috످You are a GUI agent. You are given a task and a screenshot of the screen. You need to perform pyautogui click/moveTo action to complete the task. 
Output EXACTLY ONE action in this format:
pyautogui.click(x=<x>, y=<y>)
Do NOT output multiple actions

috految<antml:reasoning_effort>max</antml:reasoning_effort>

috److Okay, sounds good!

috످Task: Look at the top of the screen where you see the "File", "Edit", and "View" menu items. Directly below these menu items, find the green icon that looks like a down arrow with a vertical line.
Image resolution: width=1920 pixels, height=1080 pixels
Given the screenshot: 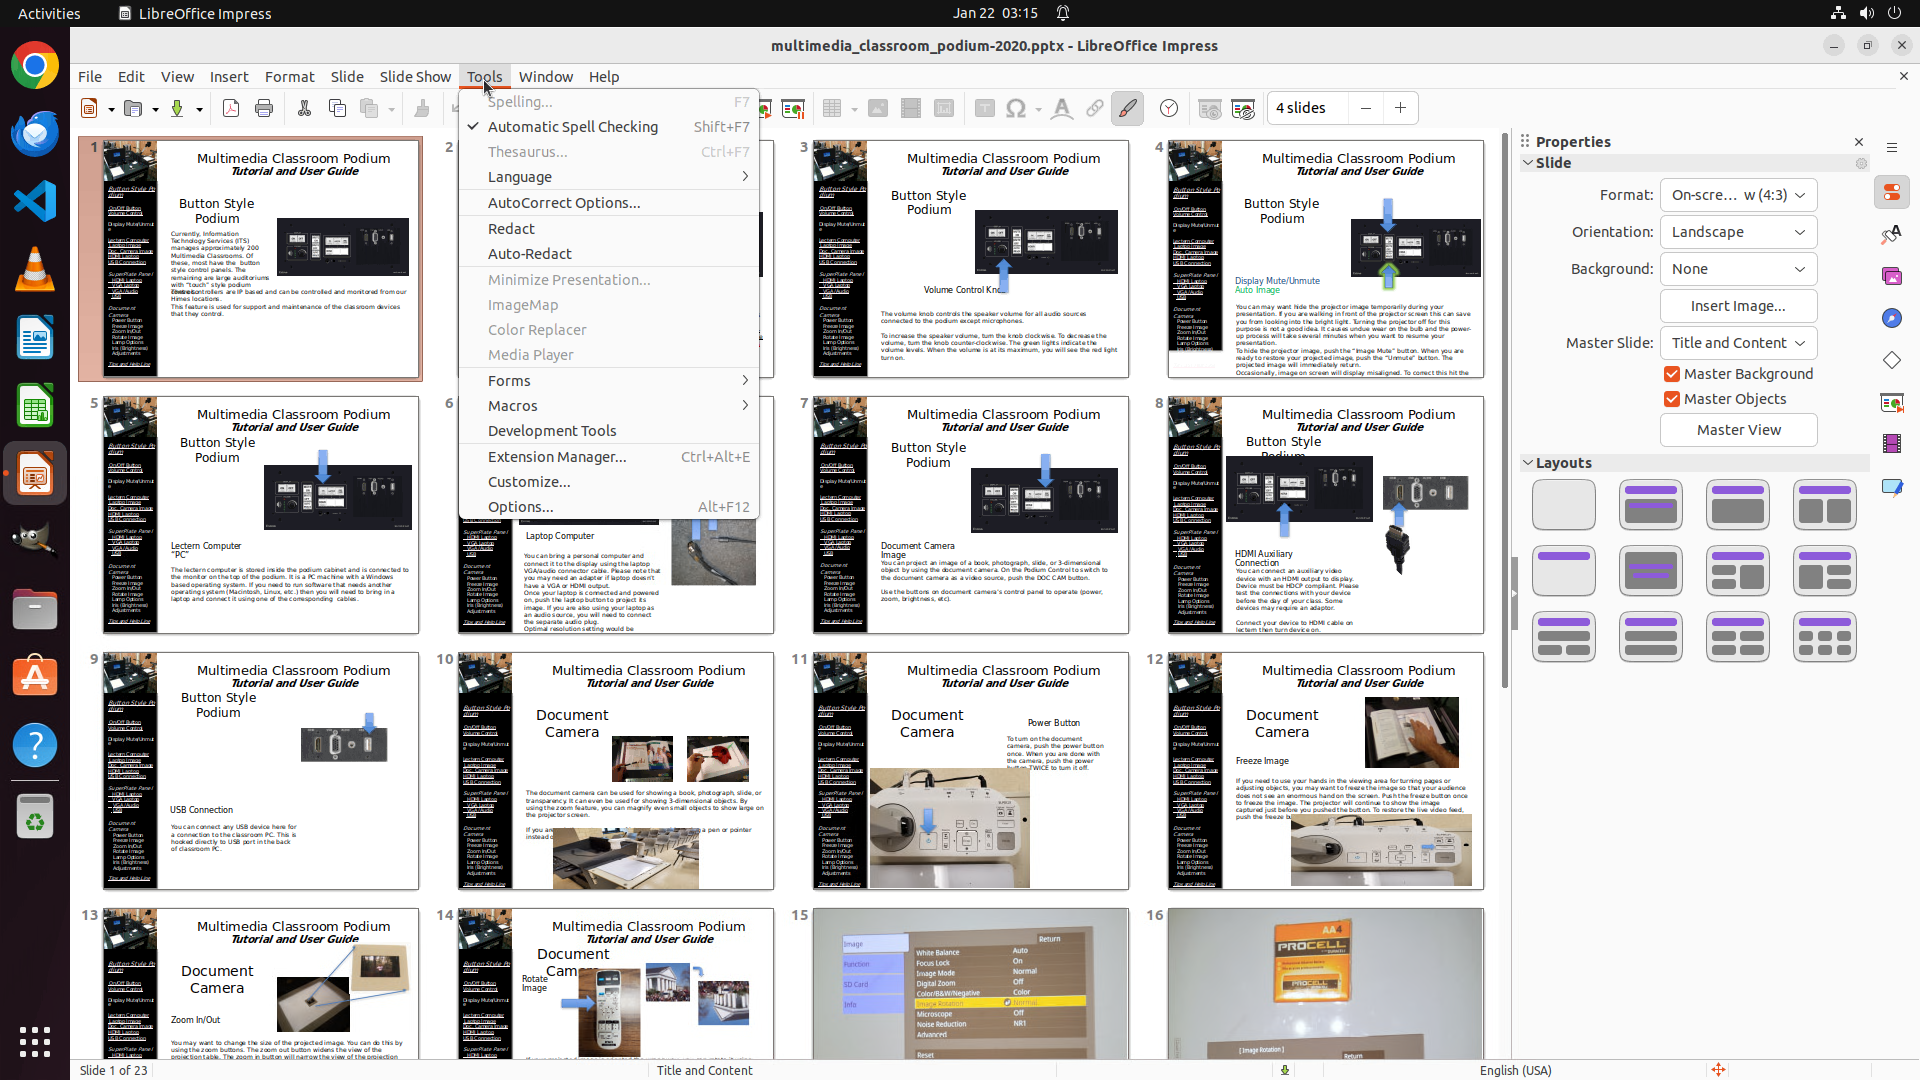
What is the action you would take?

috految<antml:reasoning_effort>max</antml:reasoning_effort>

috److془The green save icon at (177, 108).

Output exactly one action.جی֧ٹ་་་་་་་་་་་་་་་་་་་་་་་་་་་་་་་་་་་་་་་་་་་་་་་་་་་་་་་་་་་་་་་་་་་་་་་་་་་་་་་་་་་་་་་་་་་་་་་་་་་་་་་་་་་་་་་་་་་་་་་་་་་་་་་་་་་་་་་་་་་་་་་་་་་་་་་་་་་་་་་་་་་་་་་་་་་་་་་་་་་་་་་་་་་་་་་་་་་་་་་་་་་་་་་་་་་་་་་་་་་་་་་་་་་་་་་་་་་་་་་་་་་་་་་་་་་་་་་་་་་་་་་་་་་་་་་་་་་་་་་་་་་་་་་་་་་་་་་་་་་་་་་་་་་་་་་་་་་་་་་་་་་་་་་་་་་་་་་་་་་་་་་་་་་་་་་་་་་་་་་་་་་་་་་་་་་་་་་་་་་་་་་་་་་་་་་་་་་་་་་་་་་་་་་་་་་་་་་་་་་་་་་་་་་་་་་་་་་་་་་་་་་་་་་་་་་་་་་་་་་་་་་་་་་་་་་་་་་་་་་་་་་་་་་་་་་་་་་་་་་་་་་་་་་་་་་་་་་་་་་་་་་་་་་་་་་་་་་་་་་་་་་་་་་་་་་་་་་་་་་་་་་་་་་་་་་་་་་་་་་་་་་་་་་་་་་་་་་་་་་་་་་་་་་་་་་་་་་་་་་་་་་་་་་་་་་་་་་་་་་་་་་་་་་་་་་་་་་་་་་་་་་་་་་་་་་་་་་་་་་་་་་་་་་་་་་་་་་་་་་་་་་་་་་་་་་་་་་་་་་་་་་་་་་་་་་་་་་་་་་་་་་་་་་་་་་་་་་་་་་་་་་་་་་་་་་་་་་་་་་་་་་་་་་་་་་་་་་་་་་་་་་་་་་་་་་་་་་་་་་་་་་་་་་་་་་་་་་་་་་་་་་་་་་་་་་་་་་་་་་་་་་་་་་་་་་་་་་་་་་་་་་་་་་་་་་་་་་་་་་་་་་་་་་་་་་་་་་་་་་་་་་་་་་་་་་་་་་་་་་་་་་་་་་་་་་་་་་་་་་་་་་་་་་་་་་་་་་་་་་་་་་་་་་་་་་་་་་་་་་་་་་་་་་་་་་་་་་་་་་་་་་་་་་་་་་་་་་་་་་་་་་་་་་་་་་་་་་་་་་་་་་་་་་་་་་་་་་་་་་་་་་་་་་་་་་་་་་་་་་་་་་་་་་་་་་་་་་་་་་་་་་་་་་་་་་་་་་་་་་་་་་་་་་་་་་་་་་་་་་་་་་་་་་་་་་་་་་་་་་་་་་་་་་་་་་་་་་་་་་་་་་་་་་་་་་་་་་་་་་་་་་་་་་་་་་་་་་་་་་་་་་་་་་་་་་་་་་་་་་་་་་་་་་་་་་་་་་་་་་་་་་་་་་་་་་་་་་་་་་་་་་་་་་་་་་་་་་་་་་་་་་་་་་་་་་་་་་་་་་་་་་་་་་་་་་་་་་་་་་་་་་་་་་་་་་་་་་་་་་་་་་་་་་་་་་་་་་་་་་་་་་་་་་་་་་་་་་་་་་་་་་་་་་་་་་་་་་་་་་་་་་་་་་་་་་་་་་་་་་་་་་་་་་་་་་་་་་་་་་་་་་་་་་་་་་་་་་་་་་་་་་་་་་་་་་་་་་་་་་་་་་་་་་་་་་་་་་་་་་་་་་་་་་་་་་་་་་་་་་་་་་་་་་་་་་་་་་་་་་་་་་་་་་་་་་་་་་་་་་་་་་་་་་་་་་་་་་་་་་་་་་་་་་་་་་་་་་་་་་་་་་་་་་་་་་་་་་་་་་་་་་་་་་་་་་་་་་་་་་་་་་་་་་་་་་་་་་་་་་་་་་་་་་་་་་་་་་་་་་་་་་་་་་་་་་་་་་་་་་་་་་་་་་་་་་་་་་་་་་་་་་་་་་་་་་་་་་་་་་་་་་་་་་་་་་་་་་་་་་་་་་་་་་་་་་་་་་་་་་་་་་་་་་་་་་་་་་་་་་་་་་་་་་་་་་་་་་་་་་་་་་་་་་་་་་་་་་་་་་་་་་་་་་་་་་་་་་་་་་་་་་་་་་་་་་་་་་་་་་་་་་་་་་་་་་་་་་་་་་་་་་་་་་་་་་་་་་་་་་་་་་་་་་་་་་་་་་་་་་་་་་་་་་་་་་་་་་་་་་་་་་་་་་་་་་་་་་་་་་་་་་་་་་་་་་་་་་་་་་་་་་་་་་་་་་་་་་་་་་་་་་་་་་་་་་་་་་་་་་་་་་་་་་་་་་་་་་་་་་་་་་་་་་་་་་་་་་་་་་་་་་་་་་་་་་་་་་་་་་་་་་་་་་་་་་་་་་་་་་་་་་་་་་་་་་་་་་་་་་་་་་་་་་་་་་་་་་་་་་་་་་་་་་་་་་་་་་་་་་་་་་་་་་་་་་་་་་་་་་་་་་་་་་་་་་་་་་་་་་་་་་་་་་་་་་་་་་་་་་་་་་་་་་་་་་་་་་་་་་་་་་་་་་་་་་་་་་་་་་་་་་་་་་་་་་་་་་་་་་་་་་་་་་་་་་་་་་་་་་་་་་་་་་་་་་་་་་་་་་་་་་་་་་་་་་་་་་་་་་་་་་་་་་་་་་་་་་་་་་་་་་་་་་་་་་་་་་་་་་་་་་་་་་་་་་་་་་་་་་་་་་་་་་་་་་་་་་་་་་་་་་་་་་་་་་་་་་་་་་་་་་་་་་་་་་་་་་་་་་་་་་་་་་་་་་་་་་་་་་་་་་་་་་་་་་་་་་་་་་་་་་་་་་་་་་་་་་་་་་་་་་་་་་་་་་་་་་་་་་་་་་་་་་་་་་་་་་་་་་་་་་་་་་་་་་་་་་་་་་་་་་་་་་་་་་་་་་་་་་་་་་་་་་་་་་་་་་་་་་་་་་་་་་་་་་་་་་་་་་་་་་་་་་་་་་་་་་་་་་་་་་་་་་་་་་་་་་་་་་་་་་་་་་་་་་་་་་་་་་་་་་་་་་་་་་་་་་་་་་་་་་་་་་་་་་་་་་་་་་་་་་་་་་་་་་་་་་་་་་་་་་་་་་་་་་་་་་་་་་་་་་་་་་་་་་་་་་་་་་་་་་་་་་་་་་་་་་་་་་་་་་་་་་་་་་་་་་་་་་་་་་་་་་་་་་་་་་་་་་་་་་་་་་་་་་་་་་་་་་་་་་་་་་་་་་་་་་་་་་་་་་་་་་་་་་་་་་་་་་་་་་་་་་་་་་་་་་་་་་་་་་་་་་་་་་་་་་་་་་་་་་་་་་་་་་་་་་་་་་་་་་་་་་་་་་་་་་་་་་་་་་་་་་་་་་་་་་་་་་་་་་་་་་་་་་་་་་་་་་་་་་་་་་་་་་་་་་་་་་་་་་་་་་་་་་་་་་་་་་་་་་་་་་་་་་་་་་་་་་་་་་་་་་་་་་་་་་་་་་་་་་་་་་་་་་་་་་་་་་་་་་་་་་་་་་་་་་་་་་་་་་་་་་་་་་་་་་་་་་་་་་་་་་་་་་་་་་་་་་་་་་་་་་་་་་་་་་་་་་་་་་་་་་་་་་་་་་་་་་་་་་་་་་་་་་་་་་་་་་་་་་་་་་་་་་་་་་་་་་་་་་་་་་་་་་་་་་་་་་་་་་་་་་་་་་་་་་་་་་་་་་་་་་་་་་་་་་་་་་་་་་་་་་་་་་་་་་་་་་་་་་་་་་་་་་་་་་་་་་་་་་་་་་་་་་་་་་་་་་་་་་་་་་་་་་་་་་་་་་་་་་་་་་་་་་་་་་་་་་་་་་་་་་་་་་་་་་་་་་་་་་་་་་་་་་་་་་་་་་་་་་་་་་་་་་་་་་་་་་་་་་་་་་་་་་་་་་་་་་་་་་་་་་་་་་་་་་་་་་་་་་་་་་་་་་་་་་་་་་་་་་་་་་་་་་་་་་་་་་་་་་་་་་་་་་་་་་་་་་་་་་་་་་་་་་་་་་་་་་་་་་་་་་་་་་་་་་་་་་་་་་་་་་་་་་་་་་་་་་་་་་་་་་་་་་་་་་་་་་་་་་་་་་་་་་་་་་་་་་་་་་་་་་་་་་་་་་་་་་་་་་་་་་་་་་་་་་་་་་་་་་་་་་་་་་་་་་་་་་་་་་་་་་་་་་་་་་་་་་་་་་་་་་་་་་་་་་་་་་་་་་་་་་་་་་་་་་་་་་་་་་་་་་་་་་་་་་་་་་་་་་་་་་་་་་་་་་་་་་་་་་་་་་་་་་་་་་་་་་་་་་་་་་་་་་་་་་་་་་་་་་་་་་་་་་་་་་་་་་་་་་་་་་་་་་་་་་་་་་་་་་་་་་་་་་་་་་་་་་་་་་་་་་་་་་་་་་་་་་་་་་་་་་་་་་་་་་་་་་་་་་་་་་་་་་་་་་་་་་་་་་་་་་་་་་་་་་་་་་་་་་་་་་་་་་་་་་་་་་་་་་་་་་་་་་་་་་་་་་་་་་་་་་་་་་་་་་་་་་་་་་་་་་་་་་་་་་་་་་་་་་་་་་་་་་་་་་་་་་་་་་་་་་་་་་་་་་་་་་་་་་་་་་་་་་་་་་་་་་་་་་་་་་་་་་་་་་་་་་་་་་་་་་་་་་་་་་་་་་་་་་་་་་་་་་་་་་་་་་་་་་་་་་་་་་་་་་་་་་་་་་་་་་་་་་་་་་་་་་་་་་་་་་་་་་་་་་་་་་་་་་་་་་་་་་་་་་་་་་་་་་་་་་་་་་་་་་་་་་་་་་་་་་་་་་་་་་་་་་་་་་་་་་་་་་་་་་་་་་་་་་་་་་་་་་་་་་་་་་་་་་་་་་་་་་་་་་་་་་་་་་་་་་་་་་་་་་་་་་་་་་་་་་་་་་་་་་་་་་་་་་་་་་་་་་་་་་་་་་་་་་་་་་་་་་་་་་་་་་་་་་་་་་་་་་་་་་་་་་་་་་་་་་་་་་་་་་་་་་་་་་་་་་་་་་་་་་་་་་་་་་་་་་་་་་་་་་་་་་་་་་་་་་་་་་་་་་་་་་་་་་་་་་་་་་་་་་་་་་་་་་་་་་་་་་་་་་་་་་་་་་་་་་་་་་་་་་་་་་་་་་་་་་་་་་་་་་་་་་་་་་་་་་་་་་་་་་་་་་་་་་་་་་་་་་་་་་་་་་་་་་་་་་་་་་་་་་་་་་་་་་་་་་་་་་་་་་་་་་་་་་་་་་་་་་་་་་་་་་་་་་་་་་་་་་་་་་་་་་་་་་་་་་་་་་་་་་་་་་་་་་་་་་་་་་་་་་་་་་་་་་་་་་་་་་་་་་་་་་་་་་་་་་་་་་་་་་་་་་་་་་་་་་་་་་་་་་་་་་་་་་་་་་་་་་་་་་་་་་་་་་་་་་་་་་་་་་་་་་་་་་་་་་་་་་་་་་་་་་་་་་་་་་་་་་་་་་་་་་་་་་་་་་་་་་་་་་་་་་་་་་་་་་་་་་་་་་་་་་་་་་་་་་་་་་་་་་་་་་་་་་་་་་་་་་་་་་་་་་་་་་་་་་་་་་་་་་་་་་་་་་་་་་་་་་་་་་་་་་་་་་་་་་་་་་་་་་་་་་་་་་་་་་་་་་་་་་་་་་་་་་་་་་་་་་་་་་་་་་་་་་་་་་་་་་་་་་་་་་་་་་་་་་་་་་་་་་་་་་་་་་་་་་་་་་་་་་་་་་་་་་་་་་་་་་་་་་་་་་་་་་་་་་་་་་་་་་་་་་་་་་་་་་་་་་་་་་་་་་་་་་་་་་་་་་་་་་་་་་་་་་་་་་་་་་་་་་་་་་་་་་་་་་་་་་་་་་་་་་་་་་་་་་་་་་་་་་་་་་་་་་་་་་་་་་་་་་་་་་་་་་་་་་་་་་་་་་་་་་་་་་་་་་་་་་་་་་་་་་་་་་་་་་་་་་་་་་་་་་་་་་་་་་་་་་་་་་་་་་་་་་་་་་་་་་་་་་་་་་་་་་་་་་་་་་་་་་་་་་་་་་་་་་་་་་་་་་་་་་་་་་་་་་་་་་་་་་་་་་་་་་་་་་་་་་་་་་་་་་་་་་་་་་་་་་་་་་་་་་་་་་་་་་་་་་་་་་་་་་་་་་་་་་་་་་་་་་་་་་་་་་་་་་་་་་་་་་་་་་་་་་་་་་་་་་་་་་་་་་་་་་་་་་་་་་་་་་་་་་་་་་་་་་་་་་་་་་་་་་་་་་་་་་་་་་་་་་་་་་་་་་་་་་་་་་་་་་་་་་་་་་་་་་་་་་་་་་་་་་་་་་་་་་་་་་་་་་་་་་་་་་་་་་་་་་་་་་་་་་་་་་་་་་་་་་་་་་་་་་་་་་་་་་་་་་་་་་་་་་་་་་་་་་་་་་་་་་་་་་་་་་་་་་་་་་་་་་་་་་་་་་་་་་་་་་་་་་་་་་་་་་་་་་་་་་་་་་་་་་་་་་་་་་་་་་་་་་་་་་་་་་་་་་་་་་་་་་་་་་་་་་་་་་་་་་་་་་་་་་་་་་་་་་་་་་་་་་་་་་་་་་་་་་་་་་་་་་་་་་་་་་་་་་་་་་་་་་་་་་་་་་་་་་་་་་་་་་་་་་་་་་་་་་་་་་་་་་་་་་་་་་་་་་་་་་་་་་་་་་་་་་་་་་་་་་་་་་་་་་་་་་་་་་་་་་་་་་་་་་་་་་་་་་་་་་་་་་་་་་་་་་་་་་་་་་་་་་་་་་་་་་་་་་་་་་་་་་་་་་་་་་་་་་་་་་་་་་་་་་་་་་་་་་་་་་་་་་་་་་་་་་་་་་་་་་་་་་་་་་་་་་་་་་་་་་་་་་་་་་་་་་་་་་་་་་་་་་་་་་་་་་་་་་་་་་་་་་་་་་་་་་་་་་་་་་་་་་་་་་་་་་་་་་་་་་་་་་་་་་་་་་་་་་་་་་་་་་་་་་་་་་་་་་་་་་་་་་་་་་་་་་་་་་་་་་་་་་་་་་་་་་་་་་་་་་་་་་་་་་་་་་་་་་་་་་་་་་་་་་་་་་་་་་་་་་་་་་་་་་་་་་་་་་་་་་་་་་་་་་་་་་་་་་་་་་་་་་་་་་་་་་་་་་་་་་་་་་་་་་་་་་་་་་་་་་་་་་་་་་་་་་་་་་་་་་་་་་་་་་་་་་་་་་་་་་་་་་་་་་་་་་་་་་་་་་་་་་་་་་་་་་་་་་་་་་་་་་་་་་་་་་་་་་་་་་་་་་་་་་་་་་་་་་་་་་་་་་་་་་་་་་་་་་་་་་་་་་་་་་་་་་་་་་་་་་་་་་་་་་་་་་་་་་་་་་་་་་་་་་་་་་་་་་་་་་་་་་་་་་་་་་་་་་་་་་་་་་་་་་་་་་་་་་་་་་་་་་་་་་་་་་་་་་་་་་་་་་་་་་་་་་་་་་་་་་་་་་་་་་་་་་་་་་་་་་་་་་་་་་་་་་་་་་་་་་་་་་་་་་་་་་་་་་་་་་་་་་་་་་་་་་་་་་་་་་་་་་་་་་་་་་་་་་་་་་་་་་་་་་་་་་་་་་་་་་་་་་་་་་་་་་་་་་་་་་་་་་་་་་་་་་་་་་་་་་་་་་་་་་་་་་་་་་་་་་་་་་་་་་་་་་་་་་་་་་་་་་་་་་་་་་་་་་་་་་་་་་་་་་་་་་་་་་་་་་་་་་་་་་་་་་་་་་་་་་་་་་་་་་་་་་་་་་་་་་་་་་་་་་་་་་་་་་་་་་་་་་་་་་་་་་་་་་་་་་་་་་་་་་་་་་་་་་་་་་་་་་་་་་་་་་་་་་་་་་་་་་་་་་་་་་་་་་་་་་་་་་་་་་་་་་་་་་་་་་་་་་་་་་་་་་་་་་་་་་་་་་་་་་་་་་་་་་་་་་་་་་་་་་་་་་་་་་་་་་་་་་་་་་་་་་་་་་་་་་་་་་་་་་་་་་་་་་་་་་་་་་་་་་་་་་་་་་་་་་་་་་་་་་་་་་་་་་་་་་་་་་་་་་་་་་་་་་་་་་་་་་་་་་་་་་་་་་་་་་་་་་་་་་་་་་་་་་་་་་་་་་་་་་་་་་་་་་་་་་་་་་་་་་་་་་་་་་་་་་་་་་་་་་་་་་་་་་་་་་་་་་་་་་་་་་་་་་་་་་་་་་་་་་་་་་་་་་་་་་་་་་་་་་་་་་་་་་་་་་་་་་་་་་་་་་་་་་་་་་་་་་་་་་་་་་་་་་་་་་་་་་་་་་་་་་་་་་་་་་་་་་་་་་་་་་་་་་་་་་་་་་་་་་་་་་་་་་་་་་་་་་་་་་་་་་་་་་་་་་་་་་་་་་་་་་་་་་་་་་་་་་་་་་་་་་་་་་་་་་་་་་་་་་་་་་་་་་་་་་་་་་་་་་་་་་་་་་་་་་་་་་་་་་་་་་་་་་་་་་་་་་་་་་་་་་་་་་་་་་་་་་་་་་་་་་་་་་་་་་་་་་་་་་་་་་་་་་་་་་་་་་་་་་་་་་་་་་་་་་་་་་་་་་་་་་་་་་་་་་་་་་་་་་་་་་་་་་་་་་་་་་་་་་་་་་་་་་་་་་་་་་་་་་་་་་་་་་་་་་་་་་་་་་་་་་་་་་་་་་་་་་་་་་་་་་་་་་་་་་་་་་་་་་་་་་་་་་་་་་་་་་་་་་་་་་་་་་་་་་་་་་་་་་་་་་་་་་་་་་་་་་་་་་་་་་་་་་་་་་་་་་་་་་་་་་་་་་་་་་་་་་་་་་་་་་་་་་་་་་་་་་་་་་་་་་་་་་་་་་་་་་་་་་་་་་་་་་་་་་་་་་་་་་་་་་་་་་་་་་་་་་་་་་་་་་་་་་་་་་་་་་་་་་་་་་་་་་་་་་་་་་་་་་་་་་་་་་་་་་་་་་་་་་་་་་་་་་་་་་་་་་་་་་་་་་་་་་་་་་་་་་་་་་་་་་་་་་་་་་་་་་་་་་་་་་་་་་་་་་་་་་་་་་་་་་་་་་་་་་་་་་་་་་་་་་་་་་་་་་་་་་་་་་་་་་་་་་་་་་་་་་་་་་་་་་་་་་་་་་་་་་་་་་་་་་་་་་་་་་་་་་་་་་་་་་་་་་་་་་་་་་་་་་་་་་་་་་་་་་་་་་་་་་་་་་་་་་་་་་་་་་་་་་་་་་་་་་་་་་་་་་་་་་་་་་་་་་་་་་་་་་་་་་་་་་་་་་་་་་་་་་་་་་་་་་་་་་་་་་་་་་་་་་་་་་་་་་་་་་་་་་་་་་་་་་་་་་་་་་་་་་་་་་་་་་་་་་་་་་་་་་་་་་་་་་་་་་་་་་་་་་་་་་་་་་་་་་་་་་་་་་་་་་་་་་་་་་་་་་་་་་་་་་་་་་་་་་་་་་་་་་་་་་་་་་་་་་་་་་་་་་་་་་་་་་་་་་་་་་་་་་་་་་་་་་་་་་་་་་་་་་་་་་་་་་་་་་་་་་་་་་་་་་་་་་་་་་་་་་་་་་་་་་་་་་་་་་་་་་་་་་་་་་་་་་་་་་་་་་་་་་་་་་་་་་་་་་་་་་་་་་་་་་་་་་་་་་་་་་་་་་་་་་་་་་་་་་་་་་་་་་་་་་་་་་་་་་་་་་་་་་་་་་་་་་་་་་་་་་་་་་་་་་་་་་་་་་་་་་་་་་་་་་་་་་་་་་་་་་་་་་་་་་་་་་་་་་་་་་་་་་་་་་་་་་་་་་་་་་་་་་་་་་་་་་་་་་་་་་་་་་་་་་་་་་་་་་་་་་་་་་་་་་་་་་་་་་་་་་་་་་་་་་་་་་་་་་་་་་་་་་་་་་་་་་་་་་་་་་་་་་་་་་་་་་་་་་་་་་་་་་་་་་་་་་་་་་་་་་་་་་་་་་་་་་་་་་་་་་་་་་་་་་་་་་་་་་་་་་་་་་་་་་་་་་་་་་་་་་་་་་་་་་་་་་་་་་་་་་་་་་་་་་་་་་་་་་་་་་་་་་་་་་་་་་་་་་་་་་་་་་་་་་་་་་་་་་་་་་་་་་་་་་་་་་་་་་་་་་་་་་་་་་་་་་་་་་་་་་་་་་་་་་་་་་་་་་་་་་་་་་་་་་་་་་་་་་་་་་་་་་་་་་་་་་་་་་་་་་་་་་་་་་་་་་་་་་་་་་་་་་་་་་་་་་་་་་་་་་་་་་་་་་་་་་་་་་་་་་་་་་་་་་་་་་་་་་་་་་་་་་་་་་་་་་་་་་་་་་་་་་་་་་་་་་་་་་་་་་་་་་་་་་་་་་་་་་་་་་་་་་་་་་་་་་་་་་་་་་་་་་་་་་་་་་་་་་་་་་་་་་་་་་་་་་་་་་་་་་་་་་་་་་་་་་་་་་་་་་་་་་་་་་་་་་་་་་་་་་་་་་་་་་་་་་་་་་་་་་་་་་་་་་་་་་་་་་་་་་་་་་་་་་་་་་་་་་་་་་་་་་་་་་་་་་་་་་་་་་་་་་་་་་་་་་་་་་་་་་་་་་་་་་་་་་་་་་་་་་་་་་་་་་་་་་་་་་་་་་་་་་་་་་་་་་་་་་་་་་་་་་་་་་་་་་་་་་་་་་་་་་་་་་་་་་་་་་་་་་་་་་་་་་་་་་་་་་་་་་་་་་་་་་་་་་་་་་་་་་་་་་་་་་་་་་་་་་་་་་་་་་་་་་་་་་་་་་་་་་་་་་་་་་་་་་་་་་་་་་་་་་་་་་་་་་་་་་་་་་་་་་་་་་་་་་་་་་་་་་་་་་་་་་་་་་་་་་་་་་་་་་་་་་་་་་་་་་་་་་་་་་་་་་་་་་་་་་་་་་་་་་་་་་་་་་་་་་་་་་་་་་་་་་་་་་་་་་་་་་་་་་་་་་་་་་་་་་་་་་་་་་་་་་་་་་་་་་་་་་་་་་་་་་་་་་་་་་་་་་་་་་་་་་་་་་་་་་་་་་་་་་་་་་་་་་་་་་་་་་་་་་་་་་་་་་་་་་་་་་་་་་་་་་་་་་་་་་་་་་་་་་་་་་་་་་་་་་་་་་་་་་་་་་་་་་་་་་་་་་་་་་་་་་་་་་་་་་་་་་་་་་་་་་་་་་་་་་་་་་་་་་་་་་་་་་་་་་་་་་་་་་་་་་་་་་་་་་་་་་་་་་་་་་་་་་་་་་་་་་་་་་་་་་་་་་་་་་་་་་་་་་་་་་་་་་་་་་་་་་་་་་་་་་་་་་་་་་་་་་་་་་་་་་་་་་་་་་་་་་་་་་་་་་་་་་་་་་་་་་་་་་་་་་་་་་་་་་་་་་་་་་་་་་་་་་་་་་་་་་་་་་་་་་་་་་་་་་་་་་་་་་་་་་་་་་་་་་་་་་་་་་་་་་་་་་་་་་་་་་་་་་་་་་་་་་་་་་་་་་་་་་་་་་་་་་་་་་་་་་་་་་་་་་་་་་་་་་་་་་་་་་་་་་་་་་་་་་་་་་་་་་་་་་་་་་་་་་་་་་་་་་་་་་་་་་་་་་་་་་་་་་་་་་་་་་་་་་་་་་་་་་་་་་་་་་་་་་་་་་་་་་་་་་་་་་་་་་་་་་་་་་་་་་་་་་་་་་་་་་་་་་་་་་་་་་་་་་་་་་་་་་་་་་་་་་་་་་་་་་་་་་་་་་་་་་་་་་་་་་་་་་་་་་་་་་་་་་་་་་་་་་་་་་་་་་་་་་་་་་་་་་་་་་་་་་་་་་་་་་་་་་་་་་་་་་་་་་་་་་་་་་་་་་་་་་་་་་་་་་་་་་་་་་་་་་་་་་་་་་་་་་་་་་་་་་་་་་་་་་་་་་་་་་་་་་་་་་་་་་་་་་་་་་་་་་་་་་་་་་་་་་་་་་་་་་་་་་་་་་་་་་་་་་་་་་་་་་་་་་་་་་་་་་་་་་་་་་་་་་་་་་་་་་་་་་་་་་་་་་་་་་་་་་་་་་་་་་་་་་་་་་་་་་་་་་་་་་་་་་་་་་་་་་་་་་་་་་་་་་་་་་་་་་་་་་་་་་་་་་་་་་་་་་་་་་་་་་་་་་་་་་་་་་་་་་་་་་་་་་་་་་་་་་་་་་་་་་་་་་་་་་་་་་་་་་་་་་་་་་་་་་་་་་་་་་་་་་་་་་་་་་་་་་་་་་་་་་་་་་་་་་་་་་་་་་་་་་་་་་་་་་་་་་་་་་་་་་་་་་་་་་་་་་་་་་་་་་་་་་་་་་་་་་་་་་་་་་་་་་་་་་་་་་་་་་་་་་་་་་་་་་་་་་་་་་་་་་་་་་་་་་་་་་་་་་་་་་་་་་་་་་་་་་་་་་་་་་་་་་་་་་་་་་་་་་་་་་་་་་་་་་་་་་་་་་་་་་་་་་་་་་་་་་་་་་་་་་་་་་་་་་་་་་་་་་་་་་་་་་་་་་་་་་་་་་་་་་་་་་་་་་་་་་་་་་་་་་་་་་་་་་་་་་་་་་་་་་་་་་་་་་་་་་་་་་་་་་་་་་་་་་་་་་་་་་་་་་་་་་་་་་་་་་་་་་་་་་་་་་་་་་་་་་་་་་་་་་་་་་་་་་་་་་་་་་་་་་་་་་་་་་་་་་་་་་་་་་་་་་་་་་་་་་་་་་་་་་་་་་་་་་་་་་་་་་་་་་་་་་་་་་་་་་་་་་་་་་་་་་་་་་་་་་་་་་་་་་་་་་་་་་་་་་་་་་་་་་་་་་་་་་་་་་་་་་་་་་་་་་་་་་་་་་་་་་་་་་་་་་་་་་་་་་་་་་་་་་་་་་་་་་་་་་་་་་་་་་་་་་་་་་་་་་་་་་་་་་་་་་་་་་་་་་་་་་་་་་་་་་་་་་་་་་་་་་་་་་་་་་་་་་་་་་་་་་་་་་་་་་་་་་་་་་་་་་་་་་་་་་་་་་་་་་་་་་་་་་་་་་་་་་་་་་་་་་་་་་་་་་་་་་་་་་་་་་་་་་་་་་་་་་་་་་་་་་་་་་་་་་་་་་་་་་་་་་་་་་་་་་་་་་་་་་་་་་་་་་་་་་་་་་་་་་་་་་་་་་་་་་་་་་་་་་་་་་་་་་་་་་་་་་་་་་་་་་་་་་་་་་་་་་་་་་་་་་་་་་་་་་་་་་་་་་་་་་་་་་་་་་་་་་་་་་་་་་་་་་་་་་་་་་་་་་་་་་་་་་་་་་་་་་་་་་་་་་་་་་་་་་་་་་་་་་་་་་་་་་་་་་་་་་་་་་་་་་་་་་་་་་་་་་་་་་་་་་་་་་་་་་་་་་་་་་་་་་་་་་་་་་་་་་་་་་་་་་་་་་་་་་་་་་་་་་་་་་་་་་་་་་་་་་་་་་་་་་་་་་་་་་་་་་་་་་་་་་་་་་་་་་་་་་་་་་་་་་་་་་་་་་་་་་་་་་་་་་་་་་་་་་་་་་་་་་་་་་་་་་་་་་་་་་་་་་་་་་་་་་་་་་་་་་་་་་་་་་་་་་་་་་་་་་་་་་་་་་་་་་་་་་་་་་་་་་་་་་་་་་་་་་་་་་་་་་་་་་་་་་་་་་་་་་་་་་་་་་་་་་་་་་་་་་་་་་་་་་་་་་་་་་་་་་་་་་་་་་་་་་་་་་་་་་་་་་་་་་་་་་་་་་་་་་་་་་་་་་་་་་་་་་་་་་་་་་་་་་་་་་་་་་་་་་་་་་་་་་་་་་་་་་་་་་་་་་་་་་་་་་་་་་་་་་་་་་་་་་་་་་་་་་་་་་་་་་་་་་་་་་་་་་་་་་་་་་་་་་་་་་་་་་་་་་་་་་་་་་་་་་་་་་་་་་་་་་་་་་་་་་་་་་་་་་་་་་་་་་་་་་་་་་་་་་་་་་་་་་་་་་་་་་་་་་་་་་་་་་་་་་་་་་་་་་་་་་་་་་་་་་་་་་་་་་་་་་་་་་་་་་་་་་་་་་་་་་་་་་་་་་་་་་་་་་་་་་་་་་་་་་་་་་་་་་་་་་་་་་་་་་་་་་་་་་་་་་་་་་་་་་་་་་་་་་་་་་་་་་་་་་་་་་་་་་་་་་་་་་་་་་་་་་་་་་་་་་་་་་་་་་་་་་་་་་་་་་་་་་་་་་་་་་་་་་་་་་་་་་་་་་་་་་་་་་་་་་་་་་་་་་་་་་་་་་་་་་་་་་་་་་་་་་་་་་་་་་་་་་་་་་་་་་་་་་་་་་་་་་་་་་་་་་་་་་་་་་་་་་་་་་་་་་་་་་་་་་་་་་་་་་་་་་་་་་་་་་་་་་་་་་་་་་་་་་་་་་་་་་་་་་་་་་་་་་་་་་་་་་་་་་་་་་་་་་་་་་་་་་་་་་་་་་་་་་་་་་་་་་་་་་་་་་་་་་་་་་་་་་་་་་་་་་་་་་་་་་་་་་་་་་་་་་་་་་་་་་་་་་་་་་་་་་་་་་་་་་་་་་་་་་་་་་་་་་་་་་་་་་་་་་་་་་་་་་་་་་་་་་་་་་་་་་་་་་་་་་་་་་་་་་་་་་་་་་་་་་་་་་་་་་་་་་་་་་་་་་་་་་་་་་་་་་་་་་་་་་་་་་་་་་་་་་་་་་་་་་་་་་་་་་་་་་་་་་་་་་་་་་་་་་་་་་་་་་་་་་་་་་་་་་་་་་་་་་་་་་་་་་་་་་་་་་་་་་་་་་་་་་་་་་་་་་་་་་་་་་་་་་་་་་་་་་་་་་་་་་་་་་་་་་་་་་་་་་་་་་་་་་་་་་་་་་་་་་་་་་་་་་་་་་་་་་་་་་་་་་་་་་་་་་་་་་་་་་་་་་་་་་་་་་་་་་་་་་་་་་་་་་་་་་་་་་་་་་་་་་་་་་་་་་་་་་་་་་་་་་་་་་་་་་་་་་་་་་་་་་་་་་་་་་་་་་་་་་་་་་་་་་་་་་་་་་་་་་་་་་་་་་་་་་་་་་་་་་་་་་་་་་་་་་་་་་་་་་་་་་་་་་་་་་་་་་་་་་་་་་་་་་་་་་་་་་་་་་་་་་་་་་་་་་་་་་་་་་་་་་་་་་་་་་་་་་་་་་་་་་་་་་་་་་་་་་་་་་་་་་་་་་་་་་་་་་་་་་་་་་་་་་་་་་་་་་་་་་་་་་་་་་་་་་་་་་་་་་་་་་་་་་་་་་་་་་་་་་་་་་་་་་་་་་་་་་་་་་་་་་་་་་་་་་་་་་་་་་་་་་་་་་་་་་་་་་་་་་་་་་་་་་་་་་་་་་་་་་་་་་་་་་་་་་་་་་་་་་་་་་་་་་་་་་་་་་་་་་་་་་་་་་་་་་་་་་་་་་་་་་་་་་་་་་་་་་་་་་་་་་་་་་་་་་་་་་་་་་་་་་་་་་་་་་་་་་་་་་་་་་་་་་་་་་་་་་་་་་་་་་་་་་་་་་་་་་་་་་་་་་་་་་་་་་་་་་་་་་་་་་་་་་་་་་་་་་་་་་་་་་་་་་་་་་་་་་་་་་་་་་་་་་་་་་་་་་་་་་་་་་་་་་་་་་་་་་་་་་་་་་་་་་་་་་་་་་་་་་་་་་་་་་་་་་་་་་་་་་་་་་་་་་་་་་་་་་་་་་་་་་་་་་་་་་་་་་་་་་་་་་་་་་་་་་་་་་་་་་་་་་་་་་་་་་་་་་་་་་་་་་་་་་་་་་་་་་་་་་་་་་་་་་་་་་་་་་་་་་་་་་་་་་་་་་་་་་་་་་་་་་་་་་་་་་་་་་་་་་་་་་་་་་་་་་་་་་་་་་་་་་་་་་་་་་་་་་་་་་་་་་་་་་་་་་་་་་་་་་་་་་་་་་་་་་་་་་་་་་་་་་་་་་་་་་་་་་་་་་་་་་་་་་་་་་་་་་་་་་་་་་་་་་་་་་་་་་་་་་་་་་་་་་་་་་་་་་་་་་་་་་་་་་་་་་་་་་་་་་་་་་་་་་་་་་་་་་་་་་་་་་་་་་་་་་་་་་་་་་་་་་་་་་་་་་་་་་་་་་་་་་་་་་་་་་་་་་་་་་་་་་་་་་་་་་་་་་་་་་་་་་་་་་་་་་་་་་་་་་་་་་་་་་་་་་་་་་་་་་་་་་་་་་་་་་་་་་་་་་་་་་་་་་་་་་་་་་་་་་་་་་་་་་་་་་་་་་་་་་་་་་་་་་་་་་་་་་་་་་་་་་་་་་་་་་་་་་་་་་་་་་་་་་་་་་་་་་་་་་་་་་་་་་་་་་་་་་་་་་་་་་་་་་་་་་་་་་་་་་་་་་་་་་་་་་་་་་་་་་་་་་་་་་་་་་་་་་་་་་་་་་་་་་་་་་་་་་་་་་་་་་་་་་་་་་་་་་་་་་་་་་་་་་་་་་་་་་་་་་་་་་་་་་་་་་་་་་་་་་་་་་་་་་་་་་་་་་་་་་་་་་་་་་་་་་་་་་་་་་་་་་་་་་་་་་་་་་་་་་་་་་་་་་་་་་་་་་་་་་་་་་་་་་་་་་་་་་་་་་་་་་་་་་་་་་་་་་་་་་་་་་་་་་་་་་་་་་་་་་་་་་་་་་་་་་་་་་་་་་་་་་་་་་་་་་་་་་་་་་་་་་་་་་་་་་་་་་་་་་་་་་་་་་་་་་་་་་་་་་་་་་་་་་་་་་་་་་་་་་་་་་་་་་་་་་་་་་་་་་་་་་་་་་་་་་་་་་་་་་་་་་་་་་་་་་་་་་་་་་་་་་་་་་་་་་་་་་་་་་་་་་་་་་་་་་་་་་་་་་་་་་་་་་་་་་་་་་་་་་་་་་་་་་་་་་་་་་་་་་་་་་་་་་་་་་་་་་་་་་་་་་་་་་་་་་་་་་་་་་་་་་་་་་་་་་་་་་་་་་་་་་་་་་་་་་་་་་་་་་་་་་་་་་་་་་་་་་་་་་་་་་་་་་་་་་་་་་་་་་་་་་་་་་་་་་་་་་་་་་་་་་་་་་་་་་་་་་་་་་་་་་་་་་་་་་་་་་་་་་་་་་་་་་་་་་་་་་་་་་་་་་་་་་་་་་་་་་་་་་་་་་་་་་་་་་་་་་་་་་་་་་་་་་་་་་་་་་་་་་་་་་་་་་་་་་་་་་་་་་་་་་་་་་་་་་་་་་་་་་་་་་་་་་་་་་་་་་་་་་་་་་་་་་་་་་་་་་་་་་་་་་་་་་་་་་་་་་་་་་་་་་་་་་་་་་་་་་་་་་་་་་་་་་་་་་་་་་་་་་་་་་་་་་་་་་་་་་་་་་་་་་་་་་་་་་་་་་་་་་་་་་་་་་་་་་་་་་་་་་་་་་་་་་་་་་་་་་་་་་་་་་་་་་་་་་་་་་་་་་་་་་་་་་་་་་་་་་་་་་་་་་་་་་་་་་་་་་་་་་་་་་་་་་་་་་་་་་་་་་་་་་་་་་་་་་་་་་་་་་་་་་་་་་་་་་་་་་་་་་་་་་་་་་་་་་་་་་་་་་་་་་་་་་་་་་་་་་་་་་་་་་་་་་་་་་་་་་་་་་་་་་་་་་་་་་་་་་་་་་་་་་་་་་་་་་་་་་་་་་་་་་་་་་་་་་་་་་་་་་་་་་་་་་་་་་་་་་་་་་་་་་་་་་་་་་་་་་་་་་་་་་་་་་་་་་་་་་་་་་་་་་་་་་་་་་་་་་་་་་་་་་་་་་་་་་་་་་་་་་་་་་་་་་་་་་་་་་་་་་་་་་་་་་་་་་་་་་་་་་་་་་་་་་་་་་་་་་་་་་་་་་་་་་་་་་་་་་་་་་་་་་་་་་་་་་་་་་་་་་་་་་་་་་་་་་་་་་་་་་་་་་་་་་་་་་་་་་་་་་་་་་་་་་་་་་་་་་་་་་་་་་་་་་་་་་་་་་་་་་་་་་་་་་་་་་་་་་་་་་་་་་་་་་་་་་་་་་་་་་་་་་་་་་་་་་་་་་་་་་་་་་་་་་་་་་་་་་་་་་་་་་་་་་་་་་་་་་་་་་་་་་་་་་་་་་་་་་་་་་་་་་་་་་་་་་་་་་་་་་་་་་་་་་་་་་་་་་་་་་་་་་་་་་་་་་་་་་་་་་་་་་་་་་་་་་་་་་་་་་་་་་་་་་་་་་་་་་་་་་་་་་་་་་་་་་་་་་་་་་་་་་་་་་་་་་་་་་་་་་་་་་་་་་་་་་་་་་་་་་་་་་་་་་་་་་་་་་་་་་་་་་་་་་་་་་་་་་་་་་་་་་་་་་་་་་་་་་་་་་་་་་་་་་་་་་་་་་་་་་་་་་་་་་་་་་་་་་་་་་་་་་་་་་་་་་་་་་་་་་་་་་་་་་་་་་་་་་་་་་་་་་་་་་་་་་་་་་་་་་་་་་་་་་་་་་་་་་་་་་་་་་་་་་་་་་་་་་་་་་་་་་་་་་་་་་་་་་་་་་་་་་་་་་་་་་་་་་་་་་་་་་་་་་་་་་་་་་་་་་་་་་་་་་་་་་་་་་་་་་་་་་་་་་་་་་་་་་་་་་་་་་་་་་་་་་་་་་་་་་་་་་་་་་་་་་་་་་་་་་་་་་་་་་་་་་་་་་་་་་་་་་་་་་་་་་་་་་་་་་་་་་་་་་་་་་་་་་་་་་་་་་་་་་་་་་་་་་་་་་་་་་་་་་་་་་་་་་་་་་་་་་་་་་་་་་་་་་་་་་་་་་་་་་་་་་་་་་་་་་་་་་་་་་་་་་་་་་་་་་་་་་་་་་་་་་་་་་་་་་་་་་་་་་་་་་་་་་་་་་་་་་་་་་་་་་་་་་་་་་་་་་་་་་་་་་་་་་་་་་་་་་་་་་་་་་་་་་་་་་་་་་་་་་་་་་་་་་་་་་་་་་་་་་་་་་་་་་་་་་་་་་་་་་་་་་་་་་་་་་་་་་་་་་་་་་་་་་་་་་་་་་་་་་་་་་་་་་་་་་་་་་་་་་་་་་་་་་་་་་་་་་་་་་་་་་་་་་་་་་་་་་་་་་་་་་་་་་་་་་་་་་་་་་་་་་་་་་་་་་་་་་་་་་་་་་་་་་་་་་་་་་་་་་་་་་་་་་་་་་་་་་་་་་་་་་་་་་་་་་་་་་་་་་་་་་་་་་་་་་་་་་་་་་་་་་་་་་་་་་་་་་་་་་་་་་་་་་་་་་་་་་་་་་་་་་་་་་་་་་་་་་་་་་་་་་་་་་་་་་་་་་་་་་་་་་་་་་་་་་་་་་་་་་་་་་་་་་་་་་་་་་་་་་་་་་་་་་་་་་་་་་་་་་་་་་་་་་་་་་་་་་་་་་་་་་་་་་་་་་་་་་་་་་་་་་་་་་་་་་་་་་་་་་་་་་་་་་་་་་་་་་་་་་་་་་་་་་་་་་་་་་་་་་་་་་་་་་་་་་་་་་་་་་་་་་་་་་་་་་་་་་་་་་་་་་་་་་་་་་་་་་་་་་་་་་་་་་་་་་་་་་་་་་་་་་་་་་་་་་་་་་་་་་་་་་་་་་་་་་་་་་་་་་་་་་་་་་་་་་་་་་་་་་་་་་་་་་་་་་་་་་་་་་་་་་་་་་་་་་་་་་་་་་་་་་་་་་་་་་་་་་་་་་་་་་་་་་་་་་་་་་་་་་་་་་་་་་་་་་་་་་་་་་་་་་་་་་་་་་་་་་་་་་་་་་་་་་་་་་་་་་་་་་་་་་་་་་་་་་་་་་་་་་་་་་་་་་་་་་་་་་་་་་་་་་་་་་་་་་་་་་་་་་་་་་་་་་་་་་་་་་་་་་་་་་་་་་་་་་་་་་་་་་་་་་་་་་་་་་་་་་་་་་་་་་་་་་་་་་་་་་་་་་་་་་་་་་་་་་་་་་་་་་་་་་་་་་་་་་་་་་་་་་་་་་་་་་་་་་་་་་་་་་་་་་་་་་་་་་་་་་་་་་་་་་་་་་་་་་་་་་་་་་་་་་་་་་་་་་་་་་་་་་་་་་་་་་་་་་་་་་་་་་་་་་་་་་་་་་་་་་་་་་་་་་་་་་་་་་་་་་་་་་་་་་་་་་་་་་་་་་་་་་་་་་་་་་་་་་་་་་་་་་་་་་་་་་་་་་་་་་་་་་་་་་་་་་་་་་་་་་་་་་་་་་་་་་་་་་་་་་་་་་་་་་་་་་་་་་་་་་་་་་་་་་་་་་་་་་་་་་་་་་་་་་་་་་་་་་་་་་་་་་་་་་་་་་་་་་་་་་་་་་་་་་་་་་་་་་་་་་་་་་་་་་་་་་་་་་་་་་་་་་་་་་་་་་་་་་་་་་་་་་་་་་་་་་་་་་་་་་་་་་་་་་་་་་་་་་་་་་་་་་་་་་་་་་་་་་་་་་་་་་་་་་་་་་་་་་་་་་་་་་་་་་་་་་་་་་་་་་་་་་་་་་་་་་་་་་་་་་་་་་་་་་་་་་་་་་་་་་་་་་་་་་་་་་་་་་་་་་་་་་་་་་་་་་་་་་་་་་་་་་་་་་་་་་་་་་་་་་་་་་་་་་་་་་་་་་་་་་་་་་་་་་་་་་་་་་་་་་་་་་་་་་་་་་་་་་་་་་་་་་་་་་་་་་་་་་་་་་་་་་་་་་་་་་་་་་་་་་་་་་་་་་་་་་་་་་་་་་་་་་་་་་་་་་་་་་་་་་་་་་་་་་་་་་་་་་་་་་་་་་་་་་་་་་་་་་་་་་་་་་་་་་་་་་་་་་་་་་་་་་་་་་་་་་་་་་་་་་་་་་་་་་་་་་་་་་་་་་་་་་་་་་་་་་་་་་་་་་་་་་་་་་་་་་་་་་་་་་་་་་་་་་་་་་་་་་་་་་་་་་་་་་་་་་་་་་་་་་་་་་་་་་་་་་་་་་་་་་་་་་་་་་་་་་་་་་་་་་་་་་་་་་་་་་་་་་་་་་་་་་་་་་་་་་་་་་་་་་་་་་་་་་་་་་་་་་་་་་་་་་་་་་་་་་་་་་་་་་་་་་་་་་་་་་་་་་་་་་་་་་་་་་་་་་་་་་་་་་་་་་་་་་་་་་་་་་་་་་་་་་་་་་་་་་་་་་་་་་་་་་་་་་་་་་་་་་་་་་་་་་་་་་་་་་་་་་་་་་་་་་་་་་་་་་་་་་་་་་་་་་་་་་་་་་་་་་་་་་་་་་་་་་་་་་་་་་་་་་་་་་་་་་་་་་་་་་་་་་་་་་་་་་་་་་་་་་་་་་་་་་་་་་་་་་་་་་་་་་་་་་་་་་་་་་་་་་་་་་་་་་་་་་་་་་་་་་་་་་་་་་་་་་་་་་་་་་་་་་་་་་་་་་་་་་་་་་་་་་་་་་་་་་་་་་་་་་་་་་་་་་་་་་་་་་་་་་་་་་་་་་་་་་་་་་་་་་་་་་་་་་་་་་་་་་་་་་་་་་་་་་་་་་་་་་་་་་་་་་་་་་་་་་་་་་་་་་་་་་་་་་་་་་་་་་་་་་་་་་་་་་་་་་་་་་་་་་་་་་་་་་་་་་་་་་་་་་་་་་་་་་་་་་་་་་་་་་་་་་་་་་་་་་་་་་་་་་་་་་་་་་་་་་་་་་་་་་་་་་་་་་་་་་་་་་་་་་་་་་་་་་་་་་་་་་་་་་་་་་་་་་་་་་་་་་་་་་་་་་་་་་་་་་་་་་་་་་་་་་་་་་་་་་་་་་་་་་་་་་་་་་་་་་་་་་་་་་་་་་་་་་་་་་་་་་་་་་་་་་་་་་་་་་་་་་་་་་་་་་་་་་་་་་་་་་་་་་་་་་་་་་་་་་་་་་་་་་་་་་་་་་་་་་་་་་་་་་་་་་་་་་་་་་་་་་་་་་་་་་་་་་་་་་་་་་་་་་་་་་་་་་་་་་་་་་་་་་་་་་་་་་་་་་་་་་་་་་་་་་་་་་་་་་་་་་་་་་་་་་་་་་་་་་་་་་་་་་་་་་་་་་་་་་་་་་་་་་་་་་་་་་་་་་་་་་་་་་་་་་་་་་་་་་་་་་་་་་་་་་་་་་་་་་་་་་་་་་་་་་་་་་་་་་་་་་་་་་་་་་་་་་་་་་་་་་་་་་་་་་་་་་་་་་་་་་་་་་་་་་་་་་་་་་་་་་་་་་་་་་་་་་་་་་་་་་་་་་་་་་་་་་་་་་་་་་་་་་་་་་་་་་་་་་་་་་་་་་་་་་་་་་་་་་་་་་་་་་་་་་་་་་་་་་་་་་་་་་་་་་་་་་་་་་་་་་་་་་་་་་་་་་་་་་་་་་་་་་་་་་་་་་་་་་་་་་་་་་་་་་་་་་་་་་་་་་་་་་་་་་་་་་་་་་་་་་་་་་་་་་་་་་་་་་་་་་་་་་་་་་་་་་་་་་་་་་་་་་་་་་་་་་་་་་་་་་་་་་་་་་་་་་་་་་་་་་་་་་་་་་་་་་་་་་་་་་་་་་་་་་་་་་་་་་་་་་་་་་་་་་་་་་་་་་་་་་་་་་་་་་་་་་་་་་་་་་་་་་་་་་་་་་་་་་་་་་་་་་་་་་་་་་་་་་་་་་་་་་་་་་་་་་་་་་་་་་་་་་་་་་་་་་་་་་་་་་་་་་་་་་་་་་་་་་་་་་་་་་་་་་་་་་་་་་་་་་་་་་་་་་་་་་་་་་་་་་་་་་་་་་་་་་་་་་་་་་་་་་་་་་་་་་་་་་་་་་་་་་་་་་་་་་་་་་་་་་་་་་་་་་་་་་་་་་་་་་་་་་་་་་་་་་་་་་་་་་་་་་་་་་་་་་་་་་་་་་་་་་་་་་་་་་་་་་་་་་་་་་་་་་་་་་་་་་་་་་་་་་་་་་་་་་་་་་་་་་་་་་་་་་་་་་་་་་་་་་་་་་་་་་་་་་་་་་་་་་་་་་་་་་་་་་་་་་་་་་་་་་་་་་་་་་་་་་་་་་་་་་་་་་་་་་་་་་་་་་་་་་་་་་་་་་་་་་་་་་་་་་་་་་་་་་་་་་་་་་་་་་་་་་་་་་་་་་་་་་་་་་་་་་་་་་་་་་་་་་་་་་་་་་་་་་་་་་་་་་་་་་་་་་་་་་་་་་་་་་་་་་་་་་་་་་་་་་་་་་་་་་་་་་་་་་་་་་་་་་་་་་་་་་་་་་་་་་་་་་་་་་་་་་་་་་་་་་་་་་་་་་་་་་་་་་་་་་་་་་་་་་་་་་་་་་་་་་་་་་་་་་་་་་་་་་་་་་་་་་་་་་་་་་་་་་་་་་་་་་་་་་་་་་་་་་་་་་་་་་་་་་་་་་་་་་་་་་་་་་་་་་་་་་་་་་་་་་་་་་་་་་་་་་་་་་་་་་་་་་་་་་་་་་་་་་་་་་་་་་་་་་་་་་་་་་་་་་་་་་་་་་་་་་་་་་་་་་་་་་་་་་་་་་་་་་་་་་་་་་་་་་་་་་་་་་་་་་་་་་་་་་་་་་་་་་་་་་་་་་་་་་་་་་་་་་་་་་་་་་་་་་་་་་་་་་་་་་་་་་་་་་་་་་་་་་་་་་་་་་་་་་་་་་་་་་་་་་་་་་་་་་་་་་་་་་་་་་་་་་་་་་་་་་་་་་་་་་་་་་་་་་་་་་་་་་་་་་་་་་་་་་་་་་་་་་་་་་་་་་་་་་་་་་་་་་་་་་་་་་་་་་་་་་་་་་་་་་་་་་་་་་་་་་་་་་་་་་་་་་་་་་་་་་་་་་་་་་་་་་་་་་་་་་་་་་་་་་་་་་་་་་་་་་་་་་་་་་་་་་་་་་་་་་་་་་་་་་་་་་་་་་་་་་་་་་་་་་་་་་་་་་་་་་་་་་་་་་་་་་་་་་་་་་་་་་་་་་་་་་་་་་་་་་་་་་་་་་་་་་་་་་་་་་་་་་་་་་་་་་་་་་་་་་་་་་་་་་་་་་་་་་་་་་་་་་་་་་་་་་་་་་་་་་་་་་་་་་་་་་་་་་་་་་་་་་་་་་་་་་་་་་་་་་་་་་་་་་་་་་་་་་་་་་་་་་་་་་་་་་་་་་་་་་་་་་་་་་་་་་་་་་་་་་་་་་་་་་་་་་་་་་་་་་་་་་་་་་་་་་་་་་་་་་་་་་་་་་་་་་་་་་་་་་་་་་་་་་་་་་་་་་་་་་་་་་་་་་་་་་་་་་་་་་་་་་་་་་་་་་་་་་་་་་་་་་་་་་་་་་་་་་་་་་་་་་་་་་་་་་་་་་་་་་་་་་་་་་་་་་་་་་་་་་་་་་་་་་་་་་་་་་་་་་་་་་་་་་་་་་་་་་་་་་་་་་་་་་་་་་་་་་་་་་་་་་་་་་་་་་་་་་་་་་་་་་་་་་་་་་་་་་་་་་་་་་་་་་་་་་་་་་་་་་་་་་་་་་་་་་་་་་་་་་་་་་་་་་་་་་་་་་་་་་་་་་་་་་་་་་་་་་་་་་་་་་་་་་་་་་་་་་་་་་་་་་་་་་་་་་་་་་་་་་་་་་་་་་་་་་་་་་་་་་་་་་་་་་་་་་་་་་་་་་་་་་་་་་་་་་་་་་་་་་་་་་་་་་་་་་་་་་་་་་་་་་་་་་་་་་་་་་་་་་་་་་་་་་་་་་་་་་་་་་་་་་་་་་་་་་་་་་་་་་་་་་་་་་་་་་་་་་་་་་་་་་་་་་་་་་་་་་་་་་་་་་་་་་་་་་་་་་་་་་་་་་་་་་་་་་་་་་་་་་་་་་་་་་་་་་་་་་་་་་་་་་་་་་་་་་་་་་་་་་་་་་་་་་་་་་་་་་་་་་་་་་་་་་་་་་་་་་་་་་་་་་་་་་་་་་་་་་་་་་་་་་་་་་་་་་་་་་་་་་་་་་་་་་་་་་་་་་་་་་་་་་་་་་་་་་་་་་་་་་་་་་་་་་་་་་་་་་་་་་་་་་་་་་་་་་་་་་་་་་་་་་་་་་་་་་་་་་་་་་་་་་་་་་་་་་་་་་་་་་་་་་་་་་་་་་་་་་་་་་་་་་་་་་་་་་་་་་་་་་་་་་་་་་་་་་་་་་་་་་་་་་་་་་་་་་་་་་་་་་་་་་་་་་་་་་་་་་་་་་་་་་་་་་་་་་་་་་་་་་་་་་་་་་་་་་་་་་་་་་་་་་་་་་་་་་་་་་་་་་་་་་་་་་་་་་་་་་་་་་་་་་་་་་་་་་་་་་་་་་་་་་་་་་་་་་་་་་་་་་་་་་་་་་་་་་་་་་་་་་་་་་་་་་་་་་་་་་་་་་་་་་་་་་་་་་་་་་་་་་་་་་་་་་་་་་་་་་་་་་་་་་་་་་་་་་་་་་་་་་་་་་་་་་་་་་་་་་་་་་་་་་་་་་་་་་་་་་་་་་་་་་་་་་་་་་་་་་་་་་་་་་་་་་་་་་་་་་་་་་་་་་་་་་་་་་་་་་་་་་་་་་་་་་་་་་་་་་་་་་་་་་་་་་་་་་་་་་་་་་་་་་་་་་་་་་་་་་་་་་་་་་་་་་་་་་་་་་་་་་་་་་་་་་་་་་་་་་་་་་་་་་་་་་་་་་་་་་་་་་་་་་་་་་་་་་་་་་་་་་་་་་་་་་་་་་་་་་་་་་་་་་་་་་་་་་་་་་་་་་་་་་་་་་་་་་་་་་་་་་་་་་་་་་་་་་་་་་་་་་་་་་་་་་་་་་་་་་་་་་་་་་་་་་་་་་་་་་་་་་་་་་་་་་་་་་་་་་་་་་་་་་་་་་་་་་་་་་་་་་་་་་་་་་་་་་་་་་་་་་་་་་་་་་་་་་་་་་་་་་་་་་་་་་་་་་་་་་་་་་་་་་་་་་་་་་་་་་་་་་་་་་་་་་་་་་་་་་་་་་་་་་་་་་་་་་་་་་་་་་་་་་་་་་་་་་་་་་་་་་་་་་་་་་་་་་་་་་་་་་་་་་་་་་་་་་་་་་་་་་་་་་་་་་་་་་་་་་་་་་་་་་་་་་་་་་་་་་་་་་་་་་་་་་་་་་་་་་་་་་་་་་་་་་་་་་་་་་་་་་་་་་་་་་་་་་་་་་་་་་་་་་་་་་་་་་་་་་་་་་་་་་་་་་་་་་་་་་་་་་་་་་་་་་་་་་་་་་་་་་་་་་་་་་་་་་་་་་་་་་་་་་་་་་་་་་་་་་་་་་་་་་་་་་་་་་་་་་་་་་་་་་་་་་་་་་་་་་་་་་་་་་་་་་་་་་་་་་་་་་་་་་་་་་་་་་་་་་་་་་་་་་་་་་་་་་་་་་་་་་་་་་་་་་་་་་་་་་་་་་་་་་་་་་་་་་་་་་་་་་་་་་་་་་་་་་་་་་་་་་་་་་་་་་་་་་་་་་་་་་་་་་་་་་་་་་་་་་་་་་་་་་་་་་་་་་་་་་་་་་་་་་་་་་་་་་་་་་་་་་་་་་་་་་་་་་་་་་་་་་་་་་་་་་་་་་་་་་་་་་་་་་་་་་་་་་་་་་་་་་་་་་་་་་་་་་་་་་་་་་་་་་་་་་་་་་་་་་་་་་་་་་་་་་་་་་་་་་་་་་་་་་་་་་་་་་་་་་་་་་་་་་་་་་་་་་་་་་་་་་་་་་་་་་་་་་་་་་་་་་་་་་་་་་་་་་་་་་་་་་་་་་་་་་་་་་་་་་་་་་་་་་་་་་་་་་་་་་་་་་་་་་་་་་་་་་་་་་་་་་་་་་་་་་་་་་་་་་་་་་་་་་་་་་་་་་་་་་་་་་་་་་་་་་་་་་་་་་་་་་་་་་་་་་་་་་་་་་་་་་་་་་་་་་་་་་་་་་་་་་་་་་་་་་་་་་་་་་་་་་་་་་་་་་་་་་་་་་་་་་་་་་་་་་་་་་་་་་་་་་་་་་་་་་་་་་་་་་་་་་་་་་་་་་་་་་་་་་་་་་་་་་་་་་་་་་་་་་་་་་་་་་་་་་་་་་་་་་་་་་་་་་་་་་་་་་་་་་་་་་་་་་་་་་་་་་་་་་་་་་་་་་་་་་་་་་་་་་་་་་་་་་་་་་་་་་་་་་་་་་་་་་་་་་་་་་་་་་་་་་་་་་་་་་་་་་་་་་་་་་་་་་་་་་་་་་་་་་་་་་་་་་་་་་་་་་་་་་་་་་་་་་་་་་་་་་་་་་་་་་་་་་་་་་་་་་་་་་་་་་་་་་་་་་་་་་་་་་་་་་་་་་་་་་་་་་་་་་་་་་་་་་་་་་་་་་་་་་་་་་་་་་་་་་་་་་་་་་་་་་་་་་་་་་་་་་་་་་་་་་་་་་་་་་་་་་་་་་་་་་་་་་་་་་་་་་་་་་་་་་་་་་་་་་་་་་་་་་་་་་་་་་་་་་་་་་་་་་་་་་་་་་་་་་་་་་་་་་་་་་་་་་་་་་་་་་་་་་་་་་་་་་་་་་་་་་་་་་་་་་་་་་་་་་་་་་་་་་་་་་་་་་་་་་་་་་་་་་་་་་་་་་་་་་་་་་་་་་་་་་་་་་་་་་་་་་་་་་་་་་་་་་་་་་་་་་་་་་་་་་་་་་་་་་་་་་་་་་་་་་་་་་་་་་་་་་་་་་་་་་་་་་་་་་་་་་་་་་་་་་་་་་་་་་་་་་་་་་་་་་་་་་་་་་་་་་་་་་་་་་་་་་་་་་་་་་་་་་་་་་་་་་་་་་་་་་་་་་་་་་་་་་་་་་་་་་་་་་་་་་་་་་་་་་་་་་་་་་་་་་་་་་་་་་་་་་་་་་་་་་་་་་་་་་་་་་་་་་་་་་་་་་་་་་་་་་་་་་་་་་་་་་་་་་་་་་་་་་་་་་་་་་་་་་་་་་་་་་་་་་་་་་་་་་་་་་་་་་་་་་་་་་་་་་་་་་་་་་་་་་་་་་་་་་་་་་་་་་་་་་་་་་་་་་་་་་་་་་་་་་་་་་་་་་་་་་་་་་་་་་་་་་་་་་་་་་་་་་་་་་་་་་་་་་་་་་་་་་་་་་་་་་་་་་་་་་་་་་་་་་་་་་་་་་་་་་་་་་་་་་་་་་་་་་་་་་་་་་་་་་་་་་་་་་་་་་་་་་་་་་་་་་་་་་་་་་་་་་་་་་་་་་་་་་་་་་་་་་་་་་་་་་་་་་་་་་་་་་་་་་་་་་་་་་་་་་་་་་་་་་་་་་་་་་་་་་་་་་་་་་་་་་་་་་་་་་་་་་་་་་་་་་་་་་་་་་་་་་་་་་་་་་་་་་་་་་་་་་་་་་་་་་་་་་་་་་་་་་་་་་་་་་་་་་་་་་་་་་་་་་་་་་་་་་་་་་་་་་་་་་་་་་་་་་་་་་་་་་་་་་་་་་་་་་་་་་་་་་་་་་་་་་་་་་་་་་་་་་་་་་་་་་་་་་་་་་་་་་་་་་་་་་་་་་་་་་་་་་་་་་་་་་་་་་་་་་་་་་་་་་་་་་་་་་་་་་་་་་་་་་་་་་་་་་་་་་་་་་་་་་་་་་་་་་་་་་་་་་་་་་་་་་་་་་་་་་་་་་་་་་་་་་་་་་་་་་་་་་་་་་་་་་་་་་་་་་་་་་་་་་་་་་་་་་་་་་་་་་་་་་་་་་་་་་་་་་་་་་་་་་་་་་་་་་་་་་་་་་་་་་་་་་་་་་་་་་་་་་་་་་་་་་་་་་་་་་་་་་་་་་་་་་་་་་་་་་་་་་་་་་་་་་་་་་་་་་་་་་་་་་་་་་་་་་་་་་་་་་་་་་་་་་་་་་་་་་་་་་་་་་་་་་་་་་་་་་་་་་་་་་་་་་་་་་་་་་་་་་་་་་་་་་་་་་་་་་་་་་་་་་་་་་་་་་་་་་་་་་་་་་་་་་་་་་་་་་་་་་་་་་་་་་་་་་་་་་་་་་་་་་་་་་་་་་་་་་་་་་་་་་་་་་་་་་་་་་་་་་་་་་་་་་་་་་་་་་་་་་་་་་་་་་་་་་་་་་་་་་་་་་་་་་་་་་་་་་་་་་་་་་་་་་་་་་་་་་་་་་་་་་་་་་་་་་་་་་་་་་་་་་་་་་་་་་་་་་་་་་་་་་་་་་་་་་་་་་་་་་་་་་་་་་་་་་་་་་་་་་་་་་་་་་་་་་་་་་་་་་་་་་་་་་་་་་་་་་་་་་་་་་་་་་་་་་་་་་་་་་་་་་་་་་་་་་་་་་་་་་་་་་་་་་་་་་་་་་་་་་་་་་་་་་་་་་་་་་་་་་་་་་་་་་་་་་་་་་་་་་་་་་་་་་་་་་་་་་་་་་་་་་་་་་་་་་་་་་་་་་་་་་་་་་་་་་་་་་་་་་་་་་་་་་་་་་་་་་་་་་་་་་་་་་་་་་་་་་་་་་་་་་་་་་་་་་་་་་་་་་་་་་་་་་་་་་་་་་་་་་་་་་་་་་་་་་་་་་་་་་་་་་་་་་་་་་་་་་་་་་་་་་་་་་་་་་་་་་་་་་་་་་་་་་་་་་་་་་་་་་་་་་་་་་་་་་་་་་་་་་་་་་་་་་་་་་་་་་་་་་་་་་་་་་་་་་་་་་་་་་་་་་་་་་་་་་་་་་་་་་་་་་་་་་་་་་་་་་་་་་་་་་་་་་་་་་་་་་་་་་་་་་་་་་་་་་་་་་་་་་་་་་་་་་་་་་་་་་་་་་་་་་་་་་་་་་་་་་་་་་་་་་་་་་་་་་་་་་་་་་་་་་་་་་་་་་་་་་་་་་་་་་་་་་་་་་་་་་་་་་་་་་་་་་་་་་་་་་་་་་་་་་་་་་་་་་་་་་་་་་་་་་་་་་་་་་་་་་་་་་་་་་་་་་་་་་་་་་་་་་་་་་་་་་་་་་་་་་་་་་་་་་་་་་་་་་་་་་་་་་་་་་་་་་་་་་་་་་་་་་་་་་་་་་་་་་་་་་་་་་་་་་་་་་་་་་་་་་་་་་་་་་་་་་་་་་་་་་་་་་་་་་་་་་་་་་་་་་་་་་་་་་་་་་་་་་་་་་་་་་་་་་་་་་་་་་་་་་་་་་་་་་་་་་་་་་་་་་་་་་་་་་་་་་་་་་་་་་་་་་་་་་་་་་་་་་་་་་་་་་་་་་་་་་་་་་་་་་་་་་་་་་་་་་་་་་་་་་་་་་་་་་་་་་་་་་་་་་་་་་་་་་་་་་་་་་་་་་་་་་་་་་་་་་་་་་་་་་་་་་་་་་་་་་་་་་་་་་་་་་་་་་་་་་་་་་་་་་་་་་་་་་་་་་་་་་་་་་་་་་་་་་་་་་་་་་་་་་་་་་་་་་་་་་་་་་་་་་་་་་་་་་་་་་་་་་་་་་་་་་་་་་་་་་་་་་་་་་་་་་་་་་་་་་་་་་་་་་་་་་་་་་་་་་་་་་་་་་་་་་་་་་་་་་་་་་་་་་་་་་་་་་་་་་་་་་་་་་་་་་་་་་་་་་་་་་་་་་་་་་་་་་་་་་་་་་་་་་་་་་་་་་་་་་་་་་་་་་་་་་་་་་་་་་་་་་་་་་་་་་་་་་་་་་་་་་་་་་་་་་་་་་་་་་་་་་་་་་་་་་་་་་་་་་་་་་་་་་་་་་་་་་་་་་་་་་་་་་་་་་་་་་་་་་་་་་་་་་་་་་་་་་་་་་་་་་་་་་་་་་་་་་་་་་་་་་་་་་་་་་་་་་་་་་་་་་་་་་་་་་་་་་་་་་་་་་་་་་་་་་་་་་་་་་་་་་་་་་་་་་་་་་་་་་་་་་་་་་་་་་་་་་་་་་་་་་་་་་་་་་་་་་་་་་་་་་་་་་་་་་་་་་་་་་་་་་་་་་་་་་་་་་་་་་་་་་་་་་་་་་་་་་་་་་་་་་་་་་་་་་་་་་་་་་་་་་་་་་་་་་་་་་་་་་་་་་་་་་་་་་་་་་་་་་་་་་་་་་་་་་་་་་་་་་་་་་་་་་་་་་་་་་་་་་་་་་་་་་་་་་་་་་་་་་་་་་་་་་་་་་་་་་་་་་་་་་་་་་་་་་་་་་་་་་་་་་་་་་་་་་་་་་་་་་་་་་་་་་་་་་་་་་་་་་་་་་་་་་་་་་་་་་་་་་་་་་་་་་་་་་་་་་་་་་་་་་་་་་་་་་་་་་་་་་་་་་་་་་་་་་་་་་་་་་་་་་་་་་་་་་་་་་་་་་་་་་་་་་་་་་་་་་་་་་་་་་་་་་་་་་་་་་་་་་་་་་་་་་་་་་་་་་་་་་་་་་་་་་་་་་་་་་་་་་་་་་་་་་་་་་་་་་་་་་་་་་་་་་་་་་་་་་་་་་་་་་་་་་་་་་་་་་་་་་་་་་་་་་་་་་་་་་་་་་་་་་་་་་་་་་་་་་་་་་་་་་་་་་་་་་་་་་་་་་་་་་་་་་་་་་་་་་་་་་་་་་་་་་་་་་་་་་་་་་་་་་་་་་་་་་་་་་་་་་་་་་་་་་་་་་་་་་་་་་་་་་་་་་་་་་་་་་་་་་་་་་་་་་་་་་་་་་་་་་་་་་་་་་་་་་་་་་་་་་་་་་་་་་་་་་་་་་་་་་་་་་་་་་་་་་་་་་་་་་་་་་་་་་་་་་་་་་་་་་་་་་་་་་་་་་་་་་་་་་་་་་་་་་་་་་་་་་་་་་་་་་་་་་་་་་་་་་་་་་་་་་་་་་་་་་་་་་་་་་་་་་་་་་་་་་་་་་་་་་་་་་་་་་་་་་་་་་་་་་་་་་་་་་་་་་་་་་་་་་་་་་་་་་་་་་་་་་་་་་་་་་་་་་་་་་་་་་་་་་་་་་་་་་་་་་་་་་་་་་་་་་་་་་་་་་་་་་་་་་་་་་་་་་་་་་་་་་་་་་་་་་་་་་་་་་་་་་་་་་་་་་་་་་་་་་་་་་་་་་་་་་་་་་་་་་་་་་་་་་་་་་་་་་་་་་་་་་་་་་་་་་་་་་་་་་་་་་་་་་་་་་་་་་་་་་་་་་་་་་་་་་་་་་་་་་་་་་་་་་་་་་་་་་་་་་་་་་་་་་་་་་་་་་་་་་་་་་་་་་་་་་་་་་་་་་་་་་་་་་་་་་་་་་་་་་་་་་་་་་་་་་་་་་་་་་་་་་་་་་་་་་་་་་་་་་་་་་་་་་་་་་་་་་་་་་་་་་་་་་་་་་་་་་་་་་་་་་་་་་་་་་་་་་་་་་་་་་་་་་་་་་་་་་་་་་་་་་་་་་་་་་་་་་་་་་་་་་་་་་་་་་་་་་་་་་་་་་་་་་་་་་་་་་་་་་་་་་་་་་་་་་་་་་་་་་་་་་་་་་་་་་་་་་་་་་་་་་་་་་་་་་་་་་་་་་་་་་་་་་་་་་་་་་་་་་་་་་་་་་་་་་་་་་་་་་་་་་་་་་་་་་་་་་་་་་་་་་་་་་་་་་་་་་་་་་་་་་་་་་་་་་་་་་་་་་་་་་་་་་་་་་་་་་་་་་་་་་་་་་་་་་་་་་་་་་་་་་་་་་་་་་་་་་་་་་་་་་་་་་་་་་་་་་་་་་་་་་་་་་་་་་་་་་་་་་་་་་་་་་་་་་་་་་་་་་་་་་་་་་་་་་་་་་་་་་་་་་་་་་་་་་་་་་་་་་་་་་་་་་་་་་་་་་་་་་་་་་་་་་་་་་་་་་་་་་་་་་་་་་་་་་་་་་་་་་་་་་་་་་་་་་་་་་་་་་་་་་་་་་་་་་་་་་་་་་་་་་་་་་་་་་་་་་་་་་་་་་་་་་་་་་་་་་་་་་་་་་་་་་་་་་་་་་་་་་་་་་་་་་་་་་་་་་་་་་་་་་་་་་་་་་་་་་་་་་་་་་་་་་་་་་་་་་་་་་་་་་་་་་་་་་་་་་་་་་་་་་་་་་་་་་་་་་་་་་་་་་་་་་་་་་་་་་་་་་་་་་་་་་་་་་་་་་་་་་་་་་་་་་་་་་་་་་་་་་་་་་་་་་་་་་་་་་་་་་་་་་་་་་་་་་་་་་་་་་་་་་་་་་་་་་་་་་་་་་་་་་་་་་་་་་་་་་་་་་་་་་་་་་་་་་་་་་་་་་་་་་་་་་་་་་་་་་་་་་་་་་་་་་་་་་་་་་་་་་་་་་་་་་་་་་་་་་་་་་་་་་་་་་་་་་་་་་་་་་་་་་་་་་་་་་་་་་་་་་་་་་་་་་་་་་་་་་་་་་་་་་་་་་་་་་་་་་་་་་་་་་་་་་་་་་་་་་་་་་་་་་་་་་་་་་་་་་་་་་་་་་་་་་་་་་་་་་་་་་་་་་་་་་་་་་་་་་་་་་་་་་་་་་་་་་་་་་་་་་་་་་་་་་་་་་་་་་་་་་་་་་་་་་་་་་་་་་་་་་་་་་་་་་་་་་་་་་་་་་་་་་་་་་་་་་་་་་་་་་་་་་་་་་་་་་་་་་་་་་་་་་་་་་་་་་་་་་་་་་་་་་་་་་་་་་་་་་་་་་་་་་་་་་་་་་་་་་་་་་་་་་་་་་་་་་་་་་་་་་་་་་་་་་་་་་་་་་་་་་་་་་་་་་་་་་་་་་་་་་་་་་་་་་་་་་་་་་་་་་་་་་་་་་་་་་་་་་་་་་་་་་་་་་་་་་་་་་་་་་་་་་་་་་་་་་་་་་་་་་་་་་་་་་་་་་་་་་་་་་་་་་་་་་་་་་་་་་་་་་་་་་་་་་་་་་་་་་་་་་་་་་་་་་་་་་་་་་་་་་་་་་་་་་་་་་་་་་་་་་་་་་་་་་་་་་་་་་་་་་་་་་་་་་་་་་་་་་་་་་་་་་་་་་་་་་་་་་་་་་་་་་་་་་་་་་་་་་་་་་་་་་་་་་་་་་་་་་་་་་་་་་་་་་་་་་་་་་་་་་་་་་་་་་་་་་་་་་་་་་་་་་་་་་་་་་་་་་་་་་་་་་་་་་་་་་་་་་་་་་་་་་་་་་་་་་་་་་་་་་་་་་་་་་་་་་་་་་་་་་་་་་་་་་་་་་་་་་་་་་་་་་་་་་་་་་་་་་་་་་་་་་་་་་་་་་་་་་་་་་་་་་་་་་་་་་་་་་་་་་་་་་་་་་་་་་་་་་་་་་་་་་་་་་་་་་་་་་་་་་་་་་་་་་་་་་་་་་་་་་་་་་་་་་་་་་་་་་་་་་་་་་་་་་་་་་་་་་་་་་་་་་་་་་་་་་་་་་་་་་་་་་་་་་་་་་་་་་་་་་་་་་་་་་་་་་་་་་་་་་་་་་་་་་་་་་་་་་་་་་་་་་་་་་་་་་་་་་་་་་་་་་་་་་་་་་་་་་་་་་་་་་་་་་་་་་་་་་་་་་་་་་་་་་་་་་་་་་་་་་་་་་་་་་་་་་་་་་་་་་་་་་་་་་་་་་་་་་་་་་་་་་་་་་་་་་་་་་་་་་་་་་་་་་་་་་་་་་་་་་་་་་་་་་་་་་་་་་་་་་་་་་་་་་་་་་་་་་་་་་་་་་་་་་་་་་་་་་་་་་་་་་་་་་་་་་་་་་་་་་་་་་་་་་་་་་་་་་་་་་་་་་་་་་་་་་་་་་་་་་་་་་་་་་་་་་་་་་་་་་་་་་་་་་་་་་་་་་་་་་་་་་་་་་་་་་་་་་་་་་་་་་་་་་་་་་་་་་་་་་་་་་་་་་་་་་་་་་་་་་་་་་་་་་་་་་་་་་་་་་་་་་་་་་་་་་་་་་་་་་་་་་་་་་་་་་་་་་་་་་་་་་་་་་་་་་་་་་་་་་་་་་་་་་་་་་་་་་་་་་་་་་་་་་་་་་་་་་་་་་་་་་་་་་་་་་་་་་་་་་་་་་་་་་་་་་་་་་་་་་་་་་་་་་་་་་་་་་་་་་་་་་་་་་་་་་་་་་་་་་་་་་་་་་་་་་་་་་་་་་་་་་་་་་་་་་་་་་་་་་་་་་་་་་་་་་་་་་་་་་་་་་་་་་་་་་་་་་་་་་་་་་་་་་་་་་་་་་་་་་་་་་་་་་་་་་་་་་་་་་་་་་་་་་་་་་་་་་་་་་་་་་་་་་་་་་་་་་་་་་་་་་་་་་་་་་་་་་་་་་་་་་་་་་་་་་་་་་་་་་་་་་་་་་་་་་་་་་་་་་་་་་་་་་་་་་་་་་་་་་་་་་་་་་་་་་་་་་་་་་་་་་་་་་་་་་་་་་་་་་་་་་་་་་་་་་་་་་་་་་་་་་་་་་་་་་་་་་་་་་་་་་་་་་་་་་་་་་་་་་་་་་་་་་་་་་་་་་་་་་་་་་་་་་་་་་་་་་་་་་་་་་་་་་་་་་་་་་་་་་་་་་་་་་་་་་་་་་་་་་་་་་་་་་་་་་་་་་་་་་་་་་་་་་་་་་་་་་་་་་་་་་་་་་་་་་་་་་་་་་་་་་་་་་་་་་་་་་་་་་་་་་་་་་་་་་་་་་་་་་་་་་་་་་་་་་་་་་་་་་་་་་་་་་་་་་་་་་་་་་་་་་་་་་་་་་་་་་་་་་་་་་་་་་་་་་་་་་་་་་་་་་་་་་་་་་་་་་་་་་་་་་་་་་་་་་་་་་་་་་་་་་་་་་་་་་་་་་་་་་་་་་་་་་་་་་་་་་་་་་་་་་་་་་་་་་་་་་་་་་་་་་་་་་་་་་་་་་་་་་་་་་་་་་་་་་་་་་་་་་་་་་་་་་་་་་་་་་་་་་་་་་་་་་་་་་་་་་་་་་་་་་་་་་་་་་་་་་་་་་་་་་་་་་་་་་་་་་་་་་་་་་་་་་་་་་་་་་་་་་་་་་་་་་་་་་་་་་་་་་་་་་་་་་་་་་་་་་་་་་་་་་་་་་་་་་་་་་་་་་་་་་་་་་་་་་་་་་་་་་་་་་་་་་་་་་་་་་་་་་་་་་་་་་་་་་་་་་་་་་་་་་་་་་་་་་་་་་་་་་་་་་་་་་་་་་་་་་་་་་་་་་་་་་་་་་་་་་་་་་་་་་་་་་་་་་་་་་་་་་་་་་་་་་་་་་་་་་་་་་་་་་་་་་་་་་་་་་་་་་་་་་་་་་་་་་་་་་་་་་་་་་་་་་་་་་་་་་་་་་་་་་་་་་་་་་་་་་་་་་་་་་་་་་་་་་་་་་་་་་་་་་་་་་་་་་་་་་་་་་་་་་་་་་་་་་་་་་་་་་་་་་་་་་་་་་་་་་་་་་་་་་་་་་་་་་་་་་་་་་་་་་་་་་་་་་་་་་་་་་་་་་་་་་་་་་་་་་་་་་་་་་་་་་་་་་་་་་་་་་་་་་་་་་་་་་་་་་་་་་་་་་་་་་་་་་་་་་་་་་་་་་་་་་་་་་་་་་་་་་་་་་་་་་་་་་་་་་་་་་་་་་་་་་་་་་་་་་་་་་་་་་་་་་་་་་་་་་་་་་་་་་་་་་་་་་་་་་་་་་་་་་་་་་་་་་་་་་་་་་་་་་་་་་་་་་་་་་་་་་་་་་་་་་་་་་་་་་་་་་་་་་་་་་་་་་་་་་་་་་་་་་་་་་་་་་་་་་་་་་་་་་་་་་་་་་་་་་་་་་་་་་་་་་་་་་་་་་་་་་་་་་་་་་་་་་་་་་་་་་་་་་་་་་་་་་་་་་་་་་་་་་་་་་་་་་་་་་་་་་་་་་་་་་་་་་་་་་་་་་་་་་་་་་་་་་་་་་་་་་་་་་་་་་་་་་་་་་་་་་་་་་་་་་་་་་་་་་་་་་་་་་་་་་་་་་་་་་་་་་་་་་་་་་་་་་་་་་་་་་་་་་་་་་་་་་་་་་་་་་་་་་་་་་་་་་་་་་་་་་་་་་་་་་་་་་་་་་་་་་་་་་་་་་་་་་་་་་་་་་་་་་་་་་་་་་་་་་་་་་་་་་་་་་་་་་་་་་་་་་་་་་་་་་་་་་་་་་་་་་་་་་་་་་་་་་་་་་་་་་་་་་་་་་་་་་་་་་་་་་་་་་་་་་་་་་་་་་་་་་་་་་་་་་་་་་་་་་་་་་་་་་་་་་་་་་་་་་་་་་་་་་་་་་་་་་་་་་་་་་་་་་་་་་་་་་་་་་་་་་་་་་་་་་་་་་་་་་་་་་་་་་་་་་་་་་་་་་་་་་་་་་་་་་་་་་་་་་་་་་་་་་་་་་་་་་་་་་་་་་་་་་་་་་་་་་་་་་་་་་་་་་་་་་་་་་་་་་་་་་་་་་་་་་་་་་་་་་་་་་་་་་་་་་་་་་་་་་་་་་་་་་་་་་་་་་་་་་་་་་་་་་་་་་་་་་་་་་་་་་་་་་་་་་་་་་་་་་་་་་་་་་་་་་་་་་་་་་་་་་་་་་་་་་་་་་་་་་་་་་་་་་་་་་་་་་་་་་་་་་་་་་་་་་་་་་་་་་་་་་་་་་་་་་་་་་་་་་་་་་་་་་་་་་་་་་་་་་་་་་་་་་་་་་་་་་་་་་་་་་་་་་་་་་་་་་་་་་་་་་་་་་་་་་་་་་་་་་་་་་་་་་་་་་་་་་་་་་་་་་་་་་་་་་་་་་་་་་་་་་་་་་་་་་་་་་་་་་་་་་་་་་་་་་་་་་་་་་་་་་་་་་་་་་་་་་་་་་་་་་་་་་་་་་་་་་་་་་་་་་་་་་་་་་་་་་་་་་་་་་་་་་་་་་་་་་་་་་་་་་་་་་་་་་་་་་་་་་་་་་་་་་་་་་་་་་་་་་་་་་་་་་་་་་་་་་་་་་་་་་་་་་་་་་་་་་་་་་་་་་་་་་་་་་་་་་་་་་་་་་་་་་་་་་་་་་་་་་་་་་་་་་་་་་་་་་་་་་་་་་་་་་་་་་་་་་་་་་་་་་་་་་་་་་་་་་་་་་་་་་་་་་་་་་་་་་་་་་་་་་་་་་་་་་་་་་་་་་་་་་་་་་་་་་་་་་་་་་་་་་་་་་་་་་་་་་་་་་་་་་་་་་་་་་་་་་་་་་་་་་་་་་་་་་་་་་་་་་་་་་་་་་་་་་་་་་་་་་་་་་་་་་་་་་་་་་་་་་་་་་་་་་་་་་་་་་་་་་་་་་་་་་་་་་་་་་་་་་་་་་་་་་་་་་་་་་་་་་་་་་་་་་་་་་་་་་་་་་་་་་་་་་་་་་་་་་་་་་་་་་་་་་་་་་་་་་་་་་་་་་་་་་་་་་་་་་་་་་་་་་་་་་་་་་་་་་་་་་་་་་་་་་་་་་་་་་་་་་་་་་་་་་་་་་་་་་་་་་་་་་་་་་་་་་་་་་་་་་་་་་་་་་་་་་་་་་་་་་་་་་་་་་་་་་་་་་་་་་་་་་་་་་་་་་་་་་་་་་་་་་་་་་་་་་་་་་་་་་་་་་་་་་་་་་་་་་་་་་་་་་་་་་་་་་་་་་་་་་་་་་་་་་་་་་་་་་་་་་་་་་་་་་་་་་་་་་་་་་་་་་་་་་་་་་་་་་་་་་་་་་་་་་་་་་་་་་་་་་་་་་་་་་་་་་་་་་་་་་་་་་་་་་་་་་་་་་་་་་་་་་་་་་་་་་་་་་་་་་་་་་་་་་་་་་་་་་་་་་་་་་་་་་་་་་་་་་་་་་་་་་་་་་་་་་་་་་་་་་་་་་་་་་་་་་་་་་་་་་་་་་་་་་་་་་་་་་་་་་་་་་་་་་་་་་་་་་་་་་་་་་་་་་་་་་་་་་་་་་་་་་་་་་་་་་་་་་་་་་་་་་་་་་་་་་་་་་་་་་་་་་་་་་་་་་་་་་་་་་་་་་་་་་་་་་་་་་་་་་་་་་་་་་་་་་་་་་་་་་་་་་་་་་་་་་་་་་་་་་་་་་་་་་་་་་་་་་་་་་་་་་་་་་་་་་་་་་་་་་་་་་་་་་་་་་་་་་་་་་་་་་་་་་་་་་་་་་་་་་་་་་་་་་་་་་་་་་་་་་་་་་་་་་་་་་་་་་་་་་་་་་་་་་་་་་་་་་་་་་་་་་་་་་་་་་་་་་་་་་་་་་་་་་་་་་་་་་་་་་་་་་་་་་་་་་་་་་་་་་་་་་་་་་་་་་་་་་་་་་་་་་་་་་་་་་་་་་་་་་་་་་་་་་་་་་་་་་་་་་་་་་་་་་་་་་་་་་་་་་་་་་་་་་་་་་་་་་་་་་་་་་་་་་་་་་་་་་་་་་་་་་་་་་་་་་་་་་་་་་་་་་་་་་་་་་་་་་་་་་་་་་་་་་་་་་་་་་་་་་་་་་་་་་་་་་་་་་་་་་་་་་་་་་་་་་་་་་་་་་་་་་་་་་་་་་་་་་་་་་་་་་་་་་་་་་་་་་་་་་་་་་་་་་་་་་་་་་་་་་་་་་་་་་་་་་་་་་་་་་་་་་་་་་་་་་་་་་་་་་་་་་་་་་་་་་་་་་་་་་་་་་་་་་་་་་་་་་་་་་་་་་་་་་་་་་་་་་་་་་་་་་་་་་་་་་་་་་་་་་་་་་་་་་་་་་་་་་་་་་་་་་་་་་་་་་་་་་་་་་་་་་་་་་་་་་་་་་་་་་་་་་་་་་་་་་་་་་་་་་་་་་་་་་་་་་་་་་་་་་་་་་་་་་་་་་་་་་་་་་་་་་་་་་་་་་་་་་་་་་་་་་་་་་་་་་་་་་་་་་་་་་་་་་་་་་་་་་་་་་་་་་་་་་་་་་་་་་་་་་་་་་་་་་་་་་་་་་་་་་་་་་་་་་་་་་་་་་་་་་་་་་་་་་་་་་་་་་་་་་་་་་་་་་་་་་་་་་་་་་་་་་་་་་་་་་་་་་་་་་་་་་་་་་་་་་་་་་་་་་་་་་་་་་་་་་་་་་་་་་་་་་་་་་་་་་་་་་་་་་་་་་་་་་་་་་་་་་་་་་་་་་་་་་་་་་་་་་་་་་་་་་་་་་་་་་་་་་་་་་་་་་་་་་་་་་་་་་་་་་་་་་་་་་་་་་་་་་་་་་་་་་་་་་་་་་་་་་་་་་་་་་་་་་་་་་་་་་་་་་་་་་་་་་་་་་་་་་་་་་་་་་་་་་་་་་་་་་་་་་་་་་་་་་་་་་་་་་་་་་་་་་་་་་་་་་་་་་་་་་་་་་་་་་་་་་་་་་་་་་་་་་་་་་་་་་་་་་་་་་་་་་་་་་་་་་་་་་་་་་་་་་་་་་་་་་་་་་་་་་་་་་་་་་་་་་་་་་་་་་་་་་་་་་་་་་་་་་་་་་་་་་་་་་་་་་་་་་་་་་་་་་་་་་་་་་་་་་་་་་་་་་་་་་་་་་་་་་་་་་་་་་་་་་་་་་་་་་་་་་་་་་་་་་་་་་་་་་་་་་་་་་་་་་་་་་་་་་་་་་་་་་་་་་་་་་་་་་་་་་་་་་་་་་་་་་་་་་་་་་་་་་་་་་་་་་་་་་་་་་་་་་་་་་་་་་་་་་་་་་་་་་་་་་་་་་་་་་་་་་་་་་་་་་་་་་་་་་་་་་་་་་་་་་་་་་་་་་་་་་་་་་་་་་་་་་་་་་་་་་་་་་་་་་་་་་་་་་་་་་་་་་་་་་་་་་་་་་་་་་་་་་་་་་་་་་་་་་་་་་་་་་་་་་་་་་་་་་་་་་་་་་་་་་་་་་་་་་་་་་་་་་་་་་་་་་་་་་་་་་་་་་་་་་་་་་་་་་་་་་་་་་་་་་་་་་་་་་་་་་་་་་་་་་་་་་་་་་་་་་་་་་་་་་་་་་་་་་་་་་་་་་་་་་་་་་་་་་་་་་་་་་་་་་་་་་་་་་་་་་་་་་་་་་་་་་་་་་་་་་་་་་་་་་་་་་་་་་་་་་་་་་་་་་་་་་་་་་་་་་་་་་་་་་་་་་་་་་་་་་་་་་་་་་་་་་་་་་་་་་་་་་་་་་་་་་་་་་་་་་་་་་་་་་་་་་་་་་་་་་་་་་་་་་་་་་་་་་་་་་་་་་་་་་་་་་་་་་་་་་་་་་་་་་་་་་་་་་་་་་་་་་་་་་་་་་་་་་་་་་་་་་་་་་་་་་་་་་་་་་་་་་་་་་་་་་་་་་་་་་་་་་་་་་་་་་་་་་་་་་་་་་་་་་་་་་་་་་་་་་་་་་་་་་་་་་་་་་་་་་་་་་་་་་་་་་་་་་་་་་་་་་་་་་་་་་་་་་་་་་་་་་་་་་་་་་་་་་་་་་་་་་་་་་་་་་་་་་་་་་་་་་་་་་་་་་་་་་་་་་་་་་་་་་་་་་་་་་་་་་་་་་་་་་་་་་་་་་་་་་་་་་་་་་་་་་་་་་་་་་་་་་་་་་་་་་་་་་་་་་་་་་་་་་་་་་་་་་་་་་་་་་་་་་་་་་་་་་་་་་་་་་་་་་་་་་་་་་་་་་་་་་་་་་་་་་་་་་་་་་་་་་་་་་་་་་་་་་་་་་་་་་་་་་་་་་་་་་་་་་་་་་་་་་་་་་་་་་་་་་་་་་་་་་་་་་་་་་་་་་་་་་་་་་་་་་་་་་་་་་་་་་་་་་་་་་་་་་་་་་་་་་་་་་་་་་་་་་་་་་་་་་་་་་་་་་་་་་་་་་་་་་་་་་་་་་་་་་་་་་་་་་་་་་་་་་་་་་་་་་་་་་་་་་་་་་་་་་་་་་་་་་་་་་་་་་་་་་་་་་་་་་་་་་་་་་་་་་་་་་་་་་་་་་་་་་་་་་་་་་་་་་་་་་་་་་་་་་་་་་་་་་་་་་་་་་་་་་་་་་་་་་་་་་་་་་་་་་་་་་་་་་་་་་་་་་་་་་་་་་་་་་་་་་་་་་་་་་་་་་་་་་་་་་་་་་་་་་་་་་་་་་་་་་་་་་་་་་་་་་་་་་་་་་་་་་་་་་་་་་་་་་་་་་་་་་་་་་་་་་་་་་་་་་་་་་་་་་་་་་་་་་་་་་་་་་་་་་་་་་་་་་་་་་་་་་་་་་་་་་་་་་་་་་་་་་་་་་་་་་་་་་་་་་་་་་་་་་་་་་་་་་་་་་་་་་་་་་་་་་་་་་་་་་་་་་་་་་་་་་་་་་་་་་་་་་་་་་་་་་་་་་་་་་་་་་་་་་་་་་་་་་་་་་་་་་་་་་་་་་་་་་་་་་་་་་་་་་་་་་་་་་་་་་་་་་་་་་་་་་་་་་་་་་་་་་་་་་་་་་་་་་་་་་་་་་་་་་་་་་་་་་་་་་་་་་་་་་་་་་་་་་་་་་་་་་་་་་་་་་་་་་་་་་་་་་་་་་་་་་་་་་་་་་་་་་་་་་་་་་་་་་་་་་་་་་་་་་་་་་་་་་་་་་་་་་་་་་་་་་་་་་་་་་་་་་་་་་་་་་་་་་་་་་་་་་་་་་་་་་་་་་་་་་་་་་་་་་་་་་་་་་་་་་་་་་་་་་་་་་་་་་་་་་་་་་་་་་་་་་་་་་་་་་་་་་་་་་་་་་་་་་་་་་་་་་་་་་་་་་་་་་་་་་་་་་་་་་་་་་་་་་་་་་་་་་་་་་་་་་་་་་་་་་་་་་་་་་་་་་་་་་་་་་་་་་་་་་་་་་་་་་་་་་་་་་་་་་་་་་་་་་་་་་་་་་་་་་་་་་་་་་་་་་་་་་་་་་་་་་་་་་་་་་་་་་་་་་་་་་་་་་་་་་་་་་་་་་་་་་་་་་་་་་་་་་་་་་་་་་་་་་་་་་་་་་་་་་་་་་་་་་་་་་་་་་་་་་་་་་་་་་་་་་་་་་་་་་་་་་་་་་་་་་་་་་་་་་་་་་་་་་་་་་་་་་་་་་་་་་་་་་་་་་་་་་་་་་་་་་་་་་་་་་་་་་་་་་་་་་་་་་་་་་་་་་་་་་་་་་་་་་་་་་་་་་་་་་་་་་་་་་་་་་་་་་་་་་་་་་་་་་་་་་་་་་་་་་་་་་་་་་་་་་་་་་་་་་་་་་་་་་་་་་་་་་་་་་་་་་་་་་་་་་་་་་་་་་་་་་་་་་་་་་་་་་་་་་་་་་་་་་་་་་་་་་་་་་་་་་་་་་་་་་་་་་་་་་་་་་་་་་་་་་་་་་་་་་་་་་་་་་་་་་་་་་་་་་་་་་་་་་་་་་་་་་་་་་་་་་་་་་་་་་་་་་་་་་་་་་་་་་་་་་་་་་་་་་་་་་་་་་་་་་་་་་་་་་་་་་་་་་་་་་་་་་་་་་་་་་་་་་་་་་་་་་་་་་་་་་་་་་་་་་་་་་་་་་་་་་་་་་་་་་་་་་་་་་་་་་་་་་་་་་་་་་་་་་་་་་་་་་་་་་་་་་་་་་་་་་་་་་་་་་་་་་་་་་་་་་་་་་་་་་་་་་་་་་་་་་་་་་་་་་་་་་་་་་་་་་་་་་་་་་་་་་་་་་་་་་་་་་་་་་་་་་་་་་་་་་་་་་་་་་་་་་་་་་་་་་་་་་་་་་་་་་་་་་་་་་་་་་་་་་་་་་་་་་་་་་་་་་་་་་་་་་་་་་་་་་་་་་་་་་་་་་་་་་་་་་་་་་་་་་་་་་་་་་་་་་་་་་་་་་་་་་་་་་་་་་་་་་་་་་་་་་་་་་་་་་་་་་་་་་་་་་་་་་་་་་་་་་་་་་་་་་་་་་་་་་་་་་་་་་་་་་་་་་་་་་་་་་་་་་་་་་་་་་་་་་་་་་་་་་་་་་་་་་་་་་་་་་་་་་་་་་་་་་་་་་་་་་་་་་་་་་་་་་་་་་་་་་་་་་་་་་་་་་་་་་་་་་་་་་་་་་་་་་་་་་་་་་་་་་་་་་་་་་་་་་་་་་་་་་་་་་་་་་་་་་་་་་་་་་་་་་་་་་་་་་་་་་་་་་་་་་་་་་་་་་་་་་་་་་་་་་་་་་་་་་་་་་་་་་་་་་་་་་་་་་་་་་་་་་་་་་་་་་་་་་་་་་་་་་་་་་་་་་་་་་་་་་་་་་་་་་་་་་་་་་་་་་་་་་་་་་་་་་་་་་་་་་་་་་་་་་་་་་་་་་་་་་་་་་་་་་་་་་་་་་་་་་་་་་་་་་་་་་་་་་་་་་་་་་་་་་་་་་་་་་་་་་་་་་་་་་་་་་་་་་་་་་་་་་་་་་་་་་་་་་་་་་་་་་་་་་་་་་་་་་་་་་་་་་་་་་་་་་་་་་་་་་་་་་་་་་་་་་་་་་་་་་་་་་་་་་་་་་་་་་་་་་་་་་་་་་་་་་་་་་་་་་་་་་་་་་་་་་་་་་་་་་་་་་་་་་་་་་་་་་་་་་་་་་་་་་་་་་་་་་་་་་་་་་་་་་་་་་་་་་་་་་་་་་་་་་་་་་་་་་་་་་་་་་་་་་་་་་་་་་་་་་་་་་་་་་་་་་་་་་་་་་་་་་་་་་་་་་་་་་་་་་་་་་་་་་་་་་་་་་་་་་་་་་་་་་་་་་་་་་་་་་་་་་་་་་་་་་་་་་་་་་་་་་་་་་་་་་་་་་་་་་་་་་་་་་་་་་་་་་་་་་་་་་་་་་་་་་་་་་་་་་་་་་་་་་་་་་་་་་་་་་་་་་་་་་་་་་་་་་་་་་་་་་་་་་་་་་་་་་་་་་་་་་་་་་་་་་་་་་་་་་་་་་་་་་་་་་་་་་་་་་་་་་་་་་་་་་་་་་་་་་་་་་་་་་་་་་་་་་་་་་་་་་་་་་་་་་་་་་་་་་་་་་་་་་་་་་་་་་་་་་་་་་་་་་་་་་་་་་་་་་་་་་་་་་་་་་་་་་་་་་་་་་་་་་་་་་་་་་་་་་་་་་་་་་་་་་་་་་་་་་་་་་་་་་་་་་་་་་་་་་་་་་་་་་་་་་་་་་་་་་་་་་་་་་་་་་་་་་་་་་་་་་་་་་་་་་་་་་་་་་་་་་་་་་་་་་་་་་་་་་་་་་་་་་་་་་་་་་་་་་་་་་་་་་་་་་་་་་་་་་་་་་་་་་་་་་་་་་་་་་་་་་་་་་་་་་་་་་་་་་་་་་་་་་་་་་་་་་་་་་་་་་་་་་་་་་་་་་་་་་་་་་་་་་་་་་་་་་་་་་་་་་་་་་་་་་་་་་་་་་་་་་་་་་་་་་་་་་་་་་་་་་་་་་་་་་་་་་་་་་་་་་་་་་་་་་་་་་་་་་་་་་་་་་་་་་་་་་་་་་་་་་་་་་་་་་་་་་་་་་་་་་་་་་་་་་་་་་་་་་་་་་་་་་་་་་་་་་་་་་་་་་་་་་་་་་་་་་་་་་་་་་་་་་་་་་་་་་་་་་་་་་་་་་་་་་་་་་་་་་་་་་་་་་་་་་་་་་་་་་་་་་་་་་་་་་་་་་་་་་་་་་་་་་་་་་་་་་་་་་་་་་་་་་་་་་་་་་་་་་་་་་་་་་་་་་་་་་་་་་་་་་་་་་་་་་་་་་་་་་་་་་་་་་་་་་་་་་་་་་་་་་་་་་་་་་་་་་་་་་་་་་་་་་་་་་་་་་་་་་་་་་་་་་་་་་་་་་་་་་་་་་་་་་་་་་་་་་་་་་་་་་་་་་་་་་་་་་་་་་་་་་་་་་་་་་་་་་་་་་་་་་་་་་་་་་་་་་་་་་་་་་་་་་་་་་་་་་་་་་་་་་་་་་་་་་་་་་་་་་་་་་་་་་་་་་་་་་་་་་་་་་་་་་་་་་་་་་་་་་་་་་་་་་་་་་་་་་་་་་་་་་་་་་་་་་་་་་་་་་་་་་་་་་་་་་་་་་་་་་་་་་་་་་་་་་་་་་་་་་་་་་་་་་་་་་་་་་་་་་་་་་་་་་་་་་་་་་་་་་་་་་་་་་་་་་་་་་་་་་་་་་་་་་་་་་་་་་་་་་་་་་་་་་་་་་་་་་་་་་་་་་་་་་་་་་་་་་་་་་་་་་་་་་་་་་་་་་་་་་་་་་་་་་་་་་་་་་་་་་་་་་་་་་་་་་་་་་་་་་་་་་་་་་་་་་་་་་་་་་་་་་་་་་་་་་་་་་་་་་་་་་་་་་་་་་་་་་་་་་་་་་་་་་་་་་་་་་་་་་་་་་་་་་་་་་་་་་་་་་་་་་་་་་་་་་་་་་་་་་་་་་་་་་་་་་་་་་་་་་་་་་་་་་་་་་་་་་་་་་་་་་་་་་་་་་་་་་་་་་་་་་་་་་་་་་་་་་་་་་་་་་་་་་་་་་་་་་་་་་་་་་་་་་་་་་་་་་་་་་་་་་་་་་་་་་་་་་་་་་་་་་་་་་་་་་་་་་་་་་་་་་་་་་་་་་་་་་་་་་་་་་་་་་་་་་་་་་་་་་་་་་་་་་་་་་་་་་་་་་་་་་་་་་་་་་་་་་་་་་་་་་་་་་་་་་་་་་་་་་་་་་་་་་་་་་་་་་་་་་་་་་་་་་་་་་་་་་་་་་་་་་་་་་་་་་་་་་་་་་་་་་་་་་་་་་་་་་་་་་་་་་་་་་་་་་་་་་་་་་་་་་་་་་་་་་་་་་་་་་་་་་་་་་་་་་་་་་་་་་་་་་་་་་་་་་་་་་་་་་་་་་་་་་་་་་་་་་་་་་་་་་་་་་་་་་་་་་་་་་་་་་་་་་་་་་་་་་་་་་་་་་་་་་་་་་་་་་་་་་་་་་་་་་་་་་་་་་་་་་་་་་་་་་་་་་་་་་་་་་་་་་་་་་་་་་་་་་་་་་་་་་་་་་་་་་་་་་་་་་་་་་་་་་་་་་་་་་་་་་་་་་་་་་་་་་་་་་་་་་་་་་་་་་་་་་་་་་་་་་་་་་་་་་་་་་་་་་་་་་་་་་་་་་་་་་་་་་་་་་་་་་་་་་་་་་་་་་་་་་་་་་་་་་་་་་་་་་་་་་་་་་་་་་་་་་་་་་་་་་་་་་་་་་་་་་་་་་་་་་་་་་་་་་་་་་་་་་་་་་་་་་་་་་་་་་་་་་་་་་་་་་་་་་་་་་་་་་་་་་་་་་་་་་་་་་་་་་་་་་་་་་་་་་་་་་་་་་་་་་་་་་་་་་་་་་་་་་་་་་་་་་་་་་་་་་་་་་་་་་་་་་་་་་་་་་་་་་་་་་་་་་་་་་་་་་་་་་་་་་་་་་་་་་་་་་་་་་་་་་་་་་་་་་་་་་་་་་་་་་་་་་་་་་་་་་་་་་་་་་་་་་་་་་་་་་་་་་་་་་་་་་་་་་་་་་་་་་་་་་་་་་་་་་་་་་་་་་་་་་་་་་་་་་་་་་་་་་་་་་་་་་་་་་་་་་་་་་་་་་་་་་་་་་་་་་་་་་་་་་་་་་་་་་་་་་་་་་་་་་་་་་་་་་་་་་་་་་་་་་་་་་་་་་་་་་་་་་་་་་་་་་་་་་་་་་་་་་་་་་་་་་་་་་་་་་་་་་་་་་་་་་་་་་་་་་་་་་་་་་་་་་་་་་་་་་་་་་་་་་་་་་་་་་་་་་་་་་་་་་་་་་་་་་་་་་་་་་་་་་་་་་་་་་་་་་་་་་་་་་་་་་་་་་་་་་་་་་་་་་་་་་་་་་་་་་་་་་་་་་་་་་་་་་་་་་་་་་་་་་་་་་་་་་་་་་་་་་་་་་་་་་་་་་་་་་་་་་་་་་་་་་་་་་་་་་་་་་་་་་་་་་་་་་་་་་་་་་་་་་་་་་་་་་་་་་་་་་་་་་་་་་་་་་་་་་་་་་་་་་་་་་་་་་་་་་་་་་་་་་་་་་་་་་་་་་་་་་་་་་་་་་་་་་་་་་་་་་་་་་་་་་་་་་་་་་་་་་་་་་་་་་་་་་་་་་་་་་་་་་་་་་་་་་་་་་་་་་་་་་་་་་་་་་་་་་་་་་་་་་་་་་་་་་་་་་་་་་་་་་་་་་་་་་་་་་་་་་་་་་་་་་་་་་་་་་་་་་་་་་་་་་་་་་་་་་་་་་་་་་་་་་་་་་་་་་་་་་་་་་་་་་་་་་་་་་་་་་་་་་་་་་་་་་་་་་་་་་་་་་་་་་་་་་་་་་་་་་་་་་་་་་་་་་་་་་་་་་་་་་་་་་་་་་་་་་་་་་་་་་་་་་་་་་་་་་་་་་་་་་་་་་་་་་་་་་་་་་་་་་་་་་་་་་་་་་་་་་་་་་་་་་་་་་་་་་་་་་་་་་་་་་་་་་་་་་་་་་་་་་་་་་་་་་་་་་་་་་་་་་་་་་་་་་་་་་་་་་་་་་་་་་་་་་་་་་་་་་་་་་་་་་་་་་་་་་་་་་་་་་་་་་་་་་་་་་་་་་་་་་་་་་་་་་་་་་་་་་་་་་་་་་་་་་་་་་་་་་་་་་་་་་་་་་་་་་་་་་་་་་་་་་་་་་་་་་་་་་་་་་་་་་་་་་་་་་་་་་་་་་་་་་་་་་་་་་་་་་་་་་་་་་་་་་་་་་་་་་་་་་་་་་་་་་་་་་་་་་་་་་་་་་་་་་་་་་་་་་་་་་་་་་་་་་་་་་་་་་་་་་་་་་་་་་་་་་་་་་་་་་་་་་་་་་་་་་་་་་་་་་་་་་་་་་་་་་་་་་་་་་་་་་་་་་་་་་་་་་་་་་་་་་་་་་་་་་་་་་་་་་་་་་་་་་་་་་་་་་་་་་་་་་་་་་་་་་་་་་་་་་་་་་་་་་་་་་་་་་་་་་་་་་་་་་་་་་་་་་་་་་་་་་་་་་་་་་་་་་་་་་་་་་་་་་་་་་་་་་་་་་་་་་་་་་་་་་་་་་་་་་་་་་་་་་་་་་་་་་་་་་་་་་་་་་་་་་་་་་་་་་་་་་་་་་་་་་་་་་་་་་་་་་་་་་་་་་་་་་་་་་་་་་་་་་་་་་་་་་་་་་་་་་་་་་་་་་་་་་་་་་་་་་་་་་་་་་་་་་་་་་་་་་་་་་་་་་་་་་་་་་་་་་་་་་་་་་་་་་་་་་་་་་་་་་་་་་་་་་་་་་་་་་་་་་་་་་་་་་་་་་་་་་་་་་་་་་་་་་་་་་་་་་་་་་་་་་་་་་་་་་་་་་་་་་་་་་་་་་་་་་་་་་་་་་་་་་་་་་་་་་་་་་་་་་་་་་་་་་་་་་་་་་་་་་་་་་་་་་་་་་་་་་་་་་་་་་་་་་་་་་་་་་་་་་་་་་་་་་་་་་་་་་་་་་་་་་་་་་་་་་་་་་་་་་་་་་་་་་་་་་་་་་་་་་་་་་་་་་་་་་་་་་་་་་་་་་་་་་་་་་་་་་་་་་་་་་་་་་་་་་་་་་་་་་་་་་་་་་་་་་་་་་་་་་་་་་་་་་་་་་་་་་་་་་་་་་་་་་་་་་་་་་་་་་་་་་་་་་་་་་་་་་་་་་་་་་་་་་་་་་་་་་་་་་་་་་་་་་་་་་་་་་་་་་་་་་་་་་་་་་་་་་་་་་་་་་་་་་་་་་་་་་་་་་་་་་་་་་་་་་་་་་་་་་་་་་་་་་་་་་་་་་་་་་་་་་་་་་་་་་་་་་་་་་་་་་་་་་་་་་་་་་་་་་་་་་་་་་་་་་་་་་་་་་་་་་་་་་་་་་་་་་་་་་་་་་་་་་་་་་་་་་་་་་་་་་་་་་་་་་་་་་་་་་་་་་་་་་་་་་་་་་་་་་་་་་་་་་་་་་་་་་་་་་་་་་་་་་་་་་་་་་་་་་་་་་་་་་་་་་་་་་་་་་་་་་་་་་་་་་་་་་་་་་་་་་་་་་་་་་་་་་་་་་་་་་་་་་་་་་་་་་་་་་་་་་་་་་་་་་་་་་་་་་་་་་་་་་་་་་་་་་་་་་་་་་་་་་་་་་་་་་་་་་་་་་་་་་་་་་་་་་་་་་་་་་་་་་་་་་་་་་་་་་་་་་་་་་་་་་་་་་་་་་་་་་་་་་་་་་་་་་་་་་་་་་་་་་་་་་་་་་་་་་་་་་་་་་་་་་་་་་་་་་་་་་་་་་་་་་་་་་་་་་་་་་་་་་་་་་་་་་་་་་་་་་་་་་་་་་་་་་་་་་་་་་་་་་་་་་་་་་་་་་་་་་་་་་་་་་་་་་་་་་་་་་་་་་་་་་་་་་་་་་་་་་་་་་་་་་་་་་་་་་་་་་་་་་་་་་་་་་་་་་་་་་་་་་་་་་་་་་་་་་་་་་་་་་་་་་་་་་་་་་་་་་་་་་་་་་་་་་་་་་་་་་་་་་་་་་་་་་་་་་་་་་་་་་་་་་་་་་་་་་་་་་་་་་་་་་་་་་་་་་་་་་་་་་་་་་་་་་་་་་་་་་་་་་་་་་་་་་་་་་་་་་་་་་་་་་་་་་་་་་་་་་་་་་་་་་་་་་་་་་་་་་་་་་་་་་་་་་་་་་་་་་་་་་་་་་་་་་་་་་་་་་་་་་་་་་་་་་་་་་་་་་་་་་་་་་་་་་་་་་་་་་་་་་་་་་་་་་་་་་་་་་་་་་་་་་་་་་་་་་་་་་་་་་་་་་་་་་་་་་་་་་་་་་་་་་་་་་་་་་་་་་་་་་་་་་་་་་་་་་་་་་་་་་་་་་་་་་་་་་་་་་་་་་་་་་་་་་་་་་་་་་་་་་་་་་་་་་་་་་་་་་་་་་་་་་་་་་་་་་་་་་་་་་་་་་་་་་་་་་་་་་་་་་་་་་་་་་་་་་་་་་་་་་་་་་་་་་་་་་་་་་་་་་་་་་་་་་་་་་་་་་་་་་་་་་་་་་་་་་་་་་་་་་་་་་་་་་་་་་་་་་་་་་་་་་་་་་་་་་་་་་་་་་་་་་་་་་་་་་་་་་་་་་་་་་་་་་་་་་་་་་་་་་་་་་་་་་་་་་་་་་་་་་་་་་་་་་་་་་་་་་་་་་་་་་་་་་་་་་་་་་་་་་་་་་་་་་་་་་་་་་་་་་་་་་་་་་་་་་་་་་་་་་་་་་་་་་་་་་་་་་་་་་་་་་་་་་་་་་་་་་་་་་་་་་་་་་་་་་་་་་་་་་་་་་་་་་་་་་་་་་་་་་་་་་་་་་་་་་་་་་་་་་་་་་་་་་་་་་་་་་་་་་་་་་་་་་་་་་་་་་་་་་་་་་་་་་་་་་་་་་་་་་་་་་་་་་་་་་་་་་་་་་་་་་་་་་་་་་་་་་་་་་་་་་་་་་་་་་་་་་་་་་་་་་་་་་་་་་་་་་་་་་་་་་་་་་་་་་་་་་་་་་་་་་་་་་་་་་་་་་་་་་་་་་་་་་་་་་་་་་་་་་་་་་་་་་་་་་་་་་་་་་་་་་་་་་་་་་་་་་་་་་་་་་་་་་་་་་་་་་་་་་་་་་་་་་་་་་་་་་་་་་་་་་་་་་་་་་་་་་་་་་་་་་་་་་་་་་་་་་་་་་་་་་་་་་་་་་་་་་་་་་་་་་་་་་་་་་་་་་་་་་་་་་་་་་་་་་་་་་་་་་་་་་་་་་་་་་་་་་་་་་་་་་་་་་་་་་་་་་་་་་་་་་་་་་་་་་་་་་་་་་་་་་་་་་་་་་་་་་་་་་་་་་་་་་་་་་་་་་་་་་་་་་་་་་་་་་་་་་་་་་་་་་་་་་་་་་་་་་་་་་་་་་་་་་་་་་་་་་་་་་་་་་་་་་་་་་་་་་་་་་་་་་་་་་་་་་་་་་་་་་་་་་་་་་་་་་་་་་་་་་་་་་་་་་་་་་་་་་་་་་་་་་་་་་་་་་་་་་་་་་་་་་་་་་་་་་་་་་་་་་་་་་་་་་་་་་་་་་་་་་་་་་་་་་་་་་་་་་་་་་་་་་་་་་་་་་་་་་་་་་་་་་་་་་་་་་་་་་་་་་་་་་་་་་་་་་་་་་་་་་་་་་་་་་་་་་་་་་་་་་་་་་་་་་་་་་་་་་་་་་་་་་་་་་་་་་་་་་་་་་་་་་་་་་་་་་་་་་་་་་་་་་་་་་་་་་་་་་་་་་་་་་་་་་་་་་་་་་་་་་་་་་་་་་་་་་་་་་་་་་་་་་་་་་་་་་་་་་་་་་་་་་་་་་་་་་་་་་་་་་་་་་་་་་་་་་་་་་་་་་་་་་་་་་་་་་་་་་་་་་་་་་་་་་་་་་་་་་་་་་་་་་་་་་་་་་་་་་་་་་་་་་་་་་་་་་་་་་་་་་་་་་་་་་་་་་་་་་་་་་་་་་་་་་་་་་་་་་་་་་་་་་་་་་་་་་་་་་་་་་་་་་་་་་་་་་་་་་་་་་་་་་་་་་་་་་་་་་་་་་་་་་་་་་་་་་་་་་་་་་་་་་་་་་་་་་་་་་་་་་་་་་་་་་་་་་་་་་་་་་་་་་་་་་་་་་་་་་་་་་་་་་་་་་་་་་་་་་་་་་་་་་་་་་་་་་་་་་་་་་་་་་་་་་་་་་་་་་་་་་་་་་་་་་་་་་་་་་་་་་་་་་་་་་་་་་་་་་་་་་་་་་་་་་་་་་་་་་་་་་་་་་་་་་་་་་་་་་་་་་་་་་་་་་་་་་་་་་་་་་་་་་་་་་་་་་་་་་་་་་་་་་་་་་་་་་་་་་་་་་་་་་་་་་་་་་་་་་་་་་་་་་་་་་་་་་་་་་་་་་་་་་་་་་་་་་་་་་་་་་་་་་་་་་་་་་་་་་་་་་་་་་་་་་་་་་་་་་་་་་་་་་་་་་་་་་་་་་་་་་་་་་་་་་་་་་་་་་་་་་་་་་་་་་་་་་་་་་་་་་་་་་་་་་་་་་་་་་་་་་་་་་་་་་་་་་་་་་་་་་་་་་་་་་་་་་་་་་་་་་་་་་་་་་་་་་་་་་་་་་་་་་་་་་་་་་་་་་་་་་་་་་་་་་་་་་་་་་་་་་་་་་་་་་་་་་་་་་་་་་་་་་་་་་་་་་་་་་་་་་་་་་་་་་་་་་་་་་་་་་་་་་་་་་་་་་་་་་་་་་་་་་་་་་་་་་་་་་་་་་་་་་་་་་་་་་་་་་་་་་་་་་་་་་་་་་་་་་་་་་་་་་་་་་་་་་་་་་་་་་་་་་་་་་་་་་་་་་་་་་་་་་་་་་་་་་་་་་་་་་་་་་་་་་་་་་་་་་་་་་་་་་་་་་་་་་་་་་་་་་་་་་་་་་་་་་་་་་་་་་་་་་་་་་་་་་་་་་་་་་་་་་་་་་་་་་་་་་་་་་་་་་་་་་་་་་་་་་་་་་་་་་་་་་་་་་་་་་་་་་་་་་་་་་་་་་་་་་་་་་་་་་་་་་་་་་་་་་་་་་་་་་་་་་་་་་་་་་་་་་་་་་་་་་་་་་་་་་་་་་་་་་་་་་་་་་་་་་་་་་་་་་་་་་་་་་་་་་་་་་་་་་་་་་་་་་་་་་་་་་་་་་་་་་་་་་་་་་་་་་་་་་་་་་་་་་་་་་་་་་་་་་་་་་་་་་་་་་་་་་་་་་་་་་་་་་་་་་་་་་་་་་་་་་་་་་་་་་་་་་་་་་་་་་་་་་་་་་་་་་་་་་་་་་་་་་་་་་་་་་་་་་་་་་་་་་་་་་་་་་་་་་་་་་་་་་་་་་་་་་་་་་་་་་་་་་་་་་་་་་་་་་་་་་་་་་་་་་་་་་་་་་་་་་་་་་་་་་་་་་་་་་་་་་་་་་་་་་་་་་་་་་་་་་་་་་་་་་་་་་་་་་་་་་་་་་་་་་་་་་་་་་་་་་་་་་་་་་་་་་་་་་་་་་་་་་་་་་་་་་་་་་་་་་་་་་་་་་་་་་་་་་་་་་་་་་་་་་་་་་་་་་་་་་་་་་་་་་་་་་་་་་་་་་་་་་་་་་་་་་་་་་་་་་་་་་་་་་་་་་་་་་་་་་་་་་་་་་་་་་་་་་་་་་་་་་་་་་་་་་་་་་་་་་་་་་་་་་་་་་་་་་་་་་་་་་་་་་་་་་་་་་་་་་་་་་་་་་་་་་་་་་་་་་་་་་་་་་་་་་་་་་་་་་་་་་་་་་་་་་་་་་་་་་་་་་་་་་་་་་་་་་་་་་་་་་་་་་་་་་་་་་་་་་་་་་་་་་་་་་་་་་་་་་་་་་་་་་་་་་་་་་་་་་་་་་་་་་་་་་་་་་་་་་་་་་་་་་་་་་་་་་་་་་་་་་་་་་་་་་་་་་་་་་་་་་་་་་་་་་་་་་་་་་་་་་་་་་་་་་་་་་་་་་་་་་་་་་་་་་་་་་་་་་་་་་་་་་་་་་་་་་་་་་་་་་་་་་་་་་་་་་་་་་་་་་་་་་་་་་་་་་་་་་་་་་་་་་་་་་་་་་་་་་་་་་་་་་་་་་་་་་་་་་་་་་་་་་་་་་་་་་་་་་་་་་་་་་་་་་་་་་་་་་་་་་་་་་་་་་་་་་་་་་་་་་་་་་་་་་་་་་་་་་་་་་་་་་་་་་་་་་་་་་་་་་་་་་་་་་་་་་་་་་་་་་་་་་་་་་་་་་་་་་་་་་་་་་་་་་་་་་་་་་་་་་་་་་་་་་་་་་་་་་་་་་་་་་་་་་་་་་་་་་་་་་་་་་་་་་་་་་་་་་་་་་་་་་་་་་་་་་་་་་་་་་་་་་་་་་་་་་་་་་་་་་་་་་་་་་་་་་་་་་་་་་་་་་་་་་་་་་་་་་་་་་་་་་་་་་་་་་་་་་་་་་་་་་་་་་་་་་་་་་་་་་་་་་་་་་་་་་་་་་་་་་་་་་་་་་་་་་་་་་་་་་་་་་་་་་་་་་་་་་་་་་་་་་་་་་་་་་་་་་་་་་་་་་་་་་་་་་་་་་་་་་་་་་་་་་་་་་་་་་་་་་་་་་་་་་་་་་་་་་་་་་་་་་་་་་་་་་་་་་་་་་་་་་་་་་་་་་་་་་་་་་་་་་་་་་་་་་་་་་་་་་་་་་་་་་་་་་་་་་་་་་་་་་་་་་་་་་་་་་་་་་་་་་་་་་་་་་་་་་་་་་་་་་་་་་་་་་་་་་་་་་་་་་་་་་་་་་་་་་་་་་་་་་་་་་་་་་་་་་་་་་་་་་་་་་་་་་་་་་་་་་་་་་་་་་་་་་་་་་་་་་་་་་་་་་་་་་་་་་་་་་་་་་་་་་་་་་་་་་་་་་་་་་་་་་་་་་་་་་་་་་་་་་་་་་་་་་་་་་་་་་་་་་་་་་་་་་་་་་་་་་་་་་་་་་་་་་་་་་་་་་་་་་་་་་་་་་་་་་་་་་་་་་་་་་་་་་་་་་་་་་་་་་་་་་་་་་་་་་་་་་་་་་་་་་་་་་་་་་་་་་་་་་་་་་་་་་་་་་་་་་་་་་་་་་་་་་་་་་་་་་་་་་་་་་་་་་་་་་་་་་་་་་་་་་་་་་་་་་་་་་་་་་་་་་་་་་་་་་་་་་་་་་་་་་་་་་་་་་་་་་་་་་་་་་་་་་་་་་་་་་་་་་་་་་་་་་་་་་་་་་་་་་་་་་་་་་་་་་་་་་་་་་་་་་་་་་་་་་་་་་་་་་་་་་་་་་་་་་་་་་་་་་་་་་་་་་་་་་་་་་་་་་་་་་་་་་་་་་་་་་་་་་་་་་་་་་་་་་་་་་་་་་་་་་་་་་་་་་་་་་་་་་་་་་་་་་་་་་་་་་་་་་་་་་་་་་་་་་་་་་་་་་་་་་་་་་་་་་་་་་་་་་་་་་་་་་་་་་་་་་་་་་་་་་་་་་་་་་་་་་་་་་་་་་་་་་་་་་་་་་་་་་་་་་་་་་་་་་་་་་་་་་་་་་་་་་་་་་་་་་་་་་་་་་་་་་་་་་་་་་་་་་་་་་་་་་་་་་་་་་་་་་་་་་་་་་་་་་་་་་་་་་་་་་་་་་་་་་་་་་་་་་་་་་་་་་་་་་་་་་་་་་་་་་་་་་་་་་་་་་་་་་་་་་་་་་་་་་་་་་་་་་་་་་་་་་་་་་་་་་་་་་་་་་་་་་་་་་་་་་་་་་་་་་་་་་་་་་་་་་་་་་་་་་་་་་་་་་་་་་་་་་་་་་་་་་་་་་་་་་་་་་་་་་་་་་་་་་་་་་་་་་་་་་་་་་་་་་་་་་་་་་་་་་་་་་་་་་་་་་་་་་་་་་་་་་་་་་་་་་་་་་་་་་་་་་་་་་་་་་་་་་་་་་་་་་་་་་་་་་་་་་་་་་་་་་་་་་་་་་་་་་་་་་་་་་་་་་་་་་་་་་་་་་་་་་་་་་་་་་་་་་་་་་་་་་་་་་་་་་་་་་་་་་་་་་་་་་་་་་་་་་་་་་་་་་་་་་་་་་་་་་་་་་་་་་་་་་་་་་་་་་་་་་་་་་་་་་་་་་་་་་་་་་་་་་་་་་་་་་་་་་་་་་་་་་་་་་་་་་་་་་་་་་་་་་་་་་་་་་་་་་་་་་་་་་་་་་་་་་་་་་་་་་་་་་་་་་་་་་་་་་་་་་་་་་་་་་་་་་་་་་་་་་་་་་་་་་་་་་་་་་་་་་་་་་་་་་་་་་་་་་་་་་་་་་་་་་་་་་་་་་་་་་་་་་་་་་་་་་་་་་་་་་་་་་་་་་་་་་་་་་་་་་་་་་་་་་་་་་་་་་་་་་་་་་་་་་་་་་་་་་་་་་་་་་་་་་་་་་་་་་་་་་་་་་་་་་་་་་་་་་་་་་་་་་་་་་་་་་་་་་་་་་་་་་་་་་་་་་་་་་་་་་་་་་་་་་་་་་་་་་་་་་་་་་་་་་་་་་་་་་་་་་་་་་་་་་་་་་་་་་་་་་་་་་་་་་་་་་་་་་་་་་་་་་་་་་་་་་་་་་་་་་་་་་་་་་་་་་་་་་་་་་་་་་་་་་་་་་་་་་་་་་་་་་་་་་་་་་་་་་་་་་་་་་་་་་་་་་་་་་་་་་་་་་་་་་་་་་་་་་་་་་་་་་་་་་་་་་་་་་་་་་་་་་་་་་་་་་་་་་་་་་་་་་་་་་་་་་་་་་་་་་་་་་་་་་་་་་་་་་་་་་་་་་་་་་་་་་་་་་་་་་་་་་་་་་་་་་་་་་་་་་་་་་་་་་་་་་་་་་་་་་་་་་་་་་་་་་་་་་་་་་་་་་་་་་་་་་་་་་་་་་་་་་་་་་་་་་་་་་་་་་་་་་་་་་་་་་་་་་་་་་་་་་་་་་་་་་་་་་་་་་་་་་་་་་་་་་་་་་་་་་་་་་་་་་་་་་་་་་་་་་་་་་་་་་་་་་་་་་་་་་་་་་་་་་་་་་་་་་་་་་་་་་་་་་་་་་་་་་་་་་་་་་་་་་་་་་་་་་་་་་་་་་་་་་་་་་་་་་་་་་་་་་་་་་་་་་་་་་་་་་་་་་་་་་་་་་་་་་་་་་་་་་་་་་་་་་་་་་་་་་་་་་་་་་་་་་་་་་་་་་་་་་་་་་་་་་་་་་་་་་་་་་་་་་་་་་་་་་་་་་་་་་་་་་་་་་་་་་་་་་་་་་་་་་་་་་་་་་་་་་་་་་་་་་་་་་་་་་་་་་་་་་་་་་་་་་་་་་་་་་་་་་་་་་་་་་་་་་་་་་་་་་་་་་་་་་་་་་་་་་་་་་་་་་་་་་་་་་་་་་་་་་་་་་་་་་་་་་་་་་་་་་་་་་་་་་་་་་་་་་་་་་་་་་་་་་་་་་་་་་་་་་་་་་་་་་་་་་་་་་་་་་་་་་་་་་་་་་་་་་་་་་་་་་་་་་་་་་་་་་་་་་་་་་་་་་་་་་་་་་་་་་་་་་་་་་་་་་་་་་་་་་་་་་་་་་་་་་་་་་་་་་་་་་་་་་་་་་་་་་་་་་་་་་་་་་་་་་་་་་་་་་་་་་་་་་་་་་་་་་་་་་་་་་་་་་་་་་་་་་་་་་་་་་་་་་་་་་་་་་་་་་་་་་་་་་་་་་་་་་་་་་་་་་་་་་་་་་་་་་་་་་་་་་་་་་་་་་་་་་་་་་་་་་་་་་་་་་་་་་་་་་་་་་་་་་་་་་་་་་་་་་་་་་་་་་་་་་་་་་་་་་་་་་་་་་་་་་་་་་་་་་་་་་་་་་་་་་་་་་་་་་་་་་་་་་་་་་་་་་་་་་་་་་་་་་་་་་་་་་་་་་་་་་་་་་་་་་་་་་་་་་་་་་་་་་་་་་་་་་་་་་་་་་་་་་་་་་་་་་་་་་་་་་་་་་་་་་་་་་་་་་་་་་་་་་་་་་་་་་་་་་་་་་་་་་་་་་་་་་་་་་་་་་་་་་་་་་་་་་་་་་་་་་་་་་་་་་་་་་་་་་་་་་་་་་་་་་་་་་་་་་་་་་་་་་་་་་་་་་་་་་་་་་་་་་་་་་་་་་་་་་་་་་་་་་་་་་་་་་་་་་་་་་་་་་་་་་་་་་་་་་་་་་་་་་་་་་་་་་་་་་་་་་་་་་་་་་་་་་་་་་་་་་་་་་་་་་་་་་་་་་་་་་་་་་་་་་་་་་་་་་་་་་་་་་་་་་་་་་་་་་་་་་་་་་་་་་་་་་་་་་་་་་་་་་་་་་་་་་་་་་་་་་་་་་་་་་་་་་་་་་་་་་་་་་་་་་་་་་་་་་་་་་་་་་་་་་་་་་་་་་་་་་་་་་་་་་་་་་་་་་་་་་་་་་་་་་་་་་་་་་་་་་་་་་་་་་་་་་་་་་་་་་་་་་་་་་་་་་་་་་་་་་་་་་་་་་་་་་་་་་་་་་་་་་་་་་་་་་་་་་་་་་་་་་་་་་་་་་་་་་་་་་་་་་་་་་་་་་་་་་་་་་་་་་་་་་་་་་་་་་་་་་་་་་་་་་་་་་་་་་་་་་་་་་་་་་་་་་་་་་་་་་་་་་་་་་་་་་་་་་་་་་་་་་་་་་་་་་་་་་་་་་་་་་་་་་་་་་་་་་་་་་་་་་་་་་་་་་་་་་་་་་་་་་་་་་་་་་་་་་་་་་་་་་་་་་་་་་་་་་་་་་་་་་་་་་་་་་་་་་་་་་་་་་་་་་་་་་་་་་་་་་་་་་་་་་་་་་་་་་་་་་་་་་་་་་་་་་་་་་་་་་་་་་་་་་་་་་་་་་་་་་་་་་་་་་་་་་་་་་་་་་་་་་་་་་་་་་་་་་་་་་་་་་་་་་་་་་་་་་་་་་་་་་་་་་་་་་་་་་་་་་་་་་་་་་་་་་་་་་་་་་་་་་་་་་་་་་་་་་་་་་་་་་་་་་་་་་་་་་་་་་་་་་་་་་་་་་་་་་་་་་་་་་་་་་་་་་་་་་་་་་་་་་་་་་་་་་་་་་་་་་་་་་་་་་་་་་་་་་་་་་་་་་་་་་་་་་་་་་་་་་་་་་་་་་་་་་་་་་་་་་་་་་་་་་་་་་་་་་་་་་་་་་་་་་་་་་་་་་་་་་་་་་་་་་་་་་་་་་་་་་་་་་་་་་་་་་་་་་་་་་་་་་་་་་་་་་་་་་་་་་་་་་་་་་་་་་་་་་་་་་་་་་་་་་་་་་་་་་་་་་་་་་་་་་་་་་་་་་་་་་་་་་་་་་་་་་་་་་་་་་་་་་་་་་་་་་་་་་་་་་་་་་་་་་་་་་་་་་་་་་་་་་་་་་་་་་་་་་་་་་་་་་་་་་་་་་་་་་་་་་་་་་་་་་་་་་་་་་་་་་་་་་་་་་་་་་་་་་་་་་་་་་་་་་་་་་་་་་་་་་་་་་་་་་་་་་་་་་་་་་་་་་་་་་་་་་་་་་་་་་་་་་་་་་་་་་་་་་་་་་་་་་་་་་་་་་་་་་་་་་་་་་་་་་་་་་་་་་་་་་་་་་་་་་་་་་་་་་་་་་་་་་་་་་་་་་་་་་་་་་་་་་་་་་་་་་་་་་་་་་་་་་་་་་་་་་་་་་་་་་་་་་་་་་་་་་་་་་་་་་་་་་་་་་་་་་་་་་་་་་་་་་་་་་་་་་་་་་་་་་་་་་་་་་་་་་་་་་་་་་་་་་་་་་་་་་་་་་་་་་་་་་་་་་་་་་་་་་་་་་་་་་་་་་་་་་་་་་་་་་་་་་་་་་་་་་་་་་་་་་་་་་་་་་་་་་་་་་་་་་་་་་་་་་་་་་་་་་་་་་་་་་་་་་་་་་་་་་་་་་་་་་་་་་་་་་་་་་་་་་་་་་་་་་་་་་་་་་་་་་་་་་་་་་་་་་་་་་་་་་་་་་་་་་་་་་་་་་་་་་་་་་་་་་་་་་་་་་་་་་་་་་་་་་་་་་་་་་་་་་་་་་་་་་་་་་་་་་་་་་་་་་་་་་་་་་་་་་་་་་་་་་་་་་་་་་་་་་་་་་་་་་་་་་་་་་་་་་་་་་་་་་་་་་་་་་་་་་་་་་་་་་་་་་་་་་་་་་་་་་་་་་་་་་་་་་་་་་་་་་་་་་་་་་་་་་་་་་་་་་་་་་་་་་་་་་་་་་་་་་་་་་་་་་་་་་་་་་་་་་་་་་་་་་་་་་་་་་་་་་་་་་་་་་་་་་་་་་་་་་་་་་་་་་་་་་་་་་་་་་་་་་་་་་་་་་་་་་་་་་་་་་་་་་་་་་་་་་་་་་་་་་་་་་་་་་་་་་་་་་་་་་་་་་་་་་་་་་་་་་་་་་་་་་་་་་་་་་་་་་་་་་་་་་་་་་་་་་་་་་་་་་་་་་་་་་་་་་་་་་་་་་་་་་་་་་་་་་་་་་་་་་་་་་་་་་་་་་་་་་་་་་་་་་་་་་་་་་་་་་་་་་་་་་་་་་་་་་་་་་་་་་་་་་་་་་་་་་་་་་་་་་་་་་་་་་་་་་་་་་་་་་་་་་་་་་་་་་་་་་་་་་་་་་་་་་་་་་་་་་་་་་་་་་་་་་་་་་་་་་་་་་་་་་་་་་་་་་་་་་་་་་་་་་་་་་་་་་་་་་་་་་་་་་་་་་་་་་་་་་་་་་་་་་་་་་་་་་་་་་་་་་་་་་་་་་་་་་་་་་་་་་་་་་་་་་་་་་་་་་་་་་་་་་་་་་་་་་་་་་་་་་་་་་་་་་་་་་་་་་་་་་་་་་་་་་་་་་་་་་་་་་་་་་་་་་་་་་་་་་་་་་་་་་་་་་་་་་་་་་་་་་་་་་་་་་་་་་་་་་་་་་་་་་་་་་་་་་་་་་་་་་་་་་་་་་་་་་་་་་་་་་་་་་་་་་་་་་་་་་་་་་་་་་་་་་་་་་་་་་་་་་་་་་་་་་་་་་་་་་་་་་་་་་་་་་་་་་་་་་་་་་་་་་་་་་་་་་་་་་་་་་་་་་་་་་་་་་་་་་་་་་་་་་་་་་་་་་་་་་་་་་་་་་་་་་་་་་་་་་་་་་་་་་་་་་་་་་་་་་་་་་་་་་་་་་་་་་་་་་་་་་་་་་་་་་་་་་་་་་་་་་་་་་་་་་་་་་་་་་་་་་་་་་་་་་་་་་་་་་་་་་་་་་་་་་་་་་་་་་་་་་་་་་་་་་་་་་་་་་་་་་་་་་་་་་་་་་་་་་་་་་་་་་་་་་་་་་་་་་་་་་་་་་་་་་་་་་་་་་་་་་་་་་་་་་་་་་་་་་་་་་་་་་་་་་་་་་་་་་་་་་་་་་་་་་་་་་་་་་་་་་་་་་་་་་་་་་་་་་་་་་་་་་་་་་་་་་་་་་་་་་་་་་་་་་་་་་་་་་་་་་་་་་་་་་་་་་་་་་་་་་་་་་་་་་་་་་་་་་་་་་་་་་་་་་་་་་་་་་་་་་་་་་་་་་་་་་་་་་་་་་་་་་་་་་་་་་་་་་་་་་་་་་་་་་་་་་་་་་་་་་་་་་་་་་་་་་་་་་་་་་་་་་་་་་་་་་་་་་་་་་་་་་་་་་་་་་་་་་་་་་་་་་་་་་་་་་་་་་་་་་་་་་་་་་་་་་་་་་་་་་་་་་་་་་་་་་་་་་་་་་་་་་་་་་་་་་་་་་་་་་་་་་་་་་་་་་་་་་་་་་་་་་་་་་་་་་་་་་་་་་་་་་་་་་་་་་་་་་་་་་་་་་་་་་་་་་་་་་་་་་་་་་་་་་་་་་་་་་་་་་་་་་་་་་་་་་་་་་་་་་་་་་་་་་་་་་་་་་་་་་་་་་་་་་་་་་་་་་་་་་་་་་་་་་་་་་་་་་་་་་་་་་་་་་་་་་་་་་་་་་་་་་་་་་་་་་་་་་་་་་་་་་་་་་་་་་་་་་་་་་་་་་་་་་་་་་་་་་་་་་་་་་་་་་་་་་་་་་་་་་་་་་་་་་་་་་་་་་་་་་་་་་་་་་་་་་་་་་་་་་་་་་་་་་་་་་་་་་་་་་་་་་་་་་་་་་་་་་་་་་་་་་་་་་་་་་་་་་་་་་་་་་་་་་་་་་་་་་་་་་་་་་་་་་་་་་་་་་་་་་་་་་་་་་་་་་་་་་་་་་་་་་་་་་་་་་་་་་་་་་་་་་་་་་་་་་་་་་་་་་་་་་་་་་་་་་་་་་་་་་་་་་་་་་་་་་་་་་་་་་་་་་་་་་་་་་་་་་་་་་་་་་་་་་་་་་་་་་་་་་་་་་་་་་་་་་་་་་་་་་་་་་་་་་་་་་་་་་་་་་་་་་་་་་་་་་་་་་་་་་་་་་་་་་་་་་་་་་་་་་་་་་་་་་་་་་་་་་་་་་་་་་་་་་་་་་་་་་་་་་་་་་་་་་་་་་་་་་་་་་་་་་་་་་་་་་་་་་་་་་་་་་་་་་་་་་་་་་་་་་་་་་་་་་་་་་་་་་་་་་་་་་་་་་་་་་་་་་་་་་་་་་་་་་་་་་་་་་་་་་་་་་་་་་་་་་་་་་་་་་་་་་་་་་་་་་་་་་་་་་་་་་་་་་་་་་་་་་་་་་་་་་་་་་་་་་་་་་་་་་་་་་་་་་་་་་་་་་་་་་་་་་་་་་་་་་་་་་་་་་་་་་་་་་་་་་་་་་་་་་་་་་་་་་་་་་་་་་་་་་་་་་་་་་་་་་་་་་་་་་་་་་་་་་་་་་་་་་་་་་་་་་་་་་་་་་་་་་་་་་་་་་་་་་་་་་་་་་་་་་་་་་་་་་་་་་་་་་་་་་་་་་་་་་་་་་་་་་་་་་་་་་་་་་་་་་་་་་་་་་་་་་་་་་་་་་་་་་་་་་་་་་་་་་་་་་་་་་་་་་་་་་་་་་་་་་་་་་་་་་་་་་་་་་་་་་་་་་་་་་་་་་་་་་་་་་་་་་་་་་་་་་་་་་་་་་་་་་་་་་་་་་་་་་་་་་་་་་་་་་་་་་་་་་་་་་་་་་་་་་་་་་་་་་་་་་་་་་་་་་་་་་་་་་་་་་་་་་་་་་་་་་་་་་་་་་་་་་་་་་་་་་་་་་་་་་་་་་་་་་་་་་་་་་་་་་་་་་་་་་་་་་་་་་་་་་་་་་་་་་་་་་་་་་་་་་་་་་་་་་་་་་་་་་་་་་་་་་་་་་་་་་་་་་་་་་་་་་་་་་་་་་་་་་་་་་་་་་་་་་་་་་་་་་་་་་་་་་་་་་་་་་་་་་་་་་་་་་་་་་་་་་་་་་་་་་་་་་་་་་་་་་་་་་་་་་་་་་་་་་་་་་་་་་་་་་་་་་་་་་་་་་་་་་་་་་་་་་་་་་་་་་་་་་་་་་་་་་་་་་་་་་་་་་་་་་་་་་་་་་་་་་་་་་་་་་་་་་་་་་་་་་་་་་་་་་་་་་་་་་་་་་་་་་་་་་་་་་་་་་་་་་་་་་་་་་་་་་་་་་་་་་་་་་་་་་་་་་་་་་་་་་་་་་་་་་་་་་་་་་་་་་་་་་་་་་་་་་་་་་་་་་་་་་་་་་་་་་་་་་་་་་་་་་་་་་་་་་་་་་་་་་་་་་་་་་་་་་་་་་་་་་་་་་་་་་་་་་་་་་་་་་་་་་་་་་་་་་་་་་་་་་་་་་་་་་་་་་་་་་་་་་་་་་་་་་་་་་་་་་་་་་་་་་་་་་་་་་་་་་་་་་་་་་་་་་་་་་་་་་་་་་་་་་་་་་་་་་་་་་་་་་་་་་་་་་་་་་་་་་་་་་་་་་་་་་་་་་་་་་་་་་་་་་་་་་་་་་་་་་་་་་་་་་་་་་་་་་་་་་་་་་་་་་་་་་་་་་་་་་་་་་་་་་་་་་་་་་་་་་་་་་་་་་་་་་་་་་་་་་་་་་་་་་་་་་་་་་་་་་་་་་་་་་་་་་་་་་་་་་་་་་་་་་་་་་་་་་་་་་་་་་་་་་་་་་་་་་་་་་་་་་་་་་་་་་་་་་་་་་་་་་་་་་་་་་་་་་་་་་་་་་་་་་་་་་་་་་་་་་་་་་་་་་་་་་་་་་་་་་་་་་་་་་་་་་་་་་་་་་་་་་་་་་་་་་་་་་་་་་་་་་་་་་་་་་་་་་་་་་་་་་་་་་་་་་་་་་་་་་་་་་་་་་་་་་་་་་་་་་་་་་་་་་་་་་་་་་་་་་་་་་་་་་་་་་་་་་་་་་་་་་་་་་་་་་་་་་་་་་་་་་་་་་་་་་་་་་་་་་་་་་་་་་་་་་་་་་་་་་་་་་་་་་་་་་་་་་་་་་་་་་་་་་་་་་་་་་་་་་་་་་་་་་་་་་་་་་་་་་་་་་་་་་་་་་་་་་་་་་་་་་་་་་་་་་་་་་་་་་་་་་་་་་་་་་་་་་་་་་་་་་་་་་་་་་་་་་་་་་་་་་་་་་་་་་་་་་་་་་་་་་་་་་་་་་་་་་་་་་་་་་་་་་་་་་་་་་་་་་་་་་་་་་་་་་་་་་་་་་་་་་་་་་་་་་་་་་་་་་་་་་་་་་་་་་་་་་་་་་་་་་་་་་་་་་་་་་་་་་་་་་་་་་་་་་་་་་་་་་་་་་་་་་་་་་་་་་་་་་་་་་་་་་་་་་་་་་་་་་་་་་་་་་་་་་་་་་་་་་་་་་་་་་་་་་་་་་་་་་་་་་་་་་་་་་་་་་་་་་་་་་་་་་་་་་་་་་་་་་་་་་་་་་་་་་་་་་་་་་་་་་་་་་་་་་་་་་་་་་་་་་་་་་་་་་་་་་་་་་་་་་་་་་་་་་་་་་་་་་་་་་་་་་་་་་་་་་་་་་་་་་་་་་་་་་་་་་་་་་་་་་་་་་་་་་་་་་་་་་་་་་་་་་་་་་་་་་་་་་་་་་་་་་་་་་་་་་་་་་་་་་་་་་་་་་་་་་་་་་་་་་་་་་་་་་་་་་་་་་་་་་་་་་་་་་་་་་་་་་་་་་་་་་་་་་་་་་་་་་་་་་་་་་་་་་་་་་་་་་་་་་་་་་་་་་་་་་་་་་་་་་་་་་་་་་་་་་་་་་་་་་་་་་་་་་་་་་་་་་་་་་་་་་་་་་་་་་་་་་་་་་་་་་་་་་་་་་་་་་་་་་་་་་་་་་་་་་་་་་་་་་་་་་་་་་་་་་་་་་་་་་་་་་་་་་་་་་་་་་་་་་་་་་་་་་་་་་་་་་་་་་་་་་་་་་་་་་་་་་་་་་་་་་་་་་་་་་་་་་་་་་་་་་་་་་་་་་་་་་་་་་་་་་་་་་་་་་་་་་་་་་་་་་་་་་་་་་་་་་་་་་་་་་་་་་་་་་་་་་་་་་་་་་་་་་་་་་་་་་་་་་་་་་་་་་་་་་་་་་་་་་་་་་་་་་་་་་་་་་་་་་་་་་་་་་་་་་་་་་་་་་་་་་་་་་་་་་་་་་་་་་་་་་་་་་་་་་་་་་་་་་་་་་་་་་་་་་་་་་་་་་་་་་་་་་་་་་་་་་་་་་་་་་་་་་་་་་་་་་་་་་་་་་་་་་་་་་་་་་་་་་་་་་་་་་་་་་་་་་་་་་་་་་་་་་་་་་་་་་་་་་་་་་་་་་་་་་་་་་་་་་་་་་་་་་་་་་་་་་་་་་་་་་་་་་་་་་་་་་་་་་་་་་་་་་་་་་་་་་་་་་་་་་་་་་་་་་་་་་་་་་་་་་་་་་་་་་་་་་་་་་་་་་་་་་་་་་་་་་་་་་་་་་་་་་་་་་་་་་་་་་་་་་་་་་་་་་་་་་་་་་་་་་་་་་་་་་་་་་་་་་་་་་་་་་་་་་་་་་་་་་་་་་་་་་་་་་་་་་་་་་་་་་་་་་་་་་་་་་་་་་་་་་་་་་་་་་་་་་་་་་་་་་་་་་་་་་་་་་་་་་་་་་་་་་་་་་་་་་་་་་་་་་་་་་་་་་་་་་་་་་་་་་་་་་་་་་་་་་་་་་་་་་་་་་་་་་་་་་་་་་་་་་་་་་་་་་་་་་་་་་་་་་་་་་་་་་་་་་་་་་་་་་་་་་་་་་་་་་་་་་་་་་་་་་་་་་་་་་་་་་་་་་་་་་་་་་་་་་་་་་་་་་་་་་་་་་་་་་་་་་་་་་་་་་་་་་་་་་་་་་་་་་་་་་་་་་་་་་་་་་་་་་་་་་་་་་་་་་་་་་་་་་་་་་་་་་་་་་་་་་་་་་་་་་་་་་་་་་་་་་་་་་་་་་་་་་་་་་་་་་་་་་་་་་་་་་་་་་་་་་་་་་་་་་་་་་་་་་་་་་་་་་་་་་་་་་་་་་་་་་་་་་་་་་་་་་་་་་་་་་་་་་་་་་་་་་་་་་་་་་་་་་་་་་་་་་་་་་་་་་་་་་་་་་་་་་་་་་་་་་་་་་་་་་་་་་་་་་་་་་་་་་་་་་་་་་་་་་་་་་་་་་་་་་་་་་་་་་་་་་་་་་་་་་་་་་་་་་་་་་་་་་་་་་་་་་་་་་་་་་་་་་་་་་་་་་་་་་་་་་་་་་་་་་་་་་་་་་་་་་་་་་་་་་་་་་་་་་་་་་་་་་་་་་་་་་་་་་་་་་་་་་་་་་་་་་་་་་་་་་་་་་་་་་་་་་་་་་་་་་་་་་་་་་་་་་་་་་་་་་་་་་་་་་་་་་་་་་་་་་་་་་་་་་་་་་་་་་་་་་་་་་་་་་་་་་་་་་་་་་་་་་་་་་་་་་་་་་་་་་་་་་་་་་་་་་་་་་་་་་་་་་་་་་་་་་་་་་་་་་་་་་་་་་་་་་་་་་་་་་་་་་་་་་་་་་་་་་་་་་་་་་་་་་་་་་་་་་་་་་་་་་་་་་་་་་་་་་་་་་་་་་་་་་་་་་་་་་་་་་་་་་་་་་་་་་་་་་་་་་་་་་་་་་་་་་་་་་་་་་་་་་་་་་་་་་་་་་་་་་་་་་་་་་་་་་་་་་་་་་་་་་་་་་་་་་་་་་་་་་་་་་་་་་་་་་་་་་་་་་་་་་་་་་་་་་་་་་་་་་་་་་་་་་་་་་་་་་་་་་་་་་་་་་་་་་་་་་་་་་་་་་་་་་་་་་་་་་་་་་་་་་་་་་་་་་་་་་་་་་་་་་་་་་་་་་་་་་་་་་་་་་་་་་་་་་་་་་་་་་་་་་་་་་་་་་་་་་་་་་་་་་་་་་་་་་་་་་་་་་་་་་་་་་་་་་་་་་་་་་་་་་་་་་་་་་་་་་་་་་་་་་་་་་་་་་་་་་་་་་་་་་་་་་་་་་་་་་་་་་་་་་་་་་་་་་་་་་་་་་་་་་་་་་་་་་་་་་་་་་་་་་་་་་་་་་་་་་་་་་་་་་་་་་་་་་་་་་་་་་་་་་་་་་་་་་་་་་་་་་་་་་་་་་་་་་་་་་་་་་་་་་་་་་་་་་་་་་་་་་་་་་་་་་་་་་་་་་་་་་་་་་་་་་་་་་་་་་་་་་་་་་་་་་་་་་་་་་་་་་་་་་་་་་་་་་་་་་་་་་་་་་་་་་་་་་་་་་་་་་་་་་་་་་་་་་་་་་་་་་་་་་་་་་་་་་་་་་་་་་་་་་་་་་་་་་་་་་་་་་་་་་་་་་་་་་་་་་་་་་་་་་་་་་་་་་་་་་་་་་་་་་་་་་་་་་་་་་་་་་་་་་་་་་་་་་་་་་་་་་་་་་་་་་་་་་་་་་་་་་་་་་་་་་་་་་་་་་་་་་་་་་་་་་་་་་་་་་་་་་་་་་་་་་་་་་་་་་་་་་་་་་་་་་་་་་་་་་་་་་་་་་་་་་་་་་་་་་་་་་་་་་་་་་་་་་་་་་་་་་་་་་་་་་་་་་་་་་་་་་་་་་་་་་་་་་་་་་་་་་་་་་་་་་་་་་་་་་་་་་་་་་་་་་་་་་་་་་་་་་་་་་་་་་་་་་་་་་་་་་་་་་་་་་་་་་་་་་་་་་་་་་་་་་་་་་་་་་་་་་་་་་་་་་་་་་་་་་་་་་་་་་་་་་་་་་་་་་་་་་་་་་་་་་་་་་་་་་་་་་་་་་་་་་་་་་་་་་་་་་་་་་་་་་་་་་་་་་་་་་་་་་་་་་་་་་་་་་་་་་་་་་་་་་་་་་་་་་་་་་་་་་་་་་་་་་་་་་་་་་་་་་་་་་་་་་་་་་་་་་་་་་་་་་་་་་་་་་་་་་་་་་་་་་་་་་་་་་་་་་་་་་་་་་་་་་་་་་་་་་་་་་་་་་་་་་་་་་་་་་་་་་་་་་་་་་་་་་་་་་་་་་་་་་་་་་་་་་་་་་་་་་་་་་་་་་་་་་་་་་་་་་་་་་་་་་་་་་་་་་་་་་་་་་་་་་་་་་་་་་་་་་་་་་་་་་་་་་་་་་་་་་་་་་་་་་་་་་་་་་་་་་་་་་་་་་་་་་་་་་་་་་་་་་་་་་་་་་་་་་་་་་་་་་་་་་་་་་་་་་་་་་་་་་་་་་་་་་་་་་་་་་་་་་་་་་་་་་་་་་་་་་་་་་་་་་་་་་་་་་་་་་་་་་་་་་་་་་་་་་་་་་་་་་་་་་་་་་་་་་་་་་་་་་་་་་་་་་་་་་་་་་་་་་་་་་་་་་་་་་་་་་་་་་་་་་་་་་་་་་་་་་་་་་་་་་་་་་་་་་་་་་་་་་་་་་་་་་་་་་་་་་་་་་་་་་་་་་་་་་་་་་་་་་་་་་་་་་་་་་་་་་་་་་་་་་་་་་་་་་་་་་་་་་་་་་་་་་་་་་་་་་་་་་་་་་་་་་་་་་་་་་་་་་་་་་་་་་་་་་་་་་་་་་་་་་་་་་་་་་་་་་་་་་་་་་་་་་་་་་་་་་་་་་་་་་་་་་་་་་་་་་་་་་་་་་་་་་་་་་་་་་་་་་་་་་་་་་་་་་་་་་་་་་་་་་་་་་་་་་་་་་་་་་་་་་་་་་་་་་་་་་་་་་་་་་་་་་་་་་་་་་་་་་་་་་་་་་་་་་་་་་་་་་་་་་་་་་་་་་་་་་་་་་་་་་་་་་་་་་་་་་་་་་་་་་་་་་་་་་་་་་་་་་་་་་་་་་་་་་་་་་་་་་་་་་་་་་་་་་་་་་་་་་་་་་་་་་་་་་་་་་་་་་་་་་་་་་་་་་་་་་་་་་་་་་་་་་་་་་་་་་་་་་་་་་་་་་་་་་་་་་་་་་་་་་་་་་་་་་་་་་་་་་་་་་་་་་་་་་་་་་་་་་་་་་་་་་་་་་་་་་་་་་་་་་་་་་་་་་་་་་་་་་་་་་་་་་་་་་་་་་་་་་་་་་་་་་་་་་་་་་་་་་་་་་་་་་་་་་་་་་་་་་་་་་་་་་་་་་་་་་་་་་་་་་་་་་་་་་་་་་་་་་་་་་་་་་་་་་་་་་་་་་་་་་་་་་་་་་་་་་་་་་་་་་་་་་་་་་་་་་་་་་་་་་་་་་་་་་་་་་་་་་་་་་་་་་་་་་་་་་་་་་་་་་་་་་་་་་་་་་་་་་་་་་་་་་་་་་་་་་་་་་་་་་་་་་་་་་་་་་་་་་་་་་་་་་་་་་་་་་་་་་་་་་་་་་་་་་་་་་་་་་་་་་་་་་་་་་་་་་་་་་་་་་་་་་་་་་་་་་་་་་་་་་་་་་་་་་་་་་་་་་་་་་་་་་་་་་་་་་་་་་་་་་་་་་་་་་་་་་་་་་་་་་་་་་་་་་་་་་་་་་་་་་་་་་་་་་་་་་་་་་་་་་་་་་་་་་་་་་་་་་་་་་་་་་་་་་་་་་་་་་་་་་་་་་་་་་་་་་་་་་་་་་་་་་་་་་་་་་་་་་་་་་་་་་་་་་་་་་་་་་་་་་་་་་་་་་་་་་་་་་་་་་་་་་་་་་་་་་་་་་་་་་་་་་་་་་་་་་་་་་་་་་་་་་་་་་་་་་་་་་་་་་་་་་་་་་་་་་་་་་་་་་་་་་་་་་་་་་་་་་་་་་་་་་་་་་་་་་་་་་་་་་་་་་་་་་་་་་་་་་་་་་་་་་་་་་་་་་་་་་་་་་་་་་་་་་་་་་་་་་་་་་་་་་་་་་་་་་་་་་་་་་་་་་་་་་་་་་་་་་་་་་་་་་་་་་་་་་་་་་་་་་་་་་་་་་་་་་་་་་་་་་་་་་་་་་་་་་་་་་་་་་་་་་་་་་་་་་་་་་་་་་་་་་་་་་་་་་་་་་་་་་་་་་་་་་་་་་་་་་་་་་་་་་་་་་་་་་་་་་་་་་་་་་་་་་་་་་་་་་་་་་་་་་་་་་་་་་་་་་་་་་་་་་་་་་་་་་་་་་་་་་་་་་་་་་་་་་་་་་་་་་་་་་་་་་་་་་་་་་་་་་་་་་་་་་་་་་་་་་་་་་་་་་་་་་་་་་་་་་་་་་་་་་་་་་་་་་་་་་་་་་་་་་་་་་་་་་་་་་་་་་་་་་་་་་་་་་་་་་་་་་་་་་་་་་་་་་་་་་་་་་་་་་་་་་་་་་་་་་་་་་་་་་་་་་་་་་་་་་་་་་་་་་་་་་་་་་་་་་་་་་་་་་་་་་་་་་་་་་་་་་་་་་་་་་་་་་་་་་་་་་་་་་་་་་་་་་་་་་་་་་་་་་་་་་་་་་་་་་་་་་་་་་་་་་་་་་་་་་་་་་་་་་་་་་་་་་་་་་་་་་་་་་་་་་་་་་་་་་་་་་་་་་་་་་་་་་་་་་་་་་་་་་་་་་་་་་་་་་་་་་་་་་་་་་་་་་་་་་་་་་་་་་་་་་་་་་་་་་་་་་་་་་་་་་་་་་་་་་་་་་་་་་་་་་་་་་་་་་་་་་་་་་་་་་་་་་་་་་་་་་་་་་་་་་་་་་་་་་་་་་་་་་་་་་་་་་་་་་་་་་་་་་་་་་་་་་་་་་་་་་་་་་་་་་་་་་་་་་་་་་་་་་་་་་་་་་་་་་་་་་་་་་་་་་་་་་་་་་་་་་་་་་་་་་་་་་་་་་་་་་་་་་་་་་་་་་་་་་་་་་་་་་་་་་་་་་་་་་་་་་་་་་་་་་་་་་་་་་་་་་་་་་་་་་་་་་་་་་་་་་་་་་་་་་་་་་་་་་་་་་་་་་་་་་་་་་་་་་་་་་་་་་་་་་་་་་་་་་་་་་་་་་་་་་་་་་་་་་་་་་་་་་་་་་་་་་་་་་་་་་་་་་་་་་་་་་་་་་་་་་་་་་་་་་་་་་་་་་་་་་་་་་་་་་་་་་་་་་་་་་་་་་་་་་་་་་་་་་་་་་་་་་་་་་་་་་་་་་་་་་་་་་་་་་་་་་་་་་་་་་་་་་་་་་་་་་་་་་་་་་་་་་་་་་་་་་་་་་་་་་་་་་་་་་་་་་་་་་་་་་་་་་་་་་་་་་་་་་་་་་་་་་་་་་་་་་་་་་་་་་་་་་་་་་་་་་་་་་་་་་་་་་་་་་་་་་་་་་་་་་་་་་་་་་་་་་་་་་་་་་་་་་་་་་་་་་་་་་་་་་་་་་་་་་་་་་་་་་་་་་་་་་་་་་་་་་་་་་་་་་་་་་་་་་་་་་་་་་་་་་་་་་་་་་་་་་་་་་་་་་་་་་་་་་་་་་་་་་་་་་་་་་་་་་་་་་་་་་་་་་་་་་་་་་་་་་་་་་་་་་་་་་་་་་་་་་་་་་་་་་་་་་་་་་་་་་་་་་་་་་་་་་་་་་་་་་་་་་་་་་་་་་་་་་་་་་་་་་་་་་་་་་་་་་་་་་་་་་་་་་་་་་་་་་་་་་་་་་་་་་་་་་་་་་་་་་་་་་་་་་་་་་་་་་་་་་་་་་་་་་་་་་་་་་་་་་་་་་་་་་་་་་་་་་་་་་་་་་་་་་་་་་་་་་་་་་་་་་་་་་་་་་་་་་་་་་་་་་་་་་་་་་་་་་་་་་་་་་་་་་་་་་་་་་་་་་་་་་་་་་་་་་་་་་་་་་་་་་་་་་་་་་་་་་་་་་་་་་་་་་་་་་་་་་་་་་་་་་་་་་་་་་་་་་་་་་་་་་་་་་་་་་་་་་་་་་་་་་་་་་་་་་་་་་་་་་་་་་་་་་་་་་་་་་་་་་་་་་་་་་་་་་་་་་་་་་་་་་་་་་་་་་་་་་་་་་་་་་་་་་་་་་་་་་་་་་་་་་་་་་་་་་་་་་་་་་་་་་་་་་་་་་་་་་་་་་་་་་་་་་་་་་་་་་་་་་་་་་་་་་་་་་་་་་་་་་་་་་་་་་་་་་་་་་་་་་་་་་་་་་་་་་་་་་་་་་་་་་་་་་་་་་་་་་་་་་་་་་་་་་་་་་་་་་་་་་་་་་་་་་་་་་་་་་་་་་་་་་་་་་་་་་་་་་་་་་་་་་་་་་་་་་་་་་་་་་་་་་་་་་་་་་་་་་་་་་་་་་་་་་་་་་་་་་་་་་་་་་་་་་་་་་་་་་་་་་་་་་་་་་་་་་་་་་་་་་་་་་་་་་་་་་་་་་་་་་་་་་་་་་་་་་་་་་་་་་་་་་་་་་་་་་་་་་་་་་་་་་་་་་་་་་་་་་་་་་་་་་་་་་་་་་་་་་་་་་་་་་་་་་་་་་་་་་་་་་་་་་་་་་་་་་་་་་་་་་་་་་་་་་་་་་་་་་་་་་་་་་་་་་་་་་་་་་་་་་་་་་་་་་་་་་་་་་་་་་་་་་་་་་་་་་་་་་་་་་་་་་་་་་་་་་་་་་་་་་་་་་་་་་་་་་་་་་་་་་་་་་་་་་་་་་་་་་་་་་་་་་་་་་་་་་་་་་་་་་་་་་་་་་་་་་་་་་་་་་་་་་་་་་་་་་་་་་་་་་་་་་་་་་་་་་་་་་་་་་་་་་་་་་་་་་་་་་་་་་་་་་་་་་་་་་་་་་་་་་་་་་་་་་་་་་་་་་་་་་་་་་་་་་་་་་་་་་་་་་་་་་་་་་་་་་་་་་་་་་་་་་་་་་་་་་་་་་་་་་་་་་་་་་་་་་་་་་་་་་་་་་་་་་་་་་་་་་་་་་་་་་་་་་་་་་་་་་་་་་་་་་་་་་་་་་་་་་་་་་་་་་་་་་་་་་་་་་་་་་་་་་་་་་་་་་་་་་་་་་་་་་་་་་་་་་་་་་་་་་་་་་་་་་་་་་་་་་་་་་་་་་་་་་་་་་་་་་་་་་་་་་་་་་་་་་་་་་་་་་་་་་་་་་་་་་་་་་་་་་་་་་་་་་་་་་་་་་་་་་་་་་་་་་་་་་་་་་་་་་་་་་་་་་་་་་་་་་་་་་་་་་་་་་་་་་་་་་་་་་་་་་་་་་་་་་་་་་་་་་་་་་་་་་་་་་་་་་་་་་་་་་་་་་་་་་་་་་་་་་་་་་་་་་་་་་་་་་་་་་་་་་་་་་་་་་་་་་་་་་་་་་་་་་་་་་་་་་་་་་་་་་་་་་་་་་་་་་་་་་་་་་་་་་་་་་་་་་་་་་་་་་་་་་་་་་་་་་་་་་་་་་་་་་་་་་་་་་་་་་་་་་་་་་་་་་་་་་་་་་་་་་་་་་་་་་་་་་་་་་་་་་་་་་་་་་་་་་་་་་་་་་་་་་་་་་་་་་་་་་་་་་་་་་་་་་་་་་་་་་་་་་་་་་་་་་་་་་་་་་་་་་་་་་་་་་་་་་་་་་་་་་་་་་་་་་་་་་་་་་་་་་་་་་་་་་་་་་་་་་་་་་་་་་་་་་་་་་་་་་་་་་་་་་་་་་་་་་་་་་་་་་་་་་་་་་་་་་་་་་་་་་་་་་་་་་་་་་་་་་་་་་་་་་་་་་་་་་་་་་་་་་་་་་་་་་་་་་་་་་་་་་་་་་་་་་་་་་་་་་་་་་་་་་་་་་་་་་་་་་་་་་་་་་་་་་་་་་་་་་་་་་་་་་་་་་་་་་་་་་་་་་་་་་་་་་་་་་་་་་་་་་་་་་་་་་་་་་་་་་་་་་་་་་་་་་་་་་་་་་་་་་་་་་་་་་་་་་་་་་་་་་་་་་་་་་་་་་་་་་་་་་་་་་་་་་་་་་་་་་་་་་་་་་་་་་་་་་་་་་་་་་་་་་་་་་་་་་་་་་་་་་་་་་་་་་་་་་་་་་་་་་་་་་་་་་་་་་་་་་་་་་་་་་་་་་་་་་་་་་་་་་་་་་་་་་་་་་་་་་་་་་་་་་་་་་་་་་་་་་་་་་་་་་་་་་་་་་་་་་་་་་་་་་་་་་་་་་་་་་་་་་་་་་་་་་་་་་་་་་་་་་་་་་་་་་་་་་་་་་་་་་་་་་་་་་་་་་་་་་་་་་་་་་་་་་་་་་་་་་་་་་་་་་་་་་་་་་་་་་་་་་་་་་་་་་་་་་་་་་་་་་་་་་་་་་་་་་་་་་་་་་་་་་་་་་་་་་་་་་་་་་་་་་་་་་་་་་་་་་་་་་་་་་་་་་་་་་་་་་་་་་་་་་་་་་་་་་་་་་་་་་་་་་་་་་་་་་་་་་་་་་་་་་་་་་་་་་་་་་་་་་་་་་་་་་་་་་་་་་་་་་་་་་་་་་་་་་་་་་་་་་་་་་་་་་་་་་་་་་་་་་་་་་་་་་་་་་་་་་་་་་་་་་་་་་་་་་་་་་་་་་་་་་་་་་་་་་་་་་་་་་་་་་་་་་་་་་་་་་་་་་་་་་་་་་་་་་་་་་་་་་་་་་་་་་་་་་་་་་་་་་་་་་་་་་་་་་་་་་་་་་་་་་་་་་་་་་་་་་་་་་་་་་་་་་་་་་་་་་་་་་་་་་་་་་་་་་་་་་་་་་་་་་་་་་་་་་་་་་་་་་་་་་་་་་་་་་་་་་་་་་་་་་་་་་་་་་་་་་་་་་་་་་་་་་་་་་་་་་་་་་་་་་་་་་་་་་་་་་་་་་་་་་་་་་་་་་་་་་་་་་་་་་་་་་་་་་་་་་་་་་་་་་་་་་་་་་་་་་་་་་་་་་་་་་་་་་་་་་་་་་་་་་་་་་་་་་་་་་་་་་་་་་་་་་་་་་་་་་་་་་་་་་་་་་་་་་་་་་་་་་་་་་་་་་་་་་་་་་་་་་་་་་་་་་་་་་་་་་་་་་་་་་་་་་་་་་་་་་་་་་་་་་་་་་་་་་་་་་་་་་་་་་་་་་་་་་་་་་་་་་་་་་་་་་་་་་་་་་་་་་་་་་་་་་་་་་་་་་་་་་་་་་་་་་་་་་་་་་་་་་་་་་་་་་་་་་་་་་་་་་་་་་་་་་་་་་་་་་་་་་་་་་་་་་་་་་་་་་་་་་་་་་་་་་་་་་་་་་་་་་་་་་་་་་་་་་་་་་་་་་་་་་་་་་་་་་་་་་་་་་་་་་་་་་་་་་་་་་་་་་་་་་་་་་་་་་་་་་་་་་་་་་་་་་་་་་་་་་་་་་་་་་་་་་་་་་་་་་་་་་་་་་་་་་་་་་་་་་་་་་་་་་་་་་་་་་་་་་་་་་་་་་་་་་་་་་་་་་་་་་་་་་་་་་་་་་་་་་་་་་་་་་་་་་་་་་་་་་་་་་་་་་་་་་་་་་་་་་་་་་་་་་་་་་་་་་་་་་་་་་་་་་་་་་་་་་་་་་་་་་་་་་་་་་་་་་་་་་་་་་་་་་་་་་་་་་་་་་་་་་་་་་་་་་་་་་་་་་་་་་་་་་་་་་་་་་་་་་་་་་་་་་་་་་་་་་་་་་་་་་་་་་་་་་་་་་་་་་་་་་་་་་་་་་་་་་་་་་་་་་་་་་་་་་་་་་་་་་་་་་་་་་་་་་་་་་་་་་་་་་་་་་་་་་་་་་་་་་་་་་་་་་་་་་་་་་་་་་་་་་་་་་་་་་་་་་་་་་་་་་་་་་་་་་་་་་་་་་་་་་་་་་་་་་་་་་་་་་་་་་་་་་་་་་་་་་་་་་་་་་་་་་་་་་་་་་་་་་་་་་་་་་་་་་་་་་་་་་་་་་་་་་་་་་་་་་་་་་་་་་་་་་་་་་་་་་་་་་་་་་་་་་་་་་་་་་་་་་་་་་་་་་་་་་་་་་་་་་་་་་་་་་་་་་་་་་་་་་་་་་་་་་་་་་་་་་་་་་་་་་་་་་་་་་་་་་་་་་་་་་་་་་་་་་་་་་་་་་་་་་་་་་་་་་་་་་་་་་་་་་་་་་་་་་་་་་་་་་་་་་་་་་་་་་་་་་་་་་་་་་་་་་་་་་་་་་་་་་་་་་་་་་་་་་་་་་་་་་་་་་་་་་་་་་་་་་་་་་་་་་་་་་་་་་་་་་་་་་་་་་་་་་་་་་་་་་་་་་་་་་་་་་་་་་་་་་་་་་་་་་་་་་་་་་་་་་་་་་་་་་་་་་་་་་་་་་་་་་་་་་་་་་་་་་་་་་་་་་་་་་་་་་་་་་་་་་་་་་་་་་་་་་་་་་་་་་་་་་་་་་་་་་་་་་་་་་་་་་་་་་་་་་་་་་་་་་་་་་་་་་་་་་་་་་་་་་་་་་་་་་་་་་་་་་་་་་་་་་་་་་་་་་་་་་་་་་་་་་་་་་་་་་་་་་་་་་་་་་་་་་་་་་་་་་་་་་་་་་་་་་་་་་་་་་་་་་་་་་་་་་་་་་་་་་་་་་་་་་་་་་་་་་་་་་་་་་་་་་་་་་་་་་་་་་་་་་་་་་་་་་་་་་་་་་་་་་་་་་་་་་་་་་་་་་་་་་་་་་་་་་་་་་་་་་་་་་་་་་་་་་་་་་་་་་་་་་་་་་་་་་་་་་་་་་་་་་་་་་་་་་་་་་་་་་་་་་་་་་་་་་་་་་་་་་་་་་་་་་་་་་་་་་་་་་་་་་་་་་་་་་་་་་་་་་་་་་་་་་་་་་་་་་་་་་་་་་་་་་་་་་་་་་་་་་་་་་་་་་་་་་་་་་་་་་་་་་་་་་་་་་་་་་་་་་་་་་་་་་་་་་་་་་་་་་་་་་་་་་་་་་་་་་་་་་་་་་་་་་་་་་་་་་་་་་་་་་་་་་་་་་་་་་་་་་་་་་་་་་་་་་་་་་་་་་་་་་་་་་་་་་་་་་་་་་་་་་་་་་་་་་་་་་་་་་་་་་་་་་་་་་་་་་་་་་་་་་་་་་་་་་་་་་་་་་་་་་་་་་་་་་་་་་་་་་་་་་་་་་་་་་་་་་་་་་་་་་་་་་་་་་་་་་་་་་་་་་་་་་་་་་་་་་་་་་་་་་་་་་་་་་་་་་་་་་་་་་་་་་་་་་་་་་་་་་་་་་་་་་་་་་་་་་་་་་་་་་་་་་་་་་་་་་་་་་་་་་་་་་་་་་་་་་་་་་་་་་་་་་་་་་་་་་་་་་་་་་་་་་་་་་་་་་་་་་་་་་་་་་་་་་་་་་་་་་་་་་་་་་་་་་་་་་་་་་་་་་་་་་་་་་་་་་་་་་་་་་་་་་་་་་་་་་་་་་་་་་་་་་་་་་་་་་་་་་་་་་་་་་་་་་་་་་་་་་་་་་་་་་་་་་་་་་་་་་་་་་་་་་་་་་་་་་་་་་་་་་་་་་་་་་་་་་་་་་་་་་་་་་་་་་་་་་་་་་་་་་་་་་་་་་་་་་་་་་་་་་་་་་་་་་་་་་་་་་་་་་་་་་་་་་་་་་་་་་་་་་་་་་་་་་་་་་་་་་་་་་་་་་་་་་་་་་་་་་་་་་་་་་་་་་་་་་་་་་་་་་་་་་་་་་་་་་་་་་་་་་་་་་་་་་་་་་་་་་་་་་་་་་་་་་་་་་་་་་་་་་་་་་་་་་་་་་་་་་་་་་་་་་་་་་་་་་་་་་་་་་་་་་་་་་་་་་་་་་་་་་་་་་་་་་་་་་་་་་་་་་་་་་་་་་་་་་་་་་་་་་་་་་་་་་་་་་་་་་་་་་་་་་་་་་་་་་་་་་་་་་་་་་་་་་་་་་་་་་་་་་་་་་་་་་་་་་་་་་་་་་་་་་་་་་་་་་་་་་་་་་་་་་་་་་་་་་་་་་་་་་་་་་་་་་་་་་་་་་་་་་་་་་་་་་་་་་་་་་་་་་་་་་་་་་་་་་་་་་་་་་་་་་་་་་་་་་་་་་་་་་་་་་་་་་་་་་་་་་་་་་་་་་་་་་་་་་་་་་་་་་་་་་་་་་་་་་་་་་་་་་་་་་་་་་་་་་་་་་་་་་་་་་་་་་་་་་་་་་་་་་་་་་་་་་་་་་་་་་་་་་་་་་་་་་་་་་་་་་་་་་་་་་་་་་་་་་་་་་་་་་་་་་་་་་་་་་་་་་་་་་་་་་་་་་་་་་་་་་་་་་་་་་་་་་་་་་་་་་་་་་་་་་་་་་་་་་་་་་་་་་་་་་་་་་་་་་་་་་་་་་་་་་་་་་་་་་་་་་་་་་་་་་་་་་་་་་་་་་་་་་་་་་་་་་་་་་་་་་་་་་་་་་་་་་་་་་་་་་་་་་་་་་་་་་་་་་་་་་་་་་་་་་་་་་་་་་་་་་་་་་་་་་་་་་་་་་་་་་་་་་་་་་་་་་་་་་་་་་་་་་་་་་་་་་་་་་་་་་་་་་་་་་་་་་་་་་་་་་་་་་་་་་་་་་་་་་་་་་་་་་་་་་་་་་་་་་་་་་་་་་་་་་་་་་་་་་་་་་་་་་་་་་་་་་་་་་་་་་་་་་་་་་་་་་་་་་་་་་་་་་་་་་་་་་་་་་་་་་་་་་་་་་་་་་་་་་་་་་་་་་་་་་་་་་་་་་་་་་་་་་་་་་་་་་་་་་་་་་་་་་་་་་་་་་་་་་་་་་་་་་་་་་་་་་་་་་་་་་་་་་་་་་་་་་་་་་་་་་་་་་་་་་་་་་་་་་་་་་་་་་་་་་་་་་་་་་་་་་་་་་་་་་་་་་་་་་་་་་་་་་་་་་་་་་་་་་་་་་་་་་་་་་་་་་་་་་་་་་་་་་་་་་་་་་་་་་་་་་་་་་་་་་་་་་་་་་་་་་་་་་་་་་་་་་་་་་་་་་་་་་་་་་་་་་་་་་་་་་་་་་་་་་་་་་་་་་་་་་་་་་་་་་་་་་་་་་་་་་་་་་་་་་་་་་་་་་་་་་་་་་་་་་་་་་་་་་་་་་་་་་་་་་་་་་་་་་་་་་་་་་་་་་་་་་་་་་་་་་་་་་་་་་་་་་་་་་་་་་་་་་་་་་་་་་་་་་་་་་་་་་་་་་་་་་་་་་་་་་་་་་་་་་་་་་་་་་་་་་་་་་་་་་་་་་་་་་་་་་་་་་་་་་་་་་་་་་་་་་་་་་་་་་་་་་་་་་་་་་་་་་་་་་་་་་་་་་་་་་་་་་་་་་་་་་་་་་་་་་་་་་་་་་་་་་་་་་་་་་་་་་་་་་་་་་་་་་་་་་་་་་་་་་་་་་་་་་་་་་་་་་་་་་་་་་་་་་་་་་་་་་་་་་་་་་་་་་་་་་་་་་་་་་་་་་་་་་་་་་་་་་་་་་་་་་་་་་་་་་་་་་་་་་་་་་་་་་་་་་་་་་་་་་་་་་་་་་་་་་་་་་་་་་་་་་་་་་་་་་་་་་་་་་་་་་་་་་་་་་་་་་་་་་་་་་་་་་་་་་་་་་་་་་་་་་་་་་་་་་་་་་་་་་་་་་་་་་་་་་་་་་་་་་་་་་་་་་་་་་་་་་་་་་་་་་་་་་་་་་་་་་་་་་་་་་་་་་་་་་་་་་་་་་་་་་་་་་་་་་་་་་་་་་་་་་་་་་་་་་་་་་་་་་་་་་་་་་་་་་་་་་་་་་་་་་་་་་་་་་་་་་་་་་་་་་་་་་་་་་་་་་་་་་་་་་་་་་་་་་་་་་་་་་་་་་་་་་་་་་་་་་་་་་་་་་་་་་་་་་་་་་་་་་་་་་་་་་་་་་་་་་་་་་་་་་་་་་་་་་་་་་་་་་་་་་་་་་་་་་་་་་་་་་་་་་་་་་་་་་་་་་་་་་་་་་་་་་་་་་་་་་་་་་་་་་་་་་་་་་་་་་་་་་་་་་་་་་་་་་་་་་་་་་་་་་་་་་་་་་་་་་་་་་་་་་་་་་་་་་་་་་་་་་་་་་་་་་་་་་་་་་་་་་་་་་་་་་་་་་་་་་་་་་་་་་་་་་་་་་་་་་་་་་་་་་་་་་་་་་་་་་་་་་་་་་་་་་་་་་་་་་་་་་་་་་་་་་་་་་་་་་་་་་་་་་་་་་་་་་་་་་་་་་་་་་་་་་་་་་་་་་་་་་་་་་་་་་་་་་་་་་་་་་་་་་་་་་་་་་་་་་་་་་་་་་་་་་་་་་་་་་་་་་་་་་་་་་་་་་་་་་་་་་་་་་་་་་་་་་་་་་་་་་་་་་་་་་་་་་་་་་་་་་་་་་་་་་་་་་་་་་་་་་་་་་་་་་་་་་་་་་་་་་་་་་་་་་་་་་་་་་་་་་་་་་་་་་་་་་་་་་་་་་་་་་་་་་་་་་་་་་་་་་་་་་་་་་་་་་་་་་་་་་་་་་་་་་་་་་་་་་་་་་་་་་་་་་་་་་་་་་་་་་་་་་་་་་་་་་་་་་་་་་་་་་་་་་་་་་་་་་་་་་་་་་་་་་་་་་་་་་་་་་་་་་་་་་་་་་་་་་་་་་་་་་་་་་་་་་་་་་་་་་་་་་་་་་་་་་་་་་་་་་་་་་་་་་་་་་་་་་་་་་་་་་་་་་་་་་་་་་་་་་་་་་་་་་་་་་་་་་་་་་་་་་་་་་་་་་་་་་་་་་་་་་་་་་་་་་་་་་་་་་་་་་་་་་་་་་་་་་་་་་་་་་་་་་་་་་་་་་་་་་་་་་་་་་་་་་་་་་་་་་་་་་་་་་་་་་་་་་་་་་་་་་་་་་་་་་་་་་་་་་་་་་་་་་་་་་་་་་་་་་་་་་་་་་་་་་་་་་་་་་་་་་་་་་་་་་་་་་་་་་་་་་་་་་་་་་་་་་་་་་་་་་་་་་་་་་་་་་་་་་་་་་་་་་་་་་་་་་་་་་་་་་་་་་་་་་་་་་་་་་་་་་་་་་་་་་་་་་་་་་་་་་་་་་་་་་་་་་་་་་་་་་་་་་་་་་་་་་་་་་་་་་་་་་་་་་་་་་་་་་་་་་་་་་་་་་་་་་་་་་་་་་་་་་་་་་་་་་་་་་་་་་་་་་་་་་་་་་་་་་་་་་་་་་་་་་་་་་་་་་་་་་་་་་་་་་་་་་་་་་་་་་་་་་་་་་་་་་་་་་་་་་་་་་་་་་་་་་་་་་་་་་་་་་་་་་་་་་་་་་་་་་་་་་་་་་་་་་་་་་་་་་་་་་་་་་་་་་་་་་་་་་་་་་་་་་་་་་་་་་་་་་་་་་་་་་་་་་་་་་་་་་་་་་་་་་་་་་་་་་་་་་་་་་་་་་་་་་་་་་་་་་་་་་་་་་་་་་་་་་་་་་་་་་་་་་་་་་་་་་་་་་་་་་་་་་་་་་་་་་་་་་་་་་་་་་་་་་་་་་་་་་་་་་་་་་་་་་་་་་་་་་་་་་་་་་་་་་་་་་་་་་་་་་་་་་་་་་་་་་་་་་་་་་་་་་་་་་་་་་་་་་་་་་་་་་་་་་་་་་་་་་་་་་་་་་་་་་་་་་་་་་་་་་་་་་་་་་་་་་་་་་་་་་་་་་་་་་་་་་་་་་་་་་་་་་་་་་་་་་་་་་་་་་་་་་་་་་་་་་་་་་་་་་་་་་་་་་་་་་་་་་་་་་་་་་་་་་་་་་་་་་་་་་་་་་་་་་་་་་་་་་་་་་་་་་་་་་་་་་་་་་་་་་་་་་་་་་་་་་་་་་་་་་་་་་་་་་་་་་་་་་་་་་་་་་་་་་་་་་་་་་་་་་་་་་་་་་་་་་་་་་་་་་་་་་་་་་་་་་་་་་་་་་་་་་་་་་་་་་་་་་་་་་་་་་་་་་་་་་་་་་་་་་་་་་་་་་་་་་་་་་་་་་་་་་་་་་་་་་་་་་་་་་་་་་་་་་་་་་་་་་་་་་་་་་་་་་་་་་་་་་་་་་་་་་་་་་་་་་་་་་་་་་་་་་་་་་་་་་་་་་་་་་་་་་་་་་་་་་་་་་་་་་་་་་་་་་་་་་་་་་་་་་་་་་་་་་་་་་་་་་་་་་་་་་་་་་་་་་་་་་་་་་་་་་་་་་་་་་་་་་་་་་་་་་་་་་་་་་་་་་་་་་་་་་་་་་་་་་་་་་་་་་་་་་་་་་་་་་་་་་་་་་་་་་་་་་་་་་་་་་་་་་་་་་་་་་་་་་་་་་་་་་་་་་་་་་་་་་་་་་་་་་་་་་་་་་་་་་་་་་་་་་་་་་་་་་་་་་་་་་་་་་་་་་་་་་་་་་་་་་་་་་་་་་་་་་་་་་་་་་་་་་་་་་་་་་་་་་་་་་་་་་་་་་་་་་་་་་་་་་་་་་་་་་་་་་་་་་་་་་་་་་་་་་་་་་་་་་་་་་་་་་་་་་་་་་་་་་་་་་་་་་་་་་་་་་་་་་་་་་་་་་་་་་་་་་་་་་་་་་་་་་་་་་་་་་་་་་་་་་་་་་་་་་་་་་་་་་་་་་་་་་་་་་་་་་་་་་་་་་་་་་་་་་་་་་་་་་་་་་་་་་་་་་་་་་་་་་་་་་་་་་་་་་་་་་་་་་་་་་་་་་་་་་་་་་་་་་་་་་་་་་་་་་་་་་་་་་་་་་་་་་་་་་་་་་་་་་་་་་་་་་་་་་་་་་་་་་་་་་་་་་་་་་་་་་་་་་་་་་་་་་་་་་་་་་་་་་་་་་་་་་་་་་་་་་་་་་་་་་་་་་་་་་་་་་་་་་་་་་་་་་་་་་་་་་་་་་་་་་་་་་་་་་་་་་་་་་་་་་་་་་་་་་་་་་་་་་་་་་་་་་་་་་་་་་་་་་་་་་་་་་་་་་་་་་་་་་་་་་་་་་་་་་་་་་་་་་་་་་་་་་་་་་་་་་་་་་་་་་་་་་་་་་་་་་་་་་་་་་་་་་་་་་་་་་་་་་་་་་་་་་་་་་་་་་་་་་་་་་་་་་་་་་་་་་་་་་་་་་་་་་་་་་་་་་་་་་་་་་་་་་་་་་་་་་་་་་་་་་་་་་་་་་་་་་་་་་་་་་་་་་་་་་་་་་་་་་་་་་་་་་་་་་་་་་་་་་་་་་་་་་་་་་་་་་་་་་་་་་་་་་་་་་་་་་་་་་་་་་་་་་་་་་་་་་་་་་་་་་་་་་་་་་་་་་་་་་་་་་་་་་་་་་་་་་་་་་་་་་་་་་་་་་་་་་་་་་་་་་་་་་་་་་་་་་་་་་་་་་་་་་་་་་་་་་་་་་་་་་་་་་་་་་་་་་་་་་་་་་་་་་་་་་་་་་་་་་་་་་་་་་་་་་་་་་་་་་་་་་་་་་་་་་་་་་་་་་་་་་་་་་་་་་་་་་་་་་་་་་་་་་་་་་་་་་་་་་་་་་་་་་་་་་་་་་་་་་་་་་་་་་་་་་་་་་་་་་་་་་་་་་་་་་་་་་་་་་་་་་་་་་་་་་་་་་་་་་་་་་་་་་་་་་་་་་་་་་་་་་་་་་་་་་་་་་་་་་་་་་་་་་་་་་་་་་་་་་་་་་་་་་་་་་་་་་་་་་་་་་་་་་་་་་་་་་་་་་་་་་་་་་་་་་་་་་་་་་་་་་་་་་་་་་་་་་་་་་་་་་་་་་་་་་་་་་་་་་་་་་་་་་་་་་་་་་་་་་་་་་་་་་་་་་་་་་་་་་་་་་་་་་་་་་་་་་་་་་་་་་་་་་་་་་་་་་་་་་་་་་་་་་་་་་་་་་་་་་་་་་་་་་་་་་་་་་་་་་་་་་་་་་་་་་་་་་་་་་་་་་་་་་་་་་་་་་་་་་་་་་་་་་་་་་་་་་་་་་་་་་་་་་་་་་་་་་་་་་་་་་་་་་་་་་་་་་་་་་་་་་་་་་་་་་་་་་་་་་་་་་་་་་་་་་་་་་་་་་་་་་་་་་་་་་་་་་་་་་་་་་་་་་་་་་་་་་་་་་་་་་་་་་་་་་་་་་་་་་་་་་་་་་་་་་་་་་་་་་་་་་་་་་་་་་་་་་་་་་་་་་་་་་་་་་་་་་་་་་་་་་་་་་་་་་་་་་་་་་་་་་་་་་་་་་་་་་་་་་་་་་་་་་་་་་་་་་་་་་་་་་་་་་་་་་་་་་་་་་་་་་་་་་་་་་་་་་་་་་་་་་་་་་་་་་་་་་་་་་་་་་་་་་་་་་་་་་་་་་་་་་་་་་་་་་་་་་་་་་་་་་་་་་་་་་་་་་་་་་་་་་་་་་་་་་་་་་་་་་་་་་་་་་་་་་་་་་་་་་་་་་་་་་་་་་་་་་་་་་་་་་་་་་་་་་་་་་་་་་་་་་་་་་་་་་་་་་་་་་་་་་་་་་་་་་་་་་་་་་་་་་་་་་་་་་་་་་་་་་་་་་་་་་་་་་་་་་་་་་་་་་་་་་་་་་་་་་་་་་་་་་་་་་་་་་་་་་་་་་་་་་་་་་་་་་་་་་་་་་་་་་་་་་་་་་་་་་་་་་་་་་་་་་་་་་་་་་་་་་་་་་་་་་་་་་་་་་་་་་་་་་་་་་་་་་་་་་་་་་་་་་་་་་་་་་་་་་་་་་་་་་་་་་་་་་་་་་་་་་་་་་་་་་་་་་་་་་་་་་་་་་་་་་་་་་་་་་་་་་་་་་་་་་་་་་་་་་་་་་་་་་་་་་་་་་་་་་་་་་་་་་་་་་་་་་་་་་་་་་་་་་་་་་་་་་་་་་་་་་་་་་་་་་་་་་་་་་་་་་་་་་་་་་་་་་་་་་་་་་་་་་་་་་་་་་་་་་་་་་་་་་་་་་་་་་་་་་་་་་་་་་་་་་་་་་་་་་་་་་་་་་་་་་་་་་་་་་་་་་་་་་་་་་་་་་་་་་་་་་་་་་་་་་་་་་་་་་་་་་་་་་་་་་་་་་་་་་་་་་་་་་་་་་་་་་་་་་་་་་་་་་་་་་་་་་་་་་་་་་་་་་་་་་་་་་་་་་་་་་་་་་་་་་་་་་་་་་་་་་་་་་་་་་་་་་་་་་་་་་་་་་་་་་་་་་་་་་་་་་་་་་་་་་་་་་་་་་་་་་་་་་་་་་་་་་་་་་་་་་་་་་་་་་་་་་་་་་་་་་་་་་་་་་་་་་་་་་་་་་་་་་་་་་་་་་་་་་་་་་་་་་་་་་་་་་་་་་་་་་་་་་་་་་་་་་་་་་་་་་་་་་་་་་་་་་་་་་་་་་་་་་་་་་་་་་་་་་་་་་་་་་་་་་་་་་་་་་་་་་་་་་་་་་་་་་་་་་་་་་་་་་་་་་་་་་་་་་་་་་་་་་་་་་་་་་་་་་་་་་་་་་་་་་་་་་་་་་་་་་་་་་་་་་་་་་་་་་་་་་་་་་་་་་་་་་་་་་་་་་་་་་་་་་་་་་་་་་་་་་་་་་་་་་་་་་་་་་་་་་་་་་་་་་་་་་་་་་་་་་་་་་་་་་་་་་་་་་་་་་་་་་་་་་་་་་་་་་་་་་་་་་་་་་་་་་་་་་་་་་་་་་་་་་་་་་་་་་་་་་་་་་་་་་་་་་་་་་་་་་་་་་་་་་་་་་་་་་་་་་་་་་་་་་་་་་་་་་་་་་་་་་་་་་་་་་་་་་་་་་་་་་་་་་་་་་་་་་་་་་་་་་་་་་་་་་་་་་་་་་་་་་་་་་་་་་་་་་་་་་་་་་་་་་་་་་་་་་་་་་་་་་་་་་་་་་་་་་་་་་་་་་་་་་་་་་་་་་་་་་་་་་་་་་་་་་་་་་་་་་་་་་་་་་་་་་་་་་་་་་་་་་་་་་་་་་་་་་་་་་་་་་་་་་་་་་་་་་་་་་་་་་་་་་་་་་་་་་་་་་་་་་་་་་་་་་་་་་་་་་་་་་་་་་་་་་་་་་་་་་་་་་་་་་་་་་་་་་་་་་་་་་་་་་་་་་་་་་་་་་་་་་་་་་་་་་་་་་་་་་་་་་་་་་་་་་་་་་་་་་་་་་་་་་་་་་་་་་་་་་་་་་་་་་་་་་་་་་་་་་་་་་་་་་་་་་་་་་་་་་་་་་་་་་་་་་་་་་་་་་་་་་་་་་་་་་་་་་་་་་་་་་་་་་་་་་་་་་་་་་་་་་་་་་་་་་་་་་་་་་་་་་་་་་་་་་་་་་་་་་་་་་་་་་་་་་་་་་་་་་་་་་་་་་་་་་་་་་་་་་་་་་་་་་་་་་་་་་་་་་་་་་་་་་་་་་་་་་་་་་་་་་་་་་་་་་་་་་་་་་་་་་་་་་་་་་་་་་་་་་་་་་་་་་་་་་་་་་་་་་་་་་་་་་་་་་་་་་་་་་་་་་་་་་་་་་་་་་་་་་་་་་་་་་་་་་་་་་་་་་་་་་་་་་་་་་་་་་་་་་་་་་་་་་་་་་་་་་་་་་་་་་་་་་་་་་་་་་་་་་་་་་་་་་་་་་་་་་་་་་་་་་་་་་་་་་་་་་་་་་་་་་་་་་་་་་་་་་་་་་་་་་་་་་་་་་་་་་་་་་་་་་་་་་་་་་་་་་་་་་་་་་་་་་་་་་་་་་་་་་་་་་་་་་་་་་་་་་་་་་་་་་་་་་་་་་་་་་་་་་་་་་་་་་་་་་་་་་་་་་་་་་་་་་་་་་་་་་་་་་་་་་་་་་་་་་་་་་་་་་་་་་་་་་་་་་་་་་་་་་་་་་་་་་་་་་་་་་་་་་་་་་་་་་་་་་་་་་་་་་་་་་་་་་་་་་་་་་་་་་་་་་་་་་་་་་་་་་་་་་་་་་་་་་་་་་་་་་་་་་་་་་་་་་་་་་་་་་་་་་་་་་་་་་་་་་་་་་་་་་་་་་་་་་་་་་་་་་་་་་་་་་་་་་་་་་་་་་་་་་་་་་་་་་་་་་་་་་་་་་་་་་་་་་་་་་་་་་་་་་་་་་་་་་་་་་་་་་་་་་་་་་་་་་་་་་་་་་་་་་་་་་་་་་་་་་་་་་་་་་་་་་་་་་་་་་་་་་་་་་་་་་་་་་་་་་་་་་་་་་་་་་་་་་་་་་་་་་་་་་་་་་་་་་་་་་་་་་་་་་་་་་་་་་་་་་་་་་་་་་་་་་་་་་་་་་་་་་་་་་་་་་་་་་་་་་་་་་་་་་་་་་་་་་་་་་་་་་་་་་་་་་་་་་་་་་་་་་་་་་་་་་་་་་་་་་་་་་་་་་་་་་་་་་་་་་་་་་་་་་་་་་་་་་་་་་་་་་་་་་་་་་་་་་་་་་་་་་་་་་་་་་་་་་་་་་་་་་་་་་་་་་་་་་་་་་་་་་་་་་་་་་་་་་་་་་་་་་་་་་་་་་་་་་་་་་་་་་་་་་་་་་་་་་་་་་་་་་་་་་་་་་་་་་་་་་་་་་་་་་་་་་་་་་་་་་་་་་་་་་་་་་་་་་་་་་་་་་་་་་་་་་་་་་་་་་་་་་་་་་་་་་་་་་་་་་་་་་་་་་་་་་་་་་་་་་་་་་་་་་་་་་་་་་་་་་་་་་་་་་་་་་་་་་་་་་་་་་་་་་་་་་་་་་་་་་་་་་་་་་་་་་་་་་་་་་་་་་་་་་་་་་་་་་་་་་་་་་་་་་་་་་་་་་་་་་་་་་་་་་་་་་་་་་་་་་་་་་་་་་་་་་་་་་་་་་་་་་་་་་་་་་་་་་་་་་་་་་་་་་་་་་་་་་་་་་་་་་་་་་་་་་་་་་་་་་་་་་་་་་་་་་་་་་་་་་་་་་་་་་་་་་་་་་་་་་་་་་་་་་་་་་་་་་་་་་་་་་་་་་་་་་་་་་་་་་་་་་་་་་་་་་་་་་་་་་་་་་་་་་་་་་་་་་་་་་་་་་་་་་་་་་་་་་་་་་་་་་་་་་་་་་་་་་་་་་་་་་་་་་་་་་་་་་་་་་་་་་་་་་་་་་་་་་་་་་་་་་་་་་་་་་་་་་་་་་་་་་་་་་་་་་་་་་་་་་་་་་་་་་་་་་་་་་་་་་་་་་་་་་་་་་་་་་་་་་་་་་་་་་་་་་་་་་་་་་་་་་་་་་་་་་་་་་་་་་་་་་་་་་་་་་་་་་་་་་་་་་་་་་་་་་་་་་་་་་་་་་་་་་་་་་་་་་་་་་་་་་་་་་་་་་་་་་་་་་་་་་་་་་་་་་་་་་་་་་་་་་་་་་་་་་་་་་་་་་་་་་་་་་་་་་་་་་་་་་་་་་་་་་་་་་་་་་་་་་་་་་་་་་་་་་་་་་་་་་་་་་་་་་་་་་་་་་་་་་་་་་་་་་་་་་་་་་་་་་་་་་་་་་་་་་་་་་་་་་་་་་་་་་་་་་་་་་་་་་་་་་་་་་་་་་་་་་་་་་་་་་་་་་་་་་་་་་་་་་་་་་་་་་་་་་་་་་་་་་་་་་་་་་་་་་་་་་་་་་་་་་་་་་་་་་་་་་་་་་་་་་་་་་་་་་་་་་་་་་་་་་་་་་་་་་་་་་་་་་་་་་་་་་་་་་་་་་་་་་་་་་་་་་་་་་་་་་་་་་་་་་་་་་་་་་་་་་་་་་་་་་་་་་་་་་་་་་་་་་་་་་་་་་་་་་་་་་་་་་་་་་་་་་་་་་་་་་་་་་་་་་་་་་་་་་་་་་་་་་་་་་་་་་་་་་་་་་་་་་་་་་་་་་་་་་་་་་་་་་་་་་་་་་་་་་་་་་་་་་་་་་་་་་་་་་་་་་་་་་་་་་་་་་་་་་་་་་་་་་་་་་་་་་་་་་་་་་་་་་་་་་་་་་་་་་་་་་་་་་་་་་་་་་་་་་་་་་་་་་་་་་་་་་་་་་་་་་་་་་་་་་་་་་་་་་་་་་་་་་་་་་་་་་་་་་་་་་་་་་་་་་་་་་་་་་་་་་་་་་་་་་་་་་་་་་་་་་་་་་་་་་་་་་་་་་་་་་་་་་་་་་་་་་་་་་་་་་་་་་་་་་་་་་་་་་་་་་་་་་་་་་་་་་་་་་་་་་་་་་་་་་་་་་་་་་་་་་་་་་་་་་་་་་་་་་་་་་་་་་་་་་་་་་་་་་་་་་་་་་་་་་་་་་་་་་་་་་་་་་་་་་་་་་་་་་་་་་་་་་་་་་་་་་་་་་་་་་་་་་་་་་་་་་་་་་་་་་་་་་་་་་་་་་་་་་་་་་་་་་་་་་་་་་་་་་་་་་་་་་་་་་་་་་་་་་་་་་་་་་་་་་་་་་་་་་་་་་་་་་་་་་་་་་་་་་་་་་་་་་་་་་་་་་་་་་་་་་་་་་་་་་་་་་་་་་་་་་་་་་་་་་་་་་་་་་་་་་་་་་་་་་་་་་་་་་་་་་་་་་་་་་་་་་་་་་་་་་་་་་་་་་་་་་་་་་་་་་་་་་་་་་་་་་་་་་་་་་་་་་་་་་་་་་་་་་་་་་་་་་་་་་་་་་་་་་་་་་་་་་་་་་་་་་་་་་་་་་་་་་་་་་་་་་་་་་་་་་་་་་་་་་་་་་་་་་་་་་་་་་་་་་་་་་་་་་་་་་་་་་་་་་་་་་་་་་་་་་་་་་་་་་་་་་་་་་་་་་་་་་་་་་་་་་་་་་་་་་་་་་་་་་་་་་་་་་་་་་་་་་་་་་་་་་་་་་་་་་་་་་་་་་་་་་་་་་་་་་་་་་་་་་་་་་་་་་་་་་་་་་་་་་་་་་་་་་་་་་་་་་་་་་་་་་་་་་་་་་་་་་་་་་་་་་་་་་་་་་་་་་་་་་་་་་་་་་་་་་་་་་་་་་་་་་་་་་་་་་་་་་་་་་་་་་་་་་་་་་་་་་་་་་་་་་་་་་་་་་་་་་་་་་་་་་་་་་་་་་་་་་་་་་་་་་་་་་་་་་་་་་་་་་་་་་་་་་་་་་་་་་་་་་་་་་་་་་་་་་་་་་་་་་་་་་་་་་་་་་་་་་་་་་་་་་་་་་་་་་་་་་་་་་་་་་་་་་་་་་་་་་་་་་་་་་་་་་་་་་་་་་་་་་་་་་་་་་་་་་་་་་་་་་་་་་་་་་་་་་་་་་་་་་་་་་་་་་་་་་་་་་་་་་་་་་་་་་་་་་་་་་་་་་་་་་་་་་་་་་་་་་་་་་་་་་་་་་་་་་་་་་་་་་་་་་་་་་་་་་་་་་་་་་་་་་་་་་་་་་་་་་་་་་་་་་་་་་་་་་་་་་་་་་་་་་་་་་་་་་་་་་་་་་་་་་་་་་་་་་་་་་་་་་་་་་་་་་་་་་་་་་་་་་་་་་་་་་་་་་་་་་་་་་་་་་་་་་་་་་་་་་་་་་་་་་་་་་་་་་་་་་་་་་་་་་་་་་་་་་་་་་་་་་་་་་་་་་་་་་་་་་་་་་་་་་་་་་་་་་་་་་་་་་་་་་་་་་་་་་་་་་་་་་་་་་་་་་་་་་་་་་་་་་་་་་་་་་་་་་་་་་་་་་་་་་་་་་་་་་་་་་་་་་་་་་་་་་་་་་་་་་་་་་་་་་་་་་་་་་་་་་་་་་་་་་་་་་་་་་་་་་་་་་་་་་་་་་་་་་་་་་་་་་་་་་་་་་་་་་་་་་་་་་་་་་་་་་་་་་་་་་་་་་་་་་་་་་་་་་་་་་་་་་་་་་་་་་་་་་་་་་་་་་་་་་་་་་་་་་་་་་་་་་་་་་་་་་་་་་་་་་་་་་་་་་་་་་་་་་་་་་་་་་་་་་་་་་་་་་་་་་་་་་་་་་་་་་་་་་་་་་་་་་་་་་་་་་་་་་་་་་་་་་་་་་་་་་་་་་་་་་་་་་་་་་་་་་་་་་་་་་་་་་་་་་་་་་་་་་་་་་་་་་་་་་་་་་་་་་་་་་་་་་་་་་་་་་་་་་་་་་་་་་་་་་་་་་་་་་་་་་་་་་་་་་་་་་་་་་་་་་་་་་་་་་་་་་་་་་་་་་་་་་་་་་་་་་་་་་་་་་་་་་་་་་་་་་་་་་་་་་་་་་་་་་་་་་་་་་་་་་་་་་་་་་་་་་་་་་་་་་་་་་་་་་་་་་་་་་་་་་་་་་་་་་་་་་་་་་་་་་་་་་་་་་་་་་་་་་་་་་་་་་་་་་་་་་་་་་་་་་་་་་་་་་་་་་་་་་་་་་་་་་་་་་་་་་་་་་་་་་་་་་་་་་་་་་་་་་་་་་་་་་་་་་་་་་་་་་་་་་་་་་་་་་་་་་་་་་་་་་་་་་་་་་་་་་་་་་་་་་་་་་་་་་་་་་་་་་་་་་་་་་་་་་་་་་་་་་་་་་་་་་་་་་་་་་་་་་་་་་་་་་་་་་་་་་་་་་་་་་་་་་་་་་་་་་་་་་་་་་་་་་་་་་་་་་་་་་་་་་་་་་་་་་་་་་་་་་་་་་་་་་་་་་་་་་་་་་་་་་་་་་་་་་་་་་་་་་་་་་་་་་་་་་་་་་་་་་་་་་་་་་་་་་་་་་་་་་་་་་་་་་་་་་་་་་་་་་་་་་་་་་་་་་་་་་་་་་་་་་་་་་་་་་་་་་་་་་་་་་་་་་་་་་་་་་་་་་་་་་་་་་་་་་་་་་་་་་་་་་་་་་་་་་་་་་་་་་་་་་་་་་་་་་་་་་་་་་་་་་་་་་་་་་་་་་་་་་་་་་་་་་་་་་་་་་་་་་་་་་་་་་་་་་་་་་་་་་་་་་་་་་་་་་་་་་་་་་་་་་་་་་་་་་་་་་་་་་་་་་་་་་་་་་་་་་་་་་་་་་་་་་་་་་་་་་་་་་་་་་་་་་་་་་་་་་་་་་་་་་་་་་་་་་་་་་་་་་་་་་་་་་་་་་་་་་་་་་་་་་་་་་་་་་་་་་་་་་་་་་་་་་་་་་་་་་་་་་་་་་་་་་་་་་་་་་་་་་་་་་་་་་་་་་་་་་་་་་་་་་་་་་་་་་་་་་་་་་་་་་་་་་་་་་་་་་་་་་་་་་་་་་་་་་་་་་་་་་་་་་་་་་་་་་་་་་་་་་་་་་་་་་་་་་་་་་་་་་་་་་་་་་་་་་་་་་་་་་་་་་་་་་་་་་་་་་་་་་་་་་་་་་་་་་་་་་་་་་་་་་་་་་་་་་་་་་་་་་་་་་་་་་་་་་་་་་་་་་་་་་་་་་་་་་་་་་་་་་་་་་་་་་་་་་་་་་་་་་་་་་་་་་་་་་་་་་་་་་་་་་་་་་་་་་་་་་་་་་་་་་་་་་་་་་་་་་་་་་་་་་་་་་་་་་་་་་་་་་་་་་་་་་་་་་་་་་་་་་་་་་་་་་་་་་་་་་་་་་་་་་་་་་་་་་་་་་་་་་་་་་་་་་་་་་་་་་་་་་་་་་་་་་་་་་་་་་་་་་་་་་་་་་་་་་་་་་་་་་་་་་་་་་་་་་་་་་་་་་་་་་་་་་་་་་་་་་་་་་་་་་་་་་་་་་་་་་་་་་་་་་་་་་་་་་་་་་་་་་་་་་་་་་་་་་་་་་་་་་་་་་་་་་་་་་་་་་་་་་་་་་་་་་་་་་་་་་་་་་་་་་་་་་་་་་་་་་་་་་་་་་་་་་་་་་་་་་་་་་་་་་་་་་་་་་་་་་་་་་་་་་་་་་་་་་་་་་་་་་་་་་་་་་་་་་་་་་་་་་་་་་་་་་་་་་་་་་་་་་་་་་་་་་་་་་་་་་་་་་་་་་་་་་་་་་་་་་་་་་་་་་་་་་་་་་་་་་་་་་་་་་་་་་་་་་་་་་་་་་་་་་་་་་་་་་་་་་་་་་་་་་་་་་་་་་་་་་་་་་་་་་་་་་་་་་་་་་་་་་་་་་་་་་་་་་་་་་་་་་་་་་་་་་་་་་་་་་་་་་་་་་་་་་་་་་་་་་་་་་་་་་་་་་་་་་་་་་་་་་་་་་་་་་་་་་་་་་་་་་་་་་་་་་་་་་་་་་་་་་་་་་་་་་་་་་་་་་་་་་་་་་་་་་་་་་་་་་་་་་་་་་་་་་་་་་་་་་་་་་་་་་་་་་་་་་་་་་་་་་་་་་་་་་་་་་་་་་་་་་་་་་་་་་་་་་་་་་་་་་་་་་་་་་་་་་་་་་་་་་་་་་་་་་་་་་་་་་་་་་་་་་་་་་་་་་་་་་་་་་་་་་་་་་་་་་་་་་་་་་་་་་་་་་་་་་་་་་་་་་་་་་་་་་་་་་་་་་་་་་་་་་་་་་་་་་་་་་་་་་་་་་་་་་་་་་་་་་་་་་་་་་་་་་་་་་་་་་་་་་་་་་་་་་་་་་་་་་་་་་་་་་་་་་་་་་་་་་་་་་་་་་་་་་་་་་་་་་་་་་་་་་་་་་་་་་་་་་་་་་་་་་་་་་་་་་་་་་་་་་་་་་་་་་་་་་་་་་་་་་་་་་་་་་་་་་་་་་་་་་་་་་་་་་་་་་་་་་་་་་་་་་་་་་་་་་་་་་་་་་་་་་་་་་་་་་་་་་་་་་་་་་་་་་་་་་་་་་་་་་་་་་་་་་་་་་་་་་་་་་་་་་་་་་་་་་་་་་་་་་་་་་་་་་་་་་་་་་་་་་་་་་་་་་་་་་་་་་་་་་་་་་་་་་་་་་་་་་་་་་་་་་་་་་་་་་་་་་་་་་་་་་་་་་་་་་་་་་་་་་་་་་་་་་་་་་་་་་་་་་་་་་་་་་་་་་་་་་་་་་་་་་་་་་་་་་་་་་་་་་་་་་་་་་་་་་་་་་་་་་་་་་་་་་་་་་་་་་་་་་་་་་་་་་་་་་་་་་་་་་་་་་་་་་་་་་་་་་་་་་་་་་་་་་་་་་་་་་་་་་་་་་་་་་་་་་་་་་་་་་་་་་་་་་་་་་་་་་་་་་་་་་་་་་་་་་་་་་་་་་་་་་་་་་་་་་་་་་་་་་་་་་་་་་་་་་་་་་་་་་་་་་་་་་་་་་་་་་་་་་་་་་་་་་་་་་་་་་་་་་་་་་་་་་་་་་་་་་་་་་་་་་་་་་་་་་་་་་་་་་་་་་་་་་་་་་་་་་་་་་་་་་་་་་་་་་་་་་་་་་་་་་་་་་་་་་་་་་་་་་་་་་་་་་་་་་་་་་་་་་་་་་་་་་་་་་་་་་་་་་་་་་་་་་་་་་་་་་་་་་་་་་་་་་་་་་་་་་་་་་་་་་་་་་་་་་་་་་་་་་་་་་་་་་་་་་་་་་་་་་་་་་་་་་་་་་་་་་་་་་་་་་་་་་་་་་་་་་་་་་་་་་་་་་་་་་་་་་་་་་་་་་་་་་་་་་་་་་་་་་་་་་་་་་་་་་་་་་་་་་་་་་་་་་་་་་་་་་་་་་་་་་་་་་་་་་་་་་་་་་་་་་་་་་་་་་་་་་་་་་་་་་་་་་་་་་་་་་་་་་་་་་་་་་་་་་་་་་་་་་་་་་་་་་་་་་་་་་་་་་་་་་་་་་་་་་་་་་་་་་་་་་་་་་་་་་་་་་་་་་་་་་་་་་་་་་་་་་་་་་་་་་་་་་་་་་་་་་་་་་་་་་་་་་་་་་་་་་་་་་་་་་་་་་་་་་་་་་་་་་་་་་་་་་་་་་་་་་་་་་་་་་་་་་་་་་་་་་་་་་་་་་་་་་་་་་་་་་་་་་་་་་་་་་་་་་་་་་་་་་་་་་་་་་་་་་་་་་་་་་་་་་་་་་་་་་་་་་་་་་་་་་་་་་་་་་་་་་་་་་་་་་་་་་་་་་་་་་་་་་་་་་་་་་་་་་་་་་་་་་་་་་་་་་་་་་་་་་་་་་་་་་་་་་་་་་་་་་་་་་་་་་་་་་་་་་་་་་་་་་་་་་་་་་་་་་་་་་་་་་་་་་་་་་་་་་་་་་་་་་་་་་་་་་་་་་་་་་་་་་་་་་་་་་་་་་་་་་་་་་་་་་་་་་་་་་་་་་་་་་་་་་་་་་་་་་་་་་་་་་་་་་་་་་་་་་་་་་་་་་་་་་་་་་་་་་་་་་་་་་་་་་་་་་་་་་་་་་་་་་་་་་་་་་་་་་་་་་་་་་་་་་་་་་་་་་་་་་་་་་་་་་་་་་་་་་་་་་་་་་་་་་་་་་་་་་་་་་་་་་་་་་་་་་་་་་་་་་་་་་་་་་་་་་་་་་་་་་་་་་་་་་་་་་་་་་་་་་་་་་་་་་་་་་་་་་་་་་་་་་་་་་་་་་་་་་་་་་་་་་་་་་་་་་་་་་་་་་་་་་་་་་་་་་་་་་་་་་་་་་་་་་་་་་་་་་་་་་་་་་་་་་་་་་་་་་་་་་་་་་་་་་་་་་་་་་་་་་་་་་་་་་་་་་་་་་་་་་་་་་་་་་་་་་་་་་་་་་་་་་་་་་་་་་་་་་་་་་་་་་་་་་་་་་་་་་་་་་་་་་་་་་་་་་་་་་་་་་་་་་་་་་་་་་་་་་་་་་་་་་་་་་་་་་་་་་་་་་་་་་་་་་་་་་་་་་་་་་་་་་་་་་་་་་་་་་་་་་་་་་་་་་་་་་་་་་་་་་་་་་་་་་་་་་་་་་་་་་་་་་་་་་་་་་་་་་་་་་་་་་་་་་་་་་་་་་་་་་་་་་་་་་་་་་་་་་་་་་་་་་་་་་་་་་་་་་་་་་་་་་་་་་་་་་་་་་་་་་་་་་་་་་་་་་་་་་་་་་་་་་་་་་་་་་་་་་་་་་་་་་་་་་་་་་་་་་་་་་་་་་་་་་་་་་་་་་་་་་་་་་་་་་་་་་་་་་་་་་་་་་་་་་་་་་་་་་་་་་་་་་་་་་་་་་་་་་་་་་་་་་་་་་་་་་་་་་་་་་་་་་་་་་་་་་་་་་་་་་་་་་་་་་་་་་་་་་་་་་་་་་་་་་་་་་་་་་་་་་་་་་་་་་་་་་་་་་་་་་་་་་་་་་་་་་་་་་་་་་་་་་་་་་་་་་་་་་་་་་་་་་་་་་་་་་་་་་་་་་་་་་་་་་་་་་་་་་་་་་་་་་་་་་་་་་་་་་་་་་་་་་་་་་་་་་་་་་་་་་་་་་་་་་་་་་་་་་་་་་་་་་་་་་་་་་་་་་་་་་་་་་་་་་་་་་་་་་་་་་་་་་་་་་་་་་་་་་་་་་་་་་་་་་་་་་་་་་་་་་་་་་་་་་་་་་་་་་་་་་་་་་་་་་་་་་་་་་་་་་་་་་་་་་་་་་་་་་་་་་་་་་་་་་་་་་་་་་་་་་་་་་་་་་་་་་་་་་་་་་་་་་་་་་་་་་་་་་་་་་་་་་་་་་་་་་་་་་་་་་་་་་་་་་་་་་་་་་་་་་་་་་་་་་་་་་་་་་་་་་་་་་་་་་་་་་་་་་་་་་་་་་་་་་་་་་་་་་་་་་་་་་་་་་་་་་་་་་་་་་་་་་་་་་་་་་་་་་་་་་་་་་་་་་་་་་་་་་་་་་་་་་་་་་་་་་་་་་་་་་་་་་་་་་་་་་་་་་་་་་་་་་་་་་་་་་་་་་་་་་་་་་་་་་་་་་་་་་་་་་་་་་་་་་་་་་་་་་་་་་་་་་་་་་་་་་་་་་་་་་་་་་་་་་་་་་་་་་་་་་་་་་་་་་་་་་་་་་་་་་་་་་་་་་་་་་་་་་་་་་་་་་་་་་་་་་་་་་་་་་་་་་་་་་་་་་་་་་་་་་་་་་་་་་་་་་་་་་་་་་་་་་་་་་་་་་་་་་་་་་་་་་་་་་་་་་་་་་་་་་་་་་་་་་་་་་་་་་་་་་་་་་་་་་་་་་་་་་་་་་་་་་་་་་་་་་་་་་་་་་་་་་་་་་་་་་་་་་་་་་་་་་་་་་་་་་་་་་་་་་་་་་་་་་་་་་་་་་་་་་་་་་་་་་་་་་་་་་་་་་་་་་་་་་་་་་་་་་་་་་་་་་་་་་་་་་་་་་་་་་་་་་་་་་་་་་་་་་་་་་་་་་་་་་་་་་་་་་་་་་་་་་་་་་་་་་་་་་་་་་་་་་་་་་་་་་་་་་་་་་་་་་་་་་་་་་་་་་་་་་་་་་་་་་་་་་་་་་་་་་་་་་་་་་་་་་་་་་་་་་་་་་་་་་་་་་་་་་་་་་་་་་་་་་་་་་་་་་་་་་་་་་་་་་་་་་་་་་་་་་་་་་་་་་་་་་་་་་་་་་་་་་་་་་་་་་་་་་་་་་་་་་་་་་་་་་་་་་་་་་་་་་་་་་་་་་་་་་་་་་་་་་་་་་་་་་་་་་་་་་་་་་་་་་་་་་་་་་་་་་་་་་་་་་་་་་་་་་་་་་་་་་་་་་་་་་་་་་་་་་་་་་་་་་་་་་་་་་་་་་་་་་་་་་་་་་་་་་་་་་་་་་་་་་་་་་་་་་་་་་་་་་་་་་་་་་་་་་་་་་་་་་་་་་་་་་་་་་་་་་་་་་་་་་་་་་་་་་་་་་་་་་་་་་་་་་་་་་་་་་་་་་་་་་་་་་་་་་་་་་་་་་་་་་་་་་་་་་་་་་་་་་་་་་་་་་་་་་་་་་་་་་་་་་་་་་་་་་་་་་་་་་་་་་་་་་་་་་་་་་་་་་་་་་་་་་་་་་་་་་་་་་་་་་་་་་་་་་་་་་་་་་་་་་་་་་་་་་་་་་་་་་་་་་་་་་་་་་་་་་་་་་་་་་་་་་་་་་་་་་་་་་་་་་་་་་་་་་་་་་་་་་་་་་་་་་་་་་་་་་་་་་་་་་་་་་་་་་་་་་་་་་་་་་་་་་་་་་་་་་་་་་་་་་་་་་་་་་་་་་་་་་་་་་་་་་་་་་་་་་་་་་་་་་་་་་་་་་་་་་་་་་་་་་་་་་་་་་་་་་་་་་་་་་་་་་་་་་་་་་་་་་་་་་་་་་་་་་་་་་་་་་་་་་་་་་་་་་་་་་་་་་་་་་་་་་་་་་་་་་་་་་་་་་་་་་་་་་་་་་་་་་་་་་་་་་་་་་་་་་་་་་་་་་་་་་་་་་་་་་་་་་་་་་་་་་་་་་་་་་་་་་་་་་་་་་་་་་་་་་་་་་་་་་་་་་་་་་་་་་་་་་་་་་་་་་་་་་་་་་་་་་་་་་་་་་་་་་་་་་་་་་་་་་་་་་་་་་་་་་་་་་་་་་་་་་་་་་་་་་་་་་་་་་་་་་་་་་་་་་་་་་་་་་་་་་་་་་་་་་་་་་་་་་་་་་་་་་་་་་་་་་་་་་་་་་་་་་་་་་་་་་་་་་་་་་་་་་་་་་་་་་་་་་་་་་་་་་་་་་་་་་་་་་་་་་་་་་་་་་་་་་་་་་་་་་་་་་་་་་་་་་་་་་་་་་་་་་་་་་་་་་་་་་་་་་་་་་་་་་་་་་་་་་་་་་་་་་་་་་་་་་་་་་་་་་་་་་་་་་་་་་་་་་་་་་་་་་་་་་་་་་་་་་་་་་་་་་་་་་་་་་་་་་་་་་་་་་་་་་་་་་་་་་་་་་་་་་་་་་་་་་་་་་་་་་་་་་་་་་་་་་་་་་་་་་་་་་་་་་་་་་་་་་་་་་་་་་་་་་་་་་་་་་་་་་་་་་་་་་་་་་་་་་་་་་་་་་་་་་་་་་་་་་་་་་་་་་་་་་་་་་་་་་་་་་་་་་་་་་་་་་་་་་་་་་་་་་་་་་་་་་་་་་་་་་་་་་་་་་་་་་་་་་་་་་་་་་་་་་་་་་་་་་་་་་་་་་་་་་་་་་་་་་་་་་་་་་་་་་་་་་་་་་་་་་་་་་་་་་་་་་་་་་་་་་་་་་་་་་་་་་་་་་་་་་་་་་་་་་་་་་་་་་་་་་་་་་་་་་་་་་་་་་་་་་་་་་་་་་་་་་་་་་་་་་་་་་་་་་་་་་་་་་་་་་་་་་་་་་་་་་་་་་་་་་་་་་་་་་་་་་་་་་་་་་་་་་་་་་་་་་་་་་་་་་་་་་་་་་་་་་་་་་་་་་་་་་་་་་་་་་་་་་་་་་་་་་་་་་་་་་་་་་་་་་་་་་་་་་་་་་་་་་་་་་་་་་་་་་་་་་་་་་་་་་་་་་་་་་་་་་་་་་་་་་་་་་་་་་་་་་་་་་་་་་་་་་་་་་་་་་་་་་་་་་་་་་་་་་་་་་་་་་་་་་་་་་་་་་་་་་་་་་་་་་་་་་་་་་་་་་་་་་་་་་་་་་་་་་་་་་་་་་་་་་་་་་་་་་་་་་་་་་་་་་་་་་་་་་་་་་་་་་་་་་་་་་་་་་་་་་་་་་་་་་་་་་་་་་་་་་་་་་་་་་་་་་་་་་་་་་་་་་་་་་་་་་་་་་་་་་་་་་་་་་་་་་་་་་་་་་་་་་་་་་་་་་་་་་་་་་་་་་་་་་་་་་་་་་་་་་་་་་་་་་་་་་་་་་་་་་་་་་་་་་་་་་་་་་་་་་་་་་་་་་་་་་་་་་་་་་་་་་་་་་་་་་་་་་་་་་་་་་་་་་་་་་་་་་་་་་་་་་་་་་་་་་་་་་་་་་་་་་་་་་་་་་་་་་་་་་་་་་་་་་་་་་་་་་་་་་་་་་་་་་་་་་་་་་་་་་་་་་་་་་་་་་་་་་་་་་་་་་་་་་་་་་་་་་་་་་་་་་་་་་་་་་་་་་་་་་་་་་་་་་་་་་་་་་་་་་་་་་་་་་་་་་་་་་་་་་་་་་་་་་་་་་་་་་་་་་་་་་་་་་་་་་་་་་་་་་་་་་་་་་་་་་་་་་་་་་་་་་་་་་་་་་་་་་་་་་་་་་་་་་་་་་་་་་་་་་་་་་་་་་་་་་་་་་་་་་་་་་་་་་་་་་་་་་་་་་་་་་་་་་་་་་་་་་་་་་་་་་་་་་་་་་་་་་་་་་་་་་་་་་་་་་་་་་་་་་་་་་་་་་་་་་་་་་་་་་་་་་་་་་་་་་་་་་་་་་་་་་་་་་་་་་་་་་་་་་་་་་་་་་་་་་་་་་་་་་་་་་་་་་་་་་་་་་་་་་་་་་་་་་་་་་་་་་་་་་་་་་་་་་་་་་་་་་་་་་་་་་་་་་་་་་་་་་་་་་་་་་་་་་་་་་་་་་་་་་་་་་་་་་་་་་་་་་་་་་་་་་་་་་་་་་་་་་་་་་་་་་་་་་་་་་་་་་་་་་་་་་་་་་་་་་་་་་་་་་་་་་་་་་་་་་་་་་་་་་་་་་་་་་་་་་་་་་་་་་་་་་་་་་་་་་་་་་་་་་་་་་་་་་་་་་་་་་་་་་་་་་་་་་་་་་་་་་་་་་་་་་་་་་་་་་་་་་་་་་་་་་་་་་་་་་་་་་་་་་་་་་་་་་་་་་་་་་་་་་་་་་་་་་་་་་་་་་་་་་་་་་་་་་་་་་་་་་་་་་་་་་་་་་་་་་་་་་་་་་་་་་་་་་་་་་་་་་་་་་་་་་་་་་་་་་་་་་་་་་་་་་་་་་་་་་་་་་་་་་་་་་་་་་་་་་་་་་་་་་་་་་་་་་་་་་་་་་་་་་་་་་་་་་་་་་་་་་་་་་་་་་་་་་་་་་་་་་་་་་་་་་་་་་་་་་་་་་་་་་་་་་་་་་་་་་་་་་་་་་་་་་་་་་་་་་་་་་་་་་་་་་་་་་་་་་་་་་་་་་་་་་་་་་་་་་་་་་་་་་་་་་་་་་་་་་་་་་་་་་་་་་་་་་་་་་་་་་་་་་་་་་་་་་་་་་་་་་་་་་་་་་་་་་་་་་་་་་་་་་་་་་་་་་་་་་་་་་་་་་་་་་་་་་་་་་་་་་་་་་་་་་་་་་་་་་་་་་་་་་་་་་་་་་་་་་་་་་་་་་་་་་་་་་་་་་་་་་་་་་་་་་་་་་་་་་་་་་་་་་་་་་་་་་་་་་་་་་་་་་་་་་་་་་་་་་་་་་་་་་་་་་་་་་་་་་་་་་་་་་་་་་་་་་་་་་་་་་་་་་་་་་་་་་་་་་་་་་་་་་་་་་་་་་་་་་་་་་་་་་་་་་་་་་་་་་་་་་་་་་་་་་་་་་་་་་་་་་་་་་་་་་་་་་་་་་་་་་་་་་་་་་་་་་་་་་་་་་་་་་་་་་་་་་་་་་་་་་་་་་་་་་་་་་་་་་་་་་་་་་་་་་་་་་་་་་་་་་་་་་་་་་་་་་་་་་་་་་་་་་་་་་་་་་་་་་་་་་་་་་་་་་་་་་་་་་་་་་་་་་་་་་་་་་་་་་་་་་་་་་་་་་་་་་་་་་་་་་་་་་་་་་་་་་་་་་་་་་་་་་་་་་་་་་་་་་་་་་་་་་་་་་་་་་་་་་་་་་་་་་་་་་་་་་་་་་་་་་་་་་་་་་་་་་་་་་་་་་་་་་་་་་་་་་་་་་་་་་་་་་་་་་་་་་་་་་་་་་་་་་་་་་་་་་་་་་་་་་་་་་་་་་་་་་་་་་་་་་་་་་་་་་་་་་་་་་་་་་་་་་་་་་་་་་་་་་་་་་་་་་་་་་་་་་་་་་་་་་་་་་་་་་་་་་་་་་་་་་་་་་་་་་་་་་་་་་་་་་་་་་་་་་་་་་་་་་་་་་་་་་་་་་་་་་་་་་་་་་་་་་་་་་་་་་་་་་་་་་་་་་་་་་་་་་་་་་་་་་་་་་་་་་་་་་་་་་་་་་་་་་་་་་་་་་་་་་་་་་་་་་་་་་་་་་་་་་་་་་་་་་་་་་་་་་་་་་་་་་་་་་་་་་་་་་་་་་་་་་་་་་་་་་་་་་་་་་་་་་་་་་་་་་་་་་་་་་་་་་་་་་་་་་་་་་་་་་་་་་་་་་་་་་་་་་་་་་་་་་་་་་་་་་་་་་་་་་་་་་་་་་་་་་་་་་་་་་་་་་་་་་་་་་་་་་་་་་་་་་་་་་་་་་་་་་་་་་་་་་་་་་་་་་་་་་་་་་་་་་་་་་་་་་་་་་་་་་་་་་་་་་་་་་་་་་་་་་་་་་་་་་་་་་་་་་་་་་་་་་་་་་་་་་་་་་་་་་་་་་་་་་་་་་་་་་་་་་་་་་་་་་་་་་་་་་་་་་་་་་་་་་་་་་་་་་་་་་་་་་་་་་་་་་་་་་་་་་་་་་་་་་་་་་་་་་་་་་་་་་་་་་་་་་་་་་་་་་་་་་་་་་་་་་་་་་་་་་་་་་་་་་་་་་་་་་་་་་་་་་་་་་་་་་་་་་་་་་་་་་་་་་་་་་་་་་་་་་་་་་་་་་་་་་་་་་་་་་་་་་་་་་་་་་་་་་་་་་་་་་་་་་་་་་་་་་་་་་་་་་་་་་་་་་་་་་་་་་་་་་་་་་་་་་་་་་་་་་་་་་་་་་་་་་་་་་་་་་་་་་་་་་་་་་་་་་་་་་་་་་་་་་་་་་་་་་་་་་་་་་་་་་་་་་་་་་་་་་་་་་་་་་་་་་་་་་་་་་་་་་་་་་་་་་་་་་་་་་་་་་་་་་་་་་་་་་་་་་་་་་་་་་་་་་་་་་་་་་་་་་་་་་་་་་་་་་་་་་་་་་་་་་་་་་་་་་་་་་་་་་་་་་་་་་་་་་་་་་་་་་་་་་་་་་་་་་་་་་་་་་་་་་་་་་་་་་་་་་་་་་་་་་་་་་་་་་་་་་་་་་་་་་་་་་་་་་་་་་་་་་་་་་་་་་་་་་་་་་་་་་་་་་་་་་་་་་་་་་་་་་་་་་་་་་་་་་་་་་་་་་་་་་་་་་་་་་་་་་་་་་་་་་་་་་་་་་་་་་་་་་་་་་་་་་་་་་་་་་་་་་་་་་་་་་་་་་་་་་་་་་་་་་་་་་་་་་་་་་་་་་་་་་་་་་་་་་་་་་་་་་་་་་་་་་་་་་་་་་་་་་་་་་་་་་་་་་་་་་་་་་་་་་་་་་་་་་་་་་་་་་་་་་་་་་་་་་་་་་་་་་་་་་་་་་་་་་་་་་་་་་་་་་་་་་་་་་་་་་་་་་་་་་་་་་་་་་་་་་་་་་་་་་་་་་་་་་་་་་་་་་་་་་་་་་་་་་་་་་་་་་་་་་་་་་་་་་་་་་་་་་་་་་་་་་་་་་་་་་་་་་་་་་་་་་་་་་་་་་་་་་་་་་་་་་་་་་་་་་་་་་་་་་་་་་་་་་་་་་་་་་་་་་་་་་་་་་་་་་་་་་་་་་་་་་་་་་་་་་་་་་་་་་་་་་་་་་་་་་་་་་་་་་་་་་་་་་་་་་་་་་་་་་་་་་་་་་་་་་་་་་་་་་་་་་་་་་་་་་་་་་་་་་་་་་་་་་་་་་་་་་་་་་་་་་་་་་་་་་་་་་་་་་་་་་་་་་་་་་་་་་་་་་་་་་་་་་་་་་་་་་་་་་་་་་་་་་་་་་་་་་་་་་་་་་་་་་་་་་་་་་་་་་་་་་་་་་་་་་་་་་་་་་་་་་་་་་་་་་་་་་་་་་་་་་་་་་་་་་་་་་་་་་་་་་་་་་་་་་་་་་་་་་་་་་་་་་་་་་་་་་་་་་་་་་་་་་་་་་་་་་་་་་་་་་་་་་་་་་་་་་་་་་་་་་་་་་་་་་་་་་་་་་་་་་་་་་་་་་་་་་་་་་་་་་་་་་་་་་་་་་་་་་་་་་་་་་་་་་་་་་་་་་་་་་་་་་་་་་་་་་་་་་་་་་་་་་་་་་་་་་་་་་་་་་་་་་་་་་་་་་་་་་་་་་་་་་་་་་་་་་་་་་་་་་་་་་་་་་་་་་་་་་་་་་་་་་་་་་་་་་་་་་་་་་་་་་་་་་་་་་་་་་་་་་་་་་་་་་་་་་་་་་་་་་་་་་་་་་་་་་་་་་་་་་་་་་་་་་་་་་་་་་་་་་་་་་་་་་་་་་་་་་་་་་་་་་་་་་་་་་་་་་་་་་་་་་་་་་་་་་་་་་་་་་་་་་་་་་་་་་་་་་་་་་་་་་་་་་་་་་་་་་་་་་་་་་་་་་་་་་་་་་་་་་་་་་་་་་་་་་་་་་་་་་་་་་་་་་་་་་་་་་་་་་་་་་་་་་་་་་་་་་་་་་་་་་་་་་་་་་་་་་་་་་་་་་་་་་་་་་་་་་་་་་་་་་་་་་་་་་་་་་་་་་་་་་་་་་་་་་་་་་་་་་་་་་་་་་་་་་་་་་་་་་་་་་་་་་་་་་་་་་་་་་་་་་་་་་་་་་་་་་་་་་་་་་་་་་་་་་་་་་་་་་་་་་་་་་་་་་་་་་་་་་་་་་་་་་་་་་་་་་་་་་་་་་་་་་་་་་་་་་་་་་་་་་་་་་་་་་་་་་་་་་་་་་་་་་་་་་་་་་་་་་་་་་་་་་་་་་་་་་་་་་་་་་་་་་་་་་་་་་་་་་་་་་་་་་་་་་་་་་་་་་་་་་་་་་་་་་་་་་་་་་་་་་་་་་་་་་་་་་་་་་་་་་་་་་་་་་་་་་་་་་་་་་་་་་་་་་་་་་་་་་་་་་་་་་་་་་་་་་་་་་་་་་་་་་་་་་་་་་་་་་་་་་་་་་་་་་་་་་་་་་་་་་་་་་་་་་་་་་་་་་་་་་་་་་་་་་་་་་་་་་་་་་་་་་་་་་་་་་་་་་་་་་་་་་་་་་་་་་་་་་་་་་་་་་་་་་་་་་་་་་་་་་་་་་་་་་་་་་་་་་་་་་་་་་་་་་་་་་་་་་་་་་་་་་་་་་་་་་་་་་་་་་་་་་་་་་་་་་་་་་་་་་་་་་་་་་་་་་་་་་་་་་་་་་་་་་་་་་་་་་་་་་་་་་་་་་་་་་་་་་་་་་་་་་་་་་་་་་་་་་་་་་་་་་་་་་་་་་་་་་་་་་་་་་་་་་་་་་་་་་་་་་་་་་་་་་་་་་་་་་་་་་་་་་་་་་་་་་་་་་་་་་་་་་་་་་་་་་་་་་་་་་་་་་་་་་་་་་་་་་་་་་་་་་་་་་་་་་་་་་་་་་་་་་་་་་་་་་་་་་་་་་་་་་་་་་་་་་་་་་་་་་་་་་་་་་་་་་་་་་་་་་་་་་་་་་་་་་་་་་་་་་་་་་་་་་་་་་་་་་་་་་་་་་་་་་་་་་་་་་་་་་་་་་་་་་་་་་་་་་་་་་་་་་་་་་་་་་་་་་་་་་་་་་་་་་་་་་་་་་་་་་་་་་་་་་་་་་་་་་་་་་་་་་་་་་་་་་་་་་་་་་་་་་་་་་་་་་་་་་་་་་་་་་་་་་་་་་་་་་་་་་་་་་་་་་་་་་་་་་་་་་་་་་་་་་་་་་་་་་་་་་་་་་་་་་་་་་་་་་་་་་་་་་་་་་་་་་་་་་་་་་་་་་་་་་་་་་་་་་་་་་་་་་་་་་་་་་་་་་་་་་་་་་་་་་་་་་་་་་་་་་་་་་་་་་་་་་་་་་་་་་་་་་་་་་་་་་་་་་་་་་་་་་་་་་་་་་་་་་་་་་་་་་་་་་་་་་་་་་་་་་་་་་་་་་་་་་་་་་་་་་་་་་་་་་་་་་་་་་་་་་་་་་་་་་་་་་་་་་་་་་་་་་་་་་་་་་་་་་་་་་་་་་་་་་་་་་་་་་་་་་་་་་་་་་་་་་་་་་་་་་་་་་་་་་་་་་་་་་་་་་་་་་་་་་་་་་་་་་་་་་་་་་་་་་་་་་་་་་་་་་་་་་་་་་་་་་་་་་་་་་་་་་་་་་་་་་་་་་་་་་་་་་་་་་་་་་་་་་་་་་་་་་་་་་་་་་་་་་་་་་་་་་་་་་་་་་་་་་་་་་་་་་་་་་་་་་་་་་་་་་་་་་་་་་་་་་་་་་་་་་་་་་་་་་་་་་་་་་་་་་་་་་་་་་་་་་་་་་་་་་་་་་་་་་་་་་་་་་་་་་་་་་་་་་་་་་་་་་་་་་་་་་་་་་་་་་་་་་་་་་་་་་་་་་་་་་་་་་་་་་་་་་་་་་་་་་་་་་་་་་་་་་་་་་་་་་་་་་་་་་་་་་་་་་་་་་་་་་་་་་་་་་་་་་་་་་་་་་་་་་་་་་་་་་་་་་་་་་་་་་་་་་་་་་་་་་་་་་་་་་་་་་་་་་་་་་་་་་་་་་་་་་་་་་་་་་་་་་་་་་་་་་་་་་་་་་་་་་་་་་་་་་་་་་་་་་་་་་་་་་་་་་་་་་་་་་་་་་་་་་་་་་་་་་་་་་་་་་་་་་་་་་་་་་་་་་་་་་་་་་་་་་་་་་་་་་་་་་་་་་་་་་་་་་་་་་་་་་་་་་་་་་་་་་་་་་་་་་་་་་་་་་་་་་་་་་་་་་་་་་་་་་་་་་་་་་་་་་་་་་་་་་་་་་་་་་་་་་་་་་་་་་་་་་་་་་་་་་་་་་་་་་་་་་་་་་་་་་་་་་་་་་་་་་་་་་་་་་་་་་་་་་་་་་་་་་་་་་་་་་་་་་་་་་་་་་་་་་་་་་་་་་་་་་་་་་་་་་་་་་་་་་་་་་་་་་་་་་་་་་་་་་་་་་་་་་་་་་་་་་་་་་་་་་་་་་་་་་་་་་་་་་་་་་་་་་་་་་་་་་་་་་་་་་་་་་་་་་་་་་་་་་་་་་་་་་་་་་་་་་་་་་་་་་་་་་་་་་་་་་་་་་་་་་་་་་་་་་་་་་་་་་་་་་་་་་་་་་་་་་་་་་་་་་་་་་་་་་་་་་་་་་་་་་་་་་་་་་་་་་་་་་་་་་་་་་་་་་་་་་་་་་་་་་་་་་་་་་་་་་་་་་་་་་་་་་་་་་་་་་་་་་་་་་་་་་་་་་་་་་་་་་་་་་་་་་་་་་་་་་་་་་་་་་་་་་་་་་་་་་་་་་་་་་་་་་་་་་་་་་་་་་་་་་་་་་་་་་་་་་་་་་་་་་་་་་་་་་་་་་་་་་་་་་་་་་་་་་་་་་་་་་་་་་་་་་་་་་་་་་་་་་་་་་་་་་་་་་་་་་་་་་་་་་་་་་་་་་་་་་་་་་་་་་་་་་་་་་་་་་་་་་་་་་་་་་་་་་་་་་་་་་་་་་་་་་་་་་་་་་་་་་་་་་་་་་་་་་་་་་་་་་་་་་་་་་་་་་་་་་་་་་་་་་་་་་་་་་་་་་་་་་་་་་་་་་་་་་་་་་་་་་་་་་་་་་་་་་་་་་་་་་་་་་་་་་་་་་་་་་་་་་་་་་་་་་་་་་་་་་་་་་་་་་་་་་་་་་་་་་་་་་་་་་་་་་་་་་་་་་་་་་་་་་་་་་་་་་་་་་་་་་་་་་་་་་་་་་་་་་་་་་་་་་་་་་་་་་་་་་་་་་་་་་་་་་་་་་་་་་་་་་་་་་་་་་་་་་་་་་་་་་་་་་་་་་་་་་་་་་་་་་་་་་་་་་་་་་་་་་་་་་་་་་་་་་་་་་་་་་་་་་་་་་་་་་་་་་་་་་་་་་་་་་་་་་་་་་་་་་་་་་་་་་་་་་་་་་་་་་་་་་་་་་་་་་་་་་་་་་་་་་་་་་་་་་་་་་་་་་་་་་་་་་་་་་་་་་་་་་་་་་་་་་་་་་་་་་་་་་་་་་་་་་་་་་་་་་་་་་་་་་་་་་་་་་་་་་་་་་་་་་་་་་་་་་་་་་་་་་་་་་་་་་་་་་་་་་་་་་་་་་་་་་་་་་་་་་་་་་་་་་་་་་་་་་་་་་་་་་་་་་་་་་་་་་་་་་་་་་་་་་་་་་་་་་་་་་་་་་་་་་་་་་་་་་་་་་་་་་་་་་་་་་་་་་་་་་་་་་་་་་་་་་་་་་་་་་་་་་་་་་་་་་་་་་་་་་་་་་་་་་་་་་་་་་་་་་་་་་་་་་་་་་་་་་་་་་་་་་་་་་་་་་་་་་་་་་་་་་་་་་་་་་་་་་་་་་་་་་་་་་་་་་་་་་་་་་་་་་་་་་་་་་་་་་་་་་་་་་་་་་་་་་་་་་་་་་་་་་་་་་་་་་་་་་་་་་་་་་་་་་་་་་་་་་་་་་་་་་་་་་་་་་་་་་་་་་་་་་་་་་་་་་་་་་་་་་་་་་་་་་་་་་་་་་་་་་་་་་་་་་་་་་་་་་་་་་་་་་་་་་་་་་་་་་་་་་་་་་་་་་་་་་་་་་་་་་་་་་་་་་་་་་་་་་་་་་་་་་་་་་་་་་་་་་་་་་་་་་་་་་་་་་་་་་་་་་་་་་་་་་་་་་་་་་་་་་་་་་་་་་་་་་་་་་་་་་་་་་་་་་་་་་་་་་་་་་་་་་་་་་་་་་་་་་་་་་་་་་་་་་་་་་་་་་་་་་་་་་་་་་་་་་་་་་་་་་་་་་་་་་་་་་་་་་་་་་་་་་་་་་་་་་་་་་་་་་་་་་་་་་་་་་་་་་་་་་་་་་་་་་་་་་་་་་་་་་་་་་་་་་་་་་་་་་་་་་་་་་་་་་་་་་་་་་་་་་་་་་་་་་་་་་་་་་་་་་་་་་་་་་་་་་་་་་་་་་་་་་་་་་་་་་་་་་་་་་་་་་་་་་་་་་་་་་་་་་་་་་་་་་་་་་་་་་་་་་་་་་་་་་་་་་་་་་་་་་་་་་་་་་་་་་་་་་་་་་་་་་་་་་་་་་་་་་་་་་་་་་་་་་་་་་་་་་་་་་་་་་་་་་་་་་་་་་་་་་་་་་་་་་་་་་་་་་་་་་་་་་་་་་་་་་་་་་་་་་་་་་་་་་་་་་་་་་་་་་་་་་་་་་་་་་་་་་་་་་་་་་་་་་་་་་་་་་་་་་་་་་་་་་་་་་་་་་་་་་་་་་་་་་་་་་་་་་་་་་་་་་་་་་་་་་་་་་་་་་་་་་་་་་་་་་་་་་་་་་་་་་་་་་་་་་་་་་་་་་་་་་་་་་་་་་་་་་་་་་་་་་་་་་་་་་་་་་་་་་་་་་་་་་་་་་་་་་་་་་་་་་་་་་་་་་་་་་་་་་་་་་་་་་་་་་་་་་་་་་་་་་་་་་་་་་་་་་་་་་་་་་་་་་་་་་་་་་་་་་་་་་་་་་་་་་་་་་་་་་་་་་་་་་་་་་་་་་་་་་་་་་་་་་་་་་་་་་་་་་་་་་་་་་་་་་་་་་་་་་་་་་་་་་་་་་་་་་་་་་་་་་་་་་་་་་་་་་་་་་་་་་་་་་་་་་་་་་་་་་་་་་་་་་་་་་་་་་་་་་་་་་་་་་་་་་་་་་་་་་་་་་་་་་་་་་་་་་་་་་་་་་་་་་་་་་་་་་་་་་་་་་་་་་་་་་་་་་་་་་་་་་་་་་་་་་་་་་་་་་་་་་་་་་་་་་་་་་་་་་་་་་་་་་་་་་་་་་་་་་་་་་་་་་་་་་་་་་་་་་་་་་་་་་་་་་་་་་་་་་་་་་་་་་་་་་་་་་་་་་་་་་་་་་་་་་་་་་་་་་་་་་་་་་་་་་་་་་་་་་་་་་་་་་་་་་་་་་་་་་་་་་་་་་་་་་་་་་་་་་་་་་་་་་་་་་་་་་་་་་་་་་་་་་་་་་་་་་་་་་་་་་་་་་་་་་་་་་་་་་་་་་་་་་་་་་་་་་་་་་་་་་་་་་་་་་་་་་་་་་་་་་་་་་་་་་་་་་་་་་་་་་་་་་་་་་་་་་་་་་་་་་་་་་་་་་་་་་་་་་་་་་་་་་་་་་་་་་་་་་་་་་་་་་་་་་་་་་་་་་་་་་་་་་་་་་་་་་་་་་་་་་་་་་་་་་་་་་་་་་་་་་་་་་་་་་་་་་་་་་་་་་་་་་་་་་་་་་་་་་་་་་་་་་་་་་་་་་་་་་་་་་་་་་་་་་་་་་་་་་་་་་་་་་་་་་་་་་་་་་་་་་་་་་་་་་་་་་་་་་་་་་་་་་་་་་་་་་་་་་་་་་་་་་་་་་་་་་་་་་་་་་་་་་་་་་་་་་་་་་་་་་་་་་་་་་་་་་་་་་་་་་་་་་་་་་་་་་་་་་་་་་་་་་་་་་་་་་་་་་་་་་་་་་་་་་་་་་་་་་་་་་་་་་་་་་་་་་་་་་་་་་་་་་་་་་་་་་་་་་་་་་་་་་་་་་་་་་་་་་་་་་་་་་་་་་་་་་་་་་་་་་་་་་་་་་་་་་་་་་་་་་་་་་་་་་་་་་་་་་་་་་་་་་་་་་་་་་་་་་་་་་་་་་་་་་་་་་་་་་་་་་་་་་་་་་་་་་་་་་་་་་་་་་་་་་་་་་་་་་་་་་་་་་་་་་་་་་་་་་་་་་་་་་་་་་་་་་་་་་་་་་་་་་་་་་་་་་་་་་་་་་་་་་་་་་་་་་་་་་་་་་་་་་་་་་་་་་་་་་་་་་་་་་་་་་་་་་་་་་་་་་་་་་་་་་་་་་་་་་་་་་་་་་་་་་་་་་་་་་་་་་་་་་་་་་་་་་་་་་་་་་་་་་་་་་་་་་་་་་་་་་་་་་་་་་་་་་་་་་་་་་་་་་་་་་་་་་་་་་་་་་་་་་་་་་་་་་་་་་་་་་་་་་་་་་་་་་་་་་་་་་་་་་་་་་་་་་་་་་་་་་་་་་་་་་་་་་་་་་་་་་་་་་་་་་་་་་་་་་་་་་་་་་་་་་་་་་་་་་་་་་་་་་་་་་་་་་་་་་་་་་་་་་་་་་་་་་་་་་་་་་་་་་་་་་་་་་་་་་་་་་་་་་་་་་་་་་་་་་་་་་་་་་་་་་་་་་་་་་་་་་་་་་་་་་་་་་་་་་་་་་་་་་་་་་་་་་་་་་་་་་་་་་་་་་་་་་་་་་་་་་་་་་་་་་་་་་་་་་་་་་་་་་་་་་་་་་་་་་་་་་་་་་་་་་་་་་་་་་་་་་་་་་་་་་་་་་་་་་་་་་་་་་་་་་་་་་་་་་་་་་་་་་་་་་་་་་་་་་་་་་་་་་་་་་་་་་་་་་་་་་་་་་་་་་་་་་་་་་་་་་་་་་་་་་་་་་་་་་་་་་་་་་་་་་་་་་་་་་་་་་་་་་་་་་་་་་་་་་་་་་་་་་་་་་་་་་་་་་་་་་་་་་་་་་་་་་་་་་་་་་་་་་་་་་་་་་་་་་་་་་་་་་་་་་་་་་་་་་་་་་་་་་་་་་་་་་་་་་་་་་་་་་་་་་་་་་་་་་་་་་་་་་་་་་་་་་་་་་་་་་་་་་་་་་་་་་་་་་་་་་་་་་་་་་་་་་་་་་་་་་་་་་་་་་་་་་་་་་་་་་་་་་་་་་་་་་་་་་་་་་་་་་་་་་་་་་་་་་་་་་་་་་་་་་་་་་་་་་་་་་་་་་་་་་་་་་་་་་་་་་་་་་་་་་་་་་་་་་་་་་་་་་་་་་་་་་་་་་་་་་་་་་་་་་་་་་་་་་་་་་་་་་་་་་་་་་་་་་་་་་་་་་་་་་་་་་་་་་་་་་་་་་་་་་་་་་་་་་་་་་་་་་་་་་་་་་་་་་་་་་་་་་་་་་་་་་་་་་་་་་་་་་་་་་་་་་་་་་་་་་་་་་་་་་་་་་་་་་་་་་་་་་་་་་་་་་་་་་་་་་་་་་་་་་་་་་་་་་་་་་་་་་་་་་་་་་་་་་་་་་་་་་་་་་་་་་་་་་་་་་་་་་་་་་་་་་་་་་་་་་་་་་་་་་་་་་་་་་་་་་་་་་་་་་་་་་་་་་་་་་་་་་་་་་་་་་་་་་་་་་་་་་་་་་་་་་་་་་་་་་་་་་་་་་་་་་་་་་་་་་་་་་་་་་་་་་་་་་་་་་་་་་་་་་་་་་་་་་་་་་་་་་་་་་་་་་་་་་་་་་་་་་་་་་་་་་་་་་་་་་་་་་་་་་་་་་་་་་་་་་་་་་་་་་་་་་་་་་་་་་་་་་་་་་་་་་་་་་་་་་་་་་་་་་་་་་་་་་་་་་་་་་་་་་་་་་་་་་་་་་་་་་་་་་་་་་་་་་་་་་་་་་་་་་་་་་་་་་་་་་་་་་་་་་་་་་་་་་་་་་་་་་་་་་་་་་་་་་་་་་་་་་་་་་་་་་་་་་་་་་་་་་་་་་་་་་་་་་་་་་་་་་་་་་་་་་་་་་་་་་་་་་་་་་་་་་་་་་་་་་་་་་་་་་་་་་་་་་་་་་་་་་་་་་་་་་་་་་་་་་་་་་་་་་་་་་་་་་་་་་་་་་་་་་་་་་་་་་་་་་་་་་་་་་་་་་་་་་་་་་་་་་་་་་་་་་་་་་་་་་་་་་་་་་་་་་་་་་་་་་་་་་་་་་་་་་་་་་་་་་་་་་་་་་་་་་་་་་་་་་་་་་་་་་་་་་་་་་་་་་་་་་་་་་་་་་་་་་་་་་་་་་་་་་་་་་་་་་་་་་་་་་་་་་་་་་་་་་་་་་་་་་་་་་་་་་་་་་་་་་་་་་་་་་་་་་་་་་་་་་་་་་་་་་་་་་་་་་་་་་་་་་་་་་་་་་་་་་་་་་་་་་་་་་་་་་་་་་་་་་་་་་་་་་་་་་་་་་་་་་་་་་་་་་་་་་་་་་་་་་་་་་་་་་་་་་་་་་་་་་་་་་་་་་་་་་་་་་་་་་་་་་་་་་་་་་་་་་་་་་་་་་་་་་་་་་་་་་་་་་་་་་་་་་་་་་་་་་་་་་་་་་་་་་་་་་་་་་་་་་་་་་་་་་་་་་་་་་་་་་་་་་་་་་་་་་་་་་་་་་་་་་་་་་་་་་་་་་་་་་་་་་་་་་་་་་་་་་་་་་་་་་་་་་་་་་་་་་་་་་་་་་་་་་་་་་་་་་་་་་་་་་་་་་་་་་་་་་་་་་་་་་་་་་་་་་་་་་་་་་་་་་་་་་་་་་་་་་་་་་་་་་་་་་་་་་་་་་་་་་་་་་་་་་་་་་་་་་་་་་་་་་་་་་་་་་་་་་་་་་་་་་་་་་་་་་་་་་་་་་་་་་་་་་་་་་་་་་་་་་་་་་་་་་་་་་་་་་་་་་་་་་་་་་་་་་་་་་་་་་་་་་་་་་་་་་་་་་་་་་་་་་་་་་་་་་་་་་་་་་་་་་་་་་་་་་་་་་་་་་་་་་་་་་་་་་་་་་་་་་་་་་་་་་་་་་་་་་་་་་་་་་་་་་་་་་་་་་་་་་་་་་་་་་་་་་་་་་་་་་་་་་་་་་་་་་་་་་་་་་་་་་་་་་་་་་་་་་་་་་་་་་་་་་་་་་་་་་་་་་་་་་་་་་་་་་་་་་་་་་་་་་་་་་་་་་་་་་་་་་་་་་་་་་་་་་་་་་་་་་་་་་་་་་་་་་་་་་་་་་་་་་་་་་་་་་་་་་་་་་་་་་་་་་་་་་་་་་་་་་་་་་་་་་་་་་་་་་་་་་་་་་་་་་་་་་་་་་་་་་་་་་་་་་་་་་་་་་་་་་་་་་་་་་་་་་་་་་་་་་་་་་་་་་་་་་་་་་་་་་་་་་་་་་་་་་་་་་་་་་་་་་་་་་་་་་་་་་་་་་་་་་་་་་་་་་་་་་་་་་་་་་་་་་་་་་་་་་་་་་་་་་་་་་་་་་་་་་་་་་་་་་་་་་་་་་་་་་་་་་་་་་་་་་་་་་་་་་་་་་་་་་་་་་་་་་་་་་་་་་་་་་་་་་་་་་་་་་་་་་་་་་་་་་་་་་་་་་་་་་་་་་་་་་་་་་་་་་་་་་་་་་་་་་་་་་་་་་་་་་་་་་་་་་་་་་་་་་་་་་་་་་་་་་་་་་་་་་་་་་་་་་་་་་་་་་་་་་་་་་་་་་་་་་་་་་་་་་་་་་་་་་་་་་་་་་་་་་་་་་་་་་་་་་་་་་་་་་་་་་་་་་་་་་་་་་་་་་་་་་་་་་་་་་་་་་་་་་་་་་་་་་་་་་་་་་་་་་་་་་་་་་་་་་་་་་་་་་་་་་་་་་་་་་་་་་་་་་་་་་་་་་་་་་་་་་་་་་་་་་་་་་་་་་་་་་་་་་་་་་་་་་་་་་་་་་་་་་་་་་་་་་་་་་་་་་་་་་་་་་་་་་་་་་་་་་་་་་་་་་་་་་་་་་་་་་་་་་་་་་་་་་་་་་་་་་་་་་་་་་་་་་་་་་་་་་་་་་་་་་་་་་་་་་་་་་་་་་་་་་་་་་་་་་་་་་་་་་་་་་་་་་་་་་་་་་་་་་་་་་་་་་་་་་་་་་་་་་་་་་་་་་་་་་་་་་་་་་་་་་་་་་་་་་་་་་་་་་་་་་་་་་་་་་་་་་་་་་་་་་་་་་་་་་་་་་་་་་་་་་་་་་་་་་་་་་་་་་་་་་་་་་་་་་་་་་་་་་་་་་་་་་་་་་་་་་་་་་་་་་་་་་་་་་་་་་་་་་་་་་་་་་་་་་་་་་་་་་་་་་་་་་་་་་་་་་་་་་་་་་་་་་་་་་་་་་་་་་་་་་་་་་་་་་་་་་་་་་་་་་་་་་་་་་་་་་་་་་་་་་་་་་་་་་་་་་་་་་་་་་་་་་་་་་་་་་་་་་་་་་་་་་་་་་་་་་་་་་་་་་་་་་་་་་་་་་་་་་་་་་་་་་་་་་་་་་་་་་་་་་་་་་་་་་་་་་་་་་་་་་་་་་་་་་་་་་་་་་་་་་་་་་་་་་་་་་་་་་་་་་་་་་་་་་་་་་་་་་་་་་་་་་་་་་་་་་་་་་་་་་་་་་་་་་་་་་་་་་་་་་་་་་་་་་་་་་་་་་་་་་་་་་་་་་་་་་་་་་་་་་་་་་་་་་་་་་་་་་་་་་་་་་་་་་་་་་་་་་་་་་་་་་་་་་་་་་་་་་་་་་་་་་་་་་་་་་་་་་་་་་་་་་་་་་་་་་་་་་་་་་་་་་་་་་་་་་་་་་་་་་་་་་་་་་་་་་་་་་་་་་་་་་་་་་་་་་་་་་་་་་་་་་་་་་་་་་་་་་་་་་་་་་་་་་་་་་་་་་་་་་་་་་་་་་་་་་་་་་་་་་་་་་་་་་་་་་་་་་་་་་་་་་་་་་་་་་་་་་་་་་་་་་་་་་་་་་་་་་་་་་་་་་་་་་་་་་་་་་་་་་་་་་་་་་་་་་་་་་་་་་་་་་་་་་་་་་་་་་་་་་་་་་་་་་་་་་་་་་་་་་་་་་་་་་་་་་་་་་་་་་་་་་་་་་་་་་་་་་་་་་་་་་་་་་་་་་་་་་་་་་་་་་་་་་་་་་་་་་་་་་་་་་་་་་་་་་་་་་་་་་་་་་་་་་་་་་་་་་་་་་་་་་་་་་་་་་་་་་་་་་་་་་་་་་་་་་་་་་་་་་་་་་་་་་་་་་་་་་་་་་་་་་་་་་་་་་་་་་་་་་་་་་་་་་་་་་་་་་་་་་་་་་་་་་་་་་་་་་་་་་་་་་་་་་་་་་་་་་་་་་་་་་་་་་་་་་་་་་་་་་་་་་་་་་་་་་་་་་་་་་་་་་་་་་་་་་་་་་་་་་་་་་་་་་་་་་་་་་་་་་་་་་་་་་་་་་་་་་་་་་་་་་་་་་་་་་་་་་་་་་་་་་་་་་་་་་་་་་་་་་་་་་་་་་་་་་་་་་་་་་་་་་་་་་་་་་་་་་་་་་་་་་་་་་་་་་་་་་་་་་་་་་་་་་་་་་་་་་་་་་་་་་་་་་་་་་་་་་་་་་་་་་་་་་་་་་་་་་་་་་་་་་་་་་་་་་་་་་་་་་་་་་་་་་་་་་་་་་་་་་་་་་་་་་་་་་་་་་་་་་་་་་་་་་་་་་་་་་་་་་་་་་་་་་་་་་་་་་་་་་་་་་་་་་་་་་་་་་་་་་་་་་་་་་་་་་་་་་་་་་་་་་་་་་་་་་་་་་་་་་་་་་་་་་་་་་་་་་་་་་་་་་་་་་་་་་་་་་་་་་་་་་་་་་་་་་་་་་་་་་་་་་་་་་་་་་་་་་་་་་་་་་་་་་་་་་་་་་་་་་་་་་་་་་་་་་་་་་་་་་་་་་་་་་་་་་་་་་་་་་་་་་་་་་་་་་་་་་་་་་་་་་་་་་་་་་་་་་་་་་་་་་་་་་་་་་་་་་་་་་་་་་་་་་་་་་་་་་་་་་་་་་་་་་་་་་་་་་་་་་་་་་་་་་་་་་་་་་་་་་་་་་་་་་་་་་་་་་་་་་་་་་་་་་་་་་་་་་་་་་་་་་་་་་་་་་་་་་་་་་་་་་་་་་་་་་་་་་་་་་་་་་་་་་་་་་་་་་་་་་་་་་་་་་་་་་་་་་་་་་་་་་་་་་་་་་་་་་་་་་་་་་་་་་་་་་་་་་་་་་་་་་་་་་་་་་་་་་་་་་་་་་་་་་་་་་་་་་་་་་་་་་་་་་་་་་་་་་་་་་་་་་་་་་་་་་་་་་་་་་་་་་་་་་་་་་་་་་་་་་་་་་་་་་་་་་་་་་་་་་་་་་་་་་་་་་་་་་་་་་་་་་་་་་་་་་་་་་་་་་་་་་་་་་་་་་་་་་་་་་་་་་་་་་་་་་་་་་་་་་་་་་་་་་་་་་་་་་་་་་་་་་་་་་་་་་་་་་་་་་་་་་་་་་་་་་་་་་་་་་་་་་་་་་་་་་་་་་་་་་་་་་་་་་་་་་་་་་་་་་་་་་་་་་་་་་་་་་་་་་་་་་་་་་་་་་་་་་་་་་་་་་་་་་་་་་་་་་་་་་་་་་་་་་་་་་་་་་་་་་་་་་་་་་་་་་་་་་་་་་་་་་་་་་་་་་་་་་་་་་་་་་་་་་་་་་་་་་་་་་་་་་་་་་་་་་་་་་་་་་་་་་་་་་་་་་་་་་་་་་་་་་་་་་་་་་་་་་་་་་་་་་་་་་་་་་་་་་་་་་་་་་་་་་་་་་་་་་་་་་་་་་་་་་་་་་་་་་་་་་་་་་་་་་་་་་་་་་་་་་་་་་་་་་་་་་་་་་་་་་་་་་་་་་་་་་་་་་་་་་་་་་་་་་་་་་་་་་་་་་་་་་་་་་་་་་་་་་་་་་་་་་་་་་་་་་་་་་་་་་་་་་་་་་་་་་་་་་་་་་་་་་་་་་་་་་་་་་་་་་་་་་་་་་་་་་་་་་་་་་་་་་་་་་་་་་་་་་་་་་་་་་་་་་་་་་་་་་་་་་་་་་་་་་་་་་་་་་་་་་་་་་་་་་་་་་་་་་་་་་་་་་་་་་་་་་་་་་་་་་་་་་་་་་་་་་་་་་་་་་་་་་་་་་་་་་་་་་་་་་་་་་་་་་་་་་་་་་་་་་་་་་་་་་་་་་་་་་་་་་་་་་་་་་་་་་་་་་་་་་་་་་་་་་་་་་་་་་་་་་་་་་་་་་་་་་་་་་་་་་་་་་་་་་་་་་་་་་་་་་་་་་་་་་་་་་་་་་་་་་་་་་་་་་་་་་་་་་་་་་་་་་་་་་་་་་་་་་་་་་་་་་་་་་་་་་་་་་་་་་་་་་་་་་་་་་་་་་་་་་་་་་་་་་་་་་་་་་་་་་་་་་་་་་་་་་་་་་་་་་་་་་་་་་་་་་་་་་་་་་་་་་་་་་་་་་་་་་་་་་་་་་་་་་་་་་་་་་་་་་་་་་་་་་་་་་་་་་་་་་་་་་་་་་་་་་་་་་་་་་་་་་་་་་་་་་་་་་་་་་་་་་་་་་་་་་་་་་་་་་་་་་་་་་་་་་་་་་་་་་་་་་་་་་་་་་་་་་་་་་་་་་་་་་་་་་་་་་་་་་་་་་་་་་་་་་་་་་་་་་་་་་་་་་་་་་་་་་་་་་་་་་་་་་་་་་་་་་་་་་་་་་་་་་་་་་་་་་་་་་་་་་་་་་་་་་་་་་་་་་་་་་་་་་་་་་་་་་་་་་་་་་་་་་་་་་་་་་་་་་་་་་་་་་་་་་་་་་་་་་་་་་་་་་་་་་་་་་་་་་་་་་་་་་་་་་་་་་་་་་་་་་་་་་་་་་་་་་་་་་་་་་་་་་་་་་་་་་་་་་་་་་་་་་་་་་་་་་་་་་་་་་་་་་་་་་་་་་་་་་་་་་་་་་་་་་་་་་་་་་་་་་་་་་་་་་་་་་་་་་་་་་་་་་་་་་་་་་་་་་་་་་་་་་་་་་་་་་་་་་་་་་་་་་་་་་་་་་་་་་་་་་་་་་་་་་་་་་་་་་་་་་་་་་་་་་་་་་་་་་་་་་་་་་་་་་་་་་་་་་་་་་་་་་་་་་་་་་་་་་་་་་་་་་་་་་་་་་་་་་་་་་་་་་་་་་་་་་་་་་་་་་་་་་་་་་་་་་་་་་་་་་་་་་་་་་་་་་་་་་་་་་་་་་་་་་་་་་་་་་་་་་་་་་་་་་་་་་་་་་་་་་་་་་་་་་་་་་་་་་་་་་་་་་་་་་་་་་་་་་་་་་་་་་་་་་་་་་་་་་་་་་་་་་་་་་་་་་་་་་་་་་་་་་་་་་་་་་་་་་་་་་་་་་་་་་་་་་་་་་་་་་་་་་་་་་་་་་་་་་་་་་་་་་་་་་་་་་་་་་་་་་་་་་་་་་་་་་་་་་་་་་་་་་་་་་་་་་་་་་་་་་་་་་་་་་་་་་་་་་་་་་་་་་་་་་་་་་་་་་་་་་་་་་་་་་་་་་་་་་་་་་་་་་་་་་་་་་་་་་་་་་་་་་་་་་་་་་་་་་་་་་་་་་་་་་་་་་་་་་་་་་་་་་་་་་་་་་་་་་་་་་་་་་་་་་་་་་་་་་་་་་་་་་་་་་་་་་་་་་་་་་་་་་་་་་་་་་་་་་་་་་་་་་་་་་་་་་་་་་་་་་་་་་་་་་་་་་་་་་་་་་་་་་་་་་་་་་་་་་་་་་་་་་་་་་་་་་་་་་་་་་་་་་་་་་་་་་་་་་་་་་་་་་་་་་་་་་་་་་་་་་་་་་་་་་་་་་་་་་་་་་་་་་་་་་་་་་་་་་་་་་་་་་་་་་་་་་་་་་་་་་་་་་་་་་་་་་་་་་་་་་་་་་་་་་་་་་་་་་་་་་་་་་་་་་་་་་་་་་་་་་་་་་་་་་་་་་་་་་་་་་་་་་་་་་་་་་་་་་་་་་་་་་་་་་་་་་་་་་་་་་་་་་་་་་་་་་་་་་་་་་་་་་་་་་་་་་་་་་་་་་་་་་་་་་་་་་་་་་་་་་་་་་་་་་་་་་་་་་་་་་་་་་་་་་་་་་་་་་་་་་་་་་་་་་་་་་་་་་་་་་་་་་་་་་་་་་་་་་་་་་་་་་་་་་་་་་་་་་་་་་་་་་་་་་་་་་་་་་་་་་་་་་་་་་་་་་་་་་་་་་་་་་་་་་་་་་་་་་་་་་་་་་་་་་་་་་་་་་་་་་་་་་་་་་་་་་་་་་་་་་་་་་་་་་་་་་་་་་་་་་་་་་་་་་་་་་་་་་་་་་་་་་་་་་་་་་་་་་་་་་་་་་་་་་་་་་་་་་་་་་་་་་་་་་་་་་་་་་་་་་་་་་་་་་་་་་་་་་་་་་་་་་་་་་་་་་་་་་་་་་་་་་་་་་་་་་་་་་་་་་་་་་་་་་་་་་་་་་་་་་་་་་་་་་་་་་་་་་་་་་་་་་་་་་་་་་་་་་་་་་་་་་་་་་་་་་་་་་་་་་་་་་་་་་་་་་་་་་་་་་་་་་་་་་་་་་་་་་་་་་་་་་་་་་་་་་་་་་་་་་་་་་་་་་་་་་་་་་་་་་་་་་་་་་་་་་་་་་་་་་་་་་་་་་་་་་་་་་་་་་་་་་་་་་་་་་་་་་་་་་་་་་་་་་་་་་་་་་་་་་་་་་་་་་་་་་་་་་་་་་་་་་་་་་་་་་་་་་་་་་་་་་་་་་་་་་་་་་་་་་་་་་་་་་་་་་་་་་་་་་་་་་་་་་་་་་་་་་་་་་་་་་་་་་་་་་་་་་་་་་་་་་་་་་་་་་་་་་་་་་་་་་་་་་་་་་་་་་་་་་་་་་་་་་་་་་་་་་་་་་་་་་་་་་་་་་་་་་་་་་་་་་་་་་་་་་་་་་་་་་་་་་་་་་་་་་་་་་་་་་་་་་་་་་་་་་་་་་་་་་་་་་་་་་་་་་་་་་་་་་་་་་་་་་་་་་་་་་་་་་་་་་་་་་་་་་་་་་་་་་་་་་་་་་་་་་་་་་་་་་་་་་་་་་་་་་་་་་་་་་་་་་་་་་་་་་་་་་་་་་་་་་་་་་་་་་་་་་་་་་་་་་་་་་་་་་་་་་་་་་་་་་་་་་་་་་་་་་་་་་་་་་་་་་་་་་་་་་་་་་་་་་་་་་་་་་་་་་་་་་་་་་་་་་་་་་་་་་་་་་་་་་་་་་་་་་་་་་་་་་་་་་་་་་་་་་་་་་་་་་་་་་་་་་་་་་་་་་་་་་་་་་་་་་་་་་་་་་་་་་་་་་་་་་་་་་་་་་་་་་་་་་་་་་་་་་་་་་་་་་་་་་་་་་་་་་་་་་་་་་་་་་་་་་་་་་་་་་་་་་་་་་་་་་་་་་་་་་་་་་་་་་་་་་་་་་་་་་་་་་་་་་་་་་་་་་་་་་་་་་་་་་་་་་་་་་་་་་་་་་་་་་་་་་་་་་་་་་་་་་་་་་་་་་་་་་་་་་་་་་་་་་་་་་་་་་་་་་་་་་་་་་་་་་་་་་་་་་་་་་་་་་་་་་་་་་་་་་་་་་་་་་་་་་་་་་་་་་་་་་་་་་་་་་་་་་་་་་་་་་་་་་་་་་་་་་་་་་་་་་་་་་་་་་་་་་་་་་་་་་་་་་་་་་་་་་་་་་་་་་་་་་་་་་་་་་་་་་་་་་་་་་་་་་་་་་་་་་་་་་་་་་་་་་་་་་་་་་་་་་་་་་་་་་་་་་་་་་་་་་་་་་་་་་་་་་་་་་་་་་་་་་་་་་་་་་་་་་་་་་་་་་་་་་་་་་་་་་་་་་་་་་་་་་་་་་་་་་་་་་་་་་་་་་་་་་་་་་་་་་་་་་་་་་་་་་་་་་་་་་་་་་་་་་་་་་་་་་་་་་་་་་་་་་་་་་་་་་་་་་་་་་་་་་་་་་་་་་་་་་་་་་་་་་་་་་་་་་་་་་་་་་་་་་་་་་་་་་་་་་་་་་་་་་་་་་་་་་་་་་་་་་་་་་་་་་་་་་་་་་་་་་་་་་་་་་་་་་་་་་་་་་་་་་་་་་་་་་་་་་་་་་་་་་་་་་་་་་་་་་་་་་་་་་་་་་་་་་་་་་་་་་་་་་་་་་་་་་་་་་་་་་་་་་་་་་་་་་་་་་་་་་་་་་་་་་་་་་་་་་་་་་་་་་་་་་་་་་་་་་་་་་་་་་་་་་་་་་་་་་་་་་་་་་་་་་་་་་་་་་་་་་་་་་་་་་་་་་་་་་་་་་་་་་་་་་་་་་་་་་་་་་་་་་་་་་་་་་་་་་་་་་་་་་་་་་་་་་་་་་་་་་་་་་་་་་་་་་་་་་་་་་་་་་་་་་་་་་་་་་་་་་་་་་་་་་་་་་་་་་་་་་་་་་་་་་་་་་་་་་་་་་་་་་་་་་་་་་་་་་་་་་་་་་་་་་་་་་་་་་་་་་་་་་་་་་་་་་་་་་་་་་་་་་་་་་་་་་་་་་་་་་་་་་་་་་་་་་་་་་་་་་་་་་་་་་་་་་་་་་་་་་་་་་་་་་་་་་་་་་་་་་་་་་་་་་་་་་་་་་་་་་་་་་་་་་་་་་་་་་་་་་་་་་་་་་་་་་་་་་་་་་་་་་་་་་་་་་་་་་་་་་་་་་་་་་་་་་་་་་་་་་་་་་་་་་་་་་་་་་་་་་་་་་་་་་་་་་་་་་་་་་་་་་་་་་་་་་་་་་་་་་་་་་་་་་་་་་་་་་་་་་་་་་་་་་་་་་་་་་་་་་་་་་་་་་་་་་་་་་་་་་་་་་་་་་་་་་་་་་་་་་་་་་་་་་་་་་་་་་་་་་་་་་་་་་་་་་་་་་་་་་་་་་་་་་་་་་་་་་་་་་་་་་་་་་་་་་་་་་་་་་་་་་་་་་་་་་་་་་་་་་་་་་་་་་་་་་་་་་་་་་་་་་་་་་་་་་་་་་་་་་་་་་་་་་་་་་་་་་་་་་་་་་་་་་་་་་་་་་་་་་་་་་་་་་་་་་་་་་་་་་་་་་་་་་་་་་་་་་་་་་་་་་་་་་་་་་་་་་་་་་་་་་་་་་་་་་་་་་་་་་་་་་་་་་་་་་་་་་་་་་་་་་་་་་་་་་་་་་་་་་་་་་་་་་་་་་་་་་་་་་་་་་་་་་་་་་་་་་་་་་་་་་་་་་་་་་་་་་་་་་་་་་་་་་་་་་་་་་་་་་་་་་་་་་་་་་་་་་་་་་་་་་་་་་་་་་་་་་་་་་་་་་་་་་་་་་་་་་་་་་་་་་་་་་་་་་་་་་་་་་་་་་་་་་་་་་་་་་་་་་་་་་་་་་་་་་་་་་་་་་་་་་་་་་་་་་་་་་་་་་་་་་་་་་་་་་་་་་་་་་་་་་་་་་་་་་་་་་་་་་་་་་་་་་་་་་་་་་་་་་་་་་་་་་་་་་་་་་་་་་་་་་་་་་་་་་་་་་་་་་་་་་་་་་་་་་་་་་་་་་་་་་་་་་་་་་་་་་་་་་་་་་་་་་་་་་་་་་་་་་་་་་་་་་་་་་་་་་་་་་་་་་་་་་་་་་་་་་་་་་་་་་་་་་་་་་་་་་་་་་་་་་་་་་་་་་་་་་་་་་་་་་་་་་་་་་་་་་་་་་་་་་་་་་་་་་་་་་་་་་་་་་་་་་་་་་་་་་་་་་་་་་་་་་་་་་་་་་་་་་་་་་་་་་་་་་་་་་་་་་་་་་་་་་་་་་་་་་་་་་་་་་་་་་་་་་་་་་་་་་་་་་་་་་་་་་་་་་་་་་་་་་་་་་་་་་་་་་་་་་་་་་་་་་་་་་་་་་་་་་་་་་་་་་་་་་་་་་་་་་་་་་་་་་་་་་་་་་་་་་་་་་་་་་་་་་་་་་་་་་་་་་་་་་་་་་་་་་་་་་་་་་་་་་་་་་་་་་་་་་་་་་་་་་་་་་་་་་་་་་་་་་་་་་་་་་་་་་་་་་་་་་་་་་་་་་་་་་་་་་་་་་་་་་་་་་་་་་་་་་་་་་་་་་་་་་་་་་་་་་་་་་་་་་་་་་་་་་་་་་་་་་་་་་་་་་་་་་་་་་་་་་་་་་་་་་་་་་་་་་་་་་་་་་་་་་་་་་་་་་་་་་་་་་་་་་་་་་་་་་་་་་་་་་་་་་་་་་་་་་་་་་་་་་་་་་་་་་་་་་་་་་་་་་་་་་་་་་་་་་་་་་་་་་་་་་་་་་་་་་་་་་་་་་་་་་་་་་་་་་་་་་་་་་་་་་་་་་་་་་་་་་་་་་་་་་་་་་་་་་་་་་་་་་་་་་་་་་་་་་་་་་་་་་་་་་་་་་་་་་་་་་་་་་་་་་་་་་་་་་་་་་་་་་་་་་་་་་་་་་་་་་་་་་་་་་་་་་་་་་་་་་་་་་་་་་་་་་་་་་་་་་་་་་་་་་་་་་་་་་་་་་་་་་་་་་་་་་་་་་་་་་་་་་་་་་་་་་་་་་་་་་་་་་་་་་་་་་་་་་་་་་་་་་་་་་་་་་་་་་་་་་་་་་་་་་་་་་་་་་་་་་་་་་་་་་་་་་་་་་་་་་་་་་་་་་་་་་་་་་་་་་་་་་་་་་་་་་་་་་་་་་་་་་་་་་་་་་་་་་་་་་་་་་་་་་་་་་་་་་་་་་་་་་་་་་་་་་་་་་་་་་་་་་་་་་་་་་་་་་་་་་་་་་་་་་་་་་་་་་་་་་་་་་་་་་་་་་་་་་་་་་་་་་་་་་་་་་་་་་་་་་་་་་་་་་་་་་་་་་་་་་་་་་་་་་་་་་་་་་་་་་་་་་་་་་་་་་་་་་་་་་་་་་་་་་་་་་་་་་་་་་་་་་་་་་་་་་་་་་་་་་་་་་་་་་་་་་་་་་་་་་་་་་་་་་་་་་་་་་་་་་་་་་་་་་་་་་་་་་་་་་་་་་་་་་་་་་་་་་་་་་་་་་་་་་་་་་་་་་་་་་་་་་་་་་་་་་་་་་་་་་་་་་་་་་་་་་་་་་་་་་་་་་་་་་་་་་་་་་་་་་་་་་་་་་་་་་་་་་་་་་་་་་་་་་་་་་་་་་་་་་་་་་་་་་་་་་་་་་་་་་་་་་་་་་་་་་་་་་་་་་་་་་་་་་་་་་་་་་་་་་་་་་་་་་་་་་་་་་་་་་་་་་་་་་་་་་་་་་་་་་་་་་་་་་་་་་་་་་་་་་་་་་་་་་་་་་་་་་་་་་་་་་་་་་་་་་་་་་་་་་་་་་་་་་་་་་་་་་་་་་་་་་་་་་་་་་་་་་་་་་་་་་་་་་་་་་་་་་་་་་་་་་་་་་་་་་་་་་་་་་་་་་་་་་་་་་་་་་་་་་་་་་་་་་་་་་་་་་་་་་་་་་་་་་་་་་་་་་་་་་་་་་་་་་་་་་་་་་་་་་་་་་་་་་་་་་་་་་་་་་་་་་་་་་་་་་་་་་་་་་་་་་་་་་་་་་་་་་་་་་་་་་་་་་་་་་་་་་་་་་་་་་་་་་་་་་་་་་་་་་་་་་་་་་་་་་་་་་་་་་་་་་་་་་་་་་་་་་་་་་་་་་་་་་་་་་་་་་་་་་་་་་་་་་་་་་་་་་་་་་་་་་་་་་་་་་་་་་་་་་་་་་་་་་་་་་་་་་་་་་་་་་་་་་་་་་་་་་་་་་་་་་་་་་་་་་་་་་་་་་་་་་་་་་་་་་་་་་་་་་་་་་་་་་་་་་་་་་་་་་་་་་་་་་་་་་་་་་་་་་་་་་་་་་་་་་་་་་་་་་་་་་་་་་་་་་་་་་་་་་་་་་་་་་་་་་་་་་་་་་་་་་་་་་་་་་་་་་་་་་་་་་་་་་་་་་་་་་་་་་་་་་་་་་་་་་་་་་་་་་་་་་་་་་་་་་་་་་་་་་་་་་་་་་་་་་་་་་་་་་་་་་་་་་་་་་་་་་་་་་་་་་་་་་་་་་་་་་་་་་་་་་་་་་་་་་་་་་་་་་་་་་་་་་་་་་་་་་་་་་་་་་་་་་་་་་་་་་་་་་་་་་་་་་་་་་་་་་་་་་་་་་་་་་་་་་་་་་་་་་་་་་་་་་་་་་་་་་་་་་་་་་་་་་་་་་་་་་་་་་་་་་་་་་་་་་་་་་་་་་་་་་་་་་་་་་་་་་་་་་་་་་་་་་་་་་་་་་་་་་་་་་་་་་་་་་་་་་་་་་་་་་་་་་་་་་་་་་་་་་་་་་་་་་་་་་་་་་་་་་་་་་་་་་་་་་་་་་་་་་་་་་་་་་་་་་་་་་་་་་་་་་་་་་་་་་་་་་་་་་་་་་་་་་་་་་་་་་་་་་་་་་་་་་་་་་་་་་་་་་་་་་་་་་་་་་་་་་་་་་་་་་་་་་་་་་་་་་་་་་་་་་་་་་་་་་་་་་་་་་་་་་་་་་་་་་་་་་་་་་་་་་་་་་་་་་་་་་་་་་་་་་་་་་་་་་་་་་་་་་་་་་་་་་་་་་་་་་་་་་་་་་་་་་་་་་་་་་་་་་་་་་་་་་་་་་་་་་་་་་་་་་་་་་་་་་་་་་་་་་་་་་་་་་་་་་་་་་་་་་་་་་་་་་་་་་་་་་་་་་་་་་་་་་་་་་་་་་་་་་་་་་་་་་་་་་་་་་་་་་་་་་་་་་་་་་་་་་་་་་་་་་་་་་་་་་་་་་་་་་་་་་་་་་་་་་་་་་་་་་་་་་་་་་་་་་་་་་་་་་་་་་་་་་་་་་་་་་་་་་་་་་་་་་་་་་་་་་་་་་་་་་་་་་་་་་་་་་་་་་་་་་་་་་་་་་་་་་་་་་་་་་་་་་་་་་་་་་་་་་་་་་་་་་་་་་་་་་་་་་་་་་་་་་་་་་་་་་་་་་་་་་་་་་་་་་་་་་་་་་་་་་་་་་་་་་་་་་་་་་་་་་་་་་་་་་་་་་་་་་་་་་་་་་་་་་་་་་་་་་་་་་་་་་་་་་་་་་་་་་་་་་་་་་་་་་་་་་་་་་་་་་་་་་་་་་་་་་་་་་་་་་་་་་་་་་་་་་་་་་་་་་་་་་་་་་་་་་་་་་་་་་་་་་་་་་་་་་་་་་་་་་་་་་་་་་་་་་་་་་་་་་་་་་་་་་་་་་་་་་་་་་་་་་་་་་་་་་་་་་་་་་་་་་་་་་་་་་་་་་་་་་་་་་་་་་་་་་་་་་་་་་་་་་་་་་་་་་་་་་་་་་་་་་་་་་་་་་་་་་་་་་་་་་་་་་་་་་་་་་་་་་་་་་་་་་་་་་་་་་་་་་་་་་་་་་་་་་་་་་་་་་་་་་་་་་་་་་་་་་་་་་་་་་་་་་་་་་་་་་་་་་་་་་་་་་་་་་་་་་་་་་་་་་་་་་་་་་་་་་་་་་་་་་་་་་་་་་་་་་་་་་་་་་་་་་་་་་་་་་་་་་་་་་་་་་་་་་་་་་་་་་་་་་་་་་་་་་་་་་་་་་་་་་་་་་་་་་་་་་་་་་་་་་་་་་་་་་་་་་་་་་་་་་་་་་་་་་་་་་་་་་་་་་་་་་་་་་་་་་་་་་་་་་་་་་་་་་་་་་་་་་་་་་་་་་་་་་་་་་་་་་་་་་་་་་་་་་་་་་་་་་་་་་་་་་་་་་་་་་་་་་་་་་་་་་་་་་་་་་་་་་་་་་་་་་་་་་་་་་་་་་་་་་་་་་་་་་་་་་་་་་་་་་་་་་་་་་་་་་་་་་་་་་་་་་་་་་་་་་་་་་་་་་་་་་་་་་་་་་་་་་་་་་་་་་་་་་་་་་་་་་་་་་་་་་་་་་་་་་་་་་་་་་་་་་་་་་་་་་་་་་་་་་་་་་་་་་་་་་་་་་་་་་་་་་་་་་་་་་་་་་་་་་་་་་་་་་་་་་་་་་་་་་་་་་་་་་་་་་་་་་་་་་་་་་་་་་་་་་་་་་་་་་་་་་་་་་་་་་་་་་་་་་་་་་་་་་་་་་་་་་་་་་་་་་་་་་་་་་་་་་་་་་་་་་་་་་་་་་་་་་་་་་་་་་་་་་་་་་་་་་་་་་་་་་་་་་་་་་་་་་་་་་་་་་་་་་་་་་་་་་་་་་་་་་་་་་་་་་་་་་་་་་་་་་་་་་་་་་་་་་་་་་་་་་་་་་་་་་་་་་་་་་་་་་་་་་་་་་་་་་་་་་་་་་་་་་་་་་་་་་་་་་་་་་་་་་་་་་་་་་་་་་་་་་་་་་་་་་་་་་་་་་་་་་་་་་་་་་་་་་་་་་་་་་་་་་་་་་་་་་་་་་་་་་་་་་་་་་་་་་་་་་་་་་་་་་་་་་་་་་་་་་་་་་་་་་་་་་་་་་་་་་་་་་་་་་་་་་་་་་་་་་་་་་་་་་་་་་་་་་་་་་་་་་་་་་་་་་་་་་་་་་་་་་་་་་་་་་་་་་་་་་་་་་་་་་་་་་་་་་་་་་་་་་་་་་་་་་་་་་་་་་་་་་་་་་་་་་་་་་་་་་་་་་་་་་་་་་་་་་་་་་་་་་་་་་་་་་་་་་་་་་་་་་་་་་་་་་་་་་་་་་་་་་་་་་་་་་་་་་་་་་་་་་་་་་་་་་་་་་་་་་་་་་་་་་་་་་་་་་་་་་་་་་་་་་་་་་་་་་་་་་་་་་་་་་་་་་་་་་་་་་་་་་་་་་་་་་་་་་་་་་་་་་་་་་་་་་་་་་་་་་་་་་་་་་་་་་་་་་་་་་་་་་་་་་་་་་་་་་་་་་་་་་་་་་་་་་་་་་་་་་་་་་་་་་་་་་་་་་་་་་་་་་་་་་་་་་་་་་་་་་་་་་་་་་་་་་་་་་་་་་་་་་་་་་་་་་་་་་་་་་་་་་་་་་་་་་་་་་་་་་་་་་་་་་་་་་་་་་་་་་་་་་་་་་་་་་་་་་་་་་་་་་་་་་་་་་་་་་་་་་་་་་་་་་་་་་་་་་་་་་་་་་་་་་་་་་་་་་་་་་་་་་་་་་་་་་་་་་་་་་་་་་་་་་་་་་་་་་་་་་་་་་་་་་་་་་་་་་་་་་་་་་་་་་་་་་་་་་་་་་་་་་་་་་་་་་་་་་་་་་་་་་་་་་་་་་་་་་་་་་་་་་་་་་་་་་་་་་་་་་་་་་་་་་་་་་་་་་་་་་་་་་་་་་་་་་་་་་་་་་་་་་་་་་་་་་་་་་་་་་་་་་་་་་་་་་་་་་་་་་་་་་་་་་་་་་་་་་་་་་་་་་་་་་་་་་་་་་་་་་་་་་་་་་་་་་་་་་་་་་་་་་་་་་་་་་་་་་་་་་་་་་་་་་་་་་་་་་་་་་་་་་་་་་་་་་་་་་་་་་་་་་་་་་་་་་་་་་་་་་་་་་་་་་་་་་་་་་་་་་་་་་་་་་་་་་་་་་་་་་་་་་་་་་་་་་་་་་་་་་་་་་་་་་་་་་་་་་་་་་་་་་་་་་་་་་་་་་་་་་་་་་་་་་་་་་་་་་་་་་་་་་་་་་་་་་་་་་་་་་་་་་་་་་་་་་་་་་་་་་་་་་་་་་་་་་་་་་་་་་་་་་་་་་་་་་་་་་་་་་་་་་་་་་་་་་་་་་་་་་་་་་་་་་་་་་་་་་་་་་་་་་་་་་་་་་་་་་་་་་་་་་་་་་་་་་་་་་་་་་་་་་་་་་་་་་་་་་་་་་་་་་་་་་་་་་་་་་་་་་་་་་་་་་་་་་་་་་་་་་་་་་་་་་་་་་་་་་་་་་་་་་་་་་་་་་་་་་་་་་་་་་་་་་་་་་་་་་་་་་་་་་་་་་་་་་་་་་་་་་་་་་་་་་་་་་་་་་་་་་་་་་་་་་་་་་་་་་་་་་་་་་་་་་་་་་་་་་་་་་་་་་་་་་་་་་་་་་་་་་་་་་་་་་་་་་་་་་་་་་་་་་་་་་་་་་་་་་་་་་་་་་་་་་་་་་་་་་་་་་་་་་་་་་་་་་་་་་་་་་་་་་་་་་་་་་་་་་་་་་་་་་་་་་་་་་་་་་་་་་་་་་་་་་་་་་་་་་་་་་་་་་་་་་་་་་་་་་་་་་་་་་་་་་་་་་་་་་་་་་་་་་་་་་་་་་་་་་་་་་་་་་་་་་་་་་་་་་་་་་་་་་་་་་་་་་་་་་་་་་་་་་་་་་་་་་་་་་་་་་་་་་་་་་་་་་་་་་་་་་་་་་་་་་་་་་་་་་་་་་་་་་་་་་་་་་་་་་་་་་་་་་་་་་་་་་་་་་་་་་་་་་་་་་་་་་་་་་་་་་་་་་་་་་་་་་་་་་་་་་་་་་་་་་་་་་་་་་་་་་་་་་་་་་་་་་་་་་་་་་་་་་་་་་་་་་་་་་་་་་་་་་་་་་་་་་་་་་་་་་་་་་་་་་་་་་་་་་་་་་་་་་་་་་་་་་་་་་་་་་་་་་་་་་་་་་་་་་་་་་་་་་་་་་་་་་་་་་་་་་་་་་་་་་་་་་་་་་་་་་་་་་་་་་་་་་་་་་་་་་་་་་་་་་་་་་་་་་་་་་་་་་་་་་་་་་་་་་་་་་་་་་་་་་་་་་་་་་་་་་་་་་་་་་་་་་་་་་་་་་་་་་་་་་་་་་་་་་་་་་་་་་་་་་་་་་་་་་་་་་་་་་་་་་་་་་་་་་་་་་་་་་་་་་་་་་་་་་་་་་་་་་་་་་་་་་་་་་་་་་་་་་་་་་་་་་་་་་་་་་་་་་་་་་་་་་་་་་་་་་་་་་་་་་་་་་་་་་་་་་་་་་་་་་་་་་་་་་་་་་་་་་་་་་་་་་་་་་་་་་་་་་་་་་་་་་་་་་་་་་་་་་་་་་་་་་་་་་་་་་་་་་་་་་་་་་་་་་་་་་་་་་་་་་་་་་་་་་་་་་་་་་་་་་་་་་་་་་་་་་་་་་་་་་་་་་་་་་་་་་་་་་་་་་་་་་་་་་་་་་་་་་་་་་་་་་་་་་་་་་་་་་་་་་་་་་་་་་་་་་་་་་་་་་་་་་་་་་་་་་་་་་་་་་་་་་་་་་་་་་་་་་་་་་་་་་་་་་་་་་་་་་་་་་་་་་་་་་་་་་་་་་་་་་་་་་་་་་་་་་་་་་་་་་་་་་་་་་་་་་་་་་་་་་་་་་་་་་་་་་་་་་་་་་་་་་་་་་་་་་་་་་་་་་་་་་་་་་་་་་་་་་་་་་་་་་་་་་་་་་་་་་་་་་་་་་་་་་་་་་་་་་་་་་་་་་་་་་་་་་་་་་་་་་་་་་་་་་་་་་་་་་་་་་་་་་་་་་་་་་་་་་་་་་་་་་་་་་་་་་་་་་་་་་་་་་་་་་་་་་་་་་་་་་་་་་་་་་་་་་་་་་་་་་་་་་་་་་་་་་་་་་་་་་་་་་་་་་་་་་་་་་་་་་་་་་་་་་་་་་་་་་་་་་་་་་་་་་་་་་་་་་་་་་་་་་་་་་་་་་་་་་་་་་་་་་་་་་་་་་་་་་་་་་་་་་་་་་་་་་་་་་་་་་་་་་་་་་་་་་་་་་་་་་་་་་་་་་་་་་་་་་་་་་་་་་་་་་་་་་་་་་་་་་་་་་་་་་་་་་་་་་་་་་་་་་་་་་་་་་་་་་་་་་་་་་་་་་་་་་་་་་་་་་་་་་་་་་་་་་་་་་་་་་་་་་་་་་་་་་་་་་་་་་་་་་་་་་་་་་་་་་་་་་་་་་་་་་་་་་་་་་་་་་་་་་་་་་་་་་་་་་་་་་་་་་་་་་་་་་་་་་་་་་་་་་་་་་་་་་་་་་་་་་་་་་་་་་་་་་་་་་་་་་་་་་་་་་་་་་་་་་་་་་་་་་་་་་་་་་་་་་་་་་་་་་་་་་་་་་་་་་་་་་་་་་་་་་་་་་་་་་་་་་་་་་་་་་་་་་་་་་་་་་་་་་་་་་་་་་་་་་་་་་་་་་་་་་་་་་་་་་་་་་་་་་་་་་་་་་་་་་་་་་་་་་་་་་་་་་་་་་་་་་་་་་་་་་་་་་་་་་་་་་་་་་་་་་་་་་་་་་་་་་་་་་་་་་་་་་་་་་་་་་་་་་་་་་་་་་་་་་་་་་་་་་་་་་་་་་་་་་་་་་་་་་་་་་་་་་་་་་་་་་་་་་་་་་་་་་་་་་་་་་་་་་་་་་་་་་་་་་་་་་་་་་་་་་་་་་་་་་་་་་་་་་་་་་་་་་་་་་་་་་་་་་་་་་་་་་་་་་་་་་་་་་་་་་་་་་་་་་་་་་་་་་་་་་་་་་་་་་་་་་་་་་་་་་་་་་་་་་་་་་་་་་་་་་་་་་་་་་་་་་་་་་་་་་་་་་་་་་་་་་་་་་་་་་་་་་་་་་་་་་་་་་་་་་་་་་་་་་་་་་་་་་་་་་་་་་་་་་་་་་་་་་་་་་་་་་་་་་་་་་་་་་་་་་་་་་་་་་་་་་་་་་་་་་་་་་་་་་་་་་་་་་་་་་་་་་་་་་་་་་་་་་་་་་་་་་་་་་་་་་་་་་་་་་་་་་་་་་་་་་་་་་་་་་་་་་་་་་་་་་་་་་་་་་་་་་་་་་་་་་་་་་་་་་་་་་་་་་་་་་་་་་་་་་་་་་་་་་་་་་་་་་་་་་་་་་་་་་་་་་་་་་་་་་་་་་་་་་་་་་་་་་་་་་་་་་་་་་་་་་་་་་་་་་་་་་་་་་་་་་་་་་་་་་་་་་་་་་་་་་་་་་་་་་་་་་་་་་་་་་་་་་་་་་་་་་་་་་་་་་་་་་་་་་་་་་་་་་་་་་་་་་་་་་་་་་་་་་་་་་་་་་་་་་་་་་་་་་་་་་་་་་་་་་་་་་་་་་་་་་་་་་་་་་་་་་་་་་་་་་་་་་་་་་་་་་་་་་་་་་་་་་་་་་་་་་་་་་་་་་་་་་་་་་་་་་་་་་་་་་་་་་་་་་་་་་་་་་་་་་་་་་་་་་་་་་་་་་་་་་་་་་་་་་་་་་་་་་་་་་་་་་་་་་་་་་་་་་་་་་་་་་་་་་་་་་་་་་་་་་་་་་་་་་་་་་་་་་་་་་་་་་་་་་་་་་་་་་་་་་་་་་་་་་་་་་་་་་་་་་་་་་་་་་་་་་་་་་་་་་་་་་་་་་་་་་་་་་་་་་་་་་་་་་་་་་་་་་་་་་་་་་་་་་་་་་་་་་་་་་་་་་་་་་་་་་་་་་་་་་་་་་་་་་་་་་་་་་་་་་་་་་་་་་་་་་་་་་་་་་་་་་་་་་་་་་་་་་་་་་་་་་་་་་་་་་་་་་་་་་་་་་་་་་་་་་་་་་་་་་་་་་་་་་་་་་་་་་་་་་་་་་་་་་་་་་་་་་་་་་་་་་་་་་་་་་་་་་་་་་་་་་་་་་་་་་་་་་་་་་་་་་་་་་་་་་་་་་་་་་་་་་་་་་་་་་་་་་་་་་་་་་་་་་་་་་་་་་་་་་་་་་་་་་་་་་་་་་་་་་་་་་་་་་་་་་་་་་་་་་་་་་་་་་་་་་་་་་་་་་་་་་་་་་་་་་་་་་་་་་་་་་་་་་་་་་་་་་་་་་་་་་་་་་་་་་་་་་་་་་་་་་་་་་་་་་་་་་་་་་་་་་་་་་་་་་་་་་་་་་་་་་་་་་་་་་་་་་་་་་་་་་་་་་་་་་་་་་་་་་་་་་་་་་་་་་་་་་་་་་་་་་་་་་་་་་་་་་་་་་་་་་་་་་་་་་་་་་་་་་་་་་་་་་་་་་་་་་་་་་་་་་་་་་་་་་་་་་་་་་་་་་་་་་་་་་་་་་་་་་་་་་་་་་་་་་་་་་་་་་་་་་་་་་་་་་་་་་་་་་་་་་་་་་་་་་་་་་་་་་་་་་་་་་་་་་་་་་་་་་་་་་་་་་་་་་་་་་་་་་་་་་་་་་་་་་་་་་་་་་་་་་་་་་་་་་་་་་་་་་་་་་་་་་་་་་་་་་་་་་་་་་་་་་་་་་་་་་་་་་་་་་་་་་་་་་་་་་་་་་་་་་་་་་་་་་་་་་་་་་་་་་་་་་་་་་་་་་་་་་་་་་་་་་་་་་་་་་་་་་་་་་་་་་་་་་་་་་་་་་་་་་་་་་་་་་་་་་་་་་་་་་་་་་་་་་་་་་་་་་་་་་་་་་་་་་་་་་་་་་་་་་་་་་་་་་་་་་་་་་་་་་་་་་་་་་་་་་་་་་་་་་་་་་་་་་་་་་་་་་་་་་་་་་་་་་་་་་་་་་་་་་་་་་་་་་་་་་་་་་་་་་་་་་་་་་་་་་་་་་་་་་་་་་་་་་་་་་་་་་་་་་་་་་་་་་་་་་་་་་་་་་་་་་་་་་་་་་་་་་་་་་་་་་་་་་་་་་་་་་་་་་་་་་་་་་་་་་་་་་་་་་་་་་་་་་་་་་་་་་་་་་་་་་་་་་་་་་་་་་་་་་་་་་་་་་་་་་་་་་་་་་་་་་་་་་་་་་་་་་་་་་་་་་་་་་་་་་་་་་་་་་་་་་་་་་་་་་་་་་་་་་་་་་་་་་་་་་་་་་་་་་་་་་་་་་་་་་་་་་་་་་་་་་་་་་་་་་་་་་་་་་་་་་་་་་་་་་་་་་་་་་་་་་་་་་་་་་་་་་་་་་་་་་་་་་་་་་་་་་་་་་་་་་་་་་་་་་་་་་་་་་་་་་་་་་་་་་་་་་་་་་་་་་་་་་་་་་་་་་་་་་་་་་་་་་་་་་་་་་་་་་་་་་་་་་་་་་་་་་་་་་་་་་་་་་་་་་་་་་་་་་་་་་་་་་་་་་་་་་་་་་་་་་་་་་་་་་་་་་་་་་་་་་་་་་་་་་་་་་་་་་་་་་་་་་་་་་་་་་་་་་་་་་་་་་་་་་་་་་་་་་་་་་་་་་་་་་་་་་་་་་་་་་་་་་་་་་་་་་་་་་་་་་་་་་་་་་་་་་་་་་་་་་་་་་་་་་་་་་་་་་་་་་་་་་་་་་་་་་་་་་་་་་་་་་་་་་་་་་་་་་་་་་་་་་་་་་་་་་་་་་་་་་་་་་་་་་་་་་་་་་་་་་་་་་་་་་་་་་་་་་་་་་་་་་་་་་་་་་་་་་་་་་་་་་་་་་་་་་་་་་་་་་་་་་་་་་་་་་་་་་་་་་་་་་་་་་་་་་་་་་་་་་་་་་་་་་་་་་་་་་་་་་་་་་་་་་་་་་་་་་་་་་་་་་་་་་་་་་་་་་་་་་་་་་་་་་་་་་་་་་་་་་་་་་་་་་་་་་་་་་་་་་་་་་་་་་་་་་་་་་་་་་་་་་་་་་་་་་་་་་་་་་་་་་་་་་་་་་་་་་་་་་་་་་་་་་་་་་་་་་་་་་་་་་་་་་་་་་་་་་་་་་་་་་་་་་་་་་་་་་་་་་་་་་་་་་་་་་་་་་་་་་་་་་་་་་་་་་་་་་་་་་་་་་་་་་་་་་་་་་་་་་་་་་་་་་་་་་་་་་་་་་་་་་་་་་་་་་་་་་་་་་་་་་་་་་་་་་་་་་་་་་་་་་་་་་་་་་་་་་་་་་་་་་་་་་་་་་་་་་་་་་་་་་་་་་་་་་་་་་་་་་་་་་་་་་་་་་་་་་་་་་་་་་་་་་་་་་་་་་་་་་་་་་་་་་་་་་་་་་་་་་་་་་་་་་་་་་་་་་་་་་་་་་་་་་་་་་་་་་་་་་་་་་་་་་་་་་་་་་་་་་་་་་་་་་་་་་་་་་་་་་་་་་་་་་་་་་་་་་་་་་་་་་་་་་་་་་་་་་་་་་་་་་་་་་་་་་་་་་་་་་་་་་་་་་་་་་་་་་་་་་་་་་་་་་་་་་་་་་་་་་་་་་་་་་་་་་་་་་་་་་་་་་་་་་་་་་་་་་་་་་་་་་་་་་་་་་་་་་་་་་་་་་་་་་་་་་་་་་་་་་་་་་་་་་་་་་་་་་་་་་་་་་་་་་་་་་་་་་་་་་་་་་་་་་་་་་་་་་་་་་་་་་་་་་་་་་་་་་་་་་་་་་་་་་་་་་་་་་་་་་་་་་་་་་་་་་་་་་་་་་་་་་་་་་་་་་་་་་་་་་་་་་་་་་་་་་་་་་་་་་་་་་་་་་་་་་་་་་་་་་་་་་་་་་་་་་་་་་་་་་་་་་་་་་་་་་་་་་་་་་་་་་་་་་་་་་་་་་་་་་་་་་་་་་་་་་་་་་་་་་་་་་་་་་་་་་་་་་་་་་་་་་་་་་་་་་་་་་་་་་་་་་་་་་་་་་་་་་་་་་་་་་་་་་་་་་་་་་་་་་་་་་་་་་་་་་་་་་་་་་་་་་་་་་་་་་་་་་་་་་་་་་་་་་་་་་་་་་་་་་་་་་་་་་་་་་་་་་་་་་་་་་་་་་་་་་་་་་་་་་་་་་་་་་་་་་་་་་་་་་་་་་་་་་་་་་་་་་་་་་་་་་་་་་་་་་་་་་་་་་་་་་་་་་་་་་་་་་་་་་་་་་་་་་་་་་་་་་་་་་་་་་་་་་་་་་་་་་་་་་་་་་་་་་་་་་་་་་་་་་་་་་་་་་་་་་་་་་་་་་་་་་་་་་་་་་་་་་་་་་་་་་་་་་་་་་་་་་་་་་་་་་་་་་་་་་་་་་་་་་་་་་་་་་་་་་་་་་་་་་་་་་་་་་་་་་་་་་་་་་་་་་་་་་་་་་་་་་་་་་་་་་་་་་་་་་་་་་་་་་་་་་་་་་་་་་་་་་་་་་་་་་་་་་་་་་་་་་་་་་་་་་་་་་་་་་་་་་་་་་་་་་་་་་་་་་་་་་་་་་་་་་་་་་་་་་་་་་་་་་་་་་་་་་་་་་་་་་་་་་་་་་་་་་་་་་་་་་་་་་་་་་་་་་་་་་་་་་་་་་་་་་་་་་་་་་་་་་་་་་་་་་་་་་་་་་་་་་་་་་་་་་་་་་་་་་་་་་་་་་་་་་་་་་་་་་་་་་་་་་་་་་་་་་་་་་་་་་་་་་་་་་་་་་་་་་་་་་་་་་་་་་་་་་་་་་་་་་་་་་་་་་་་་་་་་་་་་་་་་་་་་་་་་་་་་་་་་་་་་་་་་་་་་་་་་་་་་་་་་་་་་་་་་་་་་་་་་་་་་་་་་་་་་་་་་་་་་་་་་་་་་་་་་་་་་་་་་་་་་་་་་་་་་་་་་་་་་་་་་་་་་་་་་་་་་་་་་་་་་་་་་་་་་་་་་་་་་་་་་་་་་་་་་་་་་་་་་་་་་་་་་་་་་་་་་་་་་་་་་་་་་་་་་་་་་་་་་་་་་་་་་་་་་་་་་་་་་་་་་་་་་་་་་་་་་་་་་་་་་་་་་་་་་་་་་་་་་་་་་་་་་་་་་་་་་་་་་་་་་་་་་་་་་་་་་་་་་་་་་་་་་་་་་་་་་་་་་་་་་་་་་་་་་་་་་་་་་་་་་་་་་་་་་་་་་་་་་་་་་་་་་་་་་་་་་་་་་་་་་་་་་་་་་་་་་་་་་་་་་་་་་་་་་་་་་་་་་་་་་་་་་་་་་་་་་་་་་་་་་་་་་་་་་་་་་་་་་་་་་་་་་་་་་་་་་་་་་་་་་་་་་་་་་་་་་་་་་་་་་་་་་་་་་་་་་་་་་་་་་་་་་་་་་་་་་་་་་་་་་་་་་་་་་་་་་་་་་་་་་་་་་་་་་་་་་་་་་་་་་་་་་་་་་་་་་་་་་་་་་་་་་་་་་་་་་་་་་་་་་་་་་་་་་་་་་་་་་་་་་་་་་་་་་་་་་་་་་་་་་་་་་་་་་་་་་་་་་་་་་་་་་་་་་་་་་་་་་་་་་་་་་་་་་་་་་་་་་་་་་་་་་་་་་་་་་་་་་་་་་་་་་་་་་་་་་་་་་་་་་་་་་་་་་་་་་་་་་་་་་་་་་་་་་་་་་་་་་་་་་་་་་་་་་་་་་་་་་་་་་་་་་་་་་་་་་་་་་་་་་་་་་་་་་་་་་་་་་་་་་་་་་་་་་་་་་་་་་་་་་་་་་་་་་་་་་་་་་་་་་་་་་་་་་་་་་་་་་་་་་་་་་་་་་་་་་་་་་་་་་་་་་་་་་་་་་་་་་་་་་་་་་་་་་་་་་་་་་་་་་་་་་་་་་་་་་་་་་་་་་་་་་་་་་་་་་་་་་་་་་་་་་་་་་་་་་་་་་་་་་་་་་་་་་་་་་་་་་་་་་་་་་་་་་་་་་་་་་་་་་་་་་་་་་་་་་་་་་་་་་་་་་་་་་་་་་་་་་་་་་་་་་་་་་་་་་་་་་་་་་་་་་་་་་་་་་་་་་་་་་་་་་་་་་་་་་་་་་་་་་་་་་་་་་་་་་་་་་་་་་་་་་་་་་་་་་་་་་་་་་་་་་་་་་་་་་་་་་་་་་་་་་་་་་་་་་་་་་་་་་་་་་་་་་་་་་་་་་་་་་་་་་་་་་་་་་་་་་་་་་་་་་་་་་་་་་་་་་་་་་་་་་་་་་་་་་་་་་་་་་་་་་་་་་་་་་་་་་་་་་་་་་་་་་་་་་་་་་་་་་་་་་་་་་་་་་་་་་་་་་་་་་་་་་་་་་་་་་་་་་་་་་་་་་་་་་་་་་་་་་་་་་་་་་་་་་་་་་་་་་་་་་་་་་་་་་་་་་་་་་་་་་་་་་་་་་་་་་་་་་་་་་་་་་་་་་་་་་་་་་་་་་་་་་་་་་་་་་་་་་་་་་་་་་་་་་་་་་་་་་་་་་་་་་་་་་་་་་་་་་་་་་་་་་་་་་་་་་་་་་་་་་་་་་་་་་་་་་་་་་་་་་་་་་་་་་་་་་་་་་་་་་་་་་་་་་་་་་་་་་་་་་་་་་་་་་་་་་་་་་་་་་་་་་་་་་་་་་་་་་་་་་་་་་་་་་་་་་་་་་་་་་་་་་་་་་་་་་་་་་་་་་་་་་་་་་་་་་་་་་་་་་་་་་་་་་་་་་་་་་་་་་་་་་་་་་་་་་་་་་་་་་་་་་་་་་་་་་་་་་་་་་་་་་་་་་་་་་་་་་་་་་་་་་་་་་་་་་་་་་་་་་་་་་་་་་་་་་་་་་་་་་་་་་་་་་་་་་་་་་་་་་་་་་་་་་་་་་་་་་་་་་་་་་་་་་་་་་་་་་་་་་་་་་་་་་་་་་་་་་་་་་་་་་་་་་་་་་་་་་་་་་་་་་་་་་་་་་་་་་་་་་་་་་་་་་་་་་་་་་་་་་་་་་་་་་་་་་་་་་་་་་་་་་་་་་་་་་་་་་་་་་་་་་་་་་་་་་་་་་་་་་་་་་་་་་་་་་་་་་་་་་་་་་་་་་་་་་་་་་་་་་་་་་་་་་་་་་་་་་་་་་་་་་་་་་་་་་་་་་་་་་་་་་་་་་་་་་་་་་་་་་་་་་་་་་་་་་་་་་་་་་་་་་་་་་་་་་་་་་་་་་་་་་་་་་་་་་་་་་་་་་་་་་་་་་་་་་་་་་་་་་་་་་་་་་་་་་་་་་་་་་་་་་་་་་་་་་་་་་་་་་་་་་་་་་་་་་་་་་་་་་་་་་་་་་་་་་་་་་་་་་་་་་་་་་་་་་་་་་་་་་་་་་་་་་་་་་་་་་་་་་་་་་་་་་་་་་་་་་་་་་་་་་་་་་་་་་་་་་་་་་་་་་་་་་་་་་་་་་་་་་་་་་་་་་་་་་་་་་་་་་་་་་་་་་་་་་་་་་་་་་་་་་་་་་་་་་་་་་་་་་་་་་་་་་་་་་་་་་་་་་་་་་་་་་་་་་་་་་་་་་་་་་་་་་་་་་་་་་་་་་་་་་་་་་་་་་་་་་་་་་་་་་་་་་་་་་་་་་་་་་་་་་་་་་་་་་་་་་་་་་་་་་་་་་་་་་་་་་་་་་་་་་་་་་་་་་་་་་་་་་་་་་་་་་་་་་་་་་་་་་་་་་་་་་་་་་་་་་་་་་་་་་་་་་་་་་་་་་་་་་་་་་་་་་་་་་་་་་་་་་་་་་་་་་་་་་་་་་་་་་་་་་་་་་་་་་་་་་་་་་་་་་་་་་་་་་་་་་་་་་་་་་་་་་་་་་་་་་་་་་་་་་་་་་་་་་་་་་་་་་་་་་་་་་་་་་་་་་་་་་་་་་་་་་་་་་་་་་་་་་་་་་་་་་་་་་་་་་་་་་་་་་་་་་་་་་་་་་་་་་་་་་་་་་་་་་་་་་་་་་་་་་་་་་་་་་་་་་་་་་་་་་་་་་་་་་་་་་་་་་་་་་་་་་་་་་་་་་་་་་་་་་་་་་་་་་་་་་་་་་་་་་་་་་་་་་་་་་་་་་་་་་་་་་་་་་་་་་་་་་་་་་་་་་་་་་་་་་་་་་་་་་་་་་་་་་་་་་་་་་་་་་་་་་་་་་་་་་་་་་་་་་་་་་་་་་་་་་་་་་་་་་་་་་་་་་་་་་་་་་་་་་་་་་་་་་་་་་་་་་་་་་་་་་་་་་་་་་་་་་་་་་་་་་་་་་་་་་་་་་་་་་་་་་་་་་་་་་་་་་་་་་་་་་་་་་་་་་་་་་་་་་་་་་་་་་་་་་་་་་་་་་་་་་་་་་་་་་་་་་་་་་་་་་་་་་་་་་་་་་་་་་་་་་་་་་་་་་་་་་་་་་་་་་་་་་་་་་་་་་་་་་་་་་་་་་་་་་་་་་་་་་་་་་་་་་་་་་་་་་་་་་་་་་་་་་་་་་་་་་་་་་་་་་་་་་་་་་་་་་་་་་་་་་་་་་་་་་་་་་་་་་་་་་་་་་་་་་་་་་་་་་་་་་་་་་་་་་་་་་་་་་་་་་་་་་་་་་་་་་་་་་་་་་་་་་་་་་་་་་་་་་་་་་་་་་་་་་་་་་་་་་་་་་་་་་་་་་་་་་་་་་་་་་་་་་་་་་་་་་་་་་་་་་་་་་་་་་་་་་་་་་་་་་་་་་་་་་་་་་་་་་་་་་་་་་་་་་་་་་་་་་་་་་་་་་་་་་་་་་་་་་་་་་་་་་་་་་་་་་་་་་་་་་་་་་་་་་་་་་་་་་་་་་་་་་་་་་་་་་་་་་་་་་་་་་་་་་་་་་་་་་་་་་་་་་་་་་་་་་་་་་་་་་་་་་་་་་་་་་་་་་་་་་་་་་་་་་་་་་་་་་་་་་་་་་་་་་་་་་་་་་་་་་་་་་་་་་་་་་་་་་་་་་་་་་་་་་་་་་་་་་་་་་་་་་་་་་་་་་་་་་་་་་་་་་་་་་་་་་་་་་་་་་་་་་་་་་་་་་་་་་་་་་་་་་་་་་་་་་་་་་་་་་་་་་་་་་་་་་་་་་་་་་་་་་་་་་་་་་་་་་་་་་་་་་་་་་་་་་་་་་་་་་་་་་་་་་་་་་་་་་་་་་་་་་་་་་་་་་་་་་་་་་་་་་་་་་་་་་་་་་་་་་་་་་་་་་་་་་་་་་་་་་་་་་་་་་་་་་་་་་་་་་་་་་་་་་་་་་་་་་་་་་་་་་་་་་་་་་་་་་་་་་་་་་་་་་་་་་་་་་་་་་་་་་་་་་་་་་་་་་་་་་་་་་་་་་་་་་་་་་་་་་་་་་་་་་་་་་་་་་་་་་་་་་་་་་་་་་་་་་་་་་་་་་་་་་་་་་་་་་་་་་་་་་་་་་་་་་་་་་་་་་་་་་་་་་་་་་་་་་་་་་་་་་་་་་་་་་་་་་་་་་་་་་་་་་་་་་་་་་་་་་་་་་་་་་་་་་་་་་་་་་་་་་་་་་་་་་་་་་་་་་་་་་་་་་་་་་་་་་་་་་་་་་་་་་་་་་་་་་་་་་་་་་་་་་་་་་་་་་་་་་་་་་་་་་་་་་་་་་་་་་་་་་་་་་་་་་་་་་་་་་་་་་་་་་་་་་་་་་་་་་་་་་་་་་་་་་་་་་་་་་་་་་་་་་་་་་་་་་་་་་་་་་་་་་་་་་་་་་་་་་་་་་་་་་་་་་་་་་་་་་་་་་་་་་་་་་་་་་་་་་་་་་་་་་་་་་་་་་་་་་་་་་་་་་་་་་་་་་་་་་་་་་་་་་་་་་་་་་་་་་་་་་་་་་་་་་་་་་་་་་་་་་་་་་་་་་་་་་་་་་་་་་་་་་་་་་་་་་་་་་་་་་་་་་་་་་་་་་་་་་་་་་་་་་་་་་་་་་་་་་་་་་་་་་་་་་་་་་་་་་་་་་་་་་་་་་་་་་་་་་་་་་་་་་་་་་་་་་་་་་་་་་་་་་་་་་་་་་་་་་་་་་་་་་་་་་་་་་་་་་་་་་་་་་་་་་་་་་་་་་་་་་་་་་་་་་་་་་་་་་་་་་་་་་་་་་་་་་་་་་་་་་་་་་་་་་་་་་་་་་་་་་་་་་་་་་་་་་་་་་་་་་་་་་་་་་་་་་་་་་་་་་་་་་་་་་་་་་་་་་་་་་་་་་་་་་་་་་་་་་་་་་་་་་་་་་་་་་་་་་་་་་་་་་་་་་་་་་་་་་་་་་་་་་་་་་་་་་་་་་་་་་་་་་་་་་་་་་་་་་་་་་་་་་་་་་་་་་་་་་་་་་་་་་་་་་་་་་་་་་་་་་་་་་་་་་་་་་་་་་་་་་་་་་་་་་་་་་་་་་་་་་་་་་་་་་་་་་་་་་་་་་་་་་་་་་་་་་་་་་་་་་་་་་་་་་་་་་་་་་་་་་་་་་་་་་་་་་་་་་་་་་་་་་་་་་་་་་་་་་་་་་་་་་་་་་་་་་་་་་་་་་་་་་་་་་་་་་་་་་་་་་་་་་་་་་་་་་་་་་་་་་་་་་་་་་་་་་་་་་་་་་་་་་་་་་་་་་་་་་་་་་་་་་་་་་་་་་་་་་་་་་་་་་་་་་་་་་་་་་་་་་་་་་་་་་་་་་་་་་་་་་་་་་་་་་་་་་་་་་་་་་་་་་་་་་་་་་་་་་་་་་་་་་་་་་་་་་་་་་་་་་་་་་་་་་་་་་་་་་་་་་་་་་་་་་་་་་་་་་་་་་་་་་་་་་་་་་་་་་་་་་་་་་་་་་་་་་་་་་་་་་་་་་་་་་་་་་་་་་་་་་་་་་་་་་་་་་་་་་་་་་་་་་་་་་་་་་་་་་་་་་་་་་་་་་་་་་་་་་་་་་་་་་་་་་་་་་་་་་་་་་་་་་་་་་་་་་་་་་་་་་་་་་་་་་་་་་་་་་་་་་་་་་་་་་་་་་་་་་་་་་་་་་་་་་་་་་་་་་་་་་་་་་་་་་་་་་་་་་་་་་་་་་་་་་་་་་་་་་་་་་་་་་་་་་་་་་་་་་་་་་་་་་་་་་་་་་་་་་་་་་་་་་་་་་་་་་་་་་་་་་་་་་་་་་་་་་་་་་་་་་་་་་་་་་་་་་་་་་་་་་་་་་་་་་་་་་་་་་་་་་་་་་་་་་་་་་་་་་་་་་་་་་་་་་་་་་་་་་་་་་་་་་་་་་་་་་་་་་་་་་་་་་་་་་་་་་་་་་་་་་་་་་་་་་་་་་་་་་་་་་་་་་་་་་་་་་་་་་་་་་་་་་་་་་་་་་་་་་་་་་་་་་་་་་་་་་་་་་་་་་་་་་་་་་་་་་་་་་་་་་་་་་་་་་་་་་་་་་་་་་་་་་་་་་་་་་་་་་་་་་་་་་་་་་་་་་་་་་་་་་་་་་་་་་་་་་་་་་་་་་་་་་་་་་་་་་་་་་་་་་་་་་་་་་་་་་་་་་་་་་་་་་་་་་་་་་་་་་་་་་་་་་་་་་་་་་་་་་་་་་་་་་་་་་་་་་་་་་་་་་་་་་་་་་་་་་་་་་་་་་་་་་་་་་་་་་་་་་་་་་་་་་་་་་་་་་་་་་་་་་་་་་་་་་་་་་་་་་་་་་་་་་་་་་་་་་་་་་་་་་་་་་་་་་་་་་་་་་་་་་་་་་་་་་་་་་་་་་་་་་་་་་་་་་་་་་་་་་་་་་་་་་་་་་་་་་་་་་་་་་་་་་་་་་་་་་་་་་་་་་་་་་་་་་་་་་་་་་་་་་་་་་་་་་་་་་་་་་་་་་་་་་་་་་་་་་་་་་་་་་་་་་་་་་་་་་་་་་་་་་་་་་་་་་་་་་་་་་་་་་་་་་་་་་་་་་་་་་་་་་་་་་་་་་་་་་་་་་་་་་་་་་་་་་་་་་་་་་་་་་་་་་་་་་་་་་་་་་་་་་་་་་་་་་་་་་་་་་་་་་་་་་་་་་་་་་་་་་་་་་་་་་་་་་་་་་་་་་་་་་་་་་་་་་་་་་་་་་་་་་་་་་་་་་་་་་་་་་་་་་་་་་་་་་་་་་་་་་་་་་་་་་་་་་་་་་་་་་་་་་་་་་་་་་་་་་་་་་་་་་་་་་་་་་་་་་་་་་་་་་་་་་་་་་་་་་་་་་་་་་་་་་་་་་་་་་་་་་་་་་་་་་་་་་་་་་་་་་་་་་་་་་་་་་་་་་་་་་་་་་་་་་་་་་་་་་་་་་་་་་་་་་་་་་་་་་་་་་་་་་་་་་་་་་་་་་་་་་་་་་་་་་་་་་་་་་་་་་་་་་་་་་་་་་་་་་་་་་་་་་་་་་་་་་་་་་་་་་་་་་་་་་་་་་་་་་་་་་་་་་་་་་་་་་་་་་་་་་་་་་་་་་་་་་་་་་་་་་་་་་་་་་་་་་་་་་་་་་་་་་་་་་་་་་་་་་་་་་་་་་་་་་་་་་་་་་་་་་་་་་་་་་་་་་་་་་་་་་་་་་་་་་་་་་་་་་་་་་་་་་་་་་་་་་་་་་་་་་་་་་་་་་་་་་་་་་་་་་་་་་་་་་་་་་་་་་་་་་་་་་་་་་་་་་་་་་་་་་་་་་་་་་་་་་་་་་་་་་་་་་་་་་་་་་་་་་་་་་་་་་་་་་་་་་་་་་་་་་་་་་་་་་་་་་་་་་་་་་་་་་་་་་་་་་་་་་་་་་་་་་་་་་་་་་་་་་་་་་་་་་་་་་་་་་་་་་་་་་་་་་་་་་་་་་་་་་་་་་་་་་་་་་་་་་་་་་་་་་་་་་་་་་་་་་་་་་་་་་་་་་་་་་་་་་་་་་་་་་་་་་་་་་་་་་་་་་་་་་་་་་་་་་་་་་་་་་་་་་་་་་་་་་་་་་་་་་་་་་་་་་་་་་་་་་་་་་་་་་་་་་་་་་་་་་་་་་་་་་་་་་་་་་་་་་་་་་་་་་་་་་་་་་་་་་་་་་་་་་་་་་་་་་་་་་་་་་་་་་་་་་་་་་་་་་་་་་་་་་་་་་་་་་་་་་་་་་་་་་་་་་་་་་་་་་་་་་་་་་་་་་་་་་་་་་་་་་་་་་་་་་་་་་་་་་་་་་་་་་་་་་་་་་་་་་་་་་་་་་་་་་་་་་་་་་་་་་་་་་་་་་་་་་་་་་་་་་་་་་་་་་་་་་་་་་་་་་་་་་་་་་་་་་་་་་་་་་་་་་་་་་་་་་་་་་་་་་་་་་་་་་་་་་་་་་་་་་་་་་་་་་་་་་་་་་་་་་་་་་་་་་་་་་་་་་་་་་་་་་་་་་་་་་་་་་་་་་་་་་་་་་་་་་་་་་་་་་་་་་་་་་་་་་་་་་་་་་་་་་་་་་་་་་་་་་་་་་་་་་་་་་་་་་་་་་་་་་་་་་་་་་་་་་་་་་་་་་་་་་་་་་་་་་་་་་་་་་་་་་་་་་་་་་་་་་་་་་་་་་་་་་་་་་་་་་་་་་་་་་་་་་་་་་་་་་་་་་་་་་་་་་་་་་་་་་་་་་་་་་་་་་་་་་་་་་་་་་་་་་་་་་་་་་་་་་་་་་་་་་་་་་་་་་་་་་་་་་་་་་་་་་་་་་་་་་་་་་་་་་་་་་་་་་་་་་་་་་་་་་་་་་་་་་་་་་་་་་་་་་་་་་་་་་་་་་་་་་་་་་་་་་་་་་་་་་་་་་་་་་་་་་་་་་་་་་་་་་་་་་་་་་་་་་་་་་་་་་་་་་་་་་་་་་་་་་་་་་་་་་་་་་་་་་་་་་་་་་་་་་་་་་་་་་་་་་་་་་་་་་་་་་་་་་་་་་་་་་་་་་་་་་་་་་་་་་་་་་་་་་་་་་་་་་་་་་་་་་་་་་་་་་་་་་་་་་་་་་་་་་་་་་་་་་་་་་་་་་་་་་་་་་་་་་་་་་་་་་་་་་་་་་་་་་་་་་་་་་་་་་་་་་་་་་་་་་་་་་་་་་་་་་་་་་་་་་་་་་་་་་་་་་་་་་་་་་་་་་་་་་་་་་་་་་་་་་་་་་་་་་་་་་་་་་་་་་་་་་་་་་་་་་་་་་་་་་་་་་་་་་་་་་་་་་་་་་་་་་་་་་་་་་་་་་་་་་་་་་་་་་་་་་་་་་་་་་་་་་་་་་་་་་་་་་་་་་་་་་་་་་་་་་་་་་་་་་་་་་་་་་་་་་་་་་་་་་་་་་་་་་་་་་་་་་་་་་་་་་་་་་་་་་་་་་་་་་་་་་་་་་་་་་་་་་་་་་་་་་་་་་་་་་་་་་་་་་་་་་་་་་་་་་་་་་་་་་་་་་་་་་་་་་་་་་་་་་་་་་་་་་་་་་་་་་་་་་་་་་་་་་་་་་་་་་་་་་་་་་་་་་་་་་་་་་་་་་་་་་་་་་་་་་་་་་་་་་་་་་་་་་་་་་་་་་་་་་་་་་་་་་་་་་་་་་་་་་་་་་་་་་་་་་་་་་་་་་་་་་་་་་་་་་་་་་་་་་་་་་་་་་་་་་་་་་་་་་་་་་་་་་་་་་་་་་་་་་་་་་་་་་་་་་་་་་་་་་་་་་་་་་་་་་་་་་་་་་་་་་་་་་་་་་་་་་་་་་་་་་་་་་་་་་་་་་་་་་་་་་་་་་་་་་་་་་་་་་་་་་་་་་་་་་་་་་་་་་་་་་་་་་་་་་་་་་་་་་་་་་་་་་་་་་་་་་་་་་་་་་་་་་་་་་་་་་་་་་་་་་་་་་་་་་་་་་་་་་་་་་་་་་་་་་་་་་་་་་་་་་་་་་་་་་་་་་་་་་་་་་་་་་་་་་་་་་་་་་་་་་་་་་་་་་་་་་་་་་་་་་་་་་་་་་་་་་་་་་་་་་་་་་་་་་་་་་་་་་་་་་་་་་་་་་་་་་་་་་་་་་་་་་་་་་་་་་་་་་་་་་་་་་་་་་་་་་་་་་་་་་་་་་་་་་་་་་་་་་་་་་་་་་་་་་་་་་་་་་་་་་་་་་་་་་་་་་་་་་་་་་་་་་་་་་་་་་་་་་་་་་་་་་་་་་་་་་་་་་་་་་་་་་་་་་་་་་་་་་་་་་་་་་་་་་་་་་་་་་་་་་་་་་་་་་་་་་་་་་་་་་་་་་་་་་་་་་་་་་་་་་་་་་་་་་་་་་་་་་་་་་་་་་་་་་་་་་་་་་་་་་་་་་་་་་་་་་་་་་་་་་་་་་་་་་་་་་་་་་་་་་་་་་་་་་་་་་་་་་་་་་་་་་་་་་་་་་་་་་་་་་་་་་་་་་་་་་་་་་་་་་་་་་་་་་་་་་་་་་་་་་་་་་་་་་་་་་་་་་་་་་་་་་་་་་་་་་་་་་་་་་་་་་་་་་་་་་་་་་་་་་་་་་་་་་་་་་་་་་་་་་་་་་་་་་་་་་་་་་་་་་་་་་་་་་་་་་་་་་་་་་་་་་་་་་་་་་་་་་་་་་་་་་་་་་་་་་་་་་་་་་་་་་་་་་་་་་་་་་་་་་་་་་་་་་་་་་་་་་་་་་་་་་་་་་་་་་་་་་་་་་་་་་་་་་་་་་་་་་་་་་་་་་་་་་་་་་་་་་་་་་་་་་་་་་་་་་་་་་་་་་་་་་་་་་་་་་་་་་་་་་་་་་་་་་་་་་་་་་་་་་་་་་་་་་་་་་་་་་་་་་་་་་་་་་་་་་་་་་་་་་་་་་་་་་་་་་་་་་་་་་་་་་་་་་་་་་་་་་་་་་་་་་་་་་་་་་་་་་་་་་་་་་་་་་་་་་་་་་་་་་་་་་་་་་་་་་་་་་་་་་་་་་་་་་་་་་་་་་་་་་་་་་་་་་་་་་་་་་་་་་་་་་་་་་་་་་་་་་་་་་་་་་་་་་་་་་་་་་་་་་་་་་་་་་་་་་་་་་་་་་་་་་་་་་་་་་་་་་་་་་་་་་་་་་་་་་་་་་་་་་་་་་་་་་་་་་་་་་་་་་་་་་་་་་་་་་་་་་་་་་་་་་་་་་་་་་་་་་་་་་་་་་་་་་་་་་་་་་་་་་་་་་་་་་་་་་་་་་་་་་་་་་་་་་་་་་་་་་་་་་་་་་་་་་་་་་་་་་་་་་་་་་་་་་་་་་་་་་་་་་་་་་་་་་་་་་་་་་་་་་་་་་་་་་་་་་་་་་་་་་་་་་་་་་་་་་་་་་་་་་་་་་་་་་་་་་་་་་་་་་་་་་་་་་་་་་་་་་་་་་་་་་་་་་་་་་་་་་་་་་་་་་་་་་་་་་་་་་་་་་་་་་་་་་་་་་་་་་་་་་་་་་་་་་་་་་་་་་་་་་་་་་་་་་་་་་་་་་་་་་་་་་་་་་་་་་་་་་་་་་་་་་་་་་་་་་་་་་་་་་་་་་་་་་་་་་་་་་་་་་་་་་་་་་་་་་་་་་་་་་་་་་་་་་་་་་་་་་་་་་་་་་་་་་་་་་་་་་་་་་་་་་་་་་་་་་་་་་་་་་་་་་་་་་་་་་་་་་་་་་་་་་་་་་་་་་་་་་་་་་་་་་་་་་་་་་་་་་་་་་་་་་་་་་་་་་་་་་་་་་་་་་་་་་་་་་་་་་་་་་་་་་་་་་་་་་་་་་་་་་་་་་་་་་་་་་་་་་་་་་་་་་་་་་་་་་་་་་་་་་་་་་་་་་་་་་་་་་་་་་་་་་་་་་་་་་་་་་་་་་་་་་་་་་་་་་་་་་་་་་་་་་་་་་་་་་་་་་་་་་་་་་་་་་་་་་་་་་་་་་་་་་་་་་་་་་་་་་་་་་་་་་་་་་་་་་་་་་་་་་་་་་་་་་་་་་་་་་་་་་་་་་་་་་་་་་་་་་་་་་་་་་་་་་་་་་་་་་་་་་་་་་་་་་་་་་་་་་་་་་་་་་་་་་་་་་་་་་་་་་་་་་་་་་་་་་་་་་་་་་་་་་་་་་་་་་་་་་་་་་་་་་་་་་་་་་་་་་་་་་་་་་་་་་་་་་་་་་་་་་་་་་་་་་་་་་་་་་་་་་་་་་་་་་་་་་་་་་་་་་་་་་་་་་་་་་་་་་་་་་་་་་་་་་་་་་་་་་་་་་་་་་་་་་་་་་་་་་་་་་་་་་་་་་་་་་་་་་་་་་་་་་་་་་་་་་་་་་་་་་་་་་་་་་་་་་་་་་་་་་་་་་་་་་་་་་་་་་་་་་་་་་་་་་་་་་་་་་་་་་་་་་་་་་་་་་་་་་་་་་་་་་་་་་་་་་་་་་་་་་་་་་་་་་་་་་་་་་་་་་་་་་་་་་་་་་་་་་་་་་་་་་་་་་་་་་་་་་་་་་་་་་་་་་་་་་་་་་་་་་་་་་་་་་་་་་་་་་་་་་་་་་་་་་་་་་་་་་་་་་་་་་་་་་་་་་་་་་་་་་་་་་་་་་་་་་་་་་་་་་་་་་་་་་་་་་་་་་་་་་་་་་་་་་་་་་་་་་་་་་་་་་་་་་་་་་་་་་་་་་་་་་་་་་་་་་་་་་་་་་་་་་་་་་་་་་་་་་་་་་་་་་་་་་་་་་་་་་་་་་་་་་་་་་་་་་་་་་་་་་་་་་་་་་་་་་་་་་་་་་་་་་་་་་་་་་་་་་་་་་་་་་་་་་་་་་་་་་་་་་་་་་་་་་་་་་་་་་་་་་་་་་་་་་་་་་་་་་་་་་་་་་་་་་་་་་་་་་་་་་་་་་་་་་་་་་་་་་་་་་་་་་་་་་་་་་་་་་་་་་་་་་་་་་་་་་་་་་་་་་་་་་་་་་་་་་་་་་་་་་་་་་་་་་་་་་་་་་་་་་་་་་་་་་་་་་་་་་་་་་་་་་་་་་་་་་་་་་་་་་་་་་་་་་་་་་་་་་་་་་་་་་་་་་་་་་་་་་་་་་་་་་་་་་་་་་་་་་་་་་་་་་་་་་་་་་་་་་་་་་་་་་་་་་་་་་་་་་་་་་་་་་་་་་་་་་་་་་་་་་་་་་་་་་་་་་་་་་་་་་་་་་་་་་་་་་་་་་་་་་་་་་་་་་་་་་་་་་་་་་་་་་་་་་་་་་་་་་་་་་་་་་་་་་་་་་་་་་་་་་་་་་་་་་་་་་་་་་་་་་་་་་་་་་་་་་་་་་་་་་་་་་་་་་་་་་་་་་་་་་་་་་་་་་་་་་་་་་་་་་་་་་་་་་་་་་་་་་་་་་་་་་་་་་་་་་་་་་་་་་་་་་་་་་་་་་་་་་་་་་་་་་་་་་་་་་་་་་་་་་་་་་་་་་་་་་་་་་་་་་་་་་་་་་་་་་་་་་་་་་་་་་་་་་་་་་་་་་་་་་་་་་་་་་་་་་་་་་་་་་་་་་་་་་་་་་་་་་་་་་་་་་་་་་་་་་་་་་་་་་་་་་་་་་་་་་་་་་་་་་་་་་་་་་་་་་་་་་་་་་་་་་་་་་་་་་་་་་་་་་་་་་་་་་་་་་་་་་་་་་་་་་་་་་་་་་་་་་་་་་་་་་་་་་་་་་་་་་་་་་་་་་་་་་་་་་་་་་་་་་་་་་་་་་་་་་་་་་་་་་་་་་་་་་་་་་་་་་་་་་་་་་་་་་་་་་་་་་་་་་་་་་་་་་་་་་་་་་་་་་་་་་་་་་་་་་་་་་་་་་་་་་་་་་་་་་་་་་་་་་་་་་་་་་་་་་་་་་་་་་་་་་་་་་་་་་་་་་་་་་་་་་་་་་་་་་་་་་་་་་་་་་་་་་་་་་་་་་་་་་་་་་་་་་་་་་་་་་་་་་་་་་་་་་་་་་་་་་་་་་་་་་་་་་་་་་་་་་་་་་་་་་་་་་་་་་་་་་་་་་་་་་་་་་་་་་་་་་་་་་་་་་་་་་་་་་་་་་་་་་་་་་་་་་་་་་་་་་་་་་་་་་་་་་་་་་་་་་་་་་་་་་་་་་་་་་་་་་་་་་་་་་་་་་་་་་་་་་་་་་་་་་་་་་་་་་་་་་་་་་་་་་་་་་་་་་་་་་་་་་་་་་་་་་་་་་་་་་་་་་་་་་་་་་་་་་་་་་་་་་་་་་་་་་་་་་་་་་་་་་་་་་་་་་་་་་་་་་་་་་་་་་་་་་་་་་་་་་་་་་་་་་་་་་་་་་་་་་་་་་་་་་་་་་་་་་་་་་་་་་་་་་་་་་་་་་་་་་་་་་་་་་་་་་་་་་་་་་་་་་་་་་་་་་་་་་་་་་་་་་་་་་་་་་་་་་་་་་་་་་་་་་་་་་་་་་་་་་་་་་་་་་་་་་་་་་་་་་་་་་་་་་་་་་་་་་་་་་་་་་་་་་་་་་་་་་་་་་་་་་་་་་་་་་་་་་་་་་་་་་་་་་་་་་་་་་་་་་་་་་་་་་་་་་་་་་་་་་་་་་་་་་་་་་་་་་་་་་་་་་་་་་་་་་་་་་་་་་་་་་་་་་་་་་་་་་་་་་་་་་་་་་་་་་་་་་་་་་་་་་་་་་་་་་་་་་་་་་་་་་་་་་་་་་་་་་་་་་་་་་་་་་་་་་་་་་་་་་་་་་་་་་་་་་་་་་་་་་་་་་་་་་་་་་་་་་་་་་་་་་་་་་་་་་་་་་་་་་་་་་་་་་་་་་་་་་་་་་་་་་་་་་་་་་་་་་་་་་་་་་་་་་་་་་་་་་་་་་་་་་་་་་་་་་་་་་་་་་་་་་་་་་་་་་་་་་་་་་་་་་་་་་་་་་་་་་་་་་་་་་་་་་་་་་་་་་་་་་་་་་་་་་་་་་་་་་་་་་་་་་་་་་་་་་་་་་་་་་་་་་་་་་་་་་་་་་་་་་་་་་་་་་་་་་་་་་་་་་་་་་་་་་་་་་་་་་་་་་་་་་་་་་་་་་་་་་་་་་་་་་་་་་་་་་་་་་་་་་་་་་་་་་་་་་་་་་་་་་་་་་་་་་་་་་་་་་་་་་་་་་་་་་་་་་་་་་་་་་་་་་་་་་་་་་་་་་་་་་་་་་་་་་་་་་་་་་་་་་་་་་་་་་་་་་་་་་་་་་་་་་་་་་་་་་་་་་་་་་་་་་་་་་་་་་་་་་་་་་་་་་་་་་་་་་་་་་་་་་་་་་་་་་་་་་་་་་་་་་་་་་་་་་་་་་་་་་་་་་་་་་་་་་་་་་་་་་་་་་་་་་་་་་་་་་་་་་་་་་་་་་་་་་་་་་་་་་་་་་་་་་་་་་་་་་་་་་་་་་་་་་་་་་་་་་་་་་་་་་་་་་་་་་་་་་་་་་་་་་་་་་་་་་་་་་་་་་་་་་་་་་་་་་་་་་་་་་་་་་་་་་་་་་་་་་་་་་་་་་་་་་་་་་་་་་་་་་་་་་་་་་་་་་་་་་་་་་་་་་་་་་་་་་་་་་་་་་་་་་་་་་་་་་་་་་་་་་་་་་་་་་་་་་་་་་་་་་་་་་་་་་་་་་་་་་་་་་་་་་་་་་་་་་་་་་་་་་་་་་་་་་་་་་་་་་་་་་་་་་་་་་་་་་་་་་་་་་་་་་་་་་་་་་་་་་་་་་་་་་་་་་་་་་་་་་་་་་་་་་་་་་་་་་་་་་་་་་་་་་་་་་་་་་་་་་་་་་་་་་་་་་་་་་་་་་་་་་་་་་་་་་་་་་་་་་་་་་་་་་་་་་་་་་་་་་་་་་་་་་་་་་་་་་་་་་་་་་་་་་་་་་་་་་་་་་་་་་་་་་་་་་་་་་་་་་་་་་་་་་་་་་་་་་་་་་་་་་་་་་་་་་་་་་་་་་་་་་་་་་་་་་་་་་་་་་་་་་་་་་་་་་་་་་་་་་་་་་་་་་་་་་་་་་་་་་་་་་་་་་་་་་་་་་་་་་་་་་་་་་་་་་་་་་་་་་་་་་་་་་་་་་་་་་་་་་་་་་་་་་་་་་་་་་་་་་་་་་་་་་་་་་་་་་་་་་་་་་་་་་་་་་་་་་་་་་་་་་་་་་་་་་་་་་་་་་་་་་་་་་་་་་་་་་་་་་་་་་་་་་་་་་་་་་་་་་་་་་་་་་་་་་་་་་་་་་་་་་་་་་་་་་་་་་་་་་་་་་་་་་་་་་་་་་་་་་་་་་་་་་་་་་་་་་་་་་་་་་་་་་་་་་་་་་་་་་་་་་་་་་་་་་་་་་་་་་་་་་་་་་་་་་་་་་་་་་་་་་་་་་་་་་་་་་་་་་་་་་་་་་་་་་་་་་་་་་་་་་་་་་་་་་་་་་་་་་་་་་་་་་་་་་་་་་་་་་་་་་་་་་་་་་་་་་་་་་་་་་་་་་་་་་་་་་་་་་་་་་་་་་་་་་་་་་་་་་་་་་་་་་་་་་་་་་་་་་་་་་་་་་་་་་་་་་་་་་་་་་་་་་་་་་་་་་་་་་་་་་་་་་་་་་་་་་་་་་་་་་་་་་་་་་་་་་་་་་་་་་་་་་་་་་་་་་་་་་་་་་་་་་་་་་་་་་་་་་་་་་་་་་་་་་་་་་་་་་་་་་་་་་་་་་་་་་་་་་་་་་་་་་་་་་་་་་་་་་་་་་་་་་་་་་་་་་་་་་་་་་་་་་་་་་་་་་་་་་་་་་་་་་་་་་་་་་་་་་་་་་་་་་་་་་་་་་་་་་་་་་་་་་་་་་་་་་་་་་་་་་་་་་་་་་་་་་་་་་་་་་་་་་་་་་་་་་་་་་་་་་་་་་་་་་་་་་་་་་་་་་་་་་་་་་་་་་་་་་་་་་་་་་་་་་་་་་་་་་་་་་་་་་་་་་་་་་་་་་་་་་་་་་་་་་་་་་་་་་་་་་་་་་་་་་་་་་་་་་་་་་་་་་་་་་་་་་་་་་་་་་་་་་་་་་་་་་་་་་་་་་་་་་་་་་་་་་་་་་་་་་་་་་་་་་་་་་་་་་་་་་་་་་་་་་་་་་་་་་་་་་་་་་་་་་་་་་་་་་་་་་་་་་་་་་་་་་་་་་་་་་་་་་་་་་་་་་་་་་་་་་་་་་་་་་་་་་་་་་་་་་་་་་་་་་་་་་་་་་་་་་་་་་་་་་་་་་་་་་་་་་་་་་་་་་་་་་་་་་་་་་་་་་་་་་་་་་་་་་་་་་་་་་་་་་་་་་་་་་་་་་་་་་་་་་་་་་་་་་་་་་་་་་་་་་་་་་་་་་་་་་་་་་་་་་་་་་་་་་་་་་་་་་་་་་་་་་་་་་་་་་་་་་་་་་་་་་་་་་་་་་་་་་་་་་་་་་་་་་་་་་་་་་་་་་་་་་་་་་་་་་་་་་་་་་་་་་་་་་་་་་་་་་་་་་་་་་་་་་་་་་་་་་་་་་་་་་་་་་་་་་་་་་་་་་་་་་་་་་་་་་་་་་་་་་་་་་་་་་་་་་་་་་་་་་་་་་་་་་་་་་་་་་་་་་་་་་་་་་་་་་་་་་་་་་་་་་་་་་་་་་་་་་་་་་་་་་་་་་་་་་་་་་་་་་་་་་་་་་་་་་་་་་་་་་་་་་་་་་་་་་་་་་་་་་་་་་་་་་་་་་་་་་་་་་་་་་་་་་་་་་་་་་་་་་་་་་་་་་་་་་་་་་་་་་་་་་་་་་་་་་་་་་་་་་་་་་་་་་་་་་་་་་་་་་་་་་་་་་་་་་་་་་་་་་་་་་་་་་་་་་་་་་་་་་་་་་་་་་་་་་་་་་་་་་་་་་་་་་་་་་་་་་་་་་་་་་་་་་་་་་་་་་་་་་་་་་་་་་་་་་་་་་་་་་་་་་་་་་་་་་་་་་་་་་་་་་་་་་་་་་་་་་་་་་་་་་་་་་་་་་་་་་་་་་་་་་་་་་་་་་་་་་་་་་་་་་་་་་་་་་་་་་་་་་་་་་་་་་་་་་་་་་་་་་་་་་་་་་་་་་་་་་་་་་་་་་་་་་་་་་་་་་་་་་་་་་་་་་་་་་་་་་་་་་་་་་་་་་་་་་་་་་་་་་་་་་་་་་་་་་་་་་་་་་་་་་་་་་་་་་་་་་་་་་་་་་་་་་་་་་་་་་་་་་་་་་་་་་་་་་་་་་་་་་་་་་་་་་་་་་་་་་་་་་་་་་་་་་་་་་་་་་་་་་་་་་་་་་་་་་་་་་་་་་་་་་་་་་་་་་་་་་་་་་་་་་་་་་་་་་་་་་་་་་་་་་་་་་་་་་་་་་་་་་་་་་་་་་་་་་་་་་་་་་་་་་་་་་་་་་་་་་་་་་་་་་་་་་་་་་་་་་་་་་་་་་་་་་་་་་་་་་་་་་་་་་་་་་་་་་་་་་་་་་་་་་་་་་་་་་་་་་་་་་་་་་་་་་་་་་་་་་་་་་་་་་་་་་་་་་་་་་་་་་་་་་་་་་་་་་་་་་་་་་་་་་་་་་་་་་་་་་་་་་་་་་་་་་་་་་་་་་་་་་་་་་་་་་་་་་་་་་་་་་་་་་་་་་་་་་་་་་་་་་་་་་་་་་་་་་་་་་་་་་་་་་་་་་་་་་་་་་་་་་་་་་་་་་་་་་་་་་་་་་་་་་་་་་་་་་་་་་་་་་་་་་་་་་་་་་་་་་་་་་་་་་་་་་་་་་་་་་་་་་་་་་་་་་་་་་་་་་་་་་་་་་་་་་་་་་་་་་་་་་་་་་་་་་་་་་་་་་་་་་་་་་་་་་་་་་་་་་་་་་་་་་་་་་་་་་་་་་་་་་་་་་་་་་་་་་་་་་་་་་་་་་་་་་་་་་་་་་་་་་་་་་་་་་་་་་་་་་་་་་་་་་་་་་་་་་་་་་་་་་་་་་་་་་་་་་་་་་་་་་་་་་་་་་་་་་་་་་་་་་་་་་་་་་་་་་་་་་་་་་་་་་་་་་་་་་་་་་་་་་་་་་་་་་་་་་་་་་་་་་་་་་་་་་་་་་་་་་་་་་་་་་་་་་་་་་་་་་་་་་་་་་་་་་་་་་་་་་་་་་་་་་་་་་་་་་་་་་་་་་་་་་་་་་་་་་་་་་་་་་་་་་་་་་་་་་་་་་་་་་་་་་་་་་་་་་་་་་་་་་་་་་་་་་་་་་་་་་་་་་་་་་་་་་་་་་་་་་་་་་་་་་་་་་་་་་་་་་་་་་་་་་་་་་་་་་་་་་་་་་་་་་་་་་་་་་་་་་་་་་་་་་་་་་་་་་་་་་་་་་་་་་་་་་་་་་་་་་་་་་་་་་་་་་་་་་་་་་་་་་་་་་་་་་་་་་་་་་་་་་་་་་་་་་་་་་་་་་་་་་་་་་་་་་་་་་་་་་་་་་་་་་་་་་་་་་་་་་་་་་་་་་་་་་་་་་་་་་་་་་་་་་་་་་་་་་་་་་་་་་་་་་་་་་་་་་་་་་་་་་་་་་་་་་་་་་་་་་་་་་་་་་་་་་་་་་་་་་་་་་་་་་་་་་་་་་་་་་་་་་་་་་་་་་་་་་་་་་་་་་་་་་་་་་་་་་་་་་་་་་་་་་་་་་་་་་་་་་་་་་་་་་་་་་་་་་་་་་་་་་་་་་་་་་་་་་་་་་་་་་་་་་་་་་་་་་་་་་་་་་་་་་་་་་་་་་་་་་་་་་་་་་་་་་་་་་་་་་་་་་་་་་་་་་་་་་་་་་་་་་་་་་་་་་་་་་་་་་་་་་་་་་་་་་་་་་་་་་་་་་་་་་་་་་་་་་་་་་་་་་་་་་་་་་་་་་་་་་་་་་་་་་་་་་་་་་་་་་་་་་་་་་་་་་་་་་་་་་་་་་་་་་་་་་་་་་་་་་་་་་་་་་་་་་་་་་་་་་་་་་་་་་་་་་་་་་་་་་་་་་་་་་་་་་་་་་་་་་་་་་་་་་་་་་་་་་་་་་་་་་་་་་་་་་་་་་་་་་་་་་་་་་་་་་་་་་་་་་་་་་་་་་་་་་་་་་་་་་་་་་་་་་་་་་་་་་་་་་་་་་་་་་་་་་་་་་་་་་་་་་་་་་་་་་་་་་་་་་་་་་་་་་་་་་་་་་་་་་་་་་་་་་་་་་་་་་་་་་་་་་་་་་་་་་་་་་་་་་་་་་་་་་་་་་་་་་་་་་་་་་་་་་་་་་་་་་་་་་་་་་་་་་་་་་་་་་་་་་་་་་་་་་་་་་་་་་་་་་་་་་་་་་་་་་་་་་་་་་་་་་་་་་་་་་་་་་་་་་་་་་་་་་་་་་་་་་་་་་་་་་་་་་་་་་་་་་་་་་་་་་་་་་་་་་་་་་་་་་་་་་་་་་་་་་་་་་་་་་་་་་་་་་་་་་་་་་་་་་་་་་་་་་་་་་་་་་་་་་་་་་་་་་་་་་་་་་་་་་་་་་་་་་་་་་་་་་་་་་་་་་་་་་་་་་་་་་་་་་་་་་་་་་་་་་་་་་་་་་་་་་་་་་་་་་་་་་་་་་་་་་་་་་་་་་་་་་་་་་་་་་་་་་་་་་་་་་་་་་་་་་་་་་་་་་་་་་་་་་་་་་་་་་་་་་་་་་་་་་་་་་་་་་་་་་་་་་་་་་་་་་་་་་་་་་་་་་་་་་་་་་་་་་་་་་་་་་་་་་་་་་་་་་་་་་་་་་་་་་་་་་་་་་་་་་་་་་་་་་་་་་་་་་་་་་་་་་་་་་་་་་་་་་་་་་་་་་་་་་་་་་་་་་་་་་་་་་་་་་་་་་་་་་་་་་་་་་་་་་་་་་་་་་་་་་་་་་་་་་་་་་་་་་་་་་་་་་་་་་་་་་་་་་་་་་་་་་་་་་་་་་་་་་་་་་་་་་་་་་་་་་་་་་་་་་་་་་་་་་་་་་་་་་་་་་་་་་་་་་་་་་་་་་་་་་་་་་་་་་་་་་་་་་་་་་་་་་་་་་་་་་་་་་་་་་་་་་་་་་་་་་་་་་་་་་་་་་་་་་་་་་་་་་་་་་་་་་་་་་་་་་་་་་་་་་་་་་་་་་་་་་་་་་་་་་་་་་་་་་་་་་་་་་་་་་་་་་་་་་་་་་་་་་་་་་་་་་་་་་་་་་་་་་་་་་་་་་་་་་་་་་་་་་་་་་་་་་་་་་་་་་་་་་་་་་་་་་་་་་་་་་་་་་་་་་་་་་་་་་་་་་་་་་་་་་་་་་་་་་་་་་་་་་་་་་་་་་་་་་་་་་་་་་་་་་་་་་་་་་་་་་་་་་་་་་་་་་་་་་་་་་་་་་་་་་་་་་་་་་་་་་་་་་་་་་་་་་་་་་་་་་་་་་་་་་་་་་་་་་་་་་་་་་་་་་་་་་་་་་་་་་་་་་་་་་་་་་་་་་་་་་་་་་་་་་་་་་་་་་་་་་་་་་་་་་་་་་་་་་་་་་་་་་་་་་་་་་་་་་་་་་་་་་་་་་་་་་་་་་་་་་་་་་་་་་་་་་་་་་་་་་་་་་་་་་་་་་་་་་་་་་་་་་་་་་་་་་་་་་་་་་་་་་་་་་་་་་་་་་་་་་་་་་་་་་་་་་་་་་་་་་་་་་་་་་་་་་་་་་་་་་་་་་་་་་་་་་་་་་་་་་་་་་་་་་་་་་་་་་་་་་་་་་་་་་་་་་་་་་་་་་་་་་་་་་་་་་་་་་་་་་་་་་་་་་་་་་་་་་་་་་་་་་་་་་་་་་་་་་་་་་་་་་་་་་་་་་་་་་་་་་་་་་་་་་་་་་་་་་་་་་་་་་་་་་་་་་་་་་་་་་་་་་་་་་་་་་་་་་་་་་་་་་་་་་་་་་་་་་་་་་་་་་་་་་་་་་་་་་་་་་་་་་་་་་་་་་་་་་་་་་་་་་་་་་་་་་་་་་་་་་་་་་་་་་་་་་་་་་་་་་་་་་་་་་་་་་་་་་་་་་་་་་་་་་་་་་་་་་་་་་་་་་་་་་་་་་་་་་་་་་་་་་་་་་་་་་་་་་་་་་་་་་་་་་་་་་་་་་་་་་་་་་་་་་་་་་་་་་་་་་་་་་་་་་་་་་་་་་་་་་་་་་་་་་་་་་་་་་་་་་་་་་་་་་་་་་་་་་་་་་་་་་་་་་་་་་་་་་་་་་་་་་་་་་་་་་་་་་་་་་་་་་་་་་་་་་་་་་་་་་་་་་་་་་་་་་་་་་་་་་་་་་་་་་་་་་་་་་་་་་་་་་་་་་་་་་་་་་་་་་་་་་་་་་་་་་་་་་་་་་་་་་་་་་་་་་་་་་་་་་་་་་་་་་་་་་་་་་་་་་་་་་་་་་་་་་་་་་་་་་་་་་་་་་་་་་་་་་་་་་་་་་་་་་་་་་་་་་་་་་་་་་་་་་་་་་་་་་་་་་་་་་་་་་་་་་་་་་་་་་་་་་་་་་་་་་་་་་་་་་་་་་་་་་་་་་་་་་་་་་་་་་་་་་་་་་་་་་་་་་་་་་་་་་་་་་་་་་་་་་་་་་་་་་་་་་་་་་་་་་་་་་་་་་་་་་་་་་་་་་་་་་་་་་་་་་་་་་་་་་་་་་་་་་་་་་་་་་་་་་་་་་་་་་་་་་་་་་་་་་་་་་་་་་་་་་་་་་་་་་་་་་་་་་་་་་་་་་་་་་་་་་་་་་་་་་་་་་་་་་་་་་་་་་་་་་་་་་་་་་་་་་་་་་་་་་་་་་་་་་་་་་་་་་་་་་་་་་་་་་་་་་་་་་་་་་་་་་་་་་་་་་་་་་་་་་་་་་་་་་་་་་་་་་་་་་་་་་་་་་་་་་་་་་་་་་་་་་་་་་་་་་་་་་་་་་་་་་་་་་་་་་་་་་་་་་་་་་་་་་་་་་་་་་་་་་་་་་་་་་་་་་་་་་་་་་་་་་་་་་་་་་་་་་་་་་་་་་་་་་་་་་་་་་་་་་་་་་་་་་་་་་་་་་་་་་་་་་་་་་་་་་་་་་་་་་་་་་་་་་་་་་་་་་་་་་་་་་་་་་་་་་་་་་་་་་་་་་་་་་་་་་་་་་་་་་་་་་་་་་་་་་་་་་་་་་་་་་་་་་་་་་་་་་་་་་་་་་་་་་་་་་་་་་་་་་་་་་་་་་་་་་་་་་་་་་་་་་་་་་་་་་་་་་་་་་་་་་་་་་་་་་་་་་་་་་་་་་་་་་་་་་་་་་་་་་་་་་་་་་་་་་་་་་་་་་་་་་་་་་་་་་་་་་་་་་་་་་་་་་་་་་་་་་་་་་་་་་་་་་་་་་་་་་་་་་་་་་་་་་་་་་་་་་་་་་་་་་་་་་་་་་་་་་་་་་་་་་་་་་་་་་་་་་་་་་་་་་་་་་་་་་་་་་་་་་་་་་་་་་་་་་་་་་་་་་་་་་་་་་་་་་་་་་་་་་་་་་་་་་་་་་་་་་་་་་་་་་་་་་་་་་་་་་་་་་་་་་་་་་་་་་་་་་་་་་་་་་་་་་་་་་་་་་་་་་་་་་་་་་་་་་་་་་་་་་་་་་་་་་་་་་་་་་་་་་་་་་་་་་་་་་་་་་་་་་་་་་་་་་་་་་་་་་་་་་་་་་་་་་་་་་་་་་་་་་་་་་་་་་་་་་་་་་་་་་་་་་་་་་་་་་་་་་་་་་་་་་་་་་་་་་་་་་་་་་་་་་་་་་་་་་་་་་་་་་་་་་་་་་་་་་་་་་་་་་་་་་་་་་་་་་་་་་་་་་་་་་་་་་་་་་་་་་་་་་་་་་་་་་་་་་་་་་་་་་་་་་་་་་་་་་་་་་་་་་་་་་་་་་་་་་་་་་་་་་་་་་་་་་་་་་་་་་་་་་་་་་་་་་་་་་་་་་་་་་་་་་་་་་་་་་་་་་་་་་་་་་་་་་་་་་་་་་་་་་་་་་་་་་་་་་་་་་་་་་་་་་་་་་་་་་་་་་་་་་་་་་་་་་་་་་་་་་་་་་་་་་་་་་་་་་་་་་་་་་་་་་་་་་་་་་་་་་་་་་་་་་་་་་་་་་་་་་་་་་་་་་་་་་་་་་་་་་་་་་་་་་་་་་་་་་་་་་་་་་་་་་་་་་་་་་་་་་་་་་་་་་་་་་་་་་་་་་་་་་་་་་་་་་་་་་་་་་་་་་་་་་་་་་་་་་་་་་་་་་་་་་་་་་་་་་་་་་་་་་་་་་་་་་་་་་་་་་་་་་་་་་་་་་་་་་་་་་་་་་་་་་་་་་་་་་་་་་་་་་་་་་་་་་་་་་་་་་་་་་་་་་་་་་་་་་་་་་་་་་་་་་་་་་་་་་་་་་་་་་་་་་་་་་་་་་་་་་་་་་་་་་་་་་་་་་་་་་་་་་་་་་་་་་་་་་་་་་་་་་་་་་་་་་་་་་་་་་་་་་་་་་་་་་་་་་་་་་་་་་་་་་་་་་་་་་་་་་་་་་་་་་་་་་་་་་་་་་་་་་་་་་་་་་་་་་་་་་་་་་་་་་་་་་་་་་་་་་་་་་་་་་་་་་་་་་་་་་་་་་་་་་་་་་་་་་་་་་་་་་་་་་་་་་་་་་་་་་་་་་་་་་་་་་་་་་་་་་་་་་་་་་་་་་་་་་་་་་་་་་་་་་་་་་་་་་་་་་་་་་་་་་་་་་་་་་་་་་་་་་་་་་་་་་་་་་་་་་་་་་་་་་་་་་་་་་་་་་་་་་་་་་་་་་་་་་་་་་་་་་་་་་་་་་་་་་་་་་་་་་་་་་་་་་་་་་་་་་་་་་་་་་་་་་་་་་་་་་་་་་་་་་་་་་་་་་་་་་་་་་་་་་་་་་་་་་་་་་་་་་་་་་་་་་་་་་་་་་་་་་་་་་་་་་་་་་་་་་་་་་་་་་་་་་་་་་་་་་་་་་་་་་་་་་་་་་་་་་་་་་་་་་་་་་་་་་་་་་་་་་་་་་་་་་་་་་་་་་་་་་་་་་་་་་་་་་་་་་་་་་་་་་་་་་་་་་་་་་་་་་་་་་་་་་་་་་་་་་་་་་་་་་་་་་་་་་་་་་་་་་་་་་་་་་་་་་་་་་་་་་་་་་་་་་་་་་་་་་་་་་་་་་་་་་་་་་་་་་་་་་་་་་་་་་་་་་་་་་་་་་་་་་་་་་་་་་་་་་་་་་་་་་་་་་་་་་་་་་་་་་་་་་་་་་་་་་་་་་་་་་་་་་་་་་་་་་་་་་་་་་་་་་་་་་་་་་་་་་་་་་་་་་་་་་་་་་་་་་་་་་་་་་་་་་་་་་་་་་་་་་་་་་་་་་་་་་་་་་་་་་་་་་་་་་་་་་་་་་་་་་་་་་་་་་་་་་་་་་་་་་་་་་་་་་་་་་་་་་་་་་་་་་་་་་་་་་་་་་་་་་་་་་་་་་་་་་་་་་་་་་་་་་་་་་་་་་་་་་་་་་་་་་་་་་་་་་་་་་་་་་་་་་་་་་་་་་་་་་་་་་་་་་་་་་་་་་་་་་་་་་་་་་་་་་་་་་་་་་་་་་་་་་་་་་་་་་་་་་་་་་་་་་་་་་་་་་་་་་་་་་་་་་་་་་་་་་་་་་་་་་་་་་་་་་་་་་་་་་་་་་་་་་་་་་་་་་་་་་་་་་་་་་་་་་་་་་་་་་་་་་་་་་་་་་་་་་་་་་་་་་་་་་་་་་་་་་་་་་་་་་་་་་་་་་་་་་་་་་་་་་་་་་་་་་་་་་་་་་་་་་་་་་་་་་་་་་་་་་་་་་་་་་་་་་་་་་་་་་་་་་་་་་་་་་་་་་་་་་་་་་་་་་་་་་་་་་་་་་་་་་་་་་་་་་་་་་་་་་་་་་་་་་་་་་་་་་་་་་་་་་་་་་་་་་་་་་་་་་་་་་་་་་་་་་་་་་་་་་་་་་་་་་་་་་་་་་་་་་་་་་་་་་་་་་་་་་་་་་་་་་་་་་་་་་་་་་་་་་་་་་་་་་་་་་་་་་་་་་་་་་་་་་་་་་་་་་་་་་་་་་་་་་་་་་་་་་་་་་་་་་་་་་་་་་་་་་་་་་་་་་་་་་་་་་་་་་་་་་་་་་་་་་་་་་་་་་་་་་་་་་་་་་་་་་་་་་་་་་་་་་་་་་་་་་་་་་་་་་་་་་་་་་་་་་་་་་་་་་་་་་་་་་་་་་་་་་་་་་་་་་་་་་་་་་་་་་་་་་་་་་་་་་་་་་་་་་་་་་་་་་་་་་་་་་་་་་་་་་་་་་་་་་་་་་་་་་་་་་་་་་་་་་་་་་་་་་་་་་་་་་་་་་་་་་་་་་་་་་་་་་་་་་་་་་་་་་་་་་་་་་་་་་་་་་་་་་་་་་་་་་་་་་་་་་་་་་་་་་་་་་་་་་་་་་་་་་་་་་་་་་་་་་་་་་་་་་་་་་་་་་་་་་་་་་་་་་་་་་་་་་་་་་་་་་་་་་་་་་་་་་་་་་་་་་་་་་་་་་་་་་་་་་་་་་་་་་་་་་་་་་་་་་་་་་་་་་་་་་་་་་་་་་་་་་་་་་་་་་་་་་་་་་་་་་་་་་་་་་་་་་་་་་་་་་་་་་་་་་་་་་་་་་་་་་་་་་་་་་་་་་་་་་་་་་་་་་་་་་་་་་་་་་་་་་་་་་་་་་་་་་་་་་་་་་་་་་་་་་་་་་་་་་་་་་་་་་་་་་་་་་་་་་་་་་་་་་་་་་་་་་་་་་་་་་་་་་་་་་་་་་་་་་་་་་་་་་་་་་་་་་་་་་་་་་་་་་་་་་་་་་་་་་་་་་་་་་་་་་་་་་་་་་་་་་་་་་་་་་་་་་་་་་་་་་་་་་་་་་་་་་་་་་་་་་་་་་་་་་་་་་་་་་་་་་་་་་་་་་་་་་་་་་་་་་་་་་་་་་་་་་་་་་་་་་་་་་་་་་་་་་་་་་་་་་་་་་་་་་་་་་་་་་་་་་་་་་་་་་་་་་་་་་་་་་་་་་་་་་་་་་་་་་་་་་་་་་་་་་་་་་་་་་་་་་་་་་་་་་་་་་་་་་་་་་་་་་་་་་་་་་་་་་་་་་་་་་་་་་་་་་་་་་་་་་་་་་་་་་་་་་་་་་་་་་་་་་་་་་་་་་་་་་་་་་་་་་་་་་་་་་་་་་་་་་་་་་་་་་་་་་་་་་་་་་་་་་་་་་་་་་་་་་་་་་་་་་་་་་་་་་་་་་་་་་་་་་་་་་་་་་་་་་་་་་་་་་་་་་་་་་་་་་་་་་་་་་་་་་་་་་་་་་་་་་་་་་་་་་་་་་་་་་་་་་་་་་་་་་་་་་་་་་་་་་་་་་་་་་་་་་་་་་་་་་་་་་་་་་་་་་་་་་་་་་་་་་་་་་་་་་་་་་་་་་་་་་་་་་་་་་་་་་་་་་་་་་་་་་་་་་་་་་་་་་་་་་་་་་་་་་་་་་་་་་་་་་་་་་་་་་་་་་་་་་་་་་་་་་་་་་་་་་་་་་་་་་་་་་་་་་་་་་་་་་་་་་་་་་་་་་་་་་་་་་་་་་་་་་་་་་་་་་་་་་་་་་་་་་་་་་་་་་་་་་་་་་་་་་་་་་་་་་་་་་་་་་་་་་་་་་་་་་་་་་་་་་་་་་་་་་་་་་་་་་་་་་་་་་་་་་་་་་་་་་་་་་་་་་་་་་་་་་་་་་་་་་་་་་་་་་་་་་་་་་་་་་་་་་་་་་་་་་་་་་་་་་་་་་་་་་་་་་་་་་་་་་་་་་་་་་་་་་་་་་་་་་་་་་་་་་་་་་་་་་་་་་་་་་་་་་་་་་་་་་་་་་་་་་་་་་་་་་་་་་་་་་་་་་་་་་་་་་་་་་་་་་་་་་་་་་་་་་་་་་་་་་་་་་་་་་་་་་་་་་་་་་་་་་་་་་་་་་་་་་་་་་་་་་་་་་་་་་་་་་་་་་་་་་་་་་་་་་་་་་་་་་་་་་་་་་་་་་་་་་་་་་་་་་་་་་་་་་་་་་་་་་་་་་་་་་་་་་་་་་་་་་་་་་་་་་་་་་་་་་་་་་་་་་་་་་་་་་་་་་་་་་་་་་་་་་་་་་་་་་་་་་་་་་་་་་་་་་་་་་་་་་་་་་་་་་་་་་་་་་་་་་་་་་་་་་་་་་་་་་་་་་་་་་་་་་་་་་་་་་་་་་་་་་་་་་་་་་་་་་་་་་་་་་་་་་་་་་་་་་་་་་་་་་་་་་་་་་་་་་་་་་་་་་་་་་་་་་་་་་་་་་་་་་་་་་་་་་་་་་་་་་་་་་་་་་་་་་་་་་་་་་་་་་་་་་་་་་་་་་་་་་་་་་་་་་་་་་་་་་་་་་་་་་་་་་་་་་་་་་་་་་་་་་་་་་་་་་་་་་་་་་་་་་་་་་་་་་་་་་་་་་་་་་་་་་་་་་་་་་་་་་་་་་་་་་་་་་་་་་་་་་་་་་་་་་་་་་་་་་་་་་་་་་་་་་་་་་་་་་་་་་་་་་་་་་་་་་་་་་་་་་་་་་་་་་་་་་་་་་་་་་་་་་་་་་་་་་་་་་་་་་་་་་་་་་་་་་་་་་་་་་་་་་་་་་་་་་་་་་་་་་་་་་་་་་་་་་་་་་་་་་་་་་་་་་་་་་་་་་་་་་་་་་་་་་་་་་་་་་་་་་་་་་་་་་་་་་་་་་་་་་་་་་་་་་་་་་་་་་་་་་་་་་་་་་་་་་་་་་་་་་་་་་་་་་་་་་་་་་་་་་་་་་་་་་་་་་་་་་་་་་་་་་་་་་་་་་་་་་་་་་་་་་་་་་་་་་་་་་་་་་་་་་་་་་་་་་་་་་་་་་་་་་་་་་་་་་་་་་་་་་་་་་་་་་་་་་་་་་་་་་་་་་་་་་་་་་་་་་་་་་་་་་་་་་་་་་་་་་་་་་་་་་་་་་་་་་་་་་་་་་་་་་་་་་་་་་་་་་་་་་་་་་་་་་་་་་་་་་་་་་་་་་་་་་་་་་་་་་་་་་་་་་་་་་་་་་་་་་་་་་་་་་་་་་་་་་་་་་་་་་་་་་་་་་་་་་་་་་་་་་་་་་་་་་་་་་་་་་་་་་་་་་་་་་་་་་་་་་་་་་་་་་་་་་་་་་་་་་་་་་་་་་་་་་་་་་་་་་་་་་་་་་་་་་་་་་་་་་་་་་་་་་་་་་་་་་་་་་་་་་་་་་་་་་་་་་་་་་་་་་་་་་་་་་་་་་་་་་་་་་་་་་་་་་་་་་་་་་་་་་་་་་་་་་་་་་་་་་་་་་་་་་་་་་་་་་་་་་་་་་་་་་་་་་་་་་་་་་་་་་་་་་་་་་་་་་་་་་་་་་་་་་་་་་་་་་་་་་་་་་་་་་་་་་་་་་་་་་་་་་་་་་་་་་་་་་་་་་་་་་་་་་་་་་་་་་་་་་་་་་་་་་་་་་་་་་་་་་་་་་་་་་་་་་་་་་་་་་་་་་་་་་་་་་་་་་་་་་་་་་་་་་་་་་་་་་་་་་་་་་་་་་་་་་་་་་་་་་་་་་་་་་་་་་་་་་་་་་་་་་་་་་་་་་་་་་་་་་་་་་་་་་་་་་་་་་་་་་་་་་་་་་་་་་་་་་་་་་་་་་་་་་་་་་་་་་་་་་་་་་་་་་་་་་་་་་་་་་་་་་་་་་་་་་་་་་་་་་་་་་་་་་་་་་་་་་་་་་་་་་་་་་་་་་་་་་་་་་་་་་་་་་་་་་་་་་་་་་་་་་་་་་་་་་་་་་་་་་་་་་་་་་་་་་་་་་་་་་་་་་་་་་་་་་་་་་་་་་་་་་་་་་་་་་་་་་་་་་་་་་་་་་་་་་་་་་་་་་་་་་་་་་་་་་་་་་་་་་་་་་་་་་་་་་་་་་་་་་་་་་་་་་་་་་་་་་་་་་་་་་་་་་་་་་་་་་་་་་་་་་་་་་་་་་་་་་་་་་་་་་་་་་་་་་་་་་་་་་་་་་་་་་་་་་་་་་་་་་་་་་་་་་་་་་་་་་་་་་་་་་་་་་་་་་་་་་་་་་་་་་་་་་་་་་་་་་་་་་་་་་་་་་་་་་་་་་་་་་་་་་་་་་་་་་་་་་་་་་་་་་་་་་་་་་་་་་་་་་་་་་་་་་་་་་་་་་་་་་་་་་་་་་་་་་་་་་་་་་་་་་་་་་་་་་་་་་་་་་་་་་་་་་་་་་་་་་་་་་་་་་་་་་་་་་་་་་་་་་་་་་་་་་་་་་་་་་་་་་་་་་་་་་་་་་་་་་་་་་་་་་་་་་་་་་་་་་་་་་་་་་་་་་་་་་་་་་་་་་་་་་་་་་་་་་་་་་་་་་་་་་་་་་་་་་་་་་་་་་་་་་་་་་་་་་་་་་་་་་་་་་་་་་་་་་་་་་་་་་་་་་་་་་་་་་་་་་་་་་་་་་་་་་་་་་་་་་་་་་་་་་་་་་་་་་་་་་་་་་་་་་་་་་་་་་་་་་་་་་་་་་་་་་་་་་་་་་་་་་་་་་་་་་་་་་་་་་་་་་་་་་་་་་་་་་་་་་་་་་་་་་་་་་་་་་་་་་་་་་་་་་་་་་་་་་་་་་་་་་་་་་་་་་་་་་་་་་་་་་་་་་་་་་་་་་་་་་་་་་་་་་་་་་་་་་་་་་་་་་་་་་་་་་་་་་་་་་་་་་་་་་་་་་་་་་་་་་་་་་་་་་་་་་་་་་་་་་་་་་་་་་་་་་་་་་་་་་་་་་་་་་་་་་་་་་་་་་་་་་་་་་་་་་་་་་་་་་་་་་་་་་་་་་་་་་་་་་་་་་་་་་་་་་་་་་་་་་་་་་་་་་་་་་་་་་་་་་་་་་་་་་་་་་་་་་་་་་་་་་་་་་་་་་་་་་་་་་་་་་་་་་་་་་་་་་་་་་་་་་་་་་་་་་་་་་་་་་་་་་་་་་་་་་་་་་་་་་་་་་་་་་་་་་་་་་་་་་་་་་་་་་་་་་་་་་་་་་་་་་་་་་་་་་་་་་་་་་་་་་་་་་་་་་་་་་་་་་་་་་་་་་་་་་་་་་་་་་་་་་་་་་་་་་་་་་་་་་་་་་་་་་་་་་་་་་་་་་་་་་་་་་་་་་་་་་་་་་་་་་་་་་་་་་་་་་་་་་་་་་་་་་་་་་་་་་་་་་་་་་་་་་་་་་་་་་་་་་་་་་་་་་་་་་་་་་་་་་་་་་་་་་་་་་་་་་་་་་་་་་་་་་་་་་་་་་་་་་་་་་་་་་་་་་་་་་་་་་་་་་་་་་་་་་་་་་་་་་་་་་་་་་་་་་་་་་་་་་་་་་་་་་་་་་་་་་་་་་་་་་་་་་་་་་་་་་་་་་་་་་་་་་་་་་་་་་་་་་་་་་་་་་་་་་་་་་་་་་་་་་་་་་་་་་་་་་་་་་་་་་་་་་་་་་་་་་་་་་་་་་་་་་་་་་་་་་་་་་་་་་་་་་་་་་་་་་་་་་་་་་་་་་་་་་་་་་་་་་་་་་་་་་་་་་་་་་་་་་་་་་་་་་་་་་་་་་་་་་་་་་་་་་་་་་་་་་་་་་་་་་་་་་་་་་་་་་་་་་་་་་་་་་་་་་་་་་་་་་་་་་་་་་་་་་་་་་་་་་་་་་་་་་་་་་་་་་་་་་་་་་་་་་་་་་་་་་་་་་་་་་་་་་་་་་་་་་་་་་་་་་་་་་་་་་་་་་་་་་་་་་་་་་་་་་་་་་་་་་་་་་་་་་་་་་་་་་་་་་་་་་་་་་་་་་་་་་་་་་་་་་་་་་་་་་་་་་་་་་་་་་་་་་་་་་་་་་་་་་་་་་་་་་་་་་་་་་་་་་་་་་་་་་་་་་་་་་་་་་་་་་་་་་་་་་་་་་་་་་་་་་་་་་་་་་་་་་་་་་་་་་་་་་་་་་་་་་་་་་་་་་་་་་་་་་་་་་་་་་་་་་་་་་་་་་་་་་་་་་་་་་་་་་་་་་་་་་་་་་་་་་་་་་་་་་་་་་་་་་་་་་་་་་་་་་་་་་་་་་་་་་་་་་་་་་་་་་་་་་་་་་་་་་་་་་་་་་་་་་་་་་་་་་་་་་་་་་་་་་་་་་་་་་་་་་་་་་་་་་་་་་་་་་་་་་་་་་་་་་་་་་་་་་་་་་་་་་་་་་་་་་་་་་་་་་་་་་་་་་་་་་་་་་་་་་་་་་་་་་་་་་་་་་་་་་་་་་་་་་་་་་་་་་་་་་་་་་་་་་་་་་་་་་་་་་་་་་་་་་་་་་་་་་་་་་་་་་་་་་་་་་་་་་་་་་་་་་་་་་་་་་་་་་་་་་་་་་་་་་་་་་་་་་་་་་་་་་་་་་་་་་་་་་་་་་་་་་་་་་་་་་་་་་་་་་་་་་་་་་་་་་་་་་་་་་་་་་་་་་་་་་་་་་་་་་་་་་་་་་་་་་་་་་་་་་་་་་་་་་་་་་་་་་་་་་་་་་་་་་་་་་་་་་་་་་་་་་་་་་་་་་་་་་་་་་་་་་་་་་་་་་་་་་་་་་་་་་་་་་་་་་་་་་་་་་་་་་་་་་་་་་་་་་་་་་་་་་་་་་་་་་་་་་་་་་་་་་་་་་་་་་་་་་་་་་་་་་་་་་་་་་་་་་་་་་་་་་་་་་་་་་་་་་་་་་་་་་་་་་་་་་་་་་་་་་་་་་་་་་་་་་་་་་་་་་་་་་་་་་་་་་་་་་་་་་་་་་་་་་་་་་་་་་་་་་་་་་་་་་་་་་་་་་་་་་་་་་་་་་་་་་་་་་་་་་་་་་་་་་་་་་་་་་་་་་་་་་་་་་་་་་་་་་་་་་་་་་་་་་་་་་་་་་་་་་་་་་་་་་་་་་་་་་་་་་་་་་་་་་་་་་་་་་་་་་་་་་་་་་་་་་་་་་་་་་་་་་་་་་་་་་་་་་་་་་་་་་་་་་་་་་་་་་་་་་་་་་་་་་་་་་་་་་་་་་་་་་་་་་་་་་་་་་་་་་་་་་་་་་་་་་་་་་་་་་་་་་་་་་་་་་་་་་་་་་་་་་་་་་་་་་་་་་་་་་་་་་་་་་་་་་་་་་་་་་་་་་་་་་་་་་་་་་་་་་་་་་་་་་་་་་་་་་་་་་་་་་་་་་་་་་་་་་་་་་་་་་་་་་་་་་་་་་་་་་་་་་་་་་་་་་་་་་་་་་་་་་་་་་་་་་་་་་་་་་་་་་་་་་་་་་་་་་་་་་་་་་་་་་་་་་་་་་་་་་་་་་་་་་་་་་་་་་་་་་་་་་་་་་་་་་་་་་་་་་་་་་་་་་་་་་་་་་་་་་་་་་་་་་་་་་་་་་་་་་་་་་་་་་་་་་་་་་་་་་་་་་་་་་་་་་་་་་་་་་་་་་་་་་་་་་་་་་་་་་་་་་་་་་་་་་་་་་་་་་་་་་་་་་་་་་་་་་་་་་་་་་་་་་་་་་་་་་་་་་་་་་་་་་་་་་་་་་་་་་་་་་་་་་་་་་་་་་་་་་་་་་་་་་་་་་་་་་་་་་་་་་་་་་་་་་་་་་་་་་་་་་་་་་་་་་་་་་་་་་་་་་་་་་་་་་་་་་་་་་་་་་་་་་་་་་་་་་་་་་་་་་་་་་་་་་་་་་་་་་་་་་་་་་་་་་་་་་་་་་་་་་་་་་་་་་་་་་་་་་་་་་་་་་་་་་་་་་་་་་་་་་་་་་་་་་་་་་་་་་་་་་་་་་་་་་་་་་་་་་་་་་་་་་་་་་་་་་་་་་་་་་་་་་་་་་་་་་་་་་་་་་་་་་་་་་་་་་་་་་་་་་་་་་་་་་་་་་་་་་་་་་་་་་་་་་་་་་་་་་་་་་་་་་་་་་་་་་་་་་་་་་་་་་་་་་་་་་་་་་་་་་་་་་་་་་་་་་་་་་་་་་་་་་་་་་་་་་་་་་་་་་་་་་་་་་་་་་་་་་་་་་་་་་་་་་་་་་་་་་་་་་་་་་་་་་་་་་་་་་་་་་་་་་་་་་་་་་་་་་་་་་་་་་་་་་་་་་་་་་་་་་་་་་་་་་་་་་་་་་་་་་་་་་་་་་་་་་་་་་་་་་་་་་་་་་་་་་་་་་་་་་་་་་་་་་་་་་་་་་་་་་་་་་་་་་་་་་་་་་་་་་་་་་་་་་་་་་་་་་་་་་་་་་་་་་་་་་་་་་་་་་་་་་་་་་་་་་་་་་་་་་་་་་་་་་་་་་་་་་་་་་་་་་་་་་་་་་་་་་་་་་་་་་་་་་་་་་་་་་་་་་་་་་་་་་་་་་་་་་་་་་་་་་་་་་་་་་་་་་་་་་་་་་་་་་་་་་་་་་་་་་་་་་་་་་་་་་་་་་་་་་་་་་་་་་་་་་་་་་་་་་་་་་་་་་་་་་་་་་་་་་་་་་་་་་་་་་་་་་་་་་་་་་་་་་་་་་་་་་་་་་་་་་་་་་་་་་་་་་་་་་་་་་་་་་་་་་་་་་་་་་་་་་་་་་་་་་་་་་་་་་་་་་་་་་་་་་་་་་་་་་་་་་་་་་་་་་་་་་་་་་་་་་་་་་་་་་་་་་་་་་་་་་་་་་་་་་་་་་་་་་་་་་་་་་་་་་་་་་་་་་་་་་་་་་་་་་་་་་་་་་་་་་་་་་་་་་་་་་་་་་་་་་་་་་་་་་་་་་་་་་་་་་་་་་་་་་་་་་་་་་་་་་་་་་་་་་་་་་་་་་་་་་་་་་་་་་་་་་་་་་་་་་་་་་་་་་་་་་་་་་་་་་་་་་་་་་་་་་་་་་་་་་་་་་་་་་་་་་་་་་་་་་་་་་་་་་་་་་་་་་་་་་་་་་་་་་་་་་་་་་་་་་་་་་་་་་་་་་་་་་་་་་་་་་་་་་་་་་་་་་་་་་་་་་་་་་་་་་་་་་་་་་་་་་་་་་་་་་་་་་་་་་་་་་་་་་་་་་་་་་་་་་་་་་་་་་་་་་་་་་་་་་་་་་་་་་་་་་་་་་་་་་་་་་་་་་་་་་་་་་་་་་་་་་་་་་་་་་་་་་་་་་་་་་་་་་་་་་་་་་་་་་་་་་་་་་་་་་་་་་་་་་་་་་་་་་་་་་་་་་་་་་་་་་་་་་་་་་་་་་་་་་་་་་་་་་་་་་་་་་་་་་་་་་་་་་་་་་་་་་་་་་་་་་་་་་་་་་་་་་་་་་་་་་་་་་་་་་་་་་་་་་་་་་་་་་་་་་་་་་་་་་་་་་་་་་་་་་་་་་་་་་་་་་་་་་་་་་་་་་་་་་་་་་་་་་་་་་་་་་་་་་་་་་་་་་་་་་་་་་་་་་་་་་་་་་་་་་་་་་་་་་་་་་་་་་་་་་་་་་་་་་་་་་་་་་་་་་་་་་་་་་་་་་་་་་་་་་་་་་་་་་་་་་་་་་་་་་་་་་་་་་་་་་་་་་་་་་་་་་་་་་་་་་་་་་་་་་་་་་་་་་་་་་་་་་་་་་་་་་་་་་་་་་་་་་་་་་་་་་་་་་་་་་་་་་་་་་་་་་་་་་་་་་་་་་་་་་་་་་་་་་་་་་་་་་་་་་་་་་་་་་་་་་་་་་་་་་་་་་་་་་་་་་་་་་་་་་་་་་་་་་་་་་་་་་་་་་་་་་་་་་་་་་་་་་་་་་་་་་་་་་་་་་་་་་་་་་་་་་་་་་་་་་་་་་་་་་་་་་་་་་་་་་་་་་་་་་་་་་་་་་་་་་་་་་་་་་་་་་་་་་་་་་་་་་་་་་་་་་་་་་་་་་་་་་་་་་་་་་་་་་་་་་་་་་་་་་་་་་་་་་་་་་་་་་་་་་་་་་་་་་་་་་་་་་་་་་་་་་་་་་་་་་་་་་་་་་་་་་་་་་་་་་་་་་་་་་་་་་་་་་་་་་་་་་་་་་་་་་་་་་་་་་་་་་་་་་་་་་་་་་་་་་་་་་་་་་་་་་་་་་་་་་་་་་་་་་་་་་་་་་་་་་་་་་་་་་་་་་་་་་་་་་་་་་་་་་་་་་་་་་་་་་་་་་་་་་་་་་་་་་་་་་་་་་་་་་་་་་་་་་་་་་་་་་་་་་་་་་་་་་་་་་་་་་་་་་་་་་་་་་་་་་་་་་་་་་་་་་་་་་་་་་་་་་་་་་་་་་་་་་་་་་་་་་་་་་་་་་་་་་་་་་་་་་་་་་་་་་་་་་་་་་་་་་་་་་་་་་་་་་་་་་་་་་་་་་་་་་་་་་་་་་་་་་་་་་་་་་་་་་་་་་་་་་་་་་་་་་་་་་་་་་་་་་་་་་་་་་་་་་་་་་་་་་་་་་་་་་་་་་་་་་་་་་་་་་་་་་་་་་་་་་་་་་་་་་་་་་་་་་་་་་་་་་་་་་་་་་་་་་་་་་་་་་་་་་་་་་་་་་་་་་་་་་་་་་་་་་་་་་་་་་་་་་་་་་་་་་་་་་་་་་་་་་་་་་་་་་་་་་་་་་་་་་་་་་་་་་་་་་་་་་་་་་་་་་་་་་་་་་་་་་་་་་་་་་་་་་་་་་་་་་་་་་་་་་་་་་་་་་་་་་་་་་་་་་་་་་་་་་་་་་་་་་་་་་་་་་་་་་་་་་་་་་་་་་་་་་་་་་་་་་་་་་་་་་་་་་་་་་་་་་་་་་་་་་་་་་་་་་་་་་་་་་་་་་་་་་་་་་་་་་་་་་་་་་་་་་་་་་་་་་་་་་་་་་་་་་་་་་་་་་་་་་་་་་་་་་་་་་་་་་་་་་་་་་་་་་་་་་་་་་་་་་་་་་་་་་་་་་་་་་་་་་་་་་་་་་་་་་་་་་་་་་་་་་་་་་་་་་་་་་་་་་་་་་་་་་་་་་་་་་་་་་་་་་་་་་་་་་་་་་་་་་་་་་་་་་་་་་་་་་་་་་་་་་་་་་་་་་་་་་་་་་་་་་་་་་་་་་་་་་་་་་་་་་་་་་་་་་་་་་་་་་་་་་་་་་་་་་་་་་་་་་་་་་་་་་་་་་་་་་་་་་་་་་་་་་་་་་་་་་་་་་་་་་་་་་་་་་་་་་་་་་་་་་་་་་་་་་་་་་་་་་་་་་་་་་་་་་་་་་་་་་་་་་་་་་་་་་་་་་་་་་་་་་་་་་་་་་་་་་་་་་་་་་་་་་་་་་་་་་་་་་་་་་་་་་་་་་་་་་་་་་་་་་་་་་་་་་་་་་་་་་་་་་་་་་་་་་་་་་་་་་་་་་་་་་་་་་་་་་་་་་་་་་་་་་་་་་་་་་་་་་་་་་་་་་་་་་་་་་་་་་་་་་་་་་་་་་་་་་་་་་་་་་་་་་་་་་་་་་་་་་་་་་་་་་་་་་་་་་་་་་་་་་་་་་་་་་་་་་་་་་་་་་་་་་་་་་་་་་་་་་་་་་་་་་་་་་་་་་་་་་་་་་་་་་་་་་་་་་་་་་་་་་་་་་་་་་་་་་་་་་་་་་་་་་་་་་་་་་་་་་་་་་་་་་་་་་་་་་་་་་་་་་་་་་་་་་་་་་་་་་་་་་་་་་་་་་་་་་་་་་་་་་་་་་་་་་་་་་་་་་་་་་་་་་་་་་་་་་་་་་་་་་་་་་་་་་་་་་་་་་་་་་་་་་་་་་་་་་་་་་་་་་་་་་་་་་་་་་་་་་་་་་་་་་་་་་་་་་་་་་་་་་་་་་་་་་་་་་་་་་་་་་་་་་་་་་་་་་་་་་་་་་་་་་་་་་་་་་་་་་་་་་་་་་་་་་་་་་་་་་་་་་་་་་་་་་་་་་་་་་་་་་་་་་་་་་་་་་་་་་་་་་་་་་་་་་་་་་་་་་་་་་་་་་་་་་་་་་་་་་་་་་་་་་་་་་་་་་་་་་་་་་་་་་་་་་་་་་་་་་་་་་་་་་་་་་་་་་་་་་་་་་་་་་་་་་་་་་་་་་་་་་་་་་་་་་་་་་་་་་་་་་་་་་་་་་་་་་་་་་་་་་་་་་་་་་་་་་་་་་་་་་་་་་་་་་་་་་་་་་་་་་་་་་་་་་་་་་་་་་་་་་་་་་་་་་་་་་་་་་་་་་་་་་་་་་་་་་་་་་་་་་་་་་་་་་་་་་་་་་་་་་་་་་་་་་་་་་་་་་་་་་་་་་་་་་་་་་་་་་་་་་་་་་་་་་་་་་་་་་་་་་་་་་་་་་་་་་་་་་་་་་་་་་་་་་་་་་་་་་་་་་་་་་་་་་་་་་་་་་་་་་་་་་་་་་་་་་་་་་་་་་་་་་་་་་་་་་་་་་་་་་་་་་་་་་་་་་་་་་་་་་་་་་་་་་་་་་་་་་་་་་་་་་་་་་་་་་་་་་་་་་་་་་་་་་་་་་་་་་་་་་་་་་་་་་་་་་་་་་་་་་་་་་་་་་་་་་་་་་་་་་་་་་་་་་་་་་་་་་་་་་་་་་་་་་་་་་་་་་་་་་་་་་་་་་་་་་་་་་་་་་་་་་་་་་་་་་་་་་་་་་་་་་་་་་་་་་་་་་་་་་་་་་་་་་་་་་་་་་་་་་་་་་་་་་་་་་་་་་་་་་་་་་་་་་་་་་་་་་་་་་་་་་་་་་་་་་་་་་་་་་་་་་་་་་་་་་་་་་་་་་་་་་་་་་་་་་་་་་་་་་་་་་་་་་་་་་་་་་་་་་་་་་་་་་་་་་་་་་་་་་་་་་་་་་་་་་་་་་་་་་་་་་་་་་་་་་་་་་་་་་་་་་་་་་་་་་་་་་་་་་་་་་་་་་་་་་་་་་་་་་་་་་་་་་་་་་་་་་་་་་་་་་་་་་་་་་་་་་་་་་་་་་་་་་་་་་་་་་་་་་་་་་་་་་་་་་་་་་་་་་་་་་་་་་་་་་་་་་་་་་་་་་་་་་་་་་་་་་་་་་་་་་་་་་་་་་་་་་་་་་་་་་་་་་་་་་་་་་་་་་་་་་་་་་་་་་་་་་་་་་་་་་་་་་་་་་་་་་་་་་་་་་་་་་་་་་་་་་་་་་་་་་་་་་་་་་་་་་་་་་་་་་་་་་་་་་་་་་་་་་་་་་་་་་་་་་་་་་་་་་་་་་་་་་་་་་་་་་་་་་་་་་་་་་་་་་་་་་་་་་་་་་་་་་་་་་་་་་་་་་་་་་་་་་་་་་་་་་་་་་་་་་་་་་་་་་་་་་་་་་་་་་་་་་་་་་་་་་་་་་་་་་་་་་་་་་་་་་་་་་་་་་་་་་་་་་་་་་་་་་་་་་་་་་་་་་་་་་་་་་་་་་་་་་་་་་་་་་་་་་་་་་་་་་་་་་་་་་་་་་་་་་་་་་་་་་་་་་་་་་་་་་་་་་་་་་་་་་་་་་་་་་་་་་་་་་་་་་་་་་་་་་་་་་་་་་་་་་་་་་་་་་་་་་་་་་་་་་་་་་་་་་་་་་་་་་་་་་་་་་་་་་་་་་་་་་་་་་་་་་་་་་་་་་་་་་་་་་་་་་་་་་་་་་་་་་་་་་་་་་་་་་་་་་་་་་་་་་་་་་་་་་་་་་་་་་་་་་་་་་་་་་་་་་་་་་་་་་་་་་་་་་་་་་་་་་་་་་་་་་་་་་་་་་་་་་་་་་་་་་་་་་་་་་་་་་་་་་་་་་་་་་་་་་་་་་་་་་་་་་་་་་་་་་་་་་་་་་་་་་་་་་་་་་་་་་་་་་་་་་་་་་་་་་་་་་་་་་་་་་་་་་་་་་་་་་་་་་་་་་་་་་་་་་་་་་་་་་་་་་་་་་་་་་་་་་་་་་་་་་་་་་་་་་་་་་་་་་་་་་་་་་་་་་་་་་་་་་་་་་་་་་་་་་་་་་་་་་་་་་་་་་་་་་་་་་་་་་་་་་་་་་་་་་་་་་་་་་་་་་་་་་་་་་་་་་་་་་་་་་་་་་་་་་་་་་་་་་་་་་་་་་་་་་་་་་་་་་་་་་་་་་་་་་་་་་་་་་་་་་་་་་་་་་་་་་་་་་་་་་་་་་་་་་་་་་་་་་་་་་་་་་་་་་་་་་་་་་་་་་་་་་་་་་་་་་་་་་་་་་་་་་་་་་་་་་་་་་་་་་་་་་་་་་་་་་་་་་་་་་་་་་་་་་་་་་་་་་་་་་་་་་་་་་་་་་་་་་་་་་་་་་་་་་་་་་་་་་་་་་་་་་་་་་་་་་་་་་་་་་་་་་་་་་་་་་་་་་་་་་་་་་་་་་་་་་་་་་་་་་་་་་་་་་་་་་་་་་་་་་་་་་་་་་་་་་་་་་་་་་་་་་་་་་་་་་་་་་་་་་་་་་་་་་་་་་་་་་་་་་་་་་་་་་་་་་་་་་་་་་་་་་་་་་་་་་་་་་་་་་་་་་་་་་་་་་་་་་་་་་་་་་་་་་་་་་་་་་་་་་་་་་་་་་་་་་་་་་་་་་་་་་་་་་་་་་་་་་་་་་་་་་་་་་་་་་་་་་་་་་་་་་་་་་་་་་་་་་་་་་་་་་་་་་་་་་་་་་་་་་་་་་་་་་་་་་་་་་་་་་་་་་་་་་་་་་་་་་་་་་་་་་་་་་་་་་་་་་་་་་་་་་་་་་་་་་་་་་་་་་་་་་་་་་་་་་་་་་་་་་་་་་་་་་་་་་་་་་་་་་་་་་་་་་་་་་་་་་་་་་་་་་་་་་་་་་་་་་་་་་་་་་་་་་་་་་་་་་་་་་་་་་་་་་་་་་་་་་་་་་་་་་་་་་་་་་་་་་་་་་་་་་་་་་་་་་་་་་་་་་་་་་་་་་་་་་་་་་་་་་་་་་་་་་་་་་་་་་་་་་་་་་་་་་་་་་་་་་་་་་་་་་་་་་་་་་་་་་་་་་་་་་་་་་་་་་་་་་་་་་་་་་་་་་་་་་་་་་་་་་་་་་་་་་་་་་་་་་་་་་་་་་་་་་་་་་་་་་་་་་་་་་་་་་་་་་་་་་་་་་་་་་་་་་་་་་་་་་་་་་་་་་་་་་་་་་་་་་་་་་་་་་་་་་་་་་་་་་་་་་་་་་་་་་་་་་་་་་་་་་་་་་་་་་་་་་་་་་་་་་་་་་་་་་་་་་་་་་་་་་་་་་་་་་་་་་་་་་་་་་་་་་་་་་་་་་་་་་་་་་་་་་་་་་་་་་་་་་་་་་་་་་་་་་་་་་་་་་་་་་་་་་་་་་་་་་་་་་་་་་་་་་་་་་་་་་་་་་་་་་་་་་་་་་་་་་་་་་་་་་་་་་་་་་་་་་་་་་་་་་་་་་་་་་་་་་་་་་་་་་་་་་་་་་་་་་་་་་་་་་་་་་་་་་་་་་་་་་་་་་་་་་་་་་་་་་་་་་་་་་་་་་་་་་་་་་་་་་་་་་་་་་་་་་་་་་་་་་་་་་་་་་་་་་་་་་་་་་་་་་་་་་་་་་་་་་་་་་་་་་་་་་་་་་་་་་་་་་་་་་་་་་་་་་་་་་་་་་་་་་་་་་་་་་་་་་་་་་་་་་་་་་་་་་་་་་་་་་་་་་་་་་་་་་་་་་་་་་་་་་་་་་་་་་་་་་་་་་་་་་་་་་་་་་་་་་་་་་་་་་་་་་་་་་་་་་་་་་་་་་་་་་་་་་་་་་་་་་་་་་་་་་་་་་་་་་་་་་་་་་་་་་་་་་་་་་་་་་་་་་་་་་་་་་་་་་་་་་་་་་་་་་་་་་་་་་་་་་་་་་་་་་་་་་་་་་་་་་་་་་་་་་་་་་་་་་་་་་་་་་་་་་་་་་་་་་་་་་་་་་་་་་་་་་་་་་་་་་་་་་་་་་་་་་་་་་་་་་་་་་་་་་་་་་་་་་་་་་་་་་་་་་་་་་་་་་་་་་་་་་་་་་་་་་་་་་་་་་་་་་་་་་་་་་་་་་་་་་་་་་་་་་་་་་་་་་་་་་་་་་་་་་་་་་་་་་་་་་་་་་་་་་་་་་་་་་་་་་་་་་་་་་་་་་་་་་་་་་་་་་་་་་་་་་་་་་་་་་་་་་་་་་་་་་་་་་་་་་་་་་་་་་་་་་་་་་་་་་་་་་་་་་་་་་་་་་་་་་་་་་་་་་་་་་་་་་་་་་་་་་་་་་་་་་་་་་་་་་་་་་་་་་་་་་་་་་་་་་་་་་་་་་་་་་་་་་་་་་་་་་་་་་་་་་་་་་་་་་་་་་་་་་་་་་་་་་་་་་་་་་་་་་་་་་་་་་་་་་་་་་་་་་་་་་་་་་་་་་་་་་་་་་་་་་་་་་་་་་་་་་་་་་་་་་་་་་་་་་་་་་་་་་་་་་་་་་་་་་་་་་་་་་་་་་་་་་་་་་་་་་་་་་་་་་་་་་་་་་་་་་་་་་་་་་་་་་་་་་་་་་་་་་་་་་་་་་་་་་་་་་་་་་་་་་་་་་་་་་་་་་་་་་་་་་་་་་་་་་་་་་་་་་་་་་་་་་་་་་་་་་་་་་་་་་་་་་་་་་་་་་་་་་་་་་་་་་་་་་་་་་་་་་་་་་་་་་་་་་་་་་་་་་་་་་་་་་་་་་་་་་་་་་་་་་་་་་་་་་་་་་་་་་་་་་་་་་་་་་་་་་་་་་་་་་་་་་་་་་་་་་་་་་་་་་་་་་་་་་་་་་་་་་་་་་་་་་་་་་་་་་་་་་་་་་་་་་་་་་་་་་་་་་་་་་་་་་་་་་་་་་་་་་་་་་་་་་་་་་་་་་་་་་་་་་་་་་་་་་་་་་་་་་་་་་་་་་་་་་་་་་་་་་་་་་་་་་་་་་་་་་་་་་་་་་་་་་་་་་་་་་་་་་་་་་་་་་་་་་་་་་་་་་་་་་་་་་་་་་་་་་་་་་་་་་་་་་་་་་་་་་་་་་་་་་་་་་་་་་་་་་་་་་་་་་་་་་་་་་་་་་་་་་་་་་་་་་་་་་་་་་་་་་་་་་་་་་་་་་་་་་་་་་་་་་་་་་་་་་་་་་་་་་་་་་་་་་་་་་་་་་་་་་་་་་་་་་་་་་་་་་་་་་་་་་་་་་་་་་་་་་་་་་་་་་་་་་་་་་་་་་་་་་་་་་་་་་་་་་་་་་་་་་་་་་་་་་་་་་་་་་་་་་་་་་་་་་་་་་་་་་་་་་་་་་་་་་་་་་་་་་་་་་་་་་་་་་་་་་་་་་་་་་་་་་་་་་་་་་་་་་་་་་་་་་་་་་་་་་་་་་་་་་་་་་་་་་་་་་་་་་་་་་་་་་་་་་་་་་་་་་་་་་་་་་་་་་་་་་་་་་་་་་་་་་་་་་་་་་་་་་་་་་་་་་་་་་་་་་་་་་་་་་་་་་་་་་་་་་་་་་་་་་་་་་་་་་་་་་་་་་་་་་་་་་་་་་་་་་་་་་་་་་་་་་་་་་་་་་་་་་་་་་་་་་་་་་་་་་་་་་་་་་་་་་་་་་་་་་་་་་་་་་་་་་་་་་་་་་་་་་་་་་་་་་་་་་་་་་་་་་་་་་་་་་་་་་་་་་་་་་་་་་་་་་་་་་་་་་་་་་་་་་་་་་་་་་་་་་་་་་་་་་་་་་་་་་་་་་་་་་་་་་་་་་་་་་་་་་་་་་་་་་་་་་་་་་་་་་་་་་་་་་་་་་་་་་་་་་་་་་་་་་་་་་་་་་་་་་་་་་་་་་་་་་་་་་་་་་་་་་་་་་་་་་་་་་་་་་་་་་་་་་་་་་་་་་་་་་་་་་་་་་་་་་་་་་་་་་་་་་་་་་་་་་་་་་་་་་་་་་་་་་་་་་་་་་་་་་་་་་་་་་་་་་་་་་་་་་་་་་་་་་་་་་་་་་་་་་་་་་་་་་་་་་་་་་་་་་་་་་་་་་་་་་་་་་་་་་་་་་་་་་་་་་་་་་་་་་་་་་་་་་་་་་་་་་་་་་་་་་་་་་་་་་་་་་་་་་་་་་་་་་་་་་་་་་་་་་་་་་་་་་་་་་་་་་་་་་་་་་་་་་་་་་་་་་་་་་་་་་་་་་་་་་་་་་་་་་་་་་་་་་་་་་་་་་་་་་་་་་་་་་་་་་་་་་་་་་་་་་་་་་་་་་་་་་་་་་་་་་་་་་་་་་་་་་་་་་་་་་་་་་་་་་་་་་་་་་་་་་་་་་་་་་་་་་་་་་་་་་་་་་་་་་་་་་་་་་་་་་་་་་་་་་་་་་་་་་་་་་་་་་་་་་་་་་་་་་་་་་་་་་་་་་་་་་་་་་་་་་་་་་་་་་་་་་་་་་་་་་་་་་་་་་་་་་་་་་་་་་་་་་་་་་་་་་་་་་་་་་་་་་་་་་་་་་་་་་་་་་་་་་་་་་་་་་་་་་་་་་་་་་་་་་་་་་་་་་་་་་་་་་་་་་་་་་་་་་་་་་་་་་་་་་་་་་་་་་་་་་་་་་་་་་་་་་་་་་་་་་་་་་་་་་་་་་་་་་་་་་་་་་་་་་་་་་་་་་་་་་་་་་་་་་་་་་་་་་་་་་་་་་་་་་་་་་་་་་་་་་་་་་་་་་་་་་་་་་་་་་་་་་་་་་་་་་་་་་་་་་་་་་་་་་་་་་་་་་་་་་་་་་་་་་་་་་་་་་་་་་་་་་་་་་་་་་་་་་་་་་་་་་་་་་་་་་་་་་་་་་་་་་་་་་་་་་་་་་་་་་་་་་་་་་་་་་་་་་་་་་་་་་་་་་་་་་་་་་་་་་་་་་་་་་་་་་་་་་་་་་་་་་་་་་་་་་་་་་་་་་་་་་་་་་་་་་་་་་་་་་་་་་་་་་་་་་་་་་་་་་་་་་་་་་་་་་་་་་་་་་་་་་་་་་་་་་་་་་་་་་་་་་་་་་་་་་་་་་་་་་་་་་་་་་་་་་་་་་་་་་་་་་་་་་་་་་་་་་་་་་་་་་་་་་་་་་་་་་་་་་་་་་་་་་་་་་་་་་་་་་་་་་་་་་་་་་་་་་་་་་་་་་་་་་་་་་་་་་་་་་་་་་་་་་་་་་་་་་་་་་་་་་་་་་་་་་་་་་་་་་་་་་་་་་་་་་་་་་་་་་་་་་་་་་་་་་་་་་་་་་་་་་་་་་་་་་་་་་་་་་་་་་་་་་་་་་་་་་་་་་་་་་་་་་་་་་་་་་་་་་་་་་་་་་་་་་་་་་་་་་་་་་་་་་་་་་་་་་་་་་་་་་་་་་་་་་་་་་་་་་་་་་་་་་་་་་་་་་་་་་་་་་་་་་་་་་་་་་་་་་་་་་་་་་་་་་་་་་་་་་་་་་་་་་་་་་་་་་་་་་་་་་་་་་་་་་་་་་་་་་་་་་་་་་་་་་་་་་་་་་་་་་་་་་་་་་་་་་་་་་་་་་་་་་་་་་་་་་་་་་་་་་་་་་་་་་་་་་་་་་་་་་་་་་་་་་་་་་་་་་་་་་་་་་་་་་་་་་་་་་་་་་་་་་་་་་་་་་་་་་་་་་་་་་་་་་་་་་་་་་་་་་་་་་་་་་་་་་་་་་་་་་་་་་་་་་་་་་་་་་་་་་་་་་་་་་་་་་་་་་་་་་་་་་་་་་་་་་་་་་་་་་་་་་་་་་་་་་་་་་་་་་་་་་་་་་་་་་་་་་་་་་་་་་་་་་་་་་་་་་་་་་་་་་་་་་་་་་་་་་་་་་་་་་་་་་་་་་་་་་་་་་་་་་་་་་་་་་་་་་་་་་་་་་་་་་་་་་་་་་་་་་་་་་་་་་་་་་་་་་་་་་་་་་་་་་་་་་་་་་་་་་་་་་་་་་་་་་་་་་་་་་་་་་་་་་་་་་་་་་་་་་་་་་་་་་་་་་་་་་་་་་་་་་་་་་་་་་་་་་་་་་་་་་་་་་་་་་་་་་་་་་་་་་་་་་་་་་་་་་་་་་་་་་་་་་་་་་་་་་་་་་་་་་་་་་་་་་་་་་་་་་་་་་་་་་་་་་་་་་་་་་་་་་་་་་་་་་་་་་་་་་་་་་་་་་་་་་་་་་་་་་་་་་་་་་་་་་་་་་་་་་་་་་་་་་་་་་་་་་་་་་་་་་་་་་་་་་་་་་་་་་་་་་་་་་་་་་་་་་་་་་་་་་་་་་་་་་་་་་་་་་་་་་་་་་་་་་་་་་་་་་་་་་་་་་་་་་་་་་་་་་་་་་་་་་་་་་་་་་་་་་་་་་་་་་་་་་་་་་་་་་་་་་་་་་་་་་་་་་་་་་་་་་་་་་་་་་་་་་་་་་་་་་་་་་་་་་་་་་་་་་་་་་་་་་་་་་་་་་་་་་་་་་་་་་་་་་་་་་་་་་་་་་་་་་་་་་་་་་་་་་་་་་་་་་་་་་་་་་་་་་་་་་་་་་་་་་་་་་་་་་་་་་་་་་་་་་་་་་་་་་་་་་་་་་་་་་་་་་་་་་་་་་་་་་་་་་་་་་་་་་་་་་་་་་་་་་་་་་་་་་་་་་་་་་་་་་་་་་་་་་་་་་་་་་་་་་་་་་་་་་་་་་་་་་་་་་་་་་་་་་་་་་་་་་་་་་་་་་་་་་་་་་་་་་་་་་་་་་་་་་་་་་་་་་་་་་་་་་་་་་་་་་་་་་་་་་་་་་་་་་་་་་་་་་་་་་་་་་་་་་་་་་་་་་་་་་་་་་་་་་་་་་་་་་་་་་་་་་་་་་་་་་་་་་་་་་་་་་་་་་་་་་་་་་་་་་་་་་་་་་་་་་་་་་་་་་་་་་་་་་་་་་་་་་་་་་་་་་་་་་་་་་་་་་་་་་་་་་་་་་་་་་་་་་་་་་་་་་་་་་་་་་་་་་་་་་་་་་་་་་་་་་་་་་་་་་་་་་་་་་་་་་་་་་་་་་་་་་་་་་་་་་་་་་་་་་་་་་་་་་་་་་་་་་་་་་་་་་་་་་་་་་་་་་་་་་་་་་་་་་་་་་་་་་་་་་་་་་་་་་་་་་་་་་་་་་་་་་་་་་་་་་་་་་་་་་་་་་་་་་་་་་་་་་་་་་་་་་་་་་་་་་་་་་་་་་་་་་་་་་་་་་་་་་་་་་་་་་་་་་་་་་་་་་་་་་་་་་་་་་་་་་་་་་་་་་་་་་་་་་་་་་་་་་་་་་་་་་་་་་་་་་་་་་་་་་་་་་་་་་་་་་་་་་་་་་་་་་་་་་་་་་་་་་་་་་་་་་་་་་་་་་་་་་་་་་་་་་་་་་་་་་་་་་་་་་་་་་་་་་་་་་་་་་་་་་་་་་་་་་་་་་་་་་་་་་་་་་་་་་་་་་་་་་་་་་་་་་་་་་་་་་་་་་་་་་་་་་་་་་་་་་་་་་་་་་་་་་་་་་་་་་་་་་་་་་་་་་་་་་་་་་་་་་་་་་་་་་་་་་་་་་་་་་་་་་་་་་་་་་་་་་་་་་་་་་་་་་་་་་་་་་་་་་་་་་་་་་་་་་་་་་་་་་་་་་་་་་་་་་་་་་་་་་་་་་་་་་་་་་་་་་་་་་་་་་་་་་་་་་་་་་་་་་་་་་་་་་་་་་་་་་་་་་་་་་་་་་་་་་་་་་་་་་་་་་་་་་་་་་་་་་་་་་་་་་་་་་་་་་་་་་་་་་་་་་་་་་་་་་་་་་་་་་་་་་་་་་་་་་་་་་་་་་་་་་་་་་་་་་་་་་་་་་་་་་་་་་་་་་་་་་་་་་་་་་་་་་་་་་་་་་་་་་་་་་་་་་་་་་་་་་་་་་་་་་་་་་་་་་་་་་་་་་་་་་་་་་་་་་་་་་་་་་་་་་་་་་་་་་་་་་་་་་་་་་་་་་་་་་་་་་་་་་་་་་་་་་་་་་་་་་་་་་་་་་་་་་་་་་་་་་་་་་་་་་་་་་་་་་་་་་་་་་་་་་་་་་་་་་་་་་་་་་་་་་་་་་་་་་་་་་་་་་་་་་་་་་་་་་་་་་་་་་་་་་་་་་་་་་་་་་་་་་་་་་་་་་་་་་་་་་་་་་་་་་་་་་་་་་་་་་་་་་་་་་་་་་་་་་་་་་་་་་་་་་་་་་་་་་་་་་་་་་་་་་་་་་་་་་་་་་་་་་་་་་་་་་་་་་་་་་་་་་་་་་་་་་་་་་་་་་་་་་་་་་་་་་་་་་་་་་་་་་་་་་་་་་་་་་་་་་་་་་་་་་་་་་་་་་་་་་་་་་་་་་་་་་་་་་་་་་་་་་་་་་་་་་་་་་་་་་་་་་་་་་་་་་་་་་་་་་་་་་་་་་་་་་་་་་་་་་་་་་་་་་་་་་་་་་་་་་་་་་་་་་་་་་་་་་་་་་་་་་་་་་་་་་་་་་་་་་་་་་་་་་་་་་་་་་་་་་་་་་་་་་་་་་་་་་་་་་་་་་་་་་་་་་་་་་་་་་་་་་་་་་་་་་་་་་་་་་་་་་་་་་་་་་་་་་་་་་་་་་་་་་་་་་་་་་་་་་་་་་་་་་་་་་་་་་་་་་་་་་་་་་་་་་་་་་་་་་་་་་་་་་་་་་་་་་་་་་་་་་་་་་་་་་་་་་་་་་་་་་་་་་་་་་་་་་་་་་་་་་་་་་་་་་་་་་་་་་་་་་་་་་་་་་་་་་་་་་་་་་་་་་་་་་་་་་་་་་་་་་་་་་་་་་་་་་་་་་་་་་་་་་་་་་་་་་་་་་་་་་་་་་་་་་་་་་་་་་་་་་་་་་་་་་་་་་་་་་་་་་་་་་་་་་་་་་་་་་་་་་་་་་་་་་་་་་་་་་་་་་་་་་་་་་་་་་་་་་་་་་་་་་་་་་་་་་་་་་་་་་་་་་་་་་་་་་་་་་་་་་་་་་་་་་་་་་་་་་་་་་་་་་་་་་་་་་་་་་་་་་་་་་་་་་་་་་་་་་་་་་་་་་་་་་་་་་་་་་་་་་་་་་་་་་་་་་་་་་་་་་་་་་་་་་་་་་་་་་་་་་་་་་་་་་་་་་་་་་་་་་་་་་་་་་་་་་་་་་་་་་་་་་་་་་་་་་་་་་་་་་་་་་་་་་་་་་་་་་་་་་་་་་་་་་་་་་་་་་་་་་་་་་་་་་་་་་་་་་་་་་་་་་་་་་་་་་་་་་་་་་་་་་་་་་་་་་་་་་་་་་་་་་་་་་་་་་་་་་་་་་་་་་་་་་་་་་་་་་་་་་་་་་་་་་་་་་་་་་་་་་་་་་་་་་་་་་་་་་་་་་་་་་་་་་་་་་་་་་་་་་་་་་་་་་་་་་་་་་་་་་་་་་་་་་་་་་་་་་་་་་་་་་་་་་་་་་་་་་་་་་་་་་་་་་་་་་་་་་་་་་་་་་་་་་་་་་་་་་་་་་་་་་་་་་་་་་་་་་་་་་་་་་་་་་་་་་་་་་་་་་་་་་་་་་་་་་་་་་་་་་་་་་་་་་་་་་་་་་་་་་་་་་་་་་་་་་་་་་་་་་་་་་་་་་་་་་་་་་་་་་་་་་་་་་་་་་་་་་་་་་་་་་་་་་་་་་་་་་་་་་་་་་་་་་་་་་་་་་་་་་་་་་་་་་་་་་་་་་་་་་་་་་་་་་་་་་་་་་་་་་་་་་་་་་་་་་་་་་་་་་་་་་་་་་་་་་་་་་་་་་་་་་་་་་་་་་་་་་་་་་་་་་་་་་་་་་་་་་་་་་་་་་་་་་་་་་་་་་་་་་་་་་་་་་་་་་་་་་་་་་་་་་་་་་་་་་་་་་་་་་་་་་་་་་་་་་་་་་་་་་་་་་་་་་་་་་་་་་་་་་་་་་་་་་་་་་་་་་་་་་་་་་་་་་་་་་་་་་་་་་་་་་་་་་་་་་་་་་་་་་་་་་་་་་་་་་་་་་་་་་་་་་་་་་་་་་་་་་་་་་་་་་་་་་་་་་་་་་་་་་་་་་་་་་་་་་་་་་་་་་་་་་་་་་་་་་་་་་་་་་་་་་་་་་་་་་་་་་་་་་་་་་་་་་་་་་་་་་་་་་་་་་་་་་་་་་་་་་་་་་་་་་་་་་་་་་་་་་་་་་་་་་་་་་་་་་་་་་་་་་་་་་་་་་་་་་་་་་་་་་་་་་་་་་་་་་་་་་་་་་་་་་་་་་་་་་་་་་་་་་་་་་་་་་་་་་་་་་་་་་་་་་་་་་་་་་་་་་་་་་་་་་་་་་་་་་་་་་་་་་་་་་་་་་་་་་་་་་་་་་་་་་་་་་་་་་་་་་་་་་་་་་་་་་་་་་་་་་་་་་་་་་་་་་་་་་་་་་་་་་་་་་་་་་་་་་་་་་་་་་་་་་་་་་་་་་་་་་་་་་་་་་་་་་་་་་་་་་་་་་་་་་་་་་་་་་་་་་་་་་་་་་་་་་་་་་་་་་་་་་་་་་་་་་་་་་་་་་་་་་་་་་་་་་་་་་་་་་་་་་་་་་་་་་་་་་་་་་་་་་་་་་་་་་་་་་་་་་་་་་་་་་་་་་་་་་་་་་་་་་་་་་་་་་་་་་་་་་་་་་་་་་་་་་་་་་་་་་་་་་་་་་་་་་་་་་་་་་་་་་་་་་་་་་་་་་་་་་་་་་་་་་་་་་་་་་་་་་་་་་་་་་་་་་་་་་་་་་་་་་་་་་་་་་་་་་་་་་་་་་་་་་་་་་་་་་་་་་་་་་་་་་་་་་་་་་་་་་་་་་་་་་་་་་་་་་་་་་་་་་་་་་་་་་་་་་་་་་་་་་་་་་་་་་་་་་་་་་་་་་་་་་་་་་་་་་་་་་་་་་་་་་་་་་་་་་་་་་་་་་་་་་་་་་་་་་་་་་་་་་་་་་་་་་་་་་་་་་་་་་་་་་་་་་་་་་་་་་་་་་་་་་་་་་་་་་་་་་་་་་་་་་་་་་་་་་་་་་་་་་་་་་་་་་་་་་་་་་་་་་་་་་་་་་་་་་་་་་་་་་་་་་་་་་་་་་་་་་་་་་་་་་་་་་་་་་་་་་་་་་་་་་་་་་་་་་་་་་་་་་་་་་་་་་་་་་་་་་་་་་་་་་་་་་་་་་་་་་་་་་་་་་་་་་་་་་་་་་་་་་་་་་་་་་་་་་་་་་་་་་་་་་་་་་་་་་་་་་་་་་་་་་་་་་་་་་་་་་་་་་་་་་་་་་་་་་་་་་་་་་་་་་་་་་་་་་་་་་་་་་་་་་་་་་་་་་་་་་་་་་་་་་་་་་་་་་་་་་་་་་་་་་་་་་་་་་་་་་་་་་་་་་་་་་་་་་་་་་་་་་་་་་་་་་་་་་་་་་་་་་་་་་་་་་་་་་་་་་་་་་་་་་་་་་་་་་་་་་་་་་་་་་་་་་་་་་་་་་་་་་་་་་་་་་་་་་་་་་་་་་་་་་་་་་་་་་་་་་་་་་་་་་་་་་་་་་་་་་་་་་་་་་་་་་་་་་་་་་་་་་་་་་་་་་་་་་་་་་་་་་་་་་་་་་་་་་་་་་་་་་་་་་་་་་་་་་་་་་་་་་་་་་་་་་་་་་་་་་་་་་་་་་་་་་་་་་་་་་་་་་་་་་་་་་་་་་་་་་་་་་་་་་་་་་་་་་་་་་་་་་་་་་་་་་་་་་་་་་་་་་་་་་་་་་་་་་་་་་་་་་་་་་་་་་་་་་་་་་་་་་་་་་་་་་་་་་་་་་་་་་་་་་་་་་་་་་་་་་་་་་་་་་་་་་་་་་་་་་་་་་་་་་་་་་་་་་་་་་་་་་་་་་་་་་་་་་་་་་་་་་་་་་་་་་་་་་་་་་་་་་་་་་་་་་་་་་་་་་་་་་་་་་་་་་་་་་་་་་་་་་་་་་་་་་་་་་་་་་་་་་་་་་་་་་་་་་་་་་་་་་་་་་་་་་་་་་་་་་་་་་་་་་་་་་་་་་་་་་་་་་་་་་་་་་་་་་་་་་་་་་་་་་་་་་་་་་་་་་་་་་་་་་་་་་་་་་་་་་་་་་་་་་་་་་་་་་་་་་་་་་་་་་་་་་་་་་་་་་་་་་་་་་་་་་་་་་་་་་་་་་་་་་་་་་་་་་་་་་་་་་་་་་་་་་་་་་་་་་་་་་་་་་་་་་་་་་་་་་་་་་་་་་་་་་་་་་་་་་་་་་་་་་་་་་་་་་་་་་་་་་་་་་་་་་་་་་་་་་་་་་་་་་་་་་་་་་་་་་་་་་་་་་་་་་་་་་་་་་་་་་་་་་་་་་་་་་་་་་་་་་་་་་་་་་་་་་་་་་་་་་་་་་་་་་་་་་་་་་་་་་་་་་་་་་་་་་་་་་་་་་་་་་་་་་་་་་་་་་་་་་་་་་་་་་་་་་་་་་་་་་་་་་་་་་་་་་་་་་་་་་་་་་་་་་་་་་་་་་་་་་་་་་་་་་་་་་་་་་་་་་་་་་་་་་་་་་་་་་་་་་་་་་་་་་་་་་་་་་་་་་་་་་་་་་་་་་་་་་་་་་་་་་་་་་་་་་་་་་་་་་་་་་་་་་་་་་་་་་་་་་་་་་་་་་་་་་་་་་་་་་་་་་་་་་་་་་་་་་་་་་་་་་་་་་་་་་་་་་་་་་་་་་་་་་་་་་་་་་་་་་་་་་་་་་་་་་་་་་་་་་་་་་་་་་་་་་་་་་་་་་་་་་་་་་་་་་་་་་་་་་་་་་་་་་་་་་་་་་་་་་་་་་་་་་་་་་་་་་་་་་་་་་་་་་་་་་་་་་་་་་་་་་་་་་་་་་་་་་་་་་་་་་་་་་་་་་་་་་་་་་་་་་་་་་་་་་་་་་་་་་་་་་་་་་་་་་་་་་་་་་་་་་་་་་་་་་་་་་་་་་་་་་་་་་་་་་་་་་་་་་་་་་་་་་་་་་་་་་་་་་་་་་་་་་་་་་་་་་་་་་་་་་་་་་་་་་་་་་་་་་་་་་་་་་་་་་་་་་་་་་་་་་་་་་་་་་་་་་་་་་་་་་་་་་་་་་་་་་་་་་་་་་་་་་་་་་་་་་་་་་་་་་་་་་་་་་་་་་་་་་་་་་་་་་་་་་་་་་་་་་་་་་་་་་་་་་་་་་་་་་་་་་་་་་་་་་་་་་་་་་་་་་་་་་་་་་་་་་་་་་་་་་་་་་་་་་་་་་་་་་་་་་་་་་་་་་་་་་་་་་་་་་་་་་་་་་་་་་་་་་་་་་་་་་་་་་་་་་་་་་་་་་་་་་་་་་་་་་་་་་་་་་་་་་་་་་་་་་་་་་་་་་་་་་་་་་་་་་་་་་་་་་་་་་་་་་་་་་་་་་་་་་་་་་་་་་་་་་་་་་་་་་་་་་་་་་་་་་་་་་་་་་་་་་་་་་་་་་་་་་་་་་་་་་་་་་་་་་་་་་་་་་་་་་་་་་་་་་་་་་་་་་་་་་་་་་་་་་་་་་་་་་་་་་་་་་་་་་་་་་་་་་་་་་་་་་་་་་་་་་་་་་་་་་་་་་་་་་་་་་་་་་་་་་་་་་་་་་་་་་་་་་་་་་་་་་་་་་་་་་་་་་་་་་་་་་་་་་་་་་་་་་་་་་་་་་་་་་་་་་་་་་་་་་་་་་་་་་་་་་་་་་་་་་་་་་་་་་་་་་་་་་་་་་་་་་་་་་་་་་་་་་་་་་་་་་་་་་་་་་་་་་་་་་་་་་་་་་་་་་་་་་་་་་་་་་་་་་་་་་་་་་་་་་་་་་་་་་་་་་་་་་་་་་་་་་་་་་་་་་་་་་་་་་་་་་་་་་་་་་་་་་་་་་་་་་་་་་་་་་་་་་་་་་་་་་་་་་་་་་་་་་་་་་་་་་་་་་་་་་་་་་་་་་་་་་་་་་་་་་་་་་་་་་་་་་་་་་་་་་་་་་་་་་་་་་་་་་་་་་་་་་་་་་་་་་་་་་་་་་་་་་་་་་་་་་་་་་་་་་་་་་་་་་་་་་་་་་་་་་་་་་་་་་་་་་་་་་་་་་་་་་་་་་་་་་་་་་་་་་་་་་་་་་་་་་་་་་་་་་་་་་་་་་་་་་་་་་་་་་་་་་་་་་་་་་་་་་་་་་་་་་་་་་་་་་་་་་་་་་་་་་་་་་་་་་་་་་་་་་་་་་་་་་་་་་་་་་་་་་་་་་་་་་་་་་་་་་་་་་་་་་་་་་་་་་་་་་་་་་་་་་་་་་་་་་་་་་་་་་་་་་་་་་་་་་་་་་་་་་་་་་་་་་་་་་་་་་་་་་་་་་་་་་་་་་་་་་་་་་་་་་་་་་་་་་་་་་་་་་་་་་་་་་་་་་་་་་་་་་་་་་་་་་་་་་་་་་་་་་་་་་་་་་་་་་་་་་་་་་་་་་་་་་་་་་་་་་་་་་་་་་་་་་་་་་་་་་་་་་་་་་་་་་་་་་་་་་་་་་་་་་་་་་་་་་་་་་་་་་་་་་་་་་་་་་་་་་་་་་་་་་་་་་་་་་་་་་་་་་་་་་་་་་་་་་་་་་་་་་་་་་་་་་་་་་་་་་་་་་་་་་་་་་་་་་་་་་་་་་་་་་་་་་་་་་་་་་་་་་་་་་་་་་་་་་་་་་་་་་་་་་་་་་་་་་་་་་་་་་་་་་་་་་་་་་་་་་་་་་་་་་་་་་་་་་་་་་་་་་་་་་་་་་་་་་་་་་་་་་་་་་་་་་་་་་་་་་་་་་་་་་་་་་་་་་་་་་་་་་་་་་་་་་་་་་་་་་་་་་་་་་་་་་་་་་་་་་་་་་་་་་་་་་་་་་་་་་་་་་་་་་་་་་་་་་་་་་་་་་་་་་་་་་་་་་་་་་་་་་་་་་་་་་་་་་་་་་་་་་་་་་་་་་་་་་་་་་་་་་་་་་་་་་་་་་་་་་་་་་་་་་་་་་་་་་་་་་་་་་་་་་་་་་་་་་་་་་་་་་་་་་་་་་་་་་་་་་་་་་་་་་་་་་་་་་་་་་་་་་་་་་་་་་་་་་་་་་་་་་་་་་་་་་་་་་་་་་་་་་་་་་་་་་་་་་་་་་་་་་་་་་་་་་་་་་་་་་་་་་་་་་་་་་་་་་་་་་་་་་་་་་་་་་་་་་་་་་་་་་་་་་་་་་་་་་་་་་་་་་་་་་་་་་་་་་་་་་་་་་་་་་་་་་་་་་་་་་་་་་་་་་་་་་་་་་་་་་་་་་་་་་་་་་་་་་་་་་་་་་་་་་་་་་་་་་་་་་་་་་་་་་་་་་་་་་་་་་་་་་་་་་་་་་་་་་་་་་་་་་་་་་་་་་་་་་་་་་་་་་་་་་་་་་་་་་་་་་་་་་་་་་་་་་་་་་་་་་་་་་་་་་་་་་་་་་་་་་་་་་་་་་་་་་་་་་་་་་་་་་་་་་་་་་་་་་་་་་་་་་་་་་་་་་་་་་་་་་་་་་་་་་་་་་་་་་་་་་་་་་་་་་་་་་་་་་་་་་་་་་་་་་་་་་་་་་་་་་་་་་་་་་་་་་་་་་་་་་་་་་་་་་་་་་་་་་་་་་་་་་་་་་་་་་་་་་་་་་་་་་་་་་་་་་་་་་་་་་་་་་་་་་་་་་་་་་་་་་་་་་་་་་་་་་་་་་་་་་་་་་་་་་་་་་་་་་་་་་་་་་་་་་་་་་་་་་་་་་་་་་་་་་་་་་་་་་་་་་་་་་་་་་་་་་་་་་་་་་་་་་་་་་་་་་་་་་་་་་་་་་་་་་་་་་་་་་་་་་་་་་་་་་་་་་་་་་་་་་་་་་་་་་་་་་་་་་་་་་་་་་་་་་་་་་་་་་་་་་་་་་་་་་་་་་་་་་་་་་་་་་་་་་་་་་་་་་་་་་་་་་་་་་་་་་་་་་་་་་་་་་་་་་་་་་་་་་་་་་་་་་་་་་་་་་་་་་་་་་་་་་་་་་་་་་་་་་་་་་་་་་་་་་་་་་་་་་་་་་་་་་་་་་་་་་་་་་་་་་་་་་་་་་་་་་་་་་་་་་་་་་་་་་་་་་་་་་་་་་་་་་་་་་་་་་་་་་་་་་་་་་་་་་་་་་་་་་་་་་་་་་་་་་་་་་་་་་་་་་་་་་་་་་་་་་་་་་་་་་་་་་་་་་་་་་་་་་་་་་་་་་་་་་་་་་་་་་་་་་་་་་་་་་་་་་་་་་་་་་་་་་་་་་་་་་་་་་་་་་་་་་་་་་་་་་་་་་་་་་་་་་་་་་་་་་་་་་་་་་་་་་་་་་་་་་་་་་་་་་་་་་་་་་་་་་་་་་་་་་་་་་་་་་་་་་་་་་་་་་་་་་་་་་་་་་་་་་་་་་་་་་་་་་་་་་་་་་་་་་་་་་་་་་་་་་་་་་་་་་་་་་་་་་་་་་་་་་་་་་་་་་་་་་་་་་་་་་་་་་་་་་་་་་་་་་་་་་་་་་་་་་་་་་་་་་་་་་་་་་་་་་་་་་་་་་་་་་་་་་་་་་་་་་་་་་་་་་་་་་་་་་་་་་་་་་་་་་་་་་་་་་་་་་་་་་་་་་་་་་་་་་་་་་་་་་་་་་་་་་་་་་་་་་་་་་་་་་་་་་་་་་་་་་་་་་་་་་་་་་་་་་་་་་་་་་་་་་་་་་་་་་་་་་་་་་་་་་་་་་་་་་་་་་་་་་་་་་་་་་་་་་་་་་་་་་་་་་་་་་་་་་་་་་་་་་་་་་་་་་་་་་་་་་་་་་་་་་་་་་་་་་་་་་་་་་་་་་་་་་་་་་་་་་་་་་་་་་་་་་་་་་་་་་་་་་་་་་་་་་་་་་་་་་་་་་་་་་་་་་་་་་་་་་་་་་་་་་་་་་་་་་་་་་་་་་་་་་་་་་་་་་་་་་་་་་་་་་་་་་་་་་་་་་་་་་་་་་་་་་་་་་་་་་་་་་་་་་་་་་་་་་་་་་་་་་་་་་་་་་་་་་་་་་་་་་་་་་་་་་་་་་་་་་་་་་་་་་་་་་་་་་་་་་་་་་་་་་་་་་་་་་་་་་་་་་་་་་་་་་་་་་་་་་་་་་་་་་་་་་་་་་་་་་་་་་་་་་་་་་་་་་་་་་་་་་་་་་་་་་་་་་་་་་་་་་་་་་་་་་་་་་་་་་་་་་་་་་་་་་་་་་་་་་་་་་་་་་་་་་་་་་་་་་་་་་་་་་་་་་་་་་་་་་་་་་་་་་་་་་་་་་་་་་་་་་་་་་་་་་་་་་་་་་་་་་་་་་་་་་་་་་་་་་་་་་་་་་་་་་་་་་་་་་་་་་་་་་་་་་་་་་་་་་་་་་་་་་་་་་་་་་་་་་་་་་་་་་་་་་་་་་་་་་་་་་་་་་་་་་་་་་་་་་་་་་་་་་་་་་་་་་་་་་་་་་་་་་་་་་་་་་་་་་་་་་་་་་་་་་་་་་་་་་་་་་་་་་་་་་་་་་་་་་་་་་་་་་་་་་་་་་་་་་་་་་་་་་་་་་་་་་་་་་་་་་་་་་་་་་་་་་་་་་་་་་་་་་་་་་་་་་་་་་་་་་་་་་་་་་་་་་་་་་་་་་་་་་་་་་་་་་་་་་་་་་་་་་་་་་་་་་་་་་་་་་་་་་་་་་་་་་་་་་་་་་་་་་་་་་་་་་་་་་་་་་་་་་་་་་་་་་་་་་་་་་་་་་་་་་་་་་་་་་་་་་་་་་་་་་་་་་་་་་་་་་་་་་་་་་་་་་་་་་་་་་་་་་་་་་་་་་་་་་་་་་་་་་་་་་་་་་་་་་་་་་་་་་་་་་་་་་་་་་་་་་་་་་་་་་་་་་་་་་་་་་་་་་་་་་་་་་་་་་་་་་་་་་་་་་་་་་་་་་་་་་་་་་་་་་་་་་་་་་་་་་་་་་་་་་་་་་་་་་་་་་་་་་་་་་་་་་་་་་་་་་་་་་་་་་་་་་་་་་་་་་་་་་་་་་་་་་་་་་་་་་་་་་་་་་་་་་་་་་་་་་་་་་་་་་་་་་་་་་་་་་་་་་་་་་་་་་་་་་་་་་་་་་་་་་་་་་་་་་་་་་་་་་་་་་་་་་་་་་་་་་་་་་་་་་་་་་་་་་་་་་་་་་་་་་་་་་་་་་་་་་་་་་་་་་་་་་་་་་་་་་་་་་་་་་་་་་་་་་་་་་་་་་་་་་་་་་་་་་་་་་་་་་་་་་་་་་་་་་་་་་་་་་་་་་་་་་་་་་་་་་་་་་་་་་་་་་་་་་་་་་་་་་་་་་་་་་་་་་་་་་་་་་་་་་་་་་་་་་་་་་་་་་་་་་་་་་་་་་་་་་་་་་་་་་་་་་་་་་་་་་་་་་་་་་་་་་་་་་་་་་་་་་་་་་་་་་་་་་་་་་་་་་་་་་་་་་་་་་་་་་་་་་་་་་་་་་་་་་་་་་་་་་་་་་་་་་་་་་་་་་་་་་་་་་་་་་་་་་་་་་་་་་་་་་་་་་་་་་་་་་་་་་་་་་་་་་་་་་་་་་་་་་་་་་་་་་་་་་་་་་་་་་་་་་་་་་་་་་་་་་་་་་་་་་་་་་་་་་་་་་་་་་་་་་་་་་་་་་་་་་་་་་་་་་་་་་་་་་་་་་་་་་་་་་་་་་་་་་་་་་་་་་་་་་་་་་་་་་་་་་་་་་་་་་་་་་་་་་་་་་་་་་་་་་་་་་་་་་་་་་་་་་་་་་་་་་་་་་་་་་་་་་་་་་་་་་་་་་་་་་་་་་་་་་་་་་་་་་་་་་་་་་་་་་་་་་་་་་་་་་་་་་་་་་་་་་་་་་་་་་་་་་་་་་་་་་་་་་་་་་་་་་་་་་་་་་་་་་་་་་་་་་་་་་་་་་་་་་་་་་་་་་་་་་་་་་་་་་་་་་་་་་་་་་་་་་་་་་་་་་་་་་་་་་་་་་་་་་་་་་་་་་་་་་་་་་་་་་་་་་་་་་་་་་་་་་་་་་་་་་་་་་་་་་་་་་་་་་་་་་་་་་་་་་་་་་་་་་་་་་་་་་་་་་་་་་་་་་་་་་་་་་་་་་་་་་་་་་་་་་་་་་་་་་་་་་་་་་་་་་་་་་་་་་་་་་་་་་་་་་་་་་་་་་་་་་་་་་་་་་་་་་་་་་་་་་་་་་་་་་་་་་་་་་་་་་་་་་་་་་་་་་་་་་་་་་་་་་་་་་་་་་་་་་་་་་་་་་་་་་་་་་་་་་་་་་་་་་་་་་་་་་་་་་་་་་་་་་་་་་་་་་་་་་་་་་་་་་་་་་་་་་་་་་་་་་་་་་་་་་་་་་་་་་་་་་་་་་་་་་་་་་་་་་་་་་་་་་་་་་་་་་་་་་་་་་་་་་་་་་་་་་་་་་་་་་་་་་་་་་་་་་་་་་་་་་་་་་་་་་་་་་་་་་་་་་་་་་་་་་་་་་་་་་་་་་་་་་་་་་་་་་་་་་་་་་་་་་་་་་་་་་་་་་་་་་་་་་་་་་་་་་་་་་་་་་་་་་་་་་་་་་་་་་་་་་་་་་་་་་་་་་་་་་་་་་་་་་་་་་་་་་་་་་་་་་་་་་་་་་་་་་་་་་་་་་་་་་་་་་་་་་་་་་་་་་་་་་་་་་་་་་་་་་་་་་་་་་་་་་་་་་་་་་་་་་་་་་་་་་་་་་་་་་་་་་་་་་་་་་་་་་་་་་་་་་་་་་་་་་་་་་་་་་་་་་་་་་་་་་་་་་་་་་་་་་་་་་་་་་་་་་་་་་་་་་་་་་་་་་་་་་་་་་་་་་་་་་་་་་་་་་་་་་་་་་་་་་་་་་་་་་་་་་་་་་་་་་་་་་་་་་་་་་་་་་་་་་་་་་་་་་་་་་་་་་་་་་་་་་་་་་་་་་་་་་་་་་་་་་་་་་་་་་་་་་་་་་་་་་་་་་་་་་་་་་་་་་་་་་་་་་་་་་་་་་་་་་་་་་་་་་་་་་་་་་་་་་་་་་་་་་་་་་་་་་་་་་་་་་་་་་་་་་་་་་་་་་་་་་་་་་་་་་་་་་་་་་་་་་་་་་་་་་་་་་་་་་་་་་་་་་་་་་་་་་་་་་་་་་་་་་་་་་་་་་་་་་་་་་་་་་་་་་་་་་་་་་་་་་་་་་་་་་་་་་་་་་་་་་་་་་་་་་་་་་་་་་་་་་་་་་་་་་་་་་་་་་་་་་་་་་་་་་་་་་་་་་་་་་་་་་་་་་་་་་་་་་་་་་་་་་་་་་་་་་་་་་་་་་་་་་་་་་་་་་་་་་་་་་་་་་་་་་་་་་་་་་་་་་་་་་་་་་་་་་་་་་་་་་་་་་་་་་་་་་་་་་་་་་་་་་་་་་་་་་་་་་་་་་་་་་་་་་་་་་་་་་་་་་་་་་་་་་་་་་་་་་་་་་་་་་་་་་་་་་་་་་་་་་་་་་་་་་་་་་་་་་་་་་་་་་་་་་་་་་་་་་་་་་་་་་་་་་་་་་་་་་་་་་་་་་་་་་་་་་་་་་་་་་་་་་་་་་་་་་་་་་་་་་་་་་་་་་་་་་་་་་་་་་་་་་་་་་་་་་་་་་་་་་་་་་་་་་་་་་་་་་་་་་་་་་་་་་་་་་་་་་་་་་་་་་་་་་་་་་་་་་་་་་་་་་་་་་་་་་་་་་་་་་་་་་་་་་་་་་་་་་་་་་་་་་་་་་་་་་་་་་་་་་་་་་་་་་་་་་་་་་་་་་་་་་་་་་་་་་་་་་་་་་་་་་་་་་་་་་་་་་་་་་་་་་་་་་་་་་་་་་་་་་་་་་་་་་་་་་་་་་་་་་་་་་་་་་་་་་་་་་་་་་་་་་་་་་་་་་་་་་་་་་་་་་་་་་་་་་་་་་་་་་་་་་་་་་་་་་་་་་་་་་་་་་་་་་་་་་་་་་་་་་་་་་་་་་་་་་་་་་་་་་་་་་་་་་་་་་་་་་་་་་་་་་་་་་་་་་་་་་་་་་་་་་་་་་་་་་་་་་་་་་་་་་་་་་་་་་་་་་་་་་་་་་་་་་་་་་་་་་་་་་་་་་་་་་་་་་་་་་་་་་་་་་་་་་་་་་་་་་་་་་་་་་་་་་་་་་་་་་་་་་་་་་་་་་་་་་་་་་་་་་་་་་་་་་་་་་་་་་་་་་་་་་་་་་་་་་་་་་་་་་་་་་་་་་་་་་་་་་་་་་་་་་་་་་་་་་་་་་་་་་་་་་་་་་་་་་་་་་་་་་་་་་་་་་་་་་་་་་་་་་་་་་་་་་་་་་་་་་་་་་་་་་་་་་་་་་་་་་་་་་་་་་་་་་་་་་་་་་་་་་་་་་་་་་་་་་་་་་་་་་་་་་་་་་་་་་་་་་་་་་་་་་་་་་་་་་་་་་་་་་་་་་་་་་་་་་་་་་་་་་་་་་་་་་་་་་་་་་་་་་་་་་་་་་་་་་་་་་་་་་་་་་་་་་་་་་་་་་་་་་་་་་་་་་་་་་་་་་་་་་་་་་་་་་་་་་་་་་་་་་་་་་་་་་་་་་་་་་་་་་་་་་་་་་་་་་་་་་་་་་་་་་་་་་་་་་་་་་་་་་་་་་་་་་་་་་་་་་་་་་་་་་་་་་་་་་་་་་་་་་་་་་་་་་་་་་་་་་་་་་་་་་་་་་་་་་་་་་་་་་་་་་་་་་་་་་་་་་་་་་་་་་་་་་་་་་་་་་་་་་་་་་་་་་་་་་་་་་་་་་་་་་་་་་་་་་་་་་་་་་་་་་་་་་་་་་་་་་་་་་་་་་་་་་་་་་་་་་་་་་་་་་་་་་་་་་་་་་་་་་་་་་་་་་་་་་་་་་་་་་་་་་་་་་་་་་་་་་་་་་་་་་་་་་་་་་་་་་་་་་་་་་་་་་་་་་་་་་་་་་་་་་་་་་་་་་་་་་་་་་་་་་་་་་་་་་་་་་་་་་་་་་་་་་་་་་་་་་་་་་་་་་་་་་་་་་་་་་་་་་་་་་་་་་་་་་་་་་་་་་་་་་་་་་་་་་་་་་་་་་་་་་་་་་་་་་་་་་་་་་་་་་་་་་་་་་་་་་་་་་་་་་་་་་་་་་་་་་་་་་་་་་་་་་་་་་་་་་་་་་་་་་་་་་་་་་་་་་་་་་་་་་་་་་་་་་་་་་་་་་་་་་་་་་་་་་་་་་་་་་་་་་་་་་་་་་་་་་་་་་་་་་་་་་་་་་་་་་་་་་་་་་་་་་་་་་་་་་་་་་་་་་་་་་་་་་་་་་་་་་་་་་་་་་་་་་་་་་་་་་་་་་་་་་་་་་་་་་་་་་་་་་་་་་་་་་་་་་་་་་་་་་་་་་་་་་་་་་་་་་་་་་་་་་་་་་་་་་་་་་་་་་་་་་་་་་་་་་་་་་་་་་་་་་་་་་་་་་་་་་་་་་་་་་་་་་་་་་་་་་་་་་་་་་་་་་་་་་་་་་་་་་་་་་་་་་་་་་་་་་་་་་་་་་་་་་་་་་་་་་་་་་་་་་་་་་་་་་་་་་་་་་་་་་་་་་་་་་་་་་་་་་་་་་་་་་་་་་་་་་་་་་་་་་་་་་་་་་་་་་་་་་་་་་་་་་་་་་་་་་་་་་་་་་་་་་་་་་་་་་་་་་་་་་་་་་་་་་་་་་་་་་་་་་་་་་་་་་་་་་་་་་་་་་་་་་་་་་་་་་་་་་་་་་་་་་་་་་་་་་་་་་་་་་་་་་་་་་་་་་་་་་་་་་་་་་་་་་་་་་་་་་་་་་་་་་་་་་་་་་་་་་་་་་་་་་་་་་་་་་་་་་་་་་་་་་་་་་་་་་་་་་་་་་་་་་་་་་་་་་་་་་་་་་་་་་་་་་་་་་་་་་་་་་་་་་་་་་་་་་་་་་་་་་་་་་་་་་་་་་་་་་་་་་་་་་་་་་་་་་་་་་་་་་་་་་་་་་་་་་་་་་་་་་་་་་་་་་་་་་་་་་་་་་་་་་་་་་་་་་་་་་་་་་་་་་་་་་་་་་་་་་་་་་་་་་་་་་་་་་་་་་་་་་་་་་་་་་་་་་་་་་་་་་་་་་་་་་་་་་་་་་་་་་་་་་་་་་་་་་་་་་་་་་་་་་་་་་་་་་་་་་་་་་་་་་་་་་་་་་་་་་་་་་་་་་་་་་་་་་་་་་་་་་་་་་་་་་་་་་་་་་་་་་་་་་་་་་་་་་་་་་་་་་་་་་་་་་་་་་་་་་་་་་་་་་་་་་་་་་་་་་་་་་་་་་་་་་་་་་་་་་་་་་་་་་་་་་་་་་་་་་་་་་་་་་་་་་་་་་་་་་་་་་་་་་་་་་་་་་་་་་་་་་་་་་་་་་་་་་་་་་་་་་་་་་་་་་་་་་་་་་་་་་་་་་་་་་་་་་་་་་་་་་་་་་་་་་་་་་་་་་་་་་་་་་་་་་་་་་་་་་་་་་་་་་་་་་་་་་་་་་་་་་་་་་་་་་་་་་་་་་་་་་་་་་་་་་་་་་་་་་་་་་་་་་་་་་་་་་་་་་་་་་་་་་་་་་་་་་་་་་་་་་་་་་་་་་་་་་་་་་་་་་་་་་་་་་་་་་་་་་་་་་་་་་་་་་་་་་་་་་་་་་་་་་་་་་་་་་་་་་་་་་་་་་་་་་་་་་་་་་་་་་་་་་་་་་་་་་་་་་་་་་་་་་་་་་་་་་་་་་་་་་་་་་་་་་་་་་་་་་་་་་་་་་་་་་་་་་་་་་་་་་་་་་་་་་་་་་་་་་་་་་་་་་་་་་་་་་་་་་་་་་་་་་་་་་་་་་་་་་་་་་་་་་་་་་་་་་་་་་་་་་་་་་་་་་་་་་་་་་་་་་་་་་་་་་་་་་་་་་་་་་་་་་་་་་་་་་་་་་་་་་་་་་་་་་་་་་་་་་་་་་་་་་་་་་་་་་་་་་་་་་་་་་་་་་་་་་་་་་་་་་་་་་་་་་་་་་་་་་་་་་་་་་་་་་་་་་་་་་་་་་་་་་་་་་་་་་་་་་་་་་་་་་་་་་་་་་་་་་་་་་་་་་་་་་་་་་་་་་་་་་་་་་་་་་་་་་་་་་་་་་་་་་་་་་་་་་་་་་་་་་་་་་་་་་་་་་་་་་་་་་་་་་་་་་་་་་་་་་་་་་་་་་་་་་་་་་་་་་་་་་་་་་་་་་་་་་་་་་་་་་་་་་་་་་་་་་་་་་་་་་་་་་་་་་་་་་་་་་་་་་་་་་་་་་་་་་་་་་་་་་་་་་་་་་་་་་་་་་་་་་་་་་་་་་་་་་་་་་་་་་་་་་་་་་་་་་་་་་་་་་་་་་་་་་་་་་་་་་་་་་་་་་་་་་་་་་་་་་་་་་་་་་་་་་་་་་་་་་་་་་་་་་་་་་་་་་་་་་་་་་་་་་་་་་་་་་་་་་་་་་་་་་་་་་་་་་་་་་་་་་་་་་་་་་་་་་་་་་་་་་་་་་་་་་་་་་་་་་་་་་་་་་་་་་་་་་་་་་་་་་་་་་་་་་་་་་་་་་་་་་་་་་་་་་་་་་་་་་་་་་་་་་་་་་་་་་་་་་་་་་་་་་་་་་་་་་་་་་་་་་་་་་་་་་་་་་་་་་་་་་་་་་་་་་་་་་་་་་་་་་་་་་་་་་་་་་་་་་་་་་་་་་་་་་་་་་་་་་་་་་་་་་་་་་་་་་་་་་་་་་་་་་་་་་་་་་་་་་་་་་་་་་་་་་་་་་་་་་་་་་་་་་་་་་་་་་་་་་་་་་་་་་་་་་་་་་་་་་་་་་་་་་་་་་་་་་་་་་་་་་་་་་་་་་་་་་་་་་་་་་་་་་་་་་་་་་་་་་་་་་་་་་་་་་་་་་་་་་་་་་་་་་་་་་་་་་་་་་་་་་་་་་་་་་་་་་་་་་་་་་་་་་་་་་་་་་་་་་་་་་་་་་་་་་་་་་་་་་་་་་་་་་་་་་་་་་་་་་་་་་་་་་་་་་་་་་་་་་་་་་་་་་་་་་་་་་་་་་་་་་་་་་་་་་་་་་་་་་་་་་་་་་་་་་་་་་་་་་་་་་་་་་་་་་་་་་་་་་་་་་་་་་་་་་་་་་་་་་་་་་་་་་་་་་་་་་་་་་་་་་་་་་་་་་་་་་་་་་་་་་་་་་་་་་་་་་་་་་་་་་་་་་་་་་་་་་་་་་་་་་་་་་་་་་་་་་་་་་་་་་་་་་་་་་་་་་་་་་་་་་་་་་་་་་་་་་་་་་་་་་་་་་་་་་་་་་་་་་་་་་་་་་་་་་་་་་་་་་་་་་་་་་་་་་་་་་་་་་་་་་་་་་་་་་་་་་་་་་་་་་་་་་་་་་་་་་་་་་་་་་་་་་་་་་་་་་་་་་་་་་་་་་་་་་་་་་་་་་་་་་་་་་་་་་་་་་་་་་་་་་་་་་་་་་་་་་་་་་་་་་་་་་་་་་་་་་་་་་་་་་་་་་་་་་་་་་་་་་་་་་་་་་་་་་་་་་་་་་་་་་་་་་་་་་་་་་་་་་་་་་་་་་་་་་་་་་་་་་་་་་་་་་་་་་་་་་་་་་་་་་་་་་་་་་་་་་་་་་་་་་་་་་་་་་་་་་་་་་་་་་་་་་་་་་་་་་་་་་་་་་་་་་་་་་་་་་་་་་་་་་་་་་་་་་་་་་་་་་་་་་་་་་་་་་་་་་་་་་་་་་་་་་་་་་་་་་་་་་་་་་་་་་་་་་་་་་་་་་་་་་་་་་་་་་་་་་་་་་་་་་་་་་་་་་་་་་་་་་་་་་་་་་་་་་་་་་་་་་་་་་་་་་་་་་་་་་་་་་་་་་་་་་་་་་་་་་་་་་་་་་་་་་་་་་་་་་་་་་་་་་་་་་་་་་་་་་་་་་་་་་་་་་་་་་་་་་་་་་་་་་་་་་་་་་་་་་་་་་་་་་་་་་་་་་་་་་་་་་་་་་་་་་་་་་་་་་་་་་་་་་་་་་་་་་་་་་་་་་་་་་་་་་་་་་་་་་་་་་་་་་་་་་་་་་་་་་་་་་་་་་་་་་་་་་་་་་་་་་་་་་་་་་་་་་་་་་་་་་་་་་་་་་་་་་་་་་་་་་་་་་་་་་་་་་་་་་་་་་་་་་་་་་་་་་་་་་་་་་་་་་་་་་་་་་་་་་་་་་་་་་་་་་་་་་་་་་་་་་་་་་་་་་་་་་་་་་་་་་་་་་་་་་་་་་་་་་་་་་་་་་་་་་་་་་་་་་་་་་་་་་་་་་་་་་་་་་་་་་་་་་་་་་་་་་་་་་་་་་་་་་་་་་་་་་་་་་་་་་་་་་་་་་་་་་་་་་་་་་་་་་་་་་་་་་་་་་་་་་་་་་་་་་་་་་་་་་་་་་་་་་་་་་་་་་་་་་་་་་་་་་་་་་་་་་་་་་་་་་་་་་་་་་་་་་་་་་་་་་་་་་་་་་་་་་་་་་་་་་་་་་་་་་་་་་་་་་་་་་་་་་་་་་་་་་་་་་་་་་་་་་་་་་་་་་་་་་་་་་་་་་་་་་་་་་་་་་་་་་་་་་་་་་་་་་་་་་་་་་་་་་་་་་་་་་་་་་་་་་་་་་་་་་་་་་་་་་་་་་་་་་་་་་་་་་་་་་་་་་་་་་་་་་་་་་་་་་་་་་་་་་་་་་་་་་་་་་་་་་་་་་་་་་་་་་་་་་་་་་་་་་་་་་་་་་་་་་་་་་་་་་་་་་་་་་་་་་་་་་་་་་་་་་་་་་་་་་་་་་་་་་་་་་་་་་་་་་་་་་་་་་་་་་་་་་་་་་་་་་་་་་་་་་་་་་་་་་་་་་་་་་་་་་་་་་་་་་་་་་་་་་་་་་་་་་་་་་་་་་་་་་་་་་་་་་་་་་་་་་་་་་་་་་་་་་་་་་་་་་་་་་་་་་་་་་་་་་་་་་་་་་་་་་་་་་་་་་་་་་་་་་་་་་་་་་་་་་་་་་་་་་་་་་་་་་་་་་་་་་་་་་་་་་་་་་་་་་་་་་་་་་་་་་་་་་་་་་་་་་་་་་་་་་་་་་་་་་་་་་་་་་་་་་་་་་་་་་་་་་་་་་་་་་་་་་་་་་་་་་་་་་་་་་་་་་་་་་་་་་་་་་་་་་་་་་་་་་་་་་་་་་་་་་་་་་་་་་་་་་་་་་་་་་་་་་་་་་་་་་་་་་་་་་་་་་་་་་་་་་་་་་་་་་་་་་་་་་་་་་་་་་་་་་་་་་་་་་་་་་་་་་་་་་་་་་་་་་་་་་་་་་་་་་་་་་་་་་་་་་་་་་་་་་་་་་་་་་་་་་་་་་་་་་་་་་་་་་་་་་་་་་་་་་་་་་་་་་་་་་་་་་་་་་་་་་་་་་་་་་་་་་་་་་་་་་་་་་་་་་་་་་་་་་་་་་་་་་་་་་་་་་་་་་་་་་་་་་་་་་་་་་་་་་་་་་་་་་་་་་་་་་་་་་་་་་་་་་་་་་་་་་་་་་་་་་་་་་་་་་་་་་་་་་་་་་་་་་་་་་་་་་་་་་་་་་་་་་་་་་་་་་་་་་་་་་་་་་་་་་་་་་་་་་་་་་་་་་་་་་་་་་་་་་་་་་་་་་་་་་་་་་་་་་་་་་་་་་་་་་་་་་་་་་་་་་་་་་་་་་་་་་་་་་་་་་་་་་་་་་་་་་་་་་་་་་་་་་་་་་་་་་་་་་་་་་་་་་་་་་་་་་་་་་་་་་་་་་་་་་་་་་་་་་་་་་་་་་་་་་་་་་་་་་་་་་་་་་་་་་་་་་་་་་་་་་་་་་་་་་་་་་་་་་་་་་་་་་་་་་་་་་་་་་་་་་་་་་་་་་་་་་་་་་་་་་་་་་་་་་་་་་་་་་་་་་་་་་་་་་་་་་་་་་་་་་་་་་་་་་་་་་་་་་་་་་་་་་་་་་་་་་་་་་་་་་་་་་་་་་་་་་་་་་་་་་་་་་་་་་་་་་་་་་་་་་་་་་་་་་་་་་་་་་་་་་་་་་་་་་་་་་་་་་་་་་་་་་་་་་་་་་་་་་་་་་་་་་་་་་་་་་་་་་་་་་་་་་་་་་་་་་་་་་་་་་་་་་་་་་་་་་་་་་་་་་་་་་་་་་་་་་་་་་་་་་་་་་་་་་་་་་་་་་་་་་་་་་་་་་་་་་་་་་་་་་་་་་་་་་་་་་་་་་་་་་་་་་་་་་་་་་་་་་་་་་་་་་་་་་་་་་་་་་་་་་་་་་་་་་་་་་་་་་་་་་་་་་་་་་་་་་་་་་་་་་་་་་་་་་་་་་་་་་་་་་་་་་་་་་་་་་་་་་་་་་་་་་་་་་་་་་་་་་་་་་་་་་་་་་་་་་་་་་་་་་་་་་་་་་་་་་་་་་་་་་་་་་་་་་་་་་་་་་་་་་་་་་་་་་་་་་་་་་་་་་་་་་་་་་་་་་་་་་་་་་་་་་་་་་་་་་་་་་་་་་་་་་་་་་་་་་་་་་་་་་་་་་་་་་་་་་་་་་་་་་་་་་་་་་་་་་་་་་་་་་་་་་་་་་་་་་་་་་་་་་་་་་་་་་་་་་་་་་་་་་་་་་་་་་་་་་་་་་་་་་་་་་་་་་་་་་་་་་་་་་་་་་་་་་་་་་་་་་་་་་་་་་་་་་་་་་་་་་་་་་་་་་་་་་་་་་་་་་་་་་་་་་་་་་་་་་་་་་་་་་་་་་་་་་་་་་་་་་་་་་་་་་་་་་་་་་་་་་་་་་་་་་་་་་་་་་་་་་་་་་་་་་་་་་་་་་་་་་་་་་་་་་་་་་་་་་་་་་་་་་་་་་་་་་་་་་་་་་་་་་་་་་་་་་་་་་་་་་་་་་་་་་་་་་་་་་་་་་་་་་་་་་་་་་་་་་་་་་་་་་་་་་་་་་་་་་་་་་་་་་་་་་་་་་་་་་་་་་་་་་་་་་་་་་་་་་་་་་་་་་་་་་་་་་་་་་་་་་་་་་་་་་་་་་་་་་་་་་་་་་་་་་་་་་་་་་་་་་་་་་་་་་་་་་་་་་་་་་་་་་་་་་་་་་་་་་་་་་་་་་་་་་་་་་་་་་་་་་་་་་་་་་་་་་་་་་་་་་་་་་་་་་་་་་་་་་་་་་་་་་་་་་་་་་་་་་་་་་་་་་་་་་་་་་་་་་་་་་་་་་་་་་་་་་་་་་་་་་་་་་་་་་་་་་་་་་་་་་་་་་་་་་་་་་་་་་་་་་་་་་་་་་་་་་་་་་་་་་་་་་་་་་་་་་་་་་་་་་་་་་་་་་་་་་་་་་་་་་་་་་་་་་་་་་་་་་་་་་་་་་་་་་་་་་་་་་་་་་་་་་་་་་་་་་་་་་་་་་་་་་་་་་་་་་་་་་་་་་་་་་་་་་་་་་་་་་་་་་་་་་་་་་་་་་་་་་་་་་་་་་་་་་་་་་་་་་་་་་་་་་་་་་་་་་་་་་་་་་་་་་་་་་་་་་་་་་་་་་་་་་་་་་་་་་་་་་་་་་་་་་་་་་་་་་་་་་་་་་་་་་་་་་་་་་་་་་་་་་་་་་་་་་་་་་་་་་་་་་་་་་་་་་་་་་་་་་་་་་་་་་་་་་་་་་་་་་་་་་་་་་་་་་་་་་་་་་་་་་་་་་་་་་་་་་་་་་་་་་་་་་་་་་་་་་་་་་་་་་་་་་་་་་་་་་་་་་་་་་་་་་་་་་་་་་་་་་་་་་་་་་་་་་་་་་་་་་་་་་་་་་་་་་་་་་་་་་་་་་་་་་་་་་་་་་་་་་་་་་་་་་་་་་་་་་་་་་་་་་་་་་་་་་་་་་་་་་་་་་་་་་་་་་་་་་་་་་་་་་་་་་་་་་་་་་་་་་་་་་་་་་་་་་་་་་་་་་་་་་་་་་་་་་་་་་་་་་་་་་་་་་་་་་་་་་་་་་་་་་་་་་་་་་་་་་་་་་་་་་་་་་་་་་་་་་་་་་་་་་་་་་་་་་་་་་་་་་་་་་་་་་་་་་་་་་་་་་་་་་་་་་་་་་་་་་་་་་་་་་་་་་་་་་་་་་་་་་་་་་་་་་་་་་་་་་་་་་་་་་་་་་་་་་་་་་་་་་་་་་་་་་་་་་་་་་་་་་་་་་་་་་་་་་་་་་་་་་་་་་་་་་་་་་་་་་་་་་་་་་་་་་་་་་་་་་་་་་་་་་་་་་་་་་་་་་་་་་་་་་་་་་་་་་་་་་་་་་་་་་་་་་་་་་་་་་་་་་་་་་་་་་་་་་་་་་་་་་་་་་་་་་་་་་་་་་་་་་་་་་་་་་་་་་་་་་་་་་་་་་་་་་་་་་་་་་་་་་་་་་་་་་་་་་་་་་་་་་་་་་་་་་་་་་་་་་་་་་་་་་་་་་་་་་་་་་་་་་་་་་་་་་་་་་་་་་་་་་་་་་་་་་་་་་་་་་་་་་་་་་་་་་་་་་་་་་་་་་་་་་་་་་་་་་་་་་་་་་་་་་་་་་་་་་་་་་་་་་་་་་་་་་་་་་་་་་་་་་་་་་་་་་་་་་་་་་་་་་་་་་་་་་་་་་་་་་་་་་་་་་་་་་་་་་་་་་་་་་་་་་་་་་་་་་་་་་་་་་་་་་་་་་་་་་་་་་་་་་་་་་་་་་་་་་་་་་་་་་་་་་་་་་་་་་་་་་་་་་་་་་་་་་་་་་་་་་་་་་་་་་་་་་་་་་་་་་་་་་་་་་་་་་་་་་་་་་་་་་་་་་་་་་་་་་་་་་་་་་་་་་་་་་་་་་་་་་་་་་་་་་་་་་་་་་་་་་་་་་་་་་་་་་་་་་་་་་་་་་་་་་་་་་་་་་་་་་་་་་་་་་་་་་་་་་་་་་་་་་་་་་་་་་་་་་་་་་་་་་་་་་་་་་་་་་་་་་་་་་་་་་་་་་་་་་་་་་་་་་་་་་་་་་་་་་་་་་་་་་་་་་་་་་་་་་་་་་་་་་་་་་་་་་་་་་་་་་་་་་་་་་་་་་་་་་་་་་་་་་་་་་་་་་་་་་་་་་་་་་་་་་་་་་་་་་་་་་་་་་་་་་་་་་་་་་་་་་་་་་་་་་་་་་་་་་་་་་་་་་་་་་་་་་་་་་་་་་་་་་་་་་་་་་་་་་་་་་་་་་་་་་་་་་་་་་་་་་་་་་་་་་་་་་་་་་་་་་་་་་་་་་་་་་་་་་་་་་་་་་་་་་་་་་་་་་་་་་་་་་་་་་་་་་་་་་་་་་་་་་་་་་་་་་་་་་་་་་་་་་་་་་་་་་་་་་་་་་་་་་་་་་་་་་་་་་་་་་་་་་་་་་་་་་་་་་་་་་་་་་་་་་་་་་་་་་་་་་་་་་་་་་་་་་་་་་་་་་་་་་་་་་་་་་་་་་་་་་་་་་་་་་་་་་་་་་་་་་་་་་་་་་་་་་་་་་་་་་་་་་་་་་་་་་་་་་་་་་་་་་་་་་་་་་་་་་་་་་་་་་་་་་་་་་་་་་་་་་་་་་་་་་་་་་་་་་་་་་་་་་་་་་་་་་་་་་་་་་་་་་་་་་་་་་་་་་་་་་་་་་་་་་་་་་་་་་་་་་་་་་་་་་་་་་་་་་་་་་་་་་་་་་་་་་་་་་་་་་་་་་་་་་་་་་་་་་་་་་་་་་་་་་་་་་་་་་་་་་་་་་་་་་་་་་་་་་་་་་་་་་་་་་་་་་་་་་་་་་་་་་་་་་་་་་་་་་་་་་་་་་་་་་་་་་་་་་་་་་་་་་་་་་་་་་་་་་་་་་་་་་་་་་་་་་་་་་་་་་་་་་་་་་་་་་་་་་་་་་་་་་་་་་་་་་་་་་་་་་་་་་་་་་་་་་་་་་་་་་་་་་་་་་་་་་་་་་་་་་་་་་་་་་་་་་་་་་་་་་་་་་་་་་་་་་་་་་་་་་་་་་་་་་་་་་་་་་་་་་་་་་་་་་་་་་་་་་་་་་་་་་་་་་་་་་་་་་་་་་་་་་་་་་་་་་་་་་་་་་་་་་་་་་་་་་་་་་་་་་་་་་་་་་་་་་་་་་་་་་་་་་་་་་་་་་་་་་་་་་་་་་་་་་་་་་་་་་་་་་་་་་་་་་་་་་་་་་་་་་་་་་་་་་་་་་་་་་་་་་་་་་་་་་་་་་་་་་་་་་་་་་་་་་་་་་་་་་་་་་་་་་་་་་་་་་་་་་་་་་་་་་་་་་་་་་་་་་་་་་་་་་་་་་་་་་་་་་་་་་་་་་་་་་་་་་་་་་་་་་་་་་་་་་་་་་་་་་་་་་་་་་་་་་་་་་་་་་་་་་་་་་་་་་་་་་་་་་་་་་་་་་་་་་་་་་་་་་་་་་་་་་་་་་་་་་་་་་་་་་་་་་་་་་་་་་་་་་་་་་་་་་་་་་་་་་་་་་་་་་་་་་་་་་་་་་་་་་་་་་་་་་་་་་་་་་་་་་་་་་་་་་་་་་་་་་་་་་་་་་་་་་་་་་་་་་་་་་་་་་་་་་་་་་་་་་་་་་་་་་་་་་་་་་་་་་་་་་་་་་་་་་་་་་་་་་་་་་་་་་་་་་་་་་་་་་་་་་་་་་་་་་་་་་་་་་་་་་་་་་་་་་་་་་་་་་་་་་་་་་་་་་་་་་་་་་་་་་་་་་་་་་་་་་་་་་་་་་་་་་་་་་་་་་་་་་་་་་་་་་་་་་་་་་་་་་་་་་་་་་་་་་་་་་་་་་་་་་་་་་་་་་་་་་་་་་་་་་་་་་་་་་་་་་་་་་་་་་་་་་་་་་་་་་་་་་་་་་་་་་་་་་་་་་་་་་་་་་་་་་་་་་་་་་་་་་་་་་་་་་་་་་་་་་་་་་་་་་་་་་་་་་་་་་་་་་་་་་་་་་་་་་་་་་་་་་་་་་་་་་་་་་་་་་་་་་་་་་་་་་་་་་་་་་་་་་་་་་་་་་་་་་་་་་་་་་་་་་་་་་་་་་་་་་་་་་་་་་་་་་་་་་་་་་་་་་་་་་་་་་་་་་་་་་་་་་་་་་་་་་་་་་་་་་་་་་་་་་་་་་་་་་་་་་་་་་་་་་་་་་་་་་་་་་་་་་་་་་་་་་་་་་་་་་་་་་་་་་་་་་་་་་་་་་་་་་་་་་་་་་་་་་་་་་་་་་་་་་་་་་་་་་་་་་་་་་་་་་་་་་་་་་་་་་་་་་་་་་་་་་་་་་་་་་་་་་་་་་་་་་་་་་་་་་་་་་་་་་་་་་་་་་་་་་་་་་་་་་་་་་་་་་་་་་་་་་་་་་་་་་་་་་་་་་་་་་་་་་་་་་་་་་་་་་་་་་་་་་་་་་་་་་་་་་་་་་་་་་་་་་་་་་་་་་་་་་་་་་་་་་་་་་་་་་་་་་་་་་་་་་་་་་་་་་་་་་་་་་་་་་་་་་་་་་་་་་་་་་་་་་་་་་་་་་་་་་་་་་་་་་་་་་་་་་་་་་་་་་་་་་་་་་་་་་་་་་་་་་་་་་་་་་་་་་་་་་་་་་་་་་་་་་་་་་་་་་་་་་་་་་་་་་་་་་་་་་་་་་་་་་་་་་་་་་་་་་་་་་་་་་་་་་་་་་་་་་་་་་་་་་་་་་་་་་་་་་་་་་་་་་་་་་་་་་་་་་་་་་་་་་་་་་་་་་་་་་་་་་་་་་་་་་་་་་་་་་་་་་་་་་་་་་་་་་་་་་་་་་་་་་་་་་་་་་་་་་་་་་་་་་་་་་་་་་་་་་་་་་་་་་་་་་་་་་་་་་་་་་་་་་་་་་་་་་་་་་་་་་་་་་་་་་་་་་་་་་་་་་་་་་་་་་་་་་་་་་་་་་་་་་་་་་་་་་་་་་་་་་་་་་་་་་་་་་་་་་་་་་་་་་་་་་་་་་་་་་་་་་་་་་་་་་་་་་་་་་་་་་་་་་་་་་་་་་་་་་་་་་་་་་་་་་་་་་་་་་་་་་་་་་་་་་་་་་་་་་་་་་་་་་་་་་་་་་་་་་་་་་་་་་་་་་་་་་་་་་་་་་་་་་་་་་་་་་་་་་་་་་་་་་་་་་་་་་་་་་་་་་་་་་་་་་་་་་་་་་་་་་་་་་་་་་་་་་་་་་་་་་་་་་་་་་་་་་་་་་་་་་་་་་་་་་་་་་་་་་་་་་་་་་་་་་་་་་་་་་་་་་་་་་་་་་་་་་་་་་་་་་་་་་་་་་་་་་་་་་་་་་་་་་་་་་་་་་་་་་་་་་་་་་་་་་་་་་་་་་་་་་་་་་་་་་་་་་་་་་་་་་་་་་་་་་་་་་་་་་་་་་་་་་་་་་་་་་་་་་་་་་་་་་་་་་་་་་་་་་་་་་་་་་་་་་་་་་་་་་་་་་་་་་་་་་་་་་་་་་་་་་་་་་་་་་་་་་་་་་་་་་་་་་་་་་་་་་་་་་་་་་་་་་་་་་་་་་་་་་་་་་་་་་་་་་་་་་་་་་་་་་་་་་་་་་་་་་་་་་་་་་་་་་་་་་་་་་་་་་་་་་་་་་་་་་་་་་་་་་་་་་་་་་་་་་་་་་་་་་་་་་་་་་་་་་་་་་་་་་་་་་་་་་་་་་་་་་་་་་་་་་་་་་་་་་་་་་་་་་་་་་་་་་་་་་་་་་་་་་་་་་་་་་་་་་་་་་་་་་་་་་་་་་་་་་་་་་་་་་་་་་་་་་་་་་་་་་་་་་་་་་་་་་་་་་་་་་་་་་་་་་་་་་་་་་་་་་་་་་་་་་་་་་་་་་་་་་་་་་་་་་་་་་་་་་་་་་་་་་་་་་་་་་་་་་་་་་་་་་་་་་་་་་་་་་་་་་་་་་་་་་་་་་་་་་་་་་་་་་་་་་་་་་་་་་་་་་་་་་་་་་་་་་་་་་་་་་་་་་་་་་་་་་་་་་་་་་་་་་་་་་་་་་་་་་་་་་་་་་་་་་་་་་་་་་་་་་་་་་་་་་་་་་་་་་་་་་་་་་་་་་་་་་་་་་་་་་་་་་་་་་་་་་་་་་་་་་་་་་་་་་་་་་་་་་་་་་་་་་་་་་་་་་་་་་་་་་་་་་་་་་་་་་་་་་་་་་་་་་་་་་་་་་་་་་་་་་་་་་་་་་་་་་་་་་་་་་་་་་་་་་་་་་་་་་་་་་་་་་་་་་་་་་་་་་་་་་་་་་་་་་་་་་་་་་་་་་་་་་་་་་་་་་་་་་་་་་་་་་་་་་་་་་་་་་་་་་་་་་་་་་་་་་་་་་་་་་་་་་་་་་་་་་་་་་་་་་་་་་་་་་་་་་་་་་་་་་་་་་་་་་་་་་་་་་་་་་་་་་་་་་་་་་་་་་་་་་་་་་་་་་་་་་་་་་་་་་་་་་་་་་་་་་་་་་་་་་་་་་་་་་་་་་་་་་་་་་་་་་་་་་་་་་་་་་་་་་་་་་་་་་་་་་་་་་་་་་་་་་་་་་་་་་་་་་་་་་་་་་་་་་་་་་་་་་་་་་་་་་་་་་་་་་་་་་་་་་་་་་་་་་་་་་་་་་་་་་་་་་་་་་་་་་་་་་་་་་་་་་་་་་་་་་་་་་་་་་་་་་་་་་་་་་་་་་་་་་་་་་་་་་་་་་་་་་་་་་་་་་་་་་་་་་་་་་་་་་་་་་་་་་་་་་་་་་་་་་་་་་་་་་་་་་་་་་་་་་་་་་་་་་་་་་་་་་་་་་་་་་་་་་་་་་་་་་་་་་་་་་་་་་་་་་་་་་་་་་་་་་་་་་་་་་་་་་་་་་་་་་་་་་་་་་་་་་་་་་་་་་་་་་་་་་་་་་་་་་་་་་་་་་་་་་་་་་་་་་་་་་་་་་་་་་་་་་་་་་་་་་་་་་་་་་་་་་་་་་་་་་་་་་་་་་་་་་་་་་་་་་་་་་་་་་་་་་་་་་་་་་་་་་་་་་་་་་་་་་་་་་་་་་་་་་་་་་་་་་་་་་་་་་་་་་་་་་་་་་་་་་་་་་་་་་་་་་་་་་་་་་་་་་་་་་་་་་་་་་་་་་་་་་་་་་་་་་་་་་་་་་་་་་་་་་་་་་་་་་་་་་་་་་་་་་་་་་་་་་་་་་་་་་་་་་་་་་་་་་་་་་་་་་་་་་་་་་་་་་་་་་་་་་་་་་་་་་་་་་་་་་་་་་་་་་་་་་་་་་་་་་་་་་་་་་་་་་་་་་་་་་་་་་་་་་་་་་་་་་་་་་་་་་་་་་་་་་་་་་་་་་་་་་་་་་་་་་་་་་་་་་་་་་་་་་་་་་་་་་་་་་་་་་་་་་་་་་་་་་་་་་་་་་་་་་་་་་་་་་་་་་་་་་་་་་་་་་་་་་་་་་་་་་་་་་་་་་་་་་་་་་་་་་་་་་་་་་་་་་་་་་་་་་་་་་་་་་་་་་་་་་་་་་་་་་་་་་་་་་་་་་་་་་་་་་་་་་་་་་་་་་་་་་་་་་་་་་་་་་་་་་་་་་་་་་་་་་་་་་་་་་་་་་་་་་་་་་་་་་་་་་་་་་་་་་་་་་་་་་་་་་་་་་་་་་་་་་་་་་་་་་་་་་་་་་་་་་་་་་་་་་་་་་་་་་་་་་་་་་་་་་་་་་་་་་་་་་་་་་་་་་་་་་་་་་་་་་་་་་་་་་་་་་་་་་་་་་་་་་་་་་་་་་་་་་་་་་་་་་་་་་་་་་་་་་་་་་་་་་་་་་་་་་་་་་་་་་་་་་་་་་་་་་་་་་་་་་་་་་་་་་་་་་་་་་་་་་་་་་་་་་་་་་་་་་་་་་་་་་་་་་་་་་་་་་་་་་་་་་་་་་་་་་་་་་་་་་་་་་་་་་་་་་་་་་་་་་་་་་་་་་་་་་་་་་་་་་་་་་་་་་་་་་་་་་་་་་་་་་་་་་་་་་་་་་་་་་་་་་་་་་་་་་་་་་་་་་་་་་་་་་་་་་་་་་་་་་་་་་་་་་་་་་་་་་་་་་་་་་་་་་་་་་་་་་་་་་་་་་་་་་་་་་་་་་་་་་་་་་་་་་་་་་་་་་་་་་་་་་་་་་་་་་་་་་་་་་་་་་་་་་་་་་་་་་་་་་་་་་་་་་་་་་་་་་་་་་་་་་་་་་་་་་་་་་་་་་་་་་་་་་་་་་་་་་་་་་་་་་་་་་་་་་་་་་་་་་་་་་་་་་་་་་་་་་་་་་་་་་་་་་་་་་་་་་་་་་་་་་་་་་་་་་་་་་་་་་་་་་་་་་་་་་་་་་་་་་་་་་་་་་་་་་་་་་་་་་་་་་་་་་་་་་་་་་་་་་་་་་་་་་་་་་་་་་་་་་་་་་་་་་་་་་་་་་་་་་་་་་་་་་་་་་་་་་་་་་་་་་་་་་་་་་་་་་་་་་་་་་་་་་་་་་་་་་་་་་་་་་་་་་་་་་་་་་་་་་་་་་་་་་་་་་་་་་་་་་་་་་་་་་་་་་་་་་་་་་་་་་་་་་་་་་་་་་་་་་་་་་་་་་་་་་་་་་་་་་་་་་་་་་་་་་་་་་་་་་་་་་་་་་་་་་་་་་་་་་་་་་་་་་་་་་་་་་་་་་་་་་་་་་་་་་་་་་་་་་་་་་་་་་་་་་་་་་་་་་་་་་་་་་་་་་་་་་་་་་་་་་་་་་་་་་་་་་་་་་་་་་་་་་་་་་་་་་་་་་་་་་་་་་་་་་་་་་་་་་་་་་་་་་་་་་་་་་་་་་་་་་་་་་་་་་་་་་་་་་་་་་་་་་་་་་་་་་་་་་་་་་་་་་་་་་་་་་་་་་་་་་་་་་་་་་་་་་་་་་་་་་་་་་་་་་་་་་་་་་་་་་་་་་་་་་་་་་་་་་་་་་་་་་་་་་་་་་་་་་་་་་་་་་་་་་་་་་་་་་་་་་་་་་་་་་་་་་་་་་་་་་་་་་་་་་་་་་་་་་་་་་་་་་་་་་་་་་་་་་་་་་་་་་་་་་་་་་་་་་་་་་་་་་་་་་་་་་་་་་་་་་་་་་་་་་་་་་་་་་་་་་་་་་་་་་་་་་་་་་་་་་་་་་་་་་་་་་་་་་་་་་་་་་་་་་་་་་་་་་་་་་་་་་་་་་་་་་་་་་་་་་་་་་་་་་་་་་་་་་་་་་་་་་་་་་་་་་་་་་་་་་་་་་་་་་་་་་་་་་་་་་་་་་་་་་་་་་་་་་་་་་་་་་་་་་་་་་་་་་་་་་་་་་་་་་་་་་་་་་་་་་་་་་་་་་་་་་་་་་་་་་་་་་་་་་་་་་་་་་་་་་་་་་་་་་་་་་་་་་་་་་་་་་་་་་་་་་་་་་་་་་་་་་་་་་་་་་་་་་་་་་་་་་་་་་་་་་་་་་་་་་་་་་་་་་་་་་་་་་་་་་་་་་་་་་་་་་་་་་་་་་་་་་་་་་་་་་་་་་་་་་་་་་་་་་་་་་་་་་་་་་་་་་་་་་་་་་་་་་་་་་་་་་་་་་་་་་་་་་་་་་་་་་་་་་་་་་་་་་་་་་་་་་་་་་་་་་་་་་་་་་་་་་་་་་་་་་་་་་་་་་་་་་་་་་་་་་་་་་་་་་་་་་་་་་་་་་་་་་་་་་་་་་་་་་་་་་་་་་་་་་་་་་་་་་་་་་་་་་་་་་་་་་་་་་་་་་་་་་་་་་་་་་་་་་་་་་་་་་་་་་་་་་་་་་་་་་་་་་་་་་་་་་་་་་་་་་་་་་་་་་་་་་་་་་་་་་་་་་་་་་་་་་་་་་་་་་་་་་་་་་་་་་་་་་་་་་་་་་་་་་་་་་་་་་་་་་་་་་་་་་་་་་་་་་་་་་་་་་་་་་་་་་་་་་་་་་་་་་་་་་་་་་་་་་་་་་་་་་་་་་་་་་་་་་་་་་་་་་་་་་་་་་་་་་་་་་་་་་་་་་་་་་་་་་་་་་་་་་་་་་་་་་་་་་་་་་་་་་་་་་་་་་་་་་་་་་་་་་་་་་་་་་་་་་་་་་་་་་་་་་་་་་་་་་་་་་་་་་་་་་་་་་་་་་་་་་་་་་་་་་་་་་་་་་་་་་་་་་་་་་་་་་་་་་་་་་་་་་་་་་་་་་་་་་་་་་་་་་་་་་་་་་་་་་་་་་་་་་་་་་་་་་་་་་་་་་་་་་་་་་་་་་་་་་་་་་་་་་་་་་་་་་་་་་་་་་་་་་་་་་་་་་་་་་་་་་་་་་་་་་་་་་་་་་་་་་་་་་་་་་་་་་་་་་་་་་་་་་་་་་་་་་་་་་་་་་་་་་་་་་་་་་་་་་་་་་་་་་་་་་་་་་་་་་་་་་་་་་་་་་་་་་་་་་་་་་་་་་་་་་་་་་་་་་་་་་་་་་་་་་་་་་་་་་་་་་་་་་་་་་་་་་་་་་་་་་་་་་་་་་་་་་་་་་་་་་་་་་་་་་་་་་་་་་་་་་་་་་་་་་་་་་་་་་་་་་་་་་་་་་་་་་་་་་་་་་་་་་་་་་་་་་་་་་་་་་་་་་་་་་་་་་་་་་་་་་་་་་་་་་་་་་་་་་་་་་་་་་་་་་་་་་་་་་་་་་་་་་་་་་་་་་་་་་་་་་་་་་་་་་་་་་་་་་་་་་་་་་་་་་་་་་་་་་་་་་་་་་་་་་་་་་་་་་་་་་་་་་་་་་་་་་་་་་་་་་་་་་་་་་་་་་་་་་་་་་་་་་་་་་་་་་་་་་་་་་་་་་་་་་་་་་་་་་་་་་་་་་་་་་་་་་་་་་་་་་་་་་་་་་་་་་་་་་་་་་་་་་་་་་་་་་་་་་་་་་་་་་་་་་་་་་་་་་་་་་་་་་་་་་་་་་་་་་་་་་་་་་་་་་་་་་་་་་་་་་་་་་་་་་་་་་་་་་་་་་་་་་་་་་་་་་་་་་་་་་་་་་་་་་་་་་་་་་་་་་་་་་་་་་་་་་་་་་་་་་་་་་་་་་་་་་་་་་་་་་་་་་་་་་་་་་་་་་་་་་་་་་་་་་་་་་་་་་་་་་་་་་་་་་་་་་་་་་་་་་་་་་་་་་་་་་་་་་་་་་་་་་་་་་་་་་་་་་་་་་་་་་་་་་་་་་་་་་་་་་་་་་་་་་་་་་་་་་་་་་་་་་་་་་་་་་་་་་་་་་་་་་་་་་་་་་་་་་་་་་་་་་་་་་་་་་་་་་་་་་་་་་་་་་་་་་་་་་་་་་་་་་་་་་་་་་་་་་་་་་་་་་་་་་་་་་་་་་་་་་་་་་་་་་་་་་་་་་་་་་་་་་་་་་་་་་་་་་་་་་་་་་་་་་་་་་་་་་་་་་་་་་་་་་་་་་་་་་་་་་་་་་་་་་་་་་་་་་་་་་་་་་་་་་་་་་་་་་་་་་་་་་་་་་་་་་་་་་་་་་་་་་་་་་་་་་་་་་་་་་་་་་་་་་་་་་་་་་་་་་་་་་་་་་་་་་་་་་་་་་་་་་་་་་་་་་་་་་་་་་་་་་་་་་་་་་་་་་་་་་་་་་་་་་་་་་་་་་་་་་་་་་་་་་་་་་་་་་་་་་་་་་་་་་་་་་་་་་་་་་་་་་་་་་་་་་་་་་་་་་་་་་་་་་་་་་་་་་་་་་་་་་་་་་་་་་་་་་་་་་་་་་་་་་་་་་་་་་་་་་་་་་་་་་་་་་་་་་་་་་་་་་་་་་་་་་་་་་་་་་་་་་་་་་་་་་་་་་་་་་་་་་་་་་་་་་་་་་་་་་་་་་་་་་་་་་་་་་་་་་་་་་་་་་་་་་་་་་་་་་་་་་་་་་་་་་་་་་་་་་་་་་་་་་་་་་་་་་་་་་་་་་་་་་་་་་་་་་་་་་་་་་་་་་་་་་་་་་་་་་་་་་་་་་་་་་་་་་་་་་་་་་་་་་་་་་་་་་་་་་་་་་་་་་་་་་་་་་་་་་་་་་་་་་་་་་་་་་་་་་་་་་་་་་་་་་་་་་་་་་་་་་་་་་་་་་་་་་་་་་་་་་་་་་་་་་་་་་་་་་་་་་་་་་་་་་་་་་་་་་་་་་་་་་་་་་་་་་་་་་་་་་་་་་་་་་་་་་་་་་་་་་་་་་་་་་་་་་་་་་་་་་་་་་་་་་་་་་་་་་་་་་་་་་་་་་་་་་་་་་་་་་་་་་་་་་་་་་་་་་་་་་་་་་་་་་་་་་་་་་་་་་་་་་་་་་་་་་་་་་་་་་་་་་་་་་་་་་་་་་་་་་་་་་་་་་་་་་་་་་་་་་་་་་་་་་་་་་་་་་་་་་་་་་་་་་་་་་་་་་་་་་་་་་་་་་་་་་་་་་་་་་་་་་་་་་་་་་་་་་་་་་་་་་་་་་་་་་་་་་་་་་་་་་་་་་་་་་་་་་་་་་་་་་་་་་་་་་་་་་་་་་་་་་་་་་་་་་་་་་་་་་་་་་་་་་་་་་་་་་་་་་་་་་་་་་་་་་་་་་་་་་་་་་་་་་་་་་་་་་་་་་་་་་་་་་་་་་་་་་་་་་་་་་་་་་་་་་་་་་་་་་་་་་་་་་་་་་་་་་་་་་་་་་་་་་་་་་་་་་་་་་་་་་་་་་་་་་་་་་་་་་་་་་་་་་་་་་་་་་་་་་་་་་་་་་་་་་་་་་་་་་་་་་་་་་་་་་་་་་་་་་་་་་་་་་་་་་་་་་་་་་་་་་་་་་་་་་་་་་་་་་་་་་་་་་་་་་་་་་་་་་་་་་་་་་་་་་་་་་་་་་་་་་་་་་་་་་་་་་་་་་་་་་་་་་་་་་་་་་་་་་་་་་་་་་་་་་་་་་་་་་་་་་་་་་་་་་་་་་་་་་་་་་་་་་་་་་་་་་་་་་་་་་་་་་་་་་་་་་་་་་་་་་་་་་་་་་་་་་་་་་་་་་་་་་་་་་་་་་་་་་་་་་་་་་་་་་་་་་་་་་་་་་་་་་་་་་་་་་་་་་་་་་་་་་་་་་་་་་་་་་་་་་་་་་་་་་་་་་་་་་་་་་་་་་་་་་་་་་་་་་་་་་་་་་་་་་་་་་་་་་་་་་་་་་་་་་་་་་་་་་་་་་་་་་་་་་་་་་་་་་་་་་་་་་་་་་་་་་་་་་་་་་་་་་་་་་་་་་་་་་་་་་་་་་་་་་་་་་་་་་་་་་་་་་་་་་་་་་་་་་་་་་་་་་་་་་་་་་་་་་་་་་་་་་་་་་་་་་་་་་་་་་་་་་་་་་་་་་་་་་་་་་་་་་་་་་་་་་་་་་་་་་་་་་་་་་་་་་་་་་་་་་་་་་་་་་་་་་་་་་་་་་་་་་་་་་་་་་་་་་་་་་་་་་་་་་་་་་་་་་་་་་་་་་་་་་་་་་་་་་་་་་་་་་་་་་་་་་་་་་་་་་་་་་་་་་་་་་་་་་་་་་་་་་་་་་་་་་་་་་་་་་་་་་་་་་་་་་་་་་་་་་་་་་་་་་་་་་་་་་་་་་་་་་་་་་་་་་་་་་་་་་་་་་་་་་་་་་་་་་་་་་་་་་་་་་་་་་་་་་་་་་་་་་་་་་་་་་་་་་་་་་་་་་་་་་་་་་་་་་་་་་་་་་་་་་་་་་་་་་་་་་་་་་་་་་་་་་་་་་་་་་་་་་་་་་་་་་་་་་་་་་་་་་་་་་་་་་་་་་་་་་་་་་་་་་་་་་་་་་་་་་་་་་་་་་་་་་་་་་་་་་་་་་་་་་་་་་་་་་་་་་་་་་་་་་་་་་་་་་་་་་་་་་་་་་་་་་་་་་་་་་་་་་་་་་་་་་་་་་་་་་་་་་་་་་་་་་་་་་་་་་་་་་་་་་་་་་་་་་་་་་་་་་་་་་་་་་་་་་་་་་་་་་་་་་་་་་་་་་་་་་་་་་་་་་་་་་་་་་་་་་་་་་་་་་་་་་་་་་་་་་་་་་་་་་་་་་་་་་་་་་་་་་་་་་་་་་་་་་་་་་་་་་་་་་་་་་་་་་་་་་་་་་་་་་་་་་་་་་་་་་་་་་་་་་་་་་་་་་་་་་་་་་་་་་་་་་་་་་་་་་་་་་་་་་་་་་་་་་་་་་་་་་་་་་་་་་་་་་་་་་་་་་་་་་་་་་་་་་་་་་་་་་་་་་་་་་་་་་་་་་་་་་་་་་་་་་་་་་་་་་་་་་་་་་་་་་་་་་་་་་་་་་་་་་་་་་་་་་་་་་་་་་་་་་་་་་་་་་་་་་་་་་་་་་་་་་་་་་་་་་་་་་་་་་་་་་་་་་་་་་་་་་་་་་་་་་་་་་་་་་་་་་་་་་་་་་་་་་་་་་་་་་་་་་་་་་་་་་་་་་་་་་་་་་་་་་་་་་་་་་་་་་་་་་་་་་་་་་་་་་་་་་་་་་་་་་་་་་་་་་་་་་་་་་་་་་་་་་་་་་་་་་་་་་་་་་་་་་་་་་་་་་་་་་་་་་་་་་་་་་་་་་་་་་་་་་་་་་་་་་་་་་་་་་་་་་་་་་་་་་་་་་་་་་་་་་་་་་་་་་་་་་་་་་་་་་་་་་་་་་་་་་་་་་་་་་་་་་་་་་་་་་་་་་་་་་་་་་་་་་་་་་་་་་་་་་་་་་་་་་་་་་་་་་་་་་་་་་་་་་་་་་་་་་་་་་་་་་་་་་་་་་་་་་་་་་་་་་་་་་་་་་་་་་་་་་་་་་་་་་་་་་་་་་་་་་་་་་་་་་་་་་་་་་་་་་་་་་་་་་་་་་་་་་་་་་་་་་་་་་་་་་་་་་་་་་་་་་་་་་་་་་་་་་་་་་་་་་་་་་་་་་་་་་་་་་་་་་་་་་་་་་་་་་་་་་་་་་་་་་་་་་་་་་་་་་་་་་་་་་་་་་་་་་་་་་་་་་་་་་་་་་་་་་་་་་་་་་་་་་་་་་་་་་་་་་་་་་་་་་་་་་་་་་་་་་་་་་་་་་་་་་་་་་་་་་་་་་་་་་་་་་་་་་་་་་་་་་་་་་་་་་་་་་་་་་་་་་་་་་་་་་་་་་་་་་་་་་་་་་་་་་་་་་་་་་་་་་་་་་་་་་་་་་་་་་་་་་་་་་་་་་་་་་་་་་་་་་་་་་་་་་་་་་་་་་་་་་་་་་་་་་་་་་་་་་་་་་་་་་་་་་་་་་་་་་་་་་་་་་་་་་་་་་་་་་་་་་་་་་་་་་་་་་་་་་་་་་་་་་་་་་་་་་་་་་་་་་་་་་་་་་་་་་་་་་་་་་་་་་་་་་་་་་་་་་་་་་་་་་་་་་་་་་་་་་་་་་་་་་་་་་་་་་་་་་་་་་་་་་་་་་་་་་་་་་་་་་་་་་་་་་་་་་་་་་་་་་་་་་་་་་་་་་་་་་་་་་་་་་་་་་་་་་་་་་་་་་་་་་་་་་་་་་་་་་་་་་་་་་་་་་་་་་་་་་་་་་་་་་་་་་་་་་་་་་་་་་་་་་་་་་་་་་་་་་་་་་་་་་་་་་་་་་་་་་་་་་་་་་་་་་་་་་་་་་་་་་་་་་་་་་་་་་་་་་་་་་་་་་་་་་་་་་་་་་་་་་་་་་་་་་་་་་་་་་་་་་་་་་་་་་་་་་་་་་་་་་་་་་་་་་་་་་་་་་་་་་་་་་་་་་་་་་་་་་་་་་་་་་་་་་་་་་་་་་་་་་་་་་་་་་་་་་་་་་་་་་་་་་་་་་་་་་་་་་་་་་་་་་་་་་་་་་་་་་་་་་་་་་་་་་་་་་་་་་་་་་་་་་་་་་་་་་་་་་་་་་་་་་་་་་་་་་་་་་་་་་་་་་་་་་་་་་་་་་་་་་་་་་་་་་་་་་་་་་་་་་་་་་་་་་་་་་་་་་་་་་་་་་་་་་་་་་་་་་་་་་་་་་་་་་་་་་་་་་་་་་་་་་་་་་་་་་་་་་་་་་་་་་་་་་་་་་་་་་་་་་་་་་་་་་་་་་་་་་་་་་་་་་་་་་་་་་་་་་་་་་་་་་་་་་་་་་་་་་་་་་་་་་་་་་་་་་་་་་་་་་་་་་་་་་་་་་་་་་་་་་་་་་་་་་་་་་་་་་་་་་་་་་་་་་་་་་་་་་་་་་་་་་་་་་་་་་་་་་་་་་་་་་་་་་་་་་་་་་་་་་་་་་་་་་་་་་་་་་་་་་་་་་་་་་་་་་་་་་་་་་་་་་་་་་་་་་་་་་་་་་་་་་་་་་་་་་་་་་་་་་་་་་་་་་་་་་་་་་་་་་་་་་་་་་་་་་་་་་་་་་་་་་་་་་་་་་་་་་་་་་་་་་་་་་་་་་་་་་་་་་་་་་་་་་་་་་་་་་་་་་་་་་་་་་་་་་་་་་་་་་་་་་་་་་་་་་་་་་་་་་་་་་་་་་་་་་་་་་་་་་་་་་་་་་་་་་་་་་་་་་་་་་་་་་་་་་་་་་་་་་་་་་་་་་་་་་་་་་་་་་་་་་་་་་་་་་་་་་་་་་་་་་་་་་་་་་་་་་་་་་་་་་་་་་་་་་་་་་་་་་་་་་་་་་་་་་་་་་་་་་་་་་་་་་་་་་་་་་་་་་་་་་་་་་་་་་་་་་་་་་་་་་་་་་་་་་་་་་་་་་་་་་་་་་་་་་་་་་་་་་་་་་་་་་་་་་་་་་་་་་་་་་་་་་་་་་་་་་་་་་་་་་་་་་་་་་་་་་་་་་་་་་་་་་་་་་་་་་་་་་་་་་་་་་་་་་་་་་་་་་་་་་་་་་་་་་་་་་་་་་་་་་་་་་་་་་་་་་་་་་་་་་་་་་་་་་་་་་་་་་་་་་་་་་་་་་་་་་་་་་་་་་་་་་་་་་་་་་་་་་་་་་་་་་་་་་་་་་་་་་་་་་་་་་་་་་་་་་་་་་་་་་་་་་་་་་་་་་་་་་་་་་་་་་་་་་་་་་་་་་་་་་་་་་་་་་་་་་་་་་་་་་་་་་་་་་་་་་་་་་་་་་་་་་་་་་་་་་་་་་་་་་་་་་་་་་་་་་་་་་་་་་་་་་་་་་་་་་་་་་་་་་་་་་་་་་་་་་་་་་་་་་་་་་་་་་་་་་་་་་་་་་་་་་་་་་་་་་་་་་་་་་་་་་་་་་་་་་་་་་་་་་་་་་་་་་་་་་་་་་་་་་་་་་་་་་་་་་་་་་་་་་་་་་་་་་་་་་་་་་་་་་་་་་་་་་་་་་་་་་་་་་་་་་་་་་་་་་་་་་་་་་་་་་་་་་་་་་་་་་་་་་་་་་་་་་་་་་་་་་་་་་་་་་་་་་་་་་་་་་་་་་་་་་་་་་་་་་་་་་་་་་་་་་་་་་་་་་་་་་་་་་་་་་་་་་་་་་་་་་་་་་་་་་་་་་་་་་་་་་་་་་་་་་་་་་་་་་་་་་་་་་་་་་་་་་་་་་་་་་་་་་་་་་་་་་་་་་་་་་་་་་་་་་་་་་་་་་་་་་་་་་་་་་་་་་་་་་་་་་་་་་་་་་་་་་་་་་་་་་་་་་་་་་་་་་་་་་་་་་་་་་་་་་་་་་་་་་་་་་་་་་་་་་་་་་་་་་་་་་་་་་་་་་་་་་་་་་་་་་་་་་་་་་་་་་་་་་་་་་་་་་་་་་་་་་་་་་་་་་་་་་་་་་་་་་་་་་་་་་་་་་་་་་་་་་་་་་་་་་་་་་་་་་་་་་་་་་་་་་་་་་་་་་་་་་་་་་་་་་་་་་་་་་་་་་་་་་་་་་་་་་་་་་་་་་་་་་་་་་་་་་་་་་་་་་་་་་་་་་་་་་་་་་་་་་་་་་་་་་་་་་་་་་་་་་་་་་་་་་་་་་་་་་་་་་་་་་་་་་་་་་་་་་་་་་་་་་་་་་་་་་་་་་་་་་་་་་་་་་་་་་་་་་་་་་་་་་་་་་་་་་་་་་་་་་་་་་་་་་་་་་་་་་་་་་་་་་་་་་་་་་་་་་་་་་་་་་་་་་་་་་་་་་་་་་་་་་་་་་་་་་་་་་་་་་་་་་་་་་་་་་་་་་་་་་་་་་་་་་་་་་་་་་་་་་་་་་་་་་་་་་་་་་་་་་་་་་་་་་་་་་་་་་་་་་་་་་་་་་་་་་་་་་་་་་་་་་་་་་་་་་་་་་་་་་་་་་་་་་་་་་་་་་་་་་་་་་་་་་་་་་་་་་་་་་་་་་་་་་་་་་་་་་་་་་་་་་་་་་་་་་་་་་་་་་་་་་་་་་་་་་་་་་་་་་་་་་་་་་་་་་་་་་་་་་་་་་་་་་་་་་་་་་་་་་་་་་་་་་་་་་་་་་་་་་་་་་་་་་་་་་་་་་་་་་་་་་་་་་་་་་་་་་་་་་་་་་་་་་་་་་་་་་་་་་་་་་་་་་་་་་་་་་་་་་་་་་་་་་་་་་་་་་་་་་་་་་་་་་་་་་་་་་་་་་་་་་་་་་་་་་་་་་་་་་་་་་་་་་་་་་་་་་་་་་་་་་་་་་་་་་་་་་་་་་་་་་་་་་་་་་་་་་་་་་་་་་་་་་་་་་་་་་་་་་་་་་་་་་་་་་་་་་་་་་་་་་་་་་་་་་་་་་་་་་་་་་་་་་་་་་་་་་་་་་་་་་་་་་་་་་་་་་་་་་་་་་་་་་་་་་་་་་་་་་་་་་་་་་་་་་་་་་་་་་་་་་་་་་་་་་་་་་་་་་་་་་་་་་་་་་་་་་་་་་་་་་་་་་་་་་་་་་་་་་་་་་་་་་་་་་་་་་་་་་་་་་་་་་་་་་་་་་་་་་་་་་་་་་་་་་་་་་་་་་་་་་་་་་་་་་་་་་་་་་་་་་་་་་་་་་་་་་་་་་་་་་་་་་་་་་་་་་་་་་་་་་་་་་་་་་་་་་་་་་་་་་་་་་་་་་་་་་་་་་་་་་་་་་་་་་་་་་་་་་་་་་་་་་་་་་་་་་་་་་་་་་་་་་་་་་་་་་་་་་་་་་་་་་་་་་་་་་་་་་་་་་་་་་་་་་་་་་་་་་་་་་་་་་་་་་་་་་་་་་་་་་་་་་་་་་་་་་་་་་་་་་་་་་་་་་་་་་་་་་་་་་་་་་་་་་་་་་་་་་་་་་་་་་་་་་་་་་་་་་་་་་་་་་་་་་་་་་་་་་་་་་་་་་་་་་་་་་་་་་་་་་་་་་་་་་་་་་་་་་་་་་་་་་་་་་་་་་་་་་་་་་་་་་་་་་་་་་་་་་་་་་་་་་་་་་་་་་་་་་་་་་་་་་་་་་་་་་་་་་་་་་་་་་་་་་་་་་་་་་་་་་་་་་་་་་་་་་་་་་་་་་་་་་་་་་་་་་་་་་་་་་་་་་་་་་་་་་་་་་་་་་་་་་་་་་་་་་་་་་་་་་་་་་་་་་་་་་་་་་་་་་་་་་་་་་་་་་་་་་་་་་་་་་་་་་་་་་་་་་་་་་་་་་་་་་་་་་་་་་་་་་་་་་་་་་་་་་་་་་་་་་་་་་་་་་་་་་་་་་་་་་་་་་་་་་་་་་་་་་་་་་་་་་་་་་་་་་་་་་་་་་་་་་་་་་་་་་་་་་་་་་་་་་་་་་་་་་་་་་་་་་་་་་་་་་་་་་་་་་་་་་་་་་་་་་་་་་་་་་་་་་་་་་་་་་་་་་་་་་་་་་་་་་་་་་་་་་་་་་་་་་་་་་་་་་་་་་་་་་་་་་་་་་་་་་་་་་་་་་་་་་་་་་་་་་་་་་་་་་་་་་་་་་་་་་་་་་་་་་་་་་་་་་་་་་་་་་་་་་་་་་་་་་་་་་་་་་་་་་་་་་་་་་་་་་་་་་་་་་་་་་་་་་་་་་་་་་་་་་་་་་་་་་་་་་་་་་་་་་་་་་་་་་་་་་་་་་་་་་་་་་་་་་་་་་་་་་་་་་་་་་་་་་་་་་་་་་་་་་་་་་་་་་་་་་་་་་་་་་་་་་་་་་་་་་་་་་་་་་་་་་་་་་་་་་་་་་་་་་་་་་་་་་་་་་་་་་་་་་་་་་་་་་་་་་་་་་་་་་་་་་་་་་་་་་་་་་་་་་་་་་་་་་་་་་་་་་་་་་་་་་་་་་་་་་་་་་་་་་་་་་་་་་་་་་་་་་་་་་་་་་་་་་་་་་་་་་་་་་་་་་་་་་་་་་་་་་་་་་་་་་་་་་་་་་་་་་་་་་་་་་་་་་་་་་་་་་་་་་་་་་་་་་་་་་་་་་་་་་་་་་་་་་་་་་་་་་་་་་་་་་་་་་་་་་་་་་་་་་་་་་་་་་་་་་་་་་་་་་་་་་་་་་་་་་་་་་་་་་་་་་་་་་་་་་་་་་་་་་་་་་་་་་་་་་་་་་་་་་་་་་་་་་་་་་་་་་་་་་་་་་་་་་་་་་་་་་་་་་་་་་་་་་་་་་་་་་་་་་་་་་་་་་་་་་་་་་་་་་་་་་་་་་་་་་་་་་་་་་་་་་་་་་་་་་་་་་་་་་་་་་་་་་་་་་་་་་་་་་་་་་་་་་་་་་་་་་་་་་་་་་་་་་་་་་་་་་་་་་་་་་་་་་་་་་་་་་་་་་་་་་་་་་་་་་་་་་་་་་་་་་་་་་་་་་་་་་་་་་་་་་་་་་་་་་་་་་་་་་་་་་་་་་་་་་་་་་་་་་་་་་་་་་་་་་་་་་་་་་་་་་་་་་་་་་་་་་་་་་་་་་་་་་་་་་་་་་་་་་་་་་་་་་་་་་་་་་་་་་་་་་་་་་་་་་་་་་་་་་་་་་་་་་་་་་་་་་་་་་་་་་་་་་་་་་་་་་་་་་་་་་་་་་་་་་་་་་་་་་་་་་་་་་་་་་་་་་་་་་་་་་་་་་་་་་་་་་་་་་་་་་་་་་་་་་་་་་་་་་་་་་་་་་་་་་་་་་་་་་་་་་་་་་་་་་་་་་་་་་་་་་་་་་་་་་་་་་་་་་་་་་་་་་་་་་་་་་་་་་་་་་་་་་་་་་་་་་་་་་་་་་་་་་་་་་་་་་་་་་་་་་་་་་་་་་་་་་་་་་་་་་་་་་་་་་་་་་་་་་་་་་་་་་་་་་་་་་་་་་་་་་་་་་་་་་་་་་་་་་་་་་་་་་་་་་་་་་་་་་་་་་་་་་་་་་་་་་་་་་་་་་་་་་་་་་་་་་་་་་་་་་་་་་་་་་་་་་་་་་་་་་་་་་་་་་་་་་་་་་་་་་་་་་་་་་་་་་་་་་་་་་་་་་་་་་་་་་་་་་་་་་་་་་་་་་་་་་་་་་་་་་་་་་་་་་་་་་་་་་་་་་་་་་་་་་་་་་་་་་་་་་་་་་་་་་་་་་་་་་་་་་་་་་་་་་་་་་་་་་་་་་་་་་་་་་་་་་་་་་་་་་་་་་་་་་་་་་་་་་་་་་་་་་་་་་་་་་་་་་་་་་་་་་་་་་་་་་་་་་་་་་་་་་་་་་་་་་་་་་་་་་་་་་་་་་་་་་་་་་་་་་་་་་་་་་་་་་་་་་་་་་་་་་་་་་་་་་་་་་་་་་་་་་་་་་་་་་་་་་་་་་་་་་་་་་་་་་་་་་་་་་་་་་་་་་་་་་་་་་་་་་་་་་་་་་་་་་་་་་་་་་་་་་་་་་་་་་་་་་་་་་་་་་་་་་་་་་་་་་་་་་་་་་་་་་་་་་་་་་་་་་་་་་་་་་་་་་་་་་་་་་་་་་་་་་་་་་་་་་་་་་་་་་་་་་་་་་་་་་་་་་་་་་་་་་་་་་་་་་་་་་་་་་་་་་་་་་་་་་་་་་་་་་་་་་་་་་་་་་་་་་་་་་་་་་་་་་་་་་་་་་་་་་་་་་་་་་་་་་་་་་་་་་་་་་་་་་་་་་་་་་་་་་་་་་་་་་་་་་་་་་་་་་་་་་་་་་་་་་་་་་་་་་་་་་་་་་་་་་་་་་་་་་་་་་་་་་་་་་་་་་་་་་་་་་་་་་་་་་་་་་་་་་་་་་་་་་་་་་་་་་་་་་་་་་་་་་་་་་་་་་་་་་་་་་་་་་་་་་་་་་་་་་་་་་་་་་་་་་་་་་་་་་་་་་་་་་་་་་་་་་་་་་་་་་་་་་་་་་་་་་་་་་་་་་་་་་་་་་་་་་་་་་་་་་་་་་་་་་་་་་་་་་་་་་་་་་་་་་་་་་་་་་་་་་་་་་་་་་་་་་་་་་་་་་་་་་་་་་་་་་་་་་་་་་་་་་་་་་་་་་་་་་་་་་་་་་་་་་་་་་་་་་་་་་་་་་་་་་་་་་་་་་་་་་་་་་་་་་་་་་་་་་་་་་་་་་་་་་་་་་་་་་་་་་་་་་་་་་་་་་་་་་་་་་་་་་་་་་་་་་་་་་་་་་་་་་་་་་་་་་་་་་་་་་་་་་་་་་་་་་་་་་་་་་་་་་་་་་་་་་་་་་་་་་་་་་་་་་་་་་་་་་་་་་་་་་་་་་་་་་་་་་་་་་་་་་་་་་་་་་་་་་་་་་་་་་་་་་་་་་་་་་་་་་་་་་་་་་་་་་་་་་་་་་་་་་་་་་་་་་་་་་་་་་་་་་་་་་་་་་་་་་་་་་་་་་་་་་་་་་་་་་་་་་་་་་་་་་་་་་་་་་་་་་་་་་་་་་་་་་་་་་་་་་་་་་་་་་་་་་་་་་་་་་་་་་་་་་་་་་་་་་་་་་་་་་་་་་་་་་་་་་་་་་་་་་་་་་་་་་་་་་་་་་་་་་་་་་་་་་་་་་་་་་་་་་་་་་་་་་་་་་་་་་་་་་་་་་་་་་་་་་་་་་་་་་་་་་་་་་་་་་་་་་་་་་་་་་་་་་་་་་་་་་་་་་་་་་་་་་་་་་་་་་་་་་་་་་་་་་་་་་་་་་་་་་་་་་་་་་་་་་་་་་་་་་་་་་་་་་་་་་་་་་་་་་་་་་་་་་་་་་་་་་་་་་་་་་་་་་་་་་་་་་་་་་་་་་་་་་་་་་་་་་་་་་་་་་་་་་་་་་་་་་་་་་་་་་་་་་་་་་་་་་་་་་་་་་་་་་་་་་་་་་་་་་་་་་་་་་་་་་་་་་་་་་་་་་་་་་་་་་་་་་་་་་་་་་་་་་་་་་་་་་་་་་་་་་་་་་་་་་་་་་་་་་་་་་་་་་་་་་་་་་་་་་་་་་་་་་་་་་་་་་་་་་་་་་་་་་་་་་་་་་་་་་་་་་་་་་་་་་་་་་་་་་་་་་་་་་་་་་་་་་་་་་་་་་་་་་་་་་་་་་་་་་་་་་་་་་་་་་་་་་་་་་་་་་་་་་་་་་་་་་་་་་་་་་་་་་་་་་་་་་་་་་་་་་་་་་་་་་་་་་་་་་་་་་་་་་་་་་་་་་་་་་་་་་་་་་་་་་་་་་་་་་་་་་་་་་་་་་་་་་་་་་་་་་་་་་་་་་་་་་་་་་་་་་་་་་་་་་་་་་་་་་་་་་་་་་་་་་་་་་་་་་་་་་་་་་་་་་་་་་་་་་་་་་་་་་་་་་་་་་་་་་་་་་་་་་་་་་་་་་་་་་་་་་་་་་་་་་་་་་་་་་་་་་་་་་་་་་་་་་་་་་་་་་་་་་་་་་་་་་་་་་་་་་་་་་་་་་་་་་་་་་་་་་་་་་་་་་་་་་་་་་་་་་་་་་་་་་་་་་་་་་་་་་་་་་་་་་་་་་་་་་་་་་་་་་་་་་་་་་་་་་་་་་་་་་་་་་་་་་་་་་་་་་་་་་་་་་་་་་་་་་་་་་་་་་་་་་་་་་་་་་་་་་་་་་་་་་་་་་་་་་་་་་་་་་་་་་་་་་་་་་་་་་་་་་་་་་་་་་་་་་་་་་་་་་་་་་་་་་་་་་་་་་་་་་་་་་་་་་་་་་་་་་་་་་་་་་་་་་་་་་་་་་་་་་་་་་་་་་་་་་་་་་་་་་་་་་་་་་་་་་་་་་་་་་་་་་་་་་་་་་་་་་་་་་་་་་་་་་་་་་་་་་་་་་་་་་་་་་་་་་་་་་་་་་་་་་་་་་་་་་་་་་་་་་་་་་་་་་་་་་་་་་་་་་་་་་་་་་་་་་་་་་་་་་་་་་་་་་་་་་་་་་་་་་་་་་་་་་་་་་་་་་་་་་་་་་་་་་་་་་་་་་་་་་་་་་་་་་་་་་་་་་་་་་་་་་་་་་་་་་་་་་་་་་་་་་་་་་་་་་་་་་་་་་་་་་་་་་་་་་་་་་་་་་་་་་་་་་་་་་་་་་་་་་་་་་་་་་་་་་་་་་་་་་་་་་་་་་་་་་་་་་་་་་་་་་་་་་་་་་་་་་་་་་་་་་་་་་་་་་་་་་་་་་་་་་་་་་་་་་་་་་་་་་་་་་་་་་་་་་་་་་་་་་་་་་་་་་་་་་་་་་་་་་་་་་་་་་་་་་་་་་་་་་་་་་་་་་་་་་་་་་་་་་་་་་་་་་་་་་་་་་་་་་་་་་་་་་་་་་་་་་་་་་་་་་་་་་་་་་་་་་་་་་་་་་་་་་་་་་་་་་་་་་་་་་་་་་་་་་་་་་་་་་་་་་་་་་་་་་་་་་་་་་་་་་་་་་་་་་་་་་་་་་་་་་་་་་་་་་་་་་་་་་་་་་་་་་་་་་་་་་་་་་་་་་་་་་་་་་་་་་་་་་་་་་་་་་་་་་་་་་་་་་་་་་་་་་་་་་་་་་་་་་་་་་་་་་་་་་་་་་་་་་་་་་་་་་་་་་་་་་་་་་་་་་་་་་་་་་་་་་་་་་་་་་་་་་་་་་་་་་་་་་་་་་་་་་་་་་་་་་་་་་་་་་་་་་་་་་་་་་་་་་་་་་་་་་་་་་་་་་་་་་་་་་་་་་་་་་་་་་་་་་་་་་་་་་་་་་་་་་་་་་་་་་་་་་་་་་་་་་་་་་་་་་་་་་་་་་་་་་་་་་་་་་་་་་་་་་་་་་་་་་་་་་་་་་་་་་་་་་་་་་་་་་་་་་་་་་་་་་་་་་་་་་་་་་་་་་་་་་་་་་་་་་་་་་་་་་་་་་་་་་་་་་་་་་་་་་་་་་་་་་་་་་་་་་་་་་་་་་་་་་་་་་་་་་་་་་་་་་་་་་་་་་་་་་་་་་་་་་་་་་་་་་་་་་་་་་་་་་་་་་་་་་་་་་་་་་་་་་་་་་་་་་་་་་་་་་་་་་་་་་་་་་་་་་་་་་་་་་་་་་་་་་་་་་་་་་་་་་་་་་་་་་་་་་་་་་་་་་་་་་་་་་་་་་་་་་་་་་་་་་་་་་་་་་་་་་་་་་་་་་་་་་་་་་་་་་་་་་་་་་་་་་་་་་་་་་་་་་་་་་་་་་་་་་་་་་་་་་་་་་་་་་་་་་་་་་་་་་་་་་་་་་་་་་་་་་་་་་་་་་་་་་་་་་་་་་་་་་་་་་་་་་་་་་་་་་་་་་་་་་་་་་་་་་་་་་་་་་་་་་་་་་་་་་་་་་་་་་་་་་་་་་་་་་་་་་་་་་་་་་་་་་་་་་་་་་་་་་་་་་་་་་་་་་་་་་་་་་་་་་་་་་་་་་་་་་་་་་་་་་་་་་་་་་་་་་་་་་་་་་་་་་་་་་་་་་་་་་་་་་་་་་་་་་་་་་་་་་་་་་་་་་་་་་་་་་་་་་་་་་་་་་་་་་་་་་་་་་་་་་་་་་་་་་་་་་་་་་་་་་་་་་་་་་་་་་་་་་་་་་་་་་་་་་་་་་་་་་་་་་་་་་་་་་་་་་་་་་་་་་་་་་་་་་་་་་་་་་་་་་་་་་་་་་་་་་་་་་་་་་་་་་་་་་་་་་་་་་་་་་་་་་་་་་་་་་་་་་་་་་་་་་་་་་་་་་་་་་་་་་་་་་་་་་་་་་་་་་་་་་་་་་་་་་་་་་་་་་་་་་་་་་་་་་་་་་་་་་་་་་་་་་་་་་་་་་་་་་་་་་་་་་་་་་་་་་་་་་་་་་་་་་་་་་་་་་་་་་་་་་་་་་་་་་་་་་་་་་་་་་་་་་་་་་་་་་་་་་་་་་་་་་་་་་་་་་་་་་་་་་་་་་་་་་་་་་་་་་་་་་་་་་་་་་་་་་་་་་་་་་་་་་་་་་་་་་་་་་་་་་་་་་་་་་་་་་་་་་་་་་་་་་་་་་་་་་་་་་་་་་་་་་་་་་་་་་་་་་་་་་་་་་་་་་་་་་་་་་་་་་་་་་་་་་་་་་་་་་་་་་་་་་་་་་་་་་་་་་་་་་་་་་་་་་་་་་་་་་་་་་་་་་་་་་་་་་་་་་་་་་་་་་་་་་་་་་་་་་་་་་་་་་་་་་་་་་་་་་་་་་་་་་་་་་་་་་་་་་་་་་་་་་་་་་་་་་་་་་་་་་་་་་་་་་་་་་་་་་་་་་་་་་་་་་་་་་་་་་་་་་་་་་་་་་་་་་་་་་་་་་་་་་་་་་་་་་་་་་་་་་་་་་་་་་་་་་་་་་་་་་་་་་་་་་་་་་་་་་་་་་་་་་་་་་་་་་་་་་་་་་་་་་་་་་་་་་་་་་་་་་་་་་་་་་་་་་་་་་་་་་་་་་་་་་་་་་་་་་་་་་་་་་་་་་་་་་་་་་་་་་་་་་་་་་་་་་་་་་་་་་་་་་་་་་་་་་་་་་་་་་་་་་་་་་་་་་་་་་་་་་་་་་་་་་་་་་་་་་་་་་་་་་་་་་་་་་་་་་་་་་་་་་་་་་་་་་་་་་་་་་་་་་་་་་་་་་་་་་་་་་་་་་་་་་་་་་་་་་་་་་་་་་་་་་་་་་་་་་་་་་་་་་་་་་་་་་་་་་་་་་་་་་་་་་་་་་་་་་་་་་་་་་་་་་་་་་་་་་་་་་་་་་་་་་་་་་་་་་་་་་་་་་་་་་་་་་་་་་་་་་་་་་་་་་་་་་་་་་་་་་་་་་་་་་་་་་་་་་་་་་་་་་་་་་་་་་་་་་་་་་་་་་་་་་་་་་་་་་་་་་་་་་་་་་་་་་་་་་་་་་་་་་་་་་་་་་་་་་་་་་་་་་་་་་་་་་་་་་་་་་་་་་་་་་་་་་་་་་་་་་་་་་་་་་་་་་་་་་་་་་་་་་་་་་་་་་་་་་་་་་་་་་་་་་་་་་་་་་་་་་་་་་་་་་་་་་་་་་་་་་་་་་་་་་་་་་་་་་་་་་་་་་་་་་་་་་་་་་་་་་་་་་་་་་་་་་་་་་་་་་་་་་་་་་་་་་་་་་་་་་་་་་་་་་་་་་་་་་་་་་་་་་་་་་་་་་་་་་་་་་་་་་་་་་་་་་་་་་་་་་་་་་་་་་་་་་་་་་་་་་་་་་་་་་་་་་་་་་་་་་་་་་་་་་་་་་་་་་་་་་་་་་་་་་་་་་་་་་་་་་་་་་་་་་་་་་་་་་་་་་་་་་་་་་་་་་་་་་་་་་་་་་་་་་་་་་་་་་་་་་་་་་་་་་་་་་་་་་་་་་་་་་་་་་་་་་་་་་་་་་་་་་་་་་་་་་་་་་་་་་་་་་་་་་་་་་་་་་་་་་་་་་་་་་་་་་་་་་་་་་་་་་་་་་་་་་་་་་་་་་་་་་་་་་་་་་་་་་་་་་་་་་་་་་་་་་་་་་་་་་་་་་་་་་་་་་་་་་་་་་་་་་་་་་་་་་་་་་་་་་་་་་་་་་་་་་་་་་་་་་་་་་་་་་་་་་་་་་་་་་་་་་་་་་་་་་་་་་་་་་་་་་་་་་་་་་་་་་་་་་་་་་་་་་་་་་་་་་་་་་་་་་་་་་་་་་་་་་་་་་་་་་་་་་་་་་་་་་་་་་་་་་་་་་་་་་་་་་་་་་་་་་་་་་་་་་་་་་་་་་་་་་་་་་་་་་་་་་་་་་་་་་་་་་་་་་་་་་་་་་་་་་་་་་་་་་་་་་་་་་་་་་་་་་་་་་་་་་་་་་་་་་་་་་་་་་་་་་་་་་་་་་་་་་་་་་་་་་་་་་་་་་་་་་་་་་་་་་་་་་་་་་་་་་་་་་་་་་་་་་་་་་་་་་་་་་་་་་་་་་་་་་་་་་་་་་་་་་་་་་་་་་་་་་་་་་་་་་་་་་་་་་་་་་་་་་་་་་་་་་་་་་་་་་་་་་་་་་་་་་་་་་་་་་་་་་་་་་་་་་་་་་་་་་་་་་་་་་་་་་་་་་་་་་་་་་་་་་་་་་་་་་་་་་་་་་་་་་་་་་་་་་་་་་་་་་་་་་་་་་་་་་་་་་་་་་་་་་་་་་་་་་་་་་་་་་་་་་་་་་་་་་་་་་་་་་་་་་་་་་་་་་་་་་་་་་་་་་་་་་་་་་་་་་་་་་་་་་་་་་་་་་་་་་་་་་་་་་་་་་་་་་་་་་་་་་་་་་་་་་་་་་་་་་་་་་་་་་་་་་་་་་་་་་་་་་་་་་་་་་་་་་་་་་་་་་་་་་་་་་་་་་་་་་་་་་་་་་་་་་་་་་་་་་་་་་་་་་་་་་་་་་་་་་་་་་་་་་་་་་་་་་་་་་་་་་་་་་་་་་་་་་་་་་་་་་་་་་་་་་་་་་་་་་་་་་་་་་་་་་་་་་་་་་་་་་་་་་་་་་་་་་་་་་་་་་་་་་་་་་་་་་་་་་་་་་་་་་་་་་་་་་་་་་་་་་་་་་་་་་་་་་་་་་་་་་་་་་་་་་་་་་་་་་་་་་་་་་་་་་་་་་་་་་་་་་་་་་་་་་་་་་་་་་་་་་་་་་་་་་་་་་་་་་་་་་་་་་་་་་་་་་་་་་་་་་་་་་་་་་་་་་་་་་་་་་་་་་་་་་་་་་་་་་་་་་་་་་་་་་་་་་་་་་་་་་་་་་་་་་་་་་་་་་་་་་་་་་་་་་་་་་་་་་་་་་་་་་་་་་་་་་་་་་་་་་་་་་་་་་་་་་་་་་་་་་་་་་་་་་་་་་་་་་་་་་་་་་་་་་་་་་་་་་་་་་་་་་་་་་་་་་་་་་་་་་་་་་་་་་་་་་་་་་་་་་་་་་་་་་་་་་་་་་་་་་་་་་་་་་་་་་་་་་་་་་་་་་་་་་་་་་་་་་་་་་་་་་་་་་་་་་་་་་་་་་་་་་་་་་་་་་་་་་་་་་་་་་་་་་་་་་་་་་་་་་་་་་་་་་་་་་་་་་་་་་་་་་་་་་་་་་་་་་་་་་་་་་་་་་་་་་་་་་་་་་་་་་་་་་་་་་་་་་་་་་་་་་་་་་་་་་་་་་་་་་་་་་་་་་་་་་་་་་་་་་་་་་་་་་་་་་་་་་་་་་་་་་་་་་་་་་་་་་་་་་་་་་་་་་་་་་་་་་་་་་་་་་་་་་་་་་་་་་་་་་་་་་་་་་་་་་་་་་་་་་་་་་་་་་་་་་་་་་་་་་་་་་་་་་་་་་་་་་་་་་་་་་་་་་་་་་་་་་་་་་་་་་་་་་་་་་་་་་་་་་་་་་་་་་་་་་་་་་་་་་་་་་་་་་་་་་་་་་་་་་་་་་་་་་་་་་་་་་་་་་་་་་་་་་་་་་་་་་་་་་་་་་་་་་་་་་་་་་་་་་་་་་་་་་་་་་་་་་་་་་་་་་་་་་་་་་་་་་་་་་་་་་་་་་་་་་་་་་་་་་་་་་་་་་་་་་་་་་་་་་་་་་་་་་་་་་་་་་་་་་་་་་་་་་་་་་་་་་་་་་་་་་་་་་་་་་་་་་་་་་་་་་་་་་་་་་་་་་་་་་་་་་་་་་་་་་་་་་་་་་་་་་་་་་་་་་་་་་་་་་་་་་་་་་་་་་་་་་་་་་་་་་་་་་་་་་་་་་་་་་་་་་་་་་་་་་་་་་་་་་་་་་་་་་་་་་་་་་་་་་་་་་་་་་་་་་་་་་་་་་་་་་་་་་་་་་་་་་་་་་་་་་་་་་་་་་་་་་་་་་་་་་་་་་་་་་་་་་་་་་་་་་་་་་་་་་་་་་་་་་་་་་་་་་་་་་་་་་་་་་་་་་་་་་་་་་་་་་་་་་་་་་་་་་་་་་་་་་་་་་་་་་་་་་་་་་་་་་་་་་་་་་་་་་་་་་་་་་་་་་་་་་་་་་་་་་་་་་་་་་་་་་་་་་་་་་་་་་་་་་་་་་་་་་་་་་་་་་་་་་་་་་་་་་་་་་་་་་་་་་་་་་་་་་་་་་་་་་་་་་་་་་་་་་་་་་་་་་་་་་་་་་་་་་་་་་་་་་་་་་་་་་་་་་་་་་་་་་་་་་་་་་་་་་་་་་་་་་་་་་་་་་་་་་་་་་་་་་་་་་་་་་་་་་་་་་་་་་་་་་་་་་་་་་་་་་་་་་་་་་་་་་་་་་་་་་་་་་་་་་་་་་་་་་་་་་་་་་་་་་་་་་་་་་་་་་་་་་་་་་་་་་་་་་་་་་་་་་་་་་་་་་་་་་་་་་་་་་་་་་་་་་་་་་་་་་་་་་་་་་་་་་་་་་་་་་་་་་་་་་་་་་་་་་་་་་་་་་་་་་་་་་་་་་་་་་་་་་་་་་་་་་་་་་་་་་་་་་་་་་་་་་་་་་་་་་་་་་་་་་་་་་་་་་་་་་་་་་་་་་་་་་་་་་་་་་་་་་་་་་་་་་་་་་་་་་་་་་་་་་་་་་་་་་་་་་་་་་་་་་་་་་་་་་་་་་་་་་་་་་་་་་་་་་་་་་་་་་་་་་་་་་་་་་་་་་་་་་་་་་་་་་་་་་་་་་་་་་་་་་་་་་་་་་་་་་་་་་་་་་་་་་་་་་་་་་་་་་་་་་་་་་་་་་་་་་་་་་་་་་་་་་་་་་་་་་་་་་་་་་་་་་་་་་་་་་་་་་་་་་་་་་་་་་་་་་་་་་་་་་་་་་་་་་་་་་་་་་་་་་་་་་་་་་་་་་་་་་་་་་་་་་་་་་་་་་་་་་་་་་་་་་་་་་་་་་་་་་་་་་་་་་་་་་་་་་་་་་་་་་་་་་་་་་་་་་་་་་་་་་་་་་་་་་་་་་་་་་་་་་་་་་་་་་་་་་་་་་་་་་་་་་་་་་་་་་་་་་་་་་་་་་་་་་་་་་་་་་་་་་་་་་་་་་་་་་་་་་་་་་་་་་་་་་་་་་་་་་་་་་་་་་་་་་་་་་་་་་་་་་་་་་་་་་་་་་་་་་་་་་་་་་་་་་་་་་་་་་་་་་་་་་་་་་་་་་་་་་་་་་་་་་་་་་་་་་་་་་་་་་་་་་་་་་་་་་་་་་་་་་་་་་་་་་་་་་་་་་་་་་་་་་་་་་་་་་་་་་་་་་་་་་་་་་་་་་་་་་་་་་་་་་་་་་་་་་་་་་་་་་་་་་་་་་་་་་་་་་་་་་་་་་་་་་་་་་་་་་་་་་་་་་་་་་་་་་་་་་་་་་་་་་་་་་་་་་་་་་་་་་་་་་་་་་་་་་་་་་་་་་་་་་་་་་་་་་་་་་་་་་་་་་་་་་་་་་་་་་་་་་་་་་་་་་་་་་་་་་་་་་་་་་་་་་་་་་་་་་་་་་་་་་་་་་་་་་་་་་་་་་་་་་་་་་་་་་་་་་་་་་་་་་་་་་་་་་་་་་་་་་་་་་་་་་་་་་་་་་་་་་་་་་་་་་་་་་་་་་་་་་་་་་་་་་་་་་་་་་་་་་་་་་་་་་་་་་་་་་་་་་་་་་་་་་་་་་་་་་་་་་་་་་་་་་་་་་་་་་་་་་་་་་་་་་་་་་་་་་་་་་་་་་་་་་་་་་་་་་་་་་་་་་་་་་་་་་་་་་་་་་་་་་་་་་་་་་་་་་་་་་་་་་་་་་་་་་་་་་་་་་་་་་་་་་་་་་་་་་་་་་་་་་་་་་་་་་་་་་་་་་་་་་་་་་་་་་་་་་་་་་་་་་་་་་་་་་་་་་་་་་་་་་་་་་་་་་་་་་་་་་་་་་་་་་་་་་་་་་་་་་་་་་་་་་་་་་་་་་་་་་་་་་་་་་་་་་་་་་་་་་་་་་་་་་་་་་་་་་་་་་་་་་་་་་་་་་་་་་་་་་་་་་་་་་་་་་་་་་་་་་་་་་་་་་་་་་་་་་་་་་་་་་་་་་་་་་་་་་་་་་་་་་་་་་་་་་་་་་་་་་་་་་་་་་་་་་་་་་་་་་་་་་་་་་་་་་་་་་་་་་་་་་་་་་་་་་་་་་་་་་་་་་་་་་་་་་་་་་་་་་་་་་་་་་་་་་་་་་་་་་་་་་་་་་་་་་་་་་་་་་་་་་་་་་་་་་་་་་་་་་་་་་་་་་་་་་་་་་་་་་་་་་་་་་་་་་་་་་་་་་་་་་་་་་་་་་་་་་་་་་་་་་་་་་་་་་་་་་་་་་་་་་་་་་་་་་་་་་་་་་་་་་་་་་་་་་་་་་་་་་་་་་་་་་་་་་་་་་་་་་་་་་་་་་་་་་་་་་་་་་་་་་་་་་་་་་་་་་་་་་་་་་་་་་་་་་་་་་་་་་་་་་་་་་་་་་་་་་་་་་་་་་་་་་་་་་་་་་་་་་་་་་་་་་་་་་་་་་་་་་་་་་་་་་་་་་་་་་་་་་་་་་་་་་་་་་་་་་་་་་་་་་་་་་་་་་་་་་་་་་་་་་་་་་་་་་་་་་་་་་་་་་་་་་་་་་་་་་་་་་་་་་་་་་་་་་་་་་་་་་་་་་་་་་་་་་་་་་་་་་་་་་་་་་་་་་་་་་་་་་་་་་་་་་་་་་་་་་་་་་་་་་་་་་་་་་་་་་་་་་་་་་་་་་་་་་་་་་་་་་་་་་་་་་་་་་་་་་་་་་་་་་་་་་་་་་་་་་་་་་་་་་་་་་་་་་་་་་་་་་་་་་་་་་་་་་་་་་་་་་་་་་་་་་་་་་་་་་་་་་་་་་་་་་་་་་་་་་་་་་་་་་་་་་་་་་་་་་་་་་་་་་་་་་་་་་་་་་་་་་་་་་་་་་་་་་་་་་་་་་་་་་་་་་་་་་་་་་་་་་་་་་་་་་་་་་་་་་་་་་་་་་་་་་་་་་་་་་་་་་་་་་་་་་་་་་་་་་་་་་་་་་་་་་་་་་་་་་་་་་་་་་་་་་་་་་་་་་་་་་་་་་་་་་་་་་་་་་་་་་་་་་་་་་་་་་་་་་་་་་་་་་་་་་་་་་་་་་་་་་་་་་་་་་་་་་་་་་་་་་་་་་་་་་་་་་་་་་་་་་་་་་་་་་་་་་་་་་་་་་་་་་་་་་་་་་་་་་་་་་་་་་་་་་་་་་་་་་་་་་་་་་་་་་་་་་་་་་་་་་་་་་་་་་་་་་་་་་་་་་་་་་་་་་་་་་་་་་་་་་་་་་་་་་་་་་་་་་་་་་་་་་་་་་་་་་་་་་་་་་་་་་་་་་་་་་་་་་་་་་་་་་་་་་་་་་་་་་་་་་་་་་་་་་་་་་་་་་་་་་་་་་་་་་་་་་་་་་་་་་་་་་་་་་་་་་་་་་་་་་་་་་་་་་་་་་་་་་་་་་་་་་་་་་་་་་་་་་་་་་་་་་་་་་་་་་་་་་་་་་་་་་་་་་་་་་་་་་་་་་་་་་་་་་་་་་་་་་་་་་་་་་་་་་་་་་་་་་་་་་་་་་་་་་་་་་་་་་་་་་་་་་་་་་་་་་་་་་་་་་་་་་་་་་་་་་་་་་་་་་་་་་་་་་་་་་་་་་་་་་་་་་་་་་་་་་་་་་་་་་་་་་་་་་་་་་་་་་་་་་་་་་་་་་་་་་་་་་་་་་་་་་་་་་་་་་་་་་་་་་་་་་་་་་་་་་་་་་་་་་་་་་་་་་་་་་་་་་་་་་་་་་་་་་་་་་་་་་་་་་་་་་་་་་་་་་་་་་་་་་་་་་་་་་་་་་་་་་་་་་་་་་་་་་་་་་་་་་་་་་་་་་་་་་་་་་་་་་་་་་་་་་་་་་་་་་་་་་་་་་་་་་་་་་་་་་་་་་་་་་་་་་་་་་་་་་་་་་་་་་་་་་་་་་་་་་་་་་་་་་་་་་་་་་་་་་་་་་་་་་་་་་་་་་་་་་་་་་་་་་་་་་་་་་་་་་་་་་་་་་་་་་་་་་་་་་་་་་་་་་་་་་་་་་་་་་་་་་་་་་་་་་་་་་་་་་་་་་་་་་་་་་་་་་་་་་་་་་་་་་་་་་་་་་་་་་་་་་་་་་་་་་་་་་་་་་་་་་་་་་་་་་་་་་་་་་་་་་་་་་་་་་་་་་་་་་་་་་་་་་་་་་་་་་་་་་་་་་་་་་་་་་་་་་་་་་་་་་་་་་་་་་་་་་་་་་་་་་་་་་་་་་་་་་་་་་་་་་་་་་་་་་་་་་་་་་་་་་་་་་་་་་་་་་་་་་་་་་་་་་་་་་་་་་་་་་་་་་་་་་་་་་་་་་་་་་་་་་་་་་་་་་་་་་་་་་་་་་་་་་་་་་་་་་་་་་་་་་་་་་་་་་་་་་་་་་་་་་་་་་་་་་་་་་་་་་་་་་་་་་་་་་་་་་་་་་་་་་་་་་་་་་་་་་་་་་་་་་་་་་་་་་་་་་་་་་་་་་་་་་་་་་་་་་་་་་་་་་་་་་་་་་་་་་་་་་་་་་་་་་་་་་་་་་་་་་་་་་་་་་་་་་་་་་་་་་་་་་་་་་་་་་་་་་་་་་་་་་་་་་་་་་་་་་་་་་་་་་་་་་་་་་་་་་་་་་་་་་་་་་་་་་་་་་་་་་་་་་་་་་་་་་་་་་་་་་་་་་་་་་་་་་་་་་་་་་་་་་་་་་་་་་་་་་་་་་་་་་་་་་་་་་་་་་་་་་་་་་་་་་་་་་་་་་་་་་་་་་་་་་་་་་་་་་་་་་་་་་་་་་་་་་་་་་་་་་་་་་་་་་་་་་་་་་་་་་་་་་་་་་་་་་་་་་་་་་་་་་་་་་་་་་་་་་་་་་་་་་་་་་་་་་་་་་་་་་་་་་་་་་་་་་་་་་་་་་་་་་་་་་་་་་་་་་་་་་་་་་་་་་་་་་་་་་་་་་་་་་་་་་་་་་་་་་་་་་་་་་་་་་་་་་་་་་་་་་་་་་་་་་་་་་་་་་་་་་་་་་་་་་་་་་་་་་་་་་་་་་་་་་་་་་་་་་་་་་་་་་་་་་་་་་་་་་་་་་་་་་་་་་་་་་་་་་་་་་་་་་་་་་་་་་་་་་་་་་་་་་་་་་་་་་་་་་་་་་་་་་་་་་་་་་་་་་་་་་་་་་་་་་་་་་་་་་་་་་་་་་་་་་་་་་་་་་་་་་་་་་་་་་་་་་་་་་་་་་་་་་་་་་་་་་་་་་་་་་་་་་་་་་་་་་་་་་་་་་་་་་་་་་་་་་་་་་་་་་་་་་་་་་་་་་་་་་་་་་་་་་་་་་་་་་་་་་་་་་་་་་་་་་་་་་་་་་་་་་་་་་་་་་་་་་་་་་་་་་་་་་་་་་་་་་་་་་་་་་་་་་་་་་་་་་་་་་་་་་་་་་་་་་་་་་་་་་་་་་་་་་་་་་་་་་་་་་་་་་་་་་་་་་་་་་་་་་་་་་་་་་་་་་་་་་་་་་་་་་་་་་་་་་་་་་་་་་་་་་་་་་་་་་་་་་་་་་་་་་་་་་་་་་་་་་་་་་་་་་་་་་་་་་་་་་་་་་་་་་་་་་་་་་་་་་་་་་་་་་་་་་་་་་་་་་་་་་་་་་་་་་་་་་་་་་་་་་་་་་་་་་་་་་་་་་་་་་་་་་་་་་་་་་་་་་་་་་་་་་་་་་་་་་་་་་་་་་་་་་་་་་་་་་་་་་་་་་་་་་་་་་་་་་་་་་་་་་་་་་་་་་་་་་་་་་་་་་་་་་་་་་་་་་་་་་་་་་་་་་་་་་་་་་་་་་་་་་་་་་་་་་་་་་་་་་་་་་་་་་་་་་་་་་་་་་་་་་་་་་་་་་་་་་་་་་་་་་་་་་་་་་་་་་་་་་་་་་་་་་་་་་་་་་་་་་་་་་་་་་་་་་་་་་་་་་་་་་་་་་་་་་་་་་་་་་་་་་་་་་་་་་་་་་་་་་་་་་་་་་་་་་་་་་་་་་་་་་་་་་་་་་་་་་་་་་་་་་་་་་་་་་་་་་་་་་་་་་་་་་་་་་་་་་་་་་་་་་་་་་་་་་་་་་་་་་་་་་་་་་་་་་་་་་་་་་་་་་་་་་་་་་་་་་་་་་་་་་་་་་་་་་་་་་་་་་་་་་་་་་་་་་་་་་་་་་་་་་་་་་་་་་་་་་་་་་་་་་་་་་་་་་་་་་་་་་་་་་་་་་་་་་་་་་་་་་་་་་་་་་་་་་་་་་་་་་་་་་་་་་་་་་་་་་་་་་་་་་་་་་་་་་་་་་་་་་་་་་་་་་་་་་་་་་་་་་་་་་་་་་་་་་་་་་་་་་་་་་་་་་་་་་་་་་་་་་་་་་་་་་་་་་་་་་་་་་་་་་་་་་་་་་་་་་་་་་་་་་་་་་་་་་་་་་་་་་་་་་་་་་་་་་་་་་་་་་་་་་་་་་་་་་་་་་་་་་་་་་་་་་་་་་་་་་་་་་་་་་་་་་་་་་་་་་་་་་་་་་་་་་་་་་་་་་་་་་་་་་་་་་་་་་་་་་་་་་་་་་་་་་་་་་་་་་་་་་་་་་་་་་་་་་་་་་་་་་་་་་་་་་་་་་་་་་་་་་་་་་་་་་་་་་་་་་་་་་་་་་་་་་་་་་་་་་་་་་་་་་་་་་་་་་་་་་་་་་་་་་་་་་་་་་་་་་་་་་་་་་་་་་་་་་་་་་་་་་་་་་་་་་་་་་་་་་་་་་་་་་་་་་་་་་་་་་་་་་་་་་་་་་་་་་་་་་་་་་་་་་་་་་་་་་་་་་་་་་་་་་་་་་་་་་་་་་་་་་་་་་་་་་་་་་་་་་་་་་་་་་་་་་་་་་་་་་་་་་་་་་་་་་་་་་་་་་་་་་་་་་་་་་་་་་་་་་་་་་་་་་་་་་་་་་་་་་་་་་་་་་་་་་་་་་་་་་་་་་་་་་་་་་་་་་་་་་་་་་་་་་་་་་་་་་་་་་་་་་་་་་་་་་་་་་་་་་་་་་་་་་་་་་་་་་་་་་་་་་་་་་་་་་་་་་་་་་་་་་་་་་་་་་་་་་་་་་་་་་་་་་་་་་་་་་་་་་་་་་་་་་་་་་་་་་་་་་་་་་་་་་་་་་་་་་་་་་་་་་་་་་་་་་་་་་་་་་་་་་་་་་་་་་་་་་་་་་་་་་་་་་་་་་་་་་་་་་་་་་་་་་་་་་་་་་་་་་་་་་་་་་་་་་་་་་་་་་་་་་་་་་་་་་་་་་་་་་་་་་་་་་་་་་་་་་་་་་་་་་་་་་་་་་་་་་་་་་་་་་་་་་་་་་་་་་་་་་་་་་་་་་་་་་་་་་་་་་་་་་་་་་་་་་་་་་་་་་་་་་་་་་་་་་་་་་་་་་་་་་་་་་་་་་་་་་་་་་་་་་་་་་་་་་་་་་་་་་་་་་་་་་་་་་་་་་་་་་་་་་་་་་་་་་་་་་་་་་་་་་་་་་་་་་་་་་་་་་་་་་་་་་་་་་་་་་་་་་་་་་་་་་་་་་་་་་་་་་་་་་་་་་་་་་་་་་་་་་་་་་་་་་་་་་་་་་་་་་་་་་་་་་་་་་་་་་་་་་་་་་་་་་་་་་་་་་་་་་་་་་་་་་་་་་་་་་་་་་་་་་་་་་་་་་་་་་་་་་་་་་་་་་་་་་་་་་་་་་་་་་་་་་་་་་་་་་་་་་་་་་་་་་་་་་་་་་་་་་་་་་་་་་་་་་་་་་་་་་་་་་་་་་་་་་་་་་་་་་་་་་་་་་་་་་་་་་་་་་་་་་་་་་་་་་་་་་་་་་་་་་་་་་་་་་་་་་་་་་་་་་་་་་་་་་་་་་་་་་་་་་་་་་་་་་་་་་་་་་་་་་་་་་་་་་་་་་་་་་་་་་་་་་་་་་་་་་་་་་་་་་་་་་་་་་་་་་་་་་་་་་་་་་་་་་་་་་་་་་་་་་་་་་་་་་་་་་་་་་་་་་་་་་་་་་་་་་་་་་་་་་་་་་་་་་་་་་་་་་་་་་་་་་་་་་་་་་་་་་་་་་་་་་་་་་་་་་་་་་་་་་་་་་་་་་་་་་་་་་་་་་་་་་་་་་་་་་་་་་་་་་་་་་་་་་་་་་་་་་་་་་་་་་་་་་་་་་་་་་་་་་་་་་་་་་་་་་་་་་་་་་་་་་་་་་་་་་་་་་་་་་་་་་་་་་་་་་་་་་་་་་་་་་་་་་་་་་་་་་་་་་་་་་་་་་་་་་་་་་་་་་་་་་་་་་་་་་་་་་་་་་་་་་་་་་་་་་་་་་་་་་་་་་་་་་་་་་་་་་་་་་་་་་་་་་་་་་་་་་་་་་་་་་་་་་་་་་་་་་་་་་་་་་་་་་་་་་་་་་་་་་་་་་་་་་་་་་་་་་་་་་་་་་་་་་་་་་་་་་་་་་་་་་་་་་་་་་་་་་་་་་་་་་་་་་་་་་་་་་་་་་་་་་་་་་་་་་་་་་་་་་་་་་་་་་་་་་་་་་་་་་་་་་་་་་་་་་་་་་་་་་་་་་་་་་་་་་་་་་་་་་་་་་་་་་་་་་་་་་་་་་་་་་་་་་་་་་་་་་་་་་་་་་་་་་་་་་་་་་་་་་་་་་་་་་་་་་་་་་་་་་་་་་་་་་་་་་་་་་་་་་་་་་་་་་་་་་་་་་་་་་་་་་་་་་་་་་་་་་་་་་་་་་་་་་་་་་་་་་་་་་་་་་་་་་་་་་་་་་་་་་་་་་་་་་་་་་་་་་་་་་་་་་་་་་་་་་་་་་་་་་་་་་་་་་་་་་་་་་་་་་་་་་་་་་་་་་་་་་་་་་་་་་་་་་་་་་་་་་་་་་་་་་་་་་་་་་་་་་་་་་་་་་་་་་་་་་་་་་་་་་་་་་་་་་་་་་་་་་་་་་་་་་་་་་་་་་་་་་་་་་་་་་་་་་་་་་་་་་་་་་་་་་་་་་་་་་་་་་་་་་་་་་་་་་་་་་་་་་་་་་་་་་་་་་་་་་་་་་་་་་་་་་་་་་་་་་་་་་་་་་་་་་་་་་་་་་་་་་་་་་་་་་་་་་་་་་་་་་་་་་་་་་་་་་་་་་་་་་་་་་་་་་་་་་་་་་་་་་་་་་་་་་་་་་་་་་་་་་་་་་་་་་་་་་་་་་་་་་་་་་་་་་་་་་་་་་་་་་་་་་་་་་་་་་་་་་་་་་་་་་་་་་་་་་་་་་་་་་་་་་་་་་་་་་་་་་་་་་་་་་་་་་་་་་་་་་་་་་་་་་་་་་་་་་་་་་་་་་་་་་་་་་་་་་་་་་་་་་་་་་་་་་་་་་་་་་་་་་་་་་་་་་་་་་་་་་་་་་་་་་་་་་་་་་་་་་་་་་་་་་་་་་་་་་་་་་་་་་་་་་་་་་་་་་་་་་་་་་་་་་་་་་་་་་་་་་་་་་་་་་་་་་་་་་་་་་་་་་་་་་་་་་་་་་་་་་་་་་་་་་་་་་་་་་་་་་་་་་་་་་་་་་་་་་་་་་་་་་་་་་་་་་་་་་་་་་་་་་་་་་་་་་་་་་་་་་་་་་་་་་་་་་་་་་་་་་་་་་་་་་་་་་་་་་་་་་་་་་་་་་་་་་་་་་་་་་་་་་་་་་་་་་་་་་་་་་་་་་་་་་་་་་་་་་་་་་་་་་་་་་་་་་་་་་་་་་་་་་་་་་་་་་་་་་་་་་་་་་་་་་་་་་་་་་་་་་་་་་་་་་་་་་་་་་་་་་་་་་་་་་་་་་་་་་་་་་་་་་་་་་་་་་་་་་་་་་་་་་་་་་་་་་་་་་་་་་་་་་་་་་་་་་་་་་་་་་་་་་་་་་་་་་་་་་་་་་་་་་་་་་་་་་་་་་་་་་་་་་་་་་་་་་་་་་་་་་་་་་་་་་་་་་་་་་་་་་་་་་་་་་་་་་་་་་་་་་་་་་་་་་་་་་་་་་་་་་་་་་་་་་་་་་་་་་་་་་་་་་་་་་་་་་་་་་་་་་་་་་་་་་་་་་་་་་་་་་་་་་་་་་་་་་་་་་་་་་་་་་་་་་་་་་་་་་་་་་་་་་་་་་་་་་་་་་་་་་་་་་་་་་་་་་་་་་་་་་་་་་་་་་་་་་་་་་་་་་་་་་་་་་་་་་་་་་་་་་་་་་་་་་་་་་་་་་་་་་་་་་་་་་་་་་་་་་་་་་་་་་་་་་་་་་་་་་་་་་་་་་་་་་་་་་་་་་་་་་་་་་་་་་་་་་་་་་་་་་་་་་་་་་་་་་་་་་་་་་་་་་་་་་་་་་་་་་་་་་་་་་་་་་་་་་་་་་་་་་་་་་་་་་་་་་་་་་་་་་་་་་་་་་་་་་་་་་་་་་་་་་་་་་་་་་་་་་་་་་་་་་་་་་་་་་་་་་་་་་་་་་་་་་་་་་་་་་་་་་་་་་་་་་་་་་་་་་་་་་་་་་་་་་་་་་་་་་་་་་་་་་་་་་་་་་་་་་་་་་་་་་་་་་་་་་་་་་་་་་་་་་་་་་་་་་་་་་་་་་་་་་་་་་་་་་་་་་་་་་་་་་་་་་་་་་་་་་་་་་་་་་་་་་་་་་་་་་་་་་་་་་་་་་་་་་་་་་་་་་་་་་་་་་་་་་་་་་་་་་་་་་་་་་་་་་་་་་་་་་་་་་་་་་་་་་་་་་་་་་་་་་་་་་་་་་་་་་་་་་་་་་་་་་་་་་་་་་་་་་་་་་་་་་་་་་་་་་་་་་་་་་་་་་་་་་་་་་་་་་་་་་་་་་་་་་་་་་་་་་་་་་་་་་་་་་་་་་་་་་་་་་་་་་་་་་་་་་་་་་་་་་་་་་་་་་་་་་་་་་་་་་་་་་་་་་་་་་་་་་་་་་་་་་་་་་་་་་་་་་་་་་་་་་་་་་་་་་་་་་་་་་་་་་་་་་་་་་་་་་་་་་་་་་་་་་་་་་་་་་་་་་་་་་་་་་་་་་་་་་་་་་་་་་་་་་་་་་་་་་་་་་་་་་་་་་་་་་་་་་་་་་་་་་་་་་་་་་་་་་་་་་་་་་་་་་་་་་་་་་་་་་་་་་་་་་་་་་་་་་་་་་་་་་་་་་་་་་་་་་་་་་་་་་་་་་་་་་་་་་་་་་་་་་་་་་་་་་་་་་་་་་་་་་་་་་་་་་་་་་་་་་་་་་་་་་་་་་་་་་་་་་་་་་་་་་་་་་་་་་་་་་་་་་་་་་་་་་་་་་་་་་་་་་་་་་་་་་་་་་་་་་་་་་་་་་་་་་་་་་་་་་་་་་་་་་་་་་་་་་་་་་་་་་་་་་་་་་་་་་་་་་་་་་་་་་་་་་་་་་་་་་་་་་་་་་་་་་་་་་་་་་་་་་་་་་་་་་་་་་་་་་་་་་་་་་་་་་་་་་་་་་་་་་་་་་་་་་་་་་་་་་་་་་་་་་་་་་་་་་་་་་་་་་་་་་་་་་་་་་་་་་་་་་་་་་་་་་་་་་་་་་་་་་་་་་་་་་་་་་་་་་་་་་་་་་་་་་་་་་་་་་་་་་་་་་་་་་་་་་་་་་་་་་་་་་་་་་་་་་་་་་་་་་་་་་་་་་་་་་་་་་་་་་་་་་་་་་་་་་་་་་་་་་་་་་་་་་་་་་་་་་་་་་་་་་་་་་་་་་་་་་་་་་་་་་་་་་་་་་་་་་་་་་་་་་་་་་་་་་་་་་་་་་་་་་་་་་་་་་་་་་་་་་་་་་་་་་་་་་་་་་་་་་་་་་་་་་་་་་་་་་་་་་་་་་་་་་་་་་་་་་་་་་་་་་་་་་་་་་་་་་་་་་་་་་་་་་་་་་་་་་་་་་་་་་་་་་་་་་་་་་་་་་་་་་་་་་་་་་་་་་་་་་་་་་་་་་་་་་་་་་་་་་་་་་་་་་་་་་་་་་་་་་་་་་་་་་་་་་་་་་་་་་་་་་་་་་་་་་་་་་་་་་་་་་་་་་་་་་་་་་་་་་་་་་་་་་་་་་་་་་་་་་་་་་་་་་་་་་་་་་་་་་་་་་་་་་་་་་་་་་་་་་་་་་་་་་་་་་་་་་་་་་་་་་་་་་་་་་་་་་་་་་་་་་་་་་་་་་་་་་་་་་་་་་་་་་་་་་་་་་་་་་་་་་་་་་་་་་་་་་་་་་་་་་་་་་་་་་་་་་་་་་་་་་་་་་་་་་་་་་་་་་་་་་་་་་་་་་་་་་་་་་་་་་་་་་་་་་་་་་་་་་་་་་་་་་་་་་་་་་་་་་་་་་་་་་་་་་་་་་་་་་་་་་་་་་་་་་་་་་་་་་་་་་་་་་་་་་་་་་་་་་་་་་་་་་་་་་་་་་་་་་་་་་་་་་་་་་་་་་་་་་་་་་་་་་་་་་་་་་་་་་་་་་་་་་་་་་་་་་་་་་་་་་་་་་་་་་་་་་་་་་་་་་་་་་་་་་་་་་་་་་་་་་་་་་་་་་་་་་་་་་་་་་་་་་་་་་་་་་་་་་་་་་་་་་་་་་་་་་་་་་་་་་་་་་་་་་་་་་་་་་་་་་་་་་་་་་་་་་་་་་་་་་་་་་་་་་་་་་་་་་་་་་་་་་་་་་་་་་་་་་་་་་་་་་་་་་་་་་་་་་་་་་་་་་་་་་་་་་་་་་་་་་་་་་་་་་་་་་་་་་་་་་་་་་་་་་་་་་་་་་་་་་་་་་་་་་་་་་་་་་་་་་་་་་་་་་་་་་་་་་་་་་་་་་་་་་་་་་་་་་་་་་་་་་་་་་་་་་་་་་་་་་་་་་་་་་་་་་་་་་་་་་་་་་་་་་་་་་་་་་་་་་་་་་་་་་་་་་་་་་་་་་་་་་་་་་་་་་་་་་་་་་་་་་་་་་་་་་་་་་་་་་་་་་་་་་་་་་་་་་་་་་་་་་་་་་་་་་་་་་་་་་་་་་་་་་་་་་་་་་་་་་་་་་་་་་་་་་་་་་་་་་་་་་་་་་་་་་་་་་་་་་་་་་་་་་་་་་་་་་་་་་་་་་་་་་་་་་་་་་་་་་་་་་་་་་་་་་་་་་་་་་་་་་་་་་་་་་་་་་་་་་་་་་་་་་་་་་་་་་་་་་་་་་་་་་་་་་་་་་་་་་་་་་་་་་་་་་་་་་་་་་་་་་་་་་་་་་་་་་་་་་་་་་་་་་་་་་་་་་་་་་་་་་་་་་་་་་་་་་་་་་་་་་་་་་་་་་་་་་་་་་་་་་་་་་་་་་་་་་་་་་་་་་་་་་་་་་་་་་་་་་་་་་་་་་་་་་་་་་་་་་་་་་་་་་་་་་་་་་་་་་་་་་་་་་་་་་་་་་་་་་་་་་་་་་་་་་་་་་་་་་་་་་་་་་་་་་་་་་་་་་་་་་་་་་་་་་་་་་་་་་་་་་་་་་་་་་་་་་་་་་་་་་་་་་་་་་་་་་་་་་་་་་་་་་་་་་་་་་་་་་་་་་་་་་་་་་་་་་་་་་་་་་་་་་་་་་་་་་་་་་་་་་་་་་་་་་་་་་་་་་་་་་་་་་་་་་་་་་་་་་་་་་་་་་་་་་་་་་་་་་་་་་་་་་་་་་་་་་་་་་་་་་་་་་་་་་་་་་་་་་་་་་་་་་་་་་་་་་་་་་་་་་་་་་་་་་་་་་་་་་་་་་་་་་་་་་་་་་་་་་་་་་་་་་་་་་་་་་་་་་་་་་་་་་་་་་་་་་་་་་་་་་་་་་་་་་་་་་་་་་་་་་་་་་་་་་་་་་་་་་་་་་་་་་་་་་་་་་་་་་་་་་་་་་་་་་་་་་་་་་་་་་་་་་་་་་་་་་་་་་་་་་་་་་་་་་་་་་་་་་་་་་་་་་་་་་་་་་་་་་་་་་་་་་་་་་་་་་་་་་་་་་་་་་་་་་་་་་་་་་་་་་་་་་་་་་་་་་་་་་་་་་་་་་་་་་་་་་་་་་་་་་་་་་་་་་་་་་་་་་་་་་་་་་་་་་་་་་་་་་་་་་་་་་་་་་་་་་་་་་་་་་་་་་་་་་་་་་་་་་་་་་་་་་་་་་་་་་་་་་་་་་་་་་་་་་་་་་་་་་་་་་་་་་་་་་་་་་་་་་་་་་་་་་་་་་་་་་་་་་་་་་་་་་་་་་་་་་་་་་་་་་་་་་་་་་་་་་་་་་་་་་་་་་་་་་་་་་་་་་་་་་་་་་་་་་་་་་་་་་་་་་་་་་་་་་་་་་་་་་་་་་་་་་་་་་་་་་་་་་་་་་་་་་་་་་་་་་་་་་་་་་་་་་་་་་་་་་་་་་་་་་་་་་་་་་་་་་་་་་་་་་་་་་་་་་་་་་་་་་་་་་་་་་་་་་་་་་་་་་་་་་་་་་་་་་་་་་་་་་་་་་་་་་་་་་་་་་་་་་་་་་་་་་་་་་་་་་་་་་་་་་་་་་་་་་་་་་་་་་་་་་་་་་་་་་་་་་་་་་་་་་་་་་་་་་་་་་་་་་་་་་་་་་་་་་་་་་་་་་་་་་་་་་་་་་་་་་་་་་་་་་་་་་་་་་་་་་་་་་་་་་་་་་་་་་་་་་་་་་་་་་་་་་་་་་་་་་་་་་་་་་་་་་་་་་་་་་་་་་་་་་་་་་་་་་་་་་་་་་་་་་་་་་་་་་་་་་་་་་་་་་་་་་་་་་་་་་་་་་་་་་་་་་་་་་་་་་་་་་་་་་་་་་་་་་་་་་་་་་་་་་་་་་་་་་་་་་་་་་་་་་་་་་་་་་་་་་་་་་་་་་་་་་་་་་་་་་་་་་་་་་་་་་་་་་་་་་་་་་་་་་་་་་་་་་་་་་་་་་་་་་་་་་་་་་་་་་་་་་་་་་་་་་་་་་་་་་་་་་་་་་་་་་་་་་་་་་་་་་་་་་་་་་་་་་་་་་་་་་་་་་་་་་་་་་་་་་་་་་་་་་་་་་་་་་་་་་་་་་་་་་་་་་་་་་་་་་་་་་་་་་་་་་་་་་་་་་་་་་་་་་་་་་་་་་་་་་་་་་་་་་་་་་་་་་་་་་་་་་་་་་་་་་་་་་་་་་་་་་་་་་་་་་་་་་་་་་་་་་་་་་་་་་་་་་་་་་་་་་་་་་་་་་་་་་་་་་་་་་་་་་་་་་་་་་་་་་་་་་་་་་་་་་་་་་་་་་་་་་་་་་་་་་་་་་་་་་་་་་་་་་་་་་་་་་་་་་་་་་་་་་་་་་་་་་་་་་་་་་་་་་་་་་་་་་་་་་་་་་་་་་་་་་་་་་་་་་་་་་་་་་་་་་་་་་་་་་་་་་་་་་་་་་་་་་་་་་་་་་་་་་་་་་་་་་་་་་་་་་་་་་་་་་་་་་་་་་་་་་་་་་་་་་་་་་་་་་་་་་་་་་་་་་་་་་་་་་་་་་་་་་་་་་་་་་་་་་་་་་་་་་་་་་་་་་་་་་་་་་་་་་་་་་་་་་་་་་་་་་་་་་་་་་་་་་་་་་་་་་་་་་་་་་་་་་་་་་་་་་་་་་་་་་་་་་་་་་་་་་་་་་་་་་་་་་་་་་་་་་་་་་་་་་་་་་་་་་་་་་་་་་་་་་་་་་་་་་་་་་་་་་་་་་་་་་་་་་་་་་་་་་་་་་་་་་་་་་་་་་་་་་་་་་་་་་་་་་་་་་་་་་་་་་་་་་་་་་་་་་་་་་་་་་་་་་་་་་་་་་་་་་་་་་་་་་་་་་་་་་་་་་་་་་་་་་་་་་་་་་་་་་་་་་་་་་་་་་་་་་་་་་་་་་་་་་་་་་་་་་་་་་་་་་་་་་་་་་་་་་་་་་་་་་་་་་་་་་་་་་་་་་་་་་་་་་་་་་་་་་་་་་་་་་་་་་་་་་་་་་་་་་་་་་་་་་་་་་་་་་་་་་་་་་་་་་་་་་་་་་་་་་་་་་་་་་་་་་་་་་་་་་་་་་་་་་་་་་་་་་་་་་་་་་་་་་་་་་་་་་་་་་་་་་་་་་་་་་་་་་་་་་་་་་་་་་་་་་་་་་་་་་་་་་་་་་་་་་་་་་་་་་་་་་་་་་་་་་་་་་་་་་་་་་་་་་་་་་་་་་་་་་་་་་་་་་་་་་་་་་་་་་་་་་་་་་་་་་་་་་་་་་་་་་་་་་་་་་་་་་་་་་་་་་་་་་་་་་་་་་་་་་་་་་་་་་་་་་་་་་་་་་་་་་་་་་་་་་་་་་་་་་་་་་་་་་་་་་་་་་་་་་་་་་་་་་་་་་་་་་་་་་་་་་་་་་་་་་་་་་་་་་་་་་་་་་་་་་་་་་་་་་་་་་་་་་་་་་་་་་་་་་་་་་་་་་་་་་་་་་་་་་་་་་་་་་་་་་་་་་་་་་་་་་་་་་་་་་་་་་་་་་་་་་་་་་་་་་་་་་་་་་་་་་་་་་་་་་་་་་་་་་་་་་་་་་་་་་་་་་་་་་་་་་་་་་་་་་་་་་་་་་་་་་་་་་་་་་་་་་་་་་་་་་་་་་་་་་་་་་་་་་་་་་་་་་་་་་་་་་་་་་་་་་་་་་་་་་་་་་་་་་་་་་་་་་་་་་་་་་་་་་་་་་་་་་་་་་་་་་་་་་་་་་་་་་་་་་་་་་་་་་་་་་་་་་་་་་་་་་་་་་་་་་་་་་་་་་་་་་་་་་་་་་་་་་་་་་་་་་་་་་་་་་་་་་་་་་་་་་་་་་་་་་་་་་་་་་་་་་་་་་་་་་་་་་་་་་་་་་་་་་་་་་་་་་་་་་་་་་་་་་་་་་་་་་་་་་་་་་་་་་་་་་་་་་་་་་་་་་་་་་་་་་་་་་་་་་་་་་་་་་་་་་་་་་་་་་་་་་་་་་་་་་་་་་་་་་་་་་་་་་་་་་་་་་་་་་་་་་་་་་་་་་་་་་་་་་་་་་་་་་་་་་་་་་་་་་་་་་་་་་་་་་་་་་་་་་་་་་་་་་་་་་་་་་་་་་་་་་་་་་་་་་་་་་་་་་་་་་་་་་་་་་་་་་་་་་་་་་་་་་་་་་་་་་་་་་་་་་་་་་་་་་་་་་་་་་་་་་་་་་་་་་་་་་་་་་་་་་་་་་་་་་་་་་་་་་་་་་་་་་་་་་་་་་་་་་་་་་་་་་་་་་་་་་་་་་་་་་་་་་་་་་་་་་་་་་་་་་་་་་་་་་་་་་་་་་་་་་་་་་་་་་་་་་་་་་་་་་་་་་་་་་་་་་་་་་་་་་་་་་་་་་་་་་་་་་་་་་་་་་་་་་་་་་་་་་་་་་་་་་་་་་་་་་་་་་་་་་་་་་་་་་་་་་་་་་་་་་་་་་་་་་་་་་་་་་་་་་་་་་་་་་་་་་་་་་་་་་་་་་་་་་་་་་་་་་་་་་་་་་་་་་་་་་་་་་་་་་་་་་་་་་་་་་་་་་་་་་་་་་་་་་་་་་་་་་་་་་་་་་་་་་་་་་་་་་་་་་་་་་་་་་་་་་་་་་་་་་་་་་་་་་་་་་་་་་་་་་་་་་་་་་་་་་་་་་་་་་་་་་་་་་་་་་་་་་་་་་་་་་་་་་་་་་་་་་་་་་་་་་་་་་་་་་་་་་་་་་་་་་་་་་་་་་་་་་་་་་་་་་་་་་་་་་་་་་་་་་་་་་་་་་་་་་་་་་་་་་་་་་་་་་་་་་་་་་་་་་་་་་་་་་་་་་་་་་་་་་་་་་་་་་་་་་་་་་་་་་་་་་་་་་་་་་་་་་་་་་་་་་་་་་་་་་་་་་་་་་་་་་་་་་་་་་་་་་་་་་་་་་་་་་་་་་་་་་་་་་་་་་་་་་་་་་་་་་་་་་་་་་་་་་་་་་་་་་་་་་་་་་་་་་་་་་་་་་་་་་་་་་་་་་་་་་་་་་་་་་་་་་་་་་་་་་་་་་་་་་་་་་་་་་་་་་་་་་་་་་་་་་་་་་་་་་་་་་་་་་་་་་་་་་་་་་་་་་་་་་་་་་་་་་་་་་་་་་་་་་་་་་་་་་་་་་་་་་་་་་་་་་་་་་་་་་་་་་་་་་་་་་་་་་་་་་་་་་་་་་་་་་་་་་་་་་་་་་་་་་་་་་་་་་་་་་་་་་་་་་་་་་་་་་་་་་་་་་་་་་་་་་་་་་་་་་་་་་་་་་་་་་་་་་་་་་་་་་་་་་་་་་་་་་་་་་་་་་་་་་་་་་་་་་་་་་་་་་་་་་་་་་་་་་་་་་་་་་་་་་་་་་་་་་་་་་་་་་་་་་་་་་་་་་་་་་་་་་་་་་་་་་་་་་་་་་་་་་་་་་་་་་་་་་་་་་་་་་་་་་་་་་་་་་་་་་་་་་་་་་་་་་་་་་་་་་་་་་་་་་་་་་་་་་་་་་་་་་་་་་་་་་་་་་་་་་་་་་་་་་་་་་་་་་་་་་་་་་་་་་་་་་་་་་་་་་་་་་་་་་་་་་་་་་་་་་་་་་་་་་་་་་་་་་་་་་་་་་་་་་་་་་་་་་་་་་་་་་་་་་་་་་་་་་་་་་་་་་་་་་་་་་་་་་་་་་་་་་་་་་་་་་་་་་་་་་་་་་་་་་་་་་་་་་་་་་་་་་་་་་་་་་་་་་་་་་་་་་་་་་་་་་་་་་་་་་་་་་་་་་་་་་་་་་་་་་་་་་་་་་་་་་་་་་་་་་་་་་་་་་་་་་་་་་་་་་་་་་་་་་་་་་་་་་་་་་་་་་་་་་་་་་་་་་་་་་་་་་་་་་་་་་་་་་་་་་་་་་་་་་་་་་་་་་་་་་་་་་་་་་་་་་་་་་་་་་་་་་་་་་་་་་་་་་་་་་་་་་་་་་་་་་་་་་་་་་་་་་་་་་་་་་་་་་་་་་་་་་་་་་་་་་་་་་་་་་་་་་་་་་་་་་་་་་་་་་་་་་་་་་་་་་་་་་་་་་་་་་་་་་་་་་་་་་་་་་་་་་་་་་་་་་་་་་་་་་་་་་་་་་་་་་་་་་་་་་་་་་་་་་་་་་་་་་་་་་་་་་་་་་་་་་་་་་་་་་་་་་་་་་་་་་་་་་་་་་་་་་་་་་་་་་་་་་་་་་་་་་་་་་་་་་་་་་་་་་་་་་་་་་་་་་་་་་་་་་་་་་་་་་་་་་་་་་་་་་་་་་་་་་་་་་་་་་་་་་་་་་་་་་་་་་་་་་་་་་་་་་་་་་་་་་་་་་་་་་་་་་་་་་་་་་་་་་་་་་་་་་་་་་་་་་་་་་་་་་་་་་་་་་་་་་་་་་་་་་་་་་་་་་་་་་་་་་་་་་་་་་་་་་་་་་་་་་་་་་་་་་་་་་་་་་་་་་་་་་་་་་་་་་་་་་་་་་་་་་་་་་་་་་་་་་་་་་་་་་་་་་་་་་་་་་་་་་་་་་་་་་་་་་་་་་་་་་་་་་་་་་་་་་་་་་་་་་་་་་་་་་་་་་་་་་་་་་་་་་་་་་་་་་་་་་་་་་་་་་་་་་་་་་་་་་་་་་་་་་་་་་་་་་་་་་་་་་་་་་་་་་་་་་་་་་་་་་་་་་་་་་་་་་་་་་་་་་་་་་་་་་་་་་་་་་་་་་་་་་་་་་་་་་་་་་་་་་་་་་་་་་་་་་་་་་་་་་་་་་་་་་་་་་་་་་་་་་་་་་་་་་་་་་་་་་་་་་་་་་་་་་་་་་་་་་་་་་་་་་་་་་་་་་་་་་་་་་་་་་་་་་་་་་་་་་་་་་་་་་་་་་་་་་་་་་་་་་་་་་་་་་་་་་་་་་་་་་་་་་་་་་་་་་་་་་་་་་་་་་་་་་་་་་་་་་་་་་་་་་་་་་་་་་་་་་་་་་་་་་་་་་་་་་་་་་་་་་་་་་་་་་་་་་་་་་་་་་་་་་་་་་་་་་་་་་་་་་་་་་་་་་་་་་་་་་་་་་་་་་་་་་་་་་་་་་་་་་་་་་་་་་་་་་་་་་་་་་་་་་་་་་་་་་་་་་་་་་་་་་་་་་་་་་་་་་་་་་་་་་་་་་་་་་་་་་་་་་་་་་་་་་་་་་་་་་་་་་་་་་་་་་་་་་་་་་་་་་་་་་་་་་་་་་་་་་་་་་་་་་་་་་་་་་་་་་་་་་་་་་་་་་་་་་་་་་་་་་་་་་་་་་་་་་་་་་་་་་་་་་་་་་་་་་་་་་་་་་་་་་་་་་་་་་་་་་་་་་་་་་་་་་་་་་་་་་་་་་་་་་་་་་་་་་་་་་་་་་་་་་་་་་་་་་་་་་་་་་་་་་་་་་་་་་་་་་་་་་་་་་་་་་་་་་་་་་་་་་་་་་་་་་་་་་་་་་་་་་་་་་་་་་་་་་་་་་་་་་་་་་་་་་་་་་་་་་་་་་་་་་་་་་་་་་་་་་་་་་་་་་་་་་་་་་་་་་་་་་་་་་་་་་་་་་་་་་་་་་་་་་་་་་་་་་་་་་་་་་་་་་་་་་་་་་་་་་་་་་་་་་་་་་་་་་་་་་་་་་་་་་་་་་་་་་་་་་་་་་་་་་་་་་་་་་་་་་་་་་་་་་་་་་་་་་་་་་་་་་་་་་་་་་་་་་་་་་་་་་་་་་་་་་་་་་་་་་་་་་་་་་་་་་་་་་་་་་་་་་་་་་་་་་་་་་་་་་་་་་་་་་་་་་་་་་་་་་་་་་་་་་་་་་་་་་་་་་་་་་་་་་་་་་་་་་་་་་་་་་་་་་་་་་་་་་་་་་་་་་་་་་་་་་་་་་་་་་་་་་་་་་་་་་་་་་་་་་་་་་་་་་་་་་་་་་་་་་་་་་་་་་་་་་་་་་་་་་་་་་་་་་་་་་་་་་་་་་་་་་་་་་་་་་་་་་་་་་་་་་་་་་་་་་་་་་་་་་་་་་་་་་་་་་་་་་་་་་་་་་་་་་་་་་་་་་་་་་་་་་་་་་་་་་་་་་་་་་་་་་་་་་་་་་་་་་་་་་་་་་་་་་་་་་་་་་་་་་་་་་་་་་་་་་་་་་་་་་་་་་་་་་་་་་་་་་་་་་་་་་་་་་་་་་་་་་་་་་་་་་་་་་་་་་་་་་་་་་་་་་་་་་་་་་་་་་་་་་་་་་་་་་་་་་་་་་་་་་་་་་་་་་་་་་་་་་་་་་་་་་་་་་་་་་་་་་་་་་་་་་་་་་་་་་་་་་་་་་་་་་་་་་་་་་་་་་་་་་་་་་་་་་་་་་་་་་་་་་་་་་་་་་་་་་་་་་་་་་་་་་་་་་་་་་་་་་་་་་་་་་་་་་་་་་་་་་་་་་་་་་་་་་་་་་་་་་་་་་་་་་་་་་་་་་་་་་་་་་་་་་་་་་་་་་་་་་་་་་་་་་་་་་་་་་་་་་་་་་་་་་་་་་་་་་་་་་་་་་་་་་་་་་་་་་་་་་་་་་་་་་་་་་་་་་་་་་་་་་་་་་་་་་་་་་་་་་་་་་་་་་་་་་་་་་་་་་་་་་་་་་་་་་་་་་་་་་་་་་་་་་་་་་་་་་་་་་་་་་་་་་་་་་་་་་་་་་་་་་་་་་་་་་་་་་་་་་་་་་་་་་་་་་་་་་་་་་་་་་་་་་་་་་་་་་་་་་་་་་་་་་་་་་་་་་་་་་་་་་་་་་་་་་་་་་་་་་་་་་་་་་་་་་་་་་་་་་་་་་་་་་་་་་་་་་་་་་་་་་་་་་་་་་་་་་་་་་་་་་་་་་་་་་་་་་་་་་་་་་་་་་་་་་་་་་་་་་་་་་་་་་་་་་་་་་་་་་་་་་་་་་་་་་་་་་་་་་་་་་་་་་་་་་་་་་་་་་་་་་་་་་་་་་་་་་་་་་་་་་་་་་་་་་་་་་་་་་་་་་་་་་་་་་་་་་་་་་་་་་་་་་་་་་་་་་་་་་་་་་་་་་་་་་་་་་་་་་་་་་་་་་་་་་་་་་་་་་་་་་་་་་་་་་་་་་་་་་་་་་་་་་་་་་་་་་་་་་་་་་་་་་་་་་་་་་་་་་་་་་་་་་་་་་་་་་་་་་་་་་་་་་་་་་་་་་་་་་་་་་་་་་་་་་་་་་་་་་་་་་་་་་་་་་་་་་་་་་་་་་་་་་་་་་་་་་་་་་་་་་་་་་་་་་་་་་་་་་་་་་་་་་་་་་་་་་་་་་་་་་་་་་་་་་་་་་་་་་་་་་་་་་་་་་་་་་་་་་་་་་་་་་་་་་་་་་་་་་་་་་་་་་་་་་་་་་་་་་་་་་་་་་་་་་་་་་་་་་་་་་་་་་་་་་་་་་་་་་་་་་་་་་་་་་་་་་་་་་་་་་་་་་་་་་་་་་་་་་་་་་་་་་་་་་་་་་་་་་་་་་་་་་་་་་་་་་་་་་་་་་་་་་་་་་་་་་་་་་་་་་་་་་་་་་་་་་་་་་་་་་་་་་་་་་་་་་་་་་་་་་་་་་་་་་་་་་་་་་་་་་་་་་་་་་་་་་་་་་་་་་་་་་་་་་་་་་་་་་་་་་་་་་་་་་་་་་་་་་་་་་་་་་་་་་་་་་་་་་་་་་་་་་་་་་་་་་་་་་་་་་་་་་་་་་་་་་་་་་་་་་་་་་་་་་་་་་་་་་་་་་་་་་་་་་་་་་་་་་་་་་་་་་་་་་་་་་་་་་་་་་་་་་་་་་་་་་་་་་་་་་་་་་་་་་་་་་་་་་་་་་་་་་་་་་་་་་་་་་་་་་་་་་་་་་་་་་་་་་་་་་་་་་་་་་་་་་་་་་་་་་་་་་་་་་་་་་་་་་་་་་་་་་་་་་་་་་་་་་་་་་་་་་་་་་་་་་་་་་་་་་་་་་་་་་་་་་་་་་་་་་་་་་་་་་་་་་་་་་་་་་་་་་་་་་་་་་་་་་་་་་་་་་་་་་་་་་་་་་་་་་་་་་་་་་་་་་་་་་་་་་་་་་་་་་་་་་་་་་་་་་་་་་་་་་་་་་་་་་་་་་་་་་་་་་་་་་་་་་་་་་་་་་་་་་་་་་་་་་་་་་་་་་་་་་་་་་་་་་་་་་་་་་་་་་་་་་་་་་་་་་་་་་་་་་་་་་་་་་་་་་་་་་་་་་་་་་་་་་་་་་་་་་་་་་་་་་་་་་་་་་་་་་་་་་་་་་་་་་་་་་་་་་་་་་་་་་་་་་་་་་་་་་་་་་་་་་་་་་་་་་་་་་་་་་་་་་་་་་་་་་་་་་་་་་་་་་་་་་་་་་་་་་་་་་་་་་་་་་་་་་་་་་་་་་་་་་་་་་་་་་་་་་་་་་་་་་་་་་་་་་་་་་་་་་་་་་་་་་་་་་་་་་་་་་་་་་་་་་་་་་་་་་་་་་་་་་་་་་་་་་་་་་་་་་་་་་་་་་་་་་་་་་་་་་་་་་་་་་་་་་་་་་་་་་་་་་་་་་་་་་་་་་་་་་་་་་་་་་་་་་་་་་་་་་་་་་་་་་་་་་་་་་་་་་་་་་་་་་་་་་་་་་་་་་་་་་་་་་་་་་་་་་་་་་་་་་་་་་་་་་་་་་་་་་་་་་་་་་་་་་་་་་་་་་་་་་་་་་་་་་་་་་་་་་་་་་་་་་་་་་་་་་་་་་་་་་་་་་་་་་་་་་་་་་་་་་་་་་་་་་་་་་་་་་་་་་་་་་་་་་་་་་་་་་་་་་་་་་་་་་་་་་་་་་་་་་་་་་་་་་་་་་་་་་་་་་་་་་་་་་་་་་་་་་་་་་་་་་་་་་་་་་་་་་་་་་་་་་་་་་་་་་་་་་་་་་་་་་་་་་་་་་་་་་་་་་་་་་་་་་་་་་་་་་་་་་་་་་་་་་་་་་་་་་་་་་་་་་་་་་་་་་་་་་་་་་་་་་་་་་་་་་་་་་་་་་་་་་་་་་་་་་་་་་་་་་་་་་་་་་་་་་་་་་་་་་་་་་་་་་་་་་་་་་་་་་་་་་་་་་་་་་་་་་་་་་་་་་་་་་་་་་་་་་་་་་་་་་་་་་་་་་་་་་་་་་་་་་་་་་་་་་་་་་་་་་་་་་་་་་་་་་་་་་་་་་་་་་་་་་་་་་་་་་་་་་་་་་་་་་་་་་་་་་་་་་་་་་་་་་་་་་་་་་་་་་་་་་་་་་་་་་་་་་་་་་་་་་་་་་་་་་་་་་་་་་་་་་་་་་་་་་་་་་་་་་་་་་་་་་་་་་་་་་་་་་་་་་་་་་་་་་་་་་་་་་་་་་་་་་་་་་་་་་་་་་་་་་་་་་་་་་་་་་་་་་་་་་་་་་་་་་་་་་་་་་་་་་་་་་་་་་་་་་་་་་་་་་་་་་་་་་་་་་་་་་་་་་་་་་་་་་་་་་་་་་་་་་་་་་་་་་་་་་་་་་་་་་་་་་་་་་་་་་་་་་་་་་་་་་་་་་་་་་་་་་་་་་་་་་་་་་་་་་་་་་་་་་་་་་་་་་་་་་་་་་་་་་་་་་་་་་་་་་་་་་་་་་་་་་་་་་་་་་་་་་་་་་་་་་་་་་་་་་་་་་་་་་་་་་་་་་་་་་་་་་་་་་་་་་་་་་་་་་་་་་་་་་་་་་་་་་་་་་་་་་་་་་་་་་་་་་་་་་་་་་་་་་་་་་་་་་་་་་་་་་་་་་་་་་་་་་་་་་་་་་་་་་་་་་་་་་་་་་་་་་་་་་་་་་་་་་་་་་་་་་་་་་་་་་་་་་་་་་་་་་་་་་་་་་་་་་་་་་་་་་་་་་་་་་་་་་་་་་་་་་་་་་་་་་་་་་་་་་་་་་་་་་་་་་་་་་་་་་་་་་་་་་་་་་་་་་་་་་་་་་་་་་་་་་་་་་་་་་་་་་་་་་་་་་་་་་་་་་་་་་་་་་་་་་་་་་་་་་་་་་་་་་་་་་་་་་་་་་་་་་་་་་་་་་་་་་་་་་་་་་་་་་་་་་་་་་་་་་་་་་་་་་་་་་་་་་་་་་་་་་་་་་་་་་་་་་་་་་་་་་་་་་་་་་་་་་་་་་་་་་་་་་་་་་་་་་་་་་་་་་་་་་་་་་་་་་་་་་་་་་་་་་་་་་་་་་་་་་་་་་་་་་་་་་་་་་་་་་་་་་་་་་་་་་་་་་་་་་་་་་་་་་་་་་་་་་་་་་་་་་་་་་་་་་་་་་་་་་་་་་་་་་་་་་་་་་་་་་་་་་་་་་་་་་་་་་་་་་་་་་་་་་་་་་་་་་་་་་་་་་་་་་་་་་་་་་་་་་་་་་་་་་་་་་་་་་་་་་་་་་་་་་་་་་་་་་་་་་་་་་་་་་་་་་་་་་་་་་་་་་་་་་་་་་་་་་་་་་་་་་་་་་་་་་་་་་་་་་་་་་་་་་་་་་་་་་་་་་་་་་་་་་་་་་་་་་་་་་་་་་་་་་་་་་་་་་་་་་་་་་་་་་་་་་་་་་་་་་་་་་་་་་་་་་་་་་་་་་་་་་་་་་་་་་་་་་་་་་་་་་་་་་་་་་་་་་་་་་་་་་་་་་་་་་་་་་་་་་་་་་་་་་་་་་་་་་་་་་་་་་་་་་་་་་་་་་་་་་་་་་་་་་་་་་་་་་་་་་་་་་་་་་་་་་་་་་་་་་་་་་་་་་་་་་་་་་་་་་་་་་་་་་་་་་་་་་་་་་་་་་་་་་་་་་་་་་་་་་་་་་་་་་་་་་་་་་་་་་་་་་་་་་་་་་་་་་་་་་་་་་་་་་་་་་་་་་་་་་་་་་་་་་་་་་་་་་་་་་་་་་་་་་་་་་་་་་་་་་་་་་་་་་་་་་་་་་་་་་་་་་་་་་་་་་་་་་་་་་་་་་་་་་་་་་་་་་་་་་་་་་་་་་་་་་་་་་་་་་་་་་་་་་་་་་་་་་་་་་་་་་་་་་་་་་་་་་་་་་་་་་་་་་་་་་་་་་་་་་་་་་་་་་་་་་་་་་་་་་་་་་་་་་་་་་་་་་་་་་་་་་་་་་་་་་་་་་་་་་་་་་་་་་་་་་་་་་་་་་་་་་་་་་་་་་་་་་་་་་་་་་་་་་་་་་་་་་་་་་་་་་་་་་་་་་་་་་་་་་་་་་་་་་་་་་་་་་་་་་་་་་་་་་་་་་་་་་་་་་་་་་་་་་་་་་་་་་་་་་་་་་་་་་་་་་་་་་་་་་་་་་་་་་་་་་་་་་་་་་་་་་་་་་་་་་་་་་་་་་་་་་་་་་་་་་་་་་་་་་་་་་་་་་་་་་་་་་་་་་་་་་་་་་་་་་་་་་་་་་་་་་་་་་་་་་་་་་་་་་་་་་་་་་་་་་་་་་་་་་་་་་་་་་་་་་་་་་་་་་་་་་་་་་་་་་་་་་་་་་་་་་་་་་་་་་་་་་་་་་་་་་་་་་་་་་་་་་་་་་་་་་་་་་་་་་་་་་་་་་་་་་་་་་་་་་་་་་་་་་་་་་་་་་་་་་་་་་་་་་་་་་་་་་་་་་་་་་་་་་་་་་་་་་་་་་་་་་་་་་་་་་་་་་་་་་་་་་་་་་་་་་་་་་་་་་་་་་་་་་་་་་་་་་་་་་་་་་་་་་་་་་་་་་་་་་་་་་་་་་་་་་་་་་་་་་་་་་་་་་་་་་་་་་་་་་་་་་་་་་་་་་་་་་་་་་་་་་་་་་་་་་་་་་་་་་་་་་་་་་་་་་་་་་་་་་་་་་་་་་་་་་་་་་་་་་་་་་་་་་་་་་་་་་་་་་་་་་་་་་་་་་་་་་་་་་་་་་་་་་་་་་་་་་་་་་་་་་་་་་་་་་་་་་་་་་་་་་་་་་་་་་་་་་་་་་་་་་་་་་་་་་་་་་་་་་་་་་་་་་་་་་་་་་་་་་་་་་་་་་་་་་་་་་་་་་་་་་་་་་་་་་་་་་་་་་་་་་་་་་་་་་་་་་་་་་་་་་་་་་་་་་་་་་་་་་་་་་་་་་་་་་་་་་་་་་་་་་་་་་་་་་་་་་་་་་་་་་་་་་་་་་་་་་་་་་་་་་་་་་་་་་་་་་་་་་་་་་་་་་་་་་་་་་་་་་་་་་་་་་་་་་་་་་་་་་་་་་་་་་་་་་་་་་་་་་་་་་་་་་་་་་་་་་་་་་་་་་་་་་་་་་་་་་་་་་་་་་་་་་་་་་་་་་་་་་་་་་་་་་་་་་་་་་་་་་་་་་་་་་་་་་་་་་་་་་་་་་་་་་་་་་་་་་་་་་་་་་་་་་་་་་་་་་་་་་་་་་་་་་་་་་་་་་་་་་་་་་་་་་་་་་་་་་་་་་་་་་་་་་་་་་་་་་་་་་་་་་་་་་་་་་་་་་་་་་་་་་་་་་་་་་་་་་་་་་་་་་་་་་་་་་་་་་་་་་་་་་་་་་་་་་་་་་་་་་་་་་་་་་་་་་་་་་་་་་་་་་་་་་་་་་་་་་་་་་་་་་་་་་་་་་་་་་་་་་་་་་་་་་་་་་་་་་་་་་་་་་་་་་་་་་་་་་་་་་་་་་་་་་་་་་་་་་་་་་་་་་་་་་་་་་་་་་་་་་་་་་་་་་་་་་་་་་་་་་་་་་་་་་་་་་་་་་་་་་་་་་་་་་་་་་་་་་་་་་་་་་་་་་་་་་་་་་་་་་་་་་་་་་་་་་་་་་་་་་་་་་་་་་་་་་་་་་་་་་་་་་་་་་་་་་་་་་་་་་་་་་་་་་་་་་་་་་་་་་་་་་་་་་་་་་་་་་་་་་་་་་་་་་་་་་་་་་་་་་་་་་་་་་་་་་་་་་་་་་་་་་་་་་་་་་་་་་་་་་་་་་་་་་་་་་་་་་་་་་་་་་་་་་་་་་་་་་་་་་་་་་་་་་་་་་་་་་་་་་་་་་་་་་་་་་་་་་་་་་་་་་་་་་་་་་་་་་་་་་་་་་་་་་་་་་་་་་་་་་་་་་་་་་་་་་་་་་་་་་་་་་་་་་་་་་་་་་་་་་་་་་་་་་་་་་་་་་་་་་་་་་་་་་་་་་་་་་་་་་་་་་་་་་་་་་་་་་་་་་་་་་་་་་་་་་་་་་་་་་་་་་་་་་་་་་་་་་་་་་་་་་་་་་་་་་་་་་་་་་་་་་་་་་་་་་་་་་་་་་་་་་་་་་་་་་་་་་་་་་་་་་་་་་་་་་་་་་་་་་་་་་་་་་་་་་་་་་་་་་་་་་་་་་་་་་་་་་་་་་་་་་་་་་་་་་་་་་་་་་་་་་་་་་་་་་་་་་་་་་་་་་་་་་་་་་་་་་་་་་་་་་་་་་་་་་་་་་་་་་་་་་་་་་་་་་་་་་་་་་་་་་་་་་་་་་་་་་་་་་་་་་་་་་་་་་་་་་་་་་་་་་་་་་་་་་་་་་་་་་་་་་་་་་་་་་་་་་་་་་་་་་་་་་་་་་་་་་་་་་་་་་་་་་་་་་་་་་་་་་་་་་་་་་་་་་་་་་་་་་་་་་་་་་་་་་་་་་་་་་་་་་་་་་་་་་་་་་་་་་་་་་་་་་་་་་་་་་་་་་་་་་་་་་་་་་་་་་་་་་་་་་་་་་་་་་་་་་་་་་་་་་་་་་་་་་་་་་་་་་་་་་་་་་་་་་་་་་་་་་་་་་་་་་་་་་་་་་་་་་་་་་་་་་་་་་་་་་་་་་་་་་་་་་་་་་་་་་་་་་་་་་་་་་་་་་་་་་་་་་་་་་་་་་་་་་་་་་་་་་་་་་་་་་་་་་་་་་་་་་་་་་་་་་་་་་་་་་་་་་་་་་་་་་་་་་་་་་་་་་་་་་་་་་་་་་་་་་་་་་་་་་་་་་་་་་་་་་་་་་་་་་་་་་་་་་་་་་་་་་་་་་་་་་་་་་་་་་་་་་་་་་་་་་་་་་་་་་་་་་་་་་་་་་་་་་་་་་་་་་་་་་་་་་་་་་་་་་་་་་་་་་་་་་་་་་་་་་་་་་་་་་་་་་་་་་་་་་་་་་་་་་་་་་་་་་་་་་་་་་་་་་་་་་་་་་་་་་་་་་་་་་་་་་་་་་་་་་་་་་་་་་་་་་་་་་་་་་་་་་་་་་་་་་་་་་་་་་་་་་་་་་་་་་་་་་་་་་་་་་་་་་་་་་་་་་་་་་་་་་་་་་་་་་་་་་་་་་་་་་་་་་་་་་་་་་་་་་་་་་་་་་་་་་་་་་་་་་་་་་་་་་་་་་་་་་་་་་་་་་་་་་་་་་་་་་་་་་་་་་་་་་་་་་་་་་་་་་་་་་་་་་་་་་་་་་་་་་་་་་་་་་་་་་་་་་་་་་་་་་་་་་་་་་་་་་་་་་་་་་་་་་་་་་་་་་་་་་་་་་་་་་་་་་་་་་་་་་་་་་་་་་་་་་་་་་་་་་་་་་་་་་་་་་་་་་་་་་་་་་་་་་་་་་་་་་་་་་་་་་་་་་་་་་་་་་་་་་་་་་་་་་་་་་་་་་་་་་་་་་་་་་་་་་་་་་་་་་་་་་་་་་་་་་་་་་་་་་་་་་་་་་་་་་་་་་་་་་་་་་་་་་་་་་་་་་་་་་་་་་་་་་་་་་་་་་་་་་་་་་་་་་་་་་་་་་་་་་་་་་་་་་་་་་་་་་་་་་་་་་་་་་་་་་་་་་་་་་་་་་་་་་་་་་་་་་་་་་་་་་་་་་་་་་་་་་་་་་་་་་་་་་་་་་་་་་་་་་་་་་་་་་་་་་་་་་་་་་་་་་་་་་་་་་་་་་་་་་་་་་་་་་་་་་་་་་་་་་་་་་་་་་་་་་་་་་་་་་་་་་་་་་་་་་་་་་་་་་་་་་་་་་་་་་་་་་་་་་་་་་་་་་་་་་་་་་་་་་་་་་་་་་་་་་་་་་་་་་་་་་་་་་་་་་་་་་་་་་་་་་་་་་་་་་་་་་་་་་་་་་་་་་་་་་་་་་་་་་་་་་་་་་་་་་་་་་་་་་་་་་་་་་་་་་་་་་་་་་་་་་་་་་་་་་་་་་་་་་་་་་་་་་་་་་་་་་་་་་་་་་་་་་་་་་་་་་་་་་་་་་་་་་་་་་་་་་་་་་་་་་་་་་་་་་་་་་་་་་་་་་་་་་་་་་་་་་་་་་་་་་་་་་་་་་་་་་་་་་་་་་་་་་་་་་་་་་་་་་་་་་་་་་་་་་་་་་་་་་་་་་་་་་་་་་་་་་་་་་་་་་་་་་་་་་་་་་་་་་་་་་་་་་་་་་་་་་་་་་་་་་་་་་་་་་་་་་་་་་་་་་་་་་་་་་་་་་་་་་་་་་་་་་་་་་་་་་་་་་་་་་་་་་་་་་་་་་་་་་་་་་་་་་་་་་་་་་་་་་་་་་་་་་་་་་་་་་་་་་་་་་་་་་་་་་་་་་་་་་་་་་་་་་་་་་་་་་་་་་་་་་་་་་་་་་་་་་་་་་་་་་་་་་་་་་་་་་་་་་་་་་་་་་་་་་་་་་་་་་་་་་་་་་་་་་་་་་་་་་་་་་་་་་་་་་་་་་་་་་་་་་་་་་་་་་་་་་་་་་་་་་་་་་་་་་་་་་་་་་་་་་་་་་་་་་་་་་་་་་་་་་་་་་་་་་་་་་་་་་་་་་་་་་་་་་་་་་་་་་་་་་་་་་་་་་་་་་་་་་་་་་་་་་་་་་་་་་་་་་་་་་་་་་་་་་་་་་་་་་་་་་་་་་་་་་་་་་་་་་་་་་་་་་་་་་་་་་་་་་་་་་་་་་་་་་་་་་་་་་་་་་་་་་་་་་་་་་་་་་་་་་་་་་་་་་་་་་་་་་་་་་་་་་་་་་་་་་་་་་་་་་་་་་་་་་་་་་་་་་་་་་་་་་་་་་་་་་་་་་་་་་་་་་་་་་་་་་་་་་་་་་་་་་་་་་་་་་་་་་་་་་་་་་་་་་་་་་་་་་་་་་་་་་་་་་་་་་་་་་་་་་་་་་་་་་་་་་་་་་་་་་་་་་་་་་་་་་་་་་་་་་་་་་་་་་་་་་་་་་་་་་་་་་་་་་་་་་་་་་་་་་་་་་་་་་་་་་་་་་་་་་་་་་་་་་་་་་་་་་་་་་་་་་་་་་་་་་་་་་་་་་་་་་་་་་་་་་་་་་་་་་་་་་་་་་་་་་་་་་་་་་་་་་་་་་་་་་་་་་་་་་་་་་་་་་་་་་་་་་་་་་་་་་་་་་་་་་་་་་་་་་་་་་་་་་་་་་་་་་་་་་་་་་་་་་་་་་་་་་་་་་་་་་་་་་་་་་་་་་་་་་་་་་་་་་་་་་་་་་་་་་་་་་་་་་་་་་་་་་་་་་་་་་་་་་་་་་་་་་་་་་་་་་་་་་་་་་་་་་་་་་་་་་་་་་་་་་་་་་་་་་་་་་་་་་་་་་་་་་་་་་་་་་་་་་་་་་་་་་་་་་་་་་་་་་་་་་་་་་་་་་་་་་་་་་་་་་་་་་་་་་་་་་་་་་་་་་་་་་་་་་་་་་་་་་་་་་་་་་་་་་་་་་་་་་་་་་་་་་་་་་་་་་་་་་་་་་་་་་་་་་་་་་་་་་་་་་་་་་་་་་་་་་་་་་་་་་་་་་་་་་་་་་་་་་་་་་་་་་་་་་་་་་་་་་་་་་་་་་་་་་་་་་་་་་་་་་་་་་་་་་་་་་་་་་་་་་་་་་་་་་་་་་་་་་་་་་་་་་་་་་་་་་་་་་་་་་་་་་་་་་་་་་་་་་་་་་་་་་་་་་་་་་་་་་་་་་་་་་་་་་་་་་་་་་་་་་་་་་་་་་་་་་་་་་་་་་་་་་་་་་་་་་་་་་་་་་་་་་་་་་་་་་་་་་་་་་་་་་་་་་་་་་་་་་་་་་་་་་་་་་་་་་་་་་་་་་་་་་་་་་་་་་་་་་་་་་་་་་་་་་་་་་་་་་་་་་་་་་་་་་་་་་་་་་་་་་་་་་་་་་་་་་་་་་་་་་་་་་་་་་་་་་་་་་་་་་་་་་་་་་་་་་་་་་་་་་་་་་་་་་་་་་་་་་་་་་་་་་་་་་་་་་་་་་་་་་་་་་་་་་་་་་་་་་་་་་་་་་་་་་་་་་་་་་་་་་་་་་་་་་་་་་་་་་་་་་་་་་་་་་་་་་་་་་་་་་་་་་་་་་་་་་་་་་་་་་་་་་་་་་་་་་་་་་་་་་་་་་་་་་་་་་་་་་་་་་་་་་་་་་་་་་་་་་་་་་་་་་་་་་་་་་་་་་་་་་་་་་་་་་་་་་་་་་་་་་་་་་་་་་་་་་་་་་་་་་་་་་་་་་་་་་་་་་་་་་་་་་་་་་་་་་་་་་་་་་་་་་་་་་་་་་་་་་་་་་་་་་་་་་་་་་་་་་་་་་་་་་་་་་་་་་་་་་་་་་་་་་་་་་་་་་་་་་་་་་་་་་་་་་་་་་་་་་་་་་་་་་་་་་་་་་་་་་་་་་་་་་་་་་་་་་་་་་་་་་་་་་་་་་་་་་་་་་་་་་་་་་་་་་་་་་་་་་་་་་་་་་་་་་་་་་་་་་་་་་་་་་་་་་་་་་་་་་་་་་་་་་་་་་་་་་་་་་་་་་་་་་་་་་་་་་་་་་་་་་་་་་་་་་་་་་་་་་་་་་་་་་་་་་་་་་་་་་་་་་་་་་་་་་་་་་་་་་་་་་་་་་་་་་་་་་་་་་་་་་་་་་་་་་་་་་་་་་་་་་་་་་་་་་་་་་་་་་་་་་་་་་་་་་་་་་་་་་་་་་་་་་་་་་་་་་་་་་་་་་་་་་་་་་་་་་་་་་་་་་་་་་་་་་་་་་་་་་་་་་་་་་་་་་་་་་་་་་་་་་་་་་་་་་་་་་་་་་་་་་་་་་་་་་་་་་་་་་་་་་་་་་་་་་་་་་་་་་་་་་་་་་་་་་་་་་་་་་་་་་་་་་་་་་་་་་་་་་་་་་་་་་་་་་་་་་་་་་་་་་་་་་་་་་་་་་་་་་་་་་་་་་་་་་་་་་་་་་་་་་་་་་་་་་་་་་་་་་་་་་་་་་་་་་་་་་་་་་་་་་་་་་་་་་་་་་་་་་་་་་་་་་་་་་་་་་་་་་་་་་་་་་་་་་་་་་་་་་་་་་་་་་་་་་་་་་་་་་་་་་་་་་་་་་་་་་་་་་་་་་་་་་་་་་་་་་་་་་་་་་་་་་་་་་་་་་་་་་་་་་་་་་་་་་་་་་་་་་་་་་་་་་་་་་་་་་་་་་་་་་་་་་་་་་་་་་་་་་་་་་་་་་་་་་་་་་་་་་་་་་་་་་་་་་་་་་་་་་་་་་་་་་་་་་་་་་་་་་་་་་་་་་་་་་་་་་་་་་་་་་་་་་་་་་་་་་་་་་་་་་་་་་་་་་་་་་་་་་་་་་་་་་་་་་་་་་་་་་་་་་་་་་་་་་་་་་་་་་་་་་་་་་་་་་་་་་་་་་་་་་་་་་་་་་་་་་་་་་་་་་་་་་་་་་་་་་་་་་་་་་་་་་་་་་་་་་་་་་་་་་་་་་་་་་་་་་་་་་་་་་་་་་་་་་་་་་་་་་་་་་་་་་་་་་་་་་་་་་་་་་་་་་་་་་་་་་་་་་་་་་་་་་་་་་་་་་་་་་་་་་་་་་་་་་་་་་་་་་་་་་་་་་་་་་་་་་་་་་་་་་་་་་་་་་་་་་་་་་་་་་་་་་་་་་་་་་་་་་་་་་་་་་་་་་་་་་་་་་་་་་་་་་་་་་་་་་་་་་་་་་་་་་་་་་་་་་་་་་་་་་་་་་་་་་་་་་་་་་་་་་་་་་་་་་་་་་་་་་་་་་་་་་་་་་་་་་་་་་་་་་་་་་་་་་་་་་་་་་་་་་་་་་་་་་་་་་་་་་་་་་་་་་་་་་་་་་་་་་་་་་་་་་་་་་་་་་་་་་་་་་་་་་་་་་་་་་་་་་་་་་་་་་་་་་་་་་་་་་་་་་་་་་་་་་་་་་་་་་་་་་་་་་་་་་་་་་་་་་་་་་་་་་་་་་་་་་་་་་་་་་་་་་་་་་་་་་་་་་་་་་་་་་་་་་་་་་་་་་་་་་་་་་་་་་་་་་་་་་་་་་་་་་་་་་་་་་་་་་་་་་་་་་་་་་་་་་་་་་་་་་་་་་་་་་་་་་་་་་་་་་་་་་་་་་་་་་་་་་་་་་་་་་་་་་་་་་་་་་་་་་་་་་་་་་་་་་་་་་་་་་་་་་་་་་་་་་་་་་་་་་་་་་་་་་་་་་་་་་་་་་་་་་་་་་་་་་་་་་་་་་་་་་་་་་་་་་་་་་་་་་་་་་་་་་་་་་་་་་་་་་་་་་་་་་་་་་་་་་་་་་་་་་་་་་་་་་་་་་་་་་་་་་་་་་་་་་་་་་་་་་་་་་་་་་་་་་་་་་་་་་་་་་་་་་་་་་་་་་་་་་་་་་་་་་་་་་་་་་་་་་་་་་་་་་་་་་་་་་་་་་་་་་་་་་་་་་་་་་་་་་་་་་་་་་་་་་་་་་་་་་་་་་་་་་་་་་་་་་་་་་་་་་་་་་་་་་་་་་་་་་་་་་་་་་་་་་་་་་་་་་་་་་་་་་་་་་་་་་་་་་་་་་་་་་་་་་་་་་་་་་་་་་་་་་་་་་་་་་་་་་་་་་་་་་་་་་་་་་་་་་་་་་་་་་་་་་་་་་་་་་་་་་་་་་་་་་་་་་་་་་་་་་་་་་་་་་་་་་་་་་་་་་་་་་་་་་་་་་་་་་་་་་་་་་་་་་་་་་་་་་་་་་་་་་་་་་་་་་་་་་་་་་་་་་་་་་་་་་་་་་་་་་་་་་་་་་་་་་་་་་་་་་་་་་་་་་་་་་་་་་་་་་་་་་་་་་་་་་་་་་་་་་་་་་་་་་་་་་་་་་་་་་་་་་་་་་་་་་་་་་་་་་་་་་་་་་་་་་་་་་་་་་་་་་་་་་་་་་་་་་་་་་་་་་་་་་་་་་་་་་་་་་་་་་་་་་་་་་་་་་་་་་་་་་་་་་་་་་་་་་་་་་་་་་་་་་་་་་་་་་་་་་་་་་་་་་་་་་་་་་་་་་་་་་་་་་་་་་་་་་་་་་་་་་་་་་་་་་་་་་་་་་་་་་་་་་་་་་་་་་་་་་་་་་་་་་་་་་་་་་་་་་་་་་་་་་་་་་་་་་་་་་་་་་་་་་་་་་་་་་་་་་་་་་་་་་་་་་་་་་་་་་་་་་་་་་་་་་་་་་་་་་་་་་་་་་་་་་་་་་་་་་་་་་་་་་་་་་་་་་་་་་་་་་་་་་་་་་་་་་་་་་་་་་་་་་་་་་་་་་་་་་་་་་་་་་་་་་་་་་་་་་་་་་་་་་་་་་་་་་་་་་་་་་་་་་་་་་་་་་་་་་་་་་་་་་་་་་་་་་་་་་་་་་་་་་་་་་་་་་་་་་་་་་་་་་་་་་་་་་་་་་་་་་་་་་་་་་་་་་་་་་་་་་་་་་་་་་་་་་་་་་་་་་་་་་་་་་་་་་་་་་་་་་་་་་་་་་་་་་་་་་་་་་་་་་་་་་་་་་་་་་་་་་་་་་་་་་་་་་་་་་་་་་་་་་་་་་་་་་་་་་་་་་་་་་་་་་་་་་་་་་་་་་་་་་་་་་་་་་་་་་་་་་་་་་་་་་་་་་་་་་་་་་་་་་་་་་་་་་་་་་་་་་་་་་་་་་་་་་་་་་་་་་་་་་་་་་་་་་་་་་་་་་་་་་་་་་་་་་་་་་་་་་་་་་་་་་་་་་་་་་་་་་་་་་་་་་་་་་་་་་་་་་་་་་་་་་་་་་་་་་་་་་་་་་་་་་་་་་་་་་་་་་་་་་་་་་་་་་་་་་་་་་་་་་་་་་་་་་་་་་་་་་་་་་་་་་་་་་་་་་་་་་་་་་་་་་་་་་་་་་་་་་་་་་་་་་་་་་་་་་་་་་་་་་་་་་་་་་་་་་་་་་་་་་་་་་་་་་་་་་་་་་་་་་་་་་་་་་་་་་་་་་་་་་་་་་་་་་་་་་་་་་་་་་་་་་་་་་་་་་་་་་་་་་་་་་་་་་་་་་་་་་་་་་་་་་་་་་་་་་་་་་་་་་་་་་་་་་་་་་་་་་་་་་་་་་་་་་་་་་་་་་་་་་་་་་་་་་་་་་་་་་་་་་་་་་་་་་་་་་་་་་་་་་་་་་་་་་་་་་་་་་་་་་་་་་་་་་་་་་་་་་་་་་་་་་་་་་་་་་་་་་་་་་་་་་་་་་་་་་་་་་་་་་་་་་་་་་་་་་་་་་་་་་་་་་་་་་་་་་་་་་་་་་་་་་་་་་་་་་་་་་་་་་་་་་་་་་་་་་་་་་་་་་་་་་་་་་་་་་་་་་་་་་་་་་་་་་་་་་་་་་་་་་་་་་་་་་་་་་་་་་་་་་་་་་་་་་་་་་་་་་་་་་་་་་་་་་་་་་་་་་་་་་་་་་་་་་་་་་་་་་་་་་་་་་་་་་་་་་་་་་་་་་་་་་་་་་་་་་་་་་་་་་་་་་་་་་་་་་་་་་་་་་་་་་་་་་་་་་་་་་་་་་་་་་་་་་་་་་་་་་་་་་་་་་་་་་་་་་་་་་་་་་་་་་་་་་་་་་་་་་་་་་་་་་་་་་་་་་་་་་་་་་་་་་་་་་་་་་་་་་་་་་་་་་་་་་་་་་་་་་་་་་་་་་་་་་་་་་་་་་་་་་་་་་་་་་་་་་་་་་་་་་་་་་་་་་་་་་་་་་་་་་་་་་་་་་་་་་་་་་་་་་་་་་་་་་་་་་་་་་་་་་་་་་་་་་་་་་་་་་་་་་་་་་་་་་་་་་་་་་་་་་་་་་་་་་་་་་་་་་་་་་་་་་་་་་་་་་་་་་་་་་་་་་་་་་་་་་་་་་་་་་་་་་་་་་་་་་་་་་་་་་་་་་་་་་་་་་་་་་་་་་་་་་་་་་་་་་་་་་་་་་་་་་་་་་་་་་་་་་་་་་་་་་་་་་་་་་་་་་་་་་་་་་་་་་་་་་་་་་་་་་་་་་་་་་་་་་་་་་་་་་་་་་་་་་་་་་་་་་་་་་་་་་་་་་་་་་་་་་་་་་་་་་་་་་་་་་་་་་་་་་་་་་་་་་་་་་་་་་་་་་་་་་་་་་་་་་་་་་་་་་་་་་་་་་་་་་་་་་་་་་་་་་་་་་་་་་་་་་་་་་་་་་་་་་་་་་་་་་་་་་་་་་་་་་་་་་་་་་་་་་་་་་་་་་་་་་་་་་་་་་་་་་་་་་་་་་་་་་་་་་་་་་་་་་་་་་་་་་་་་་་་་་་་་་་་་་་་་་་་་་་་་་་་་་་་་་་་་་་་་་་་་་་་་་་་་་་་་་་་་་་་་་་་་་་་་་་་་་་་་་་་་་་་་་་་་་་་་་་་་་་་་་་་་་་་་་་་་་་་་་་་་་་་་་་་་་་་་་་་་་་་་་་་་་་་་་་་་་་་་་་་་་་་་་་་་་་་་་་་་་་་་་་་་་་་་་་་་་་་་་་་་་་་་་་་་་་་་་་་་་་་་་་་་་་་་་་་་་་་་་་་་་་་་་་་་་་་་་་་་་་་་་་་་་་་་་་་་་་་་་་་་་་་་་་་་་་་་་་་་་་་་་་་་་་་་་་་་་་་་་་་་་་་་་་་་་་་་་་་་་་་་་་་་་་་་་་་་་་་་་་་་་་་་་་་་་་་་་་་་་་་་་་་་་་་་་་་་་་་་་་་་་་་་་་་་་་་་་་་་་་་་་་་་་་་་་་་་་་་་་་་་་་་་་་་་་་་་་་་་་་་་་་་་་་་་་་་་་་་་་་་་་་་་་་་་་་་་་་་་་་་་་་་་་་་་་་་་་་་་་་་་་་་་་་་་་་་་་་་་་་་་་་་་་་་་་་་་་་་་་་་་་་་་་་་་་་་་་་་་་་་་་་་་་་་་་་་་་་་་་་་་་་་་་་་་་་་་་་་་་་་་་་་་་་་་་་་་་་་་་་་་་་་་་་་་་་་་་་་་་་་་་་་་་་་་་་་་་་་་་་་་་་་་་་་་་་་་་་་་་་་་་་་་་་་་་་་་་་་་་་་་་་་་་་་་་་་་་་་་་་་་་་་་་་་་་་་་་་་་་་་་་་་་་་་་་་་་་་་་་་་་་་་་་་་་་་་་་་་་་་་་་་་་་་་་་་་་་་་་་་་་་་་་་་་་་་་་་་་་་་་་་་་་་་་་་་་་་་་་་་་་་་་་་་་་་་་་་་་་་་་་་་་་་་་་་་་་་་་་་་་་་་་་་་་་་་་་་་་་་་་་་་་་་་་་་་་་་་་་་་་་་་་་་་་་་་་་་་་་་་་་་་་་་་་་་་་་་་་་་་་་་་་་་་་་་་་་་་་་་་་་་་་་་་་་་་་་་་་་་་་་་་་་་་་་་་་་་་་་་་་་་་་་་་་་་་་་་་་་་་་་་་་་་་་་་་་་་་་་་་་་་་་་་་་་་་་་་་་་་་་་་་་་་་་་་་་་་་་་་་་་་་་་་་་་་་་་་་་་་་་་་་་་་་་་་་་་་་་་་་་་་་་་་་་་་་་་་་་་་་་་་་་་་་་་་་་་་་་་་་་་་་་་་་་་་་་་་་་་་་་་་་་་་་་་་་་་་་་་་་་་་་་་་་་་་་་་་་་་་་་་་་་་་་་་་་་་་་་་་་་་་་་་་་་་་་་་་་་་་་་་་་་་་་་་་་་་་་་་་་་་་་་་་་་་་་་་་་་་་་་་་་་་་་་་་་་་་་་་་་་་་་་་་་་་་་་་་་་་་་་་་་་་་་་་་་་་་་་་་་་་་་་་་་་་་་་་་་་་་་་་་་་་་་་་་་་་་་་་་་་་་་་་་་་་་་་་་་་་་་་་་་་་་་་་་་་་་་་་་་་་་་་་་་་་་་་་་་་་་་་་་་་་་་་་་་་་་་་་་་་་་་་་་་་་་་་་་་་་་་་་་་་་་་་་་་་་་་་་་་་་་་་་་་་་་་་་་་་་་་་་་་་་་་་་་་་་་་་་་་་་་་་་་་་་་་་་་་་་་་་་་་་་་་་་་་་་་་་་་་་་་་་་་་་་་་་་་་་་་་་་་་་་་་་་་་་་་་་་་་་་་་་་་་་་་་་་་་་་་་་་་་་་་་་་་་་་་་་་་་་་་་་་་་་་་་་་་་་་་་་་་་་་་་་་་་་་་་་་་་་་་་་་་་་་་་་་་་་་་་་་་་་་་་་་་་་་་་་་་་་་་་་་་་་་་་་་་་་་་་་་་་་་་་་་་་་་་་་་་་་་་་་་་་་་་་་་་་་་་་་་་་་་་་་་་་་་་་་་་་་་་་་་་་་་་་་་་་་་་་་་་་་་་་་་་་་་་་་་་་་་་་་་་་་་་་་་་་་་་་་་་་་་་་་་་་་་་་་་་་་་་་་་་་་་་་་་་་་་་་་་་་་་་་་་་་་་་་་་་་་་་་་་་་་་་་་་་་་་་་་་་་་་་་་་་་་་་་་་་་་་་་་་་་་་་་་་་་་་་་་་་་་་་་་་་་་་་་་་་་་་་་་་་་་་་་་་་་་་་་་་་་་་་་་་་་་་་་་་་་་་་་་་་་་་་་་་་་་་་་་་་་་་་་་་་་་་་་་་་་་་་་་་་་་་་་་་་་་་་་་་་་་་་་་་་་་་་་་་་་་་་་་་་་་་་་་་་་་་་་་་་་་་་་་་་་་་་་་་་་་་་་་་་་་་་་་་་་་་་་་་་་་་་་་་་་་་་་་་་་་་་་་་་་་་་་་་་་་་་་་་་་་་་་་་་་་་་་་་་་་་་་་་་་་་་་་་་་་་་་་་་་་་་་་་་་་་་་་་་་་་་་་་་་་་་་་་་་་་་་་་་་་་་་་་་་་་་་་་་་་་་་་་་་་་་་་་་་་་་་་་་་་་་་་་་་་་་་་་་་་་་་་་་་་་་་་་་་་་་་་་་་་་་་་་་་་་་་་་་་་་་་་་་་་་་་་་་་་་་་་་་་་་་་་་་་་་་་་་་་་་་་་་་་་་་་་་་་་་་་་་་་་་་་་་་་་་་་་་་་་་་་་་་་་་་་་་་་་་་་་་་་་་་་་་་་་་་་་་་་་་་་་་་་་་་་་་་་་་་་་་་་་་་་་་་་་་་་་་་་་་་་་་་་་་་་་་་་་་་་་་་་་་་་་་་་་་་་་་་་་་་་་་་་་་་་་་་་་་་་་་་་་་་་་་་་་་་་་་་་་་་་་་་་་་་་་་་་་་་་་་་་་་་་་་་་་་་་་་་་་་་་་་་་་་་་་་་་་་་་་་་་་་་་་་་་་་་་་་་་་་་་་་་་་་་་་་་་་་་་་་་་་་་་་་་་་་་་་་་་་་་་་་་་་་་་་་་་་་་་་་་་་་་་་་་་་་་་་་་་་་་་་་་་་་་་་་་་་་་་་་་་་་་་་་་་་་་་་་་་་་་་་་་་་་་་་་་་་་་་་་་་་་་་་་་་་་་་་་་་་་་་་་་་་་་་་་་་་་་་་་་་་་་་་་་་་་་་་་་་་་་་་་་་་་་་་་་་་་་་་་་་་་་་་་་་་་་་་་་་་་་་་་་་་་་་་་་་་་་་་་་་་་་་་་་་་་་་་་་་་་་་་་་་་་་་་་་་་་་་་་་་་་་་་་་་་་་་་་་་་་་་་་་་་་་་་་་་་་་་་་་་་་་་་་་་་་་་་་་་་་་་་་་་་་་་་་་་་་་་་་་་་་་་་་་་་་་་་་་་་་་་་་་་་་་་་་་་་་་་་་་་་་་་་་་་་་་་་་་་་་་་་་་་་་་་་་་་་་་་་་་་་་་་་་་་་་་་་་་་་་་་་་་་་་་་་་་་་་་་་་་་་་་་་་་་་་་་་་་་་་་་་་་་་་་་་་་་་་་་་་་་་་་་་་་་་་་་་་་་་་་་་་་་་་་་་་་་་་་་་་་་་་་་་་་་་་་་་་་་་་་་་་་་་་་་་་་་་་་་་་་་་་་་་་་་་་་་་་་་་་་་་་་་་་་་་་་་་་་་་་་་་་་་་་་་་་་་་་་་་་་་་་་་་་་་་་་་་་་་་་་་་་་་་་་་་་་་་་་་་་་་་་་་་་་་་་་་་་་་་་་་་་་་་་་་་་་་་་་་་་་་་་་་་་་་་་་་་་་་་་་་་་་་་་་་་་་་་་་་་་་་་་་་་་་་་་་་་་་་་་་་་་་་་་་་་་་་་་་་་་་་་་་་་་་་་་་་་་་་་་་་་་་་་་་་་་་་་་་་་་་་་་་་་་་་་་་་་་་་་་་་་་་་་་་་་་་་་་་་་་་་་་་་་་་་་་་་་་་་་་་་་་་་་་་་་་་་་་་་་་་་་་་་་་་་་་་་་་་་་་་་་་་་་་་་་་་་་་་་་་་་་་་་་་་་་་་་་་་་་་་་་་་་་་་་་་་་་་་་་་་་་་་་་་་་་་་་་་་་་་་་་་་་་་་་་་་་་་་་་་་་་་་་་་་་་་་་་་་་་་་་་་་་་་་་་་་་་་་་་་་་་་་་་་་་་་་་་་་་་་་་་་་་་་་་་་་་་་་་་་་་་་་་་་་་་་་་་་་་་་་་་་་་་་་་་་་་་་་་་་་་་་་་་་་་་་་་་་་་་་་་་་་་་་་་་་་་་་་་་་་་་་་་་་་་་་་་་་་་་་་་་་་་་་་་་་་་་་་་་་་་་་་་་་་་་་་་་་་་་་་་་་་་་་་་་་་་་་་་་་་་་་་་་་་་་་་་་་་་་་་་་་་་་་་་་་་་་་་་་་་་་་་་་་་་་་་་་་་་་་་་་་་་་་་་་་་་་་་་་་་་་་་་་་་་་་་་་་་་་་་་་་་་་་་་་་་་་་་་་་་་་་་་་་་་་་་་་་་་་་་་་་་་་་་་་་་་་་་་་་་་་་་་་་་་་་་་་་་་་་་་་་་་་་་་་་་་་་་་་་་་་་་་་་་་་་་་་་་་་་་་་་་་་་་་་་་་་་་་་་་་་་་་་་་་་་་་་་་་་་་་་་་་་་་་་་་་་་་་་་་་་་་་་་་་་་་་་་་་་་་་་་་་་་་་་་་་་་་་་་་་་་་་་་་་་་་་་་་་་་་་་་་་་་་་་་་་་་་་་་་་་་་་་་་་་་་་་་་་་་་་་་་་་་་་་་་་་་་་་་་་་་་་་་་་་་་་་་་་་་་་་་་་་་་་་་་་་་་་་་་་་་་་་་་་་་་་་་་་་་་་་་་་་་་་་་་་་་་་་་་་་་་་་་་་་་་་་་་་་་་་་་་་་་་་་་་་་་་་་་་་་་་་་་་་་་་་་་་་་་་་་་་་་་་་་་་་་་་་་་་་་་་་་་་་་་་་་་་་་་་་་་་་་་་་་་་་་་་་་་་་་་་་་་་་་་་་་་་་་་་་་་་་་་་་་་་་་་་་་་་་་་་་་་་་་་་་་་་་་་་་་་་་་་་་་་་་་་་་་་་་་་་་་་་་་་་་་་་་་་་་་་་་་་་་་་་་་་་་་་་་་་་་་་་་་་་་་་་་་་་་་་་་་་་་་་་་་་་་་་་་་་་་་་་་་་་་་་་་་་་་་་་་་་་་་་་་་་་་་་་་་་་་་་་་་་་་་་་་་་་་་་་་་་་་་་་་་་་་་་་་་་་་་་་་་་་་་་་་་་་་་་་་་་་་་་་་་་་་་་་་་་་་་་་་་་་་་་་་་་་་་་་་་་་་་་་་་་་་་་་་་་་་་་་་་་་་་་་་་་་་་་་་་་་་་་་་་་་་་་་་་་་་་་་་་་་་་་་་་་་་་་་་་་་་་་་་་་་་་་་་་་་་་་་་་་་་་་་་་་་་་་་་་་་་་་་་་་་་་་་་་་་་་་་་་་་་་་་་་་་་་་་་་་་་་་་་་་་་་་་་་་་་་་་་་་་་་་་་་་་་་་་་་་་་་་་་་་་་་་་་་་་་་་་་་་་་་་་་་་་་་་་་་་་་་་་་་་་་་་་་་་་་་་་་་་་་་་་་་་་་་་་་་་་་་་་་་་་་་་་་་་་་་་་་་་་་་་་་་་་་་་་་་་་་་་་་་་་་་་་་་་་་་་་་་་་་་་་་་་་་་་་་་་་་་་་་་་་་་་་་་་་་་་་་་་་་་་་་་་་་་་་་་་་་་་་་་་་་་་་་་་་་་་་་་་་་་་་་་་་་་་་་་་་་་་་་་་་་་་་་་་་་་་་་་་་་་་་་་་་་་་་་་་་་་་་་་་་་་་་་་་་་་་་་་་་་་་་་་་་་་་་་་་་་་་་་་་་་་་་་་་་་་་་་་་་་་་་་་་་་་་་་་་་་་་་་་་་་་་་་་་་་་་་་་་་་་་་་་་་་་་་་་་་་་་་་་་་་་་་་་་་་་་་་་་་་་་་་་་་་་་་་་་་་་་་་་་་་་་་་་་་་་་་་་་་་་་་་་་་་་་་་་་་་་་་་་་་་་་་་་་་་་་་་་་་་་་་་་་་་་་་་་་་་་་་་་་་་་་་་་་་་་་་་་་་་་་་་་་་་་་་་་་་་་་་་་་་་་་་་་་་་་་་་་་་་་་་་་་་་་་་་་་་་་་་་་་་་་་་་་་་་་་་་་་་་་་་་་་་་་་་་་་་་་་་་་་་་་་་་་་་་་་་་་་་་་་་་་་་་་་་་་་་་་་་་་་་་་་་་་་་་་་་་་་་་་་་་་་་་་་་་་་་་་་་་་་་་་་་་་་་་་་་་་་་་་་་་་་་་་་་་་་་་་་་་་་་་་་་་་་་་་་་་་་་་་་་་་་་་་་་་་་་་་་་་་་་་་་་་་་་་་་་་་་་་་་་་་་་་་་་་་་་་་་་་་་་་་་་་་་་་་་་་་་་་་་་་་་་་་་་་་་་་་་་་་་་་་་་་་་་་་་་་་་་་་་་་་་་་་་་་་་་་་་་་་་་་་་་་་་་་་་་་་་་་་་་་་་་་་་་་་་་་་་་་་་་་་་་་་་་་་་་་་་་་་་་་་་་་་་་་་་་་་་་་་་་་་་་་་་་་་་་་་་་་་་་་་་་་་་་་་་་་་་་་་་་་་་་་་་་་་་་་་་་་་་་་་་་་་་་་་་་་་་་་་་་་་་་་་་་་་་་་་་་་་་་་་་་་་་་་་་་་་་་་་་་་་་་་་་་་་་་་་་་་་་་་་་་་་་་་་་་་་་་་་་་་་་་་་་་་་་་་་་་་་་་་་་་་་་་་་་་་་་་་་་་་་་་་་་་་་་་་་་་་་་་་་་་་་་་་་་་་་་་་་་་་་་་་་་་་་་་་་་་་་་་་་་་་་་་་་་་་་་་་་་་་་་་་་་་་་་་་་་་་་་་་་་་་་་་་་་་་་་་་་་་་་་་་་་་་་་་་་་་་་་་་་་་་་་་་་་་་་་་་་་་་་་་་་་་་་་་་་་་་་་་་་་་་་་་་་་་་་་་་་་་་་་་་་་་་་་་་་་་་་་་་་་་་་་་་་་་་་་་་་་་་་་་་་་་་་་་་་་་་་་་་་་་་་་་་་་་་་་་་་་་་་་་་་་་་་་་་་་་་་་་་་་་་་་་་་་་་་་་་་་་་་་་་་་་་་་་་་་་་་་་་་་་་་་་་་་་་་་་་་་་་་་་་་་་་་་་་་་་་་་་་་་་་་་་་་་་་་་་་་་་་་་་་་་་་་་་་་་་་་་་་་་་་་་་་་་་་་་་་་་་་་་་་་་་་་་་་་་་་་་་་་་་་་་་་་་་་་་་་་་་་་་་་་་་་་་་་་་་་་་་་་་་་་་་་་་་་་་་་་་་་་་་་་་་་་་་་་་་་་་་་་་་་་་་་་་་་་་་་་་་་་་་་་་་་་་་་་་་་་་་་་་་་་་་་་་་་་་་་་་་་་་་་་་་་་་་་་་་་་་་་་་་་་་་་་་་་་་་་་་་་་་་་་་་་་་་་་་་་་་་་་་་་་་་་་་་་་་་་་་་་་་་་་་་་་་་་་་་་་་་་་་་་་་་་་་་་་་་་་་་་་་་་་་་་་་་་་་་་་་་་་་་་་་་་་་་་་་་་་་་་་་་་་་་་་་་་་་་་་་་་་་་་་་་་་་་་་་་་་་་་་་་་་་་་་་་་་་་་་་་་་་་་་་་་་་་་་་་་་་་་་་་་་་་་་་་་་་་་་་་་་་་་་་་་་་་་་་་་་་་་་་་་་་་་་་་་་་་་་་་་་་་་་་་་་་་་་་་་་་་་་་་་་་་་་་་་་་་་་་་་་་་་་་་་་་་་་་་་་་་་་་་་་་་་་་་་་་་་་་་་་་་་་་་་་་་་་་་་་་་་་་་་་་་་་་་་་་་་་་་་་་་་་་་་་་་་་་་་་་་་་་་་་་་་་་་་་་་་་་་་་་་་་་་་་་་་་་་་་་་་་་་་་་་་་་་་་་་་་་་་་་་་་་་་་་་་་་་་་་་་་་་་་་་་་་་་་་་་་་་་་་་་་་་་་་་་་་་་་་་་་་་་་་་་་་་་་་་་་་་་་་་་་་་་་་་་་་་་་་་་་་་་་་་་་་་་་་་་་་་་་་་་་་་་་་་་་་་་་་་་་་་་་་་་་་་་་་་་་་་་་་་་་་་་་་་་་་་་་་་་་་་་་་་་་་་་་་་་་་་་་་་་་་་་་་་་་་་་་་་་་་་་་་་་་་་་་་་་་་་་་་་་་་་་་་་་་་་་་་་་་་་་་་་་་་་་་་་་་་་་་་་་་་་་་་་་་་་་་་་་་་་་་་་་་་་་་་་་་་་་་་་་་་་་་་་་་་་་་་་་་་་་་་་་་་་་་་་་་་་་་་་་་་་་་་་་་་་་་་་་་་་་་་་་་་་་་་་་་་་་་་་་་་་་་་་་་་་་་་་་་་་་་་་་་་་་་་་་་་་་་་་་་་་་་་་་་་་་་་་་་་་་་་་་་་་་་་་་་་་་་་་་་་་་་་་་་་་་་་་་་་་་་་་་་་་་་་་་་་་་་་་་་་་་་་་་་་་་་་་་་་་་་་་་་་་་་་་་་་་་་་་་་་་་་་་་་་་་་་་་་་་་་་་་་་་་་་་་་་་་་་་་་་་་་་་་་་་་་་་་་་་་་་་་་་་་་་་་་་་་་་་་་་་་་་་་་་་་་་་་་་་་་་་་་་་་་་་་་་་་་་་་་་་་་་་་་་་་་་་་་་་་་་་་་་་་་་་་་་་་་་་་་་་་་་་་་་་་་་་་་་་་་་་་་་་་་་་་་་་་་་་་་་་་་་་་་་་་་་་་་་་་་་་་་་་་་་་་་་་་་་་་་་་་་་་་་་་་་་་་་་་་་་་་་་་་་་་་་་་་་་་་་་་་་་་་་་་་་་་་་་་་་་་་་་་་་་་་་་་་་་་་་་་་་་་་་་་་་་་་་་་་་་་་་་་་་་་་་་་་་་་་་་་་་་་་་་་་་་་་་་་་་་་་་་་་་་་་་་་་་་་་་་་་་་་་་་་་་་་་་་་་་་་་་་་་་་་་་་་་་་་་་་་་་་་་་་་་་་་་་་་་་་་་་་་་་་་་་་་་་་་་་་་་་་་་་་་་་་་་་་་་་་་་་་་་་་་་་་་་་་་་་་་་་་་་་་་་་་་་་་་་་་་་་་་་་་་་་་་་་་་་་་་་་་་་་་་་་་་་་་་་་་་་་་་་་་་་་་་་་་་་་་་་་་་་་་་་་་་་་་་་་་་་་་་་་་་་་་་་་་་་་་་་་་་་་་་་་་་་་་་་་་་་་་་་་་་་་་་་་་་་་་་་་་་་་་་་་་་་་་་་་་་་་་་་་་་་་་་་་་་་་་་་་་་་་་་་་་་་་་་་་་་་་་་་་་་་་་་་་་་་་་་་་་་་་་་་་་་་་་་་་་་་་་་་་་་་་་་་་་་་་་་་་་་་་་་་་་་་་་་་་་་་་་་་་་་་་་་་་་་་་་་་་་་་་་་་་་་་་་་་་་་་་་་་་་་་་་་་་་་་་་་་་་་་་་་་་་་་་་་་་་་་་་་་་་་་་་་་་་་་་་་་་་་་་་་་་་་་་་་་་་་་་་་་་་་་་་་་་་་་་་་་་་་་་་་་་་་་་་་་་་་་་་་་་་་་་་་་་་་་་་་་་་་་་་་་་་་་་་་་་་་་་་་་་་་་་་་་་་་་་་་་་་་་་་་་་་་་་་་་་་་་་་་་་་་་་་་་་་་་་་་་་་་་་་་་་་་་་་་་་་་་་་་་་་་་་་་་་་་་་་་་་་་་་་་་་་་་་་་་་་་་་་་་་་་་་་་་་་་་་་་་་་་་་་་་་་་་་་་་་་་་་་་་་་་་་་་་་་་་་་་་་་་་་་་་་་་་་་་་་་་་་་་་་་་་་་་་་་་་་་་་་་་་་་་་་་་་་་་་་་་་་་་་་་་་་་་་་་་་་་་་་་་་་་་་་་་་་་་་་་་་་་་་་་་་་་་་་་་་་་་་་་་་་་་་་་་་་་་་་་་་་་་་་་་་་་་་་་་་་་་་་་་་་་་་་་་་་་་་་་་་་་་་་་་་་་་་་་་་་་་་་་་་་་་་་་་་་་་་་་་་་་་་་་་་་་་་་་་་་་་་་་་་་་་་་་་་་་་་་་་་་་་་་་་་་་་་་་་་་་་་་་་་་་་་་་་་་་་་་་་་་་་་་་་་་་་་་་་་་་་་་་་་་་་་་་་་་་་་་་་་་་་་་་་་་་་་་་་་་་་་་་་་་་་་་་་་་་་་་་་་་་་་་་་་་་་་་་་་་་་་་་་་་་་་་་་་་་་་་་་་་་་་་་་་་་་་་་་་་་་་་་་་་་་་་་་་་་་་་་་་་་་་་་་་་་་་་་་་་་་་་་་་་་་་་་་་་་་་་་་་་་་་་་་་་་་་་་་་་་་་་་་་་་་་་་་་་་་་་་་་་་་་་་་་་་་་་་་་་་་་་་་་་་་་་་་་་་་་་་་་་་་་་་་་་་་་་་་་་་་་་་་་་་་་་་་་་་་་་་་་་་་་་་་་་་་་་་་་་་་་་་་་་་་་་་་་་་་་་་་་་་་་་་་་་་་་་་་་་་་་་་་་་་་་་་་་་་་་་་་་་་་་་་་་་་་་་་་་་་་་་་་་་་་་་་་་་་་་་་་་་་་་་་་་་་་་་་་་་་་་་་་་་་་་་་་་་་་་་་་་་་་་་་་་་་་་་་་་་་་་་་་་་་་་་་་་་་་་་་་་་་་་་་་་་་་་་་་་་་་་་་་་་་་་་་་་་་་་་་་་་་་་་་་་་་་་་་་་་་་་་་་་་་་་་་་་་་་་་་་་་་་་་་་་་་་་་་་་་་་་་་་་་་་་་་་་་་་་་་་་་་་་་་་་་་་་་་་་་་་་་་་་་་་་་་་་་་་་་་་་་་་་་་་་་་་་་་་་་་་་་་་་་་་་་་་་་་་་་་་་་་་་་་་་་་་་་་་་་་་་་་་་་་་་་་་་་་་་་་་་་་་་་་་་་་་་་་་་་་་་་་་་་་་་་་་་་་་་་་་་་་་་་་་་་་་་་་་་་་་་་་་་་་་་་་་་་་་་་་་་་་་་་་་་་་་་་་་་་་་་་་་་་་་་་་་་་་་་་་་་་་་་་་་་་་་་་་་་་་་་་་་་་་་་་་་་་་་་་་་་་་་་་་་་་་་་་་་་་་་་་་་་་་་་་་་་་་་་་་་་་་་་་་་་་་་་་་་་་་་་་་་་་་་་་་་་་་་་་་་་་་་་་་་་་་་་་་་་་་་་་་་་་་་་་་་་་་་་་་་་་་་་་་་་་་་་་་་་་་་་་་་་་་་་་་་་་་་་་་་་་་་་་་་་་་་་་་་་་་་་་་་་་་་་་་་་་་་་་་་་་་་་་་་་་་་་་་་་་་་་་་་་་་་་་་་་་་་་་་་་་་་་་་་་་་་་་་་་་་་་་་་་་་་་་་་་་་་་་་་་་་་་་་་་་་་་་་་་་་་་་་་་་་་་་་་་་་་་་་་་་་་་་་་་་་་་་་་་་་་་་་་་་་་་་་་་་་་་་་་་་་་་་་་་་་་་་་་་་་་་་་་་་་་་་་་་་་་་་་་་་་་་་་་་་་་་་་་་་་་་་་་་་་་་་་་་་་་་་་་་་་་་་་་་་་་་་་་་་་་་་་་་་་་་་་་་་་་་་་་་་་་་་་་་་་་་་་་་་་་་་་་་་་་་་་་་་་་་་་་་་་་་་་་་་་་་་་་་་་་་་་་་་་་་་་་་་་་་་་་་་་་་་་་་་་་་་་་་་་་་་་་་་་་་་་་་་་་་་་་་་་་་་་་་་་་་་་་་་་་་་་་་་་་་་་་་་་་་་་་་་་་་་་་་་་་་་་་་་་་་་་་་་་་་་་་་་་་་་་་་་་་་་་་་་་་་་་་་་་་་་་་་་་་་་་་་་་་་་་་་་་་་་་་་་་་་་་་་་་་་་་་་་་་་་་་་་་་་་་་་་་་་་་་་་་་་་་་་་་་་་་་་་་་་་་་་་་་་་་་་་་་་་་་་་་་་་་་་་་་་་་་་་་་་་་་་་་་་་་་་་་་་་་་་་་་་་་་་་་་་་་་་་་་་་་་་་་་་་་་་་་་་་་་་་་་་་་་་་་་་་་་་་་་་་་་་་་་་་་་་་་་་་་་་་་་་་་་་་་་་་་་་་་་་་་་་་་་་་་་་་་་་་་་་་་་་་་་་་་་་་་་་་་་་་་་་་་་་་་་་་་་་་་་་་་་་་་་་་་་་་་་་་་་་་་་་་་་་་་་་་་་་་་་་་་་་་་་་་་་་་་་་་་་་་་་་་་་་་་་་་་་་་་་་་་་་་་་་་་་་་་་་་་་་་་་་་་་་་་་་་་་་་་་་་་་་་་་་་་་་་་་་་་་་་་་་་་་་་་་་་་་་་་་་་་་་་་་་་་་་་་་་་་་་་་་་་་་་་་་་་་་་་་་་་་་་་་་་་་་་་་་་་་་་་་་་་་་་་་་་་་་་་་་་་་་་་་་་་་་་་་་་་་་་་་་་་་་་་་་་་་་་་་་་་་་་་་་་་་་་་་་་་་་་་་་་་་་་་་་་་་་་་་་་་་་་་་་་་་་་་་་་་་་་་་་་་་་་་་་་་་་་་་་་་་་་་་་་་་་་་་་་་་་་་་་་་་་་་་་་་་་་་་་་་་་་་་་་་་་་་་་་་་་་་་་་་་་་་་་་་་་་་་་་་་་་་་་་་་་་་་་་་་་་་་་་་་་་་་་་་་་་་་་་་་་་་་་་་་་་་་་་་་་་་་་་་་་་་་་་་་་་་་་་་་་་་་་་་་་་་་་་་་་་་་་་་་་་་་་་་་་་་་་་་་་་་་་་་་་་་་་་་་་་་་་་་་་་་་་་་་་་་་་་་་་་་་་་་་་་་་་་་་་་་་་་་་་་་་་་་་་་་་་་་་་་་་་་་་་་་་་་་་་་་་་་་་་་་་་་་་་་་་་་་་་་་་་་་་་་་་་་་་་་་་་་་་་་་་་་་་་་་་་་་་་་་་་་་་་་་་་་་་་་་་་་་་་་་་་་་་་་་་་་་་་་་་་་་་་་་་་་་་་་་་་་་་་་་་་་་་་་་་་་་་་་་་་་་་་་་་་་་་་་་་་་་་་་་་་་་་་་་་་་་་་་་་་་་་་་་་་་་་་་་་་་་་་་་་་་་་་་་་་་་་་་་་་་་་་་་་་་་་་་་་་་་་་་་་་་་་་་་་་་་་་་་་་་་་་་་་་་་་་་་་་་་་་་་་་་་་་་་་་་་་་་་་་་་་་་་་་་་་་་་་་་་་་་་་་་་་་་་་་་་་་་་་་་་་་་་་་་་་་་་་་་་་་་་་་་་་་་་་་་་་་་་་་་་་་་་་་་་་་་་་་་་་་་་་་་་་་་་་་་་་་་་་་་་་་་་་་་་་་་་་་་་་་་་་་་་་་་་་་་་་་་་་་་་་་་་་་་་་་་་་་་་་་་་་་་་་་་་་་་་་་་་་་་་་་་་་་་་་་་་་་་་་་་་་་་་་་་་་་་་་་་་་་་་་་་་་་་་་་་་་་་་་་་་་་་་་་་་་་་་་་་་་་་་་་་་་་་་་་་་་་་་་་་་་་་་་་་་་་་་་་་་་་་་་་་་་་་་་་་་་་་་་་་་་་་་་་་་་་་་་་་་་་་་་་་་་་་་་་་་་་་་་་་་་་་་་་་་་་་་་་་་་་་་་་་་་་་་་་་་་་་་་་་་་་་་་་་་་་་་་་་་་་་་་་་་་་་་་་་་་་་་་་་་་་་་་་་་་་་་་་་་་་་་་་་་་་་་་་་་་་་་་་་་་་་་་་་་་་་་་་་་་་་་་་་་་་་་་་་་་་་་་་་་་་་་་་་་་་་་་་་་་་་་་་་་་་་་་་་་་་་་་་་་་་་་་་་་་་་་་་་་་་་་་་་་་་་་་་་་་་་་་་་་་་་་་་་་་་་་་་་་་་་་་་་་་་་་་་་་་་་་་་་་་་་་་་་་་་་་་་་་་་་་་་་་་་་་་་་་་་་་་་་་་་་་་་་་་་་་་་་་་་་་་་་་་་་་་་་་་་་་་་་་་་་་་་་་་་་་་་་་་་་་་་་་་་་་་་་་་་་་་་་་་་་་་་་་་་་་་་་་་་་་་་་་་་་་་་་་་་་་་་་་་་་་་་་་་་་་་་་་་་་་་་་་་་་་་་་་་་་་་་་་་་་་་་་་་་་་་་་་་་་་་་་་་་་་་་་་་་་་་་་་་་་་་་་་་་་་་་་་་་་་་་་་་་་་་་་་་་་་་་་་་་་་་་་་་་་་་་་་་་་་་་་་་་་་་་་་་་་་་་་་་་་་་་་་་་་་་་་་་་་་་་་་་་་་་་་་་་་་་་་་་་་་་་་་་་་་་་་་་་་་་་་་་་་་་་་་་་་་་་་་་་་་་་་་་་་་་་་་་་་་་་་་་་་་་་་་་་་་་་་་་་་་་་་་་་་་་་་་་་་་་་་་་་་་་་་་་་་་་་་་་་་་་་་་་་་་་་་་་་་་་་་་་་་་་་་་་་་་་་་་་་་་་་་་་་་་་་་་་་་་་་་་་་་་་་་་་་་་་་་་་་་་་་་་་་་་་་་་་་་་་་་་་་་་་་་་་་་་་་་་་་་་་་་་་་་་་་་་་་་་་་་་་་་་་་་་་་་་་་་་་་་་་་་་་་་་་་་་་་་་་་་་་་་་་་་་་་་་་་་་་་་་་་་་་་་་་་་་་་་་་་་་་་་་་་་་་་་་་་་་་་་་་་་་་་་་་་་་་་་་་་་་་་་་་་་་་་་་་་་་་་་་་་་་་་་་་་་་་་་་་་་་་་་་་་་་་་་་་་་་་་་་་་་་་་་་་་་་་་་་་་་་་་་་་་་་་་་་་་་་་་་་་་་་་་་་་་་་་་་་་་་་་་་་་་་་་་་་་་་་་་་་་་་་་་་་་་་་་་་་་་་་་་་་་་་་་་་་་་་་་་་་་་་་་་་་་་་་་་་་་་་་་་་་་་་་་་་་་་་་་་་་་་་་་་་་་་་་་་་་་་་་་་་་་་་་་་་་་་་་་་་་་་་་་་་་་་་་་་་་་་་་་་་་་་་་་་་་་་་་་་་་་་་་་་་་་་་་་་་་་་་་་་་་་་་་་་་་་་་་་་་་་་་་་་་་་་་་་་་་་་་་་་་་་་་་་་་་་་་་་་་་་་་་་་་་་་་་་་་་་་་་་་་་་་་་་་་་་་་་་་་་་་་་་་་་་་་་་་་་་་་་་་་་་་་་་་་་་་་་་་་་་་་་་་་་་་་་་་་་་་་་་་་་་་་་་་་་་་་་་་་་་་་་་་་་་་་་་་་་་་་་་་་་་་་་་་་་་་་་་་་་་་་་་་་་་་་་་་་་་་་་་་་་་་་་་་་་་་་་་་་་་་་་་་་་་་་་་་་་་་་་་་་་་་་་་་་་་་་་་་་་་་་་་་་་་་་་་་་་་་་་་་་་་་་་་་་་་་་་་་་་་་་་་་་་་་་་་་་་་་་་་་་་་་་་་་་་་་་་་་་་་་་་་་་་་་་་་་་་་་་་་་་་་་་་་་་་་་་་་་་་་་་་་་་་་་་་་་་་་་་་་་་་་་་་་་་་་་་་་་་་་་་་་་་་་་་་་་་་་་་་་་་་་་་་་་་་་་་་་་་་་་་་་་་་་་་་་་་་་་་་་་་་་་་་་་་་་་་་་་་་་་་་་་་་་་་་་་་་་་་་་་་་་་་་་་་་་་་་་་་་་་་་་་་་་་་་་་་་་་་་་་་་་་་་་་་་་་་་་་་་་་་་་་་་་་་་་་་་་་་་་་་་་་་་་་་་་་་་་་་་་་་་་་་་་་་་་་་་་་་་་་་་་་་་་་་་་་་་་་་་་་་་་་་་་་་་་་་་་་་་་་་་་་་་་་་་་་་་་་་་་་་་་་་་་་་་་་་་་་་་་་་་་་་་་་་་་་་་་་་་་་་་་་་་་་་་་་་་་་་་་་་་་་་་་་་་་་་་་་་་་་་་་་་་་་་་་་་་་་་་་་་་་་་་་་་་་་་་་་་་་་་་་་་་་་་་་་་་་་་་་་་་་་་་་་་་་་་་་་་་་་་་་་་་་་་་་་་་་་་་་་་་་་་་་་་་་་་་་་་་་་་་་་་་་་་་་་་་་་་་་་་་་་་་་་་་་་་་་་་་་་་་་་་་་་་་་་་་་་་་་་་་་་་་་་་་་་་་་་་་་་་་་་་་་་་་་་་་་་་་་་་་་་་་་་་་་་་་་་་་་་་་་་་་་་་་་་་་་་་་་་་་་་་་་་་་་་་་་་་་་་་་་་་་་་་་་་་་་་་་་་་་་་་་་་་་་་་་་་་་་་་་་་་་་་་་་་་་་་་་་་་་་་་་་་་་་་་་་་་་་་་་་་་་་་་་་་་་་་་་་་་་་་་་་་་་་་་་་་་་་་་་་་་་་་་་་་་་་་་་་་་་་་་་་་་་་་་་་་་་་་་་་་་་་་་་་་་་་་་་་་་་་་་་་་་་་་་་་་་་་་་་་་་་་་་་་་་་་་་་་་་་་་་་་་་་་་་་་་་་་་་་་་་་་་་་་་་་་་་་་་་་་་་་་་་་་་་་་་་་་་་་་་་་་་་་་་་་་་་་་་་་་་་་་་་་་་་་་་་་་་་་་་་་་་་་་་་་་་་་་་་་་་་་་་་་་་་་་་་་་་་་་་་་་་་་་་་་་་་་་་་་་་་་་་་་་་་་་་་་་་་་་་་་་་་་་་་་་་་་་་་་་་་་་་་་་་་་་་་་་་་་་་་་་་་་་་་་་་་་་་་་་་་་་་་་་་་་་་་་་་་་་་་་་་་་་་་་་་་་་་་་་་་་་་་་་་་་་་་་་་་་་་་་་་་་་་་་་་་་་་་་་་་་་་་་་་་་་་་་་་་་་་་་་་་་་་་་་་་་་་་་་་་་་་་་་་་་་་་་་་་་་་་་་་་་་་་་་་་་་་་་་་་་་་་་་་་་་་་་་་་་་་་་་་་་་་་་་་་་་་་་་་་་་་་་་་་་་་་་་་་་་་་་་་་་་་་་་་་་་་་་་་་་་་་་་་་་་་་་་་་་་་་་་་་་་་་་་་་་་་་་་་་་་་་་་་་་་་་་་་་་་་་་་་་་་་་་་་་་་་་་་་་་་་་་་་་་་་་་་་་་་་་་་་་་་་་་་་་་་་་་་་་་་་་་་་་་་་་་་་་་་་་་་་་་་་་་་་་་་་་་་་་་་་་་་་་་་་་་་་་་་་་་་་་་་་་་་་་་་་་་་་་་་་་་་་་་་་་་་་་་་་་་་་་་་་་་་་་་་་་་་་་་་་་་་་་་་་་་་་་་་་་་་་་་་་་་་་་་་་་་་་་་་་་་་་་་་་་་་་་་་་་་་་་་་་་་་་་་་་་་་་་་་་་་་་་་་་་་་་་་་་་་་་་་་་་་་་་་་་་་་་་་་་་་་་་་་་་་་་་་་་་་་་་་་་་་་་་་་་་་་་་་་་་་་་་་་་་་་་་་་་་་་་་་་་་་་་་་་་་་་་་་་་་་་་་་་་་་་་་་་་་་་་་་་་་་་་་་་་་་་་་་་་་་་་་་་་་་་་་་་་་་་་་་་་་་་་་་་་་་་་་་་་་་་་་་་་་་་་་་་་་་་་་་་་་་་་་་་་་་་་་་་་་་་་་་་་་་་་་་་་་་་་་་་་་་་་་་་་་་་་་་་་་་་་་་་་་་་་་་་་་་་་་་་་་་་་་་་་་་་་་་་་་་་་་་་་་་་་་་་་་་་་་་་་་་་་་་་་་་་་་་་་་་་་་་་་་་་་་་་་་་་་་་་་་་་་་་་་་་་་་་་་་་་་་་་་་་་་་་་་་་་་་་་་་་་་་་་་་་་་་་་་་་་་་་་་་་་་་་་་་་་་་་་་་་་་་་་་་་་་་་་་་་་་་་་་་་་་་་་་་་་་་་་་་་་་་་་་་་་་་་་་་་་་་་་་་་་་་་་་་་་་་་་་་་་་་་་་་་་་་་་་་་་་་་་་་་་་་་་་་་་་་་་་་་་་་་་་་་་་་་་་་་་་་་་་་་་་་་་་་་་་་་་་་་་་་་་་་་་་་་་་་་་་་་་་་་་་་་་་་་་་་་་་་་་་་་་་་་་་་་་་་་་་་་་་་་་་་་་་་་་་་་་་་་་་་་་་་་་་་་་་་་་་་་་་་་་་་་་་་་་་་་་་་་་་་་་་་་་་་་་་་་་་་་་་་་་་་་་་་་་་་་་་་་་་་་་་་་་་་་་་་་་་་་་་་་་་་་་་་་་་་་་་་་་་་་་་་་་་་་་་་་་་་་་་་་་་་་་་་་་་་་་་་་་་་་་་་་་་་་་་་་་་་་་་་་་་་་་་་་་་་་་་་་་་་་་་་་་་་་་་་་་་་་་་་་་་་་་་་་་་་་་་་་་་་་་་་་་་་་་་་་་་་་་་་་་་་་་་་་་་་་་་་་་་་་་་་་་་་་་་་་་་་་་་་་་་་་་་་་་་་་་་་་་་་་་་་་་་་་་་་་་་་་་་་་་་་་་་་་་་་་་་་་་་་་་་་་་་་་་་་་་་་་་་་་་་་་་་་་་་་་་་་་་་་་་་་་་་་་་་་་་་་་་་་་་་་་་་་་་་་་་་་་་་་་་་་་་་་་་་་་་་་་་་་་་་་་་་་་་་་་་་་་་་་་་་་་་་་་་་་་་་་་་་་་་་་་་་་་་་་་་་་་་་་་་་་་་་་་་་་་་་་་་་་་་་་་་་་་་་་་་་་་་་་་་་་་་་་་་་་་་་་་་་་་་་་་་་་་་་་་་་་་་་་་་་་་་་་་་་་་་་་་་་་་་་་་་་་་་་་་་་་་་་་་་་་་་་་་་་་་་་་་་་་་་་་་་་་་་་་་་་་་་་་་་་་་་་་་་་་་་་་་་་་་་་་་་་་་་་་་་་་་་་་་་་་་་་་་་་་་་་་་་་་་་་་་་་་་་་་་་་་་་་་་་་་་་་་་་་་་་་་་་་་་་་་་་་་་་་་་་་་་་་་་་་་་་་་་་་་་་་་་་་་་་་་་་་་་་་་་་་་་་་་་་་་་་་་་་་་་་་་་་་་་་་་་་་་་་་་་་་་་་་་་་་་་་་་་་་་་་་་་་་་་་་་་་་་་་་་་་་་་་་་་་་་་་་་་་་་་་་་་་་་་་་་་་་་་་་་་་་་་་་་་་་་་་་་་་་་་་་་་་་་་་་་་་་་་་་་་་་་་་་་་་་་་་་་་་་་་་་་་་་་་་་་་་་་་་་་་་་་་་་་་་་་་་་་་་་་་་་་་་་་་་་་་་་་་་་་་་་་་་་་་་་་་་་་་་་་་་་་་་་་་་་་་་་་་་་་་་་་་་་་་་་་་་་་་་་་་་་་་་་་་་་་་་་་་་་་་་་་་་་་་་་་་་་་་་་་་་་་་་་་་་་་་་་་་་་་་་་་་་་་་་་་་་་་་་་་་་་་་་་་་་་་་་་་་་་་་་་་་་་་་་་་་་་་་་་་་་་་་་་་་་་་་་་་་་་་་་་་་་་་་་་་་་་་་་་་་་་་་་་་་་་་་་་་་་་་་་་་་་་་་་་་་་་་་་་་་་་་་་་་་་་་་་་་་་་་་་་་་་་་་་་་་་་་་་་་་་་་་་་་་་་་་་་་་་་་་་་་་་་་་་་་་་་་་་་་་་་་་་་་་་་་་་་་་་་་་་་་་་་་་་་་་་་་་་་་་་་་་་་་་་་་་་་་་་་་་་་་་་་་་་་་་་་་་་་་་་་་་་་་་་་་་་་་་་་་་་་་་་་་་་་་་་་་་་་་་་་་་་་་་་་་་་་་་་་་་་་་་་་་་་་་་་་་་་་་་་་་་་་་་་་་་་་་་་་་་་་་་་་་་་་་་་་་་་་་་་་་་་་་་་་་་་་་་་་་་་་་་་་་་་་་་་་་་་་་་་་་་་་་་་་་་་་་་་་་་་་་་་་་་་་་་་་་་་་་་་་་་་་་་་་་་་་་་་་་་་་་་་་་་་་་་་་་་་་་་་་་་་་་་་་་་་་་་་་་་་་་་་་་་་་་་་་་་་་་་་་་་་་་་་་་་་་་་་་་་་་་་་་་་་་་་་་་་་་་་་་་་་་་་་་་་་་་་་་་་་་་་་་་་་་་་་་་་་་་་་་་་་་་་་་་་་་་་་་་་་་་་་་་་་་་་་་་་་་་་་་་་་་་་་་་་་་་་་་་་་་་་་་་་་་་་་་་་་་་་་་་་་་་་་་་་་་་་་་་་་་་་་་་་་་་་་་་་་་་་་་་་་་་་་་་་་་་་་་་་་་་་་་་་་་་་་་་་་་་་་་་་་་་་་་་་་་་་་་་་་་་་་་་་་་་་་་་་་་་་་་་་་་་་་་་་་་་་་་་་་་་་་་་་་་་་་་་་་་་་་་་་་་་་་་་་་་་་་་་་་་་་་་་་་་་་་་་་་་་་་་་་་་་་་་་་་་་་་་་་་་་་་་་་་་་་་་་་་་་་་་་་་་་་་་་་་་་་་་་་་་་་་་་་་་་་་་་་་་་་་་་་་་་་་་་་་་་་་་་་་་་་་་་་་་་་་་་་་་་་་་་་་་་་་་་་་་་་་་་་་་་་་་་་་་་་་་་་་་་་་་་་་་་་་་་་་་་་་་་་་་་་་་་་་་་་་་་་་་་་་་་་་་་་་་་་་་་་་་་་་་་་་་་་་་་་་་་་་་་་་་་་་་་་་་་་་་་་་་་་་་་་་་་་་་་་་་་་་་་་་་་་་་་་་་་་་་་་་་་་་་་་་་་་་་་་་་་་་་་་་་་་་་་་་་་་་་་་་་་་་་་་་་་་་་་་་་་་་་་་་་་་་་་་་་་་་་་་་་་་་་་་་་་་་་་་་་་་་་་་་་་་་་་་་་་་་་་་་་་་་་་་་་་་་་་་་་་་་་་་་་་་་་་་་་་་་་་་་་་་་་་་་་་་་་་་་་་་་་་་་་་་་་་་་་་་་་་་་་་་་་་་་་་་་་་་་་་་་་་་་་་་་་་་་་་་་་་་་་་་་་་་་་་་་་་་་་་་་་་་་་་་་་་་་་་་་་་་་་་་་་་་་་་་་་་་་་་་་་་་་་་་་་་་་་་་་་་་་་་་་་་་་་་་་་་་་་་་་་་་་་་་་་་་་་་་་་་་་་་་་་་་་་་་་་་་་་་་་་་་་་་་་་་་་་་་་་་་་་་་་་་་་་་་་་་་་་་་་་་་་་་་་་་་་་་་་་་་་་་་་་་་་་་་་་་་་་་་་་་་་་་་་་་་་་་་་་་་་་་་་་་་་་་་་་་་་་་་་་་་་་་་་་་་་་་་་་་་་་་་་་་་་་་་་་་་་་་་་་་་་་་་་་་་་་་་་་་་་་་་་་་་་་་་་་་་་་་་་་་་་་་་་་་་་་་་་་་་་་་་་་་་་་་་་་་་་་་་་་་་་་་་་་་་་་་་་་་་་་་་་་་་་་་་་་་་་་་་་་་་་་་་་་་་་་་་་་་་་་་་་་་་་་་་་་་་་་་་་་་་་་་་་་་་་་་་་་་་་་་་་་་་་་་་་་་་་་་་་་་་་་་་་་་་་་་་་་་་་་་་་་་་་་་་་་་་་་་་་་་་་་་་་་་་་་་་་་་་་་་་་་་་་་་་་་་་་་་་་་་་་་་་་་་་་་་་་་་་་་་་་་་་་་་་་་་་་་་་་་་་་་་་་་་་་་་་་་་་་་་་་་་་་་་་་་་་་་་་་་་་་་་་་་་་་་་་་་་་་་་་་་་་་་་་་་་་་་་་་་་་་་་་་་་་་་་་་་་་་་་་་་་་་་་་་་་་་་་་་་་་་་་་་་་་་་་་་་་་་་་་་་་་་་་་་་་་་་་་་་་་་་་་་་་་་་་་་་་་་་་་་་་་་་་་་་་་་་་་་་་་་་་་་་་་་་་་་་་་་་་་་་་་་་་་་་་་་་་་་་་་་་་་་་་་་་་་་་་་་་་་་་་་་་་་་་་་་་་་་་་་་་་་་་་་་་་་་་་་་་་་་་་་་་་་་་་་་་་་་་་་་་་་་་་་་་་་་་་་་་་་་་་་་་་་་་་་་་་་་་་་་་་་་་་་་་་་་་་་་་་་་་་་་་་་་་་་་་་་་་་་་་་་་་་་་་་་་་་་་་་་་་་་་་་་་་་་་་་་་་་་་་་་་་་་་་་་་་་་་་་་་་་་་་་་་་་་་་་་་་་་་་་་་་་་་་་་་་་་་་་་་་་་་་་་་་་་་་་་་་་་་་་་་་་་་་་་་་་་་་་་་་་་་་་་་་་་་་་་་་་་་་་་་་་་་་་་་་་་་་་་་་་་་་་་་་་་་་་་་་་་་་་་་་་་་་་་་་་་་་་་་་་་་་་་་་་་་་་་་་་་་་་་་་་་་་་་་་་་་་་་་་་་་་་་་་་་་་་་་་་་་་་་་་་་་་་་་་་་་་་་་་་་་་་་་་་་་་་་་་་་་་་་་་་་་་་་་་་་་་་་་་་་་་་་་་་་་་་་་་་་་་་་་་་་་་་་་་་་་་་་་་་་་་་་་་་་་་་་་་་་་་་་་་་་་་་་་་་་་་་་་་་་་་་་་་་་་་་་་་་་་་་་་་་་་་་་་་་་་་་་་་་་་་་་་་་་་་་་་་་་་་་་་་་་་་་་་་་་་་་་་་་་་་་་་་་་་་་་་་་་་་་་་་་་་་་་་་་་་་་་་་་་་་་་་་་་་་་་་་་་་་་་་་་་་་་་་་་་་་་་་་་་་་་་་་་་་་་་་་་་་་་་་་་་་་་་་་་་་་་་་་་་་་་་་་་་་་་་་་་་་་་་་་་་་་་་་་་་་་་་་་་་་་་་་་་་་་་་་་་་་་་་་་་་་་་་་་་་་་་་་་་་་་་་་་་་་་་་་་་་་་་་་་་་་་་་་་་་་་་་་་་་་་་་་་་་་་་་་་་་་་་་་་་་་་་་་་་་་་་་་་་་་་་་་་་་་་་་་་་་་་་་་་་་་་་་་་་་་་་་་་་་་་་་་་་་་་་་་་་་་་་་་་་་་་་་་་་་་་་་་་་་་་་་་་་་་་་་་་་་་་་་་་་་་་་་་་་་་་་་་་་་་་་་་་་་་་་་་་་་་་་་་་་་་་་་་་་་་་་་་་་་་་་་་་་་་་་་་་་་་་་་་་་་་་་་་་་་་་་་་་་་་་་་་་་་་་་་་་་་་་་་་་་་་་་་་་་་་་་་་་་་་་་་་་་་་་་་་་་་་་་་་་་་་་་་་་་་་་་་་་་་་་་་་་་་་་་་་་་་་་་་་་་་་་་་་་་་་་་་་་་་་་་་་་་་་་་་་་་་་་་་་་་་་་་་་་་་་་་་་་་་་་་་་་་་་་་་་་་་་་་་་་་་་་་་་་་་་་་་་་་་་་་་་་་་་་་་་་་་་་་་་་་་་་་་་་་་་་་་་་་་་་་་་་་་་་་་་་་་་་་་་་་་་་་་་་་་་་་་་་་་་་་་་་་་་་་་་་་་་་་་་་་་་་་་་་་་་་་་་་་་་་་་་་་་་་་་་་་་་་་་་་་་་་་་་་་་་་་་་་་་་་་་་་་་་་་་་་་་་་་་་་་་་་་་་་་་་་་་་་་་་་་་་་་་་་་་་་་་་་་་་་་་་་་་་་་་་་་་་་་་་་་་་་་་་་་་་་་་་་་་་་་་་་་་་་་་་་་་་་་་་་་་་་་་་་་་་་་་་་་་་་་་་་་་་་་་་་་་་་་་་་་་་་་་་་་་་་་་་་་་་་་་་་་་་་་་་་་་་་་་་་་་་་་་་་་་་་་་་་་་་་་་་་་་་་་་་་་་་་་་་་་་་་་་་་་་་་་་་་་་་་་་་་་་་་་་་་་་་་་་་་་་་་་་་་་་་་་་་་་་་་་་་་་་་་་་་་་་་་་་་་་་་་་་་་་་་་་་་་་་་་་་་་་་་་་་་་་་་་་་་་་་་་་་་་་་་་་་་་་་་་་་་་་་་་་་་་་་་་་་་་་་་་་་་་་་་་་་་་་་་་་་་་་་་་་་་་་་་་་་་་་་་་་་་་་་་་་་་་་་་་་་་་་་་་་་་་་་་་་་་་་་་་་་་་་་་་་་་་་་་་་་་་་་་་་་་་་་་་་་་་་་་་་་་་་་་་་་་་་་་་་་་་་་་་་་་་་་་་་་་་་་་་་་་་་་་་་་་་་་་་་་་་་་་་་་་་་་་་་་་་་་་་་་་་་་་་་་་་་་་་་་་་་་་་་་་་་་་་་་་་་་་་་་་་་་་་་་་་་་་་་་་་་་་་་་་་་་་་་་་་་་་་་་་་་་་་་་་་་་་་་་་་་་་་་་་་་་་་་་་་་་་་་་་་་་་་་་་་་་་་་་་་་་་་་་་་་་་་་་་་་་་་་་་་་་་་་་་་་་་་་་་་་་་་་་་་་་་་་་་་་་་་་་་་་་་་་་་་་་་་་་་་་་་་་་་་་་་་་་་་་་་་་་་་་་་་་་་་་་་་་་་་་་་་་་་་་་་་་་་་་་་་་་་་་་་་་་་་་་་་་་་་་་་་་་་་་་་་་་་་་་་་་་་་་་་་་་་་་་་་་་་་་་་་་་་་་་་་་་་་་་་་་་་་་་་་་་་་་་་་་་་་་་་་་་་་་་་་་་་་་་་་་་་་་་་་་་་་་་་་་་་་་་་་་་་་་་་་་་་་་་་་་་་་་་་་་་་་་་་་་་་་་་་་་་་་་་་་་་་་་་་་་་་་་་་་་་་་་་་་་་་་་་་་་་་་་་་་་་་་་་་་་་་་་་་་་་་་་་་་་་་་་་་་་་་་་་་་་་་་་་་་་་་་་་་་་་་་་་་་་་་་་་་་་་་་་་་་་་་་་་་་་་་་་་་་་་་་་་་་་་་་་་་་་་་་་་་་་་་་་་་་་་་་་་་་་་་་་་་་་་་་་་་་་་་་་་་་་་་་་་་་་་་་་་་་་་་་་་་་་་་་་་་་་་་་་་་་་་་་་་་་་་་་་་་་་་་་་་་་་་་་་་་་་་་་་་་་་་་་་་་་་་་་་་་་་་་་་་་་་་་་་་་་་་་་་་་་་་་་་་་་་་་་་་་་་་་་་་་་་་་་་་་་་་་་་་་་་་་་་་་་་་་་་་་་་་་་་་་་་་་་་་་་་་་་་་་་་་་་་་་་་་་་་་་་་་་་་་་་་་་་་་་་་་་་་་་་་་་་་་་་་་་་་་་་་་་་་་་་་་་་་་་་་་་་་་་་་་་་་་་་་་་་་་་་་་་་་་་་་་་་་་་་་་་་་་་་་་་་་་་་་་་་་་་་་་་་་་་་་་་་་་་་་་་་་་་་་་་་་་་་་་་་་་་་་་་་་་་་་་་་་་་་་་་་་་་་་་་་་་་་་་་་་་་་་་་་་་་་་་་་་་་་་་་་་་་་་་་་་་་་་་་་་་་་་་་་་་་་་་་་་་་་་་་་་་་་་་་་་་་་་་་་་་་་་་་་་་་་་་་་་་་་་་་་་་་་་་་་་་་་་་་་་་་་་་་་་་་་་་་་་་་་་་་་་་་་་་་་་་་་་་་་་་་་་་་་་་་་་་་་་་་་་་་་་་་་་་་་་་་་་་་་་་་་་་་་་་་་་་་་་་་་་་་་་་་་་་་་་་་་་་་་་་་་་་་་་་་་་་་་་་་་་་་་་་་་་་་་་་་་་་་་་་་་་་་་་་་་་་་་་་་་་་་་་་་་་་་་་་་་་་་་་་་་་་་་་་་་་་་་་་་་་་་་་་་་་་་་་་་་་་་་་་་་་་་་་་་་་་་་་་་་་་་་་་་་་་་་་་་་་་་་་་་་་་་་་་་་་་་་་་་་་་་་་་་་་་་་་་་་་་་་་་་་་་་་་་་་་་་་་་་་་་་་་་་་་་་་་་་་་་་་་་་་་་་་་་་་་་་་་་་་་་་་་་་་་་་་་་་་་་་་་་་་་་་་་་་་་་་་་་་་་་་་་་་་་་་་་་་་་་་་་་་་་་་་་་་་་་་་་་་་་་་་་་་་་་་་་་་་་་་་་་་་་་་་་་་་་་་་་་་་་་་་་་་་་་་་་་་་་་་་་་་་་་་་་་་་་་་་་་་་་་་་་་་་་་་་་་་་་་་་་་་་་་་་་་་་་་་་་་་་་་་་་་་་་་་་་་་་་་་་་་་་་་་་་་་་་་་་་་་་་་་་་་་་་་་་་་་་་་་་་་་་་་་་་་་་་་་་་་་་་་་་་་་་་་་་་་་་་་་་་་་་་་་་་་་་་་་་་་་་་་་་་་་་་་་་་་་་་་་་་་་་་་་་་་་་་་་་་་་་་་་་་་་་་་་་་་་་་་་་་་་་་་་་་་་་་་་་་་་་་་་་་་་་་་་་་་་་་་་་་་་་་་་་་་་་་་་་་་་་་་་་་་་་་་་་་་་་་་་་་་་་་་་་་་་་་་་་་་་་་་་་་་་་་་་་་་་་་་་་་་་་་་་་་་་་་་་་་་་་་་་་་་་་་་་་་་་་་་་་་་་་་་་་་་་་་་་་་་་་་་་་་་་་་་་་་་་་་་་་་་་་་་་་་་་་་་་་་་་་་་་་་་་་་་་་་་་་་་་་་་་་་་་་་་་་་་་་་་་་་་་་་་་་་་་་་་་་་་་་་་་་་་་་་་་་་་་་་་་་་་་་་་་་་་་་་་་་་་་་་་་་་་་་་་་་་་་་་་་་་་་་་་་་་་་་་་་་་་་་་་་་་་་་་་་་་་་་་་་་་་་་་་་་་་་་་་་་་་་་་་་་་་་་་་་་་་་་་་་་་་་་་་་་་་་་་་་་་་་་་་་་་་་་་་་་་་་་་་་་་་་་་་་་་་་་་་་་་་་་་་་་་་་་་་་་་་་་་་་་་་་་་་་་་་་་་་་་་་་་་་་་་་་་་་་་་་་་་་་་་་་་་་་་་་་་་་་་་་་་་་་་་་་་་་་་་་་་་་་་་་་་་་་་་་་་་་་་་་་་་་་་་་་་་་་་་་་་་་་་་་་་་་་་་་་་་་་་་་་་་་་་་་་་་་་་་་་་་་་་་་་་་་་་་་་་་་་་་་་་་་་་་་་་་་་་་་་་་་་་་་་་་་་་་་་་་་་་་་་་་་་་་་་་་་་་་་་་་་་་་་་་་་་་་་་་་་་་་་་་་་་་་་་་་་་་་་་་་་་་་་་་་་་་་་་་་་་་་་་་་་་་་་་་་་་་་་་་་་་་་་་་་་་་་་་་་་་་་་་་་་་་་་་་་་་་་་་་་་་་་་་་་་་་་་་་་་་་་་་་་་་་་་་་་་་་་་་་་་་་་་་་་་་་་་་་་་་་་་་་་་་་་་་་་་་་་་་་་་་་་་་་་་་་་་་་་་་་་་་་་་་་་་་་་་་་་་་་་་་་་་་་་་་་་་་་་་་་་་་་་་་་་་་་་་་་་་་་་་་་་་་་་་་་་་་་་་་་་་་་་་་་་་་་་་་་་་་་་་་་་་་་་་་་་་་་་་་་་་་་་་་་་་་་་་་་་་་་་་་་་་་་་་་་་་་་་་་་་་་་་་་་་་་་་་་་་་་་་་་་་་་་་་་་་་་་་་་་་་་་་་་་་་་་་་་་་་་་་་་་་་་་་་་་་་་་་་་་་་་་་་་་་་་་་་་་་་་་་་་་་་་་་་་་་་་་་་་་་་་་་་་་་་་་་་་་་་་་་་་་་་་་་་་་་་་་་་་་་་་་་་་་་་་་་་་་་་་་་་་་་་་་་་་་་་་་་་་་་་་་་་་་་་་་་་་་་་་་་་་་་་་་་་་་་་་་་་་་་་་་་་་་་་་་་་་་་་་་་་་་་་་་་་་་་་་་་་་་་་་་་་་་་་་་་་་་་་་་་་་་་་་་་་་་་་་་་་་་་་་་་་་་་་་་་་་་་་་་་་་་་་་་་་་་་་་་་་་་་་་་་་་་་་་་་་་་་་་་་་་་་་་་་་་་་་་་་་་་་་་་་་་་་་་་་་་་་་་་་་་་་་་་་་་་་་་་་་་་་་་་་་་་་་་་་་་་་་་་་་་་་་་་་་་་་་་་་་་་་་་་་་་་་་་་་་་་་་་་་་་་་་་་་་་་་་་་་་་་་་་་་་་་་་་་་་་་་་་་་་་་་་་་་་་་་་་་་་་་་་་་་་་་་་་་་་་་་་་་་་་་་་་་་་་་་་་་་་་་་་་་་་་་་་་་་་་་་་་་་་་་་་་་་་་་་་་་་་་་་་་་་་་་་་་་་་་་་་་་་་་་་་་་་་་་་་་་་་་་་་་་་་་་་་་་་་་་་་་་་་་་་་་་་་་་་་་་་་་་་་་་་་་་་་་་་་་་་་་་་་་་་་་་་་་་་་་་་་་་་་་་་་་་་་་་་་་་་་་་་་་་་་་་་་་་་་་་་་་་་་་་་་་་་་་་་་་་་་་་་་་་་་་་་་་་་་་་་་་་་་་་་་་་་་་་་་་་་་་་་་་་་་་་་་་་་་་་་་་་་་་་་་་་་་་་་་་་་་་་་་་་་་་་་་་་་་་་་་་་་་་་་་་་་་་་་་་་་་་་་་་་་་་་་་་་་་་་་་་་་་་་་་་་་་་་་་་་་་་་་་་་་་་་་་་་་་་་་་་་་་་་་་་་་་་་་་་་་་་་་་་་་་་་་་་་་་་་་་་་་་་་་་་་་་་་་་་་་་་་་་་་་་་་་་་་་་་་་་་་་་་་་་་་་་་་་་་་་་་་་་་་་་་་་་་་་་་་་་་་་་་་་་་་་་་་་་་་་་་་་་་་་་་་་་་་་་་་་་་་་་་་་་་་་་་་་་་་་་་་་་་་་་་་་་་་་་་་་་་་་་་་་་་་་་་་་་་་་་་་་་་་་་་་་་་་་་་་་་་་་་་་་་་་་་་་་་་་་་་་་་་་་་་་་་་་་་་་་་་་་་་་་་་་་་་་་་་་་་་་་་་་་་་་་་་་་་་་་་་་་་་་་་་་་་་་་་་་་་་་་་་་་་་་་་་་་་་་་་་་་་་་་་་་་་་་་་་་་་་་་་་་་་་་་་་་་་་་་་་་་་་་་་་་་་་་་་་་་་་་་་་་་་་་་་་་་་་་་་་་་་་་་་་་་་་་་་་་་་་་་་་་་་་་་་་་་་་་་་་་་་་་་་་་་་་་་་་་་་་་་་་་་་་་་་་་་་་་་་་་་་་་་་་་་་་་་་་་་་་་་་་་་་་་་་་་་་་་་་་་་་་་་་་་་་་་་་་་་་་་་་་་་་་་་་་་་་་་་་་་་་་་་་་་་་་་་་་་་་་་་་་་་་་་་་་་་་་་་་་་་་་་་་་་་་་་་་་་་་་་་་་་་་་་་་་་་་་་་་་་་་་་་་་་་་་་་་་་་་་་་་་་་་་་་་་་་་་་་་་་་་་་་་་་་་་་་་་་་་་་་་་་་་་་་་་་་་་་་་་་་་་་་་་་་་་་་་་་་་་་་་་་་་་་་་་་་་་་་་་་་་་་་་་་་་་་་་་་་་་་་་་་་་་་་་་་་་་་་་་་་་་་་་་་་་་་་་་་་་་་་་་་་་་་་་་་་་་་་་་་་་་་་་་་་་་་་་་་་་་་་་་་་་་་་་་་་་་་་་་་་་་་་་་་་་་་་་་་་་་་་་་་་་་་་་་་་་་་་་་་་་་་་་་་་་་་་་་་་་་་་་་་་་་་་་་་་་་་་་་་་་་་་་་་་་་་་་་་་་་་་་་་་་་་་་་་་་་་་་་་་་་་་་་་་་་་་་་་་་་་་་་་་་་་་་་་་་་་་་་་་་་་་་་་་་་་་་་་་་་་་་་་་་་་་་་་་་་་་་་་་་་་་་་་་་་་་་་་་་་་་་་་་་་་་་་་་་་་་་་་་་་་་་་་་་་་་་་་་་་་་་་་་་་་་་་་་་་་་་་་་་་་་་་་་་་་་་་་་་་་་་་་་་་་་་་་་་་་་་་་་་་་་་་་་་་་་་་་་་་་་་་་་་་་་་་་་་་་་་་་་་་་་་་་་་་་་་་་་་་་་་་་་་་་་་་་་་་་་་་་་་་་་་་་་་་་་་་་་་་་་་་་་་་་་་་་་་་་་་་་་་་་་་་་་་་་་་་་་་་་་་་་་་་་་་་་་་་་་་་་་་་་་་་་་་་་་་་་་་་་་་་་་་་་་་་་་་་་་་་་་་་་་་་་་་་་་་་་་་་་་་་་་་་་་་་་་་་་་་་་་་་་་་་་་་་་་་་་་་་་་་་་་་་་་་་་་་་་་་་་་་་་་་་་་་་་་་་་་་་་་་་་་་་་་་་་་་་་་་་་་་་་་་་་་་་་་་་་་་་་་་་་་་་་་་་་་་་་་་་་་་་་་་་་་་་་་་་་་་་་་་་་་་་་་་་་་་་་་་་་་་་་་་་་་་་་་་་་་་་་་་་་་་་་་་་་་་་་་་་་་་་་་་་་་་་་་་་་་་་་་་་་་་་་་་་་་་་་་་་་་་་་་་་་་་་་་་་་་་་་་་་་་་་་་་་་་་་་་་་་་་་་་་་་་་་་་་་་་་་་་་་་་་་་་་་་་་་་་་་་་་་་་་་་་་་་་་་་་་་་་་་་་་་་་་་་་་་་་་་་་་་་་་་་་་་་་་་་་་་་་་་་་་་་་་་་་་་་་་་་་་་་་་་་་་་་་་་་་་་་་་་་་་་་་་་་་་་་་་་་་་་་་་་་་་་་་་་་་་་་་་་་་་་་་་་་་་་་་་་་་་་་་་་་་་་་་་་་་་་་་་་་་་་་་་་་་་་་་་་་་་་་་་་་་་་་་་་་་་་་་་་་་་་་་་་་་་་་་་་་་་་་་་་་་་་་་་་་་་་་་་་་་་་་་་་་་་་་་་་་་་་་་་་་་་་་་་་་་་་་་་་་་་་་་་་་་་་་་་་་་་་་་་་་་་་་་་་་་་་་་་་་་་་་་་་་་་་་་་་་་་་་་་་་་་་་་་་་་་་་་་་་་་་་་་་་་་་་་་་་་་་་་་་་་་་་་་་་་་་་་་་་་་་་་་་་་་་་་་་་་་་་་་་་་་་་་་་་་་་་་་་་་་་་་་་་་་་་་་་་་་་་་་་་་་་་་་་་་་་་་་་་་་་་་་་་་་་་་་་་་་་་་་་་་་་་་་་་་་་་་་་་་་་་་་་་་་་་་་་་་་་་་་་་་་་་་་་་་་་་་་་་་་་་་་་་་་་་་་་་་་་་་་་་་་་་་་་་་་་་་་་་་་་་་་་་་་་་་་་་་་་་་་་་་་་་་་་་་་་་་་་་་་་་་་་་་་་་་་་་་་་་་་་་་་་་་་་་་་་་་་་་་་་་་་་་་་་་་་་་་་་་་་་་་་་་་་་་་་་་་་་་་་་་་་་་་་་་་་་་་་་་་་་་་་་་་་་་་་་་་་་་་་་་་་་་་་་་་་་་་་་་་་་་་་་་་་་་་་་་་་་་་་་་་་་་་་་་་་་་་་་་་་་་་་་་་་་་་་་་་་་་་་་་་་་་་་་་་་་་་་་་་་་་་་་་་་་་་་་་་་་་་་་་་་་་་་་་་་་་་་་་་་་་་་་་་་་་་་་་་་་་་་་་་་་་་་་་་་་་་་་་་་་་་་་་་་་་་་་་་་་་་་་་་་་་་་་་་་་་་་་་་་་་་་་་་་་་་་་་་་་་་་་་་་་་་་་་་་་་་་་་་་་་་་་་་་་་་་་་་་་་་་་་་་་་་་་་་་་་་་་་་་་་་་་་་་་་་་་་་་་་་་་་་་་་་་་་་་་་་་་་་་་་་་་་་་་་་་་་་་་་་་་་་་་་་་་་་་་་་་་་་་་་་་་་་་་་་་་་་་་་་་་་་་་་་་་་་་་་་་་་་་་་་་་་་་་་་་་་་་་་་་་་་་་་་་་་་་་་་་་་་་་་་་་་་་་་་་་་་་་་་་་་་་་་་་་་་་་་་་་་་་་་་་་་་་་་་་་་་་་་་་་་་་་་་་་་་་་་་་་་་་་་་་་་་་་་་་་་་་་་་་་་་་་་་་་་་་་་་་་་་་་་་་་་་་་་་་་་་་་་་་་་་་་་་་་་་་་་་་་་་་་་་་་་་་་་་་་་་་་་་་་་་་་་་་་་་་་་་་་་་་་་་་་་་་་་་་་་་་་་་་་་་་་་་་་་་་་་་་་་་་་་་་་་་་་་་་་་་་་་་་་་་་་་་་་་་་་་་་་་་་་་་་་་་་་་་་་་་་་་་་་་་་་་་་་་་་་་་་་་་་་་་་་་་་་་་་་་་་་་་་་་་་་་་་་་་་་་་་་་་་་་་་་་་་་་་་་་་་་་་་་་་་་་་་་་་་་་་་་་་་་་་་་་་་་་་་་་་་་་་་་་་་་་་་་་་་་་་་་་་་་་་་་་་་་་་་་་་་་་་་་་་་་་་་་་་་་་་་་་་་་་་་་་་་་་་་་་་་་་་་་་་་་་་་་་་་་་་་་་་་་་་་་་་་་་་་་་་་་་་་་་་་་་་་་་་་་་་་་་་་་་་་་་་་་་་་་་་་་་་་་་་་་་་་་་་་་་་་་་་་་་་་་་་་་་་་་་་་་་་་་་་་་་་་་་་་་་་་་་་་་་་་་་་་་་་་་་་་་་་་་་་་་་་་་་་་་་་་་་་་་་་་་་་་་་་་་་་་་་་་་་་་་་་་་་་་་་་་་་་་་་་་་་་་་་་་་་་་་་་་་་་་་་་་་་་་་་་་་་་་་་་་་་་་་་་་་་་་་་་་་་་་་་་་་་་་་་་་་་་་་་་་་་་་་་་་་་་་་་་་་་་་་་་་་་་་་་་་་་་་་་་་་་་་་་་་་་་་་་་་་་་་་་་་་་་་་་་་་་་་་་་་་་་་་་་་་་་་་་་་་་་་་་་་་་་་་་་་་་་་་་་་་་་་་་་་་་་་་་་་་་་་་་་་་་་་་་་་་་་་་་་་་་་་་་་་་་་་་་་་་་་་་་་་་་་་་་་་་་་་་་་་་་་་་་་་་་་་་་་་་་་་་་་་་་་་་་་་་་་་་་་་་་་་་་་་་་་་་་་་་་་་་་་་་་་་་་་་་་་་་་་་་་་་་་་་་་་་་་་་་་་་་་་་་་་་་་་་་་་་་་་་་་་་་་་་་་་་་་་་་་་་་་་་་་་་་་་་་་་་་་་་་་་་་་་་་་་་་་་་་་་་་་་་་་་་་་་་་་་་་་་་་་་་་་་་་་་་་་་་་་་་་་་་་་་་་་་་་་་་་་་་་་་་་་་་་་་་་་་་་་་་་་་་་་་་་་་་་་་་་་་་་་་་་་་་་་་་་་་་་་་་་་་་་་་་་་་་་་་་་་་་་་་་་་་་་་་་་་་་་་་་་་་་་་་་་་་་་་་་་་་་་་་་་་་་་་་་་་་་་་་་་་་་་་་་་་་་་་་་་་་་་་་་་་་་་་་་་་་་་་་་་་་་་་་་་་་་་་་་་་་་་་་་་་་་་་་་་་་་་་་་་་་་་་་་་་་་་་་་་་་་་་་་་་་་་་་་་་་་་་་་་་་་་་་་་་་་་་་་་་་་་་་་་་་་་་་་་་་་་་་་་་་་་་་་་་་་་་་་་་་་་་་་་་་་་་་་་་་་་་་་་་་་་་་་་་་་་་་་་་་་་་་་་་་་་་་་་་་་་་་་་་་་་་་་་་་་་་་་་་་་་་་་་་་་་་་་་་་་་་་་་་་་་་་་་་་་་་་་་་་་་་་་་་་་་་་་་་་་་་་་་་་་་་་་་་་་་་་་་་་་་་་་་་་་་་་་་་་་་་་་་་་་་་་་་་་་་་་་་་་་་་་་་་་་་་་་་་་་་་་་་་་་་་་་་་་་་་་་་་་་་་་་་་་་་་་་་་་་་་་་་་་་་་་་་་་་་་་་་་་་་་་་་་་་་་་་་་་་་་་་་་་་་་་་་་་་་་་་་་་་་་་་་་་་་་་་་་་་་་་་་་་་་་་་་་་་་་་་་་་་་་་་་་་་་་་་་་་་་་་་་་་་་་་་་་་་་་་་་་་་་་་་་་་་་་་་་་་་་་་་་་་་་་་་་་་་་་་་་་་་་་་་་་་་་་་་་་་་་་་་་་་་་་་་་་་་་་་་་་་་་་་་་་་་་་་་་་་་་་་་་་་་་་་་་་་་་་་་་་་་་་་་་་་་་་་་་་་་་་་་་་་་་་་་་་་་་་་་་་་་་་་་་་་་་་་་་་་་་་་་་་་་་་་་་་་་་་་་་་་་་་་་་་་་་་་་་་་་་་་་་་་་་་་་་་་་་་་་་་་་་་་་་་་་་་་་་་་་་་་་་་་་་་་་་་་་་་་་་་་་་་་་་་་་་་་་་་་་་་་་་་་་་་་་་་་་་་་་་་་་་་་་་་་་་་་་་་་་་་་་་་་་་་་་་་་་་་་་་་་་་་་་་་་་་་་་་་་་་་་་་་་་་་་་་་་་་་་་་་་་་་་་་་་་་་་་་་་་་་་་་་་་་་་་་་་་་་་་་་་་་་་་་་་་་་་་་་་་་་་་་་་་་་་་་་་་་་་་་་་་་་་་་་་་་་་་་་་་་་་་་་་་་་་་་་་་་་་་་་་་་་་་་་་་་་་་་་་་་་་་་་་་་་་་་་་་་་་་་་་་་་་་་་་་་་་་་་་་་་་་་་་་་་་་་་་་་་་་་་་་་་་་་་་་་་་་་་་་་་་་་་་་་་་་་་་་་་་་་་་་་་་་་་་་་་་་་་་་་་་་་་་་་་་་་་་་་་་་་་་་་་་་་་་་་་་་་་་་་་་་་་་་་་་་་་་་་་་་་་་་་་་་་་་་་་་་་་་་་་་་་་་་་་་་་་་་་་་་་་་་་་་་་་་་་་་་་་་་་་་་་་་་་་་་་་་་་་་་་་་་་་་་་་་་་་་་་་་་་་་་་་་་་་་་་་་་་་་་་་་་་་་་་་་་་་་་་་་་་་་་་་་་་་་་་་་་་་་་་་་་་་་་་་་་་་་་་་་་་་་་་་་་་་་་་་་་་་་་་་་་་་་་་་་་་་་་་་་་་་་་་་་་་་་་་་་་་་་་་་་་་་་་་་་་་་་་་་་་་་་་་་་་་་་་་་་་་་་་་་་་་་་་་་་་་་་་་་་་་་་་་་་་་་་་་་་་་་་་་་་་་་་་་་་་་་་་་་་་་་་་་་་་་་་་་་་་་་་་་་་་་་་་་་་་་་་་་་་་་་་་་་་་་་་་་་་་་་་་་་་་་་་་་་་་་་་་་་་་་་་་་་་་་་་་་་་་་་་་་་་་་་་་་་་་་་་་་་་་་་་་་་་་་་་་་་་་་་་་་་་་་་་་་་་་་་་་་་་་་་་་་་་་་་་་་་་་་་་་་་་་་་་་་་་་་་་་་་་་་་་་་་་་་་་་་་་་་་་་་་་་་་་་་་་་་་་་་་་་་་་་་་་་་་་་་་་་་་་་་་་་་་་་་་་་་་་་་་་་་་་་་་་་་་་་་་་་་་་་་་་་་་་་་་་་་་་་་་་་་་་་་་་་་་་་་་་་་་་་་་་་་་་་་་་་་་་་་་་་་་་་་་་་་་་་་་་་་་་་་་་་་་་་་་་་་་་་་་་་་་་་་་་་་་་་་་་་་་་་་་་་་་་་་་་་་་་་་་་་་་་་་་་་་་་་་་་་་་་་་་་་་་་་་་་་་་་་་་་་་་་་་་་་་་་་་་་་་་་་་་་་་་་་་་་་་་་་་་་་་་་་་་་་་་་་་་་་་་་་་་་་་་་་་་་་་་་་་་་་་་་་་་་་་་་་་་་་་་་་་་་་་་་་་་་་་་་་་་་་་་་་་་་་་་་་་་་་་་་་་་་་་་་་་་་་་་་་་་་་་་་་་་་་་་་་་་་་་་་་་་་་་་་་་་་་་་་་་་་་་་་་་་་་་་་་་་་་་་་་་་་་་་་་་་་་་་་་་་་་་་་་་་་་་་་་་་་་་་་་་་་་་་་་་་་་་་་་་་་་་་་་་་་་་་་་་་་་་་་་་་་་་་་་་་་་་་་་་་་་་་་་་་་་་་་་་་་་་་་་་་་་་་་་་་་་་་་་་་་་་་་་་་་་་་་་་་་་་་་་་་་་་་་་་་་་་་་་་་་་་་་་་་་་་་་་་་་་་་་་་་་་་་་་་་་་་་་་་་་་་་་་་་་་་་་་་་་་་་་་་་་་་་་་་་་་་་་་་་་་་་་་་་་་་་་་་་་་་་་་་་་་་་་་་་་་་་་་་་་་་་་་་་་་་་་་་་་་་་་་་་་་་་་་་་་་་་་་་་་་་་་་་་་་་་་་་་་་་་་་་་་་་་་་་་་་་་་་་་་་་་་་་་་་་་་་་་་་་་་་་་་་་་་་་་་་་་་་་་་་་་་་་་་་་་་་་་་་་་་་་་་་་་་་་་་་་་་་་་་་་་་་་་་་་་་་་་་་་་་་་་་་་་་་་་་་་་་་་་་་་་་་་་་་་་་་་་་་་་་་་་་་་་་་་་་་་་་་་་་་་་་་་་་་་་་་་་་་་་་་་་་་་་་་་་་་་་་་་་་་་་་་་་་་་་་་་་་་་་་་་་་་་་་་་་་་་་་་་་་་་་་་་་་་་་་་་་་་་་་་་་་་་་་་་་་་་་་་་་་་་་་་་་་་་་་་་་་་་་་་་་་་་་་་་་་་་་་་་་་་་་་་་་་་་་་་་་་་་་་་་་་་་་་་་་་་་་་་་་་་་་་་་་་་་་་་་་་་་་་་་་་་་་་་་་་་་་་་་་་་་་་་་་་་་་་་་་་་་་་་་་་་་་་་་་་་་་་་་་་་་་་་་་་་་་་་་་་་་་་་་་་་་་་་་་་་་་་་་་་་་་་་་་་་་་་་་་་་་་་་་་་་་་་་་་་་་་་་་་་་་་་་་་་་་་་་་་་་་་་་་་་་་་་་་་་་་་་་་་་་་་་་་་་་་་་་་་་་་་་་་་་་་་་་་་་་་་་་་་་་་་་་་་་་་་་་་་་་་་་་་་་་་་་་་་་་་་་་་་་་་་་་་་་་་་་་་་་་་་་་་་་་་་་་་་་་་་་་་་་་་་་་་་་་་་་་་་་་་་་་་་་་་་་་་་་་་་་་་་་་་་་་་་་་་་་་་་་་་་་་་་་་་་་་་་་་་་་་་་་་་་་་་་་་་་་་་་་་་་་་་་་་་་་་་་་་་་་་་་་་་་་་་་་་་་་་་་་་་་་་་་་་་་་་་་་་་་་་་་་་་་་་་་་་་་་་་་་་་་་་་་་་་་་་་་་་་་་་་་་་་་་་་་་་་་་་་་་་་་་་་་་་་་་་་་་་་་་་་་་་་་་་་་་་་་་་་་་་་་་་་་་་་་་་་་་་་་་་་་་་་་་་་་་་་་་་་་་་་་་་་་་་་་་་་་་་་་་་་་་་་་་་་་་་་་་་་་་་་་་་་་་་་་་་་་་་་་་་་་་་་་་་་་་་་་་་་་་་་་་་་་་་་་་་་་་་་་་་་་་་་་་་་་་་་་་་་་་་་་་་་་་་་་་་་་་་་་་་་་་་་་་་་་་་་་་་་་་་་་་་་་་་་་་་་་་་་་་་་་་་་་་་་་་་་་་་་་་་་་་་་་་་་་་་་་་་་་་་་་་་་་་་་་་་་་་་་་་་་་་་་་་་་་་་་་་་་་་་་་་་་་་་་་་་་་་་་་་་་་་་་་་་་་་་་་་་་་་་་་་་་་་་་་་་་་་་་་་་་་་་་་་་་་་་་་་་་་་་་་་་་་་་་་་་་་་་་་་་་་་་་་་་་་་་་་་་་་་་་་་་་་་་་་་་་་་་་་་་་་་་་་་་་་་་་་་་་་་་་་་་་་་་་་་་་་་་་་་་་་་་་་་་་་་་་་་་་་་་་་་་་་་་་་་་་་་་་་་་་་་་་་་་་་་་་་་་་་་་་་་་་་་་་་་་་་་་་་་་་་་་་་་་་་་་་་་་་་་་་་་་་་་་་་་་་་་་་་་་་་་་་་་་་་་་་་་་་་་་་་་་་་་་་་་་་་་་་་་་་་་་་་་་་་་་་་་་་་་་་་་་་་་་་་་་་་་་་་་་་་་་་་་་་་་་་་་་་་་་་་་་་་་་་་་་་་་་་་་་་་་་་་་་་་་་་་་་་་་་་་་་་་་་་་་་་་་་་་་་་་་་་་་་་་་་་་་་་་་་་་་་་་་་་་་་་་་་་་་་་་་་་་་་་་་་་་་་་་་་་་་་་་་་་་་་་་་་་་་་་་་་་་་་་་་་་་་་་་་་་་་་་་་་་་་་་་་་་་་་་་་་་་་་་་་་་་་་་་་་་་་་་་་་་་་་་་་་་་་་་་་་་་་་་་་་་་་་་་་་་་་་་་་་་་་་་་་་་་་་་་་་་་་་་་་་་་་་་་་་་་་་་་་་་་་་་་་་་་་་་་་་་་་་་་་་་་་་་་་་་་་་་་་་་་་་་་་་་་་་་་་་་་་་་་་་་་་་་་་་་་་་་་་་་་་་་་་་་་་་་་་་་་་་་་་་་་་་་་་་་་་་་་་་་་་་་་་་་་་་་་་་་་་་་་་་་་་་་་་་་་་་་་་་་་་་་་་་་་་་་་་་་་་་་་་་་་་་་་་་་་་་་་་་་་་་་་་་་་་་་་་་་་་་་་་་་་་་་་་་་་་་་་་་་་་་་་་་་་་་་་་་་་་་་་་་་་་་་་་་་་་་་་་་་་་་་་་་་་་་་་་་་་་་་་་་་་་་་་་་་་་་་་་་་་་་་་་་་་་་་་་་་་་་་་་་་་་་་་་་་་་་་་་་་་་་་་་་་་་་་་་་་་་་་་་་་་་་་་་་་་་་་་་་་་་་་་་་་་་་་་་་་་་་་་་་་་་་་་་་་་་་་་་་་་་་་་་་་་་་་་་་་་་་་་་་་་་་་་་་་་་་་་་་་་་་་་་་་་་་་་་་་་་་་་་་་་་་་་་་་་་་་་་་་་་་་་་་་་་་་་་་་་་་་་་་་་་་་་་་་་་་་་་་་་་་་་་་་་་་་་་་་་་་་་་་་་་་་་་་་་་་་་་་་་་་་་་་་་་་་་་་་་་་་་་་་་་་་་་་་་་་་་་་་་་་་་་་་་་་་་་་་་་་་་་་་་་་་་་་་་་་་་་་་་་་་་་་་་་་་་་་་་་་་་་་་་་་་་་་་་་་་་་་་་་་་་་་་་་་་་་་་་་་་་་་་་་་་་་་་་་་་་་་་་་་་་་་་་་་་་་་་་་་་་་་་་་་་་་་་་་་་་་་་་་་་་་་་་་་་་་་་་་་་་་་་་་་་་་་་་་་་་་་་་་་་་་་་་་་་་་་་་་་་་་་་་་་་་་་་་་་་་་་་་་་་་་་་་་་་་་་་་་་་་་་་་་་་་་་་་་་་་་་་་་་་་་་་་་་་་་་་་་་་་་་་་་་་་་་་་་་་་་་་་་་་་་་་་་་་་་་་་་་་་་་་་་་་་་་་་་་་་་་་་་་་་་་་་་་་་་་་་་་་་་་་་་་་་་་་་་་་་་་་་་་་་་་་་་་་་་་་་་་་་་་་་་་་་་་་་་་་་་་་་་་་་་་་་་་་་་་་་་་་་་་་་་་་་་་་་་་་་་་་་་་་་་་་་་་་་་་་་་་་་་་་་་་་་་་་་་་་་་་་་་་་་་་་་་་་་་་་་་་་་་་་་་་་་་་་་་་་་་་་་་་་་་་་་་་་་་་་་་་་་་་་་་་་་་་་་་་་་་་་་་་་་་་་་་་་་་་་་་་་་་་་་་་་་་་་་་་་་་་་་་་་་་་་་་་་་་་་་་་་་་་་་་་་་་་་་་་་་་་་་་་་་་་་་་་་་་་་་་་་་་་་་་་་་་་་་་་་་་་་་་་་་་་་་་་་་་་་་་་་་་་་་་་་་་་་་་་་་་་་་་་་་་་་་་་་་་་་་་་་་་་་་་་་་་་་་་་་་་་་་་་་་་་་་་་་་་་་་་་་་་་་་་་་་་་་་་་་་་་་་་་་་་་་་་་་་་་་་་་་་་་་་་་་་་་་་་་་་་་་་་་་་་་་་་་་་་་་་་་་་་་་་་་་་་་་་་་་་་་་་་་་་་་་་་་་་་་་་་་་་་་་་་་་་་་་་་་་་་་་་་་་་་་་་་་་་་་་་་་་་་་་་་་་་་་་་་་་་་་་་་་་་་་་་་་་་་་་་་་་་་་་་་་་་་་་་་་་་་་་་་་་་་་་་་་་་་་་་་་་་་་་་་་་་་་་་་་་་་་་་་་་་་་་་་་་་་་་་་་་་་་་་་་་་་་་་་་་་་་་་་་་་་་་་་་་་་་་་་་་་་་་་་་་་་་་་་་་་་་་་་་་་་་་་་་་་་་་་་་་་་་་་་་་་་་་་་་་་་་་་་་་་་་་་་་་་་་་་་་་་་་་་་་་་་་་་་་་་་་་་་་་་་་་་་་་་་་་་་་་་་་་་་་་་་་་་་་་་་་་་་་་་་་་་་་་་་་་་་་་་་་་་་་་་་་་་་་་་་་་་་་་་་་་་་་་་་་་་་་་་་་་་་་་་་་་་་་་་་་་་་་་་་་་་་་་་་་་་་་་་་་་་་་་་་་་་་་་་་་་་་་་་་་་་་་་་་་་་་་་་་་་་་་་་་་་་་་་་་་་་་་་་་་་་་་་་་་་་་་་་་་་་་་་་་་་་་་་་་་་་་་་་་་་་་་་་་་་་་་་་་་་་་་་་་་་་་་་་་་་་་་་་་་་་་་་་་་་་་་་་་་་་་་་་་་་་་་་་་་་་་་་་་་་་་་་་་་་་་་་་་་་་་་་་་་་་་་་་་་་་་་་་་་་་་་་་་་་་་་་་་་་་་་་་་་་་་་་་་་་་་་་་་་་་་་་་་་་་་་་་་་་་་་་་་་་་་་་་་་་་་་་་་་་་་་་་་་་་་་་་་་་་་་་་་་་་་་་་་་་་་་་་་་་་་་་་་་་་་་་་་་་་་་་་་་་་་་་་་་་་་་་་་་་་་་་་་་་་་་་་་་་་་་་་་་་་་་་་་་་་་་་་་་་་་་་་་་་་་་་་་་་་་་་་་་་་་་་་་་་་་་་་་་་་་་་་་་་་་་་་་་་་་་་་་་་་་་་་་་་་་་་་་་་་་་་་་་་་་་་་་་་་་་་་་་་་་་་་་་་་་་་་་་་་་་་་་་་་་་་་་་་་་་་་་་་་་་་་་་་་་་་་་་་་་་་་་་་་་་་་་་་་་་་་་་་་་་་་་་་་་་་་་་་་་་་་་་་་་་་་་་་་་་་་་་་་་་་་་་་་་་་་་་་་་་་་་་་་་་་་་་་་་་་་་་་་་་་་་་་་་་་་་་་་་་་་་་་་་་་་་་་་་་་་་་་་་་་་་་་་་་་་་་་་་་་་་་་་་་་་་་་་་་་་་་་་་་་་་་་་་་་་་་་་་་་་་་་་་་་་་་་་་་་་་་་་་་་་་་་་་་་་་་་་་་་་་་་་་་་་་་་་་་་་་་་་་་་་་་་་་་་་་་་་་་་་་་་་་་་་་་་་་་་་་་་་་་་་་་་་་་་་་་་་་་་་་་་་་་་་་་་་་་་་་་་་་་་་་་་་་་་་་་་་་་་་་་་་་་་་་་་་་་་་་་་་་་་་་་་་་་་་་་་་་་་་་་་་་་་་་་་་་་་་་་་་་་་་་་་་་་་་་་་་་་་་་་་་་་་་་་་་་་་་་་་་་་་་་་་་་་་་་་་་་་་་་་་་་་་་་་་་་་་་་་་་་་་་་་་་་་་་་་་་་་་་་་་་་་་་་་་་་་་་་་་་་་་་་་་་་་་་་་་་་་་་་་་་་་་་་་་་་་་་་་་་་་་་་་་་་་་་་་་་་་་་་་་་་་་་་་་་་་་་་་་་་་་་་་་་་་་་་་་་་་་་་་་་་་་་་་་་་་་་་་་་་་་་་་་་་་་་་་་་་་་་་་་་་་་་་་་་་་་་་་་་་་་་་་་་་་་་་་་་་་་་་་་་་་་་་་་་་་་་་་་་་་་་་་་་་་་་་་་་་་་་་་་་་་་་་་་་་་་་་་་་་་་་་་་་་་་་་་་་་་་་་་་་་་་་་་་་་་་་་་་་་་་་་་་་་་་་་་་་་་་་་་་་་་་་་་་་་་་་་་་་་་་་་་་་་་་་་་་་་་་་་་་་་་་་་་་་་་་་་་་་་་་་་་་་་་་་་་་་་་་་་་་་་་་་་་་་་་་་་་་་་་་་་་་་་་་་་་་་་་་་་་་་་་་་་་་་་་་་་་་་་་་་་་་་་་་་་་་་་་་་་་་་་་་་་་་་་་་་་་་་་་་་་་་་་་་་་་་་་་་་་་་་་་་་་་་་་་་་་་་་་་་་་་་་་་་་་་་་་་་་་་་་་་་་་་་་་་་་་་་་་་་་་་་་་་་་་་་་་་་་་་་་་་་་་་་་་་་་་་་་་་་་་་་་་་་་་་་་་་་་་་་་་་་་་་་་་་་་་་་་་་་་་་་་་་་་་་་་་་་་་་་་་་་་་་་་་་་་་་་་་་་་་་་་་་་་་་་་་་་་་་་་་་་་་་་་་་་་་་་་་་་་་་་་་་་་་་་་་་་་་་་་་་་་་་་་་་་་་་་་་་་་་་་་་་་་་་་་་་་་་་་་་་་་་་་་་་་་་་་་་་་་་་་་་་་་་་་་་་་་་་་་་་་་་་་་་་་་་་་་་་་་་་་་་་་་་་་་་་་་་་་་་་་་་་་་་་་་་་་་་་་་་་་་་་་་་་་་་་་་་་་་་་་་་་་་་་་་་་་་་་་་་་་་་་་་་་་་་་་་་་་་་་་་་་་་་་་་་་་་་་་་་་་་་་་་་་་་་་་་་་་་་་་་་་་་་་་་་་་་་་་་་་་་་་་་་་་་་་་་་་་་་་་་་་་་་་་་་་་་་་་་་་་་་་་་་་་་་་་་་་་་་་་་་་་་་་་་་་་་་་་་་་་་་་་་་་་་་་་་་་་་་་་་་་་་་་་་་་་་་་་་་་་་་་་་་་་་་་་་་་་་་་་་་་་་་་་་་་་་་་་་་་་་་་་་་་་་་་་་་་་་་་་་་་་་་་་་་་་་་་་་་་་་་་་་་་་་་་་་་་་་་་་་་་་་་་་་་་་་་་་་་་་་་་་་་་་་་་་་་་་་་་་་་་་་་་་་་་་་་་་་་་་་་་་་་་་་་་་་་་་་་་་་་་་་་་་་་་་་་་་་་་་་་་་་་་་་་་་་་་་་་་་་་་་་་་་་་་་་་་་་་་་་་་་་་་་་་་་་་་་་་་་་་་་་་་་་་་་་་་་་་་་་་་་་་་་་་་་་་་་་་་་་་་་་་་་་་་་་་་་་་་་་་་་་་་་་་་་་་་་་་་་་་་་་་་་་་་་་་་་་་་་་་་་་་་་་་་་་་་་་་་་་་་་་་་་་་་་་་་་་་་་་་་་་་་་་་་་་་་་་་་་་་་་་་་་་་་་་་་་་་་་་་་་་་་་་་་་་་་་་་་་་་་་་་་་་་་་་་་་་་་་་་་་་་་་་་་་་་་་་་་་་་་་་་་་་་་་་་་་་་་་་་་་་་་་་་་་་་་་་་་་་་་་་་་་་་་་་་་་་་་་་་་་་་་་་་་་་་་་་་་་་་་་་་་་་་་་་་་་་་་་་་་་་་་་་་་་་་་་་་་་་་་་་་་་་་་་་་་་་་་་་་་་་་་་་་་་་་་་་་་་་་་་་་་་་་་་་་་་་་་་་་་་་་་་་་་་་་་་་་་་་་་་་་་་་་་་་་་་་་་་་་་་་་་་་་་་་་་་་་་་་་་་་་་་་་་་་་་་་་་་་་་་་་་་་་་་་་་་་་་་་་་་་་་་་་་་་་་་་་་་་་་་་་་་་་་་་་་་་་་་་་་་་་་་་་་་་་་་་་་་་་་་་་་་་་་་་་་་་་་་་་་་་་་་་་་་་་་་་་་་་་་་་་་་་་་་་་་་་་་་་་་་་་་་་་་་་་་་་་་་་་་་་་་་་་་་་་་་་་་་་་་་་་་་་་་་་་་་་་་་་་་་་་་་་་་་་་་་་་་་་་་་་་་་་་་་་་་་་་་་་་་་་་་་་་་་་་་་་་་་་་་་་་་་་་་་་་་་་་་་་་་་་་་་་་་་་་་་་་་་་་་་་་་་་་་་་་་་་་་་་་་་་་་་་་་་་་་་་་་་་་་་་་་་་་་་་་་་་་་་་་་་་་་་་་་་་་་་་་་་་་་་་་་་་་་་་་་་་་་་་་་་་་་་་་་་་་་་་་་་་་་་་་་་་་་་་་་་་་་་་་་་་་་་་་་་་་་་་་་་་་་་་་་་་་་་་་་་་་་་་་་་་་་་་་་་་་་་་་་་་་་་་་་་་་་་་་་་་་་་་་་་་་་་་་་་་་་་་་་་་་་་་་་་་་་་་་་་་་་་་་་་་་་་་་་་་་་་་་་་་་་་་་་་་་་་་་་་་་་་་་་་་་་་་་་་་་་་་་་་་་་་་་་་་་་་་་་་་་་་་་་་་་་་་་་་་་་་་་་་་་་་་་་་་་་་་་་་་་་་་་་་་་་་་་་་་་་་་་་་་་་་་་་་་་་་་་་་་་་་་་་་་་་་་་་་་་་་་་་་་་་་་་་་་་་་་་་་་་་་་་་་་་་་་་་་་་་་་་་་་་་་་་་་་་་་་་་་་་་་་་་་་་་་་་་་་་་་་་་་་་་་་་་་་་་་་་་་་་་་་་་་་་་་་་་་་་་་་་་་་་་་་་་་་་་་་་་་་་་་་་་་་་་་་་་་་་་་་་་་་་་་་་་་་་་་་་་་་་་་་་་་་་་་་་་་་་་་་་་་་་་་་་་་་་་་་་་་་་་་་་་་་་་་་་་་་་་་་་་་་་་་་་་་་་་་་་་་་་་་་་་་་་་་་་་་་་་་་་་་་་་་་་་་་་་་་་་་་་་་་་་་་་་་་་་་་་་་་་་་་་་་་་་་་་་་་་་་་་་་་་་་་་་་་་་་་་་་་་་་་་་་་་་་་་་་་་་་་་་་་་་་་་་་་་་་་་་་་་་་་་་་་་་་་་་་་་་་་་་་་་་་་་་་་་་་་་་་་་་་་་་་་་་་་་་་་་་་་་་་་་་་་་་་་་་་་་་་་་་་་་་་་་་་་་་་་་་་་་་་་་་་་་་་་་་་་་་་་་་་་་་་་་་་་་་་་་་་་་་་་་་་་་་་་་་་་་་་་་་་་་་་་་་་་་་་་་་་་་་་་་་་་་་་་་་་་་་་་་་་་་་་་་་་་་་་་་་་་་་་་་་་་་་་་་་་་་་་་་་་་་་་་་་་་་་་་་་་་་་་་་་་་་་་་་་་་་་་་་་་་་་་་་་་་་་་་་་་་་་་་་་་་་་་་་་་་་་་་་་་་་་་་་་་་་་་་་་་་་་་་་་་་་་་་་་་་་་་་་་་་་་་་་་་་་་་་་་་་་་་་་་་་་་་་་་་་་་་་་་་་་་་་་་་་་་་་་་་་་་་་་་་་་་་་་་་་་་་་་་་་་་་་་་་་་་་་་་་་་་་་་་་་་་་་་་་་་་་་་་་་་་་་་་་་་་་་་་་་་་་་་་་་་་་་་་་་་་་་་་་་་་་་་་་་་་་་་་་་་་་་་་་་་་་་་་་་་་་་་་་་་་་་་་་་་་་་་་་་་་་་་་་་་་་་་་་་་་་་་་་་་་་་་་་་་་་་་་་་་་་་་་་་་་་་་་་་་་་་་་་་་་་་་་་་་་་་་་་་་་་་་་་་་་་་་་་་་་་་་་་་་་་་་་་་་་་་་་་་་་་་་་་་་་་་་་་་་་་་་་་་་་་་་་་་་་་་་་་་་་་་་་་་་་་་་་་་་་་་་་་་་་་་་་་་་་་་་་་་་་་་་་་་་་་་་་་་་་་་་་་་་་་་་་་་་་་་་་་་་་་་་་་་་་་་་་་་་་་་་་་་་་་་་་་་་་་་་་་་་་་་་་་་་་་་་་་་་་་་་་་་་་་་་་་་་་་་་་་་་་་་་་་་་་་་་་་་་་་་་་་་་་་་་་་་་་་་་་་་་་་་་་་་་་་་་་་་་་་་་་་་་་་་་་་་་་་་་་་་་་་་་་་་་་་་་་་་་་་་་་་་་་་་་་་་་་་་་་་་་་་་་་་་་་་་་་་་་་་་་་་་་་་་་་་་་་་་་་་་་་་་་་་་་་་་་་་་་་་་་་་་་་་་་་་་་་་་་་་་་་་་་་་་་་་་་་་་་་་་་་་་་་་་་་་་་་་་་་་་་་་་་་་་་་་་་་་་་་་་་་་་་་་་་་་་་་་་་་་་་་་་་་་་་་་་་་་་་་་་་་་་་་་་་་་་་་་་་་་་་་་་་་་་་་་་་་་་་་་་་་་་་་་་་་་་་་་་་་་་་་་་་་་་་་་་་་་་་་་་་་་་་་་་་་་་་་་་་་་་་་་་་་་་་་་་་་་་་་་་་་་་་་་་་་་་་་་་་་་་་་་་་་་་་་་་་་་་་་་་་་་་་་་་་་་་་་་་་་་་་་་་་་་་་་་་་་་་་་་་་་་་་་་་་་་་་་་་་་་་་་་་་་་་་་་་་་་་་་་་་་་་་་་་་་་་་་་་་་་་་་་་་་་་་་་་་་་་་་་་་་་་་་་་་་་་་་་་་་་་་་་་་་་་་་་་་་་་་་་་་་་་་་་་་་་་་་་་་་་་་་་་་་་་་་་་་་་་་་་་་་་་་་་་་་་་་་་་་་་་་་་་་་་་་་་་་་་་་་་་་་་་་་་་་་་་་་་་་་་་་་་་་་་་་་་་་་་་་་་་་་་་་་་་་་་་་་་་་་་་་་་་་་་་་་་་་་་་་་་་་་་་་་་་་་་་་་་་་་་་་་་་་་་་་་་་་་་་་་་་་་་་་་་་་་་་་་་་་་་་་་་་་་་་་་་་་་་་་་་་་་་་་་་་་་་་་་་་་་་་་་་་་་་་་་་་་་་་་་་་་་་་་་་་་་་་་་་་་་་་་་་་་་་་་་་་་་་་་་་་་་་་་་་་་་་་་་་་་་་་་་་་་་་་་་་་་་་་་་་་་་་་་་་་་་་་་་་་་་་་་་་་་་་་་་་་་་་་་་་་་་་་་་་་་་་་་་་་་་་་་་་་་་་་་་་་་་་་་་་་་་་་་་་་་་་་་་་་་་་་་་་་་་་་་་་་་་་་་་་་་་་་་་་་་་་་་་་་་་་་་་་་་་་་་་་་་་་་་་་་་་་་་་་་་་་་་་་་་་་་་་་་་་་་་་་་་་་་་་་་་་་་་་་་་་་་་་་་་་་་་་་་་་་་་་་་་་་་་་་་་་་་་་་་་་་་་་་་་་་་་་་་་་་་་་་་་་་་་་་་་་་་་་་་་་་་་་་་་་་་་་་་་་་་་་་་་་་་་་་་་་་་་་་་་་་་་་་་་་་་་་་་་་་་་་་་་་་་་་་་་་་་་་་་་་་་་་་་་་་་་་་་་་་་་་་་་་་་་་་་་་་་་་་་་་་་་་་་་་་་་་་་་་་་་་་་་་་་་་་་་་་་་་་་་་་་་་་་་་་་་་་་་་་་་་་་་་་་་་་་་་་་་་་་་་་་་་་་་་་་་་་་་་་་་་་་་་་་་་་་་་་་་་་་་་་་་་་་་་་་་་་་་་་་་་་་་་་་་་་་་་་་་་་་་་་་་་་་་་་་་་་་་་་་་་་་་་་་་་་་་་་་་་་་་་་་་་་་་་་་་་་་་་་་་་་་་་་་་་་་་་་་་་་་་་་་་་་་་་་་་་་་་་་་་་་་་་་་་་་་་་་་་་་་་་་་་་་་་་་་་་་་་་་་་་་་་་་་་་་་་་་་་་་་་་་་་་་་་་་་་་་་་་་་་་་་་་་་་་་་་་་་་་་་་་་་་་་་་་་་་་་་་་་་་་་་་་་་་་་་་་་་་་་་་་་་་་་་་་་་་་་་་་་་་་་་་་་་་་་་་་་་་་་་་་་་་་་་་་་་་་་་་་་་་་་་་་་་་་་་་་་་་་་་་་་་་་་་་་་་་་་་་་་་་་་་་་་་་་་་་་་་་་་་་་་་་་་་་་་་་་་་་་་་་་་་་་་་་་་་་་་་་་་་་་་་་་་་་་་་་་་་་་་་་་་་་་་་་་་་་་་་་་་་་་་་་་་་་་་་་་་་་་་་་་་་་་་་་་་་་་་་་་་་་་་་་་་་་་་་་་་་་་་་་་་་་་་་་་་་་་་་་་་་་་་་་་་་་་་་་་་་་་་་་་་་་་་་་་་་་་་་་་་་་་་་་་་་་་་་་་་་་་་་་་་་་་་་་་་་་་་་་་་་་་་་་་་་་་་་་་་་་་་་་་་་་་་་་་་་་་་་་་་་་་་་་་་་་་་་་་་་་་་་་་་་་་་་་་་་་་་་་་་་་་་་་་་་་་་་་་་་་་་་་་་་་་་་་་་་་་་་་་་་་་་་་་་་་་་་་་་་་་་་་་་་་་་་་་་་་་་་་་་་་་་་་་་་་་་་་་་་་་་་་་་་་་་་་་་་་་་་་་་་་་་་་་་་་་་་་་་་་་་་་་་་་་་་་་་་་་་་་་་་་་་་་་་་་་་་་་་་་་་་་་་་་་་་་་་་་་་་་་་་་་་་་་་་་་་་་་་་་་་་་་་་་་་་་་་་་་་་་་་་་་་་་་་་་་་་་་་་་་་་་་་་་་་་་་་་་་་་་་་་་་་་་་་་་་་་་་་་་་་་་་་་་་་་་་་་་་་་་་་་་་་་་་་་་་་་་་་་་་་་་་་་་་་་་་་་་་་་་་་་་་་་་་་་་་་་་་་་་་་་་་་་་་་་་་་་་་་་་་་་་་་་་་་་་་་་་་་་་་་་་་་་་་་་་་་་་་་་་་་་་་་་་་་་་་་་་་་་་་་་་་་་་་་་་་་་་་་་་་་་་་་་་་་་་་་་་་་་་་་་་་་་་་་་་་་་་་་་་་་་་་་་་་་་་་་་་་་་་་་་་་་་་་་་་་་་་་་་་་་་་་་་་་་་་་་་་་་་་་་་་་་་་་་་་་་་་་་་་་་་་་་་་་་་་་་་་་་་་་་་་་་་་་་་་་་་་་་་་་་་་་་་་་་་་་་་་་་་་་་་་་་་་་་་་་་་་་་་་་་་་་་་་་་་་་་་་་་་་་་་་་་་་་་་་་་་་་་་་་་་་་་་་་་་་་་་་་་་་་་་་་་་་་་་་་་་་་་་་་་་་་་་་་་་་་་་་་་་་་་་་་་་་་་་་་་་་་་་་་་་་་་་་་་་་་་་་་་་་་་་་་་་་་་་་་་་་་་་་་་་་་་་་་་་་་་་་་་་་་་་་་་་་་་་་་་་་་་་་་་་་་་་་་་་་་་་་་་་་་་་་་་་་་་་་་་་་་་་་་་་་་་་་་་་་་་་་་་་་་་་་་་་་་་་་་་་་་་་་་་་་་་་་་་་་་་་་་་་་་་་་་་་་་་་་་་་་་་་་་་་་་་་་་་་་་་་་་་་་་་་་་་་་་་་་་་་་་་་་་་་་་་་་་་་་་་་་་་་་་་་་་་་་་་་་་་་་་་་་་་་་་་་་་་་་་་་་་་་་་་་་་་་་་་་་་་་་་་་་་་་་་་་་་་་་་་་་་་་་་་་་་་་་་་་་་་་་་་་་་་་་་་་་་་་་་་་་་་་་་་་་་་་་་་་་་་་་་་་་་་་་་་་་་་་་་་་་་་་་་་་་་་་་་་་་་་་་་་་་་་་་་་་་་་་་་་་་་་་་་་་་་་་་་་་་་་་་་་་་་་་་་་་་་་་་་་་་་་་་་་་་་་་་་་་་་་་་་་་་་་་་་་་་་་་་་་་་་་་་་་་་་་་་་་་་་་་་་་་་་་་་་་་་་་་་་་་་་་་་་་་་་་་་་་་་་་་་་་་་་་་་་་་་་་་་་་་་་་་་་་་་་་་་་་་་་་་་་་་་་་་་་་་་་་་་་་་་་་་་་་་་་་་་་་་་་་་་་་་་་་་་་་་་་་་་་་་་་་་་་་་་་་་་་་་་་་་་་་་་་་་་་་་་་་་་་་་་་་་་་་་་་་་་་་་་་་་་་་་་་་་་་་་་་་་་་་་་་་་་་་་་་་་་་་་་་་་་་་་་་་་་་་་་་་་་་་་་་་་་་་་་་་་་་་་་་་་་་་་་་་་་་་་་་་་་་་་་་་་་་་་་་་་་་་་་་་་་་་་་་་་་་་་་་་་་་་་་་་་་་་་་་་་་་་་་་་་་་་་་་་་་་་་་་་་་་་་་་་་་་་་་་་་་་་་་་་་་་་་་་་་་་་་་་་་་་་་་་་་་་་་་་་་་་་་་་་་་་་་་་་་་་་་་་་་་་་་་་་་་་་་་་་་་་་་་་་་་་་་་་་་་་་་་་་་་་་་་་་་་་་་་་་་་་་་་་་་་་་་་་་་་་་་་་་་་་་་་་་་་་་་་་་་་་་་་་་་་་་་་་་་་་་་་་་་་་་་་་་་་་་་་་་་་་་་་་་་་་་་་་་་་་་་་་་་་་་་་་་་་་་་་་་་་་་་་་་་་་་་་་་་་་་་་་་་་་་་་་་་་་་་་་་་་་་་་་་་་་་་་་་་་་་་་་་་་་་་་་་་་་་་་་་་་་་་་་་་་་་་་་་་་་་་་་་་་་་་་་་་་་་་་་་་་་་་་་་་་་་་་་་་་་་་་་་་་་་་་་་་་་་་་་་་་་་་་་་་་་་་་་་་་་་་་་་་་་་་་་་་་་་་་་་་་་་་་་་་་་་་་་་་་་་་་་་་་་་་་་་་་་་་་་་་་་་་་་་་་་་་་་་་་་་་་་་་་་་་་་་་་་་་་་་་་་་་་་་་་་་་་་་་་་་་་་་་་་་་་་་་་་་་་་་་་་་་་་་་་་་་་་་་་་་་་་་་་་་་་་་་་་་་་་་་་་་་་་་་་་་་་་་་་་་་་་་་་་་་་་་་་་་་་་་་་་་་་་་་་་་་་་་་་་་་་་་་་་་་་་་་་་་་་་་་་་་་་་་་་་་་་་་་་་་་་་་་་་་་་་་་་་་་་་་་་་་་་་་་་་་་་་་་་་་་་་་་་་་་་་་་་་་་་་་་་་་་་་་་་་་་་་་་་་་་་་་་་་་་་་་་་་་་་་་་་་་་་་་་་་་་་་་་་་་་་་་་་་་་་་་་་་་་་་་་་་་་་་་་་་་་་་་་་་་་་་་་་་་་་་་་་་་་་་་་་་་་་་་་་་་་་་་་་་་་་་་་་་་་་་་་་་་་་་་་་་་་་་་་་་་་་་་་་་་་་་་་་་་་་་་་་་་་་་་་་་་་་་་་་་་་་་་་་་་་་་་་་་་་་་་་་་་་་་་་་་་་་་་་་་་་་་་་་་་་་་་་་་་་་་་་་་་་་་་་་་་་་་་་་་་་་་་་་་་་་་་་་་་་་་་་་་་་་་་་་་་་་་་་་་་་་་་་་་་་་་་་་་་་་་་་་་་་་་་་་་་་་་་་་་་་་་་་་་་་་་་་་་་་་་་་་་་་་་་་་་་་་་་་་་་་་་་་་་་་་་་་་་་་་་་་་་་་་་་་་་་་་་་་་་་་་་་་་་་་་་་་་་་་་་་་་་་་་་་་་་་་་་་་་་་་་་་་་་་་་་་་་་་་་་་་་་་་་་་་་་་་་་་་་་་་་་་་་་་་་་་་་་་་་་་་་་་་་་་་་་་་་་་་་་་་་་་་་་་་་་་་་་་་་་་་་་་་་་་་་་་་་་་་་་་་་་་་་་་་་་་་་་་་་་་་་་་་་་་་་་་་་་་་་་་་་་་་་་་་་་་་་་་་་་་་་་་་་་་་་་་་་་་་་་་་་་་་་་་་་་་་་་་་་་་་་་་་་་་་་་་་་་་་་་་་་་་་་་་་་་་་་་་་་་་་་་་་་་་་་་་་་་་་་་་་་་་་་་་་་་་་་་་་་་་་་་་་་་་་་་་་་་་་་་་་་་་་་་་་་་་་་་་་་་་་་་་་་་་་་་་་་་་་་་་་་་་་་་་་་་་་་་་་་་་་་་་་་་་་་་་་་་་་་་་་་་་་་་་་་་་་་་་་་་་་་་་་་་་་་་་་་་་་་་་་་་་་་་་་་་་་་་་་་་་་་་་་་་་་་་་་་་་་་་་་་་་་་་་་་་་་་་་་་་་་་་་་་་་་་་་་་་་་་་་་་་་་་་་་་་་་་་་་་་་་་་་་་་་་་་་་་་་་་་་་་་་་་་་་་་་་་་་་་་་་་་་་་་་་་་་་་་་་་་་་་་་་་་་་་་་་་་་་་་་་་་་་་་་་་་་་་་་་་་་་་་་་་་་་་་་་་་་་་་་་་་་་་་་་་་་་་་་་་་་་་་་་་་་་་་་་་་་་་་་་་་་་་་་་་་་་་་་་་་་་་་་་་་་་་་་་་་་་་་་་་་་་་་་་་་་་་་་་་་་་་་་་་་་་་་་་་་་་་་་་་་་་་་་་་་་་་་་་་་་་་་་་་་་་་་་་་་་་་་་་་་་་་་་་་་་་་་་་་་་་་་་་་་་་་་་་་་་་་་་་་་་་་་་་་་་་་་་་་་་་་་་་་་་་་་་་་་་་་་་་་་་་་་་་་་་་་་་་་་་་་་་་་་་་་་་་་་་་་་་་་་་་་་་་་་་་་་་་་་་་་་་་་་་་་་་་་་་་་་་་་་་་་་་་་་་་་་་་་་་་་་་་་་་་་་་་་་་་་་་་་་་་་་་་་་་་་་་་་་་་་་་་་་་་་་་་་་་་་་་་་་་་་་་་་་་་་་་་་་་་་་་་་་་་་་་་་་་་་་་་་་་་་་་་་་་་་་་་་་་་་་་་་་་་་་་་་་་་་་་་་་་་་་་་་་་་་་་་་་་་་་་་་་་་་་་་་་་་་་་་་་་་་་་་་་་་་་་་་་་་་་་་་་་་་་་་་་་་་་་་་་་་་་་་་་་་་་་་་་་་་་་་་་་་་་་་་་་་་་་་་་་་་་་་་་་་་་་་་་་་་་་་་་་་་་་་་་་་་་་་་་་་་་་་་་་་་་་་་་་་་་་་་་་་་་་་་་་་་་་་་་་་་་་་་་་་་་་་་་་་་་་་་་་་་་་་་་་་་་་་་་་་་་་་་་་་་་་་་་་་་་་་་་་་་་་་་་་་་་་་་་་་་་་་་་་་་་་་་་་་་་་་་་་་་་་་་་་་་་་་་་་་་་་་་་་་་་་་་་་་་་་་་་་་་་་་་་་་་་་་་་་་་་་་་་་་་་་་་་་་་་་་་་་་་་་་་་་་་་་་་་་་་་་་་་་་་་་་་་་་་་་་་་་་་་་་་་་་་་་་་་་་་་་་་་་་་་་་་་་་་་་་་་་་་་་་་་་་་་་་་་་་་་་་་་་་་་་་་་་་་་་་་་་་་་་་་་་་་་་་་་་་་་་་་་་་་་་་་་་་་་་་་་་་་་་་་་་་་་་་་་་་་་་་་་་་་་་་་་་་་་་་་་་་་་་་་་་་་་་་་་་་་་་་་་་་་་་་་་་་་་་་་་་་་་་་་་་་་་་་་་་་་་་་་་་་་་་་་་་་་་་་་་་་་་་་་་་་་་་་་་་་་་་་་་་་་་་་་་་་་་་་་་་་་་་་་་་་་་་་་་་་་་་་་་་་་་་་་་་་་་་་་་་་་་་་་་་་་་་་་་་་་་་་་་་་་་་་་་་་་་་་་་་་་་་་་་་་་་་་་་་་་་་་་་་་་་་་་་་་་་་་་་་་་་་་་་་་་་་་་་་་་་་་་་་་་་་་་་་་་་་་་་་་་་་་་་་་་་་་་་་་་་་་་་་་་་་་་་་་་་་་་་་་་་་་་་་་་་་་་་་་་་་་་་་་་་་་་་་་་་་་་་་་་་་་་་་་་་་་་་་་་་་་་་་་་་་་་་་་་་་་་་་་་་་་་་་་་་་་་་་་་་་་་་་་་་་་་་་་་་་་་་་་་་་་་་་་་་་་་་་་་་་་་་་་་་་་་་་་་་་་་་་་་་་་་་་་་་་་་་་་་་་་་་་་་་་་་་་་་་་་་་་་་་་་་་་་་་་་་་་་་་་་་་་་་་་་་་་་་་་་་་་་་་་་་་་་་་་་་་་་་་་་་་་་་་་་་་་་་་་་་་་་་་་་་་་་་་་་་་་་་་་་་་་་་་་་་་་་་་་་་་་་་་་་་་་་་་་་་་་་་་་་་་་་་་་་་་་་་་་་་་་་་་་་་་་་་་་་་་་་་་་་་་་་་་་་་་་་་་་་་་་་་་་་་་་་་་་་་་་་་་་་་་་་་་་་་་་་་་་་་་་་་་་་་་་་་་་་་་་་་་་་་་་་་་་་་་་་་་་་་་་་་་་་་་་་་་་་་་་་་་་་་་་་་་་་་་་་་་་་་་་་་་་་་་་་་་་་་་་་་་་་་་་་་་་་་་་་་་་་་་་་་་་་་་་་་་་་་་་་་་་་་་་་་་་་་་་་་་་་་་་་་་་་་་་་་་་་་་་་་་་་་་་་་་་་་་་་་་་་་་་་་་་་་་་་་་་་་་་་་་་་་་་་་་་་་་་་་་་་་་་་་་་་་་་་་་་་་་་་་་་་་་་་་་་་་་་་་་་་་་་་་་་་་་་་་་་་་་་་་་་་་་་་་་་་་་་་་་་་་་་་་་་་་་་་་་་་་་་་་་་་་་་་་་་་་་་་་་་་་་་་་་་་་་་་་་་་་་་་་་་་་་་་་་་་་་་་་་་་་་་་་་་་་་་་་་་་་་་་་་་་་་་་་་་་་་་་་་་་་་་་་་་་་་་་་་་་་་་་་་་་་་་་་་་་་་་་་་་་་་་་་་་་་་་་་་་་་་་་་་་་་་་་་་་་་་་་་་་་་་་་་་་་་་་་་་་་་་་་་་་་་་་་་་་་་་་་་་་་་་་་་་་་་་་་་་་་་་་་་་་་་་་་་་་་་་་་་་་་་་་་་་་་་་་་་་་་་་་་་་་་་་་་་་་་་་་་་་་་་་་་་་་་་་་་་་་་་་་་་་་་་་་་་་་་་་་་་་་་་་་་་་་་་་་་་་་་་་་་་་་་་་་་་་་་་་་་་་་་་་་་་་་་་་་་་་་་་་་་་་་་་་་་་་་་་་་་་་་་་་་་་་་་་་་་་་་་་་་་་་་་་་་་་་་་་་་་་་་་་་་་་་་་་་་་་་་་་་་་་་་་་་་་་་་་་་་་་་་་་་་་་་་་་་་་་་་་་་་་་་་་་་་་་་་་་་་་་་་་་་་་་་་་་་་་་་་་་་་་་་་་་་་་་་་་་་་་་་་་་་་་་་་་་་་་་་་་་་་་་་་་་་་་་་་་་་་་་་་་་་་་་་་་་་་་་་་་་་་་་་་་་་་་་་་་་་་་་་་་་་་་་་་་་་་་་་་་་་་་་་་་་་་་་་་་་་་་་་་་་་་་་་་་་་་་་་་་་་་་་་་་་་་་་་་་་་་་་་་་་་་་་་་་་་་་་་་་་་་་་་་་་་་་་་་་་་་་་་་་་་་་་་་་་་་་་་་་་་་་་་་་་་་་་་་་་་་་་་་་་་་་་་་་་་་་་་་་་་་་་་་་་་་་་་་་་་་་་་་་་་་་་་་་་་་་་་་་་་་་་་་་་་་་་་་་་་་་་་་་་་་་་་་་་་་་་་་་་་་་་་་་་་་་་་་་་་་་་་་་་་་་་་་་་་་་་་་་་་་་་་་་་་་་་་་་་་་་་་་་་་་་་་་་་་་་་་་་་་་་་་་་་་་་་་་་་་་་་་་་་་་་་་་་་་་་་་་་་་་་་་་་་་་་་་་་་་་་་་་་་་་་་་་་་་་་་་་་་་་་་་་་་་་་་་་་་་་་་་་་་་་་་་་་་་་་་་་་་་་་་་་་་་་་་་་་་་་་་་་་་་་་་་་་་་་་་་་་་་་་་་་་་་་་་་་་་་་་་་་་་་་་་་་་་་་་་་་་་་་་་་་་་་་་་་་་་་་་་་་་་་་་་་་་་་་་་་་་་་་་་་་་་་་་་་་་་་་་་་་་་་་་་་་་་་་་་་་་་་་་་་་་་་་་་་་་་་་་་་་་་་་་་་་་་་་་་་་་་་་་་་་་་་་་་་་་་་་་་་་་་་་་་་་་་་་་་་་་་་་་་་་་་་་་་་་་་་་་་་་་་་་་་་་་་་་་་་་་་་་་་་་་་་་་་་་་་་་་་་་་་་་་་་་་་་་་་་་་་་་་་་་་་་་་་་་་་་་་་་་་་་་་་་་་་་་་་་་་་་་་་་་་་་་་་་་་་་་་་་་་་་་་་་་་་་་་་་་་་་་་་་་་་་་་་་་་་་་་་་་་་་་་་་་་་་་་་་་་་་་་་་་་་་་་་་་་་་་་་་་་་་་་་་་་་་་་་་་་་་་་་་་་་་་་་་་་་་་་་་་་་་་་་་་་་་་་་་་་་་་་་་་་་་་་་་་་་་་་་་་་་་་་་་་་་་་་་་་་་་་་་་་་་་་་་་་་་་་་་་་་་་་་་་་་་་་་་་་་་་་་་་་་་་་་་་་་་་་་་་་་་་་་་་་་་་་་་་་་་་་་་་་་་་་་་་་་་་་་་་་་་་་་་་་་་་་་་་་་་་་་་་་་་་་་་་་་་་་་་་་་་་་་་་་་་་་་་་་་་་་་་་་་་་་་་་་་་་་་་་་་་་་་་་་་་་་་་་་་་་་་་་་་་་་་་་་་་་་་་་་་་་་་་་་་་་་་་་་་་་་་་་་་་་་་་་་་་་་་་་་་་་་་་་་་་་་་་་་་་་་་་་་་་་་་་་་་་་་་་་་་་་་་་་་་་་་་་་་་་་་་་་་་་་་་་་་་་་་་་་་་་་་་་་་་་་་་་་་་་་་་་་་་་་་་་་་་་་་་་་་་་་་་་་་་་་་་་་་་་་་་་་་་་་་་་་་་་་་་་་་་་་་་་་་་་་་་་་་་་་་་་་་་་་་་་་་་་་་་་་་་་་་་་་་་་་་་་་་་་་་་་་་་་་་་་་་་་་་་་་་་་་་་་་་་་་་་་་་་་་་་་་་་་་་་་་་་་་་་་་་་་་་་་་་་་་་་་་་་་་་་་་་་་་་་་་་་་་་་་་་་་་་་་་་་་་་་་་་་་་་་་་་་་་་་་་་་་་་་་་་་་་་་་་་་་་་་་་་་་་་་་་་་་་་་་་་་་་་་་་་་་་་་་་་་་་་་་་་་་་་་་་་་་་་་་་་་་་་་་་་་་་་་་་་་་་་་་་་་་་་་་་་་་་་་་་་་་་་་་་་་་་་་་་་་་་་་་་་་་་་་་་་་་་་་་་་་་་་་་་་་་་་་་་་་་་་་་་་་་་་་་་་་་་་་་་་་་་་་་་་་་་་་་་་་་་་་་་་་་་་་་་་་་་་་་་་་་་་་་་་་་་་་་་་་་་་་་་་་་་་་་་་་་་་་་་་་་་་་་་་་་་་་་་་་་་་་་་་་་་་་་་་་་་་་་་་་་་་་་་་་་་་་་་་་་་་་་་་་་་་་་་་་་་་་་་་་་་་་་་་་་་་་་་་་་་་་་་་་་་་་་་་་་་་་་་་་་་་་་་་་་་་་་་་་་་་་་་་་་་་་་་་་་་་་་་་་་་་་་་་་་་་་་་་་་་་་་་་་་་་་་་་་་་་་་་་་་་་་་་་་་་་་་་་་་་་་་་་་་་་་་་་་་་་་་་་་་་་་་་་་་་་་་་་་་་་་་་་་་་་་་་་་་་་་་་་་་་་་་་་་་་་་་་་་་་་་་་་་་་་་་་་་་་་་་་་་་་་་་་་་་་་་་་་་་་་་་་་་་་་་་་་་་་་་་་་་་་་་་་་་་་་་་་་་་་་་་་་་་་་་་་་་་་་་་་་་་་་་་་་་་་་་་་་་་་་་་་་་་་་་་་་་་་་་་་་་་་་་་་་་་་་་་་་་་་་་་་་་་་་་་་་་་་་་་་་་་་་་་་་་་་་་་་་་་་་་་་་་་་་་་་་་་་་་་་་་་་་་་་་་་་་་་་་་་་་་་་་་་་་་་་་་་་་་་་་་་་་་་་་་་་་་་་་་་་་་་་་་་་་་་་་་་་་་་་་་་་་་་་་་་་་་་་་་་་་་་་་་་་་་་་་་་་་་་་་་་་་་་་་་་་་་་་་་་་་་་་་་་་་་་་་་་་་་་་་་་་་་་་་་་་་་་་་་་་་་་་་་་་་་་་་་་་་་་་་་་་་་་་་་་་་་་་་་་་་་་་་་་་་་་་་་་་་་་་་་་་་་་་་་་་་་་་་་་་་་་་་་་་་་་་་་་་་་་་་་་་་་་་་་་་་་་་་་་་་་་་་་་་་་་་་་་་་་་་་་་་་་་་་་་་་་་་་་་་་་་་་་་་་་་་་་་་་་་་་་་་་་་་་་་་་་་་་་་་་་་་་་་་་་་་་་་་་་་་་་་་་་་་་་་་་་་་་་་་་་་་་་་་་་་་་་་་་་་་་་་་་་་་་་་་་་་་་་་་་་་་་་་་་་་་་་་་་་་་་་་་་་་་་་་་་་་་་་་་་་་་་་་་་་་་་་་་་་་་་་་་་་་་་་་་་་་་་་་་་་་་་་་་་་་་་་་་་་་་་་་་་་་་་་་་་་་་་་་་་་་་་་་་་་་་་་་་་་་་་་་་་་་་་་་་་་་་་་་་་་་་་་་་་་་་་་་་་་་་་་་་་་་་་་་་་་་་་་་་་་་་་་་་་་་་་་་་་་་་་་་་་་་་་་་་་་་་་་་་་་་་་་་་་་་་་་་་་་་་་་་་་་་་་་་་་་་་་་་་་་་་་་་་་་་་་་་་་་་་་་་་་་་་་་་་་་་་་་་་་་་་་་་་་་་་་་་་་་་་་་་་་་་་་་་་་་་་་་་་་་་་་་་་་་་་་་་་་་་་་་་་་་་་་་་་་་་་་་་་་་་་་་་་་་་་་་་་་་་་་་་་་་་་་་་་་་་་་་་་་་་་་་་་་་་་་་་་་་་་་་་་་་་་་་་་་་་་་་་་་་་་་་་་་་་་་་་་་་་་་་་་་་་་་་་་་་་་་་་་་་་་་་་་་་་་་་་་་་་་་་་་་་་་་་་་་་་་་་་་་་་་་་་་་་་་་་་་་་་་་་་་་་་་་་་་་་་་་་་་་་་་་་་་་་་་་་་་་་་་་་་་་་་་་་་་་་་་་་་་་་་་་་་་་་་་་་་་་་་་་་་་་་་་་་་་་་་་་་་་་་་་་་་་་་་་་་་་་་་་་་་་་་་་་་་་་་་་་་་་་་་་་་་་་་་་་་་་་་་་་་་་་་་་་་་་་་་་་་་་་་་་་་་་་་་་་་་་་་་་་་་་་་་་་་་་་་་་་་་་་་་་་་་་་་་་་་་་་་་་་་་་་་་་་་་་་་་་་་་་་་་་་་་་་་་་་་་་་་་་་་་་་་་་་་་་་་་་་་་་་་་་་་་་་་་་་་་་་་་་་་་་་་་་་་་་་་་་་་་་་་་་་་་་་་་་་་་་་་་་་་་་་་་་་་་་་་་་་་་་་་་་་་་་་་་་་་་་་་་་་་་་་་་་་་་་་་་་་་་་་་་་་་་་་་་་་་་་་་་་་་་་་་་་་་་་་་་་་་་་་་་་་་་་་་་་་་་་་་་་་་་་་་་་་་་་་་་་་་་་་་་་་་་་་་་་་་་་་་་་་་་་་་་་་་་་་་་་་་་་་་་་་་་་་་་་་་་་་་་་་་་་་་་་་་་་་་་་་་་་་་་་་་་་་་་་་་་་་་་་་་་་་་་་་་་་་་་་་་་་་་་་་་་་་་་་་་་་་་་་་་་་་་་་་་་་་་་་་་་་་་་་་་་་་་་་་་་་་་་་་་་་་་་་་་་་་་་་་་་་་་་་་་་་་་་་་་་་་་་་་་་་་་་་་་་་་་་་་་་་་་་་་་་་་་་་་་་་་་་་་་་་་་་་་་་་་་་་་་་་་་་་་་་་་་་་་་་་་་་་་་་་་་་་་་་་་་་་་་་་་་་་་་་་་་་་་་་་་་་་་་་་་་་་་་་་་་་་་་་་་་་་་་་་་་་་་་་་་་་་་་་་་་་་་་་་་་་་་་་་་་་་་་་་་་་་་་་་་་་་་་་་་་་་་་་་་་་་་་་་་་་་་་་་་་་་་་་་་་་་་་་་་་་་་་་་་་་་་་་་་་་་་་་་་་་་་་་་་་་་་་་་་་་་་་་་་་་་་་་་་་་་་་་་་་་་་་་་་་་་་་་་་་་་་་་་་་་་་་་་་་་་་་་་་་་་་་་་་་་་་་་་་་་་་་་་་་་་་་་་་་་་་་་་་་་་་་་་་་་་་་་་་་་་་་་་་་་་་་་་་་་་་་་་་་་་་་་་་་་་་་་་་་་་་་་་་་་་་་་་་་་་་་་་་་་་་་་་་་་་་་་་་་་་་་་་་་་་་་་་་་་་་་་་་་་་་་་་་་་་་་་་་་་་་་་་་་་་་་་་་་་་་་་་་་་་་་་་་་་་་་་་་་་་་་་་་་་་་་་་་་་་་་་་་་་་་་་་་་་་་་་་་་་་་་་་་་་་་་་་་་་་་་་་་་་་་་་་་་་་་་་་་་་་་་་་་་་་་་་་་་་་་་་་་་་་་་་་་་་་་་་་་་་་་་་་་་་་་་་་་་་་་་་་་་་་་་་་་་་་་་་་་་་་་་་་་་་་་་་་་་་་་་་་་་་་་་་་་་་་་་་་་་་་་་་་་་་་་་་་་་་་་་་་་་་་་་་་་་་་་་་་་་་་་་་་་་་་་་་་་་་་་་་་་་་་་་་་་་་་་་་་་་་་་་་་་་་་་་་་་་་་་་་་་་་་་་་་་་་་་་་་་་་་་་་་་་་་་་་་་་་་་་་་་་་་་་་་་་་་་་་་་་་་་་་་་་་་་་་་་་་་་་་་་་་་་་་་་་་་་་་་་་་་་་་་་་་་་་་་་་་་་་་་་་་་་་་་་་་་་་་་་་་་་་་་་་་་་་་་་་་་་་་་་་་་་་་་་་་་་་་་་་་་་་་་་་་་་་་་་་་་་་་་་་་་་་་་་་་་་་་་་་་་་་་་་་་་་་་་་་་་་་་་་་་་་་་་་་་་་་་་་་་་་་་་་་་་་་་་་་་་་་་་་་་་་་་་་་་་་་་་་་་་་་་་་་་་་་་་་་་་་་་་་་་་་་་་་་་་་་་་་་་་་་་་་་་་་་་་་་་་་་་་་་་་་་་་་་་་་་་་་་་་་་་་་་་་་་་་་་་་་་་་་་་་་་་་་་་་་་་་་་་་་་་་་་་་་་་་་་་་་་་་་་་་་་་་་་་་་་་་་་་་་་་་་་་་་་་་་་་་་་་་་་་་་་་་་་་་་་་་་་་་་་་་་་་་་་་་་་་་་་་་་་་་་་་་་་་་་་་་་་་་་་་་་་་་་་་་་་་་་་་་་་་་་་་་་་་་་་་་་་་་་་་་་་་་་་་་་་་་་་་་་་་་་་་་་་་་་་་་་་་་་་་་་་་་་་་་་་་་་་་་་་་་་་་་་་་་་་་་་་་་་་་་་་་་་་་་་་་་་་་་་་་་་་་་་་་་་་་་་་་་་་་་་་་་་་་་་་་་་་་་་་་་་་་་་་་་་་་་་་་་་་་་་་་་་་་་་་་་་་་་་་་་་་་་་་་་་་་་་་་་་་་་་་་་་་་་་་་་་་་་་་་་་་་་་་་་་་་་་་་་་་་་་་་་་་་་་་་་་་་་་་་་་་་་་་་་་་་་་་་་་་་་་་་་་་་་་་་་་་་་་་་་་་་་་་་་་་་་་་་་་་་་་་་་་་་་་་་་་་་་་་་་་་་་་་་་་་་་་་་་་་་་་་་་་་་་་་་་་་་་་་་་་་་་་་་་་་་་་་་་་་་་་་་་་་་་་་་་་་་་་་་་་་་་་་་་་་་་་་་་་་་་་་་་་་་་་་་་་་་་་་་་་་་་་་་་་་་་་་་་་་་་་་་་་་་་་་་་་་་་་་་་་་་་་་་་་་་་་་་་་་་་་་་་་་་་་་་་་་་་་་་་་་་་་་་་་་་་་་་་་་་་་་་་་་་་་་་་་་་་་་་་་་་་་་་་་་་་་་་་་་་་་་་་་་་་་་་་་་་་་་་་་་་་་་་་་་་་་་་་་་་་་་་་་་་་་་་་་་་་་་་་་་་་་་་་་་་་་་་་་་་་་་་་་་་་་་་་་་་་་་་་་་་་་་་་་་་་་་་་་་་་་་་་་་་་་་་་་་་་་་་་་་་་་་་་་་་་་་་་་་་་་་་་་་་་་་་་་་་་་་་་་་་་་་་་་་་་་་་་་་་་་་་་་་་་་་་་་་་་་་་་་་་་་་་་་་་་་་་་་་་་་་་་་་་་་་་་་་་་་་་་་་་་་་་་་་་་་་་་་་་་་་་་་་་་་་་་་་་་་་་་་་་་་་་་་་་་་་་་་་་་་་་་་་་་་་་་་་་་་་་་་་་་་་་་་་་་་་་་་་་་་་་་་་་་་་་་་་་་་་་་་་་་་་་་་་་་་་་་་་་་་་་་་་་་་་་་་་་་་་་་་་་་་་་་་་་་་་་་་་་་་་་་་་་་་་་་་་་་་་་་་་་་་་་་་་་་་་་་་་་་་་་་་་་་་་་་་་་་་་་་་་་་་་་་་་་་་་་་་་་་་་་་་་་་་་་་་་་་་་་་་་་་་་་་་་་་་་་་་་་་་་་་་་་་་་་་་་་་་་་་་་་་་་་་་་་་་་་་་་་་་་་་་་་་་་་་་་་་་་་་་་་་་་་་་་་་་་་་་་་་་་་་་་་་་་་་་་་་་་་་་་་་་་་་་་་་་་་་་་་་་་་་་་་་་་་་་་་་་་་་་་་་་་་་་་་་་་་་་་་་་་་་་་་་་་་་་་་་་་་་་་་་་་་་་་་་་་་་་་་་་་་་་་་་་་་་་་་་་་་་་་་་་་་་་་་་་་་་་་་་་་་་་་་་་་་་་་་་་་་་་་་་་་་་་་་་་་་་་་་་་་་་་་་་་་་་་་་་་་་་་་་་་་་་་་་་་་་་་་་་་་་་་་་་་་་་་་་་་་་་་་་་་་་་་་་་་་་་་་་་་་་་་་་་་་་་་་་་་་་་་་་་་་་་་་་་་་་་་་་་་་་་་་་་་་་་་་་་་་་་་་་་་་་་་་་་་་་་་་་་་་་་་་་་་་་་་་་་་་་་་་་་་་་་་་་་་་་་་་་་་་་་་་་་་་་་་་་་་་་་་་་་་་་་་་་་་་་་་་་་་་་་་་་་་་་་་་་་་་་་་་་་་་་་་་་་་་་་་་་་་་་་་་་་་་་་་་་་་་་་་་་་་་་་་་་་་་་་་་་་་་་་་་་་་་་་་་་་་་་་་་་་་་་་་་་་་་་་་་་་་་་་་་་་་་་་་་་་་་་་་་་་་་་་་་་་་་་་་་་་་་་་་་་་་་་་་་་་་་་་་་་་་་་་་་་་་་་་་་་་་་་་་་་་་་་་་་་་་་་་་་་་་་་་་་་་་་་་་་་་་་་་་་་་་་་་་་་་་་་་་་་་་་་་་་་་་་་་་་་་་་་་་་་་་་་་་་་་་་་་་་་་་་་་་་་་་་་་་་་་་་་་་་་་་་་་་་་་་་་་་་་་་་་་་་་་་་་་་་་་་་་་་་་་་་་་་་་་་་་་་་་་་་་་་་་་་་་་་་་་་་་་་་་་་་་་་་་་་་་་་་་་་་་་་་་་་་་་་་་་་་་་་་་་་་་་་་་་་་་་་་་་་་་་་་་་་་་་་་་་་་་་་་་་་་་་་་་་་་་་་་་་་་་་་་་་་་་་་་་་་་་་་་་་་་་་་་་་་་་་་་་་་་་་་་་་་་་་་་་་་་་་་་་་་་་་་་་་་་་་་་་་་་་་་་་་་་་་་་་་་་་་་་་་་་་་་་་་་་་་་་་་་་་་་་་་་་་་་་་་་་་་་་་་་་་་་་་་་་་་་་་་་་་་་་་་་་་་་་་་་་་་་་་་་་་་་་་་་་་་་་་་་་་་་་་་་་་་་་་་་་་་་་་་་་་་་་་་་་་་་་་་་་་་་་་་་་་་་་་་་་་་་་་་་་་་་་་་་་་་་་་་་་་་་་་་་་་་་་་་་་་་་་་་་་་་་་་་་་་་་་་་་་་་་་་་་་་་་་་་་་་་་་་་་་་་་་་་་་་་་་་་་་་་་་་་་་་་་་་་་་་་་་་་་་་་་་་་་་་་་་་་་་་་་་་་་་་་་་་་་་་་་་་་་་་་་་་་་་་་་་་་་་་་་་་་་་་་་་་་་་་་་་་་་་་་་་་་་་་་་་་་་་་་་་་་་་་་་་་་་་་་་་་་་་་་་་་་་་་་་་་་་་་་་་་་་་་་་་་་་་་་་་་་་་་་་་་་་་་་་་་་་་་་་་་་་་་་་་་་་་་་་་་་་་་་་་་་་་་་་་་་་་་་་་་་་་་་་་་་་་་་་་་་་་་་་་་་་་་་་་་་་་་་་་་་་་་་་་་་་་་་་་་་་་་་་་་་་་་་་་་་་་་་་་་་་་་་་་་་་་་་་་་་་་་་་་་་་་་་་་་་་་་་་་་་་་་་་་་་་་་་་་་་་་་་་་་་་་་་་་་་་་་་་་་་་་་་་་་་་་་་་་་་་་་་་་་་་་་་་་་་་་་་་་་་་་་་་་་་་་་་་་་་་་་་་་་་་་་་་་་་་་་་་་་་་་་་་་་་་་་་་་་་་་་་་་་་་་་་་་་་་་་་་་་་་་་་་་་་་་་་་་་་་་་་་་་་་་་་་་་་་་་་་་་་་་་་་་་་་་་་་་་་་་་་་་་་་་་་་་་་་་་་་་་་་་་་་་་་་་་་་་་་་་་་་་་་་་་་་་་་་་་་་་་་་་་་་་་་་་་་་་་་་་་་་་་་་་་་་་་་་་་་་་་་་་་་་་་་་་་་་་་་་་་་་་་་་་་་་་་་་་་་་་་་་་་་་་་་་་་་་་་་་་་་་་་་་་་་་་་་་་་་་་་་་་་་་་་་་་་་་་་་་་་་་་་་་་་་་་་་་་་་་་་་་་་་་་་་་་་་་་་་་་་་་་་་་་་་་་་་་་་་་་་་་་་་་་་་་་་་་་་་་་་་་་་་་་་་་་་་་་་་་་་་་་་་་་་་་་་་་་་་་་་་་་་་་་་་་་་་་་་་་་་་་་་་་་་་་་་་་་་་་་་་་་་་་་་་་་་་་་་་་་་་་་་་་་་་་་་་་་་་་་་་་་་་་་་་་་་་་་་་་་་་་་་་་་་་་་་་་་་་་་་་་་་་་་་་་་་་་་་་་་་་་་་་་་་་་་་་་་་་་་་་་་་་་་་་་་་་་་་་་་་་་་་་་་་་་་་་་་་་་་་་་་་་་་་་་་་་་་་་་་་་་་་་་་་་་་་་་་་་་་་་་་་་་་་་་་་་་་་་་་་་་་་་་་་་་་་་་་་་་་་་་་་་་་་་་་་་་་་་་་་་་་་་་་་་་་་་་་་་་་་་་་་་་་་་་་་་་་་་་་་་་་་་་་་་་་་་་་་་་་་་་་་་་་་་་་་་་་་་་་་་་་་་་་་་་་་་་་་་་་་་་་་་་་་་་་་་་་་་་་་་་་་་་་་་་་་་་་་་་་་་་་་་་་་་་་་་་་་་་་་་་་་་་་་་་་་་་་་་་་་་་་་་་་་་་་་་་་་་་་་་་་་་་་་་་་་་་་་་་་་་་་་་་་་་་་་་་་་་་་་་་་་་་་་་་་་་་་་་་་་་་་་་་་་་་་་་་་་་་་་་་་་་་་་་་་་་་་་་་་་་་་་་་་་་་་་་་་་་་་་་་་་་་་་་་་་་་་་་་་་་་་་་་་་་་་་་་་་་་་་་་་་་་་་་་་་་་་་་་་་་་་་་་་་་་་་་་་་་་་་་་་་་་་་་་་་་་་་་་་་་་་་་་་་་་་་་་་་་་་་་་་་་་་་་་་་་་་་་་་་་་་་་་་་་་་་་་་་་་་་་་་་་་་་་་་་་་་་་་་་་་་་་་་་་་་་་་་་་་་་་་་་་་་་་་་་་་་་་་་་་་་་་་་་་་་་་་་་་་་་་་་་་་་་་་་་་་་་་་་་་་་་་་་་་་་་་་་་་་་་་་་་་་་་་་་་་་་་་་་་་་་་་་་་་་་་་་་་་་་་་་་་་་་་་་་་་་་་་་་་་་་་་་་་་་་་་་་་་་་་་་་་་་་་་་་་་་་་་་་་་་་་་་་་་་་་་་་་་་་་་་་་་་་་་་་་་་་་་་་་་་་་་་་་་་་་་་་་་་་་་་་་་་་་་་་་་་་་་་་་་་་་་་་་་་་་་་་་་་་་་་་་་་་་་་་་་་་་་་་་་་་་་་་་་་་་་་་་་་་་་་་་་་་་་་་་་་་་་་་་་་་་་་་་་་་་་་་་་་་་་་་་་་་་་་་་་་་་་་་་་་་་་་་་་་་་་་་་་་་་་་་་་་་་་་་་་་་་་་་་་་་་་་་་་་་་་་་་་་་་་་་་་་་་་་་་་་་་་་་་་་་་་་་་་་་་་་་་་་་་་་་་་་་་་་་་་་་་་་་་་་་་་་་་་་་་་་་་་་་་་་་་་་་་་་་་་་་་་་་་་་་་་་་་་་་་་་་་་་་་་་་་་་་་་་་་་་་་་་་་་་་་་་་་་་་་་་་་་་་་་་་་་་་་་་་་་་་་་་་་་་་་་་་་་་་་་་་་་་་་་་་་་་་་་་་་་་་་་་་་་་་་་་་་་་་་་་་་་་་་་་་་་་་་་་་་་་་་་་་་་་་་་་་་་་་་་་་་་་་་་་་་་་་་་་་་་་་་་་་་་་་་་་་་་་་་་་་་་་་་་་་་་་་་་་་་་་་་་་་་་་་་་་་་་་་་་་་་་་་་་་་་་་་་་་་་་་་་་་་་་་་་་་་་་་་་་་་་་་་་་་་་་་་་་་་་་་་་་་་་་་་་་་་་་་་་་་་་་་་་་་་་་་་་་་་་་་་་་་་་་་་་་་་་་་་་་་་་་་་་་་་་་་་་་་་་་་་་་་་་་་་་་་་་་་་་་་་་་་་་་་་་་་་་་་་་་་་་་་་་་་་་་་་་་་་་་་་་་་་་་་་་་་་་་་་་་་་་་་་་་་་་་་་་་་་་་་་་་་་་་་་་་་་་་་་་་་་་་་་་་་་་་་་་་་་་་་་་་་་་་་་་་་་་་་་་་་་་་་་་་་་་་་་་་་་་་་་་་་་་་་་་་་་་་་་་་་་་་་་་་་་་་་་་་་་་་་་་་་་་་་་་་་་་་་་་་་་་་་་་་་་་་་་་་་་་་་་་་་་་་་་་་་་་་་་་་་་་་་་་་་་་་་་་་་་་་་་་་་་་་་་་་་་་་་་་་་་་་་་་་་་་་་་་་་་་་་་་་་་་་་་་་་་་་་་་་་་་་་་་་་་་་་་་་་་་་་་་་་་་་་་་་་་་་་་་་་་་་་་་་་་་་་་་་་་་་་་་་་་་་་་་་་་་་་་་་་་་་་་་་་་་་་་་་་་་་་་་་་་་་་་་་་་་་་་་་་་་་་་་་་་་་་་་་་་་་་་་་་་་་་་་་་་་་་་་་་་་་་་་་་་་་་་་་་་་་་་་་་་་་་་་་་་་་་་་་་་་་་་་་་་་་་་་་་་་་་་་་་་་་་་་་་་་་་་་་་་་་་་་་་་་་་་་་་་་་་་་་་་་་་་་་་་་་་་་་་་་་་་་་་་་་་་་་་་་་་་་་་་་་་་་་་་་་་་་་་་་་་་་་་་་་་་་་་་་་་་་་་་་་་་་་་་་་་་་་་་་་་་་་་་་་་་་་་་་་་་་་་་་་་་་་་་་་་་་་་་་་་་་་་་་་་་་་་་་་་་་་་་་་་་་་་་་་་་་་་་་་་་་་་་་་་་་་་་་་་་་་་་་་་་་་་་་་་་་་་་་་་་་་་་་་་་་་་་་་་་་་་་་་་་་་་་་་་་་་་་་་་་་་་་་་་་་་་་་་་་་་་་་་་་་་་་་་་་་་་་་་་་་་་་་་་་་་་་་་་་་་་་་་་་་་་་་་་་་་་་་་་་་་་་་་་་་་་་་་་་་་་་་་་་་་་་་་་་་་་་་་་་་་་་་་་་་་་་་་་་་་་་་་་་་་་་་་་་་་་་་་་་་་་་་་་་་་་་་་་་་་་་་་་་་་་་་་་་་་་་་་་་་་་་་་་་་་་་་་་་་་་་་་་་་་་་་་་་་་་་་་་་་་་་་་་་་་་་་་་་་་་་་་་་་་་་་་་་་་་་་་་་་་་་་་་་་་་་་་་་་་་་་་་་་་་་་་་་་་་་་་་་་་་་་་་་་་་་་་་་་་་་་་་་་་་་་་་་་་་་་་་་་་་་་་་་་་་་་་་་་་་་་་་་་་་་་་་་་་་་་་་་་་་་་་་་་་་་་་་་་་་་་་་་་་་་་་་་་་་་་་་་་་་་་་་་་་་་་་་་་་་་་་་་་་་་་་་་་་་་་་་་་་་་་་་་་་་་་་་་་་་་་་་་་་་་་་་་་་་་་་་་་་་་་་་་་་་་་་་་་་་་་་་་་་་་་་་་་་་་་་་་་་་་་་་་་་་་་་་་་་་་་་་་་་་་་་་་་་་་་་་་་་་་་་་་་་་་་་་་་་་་་་་་་་་་་་་་་་་་་་་་་་་་་་་་་་་་་་་་་་་་་་་་་་་་་་་་་་་་་་་་་་་་་་་་་་་་་་་་་་་་་་་་་་་་་་་་་་་་་་་་་་་་་་་་་་་་་་་་་་་་་་་་་་་་་་་་་་་་་་་་་་་་་་་་་་་་་་་་་་་་་་་་་་་་་་་་་་་་་་་་་་་་་་་་་་་་་་་་་་་་་་་་་་་་་་་་་་་་་་་་་་་་་་་་་་་་་་་་་་་་་་་་་་་་་་་་་་་་་་་་་་་་་་་་་་་་་་་་་་་་་་་་་་་་་་་་་་་་་་་་་་་་་་་་་་་་་་་་་་་་་་་་་་་་་་་་་་་་་་་་་་་་་་་་་་་་་་་་་་་་་་་་་་་་་་་་་་་་་་་་་་་་་་་་་་་་་་་་་་་་་་་་་་་་་་་་་་་་་་་་་་་་་་་་་་་་་་་་་་་་་་་་་་་་་་་་་་་་་་་་་་་་་་་་་་་་་་་་་་་་་་་་་་་་་་་་་་་་་་་་་་་་་་་་་་་་་་་་་་་་་་་་་་་་་་་་་་་་་་་་་་་་་་་་་་་་་་་་་་་་་་་་་་་་་་་་་་་་་་་་་་་་་་་་་་་་་་་་་་་་་་་་་་་་་་་་་་་་་་་་་་་་་་་་་་་་་་་་་་་་་་་་་་་་་་་་་་་་་་་་་་་་་་་་་་་་་་་་་་་་་་་་་་་་་་་་་་་་་་་་་་་་་་་་་་་་་་་་་་་་་་་་་་་་་་་་་་་་་་་་་་་་་་་་་་་་་་་་་་་་་་་་་་་་་་་་་་་་་་་་་་་་་་་་་་་་་་་་་་་་་་་་་་་་་་་་་་་་་་་་་་་་་་་་་་་་་་་་་་་་་་་་་་་་་་་་་་་་་་་་་་་་་་་་་་་་་་་་་་་་་་་་་་་་་་་་་་་་་་་་་་་་་་་་་་་་་་་་་་་་་་་་་་་་་་་་་་་་་་་་་་་་་་་་་་་་་་་་་་་་་་་་་་་་་་་་་་་་་་་་་་་་་་་་་་་་་་་་་་་་་་་་་་་་་་་་་་་་་་་་་་་་་་་་་་་་་་་་་་་་་་་་་་་་་་་་་་་་་་་་་་་་་་་་་་་་་་་་་་་་་་་་་་་་་་་་་་་་་་་་་་་་་་་་་་་་་་་་་་་་་་་་་་་་་་་་་་་་་་་་་་་་་་་་་་་་་་་་་་་་་་་་་་་་་་་་་་་་་་་་་་་་་་་་་་་་་་་་་་་་་་་་་་་་་་་་་་་་་་་་་་་་་་་་་་་་་་་་་་་་་་་་་་་་་་་་་་་་་་་་་་་་་་་་་་་་་་་་་་་་་་་་་་་་་་་་་་་་་་་་་་་་་་་་་་་་་་་་་་་་་་་་་་་་་་་་་་་་་་་་་་་་་་་་་་་་་་་་་་་་་་་་་་་་་་་་་་་་་་་་་་་་་་་་་་་་་་་་་་་་་་་་་་་་་་་་་་་་་་་་་་་་་་་་་་་་་་་་་་་་་་་་་་་་་་་་་་་་་་་་་་་་་་་་་་་་་་་་་་་་་་་་་་་་་་་་་་་་་་་་་་་་་་་་་་་་་་་་་་་་་་་་་་་་་་་་་་་་་་་་་་་་་་་་་་་་་་་་་་་་་་་་་་་་་་་་་་་་་་་་་་་་་་་་་་་་་་་་་་་་་་་་་་་་་་་་་་་་་་་་་་་་་་་་་་་་་་་་་་་་་་་་་་་་་་་་་་་་་་་་་་་་་་་་་་་་་་་་་་་་་་་་་་་་་་་་་་་་་་་་་་་་་་་་་་་་་་་་་་་་་་་་་་་་་་་་་་་་་་་་་་་་་་་་་་་་་་་་་་་་་་་་་་་་་་་་་་་་་་་་་་་་་་་་་་་་་་་་་་་་་་་་་་་་་་་་་་་་་་་་་་་་་་་་་་་་་་་་་་་་་་་་་་་་་་་་་་་་་་་་་་་་་་་་་་་་་་་་་་་་་་་་་་་་་་་་་་་་་་་་་་་་་་་་་་་་་་་་་་་་་་་་་་་་་་་་་་་་་་་་་་་་་་་་་་་་་་་་་་་་་་་་་་་་་་་་་་་་་་་་་་་་་་་་་་་་་་་་་་་་་་་་་་་་་་་་་་་་་་་་་་་་་་་་་་་་་་་་་་་་་་་་་་་་་་་་་་་་་་་་་་་་་་་་་་་་་་་་་་་་་་་་་་་་་་་་་་་་་་་་་་་་་་་་་་་་་་་་་་་་་་་་་་་་་་་་་་་་་་་་་་་་་་་་་་་་་་་་་་་་་་་་་་་་་་་་་་་་་་་་་་་་་་་་་་་་་་་་་་་་་་་་་་་་་་་་་་་་་་་་་་་་་་་་་་་་་་་་་་་་་་་་་་་་་་་་་་་་་་་་་་་་་་་་་་་་་་་་་་་་་་་་་་་་་་་་་་་་་་་་་་་་་་་་་་་་་་་་་་་་་་་་་་་་་་་་་་་་་་་་་་་་་་་་་་་་་་་་་་་་་་་་་་་་་་་་་་་་་་་་་་་་་་་་་་་་་་་་་་་་་་་་་་་་་་་་་་་་་་་་་་་་་་་་་་་་་་་་་་་་་་་་་་་་་་་་་་་་་་་་་་་་་་་་་་་་་་་་་་་་་་་་་་་་་་་་་་་་་་་་་་་་་་་་་་་་་་་་་་་་་་་་་་་་་་་་་་་་་་་་་་་་་་་་་་་་་་་་་་་་་་་་་་་་་་་་་་་་་་་་་་་་་་་་་་་་་་་་་་་་་་་་་་་་་་་་་་་་་་་་་་་་་་་་་་་་་་་་་་་་་་་་་་་་་་་་་་་་་་་་་་་་་་་་་་་་་་་་་་་་་་་་་་་་་་་་་་་་་་་་་་་་་་་་་་་་་་་་་་་་་་་་་་་་་་་་་་་་་་་་་་་་་་་་་་་་་་་་་་་་་་་་་་་་་་་་་་་་་་་་་་་་་་་་་་་་་་་་་་་་་་་་་་་་་་་་་་་་་་་་་་་་་་་་་་་་་་་་་་་་་་་་་་་་་་་་་་་་་་་་་་་་་་་་་་་་་་་་་་་་་་་་་་་་་་་་་་་་་་་་་་་་་་་་་་་་་་་་་་་་་་་་་་་་་་་་་་་་་་་་་་་་་་་་་་་་་་་་་་་་་་་་་་་་་་་་་་་་་་་་་་་་་་་་་་་་་་་་་་་་་་་་་་་་་་་་་་་་་་་་་་་་་་་་་་་་་་་་་་་་་་་་་་་་་་་་་་་་་་་་་་་་་་་་་་་་་་་་་་་་་་་་་་་་་་་་་་་་་་་་་་་་་་་་་་་་་་་་་་་་་་་་་་་་་་་་་་་་་་་་་་་་་་་་་་་་་་་་་་་་་་་་་་་་་་་་་་་་་་་་་་་་་་་་་་་་་་་་་་་་་་་་་་་་་་་་་་་་་་་་་་་་་་་་་་་་་་་་་་་་་་་་་་་་་་་་་་་་་་་་་་་་་་་་་་་་་་་་་་་་་་་་་་་་་་་་་་་་་་་་་་་་་་་་་་་་་་་་་་་་་་་་་་་་་་་་་་་་་་་་་་་་་་་་་་་་་་་་་་་་་་་་་་་་་་་་་་་་་་་་་་་་་་་་་་་་་་་་་་་་་་་་་་་་་་་་་་་་་་་་་་་་་་་་་་་་་་་་་་་་་་་་་་་་་་་་་་་་་་་་་་་་་་་་་་་་་་་་་་་་་་་་་་་་་་་་་་་་་་་་་་་་་་་་་་་་་་་་་་་་་་་་་་་་་་་་་་་་་་་་་་་་་་་་་་་་་་་་་་་་་་་་་་་་་་་་་་་་་་་་་་་་་་་་་་་་་་་་་་་་་་་་་་་་་་་་་་་་་་་་་་་་་་་་་་་་་་་་་་་་་་་་་་་་་་་་་་་་་་་་་་་་་་་་་་་་་་་་་་་་་་་་་་་་་་་་་་་་་་་་་་་་་་་་་་་་་་་་་་་་་་་་་་་་་་་་་་་་་་་་་་་་་་་་་་་་་་་་་་་་་་་་་་་་་་་་་་་་་་་་་་་་་་་་་་་་་་་་་་་་་་་་་་་་་་་་་་་་་་་་་་་་་་་་་་་་་་་་་་་་་་་་་་་་་་་་་་་་་་་་་་་་་་་་་་་་་་་་་་་་་་་་་་་་་་་་་་་་་་་་་་་་་་་་་་་་་་་་་་་་་་་་་་་་་་་་་་་་་་་་་་་་་་་་་་་་་་་་་་་་་་་་་་་་་་་་་་་་་་་་་་་་་་་་་་་་་་་་་་་་་་་་་་་་་་་་་་་་་་་་་་་་་་་་་་་་་་་་་་་་་་་་་་་་་་་་་་་་་་་་་་་་་་་་་་་་་་་་་་་་་་་་་་་་་་་་་་་་་་་་་་་་་་་་་་་་་་་་་་་་་་་་་་་་་་་་་་་་་་་་་་་་་་་་་་་་་་་་་་་་་་་་་་་་་་་་་་་་་་་་་་་་་་་་་་་་་་་་་་་་་་་་་་་་་་་་་་་་་་་་་་་་་་་་་་་་་་་་་་་་་་་་་་་་་་་་་་་་་་་་་་་་་་་་་་་་་་་་་་་་་་་་་་་་་་་་་་་་་་་་་་་་་་་་་་་་་་་་་་་་་་་་་་་་་་་་་་་་་་་་་་་་་་་་་་་་་་་་་་་་་་་་་་་་་་་་་་་་་་་་་་་་་་་་་་་་་་་་་་་་་་་་་་་་་་་་་་་་་་་་་་་་་་་་་་་་་་་་་་་་་་་་་་་་་་་་་་་་་་་་་་་་་་་་་་་་་་་་་་་་་་་་་་་་་་་་་་་་་་་་་་་་་་་་་་་་་་་་་་་་་་་་་་་་་་་་་་་་་་་་་་་་་་་་་་་་་་་་་་་་་་་་་་་་་་་་་་་་་་་་་་་་་་་་་་་་་་་་་་་་་་་་་་་་་་་་་་་་་་་་་་་་་་་་་་་་་་་་་་་་་་་་་་་་་་་་་་་་་་་་་་་་་་་་་་་་་་་་་་་་་་་་་་་་་་་་་་་་་་་་་་་་་་་་་་་་་་་་་་་་་་་་་་་་་་་་་་་་་་་་་་་་་་་་་་་་་་་་་་་་་་་་་་་་་་་་་་་་་་་་་་་་་་་་་་་་་་་་་་་་་་་་་་་་་་་་་་་་་་་་་་་་་་་་་་་་་་་་་་་་་་་་་་་་་་་་་་་་་་་་་་་་་་་་་་་་་་་་་་་་་་་་་་་་་་་་་་་་་་་་་་་་་་་་་་་་་་་་་་་་་་་་་་་་་་་་་་་་་་་་་་་་་་་་་་་་་་་་་་་་་་་་་་་་་་་་་་་་་་་་་་་་་་་་་་་་་་་་་་་་་་་་་་་་་་་་་་་་་་་་་་་་་་་་་་་་་་་་་་་་་་་་་་་་་་་་་་་་་་་་་་་་་་་་་་་་་་་་་་་་་་་་་་་་་་་་་་་་་་་་་་་་་་་་་་་་་་་་་་་་་་་་་་་་་་་་་་་་་་་་་་་་་་་་་་་་་་་་་་་་་་་་་་་་་་་་་་་་་་་་་་་་་་་་་་་་་་་་་་་་་་་་་་་་་་་་་་་་་་་་་་་་་་་་་་་་་་་་་་་་་་་་་་་་་་་་་་་་་་་་་་་་་་་་་་་་་་་་་་་་་་་་་་་་་་་་་་་་་་་་་་་་་་་་་་་་་་་་་་་་་་་་་་་་་་་་་་་་་་་་་་་་་་་་་་་་་་་་་་་་་་་་་་་་་་་་་་་་་་་་་་་་་་་་་་་་་་་་་་་་་་་་་་་་་་་་་་་་་་་་་་་་་་་་་་་་་་་་་་་་་་་་་་་་་་་་་་་་་་་་་་་་་་་་་་་་་་་་་་་་་་་་་་་་་་་་་་་་་་་་་་་་་་་་་་་་་་་་་་་་་་་་་་་་་་་་་་་་་་་་་་་་་་་་་་་་་་་་་་་་་་་་་་་་་་་་་་་་་་་་་་་་་་་་་་་་་་་་་་་་་་་་་་་་་་་་་་་་་་་་་་་་་་་་་་་་་་་་་་་་་་་་་་་་་་་་་་་་་་་་་་་་་་་་་་་་་་་་་་་་་་་་་་་་་་་་་་་་་་་་་་་་་་་་་་་་་་་་་་་་་་་་་་་་་་་་་་་་་་་་་་་་་་་་་་་་་་་་་་་་་་་་་་་་་་་་་་་་་་་་་་་་་་་་་་་་་་་་་་་་་་་་་་་་་་་་་་་་་་་་་་་་་་་་་་་་་་་་་་་་་་་་་་་་་་་་་་་་་་་་་་་་་་་་་་་་་་་་་་་་་་་་་་་་་་་་་་་་་་་་་་་་་་་་་་་་་་་་་་་་་་་་་་་་་་་་་་་་་་་་་་་་་་་་་་་་་་་་་་་་་་་་་་་་་་་་་་་་་་་་་་་་་་་་་་་་་་་་་་་་་་་་་་་་་་་་་་་་་་་་་་་་་་་་་་་་་་་་་་་་་་་་་་་་་་་་་་་་་་་་་་་་་་་་་་་་་་་་་་་་་་་་་་་་་་་་་་་་་་་་་་་་་་་་་་་་་་་་་་་་་་་་་་་་་་་་་་་་་་་་་་་་་་་་་་་་་་་་་་་་་་་་་་་་་་་་་་་་་་་་་་་་་་་་་་་་་་་་་་་་་་་་་་་་་་་་་་་་་་་་་་་་་་་་་་་་་་་་་་་་་་་་་་་་་་་་་་་་་་་་་་་་་་་་་་་་་་་་་་་་་་་་་་་་་་་་་་་་་་་་་་་་་་་་་་་་་་་་་་་་་་་་་་་་་་་་་་་་་་་་་་་་་་་་་་་་་་་་་་་་་་་་་་་་་་་་་་་་་་་་་་་་་་་་་་་་་་་་་་་་་་་་་་་་་་་་་་་་་་་་་་་་་་་་་་་་་་་་་་་་་་་་་་་་་་་་་་་་་་་་་་་་་་་་་་་་་་་་་་་་་་་་་་་་་་་་་་་་་་་་་་་་་་་་་་་་་་་་་་་་་་་་་་་་་་་་་་་་་་་་་་་་་་་་་་་་་་་་་་་་་་་་་་་་་་་་་་་་་་་་་་་་་་་་་་་་་་་་་་་་་་་་་་་་་་་་་་་་་་་་་་་་་་་་་་་་་་་་་་་་་་་་་་་་་་་་་་་་་་་་་་་་་་་་་་་་་་་་་་་་་་་་་་་་་་་་་་་་་་་་་་་་་་་་་་་་་་་་་་་་་་་་་་་་་་་་་་་་་་་་་་་་་་་་་་་་་་་་་་་་་་་་་་་་་་་་་་་་་་་་་་་་་་་་་་་་་་་་་་་་་་་་་་་་་་་་་་་་་་་་་་་་་་་་་་་་་་་་་་་་་་་་་་་་་་་་་་་་་་་་་་་་་་་་་་་་་་་་་་་་་་་་་་་་་་་་་་་་་་་་་་་་་་་་་་་་་་་་་་་་་་་་་་་་་་་་་་་་་་་་་་་་་་་་་་་་་་་་་་་་་་་་་་་་་་་་་་་་་་་་་་་་་་་་་་་་་་་་་་་་་་་་་་་་་་་་་་་་་་་་་་་་་་་་་་་་་་་་་་་་་་་་་་་་་་་་་་་་་་་་་་་་་་་་་་་་་་་་་་་་་་་་་་་་་་་་་་་་་་་་་་་་་་་་་་་་་་་་་་་་་་་་་་་་་་་་་་་་་་་་་་་་་་་་་་་་་་་་་་་་་་་་་་་་་་་་་་་་་་་་་་་་་་་་་་་་་་་་་་་་་་་་་་་་་་་་་་་་་་་་་་་་་་་་་་་་་་་་་་་་་་་་་་་་་་་་་་་་་་་་་་་་་་་་་་་་་་་་་་་་་་་་་་་་་་་་་་་་་་་་་་་་་་་་་་་་་་་་་་་་་་་་་་་་་་་་་་་་་་་་་་་་་་་་་་་་་་་་་་་་་་་་་་་་་་་་་་་་་་་་་་་་་་་་་་་་་་་་་་་་་་་་་་་་་་་་་་་་་་་་་་་་་་་་་་་་་་་་་་་་་་་་་་་་་་་་་་་་་་་་་་་་་་་་་་་་་་་་་་་་་་་་་་་་་་་་་་་་་་་་་་་་་་་་་་་་་་་་་་་་་་་་་་་་་་་་་་་་་་་་་་་་་་་་་་་་་་་་་་་་་་་་་་་་་་་་་་་་་་་་་་་་་་་་་་་་་་་་་་་་་་་་་་་་་་་་་་་་་་་་་་་་་་་་་་་་་་་་་་་་་་་་་་་་་་་་་་་་་་་་་་་་་་་་་་་་་་་་་་་་་་་་་་་་་་་་་་་་་་་་་་་་་་་་་་་་་་་་་་་་་་་་་་་་་་་་་་་་་་་་་་་་་་་་་་་་་་་་་་་་་་་་་་་་་་་་་་་་་་་་་་་་་་་་་་་་་་་་་་་་་་་་་་་་་་་་་་་་་་་་་་་་་་་་་་་་་་་་་་་་་་་་་་་་་་་་་་་་་་་་་་་་་་་་་་་་་་་་་་་་་་་་་་་་་་་་་་་་་་་་་་་་་་་་་་་་་་་་་་་་་་་་་་་་་་་་་་་་་་་་་་་་་་་་་་་་་་་་་་་་་་་་་་་་་་་་་་་་་་་་་་་་་་་་་་་་་་་་་་་་་་་་་་་་་་་་་་་་་་་་་་་་་་་་་་་་་་་་་་་་་་་་་་་་་་་་་་་་་་་་་་་་་་་་་་་་་་་་་་་་་་་་་་་་་་་་་་་་་་་་་་་་་་་་་་་་་་་་་་་་་་་་་་་་་་་་་་་་་་་་་་་་་་་་་་་་་་་་་་་་་་་་་་་་་་་་་་་་་་་་་་་་་་་་་་་་་་་་་་་་་་་་་་་་་་་་་་་་་་་་་་་་་་་་་་་་་་་་་་་་་་་་་་་་་་་་་་་་་་་་་་་་་་་་་་་་་་་་་་་་་་་་་་་་་་་་་་་་་་་་་་་་་་་་་་་་་་་་་་་་་་་་་་་་་་་་་་་་་་་་་་་་་་་་་་་་་་་་་་་་་་་་་་་་་་་་་་་་་་་་་་་་་་་་་་་་་་་་་་་་་་་་་་་་་་་་་་་་་་་་་་་་་་་་་་་་་་་་་་་་་་་་་་་་་་་་་་་་་་་་་་་་་་་་་་་་་་་་་་་་་་་་་་་་་་་་་་་་་་་་་་་་་་་་་་་་་་་་་་་་་་་་་་་་་་་་་་་་་་་་་་་་་་་་་་་་་་་་་་་་་་་་་་་་་་་་་་་་་་་་་་་་་་་་་་་་་་་་་་་་་་་་་་་་་་་་་་་་་་་་་་་་་་་་་་་་་་་་་་་་་་་་་་་་་་་་་་་་་་་་་་་་་་་་་་་་་་་་་་་་་་་་་་་་་་་་་་་་་་་་་་་་་་་་་་་་་་་་་་་་་་་་་་་་་་་་་་་་་་་་་་་་་་་་་་་་་་་་་་་་་་་་་་་་་་་་་་་་་་་་་་་་་་་་་་་་་་་་་་་་་་་་་་་་་་་་་་་་་་་་་་་་་་་་་་་་་་་་་་་་་་་་་་་་་་་་་་་་་་་་་་་་་་་་་་་་་་་་་་་་་་་་་་་་་་་་་་་་་་་་་་་་་་་་་་་་་་་་་་་་་་་་་་་་་་་་་་་་་་་་་་་་་་་་་་་་་་་་་་་་་་་་་་་་་་་་་་་་་་་་་་་་་་་་་་་་་་་་་་་་་་་་་་་་་་་་་་་་་་་་་་་་་་་་་་་་་་་་་་་་་་་་་་་་་་་་་་་་་་་་་་་་་་་་་་་་་་་་་་་་་་་་་་་་་་་་་་་་་་་་་་་་་་་་་་་་་་་་་་་་་་་་་་་་་་་་་་་་་་་་་་་་་་་་་་་་་་་་་་་་་་་་་་་་་་་་་་་་་་་་་་་་་་་་་་་་་་་་་་་་་་་་་་་་་་་་་་་་་་་་་་་་་་་་་་་་་་་་་་་་་་་་་་་་་་་་་་་་་་་་་་་་་་་་་་་་་་་་་་་་་་་་་་་་་་་་་་་་་་་་་་་་་་་་་་་་་་་་་་་་་་་་་་་་་་་་་་་་་་་་་་་་་་་་་་་་་་་་་་་་་་་་་་་་་་་་་་་་་་་་་་་་་་་་་་་་་་་་་་་་་་་་་་་་་་་་་་་་་་་་་་་་་་་་་་་་་་་་་་་་་་་་་་་་་་་་་་་་་་་་་་་་་་་་་་་་་་་་་་་་་་་་་་་་་་་་་་་་་་་་་་་་་་་་་་་་་་་་་་་་་་་་་་་་་་་་་་་་་་་་་་་་་་་་་་་་་་་་་་་་་་་་་་་་་་་་་་་་་་་་་་་་་་་་་་་་་་་་་་་་་་་་་་་་་་་་་་་་་་་་་་་་་་་་་་་་་་་་་་་་་་་་་་་་་་་་་་་་་་་་་་་་་་་་་་་་་་་་་་་་་་་་་་་་་་་་་་་་་་་་་་་་་་་་་་་་་་་་་་་་་་་་་་་་་་་་་་་་་་་་་་་་་་་་་་་་་་་་་་་་་་་་་་་་་་་་་་་་་་་་་་་་་་་་་་་་་་་་་་་་་་་་་་་་་་་་་་་་་་་་་་་་་་་་་་་་་་་་་་་་་་་་་་་་་་་་་་་་་་་་་་་་་་་་་་་་་་་་་་་་་་་་་་་་་་་་་་་་་་་་་་་་་་་་་་་་་་་་་་་་་་་་་་་་་་་་་་་་་་་་་་་་་་་་་་་་་་་་་་་་་་་་་་་་་་་་་་་་་་་་་་་་་་་་་་་་་་་་་་་་་་་་་་་་་་་་་་་་་་་་་་་་་་་་་་་་་་་་་་་་་་་་་་་་་་་་་་་་་་་་་་་་་་་་་་་་་་་་་་་་་་་་་་་་་་་་་་་་་་་་་་་་་་་་་་་་་་་་་་་་་་་་་་་་་་་་་་་་་་་་་་་་་་་་་་་་་་་་་་་་་་་་་་་་་་་་་་་་་་་་་་་་་་་་་་་་་་་་་་་་་་་་་་་་་་་་་་་་་་་་་་་་་་་་་་་་་་་་་་་་་་་་་་་་་་་་་་་་་་་་་་་་་་་་་་་་་་་་་་་་་་་་་་་་་་་་་་་་་་་་་་་་་་་་་་་་་་་་་་་་་་་་་་་་་་་་་་་་་་་་་་་་་་་་་་་་་་་་་་་་་་་་་་་་་་་་་་་་་་་་་་་་་་་་་་་་་་་་་་་་་་་་་་་་་་་་་་་་་་་་་་་་་་་་་་་་་་་་་་་་་་་་་་་་་་་་་་་་་་་་་་་་་་་་་་་་་་་་་་་་་་་་་་་་་་་་་་་་་་་་་་་་་་་་་་་་་་་་་་་་་་་་་་་་་་་་་་་་་་་་་་་་་་་་་་་་་་་་་་་་་་་་་་་་་་་་་་་་་་་་་་་་་་་་་་་་་་་་་་་་་་་་་་་་་་་་་་་་་་་་་་་་་་་་་་་་་་་་་་་་་་་་་་་་་་་་་་་་་་་་་་་་་་་་་་་་་་་་་་་་་་་་་་་་་་་་་་་་་་་་་་་་་་་་་་་་་་་་་་་་་་་་་་་་་་་་་་་་་་་་་་་་་་་་་་་་་་་་་་་་་་་་་་་་་་་་་་་་་་་་་་་་་་་་་་་་་་་་་་་་་་་་་་་་་་་་་་་་་་་་་་་་་་་་་་་་་་་་་་་་་་་་་་་་་་་་་་་་་་་་་་་་་་་་་་་་་་་་་་་་་་་་་་་་་་་་་་་་་་་་་་་་་་་་་་་་་་་་་་་་་་་་་་་་་་་་་་་་་་་་་་་་་་་་་་་་་་་་་་་་་་་་་་་་་་་་་་་་་་་་་་་་་་་་་་་་་་་་་་་་་་་་་་་་་་་་་་་་་་་་་་་་་་་་་་་་་་་་་་་་་་་་་་་་་་་་་་་་་་་་་་་་་་་་་་་་་་་་་་་་་་་་་་་་་་་་་་་་་་་་་་་་་་་་་་་་་་་་་་་་་་་་་་་་་་་་་་་་་་་་་་་་་་་་་་་་་་་་་་་་་་་་་་་་་་་་་་་་་་་་་་་་་་་་་་་་་་་་་་་་་་་་་་་་་་་་་་་་་་་་་་་་་་་་་་་་་་་་་་་་་་་་་་་་་་་་་་་་་་་་་་་་་་་་་་་་་་་་་་་་་་་་་་་་་་་་་་་་་་་་་་་་་་་་་་་་་་་་་་་་་་་་་་་་་་་་་་་་་་་་་་་་་་་་་་་་་་་་་་་་་་་་་་་་་་་་་་་་་་་་་་་་་་་་་་་་་་་་་་་་་་་་་་་་་་་་་་་་་་་་་་་་་་་་་་་་་་་་་་་་་་་་་་་་་་་་་་་་་་་་་་་་་་་་་་་་་་་་་་་་་་་་་་་་་་་་་་་་་་་་་་་་་་་་་་་་་་་་་་་་་་་་་་་་་་་་་་་་་་་་་་་་་་་་་་་་་་་་་་་་་་་་་་་་་་་་་་་་་་་་་་་་་་་་་་་་་་་་་་་་་་་་་་་་་་་་་་་་་་་་་་་་་་་་་་་་་་་་་་་་་་་་་་་་་་་་་་་་་་་་་་་་་་་་་་་་་་་་་་་་་་་་་་་་་་་་་་་་་་་་་་་་་་་་་་་་་་་་་་་་་་་་་་་་་་་་་་་་་་་་་་་་་་་་་་་་་་་་་་་་་་་་་་་་་་་་་་་་་་་་་་་་་་་་་་་་་་་་་་་་་་་་་་་་་་་་་་་་་་་་་་་་་་་་་་་་་་་་་་་་་་་་་་་་་་་་་་་་་་་་་་་་་་་་་་་་་་་་་་་་་་་་་་་་་་་་་་་་་་་་་་་་་་་་་་་་་་་་་་་་་་་་་་་་་་་་་་་་་་་་་་་་་་་་་་་་་་་་་་་་་་་་་་་་་་་་་་་་་་་་་་་་་་་་་་་་་་་་་་་་་་་་་་་་་་་་་་་་་་་་་་་་་་་་་་་་་་་་་་་་་་་་་་་་་་་་་་་་་་་་་་་་་་་་་་་་་་་་་་་་་་་་་་་་་་་་་་་་་་་་་་་་་་་་་་་་་་་་་་་་་་་་་་་་་་་་་་་་་་་་་་་་་་་་་་་་་་་་་་་་་་་་་་་་་་་་་་་་་་་་་་་་་་་་་་་་་་་་་་་་་་་་་་་་་་་་་་་་་་་་་་་་་་་་་་་་་་་་་་་་་་་་་་་་་་་་་་་་་་་་་་་་་་་་་་་་་་་་་་་་་་་་་་་་་་་་་་་་་་་་་་་་་་་་་་་་་་་་་་་་་་་་་་་་་་་་་་་་་་་་་་་་་་་་་་་་་་་་་་་་་་་་་་་་་་་་་་་་་་་་་་་་་་་་་་་་་་་་་་་་་་་་་་་་་་་་་་་་་་་་་་་་་་་་་་་་་་་་་་་་་་་་་་་་་་་་་་་་་་་་་་་་་་་་་་་་་་་་་་་་་་་་་་་་་་་་་་་་་་་་་་་་་་་་་་་་་་་་་་་་་་་་་་་་་་་་་་་་་་་་་་་་་་་་་་་་་་་་་་་་་་་་་་་་་་་་་་་་་་་་་་་་་་་་་་་་་་་་་་་་་་་་་་་་་་་་་་་་་་་་་་་་་་་་་་་་་་་་་་་་་་་་་་་་་་་་་་་་་་་་་་་་་་་་་་་་་་་་་་་་་་་་་་་་་་་་་་་་་་་་་་་་་་་་་་་་་་་་་་་་་་་་་་་་་་་་་་་་་་་་་་་་་་་་་་་་་་་་་་་་་་་་་་་་་་་་་་་་་་་་་་་་་་་་་་་་་་་་་་་་་་་་་་་་་་་་་་་་་་་་་་་་་་་་་་་་་་་་་་་་་་་་་་་་་་་་་་་་་་་་་་་་་་་་་་་་་་་་་་་་་་་་་་་་་་་་་་་་་་་་་་་་་་་་་་་་་་་་་་་་་་་་་་་་་་་་་་་་་་་་་་་་་་་་་་་་་་་་་་་་་་་་་་་་་་་་་་་་་་་་་་་་་་་་་་་་་་་་་་་་་་་་་་་་་་་་་་་་་་་་་་་་་་་་་་་་་་་་་་་་་་་་་་་་་་་་་་་་་་་་་་་་་་་་་་་་་་་་་་་་་་་་་་་་་་་་་་་་་་་་་་་་་་་་་་་་་་་་་་་་་་་་་་་་་་་་་་་་་་་་་་་་་་་་་་་་་་་་་་་་་་་་་་་་་་་་་་་་་་་་་་་་་་་་་་་་་་་་་་་་་་་་་་་་་་་་་་་་་་་་་་་་་་་་་་་་་་་་་་་་་་་་་་་་་་་་་་་་་་་་་་་་་་་་་་་་་་་་་་་་་་་་་་་་་་་་་་་་་་་་་་་་་་་་་་་་་་་་་་་་་་་་་་་་་་་་་་་་་་་་་་་་་་་་་་་་་་་་་་་་་་་་་་་་་་་་་་་་་་་་་་་་་་་་་་་་་་་་་་་་་་་་་་་་་་་་་་་་་་་་་་་་་་་་་་་་་་་་་་་་་་་་་་་་་་་་་་་་་་་་་་་་་་་་་་་་་་་་་་་་་་་་་་་་་་་་་་་་་་་་་་་་་་་་་་་་་་་་་་་་་་་་་་་་་་་་་་་་་་་་་་་་་་་་་་་་་་་་་་་་་་་་་་་་་་་་་་་་་་་་་་་་་་་་་་་་་་་་་་་་་་་་་་་་་་་་་་་་་་་་་་་་་་་་་་་་་་་་་་་་་་་་་་་་་་་་་་་་་་་་་་་་་་་་་་་་་་་་་་་་་་་་་་་་་་་་་་་་་་་་་་་་་་་་་་་་་་་་་་་་་་་་་་་་་་་་་་་་་་་་་་་་་་་་་་་་་་་་་་་་་་་་་་་་་་་་་་་་་་་་་་་་་་་་་་་་་་་་་་་་་་་་་་་་་་་་་་་་་་་་་་་་་་་་་་་་་་་་་་་་་་་་་་་་་་་་་་་་་་་་་་་་་་་་་་་་་་་་་་་་་་་་་་་་་་་་་་་་་་་་་་་་་་་་་་་་་་་་་་་་་་་་་་་་་་་་་་་་་་་་་་་་་་་་་་་་་་་་་་་་་་་་་་་་་་་་་་་་་་་་་་་་་་་་་་་་་་་་་་་་་་་་་་་་་་་་་་་་་་་་་་་་་་་་་་་་་་་་་་་་་་་་་་་་་་་་་་་་་་་་་་་་་་་་་་་་་་་་་་་་་་་་་་་་་་་་་་་་་་་་་་་་་་་་་་་་་་་་་་་་་་་་་་་་་་་་་་་་་་་་་་་་་་་་་་་་་་་་་་་་་་་་་་་་་་་་་་་་་་་་་་་་་་་་་་་་་་་་་་་་་་་་་་་་་་་་་་་་་་་་་་་་་་་་་་་་་་་་་་་་་་་་་་་་་་་་་་་་་་་་་་་་་་་་་་་་་་་་་་་་་་་་་་་་་་་་་་་་་་་་་་་་་་་་་་་་་་་་་་་་་་་་་་་་་་་་་་་་་་་་་་་་་་་་་་་་་་་་་་་་་་་་་་་་་་་་་་་་་་་་་་་་་་་་་་་་་་་་་་་་་་་་་་་་་་་་་་་་་་་་་་་་་་་་་་་་་་་་་་་་་་་་་་་་་་་་་་་་་་་་་་་་་་་་་་་་་་་་་་་་་་་་་་་་་་་་་་་་་་་་་་་་་་་་་་་་་་་་་་་་་་་་་་་་་་་་་་་་་་་་་་་་་་་་་་་་་་་་་་་་་་་་་་་་་་་་་་་་་་་་་་་་་་་་་་་་་་་་་་་་་་་་་་་་་་་་་་་་་་་་་་་་་་་་་་་་་་་་་་་་་་་་་་་་་་་་་་་་་་་་་་་་་་་་་་་་་་་་་་་་་་་་་་་་་་་་་་་་་་་་་་་་་་་་་་་་་་་་་་་་་་་་་་་་་་་་་་་་་་་་་་་་་་་་་་་་་་་་་་་་་་་་་་་་་་་་་་་་་་་་་་་་་་་་་་་་་་་་་་་་་་་་་་་་་་་་་་་་་་་་་་་་་་་་་་་་་་་་་་་་་་་་་་་་་་་་་་་་་་་་་་་་་་་་་་་་་་་་་་་་་་་་་་་་་་་་་་་་་་་་་་་་་་་་་་་་་་་་་་་་་་་་་་་་་་་་་་་་་་་་་་་་་་་་་་་་་་་་་་་་་་་་་་་་་་་་་་་་་་་་་་་་་་་་་་་་་་་་་་་་་་་་་་་་་་་་་་་་་་་་་་་་་་་་་་་་་་་་་་་་་་་་་་་་་་་་་་་་་་་་་་་་་་་་་་་་་་་་་་་་་་་་་་་་་་་་་་་་་་་་་་་་་་་་་་་་་་་་་་་་་་་་་་་་་་་་་་་་་་་་་་་་་་་་་་་་་་་་་་་་་་་་་་་་་་་་་་་་་་་་་་་་་་་་་་་་་་་་་་་་་་་་་་་་་་་་་་་་་་་་་་་་་་་་་་་་་་་་་་་་་་་་་་་་་་་་་་་་་་་་་་་་་་་་་་་་་་་་་་་་་་་་་་་་་་་་་་་་་་་་་་་་་་་་་་་་་་་་་་་་་་་་་་་་་་་་་་་་་་་་་་་་་་་་་་་་་་་་་་་་་་་་་་་་་་་་་་་་་་་་་་་་་་་་་་་་་་་་་་་་་་་་་་་་་་་་་་་་་་་་་་་་་་་་་་་་་་་་་་་་་་་་་་་་་་་་་་་་་་་་་་་་་་་་་་་་་་་་་་་་་་་་་་་་་་་་་་་་་་་་་་་་་་་་་་་་་་་་་་་་་་་་་་་་་་་་་་་་་་་་་་་་་་་་་་་་་་་་་་་་་་་་་་་་་་་་་་་་་་་་་་་་་་་་་་་་་་་་་་་་་་་་་་་་་་་་་་་་་་་་་་་་་་་་་་་་་་་་་་་་་་་་་་་་་་་་་་་་་་་་་་་་་་་་་་་་་་་་་་་་་་་་་་་་་་་་་་་་་་་་་་་་་་་་་་་་་་་་་་་་་་་་་་་་་་་་་་་་་་་་་་་་་་་་་་་་་་་་་་་་་་་་་་་་་་་་་་་་་་་་་་་་་་་་་་་་་་་་་་་་་་་་་་་་་་་་་་་་་་་་་་་་་་་་་་་་་་་་་་་་་་་་་་་་་་་་་་་་་་་་་་་་་་་་་་་་་་་་་་་་་་་་་་་་་་་་་་་་་་་་་་་་་་་་་་་་་་་་་་་་་་་་་་་་་་་་་་་་་་་་་་་་་་་་་་་་་་་་་་་་་་་་་་་་་་་་་་་་་་་་་་་་་་་་་་་་་་་་་་་་་་་་་་་་་་་་་་་་་་་་་་་་་་་་་་་་་་་་་་་་་་་་་་་་་་་་་་་་་་་་་་་་་་་་་་་་་་་་་་་་་་་་་་་་་་་་་་་་་་་་་་་་་་་་་་་་་་་་་་་་་་་་་་་་་་་་་་་་་་་་་་་་་་་་་་་་་་་་་་་་་་་་་་་་་་་་་་་་་་་་་་་་་་་་་་་་་་་་་་་་་་་་་་་་་་་་་་་་་་་་་་་་་་་་་་་་་་་་་་་་་་་་་་་་་་་་་་་་་་་་་་་་་་་་་་་་་་་་་་་་་་་་་་་་་་་་་་་་་་་་་་་་་་་་་་་་་་་་་་་་་་་་་་་་་་་་་་་་་་་་་་་་་་་་་་་་་་་་་་་་་་་་་་་་་་་་་་་་་་་་་་་་་་་་་་་་་་་་་་་་་་་་་་་་་་་་་་་་་་་་་་་་་་་་་་་་་་་་་་་་་་་་་་་་་་་་་་་་་་་་་་་་་་་་་་་་་་་་་་་་་་་་་་་་་་་་་་་་་་་་་་་་་་་་་་་་་་་་་་་་་་་་་་་་་་་་་་་་་་་་་་་་་་་་་་་་་་་་་་་་་་་་་་་་་་་་་་་་་་་་་་་་་་་་་་་་་་་་་་་་་་་་་་་་་་་་་་་་་་་་་་་་་་་་་་་་་་་་་་་་་་་་་་་་་་་་་་་་་་་་་་་་་་་་་་་་་་་་་་་་་་་་་་་་་་་་་་་་་་་་་་་་་་་་་་་་་་་་་་་་་་་་་་་་་་་་་་་་་་་་་་་་་་་་་་་་་་་་་་་་་་་་་་་་་་་་་་་་་་་་་་་་་་་་་་་་་་་་་་་་་་་་་་་་་་་་་་་་་་་་་་་་་་་་་་་་་་་་་་་་་་་་་་་་་་་་་་་་་་་་་་་་་་་་་་་་་་་་་་་་་་་་་་་་་་་་་་་་་་་་་་་་་་་་་་་་་་་་་་་་་་་་་་་་་་་་་་་་་་་་་་་་་་་་་་་་་་་་་་་་་་་་་་་་་་་་་་་་་་་་་་་་་་་་་་་་་་་་་་་་་་་་་་་་་་་་་་་་་་་་་་་་་་་་་་་་་་་་་་་་་་་་་་་་་་་་་་་་་་་་་་་་་་་་་་་་་་་་་་་་་་་་་་་་་་་་་་་་་་་་་་་་་་་་་་་་་་་་་་་་་་་་་་་་་་་་་་་་་་་་་་་་་་་་་་་་་་་་་་་་་་་་་་་་་་་་་་་་་་་་་་་་་་་་་་་་་་་་་་་་་་་་་་་་་་་་་་་་་་་་་་་་་་་་་་་་་་་་་་་་་་་་་་་་་་་་་་་་་་་་་་་་་་་་་་་་་་་་་་་་་་་་་་་་་་་་་་་་་་་་་་་་་་་་་་་་་་་་་་་་་་་་་་་་་་་་་་་་་་་་་་་་་་་་་་་་་་་་་་་་་་་་་་་་་་་་་་་་་་་་་་་་་་་་་་་་་་་་་་་་་་་་་་་་་་་་་་་་་་་་་་་་་་་་་་་་་་་་་་་་་་་་་་་་་་་་་་་་་་་་་་་་་་་་་་་་་་་་་་་་་་་་་་་་་་་་་་་་་་་་་་་་་་་་་་་་་་་་་་་་་་་་་་་་་་་་་་་་་་་་་་་་་་་་་་་་་་་་་་་་་་་་་་་་་་་་་་་་་་་་་་་་་་་་་་་་་་་་་་་་་་་་་་་་་་་་་་་་་་་་་་་་་་་་་་་་་་་་་་་་་་་་་་་་་་་་་་་་་་་་་་་་་་་་་་་་་་་་་་་་་་་་་་་་་་་་་་་་་་་་་་་་་་་་་་་་་་་་་་་་་་་་་་་་་་་་་་་་་་་་་་་་་་་་་་་་་་་་་་་་་་་་་་་་་་་་་་་་་་་་་་་་་་་་་་་་་་་་་་་་་་་་་་་་་་་་་་་་་་་་་་་་་་་་་་་་་་་་་་་་་་་་་་་་་་་་་་་་་་་་་་་་་་་་་་་་་་་་་་་་་་་་་་་་་་་་་་་་་་་་་་་་་་་་་་་་་་་་་་་་་་་་་་་་་་་་་་་་་་་་་་་་་་་་་་་་་་་་་་་་་་་་་་་་་་་་་་་་་་་་་་་་་་་་་་་་་་་་་་་་་་་་་་་་་་་་་་་་་་་་་་་་་་་་་་་་་་་་་་་་་་་་་་་་་་་་་་་་་་་་་་་་་་་་་་་་་་་་་་་་་་་་་་་་་་་་་་་་་་་་་་་་་་་་་་་་་་་་་་་་་་་་་་་་་་་་་་་་་་་་་་་་་་་་་་་་་་་་་་་་་་་་་་་་་་་་་་་་་་་་་་་་་་་་་་་་་་་་་་་་་་་་་་་་་་་་་་་་་་་་་་་་་་་་་་་་་་་་་་་་་་་་་་་་་་་་་་་་་་་་་་་་་་་་་་་་་་་་་་་་་་་་་་་་་་་་་་་་་་་་་་་་་་་་་་་་་་་་་་་་་་་་་་་་་་་་་་་་་་་་་་་་་་་་་་་་་་་་་་་་་་་་་་་་་་་་་་་་་་་་་་་་་་་་་་་་་་་་་་་་་་་་་་་་་་་་་་་་་་་་་་་་་་་་་་་་་་་་་་་་་་་་་་་་་་་་་་་་་་་་་་་་་་་་་་་་་་་་་་་་་་་་་་་་་་་་་་་་་་་་་་་་་་་་་་་་་་་་་་་་་་་་་་་་་་་་་་་་་་་་་་་་་་་་་་་་་་་་་་་་་་་་་་་་་་་་་་་་་་་་་་་་་་་་་་་་་་་་་་་་་་་་་་་་་་་་་་་་་་་་་་་་་་་་་་་་་་་་་་་་་་་་་་་་་་་་་་་་་་་་་་་་་་་་་་་་་་་་་་་་་་་་་་་་་་་་་་་་་་་་་་་་་་་་་་་་་་་་་་་་་་་་་་་་་་་་་་་་་་་་་་་་་་་་་་་་་་་་་་་་་་་་་་་་་་་་་་་་་་་་་་་་་་་་་་་་་་་་་་་་་་་་་་་་་་་་་་་་་་་་་་་་་་་་་་་་་་་་་་་་་་་་་་་་་་་་་་་་་་་་་་་་་་་་་་་་་་་་་་་་་་་་་་་་་་་་་་་་་་་་་་་་་་་་་་་་་་་་་་་་་་་་་་་་་་་་་་་་་་་་་་་་་་་་་་་་་་་་་་་་་་་་་་་་་་་་་་་་་་་་་་་་་་་་་་་་་་་་་་་་་་་་་་་་་་་་་་་་་་་་་་་་་་་་་་་་་་་་་་་་་་་་་་་་་་་་་་་་་་་་་་་་་་་་་་་་་་་་་་་་་་་་་་་་་་་་་་་་་་་་་་་་་་་་་་་་་་་་་་་་་་་་་་་་་་་་་་་་་་་་་་་་་་་་་་་་་་་་་་་་་་་་་་་་་་་་་་་་་་་་་་་་་་་་་་་་་་་་་་་་་་་་་་་་་་་་་་་་་་་་་་་་་་་་་་་་་་་་་་་་་་་་་་་་་་་་་་་་་་་་་་་་་་་་་་་་་་་་་་་་་་་་་་་་་་་་་་་་་་་་་་་་་་་་་་་་་་་་་་་་་་་་་་་་་་་་་་་་་་་་་་་་་་་་་་་་་་་་་་་་་་་་་་་་་་་་་་་་་་་་་་་་་་་་་་་་་་་་་་་་་་་་་་་་་་་་་་་་་་་་་་་་་་་་་་་་་་་་་་་་་་་་་་་་་་་་་་་་་་་་་་་་་་་་་་་་་་་་་་་་་་་་་་་་་་་་་་་་་་་་་་་་་་་་་་་་་་་་་་་་་་་་་་་་་་་་་་་་་་་་་་་་་་་་་་་་་་་་་་་་་་་་་་་་་་་་་་་་་་་་་་་་་་་་་་་་་་་་་་་་་་་་་་་་་་་་་་་་་་་་་་་་་་་་་་་་་་་་་་་་་་་་་་་་་་་་་་་་་་་་་་་་་་་་་་་་་་་་་་་་་་་་་་་་་་་་་་་་་་་་་་་་་་་་་་་་་་་་་་་་་་་་་་་་་་་་་་་་་་་་་་་་་་་་་་་་་་་་་་་་་་་་་་་་་་་་་་་་་་་་་་་་་་་་་་་་་་་་་་་་་་་་་་་་་་་་་་་་་་་་་་་་་་་་་་་་་་་་་་་་་་་་་་་་་་་་་་་་་་་་་་་་་་་་་་་་་་་་་་་་་་་་་་་་་་་་་་་་་་་་་་་་་་་་་་་་་་་་་་་་་་་་་་་་་་་་་་་་་་་་་་་་་་་་་་་་་་་་་་་་་་་་་་་་་་་་་་་་་་་་་་་་་་་་་་་་་་་་་་་་་་་་་་་་་་་་་་་་་་་་་་་་་་་་་་་་་་་་་་་་་་་་་་་་་་་་་་་་་་་་་་་་་་་་་་་་་་་་་་་་་་་་་་་་་་་་་་་་་་་་་་་་་་་་་་་་་་་་་་་་་་་་་་་་་་་་་་་་་་་་་་་་་་་་་་་་་་་་་་་་་་་་་་་་་་་་་་་་་་་་་་་་་་་་་་་་་་་་་་་་་་་་་་་་་་་་་་་་་་་་་་་་་་་་་་་་་་་་་་་་་་་་་་་་་་་་་་་་་་་་་་་་་་་་་་་་་་་་་་་་་་་་་་་་་་་་་་་་་་་་་་་་་་་་་་་་་་་་་་་་་་་་་་་་་་་་་་་་་་་་་་་་་་་་་་་་་་་་་་་་་་་་་་་་་་་་་་་་་་་་་་་་་་་་་་་་་་་་་་་་་་་་་་་་་་་་་་་་་་་་་་་་་་་་་་་་་་་་་་་་་་་་་་་་་་་་་་་་་་་་་་་་་་་་་་་་་་་་་་་་་་་་་་་་་་་་་་་་་་་་་་་་་་་་་་་་་་་་་་་་་་་་་་་་་་་་་་་་་་་་་་་་་་་་་་་་་་་་་་་་་་་་་་་་་་་་་་་་་་་་་་་་་་་་་་་་་་་་་་་་་་་་་་་་་་་་་་་་་་་་་་་་་་་་་་་་་་་་་་་་་་་་་་་་་་་་་་་་་་་་་་་་་་་་་་་་་་་་་་་་་་་་་་་་་་་་་་་་་་་་་་་་་་་་་་་་་་་་་་་་་་་་་་་་་་་་་་་་་་་་་་་་་་་་་་་་་་་་་་་་་་་་་་་་་་་་་་་་་་་་་་་་་་་་་་་་་་་་་་་་་་་་་་་་་་་་་་་་་་་་་་་་་་་་་་་་་་་་་་་་་་་་་་་་་་་་་་་་་་་་་་་་་་་་་་་་་་་་་་་་་་་་་་་་་་་་་་་་་་་་་་་་་་་་་་་་་་་་་་་་་་་་་་་་་་་་་་་་་་་་་་་་་་་་་་་་་་་་་་་་་་་་་་་་་་་་་་་་་་་་་་་་་་་་་་་་་་་་་་་་་་་་་་་་་་་་་་་་་་་་་་་་་་་་་་་་་་་་་་་་་་་་་་་་་་་་་་་་་་་་་་་་་་་་་་་་་་་་་་་་་་་་་་་་་་་་་་་་་་་་་་་་་་་་་་་་་་་་་་་་་་་་་་་་་་་་་་་་་་་་་་་་་་་་་་་་་་་་་་་་་་་་་་་་་་་་་་་་་་་་་་་་་་་་་་་་་་་་་་་་་་་་་་་་་་་་་་་་་་་་་་་་་་་་་་་་་་་་་་་་་་་་་་་་་་་་་་་་་་་་་་་་་་་་་་་་་་་་་་་་་་་་་་་་་་་་་་་་་་་་་་་་་་་་་་་་་་་་་་་་་་་་་་་་་་་་་་་་་་་་་་་་་་་་་་་་་་་་་་་་་་་་་་་་་་་་་་་་་་་་་་་་་་་་་་་་་་་་་་་་་་་་་་་་་་་་་་་་་་་་་་་་་་་་་་་་་་་་་་་་་་་་་་་་་་་་་་་་་་་་་་་་་་་་་་་་་་་་་་་་་་་་་་་་་་་་་་་་་་་་་་་་་་་་་་་་་་་་་་་་་་་་་་་་་་་་་་་་་་་་་་་་་་་་་་་་་་་་་་་་་་་་་་་་་་་་་་་་་་་་་་་་་་་་་་་་་་་་་་་་་་་་་་་་་་་་་་་་་་་་་་་་་་་་་་་་་་་་་་་་་་་་་་་་་་་་་་་་་་་་་་་་་་་་་་་་་་་་་་་་་་་་་་་་་་་་་་་་་་་་་་་་་་་་་་་་་་་་་་་་་་་་་་་་་་་་་་་་་་་་་་་་་་་་་་་་་་་་་་་་་་་་་་་་་་་་་་་་་་་་་་་་་་་་་་་་་་་་་་་་་་་་་་་་་་་་་་་་་་་་་་་་་་་་་་་་་་་་་་་་་་་་་་་་་་་་་་་་་་་་་་་་་་་་་་་་་་་་་་་་་་་་་་་་་་་་་་་་་་་་་་་་་་་་་་་་་་་་་་་་་་་་་་་་་་་་་་་་་་་་་་་་་་་་་་་་་་་་་་་་་་་་་་་་་་་་་་་་་་་་་་་་་་་་་་་་་་་་་་་་་་་་་་་་་་་་་་་་་་་་་་་་་་་་་་་་་་་་་་་་་་་་་་་་་་་་་་་་་་་་་་་་་་་་་་་་་་་་་་་་་་་་་་་་་་་་་་་་་་་་་་་་་་་་་་་་་་་་་་་་་་་་་་་་་་་་་་་་་་་་་་་་་་་་་་་་་་་་་་་་་་་་་་་་་་་་་་་་་་་་་་་་་་་་་་་་་་་་་་་་་་་་་་་་་་་་་་་་་་་་་་་་་་་་་་་་་་་་་་་་་་་་་་་་་་་་་་་་་་་་་་་་་་་་་་་་་་་་་་་་་་་་་་་་་་་་་་་་་་་་་་་་་་་་་་་་་་་་་་་་་་་་་་་་་་་་་་་་་་་་་་་་་་་་་་་་་་་་་་་་་་་་་་་་་་་་་་་་་་་་་་་་་་་་་་་་་་་་་་་་་་་་་་་་་་་་་་་་་་་་་་་་་་་་་་་་་་་་་་་་་་་་་་་་་་་་་་་་་་་་་་་་་་་་་་་་་་་་་་་་་་་་་་་་་་་་་་་་་་་་་་་་་་་་་་་་་་་་་་་་་་་་་་་་་་་་་་་་་་་་་་་་་་་་་་་་་་་་་་་་་་་་་་་་་་་་་་་་་་་་་་་་་་་་་་་་་་་་་་་་་་་་་་་་་་་་་་་་་་་་་་་་་་་་་་་་་་་་་་་་་་་་་་་་་་་་་་་་་་་་་་་་་་་་་་་་་་་་་་་་་་་་་་་་་་་་་་་་་་་་་་་་་་་་་་་་་་་་་་་་་་་་་་་་་་་་་་་་་་་་་་་་་་་་་་་་་་་་་་་་་་་་་་་་་་་་་་་་་་་་་་་་་་་་་་་་་་་་་་་་་་་་་་་་་་་་་་་་་་་་་་་་་་་་་་་་་་་་་་་་་་་་་་་་་་་་་་་་་་་་་་་་་་་་་་་་་་་་་་་་་་་་་་་་་་་་་་་་་་་་་་་་་་་་་་་་་་་་་་་་་་་་་་་་་་་་་་་་་་་་་་་་་་་་་་་་་་་་་་་་་་་་་་་་་་་་་་་་་་་་་་་་་་་་་་་་་་་་་་་་་་་་་་་་་་་་་་་་་་་་་་་་་་་་་་་་་་་་་་་་་་་་་་་་་་་་་་་་་་་་་་་་་་་་་་་་་་་་་་་་་་་་་་་་་་་་་་་་་་་་་་་་་་་་་་་་་་་་་་་་་་་་་་་་་་་་་་་་་་་་་་་་་་་་་་་་་་་་་་་་་་་་་་་་་་་་་་་་་་་་་་་་་་་་་་་་་་་་་་་་་་་་་་་་་་་་་་་་་་་་་་་་་་་་་་་་་་་་་་་་་་་་་་་་་་་་་་་་་་་་་་་་་་་་་་་་་་་་་་་་་་་་་་་་་་་་་་་་་་་་་་་་་་་་་་་་་་་་་་་་་་་་་་་་་་་་་་་་་་་་་་་་་་་་་་་་་་་་་་་་་་་་་་་་་་་་་་་་་་་་་་་་་་་་་་་་་་་་་་་་་་་་་་་་་་་་་་་་་་་་་་་་་་་་་་་་་་་་་་་་་་་་་་་་་་་་་་་་་་་་་་་་་་་་་་་་་་་་་་་་་་་་་་་་་་་་་་་་་་་་་་་་་་་་་་་་་་་་་་་་་་་་་་་་་་་་་་་་་་་་་་་་་་་་་་་་་་་་་་་་་་་་་་་་་་་་་་་་་་་་་་་་་་་་་་་་་་་་་་་་་་་་་་་་་་་་་་་་་་་་་་་་་་་་་་་་་་་་་་་་་་་་་་་་་་་་་་་་་་་་་་་་་་་་་་་་་་་་་་་་་་་་་་་་་་་་་་་་་་་་་་་་་་་་་་་་་་་་་་་་་་་་་་་་་་་་་་་་་་་་་་་་་་་་་་་་་་་་་་་་་་་་་་་་་་་་་་་་་་་་་་་་་་་་་་་་་་་་་་་་་་་་་་་་་་་་་་་་་་་་་་་་་་་་་་་་་་་་་་་་་་་་་་་་་་་་་་་་་་་་་་་་་་་་་་་་་་་་་་་་་་་་་་་་་་་་་་་་་་་་་་་་་་་་་་་་་་་་་་་་་་་་་་་་་་་་་་་་་་་་་་་་་་་་་་་་་་་་་་་་་་་་་་་་་་་་་་་་་་་་་་་་་་་་་་་་་་་་་་་་་་་་་་་་་་་་་་་་་་་་་་་་་་་་་་་་་་་་་་་་་་་་་་་་་་་་་་་་་་་་་་་་་་་་་་་་་་་་་་་་་་་་་་་་་་་་་་་་་་་་་་་་་་་་་་་་་་་་་་་་་་་་་་་་་་་་་་་་་་་་་་་་་་་་་་་་་་་་་་་་་་་་་་་་་་་་་་་་་་་་་་་་་་་་་་་་་་་་་་་་་་་་་་་་་་་་་་་་་་་་་་་་་་་་་་་་་་་་་་་་་་་་་་་་་་་་་་་་་་་་་་་་་་་་་་་་་་་་་་་་་་་་་་་་་་་་་་་་་་་་་་་་་་་་་་་་་་་་་་་་་་་་་་་་་་་་་་་་་་་་་་་་་་་་་་་་་་་་་་་་་་་་་་་་་་་་་་་་་་་་་་་་་་་་་་་་་་་་་་་་་་་་་་་་་་་་་་་་་་་་་་་་་་་་་་་་་་་་་་་་་་་་་་་་་་་་་་་་་་་་་་་་་་་་་་་་་་་་་་་་་་་་་་་་་་་་་་་་་་་་་་་་་་་་་་་་་་་་་་་་་་་་་་་་་་་་་་་་་་་་་་་་་་་་་་་་་་་་་་་་་་་་་་་་་་་་་་་་་་་་་་་་་་་་་་་་་་་་་་་་་་་་་་་་་་་་་་་་་་་་་་་་་་་་་་་་་་་་་་་་་་་་་་་་་་་་་་་་་་་་་་་་་་་་་་་་་་་་་་་་་་་་་་་་་་་་་་་་་་་་་་་་་་་་་་་་་་་་་་་་་་་་་་་་་་་་་་་་་་་་་་་་་་་་་་་་་་་་་་་་་་་་་་་་་་་་་་་་་་་་་་་་་་་་་་་་་་་་་་་་་་་་་་་་་་་་་་་་་་་་་་་་་་་་་་་་་་་་་་་་་་་་་་་་་་་་་་་་་་་་་་་་་་་་་་་་་་་་་་་་་་་་་་་་་་་་་་་་་་་་་་་་་་་་་་་་་་་་་་་་་་་་་་་་་་་་་་་་་་་་་་་་་་་་་་་་་་་་་་་་་་་་་་་་་་་་་་་་་་་་་་་་་་་་་་་་་་་་་་་་་་་་་་་་་་་་་་་་་་་་་་་་་་་་་་་་་་་་་་་་་་་་་་་་་་་་་་་་་་་་་་་་་་་་་་་་་་་་་་་་་་་་་་་་་་་་་་་་་་་་་་་་་་་་་་་་་་་་་་་་་་་་་་་་་་་་་་་་་་་་་་་་་་་་་་་་་་་་་་་་་་་་་་་་་་་་་་་་་་་་་་་་་་་་་་་་་་་་་་་་་་་་་་་་་་་་་་་་་་་་་་་་་་་་་་་་་་་་་་་་་་་་་་་་་་་་་་་་་་་་་་་་་་་་་་་་་་་་་་་་་་་་་་་་་་་་་་་་་་་་་་་་་་་་་་་་་་་་་་་་་་་་་་་་་་་་་་་་་་་་་་་་་་་་་་་་་་་་་་་་་་་་་་་་་་་་་་་་་་་་་་་་་་་་་་་་་་་་་་་་་་་་་་་་་་་་་་་་་་་་་་་་་་་་་་་་་་་་་་་་་་་་་་་་་་་་་་་་་་་་་་་་་་་་་་་་་་་་་་་་་་་་་་་་་་་་་་་་་་་་་་་་་་་་་་་་་་་་་་་་་་་་་་་་་་་་་་་་་་་་་་་་་་་་་་་་་་་་་་་་་་་་་་་་་་་་་་་་་་་་་་་་་་་་་་་་་་་་་་་་་་་་་་་་་་་་་་་་་་་་་་་་་་་་་་་་་་་་་་་་་་་་་་་་་་་་་་་་་་་་་་་་་་་་་་་་་་་་་་་་་་་་་་་་་་་་་་་་་་་་་་་་་་་་་་་་་་་་་་་་་་་་་་་་་་་་་་་་་་་་་་་་་་་་་་་་་་་་་་་་་་་་་་་་་་་་་་་་་་་་་་་་་་་་་་་་་་་་་་་་་་་་་་་་་་་་་་་་་་་་་་་་་་་་་་་་་་་་་་་་་་་་་་་་་་་་་་་་་་་་་་་་་་་་་་་་་་་་་་་་་་་་་་་་་་་་་་་་་་་་་་་་་་་་་་་་་་་་་་་་་་་་་་་་་་་་་་་་་་་་་་་་་་་་་་་་་་་་་་་་་་་་་་་་་་་་་་་་་་་་་་་་་་་་་་་་་་་་་་་་་་་་་་་་་་་་་་་་་་་་་་་་་་་་་་་་་་་་་་་་་་་་་་་་་་་་་་་་་་་་་་་་་་་་་་་་་་་་་་་་་་་་་་་་་་་་་་་་་་་་་་་་་་་་་་་་་་་་་་་་་་་་་་་་་་་་་་་་་་་་་་་་་་་་་་་་་་་་་་་་་་་་་་་་་་་་་་་་་་་་་་་་་་་་་་་་་་་་་་་་་་་་་་་་་་་་་་་་་་་་་་་་་་་་་་་་་་་་་་་་་་་་་་་་་་་་་་་་་་་་་་་་་་་་་་་་་་་་་་་་་་་་་་་་་་་་་་་་་་་་་་་་་་་་་་་་་་་་་་་་་་་་་་་་་་་་་་་་་་་་་་་་་་་་་་་་་་་་་་་་་་་་་་་་་་་་་་་་་་་་་་་་་་་་་་་་་་་་་་་་་་་་་་་་་་་་་་་་་་་་་་་་་་་་་་་་་་་་་་་་་་་་་་་་་་་་་་་་་་་་་་་་་་་་་་་་་་་་་་་་་་་་་་་་་་་་་་་་་་་་་་་་་་་་་་་་་་་་་་་་་་་་་་་་་་་་་་་་་་་་་་་་་་་་་་་་་་་་་་་་་་་་་་་་་་་་་་་་་་་་་་་་་་་་་་་་་་་་་་་་་་་་་་་་་་་་་་་་་་་་་་་་་་་་་་་་་་་་་་་་་་་་་་་་་་་་་་་་་་་་་་་་་་་་་་་་་་་་་་་་་་་་་་་་་་་་་་་་་་་་་་་་་་་་་་་་་་་་་་་་་་་་་་་་་་་་་་་་་་་་་་་་་་་་་་་་་་་་་་་་་་་་་་་་་་་་་་་་་་་་་་་་་་་་་་་་་་་་་་་་་་་་་་་་་་་་་་་་་་་་་་་་་་་་་་་་་་་་་་་་་་་་་་་་་་་་་་་་་་་་་་་་་་་་་་་་་་་་་་་་་་་་་་་་་་་་་་་་་་་་་་་་་་་་་་་་་་་་་་་་་་་་་་་་་་་་་་་་་་་་་་་་་་་་་་་་་་་་་་་་་་་་་་་་་་་་་་་་་་་་་་་་་་་་་་་་་་་་་་་་་་་་་་་་་་་་་་་་་་་་་་་་་་་་་་་་་་་་་་་་་་་་་་་་་་་་་་་་་་་་་་་་་་་་་་་་་་་་་་་་་་་་་་་་་་་་་་་་་་་་་་་་་་་་་་་་་་་་་་་་་་་་་་་་་་་་་་་་་་་་་་་་་་་་་་་་་་་་་་་་་་་་་་་་་་་་་་་་་་་་་་་་་་་་་་་་་་་་་་་་་་་་་་་་་་་་་་་་་་་་་་་་་་་་་་་་་་་་་་་་་་་་་་་་་་་་་་་་་་་་་་་་་་་་་་་་་་་་་་་་་་་་་་་་་་་་་་་་་་་་་་་་་་་་་་་་་་་་་་་་་་་་་་་་་་་་་་་་་་་་་་་་་་་་་་་་་་་་་་་་་་་་་་་་་་་་་་་་་་་་་་་་་་་་་་་་་་་་་་་་་་་་་་་་་་་་་་་་་་་་་་་་་་་་་་་་་་་་་་་་་་་་་་་་་་་་་་་་་་་་་་་་་་་་་་་་་་་་་་་་་་་་་་་་་་་་་་་་་་་་་་་་་་་་་་་་་་་་་་་་་་་་་་་་་་་་་་་་་་་་་་་་་་་་་་་་་་་་་་་་་་་་་་་་་་་་་་་་་་་་་་་་་་་་་་་་་་་་་་་་་་་་་་་་་་་་་་་་་་་་་་་་་་་་་་་་་་་་་་་་་་་་་་་་་་་་་་་་་་་་་་་་་་་་་་་་་་་་་་་་་་་་་་་་་་་་་་་་་་་་་་་་་་་་་་་་་་་་་་་་་་་་་་་་་་་་་་་་་་་་་་་་་་་་་་་་་་་་་་་་་་་་་་་་་་་་་་་་་་་་་་་་་་་་་་་་་་་་་་་་་་་་་་་་་་་་་་་་་་་་་་་་་་་་་་་་་་་་་་་་་་་་་་་་་་་་་་་་་་་་་་་་་་་་་་་་་་་་་་་་་་་་་་་་་་་་་་་་་་་་་་་་་་་་་་་་་་་་་་་་་་་་་་་་་་་་་་་་་་་་་་་་་་་་་་་་་་་་་་་་་་་་་་་་་་་་་་་་་་་་་་་་་་་་་་་་་་་་་་་་་་་་་་་་་་་་་་་་་་་་་་་་་་་་་་་་་་་་་་་་་་་་་་་་་་་་་་་་་་་་་་་་་་་་་་་་་་་་་་་་་་་་་་་་་་་་་་་་་་་་་་་་་་་་་་་་་་་་་་་་་་་་་་་་་་་་་་་་་་་་་་་་་་་་་་་་་་་་་་་་་་་་་་་་་་་་་་་་་་་་་་་་་་་་་་་་་་་་་་་་་་་་་་་་་་་་་་་་་་་་་་་་་་་་་་་་་་་་་་་་་་་་་་་་་་་་་་་་་་་་་་་་་་་་་་་་་་་་་་་་་་་་་་་་་་་་་་་་་་་་་་་་་་་་་་་་་་་་་་་་་་་་་་་་་་་་་་་་་་་་་་་་་་་་་་་་་་་་་་་་་་་་་་་་་་་་་་་་་་་་་་་་་་་་་་་་་་་་་་་་་་་་་་་་་་་་་་་་་་་་་་་་་་་་་་་་་་་་་་་་་་་་་་་་་་་་་་་་་་་་་་་་་་་་་་་་་་་་་་་་་་་་་་་་་་་་་་་་་་་་་་་་་་་་་་་་་་་་་་་་་་་་་་་་་་་་་་་་་་་་་་་་་་་་་་་་་་་་་་་་་་་་་་་་་་་་་་་་་་་་་་་་་་་་་་་་་་་་་་་་་་་་་་་་་་་་་་་་་་་་་་་་་་་་་་་་་་་་་་་་་་་་་་་་་་་་་་་་་་་་་་་་་་་་་་་་་་་་་་་་་་་་་་་་་་་་་་་་་་་་་་་་་་་་་་་་་་་་་་་་་་་་་་་་་་་་་་་་་་་་་་་་་་་་་་་་་་་་་་་་་་་་་་་་་་་་་་་་་་་་་་་་་་་་་་་་་་་་་་་་་་་་་་་་་་་་་་་་་་་་་་་་་་་་་་་་་་་་་་་་་་་་་་་་་་་་་་་་་་་་་་་་་་་་་་་་་་་་་་་་་་་་་་་་་་་་་་་་་་་་་་་་་་་་་་་་་་་་་་་་་་་་་་་་་་་་་་་་་་་་་་་་་་་་་་་་་་་་་་་་་་་་་་་་་་་་་་་་་་་་་་་་་་་་་་་་་་་་་་་་་་་་་་་་་་་་་་་་་་་་་་་་་་་་་་་་་་་་་་་་་་་་་་་་་་་་་་་་་་་་་་་་་་་་་་་་་་་་་་་་་་་་་་་་་་་་་་་་་་་་་་་་་་་་་་་་་་་་་་་་་་་་་་་་་་་་་་་་་་་་་་་་་་་་་་་་་་་་་་་་་་་་་་་་་་་་་་་་་་་་་་་་་་་་་་་་་་་་་་་་་་་་་་་་་་་་་་་་་་་་་་་་་་་་་་་་་་་་་་་་་་་་་་་་་་་་་་་་་་་་་་་་་་་་་་་་་་་་་་་་་་་་་་་་་་་་་་་་་་་་་་་་་་་་་་་་་་་་་་་་་་་་་་་་་་་་་་་་་་་་་་་་་་་་་་་་་་་་་་་་་་་་་་་་་་་་་་་་་་་་་་་་་་་་་་་་་་་་་་་་་་་་་་་་་་་་་་་་་་་་་་་་་་་་་་་་་་་་་་་་་་་་་་་་་་་་་་་་་་་་་་་་་་་་་་་་་་་་་་་་་་་་་་་་་་་་་་་་་་་་་་་་་་་་་་་་་་་་་་་་་་་་་་་་་་་་་་་་་་་་་་་་་་་་་་་་་་་་་་་་་་་་་་་་་་་་་་་་་་་་་་་་་་་་་་་་་་་་་་་་་་་་་་་་་་་་་་་་་་་་་་་་་་་་་་་་་་་་་་་་་་་་་་་་་་་་་་་་་་་་་་་་་་་་་་་་་་་་་་་་་་་་་་་་་་་་་་་་་་་་་་་་་་་་་་་་་་་་་་་་་་་་་་་་་་་་་་་་་་་་་་་་་་་་་་་་་་་་་་་་་་་་་་་་་་་་་་་་་་་་་་་་་་་་་་་་་་་་་་་་་་་་་་་་་་་་་་་་་་་་་་་་་་་་་་་་་་་་་་་་་་་་་་་་་་་་་་་་་་་་་་་་་་་་་་་་་་་་་་་་་་་་་་་་་་་་་་་་་་་་་་་་་་་་་་་་་་་་་་་་་་་་་་་་་་་་་་་་་་་་་་་་་་་་་་་་་་་་་་་་་་་་་་་་་་་་་་་་་་་་་་་་་་་་་་་་་་་་་་་་་་་་་་་་་་་་་་་་་་་་་་་་་་་་་་་་་་་་་་་་་་་་་་་་་་་་་་་་་་་་་་་་་་་་་་་་་་་་་་་་་་་་་་་་་་་་་་་་་་་་་་་་་་་་་་་་་་་་་་་་་་་་་་་་་་་་་་་་་་་་་་་་་་་་་་་་་་་་་་་་་་་་་་་་་་་་་་་་་་་་་་་་་་་་་་་་་་་་་་་་་་་་་་་་་་་་་་་་་་་་་་་་་་་་་་་་་་་་་་་་་་་་་་་་་་་་་་་་་་་་་་་་་་་་་་་་་་་་་་་་་་་་་་་་་་་་་་་་་་་་་་་་་་་་་་་་་་་་་་་་་་་་་་་་་་་་་་་་་་་་་་་་་་་་་་་་་་་་་་་་་་་་་་་་་་་་་་་་་་་་་་་་་་་་་་་་་་་་་་་་་་་་་་་་་་་་་་་་་་་་་་་་་་་་་་་་་་་་་་་་་་་་་་་་་་་་་་་་་་་་་་་་་་་་་་་་་་་་་་་་་་་་་་་་་་་་་་་་་་་་་་་་་་་་་་་་་་་་་་་་་་་་་་་་་་་་་་་་་་་་་་་་་་་་་་་་་་་་་་་་་་་་་་་་་་་་་་་་་་་་་་་་་་་་་་་་་་་་་་་་་་་་་་་་་་་་་་་་་་་་་་་་་་་་་་་་་་་་་་་་་་་་་་་་་་་་་་་་་་་་་་་་་་་་་་་་་་་་་་་་་་་་་་་་་་་་་་་་་་་་་་་་་་་་་་་་་་་་་་་་་་་་་་་་་་་་་་་་་་་་་་་་་་་་་་་་་་་་་་་་་་་་་་་་་་་་་་་་་་་་་་་་་་་་་་་་་་་་་་་་་་་་་་་་་་་་་་་་་་་་་་་་་་་་་་་་་་་་་་་་་་་་་་་་་་་་་་་་་་་་་་་་་་་་་་་་་་་་་་་་་་་་་་་་་་་་་་་་་་་་་་་་་་་་་་་་་་་་་་་་་་་་་་་་་་་་་་་་་་་་་་་་་་་་་་་་་་་་་་་་་་་་་་་་་་་་་་་་་་་་་་་་་་་་་་་་་་་་་་་་་་་་་་་་་་་་་་་་་་་་་་་་་་་་་་་་་་་་་་་་་་་་་་་་་་་་་་་་་་་་་་་་་་་་་་་་་་་་་་་་་་་་་་་་་་་་་་་་་་་་་་་་་་་་་་་་་་་་་་་་་་་་་་་་་་་་་་་་་་་་་་་་་་་་་་་་་་་་་་་་་་་་་་་་་་་་་་་་་་་་་་་་་་་་་་་་་་་་་་་་་་་་་་་་་་་་་་་་་་་་་་་་་་་་་་་་་་་་་་་་་་་་་་་་་་་་་་་་་་་་་་་་་་་་་་་་་་་་་་་་་་་་་་་་་་་་་་་་་་་་་་་་་་་་་་་་་་་་་་་་་་་་་་་་་་་་་་་་་་་་་་་་་་་་་་་་་་་་་་་་་་་་་་་་་་་་་་་་་་་་་་་་་་་་་་་་་་་་་་་་་་་་་་་་་་་་་་་་་་་་་་་་་་་་་་་་་་་་་་་་་་་་་་་་་་་་་་་་་་་་་་་་་་་་་་་་་་་་་་་་་་་་་་་་་་་་་་་་་་་་་་་་་་་་་་་་་་་་་་་་་་་་་་་་་་་་་་་་་་་་་་་་་་་་་་་་་་་་་་་་་་་་་་་་་་་་་་་་་་་་་་་་་་་་་་་་་་་་་་་་་་་་་་་་་་་་་་་་་་་་་་་་་་་་་་་་་་་་་་་་་་་་་་་་་་་་་་་་་་་་་་་་་་་་་་་་་་་་་་་་་་་་་་་་་་་་་་་་་་་་་་་་་་་་་་་་་་་་་་་་་་་་་་་་་་་་་་་་་་་་་་་་་་་་་་་་་་་་་་་་་་་་་་་་་་་་་་་་་་་་་་་་་་་་་་་་་་་་་་་་་་་་་་་་་་་་་་་་་་་་་་་་་་་་་་་་་་་་་་་་་་་་་་་་་་་་་་་་་་་་་་་་་་་་་་་་་་་་་་་་་་་་་་་་་་་་་་་་་་་་་་་་་་་་་་་་་་་་་་་་་་་་་་་་་་་་་་་་་་་་་་་་་་་་་་་་་་་་་་་་་་་་་་་་་་་་་་་་་་་་་་་་་་་་་་་་་་་་་་་་་་་་་་་་་་་་་་་་་་་་་་་་་་་་་་་་་་་་་་་་་་་་་་་་་་་་་་་་་་་་་་་་་་་་་་་་་་་་་་་་་་་་་་་་་་་་་་་་་་་་་་་་་་་་་་་་་་་་་་་་་་་་་་་་་་་་་་་་་་་་་་་་་་་་་་་་་་་་་་་་་་་་་་་་་་་་་་་་་་་་་་་་་་་་་་་་་་་་་་་་་་་་་་་་་་་་་་་་་་་་་་་་་་་་་་་་་་་་་་་་་་་་་་་་་་་་་་་་་་་་་་་་་་་་་་་་་་་་་་་་་་་་་་་་་་་་་་་་་་་་་་་་་་་་་་་་་་་་་་་་་་་་་་་་་་་་་་་་་་་་་་་་་་་་་་་་་་་་་་་་་་་་་་་་་་་་་་་་་་་་་་་་་་་་་་་་་་་་་་་་་་་་་་་་་་་་་་་་་་་་་་་་་་་་་་་་་་་་་་་་་་་་་་་་་་་་་་་་་་་་་་་་་་་་་་་་་་་་་་་་་་་་་་་་་་་་་་་་་་་་་་་་་་་་་་་་་་་་་་་་་་་་་་་་་་་་་་་་་་་་་་་་་་་་་་་་་་་་་་་་་་་་་་་་་་་་་་་་་་་་་་་་་་་་་་་་་་་་་་་་་་་་་་་་་་་་་་་་་་་་་་་་་་་་་་་་་་་་་་་་་་་་་་་་་་་་་་་་་་་་་་་་་་་་་་་་་་་་་་་་་་་་་་་་་་་་་་་་་་་་་་་་་་་་་་་་་་་་་་་་་་་་་་་་་་་་་་་་་་་་་་་་་་་་་་་་་་་་་་་་་་་་་་་་་་་་་་་་་་་་་་་་་་་་་་་་་་་་་་་་་་་་་་་་་་་་་་་་་་་་་་་་་་་་་་་་་་་་་་་་་་་་་་་་་་་་་་་་་་་་་་་་་་་་་་་་་་་་་་་་་་་་་་་་་་་་་་་་་་་་་་་་་་་་་་་་་་་་་་་་་་་་་་་་་་་་་་་་་་་་་་་་་་་་་་་་་་་་་་་་་་་་་་་་་་་་་་་་་་་་་་་་་་་་་་་་་་་་་་་་་་་་་་་་་་་་་་་་་་་་་་་་་་་་་་་་་་་་་་་་་་་་་་་་་་་་་་་་་་་་་་་་་་་་་་་་་་་་་་་་་་་་་་་་་་་་་་་་་་་་་་་་་་་་་་་་་་་་་་་་་་་་་་་་་་་་་་་་་་་་་་་་་་་་་་་་་་་་་་་་་་་་་་་་་་་་་་་་་་་་་་་་་་་་་་་་་་་་་་་་་་་་་་་་་་་་་་་་་་་་་་་་་་་་་་་་་་་་་་་་་་་་་་་་་་་་་་་་་་་་་་་་་་་་་་་་་་་་་་་་་་་་་་་་་་་་་་་་་་་་་་་་་་་་་་་་་་་་་་་་་་་་་་་་་་་་་་་་་་་་་་་་་་་་་་་་་་་་་་་་་་་་་་་་་་་་་་་་་་་་་་་་་་་་་་་་་་་་་་་་་་་་་་་་་་་་་་་་་་་་་་་་་་་་་་་་་་་་་་་་་་་་་་་་་་་་་་་་་་་་་་་་་་་་་་་་་་་་་་་་་་་་་་་་་་་་་་་་་་་་་་་་་་་་་་་་་་་་་་་་་་་་་་་་་་་་་་་་་་་་་་་་་་་་་་་་་་་་་་་་་་་་་་་་་་་་་་་་་་་་་་་་་་་་་་་་་་་་་་་་་་་་་་་་་་་་་་་་་་་་་་་་་་་་་་་་་་་་་་་་་་་་་་་་་་་་་་་་་་་་་་་་་་་་་་་་་་་་་་་་་་་་་་་་་་་་་་་་་་་་་་་་་་་་་་་་་་་་་་་་་་་་་་་་་་་་་་་་་་་་་་་་་་་་་་་་་་་་་་་་་་་་་་་་་་་་་་་་་་་་་་་་་་་་་་་་་་་་་་་་་་་་་་་་་་་་་་་་་་་་་་་་་་་་་་་་་་་་་་་་་་་་་་་་་་་་་་་་་་་་་་་་་་་་་་་་་་་་་་་་་་་་་་་་་་་་་་་་་་་་་་་་་་་་་་་་་་་་་་་་་་་་་་་་་་་་་་་་་་་་་་་་་་་་་་་་་་་་་་་་་་་་་་་་་་་་་་་་་་་་་་་་་་་་་་་་་་་་་་་་་་་་་་་་་་་་་་་་་་་་་་་་་་་་་་་་་་་་་་་་་་་་་་་་་་་་་་་་་་་་་་་་་་་་་་་་་་་་་་་་་་་་་་་་་་་་་་་་་་་་་་་་་་་་་་་་་་་་་་་་་་་་་་་་་་་་་་་་་་་་་་་་་་་་་་་་་་་་་་་་་་་་་་་་་་་་་་་་་་་་་་་་་་་་་་་་་་་་་་་་་་་་་་་་་་་་་་་་་་་་་་་་་་་་་་་་་་་་་་་་་་་་་་་་་་་་་་་་་་་་་་་་་་་་་་་་་་་་་་་་་་་་་་་་་་་་་་་་་་་་་་་་་་་་་་་་་་་་་་་་་་་་་་་་་་་་་་་་་་་་་་་་་་་་་་་་་་་་་་་་་་་་་་་་་་་་་་་་་་་་་་་་་་་་་་་་་་་་་་་་་་་་་་་་་་་་་་་་་་་་་་་་་་་་་་་་་་་་་་་་་་་་་་་་་་་་་་་་་་་་་་་་་་་་་་་་་་་་་་་་་་་་་་་་་་་་་་་་་་་་་་་་་་་་་་་་་་་་་་་་་་་་་་་་་་་་་་་་་་་་་་་་་་་་་་་་་་་་་་་་་་་་་་་་་་་་་་་་་་་་་་་་་་་་་་་་་་་་་་་་་་་་་་་་་་་་་་་་་་་་་་་་་་་་་་་་་་་་་་་་་་་་་་་་་་་་་་་་་་་་་་་་་་་་་་་་་་་་་་་་་་་་་་་་་་་་་་་་་་་་་་་་་་་་་་་་་་་་་་་་་་་་་་་་་་་་་་་་་་་་་་་་་་་་་་་་་་་་་་་་་་་་་་་་་་་་་་་་་་་་་་་་་་་་་་་་་་་་་་་་་་་་་་་་་་་་་་་་་་་་་་་་་་་་་་་་་་་་་་་་་་་་་་་་་་་་་་་་་་་་་་་་་་་་་་་་་་་་་་་་་་་་་་་་་་་་་་་་་་་་་་་་་་་་་་་་་་་་་་་་་་་་་་་་་་་་་་་་་་་་་་་་་་་་་་་་་་་་་་་་་་་་་་་་་་་་་་་་་་་་་་་་་་་་་་་་་་་་་་་་་་་་་་་་་་་་་་་་་་་་་་་་་་་་་་་་་་་་་་་་་་་་་་་་་་་་་་་་་་་་་་་་་་་་་་་་་་་་་་་་་་་་་་་་་་་་་་་་་་་་་་་་་་་་་་་་་་་་་་་་་་་་་་་་་་་་་་་་་་་་་་་་་་་་་་་་་་་་་་་་་་་་་་་་་་་་་་་་་་་་་་་་་་་་་་་་་་་་་་་་་་་་་་་་་་་་་་་་་་་་་་་་་་་་་་་་་་་་་་་་་་་་་་་་་་་་་་་་་་་་་་་་་་་་་་་་་་་་་་་་་་་་་་་་་་་་་་་་་་་་་་་་་་་་་་་་་་་་་་་་་་་་་་་་་་་་་་་་་་་་་་་་་་་་་་་་་་་་་་་་་་་་་་་་་་་་་་་་་་་་་་་་་་་་་་་་་་་་་་་་་་་་་་་་་་་་་་་་་་་་་་་་་་་་་་་་་་་་་་་་་་་་་་་་་་་་་་་་་་་་་་་་་་་་་་་་་་་་་་་་་་་་་་་་་་་་་་་་་་་་་་་་་་་་་་་་་་་་་་་་་་་་་་་་་་་་་་་་་་་་་་་་་་་་་་་་་་་་་་་་་་་་་་་་་་་་་་་་་་་་་་་་་་་་་་་་་་་་་་་་་་་་་་་་་་་་་་་་་་་་་་་་་་་་་་་་་་་་་་་་་་་་་་་་་་་་་་་་་་་་་་་་་་་་་་་་་་་་་་་་་་་་་་་་་་་་་་་་་་་་་་་་་་་་་་་་་་་་་་་་་་་་་་་་་་་་་་་་་་་་་་་་་་་་་་་་་་་་་་་་་་་་་་་་་་་་་་་་་་་་་་་་་་་་་་་་་་་་་་་་་་་་་་་་་་་་་་་་་་་་་་་་་་་་་་་་་་་་་་་་་་་་་་་་་་་་་་་་་་་་་་་་་་་་་་་་་་་་་་་་་་་་་་་་་་་་་་་་་་་་་་་་་་་་་་་་་་་་་་་་་་་་་་་་་་་་་་་་་་་་་་་་་་་་་་་་་་་་་་་་་་་་་་་་་་་་་་་་་་་་་་་་་་་་་་་་་་་་་་་་་་་་་་་་་་་་་་་་་་་་་་་་་་་་་་་་་་་་་་་་་་་་་་་་་་་་་་་་་་་་་་་་་་་་་་་་་་་་་་་་་་་་་་་་་་་་་་་་་་་་་་་་་་་་་་་་་་་་་་་་་་་་་་་་་་་་་་་་་་་་་་་་་་་་་་་་་་་་་་་་་་་་་་་་་་་་་་་་་་་་་་་་་་་་་་་་་་་་་་་་་་་་་་་་་་་་་་་་་་་་་་་་་་་་་་་་་་་་་་་་་་་་་་་་་་་་་་་་་་་་་་་་་་་་་་་་་་་་་་་་་་་་་་་་་་་་་་་་་་་་་་་་་་་་་་་་་་་་་་་་་་་་་་་་་་་་་་་་་་་་་་་་་་་་་་་་་་་་་་་་་་་་་་་་་་་་་་་་་་་་་་་་་་་་་་་་་་་་་་་་་་་་་་་་་་་་་་་་་་་་་་་་་་་་་་་་་་་་་་་་་་་་་་་་་་་་་་་་་་་་་་་་་་་་་་་་་་་་་་་་་་་་་་་་་་་་་་་་་་་་་་་་་་་་་་་་་་་་་་་་་་་་་་་་་་་་་་་་་་་་་་་་་་་་་་་་་་་་་་་་་་་་་་་་་་་་་་་་་་་་་་་་་་་་་་་་་་་་་་་་་་་་་་་་་་་་་་་་་་་་་་་་་་་་་་་་་་་་་་་་་་་་་་་་་་་་་་་་་་་་་་་་་་་་་་་་་་་་་་་་་་་་་་་་་་་་་་་་་་་་་་་་་་་་་་་་་་་་་་་་་་་་་་་་་་་་་་་་་་་་་་་་་་་་་་་་་་་་་་་་་་་་་་་་་་་་་་་་་་་་་་་་་་་་་་་་་་་་་་་་་་་་་་་་་་་་་་་་་་་་་་་་་་་་་་་་་་་་་་་་་་་་་་་་་་་་་་་་་་་་་་་་་་་་་་་་་་་་་་་་་་་་་་་་་་་་་་་་་་་་་་་་་་་་་་་་་་་་་་་་་་་་་་་་་་་་་་་་་་་་་་་་་་་་་་་་་་་་་་་་་་་་་་་་་་་་་་་་་་་་་་་་་་་་་་་་་་་་་་་་་་་་་་་་་་་་་་་་་་་་་་་་་་་་་་་་་་་་་་་་་་་་་་་་་་་་་་་་་་་་་་་་་་་་་་་་་་་་་་་་་་་་་་་་་་་་་་་་་་་་་་་་་་་་་་་་་་་་་་་་་་་་་་་་་་་་་་་་་་་་་་་་་་་་་་་་་་་་་་་་་་་་་་་་་་་་་་་་་་་་་་་་་་་་་་་་་་་་་་་་་་་་་་་་་་་་་་་་་་་་་་་་་་་་་་་་་་་་་་་་་་་་་་་་་་་་་་་་་་་་་་་་་་་་་་་་་་་་་་་་་་་་་་་་་་་་་་་་་་་་་་་་་་་་་་་་་་་་་་་་་་་་་་་་་་་་་་་་་་་་་་་་་་་་་་་་་་་་་་་་་་་་་་་་་་་་་་་་་་་་་་་་་་་་་་་་་་་་་་་་་་་་་་་་་་་་་་་་་་་་་་་་་་་་་་་་་་་་་་་་་་་་་་་་་་་་་་་་་་་་་་་་་་་་་་་་་་་་་་་་་་་་་་་་་་་་་་་་་་་་་་་་་་་་་་་་་་་་་་་་་་་་་་་་་་་་་་་་་་་་་་་་་་་་་་་་་་་་་་་་་་་་་་་་་་་་་་་་་་་་་་་་་་་་་་་་་་་་་་་་་་་་་་་་་་་་་་་་་་་་་་་་་་་་་་་་་་་་་་་་་་་་་་་་་་་་་་་་་་་་་་་་་་་་་་་་་་་་་་་་་་་་་་་་་་་་་་་་་་་་་་་་་་་་་་་་་་་་་་་་་་་་་་་་་་་་་་་་་་་་་་་་་་་་་་་་་་་་་་་་་་་་་་་་་་་་་་་་་་་་་་་་་་་་་་་་་་་་་་་་་་་་་་་་་་་་་་་་་་་་་་་་་་་་་་་་་་་་་་་་་་་་་་་་་་་་་་་་་་་་་་་་་་་་་་་་་་་་་་་་་་་་་་་་་་་་་་་་་་་་་་་་་་་་་་་་་་་་་་་་་་་་་་་་་་་་་་་་་་་་་་་་་་་་་་་་་་་་་་་་་་་་་་་་་་་་་་་་་་་་་་་་་་་་་་་་་་་་་་་་་་་་་་་་་་་་་་་་་་་་་་་་་་་་་་་་་་་་་་་་་་་་་་་་་་་་་་་་་་་་་་་་་་་་་་་་་་་་་་་་་་་་་་་་་་་་་་་་་་་་་་་་་་་་་་་་་་་་་་་་་་་་་་་་་་་་་་་་་་་་་་་་་་་་་་་་་་་་་་་་་་་་་་་་་་་་་་་་་་་་་་་་་་་་་་་་་་་་་་་་་་་་་་་་་་་་་་་་་་་་་་་་་་་་་་་་་་་་་་་་་་་་་་་་་་་་་་་་་་་་་་་་་་་་་་་་་་་་་་་་་་་་་་་་་་་་་་་་་་་་་་་་་་་་་་་་་་་་་་་་་་་་་་་་་་་་་་་་་་་་་་་་་་་་་་་་་་་་་་་་་་་་་་་་་་་་་་་་་་་་་་་་་་་་་་་་་་་་་་་་་་་་་་་་་་་་་་་་་་་་་་་་་་་་་་་་་་་་་་་་་་་་་་་་་་་་་་་་་་་་་་་་་་་་་་་་་་་་་་་་་་་་་་་་་་་་་་་་་་་་་་་་་་་་་་་་་་་་་་་་་་་་་་་་་་་་་་་་་་་་་་་་་་་་་་་་་་་་་་་་་་་་་་་་་་་་་་་་་་་་་་་་་་་་་་་་་་་་་་་་་་་་་་་་་་་་་་་་་་་་་་་་་་་་་་་་་་་་་་་་་་་་་་་་་་་་་་་་་་་་་་་་་་་་་་་་་་་་་་་་་་་་་་་་་་་་་་་་་་་་་་་་་་་་་་་་་་་་་་་་་་་་་་་་་་་་་་་་་་་་་་་་་་་་་་་་་་་་་་་་་་་་་་་་་་་་་་་་་་་་་་་་་་་་་་་་་་་་་་་་་་་་་་་་་་་་་་་་་་་་་་་་་་་་་་་་་་་་་་་་་་་་་་་་་་་་་་་་་་་་་་་་་་་་་་་་་་་་་་་་་་་་་་་་་་་་་་་་་་་་་་་་་་་་་་་་་་་་་་་་་་་་་་་་་་་་་་་་་་་་་་་་་་་་་་་་་་་་་་་་་་་་་་་་་་་་་་་་་་་་་་་་་་་་་་་་་་་་་་་་་་་་་་་་་་་་་་་་་་་་་་་་་་་་་་་་་་་་་་་་་་་་་་་་་་་་་་་་་་་་་་་་་་་་་་་་་་་་་་་་་་་་་་་་་་་་་་་་་་་་་་་་་་་་་་་་་་་་་་་་་་་་་་་་་་་་་་་་་་་་་་་་་་་་་་་་་་་་་་་་་་་་་་་་་་་་་་་་་་་་་་་་་་་་་་་་་་་་་་་་་་་་་་་་་་་་་་་་་་་་་་་་་་་་་་་་་་་་་་་་་་་་་་་་་་་་་་་་་་་་་་་་་་་་་་་་་་་་་་་་་་་་་་་་་་་་་་་་་་་་་་་་་་་་་་་་་་་་་་་་་་་་་་་་་་་་་་་་་་་་་་་་་་་་་་་་་་་་་་་་་་་་་་་་་་་་་་་་་་་་་་་་་་་་་་་་་་་་་་་་་་་་་་་་་་་་་་་་་་་་་་་་་་་་་་་་་་་་་་་་་་་་་་་་་་་་་་་་་་་་་་་་་་་་་་་་་་་་་་་་་་་་་་་་་་་་་་་་་་་་་་་་་་་་་་་་་་་་་་་་་་་་་་་་་་་་་་་་་་་་་་་་་་་་་་་་་་་་་་་་་་་་་་་་་་་་་་་་་་་་་་་་་་་་་་་་་་་་་་་་་་་་་་་་་་་་་་་་་་་་་་་་་་་་་་་་་་་་་་་་་་་་་་་་་་་་་་་་་་་་་་་་་་་་་་་་་་་་་་་་་་་་་་་་་་་་་་་་་་་་་་་་་་་་་་་་་་་་་་་་་་་་་་་་་་་་་་་་་་་་་་་་་་་་་་་་་་་་་་་་་་་་་་་་་་་་་་་་་་་་་་་་་་་་་་་་་་་་་་་་་་་་་་་་་་་་་་་་་་་་་་་་་་་་་་་་་་་་་་་་་་་་་་་་་་་་་་་་་་་་་་་་་་་་་་་་་་་་་་་་་་་་་་་་་་་་་་་་་་་་་་་་་་་་་་་་་་་་་་་་་་་་་་་་་་་་་་་་་་་་་་་་་་་་་་་་་་་་་་་་་་་་་་་་་་་་་་་་་་་་་་་་་་་་་་་་་་་་་་་་་་་་་་་་་་་་་་་་་་་་་་་་་་་་་་་་་་་་་་་་་་་་་་་་་་་་་་་་་་་་་་་་་་་་་་་་་་་་་་་་་་་་་་་་་་་་་་་་་་་་་་་་་་་་་་་་་་་་་་་་་་་་་་་་་་་་་་་་་་་་་་་་་་་་་་་་་་་་་་་་་་་་་་་་་་་་་་་་་་་་་་་་་་་་་་་་་་་་་་་་་་་་་་་་་་་་་་་་་་་་་་་་་་་་་་་་་་་་་་་་་་་་་་་་་་་་་་་་་་་་་་་་་་་་་་་་་་་་་་་་་་་་་་་་་་་་་་་་་་་་་་་་་་་་་་་་་་་་་་་་་་་་་་་་་་་་་་་་་་་་་་་་་་་་་་་་་་་་་་་་་་་་་་་་་་་་་་་་་་་་་་་་་་་་་་་་་་་་་་་་་་་་་་་་་་་་་་་་་་་་་་་་་་་་་་་་་་་་་་་་་་་་་་་་་་་་་་་་་་་་་་་་་་་་་་་་་་་་་་་་་་་་་་་་་་་་་་་་་་་་་་་་་་་་་་་་་་་་་་་་་་་་་་་་་་་་་་་་་་་་་་་་་་་་་་་་་་་་་་་་་་་་་་་་་་་་་་་་་་་་་་་་་་་་་་་་་་་་་་་་་་་་་་་་་་་་་་་་་་་་་་་་་་་་་་་་་་་་་་་་་་་་་་་་་་་་་་་་་་་་་་་་་་་་་་་་་་་་་་་་་་་་་་་་་་་་་་་་་་་་་་་་་་་་་་་་་་་་་་་་་་་་་་་་་་་་་་་་་་་་་་་་་་་་་་་་་་་་་་་་་་་་་་་་་་་་་་་་་་་་་་་་་་་་་་་་་་་་་་་་་་་་་་་་་་་་་་་་་་་་་་་་་་་་་་་་་་་་་་་་་་་་་་་་་་་་་་་་་་་་་་་་་་་་་་་་་་་་་་་་་་་་་་་་་་་་་་་་་་་་་་་་་་་་་་་་་་་་་་་་་་་་་་་་་་་་་་་་་་་་་་་་་་་་་་་་་་་་་་་་་་་་་་་་་་་་་་་་་་་་་་་་་་་་་་་་་་་་་་་་་་་་་་་་་་་་་་་་་་་་་་་་་་་་་་་་་་་་་་་་་་་་་་་་་་་་་་་་་་་་་་་་་་་་་་་་་་་་་་་་་་་་་་་་་་་་་་་་་་་་་་་་་་་་་་་་་་་་་་་་་་་་་་་་་་་་་་་་་་་་་་་་་་་་་་་་་་་་་་་་་་་་་་་་་་་་་་་་་་་་་་་་་་་་་་་་་་་་་་་་་་་་་་་་་་་་་་་་་་་་་་་་་་་་་་་་་་་་་་་་་་་་་་་་་་་་་་་་་་་་་་་་་་་་་་་་་་་་་་་་་་་་་་་་་་་་་་་་་་་་་་་་་་་་་་་་་་་་་་་་་་་་་་་་་་་་་་་་་་་་་་་་་་་་་་་་་་་་་་་་་་་་་་་་་་་་་་་་་་་་་་་་་་་་་་་་་་་་་་་་་་་་་་་་་་་་་་་་་་་་་་་་་་་་་་་་་་་་་་་་་་་་་་་་་་་་་་་་་་་་་་་་་་་་་་་་་་་་་་་་་་་་་་་་་་་་་་་་་་་་་་་་་་་་་་་་་་་་་་་་་་་་་་་་་་་་་་་་་་་་་་་་་་་་་་་་་་་་་་་་་་་་་་་་་་་་་་་་་་་་་་་་་་་་་་་་་་་་་་་་་་་་་་་་་་་་་་་་་་་་་་་་་་་་་་་་་་་་་་་་་་་་་་་་་་་་་་་་་་་་་་་་་་་་་་་་་་་་་་་་་་་་་་་་་་་་་་་་་་་་་་་་་་་་་་་་་་་་་་་་་་་་་་་་་་་་་་་་་་་་་་་་་་་་་་་་་་་་་་་་་་་་་་་་་་་་་་་་་་་་་་་་་་་་་་་་་་་་་་་་་་་་་་་་་་་་་་་་་་་་་་་་་་་་་་་་་་་་་་་་་་་་་་་་་་་་་་་་་་་་་་་་་་་་་་་་་་་་་་་་་་་་་་་་་་་་་་་་་་་་་་་་་་་་་་་་་་་་་་་་་་་་་་་་་་་་་་་་་་་་་་་་་་་་་་་་་་་་་་་་་་་་་་་་་་་་་་་་་་་་་་་་་་་་་་་་་་་་་་་་་་་་་་་་་་་་་་་་་་་་་་་་་་་་་་་་་་་་་་་་་་་་་་་་་་་་་་་་་་་་་་་་་་་་་་་་་་་་་་་་་་་་་་་་་་་་་་་་་་་་་་་་་་་་་་་་་་་་་་་་་་་་་་་་་་་་་་་་་་་་་་་་་་་་་་་་་་་་་་་་་་་་་་་་་་་་་་་་་་་་་་་་་་་་་་་་་་་་་་་་་་་་་་་་་་་་་་་་་་་་་་་་་་་་་་་་་་་་་་་་་་་་་་་་་་་་་་་་་་་་་་་་་་་་་་་་་་་་་་་་་་་་་་་་་་་་་་་་་་་་་་་་་་་་་་་་་་་་་་་་་་་་་་་་་་་་་་་་་་་་་་་་་་་་་་་་་་་་་་་་་་་་་་་་་་་་་་་་་་་་་་་་་་་་་་་་་་་་་་་་་་་་་་་་་་་་་་་་་་་་་་་་་་་་་་་་་་་་་་་་་་་་་་་་་་་་་་་་་་་་་་་་་་་་་་་་་་་་་་་་་་་་་་་་་་་་་་་་་་་་་་་་་་་་་་་་་་་་་་་་་་་་་་་་་་་་་་་་་་་་་་་་་་་་་་་་་་་་་་་་་་་་་་་་་་་་་་་་་་་་་་་་་་་་་་་་་་་་་་་་་་་་་་་་་་་་་་་་་་་་་་་་་་་་་་་་་་་་་་་་་་་་་་་་་་་་་་་་་་་་་་་་་་་་་་་་་་་་་་་་་་་་་་་་་་་་་་་་་་་་་་་་་་་་་་་་་་་་་་་་་་་་་་་་་་་་་་་་་་་་་་་་་་་་་་་་་་་་་་་་་་་་་་་་་་་་་་་་་་་་་་་་་་་་་་་་་་་་་་་་་་་་་་་་་་་་་་་་་་་་་་་་་་་་་་་་་་་་་་་་་་་་་་་་་་་་་་་་་་་་་་་་་་་་་་་་་་་་་་་་་་་་་་་་་་་་་་་་་་་་་་་་་་་་་་་་་་་་་་་་་་་་་་་་་་་་་་་་་་་་་་་་་་་་་་་་་་་་་་་་་་་་་་་་་་་་་་་་་་་་་་་་་་་་་་་་་་་་་་་་་་་་་་་་་་་་་་་་་་་་་་་་་་་་་་་་་་་་་་་་་་་་་་་་་་་་་་་་་་་་་་་་་་་་་་་་་་་་་་་་་་་་་་་་་་་་་་་་་་་་་་་་་་་་་་་་་་་་་་་་་་་་་་་་་་་་་་་་་་་་་་་་་་་་་་་་་་་་་་་་་་་་་་་་་་་་་་་་་་་་་་་་་་་་་་་་་་་་་་་་་་་་་་་་་་་་་་་་་་་་་་་་་་་་་་་་་་་་་་་་་་་་་་་་་་་་་་་་་་་་་་་་་་་་་་་་་་་་་་་་་་་་་་་་་་་་་་་་་་་་་་་་་་་་་་་་་་་་་་་་་་་་་་་་་་་་་་་་་་་་་་་་་་་་་་་་་་་་་་་་་་་་་་་་་་་་་་་་་་་་་་་་་་་་་་་་་་་་་་་་་་་་་་་་་་་་་་་་་་་་་་་་་་་་་་་་་་་་་་་་་་་་་་་་་་་་་་་་་་་་་་་་་་་་་་་་་་་་་་་་་་་་་་་་་་་་་་་་་་་་་་་་་་་་་་་་་་་་་་་་་་་་་་་་་་་་་་་་་་་་་་་་་་་་་་་་་་་་་་་་་་་་་་་་་་་་་་་་་་་་་་་་་་་་་་་་་་་་་་་་་་་་་་་་་་་་་་་་་་་་་་་་་་་་་་་་་་་་་་་་་་་་་་་་་་་་་་་་་་་་་་་་་་་་་་་་་་་་་་་་་་་་་་་་་་་་་་་་་་་་་་་་་་་་་་་་་་་་་་་་་་་་་་་་་་་་་་་་་་་་་་་་་་་་་་་་་་་་་་་་་་་་་་་་་་་་་་་་་་་་་་་་་་་་་་་་་་་་་་་་་་་་་་་་་་་་་་་་་་་་་་་་་་་་་་་་་་་་་་་་་་་་་་་་་་་་་་་་་་་་་་་་་་་་་་་་་་་་་་་་་་་་་་་་་་་་་་་་་་་་་་་་་་་་་་་་་་་་་་་་་་་་་་་་་་་་་་་་་་་་་་་་་་་་་་་་་་་་་་་་་་་་་་་་་་་་་་་་་་་་་་་་་་་་་་་་་་་་་་་་་་་་་་་་་་་་་་་་་་་་་་་་་་་་་་་་་་་་་་་་་་་་་་་་་་་་་་་་་་་་་་་་་་་་་་་་་་་་་་་་་་་་་་་་་་་་་་་་་་་་་་་་་་་་་་་་་་་་་་་་་་་་་་་་་་་་་་་་་་་་་་་་་་་་་་་་་་་་་་་་་་་་་་་་་་་་་་་་་་་་་་་་་་་་་་་་་་་་་་་་་་་་་་་་་་་་་་་་་་་་་་་་་་་་་་་་་་་་་་་་་་་་་་་་་་་་་་་་་་་་་་་་་་་་་་་་་་་་་་་་་་་་་་་་་་་་་་་་་་་་་་་་་་་་་་་་་་་་་་་་་་་་་་་་་་་་་་་་་་་་་་་་་་་་་་་་་་་་་་་་་་་་་་་་་་་་་་་་་་་་་་་་་་་་་་་་་་་་་་་་་་་་་་་་་་་་་་་་་་་་་་་་་་་་་་་་་་་་་་་་་་་་་་་་་་་་་་་་་་་་་་་་་་་་་་་་་་་་་་་་་་་་་་་་་་་་་་་་་་་་་་་་་་་་་་་་་་་་་་་་་་་་་་་་་་་་་་་་་་་་་་་་་་་་་་་་་་་་་་་་་་་་་་་་་་་་་་་་་་་་་་་་་་་་་་་་་་་་་་་་་་་་་་་་་་་་་་་་་་་་་་་་་་་་་་་་་་་་་་་་་་་་་་་་་་་་་་་་་་་་་་་་་་་་་་་་་་་་་་་་་་་་་་་་་་་་་་་་་་་་་་་་་་་་་་་་་་་་་་་་་་་་་་་་་་་་་་་་་་་་་་་་་་་་་་་་་་་་་་་་་་་་་་་་་་་་་་་་་་་་་་་་་་་་་་་་་་་་་་་་་་་་་་་་་་་་་་་་་་་་་་་་་་་་་་་་་་་་་་་་་་་་་་་་་་་་་་་་་་་་་་་་་་་་་་་་་་་་་་་་་་་་་་་་་་་་་་་་་་་་་་་་་་་་་་་་་་་་་་་་་་་་་་་་་་་་་་་་་་་་་་་་་་་་་་་་་་་་་་་་་་་་་་་་་་་་་་་་་་་་་་་་་་་་་་་་་་་་་་་་་་་་་་་་་་་་་་་་་་་་་་་་་་་་་་་་་་་་་་་་་་་་་་་་་་་་་་་་་་་་་་་་་་་་་་་་་་་་་་་་་་་་་་་་་་་་་་་་་་་་་་་་་་་་་་་་་་་་་་་་་་་་་་་་་་་་་་་་་་་་་་་་་་་་་་་་་་་་་་་་་་་་་་་་་་་་་་་་་་་་་་་་་་་་་་་་་་་་་་་་་་་་་་་་་་་་་་་་་་་་་་་་་་་་་་་་་་་་་་་་་་་་་་་་་་་་་་་་་་་་་་་་་་་་་་་་་་་་་་་་་་་་་་་་་་་་་་་་་་་་་་་་་་་་་་་་་་་་་་་་་་་་་་་་་་་་་་་་་་་་་་་་་་་་་་་་་་་་་་་་་་་་་་་་་་་་་་་་་་་་་་་་་་་་་་་་་་་་་་་་་་་་་་་་་་་་་་་་་་་་་་་་་་་་་་་་་་་་་་་་་་་་་་་་་་་་་་་་་་་་་་་་་་་་་་་་་་་་་་་་་་་་་་་་་་་་་་་་་་་་་་་་་་་་་་་་་་་་་་་་་་་་་་་་་་་་་་་་་་་་་་་་་་་་་་་་་་་་་་་་་་་་་་་་་་་་་་་་་་་་་་་་་་་་་་་་་་་་་་་་་་་་་་་་་་་་་་་་་་་་་་་་་་་་་་་་་་་་་་་་་་་་་་་་་་་་་་་་་་་་་་་་་་་་་་་་་་་་་་་་་་་་་་་་་་་་་་་་་་་་་་་་་་་་་་་་་་་་་་་་་་་་་་་་་་་་་་་་་་་་་་་་་་་་་་་་་་་་་་་་་་་་་་་་་་་་་་་་་་་་་་་་་་་་་་་་་་་་་་་་་་་་་་་་་་་་་་་་་་་་་་་་་་་་་་་་་་་་་་་་་་་་་་་་་་་་་་་་་་་་་་་་་་་་་་་་་་་་་་་་་་་་་་་་་་་་་་་་་་་་་་་་་་་་་་་་་་་་་་་་་་་་་་་་་་་་་་་་་་་་་་་་་་་་་་་་་་་་་་་་་་་་་་་་་་་་་་་་་་་་་་་་་་་་་་་་་་་་་་་་་་་་་་་་་་་་་་་་་་་་་་་་་་་་་་་་་་་་་་་་་་་་་་་་་་་་་་་་་་་་་་་་་་་་་་་་་་་་་་་་་་་་་་་་་་་་་་་་་་་་་་་་་་་་་་་་་་་་་་་་་་་་་་་་་་་་་་་་་་་་་་་་་་་་་་་་་་་་་་་་་་་་་་་་་་་་་་་་་་་་་་་་་་་་་་་་་་་་་་་་་་་་་་་་་་་་་་་་་་་་་་་་་་་་་་་་་་་་་་་་་་་་་་་་་་་་་་་་་་་་་་་་་་་་་་་་་་་་་་་་་་་་་་་་་་་་་་་་་་་་་་་་་་་་་་་་་་་་་་་་་་་་་་་་་་་་་་་་་་་་་་་་་་་་་་་་་་་་་་་་་་་་་་་་་་་་་་་་་་་་་་་་་་་་་་་་་་་་་་་་་་་་་་་་་་་་་་་་་་་་་་་་་་་་་་་་་་་་་་་་་་་་་་་་་་་་་་་་་་་་་་་་་་་་་་་་་་་་་་་་་་་་་་་་་་་་་་་་་་་་་་་་་་་་་་་་་་་་་་་་་་་་་་་་་་་་་་་་་་་་་་་་་་་་་་་་་་་་་་་་་་་་་་་་་་་་་་་་་་་་་་་་་་་་་་་་་་་་་་་་་་་་་་་་་་་་་་་་་་་་་་་་་་་་་་་་་་་་་་་་་་་་་་་་་་་་་་་་་་་་་་་་་་་་་་་་་་་་་་་་་་་་་་་་་་་་་་་་་་་་་་་་་་་་་་་་་་་་་་་་་་་་་་་་་་་་་་་་་་་་་་་་་་་་་་་་་་་་་་་་་་་་་་་་་་་་་་་་་་་་་་་་་་་་་་་་་་་་་་་་་་་་་་་་་་་་་་་་་་་་་་་་་་་་་་་་་་་་་་་་་་་་་་་་་་་་་་་་་་་་་་་་་་་་་་་་་་་་་་་་་་་་་་་་་་་་་་་་་་་་་་་་་་་་་་་་་་་་་་་་་་་་་་་་་་་་་་་་་་་་་་་་་་་་་་་་་་་་་་་་་་་་་་་་་་་་་་་་་་་་་་་་་་་་་་་་་་་་་་་་་་་་་་་་་་་་་་་་་་་་་་་་་་་་་་་་་་་་་་་་་་་་་་་་་་་་་་་་་་་་་་་་་་་་་་་་་་་་་་་་་་་་་་་་་་་་་་་་་་་་་་་་་་་་་་་་་་་་་་་་་་་་་་་་་་་་་་་་་་་་་་་་་་་་་་་་་་་་་་་་་་་་་་་་་་་་་་་་་་་་་་་་་་་་་་་་་་་་་་་་་་་་་་་་་་་་་་་་་་་་་་་་་་་་་་་་་་་་་་་་་་་་་་་་་་་་་་་་་་་་་་་་་་་་་་་་་་་་་་་་་་་་་་་་་་་་་་་་་་་་་་་་་་་་་་་་་་་་་་་་་་་་་་་་་་་་་་་་་་་་་་་་་་་་་་་་་་་་་་་་་་་་་་་་་་་་་་་་་་་་་་་་་་་་་་་་་་་་་་་་་་་་་་་་་་་་་་་་་་་་་་་་་་་་་་་་་་་་་་་་་་་་་་་་་་་་་་་་་་་་་་་་་་་་་་་་་་་་་་་་་་་་་་་་་་་་་་་་་་་་་་་་་་་་་་་་་་་་་་་་་་་་་་་་་་་་་་་་་་་་་་་་་་་་་་་་་་་་་་་་་་་་་་་་་་་་་་་་་་་་་་་་་་་་་་་་་་་་་་་་་་་་་་་་་་་་་་་་་་་་་་་་་་་་་་་་་་་་་་་་་་་་་་་་་་་་་་་་་་་་་་་་་་་་་་་་་་་་་་་་་་་་་་་་་་་་་་་་་་་་་་་་་་་་་་་་་་་་་་་་་་་་་་་་་་་་་་་་་་་་་་་་་་་་་་་་་་་་་་་་་་་་་་་་་་་་་་་་་་་་་་་་་་་་་་་་་་་་་་་་་་་་་་་་་་་་་་་་་་་་་་་་་་་་་་་་་་་་་་་་་་་་་་་་་་་་་་་་་་་་་་་་་་་་་་་་་་་་་་་་་་་་་་་་་་་་་་་་་་་་་་་་་་་་་་་་་་་་་་་་་་་་་་་་་་་་་་་་་་་་་་་་་་་་་་་་་་་་་་་་་་་་་་་་་་་་་་་་་་་་་་་་་་་་་་་་་་་་་་་་་་་་་་་་་་་་་་་་་་་་་་་་་་་་་་་་་་་་་་་་་་་་་་་་་་་་་་་་་་་་་་་་་་་་་་་་་་་་་་་་་་་་་་་་་་་་་་་་་་་་་་་་་་་་་་་་་་་་་་་་་་་་་་་་་་་་་་་་་་་་་་་་་་་་་་་་་་་་་་་་་་་་་་་་་་་་་་་་་་་་་་་་་་་་་་་་་་་་་་་་་་་་་་་་་་་་་་་་་་་་་་་་་་་་་་་་་་་་་་་་་་་་་་་་་་་་་་་་་་་་་་་་་་་་་་་་་་་་་་་་་་་་་་་་་་་་་་་་་་་་་་་་་་་་་་་་་་་་་་་་་་་་་་་་་་་་་་་་་་་་་་་་་་་་་་་་་་་་་་་་་་་་་་་་་་་་་་་་་་་་་་་་་་་་་་་་་་་་་་་་་་་་་་་་་་་་་་་་་་་་་་་་་་་་་་་་་་་་་་་་་་་་་་་་་་་་་་་་་་་་་་་་་་་་་་་་་་་་་་་་་་་་་་་་་་་་་་་་་་་་་་་་་་་་་་་་་་་་་་་་་་་་་་་་་་་་་་་་་་་་་་་་་་་་་་་་་་་་་་་་་་་་་་་་་་་་་་་་་་་་་་་་་་་་་་་་་་་་་་་་་་་་་་་་་་་་་་་་་་་་་་་་་་་་་་་་་་་་་་་་་་་་་་་་་་་་་་་་་་་་་་་་་་་་་་་་་་་་་་་་་་་་་་་་་་་་་་་་་་་་་་་་་་་་་་་་་་་་་་་་་་་་་་་་་་་་་་་་་་་་་་་་་་་་་་་་་་་་་་་་་་་་་་་་་་་་་་་་་་་་་་་་་་་་་་་་་་་་་་་་་་་་་་་་་་་་་་་་་་་་་་་་་་་་་་་་་་་་་་་་་་་་་་་་་་་་་་་་་་་་་་་་་་་་་་་་་་་་་་་་་་་་་་་་་་་་་་་་་་་་་་་་་་་་་་་་་་་་་་་་་་་་་་་་་་་་་་་་་་་་་་་་་་་་་་་་་་་་་་་་་་་་་་་་་་་་་་་་་་་་་་་་་་་་་་་་་་་་་་་་་་་་་་་་་་་་་་་་་་་་་་་་་་་་་་་་་་་་་་་་་་་་་་་་་་་་་་་་་་་་་་་་་་་་་་་་་་་་་་་་་་་་་་་་་་་་་་་་་་་་་་་་་་་་་་་་་་་་་་་་་་་་་་་་་་་་་་་་་་་་་་་་་་་་་་་་་་་་་་་་་་་་་་་་་་་་་་་་་་་་་་་་་་་་་་་་་་་་་་་་་་་་་་་་་་་་་་་་་་་་་་་་་་་་་་་་་་་་་་་་་་་་་་་་་་་་་་་་་་་་་་་་་་་་་་་་་་་་་་་་་་་་་་་་་་་་་་་་་་་་་་་་་་་་་་་་་་་་་་་་་་་་་་་་་་་་་་་་་་་་་་་་་་་་་་་་་་་་་་་་་་་་་་་་་་་་་་་་་་་་་་་་་་་་་་་་་་་་་་་་་་་་་་་་་་་་་་་་་་་་་་་་་་་་་་་་་་་་་་་་་་་་་་་་་་་་་་་་་་་་་་་་་་་་་་་་་་་་་་་་་་་་་་་་་་་་་་་་་་་་་་་་་་་་་་་་་་་་་་་་་་་་་་་་་་་་་་་་་་་་་་་་་་་་་་་་་་་་་་་་་་་་་་་་་་་་་་་་་་་་་་་་་་་་་་་་་་་་་་་་་་་་་་་་་་་་་་་་་་་་་་་་་་་་་་་་་་་་་་་་་་་་་་་་་་་་་་་་་་་་་་་་་་་་་་་་་་་་་་་་་་་་་་་་་་་་་་་་་་་་་་་་་་་་་་་་་་་་་་་་་་་་་་་་་་་་་་་་་་་་་་་་་་་་་་་་་་་་་་་་་་་་་་་་་་་་་་་་་་་་་་་་་་་་་་་་་་་་་་་་་་་་་་་་་་་་་་་་་་་་་་་་་་་་་་་་་་་་་་་་་་་་་་་་་་་་་་་་་་་་་་་་་་་་་་་་་་་་་་་་་་་་་་་་་་་་་་་་་་་་་་་་་་་་་་་་་་་་་་་་་་་་་་་་་་་་་་་་་་་་་་་་་་་་་་་་་་་་་་་་་་་་་་་་་་་་་་་་་་་་་་་་་་་་་་་་་་་་་་་་་་་་་་་་་་་་་་་་་་་་་་་་་་་་་་་་་་་་་་་་་་་་་་་་་་་་་་་་་་་་་་་་་་་་་་་་་་་་་་་་་་་་་་་་་་་་་་་་་་་་་་་་་་་་་་་་་་་་་་་་་་་་་་་་་་་་་་་་་་་་་་་་་་་་་་་་་་་་་་་་་་་་་་་་་་་་་་་་་་་་་་་་་་་་་་་་་་་་་་་་་་་་་་་་་་་་་་་་་་་་་་་་་་་་་་་་་་་་་་་་་་་་་་་་་་་་་་་་་་་་་་་་་་་་་་་་་་་་་་་་་་་་་་་་་་་་་་་་་་་་་་་་་་་་་་་་་་་་་་་་་་་་་་་་་་་་་་་་་་་་་་་་་་་་་་་་་་་་་་་་་་་་་་་་་་་་་་་་་་་་་་་་་་་་་་་་་་་་་་་་་་་་་་་་་་་་་་་་་་་་་་་་་་་་་་་་་་་་་་་་་་་་་་་་་་་་་་་་་་་་་་་་་་་་་་་་་་་་་་་་་་་་་་་་་་་་་་་་་་་་་་་་་་་་་་་་་་་་་་་་་་་་་་་་་་་་་་་་་་་་་་་་་་་་་་་་་་་་་་་་་་་་་་་་་་་་་་་་་་་་་་་་་་་་་་་་་་་་་་་་་་་་་་་་་་་་་་་་་་་་་་་་་་་་་་་་་་་་་་་་་་་་་་་་་་་་་་་་་་་་་་་་་་་་་་་་་་་་་་་་་་་་་་་་་་་་་་་་་་་་་་་་་་་་་་་་་་་་་་་་་་་་་་་་་་་་་་་་་་་་་་་་་་་་་་་་་་་་་་་་་་་་་་་་་་་་་་་་་་་་་་་་་་་་་་་་་་་་་་་་་་་་་་་་་་་་་་་་་་་་་་་་་་་་་་་་་་་་་་་་་་་་་་་་་་་་་་་་་་་་་་་་་་་་་་་་་་་་་་་་་་་་་་་་་་་་་་་་་་་་་་་་་་་་་་་་་་་་་་་་་་་་་་་་་་་་་་་་་་་་་་་་་་་་་་་་་་་་་་་་་་་་་་་་་་་་་་་་་་་་་་་་་་་་་་་་་་་་་་་་་་་་་་་་་་་་་་་་་་་་་་་་་་་་་་་་་་་་་་་་་་་་་་་་་་་་་་་་་་་་་་་་་་་་་་་་་་་་་་་་་་་་་་་་་་་་་་་་་་་་་་་་་་་་་་་་་་་་་་་་་་་་་་་་་་་་་་་་་་་་་་་་་་་་་་་་་་་་་་་་་་་་་་་་་་་་་་་་་་་་་་་་་་་་་་་་་་་་་་་་་་་་་་་་་་་་་་་་་་་་་་་་་་་་་་་་་་་་་་་་་་་་་་་་་་་་་་་་་་་་་་་་་་་་་་་་་་་་་་་་་་་་་་་་་་་་་་་་་་་་་་་་་་་་་་་་་་་་་་་་་་་་་་་་་་་་་་་་་་་་་་་་་་་་་་་་་་་་་་་་་་་་་་་་་་་་་་་་་་་་་་་་་་་་་་་་་་་་་་་་་་་་་་་་་་་་་་་་་་་་་་་་་་་་་་་་་་་་་་་་་་་་་་་་་་་་་་་་་་་་་་་་་་་་་་་་་་་་་་་་་་་་་་་་་་་་་་་་་་་་་་་་་་་་་་་་་་་་་་་་་་་་་་་་་་་་་་་་་་་་་་་་་་་་་་་་་་་་་་་་་་་་་་་་་་་་་་་་་་་་་་་་་་་་་་་་་་་་་་་་་་་་་་་་་་་་་་་་་་་་་་་་་་་་་་་་་་་་་་་་་་་་་་་་་་་་་་་་་་་་་་་་་་་་་་་་་་་་་་་་་་་་་་་་་་་་་་་་་་་་་་་་་་་་་་་་་་་་་་་་་་་་་་་་་་་་་་་་་་་་་་་་་་་་་་་་་་་་་་་་་་་་་་་་་་་་་་་་་་་་་་་་་་་་་་་་་་་་་་་་་་་་་་་་་་་་་་་་་་་་་་་་་་་་་་་་་་་་་་་་་་་་་་་་་་་་་་་་་་་་་་་་་་་་་་་་་་་་་་་་་་་་་་་་་་་་་་་་་་་་་་་་་་་་་་་་་་་་་་་་་་་་་་་་་་་་་་་་་་་་་་་་་་་་་་་་་་་་་་་་་་་་་་་་་་་་་་་་་་་་་་་་་་་་་་་་་་་་་་་་་་་་་་་་་་་་་་་་་་་་་་་་་་་་་་་་་་་་་་་་་་་་་་་་་་་་་་་་་་་་་་་་་་་་་་་་་་་་་་་་་་་་་་་་་་་་་་་་་་་་་་་་་་་་་་་་་་་་་་་་་་་་་་་་་་་་་་་་་་་་་་་་་་་་་་་་་་་་་་་་་་་་་་་་་་་་་་་་་་་་་་་་་་་་་་་་་་་་་་་་་་་་་་་་་་་་་་་་་་་་་་་་་་་་་་་་་་་་་་་་་་་་་་་་་་་་་་་་་་་་་་་་་་་་་་་་་་་་་་་་་་་་་་་་་་་་་་་་་་་་་་་་་་་་་་་་་་་་་་་་་་་་་་་་་་་་་་་་་་་་་་་་་་་་་་་་་་་་་་་་་་་་་་་་་་་་་་་་་་་་་་་་་་་་་་་་་་་་་་་་་་་་་་་་་་་་་་་་་་་་་་་་་་་་་་་་་་་་་་་་་་་་་་་་་་་་་་་་་་་་་་་་་་་་་་་་་་་་་་་་་་་་་་་་་་་་་་་་་་་་་་་་་་་་་་་་་་་་་་་་་་་་་་་་་་་་་་་་་་་་་་་་་་་་་་་་་་་་་་་་་་་་་་་་་་་་་་་་་་་་་་་་་་་་་་་་་་་་་་་་་་་་་་་་་་་་་་་་་་་་་་་་་་་་་་་་་་་་་་་་་་་་་་་་་་་་་་་་་་་་་་་་་་་་་་་་་་་་་་་་་་་་་་་་་་་་་་་་་་་་་་་་་་་་་་་་་་་་་་་་་་་་་་་་་་་་་་་་་་་་་་་་་་་་་་་་་་་་་་་་་་་་་་་་་་་་་་་་་་་་་་་་་་་་་་་་་་་་་་་་་་་་་་་་་་་་་་་་་་་་་་་་་་་་་་་་་་་་་་་་་་་་་་་་་་་་་་་་་་་་་་་་་་་་་་་་་་་་་་་་་་་་་་་་་་་་་་་་་་་་་་་་་་་་་་་་་་་་་་་་་་་་་་་་་་་་་་་་་་་་་་་་་་་་་་་་་་་་་་་་་་་་་་་་་་་་་་་་་་་་་་་་་་་་་་་་་་་་་་་་་་་་་་་་་་་་་་་་་་་་་་་་་་་་་་་་་་་་་་་་་་་་་་་་་་་་་་་་་་་་་་་་་་་་་་་་་་་་་་་་་་་་་་་་་་་་་་་་་་་་་་་་་་་་་་་་་་་་་་་་་་་་་་་་་་་་་་་་་་་་་་་་་་་་་་་་་་་་་་་་་་་་་་་་་་་་་་་་་་་་་་་་་་་་་་་་་་་་་་་་་་་་་་་་་་་་་་་་་་་་་་་་་་་་་་་་་་་་་་་་་་་་་་་་་་་་་་་་་་་་་་་་་་་་་་་་་་་་་་་་་་་་་་་་་་་་་་་་་་་་་་་་་་་་་་་་་་་་་་་་་་་་་་་་་་་་་་་་་་་་་་་་་་་་་་་་་་་་་་་་་་་་་་་་་་་་་་་་་་་་་་་་་་་་་་་་་་་་་་་་་་་་་་་་་་་་་་་་་་་་་་་་་་་་་་་་་་་་་་་་་་་་་་་་་་་་་་་་་་་་་་་་་་་་་་་་་་་་་་་་་་་་་་་་་་་་་་་་་་་་་་་་་་་་་་་་་་་་་་་་་་་་་་་་་་་་་་་་་་་་་་་་་་་་་་་་་་་་་་་་་་་་་་་་་་་་་་་་་་་་་་་་་་་་་་་་་་་་་་་་་་་་་་་་་་་་་་་་་་་་་་་་་་་་་་་་་་་་་་་་་་་་་་་་་་་་་་་་་་་་་་་་་་་་་་་་་་་་་་་་་་་་་་་་་་་་་་་་་་་་་་་་་་་་་་་་་་་་་་་་་་་་་་་་་་་་་་་་་་་་་་་་་་་་་་་་་་་་་་་་་་་་་་་་་་་་་་་་་་་་་་་་་་་་་་་་་་་་་་་་་་་་་་་་་་་་་་་་་་་་་་་་་་་་་་་་་་་་་་་་་་་་་་་་་་་་་་་་་་་་་་་་་་་་་་་་་་་་་་་་་་་་་་་་་་་་་་་་་་་་་་་་་་་་་་་་་་་་་་་་་་་་་་་་་་་་་་་་་་་་་་་་་་་་་་་་་་་་་་་་་་་་་་་་་་་་་་་་་་་་་་་་་་་་་་་་་་་་་་་་་་་་་་་་་་་་་་་་་་་་་་་་་་་་་་་་་་་་་་་་་་་་་་་་་་་་་་་་་་་་་་་་་་་་་་་་་་་་་་་་་་་་་་་་་་་་་་་་་་་་་་་་་་་་་་་་་་་་་་་་་་་་་་་་་་་་་་་་་་་་་་་་་་་་་་་་་་་་་་་་་་་་་་་་་་་་་་་་་་་་་་་་་་་་་་་་་་་་་་་་་་་་་་་་་་་་་་་་་་་་་་་་་་་་་་་་་་་་་་་་་་་་་་་་་་་་་་་་་་་་་་་་་་་་་་་་་་་་་་་་་་་་་་་་་་་་་་་་་་་་་་་་་་་་་་་་་་་་་་་་་་་་་་་་་་་་་་་་་་་་་་་་་་་་་་་་་་་་་་་་་་་་་་་་་་་་་་་་་་་་་་་་་་་་་་་་་་་་་་་་་་་་་་་་་་་་་་་་་་་་་་་་་་་་་་་་་་་་་་་་་་་་་་་་་་་་་་་་་་་་་་་་་་་་་་་་་་་་་་་་་་་་་་་་་་་་་་་་་་་་་་་་་་་་་་་་་་་་་་་་་་་་་་་་་་་་་་་་་་་་་་་་་་་་་་་་་་་་་་་་་་་་་་་་་་་་་་་་་་་་་་་་་་་་་་་་་་་་་་་་་་་་་་་་་་་་་་་་་་་་་་་་་་་་་་་་་་་་་་་་་་་་་་་་་་་་་་་་་་་་་་་་་་་་་་་་་་་་་་་་་་་་་་་་་་་་་་་་་་་་་་་་་་་་་་་་་་་་་་་་་་་་་་་་་་་་་་་་་་་་་་་་་་་་་་་་་་་་་་་་་་་་་་་་་་་་་་་་་་་་་་་་་་་་་་་་་་་་་་་་་་་་་་་་་་་་་་་་་་་་་་་་་་་་་་་་་་་་་་་་་་་་་་་་་་་་་་་་་་་་་་་་་་་་་་་་་་་་་་་་་་་་་་་་་་་་་་་་་་་་་་་་་་་་་་་་་་་་་་་་་་་་་་་་་་་་་་་་་་་་་་་་་་་་་་་་་་་་་་་་་་་་་་་་་་་་་་་་་་་་་་་་་་་་་་་་་་་་་་་་་་་་་་་་་་་་་་་་་་་་་་་་་་་་་་་་་་་་་་་་་་་་་་་་་་་་་་་་་་་་་་་་་་་་་་་་་་་་་་་་་་་་་་་་་་་་་་་་་་་་་་་་་་་་་་་་་་་་་་་་་་་་་་་་་་་་་་་་་་་་་་་་་་་་་་་་་་་་་་་་་་་་་་་་་་་་་་་་་་་་་་་་་་་་་་་་་་་་་་་་་་་་་་་་་་་་་་་་་་་་་་་་་་་་་་་་་་་་་་་་་་་་་་་་་་་་་་་་་་་་་་་་་་་་་་་་་་་་་་་་་་་་་་་་་་་་་་་་་་་་་་་་་་་་་་་་་་་་་་་་་་་་་་་་་་་་་་་་་་་་་་་་་་་་་་་་་་་་་་་་་་་་་་་་་་་་་་་་་་་་་་་་་་་་་་་་་་་་་་་་་་་་་་་་་་་་་་་་་་་་་་་་་་་་་་་་་་་་་་་་་་་་་་་་་་་་་་་་་་་་་་་་་་་་་་་་་་་་་་་་་་་་་་་་་་་་་་་་་་་་་་་་་་་་་་་་་་་་་་་་་་་་་་་་་་་་་་་་་་་་་་་་་་་་་་་་་་་་་་་་་་་་་་་་་་་་་་་་་་་་་་་་་་་་་་་་་་་་་་་་་་་་་་་་་་་་་་་་་་་་་་་་་་་་་་་་་་་་་་་་་་་་་་་་་་་་་་་་་་་་་་་་་་་་་་་་་་་་་་་་་་་་་་་་་་་་་་་་་་་་་་་་་་་་་་་་་་་་་་་་་་་་་་་་་་་་་་་་་་་་་་་་་་་་་་་་་་་་་་་་་་་་་་་་་་་་་་་་་་་་་་་་་་་་་་་་་་་་་་་་་་་་་་་་་་་་་་་་་་་་་་་་་་་་་་་་་་་་་་་་་་་་་་་་་་་་་་་་་་་་་་་་་་་་་་་་་་་་་་་་་་་་་་་་་་་་་་་་་་་་་་་་་་་་་་་་་་་་་་་་་་་་་་་་་་་་་་་་་་་་་་་་་་་་་་་་་་་་་་་་་་་་་་་་་་་་་་་་་་་་་་་་་་་་་་་་་་་་་་་་་་་་་་་་་་་་་་་་་་་་་་་་་་་་་་་་་་་་་་་་་་་་་་་་་་་་་་་་་་་་་་་་་་་་་་་་་་་་་་་་་་་་་་་་་་་་་་་་་་་་་་་་་་་་་་་་་་་་་་་་་་་་་་་་་་་་་་་་་་་་་་་་་་་་་་་་་་་་་་་་་་་་་་་་་་་་་་་་་་་་་་་་་་་་་་་་་་་་་་་་་་་་་་་་་་་་་་་་་་་་་་་་་་་་་་་་་་་་་་་་་་་་་་་་་་་་་་་་་་་་་་་་་་་་་་་་་་་་་་་་་་་་་་་་་་་་་་་་་་་་་་་་་་་་་་་་་་་་་་་་་་་་་་་་་་་་་་་་་་་་་་་་་་་་་་་་་་་་་་་་་་་་་་་་་་་་་་་་་་་་་་་་་་་་་་་་་་་་་་་་་་་་་་་་་་་་་་་་་་་་་་་་་་་་་་་་་་་་་་་་་་་་་་་་་་་་་་་་་་་་་་་་་་་་་་་་་་་་་་་་་་་་་་་་་་་་་་་་་་་་་་་་་་་་་་་་་་་་་་་་་་་་་་་་་་་་་་་་་་་་་་་་་་་་་་་་་་་་་་་་་་་་་་་་་་་་་་་་་་་་་་་་་་་་་་་་་་་་་་་་་་་་་་་་་་་་་་་་་་་་་་་་་་་་་་་་་་་་་་་་་་་་་་་་་་་་་་་་་་་་་་་་་་་་་་་་་་་་་་་་་་་་་་་་་་་་་་་་་་་་་་་་་་་་་་་་་་་་་་་་་་་་་་་་་་་་་་་་་་་་་་་་་་་་་་་་་་་་་་་་་་་་་་་་་་་་་་་་་་་་་་་་་་་་་་་་་་་་་་་་་་་་་་་་་་་་་་་་་་་་་་་་་་་་་་་་་་་་་་་་་་་་་་་་་་་་་་་་་་་་་་་་་་་་་་་་་་་་་་་་་་་་་་་་་་་་་་་་་་་་་་་་་་་་་་་་་་་་་་་་་་་་་་་་་་་་་་་་་་་་་་་་་་་་་་་་་་་་་་་་་་་་་་་་་་་་་་་་་་་་་་་་་་་་་་་་་་་་་་་་་་་་་་་་་་་་་་་་་་་་་་་་་་་་་་་་་་་་་་་་་་་་་་་་་་་་་་་་་་་་་་་་་་་་་་་་་་་་་་་་་་་་་་་་་་་་་་་་་་་་་་་་་་་་་་་་་་་་་་་་་་་་་་་་་་་་་་་་་་་་་་་་་་་་་་་་་་་་་་་་་་་་་་་་་་་་་་་་་་་་་་་་་་་་་་་་་་་་་་་་་་་་་་་་་་་་་་་་་་་་་་་་་་་་་་་་་་་་་་་་་་་་་་་་་་་་་་་་་་་་་་་་་་་་་་་་་་་་་་་་་་་་་་་་་་་་་་་་་་་་་་་་་་་་་་་་་་་་་་་་་་་་་་་་་་་་་་་་་་་་་་་་་་་་་་་་་་་་་་་་་་་་་་་་་་་་་་་་་་་་་་་་་་་་་་་་་་་་་་་་་་་་་་་་་་་་་་་་་་་་་་་་་་་་་་་་་་་་་་་་་་་་་་་་་་་་་་་་་་་་་་་་་་་་་་་་་་་་་་་་་་་་་་་་་་་་་་་་་་་་་་་་་་་་་་་་་་་་་་་་་་་་་་་་་་་་་་་་་་་་་་་་་་་་་་་་་་་་་་་་་་་་་་་་་་་་་་་་་་་་་་་་་་་་་་་་་་་་་་་་་་་་་་་་་་་་་་་་་་་་་་་་་་་་་་་་་་་་་་་་་་་་་་་་་་་་་་་་་་་་་་་་་་་་་་་་་་་་་་་་་་་་་་་་་་་་་་་་་་་་་་་་་་་་་་་་་་་་་་་་་་་་་་་་་་་་་་་་་་་་་་་་་་་་་་་་་་་་་་་་་་་་་་་་་་་་་་་་་་་་་་་་་་་་་་་་་་་་་་་་་་་་་་་་་་་་་་་་་་་་་་་་་་་་་་་་་་་་་་་་་་་་་་་་་་་་་་་་་་་་་་་་་་་་་་་་་་་་་་་་་་་་་་་་་་་་་་་་་་་་་་་་་་་་་་་་་་་་་་་་་་་་་་་་་་་་་་་་་་་་་་་་་་་་་་་་་་་་་་་་་་་་་་་་་་་་་་་་་་་་་་་་་་་་་་་་་་་་་་་་་་་་་་་་་་་་་་་་་་་་་་་་་་་་་་་་་་་་་་་་་་་་་་་་་་་་་་་་་་་་་་་་་་་་་་་་་་་་་་་་་་་་་་་་་་་་་་་་་་་་་་་་་་་་་་་་་་་་་་་་་་་་་་་་་་་་་་་་་་་་་་་་་་་་་་་་་་་་་་་་་་་་་་་་་་་་་་་་་་་་་་་་་་་་་་་་་་་་་་་་་་་་་་་་་་་་་་་་་་་་་་་་་་་་་་་་་་་་་་་་་་་་་་་་་་་་་་་་་་་་་་་་་་་་་་་་་་་་་་་་་་་་་་་་་་་་་་་་་་་་་་་་་་་་་་་་་་་་་་་་་་་་་་་་་་་་་་་་་་་་་་་་་་་་་་་་་་་་་་་་་་་་་་་་་་་་་་་་་་་་་་་་་་་་་་་་་་་་་་་་་་་་་་་་་་་་་་་་་་་་་་་་་་་་་་་་་་་་་་་་་་་་་་་་་་་་་་་་་་་་་་་་་་་་་་་་་་་་་་་་་་་་་་་་་་་་་་་་་་་་་་་་་་་་་་་་་་་་་་་་་་་་་་་་་་་་་་་་་་་་་་་་་་་་་་་་་་་་་་་་་་་་་་་་་་་་་་་་་་་་་་་་་་་་་་་་་་་་་་་་་་་་་་་་་་་་་་་་་་་་་་་་་་་་་་་་་་་་་་་་་་་་་་་་་་་་་་་་་་་་་་་་་་་་་་་་་་་་་་་་་་་་་་་་་་་་་་་་་་་་་་་་་་་་་་་་་་་་་་་་་་་་་་་་་་་་་་་་་་་་་་་་་་་་་་་་་་་་་་་་་་་་་་་་་་་་་་་་་་་་་་་་་་་་་་་་་་་་་་་་་་་་་་་་་་་་་་་་་་་་་་་་་་་་་་་་་་་་་་་་་་་་་་་་་་་་་་་་་་་་་་་་་་་་་་་་་་་་་་་་་་་་་་་་་་་་་་་་་་་་་་་་་་་་་་་་་་་་་་་་་་་་་་་་་་་་་་་་་་་་་་་་་་་་་་་་་་་་་་་་་་་་་་་་་་་་་་་་་་་་་་་་་་་་་་་་་་་་་་་་་་་་་་་་་་་་་་་་་་་་་་་་་་་་་་་་་་་་་་་་་་་་་་་་་་་་་་་་་་་་་་་་་་་་་་་་་་་་་་་་་་་་་་་་་་་་་་་་་་་་་་་་་་་་་་་་་་་་་་་་་་་་་་་་་་་་་་་་་་་་་་་་་་་་་་་་་་་་་་་་་་་་་་་་་་་་་་་་་་་་་་་་་་་་་་་་་་་་་་་་་་་་་་་་་་་་་་་་་་་་་་་་་་་་་་་་་་་་་་་་་་་་་་་་་་་་་་་་་་་་་་་་་་་་་་་་་་་་་་་་་་་་་་་་་་་་་་་་་་་་་་་་་་་་་་་་་་་་་་་་་་་་་་་་་་་་་་་་་་་་་་་་་་་་་་་་་་་་་་་་་་་་་་་་་་་་་་་་་་་་་་་་་་་་་་་་་་་་་་་་་་་་་་་་་་་་་་་་་་་་་་་་་་་་་་་་་་་་་་་་་་་་་་་་་་་་་་་་་་་་་་་་་་་་་་་་་་་་་་་་་་་་་་་་་་་་་་་་་་་་་་་་་་་་་་་་་་་་་་་་་་་་་་་་་་་་་་་་་་་་་་་་་་་་་་་་་་་་་་་་་་་་་་་་་་་་་་་་་་་་་་་་་་་་་་་་་་་་་་་་་་་་་་་་་་་་་་་་་་་་་་་་་་་་་་་་་་་་་་་་་་་་་་་་་་་་་་་་་་་་་་་་་་་་་་་་་་་་་་་་་་་་་་་་་་་་་་་་་་་་་་་་་་་་་་་་་་་་་་་་་་་་་་་་་་་་་་་་་་་་་་་་་་་་་་་་་་་་་་་་་་་་་་་་་་་་་་་་་་་་་་་་་་་་་་་་་་་་་་་་་་་་་་་་་་་་་་་་་་་་་་་་་་་་་་་་་་་་་་་་་་་་་་་་་་་་་་་་་་་་་་་་་་་་་་་་་་་་་་་་་་་་་་་་་་་་་་་་་་་་་་་་་་་་་་་་་་་་་་་་་་་་་་་་་་་་་་་་་་་་་་་་་་་་་་་་་་་་་་་་་་་་་་་་་་་་་་་་་་་་་་་་་་་་་་་་་་་་་་་་

60 0 0 0 0 0 0 0 0 0 0 0 0 0 0 0 0 0 0 0 0 0 0 0 0 0 0 0 0 0 0 0 0 0 0 0 0 0 0 0 0 0 0 0 0 0 0 0 0 0 0 0 0 0 0 0 0 0 0 0 0 0 0 0 0 0 0 0 0 0 0 0 0 0 0 0 0 0 0 0 0 0 0 0 0 0 0 0 0 0 0 0 0 0 0 0 0 0 0 0 0 0 0 0 0 0 0 0 0 0 0 0 0 0 0 0 0 0 0 0 0 0 0 0 0 0 0 0 0 0 0 0 0 0 0 0 0 0 0 0 0 0 0 0 0 0 0 0 0 0 0 0 0 0 0 0 0 0 0 0 0 0 0 0 0 0 0 0 0 0 0 0 0 0 0 0 0 0 0 0 0 0 0 0 0 0 0 0 0 0 0 0 0 0 0 0 0 0 0 0 0 0 0 0 0 0 0 0 0 0 0 0 0 0 0 0 0 0 0 0 0 0 0 0 0 0 0 0 0 0 0 0 0 0 0 0 0 0 0 0 0 0 0 0 0 0 0 0 0 0 0 0 0 0 0 0 0 0 0 0 0 0 0 0 0 0 0 0 0 0 0 0 0 0 0 0 0 0 0 0 0 0 0 0 0 0 0 0 0 0 0 0 0 0 0 0 0 0 0 0 0 0 0 0 0 0 0 0 0 0 0 0 0 0 0 0 0 0 0 0 0 0 0 0 0 0 0 0 0 0 0 0 0 0 0 0 0 0 0 0 0 0 0 0 0 0 0 0 0 0 0 0 0 0 0 0 0 0 0 0 0 0 0 0 0 0 0 0 0 0 0 0 0 0 0 0 0 0 0 0 0 0 0 0 0 0 0 0 0 0 0 0 0 0 0 0 0 0 0 0 0 0 0 0 0 0 0 0 0 0 0 0 0 0 0 0 0 0 0 0 0 0 0 0 0 0 0 0 0 0 0 0 0 0 0 0 0 0 0 0 0 0 0 0 0 0 0 0 0 0 0 0 0 0 0 0 0 0 0 0 0 0 0 0 0 0 0 0 0 0 0 0 0 0 0 0 0 0 0 0 0 0 0 0 0 0 0 0 0 0 0 0 0 0 0 0 0 0 0 0 0 0 0 0 0 0 0 0 0 0 0 0 0 0 0 0 0 0 0 0 0 0 0 0 0 0 0 0 0 0 0 0 0 0 0 0 0 0 0 0 0 0 0 0 0 0 0 0 0 0 0 0 0 0 0 0 0 0 0 0 0 0 0 0 0 0 0 0 0 0 0 0 0 0 0 0 0 0 0 0 0 0 0 0 0 0 0 0 0 0 0 0 0 0 0 0 0 0 0 0 0 0 0 0 0 0 0 0 0 0 0 0 0 0 0 0 0 0 0 0 0 0 0 0 0 0 0 0 0 0 0 0 0 0 0 0 0 0 0 0 0 0 0 0 0 0 0 0 0 0 0 0 0 0 0 0 0 0 0 0 0 0 0 0 0 0 0 0 0 0 0 0 0 0 0 0 0 0 0 0 0 0 0 0 0 0 0 0 0 0 0 0 0 0 0 0 0 0 0 0 0 0 0 0 0 0 0 0 0 0 0 0 0 0 0 0 0 0 0 0 0 0 0 0 0 0 0 0 0 0 0 0 0 0 0 0 0 0 0 0 0 0 0 0 0 0 0 0 0 0 0 0 0 0 0 0 0 0 0 0 0 0 0 0 0 0 0 0 0 0 0 0 0 0 0 0 0 0 0 0 0 0 0 0 0 0 0 0 0 0 0 0 0 0 0 0 0 0 0 0 0 0 0 0 0 0 0 0 0 0 0 0 0 0 0 0 0 0 0 0 0 0 0 0 0 0 0 0 0 0 0 0 0 0 0 0 0 0 0 0 0 0 0 0 0 0 0 0 0 0 0 0 0 0 0 0 0 0 0 0 0 0 0 0 0 0 0 0 0 0 0 0 0 0 0 0 0 0 0 0 0 0 0 0 0 0 0 0 0 0 0 0 0 0 0 0 0 0 0 0 0 0 0 0 0 0 0 0 0 0 0 0 0 0 0 0 0 0 0 0 0 0 0 0 0 0 0 0 0 0 0 0 0 0 0 0 0 0 0 0 0 0 0 0 0 0 0 0 0 0 0 0 0 0 0 0 0 0 0 0 0 0 0 0 0 0 0 0 0 0 0 0 0 0 0 0 0 0 0 0 0 0 0 0 0 0 0 0 0 0 0 0 0 0 0 0 0 0 0 0

62 0 0 0 0 0 0 0 0 0 0 0 0 0 0 0 0 0 0 0 0 0 0 0 0 0 0 0 0 0 0 0 0 0 0 0 0 0 0 0 0 0 0 0 0 0 0 0 0 0 0 0 0 0 0 0 0 0 0 0 0 0 0 0 0 0 0 0 0 0 0 0 0 0 0 0 0 0 0 0 0 0 0 0 0 0 0 0 0 0 0 0 0 0 0 0 0 0 0 0 0 0 0 0 0 0 0 0 0 0 0 0 0 0 0 0 0 0 0 0 0 0 0 0 0 0 0 0 0 0 0 0 0 0 0 0 0 0 0 0 0 0 0 0 0 0 0 0 0 0 0 0 0 0 0 0 0 0 0 0 0 0 0 0 0 0 0 0 0 0 0 0 0 0 0 0 0 0 0 0 0 0 0 0 0 0 0 0 0 0 0 0 0 0 0 0 0 0 0 0 0 0 0 0 0 0 0 0 0 0 0 0 0 0 0 0 0 0 0 0 0 0 0 0 0 0 0 0 0 0 0 0 0 0 0 0 0 0 0 0 0 0 0 0 0 0 0 0 0 0 0 0 0 0 0 0 0 0 0 0 0 0 0 0 0 0 0 0 0 0 0 0 0 0 0 0 0 0 0 0 0 0 0 0 0 0 0 0 0 0 0 0 0 0 0 0 0 0 0 0 0 0 0 0 0 0 0 0 0 0 0 0 0 0 0 0 0 0 0 0 0 0 0 0 0 0 0 0 0 0 0 0 0 0 0 0 0 0 0 0 0 0 0 0 0 0 0 0 0 0 0 0 0 0 0 0 0 0 0 0 0 0 0 0 0 0 0 0 0 0 0 0 0 0 0 0 0 0 0 0 0 0 0 0 0 0 0 0 0 0 0 0 0 0 0 0 0 0 0 0 0 0 0 0 0 0 0 0 0 0 0 0 0 0 0 0 0 0 0 0 0 0 0 0 0 0 0 0 0 0 0 0 0 0 0 0 0 0 0 0 0 0 0 0 0 0 0 0 0 0 0 0 0 0 0 0 0 0 0 0 0 0 0 0 0 0 0 0 0 0 0 0 0 0 0 0 0 0 0 0 0 0 0 0 0 0 0 0 0 0 0 0 0 0 0 0 0 0 0 0

Notes:
- Cooperative, general, fair, ex ante, good, competitive, robust
- Dataset with a few ideal examples
- Averaging over uncertainty, true optimum smoothed
- 64k segments: 128k grouped by 4, 128k grouped by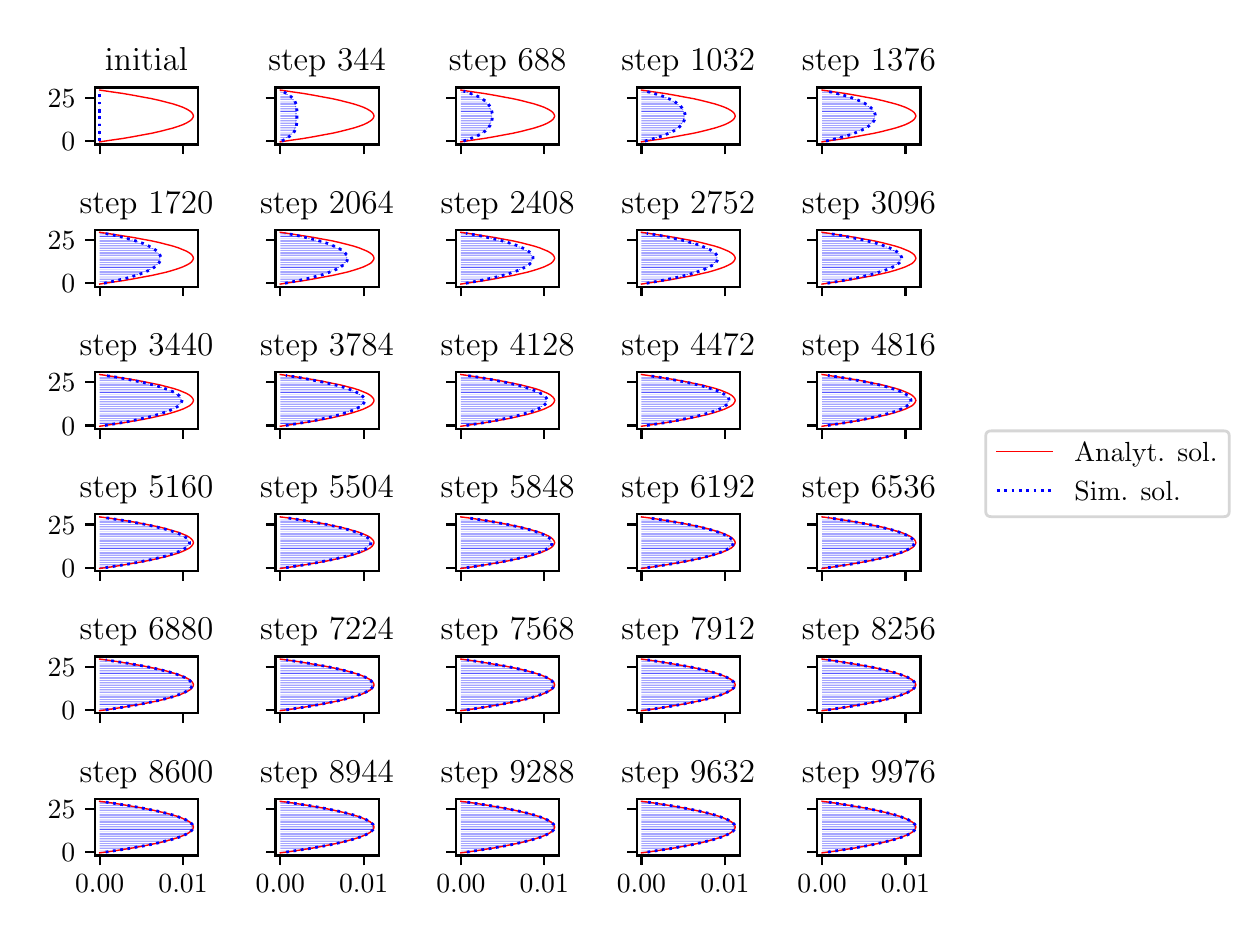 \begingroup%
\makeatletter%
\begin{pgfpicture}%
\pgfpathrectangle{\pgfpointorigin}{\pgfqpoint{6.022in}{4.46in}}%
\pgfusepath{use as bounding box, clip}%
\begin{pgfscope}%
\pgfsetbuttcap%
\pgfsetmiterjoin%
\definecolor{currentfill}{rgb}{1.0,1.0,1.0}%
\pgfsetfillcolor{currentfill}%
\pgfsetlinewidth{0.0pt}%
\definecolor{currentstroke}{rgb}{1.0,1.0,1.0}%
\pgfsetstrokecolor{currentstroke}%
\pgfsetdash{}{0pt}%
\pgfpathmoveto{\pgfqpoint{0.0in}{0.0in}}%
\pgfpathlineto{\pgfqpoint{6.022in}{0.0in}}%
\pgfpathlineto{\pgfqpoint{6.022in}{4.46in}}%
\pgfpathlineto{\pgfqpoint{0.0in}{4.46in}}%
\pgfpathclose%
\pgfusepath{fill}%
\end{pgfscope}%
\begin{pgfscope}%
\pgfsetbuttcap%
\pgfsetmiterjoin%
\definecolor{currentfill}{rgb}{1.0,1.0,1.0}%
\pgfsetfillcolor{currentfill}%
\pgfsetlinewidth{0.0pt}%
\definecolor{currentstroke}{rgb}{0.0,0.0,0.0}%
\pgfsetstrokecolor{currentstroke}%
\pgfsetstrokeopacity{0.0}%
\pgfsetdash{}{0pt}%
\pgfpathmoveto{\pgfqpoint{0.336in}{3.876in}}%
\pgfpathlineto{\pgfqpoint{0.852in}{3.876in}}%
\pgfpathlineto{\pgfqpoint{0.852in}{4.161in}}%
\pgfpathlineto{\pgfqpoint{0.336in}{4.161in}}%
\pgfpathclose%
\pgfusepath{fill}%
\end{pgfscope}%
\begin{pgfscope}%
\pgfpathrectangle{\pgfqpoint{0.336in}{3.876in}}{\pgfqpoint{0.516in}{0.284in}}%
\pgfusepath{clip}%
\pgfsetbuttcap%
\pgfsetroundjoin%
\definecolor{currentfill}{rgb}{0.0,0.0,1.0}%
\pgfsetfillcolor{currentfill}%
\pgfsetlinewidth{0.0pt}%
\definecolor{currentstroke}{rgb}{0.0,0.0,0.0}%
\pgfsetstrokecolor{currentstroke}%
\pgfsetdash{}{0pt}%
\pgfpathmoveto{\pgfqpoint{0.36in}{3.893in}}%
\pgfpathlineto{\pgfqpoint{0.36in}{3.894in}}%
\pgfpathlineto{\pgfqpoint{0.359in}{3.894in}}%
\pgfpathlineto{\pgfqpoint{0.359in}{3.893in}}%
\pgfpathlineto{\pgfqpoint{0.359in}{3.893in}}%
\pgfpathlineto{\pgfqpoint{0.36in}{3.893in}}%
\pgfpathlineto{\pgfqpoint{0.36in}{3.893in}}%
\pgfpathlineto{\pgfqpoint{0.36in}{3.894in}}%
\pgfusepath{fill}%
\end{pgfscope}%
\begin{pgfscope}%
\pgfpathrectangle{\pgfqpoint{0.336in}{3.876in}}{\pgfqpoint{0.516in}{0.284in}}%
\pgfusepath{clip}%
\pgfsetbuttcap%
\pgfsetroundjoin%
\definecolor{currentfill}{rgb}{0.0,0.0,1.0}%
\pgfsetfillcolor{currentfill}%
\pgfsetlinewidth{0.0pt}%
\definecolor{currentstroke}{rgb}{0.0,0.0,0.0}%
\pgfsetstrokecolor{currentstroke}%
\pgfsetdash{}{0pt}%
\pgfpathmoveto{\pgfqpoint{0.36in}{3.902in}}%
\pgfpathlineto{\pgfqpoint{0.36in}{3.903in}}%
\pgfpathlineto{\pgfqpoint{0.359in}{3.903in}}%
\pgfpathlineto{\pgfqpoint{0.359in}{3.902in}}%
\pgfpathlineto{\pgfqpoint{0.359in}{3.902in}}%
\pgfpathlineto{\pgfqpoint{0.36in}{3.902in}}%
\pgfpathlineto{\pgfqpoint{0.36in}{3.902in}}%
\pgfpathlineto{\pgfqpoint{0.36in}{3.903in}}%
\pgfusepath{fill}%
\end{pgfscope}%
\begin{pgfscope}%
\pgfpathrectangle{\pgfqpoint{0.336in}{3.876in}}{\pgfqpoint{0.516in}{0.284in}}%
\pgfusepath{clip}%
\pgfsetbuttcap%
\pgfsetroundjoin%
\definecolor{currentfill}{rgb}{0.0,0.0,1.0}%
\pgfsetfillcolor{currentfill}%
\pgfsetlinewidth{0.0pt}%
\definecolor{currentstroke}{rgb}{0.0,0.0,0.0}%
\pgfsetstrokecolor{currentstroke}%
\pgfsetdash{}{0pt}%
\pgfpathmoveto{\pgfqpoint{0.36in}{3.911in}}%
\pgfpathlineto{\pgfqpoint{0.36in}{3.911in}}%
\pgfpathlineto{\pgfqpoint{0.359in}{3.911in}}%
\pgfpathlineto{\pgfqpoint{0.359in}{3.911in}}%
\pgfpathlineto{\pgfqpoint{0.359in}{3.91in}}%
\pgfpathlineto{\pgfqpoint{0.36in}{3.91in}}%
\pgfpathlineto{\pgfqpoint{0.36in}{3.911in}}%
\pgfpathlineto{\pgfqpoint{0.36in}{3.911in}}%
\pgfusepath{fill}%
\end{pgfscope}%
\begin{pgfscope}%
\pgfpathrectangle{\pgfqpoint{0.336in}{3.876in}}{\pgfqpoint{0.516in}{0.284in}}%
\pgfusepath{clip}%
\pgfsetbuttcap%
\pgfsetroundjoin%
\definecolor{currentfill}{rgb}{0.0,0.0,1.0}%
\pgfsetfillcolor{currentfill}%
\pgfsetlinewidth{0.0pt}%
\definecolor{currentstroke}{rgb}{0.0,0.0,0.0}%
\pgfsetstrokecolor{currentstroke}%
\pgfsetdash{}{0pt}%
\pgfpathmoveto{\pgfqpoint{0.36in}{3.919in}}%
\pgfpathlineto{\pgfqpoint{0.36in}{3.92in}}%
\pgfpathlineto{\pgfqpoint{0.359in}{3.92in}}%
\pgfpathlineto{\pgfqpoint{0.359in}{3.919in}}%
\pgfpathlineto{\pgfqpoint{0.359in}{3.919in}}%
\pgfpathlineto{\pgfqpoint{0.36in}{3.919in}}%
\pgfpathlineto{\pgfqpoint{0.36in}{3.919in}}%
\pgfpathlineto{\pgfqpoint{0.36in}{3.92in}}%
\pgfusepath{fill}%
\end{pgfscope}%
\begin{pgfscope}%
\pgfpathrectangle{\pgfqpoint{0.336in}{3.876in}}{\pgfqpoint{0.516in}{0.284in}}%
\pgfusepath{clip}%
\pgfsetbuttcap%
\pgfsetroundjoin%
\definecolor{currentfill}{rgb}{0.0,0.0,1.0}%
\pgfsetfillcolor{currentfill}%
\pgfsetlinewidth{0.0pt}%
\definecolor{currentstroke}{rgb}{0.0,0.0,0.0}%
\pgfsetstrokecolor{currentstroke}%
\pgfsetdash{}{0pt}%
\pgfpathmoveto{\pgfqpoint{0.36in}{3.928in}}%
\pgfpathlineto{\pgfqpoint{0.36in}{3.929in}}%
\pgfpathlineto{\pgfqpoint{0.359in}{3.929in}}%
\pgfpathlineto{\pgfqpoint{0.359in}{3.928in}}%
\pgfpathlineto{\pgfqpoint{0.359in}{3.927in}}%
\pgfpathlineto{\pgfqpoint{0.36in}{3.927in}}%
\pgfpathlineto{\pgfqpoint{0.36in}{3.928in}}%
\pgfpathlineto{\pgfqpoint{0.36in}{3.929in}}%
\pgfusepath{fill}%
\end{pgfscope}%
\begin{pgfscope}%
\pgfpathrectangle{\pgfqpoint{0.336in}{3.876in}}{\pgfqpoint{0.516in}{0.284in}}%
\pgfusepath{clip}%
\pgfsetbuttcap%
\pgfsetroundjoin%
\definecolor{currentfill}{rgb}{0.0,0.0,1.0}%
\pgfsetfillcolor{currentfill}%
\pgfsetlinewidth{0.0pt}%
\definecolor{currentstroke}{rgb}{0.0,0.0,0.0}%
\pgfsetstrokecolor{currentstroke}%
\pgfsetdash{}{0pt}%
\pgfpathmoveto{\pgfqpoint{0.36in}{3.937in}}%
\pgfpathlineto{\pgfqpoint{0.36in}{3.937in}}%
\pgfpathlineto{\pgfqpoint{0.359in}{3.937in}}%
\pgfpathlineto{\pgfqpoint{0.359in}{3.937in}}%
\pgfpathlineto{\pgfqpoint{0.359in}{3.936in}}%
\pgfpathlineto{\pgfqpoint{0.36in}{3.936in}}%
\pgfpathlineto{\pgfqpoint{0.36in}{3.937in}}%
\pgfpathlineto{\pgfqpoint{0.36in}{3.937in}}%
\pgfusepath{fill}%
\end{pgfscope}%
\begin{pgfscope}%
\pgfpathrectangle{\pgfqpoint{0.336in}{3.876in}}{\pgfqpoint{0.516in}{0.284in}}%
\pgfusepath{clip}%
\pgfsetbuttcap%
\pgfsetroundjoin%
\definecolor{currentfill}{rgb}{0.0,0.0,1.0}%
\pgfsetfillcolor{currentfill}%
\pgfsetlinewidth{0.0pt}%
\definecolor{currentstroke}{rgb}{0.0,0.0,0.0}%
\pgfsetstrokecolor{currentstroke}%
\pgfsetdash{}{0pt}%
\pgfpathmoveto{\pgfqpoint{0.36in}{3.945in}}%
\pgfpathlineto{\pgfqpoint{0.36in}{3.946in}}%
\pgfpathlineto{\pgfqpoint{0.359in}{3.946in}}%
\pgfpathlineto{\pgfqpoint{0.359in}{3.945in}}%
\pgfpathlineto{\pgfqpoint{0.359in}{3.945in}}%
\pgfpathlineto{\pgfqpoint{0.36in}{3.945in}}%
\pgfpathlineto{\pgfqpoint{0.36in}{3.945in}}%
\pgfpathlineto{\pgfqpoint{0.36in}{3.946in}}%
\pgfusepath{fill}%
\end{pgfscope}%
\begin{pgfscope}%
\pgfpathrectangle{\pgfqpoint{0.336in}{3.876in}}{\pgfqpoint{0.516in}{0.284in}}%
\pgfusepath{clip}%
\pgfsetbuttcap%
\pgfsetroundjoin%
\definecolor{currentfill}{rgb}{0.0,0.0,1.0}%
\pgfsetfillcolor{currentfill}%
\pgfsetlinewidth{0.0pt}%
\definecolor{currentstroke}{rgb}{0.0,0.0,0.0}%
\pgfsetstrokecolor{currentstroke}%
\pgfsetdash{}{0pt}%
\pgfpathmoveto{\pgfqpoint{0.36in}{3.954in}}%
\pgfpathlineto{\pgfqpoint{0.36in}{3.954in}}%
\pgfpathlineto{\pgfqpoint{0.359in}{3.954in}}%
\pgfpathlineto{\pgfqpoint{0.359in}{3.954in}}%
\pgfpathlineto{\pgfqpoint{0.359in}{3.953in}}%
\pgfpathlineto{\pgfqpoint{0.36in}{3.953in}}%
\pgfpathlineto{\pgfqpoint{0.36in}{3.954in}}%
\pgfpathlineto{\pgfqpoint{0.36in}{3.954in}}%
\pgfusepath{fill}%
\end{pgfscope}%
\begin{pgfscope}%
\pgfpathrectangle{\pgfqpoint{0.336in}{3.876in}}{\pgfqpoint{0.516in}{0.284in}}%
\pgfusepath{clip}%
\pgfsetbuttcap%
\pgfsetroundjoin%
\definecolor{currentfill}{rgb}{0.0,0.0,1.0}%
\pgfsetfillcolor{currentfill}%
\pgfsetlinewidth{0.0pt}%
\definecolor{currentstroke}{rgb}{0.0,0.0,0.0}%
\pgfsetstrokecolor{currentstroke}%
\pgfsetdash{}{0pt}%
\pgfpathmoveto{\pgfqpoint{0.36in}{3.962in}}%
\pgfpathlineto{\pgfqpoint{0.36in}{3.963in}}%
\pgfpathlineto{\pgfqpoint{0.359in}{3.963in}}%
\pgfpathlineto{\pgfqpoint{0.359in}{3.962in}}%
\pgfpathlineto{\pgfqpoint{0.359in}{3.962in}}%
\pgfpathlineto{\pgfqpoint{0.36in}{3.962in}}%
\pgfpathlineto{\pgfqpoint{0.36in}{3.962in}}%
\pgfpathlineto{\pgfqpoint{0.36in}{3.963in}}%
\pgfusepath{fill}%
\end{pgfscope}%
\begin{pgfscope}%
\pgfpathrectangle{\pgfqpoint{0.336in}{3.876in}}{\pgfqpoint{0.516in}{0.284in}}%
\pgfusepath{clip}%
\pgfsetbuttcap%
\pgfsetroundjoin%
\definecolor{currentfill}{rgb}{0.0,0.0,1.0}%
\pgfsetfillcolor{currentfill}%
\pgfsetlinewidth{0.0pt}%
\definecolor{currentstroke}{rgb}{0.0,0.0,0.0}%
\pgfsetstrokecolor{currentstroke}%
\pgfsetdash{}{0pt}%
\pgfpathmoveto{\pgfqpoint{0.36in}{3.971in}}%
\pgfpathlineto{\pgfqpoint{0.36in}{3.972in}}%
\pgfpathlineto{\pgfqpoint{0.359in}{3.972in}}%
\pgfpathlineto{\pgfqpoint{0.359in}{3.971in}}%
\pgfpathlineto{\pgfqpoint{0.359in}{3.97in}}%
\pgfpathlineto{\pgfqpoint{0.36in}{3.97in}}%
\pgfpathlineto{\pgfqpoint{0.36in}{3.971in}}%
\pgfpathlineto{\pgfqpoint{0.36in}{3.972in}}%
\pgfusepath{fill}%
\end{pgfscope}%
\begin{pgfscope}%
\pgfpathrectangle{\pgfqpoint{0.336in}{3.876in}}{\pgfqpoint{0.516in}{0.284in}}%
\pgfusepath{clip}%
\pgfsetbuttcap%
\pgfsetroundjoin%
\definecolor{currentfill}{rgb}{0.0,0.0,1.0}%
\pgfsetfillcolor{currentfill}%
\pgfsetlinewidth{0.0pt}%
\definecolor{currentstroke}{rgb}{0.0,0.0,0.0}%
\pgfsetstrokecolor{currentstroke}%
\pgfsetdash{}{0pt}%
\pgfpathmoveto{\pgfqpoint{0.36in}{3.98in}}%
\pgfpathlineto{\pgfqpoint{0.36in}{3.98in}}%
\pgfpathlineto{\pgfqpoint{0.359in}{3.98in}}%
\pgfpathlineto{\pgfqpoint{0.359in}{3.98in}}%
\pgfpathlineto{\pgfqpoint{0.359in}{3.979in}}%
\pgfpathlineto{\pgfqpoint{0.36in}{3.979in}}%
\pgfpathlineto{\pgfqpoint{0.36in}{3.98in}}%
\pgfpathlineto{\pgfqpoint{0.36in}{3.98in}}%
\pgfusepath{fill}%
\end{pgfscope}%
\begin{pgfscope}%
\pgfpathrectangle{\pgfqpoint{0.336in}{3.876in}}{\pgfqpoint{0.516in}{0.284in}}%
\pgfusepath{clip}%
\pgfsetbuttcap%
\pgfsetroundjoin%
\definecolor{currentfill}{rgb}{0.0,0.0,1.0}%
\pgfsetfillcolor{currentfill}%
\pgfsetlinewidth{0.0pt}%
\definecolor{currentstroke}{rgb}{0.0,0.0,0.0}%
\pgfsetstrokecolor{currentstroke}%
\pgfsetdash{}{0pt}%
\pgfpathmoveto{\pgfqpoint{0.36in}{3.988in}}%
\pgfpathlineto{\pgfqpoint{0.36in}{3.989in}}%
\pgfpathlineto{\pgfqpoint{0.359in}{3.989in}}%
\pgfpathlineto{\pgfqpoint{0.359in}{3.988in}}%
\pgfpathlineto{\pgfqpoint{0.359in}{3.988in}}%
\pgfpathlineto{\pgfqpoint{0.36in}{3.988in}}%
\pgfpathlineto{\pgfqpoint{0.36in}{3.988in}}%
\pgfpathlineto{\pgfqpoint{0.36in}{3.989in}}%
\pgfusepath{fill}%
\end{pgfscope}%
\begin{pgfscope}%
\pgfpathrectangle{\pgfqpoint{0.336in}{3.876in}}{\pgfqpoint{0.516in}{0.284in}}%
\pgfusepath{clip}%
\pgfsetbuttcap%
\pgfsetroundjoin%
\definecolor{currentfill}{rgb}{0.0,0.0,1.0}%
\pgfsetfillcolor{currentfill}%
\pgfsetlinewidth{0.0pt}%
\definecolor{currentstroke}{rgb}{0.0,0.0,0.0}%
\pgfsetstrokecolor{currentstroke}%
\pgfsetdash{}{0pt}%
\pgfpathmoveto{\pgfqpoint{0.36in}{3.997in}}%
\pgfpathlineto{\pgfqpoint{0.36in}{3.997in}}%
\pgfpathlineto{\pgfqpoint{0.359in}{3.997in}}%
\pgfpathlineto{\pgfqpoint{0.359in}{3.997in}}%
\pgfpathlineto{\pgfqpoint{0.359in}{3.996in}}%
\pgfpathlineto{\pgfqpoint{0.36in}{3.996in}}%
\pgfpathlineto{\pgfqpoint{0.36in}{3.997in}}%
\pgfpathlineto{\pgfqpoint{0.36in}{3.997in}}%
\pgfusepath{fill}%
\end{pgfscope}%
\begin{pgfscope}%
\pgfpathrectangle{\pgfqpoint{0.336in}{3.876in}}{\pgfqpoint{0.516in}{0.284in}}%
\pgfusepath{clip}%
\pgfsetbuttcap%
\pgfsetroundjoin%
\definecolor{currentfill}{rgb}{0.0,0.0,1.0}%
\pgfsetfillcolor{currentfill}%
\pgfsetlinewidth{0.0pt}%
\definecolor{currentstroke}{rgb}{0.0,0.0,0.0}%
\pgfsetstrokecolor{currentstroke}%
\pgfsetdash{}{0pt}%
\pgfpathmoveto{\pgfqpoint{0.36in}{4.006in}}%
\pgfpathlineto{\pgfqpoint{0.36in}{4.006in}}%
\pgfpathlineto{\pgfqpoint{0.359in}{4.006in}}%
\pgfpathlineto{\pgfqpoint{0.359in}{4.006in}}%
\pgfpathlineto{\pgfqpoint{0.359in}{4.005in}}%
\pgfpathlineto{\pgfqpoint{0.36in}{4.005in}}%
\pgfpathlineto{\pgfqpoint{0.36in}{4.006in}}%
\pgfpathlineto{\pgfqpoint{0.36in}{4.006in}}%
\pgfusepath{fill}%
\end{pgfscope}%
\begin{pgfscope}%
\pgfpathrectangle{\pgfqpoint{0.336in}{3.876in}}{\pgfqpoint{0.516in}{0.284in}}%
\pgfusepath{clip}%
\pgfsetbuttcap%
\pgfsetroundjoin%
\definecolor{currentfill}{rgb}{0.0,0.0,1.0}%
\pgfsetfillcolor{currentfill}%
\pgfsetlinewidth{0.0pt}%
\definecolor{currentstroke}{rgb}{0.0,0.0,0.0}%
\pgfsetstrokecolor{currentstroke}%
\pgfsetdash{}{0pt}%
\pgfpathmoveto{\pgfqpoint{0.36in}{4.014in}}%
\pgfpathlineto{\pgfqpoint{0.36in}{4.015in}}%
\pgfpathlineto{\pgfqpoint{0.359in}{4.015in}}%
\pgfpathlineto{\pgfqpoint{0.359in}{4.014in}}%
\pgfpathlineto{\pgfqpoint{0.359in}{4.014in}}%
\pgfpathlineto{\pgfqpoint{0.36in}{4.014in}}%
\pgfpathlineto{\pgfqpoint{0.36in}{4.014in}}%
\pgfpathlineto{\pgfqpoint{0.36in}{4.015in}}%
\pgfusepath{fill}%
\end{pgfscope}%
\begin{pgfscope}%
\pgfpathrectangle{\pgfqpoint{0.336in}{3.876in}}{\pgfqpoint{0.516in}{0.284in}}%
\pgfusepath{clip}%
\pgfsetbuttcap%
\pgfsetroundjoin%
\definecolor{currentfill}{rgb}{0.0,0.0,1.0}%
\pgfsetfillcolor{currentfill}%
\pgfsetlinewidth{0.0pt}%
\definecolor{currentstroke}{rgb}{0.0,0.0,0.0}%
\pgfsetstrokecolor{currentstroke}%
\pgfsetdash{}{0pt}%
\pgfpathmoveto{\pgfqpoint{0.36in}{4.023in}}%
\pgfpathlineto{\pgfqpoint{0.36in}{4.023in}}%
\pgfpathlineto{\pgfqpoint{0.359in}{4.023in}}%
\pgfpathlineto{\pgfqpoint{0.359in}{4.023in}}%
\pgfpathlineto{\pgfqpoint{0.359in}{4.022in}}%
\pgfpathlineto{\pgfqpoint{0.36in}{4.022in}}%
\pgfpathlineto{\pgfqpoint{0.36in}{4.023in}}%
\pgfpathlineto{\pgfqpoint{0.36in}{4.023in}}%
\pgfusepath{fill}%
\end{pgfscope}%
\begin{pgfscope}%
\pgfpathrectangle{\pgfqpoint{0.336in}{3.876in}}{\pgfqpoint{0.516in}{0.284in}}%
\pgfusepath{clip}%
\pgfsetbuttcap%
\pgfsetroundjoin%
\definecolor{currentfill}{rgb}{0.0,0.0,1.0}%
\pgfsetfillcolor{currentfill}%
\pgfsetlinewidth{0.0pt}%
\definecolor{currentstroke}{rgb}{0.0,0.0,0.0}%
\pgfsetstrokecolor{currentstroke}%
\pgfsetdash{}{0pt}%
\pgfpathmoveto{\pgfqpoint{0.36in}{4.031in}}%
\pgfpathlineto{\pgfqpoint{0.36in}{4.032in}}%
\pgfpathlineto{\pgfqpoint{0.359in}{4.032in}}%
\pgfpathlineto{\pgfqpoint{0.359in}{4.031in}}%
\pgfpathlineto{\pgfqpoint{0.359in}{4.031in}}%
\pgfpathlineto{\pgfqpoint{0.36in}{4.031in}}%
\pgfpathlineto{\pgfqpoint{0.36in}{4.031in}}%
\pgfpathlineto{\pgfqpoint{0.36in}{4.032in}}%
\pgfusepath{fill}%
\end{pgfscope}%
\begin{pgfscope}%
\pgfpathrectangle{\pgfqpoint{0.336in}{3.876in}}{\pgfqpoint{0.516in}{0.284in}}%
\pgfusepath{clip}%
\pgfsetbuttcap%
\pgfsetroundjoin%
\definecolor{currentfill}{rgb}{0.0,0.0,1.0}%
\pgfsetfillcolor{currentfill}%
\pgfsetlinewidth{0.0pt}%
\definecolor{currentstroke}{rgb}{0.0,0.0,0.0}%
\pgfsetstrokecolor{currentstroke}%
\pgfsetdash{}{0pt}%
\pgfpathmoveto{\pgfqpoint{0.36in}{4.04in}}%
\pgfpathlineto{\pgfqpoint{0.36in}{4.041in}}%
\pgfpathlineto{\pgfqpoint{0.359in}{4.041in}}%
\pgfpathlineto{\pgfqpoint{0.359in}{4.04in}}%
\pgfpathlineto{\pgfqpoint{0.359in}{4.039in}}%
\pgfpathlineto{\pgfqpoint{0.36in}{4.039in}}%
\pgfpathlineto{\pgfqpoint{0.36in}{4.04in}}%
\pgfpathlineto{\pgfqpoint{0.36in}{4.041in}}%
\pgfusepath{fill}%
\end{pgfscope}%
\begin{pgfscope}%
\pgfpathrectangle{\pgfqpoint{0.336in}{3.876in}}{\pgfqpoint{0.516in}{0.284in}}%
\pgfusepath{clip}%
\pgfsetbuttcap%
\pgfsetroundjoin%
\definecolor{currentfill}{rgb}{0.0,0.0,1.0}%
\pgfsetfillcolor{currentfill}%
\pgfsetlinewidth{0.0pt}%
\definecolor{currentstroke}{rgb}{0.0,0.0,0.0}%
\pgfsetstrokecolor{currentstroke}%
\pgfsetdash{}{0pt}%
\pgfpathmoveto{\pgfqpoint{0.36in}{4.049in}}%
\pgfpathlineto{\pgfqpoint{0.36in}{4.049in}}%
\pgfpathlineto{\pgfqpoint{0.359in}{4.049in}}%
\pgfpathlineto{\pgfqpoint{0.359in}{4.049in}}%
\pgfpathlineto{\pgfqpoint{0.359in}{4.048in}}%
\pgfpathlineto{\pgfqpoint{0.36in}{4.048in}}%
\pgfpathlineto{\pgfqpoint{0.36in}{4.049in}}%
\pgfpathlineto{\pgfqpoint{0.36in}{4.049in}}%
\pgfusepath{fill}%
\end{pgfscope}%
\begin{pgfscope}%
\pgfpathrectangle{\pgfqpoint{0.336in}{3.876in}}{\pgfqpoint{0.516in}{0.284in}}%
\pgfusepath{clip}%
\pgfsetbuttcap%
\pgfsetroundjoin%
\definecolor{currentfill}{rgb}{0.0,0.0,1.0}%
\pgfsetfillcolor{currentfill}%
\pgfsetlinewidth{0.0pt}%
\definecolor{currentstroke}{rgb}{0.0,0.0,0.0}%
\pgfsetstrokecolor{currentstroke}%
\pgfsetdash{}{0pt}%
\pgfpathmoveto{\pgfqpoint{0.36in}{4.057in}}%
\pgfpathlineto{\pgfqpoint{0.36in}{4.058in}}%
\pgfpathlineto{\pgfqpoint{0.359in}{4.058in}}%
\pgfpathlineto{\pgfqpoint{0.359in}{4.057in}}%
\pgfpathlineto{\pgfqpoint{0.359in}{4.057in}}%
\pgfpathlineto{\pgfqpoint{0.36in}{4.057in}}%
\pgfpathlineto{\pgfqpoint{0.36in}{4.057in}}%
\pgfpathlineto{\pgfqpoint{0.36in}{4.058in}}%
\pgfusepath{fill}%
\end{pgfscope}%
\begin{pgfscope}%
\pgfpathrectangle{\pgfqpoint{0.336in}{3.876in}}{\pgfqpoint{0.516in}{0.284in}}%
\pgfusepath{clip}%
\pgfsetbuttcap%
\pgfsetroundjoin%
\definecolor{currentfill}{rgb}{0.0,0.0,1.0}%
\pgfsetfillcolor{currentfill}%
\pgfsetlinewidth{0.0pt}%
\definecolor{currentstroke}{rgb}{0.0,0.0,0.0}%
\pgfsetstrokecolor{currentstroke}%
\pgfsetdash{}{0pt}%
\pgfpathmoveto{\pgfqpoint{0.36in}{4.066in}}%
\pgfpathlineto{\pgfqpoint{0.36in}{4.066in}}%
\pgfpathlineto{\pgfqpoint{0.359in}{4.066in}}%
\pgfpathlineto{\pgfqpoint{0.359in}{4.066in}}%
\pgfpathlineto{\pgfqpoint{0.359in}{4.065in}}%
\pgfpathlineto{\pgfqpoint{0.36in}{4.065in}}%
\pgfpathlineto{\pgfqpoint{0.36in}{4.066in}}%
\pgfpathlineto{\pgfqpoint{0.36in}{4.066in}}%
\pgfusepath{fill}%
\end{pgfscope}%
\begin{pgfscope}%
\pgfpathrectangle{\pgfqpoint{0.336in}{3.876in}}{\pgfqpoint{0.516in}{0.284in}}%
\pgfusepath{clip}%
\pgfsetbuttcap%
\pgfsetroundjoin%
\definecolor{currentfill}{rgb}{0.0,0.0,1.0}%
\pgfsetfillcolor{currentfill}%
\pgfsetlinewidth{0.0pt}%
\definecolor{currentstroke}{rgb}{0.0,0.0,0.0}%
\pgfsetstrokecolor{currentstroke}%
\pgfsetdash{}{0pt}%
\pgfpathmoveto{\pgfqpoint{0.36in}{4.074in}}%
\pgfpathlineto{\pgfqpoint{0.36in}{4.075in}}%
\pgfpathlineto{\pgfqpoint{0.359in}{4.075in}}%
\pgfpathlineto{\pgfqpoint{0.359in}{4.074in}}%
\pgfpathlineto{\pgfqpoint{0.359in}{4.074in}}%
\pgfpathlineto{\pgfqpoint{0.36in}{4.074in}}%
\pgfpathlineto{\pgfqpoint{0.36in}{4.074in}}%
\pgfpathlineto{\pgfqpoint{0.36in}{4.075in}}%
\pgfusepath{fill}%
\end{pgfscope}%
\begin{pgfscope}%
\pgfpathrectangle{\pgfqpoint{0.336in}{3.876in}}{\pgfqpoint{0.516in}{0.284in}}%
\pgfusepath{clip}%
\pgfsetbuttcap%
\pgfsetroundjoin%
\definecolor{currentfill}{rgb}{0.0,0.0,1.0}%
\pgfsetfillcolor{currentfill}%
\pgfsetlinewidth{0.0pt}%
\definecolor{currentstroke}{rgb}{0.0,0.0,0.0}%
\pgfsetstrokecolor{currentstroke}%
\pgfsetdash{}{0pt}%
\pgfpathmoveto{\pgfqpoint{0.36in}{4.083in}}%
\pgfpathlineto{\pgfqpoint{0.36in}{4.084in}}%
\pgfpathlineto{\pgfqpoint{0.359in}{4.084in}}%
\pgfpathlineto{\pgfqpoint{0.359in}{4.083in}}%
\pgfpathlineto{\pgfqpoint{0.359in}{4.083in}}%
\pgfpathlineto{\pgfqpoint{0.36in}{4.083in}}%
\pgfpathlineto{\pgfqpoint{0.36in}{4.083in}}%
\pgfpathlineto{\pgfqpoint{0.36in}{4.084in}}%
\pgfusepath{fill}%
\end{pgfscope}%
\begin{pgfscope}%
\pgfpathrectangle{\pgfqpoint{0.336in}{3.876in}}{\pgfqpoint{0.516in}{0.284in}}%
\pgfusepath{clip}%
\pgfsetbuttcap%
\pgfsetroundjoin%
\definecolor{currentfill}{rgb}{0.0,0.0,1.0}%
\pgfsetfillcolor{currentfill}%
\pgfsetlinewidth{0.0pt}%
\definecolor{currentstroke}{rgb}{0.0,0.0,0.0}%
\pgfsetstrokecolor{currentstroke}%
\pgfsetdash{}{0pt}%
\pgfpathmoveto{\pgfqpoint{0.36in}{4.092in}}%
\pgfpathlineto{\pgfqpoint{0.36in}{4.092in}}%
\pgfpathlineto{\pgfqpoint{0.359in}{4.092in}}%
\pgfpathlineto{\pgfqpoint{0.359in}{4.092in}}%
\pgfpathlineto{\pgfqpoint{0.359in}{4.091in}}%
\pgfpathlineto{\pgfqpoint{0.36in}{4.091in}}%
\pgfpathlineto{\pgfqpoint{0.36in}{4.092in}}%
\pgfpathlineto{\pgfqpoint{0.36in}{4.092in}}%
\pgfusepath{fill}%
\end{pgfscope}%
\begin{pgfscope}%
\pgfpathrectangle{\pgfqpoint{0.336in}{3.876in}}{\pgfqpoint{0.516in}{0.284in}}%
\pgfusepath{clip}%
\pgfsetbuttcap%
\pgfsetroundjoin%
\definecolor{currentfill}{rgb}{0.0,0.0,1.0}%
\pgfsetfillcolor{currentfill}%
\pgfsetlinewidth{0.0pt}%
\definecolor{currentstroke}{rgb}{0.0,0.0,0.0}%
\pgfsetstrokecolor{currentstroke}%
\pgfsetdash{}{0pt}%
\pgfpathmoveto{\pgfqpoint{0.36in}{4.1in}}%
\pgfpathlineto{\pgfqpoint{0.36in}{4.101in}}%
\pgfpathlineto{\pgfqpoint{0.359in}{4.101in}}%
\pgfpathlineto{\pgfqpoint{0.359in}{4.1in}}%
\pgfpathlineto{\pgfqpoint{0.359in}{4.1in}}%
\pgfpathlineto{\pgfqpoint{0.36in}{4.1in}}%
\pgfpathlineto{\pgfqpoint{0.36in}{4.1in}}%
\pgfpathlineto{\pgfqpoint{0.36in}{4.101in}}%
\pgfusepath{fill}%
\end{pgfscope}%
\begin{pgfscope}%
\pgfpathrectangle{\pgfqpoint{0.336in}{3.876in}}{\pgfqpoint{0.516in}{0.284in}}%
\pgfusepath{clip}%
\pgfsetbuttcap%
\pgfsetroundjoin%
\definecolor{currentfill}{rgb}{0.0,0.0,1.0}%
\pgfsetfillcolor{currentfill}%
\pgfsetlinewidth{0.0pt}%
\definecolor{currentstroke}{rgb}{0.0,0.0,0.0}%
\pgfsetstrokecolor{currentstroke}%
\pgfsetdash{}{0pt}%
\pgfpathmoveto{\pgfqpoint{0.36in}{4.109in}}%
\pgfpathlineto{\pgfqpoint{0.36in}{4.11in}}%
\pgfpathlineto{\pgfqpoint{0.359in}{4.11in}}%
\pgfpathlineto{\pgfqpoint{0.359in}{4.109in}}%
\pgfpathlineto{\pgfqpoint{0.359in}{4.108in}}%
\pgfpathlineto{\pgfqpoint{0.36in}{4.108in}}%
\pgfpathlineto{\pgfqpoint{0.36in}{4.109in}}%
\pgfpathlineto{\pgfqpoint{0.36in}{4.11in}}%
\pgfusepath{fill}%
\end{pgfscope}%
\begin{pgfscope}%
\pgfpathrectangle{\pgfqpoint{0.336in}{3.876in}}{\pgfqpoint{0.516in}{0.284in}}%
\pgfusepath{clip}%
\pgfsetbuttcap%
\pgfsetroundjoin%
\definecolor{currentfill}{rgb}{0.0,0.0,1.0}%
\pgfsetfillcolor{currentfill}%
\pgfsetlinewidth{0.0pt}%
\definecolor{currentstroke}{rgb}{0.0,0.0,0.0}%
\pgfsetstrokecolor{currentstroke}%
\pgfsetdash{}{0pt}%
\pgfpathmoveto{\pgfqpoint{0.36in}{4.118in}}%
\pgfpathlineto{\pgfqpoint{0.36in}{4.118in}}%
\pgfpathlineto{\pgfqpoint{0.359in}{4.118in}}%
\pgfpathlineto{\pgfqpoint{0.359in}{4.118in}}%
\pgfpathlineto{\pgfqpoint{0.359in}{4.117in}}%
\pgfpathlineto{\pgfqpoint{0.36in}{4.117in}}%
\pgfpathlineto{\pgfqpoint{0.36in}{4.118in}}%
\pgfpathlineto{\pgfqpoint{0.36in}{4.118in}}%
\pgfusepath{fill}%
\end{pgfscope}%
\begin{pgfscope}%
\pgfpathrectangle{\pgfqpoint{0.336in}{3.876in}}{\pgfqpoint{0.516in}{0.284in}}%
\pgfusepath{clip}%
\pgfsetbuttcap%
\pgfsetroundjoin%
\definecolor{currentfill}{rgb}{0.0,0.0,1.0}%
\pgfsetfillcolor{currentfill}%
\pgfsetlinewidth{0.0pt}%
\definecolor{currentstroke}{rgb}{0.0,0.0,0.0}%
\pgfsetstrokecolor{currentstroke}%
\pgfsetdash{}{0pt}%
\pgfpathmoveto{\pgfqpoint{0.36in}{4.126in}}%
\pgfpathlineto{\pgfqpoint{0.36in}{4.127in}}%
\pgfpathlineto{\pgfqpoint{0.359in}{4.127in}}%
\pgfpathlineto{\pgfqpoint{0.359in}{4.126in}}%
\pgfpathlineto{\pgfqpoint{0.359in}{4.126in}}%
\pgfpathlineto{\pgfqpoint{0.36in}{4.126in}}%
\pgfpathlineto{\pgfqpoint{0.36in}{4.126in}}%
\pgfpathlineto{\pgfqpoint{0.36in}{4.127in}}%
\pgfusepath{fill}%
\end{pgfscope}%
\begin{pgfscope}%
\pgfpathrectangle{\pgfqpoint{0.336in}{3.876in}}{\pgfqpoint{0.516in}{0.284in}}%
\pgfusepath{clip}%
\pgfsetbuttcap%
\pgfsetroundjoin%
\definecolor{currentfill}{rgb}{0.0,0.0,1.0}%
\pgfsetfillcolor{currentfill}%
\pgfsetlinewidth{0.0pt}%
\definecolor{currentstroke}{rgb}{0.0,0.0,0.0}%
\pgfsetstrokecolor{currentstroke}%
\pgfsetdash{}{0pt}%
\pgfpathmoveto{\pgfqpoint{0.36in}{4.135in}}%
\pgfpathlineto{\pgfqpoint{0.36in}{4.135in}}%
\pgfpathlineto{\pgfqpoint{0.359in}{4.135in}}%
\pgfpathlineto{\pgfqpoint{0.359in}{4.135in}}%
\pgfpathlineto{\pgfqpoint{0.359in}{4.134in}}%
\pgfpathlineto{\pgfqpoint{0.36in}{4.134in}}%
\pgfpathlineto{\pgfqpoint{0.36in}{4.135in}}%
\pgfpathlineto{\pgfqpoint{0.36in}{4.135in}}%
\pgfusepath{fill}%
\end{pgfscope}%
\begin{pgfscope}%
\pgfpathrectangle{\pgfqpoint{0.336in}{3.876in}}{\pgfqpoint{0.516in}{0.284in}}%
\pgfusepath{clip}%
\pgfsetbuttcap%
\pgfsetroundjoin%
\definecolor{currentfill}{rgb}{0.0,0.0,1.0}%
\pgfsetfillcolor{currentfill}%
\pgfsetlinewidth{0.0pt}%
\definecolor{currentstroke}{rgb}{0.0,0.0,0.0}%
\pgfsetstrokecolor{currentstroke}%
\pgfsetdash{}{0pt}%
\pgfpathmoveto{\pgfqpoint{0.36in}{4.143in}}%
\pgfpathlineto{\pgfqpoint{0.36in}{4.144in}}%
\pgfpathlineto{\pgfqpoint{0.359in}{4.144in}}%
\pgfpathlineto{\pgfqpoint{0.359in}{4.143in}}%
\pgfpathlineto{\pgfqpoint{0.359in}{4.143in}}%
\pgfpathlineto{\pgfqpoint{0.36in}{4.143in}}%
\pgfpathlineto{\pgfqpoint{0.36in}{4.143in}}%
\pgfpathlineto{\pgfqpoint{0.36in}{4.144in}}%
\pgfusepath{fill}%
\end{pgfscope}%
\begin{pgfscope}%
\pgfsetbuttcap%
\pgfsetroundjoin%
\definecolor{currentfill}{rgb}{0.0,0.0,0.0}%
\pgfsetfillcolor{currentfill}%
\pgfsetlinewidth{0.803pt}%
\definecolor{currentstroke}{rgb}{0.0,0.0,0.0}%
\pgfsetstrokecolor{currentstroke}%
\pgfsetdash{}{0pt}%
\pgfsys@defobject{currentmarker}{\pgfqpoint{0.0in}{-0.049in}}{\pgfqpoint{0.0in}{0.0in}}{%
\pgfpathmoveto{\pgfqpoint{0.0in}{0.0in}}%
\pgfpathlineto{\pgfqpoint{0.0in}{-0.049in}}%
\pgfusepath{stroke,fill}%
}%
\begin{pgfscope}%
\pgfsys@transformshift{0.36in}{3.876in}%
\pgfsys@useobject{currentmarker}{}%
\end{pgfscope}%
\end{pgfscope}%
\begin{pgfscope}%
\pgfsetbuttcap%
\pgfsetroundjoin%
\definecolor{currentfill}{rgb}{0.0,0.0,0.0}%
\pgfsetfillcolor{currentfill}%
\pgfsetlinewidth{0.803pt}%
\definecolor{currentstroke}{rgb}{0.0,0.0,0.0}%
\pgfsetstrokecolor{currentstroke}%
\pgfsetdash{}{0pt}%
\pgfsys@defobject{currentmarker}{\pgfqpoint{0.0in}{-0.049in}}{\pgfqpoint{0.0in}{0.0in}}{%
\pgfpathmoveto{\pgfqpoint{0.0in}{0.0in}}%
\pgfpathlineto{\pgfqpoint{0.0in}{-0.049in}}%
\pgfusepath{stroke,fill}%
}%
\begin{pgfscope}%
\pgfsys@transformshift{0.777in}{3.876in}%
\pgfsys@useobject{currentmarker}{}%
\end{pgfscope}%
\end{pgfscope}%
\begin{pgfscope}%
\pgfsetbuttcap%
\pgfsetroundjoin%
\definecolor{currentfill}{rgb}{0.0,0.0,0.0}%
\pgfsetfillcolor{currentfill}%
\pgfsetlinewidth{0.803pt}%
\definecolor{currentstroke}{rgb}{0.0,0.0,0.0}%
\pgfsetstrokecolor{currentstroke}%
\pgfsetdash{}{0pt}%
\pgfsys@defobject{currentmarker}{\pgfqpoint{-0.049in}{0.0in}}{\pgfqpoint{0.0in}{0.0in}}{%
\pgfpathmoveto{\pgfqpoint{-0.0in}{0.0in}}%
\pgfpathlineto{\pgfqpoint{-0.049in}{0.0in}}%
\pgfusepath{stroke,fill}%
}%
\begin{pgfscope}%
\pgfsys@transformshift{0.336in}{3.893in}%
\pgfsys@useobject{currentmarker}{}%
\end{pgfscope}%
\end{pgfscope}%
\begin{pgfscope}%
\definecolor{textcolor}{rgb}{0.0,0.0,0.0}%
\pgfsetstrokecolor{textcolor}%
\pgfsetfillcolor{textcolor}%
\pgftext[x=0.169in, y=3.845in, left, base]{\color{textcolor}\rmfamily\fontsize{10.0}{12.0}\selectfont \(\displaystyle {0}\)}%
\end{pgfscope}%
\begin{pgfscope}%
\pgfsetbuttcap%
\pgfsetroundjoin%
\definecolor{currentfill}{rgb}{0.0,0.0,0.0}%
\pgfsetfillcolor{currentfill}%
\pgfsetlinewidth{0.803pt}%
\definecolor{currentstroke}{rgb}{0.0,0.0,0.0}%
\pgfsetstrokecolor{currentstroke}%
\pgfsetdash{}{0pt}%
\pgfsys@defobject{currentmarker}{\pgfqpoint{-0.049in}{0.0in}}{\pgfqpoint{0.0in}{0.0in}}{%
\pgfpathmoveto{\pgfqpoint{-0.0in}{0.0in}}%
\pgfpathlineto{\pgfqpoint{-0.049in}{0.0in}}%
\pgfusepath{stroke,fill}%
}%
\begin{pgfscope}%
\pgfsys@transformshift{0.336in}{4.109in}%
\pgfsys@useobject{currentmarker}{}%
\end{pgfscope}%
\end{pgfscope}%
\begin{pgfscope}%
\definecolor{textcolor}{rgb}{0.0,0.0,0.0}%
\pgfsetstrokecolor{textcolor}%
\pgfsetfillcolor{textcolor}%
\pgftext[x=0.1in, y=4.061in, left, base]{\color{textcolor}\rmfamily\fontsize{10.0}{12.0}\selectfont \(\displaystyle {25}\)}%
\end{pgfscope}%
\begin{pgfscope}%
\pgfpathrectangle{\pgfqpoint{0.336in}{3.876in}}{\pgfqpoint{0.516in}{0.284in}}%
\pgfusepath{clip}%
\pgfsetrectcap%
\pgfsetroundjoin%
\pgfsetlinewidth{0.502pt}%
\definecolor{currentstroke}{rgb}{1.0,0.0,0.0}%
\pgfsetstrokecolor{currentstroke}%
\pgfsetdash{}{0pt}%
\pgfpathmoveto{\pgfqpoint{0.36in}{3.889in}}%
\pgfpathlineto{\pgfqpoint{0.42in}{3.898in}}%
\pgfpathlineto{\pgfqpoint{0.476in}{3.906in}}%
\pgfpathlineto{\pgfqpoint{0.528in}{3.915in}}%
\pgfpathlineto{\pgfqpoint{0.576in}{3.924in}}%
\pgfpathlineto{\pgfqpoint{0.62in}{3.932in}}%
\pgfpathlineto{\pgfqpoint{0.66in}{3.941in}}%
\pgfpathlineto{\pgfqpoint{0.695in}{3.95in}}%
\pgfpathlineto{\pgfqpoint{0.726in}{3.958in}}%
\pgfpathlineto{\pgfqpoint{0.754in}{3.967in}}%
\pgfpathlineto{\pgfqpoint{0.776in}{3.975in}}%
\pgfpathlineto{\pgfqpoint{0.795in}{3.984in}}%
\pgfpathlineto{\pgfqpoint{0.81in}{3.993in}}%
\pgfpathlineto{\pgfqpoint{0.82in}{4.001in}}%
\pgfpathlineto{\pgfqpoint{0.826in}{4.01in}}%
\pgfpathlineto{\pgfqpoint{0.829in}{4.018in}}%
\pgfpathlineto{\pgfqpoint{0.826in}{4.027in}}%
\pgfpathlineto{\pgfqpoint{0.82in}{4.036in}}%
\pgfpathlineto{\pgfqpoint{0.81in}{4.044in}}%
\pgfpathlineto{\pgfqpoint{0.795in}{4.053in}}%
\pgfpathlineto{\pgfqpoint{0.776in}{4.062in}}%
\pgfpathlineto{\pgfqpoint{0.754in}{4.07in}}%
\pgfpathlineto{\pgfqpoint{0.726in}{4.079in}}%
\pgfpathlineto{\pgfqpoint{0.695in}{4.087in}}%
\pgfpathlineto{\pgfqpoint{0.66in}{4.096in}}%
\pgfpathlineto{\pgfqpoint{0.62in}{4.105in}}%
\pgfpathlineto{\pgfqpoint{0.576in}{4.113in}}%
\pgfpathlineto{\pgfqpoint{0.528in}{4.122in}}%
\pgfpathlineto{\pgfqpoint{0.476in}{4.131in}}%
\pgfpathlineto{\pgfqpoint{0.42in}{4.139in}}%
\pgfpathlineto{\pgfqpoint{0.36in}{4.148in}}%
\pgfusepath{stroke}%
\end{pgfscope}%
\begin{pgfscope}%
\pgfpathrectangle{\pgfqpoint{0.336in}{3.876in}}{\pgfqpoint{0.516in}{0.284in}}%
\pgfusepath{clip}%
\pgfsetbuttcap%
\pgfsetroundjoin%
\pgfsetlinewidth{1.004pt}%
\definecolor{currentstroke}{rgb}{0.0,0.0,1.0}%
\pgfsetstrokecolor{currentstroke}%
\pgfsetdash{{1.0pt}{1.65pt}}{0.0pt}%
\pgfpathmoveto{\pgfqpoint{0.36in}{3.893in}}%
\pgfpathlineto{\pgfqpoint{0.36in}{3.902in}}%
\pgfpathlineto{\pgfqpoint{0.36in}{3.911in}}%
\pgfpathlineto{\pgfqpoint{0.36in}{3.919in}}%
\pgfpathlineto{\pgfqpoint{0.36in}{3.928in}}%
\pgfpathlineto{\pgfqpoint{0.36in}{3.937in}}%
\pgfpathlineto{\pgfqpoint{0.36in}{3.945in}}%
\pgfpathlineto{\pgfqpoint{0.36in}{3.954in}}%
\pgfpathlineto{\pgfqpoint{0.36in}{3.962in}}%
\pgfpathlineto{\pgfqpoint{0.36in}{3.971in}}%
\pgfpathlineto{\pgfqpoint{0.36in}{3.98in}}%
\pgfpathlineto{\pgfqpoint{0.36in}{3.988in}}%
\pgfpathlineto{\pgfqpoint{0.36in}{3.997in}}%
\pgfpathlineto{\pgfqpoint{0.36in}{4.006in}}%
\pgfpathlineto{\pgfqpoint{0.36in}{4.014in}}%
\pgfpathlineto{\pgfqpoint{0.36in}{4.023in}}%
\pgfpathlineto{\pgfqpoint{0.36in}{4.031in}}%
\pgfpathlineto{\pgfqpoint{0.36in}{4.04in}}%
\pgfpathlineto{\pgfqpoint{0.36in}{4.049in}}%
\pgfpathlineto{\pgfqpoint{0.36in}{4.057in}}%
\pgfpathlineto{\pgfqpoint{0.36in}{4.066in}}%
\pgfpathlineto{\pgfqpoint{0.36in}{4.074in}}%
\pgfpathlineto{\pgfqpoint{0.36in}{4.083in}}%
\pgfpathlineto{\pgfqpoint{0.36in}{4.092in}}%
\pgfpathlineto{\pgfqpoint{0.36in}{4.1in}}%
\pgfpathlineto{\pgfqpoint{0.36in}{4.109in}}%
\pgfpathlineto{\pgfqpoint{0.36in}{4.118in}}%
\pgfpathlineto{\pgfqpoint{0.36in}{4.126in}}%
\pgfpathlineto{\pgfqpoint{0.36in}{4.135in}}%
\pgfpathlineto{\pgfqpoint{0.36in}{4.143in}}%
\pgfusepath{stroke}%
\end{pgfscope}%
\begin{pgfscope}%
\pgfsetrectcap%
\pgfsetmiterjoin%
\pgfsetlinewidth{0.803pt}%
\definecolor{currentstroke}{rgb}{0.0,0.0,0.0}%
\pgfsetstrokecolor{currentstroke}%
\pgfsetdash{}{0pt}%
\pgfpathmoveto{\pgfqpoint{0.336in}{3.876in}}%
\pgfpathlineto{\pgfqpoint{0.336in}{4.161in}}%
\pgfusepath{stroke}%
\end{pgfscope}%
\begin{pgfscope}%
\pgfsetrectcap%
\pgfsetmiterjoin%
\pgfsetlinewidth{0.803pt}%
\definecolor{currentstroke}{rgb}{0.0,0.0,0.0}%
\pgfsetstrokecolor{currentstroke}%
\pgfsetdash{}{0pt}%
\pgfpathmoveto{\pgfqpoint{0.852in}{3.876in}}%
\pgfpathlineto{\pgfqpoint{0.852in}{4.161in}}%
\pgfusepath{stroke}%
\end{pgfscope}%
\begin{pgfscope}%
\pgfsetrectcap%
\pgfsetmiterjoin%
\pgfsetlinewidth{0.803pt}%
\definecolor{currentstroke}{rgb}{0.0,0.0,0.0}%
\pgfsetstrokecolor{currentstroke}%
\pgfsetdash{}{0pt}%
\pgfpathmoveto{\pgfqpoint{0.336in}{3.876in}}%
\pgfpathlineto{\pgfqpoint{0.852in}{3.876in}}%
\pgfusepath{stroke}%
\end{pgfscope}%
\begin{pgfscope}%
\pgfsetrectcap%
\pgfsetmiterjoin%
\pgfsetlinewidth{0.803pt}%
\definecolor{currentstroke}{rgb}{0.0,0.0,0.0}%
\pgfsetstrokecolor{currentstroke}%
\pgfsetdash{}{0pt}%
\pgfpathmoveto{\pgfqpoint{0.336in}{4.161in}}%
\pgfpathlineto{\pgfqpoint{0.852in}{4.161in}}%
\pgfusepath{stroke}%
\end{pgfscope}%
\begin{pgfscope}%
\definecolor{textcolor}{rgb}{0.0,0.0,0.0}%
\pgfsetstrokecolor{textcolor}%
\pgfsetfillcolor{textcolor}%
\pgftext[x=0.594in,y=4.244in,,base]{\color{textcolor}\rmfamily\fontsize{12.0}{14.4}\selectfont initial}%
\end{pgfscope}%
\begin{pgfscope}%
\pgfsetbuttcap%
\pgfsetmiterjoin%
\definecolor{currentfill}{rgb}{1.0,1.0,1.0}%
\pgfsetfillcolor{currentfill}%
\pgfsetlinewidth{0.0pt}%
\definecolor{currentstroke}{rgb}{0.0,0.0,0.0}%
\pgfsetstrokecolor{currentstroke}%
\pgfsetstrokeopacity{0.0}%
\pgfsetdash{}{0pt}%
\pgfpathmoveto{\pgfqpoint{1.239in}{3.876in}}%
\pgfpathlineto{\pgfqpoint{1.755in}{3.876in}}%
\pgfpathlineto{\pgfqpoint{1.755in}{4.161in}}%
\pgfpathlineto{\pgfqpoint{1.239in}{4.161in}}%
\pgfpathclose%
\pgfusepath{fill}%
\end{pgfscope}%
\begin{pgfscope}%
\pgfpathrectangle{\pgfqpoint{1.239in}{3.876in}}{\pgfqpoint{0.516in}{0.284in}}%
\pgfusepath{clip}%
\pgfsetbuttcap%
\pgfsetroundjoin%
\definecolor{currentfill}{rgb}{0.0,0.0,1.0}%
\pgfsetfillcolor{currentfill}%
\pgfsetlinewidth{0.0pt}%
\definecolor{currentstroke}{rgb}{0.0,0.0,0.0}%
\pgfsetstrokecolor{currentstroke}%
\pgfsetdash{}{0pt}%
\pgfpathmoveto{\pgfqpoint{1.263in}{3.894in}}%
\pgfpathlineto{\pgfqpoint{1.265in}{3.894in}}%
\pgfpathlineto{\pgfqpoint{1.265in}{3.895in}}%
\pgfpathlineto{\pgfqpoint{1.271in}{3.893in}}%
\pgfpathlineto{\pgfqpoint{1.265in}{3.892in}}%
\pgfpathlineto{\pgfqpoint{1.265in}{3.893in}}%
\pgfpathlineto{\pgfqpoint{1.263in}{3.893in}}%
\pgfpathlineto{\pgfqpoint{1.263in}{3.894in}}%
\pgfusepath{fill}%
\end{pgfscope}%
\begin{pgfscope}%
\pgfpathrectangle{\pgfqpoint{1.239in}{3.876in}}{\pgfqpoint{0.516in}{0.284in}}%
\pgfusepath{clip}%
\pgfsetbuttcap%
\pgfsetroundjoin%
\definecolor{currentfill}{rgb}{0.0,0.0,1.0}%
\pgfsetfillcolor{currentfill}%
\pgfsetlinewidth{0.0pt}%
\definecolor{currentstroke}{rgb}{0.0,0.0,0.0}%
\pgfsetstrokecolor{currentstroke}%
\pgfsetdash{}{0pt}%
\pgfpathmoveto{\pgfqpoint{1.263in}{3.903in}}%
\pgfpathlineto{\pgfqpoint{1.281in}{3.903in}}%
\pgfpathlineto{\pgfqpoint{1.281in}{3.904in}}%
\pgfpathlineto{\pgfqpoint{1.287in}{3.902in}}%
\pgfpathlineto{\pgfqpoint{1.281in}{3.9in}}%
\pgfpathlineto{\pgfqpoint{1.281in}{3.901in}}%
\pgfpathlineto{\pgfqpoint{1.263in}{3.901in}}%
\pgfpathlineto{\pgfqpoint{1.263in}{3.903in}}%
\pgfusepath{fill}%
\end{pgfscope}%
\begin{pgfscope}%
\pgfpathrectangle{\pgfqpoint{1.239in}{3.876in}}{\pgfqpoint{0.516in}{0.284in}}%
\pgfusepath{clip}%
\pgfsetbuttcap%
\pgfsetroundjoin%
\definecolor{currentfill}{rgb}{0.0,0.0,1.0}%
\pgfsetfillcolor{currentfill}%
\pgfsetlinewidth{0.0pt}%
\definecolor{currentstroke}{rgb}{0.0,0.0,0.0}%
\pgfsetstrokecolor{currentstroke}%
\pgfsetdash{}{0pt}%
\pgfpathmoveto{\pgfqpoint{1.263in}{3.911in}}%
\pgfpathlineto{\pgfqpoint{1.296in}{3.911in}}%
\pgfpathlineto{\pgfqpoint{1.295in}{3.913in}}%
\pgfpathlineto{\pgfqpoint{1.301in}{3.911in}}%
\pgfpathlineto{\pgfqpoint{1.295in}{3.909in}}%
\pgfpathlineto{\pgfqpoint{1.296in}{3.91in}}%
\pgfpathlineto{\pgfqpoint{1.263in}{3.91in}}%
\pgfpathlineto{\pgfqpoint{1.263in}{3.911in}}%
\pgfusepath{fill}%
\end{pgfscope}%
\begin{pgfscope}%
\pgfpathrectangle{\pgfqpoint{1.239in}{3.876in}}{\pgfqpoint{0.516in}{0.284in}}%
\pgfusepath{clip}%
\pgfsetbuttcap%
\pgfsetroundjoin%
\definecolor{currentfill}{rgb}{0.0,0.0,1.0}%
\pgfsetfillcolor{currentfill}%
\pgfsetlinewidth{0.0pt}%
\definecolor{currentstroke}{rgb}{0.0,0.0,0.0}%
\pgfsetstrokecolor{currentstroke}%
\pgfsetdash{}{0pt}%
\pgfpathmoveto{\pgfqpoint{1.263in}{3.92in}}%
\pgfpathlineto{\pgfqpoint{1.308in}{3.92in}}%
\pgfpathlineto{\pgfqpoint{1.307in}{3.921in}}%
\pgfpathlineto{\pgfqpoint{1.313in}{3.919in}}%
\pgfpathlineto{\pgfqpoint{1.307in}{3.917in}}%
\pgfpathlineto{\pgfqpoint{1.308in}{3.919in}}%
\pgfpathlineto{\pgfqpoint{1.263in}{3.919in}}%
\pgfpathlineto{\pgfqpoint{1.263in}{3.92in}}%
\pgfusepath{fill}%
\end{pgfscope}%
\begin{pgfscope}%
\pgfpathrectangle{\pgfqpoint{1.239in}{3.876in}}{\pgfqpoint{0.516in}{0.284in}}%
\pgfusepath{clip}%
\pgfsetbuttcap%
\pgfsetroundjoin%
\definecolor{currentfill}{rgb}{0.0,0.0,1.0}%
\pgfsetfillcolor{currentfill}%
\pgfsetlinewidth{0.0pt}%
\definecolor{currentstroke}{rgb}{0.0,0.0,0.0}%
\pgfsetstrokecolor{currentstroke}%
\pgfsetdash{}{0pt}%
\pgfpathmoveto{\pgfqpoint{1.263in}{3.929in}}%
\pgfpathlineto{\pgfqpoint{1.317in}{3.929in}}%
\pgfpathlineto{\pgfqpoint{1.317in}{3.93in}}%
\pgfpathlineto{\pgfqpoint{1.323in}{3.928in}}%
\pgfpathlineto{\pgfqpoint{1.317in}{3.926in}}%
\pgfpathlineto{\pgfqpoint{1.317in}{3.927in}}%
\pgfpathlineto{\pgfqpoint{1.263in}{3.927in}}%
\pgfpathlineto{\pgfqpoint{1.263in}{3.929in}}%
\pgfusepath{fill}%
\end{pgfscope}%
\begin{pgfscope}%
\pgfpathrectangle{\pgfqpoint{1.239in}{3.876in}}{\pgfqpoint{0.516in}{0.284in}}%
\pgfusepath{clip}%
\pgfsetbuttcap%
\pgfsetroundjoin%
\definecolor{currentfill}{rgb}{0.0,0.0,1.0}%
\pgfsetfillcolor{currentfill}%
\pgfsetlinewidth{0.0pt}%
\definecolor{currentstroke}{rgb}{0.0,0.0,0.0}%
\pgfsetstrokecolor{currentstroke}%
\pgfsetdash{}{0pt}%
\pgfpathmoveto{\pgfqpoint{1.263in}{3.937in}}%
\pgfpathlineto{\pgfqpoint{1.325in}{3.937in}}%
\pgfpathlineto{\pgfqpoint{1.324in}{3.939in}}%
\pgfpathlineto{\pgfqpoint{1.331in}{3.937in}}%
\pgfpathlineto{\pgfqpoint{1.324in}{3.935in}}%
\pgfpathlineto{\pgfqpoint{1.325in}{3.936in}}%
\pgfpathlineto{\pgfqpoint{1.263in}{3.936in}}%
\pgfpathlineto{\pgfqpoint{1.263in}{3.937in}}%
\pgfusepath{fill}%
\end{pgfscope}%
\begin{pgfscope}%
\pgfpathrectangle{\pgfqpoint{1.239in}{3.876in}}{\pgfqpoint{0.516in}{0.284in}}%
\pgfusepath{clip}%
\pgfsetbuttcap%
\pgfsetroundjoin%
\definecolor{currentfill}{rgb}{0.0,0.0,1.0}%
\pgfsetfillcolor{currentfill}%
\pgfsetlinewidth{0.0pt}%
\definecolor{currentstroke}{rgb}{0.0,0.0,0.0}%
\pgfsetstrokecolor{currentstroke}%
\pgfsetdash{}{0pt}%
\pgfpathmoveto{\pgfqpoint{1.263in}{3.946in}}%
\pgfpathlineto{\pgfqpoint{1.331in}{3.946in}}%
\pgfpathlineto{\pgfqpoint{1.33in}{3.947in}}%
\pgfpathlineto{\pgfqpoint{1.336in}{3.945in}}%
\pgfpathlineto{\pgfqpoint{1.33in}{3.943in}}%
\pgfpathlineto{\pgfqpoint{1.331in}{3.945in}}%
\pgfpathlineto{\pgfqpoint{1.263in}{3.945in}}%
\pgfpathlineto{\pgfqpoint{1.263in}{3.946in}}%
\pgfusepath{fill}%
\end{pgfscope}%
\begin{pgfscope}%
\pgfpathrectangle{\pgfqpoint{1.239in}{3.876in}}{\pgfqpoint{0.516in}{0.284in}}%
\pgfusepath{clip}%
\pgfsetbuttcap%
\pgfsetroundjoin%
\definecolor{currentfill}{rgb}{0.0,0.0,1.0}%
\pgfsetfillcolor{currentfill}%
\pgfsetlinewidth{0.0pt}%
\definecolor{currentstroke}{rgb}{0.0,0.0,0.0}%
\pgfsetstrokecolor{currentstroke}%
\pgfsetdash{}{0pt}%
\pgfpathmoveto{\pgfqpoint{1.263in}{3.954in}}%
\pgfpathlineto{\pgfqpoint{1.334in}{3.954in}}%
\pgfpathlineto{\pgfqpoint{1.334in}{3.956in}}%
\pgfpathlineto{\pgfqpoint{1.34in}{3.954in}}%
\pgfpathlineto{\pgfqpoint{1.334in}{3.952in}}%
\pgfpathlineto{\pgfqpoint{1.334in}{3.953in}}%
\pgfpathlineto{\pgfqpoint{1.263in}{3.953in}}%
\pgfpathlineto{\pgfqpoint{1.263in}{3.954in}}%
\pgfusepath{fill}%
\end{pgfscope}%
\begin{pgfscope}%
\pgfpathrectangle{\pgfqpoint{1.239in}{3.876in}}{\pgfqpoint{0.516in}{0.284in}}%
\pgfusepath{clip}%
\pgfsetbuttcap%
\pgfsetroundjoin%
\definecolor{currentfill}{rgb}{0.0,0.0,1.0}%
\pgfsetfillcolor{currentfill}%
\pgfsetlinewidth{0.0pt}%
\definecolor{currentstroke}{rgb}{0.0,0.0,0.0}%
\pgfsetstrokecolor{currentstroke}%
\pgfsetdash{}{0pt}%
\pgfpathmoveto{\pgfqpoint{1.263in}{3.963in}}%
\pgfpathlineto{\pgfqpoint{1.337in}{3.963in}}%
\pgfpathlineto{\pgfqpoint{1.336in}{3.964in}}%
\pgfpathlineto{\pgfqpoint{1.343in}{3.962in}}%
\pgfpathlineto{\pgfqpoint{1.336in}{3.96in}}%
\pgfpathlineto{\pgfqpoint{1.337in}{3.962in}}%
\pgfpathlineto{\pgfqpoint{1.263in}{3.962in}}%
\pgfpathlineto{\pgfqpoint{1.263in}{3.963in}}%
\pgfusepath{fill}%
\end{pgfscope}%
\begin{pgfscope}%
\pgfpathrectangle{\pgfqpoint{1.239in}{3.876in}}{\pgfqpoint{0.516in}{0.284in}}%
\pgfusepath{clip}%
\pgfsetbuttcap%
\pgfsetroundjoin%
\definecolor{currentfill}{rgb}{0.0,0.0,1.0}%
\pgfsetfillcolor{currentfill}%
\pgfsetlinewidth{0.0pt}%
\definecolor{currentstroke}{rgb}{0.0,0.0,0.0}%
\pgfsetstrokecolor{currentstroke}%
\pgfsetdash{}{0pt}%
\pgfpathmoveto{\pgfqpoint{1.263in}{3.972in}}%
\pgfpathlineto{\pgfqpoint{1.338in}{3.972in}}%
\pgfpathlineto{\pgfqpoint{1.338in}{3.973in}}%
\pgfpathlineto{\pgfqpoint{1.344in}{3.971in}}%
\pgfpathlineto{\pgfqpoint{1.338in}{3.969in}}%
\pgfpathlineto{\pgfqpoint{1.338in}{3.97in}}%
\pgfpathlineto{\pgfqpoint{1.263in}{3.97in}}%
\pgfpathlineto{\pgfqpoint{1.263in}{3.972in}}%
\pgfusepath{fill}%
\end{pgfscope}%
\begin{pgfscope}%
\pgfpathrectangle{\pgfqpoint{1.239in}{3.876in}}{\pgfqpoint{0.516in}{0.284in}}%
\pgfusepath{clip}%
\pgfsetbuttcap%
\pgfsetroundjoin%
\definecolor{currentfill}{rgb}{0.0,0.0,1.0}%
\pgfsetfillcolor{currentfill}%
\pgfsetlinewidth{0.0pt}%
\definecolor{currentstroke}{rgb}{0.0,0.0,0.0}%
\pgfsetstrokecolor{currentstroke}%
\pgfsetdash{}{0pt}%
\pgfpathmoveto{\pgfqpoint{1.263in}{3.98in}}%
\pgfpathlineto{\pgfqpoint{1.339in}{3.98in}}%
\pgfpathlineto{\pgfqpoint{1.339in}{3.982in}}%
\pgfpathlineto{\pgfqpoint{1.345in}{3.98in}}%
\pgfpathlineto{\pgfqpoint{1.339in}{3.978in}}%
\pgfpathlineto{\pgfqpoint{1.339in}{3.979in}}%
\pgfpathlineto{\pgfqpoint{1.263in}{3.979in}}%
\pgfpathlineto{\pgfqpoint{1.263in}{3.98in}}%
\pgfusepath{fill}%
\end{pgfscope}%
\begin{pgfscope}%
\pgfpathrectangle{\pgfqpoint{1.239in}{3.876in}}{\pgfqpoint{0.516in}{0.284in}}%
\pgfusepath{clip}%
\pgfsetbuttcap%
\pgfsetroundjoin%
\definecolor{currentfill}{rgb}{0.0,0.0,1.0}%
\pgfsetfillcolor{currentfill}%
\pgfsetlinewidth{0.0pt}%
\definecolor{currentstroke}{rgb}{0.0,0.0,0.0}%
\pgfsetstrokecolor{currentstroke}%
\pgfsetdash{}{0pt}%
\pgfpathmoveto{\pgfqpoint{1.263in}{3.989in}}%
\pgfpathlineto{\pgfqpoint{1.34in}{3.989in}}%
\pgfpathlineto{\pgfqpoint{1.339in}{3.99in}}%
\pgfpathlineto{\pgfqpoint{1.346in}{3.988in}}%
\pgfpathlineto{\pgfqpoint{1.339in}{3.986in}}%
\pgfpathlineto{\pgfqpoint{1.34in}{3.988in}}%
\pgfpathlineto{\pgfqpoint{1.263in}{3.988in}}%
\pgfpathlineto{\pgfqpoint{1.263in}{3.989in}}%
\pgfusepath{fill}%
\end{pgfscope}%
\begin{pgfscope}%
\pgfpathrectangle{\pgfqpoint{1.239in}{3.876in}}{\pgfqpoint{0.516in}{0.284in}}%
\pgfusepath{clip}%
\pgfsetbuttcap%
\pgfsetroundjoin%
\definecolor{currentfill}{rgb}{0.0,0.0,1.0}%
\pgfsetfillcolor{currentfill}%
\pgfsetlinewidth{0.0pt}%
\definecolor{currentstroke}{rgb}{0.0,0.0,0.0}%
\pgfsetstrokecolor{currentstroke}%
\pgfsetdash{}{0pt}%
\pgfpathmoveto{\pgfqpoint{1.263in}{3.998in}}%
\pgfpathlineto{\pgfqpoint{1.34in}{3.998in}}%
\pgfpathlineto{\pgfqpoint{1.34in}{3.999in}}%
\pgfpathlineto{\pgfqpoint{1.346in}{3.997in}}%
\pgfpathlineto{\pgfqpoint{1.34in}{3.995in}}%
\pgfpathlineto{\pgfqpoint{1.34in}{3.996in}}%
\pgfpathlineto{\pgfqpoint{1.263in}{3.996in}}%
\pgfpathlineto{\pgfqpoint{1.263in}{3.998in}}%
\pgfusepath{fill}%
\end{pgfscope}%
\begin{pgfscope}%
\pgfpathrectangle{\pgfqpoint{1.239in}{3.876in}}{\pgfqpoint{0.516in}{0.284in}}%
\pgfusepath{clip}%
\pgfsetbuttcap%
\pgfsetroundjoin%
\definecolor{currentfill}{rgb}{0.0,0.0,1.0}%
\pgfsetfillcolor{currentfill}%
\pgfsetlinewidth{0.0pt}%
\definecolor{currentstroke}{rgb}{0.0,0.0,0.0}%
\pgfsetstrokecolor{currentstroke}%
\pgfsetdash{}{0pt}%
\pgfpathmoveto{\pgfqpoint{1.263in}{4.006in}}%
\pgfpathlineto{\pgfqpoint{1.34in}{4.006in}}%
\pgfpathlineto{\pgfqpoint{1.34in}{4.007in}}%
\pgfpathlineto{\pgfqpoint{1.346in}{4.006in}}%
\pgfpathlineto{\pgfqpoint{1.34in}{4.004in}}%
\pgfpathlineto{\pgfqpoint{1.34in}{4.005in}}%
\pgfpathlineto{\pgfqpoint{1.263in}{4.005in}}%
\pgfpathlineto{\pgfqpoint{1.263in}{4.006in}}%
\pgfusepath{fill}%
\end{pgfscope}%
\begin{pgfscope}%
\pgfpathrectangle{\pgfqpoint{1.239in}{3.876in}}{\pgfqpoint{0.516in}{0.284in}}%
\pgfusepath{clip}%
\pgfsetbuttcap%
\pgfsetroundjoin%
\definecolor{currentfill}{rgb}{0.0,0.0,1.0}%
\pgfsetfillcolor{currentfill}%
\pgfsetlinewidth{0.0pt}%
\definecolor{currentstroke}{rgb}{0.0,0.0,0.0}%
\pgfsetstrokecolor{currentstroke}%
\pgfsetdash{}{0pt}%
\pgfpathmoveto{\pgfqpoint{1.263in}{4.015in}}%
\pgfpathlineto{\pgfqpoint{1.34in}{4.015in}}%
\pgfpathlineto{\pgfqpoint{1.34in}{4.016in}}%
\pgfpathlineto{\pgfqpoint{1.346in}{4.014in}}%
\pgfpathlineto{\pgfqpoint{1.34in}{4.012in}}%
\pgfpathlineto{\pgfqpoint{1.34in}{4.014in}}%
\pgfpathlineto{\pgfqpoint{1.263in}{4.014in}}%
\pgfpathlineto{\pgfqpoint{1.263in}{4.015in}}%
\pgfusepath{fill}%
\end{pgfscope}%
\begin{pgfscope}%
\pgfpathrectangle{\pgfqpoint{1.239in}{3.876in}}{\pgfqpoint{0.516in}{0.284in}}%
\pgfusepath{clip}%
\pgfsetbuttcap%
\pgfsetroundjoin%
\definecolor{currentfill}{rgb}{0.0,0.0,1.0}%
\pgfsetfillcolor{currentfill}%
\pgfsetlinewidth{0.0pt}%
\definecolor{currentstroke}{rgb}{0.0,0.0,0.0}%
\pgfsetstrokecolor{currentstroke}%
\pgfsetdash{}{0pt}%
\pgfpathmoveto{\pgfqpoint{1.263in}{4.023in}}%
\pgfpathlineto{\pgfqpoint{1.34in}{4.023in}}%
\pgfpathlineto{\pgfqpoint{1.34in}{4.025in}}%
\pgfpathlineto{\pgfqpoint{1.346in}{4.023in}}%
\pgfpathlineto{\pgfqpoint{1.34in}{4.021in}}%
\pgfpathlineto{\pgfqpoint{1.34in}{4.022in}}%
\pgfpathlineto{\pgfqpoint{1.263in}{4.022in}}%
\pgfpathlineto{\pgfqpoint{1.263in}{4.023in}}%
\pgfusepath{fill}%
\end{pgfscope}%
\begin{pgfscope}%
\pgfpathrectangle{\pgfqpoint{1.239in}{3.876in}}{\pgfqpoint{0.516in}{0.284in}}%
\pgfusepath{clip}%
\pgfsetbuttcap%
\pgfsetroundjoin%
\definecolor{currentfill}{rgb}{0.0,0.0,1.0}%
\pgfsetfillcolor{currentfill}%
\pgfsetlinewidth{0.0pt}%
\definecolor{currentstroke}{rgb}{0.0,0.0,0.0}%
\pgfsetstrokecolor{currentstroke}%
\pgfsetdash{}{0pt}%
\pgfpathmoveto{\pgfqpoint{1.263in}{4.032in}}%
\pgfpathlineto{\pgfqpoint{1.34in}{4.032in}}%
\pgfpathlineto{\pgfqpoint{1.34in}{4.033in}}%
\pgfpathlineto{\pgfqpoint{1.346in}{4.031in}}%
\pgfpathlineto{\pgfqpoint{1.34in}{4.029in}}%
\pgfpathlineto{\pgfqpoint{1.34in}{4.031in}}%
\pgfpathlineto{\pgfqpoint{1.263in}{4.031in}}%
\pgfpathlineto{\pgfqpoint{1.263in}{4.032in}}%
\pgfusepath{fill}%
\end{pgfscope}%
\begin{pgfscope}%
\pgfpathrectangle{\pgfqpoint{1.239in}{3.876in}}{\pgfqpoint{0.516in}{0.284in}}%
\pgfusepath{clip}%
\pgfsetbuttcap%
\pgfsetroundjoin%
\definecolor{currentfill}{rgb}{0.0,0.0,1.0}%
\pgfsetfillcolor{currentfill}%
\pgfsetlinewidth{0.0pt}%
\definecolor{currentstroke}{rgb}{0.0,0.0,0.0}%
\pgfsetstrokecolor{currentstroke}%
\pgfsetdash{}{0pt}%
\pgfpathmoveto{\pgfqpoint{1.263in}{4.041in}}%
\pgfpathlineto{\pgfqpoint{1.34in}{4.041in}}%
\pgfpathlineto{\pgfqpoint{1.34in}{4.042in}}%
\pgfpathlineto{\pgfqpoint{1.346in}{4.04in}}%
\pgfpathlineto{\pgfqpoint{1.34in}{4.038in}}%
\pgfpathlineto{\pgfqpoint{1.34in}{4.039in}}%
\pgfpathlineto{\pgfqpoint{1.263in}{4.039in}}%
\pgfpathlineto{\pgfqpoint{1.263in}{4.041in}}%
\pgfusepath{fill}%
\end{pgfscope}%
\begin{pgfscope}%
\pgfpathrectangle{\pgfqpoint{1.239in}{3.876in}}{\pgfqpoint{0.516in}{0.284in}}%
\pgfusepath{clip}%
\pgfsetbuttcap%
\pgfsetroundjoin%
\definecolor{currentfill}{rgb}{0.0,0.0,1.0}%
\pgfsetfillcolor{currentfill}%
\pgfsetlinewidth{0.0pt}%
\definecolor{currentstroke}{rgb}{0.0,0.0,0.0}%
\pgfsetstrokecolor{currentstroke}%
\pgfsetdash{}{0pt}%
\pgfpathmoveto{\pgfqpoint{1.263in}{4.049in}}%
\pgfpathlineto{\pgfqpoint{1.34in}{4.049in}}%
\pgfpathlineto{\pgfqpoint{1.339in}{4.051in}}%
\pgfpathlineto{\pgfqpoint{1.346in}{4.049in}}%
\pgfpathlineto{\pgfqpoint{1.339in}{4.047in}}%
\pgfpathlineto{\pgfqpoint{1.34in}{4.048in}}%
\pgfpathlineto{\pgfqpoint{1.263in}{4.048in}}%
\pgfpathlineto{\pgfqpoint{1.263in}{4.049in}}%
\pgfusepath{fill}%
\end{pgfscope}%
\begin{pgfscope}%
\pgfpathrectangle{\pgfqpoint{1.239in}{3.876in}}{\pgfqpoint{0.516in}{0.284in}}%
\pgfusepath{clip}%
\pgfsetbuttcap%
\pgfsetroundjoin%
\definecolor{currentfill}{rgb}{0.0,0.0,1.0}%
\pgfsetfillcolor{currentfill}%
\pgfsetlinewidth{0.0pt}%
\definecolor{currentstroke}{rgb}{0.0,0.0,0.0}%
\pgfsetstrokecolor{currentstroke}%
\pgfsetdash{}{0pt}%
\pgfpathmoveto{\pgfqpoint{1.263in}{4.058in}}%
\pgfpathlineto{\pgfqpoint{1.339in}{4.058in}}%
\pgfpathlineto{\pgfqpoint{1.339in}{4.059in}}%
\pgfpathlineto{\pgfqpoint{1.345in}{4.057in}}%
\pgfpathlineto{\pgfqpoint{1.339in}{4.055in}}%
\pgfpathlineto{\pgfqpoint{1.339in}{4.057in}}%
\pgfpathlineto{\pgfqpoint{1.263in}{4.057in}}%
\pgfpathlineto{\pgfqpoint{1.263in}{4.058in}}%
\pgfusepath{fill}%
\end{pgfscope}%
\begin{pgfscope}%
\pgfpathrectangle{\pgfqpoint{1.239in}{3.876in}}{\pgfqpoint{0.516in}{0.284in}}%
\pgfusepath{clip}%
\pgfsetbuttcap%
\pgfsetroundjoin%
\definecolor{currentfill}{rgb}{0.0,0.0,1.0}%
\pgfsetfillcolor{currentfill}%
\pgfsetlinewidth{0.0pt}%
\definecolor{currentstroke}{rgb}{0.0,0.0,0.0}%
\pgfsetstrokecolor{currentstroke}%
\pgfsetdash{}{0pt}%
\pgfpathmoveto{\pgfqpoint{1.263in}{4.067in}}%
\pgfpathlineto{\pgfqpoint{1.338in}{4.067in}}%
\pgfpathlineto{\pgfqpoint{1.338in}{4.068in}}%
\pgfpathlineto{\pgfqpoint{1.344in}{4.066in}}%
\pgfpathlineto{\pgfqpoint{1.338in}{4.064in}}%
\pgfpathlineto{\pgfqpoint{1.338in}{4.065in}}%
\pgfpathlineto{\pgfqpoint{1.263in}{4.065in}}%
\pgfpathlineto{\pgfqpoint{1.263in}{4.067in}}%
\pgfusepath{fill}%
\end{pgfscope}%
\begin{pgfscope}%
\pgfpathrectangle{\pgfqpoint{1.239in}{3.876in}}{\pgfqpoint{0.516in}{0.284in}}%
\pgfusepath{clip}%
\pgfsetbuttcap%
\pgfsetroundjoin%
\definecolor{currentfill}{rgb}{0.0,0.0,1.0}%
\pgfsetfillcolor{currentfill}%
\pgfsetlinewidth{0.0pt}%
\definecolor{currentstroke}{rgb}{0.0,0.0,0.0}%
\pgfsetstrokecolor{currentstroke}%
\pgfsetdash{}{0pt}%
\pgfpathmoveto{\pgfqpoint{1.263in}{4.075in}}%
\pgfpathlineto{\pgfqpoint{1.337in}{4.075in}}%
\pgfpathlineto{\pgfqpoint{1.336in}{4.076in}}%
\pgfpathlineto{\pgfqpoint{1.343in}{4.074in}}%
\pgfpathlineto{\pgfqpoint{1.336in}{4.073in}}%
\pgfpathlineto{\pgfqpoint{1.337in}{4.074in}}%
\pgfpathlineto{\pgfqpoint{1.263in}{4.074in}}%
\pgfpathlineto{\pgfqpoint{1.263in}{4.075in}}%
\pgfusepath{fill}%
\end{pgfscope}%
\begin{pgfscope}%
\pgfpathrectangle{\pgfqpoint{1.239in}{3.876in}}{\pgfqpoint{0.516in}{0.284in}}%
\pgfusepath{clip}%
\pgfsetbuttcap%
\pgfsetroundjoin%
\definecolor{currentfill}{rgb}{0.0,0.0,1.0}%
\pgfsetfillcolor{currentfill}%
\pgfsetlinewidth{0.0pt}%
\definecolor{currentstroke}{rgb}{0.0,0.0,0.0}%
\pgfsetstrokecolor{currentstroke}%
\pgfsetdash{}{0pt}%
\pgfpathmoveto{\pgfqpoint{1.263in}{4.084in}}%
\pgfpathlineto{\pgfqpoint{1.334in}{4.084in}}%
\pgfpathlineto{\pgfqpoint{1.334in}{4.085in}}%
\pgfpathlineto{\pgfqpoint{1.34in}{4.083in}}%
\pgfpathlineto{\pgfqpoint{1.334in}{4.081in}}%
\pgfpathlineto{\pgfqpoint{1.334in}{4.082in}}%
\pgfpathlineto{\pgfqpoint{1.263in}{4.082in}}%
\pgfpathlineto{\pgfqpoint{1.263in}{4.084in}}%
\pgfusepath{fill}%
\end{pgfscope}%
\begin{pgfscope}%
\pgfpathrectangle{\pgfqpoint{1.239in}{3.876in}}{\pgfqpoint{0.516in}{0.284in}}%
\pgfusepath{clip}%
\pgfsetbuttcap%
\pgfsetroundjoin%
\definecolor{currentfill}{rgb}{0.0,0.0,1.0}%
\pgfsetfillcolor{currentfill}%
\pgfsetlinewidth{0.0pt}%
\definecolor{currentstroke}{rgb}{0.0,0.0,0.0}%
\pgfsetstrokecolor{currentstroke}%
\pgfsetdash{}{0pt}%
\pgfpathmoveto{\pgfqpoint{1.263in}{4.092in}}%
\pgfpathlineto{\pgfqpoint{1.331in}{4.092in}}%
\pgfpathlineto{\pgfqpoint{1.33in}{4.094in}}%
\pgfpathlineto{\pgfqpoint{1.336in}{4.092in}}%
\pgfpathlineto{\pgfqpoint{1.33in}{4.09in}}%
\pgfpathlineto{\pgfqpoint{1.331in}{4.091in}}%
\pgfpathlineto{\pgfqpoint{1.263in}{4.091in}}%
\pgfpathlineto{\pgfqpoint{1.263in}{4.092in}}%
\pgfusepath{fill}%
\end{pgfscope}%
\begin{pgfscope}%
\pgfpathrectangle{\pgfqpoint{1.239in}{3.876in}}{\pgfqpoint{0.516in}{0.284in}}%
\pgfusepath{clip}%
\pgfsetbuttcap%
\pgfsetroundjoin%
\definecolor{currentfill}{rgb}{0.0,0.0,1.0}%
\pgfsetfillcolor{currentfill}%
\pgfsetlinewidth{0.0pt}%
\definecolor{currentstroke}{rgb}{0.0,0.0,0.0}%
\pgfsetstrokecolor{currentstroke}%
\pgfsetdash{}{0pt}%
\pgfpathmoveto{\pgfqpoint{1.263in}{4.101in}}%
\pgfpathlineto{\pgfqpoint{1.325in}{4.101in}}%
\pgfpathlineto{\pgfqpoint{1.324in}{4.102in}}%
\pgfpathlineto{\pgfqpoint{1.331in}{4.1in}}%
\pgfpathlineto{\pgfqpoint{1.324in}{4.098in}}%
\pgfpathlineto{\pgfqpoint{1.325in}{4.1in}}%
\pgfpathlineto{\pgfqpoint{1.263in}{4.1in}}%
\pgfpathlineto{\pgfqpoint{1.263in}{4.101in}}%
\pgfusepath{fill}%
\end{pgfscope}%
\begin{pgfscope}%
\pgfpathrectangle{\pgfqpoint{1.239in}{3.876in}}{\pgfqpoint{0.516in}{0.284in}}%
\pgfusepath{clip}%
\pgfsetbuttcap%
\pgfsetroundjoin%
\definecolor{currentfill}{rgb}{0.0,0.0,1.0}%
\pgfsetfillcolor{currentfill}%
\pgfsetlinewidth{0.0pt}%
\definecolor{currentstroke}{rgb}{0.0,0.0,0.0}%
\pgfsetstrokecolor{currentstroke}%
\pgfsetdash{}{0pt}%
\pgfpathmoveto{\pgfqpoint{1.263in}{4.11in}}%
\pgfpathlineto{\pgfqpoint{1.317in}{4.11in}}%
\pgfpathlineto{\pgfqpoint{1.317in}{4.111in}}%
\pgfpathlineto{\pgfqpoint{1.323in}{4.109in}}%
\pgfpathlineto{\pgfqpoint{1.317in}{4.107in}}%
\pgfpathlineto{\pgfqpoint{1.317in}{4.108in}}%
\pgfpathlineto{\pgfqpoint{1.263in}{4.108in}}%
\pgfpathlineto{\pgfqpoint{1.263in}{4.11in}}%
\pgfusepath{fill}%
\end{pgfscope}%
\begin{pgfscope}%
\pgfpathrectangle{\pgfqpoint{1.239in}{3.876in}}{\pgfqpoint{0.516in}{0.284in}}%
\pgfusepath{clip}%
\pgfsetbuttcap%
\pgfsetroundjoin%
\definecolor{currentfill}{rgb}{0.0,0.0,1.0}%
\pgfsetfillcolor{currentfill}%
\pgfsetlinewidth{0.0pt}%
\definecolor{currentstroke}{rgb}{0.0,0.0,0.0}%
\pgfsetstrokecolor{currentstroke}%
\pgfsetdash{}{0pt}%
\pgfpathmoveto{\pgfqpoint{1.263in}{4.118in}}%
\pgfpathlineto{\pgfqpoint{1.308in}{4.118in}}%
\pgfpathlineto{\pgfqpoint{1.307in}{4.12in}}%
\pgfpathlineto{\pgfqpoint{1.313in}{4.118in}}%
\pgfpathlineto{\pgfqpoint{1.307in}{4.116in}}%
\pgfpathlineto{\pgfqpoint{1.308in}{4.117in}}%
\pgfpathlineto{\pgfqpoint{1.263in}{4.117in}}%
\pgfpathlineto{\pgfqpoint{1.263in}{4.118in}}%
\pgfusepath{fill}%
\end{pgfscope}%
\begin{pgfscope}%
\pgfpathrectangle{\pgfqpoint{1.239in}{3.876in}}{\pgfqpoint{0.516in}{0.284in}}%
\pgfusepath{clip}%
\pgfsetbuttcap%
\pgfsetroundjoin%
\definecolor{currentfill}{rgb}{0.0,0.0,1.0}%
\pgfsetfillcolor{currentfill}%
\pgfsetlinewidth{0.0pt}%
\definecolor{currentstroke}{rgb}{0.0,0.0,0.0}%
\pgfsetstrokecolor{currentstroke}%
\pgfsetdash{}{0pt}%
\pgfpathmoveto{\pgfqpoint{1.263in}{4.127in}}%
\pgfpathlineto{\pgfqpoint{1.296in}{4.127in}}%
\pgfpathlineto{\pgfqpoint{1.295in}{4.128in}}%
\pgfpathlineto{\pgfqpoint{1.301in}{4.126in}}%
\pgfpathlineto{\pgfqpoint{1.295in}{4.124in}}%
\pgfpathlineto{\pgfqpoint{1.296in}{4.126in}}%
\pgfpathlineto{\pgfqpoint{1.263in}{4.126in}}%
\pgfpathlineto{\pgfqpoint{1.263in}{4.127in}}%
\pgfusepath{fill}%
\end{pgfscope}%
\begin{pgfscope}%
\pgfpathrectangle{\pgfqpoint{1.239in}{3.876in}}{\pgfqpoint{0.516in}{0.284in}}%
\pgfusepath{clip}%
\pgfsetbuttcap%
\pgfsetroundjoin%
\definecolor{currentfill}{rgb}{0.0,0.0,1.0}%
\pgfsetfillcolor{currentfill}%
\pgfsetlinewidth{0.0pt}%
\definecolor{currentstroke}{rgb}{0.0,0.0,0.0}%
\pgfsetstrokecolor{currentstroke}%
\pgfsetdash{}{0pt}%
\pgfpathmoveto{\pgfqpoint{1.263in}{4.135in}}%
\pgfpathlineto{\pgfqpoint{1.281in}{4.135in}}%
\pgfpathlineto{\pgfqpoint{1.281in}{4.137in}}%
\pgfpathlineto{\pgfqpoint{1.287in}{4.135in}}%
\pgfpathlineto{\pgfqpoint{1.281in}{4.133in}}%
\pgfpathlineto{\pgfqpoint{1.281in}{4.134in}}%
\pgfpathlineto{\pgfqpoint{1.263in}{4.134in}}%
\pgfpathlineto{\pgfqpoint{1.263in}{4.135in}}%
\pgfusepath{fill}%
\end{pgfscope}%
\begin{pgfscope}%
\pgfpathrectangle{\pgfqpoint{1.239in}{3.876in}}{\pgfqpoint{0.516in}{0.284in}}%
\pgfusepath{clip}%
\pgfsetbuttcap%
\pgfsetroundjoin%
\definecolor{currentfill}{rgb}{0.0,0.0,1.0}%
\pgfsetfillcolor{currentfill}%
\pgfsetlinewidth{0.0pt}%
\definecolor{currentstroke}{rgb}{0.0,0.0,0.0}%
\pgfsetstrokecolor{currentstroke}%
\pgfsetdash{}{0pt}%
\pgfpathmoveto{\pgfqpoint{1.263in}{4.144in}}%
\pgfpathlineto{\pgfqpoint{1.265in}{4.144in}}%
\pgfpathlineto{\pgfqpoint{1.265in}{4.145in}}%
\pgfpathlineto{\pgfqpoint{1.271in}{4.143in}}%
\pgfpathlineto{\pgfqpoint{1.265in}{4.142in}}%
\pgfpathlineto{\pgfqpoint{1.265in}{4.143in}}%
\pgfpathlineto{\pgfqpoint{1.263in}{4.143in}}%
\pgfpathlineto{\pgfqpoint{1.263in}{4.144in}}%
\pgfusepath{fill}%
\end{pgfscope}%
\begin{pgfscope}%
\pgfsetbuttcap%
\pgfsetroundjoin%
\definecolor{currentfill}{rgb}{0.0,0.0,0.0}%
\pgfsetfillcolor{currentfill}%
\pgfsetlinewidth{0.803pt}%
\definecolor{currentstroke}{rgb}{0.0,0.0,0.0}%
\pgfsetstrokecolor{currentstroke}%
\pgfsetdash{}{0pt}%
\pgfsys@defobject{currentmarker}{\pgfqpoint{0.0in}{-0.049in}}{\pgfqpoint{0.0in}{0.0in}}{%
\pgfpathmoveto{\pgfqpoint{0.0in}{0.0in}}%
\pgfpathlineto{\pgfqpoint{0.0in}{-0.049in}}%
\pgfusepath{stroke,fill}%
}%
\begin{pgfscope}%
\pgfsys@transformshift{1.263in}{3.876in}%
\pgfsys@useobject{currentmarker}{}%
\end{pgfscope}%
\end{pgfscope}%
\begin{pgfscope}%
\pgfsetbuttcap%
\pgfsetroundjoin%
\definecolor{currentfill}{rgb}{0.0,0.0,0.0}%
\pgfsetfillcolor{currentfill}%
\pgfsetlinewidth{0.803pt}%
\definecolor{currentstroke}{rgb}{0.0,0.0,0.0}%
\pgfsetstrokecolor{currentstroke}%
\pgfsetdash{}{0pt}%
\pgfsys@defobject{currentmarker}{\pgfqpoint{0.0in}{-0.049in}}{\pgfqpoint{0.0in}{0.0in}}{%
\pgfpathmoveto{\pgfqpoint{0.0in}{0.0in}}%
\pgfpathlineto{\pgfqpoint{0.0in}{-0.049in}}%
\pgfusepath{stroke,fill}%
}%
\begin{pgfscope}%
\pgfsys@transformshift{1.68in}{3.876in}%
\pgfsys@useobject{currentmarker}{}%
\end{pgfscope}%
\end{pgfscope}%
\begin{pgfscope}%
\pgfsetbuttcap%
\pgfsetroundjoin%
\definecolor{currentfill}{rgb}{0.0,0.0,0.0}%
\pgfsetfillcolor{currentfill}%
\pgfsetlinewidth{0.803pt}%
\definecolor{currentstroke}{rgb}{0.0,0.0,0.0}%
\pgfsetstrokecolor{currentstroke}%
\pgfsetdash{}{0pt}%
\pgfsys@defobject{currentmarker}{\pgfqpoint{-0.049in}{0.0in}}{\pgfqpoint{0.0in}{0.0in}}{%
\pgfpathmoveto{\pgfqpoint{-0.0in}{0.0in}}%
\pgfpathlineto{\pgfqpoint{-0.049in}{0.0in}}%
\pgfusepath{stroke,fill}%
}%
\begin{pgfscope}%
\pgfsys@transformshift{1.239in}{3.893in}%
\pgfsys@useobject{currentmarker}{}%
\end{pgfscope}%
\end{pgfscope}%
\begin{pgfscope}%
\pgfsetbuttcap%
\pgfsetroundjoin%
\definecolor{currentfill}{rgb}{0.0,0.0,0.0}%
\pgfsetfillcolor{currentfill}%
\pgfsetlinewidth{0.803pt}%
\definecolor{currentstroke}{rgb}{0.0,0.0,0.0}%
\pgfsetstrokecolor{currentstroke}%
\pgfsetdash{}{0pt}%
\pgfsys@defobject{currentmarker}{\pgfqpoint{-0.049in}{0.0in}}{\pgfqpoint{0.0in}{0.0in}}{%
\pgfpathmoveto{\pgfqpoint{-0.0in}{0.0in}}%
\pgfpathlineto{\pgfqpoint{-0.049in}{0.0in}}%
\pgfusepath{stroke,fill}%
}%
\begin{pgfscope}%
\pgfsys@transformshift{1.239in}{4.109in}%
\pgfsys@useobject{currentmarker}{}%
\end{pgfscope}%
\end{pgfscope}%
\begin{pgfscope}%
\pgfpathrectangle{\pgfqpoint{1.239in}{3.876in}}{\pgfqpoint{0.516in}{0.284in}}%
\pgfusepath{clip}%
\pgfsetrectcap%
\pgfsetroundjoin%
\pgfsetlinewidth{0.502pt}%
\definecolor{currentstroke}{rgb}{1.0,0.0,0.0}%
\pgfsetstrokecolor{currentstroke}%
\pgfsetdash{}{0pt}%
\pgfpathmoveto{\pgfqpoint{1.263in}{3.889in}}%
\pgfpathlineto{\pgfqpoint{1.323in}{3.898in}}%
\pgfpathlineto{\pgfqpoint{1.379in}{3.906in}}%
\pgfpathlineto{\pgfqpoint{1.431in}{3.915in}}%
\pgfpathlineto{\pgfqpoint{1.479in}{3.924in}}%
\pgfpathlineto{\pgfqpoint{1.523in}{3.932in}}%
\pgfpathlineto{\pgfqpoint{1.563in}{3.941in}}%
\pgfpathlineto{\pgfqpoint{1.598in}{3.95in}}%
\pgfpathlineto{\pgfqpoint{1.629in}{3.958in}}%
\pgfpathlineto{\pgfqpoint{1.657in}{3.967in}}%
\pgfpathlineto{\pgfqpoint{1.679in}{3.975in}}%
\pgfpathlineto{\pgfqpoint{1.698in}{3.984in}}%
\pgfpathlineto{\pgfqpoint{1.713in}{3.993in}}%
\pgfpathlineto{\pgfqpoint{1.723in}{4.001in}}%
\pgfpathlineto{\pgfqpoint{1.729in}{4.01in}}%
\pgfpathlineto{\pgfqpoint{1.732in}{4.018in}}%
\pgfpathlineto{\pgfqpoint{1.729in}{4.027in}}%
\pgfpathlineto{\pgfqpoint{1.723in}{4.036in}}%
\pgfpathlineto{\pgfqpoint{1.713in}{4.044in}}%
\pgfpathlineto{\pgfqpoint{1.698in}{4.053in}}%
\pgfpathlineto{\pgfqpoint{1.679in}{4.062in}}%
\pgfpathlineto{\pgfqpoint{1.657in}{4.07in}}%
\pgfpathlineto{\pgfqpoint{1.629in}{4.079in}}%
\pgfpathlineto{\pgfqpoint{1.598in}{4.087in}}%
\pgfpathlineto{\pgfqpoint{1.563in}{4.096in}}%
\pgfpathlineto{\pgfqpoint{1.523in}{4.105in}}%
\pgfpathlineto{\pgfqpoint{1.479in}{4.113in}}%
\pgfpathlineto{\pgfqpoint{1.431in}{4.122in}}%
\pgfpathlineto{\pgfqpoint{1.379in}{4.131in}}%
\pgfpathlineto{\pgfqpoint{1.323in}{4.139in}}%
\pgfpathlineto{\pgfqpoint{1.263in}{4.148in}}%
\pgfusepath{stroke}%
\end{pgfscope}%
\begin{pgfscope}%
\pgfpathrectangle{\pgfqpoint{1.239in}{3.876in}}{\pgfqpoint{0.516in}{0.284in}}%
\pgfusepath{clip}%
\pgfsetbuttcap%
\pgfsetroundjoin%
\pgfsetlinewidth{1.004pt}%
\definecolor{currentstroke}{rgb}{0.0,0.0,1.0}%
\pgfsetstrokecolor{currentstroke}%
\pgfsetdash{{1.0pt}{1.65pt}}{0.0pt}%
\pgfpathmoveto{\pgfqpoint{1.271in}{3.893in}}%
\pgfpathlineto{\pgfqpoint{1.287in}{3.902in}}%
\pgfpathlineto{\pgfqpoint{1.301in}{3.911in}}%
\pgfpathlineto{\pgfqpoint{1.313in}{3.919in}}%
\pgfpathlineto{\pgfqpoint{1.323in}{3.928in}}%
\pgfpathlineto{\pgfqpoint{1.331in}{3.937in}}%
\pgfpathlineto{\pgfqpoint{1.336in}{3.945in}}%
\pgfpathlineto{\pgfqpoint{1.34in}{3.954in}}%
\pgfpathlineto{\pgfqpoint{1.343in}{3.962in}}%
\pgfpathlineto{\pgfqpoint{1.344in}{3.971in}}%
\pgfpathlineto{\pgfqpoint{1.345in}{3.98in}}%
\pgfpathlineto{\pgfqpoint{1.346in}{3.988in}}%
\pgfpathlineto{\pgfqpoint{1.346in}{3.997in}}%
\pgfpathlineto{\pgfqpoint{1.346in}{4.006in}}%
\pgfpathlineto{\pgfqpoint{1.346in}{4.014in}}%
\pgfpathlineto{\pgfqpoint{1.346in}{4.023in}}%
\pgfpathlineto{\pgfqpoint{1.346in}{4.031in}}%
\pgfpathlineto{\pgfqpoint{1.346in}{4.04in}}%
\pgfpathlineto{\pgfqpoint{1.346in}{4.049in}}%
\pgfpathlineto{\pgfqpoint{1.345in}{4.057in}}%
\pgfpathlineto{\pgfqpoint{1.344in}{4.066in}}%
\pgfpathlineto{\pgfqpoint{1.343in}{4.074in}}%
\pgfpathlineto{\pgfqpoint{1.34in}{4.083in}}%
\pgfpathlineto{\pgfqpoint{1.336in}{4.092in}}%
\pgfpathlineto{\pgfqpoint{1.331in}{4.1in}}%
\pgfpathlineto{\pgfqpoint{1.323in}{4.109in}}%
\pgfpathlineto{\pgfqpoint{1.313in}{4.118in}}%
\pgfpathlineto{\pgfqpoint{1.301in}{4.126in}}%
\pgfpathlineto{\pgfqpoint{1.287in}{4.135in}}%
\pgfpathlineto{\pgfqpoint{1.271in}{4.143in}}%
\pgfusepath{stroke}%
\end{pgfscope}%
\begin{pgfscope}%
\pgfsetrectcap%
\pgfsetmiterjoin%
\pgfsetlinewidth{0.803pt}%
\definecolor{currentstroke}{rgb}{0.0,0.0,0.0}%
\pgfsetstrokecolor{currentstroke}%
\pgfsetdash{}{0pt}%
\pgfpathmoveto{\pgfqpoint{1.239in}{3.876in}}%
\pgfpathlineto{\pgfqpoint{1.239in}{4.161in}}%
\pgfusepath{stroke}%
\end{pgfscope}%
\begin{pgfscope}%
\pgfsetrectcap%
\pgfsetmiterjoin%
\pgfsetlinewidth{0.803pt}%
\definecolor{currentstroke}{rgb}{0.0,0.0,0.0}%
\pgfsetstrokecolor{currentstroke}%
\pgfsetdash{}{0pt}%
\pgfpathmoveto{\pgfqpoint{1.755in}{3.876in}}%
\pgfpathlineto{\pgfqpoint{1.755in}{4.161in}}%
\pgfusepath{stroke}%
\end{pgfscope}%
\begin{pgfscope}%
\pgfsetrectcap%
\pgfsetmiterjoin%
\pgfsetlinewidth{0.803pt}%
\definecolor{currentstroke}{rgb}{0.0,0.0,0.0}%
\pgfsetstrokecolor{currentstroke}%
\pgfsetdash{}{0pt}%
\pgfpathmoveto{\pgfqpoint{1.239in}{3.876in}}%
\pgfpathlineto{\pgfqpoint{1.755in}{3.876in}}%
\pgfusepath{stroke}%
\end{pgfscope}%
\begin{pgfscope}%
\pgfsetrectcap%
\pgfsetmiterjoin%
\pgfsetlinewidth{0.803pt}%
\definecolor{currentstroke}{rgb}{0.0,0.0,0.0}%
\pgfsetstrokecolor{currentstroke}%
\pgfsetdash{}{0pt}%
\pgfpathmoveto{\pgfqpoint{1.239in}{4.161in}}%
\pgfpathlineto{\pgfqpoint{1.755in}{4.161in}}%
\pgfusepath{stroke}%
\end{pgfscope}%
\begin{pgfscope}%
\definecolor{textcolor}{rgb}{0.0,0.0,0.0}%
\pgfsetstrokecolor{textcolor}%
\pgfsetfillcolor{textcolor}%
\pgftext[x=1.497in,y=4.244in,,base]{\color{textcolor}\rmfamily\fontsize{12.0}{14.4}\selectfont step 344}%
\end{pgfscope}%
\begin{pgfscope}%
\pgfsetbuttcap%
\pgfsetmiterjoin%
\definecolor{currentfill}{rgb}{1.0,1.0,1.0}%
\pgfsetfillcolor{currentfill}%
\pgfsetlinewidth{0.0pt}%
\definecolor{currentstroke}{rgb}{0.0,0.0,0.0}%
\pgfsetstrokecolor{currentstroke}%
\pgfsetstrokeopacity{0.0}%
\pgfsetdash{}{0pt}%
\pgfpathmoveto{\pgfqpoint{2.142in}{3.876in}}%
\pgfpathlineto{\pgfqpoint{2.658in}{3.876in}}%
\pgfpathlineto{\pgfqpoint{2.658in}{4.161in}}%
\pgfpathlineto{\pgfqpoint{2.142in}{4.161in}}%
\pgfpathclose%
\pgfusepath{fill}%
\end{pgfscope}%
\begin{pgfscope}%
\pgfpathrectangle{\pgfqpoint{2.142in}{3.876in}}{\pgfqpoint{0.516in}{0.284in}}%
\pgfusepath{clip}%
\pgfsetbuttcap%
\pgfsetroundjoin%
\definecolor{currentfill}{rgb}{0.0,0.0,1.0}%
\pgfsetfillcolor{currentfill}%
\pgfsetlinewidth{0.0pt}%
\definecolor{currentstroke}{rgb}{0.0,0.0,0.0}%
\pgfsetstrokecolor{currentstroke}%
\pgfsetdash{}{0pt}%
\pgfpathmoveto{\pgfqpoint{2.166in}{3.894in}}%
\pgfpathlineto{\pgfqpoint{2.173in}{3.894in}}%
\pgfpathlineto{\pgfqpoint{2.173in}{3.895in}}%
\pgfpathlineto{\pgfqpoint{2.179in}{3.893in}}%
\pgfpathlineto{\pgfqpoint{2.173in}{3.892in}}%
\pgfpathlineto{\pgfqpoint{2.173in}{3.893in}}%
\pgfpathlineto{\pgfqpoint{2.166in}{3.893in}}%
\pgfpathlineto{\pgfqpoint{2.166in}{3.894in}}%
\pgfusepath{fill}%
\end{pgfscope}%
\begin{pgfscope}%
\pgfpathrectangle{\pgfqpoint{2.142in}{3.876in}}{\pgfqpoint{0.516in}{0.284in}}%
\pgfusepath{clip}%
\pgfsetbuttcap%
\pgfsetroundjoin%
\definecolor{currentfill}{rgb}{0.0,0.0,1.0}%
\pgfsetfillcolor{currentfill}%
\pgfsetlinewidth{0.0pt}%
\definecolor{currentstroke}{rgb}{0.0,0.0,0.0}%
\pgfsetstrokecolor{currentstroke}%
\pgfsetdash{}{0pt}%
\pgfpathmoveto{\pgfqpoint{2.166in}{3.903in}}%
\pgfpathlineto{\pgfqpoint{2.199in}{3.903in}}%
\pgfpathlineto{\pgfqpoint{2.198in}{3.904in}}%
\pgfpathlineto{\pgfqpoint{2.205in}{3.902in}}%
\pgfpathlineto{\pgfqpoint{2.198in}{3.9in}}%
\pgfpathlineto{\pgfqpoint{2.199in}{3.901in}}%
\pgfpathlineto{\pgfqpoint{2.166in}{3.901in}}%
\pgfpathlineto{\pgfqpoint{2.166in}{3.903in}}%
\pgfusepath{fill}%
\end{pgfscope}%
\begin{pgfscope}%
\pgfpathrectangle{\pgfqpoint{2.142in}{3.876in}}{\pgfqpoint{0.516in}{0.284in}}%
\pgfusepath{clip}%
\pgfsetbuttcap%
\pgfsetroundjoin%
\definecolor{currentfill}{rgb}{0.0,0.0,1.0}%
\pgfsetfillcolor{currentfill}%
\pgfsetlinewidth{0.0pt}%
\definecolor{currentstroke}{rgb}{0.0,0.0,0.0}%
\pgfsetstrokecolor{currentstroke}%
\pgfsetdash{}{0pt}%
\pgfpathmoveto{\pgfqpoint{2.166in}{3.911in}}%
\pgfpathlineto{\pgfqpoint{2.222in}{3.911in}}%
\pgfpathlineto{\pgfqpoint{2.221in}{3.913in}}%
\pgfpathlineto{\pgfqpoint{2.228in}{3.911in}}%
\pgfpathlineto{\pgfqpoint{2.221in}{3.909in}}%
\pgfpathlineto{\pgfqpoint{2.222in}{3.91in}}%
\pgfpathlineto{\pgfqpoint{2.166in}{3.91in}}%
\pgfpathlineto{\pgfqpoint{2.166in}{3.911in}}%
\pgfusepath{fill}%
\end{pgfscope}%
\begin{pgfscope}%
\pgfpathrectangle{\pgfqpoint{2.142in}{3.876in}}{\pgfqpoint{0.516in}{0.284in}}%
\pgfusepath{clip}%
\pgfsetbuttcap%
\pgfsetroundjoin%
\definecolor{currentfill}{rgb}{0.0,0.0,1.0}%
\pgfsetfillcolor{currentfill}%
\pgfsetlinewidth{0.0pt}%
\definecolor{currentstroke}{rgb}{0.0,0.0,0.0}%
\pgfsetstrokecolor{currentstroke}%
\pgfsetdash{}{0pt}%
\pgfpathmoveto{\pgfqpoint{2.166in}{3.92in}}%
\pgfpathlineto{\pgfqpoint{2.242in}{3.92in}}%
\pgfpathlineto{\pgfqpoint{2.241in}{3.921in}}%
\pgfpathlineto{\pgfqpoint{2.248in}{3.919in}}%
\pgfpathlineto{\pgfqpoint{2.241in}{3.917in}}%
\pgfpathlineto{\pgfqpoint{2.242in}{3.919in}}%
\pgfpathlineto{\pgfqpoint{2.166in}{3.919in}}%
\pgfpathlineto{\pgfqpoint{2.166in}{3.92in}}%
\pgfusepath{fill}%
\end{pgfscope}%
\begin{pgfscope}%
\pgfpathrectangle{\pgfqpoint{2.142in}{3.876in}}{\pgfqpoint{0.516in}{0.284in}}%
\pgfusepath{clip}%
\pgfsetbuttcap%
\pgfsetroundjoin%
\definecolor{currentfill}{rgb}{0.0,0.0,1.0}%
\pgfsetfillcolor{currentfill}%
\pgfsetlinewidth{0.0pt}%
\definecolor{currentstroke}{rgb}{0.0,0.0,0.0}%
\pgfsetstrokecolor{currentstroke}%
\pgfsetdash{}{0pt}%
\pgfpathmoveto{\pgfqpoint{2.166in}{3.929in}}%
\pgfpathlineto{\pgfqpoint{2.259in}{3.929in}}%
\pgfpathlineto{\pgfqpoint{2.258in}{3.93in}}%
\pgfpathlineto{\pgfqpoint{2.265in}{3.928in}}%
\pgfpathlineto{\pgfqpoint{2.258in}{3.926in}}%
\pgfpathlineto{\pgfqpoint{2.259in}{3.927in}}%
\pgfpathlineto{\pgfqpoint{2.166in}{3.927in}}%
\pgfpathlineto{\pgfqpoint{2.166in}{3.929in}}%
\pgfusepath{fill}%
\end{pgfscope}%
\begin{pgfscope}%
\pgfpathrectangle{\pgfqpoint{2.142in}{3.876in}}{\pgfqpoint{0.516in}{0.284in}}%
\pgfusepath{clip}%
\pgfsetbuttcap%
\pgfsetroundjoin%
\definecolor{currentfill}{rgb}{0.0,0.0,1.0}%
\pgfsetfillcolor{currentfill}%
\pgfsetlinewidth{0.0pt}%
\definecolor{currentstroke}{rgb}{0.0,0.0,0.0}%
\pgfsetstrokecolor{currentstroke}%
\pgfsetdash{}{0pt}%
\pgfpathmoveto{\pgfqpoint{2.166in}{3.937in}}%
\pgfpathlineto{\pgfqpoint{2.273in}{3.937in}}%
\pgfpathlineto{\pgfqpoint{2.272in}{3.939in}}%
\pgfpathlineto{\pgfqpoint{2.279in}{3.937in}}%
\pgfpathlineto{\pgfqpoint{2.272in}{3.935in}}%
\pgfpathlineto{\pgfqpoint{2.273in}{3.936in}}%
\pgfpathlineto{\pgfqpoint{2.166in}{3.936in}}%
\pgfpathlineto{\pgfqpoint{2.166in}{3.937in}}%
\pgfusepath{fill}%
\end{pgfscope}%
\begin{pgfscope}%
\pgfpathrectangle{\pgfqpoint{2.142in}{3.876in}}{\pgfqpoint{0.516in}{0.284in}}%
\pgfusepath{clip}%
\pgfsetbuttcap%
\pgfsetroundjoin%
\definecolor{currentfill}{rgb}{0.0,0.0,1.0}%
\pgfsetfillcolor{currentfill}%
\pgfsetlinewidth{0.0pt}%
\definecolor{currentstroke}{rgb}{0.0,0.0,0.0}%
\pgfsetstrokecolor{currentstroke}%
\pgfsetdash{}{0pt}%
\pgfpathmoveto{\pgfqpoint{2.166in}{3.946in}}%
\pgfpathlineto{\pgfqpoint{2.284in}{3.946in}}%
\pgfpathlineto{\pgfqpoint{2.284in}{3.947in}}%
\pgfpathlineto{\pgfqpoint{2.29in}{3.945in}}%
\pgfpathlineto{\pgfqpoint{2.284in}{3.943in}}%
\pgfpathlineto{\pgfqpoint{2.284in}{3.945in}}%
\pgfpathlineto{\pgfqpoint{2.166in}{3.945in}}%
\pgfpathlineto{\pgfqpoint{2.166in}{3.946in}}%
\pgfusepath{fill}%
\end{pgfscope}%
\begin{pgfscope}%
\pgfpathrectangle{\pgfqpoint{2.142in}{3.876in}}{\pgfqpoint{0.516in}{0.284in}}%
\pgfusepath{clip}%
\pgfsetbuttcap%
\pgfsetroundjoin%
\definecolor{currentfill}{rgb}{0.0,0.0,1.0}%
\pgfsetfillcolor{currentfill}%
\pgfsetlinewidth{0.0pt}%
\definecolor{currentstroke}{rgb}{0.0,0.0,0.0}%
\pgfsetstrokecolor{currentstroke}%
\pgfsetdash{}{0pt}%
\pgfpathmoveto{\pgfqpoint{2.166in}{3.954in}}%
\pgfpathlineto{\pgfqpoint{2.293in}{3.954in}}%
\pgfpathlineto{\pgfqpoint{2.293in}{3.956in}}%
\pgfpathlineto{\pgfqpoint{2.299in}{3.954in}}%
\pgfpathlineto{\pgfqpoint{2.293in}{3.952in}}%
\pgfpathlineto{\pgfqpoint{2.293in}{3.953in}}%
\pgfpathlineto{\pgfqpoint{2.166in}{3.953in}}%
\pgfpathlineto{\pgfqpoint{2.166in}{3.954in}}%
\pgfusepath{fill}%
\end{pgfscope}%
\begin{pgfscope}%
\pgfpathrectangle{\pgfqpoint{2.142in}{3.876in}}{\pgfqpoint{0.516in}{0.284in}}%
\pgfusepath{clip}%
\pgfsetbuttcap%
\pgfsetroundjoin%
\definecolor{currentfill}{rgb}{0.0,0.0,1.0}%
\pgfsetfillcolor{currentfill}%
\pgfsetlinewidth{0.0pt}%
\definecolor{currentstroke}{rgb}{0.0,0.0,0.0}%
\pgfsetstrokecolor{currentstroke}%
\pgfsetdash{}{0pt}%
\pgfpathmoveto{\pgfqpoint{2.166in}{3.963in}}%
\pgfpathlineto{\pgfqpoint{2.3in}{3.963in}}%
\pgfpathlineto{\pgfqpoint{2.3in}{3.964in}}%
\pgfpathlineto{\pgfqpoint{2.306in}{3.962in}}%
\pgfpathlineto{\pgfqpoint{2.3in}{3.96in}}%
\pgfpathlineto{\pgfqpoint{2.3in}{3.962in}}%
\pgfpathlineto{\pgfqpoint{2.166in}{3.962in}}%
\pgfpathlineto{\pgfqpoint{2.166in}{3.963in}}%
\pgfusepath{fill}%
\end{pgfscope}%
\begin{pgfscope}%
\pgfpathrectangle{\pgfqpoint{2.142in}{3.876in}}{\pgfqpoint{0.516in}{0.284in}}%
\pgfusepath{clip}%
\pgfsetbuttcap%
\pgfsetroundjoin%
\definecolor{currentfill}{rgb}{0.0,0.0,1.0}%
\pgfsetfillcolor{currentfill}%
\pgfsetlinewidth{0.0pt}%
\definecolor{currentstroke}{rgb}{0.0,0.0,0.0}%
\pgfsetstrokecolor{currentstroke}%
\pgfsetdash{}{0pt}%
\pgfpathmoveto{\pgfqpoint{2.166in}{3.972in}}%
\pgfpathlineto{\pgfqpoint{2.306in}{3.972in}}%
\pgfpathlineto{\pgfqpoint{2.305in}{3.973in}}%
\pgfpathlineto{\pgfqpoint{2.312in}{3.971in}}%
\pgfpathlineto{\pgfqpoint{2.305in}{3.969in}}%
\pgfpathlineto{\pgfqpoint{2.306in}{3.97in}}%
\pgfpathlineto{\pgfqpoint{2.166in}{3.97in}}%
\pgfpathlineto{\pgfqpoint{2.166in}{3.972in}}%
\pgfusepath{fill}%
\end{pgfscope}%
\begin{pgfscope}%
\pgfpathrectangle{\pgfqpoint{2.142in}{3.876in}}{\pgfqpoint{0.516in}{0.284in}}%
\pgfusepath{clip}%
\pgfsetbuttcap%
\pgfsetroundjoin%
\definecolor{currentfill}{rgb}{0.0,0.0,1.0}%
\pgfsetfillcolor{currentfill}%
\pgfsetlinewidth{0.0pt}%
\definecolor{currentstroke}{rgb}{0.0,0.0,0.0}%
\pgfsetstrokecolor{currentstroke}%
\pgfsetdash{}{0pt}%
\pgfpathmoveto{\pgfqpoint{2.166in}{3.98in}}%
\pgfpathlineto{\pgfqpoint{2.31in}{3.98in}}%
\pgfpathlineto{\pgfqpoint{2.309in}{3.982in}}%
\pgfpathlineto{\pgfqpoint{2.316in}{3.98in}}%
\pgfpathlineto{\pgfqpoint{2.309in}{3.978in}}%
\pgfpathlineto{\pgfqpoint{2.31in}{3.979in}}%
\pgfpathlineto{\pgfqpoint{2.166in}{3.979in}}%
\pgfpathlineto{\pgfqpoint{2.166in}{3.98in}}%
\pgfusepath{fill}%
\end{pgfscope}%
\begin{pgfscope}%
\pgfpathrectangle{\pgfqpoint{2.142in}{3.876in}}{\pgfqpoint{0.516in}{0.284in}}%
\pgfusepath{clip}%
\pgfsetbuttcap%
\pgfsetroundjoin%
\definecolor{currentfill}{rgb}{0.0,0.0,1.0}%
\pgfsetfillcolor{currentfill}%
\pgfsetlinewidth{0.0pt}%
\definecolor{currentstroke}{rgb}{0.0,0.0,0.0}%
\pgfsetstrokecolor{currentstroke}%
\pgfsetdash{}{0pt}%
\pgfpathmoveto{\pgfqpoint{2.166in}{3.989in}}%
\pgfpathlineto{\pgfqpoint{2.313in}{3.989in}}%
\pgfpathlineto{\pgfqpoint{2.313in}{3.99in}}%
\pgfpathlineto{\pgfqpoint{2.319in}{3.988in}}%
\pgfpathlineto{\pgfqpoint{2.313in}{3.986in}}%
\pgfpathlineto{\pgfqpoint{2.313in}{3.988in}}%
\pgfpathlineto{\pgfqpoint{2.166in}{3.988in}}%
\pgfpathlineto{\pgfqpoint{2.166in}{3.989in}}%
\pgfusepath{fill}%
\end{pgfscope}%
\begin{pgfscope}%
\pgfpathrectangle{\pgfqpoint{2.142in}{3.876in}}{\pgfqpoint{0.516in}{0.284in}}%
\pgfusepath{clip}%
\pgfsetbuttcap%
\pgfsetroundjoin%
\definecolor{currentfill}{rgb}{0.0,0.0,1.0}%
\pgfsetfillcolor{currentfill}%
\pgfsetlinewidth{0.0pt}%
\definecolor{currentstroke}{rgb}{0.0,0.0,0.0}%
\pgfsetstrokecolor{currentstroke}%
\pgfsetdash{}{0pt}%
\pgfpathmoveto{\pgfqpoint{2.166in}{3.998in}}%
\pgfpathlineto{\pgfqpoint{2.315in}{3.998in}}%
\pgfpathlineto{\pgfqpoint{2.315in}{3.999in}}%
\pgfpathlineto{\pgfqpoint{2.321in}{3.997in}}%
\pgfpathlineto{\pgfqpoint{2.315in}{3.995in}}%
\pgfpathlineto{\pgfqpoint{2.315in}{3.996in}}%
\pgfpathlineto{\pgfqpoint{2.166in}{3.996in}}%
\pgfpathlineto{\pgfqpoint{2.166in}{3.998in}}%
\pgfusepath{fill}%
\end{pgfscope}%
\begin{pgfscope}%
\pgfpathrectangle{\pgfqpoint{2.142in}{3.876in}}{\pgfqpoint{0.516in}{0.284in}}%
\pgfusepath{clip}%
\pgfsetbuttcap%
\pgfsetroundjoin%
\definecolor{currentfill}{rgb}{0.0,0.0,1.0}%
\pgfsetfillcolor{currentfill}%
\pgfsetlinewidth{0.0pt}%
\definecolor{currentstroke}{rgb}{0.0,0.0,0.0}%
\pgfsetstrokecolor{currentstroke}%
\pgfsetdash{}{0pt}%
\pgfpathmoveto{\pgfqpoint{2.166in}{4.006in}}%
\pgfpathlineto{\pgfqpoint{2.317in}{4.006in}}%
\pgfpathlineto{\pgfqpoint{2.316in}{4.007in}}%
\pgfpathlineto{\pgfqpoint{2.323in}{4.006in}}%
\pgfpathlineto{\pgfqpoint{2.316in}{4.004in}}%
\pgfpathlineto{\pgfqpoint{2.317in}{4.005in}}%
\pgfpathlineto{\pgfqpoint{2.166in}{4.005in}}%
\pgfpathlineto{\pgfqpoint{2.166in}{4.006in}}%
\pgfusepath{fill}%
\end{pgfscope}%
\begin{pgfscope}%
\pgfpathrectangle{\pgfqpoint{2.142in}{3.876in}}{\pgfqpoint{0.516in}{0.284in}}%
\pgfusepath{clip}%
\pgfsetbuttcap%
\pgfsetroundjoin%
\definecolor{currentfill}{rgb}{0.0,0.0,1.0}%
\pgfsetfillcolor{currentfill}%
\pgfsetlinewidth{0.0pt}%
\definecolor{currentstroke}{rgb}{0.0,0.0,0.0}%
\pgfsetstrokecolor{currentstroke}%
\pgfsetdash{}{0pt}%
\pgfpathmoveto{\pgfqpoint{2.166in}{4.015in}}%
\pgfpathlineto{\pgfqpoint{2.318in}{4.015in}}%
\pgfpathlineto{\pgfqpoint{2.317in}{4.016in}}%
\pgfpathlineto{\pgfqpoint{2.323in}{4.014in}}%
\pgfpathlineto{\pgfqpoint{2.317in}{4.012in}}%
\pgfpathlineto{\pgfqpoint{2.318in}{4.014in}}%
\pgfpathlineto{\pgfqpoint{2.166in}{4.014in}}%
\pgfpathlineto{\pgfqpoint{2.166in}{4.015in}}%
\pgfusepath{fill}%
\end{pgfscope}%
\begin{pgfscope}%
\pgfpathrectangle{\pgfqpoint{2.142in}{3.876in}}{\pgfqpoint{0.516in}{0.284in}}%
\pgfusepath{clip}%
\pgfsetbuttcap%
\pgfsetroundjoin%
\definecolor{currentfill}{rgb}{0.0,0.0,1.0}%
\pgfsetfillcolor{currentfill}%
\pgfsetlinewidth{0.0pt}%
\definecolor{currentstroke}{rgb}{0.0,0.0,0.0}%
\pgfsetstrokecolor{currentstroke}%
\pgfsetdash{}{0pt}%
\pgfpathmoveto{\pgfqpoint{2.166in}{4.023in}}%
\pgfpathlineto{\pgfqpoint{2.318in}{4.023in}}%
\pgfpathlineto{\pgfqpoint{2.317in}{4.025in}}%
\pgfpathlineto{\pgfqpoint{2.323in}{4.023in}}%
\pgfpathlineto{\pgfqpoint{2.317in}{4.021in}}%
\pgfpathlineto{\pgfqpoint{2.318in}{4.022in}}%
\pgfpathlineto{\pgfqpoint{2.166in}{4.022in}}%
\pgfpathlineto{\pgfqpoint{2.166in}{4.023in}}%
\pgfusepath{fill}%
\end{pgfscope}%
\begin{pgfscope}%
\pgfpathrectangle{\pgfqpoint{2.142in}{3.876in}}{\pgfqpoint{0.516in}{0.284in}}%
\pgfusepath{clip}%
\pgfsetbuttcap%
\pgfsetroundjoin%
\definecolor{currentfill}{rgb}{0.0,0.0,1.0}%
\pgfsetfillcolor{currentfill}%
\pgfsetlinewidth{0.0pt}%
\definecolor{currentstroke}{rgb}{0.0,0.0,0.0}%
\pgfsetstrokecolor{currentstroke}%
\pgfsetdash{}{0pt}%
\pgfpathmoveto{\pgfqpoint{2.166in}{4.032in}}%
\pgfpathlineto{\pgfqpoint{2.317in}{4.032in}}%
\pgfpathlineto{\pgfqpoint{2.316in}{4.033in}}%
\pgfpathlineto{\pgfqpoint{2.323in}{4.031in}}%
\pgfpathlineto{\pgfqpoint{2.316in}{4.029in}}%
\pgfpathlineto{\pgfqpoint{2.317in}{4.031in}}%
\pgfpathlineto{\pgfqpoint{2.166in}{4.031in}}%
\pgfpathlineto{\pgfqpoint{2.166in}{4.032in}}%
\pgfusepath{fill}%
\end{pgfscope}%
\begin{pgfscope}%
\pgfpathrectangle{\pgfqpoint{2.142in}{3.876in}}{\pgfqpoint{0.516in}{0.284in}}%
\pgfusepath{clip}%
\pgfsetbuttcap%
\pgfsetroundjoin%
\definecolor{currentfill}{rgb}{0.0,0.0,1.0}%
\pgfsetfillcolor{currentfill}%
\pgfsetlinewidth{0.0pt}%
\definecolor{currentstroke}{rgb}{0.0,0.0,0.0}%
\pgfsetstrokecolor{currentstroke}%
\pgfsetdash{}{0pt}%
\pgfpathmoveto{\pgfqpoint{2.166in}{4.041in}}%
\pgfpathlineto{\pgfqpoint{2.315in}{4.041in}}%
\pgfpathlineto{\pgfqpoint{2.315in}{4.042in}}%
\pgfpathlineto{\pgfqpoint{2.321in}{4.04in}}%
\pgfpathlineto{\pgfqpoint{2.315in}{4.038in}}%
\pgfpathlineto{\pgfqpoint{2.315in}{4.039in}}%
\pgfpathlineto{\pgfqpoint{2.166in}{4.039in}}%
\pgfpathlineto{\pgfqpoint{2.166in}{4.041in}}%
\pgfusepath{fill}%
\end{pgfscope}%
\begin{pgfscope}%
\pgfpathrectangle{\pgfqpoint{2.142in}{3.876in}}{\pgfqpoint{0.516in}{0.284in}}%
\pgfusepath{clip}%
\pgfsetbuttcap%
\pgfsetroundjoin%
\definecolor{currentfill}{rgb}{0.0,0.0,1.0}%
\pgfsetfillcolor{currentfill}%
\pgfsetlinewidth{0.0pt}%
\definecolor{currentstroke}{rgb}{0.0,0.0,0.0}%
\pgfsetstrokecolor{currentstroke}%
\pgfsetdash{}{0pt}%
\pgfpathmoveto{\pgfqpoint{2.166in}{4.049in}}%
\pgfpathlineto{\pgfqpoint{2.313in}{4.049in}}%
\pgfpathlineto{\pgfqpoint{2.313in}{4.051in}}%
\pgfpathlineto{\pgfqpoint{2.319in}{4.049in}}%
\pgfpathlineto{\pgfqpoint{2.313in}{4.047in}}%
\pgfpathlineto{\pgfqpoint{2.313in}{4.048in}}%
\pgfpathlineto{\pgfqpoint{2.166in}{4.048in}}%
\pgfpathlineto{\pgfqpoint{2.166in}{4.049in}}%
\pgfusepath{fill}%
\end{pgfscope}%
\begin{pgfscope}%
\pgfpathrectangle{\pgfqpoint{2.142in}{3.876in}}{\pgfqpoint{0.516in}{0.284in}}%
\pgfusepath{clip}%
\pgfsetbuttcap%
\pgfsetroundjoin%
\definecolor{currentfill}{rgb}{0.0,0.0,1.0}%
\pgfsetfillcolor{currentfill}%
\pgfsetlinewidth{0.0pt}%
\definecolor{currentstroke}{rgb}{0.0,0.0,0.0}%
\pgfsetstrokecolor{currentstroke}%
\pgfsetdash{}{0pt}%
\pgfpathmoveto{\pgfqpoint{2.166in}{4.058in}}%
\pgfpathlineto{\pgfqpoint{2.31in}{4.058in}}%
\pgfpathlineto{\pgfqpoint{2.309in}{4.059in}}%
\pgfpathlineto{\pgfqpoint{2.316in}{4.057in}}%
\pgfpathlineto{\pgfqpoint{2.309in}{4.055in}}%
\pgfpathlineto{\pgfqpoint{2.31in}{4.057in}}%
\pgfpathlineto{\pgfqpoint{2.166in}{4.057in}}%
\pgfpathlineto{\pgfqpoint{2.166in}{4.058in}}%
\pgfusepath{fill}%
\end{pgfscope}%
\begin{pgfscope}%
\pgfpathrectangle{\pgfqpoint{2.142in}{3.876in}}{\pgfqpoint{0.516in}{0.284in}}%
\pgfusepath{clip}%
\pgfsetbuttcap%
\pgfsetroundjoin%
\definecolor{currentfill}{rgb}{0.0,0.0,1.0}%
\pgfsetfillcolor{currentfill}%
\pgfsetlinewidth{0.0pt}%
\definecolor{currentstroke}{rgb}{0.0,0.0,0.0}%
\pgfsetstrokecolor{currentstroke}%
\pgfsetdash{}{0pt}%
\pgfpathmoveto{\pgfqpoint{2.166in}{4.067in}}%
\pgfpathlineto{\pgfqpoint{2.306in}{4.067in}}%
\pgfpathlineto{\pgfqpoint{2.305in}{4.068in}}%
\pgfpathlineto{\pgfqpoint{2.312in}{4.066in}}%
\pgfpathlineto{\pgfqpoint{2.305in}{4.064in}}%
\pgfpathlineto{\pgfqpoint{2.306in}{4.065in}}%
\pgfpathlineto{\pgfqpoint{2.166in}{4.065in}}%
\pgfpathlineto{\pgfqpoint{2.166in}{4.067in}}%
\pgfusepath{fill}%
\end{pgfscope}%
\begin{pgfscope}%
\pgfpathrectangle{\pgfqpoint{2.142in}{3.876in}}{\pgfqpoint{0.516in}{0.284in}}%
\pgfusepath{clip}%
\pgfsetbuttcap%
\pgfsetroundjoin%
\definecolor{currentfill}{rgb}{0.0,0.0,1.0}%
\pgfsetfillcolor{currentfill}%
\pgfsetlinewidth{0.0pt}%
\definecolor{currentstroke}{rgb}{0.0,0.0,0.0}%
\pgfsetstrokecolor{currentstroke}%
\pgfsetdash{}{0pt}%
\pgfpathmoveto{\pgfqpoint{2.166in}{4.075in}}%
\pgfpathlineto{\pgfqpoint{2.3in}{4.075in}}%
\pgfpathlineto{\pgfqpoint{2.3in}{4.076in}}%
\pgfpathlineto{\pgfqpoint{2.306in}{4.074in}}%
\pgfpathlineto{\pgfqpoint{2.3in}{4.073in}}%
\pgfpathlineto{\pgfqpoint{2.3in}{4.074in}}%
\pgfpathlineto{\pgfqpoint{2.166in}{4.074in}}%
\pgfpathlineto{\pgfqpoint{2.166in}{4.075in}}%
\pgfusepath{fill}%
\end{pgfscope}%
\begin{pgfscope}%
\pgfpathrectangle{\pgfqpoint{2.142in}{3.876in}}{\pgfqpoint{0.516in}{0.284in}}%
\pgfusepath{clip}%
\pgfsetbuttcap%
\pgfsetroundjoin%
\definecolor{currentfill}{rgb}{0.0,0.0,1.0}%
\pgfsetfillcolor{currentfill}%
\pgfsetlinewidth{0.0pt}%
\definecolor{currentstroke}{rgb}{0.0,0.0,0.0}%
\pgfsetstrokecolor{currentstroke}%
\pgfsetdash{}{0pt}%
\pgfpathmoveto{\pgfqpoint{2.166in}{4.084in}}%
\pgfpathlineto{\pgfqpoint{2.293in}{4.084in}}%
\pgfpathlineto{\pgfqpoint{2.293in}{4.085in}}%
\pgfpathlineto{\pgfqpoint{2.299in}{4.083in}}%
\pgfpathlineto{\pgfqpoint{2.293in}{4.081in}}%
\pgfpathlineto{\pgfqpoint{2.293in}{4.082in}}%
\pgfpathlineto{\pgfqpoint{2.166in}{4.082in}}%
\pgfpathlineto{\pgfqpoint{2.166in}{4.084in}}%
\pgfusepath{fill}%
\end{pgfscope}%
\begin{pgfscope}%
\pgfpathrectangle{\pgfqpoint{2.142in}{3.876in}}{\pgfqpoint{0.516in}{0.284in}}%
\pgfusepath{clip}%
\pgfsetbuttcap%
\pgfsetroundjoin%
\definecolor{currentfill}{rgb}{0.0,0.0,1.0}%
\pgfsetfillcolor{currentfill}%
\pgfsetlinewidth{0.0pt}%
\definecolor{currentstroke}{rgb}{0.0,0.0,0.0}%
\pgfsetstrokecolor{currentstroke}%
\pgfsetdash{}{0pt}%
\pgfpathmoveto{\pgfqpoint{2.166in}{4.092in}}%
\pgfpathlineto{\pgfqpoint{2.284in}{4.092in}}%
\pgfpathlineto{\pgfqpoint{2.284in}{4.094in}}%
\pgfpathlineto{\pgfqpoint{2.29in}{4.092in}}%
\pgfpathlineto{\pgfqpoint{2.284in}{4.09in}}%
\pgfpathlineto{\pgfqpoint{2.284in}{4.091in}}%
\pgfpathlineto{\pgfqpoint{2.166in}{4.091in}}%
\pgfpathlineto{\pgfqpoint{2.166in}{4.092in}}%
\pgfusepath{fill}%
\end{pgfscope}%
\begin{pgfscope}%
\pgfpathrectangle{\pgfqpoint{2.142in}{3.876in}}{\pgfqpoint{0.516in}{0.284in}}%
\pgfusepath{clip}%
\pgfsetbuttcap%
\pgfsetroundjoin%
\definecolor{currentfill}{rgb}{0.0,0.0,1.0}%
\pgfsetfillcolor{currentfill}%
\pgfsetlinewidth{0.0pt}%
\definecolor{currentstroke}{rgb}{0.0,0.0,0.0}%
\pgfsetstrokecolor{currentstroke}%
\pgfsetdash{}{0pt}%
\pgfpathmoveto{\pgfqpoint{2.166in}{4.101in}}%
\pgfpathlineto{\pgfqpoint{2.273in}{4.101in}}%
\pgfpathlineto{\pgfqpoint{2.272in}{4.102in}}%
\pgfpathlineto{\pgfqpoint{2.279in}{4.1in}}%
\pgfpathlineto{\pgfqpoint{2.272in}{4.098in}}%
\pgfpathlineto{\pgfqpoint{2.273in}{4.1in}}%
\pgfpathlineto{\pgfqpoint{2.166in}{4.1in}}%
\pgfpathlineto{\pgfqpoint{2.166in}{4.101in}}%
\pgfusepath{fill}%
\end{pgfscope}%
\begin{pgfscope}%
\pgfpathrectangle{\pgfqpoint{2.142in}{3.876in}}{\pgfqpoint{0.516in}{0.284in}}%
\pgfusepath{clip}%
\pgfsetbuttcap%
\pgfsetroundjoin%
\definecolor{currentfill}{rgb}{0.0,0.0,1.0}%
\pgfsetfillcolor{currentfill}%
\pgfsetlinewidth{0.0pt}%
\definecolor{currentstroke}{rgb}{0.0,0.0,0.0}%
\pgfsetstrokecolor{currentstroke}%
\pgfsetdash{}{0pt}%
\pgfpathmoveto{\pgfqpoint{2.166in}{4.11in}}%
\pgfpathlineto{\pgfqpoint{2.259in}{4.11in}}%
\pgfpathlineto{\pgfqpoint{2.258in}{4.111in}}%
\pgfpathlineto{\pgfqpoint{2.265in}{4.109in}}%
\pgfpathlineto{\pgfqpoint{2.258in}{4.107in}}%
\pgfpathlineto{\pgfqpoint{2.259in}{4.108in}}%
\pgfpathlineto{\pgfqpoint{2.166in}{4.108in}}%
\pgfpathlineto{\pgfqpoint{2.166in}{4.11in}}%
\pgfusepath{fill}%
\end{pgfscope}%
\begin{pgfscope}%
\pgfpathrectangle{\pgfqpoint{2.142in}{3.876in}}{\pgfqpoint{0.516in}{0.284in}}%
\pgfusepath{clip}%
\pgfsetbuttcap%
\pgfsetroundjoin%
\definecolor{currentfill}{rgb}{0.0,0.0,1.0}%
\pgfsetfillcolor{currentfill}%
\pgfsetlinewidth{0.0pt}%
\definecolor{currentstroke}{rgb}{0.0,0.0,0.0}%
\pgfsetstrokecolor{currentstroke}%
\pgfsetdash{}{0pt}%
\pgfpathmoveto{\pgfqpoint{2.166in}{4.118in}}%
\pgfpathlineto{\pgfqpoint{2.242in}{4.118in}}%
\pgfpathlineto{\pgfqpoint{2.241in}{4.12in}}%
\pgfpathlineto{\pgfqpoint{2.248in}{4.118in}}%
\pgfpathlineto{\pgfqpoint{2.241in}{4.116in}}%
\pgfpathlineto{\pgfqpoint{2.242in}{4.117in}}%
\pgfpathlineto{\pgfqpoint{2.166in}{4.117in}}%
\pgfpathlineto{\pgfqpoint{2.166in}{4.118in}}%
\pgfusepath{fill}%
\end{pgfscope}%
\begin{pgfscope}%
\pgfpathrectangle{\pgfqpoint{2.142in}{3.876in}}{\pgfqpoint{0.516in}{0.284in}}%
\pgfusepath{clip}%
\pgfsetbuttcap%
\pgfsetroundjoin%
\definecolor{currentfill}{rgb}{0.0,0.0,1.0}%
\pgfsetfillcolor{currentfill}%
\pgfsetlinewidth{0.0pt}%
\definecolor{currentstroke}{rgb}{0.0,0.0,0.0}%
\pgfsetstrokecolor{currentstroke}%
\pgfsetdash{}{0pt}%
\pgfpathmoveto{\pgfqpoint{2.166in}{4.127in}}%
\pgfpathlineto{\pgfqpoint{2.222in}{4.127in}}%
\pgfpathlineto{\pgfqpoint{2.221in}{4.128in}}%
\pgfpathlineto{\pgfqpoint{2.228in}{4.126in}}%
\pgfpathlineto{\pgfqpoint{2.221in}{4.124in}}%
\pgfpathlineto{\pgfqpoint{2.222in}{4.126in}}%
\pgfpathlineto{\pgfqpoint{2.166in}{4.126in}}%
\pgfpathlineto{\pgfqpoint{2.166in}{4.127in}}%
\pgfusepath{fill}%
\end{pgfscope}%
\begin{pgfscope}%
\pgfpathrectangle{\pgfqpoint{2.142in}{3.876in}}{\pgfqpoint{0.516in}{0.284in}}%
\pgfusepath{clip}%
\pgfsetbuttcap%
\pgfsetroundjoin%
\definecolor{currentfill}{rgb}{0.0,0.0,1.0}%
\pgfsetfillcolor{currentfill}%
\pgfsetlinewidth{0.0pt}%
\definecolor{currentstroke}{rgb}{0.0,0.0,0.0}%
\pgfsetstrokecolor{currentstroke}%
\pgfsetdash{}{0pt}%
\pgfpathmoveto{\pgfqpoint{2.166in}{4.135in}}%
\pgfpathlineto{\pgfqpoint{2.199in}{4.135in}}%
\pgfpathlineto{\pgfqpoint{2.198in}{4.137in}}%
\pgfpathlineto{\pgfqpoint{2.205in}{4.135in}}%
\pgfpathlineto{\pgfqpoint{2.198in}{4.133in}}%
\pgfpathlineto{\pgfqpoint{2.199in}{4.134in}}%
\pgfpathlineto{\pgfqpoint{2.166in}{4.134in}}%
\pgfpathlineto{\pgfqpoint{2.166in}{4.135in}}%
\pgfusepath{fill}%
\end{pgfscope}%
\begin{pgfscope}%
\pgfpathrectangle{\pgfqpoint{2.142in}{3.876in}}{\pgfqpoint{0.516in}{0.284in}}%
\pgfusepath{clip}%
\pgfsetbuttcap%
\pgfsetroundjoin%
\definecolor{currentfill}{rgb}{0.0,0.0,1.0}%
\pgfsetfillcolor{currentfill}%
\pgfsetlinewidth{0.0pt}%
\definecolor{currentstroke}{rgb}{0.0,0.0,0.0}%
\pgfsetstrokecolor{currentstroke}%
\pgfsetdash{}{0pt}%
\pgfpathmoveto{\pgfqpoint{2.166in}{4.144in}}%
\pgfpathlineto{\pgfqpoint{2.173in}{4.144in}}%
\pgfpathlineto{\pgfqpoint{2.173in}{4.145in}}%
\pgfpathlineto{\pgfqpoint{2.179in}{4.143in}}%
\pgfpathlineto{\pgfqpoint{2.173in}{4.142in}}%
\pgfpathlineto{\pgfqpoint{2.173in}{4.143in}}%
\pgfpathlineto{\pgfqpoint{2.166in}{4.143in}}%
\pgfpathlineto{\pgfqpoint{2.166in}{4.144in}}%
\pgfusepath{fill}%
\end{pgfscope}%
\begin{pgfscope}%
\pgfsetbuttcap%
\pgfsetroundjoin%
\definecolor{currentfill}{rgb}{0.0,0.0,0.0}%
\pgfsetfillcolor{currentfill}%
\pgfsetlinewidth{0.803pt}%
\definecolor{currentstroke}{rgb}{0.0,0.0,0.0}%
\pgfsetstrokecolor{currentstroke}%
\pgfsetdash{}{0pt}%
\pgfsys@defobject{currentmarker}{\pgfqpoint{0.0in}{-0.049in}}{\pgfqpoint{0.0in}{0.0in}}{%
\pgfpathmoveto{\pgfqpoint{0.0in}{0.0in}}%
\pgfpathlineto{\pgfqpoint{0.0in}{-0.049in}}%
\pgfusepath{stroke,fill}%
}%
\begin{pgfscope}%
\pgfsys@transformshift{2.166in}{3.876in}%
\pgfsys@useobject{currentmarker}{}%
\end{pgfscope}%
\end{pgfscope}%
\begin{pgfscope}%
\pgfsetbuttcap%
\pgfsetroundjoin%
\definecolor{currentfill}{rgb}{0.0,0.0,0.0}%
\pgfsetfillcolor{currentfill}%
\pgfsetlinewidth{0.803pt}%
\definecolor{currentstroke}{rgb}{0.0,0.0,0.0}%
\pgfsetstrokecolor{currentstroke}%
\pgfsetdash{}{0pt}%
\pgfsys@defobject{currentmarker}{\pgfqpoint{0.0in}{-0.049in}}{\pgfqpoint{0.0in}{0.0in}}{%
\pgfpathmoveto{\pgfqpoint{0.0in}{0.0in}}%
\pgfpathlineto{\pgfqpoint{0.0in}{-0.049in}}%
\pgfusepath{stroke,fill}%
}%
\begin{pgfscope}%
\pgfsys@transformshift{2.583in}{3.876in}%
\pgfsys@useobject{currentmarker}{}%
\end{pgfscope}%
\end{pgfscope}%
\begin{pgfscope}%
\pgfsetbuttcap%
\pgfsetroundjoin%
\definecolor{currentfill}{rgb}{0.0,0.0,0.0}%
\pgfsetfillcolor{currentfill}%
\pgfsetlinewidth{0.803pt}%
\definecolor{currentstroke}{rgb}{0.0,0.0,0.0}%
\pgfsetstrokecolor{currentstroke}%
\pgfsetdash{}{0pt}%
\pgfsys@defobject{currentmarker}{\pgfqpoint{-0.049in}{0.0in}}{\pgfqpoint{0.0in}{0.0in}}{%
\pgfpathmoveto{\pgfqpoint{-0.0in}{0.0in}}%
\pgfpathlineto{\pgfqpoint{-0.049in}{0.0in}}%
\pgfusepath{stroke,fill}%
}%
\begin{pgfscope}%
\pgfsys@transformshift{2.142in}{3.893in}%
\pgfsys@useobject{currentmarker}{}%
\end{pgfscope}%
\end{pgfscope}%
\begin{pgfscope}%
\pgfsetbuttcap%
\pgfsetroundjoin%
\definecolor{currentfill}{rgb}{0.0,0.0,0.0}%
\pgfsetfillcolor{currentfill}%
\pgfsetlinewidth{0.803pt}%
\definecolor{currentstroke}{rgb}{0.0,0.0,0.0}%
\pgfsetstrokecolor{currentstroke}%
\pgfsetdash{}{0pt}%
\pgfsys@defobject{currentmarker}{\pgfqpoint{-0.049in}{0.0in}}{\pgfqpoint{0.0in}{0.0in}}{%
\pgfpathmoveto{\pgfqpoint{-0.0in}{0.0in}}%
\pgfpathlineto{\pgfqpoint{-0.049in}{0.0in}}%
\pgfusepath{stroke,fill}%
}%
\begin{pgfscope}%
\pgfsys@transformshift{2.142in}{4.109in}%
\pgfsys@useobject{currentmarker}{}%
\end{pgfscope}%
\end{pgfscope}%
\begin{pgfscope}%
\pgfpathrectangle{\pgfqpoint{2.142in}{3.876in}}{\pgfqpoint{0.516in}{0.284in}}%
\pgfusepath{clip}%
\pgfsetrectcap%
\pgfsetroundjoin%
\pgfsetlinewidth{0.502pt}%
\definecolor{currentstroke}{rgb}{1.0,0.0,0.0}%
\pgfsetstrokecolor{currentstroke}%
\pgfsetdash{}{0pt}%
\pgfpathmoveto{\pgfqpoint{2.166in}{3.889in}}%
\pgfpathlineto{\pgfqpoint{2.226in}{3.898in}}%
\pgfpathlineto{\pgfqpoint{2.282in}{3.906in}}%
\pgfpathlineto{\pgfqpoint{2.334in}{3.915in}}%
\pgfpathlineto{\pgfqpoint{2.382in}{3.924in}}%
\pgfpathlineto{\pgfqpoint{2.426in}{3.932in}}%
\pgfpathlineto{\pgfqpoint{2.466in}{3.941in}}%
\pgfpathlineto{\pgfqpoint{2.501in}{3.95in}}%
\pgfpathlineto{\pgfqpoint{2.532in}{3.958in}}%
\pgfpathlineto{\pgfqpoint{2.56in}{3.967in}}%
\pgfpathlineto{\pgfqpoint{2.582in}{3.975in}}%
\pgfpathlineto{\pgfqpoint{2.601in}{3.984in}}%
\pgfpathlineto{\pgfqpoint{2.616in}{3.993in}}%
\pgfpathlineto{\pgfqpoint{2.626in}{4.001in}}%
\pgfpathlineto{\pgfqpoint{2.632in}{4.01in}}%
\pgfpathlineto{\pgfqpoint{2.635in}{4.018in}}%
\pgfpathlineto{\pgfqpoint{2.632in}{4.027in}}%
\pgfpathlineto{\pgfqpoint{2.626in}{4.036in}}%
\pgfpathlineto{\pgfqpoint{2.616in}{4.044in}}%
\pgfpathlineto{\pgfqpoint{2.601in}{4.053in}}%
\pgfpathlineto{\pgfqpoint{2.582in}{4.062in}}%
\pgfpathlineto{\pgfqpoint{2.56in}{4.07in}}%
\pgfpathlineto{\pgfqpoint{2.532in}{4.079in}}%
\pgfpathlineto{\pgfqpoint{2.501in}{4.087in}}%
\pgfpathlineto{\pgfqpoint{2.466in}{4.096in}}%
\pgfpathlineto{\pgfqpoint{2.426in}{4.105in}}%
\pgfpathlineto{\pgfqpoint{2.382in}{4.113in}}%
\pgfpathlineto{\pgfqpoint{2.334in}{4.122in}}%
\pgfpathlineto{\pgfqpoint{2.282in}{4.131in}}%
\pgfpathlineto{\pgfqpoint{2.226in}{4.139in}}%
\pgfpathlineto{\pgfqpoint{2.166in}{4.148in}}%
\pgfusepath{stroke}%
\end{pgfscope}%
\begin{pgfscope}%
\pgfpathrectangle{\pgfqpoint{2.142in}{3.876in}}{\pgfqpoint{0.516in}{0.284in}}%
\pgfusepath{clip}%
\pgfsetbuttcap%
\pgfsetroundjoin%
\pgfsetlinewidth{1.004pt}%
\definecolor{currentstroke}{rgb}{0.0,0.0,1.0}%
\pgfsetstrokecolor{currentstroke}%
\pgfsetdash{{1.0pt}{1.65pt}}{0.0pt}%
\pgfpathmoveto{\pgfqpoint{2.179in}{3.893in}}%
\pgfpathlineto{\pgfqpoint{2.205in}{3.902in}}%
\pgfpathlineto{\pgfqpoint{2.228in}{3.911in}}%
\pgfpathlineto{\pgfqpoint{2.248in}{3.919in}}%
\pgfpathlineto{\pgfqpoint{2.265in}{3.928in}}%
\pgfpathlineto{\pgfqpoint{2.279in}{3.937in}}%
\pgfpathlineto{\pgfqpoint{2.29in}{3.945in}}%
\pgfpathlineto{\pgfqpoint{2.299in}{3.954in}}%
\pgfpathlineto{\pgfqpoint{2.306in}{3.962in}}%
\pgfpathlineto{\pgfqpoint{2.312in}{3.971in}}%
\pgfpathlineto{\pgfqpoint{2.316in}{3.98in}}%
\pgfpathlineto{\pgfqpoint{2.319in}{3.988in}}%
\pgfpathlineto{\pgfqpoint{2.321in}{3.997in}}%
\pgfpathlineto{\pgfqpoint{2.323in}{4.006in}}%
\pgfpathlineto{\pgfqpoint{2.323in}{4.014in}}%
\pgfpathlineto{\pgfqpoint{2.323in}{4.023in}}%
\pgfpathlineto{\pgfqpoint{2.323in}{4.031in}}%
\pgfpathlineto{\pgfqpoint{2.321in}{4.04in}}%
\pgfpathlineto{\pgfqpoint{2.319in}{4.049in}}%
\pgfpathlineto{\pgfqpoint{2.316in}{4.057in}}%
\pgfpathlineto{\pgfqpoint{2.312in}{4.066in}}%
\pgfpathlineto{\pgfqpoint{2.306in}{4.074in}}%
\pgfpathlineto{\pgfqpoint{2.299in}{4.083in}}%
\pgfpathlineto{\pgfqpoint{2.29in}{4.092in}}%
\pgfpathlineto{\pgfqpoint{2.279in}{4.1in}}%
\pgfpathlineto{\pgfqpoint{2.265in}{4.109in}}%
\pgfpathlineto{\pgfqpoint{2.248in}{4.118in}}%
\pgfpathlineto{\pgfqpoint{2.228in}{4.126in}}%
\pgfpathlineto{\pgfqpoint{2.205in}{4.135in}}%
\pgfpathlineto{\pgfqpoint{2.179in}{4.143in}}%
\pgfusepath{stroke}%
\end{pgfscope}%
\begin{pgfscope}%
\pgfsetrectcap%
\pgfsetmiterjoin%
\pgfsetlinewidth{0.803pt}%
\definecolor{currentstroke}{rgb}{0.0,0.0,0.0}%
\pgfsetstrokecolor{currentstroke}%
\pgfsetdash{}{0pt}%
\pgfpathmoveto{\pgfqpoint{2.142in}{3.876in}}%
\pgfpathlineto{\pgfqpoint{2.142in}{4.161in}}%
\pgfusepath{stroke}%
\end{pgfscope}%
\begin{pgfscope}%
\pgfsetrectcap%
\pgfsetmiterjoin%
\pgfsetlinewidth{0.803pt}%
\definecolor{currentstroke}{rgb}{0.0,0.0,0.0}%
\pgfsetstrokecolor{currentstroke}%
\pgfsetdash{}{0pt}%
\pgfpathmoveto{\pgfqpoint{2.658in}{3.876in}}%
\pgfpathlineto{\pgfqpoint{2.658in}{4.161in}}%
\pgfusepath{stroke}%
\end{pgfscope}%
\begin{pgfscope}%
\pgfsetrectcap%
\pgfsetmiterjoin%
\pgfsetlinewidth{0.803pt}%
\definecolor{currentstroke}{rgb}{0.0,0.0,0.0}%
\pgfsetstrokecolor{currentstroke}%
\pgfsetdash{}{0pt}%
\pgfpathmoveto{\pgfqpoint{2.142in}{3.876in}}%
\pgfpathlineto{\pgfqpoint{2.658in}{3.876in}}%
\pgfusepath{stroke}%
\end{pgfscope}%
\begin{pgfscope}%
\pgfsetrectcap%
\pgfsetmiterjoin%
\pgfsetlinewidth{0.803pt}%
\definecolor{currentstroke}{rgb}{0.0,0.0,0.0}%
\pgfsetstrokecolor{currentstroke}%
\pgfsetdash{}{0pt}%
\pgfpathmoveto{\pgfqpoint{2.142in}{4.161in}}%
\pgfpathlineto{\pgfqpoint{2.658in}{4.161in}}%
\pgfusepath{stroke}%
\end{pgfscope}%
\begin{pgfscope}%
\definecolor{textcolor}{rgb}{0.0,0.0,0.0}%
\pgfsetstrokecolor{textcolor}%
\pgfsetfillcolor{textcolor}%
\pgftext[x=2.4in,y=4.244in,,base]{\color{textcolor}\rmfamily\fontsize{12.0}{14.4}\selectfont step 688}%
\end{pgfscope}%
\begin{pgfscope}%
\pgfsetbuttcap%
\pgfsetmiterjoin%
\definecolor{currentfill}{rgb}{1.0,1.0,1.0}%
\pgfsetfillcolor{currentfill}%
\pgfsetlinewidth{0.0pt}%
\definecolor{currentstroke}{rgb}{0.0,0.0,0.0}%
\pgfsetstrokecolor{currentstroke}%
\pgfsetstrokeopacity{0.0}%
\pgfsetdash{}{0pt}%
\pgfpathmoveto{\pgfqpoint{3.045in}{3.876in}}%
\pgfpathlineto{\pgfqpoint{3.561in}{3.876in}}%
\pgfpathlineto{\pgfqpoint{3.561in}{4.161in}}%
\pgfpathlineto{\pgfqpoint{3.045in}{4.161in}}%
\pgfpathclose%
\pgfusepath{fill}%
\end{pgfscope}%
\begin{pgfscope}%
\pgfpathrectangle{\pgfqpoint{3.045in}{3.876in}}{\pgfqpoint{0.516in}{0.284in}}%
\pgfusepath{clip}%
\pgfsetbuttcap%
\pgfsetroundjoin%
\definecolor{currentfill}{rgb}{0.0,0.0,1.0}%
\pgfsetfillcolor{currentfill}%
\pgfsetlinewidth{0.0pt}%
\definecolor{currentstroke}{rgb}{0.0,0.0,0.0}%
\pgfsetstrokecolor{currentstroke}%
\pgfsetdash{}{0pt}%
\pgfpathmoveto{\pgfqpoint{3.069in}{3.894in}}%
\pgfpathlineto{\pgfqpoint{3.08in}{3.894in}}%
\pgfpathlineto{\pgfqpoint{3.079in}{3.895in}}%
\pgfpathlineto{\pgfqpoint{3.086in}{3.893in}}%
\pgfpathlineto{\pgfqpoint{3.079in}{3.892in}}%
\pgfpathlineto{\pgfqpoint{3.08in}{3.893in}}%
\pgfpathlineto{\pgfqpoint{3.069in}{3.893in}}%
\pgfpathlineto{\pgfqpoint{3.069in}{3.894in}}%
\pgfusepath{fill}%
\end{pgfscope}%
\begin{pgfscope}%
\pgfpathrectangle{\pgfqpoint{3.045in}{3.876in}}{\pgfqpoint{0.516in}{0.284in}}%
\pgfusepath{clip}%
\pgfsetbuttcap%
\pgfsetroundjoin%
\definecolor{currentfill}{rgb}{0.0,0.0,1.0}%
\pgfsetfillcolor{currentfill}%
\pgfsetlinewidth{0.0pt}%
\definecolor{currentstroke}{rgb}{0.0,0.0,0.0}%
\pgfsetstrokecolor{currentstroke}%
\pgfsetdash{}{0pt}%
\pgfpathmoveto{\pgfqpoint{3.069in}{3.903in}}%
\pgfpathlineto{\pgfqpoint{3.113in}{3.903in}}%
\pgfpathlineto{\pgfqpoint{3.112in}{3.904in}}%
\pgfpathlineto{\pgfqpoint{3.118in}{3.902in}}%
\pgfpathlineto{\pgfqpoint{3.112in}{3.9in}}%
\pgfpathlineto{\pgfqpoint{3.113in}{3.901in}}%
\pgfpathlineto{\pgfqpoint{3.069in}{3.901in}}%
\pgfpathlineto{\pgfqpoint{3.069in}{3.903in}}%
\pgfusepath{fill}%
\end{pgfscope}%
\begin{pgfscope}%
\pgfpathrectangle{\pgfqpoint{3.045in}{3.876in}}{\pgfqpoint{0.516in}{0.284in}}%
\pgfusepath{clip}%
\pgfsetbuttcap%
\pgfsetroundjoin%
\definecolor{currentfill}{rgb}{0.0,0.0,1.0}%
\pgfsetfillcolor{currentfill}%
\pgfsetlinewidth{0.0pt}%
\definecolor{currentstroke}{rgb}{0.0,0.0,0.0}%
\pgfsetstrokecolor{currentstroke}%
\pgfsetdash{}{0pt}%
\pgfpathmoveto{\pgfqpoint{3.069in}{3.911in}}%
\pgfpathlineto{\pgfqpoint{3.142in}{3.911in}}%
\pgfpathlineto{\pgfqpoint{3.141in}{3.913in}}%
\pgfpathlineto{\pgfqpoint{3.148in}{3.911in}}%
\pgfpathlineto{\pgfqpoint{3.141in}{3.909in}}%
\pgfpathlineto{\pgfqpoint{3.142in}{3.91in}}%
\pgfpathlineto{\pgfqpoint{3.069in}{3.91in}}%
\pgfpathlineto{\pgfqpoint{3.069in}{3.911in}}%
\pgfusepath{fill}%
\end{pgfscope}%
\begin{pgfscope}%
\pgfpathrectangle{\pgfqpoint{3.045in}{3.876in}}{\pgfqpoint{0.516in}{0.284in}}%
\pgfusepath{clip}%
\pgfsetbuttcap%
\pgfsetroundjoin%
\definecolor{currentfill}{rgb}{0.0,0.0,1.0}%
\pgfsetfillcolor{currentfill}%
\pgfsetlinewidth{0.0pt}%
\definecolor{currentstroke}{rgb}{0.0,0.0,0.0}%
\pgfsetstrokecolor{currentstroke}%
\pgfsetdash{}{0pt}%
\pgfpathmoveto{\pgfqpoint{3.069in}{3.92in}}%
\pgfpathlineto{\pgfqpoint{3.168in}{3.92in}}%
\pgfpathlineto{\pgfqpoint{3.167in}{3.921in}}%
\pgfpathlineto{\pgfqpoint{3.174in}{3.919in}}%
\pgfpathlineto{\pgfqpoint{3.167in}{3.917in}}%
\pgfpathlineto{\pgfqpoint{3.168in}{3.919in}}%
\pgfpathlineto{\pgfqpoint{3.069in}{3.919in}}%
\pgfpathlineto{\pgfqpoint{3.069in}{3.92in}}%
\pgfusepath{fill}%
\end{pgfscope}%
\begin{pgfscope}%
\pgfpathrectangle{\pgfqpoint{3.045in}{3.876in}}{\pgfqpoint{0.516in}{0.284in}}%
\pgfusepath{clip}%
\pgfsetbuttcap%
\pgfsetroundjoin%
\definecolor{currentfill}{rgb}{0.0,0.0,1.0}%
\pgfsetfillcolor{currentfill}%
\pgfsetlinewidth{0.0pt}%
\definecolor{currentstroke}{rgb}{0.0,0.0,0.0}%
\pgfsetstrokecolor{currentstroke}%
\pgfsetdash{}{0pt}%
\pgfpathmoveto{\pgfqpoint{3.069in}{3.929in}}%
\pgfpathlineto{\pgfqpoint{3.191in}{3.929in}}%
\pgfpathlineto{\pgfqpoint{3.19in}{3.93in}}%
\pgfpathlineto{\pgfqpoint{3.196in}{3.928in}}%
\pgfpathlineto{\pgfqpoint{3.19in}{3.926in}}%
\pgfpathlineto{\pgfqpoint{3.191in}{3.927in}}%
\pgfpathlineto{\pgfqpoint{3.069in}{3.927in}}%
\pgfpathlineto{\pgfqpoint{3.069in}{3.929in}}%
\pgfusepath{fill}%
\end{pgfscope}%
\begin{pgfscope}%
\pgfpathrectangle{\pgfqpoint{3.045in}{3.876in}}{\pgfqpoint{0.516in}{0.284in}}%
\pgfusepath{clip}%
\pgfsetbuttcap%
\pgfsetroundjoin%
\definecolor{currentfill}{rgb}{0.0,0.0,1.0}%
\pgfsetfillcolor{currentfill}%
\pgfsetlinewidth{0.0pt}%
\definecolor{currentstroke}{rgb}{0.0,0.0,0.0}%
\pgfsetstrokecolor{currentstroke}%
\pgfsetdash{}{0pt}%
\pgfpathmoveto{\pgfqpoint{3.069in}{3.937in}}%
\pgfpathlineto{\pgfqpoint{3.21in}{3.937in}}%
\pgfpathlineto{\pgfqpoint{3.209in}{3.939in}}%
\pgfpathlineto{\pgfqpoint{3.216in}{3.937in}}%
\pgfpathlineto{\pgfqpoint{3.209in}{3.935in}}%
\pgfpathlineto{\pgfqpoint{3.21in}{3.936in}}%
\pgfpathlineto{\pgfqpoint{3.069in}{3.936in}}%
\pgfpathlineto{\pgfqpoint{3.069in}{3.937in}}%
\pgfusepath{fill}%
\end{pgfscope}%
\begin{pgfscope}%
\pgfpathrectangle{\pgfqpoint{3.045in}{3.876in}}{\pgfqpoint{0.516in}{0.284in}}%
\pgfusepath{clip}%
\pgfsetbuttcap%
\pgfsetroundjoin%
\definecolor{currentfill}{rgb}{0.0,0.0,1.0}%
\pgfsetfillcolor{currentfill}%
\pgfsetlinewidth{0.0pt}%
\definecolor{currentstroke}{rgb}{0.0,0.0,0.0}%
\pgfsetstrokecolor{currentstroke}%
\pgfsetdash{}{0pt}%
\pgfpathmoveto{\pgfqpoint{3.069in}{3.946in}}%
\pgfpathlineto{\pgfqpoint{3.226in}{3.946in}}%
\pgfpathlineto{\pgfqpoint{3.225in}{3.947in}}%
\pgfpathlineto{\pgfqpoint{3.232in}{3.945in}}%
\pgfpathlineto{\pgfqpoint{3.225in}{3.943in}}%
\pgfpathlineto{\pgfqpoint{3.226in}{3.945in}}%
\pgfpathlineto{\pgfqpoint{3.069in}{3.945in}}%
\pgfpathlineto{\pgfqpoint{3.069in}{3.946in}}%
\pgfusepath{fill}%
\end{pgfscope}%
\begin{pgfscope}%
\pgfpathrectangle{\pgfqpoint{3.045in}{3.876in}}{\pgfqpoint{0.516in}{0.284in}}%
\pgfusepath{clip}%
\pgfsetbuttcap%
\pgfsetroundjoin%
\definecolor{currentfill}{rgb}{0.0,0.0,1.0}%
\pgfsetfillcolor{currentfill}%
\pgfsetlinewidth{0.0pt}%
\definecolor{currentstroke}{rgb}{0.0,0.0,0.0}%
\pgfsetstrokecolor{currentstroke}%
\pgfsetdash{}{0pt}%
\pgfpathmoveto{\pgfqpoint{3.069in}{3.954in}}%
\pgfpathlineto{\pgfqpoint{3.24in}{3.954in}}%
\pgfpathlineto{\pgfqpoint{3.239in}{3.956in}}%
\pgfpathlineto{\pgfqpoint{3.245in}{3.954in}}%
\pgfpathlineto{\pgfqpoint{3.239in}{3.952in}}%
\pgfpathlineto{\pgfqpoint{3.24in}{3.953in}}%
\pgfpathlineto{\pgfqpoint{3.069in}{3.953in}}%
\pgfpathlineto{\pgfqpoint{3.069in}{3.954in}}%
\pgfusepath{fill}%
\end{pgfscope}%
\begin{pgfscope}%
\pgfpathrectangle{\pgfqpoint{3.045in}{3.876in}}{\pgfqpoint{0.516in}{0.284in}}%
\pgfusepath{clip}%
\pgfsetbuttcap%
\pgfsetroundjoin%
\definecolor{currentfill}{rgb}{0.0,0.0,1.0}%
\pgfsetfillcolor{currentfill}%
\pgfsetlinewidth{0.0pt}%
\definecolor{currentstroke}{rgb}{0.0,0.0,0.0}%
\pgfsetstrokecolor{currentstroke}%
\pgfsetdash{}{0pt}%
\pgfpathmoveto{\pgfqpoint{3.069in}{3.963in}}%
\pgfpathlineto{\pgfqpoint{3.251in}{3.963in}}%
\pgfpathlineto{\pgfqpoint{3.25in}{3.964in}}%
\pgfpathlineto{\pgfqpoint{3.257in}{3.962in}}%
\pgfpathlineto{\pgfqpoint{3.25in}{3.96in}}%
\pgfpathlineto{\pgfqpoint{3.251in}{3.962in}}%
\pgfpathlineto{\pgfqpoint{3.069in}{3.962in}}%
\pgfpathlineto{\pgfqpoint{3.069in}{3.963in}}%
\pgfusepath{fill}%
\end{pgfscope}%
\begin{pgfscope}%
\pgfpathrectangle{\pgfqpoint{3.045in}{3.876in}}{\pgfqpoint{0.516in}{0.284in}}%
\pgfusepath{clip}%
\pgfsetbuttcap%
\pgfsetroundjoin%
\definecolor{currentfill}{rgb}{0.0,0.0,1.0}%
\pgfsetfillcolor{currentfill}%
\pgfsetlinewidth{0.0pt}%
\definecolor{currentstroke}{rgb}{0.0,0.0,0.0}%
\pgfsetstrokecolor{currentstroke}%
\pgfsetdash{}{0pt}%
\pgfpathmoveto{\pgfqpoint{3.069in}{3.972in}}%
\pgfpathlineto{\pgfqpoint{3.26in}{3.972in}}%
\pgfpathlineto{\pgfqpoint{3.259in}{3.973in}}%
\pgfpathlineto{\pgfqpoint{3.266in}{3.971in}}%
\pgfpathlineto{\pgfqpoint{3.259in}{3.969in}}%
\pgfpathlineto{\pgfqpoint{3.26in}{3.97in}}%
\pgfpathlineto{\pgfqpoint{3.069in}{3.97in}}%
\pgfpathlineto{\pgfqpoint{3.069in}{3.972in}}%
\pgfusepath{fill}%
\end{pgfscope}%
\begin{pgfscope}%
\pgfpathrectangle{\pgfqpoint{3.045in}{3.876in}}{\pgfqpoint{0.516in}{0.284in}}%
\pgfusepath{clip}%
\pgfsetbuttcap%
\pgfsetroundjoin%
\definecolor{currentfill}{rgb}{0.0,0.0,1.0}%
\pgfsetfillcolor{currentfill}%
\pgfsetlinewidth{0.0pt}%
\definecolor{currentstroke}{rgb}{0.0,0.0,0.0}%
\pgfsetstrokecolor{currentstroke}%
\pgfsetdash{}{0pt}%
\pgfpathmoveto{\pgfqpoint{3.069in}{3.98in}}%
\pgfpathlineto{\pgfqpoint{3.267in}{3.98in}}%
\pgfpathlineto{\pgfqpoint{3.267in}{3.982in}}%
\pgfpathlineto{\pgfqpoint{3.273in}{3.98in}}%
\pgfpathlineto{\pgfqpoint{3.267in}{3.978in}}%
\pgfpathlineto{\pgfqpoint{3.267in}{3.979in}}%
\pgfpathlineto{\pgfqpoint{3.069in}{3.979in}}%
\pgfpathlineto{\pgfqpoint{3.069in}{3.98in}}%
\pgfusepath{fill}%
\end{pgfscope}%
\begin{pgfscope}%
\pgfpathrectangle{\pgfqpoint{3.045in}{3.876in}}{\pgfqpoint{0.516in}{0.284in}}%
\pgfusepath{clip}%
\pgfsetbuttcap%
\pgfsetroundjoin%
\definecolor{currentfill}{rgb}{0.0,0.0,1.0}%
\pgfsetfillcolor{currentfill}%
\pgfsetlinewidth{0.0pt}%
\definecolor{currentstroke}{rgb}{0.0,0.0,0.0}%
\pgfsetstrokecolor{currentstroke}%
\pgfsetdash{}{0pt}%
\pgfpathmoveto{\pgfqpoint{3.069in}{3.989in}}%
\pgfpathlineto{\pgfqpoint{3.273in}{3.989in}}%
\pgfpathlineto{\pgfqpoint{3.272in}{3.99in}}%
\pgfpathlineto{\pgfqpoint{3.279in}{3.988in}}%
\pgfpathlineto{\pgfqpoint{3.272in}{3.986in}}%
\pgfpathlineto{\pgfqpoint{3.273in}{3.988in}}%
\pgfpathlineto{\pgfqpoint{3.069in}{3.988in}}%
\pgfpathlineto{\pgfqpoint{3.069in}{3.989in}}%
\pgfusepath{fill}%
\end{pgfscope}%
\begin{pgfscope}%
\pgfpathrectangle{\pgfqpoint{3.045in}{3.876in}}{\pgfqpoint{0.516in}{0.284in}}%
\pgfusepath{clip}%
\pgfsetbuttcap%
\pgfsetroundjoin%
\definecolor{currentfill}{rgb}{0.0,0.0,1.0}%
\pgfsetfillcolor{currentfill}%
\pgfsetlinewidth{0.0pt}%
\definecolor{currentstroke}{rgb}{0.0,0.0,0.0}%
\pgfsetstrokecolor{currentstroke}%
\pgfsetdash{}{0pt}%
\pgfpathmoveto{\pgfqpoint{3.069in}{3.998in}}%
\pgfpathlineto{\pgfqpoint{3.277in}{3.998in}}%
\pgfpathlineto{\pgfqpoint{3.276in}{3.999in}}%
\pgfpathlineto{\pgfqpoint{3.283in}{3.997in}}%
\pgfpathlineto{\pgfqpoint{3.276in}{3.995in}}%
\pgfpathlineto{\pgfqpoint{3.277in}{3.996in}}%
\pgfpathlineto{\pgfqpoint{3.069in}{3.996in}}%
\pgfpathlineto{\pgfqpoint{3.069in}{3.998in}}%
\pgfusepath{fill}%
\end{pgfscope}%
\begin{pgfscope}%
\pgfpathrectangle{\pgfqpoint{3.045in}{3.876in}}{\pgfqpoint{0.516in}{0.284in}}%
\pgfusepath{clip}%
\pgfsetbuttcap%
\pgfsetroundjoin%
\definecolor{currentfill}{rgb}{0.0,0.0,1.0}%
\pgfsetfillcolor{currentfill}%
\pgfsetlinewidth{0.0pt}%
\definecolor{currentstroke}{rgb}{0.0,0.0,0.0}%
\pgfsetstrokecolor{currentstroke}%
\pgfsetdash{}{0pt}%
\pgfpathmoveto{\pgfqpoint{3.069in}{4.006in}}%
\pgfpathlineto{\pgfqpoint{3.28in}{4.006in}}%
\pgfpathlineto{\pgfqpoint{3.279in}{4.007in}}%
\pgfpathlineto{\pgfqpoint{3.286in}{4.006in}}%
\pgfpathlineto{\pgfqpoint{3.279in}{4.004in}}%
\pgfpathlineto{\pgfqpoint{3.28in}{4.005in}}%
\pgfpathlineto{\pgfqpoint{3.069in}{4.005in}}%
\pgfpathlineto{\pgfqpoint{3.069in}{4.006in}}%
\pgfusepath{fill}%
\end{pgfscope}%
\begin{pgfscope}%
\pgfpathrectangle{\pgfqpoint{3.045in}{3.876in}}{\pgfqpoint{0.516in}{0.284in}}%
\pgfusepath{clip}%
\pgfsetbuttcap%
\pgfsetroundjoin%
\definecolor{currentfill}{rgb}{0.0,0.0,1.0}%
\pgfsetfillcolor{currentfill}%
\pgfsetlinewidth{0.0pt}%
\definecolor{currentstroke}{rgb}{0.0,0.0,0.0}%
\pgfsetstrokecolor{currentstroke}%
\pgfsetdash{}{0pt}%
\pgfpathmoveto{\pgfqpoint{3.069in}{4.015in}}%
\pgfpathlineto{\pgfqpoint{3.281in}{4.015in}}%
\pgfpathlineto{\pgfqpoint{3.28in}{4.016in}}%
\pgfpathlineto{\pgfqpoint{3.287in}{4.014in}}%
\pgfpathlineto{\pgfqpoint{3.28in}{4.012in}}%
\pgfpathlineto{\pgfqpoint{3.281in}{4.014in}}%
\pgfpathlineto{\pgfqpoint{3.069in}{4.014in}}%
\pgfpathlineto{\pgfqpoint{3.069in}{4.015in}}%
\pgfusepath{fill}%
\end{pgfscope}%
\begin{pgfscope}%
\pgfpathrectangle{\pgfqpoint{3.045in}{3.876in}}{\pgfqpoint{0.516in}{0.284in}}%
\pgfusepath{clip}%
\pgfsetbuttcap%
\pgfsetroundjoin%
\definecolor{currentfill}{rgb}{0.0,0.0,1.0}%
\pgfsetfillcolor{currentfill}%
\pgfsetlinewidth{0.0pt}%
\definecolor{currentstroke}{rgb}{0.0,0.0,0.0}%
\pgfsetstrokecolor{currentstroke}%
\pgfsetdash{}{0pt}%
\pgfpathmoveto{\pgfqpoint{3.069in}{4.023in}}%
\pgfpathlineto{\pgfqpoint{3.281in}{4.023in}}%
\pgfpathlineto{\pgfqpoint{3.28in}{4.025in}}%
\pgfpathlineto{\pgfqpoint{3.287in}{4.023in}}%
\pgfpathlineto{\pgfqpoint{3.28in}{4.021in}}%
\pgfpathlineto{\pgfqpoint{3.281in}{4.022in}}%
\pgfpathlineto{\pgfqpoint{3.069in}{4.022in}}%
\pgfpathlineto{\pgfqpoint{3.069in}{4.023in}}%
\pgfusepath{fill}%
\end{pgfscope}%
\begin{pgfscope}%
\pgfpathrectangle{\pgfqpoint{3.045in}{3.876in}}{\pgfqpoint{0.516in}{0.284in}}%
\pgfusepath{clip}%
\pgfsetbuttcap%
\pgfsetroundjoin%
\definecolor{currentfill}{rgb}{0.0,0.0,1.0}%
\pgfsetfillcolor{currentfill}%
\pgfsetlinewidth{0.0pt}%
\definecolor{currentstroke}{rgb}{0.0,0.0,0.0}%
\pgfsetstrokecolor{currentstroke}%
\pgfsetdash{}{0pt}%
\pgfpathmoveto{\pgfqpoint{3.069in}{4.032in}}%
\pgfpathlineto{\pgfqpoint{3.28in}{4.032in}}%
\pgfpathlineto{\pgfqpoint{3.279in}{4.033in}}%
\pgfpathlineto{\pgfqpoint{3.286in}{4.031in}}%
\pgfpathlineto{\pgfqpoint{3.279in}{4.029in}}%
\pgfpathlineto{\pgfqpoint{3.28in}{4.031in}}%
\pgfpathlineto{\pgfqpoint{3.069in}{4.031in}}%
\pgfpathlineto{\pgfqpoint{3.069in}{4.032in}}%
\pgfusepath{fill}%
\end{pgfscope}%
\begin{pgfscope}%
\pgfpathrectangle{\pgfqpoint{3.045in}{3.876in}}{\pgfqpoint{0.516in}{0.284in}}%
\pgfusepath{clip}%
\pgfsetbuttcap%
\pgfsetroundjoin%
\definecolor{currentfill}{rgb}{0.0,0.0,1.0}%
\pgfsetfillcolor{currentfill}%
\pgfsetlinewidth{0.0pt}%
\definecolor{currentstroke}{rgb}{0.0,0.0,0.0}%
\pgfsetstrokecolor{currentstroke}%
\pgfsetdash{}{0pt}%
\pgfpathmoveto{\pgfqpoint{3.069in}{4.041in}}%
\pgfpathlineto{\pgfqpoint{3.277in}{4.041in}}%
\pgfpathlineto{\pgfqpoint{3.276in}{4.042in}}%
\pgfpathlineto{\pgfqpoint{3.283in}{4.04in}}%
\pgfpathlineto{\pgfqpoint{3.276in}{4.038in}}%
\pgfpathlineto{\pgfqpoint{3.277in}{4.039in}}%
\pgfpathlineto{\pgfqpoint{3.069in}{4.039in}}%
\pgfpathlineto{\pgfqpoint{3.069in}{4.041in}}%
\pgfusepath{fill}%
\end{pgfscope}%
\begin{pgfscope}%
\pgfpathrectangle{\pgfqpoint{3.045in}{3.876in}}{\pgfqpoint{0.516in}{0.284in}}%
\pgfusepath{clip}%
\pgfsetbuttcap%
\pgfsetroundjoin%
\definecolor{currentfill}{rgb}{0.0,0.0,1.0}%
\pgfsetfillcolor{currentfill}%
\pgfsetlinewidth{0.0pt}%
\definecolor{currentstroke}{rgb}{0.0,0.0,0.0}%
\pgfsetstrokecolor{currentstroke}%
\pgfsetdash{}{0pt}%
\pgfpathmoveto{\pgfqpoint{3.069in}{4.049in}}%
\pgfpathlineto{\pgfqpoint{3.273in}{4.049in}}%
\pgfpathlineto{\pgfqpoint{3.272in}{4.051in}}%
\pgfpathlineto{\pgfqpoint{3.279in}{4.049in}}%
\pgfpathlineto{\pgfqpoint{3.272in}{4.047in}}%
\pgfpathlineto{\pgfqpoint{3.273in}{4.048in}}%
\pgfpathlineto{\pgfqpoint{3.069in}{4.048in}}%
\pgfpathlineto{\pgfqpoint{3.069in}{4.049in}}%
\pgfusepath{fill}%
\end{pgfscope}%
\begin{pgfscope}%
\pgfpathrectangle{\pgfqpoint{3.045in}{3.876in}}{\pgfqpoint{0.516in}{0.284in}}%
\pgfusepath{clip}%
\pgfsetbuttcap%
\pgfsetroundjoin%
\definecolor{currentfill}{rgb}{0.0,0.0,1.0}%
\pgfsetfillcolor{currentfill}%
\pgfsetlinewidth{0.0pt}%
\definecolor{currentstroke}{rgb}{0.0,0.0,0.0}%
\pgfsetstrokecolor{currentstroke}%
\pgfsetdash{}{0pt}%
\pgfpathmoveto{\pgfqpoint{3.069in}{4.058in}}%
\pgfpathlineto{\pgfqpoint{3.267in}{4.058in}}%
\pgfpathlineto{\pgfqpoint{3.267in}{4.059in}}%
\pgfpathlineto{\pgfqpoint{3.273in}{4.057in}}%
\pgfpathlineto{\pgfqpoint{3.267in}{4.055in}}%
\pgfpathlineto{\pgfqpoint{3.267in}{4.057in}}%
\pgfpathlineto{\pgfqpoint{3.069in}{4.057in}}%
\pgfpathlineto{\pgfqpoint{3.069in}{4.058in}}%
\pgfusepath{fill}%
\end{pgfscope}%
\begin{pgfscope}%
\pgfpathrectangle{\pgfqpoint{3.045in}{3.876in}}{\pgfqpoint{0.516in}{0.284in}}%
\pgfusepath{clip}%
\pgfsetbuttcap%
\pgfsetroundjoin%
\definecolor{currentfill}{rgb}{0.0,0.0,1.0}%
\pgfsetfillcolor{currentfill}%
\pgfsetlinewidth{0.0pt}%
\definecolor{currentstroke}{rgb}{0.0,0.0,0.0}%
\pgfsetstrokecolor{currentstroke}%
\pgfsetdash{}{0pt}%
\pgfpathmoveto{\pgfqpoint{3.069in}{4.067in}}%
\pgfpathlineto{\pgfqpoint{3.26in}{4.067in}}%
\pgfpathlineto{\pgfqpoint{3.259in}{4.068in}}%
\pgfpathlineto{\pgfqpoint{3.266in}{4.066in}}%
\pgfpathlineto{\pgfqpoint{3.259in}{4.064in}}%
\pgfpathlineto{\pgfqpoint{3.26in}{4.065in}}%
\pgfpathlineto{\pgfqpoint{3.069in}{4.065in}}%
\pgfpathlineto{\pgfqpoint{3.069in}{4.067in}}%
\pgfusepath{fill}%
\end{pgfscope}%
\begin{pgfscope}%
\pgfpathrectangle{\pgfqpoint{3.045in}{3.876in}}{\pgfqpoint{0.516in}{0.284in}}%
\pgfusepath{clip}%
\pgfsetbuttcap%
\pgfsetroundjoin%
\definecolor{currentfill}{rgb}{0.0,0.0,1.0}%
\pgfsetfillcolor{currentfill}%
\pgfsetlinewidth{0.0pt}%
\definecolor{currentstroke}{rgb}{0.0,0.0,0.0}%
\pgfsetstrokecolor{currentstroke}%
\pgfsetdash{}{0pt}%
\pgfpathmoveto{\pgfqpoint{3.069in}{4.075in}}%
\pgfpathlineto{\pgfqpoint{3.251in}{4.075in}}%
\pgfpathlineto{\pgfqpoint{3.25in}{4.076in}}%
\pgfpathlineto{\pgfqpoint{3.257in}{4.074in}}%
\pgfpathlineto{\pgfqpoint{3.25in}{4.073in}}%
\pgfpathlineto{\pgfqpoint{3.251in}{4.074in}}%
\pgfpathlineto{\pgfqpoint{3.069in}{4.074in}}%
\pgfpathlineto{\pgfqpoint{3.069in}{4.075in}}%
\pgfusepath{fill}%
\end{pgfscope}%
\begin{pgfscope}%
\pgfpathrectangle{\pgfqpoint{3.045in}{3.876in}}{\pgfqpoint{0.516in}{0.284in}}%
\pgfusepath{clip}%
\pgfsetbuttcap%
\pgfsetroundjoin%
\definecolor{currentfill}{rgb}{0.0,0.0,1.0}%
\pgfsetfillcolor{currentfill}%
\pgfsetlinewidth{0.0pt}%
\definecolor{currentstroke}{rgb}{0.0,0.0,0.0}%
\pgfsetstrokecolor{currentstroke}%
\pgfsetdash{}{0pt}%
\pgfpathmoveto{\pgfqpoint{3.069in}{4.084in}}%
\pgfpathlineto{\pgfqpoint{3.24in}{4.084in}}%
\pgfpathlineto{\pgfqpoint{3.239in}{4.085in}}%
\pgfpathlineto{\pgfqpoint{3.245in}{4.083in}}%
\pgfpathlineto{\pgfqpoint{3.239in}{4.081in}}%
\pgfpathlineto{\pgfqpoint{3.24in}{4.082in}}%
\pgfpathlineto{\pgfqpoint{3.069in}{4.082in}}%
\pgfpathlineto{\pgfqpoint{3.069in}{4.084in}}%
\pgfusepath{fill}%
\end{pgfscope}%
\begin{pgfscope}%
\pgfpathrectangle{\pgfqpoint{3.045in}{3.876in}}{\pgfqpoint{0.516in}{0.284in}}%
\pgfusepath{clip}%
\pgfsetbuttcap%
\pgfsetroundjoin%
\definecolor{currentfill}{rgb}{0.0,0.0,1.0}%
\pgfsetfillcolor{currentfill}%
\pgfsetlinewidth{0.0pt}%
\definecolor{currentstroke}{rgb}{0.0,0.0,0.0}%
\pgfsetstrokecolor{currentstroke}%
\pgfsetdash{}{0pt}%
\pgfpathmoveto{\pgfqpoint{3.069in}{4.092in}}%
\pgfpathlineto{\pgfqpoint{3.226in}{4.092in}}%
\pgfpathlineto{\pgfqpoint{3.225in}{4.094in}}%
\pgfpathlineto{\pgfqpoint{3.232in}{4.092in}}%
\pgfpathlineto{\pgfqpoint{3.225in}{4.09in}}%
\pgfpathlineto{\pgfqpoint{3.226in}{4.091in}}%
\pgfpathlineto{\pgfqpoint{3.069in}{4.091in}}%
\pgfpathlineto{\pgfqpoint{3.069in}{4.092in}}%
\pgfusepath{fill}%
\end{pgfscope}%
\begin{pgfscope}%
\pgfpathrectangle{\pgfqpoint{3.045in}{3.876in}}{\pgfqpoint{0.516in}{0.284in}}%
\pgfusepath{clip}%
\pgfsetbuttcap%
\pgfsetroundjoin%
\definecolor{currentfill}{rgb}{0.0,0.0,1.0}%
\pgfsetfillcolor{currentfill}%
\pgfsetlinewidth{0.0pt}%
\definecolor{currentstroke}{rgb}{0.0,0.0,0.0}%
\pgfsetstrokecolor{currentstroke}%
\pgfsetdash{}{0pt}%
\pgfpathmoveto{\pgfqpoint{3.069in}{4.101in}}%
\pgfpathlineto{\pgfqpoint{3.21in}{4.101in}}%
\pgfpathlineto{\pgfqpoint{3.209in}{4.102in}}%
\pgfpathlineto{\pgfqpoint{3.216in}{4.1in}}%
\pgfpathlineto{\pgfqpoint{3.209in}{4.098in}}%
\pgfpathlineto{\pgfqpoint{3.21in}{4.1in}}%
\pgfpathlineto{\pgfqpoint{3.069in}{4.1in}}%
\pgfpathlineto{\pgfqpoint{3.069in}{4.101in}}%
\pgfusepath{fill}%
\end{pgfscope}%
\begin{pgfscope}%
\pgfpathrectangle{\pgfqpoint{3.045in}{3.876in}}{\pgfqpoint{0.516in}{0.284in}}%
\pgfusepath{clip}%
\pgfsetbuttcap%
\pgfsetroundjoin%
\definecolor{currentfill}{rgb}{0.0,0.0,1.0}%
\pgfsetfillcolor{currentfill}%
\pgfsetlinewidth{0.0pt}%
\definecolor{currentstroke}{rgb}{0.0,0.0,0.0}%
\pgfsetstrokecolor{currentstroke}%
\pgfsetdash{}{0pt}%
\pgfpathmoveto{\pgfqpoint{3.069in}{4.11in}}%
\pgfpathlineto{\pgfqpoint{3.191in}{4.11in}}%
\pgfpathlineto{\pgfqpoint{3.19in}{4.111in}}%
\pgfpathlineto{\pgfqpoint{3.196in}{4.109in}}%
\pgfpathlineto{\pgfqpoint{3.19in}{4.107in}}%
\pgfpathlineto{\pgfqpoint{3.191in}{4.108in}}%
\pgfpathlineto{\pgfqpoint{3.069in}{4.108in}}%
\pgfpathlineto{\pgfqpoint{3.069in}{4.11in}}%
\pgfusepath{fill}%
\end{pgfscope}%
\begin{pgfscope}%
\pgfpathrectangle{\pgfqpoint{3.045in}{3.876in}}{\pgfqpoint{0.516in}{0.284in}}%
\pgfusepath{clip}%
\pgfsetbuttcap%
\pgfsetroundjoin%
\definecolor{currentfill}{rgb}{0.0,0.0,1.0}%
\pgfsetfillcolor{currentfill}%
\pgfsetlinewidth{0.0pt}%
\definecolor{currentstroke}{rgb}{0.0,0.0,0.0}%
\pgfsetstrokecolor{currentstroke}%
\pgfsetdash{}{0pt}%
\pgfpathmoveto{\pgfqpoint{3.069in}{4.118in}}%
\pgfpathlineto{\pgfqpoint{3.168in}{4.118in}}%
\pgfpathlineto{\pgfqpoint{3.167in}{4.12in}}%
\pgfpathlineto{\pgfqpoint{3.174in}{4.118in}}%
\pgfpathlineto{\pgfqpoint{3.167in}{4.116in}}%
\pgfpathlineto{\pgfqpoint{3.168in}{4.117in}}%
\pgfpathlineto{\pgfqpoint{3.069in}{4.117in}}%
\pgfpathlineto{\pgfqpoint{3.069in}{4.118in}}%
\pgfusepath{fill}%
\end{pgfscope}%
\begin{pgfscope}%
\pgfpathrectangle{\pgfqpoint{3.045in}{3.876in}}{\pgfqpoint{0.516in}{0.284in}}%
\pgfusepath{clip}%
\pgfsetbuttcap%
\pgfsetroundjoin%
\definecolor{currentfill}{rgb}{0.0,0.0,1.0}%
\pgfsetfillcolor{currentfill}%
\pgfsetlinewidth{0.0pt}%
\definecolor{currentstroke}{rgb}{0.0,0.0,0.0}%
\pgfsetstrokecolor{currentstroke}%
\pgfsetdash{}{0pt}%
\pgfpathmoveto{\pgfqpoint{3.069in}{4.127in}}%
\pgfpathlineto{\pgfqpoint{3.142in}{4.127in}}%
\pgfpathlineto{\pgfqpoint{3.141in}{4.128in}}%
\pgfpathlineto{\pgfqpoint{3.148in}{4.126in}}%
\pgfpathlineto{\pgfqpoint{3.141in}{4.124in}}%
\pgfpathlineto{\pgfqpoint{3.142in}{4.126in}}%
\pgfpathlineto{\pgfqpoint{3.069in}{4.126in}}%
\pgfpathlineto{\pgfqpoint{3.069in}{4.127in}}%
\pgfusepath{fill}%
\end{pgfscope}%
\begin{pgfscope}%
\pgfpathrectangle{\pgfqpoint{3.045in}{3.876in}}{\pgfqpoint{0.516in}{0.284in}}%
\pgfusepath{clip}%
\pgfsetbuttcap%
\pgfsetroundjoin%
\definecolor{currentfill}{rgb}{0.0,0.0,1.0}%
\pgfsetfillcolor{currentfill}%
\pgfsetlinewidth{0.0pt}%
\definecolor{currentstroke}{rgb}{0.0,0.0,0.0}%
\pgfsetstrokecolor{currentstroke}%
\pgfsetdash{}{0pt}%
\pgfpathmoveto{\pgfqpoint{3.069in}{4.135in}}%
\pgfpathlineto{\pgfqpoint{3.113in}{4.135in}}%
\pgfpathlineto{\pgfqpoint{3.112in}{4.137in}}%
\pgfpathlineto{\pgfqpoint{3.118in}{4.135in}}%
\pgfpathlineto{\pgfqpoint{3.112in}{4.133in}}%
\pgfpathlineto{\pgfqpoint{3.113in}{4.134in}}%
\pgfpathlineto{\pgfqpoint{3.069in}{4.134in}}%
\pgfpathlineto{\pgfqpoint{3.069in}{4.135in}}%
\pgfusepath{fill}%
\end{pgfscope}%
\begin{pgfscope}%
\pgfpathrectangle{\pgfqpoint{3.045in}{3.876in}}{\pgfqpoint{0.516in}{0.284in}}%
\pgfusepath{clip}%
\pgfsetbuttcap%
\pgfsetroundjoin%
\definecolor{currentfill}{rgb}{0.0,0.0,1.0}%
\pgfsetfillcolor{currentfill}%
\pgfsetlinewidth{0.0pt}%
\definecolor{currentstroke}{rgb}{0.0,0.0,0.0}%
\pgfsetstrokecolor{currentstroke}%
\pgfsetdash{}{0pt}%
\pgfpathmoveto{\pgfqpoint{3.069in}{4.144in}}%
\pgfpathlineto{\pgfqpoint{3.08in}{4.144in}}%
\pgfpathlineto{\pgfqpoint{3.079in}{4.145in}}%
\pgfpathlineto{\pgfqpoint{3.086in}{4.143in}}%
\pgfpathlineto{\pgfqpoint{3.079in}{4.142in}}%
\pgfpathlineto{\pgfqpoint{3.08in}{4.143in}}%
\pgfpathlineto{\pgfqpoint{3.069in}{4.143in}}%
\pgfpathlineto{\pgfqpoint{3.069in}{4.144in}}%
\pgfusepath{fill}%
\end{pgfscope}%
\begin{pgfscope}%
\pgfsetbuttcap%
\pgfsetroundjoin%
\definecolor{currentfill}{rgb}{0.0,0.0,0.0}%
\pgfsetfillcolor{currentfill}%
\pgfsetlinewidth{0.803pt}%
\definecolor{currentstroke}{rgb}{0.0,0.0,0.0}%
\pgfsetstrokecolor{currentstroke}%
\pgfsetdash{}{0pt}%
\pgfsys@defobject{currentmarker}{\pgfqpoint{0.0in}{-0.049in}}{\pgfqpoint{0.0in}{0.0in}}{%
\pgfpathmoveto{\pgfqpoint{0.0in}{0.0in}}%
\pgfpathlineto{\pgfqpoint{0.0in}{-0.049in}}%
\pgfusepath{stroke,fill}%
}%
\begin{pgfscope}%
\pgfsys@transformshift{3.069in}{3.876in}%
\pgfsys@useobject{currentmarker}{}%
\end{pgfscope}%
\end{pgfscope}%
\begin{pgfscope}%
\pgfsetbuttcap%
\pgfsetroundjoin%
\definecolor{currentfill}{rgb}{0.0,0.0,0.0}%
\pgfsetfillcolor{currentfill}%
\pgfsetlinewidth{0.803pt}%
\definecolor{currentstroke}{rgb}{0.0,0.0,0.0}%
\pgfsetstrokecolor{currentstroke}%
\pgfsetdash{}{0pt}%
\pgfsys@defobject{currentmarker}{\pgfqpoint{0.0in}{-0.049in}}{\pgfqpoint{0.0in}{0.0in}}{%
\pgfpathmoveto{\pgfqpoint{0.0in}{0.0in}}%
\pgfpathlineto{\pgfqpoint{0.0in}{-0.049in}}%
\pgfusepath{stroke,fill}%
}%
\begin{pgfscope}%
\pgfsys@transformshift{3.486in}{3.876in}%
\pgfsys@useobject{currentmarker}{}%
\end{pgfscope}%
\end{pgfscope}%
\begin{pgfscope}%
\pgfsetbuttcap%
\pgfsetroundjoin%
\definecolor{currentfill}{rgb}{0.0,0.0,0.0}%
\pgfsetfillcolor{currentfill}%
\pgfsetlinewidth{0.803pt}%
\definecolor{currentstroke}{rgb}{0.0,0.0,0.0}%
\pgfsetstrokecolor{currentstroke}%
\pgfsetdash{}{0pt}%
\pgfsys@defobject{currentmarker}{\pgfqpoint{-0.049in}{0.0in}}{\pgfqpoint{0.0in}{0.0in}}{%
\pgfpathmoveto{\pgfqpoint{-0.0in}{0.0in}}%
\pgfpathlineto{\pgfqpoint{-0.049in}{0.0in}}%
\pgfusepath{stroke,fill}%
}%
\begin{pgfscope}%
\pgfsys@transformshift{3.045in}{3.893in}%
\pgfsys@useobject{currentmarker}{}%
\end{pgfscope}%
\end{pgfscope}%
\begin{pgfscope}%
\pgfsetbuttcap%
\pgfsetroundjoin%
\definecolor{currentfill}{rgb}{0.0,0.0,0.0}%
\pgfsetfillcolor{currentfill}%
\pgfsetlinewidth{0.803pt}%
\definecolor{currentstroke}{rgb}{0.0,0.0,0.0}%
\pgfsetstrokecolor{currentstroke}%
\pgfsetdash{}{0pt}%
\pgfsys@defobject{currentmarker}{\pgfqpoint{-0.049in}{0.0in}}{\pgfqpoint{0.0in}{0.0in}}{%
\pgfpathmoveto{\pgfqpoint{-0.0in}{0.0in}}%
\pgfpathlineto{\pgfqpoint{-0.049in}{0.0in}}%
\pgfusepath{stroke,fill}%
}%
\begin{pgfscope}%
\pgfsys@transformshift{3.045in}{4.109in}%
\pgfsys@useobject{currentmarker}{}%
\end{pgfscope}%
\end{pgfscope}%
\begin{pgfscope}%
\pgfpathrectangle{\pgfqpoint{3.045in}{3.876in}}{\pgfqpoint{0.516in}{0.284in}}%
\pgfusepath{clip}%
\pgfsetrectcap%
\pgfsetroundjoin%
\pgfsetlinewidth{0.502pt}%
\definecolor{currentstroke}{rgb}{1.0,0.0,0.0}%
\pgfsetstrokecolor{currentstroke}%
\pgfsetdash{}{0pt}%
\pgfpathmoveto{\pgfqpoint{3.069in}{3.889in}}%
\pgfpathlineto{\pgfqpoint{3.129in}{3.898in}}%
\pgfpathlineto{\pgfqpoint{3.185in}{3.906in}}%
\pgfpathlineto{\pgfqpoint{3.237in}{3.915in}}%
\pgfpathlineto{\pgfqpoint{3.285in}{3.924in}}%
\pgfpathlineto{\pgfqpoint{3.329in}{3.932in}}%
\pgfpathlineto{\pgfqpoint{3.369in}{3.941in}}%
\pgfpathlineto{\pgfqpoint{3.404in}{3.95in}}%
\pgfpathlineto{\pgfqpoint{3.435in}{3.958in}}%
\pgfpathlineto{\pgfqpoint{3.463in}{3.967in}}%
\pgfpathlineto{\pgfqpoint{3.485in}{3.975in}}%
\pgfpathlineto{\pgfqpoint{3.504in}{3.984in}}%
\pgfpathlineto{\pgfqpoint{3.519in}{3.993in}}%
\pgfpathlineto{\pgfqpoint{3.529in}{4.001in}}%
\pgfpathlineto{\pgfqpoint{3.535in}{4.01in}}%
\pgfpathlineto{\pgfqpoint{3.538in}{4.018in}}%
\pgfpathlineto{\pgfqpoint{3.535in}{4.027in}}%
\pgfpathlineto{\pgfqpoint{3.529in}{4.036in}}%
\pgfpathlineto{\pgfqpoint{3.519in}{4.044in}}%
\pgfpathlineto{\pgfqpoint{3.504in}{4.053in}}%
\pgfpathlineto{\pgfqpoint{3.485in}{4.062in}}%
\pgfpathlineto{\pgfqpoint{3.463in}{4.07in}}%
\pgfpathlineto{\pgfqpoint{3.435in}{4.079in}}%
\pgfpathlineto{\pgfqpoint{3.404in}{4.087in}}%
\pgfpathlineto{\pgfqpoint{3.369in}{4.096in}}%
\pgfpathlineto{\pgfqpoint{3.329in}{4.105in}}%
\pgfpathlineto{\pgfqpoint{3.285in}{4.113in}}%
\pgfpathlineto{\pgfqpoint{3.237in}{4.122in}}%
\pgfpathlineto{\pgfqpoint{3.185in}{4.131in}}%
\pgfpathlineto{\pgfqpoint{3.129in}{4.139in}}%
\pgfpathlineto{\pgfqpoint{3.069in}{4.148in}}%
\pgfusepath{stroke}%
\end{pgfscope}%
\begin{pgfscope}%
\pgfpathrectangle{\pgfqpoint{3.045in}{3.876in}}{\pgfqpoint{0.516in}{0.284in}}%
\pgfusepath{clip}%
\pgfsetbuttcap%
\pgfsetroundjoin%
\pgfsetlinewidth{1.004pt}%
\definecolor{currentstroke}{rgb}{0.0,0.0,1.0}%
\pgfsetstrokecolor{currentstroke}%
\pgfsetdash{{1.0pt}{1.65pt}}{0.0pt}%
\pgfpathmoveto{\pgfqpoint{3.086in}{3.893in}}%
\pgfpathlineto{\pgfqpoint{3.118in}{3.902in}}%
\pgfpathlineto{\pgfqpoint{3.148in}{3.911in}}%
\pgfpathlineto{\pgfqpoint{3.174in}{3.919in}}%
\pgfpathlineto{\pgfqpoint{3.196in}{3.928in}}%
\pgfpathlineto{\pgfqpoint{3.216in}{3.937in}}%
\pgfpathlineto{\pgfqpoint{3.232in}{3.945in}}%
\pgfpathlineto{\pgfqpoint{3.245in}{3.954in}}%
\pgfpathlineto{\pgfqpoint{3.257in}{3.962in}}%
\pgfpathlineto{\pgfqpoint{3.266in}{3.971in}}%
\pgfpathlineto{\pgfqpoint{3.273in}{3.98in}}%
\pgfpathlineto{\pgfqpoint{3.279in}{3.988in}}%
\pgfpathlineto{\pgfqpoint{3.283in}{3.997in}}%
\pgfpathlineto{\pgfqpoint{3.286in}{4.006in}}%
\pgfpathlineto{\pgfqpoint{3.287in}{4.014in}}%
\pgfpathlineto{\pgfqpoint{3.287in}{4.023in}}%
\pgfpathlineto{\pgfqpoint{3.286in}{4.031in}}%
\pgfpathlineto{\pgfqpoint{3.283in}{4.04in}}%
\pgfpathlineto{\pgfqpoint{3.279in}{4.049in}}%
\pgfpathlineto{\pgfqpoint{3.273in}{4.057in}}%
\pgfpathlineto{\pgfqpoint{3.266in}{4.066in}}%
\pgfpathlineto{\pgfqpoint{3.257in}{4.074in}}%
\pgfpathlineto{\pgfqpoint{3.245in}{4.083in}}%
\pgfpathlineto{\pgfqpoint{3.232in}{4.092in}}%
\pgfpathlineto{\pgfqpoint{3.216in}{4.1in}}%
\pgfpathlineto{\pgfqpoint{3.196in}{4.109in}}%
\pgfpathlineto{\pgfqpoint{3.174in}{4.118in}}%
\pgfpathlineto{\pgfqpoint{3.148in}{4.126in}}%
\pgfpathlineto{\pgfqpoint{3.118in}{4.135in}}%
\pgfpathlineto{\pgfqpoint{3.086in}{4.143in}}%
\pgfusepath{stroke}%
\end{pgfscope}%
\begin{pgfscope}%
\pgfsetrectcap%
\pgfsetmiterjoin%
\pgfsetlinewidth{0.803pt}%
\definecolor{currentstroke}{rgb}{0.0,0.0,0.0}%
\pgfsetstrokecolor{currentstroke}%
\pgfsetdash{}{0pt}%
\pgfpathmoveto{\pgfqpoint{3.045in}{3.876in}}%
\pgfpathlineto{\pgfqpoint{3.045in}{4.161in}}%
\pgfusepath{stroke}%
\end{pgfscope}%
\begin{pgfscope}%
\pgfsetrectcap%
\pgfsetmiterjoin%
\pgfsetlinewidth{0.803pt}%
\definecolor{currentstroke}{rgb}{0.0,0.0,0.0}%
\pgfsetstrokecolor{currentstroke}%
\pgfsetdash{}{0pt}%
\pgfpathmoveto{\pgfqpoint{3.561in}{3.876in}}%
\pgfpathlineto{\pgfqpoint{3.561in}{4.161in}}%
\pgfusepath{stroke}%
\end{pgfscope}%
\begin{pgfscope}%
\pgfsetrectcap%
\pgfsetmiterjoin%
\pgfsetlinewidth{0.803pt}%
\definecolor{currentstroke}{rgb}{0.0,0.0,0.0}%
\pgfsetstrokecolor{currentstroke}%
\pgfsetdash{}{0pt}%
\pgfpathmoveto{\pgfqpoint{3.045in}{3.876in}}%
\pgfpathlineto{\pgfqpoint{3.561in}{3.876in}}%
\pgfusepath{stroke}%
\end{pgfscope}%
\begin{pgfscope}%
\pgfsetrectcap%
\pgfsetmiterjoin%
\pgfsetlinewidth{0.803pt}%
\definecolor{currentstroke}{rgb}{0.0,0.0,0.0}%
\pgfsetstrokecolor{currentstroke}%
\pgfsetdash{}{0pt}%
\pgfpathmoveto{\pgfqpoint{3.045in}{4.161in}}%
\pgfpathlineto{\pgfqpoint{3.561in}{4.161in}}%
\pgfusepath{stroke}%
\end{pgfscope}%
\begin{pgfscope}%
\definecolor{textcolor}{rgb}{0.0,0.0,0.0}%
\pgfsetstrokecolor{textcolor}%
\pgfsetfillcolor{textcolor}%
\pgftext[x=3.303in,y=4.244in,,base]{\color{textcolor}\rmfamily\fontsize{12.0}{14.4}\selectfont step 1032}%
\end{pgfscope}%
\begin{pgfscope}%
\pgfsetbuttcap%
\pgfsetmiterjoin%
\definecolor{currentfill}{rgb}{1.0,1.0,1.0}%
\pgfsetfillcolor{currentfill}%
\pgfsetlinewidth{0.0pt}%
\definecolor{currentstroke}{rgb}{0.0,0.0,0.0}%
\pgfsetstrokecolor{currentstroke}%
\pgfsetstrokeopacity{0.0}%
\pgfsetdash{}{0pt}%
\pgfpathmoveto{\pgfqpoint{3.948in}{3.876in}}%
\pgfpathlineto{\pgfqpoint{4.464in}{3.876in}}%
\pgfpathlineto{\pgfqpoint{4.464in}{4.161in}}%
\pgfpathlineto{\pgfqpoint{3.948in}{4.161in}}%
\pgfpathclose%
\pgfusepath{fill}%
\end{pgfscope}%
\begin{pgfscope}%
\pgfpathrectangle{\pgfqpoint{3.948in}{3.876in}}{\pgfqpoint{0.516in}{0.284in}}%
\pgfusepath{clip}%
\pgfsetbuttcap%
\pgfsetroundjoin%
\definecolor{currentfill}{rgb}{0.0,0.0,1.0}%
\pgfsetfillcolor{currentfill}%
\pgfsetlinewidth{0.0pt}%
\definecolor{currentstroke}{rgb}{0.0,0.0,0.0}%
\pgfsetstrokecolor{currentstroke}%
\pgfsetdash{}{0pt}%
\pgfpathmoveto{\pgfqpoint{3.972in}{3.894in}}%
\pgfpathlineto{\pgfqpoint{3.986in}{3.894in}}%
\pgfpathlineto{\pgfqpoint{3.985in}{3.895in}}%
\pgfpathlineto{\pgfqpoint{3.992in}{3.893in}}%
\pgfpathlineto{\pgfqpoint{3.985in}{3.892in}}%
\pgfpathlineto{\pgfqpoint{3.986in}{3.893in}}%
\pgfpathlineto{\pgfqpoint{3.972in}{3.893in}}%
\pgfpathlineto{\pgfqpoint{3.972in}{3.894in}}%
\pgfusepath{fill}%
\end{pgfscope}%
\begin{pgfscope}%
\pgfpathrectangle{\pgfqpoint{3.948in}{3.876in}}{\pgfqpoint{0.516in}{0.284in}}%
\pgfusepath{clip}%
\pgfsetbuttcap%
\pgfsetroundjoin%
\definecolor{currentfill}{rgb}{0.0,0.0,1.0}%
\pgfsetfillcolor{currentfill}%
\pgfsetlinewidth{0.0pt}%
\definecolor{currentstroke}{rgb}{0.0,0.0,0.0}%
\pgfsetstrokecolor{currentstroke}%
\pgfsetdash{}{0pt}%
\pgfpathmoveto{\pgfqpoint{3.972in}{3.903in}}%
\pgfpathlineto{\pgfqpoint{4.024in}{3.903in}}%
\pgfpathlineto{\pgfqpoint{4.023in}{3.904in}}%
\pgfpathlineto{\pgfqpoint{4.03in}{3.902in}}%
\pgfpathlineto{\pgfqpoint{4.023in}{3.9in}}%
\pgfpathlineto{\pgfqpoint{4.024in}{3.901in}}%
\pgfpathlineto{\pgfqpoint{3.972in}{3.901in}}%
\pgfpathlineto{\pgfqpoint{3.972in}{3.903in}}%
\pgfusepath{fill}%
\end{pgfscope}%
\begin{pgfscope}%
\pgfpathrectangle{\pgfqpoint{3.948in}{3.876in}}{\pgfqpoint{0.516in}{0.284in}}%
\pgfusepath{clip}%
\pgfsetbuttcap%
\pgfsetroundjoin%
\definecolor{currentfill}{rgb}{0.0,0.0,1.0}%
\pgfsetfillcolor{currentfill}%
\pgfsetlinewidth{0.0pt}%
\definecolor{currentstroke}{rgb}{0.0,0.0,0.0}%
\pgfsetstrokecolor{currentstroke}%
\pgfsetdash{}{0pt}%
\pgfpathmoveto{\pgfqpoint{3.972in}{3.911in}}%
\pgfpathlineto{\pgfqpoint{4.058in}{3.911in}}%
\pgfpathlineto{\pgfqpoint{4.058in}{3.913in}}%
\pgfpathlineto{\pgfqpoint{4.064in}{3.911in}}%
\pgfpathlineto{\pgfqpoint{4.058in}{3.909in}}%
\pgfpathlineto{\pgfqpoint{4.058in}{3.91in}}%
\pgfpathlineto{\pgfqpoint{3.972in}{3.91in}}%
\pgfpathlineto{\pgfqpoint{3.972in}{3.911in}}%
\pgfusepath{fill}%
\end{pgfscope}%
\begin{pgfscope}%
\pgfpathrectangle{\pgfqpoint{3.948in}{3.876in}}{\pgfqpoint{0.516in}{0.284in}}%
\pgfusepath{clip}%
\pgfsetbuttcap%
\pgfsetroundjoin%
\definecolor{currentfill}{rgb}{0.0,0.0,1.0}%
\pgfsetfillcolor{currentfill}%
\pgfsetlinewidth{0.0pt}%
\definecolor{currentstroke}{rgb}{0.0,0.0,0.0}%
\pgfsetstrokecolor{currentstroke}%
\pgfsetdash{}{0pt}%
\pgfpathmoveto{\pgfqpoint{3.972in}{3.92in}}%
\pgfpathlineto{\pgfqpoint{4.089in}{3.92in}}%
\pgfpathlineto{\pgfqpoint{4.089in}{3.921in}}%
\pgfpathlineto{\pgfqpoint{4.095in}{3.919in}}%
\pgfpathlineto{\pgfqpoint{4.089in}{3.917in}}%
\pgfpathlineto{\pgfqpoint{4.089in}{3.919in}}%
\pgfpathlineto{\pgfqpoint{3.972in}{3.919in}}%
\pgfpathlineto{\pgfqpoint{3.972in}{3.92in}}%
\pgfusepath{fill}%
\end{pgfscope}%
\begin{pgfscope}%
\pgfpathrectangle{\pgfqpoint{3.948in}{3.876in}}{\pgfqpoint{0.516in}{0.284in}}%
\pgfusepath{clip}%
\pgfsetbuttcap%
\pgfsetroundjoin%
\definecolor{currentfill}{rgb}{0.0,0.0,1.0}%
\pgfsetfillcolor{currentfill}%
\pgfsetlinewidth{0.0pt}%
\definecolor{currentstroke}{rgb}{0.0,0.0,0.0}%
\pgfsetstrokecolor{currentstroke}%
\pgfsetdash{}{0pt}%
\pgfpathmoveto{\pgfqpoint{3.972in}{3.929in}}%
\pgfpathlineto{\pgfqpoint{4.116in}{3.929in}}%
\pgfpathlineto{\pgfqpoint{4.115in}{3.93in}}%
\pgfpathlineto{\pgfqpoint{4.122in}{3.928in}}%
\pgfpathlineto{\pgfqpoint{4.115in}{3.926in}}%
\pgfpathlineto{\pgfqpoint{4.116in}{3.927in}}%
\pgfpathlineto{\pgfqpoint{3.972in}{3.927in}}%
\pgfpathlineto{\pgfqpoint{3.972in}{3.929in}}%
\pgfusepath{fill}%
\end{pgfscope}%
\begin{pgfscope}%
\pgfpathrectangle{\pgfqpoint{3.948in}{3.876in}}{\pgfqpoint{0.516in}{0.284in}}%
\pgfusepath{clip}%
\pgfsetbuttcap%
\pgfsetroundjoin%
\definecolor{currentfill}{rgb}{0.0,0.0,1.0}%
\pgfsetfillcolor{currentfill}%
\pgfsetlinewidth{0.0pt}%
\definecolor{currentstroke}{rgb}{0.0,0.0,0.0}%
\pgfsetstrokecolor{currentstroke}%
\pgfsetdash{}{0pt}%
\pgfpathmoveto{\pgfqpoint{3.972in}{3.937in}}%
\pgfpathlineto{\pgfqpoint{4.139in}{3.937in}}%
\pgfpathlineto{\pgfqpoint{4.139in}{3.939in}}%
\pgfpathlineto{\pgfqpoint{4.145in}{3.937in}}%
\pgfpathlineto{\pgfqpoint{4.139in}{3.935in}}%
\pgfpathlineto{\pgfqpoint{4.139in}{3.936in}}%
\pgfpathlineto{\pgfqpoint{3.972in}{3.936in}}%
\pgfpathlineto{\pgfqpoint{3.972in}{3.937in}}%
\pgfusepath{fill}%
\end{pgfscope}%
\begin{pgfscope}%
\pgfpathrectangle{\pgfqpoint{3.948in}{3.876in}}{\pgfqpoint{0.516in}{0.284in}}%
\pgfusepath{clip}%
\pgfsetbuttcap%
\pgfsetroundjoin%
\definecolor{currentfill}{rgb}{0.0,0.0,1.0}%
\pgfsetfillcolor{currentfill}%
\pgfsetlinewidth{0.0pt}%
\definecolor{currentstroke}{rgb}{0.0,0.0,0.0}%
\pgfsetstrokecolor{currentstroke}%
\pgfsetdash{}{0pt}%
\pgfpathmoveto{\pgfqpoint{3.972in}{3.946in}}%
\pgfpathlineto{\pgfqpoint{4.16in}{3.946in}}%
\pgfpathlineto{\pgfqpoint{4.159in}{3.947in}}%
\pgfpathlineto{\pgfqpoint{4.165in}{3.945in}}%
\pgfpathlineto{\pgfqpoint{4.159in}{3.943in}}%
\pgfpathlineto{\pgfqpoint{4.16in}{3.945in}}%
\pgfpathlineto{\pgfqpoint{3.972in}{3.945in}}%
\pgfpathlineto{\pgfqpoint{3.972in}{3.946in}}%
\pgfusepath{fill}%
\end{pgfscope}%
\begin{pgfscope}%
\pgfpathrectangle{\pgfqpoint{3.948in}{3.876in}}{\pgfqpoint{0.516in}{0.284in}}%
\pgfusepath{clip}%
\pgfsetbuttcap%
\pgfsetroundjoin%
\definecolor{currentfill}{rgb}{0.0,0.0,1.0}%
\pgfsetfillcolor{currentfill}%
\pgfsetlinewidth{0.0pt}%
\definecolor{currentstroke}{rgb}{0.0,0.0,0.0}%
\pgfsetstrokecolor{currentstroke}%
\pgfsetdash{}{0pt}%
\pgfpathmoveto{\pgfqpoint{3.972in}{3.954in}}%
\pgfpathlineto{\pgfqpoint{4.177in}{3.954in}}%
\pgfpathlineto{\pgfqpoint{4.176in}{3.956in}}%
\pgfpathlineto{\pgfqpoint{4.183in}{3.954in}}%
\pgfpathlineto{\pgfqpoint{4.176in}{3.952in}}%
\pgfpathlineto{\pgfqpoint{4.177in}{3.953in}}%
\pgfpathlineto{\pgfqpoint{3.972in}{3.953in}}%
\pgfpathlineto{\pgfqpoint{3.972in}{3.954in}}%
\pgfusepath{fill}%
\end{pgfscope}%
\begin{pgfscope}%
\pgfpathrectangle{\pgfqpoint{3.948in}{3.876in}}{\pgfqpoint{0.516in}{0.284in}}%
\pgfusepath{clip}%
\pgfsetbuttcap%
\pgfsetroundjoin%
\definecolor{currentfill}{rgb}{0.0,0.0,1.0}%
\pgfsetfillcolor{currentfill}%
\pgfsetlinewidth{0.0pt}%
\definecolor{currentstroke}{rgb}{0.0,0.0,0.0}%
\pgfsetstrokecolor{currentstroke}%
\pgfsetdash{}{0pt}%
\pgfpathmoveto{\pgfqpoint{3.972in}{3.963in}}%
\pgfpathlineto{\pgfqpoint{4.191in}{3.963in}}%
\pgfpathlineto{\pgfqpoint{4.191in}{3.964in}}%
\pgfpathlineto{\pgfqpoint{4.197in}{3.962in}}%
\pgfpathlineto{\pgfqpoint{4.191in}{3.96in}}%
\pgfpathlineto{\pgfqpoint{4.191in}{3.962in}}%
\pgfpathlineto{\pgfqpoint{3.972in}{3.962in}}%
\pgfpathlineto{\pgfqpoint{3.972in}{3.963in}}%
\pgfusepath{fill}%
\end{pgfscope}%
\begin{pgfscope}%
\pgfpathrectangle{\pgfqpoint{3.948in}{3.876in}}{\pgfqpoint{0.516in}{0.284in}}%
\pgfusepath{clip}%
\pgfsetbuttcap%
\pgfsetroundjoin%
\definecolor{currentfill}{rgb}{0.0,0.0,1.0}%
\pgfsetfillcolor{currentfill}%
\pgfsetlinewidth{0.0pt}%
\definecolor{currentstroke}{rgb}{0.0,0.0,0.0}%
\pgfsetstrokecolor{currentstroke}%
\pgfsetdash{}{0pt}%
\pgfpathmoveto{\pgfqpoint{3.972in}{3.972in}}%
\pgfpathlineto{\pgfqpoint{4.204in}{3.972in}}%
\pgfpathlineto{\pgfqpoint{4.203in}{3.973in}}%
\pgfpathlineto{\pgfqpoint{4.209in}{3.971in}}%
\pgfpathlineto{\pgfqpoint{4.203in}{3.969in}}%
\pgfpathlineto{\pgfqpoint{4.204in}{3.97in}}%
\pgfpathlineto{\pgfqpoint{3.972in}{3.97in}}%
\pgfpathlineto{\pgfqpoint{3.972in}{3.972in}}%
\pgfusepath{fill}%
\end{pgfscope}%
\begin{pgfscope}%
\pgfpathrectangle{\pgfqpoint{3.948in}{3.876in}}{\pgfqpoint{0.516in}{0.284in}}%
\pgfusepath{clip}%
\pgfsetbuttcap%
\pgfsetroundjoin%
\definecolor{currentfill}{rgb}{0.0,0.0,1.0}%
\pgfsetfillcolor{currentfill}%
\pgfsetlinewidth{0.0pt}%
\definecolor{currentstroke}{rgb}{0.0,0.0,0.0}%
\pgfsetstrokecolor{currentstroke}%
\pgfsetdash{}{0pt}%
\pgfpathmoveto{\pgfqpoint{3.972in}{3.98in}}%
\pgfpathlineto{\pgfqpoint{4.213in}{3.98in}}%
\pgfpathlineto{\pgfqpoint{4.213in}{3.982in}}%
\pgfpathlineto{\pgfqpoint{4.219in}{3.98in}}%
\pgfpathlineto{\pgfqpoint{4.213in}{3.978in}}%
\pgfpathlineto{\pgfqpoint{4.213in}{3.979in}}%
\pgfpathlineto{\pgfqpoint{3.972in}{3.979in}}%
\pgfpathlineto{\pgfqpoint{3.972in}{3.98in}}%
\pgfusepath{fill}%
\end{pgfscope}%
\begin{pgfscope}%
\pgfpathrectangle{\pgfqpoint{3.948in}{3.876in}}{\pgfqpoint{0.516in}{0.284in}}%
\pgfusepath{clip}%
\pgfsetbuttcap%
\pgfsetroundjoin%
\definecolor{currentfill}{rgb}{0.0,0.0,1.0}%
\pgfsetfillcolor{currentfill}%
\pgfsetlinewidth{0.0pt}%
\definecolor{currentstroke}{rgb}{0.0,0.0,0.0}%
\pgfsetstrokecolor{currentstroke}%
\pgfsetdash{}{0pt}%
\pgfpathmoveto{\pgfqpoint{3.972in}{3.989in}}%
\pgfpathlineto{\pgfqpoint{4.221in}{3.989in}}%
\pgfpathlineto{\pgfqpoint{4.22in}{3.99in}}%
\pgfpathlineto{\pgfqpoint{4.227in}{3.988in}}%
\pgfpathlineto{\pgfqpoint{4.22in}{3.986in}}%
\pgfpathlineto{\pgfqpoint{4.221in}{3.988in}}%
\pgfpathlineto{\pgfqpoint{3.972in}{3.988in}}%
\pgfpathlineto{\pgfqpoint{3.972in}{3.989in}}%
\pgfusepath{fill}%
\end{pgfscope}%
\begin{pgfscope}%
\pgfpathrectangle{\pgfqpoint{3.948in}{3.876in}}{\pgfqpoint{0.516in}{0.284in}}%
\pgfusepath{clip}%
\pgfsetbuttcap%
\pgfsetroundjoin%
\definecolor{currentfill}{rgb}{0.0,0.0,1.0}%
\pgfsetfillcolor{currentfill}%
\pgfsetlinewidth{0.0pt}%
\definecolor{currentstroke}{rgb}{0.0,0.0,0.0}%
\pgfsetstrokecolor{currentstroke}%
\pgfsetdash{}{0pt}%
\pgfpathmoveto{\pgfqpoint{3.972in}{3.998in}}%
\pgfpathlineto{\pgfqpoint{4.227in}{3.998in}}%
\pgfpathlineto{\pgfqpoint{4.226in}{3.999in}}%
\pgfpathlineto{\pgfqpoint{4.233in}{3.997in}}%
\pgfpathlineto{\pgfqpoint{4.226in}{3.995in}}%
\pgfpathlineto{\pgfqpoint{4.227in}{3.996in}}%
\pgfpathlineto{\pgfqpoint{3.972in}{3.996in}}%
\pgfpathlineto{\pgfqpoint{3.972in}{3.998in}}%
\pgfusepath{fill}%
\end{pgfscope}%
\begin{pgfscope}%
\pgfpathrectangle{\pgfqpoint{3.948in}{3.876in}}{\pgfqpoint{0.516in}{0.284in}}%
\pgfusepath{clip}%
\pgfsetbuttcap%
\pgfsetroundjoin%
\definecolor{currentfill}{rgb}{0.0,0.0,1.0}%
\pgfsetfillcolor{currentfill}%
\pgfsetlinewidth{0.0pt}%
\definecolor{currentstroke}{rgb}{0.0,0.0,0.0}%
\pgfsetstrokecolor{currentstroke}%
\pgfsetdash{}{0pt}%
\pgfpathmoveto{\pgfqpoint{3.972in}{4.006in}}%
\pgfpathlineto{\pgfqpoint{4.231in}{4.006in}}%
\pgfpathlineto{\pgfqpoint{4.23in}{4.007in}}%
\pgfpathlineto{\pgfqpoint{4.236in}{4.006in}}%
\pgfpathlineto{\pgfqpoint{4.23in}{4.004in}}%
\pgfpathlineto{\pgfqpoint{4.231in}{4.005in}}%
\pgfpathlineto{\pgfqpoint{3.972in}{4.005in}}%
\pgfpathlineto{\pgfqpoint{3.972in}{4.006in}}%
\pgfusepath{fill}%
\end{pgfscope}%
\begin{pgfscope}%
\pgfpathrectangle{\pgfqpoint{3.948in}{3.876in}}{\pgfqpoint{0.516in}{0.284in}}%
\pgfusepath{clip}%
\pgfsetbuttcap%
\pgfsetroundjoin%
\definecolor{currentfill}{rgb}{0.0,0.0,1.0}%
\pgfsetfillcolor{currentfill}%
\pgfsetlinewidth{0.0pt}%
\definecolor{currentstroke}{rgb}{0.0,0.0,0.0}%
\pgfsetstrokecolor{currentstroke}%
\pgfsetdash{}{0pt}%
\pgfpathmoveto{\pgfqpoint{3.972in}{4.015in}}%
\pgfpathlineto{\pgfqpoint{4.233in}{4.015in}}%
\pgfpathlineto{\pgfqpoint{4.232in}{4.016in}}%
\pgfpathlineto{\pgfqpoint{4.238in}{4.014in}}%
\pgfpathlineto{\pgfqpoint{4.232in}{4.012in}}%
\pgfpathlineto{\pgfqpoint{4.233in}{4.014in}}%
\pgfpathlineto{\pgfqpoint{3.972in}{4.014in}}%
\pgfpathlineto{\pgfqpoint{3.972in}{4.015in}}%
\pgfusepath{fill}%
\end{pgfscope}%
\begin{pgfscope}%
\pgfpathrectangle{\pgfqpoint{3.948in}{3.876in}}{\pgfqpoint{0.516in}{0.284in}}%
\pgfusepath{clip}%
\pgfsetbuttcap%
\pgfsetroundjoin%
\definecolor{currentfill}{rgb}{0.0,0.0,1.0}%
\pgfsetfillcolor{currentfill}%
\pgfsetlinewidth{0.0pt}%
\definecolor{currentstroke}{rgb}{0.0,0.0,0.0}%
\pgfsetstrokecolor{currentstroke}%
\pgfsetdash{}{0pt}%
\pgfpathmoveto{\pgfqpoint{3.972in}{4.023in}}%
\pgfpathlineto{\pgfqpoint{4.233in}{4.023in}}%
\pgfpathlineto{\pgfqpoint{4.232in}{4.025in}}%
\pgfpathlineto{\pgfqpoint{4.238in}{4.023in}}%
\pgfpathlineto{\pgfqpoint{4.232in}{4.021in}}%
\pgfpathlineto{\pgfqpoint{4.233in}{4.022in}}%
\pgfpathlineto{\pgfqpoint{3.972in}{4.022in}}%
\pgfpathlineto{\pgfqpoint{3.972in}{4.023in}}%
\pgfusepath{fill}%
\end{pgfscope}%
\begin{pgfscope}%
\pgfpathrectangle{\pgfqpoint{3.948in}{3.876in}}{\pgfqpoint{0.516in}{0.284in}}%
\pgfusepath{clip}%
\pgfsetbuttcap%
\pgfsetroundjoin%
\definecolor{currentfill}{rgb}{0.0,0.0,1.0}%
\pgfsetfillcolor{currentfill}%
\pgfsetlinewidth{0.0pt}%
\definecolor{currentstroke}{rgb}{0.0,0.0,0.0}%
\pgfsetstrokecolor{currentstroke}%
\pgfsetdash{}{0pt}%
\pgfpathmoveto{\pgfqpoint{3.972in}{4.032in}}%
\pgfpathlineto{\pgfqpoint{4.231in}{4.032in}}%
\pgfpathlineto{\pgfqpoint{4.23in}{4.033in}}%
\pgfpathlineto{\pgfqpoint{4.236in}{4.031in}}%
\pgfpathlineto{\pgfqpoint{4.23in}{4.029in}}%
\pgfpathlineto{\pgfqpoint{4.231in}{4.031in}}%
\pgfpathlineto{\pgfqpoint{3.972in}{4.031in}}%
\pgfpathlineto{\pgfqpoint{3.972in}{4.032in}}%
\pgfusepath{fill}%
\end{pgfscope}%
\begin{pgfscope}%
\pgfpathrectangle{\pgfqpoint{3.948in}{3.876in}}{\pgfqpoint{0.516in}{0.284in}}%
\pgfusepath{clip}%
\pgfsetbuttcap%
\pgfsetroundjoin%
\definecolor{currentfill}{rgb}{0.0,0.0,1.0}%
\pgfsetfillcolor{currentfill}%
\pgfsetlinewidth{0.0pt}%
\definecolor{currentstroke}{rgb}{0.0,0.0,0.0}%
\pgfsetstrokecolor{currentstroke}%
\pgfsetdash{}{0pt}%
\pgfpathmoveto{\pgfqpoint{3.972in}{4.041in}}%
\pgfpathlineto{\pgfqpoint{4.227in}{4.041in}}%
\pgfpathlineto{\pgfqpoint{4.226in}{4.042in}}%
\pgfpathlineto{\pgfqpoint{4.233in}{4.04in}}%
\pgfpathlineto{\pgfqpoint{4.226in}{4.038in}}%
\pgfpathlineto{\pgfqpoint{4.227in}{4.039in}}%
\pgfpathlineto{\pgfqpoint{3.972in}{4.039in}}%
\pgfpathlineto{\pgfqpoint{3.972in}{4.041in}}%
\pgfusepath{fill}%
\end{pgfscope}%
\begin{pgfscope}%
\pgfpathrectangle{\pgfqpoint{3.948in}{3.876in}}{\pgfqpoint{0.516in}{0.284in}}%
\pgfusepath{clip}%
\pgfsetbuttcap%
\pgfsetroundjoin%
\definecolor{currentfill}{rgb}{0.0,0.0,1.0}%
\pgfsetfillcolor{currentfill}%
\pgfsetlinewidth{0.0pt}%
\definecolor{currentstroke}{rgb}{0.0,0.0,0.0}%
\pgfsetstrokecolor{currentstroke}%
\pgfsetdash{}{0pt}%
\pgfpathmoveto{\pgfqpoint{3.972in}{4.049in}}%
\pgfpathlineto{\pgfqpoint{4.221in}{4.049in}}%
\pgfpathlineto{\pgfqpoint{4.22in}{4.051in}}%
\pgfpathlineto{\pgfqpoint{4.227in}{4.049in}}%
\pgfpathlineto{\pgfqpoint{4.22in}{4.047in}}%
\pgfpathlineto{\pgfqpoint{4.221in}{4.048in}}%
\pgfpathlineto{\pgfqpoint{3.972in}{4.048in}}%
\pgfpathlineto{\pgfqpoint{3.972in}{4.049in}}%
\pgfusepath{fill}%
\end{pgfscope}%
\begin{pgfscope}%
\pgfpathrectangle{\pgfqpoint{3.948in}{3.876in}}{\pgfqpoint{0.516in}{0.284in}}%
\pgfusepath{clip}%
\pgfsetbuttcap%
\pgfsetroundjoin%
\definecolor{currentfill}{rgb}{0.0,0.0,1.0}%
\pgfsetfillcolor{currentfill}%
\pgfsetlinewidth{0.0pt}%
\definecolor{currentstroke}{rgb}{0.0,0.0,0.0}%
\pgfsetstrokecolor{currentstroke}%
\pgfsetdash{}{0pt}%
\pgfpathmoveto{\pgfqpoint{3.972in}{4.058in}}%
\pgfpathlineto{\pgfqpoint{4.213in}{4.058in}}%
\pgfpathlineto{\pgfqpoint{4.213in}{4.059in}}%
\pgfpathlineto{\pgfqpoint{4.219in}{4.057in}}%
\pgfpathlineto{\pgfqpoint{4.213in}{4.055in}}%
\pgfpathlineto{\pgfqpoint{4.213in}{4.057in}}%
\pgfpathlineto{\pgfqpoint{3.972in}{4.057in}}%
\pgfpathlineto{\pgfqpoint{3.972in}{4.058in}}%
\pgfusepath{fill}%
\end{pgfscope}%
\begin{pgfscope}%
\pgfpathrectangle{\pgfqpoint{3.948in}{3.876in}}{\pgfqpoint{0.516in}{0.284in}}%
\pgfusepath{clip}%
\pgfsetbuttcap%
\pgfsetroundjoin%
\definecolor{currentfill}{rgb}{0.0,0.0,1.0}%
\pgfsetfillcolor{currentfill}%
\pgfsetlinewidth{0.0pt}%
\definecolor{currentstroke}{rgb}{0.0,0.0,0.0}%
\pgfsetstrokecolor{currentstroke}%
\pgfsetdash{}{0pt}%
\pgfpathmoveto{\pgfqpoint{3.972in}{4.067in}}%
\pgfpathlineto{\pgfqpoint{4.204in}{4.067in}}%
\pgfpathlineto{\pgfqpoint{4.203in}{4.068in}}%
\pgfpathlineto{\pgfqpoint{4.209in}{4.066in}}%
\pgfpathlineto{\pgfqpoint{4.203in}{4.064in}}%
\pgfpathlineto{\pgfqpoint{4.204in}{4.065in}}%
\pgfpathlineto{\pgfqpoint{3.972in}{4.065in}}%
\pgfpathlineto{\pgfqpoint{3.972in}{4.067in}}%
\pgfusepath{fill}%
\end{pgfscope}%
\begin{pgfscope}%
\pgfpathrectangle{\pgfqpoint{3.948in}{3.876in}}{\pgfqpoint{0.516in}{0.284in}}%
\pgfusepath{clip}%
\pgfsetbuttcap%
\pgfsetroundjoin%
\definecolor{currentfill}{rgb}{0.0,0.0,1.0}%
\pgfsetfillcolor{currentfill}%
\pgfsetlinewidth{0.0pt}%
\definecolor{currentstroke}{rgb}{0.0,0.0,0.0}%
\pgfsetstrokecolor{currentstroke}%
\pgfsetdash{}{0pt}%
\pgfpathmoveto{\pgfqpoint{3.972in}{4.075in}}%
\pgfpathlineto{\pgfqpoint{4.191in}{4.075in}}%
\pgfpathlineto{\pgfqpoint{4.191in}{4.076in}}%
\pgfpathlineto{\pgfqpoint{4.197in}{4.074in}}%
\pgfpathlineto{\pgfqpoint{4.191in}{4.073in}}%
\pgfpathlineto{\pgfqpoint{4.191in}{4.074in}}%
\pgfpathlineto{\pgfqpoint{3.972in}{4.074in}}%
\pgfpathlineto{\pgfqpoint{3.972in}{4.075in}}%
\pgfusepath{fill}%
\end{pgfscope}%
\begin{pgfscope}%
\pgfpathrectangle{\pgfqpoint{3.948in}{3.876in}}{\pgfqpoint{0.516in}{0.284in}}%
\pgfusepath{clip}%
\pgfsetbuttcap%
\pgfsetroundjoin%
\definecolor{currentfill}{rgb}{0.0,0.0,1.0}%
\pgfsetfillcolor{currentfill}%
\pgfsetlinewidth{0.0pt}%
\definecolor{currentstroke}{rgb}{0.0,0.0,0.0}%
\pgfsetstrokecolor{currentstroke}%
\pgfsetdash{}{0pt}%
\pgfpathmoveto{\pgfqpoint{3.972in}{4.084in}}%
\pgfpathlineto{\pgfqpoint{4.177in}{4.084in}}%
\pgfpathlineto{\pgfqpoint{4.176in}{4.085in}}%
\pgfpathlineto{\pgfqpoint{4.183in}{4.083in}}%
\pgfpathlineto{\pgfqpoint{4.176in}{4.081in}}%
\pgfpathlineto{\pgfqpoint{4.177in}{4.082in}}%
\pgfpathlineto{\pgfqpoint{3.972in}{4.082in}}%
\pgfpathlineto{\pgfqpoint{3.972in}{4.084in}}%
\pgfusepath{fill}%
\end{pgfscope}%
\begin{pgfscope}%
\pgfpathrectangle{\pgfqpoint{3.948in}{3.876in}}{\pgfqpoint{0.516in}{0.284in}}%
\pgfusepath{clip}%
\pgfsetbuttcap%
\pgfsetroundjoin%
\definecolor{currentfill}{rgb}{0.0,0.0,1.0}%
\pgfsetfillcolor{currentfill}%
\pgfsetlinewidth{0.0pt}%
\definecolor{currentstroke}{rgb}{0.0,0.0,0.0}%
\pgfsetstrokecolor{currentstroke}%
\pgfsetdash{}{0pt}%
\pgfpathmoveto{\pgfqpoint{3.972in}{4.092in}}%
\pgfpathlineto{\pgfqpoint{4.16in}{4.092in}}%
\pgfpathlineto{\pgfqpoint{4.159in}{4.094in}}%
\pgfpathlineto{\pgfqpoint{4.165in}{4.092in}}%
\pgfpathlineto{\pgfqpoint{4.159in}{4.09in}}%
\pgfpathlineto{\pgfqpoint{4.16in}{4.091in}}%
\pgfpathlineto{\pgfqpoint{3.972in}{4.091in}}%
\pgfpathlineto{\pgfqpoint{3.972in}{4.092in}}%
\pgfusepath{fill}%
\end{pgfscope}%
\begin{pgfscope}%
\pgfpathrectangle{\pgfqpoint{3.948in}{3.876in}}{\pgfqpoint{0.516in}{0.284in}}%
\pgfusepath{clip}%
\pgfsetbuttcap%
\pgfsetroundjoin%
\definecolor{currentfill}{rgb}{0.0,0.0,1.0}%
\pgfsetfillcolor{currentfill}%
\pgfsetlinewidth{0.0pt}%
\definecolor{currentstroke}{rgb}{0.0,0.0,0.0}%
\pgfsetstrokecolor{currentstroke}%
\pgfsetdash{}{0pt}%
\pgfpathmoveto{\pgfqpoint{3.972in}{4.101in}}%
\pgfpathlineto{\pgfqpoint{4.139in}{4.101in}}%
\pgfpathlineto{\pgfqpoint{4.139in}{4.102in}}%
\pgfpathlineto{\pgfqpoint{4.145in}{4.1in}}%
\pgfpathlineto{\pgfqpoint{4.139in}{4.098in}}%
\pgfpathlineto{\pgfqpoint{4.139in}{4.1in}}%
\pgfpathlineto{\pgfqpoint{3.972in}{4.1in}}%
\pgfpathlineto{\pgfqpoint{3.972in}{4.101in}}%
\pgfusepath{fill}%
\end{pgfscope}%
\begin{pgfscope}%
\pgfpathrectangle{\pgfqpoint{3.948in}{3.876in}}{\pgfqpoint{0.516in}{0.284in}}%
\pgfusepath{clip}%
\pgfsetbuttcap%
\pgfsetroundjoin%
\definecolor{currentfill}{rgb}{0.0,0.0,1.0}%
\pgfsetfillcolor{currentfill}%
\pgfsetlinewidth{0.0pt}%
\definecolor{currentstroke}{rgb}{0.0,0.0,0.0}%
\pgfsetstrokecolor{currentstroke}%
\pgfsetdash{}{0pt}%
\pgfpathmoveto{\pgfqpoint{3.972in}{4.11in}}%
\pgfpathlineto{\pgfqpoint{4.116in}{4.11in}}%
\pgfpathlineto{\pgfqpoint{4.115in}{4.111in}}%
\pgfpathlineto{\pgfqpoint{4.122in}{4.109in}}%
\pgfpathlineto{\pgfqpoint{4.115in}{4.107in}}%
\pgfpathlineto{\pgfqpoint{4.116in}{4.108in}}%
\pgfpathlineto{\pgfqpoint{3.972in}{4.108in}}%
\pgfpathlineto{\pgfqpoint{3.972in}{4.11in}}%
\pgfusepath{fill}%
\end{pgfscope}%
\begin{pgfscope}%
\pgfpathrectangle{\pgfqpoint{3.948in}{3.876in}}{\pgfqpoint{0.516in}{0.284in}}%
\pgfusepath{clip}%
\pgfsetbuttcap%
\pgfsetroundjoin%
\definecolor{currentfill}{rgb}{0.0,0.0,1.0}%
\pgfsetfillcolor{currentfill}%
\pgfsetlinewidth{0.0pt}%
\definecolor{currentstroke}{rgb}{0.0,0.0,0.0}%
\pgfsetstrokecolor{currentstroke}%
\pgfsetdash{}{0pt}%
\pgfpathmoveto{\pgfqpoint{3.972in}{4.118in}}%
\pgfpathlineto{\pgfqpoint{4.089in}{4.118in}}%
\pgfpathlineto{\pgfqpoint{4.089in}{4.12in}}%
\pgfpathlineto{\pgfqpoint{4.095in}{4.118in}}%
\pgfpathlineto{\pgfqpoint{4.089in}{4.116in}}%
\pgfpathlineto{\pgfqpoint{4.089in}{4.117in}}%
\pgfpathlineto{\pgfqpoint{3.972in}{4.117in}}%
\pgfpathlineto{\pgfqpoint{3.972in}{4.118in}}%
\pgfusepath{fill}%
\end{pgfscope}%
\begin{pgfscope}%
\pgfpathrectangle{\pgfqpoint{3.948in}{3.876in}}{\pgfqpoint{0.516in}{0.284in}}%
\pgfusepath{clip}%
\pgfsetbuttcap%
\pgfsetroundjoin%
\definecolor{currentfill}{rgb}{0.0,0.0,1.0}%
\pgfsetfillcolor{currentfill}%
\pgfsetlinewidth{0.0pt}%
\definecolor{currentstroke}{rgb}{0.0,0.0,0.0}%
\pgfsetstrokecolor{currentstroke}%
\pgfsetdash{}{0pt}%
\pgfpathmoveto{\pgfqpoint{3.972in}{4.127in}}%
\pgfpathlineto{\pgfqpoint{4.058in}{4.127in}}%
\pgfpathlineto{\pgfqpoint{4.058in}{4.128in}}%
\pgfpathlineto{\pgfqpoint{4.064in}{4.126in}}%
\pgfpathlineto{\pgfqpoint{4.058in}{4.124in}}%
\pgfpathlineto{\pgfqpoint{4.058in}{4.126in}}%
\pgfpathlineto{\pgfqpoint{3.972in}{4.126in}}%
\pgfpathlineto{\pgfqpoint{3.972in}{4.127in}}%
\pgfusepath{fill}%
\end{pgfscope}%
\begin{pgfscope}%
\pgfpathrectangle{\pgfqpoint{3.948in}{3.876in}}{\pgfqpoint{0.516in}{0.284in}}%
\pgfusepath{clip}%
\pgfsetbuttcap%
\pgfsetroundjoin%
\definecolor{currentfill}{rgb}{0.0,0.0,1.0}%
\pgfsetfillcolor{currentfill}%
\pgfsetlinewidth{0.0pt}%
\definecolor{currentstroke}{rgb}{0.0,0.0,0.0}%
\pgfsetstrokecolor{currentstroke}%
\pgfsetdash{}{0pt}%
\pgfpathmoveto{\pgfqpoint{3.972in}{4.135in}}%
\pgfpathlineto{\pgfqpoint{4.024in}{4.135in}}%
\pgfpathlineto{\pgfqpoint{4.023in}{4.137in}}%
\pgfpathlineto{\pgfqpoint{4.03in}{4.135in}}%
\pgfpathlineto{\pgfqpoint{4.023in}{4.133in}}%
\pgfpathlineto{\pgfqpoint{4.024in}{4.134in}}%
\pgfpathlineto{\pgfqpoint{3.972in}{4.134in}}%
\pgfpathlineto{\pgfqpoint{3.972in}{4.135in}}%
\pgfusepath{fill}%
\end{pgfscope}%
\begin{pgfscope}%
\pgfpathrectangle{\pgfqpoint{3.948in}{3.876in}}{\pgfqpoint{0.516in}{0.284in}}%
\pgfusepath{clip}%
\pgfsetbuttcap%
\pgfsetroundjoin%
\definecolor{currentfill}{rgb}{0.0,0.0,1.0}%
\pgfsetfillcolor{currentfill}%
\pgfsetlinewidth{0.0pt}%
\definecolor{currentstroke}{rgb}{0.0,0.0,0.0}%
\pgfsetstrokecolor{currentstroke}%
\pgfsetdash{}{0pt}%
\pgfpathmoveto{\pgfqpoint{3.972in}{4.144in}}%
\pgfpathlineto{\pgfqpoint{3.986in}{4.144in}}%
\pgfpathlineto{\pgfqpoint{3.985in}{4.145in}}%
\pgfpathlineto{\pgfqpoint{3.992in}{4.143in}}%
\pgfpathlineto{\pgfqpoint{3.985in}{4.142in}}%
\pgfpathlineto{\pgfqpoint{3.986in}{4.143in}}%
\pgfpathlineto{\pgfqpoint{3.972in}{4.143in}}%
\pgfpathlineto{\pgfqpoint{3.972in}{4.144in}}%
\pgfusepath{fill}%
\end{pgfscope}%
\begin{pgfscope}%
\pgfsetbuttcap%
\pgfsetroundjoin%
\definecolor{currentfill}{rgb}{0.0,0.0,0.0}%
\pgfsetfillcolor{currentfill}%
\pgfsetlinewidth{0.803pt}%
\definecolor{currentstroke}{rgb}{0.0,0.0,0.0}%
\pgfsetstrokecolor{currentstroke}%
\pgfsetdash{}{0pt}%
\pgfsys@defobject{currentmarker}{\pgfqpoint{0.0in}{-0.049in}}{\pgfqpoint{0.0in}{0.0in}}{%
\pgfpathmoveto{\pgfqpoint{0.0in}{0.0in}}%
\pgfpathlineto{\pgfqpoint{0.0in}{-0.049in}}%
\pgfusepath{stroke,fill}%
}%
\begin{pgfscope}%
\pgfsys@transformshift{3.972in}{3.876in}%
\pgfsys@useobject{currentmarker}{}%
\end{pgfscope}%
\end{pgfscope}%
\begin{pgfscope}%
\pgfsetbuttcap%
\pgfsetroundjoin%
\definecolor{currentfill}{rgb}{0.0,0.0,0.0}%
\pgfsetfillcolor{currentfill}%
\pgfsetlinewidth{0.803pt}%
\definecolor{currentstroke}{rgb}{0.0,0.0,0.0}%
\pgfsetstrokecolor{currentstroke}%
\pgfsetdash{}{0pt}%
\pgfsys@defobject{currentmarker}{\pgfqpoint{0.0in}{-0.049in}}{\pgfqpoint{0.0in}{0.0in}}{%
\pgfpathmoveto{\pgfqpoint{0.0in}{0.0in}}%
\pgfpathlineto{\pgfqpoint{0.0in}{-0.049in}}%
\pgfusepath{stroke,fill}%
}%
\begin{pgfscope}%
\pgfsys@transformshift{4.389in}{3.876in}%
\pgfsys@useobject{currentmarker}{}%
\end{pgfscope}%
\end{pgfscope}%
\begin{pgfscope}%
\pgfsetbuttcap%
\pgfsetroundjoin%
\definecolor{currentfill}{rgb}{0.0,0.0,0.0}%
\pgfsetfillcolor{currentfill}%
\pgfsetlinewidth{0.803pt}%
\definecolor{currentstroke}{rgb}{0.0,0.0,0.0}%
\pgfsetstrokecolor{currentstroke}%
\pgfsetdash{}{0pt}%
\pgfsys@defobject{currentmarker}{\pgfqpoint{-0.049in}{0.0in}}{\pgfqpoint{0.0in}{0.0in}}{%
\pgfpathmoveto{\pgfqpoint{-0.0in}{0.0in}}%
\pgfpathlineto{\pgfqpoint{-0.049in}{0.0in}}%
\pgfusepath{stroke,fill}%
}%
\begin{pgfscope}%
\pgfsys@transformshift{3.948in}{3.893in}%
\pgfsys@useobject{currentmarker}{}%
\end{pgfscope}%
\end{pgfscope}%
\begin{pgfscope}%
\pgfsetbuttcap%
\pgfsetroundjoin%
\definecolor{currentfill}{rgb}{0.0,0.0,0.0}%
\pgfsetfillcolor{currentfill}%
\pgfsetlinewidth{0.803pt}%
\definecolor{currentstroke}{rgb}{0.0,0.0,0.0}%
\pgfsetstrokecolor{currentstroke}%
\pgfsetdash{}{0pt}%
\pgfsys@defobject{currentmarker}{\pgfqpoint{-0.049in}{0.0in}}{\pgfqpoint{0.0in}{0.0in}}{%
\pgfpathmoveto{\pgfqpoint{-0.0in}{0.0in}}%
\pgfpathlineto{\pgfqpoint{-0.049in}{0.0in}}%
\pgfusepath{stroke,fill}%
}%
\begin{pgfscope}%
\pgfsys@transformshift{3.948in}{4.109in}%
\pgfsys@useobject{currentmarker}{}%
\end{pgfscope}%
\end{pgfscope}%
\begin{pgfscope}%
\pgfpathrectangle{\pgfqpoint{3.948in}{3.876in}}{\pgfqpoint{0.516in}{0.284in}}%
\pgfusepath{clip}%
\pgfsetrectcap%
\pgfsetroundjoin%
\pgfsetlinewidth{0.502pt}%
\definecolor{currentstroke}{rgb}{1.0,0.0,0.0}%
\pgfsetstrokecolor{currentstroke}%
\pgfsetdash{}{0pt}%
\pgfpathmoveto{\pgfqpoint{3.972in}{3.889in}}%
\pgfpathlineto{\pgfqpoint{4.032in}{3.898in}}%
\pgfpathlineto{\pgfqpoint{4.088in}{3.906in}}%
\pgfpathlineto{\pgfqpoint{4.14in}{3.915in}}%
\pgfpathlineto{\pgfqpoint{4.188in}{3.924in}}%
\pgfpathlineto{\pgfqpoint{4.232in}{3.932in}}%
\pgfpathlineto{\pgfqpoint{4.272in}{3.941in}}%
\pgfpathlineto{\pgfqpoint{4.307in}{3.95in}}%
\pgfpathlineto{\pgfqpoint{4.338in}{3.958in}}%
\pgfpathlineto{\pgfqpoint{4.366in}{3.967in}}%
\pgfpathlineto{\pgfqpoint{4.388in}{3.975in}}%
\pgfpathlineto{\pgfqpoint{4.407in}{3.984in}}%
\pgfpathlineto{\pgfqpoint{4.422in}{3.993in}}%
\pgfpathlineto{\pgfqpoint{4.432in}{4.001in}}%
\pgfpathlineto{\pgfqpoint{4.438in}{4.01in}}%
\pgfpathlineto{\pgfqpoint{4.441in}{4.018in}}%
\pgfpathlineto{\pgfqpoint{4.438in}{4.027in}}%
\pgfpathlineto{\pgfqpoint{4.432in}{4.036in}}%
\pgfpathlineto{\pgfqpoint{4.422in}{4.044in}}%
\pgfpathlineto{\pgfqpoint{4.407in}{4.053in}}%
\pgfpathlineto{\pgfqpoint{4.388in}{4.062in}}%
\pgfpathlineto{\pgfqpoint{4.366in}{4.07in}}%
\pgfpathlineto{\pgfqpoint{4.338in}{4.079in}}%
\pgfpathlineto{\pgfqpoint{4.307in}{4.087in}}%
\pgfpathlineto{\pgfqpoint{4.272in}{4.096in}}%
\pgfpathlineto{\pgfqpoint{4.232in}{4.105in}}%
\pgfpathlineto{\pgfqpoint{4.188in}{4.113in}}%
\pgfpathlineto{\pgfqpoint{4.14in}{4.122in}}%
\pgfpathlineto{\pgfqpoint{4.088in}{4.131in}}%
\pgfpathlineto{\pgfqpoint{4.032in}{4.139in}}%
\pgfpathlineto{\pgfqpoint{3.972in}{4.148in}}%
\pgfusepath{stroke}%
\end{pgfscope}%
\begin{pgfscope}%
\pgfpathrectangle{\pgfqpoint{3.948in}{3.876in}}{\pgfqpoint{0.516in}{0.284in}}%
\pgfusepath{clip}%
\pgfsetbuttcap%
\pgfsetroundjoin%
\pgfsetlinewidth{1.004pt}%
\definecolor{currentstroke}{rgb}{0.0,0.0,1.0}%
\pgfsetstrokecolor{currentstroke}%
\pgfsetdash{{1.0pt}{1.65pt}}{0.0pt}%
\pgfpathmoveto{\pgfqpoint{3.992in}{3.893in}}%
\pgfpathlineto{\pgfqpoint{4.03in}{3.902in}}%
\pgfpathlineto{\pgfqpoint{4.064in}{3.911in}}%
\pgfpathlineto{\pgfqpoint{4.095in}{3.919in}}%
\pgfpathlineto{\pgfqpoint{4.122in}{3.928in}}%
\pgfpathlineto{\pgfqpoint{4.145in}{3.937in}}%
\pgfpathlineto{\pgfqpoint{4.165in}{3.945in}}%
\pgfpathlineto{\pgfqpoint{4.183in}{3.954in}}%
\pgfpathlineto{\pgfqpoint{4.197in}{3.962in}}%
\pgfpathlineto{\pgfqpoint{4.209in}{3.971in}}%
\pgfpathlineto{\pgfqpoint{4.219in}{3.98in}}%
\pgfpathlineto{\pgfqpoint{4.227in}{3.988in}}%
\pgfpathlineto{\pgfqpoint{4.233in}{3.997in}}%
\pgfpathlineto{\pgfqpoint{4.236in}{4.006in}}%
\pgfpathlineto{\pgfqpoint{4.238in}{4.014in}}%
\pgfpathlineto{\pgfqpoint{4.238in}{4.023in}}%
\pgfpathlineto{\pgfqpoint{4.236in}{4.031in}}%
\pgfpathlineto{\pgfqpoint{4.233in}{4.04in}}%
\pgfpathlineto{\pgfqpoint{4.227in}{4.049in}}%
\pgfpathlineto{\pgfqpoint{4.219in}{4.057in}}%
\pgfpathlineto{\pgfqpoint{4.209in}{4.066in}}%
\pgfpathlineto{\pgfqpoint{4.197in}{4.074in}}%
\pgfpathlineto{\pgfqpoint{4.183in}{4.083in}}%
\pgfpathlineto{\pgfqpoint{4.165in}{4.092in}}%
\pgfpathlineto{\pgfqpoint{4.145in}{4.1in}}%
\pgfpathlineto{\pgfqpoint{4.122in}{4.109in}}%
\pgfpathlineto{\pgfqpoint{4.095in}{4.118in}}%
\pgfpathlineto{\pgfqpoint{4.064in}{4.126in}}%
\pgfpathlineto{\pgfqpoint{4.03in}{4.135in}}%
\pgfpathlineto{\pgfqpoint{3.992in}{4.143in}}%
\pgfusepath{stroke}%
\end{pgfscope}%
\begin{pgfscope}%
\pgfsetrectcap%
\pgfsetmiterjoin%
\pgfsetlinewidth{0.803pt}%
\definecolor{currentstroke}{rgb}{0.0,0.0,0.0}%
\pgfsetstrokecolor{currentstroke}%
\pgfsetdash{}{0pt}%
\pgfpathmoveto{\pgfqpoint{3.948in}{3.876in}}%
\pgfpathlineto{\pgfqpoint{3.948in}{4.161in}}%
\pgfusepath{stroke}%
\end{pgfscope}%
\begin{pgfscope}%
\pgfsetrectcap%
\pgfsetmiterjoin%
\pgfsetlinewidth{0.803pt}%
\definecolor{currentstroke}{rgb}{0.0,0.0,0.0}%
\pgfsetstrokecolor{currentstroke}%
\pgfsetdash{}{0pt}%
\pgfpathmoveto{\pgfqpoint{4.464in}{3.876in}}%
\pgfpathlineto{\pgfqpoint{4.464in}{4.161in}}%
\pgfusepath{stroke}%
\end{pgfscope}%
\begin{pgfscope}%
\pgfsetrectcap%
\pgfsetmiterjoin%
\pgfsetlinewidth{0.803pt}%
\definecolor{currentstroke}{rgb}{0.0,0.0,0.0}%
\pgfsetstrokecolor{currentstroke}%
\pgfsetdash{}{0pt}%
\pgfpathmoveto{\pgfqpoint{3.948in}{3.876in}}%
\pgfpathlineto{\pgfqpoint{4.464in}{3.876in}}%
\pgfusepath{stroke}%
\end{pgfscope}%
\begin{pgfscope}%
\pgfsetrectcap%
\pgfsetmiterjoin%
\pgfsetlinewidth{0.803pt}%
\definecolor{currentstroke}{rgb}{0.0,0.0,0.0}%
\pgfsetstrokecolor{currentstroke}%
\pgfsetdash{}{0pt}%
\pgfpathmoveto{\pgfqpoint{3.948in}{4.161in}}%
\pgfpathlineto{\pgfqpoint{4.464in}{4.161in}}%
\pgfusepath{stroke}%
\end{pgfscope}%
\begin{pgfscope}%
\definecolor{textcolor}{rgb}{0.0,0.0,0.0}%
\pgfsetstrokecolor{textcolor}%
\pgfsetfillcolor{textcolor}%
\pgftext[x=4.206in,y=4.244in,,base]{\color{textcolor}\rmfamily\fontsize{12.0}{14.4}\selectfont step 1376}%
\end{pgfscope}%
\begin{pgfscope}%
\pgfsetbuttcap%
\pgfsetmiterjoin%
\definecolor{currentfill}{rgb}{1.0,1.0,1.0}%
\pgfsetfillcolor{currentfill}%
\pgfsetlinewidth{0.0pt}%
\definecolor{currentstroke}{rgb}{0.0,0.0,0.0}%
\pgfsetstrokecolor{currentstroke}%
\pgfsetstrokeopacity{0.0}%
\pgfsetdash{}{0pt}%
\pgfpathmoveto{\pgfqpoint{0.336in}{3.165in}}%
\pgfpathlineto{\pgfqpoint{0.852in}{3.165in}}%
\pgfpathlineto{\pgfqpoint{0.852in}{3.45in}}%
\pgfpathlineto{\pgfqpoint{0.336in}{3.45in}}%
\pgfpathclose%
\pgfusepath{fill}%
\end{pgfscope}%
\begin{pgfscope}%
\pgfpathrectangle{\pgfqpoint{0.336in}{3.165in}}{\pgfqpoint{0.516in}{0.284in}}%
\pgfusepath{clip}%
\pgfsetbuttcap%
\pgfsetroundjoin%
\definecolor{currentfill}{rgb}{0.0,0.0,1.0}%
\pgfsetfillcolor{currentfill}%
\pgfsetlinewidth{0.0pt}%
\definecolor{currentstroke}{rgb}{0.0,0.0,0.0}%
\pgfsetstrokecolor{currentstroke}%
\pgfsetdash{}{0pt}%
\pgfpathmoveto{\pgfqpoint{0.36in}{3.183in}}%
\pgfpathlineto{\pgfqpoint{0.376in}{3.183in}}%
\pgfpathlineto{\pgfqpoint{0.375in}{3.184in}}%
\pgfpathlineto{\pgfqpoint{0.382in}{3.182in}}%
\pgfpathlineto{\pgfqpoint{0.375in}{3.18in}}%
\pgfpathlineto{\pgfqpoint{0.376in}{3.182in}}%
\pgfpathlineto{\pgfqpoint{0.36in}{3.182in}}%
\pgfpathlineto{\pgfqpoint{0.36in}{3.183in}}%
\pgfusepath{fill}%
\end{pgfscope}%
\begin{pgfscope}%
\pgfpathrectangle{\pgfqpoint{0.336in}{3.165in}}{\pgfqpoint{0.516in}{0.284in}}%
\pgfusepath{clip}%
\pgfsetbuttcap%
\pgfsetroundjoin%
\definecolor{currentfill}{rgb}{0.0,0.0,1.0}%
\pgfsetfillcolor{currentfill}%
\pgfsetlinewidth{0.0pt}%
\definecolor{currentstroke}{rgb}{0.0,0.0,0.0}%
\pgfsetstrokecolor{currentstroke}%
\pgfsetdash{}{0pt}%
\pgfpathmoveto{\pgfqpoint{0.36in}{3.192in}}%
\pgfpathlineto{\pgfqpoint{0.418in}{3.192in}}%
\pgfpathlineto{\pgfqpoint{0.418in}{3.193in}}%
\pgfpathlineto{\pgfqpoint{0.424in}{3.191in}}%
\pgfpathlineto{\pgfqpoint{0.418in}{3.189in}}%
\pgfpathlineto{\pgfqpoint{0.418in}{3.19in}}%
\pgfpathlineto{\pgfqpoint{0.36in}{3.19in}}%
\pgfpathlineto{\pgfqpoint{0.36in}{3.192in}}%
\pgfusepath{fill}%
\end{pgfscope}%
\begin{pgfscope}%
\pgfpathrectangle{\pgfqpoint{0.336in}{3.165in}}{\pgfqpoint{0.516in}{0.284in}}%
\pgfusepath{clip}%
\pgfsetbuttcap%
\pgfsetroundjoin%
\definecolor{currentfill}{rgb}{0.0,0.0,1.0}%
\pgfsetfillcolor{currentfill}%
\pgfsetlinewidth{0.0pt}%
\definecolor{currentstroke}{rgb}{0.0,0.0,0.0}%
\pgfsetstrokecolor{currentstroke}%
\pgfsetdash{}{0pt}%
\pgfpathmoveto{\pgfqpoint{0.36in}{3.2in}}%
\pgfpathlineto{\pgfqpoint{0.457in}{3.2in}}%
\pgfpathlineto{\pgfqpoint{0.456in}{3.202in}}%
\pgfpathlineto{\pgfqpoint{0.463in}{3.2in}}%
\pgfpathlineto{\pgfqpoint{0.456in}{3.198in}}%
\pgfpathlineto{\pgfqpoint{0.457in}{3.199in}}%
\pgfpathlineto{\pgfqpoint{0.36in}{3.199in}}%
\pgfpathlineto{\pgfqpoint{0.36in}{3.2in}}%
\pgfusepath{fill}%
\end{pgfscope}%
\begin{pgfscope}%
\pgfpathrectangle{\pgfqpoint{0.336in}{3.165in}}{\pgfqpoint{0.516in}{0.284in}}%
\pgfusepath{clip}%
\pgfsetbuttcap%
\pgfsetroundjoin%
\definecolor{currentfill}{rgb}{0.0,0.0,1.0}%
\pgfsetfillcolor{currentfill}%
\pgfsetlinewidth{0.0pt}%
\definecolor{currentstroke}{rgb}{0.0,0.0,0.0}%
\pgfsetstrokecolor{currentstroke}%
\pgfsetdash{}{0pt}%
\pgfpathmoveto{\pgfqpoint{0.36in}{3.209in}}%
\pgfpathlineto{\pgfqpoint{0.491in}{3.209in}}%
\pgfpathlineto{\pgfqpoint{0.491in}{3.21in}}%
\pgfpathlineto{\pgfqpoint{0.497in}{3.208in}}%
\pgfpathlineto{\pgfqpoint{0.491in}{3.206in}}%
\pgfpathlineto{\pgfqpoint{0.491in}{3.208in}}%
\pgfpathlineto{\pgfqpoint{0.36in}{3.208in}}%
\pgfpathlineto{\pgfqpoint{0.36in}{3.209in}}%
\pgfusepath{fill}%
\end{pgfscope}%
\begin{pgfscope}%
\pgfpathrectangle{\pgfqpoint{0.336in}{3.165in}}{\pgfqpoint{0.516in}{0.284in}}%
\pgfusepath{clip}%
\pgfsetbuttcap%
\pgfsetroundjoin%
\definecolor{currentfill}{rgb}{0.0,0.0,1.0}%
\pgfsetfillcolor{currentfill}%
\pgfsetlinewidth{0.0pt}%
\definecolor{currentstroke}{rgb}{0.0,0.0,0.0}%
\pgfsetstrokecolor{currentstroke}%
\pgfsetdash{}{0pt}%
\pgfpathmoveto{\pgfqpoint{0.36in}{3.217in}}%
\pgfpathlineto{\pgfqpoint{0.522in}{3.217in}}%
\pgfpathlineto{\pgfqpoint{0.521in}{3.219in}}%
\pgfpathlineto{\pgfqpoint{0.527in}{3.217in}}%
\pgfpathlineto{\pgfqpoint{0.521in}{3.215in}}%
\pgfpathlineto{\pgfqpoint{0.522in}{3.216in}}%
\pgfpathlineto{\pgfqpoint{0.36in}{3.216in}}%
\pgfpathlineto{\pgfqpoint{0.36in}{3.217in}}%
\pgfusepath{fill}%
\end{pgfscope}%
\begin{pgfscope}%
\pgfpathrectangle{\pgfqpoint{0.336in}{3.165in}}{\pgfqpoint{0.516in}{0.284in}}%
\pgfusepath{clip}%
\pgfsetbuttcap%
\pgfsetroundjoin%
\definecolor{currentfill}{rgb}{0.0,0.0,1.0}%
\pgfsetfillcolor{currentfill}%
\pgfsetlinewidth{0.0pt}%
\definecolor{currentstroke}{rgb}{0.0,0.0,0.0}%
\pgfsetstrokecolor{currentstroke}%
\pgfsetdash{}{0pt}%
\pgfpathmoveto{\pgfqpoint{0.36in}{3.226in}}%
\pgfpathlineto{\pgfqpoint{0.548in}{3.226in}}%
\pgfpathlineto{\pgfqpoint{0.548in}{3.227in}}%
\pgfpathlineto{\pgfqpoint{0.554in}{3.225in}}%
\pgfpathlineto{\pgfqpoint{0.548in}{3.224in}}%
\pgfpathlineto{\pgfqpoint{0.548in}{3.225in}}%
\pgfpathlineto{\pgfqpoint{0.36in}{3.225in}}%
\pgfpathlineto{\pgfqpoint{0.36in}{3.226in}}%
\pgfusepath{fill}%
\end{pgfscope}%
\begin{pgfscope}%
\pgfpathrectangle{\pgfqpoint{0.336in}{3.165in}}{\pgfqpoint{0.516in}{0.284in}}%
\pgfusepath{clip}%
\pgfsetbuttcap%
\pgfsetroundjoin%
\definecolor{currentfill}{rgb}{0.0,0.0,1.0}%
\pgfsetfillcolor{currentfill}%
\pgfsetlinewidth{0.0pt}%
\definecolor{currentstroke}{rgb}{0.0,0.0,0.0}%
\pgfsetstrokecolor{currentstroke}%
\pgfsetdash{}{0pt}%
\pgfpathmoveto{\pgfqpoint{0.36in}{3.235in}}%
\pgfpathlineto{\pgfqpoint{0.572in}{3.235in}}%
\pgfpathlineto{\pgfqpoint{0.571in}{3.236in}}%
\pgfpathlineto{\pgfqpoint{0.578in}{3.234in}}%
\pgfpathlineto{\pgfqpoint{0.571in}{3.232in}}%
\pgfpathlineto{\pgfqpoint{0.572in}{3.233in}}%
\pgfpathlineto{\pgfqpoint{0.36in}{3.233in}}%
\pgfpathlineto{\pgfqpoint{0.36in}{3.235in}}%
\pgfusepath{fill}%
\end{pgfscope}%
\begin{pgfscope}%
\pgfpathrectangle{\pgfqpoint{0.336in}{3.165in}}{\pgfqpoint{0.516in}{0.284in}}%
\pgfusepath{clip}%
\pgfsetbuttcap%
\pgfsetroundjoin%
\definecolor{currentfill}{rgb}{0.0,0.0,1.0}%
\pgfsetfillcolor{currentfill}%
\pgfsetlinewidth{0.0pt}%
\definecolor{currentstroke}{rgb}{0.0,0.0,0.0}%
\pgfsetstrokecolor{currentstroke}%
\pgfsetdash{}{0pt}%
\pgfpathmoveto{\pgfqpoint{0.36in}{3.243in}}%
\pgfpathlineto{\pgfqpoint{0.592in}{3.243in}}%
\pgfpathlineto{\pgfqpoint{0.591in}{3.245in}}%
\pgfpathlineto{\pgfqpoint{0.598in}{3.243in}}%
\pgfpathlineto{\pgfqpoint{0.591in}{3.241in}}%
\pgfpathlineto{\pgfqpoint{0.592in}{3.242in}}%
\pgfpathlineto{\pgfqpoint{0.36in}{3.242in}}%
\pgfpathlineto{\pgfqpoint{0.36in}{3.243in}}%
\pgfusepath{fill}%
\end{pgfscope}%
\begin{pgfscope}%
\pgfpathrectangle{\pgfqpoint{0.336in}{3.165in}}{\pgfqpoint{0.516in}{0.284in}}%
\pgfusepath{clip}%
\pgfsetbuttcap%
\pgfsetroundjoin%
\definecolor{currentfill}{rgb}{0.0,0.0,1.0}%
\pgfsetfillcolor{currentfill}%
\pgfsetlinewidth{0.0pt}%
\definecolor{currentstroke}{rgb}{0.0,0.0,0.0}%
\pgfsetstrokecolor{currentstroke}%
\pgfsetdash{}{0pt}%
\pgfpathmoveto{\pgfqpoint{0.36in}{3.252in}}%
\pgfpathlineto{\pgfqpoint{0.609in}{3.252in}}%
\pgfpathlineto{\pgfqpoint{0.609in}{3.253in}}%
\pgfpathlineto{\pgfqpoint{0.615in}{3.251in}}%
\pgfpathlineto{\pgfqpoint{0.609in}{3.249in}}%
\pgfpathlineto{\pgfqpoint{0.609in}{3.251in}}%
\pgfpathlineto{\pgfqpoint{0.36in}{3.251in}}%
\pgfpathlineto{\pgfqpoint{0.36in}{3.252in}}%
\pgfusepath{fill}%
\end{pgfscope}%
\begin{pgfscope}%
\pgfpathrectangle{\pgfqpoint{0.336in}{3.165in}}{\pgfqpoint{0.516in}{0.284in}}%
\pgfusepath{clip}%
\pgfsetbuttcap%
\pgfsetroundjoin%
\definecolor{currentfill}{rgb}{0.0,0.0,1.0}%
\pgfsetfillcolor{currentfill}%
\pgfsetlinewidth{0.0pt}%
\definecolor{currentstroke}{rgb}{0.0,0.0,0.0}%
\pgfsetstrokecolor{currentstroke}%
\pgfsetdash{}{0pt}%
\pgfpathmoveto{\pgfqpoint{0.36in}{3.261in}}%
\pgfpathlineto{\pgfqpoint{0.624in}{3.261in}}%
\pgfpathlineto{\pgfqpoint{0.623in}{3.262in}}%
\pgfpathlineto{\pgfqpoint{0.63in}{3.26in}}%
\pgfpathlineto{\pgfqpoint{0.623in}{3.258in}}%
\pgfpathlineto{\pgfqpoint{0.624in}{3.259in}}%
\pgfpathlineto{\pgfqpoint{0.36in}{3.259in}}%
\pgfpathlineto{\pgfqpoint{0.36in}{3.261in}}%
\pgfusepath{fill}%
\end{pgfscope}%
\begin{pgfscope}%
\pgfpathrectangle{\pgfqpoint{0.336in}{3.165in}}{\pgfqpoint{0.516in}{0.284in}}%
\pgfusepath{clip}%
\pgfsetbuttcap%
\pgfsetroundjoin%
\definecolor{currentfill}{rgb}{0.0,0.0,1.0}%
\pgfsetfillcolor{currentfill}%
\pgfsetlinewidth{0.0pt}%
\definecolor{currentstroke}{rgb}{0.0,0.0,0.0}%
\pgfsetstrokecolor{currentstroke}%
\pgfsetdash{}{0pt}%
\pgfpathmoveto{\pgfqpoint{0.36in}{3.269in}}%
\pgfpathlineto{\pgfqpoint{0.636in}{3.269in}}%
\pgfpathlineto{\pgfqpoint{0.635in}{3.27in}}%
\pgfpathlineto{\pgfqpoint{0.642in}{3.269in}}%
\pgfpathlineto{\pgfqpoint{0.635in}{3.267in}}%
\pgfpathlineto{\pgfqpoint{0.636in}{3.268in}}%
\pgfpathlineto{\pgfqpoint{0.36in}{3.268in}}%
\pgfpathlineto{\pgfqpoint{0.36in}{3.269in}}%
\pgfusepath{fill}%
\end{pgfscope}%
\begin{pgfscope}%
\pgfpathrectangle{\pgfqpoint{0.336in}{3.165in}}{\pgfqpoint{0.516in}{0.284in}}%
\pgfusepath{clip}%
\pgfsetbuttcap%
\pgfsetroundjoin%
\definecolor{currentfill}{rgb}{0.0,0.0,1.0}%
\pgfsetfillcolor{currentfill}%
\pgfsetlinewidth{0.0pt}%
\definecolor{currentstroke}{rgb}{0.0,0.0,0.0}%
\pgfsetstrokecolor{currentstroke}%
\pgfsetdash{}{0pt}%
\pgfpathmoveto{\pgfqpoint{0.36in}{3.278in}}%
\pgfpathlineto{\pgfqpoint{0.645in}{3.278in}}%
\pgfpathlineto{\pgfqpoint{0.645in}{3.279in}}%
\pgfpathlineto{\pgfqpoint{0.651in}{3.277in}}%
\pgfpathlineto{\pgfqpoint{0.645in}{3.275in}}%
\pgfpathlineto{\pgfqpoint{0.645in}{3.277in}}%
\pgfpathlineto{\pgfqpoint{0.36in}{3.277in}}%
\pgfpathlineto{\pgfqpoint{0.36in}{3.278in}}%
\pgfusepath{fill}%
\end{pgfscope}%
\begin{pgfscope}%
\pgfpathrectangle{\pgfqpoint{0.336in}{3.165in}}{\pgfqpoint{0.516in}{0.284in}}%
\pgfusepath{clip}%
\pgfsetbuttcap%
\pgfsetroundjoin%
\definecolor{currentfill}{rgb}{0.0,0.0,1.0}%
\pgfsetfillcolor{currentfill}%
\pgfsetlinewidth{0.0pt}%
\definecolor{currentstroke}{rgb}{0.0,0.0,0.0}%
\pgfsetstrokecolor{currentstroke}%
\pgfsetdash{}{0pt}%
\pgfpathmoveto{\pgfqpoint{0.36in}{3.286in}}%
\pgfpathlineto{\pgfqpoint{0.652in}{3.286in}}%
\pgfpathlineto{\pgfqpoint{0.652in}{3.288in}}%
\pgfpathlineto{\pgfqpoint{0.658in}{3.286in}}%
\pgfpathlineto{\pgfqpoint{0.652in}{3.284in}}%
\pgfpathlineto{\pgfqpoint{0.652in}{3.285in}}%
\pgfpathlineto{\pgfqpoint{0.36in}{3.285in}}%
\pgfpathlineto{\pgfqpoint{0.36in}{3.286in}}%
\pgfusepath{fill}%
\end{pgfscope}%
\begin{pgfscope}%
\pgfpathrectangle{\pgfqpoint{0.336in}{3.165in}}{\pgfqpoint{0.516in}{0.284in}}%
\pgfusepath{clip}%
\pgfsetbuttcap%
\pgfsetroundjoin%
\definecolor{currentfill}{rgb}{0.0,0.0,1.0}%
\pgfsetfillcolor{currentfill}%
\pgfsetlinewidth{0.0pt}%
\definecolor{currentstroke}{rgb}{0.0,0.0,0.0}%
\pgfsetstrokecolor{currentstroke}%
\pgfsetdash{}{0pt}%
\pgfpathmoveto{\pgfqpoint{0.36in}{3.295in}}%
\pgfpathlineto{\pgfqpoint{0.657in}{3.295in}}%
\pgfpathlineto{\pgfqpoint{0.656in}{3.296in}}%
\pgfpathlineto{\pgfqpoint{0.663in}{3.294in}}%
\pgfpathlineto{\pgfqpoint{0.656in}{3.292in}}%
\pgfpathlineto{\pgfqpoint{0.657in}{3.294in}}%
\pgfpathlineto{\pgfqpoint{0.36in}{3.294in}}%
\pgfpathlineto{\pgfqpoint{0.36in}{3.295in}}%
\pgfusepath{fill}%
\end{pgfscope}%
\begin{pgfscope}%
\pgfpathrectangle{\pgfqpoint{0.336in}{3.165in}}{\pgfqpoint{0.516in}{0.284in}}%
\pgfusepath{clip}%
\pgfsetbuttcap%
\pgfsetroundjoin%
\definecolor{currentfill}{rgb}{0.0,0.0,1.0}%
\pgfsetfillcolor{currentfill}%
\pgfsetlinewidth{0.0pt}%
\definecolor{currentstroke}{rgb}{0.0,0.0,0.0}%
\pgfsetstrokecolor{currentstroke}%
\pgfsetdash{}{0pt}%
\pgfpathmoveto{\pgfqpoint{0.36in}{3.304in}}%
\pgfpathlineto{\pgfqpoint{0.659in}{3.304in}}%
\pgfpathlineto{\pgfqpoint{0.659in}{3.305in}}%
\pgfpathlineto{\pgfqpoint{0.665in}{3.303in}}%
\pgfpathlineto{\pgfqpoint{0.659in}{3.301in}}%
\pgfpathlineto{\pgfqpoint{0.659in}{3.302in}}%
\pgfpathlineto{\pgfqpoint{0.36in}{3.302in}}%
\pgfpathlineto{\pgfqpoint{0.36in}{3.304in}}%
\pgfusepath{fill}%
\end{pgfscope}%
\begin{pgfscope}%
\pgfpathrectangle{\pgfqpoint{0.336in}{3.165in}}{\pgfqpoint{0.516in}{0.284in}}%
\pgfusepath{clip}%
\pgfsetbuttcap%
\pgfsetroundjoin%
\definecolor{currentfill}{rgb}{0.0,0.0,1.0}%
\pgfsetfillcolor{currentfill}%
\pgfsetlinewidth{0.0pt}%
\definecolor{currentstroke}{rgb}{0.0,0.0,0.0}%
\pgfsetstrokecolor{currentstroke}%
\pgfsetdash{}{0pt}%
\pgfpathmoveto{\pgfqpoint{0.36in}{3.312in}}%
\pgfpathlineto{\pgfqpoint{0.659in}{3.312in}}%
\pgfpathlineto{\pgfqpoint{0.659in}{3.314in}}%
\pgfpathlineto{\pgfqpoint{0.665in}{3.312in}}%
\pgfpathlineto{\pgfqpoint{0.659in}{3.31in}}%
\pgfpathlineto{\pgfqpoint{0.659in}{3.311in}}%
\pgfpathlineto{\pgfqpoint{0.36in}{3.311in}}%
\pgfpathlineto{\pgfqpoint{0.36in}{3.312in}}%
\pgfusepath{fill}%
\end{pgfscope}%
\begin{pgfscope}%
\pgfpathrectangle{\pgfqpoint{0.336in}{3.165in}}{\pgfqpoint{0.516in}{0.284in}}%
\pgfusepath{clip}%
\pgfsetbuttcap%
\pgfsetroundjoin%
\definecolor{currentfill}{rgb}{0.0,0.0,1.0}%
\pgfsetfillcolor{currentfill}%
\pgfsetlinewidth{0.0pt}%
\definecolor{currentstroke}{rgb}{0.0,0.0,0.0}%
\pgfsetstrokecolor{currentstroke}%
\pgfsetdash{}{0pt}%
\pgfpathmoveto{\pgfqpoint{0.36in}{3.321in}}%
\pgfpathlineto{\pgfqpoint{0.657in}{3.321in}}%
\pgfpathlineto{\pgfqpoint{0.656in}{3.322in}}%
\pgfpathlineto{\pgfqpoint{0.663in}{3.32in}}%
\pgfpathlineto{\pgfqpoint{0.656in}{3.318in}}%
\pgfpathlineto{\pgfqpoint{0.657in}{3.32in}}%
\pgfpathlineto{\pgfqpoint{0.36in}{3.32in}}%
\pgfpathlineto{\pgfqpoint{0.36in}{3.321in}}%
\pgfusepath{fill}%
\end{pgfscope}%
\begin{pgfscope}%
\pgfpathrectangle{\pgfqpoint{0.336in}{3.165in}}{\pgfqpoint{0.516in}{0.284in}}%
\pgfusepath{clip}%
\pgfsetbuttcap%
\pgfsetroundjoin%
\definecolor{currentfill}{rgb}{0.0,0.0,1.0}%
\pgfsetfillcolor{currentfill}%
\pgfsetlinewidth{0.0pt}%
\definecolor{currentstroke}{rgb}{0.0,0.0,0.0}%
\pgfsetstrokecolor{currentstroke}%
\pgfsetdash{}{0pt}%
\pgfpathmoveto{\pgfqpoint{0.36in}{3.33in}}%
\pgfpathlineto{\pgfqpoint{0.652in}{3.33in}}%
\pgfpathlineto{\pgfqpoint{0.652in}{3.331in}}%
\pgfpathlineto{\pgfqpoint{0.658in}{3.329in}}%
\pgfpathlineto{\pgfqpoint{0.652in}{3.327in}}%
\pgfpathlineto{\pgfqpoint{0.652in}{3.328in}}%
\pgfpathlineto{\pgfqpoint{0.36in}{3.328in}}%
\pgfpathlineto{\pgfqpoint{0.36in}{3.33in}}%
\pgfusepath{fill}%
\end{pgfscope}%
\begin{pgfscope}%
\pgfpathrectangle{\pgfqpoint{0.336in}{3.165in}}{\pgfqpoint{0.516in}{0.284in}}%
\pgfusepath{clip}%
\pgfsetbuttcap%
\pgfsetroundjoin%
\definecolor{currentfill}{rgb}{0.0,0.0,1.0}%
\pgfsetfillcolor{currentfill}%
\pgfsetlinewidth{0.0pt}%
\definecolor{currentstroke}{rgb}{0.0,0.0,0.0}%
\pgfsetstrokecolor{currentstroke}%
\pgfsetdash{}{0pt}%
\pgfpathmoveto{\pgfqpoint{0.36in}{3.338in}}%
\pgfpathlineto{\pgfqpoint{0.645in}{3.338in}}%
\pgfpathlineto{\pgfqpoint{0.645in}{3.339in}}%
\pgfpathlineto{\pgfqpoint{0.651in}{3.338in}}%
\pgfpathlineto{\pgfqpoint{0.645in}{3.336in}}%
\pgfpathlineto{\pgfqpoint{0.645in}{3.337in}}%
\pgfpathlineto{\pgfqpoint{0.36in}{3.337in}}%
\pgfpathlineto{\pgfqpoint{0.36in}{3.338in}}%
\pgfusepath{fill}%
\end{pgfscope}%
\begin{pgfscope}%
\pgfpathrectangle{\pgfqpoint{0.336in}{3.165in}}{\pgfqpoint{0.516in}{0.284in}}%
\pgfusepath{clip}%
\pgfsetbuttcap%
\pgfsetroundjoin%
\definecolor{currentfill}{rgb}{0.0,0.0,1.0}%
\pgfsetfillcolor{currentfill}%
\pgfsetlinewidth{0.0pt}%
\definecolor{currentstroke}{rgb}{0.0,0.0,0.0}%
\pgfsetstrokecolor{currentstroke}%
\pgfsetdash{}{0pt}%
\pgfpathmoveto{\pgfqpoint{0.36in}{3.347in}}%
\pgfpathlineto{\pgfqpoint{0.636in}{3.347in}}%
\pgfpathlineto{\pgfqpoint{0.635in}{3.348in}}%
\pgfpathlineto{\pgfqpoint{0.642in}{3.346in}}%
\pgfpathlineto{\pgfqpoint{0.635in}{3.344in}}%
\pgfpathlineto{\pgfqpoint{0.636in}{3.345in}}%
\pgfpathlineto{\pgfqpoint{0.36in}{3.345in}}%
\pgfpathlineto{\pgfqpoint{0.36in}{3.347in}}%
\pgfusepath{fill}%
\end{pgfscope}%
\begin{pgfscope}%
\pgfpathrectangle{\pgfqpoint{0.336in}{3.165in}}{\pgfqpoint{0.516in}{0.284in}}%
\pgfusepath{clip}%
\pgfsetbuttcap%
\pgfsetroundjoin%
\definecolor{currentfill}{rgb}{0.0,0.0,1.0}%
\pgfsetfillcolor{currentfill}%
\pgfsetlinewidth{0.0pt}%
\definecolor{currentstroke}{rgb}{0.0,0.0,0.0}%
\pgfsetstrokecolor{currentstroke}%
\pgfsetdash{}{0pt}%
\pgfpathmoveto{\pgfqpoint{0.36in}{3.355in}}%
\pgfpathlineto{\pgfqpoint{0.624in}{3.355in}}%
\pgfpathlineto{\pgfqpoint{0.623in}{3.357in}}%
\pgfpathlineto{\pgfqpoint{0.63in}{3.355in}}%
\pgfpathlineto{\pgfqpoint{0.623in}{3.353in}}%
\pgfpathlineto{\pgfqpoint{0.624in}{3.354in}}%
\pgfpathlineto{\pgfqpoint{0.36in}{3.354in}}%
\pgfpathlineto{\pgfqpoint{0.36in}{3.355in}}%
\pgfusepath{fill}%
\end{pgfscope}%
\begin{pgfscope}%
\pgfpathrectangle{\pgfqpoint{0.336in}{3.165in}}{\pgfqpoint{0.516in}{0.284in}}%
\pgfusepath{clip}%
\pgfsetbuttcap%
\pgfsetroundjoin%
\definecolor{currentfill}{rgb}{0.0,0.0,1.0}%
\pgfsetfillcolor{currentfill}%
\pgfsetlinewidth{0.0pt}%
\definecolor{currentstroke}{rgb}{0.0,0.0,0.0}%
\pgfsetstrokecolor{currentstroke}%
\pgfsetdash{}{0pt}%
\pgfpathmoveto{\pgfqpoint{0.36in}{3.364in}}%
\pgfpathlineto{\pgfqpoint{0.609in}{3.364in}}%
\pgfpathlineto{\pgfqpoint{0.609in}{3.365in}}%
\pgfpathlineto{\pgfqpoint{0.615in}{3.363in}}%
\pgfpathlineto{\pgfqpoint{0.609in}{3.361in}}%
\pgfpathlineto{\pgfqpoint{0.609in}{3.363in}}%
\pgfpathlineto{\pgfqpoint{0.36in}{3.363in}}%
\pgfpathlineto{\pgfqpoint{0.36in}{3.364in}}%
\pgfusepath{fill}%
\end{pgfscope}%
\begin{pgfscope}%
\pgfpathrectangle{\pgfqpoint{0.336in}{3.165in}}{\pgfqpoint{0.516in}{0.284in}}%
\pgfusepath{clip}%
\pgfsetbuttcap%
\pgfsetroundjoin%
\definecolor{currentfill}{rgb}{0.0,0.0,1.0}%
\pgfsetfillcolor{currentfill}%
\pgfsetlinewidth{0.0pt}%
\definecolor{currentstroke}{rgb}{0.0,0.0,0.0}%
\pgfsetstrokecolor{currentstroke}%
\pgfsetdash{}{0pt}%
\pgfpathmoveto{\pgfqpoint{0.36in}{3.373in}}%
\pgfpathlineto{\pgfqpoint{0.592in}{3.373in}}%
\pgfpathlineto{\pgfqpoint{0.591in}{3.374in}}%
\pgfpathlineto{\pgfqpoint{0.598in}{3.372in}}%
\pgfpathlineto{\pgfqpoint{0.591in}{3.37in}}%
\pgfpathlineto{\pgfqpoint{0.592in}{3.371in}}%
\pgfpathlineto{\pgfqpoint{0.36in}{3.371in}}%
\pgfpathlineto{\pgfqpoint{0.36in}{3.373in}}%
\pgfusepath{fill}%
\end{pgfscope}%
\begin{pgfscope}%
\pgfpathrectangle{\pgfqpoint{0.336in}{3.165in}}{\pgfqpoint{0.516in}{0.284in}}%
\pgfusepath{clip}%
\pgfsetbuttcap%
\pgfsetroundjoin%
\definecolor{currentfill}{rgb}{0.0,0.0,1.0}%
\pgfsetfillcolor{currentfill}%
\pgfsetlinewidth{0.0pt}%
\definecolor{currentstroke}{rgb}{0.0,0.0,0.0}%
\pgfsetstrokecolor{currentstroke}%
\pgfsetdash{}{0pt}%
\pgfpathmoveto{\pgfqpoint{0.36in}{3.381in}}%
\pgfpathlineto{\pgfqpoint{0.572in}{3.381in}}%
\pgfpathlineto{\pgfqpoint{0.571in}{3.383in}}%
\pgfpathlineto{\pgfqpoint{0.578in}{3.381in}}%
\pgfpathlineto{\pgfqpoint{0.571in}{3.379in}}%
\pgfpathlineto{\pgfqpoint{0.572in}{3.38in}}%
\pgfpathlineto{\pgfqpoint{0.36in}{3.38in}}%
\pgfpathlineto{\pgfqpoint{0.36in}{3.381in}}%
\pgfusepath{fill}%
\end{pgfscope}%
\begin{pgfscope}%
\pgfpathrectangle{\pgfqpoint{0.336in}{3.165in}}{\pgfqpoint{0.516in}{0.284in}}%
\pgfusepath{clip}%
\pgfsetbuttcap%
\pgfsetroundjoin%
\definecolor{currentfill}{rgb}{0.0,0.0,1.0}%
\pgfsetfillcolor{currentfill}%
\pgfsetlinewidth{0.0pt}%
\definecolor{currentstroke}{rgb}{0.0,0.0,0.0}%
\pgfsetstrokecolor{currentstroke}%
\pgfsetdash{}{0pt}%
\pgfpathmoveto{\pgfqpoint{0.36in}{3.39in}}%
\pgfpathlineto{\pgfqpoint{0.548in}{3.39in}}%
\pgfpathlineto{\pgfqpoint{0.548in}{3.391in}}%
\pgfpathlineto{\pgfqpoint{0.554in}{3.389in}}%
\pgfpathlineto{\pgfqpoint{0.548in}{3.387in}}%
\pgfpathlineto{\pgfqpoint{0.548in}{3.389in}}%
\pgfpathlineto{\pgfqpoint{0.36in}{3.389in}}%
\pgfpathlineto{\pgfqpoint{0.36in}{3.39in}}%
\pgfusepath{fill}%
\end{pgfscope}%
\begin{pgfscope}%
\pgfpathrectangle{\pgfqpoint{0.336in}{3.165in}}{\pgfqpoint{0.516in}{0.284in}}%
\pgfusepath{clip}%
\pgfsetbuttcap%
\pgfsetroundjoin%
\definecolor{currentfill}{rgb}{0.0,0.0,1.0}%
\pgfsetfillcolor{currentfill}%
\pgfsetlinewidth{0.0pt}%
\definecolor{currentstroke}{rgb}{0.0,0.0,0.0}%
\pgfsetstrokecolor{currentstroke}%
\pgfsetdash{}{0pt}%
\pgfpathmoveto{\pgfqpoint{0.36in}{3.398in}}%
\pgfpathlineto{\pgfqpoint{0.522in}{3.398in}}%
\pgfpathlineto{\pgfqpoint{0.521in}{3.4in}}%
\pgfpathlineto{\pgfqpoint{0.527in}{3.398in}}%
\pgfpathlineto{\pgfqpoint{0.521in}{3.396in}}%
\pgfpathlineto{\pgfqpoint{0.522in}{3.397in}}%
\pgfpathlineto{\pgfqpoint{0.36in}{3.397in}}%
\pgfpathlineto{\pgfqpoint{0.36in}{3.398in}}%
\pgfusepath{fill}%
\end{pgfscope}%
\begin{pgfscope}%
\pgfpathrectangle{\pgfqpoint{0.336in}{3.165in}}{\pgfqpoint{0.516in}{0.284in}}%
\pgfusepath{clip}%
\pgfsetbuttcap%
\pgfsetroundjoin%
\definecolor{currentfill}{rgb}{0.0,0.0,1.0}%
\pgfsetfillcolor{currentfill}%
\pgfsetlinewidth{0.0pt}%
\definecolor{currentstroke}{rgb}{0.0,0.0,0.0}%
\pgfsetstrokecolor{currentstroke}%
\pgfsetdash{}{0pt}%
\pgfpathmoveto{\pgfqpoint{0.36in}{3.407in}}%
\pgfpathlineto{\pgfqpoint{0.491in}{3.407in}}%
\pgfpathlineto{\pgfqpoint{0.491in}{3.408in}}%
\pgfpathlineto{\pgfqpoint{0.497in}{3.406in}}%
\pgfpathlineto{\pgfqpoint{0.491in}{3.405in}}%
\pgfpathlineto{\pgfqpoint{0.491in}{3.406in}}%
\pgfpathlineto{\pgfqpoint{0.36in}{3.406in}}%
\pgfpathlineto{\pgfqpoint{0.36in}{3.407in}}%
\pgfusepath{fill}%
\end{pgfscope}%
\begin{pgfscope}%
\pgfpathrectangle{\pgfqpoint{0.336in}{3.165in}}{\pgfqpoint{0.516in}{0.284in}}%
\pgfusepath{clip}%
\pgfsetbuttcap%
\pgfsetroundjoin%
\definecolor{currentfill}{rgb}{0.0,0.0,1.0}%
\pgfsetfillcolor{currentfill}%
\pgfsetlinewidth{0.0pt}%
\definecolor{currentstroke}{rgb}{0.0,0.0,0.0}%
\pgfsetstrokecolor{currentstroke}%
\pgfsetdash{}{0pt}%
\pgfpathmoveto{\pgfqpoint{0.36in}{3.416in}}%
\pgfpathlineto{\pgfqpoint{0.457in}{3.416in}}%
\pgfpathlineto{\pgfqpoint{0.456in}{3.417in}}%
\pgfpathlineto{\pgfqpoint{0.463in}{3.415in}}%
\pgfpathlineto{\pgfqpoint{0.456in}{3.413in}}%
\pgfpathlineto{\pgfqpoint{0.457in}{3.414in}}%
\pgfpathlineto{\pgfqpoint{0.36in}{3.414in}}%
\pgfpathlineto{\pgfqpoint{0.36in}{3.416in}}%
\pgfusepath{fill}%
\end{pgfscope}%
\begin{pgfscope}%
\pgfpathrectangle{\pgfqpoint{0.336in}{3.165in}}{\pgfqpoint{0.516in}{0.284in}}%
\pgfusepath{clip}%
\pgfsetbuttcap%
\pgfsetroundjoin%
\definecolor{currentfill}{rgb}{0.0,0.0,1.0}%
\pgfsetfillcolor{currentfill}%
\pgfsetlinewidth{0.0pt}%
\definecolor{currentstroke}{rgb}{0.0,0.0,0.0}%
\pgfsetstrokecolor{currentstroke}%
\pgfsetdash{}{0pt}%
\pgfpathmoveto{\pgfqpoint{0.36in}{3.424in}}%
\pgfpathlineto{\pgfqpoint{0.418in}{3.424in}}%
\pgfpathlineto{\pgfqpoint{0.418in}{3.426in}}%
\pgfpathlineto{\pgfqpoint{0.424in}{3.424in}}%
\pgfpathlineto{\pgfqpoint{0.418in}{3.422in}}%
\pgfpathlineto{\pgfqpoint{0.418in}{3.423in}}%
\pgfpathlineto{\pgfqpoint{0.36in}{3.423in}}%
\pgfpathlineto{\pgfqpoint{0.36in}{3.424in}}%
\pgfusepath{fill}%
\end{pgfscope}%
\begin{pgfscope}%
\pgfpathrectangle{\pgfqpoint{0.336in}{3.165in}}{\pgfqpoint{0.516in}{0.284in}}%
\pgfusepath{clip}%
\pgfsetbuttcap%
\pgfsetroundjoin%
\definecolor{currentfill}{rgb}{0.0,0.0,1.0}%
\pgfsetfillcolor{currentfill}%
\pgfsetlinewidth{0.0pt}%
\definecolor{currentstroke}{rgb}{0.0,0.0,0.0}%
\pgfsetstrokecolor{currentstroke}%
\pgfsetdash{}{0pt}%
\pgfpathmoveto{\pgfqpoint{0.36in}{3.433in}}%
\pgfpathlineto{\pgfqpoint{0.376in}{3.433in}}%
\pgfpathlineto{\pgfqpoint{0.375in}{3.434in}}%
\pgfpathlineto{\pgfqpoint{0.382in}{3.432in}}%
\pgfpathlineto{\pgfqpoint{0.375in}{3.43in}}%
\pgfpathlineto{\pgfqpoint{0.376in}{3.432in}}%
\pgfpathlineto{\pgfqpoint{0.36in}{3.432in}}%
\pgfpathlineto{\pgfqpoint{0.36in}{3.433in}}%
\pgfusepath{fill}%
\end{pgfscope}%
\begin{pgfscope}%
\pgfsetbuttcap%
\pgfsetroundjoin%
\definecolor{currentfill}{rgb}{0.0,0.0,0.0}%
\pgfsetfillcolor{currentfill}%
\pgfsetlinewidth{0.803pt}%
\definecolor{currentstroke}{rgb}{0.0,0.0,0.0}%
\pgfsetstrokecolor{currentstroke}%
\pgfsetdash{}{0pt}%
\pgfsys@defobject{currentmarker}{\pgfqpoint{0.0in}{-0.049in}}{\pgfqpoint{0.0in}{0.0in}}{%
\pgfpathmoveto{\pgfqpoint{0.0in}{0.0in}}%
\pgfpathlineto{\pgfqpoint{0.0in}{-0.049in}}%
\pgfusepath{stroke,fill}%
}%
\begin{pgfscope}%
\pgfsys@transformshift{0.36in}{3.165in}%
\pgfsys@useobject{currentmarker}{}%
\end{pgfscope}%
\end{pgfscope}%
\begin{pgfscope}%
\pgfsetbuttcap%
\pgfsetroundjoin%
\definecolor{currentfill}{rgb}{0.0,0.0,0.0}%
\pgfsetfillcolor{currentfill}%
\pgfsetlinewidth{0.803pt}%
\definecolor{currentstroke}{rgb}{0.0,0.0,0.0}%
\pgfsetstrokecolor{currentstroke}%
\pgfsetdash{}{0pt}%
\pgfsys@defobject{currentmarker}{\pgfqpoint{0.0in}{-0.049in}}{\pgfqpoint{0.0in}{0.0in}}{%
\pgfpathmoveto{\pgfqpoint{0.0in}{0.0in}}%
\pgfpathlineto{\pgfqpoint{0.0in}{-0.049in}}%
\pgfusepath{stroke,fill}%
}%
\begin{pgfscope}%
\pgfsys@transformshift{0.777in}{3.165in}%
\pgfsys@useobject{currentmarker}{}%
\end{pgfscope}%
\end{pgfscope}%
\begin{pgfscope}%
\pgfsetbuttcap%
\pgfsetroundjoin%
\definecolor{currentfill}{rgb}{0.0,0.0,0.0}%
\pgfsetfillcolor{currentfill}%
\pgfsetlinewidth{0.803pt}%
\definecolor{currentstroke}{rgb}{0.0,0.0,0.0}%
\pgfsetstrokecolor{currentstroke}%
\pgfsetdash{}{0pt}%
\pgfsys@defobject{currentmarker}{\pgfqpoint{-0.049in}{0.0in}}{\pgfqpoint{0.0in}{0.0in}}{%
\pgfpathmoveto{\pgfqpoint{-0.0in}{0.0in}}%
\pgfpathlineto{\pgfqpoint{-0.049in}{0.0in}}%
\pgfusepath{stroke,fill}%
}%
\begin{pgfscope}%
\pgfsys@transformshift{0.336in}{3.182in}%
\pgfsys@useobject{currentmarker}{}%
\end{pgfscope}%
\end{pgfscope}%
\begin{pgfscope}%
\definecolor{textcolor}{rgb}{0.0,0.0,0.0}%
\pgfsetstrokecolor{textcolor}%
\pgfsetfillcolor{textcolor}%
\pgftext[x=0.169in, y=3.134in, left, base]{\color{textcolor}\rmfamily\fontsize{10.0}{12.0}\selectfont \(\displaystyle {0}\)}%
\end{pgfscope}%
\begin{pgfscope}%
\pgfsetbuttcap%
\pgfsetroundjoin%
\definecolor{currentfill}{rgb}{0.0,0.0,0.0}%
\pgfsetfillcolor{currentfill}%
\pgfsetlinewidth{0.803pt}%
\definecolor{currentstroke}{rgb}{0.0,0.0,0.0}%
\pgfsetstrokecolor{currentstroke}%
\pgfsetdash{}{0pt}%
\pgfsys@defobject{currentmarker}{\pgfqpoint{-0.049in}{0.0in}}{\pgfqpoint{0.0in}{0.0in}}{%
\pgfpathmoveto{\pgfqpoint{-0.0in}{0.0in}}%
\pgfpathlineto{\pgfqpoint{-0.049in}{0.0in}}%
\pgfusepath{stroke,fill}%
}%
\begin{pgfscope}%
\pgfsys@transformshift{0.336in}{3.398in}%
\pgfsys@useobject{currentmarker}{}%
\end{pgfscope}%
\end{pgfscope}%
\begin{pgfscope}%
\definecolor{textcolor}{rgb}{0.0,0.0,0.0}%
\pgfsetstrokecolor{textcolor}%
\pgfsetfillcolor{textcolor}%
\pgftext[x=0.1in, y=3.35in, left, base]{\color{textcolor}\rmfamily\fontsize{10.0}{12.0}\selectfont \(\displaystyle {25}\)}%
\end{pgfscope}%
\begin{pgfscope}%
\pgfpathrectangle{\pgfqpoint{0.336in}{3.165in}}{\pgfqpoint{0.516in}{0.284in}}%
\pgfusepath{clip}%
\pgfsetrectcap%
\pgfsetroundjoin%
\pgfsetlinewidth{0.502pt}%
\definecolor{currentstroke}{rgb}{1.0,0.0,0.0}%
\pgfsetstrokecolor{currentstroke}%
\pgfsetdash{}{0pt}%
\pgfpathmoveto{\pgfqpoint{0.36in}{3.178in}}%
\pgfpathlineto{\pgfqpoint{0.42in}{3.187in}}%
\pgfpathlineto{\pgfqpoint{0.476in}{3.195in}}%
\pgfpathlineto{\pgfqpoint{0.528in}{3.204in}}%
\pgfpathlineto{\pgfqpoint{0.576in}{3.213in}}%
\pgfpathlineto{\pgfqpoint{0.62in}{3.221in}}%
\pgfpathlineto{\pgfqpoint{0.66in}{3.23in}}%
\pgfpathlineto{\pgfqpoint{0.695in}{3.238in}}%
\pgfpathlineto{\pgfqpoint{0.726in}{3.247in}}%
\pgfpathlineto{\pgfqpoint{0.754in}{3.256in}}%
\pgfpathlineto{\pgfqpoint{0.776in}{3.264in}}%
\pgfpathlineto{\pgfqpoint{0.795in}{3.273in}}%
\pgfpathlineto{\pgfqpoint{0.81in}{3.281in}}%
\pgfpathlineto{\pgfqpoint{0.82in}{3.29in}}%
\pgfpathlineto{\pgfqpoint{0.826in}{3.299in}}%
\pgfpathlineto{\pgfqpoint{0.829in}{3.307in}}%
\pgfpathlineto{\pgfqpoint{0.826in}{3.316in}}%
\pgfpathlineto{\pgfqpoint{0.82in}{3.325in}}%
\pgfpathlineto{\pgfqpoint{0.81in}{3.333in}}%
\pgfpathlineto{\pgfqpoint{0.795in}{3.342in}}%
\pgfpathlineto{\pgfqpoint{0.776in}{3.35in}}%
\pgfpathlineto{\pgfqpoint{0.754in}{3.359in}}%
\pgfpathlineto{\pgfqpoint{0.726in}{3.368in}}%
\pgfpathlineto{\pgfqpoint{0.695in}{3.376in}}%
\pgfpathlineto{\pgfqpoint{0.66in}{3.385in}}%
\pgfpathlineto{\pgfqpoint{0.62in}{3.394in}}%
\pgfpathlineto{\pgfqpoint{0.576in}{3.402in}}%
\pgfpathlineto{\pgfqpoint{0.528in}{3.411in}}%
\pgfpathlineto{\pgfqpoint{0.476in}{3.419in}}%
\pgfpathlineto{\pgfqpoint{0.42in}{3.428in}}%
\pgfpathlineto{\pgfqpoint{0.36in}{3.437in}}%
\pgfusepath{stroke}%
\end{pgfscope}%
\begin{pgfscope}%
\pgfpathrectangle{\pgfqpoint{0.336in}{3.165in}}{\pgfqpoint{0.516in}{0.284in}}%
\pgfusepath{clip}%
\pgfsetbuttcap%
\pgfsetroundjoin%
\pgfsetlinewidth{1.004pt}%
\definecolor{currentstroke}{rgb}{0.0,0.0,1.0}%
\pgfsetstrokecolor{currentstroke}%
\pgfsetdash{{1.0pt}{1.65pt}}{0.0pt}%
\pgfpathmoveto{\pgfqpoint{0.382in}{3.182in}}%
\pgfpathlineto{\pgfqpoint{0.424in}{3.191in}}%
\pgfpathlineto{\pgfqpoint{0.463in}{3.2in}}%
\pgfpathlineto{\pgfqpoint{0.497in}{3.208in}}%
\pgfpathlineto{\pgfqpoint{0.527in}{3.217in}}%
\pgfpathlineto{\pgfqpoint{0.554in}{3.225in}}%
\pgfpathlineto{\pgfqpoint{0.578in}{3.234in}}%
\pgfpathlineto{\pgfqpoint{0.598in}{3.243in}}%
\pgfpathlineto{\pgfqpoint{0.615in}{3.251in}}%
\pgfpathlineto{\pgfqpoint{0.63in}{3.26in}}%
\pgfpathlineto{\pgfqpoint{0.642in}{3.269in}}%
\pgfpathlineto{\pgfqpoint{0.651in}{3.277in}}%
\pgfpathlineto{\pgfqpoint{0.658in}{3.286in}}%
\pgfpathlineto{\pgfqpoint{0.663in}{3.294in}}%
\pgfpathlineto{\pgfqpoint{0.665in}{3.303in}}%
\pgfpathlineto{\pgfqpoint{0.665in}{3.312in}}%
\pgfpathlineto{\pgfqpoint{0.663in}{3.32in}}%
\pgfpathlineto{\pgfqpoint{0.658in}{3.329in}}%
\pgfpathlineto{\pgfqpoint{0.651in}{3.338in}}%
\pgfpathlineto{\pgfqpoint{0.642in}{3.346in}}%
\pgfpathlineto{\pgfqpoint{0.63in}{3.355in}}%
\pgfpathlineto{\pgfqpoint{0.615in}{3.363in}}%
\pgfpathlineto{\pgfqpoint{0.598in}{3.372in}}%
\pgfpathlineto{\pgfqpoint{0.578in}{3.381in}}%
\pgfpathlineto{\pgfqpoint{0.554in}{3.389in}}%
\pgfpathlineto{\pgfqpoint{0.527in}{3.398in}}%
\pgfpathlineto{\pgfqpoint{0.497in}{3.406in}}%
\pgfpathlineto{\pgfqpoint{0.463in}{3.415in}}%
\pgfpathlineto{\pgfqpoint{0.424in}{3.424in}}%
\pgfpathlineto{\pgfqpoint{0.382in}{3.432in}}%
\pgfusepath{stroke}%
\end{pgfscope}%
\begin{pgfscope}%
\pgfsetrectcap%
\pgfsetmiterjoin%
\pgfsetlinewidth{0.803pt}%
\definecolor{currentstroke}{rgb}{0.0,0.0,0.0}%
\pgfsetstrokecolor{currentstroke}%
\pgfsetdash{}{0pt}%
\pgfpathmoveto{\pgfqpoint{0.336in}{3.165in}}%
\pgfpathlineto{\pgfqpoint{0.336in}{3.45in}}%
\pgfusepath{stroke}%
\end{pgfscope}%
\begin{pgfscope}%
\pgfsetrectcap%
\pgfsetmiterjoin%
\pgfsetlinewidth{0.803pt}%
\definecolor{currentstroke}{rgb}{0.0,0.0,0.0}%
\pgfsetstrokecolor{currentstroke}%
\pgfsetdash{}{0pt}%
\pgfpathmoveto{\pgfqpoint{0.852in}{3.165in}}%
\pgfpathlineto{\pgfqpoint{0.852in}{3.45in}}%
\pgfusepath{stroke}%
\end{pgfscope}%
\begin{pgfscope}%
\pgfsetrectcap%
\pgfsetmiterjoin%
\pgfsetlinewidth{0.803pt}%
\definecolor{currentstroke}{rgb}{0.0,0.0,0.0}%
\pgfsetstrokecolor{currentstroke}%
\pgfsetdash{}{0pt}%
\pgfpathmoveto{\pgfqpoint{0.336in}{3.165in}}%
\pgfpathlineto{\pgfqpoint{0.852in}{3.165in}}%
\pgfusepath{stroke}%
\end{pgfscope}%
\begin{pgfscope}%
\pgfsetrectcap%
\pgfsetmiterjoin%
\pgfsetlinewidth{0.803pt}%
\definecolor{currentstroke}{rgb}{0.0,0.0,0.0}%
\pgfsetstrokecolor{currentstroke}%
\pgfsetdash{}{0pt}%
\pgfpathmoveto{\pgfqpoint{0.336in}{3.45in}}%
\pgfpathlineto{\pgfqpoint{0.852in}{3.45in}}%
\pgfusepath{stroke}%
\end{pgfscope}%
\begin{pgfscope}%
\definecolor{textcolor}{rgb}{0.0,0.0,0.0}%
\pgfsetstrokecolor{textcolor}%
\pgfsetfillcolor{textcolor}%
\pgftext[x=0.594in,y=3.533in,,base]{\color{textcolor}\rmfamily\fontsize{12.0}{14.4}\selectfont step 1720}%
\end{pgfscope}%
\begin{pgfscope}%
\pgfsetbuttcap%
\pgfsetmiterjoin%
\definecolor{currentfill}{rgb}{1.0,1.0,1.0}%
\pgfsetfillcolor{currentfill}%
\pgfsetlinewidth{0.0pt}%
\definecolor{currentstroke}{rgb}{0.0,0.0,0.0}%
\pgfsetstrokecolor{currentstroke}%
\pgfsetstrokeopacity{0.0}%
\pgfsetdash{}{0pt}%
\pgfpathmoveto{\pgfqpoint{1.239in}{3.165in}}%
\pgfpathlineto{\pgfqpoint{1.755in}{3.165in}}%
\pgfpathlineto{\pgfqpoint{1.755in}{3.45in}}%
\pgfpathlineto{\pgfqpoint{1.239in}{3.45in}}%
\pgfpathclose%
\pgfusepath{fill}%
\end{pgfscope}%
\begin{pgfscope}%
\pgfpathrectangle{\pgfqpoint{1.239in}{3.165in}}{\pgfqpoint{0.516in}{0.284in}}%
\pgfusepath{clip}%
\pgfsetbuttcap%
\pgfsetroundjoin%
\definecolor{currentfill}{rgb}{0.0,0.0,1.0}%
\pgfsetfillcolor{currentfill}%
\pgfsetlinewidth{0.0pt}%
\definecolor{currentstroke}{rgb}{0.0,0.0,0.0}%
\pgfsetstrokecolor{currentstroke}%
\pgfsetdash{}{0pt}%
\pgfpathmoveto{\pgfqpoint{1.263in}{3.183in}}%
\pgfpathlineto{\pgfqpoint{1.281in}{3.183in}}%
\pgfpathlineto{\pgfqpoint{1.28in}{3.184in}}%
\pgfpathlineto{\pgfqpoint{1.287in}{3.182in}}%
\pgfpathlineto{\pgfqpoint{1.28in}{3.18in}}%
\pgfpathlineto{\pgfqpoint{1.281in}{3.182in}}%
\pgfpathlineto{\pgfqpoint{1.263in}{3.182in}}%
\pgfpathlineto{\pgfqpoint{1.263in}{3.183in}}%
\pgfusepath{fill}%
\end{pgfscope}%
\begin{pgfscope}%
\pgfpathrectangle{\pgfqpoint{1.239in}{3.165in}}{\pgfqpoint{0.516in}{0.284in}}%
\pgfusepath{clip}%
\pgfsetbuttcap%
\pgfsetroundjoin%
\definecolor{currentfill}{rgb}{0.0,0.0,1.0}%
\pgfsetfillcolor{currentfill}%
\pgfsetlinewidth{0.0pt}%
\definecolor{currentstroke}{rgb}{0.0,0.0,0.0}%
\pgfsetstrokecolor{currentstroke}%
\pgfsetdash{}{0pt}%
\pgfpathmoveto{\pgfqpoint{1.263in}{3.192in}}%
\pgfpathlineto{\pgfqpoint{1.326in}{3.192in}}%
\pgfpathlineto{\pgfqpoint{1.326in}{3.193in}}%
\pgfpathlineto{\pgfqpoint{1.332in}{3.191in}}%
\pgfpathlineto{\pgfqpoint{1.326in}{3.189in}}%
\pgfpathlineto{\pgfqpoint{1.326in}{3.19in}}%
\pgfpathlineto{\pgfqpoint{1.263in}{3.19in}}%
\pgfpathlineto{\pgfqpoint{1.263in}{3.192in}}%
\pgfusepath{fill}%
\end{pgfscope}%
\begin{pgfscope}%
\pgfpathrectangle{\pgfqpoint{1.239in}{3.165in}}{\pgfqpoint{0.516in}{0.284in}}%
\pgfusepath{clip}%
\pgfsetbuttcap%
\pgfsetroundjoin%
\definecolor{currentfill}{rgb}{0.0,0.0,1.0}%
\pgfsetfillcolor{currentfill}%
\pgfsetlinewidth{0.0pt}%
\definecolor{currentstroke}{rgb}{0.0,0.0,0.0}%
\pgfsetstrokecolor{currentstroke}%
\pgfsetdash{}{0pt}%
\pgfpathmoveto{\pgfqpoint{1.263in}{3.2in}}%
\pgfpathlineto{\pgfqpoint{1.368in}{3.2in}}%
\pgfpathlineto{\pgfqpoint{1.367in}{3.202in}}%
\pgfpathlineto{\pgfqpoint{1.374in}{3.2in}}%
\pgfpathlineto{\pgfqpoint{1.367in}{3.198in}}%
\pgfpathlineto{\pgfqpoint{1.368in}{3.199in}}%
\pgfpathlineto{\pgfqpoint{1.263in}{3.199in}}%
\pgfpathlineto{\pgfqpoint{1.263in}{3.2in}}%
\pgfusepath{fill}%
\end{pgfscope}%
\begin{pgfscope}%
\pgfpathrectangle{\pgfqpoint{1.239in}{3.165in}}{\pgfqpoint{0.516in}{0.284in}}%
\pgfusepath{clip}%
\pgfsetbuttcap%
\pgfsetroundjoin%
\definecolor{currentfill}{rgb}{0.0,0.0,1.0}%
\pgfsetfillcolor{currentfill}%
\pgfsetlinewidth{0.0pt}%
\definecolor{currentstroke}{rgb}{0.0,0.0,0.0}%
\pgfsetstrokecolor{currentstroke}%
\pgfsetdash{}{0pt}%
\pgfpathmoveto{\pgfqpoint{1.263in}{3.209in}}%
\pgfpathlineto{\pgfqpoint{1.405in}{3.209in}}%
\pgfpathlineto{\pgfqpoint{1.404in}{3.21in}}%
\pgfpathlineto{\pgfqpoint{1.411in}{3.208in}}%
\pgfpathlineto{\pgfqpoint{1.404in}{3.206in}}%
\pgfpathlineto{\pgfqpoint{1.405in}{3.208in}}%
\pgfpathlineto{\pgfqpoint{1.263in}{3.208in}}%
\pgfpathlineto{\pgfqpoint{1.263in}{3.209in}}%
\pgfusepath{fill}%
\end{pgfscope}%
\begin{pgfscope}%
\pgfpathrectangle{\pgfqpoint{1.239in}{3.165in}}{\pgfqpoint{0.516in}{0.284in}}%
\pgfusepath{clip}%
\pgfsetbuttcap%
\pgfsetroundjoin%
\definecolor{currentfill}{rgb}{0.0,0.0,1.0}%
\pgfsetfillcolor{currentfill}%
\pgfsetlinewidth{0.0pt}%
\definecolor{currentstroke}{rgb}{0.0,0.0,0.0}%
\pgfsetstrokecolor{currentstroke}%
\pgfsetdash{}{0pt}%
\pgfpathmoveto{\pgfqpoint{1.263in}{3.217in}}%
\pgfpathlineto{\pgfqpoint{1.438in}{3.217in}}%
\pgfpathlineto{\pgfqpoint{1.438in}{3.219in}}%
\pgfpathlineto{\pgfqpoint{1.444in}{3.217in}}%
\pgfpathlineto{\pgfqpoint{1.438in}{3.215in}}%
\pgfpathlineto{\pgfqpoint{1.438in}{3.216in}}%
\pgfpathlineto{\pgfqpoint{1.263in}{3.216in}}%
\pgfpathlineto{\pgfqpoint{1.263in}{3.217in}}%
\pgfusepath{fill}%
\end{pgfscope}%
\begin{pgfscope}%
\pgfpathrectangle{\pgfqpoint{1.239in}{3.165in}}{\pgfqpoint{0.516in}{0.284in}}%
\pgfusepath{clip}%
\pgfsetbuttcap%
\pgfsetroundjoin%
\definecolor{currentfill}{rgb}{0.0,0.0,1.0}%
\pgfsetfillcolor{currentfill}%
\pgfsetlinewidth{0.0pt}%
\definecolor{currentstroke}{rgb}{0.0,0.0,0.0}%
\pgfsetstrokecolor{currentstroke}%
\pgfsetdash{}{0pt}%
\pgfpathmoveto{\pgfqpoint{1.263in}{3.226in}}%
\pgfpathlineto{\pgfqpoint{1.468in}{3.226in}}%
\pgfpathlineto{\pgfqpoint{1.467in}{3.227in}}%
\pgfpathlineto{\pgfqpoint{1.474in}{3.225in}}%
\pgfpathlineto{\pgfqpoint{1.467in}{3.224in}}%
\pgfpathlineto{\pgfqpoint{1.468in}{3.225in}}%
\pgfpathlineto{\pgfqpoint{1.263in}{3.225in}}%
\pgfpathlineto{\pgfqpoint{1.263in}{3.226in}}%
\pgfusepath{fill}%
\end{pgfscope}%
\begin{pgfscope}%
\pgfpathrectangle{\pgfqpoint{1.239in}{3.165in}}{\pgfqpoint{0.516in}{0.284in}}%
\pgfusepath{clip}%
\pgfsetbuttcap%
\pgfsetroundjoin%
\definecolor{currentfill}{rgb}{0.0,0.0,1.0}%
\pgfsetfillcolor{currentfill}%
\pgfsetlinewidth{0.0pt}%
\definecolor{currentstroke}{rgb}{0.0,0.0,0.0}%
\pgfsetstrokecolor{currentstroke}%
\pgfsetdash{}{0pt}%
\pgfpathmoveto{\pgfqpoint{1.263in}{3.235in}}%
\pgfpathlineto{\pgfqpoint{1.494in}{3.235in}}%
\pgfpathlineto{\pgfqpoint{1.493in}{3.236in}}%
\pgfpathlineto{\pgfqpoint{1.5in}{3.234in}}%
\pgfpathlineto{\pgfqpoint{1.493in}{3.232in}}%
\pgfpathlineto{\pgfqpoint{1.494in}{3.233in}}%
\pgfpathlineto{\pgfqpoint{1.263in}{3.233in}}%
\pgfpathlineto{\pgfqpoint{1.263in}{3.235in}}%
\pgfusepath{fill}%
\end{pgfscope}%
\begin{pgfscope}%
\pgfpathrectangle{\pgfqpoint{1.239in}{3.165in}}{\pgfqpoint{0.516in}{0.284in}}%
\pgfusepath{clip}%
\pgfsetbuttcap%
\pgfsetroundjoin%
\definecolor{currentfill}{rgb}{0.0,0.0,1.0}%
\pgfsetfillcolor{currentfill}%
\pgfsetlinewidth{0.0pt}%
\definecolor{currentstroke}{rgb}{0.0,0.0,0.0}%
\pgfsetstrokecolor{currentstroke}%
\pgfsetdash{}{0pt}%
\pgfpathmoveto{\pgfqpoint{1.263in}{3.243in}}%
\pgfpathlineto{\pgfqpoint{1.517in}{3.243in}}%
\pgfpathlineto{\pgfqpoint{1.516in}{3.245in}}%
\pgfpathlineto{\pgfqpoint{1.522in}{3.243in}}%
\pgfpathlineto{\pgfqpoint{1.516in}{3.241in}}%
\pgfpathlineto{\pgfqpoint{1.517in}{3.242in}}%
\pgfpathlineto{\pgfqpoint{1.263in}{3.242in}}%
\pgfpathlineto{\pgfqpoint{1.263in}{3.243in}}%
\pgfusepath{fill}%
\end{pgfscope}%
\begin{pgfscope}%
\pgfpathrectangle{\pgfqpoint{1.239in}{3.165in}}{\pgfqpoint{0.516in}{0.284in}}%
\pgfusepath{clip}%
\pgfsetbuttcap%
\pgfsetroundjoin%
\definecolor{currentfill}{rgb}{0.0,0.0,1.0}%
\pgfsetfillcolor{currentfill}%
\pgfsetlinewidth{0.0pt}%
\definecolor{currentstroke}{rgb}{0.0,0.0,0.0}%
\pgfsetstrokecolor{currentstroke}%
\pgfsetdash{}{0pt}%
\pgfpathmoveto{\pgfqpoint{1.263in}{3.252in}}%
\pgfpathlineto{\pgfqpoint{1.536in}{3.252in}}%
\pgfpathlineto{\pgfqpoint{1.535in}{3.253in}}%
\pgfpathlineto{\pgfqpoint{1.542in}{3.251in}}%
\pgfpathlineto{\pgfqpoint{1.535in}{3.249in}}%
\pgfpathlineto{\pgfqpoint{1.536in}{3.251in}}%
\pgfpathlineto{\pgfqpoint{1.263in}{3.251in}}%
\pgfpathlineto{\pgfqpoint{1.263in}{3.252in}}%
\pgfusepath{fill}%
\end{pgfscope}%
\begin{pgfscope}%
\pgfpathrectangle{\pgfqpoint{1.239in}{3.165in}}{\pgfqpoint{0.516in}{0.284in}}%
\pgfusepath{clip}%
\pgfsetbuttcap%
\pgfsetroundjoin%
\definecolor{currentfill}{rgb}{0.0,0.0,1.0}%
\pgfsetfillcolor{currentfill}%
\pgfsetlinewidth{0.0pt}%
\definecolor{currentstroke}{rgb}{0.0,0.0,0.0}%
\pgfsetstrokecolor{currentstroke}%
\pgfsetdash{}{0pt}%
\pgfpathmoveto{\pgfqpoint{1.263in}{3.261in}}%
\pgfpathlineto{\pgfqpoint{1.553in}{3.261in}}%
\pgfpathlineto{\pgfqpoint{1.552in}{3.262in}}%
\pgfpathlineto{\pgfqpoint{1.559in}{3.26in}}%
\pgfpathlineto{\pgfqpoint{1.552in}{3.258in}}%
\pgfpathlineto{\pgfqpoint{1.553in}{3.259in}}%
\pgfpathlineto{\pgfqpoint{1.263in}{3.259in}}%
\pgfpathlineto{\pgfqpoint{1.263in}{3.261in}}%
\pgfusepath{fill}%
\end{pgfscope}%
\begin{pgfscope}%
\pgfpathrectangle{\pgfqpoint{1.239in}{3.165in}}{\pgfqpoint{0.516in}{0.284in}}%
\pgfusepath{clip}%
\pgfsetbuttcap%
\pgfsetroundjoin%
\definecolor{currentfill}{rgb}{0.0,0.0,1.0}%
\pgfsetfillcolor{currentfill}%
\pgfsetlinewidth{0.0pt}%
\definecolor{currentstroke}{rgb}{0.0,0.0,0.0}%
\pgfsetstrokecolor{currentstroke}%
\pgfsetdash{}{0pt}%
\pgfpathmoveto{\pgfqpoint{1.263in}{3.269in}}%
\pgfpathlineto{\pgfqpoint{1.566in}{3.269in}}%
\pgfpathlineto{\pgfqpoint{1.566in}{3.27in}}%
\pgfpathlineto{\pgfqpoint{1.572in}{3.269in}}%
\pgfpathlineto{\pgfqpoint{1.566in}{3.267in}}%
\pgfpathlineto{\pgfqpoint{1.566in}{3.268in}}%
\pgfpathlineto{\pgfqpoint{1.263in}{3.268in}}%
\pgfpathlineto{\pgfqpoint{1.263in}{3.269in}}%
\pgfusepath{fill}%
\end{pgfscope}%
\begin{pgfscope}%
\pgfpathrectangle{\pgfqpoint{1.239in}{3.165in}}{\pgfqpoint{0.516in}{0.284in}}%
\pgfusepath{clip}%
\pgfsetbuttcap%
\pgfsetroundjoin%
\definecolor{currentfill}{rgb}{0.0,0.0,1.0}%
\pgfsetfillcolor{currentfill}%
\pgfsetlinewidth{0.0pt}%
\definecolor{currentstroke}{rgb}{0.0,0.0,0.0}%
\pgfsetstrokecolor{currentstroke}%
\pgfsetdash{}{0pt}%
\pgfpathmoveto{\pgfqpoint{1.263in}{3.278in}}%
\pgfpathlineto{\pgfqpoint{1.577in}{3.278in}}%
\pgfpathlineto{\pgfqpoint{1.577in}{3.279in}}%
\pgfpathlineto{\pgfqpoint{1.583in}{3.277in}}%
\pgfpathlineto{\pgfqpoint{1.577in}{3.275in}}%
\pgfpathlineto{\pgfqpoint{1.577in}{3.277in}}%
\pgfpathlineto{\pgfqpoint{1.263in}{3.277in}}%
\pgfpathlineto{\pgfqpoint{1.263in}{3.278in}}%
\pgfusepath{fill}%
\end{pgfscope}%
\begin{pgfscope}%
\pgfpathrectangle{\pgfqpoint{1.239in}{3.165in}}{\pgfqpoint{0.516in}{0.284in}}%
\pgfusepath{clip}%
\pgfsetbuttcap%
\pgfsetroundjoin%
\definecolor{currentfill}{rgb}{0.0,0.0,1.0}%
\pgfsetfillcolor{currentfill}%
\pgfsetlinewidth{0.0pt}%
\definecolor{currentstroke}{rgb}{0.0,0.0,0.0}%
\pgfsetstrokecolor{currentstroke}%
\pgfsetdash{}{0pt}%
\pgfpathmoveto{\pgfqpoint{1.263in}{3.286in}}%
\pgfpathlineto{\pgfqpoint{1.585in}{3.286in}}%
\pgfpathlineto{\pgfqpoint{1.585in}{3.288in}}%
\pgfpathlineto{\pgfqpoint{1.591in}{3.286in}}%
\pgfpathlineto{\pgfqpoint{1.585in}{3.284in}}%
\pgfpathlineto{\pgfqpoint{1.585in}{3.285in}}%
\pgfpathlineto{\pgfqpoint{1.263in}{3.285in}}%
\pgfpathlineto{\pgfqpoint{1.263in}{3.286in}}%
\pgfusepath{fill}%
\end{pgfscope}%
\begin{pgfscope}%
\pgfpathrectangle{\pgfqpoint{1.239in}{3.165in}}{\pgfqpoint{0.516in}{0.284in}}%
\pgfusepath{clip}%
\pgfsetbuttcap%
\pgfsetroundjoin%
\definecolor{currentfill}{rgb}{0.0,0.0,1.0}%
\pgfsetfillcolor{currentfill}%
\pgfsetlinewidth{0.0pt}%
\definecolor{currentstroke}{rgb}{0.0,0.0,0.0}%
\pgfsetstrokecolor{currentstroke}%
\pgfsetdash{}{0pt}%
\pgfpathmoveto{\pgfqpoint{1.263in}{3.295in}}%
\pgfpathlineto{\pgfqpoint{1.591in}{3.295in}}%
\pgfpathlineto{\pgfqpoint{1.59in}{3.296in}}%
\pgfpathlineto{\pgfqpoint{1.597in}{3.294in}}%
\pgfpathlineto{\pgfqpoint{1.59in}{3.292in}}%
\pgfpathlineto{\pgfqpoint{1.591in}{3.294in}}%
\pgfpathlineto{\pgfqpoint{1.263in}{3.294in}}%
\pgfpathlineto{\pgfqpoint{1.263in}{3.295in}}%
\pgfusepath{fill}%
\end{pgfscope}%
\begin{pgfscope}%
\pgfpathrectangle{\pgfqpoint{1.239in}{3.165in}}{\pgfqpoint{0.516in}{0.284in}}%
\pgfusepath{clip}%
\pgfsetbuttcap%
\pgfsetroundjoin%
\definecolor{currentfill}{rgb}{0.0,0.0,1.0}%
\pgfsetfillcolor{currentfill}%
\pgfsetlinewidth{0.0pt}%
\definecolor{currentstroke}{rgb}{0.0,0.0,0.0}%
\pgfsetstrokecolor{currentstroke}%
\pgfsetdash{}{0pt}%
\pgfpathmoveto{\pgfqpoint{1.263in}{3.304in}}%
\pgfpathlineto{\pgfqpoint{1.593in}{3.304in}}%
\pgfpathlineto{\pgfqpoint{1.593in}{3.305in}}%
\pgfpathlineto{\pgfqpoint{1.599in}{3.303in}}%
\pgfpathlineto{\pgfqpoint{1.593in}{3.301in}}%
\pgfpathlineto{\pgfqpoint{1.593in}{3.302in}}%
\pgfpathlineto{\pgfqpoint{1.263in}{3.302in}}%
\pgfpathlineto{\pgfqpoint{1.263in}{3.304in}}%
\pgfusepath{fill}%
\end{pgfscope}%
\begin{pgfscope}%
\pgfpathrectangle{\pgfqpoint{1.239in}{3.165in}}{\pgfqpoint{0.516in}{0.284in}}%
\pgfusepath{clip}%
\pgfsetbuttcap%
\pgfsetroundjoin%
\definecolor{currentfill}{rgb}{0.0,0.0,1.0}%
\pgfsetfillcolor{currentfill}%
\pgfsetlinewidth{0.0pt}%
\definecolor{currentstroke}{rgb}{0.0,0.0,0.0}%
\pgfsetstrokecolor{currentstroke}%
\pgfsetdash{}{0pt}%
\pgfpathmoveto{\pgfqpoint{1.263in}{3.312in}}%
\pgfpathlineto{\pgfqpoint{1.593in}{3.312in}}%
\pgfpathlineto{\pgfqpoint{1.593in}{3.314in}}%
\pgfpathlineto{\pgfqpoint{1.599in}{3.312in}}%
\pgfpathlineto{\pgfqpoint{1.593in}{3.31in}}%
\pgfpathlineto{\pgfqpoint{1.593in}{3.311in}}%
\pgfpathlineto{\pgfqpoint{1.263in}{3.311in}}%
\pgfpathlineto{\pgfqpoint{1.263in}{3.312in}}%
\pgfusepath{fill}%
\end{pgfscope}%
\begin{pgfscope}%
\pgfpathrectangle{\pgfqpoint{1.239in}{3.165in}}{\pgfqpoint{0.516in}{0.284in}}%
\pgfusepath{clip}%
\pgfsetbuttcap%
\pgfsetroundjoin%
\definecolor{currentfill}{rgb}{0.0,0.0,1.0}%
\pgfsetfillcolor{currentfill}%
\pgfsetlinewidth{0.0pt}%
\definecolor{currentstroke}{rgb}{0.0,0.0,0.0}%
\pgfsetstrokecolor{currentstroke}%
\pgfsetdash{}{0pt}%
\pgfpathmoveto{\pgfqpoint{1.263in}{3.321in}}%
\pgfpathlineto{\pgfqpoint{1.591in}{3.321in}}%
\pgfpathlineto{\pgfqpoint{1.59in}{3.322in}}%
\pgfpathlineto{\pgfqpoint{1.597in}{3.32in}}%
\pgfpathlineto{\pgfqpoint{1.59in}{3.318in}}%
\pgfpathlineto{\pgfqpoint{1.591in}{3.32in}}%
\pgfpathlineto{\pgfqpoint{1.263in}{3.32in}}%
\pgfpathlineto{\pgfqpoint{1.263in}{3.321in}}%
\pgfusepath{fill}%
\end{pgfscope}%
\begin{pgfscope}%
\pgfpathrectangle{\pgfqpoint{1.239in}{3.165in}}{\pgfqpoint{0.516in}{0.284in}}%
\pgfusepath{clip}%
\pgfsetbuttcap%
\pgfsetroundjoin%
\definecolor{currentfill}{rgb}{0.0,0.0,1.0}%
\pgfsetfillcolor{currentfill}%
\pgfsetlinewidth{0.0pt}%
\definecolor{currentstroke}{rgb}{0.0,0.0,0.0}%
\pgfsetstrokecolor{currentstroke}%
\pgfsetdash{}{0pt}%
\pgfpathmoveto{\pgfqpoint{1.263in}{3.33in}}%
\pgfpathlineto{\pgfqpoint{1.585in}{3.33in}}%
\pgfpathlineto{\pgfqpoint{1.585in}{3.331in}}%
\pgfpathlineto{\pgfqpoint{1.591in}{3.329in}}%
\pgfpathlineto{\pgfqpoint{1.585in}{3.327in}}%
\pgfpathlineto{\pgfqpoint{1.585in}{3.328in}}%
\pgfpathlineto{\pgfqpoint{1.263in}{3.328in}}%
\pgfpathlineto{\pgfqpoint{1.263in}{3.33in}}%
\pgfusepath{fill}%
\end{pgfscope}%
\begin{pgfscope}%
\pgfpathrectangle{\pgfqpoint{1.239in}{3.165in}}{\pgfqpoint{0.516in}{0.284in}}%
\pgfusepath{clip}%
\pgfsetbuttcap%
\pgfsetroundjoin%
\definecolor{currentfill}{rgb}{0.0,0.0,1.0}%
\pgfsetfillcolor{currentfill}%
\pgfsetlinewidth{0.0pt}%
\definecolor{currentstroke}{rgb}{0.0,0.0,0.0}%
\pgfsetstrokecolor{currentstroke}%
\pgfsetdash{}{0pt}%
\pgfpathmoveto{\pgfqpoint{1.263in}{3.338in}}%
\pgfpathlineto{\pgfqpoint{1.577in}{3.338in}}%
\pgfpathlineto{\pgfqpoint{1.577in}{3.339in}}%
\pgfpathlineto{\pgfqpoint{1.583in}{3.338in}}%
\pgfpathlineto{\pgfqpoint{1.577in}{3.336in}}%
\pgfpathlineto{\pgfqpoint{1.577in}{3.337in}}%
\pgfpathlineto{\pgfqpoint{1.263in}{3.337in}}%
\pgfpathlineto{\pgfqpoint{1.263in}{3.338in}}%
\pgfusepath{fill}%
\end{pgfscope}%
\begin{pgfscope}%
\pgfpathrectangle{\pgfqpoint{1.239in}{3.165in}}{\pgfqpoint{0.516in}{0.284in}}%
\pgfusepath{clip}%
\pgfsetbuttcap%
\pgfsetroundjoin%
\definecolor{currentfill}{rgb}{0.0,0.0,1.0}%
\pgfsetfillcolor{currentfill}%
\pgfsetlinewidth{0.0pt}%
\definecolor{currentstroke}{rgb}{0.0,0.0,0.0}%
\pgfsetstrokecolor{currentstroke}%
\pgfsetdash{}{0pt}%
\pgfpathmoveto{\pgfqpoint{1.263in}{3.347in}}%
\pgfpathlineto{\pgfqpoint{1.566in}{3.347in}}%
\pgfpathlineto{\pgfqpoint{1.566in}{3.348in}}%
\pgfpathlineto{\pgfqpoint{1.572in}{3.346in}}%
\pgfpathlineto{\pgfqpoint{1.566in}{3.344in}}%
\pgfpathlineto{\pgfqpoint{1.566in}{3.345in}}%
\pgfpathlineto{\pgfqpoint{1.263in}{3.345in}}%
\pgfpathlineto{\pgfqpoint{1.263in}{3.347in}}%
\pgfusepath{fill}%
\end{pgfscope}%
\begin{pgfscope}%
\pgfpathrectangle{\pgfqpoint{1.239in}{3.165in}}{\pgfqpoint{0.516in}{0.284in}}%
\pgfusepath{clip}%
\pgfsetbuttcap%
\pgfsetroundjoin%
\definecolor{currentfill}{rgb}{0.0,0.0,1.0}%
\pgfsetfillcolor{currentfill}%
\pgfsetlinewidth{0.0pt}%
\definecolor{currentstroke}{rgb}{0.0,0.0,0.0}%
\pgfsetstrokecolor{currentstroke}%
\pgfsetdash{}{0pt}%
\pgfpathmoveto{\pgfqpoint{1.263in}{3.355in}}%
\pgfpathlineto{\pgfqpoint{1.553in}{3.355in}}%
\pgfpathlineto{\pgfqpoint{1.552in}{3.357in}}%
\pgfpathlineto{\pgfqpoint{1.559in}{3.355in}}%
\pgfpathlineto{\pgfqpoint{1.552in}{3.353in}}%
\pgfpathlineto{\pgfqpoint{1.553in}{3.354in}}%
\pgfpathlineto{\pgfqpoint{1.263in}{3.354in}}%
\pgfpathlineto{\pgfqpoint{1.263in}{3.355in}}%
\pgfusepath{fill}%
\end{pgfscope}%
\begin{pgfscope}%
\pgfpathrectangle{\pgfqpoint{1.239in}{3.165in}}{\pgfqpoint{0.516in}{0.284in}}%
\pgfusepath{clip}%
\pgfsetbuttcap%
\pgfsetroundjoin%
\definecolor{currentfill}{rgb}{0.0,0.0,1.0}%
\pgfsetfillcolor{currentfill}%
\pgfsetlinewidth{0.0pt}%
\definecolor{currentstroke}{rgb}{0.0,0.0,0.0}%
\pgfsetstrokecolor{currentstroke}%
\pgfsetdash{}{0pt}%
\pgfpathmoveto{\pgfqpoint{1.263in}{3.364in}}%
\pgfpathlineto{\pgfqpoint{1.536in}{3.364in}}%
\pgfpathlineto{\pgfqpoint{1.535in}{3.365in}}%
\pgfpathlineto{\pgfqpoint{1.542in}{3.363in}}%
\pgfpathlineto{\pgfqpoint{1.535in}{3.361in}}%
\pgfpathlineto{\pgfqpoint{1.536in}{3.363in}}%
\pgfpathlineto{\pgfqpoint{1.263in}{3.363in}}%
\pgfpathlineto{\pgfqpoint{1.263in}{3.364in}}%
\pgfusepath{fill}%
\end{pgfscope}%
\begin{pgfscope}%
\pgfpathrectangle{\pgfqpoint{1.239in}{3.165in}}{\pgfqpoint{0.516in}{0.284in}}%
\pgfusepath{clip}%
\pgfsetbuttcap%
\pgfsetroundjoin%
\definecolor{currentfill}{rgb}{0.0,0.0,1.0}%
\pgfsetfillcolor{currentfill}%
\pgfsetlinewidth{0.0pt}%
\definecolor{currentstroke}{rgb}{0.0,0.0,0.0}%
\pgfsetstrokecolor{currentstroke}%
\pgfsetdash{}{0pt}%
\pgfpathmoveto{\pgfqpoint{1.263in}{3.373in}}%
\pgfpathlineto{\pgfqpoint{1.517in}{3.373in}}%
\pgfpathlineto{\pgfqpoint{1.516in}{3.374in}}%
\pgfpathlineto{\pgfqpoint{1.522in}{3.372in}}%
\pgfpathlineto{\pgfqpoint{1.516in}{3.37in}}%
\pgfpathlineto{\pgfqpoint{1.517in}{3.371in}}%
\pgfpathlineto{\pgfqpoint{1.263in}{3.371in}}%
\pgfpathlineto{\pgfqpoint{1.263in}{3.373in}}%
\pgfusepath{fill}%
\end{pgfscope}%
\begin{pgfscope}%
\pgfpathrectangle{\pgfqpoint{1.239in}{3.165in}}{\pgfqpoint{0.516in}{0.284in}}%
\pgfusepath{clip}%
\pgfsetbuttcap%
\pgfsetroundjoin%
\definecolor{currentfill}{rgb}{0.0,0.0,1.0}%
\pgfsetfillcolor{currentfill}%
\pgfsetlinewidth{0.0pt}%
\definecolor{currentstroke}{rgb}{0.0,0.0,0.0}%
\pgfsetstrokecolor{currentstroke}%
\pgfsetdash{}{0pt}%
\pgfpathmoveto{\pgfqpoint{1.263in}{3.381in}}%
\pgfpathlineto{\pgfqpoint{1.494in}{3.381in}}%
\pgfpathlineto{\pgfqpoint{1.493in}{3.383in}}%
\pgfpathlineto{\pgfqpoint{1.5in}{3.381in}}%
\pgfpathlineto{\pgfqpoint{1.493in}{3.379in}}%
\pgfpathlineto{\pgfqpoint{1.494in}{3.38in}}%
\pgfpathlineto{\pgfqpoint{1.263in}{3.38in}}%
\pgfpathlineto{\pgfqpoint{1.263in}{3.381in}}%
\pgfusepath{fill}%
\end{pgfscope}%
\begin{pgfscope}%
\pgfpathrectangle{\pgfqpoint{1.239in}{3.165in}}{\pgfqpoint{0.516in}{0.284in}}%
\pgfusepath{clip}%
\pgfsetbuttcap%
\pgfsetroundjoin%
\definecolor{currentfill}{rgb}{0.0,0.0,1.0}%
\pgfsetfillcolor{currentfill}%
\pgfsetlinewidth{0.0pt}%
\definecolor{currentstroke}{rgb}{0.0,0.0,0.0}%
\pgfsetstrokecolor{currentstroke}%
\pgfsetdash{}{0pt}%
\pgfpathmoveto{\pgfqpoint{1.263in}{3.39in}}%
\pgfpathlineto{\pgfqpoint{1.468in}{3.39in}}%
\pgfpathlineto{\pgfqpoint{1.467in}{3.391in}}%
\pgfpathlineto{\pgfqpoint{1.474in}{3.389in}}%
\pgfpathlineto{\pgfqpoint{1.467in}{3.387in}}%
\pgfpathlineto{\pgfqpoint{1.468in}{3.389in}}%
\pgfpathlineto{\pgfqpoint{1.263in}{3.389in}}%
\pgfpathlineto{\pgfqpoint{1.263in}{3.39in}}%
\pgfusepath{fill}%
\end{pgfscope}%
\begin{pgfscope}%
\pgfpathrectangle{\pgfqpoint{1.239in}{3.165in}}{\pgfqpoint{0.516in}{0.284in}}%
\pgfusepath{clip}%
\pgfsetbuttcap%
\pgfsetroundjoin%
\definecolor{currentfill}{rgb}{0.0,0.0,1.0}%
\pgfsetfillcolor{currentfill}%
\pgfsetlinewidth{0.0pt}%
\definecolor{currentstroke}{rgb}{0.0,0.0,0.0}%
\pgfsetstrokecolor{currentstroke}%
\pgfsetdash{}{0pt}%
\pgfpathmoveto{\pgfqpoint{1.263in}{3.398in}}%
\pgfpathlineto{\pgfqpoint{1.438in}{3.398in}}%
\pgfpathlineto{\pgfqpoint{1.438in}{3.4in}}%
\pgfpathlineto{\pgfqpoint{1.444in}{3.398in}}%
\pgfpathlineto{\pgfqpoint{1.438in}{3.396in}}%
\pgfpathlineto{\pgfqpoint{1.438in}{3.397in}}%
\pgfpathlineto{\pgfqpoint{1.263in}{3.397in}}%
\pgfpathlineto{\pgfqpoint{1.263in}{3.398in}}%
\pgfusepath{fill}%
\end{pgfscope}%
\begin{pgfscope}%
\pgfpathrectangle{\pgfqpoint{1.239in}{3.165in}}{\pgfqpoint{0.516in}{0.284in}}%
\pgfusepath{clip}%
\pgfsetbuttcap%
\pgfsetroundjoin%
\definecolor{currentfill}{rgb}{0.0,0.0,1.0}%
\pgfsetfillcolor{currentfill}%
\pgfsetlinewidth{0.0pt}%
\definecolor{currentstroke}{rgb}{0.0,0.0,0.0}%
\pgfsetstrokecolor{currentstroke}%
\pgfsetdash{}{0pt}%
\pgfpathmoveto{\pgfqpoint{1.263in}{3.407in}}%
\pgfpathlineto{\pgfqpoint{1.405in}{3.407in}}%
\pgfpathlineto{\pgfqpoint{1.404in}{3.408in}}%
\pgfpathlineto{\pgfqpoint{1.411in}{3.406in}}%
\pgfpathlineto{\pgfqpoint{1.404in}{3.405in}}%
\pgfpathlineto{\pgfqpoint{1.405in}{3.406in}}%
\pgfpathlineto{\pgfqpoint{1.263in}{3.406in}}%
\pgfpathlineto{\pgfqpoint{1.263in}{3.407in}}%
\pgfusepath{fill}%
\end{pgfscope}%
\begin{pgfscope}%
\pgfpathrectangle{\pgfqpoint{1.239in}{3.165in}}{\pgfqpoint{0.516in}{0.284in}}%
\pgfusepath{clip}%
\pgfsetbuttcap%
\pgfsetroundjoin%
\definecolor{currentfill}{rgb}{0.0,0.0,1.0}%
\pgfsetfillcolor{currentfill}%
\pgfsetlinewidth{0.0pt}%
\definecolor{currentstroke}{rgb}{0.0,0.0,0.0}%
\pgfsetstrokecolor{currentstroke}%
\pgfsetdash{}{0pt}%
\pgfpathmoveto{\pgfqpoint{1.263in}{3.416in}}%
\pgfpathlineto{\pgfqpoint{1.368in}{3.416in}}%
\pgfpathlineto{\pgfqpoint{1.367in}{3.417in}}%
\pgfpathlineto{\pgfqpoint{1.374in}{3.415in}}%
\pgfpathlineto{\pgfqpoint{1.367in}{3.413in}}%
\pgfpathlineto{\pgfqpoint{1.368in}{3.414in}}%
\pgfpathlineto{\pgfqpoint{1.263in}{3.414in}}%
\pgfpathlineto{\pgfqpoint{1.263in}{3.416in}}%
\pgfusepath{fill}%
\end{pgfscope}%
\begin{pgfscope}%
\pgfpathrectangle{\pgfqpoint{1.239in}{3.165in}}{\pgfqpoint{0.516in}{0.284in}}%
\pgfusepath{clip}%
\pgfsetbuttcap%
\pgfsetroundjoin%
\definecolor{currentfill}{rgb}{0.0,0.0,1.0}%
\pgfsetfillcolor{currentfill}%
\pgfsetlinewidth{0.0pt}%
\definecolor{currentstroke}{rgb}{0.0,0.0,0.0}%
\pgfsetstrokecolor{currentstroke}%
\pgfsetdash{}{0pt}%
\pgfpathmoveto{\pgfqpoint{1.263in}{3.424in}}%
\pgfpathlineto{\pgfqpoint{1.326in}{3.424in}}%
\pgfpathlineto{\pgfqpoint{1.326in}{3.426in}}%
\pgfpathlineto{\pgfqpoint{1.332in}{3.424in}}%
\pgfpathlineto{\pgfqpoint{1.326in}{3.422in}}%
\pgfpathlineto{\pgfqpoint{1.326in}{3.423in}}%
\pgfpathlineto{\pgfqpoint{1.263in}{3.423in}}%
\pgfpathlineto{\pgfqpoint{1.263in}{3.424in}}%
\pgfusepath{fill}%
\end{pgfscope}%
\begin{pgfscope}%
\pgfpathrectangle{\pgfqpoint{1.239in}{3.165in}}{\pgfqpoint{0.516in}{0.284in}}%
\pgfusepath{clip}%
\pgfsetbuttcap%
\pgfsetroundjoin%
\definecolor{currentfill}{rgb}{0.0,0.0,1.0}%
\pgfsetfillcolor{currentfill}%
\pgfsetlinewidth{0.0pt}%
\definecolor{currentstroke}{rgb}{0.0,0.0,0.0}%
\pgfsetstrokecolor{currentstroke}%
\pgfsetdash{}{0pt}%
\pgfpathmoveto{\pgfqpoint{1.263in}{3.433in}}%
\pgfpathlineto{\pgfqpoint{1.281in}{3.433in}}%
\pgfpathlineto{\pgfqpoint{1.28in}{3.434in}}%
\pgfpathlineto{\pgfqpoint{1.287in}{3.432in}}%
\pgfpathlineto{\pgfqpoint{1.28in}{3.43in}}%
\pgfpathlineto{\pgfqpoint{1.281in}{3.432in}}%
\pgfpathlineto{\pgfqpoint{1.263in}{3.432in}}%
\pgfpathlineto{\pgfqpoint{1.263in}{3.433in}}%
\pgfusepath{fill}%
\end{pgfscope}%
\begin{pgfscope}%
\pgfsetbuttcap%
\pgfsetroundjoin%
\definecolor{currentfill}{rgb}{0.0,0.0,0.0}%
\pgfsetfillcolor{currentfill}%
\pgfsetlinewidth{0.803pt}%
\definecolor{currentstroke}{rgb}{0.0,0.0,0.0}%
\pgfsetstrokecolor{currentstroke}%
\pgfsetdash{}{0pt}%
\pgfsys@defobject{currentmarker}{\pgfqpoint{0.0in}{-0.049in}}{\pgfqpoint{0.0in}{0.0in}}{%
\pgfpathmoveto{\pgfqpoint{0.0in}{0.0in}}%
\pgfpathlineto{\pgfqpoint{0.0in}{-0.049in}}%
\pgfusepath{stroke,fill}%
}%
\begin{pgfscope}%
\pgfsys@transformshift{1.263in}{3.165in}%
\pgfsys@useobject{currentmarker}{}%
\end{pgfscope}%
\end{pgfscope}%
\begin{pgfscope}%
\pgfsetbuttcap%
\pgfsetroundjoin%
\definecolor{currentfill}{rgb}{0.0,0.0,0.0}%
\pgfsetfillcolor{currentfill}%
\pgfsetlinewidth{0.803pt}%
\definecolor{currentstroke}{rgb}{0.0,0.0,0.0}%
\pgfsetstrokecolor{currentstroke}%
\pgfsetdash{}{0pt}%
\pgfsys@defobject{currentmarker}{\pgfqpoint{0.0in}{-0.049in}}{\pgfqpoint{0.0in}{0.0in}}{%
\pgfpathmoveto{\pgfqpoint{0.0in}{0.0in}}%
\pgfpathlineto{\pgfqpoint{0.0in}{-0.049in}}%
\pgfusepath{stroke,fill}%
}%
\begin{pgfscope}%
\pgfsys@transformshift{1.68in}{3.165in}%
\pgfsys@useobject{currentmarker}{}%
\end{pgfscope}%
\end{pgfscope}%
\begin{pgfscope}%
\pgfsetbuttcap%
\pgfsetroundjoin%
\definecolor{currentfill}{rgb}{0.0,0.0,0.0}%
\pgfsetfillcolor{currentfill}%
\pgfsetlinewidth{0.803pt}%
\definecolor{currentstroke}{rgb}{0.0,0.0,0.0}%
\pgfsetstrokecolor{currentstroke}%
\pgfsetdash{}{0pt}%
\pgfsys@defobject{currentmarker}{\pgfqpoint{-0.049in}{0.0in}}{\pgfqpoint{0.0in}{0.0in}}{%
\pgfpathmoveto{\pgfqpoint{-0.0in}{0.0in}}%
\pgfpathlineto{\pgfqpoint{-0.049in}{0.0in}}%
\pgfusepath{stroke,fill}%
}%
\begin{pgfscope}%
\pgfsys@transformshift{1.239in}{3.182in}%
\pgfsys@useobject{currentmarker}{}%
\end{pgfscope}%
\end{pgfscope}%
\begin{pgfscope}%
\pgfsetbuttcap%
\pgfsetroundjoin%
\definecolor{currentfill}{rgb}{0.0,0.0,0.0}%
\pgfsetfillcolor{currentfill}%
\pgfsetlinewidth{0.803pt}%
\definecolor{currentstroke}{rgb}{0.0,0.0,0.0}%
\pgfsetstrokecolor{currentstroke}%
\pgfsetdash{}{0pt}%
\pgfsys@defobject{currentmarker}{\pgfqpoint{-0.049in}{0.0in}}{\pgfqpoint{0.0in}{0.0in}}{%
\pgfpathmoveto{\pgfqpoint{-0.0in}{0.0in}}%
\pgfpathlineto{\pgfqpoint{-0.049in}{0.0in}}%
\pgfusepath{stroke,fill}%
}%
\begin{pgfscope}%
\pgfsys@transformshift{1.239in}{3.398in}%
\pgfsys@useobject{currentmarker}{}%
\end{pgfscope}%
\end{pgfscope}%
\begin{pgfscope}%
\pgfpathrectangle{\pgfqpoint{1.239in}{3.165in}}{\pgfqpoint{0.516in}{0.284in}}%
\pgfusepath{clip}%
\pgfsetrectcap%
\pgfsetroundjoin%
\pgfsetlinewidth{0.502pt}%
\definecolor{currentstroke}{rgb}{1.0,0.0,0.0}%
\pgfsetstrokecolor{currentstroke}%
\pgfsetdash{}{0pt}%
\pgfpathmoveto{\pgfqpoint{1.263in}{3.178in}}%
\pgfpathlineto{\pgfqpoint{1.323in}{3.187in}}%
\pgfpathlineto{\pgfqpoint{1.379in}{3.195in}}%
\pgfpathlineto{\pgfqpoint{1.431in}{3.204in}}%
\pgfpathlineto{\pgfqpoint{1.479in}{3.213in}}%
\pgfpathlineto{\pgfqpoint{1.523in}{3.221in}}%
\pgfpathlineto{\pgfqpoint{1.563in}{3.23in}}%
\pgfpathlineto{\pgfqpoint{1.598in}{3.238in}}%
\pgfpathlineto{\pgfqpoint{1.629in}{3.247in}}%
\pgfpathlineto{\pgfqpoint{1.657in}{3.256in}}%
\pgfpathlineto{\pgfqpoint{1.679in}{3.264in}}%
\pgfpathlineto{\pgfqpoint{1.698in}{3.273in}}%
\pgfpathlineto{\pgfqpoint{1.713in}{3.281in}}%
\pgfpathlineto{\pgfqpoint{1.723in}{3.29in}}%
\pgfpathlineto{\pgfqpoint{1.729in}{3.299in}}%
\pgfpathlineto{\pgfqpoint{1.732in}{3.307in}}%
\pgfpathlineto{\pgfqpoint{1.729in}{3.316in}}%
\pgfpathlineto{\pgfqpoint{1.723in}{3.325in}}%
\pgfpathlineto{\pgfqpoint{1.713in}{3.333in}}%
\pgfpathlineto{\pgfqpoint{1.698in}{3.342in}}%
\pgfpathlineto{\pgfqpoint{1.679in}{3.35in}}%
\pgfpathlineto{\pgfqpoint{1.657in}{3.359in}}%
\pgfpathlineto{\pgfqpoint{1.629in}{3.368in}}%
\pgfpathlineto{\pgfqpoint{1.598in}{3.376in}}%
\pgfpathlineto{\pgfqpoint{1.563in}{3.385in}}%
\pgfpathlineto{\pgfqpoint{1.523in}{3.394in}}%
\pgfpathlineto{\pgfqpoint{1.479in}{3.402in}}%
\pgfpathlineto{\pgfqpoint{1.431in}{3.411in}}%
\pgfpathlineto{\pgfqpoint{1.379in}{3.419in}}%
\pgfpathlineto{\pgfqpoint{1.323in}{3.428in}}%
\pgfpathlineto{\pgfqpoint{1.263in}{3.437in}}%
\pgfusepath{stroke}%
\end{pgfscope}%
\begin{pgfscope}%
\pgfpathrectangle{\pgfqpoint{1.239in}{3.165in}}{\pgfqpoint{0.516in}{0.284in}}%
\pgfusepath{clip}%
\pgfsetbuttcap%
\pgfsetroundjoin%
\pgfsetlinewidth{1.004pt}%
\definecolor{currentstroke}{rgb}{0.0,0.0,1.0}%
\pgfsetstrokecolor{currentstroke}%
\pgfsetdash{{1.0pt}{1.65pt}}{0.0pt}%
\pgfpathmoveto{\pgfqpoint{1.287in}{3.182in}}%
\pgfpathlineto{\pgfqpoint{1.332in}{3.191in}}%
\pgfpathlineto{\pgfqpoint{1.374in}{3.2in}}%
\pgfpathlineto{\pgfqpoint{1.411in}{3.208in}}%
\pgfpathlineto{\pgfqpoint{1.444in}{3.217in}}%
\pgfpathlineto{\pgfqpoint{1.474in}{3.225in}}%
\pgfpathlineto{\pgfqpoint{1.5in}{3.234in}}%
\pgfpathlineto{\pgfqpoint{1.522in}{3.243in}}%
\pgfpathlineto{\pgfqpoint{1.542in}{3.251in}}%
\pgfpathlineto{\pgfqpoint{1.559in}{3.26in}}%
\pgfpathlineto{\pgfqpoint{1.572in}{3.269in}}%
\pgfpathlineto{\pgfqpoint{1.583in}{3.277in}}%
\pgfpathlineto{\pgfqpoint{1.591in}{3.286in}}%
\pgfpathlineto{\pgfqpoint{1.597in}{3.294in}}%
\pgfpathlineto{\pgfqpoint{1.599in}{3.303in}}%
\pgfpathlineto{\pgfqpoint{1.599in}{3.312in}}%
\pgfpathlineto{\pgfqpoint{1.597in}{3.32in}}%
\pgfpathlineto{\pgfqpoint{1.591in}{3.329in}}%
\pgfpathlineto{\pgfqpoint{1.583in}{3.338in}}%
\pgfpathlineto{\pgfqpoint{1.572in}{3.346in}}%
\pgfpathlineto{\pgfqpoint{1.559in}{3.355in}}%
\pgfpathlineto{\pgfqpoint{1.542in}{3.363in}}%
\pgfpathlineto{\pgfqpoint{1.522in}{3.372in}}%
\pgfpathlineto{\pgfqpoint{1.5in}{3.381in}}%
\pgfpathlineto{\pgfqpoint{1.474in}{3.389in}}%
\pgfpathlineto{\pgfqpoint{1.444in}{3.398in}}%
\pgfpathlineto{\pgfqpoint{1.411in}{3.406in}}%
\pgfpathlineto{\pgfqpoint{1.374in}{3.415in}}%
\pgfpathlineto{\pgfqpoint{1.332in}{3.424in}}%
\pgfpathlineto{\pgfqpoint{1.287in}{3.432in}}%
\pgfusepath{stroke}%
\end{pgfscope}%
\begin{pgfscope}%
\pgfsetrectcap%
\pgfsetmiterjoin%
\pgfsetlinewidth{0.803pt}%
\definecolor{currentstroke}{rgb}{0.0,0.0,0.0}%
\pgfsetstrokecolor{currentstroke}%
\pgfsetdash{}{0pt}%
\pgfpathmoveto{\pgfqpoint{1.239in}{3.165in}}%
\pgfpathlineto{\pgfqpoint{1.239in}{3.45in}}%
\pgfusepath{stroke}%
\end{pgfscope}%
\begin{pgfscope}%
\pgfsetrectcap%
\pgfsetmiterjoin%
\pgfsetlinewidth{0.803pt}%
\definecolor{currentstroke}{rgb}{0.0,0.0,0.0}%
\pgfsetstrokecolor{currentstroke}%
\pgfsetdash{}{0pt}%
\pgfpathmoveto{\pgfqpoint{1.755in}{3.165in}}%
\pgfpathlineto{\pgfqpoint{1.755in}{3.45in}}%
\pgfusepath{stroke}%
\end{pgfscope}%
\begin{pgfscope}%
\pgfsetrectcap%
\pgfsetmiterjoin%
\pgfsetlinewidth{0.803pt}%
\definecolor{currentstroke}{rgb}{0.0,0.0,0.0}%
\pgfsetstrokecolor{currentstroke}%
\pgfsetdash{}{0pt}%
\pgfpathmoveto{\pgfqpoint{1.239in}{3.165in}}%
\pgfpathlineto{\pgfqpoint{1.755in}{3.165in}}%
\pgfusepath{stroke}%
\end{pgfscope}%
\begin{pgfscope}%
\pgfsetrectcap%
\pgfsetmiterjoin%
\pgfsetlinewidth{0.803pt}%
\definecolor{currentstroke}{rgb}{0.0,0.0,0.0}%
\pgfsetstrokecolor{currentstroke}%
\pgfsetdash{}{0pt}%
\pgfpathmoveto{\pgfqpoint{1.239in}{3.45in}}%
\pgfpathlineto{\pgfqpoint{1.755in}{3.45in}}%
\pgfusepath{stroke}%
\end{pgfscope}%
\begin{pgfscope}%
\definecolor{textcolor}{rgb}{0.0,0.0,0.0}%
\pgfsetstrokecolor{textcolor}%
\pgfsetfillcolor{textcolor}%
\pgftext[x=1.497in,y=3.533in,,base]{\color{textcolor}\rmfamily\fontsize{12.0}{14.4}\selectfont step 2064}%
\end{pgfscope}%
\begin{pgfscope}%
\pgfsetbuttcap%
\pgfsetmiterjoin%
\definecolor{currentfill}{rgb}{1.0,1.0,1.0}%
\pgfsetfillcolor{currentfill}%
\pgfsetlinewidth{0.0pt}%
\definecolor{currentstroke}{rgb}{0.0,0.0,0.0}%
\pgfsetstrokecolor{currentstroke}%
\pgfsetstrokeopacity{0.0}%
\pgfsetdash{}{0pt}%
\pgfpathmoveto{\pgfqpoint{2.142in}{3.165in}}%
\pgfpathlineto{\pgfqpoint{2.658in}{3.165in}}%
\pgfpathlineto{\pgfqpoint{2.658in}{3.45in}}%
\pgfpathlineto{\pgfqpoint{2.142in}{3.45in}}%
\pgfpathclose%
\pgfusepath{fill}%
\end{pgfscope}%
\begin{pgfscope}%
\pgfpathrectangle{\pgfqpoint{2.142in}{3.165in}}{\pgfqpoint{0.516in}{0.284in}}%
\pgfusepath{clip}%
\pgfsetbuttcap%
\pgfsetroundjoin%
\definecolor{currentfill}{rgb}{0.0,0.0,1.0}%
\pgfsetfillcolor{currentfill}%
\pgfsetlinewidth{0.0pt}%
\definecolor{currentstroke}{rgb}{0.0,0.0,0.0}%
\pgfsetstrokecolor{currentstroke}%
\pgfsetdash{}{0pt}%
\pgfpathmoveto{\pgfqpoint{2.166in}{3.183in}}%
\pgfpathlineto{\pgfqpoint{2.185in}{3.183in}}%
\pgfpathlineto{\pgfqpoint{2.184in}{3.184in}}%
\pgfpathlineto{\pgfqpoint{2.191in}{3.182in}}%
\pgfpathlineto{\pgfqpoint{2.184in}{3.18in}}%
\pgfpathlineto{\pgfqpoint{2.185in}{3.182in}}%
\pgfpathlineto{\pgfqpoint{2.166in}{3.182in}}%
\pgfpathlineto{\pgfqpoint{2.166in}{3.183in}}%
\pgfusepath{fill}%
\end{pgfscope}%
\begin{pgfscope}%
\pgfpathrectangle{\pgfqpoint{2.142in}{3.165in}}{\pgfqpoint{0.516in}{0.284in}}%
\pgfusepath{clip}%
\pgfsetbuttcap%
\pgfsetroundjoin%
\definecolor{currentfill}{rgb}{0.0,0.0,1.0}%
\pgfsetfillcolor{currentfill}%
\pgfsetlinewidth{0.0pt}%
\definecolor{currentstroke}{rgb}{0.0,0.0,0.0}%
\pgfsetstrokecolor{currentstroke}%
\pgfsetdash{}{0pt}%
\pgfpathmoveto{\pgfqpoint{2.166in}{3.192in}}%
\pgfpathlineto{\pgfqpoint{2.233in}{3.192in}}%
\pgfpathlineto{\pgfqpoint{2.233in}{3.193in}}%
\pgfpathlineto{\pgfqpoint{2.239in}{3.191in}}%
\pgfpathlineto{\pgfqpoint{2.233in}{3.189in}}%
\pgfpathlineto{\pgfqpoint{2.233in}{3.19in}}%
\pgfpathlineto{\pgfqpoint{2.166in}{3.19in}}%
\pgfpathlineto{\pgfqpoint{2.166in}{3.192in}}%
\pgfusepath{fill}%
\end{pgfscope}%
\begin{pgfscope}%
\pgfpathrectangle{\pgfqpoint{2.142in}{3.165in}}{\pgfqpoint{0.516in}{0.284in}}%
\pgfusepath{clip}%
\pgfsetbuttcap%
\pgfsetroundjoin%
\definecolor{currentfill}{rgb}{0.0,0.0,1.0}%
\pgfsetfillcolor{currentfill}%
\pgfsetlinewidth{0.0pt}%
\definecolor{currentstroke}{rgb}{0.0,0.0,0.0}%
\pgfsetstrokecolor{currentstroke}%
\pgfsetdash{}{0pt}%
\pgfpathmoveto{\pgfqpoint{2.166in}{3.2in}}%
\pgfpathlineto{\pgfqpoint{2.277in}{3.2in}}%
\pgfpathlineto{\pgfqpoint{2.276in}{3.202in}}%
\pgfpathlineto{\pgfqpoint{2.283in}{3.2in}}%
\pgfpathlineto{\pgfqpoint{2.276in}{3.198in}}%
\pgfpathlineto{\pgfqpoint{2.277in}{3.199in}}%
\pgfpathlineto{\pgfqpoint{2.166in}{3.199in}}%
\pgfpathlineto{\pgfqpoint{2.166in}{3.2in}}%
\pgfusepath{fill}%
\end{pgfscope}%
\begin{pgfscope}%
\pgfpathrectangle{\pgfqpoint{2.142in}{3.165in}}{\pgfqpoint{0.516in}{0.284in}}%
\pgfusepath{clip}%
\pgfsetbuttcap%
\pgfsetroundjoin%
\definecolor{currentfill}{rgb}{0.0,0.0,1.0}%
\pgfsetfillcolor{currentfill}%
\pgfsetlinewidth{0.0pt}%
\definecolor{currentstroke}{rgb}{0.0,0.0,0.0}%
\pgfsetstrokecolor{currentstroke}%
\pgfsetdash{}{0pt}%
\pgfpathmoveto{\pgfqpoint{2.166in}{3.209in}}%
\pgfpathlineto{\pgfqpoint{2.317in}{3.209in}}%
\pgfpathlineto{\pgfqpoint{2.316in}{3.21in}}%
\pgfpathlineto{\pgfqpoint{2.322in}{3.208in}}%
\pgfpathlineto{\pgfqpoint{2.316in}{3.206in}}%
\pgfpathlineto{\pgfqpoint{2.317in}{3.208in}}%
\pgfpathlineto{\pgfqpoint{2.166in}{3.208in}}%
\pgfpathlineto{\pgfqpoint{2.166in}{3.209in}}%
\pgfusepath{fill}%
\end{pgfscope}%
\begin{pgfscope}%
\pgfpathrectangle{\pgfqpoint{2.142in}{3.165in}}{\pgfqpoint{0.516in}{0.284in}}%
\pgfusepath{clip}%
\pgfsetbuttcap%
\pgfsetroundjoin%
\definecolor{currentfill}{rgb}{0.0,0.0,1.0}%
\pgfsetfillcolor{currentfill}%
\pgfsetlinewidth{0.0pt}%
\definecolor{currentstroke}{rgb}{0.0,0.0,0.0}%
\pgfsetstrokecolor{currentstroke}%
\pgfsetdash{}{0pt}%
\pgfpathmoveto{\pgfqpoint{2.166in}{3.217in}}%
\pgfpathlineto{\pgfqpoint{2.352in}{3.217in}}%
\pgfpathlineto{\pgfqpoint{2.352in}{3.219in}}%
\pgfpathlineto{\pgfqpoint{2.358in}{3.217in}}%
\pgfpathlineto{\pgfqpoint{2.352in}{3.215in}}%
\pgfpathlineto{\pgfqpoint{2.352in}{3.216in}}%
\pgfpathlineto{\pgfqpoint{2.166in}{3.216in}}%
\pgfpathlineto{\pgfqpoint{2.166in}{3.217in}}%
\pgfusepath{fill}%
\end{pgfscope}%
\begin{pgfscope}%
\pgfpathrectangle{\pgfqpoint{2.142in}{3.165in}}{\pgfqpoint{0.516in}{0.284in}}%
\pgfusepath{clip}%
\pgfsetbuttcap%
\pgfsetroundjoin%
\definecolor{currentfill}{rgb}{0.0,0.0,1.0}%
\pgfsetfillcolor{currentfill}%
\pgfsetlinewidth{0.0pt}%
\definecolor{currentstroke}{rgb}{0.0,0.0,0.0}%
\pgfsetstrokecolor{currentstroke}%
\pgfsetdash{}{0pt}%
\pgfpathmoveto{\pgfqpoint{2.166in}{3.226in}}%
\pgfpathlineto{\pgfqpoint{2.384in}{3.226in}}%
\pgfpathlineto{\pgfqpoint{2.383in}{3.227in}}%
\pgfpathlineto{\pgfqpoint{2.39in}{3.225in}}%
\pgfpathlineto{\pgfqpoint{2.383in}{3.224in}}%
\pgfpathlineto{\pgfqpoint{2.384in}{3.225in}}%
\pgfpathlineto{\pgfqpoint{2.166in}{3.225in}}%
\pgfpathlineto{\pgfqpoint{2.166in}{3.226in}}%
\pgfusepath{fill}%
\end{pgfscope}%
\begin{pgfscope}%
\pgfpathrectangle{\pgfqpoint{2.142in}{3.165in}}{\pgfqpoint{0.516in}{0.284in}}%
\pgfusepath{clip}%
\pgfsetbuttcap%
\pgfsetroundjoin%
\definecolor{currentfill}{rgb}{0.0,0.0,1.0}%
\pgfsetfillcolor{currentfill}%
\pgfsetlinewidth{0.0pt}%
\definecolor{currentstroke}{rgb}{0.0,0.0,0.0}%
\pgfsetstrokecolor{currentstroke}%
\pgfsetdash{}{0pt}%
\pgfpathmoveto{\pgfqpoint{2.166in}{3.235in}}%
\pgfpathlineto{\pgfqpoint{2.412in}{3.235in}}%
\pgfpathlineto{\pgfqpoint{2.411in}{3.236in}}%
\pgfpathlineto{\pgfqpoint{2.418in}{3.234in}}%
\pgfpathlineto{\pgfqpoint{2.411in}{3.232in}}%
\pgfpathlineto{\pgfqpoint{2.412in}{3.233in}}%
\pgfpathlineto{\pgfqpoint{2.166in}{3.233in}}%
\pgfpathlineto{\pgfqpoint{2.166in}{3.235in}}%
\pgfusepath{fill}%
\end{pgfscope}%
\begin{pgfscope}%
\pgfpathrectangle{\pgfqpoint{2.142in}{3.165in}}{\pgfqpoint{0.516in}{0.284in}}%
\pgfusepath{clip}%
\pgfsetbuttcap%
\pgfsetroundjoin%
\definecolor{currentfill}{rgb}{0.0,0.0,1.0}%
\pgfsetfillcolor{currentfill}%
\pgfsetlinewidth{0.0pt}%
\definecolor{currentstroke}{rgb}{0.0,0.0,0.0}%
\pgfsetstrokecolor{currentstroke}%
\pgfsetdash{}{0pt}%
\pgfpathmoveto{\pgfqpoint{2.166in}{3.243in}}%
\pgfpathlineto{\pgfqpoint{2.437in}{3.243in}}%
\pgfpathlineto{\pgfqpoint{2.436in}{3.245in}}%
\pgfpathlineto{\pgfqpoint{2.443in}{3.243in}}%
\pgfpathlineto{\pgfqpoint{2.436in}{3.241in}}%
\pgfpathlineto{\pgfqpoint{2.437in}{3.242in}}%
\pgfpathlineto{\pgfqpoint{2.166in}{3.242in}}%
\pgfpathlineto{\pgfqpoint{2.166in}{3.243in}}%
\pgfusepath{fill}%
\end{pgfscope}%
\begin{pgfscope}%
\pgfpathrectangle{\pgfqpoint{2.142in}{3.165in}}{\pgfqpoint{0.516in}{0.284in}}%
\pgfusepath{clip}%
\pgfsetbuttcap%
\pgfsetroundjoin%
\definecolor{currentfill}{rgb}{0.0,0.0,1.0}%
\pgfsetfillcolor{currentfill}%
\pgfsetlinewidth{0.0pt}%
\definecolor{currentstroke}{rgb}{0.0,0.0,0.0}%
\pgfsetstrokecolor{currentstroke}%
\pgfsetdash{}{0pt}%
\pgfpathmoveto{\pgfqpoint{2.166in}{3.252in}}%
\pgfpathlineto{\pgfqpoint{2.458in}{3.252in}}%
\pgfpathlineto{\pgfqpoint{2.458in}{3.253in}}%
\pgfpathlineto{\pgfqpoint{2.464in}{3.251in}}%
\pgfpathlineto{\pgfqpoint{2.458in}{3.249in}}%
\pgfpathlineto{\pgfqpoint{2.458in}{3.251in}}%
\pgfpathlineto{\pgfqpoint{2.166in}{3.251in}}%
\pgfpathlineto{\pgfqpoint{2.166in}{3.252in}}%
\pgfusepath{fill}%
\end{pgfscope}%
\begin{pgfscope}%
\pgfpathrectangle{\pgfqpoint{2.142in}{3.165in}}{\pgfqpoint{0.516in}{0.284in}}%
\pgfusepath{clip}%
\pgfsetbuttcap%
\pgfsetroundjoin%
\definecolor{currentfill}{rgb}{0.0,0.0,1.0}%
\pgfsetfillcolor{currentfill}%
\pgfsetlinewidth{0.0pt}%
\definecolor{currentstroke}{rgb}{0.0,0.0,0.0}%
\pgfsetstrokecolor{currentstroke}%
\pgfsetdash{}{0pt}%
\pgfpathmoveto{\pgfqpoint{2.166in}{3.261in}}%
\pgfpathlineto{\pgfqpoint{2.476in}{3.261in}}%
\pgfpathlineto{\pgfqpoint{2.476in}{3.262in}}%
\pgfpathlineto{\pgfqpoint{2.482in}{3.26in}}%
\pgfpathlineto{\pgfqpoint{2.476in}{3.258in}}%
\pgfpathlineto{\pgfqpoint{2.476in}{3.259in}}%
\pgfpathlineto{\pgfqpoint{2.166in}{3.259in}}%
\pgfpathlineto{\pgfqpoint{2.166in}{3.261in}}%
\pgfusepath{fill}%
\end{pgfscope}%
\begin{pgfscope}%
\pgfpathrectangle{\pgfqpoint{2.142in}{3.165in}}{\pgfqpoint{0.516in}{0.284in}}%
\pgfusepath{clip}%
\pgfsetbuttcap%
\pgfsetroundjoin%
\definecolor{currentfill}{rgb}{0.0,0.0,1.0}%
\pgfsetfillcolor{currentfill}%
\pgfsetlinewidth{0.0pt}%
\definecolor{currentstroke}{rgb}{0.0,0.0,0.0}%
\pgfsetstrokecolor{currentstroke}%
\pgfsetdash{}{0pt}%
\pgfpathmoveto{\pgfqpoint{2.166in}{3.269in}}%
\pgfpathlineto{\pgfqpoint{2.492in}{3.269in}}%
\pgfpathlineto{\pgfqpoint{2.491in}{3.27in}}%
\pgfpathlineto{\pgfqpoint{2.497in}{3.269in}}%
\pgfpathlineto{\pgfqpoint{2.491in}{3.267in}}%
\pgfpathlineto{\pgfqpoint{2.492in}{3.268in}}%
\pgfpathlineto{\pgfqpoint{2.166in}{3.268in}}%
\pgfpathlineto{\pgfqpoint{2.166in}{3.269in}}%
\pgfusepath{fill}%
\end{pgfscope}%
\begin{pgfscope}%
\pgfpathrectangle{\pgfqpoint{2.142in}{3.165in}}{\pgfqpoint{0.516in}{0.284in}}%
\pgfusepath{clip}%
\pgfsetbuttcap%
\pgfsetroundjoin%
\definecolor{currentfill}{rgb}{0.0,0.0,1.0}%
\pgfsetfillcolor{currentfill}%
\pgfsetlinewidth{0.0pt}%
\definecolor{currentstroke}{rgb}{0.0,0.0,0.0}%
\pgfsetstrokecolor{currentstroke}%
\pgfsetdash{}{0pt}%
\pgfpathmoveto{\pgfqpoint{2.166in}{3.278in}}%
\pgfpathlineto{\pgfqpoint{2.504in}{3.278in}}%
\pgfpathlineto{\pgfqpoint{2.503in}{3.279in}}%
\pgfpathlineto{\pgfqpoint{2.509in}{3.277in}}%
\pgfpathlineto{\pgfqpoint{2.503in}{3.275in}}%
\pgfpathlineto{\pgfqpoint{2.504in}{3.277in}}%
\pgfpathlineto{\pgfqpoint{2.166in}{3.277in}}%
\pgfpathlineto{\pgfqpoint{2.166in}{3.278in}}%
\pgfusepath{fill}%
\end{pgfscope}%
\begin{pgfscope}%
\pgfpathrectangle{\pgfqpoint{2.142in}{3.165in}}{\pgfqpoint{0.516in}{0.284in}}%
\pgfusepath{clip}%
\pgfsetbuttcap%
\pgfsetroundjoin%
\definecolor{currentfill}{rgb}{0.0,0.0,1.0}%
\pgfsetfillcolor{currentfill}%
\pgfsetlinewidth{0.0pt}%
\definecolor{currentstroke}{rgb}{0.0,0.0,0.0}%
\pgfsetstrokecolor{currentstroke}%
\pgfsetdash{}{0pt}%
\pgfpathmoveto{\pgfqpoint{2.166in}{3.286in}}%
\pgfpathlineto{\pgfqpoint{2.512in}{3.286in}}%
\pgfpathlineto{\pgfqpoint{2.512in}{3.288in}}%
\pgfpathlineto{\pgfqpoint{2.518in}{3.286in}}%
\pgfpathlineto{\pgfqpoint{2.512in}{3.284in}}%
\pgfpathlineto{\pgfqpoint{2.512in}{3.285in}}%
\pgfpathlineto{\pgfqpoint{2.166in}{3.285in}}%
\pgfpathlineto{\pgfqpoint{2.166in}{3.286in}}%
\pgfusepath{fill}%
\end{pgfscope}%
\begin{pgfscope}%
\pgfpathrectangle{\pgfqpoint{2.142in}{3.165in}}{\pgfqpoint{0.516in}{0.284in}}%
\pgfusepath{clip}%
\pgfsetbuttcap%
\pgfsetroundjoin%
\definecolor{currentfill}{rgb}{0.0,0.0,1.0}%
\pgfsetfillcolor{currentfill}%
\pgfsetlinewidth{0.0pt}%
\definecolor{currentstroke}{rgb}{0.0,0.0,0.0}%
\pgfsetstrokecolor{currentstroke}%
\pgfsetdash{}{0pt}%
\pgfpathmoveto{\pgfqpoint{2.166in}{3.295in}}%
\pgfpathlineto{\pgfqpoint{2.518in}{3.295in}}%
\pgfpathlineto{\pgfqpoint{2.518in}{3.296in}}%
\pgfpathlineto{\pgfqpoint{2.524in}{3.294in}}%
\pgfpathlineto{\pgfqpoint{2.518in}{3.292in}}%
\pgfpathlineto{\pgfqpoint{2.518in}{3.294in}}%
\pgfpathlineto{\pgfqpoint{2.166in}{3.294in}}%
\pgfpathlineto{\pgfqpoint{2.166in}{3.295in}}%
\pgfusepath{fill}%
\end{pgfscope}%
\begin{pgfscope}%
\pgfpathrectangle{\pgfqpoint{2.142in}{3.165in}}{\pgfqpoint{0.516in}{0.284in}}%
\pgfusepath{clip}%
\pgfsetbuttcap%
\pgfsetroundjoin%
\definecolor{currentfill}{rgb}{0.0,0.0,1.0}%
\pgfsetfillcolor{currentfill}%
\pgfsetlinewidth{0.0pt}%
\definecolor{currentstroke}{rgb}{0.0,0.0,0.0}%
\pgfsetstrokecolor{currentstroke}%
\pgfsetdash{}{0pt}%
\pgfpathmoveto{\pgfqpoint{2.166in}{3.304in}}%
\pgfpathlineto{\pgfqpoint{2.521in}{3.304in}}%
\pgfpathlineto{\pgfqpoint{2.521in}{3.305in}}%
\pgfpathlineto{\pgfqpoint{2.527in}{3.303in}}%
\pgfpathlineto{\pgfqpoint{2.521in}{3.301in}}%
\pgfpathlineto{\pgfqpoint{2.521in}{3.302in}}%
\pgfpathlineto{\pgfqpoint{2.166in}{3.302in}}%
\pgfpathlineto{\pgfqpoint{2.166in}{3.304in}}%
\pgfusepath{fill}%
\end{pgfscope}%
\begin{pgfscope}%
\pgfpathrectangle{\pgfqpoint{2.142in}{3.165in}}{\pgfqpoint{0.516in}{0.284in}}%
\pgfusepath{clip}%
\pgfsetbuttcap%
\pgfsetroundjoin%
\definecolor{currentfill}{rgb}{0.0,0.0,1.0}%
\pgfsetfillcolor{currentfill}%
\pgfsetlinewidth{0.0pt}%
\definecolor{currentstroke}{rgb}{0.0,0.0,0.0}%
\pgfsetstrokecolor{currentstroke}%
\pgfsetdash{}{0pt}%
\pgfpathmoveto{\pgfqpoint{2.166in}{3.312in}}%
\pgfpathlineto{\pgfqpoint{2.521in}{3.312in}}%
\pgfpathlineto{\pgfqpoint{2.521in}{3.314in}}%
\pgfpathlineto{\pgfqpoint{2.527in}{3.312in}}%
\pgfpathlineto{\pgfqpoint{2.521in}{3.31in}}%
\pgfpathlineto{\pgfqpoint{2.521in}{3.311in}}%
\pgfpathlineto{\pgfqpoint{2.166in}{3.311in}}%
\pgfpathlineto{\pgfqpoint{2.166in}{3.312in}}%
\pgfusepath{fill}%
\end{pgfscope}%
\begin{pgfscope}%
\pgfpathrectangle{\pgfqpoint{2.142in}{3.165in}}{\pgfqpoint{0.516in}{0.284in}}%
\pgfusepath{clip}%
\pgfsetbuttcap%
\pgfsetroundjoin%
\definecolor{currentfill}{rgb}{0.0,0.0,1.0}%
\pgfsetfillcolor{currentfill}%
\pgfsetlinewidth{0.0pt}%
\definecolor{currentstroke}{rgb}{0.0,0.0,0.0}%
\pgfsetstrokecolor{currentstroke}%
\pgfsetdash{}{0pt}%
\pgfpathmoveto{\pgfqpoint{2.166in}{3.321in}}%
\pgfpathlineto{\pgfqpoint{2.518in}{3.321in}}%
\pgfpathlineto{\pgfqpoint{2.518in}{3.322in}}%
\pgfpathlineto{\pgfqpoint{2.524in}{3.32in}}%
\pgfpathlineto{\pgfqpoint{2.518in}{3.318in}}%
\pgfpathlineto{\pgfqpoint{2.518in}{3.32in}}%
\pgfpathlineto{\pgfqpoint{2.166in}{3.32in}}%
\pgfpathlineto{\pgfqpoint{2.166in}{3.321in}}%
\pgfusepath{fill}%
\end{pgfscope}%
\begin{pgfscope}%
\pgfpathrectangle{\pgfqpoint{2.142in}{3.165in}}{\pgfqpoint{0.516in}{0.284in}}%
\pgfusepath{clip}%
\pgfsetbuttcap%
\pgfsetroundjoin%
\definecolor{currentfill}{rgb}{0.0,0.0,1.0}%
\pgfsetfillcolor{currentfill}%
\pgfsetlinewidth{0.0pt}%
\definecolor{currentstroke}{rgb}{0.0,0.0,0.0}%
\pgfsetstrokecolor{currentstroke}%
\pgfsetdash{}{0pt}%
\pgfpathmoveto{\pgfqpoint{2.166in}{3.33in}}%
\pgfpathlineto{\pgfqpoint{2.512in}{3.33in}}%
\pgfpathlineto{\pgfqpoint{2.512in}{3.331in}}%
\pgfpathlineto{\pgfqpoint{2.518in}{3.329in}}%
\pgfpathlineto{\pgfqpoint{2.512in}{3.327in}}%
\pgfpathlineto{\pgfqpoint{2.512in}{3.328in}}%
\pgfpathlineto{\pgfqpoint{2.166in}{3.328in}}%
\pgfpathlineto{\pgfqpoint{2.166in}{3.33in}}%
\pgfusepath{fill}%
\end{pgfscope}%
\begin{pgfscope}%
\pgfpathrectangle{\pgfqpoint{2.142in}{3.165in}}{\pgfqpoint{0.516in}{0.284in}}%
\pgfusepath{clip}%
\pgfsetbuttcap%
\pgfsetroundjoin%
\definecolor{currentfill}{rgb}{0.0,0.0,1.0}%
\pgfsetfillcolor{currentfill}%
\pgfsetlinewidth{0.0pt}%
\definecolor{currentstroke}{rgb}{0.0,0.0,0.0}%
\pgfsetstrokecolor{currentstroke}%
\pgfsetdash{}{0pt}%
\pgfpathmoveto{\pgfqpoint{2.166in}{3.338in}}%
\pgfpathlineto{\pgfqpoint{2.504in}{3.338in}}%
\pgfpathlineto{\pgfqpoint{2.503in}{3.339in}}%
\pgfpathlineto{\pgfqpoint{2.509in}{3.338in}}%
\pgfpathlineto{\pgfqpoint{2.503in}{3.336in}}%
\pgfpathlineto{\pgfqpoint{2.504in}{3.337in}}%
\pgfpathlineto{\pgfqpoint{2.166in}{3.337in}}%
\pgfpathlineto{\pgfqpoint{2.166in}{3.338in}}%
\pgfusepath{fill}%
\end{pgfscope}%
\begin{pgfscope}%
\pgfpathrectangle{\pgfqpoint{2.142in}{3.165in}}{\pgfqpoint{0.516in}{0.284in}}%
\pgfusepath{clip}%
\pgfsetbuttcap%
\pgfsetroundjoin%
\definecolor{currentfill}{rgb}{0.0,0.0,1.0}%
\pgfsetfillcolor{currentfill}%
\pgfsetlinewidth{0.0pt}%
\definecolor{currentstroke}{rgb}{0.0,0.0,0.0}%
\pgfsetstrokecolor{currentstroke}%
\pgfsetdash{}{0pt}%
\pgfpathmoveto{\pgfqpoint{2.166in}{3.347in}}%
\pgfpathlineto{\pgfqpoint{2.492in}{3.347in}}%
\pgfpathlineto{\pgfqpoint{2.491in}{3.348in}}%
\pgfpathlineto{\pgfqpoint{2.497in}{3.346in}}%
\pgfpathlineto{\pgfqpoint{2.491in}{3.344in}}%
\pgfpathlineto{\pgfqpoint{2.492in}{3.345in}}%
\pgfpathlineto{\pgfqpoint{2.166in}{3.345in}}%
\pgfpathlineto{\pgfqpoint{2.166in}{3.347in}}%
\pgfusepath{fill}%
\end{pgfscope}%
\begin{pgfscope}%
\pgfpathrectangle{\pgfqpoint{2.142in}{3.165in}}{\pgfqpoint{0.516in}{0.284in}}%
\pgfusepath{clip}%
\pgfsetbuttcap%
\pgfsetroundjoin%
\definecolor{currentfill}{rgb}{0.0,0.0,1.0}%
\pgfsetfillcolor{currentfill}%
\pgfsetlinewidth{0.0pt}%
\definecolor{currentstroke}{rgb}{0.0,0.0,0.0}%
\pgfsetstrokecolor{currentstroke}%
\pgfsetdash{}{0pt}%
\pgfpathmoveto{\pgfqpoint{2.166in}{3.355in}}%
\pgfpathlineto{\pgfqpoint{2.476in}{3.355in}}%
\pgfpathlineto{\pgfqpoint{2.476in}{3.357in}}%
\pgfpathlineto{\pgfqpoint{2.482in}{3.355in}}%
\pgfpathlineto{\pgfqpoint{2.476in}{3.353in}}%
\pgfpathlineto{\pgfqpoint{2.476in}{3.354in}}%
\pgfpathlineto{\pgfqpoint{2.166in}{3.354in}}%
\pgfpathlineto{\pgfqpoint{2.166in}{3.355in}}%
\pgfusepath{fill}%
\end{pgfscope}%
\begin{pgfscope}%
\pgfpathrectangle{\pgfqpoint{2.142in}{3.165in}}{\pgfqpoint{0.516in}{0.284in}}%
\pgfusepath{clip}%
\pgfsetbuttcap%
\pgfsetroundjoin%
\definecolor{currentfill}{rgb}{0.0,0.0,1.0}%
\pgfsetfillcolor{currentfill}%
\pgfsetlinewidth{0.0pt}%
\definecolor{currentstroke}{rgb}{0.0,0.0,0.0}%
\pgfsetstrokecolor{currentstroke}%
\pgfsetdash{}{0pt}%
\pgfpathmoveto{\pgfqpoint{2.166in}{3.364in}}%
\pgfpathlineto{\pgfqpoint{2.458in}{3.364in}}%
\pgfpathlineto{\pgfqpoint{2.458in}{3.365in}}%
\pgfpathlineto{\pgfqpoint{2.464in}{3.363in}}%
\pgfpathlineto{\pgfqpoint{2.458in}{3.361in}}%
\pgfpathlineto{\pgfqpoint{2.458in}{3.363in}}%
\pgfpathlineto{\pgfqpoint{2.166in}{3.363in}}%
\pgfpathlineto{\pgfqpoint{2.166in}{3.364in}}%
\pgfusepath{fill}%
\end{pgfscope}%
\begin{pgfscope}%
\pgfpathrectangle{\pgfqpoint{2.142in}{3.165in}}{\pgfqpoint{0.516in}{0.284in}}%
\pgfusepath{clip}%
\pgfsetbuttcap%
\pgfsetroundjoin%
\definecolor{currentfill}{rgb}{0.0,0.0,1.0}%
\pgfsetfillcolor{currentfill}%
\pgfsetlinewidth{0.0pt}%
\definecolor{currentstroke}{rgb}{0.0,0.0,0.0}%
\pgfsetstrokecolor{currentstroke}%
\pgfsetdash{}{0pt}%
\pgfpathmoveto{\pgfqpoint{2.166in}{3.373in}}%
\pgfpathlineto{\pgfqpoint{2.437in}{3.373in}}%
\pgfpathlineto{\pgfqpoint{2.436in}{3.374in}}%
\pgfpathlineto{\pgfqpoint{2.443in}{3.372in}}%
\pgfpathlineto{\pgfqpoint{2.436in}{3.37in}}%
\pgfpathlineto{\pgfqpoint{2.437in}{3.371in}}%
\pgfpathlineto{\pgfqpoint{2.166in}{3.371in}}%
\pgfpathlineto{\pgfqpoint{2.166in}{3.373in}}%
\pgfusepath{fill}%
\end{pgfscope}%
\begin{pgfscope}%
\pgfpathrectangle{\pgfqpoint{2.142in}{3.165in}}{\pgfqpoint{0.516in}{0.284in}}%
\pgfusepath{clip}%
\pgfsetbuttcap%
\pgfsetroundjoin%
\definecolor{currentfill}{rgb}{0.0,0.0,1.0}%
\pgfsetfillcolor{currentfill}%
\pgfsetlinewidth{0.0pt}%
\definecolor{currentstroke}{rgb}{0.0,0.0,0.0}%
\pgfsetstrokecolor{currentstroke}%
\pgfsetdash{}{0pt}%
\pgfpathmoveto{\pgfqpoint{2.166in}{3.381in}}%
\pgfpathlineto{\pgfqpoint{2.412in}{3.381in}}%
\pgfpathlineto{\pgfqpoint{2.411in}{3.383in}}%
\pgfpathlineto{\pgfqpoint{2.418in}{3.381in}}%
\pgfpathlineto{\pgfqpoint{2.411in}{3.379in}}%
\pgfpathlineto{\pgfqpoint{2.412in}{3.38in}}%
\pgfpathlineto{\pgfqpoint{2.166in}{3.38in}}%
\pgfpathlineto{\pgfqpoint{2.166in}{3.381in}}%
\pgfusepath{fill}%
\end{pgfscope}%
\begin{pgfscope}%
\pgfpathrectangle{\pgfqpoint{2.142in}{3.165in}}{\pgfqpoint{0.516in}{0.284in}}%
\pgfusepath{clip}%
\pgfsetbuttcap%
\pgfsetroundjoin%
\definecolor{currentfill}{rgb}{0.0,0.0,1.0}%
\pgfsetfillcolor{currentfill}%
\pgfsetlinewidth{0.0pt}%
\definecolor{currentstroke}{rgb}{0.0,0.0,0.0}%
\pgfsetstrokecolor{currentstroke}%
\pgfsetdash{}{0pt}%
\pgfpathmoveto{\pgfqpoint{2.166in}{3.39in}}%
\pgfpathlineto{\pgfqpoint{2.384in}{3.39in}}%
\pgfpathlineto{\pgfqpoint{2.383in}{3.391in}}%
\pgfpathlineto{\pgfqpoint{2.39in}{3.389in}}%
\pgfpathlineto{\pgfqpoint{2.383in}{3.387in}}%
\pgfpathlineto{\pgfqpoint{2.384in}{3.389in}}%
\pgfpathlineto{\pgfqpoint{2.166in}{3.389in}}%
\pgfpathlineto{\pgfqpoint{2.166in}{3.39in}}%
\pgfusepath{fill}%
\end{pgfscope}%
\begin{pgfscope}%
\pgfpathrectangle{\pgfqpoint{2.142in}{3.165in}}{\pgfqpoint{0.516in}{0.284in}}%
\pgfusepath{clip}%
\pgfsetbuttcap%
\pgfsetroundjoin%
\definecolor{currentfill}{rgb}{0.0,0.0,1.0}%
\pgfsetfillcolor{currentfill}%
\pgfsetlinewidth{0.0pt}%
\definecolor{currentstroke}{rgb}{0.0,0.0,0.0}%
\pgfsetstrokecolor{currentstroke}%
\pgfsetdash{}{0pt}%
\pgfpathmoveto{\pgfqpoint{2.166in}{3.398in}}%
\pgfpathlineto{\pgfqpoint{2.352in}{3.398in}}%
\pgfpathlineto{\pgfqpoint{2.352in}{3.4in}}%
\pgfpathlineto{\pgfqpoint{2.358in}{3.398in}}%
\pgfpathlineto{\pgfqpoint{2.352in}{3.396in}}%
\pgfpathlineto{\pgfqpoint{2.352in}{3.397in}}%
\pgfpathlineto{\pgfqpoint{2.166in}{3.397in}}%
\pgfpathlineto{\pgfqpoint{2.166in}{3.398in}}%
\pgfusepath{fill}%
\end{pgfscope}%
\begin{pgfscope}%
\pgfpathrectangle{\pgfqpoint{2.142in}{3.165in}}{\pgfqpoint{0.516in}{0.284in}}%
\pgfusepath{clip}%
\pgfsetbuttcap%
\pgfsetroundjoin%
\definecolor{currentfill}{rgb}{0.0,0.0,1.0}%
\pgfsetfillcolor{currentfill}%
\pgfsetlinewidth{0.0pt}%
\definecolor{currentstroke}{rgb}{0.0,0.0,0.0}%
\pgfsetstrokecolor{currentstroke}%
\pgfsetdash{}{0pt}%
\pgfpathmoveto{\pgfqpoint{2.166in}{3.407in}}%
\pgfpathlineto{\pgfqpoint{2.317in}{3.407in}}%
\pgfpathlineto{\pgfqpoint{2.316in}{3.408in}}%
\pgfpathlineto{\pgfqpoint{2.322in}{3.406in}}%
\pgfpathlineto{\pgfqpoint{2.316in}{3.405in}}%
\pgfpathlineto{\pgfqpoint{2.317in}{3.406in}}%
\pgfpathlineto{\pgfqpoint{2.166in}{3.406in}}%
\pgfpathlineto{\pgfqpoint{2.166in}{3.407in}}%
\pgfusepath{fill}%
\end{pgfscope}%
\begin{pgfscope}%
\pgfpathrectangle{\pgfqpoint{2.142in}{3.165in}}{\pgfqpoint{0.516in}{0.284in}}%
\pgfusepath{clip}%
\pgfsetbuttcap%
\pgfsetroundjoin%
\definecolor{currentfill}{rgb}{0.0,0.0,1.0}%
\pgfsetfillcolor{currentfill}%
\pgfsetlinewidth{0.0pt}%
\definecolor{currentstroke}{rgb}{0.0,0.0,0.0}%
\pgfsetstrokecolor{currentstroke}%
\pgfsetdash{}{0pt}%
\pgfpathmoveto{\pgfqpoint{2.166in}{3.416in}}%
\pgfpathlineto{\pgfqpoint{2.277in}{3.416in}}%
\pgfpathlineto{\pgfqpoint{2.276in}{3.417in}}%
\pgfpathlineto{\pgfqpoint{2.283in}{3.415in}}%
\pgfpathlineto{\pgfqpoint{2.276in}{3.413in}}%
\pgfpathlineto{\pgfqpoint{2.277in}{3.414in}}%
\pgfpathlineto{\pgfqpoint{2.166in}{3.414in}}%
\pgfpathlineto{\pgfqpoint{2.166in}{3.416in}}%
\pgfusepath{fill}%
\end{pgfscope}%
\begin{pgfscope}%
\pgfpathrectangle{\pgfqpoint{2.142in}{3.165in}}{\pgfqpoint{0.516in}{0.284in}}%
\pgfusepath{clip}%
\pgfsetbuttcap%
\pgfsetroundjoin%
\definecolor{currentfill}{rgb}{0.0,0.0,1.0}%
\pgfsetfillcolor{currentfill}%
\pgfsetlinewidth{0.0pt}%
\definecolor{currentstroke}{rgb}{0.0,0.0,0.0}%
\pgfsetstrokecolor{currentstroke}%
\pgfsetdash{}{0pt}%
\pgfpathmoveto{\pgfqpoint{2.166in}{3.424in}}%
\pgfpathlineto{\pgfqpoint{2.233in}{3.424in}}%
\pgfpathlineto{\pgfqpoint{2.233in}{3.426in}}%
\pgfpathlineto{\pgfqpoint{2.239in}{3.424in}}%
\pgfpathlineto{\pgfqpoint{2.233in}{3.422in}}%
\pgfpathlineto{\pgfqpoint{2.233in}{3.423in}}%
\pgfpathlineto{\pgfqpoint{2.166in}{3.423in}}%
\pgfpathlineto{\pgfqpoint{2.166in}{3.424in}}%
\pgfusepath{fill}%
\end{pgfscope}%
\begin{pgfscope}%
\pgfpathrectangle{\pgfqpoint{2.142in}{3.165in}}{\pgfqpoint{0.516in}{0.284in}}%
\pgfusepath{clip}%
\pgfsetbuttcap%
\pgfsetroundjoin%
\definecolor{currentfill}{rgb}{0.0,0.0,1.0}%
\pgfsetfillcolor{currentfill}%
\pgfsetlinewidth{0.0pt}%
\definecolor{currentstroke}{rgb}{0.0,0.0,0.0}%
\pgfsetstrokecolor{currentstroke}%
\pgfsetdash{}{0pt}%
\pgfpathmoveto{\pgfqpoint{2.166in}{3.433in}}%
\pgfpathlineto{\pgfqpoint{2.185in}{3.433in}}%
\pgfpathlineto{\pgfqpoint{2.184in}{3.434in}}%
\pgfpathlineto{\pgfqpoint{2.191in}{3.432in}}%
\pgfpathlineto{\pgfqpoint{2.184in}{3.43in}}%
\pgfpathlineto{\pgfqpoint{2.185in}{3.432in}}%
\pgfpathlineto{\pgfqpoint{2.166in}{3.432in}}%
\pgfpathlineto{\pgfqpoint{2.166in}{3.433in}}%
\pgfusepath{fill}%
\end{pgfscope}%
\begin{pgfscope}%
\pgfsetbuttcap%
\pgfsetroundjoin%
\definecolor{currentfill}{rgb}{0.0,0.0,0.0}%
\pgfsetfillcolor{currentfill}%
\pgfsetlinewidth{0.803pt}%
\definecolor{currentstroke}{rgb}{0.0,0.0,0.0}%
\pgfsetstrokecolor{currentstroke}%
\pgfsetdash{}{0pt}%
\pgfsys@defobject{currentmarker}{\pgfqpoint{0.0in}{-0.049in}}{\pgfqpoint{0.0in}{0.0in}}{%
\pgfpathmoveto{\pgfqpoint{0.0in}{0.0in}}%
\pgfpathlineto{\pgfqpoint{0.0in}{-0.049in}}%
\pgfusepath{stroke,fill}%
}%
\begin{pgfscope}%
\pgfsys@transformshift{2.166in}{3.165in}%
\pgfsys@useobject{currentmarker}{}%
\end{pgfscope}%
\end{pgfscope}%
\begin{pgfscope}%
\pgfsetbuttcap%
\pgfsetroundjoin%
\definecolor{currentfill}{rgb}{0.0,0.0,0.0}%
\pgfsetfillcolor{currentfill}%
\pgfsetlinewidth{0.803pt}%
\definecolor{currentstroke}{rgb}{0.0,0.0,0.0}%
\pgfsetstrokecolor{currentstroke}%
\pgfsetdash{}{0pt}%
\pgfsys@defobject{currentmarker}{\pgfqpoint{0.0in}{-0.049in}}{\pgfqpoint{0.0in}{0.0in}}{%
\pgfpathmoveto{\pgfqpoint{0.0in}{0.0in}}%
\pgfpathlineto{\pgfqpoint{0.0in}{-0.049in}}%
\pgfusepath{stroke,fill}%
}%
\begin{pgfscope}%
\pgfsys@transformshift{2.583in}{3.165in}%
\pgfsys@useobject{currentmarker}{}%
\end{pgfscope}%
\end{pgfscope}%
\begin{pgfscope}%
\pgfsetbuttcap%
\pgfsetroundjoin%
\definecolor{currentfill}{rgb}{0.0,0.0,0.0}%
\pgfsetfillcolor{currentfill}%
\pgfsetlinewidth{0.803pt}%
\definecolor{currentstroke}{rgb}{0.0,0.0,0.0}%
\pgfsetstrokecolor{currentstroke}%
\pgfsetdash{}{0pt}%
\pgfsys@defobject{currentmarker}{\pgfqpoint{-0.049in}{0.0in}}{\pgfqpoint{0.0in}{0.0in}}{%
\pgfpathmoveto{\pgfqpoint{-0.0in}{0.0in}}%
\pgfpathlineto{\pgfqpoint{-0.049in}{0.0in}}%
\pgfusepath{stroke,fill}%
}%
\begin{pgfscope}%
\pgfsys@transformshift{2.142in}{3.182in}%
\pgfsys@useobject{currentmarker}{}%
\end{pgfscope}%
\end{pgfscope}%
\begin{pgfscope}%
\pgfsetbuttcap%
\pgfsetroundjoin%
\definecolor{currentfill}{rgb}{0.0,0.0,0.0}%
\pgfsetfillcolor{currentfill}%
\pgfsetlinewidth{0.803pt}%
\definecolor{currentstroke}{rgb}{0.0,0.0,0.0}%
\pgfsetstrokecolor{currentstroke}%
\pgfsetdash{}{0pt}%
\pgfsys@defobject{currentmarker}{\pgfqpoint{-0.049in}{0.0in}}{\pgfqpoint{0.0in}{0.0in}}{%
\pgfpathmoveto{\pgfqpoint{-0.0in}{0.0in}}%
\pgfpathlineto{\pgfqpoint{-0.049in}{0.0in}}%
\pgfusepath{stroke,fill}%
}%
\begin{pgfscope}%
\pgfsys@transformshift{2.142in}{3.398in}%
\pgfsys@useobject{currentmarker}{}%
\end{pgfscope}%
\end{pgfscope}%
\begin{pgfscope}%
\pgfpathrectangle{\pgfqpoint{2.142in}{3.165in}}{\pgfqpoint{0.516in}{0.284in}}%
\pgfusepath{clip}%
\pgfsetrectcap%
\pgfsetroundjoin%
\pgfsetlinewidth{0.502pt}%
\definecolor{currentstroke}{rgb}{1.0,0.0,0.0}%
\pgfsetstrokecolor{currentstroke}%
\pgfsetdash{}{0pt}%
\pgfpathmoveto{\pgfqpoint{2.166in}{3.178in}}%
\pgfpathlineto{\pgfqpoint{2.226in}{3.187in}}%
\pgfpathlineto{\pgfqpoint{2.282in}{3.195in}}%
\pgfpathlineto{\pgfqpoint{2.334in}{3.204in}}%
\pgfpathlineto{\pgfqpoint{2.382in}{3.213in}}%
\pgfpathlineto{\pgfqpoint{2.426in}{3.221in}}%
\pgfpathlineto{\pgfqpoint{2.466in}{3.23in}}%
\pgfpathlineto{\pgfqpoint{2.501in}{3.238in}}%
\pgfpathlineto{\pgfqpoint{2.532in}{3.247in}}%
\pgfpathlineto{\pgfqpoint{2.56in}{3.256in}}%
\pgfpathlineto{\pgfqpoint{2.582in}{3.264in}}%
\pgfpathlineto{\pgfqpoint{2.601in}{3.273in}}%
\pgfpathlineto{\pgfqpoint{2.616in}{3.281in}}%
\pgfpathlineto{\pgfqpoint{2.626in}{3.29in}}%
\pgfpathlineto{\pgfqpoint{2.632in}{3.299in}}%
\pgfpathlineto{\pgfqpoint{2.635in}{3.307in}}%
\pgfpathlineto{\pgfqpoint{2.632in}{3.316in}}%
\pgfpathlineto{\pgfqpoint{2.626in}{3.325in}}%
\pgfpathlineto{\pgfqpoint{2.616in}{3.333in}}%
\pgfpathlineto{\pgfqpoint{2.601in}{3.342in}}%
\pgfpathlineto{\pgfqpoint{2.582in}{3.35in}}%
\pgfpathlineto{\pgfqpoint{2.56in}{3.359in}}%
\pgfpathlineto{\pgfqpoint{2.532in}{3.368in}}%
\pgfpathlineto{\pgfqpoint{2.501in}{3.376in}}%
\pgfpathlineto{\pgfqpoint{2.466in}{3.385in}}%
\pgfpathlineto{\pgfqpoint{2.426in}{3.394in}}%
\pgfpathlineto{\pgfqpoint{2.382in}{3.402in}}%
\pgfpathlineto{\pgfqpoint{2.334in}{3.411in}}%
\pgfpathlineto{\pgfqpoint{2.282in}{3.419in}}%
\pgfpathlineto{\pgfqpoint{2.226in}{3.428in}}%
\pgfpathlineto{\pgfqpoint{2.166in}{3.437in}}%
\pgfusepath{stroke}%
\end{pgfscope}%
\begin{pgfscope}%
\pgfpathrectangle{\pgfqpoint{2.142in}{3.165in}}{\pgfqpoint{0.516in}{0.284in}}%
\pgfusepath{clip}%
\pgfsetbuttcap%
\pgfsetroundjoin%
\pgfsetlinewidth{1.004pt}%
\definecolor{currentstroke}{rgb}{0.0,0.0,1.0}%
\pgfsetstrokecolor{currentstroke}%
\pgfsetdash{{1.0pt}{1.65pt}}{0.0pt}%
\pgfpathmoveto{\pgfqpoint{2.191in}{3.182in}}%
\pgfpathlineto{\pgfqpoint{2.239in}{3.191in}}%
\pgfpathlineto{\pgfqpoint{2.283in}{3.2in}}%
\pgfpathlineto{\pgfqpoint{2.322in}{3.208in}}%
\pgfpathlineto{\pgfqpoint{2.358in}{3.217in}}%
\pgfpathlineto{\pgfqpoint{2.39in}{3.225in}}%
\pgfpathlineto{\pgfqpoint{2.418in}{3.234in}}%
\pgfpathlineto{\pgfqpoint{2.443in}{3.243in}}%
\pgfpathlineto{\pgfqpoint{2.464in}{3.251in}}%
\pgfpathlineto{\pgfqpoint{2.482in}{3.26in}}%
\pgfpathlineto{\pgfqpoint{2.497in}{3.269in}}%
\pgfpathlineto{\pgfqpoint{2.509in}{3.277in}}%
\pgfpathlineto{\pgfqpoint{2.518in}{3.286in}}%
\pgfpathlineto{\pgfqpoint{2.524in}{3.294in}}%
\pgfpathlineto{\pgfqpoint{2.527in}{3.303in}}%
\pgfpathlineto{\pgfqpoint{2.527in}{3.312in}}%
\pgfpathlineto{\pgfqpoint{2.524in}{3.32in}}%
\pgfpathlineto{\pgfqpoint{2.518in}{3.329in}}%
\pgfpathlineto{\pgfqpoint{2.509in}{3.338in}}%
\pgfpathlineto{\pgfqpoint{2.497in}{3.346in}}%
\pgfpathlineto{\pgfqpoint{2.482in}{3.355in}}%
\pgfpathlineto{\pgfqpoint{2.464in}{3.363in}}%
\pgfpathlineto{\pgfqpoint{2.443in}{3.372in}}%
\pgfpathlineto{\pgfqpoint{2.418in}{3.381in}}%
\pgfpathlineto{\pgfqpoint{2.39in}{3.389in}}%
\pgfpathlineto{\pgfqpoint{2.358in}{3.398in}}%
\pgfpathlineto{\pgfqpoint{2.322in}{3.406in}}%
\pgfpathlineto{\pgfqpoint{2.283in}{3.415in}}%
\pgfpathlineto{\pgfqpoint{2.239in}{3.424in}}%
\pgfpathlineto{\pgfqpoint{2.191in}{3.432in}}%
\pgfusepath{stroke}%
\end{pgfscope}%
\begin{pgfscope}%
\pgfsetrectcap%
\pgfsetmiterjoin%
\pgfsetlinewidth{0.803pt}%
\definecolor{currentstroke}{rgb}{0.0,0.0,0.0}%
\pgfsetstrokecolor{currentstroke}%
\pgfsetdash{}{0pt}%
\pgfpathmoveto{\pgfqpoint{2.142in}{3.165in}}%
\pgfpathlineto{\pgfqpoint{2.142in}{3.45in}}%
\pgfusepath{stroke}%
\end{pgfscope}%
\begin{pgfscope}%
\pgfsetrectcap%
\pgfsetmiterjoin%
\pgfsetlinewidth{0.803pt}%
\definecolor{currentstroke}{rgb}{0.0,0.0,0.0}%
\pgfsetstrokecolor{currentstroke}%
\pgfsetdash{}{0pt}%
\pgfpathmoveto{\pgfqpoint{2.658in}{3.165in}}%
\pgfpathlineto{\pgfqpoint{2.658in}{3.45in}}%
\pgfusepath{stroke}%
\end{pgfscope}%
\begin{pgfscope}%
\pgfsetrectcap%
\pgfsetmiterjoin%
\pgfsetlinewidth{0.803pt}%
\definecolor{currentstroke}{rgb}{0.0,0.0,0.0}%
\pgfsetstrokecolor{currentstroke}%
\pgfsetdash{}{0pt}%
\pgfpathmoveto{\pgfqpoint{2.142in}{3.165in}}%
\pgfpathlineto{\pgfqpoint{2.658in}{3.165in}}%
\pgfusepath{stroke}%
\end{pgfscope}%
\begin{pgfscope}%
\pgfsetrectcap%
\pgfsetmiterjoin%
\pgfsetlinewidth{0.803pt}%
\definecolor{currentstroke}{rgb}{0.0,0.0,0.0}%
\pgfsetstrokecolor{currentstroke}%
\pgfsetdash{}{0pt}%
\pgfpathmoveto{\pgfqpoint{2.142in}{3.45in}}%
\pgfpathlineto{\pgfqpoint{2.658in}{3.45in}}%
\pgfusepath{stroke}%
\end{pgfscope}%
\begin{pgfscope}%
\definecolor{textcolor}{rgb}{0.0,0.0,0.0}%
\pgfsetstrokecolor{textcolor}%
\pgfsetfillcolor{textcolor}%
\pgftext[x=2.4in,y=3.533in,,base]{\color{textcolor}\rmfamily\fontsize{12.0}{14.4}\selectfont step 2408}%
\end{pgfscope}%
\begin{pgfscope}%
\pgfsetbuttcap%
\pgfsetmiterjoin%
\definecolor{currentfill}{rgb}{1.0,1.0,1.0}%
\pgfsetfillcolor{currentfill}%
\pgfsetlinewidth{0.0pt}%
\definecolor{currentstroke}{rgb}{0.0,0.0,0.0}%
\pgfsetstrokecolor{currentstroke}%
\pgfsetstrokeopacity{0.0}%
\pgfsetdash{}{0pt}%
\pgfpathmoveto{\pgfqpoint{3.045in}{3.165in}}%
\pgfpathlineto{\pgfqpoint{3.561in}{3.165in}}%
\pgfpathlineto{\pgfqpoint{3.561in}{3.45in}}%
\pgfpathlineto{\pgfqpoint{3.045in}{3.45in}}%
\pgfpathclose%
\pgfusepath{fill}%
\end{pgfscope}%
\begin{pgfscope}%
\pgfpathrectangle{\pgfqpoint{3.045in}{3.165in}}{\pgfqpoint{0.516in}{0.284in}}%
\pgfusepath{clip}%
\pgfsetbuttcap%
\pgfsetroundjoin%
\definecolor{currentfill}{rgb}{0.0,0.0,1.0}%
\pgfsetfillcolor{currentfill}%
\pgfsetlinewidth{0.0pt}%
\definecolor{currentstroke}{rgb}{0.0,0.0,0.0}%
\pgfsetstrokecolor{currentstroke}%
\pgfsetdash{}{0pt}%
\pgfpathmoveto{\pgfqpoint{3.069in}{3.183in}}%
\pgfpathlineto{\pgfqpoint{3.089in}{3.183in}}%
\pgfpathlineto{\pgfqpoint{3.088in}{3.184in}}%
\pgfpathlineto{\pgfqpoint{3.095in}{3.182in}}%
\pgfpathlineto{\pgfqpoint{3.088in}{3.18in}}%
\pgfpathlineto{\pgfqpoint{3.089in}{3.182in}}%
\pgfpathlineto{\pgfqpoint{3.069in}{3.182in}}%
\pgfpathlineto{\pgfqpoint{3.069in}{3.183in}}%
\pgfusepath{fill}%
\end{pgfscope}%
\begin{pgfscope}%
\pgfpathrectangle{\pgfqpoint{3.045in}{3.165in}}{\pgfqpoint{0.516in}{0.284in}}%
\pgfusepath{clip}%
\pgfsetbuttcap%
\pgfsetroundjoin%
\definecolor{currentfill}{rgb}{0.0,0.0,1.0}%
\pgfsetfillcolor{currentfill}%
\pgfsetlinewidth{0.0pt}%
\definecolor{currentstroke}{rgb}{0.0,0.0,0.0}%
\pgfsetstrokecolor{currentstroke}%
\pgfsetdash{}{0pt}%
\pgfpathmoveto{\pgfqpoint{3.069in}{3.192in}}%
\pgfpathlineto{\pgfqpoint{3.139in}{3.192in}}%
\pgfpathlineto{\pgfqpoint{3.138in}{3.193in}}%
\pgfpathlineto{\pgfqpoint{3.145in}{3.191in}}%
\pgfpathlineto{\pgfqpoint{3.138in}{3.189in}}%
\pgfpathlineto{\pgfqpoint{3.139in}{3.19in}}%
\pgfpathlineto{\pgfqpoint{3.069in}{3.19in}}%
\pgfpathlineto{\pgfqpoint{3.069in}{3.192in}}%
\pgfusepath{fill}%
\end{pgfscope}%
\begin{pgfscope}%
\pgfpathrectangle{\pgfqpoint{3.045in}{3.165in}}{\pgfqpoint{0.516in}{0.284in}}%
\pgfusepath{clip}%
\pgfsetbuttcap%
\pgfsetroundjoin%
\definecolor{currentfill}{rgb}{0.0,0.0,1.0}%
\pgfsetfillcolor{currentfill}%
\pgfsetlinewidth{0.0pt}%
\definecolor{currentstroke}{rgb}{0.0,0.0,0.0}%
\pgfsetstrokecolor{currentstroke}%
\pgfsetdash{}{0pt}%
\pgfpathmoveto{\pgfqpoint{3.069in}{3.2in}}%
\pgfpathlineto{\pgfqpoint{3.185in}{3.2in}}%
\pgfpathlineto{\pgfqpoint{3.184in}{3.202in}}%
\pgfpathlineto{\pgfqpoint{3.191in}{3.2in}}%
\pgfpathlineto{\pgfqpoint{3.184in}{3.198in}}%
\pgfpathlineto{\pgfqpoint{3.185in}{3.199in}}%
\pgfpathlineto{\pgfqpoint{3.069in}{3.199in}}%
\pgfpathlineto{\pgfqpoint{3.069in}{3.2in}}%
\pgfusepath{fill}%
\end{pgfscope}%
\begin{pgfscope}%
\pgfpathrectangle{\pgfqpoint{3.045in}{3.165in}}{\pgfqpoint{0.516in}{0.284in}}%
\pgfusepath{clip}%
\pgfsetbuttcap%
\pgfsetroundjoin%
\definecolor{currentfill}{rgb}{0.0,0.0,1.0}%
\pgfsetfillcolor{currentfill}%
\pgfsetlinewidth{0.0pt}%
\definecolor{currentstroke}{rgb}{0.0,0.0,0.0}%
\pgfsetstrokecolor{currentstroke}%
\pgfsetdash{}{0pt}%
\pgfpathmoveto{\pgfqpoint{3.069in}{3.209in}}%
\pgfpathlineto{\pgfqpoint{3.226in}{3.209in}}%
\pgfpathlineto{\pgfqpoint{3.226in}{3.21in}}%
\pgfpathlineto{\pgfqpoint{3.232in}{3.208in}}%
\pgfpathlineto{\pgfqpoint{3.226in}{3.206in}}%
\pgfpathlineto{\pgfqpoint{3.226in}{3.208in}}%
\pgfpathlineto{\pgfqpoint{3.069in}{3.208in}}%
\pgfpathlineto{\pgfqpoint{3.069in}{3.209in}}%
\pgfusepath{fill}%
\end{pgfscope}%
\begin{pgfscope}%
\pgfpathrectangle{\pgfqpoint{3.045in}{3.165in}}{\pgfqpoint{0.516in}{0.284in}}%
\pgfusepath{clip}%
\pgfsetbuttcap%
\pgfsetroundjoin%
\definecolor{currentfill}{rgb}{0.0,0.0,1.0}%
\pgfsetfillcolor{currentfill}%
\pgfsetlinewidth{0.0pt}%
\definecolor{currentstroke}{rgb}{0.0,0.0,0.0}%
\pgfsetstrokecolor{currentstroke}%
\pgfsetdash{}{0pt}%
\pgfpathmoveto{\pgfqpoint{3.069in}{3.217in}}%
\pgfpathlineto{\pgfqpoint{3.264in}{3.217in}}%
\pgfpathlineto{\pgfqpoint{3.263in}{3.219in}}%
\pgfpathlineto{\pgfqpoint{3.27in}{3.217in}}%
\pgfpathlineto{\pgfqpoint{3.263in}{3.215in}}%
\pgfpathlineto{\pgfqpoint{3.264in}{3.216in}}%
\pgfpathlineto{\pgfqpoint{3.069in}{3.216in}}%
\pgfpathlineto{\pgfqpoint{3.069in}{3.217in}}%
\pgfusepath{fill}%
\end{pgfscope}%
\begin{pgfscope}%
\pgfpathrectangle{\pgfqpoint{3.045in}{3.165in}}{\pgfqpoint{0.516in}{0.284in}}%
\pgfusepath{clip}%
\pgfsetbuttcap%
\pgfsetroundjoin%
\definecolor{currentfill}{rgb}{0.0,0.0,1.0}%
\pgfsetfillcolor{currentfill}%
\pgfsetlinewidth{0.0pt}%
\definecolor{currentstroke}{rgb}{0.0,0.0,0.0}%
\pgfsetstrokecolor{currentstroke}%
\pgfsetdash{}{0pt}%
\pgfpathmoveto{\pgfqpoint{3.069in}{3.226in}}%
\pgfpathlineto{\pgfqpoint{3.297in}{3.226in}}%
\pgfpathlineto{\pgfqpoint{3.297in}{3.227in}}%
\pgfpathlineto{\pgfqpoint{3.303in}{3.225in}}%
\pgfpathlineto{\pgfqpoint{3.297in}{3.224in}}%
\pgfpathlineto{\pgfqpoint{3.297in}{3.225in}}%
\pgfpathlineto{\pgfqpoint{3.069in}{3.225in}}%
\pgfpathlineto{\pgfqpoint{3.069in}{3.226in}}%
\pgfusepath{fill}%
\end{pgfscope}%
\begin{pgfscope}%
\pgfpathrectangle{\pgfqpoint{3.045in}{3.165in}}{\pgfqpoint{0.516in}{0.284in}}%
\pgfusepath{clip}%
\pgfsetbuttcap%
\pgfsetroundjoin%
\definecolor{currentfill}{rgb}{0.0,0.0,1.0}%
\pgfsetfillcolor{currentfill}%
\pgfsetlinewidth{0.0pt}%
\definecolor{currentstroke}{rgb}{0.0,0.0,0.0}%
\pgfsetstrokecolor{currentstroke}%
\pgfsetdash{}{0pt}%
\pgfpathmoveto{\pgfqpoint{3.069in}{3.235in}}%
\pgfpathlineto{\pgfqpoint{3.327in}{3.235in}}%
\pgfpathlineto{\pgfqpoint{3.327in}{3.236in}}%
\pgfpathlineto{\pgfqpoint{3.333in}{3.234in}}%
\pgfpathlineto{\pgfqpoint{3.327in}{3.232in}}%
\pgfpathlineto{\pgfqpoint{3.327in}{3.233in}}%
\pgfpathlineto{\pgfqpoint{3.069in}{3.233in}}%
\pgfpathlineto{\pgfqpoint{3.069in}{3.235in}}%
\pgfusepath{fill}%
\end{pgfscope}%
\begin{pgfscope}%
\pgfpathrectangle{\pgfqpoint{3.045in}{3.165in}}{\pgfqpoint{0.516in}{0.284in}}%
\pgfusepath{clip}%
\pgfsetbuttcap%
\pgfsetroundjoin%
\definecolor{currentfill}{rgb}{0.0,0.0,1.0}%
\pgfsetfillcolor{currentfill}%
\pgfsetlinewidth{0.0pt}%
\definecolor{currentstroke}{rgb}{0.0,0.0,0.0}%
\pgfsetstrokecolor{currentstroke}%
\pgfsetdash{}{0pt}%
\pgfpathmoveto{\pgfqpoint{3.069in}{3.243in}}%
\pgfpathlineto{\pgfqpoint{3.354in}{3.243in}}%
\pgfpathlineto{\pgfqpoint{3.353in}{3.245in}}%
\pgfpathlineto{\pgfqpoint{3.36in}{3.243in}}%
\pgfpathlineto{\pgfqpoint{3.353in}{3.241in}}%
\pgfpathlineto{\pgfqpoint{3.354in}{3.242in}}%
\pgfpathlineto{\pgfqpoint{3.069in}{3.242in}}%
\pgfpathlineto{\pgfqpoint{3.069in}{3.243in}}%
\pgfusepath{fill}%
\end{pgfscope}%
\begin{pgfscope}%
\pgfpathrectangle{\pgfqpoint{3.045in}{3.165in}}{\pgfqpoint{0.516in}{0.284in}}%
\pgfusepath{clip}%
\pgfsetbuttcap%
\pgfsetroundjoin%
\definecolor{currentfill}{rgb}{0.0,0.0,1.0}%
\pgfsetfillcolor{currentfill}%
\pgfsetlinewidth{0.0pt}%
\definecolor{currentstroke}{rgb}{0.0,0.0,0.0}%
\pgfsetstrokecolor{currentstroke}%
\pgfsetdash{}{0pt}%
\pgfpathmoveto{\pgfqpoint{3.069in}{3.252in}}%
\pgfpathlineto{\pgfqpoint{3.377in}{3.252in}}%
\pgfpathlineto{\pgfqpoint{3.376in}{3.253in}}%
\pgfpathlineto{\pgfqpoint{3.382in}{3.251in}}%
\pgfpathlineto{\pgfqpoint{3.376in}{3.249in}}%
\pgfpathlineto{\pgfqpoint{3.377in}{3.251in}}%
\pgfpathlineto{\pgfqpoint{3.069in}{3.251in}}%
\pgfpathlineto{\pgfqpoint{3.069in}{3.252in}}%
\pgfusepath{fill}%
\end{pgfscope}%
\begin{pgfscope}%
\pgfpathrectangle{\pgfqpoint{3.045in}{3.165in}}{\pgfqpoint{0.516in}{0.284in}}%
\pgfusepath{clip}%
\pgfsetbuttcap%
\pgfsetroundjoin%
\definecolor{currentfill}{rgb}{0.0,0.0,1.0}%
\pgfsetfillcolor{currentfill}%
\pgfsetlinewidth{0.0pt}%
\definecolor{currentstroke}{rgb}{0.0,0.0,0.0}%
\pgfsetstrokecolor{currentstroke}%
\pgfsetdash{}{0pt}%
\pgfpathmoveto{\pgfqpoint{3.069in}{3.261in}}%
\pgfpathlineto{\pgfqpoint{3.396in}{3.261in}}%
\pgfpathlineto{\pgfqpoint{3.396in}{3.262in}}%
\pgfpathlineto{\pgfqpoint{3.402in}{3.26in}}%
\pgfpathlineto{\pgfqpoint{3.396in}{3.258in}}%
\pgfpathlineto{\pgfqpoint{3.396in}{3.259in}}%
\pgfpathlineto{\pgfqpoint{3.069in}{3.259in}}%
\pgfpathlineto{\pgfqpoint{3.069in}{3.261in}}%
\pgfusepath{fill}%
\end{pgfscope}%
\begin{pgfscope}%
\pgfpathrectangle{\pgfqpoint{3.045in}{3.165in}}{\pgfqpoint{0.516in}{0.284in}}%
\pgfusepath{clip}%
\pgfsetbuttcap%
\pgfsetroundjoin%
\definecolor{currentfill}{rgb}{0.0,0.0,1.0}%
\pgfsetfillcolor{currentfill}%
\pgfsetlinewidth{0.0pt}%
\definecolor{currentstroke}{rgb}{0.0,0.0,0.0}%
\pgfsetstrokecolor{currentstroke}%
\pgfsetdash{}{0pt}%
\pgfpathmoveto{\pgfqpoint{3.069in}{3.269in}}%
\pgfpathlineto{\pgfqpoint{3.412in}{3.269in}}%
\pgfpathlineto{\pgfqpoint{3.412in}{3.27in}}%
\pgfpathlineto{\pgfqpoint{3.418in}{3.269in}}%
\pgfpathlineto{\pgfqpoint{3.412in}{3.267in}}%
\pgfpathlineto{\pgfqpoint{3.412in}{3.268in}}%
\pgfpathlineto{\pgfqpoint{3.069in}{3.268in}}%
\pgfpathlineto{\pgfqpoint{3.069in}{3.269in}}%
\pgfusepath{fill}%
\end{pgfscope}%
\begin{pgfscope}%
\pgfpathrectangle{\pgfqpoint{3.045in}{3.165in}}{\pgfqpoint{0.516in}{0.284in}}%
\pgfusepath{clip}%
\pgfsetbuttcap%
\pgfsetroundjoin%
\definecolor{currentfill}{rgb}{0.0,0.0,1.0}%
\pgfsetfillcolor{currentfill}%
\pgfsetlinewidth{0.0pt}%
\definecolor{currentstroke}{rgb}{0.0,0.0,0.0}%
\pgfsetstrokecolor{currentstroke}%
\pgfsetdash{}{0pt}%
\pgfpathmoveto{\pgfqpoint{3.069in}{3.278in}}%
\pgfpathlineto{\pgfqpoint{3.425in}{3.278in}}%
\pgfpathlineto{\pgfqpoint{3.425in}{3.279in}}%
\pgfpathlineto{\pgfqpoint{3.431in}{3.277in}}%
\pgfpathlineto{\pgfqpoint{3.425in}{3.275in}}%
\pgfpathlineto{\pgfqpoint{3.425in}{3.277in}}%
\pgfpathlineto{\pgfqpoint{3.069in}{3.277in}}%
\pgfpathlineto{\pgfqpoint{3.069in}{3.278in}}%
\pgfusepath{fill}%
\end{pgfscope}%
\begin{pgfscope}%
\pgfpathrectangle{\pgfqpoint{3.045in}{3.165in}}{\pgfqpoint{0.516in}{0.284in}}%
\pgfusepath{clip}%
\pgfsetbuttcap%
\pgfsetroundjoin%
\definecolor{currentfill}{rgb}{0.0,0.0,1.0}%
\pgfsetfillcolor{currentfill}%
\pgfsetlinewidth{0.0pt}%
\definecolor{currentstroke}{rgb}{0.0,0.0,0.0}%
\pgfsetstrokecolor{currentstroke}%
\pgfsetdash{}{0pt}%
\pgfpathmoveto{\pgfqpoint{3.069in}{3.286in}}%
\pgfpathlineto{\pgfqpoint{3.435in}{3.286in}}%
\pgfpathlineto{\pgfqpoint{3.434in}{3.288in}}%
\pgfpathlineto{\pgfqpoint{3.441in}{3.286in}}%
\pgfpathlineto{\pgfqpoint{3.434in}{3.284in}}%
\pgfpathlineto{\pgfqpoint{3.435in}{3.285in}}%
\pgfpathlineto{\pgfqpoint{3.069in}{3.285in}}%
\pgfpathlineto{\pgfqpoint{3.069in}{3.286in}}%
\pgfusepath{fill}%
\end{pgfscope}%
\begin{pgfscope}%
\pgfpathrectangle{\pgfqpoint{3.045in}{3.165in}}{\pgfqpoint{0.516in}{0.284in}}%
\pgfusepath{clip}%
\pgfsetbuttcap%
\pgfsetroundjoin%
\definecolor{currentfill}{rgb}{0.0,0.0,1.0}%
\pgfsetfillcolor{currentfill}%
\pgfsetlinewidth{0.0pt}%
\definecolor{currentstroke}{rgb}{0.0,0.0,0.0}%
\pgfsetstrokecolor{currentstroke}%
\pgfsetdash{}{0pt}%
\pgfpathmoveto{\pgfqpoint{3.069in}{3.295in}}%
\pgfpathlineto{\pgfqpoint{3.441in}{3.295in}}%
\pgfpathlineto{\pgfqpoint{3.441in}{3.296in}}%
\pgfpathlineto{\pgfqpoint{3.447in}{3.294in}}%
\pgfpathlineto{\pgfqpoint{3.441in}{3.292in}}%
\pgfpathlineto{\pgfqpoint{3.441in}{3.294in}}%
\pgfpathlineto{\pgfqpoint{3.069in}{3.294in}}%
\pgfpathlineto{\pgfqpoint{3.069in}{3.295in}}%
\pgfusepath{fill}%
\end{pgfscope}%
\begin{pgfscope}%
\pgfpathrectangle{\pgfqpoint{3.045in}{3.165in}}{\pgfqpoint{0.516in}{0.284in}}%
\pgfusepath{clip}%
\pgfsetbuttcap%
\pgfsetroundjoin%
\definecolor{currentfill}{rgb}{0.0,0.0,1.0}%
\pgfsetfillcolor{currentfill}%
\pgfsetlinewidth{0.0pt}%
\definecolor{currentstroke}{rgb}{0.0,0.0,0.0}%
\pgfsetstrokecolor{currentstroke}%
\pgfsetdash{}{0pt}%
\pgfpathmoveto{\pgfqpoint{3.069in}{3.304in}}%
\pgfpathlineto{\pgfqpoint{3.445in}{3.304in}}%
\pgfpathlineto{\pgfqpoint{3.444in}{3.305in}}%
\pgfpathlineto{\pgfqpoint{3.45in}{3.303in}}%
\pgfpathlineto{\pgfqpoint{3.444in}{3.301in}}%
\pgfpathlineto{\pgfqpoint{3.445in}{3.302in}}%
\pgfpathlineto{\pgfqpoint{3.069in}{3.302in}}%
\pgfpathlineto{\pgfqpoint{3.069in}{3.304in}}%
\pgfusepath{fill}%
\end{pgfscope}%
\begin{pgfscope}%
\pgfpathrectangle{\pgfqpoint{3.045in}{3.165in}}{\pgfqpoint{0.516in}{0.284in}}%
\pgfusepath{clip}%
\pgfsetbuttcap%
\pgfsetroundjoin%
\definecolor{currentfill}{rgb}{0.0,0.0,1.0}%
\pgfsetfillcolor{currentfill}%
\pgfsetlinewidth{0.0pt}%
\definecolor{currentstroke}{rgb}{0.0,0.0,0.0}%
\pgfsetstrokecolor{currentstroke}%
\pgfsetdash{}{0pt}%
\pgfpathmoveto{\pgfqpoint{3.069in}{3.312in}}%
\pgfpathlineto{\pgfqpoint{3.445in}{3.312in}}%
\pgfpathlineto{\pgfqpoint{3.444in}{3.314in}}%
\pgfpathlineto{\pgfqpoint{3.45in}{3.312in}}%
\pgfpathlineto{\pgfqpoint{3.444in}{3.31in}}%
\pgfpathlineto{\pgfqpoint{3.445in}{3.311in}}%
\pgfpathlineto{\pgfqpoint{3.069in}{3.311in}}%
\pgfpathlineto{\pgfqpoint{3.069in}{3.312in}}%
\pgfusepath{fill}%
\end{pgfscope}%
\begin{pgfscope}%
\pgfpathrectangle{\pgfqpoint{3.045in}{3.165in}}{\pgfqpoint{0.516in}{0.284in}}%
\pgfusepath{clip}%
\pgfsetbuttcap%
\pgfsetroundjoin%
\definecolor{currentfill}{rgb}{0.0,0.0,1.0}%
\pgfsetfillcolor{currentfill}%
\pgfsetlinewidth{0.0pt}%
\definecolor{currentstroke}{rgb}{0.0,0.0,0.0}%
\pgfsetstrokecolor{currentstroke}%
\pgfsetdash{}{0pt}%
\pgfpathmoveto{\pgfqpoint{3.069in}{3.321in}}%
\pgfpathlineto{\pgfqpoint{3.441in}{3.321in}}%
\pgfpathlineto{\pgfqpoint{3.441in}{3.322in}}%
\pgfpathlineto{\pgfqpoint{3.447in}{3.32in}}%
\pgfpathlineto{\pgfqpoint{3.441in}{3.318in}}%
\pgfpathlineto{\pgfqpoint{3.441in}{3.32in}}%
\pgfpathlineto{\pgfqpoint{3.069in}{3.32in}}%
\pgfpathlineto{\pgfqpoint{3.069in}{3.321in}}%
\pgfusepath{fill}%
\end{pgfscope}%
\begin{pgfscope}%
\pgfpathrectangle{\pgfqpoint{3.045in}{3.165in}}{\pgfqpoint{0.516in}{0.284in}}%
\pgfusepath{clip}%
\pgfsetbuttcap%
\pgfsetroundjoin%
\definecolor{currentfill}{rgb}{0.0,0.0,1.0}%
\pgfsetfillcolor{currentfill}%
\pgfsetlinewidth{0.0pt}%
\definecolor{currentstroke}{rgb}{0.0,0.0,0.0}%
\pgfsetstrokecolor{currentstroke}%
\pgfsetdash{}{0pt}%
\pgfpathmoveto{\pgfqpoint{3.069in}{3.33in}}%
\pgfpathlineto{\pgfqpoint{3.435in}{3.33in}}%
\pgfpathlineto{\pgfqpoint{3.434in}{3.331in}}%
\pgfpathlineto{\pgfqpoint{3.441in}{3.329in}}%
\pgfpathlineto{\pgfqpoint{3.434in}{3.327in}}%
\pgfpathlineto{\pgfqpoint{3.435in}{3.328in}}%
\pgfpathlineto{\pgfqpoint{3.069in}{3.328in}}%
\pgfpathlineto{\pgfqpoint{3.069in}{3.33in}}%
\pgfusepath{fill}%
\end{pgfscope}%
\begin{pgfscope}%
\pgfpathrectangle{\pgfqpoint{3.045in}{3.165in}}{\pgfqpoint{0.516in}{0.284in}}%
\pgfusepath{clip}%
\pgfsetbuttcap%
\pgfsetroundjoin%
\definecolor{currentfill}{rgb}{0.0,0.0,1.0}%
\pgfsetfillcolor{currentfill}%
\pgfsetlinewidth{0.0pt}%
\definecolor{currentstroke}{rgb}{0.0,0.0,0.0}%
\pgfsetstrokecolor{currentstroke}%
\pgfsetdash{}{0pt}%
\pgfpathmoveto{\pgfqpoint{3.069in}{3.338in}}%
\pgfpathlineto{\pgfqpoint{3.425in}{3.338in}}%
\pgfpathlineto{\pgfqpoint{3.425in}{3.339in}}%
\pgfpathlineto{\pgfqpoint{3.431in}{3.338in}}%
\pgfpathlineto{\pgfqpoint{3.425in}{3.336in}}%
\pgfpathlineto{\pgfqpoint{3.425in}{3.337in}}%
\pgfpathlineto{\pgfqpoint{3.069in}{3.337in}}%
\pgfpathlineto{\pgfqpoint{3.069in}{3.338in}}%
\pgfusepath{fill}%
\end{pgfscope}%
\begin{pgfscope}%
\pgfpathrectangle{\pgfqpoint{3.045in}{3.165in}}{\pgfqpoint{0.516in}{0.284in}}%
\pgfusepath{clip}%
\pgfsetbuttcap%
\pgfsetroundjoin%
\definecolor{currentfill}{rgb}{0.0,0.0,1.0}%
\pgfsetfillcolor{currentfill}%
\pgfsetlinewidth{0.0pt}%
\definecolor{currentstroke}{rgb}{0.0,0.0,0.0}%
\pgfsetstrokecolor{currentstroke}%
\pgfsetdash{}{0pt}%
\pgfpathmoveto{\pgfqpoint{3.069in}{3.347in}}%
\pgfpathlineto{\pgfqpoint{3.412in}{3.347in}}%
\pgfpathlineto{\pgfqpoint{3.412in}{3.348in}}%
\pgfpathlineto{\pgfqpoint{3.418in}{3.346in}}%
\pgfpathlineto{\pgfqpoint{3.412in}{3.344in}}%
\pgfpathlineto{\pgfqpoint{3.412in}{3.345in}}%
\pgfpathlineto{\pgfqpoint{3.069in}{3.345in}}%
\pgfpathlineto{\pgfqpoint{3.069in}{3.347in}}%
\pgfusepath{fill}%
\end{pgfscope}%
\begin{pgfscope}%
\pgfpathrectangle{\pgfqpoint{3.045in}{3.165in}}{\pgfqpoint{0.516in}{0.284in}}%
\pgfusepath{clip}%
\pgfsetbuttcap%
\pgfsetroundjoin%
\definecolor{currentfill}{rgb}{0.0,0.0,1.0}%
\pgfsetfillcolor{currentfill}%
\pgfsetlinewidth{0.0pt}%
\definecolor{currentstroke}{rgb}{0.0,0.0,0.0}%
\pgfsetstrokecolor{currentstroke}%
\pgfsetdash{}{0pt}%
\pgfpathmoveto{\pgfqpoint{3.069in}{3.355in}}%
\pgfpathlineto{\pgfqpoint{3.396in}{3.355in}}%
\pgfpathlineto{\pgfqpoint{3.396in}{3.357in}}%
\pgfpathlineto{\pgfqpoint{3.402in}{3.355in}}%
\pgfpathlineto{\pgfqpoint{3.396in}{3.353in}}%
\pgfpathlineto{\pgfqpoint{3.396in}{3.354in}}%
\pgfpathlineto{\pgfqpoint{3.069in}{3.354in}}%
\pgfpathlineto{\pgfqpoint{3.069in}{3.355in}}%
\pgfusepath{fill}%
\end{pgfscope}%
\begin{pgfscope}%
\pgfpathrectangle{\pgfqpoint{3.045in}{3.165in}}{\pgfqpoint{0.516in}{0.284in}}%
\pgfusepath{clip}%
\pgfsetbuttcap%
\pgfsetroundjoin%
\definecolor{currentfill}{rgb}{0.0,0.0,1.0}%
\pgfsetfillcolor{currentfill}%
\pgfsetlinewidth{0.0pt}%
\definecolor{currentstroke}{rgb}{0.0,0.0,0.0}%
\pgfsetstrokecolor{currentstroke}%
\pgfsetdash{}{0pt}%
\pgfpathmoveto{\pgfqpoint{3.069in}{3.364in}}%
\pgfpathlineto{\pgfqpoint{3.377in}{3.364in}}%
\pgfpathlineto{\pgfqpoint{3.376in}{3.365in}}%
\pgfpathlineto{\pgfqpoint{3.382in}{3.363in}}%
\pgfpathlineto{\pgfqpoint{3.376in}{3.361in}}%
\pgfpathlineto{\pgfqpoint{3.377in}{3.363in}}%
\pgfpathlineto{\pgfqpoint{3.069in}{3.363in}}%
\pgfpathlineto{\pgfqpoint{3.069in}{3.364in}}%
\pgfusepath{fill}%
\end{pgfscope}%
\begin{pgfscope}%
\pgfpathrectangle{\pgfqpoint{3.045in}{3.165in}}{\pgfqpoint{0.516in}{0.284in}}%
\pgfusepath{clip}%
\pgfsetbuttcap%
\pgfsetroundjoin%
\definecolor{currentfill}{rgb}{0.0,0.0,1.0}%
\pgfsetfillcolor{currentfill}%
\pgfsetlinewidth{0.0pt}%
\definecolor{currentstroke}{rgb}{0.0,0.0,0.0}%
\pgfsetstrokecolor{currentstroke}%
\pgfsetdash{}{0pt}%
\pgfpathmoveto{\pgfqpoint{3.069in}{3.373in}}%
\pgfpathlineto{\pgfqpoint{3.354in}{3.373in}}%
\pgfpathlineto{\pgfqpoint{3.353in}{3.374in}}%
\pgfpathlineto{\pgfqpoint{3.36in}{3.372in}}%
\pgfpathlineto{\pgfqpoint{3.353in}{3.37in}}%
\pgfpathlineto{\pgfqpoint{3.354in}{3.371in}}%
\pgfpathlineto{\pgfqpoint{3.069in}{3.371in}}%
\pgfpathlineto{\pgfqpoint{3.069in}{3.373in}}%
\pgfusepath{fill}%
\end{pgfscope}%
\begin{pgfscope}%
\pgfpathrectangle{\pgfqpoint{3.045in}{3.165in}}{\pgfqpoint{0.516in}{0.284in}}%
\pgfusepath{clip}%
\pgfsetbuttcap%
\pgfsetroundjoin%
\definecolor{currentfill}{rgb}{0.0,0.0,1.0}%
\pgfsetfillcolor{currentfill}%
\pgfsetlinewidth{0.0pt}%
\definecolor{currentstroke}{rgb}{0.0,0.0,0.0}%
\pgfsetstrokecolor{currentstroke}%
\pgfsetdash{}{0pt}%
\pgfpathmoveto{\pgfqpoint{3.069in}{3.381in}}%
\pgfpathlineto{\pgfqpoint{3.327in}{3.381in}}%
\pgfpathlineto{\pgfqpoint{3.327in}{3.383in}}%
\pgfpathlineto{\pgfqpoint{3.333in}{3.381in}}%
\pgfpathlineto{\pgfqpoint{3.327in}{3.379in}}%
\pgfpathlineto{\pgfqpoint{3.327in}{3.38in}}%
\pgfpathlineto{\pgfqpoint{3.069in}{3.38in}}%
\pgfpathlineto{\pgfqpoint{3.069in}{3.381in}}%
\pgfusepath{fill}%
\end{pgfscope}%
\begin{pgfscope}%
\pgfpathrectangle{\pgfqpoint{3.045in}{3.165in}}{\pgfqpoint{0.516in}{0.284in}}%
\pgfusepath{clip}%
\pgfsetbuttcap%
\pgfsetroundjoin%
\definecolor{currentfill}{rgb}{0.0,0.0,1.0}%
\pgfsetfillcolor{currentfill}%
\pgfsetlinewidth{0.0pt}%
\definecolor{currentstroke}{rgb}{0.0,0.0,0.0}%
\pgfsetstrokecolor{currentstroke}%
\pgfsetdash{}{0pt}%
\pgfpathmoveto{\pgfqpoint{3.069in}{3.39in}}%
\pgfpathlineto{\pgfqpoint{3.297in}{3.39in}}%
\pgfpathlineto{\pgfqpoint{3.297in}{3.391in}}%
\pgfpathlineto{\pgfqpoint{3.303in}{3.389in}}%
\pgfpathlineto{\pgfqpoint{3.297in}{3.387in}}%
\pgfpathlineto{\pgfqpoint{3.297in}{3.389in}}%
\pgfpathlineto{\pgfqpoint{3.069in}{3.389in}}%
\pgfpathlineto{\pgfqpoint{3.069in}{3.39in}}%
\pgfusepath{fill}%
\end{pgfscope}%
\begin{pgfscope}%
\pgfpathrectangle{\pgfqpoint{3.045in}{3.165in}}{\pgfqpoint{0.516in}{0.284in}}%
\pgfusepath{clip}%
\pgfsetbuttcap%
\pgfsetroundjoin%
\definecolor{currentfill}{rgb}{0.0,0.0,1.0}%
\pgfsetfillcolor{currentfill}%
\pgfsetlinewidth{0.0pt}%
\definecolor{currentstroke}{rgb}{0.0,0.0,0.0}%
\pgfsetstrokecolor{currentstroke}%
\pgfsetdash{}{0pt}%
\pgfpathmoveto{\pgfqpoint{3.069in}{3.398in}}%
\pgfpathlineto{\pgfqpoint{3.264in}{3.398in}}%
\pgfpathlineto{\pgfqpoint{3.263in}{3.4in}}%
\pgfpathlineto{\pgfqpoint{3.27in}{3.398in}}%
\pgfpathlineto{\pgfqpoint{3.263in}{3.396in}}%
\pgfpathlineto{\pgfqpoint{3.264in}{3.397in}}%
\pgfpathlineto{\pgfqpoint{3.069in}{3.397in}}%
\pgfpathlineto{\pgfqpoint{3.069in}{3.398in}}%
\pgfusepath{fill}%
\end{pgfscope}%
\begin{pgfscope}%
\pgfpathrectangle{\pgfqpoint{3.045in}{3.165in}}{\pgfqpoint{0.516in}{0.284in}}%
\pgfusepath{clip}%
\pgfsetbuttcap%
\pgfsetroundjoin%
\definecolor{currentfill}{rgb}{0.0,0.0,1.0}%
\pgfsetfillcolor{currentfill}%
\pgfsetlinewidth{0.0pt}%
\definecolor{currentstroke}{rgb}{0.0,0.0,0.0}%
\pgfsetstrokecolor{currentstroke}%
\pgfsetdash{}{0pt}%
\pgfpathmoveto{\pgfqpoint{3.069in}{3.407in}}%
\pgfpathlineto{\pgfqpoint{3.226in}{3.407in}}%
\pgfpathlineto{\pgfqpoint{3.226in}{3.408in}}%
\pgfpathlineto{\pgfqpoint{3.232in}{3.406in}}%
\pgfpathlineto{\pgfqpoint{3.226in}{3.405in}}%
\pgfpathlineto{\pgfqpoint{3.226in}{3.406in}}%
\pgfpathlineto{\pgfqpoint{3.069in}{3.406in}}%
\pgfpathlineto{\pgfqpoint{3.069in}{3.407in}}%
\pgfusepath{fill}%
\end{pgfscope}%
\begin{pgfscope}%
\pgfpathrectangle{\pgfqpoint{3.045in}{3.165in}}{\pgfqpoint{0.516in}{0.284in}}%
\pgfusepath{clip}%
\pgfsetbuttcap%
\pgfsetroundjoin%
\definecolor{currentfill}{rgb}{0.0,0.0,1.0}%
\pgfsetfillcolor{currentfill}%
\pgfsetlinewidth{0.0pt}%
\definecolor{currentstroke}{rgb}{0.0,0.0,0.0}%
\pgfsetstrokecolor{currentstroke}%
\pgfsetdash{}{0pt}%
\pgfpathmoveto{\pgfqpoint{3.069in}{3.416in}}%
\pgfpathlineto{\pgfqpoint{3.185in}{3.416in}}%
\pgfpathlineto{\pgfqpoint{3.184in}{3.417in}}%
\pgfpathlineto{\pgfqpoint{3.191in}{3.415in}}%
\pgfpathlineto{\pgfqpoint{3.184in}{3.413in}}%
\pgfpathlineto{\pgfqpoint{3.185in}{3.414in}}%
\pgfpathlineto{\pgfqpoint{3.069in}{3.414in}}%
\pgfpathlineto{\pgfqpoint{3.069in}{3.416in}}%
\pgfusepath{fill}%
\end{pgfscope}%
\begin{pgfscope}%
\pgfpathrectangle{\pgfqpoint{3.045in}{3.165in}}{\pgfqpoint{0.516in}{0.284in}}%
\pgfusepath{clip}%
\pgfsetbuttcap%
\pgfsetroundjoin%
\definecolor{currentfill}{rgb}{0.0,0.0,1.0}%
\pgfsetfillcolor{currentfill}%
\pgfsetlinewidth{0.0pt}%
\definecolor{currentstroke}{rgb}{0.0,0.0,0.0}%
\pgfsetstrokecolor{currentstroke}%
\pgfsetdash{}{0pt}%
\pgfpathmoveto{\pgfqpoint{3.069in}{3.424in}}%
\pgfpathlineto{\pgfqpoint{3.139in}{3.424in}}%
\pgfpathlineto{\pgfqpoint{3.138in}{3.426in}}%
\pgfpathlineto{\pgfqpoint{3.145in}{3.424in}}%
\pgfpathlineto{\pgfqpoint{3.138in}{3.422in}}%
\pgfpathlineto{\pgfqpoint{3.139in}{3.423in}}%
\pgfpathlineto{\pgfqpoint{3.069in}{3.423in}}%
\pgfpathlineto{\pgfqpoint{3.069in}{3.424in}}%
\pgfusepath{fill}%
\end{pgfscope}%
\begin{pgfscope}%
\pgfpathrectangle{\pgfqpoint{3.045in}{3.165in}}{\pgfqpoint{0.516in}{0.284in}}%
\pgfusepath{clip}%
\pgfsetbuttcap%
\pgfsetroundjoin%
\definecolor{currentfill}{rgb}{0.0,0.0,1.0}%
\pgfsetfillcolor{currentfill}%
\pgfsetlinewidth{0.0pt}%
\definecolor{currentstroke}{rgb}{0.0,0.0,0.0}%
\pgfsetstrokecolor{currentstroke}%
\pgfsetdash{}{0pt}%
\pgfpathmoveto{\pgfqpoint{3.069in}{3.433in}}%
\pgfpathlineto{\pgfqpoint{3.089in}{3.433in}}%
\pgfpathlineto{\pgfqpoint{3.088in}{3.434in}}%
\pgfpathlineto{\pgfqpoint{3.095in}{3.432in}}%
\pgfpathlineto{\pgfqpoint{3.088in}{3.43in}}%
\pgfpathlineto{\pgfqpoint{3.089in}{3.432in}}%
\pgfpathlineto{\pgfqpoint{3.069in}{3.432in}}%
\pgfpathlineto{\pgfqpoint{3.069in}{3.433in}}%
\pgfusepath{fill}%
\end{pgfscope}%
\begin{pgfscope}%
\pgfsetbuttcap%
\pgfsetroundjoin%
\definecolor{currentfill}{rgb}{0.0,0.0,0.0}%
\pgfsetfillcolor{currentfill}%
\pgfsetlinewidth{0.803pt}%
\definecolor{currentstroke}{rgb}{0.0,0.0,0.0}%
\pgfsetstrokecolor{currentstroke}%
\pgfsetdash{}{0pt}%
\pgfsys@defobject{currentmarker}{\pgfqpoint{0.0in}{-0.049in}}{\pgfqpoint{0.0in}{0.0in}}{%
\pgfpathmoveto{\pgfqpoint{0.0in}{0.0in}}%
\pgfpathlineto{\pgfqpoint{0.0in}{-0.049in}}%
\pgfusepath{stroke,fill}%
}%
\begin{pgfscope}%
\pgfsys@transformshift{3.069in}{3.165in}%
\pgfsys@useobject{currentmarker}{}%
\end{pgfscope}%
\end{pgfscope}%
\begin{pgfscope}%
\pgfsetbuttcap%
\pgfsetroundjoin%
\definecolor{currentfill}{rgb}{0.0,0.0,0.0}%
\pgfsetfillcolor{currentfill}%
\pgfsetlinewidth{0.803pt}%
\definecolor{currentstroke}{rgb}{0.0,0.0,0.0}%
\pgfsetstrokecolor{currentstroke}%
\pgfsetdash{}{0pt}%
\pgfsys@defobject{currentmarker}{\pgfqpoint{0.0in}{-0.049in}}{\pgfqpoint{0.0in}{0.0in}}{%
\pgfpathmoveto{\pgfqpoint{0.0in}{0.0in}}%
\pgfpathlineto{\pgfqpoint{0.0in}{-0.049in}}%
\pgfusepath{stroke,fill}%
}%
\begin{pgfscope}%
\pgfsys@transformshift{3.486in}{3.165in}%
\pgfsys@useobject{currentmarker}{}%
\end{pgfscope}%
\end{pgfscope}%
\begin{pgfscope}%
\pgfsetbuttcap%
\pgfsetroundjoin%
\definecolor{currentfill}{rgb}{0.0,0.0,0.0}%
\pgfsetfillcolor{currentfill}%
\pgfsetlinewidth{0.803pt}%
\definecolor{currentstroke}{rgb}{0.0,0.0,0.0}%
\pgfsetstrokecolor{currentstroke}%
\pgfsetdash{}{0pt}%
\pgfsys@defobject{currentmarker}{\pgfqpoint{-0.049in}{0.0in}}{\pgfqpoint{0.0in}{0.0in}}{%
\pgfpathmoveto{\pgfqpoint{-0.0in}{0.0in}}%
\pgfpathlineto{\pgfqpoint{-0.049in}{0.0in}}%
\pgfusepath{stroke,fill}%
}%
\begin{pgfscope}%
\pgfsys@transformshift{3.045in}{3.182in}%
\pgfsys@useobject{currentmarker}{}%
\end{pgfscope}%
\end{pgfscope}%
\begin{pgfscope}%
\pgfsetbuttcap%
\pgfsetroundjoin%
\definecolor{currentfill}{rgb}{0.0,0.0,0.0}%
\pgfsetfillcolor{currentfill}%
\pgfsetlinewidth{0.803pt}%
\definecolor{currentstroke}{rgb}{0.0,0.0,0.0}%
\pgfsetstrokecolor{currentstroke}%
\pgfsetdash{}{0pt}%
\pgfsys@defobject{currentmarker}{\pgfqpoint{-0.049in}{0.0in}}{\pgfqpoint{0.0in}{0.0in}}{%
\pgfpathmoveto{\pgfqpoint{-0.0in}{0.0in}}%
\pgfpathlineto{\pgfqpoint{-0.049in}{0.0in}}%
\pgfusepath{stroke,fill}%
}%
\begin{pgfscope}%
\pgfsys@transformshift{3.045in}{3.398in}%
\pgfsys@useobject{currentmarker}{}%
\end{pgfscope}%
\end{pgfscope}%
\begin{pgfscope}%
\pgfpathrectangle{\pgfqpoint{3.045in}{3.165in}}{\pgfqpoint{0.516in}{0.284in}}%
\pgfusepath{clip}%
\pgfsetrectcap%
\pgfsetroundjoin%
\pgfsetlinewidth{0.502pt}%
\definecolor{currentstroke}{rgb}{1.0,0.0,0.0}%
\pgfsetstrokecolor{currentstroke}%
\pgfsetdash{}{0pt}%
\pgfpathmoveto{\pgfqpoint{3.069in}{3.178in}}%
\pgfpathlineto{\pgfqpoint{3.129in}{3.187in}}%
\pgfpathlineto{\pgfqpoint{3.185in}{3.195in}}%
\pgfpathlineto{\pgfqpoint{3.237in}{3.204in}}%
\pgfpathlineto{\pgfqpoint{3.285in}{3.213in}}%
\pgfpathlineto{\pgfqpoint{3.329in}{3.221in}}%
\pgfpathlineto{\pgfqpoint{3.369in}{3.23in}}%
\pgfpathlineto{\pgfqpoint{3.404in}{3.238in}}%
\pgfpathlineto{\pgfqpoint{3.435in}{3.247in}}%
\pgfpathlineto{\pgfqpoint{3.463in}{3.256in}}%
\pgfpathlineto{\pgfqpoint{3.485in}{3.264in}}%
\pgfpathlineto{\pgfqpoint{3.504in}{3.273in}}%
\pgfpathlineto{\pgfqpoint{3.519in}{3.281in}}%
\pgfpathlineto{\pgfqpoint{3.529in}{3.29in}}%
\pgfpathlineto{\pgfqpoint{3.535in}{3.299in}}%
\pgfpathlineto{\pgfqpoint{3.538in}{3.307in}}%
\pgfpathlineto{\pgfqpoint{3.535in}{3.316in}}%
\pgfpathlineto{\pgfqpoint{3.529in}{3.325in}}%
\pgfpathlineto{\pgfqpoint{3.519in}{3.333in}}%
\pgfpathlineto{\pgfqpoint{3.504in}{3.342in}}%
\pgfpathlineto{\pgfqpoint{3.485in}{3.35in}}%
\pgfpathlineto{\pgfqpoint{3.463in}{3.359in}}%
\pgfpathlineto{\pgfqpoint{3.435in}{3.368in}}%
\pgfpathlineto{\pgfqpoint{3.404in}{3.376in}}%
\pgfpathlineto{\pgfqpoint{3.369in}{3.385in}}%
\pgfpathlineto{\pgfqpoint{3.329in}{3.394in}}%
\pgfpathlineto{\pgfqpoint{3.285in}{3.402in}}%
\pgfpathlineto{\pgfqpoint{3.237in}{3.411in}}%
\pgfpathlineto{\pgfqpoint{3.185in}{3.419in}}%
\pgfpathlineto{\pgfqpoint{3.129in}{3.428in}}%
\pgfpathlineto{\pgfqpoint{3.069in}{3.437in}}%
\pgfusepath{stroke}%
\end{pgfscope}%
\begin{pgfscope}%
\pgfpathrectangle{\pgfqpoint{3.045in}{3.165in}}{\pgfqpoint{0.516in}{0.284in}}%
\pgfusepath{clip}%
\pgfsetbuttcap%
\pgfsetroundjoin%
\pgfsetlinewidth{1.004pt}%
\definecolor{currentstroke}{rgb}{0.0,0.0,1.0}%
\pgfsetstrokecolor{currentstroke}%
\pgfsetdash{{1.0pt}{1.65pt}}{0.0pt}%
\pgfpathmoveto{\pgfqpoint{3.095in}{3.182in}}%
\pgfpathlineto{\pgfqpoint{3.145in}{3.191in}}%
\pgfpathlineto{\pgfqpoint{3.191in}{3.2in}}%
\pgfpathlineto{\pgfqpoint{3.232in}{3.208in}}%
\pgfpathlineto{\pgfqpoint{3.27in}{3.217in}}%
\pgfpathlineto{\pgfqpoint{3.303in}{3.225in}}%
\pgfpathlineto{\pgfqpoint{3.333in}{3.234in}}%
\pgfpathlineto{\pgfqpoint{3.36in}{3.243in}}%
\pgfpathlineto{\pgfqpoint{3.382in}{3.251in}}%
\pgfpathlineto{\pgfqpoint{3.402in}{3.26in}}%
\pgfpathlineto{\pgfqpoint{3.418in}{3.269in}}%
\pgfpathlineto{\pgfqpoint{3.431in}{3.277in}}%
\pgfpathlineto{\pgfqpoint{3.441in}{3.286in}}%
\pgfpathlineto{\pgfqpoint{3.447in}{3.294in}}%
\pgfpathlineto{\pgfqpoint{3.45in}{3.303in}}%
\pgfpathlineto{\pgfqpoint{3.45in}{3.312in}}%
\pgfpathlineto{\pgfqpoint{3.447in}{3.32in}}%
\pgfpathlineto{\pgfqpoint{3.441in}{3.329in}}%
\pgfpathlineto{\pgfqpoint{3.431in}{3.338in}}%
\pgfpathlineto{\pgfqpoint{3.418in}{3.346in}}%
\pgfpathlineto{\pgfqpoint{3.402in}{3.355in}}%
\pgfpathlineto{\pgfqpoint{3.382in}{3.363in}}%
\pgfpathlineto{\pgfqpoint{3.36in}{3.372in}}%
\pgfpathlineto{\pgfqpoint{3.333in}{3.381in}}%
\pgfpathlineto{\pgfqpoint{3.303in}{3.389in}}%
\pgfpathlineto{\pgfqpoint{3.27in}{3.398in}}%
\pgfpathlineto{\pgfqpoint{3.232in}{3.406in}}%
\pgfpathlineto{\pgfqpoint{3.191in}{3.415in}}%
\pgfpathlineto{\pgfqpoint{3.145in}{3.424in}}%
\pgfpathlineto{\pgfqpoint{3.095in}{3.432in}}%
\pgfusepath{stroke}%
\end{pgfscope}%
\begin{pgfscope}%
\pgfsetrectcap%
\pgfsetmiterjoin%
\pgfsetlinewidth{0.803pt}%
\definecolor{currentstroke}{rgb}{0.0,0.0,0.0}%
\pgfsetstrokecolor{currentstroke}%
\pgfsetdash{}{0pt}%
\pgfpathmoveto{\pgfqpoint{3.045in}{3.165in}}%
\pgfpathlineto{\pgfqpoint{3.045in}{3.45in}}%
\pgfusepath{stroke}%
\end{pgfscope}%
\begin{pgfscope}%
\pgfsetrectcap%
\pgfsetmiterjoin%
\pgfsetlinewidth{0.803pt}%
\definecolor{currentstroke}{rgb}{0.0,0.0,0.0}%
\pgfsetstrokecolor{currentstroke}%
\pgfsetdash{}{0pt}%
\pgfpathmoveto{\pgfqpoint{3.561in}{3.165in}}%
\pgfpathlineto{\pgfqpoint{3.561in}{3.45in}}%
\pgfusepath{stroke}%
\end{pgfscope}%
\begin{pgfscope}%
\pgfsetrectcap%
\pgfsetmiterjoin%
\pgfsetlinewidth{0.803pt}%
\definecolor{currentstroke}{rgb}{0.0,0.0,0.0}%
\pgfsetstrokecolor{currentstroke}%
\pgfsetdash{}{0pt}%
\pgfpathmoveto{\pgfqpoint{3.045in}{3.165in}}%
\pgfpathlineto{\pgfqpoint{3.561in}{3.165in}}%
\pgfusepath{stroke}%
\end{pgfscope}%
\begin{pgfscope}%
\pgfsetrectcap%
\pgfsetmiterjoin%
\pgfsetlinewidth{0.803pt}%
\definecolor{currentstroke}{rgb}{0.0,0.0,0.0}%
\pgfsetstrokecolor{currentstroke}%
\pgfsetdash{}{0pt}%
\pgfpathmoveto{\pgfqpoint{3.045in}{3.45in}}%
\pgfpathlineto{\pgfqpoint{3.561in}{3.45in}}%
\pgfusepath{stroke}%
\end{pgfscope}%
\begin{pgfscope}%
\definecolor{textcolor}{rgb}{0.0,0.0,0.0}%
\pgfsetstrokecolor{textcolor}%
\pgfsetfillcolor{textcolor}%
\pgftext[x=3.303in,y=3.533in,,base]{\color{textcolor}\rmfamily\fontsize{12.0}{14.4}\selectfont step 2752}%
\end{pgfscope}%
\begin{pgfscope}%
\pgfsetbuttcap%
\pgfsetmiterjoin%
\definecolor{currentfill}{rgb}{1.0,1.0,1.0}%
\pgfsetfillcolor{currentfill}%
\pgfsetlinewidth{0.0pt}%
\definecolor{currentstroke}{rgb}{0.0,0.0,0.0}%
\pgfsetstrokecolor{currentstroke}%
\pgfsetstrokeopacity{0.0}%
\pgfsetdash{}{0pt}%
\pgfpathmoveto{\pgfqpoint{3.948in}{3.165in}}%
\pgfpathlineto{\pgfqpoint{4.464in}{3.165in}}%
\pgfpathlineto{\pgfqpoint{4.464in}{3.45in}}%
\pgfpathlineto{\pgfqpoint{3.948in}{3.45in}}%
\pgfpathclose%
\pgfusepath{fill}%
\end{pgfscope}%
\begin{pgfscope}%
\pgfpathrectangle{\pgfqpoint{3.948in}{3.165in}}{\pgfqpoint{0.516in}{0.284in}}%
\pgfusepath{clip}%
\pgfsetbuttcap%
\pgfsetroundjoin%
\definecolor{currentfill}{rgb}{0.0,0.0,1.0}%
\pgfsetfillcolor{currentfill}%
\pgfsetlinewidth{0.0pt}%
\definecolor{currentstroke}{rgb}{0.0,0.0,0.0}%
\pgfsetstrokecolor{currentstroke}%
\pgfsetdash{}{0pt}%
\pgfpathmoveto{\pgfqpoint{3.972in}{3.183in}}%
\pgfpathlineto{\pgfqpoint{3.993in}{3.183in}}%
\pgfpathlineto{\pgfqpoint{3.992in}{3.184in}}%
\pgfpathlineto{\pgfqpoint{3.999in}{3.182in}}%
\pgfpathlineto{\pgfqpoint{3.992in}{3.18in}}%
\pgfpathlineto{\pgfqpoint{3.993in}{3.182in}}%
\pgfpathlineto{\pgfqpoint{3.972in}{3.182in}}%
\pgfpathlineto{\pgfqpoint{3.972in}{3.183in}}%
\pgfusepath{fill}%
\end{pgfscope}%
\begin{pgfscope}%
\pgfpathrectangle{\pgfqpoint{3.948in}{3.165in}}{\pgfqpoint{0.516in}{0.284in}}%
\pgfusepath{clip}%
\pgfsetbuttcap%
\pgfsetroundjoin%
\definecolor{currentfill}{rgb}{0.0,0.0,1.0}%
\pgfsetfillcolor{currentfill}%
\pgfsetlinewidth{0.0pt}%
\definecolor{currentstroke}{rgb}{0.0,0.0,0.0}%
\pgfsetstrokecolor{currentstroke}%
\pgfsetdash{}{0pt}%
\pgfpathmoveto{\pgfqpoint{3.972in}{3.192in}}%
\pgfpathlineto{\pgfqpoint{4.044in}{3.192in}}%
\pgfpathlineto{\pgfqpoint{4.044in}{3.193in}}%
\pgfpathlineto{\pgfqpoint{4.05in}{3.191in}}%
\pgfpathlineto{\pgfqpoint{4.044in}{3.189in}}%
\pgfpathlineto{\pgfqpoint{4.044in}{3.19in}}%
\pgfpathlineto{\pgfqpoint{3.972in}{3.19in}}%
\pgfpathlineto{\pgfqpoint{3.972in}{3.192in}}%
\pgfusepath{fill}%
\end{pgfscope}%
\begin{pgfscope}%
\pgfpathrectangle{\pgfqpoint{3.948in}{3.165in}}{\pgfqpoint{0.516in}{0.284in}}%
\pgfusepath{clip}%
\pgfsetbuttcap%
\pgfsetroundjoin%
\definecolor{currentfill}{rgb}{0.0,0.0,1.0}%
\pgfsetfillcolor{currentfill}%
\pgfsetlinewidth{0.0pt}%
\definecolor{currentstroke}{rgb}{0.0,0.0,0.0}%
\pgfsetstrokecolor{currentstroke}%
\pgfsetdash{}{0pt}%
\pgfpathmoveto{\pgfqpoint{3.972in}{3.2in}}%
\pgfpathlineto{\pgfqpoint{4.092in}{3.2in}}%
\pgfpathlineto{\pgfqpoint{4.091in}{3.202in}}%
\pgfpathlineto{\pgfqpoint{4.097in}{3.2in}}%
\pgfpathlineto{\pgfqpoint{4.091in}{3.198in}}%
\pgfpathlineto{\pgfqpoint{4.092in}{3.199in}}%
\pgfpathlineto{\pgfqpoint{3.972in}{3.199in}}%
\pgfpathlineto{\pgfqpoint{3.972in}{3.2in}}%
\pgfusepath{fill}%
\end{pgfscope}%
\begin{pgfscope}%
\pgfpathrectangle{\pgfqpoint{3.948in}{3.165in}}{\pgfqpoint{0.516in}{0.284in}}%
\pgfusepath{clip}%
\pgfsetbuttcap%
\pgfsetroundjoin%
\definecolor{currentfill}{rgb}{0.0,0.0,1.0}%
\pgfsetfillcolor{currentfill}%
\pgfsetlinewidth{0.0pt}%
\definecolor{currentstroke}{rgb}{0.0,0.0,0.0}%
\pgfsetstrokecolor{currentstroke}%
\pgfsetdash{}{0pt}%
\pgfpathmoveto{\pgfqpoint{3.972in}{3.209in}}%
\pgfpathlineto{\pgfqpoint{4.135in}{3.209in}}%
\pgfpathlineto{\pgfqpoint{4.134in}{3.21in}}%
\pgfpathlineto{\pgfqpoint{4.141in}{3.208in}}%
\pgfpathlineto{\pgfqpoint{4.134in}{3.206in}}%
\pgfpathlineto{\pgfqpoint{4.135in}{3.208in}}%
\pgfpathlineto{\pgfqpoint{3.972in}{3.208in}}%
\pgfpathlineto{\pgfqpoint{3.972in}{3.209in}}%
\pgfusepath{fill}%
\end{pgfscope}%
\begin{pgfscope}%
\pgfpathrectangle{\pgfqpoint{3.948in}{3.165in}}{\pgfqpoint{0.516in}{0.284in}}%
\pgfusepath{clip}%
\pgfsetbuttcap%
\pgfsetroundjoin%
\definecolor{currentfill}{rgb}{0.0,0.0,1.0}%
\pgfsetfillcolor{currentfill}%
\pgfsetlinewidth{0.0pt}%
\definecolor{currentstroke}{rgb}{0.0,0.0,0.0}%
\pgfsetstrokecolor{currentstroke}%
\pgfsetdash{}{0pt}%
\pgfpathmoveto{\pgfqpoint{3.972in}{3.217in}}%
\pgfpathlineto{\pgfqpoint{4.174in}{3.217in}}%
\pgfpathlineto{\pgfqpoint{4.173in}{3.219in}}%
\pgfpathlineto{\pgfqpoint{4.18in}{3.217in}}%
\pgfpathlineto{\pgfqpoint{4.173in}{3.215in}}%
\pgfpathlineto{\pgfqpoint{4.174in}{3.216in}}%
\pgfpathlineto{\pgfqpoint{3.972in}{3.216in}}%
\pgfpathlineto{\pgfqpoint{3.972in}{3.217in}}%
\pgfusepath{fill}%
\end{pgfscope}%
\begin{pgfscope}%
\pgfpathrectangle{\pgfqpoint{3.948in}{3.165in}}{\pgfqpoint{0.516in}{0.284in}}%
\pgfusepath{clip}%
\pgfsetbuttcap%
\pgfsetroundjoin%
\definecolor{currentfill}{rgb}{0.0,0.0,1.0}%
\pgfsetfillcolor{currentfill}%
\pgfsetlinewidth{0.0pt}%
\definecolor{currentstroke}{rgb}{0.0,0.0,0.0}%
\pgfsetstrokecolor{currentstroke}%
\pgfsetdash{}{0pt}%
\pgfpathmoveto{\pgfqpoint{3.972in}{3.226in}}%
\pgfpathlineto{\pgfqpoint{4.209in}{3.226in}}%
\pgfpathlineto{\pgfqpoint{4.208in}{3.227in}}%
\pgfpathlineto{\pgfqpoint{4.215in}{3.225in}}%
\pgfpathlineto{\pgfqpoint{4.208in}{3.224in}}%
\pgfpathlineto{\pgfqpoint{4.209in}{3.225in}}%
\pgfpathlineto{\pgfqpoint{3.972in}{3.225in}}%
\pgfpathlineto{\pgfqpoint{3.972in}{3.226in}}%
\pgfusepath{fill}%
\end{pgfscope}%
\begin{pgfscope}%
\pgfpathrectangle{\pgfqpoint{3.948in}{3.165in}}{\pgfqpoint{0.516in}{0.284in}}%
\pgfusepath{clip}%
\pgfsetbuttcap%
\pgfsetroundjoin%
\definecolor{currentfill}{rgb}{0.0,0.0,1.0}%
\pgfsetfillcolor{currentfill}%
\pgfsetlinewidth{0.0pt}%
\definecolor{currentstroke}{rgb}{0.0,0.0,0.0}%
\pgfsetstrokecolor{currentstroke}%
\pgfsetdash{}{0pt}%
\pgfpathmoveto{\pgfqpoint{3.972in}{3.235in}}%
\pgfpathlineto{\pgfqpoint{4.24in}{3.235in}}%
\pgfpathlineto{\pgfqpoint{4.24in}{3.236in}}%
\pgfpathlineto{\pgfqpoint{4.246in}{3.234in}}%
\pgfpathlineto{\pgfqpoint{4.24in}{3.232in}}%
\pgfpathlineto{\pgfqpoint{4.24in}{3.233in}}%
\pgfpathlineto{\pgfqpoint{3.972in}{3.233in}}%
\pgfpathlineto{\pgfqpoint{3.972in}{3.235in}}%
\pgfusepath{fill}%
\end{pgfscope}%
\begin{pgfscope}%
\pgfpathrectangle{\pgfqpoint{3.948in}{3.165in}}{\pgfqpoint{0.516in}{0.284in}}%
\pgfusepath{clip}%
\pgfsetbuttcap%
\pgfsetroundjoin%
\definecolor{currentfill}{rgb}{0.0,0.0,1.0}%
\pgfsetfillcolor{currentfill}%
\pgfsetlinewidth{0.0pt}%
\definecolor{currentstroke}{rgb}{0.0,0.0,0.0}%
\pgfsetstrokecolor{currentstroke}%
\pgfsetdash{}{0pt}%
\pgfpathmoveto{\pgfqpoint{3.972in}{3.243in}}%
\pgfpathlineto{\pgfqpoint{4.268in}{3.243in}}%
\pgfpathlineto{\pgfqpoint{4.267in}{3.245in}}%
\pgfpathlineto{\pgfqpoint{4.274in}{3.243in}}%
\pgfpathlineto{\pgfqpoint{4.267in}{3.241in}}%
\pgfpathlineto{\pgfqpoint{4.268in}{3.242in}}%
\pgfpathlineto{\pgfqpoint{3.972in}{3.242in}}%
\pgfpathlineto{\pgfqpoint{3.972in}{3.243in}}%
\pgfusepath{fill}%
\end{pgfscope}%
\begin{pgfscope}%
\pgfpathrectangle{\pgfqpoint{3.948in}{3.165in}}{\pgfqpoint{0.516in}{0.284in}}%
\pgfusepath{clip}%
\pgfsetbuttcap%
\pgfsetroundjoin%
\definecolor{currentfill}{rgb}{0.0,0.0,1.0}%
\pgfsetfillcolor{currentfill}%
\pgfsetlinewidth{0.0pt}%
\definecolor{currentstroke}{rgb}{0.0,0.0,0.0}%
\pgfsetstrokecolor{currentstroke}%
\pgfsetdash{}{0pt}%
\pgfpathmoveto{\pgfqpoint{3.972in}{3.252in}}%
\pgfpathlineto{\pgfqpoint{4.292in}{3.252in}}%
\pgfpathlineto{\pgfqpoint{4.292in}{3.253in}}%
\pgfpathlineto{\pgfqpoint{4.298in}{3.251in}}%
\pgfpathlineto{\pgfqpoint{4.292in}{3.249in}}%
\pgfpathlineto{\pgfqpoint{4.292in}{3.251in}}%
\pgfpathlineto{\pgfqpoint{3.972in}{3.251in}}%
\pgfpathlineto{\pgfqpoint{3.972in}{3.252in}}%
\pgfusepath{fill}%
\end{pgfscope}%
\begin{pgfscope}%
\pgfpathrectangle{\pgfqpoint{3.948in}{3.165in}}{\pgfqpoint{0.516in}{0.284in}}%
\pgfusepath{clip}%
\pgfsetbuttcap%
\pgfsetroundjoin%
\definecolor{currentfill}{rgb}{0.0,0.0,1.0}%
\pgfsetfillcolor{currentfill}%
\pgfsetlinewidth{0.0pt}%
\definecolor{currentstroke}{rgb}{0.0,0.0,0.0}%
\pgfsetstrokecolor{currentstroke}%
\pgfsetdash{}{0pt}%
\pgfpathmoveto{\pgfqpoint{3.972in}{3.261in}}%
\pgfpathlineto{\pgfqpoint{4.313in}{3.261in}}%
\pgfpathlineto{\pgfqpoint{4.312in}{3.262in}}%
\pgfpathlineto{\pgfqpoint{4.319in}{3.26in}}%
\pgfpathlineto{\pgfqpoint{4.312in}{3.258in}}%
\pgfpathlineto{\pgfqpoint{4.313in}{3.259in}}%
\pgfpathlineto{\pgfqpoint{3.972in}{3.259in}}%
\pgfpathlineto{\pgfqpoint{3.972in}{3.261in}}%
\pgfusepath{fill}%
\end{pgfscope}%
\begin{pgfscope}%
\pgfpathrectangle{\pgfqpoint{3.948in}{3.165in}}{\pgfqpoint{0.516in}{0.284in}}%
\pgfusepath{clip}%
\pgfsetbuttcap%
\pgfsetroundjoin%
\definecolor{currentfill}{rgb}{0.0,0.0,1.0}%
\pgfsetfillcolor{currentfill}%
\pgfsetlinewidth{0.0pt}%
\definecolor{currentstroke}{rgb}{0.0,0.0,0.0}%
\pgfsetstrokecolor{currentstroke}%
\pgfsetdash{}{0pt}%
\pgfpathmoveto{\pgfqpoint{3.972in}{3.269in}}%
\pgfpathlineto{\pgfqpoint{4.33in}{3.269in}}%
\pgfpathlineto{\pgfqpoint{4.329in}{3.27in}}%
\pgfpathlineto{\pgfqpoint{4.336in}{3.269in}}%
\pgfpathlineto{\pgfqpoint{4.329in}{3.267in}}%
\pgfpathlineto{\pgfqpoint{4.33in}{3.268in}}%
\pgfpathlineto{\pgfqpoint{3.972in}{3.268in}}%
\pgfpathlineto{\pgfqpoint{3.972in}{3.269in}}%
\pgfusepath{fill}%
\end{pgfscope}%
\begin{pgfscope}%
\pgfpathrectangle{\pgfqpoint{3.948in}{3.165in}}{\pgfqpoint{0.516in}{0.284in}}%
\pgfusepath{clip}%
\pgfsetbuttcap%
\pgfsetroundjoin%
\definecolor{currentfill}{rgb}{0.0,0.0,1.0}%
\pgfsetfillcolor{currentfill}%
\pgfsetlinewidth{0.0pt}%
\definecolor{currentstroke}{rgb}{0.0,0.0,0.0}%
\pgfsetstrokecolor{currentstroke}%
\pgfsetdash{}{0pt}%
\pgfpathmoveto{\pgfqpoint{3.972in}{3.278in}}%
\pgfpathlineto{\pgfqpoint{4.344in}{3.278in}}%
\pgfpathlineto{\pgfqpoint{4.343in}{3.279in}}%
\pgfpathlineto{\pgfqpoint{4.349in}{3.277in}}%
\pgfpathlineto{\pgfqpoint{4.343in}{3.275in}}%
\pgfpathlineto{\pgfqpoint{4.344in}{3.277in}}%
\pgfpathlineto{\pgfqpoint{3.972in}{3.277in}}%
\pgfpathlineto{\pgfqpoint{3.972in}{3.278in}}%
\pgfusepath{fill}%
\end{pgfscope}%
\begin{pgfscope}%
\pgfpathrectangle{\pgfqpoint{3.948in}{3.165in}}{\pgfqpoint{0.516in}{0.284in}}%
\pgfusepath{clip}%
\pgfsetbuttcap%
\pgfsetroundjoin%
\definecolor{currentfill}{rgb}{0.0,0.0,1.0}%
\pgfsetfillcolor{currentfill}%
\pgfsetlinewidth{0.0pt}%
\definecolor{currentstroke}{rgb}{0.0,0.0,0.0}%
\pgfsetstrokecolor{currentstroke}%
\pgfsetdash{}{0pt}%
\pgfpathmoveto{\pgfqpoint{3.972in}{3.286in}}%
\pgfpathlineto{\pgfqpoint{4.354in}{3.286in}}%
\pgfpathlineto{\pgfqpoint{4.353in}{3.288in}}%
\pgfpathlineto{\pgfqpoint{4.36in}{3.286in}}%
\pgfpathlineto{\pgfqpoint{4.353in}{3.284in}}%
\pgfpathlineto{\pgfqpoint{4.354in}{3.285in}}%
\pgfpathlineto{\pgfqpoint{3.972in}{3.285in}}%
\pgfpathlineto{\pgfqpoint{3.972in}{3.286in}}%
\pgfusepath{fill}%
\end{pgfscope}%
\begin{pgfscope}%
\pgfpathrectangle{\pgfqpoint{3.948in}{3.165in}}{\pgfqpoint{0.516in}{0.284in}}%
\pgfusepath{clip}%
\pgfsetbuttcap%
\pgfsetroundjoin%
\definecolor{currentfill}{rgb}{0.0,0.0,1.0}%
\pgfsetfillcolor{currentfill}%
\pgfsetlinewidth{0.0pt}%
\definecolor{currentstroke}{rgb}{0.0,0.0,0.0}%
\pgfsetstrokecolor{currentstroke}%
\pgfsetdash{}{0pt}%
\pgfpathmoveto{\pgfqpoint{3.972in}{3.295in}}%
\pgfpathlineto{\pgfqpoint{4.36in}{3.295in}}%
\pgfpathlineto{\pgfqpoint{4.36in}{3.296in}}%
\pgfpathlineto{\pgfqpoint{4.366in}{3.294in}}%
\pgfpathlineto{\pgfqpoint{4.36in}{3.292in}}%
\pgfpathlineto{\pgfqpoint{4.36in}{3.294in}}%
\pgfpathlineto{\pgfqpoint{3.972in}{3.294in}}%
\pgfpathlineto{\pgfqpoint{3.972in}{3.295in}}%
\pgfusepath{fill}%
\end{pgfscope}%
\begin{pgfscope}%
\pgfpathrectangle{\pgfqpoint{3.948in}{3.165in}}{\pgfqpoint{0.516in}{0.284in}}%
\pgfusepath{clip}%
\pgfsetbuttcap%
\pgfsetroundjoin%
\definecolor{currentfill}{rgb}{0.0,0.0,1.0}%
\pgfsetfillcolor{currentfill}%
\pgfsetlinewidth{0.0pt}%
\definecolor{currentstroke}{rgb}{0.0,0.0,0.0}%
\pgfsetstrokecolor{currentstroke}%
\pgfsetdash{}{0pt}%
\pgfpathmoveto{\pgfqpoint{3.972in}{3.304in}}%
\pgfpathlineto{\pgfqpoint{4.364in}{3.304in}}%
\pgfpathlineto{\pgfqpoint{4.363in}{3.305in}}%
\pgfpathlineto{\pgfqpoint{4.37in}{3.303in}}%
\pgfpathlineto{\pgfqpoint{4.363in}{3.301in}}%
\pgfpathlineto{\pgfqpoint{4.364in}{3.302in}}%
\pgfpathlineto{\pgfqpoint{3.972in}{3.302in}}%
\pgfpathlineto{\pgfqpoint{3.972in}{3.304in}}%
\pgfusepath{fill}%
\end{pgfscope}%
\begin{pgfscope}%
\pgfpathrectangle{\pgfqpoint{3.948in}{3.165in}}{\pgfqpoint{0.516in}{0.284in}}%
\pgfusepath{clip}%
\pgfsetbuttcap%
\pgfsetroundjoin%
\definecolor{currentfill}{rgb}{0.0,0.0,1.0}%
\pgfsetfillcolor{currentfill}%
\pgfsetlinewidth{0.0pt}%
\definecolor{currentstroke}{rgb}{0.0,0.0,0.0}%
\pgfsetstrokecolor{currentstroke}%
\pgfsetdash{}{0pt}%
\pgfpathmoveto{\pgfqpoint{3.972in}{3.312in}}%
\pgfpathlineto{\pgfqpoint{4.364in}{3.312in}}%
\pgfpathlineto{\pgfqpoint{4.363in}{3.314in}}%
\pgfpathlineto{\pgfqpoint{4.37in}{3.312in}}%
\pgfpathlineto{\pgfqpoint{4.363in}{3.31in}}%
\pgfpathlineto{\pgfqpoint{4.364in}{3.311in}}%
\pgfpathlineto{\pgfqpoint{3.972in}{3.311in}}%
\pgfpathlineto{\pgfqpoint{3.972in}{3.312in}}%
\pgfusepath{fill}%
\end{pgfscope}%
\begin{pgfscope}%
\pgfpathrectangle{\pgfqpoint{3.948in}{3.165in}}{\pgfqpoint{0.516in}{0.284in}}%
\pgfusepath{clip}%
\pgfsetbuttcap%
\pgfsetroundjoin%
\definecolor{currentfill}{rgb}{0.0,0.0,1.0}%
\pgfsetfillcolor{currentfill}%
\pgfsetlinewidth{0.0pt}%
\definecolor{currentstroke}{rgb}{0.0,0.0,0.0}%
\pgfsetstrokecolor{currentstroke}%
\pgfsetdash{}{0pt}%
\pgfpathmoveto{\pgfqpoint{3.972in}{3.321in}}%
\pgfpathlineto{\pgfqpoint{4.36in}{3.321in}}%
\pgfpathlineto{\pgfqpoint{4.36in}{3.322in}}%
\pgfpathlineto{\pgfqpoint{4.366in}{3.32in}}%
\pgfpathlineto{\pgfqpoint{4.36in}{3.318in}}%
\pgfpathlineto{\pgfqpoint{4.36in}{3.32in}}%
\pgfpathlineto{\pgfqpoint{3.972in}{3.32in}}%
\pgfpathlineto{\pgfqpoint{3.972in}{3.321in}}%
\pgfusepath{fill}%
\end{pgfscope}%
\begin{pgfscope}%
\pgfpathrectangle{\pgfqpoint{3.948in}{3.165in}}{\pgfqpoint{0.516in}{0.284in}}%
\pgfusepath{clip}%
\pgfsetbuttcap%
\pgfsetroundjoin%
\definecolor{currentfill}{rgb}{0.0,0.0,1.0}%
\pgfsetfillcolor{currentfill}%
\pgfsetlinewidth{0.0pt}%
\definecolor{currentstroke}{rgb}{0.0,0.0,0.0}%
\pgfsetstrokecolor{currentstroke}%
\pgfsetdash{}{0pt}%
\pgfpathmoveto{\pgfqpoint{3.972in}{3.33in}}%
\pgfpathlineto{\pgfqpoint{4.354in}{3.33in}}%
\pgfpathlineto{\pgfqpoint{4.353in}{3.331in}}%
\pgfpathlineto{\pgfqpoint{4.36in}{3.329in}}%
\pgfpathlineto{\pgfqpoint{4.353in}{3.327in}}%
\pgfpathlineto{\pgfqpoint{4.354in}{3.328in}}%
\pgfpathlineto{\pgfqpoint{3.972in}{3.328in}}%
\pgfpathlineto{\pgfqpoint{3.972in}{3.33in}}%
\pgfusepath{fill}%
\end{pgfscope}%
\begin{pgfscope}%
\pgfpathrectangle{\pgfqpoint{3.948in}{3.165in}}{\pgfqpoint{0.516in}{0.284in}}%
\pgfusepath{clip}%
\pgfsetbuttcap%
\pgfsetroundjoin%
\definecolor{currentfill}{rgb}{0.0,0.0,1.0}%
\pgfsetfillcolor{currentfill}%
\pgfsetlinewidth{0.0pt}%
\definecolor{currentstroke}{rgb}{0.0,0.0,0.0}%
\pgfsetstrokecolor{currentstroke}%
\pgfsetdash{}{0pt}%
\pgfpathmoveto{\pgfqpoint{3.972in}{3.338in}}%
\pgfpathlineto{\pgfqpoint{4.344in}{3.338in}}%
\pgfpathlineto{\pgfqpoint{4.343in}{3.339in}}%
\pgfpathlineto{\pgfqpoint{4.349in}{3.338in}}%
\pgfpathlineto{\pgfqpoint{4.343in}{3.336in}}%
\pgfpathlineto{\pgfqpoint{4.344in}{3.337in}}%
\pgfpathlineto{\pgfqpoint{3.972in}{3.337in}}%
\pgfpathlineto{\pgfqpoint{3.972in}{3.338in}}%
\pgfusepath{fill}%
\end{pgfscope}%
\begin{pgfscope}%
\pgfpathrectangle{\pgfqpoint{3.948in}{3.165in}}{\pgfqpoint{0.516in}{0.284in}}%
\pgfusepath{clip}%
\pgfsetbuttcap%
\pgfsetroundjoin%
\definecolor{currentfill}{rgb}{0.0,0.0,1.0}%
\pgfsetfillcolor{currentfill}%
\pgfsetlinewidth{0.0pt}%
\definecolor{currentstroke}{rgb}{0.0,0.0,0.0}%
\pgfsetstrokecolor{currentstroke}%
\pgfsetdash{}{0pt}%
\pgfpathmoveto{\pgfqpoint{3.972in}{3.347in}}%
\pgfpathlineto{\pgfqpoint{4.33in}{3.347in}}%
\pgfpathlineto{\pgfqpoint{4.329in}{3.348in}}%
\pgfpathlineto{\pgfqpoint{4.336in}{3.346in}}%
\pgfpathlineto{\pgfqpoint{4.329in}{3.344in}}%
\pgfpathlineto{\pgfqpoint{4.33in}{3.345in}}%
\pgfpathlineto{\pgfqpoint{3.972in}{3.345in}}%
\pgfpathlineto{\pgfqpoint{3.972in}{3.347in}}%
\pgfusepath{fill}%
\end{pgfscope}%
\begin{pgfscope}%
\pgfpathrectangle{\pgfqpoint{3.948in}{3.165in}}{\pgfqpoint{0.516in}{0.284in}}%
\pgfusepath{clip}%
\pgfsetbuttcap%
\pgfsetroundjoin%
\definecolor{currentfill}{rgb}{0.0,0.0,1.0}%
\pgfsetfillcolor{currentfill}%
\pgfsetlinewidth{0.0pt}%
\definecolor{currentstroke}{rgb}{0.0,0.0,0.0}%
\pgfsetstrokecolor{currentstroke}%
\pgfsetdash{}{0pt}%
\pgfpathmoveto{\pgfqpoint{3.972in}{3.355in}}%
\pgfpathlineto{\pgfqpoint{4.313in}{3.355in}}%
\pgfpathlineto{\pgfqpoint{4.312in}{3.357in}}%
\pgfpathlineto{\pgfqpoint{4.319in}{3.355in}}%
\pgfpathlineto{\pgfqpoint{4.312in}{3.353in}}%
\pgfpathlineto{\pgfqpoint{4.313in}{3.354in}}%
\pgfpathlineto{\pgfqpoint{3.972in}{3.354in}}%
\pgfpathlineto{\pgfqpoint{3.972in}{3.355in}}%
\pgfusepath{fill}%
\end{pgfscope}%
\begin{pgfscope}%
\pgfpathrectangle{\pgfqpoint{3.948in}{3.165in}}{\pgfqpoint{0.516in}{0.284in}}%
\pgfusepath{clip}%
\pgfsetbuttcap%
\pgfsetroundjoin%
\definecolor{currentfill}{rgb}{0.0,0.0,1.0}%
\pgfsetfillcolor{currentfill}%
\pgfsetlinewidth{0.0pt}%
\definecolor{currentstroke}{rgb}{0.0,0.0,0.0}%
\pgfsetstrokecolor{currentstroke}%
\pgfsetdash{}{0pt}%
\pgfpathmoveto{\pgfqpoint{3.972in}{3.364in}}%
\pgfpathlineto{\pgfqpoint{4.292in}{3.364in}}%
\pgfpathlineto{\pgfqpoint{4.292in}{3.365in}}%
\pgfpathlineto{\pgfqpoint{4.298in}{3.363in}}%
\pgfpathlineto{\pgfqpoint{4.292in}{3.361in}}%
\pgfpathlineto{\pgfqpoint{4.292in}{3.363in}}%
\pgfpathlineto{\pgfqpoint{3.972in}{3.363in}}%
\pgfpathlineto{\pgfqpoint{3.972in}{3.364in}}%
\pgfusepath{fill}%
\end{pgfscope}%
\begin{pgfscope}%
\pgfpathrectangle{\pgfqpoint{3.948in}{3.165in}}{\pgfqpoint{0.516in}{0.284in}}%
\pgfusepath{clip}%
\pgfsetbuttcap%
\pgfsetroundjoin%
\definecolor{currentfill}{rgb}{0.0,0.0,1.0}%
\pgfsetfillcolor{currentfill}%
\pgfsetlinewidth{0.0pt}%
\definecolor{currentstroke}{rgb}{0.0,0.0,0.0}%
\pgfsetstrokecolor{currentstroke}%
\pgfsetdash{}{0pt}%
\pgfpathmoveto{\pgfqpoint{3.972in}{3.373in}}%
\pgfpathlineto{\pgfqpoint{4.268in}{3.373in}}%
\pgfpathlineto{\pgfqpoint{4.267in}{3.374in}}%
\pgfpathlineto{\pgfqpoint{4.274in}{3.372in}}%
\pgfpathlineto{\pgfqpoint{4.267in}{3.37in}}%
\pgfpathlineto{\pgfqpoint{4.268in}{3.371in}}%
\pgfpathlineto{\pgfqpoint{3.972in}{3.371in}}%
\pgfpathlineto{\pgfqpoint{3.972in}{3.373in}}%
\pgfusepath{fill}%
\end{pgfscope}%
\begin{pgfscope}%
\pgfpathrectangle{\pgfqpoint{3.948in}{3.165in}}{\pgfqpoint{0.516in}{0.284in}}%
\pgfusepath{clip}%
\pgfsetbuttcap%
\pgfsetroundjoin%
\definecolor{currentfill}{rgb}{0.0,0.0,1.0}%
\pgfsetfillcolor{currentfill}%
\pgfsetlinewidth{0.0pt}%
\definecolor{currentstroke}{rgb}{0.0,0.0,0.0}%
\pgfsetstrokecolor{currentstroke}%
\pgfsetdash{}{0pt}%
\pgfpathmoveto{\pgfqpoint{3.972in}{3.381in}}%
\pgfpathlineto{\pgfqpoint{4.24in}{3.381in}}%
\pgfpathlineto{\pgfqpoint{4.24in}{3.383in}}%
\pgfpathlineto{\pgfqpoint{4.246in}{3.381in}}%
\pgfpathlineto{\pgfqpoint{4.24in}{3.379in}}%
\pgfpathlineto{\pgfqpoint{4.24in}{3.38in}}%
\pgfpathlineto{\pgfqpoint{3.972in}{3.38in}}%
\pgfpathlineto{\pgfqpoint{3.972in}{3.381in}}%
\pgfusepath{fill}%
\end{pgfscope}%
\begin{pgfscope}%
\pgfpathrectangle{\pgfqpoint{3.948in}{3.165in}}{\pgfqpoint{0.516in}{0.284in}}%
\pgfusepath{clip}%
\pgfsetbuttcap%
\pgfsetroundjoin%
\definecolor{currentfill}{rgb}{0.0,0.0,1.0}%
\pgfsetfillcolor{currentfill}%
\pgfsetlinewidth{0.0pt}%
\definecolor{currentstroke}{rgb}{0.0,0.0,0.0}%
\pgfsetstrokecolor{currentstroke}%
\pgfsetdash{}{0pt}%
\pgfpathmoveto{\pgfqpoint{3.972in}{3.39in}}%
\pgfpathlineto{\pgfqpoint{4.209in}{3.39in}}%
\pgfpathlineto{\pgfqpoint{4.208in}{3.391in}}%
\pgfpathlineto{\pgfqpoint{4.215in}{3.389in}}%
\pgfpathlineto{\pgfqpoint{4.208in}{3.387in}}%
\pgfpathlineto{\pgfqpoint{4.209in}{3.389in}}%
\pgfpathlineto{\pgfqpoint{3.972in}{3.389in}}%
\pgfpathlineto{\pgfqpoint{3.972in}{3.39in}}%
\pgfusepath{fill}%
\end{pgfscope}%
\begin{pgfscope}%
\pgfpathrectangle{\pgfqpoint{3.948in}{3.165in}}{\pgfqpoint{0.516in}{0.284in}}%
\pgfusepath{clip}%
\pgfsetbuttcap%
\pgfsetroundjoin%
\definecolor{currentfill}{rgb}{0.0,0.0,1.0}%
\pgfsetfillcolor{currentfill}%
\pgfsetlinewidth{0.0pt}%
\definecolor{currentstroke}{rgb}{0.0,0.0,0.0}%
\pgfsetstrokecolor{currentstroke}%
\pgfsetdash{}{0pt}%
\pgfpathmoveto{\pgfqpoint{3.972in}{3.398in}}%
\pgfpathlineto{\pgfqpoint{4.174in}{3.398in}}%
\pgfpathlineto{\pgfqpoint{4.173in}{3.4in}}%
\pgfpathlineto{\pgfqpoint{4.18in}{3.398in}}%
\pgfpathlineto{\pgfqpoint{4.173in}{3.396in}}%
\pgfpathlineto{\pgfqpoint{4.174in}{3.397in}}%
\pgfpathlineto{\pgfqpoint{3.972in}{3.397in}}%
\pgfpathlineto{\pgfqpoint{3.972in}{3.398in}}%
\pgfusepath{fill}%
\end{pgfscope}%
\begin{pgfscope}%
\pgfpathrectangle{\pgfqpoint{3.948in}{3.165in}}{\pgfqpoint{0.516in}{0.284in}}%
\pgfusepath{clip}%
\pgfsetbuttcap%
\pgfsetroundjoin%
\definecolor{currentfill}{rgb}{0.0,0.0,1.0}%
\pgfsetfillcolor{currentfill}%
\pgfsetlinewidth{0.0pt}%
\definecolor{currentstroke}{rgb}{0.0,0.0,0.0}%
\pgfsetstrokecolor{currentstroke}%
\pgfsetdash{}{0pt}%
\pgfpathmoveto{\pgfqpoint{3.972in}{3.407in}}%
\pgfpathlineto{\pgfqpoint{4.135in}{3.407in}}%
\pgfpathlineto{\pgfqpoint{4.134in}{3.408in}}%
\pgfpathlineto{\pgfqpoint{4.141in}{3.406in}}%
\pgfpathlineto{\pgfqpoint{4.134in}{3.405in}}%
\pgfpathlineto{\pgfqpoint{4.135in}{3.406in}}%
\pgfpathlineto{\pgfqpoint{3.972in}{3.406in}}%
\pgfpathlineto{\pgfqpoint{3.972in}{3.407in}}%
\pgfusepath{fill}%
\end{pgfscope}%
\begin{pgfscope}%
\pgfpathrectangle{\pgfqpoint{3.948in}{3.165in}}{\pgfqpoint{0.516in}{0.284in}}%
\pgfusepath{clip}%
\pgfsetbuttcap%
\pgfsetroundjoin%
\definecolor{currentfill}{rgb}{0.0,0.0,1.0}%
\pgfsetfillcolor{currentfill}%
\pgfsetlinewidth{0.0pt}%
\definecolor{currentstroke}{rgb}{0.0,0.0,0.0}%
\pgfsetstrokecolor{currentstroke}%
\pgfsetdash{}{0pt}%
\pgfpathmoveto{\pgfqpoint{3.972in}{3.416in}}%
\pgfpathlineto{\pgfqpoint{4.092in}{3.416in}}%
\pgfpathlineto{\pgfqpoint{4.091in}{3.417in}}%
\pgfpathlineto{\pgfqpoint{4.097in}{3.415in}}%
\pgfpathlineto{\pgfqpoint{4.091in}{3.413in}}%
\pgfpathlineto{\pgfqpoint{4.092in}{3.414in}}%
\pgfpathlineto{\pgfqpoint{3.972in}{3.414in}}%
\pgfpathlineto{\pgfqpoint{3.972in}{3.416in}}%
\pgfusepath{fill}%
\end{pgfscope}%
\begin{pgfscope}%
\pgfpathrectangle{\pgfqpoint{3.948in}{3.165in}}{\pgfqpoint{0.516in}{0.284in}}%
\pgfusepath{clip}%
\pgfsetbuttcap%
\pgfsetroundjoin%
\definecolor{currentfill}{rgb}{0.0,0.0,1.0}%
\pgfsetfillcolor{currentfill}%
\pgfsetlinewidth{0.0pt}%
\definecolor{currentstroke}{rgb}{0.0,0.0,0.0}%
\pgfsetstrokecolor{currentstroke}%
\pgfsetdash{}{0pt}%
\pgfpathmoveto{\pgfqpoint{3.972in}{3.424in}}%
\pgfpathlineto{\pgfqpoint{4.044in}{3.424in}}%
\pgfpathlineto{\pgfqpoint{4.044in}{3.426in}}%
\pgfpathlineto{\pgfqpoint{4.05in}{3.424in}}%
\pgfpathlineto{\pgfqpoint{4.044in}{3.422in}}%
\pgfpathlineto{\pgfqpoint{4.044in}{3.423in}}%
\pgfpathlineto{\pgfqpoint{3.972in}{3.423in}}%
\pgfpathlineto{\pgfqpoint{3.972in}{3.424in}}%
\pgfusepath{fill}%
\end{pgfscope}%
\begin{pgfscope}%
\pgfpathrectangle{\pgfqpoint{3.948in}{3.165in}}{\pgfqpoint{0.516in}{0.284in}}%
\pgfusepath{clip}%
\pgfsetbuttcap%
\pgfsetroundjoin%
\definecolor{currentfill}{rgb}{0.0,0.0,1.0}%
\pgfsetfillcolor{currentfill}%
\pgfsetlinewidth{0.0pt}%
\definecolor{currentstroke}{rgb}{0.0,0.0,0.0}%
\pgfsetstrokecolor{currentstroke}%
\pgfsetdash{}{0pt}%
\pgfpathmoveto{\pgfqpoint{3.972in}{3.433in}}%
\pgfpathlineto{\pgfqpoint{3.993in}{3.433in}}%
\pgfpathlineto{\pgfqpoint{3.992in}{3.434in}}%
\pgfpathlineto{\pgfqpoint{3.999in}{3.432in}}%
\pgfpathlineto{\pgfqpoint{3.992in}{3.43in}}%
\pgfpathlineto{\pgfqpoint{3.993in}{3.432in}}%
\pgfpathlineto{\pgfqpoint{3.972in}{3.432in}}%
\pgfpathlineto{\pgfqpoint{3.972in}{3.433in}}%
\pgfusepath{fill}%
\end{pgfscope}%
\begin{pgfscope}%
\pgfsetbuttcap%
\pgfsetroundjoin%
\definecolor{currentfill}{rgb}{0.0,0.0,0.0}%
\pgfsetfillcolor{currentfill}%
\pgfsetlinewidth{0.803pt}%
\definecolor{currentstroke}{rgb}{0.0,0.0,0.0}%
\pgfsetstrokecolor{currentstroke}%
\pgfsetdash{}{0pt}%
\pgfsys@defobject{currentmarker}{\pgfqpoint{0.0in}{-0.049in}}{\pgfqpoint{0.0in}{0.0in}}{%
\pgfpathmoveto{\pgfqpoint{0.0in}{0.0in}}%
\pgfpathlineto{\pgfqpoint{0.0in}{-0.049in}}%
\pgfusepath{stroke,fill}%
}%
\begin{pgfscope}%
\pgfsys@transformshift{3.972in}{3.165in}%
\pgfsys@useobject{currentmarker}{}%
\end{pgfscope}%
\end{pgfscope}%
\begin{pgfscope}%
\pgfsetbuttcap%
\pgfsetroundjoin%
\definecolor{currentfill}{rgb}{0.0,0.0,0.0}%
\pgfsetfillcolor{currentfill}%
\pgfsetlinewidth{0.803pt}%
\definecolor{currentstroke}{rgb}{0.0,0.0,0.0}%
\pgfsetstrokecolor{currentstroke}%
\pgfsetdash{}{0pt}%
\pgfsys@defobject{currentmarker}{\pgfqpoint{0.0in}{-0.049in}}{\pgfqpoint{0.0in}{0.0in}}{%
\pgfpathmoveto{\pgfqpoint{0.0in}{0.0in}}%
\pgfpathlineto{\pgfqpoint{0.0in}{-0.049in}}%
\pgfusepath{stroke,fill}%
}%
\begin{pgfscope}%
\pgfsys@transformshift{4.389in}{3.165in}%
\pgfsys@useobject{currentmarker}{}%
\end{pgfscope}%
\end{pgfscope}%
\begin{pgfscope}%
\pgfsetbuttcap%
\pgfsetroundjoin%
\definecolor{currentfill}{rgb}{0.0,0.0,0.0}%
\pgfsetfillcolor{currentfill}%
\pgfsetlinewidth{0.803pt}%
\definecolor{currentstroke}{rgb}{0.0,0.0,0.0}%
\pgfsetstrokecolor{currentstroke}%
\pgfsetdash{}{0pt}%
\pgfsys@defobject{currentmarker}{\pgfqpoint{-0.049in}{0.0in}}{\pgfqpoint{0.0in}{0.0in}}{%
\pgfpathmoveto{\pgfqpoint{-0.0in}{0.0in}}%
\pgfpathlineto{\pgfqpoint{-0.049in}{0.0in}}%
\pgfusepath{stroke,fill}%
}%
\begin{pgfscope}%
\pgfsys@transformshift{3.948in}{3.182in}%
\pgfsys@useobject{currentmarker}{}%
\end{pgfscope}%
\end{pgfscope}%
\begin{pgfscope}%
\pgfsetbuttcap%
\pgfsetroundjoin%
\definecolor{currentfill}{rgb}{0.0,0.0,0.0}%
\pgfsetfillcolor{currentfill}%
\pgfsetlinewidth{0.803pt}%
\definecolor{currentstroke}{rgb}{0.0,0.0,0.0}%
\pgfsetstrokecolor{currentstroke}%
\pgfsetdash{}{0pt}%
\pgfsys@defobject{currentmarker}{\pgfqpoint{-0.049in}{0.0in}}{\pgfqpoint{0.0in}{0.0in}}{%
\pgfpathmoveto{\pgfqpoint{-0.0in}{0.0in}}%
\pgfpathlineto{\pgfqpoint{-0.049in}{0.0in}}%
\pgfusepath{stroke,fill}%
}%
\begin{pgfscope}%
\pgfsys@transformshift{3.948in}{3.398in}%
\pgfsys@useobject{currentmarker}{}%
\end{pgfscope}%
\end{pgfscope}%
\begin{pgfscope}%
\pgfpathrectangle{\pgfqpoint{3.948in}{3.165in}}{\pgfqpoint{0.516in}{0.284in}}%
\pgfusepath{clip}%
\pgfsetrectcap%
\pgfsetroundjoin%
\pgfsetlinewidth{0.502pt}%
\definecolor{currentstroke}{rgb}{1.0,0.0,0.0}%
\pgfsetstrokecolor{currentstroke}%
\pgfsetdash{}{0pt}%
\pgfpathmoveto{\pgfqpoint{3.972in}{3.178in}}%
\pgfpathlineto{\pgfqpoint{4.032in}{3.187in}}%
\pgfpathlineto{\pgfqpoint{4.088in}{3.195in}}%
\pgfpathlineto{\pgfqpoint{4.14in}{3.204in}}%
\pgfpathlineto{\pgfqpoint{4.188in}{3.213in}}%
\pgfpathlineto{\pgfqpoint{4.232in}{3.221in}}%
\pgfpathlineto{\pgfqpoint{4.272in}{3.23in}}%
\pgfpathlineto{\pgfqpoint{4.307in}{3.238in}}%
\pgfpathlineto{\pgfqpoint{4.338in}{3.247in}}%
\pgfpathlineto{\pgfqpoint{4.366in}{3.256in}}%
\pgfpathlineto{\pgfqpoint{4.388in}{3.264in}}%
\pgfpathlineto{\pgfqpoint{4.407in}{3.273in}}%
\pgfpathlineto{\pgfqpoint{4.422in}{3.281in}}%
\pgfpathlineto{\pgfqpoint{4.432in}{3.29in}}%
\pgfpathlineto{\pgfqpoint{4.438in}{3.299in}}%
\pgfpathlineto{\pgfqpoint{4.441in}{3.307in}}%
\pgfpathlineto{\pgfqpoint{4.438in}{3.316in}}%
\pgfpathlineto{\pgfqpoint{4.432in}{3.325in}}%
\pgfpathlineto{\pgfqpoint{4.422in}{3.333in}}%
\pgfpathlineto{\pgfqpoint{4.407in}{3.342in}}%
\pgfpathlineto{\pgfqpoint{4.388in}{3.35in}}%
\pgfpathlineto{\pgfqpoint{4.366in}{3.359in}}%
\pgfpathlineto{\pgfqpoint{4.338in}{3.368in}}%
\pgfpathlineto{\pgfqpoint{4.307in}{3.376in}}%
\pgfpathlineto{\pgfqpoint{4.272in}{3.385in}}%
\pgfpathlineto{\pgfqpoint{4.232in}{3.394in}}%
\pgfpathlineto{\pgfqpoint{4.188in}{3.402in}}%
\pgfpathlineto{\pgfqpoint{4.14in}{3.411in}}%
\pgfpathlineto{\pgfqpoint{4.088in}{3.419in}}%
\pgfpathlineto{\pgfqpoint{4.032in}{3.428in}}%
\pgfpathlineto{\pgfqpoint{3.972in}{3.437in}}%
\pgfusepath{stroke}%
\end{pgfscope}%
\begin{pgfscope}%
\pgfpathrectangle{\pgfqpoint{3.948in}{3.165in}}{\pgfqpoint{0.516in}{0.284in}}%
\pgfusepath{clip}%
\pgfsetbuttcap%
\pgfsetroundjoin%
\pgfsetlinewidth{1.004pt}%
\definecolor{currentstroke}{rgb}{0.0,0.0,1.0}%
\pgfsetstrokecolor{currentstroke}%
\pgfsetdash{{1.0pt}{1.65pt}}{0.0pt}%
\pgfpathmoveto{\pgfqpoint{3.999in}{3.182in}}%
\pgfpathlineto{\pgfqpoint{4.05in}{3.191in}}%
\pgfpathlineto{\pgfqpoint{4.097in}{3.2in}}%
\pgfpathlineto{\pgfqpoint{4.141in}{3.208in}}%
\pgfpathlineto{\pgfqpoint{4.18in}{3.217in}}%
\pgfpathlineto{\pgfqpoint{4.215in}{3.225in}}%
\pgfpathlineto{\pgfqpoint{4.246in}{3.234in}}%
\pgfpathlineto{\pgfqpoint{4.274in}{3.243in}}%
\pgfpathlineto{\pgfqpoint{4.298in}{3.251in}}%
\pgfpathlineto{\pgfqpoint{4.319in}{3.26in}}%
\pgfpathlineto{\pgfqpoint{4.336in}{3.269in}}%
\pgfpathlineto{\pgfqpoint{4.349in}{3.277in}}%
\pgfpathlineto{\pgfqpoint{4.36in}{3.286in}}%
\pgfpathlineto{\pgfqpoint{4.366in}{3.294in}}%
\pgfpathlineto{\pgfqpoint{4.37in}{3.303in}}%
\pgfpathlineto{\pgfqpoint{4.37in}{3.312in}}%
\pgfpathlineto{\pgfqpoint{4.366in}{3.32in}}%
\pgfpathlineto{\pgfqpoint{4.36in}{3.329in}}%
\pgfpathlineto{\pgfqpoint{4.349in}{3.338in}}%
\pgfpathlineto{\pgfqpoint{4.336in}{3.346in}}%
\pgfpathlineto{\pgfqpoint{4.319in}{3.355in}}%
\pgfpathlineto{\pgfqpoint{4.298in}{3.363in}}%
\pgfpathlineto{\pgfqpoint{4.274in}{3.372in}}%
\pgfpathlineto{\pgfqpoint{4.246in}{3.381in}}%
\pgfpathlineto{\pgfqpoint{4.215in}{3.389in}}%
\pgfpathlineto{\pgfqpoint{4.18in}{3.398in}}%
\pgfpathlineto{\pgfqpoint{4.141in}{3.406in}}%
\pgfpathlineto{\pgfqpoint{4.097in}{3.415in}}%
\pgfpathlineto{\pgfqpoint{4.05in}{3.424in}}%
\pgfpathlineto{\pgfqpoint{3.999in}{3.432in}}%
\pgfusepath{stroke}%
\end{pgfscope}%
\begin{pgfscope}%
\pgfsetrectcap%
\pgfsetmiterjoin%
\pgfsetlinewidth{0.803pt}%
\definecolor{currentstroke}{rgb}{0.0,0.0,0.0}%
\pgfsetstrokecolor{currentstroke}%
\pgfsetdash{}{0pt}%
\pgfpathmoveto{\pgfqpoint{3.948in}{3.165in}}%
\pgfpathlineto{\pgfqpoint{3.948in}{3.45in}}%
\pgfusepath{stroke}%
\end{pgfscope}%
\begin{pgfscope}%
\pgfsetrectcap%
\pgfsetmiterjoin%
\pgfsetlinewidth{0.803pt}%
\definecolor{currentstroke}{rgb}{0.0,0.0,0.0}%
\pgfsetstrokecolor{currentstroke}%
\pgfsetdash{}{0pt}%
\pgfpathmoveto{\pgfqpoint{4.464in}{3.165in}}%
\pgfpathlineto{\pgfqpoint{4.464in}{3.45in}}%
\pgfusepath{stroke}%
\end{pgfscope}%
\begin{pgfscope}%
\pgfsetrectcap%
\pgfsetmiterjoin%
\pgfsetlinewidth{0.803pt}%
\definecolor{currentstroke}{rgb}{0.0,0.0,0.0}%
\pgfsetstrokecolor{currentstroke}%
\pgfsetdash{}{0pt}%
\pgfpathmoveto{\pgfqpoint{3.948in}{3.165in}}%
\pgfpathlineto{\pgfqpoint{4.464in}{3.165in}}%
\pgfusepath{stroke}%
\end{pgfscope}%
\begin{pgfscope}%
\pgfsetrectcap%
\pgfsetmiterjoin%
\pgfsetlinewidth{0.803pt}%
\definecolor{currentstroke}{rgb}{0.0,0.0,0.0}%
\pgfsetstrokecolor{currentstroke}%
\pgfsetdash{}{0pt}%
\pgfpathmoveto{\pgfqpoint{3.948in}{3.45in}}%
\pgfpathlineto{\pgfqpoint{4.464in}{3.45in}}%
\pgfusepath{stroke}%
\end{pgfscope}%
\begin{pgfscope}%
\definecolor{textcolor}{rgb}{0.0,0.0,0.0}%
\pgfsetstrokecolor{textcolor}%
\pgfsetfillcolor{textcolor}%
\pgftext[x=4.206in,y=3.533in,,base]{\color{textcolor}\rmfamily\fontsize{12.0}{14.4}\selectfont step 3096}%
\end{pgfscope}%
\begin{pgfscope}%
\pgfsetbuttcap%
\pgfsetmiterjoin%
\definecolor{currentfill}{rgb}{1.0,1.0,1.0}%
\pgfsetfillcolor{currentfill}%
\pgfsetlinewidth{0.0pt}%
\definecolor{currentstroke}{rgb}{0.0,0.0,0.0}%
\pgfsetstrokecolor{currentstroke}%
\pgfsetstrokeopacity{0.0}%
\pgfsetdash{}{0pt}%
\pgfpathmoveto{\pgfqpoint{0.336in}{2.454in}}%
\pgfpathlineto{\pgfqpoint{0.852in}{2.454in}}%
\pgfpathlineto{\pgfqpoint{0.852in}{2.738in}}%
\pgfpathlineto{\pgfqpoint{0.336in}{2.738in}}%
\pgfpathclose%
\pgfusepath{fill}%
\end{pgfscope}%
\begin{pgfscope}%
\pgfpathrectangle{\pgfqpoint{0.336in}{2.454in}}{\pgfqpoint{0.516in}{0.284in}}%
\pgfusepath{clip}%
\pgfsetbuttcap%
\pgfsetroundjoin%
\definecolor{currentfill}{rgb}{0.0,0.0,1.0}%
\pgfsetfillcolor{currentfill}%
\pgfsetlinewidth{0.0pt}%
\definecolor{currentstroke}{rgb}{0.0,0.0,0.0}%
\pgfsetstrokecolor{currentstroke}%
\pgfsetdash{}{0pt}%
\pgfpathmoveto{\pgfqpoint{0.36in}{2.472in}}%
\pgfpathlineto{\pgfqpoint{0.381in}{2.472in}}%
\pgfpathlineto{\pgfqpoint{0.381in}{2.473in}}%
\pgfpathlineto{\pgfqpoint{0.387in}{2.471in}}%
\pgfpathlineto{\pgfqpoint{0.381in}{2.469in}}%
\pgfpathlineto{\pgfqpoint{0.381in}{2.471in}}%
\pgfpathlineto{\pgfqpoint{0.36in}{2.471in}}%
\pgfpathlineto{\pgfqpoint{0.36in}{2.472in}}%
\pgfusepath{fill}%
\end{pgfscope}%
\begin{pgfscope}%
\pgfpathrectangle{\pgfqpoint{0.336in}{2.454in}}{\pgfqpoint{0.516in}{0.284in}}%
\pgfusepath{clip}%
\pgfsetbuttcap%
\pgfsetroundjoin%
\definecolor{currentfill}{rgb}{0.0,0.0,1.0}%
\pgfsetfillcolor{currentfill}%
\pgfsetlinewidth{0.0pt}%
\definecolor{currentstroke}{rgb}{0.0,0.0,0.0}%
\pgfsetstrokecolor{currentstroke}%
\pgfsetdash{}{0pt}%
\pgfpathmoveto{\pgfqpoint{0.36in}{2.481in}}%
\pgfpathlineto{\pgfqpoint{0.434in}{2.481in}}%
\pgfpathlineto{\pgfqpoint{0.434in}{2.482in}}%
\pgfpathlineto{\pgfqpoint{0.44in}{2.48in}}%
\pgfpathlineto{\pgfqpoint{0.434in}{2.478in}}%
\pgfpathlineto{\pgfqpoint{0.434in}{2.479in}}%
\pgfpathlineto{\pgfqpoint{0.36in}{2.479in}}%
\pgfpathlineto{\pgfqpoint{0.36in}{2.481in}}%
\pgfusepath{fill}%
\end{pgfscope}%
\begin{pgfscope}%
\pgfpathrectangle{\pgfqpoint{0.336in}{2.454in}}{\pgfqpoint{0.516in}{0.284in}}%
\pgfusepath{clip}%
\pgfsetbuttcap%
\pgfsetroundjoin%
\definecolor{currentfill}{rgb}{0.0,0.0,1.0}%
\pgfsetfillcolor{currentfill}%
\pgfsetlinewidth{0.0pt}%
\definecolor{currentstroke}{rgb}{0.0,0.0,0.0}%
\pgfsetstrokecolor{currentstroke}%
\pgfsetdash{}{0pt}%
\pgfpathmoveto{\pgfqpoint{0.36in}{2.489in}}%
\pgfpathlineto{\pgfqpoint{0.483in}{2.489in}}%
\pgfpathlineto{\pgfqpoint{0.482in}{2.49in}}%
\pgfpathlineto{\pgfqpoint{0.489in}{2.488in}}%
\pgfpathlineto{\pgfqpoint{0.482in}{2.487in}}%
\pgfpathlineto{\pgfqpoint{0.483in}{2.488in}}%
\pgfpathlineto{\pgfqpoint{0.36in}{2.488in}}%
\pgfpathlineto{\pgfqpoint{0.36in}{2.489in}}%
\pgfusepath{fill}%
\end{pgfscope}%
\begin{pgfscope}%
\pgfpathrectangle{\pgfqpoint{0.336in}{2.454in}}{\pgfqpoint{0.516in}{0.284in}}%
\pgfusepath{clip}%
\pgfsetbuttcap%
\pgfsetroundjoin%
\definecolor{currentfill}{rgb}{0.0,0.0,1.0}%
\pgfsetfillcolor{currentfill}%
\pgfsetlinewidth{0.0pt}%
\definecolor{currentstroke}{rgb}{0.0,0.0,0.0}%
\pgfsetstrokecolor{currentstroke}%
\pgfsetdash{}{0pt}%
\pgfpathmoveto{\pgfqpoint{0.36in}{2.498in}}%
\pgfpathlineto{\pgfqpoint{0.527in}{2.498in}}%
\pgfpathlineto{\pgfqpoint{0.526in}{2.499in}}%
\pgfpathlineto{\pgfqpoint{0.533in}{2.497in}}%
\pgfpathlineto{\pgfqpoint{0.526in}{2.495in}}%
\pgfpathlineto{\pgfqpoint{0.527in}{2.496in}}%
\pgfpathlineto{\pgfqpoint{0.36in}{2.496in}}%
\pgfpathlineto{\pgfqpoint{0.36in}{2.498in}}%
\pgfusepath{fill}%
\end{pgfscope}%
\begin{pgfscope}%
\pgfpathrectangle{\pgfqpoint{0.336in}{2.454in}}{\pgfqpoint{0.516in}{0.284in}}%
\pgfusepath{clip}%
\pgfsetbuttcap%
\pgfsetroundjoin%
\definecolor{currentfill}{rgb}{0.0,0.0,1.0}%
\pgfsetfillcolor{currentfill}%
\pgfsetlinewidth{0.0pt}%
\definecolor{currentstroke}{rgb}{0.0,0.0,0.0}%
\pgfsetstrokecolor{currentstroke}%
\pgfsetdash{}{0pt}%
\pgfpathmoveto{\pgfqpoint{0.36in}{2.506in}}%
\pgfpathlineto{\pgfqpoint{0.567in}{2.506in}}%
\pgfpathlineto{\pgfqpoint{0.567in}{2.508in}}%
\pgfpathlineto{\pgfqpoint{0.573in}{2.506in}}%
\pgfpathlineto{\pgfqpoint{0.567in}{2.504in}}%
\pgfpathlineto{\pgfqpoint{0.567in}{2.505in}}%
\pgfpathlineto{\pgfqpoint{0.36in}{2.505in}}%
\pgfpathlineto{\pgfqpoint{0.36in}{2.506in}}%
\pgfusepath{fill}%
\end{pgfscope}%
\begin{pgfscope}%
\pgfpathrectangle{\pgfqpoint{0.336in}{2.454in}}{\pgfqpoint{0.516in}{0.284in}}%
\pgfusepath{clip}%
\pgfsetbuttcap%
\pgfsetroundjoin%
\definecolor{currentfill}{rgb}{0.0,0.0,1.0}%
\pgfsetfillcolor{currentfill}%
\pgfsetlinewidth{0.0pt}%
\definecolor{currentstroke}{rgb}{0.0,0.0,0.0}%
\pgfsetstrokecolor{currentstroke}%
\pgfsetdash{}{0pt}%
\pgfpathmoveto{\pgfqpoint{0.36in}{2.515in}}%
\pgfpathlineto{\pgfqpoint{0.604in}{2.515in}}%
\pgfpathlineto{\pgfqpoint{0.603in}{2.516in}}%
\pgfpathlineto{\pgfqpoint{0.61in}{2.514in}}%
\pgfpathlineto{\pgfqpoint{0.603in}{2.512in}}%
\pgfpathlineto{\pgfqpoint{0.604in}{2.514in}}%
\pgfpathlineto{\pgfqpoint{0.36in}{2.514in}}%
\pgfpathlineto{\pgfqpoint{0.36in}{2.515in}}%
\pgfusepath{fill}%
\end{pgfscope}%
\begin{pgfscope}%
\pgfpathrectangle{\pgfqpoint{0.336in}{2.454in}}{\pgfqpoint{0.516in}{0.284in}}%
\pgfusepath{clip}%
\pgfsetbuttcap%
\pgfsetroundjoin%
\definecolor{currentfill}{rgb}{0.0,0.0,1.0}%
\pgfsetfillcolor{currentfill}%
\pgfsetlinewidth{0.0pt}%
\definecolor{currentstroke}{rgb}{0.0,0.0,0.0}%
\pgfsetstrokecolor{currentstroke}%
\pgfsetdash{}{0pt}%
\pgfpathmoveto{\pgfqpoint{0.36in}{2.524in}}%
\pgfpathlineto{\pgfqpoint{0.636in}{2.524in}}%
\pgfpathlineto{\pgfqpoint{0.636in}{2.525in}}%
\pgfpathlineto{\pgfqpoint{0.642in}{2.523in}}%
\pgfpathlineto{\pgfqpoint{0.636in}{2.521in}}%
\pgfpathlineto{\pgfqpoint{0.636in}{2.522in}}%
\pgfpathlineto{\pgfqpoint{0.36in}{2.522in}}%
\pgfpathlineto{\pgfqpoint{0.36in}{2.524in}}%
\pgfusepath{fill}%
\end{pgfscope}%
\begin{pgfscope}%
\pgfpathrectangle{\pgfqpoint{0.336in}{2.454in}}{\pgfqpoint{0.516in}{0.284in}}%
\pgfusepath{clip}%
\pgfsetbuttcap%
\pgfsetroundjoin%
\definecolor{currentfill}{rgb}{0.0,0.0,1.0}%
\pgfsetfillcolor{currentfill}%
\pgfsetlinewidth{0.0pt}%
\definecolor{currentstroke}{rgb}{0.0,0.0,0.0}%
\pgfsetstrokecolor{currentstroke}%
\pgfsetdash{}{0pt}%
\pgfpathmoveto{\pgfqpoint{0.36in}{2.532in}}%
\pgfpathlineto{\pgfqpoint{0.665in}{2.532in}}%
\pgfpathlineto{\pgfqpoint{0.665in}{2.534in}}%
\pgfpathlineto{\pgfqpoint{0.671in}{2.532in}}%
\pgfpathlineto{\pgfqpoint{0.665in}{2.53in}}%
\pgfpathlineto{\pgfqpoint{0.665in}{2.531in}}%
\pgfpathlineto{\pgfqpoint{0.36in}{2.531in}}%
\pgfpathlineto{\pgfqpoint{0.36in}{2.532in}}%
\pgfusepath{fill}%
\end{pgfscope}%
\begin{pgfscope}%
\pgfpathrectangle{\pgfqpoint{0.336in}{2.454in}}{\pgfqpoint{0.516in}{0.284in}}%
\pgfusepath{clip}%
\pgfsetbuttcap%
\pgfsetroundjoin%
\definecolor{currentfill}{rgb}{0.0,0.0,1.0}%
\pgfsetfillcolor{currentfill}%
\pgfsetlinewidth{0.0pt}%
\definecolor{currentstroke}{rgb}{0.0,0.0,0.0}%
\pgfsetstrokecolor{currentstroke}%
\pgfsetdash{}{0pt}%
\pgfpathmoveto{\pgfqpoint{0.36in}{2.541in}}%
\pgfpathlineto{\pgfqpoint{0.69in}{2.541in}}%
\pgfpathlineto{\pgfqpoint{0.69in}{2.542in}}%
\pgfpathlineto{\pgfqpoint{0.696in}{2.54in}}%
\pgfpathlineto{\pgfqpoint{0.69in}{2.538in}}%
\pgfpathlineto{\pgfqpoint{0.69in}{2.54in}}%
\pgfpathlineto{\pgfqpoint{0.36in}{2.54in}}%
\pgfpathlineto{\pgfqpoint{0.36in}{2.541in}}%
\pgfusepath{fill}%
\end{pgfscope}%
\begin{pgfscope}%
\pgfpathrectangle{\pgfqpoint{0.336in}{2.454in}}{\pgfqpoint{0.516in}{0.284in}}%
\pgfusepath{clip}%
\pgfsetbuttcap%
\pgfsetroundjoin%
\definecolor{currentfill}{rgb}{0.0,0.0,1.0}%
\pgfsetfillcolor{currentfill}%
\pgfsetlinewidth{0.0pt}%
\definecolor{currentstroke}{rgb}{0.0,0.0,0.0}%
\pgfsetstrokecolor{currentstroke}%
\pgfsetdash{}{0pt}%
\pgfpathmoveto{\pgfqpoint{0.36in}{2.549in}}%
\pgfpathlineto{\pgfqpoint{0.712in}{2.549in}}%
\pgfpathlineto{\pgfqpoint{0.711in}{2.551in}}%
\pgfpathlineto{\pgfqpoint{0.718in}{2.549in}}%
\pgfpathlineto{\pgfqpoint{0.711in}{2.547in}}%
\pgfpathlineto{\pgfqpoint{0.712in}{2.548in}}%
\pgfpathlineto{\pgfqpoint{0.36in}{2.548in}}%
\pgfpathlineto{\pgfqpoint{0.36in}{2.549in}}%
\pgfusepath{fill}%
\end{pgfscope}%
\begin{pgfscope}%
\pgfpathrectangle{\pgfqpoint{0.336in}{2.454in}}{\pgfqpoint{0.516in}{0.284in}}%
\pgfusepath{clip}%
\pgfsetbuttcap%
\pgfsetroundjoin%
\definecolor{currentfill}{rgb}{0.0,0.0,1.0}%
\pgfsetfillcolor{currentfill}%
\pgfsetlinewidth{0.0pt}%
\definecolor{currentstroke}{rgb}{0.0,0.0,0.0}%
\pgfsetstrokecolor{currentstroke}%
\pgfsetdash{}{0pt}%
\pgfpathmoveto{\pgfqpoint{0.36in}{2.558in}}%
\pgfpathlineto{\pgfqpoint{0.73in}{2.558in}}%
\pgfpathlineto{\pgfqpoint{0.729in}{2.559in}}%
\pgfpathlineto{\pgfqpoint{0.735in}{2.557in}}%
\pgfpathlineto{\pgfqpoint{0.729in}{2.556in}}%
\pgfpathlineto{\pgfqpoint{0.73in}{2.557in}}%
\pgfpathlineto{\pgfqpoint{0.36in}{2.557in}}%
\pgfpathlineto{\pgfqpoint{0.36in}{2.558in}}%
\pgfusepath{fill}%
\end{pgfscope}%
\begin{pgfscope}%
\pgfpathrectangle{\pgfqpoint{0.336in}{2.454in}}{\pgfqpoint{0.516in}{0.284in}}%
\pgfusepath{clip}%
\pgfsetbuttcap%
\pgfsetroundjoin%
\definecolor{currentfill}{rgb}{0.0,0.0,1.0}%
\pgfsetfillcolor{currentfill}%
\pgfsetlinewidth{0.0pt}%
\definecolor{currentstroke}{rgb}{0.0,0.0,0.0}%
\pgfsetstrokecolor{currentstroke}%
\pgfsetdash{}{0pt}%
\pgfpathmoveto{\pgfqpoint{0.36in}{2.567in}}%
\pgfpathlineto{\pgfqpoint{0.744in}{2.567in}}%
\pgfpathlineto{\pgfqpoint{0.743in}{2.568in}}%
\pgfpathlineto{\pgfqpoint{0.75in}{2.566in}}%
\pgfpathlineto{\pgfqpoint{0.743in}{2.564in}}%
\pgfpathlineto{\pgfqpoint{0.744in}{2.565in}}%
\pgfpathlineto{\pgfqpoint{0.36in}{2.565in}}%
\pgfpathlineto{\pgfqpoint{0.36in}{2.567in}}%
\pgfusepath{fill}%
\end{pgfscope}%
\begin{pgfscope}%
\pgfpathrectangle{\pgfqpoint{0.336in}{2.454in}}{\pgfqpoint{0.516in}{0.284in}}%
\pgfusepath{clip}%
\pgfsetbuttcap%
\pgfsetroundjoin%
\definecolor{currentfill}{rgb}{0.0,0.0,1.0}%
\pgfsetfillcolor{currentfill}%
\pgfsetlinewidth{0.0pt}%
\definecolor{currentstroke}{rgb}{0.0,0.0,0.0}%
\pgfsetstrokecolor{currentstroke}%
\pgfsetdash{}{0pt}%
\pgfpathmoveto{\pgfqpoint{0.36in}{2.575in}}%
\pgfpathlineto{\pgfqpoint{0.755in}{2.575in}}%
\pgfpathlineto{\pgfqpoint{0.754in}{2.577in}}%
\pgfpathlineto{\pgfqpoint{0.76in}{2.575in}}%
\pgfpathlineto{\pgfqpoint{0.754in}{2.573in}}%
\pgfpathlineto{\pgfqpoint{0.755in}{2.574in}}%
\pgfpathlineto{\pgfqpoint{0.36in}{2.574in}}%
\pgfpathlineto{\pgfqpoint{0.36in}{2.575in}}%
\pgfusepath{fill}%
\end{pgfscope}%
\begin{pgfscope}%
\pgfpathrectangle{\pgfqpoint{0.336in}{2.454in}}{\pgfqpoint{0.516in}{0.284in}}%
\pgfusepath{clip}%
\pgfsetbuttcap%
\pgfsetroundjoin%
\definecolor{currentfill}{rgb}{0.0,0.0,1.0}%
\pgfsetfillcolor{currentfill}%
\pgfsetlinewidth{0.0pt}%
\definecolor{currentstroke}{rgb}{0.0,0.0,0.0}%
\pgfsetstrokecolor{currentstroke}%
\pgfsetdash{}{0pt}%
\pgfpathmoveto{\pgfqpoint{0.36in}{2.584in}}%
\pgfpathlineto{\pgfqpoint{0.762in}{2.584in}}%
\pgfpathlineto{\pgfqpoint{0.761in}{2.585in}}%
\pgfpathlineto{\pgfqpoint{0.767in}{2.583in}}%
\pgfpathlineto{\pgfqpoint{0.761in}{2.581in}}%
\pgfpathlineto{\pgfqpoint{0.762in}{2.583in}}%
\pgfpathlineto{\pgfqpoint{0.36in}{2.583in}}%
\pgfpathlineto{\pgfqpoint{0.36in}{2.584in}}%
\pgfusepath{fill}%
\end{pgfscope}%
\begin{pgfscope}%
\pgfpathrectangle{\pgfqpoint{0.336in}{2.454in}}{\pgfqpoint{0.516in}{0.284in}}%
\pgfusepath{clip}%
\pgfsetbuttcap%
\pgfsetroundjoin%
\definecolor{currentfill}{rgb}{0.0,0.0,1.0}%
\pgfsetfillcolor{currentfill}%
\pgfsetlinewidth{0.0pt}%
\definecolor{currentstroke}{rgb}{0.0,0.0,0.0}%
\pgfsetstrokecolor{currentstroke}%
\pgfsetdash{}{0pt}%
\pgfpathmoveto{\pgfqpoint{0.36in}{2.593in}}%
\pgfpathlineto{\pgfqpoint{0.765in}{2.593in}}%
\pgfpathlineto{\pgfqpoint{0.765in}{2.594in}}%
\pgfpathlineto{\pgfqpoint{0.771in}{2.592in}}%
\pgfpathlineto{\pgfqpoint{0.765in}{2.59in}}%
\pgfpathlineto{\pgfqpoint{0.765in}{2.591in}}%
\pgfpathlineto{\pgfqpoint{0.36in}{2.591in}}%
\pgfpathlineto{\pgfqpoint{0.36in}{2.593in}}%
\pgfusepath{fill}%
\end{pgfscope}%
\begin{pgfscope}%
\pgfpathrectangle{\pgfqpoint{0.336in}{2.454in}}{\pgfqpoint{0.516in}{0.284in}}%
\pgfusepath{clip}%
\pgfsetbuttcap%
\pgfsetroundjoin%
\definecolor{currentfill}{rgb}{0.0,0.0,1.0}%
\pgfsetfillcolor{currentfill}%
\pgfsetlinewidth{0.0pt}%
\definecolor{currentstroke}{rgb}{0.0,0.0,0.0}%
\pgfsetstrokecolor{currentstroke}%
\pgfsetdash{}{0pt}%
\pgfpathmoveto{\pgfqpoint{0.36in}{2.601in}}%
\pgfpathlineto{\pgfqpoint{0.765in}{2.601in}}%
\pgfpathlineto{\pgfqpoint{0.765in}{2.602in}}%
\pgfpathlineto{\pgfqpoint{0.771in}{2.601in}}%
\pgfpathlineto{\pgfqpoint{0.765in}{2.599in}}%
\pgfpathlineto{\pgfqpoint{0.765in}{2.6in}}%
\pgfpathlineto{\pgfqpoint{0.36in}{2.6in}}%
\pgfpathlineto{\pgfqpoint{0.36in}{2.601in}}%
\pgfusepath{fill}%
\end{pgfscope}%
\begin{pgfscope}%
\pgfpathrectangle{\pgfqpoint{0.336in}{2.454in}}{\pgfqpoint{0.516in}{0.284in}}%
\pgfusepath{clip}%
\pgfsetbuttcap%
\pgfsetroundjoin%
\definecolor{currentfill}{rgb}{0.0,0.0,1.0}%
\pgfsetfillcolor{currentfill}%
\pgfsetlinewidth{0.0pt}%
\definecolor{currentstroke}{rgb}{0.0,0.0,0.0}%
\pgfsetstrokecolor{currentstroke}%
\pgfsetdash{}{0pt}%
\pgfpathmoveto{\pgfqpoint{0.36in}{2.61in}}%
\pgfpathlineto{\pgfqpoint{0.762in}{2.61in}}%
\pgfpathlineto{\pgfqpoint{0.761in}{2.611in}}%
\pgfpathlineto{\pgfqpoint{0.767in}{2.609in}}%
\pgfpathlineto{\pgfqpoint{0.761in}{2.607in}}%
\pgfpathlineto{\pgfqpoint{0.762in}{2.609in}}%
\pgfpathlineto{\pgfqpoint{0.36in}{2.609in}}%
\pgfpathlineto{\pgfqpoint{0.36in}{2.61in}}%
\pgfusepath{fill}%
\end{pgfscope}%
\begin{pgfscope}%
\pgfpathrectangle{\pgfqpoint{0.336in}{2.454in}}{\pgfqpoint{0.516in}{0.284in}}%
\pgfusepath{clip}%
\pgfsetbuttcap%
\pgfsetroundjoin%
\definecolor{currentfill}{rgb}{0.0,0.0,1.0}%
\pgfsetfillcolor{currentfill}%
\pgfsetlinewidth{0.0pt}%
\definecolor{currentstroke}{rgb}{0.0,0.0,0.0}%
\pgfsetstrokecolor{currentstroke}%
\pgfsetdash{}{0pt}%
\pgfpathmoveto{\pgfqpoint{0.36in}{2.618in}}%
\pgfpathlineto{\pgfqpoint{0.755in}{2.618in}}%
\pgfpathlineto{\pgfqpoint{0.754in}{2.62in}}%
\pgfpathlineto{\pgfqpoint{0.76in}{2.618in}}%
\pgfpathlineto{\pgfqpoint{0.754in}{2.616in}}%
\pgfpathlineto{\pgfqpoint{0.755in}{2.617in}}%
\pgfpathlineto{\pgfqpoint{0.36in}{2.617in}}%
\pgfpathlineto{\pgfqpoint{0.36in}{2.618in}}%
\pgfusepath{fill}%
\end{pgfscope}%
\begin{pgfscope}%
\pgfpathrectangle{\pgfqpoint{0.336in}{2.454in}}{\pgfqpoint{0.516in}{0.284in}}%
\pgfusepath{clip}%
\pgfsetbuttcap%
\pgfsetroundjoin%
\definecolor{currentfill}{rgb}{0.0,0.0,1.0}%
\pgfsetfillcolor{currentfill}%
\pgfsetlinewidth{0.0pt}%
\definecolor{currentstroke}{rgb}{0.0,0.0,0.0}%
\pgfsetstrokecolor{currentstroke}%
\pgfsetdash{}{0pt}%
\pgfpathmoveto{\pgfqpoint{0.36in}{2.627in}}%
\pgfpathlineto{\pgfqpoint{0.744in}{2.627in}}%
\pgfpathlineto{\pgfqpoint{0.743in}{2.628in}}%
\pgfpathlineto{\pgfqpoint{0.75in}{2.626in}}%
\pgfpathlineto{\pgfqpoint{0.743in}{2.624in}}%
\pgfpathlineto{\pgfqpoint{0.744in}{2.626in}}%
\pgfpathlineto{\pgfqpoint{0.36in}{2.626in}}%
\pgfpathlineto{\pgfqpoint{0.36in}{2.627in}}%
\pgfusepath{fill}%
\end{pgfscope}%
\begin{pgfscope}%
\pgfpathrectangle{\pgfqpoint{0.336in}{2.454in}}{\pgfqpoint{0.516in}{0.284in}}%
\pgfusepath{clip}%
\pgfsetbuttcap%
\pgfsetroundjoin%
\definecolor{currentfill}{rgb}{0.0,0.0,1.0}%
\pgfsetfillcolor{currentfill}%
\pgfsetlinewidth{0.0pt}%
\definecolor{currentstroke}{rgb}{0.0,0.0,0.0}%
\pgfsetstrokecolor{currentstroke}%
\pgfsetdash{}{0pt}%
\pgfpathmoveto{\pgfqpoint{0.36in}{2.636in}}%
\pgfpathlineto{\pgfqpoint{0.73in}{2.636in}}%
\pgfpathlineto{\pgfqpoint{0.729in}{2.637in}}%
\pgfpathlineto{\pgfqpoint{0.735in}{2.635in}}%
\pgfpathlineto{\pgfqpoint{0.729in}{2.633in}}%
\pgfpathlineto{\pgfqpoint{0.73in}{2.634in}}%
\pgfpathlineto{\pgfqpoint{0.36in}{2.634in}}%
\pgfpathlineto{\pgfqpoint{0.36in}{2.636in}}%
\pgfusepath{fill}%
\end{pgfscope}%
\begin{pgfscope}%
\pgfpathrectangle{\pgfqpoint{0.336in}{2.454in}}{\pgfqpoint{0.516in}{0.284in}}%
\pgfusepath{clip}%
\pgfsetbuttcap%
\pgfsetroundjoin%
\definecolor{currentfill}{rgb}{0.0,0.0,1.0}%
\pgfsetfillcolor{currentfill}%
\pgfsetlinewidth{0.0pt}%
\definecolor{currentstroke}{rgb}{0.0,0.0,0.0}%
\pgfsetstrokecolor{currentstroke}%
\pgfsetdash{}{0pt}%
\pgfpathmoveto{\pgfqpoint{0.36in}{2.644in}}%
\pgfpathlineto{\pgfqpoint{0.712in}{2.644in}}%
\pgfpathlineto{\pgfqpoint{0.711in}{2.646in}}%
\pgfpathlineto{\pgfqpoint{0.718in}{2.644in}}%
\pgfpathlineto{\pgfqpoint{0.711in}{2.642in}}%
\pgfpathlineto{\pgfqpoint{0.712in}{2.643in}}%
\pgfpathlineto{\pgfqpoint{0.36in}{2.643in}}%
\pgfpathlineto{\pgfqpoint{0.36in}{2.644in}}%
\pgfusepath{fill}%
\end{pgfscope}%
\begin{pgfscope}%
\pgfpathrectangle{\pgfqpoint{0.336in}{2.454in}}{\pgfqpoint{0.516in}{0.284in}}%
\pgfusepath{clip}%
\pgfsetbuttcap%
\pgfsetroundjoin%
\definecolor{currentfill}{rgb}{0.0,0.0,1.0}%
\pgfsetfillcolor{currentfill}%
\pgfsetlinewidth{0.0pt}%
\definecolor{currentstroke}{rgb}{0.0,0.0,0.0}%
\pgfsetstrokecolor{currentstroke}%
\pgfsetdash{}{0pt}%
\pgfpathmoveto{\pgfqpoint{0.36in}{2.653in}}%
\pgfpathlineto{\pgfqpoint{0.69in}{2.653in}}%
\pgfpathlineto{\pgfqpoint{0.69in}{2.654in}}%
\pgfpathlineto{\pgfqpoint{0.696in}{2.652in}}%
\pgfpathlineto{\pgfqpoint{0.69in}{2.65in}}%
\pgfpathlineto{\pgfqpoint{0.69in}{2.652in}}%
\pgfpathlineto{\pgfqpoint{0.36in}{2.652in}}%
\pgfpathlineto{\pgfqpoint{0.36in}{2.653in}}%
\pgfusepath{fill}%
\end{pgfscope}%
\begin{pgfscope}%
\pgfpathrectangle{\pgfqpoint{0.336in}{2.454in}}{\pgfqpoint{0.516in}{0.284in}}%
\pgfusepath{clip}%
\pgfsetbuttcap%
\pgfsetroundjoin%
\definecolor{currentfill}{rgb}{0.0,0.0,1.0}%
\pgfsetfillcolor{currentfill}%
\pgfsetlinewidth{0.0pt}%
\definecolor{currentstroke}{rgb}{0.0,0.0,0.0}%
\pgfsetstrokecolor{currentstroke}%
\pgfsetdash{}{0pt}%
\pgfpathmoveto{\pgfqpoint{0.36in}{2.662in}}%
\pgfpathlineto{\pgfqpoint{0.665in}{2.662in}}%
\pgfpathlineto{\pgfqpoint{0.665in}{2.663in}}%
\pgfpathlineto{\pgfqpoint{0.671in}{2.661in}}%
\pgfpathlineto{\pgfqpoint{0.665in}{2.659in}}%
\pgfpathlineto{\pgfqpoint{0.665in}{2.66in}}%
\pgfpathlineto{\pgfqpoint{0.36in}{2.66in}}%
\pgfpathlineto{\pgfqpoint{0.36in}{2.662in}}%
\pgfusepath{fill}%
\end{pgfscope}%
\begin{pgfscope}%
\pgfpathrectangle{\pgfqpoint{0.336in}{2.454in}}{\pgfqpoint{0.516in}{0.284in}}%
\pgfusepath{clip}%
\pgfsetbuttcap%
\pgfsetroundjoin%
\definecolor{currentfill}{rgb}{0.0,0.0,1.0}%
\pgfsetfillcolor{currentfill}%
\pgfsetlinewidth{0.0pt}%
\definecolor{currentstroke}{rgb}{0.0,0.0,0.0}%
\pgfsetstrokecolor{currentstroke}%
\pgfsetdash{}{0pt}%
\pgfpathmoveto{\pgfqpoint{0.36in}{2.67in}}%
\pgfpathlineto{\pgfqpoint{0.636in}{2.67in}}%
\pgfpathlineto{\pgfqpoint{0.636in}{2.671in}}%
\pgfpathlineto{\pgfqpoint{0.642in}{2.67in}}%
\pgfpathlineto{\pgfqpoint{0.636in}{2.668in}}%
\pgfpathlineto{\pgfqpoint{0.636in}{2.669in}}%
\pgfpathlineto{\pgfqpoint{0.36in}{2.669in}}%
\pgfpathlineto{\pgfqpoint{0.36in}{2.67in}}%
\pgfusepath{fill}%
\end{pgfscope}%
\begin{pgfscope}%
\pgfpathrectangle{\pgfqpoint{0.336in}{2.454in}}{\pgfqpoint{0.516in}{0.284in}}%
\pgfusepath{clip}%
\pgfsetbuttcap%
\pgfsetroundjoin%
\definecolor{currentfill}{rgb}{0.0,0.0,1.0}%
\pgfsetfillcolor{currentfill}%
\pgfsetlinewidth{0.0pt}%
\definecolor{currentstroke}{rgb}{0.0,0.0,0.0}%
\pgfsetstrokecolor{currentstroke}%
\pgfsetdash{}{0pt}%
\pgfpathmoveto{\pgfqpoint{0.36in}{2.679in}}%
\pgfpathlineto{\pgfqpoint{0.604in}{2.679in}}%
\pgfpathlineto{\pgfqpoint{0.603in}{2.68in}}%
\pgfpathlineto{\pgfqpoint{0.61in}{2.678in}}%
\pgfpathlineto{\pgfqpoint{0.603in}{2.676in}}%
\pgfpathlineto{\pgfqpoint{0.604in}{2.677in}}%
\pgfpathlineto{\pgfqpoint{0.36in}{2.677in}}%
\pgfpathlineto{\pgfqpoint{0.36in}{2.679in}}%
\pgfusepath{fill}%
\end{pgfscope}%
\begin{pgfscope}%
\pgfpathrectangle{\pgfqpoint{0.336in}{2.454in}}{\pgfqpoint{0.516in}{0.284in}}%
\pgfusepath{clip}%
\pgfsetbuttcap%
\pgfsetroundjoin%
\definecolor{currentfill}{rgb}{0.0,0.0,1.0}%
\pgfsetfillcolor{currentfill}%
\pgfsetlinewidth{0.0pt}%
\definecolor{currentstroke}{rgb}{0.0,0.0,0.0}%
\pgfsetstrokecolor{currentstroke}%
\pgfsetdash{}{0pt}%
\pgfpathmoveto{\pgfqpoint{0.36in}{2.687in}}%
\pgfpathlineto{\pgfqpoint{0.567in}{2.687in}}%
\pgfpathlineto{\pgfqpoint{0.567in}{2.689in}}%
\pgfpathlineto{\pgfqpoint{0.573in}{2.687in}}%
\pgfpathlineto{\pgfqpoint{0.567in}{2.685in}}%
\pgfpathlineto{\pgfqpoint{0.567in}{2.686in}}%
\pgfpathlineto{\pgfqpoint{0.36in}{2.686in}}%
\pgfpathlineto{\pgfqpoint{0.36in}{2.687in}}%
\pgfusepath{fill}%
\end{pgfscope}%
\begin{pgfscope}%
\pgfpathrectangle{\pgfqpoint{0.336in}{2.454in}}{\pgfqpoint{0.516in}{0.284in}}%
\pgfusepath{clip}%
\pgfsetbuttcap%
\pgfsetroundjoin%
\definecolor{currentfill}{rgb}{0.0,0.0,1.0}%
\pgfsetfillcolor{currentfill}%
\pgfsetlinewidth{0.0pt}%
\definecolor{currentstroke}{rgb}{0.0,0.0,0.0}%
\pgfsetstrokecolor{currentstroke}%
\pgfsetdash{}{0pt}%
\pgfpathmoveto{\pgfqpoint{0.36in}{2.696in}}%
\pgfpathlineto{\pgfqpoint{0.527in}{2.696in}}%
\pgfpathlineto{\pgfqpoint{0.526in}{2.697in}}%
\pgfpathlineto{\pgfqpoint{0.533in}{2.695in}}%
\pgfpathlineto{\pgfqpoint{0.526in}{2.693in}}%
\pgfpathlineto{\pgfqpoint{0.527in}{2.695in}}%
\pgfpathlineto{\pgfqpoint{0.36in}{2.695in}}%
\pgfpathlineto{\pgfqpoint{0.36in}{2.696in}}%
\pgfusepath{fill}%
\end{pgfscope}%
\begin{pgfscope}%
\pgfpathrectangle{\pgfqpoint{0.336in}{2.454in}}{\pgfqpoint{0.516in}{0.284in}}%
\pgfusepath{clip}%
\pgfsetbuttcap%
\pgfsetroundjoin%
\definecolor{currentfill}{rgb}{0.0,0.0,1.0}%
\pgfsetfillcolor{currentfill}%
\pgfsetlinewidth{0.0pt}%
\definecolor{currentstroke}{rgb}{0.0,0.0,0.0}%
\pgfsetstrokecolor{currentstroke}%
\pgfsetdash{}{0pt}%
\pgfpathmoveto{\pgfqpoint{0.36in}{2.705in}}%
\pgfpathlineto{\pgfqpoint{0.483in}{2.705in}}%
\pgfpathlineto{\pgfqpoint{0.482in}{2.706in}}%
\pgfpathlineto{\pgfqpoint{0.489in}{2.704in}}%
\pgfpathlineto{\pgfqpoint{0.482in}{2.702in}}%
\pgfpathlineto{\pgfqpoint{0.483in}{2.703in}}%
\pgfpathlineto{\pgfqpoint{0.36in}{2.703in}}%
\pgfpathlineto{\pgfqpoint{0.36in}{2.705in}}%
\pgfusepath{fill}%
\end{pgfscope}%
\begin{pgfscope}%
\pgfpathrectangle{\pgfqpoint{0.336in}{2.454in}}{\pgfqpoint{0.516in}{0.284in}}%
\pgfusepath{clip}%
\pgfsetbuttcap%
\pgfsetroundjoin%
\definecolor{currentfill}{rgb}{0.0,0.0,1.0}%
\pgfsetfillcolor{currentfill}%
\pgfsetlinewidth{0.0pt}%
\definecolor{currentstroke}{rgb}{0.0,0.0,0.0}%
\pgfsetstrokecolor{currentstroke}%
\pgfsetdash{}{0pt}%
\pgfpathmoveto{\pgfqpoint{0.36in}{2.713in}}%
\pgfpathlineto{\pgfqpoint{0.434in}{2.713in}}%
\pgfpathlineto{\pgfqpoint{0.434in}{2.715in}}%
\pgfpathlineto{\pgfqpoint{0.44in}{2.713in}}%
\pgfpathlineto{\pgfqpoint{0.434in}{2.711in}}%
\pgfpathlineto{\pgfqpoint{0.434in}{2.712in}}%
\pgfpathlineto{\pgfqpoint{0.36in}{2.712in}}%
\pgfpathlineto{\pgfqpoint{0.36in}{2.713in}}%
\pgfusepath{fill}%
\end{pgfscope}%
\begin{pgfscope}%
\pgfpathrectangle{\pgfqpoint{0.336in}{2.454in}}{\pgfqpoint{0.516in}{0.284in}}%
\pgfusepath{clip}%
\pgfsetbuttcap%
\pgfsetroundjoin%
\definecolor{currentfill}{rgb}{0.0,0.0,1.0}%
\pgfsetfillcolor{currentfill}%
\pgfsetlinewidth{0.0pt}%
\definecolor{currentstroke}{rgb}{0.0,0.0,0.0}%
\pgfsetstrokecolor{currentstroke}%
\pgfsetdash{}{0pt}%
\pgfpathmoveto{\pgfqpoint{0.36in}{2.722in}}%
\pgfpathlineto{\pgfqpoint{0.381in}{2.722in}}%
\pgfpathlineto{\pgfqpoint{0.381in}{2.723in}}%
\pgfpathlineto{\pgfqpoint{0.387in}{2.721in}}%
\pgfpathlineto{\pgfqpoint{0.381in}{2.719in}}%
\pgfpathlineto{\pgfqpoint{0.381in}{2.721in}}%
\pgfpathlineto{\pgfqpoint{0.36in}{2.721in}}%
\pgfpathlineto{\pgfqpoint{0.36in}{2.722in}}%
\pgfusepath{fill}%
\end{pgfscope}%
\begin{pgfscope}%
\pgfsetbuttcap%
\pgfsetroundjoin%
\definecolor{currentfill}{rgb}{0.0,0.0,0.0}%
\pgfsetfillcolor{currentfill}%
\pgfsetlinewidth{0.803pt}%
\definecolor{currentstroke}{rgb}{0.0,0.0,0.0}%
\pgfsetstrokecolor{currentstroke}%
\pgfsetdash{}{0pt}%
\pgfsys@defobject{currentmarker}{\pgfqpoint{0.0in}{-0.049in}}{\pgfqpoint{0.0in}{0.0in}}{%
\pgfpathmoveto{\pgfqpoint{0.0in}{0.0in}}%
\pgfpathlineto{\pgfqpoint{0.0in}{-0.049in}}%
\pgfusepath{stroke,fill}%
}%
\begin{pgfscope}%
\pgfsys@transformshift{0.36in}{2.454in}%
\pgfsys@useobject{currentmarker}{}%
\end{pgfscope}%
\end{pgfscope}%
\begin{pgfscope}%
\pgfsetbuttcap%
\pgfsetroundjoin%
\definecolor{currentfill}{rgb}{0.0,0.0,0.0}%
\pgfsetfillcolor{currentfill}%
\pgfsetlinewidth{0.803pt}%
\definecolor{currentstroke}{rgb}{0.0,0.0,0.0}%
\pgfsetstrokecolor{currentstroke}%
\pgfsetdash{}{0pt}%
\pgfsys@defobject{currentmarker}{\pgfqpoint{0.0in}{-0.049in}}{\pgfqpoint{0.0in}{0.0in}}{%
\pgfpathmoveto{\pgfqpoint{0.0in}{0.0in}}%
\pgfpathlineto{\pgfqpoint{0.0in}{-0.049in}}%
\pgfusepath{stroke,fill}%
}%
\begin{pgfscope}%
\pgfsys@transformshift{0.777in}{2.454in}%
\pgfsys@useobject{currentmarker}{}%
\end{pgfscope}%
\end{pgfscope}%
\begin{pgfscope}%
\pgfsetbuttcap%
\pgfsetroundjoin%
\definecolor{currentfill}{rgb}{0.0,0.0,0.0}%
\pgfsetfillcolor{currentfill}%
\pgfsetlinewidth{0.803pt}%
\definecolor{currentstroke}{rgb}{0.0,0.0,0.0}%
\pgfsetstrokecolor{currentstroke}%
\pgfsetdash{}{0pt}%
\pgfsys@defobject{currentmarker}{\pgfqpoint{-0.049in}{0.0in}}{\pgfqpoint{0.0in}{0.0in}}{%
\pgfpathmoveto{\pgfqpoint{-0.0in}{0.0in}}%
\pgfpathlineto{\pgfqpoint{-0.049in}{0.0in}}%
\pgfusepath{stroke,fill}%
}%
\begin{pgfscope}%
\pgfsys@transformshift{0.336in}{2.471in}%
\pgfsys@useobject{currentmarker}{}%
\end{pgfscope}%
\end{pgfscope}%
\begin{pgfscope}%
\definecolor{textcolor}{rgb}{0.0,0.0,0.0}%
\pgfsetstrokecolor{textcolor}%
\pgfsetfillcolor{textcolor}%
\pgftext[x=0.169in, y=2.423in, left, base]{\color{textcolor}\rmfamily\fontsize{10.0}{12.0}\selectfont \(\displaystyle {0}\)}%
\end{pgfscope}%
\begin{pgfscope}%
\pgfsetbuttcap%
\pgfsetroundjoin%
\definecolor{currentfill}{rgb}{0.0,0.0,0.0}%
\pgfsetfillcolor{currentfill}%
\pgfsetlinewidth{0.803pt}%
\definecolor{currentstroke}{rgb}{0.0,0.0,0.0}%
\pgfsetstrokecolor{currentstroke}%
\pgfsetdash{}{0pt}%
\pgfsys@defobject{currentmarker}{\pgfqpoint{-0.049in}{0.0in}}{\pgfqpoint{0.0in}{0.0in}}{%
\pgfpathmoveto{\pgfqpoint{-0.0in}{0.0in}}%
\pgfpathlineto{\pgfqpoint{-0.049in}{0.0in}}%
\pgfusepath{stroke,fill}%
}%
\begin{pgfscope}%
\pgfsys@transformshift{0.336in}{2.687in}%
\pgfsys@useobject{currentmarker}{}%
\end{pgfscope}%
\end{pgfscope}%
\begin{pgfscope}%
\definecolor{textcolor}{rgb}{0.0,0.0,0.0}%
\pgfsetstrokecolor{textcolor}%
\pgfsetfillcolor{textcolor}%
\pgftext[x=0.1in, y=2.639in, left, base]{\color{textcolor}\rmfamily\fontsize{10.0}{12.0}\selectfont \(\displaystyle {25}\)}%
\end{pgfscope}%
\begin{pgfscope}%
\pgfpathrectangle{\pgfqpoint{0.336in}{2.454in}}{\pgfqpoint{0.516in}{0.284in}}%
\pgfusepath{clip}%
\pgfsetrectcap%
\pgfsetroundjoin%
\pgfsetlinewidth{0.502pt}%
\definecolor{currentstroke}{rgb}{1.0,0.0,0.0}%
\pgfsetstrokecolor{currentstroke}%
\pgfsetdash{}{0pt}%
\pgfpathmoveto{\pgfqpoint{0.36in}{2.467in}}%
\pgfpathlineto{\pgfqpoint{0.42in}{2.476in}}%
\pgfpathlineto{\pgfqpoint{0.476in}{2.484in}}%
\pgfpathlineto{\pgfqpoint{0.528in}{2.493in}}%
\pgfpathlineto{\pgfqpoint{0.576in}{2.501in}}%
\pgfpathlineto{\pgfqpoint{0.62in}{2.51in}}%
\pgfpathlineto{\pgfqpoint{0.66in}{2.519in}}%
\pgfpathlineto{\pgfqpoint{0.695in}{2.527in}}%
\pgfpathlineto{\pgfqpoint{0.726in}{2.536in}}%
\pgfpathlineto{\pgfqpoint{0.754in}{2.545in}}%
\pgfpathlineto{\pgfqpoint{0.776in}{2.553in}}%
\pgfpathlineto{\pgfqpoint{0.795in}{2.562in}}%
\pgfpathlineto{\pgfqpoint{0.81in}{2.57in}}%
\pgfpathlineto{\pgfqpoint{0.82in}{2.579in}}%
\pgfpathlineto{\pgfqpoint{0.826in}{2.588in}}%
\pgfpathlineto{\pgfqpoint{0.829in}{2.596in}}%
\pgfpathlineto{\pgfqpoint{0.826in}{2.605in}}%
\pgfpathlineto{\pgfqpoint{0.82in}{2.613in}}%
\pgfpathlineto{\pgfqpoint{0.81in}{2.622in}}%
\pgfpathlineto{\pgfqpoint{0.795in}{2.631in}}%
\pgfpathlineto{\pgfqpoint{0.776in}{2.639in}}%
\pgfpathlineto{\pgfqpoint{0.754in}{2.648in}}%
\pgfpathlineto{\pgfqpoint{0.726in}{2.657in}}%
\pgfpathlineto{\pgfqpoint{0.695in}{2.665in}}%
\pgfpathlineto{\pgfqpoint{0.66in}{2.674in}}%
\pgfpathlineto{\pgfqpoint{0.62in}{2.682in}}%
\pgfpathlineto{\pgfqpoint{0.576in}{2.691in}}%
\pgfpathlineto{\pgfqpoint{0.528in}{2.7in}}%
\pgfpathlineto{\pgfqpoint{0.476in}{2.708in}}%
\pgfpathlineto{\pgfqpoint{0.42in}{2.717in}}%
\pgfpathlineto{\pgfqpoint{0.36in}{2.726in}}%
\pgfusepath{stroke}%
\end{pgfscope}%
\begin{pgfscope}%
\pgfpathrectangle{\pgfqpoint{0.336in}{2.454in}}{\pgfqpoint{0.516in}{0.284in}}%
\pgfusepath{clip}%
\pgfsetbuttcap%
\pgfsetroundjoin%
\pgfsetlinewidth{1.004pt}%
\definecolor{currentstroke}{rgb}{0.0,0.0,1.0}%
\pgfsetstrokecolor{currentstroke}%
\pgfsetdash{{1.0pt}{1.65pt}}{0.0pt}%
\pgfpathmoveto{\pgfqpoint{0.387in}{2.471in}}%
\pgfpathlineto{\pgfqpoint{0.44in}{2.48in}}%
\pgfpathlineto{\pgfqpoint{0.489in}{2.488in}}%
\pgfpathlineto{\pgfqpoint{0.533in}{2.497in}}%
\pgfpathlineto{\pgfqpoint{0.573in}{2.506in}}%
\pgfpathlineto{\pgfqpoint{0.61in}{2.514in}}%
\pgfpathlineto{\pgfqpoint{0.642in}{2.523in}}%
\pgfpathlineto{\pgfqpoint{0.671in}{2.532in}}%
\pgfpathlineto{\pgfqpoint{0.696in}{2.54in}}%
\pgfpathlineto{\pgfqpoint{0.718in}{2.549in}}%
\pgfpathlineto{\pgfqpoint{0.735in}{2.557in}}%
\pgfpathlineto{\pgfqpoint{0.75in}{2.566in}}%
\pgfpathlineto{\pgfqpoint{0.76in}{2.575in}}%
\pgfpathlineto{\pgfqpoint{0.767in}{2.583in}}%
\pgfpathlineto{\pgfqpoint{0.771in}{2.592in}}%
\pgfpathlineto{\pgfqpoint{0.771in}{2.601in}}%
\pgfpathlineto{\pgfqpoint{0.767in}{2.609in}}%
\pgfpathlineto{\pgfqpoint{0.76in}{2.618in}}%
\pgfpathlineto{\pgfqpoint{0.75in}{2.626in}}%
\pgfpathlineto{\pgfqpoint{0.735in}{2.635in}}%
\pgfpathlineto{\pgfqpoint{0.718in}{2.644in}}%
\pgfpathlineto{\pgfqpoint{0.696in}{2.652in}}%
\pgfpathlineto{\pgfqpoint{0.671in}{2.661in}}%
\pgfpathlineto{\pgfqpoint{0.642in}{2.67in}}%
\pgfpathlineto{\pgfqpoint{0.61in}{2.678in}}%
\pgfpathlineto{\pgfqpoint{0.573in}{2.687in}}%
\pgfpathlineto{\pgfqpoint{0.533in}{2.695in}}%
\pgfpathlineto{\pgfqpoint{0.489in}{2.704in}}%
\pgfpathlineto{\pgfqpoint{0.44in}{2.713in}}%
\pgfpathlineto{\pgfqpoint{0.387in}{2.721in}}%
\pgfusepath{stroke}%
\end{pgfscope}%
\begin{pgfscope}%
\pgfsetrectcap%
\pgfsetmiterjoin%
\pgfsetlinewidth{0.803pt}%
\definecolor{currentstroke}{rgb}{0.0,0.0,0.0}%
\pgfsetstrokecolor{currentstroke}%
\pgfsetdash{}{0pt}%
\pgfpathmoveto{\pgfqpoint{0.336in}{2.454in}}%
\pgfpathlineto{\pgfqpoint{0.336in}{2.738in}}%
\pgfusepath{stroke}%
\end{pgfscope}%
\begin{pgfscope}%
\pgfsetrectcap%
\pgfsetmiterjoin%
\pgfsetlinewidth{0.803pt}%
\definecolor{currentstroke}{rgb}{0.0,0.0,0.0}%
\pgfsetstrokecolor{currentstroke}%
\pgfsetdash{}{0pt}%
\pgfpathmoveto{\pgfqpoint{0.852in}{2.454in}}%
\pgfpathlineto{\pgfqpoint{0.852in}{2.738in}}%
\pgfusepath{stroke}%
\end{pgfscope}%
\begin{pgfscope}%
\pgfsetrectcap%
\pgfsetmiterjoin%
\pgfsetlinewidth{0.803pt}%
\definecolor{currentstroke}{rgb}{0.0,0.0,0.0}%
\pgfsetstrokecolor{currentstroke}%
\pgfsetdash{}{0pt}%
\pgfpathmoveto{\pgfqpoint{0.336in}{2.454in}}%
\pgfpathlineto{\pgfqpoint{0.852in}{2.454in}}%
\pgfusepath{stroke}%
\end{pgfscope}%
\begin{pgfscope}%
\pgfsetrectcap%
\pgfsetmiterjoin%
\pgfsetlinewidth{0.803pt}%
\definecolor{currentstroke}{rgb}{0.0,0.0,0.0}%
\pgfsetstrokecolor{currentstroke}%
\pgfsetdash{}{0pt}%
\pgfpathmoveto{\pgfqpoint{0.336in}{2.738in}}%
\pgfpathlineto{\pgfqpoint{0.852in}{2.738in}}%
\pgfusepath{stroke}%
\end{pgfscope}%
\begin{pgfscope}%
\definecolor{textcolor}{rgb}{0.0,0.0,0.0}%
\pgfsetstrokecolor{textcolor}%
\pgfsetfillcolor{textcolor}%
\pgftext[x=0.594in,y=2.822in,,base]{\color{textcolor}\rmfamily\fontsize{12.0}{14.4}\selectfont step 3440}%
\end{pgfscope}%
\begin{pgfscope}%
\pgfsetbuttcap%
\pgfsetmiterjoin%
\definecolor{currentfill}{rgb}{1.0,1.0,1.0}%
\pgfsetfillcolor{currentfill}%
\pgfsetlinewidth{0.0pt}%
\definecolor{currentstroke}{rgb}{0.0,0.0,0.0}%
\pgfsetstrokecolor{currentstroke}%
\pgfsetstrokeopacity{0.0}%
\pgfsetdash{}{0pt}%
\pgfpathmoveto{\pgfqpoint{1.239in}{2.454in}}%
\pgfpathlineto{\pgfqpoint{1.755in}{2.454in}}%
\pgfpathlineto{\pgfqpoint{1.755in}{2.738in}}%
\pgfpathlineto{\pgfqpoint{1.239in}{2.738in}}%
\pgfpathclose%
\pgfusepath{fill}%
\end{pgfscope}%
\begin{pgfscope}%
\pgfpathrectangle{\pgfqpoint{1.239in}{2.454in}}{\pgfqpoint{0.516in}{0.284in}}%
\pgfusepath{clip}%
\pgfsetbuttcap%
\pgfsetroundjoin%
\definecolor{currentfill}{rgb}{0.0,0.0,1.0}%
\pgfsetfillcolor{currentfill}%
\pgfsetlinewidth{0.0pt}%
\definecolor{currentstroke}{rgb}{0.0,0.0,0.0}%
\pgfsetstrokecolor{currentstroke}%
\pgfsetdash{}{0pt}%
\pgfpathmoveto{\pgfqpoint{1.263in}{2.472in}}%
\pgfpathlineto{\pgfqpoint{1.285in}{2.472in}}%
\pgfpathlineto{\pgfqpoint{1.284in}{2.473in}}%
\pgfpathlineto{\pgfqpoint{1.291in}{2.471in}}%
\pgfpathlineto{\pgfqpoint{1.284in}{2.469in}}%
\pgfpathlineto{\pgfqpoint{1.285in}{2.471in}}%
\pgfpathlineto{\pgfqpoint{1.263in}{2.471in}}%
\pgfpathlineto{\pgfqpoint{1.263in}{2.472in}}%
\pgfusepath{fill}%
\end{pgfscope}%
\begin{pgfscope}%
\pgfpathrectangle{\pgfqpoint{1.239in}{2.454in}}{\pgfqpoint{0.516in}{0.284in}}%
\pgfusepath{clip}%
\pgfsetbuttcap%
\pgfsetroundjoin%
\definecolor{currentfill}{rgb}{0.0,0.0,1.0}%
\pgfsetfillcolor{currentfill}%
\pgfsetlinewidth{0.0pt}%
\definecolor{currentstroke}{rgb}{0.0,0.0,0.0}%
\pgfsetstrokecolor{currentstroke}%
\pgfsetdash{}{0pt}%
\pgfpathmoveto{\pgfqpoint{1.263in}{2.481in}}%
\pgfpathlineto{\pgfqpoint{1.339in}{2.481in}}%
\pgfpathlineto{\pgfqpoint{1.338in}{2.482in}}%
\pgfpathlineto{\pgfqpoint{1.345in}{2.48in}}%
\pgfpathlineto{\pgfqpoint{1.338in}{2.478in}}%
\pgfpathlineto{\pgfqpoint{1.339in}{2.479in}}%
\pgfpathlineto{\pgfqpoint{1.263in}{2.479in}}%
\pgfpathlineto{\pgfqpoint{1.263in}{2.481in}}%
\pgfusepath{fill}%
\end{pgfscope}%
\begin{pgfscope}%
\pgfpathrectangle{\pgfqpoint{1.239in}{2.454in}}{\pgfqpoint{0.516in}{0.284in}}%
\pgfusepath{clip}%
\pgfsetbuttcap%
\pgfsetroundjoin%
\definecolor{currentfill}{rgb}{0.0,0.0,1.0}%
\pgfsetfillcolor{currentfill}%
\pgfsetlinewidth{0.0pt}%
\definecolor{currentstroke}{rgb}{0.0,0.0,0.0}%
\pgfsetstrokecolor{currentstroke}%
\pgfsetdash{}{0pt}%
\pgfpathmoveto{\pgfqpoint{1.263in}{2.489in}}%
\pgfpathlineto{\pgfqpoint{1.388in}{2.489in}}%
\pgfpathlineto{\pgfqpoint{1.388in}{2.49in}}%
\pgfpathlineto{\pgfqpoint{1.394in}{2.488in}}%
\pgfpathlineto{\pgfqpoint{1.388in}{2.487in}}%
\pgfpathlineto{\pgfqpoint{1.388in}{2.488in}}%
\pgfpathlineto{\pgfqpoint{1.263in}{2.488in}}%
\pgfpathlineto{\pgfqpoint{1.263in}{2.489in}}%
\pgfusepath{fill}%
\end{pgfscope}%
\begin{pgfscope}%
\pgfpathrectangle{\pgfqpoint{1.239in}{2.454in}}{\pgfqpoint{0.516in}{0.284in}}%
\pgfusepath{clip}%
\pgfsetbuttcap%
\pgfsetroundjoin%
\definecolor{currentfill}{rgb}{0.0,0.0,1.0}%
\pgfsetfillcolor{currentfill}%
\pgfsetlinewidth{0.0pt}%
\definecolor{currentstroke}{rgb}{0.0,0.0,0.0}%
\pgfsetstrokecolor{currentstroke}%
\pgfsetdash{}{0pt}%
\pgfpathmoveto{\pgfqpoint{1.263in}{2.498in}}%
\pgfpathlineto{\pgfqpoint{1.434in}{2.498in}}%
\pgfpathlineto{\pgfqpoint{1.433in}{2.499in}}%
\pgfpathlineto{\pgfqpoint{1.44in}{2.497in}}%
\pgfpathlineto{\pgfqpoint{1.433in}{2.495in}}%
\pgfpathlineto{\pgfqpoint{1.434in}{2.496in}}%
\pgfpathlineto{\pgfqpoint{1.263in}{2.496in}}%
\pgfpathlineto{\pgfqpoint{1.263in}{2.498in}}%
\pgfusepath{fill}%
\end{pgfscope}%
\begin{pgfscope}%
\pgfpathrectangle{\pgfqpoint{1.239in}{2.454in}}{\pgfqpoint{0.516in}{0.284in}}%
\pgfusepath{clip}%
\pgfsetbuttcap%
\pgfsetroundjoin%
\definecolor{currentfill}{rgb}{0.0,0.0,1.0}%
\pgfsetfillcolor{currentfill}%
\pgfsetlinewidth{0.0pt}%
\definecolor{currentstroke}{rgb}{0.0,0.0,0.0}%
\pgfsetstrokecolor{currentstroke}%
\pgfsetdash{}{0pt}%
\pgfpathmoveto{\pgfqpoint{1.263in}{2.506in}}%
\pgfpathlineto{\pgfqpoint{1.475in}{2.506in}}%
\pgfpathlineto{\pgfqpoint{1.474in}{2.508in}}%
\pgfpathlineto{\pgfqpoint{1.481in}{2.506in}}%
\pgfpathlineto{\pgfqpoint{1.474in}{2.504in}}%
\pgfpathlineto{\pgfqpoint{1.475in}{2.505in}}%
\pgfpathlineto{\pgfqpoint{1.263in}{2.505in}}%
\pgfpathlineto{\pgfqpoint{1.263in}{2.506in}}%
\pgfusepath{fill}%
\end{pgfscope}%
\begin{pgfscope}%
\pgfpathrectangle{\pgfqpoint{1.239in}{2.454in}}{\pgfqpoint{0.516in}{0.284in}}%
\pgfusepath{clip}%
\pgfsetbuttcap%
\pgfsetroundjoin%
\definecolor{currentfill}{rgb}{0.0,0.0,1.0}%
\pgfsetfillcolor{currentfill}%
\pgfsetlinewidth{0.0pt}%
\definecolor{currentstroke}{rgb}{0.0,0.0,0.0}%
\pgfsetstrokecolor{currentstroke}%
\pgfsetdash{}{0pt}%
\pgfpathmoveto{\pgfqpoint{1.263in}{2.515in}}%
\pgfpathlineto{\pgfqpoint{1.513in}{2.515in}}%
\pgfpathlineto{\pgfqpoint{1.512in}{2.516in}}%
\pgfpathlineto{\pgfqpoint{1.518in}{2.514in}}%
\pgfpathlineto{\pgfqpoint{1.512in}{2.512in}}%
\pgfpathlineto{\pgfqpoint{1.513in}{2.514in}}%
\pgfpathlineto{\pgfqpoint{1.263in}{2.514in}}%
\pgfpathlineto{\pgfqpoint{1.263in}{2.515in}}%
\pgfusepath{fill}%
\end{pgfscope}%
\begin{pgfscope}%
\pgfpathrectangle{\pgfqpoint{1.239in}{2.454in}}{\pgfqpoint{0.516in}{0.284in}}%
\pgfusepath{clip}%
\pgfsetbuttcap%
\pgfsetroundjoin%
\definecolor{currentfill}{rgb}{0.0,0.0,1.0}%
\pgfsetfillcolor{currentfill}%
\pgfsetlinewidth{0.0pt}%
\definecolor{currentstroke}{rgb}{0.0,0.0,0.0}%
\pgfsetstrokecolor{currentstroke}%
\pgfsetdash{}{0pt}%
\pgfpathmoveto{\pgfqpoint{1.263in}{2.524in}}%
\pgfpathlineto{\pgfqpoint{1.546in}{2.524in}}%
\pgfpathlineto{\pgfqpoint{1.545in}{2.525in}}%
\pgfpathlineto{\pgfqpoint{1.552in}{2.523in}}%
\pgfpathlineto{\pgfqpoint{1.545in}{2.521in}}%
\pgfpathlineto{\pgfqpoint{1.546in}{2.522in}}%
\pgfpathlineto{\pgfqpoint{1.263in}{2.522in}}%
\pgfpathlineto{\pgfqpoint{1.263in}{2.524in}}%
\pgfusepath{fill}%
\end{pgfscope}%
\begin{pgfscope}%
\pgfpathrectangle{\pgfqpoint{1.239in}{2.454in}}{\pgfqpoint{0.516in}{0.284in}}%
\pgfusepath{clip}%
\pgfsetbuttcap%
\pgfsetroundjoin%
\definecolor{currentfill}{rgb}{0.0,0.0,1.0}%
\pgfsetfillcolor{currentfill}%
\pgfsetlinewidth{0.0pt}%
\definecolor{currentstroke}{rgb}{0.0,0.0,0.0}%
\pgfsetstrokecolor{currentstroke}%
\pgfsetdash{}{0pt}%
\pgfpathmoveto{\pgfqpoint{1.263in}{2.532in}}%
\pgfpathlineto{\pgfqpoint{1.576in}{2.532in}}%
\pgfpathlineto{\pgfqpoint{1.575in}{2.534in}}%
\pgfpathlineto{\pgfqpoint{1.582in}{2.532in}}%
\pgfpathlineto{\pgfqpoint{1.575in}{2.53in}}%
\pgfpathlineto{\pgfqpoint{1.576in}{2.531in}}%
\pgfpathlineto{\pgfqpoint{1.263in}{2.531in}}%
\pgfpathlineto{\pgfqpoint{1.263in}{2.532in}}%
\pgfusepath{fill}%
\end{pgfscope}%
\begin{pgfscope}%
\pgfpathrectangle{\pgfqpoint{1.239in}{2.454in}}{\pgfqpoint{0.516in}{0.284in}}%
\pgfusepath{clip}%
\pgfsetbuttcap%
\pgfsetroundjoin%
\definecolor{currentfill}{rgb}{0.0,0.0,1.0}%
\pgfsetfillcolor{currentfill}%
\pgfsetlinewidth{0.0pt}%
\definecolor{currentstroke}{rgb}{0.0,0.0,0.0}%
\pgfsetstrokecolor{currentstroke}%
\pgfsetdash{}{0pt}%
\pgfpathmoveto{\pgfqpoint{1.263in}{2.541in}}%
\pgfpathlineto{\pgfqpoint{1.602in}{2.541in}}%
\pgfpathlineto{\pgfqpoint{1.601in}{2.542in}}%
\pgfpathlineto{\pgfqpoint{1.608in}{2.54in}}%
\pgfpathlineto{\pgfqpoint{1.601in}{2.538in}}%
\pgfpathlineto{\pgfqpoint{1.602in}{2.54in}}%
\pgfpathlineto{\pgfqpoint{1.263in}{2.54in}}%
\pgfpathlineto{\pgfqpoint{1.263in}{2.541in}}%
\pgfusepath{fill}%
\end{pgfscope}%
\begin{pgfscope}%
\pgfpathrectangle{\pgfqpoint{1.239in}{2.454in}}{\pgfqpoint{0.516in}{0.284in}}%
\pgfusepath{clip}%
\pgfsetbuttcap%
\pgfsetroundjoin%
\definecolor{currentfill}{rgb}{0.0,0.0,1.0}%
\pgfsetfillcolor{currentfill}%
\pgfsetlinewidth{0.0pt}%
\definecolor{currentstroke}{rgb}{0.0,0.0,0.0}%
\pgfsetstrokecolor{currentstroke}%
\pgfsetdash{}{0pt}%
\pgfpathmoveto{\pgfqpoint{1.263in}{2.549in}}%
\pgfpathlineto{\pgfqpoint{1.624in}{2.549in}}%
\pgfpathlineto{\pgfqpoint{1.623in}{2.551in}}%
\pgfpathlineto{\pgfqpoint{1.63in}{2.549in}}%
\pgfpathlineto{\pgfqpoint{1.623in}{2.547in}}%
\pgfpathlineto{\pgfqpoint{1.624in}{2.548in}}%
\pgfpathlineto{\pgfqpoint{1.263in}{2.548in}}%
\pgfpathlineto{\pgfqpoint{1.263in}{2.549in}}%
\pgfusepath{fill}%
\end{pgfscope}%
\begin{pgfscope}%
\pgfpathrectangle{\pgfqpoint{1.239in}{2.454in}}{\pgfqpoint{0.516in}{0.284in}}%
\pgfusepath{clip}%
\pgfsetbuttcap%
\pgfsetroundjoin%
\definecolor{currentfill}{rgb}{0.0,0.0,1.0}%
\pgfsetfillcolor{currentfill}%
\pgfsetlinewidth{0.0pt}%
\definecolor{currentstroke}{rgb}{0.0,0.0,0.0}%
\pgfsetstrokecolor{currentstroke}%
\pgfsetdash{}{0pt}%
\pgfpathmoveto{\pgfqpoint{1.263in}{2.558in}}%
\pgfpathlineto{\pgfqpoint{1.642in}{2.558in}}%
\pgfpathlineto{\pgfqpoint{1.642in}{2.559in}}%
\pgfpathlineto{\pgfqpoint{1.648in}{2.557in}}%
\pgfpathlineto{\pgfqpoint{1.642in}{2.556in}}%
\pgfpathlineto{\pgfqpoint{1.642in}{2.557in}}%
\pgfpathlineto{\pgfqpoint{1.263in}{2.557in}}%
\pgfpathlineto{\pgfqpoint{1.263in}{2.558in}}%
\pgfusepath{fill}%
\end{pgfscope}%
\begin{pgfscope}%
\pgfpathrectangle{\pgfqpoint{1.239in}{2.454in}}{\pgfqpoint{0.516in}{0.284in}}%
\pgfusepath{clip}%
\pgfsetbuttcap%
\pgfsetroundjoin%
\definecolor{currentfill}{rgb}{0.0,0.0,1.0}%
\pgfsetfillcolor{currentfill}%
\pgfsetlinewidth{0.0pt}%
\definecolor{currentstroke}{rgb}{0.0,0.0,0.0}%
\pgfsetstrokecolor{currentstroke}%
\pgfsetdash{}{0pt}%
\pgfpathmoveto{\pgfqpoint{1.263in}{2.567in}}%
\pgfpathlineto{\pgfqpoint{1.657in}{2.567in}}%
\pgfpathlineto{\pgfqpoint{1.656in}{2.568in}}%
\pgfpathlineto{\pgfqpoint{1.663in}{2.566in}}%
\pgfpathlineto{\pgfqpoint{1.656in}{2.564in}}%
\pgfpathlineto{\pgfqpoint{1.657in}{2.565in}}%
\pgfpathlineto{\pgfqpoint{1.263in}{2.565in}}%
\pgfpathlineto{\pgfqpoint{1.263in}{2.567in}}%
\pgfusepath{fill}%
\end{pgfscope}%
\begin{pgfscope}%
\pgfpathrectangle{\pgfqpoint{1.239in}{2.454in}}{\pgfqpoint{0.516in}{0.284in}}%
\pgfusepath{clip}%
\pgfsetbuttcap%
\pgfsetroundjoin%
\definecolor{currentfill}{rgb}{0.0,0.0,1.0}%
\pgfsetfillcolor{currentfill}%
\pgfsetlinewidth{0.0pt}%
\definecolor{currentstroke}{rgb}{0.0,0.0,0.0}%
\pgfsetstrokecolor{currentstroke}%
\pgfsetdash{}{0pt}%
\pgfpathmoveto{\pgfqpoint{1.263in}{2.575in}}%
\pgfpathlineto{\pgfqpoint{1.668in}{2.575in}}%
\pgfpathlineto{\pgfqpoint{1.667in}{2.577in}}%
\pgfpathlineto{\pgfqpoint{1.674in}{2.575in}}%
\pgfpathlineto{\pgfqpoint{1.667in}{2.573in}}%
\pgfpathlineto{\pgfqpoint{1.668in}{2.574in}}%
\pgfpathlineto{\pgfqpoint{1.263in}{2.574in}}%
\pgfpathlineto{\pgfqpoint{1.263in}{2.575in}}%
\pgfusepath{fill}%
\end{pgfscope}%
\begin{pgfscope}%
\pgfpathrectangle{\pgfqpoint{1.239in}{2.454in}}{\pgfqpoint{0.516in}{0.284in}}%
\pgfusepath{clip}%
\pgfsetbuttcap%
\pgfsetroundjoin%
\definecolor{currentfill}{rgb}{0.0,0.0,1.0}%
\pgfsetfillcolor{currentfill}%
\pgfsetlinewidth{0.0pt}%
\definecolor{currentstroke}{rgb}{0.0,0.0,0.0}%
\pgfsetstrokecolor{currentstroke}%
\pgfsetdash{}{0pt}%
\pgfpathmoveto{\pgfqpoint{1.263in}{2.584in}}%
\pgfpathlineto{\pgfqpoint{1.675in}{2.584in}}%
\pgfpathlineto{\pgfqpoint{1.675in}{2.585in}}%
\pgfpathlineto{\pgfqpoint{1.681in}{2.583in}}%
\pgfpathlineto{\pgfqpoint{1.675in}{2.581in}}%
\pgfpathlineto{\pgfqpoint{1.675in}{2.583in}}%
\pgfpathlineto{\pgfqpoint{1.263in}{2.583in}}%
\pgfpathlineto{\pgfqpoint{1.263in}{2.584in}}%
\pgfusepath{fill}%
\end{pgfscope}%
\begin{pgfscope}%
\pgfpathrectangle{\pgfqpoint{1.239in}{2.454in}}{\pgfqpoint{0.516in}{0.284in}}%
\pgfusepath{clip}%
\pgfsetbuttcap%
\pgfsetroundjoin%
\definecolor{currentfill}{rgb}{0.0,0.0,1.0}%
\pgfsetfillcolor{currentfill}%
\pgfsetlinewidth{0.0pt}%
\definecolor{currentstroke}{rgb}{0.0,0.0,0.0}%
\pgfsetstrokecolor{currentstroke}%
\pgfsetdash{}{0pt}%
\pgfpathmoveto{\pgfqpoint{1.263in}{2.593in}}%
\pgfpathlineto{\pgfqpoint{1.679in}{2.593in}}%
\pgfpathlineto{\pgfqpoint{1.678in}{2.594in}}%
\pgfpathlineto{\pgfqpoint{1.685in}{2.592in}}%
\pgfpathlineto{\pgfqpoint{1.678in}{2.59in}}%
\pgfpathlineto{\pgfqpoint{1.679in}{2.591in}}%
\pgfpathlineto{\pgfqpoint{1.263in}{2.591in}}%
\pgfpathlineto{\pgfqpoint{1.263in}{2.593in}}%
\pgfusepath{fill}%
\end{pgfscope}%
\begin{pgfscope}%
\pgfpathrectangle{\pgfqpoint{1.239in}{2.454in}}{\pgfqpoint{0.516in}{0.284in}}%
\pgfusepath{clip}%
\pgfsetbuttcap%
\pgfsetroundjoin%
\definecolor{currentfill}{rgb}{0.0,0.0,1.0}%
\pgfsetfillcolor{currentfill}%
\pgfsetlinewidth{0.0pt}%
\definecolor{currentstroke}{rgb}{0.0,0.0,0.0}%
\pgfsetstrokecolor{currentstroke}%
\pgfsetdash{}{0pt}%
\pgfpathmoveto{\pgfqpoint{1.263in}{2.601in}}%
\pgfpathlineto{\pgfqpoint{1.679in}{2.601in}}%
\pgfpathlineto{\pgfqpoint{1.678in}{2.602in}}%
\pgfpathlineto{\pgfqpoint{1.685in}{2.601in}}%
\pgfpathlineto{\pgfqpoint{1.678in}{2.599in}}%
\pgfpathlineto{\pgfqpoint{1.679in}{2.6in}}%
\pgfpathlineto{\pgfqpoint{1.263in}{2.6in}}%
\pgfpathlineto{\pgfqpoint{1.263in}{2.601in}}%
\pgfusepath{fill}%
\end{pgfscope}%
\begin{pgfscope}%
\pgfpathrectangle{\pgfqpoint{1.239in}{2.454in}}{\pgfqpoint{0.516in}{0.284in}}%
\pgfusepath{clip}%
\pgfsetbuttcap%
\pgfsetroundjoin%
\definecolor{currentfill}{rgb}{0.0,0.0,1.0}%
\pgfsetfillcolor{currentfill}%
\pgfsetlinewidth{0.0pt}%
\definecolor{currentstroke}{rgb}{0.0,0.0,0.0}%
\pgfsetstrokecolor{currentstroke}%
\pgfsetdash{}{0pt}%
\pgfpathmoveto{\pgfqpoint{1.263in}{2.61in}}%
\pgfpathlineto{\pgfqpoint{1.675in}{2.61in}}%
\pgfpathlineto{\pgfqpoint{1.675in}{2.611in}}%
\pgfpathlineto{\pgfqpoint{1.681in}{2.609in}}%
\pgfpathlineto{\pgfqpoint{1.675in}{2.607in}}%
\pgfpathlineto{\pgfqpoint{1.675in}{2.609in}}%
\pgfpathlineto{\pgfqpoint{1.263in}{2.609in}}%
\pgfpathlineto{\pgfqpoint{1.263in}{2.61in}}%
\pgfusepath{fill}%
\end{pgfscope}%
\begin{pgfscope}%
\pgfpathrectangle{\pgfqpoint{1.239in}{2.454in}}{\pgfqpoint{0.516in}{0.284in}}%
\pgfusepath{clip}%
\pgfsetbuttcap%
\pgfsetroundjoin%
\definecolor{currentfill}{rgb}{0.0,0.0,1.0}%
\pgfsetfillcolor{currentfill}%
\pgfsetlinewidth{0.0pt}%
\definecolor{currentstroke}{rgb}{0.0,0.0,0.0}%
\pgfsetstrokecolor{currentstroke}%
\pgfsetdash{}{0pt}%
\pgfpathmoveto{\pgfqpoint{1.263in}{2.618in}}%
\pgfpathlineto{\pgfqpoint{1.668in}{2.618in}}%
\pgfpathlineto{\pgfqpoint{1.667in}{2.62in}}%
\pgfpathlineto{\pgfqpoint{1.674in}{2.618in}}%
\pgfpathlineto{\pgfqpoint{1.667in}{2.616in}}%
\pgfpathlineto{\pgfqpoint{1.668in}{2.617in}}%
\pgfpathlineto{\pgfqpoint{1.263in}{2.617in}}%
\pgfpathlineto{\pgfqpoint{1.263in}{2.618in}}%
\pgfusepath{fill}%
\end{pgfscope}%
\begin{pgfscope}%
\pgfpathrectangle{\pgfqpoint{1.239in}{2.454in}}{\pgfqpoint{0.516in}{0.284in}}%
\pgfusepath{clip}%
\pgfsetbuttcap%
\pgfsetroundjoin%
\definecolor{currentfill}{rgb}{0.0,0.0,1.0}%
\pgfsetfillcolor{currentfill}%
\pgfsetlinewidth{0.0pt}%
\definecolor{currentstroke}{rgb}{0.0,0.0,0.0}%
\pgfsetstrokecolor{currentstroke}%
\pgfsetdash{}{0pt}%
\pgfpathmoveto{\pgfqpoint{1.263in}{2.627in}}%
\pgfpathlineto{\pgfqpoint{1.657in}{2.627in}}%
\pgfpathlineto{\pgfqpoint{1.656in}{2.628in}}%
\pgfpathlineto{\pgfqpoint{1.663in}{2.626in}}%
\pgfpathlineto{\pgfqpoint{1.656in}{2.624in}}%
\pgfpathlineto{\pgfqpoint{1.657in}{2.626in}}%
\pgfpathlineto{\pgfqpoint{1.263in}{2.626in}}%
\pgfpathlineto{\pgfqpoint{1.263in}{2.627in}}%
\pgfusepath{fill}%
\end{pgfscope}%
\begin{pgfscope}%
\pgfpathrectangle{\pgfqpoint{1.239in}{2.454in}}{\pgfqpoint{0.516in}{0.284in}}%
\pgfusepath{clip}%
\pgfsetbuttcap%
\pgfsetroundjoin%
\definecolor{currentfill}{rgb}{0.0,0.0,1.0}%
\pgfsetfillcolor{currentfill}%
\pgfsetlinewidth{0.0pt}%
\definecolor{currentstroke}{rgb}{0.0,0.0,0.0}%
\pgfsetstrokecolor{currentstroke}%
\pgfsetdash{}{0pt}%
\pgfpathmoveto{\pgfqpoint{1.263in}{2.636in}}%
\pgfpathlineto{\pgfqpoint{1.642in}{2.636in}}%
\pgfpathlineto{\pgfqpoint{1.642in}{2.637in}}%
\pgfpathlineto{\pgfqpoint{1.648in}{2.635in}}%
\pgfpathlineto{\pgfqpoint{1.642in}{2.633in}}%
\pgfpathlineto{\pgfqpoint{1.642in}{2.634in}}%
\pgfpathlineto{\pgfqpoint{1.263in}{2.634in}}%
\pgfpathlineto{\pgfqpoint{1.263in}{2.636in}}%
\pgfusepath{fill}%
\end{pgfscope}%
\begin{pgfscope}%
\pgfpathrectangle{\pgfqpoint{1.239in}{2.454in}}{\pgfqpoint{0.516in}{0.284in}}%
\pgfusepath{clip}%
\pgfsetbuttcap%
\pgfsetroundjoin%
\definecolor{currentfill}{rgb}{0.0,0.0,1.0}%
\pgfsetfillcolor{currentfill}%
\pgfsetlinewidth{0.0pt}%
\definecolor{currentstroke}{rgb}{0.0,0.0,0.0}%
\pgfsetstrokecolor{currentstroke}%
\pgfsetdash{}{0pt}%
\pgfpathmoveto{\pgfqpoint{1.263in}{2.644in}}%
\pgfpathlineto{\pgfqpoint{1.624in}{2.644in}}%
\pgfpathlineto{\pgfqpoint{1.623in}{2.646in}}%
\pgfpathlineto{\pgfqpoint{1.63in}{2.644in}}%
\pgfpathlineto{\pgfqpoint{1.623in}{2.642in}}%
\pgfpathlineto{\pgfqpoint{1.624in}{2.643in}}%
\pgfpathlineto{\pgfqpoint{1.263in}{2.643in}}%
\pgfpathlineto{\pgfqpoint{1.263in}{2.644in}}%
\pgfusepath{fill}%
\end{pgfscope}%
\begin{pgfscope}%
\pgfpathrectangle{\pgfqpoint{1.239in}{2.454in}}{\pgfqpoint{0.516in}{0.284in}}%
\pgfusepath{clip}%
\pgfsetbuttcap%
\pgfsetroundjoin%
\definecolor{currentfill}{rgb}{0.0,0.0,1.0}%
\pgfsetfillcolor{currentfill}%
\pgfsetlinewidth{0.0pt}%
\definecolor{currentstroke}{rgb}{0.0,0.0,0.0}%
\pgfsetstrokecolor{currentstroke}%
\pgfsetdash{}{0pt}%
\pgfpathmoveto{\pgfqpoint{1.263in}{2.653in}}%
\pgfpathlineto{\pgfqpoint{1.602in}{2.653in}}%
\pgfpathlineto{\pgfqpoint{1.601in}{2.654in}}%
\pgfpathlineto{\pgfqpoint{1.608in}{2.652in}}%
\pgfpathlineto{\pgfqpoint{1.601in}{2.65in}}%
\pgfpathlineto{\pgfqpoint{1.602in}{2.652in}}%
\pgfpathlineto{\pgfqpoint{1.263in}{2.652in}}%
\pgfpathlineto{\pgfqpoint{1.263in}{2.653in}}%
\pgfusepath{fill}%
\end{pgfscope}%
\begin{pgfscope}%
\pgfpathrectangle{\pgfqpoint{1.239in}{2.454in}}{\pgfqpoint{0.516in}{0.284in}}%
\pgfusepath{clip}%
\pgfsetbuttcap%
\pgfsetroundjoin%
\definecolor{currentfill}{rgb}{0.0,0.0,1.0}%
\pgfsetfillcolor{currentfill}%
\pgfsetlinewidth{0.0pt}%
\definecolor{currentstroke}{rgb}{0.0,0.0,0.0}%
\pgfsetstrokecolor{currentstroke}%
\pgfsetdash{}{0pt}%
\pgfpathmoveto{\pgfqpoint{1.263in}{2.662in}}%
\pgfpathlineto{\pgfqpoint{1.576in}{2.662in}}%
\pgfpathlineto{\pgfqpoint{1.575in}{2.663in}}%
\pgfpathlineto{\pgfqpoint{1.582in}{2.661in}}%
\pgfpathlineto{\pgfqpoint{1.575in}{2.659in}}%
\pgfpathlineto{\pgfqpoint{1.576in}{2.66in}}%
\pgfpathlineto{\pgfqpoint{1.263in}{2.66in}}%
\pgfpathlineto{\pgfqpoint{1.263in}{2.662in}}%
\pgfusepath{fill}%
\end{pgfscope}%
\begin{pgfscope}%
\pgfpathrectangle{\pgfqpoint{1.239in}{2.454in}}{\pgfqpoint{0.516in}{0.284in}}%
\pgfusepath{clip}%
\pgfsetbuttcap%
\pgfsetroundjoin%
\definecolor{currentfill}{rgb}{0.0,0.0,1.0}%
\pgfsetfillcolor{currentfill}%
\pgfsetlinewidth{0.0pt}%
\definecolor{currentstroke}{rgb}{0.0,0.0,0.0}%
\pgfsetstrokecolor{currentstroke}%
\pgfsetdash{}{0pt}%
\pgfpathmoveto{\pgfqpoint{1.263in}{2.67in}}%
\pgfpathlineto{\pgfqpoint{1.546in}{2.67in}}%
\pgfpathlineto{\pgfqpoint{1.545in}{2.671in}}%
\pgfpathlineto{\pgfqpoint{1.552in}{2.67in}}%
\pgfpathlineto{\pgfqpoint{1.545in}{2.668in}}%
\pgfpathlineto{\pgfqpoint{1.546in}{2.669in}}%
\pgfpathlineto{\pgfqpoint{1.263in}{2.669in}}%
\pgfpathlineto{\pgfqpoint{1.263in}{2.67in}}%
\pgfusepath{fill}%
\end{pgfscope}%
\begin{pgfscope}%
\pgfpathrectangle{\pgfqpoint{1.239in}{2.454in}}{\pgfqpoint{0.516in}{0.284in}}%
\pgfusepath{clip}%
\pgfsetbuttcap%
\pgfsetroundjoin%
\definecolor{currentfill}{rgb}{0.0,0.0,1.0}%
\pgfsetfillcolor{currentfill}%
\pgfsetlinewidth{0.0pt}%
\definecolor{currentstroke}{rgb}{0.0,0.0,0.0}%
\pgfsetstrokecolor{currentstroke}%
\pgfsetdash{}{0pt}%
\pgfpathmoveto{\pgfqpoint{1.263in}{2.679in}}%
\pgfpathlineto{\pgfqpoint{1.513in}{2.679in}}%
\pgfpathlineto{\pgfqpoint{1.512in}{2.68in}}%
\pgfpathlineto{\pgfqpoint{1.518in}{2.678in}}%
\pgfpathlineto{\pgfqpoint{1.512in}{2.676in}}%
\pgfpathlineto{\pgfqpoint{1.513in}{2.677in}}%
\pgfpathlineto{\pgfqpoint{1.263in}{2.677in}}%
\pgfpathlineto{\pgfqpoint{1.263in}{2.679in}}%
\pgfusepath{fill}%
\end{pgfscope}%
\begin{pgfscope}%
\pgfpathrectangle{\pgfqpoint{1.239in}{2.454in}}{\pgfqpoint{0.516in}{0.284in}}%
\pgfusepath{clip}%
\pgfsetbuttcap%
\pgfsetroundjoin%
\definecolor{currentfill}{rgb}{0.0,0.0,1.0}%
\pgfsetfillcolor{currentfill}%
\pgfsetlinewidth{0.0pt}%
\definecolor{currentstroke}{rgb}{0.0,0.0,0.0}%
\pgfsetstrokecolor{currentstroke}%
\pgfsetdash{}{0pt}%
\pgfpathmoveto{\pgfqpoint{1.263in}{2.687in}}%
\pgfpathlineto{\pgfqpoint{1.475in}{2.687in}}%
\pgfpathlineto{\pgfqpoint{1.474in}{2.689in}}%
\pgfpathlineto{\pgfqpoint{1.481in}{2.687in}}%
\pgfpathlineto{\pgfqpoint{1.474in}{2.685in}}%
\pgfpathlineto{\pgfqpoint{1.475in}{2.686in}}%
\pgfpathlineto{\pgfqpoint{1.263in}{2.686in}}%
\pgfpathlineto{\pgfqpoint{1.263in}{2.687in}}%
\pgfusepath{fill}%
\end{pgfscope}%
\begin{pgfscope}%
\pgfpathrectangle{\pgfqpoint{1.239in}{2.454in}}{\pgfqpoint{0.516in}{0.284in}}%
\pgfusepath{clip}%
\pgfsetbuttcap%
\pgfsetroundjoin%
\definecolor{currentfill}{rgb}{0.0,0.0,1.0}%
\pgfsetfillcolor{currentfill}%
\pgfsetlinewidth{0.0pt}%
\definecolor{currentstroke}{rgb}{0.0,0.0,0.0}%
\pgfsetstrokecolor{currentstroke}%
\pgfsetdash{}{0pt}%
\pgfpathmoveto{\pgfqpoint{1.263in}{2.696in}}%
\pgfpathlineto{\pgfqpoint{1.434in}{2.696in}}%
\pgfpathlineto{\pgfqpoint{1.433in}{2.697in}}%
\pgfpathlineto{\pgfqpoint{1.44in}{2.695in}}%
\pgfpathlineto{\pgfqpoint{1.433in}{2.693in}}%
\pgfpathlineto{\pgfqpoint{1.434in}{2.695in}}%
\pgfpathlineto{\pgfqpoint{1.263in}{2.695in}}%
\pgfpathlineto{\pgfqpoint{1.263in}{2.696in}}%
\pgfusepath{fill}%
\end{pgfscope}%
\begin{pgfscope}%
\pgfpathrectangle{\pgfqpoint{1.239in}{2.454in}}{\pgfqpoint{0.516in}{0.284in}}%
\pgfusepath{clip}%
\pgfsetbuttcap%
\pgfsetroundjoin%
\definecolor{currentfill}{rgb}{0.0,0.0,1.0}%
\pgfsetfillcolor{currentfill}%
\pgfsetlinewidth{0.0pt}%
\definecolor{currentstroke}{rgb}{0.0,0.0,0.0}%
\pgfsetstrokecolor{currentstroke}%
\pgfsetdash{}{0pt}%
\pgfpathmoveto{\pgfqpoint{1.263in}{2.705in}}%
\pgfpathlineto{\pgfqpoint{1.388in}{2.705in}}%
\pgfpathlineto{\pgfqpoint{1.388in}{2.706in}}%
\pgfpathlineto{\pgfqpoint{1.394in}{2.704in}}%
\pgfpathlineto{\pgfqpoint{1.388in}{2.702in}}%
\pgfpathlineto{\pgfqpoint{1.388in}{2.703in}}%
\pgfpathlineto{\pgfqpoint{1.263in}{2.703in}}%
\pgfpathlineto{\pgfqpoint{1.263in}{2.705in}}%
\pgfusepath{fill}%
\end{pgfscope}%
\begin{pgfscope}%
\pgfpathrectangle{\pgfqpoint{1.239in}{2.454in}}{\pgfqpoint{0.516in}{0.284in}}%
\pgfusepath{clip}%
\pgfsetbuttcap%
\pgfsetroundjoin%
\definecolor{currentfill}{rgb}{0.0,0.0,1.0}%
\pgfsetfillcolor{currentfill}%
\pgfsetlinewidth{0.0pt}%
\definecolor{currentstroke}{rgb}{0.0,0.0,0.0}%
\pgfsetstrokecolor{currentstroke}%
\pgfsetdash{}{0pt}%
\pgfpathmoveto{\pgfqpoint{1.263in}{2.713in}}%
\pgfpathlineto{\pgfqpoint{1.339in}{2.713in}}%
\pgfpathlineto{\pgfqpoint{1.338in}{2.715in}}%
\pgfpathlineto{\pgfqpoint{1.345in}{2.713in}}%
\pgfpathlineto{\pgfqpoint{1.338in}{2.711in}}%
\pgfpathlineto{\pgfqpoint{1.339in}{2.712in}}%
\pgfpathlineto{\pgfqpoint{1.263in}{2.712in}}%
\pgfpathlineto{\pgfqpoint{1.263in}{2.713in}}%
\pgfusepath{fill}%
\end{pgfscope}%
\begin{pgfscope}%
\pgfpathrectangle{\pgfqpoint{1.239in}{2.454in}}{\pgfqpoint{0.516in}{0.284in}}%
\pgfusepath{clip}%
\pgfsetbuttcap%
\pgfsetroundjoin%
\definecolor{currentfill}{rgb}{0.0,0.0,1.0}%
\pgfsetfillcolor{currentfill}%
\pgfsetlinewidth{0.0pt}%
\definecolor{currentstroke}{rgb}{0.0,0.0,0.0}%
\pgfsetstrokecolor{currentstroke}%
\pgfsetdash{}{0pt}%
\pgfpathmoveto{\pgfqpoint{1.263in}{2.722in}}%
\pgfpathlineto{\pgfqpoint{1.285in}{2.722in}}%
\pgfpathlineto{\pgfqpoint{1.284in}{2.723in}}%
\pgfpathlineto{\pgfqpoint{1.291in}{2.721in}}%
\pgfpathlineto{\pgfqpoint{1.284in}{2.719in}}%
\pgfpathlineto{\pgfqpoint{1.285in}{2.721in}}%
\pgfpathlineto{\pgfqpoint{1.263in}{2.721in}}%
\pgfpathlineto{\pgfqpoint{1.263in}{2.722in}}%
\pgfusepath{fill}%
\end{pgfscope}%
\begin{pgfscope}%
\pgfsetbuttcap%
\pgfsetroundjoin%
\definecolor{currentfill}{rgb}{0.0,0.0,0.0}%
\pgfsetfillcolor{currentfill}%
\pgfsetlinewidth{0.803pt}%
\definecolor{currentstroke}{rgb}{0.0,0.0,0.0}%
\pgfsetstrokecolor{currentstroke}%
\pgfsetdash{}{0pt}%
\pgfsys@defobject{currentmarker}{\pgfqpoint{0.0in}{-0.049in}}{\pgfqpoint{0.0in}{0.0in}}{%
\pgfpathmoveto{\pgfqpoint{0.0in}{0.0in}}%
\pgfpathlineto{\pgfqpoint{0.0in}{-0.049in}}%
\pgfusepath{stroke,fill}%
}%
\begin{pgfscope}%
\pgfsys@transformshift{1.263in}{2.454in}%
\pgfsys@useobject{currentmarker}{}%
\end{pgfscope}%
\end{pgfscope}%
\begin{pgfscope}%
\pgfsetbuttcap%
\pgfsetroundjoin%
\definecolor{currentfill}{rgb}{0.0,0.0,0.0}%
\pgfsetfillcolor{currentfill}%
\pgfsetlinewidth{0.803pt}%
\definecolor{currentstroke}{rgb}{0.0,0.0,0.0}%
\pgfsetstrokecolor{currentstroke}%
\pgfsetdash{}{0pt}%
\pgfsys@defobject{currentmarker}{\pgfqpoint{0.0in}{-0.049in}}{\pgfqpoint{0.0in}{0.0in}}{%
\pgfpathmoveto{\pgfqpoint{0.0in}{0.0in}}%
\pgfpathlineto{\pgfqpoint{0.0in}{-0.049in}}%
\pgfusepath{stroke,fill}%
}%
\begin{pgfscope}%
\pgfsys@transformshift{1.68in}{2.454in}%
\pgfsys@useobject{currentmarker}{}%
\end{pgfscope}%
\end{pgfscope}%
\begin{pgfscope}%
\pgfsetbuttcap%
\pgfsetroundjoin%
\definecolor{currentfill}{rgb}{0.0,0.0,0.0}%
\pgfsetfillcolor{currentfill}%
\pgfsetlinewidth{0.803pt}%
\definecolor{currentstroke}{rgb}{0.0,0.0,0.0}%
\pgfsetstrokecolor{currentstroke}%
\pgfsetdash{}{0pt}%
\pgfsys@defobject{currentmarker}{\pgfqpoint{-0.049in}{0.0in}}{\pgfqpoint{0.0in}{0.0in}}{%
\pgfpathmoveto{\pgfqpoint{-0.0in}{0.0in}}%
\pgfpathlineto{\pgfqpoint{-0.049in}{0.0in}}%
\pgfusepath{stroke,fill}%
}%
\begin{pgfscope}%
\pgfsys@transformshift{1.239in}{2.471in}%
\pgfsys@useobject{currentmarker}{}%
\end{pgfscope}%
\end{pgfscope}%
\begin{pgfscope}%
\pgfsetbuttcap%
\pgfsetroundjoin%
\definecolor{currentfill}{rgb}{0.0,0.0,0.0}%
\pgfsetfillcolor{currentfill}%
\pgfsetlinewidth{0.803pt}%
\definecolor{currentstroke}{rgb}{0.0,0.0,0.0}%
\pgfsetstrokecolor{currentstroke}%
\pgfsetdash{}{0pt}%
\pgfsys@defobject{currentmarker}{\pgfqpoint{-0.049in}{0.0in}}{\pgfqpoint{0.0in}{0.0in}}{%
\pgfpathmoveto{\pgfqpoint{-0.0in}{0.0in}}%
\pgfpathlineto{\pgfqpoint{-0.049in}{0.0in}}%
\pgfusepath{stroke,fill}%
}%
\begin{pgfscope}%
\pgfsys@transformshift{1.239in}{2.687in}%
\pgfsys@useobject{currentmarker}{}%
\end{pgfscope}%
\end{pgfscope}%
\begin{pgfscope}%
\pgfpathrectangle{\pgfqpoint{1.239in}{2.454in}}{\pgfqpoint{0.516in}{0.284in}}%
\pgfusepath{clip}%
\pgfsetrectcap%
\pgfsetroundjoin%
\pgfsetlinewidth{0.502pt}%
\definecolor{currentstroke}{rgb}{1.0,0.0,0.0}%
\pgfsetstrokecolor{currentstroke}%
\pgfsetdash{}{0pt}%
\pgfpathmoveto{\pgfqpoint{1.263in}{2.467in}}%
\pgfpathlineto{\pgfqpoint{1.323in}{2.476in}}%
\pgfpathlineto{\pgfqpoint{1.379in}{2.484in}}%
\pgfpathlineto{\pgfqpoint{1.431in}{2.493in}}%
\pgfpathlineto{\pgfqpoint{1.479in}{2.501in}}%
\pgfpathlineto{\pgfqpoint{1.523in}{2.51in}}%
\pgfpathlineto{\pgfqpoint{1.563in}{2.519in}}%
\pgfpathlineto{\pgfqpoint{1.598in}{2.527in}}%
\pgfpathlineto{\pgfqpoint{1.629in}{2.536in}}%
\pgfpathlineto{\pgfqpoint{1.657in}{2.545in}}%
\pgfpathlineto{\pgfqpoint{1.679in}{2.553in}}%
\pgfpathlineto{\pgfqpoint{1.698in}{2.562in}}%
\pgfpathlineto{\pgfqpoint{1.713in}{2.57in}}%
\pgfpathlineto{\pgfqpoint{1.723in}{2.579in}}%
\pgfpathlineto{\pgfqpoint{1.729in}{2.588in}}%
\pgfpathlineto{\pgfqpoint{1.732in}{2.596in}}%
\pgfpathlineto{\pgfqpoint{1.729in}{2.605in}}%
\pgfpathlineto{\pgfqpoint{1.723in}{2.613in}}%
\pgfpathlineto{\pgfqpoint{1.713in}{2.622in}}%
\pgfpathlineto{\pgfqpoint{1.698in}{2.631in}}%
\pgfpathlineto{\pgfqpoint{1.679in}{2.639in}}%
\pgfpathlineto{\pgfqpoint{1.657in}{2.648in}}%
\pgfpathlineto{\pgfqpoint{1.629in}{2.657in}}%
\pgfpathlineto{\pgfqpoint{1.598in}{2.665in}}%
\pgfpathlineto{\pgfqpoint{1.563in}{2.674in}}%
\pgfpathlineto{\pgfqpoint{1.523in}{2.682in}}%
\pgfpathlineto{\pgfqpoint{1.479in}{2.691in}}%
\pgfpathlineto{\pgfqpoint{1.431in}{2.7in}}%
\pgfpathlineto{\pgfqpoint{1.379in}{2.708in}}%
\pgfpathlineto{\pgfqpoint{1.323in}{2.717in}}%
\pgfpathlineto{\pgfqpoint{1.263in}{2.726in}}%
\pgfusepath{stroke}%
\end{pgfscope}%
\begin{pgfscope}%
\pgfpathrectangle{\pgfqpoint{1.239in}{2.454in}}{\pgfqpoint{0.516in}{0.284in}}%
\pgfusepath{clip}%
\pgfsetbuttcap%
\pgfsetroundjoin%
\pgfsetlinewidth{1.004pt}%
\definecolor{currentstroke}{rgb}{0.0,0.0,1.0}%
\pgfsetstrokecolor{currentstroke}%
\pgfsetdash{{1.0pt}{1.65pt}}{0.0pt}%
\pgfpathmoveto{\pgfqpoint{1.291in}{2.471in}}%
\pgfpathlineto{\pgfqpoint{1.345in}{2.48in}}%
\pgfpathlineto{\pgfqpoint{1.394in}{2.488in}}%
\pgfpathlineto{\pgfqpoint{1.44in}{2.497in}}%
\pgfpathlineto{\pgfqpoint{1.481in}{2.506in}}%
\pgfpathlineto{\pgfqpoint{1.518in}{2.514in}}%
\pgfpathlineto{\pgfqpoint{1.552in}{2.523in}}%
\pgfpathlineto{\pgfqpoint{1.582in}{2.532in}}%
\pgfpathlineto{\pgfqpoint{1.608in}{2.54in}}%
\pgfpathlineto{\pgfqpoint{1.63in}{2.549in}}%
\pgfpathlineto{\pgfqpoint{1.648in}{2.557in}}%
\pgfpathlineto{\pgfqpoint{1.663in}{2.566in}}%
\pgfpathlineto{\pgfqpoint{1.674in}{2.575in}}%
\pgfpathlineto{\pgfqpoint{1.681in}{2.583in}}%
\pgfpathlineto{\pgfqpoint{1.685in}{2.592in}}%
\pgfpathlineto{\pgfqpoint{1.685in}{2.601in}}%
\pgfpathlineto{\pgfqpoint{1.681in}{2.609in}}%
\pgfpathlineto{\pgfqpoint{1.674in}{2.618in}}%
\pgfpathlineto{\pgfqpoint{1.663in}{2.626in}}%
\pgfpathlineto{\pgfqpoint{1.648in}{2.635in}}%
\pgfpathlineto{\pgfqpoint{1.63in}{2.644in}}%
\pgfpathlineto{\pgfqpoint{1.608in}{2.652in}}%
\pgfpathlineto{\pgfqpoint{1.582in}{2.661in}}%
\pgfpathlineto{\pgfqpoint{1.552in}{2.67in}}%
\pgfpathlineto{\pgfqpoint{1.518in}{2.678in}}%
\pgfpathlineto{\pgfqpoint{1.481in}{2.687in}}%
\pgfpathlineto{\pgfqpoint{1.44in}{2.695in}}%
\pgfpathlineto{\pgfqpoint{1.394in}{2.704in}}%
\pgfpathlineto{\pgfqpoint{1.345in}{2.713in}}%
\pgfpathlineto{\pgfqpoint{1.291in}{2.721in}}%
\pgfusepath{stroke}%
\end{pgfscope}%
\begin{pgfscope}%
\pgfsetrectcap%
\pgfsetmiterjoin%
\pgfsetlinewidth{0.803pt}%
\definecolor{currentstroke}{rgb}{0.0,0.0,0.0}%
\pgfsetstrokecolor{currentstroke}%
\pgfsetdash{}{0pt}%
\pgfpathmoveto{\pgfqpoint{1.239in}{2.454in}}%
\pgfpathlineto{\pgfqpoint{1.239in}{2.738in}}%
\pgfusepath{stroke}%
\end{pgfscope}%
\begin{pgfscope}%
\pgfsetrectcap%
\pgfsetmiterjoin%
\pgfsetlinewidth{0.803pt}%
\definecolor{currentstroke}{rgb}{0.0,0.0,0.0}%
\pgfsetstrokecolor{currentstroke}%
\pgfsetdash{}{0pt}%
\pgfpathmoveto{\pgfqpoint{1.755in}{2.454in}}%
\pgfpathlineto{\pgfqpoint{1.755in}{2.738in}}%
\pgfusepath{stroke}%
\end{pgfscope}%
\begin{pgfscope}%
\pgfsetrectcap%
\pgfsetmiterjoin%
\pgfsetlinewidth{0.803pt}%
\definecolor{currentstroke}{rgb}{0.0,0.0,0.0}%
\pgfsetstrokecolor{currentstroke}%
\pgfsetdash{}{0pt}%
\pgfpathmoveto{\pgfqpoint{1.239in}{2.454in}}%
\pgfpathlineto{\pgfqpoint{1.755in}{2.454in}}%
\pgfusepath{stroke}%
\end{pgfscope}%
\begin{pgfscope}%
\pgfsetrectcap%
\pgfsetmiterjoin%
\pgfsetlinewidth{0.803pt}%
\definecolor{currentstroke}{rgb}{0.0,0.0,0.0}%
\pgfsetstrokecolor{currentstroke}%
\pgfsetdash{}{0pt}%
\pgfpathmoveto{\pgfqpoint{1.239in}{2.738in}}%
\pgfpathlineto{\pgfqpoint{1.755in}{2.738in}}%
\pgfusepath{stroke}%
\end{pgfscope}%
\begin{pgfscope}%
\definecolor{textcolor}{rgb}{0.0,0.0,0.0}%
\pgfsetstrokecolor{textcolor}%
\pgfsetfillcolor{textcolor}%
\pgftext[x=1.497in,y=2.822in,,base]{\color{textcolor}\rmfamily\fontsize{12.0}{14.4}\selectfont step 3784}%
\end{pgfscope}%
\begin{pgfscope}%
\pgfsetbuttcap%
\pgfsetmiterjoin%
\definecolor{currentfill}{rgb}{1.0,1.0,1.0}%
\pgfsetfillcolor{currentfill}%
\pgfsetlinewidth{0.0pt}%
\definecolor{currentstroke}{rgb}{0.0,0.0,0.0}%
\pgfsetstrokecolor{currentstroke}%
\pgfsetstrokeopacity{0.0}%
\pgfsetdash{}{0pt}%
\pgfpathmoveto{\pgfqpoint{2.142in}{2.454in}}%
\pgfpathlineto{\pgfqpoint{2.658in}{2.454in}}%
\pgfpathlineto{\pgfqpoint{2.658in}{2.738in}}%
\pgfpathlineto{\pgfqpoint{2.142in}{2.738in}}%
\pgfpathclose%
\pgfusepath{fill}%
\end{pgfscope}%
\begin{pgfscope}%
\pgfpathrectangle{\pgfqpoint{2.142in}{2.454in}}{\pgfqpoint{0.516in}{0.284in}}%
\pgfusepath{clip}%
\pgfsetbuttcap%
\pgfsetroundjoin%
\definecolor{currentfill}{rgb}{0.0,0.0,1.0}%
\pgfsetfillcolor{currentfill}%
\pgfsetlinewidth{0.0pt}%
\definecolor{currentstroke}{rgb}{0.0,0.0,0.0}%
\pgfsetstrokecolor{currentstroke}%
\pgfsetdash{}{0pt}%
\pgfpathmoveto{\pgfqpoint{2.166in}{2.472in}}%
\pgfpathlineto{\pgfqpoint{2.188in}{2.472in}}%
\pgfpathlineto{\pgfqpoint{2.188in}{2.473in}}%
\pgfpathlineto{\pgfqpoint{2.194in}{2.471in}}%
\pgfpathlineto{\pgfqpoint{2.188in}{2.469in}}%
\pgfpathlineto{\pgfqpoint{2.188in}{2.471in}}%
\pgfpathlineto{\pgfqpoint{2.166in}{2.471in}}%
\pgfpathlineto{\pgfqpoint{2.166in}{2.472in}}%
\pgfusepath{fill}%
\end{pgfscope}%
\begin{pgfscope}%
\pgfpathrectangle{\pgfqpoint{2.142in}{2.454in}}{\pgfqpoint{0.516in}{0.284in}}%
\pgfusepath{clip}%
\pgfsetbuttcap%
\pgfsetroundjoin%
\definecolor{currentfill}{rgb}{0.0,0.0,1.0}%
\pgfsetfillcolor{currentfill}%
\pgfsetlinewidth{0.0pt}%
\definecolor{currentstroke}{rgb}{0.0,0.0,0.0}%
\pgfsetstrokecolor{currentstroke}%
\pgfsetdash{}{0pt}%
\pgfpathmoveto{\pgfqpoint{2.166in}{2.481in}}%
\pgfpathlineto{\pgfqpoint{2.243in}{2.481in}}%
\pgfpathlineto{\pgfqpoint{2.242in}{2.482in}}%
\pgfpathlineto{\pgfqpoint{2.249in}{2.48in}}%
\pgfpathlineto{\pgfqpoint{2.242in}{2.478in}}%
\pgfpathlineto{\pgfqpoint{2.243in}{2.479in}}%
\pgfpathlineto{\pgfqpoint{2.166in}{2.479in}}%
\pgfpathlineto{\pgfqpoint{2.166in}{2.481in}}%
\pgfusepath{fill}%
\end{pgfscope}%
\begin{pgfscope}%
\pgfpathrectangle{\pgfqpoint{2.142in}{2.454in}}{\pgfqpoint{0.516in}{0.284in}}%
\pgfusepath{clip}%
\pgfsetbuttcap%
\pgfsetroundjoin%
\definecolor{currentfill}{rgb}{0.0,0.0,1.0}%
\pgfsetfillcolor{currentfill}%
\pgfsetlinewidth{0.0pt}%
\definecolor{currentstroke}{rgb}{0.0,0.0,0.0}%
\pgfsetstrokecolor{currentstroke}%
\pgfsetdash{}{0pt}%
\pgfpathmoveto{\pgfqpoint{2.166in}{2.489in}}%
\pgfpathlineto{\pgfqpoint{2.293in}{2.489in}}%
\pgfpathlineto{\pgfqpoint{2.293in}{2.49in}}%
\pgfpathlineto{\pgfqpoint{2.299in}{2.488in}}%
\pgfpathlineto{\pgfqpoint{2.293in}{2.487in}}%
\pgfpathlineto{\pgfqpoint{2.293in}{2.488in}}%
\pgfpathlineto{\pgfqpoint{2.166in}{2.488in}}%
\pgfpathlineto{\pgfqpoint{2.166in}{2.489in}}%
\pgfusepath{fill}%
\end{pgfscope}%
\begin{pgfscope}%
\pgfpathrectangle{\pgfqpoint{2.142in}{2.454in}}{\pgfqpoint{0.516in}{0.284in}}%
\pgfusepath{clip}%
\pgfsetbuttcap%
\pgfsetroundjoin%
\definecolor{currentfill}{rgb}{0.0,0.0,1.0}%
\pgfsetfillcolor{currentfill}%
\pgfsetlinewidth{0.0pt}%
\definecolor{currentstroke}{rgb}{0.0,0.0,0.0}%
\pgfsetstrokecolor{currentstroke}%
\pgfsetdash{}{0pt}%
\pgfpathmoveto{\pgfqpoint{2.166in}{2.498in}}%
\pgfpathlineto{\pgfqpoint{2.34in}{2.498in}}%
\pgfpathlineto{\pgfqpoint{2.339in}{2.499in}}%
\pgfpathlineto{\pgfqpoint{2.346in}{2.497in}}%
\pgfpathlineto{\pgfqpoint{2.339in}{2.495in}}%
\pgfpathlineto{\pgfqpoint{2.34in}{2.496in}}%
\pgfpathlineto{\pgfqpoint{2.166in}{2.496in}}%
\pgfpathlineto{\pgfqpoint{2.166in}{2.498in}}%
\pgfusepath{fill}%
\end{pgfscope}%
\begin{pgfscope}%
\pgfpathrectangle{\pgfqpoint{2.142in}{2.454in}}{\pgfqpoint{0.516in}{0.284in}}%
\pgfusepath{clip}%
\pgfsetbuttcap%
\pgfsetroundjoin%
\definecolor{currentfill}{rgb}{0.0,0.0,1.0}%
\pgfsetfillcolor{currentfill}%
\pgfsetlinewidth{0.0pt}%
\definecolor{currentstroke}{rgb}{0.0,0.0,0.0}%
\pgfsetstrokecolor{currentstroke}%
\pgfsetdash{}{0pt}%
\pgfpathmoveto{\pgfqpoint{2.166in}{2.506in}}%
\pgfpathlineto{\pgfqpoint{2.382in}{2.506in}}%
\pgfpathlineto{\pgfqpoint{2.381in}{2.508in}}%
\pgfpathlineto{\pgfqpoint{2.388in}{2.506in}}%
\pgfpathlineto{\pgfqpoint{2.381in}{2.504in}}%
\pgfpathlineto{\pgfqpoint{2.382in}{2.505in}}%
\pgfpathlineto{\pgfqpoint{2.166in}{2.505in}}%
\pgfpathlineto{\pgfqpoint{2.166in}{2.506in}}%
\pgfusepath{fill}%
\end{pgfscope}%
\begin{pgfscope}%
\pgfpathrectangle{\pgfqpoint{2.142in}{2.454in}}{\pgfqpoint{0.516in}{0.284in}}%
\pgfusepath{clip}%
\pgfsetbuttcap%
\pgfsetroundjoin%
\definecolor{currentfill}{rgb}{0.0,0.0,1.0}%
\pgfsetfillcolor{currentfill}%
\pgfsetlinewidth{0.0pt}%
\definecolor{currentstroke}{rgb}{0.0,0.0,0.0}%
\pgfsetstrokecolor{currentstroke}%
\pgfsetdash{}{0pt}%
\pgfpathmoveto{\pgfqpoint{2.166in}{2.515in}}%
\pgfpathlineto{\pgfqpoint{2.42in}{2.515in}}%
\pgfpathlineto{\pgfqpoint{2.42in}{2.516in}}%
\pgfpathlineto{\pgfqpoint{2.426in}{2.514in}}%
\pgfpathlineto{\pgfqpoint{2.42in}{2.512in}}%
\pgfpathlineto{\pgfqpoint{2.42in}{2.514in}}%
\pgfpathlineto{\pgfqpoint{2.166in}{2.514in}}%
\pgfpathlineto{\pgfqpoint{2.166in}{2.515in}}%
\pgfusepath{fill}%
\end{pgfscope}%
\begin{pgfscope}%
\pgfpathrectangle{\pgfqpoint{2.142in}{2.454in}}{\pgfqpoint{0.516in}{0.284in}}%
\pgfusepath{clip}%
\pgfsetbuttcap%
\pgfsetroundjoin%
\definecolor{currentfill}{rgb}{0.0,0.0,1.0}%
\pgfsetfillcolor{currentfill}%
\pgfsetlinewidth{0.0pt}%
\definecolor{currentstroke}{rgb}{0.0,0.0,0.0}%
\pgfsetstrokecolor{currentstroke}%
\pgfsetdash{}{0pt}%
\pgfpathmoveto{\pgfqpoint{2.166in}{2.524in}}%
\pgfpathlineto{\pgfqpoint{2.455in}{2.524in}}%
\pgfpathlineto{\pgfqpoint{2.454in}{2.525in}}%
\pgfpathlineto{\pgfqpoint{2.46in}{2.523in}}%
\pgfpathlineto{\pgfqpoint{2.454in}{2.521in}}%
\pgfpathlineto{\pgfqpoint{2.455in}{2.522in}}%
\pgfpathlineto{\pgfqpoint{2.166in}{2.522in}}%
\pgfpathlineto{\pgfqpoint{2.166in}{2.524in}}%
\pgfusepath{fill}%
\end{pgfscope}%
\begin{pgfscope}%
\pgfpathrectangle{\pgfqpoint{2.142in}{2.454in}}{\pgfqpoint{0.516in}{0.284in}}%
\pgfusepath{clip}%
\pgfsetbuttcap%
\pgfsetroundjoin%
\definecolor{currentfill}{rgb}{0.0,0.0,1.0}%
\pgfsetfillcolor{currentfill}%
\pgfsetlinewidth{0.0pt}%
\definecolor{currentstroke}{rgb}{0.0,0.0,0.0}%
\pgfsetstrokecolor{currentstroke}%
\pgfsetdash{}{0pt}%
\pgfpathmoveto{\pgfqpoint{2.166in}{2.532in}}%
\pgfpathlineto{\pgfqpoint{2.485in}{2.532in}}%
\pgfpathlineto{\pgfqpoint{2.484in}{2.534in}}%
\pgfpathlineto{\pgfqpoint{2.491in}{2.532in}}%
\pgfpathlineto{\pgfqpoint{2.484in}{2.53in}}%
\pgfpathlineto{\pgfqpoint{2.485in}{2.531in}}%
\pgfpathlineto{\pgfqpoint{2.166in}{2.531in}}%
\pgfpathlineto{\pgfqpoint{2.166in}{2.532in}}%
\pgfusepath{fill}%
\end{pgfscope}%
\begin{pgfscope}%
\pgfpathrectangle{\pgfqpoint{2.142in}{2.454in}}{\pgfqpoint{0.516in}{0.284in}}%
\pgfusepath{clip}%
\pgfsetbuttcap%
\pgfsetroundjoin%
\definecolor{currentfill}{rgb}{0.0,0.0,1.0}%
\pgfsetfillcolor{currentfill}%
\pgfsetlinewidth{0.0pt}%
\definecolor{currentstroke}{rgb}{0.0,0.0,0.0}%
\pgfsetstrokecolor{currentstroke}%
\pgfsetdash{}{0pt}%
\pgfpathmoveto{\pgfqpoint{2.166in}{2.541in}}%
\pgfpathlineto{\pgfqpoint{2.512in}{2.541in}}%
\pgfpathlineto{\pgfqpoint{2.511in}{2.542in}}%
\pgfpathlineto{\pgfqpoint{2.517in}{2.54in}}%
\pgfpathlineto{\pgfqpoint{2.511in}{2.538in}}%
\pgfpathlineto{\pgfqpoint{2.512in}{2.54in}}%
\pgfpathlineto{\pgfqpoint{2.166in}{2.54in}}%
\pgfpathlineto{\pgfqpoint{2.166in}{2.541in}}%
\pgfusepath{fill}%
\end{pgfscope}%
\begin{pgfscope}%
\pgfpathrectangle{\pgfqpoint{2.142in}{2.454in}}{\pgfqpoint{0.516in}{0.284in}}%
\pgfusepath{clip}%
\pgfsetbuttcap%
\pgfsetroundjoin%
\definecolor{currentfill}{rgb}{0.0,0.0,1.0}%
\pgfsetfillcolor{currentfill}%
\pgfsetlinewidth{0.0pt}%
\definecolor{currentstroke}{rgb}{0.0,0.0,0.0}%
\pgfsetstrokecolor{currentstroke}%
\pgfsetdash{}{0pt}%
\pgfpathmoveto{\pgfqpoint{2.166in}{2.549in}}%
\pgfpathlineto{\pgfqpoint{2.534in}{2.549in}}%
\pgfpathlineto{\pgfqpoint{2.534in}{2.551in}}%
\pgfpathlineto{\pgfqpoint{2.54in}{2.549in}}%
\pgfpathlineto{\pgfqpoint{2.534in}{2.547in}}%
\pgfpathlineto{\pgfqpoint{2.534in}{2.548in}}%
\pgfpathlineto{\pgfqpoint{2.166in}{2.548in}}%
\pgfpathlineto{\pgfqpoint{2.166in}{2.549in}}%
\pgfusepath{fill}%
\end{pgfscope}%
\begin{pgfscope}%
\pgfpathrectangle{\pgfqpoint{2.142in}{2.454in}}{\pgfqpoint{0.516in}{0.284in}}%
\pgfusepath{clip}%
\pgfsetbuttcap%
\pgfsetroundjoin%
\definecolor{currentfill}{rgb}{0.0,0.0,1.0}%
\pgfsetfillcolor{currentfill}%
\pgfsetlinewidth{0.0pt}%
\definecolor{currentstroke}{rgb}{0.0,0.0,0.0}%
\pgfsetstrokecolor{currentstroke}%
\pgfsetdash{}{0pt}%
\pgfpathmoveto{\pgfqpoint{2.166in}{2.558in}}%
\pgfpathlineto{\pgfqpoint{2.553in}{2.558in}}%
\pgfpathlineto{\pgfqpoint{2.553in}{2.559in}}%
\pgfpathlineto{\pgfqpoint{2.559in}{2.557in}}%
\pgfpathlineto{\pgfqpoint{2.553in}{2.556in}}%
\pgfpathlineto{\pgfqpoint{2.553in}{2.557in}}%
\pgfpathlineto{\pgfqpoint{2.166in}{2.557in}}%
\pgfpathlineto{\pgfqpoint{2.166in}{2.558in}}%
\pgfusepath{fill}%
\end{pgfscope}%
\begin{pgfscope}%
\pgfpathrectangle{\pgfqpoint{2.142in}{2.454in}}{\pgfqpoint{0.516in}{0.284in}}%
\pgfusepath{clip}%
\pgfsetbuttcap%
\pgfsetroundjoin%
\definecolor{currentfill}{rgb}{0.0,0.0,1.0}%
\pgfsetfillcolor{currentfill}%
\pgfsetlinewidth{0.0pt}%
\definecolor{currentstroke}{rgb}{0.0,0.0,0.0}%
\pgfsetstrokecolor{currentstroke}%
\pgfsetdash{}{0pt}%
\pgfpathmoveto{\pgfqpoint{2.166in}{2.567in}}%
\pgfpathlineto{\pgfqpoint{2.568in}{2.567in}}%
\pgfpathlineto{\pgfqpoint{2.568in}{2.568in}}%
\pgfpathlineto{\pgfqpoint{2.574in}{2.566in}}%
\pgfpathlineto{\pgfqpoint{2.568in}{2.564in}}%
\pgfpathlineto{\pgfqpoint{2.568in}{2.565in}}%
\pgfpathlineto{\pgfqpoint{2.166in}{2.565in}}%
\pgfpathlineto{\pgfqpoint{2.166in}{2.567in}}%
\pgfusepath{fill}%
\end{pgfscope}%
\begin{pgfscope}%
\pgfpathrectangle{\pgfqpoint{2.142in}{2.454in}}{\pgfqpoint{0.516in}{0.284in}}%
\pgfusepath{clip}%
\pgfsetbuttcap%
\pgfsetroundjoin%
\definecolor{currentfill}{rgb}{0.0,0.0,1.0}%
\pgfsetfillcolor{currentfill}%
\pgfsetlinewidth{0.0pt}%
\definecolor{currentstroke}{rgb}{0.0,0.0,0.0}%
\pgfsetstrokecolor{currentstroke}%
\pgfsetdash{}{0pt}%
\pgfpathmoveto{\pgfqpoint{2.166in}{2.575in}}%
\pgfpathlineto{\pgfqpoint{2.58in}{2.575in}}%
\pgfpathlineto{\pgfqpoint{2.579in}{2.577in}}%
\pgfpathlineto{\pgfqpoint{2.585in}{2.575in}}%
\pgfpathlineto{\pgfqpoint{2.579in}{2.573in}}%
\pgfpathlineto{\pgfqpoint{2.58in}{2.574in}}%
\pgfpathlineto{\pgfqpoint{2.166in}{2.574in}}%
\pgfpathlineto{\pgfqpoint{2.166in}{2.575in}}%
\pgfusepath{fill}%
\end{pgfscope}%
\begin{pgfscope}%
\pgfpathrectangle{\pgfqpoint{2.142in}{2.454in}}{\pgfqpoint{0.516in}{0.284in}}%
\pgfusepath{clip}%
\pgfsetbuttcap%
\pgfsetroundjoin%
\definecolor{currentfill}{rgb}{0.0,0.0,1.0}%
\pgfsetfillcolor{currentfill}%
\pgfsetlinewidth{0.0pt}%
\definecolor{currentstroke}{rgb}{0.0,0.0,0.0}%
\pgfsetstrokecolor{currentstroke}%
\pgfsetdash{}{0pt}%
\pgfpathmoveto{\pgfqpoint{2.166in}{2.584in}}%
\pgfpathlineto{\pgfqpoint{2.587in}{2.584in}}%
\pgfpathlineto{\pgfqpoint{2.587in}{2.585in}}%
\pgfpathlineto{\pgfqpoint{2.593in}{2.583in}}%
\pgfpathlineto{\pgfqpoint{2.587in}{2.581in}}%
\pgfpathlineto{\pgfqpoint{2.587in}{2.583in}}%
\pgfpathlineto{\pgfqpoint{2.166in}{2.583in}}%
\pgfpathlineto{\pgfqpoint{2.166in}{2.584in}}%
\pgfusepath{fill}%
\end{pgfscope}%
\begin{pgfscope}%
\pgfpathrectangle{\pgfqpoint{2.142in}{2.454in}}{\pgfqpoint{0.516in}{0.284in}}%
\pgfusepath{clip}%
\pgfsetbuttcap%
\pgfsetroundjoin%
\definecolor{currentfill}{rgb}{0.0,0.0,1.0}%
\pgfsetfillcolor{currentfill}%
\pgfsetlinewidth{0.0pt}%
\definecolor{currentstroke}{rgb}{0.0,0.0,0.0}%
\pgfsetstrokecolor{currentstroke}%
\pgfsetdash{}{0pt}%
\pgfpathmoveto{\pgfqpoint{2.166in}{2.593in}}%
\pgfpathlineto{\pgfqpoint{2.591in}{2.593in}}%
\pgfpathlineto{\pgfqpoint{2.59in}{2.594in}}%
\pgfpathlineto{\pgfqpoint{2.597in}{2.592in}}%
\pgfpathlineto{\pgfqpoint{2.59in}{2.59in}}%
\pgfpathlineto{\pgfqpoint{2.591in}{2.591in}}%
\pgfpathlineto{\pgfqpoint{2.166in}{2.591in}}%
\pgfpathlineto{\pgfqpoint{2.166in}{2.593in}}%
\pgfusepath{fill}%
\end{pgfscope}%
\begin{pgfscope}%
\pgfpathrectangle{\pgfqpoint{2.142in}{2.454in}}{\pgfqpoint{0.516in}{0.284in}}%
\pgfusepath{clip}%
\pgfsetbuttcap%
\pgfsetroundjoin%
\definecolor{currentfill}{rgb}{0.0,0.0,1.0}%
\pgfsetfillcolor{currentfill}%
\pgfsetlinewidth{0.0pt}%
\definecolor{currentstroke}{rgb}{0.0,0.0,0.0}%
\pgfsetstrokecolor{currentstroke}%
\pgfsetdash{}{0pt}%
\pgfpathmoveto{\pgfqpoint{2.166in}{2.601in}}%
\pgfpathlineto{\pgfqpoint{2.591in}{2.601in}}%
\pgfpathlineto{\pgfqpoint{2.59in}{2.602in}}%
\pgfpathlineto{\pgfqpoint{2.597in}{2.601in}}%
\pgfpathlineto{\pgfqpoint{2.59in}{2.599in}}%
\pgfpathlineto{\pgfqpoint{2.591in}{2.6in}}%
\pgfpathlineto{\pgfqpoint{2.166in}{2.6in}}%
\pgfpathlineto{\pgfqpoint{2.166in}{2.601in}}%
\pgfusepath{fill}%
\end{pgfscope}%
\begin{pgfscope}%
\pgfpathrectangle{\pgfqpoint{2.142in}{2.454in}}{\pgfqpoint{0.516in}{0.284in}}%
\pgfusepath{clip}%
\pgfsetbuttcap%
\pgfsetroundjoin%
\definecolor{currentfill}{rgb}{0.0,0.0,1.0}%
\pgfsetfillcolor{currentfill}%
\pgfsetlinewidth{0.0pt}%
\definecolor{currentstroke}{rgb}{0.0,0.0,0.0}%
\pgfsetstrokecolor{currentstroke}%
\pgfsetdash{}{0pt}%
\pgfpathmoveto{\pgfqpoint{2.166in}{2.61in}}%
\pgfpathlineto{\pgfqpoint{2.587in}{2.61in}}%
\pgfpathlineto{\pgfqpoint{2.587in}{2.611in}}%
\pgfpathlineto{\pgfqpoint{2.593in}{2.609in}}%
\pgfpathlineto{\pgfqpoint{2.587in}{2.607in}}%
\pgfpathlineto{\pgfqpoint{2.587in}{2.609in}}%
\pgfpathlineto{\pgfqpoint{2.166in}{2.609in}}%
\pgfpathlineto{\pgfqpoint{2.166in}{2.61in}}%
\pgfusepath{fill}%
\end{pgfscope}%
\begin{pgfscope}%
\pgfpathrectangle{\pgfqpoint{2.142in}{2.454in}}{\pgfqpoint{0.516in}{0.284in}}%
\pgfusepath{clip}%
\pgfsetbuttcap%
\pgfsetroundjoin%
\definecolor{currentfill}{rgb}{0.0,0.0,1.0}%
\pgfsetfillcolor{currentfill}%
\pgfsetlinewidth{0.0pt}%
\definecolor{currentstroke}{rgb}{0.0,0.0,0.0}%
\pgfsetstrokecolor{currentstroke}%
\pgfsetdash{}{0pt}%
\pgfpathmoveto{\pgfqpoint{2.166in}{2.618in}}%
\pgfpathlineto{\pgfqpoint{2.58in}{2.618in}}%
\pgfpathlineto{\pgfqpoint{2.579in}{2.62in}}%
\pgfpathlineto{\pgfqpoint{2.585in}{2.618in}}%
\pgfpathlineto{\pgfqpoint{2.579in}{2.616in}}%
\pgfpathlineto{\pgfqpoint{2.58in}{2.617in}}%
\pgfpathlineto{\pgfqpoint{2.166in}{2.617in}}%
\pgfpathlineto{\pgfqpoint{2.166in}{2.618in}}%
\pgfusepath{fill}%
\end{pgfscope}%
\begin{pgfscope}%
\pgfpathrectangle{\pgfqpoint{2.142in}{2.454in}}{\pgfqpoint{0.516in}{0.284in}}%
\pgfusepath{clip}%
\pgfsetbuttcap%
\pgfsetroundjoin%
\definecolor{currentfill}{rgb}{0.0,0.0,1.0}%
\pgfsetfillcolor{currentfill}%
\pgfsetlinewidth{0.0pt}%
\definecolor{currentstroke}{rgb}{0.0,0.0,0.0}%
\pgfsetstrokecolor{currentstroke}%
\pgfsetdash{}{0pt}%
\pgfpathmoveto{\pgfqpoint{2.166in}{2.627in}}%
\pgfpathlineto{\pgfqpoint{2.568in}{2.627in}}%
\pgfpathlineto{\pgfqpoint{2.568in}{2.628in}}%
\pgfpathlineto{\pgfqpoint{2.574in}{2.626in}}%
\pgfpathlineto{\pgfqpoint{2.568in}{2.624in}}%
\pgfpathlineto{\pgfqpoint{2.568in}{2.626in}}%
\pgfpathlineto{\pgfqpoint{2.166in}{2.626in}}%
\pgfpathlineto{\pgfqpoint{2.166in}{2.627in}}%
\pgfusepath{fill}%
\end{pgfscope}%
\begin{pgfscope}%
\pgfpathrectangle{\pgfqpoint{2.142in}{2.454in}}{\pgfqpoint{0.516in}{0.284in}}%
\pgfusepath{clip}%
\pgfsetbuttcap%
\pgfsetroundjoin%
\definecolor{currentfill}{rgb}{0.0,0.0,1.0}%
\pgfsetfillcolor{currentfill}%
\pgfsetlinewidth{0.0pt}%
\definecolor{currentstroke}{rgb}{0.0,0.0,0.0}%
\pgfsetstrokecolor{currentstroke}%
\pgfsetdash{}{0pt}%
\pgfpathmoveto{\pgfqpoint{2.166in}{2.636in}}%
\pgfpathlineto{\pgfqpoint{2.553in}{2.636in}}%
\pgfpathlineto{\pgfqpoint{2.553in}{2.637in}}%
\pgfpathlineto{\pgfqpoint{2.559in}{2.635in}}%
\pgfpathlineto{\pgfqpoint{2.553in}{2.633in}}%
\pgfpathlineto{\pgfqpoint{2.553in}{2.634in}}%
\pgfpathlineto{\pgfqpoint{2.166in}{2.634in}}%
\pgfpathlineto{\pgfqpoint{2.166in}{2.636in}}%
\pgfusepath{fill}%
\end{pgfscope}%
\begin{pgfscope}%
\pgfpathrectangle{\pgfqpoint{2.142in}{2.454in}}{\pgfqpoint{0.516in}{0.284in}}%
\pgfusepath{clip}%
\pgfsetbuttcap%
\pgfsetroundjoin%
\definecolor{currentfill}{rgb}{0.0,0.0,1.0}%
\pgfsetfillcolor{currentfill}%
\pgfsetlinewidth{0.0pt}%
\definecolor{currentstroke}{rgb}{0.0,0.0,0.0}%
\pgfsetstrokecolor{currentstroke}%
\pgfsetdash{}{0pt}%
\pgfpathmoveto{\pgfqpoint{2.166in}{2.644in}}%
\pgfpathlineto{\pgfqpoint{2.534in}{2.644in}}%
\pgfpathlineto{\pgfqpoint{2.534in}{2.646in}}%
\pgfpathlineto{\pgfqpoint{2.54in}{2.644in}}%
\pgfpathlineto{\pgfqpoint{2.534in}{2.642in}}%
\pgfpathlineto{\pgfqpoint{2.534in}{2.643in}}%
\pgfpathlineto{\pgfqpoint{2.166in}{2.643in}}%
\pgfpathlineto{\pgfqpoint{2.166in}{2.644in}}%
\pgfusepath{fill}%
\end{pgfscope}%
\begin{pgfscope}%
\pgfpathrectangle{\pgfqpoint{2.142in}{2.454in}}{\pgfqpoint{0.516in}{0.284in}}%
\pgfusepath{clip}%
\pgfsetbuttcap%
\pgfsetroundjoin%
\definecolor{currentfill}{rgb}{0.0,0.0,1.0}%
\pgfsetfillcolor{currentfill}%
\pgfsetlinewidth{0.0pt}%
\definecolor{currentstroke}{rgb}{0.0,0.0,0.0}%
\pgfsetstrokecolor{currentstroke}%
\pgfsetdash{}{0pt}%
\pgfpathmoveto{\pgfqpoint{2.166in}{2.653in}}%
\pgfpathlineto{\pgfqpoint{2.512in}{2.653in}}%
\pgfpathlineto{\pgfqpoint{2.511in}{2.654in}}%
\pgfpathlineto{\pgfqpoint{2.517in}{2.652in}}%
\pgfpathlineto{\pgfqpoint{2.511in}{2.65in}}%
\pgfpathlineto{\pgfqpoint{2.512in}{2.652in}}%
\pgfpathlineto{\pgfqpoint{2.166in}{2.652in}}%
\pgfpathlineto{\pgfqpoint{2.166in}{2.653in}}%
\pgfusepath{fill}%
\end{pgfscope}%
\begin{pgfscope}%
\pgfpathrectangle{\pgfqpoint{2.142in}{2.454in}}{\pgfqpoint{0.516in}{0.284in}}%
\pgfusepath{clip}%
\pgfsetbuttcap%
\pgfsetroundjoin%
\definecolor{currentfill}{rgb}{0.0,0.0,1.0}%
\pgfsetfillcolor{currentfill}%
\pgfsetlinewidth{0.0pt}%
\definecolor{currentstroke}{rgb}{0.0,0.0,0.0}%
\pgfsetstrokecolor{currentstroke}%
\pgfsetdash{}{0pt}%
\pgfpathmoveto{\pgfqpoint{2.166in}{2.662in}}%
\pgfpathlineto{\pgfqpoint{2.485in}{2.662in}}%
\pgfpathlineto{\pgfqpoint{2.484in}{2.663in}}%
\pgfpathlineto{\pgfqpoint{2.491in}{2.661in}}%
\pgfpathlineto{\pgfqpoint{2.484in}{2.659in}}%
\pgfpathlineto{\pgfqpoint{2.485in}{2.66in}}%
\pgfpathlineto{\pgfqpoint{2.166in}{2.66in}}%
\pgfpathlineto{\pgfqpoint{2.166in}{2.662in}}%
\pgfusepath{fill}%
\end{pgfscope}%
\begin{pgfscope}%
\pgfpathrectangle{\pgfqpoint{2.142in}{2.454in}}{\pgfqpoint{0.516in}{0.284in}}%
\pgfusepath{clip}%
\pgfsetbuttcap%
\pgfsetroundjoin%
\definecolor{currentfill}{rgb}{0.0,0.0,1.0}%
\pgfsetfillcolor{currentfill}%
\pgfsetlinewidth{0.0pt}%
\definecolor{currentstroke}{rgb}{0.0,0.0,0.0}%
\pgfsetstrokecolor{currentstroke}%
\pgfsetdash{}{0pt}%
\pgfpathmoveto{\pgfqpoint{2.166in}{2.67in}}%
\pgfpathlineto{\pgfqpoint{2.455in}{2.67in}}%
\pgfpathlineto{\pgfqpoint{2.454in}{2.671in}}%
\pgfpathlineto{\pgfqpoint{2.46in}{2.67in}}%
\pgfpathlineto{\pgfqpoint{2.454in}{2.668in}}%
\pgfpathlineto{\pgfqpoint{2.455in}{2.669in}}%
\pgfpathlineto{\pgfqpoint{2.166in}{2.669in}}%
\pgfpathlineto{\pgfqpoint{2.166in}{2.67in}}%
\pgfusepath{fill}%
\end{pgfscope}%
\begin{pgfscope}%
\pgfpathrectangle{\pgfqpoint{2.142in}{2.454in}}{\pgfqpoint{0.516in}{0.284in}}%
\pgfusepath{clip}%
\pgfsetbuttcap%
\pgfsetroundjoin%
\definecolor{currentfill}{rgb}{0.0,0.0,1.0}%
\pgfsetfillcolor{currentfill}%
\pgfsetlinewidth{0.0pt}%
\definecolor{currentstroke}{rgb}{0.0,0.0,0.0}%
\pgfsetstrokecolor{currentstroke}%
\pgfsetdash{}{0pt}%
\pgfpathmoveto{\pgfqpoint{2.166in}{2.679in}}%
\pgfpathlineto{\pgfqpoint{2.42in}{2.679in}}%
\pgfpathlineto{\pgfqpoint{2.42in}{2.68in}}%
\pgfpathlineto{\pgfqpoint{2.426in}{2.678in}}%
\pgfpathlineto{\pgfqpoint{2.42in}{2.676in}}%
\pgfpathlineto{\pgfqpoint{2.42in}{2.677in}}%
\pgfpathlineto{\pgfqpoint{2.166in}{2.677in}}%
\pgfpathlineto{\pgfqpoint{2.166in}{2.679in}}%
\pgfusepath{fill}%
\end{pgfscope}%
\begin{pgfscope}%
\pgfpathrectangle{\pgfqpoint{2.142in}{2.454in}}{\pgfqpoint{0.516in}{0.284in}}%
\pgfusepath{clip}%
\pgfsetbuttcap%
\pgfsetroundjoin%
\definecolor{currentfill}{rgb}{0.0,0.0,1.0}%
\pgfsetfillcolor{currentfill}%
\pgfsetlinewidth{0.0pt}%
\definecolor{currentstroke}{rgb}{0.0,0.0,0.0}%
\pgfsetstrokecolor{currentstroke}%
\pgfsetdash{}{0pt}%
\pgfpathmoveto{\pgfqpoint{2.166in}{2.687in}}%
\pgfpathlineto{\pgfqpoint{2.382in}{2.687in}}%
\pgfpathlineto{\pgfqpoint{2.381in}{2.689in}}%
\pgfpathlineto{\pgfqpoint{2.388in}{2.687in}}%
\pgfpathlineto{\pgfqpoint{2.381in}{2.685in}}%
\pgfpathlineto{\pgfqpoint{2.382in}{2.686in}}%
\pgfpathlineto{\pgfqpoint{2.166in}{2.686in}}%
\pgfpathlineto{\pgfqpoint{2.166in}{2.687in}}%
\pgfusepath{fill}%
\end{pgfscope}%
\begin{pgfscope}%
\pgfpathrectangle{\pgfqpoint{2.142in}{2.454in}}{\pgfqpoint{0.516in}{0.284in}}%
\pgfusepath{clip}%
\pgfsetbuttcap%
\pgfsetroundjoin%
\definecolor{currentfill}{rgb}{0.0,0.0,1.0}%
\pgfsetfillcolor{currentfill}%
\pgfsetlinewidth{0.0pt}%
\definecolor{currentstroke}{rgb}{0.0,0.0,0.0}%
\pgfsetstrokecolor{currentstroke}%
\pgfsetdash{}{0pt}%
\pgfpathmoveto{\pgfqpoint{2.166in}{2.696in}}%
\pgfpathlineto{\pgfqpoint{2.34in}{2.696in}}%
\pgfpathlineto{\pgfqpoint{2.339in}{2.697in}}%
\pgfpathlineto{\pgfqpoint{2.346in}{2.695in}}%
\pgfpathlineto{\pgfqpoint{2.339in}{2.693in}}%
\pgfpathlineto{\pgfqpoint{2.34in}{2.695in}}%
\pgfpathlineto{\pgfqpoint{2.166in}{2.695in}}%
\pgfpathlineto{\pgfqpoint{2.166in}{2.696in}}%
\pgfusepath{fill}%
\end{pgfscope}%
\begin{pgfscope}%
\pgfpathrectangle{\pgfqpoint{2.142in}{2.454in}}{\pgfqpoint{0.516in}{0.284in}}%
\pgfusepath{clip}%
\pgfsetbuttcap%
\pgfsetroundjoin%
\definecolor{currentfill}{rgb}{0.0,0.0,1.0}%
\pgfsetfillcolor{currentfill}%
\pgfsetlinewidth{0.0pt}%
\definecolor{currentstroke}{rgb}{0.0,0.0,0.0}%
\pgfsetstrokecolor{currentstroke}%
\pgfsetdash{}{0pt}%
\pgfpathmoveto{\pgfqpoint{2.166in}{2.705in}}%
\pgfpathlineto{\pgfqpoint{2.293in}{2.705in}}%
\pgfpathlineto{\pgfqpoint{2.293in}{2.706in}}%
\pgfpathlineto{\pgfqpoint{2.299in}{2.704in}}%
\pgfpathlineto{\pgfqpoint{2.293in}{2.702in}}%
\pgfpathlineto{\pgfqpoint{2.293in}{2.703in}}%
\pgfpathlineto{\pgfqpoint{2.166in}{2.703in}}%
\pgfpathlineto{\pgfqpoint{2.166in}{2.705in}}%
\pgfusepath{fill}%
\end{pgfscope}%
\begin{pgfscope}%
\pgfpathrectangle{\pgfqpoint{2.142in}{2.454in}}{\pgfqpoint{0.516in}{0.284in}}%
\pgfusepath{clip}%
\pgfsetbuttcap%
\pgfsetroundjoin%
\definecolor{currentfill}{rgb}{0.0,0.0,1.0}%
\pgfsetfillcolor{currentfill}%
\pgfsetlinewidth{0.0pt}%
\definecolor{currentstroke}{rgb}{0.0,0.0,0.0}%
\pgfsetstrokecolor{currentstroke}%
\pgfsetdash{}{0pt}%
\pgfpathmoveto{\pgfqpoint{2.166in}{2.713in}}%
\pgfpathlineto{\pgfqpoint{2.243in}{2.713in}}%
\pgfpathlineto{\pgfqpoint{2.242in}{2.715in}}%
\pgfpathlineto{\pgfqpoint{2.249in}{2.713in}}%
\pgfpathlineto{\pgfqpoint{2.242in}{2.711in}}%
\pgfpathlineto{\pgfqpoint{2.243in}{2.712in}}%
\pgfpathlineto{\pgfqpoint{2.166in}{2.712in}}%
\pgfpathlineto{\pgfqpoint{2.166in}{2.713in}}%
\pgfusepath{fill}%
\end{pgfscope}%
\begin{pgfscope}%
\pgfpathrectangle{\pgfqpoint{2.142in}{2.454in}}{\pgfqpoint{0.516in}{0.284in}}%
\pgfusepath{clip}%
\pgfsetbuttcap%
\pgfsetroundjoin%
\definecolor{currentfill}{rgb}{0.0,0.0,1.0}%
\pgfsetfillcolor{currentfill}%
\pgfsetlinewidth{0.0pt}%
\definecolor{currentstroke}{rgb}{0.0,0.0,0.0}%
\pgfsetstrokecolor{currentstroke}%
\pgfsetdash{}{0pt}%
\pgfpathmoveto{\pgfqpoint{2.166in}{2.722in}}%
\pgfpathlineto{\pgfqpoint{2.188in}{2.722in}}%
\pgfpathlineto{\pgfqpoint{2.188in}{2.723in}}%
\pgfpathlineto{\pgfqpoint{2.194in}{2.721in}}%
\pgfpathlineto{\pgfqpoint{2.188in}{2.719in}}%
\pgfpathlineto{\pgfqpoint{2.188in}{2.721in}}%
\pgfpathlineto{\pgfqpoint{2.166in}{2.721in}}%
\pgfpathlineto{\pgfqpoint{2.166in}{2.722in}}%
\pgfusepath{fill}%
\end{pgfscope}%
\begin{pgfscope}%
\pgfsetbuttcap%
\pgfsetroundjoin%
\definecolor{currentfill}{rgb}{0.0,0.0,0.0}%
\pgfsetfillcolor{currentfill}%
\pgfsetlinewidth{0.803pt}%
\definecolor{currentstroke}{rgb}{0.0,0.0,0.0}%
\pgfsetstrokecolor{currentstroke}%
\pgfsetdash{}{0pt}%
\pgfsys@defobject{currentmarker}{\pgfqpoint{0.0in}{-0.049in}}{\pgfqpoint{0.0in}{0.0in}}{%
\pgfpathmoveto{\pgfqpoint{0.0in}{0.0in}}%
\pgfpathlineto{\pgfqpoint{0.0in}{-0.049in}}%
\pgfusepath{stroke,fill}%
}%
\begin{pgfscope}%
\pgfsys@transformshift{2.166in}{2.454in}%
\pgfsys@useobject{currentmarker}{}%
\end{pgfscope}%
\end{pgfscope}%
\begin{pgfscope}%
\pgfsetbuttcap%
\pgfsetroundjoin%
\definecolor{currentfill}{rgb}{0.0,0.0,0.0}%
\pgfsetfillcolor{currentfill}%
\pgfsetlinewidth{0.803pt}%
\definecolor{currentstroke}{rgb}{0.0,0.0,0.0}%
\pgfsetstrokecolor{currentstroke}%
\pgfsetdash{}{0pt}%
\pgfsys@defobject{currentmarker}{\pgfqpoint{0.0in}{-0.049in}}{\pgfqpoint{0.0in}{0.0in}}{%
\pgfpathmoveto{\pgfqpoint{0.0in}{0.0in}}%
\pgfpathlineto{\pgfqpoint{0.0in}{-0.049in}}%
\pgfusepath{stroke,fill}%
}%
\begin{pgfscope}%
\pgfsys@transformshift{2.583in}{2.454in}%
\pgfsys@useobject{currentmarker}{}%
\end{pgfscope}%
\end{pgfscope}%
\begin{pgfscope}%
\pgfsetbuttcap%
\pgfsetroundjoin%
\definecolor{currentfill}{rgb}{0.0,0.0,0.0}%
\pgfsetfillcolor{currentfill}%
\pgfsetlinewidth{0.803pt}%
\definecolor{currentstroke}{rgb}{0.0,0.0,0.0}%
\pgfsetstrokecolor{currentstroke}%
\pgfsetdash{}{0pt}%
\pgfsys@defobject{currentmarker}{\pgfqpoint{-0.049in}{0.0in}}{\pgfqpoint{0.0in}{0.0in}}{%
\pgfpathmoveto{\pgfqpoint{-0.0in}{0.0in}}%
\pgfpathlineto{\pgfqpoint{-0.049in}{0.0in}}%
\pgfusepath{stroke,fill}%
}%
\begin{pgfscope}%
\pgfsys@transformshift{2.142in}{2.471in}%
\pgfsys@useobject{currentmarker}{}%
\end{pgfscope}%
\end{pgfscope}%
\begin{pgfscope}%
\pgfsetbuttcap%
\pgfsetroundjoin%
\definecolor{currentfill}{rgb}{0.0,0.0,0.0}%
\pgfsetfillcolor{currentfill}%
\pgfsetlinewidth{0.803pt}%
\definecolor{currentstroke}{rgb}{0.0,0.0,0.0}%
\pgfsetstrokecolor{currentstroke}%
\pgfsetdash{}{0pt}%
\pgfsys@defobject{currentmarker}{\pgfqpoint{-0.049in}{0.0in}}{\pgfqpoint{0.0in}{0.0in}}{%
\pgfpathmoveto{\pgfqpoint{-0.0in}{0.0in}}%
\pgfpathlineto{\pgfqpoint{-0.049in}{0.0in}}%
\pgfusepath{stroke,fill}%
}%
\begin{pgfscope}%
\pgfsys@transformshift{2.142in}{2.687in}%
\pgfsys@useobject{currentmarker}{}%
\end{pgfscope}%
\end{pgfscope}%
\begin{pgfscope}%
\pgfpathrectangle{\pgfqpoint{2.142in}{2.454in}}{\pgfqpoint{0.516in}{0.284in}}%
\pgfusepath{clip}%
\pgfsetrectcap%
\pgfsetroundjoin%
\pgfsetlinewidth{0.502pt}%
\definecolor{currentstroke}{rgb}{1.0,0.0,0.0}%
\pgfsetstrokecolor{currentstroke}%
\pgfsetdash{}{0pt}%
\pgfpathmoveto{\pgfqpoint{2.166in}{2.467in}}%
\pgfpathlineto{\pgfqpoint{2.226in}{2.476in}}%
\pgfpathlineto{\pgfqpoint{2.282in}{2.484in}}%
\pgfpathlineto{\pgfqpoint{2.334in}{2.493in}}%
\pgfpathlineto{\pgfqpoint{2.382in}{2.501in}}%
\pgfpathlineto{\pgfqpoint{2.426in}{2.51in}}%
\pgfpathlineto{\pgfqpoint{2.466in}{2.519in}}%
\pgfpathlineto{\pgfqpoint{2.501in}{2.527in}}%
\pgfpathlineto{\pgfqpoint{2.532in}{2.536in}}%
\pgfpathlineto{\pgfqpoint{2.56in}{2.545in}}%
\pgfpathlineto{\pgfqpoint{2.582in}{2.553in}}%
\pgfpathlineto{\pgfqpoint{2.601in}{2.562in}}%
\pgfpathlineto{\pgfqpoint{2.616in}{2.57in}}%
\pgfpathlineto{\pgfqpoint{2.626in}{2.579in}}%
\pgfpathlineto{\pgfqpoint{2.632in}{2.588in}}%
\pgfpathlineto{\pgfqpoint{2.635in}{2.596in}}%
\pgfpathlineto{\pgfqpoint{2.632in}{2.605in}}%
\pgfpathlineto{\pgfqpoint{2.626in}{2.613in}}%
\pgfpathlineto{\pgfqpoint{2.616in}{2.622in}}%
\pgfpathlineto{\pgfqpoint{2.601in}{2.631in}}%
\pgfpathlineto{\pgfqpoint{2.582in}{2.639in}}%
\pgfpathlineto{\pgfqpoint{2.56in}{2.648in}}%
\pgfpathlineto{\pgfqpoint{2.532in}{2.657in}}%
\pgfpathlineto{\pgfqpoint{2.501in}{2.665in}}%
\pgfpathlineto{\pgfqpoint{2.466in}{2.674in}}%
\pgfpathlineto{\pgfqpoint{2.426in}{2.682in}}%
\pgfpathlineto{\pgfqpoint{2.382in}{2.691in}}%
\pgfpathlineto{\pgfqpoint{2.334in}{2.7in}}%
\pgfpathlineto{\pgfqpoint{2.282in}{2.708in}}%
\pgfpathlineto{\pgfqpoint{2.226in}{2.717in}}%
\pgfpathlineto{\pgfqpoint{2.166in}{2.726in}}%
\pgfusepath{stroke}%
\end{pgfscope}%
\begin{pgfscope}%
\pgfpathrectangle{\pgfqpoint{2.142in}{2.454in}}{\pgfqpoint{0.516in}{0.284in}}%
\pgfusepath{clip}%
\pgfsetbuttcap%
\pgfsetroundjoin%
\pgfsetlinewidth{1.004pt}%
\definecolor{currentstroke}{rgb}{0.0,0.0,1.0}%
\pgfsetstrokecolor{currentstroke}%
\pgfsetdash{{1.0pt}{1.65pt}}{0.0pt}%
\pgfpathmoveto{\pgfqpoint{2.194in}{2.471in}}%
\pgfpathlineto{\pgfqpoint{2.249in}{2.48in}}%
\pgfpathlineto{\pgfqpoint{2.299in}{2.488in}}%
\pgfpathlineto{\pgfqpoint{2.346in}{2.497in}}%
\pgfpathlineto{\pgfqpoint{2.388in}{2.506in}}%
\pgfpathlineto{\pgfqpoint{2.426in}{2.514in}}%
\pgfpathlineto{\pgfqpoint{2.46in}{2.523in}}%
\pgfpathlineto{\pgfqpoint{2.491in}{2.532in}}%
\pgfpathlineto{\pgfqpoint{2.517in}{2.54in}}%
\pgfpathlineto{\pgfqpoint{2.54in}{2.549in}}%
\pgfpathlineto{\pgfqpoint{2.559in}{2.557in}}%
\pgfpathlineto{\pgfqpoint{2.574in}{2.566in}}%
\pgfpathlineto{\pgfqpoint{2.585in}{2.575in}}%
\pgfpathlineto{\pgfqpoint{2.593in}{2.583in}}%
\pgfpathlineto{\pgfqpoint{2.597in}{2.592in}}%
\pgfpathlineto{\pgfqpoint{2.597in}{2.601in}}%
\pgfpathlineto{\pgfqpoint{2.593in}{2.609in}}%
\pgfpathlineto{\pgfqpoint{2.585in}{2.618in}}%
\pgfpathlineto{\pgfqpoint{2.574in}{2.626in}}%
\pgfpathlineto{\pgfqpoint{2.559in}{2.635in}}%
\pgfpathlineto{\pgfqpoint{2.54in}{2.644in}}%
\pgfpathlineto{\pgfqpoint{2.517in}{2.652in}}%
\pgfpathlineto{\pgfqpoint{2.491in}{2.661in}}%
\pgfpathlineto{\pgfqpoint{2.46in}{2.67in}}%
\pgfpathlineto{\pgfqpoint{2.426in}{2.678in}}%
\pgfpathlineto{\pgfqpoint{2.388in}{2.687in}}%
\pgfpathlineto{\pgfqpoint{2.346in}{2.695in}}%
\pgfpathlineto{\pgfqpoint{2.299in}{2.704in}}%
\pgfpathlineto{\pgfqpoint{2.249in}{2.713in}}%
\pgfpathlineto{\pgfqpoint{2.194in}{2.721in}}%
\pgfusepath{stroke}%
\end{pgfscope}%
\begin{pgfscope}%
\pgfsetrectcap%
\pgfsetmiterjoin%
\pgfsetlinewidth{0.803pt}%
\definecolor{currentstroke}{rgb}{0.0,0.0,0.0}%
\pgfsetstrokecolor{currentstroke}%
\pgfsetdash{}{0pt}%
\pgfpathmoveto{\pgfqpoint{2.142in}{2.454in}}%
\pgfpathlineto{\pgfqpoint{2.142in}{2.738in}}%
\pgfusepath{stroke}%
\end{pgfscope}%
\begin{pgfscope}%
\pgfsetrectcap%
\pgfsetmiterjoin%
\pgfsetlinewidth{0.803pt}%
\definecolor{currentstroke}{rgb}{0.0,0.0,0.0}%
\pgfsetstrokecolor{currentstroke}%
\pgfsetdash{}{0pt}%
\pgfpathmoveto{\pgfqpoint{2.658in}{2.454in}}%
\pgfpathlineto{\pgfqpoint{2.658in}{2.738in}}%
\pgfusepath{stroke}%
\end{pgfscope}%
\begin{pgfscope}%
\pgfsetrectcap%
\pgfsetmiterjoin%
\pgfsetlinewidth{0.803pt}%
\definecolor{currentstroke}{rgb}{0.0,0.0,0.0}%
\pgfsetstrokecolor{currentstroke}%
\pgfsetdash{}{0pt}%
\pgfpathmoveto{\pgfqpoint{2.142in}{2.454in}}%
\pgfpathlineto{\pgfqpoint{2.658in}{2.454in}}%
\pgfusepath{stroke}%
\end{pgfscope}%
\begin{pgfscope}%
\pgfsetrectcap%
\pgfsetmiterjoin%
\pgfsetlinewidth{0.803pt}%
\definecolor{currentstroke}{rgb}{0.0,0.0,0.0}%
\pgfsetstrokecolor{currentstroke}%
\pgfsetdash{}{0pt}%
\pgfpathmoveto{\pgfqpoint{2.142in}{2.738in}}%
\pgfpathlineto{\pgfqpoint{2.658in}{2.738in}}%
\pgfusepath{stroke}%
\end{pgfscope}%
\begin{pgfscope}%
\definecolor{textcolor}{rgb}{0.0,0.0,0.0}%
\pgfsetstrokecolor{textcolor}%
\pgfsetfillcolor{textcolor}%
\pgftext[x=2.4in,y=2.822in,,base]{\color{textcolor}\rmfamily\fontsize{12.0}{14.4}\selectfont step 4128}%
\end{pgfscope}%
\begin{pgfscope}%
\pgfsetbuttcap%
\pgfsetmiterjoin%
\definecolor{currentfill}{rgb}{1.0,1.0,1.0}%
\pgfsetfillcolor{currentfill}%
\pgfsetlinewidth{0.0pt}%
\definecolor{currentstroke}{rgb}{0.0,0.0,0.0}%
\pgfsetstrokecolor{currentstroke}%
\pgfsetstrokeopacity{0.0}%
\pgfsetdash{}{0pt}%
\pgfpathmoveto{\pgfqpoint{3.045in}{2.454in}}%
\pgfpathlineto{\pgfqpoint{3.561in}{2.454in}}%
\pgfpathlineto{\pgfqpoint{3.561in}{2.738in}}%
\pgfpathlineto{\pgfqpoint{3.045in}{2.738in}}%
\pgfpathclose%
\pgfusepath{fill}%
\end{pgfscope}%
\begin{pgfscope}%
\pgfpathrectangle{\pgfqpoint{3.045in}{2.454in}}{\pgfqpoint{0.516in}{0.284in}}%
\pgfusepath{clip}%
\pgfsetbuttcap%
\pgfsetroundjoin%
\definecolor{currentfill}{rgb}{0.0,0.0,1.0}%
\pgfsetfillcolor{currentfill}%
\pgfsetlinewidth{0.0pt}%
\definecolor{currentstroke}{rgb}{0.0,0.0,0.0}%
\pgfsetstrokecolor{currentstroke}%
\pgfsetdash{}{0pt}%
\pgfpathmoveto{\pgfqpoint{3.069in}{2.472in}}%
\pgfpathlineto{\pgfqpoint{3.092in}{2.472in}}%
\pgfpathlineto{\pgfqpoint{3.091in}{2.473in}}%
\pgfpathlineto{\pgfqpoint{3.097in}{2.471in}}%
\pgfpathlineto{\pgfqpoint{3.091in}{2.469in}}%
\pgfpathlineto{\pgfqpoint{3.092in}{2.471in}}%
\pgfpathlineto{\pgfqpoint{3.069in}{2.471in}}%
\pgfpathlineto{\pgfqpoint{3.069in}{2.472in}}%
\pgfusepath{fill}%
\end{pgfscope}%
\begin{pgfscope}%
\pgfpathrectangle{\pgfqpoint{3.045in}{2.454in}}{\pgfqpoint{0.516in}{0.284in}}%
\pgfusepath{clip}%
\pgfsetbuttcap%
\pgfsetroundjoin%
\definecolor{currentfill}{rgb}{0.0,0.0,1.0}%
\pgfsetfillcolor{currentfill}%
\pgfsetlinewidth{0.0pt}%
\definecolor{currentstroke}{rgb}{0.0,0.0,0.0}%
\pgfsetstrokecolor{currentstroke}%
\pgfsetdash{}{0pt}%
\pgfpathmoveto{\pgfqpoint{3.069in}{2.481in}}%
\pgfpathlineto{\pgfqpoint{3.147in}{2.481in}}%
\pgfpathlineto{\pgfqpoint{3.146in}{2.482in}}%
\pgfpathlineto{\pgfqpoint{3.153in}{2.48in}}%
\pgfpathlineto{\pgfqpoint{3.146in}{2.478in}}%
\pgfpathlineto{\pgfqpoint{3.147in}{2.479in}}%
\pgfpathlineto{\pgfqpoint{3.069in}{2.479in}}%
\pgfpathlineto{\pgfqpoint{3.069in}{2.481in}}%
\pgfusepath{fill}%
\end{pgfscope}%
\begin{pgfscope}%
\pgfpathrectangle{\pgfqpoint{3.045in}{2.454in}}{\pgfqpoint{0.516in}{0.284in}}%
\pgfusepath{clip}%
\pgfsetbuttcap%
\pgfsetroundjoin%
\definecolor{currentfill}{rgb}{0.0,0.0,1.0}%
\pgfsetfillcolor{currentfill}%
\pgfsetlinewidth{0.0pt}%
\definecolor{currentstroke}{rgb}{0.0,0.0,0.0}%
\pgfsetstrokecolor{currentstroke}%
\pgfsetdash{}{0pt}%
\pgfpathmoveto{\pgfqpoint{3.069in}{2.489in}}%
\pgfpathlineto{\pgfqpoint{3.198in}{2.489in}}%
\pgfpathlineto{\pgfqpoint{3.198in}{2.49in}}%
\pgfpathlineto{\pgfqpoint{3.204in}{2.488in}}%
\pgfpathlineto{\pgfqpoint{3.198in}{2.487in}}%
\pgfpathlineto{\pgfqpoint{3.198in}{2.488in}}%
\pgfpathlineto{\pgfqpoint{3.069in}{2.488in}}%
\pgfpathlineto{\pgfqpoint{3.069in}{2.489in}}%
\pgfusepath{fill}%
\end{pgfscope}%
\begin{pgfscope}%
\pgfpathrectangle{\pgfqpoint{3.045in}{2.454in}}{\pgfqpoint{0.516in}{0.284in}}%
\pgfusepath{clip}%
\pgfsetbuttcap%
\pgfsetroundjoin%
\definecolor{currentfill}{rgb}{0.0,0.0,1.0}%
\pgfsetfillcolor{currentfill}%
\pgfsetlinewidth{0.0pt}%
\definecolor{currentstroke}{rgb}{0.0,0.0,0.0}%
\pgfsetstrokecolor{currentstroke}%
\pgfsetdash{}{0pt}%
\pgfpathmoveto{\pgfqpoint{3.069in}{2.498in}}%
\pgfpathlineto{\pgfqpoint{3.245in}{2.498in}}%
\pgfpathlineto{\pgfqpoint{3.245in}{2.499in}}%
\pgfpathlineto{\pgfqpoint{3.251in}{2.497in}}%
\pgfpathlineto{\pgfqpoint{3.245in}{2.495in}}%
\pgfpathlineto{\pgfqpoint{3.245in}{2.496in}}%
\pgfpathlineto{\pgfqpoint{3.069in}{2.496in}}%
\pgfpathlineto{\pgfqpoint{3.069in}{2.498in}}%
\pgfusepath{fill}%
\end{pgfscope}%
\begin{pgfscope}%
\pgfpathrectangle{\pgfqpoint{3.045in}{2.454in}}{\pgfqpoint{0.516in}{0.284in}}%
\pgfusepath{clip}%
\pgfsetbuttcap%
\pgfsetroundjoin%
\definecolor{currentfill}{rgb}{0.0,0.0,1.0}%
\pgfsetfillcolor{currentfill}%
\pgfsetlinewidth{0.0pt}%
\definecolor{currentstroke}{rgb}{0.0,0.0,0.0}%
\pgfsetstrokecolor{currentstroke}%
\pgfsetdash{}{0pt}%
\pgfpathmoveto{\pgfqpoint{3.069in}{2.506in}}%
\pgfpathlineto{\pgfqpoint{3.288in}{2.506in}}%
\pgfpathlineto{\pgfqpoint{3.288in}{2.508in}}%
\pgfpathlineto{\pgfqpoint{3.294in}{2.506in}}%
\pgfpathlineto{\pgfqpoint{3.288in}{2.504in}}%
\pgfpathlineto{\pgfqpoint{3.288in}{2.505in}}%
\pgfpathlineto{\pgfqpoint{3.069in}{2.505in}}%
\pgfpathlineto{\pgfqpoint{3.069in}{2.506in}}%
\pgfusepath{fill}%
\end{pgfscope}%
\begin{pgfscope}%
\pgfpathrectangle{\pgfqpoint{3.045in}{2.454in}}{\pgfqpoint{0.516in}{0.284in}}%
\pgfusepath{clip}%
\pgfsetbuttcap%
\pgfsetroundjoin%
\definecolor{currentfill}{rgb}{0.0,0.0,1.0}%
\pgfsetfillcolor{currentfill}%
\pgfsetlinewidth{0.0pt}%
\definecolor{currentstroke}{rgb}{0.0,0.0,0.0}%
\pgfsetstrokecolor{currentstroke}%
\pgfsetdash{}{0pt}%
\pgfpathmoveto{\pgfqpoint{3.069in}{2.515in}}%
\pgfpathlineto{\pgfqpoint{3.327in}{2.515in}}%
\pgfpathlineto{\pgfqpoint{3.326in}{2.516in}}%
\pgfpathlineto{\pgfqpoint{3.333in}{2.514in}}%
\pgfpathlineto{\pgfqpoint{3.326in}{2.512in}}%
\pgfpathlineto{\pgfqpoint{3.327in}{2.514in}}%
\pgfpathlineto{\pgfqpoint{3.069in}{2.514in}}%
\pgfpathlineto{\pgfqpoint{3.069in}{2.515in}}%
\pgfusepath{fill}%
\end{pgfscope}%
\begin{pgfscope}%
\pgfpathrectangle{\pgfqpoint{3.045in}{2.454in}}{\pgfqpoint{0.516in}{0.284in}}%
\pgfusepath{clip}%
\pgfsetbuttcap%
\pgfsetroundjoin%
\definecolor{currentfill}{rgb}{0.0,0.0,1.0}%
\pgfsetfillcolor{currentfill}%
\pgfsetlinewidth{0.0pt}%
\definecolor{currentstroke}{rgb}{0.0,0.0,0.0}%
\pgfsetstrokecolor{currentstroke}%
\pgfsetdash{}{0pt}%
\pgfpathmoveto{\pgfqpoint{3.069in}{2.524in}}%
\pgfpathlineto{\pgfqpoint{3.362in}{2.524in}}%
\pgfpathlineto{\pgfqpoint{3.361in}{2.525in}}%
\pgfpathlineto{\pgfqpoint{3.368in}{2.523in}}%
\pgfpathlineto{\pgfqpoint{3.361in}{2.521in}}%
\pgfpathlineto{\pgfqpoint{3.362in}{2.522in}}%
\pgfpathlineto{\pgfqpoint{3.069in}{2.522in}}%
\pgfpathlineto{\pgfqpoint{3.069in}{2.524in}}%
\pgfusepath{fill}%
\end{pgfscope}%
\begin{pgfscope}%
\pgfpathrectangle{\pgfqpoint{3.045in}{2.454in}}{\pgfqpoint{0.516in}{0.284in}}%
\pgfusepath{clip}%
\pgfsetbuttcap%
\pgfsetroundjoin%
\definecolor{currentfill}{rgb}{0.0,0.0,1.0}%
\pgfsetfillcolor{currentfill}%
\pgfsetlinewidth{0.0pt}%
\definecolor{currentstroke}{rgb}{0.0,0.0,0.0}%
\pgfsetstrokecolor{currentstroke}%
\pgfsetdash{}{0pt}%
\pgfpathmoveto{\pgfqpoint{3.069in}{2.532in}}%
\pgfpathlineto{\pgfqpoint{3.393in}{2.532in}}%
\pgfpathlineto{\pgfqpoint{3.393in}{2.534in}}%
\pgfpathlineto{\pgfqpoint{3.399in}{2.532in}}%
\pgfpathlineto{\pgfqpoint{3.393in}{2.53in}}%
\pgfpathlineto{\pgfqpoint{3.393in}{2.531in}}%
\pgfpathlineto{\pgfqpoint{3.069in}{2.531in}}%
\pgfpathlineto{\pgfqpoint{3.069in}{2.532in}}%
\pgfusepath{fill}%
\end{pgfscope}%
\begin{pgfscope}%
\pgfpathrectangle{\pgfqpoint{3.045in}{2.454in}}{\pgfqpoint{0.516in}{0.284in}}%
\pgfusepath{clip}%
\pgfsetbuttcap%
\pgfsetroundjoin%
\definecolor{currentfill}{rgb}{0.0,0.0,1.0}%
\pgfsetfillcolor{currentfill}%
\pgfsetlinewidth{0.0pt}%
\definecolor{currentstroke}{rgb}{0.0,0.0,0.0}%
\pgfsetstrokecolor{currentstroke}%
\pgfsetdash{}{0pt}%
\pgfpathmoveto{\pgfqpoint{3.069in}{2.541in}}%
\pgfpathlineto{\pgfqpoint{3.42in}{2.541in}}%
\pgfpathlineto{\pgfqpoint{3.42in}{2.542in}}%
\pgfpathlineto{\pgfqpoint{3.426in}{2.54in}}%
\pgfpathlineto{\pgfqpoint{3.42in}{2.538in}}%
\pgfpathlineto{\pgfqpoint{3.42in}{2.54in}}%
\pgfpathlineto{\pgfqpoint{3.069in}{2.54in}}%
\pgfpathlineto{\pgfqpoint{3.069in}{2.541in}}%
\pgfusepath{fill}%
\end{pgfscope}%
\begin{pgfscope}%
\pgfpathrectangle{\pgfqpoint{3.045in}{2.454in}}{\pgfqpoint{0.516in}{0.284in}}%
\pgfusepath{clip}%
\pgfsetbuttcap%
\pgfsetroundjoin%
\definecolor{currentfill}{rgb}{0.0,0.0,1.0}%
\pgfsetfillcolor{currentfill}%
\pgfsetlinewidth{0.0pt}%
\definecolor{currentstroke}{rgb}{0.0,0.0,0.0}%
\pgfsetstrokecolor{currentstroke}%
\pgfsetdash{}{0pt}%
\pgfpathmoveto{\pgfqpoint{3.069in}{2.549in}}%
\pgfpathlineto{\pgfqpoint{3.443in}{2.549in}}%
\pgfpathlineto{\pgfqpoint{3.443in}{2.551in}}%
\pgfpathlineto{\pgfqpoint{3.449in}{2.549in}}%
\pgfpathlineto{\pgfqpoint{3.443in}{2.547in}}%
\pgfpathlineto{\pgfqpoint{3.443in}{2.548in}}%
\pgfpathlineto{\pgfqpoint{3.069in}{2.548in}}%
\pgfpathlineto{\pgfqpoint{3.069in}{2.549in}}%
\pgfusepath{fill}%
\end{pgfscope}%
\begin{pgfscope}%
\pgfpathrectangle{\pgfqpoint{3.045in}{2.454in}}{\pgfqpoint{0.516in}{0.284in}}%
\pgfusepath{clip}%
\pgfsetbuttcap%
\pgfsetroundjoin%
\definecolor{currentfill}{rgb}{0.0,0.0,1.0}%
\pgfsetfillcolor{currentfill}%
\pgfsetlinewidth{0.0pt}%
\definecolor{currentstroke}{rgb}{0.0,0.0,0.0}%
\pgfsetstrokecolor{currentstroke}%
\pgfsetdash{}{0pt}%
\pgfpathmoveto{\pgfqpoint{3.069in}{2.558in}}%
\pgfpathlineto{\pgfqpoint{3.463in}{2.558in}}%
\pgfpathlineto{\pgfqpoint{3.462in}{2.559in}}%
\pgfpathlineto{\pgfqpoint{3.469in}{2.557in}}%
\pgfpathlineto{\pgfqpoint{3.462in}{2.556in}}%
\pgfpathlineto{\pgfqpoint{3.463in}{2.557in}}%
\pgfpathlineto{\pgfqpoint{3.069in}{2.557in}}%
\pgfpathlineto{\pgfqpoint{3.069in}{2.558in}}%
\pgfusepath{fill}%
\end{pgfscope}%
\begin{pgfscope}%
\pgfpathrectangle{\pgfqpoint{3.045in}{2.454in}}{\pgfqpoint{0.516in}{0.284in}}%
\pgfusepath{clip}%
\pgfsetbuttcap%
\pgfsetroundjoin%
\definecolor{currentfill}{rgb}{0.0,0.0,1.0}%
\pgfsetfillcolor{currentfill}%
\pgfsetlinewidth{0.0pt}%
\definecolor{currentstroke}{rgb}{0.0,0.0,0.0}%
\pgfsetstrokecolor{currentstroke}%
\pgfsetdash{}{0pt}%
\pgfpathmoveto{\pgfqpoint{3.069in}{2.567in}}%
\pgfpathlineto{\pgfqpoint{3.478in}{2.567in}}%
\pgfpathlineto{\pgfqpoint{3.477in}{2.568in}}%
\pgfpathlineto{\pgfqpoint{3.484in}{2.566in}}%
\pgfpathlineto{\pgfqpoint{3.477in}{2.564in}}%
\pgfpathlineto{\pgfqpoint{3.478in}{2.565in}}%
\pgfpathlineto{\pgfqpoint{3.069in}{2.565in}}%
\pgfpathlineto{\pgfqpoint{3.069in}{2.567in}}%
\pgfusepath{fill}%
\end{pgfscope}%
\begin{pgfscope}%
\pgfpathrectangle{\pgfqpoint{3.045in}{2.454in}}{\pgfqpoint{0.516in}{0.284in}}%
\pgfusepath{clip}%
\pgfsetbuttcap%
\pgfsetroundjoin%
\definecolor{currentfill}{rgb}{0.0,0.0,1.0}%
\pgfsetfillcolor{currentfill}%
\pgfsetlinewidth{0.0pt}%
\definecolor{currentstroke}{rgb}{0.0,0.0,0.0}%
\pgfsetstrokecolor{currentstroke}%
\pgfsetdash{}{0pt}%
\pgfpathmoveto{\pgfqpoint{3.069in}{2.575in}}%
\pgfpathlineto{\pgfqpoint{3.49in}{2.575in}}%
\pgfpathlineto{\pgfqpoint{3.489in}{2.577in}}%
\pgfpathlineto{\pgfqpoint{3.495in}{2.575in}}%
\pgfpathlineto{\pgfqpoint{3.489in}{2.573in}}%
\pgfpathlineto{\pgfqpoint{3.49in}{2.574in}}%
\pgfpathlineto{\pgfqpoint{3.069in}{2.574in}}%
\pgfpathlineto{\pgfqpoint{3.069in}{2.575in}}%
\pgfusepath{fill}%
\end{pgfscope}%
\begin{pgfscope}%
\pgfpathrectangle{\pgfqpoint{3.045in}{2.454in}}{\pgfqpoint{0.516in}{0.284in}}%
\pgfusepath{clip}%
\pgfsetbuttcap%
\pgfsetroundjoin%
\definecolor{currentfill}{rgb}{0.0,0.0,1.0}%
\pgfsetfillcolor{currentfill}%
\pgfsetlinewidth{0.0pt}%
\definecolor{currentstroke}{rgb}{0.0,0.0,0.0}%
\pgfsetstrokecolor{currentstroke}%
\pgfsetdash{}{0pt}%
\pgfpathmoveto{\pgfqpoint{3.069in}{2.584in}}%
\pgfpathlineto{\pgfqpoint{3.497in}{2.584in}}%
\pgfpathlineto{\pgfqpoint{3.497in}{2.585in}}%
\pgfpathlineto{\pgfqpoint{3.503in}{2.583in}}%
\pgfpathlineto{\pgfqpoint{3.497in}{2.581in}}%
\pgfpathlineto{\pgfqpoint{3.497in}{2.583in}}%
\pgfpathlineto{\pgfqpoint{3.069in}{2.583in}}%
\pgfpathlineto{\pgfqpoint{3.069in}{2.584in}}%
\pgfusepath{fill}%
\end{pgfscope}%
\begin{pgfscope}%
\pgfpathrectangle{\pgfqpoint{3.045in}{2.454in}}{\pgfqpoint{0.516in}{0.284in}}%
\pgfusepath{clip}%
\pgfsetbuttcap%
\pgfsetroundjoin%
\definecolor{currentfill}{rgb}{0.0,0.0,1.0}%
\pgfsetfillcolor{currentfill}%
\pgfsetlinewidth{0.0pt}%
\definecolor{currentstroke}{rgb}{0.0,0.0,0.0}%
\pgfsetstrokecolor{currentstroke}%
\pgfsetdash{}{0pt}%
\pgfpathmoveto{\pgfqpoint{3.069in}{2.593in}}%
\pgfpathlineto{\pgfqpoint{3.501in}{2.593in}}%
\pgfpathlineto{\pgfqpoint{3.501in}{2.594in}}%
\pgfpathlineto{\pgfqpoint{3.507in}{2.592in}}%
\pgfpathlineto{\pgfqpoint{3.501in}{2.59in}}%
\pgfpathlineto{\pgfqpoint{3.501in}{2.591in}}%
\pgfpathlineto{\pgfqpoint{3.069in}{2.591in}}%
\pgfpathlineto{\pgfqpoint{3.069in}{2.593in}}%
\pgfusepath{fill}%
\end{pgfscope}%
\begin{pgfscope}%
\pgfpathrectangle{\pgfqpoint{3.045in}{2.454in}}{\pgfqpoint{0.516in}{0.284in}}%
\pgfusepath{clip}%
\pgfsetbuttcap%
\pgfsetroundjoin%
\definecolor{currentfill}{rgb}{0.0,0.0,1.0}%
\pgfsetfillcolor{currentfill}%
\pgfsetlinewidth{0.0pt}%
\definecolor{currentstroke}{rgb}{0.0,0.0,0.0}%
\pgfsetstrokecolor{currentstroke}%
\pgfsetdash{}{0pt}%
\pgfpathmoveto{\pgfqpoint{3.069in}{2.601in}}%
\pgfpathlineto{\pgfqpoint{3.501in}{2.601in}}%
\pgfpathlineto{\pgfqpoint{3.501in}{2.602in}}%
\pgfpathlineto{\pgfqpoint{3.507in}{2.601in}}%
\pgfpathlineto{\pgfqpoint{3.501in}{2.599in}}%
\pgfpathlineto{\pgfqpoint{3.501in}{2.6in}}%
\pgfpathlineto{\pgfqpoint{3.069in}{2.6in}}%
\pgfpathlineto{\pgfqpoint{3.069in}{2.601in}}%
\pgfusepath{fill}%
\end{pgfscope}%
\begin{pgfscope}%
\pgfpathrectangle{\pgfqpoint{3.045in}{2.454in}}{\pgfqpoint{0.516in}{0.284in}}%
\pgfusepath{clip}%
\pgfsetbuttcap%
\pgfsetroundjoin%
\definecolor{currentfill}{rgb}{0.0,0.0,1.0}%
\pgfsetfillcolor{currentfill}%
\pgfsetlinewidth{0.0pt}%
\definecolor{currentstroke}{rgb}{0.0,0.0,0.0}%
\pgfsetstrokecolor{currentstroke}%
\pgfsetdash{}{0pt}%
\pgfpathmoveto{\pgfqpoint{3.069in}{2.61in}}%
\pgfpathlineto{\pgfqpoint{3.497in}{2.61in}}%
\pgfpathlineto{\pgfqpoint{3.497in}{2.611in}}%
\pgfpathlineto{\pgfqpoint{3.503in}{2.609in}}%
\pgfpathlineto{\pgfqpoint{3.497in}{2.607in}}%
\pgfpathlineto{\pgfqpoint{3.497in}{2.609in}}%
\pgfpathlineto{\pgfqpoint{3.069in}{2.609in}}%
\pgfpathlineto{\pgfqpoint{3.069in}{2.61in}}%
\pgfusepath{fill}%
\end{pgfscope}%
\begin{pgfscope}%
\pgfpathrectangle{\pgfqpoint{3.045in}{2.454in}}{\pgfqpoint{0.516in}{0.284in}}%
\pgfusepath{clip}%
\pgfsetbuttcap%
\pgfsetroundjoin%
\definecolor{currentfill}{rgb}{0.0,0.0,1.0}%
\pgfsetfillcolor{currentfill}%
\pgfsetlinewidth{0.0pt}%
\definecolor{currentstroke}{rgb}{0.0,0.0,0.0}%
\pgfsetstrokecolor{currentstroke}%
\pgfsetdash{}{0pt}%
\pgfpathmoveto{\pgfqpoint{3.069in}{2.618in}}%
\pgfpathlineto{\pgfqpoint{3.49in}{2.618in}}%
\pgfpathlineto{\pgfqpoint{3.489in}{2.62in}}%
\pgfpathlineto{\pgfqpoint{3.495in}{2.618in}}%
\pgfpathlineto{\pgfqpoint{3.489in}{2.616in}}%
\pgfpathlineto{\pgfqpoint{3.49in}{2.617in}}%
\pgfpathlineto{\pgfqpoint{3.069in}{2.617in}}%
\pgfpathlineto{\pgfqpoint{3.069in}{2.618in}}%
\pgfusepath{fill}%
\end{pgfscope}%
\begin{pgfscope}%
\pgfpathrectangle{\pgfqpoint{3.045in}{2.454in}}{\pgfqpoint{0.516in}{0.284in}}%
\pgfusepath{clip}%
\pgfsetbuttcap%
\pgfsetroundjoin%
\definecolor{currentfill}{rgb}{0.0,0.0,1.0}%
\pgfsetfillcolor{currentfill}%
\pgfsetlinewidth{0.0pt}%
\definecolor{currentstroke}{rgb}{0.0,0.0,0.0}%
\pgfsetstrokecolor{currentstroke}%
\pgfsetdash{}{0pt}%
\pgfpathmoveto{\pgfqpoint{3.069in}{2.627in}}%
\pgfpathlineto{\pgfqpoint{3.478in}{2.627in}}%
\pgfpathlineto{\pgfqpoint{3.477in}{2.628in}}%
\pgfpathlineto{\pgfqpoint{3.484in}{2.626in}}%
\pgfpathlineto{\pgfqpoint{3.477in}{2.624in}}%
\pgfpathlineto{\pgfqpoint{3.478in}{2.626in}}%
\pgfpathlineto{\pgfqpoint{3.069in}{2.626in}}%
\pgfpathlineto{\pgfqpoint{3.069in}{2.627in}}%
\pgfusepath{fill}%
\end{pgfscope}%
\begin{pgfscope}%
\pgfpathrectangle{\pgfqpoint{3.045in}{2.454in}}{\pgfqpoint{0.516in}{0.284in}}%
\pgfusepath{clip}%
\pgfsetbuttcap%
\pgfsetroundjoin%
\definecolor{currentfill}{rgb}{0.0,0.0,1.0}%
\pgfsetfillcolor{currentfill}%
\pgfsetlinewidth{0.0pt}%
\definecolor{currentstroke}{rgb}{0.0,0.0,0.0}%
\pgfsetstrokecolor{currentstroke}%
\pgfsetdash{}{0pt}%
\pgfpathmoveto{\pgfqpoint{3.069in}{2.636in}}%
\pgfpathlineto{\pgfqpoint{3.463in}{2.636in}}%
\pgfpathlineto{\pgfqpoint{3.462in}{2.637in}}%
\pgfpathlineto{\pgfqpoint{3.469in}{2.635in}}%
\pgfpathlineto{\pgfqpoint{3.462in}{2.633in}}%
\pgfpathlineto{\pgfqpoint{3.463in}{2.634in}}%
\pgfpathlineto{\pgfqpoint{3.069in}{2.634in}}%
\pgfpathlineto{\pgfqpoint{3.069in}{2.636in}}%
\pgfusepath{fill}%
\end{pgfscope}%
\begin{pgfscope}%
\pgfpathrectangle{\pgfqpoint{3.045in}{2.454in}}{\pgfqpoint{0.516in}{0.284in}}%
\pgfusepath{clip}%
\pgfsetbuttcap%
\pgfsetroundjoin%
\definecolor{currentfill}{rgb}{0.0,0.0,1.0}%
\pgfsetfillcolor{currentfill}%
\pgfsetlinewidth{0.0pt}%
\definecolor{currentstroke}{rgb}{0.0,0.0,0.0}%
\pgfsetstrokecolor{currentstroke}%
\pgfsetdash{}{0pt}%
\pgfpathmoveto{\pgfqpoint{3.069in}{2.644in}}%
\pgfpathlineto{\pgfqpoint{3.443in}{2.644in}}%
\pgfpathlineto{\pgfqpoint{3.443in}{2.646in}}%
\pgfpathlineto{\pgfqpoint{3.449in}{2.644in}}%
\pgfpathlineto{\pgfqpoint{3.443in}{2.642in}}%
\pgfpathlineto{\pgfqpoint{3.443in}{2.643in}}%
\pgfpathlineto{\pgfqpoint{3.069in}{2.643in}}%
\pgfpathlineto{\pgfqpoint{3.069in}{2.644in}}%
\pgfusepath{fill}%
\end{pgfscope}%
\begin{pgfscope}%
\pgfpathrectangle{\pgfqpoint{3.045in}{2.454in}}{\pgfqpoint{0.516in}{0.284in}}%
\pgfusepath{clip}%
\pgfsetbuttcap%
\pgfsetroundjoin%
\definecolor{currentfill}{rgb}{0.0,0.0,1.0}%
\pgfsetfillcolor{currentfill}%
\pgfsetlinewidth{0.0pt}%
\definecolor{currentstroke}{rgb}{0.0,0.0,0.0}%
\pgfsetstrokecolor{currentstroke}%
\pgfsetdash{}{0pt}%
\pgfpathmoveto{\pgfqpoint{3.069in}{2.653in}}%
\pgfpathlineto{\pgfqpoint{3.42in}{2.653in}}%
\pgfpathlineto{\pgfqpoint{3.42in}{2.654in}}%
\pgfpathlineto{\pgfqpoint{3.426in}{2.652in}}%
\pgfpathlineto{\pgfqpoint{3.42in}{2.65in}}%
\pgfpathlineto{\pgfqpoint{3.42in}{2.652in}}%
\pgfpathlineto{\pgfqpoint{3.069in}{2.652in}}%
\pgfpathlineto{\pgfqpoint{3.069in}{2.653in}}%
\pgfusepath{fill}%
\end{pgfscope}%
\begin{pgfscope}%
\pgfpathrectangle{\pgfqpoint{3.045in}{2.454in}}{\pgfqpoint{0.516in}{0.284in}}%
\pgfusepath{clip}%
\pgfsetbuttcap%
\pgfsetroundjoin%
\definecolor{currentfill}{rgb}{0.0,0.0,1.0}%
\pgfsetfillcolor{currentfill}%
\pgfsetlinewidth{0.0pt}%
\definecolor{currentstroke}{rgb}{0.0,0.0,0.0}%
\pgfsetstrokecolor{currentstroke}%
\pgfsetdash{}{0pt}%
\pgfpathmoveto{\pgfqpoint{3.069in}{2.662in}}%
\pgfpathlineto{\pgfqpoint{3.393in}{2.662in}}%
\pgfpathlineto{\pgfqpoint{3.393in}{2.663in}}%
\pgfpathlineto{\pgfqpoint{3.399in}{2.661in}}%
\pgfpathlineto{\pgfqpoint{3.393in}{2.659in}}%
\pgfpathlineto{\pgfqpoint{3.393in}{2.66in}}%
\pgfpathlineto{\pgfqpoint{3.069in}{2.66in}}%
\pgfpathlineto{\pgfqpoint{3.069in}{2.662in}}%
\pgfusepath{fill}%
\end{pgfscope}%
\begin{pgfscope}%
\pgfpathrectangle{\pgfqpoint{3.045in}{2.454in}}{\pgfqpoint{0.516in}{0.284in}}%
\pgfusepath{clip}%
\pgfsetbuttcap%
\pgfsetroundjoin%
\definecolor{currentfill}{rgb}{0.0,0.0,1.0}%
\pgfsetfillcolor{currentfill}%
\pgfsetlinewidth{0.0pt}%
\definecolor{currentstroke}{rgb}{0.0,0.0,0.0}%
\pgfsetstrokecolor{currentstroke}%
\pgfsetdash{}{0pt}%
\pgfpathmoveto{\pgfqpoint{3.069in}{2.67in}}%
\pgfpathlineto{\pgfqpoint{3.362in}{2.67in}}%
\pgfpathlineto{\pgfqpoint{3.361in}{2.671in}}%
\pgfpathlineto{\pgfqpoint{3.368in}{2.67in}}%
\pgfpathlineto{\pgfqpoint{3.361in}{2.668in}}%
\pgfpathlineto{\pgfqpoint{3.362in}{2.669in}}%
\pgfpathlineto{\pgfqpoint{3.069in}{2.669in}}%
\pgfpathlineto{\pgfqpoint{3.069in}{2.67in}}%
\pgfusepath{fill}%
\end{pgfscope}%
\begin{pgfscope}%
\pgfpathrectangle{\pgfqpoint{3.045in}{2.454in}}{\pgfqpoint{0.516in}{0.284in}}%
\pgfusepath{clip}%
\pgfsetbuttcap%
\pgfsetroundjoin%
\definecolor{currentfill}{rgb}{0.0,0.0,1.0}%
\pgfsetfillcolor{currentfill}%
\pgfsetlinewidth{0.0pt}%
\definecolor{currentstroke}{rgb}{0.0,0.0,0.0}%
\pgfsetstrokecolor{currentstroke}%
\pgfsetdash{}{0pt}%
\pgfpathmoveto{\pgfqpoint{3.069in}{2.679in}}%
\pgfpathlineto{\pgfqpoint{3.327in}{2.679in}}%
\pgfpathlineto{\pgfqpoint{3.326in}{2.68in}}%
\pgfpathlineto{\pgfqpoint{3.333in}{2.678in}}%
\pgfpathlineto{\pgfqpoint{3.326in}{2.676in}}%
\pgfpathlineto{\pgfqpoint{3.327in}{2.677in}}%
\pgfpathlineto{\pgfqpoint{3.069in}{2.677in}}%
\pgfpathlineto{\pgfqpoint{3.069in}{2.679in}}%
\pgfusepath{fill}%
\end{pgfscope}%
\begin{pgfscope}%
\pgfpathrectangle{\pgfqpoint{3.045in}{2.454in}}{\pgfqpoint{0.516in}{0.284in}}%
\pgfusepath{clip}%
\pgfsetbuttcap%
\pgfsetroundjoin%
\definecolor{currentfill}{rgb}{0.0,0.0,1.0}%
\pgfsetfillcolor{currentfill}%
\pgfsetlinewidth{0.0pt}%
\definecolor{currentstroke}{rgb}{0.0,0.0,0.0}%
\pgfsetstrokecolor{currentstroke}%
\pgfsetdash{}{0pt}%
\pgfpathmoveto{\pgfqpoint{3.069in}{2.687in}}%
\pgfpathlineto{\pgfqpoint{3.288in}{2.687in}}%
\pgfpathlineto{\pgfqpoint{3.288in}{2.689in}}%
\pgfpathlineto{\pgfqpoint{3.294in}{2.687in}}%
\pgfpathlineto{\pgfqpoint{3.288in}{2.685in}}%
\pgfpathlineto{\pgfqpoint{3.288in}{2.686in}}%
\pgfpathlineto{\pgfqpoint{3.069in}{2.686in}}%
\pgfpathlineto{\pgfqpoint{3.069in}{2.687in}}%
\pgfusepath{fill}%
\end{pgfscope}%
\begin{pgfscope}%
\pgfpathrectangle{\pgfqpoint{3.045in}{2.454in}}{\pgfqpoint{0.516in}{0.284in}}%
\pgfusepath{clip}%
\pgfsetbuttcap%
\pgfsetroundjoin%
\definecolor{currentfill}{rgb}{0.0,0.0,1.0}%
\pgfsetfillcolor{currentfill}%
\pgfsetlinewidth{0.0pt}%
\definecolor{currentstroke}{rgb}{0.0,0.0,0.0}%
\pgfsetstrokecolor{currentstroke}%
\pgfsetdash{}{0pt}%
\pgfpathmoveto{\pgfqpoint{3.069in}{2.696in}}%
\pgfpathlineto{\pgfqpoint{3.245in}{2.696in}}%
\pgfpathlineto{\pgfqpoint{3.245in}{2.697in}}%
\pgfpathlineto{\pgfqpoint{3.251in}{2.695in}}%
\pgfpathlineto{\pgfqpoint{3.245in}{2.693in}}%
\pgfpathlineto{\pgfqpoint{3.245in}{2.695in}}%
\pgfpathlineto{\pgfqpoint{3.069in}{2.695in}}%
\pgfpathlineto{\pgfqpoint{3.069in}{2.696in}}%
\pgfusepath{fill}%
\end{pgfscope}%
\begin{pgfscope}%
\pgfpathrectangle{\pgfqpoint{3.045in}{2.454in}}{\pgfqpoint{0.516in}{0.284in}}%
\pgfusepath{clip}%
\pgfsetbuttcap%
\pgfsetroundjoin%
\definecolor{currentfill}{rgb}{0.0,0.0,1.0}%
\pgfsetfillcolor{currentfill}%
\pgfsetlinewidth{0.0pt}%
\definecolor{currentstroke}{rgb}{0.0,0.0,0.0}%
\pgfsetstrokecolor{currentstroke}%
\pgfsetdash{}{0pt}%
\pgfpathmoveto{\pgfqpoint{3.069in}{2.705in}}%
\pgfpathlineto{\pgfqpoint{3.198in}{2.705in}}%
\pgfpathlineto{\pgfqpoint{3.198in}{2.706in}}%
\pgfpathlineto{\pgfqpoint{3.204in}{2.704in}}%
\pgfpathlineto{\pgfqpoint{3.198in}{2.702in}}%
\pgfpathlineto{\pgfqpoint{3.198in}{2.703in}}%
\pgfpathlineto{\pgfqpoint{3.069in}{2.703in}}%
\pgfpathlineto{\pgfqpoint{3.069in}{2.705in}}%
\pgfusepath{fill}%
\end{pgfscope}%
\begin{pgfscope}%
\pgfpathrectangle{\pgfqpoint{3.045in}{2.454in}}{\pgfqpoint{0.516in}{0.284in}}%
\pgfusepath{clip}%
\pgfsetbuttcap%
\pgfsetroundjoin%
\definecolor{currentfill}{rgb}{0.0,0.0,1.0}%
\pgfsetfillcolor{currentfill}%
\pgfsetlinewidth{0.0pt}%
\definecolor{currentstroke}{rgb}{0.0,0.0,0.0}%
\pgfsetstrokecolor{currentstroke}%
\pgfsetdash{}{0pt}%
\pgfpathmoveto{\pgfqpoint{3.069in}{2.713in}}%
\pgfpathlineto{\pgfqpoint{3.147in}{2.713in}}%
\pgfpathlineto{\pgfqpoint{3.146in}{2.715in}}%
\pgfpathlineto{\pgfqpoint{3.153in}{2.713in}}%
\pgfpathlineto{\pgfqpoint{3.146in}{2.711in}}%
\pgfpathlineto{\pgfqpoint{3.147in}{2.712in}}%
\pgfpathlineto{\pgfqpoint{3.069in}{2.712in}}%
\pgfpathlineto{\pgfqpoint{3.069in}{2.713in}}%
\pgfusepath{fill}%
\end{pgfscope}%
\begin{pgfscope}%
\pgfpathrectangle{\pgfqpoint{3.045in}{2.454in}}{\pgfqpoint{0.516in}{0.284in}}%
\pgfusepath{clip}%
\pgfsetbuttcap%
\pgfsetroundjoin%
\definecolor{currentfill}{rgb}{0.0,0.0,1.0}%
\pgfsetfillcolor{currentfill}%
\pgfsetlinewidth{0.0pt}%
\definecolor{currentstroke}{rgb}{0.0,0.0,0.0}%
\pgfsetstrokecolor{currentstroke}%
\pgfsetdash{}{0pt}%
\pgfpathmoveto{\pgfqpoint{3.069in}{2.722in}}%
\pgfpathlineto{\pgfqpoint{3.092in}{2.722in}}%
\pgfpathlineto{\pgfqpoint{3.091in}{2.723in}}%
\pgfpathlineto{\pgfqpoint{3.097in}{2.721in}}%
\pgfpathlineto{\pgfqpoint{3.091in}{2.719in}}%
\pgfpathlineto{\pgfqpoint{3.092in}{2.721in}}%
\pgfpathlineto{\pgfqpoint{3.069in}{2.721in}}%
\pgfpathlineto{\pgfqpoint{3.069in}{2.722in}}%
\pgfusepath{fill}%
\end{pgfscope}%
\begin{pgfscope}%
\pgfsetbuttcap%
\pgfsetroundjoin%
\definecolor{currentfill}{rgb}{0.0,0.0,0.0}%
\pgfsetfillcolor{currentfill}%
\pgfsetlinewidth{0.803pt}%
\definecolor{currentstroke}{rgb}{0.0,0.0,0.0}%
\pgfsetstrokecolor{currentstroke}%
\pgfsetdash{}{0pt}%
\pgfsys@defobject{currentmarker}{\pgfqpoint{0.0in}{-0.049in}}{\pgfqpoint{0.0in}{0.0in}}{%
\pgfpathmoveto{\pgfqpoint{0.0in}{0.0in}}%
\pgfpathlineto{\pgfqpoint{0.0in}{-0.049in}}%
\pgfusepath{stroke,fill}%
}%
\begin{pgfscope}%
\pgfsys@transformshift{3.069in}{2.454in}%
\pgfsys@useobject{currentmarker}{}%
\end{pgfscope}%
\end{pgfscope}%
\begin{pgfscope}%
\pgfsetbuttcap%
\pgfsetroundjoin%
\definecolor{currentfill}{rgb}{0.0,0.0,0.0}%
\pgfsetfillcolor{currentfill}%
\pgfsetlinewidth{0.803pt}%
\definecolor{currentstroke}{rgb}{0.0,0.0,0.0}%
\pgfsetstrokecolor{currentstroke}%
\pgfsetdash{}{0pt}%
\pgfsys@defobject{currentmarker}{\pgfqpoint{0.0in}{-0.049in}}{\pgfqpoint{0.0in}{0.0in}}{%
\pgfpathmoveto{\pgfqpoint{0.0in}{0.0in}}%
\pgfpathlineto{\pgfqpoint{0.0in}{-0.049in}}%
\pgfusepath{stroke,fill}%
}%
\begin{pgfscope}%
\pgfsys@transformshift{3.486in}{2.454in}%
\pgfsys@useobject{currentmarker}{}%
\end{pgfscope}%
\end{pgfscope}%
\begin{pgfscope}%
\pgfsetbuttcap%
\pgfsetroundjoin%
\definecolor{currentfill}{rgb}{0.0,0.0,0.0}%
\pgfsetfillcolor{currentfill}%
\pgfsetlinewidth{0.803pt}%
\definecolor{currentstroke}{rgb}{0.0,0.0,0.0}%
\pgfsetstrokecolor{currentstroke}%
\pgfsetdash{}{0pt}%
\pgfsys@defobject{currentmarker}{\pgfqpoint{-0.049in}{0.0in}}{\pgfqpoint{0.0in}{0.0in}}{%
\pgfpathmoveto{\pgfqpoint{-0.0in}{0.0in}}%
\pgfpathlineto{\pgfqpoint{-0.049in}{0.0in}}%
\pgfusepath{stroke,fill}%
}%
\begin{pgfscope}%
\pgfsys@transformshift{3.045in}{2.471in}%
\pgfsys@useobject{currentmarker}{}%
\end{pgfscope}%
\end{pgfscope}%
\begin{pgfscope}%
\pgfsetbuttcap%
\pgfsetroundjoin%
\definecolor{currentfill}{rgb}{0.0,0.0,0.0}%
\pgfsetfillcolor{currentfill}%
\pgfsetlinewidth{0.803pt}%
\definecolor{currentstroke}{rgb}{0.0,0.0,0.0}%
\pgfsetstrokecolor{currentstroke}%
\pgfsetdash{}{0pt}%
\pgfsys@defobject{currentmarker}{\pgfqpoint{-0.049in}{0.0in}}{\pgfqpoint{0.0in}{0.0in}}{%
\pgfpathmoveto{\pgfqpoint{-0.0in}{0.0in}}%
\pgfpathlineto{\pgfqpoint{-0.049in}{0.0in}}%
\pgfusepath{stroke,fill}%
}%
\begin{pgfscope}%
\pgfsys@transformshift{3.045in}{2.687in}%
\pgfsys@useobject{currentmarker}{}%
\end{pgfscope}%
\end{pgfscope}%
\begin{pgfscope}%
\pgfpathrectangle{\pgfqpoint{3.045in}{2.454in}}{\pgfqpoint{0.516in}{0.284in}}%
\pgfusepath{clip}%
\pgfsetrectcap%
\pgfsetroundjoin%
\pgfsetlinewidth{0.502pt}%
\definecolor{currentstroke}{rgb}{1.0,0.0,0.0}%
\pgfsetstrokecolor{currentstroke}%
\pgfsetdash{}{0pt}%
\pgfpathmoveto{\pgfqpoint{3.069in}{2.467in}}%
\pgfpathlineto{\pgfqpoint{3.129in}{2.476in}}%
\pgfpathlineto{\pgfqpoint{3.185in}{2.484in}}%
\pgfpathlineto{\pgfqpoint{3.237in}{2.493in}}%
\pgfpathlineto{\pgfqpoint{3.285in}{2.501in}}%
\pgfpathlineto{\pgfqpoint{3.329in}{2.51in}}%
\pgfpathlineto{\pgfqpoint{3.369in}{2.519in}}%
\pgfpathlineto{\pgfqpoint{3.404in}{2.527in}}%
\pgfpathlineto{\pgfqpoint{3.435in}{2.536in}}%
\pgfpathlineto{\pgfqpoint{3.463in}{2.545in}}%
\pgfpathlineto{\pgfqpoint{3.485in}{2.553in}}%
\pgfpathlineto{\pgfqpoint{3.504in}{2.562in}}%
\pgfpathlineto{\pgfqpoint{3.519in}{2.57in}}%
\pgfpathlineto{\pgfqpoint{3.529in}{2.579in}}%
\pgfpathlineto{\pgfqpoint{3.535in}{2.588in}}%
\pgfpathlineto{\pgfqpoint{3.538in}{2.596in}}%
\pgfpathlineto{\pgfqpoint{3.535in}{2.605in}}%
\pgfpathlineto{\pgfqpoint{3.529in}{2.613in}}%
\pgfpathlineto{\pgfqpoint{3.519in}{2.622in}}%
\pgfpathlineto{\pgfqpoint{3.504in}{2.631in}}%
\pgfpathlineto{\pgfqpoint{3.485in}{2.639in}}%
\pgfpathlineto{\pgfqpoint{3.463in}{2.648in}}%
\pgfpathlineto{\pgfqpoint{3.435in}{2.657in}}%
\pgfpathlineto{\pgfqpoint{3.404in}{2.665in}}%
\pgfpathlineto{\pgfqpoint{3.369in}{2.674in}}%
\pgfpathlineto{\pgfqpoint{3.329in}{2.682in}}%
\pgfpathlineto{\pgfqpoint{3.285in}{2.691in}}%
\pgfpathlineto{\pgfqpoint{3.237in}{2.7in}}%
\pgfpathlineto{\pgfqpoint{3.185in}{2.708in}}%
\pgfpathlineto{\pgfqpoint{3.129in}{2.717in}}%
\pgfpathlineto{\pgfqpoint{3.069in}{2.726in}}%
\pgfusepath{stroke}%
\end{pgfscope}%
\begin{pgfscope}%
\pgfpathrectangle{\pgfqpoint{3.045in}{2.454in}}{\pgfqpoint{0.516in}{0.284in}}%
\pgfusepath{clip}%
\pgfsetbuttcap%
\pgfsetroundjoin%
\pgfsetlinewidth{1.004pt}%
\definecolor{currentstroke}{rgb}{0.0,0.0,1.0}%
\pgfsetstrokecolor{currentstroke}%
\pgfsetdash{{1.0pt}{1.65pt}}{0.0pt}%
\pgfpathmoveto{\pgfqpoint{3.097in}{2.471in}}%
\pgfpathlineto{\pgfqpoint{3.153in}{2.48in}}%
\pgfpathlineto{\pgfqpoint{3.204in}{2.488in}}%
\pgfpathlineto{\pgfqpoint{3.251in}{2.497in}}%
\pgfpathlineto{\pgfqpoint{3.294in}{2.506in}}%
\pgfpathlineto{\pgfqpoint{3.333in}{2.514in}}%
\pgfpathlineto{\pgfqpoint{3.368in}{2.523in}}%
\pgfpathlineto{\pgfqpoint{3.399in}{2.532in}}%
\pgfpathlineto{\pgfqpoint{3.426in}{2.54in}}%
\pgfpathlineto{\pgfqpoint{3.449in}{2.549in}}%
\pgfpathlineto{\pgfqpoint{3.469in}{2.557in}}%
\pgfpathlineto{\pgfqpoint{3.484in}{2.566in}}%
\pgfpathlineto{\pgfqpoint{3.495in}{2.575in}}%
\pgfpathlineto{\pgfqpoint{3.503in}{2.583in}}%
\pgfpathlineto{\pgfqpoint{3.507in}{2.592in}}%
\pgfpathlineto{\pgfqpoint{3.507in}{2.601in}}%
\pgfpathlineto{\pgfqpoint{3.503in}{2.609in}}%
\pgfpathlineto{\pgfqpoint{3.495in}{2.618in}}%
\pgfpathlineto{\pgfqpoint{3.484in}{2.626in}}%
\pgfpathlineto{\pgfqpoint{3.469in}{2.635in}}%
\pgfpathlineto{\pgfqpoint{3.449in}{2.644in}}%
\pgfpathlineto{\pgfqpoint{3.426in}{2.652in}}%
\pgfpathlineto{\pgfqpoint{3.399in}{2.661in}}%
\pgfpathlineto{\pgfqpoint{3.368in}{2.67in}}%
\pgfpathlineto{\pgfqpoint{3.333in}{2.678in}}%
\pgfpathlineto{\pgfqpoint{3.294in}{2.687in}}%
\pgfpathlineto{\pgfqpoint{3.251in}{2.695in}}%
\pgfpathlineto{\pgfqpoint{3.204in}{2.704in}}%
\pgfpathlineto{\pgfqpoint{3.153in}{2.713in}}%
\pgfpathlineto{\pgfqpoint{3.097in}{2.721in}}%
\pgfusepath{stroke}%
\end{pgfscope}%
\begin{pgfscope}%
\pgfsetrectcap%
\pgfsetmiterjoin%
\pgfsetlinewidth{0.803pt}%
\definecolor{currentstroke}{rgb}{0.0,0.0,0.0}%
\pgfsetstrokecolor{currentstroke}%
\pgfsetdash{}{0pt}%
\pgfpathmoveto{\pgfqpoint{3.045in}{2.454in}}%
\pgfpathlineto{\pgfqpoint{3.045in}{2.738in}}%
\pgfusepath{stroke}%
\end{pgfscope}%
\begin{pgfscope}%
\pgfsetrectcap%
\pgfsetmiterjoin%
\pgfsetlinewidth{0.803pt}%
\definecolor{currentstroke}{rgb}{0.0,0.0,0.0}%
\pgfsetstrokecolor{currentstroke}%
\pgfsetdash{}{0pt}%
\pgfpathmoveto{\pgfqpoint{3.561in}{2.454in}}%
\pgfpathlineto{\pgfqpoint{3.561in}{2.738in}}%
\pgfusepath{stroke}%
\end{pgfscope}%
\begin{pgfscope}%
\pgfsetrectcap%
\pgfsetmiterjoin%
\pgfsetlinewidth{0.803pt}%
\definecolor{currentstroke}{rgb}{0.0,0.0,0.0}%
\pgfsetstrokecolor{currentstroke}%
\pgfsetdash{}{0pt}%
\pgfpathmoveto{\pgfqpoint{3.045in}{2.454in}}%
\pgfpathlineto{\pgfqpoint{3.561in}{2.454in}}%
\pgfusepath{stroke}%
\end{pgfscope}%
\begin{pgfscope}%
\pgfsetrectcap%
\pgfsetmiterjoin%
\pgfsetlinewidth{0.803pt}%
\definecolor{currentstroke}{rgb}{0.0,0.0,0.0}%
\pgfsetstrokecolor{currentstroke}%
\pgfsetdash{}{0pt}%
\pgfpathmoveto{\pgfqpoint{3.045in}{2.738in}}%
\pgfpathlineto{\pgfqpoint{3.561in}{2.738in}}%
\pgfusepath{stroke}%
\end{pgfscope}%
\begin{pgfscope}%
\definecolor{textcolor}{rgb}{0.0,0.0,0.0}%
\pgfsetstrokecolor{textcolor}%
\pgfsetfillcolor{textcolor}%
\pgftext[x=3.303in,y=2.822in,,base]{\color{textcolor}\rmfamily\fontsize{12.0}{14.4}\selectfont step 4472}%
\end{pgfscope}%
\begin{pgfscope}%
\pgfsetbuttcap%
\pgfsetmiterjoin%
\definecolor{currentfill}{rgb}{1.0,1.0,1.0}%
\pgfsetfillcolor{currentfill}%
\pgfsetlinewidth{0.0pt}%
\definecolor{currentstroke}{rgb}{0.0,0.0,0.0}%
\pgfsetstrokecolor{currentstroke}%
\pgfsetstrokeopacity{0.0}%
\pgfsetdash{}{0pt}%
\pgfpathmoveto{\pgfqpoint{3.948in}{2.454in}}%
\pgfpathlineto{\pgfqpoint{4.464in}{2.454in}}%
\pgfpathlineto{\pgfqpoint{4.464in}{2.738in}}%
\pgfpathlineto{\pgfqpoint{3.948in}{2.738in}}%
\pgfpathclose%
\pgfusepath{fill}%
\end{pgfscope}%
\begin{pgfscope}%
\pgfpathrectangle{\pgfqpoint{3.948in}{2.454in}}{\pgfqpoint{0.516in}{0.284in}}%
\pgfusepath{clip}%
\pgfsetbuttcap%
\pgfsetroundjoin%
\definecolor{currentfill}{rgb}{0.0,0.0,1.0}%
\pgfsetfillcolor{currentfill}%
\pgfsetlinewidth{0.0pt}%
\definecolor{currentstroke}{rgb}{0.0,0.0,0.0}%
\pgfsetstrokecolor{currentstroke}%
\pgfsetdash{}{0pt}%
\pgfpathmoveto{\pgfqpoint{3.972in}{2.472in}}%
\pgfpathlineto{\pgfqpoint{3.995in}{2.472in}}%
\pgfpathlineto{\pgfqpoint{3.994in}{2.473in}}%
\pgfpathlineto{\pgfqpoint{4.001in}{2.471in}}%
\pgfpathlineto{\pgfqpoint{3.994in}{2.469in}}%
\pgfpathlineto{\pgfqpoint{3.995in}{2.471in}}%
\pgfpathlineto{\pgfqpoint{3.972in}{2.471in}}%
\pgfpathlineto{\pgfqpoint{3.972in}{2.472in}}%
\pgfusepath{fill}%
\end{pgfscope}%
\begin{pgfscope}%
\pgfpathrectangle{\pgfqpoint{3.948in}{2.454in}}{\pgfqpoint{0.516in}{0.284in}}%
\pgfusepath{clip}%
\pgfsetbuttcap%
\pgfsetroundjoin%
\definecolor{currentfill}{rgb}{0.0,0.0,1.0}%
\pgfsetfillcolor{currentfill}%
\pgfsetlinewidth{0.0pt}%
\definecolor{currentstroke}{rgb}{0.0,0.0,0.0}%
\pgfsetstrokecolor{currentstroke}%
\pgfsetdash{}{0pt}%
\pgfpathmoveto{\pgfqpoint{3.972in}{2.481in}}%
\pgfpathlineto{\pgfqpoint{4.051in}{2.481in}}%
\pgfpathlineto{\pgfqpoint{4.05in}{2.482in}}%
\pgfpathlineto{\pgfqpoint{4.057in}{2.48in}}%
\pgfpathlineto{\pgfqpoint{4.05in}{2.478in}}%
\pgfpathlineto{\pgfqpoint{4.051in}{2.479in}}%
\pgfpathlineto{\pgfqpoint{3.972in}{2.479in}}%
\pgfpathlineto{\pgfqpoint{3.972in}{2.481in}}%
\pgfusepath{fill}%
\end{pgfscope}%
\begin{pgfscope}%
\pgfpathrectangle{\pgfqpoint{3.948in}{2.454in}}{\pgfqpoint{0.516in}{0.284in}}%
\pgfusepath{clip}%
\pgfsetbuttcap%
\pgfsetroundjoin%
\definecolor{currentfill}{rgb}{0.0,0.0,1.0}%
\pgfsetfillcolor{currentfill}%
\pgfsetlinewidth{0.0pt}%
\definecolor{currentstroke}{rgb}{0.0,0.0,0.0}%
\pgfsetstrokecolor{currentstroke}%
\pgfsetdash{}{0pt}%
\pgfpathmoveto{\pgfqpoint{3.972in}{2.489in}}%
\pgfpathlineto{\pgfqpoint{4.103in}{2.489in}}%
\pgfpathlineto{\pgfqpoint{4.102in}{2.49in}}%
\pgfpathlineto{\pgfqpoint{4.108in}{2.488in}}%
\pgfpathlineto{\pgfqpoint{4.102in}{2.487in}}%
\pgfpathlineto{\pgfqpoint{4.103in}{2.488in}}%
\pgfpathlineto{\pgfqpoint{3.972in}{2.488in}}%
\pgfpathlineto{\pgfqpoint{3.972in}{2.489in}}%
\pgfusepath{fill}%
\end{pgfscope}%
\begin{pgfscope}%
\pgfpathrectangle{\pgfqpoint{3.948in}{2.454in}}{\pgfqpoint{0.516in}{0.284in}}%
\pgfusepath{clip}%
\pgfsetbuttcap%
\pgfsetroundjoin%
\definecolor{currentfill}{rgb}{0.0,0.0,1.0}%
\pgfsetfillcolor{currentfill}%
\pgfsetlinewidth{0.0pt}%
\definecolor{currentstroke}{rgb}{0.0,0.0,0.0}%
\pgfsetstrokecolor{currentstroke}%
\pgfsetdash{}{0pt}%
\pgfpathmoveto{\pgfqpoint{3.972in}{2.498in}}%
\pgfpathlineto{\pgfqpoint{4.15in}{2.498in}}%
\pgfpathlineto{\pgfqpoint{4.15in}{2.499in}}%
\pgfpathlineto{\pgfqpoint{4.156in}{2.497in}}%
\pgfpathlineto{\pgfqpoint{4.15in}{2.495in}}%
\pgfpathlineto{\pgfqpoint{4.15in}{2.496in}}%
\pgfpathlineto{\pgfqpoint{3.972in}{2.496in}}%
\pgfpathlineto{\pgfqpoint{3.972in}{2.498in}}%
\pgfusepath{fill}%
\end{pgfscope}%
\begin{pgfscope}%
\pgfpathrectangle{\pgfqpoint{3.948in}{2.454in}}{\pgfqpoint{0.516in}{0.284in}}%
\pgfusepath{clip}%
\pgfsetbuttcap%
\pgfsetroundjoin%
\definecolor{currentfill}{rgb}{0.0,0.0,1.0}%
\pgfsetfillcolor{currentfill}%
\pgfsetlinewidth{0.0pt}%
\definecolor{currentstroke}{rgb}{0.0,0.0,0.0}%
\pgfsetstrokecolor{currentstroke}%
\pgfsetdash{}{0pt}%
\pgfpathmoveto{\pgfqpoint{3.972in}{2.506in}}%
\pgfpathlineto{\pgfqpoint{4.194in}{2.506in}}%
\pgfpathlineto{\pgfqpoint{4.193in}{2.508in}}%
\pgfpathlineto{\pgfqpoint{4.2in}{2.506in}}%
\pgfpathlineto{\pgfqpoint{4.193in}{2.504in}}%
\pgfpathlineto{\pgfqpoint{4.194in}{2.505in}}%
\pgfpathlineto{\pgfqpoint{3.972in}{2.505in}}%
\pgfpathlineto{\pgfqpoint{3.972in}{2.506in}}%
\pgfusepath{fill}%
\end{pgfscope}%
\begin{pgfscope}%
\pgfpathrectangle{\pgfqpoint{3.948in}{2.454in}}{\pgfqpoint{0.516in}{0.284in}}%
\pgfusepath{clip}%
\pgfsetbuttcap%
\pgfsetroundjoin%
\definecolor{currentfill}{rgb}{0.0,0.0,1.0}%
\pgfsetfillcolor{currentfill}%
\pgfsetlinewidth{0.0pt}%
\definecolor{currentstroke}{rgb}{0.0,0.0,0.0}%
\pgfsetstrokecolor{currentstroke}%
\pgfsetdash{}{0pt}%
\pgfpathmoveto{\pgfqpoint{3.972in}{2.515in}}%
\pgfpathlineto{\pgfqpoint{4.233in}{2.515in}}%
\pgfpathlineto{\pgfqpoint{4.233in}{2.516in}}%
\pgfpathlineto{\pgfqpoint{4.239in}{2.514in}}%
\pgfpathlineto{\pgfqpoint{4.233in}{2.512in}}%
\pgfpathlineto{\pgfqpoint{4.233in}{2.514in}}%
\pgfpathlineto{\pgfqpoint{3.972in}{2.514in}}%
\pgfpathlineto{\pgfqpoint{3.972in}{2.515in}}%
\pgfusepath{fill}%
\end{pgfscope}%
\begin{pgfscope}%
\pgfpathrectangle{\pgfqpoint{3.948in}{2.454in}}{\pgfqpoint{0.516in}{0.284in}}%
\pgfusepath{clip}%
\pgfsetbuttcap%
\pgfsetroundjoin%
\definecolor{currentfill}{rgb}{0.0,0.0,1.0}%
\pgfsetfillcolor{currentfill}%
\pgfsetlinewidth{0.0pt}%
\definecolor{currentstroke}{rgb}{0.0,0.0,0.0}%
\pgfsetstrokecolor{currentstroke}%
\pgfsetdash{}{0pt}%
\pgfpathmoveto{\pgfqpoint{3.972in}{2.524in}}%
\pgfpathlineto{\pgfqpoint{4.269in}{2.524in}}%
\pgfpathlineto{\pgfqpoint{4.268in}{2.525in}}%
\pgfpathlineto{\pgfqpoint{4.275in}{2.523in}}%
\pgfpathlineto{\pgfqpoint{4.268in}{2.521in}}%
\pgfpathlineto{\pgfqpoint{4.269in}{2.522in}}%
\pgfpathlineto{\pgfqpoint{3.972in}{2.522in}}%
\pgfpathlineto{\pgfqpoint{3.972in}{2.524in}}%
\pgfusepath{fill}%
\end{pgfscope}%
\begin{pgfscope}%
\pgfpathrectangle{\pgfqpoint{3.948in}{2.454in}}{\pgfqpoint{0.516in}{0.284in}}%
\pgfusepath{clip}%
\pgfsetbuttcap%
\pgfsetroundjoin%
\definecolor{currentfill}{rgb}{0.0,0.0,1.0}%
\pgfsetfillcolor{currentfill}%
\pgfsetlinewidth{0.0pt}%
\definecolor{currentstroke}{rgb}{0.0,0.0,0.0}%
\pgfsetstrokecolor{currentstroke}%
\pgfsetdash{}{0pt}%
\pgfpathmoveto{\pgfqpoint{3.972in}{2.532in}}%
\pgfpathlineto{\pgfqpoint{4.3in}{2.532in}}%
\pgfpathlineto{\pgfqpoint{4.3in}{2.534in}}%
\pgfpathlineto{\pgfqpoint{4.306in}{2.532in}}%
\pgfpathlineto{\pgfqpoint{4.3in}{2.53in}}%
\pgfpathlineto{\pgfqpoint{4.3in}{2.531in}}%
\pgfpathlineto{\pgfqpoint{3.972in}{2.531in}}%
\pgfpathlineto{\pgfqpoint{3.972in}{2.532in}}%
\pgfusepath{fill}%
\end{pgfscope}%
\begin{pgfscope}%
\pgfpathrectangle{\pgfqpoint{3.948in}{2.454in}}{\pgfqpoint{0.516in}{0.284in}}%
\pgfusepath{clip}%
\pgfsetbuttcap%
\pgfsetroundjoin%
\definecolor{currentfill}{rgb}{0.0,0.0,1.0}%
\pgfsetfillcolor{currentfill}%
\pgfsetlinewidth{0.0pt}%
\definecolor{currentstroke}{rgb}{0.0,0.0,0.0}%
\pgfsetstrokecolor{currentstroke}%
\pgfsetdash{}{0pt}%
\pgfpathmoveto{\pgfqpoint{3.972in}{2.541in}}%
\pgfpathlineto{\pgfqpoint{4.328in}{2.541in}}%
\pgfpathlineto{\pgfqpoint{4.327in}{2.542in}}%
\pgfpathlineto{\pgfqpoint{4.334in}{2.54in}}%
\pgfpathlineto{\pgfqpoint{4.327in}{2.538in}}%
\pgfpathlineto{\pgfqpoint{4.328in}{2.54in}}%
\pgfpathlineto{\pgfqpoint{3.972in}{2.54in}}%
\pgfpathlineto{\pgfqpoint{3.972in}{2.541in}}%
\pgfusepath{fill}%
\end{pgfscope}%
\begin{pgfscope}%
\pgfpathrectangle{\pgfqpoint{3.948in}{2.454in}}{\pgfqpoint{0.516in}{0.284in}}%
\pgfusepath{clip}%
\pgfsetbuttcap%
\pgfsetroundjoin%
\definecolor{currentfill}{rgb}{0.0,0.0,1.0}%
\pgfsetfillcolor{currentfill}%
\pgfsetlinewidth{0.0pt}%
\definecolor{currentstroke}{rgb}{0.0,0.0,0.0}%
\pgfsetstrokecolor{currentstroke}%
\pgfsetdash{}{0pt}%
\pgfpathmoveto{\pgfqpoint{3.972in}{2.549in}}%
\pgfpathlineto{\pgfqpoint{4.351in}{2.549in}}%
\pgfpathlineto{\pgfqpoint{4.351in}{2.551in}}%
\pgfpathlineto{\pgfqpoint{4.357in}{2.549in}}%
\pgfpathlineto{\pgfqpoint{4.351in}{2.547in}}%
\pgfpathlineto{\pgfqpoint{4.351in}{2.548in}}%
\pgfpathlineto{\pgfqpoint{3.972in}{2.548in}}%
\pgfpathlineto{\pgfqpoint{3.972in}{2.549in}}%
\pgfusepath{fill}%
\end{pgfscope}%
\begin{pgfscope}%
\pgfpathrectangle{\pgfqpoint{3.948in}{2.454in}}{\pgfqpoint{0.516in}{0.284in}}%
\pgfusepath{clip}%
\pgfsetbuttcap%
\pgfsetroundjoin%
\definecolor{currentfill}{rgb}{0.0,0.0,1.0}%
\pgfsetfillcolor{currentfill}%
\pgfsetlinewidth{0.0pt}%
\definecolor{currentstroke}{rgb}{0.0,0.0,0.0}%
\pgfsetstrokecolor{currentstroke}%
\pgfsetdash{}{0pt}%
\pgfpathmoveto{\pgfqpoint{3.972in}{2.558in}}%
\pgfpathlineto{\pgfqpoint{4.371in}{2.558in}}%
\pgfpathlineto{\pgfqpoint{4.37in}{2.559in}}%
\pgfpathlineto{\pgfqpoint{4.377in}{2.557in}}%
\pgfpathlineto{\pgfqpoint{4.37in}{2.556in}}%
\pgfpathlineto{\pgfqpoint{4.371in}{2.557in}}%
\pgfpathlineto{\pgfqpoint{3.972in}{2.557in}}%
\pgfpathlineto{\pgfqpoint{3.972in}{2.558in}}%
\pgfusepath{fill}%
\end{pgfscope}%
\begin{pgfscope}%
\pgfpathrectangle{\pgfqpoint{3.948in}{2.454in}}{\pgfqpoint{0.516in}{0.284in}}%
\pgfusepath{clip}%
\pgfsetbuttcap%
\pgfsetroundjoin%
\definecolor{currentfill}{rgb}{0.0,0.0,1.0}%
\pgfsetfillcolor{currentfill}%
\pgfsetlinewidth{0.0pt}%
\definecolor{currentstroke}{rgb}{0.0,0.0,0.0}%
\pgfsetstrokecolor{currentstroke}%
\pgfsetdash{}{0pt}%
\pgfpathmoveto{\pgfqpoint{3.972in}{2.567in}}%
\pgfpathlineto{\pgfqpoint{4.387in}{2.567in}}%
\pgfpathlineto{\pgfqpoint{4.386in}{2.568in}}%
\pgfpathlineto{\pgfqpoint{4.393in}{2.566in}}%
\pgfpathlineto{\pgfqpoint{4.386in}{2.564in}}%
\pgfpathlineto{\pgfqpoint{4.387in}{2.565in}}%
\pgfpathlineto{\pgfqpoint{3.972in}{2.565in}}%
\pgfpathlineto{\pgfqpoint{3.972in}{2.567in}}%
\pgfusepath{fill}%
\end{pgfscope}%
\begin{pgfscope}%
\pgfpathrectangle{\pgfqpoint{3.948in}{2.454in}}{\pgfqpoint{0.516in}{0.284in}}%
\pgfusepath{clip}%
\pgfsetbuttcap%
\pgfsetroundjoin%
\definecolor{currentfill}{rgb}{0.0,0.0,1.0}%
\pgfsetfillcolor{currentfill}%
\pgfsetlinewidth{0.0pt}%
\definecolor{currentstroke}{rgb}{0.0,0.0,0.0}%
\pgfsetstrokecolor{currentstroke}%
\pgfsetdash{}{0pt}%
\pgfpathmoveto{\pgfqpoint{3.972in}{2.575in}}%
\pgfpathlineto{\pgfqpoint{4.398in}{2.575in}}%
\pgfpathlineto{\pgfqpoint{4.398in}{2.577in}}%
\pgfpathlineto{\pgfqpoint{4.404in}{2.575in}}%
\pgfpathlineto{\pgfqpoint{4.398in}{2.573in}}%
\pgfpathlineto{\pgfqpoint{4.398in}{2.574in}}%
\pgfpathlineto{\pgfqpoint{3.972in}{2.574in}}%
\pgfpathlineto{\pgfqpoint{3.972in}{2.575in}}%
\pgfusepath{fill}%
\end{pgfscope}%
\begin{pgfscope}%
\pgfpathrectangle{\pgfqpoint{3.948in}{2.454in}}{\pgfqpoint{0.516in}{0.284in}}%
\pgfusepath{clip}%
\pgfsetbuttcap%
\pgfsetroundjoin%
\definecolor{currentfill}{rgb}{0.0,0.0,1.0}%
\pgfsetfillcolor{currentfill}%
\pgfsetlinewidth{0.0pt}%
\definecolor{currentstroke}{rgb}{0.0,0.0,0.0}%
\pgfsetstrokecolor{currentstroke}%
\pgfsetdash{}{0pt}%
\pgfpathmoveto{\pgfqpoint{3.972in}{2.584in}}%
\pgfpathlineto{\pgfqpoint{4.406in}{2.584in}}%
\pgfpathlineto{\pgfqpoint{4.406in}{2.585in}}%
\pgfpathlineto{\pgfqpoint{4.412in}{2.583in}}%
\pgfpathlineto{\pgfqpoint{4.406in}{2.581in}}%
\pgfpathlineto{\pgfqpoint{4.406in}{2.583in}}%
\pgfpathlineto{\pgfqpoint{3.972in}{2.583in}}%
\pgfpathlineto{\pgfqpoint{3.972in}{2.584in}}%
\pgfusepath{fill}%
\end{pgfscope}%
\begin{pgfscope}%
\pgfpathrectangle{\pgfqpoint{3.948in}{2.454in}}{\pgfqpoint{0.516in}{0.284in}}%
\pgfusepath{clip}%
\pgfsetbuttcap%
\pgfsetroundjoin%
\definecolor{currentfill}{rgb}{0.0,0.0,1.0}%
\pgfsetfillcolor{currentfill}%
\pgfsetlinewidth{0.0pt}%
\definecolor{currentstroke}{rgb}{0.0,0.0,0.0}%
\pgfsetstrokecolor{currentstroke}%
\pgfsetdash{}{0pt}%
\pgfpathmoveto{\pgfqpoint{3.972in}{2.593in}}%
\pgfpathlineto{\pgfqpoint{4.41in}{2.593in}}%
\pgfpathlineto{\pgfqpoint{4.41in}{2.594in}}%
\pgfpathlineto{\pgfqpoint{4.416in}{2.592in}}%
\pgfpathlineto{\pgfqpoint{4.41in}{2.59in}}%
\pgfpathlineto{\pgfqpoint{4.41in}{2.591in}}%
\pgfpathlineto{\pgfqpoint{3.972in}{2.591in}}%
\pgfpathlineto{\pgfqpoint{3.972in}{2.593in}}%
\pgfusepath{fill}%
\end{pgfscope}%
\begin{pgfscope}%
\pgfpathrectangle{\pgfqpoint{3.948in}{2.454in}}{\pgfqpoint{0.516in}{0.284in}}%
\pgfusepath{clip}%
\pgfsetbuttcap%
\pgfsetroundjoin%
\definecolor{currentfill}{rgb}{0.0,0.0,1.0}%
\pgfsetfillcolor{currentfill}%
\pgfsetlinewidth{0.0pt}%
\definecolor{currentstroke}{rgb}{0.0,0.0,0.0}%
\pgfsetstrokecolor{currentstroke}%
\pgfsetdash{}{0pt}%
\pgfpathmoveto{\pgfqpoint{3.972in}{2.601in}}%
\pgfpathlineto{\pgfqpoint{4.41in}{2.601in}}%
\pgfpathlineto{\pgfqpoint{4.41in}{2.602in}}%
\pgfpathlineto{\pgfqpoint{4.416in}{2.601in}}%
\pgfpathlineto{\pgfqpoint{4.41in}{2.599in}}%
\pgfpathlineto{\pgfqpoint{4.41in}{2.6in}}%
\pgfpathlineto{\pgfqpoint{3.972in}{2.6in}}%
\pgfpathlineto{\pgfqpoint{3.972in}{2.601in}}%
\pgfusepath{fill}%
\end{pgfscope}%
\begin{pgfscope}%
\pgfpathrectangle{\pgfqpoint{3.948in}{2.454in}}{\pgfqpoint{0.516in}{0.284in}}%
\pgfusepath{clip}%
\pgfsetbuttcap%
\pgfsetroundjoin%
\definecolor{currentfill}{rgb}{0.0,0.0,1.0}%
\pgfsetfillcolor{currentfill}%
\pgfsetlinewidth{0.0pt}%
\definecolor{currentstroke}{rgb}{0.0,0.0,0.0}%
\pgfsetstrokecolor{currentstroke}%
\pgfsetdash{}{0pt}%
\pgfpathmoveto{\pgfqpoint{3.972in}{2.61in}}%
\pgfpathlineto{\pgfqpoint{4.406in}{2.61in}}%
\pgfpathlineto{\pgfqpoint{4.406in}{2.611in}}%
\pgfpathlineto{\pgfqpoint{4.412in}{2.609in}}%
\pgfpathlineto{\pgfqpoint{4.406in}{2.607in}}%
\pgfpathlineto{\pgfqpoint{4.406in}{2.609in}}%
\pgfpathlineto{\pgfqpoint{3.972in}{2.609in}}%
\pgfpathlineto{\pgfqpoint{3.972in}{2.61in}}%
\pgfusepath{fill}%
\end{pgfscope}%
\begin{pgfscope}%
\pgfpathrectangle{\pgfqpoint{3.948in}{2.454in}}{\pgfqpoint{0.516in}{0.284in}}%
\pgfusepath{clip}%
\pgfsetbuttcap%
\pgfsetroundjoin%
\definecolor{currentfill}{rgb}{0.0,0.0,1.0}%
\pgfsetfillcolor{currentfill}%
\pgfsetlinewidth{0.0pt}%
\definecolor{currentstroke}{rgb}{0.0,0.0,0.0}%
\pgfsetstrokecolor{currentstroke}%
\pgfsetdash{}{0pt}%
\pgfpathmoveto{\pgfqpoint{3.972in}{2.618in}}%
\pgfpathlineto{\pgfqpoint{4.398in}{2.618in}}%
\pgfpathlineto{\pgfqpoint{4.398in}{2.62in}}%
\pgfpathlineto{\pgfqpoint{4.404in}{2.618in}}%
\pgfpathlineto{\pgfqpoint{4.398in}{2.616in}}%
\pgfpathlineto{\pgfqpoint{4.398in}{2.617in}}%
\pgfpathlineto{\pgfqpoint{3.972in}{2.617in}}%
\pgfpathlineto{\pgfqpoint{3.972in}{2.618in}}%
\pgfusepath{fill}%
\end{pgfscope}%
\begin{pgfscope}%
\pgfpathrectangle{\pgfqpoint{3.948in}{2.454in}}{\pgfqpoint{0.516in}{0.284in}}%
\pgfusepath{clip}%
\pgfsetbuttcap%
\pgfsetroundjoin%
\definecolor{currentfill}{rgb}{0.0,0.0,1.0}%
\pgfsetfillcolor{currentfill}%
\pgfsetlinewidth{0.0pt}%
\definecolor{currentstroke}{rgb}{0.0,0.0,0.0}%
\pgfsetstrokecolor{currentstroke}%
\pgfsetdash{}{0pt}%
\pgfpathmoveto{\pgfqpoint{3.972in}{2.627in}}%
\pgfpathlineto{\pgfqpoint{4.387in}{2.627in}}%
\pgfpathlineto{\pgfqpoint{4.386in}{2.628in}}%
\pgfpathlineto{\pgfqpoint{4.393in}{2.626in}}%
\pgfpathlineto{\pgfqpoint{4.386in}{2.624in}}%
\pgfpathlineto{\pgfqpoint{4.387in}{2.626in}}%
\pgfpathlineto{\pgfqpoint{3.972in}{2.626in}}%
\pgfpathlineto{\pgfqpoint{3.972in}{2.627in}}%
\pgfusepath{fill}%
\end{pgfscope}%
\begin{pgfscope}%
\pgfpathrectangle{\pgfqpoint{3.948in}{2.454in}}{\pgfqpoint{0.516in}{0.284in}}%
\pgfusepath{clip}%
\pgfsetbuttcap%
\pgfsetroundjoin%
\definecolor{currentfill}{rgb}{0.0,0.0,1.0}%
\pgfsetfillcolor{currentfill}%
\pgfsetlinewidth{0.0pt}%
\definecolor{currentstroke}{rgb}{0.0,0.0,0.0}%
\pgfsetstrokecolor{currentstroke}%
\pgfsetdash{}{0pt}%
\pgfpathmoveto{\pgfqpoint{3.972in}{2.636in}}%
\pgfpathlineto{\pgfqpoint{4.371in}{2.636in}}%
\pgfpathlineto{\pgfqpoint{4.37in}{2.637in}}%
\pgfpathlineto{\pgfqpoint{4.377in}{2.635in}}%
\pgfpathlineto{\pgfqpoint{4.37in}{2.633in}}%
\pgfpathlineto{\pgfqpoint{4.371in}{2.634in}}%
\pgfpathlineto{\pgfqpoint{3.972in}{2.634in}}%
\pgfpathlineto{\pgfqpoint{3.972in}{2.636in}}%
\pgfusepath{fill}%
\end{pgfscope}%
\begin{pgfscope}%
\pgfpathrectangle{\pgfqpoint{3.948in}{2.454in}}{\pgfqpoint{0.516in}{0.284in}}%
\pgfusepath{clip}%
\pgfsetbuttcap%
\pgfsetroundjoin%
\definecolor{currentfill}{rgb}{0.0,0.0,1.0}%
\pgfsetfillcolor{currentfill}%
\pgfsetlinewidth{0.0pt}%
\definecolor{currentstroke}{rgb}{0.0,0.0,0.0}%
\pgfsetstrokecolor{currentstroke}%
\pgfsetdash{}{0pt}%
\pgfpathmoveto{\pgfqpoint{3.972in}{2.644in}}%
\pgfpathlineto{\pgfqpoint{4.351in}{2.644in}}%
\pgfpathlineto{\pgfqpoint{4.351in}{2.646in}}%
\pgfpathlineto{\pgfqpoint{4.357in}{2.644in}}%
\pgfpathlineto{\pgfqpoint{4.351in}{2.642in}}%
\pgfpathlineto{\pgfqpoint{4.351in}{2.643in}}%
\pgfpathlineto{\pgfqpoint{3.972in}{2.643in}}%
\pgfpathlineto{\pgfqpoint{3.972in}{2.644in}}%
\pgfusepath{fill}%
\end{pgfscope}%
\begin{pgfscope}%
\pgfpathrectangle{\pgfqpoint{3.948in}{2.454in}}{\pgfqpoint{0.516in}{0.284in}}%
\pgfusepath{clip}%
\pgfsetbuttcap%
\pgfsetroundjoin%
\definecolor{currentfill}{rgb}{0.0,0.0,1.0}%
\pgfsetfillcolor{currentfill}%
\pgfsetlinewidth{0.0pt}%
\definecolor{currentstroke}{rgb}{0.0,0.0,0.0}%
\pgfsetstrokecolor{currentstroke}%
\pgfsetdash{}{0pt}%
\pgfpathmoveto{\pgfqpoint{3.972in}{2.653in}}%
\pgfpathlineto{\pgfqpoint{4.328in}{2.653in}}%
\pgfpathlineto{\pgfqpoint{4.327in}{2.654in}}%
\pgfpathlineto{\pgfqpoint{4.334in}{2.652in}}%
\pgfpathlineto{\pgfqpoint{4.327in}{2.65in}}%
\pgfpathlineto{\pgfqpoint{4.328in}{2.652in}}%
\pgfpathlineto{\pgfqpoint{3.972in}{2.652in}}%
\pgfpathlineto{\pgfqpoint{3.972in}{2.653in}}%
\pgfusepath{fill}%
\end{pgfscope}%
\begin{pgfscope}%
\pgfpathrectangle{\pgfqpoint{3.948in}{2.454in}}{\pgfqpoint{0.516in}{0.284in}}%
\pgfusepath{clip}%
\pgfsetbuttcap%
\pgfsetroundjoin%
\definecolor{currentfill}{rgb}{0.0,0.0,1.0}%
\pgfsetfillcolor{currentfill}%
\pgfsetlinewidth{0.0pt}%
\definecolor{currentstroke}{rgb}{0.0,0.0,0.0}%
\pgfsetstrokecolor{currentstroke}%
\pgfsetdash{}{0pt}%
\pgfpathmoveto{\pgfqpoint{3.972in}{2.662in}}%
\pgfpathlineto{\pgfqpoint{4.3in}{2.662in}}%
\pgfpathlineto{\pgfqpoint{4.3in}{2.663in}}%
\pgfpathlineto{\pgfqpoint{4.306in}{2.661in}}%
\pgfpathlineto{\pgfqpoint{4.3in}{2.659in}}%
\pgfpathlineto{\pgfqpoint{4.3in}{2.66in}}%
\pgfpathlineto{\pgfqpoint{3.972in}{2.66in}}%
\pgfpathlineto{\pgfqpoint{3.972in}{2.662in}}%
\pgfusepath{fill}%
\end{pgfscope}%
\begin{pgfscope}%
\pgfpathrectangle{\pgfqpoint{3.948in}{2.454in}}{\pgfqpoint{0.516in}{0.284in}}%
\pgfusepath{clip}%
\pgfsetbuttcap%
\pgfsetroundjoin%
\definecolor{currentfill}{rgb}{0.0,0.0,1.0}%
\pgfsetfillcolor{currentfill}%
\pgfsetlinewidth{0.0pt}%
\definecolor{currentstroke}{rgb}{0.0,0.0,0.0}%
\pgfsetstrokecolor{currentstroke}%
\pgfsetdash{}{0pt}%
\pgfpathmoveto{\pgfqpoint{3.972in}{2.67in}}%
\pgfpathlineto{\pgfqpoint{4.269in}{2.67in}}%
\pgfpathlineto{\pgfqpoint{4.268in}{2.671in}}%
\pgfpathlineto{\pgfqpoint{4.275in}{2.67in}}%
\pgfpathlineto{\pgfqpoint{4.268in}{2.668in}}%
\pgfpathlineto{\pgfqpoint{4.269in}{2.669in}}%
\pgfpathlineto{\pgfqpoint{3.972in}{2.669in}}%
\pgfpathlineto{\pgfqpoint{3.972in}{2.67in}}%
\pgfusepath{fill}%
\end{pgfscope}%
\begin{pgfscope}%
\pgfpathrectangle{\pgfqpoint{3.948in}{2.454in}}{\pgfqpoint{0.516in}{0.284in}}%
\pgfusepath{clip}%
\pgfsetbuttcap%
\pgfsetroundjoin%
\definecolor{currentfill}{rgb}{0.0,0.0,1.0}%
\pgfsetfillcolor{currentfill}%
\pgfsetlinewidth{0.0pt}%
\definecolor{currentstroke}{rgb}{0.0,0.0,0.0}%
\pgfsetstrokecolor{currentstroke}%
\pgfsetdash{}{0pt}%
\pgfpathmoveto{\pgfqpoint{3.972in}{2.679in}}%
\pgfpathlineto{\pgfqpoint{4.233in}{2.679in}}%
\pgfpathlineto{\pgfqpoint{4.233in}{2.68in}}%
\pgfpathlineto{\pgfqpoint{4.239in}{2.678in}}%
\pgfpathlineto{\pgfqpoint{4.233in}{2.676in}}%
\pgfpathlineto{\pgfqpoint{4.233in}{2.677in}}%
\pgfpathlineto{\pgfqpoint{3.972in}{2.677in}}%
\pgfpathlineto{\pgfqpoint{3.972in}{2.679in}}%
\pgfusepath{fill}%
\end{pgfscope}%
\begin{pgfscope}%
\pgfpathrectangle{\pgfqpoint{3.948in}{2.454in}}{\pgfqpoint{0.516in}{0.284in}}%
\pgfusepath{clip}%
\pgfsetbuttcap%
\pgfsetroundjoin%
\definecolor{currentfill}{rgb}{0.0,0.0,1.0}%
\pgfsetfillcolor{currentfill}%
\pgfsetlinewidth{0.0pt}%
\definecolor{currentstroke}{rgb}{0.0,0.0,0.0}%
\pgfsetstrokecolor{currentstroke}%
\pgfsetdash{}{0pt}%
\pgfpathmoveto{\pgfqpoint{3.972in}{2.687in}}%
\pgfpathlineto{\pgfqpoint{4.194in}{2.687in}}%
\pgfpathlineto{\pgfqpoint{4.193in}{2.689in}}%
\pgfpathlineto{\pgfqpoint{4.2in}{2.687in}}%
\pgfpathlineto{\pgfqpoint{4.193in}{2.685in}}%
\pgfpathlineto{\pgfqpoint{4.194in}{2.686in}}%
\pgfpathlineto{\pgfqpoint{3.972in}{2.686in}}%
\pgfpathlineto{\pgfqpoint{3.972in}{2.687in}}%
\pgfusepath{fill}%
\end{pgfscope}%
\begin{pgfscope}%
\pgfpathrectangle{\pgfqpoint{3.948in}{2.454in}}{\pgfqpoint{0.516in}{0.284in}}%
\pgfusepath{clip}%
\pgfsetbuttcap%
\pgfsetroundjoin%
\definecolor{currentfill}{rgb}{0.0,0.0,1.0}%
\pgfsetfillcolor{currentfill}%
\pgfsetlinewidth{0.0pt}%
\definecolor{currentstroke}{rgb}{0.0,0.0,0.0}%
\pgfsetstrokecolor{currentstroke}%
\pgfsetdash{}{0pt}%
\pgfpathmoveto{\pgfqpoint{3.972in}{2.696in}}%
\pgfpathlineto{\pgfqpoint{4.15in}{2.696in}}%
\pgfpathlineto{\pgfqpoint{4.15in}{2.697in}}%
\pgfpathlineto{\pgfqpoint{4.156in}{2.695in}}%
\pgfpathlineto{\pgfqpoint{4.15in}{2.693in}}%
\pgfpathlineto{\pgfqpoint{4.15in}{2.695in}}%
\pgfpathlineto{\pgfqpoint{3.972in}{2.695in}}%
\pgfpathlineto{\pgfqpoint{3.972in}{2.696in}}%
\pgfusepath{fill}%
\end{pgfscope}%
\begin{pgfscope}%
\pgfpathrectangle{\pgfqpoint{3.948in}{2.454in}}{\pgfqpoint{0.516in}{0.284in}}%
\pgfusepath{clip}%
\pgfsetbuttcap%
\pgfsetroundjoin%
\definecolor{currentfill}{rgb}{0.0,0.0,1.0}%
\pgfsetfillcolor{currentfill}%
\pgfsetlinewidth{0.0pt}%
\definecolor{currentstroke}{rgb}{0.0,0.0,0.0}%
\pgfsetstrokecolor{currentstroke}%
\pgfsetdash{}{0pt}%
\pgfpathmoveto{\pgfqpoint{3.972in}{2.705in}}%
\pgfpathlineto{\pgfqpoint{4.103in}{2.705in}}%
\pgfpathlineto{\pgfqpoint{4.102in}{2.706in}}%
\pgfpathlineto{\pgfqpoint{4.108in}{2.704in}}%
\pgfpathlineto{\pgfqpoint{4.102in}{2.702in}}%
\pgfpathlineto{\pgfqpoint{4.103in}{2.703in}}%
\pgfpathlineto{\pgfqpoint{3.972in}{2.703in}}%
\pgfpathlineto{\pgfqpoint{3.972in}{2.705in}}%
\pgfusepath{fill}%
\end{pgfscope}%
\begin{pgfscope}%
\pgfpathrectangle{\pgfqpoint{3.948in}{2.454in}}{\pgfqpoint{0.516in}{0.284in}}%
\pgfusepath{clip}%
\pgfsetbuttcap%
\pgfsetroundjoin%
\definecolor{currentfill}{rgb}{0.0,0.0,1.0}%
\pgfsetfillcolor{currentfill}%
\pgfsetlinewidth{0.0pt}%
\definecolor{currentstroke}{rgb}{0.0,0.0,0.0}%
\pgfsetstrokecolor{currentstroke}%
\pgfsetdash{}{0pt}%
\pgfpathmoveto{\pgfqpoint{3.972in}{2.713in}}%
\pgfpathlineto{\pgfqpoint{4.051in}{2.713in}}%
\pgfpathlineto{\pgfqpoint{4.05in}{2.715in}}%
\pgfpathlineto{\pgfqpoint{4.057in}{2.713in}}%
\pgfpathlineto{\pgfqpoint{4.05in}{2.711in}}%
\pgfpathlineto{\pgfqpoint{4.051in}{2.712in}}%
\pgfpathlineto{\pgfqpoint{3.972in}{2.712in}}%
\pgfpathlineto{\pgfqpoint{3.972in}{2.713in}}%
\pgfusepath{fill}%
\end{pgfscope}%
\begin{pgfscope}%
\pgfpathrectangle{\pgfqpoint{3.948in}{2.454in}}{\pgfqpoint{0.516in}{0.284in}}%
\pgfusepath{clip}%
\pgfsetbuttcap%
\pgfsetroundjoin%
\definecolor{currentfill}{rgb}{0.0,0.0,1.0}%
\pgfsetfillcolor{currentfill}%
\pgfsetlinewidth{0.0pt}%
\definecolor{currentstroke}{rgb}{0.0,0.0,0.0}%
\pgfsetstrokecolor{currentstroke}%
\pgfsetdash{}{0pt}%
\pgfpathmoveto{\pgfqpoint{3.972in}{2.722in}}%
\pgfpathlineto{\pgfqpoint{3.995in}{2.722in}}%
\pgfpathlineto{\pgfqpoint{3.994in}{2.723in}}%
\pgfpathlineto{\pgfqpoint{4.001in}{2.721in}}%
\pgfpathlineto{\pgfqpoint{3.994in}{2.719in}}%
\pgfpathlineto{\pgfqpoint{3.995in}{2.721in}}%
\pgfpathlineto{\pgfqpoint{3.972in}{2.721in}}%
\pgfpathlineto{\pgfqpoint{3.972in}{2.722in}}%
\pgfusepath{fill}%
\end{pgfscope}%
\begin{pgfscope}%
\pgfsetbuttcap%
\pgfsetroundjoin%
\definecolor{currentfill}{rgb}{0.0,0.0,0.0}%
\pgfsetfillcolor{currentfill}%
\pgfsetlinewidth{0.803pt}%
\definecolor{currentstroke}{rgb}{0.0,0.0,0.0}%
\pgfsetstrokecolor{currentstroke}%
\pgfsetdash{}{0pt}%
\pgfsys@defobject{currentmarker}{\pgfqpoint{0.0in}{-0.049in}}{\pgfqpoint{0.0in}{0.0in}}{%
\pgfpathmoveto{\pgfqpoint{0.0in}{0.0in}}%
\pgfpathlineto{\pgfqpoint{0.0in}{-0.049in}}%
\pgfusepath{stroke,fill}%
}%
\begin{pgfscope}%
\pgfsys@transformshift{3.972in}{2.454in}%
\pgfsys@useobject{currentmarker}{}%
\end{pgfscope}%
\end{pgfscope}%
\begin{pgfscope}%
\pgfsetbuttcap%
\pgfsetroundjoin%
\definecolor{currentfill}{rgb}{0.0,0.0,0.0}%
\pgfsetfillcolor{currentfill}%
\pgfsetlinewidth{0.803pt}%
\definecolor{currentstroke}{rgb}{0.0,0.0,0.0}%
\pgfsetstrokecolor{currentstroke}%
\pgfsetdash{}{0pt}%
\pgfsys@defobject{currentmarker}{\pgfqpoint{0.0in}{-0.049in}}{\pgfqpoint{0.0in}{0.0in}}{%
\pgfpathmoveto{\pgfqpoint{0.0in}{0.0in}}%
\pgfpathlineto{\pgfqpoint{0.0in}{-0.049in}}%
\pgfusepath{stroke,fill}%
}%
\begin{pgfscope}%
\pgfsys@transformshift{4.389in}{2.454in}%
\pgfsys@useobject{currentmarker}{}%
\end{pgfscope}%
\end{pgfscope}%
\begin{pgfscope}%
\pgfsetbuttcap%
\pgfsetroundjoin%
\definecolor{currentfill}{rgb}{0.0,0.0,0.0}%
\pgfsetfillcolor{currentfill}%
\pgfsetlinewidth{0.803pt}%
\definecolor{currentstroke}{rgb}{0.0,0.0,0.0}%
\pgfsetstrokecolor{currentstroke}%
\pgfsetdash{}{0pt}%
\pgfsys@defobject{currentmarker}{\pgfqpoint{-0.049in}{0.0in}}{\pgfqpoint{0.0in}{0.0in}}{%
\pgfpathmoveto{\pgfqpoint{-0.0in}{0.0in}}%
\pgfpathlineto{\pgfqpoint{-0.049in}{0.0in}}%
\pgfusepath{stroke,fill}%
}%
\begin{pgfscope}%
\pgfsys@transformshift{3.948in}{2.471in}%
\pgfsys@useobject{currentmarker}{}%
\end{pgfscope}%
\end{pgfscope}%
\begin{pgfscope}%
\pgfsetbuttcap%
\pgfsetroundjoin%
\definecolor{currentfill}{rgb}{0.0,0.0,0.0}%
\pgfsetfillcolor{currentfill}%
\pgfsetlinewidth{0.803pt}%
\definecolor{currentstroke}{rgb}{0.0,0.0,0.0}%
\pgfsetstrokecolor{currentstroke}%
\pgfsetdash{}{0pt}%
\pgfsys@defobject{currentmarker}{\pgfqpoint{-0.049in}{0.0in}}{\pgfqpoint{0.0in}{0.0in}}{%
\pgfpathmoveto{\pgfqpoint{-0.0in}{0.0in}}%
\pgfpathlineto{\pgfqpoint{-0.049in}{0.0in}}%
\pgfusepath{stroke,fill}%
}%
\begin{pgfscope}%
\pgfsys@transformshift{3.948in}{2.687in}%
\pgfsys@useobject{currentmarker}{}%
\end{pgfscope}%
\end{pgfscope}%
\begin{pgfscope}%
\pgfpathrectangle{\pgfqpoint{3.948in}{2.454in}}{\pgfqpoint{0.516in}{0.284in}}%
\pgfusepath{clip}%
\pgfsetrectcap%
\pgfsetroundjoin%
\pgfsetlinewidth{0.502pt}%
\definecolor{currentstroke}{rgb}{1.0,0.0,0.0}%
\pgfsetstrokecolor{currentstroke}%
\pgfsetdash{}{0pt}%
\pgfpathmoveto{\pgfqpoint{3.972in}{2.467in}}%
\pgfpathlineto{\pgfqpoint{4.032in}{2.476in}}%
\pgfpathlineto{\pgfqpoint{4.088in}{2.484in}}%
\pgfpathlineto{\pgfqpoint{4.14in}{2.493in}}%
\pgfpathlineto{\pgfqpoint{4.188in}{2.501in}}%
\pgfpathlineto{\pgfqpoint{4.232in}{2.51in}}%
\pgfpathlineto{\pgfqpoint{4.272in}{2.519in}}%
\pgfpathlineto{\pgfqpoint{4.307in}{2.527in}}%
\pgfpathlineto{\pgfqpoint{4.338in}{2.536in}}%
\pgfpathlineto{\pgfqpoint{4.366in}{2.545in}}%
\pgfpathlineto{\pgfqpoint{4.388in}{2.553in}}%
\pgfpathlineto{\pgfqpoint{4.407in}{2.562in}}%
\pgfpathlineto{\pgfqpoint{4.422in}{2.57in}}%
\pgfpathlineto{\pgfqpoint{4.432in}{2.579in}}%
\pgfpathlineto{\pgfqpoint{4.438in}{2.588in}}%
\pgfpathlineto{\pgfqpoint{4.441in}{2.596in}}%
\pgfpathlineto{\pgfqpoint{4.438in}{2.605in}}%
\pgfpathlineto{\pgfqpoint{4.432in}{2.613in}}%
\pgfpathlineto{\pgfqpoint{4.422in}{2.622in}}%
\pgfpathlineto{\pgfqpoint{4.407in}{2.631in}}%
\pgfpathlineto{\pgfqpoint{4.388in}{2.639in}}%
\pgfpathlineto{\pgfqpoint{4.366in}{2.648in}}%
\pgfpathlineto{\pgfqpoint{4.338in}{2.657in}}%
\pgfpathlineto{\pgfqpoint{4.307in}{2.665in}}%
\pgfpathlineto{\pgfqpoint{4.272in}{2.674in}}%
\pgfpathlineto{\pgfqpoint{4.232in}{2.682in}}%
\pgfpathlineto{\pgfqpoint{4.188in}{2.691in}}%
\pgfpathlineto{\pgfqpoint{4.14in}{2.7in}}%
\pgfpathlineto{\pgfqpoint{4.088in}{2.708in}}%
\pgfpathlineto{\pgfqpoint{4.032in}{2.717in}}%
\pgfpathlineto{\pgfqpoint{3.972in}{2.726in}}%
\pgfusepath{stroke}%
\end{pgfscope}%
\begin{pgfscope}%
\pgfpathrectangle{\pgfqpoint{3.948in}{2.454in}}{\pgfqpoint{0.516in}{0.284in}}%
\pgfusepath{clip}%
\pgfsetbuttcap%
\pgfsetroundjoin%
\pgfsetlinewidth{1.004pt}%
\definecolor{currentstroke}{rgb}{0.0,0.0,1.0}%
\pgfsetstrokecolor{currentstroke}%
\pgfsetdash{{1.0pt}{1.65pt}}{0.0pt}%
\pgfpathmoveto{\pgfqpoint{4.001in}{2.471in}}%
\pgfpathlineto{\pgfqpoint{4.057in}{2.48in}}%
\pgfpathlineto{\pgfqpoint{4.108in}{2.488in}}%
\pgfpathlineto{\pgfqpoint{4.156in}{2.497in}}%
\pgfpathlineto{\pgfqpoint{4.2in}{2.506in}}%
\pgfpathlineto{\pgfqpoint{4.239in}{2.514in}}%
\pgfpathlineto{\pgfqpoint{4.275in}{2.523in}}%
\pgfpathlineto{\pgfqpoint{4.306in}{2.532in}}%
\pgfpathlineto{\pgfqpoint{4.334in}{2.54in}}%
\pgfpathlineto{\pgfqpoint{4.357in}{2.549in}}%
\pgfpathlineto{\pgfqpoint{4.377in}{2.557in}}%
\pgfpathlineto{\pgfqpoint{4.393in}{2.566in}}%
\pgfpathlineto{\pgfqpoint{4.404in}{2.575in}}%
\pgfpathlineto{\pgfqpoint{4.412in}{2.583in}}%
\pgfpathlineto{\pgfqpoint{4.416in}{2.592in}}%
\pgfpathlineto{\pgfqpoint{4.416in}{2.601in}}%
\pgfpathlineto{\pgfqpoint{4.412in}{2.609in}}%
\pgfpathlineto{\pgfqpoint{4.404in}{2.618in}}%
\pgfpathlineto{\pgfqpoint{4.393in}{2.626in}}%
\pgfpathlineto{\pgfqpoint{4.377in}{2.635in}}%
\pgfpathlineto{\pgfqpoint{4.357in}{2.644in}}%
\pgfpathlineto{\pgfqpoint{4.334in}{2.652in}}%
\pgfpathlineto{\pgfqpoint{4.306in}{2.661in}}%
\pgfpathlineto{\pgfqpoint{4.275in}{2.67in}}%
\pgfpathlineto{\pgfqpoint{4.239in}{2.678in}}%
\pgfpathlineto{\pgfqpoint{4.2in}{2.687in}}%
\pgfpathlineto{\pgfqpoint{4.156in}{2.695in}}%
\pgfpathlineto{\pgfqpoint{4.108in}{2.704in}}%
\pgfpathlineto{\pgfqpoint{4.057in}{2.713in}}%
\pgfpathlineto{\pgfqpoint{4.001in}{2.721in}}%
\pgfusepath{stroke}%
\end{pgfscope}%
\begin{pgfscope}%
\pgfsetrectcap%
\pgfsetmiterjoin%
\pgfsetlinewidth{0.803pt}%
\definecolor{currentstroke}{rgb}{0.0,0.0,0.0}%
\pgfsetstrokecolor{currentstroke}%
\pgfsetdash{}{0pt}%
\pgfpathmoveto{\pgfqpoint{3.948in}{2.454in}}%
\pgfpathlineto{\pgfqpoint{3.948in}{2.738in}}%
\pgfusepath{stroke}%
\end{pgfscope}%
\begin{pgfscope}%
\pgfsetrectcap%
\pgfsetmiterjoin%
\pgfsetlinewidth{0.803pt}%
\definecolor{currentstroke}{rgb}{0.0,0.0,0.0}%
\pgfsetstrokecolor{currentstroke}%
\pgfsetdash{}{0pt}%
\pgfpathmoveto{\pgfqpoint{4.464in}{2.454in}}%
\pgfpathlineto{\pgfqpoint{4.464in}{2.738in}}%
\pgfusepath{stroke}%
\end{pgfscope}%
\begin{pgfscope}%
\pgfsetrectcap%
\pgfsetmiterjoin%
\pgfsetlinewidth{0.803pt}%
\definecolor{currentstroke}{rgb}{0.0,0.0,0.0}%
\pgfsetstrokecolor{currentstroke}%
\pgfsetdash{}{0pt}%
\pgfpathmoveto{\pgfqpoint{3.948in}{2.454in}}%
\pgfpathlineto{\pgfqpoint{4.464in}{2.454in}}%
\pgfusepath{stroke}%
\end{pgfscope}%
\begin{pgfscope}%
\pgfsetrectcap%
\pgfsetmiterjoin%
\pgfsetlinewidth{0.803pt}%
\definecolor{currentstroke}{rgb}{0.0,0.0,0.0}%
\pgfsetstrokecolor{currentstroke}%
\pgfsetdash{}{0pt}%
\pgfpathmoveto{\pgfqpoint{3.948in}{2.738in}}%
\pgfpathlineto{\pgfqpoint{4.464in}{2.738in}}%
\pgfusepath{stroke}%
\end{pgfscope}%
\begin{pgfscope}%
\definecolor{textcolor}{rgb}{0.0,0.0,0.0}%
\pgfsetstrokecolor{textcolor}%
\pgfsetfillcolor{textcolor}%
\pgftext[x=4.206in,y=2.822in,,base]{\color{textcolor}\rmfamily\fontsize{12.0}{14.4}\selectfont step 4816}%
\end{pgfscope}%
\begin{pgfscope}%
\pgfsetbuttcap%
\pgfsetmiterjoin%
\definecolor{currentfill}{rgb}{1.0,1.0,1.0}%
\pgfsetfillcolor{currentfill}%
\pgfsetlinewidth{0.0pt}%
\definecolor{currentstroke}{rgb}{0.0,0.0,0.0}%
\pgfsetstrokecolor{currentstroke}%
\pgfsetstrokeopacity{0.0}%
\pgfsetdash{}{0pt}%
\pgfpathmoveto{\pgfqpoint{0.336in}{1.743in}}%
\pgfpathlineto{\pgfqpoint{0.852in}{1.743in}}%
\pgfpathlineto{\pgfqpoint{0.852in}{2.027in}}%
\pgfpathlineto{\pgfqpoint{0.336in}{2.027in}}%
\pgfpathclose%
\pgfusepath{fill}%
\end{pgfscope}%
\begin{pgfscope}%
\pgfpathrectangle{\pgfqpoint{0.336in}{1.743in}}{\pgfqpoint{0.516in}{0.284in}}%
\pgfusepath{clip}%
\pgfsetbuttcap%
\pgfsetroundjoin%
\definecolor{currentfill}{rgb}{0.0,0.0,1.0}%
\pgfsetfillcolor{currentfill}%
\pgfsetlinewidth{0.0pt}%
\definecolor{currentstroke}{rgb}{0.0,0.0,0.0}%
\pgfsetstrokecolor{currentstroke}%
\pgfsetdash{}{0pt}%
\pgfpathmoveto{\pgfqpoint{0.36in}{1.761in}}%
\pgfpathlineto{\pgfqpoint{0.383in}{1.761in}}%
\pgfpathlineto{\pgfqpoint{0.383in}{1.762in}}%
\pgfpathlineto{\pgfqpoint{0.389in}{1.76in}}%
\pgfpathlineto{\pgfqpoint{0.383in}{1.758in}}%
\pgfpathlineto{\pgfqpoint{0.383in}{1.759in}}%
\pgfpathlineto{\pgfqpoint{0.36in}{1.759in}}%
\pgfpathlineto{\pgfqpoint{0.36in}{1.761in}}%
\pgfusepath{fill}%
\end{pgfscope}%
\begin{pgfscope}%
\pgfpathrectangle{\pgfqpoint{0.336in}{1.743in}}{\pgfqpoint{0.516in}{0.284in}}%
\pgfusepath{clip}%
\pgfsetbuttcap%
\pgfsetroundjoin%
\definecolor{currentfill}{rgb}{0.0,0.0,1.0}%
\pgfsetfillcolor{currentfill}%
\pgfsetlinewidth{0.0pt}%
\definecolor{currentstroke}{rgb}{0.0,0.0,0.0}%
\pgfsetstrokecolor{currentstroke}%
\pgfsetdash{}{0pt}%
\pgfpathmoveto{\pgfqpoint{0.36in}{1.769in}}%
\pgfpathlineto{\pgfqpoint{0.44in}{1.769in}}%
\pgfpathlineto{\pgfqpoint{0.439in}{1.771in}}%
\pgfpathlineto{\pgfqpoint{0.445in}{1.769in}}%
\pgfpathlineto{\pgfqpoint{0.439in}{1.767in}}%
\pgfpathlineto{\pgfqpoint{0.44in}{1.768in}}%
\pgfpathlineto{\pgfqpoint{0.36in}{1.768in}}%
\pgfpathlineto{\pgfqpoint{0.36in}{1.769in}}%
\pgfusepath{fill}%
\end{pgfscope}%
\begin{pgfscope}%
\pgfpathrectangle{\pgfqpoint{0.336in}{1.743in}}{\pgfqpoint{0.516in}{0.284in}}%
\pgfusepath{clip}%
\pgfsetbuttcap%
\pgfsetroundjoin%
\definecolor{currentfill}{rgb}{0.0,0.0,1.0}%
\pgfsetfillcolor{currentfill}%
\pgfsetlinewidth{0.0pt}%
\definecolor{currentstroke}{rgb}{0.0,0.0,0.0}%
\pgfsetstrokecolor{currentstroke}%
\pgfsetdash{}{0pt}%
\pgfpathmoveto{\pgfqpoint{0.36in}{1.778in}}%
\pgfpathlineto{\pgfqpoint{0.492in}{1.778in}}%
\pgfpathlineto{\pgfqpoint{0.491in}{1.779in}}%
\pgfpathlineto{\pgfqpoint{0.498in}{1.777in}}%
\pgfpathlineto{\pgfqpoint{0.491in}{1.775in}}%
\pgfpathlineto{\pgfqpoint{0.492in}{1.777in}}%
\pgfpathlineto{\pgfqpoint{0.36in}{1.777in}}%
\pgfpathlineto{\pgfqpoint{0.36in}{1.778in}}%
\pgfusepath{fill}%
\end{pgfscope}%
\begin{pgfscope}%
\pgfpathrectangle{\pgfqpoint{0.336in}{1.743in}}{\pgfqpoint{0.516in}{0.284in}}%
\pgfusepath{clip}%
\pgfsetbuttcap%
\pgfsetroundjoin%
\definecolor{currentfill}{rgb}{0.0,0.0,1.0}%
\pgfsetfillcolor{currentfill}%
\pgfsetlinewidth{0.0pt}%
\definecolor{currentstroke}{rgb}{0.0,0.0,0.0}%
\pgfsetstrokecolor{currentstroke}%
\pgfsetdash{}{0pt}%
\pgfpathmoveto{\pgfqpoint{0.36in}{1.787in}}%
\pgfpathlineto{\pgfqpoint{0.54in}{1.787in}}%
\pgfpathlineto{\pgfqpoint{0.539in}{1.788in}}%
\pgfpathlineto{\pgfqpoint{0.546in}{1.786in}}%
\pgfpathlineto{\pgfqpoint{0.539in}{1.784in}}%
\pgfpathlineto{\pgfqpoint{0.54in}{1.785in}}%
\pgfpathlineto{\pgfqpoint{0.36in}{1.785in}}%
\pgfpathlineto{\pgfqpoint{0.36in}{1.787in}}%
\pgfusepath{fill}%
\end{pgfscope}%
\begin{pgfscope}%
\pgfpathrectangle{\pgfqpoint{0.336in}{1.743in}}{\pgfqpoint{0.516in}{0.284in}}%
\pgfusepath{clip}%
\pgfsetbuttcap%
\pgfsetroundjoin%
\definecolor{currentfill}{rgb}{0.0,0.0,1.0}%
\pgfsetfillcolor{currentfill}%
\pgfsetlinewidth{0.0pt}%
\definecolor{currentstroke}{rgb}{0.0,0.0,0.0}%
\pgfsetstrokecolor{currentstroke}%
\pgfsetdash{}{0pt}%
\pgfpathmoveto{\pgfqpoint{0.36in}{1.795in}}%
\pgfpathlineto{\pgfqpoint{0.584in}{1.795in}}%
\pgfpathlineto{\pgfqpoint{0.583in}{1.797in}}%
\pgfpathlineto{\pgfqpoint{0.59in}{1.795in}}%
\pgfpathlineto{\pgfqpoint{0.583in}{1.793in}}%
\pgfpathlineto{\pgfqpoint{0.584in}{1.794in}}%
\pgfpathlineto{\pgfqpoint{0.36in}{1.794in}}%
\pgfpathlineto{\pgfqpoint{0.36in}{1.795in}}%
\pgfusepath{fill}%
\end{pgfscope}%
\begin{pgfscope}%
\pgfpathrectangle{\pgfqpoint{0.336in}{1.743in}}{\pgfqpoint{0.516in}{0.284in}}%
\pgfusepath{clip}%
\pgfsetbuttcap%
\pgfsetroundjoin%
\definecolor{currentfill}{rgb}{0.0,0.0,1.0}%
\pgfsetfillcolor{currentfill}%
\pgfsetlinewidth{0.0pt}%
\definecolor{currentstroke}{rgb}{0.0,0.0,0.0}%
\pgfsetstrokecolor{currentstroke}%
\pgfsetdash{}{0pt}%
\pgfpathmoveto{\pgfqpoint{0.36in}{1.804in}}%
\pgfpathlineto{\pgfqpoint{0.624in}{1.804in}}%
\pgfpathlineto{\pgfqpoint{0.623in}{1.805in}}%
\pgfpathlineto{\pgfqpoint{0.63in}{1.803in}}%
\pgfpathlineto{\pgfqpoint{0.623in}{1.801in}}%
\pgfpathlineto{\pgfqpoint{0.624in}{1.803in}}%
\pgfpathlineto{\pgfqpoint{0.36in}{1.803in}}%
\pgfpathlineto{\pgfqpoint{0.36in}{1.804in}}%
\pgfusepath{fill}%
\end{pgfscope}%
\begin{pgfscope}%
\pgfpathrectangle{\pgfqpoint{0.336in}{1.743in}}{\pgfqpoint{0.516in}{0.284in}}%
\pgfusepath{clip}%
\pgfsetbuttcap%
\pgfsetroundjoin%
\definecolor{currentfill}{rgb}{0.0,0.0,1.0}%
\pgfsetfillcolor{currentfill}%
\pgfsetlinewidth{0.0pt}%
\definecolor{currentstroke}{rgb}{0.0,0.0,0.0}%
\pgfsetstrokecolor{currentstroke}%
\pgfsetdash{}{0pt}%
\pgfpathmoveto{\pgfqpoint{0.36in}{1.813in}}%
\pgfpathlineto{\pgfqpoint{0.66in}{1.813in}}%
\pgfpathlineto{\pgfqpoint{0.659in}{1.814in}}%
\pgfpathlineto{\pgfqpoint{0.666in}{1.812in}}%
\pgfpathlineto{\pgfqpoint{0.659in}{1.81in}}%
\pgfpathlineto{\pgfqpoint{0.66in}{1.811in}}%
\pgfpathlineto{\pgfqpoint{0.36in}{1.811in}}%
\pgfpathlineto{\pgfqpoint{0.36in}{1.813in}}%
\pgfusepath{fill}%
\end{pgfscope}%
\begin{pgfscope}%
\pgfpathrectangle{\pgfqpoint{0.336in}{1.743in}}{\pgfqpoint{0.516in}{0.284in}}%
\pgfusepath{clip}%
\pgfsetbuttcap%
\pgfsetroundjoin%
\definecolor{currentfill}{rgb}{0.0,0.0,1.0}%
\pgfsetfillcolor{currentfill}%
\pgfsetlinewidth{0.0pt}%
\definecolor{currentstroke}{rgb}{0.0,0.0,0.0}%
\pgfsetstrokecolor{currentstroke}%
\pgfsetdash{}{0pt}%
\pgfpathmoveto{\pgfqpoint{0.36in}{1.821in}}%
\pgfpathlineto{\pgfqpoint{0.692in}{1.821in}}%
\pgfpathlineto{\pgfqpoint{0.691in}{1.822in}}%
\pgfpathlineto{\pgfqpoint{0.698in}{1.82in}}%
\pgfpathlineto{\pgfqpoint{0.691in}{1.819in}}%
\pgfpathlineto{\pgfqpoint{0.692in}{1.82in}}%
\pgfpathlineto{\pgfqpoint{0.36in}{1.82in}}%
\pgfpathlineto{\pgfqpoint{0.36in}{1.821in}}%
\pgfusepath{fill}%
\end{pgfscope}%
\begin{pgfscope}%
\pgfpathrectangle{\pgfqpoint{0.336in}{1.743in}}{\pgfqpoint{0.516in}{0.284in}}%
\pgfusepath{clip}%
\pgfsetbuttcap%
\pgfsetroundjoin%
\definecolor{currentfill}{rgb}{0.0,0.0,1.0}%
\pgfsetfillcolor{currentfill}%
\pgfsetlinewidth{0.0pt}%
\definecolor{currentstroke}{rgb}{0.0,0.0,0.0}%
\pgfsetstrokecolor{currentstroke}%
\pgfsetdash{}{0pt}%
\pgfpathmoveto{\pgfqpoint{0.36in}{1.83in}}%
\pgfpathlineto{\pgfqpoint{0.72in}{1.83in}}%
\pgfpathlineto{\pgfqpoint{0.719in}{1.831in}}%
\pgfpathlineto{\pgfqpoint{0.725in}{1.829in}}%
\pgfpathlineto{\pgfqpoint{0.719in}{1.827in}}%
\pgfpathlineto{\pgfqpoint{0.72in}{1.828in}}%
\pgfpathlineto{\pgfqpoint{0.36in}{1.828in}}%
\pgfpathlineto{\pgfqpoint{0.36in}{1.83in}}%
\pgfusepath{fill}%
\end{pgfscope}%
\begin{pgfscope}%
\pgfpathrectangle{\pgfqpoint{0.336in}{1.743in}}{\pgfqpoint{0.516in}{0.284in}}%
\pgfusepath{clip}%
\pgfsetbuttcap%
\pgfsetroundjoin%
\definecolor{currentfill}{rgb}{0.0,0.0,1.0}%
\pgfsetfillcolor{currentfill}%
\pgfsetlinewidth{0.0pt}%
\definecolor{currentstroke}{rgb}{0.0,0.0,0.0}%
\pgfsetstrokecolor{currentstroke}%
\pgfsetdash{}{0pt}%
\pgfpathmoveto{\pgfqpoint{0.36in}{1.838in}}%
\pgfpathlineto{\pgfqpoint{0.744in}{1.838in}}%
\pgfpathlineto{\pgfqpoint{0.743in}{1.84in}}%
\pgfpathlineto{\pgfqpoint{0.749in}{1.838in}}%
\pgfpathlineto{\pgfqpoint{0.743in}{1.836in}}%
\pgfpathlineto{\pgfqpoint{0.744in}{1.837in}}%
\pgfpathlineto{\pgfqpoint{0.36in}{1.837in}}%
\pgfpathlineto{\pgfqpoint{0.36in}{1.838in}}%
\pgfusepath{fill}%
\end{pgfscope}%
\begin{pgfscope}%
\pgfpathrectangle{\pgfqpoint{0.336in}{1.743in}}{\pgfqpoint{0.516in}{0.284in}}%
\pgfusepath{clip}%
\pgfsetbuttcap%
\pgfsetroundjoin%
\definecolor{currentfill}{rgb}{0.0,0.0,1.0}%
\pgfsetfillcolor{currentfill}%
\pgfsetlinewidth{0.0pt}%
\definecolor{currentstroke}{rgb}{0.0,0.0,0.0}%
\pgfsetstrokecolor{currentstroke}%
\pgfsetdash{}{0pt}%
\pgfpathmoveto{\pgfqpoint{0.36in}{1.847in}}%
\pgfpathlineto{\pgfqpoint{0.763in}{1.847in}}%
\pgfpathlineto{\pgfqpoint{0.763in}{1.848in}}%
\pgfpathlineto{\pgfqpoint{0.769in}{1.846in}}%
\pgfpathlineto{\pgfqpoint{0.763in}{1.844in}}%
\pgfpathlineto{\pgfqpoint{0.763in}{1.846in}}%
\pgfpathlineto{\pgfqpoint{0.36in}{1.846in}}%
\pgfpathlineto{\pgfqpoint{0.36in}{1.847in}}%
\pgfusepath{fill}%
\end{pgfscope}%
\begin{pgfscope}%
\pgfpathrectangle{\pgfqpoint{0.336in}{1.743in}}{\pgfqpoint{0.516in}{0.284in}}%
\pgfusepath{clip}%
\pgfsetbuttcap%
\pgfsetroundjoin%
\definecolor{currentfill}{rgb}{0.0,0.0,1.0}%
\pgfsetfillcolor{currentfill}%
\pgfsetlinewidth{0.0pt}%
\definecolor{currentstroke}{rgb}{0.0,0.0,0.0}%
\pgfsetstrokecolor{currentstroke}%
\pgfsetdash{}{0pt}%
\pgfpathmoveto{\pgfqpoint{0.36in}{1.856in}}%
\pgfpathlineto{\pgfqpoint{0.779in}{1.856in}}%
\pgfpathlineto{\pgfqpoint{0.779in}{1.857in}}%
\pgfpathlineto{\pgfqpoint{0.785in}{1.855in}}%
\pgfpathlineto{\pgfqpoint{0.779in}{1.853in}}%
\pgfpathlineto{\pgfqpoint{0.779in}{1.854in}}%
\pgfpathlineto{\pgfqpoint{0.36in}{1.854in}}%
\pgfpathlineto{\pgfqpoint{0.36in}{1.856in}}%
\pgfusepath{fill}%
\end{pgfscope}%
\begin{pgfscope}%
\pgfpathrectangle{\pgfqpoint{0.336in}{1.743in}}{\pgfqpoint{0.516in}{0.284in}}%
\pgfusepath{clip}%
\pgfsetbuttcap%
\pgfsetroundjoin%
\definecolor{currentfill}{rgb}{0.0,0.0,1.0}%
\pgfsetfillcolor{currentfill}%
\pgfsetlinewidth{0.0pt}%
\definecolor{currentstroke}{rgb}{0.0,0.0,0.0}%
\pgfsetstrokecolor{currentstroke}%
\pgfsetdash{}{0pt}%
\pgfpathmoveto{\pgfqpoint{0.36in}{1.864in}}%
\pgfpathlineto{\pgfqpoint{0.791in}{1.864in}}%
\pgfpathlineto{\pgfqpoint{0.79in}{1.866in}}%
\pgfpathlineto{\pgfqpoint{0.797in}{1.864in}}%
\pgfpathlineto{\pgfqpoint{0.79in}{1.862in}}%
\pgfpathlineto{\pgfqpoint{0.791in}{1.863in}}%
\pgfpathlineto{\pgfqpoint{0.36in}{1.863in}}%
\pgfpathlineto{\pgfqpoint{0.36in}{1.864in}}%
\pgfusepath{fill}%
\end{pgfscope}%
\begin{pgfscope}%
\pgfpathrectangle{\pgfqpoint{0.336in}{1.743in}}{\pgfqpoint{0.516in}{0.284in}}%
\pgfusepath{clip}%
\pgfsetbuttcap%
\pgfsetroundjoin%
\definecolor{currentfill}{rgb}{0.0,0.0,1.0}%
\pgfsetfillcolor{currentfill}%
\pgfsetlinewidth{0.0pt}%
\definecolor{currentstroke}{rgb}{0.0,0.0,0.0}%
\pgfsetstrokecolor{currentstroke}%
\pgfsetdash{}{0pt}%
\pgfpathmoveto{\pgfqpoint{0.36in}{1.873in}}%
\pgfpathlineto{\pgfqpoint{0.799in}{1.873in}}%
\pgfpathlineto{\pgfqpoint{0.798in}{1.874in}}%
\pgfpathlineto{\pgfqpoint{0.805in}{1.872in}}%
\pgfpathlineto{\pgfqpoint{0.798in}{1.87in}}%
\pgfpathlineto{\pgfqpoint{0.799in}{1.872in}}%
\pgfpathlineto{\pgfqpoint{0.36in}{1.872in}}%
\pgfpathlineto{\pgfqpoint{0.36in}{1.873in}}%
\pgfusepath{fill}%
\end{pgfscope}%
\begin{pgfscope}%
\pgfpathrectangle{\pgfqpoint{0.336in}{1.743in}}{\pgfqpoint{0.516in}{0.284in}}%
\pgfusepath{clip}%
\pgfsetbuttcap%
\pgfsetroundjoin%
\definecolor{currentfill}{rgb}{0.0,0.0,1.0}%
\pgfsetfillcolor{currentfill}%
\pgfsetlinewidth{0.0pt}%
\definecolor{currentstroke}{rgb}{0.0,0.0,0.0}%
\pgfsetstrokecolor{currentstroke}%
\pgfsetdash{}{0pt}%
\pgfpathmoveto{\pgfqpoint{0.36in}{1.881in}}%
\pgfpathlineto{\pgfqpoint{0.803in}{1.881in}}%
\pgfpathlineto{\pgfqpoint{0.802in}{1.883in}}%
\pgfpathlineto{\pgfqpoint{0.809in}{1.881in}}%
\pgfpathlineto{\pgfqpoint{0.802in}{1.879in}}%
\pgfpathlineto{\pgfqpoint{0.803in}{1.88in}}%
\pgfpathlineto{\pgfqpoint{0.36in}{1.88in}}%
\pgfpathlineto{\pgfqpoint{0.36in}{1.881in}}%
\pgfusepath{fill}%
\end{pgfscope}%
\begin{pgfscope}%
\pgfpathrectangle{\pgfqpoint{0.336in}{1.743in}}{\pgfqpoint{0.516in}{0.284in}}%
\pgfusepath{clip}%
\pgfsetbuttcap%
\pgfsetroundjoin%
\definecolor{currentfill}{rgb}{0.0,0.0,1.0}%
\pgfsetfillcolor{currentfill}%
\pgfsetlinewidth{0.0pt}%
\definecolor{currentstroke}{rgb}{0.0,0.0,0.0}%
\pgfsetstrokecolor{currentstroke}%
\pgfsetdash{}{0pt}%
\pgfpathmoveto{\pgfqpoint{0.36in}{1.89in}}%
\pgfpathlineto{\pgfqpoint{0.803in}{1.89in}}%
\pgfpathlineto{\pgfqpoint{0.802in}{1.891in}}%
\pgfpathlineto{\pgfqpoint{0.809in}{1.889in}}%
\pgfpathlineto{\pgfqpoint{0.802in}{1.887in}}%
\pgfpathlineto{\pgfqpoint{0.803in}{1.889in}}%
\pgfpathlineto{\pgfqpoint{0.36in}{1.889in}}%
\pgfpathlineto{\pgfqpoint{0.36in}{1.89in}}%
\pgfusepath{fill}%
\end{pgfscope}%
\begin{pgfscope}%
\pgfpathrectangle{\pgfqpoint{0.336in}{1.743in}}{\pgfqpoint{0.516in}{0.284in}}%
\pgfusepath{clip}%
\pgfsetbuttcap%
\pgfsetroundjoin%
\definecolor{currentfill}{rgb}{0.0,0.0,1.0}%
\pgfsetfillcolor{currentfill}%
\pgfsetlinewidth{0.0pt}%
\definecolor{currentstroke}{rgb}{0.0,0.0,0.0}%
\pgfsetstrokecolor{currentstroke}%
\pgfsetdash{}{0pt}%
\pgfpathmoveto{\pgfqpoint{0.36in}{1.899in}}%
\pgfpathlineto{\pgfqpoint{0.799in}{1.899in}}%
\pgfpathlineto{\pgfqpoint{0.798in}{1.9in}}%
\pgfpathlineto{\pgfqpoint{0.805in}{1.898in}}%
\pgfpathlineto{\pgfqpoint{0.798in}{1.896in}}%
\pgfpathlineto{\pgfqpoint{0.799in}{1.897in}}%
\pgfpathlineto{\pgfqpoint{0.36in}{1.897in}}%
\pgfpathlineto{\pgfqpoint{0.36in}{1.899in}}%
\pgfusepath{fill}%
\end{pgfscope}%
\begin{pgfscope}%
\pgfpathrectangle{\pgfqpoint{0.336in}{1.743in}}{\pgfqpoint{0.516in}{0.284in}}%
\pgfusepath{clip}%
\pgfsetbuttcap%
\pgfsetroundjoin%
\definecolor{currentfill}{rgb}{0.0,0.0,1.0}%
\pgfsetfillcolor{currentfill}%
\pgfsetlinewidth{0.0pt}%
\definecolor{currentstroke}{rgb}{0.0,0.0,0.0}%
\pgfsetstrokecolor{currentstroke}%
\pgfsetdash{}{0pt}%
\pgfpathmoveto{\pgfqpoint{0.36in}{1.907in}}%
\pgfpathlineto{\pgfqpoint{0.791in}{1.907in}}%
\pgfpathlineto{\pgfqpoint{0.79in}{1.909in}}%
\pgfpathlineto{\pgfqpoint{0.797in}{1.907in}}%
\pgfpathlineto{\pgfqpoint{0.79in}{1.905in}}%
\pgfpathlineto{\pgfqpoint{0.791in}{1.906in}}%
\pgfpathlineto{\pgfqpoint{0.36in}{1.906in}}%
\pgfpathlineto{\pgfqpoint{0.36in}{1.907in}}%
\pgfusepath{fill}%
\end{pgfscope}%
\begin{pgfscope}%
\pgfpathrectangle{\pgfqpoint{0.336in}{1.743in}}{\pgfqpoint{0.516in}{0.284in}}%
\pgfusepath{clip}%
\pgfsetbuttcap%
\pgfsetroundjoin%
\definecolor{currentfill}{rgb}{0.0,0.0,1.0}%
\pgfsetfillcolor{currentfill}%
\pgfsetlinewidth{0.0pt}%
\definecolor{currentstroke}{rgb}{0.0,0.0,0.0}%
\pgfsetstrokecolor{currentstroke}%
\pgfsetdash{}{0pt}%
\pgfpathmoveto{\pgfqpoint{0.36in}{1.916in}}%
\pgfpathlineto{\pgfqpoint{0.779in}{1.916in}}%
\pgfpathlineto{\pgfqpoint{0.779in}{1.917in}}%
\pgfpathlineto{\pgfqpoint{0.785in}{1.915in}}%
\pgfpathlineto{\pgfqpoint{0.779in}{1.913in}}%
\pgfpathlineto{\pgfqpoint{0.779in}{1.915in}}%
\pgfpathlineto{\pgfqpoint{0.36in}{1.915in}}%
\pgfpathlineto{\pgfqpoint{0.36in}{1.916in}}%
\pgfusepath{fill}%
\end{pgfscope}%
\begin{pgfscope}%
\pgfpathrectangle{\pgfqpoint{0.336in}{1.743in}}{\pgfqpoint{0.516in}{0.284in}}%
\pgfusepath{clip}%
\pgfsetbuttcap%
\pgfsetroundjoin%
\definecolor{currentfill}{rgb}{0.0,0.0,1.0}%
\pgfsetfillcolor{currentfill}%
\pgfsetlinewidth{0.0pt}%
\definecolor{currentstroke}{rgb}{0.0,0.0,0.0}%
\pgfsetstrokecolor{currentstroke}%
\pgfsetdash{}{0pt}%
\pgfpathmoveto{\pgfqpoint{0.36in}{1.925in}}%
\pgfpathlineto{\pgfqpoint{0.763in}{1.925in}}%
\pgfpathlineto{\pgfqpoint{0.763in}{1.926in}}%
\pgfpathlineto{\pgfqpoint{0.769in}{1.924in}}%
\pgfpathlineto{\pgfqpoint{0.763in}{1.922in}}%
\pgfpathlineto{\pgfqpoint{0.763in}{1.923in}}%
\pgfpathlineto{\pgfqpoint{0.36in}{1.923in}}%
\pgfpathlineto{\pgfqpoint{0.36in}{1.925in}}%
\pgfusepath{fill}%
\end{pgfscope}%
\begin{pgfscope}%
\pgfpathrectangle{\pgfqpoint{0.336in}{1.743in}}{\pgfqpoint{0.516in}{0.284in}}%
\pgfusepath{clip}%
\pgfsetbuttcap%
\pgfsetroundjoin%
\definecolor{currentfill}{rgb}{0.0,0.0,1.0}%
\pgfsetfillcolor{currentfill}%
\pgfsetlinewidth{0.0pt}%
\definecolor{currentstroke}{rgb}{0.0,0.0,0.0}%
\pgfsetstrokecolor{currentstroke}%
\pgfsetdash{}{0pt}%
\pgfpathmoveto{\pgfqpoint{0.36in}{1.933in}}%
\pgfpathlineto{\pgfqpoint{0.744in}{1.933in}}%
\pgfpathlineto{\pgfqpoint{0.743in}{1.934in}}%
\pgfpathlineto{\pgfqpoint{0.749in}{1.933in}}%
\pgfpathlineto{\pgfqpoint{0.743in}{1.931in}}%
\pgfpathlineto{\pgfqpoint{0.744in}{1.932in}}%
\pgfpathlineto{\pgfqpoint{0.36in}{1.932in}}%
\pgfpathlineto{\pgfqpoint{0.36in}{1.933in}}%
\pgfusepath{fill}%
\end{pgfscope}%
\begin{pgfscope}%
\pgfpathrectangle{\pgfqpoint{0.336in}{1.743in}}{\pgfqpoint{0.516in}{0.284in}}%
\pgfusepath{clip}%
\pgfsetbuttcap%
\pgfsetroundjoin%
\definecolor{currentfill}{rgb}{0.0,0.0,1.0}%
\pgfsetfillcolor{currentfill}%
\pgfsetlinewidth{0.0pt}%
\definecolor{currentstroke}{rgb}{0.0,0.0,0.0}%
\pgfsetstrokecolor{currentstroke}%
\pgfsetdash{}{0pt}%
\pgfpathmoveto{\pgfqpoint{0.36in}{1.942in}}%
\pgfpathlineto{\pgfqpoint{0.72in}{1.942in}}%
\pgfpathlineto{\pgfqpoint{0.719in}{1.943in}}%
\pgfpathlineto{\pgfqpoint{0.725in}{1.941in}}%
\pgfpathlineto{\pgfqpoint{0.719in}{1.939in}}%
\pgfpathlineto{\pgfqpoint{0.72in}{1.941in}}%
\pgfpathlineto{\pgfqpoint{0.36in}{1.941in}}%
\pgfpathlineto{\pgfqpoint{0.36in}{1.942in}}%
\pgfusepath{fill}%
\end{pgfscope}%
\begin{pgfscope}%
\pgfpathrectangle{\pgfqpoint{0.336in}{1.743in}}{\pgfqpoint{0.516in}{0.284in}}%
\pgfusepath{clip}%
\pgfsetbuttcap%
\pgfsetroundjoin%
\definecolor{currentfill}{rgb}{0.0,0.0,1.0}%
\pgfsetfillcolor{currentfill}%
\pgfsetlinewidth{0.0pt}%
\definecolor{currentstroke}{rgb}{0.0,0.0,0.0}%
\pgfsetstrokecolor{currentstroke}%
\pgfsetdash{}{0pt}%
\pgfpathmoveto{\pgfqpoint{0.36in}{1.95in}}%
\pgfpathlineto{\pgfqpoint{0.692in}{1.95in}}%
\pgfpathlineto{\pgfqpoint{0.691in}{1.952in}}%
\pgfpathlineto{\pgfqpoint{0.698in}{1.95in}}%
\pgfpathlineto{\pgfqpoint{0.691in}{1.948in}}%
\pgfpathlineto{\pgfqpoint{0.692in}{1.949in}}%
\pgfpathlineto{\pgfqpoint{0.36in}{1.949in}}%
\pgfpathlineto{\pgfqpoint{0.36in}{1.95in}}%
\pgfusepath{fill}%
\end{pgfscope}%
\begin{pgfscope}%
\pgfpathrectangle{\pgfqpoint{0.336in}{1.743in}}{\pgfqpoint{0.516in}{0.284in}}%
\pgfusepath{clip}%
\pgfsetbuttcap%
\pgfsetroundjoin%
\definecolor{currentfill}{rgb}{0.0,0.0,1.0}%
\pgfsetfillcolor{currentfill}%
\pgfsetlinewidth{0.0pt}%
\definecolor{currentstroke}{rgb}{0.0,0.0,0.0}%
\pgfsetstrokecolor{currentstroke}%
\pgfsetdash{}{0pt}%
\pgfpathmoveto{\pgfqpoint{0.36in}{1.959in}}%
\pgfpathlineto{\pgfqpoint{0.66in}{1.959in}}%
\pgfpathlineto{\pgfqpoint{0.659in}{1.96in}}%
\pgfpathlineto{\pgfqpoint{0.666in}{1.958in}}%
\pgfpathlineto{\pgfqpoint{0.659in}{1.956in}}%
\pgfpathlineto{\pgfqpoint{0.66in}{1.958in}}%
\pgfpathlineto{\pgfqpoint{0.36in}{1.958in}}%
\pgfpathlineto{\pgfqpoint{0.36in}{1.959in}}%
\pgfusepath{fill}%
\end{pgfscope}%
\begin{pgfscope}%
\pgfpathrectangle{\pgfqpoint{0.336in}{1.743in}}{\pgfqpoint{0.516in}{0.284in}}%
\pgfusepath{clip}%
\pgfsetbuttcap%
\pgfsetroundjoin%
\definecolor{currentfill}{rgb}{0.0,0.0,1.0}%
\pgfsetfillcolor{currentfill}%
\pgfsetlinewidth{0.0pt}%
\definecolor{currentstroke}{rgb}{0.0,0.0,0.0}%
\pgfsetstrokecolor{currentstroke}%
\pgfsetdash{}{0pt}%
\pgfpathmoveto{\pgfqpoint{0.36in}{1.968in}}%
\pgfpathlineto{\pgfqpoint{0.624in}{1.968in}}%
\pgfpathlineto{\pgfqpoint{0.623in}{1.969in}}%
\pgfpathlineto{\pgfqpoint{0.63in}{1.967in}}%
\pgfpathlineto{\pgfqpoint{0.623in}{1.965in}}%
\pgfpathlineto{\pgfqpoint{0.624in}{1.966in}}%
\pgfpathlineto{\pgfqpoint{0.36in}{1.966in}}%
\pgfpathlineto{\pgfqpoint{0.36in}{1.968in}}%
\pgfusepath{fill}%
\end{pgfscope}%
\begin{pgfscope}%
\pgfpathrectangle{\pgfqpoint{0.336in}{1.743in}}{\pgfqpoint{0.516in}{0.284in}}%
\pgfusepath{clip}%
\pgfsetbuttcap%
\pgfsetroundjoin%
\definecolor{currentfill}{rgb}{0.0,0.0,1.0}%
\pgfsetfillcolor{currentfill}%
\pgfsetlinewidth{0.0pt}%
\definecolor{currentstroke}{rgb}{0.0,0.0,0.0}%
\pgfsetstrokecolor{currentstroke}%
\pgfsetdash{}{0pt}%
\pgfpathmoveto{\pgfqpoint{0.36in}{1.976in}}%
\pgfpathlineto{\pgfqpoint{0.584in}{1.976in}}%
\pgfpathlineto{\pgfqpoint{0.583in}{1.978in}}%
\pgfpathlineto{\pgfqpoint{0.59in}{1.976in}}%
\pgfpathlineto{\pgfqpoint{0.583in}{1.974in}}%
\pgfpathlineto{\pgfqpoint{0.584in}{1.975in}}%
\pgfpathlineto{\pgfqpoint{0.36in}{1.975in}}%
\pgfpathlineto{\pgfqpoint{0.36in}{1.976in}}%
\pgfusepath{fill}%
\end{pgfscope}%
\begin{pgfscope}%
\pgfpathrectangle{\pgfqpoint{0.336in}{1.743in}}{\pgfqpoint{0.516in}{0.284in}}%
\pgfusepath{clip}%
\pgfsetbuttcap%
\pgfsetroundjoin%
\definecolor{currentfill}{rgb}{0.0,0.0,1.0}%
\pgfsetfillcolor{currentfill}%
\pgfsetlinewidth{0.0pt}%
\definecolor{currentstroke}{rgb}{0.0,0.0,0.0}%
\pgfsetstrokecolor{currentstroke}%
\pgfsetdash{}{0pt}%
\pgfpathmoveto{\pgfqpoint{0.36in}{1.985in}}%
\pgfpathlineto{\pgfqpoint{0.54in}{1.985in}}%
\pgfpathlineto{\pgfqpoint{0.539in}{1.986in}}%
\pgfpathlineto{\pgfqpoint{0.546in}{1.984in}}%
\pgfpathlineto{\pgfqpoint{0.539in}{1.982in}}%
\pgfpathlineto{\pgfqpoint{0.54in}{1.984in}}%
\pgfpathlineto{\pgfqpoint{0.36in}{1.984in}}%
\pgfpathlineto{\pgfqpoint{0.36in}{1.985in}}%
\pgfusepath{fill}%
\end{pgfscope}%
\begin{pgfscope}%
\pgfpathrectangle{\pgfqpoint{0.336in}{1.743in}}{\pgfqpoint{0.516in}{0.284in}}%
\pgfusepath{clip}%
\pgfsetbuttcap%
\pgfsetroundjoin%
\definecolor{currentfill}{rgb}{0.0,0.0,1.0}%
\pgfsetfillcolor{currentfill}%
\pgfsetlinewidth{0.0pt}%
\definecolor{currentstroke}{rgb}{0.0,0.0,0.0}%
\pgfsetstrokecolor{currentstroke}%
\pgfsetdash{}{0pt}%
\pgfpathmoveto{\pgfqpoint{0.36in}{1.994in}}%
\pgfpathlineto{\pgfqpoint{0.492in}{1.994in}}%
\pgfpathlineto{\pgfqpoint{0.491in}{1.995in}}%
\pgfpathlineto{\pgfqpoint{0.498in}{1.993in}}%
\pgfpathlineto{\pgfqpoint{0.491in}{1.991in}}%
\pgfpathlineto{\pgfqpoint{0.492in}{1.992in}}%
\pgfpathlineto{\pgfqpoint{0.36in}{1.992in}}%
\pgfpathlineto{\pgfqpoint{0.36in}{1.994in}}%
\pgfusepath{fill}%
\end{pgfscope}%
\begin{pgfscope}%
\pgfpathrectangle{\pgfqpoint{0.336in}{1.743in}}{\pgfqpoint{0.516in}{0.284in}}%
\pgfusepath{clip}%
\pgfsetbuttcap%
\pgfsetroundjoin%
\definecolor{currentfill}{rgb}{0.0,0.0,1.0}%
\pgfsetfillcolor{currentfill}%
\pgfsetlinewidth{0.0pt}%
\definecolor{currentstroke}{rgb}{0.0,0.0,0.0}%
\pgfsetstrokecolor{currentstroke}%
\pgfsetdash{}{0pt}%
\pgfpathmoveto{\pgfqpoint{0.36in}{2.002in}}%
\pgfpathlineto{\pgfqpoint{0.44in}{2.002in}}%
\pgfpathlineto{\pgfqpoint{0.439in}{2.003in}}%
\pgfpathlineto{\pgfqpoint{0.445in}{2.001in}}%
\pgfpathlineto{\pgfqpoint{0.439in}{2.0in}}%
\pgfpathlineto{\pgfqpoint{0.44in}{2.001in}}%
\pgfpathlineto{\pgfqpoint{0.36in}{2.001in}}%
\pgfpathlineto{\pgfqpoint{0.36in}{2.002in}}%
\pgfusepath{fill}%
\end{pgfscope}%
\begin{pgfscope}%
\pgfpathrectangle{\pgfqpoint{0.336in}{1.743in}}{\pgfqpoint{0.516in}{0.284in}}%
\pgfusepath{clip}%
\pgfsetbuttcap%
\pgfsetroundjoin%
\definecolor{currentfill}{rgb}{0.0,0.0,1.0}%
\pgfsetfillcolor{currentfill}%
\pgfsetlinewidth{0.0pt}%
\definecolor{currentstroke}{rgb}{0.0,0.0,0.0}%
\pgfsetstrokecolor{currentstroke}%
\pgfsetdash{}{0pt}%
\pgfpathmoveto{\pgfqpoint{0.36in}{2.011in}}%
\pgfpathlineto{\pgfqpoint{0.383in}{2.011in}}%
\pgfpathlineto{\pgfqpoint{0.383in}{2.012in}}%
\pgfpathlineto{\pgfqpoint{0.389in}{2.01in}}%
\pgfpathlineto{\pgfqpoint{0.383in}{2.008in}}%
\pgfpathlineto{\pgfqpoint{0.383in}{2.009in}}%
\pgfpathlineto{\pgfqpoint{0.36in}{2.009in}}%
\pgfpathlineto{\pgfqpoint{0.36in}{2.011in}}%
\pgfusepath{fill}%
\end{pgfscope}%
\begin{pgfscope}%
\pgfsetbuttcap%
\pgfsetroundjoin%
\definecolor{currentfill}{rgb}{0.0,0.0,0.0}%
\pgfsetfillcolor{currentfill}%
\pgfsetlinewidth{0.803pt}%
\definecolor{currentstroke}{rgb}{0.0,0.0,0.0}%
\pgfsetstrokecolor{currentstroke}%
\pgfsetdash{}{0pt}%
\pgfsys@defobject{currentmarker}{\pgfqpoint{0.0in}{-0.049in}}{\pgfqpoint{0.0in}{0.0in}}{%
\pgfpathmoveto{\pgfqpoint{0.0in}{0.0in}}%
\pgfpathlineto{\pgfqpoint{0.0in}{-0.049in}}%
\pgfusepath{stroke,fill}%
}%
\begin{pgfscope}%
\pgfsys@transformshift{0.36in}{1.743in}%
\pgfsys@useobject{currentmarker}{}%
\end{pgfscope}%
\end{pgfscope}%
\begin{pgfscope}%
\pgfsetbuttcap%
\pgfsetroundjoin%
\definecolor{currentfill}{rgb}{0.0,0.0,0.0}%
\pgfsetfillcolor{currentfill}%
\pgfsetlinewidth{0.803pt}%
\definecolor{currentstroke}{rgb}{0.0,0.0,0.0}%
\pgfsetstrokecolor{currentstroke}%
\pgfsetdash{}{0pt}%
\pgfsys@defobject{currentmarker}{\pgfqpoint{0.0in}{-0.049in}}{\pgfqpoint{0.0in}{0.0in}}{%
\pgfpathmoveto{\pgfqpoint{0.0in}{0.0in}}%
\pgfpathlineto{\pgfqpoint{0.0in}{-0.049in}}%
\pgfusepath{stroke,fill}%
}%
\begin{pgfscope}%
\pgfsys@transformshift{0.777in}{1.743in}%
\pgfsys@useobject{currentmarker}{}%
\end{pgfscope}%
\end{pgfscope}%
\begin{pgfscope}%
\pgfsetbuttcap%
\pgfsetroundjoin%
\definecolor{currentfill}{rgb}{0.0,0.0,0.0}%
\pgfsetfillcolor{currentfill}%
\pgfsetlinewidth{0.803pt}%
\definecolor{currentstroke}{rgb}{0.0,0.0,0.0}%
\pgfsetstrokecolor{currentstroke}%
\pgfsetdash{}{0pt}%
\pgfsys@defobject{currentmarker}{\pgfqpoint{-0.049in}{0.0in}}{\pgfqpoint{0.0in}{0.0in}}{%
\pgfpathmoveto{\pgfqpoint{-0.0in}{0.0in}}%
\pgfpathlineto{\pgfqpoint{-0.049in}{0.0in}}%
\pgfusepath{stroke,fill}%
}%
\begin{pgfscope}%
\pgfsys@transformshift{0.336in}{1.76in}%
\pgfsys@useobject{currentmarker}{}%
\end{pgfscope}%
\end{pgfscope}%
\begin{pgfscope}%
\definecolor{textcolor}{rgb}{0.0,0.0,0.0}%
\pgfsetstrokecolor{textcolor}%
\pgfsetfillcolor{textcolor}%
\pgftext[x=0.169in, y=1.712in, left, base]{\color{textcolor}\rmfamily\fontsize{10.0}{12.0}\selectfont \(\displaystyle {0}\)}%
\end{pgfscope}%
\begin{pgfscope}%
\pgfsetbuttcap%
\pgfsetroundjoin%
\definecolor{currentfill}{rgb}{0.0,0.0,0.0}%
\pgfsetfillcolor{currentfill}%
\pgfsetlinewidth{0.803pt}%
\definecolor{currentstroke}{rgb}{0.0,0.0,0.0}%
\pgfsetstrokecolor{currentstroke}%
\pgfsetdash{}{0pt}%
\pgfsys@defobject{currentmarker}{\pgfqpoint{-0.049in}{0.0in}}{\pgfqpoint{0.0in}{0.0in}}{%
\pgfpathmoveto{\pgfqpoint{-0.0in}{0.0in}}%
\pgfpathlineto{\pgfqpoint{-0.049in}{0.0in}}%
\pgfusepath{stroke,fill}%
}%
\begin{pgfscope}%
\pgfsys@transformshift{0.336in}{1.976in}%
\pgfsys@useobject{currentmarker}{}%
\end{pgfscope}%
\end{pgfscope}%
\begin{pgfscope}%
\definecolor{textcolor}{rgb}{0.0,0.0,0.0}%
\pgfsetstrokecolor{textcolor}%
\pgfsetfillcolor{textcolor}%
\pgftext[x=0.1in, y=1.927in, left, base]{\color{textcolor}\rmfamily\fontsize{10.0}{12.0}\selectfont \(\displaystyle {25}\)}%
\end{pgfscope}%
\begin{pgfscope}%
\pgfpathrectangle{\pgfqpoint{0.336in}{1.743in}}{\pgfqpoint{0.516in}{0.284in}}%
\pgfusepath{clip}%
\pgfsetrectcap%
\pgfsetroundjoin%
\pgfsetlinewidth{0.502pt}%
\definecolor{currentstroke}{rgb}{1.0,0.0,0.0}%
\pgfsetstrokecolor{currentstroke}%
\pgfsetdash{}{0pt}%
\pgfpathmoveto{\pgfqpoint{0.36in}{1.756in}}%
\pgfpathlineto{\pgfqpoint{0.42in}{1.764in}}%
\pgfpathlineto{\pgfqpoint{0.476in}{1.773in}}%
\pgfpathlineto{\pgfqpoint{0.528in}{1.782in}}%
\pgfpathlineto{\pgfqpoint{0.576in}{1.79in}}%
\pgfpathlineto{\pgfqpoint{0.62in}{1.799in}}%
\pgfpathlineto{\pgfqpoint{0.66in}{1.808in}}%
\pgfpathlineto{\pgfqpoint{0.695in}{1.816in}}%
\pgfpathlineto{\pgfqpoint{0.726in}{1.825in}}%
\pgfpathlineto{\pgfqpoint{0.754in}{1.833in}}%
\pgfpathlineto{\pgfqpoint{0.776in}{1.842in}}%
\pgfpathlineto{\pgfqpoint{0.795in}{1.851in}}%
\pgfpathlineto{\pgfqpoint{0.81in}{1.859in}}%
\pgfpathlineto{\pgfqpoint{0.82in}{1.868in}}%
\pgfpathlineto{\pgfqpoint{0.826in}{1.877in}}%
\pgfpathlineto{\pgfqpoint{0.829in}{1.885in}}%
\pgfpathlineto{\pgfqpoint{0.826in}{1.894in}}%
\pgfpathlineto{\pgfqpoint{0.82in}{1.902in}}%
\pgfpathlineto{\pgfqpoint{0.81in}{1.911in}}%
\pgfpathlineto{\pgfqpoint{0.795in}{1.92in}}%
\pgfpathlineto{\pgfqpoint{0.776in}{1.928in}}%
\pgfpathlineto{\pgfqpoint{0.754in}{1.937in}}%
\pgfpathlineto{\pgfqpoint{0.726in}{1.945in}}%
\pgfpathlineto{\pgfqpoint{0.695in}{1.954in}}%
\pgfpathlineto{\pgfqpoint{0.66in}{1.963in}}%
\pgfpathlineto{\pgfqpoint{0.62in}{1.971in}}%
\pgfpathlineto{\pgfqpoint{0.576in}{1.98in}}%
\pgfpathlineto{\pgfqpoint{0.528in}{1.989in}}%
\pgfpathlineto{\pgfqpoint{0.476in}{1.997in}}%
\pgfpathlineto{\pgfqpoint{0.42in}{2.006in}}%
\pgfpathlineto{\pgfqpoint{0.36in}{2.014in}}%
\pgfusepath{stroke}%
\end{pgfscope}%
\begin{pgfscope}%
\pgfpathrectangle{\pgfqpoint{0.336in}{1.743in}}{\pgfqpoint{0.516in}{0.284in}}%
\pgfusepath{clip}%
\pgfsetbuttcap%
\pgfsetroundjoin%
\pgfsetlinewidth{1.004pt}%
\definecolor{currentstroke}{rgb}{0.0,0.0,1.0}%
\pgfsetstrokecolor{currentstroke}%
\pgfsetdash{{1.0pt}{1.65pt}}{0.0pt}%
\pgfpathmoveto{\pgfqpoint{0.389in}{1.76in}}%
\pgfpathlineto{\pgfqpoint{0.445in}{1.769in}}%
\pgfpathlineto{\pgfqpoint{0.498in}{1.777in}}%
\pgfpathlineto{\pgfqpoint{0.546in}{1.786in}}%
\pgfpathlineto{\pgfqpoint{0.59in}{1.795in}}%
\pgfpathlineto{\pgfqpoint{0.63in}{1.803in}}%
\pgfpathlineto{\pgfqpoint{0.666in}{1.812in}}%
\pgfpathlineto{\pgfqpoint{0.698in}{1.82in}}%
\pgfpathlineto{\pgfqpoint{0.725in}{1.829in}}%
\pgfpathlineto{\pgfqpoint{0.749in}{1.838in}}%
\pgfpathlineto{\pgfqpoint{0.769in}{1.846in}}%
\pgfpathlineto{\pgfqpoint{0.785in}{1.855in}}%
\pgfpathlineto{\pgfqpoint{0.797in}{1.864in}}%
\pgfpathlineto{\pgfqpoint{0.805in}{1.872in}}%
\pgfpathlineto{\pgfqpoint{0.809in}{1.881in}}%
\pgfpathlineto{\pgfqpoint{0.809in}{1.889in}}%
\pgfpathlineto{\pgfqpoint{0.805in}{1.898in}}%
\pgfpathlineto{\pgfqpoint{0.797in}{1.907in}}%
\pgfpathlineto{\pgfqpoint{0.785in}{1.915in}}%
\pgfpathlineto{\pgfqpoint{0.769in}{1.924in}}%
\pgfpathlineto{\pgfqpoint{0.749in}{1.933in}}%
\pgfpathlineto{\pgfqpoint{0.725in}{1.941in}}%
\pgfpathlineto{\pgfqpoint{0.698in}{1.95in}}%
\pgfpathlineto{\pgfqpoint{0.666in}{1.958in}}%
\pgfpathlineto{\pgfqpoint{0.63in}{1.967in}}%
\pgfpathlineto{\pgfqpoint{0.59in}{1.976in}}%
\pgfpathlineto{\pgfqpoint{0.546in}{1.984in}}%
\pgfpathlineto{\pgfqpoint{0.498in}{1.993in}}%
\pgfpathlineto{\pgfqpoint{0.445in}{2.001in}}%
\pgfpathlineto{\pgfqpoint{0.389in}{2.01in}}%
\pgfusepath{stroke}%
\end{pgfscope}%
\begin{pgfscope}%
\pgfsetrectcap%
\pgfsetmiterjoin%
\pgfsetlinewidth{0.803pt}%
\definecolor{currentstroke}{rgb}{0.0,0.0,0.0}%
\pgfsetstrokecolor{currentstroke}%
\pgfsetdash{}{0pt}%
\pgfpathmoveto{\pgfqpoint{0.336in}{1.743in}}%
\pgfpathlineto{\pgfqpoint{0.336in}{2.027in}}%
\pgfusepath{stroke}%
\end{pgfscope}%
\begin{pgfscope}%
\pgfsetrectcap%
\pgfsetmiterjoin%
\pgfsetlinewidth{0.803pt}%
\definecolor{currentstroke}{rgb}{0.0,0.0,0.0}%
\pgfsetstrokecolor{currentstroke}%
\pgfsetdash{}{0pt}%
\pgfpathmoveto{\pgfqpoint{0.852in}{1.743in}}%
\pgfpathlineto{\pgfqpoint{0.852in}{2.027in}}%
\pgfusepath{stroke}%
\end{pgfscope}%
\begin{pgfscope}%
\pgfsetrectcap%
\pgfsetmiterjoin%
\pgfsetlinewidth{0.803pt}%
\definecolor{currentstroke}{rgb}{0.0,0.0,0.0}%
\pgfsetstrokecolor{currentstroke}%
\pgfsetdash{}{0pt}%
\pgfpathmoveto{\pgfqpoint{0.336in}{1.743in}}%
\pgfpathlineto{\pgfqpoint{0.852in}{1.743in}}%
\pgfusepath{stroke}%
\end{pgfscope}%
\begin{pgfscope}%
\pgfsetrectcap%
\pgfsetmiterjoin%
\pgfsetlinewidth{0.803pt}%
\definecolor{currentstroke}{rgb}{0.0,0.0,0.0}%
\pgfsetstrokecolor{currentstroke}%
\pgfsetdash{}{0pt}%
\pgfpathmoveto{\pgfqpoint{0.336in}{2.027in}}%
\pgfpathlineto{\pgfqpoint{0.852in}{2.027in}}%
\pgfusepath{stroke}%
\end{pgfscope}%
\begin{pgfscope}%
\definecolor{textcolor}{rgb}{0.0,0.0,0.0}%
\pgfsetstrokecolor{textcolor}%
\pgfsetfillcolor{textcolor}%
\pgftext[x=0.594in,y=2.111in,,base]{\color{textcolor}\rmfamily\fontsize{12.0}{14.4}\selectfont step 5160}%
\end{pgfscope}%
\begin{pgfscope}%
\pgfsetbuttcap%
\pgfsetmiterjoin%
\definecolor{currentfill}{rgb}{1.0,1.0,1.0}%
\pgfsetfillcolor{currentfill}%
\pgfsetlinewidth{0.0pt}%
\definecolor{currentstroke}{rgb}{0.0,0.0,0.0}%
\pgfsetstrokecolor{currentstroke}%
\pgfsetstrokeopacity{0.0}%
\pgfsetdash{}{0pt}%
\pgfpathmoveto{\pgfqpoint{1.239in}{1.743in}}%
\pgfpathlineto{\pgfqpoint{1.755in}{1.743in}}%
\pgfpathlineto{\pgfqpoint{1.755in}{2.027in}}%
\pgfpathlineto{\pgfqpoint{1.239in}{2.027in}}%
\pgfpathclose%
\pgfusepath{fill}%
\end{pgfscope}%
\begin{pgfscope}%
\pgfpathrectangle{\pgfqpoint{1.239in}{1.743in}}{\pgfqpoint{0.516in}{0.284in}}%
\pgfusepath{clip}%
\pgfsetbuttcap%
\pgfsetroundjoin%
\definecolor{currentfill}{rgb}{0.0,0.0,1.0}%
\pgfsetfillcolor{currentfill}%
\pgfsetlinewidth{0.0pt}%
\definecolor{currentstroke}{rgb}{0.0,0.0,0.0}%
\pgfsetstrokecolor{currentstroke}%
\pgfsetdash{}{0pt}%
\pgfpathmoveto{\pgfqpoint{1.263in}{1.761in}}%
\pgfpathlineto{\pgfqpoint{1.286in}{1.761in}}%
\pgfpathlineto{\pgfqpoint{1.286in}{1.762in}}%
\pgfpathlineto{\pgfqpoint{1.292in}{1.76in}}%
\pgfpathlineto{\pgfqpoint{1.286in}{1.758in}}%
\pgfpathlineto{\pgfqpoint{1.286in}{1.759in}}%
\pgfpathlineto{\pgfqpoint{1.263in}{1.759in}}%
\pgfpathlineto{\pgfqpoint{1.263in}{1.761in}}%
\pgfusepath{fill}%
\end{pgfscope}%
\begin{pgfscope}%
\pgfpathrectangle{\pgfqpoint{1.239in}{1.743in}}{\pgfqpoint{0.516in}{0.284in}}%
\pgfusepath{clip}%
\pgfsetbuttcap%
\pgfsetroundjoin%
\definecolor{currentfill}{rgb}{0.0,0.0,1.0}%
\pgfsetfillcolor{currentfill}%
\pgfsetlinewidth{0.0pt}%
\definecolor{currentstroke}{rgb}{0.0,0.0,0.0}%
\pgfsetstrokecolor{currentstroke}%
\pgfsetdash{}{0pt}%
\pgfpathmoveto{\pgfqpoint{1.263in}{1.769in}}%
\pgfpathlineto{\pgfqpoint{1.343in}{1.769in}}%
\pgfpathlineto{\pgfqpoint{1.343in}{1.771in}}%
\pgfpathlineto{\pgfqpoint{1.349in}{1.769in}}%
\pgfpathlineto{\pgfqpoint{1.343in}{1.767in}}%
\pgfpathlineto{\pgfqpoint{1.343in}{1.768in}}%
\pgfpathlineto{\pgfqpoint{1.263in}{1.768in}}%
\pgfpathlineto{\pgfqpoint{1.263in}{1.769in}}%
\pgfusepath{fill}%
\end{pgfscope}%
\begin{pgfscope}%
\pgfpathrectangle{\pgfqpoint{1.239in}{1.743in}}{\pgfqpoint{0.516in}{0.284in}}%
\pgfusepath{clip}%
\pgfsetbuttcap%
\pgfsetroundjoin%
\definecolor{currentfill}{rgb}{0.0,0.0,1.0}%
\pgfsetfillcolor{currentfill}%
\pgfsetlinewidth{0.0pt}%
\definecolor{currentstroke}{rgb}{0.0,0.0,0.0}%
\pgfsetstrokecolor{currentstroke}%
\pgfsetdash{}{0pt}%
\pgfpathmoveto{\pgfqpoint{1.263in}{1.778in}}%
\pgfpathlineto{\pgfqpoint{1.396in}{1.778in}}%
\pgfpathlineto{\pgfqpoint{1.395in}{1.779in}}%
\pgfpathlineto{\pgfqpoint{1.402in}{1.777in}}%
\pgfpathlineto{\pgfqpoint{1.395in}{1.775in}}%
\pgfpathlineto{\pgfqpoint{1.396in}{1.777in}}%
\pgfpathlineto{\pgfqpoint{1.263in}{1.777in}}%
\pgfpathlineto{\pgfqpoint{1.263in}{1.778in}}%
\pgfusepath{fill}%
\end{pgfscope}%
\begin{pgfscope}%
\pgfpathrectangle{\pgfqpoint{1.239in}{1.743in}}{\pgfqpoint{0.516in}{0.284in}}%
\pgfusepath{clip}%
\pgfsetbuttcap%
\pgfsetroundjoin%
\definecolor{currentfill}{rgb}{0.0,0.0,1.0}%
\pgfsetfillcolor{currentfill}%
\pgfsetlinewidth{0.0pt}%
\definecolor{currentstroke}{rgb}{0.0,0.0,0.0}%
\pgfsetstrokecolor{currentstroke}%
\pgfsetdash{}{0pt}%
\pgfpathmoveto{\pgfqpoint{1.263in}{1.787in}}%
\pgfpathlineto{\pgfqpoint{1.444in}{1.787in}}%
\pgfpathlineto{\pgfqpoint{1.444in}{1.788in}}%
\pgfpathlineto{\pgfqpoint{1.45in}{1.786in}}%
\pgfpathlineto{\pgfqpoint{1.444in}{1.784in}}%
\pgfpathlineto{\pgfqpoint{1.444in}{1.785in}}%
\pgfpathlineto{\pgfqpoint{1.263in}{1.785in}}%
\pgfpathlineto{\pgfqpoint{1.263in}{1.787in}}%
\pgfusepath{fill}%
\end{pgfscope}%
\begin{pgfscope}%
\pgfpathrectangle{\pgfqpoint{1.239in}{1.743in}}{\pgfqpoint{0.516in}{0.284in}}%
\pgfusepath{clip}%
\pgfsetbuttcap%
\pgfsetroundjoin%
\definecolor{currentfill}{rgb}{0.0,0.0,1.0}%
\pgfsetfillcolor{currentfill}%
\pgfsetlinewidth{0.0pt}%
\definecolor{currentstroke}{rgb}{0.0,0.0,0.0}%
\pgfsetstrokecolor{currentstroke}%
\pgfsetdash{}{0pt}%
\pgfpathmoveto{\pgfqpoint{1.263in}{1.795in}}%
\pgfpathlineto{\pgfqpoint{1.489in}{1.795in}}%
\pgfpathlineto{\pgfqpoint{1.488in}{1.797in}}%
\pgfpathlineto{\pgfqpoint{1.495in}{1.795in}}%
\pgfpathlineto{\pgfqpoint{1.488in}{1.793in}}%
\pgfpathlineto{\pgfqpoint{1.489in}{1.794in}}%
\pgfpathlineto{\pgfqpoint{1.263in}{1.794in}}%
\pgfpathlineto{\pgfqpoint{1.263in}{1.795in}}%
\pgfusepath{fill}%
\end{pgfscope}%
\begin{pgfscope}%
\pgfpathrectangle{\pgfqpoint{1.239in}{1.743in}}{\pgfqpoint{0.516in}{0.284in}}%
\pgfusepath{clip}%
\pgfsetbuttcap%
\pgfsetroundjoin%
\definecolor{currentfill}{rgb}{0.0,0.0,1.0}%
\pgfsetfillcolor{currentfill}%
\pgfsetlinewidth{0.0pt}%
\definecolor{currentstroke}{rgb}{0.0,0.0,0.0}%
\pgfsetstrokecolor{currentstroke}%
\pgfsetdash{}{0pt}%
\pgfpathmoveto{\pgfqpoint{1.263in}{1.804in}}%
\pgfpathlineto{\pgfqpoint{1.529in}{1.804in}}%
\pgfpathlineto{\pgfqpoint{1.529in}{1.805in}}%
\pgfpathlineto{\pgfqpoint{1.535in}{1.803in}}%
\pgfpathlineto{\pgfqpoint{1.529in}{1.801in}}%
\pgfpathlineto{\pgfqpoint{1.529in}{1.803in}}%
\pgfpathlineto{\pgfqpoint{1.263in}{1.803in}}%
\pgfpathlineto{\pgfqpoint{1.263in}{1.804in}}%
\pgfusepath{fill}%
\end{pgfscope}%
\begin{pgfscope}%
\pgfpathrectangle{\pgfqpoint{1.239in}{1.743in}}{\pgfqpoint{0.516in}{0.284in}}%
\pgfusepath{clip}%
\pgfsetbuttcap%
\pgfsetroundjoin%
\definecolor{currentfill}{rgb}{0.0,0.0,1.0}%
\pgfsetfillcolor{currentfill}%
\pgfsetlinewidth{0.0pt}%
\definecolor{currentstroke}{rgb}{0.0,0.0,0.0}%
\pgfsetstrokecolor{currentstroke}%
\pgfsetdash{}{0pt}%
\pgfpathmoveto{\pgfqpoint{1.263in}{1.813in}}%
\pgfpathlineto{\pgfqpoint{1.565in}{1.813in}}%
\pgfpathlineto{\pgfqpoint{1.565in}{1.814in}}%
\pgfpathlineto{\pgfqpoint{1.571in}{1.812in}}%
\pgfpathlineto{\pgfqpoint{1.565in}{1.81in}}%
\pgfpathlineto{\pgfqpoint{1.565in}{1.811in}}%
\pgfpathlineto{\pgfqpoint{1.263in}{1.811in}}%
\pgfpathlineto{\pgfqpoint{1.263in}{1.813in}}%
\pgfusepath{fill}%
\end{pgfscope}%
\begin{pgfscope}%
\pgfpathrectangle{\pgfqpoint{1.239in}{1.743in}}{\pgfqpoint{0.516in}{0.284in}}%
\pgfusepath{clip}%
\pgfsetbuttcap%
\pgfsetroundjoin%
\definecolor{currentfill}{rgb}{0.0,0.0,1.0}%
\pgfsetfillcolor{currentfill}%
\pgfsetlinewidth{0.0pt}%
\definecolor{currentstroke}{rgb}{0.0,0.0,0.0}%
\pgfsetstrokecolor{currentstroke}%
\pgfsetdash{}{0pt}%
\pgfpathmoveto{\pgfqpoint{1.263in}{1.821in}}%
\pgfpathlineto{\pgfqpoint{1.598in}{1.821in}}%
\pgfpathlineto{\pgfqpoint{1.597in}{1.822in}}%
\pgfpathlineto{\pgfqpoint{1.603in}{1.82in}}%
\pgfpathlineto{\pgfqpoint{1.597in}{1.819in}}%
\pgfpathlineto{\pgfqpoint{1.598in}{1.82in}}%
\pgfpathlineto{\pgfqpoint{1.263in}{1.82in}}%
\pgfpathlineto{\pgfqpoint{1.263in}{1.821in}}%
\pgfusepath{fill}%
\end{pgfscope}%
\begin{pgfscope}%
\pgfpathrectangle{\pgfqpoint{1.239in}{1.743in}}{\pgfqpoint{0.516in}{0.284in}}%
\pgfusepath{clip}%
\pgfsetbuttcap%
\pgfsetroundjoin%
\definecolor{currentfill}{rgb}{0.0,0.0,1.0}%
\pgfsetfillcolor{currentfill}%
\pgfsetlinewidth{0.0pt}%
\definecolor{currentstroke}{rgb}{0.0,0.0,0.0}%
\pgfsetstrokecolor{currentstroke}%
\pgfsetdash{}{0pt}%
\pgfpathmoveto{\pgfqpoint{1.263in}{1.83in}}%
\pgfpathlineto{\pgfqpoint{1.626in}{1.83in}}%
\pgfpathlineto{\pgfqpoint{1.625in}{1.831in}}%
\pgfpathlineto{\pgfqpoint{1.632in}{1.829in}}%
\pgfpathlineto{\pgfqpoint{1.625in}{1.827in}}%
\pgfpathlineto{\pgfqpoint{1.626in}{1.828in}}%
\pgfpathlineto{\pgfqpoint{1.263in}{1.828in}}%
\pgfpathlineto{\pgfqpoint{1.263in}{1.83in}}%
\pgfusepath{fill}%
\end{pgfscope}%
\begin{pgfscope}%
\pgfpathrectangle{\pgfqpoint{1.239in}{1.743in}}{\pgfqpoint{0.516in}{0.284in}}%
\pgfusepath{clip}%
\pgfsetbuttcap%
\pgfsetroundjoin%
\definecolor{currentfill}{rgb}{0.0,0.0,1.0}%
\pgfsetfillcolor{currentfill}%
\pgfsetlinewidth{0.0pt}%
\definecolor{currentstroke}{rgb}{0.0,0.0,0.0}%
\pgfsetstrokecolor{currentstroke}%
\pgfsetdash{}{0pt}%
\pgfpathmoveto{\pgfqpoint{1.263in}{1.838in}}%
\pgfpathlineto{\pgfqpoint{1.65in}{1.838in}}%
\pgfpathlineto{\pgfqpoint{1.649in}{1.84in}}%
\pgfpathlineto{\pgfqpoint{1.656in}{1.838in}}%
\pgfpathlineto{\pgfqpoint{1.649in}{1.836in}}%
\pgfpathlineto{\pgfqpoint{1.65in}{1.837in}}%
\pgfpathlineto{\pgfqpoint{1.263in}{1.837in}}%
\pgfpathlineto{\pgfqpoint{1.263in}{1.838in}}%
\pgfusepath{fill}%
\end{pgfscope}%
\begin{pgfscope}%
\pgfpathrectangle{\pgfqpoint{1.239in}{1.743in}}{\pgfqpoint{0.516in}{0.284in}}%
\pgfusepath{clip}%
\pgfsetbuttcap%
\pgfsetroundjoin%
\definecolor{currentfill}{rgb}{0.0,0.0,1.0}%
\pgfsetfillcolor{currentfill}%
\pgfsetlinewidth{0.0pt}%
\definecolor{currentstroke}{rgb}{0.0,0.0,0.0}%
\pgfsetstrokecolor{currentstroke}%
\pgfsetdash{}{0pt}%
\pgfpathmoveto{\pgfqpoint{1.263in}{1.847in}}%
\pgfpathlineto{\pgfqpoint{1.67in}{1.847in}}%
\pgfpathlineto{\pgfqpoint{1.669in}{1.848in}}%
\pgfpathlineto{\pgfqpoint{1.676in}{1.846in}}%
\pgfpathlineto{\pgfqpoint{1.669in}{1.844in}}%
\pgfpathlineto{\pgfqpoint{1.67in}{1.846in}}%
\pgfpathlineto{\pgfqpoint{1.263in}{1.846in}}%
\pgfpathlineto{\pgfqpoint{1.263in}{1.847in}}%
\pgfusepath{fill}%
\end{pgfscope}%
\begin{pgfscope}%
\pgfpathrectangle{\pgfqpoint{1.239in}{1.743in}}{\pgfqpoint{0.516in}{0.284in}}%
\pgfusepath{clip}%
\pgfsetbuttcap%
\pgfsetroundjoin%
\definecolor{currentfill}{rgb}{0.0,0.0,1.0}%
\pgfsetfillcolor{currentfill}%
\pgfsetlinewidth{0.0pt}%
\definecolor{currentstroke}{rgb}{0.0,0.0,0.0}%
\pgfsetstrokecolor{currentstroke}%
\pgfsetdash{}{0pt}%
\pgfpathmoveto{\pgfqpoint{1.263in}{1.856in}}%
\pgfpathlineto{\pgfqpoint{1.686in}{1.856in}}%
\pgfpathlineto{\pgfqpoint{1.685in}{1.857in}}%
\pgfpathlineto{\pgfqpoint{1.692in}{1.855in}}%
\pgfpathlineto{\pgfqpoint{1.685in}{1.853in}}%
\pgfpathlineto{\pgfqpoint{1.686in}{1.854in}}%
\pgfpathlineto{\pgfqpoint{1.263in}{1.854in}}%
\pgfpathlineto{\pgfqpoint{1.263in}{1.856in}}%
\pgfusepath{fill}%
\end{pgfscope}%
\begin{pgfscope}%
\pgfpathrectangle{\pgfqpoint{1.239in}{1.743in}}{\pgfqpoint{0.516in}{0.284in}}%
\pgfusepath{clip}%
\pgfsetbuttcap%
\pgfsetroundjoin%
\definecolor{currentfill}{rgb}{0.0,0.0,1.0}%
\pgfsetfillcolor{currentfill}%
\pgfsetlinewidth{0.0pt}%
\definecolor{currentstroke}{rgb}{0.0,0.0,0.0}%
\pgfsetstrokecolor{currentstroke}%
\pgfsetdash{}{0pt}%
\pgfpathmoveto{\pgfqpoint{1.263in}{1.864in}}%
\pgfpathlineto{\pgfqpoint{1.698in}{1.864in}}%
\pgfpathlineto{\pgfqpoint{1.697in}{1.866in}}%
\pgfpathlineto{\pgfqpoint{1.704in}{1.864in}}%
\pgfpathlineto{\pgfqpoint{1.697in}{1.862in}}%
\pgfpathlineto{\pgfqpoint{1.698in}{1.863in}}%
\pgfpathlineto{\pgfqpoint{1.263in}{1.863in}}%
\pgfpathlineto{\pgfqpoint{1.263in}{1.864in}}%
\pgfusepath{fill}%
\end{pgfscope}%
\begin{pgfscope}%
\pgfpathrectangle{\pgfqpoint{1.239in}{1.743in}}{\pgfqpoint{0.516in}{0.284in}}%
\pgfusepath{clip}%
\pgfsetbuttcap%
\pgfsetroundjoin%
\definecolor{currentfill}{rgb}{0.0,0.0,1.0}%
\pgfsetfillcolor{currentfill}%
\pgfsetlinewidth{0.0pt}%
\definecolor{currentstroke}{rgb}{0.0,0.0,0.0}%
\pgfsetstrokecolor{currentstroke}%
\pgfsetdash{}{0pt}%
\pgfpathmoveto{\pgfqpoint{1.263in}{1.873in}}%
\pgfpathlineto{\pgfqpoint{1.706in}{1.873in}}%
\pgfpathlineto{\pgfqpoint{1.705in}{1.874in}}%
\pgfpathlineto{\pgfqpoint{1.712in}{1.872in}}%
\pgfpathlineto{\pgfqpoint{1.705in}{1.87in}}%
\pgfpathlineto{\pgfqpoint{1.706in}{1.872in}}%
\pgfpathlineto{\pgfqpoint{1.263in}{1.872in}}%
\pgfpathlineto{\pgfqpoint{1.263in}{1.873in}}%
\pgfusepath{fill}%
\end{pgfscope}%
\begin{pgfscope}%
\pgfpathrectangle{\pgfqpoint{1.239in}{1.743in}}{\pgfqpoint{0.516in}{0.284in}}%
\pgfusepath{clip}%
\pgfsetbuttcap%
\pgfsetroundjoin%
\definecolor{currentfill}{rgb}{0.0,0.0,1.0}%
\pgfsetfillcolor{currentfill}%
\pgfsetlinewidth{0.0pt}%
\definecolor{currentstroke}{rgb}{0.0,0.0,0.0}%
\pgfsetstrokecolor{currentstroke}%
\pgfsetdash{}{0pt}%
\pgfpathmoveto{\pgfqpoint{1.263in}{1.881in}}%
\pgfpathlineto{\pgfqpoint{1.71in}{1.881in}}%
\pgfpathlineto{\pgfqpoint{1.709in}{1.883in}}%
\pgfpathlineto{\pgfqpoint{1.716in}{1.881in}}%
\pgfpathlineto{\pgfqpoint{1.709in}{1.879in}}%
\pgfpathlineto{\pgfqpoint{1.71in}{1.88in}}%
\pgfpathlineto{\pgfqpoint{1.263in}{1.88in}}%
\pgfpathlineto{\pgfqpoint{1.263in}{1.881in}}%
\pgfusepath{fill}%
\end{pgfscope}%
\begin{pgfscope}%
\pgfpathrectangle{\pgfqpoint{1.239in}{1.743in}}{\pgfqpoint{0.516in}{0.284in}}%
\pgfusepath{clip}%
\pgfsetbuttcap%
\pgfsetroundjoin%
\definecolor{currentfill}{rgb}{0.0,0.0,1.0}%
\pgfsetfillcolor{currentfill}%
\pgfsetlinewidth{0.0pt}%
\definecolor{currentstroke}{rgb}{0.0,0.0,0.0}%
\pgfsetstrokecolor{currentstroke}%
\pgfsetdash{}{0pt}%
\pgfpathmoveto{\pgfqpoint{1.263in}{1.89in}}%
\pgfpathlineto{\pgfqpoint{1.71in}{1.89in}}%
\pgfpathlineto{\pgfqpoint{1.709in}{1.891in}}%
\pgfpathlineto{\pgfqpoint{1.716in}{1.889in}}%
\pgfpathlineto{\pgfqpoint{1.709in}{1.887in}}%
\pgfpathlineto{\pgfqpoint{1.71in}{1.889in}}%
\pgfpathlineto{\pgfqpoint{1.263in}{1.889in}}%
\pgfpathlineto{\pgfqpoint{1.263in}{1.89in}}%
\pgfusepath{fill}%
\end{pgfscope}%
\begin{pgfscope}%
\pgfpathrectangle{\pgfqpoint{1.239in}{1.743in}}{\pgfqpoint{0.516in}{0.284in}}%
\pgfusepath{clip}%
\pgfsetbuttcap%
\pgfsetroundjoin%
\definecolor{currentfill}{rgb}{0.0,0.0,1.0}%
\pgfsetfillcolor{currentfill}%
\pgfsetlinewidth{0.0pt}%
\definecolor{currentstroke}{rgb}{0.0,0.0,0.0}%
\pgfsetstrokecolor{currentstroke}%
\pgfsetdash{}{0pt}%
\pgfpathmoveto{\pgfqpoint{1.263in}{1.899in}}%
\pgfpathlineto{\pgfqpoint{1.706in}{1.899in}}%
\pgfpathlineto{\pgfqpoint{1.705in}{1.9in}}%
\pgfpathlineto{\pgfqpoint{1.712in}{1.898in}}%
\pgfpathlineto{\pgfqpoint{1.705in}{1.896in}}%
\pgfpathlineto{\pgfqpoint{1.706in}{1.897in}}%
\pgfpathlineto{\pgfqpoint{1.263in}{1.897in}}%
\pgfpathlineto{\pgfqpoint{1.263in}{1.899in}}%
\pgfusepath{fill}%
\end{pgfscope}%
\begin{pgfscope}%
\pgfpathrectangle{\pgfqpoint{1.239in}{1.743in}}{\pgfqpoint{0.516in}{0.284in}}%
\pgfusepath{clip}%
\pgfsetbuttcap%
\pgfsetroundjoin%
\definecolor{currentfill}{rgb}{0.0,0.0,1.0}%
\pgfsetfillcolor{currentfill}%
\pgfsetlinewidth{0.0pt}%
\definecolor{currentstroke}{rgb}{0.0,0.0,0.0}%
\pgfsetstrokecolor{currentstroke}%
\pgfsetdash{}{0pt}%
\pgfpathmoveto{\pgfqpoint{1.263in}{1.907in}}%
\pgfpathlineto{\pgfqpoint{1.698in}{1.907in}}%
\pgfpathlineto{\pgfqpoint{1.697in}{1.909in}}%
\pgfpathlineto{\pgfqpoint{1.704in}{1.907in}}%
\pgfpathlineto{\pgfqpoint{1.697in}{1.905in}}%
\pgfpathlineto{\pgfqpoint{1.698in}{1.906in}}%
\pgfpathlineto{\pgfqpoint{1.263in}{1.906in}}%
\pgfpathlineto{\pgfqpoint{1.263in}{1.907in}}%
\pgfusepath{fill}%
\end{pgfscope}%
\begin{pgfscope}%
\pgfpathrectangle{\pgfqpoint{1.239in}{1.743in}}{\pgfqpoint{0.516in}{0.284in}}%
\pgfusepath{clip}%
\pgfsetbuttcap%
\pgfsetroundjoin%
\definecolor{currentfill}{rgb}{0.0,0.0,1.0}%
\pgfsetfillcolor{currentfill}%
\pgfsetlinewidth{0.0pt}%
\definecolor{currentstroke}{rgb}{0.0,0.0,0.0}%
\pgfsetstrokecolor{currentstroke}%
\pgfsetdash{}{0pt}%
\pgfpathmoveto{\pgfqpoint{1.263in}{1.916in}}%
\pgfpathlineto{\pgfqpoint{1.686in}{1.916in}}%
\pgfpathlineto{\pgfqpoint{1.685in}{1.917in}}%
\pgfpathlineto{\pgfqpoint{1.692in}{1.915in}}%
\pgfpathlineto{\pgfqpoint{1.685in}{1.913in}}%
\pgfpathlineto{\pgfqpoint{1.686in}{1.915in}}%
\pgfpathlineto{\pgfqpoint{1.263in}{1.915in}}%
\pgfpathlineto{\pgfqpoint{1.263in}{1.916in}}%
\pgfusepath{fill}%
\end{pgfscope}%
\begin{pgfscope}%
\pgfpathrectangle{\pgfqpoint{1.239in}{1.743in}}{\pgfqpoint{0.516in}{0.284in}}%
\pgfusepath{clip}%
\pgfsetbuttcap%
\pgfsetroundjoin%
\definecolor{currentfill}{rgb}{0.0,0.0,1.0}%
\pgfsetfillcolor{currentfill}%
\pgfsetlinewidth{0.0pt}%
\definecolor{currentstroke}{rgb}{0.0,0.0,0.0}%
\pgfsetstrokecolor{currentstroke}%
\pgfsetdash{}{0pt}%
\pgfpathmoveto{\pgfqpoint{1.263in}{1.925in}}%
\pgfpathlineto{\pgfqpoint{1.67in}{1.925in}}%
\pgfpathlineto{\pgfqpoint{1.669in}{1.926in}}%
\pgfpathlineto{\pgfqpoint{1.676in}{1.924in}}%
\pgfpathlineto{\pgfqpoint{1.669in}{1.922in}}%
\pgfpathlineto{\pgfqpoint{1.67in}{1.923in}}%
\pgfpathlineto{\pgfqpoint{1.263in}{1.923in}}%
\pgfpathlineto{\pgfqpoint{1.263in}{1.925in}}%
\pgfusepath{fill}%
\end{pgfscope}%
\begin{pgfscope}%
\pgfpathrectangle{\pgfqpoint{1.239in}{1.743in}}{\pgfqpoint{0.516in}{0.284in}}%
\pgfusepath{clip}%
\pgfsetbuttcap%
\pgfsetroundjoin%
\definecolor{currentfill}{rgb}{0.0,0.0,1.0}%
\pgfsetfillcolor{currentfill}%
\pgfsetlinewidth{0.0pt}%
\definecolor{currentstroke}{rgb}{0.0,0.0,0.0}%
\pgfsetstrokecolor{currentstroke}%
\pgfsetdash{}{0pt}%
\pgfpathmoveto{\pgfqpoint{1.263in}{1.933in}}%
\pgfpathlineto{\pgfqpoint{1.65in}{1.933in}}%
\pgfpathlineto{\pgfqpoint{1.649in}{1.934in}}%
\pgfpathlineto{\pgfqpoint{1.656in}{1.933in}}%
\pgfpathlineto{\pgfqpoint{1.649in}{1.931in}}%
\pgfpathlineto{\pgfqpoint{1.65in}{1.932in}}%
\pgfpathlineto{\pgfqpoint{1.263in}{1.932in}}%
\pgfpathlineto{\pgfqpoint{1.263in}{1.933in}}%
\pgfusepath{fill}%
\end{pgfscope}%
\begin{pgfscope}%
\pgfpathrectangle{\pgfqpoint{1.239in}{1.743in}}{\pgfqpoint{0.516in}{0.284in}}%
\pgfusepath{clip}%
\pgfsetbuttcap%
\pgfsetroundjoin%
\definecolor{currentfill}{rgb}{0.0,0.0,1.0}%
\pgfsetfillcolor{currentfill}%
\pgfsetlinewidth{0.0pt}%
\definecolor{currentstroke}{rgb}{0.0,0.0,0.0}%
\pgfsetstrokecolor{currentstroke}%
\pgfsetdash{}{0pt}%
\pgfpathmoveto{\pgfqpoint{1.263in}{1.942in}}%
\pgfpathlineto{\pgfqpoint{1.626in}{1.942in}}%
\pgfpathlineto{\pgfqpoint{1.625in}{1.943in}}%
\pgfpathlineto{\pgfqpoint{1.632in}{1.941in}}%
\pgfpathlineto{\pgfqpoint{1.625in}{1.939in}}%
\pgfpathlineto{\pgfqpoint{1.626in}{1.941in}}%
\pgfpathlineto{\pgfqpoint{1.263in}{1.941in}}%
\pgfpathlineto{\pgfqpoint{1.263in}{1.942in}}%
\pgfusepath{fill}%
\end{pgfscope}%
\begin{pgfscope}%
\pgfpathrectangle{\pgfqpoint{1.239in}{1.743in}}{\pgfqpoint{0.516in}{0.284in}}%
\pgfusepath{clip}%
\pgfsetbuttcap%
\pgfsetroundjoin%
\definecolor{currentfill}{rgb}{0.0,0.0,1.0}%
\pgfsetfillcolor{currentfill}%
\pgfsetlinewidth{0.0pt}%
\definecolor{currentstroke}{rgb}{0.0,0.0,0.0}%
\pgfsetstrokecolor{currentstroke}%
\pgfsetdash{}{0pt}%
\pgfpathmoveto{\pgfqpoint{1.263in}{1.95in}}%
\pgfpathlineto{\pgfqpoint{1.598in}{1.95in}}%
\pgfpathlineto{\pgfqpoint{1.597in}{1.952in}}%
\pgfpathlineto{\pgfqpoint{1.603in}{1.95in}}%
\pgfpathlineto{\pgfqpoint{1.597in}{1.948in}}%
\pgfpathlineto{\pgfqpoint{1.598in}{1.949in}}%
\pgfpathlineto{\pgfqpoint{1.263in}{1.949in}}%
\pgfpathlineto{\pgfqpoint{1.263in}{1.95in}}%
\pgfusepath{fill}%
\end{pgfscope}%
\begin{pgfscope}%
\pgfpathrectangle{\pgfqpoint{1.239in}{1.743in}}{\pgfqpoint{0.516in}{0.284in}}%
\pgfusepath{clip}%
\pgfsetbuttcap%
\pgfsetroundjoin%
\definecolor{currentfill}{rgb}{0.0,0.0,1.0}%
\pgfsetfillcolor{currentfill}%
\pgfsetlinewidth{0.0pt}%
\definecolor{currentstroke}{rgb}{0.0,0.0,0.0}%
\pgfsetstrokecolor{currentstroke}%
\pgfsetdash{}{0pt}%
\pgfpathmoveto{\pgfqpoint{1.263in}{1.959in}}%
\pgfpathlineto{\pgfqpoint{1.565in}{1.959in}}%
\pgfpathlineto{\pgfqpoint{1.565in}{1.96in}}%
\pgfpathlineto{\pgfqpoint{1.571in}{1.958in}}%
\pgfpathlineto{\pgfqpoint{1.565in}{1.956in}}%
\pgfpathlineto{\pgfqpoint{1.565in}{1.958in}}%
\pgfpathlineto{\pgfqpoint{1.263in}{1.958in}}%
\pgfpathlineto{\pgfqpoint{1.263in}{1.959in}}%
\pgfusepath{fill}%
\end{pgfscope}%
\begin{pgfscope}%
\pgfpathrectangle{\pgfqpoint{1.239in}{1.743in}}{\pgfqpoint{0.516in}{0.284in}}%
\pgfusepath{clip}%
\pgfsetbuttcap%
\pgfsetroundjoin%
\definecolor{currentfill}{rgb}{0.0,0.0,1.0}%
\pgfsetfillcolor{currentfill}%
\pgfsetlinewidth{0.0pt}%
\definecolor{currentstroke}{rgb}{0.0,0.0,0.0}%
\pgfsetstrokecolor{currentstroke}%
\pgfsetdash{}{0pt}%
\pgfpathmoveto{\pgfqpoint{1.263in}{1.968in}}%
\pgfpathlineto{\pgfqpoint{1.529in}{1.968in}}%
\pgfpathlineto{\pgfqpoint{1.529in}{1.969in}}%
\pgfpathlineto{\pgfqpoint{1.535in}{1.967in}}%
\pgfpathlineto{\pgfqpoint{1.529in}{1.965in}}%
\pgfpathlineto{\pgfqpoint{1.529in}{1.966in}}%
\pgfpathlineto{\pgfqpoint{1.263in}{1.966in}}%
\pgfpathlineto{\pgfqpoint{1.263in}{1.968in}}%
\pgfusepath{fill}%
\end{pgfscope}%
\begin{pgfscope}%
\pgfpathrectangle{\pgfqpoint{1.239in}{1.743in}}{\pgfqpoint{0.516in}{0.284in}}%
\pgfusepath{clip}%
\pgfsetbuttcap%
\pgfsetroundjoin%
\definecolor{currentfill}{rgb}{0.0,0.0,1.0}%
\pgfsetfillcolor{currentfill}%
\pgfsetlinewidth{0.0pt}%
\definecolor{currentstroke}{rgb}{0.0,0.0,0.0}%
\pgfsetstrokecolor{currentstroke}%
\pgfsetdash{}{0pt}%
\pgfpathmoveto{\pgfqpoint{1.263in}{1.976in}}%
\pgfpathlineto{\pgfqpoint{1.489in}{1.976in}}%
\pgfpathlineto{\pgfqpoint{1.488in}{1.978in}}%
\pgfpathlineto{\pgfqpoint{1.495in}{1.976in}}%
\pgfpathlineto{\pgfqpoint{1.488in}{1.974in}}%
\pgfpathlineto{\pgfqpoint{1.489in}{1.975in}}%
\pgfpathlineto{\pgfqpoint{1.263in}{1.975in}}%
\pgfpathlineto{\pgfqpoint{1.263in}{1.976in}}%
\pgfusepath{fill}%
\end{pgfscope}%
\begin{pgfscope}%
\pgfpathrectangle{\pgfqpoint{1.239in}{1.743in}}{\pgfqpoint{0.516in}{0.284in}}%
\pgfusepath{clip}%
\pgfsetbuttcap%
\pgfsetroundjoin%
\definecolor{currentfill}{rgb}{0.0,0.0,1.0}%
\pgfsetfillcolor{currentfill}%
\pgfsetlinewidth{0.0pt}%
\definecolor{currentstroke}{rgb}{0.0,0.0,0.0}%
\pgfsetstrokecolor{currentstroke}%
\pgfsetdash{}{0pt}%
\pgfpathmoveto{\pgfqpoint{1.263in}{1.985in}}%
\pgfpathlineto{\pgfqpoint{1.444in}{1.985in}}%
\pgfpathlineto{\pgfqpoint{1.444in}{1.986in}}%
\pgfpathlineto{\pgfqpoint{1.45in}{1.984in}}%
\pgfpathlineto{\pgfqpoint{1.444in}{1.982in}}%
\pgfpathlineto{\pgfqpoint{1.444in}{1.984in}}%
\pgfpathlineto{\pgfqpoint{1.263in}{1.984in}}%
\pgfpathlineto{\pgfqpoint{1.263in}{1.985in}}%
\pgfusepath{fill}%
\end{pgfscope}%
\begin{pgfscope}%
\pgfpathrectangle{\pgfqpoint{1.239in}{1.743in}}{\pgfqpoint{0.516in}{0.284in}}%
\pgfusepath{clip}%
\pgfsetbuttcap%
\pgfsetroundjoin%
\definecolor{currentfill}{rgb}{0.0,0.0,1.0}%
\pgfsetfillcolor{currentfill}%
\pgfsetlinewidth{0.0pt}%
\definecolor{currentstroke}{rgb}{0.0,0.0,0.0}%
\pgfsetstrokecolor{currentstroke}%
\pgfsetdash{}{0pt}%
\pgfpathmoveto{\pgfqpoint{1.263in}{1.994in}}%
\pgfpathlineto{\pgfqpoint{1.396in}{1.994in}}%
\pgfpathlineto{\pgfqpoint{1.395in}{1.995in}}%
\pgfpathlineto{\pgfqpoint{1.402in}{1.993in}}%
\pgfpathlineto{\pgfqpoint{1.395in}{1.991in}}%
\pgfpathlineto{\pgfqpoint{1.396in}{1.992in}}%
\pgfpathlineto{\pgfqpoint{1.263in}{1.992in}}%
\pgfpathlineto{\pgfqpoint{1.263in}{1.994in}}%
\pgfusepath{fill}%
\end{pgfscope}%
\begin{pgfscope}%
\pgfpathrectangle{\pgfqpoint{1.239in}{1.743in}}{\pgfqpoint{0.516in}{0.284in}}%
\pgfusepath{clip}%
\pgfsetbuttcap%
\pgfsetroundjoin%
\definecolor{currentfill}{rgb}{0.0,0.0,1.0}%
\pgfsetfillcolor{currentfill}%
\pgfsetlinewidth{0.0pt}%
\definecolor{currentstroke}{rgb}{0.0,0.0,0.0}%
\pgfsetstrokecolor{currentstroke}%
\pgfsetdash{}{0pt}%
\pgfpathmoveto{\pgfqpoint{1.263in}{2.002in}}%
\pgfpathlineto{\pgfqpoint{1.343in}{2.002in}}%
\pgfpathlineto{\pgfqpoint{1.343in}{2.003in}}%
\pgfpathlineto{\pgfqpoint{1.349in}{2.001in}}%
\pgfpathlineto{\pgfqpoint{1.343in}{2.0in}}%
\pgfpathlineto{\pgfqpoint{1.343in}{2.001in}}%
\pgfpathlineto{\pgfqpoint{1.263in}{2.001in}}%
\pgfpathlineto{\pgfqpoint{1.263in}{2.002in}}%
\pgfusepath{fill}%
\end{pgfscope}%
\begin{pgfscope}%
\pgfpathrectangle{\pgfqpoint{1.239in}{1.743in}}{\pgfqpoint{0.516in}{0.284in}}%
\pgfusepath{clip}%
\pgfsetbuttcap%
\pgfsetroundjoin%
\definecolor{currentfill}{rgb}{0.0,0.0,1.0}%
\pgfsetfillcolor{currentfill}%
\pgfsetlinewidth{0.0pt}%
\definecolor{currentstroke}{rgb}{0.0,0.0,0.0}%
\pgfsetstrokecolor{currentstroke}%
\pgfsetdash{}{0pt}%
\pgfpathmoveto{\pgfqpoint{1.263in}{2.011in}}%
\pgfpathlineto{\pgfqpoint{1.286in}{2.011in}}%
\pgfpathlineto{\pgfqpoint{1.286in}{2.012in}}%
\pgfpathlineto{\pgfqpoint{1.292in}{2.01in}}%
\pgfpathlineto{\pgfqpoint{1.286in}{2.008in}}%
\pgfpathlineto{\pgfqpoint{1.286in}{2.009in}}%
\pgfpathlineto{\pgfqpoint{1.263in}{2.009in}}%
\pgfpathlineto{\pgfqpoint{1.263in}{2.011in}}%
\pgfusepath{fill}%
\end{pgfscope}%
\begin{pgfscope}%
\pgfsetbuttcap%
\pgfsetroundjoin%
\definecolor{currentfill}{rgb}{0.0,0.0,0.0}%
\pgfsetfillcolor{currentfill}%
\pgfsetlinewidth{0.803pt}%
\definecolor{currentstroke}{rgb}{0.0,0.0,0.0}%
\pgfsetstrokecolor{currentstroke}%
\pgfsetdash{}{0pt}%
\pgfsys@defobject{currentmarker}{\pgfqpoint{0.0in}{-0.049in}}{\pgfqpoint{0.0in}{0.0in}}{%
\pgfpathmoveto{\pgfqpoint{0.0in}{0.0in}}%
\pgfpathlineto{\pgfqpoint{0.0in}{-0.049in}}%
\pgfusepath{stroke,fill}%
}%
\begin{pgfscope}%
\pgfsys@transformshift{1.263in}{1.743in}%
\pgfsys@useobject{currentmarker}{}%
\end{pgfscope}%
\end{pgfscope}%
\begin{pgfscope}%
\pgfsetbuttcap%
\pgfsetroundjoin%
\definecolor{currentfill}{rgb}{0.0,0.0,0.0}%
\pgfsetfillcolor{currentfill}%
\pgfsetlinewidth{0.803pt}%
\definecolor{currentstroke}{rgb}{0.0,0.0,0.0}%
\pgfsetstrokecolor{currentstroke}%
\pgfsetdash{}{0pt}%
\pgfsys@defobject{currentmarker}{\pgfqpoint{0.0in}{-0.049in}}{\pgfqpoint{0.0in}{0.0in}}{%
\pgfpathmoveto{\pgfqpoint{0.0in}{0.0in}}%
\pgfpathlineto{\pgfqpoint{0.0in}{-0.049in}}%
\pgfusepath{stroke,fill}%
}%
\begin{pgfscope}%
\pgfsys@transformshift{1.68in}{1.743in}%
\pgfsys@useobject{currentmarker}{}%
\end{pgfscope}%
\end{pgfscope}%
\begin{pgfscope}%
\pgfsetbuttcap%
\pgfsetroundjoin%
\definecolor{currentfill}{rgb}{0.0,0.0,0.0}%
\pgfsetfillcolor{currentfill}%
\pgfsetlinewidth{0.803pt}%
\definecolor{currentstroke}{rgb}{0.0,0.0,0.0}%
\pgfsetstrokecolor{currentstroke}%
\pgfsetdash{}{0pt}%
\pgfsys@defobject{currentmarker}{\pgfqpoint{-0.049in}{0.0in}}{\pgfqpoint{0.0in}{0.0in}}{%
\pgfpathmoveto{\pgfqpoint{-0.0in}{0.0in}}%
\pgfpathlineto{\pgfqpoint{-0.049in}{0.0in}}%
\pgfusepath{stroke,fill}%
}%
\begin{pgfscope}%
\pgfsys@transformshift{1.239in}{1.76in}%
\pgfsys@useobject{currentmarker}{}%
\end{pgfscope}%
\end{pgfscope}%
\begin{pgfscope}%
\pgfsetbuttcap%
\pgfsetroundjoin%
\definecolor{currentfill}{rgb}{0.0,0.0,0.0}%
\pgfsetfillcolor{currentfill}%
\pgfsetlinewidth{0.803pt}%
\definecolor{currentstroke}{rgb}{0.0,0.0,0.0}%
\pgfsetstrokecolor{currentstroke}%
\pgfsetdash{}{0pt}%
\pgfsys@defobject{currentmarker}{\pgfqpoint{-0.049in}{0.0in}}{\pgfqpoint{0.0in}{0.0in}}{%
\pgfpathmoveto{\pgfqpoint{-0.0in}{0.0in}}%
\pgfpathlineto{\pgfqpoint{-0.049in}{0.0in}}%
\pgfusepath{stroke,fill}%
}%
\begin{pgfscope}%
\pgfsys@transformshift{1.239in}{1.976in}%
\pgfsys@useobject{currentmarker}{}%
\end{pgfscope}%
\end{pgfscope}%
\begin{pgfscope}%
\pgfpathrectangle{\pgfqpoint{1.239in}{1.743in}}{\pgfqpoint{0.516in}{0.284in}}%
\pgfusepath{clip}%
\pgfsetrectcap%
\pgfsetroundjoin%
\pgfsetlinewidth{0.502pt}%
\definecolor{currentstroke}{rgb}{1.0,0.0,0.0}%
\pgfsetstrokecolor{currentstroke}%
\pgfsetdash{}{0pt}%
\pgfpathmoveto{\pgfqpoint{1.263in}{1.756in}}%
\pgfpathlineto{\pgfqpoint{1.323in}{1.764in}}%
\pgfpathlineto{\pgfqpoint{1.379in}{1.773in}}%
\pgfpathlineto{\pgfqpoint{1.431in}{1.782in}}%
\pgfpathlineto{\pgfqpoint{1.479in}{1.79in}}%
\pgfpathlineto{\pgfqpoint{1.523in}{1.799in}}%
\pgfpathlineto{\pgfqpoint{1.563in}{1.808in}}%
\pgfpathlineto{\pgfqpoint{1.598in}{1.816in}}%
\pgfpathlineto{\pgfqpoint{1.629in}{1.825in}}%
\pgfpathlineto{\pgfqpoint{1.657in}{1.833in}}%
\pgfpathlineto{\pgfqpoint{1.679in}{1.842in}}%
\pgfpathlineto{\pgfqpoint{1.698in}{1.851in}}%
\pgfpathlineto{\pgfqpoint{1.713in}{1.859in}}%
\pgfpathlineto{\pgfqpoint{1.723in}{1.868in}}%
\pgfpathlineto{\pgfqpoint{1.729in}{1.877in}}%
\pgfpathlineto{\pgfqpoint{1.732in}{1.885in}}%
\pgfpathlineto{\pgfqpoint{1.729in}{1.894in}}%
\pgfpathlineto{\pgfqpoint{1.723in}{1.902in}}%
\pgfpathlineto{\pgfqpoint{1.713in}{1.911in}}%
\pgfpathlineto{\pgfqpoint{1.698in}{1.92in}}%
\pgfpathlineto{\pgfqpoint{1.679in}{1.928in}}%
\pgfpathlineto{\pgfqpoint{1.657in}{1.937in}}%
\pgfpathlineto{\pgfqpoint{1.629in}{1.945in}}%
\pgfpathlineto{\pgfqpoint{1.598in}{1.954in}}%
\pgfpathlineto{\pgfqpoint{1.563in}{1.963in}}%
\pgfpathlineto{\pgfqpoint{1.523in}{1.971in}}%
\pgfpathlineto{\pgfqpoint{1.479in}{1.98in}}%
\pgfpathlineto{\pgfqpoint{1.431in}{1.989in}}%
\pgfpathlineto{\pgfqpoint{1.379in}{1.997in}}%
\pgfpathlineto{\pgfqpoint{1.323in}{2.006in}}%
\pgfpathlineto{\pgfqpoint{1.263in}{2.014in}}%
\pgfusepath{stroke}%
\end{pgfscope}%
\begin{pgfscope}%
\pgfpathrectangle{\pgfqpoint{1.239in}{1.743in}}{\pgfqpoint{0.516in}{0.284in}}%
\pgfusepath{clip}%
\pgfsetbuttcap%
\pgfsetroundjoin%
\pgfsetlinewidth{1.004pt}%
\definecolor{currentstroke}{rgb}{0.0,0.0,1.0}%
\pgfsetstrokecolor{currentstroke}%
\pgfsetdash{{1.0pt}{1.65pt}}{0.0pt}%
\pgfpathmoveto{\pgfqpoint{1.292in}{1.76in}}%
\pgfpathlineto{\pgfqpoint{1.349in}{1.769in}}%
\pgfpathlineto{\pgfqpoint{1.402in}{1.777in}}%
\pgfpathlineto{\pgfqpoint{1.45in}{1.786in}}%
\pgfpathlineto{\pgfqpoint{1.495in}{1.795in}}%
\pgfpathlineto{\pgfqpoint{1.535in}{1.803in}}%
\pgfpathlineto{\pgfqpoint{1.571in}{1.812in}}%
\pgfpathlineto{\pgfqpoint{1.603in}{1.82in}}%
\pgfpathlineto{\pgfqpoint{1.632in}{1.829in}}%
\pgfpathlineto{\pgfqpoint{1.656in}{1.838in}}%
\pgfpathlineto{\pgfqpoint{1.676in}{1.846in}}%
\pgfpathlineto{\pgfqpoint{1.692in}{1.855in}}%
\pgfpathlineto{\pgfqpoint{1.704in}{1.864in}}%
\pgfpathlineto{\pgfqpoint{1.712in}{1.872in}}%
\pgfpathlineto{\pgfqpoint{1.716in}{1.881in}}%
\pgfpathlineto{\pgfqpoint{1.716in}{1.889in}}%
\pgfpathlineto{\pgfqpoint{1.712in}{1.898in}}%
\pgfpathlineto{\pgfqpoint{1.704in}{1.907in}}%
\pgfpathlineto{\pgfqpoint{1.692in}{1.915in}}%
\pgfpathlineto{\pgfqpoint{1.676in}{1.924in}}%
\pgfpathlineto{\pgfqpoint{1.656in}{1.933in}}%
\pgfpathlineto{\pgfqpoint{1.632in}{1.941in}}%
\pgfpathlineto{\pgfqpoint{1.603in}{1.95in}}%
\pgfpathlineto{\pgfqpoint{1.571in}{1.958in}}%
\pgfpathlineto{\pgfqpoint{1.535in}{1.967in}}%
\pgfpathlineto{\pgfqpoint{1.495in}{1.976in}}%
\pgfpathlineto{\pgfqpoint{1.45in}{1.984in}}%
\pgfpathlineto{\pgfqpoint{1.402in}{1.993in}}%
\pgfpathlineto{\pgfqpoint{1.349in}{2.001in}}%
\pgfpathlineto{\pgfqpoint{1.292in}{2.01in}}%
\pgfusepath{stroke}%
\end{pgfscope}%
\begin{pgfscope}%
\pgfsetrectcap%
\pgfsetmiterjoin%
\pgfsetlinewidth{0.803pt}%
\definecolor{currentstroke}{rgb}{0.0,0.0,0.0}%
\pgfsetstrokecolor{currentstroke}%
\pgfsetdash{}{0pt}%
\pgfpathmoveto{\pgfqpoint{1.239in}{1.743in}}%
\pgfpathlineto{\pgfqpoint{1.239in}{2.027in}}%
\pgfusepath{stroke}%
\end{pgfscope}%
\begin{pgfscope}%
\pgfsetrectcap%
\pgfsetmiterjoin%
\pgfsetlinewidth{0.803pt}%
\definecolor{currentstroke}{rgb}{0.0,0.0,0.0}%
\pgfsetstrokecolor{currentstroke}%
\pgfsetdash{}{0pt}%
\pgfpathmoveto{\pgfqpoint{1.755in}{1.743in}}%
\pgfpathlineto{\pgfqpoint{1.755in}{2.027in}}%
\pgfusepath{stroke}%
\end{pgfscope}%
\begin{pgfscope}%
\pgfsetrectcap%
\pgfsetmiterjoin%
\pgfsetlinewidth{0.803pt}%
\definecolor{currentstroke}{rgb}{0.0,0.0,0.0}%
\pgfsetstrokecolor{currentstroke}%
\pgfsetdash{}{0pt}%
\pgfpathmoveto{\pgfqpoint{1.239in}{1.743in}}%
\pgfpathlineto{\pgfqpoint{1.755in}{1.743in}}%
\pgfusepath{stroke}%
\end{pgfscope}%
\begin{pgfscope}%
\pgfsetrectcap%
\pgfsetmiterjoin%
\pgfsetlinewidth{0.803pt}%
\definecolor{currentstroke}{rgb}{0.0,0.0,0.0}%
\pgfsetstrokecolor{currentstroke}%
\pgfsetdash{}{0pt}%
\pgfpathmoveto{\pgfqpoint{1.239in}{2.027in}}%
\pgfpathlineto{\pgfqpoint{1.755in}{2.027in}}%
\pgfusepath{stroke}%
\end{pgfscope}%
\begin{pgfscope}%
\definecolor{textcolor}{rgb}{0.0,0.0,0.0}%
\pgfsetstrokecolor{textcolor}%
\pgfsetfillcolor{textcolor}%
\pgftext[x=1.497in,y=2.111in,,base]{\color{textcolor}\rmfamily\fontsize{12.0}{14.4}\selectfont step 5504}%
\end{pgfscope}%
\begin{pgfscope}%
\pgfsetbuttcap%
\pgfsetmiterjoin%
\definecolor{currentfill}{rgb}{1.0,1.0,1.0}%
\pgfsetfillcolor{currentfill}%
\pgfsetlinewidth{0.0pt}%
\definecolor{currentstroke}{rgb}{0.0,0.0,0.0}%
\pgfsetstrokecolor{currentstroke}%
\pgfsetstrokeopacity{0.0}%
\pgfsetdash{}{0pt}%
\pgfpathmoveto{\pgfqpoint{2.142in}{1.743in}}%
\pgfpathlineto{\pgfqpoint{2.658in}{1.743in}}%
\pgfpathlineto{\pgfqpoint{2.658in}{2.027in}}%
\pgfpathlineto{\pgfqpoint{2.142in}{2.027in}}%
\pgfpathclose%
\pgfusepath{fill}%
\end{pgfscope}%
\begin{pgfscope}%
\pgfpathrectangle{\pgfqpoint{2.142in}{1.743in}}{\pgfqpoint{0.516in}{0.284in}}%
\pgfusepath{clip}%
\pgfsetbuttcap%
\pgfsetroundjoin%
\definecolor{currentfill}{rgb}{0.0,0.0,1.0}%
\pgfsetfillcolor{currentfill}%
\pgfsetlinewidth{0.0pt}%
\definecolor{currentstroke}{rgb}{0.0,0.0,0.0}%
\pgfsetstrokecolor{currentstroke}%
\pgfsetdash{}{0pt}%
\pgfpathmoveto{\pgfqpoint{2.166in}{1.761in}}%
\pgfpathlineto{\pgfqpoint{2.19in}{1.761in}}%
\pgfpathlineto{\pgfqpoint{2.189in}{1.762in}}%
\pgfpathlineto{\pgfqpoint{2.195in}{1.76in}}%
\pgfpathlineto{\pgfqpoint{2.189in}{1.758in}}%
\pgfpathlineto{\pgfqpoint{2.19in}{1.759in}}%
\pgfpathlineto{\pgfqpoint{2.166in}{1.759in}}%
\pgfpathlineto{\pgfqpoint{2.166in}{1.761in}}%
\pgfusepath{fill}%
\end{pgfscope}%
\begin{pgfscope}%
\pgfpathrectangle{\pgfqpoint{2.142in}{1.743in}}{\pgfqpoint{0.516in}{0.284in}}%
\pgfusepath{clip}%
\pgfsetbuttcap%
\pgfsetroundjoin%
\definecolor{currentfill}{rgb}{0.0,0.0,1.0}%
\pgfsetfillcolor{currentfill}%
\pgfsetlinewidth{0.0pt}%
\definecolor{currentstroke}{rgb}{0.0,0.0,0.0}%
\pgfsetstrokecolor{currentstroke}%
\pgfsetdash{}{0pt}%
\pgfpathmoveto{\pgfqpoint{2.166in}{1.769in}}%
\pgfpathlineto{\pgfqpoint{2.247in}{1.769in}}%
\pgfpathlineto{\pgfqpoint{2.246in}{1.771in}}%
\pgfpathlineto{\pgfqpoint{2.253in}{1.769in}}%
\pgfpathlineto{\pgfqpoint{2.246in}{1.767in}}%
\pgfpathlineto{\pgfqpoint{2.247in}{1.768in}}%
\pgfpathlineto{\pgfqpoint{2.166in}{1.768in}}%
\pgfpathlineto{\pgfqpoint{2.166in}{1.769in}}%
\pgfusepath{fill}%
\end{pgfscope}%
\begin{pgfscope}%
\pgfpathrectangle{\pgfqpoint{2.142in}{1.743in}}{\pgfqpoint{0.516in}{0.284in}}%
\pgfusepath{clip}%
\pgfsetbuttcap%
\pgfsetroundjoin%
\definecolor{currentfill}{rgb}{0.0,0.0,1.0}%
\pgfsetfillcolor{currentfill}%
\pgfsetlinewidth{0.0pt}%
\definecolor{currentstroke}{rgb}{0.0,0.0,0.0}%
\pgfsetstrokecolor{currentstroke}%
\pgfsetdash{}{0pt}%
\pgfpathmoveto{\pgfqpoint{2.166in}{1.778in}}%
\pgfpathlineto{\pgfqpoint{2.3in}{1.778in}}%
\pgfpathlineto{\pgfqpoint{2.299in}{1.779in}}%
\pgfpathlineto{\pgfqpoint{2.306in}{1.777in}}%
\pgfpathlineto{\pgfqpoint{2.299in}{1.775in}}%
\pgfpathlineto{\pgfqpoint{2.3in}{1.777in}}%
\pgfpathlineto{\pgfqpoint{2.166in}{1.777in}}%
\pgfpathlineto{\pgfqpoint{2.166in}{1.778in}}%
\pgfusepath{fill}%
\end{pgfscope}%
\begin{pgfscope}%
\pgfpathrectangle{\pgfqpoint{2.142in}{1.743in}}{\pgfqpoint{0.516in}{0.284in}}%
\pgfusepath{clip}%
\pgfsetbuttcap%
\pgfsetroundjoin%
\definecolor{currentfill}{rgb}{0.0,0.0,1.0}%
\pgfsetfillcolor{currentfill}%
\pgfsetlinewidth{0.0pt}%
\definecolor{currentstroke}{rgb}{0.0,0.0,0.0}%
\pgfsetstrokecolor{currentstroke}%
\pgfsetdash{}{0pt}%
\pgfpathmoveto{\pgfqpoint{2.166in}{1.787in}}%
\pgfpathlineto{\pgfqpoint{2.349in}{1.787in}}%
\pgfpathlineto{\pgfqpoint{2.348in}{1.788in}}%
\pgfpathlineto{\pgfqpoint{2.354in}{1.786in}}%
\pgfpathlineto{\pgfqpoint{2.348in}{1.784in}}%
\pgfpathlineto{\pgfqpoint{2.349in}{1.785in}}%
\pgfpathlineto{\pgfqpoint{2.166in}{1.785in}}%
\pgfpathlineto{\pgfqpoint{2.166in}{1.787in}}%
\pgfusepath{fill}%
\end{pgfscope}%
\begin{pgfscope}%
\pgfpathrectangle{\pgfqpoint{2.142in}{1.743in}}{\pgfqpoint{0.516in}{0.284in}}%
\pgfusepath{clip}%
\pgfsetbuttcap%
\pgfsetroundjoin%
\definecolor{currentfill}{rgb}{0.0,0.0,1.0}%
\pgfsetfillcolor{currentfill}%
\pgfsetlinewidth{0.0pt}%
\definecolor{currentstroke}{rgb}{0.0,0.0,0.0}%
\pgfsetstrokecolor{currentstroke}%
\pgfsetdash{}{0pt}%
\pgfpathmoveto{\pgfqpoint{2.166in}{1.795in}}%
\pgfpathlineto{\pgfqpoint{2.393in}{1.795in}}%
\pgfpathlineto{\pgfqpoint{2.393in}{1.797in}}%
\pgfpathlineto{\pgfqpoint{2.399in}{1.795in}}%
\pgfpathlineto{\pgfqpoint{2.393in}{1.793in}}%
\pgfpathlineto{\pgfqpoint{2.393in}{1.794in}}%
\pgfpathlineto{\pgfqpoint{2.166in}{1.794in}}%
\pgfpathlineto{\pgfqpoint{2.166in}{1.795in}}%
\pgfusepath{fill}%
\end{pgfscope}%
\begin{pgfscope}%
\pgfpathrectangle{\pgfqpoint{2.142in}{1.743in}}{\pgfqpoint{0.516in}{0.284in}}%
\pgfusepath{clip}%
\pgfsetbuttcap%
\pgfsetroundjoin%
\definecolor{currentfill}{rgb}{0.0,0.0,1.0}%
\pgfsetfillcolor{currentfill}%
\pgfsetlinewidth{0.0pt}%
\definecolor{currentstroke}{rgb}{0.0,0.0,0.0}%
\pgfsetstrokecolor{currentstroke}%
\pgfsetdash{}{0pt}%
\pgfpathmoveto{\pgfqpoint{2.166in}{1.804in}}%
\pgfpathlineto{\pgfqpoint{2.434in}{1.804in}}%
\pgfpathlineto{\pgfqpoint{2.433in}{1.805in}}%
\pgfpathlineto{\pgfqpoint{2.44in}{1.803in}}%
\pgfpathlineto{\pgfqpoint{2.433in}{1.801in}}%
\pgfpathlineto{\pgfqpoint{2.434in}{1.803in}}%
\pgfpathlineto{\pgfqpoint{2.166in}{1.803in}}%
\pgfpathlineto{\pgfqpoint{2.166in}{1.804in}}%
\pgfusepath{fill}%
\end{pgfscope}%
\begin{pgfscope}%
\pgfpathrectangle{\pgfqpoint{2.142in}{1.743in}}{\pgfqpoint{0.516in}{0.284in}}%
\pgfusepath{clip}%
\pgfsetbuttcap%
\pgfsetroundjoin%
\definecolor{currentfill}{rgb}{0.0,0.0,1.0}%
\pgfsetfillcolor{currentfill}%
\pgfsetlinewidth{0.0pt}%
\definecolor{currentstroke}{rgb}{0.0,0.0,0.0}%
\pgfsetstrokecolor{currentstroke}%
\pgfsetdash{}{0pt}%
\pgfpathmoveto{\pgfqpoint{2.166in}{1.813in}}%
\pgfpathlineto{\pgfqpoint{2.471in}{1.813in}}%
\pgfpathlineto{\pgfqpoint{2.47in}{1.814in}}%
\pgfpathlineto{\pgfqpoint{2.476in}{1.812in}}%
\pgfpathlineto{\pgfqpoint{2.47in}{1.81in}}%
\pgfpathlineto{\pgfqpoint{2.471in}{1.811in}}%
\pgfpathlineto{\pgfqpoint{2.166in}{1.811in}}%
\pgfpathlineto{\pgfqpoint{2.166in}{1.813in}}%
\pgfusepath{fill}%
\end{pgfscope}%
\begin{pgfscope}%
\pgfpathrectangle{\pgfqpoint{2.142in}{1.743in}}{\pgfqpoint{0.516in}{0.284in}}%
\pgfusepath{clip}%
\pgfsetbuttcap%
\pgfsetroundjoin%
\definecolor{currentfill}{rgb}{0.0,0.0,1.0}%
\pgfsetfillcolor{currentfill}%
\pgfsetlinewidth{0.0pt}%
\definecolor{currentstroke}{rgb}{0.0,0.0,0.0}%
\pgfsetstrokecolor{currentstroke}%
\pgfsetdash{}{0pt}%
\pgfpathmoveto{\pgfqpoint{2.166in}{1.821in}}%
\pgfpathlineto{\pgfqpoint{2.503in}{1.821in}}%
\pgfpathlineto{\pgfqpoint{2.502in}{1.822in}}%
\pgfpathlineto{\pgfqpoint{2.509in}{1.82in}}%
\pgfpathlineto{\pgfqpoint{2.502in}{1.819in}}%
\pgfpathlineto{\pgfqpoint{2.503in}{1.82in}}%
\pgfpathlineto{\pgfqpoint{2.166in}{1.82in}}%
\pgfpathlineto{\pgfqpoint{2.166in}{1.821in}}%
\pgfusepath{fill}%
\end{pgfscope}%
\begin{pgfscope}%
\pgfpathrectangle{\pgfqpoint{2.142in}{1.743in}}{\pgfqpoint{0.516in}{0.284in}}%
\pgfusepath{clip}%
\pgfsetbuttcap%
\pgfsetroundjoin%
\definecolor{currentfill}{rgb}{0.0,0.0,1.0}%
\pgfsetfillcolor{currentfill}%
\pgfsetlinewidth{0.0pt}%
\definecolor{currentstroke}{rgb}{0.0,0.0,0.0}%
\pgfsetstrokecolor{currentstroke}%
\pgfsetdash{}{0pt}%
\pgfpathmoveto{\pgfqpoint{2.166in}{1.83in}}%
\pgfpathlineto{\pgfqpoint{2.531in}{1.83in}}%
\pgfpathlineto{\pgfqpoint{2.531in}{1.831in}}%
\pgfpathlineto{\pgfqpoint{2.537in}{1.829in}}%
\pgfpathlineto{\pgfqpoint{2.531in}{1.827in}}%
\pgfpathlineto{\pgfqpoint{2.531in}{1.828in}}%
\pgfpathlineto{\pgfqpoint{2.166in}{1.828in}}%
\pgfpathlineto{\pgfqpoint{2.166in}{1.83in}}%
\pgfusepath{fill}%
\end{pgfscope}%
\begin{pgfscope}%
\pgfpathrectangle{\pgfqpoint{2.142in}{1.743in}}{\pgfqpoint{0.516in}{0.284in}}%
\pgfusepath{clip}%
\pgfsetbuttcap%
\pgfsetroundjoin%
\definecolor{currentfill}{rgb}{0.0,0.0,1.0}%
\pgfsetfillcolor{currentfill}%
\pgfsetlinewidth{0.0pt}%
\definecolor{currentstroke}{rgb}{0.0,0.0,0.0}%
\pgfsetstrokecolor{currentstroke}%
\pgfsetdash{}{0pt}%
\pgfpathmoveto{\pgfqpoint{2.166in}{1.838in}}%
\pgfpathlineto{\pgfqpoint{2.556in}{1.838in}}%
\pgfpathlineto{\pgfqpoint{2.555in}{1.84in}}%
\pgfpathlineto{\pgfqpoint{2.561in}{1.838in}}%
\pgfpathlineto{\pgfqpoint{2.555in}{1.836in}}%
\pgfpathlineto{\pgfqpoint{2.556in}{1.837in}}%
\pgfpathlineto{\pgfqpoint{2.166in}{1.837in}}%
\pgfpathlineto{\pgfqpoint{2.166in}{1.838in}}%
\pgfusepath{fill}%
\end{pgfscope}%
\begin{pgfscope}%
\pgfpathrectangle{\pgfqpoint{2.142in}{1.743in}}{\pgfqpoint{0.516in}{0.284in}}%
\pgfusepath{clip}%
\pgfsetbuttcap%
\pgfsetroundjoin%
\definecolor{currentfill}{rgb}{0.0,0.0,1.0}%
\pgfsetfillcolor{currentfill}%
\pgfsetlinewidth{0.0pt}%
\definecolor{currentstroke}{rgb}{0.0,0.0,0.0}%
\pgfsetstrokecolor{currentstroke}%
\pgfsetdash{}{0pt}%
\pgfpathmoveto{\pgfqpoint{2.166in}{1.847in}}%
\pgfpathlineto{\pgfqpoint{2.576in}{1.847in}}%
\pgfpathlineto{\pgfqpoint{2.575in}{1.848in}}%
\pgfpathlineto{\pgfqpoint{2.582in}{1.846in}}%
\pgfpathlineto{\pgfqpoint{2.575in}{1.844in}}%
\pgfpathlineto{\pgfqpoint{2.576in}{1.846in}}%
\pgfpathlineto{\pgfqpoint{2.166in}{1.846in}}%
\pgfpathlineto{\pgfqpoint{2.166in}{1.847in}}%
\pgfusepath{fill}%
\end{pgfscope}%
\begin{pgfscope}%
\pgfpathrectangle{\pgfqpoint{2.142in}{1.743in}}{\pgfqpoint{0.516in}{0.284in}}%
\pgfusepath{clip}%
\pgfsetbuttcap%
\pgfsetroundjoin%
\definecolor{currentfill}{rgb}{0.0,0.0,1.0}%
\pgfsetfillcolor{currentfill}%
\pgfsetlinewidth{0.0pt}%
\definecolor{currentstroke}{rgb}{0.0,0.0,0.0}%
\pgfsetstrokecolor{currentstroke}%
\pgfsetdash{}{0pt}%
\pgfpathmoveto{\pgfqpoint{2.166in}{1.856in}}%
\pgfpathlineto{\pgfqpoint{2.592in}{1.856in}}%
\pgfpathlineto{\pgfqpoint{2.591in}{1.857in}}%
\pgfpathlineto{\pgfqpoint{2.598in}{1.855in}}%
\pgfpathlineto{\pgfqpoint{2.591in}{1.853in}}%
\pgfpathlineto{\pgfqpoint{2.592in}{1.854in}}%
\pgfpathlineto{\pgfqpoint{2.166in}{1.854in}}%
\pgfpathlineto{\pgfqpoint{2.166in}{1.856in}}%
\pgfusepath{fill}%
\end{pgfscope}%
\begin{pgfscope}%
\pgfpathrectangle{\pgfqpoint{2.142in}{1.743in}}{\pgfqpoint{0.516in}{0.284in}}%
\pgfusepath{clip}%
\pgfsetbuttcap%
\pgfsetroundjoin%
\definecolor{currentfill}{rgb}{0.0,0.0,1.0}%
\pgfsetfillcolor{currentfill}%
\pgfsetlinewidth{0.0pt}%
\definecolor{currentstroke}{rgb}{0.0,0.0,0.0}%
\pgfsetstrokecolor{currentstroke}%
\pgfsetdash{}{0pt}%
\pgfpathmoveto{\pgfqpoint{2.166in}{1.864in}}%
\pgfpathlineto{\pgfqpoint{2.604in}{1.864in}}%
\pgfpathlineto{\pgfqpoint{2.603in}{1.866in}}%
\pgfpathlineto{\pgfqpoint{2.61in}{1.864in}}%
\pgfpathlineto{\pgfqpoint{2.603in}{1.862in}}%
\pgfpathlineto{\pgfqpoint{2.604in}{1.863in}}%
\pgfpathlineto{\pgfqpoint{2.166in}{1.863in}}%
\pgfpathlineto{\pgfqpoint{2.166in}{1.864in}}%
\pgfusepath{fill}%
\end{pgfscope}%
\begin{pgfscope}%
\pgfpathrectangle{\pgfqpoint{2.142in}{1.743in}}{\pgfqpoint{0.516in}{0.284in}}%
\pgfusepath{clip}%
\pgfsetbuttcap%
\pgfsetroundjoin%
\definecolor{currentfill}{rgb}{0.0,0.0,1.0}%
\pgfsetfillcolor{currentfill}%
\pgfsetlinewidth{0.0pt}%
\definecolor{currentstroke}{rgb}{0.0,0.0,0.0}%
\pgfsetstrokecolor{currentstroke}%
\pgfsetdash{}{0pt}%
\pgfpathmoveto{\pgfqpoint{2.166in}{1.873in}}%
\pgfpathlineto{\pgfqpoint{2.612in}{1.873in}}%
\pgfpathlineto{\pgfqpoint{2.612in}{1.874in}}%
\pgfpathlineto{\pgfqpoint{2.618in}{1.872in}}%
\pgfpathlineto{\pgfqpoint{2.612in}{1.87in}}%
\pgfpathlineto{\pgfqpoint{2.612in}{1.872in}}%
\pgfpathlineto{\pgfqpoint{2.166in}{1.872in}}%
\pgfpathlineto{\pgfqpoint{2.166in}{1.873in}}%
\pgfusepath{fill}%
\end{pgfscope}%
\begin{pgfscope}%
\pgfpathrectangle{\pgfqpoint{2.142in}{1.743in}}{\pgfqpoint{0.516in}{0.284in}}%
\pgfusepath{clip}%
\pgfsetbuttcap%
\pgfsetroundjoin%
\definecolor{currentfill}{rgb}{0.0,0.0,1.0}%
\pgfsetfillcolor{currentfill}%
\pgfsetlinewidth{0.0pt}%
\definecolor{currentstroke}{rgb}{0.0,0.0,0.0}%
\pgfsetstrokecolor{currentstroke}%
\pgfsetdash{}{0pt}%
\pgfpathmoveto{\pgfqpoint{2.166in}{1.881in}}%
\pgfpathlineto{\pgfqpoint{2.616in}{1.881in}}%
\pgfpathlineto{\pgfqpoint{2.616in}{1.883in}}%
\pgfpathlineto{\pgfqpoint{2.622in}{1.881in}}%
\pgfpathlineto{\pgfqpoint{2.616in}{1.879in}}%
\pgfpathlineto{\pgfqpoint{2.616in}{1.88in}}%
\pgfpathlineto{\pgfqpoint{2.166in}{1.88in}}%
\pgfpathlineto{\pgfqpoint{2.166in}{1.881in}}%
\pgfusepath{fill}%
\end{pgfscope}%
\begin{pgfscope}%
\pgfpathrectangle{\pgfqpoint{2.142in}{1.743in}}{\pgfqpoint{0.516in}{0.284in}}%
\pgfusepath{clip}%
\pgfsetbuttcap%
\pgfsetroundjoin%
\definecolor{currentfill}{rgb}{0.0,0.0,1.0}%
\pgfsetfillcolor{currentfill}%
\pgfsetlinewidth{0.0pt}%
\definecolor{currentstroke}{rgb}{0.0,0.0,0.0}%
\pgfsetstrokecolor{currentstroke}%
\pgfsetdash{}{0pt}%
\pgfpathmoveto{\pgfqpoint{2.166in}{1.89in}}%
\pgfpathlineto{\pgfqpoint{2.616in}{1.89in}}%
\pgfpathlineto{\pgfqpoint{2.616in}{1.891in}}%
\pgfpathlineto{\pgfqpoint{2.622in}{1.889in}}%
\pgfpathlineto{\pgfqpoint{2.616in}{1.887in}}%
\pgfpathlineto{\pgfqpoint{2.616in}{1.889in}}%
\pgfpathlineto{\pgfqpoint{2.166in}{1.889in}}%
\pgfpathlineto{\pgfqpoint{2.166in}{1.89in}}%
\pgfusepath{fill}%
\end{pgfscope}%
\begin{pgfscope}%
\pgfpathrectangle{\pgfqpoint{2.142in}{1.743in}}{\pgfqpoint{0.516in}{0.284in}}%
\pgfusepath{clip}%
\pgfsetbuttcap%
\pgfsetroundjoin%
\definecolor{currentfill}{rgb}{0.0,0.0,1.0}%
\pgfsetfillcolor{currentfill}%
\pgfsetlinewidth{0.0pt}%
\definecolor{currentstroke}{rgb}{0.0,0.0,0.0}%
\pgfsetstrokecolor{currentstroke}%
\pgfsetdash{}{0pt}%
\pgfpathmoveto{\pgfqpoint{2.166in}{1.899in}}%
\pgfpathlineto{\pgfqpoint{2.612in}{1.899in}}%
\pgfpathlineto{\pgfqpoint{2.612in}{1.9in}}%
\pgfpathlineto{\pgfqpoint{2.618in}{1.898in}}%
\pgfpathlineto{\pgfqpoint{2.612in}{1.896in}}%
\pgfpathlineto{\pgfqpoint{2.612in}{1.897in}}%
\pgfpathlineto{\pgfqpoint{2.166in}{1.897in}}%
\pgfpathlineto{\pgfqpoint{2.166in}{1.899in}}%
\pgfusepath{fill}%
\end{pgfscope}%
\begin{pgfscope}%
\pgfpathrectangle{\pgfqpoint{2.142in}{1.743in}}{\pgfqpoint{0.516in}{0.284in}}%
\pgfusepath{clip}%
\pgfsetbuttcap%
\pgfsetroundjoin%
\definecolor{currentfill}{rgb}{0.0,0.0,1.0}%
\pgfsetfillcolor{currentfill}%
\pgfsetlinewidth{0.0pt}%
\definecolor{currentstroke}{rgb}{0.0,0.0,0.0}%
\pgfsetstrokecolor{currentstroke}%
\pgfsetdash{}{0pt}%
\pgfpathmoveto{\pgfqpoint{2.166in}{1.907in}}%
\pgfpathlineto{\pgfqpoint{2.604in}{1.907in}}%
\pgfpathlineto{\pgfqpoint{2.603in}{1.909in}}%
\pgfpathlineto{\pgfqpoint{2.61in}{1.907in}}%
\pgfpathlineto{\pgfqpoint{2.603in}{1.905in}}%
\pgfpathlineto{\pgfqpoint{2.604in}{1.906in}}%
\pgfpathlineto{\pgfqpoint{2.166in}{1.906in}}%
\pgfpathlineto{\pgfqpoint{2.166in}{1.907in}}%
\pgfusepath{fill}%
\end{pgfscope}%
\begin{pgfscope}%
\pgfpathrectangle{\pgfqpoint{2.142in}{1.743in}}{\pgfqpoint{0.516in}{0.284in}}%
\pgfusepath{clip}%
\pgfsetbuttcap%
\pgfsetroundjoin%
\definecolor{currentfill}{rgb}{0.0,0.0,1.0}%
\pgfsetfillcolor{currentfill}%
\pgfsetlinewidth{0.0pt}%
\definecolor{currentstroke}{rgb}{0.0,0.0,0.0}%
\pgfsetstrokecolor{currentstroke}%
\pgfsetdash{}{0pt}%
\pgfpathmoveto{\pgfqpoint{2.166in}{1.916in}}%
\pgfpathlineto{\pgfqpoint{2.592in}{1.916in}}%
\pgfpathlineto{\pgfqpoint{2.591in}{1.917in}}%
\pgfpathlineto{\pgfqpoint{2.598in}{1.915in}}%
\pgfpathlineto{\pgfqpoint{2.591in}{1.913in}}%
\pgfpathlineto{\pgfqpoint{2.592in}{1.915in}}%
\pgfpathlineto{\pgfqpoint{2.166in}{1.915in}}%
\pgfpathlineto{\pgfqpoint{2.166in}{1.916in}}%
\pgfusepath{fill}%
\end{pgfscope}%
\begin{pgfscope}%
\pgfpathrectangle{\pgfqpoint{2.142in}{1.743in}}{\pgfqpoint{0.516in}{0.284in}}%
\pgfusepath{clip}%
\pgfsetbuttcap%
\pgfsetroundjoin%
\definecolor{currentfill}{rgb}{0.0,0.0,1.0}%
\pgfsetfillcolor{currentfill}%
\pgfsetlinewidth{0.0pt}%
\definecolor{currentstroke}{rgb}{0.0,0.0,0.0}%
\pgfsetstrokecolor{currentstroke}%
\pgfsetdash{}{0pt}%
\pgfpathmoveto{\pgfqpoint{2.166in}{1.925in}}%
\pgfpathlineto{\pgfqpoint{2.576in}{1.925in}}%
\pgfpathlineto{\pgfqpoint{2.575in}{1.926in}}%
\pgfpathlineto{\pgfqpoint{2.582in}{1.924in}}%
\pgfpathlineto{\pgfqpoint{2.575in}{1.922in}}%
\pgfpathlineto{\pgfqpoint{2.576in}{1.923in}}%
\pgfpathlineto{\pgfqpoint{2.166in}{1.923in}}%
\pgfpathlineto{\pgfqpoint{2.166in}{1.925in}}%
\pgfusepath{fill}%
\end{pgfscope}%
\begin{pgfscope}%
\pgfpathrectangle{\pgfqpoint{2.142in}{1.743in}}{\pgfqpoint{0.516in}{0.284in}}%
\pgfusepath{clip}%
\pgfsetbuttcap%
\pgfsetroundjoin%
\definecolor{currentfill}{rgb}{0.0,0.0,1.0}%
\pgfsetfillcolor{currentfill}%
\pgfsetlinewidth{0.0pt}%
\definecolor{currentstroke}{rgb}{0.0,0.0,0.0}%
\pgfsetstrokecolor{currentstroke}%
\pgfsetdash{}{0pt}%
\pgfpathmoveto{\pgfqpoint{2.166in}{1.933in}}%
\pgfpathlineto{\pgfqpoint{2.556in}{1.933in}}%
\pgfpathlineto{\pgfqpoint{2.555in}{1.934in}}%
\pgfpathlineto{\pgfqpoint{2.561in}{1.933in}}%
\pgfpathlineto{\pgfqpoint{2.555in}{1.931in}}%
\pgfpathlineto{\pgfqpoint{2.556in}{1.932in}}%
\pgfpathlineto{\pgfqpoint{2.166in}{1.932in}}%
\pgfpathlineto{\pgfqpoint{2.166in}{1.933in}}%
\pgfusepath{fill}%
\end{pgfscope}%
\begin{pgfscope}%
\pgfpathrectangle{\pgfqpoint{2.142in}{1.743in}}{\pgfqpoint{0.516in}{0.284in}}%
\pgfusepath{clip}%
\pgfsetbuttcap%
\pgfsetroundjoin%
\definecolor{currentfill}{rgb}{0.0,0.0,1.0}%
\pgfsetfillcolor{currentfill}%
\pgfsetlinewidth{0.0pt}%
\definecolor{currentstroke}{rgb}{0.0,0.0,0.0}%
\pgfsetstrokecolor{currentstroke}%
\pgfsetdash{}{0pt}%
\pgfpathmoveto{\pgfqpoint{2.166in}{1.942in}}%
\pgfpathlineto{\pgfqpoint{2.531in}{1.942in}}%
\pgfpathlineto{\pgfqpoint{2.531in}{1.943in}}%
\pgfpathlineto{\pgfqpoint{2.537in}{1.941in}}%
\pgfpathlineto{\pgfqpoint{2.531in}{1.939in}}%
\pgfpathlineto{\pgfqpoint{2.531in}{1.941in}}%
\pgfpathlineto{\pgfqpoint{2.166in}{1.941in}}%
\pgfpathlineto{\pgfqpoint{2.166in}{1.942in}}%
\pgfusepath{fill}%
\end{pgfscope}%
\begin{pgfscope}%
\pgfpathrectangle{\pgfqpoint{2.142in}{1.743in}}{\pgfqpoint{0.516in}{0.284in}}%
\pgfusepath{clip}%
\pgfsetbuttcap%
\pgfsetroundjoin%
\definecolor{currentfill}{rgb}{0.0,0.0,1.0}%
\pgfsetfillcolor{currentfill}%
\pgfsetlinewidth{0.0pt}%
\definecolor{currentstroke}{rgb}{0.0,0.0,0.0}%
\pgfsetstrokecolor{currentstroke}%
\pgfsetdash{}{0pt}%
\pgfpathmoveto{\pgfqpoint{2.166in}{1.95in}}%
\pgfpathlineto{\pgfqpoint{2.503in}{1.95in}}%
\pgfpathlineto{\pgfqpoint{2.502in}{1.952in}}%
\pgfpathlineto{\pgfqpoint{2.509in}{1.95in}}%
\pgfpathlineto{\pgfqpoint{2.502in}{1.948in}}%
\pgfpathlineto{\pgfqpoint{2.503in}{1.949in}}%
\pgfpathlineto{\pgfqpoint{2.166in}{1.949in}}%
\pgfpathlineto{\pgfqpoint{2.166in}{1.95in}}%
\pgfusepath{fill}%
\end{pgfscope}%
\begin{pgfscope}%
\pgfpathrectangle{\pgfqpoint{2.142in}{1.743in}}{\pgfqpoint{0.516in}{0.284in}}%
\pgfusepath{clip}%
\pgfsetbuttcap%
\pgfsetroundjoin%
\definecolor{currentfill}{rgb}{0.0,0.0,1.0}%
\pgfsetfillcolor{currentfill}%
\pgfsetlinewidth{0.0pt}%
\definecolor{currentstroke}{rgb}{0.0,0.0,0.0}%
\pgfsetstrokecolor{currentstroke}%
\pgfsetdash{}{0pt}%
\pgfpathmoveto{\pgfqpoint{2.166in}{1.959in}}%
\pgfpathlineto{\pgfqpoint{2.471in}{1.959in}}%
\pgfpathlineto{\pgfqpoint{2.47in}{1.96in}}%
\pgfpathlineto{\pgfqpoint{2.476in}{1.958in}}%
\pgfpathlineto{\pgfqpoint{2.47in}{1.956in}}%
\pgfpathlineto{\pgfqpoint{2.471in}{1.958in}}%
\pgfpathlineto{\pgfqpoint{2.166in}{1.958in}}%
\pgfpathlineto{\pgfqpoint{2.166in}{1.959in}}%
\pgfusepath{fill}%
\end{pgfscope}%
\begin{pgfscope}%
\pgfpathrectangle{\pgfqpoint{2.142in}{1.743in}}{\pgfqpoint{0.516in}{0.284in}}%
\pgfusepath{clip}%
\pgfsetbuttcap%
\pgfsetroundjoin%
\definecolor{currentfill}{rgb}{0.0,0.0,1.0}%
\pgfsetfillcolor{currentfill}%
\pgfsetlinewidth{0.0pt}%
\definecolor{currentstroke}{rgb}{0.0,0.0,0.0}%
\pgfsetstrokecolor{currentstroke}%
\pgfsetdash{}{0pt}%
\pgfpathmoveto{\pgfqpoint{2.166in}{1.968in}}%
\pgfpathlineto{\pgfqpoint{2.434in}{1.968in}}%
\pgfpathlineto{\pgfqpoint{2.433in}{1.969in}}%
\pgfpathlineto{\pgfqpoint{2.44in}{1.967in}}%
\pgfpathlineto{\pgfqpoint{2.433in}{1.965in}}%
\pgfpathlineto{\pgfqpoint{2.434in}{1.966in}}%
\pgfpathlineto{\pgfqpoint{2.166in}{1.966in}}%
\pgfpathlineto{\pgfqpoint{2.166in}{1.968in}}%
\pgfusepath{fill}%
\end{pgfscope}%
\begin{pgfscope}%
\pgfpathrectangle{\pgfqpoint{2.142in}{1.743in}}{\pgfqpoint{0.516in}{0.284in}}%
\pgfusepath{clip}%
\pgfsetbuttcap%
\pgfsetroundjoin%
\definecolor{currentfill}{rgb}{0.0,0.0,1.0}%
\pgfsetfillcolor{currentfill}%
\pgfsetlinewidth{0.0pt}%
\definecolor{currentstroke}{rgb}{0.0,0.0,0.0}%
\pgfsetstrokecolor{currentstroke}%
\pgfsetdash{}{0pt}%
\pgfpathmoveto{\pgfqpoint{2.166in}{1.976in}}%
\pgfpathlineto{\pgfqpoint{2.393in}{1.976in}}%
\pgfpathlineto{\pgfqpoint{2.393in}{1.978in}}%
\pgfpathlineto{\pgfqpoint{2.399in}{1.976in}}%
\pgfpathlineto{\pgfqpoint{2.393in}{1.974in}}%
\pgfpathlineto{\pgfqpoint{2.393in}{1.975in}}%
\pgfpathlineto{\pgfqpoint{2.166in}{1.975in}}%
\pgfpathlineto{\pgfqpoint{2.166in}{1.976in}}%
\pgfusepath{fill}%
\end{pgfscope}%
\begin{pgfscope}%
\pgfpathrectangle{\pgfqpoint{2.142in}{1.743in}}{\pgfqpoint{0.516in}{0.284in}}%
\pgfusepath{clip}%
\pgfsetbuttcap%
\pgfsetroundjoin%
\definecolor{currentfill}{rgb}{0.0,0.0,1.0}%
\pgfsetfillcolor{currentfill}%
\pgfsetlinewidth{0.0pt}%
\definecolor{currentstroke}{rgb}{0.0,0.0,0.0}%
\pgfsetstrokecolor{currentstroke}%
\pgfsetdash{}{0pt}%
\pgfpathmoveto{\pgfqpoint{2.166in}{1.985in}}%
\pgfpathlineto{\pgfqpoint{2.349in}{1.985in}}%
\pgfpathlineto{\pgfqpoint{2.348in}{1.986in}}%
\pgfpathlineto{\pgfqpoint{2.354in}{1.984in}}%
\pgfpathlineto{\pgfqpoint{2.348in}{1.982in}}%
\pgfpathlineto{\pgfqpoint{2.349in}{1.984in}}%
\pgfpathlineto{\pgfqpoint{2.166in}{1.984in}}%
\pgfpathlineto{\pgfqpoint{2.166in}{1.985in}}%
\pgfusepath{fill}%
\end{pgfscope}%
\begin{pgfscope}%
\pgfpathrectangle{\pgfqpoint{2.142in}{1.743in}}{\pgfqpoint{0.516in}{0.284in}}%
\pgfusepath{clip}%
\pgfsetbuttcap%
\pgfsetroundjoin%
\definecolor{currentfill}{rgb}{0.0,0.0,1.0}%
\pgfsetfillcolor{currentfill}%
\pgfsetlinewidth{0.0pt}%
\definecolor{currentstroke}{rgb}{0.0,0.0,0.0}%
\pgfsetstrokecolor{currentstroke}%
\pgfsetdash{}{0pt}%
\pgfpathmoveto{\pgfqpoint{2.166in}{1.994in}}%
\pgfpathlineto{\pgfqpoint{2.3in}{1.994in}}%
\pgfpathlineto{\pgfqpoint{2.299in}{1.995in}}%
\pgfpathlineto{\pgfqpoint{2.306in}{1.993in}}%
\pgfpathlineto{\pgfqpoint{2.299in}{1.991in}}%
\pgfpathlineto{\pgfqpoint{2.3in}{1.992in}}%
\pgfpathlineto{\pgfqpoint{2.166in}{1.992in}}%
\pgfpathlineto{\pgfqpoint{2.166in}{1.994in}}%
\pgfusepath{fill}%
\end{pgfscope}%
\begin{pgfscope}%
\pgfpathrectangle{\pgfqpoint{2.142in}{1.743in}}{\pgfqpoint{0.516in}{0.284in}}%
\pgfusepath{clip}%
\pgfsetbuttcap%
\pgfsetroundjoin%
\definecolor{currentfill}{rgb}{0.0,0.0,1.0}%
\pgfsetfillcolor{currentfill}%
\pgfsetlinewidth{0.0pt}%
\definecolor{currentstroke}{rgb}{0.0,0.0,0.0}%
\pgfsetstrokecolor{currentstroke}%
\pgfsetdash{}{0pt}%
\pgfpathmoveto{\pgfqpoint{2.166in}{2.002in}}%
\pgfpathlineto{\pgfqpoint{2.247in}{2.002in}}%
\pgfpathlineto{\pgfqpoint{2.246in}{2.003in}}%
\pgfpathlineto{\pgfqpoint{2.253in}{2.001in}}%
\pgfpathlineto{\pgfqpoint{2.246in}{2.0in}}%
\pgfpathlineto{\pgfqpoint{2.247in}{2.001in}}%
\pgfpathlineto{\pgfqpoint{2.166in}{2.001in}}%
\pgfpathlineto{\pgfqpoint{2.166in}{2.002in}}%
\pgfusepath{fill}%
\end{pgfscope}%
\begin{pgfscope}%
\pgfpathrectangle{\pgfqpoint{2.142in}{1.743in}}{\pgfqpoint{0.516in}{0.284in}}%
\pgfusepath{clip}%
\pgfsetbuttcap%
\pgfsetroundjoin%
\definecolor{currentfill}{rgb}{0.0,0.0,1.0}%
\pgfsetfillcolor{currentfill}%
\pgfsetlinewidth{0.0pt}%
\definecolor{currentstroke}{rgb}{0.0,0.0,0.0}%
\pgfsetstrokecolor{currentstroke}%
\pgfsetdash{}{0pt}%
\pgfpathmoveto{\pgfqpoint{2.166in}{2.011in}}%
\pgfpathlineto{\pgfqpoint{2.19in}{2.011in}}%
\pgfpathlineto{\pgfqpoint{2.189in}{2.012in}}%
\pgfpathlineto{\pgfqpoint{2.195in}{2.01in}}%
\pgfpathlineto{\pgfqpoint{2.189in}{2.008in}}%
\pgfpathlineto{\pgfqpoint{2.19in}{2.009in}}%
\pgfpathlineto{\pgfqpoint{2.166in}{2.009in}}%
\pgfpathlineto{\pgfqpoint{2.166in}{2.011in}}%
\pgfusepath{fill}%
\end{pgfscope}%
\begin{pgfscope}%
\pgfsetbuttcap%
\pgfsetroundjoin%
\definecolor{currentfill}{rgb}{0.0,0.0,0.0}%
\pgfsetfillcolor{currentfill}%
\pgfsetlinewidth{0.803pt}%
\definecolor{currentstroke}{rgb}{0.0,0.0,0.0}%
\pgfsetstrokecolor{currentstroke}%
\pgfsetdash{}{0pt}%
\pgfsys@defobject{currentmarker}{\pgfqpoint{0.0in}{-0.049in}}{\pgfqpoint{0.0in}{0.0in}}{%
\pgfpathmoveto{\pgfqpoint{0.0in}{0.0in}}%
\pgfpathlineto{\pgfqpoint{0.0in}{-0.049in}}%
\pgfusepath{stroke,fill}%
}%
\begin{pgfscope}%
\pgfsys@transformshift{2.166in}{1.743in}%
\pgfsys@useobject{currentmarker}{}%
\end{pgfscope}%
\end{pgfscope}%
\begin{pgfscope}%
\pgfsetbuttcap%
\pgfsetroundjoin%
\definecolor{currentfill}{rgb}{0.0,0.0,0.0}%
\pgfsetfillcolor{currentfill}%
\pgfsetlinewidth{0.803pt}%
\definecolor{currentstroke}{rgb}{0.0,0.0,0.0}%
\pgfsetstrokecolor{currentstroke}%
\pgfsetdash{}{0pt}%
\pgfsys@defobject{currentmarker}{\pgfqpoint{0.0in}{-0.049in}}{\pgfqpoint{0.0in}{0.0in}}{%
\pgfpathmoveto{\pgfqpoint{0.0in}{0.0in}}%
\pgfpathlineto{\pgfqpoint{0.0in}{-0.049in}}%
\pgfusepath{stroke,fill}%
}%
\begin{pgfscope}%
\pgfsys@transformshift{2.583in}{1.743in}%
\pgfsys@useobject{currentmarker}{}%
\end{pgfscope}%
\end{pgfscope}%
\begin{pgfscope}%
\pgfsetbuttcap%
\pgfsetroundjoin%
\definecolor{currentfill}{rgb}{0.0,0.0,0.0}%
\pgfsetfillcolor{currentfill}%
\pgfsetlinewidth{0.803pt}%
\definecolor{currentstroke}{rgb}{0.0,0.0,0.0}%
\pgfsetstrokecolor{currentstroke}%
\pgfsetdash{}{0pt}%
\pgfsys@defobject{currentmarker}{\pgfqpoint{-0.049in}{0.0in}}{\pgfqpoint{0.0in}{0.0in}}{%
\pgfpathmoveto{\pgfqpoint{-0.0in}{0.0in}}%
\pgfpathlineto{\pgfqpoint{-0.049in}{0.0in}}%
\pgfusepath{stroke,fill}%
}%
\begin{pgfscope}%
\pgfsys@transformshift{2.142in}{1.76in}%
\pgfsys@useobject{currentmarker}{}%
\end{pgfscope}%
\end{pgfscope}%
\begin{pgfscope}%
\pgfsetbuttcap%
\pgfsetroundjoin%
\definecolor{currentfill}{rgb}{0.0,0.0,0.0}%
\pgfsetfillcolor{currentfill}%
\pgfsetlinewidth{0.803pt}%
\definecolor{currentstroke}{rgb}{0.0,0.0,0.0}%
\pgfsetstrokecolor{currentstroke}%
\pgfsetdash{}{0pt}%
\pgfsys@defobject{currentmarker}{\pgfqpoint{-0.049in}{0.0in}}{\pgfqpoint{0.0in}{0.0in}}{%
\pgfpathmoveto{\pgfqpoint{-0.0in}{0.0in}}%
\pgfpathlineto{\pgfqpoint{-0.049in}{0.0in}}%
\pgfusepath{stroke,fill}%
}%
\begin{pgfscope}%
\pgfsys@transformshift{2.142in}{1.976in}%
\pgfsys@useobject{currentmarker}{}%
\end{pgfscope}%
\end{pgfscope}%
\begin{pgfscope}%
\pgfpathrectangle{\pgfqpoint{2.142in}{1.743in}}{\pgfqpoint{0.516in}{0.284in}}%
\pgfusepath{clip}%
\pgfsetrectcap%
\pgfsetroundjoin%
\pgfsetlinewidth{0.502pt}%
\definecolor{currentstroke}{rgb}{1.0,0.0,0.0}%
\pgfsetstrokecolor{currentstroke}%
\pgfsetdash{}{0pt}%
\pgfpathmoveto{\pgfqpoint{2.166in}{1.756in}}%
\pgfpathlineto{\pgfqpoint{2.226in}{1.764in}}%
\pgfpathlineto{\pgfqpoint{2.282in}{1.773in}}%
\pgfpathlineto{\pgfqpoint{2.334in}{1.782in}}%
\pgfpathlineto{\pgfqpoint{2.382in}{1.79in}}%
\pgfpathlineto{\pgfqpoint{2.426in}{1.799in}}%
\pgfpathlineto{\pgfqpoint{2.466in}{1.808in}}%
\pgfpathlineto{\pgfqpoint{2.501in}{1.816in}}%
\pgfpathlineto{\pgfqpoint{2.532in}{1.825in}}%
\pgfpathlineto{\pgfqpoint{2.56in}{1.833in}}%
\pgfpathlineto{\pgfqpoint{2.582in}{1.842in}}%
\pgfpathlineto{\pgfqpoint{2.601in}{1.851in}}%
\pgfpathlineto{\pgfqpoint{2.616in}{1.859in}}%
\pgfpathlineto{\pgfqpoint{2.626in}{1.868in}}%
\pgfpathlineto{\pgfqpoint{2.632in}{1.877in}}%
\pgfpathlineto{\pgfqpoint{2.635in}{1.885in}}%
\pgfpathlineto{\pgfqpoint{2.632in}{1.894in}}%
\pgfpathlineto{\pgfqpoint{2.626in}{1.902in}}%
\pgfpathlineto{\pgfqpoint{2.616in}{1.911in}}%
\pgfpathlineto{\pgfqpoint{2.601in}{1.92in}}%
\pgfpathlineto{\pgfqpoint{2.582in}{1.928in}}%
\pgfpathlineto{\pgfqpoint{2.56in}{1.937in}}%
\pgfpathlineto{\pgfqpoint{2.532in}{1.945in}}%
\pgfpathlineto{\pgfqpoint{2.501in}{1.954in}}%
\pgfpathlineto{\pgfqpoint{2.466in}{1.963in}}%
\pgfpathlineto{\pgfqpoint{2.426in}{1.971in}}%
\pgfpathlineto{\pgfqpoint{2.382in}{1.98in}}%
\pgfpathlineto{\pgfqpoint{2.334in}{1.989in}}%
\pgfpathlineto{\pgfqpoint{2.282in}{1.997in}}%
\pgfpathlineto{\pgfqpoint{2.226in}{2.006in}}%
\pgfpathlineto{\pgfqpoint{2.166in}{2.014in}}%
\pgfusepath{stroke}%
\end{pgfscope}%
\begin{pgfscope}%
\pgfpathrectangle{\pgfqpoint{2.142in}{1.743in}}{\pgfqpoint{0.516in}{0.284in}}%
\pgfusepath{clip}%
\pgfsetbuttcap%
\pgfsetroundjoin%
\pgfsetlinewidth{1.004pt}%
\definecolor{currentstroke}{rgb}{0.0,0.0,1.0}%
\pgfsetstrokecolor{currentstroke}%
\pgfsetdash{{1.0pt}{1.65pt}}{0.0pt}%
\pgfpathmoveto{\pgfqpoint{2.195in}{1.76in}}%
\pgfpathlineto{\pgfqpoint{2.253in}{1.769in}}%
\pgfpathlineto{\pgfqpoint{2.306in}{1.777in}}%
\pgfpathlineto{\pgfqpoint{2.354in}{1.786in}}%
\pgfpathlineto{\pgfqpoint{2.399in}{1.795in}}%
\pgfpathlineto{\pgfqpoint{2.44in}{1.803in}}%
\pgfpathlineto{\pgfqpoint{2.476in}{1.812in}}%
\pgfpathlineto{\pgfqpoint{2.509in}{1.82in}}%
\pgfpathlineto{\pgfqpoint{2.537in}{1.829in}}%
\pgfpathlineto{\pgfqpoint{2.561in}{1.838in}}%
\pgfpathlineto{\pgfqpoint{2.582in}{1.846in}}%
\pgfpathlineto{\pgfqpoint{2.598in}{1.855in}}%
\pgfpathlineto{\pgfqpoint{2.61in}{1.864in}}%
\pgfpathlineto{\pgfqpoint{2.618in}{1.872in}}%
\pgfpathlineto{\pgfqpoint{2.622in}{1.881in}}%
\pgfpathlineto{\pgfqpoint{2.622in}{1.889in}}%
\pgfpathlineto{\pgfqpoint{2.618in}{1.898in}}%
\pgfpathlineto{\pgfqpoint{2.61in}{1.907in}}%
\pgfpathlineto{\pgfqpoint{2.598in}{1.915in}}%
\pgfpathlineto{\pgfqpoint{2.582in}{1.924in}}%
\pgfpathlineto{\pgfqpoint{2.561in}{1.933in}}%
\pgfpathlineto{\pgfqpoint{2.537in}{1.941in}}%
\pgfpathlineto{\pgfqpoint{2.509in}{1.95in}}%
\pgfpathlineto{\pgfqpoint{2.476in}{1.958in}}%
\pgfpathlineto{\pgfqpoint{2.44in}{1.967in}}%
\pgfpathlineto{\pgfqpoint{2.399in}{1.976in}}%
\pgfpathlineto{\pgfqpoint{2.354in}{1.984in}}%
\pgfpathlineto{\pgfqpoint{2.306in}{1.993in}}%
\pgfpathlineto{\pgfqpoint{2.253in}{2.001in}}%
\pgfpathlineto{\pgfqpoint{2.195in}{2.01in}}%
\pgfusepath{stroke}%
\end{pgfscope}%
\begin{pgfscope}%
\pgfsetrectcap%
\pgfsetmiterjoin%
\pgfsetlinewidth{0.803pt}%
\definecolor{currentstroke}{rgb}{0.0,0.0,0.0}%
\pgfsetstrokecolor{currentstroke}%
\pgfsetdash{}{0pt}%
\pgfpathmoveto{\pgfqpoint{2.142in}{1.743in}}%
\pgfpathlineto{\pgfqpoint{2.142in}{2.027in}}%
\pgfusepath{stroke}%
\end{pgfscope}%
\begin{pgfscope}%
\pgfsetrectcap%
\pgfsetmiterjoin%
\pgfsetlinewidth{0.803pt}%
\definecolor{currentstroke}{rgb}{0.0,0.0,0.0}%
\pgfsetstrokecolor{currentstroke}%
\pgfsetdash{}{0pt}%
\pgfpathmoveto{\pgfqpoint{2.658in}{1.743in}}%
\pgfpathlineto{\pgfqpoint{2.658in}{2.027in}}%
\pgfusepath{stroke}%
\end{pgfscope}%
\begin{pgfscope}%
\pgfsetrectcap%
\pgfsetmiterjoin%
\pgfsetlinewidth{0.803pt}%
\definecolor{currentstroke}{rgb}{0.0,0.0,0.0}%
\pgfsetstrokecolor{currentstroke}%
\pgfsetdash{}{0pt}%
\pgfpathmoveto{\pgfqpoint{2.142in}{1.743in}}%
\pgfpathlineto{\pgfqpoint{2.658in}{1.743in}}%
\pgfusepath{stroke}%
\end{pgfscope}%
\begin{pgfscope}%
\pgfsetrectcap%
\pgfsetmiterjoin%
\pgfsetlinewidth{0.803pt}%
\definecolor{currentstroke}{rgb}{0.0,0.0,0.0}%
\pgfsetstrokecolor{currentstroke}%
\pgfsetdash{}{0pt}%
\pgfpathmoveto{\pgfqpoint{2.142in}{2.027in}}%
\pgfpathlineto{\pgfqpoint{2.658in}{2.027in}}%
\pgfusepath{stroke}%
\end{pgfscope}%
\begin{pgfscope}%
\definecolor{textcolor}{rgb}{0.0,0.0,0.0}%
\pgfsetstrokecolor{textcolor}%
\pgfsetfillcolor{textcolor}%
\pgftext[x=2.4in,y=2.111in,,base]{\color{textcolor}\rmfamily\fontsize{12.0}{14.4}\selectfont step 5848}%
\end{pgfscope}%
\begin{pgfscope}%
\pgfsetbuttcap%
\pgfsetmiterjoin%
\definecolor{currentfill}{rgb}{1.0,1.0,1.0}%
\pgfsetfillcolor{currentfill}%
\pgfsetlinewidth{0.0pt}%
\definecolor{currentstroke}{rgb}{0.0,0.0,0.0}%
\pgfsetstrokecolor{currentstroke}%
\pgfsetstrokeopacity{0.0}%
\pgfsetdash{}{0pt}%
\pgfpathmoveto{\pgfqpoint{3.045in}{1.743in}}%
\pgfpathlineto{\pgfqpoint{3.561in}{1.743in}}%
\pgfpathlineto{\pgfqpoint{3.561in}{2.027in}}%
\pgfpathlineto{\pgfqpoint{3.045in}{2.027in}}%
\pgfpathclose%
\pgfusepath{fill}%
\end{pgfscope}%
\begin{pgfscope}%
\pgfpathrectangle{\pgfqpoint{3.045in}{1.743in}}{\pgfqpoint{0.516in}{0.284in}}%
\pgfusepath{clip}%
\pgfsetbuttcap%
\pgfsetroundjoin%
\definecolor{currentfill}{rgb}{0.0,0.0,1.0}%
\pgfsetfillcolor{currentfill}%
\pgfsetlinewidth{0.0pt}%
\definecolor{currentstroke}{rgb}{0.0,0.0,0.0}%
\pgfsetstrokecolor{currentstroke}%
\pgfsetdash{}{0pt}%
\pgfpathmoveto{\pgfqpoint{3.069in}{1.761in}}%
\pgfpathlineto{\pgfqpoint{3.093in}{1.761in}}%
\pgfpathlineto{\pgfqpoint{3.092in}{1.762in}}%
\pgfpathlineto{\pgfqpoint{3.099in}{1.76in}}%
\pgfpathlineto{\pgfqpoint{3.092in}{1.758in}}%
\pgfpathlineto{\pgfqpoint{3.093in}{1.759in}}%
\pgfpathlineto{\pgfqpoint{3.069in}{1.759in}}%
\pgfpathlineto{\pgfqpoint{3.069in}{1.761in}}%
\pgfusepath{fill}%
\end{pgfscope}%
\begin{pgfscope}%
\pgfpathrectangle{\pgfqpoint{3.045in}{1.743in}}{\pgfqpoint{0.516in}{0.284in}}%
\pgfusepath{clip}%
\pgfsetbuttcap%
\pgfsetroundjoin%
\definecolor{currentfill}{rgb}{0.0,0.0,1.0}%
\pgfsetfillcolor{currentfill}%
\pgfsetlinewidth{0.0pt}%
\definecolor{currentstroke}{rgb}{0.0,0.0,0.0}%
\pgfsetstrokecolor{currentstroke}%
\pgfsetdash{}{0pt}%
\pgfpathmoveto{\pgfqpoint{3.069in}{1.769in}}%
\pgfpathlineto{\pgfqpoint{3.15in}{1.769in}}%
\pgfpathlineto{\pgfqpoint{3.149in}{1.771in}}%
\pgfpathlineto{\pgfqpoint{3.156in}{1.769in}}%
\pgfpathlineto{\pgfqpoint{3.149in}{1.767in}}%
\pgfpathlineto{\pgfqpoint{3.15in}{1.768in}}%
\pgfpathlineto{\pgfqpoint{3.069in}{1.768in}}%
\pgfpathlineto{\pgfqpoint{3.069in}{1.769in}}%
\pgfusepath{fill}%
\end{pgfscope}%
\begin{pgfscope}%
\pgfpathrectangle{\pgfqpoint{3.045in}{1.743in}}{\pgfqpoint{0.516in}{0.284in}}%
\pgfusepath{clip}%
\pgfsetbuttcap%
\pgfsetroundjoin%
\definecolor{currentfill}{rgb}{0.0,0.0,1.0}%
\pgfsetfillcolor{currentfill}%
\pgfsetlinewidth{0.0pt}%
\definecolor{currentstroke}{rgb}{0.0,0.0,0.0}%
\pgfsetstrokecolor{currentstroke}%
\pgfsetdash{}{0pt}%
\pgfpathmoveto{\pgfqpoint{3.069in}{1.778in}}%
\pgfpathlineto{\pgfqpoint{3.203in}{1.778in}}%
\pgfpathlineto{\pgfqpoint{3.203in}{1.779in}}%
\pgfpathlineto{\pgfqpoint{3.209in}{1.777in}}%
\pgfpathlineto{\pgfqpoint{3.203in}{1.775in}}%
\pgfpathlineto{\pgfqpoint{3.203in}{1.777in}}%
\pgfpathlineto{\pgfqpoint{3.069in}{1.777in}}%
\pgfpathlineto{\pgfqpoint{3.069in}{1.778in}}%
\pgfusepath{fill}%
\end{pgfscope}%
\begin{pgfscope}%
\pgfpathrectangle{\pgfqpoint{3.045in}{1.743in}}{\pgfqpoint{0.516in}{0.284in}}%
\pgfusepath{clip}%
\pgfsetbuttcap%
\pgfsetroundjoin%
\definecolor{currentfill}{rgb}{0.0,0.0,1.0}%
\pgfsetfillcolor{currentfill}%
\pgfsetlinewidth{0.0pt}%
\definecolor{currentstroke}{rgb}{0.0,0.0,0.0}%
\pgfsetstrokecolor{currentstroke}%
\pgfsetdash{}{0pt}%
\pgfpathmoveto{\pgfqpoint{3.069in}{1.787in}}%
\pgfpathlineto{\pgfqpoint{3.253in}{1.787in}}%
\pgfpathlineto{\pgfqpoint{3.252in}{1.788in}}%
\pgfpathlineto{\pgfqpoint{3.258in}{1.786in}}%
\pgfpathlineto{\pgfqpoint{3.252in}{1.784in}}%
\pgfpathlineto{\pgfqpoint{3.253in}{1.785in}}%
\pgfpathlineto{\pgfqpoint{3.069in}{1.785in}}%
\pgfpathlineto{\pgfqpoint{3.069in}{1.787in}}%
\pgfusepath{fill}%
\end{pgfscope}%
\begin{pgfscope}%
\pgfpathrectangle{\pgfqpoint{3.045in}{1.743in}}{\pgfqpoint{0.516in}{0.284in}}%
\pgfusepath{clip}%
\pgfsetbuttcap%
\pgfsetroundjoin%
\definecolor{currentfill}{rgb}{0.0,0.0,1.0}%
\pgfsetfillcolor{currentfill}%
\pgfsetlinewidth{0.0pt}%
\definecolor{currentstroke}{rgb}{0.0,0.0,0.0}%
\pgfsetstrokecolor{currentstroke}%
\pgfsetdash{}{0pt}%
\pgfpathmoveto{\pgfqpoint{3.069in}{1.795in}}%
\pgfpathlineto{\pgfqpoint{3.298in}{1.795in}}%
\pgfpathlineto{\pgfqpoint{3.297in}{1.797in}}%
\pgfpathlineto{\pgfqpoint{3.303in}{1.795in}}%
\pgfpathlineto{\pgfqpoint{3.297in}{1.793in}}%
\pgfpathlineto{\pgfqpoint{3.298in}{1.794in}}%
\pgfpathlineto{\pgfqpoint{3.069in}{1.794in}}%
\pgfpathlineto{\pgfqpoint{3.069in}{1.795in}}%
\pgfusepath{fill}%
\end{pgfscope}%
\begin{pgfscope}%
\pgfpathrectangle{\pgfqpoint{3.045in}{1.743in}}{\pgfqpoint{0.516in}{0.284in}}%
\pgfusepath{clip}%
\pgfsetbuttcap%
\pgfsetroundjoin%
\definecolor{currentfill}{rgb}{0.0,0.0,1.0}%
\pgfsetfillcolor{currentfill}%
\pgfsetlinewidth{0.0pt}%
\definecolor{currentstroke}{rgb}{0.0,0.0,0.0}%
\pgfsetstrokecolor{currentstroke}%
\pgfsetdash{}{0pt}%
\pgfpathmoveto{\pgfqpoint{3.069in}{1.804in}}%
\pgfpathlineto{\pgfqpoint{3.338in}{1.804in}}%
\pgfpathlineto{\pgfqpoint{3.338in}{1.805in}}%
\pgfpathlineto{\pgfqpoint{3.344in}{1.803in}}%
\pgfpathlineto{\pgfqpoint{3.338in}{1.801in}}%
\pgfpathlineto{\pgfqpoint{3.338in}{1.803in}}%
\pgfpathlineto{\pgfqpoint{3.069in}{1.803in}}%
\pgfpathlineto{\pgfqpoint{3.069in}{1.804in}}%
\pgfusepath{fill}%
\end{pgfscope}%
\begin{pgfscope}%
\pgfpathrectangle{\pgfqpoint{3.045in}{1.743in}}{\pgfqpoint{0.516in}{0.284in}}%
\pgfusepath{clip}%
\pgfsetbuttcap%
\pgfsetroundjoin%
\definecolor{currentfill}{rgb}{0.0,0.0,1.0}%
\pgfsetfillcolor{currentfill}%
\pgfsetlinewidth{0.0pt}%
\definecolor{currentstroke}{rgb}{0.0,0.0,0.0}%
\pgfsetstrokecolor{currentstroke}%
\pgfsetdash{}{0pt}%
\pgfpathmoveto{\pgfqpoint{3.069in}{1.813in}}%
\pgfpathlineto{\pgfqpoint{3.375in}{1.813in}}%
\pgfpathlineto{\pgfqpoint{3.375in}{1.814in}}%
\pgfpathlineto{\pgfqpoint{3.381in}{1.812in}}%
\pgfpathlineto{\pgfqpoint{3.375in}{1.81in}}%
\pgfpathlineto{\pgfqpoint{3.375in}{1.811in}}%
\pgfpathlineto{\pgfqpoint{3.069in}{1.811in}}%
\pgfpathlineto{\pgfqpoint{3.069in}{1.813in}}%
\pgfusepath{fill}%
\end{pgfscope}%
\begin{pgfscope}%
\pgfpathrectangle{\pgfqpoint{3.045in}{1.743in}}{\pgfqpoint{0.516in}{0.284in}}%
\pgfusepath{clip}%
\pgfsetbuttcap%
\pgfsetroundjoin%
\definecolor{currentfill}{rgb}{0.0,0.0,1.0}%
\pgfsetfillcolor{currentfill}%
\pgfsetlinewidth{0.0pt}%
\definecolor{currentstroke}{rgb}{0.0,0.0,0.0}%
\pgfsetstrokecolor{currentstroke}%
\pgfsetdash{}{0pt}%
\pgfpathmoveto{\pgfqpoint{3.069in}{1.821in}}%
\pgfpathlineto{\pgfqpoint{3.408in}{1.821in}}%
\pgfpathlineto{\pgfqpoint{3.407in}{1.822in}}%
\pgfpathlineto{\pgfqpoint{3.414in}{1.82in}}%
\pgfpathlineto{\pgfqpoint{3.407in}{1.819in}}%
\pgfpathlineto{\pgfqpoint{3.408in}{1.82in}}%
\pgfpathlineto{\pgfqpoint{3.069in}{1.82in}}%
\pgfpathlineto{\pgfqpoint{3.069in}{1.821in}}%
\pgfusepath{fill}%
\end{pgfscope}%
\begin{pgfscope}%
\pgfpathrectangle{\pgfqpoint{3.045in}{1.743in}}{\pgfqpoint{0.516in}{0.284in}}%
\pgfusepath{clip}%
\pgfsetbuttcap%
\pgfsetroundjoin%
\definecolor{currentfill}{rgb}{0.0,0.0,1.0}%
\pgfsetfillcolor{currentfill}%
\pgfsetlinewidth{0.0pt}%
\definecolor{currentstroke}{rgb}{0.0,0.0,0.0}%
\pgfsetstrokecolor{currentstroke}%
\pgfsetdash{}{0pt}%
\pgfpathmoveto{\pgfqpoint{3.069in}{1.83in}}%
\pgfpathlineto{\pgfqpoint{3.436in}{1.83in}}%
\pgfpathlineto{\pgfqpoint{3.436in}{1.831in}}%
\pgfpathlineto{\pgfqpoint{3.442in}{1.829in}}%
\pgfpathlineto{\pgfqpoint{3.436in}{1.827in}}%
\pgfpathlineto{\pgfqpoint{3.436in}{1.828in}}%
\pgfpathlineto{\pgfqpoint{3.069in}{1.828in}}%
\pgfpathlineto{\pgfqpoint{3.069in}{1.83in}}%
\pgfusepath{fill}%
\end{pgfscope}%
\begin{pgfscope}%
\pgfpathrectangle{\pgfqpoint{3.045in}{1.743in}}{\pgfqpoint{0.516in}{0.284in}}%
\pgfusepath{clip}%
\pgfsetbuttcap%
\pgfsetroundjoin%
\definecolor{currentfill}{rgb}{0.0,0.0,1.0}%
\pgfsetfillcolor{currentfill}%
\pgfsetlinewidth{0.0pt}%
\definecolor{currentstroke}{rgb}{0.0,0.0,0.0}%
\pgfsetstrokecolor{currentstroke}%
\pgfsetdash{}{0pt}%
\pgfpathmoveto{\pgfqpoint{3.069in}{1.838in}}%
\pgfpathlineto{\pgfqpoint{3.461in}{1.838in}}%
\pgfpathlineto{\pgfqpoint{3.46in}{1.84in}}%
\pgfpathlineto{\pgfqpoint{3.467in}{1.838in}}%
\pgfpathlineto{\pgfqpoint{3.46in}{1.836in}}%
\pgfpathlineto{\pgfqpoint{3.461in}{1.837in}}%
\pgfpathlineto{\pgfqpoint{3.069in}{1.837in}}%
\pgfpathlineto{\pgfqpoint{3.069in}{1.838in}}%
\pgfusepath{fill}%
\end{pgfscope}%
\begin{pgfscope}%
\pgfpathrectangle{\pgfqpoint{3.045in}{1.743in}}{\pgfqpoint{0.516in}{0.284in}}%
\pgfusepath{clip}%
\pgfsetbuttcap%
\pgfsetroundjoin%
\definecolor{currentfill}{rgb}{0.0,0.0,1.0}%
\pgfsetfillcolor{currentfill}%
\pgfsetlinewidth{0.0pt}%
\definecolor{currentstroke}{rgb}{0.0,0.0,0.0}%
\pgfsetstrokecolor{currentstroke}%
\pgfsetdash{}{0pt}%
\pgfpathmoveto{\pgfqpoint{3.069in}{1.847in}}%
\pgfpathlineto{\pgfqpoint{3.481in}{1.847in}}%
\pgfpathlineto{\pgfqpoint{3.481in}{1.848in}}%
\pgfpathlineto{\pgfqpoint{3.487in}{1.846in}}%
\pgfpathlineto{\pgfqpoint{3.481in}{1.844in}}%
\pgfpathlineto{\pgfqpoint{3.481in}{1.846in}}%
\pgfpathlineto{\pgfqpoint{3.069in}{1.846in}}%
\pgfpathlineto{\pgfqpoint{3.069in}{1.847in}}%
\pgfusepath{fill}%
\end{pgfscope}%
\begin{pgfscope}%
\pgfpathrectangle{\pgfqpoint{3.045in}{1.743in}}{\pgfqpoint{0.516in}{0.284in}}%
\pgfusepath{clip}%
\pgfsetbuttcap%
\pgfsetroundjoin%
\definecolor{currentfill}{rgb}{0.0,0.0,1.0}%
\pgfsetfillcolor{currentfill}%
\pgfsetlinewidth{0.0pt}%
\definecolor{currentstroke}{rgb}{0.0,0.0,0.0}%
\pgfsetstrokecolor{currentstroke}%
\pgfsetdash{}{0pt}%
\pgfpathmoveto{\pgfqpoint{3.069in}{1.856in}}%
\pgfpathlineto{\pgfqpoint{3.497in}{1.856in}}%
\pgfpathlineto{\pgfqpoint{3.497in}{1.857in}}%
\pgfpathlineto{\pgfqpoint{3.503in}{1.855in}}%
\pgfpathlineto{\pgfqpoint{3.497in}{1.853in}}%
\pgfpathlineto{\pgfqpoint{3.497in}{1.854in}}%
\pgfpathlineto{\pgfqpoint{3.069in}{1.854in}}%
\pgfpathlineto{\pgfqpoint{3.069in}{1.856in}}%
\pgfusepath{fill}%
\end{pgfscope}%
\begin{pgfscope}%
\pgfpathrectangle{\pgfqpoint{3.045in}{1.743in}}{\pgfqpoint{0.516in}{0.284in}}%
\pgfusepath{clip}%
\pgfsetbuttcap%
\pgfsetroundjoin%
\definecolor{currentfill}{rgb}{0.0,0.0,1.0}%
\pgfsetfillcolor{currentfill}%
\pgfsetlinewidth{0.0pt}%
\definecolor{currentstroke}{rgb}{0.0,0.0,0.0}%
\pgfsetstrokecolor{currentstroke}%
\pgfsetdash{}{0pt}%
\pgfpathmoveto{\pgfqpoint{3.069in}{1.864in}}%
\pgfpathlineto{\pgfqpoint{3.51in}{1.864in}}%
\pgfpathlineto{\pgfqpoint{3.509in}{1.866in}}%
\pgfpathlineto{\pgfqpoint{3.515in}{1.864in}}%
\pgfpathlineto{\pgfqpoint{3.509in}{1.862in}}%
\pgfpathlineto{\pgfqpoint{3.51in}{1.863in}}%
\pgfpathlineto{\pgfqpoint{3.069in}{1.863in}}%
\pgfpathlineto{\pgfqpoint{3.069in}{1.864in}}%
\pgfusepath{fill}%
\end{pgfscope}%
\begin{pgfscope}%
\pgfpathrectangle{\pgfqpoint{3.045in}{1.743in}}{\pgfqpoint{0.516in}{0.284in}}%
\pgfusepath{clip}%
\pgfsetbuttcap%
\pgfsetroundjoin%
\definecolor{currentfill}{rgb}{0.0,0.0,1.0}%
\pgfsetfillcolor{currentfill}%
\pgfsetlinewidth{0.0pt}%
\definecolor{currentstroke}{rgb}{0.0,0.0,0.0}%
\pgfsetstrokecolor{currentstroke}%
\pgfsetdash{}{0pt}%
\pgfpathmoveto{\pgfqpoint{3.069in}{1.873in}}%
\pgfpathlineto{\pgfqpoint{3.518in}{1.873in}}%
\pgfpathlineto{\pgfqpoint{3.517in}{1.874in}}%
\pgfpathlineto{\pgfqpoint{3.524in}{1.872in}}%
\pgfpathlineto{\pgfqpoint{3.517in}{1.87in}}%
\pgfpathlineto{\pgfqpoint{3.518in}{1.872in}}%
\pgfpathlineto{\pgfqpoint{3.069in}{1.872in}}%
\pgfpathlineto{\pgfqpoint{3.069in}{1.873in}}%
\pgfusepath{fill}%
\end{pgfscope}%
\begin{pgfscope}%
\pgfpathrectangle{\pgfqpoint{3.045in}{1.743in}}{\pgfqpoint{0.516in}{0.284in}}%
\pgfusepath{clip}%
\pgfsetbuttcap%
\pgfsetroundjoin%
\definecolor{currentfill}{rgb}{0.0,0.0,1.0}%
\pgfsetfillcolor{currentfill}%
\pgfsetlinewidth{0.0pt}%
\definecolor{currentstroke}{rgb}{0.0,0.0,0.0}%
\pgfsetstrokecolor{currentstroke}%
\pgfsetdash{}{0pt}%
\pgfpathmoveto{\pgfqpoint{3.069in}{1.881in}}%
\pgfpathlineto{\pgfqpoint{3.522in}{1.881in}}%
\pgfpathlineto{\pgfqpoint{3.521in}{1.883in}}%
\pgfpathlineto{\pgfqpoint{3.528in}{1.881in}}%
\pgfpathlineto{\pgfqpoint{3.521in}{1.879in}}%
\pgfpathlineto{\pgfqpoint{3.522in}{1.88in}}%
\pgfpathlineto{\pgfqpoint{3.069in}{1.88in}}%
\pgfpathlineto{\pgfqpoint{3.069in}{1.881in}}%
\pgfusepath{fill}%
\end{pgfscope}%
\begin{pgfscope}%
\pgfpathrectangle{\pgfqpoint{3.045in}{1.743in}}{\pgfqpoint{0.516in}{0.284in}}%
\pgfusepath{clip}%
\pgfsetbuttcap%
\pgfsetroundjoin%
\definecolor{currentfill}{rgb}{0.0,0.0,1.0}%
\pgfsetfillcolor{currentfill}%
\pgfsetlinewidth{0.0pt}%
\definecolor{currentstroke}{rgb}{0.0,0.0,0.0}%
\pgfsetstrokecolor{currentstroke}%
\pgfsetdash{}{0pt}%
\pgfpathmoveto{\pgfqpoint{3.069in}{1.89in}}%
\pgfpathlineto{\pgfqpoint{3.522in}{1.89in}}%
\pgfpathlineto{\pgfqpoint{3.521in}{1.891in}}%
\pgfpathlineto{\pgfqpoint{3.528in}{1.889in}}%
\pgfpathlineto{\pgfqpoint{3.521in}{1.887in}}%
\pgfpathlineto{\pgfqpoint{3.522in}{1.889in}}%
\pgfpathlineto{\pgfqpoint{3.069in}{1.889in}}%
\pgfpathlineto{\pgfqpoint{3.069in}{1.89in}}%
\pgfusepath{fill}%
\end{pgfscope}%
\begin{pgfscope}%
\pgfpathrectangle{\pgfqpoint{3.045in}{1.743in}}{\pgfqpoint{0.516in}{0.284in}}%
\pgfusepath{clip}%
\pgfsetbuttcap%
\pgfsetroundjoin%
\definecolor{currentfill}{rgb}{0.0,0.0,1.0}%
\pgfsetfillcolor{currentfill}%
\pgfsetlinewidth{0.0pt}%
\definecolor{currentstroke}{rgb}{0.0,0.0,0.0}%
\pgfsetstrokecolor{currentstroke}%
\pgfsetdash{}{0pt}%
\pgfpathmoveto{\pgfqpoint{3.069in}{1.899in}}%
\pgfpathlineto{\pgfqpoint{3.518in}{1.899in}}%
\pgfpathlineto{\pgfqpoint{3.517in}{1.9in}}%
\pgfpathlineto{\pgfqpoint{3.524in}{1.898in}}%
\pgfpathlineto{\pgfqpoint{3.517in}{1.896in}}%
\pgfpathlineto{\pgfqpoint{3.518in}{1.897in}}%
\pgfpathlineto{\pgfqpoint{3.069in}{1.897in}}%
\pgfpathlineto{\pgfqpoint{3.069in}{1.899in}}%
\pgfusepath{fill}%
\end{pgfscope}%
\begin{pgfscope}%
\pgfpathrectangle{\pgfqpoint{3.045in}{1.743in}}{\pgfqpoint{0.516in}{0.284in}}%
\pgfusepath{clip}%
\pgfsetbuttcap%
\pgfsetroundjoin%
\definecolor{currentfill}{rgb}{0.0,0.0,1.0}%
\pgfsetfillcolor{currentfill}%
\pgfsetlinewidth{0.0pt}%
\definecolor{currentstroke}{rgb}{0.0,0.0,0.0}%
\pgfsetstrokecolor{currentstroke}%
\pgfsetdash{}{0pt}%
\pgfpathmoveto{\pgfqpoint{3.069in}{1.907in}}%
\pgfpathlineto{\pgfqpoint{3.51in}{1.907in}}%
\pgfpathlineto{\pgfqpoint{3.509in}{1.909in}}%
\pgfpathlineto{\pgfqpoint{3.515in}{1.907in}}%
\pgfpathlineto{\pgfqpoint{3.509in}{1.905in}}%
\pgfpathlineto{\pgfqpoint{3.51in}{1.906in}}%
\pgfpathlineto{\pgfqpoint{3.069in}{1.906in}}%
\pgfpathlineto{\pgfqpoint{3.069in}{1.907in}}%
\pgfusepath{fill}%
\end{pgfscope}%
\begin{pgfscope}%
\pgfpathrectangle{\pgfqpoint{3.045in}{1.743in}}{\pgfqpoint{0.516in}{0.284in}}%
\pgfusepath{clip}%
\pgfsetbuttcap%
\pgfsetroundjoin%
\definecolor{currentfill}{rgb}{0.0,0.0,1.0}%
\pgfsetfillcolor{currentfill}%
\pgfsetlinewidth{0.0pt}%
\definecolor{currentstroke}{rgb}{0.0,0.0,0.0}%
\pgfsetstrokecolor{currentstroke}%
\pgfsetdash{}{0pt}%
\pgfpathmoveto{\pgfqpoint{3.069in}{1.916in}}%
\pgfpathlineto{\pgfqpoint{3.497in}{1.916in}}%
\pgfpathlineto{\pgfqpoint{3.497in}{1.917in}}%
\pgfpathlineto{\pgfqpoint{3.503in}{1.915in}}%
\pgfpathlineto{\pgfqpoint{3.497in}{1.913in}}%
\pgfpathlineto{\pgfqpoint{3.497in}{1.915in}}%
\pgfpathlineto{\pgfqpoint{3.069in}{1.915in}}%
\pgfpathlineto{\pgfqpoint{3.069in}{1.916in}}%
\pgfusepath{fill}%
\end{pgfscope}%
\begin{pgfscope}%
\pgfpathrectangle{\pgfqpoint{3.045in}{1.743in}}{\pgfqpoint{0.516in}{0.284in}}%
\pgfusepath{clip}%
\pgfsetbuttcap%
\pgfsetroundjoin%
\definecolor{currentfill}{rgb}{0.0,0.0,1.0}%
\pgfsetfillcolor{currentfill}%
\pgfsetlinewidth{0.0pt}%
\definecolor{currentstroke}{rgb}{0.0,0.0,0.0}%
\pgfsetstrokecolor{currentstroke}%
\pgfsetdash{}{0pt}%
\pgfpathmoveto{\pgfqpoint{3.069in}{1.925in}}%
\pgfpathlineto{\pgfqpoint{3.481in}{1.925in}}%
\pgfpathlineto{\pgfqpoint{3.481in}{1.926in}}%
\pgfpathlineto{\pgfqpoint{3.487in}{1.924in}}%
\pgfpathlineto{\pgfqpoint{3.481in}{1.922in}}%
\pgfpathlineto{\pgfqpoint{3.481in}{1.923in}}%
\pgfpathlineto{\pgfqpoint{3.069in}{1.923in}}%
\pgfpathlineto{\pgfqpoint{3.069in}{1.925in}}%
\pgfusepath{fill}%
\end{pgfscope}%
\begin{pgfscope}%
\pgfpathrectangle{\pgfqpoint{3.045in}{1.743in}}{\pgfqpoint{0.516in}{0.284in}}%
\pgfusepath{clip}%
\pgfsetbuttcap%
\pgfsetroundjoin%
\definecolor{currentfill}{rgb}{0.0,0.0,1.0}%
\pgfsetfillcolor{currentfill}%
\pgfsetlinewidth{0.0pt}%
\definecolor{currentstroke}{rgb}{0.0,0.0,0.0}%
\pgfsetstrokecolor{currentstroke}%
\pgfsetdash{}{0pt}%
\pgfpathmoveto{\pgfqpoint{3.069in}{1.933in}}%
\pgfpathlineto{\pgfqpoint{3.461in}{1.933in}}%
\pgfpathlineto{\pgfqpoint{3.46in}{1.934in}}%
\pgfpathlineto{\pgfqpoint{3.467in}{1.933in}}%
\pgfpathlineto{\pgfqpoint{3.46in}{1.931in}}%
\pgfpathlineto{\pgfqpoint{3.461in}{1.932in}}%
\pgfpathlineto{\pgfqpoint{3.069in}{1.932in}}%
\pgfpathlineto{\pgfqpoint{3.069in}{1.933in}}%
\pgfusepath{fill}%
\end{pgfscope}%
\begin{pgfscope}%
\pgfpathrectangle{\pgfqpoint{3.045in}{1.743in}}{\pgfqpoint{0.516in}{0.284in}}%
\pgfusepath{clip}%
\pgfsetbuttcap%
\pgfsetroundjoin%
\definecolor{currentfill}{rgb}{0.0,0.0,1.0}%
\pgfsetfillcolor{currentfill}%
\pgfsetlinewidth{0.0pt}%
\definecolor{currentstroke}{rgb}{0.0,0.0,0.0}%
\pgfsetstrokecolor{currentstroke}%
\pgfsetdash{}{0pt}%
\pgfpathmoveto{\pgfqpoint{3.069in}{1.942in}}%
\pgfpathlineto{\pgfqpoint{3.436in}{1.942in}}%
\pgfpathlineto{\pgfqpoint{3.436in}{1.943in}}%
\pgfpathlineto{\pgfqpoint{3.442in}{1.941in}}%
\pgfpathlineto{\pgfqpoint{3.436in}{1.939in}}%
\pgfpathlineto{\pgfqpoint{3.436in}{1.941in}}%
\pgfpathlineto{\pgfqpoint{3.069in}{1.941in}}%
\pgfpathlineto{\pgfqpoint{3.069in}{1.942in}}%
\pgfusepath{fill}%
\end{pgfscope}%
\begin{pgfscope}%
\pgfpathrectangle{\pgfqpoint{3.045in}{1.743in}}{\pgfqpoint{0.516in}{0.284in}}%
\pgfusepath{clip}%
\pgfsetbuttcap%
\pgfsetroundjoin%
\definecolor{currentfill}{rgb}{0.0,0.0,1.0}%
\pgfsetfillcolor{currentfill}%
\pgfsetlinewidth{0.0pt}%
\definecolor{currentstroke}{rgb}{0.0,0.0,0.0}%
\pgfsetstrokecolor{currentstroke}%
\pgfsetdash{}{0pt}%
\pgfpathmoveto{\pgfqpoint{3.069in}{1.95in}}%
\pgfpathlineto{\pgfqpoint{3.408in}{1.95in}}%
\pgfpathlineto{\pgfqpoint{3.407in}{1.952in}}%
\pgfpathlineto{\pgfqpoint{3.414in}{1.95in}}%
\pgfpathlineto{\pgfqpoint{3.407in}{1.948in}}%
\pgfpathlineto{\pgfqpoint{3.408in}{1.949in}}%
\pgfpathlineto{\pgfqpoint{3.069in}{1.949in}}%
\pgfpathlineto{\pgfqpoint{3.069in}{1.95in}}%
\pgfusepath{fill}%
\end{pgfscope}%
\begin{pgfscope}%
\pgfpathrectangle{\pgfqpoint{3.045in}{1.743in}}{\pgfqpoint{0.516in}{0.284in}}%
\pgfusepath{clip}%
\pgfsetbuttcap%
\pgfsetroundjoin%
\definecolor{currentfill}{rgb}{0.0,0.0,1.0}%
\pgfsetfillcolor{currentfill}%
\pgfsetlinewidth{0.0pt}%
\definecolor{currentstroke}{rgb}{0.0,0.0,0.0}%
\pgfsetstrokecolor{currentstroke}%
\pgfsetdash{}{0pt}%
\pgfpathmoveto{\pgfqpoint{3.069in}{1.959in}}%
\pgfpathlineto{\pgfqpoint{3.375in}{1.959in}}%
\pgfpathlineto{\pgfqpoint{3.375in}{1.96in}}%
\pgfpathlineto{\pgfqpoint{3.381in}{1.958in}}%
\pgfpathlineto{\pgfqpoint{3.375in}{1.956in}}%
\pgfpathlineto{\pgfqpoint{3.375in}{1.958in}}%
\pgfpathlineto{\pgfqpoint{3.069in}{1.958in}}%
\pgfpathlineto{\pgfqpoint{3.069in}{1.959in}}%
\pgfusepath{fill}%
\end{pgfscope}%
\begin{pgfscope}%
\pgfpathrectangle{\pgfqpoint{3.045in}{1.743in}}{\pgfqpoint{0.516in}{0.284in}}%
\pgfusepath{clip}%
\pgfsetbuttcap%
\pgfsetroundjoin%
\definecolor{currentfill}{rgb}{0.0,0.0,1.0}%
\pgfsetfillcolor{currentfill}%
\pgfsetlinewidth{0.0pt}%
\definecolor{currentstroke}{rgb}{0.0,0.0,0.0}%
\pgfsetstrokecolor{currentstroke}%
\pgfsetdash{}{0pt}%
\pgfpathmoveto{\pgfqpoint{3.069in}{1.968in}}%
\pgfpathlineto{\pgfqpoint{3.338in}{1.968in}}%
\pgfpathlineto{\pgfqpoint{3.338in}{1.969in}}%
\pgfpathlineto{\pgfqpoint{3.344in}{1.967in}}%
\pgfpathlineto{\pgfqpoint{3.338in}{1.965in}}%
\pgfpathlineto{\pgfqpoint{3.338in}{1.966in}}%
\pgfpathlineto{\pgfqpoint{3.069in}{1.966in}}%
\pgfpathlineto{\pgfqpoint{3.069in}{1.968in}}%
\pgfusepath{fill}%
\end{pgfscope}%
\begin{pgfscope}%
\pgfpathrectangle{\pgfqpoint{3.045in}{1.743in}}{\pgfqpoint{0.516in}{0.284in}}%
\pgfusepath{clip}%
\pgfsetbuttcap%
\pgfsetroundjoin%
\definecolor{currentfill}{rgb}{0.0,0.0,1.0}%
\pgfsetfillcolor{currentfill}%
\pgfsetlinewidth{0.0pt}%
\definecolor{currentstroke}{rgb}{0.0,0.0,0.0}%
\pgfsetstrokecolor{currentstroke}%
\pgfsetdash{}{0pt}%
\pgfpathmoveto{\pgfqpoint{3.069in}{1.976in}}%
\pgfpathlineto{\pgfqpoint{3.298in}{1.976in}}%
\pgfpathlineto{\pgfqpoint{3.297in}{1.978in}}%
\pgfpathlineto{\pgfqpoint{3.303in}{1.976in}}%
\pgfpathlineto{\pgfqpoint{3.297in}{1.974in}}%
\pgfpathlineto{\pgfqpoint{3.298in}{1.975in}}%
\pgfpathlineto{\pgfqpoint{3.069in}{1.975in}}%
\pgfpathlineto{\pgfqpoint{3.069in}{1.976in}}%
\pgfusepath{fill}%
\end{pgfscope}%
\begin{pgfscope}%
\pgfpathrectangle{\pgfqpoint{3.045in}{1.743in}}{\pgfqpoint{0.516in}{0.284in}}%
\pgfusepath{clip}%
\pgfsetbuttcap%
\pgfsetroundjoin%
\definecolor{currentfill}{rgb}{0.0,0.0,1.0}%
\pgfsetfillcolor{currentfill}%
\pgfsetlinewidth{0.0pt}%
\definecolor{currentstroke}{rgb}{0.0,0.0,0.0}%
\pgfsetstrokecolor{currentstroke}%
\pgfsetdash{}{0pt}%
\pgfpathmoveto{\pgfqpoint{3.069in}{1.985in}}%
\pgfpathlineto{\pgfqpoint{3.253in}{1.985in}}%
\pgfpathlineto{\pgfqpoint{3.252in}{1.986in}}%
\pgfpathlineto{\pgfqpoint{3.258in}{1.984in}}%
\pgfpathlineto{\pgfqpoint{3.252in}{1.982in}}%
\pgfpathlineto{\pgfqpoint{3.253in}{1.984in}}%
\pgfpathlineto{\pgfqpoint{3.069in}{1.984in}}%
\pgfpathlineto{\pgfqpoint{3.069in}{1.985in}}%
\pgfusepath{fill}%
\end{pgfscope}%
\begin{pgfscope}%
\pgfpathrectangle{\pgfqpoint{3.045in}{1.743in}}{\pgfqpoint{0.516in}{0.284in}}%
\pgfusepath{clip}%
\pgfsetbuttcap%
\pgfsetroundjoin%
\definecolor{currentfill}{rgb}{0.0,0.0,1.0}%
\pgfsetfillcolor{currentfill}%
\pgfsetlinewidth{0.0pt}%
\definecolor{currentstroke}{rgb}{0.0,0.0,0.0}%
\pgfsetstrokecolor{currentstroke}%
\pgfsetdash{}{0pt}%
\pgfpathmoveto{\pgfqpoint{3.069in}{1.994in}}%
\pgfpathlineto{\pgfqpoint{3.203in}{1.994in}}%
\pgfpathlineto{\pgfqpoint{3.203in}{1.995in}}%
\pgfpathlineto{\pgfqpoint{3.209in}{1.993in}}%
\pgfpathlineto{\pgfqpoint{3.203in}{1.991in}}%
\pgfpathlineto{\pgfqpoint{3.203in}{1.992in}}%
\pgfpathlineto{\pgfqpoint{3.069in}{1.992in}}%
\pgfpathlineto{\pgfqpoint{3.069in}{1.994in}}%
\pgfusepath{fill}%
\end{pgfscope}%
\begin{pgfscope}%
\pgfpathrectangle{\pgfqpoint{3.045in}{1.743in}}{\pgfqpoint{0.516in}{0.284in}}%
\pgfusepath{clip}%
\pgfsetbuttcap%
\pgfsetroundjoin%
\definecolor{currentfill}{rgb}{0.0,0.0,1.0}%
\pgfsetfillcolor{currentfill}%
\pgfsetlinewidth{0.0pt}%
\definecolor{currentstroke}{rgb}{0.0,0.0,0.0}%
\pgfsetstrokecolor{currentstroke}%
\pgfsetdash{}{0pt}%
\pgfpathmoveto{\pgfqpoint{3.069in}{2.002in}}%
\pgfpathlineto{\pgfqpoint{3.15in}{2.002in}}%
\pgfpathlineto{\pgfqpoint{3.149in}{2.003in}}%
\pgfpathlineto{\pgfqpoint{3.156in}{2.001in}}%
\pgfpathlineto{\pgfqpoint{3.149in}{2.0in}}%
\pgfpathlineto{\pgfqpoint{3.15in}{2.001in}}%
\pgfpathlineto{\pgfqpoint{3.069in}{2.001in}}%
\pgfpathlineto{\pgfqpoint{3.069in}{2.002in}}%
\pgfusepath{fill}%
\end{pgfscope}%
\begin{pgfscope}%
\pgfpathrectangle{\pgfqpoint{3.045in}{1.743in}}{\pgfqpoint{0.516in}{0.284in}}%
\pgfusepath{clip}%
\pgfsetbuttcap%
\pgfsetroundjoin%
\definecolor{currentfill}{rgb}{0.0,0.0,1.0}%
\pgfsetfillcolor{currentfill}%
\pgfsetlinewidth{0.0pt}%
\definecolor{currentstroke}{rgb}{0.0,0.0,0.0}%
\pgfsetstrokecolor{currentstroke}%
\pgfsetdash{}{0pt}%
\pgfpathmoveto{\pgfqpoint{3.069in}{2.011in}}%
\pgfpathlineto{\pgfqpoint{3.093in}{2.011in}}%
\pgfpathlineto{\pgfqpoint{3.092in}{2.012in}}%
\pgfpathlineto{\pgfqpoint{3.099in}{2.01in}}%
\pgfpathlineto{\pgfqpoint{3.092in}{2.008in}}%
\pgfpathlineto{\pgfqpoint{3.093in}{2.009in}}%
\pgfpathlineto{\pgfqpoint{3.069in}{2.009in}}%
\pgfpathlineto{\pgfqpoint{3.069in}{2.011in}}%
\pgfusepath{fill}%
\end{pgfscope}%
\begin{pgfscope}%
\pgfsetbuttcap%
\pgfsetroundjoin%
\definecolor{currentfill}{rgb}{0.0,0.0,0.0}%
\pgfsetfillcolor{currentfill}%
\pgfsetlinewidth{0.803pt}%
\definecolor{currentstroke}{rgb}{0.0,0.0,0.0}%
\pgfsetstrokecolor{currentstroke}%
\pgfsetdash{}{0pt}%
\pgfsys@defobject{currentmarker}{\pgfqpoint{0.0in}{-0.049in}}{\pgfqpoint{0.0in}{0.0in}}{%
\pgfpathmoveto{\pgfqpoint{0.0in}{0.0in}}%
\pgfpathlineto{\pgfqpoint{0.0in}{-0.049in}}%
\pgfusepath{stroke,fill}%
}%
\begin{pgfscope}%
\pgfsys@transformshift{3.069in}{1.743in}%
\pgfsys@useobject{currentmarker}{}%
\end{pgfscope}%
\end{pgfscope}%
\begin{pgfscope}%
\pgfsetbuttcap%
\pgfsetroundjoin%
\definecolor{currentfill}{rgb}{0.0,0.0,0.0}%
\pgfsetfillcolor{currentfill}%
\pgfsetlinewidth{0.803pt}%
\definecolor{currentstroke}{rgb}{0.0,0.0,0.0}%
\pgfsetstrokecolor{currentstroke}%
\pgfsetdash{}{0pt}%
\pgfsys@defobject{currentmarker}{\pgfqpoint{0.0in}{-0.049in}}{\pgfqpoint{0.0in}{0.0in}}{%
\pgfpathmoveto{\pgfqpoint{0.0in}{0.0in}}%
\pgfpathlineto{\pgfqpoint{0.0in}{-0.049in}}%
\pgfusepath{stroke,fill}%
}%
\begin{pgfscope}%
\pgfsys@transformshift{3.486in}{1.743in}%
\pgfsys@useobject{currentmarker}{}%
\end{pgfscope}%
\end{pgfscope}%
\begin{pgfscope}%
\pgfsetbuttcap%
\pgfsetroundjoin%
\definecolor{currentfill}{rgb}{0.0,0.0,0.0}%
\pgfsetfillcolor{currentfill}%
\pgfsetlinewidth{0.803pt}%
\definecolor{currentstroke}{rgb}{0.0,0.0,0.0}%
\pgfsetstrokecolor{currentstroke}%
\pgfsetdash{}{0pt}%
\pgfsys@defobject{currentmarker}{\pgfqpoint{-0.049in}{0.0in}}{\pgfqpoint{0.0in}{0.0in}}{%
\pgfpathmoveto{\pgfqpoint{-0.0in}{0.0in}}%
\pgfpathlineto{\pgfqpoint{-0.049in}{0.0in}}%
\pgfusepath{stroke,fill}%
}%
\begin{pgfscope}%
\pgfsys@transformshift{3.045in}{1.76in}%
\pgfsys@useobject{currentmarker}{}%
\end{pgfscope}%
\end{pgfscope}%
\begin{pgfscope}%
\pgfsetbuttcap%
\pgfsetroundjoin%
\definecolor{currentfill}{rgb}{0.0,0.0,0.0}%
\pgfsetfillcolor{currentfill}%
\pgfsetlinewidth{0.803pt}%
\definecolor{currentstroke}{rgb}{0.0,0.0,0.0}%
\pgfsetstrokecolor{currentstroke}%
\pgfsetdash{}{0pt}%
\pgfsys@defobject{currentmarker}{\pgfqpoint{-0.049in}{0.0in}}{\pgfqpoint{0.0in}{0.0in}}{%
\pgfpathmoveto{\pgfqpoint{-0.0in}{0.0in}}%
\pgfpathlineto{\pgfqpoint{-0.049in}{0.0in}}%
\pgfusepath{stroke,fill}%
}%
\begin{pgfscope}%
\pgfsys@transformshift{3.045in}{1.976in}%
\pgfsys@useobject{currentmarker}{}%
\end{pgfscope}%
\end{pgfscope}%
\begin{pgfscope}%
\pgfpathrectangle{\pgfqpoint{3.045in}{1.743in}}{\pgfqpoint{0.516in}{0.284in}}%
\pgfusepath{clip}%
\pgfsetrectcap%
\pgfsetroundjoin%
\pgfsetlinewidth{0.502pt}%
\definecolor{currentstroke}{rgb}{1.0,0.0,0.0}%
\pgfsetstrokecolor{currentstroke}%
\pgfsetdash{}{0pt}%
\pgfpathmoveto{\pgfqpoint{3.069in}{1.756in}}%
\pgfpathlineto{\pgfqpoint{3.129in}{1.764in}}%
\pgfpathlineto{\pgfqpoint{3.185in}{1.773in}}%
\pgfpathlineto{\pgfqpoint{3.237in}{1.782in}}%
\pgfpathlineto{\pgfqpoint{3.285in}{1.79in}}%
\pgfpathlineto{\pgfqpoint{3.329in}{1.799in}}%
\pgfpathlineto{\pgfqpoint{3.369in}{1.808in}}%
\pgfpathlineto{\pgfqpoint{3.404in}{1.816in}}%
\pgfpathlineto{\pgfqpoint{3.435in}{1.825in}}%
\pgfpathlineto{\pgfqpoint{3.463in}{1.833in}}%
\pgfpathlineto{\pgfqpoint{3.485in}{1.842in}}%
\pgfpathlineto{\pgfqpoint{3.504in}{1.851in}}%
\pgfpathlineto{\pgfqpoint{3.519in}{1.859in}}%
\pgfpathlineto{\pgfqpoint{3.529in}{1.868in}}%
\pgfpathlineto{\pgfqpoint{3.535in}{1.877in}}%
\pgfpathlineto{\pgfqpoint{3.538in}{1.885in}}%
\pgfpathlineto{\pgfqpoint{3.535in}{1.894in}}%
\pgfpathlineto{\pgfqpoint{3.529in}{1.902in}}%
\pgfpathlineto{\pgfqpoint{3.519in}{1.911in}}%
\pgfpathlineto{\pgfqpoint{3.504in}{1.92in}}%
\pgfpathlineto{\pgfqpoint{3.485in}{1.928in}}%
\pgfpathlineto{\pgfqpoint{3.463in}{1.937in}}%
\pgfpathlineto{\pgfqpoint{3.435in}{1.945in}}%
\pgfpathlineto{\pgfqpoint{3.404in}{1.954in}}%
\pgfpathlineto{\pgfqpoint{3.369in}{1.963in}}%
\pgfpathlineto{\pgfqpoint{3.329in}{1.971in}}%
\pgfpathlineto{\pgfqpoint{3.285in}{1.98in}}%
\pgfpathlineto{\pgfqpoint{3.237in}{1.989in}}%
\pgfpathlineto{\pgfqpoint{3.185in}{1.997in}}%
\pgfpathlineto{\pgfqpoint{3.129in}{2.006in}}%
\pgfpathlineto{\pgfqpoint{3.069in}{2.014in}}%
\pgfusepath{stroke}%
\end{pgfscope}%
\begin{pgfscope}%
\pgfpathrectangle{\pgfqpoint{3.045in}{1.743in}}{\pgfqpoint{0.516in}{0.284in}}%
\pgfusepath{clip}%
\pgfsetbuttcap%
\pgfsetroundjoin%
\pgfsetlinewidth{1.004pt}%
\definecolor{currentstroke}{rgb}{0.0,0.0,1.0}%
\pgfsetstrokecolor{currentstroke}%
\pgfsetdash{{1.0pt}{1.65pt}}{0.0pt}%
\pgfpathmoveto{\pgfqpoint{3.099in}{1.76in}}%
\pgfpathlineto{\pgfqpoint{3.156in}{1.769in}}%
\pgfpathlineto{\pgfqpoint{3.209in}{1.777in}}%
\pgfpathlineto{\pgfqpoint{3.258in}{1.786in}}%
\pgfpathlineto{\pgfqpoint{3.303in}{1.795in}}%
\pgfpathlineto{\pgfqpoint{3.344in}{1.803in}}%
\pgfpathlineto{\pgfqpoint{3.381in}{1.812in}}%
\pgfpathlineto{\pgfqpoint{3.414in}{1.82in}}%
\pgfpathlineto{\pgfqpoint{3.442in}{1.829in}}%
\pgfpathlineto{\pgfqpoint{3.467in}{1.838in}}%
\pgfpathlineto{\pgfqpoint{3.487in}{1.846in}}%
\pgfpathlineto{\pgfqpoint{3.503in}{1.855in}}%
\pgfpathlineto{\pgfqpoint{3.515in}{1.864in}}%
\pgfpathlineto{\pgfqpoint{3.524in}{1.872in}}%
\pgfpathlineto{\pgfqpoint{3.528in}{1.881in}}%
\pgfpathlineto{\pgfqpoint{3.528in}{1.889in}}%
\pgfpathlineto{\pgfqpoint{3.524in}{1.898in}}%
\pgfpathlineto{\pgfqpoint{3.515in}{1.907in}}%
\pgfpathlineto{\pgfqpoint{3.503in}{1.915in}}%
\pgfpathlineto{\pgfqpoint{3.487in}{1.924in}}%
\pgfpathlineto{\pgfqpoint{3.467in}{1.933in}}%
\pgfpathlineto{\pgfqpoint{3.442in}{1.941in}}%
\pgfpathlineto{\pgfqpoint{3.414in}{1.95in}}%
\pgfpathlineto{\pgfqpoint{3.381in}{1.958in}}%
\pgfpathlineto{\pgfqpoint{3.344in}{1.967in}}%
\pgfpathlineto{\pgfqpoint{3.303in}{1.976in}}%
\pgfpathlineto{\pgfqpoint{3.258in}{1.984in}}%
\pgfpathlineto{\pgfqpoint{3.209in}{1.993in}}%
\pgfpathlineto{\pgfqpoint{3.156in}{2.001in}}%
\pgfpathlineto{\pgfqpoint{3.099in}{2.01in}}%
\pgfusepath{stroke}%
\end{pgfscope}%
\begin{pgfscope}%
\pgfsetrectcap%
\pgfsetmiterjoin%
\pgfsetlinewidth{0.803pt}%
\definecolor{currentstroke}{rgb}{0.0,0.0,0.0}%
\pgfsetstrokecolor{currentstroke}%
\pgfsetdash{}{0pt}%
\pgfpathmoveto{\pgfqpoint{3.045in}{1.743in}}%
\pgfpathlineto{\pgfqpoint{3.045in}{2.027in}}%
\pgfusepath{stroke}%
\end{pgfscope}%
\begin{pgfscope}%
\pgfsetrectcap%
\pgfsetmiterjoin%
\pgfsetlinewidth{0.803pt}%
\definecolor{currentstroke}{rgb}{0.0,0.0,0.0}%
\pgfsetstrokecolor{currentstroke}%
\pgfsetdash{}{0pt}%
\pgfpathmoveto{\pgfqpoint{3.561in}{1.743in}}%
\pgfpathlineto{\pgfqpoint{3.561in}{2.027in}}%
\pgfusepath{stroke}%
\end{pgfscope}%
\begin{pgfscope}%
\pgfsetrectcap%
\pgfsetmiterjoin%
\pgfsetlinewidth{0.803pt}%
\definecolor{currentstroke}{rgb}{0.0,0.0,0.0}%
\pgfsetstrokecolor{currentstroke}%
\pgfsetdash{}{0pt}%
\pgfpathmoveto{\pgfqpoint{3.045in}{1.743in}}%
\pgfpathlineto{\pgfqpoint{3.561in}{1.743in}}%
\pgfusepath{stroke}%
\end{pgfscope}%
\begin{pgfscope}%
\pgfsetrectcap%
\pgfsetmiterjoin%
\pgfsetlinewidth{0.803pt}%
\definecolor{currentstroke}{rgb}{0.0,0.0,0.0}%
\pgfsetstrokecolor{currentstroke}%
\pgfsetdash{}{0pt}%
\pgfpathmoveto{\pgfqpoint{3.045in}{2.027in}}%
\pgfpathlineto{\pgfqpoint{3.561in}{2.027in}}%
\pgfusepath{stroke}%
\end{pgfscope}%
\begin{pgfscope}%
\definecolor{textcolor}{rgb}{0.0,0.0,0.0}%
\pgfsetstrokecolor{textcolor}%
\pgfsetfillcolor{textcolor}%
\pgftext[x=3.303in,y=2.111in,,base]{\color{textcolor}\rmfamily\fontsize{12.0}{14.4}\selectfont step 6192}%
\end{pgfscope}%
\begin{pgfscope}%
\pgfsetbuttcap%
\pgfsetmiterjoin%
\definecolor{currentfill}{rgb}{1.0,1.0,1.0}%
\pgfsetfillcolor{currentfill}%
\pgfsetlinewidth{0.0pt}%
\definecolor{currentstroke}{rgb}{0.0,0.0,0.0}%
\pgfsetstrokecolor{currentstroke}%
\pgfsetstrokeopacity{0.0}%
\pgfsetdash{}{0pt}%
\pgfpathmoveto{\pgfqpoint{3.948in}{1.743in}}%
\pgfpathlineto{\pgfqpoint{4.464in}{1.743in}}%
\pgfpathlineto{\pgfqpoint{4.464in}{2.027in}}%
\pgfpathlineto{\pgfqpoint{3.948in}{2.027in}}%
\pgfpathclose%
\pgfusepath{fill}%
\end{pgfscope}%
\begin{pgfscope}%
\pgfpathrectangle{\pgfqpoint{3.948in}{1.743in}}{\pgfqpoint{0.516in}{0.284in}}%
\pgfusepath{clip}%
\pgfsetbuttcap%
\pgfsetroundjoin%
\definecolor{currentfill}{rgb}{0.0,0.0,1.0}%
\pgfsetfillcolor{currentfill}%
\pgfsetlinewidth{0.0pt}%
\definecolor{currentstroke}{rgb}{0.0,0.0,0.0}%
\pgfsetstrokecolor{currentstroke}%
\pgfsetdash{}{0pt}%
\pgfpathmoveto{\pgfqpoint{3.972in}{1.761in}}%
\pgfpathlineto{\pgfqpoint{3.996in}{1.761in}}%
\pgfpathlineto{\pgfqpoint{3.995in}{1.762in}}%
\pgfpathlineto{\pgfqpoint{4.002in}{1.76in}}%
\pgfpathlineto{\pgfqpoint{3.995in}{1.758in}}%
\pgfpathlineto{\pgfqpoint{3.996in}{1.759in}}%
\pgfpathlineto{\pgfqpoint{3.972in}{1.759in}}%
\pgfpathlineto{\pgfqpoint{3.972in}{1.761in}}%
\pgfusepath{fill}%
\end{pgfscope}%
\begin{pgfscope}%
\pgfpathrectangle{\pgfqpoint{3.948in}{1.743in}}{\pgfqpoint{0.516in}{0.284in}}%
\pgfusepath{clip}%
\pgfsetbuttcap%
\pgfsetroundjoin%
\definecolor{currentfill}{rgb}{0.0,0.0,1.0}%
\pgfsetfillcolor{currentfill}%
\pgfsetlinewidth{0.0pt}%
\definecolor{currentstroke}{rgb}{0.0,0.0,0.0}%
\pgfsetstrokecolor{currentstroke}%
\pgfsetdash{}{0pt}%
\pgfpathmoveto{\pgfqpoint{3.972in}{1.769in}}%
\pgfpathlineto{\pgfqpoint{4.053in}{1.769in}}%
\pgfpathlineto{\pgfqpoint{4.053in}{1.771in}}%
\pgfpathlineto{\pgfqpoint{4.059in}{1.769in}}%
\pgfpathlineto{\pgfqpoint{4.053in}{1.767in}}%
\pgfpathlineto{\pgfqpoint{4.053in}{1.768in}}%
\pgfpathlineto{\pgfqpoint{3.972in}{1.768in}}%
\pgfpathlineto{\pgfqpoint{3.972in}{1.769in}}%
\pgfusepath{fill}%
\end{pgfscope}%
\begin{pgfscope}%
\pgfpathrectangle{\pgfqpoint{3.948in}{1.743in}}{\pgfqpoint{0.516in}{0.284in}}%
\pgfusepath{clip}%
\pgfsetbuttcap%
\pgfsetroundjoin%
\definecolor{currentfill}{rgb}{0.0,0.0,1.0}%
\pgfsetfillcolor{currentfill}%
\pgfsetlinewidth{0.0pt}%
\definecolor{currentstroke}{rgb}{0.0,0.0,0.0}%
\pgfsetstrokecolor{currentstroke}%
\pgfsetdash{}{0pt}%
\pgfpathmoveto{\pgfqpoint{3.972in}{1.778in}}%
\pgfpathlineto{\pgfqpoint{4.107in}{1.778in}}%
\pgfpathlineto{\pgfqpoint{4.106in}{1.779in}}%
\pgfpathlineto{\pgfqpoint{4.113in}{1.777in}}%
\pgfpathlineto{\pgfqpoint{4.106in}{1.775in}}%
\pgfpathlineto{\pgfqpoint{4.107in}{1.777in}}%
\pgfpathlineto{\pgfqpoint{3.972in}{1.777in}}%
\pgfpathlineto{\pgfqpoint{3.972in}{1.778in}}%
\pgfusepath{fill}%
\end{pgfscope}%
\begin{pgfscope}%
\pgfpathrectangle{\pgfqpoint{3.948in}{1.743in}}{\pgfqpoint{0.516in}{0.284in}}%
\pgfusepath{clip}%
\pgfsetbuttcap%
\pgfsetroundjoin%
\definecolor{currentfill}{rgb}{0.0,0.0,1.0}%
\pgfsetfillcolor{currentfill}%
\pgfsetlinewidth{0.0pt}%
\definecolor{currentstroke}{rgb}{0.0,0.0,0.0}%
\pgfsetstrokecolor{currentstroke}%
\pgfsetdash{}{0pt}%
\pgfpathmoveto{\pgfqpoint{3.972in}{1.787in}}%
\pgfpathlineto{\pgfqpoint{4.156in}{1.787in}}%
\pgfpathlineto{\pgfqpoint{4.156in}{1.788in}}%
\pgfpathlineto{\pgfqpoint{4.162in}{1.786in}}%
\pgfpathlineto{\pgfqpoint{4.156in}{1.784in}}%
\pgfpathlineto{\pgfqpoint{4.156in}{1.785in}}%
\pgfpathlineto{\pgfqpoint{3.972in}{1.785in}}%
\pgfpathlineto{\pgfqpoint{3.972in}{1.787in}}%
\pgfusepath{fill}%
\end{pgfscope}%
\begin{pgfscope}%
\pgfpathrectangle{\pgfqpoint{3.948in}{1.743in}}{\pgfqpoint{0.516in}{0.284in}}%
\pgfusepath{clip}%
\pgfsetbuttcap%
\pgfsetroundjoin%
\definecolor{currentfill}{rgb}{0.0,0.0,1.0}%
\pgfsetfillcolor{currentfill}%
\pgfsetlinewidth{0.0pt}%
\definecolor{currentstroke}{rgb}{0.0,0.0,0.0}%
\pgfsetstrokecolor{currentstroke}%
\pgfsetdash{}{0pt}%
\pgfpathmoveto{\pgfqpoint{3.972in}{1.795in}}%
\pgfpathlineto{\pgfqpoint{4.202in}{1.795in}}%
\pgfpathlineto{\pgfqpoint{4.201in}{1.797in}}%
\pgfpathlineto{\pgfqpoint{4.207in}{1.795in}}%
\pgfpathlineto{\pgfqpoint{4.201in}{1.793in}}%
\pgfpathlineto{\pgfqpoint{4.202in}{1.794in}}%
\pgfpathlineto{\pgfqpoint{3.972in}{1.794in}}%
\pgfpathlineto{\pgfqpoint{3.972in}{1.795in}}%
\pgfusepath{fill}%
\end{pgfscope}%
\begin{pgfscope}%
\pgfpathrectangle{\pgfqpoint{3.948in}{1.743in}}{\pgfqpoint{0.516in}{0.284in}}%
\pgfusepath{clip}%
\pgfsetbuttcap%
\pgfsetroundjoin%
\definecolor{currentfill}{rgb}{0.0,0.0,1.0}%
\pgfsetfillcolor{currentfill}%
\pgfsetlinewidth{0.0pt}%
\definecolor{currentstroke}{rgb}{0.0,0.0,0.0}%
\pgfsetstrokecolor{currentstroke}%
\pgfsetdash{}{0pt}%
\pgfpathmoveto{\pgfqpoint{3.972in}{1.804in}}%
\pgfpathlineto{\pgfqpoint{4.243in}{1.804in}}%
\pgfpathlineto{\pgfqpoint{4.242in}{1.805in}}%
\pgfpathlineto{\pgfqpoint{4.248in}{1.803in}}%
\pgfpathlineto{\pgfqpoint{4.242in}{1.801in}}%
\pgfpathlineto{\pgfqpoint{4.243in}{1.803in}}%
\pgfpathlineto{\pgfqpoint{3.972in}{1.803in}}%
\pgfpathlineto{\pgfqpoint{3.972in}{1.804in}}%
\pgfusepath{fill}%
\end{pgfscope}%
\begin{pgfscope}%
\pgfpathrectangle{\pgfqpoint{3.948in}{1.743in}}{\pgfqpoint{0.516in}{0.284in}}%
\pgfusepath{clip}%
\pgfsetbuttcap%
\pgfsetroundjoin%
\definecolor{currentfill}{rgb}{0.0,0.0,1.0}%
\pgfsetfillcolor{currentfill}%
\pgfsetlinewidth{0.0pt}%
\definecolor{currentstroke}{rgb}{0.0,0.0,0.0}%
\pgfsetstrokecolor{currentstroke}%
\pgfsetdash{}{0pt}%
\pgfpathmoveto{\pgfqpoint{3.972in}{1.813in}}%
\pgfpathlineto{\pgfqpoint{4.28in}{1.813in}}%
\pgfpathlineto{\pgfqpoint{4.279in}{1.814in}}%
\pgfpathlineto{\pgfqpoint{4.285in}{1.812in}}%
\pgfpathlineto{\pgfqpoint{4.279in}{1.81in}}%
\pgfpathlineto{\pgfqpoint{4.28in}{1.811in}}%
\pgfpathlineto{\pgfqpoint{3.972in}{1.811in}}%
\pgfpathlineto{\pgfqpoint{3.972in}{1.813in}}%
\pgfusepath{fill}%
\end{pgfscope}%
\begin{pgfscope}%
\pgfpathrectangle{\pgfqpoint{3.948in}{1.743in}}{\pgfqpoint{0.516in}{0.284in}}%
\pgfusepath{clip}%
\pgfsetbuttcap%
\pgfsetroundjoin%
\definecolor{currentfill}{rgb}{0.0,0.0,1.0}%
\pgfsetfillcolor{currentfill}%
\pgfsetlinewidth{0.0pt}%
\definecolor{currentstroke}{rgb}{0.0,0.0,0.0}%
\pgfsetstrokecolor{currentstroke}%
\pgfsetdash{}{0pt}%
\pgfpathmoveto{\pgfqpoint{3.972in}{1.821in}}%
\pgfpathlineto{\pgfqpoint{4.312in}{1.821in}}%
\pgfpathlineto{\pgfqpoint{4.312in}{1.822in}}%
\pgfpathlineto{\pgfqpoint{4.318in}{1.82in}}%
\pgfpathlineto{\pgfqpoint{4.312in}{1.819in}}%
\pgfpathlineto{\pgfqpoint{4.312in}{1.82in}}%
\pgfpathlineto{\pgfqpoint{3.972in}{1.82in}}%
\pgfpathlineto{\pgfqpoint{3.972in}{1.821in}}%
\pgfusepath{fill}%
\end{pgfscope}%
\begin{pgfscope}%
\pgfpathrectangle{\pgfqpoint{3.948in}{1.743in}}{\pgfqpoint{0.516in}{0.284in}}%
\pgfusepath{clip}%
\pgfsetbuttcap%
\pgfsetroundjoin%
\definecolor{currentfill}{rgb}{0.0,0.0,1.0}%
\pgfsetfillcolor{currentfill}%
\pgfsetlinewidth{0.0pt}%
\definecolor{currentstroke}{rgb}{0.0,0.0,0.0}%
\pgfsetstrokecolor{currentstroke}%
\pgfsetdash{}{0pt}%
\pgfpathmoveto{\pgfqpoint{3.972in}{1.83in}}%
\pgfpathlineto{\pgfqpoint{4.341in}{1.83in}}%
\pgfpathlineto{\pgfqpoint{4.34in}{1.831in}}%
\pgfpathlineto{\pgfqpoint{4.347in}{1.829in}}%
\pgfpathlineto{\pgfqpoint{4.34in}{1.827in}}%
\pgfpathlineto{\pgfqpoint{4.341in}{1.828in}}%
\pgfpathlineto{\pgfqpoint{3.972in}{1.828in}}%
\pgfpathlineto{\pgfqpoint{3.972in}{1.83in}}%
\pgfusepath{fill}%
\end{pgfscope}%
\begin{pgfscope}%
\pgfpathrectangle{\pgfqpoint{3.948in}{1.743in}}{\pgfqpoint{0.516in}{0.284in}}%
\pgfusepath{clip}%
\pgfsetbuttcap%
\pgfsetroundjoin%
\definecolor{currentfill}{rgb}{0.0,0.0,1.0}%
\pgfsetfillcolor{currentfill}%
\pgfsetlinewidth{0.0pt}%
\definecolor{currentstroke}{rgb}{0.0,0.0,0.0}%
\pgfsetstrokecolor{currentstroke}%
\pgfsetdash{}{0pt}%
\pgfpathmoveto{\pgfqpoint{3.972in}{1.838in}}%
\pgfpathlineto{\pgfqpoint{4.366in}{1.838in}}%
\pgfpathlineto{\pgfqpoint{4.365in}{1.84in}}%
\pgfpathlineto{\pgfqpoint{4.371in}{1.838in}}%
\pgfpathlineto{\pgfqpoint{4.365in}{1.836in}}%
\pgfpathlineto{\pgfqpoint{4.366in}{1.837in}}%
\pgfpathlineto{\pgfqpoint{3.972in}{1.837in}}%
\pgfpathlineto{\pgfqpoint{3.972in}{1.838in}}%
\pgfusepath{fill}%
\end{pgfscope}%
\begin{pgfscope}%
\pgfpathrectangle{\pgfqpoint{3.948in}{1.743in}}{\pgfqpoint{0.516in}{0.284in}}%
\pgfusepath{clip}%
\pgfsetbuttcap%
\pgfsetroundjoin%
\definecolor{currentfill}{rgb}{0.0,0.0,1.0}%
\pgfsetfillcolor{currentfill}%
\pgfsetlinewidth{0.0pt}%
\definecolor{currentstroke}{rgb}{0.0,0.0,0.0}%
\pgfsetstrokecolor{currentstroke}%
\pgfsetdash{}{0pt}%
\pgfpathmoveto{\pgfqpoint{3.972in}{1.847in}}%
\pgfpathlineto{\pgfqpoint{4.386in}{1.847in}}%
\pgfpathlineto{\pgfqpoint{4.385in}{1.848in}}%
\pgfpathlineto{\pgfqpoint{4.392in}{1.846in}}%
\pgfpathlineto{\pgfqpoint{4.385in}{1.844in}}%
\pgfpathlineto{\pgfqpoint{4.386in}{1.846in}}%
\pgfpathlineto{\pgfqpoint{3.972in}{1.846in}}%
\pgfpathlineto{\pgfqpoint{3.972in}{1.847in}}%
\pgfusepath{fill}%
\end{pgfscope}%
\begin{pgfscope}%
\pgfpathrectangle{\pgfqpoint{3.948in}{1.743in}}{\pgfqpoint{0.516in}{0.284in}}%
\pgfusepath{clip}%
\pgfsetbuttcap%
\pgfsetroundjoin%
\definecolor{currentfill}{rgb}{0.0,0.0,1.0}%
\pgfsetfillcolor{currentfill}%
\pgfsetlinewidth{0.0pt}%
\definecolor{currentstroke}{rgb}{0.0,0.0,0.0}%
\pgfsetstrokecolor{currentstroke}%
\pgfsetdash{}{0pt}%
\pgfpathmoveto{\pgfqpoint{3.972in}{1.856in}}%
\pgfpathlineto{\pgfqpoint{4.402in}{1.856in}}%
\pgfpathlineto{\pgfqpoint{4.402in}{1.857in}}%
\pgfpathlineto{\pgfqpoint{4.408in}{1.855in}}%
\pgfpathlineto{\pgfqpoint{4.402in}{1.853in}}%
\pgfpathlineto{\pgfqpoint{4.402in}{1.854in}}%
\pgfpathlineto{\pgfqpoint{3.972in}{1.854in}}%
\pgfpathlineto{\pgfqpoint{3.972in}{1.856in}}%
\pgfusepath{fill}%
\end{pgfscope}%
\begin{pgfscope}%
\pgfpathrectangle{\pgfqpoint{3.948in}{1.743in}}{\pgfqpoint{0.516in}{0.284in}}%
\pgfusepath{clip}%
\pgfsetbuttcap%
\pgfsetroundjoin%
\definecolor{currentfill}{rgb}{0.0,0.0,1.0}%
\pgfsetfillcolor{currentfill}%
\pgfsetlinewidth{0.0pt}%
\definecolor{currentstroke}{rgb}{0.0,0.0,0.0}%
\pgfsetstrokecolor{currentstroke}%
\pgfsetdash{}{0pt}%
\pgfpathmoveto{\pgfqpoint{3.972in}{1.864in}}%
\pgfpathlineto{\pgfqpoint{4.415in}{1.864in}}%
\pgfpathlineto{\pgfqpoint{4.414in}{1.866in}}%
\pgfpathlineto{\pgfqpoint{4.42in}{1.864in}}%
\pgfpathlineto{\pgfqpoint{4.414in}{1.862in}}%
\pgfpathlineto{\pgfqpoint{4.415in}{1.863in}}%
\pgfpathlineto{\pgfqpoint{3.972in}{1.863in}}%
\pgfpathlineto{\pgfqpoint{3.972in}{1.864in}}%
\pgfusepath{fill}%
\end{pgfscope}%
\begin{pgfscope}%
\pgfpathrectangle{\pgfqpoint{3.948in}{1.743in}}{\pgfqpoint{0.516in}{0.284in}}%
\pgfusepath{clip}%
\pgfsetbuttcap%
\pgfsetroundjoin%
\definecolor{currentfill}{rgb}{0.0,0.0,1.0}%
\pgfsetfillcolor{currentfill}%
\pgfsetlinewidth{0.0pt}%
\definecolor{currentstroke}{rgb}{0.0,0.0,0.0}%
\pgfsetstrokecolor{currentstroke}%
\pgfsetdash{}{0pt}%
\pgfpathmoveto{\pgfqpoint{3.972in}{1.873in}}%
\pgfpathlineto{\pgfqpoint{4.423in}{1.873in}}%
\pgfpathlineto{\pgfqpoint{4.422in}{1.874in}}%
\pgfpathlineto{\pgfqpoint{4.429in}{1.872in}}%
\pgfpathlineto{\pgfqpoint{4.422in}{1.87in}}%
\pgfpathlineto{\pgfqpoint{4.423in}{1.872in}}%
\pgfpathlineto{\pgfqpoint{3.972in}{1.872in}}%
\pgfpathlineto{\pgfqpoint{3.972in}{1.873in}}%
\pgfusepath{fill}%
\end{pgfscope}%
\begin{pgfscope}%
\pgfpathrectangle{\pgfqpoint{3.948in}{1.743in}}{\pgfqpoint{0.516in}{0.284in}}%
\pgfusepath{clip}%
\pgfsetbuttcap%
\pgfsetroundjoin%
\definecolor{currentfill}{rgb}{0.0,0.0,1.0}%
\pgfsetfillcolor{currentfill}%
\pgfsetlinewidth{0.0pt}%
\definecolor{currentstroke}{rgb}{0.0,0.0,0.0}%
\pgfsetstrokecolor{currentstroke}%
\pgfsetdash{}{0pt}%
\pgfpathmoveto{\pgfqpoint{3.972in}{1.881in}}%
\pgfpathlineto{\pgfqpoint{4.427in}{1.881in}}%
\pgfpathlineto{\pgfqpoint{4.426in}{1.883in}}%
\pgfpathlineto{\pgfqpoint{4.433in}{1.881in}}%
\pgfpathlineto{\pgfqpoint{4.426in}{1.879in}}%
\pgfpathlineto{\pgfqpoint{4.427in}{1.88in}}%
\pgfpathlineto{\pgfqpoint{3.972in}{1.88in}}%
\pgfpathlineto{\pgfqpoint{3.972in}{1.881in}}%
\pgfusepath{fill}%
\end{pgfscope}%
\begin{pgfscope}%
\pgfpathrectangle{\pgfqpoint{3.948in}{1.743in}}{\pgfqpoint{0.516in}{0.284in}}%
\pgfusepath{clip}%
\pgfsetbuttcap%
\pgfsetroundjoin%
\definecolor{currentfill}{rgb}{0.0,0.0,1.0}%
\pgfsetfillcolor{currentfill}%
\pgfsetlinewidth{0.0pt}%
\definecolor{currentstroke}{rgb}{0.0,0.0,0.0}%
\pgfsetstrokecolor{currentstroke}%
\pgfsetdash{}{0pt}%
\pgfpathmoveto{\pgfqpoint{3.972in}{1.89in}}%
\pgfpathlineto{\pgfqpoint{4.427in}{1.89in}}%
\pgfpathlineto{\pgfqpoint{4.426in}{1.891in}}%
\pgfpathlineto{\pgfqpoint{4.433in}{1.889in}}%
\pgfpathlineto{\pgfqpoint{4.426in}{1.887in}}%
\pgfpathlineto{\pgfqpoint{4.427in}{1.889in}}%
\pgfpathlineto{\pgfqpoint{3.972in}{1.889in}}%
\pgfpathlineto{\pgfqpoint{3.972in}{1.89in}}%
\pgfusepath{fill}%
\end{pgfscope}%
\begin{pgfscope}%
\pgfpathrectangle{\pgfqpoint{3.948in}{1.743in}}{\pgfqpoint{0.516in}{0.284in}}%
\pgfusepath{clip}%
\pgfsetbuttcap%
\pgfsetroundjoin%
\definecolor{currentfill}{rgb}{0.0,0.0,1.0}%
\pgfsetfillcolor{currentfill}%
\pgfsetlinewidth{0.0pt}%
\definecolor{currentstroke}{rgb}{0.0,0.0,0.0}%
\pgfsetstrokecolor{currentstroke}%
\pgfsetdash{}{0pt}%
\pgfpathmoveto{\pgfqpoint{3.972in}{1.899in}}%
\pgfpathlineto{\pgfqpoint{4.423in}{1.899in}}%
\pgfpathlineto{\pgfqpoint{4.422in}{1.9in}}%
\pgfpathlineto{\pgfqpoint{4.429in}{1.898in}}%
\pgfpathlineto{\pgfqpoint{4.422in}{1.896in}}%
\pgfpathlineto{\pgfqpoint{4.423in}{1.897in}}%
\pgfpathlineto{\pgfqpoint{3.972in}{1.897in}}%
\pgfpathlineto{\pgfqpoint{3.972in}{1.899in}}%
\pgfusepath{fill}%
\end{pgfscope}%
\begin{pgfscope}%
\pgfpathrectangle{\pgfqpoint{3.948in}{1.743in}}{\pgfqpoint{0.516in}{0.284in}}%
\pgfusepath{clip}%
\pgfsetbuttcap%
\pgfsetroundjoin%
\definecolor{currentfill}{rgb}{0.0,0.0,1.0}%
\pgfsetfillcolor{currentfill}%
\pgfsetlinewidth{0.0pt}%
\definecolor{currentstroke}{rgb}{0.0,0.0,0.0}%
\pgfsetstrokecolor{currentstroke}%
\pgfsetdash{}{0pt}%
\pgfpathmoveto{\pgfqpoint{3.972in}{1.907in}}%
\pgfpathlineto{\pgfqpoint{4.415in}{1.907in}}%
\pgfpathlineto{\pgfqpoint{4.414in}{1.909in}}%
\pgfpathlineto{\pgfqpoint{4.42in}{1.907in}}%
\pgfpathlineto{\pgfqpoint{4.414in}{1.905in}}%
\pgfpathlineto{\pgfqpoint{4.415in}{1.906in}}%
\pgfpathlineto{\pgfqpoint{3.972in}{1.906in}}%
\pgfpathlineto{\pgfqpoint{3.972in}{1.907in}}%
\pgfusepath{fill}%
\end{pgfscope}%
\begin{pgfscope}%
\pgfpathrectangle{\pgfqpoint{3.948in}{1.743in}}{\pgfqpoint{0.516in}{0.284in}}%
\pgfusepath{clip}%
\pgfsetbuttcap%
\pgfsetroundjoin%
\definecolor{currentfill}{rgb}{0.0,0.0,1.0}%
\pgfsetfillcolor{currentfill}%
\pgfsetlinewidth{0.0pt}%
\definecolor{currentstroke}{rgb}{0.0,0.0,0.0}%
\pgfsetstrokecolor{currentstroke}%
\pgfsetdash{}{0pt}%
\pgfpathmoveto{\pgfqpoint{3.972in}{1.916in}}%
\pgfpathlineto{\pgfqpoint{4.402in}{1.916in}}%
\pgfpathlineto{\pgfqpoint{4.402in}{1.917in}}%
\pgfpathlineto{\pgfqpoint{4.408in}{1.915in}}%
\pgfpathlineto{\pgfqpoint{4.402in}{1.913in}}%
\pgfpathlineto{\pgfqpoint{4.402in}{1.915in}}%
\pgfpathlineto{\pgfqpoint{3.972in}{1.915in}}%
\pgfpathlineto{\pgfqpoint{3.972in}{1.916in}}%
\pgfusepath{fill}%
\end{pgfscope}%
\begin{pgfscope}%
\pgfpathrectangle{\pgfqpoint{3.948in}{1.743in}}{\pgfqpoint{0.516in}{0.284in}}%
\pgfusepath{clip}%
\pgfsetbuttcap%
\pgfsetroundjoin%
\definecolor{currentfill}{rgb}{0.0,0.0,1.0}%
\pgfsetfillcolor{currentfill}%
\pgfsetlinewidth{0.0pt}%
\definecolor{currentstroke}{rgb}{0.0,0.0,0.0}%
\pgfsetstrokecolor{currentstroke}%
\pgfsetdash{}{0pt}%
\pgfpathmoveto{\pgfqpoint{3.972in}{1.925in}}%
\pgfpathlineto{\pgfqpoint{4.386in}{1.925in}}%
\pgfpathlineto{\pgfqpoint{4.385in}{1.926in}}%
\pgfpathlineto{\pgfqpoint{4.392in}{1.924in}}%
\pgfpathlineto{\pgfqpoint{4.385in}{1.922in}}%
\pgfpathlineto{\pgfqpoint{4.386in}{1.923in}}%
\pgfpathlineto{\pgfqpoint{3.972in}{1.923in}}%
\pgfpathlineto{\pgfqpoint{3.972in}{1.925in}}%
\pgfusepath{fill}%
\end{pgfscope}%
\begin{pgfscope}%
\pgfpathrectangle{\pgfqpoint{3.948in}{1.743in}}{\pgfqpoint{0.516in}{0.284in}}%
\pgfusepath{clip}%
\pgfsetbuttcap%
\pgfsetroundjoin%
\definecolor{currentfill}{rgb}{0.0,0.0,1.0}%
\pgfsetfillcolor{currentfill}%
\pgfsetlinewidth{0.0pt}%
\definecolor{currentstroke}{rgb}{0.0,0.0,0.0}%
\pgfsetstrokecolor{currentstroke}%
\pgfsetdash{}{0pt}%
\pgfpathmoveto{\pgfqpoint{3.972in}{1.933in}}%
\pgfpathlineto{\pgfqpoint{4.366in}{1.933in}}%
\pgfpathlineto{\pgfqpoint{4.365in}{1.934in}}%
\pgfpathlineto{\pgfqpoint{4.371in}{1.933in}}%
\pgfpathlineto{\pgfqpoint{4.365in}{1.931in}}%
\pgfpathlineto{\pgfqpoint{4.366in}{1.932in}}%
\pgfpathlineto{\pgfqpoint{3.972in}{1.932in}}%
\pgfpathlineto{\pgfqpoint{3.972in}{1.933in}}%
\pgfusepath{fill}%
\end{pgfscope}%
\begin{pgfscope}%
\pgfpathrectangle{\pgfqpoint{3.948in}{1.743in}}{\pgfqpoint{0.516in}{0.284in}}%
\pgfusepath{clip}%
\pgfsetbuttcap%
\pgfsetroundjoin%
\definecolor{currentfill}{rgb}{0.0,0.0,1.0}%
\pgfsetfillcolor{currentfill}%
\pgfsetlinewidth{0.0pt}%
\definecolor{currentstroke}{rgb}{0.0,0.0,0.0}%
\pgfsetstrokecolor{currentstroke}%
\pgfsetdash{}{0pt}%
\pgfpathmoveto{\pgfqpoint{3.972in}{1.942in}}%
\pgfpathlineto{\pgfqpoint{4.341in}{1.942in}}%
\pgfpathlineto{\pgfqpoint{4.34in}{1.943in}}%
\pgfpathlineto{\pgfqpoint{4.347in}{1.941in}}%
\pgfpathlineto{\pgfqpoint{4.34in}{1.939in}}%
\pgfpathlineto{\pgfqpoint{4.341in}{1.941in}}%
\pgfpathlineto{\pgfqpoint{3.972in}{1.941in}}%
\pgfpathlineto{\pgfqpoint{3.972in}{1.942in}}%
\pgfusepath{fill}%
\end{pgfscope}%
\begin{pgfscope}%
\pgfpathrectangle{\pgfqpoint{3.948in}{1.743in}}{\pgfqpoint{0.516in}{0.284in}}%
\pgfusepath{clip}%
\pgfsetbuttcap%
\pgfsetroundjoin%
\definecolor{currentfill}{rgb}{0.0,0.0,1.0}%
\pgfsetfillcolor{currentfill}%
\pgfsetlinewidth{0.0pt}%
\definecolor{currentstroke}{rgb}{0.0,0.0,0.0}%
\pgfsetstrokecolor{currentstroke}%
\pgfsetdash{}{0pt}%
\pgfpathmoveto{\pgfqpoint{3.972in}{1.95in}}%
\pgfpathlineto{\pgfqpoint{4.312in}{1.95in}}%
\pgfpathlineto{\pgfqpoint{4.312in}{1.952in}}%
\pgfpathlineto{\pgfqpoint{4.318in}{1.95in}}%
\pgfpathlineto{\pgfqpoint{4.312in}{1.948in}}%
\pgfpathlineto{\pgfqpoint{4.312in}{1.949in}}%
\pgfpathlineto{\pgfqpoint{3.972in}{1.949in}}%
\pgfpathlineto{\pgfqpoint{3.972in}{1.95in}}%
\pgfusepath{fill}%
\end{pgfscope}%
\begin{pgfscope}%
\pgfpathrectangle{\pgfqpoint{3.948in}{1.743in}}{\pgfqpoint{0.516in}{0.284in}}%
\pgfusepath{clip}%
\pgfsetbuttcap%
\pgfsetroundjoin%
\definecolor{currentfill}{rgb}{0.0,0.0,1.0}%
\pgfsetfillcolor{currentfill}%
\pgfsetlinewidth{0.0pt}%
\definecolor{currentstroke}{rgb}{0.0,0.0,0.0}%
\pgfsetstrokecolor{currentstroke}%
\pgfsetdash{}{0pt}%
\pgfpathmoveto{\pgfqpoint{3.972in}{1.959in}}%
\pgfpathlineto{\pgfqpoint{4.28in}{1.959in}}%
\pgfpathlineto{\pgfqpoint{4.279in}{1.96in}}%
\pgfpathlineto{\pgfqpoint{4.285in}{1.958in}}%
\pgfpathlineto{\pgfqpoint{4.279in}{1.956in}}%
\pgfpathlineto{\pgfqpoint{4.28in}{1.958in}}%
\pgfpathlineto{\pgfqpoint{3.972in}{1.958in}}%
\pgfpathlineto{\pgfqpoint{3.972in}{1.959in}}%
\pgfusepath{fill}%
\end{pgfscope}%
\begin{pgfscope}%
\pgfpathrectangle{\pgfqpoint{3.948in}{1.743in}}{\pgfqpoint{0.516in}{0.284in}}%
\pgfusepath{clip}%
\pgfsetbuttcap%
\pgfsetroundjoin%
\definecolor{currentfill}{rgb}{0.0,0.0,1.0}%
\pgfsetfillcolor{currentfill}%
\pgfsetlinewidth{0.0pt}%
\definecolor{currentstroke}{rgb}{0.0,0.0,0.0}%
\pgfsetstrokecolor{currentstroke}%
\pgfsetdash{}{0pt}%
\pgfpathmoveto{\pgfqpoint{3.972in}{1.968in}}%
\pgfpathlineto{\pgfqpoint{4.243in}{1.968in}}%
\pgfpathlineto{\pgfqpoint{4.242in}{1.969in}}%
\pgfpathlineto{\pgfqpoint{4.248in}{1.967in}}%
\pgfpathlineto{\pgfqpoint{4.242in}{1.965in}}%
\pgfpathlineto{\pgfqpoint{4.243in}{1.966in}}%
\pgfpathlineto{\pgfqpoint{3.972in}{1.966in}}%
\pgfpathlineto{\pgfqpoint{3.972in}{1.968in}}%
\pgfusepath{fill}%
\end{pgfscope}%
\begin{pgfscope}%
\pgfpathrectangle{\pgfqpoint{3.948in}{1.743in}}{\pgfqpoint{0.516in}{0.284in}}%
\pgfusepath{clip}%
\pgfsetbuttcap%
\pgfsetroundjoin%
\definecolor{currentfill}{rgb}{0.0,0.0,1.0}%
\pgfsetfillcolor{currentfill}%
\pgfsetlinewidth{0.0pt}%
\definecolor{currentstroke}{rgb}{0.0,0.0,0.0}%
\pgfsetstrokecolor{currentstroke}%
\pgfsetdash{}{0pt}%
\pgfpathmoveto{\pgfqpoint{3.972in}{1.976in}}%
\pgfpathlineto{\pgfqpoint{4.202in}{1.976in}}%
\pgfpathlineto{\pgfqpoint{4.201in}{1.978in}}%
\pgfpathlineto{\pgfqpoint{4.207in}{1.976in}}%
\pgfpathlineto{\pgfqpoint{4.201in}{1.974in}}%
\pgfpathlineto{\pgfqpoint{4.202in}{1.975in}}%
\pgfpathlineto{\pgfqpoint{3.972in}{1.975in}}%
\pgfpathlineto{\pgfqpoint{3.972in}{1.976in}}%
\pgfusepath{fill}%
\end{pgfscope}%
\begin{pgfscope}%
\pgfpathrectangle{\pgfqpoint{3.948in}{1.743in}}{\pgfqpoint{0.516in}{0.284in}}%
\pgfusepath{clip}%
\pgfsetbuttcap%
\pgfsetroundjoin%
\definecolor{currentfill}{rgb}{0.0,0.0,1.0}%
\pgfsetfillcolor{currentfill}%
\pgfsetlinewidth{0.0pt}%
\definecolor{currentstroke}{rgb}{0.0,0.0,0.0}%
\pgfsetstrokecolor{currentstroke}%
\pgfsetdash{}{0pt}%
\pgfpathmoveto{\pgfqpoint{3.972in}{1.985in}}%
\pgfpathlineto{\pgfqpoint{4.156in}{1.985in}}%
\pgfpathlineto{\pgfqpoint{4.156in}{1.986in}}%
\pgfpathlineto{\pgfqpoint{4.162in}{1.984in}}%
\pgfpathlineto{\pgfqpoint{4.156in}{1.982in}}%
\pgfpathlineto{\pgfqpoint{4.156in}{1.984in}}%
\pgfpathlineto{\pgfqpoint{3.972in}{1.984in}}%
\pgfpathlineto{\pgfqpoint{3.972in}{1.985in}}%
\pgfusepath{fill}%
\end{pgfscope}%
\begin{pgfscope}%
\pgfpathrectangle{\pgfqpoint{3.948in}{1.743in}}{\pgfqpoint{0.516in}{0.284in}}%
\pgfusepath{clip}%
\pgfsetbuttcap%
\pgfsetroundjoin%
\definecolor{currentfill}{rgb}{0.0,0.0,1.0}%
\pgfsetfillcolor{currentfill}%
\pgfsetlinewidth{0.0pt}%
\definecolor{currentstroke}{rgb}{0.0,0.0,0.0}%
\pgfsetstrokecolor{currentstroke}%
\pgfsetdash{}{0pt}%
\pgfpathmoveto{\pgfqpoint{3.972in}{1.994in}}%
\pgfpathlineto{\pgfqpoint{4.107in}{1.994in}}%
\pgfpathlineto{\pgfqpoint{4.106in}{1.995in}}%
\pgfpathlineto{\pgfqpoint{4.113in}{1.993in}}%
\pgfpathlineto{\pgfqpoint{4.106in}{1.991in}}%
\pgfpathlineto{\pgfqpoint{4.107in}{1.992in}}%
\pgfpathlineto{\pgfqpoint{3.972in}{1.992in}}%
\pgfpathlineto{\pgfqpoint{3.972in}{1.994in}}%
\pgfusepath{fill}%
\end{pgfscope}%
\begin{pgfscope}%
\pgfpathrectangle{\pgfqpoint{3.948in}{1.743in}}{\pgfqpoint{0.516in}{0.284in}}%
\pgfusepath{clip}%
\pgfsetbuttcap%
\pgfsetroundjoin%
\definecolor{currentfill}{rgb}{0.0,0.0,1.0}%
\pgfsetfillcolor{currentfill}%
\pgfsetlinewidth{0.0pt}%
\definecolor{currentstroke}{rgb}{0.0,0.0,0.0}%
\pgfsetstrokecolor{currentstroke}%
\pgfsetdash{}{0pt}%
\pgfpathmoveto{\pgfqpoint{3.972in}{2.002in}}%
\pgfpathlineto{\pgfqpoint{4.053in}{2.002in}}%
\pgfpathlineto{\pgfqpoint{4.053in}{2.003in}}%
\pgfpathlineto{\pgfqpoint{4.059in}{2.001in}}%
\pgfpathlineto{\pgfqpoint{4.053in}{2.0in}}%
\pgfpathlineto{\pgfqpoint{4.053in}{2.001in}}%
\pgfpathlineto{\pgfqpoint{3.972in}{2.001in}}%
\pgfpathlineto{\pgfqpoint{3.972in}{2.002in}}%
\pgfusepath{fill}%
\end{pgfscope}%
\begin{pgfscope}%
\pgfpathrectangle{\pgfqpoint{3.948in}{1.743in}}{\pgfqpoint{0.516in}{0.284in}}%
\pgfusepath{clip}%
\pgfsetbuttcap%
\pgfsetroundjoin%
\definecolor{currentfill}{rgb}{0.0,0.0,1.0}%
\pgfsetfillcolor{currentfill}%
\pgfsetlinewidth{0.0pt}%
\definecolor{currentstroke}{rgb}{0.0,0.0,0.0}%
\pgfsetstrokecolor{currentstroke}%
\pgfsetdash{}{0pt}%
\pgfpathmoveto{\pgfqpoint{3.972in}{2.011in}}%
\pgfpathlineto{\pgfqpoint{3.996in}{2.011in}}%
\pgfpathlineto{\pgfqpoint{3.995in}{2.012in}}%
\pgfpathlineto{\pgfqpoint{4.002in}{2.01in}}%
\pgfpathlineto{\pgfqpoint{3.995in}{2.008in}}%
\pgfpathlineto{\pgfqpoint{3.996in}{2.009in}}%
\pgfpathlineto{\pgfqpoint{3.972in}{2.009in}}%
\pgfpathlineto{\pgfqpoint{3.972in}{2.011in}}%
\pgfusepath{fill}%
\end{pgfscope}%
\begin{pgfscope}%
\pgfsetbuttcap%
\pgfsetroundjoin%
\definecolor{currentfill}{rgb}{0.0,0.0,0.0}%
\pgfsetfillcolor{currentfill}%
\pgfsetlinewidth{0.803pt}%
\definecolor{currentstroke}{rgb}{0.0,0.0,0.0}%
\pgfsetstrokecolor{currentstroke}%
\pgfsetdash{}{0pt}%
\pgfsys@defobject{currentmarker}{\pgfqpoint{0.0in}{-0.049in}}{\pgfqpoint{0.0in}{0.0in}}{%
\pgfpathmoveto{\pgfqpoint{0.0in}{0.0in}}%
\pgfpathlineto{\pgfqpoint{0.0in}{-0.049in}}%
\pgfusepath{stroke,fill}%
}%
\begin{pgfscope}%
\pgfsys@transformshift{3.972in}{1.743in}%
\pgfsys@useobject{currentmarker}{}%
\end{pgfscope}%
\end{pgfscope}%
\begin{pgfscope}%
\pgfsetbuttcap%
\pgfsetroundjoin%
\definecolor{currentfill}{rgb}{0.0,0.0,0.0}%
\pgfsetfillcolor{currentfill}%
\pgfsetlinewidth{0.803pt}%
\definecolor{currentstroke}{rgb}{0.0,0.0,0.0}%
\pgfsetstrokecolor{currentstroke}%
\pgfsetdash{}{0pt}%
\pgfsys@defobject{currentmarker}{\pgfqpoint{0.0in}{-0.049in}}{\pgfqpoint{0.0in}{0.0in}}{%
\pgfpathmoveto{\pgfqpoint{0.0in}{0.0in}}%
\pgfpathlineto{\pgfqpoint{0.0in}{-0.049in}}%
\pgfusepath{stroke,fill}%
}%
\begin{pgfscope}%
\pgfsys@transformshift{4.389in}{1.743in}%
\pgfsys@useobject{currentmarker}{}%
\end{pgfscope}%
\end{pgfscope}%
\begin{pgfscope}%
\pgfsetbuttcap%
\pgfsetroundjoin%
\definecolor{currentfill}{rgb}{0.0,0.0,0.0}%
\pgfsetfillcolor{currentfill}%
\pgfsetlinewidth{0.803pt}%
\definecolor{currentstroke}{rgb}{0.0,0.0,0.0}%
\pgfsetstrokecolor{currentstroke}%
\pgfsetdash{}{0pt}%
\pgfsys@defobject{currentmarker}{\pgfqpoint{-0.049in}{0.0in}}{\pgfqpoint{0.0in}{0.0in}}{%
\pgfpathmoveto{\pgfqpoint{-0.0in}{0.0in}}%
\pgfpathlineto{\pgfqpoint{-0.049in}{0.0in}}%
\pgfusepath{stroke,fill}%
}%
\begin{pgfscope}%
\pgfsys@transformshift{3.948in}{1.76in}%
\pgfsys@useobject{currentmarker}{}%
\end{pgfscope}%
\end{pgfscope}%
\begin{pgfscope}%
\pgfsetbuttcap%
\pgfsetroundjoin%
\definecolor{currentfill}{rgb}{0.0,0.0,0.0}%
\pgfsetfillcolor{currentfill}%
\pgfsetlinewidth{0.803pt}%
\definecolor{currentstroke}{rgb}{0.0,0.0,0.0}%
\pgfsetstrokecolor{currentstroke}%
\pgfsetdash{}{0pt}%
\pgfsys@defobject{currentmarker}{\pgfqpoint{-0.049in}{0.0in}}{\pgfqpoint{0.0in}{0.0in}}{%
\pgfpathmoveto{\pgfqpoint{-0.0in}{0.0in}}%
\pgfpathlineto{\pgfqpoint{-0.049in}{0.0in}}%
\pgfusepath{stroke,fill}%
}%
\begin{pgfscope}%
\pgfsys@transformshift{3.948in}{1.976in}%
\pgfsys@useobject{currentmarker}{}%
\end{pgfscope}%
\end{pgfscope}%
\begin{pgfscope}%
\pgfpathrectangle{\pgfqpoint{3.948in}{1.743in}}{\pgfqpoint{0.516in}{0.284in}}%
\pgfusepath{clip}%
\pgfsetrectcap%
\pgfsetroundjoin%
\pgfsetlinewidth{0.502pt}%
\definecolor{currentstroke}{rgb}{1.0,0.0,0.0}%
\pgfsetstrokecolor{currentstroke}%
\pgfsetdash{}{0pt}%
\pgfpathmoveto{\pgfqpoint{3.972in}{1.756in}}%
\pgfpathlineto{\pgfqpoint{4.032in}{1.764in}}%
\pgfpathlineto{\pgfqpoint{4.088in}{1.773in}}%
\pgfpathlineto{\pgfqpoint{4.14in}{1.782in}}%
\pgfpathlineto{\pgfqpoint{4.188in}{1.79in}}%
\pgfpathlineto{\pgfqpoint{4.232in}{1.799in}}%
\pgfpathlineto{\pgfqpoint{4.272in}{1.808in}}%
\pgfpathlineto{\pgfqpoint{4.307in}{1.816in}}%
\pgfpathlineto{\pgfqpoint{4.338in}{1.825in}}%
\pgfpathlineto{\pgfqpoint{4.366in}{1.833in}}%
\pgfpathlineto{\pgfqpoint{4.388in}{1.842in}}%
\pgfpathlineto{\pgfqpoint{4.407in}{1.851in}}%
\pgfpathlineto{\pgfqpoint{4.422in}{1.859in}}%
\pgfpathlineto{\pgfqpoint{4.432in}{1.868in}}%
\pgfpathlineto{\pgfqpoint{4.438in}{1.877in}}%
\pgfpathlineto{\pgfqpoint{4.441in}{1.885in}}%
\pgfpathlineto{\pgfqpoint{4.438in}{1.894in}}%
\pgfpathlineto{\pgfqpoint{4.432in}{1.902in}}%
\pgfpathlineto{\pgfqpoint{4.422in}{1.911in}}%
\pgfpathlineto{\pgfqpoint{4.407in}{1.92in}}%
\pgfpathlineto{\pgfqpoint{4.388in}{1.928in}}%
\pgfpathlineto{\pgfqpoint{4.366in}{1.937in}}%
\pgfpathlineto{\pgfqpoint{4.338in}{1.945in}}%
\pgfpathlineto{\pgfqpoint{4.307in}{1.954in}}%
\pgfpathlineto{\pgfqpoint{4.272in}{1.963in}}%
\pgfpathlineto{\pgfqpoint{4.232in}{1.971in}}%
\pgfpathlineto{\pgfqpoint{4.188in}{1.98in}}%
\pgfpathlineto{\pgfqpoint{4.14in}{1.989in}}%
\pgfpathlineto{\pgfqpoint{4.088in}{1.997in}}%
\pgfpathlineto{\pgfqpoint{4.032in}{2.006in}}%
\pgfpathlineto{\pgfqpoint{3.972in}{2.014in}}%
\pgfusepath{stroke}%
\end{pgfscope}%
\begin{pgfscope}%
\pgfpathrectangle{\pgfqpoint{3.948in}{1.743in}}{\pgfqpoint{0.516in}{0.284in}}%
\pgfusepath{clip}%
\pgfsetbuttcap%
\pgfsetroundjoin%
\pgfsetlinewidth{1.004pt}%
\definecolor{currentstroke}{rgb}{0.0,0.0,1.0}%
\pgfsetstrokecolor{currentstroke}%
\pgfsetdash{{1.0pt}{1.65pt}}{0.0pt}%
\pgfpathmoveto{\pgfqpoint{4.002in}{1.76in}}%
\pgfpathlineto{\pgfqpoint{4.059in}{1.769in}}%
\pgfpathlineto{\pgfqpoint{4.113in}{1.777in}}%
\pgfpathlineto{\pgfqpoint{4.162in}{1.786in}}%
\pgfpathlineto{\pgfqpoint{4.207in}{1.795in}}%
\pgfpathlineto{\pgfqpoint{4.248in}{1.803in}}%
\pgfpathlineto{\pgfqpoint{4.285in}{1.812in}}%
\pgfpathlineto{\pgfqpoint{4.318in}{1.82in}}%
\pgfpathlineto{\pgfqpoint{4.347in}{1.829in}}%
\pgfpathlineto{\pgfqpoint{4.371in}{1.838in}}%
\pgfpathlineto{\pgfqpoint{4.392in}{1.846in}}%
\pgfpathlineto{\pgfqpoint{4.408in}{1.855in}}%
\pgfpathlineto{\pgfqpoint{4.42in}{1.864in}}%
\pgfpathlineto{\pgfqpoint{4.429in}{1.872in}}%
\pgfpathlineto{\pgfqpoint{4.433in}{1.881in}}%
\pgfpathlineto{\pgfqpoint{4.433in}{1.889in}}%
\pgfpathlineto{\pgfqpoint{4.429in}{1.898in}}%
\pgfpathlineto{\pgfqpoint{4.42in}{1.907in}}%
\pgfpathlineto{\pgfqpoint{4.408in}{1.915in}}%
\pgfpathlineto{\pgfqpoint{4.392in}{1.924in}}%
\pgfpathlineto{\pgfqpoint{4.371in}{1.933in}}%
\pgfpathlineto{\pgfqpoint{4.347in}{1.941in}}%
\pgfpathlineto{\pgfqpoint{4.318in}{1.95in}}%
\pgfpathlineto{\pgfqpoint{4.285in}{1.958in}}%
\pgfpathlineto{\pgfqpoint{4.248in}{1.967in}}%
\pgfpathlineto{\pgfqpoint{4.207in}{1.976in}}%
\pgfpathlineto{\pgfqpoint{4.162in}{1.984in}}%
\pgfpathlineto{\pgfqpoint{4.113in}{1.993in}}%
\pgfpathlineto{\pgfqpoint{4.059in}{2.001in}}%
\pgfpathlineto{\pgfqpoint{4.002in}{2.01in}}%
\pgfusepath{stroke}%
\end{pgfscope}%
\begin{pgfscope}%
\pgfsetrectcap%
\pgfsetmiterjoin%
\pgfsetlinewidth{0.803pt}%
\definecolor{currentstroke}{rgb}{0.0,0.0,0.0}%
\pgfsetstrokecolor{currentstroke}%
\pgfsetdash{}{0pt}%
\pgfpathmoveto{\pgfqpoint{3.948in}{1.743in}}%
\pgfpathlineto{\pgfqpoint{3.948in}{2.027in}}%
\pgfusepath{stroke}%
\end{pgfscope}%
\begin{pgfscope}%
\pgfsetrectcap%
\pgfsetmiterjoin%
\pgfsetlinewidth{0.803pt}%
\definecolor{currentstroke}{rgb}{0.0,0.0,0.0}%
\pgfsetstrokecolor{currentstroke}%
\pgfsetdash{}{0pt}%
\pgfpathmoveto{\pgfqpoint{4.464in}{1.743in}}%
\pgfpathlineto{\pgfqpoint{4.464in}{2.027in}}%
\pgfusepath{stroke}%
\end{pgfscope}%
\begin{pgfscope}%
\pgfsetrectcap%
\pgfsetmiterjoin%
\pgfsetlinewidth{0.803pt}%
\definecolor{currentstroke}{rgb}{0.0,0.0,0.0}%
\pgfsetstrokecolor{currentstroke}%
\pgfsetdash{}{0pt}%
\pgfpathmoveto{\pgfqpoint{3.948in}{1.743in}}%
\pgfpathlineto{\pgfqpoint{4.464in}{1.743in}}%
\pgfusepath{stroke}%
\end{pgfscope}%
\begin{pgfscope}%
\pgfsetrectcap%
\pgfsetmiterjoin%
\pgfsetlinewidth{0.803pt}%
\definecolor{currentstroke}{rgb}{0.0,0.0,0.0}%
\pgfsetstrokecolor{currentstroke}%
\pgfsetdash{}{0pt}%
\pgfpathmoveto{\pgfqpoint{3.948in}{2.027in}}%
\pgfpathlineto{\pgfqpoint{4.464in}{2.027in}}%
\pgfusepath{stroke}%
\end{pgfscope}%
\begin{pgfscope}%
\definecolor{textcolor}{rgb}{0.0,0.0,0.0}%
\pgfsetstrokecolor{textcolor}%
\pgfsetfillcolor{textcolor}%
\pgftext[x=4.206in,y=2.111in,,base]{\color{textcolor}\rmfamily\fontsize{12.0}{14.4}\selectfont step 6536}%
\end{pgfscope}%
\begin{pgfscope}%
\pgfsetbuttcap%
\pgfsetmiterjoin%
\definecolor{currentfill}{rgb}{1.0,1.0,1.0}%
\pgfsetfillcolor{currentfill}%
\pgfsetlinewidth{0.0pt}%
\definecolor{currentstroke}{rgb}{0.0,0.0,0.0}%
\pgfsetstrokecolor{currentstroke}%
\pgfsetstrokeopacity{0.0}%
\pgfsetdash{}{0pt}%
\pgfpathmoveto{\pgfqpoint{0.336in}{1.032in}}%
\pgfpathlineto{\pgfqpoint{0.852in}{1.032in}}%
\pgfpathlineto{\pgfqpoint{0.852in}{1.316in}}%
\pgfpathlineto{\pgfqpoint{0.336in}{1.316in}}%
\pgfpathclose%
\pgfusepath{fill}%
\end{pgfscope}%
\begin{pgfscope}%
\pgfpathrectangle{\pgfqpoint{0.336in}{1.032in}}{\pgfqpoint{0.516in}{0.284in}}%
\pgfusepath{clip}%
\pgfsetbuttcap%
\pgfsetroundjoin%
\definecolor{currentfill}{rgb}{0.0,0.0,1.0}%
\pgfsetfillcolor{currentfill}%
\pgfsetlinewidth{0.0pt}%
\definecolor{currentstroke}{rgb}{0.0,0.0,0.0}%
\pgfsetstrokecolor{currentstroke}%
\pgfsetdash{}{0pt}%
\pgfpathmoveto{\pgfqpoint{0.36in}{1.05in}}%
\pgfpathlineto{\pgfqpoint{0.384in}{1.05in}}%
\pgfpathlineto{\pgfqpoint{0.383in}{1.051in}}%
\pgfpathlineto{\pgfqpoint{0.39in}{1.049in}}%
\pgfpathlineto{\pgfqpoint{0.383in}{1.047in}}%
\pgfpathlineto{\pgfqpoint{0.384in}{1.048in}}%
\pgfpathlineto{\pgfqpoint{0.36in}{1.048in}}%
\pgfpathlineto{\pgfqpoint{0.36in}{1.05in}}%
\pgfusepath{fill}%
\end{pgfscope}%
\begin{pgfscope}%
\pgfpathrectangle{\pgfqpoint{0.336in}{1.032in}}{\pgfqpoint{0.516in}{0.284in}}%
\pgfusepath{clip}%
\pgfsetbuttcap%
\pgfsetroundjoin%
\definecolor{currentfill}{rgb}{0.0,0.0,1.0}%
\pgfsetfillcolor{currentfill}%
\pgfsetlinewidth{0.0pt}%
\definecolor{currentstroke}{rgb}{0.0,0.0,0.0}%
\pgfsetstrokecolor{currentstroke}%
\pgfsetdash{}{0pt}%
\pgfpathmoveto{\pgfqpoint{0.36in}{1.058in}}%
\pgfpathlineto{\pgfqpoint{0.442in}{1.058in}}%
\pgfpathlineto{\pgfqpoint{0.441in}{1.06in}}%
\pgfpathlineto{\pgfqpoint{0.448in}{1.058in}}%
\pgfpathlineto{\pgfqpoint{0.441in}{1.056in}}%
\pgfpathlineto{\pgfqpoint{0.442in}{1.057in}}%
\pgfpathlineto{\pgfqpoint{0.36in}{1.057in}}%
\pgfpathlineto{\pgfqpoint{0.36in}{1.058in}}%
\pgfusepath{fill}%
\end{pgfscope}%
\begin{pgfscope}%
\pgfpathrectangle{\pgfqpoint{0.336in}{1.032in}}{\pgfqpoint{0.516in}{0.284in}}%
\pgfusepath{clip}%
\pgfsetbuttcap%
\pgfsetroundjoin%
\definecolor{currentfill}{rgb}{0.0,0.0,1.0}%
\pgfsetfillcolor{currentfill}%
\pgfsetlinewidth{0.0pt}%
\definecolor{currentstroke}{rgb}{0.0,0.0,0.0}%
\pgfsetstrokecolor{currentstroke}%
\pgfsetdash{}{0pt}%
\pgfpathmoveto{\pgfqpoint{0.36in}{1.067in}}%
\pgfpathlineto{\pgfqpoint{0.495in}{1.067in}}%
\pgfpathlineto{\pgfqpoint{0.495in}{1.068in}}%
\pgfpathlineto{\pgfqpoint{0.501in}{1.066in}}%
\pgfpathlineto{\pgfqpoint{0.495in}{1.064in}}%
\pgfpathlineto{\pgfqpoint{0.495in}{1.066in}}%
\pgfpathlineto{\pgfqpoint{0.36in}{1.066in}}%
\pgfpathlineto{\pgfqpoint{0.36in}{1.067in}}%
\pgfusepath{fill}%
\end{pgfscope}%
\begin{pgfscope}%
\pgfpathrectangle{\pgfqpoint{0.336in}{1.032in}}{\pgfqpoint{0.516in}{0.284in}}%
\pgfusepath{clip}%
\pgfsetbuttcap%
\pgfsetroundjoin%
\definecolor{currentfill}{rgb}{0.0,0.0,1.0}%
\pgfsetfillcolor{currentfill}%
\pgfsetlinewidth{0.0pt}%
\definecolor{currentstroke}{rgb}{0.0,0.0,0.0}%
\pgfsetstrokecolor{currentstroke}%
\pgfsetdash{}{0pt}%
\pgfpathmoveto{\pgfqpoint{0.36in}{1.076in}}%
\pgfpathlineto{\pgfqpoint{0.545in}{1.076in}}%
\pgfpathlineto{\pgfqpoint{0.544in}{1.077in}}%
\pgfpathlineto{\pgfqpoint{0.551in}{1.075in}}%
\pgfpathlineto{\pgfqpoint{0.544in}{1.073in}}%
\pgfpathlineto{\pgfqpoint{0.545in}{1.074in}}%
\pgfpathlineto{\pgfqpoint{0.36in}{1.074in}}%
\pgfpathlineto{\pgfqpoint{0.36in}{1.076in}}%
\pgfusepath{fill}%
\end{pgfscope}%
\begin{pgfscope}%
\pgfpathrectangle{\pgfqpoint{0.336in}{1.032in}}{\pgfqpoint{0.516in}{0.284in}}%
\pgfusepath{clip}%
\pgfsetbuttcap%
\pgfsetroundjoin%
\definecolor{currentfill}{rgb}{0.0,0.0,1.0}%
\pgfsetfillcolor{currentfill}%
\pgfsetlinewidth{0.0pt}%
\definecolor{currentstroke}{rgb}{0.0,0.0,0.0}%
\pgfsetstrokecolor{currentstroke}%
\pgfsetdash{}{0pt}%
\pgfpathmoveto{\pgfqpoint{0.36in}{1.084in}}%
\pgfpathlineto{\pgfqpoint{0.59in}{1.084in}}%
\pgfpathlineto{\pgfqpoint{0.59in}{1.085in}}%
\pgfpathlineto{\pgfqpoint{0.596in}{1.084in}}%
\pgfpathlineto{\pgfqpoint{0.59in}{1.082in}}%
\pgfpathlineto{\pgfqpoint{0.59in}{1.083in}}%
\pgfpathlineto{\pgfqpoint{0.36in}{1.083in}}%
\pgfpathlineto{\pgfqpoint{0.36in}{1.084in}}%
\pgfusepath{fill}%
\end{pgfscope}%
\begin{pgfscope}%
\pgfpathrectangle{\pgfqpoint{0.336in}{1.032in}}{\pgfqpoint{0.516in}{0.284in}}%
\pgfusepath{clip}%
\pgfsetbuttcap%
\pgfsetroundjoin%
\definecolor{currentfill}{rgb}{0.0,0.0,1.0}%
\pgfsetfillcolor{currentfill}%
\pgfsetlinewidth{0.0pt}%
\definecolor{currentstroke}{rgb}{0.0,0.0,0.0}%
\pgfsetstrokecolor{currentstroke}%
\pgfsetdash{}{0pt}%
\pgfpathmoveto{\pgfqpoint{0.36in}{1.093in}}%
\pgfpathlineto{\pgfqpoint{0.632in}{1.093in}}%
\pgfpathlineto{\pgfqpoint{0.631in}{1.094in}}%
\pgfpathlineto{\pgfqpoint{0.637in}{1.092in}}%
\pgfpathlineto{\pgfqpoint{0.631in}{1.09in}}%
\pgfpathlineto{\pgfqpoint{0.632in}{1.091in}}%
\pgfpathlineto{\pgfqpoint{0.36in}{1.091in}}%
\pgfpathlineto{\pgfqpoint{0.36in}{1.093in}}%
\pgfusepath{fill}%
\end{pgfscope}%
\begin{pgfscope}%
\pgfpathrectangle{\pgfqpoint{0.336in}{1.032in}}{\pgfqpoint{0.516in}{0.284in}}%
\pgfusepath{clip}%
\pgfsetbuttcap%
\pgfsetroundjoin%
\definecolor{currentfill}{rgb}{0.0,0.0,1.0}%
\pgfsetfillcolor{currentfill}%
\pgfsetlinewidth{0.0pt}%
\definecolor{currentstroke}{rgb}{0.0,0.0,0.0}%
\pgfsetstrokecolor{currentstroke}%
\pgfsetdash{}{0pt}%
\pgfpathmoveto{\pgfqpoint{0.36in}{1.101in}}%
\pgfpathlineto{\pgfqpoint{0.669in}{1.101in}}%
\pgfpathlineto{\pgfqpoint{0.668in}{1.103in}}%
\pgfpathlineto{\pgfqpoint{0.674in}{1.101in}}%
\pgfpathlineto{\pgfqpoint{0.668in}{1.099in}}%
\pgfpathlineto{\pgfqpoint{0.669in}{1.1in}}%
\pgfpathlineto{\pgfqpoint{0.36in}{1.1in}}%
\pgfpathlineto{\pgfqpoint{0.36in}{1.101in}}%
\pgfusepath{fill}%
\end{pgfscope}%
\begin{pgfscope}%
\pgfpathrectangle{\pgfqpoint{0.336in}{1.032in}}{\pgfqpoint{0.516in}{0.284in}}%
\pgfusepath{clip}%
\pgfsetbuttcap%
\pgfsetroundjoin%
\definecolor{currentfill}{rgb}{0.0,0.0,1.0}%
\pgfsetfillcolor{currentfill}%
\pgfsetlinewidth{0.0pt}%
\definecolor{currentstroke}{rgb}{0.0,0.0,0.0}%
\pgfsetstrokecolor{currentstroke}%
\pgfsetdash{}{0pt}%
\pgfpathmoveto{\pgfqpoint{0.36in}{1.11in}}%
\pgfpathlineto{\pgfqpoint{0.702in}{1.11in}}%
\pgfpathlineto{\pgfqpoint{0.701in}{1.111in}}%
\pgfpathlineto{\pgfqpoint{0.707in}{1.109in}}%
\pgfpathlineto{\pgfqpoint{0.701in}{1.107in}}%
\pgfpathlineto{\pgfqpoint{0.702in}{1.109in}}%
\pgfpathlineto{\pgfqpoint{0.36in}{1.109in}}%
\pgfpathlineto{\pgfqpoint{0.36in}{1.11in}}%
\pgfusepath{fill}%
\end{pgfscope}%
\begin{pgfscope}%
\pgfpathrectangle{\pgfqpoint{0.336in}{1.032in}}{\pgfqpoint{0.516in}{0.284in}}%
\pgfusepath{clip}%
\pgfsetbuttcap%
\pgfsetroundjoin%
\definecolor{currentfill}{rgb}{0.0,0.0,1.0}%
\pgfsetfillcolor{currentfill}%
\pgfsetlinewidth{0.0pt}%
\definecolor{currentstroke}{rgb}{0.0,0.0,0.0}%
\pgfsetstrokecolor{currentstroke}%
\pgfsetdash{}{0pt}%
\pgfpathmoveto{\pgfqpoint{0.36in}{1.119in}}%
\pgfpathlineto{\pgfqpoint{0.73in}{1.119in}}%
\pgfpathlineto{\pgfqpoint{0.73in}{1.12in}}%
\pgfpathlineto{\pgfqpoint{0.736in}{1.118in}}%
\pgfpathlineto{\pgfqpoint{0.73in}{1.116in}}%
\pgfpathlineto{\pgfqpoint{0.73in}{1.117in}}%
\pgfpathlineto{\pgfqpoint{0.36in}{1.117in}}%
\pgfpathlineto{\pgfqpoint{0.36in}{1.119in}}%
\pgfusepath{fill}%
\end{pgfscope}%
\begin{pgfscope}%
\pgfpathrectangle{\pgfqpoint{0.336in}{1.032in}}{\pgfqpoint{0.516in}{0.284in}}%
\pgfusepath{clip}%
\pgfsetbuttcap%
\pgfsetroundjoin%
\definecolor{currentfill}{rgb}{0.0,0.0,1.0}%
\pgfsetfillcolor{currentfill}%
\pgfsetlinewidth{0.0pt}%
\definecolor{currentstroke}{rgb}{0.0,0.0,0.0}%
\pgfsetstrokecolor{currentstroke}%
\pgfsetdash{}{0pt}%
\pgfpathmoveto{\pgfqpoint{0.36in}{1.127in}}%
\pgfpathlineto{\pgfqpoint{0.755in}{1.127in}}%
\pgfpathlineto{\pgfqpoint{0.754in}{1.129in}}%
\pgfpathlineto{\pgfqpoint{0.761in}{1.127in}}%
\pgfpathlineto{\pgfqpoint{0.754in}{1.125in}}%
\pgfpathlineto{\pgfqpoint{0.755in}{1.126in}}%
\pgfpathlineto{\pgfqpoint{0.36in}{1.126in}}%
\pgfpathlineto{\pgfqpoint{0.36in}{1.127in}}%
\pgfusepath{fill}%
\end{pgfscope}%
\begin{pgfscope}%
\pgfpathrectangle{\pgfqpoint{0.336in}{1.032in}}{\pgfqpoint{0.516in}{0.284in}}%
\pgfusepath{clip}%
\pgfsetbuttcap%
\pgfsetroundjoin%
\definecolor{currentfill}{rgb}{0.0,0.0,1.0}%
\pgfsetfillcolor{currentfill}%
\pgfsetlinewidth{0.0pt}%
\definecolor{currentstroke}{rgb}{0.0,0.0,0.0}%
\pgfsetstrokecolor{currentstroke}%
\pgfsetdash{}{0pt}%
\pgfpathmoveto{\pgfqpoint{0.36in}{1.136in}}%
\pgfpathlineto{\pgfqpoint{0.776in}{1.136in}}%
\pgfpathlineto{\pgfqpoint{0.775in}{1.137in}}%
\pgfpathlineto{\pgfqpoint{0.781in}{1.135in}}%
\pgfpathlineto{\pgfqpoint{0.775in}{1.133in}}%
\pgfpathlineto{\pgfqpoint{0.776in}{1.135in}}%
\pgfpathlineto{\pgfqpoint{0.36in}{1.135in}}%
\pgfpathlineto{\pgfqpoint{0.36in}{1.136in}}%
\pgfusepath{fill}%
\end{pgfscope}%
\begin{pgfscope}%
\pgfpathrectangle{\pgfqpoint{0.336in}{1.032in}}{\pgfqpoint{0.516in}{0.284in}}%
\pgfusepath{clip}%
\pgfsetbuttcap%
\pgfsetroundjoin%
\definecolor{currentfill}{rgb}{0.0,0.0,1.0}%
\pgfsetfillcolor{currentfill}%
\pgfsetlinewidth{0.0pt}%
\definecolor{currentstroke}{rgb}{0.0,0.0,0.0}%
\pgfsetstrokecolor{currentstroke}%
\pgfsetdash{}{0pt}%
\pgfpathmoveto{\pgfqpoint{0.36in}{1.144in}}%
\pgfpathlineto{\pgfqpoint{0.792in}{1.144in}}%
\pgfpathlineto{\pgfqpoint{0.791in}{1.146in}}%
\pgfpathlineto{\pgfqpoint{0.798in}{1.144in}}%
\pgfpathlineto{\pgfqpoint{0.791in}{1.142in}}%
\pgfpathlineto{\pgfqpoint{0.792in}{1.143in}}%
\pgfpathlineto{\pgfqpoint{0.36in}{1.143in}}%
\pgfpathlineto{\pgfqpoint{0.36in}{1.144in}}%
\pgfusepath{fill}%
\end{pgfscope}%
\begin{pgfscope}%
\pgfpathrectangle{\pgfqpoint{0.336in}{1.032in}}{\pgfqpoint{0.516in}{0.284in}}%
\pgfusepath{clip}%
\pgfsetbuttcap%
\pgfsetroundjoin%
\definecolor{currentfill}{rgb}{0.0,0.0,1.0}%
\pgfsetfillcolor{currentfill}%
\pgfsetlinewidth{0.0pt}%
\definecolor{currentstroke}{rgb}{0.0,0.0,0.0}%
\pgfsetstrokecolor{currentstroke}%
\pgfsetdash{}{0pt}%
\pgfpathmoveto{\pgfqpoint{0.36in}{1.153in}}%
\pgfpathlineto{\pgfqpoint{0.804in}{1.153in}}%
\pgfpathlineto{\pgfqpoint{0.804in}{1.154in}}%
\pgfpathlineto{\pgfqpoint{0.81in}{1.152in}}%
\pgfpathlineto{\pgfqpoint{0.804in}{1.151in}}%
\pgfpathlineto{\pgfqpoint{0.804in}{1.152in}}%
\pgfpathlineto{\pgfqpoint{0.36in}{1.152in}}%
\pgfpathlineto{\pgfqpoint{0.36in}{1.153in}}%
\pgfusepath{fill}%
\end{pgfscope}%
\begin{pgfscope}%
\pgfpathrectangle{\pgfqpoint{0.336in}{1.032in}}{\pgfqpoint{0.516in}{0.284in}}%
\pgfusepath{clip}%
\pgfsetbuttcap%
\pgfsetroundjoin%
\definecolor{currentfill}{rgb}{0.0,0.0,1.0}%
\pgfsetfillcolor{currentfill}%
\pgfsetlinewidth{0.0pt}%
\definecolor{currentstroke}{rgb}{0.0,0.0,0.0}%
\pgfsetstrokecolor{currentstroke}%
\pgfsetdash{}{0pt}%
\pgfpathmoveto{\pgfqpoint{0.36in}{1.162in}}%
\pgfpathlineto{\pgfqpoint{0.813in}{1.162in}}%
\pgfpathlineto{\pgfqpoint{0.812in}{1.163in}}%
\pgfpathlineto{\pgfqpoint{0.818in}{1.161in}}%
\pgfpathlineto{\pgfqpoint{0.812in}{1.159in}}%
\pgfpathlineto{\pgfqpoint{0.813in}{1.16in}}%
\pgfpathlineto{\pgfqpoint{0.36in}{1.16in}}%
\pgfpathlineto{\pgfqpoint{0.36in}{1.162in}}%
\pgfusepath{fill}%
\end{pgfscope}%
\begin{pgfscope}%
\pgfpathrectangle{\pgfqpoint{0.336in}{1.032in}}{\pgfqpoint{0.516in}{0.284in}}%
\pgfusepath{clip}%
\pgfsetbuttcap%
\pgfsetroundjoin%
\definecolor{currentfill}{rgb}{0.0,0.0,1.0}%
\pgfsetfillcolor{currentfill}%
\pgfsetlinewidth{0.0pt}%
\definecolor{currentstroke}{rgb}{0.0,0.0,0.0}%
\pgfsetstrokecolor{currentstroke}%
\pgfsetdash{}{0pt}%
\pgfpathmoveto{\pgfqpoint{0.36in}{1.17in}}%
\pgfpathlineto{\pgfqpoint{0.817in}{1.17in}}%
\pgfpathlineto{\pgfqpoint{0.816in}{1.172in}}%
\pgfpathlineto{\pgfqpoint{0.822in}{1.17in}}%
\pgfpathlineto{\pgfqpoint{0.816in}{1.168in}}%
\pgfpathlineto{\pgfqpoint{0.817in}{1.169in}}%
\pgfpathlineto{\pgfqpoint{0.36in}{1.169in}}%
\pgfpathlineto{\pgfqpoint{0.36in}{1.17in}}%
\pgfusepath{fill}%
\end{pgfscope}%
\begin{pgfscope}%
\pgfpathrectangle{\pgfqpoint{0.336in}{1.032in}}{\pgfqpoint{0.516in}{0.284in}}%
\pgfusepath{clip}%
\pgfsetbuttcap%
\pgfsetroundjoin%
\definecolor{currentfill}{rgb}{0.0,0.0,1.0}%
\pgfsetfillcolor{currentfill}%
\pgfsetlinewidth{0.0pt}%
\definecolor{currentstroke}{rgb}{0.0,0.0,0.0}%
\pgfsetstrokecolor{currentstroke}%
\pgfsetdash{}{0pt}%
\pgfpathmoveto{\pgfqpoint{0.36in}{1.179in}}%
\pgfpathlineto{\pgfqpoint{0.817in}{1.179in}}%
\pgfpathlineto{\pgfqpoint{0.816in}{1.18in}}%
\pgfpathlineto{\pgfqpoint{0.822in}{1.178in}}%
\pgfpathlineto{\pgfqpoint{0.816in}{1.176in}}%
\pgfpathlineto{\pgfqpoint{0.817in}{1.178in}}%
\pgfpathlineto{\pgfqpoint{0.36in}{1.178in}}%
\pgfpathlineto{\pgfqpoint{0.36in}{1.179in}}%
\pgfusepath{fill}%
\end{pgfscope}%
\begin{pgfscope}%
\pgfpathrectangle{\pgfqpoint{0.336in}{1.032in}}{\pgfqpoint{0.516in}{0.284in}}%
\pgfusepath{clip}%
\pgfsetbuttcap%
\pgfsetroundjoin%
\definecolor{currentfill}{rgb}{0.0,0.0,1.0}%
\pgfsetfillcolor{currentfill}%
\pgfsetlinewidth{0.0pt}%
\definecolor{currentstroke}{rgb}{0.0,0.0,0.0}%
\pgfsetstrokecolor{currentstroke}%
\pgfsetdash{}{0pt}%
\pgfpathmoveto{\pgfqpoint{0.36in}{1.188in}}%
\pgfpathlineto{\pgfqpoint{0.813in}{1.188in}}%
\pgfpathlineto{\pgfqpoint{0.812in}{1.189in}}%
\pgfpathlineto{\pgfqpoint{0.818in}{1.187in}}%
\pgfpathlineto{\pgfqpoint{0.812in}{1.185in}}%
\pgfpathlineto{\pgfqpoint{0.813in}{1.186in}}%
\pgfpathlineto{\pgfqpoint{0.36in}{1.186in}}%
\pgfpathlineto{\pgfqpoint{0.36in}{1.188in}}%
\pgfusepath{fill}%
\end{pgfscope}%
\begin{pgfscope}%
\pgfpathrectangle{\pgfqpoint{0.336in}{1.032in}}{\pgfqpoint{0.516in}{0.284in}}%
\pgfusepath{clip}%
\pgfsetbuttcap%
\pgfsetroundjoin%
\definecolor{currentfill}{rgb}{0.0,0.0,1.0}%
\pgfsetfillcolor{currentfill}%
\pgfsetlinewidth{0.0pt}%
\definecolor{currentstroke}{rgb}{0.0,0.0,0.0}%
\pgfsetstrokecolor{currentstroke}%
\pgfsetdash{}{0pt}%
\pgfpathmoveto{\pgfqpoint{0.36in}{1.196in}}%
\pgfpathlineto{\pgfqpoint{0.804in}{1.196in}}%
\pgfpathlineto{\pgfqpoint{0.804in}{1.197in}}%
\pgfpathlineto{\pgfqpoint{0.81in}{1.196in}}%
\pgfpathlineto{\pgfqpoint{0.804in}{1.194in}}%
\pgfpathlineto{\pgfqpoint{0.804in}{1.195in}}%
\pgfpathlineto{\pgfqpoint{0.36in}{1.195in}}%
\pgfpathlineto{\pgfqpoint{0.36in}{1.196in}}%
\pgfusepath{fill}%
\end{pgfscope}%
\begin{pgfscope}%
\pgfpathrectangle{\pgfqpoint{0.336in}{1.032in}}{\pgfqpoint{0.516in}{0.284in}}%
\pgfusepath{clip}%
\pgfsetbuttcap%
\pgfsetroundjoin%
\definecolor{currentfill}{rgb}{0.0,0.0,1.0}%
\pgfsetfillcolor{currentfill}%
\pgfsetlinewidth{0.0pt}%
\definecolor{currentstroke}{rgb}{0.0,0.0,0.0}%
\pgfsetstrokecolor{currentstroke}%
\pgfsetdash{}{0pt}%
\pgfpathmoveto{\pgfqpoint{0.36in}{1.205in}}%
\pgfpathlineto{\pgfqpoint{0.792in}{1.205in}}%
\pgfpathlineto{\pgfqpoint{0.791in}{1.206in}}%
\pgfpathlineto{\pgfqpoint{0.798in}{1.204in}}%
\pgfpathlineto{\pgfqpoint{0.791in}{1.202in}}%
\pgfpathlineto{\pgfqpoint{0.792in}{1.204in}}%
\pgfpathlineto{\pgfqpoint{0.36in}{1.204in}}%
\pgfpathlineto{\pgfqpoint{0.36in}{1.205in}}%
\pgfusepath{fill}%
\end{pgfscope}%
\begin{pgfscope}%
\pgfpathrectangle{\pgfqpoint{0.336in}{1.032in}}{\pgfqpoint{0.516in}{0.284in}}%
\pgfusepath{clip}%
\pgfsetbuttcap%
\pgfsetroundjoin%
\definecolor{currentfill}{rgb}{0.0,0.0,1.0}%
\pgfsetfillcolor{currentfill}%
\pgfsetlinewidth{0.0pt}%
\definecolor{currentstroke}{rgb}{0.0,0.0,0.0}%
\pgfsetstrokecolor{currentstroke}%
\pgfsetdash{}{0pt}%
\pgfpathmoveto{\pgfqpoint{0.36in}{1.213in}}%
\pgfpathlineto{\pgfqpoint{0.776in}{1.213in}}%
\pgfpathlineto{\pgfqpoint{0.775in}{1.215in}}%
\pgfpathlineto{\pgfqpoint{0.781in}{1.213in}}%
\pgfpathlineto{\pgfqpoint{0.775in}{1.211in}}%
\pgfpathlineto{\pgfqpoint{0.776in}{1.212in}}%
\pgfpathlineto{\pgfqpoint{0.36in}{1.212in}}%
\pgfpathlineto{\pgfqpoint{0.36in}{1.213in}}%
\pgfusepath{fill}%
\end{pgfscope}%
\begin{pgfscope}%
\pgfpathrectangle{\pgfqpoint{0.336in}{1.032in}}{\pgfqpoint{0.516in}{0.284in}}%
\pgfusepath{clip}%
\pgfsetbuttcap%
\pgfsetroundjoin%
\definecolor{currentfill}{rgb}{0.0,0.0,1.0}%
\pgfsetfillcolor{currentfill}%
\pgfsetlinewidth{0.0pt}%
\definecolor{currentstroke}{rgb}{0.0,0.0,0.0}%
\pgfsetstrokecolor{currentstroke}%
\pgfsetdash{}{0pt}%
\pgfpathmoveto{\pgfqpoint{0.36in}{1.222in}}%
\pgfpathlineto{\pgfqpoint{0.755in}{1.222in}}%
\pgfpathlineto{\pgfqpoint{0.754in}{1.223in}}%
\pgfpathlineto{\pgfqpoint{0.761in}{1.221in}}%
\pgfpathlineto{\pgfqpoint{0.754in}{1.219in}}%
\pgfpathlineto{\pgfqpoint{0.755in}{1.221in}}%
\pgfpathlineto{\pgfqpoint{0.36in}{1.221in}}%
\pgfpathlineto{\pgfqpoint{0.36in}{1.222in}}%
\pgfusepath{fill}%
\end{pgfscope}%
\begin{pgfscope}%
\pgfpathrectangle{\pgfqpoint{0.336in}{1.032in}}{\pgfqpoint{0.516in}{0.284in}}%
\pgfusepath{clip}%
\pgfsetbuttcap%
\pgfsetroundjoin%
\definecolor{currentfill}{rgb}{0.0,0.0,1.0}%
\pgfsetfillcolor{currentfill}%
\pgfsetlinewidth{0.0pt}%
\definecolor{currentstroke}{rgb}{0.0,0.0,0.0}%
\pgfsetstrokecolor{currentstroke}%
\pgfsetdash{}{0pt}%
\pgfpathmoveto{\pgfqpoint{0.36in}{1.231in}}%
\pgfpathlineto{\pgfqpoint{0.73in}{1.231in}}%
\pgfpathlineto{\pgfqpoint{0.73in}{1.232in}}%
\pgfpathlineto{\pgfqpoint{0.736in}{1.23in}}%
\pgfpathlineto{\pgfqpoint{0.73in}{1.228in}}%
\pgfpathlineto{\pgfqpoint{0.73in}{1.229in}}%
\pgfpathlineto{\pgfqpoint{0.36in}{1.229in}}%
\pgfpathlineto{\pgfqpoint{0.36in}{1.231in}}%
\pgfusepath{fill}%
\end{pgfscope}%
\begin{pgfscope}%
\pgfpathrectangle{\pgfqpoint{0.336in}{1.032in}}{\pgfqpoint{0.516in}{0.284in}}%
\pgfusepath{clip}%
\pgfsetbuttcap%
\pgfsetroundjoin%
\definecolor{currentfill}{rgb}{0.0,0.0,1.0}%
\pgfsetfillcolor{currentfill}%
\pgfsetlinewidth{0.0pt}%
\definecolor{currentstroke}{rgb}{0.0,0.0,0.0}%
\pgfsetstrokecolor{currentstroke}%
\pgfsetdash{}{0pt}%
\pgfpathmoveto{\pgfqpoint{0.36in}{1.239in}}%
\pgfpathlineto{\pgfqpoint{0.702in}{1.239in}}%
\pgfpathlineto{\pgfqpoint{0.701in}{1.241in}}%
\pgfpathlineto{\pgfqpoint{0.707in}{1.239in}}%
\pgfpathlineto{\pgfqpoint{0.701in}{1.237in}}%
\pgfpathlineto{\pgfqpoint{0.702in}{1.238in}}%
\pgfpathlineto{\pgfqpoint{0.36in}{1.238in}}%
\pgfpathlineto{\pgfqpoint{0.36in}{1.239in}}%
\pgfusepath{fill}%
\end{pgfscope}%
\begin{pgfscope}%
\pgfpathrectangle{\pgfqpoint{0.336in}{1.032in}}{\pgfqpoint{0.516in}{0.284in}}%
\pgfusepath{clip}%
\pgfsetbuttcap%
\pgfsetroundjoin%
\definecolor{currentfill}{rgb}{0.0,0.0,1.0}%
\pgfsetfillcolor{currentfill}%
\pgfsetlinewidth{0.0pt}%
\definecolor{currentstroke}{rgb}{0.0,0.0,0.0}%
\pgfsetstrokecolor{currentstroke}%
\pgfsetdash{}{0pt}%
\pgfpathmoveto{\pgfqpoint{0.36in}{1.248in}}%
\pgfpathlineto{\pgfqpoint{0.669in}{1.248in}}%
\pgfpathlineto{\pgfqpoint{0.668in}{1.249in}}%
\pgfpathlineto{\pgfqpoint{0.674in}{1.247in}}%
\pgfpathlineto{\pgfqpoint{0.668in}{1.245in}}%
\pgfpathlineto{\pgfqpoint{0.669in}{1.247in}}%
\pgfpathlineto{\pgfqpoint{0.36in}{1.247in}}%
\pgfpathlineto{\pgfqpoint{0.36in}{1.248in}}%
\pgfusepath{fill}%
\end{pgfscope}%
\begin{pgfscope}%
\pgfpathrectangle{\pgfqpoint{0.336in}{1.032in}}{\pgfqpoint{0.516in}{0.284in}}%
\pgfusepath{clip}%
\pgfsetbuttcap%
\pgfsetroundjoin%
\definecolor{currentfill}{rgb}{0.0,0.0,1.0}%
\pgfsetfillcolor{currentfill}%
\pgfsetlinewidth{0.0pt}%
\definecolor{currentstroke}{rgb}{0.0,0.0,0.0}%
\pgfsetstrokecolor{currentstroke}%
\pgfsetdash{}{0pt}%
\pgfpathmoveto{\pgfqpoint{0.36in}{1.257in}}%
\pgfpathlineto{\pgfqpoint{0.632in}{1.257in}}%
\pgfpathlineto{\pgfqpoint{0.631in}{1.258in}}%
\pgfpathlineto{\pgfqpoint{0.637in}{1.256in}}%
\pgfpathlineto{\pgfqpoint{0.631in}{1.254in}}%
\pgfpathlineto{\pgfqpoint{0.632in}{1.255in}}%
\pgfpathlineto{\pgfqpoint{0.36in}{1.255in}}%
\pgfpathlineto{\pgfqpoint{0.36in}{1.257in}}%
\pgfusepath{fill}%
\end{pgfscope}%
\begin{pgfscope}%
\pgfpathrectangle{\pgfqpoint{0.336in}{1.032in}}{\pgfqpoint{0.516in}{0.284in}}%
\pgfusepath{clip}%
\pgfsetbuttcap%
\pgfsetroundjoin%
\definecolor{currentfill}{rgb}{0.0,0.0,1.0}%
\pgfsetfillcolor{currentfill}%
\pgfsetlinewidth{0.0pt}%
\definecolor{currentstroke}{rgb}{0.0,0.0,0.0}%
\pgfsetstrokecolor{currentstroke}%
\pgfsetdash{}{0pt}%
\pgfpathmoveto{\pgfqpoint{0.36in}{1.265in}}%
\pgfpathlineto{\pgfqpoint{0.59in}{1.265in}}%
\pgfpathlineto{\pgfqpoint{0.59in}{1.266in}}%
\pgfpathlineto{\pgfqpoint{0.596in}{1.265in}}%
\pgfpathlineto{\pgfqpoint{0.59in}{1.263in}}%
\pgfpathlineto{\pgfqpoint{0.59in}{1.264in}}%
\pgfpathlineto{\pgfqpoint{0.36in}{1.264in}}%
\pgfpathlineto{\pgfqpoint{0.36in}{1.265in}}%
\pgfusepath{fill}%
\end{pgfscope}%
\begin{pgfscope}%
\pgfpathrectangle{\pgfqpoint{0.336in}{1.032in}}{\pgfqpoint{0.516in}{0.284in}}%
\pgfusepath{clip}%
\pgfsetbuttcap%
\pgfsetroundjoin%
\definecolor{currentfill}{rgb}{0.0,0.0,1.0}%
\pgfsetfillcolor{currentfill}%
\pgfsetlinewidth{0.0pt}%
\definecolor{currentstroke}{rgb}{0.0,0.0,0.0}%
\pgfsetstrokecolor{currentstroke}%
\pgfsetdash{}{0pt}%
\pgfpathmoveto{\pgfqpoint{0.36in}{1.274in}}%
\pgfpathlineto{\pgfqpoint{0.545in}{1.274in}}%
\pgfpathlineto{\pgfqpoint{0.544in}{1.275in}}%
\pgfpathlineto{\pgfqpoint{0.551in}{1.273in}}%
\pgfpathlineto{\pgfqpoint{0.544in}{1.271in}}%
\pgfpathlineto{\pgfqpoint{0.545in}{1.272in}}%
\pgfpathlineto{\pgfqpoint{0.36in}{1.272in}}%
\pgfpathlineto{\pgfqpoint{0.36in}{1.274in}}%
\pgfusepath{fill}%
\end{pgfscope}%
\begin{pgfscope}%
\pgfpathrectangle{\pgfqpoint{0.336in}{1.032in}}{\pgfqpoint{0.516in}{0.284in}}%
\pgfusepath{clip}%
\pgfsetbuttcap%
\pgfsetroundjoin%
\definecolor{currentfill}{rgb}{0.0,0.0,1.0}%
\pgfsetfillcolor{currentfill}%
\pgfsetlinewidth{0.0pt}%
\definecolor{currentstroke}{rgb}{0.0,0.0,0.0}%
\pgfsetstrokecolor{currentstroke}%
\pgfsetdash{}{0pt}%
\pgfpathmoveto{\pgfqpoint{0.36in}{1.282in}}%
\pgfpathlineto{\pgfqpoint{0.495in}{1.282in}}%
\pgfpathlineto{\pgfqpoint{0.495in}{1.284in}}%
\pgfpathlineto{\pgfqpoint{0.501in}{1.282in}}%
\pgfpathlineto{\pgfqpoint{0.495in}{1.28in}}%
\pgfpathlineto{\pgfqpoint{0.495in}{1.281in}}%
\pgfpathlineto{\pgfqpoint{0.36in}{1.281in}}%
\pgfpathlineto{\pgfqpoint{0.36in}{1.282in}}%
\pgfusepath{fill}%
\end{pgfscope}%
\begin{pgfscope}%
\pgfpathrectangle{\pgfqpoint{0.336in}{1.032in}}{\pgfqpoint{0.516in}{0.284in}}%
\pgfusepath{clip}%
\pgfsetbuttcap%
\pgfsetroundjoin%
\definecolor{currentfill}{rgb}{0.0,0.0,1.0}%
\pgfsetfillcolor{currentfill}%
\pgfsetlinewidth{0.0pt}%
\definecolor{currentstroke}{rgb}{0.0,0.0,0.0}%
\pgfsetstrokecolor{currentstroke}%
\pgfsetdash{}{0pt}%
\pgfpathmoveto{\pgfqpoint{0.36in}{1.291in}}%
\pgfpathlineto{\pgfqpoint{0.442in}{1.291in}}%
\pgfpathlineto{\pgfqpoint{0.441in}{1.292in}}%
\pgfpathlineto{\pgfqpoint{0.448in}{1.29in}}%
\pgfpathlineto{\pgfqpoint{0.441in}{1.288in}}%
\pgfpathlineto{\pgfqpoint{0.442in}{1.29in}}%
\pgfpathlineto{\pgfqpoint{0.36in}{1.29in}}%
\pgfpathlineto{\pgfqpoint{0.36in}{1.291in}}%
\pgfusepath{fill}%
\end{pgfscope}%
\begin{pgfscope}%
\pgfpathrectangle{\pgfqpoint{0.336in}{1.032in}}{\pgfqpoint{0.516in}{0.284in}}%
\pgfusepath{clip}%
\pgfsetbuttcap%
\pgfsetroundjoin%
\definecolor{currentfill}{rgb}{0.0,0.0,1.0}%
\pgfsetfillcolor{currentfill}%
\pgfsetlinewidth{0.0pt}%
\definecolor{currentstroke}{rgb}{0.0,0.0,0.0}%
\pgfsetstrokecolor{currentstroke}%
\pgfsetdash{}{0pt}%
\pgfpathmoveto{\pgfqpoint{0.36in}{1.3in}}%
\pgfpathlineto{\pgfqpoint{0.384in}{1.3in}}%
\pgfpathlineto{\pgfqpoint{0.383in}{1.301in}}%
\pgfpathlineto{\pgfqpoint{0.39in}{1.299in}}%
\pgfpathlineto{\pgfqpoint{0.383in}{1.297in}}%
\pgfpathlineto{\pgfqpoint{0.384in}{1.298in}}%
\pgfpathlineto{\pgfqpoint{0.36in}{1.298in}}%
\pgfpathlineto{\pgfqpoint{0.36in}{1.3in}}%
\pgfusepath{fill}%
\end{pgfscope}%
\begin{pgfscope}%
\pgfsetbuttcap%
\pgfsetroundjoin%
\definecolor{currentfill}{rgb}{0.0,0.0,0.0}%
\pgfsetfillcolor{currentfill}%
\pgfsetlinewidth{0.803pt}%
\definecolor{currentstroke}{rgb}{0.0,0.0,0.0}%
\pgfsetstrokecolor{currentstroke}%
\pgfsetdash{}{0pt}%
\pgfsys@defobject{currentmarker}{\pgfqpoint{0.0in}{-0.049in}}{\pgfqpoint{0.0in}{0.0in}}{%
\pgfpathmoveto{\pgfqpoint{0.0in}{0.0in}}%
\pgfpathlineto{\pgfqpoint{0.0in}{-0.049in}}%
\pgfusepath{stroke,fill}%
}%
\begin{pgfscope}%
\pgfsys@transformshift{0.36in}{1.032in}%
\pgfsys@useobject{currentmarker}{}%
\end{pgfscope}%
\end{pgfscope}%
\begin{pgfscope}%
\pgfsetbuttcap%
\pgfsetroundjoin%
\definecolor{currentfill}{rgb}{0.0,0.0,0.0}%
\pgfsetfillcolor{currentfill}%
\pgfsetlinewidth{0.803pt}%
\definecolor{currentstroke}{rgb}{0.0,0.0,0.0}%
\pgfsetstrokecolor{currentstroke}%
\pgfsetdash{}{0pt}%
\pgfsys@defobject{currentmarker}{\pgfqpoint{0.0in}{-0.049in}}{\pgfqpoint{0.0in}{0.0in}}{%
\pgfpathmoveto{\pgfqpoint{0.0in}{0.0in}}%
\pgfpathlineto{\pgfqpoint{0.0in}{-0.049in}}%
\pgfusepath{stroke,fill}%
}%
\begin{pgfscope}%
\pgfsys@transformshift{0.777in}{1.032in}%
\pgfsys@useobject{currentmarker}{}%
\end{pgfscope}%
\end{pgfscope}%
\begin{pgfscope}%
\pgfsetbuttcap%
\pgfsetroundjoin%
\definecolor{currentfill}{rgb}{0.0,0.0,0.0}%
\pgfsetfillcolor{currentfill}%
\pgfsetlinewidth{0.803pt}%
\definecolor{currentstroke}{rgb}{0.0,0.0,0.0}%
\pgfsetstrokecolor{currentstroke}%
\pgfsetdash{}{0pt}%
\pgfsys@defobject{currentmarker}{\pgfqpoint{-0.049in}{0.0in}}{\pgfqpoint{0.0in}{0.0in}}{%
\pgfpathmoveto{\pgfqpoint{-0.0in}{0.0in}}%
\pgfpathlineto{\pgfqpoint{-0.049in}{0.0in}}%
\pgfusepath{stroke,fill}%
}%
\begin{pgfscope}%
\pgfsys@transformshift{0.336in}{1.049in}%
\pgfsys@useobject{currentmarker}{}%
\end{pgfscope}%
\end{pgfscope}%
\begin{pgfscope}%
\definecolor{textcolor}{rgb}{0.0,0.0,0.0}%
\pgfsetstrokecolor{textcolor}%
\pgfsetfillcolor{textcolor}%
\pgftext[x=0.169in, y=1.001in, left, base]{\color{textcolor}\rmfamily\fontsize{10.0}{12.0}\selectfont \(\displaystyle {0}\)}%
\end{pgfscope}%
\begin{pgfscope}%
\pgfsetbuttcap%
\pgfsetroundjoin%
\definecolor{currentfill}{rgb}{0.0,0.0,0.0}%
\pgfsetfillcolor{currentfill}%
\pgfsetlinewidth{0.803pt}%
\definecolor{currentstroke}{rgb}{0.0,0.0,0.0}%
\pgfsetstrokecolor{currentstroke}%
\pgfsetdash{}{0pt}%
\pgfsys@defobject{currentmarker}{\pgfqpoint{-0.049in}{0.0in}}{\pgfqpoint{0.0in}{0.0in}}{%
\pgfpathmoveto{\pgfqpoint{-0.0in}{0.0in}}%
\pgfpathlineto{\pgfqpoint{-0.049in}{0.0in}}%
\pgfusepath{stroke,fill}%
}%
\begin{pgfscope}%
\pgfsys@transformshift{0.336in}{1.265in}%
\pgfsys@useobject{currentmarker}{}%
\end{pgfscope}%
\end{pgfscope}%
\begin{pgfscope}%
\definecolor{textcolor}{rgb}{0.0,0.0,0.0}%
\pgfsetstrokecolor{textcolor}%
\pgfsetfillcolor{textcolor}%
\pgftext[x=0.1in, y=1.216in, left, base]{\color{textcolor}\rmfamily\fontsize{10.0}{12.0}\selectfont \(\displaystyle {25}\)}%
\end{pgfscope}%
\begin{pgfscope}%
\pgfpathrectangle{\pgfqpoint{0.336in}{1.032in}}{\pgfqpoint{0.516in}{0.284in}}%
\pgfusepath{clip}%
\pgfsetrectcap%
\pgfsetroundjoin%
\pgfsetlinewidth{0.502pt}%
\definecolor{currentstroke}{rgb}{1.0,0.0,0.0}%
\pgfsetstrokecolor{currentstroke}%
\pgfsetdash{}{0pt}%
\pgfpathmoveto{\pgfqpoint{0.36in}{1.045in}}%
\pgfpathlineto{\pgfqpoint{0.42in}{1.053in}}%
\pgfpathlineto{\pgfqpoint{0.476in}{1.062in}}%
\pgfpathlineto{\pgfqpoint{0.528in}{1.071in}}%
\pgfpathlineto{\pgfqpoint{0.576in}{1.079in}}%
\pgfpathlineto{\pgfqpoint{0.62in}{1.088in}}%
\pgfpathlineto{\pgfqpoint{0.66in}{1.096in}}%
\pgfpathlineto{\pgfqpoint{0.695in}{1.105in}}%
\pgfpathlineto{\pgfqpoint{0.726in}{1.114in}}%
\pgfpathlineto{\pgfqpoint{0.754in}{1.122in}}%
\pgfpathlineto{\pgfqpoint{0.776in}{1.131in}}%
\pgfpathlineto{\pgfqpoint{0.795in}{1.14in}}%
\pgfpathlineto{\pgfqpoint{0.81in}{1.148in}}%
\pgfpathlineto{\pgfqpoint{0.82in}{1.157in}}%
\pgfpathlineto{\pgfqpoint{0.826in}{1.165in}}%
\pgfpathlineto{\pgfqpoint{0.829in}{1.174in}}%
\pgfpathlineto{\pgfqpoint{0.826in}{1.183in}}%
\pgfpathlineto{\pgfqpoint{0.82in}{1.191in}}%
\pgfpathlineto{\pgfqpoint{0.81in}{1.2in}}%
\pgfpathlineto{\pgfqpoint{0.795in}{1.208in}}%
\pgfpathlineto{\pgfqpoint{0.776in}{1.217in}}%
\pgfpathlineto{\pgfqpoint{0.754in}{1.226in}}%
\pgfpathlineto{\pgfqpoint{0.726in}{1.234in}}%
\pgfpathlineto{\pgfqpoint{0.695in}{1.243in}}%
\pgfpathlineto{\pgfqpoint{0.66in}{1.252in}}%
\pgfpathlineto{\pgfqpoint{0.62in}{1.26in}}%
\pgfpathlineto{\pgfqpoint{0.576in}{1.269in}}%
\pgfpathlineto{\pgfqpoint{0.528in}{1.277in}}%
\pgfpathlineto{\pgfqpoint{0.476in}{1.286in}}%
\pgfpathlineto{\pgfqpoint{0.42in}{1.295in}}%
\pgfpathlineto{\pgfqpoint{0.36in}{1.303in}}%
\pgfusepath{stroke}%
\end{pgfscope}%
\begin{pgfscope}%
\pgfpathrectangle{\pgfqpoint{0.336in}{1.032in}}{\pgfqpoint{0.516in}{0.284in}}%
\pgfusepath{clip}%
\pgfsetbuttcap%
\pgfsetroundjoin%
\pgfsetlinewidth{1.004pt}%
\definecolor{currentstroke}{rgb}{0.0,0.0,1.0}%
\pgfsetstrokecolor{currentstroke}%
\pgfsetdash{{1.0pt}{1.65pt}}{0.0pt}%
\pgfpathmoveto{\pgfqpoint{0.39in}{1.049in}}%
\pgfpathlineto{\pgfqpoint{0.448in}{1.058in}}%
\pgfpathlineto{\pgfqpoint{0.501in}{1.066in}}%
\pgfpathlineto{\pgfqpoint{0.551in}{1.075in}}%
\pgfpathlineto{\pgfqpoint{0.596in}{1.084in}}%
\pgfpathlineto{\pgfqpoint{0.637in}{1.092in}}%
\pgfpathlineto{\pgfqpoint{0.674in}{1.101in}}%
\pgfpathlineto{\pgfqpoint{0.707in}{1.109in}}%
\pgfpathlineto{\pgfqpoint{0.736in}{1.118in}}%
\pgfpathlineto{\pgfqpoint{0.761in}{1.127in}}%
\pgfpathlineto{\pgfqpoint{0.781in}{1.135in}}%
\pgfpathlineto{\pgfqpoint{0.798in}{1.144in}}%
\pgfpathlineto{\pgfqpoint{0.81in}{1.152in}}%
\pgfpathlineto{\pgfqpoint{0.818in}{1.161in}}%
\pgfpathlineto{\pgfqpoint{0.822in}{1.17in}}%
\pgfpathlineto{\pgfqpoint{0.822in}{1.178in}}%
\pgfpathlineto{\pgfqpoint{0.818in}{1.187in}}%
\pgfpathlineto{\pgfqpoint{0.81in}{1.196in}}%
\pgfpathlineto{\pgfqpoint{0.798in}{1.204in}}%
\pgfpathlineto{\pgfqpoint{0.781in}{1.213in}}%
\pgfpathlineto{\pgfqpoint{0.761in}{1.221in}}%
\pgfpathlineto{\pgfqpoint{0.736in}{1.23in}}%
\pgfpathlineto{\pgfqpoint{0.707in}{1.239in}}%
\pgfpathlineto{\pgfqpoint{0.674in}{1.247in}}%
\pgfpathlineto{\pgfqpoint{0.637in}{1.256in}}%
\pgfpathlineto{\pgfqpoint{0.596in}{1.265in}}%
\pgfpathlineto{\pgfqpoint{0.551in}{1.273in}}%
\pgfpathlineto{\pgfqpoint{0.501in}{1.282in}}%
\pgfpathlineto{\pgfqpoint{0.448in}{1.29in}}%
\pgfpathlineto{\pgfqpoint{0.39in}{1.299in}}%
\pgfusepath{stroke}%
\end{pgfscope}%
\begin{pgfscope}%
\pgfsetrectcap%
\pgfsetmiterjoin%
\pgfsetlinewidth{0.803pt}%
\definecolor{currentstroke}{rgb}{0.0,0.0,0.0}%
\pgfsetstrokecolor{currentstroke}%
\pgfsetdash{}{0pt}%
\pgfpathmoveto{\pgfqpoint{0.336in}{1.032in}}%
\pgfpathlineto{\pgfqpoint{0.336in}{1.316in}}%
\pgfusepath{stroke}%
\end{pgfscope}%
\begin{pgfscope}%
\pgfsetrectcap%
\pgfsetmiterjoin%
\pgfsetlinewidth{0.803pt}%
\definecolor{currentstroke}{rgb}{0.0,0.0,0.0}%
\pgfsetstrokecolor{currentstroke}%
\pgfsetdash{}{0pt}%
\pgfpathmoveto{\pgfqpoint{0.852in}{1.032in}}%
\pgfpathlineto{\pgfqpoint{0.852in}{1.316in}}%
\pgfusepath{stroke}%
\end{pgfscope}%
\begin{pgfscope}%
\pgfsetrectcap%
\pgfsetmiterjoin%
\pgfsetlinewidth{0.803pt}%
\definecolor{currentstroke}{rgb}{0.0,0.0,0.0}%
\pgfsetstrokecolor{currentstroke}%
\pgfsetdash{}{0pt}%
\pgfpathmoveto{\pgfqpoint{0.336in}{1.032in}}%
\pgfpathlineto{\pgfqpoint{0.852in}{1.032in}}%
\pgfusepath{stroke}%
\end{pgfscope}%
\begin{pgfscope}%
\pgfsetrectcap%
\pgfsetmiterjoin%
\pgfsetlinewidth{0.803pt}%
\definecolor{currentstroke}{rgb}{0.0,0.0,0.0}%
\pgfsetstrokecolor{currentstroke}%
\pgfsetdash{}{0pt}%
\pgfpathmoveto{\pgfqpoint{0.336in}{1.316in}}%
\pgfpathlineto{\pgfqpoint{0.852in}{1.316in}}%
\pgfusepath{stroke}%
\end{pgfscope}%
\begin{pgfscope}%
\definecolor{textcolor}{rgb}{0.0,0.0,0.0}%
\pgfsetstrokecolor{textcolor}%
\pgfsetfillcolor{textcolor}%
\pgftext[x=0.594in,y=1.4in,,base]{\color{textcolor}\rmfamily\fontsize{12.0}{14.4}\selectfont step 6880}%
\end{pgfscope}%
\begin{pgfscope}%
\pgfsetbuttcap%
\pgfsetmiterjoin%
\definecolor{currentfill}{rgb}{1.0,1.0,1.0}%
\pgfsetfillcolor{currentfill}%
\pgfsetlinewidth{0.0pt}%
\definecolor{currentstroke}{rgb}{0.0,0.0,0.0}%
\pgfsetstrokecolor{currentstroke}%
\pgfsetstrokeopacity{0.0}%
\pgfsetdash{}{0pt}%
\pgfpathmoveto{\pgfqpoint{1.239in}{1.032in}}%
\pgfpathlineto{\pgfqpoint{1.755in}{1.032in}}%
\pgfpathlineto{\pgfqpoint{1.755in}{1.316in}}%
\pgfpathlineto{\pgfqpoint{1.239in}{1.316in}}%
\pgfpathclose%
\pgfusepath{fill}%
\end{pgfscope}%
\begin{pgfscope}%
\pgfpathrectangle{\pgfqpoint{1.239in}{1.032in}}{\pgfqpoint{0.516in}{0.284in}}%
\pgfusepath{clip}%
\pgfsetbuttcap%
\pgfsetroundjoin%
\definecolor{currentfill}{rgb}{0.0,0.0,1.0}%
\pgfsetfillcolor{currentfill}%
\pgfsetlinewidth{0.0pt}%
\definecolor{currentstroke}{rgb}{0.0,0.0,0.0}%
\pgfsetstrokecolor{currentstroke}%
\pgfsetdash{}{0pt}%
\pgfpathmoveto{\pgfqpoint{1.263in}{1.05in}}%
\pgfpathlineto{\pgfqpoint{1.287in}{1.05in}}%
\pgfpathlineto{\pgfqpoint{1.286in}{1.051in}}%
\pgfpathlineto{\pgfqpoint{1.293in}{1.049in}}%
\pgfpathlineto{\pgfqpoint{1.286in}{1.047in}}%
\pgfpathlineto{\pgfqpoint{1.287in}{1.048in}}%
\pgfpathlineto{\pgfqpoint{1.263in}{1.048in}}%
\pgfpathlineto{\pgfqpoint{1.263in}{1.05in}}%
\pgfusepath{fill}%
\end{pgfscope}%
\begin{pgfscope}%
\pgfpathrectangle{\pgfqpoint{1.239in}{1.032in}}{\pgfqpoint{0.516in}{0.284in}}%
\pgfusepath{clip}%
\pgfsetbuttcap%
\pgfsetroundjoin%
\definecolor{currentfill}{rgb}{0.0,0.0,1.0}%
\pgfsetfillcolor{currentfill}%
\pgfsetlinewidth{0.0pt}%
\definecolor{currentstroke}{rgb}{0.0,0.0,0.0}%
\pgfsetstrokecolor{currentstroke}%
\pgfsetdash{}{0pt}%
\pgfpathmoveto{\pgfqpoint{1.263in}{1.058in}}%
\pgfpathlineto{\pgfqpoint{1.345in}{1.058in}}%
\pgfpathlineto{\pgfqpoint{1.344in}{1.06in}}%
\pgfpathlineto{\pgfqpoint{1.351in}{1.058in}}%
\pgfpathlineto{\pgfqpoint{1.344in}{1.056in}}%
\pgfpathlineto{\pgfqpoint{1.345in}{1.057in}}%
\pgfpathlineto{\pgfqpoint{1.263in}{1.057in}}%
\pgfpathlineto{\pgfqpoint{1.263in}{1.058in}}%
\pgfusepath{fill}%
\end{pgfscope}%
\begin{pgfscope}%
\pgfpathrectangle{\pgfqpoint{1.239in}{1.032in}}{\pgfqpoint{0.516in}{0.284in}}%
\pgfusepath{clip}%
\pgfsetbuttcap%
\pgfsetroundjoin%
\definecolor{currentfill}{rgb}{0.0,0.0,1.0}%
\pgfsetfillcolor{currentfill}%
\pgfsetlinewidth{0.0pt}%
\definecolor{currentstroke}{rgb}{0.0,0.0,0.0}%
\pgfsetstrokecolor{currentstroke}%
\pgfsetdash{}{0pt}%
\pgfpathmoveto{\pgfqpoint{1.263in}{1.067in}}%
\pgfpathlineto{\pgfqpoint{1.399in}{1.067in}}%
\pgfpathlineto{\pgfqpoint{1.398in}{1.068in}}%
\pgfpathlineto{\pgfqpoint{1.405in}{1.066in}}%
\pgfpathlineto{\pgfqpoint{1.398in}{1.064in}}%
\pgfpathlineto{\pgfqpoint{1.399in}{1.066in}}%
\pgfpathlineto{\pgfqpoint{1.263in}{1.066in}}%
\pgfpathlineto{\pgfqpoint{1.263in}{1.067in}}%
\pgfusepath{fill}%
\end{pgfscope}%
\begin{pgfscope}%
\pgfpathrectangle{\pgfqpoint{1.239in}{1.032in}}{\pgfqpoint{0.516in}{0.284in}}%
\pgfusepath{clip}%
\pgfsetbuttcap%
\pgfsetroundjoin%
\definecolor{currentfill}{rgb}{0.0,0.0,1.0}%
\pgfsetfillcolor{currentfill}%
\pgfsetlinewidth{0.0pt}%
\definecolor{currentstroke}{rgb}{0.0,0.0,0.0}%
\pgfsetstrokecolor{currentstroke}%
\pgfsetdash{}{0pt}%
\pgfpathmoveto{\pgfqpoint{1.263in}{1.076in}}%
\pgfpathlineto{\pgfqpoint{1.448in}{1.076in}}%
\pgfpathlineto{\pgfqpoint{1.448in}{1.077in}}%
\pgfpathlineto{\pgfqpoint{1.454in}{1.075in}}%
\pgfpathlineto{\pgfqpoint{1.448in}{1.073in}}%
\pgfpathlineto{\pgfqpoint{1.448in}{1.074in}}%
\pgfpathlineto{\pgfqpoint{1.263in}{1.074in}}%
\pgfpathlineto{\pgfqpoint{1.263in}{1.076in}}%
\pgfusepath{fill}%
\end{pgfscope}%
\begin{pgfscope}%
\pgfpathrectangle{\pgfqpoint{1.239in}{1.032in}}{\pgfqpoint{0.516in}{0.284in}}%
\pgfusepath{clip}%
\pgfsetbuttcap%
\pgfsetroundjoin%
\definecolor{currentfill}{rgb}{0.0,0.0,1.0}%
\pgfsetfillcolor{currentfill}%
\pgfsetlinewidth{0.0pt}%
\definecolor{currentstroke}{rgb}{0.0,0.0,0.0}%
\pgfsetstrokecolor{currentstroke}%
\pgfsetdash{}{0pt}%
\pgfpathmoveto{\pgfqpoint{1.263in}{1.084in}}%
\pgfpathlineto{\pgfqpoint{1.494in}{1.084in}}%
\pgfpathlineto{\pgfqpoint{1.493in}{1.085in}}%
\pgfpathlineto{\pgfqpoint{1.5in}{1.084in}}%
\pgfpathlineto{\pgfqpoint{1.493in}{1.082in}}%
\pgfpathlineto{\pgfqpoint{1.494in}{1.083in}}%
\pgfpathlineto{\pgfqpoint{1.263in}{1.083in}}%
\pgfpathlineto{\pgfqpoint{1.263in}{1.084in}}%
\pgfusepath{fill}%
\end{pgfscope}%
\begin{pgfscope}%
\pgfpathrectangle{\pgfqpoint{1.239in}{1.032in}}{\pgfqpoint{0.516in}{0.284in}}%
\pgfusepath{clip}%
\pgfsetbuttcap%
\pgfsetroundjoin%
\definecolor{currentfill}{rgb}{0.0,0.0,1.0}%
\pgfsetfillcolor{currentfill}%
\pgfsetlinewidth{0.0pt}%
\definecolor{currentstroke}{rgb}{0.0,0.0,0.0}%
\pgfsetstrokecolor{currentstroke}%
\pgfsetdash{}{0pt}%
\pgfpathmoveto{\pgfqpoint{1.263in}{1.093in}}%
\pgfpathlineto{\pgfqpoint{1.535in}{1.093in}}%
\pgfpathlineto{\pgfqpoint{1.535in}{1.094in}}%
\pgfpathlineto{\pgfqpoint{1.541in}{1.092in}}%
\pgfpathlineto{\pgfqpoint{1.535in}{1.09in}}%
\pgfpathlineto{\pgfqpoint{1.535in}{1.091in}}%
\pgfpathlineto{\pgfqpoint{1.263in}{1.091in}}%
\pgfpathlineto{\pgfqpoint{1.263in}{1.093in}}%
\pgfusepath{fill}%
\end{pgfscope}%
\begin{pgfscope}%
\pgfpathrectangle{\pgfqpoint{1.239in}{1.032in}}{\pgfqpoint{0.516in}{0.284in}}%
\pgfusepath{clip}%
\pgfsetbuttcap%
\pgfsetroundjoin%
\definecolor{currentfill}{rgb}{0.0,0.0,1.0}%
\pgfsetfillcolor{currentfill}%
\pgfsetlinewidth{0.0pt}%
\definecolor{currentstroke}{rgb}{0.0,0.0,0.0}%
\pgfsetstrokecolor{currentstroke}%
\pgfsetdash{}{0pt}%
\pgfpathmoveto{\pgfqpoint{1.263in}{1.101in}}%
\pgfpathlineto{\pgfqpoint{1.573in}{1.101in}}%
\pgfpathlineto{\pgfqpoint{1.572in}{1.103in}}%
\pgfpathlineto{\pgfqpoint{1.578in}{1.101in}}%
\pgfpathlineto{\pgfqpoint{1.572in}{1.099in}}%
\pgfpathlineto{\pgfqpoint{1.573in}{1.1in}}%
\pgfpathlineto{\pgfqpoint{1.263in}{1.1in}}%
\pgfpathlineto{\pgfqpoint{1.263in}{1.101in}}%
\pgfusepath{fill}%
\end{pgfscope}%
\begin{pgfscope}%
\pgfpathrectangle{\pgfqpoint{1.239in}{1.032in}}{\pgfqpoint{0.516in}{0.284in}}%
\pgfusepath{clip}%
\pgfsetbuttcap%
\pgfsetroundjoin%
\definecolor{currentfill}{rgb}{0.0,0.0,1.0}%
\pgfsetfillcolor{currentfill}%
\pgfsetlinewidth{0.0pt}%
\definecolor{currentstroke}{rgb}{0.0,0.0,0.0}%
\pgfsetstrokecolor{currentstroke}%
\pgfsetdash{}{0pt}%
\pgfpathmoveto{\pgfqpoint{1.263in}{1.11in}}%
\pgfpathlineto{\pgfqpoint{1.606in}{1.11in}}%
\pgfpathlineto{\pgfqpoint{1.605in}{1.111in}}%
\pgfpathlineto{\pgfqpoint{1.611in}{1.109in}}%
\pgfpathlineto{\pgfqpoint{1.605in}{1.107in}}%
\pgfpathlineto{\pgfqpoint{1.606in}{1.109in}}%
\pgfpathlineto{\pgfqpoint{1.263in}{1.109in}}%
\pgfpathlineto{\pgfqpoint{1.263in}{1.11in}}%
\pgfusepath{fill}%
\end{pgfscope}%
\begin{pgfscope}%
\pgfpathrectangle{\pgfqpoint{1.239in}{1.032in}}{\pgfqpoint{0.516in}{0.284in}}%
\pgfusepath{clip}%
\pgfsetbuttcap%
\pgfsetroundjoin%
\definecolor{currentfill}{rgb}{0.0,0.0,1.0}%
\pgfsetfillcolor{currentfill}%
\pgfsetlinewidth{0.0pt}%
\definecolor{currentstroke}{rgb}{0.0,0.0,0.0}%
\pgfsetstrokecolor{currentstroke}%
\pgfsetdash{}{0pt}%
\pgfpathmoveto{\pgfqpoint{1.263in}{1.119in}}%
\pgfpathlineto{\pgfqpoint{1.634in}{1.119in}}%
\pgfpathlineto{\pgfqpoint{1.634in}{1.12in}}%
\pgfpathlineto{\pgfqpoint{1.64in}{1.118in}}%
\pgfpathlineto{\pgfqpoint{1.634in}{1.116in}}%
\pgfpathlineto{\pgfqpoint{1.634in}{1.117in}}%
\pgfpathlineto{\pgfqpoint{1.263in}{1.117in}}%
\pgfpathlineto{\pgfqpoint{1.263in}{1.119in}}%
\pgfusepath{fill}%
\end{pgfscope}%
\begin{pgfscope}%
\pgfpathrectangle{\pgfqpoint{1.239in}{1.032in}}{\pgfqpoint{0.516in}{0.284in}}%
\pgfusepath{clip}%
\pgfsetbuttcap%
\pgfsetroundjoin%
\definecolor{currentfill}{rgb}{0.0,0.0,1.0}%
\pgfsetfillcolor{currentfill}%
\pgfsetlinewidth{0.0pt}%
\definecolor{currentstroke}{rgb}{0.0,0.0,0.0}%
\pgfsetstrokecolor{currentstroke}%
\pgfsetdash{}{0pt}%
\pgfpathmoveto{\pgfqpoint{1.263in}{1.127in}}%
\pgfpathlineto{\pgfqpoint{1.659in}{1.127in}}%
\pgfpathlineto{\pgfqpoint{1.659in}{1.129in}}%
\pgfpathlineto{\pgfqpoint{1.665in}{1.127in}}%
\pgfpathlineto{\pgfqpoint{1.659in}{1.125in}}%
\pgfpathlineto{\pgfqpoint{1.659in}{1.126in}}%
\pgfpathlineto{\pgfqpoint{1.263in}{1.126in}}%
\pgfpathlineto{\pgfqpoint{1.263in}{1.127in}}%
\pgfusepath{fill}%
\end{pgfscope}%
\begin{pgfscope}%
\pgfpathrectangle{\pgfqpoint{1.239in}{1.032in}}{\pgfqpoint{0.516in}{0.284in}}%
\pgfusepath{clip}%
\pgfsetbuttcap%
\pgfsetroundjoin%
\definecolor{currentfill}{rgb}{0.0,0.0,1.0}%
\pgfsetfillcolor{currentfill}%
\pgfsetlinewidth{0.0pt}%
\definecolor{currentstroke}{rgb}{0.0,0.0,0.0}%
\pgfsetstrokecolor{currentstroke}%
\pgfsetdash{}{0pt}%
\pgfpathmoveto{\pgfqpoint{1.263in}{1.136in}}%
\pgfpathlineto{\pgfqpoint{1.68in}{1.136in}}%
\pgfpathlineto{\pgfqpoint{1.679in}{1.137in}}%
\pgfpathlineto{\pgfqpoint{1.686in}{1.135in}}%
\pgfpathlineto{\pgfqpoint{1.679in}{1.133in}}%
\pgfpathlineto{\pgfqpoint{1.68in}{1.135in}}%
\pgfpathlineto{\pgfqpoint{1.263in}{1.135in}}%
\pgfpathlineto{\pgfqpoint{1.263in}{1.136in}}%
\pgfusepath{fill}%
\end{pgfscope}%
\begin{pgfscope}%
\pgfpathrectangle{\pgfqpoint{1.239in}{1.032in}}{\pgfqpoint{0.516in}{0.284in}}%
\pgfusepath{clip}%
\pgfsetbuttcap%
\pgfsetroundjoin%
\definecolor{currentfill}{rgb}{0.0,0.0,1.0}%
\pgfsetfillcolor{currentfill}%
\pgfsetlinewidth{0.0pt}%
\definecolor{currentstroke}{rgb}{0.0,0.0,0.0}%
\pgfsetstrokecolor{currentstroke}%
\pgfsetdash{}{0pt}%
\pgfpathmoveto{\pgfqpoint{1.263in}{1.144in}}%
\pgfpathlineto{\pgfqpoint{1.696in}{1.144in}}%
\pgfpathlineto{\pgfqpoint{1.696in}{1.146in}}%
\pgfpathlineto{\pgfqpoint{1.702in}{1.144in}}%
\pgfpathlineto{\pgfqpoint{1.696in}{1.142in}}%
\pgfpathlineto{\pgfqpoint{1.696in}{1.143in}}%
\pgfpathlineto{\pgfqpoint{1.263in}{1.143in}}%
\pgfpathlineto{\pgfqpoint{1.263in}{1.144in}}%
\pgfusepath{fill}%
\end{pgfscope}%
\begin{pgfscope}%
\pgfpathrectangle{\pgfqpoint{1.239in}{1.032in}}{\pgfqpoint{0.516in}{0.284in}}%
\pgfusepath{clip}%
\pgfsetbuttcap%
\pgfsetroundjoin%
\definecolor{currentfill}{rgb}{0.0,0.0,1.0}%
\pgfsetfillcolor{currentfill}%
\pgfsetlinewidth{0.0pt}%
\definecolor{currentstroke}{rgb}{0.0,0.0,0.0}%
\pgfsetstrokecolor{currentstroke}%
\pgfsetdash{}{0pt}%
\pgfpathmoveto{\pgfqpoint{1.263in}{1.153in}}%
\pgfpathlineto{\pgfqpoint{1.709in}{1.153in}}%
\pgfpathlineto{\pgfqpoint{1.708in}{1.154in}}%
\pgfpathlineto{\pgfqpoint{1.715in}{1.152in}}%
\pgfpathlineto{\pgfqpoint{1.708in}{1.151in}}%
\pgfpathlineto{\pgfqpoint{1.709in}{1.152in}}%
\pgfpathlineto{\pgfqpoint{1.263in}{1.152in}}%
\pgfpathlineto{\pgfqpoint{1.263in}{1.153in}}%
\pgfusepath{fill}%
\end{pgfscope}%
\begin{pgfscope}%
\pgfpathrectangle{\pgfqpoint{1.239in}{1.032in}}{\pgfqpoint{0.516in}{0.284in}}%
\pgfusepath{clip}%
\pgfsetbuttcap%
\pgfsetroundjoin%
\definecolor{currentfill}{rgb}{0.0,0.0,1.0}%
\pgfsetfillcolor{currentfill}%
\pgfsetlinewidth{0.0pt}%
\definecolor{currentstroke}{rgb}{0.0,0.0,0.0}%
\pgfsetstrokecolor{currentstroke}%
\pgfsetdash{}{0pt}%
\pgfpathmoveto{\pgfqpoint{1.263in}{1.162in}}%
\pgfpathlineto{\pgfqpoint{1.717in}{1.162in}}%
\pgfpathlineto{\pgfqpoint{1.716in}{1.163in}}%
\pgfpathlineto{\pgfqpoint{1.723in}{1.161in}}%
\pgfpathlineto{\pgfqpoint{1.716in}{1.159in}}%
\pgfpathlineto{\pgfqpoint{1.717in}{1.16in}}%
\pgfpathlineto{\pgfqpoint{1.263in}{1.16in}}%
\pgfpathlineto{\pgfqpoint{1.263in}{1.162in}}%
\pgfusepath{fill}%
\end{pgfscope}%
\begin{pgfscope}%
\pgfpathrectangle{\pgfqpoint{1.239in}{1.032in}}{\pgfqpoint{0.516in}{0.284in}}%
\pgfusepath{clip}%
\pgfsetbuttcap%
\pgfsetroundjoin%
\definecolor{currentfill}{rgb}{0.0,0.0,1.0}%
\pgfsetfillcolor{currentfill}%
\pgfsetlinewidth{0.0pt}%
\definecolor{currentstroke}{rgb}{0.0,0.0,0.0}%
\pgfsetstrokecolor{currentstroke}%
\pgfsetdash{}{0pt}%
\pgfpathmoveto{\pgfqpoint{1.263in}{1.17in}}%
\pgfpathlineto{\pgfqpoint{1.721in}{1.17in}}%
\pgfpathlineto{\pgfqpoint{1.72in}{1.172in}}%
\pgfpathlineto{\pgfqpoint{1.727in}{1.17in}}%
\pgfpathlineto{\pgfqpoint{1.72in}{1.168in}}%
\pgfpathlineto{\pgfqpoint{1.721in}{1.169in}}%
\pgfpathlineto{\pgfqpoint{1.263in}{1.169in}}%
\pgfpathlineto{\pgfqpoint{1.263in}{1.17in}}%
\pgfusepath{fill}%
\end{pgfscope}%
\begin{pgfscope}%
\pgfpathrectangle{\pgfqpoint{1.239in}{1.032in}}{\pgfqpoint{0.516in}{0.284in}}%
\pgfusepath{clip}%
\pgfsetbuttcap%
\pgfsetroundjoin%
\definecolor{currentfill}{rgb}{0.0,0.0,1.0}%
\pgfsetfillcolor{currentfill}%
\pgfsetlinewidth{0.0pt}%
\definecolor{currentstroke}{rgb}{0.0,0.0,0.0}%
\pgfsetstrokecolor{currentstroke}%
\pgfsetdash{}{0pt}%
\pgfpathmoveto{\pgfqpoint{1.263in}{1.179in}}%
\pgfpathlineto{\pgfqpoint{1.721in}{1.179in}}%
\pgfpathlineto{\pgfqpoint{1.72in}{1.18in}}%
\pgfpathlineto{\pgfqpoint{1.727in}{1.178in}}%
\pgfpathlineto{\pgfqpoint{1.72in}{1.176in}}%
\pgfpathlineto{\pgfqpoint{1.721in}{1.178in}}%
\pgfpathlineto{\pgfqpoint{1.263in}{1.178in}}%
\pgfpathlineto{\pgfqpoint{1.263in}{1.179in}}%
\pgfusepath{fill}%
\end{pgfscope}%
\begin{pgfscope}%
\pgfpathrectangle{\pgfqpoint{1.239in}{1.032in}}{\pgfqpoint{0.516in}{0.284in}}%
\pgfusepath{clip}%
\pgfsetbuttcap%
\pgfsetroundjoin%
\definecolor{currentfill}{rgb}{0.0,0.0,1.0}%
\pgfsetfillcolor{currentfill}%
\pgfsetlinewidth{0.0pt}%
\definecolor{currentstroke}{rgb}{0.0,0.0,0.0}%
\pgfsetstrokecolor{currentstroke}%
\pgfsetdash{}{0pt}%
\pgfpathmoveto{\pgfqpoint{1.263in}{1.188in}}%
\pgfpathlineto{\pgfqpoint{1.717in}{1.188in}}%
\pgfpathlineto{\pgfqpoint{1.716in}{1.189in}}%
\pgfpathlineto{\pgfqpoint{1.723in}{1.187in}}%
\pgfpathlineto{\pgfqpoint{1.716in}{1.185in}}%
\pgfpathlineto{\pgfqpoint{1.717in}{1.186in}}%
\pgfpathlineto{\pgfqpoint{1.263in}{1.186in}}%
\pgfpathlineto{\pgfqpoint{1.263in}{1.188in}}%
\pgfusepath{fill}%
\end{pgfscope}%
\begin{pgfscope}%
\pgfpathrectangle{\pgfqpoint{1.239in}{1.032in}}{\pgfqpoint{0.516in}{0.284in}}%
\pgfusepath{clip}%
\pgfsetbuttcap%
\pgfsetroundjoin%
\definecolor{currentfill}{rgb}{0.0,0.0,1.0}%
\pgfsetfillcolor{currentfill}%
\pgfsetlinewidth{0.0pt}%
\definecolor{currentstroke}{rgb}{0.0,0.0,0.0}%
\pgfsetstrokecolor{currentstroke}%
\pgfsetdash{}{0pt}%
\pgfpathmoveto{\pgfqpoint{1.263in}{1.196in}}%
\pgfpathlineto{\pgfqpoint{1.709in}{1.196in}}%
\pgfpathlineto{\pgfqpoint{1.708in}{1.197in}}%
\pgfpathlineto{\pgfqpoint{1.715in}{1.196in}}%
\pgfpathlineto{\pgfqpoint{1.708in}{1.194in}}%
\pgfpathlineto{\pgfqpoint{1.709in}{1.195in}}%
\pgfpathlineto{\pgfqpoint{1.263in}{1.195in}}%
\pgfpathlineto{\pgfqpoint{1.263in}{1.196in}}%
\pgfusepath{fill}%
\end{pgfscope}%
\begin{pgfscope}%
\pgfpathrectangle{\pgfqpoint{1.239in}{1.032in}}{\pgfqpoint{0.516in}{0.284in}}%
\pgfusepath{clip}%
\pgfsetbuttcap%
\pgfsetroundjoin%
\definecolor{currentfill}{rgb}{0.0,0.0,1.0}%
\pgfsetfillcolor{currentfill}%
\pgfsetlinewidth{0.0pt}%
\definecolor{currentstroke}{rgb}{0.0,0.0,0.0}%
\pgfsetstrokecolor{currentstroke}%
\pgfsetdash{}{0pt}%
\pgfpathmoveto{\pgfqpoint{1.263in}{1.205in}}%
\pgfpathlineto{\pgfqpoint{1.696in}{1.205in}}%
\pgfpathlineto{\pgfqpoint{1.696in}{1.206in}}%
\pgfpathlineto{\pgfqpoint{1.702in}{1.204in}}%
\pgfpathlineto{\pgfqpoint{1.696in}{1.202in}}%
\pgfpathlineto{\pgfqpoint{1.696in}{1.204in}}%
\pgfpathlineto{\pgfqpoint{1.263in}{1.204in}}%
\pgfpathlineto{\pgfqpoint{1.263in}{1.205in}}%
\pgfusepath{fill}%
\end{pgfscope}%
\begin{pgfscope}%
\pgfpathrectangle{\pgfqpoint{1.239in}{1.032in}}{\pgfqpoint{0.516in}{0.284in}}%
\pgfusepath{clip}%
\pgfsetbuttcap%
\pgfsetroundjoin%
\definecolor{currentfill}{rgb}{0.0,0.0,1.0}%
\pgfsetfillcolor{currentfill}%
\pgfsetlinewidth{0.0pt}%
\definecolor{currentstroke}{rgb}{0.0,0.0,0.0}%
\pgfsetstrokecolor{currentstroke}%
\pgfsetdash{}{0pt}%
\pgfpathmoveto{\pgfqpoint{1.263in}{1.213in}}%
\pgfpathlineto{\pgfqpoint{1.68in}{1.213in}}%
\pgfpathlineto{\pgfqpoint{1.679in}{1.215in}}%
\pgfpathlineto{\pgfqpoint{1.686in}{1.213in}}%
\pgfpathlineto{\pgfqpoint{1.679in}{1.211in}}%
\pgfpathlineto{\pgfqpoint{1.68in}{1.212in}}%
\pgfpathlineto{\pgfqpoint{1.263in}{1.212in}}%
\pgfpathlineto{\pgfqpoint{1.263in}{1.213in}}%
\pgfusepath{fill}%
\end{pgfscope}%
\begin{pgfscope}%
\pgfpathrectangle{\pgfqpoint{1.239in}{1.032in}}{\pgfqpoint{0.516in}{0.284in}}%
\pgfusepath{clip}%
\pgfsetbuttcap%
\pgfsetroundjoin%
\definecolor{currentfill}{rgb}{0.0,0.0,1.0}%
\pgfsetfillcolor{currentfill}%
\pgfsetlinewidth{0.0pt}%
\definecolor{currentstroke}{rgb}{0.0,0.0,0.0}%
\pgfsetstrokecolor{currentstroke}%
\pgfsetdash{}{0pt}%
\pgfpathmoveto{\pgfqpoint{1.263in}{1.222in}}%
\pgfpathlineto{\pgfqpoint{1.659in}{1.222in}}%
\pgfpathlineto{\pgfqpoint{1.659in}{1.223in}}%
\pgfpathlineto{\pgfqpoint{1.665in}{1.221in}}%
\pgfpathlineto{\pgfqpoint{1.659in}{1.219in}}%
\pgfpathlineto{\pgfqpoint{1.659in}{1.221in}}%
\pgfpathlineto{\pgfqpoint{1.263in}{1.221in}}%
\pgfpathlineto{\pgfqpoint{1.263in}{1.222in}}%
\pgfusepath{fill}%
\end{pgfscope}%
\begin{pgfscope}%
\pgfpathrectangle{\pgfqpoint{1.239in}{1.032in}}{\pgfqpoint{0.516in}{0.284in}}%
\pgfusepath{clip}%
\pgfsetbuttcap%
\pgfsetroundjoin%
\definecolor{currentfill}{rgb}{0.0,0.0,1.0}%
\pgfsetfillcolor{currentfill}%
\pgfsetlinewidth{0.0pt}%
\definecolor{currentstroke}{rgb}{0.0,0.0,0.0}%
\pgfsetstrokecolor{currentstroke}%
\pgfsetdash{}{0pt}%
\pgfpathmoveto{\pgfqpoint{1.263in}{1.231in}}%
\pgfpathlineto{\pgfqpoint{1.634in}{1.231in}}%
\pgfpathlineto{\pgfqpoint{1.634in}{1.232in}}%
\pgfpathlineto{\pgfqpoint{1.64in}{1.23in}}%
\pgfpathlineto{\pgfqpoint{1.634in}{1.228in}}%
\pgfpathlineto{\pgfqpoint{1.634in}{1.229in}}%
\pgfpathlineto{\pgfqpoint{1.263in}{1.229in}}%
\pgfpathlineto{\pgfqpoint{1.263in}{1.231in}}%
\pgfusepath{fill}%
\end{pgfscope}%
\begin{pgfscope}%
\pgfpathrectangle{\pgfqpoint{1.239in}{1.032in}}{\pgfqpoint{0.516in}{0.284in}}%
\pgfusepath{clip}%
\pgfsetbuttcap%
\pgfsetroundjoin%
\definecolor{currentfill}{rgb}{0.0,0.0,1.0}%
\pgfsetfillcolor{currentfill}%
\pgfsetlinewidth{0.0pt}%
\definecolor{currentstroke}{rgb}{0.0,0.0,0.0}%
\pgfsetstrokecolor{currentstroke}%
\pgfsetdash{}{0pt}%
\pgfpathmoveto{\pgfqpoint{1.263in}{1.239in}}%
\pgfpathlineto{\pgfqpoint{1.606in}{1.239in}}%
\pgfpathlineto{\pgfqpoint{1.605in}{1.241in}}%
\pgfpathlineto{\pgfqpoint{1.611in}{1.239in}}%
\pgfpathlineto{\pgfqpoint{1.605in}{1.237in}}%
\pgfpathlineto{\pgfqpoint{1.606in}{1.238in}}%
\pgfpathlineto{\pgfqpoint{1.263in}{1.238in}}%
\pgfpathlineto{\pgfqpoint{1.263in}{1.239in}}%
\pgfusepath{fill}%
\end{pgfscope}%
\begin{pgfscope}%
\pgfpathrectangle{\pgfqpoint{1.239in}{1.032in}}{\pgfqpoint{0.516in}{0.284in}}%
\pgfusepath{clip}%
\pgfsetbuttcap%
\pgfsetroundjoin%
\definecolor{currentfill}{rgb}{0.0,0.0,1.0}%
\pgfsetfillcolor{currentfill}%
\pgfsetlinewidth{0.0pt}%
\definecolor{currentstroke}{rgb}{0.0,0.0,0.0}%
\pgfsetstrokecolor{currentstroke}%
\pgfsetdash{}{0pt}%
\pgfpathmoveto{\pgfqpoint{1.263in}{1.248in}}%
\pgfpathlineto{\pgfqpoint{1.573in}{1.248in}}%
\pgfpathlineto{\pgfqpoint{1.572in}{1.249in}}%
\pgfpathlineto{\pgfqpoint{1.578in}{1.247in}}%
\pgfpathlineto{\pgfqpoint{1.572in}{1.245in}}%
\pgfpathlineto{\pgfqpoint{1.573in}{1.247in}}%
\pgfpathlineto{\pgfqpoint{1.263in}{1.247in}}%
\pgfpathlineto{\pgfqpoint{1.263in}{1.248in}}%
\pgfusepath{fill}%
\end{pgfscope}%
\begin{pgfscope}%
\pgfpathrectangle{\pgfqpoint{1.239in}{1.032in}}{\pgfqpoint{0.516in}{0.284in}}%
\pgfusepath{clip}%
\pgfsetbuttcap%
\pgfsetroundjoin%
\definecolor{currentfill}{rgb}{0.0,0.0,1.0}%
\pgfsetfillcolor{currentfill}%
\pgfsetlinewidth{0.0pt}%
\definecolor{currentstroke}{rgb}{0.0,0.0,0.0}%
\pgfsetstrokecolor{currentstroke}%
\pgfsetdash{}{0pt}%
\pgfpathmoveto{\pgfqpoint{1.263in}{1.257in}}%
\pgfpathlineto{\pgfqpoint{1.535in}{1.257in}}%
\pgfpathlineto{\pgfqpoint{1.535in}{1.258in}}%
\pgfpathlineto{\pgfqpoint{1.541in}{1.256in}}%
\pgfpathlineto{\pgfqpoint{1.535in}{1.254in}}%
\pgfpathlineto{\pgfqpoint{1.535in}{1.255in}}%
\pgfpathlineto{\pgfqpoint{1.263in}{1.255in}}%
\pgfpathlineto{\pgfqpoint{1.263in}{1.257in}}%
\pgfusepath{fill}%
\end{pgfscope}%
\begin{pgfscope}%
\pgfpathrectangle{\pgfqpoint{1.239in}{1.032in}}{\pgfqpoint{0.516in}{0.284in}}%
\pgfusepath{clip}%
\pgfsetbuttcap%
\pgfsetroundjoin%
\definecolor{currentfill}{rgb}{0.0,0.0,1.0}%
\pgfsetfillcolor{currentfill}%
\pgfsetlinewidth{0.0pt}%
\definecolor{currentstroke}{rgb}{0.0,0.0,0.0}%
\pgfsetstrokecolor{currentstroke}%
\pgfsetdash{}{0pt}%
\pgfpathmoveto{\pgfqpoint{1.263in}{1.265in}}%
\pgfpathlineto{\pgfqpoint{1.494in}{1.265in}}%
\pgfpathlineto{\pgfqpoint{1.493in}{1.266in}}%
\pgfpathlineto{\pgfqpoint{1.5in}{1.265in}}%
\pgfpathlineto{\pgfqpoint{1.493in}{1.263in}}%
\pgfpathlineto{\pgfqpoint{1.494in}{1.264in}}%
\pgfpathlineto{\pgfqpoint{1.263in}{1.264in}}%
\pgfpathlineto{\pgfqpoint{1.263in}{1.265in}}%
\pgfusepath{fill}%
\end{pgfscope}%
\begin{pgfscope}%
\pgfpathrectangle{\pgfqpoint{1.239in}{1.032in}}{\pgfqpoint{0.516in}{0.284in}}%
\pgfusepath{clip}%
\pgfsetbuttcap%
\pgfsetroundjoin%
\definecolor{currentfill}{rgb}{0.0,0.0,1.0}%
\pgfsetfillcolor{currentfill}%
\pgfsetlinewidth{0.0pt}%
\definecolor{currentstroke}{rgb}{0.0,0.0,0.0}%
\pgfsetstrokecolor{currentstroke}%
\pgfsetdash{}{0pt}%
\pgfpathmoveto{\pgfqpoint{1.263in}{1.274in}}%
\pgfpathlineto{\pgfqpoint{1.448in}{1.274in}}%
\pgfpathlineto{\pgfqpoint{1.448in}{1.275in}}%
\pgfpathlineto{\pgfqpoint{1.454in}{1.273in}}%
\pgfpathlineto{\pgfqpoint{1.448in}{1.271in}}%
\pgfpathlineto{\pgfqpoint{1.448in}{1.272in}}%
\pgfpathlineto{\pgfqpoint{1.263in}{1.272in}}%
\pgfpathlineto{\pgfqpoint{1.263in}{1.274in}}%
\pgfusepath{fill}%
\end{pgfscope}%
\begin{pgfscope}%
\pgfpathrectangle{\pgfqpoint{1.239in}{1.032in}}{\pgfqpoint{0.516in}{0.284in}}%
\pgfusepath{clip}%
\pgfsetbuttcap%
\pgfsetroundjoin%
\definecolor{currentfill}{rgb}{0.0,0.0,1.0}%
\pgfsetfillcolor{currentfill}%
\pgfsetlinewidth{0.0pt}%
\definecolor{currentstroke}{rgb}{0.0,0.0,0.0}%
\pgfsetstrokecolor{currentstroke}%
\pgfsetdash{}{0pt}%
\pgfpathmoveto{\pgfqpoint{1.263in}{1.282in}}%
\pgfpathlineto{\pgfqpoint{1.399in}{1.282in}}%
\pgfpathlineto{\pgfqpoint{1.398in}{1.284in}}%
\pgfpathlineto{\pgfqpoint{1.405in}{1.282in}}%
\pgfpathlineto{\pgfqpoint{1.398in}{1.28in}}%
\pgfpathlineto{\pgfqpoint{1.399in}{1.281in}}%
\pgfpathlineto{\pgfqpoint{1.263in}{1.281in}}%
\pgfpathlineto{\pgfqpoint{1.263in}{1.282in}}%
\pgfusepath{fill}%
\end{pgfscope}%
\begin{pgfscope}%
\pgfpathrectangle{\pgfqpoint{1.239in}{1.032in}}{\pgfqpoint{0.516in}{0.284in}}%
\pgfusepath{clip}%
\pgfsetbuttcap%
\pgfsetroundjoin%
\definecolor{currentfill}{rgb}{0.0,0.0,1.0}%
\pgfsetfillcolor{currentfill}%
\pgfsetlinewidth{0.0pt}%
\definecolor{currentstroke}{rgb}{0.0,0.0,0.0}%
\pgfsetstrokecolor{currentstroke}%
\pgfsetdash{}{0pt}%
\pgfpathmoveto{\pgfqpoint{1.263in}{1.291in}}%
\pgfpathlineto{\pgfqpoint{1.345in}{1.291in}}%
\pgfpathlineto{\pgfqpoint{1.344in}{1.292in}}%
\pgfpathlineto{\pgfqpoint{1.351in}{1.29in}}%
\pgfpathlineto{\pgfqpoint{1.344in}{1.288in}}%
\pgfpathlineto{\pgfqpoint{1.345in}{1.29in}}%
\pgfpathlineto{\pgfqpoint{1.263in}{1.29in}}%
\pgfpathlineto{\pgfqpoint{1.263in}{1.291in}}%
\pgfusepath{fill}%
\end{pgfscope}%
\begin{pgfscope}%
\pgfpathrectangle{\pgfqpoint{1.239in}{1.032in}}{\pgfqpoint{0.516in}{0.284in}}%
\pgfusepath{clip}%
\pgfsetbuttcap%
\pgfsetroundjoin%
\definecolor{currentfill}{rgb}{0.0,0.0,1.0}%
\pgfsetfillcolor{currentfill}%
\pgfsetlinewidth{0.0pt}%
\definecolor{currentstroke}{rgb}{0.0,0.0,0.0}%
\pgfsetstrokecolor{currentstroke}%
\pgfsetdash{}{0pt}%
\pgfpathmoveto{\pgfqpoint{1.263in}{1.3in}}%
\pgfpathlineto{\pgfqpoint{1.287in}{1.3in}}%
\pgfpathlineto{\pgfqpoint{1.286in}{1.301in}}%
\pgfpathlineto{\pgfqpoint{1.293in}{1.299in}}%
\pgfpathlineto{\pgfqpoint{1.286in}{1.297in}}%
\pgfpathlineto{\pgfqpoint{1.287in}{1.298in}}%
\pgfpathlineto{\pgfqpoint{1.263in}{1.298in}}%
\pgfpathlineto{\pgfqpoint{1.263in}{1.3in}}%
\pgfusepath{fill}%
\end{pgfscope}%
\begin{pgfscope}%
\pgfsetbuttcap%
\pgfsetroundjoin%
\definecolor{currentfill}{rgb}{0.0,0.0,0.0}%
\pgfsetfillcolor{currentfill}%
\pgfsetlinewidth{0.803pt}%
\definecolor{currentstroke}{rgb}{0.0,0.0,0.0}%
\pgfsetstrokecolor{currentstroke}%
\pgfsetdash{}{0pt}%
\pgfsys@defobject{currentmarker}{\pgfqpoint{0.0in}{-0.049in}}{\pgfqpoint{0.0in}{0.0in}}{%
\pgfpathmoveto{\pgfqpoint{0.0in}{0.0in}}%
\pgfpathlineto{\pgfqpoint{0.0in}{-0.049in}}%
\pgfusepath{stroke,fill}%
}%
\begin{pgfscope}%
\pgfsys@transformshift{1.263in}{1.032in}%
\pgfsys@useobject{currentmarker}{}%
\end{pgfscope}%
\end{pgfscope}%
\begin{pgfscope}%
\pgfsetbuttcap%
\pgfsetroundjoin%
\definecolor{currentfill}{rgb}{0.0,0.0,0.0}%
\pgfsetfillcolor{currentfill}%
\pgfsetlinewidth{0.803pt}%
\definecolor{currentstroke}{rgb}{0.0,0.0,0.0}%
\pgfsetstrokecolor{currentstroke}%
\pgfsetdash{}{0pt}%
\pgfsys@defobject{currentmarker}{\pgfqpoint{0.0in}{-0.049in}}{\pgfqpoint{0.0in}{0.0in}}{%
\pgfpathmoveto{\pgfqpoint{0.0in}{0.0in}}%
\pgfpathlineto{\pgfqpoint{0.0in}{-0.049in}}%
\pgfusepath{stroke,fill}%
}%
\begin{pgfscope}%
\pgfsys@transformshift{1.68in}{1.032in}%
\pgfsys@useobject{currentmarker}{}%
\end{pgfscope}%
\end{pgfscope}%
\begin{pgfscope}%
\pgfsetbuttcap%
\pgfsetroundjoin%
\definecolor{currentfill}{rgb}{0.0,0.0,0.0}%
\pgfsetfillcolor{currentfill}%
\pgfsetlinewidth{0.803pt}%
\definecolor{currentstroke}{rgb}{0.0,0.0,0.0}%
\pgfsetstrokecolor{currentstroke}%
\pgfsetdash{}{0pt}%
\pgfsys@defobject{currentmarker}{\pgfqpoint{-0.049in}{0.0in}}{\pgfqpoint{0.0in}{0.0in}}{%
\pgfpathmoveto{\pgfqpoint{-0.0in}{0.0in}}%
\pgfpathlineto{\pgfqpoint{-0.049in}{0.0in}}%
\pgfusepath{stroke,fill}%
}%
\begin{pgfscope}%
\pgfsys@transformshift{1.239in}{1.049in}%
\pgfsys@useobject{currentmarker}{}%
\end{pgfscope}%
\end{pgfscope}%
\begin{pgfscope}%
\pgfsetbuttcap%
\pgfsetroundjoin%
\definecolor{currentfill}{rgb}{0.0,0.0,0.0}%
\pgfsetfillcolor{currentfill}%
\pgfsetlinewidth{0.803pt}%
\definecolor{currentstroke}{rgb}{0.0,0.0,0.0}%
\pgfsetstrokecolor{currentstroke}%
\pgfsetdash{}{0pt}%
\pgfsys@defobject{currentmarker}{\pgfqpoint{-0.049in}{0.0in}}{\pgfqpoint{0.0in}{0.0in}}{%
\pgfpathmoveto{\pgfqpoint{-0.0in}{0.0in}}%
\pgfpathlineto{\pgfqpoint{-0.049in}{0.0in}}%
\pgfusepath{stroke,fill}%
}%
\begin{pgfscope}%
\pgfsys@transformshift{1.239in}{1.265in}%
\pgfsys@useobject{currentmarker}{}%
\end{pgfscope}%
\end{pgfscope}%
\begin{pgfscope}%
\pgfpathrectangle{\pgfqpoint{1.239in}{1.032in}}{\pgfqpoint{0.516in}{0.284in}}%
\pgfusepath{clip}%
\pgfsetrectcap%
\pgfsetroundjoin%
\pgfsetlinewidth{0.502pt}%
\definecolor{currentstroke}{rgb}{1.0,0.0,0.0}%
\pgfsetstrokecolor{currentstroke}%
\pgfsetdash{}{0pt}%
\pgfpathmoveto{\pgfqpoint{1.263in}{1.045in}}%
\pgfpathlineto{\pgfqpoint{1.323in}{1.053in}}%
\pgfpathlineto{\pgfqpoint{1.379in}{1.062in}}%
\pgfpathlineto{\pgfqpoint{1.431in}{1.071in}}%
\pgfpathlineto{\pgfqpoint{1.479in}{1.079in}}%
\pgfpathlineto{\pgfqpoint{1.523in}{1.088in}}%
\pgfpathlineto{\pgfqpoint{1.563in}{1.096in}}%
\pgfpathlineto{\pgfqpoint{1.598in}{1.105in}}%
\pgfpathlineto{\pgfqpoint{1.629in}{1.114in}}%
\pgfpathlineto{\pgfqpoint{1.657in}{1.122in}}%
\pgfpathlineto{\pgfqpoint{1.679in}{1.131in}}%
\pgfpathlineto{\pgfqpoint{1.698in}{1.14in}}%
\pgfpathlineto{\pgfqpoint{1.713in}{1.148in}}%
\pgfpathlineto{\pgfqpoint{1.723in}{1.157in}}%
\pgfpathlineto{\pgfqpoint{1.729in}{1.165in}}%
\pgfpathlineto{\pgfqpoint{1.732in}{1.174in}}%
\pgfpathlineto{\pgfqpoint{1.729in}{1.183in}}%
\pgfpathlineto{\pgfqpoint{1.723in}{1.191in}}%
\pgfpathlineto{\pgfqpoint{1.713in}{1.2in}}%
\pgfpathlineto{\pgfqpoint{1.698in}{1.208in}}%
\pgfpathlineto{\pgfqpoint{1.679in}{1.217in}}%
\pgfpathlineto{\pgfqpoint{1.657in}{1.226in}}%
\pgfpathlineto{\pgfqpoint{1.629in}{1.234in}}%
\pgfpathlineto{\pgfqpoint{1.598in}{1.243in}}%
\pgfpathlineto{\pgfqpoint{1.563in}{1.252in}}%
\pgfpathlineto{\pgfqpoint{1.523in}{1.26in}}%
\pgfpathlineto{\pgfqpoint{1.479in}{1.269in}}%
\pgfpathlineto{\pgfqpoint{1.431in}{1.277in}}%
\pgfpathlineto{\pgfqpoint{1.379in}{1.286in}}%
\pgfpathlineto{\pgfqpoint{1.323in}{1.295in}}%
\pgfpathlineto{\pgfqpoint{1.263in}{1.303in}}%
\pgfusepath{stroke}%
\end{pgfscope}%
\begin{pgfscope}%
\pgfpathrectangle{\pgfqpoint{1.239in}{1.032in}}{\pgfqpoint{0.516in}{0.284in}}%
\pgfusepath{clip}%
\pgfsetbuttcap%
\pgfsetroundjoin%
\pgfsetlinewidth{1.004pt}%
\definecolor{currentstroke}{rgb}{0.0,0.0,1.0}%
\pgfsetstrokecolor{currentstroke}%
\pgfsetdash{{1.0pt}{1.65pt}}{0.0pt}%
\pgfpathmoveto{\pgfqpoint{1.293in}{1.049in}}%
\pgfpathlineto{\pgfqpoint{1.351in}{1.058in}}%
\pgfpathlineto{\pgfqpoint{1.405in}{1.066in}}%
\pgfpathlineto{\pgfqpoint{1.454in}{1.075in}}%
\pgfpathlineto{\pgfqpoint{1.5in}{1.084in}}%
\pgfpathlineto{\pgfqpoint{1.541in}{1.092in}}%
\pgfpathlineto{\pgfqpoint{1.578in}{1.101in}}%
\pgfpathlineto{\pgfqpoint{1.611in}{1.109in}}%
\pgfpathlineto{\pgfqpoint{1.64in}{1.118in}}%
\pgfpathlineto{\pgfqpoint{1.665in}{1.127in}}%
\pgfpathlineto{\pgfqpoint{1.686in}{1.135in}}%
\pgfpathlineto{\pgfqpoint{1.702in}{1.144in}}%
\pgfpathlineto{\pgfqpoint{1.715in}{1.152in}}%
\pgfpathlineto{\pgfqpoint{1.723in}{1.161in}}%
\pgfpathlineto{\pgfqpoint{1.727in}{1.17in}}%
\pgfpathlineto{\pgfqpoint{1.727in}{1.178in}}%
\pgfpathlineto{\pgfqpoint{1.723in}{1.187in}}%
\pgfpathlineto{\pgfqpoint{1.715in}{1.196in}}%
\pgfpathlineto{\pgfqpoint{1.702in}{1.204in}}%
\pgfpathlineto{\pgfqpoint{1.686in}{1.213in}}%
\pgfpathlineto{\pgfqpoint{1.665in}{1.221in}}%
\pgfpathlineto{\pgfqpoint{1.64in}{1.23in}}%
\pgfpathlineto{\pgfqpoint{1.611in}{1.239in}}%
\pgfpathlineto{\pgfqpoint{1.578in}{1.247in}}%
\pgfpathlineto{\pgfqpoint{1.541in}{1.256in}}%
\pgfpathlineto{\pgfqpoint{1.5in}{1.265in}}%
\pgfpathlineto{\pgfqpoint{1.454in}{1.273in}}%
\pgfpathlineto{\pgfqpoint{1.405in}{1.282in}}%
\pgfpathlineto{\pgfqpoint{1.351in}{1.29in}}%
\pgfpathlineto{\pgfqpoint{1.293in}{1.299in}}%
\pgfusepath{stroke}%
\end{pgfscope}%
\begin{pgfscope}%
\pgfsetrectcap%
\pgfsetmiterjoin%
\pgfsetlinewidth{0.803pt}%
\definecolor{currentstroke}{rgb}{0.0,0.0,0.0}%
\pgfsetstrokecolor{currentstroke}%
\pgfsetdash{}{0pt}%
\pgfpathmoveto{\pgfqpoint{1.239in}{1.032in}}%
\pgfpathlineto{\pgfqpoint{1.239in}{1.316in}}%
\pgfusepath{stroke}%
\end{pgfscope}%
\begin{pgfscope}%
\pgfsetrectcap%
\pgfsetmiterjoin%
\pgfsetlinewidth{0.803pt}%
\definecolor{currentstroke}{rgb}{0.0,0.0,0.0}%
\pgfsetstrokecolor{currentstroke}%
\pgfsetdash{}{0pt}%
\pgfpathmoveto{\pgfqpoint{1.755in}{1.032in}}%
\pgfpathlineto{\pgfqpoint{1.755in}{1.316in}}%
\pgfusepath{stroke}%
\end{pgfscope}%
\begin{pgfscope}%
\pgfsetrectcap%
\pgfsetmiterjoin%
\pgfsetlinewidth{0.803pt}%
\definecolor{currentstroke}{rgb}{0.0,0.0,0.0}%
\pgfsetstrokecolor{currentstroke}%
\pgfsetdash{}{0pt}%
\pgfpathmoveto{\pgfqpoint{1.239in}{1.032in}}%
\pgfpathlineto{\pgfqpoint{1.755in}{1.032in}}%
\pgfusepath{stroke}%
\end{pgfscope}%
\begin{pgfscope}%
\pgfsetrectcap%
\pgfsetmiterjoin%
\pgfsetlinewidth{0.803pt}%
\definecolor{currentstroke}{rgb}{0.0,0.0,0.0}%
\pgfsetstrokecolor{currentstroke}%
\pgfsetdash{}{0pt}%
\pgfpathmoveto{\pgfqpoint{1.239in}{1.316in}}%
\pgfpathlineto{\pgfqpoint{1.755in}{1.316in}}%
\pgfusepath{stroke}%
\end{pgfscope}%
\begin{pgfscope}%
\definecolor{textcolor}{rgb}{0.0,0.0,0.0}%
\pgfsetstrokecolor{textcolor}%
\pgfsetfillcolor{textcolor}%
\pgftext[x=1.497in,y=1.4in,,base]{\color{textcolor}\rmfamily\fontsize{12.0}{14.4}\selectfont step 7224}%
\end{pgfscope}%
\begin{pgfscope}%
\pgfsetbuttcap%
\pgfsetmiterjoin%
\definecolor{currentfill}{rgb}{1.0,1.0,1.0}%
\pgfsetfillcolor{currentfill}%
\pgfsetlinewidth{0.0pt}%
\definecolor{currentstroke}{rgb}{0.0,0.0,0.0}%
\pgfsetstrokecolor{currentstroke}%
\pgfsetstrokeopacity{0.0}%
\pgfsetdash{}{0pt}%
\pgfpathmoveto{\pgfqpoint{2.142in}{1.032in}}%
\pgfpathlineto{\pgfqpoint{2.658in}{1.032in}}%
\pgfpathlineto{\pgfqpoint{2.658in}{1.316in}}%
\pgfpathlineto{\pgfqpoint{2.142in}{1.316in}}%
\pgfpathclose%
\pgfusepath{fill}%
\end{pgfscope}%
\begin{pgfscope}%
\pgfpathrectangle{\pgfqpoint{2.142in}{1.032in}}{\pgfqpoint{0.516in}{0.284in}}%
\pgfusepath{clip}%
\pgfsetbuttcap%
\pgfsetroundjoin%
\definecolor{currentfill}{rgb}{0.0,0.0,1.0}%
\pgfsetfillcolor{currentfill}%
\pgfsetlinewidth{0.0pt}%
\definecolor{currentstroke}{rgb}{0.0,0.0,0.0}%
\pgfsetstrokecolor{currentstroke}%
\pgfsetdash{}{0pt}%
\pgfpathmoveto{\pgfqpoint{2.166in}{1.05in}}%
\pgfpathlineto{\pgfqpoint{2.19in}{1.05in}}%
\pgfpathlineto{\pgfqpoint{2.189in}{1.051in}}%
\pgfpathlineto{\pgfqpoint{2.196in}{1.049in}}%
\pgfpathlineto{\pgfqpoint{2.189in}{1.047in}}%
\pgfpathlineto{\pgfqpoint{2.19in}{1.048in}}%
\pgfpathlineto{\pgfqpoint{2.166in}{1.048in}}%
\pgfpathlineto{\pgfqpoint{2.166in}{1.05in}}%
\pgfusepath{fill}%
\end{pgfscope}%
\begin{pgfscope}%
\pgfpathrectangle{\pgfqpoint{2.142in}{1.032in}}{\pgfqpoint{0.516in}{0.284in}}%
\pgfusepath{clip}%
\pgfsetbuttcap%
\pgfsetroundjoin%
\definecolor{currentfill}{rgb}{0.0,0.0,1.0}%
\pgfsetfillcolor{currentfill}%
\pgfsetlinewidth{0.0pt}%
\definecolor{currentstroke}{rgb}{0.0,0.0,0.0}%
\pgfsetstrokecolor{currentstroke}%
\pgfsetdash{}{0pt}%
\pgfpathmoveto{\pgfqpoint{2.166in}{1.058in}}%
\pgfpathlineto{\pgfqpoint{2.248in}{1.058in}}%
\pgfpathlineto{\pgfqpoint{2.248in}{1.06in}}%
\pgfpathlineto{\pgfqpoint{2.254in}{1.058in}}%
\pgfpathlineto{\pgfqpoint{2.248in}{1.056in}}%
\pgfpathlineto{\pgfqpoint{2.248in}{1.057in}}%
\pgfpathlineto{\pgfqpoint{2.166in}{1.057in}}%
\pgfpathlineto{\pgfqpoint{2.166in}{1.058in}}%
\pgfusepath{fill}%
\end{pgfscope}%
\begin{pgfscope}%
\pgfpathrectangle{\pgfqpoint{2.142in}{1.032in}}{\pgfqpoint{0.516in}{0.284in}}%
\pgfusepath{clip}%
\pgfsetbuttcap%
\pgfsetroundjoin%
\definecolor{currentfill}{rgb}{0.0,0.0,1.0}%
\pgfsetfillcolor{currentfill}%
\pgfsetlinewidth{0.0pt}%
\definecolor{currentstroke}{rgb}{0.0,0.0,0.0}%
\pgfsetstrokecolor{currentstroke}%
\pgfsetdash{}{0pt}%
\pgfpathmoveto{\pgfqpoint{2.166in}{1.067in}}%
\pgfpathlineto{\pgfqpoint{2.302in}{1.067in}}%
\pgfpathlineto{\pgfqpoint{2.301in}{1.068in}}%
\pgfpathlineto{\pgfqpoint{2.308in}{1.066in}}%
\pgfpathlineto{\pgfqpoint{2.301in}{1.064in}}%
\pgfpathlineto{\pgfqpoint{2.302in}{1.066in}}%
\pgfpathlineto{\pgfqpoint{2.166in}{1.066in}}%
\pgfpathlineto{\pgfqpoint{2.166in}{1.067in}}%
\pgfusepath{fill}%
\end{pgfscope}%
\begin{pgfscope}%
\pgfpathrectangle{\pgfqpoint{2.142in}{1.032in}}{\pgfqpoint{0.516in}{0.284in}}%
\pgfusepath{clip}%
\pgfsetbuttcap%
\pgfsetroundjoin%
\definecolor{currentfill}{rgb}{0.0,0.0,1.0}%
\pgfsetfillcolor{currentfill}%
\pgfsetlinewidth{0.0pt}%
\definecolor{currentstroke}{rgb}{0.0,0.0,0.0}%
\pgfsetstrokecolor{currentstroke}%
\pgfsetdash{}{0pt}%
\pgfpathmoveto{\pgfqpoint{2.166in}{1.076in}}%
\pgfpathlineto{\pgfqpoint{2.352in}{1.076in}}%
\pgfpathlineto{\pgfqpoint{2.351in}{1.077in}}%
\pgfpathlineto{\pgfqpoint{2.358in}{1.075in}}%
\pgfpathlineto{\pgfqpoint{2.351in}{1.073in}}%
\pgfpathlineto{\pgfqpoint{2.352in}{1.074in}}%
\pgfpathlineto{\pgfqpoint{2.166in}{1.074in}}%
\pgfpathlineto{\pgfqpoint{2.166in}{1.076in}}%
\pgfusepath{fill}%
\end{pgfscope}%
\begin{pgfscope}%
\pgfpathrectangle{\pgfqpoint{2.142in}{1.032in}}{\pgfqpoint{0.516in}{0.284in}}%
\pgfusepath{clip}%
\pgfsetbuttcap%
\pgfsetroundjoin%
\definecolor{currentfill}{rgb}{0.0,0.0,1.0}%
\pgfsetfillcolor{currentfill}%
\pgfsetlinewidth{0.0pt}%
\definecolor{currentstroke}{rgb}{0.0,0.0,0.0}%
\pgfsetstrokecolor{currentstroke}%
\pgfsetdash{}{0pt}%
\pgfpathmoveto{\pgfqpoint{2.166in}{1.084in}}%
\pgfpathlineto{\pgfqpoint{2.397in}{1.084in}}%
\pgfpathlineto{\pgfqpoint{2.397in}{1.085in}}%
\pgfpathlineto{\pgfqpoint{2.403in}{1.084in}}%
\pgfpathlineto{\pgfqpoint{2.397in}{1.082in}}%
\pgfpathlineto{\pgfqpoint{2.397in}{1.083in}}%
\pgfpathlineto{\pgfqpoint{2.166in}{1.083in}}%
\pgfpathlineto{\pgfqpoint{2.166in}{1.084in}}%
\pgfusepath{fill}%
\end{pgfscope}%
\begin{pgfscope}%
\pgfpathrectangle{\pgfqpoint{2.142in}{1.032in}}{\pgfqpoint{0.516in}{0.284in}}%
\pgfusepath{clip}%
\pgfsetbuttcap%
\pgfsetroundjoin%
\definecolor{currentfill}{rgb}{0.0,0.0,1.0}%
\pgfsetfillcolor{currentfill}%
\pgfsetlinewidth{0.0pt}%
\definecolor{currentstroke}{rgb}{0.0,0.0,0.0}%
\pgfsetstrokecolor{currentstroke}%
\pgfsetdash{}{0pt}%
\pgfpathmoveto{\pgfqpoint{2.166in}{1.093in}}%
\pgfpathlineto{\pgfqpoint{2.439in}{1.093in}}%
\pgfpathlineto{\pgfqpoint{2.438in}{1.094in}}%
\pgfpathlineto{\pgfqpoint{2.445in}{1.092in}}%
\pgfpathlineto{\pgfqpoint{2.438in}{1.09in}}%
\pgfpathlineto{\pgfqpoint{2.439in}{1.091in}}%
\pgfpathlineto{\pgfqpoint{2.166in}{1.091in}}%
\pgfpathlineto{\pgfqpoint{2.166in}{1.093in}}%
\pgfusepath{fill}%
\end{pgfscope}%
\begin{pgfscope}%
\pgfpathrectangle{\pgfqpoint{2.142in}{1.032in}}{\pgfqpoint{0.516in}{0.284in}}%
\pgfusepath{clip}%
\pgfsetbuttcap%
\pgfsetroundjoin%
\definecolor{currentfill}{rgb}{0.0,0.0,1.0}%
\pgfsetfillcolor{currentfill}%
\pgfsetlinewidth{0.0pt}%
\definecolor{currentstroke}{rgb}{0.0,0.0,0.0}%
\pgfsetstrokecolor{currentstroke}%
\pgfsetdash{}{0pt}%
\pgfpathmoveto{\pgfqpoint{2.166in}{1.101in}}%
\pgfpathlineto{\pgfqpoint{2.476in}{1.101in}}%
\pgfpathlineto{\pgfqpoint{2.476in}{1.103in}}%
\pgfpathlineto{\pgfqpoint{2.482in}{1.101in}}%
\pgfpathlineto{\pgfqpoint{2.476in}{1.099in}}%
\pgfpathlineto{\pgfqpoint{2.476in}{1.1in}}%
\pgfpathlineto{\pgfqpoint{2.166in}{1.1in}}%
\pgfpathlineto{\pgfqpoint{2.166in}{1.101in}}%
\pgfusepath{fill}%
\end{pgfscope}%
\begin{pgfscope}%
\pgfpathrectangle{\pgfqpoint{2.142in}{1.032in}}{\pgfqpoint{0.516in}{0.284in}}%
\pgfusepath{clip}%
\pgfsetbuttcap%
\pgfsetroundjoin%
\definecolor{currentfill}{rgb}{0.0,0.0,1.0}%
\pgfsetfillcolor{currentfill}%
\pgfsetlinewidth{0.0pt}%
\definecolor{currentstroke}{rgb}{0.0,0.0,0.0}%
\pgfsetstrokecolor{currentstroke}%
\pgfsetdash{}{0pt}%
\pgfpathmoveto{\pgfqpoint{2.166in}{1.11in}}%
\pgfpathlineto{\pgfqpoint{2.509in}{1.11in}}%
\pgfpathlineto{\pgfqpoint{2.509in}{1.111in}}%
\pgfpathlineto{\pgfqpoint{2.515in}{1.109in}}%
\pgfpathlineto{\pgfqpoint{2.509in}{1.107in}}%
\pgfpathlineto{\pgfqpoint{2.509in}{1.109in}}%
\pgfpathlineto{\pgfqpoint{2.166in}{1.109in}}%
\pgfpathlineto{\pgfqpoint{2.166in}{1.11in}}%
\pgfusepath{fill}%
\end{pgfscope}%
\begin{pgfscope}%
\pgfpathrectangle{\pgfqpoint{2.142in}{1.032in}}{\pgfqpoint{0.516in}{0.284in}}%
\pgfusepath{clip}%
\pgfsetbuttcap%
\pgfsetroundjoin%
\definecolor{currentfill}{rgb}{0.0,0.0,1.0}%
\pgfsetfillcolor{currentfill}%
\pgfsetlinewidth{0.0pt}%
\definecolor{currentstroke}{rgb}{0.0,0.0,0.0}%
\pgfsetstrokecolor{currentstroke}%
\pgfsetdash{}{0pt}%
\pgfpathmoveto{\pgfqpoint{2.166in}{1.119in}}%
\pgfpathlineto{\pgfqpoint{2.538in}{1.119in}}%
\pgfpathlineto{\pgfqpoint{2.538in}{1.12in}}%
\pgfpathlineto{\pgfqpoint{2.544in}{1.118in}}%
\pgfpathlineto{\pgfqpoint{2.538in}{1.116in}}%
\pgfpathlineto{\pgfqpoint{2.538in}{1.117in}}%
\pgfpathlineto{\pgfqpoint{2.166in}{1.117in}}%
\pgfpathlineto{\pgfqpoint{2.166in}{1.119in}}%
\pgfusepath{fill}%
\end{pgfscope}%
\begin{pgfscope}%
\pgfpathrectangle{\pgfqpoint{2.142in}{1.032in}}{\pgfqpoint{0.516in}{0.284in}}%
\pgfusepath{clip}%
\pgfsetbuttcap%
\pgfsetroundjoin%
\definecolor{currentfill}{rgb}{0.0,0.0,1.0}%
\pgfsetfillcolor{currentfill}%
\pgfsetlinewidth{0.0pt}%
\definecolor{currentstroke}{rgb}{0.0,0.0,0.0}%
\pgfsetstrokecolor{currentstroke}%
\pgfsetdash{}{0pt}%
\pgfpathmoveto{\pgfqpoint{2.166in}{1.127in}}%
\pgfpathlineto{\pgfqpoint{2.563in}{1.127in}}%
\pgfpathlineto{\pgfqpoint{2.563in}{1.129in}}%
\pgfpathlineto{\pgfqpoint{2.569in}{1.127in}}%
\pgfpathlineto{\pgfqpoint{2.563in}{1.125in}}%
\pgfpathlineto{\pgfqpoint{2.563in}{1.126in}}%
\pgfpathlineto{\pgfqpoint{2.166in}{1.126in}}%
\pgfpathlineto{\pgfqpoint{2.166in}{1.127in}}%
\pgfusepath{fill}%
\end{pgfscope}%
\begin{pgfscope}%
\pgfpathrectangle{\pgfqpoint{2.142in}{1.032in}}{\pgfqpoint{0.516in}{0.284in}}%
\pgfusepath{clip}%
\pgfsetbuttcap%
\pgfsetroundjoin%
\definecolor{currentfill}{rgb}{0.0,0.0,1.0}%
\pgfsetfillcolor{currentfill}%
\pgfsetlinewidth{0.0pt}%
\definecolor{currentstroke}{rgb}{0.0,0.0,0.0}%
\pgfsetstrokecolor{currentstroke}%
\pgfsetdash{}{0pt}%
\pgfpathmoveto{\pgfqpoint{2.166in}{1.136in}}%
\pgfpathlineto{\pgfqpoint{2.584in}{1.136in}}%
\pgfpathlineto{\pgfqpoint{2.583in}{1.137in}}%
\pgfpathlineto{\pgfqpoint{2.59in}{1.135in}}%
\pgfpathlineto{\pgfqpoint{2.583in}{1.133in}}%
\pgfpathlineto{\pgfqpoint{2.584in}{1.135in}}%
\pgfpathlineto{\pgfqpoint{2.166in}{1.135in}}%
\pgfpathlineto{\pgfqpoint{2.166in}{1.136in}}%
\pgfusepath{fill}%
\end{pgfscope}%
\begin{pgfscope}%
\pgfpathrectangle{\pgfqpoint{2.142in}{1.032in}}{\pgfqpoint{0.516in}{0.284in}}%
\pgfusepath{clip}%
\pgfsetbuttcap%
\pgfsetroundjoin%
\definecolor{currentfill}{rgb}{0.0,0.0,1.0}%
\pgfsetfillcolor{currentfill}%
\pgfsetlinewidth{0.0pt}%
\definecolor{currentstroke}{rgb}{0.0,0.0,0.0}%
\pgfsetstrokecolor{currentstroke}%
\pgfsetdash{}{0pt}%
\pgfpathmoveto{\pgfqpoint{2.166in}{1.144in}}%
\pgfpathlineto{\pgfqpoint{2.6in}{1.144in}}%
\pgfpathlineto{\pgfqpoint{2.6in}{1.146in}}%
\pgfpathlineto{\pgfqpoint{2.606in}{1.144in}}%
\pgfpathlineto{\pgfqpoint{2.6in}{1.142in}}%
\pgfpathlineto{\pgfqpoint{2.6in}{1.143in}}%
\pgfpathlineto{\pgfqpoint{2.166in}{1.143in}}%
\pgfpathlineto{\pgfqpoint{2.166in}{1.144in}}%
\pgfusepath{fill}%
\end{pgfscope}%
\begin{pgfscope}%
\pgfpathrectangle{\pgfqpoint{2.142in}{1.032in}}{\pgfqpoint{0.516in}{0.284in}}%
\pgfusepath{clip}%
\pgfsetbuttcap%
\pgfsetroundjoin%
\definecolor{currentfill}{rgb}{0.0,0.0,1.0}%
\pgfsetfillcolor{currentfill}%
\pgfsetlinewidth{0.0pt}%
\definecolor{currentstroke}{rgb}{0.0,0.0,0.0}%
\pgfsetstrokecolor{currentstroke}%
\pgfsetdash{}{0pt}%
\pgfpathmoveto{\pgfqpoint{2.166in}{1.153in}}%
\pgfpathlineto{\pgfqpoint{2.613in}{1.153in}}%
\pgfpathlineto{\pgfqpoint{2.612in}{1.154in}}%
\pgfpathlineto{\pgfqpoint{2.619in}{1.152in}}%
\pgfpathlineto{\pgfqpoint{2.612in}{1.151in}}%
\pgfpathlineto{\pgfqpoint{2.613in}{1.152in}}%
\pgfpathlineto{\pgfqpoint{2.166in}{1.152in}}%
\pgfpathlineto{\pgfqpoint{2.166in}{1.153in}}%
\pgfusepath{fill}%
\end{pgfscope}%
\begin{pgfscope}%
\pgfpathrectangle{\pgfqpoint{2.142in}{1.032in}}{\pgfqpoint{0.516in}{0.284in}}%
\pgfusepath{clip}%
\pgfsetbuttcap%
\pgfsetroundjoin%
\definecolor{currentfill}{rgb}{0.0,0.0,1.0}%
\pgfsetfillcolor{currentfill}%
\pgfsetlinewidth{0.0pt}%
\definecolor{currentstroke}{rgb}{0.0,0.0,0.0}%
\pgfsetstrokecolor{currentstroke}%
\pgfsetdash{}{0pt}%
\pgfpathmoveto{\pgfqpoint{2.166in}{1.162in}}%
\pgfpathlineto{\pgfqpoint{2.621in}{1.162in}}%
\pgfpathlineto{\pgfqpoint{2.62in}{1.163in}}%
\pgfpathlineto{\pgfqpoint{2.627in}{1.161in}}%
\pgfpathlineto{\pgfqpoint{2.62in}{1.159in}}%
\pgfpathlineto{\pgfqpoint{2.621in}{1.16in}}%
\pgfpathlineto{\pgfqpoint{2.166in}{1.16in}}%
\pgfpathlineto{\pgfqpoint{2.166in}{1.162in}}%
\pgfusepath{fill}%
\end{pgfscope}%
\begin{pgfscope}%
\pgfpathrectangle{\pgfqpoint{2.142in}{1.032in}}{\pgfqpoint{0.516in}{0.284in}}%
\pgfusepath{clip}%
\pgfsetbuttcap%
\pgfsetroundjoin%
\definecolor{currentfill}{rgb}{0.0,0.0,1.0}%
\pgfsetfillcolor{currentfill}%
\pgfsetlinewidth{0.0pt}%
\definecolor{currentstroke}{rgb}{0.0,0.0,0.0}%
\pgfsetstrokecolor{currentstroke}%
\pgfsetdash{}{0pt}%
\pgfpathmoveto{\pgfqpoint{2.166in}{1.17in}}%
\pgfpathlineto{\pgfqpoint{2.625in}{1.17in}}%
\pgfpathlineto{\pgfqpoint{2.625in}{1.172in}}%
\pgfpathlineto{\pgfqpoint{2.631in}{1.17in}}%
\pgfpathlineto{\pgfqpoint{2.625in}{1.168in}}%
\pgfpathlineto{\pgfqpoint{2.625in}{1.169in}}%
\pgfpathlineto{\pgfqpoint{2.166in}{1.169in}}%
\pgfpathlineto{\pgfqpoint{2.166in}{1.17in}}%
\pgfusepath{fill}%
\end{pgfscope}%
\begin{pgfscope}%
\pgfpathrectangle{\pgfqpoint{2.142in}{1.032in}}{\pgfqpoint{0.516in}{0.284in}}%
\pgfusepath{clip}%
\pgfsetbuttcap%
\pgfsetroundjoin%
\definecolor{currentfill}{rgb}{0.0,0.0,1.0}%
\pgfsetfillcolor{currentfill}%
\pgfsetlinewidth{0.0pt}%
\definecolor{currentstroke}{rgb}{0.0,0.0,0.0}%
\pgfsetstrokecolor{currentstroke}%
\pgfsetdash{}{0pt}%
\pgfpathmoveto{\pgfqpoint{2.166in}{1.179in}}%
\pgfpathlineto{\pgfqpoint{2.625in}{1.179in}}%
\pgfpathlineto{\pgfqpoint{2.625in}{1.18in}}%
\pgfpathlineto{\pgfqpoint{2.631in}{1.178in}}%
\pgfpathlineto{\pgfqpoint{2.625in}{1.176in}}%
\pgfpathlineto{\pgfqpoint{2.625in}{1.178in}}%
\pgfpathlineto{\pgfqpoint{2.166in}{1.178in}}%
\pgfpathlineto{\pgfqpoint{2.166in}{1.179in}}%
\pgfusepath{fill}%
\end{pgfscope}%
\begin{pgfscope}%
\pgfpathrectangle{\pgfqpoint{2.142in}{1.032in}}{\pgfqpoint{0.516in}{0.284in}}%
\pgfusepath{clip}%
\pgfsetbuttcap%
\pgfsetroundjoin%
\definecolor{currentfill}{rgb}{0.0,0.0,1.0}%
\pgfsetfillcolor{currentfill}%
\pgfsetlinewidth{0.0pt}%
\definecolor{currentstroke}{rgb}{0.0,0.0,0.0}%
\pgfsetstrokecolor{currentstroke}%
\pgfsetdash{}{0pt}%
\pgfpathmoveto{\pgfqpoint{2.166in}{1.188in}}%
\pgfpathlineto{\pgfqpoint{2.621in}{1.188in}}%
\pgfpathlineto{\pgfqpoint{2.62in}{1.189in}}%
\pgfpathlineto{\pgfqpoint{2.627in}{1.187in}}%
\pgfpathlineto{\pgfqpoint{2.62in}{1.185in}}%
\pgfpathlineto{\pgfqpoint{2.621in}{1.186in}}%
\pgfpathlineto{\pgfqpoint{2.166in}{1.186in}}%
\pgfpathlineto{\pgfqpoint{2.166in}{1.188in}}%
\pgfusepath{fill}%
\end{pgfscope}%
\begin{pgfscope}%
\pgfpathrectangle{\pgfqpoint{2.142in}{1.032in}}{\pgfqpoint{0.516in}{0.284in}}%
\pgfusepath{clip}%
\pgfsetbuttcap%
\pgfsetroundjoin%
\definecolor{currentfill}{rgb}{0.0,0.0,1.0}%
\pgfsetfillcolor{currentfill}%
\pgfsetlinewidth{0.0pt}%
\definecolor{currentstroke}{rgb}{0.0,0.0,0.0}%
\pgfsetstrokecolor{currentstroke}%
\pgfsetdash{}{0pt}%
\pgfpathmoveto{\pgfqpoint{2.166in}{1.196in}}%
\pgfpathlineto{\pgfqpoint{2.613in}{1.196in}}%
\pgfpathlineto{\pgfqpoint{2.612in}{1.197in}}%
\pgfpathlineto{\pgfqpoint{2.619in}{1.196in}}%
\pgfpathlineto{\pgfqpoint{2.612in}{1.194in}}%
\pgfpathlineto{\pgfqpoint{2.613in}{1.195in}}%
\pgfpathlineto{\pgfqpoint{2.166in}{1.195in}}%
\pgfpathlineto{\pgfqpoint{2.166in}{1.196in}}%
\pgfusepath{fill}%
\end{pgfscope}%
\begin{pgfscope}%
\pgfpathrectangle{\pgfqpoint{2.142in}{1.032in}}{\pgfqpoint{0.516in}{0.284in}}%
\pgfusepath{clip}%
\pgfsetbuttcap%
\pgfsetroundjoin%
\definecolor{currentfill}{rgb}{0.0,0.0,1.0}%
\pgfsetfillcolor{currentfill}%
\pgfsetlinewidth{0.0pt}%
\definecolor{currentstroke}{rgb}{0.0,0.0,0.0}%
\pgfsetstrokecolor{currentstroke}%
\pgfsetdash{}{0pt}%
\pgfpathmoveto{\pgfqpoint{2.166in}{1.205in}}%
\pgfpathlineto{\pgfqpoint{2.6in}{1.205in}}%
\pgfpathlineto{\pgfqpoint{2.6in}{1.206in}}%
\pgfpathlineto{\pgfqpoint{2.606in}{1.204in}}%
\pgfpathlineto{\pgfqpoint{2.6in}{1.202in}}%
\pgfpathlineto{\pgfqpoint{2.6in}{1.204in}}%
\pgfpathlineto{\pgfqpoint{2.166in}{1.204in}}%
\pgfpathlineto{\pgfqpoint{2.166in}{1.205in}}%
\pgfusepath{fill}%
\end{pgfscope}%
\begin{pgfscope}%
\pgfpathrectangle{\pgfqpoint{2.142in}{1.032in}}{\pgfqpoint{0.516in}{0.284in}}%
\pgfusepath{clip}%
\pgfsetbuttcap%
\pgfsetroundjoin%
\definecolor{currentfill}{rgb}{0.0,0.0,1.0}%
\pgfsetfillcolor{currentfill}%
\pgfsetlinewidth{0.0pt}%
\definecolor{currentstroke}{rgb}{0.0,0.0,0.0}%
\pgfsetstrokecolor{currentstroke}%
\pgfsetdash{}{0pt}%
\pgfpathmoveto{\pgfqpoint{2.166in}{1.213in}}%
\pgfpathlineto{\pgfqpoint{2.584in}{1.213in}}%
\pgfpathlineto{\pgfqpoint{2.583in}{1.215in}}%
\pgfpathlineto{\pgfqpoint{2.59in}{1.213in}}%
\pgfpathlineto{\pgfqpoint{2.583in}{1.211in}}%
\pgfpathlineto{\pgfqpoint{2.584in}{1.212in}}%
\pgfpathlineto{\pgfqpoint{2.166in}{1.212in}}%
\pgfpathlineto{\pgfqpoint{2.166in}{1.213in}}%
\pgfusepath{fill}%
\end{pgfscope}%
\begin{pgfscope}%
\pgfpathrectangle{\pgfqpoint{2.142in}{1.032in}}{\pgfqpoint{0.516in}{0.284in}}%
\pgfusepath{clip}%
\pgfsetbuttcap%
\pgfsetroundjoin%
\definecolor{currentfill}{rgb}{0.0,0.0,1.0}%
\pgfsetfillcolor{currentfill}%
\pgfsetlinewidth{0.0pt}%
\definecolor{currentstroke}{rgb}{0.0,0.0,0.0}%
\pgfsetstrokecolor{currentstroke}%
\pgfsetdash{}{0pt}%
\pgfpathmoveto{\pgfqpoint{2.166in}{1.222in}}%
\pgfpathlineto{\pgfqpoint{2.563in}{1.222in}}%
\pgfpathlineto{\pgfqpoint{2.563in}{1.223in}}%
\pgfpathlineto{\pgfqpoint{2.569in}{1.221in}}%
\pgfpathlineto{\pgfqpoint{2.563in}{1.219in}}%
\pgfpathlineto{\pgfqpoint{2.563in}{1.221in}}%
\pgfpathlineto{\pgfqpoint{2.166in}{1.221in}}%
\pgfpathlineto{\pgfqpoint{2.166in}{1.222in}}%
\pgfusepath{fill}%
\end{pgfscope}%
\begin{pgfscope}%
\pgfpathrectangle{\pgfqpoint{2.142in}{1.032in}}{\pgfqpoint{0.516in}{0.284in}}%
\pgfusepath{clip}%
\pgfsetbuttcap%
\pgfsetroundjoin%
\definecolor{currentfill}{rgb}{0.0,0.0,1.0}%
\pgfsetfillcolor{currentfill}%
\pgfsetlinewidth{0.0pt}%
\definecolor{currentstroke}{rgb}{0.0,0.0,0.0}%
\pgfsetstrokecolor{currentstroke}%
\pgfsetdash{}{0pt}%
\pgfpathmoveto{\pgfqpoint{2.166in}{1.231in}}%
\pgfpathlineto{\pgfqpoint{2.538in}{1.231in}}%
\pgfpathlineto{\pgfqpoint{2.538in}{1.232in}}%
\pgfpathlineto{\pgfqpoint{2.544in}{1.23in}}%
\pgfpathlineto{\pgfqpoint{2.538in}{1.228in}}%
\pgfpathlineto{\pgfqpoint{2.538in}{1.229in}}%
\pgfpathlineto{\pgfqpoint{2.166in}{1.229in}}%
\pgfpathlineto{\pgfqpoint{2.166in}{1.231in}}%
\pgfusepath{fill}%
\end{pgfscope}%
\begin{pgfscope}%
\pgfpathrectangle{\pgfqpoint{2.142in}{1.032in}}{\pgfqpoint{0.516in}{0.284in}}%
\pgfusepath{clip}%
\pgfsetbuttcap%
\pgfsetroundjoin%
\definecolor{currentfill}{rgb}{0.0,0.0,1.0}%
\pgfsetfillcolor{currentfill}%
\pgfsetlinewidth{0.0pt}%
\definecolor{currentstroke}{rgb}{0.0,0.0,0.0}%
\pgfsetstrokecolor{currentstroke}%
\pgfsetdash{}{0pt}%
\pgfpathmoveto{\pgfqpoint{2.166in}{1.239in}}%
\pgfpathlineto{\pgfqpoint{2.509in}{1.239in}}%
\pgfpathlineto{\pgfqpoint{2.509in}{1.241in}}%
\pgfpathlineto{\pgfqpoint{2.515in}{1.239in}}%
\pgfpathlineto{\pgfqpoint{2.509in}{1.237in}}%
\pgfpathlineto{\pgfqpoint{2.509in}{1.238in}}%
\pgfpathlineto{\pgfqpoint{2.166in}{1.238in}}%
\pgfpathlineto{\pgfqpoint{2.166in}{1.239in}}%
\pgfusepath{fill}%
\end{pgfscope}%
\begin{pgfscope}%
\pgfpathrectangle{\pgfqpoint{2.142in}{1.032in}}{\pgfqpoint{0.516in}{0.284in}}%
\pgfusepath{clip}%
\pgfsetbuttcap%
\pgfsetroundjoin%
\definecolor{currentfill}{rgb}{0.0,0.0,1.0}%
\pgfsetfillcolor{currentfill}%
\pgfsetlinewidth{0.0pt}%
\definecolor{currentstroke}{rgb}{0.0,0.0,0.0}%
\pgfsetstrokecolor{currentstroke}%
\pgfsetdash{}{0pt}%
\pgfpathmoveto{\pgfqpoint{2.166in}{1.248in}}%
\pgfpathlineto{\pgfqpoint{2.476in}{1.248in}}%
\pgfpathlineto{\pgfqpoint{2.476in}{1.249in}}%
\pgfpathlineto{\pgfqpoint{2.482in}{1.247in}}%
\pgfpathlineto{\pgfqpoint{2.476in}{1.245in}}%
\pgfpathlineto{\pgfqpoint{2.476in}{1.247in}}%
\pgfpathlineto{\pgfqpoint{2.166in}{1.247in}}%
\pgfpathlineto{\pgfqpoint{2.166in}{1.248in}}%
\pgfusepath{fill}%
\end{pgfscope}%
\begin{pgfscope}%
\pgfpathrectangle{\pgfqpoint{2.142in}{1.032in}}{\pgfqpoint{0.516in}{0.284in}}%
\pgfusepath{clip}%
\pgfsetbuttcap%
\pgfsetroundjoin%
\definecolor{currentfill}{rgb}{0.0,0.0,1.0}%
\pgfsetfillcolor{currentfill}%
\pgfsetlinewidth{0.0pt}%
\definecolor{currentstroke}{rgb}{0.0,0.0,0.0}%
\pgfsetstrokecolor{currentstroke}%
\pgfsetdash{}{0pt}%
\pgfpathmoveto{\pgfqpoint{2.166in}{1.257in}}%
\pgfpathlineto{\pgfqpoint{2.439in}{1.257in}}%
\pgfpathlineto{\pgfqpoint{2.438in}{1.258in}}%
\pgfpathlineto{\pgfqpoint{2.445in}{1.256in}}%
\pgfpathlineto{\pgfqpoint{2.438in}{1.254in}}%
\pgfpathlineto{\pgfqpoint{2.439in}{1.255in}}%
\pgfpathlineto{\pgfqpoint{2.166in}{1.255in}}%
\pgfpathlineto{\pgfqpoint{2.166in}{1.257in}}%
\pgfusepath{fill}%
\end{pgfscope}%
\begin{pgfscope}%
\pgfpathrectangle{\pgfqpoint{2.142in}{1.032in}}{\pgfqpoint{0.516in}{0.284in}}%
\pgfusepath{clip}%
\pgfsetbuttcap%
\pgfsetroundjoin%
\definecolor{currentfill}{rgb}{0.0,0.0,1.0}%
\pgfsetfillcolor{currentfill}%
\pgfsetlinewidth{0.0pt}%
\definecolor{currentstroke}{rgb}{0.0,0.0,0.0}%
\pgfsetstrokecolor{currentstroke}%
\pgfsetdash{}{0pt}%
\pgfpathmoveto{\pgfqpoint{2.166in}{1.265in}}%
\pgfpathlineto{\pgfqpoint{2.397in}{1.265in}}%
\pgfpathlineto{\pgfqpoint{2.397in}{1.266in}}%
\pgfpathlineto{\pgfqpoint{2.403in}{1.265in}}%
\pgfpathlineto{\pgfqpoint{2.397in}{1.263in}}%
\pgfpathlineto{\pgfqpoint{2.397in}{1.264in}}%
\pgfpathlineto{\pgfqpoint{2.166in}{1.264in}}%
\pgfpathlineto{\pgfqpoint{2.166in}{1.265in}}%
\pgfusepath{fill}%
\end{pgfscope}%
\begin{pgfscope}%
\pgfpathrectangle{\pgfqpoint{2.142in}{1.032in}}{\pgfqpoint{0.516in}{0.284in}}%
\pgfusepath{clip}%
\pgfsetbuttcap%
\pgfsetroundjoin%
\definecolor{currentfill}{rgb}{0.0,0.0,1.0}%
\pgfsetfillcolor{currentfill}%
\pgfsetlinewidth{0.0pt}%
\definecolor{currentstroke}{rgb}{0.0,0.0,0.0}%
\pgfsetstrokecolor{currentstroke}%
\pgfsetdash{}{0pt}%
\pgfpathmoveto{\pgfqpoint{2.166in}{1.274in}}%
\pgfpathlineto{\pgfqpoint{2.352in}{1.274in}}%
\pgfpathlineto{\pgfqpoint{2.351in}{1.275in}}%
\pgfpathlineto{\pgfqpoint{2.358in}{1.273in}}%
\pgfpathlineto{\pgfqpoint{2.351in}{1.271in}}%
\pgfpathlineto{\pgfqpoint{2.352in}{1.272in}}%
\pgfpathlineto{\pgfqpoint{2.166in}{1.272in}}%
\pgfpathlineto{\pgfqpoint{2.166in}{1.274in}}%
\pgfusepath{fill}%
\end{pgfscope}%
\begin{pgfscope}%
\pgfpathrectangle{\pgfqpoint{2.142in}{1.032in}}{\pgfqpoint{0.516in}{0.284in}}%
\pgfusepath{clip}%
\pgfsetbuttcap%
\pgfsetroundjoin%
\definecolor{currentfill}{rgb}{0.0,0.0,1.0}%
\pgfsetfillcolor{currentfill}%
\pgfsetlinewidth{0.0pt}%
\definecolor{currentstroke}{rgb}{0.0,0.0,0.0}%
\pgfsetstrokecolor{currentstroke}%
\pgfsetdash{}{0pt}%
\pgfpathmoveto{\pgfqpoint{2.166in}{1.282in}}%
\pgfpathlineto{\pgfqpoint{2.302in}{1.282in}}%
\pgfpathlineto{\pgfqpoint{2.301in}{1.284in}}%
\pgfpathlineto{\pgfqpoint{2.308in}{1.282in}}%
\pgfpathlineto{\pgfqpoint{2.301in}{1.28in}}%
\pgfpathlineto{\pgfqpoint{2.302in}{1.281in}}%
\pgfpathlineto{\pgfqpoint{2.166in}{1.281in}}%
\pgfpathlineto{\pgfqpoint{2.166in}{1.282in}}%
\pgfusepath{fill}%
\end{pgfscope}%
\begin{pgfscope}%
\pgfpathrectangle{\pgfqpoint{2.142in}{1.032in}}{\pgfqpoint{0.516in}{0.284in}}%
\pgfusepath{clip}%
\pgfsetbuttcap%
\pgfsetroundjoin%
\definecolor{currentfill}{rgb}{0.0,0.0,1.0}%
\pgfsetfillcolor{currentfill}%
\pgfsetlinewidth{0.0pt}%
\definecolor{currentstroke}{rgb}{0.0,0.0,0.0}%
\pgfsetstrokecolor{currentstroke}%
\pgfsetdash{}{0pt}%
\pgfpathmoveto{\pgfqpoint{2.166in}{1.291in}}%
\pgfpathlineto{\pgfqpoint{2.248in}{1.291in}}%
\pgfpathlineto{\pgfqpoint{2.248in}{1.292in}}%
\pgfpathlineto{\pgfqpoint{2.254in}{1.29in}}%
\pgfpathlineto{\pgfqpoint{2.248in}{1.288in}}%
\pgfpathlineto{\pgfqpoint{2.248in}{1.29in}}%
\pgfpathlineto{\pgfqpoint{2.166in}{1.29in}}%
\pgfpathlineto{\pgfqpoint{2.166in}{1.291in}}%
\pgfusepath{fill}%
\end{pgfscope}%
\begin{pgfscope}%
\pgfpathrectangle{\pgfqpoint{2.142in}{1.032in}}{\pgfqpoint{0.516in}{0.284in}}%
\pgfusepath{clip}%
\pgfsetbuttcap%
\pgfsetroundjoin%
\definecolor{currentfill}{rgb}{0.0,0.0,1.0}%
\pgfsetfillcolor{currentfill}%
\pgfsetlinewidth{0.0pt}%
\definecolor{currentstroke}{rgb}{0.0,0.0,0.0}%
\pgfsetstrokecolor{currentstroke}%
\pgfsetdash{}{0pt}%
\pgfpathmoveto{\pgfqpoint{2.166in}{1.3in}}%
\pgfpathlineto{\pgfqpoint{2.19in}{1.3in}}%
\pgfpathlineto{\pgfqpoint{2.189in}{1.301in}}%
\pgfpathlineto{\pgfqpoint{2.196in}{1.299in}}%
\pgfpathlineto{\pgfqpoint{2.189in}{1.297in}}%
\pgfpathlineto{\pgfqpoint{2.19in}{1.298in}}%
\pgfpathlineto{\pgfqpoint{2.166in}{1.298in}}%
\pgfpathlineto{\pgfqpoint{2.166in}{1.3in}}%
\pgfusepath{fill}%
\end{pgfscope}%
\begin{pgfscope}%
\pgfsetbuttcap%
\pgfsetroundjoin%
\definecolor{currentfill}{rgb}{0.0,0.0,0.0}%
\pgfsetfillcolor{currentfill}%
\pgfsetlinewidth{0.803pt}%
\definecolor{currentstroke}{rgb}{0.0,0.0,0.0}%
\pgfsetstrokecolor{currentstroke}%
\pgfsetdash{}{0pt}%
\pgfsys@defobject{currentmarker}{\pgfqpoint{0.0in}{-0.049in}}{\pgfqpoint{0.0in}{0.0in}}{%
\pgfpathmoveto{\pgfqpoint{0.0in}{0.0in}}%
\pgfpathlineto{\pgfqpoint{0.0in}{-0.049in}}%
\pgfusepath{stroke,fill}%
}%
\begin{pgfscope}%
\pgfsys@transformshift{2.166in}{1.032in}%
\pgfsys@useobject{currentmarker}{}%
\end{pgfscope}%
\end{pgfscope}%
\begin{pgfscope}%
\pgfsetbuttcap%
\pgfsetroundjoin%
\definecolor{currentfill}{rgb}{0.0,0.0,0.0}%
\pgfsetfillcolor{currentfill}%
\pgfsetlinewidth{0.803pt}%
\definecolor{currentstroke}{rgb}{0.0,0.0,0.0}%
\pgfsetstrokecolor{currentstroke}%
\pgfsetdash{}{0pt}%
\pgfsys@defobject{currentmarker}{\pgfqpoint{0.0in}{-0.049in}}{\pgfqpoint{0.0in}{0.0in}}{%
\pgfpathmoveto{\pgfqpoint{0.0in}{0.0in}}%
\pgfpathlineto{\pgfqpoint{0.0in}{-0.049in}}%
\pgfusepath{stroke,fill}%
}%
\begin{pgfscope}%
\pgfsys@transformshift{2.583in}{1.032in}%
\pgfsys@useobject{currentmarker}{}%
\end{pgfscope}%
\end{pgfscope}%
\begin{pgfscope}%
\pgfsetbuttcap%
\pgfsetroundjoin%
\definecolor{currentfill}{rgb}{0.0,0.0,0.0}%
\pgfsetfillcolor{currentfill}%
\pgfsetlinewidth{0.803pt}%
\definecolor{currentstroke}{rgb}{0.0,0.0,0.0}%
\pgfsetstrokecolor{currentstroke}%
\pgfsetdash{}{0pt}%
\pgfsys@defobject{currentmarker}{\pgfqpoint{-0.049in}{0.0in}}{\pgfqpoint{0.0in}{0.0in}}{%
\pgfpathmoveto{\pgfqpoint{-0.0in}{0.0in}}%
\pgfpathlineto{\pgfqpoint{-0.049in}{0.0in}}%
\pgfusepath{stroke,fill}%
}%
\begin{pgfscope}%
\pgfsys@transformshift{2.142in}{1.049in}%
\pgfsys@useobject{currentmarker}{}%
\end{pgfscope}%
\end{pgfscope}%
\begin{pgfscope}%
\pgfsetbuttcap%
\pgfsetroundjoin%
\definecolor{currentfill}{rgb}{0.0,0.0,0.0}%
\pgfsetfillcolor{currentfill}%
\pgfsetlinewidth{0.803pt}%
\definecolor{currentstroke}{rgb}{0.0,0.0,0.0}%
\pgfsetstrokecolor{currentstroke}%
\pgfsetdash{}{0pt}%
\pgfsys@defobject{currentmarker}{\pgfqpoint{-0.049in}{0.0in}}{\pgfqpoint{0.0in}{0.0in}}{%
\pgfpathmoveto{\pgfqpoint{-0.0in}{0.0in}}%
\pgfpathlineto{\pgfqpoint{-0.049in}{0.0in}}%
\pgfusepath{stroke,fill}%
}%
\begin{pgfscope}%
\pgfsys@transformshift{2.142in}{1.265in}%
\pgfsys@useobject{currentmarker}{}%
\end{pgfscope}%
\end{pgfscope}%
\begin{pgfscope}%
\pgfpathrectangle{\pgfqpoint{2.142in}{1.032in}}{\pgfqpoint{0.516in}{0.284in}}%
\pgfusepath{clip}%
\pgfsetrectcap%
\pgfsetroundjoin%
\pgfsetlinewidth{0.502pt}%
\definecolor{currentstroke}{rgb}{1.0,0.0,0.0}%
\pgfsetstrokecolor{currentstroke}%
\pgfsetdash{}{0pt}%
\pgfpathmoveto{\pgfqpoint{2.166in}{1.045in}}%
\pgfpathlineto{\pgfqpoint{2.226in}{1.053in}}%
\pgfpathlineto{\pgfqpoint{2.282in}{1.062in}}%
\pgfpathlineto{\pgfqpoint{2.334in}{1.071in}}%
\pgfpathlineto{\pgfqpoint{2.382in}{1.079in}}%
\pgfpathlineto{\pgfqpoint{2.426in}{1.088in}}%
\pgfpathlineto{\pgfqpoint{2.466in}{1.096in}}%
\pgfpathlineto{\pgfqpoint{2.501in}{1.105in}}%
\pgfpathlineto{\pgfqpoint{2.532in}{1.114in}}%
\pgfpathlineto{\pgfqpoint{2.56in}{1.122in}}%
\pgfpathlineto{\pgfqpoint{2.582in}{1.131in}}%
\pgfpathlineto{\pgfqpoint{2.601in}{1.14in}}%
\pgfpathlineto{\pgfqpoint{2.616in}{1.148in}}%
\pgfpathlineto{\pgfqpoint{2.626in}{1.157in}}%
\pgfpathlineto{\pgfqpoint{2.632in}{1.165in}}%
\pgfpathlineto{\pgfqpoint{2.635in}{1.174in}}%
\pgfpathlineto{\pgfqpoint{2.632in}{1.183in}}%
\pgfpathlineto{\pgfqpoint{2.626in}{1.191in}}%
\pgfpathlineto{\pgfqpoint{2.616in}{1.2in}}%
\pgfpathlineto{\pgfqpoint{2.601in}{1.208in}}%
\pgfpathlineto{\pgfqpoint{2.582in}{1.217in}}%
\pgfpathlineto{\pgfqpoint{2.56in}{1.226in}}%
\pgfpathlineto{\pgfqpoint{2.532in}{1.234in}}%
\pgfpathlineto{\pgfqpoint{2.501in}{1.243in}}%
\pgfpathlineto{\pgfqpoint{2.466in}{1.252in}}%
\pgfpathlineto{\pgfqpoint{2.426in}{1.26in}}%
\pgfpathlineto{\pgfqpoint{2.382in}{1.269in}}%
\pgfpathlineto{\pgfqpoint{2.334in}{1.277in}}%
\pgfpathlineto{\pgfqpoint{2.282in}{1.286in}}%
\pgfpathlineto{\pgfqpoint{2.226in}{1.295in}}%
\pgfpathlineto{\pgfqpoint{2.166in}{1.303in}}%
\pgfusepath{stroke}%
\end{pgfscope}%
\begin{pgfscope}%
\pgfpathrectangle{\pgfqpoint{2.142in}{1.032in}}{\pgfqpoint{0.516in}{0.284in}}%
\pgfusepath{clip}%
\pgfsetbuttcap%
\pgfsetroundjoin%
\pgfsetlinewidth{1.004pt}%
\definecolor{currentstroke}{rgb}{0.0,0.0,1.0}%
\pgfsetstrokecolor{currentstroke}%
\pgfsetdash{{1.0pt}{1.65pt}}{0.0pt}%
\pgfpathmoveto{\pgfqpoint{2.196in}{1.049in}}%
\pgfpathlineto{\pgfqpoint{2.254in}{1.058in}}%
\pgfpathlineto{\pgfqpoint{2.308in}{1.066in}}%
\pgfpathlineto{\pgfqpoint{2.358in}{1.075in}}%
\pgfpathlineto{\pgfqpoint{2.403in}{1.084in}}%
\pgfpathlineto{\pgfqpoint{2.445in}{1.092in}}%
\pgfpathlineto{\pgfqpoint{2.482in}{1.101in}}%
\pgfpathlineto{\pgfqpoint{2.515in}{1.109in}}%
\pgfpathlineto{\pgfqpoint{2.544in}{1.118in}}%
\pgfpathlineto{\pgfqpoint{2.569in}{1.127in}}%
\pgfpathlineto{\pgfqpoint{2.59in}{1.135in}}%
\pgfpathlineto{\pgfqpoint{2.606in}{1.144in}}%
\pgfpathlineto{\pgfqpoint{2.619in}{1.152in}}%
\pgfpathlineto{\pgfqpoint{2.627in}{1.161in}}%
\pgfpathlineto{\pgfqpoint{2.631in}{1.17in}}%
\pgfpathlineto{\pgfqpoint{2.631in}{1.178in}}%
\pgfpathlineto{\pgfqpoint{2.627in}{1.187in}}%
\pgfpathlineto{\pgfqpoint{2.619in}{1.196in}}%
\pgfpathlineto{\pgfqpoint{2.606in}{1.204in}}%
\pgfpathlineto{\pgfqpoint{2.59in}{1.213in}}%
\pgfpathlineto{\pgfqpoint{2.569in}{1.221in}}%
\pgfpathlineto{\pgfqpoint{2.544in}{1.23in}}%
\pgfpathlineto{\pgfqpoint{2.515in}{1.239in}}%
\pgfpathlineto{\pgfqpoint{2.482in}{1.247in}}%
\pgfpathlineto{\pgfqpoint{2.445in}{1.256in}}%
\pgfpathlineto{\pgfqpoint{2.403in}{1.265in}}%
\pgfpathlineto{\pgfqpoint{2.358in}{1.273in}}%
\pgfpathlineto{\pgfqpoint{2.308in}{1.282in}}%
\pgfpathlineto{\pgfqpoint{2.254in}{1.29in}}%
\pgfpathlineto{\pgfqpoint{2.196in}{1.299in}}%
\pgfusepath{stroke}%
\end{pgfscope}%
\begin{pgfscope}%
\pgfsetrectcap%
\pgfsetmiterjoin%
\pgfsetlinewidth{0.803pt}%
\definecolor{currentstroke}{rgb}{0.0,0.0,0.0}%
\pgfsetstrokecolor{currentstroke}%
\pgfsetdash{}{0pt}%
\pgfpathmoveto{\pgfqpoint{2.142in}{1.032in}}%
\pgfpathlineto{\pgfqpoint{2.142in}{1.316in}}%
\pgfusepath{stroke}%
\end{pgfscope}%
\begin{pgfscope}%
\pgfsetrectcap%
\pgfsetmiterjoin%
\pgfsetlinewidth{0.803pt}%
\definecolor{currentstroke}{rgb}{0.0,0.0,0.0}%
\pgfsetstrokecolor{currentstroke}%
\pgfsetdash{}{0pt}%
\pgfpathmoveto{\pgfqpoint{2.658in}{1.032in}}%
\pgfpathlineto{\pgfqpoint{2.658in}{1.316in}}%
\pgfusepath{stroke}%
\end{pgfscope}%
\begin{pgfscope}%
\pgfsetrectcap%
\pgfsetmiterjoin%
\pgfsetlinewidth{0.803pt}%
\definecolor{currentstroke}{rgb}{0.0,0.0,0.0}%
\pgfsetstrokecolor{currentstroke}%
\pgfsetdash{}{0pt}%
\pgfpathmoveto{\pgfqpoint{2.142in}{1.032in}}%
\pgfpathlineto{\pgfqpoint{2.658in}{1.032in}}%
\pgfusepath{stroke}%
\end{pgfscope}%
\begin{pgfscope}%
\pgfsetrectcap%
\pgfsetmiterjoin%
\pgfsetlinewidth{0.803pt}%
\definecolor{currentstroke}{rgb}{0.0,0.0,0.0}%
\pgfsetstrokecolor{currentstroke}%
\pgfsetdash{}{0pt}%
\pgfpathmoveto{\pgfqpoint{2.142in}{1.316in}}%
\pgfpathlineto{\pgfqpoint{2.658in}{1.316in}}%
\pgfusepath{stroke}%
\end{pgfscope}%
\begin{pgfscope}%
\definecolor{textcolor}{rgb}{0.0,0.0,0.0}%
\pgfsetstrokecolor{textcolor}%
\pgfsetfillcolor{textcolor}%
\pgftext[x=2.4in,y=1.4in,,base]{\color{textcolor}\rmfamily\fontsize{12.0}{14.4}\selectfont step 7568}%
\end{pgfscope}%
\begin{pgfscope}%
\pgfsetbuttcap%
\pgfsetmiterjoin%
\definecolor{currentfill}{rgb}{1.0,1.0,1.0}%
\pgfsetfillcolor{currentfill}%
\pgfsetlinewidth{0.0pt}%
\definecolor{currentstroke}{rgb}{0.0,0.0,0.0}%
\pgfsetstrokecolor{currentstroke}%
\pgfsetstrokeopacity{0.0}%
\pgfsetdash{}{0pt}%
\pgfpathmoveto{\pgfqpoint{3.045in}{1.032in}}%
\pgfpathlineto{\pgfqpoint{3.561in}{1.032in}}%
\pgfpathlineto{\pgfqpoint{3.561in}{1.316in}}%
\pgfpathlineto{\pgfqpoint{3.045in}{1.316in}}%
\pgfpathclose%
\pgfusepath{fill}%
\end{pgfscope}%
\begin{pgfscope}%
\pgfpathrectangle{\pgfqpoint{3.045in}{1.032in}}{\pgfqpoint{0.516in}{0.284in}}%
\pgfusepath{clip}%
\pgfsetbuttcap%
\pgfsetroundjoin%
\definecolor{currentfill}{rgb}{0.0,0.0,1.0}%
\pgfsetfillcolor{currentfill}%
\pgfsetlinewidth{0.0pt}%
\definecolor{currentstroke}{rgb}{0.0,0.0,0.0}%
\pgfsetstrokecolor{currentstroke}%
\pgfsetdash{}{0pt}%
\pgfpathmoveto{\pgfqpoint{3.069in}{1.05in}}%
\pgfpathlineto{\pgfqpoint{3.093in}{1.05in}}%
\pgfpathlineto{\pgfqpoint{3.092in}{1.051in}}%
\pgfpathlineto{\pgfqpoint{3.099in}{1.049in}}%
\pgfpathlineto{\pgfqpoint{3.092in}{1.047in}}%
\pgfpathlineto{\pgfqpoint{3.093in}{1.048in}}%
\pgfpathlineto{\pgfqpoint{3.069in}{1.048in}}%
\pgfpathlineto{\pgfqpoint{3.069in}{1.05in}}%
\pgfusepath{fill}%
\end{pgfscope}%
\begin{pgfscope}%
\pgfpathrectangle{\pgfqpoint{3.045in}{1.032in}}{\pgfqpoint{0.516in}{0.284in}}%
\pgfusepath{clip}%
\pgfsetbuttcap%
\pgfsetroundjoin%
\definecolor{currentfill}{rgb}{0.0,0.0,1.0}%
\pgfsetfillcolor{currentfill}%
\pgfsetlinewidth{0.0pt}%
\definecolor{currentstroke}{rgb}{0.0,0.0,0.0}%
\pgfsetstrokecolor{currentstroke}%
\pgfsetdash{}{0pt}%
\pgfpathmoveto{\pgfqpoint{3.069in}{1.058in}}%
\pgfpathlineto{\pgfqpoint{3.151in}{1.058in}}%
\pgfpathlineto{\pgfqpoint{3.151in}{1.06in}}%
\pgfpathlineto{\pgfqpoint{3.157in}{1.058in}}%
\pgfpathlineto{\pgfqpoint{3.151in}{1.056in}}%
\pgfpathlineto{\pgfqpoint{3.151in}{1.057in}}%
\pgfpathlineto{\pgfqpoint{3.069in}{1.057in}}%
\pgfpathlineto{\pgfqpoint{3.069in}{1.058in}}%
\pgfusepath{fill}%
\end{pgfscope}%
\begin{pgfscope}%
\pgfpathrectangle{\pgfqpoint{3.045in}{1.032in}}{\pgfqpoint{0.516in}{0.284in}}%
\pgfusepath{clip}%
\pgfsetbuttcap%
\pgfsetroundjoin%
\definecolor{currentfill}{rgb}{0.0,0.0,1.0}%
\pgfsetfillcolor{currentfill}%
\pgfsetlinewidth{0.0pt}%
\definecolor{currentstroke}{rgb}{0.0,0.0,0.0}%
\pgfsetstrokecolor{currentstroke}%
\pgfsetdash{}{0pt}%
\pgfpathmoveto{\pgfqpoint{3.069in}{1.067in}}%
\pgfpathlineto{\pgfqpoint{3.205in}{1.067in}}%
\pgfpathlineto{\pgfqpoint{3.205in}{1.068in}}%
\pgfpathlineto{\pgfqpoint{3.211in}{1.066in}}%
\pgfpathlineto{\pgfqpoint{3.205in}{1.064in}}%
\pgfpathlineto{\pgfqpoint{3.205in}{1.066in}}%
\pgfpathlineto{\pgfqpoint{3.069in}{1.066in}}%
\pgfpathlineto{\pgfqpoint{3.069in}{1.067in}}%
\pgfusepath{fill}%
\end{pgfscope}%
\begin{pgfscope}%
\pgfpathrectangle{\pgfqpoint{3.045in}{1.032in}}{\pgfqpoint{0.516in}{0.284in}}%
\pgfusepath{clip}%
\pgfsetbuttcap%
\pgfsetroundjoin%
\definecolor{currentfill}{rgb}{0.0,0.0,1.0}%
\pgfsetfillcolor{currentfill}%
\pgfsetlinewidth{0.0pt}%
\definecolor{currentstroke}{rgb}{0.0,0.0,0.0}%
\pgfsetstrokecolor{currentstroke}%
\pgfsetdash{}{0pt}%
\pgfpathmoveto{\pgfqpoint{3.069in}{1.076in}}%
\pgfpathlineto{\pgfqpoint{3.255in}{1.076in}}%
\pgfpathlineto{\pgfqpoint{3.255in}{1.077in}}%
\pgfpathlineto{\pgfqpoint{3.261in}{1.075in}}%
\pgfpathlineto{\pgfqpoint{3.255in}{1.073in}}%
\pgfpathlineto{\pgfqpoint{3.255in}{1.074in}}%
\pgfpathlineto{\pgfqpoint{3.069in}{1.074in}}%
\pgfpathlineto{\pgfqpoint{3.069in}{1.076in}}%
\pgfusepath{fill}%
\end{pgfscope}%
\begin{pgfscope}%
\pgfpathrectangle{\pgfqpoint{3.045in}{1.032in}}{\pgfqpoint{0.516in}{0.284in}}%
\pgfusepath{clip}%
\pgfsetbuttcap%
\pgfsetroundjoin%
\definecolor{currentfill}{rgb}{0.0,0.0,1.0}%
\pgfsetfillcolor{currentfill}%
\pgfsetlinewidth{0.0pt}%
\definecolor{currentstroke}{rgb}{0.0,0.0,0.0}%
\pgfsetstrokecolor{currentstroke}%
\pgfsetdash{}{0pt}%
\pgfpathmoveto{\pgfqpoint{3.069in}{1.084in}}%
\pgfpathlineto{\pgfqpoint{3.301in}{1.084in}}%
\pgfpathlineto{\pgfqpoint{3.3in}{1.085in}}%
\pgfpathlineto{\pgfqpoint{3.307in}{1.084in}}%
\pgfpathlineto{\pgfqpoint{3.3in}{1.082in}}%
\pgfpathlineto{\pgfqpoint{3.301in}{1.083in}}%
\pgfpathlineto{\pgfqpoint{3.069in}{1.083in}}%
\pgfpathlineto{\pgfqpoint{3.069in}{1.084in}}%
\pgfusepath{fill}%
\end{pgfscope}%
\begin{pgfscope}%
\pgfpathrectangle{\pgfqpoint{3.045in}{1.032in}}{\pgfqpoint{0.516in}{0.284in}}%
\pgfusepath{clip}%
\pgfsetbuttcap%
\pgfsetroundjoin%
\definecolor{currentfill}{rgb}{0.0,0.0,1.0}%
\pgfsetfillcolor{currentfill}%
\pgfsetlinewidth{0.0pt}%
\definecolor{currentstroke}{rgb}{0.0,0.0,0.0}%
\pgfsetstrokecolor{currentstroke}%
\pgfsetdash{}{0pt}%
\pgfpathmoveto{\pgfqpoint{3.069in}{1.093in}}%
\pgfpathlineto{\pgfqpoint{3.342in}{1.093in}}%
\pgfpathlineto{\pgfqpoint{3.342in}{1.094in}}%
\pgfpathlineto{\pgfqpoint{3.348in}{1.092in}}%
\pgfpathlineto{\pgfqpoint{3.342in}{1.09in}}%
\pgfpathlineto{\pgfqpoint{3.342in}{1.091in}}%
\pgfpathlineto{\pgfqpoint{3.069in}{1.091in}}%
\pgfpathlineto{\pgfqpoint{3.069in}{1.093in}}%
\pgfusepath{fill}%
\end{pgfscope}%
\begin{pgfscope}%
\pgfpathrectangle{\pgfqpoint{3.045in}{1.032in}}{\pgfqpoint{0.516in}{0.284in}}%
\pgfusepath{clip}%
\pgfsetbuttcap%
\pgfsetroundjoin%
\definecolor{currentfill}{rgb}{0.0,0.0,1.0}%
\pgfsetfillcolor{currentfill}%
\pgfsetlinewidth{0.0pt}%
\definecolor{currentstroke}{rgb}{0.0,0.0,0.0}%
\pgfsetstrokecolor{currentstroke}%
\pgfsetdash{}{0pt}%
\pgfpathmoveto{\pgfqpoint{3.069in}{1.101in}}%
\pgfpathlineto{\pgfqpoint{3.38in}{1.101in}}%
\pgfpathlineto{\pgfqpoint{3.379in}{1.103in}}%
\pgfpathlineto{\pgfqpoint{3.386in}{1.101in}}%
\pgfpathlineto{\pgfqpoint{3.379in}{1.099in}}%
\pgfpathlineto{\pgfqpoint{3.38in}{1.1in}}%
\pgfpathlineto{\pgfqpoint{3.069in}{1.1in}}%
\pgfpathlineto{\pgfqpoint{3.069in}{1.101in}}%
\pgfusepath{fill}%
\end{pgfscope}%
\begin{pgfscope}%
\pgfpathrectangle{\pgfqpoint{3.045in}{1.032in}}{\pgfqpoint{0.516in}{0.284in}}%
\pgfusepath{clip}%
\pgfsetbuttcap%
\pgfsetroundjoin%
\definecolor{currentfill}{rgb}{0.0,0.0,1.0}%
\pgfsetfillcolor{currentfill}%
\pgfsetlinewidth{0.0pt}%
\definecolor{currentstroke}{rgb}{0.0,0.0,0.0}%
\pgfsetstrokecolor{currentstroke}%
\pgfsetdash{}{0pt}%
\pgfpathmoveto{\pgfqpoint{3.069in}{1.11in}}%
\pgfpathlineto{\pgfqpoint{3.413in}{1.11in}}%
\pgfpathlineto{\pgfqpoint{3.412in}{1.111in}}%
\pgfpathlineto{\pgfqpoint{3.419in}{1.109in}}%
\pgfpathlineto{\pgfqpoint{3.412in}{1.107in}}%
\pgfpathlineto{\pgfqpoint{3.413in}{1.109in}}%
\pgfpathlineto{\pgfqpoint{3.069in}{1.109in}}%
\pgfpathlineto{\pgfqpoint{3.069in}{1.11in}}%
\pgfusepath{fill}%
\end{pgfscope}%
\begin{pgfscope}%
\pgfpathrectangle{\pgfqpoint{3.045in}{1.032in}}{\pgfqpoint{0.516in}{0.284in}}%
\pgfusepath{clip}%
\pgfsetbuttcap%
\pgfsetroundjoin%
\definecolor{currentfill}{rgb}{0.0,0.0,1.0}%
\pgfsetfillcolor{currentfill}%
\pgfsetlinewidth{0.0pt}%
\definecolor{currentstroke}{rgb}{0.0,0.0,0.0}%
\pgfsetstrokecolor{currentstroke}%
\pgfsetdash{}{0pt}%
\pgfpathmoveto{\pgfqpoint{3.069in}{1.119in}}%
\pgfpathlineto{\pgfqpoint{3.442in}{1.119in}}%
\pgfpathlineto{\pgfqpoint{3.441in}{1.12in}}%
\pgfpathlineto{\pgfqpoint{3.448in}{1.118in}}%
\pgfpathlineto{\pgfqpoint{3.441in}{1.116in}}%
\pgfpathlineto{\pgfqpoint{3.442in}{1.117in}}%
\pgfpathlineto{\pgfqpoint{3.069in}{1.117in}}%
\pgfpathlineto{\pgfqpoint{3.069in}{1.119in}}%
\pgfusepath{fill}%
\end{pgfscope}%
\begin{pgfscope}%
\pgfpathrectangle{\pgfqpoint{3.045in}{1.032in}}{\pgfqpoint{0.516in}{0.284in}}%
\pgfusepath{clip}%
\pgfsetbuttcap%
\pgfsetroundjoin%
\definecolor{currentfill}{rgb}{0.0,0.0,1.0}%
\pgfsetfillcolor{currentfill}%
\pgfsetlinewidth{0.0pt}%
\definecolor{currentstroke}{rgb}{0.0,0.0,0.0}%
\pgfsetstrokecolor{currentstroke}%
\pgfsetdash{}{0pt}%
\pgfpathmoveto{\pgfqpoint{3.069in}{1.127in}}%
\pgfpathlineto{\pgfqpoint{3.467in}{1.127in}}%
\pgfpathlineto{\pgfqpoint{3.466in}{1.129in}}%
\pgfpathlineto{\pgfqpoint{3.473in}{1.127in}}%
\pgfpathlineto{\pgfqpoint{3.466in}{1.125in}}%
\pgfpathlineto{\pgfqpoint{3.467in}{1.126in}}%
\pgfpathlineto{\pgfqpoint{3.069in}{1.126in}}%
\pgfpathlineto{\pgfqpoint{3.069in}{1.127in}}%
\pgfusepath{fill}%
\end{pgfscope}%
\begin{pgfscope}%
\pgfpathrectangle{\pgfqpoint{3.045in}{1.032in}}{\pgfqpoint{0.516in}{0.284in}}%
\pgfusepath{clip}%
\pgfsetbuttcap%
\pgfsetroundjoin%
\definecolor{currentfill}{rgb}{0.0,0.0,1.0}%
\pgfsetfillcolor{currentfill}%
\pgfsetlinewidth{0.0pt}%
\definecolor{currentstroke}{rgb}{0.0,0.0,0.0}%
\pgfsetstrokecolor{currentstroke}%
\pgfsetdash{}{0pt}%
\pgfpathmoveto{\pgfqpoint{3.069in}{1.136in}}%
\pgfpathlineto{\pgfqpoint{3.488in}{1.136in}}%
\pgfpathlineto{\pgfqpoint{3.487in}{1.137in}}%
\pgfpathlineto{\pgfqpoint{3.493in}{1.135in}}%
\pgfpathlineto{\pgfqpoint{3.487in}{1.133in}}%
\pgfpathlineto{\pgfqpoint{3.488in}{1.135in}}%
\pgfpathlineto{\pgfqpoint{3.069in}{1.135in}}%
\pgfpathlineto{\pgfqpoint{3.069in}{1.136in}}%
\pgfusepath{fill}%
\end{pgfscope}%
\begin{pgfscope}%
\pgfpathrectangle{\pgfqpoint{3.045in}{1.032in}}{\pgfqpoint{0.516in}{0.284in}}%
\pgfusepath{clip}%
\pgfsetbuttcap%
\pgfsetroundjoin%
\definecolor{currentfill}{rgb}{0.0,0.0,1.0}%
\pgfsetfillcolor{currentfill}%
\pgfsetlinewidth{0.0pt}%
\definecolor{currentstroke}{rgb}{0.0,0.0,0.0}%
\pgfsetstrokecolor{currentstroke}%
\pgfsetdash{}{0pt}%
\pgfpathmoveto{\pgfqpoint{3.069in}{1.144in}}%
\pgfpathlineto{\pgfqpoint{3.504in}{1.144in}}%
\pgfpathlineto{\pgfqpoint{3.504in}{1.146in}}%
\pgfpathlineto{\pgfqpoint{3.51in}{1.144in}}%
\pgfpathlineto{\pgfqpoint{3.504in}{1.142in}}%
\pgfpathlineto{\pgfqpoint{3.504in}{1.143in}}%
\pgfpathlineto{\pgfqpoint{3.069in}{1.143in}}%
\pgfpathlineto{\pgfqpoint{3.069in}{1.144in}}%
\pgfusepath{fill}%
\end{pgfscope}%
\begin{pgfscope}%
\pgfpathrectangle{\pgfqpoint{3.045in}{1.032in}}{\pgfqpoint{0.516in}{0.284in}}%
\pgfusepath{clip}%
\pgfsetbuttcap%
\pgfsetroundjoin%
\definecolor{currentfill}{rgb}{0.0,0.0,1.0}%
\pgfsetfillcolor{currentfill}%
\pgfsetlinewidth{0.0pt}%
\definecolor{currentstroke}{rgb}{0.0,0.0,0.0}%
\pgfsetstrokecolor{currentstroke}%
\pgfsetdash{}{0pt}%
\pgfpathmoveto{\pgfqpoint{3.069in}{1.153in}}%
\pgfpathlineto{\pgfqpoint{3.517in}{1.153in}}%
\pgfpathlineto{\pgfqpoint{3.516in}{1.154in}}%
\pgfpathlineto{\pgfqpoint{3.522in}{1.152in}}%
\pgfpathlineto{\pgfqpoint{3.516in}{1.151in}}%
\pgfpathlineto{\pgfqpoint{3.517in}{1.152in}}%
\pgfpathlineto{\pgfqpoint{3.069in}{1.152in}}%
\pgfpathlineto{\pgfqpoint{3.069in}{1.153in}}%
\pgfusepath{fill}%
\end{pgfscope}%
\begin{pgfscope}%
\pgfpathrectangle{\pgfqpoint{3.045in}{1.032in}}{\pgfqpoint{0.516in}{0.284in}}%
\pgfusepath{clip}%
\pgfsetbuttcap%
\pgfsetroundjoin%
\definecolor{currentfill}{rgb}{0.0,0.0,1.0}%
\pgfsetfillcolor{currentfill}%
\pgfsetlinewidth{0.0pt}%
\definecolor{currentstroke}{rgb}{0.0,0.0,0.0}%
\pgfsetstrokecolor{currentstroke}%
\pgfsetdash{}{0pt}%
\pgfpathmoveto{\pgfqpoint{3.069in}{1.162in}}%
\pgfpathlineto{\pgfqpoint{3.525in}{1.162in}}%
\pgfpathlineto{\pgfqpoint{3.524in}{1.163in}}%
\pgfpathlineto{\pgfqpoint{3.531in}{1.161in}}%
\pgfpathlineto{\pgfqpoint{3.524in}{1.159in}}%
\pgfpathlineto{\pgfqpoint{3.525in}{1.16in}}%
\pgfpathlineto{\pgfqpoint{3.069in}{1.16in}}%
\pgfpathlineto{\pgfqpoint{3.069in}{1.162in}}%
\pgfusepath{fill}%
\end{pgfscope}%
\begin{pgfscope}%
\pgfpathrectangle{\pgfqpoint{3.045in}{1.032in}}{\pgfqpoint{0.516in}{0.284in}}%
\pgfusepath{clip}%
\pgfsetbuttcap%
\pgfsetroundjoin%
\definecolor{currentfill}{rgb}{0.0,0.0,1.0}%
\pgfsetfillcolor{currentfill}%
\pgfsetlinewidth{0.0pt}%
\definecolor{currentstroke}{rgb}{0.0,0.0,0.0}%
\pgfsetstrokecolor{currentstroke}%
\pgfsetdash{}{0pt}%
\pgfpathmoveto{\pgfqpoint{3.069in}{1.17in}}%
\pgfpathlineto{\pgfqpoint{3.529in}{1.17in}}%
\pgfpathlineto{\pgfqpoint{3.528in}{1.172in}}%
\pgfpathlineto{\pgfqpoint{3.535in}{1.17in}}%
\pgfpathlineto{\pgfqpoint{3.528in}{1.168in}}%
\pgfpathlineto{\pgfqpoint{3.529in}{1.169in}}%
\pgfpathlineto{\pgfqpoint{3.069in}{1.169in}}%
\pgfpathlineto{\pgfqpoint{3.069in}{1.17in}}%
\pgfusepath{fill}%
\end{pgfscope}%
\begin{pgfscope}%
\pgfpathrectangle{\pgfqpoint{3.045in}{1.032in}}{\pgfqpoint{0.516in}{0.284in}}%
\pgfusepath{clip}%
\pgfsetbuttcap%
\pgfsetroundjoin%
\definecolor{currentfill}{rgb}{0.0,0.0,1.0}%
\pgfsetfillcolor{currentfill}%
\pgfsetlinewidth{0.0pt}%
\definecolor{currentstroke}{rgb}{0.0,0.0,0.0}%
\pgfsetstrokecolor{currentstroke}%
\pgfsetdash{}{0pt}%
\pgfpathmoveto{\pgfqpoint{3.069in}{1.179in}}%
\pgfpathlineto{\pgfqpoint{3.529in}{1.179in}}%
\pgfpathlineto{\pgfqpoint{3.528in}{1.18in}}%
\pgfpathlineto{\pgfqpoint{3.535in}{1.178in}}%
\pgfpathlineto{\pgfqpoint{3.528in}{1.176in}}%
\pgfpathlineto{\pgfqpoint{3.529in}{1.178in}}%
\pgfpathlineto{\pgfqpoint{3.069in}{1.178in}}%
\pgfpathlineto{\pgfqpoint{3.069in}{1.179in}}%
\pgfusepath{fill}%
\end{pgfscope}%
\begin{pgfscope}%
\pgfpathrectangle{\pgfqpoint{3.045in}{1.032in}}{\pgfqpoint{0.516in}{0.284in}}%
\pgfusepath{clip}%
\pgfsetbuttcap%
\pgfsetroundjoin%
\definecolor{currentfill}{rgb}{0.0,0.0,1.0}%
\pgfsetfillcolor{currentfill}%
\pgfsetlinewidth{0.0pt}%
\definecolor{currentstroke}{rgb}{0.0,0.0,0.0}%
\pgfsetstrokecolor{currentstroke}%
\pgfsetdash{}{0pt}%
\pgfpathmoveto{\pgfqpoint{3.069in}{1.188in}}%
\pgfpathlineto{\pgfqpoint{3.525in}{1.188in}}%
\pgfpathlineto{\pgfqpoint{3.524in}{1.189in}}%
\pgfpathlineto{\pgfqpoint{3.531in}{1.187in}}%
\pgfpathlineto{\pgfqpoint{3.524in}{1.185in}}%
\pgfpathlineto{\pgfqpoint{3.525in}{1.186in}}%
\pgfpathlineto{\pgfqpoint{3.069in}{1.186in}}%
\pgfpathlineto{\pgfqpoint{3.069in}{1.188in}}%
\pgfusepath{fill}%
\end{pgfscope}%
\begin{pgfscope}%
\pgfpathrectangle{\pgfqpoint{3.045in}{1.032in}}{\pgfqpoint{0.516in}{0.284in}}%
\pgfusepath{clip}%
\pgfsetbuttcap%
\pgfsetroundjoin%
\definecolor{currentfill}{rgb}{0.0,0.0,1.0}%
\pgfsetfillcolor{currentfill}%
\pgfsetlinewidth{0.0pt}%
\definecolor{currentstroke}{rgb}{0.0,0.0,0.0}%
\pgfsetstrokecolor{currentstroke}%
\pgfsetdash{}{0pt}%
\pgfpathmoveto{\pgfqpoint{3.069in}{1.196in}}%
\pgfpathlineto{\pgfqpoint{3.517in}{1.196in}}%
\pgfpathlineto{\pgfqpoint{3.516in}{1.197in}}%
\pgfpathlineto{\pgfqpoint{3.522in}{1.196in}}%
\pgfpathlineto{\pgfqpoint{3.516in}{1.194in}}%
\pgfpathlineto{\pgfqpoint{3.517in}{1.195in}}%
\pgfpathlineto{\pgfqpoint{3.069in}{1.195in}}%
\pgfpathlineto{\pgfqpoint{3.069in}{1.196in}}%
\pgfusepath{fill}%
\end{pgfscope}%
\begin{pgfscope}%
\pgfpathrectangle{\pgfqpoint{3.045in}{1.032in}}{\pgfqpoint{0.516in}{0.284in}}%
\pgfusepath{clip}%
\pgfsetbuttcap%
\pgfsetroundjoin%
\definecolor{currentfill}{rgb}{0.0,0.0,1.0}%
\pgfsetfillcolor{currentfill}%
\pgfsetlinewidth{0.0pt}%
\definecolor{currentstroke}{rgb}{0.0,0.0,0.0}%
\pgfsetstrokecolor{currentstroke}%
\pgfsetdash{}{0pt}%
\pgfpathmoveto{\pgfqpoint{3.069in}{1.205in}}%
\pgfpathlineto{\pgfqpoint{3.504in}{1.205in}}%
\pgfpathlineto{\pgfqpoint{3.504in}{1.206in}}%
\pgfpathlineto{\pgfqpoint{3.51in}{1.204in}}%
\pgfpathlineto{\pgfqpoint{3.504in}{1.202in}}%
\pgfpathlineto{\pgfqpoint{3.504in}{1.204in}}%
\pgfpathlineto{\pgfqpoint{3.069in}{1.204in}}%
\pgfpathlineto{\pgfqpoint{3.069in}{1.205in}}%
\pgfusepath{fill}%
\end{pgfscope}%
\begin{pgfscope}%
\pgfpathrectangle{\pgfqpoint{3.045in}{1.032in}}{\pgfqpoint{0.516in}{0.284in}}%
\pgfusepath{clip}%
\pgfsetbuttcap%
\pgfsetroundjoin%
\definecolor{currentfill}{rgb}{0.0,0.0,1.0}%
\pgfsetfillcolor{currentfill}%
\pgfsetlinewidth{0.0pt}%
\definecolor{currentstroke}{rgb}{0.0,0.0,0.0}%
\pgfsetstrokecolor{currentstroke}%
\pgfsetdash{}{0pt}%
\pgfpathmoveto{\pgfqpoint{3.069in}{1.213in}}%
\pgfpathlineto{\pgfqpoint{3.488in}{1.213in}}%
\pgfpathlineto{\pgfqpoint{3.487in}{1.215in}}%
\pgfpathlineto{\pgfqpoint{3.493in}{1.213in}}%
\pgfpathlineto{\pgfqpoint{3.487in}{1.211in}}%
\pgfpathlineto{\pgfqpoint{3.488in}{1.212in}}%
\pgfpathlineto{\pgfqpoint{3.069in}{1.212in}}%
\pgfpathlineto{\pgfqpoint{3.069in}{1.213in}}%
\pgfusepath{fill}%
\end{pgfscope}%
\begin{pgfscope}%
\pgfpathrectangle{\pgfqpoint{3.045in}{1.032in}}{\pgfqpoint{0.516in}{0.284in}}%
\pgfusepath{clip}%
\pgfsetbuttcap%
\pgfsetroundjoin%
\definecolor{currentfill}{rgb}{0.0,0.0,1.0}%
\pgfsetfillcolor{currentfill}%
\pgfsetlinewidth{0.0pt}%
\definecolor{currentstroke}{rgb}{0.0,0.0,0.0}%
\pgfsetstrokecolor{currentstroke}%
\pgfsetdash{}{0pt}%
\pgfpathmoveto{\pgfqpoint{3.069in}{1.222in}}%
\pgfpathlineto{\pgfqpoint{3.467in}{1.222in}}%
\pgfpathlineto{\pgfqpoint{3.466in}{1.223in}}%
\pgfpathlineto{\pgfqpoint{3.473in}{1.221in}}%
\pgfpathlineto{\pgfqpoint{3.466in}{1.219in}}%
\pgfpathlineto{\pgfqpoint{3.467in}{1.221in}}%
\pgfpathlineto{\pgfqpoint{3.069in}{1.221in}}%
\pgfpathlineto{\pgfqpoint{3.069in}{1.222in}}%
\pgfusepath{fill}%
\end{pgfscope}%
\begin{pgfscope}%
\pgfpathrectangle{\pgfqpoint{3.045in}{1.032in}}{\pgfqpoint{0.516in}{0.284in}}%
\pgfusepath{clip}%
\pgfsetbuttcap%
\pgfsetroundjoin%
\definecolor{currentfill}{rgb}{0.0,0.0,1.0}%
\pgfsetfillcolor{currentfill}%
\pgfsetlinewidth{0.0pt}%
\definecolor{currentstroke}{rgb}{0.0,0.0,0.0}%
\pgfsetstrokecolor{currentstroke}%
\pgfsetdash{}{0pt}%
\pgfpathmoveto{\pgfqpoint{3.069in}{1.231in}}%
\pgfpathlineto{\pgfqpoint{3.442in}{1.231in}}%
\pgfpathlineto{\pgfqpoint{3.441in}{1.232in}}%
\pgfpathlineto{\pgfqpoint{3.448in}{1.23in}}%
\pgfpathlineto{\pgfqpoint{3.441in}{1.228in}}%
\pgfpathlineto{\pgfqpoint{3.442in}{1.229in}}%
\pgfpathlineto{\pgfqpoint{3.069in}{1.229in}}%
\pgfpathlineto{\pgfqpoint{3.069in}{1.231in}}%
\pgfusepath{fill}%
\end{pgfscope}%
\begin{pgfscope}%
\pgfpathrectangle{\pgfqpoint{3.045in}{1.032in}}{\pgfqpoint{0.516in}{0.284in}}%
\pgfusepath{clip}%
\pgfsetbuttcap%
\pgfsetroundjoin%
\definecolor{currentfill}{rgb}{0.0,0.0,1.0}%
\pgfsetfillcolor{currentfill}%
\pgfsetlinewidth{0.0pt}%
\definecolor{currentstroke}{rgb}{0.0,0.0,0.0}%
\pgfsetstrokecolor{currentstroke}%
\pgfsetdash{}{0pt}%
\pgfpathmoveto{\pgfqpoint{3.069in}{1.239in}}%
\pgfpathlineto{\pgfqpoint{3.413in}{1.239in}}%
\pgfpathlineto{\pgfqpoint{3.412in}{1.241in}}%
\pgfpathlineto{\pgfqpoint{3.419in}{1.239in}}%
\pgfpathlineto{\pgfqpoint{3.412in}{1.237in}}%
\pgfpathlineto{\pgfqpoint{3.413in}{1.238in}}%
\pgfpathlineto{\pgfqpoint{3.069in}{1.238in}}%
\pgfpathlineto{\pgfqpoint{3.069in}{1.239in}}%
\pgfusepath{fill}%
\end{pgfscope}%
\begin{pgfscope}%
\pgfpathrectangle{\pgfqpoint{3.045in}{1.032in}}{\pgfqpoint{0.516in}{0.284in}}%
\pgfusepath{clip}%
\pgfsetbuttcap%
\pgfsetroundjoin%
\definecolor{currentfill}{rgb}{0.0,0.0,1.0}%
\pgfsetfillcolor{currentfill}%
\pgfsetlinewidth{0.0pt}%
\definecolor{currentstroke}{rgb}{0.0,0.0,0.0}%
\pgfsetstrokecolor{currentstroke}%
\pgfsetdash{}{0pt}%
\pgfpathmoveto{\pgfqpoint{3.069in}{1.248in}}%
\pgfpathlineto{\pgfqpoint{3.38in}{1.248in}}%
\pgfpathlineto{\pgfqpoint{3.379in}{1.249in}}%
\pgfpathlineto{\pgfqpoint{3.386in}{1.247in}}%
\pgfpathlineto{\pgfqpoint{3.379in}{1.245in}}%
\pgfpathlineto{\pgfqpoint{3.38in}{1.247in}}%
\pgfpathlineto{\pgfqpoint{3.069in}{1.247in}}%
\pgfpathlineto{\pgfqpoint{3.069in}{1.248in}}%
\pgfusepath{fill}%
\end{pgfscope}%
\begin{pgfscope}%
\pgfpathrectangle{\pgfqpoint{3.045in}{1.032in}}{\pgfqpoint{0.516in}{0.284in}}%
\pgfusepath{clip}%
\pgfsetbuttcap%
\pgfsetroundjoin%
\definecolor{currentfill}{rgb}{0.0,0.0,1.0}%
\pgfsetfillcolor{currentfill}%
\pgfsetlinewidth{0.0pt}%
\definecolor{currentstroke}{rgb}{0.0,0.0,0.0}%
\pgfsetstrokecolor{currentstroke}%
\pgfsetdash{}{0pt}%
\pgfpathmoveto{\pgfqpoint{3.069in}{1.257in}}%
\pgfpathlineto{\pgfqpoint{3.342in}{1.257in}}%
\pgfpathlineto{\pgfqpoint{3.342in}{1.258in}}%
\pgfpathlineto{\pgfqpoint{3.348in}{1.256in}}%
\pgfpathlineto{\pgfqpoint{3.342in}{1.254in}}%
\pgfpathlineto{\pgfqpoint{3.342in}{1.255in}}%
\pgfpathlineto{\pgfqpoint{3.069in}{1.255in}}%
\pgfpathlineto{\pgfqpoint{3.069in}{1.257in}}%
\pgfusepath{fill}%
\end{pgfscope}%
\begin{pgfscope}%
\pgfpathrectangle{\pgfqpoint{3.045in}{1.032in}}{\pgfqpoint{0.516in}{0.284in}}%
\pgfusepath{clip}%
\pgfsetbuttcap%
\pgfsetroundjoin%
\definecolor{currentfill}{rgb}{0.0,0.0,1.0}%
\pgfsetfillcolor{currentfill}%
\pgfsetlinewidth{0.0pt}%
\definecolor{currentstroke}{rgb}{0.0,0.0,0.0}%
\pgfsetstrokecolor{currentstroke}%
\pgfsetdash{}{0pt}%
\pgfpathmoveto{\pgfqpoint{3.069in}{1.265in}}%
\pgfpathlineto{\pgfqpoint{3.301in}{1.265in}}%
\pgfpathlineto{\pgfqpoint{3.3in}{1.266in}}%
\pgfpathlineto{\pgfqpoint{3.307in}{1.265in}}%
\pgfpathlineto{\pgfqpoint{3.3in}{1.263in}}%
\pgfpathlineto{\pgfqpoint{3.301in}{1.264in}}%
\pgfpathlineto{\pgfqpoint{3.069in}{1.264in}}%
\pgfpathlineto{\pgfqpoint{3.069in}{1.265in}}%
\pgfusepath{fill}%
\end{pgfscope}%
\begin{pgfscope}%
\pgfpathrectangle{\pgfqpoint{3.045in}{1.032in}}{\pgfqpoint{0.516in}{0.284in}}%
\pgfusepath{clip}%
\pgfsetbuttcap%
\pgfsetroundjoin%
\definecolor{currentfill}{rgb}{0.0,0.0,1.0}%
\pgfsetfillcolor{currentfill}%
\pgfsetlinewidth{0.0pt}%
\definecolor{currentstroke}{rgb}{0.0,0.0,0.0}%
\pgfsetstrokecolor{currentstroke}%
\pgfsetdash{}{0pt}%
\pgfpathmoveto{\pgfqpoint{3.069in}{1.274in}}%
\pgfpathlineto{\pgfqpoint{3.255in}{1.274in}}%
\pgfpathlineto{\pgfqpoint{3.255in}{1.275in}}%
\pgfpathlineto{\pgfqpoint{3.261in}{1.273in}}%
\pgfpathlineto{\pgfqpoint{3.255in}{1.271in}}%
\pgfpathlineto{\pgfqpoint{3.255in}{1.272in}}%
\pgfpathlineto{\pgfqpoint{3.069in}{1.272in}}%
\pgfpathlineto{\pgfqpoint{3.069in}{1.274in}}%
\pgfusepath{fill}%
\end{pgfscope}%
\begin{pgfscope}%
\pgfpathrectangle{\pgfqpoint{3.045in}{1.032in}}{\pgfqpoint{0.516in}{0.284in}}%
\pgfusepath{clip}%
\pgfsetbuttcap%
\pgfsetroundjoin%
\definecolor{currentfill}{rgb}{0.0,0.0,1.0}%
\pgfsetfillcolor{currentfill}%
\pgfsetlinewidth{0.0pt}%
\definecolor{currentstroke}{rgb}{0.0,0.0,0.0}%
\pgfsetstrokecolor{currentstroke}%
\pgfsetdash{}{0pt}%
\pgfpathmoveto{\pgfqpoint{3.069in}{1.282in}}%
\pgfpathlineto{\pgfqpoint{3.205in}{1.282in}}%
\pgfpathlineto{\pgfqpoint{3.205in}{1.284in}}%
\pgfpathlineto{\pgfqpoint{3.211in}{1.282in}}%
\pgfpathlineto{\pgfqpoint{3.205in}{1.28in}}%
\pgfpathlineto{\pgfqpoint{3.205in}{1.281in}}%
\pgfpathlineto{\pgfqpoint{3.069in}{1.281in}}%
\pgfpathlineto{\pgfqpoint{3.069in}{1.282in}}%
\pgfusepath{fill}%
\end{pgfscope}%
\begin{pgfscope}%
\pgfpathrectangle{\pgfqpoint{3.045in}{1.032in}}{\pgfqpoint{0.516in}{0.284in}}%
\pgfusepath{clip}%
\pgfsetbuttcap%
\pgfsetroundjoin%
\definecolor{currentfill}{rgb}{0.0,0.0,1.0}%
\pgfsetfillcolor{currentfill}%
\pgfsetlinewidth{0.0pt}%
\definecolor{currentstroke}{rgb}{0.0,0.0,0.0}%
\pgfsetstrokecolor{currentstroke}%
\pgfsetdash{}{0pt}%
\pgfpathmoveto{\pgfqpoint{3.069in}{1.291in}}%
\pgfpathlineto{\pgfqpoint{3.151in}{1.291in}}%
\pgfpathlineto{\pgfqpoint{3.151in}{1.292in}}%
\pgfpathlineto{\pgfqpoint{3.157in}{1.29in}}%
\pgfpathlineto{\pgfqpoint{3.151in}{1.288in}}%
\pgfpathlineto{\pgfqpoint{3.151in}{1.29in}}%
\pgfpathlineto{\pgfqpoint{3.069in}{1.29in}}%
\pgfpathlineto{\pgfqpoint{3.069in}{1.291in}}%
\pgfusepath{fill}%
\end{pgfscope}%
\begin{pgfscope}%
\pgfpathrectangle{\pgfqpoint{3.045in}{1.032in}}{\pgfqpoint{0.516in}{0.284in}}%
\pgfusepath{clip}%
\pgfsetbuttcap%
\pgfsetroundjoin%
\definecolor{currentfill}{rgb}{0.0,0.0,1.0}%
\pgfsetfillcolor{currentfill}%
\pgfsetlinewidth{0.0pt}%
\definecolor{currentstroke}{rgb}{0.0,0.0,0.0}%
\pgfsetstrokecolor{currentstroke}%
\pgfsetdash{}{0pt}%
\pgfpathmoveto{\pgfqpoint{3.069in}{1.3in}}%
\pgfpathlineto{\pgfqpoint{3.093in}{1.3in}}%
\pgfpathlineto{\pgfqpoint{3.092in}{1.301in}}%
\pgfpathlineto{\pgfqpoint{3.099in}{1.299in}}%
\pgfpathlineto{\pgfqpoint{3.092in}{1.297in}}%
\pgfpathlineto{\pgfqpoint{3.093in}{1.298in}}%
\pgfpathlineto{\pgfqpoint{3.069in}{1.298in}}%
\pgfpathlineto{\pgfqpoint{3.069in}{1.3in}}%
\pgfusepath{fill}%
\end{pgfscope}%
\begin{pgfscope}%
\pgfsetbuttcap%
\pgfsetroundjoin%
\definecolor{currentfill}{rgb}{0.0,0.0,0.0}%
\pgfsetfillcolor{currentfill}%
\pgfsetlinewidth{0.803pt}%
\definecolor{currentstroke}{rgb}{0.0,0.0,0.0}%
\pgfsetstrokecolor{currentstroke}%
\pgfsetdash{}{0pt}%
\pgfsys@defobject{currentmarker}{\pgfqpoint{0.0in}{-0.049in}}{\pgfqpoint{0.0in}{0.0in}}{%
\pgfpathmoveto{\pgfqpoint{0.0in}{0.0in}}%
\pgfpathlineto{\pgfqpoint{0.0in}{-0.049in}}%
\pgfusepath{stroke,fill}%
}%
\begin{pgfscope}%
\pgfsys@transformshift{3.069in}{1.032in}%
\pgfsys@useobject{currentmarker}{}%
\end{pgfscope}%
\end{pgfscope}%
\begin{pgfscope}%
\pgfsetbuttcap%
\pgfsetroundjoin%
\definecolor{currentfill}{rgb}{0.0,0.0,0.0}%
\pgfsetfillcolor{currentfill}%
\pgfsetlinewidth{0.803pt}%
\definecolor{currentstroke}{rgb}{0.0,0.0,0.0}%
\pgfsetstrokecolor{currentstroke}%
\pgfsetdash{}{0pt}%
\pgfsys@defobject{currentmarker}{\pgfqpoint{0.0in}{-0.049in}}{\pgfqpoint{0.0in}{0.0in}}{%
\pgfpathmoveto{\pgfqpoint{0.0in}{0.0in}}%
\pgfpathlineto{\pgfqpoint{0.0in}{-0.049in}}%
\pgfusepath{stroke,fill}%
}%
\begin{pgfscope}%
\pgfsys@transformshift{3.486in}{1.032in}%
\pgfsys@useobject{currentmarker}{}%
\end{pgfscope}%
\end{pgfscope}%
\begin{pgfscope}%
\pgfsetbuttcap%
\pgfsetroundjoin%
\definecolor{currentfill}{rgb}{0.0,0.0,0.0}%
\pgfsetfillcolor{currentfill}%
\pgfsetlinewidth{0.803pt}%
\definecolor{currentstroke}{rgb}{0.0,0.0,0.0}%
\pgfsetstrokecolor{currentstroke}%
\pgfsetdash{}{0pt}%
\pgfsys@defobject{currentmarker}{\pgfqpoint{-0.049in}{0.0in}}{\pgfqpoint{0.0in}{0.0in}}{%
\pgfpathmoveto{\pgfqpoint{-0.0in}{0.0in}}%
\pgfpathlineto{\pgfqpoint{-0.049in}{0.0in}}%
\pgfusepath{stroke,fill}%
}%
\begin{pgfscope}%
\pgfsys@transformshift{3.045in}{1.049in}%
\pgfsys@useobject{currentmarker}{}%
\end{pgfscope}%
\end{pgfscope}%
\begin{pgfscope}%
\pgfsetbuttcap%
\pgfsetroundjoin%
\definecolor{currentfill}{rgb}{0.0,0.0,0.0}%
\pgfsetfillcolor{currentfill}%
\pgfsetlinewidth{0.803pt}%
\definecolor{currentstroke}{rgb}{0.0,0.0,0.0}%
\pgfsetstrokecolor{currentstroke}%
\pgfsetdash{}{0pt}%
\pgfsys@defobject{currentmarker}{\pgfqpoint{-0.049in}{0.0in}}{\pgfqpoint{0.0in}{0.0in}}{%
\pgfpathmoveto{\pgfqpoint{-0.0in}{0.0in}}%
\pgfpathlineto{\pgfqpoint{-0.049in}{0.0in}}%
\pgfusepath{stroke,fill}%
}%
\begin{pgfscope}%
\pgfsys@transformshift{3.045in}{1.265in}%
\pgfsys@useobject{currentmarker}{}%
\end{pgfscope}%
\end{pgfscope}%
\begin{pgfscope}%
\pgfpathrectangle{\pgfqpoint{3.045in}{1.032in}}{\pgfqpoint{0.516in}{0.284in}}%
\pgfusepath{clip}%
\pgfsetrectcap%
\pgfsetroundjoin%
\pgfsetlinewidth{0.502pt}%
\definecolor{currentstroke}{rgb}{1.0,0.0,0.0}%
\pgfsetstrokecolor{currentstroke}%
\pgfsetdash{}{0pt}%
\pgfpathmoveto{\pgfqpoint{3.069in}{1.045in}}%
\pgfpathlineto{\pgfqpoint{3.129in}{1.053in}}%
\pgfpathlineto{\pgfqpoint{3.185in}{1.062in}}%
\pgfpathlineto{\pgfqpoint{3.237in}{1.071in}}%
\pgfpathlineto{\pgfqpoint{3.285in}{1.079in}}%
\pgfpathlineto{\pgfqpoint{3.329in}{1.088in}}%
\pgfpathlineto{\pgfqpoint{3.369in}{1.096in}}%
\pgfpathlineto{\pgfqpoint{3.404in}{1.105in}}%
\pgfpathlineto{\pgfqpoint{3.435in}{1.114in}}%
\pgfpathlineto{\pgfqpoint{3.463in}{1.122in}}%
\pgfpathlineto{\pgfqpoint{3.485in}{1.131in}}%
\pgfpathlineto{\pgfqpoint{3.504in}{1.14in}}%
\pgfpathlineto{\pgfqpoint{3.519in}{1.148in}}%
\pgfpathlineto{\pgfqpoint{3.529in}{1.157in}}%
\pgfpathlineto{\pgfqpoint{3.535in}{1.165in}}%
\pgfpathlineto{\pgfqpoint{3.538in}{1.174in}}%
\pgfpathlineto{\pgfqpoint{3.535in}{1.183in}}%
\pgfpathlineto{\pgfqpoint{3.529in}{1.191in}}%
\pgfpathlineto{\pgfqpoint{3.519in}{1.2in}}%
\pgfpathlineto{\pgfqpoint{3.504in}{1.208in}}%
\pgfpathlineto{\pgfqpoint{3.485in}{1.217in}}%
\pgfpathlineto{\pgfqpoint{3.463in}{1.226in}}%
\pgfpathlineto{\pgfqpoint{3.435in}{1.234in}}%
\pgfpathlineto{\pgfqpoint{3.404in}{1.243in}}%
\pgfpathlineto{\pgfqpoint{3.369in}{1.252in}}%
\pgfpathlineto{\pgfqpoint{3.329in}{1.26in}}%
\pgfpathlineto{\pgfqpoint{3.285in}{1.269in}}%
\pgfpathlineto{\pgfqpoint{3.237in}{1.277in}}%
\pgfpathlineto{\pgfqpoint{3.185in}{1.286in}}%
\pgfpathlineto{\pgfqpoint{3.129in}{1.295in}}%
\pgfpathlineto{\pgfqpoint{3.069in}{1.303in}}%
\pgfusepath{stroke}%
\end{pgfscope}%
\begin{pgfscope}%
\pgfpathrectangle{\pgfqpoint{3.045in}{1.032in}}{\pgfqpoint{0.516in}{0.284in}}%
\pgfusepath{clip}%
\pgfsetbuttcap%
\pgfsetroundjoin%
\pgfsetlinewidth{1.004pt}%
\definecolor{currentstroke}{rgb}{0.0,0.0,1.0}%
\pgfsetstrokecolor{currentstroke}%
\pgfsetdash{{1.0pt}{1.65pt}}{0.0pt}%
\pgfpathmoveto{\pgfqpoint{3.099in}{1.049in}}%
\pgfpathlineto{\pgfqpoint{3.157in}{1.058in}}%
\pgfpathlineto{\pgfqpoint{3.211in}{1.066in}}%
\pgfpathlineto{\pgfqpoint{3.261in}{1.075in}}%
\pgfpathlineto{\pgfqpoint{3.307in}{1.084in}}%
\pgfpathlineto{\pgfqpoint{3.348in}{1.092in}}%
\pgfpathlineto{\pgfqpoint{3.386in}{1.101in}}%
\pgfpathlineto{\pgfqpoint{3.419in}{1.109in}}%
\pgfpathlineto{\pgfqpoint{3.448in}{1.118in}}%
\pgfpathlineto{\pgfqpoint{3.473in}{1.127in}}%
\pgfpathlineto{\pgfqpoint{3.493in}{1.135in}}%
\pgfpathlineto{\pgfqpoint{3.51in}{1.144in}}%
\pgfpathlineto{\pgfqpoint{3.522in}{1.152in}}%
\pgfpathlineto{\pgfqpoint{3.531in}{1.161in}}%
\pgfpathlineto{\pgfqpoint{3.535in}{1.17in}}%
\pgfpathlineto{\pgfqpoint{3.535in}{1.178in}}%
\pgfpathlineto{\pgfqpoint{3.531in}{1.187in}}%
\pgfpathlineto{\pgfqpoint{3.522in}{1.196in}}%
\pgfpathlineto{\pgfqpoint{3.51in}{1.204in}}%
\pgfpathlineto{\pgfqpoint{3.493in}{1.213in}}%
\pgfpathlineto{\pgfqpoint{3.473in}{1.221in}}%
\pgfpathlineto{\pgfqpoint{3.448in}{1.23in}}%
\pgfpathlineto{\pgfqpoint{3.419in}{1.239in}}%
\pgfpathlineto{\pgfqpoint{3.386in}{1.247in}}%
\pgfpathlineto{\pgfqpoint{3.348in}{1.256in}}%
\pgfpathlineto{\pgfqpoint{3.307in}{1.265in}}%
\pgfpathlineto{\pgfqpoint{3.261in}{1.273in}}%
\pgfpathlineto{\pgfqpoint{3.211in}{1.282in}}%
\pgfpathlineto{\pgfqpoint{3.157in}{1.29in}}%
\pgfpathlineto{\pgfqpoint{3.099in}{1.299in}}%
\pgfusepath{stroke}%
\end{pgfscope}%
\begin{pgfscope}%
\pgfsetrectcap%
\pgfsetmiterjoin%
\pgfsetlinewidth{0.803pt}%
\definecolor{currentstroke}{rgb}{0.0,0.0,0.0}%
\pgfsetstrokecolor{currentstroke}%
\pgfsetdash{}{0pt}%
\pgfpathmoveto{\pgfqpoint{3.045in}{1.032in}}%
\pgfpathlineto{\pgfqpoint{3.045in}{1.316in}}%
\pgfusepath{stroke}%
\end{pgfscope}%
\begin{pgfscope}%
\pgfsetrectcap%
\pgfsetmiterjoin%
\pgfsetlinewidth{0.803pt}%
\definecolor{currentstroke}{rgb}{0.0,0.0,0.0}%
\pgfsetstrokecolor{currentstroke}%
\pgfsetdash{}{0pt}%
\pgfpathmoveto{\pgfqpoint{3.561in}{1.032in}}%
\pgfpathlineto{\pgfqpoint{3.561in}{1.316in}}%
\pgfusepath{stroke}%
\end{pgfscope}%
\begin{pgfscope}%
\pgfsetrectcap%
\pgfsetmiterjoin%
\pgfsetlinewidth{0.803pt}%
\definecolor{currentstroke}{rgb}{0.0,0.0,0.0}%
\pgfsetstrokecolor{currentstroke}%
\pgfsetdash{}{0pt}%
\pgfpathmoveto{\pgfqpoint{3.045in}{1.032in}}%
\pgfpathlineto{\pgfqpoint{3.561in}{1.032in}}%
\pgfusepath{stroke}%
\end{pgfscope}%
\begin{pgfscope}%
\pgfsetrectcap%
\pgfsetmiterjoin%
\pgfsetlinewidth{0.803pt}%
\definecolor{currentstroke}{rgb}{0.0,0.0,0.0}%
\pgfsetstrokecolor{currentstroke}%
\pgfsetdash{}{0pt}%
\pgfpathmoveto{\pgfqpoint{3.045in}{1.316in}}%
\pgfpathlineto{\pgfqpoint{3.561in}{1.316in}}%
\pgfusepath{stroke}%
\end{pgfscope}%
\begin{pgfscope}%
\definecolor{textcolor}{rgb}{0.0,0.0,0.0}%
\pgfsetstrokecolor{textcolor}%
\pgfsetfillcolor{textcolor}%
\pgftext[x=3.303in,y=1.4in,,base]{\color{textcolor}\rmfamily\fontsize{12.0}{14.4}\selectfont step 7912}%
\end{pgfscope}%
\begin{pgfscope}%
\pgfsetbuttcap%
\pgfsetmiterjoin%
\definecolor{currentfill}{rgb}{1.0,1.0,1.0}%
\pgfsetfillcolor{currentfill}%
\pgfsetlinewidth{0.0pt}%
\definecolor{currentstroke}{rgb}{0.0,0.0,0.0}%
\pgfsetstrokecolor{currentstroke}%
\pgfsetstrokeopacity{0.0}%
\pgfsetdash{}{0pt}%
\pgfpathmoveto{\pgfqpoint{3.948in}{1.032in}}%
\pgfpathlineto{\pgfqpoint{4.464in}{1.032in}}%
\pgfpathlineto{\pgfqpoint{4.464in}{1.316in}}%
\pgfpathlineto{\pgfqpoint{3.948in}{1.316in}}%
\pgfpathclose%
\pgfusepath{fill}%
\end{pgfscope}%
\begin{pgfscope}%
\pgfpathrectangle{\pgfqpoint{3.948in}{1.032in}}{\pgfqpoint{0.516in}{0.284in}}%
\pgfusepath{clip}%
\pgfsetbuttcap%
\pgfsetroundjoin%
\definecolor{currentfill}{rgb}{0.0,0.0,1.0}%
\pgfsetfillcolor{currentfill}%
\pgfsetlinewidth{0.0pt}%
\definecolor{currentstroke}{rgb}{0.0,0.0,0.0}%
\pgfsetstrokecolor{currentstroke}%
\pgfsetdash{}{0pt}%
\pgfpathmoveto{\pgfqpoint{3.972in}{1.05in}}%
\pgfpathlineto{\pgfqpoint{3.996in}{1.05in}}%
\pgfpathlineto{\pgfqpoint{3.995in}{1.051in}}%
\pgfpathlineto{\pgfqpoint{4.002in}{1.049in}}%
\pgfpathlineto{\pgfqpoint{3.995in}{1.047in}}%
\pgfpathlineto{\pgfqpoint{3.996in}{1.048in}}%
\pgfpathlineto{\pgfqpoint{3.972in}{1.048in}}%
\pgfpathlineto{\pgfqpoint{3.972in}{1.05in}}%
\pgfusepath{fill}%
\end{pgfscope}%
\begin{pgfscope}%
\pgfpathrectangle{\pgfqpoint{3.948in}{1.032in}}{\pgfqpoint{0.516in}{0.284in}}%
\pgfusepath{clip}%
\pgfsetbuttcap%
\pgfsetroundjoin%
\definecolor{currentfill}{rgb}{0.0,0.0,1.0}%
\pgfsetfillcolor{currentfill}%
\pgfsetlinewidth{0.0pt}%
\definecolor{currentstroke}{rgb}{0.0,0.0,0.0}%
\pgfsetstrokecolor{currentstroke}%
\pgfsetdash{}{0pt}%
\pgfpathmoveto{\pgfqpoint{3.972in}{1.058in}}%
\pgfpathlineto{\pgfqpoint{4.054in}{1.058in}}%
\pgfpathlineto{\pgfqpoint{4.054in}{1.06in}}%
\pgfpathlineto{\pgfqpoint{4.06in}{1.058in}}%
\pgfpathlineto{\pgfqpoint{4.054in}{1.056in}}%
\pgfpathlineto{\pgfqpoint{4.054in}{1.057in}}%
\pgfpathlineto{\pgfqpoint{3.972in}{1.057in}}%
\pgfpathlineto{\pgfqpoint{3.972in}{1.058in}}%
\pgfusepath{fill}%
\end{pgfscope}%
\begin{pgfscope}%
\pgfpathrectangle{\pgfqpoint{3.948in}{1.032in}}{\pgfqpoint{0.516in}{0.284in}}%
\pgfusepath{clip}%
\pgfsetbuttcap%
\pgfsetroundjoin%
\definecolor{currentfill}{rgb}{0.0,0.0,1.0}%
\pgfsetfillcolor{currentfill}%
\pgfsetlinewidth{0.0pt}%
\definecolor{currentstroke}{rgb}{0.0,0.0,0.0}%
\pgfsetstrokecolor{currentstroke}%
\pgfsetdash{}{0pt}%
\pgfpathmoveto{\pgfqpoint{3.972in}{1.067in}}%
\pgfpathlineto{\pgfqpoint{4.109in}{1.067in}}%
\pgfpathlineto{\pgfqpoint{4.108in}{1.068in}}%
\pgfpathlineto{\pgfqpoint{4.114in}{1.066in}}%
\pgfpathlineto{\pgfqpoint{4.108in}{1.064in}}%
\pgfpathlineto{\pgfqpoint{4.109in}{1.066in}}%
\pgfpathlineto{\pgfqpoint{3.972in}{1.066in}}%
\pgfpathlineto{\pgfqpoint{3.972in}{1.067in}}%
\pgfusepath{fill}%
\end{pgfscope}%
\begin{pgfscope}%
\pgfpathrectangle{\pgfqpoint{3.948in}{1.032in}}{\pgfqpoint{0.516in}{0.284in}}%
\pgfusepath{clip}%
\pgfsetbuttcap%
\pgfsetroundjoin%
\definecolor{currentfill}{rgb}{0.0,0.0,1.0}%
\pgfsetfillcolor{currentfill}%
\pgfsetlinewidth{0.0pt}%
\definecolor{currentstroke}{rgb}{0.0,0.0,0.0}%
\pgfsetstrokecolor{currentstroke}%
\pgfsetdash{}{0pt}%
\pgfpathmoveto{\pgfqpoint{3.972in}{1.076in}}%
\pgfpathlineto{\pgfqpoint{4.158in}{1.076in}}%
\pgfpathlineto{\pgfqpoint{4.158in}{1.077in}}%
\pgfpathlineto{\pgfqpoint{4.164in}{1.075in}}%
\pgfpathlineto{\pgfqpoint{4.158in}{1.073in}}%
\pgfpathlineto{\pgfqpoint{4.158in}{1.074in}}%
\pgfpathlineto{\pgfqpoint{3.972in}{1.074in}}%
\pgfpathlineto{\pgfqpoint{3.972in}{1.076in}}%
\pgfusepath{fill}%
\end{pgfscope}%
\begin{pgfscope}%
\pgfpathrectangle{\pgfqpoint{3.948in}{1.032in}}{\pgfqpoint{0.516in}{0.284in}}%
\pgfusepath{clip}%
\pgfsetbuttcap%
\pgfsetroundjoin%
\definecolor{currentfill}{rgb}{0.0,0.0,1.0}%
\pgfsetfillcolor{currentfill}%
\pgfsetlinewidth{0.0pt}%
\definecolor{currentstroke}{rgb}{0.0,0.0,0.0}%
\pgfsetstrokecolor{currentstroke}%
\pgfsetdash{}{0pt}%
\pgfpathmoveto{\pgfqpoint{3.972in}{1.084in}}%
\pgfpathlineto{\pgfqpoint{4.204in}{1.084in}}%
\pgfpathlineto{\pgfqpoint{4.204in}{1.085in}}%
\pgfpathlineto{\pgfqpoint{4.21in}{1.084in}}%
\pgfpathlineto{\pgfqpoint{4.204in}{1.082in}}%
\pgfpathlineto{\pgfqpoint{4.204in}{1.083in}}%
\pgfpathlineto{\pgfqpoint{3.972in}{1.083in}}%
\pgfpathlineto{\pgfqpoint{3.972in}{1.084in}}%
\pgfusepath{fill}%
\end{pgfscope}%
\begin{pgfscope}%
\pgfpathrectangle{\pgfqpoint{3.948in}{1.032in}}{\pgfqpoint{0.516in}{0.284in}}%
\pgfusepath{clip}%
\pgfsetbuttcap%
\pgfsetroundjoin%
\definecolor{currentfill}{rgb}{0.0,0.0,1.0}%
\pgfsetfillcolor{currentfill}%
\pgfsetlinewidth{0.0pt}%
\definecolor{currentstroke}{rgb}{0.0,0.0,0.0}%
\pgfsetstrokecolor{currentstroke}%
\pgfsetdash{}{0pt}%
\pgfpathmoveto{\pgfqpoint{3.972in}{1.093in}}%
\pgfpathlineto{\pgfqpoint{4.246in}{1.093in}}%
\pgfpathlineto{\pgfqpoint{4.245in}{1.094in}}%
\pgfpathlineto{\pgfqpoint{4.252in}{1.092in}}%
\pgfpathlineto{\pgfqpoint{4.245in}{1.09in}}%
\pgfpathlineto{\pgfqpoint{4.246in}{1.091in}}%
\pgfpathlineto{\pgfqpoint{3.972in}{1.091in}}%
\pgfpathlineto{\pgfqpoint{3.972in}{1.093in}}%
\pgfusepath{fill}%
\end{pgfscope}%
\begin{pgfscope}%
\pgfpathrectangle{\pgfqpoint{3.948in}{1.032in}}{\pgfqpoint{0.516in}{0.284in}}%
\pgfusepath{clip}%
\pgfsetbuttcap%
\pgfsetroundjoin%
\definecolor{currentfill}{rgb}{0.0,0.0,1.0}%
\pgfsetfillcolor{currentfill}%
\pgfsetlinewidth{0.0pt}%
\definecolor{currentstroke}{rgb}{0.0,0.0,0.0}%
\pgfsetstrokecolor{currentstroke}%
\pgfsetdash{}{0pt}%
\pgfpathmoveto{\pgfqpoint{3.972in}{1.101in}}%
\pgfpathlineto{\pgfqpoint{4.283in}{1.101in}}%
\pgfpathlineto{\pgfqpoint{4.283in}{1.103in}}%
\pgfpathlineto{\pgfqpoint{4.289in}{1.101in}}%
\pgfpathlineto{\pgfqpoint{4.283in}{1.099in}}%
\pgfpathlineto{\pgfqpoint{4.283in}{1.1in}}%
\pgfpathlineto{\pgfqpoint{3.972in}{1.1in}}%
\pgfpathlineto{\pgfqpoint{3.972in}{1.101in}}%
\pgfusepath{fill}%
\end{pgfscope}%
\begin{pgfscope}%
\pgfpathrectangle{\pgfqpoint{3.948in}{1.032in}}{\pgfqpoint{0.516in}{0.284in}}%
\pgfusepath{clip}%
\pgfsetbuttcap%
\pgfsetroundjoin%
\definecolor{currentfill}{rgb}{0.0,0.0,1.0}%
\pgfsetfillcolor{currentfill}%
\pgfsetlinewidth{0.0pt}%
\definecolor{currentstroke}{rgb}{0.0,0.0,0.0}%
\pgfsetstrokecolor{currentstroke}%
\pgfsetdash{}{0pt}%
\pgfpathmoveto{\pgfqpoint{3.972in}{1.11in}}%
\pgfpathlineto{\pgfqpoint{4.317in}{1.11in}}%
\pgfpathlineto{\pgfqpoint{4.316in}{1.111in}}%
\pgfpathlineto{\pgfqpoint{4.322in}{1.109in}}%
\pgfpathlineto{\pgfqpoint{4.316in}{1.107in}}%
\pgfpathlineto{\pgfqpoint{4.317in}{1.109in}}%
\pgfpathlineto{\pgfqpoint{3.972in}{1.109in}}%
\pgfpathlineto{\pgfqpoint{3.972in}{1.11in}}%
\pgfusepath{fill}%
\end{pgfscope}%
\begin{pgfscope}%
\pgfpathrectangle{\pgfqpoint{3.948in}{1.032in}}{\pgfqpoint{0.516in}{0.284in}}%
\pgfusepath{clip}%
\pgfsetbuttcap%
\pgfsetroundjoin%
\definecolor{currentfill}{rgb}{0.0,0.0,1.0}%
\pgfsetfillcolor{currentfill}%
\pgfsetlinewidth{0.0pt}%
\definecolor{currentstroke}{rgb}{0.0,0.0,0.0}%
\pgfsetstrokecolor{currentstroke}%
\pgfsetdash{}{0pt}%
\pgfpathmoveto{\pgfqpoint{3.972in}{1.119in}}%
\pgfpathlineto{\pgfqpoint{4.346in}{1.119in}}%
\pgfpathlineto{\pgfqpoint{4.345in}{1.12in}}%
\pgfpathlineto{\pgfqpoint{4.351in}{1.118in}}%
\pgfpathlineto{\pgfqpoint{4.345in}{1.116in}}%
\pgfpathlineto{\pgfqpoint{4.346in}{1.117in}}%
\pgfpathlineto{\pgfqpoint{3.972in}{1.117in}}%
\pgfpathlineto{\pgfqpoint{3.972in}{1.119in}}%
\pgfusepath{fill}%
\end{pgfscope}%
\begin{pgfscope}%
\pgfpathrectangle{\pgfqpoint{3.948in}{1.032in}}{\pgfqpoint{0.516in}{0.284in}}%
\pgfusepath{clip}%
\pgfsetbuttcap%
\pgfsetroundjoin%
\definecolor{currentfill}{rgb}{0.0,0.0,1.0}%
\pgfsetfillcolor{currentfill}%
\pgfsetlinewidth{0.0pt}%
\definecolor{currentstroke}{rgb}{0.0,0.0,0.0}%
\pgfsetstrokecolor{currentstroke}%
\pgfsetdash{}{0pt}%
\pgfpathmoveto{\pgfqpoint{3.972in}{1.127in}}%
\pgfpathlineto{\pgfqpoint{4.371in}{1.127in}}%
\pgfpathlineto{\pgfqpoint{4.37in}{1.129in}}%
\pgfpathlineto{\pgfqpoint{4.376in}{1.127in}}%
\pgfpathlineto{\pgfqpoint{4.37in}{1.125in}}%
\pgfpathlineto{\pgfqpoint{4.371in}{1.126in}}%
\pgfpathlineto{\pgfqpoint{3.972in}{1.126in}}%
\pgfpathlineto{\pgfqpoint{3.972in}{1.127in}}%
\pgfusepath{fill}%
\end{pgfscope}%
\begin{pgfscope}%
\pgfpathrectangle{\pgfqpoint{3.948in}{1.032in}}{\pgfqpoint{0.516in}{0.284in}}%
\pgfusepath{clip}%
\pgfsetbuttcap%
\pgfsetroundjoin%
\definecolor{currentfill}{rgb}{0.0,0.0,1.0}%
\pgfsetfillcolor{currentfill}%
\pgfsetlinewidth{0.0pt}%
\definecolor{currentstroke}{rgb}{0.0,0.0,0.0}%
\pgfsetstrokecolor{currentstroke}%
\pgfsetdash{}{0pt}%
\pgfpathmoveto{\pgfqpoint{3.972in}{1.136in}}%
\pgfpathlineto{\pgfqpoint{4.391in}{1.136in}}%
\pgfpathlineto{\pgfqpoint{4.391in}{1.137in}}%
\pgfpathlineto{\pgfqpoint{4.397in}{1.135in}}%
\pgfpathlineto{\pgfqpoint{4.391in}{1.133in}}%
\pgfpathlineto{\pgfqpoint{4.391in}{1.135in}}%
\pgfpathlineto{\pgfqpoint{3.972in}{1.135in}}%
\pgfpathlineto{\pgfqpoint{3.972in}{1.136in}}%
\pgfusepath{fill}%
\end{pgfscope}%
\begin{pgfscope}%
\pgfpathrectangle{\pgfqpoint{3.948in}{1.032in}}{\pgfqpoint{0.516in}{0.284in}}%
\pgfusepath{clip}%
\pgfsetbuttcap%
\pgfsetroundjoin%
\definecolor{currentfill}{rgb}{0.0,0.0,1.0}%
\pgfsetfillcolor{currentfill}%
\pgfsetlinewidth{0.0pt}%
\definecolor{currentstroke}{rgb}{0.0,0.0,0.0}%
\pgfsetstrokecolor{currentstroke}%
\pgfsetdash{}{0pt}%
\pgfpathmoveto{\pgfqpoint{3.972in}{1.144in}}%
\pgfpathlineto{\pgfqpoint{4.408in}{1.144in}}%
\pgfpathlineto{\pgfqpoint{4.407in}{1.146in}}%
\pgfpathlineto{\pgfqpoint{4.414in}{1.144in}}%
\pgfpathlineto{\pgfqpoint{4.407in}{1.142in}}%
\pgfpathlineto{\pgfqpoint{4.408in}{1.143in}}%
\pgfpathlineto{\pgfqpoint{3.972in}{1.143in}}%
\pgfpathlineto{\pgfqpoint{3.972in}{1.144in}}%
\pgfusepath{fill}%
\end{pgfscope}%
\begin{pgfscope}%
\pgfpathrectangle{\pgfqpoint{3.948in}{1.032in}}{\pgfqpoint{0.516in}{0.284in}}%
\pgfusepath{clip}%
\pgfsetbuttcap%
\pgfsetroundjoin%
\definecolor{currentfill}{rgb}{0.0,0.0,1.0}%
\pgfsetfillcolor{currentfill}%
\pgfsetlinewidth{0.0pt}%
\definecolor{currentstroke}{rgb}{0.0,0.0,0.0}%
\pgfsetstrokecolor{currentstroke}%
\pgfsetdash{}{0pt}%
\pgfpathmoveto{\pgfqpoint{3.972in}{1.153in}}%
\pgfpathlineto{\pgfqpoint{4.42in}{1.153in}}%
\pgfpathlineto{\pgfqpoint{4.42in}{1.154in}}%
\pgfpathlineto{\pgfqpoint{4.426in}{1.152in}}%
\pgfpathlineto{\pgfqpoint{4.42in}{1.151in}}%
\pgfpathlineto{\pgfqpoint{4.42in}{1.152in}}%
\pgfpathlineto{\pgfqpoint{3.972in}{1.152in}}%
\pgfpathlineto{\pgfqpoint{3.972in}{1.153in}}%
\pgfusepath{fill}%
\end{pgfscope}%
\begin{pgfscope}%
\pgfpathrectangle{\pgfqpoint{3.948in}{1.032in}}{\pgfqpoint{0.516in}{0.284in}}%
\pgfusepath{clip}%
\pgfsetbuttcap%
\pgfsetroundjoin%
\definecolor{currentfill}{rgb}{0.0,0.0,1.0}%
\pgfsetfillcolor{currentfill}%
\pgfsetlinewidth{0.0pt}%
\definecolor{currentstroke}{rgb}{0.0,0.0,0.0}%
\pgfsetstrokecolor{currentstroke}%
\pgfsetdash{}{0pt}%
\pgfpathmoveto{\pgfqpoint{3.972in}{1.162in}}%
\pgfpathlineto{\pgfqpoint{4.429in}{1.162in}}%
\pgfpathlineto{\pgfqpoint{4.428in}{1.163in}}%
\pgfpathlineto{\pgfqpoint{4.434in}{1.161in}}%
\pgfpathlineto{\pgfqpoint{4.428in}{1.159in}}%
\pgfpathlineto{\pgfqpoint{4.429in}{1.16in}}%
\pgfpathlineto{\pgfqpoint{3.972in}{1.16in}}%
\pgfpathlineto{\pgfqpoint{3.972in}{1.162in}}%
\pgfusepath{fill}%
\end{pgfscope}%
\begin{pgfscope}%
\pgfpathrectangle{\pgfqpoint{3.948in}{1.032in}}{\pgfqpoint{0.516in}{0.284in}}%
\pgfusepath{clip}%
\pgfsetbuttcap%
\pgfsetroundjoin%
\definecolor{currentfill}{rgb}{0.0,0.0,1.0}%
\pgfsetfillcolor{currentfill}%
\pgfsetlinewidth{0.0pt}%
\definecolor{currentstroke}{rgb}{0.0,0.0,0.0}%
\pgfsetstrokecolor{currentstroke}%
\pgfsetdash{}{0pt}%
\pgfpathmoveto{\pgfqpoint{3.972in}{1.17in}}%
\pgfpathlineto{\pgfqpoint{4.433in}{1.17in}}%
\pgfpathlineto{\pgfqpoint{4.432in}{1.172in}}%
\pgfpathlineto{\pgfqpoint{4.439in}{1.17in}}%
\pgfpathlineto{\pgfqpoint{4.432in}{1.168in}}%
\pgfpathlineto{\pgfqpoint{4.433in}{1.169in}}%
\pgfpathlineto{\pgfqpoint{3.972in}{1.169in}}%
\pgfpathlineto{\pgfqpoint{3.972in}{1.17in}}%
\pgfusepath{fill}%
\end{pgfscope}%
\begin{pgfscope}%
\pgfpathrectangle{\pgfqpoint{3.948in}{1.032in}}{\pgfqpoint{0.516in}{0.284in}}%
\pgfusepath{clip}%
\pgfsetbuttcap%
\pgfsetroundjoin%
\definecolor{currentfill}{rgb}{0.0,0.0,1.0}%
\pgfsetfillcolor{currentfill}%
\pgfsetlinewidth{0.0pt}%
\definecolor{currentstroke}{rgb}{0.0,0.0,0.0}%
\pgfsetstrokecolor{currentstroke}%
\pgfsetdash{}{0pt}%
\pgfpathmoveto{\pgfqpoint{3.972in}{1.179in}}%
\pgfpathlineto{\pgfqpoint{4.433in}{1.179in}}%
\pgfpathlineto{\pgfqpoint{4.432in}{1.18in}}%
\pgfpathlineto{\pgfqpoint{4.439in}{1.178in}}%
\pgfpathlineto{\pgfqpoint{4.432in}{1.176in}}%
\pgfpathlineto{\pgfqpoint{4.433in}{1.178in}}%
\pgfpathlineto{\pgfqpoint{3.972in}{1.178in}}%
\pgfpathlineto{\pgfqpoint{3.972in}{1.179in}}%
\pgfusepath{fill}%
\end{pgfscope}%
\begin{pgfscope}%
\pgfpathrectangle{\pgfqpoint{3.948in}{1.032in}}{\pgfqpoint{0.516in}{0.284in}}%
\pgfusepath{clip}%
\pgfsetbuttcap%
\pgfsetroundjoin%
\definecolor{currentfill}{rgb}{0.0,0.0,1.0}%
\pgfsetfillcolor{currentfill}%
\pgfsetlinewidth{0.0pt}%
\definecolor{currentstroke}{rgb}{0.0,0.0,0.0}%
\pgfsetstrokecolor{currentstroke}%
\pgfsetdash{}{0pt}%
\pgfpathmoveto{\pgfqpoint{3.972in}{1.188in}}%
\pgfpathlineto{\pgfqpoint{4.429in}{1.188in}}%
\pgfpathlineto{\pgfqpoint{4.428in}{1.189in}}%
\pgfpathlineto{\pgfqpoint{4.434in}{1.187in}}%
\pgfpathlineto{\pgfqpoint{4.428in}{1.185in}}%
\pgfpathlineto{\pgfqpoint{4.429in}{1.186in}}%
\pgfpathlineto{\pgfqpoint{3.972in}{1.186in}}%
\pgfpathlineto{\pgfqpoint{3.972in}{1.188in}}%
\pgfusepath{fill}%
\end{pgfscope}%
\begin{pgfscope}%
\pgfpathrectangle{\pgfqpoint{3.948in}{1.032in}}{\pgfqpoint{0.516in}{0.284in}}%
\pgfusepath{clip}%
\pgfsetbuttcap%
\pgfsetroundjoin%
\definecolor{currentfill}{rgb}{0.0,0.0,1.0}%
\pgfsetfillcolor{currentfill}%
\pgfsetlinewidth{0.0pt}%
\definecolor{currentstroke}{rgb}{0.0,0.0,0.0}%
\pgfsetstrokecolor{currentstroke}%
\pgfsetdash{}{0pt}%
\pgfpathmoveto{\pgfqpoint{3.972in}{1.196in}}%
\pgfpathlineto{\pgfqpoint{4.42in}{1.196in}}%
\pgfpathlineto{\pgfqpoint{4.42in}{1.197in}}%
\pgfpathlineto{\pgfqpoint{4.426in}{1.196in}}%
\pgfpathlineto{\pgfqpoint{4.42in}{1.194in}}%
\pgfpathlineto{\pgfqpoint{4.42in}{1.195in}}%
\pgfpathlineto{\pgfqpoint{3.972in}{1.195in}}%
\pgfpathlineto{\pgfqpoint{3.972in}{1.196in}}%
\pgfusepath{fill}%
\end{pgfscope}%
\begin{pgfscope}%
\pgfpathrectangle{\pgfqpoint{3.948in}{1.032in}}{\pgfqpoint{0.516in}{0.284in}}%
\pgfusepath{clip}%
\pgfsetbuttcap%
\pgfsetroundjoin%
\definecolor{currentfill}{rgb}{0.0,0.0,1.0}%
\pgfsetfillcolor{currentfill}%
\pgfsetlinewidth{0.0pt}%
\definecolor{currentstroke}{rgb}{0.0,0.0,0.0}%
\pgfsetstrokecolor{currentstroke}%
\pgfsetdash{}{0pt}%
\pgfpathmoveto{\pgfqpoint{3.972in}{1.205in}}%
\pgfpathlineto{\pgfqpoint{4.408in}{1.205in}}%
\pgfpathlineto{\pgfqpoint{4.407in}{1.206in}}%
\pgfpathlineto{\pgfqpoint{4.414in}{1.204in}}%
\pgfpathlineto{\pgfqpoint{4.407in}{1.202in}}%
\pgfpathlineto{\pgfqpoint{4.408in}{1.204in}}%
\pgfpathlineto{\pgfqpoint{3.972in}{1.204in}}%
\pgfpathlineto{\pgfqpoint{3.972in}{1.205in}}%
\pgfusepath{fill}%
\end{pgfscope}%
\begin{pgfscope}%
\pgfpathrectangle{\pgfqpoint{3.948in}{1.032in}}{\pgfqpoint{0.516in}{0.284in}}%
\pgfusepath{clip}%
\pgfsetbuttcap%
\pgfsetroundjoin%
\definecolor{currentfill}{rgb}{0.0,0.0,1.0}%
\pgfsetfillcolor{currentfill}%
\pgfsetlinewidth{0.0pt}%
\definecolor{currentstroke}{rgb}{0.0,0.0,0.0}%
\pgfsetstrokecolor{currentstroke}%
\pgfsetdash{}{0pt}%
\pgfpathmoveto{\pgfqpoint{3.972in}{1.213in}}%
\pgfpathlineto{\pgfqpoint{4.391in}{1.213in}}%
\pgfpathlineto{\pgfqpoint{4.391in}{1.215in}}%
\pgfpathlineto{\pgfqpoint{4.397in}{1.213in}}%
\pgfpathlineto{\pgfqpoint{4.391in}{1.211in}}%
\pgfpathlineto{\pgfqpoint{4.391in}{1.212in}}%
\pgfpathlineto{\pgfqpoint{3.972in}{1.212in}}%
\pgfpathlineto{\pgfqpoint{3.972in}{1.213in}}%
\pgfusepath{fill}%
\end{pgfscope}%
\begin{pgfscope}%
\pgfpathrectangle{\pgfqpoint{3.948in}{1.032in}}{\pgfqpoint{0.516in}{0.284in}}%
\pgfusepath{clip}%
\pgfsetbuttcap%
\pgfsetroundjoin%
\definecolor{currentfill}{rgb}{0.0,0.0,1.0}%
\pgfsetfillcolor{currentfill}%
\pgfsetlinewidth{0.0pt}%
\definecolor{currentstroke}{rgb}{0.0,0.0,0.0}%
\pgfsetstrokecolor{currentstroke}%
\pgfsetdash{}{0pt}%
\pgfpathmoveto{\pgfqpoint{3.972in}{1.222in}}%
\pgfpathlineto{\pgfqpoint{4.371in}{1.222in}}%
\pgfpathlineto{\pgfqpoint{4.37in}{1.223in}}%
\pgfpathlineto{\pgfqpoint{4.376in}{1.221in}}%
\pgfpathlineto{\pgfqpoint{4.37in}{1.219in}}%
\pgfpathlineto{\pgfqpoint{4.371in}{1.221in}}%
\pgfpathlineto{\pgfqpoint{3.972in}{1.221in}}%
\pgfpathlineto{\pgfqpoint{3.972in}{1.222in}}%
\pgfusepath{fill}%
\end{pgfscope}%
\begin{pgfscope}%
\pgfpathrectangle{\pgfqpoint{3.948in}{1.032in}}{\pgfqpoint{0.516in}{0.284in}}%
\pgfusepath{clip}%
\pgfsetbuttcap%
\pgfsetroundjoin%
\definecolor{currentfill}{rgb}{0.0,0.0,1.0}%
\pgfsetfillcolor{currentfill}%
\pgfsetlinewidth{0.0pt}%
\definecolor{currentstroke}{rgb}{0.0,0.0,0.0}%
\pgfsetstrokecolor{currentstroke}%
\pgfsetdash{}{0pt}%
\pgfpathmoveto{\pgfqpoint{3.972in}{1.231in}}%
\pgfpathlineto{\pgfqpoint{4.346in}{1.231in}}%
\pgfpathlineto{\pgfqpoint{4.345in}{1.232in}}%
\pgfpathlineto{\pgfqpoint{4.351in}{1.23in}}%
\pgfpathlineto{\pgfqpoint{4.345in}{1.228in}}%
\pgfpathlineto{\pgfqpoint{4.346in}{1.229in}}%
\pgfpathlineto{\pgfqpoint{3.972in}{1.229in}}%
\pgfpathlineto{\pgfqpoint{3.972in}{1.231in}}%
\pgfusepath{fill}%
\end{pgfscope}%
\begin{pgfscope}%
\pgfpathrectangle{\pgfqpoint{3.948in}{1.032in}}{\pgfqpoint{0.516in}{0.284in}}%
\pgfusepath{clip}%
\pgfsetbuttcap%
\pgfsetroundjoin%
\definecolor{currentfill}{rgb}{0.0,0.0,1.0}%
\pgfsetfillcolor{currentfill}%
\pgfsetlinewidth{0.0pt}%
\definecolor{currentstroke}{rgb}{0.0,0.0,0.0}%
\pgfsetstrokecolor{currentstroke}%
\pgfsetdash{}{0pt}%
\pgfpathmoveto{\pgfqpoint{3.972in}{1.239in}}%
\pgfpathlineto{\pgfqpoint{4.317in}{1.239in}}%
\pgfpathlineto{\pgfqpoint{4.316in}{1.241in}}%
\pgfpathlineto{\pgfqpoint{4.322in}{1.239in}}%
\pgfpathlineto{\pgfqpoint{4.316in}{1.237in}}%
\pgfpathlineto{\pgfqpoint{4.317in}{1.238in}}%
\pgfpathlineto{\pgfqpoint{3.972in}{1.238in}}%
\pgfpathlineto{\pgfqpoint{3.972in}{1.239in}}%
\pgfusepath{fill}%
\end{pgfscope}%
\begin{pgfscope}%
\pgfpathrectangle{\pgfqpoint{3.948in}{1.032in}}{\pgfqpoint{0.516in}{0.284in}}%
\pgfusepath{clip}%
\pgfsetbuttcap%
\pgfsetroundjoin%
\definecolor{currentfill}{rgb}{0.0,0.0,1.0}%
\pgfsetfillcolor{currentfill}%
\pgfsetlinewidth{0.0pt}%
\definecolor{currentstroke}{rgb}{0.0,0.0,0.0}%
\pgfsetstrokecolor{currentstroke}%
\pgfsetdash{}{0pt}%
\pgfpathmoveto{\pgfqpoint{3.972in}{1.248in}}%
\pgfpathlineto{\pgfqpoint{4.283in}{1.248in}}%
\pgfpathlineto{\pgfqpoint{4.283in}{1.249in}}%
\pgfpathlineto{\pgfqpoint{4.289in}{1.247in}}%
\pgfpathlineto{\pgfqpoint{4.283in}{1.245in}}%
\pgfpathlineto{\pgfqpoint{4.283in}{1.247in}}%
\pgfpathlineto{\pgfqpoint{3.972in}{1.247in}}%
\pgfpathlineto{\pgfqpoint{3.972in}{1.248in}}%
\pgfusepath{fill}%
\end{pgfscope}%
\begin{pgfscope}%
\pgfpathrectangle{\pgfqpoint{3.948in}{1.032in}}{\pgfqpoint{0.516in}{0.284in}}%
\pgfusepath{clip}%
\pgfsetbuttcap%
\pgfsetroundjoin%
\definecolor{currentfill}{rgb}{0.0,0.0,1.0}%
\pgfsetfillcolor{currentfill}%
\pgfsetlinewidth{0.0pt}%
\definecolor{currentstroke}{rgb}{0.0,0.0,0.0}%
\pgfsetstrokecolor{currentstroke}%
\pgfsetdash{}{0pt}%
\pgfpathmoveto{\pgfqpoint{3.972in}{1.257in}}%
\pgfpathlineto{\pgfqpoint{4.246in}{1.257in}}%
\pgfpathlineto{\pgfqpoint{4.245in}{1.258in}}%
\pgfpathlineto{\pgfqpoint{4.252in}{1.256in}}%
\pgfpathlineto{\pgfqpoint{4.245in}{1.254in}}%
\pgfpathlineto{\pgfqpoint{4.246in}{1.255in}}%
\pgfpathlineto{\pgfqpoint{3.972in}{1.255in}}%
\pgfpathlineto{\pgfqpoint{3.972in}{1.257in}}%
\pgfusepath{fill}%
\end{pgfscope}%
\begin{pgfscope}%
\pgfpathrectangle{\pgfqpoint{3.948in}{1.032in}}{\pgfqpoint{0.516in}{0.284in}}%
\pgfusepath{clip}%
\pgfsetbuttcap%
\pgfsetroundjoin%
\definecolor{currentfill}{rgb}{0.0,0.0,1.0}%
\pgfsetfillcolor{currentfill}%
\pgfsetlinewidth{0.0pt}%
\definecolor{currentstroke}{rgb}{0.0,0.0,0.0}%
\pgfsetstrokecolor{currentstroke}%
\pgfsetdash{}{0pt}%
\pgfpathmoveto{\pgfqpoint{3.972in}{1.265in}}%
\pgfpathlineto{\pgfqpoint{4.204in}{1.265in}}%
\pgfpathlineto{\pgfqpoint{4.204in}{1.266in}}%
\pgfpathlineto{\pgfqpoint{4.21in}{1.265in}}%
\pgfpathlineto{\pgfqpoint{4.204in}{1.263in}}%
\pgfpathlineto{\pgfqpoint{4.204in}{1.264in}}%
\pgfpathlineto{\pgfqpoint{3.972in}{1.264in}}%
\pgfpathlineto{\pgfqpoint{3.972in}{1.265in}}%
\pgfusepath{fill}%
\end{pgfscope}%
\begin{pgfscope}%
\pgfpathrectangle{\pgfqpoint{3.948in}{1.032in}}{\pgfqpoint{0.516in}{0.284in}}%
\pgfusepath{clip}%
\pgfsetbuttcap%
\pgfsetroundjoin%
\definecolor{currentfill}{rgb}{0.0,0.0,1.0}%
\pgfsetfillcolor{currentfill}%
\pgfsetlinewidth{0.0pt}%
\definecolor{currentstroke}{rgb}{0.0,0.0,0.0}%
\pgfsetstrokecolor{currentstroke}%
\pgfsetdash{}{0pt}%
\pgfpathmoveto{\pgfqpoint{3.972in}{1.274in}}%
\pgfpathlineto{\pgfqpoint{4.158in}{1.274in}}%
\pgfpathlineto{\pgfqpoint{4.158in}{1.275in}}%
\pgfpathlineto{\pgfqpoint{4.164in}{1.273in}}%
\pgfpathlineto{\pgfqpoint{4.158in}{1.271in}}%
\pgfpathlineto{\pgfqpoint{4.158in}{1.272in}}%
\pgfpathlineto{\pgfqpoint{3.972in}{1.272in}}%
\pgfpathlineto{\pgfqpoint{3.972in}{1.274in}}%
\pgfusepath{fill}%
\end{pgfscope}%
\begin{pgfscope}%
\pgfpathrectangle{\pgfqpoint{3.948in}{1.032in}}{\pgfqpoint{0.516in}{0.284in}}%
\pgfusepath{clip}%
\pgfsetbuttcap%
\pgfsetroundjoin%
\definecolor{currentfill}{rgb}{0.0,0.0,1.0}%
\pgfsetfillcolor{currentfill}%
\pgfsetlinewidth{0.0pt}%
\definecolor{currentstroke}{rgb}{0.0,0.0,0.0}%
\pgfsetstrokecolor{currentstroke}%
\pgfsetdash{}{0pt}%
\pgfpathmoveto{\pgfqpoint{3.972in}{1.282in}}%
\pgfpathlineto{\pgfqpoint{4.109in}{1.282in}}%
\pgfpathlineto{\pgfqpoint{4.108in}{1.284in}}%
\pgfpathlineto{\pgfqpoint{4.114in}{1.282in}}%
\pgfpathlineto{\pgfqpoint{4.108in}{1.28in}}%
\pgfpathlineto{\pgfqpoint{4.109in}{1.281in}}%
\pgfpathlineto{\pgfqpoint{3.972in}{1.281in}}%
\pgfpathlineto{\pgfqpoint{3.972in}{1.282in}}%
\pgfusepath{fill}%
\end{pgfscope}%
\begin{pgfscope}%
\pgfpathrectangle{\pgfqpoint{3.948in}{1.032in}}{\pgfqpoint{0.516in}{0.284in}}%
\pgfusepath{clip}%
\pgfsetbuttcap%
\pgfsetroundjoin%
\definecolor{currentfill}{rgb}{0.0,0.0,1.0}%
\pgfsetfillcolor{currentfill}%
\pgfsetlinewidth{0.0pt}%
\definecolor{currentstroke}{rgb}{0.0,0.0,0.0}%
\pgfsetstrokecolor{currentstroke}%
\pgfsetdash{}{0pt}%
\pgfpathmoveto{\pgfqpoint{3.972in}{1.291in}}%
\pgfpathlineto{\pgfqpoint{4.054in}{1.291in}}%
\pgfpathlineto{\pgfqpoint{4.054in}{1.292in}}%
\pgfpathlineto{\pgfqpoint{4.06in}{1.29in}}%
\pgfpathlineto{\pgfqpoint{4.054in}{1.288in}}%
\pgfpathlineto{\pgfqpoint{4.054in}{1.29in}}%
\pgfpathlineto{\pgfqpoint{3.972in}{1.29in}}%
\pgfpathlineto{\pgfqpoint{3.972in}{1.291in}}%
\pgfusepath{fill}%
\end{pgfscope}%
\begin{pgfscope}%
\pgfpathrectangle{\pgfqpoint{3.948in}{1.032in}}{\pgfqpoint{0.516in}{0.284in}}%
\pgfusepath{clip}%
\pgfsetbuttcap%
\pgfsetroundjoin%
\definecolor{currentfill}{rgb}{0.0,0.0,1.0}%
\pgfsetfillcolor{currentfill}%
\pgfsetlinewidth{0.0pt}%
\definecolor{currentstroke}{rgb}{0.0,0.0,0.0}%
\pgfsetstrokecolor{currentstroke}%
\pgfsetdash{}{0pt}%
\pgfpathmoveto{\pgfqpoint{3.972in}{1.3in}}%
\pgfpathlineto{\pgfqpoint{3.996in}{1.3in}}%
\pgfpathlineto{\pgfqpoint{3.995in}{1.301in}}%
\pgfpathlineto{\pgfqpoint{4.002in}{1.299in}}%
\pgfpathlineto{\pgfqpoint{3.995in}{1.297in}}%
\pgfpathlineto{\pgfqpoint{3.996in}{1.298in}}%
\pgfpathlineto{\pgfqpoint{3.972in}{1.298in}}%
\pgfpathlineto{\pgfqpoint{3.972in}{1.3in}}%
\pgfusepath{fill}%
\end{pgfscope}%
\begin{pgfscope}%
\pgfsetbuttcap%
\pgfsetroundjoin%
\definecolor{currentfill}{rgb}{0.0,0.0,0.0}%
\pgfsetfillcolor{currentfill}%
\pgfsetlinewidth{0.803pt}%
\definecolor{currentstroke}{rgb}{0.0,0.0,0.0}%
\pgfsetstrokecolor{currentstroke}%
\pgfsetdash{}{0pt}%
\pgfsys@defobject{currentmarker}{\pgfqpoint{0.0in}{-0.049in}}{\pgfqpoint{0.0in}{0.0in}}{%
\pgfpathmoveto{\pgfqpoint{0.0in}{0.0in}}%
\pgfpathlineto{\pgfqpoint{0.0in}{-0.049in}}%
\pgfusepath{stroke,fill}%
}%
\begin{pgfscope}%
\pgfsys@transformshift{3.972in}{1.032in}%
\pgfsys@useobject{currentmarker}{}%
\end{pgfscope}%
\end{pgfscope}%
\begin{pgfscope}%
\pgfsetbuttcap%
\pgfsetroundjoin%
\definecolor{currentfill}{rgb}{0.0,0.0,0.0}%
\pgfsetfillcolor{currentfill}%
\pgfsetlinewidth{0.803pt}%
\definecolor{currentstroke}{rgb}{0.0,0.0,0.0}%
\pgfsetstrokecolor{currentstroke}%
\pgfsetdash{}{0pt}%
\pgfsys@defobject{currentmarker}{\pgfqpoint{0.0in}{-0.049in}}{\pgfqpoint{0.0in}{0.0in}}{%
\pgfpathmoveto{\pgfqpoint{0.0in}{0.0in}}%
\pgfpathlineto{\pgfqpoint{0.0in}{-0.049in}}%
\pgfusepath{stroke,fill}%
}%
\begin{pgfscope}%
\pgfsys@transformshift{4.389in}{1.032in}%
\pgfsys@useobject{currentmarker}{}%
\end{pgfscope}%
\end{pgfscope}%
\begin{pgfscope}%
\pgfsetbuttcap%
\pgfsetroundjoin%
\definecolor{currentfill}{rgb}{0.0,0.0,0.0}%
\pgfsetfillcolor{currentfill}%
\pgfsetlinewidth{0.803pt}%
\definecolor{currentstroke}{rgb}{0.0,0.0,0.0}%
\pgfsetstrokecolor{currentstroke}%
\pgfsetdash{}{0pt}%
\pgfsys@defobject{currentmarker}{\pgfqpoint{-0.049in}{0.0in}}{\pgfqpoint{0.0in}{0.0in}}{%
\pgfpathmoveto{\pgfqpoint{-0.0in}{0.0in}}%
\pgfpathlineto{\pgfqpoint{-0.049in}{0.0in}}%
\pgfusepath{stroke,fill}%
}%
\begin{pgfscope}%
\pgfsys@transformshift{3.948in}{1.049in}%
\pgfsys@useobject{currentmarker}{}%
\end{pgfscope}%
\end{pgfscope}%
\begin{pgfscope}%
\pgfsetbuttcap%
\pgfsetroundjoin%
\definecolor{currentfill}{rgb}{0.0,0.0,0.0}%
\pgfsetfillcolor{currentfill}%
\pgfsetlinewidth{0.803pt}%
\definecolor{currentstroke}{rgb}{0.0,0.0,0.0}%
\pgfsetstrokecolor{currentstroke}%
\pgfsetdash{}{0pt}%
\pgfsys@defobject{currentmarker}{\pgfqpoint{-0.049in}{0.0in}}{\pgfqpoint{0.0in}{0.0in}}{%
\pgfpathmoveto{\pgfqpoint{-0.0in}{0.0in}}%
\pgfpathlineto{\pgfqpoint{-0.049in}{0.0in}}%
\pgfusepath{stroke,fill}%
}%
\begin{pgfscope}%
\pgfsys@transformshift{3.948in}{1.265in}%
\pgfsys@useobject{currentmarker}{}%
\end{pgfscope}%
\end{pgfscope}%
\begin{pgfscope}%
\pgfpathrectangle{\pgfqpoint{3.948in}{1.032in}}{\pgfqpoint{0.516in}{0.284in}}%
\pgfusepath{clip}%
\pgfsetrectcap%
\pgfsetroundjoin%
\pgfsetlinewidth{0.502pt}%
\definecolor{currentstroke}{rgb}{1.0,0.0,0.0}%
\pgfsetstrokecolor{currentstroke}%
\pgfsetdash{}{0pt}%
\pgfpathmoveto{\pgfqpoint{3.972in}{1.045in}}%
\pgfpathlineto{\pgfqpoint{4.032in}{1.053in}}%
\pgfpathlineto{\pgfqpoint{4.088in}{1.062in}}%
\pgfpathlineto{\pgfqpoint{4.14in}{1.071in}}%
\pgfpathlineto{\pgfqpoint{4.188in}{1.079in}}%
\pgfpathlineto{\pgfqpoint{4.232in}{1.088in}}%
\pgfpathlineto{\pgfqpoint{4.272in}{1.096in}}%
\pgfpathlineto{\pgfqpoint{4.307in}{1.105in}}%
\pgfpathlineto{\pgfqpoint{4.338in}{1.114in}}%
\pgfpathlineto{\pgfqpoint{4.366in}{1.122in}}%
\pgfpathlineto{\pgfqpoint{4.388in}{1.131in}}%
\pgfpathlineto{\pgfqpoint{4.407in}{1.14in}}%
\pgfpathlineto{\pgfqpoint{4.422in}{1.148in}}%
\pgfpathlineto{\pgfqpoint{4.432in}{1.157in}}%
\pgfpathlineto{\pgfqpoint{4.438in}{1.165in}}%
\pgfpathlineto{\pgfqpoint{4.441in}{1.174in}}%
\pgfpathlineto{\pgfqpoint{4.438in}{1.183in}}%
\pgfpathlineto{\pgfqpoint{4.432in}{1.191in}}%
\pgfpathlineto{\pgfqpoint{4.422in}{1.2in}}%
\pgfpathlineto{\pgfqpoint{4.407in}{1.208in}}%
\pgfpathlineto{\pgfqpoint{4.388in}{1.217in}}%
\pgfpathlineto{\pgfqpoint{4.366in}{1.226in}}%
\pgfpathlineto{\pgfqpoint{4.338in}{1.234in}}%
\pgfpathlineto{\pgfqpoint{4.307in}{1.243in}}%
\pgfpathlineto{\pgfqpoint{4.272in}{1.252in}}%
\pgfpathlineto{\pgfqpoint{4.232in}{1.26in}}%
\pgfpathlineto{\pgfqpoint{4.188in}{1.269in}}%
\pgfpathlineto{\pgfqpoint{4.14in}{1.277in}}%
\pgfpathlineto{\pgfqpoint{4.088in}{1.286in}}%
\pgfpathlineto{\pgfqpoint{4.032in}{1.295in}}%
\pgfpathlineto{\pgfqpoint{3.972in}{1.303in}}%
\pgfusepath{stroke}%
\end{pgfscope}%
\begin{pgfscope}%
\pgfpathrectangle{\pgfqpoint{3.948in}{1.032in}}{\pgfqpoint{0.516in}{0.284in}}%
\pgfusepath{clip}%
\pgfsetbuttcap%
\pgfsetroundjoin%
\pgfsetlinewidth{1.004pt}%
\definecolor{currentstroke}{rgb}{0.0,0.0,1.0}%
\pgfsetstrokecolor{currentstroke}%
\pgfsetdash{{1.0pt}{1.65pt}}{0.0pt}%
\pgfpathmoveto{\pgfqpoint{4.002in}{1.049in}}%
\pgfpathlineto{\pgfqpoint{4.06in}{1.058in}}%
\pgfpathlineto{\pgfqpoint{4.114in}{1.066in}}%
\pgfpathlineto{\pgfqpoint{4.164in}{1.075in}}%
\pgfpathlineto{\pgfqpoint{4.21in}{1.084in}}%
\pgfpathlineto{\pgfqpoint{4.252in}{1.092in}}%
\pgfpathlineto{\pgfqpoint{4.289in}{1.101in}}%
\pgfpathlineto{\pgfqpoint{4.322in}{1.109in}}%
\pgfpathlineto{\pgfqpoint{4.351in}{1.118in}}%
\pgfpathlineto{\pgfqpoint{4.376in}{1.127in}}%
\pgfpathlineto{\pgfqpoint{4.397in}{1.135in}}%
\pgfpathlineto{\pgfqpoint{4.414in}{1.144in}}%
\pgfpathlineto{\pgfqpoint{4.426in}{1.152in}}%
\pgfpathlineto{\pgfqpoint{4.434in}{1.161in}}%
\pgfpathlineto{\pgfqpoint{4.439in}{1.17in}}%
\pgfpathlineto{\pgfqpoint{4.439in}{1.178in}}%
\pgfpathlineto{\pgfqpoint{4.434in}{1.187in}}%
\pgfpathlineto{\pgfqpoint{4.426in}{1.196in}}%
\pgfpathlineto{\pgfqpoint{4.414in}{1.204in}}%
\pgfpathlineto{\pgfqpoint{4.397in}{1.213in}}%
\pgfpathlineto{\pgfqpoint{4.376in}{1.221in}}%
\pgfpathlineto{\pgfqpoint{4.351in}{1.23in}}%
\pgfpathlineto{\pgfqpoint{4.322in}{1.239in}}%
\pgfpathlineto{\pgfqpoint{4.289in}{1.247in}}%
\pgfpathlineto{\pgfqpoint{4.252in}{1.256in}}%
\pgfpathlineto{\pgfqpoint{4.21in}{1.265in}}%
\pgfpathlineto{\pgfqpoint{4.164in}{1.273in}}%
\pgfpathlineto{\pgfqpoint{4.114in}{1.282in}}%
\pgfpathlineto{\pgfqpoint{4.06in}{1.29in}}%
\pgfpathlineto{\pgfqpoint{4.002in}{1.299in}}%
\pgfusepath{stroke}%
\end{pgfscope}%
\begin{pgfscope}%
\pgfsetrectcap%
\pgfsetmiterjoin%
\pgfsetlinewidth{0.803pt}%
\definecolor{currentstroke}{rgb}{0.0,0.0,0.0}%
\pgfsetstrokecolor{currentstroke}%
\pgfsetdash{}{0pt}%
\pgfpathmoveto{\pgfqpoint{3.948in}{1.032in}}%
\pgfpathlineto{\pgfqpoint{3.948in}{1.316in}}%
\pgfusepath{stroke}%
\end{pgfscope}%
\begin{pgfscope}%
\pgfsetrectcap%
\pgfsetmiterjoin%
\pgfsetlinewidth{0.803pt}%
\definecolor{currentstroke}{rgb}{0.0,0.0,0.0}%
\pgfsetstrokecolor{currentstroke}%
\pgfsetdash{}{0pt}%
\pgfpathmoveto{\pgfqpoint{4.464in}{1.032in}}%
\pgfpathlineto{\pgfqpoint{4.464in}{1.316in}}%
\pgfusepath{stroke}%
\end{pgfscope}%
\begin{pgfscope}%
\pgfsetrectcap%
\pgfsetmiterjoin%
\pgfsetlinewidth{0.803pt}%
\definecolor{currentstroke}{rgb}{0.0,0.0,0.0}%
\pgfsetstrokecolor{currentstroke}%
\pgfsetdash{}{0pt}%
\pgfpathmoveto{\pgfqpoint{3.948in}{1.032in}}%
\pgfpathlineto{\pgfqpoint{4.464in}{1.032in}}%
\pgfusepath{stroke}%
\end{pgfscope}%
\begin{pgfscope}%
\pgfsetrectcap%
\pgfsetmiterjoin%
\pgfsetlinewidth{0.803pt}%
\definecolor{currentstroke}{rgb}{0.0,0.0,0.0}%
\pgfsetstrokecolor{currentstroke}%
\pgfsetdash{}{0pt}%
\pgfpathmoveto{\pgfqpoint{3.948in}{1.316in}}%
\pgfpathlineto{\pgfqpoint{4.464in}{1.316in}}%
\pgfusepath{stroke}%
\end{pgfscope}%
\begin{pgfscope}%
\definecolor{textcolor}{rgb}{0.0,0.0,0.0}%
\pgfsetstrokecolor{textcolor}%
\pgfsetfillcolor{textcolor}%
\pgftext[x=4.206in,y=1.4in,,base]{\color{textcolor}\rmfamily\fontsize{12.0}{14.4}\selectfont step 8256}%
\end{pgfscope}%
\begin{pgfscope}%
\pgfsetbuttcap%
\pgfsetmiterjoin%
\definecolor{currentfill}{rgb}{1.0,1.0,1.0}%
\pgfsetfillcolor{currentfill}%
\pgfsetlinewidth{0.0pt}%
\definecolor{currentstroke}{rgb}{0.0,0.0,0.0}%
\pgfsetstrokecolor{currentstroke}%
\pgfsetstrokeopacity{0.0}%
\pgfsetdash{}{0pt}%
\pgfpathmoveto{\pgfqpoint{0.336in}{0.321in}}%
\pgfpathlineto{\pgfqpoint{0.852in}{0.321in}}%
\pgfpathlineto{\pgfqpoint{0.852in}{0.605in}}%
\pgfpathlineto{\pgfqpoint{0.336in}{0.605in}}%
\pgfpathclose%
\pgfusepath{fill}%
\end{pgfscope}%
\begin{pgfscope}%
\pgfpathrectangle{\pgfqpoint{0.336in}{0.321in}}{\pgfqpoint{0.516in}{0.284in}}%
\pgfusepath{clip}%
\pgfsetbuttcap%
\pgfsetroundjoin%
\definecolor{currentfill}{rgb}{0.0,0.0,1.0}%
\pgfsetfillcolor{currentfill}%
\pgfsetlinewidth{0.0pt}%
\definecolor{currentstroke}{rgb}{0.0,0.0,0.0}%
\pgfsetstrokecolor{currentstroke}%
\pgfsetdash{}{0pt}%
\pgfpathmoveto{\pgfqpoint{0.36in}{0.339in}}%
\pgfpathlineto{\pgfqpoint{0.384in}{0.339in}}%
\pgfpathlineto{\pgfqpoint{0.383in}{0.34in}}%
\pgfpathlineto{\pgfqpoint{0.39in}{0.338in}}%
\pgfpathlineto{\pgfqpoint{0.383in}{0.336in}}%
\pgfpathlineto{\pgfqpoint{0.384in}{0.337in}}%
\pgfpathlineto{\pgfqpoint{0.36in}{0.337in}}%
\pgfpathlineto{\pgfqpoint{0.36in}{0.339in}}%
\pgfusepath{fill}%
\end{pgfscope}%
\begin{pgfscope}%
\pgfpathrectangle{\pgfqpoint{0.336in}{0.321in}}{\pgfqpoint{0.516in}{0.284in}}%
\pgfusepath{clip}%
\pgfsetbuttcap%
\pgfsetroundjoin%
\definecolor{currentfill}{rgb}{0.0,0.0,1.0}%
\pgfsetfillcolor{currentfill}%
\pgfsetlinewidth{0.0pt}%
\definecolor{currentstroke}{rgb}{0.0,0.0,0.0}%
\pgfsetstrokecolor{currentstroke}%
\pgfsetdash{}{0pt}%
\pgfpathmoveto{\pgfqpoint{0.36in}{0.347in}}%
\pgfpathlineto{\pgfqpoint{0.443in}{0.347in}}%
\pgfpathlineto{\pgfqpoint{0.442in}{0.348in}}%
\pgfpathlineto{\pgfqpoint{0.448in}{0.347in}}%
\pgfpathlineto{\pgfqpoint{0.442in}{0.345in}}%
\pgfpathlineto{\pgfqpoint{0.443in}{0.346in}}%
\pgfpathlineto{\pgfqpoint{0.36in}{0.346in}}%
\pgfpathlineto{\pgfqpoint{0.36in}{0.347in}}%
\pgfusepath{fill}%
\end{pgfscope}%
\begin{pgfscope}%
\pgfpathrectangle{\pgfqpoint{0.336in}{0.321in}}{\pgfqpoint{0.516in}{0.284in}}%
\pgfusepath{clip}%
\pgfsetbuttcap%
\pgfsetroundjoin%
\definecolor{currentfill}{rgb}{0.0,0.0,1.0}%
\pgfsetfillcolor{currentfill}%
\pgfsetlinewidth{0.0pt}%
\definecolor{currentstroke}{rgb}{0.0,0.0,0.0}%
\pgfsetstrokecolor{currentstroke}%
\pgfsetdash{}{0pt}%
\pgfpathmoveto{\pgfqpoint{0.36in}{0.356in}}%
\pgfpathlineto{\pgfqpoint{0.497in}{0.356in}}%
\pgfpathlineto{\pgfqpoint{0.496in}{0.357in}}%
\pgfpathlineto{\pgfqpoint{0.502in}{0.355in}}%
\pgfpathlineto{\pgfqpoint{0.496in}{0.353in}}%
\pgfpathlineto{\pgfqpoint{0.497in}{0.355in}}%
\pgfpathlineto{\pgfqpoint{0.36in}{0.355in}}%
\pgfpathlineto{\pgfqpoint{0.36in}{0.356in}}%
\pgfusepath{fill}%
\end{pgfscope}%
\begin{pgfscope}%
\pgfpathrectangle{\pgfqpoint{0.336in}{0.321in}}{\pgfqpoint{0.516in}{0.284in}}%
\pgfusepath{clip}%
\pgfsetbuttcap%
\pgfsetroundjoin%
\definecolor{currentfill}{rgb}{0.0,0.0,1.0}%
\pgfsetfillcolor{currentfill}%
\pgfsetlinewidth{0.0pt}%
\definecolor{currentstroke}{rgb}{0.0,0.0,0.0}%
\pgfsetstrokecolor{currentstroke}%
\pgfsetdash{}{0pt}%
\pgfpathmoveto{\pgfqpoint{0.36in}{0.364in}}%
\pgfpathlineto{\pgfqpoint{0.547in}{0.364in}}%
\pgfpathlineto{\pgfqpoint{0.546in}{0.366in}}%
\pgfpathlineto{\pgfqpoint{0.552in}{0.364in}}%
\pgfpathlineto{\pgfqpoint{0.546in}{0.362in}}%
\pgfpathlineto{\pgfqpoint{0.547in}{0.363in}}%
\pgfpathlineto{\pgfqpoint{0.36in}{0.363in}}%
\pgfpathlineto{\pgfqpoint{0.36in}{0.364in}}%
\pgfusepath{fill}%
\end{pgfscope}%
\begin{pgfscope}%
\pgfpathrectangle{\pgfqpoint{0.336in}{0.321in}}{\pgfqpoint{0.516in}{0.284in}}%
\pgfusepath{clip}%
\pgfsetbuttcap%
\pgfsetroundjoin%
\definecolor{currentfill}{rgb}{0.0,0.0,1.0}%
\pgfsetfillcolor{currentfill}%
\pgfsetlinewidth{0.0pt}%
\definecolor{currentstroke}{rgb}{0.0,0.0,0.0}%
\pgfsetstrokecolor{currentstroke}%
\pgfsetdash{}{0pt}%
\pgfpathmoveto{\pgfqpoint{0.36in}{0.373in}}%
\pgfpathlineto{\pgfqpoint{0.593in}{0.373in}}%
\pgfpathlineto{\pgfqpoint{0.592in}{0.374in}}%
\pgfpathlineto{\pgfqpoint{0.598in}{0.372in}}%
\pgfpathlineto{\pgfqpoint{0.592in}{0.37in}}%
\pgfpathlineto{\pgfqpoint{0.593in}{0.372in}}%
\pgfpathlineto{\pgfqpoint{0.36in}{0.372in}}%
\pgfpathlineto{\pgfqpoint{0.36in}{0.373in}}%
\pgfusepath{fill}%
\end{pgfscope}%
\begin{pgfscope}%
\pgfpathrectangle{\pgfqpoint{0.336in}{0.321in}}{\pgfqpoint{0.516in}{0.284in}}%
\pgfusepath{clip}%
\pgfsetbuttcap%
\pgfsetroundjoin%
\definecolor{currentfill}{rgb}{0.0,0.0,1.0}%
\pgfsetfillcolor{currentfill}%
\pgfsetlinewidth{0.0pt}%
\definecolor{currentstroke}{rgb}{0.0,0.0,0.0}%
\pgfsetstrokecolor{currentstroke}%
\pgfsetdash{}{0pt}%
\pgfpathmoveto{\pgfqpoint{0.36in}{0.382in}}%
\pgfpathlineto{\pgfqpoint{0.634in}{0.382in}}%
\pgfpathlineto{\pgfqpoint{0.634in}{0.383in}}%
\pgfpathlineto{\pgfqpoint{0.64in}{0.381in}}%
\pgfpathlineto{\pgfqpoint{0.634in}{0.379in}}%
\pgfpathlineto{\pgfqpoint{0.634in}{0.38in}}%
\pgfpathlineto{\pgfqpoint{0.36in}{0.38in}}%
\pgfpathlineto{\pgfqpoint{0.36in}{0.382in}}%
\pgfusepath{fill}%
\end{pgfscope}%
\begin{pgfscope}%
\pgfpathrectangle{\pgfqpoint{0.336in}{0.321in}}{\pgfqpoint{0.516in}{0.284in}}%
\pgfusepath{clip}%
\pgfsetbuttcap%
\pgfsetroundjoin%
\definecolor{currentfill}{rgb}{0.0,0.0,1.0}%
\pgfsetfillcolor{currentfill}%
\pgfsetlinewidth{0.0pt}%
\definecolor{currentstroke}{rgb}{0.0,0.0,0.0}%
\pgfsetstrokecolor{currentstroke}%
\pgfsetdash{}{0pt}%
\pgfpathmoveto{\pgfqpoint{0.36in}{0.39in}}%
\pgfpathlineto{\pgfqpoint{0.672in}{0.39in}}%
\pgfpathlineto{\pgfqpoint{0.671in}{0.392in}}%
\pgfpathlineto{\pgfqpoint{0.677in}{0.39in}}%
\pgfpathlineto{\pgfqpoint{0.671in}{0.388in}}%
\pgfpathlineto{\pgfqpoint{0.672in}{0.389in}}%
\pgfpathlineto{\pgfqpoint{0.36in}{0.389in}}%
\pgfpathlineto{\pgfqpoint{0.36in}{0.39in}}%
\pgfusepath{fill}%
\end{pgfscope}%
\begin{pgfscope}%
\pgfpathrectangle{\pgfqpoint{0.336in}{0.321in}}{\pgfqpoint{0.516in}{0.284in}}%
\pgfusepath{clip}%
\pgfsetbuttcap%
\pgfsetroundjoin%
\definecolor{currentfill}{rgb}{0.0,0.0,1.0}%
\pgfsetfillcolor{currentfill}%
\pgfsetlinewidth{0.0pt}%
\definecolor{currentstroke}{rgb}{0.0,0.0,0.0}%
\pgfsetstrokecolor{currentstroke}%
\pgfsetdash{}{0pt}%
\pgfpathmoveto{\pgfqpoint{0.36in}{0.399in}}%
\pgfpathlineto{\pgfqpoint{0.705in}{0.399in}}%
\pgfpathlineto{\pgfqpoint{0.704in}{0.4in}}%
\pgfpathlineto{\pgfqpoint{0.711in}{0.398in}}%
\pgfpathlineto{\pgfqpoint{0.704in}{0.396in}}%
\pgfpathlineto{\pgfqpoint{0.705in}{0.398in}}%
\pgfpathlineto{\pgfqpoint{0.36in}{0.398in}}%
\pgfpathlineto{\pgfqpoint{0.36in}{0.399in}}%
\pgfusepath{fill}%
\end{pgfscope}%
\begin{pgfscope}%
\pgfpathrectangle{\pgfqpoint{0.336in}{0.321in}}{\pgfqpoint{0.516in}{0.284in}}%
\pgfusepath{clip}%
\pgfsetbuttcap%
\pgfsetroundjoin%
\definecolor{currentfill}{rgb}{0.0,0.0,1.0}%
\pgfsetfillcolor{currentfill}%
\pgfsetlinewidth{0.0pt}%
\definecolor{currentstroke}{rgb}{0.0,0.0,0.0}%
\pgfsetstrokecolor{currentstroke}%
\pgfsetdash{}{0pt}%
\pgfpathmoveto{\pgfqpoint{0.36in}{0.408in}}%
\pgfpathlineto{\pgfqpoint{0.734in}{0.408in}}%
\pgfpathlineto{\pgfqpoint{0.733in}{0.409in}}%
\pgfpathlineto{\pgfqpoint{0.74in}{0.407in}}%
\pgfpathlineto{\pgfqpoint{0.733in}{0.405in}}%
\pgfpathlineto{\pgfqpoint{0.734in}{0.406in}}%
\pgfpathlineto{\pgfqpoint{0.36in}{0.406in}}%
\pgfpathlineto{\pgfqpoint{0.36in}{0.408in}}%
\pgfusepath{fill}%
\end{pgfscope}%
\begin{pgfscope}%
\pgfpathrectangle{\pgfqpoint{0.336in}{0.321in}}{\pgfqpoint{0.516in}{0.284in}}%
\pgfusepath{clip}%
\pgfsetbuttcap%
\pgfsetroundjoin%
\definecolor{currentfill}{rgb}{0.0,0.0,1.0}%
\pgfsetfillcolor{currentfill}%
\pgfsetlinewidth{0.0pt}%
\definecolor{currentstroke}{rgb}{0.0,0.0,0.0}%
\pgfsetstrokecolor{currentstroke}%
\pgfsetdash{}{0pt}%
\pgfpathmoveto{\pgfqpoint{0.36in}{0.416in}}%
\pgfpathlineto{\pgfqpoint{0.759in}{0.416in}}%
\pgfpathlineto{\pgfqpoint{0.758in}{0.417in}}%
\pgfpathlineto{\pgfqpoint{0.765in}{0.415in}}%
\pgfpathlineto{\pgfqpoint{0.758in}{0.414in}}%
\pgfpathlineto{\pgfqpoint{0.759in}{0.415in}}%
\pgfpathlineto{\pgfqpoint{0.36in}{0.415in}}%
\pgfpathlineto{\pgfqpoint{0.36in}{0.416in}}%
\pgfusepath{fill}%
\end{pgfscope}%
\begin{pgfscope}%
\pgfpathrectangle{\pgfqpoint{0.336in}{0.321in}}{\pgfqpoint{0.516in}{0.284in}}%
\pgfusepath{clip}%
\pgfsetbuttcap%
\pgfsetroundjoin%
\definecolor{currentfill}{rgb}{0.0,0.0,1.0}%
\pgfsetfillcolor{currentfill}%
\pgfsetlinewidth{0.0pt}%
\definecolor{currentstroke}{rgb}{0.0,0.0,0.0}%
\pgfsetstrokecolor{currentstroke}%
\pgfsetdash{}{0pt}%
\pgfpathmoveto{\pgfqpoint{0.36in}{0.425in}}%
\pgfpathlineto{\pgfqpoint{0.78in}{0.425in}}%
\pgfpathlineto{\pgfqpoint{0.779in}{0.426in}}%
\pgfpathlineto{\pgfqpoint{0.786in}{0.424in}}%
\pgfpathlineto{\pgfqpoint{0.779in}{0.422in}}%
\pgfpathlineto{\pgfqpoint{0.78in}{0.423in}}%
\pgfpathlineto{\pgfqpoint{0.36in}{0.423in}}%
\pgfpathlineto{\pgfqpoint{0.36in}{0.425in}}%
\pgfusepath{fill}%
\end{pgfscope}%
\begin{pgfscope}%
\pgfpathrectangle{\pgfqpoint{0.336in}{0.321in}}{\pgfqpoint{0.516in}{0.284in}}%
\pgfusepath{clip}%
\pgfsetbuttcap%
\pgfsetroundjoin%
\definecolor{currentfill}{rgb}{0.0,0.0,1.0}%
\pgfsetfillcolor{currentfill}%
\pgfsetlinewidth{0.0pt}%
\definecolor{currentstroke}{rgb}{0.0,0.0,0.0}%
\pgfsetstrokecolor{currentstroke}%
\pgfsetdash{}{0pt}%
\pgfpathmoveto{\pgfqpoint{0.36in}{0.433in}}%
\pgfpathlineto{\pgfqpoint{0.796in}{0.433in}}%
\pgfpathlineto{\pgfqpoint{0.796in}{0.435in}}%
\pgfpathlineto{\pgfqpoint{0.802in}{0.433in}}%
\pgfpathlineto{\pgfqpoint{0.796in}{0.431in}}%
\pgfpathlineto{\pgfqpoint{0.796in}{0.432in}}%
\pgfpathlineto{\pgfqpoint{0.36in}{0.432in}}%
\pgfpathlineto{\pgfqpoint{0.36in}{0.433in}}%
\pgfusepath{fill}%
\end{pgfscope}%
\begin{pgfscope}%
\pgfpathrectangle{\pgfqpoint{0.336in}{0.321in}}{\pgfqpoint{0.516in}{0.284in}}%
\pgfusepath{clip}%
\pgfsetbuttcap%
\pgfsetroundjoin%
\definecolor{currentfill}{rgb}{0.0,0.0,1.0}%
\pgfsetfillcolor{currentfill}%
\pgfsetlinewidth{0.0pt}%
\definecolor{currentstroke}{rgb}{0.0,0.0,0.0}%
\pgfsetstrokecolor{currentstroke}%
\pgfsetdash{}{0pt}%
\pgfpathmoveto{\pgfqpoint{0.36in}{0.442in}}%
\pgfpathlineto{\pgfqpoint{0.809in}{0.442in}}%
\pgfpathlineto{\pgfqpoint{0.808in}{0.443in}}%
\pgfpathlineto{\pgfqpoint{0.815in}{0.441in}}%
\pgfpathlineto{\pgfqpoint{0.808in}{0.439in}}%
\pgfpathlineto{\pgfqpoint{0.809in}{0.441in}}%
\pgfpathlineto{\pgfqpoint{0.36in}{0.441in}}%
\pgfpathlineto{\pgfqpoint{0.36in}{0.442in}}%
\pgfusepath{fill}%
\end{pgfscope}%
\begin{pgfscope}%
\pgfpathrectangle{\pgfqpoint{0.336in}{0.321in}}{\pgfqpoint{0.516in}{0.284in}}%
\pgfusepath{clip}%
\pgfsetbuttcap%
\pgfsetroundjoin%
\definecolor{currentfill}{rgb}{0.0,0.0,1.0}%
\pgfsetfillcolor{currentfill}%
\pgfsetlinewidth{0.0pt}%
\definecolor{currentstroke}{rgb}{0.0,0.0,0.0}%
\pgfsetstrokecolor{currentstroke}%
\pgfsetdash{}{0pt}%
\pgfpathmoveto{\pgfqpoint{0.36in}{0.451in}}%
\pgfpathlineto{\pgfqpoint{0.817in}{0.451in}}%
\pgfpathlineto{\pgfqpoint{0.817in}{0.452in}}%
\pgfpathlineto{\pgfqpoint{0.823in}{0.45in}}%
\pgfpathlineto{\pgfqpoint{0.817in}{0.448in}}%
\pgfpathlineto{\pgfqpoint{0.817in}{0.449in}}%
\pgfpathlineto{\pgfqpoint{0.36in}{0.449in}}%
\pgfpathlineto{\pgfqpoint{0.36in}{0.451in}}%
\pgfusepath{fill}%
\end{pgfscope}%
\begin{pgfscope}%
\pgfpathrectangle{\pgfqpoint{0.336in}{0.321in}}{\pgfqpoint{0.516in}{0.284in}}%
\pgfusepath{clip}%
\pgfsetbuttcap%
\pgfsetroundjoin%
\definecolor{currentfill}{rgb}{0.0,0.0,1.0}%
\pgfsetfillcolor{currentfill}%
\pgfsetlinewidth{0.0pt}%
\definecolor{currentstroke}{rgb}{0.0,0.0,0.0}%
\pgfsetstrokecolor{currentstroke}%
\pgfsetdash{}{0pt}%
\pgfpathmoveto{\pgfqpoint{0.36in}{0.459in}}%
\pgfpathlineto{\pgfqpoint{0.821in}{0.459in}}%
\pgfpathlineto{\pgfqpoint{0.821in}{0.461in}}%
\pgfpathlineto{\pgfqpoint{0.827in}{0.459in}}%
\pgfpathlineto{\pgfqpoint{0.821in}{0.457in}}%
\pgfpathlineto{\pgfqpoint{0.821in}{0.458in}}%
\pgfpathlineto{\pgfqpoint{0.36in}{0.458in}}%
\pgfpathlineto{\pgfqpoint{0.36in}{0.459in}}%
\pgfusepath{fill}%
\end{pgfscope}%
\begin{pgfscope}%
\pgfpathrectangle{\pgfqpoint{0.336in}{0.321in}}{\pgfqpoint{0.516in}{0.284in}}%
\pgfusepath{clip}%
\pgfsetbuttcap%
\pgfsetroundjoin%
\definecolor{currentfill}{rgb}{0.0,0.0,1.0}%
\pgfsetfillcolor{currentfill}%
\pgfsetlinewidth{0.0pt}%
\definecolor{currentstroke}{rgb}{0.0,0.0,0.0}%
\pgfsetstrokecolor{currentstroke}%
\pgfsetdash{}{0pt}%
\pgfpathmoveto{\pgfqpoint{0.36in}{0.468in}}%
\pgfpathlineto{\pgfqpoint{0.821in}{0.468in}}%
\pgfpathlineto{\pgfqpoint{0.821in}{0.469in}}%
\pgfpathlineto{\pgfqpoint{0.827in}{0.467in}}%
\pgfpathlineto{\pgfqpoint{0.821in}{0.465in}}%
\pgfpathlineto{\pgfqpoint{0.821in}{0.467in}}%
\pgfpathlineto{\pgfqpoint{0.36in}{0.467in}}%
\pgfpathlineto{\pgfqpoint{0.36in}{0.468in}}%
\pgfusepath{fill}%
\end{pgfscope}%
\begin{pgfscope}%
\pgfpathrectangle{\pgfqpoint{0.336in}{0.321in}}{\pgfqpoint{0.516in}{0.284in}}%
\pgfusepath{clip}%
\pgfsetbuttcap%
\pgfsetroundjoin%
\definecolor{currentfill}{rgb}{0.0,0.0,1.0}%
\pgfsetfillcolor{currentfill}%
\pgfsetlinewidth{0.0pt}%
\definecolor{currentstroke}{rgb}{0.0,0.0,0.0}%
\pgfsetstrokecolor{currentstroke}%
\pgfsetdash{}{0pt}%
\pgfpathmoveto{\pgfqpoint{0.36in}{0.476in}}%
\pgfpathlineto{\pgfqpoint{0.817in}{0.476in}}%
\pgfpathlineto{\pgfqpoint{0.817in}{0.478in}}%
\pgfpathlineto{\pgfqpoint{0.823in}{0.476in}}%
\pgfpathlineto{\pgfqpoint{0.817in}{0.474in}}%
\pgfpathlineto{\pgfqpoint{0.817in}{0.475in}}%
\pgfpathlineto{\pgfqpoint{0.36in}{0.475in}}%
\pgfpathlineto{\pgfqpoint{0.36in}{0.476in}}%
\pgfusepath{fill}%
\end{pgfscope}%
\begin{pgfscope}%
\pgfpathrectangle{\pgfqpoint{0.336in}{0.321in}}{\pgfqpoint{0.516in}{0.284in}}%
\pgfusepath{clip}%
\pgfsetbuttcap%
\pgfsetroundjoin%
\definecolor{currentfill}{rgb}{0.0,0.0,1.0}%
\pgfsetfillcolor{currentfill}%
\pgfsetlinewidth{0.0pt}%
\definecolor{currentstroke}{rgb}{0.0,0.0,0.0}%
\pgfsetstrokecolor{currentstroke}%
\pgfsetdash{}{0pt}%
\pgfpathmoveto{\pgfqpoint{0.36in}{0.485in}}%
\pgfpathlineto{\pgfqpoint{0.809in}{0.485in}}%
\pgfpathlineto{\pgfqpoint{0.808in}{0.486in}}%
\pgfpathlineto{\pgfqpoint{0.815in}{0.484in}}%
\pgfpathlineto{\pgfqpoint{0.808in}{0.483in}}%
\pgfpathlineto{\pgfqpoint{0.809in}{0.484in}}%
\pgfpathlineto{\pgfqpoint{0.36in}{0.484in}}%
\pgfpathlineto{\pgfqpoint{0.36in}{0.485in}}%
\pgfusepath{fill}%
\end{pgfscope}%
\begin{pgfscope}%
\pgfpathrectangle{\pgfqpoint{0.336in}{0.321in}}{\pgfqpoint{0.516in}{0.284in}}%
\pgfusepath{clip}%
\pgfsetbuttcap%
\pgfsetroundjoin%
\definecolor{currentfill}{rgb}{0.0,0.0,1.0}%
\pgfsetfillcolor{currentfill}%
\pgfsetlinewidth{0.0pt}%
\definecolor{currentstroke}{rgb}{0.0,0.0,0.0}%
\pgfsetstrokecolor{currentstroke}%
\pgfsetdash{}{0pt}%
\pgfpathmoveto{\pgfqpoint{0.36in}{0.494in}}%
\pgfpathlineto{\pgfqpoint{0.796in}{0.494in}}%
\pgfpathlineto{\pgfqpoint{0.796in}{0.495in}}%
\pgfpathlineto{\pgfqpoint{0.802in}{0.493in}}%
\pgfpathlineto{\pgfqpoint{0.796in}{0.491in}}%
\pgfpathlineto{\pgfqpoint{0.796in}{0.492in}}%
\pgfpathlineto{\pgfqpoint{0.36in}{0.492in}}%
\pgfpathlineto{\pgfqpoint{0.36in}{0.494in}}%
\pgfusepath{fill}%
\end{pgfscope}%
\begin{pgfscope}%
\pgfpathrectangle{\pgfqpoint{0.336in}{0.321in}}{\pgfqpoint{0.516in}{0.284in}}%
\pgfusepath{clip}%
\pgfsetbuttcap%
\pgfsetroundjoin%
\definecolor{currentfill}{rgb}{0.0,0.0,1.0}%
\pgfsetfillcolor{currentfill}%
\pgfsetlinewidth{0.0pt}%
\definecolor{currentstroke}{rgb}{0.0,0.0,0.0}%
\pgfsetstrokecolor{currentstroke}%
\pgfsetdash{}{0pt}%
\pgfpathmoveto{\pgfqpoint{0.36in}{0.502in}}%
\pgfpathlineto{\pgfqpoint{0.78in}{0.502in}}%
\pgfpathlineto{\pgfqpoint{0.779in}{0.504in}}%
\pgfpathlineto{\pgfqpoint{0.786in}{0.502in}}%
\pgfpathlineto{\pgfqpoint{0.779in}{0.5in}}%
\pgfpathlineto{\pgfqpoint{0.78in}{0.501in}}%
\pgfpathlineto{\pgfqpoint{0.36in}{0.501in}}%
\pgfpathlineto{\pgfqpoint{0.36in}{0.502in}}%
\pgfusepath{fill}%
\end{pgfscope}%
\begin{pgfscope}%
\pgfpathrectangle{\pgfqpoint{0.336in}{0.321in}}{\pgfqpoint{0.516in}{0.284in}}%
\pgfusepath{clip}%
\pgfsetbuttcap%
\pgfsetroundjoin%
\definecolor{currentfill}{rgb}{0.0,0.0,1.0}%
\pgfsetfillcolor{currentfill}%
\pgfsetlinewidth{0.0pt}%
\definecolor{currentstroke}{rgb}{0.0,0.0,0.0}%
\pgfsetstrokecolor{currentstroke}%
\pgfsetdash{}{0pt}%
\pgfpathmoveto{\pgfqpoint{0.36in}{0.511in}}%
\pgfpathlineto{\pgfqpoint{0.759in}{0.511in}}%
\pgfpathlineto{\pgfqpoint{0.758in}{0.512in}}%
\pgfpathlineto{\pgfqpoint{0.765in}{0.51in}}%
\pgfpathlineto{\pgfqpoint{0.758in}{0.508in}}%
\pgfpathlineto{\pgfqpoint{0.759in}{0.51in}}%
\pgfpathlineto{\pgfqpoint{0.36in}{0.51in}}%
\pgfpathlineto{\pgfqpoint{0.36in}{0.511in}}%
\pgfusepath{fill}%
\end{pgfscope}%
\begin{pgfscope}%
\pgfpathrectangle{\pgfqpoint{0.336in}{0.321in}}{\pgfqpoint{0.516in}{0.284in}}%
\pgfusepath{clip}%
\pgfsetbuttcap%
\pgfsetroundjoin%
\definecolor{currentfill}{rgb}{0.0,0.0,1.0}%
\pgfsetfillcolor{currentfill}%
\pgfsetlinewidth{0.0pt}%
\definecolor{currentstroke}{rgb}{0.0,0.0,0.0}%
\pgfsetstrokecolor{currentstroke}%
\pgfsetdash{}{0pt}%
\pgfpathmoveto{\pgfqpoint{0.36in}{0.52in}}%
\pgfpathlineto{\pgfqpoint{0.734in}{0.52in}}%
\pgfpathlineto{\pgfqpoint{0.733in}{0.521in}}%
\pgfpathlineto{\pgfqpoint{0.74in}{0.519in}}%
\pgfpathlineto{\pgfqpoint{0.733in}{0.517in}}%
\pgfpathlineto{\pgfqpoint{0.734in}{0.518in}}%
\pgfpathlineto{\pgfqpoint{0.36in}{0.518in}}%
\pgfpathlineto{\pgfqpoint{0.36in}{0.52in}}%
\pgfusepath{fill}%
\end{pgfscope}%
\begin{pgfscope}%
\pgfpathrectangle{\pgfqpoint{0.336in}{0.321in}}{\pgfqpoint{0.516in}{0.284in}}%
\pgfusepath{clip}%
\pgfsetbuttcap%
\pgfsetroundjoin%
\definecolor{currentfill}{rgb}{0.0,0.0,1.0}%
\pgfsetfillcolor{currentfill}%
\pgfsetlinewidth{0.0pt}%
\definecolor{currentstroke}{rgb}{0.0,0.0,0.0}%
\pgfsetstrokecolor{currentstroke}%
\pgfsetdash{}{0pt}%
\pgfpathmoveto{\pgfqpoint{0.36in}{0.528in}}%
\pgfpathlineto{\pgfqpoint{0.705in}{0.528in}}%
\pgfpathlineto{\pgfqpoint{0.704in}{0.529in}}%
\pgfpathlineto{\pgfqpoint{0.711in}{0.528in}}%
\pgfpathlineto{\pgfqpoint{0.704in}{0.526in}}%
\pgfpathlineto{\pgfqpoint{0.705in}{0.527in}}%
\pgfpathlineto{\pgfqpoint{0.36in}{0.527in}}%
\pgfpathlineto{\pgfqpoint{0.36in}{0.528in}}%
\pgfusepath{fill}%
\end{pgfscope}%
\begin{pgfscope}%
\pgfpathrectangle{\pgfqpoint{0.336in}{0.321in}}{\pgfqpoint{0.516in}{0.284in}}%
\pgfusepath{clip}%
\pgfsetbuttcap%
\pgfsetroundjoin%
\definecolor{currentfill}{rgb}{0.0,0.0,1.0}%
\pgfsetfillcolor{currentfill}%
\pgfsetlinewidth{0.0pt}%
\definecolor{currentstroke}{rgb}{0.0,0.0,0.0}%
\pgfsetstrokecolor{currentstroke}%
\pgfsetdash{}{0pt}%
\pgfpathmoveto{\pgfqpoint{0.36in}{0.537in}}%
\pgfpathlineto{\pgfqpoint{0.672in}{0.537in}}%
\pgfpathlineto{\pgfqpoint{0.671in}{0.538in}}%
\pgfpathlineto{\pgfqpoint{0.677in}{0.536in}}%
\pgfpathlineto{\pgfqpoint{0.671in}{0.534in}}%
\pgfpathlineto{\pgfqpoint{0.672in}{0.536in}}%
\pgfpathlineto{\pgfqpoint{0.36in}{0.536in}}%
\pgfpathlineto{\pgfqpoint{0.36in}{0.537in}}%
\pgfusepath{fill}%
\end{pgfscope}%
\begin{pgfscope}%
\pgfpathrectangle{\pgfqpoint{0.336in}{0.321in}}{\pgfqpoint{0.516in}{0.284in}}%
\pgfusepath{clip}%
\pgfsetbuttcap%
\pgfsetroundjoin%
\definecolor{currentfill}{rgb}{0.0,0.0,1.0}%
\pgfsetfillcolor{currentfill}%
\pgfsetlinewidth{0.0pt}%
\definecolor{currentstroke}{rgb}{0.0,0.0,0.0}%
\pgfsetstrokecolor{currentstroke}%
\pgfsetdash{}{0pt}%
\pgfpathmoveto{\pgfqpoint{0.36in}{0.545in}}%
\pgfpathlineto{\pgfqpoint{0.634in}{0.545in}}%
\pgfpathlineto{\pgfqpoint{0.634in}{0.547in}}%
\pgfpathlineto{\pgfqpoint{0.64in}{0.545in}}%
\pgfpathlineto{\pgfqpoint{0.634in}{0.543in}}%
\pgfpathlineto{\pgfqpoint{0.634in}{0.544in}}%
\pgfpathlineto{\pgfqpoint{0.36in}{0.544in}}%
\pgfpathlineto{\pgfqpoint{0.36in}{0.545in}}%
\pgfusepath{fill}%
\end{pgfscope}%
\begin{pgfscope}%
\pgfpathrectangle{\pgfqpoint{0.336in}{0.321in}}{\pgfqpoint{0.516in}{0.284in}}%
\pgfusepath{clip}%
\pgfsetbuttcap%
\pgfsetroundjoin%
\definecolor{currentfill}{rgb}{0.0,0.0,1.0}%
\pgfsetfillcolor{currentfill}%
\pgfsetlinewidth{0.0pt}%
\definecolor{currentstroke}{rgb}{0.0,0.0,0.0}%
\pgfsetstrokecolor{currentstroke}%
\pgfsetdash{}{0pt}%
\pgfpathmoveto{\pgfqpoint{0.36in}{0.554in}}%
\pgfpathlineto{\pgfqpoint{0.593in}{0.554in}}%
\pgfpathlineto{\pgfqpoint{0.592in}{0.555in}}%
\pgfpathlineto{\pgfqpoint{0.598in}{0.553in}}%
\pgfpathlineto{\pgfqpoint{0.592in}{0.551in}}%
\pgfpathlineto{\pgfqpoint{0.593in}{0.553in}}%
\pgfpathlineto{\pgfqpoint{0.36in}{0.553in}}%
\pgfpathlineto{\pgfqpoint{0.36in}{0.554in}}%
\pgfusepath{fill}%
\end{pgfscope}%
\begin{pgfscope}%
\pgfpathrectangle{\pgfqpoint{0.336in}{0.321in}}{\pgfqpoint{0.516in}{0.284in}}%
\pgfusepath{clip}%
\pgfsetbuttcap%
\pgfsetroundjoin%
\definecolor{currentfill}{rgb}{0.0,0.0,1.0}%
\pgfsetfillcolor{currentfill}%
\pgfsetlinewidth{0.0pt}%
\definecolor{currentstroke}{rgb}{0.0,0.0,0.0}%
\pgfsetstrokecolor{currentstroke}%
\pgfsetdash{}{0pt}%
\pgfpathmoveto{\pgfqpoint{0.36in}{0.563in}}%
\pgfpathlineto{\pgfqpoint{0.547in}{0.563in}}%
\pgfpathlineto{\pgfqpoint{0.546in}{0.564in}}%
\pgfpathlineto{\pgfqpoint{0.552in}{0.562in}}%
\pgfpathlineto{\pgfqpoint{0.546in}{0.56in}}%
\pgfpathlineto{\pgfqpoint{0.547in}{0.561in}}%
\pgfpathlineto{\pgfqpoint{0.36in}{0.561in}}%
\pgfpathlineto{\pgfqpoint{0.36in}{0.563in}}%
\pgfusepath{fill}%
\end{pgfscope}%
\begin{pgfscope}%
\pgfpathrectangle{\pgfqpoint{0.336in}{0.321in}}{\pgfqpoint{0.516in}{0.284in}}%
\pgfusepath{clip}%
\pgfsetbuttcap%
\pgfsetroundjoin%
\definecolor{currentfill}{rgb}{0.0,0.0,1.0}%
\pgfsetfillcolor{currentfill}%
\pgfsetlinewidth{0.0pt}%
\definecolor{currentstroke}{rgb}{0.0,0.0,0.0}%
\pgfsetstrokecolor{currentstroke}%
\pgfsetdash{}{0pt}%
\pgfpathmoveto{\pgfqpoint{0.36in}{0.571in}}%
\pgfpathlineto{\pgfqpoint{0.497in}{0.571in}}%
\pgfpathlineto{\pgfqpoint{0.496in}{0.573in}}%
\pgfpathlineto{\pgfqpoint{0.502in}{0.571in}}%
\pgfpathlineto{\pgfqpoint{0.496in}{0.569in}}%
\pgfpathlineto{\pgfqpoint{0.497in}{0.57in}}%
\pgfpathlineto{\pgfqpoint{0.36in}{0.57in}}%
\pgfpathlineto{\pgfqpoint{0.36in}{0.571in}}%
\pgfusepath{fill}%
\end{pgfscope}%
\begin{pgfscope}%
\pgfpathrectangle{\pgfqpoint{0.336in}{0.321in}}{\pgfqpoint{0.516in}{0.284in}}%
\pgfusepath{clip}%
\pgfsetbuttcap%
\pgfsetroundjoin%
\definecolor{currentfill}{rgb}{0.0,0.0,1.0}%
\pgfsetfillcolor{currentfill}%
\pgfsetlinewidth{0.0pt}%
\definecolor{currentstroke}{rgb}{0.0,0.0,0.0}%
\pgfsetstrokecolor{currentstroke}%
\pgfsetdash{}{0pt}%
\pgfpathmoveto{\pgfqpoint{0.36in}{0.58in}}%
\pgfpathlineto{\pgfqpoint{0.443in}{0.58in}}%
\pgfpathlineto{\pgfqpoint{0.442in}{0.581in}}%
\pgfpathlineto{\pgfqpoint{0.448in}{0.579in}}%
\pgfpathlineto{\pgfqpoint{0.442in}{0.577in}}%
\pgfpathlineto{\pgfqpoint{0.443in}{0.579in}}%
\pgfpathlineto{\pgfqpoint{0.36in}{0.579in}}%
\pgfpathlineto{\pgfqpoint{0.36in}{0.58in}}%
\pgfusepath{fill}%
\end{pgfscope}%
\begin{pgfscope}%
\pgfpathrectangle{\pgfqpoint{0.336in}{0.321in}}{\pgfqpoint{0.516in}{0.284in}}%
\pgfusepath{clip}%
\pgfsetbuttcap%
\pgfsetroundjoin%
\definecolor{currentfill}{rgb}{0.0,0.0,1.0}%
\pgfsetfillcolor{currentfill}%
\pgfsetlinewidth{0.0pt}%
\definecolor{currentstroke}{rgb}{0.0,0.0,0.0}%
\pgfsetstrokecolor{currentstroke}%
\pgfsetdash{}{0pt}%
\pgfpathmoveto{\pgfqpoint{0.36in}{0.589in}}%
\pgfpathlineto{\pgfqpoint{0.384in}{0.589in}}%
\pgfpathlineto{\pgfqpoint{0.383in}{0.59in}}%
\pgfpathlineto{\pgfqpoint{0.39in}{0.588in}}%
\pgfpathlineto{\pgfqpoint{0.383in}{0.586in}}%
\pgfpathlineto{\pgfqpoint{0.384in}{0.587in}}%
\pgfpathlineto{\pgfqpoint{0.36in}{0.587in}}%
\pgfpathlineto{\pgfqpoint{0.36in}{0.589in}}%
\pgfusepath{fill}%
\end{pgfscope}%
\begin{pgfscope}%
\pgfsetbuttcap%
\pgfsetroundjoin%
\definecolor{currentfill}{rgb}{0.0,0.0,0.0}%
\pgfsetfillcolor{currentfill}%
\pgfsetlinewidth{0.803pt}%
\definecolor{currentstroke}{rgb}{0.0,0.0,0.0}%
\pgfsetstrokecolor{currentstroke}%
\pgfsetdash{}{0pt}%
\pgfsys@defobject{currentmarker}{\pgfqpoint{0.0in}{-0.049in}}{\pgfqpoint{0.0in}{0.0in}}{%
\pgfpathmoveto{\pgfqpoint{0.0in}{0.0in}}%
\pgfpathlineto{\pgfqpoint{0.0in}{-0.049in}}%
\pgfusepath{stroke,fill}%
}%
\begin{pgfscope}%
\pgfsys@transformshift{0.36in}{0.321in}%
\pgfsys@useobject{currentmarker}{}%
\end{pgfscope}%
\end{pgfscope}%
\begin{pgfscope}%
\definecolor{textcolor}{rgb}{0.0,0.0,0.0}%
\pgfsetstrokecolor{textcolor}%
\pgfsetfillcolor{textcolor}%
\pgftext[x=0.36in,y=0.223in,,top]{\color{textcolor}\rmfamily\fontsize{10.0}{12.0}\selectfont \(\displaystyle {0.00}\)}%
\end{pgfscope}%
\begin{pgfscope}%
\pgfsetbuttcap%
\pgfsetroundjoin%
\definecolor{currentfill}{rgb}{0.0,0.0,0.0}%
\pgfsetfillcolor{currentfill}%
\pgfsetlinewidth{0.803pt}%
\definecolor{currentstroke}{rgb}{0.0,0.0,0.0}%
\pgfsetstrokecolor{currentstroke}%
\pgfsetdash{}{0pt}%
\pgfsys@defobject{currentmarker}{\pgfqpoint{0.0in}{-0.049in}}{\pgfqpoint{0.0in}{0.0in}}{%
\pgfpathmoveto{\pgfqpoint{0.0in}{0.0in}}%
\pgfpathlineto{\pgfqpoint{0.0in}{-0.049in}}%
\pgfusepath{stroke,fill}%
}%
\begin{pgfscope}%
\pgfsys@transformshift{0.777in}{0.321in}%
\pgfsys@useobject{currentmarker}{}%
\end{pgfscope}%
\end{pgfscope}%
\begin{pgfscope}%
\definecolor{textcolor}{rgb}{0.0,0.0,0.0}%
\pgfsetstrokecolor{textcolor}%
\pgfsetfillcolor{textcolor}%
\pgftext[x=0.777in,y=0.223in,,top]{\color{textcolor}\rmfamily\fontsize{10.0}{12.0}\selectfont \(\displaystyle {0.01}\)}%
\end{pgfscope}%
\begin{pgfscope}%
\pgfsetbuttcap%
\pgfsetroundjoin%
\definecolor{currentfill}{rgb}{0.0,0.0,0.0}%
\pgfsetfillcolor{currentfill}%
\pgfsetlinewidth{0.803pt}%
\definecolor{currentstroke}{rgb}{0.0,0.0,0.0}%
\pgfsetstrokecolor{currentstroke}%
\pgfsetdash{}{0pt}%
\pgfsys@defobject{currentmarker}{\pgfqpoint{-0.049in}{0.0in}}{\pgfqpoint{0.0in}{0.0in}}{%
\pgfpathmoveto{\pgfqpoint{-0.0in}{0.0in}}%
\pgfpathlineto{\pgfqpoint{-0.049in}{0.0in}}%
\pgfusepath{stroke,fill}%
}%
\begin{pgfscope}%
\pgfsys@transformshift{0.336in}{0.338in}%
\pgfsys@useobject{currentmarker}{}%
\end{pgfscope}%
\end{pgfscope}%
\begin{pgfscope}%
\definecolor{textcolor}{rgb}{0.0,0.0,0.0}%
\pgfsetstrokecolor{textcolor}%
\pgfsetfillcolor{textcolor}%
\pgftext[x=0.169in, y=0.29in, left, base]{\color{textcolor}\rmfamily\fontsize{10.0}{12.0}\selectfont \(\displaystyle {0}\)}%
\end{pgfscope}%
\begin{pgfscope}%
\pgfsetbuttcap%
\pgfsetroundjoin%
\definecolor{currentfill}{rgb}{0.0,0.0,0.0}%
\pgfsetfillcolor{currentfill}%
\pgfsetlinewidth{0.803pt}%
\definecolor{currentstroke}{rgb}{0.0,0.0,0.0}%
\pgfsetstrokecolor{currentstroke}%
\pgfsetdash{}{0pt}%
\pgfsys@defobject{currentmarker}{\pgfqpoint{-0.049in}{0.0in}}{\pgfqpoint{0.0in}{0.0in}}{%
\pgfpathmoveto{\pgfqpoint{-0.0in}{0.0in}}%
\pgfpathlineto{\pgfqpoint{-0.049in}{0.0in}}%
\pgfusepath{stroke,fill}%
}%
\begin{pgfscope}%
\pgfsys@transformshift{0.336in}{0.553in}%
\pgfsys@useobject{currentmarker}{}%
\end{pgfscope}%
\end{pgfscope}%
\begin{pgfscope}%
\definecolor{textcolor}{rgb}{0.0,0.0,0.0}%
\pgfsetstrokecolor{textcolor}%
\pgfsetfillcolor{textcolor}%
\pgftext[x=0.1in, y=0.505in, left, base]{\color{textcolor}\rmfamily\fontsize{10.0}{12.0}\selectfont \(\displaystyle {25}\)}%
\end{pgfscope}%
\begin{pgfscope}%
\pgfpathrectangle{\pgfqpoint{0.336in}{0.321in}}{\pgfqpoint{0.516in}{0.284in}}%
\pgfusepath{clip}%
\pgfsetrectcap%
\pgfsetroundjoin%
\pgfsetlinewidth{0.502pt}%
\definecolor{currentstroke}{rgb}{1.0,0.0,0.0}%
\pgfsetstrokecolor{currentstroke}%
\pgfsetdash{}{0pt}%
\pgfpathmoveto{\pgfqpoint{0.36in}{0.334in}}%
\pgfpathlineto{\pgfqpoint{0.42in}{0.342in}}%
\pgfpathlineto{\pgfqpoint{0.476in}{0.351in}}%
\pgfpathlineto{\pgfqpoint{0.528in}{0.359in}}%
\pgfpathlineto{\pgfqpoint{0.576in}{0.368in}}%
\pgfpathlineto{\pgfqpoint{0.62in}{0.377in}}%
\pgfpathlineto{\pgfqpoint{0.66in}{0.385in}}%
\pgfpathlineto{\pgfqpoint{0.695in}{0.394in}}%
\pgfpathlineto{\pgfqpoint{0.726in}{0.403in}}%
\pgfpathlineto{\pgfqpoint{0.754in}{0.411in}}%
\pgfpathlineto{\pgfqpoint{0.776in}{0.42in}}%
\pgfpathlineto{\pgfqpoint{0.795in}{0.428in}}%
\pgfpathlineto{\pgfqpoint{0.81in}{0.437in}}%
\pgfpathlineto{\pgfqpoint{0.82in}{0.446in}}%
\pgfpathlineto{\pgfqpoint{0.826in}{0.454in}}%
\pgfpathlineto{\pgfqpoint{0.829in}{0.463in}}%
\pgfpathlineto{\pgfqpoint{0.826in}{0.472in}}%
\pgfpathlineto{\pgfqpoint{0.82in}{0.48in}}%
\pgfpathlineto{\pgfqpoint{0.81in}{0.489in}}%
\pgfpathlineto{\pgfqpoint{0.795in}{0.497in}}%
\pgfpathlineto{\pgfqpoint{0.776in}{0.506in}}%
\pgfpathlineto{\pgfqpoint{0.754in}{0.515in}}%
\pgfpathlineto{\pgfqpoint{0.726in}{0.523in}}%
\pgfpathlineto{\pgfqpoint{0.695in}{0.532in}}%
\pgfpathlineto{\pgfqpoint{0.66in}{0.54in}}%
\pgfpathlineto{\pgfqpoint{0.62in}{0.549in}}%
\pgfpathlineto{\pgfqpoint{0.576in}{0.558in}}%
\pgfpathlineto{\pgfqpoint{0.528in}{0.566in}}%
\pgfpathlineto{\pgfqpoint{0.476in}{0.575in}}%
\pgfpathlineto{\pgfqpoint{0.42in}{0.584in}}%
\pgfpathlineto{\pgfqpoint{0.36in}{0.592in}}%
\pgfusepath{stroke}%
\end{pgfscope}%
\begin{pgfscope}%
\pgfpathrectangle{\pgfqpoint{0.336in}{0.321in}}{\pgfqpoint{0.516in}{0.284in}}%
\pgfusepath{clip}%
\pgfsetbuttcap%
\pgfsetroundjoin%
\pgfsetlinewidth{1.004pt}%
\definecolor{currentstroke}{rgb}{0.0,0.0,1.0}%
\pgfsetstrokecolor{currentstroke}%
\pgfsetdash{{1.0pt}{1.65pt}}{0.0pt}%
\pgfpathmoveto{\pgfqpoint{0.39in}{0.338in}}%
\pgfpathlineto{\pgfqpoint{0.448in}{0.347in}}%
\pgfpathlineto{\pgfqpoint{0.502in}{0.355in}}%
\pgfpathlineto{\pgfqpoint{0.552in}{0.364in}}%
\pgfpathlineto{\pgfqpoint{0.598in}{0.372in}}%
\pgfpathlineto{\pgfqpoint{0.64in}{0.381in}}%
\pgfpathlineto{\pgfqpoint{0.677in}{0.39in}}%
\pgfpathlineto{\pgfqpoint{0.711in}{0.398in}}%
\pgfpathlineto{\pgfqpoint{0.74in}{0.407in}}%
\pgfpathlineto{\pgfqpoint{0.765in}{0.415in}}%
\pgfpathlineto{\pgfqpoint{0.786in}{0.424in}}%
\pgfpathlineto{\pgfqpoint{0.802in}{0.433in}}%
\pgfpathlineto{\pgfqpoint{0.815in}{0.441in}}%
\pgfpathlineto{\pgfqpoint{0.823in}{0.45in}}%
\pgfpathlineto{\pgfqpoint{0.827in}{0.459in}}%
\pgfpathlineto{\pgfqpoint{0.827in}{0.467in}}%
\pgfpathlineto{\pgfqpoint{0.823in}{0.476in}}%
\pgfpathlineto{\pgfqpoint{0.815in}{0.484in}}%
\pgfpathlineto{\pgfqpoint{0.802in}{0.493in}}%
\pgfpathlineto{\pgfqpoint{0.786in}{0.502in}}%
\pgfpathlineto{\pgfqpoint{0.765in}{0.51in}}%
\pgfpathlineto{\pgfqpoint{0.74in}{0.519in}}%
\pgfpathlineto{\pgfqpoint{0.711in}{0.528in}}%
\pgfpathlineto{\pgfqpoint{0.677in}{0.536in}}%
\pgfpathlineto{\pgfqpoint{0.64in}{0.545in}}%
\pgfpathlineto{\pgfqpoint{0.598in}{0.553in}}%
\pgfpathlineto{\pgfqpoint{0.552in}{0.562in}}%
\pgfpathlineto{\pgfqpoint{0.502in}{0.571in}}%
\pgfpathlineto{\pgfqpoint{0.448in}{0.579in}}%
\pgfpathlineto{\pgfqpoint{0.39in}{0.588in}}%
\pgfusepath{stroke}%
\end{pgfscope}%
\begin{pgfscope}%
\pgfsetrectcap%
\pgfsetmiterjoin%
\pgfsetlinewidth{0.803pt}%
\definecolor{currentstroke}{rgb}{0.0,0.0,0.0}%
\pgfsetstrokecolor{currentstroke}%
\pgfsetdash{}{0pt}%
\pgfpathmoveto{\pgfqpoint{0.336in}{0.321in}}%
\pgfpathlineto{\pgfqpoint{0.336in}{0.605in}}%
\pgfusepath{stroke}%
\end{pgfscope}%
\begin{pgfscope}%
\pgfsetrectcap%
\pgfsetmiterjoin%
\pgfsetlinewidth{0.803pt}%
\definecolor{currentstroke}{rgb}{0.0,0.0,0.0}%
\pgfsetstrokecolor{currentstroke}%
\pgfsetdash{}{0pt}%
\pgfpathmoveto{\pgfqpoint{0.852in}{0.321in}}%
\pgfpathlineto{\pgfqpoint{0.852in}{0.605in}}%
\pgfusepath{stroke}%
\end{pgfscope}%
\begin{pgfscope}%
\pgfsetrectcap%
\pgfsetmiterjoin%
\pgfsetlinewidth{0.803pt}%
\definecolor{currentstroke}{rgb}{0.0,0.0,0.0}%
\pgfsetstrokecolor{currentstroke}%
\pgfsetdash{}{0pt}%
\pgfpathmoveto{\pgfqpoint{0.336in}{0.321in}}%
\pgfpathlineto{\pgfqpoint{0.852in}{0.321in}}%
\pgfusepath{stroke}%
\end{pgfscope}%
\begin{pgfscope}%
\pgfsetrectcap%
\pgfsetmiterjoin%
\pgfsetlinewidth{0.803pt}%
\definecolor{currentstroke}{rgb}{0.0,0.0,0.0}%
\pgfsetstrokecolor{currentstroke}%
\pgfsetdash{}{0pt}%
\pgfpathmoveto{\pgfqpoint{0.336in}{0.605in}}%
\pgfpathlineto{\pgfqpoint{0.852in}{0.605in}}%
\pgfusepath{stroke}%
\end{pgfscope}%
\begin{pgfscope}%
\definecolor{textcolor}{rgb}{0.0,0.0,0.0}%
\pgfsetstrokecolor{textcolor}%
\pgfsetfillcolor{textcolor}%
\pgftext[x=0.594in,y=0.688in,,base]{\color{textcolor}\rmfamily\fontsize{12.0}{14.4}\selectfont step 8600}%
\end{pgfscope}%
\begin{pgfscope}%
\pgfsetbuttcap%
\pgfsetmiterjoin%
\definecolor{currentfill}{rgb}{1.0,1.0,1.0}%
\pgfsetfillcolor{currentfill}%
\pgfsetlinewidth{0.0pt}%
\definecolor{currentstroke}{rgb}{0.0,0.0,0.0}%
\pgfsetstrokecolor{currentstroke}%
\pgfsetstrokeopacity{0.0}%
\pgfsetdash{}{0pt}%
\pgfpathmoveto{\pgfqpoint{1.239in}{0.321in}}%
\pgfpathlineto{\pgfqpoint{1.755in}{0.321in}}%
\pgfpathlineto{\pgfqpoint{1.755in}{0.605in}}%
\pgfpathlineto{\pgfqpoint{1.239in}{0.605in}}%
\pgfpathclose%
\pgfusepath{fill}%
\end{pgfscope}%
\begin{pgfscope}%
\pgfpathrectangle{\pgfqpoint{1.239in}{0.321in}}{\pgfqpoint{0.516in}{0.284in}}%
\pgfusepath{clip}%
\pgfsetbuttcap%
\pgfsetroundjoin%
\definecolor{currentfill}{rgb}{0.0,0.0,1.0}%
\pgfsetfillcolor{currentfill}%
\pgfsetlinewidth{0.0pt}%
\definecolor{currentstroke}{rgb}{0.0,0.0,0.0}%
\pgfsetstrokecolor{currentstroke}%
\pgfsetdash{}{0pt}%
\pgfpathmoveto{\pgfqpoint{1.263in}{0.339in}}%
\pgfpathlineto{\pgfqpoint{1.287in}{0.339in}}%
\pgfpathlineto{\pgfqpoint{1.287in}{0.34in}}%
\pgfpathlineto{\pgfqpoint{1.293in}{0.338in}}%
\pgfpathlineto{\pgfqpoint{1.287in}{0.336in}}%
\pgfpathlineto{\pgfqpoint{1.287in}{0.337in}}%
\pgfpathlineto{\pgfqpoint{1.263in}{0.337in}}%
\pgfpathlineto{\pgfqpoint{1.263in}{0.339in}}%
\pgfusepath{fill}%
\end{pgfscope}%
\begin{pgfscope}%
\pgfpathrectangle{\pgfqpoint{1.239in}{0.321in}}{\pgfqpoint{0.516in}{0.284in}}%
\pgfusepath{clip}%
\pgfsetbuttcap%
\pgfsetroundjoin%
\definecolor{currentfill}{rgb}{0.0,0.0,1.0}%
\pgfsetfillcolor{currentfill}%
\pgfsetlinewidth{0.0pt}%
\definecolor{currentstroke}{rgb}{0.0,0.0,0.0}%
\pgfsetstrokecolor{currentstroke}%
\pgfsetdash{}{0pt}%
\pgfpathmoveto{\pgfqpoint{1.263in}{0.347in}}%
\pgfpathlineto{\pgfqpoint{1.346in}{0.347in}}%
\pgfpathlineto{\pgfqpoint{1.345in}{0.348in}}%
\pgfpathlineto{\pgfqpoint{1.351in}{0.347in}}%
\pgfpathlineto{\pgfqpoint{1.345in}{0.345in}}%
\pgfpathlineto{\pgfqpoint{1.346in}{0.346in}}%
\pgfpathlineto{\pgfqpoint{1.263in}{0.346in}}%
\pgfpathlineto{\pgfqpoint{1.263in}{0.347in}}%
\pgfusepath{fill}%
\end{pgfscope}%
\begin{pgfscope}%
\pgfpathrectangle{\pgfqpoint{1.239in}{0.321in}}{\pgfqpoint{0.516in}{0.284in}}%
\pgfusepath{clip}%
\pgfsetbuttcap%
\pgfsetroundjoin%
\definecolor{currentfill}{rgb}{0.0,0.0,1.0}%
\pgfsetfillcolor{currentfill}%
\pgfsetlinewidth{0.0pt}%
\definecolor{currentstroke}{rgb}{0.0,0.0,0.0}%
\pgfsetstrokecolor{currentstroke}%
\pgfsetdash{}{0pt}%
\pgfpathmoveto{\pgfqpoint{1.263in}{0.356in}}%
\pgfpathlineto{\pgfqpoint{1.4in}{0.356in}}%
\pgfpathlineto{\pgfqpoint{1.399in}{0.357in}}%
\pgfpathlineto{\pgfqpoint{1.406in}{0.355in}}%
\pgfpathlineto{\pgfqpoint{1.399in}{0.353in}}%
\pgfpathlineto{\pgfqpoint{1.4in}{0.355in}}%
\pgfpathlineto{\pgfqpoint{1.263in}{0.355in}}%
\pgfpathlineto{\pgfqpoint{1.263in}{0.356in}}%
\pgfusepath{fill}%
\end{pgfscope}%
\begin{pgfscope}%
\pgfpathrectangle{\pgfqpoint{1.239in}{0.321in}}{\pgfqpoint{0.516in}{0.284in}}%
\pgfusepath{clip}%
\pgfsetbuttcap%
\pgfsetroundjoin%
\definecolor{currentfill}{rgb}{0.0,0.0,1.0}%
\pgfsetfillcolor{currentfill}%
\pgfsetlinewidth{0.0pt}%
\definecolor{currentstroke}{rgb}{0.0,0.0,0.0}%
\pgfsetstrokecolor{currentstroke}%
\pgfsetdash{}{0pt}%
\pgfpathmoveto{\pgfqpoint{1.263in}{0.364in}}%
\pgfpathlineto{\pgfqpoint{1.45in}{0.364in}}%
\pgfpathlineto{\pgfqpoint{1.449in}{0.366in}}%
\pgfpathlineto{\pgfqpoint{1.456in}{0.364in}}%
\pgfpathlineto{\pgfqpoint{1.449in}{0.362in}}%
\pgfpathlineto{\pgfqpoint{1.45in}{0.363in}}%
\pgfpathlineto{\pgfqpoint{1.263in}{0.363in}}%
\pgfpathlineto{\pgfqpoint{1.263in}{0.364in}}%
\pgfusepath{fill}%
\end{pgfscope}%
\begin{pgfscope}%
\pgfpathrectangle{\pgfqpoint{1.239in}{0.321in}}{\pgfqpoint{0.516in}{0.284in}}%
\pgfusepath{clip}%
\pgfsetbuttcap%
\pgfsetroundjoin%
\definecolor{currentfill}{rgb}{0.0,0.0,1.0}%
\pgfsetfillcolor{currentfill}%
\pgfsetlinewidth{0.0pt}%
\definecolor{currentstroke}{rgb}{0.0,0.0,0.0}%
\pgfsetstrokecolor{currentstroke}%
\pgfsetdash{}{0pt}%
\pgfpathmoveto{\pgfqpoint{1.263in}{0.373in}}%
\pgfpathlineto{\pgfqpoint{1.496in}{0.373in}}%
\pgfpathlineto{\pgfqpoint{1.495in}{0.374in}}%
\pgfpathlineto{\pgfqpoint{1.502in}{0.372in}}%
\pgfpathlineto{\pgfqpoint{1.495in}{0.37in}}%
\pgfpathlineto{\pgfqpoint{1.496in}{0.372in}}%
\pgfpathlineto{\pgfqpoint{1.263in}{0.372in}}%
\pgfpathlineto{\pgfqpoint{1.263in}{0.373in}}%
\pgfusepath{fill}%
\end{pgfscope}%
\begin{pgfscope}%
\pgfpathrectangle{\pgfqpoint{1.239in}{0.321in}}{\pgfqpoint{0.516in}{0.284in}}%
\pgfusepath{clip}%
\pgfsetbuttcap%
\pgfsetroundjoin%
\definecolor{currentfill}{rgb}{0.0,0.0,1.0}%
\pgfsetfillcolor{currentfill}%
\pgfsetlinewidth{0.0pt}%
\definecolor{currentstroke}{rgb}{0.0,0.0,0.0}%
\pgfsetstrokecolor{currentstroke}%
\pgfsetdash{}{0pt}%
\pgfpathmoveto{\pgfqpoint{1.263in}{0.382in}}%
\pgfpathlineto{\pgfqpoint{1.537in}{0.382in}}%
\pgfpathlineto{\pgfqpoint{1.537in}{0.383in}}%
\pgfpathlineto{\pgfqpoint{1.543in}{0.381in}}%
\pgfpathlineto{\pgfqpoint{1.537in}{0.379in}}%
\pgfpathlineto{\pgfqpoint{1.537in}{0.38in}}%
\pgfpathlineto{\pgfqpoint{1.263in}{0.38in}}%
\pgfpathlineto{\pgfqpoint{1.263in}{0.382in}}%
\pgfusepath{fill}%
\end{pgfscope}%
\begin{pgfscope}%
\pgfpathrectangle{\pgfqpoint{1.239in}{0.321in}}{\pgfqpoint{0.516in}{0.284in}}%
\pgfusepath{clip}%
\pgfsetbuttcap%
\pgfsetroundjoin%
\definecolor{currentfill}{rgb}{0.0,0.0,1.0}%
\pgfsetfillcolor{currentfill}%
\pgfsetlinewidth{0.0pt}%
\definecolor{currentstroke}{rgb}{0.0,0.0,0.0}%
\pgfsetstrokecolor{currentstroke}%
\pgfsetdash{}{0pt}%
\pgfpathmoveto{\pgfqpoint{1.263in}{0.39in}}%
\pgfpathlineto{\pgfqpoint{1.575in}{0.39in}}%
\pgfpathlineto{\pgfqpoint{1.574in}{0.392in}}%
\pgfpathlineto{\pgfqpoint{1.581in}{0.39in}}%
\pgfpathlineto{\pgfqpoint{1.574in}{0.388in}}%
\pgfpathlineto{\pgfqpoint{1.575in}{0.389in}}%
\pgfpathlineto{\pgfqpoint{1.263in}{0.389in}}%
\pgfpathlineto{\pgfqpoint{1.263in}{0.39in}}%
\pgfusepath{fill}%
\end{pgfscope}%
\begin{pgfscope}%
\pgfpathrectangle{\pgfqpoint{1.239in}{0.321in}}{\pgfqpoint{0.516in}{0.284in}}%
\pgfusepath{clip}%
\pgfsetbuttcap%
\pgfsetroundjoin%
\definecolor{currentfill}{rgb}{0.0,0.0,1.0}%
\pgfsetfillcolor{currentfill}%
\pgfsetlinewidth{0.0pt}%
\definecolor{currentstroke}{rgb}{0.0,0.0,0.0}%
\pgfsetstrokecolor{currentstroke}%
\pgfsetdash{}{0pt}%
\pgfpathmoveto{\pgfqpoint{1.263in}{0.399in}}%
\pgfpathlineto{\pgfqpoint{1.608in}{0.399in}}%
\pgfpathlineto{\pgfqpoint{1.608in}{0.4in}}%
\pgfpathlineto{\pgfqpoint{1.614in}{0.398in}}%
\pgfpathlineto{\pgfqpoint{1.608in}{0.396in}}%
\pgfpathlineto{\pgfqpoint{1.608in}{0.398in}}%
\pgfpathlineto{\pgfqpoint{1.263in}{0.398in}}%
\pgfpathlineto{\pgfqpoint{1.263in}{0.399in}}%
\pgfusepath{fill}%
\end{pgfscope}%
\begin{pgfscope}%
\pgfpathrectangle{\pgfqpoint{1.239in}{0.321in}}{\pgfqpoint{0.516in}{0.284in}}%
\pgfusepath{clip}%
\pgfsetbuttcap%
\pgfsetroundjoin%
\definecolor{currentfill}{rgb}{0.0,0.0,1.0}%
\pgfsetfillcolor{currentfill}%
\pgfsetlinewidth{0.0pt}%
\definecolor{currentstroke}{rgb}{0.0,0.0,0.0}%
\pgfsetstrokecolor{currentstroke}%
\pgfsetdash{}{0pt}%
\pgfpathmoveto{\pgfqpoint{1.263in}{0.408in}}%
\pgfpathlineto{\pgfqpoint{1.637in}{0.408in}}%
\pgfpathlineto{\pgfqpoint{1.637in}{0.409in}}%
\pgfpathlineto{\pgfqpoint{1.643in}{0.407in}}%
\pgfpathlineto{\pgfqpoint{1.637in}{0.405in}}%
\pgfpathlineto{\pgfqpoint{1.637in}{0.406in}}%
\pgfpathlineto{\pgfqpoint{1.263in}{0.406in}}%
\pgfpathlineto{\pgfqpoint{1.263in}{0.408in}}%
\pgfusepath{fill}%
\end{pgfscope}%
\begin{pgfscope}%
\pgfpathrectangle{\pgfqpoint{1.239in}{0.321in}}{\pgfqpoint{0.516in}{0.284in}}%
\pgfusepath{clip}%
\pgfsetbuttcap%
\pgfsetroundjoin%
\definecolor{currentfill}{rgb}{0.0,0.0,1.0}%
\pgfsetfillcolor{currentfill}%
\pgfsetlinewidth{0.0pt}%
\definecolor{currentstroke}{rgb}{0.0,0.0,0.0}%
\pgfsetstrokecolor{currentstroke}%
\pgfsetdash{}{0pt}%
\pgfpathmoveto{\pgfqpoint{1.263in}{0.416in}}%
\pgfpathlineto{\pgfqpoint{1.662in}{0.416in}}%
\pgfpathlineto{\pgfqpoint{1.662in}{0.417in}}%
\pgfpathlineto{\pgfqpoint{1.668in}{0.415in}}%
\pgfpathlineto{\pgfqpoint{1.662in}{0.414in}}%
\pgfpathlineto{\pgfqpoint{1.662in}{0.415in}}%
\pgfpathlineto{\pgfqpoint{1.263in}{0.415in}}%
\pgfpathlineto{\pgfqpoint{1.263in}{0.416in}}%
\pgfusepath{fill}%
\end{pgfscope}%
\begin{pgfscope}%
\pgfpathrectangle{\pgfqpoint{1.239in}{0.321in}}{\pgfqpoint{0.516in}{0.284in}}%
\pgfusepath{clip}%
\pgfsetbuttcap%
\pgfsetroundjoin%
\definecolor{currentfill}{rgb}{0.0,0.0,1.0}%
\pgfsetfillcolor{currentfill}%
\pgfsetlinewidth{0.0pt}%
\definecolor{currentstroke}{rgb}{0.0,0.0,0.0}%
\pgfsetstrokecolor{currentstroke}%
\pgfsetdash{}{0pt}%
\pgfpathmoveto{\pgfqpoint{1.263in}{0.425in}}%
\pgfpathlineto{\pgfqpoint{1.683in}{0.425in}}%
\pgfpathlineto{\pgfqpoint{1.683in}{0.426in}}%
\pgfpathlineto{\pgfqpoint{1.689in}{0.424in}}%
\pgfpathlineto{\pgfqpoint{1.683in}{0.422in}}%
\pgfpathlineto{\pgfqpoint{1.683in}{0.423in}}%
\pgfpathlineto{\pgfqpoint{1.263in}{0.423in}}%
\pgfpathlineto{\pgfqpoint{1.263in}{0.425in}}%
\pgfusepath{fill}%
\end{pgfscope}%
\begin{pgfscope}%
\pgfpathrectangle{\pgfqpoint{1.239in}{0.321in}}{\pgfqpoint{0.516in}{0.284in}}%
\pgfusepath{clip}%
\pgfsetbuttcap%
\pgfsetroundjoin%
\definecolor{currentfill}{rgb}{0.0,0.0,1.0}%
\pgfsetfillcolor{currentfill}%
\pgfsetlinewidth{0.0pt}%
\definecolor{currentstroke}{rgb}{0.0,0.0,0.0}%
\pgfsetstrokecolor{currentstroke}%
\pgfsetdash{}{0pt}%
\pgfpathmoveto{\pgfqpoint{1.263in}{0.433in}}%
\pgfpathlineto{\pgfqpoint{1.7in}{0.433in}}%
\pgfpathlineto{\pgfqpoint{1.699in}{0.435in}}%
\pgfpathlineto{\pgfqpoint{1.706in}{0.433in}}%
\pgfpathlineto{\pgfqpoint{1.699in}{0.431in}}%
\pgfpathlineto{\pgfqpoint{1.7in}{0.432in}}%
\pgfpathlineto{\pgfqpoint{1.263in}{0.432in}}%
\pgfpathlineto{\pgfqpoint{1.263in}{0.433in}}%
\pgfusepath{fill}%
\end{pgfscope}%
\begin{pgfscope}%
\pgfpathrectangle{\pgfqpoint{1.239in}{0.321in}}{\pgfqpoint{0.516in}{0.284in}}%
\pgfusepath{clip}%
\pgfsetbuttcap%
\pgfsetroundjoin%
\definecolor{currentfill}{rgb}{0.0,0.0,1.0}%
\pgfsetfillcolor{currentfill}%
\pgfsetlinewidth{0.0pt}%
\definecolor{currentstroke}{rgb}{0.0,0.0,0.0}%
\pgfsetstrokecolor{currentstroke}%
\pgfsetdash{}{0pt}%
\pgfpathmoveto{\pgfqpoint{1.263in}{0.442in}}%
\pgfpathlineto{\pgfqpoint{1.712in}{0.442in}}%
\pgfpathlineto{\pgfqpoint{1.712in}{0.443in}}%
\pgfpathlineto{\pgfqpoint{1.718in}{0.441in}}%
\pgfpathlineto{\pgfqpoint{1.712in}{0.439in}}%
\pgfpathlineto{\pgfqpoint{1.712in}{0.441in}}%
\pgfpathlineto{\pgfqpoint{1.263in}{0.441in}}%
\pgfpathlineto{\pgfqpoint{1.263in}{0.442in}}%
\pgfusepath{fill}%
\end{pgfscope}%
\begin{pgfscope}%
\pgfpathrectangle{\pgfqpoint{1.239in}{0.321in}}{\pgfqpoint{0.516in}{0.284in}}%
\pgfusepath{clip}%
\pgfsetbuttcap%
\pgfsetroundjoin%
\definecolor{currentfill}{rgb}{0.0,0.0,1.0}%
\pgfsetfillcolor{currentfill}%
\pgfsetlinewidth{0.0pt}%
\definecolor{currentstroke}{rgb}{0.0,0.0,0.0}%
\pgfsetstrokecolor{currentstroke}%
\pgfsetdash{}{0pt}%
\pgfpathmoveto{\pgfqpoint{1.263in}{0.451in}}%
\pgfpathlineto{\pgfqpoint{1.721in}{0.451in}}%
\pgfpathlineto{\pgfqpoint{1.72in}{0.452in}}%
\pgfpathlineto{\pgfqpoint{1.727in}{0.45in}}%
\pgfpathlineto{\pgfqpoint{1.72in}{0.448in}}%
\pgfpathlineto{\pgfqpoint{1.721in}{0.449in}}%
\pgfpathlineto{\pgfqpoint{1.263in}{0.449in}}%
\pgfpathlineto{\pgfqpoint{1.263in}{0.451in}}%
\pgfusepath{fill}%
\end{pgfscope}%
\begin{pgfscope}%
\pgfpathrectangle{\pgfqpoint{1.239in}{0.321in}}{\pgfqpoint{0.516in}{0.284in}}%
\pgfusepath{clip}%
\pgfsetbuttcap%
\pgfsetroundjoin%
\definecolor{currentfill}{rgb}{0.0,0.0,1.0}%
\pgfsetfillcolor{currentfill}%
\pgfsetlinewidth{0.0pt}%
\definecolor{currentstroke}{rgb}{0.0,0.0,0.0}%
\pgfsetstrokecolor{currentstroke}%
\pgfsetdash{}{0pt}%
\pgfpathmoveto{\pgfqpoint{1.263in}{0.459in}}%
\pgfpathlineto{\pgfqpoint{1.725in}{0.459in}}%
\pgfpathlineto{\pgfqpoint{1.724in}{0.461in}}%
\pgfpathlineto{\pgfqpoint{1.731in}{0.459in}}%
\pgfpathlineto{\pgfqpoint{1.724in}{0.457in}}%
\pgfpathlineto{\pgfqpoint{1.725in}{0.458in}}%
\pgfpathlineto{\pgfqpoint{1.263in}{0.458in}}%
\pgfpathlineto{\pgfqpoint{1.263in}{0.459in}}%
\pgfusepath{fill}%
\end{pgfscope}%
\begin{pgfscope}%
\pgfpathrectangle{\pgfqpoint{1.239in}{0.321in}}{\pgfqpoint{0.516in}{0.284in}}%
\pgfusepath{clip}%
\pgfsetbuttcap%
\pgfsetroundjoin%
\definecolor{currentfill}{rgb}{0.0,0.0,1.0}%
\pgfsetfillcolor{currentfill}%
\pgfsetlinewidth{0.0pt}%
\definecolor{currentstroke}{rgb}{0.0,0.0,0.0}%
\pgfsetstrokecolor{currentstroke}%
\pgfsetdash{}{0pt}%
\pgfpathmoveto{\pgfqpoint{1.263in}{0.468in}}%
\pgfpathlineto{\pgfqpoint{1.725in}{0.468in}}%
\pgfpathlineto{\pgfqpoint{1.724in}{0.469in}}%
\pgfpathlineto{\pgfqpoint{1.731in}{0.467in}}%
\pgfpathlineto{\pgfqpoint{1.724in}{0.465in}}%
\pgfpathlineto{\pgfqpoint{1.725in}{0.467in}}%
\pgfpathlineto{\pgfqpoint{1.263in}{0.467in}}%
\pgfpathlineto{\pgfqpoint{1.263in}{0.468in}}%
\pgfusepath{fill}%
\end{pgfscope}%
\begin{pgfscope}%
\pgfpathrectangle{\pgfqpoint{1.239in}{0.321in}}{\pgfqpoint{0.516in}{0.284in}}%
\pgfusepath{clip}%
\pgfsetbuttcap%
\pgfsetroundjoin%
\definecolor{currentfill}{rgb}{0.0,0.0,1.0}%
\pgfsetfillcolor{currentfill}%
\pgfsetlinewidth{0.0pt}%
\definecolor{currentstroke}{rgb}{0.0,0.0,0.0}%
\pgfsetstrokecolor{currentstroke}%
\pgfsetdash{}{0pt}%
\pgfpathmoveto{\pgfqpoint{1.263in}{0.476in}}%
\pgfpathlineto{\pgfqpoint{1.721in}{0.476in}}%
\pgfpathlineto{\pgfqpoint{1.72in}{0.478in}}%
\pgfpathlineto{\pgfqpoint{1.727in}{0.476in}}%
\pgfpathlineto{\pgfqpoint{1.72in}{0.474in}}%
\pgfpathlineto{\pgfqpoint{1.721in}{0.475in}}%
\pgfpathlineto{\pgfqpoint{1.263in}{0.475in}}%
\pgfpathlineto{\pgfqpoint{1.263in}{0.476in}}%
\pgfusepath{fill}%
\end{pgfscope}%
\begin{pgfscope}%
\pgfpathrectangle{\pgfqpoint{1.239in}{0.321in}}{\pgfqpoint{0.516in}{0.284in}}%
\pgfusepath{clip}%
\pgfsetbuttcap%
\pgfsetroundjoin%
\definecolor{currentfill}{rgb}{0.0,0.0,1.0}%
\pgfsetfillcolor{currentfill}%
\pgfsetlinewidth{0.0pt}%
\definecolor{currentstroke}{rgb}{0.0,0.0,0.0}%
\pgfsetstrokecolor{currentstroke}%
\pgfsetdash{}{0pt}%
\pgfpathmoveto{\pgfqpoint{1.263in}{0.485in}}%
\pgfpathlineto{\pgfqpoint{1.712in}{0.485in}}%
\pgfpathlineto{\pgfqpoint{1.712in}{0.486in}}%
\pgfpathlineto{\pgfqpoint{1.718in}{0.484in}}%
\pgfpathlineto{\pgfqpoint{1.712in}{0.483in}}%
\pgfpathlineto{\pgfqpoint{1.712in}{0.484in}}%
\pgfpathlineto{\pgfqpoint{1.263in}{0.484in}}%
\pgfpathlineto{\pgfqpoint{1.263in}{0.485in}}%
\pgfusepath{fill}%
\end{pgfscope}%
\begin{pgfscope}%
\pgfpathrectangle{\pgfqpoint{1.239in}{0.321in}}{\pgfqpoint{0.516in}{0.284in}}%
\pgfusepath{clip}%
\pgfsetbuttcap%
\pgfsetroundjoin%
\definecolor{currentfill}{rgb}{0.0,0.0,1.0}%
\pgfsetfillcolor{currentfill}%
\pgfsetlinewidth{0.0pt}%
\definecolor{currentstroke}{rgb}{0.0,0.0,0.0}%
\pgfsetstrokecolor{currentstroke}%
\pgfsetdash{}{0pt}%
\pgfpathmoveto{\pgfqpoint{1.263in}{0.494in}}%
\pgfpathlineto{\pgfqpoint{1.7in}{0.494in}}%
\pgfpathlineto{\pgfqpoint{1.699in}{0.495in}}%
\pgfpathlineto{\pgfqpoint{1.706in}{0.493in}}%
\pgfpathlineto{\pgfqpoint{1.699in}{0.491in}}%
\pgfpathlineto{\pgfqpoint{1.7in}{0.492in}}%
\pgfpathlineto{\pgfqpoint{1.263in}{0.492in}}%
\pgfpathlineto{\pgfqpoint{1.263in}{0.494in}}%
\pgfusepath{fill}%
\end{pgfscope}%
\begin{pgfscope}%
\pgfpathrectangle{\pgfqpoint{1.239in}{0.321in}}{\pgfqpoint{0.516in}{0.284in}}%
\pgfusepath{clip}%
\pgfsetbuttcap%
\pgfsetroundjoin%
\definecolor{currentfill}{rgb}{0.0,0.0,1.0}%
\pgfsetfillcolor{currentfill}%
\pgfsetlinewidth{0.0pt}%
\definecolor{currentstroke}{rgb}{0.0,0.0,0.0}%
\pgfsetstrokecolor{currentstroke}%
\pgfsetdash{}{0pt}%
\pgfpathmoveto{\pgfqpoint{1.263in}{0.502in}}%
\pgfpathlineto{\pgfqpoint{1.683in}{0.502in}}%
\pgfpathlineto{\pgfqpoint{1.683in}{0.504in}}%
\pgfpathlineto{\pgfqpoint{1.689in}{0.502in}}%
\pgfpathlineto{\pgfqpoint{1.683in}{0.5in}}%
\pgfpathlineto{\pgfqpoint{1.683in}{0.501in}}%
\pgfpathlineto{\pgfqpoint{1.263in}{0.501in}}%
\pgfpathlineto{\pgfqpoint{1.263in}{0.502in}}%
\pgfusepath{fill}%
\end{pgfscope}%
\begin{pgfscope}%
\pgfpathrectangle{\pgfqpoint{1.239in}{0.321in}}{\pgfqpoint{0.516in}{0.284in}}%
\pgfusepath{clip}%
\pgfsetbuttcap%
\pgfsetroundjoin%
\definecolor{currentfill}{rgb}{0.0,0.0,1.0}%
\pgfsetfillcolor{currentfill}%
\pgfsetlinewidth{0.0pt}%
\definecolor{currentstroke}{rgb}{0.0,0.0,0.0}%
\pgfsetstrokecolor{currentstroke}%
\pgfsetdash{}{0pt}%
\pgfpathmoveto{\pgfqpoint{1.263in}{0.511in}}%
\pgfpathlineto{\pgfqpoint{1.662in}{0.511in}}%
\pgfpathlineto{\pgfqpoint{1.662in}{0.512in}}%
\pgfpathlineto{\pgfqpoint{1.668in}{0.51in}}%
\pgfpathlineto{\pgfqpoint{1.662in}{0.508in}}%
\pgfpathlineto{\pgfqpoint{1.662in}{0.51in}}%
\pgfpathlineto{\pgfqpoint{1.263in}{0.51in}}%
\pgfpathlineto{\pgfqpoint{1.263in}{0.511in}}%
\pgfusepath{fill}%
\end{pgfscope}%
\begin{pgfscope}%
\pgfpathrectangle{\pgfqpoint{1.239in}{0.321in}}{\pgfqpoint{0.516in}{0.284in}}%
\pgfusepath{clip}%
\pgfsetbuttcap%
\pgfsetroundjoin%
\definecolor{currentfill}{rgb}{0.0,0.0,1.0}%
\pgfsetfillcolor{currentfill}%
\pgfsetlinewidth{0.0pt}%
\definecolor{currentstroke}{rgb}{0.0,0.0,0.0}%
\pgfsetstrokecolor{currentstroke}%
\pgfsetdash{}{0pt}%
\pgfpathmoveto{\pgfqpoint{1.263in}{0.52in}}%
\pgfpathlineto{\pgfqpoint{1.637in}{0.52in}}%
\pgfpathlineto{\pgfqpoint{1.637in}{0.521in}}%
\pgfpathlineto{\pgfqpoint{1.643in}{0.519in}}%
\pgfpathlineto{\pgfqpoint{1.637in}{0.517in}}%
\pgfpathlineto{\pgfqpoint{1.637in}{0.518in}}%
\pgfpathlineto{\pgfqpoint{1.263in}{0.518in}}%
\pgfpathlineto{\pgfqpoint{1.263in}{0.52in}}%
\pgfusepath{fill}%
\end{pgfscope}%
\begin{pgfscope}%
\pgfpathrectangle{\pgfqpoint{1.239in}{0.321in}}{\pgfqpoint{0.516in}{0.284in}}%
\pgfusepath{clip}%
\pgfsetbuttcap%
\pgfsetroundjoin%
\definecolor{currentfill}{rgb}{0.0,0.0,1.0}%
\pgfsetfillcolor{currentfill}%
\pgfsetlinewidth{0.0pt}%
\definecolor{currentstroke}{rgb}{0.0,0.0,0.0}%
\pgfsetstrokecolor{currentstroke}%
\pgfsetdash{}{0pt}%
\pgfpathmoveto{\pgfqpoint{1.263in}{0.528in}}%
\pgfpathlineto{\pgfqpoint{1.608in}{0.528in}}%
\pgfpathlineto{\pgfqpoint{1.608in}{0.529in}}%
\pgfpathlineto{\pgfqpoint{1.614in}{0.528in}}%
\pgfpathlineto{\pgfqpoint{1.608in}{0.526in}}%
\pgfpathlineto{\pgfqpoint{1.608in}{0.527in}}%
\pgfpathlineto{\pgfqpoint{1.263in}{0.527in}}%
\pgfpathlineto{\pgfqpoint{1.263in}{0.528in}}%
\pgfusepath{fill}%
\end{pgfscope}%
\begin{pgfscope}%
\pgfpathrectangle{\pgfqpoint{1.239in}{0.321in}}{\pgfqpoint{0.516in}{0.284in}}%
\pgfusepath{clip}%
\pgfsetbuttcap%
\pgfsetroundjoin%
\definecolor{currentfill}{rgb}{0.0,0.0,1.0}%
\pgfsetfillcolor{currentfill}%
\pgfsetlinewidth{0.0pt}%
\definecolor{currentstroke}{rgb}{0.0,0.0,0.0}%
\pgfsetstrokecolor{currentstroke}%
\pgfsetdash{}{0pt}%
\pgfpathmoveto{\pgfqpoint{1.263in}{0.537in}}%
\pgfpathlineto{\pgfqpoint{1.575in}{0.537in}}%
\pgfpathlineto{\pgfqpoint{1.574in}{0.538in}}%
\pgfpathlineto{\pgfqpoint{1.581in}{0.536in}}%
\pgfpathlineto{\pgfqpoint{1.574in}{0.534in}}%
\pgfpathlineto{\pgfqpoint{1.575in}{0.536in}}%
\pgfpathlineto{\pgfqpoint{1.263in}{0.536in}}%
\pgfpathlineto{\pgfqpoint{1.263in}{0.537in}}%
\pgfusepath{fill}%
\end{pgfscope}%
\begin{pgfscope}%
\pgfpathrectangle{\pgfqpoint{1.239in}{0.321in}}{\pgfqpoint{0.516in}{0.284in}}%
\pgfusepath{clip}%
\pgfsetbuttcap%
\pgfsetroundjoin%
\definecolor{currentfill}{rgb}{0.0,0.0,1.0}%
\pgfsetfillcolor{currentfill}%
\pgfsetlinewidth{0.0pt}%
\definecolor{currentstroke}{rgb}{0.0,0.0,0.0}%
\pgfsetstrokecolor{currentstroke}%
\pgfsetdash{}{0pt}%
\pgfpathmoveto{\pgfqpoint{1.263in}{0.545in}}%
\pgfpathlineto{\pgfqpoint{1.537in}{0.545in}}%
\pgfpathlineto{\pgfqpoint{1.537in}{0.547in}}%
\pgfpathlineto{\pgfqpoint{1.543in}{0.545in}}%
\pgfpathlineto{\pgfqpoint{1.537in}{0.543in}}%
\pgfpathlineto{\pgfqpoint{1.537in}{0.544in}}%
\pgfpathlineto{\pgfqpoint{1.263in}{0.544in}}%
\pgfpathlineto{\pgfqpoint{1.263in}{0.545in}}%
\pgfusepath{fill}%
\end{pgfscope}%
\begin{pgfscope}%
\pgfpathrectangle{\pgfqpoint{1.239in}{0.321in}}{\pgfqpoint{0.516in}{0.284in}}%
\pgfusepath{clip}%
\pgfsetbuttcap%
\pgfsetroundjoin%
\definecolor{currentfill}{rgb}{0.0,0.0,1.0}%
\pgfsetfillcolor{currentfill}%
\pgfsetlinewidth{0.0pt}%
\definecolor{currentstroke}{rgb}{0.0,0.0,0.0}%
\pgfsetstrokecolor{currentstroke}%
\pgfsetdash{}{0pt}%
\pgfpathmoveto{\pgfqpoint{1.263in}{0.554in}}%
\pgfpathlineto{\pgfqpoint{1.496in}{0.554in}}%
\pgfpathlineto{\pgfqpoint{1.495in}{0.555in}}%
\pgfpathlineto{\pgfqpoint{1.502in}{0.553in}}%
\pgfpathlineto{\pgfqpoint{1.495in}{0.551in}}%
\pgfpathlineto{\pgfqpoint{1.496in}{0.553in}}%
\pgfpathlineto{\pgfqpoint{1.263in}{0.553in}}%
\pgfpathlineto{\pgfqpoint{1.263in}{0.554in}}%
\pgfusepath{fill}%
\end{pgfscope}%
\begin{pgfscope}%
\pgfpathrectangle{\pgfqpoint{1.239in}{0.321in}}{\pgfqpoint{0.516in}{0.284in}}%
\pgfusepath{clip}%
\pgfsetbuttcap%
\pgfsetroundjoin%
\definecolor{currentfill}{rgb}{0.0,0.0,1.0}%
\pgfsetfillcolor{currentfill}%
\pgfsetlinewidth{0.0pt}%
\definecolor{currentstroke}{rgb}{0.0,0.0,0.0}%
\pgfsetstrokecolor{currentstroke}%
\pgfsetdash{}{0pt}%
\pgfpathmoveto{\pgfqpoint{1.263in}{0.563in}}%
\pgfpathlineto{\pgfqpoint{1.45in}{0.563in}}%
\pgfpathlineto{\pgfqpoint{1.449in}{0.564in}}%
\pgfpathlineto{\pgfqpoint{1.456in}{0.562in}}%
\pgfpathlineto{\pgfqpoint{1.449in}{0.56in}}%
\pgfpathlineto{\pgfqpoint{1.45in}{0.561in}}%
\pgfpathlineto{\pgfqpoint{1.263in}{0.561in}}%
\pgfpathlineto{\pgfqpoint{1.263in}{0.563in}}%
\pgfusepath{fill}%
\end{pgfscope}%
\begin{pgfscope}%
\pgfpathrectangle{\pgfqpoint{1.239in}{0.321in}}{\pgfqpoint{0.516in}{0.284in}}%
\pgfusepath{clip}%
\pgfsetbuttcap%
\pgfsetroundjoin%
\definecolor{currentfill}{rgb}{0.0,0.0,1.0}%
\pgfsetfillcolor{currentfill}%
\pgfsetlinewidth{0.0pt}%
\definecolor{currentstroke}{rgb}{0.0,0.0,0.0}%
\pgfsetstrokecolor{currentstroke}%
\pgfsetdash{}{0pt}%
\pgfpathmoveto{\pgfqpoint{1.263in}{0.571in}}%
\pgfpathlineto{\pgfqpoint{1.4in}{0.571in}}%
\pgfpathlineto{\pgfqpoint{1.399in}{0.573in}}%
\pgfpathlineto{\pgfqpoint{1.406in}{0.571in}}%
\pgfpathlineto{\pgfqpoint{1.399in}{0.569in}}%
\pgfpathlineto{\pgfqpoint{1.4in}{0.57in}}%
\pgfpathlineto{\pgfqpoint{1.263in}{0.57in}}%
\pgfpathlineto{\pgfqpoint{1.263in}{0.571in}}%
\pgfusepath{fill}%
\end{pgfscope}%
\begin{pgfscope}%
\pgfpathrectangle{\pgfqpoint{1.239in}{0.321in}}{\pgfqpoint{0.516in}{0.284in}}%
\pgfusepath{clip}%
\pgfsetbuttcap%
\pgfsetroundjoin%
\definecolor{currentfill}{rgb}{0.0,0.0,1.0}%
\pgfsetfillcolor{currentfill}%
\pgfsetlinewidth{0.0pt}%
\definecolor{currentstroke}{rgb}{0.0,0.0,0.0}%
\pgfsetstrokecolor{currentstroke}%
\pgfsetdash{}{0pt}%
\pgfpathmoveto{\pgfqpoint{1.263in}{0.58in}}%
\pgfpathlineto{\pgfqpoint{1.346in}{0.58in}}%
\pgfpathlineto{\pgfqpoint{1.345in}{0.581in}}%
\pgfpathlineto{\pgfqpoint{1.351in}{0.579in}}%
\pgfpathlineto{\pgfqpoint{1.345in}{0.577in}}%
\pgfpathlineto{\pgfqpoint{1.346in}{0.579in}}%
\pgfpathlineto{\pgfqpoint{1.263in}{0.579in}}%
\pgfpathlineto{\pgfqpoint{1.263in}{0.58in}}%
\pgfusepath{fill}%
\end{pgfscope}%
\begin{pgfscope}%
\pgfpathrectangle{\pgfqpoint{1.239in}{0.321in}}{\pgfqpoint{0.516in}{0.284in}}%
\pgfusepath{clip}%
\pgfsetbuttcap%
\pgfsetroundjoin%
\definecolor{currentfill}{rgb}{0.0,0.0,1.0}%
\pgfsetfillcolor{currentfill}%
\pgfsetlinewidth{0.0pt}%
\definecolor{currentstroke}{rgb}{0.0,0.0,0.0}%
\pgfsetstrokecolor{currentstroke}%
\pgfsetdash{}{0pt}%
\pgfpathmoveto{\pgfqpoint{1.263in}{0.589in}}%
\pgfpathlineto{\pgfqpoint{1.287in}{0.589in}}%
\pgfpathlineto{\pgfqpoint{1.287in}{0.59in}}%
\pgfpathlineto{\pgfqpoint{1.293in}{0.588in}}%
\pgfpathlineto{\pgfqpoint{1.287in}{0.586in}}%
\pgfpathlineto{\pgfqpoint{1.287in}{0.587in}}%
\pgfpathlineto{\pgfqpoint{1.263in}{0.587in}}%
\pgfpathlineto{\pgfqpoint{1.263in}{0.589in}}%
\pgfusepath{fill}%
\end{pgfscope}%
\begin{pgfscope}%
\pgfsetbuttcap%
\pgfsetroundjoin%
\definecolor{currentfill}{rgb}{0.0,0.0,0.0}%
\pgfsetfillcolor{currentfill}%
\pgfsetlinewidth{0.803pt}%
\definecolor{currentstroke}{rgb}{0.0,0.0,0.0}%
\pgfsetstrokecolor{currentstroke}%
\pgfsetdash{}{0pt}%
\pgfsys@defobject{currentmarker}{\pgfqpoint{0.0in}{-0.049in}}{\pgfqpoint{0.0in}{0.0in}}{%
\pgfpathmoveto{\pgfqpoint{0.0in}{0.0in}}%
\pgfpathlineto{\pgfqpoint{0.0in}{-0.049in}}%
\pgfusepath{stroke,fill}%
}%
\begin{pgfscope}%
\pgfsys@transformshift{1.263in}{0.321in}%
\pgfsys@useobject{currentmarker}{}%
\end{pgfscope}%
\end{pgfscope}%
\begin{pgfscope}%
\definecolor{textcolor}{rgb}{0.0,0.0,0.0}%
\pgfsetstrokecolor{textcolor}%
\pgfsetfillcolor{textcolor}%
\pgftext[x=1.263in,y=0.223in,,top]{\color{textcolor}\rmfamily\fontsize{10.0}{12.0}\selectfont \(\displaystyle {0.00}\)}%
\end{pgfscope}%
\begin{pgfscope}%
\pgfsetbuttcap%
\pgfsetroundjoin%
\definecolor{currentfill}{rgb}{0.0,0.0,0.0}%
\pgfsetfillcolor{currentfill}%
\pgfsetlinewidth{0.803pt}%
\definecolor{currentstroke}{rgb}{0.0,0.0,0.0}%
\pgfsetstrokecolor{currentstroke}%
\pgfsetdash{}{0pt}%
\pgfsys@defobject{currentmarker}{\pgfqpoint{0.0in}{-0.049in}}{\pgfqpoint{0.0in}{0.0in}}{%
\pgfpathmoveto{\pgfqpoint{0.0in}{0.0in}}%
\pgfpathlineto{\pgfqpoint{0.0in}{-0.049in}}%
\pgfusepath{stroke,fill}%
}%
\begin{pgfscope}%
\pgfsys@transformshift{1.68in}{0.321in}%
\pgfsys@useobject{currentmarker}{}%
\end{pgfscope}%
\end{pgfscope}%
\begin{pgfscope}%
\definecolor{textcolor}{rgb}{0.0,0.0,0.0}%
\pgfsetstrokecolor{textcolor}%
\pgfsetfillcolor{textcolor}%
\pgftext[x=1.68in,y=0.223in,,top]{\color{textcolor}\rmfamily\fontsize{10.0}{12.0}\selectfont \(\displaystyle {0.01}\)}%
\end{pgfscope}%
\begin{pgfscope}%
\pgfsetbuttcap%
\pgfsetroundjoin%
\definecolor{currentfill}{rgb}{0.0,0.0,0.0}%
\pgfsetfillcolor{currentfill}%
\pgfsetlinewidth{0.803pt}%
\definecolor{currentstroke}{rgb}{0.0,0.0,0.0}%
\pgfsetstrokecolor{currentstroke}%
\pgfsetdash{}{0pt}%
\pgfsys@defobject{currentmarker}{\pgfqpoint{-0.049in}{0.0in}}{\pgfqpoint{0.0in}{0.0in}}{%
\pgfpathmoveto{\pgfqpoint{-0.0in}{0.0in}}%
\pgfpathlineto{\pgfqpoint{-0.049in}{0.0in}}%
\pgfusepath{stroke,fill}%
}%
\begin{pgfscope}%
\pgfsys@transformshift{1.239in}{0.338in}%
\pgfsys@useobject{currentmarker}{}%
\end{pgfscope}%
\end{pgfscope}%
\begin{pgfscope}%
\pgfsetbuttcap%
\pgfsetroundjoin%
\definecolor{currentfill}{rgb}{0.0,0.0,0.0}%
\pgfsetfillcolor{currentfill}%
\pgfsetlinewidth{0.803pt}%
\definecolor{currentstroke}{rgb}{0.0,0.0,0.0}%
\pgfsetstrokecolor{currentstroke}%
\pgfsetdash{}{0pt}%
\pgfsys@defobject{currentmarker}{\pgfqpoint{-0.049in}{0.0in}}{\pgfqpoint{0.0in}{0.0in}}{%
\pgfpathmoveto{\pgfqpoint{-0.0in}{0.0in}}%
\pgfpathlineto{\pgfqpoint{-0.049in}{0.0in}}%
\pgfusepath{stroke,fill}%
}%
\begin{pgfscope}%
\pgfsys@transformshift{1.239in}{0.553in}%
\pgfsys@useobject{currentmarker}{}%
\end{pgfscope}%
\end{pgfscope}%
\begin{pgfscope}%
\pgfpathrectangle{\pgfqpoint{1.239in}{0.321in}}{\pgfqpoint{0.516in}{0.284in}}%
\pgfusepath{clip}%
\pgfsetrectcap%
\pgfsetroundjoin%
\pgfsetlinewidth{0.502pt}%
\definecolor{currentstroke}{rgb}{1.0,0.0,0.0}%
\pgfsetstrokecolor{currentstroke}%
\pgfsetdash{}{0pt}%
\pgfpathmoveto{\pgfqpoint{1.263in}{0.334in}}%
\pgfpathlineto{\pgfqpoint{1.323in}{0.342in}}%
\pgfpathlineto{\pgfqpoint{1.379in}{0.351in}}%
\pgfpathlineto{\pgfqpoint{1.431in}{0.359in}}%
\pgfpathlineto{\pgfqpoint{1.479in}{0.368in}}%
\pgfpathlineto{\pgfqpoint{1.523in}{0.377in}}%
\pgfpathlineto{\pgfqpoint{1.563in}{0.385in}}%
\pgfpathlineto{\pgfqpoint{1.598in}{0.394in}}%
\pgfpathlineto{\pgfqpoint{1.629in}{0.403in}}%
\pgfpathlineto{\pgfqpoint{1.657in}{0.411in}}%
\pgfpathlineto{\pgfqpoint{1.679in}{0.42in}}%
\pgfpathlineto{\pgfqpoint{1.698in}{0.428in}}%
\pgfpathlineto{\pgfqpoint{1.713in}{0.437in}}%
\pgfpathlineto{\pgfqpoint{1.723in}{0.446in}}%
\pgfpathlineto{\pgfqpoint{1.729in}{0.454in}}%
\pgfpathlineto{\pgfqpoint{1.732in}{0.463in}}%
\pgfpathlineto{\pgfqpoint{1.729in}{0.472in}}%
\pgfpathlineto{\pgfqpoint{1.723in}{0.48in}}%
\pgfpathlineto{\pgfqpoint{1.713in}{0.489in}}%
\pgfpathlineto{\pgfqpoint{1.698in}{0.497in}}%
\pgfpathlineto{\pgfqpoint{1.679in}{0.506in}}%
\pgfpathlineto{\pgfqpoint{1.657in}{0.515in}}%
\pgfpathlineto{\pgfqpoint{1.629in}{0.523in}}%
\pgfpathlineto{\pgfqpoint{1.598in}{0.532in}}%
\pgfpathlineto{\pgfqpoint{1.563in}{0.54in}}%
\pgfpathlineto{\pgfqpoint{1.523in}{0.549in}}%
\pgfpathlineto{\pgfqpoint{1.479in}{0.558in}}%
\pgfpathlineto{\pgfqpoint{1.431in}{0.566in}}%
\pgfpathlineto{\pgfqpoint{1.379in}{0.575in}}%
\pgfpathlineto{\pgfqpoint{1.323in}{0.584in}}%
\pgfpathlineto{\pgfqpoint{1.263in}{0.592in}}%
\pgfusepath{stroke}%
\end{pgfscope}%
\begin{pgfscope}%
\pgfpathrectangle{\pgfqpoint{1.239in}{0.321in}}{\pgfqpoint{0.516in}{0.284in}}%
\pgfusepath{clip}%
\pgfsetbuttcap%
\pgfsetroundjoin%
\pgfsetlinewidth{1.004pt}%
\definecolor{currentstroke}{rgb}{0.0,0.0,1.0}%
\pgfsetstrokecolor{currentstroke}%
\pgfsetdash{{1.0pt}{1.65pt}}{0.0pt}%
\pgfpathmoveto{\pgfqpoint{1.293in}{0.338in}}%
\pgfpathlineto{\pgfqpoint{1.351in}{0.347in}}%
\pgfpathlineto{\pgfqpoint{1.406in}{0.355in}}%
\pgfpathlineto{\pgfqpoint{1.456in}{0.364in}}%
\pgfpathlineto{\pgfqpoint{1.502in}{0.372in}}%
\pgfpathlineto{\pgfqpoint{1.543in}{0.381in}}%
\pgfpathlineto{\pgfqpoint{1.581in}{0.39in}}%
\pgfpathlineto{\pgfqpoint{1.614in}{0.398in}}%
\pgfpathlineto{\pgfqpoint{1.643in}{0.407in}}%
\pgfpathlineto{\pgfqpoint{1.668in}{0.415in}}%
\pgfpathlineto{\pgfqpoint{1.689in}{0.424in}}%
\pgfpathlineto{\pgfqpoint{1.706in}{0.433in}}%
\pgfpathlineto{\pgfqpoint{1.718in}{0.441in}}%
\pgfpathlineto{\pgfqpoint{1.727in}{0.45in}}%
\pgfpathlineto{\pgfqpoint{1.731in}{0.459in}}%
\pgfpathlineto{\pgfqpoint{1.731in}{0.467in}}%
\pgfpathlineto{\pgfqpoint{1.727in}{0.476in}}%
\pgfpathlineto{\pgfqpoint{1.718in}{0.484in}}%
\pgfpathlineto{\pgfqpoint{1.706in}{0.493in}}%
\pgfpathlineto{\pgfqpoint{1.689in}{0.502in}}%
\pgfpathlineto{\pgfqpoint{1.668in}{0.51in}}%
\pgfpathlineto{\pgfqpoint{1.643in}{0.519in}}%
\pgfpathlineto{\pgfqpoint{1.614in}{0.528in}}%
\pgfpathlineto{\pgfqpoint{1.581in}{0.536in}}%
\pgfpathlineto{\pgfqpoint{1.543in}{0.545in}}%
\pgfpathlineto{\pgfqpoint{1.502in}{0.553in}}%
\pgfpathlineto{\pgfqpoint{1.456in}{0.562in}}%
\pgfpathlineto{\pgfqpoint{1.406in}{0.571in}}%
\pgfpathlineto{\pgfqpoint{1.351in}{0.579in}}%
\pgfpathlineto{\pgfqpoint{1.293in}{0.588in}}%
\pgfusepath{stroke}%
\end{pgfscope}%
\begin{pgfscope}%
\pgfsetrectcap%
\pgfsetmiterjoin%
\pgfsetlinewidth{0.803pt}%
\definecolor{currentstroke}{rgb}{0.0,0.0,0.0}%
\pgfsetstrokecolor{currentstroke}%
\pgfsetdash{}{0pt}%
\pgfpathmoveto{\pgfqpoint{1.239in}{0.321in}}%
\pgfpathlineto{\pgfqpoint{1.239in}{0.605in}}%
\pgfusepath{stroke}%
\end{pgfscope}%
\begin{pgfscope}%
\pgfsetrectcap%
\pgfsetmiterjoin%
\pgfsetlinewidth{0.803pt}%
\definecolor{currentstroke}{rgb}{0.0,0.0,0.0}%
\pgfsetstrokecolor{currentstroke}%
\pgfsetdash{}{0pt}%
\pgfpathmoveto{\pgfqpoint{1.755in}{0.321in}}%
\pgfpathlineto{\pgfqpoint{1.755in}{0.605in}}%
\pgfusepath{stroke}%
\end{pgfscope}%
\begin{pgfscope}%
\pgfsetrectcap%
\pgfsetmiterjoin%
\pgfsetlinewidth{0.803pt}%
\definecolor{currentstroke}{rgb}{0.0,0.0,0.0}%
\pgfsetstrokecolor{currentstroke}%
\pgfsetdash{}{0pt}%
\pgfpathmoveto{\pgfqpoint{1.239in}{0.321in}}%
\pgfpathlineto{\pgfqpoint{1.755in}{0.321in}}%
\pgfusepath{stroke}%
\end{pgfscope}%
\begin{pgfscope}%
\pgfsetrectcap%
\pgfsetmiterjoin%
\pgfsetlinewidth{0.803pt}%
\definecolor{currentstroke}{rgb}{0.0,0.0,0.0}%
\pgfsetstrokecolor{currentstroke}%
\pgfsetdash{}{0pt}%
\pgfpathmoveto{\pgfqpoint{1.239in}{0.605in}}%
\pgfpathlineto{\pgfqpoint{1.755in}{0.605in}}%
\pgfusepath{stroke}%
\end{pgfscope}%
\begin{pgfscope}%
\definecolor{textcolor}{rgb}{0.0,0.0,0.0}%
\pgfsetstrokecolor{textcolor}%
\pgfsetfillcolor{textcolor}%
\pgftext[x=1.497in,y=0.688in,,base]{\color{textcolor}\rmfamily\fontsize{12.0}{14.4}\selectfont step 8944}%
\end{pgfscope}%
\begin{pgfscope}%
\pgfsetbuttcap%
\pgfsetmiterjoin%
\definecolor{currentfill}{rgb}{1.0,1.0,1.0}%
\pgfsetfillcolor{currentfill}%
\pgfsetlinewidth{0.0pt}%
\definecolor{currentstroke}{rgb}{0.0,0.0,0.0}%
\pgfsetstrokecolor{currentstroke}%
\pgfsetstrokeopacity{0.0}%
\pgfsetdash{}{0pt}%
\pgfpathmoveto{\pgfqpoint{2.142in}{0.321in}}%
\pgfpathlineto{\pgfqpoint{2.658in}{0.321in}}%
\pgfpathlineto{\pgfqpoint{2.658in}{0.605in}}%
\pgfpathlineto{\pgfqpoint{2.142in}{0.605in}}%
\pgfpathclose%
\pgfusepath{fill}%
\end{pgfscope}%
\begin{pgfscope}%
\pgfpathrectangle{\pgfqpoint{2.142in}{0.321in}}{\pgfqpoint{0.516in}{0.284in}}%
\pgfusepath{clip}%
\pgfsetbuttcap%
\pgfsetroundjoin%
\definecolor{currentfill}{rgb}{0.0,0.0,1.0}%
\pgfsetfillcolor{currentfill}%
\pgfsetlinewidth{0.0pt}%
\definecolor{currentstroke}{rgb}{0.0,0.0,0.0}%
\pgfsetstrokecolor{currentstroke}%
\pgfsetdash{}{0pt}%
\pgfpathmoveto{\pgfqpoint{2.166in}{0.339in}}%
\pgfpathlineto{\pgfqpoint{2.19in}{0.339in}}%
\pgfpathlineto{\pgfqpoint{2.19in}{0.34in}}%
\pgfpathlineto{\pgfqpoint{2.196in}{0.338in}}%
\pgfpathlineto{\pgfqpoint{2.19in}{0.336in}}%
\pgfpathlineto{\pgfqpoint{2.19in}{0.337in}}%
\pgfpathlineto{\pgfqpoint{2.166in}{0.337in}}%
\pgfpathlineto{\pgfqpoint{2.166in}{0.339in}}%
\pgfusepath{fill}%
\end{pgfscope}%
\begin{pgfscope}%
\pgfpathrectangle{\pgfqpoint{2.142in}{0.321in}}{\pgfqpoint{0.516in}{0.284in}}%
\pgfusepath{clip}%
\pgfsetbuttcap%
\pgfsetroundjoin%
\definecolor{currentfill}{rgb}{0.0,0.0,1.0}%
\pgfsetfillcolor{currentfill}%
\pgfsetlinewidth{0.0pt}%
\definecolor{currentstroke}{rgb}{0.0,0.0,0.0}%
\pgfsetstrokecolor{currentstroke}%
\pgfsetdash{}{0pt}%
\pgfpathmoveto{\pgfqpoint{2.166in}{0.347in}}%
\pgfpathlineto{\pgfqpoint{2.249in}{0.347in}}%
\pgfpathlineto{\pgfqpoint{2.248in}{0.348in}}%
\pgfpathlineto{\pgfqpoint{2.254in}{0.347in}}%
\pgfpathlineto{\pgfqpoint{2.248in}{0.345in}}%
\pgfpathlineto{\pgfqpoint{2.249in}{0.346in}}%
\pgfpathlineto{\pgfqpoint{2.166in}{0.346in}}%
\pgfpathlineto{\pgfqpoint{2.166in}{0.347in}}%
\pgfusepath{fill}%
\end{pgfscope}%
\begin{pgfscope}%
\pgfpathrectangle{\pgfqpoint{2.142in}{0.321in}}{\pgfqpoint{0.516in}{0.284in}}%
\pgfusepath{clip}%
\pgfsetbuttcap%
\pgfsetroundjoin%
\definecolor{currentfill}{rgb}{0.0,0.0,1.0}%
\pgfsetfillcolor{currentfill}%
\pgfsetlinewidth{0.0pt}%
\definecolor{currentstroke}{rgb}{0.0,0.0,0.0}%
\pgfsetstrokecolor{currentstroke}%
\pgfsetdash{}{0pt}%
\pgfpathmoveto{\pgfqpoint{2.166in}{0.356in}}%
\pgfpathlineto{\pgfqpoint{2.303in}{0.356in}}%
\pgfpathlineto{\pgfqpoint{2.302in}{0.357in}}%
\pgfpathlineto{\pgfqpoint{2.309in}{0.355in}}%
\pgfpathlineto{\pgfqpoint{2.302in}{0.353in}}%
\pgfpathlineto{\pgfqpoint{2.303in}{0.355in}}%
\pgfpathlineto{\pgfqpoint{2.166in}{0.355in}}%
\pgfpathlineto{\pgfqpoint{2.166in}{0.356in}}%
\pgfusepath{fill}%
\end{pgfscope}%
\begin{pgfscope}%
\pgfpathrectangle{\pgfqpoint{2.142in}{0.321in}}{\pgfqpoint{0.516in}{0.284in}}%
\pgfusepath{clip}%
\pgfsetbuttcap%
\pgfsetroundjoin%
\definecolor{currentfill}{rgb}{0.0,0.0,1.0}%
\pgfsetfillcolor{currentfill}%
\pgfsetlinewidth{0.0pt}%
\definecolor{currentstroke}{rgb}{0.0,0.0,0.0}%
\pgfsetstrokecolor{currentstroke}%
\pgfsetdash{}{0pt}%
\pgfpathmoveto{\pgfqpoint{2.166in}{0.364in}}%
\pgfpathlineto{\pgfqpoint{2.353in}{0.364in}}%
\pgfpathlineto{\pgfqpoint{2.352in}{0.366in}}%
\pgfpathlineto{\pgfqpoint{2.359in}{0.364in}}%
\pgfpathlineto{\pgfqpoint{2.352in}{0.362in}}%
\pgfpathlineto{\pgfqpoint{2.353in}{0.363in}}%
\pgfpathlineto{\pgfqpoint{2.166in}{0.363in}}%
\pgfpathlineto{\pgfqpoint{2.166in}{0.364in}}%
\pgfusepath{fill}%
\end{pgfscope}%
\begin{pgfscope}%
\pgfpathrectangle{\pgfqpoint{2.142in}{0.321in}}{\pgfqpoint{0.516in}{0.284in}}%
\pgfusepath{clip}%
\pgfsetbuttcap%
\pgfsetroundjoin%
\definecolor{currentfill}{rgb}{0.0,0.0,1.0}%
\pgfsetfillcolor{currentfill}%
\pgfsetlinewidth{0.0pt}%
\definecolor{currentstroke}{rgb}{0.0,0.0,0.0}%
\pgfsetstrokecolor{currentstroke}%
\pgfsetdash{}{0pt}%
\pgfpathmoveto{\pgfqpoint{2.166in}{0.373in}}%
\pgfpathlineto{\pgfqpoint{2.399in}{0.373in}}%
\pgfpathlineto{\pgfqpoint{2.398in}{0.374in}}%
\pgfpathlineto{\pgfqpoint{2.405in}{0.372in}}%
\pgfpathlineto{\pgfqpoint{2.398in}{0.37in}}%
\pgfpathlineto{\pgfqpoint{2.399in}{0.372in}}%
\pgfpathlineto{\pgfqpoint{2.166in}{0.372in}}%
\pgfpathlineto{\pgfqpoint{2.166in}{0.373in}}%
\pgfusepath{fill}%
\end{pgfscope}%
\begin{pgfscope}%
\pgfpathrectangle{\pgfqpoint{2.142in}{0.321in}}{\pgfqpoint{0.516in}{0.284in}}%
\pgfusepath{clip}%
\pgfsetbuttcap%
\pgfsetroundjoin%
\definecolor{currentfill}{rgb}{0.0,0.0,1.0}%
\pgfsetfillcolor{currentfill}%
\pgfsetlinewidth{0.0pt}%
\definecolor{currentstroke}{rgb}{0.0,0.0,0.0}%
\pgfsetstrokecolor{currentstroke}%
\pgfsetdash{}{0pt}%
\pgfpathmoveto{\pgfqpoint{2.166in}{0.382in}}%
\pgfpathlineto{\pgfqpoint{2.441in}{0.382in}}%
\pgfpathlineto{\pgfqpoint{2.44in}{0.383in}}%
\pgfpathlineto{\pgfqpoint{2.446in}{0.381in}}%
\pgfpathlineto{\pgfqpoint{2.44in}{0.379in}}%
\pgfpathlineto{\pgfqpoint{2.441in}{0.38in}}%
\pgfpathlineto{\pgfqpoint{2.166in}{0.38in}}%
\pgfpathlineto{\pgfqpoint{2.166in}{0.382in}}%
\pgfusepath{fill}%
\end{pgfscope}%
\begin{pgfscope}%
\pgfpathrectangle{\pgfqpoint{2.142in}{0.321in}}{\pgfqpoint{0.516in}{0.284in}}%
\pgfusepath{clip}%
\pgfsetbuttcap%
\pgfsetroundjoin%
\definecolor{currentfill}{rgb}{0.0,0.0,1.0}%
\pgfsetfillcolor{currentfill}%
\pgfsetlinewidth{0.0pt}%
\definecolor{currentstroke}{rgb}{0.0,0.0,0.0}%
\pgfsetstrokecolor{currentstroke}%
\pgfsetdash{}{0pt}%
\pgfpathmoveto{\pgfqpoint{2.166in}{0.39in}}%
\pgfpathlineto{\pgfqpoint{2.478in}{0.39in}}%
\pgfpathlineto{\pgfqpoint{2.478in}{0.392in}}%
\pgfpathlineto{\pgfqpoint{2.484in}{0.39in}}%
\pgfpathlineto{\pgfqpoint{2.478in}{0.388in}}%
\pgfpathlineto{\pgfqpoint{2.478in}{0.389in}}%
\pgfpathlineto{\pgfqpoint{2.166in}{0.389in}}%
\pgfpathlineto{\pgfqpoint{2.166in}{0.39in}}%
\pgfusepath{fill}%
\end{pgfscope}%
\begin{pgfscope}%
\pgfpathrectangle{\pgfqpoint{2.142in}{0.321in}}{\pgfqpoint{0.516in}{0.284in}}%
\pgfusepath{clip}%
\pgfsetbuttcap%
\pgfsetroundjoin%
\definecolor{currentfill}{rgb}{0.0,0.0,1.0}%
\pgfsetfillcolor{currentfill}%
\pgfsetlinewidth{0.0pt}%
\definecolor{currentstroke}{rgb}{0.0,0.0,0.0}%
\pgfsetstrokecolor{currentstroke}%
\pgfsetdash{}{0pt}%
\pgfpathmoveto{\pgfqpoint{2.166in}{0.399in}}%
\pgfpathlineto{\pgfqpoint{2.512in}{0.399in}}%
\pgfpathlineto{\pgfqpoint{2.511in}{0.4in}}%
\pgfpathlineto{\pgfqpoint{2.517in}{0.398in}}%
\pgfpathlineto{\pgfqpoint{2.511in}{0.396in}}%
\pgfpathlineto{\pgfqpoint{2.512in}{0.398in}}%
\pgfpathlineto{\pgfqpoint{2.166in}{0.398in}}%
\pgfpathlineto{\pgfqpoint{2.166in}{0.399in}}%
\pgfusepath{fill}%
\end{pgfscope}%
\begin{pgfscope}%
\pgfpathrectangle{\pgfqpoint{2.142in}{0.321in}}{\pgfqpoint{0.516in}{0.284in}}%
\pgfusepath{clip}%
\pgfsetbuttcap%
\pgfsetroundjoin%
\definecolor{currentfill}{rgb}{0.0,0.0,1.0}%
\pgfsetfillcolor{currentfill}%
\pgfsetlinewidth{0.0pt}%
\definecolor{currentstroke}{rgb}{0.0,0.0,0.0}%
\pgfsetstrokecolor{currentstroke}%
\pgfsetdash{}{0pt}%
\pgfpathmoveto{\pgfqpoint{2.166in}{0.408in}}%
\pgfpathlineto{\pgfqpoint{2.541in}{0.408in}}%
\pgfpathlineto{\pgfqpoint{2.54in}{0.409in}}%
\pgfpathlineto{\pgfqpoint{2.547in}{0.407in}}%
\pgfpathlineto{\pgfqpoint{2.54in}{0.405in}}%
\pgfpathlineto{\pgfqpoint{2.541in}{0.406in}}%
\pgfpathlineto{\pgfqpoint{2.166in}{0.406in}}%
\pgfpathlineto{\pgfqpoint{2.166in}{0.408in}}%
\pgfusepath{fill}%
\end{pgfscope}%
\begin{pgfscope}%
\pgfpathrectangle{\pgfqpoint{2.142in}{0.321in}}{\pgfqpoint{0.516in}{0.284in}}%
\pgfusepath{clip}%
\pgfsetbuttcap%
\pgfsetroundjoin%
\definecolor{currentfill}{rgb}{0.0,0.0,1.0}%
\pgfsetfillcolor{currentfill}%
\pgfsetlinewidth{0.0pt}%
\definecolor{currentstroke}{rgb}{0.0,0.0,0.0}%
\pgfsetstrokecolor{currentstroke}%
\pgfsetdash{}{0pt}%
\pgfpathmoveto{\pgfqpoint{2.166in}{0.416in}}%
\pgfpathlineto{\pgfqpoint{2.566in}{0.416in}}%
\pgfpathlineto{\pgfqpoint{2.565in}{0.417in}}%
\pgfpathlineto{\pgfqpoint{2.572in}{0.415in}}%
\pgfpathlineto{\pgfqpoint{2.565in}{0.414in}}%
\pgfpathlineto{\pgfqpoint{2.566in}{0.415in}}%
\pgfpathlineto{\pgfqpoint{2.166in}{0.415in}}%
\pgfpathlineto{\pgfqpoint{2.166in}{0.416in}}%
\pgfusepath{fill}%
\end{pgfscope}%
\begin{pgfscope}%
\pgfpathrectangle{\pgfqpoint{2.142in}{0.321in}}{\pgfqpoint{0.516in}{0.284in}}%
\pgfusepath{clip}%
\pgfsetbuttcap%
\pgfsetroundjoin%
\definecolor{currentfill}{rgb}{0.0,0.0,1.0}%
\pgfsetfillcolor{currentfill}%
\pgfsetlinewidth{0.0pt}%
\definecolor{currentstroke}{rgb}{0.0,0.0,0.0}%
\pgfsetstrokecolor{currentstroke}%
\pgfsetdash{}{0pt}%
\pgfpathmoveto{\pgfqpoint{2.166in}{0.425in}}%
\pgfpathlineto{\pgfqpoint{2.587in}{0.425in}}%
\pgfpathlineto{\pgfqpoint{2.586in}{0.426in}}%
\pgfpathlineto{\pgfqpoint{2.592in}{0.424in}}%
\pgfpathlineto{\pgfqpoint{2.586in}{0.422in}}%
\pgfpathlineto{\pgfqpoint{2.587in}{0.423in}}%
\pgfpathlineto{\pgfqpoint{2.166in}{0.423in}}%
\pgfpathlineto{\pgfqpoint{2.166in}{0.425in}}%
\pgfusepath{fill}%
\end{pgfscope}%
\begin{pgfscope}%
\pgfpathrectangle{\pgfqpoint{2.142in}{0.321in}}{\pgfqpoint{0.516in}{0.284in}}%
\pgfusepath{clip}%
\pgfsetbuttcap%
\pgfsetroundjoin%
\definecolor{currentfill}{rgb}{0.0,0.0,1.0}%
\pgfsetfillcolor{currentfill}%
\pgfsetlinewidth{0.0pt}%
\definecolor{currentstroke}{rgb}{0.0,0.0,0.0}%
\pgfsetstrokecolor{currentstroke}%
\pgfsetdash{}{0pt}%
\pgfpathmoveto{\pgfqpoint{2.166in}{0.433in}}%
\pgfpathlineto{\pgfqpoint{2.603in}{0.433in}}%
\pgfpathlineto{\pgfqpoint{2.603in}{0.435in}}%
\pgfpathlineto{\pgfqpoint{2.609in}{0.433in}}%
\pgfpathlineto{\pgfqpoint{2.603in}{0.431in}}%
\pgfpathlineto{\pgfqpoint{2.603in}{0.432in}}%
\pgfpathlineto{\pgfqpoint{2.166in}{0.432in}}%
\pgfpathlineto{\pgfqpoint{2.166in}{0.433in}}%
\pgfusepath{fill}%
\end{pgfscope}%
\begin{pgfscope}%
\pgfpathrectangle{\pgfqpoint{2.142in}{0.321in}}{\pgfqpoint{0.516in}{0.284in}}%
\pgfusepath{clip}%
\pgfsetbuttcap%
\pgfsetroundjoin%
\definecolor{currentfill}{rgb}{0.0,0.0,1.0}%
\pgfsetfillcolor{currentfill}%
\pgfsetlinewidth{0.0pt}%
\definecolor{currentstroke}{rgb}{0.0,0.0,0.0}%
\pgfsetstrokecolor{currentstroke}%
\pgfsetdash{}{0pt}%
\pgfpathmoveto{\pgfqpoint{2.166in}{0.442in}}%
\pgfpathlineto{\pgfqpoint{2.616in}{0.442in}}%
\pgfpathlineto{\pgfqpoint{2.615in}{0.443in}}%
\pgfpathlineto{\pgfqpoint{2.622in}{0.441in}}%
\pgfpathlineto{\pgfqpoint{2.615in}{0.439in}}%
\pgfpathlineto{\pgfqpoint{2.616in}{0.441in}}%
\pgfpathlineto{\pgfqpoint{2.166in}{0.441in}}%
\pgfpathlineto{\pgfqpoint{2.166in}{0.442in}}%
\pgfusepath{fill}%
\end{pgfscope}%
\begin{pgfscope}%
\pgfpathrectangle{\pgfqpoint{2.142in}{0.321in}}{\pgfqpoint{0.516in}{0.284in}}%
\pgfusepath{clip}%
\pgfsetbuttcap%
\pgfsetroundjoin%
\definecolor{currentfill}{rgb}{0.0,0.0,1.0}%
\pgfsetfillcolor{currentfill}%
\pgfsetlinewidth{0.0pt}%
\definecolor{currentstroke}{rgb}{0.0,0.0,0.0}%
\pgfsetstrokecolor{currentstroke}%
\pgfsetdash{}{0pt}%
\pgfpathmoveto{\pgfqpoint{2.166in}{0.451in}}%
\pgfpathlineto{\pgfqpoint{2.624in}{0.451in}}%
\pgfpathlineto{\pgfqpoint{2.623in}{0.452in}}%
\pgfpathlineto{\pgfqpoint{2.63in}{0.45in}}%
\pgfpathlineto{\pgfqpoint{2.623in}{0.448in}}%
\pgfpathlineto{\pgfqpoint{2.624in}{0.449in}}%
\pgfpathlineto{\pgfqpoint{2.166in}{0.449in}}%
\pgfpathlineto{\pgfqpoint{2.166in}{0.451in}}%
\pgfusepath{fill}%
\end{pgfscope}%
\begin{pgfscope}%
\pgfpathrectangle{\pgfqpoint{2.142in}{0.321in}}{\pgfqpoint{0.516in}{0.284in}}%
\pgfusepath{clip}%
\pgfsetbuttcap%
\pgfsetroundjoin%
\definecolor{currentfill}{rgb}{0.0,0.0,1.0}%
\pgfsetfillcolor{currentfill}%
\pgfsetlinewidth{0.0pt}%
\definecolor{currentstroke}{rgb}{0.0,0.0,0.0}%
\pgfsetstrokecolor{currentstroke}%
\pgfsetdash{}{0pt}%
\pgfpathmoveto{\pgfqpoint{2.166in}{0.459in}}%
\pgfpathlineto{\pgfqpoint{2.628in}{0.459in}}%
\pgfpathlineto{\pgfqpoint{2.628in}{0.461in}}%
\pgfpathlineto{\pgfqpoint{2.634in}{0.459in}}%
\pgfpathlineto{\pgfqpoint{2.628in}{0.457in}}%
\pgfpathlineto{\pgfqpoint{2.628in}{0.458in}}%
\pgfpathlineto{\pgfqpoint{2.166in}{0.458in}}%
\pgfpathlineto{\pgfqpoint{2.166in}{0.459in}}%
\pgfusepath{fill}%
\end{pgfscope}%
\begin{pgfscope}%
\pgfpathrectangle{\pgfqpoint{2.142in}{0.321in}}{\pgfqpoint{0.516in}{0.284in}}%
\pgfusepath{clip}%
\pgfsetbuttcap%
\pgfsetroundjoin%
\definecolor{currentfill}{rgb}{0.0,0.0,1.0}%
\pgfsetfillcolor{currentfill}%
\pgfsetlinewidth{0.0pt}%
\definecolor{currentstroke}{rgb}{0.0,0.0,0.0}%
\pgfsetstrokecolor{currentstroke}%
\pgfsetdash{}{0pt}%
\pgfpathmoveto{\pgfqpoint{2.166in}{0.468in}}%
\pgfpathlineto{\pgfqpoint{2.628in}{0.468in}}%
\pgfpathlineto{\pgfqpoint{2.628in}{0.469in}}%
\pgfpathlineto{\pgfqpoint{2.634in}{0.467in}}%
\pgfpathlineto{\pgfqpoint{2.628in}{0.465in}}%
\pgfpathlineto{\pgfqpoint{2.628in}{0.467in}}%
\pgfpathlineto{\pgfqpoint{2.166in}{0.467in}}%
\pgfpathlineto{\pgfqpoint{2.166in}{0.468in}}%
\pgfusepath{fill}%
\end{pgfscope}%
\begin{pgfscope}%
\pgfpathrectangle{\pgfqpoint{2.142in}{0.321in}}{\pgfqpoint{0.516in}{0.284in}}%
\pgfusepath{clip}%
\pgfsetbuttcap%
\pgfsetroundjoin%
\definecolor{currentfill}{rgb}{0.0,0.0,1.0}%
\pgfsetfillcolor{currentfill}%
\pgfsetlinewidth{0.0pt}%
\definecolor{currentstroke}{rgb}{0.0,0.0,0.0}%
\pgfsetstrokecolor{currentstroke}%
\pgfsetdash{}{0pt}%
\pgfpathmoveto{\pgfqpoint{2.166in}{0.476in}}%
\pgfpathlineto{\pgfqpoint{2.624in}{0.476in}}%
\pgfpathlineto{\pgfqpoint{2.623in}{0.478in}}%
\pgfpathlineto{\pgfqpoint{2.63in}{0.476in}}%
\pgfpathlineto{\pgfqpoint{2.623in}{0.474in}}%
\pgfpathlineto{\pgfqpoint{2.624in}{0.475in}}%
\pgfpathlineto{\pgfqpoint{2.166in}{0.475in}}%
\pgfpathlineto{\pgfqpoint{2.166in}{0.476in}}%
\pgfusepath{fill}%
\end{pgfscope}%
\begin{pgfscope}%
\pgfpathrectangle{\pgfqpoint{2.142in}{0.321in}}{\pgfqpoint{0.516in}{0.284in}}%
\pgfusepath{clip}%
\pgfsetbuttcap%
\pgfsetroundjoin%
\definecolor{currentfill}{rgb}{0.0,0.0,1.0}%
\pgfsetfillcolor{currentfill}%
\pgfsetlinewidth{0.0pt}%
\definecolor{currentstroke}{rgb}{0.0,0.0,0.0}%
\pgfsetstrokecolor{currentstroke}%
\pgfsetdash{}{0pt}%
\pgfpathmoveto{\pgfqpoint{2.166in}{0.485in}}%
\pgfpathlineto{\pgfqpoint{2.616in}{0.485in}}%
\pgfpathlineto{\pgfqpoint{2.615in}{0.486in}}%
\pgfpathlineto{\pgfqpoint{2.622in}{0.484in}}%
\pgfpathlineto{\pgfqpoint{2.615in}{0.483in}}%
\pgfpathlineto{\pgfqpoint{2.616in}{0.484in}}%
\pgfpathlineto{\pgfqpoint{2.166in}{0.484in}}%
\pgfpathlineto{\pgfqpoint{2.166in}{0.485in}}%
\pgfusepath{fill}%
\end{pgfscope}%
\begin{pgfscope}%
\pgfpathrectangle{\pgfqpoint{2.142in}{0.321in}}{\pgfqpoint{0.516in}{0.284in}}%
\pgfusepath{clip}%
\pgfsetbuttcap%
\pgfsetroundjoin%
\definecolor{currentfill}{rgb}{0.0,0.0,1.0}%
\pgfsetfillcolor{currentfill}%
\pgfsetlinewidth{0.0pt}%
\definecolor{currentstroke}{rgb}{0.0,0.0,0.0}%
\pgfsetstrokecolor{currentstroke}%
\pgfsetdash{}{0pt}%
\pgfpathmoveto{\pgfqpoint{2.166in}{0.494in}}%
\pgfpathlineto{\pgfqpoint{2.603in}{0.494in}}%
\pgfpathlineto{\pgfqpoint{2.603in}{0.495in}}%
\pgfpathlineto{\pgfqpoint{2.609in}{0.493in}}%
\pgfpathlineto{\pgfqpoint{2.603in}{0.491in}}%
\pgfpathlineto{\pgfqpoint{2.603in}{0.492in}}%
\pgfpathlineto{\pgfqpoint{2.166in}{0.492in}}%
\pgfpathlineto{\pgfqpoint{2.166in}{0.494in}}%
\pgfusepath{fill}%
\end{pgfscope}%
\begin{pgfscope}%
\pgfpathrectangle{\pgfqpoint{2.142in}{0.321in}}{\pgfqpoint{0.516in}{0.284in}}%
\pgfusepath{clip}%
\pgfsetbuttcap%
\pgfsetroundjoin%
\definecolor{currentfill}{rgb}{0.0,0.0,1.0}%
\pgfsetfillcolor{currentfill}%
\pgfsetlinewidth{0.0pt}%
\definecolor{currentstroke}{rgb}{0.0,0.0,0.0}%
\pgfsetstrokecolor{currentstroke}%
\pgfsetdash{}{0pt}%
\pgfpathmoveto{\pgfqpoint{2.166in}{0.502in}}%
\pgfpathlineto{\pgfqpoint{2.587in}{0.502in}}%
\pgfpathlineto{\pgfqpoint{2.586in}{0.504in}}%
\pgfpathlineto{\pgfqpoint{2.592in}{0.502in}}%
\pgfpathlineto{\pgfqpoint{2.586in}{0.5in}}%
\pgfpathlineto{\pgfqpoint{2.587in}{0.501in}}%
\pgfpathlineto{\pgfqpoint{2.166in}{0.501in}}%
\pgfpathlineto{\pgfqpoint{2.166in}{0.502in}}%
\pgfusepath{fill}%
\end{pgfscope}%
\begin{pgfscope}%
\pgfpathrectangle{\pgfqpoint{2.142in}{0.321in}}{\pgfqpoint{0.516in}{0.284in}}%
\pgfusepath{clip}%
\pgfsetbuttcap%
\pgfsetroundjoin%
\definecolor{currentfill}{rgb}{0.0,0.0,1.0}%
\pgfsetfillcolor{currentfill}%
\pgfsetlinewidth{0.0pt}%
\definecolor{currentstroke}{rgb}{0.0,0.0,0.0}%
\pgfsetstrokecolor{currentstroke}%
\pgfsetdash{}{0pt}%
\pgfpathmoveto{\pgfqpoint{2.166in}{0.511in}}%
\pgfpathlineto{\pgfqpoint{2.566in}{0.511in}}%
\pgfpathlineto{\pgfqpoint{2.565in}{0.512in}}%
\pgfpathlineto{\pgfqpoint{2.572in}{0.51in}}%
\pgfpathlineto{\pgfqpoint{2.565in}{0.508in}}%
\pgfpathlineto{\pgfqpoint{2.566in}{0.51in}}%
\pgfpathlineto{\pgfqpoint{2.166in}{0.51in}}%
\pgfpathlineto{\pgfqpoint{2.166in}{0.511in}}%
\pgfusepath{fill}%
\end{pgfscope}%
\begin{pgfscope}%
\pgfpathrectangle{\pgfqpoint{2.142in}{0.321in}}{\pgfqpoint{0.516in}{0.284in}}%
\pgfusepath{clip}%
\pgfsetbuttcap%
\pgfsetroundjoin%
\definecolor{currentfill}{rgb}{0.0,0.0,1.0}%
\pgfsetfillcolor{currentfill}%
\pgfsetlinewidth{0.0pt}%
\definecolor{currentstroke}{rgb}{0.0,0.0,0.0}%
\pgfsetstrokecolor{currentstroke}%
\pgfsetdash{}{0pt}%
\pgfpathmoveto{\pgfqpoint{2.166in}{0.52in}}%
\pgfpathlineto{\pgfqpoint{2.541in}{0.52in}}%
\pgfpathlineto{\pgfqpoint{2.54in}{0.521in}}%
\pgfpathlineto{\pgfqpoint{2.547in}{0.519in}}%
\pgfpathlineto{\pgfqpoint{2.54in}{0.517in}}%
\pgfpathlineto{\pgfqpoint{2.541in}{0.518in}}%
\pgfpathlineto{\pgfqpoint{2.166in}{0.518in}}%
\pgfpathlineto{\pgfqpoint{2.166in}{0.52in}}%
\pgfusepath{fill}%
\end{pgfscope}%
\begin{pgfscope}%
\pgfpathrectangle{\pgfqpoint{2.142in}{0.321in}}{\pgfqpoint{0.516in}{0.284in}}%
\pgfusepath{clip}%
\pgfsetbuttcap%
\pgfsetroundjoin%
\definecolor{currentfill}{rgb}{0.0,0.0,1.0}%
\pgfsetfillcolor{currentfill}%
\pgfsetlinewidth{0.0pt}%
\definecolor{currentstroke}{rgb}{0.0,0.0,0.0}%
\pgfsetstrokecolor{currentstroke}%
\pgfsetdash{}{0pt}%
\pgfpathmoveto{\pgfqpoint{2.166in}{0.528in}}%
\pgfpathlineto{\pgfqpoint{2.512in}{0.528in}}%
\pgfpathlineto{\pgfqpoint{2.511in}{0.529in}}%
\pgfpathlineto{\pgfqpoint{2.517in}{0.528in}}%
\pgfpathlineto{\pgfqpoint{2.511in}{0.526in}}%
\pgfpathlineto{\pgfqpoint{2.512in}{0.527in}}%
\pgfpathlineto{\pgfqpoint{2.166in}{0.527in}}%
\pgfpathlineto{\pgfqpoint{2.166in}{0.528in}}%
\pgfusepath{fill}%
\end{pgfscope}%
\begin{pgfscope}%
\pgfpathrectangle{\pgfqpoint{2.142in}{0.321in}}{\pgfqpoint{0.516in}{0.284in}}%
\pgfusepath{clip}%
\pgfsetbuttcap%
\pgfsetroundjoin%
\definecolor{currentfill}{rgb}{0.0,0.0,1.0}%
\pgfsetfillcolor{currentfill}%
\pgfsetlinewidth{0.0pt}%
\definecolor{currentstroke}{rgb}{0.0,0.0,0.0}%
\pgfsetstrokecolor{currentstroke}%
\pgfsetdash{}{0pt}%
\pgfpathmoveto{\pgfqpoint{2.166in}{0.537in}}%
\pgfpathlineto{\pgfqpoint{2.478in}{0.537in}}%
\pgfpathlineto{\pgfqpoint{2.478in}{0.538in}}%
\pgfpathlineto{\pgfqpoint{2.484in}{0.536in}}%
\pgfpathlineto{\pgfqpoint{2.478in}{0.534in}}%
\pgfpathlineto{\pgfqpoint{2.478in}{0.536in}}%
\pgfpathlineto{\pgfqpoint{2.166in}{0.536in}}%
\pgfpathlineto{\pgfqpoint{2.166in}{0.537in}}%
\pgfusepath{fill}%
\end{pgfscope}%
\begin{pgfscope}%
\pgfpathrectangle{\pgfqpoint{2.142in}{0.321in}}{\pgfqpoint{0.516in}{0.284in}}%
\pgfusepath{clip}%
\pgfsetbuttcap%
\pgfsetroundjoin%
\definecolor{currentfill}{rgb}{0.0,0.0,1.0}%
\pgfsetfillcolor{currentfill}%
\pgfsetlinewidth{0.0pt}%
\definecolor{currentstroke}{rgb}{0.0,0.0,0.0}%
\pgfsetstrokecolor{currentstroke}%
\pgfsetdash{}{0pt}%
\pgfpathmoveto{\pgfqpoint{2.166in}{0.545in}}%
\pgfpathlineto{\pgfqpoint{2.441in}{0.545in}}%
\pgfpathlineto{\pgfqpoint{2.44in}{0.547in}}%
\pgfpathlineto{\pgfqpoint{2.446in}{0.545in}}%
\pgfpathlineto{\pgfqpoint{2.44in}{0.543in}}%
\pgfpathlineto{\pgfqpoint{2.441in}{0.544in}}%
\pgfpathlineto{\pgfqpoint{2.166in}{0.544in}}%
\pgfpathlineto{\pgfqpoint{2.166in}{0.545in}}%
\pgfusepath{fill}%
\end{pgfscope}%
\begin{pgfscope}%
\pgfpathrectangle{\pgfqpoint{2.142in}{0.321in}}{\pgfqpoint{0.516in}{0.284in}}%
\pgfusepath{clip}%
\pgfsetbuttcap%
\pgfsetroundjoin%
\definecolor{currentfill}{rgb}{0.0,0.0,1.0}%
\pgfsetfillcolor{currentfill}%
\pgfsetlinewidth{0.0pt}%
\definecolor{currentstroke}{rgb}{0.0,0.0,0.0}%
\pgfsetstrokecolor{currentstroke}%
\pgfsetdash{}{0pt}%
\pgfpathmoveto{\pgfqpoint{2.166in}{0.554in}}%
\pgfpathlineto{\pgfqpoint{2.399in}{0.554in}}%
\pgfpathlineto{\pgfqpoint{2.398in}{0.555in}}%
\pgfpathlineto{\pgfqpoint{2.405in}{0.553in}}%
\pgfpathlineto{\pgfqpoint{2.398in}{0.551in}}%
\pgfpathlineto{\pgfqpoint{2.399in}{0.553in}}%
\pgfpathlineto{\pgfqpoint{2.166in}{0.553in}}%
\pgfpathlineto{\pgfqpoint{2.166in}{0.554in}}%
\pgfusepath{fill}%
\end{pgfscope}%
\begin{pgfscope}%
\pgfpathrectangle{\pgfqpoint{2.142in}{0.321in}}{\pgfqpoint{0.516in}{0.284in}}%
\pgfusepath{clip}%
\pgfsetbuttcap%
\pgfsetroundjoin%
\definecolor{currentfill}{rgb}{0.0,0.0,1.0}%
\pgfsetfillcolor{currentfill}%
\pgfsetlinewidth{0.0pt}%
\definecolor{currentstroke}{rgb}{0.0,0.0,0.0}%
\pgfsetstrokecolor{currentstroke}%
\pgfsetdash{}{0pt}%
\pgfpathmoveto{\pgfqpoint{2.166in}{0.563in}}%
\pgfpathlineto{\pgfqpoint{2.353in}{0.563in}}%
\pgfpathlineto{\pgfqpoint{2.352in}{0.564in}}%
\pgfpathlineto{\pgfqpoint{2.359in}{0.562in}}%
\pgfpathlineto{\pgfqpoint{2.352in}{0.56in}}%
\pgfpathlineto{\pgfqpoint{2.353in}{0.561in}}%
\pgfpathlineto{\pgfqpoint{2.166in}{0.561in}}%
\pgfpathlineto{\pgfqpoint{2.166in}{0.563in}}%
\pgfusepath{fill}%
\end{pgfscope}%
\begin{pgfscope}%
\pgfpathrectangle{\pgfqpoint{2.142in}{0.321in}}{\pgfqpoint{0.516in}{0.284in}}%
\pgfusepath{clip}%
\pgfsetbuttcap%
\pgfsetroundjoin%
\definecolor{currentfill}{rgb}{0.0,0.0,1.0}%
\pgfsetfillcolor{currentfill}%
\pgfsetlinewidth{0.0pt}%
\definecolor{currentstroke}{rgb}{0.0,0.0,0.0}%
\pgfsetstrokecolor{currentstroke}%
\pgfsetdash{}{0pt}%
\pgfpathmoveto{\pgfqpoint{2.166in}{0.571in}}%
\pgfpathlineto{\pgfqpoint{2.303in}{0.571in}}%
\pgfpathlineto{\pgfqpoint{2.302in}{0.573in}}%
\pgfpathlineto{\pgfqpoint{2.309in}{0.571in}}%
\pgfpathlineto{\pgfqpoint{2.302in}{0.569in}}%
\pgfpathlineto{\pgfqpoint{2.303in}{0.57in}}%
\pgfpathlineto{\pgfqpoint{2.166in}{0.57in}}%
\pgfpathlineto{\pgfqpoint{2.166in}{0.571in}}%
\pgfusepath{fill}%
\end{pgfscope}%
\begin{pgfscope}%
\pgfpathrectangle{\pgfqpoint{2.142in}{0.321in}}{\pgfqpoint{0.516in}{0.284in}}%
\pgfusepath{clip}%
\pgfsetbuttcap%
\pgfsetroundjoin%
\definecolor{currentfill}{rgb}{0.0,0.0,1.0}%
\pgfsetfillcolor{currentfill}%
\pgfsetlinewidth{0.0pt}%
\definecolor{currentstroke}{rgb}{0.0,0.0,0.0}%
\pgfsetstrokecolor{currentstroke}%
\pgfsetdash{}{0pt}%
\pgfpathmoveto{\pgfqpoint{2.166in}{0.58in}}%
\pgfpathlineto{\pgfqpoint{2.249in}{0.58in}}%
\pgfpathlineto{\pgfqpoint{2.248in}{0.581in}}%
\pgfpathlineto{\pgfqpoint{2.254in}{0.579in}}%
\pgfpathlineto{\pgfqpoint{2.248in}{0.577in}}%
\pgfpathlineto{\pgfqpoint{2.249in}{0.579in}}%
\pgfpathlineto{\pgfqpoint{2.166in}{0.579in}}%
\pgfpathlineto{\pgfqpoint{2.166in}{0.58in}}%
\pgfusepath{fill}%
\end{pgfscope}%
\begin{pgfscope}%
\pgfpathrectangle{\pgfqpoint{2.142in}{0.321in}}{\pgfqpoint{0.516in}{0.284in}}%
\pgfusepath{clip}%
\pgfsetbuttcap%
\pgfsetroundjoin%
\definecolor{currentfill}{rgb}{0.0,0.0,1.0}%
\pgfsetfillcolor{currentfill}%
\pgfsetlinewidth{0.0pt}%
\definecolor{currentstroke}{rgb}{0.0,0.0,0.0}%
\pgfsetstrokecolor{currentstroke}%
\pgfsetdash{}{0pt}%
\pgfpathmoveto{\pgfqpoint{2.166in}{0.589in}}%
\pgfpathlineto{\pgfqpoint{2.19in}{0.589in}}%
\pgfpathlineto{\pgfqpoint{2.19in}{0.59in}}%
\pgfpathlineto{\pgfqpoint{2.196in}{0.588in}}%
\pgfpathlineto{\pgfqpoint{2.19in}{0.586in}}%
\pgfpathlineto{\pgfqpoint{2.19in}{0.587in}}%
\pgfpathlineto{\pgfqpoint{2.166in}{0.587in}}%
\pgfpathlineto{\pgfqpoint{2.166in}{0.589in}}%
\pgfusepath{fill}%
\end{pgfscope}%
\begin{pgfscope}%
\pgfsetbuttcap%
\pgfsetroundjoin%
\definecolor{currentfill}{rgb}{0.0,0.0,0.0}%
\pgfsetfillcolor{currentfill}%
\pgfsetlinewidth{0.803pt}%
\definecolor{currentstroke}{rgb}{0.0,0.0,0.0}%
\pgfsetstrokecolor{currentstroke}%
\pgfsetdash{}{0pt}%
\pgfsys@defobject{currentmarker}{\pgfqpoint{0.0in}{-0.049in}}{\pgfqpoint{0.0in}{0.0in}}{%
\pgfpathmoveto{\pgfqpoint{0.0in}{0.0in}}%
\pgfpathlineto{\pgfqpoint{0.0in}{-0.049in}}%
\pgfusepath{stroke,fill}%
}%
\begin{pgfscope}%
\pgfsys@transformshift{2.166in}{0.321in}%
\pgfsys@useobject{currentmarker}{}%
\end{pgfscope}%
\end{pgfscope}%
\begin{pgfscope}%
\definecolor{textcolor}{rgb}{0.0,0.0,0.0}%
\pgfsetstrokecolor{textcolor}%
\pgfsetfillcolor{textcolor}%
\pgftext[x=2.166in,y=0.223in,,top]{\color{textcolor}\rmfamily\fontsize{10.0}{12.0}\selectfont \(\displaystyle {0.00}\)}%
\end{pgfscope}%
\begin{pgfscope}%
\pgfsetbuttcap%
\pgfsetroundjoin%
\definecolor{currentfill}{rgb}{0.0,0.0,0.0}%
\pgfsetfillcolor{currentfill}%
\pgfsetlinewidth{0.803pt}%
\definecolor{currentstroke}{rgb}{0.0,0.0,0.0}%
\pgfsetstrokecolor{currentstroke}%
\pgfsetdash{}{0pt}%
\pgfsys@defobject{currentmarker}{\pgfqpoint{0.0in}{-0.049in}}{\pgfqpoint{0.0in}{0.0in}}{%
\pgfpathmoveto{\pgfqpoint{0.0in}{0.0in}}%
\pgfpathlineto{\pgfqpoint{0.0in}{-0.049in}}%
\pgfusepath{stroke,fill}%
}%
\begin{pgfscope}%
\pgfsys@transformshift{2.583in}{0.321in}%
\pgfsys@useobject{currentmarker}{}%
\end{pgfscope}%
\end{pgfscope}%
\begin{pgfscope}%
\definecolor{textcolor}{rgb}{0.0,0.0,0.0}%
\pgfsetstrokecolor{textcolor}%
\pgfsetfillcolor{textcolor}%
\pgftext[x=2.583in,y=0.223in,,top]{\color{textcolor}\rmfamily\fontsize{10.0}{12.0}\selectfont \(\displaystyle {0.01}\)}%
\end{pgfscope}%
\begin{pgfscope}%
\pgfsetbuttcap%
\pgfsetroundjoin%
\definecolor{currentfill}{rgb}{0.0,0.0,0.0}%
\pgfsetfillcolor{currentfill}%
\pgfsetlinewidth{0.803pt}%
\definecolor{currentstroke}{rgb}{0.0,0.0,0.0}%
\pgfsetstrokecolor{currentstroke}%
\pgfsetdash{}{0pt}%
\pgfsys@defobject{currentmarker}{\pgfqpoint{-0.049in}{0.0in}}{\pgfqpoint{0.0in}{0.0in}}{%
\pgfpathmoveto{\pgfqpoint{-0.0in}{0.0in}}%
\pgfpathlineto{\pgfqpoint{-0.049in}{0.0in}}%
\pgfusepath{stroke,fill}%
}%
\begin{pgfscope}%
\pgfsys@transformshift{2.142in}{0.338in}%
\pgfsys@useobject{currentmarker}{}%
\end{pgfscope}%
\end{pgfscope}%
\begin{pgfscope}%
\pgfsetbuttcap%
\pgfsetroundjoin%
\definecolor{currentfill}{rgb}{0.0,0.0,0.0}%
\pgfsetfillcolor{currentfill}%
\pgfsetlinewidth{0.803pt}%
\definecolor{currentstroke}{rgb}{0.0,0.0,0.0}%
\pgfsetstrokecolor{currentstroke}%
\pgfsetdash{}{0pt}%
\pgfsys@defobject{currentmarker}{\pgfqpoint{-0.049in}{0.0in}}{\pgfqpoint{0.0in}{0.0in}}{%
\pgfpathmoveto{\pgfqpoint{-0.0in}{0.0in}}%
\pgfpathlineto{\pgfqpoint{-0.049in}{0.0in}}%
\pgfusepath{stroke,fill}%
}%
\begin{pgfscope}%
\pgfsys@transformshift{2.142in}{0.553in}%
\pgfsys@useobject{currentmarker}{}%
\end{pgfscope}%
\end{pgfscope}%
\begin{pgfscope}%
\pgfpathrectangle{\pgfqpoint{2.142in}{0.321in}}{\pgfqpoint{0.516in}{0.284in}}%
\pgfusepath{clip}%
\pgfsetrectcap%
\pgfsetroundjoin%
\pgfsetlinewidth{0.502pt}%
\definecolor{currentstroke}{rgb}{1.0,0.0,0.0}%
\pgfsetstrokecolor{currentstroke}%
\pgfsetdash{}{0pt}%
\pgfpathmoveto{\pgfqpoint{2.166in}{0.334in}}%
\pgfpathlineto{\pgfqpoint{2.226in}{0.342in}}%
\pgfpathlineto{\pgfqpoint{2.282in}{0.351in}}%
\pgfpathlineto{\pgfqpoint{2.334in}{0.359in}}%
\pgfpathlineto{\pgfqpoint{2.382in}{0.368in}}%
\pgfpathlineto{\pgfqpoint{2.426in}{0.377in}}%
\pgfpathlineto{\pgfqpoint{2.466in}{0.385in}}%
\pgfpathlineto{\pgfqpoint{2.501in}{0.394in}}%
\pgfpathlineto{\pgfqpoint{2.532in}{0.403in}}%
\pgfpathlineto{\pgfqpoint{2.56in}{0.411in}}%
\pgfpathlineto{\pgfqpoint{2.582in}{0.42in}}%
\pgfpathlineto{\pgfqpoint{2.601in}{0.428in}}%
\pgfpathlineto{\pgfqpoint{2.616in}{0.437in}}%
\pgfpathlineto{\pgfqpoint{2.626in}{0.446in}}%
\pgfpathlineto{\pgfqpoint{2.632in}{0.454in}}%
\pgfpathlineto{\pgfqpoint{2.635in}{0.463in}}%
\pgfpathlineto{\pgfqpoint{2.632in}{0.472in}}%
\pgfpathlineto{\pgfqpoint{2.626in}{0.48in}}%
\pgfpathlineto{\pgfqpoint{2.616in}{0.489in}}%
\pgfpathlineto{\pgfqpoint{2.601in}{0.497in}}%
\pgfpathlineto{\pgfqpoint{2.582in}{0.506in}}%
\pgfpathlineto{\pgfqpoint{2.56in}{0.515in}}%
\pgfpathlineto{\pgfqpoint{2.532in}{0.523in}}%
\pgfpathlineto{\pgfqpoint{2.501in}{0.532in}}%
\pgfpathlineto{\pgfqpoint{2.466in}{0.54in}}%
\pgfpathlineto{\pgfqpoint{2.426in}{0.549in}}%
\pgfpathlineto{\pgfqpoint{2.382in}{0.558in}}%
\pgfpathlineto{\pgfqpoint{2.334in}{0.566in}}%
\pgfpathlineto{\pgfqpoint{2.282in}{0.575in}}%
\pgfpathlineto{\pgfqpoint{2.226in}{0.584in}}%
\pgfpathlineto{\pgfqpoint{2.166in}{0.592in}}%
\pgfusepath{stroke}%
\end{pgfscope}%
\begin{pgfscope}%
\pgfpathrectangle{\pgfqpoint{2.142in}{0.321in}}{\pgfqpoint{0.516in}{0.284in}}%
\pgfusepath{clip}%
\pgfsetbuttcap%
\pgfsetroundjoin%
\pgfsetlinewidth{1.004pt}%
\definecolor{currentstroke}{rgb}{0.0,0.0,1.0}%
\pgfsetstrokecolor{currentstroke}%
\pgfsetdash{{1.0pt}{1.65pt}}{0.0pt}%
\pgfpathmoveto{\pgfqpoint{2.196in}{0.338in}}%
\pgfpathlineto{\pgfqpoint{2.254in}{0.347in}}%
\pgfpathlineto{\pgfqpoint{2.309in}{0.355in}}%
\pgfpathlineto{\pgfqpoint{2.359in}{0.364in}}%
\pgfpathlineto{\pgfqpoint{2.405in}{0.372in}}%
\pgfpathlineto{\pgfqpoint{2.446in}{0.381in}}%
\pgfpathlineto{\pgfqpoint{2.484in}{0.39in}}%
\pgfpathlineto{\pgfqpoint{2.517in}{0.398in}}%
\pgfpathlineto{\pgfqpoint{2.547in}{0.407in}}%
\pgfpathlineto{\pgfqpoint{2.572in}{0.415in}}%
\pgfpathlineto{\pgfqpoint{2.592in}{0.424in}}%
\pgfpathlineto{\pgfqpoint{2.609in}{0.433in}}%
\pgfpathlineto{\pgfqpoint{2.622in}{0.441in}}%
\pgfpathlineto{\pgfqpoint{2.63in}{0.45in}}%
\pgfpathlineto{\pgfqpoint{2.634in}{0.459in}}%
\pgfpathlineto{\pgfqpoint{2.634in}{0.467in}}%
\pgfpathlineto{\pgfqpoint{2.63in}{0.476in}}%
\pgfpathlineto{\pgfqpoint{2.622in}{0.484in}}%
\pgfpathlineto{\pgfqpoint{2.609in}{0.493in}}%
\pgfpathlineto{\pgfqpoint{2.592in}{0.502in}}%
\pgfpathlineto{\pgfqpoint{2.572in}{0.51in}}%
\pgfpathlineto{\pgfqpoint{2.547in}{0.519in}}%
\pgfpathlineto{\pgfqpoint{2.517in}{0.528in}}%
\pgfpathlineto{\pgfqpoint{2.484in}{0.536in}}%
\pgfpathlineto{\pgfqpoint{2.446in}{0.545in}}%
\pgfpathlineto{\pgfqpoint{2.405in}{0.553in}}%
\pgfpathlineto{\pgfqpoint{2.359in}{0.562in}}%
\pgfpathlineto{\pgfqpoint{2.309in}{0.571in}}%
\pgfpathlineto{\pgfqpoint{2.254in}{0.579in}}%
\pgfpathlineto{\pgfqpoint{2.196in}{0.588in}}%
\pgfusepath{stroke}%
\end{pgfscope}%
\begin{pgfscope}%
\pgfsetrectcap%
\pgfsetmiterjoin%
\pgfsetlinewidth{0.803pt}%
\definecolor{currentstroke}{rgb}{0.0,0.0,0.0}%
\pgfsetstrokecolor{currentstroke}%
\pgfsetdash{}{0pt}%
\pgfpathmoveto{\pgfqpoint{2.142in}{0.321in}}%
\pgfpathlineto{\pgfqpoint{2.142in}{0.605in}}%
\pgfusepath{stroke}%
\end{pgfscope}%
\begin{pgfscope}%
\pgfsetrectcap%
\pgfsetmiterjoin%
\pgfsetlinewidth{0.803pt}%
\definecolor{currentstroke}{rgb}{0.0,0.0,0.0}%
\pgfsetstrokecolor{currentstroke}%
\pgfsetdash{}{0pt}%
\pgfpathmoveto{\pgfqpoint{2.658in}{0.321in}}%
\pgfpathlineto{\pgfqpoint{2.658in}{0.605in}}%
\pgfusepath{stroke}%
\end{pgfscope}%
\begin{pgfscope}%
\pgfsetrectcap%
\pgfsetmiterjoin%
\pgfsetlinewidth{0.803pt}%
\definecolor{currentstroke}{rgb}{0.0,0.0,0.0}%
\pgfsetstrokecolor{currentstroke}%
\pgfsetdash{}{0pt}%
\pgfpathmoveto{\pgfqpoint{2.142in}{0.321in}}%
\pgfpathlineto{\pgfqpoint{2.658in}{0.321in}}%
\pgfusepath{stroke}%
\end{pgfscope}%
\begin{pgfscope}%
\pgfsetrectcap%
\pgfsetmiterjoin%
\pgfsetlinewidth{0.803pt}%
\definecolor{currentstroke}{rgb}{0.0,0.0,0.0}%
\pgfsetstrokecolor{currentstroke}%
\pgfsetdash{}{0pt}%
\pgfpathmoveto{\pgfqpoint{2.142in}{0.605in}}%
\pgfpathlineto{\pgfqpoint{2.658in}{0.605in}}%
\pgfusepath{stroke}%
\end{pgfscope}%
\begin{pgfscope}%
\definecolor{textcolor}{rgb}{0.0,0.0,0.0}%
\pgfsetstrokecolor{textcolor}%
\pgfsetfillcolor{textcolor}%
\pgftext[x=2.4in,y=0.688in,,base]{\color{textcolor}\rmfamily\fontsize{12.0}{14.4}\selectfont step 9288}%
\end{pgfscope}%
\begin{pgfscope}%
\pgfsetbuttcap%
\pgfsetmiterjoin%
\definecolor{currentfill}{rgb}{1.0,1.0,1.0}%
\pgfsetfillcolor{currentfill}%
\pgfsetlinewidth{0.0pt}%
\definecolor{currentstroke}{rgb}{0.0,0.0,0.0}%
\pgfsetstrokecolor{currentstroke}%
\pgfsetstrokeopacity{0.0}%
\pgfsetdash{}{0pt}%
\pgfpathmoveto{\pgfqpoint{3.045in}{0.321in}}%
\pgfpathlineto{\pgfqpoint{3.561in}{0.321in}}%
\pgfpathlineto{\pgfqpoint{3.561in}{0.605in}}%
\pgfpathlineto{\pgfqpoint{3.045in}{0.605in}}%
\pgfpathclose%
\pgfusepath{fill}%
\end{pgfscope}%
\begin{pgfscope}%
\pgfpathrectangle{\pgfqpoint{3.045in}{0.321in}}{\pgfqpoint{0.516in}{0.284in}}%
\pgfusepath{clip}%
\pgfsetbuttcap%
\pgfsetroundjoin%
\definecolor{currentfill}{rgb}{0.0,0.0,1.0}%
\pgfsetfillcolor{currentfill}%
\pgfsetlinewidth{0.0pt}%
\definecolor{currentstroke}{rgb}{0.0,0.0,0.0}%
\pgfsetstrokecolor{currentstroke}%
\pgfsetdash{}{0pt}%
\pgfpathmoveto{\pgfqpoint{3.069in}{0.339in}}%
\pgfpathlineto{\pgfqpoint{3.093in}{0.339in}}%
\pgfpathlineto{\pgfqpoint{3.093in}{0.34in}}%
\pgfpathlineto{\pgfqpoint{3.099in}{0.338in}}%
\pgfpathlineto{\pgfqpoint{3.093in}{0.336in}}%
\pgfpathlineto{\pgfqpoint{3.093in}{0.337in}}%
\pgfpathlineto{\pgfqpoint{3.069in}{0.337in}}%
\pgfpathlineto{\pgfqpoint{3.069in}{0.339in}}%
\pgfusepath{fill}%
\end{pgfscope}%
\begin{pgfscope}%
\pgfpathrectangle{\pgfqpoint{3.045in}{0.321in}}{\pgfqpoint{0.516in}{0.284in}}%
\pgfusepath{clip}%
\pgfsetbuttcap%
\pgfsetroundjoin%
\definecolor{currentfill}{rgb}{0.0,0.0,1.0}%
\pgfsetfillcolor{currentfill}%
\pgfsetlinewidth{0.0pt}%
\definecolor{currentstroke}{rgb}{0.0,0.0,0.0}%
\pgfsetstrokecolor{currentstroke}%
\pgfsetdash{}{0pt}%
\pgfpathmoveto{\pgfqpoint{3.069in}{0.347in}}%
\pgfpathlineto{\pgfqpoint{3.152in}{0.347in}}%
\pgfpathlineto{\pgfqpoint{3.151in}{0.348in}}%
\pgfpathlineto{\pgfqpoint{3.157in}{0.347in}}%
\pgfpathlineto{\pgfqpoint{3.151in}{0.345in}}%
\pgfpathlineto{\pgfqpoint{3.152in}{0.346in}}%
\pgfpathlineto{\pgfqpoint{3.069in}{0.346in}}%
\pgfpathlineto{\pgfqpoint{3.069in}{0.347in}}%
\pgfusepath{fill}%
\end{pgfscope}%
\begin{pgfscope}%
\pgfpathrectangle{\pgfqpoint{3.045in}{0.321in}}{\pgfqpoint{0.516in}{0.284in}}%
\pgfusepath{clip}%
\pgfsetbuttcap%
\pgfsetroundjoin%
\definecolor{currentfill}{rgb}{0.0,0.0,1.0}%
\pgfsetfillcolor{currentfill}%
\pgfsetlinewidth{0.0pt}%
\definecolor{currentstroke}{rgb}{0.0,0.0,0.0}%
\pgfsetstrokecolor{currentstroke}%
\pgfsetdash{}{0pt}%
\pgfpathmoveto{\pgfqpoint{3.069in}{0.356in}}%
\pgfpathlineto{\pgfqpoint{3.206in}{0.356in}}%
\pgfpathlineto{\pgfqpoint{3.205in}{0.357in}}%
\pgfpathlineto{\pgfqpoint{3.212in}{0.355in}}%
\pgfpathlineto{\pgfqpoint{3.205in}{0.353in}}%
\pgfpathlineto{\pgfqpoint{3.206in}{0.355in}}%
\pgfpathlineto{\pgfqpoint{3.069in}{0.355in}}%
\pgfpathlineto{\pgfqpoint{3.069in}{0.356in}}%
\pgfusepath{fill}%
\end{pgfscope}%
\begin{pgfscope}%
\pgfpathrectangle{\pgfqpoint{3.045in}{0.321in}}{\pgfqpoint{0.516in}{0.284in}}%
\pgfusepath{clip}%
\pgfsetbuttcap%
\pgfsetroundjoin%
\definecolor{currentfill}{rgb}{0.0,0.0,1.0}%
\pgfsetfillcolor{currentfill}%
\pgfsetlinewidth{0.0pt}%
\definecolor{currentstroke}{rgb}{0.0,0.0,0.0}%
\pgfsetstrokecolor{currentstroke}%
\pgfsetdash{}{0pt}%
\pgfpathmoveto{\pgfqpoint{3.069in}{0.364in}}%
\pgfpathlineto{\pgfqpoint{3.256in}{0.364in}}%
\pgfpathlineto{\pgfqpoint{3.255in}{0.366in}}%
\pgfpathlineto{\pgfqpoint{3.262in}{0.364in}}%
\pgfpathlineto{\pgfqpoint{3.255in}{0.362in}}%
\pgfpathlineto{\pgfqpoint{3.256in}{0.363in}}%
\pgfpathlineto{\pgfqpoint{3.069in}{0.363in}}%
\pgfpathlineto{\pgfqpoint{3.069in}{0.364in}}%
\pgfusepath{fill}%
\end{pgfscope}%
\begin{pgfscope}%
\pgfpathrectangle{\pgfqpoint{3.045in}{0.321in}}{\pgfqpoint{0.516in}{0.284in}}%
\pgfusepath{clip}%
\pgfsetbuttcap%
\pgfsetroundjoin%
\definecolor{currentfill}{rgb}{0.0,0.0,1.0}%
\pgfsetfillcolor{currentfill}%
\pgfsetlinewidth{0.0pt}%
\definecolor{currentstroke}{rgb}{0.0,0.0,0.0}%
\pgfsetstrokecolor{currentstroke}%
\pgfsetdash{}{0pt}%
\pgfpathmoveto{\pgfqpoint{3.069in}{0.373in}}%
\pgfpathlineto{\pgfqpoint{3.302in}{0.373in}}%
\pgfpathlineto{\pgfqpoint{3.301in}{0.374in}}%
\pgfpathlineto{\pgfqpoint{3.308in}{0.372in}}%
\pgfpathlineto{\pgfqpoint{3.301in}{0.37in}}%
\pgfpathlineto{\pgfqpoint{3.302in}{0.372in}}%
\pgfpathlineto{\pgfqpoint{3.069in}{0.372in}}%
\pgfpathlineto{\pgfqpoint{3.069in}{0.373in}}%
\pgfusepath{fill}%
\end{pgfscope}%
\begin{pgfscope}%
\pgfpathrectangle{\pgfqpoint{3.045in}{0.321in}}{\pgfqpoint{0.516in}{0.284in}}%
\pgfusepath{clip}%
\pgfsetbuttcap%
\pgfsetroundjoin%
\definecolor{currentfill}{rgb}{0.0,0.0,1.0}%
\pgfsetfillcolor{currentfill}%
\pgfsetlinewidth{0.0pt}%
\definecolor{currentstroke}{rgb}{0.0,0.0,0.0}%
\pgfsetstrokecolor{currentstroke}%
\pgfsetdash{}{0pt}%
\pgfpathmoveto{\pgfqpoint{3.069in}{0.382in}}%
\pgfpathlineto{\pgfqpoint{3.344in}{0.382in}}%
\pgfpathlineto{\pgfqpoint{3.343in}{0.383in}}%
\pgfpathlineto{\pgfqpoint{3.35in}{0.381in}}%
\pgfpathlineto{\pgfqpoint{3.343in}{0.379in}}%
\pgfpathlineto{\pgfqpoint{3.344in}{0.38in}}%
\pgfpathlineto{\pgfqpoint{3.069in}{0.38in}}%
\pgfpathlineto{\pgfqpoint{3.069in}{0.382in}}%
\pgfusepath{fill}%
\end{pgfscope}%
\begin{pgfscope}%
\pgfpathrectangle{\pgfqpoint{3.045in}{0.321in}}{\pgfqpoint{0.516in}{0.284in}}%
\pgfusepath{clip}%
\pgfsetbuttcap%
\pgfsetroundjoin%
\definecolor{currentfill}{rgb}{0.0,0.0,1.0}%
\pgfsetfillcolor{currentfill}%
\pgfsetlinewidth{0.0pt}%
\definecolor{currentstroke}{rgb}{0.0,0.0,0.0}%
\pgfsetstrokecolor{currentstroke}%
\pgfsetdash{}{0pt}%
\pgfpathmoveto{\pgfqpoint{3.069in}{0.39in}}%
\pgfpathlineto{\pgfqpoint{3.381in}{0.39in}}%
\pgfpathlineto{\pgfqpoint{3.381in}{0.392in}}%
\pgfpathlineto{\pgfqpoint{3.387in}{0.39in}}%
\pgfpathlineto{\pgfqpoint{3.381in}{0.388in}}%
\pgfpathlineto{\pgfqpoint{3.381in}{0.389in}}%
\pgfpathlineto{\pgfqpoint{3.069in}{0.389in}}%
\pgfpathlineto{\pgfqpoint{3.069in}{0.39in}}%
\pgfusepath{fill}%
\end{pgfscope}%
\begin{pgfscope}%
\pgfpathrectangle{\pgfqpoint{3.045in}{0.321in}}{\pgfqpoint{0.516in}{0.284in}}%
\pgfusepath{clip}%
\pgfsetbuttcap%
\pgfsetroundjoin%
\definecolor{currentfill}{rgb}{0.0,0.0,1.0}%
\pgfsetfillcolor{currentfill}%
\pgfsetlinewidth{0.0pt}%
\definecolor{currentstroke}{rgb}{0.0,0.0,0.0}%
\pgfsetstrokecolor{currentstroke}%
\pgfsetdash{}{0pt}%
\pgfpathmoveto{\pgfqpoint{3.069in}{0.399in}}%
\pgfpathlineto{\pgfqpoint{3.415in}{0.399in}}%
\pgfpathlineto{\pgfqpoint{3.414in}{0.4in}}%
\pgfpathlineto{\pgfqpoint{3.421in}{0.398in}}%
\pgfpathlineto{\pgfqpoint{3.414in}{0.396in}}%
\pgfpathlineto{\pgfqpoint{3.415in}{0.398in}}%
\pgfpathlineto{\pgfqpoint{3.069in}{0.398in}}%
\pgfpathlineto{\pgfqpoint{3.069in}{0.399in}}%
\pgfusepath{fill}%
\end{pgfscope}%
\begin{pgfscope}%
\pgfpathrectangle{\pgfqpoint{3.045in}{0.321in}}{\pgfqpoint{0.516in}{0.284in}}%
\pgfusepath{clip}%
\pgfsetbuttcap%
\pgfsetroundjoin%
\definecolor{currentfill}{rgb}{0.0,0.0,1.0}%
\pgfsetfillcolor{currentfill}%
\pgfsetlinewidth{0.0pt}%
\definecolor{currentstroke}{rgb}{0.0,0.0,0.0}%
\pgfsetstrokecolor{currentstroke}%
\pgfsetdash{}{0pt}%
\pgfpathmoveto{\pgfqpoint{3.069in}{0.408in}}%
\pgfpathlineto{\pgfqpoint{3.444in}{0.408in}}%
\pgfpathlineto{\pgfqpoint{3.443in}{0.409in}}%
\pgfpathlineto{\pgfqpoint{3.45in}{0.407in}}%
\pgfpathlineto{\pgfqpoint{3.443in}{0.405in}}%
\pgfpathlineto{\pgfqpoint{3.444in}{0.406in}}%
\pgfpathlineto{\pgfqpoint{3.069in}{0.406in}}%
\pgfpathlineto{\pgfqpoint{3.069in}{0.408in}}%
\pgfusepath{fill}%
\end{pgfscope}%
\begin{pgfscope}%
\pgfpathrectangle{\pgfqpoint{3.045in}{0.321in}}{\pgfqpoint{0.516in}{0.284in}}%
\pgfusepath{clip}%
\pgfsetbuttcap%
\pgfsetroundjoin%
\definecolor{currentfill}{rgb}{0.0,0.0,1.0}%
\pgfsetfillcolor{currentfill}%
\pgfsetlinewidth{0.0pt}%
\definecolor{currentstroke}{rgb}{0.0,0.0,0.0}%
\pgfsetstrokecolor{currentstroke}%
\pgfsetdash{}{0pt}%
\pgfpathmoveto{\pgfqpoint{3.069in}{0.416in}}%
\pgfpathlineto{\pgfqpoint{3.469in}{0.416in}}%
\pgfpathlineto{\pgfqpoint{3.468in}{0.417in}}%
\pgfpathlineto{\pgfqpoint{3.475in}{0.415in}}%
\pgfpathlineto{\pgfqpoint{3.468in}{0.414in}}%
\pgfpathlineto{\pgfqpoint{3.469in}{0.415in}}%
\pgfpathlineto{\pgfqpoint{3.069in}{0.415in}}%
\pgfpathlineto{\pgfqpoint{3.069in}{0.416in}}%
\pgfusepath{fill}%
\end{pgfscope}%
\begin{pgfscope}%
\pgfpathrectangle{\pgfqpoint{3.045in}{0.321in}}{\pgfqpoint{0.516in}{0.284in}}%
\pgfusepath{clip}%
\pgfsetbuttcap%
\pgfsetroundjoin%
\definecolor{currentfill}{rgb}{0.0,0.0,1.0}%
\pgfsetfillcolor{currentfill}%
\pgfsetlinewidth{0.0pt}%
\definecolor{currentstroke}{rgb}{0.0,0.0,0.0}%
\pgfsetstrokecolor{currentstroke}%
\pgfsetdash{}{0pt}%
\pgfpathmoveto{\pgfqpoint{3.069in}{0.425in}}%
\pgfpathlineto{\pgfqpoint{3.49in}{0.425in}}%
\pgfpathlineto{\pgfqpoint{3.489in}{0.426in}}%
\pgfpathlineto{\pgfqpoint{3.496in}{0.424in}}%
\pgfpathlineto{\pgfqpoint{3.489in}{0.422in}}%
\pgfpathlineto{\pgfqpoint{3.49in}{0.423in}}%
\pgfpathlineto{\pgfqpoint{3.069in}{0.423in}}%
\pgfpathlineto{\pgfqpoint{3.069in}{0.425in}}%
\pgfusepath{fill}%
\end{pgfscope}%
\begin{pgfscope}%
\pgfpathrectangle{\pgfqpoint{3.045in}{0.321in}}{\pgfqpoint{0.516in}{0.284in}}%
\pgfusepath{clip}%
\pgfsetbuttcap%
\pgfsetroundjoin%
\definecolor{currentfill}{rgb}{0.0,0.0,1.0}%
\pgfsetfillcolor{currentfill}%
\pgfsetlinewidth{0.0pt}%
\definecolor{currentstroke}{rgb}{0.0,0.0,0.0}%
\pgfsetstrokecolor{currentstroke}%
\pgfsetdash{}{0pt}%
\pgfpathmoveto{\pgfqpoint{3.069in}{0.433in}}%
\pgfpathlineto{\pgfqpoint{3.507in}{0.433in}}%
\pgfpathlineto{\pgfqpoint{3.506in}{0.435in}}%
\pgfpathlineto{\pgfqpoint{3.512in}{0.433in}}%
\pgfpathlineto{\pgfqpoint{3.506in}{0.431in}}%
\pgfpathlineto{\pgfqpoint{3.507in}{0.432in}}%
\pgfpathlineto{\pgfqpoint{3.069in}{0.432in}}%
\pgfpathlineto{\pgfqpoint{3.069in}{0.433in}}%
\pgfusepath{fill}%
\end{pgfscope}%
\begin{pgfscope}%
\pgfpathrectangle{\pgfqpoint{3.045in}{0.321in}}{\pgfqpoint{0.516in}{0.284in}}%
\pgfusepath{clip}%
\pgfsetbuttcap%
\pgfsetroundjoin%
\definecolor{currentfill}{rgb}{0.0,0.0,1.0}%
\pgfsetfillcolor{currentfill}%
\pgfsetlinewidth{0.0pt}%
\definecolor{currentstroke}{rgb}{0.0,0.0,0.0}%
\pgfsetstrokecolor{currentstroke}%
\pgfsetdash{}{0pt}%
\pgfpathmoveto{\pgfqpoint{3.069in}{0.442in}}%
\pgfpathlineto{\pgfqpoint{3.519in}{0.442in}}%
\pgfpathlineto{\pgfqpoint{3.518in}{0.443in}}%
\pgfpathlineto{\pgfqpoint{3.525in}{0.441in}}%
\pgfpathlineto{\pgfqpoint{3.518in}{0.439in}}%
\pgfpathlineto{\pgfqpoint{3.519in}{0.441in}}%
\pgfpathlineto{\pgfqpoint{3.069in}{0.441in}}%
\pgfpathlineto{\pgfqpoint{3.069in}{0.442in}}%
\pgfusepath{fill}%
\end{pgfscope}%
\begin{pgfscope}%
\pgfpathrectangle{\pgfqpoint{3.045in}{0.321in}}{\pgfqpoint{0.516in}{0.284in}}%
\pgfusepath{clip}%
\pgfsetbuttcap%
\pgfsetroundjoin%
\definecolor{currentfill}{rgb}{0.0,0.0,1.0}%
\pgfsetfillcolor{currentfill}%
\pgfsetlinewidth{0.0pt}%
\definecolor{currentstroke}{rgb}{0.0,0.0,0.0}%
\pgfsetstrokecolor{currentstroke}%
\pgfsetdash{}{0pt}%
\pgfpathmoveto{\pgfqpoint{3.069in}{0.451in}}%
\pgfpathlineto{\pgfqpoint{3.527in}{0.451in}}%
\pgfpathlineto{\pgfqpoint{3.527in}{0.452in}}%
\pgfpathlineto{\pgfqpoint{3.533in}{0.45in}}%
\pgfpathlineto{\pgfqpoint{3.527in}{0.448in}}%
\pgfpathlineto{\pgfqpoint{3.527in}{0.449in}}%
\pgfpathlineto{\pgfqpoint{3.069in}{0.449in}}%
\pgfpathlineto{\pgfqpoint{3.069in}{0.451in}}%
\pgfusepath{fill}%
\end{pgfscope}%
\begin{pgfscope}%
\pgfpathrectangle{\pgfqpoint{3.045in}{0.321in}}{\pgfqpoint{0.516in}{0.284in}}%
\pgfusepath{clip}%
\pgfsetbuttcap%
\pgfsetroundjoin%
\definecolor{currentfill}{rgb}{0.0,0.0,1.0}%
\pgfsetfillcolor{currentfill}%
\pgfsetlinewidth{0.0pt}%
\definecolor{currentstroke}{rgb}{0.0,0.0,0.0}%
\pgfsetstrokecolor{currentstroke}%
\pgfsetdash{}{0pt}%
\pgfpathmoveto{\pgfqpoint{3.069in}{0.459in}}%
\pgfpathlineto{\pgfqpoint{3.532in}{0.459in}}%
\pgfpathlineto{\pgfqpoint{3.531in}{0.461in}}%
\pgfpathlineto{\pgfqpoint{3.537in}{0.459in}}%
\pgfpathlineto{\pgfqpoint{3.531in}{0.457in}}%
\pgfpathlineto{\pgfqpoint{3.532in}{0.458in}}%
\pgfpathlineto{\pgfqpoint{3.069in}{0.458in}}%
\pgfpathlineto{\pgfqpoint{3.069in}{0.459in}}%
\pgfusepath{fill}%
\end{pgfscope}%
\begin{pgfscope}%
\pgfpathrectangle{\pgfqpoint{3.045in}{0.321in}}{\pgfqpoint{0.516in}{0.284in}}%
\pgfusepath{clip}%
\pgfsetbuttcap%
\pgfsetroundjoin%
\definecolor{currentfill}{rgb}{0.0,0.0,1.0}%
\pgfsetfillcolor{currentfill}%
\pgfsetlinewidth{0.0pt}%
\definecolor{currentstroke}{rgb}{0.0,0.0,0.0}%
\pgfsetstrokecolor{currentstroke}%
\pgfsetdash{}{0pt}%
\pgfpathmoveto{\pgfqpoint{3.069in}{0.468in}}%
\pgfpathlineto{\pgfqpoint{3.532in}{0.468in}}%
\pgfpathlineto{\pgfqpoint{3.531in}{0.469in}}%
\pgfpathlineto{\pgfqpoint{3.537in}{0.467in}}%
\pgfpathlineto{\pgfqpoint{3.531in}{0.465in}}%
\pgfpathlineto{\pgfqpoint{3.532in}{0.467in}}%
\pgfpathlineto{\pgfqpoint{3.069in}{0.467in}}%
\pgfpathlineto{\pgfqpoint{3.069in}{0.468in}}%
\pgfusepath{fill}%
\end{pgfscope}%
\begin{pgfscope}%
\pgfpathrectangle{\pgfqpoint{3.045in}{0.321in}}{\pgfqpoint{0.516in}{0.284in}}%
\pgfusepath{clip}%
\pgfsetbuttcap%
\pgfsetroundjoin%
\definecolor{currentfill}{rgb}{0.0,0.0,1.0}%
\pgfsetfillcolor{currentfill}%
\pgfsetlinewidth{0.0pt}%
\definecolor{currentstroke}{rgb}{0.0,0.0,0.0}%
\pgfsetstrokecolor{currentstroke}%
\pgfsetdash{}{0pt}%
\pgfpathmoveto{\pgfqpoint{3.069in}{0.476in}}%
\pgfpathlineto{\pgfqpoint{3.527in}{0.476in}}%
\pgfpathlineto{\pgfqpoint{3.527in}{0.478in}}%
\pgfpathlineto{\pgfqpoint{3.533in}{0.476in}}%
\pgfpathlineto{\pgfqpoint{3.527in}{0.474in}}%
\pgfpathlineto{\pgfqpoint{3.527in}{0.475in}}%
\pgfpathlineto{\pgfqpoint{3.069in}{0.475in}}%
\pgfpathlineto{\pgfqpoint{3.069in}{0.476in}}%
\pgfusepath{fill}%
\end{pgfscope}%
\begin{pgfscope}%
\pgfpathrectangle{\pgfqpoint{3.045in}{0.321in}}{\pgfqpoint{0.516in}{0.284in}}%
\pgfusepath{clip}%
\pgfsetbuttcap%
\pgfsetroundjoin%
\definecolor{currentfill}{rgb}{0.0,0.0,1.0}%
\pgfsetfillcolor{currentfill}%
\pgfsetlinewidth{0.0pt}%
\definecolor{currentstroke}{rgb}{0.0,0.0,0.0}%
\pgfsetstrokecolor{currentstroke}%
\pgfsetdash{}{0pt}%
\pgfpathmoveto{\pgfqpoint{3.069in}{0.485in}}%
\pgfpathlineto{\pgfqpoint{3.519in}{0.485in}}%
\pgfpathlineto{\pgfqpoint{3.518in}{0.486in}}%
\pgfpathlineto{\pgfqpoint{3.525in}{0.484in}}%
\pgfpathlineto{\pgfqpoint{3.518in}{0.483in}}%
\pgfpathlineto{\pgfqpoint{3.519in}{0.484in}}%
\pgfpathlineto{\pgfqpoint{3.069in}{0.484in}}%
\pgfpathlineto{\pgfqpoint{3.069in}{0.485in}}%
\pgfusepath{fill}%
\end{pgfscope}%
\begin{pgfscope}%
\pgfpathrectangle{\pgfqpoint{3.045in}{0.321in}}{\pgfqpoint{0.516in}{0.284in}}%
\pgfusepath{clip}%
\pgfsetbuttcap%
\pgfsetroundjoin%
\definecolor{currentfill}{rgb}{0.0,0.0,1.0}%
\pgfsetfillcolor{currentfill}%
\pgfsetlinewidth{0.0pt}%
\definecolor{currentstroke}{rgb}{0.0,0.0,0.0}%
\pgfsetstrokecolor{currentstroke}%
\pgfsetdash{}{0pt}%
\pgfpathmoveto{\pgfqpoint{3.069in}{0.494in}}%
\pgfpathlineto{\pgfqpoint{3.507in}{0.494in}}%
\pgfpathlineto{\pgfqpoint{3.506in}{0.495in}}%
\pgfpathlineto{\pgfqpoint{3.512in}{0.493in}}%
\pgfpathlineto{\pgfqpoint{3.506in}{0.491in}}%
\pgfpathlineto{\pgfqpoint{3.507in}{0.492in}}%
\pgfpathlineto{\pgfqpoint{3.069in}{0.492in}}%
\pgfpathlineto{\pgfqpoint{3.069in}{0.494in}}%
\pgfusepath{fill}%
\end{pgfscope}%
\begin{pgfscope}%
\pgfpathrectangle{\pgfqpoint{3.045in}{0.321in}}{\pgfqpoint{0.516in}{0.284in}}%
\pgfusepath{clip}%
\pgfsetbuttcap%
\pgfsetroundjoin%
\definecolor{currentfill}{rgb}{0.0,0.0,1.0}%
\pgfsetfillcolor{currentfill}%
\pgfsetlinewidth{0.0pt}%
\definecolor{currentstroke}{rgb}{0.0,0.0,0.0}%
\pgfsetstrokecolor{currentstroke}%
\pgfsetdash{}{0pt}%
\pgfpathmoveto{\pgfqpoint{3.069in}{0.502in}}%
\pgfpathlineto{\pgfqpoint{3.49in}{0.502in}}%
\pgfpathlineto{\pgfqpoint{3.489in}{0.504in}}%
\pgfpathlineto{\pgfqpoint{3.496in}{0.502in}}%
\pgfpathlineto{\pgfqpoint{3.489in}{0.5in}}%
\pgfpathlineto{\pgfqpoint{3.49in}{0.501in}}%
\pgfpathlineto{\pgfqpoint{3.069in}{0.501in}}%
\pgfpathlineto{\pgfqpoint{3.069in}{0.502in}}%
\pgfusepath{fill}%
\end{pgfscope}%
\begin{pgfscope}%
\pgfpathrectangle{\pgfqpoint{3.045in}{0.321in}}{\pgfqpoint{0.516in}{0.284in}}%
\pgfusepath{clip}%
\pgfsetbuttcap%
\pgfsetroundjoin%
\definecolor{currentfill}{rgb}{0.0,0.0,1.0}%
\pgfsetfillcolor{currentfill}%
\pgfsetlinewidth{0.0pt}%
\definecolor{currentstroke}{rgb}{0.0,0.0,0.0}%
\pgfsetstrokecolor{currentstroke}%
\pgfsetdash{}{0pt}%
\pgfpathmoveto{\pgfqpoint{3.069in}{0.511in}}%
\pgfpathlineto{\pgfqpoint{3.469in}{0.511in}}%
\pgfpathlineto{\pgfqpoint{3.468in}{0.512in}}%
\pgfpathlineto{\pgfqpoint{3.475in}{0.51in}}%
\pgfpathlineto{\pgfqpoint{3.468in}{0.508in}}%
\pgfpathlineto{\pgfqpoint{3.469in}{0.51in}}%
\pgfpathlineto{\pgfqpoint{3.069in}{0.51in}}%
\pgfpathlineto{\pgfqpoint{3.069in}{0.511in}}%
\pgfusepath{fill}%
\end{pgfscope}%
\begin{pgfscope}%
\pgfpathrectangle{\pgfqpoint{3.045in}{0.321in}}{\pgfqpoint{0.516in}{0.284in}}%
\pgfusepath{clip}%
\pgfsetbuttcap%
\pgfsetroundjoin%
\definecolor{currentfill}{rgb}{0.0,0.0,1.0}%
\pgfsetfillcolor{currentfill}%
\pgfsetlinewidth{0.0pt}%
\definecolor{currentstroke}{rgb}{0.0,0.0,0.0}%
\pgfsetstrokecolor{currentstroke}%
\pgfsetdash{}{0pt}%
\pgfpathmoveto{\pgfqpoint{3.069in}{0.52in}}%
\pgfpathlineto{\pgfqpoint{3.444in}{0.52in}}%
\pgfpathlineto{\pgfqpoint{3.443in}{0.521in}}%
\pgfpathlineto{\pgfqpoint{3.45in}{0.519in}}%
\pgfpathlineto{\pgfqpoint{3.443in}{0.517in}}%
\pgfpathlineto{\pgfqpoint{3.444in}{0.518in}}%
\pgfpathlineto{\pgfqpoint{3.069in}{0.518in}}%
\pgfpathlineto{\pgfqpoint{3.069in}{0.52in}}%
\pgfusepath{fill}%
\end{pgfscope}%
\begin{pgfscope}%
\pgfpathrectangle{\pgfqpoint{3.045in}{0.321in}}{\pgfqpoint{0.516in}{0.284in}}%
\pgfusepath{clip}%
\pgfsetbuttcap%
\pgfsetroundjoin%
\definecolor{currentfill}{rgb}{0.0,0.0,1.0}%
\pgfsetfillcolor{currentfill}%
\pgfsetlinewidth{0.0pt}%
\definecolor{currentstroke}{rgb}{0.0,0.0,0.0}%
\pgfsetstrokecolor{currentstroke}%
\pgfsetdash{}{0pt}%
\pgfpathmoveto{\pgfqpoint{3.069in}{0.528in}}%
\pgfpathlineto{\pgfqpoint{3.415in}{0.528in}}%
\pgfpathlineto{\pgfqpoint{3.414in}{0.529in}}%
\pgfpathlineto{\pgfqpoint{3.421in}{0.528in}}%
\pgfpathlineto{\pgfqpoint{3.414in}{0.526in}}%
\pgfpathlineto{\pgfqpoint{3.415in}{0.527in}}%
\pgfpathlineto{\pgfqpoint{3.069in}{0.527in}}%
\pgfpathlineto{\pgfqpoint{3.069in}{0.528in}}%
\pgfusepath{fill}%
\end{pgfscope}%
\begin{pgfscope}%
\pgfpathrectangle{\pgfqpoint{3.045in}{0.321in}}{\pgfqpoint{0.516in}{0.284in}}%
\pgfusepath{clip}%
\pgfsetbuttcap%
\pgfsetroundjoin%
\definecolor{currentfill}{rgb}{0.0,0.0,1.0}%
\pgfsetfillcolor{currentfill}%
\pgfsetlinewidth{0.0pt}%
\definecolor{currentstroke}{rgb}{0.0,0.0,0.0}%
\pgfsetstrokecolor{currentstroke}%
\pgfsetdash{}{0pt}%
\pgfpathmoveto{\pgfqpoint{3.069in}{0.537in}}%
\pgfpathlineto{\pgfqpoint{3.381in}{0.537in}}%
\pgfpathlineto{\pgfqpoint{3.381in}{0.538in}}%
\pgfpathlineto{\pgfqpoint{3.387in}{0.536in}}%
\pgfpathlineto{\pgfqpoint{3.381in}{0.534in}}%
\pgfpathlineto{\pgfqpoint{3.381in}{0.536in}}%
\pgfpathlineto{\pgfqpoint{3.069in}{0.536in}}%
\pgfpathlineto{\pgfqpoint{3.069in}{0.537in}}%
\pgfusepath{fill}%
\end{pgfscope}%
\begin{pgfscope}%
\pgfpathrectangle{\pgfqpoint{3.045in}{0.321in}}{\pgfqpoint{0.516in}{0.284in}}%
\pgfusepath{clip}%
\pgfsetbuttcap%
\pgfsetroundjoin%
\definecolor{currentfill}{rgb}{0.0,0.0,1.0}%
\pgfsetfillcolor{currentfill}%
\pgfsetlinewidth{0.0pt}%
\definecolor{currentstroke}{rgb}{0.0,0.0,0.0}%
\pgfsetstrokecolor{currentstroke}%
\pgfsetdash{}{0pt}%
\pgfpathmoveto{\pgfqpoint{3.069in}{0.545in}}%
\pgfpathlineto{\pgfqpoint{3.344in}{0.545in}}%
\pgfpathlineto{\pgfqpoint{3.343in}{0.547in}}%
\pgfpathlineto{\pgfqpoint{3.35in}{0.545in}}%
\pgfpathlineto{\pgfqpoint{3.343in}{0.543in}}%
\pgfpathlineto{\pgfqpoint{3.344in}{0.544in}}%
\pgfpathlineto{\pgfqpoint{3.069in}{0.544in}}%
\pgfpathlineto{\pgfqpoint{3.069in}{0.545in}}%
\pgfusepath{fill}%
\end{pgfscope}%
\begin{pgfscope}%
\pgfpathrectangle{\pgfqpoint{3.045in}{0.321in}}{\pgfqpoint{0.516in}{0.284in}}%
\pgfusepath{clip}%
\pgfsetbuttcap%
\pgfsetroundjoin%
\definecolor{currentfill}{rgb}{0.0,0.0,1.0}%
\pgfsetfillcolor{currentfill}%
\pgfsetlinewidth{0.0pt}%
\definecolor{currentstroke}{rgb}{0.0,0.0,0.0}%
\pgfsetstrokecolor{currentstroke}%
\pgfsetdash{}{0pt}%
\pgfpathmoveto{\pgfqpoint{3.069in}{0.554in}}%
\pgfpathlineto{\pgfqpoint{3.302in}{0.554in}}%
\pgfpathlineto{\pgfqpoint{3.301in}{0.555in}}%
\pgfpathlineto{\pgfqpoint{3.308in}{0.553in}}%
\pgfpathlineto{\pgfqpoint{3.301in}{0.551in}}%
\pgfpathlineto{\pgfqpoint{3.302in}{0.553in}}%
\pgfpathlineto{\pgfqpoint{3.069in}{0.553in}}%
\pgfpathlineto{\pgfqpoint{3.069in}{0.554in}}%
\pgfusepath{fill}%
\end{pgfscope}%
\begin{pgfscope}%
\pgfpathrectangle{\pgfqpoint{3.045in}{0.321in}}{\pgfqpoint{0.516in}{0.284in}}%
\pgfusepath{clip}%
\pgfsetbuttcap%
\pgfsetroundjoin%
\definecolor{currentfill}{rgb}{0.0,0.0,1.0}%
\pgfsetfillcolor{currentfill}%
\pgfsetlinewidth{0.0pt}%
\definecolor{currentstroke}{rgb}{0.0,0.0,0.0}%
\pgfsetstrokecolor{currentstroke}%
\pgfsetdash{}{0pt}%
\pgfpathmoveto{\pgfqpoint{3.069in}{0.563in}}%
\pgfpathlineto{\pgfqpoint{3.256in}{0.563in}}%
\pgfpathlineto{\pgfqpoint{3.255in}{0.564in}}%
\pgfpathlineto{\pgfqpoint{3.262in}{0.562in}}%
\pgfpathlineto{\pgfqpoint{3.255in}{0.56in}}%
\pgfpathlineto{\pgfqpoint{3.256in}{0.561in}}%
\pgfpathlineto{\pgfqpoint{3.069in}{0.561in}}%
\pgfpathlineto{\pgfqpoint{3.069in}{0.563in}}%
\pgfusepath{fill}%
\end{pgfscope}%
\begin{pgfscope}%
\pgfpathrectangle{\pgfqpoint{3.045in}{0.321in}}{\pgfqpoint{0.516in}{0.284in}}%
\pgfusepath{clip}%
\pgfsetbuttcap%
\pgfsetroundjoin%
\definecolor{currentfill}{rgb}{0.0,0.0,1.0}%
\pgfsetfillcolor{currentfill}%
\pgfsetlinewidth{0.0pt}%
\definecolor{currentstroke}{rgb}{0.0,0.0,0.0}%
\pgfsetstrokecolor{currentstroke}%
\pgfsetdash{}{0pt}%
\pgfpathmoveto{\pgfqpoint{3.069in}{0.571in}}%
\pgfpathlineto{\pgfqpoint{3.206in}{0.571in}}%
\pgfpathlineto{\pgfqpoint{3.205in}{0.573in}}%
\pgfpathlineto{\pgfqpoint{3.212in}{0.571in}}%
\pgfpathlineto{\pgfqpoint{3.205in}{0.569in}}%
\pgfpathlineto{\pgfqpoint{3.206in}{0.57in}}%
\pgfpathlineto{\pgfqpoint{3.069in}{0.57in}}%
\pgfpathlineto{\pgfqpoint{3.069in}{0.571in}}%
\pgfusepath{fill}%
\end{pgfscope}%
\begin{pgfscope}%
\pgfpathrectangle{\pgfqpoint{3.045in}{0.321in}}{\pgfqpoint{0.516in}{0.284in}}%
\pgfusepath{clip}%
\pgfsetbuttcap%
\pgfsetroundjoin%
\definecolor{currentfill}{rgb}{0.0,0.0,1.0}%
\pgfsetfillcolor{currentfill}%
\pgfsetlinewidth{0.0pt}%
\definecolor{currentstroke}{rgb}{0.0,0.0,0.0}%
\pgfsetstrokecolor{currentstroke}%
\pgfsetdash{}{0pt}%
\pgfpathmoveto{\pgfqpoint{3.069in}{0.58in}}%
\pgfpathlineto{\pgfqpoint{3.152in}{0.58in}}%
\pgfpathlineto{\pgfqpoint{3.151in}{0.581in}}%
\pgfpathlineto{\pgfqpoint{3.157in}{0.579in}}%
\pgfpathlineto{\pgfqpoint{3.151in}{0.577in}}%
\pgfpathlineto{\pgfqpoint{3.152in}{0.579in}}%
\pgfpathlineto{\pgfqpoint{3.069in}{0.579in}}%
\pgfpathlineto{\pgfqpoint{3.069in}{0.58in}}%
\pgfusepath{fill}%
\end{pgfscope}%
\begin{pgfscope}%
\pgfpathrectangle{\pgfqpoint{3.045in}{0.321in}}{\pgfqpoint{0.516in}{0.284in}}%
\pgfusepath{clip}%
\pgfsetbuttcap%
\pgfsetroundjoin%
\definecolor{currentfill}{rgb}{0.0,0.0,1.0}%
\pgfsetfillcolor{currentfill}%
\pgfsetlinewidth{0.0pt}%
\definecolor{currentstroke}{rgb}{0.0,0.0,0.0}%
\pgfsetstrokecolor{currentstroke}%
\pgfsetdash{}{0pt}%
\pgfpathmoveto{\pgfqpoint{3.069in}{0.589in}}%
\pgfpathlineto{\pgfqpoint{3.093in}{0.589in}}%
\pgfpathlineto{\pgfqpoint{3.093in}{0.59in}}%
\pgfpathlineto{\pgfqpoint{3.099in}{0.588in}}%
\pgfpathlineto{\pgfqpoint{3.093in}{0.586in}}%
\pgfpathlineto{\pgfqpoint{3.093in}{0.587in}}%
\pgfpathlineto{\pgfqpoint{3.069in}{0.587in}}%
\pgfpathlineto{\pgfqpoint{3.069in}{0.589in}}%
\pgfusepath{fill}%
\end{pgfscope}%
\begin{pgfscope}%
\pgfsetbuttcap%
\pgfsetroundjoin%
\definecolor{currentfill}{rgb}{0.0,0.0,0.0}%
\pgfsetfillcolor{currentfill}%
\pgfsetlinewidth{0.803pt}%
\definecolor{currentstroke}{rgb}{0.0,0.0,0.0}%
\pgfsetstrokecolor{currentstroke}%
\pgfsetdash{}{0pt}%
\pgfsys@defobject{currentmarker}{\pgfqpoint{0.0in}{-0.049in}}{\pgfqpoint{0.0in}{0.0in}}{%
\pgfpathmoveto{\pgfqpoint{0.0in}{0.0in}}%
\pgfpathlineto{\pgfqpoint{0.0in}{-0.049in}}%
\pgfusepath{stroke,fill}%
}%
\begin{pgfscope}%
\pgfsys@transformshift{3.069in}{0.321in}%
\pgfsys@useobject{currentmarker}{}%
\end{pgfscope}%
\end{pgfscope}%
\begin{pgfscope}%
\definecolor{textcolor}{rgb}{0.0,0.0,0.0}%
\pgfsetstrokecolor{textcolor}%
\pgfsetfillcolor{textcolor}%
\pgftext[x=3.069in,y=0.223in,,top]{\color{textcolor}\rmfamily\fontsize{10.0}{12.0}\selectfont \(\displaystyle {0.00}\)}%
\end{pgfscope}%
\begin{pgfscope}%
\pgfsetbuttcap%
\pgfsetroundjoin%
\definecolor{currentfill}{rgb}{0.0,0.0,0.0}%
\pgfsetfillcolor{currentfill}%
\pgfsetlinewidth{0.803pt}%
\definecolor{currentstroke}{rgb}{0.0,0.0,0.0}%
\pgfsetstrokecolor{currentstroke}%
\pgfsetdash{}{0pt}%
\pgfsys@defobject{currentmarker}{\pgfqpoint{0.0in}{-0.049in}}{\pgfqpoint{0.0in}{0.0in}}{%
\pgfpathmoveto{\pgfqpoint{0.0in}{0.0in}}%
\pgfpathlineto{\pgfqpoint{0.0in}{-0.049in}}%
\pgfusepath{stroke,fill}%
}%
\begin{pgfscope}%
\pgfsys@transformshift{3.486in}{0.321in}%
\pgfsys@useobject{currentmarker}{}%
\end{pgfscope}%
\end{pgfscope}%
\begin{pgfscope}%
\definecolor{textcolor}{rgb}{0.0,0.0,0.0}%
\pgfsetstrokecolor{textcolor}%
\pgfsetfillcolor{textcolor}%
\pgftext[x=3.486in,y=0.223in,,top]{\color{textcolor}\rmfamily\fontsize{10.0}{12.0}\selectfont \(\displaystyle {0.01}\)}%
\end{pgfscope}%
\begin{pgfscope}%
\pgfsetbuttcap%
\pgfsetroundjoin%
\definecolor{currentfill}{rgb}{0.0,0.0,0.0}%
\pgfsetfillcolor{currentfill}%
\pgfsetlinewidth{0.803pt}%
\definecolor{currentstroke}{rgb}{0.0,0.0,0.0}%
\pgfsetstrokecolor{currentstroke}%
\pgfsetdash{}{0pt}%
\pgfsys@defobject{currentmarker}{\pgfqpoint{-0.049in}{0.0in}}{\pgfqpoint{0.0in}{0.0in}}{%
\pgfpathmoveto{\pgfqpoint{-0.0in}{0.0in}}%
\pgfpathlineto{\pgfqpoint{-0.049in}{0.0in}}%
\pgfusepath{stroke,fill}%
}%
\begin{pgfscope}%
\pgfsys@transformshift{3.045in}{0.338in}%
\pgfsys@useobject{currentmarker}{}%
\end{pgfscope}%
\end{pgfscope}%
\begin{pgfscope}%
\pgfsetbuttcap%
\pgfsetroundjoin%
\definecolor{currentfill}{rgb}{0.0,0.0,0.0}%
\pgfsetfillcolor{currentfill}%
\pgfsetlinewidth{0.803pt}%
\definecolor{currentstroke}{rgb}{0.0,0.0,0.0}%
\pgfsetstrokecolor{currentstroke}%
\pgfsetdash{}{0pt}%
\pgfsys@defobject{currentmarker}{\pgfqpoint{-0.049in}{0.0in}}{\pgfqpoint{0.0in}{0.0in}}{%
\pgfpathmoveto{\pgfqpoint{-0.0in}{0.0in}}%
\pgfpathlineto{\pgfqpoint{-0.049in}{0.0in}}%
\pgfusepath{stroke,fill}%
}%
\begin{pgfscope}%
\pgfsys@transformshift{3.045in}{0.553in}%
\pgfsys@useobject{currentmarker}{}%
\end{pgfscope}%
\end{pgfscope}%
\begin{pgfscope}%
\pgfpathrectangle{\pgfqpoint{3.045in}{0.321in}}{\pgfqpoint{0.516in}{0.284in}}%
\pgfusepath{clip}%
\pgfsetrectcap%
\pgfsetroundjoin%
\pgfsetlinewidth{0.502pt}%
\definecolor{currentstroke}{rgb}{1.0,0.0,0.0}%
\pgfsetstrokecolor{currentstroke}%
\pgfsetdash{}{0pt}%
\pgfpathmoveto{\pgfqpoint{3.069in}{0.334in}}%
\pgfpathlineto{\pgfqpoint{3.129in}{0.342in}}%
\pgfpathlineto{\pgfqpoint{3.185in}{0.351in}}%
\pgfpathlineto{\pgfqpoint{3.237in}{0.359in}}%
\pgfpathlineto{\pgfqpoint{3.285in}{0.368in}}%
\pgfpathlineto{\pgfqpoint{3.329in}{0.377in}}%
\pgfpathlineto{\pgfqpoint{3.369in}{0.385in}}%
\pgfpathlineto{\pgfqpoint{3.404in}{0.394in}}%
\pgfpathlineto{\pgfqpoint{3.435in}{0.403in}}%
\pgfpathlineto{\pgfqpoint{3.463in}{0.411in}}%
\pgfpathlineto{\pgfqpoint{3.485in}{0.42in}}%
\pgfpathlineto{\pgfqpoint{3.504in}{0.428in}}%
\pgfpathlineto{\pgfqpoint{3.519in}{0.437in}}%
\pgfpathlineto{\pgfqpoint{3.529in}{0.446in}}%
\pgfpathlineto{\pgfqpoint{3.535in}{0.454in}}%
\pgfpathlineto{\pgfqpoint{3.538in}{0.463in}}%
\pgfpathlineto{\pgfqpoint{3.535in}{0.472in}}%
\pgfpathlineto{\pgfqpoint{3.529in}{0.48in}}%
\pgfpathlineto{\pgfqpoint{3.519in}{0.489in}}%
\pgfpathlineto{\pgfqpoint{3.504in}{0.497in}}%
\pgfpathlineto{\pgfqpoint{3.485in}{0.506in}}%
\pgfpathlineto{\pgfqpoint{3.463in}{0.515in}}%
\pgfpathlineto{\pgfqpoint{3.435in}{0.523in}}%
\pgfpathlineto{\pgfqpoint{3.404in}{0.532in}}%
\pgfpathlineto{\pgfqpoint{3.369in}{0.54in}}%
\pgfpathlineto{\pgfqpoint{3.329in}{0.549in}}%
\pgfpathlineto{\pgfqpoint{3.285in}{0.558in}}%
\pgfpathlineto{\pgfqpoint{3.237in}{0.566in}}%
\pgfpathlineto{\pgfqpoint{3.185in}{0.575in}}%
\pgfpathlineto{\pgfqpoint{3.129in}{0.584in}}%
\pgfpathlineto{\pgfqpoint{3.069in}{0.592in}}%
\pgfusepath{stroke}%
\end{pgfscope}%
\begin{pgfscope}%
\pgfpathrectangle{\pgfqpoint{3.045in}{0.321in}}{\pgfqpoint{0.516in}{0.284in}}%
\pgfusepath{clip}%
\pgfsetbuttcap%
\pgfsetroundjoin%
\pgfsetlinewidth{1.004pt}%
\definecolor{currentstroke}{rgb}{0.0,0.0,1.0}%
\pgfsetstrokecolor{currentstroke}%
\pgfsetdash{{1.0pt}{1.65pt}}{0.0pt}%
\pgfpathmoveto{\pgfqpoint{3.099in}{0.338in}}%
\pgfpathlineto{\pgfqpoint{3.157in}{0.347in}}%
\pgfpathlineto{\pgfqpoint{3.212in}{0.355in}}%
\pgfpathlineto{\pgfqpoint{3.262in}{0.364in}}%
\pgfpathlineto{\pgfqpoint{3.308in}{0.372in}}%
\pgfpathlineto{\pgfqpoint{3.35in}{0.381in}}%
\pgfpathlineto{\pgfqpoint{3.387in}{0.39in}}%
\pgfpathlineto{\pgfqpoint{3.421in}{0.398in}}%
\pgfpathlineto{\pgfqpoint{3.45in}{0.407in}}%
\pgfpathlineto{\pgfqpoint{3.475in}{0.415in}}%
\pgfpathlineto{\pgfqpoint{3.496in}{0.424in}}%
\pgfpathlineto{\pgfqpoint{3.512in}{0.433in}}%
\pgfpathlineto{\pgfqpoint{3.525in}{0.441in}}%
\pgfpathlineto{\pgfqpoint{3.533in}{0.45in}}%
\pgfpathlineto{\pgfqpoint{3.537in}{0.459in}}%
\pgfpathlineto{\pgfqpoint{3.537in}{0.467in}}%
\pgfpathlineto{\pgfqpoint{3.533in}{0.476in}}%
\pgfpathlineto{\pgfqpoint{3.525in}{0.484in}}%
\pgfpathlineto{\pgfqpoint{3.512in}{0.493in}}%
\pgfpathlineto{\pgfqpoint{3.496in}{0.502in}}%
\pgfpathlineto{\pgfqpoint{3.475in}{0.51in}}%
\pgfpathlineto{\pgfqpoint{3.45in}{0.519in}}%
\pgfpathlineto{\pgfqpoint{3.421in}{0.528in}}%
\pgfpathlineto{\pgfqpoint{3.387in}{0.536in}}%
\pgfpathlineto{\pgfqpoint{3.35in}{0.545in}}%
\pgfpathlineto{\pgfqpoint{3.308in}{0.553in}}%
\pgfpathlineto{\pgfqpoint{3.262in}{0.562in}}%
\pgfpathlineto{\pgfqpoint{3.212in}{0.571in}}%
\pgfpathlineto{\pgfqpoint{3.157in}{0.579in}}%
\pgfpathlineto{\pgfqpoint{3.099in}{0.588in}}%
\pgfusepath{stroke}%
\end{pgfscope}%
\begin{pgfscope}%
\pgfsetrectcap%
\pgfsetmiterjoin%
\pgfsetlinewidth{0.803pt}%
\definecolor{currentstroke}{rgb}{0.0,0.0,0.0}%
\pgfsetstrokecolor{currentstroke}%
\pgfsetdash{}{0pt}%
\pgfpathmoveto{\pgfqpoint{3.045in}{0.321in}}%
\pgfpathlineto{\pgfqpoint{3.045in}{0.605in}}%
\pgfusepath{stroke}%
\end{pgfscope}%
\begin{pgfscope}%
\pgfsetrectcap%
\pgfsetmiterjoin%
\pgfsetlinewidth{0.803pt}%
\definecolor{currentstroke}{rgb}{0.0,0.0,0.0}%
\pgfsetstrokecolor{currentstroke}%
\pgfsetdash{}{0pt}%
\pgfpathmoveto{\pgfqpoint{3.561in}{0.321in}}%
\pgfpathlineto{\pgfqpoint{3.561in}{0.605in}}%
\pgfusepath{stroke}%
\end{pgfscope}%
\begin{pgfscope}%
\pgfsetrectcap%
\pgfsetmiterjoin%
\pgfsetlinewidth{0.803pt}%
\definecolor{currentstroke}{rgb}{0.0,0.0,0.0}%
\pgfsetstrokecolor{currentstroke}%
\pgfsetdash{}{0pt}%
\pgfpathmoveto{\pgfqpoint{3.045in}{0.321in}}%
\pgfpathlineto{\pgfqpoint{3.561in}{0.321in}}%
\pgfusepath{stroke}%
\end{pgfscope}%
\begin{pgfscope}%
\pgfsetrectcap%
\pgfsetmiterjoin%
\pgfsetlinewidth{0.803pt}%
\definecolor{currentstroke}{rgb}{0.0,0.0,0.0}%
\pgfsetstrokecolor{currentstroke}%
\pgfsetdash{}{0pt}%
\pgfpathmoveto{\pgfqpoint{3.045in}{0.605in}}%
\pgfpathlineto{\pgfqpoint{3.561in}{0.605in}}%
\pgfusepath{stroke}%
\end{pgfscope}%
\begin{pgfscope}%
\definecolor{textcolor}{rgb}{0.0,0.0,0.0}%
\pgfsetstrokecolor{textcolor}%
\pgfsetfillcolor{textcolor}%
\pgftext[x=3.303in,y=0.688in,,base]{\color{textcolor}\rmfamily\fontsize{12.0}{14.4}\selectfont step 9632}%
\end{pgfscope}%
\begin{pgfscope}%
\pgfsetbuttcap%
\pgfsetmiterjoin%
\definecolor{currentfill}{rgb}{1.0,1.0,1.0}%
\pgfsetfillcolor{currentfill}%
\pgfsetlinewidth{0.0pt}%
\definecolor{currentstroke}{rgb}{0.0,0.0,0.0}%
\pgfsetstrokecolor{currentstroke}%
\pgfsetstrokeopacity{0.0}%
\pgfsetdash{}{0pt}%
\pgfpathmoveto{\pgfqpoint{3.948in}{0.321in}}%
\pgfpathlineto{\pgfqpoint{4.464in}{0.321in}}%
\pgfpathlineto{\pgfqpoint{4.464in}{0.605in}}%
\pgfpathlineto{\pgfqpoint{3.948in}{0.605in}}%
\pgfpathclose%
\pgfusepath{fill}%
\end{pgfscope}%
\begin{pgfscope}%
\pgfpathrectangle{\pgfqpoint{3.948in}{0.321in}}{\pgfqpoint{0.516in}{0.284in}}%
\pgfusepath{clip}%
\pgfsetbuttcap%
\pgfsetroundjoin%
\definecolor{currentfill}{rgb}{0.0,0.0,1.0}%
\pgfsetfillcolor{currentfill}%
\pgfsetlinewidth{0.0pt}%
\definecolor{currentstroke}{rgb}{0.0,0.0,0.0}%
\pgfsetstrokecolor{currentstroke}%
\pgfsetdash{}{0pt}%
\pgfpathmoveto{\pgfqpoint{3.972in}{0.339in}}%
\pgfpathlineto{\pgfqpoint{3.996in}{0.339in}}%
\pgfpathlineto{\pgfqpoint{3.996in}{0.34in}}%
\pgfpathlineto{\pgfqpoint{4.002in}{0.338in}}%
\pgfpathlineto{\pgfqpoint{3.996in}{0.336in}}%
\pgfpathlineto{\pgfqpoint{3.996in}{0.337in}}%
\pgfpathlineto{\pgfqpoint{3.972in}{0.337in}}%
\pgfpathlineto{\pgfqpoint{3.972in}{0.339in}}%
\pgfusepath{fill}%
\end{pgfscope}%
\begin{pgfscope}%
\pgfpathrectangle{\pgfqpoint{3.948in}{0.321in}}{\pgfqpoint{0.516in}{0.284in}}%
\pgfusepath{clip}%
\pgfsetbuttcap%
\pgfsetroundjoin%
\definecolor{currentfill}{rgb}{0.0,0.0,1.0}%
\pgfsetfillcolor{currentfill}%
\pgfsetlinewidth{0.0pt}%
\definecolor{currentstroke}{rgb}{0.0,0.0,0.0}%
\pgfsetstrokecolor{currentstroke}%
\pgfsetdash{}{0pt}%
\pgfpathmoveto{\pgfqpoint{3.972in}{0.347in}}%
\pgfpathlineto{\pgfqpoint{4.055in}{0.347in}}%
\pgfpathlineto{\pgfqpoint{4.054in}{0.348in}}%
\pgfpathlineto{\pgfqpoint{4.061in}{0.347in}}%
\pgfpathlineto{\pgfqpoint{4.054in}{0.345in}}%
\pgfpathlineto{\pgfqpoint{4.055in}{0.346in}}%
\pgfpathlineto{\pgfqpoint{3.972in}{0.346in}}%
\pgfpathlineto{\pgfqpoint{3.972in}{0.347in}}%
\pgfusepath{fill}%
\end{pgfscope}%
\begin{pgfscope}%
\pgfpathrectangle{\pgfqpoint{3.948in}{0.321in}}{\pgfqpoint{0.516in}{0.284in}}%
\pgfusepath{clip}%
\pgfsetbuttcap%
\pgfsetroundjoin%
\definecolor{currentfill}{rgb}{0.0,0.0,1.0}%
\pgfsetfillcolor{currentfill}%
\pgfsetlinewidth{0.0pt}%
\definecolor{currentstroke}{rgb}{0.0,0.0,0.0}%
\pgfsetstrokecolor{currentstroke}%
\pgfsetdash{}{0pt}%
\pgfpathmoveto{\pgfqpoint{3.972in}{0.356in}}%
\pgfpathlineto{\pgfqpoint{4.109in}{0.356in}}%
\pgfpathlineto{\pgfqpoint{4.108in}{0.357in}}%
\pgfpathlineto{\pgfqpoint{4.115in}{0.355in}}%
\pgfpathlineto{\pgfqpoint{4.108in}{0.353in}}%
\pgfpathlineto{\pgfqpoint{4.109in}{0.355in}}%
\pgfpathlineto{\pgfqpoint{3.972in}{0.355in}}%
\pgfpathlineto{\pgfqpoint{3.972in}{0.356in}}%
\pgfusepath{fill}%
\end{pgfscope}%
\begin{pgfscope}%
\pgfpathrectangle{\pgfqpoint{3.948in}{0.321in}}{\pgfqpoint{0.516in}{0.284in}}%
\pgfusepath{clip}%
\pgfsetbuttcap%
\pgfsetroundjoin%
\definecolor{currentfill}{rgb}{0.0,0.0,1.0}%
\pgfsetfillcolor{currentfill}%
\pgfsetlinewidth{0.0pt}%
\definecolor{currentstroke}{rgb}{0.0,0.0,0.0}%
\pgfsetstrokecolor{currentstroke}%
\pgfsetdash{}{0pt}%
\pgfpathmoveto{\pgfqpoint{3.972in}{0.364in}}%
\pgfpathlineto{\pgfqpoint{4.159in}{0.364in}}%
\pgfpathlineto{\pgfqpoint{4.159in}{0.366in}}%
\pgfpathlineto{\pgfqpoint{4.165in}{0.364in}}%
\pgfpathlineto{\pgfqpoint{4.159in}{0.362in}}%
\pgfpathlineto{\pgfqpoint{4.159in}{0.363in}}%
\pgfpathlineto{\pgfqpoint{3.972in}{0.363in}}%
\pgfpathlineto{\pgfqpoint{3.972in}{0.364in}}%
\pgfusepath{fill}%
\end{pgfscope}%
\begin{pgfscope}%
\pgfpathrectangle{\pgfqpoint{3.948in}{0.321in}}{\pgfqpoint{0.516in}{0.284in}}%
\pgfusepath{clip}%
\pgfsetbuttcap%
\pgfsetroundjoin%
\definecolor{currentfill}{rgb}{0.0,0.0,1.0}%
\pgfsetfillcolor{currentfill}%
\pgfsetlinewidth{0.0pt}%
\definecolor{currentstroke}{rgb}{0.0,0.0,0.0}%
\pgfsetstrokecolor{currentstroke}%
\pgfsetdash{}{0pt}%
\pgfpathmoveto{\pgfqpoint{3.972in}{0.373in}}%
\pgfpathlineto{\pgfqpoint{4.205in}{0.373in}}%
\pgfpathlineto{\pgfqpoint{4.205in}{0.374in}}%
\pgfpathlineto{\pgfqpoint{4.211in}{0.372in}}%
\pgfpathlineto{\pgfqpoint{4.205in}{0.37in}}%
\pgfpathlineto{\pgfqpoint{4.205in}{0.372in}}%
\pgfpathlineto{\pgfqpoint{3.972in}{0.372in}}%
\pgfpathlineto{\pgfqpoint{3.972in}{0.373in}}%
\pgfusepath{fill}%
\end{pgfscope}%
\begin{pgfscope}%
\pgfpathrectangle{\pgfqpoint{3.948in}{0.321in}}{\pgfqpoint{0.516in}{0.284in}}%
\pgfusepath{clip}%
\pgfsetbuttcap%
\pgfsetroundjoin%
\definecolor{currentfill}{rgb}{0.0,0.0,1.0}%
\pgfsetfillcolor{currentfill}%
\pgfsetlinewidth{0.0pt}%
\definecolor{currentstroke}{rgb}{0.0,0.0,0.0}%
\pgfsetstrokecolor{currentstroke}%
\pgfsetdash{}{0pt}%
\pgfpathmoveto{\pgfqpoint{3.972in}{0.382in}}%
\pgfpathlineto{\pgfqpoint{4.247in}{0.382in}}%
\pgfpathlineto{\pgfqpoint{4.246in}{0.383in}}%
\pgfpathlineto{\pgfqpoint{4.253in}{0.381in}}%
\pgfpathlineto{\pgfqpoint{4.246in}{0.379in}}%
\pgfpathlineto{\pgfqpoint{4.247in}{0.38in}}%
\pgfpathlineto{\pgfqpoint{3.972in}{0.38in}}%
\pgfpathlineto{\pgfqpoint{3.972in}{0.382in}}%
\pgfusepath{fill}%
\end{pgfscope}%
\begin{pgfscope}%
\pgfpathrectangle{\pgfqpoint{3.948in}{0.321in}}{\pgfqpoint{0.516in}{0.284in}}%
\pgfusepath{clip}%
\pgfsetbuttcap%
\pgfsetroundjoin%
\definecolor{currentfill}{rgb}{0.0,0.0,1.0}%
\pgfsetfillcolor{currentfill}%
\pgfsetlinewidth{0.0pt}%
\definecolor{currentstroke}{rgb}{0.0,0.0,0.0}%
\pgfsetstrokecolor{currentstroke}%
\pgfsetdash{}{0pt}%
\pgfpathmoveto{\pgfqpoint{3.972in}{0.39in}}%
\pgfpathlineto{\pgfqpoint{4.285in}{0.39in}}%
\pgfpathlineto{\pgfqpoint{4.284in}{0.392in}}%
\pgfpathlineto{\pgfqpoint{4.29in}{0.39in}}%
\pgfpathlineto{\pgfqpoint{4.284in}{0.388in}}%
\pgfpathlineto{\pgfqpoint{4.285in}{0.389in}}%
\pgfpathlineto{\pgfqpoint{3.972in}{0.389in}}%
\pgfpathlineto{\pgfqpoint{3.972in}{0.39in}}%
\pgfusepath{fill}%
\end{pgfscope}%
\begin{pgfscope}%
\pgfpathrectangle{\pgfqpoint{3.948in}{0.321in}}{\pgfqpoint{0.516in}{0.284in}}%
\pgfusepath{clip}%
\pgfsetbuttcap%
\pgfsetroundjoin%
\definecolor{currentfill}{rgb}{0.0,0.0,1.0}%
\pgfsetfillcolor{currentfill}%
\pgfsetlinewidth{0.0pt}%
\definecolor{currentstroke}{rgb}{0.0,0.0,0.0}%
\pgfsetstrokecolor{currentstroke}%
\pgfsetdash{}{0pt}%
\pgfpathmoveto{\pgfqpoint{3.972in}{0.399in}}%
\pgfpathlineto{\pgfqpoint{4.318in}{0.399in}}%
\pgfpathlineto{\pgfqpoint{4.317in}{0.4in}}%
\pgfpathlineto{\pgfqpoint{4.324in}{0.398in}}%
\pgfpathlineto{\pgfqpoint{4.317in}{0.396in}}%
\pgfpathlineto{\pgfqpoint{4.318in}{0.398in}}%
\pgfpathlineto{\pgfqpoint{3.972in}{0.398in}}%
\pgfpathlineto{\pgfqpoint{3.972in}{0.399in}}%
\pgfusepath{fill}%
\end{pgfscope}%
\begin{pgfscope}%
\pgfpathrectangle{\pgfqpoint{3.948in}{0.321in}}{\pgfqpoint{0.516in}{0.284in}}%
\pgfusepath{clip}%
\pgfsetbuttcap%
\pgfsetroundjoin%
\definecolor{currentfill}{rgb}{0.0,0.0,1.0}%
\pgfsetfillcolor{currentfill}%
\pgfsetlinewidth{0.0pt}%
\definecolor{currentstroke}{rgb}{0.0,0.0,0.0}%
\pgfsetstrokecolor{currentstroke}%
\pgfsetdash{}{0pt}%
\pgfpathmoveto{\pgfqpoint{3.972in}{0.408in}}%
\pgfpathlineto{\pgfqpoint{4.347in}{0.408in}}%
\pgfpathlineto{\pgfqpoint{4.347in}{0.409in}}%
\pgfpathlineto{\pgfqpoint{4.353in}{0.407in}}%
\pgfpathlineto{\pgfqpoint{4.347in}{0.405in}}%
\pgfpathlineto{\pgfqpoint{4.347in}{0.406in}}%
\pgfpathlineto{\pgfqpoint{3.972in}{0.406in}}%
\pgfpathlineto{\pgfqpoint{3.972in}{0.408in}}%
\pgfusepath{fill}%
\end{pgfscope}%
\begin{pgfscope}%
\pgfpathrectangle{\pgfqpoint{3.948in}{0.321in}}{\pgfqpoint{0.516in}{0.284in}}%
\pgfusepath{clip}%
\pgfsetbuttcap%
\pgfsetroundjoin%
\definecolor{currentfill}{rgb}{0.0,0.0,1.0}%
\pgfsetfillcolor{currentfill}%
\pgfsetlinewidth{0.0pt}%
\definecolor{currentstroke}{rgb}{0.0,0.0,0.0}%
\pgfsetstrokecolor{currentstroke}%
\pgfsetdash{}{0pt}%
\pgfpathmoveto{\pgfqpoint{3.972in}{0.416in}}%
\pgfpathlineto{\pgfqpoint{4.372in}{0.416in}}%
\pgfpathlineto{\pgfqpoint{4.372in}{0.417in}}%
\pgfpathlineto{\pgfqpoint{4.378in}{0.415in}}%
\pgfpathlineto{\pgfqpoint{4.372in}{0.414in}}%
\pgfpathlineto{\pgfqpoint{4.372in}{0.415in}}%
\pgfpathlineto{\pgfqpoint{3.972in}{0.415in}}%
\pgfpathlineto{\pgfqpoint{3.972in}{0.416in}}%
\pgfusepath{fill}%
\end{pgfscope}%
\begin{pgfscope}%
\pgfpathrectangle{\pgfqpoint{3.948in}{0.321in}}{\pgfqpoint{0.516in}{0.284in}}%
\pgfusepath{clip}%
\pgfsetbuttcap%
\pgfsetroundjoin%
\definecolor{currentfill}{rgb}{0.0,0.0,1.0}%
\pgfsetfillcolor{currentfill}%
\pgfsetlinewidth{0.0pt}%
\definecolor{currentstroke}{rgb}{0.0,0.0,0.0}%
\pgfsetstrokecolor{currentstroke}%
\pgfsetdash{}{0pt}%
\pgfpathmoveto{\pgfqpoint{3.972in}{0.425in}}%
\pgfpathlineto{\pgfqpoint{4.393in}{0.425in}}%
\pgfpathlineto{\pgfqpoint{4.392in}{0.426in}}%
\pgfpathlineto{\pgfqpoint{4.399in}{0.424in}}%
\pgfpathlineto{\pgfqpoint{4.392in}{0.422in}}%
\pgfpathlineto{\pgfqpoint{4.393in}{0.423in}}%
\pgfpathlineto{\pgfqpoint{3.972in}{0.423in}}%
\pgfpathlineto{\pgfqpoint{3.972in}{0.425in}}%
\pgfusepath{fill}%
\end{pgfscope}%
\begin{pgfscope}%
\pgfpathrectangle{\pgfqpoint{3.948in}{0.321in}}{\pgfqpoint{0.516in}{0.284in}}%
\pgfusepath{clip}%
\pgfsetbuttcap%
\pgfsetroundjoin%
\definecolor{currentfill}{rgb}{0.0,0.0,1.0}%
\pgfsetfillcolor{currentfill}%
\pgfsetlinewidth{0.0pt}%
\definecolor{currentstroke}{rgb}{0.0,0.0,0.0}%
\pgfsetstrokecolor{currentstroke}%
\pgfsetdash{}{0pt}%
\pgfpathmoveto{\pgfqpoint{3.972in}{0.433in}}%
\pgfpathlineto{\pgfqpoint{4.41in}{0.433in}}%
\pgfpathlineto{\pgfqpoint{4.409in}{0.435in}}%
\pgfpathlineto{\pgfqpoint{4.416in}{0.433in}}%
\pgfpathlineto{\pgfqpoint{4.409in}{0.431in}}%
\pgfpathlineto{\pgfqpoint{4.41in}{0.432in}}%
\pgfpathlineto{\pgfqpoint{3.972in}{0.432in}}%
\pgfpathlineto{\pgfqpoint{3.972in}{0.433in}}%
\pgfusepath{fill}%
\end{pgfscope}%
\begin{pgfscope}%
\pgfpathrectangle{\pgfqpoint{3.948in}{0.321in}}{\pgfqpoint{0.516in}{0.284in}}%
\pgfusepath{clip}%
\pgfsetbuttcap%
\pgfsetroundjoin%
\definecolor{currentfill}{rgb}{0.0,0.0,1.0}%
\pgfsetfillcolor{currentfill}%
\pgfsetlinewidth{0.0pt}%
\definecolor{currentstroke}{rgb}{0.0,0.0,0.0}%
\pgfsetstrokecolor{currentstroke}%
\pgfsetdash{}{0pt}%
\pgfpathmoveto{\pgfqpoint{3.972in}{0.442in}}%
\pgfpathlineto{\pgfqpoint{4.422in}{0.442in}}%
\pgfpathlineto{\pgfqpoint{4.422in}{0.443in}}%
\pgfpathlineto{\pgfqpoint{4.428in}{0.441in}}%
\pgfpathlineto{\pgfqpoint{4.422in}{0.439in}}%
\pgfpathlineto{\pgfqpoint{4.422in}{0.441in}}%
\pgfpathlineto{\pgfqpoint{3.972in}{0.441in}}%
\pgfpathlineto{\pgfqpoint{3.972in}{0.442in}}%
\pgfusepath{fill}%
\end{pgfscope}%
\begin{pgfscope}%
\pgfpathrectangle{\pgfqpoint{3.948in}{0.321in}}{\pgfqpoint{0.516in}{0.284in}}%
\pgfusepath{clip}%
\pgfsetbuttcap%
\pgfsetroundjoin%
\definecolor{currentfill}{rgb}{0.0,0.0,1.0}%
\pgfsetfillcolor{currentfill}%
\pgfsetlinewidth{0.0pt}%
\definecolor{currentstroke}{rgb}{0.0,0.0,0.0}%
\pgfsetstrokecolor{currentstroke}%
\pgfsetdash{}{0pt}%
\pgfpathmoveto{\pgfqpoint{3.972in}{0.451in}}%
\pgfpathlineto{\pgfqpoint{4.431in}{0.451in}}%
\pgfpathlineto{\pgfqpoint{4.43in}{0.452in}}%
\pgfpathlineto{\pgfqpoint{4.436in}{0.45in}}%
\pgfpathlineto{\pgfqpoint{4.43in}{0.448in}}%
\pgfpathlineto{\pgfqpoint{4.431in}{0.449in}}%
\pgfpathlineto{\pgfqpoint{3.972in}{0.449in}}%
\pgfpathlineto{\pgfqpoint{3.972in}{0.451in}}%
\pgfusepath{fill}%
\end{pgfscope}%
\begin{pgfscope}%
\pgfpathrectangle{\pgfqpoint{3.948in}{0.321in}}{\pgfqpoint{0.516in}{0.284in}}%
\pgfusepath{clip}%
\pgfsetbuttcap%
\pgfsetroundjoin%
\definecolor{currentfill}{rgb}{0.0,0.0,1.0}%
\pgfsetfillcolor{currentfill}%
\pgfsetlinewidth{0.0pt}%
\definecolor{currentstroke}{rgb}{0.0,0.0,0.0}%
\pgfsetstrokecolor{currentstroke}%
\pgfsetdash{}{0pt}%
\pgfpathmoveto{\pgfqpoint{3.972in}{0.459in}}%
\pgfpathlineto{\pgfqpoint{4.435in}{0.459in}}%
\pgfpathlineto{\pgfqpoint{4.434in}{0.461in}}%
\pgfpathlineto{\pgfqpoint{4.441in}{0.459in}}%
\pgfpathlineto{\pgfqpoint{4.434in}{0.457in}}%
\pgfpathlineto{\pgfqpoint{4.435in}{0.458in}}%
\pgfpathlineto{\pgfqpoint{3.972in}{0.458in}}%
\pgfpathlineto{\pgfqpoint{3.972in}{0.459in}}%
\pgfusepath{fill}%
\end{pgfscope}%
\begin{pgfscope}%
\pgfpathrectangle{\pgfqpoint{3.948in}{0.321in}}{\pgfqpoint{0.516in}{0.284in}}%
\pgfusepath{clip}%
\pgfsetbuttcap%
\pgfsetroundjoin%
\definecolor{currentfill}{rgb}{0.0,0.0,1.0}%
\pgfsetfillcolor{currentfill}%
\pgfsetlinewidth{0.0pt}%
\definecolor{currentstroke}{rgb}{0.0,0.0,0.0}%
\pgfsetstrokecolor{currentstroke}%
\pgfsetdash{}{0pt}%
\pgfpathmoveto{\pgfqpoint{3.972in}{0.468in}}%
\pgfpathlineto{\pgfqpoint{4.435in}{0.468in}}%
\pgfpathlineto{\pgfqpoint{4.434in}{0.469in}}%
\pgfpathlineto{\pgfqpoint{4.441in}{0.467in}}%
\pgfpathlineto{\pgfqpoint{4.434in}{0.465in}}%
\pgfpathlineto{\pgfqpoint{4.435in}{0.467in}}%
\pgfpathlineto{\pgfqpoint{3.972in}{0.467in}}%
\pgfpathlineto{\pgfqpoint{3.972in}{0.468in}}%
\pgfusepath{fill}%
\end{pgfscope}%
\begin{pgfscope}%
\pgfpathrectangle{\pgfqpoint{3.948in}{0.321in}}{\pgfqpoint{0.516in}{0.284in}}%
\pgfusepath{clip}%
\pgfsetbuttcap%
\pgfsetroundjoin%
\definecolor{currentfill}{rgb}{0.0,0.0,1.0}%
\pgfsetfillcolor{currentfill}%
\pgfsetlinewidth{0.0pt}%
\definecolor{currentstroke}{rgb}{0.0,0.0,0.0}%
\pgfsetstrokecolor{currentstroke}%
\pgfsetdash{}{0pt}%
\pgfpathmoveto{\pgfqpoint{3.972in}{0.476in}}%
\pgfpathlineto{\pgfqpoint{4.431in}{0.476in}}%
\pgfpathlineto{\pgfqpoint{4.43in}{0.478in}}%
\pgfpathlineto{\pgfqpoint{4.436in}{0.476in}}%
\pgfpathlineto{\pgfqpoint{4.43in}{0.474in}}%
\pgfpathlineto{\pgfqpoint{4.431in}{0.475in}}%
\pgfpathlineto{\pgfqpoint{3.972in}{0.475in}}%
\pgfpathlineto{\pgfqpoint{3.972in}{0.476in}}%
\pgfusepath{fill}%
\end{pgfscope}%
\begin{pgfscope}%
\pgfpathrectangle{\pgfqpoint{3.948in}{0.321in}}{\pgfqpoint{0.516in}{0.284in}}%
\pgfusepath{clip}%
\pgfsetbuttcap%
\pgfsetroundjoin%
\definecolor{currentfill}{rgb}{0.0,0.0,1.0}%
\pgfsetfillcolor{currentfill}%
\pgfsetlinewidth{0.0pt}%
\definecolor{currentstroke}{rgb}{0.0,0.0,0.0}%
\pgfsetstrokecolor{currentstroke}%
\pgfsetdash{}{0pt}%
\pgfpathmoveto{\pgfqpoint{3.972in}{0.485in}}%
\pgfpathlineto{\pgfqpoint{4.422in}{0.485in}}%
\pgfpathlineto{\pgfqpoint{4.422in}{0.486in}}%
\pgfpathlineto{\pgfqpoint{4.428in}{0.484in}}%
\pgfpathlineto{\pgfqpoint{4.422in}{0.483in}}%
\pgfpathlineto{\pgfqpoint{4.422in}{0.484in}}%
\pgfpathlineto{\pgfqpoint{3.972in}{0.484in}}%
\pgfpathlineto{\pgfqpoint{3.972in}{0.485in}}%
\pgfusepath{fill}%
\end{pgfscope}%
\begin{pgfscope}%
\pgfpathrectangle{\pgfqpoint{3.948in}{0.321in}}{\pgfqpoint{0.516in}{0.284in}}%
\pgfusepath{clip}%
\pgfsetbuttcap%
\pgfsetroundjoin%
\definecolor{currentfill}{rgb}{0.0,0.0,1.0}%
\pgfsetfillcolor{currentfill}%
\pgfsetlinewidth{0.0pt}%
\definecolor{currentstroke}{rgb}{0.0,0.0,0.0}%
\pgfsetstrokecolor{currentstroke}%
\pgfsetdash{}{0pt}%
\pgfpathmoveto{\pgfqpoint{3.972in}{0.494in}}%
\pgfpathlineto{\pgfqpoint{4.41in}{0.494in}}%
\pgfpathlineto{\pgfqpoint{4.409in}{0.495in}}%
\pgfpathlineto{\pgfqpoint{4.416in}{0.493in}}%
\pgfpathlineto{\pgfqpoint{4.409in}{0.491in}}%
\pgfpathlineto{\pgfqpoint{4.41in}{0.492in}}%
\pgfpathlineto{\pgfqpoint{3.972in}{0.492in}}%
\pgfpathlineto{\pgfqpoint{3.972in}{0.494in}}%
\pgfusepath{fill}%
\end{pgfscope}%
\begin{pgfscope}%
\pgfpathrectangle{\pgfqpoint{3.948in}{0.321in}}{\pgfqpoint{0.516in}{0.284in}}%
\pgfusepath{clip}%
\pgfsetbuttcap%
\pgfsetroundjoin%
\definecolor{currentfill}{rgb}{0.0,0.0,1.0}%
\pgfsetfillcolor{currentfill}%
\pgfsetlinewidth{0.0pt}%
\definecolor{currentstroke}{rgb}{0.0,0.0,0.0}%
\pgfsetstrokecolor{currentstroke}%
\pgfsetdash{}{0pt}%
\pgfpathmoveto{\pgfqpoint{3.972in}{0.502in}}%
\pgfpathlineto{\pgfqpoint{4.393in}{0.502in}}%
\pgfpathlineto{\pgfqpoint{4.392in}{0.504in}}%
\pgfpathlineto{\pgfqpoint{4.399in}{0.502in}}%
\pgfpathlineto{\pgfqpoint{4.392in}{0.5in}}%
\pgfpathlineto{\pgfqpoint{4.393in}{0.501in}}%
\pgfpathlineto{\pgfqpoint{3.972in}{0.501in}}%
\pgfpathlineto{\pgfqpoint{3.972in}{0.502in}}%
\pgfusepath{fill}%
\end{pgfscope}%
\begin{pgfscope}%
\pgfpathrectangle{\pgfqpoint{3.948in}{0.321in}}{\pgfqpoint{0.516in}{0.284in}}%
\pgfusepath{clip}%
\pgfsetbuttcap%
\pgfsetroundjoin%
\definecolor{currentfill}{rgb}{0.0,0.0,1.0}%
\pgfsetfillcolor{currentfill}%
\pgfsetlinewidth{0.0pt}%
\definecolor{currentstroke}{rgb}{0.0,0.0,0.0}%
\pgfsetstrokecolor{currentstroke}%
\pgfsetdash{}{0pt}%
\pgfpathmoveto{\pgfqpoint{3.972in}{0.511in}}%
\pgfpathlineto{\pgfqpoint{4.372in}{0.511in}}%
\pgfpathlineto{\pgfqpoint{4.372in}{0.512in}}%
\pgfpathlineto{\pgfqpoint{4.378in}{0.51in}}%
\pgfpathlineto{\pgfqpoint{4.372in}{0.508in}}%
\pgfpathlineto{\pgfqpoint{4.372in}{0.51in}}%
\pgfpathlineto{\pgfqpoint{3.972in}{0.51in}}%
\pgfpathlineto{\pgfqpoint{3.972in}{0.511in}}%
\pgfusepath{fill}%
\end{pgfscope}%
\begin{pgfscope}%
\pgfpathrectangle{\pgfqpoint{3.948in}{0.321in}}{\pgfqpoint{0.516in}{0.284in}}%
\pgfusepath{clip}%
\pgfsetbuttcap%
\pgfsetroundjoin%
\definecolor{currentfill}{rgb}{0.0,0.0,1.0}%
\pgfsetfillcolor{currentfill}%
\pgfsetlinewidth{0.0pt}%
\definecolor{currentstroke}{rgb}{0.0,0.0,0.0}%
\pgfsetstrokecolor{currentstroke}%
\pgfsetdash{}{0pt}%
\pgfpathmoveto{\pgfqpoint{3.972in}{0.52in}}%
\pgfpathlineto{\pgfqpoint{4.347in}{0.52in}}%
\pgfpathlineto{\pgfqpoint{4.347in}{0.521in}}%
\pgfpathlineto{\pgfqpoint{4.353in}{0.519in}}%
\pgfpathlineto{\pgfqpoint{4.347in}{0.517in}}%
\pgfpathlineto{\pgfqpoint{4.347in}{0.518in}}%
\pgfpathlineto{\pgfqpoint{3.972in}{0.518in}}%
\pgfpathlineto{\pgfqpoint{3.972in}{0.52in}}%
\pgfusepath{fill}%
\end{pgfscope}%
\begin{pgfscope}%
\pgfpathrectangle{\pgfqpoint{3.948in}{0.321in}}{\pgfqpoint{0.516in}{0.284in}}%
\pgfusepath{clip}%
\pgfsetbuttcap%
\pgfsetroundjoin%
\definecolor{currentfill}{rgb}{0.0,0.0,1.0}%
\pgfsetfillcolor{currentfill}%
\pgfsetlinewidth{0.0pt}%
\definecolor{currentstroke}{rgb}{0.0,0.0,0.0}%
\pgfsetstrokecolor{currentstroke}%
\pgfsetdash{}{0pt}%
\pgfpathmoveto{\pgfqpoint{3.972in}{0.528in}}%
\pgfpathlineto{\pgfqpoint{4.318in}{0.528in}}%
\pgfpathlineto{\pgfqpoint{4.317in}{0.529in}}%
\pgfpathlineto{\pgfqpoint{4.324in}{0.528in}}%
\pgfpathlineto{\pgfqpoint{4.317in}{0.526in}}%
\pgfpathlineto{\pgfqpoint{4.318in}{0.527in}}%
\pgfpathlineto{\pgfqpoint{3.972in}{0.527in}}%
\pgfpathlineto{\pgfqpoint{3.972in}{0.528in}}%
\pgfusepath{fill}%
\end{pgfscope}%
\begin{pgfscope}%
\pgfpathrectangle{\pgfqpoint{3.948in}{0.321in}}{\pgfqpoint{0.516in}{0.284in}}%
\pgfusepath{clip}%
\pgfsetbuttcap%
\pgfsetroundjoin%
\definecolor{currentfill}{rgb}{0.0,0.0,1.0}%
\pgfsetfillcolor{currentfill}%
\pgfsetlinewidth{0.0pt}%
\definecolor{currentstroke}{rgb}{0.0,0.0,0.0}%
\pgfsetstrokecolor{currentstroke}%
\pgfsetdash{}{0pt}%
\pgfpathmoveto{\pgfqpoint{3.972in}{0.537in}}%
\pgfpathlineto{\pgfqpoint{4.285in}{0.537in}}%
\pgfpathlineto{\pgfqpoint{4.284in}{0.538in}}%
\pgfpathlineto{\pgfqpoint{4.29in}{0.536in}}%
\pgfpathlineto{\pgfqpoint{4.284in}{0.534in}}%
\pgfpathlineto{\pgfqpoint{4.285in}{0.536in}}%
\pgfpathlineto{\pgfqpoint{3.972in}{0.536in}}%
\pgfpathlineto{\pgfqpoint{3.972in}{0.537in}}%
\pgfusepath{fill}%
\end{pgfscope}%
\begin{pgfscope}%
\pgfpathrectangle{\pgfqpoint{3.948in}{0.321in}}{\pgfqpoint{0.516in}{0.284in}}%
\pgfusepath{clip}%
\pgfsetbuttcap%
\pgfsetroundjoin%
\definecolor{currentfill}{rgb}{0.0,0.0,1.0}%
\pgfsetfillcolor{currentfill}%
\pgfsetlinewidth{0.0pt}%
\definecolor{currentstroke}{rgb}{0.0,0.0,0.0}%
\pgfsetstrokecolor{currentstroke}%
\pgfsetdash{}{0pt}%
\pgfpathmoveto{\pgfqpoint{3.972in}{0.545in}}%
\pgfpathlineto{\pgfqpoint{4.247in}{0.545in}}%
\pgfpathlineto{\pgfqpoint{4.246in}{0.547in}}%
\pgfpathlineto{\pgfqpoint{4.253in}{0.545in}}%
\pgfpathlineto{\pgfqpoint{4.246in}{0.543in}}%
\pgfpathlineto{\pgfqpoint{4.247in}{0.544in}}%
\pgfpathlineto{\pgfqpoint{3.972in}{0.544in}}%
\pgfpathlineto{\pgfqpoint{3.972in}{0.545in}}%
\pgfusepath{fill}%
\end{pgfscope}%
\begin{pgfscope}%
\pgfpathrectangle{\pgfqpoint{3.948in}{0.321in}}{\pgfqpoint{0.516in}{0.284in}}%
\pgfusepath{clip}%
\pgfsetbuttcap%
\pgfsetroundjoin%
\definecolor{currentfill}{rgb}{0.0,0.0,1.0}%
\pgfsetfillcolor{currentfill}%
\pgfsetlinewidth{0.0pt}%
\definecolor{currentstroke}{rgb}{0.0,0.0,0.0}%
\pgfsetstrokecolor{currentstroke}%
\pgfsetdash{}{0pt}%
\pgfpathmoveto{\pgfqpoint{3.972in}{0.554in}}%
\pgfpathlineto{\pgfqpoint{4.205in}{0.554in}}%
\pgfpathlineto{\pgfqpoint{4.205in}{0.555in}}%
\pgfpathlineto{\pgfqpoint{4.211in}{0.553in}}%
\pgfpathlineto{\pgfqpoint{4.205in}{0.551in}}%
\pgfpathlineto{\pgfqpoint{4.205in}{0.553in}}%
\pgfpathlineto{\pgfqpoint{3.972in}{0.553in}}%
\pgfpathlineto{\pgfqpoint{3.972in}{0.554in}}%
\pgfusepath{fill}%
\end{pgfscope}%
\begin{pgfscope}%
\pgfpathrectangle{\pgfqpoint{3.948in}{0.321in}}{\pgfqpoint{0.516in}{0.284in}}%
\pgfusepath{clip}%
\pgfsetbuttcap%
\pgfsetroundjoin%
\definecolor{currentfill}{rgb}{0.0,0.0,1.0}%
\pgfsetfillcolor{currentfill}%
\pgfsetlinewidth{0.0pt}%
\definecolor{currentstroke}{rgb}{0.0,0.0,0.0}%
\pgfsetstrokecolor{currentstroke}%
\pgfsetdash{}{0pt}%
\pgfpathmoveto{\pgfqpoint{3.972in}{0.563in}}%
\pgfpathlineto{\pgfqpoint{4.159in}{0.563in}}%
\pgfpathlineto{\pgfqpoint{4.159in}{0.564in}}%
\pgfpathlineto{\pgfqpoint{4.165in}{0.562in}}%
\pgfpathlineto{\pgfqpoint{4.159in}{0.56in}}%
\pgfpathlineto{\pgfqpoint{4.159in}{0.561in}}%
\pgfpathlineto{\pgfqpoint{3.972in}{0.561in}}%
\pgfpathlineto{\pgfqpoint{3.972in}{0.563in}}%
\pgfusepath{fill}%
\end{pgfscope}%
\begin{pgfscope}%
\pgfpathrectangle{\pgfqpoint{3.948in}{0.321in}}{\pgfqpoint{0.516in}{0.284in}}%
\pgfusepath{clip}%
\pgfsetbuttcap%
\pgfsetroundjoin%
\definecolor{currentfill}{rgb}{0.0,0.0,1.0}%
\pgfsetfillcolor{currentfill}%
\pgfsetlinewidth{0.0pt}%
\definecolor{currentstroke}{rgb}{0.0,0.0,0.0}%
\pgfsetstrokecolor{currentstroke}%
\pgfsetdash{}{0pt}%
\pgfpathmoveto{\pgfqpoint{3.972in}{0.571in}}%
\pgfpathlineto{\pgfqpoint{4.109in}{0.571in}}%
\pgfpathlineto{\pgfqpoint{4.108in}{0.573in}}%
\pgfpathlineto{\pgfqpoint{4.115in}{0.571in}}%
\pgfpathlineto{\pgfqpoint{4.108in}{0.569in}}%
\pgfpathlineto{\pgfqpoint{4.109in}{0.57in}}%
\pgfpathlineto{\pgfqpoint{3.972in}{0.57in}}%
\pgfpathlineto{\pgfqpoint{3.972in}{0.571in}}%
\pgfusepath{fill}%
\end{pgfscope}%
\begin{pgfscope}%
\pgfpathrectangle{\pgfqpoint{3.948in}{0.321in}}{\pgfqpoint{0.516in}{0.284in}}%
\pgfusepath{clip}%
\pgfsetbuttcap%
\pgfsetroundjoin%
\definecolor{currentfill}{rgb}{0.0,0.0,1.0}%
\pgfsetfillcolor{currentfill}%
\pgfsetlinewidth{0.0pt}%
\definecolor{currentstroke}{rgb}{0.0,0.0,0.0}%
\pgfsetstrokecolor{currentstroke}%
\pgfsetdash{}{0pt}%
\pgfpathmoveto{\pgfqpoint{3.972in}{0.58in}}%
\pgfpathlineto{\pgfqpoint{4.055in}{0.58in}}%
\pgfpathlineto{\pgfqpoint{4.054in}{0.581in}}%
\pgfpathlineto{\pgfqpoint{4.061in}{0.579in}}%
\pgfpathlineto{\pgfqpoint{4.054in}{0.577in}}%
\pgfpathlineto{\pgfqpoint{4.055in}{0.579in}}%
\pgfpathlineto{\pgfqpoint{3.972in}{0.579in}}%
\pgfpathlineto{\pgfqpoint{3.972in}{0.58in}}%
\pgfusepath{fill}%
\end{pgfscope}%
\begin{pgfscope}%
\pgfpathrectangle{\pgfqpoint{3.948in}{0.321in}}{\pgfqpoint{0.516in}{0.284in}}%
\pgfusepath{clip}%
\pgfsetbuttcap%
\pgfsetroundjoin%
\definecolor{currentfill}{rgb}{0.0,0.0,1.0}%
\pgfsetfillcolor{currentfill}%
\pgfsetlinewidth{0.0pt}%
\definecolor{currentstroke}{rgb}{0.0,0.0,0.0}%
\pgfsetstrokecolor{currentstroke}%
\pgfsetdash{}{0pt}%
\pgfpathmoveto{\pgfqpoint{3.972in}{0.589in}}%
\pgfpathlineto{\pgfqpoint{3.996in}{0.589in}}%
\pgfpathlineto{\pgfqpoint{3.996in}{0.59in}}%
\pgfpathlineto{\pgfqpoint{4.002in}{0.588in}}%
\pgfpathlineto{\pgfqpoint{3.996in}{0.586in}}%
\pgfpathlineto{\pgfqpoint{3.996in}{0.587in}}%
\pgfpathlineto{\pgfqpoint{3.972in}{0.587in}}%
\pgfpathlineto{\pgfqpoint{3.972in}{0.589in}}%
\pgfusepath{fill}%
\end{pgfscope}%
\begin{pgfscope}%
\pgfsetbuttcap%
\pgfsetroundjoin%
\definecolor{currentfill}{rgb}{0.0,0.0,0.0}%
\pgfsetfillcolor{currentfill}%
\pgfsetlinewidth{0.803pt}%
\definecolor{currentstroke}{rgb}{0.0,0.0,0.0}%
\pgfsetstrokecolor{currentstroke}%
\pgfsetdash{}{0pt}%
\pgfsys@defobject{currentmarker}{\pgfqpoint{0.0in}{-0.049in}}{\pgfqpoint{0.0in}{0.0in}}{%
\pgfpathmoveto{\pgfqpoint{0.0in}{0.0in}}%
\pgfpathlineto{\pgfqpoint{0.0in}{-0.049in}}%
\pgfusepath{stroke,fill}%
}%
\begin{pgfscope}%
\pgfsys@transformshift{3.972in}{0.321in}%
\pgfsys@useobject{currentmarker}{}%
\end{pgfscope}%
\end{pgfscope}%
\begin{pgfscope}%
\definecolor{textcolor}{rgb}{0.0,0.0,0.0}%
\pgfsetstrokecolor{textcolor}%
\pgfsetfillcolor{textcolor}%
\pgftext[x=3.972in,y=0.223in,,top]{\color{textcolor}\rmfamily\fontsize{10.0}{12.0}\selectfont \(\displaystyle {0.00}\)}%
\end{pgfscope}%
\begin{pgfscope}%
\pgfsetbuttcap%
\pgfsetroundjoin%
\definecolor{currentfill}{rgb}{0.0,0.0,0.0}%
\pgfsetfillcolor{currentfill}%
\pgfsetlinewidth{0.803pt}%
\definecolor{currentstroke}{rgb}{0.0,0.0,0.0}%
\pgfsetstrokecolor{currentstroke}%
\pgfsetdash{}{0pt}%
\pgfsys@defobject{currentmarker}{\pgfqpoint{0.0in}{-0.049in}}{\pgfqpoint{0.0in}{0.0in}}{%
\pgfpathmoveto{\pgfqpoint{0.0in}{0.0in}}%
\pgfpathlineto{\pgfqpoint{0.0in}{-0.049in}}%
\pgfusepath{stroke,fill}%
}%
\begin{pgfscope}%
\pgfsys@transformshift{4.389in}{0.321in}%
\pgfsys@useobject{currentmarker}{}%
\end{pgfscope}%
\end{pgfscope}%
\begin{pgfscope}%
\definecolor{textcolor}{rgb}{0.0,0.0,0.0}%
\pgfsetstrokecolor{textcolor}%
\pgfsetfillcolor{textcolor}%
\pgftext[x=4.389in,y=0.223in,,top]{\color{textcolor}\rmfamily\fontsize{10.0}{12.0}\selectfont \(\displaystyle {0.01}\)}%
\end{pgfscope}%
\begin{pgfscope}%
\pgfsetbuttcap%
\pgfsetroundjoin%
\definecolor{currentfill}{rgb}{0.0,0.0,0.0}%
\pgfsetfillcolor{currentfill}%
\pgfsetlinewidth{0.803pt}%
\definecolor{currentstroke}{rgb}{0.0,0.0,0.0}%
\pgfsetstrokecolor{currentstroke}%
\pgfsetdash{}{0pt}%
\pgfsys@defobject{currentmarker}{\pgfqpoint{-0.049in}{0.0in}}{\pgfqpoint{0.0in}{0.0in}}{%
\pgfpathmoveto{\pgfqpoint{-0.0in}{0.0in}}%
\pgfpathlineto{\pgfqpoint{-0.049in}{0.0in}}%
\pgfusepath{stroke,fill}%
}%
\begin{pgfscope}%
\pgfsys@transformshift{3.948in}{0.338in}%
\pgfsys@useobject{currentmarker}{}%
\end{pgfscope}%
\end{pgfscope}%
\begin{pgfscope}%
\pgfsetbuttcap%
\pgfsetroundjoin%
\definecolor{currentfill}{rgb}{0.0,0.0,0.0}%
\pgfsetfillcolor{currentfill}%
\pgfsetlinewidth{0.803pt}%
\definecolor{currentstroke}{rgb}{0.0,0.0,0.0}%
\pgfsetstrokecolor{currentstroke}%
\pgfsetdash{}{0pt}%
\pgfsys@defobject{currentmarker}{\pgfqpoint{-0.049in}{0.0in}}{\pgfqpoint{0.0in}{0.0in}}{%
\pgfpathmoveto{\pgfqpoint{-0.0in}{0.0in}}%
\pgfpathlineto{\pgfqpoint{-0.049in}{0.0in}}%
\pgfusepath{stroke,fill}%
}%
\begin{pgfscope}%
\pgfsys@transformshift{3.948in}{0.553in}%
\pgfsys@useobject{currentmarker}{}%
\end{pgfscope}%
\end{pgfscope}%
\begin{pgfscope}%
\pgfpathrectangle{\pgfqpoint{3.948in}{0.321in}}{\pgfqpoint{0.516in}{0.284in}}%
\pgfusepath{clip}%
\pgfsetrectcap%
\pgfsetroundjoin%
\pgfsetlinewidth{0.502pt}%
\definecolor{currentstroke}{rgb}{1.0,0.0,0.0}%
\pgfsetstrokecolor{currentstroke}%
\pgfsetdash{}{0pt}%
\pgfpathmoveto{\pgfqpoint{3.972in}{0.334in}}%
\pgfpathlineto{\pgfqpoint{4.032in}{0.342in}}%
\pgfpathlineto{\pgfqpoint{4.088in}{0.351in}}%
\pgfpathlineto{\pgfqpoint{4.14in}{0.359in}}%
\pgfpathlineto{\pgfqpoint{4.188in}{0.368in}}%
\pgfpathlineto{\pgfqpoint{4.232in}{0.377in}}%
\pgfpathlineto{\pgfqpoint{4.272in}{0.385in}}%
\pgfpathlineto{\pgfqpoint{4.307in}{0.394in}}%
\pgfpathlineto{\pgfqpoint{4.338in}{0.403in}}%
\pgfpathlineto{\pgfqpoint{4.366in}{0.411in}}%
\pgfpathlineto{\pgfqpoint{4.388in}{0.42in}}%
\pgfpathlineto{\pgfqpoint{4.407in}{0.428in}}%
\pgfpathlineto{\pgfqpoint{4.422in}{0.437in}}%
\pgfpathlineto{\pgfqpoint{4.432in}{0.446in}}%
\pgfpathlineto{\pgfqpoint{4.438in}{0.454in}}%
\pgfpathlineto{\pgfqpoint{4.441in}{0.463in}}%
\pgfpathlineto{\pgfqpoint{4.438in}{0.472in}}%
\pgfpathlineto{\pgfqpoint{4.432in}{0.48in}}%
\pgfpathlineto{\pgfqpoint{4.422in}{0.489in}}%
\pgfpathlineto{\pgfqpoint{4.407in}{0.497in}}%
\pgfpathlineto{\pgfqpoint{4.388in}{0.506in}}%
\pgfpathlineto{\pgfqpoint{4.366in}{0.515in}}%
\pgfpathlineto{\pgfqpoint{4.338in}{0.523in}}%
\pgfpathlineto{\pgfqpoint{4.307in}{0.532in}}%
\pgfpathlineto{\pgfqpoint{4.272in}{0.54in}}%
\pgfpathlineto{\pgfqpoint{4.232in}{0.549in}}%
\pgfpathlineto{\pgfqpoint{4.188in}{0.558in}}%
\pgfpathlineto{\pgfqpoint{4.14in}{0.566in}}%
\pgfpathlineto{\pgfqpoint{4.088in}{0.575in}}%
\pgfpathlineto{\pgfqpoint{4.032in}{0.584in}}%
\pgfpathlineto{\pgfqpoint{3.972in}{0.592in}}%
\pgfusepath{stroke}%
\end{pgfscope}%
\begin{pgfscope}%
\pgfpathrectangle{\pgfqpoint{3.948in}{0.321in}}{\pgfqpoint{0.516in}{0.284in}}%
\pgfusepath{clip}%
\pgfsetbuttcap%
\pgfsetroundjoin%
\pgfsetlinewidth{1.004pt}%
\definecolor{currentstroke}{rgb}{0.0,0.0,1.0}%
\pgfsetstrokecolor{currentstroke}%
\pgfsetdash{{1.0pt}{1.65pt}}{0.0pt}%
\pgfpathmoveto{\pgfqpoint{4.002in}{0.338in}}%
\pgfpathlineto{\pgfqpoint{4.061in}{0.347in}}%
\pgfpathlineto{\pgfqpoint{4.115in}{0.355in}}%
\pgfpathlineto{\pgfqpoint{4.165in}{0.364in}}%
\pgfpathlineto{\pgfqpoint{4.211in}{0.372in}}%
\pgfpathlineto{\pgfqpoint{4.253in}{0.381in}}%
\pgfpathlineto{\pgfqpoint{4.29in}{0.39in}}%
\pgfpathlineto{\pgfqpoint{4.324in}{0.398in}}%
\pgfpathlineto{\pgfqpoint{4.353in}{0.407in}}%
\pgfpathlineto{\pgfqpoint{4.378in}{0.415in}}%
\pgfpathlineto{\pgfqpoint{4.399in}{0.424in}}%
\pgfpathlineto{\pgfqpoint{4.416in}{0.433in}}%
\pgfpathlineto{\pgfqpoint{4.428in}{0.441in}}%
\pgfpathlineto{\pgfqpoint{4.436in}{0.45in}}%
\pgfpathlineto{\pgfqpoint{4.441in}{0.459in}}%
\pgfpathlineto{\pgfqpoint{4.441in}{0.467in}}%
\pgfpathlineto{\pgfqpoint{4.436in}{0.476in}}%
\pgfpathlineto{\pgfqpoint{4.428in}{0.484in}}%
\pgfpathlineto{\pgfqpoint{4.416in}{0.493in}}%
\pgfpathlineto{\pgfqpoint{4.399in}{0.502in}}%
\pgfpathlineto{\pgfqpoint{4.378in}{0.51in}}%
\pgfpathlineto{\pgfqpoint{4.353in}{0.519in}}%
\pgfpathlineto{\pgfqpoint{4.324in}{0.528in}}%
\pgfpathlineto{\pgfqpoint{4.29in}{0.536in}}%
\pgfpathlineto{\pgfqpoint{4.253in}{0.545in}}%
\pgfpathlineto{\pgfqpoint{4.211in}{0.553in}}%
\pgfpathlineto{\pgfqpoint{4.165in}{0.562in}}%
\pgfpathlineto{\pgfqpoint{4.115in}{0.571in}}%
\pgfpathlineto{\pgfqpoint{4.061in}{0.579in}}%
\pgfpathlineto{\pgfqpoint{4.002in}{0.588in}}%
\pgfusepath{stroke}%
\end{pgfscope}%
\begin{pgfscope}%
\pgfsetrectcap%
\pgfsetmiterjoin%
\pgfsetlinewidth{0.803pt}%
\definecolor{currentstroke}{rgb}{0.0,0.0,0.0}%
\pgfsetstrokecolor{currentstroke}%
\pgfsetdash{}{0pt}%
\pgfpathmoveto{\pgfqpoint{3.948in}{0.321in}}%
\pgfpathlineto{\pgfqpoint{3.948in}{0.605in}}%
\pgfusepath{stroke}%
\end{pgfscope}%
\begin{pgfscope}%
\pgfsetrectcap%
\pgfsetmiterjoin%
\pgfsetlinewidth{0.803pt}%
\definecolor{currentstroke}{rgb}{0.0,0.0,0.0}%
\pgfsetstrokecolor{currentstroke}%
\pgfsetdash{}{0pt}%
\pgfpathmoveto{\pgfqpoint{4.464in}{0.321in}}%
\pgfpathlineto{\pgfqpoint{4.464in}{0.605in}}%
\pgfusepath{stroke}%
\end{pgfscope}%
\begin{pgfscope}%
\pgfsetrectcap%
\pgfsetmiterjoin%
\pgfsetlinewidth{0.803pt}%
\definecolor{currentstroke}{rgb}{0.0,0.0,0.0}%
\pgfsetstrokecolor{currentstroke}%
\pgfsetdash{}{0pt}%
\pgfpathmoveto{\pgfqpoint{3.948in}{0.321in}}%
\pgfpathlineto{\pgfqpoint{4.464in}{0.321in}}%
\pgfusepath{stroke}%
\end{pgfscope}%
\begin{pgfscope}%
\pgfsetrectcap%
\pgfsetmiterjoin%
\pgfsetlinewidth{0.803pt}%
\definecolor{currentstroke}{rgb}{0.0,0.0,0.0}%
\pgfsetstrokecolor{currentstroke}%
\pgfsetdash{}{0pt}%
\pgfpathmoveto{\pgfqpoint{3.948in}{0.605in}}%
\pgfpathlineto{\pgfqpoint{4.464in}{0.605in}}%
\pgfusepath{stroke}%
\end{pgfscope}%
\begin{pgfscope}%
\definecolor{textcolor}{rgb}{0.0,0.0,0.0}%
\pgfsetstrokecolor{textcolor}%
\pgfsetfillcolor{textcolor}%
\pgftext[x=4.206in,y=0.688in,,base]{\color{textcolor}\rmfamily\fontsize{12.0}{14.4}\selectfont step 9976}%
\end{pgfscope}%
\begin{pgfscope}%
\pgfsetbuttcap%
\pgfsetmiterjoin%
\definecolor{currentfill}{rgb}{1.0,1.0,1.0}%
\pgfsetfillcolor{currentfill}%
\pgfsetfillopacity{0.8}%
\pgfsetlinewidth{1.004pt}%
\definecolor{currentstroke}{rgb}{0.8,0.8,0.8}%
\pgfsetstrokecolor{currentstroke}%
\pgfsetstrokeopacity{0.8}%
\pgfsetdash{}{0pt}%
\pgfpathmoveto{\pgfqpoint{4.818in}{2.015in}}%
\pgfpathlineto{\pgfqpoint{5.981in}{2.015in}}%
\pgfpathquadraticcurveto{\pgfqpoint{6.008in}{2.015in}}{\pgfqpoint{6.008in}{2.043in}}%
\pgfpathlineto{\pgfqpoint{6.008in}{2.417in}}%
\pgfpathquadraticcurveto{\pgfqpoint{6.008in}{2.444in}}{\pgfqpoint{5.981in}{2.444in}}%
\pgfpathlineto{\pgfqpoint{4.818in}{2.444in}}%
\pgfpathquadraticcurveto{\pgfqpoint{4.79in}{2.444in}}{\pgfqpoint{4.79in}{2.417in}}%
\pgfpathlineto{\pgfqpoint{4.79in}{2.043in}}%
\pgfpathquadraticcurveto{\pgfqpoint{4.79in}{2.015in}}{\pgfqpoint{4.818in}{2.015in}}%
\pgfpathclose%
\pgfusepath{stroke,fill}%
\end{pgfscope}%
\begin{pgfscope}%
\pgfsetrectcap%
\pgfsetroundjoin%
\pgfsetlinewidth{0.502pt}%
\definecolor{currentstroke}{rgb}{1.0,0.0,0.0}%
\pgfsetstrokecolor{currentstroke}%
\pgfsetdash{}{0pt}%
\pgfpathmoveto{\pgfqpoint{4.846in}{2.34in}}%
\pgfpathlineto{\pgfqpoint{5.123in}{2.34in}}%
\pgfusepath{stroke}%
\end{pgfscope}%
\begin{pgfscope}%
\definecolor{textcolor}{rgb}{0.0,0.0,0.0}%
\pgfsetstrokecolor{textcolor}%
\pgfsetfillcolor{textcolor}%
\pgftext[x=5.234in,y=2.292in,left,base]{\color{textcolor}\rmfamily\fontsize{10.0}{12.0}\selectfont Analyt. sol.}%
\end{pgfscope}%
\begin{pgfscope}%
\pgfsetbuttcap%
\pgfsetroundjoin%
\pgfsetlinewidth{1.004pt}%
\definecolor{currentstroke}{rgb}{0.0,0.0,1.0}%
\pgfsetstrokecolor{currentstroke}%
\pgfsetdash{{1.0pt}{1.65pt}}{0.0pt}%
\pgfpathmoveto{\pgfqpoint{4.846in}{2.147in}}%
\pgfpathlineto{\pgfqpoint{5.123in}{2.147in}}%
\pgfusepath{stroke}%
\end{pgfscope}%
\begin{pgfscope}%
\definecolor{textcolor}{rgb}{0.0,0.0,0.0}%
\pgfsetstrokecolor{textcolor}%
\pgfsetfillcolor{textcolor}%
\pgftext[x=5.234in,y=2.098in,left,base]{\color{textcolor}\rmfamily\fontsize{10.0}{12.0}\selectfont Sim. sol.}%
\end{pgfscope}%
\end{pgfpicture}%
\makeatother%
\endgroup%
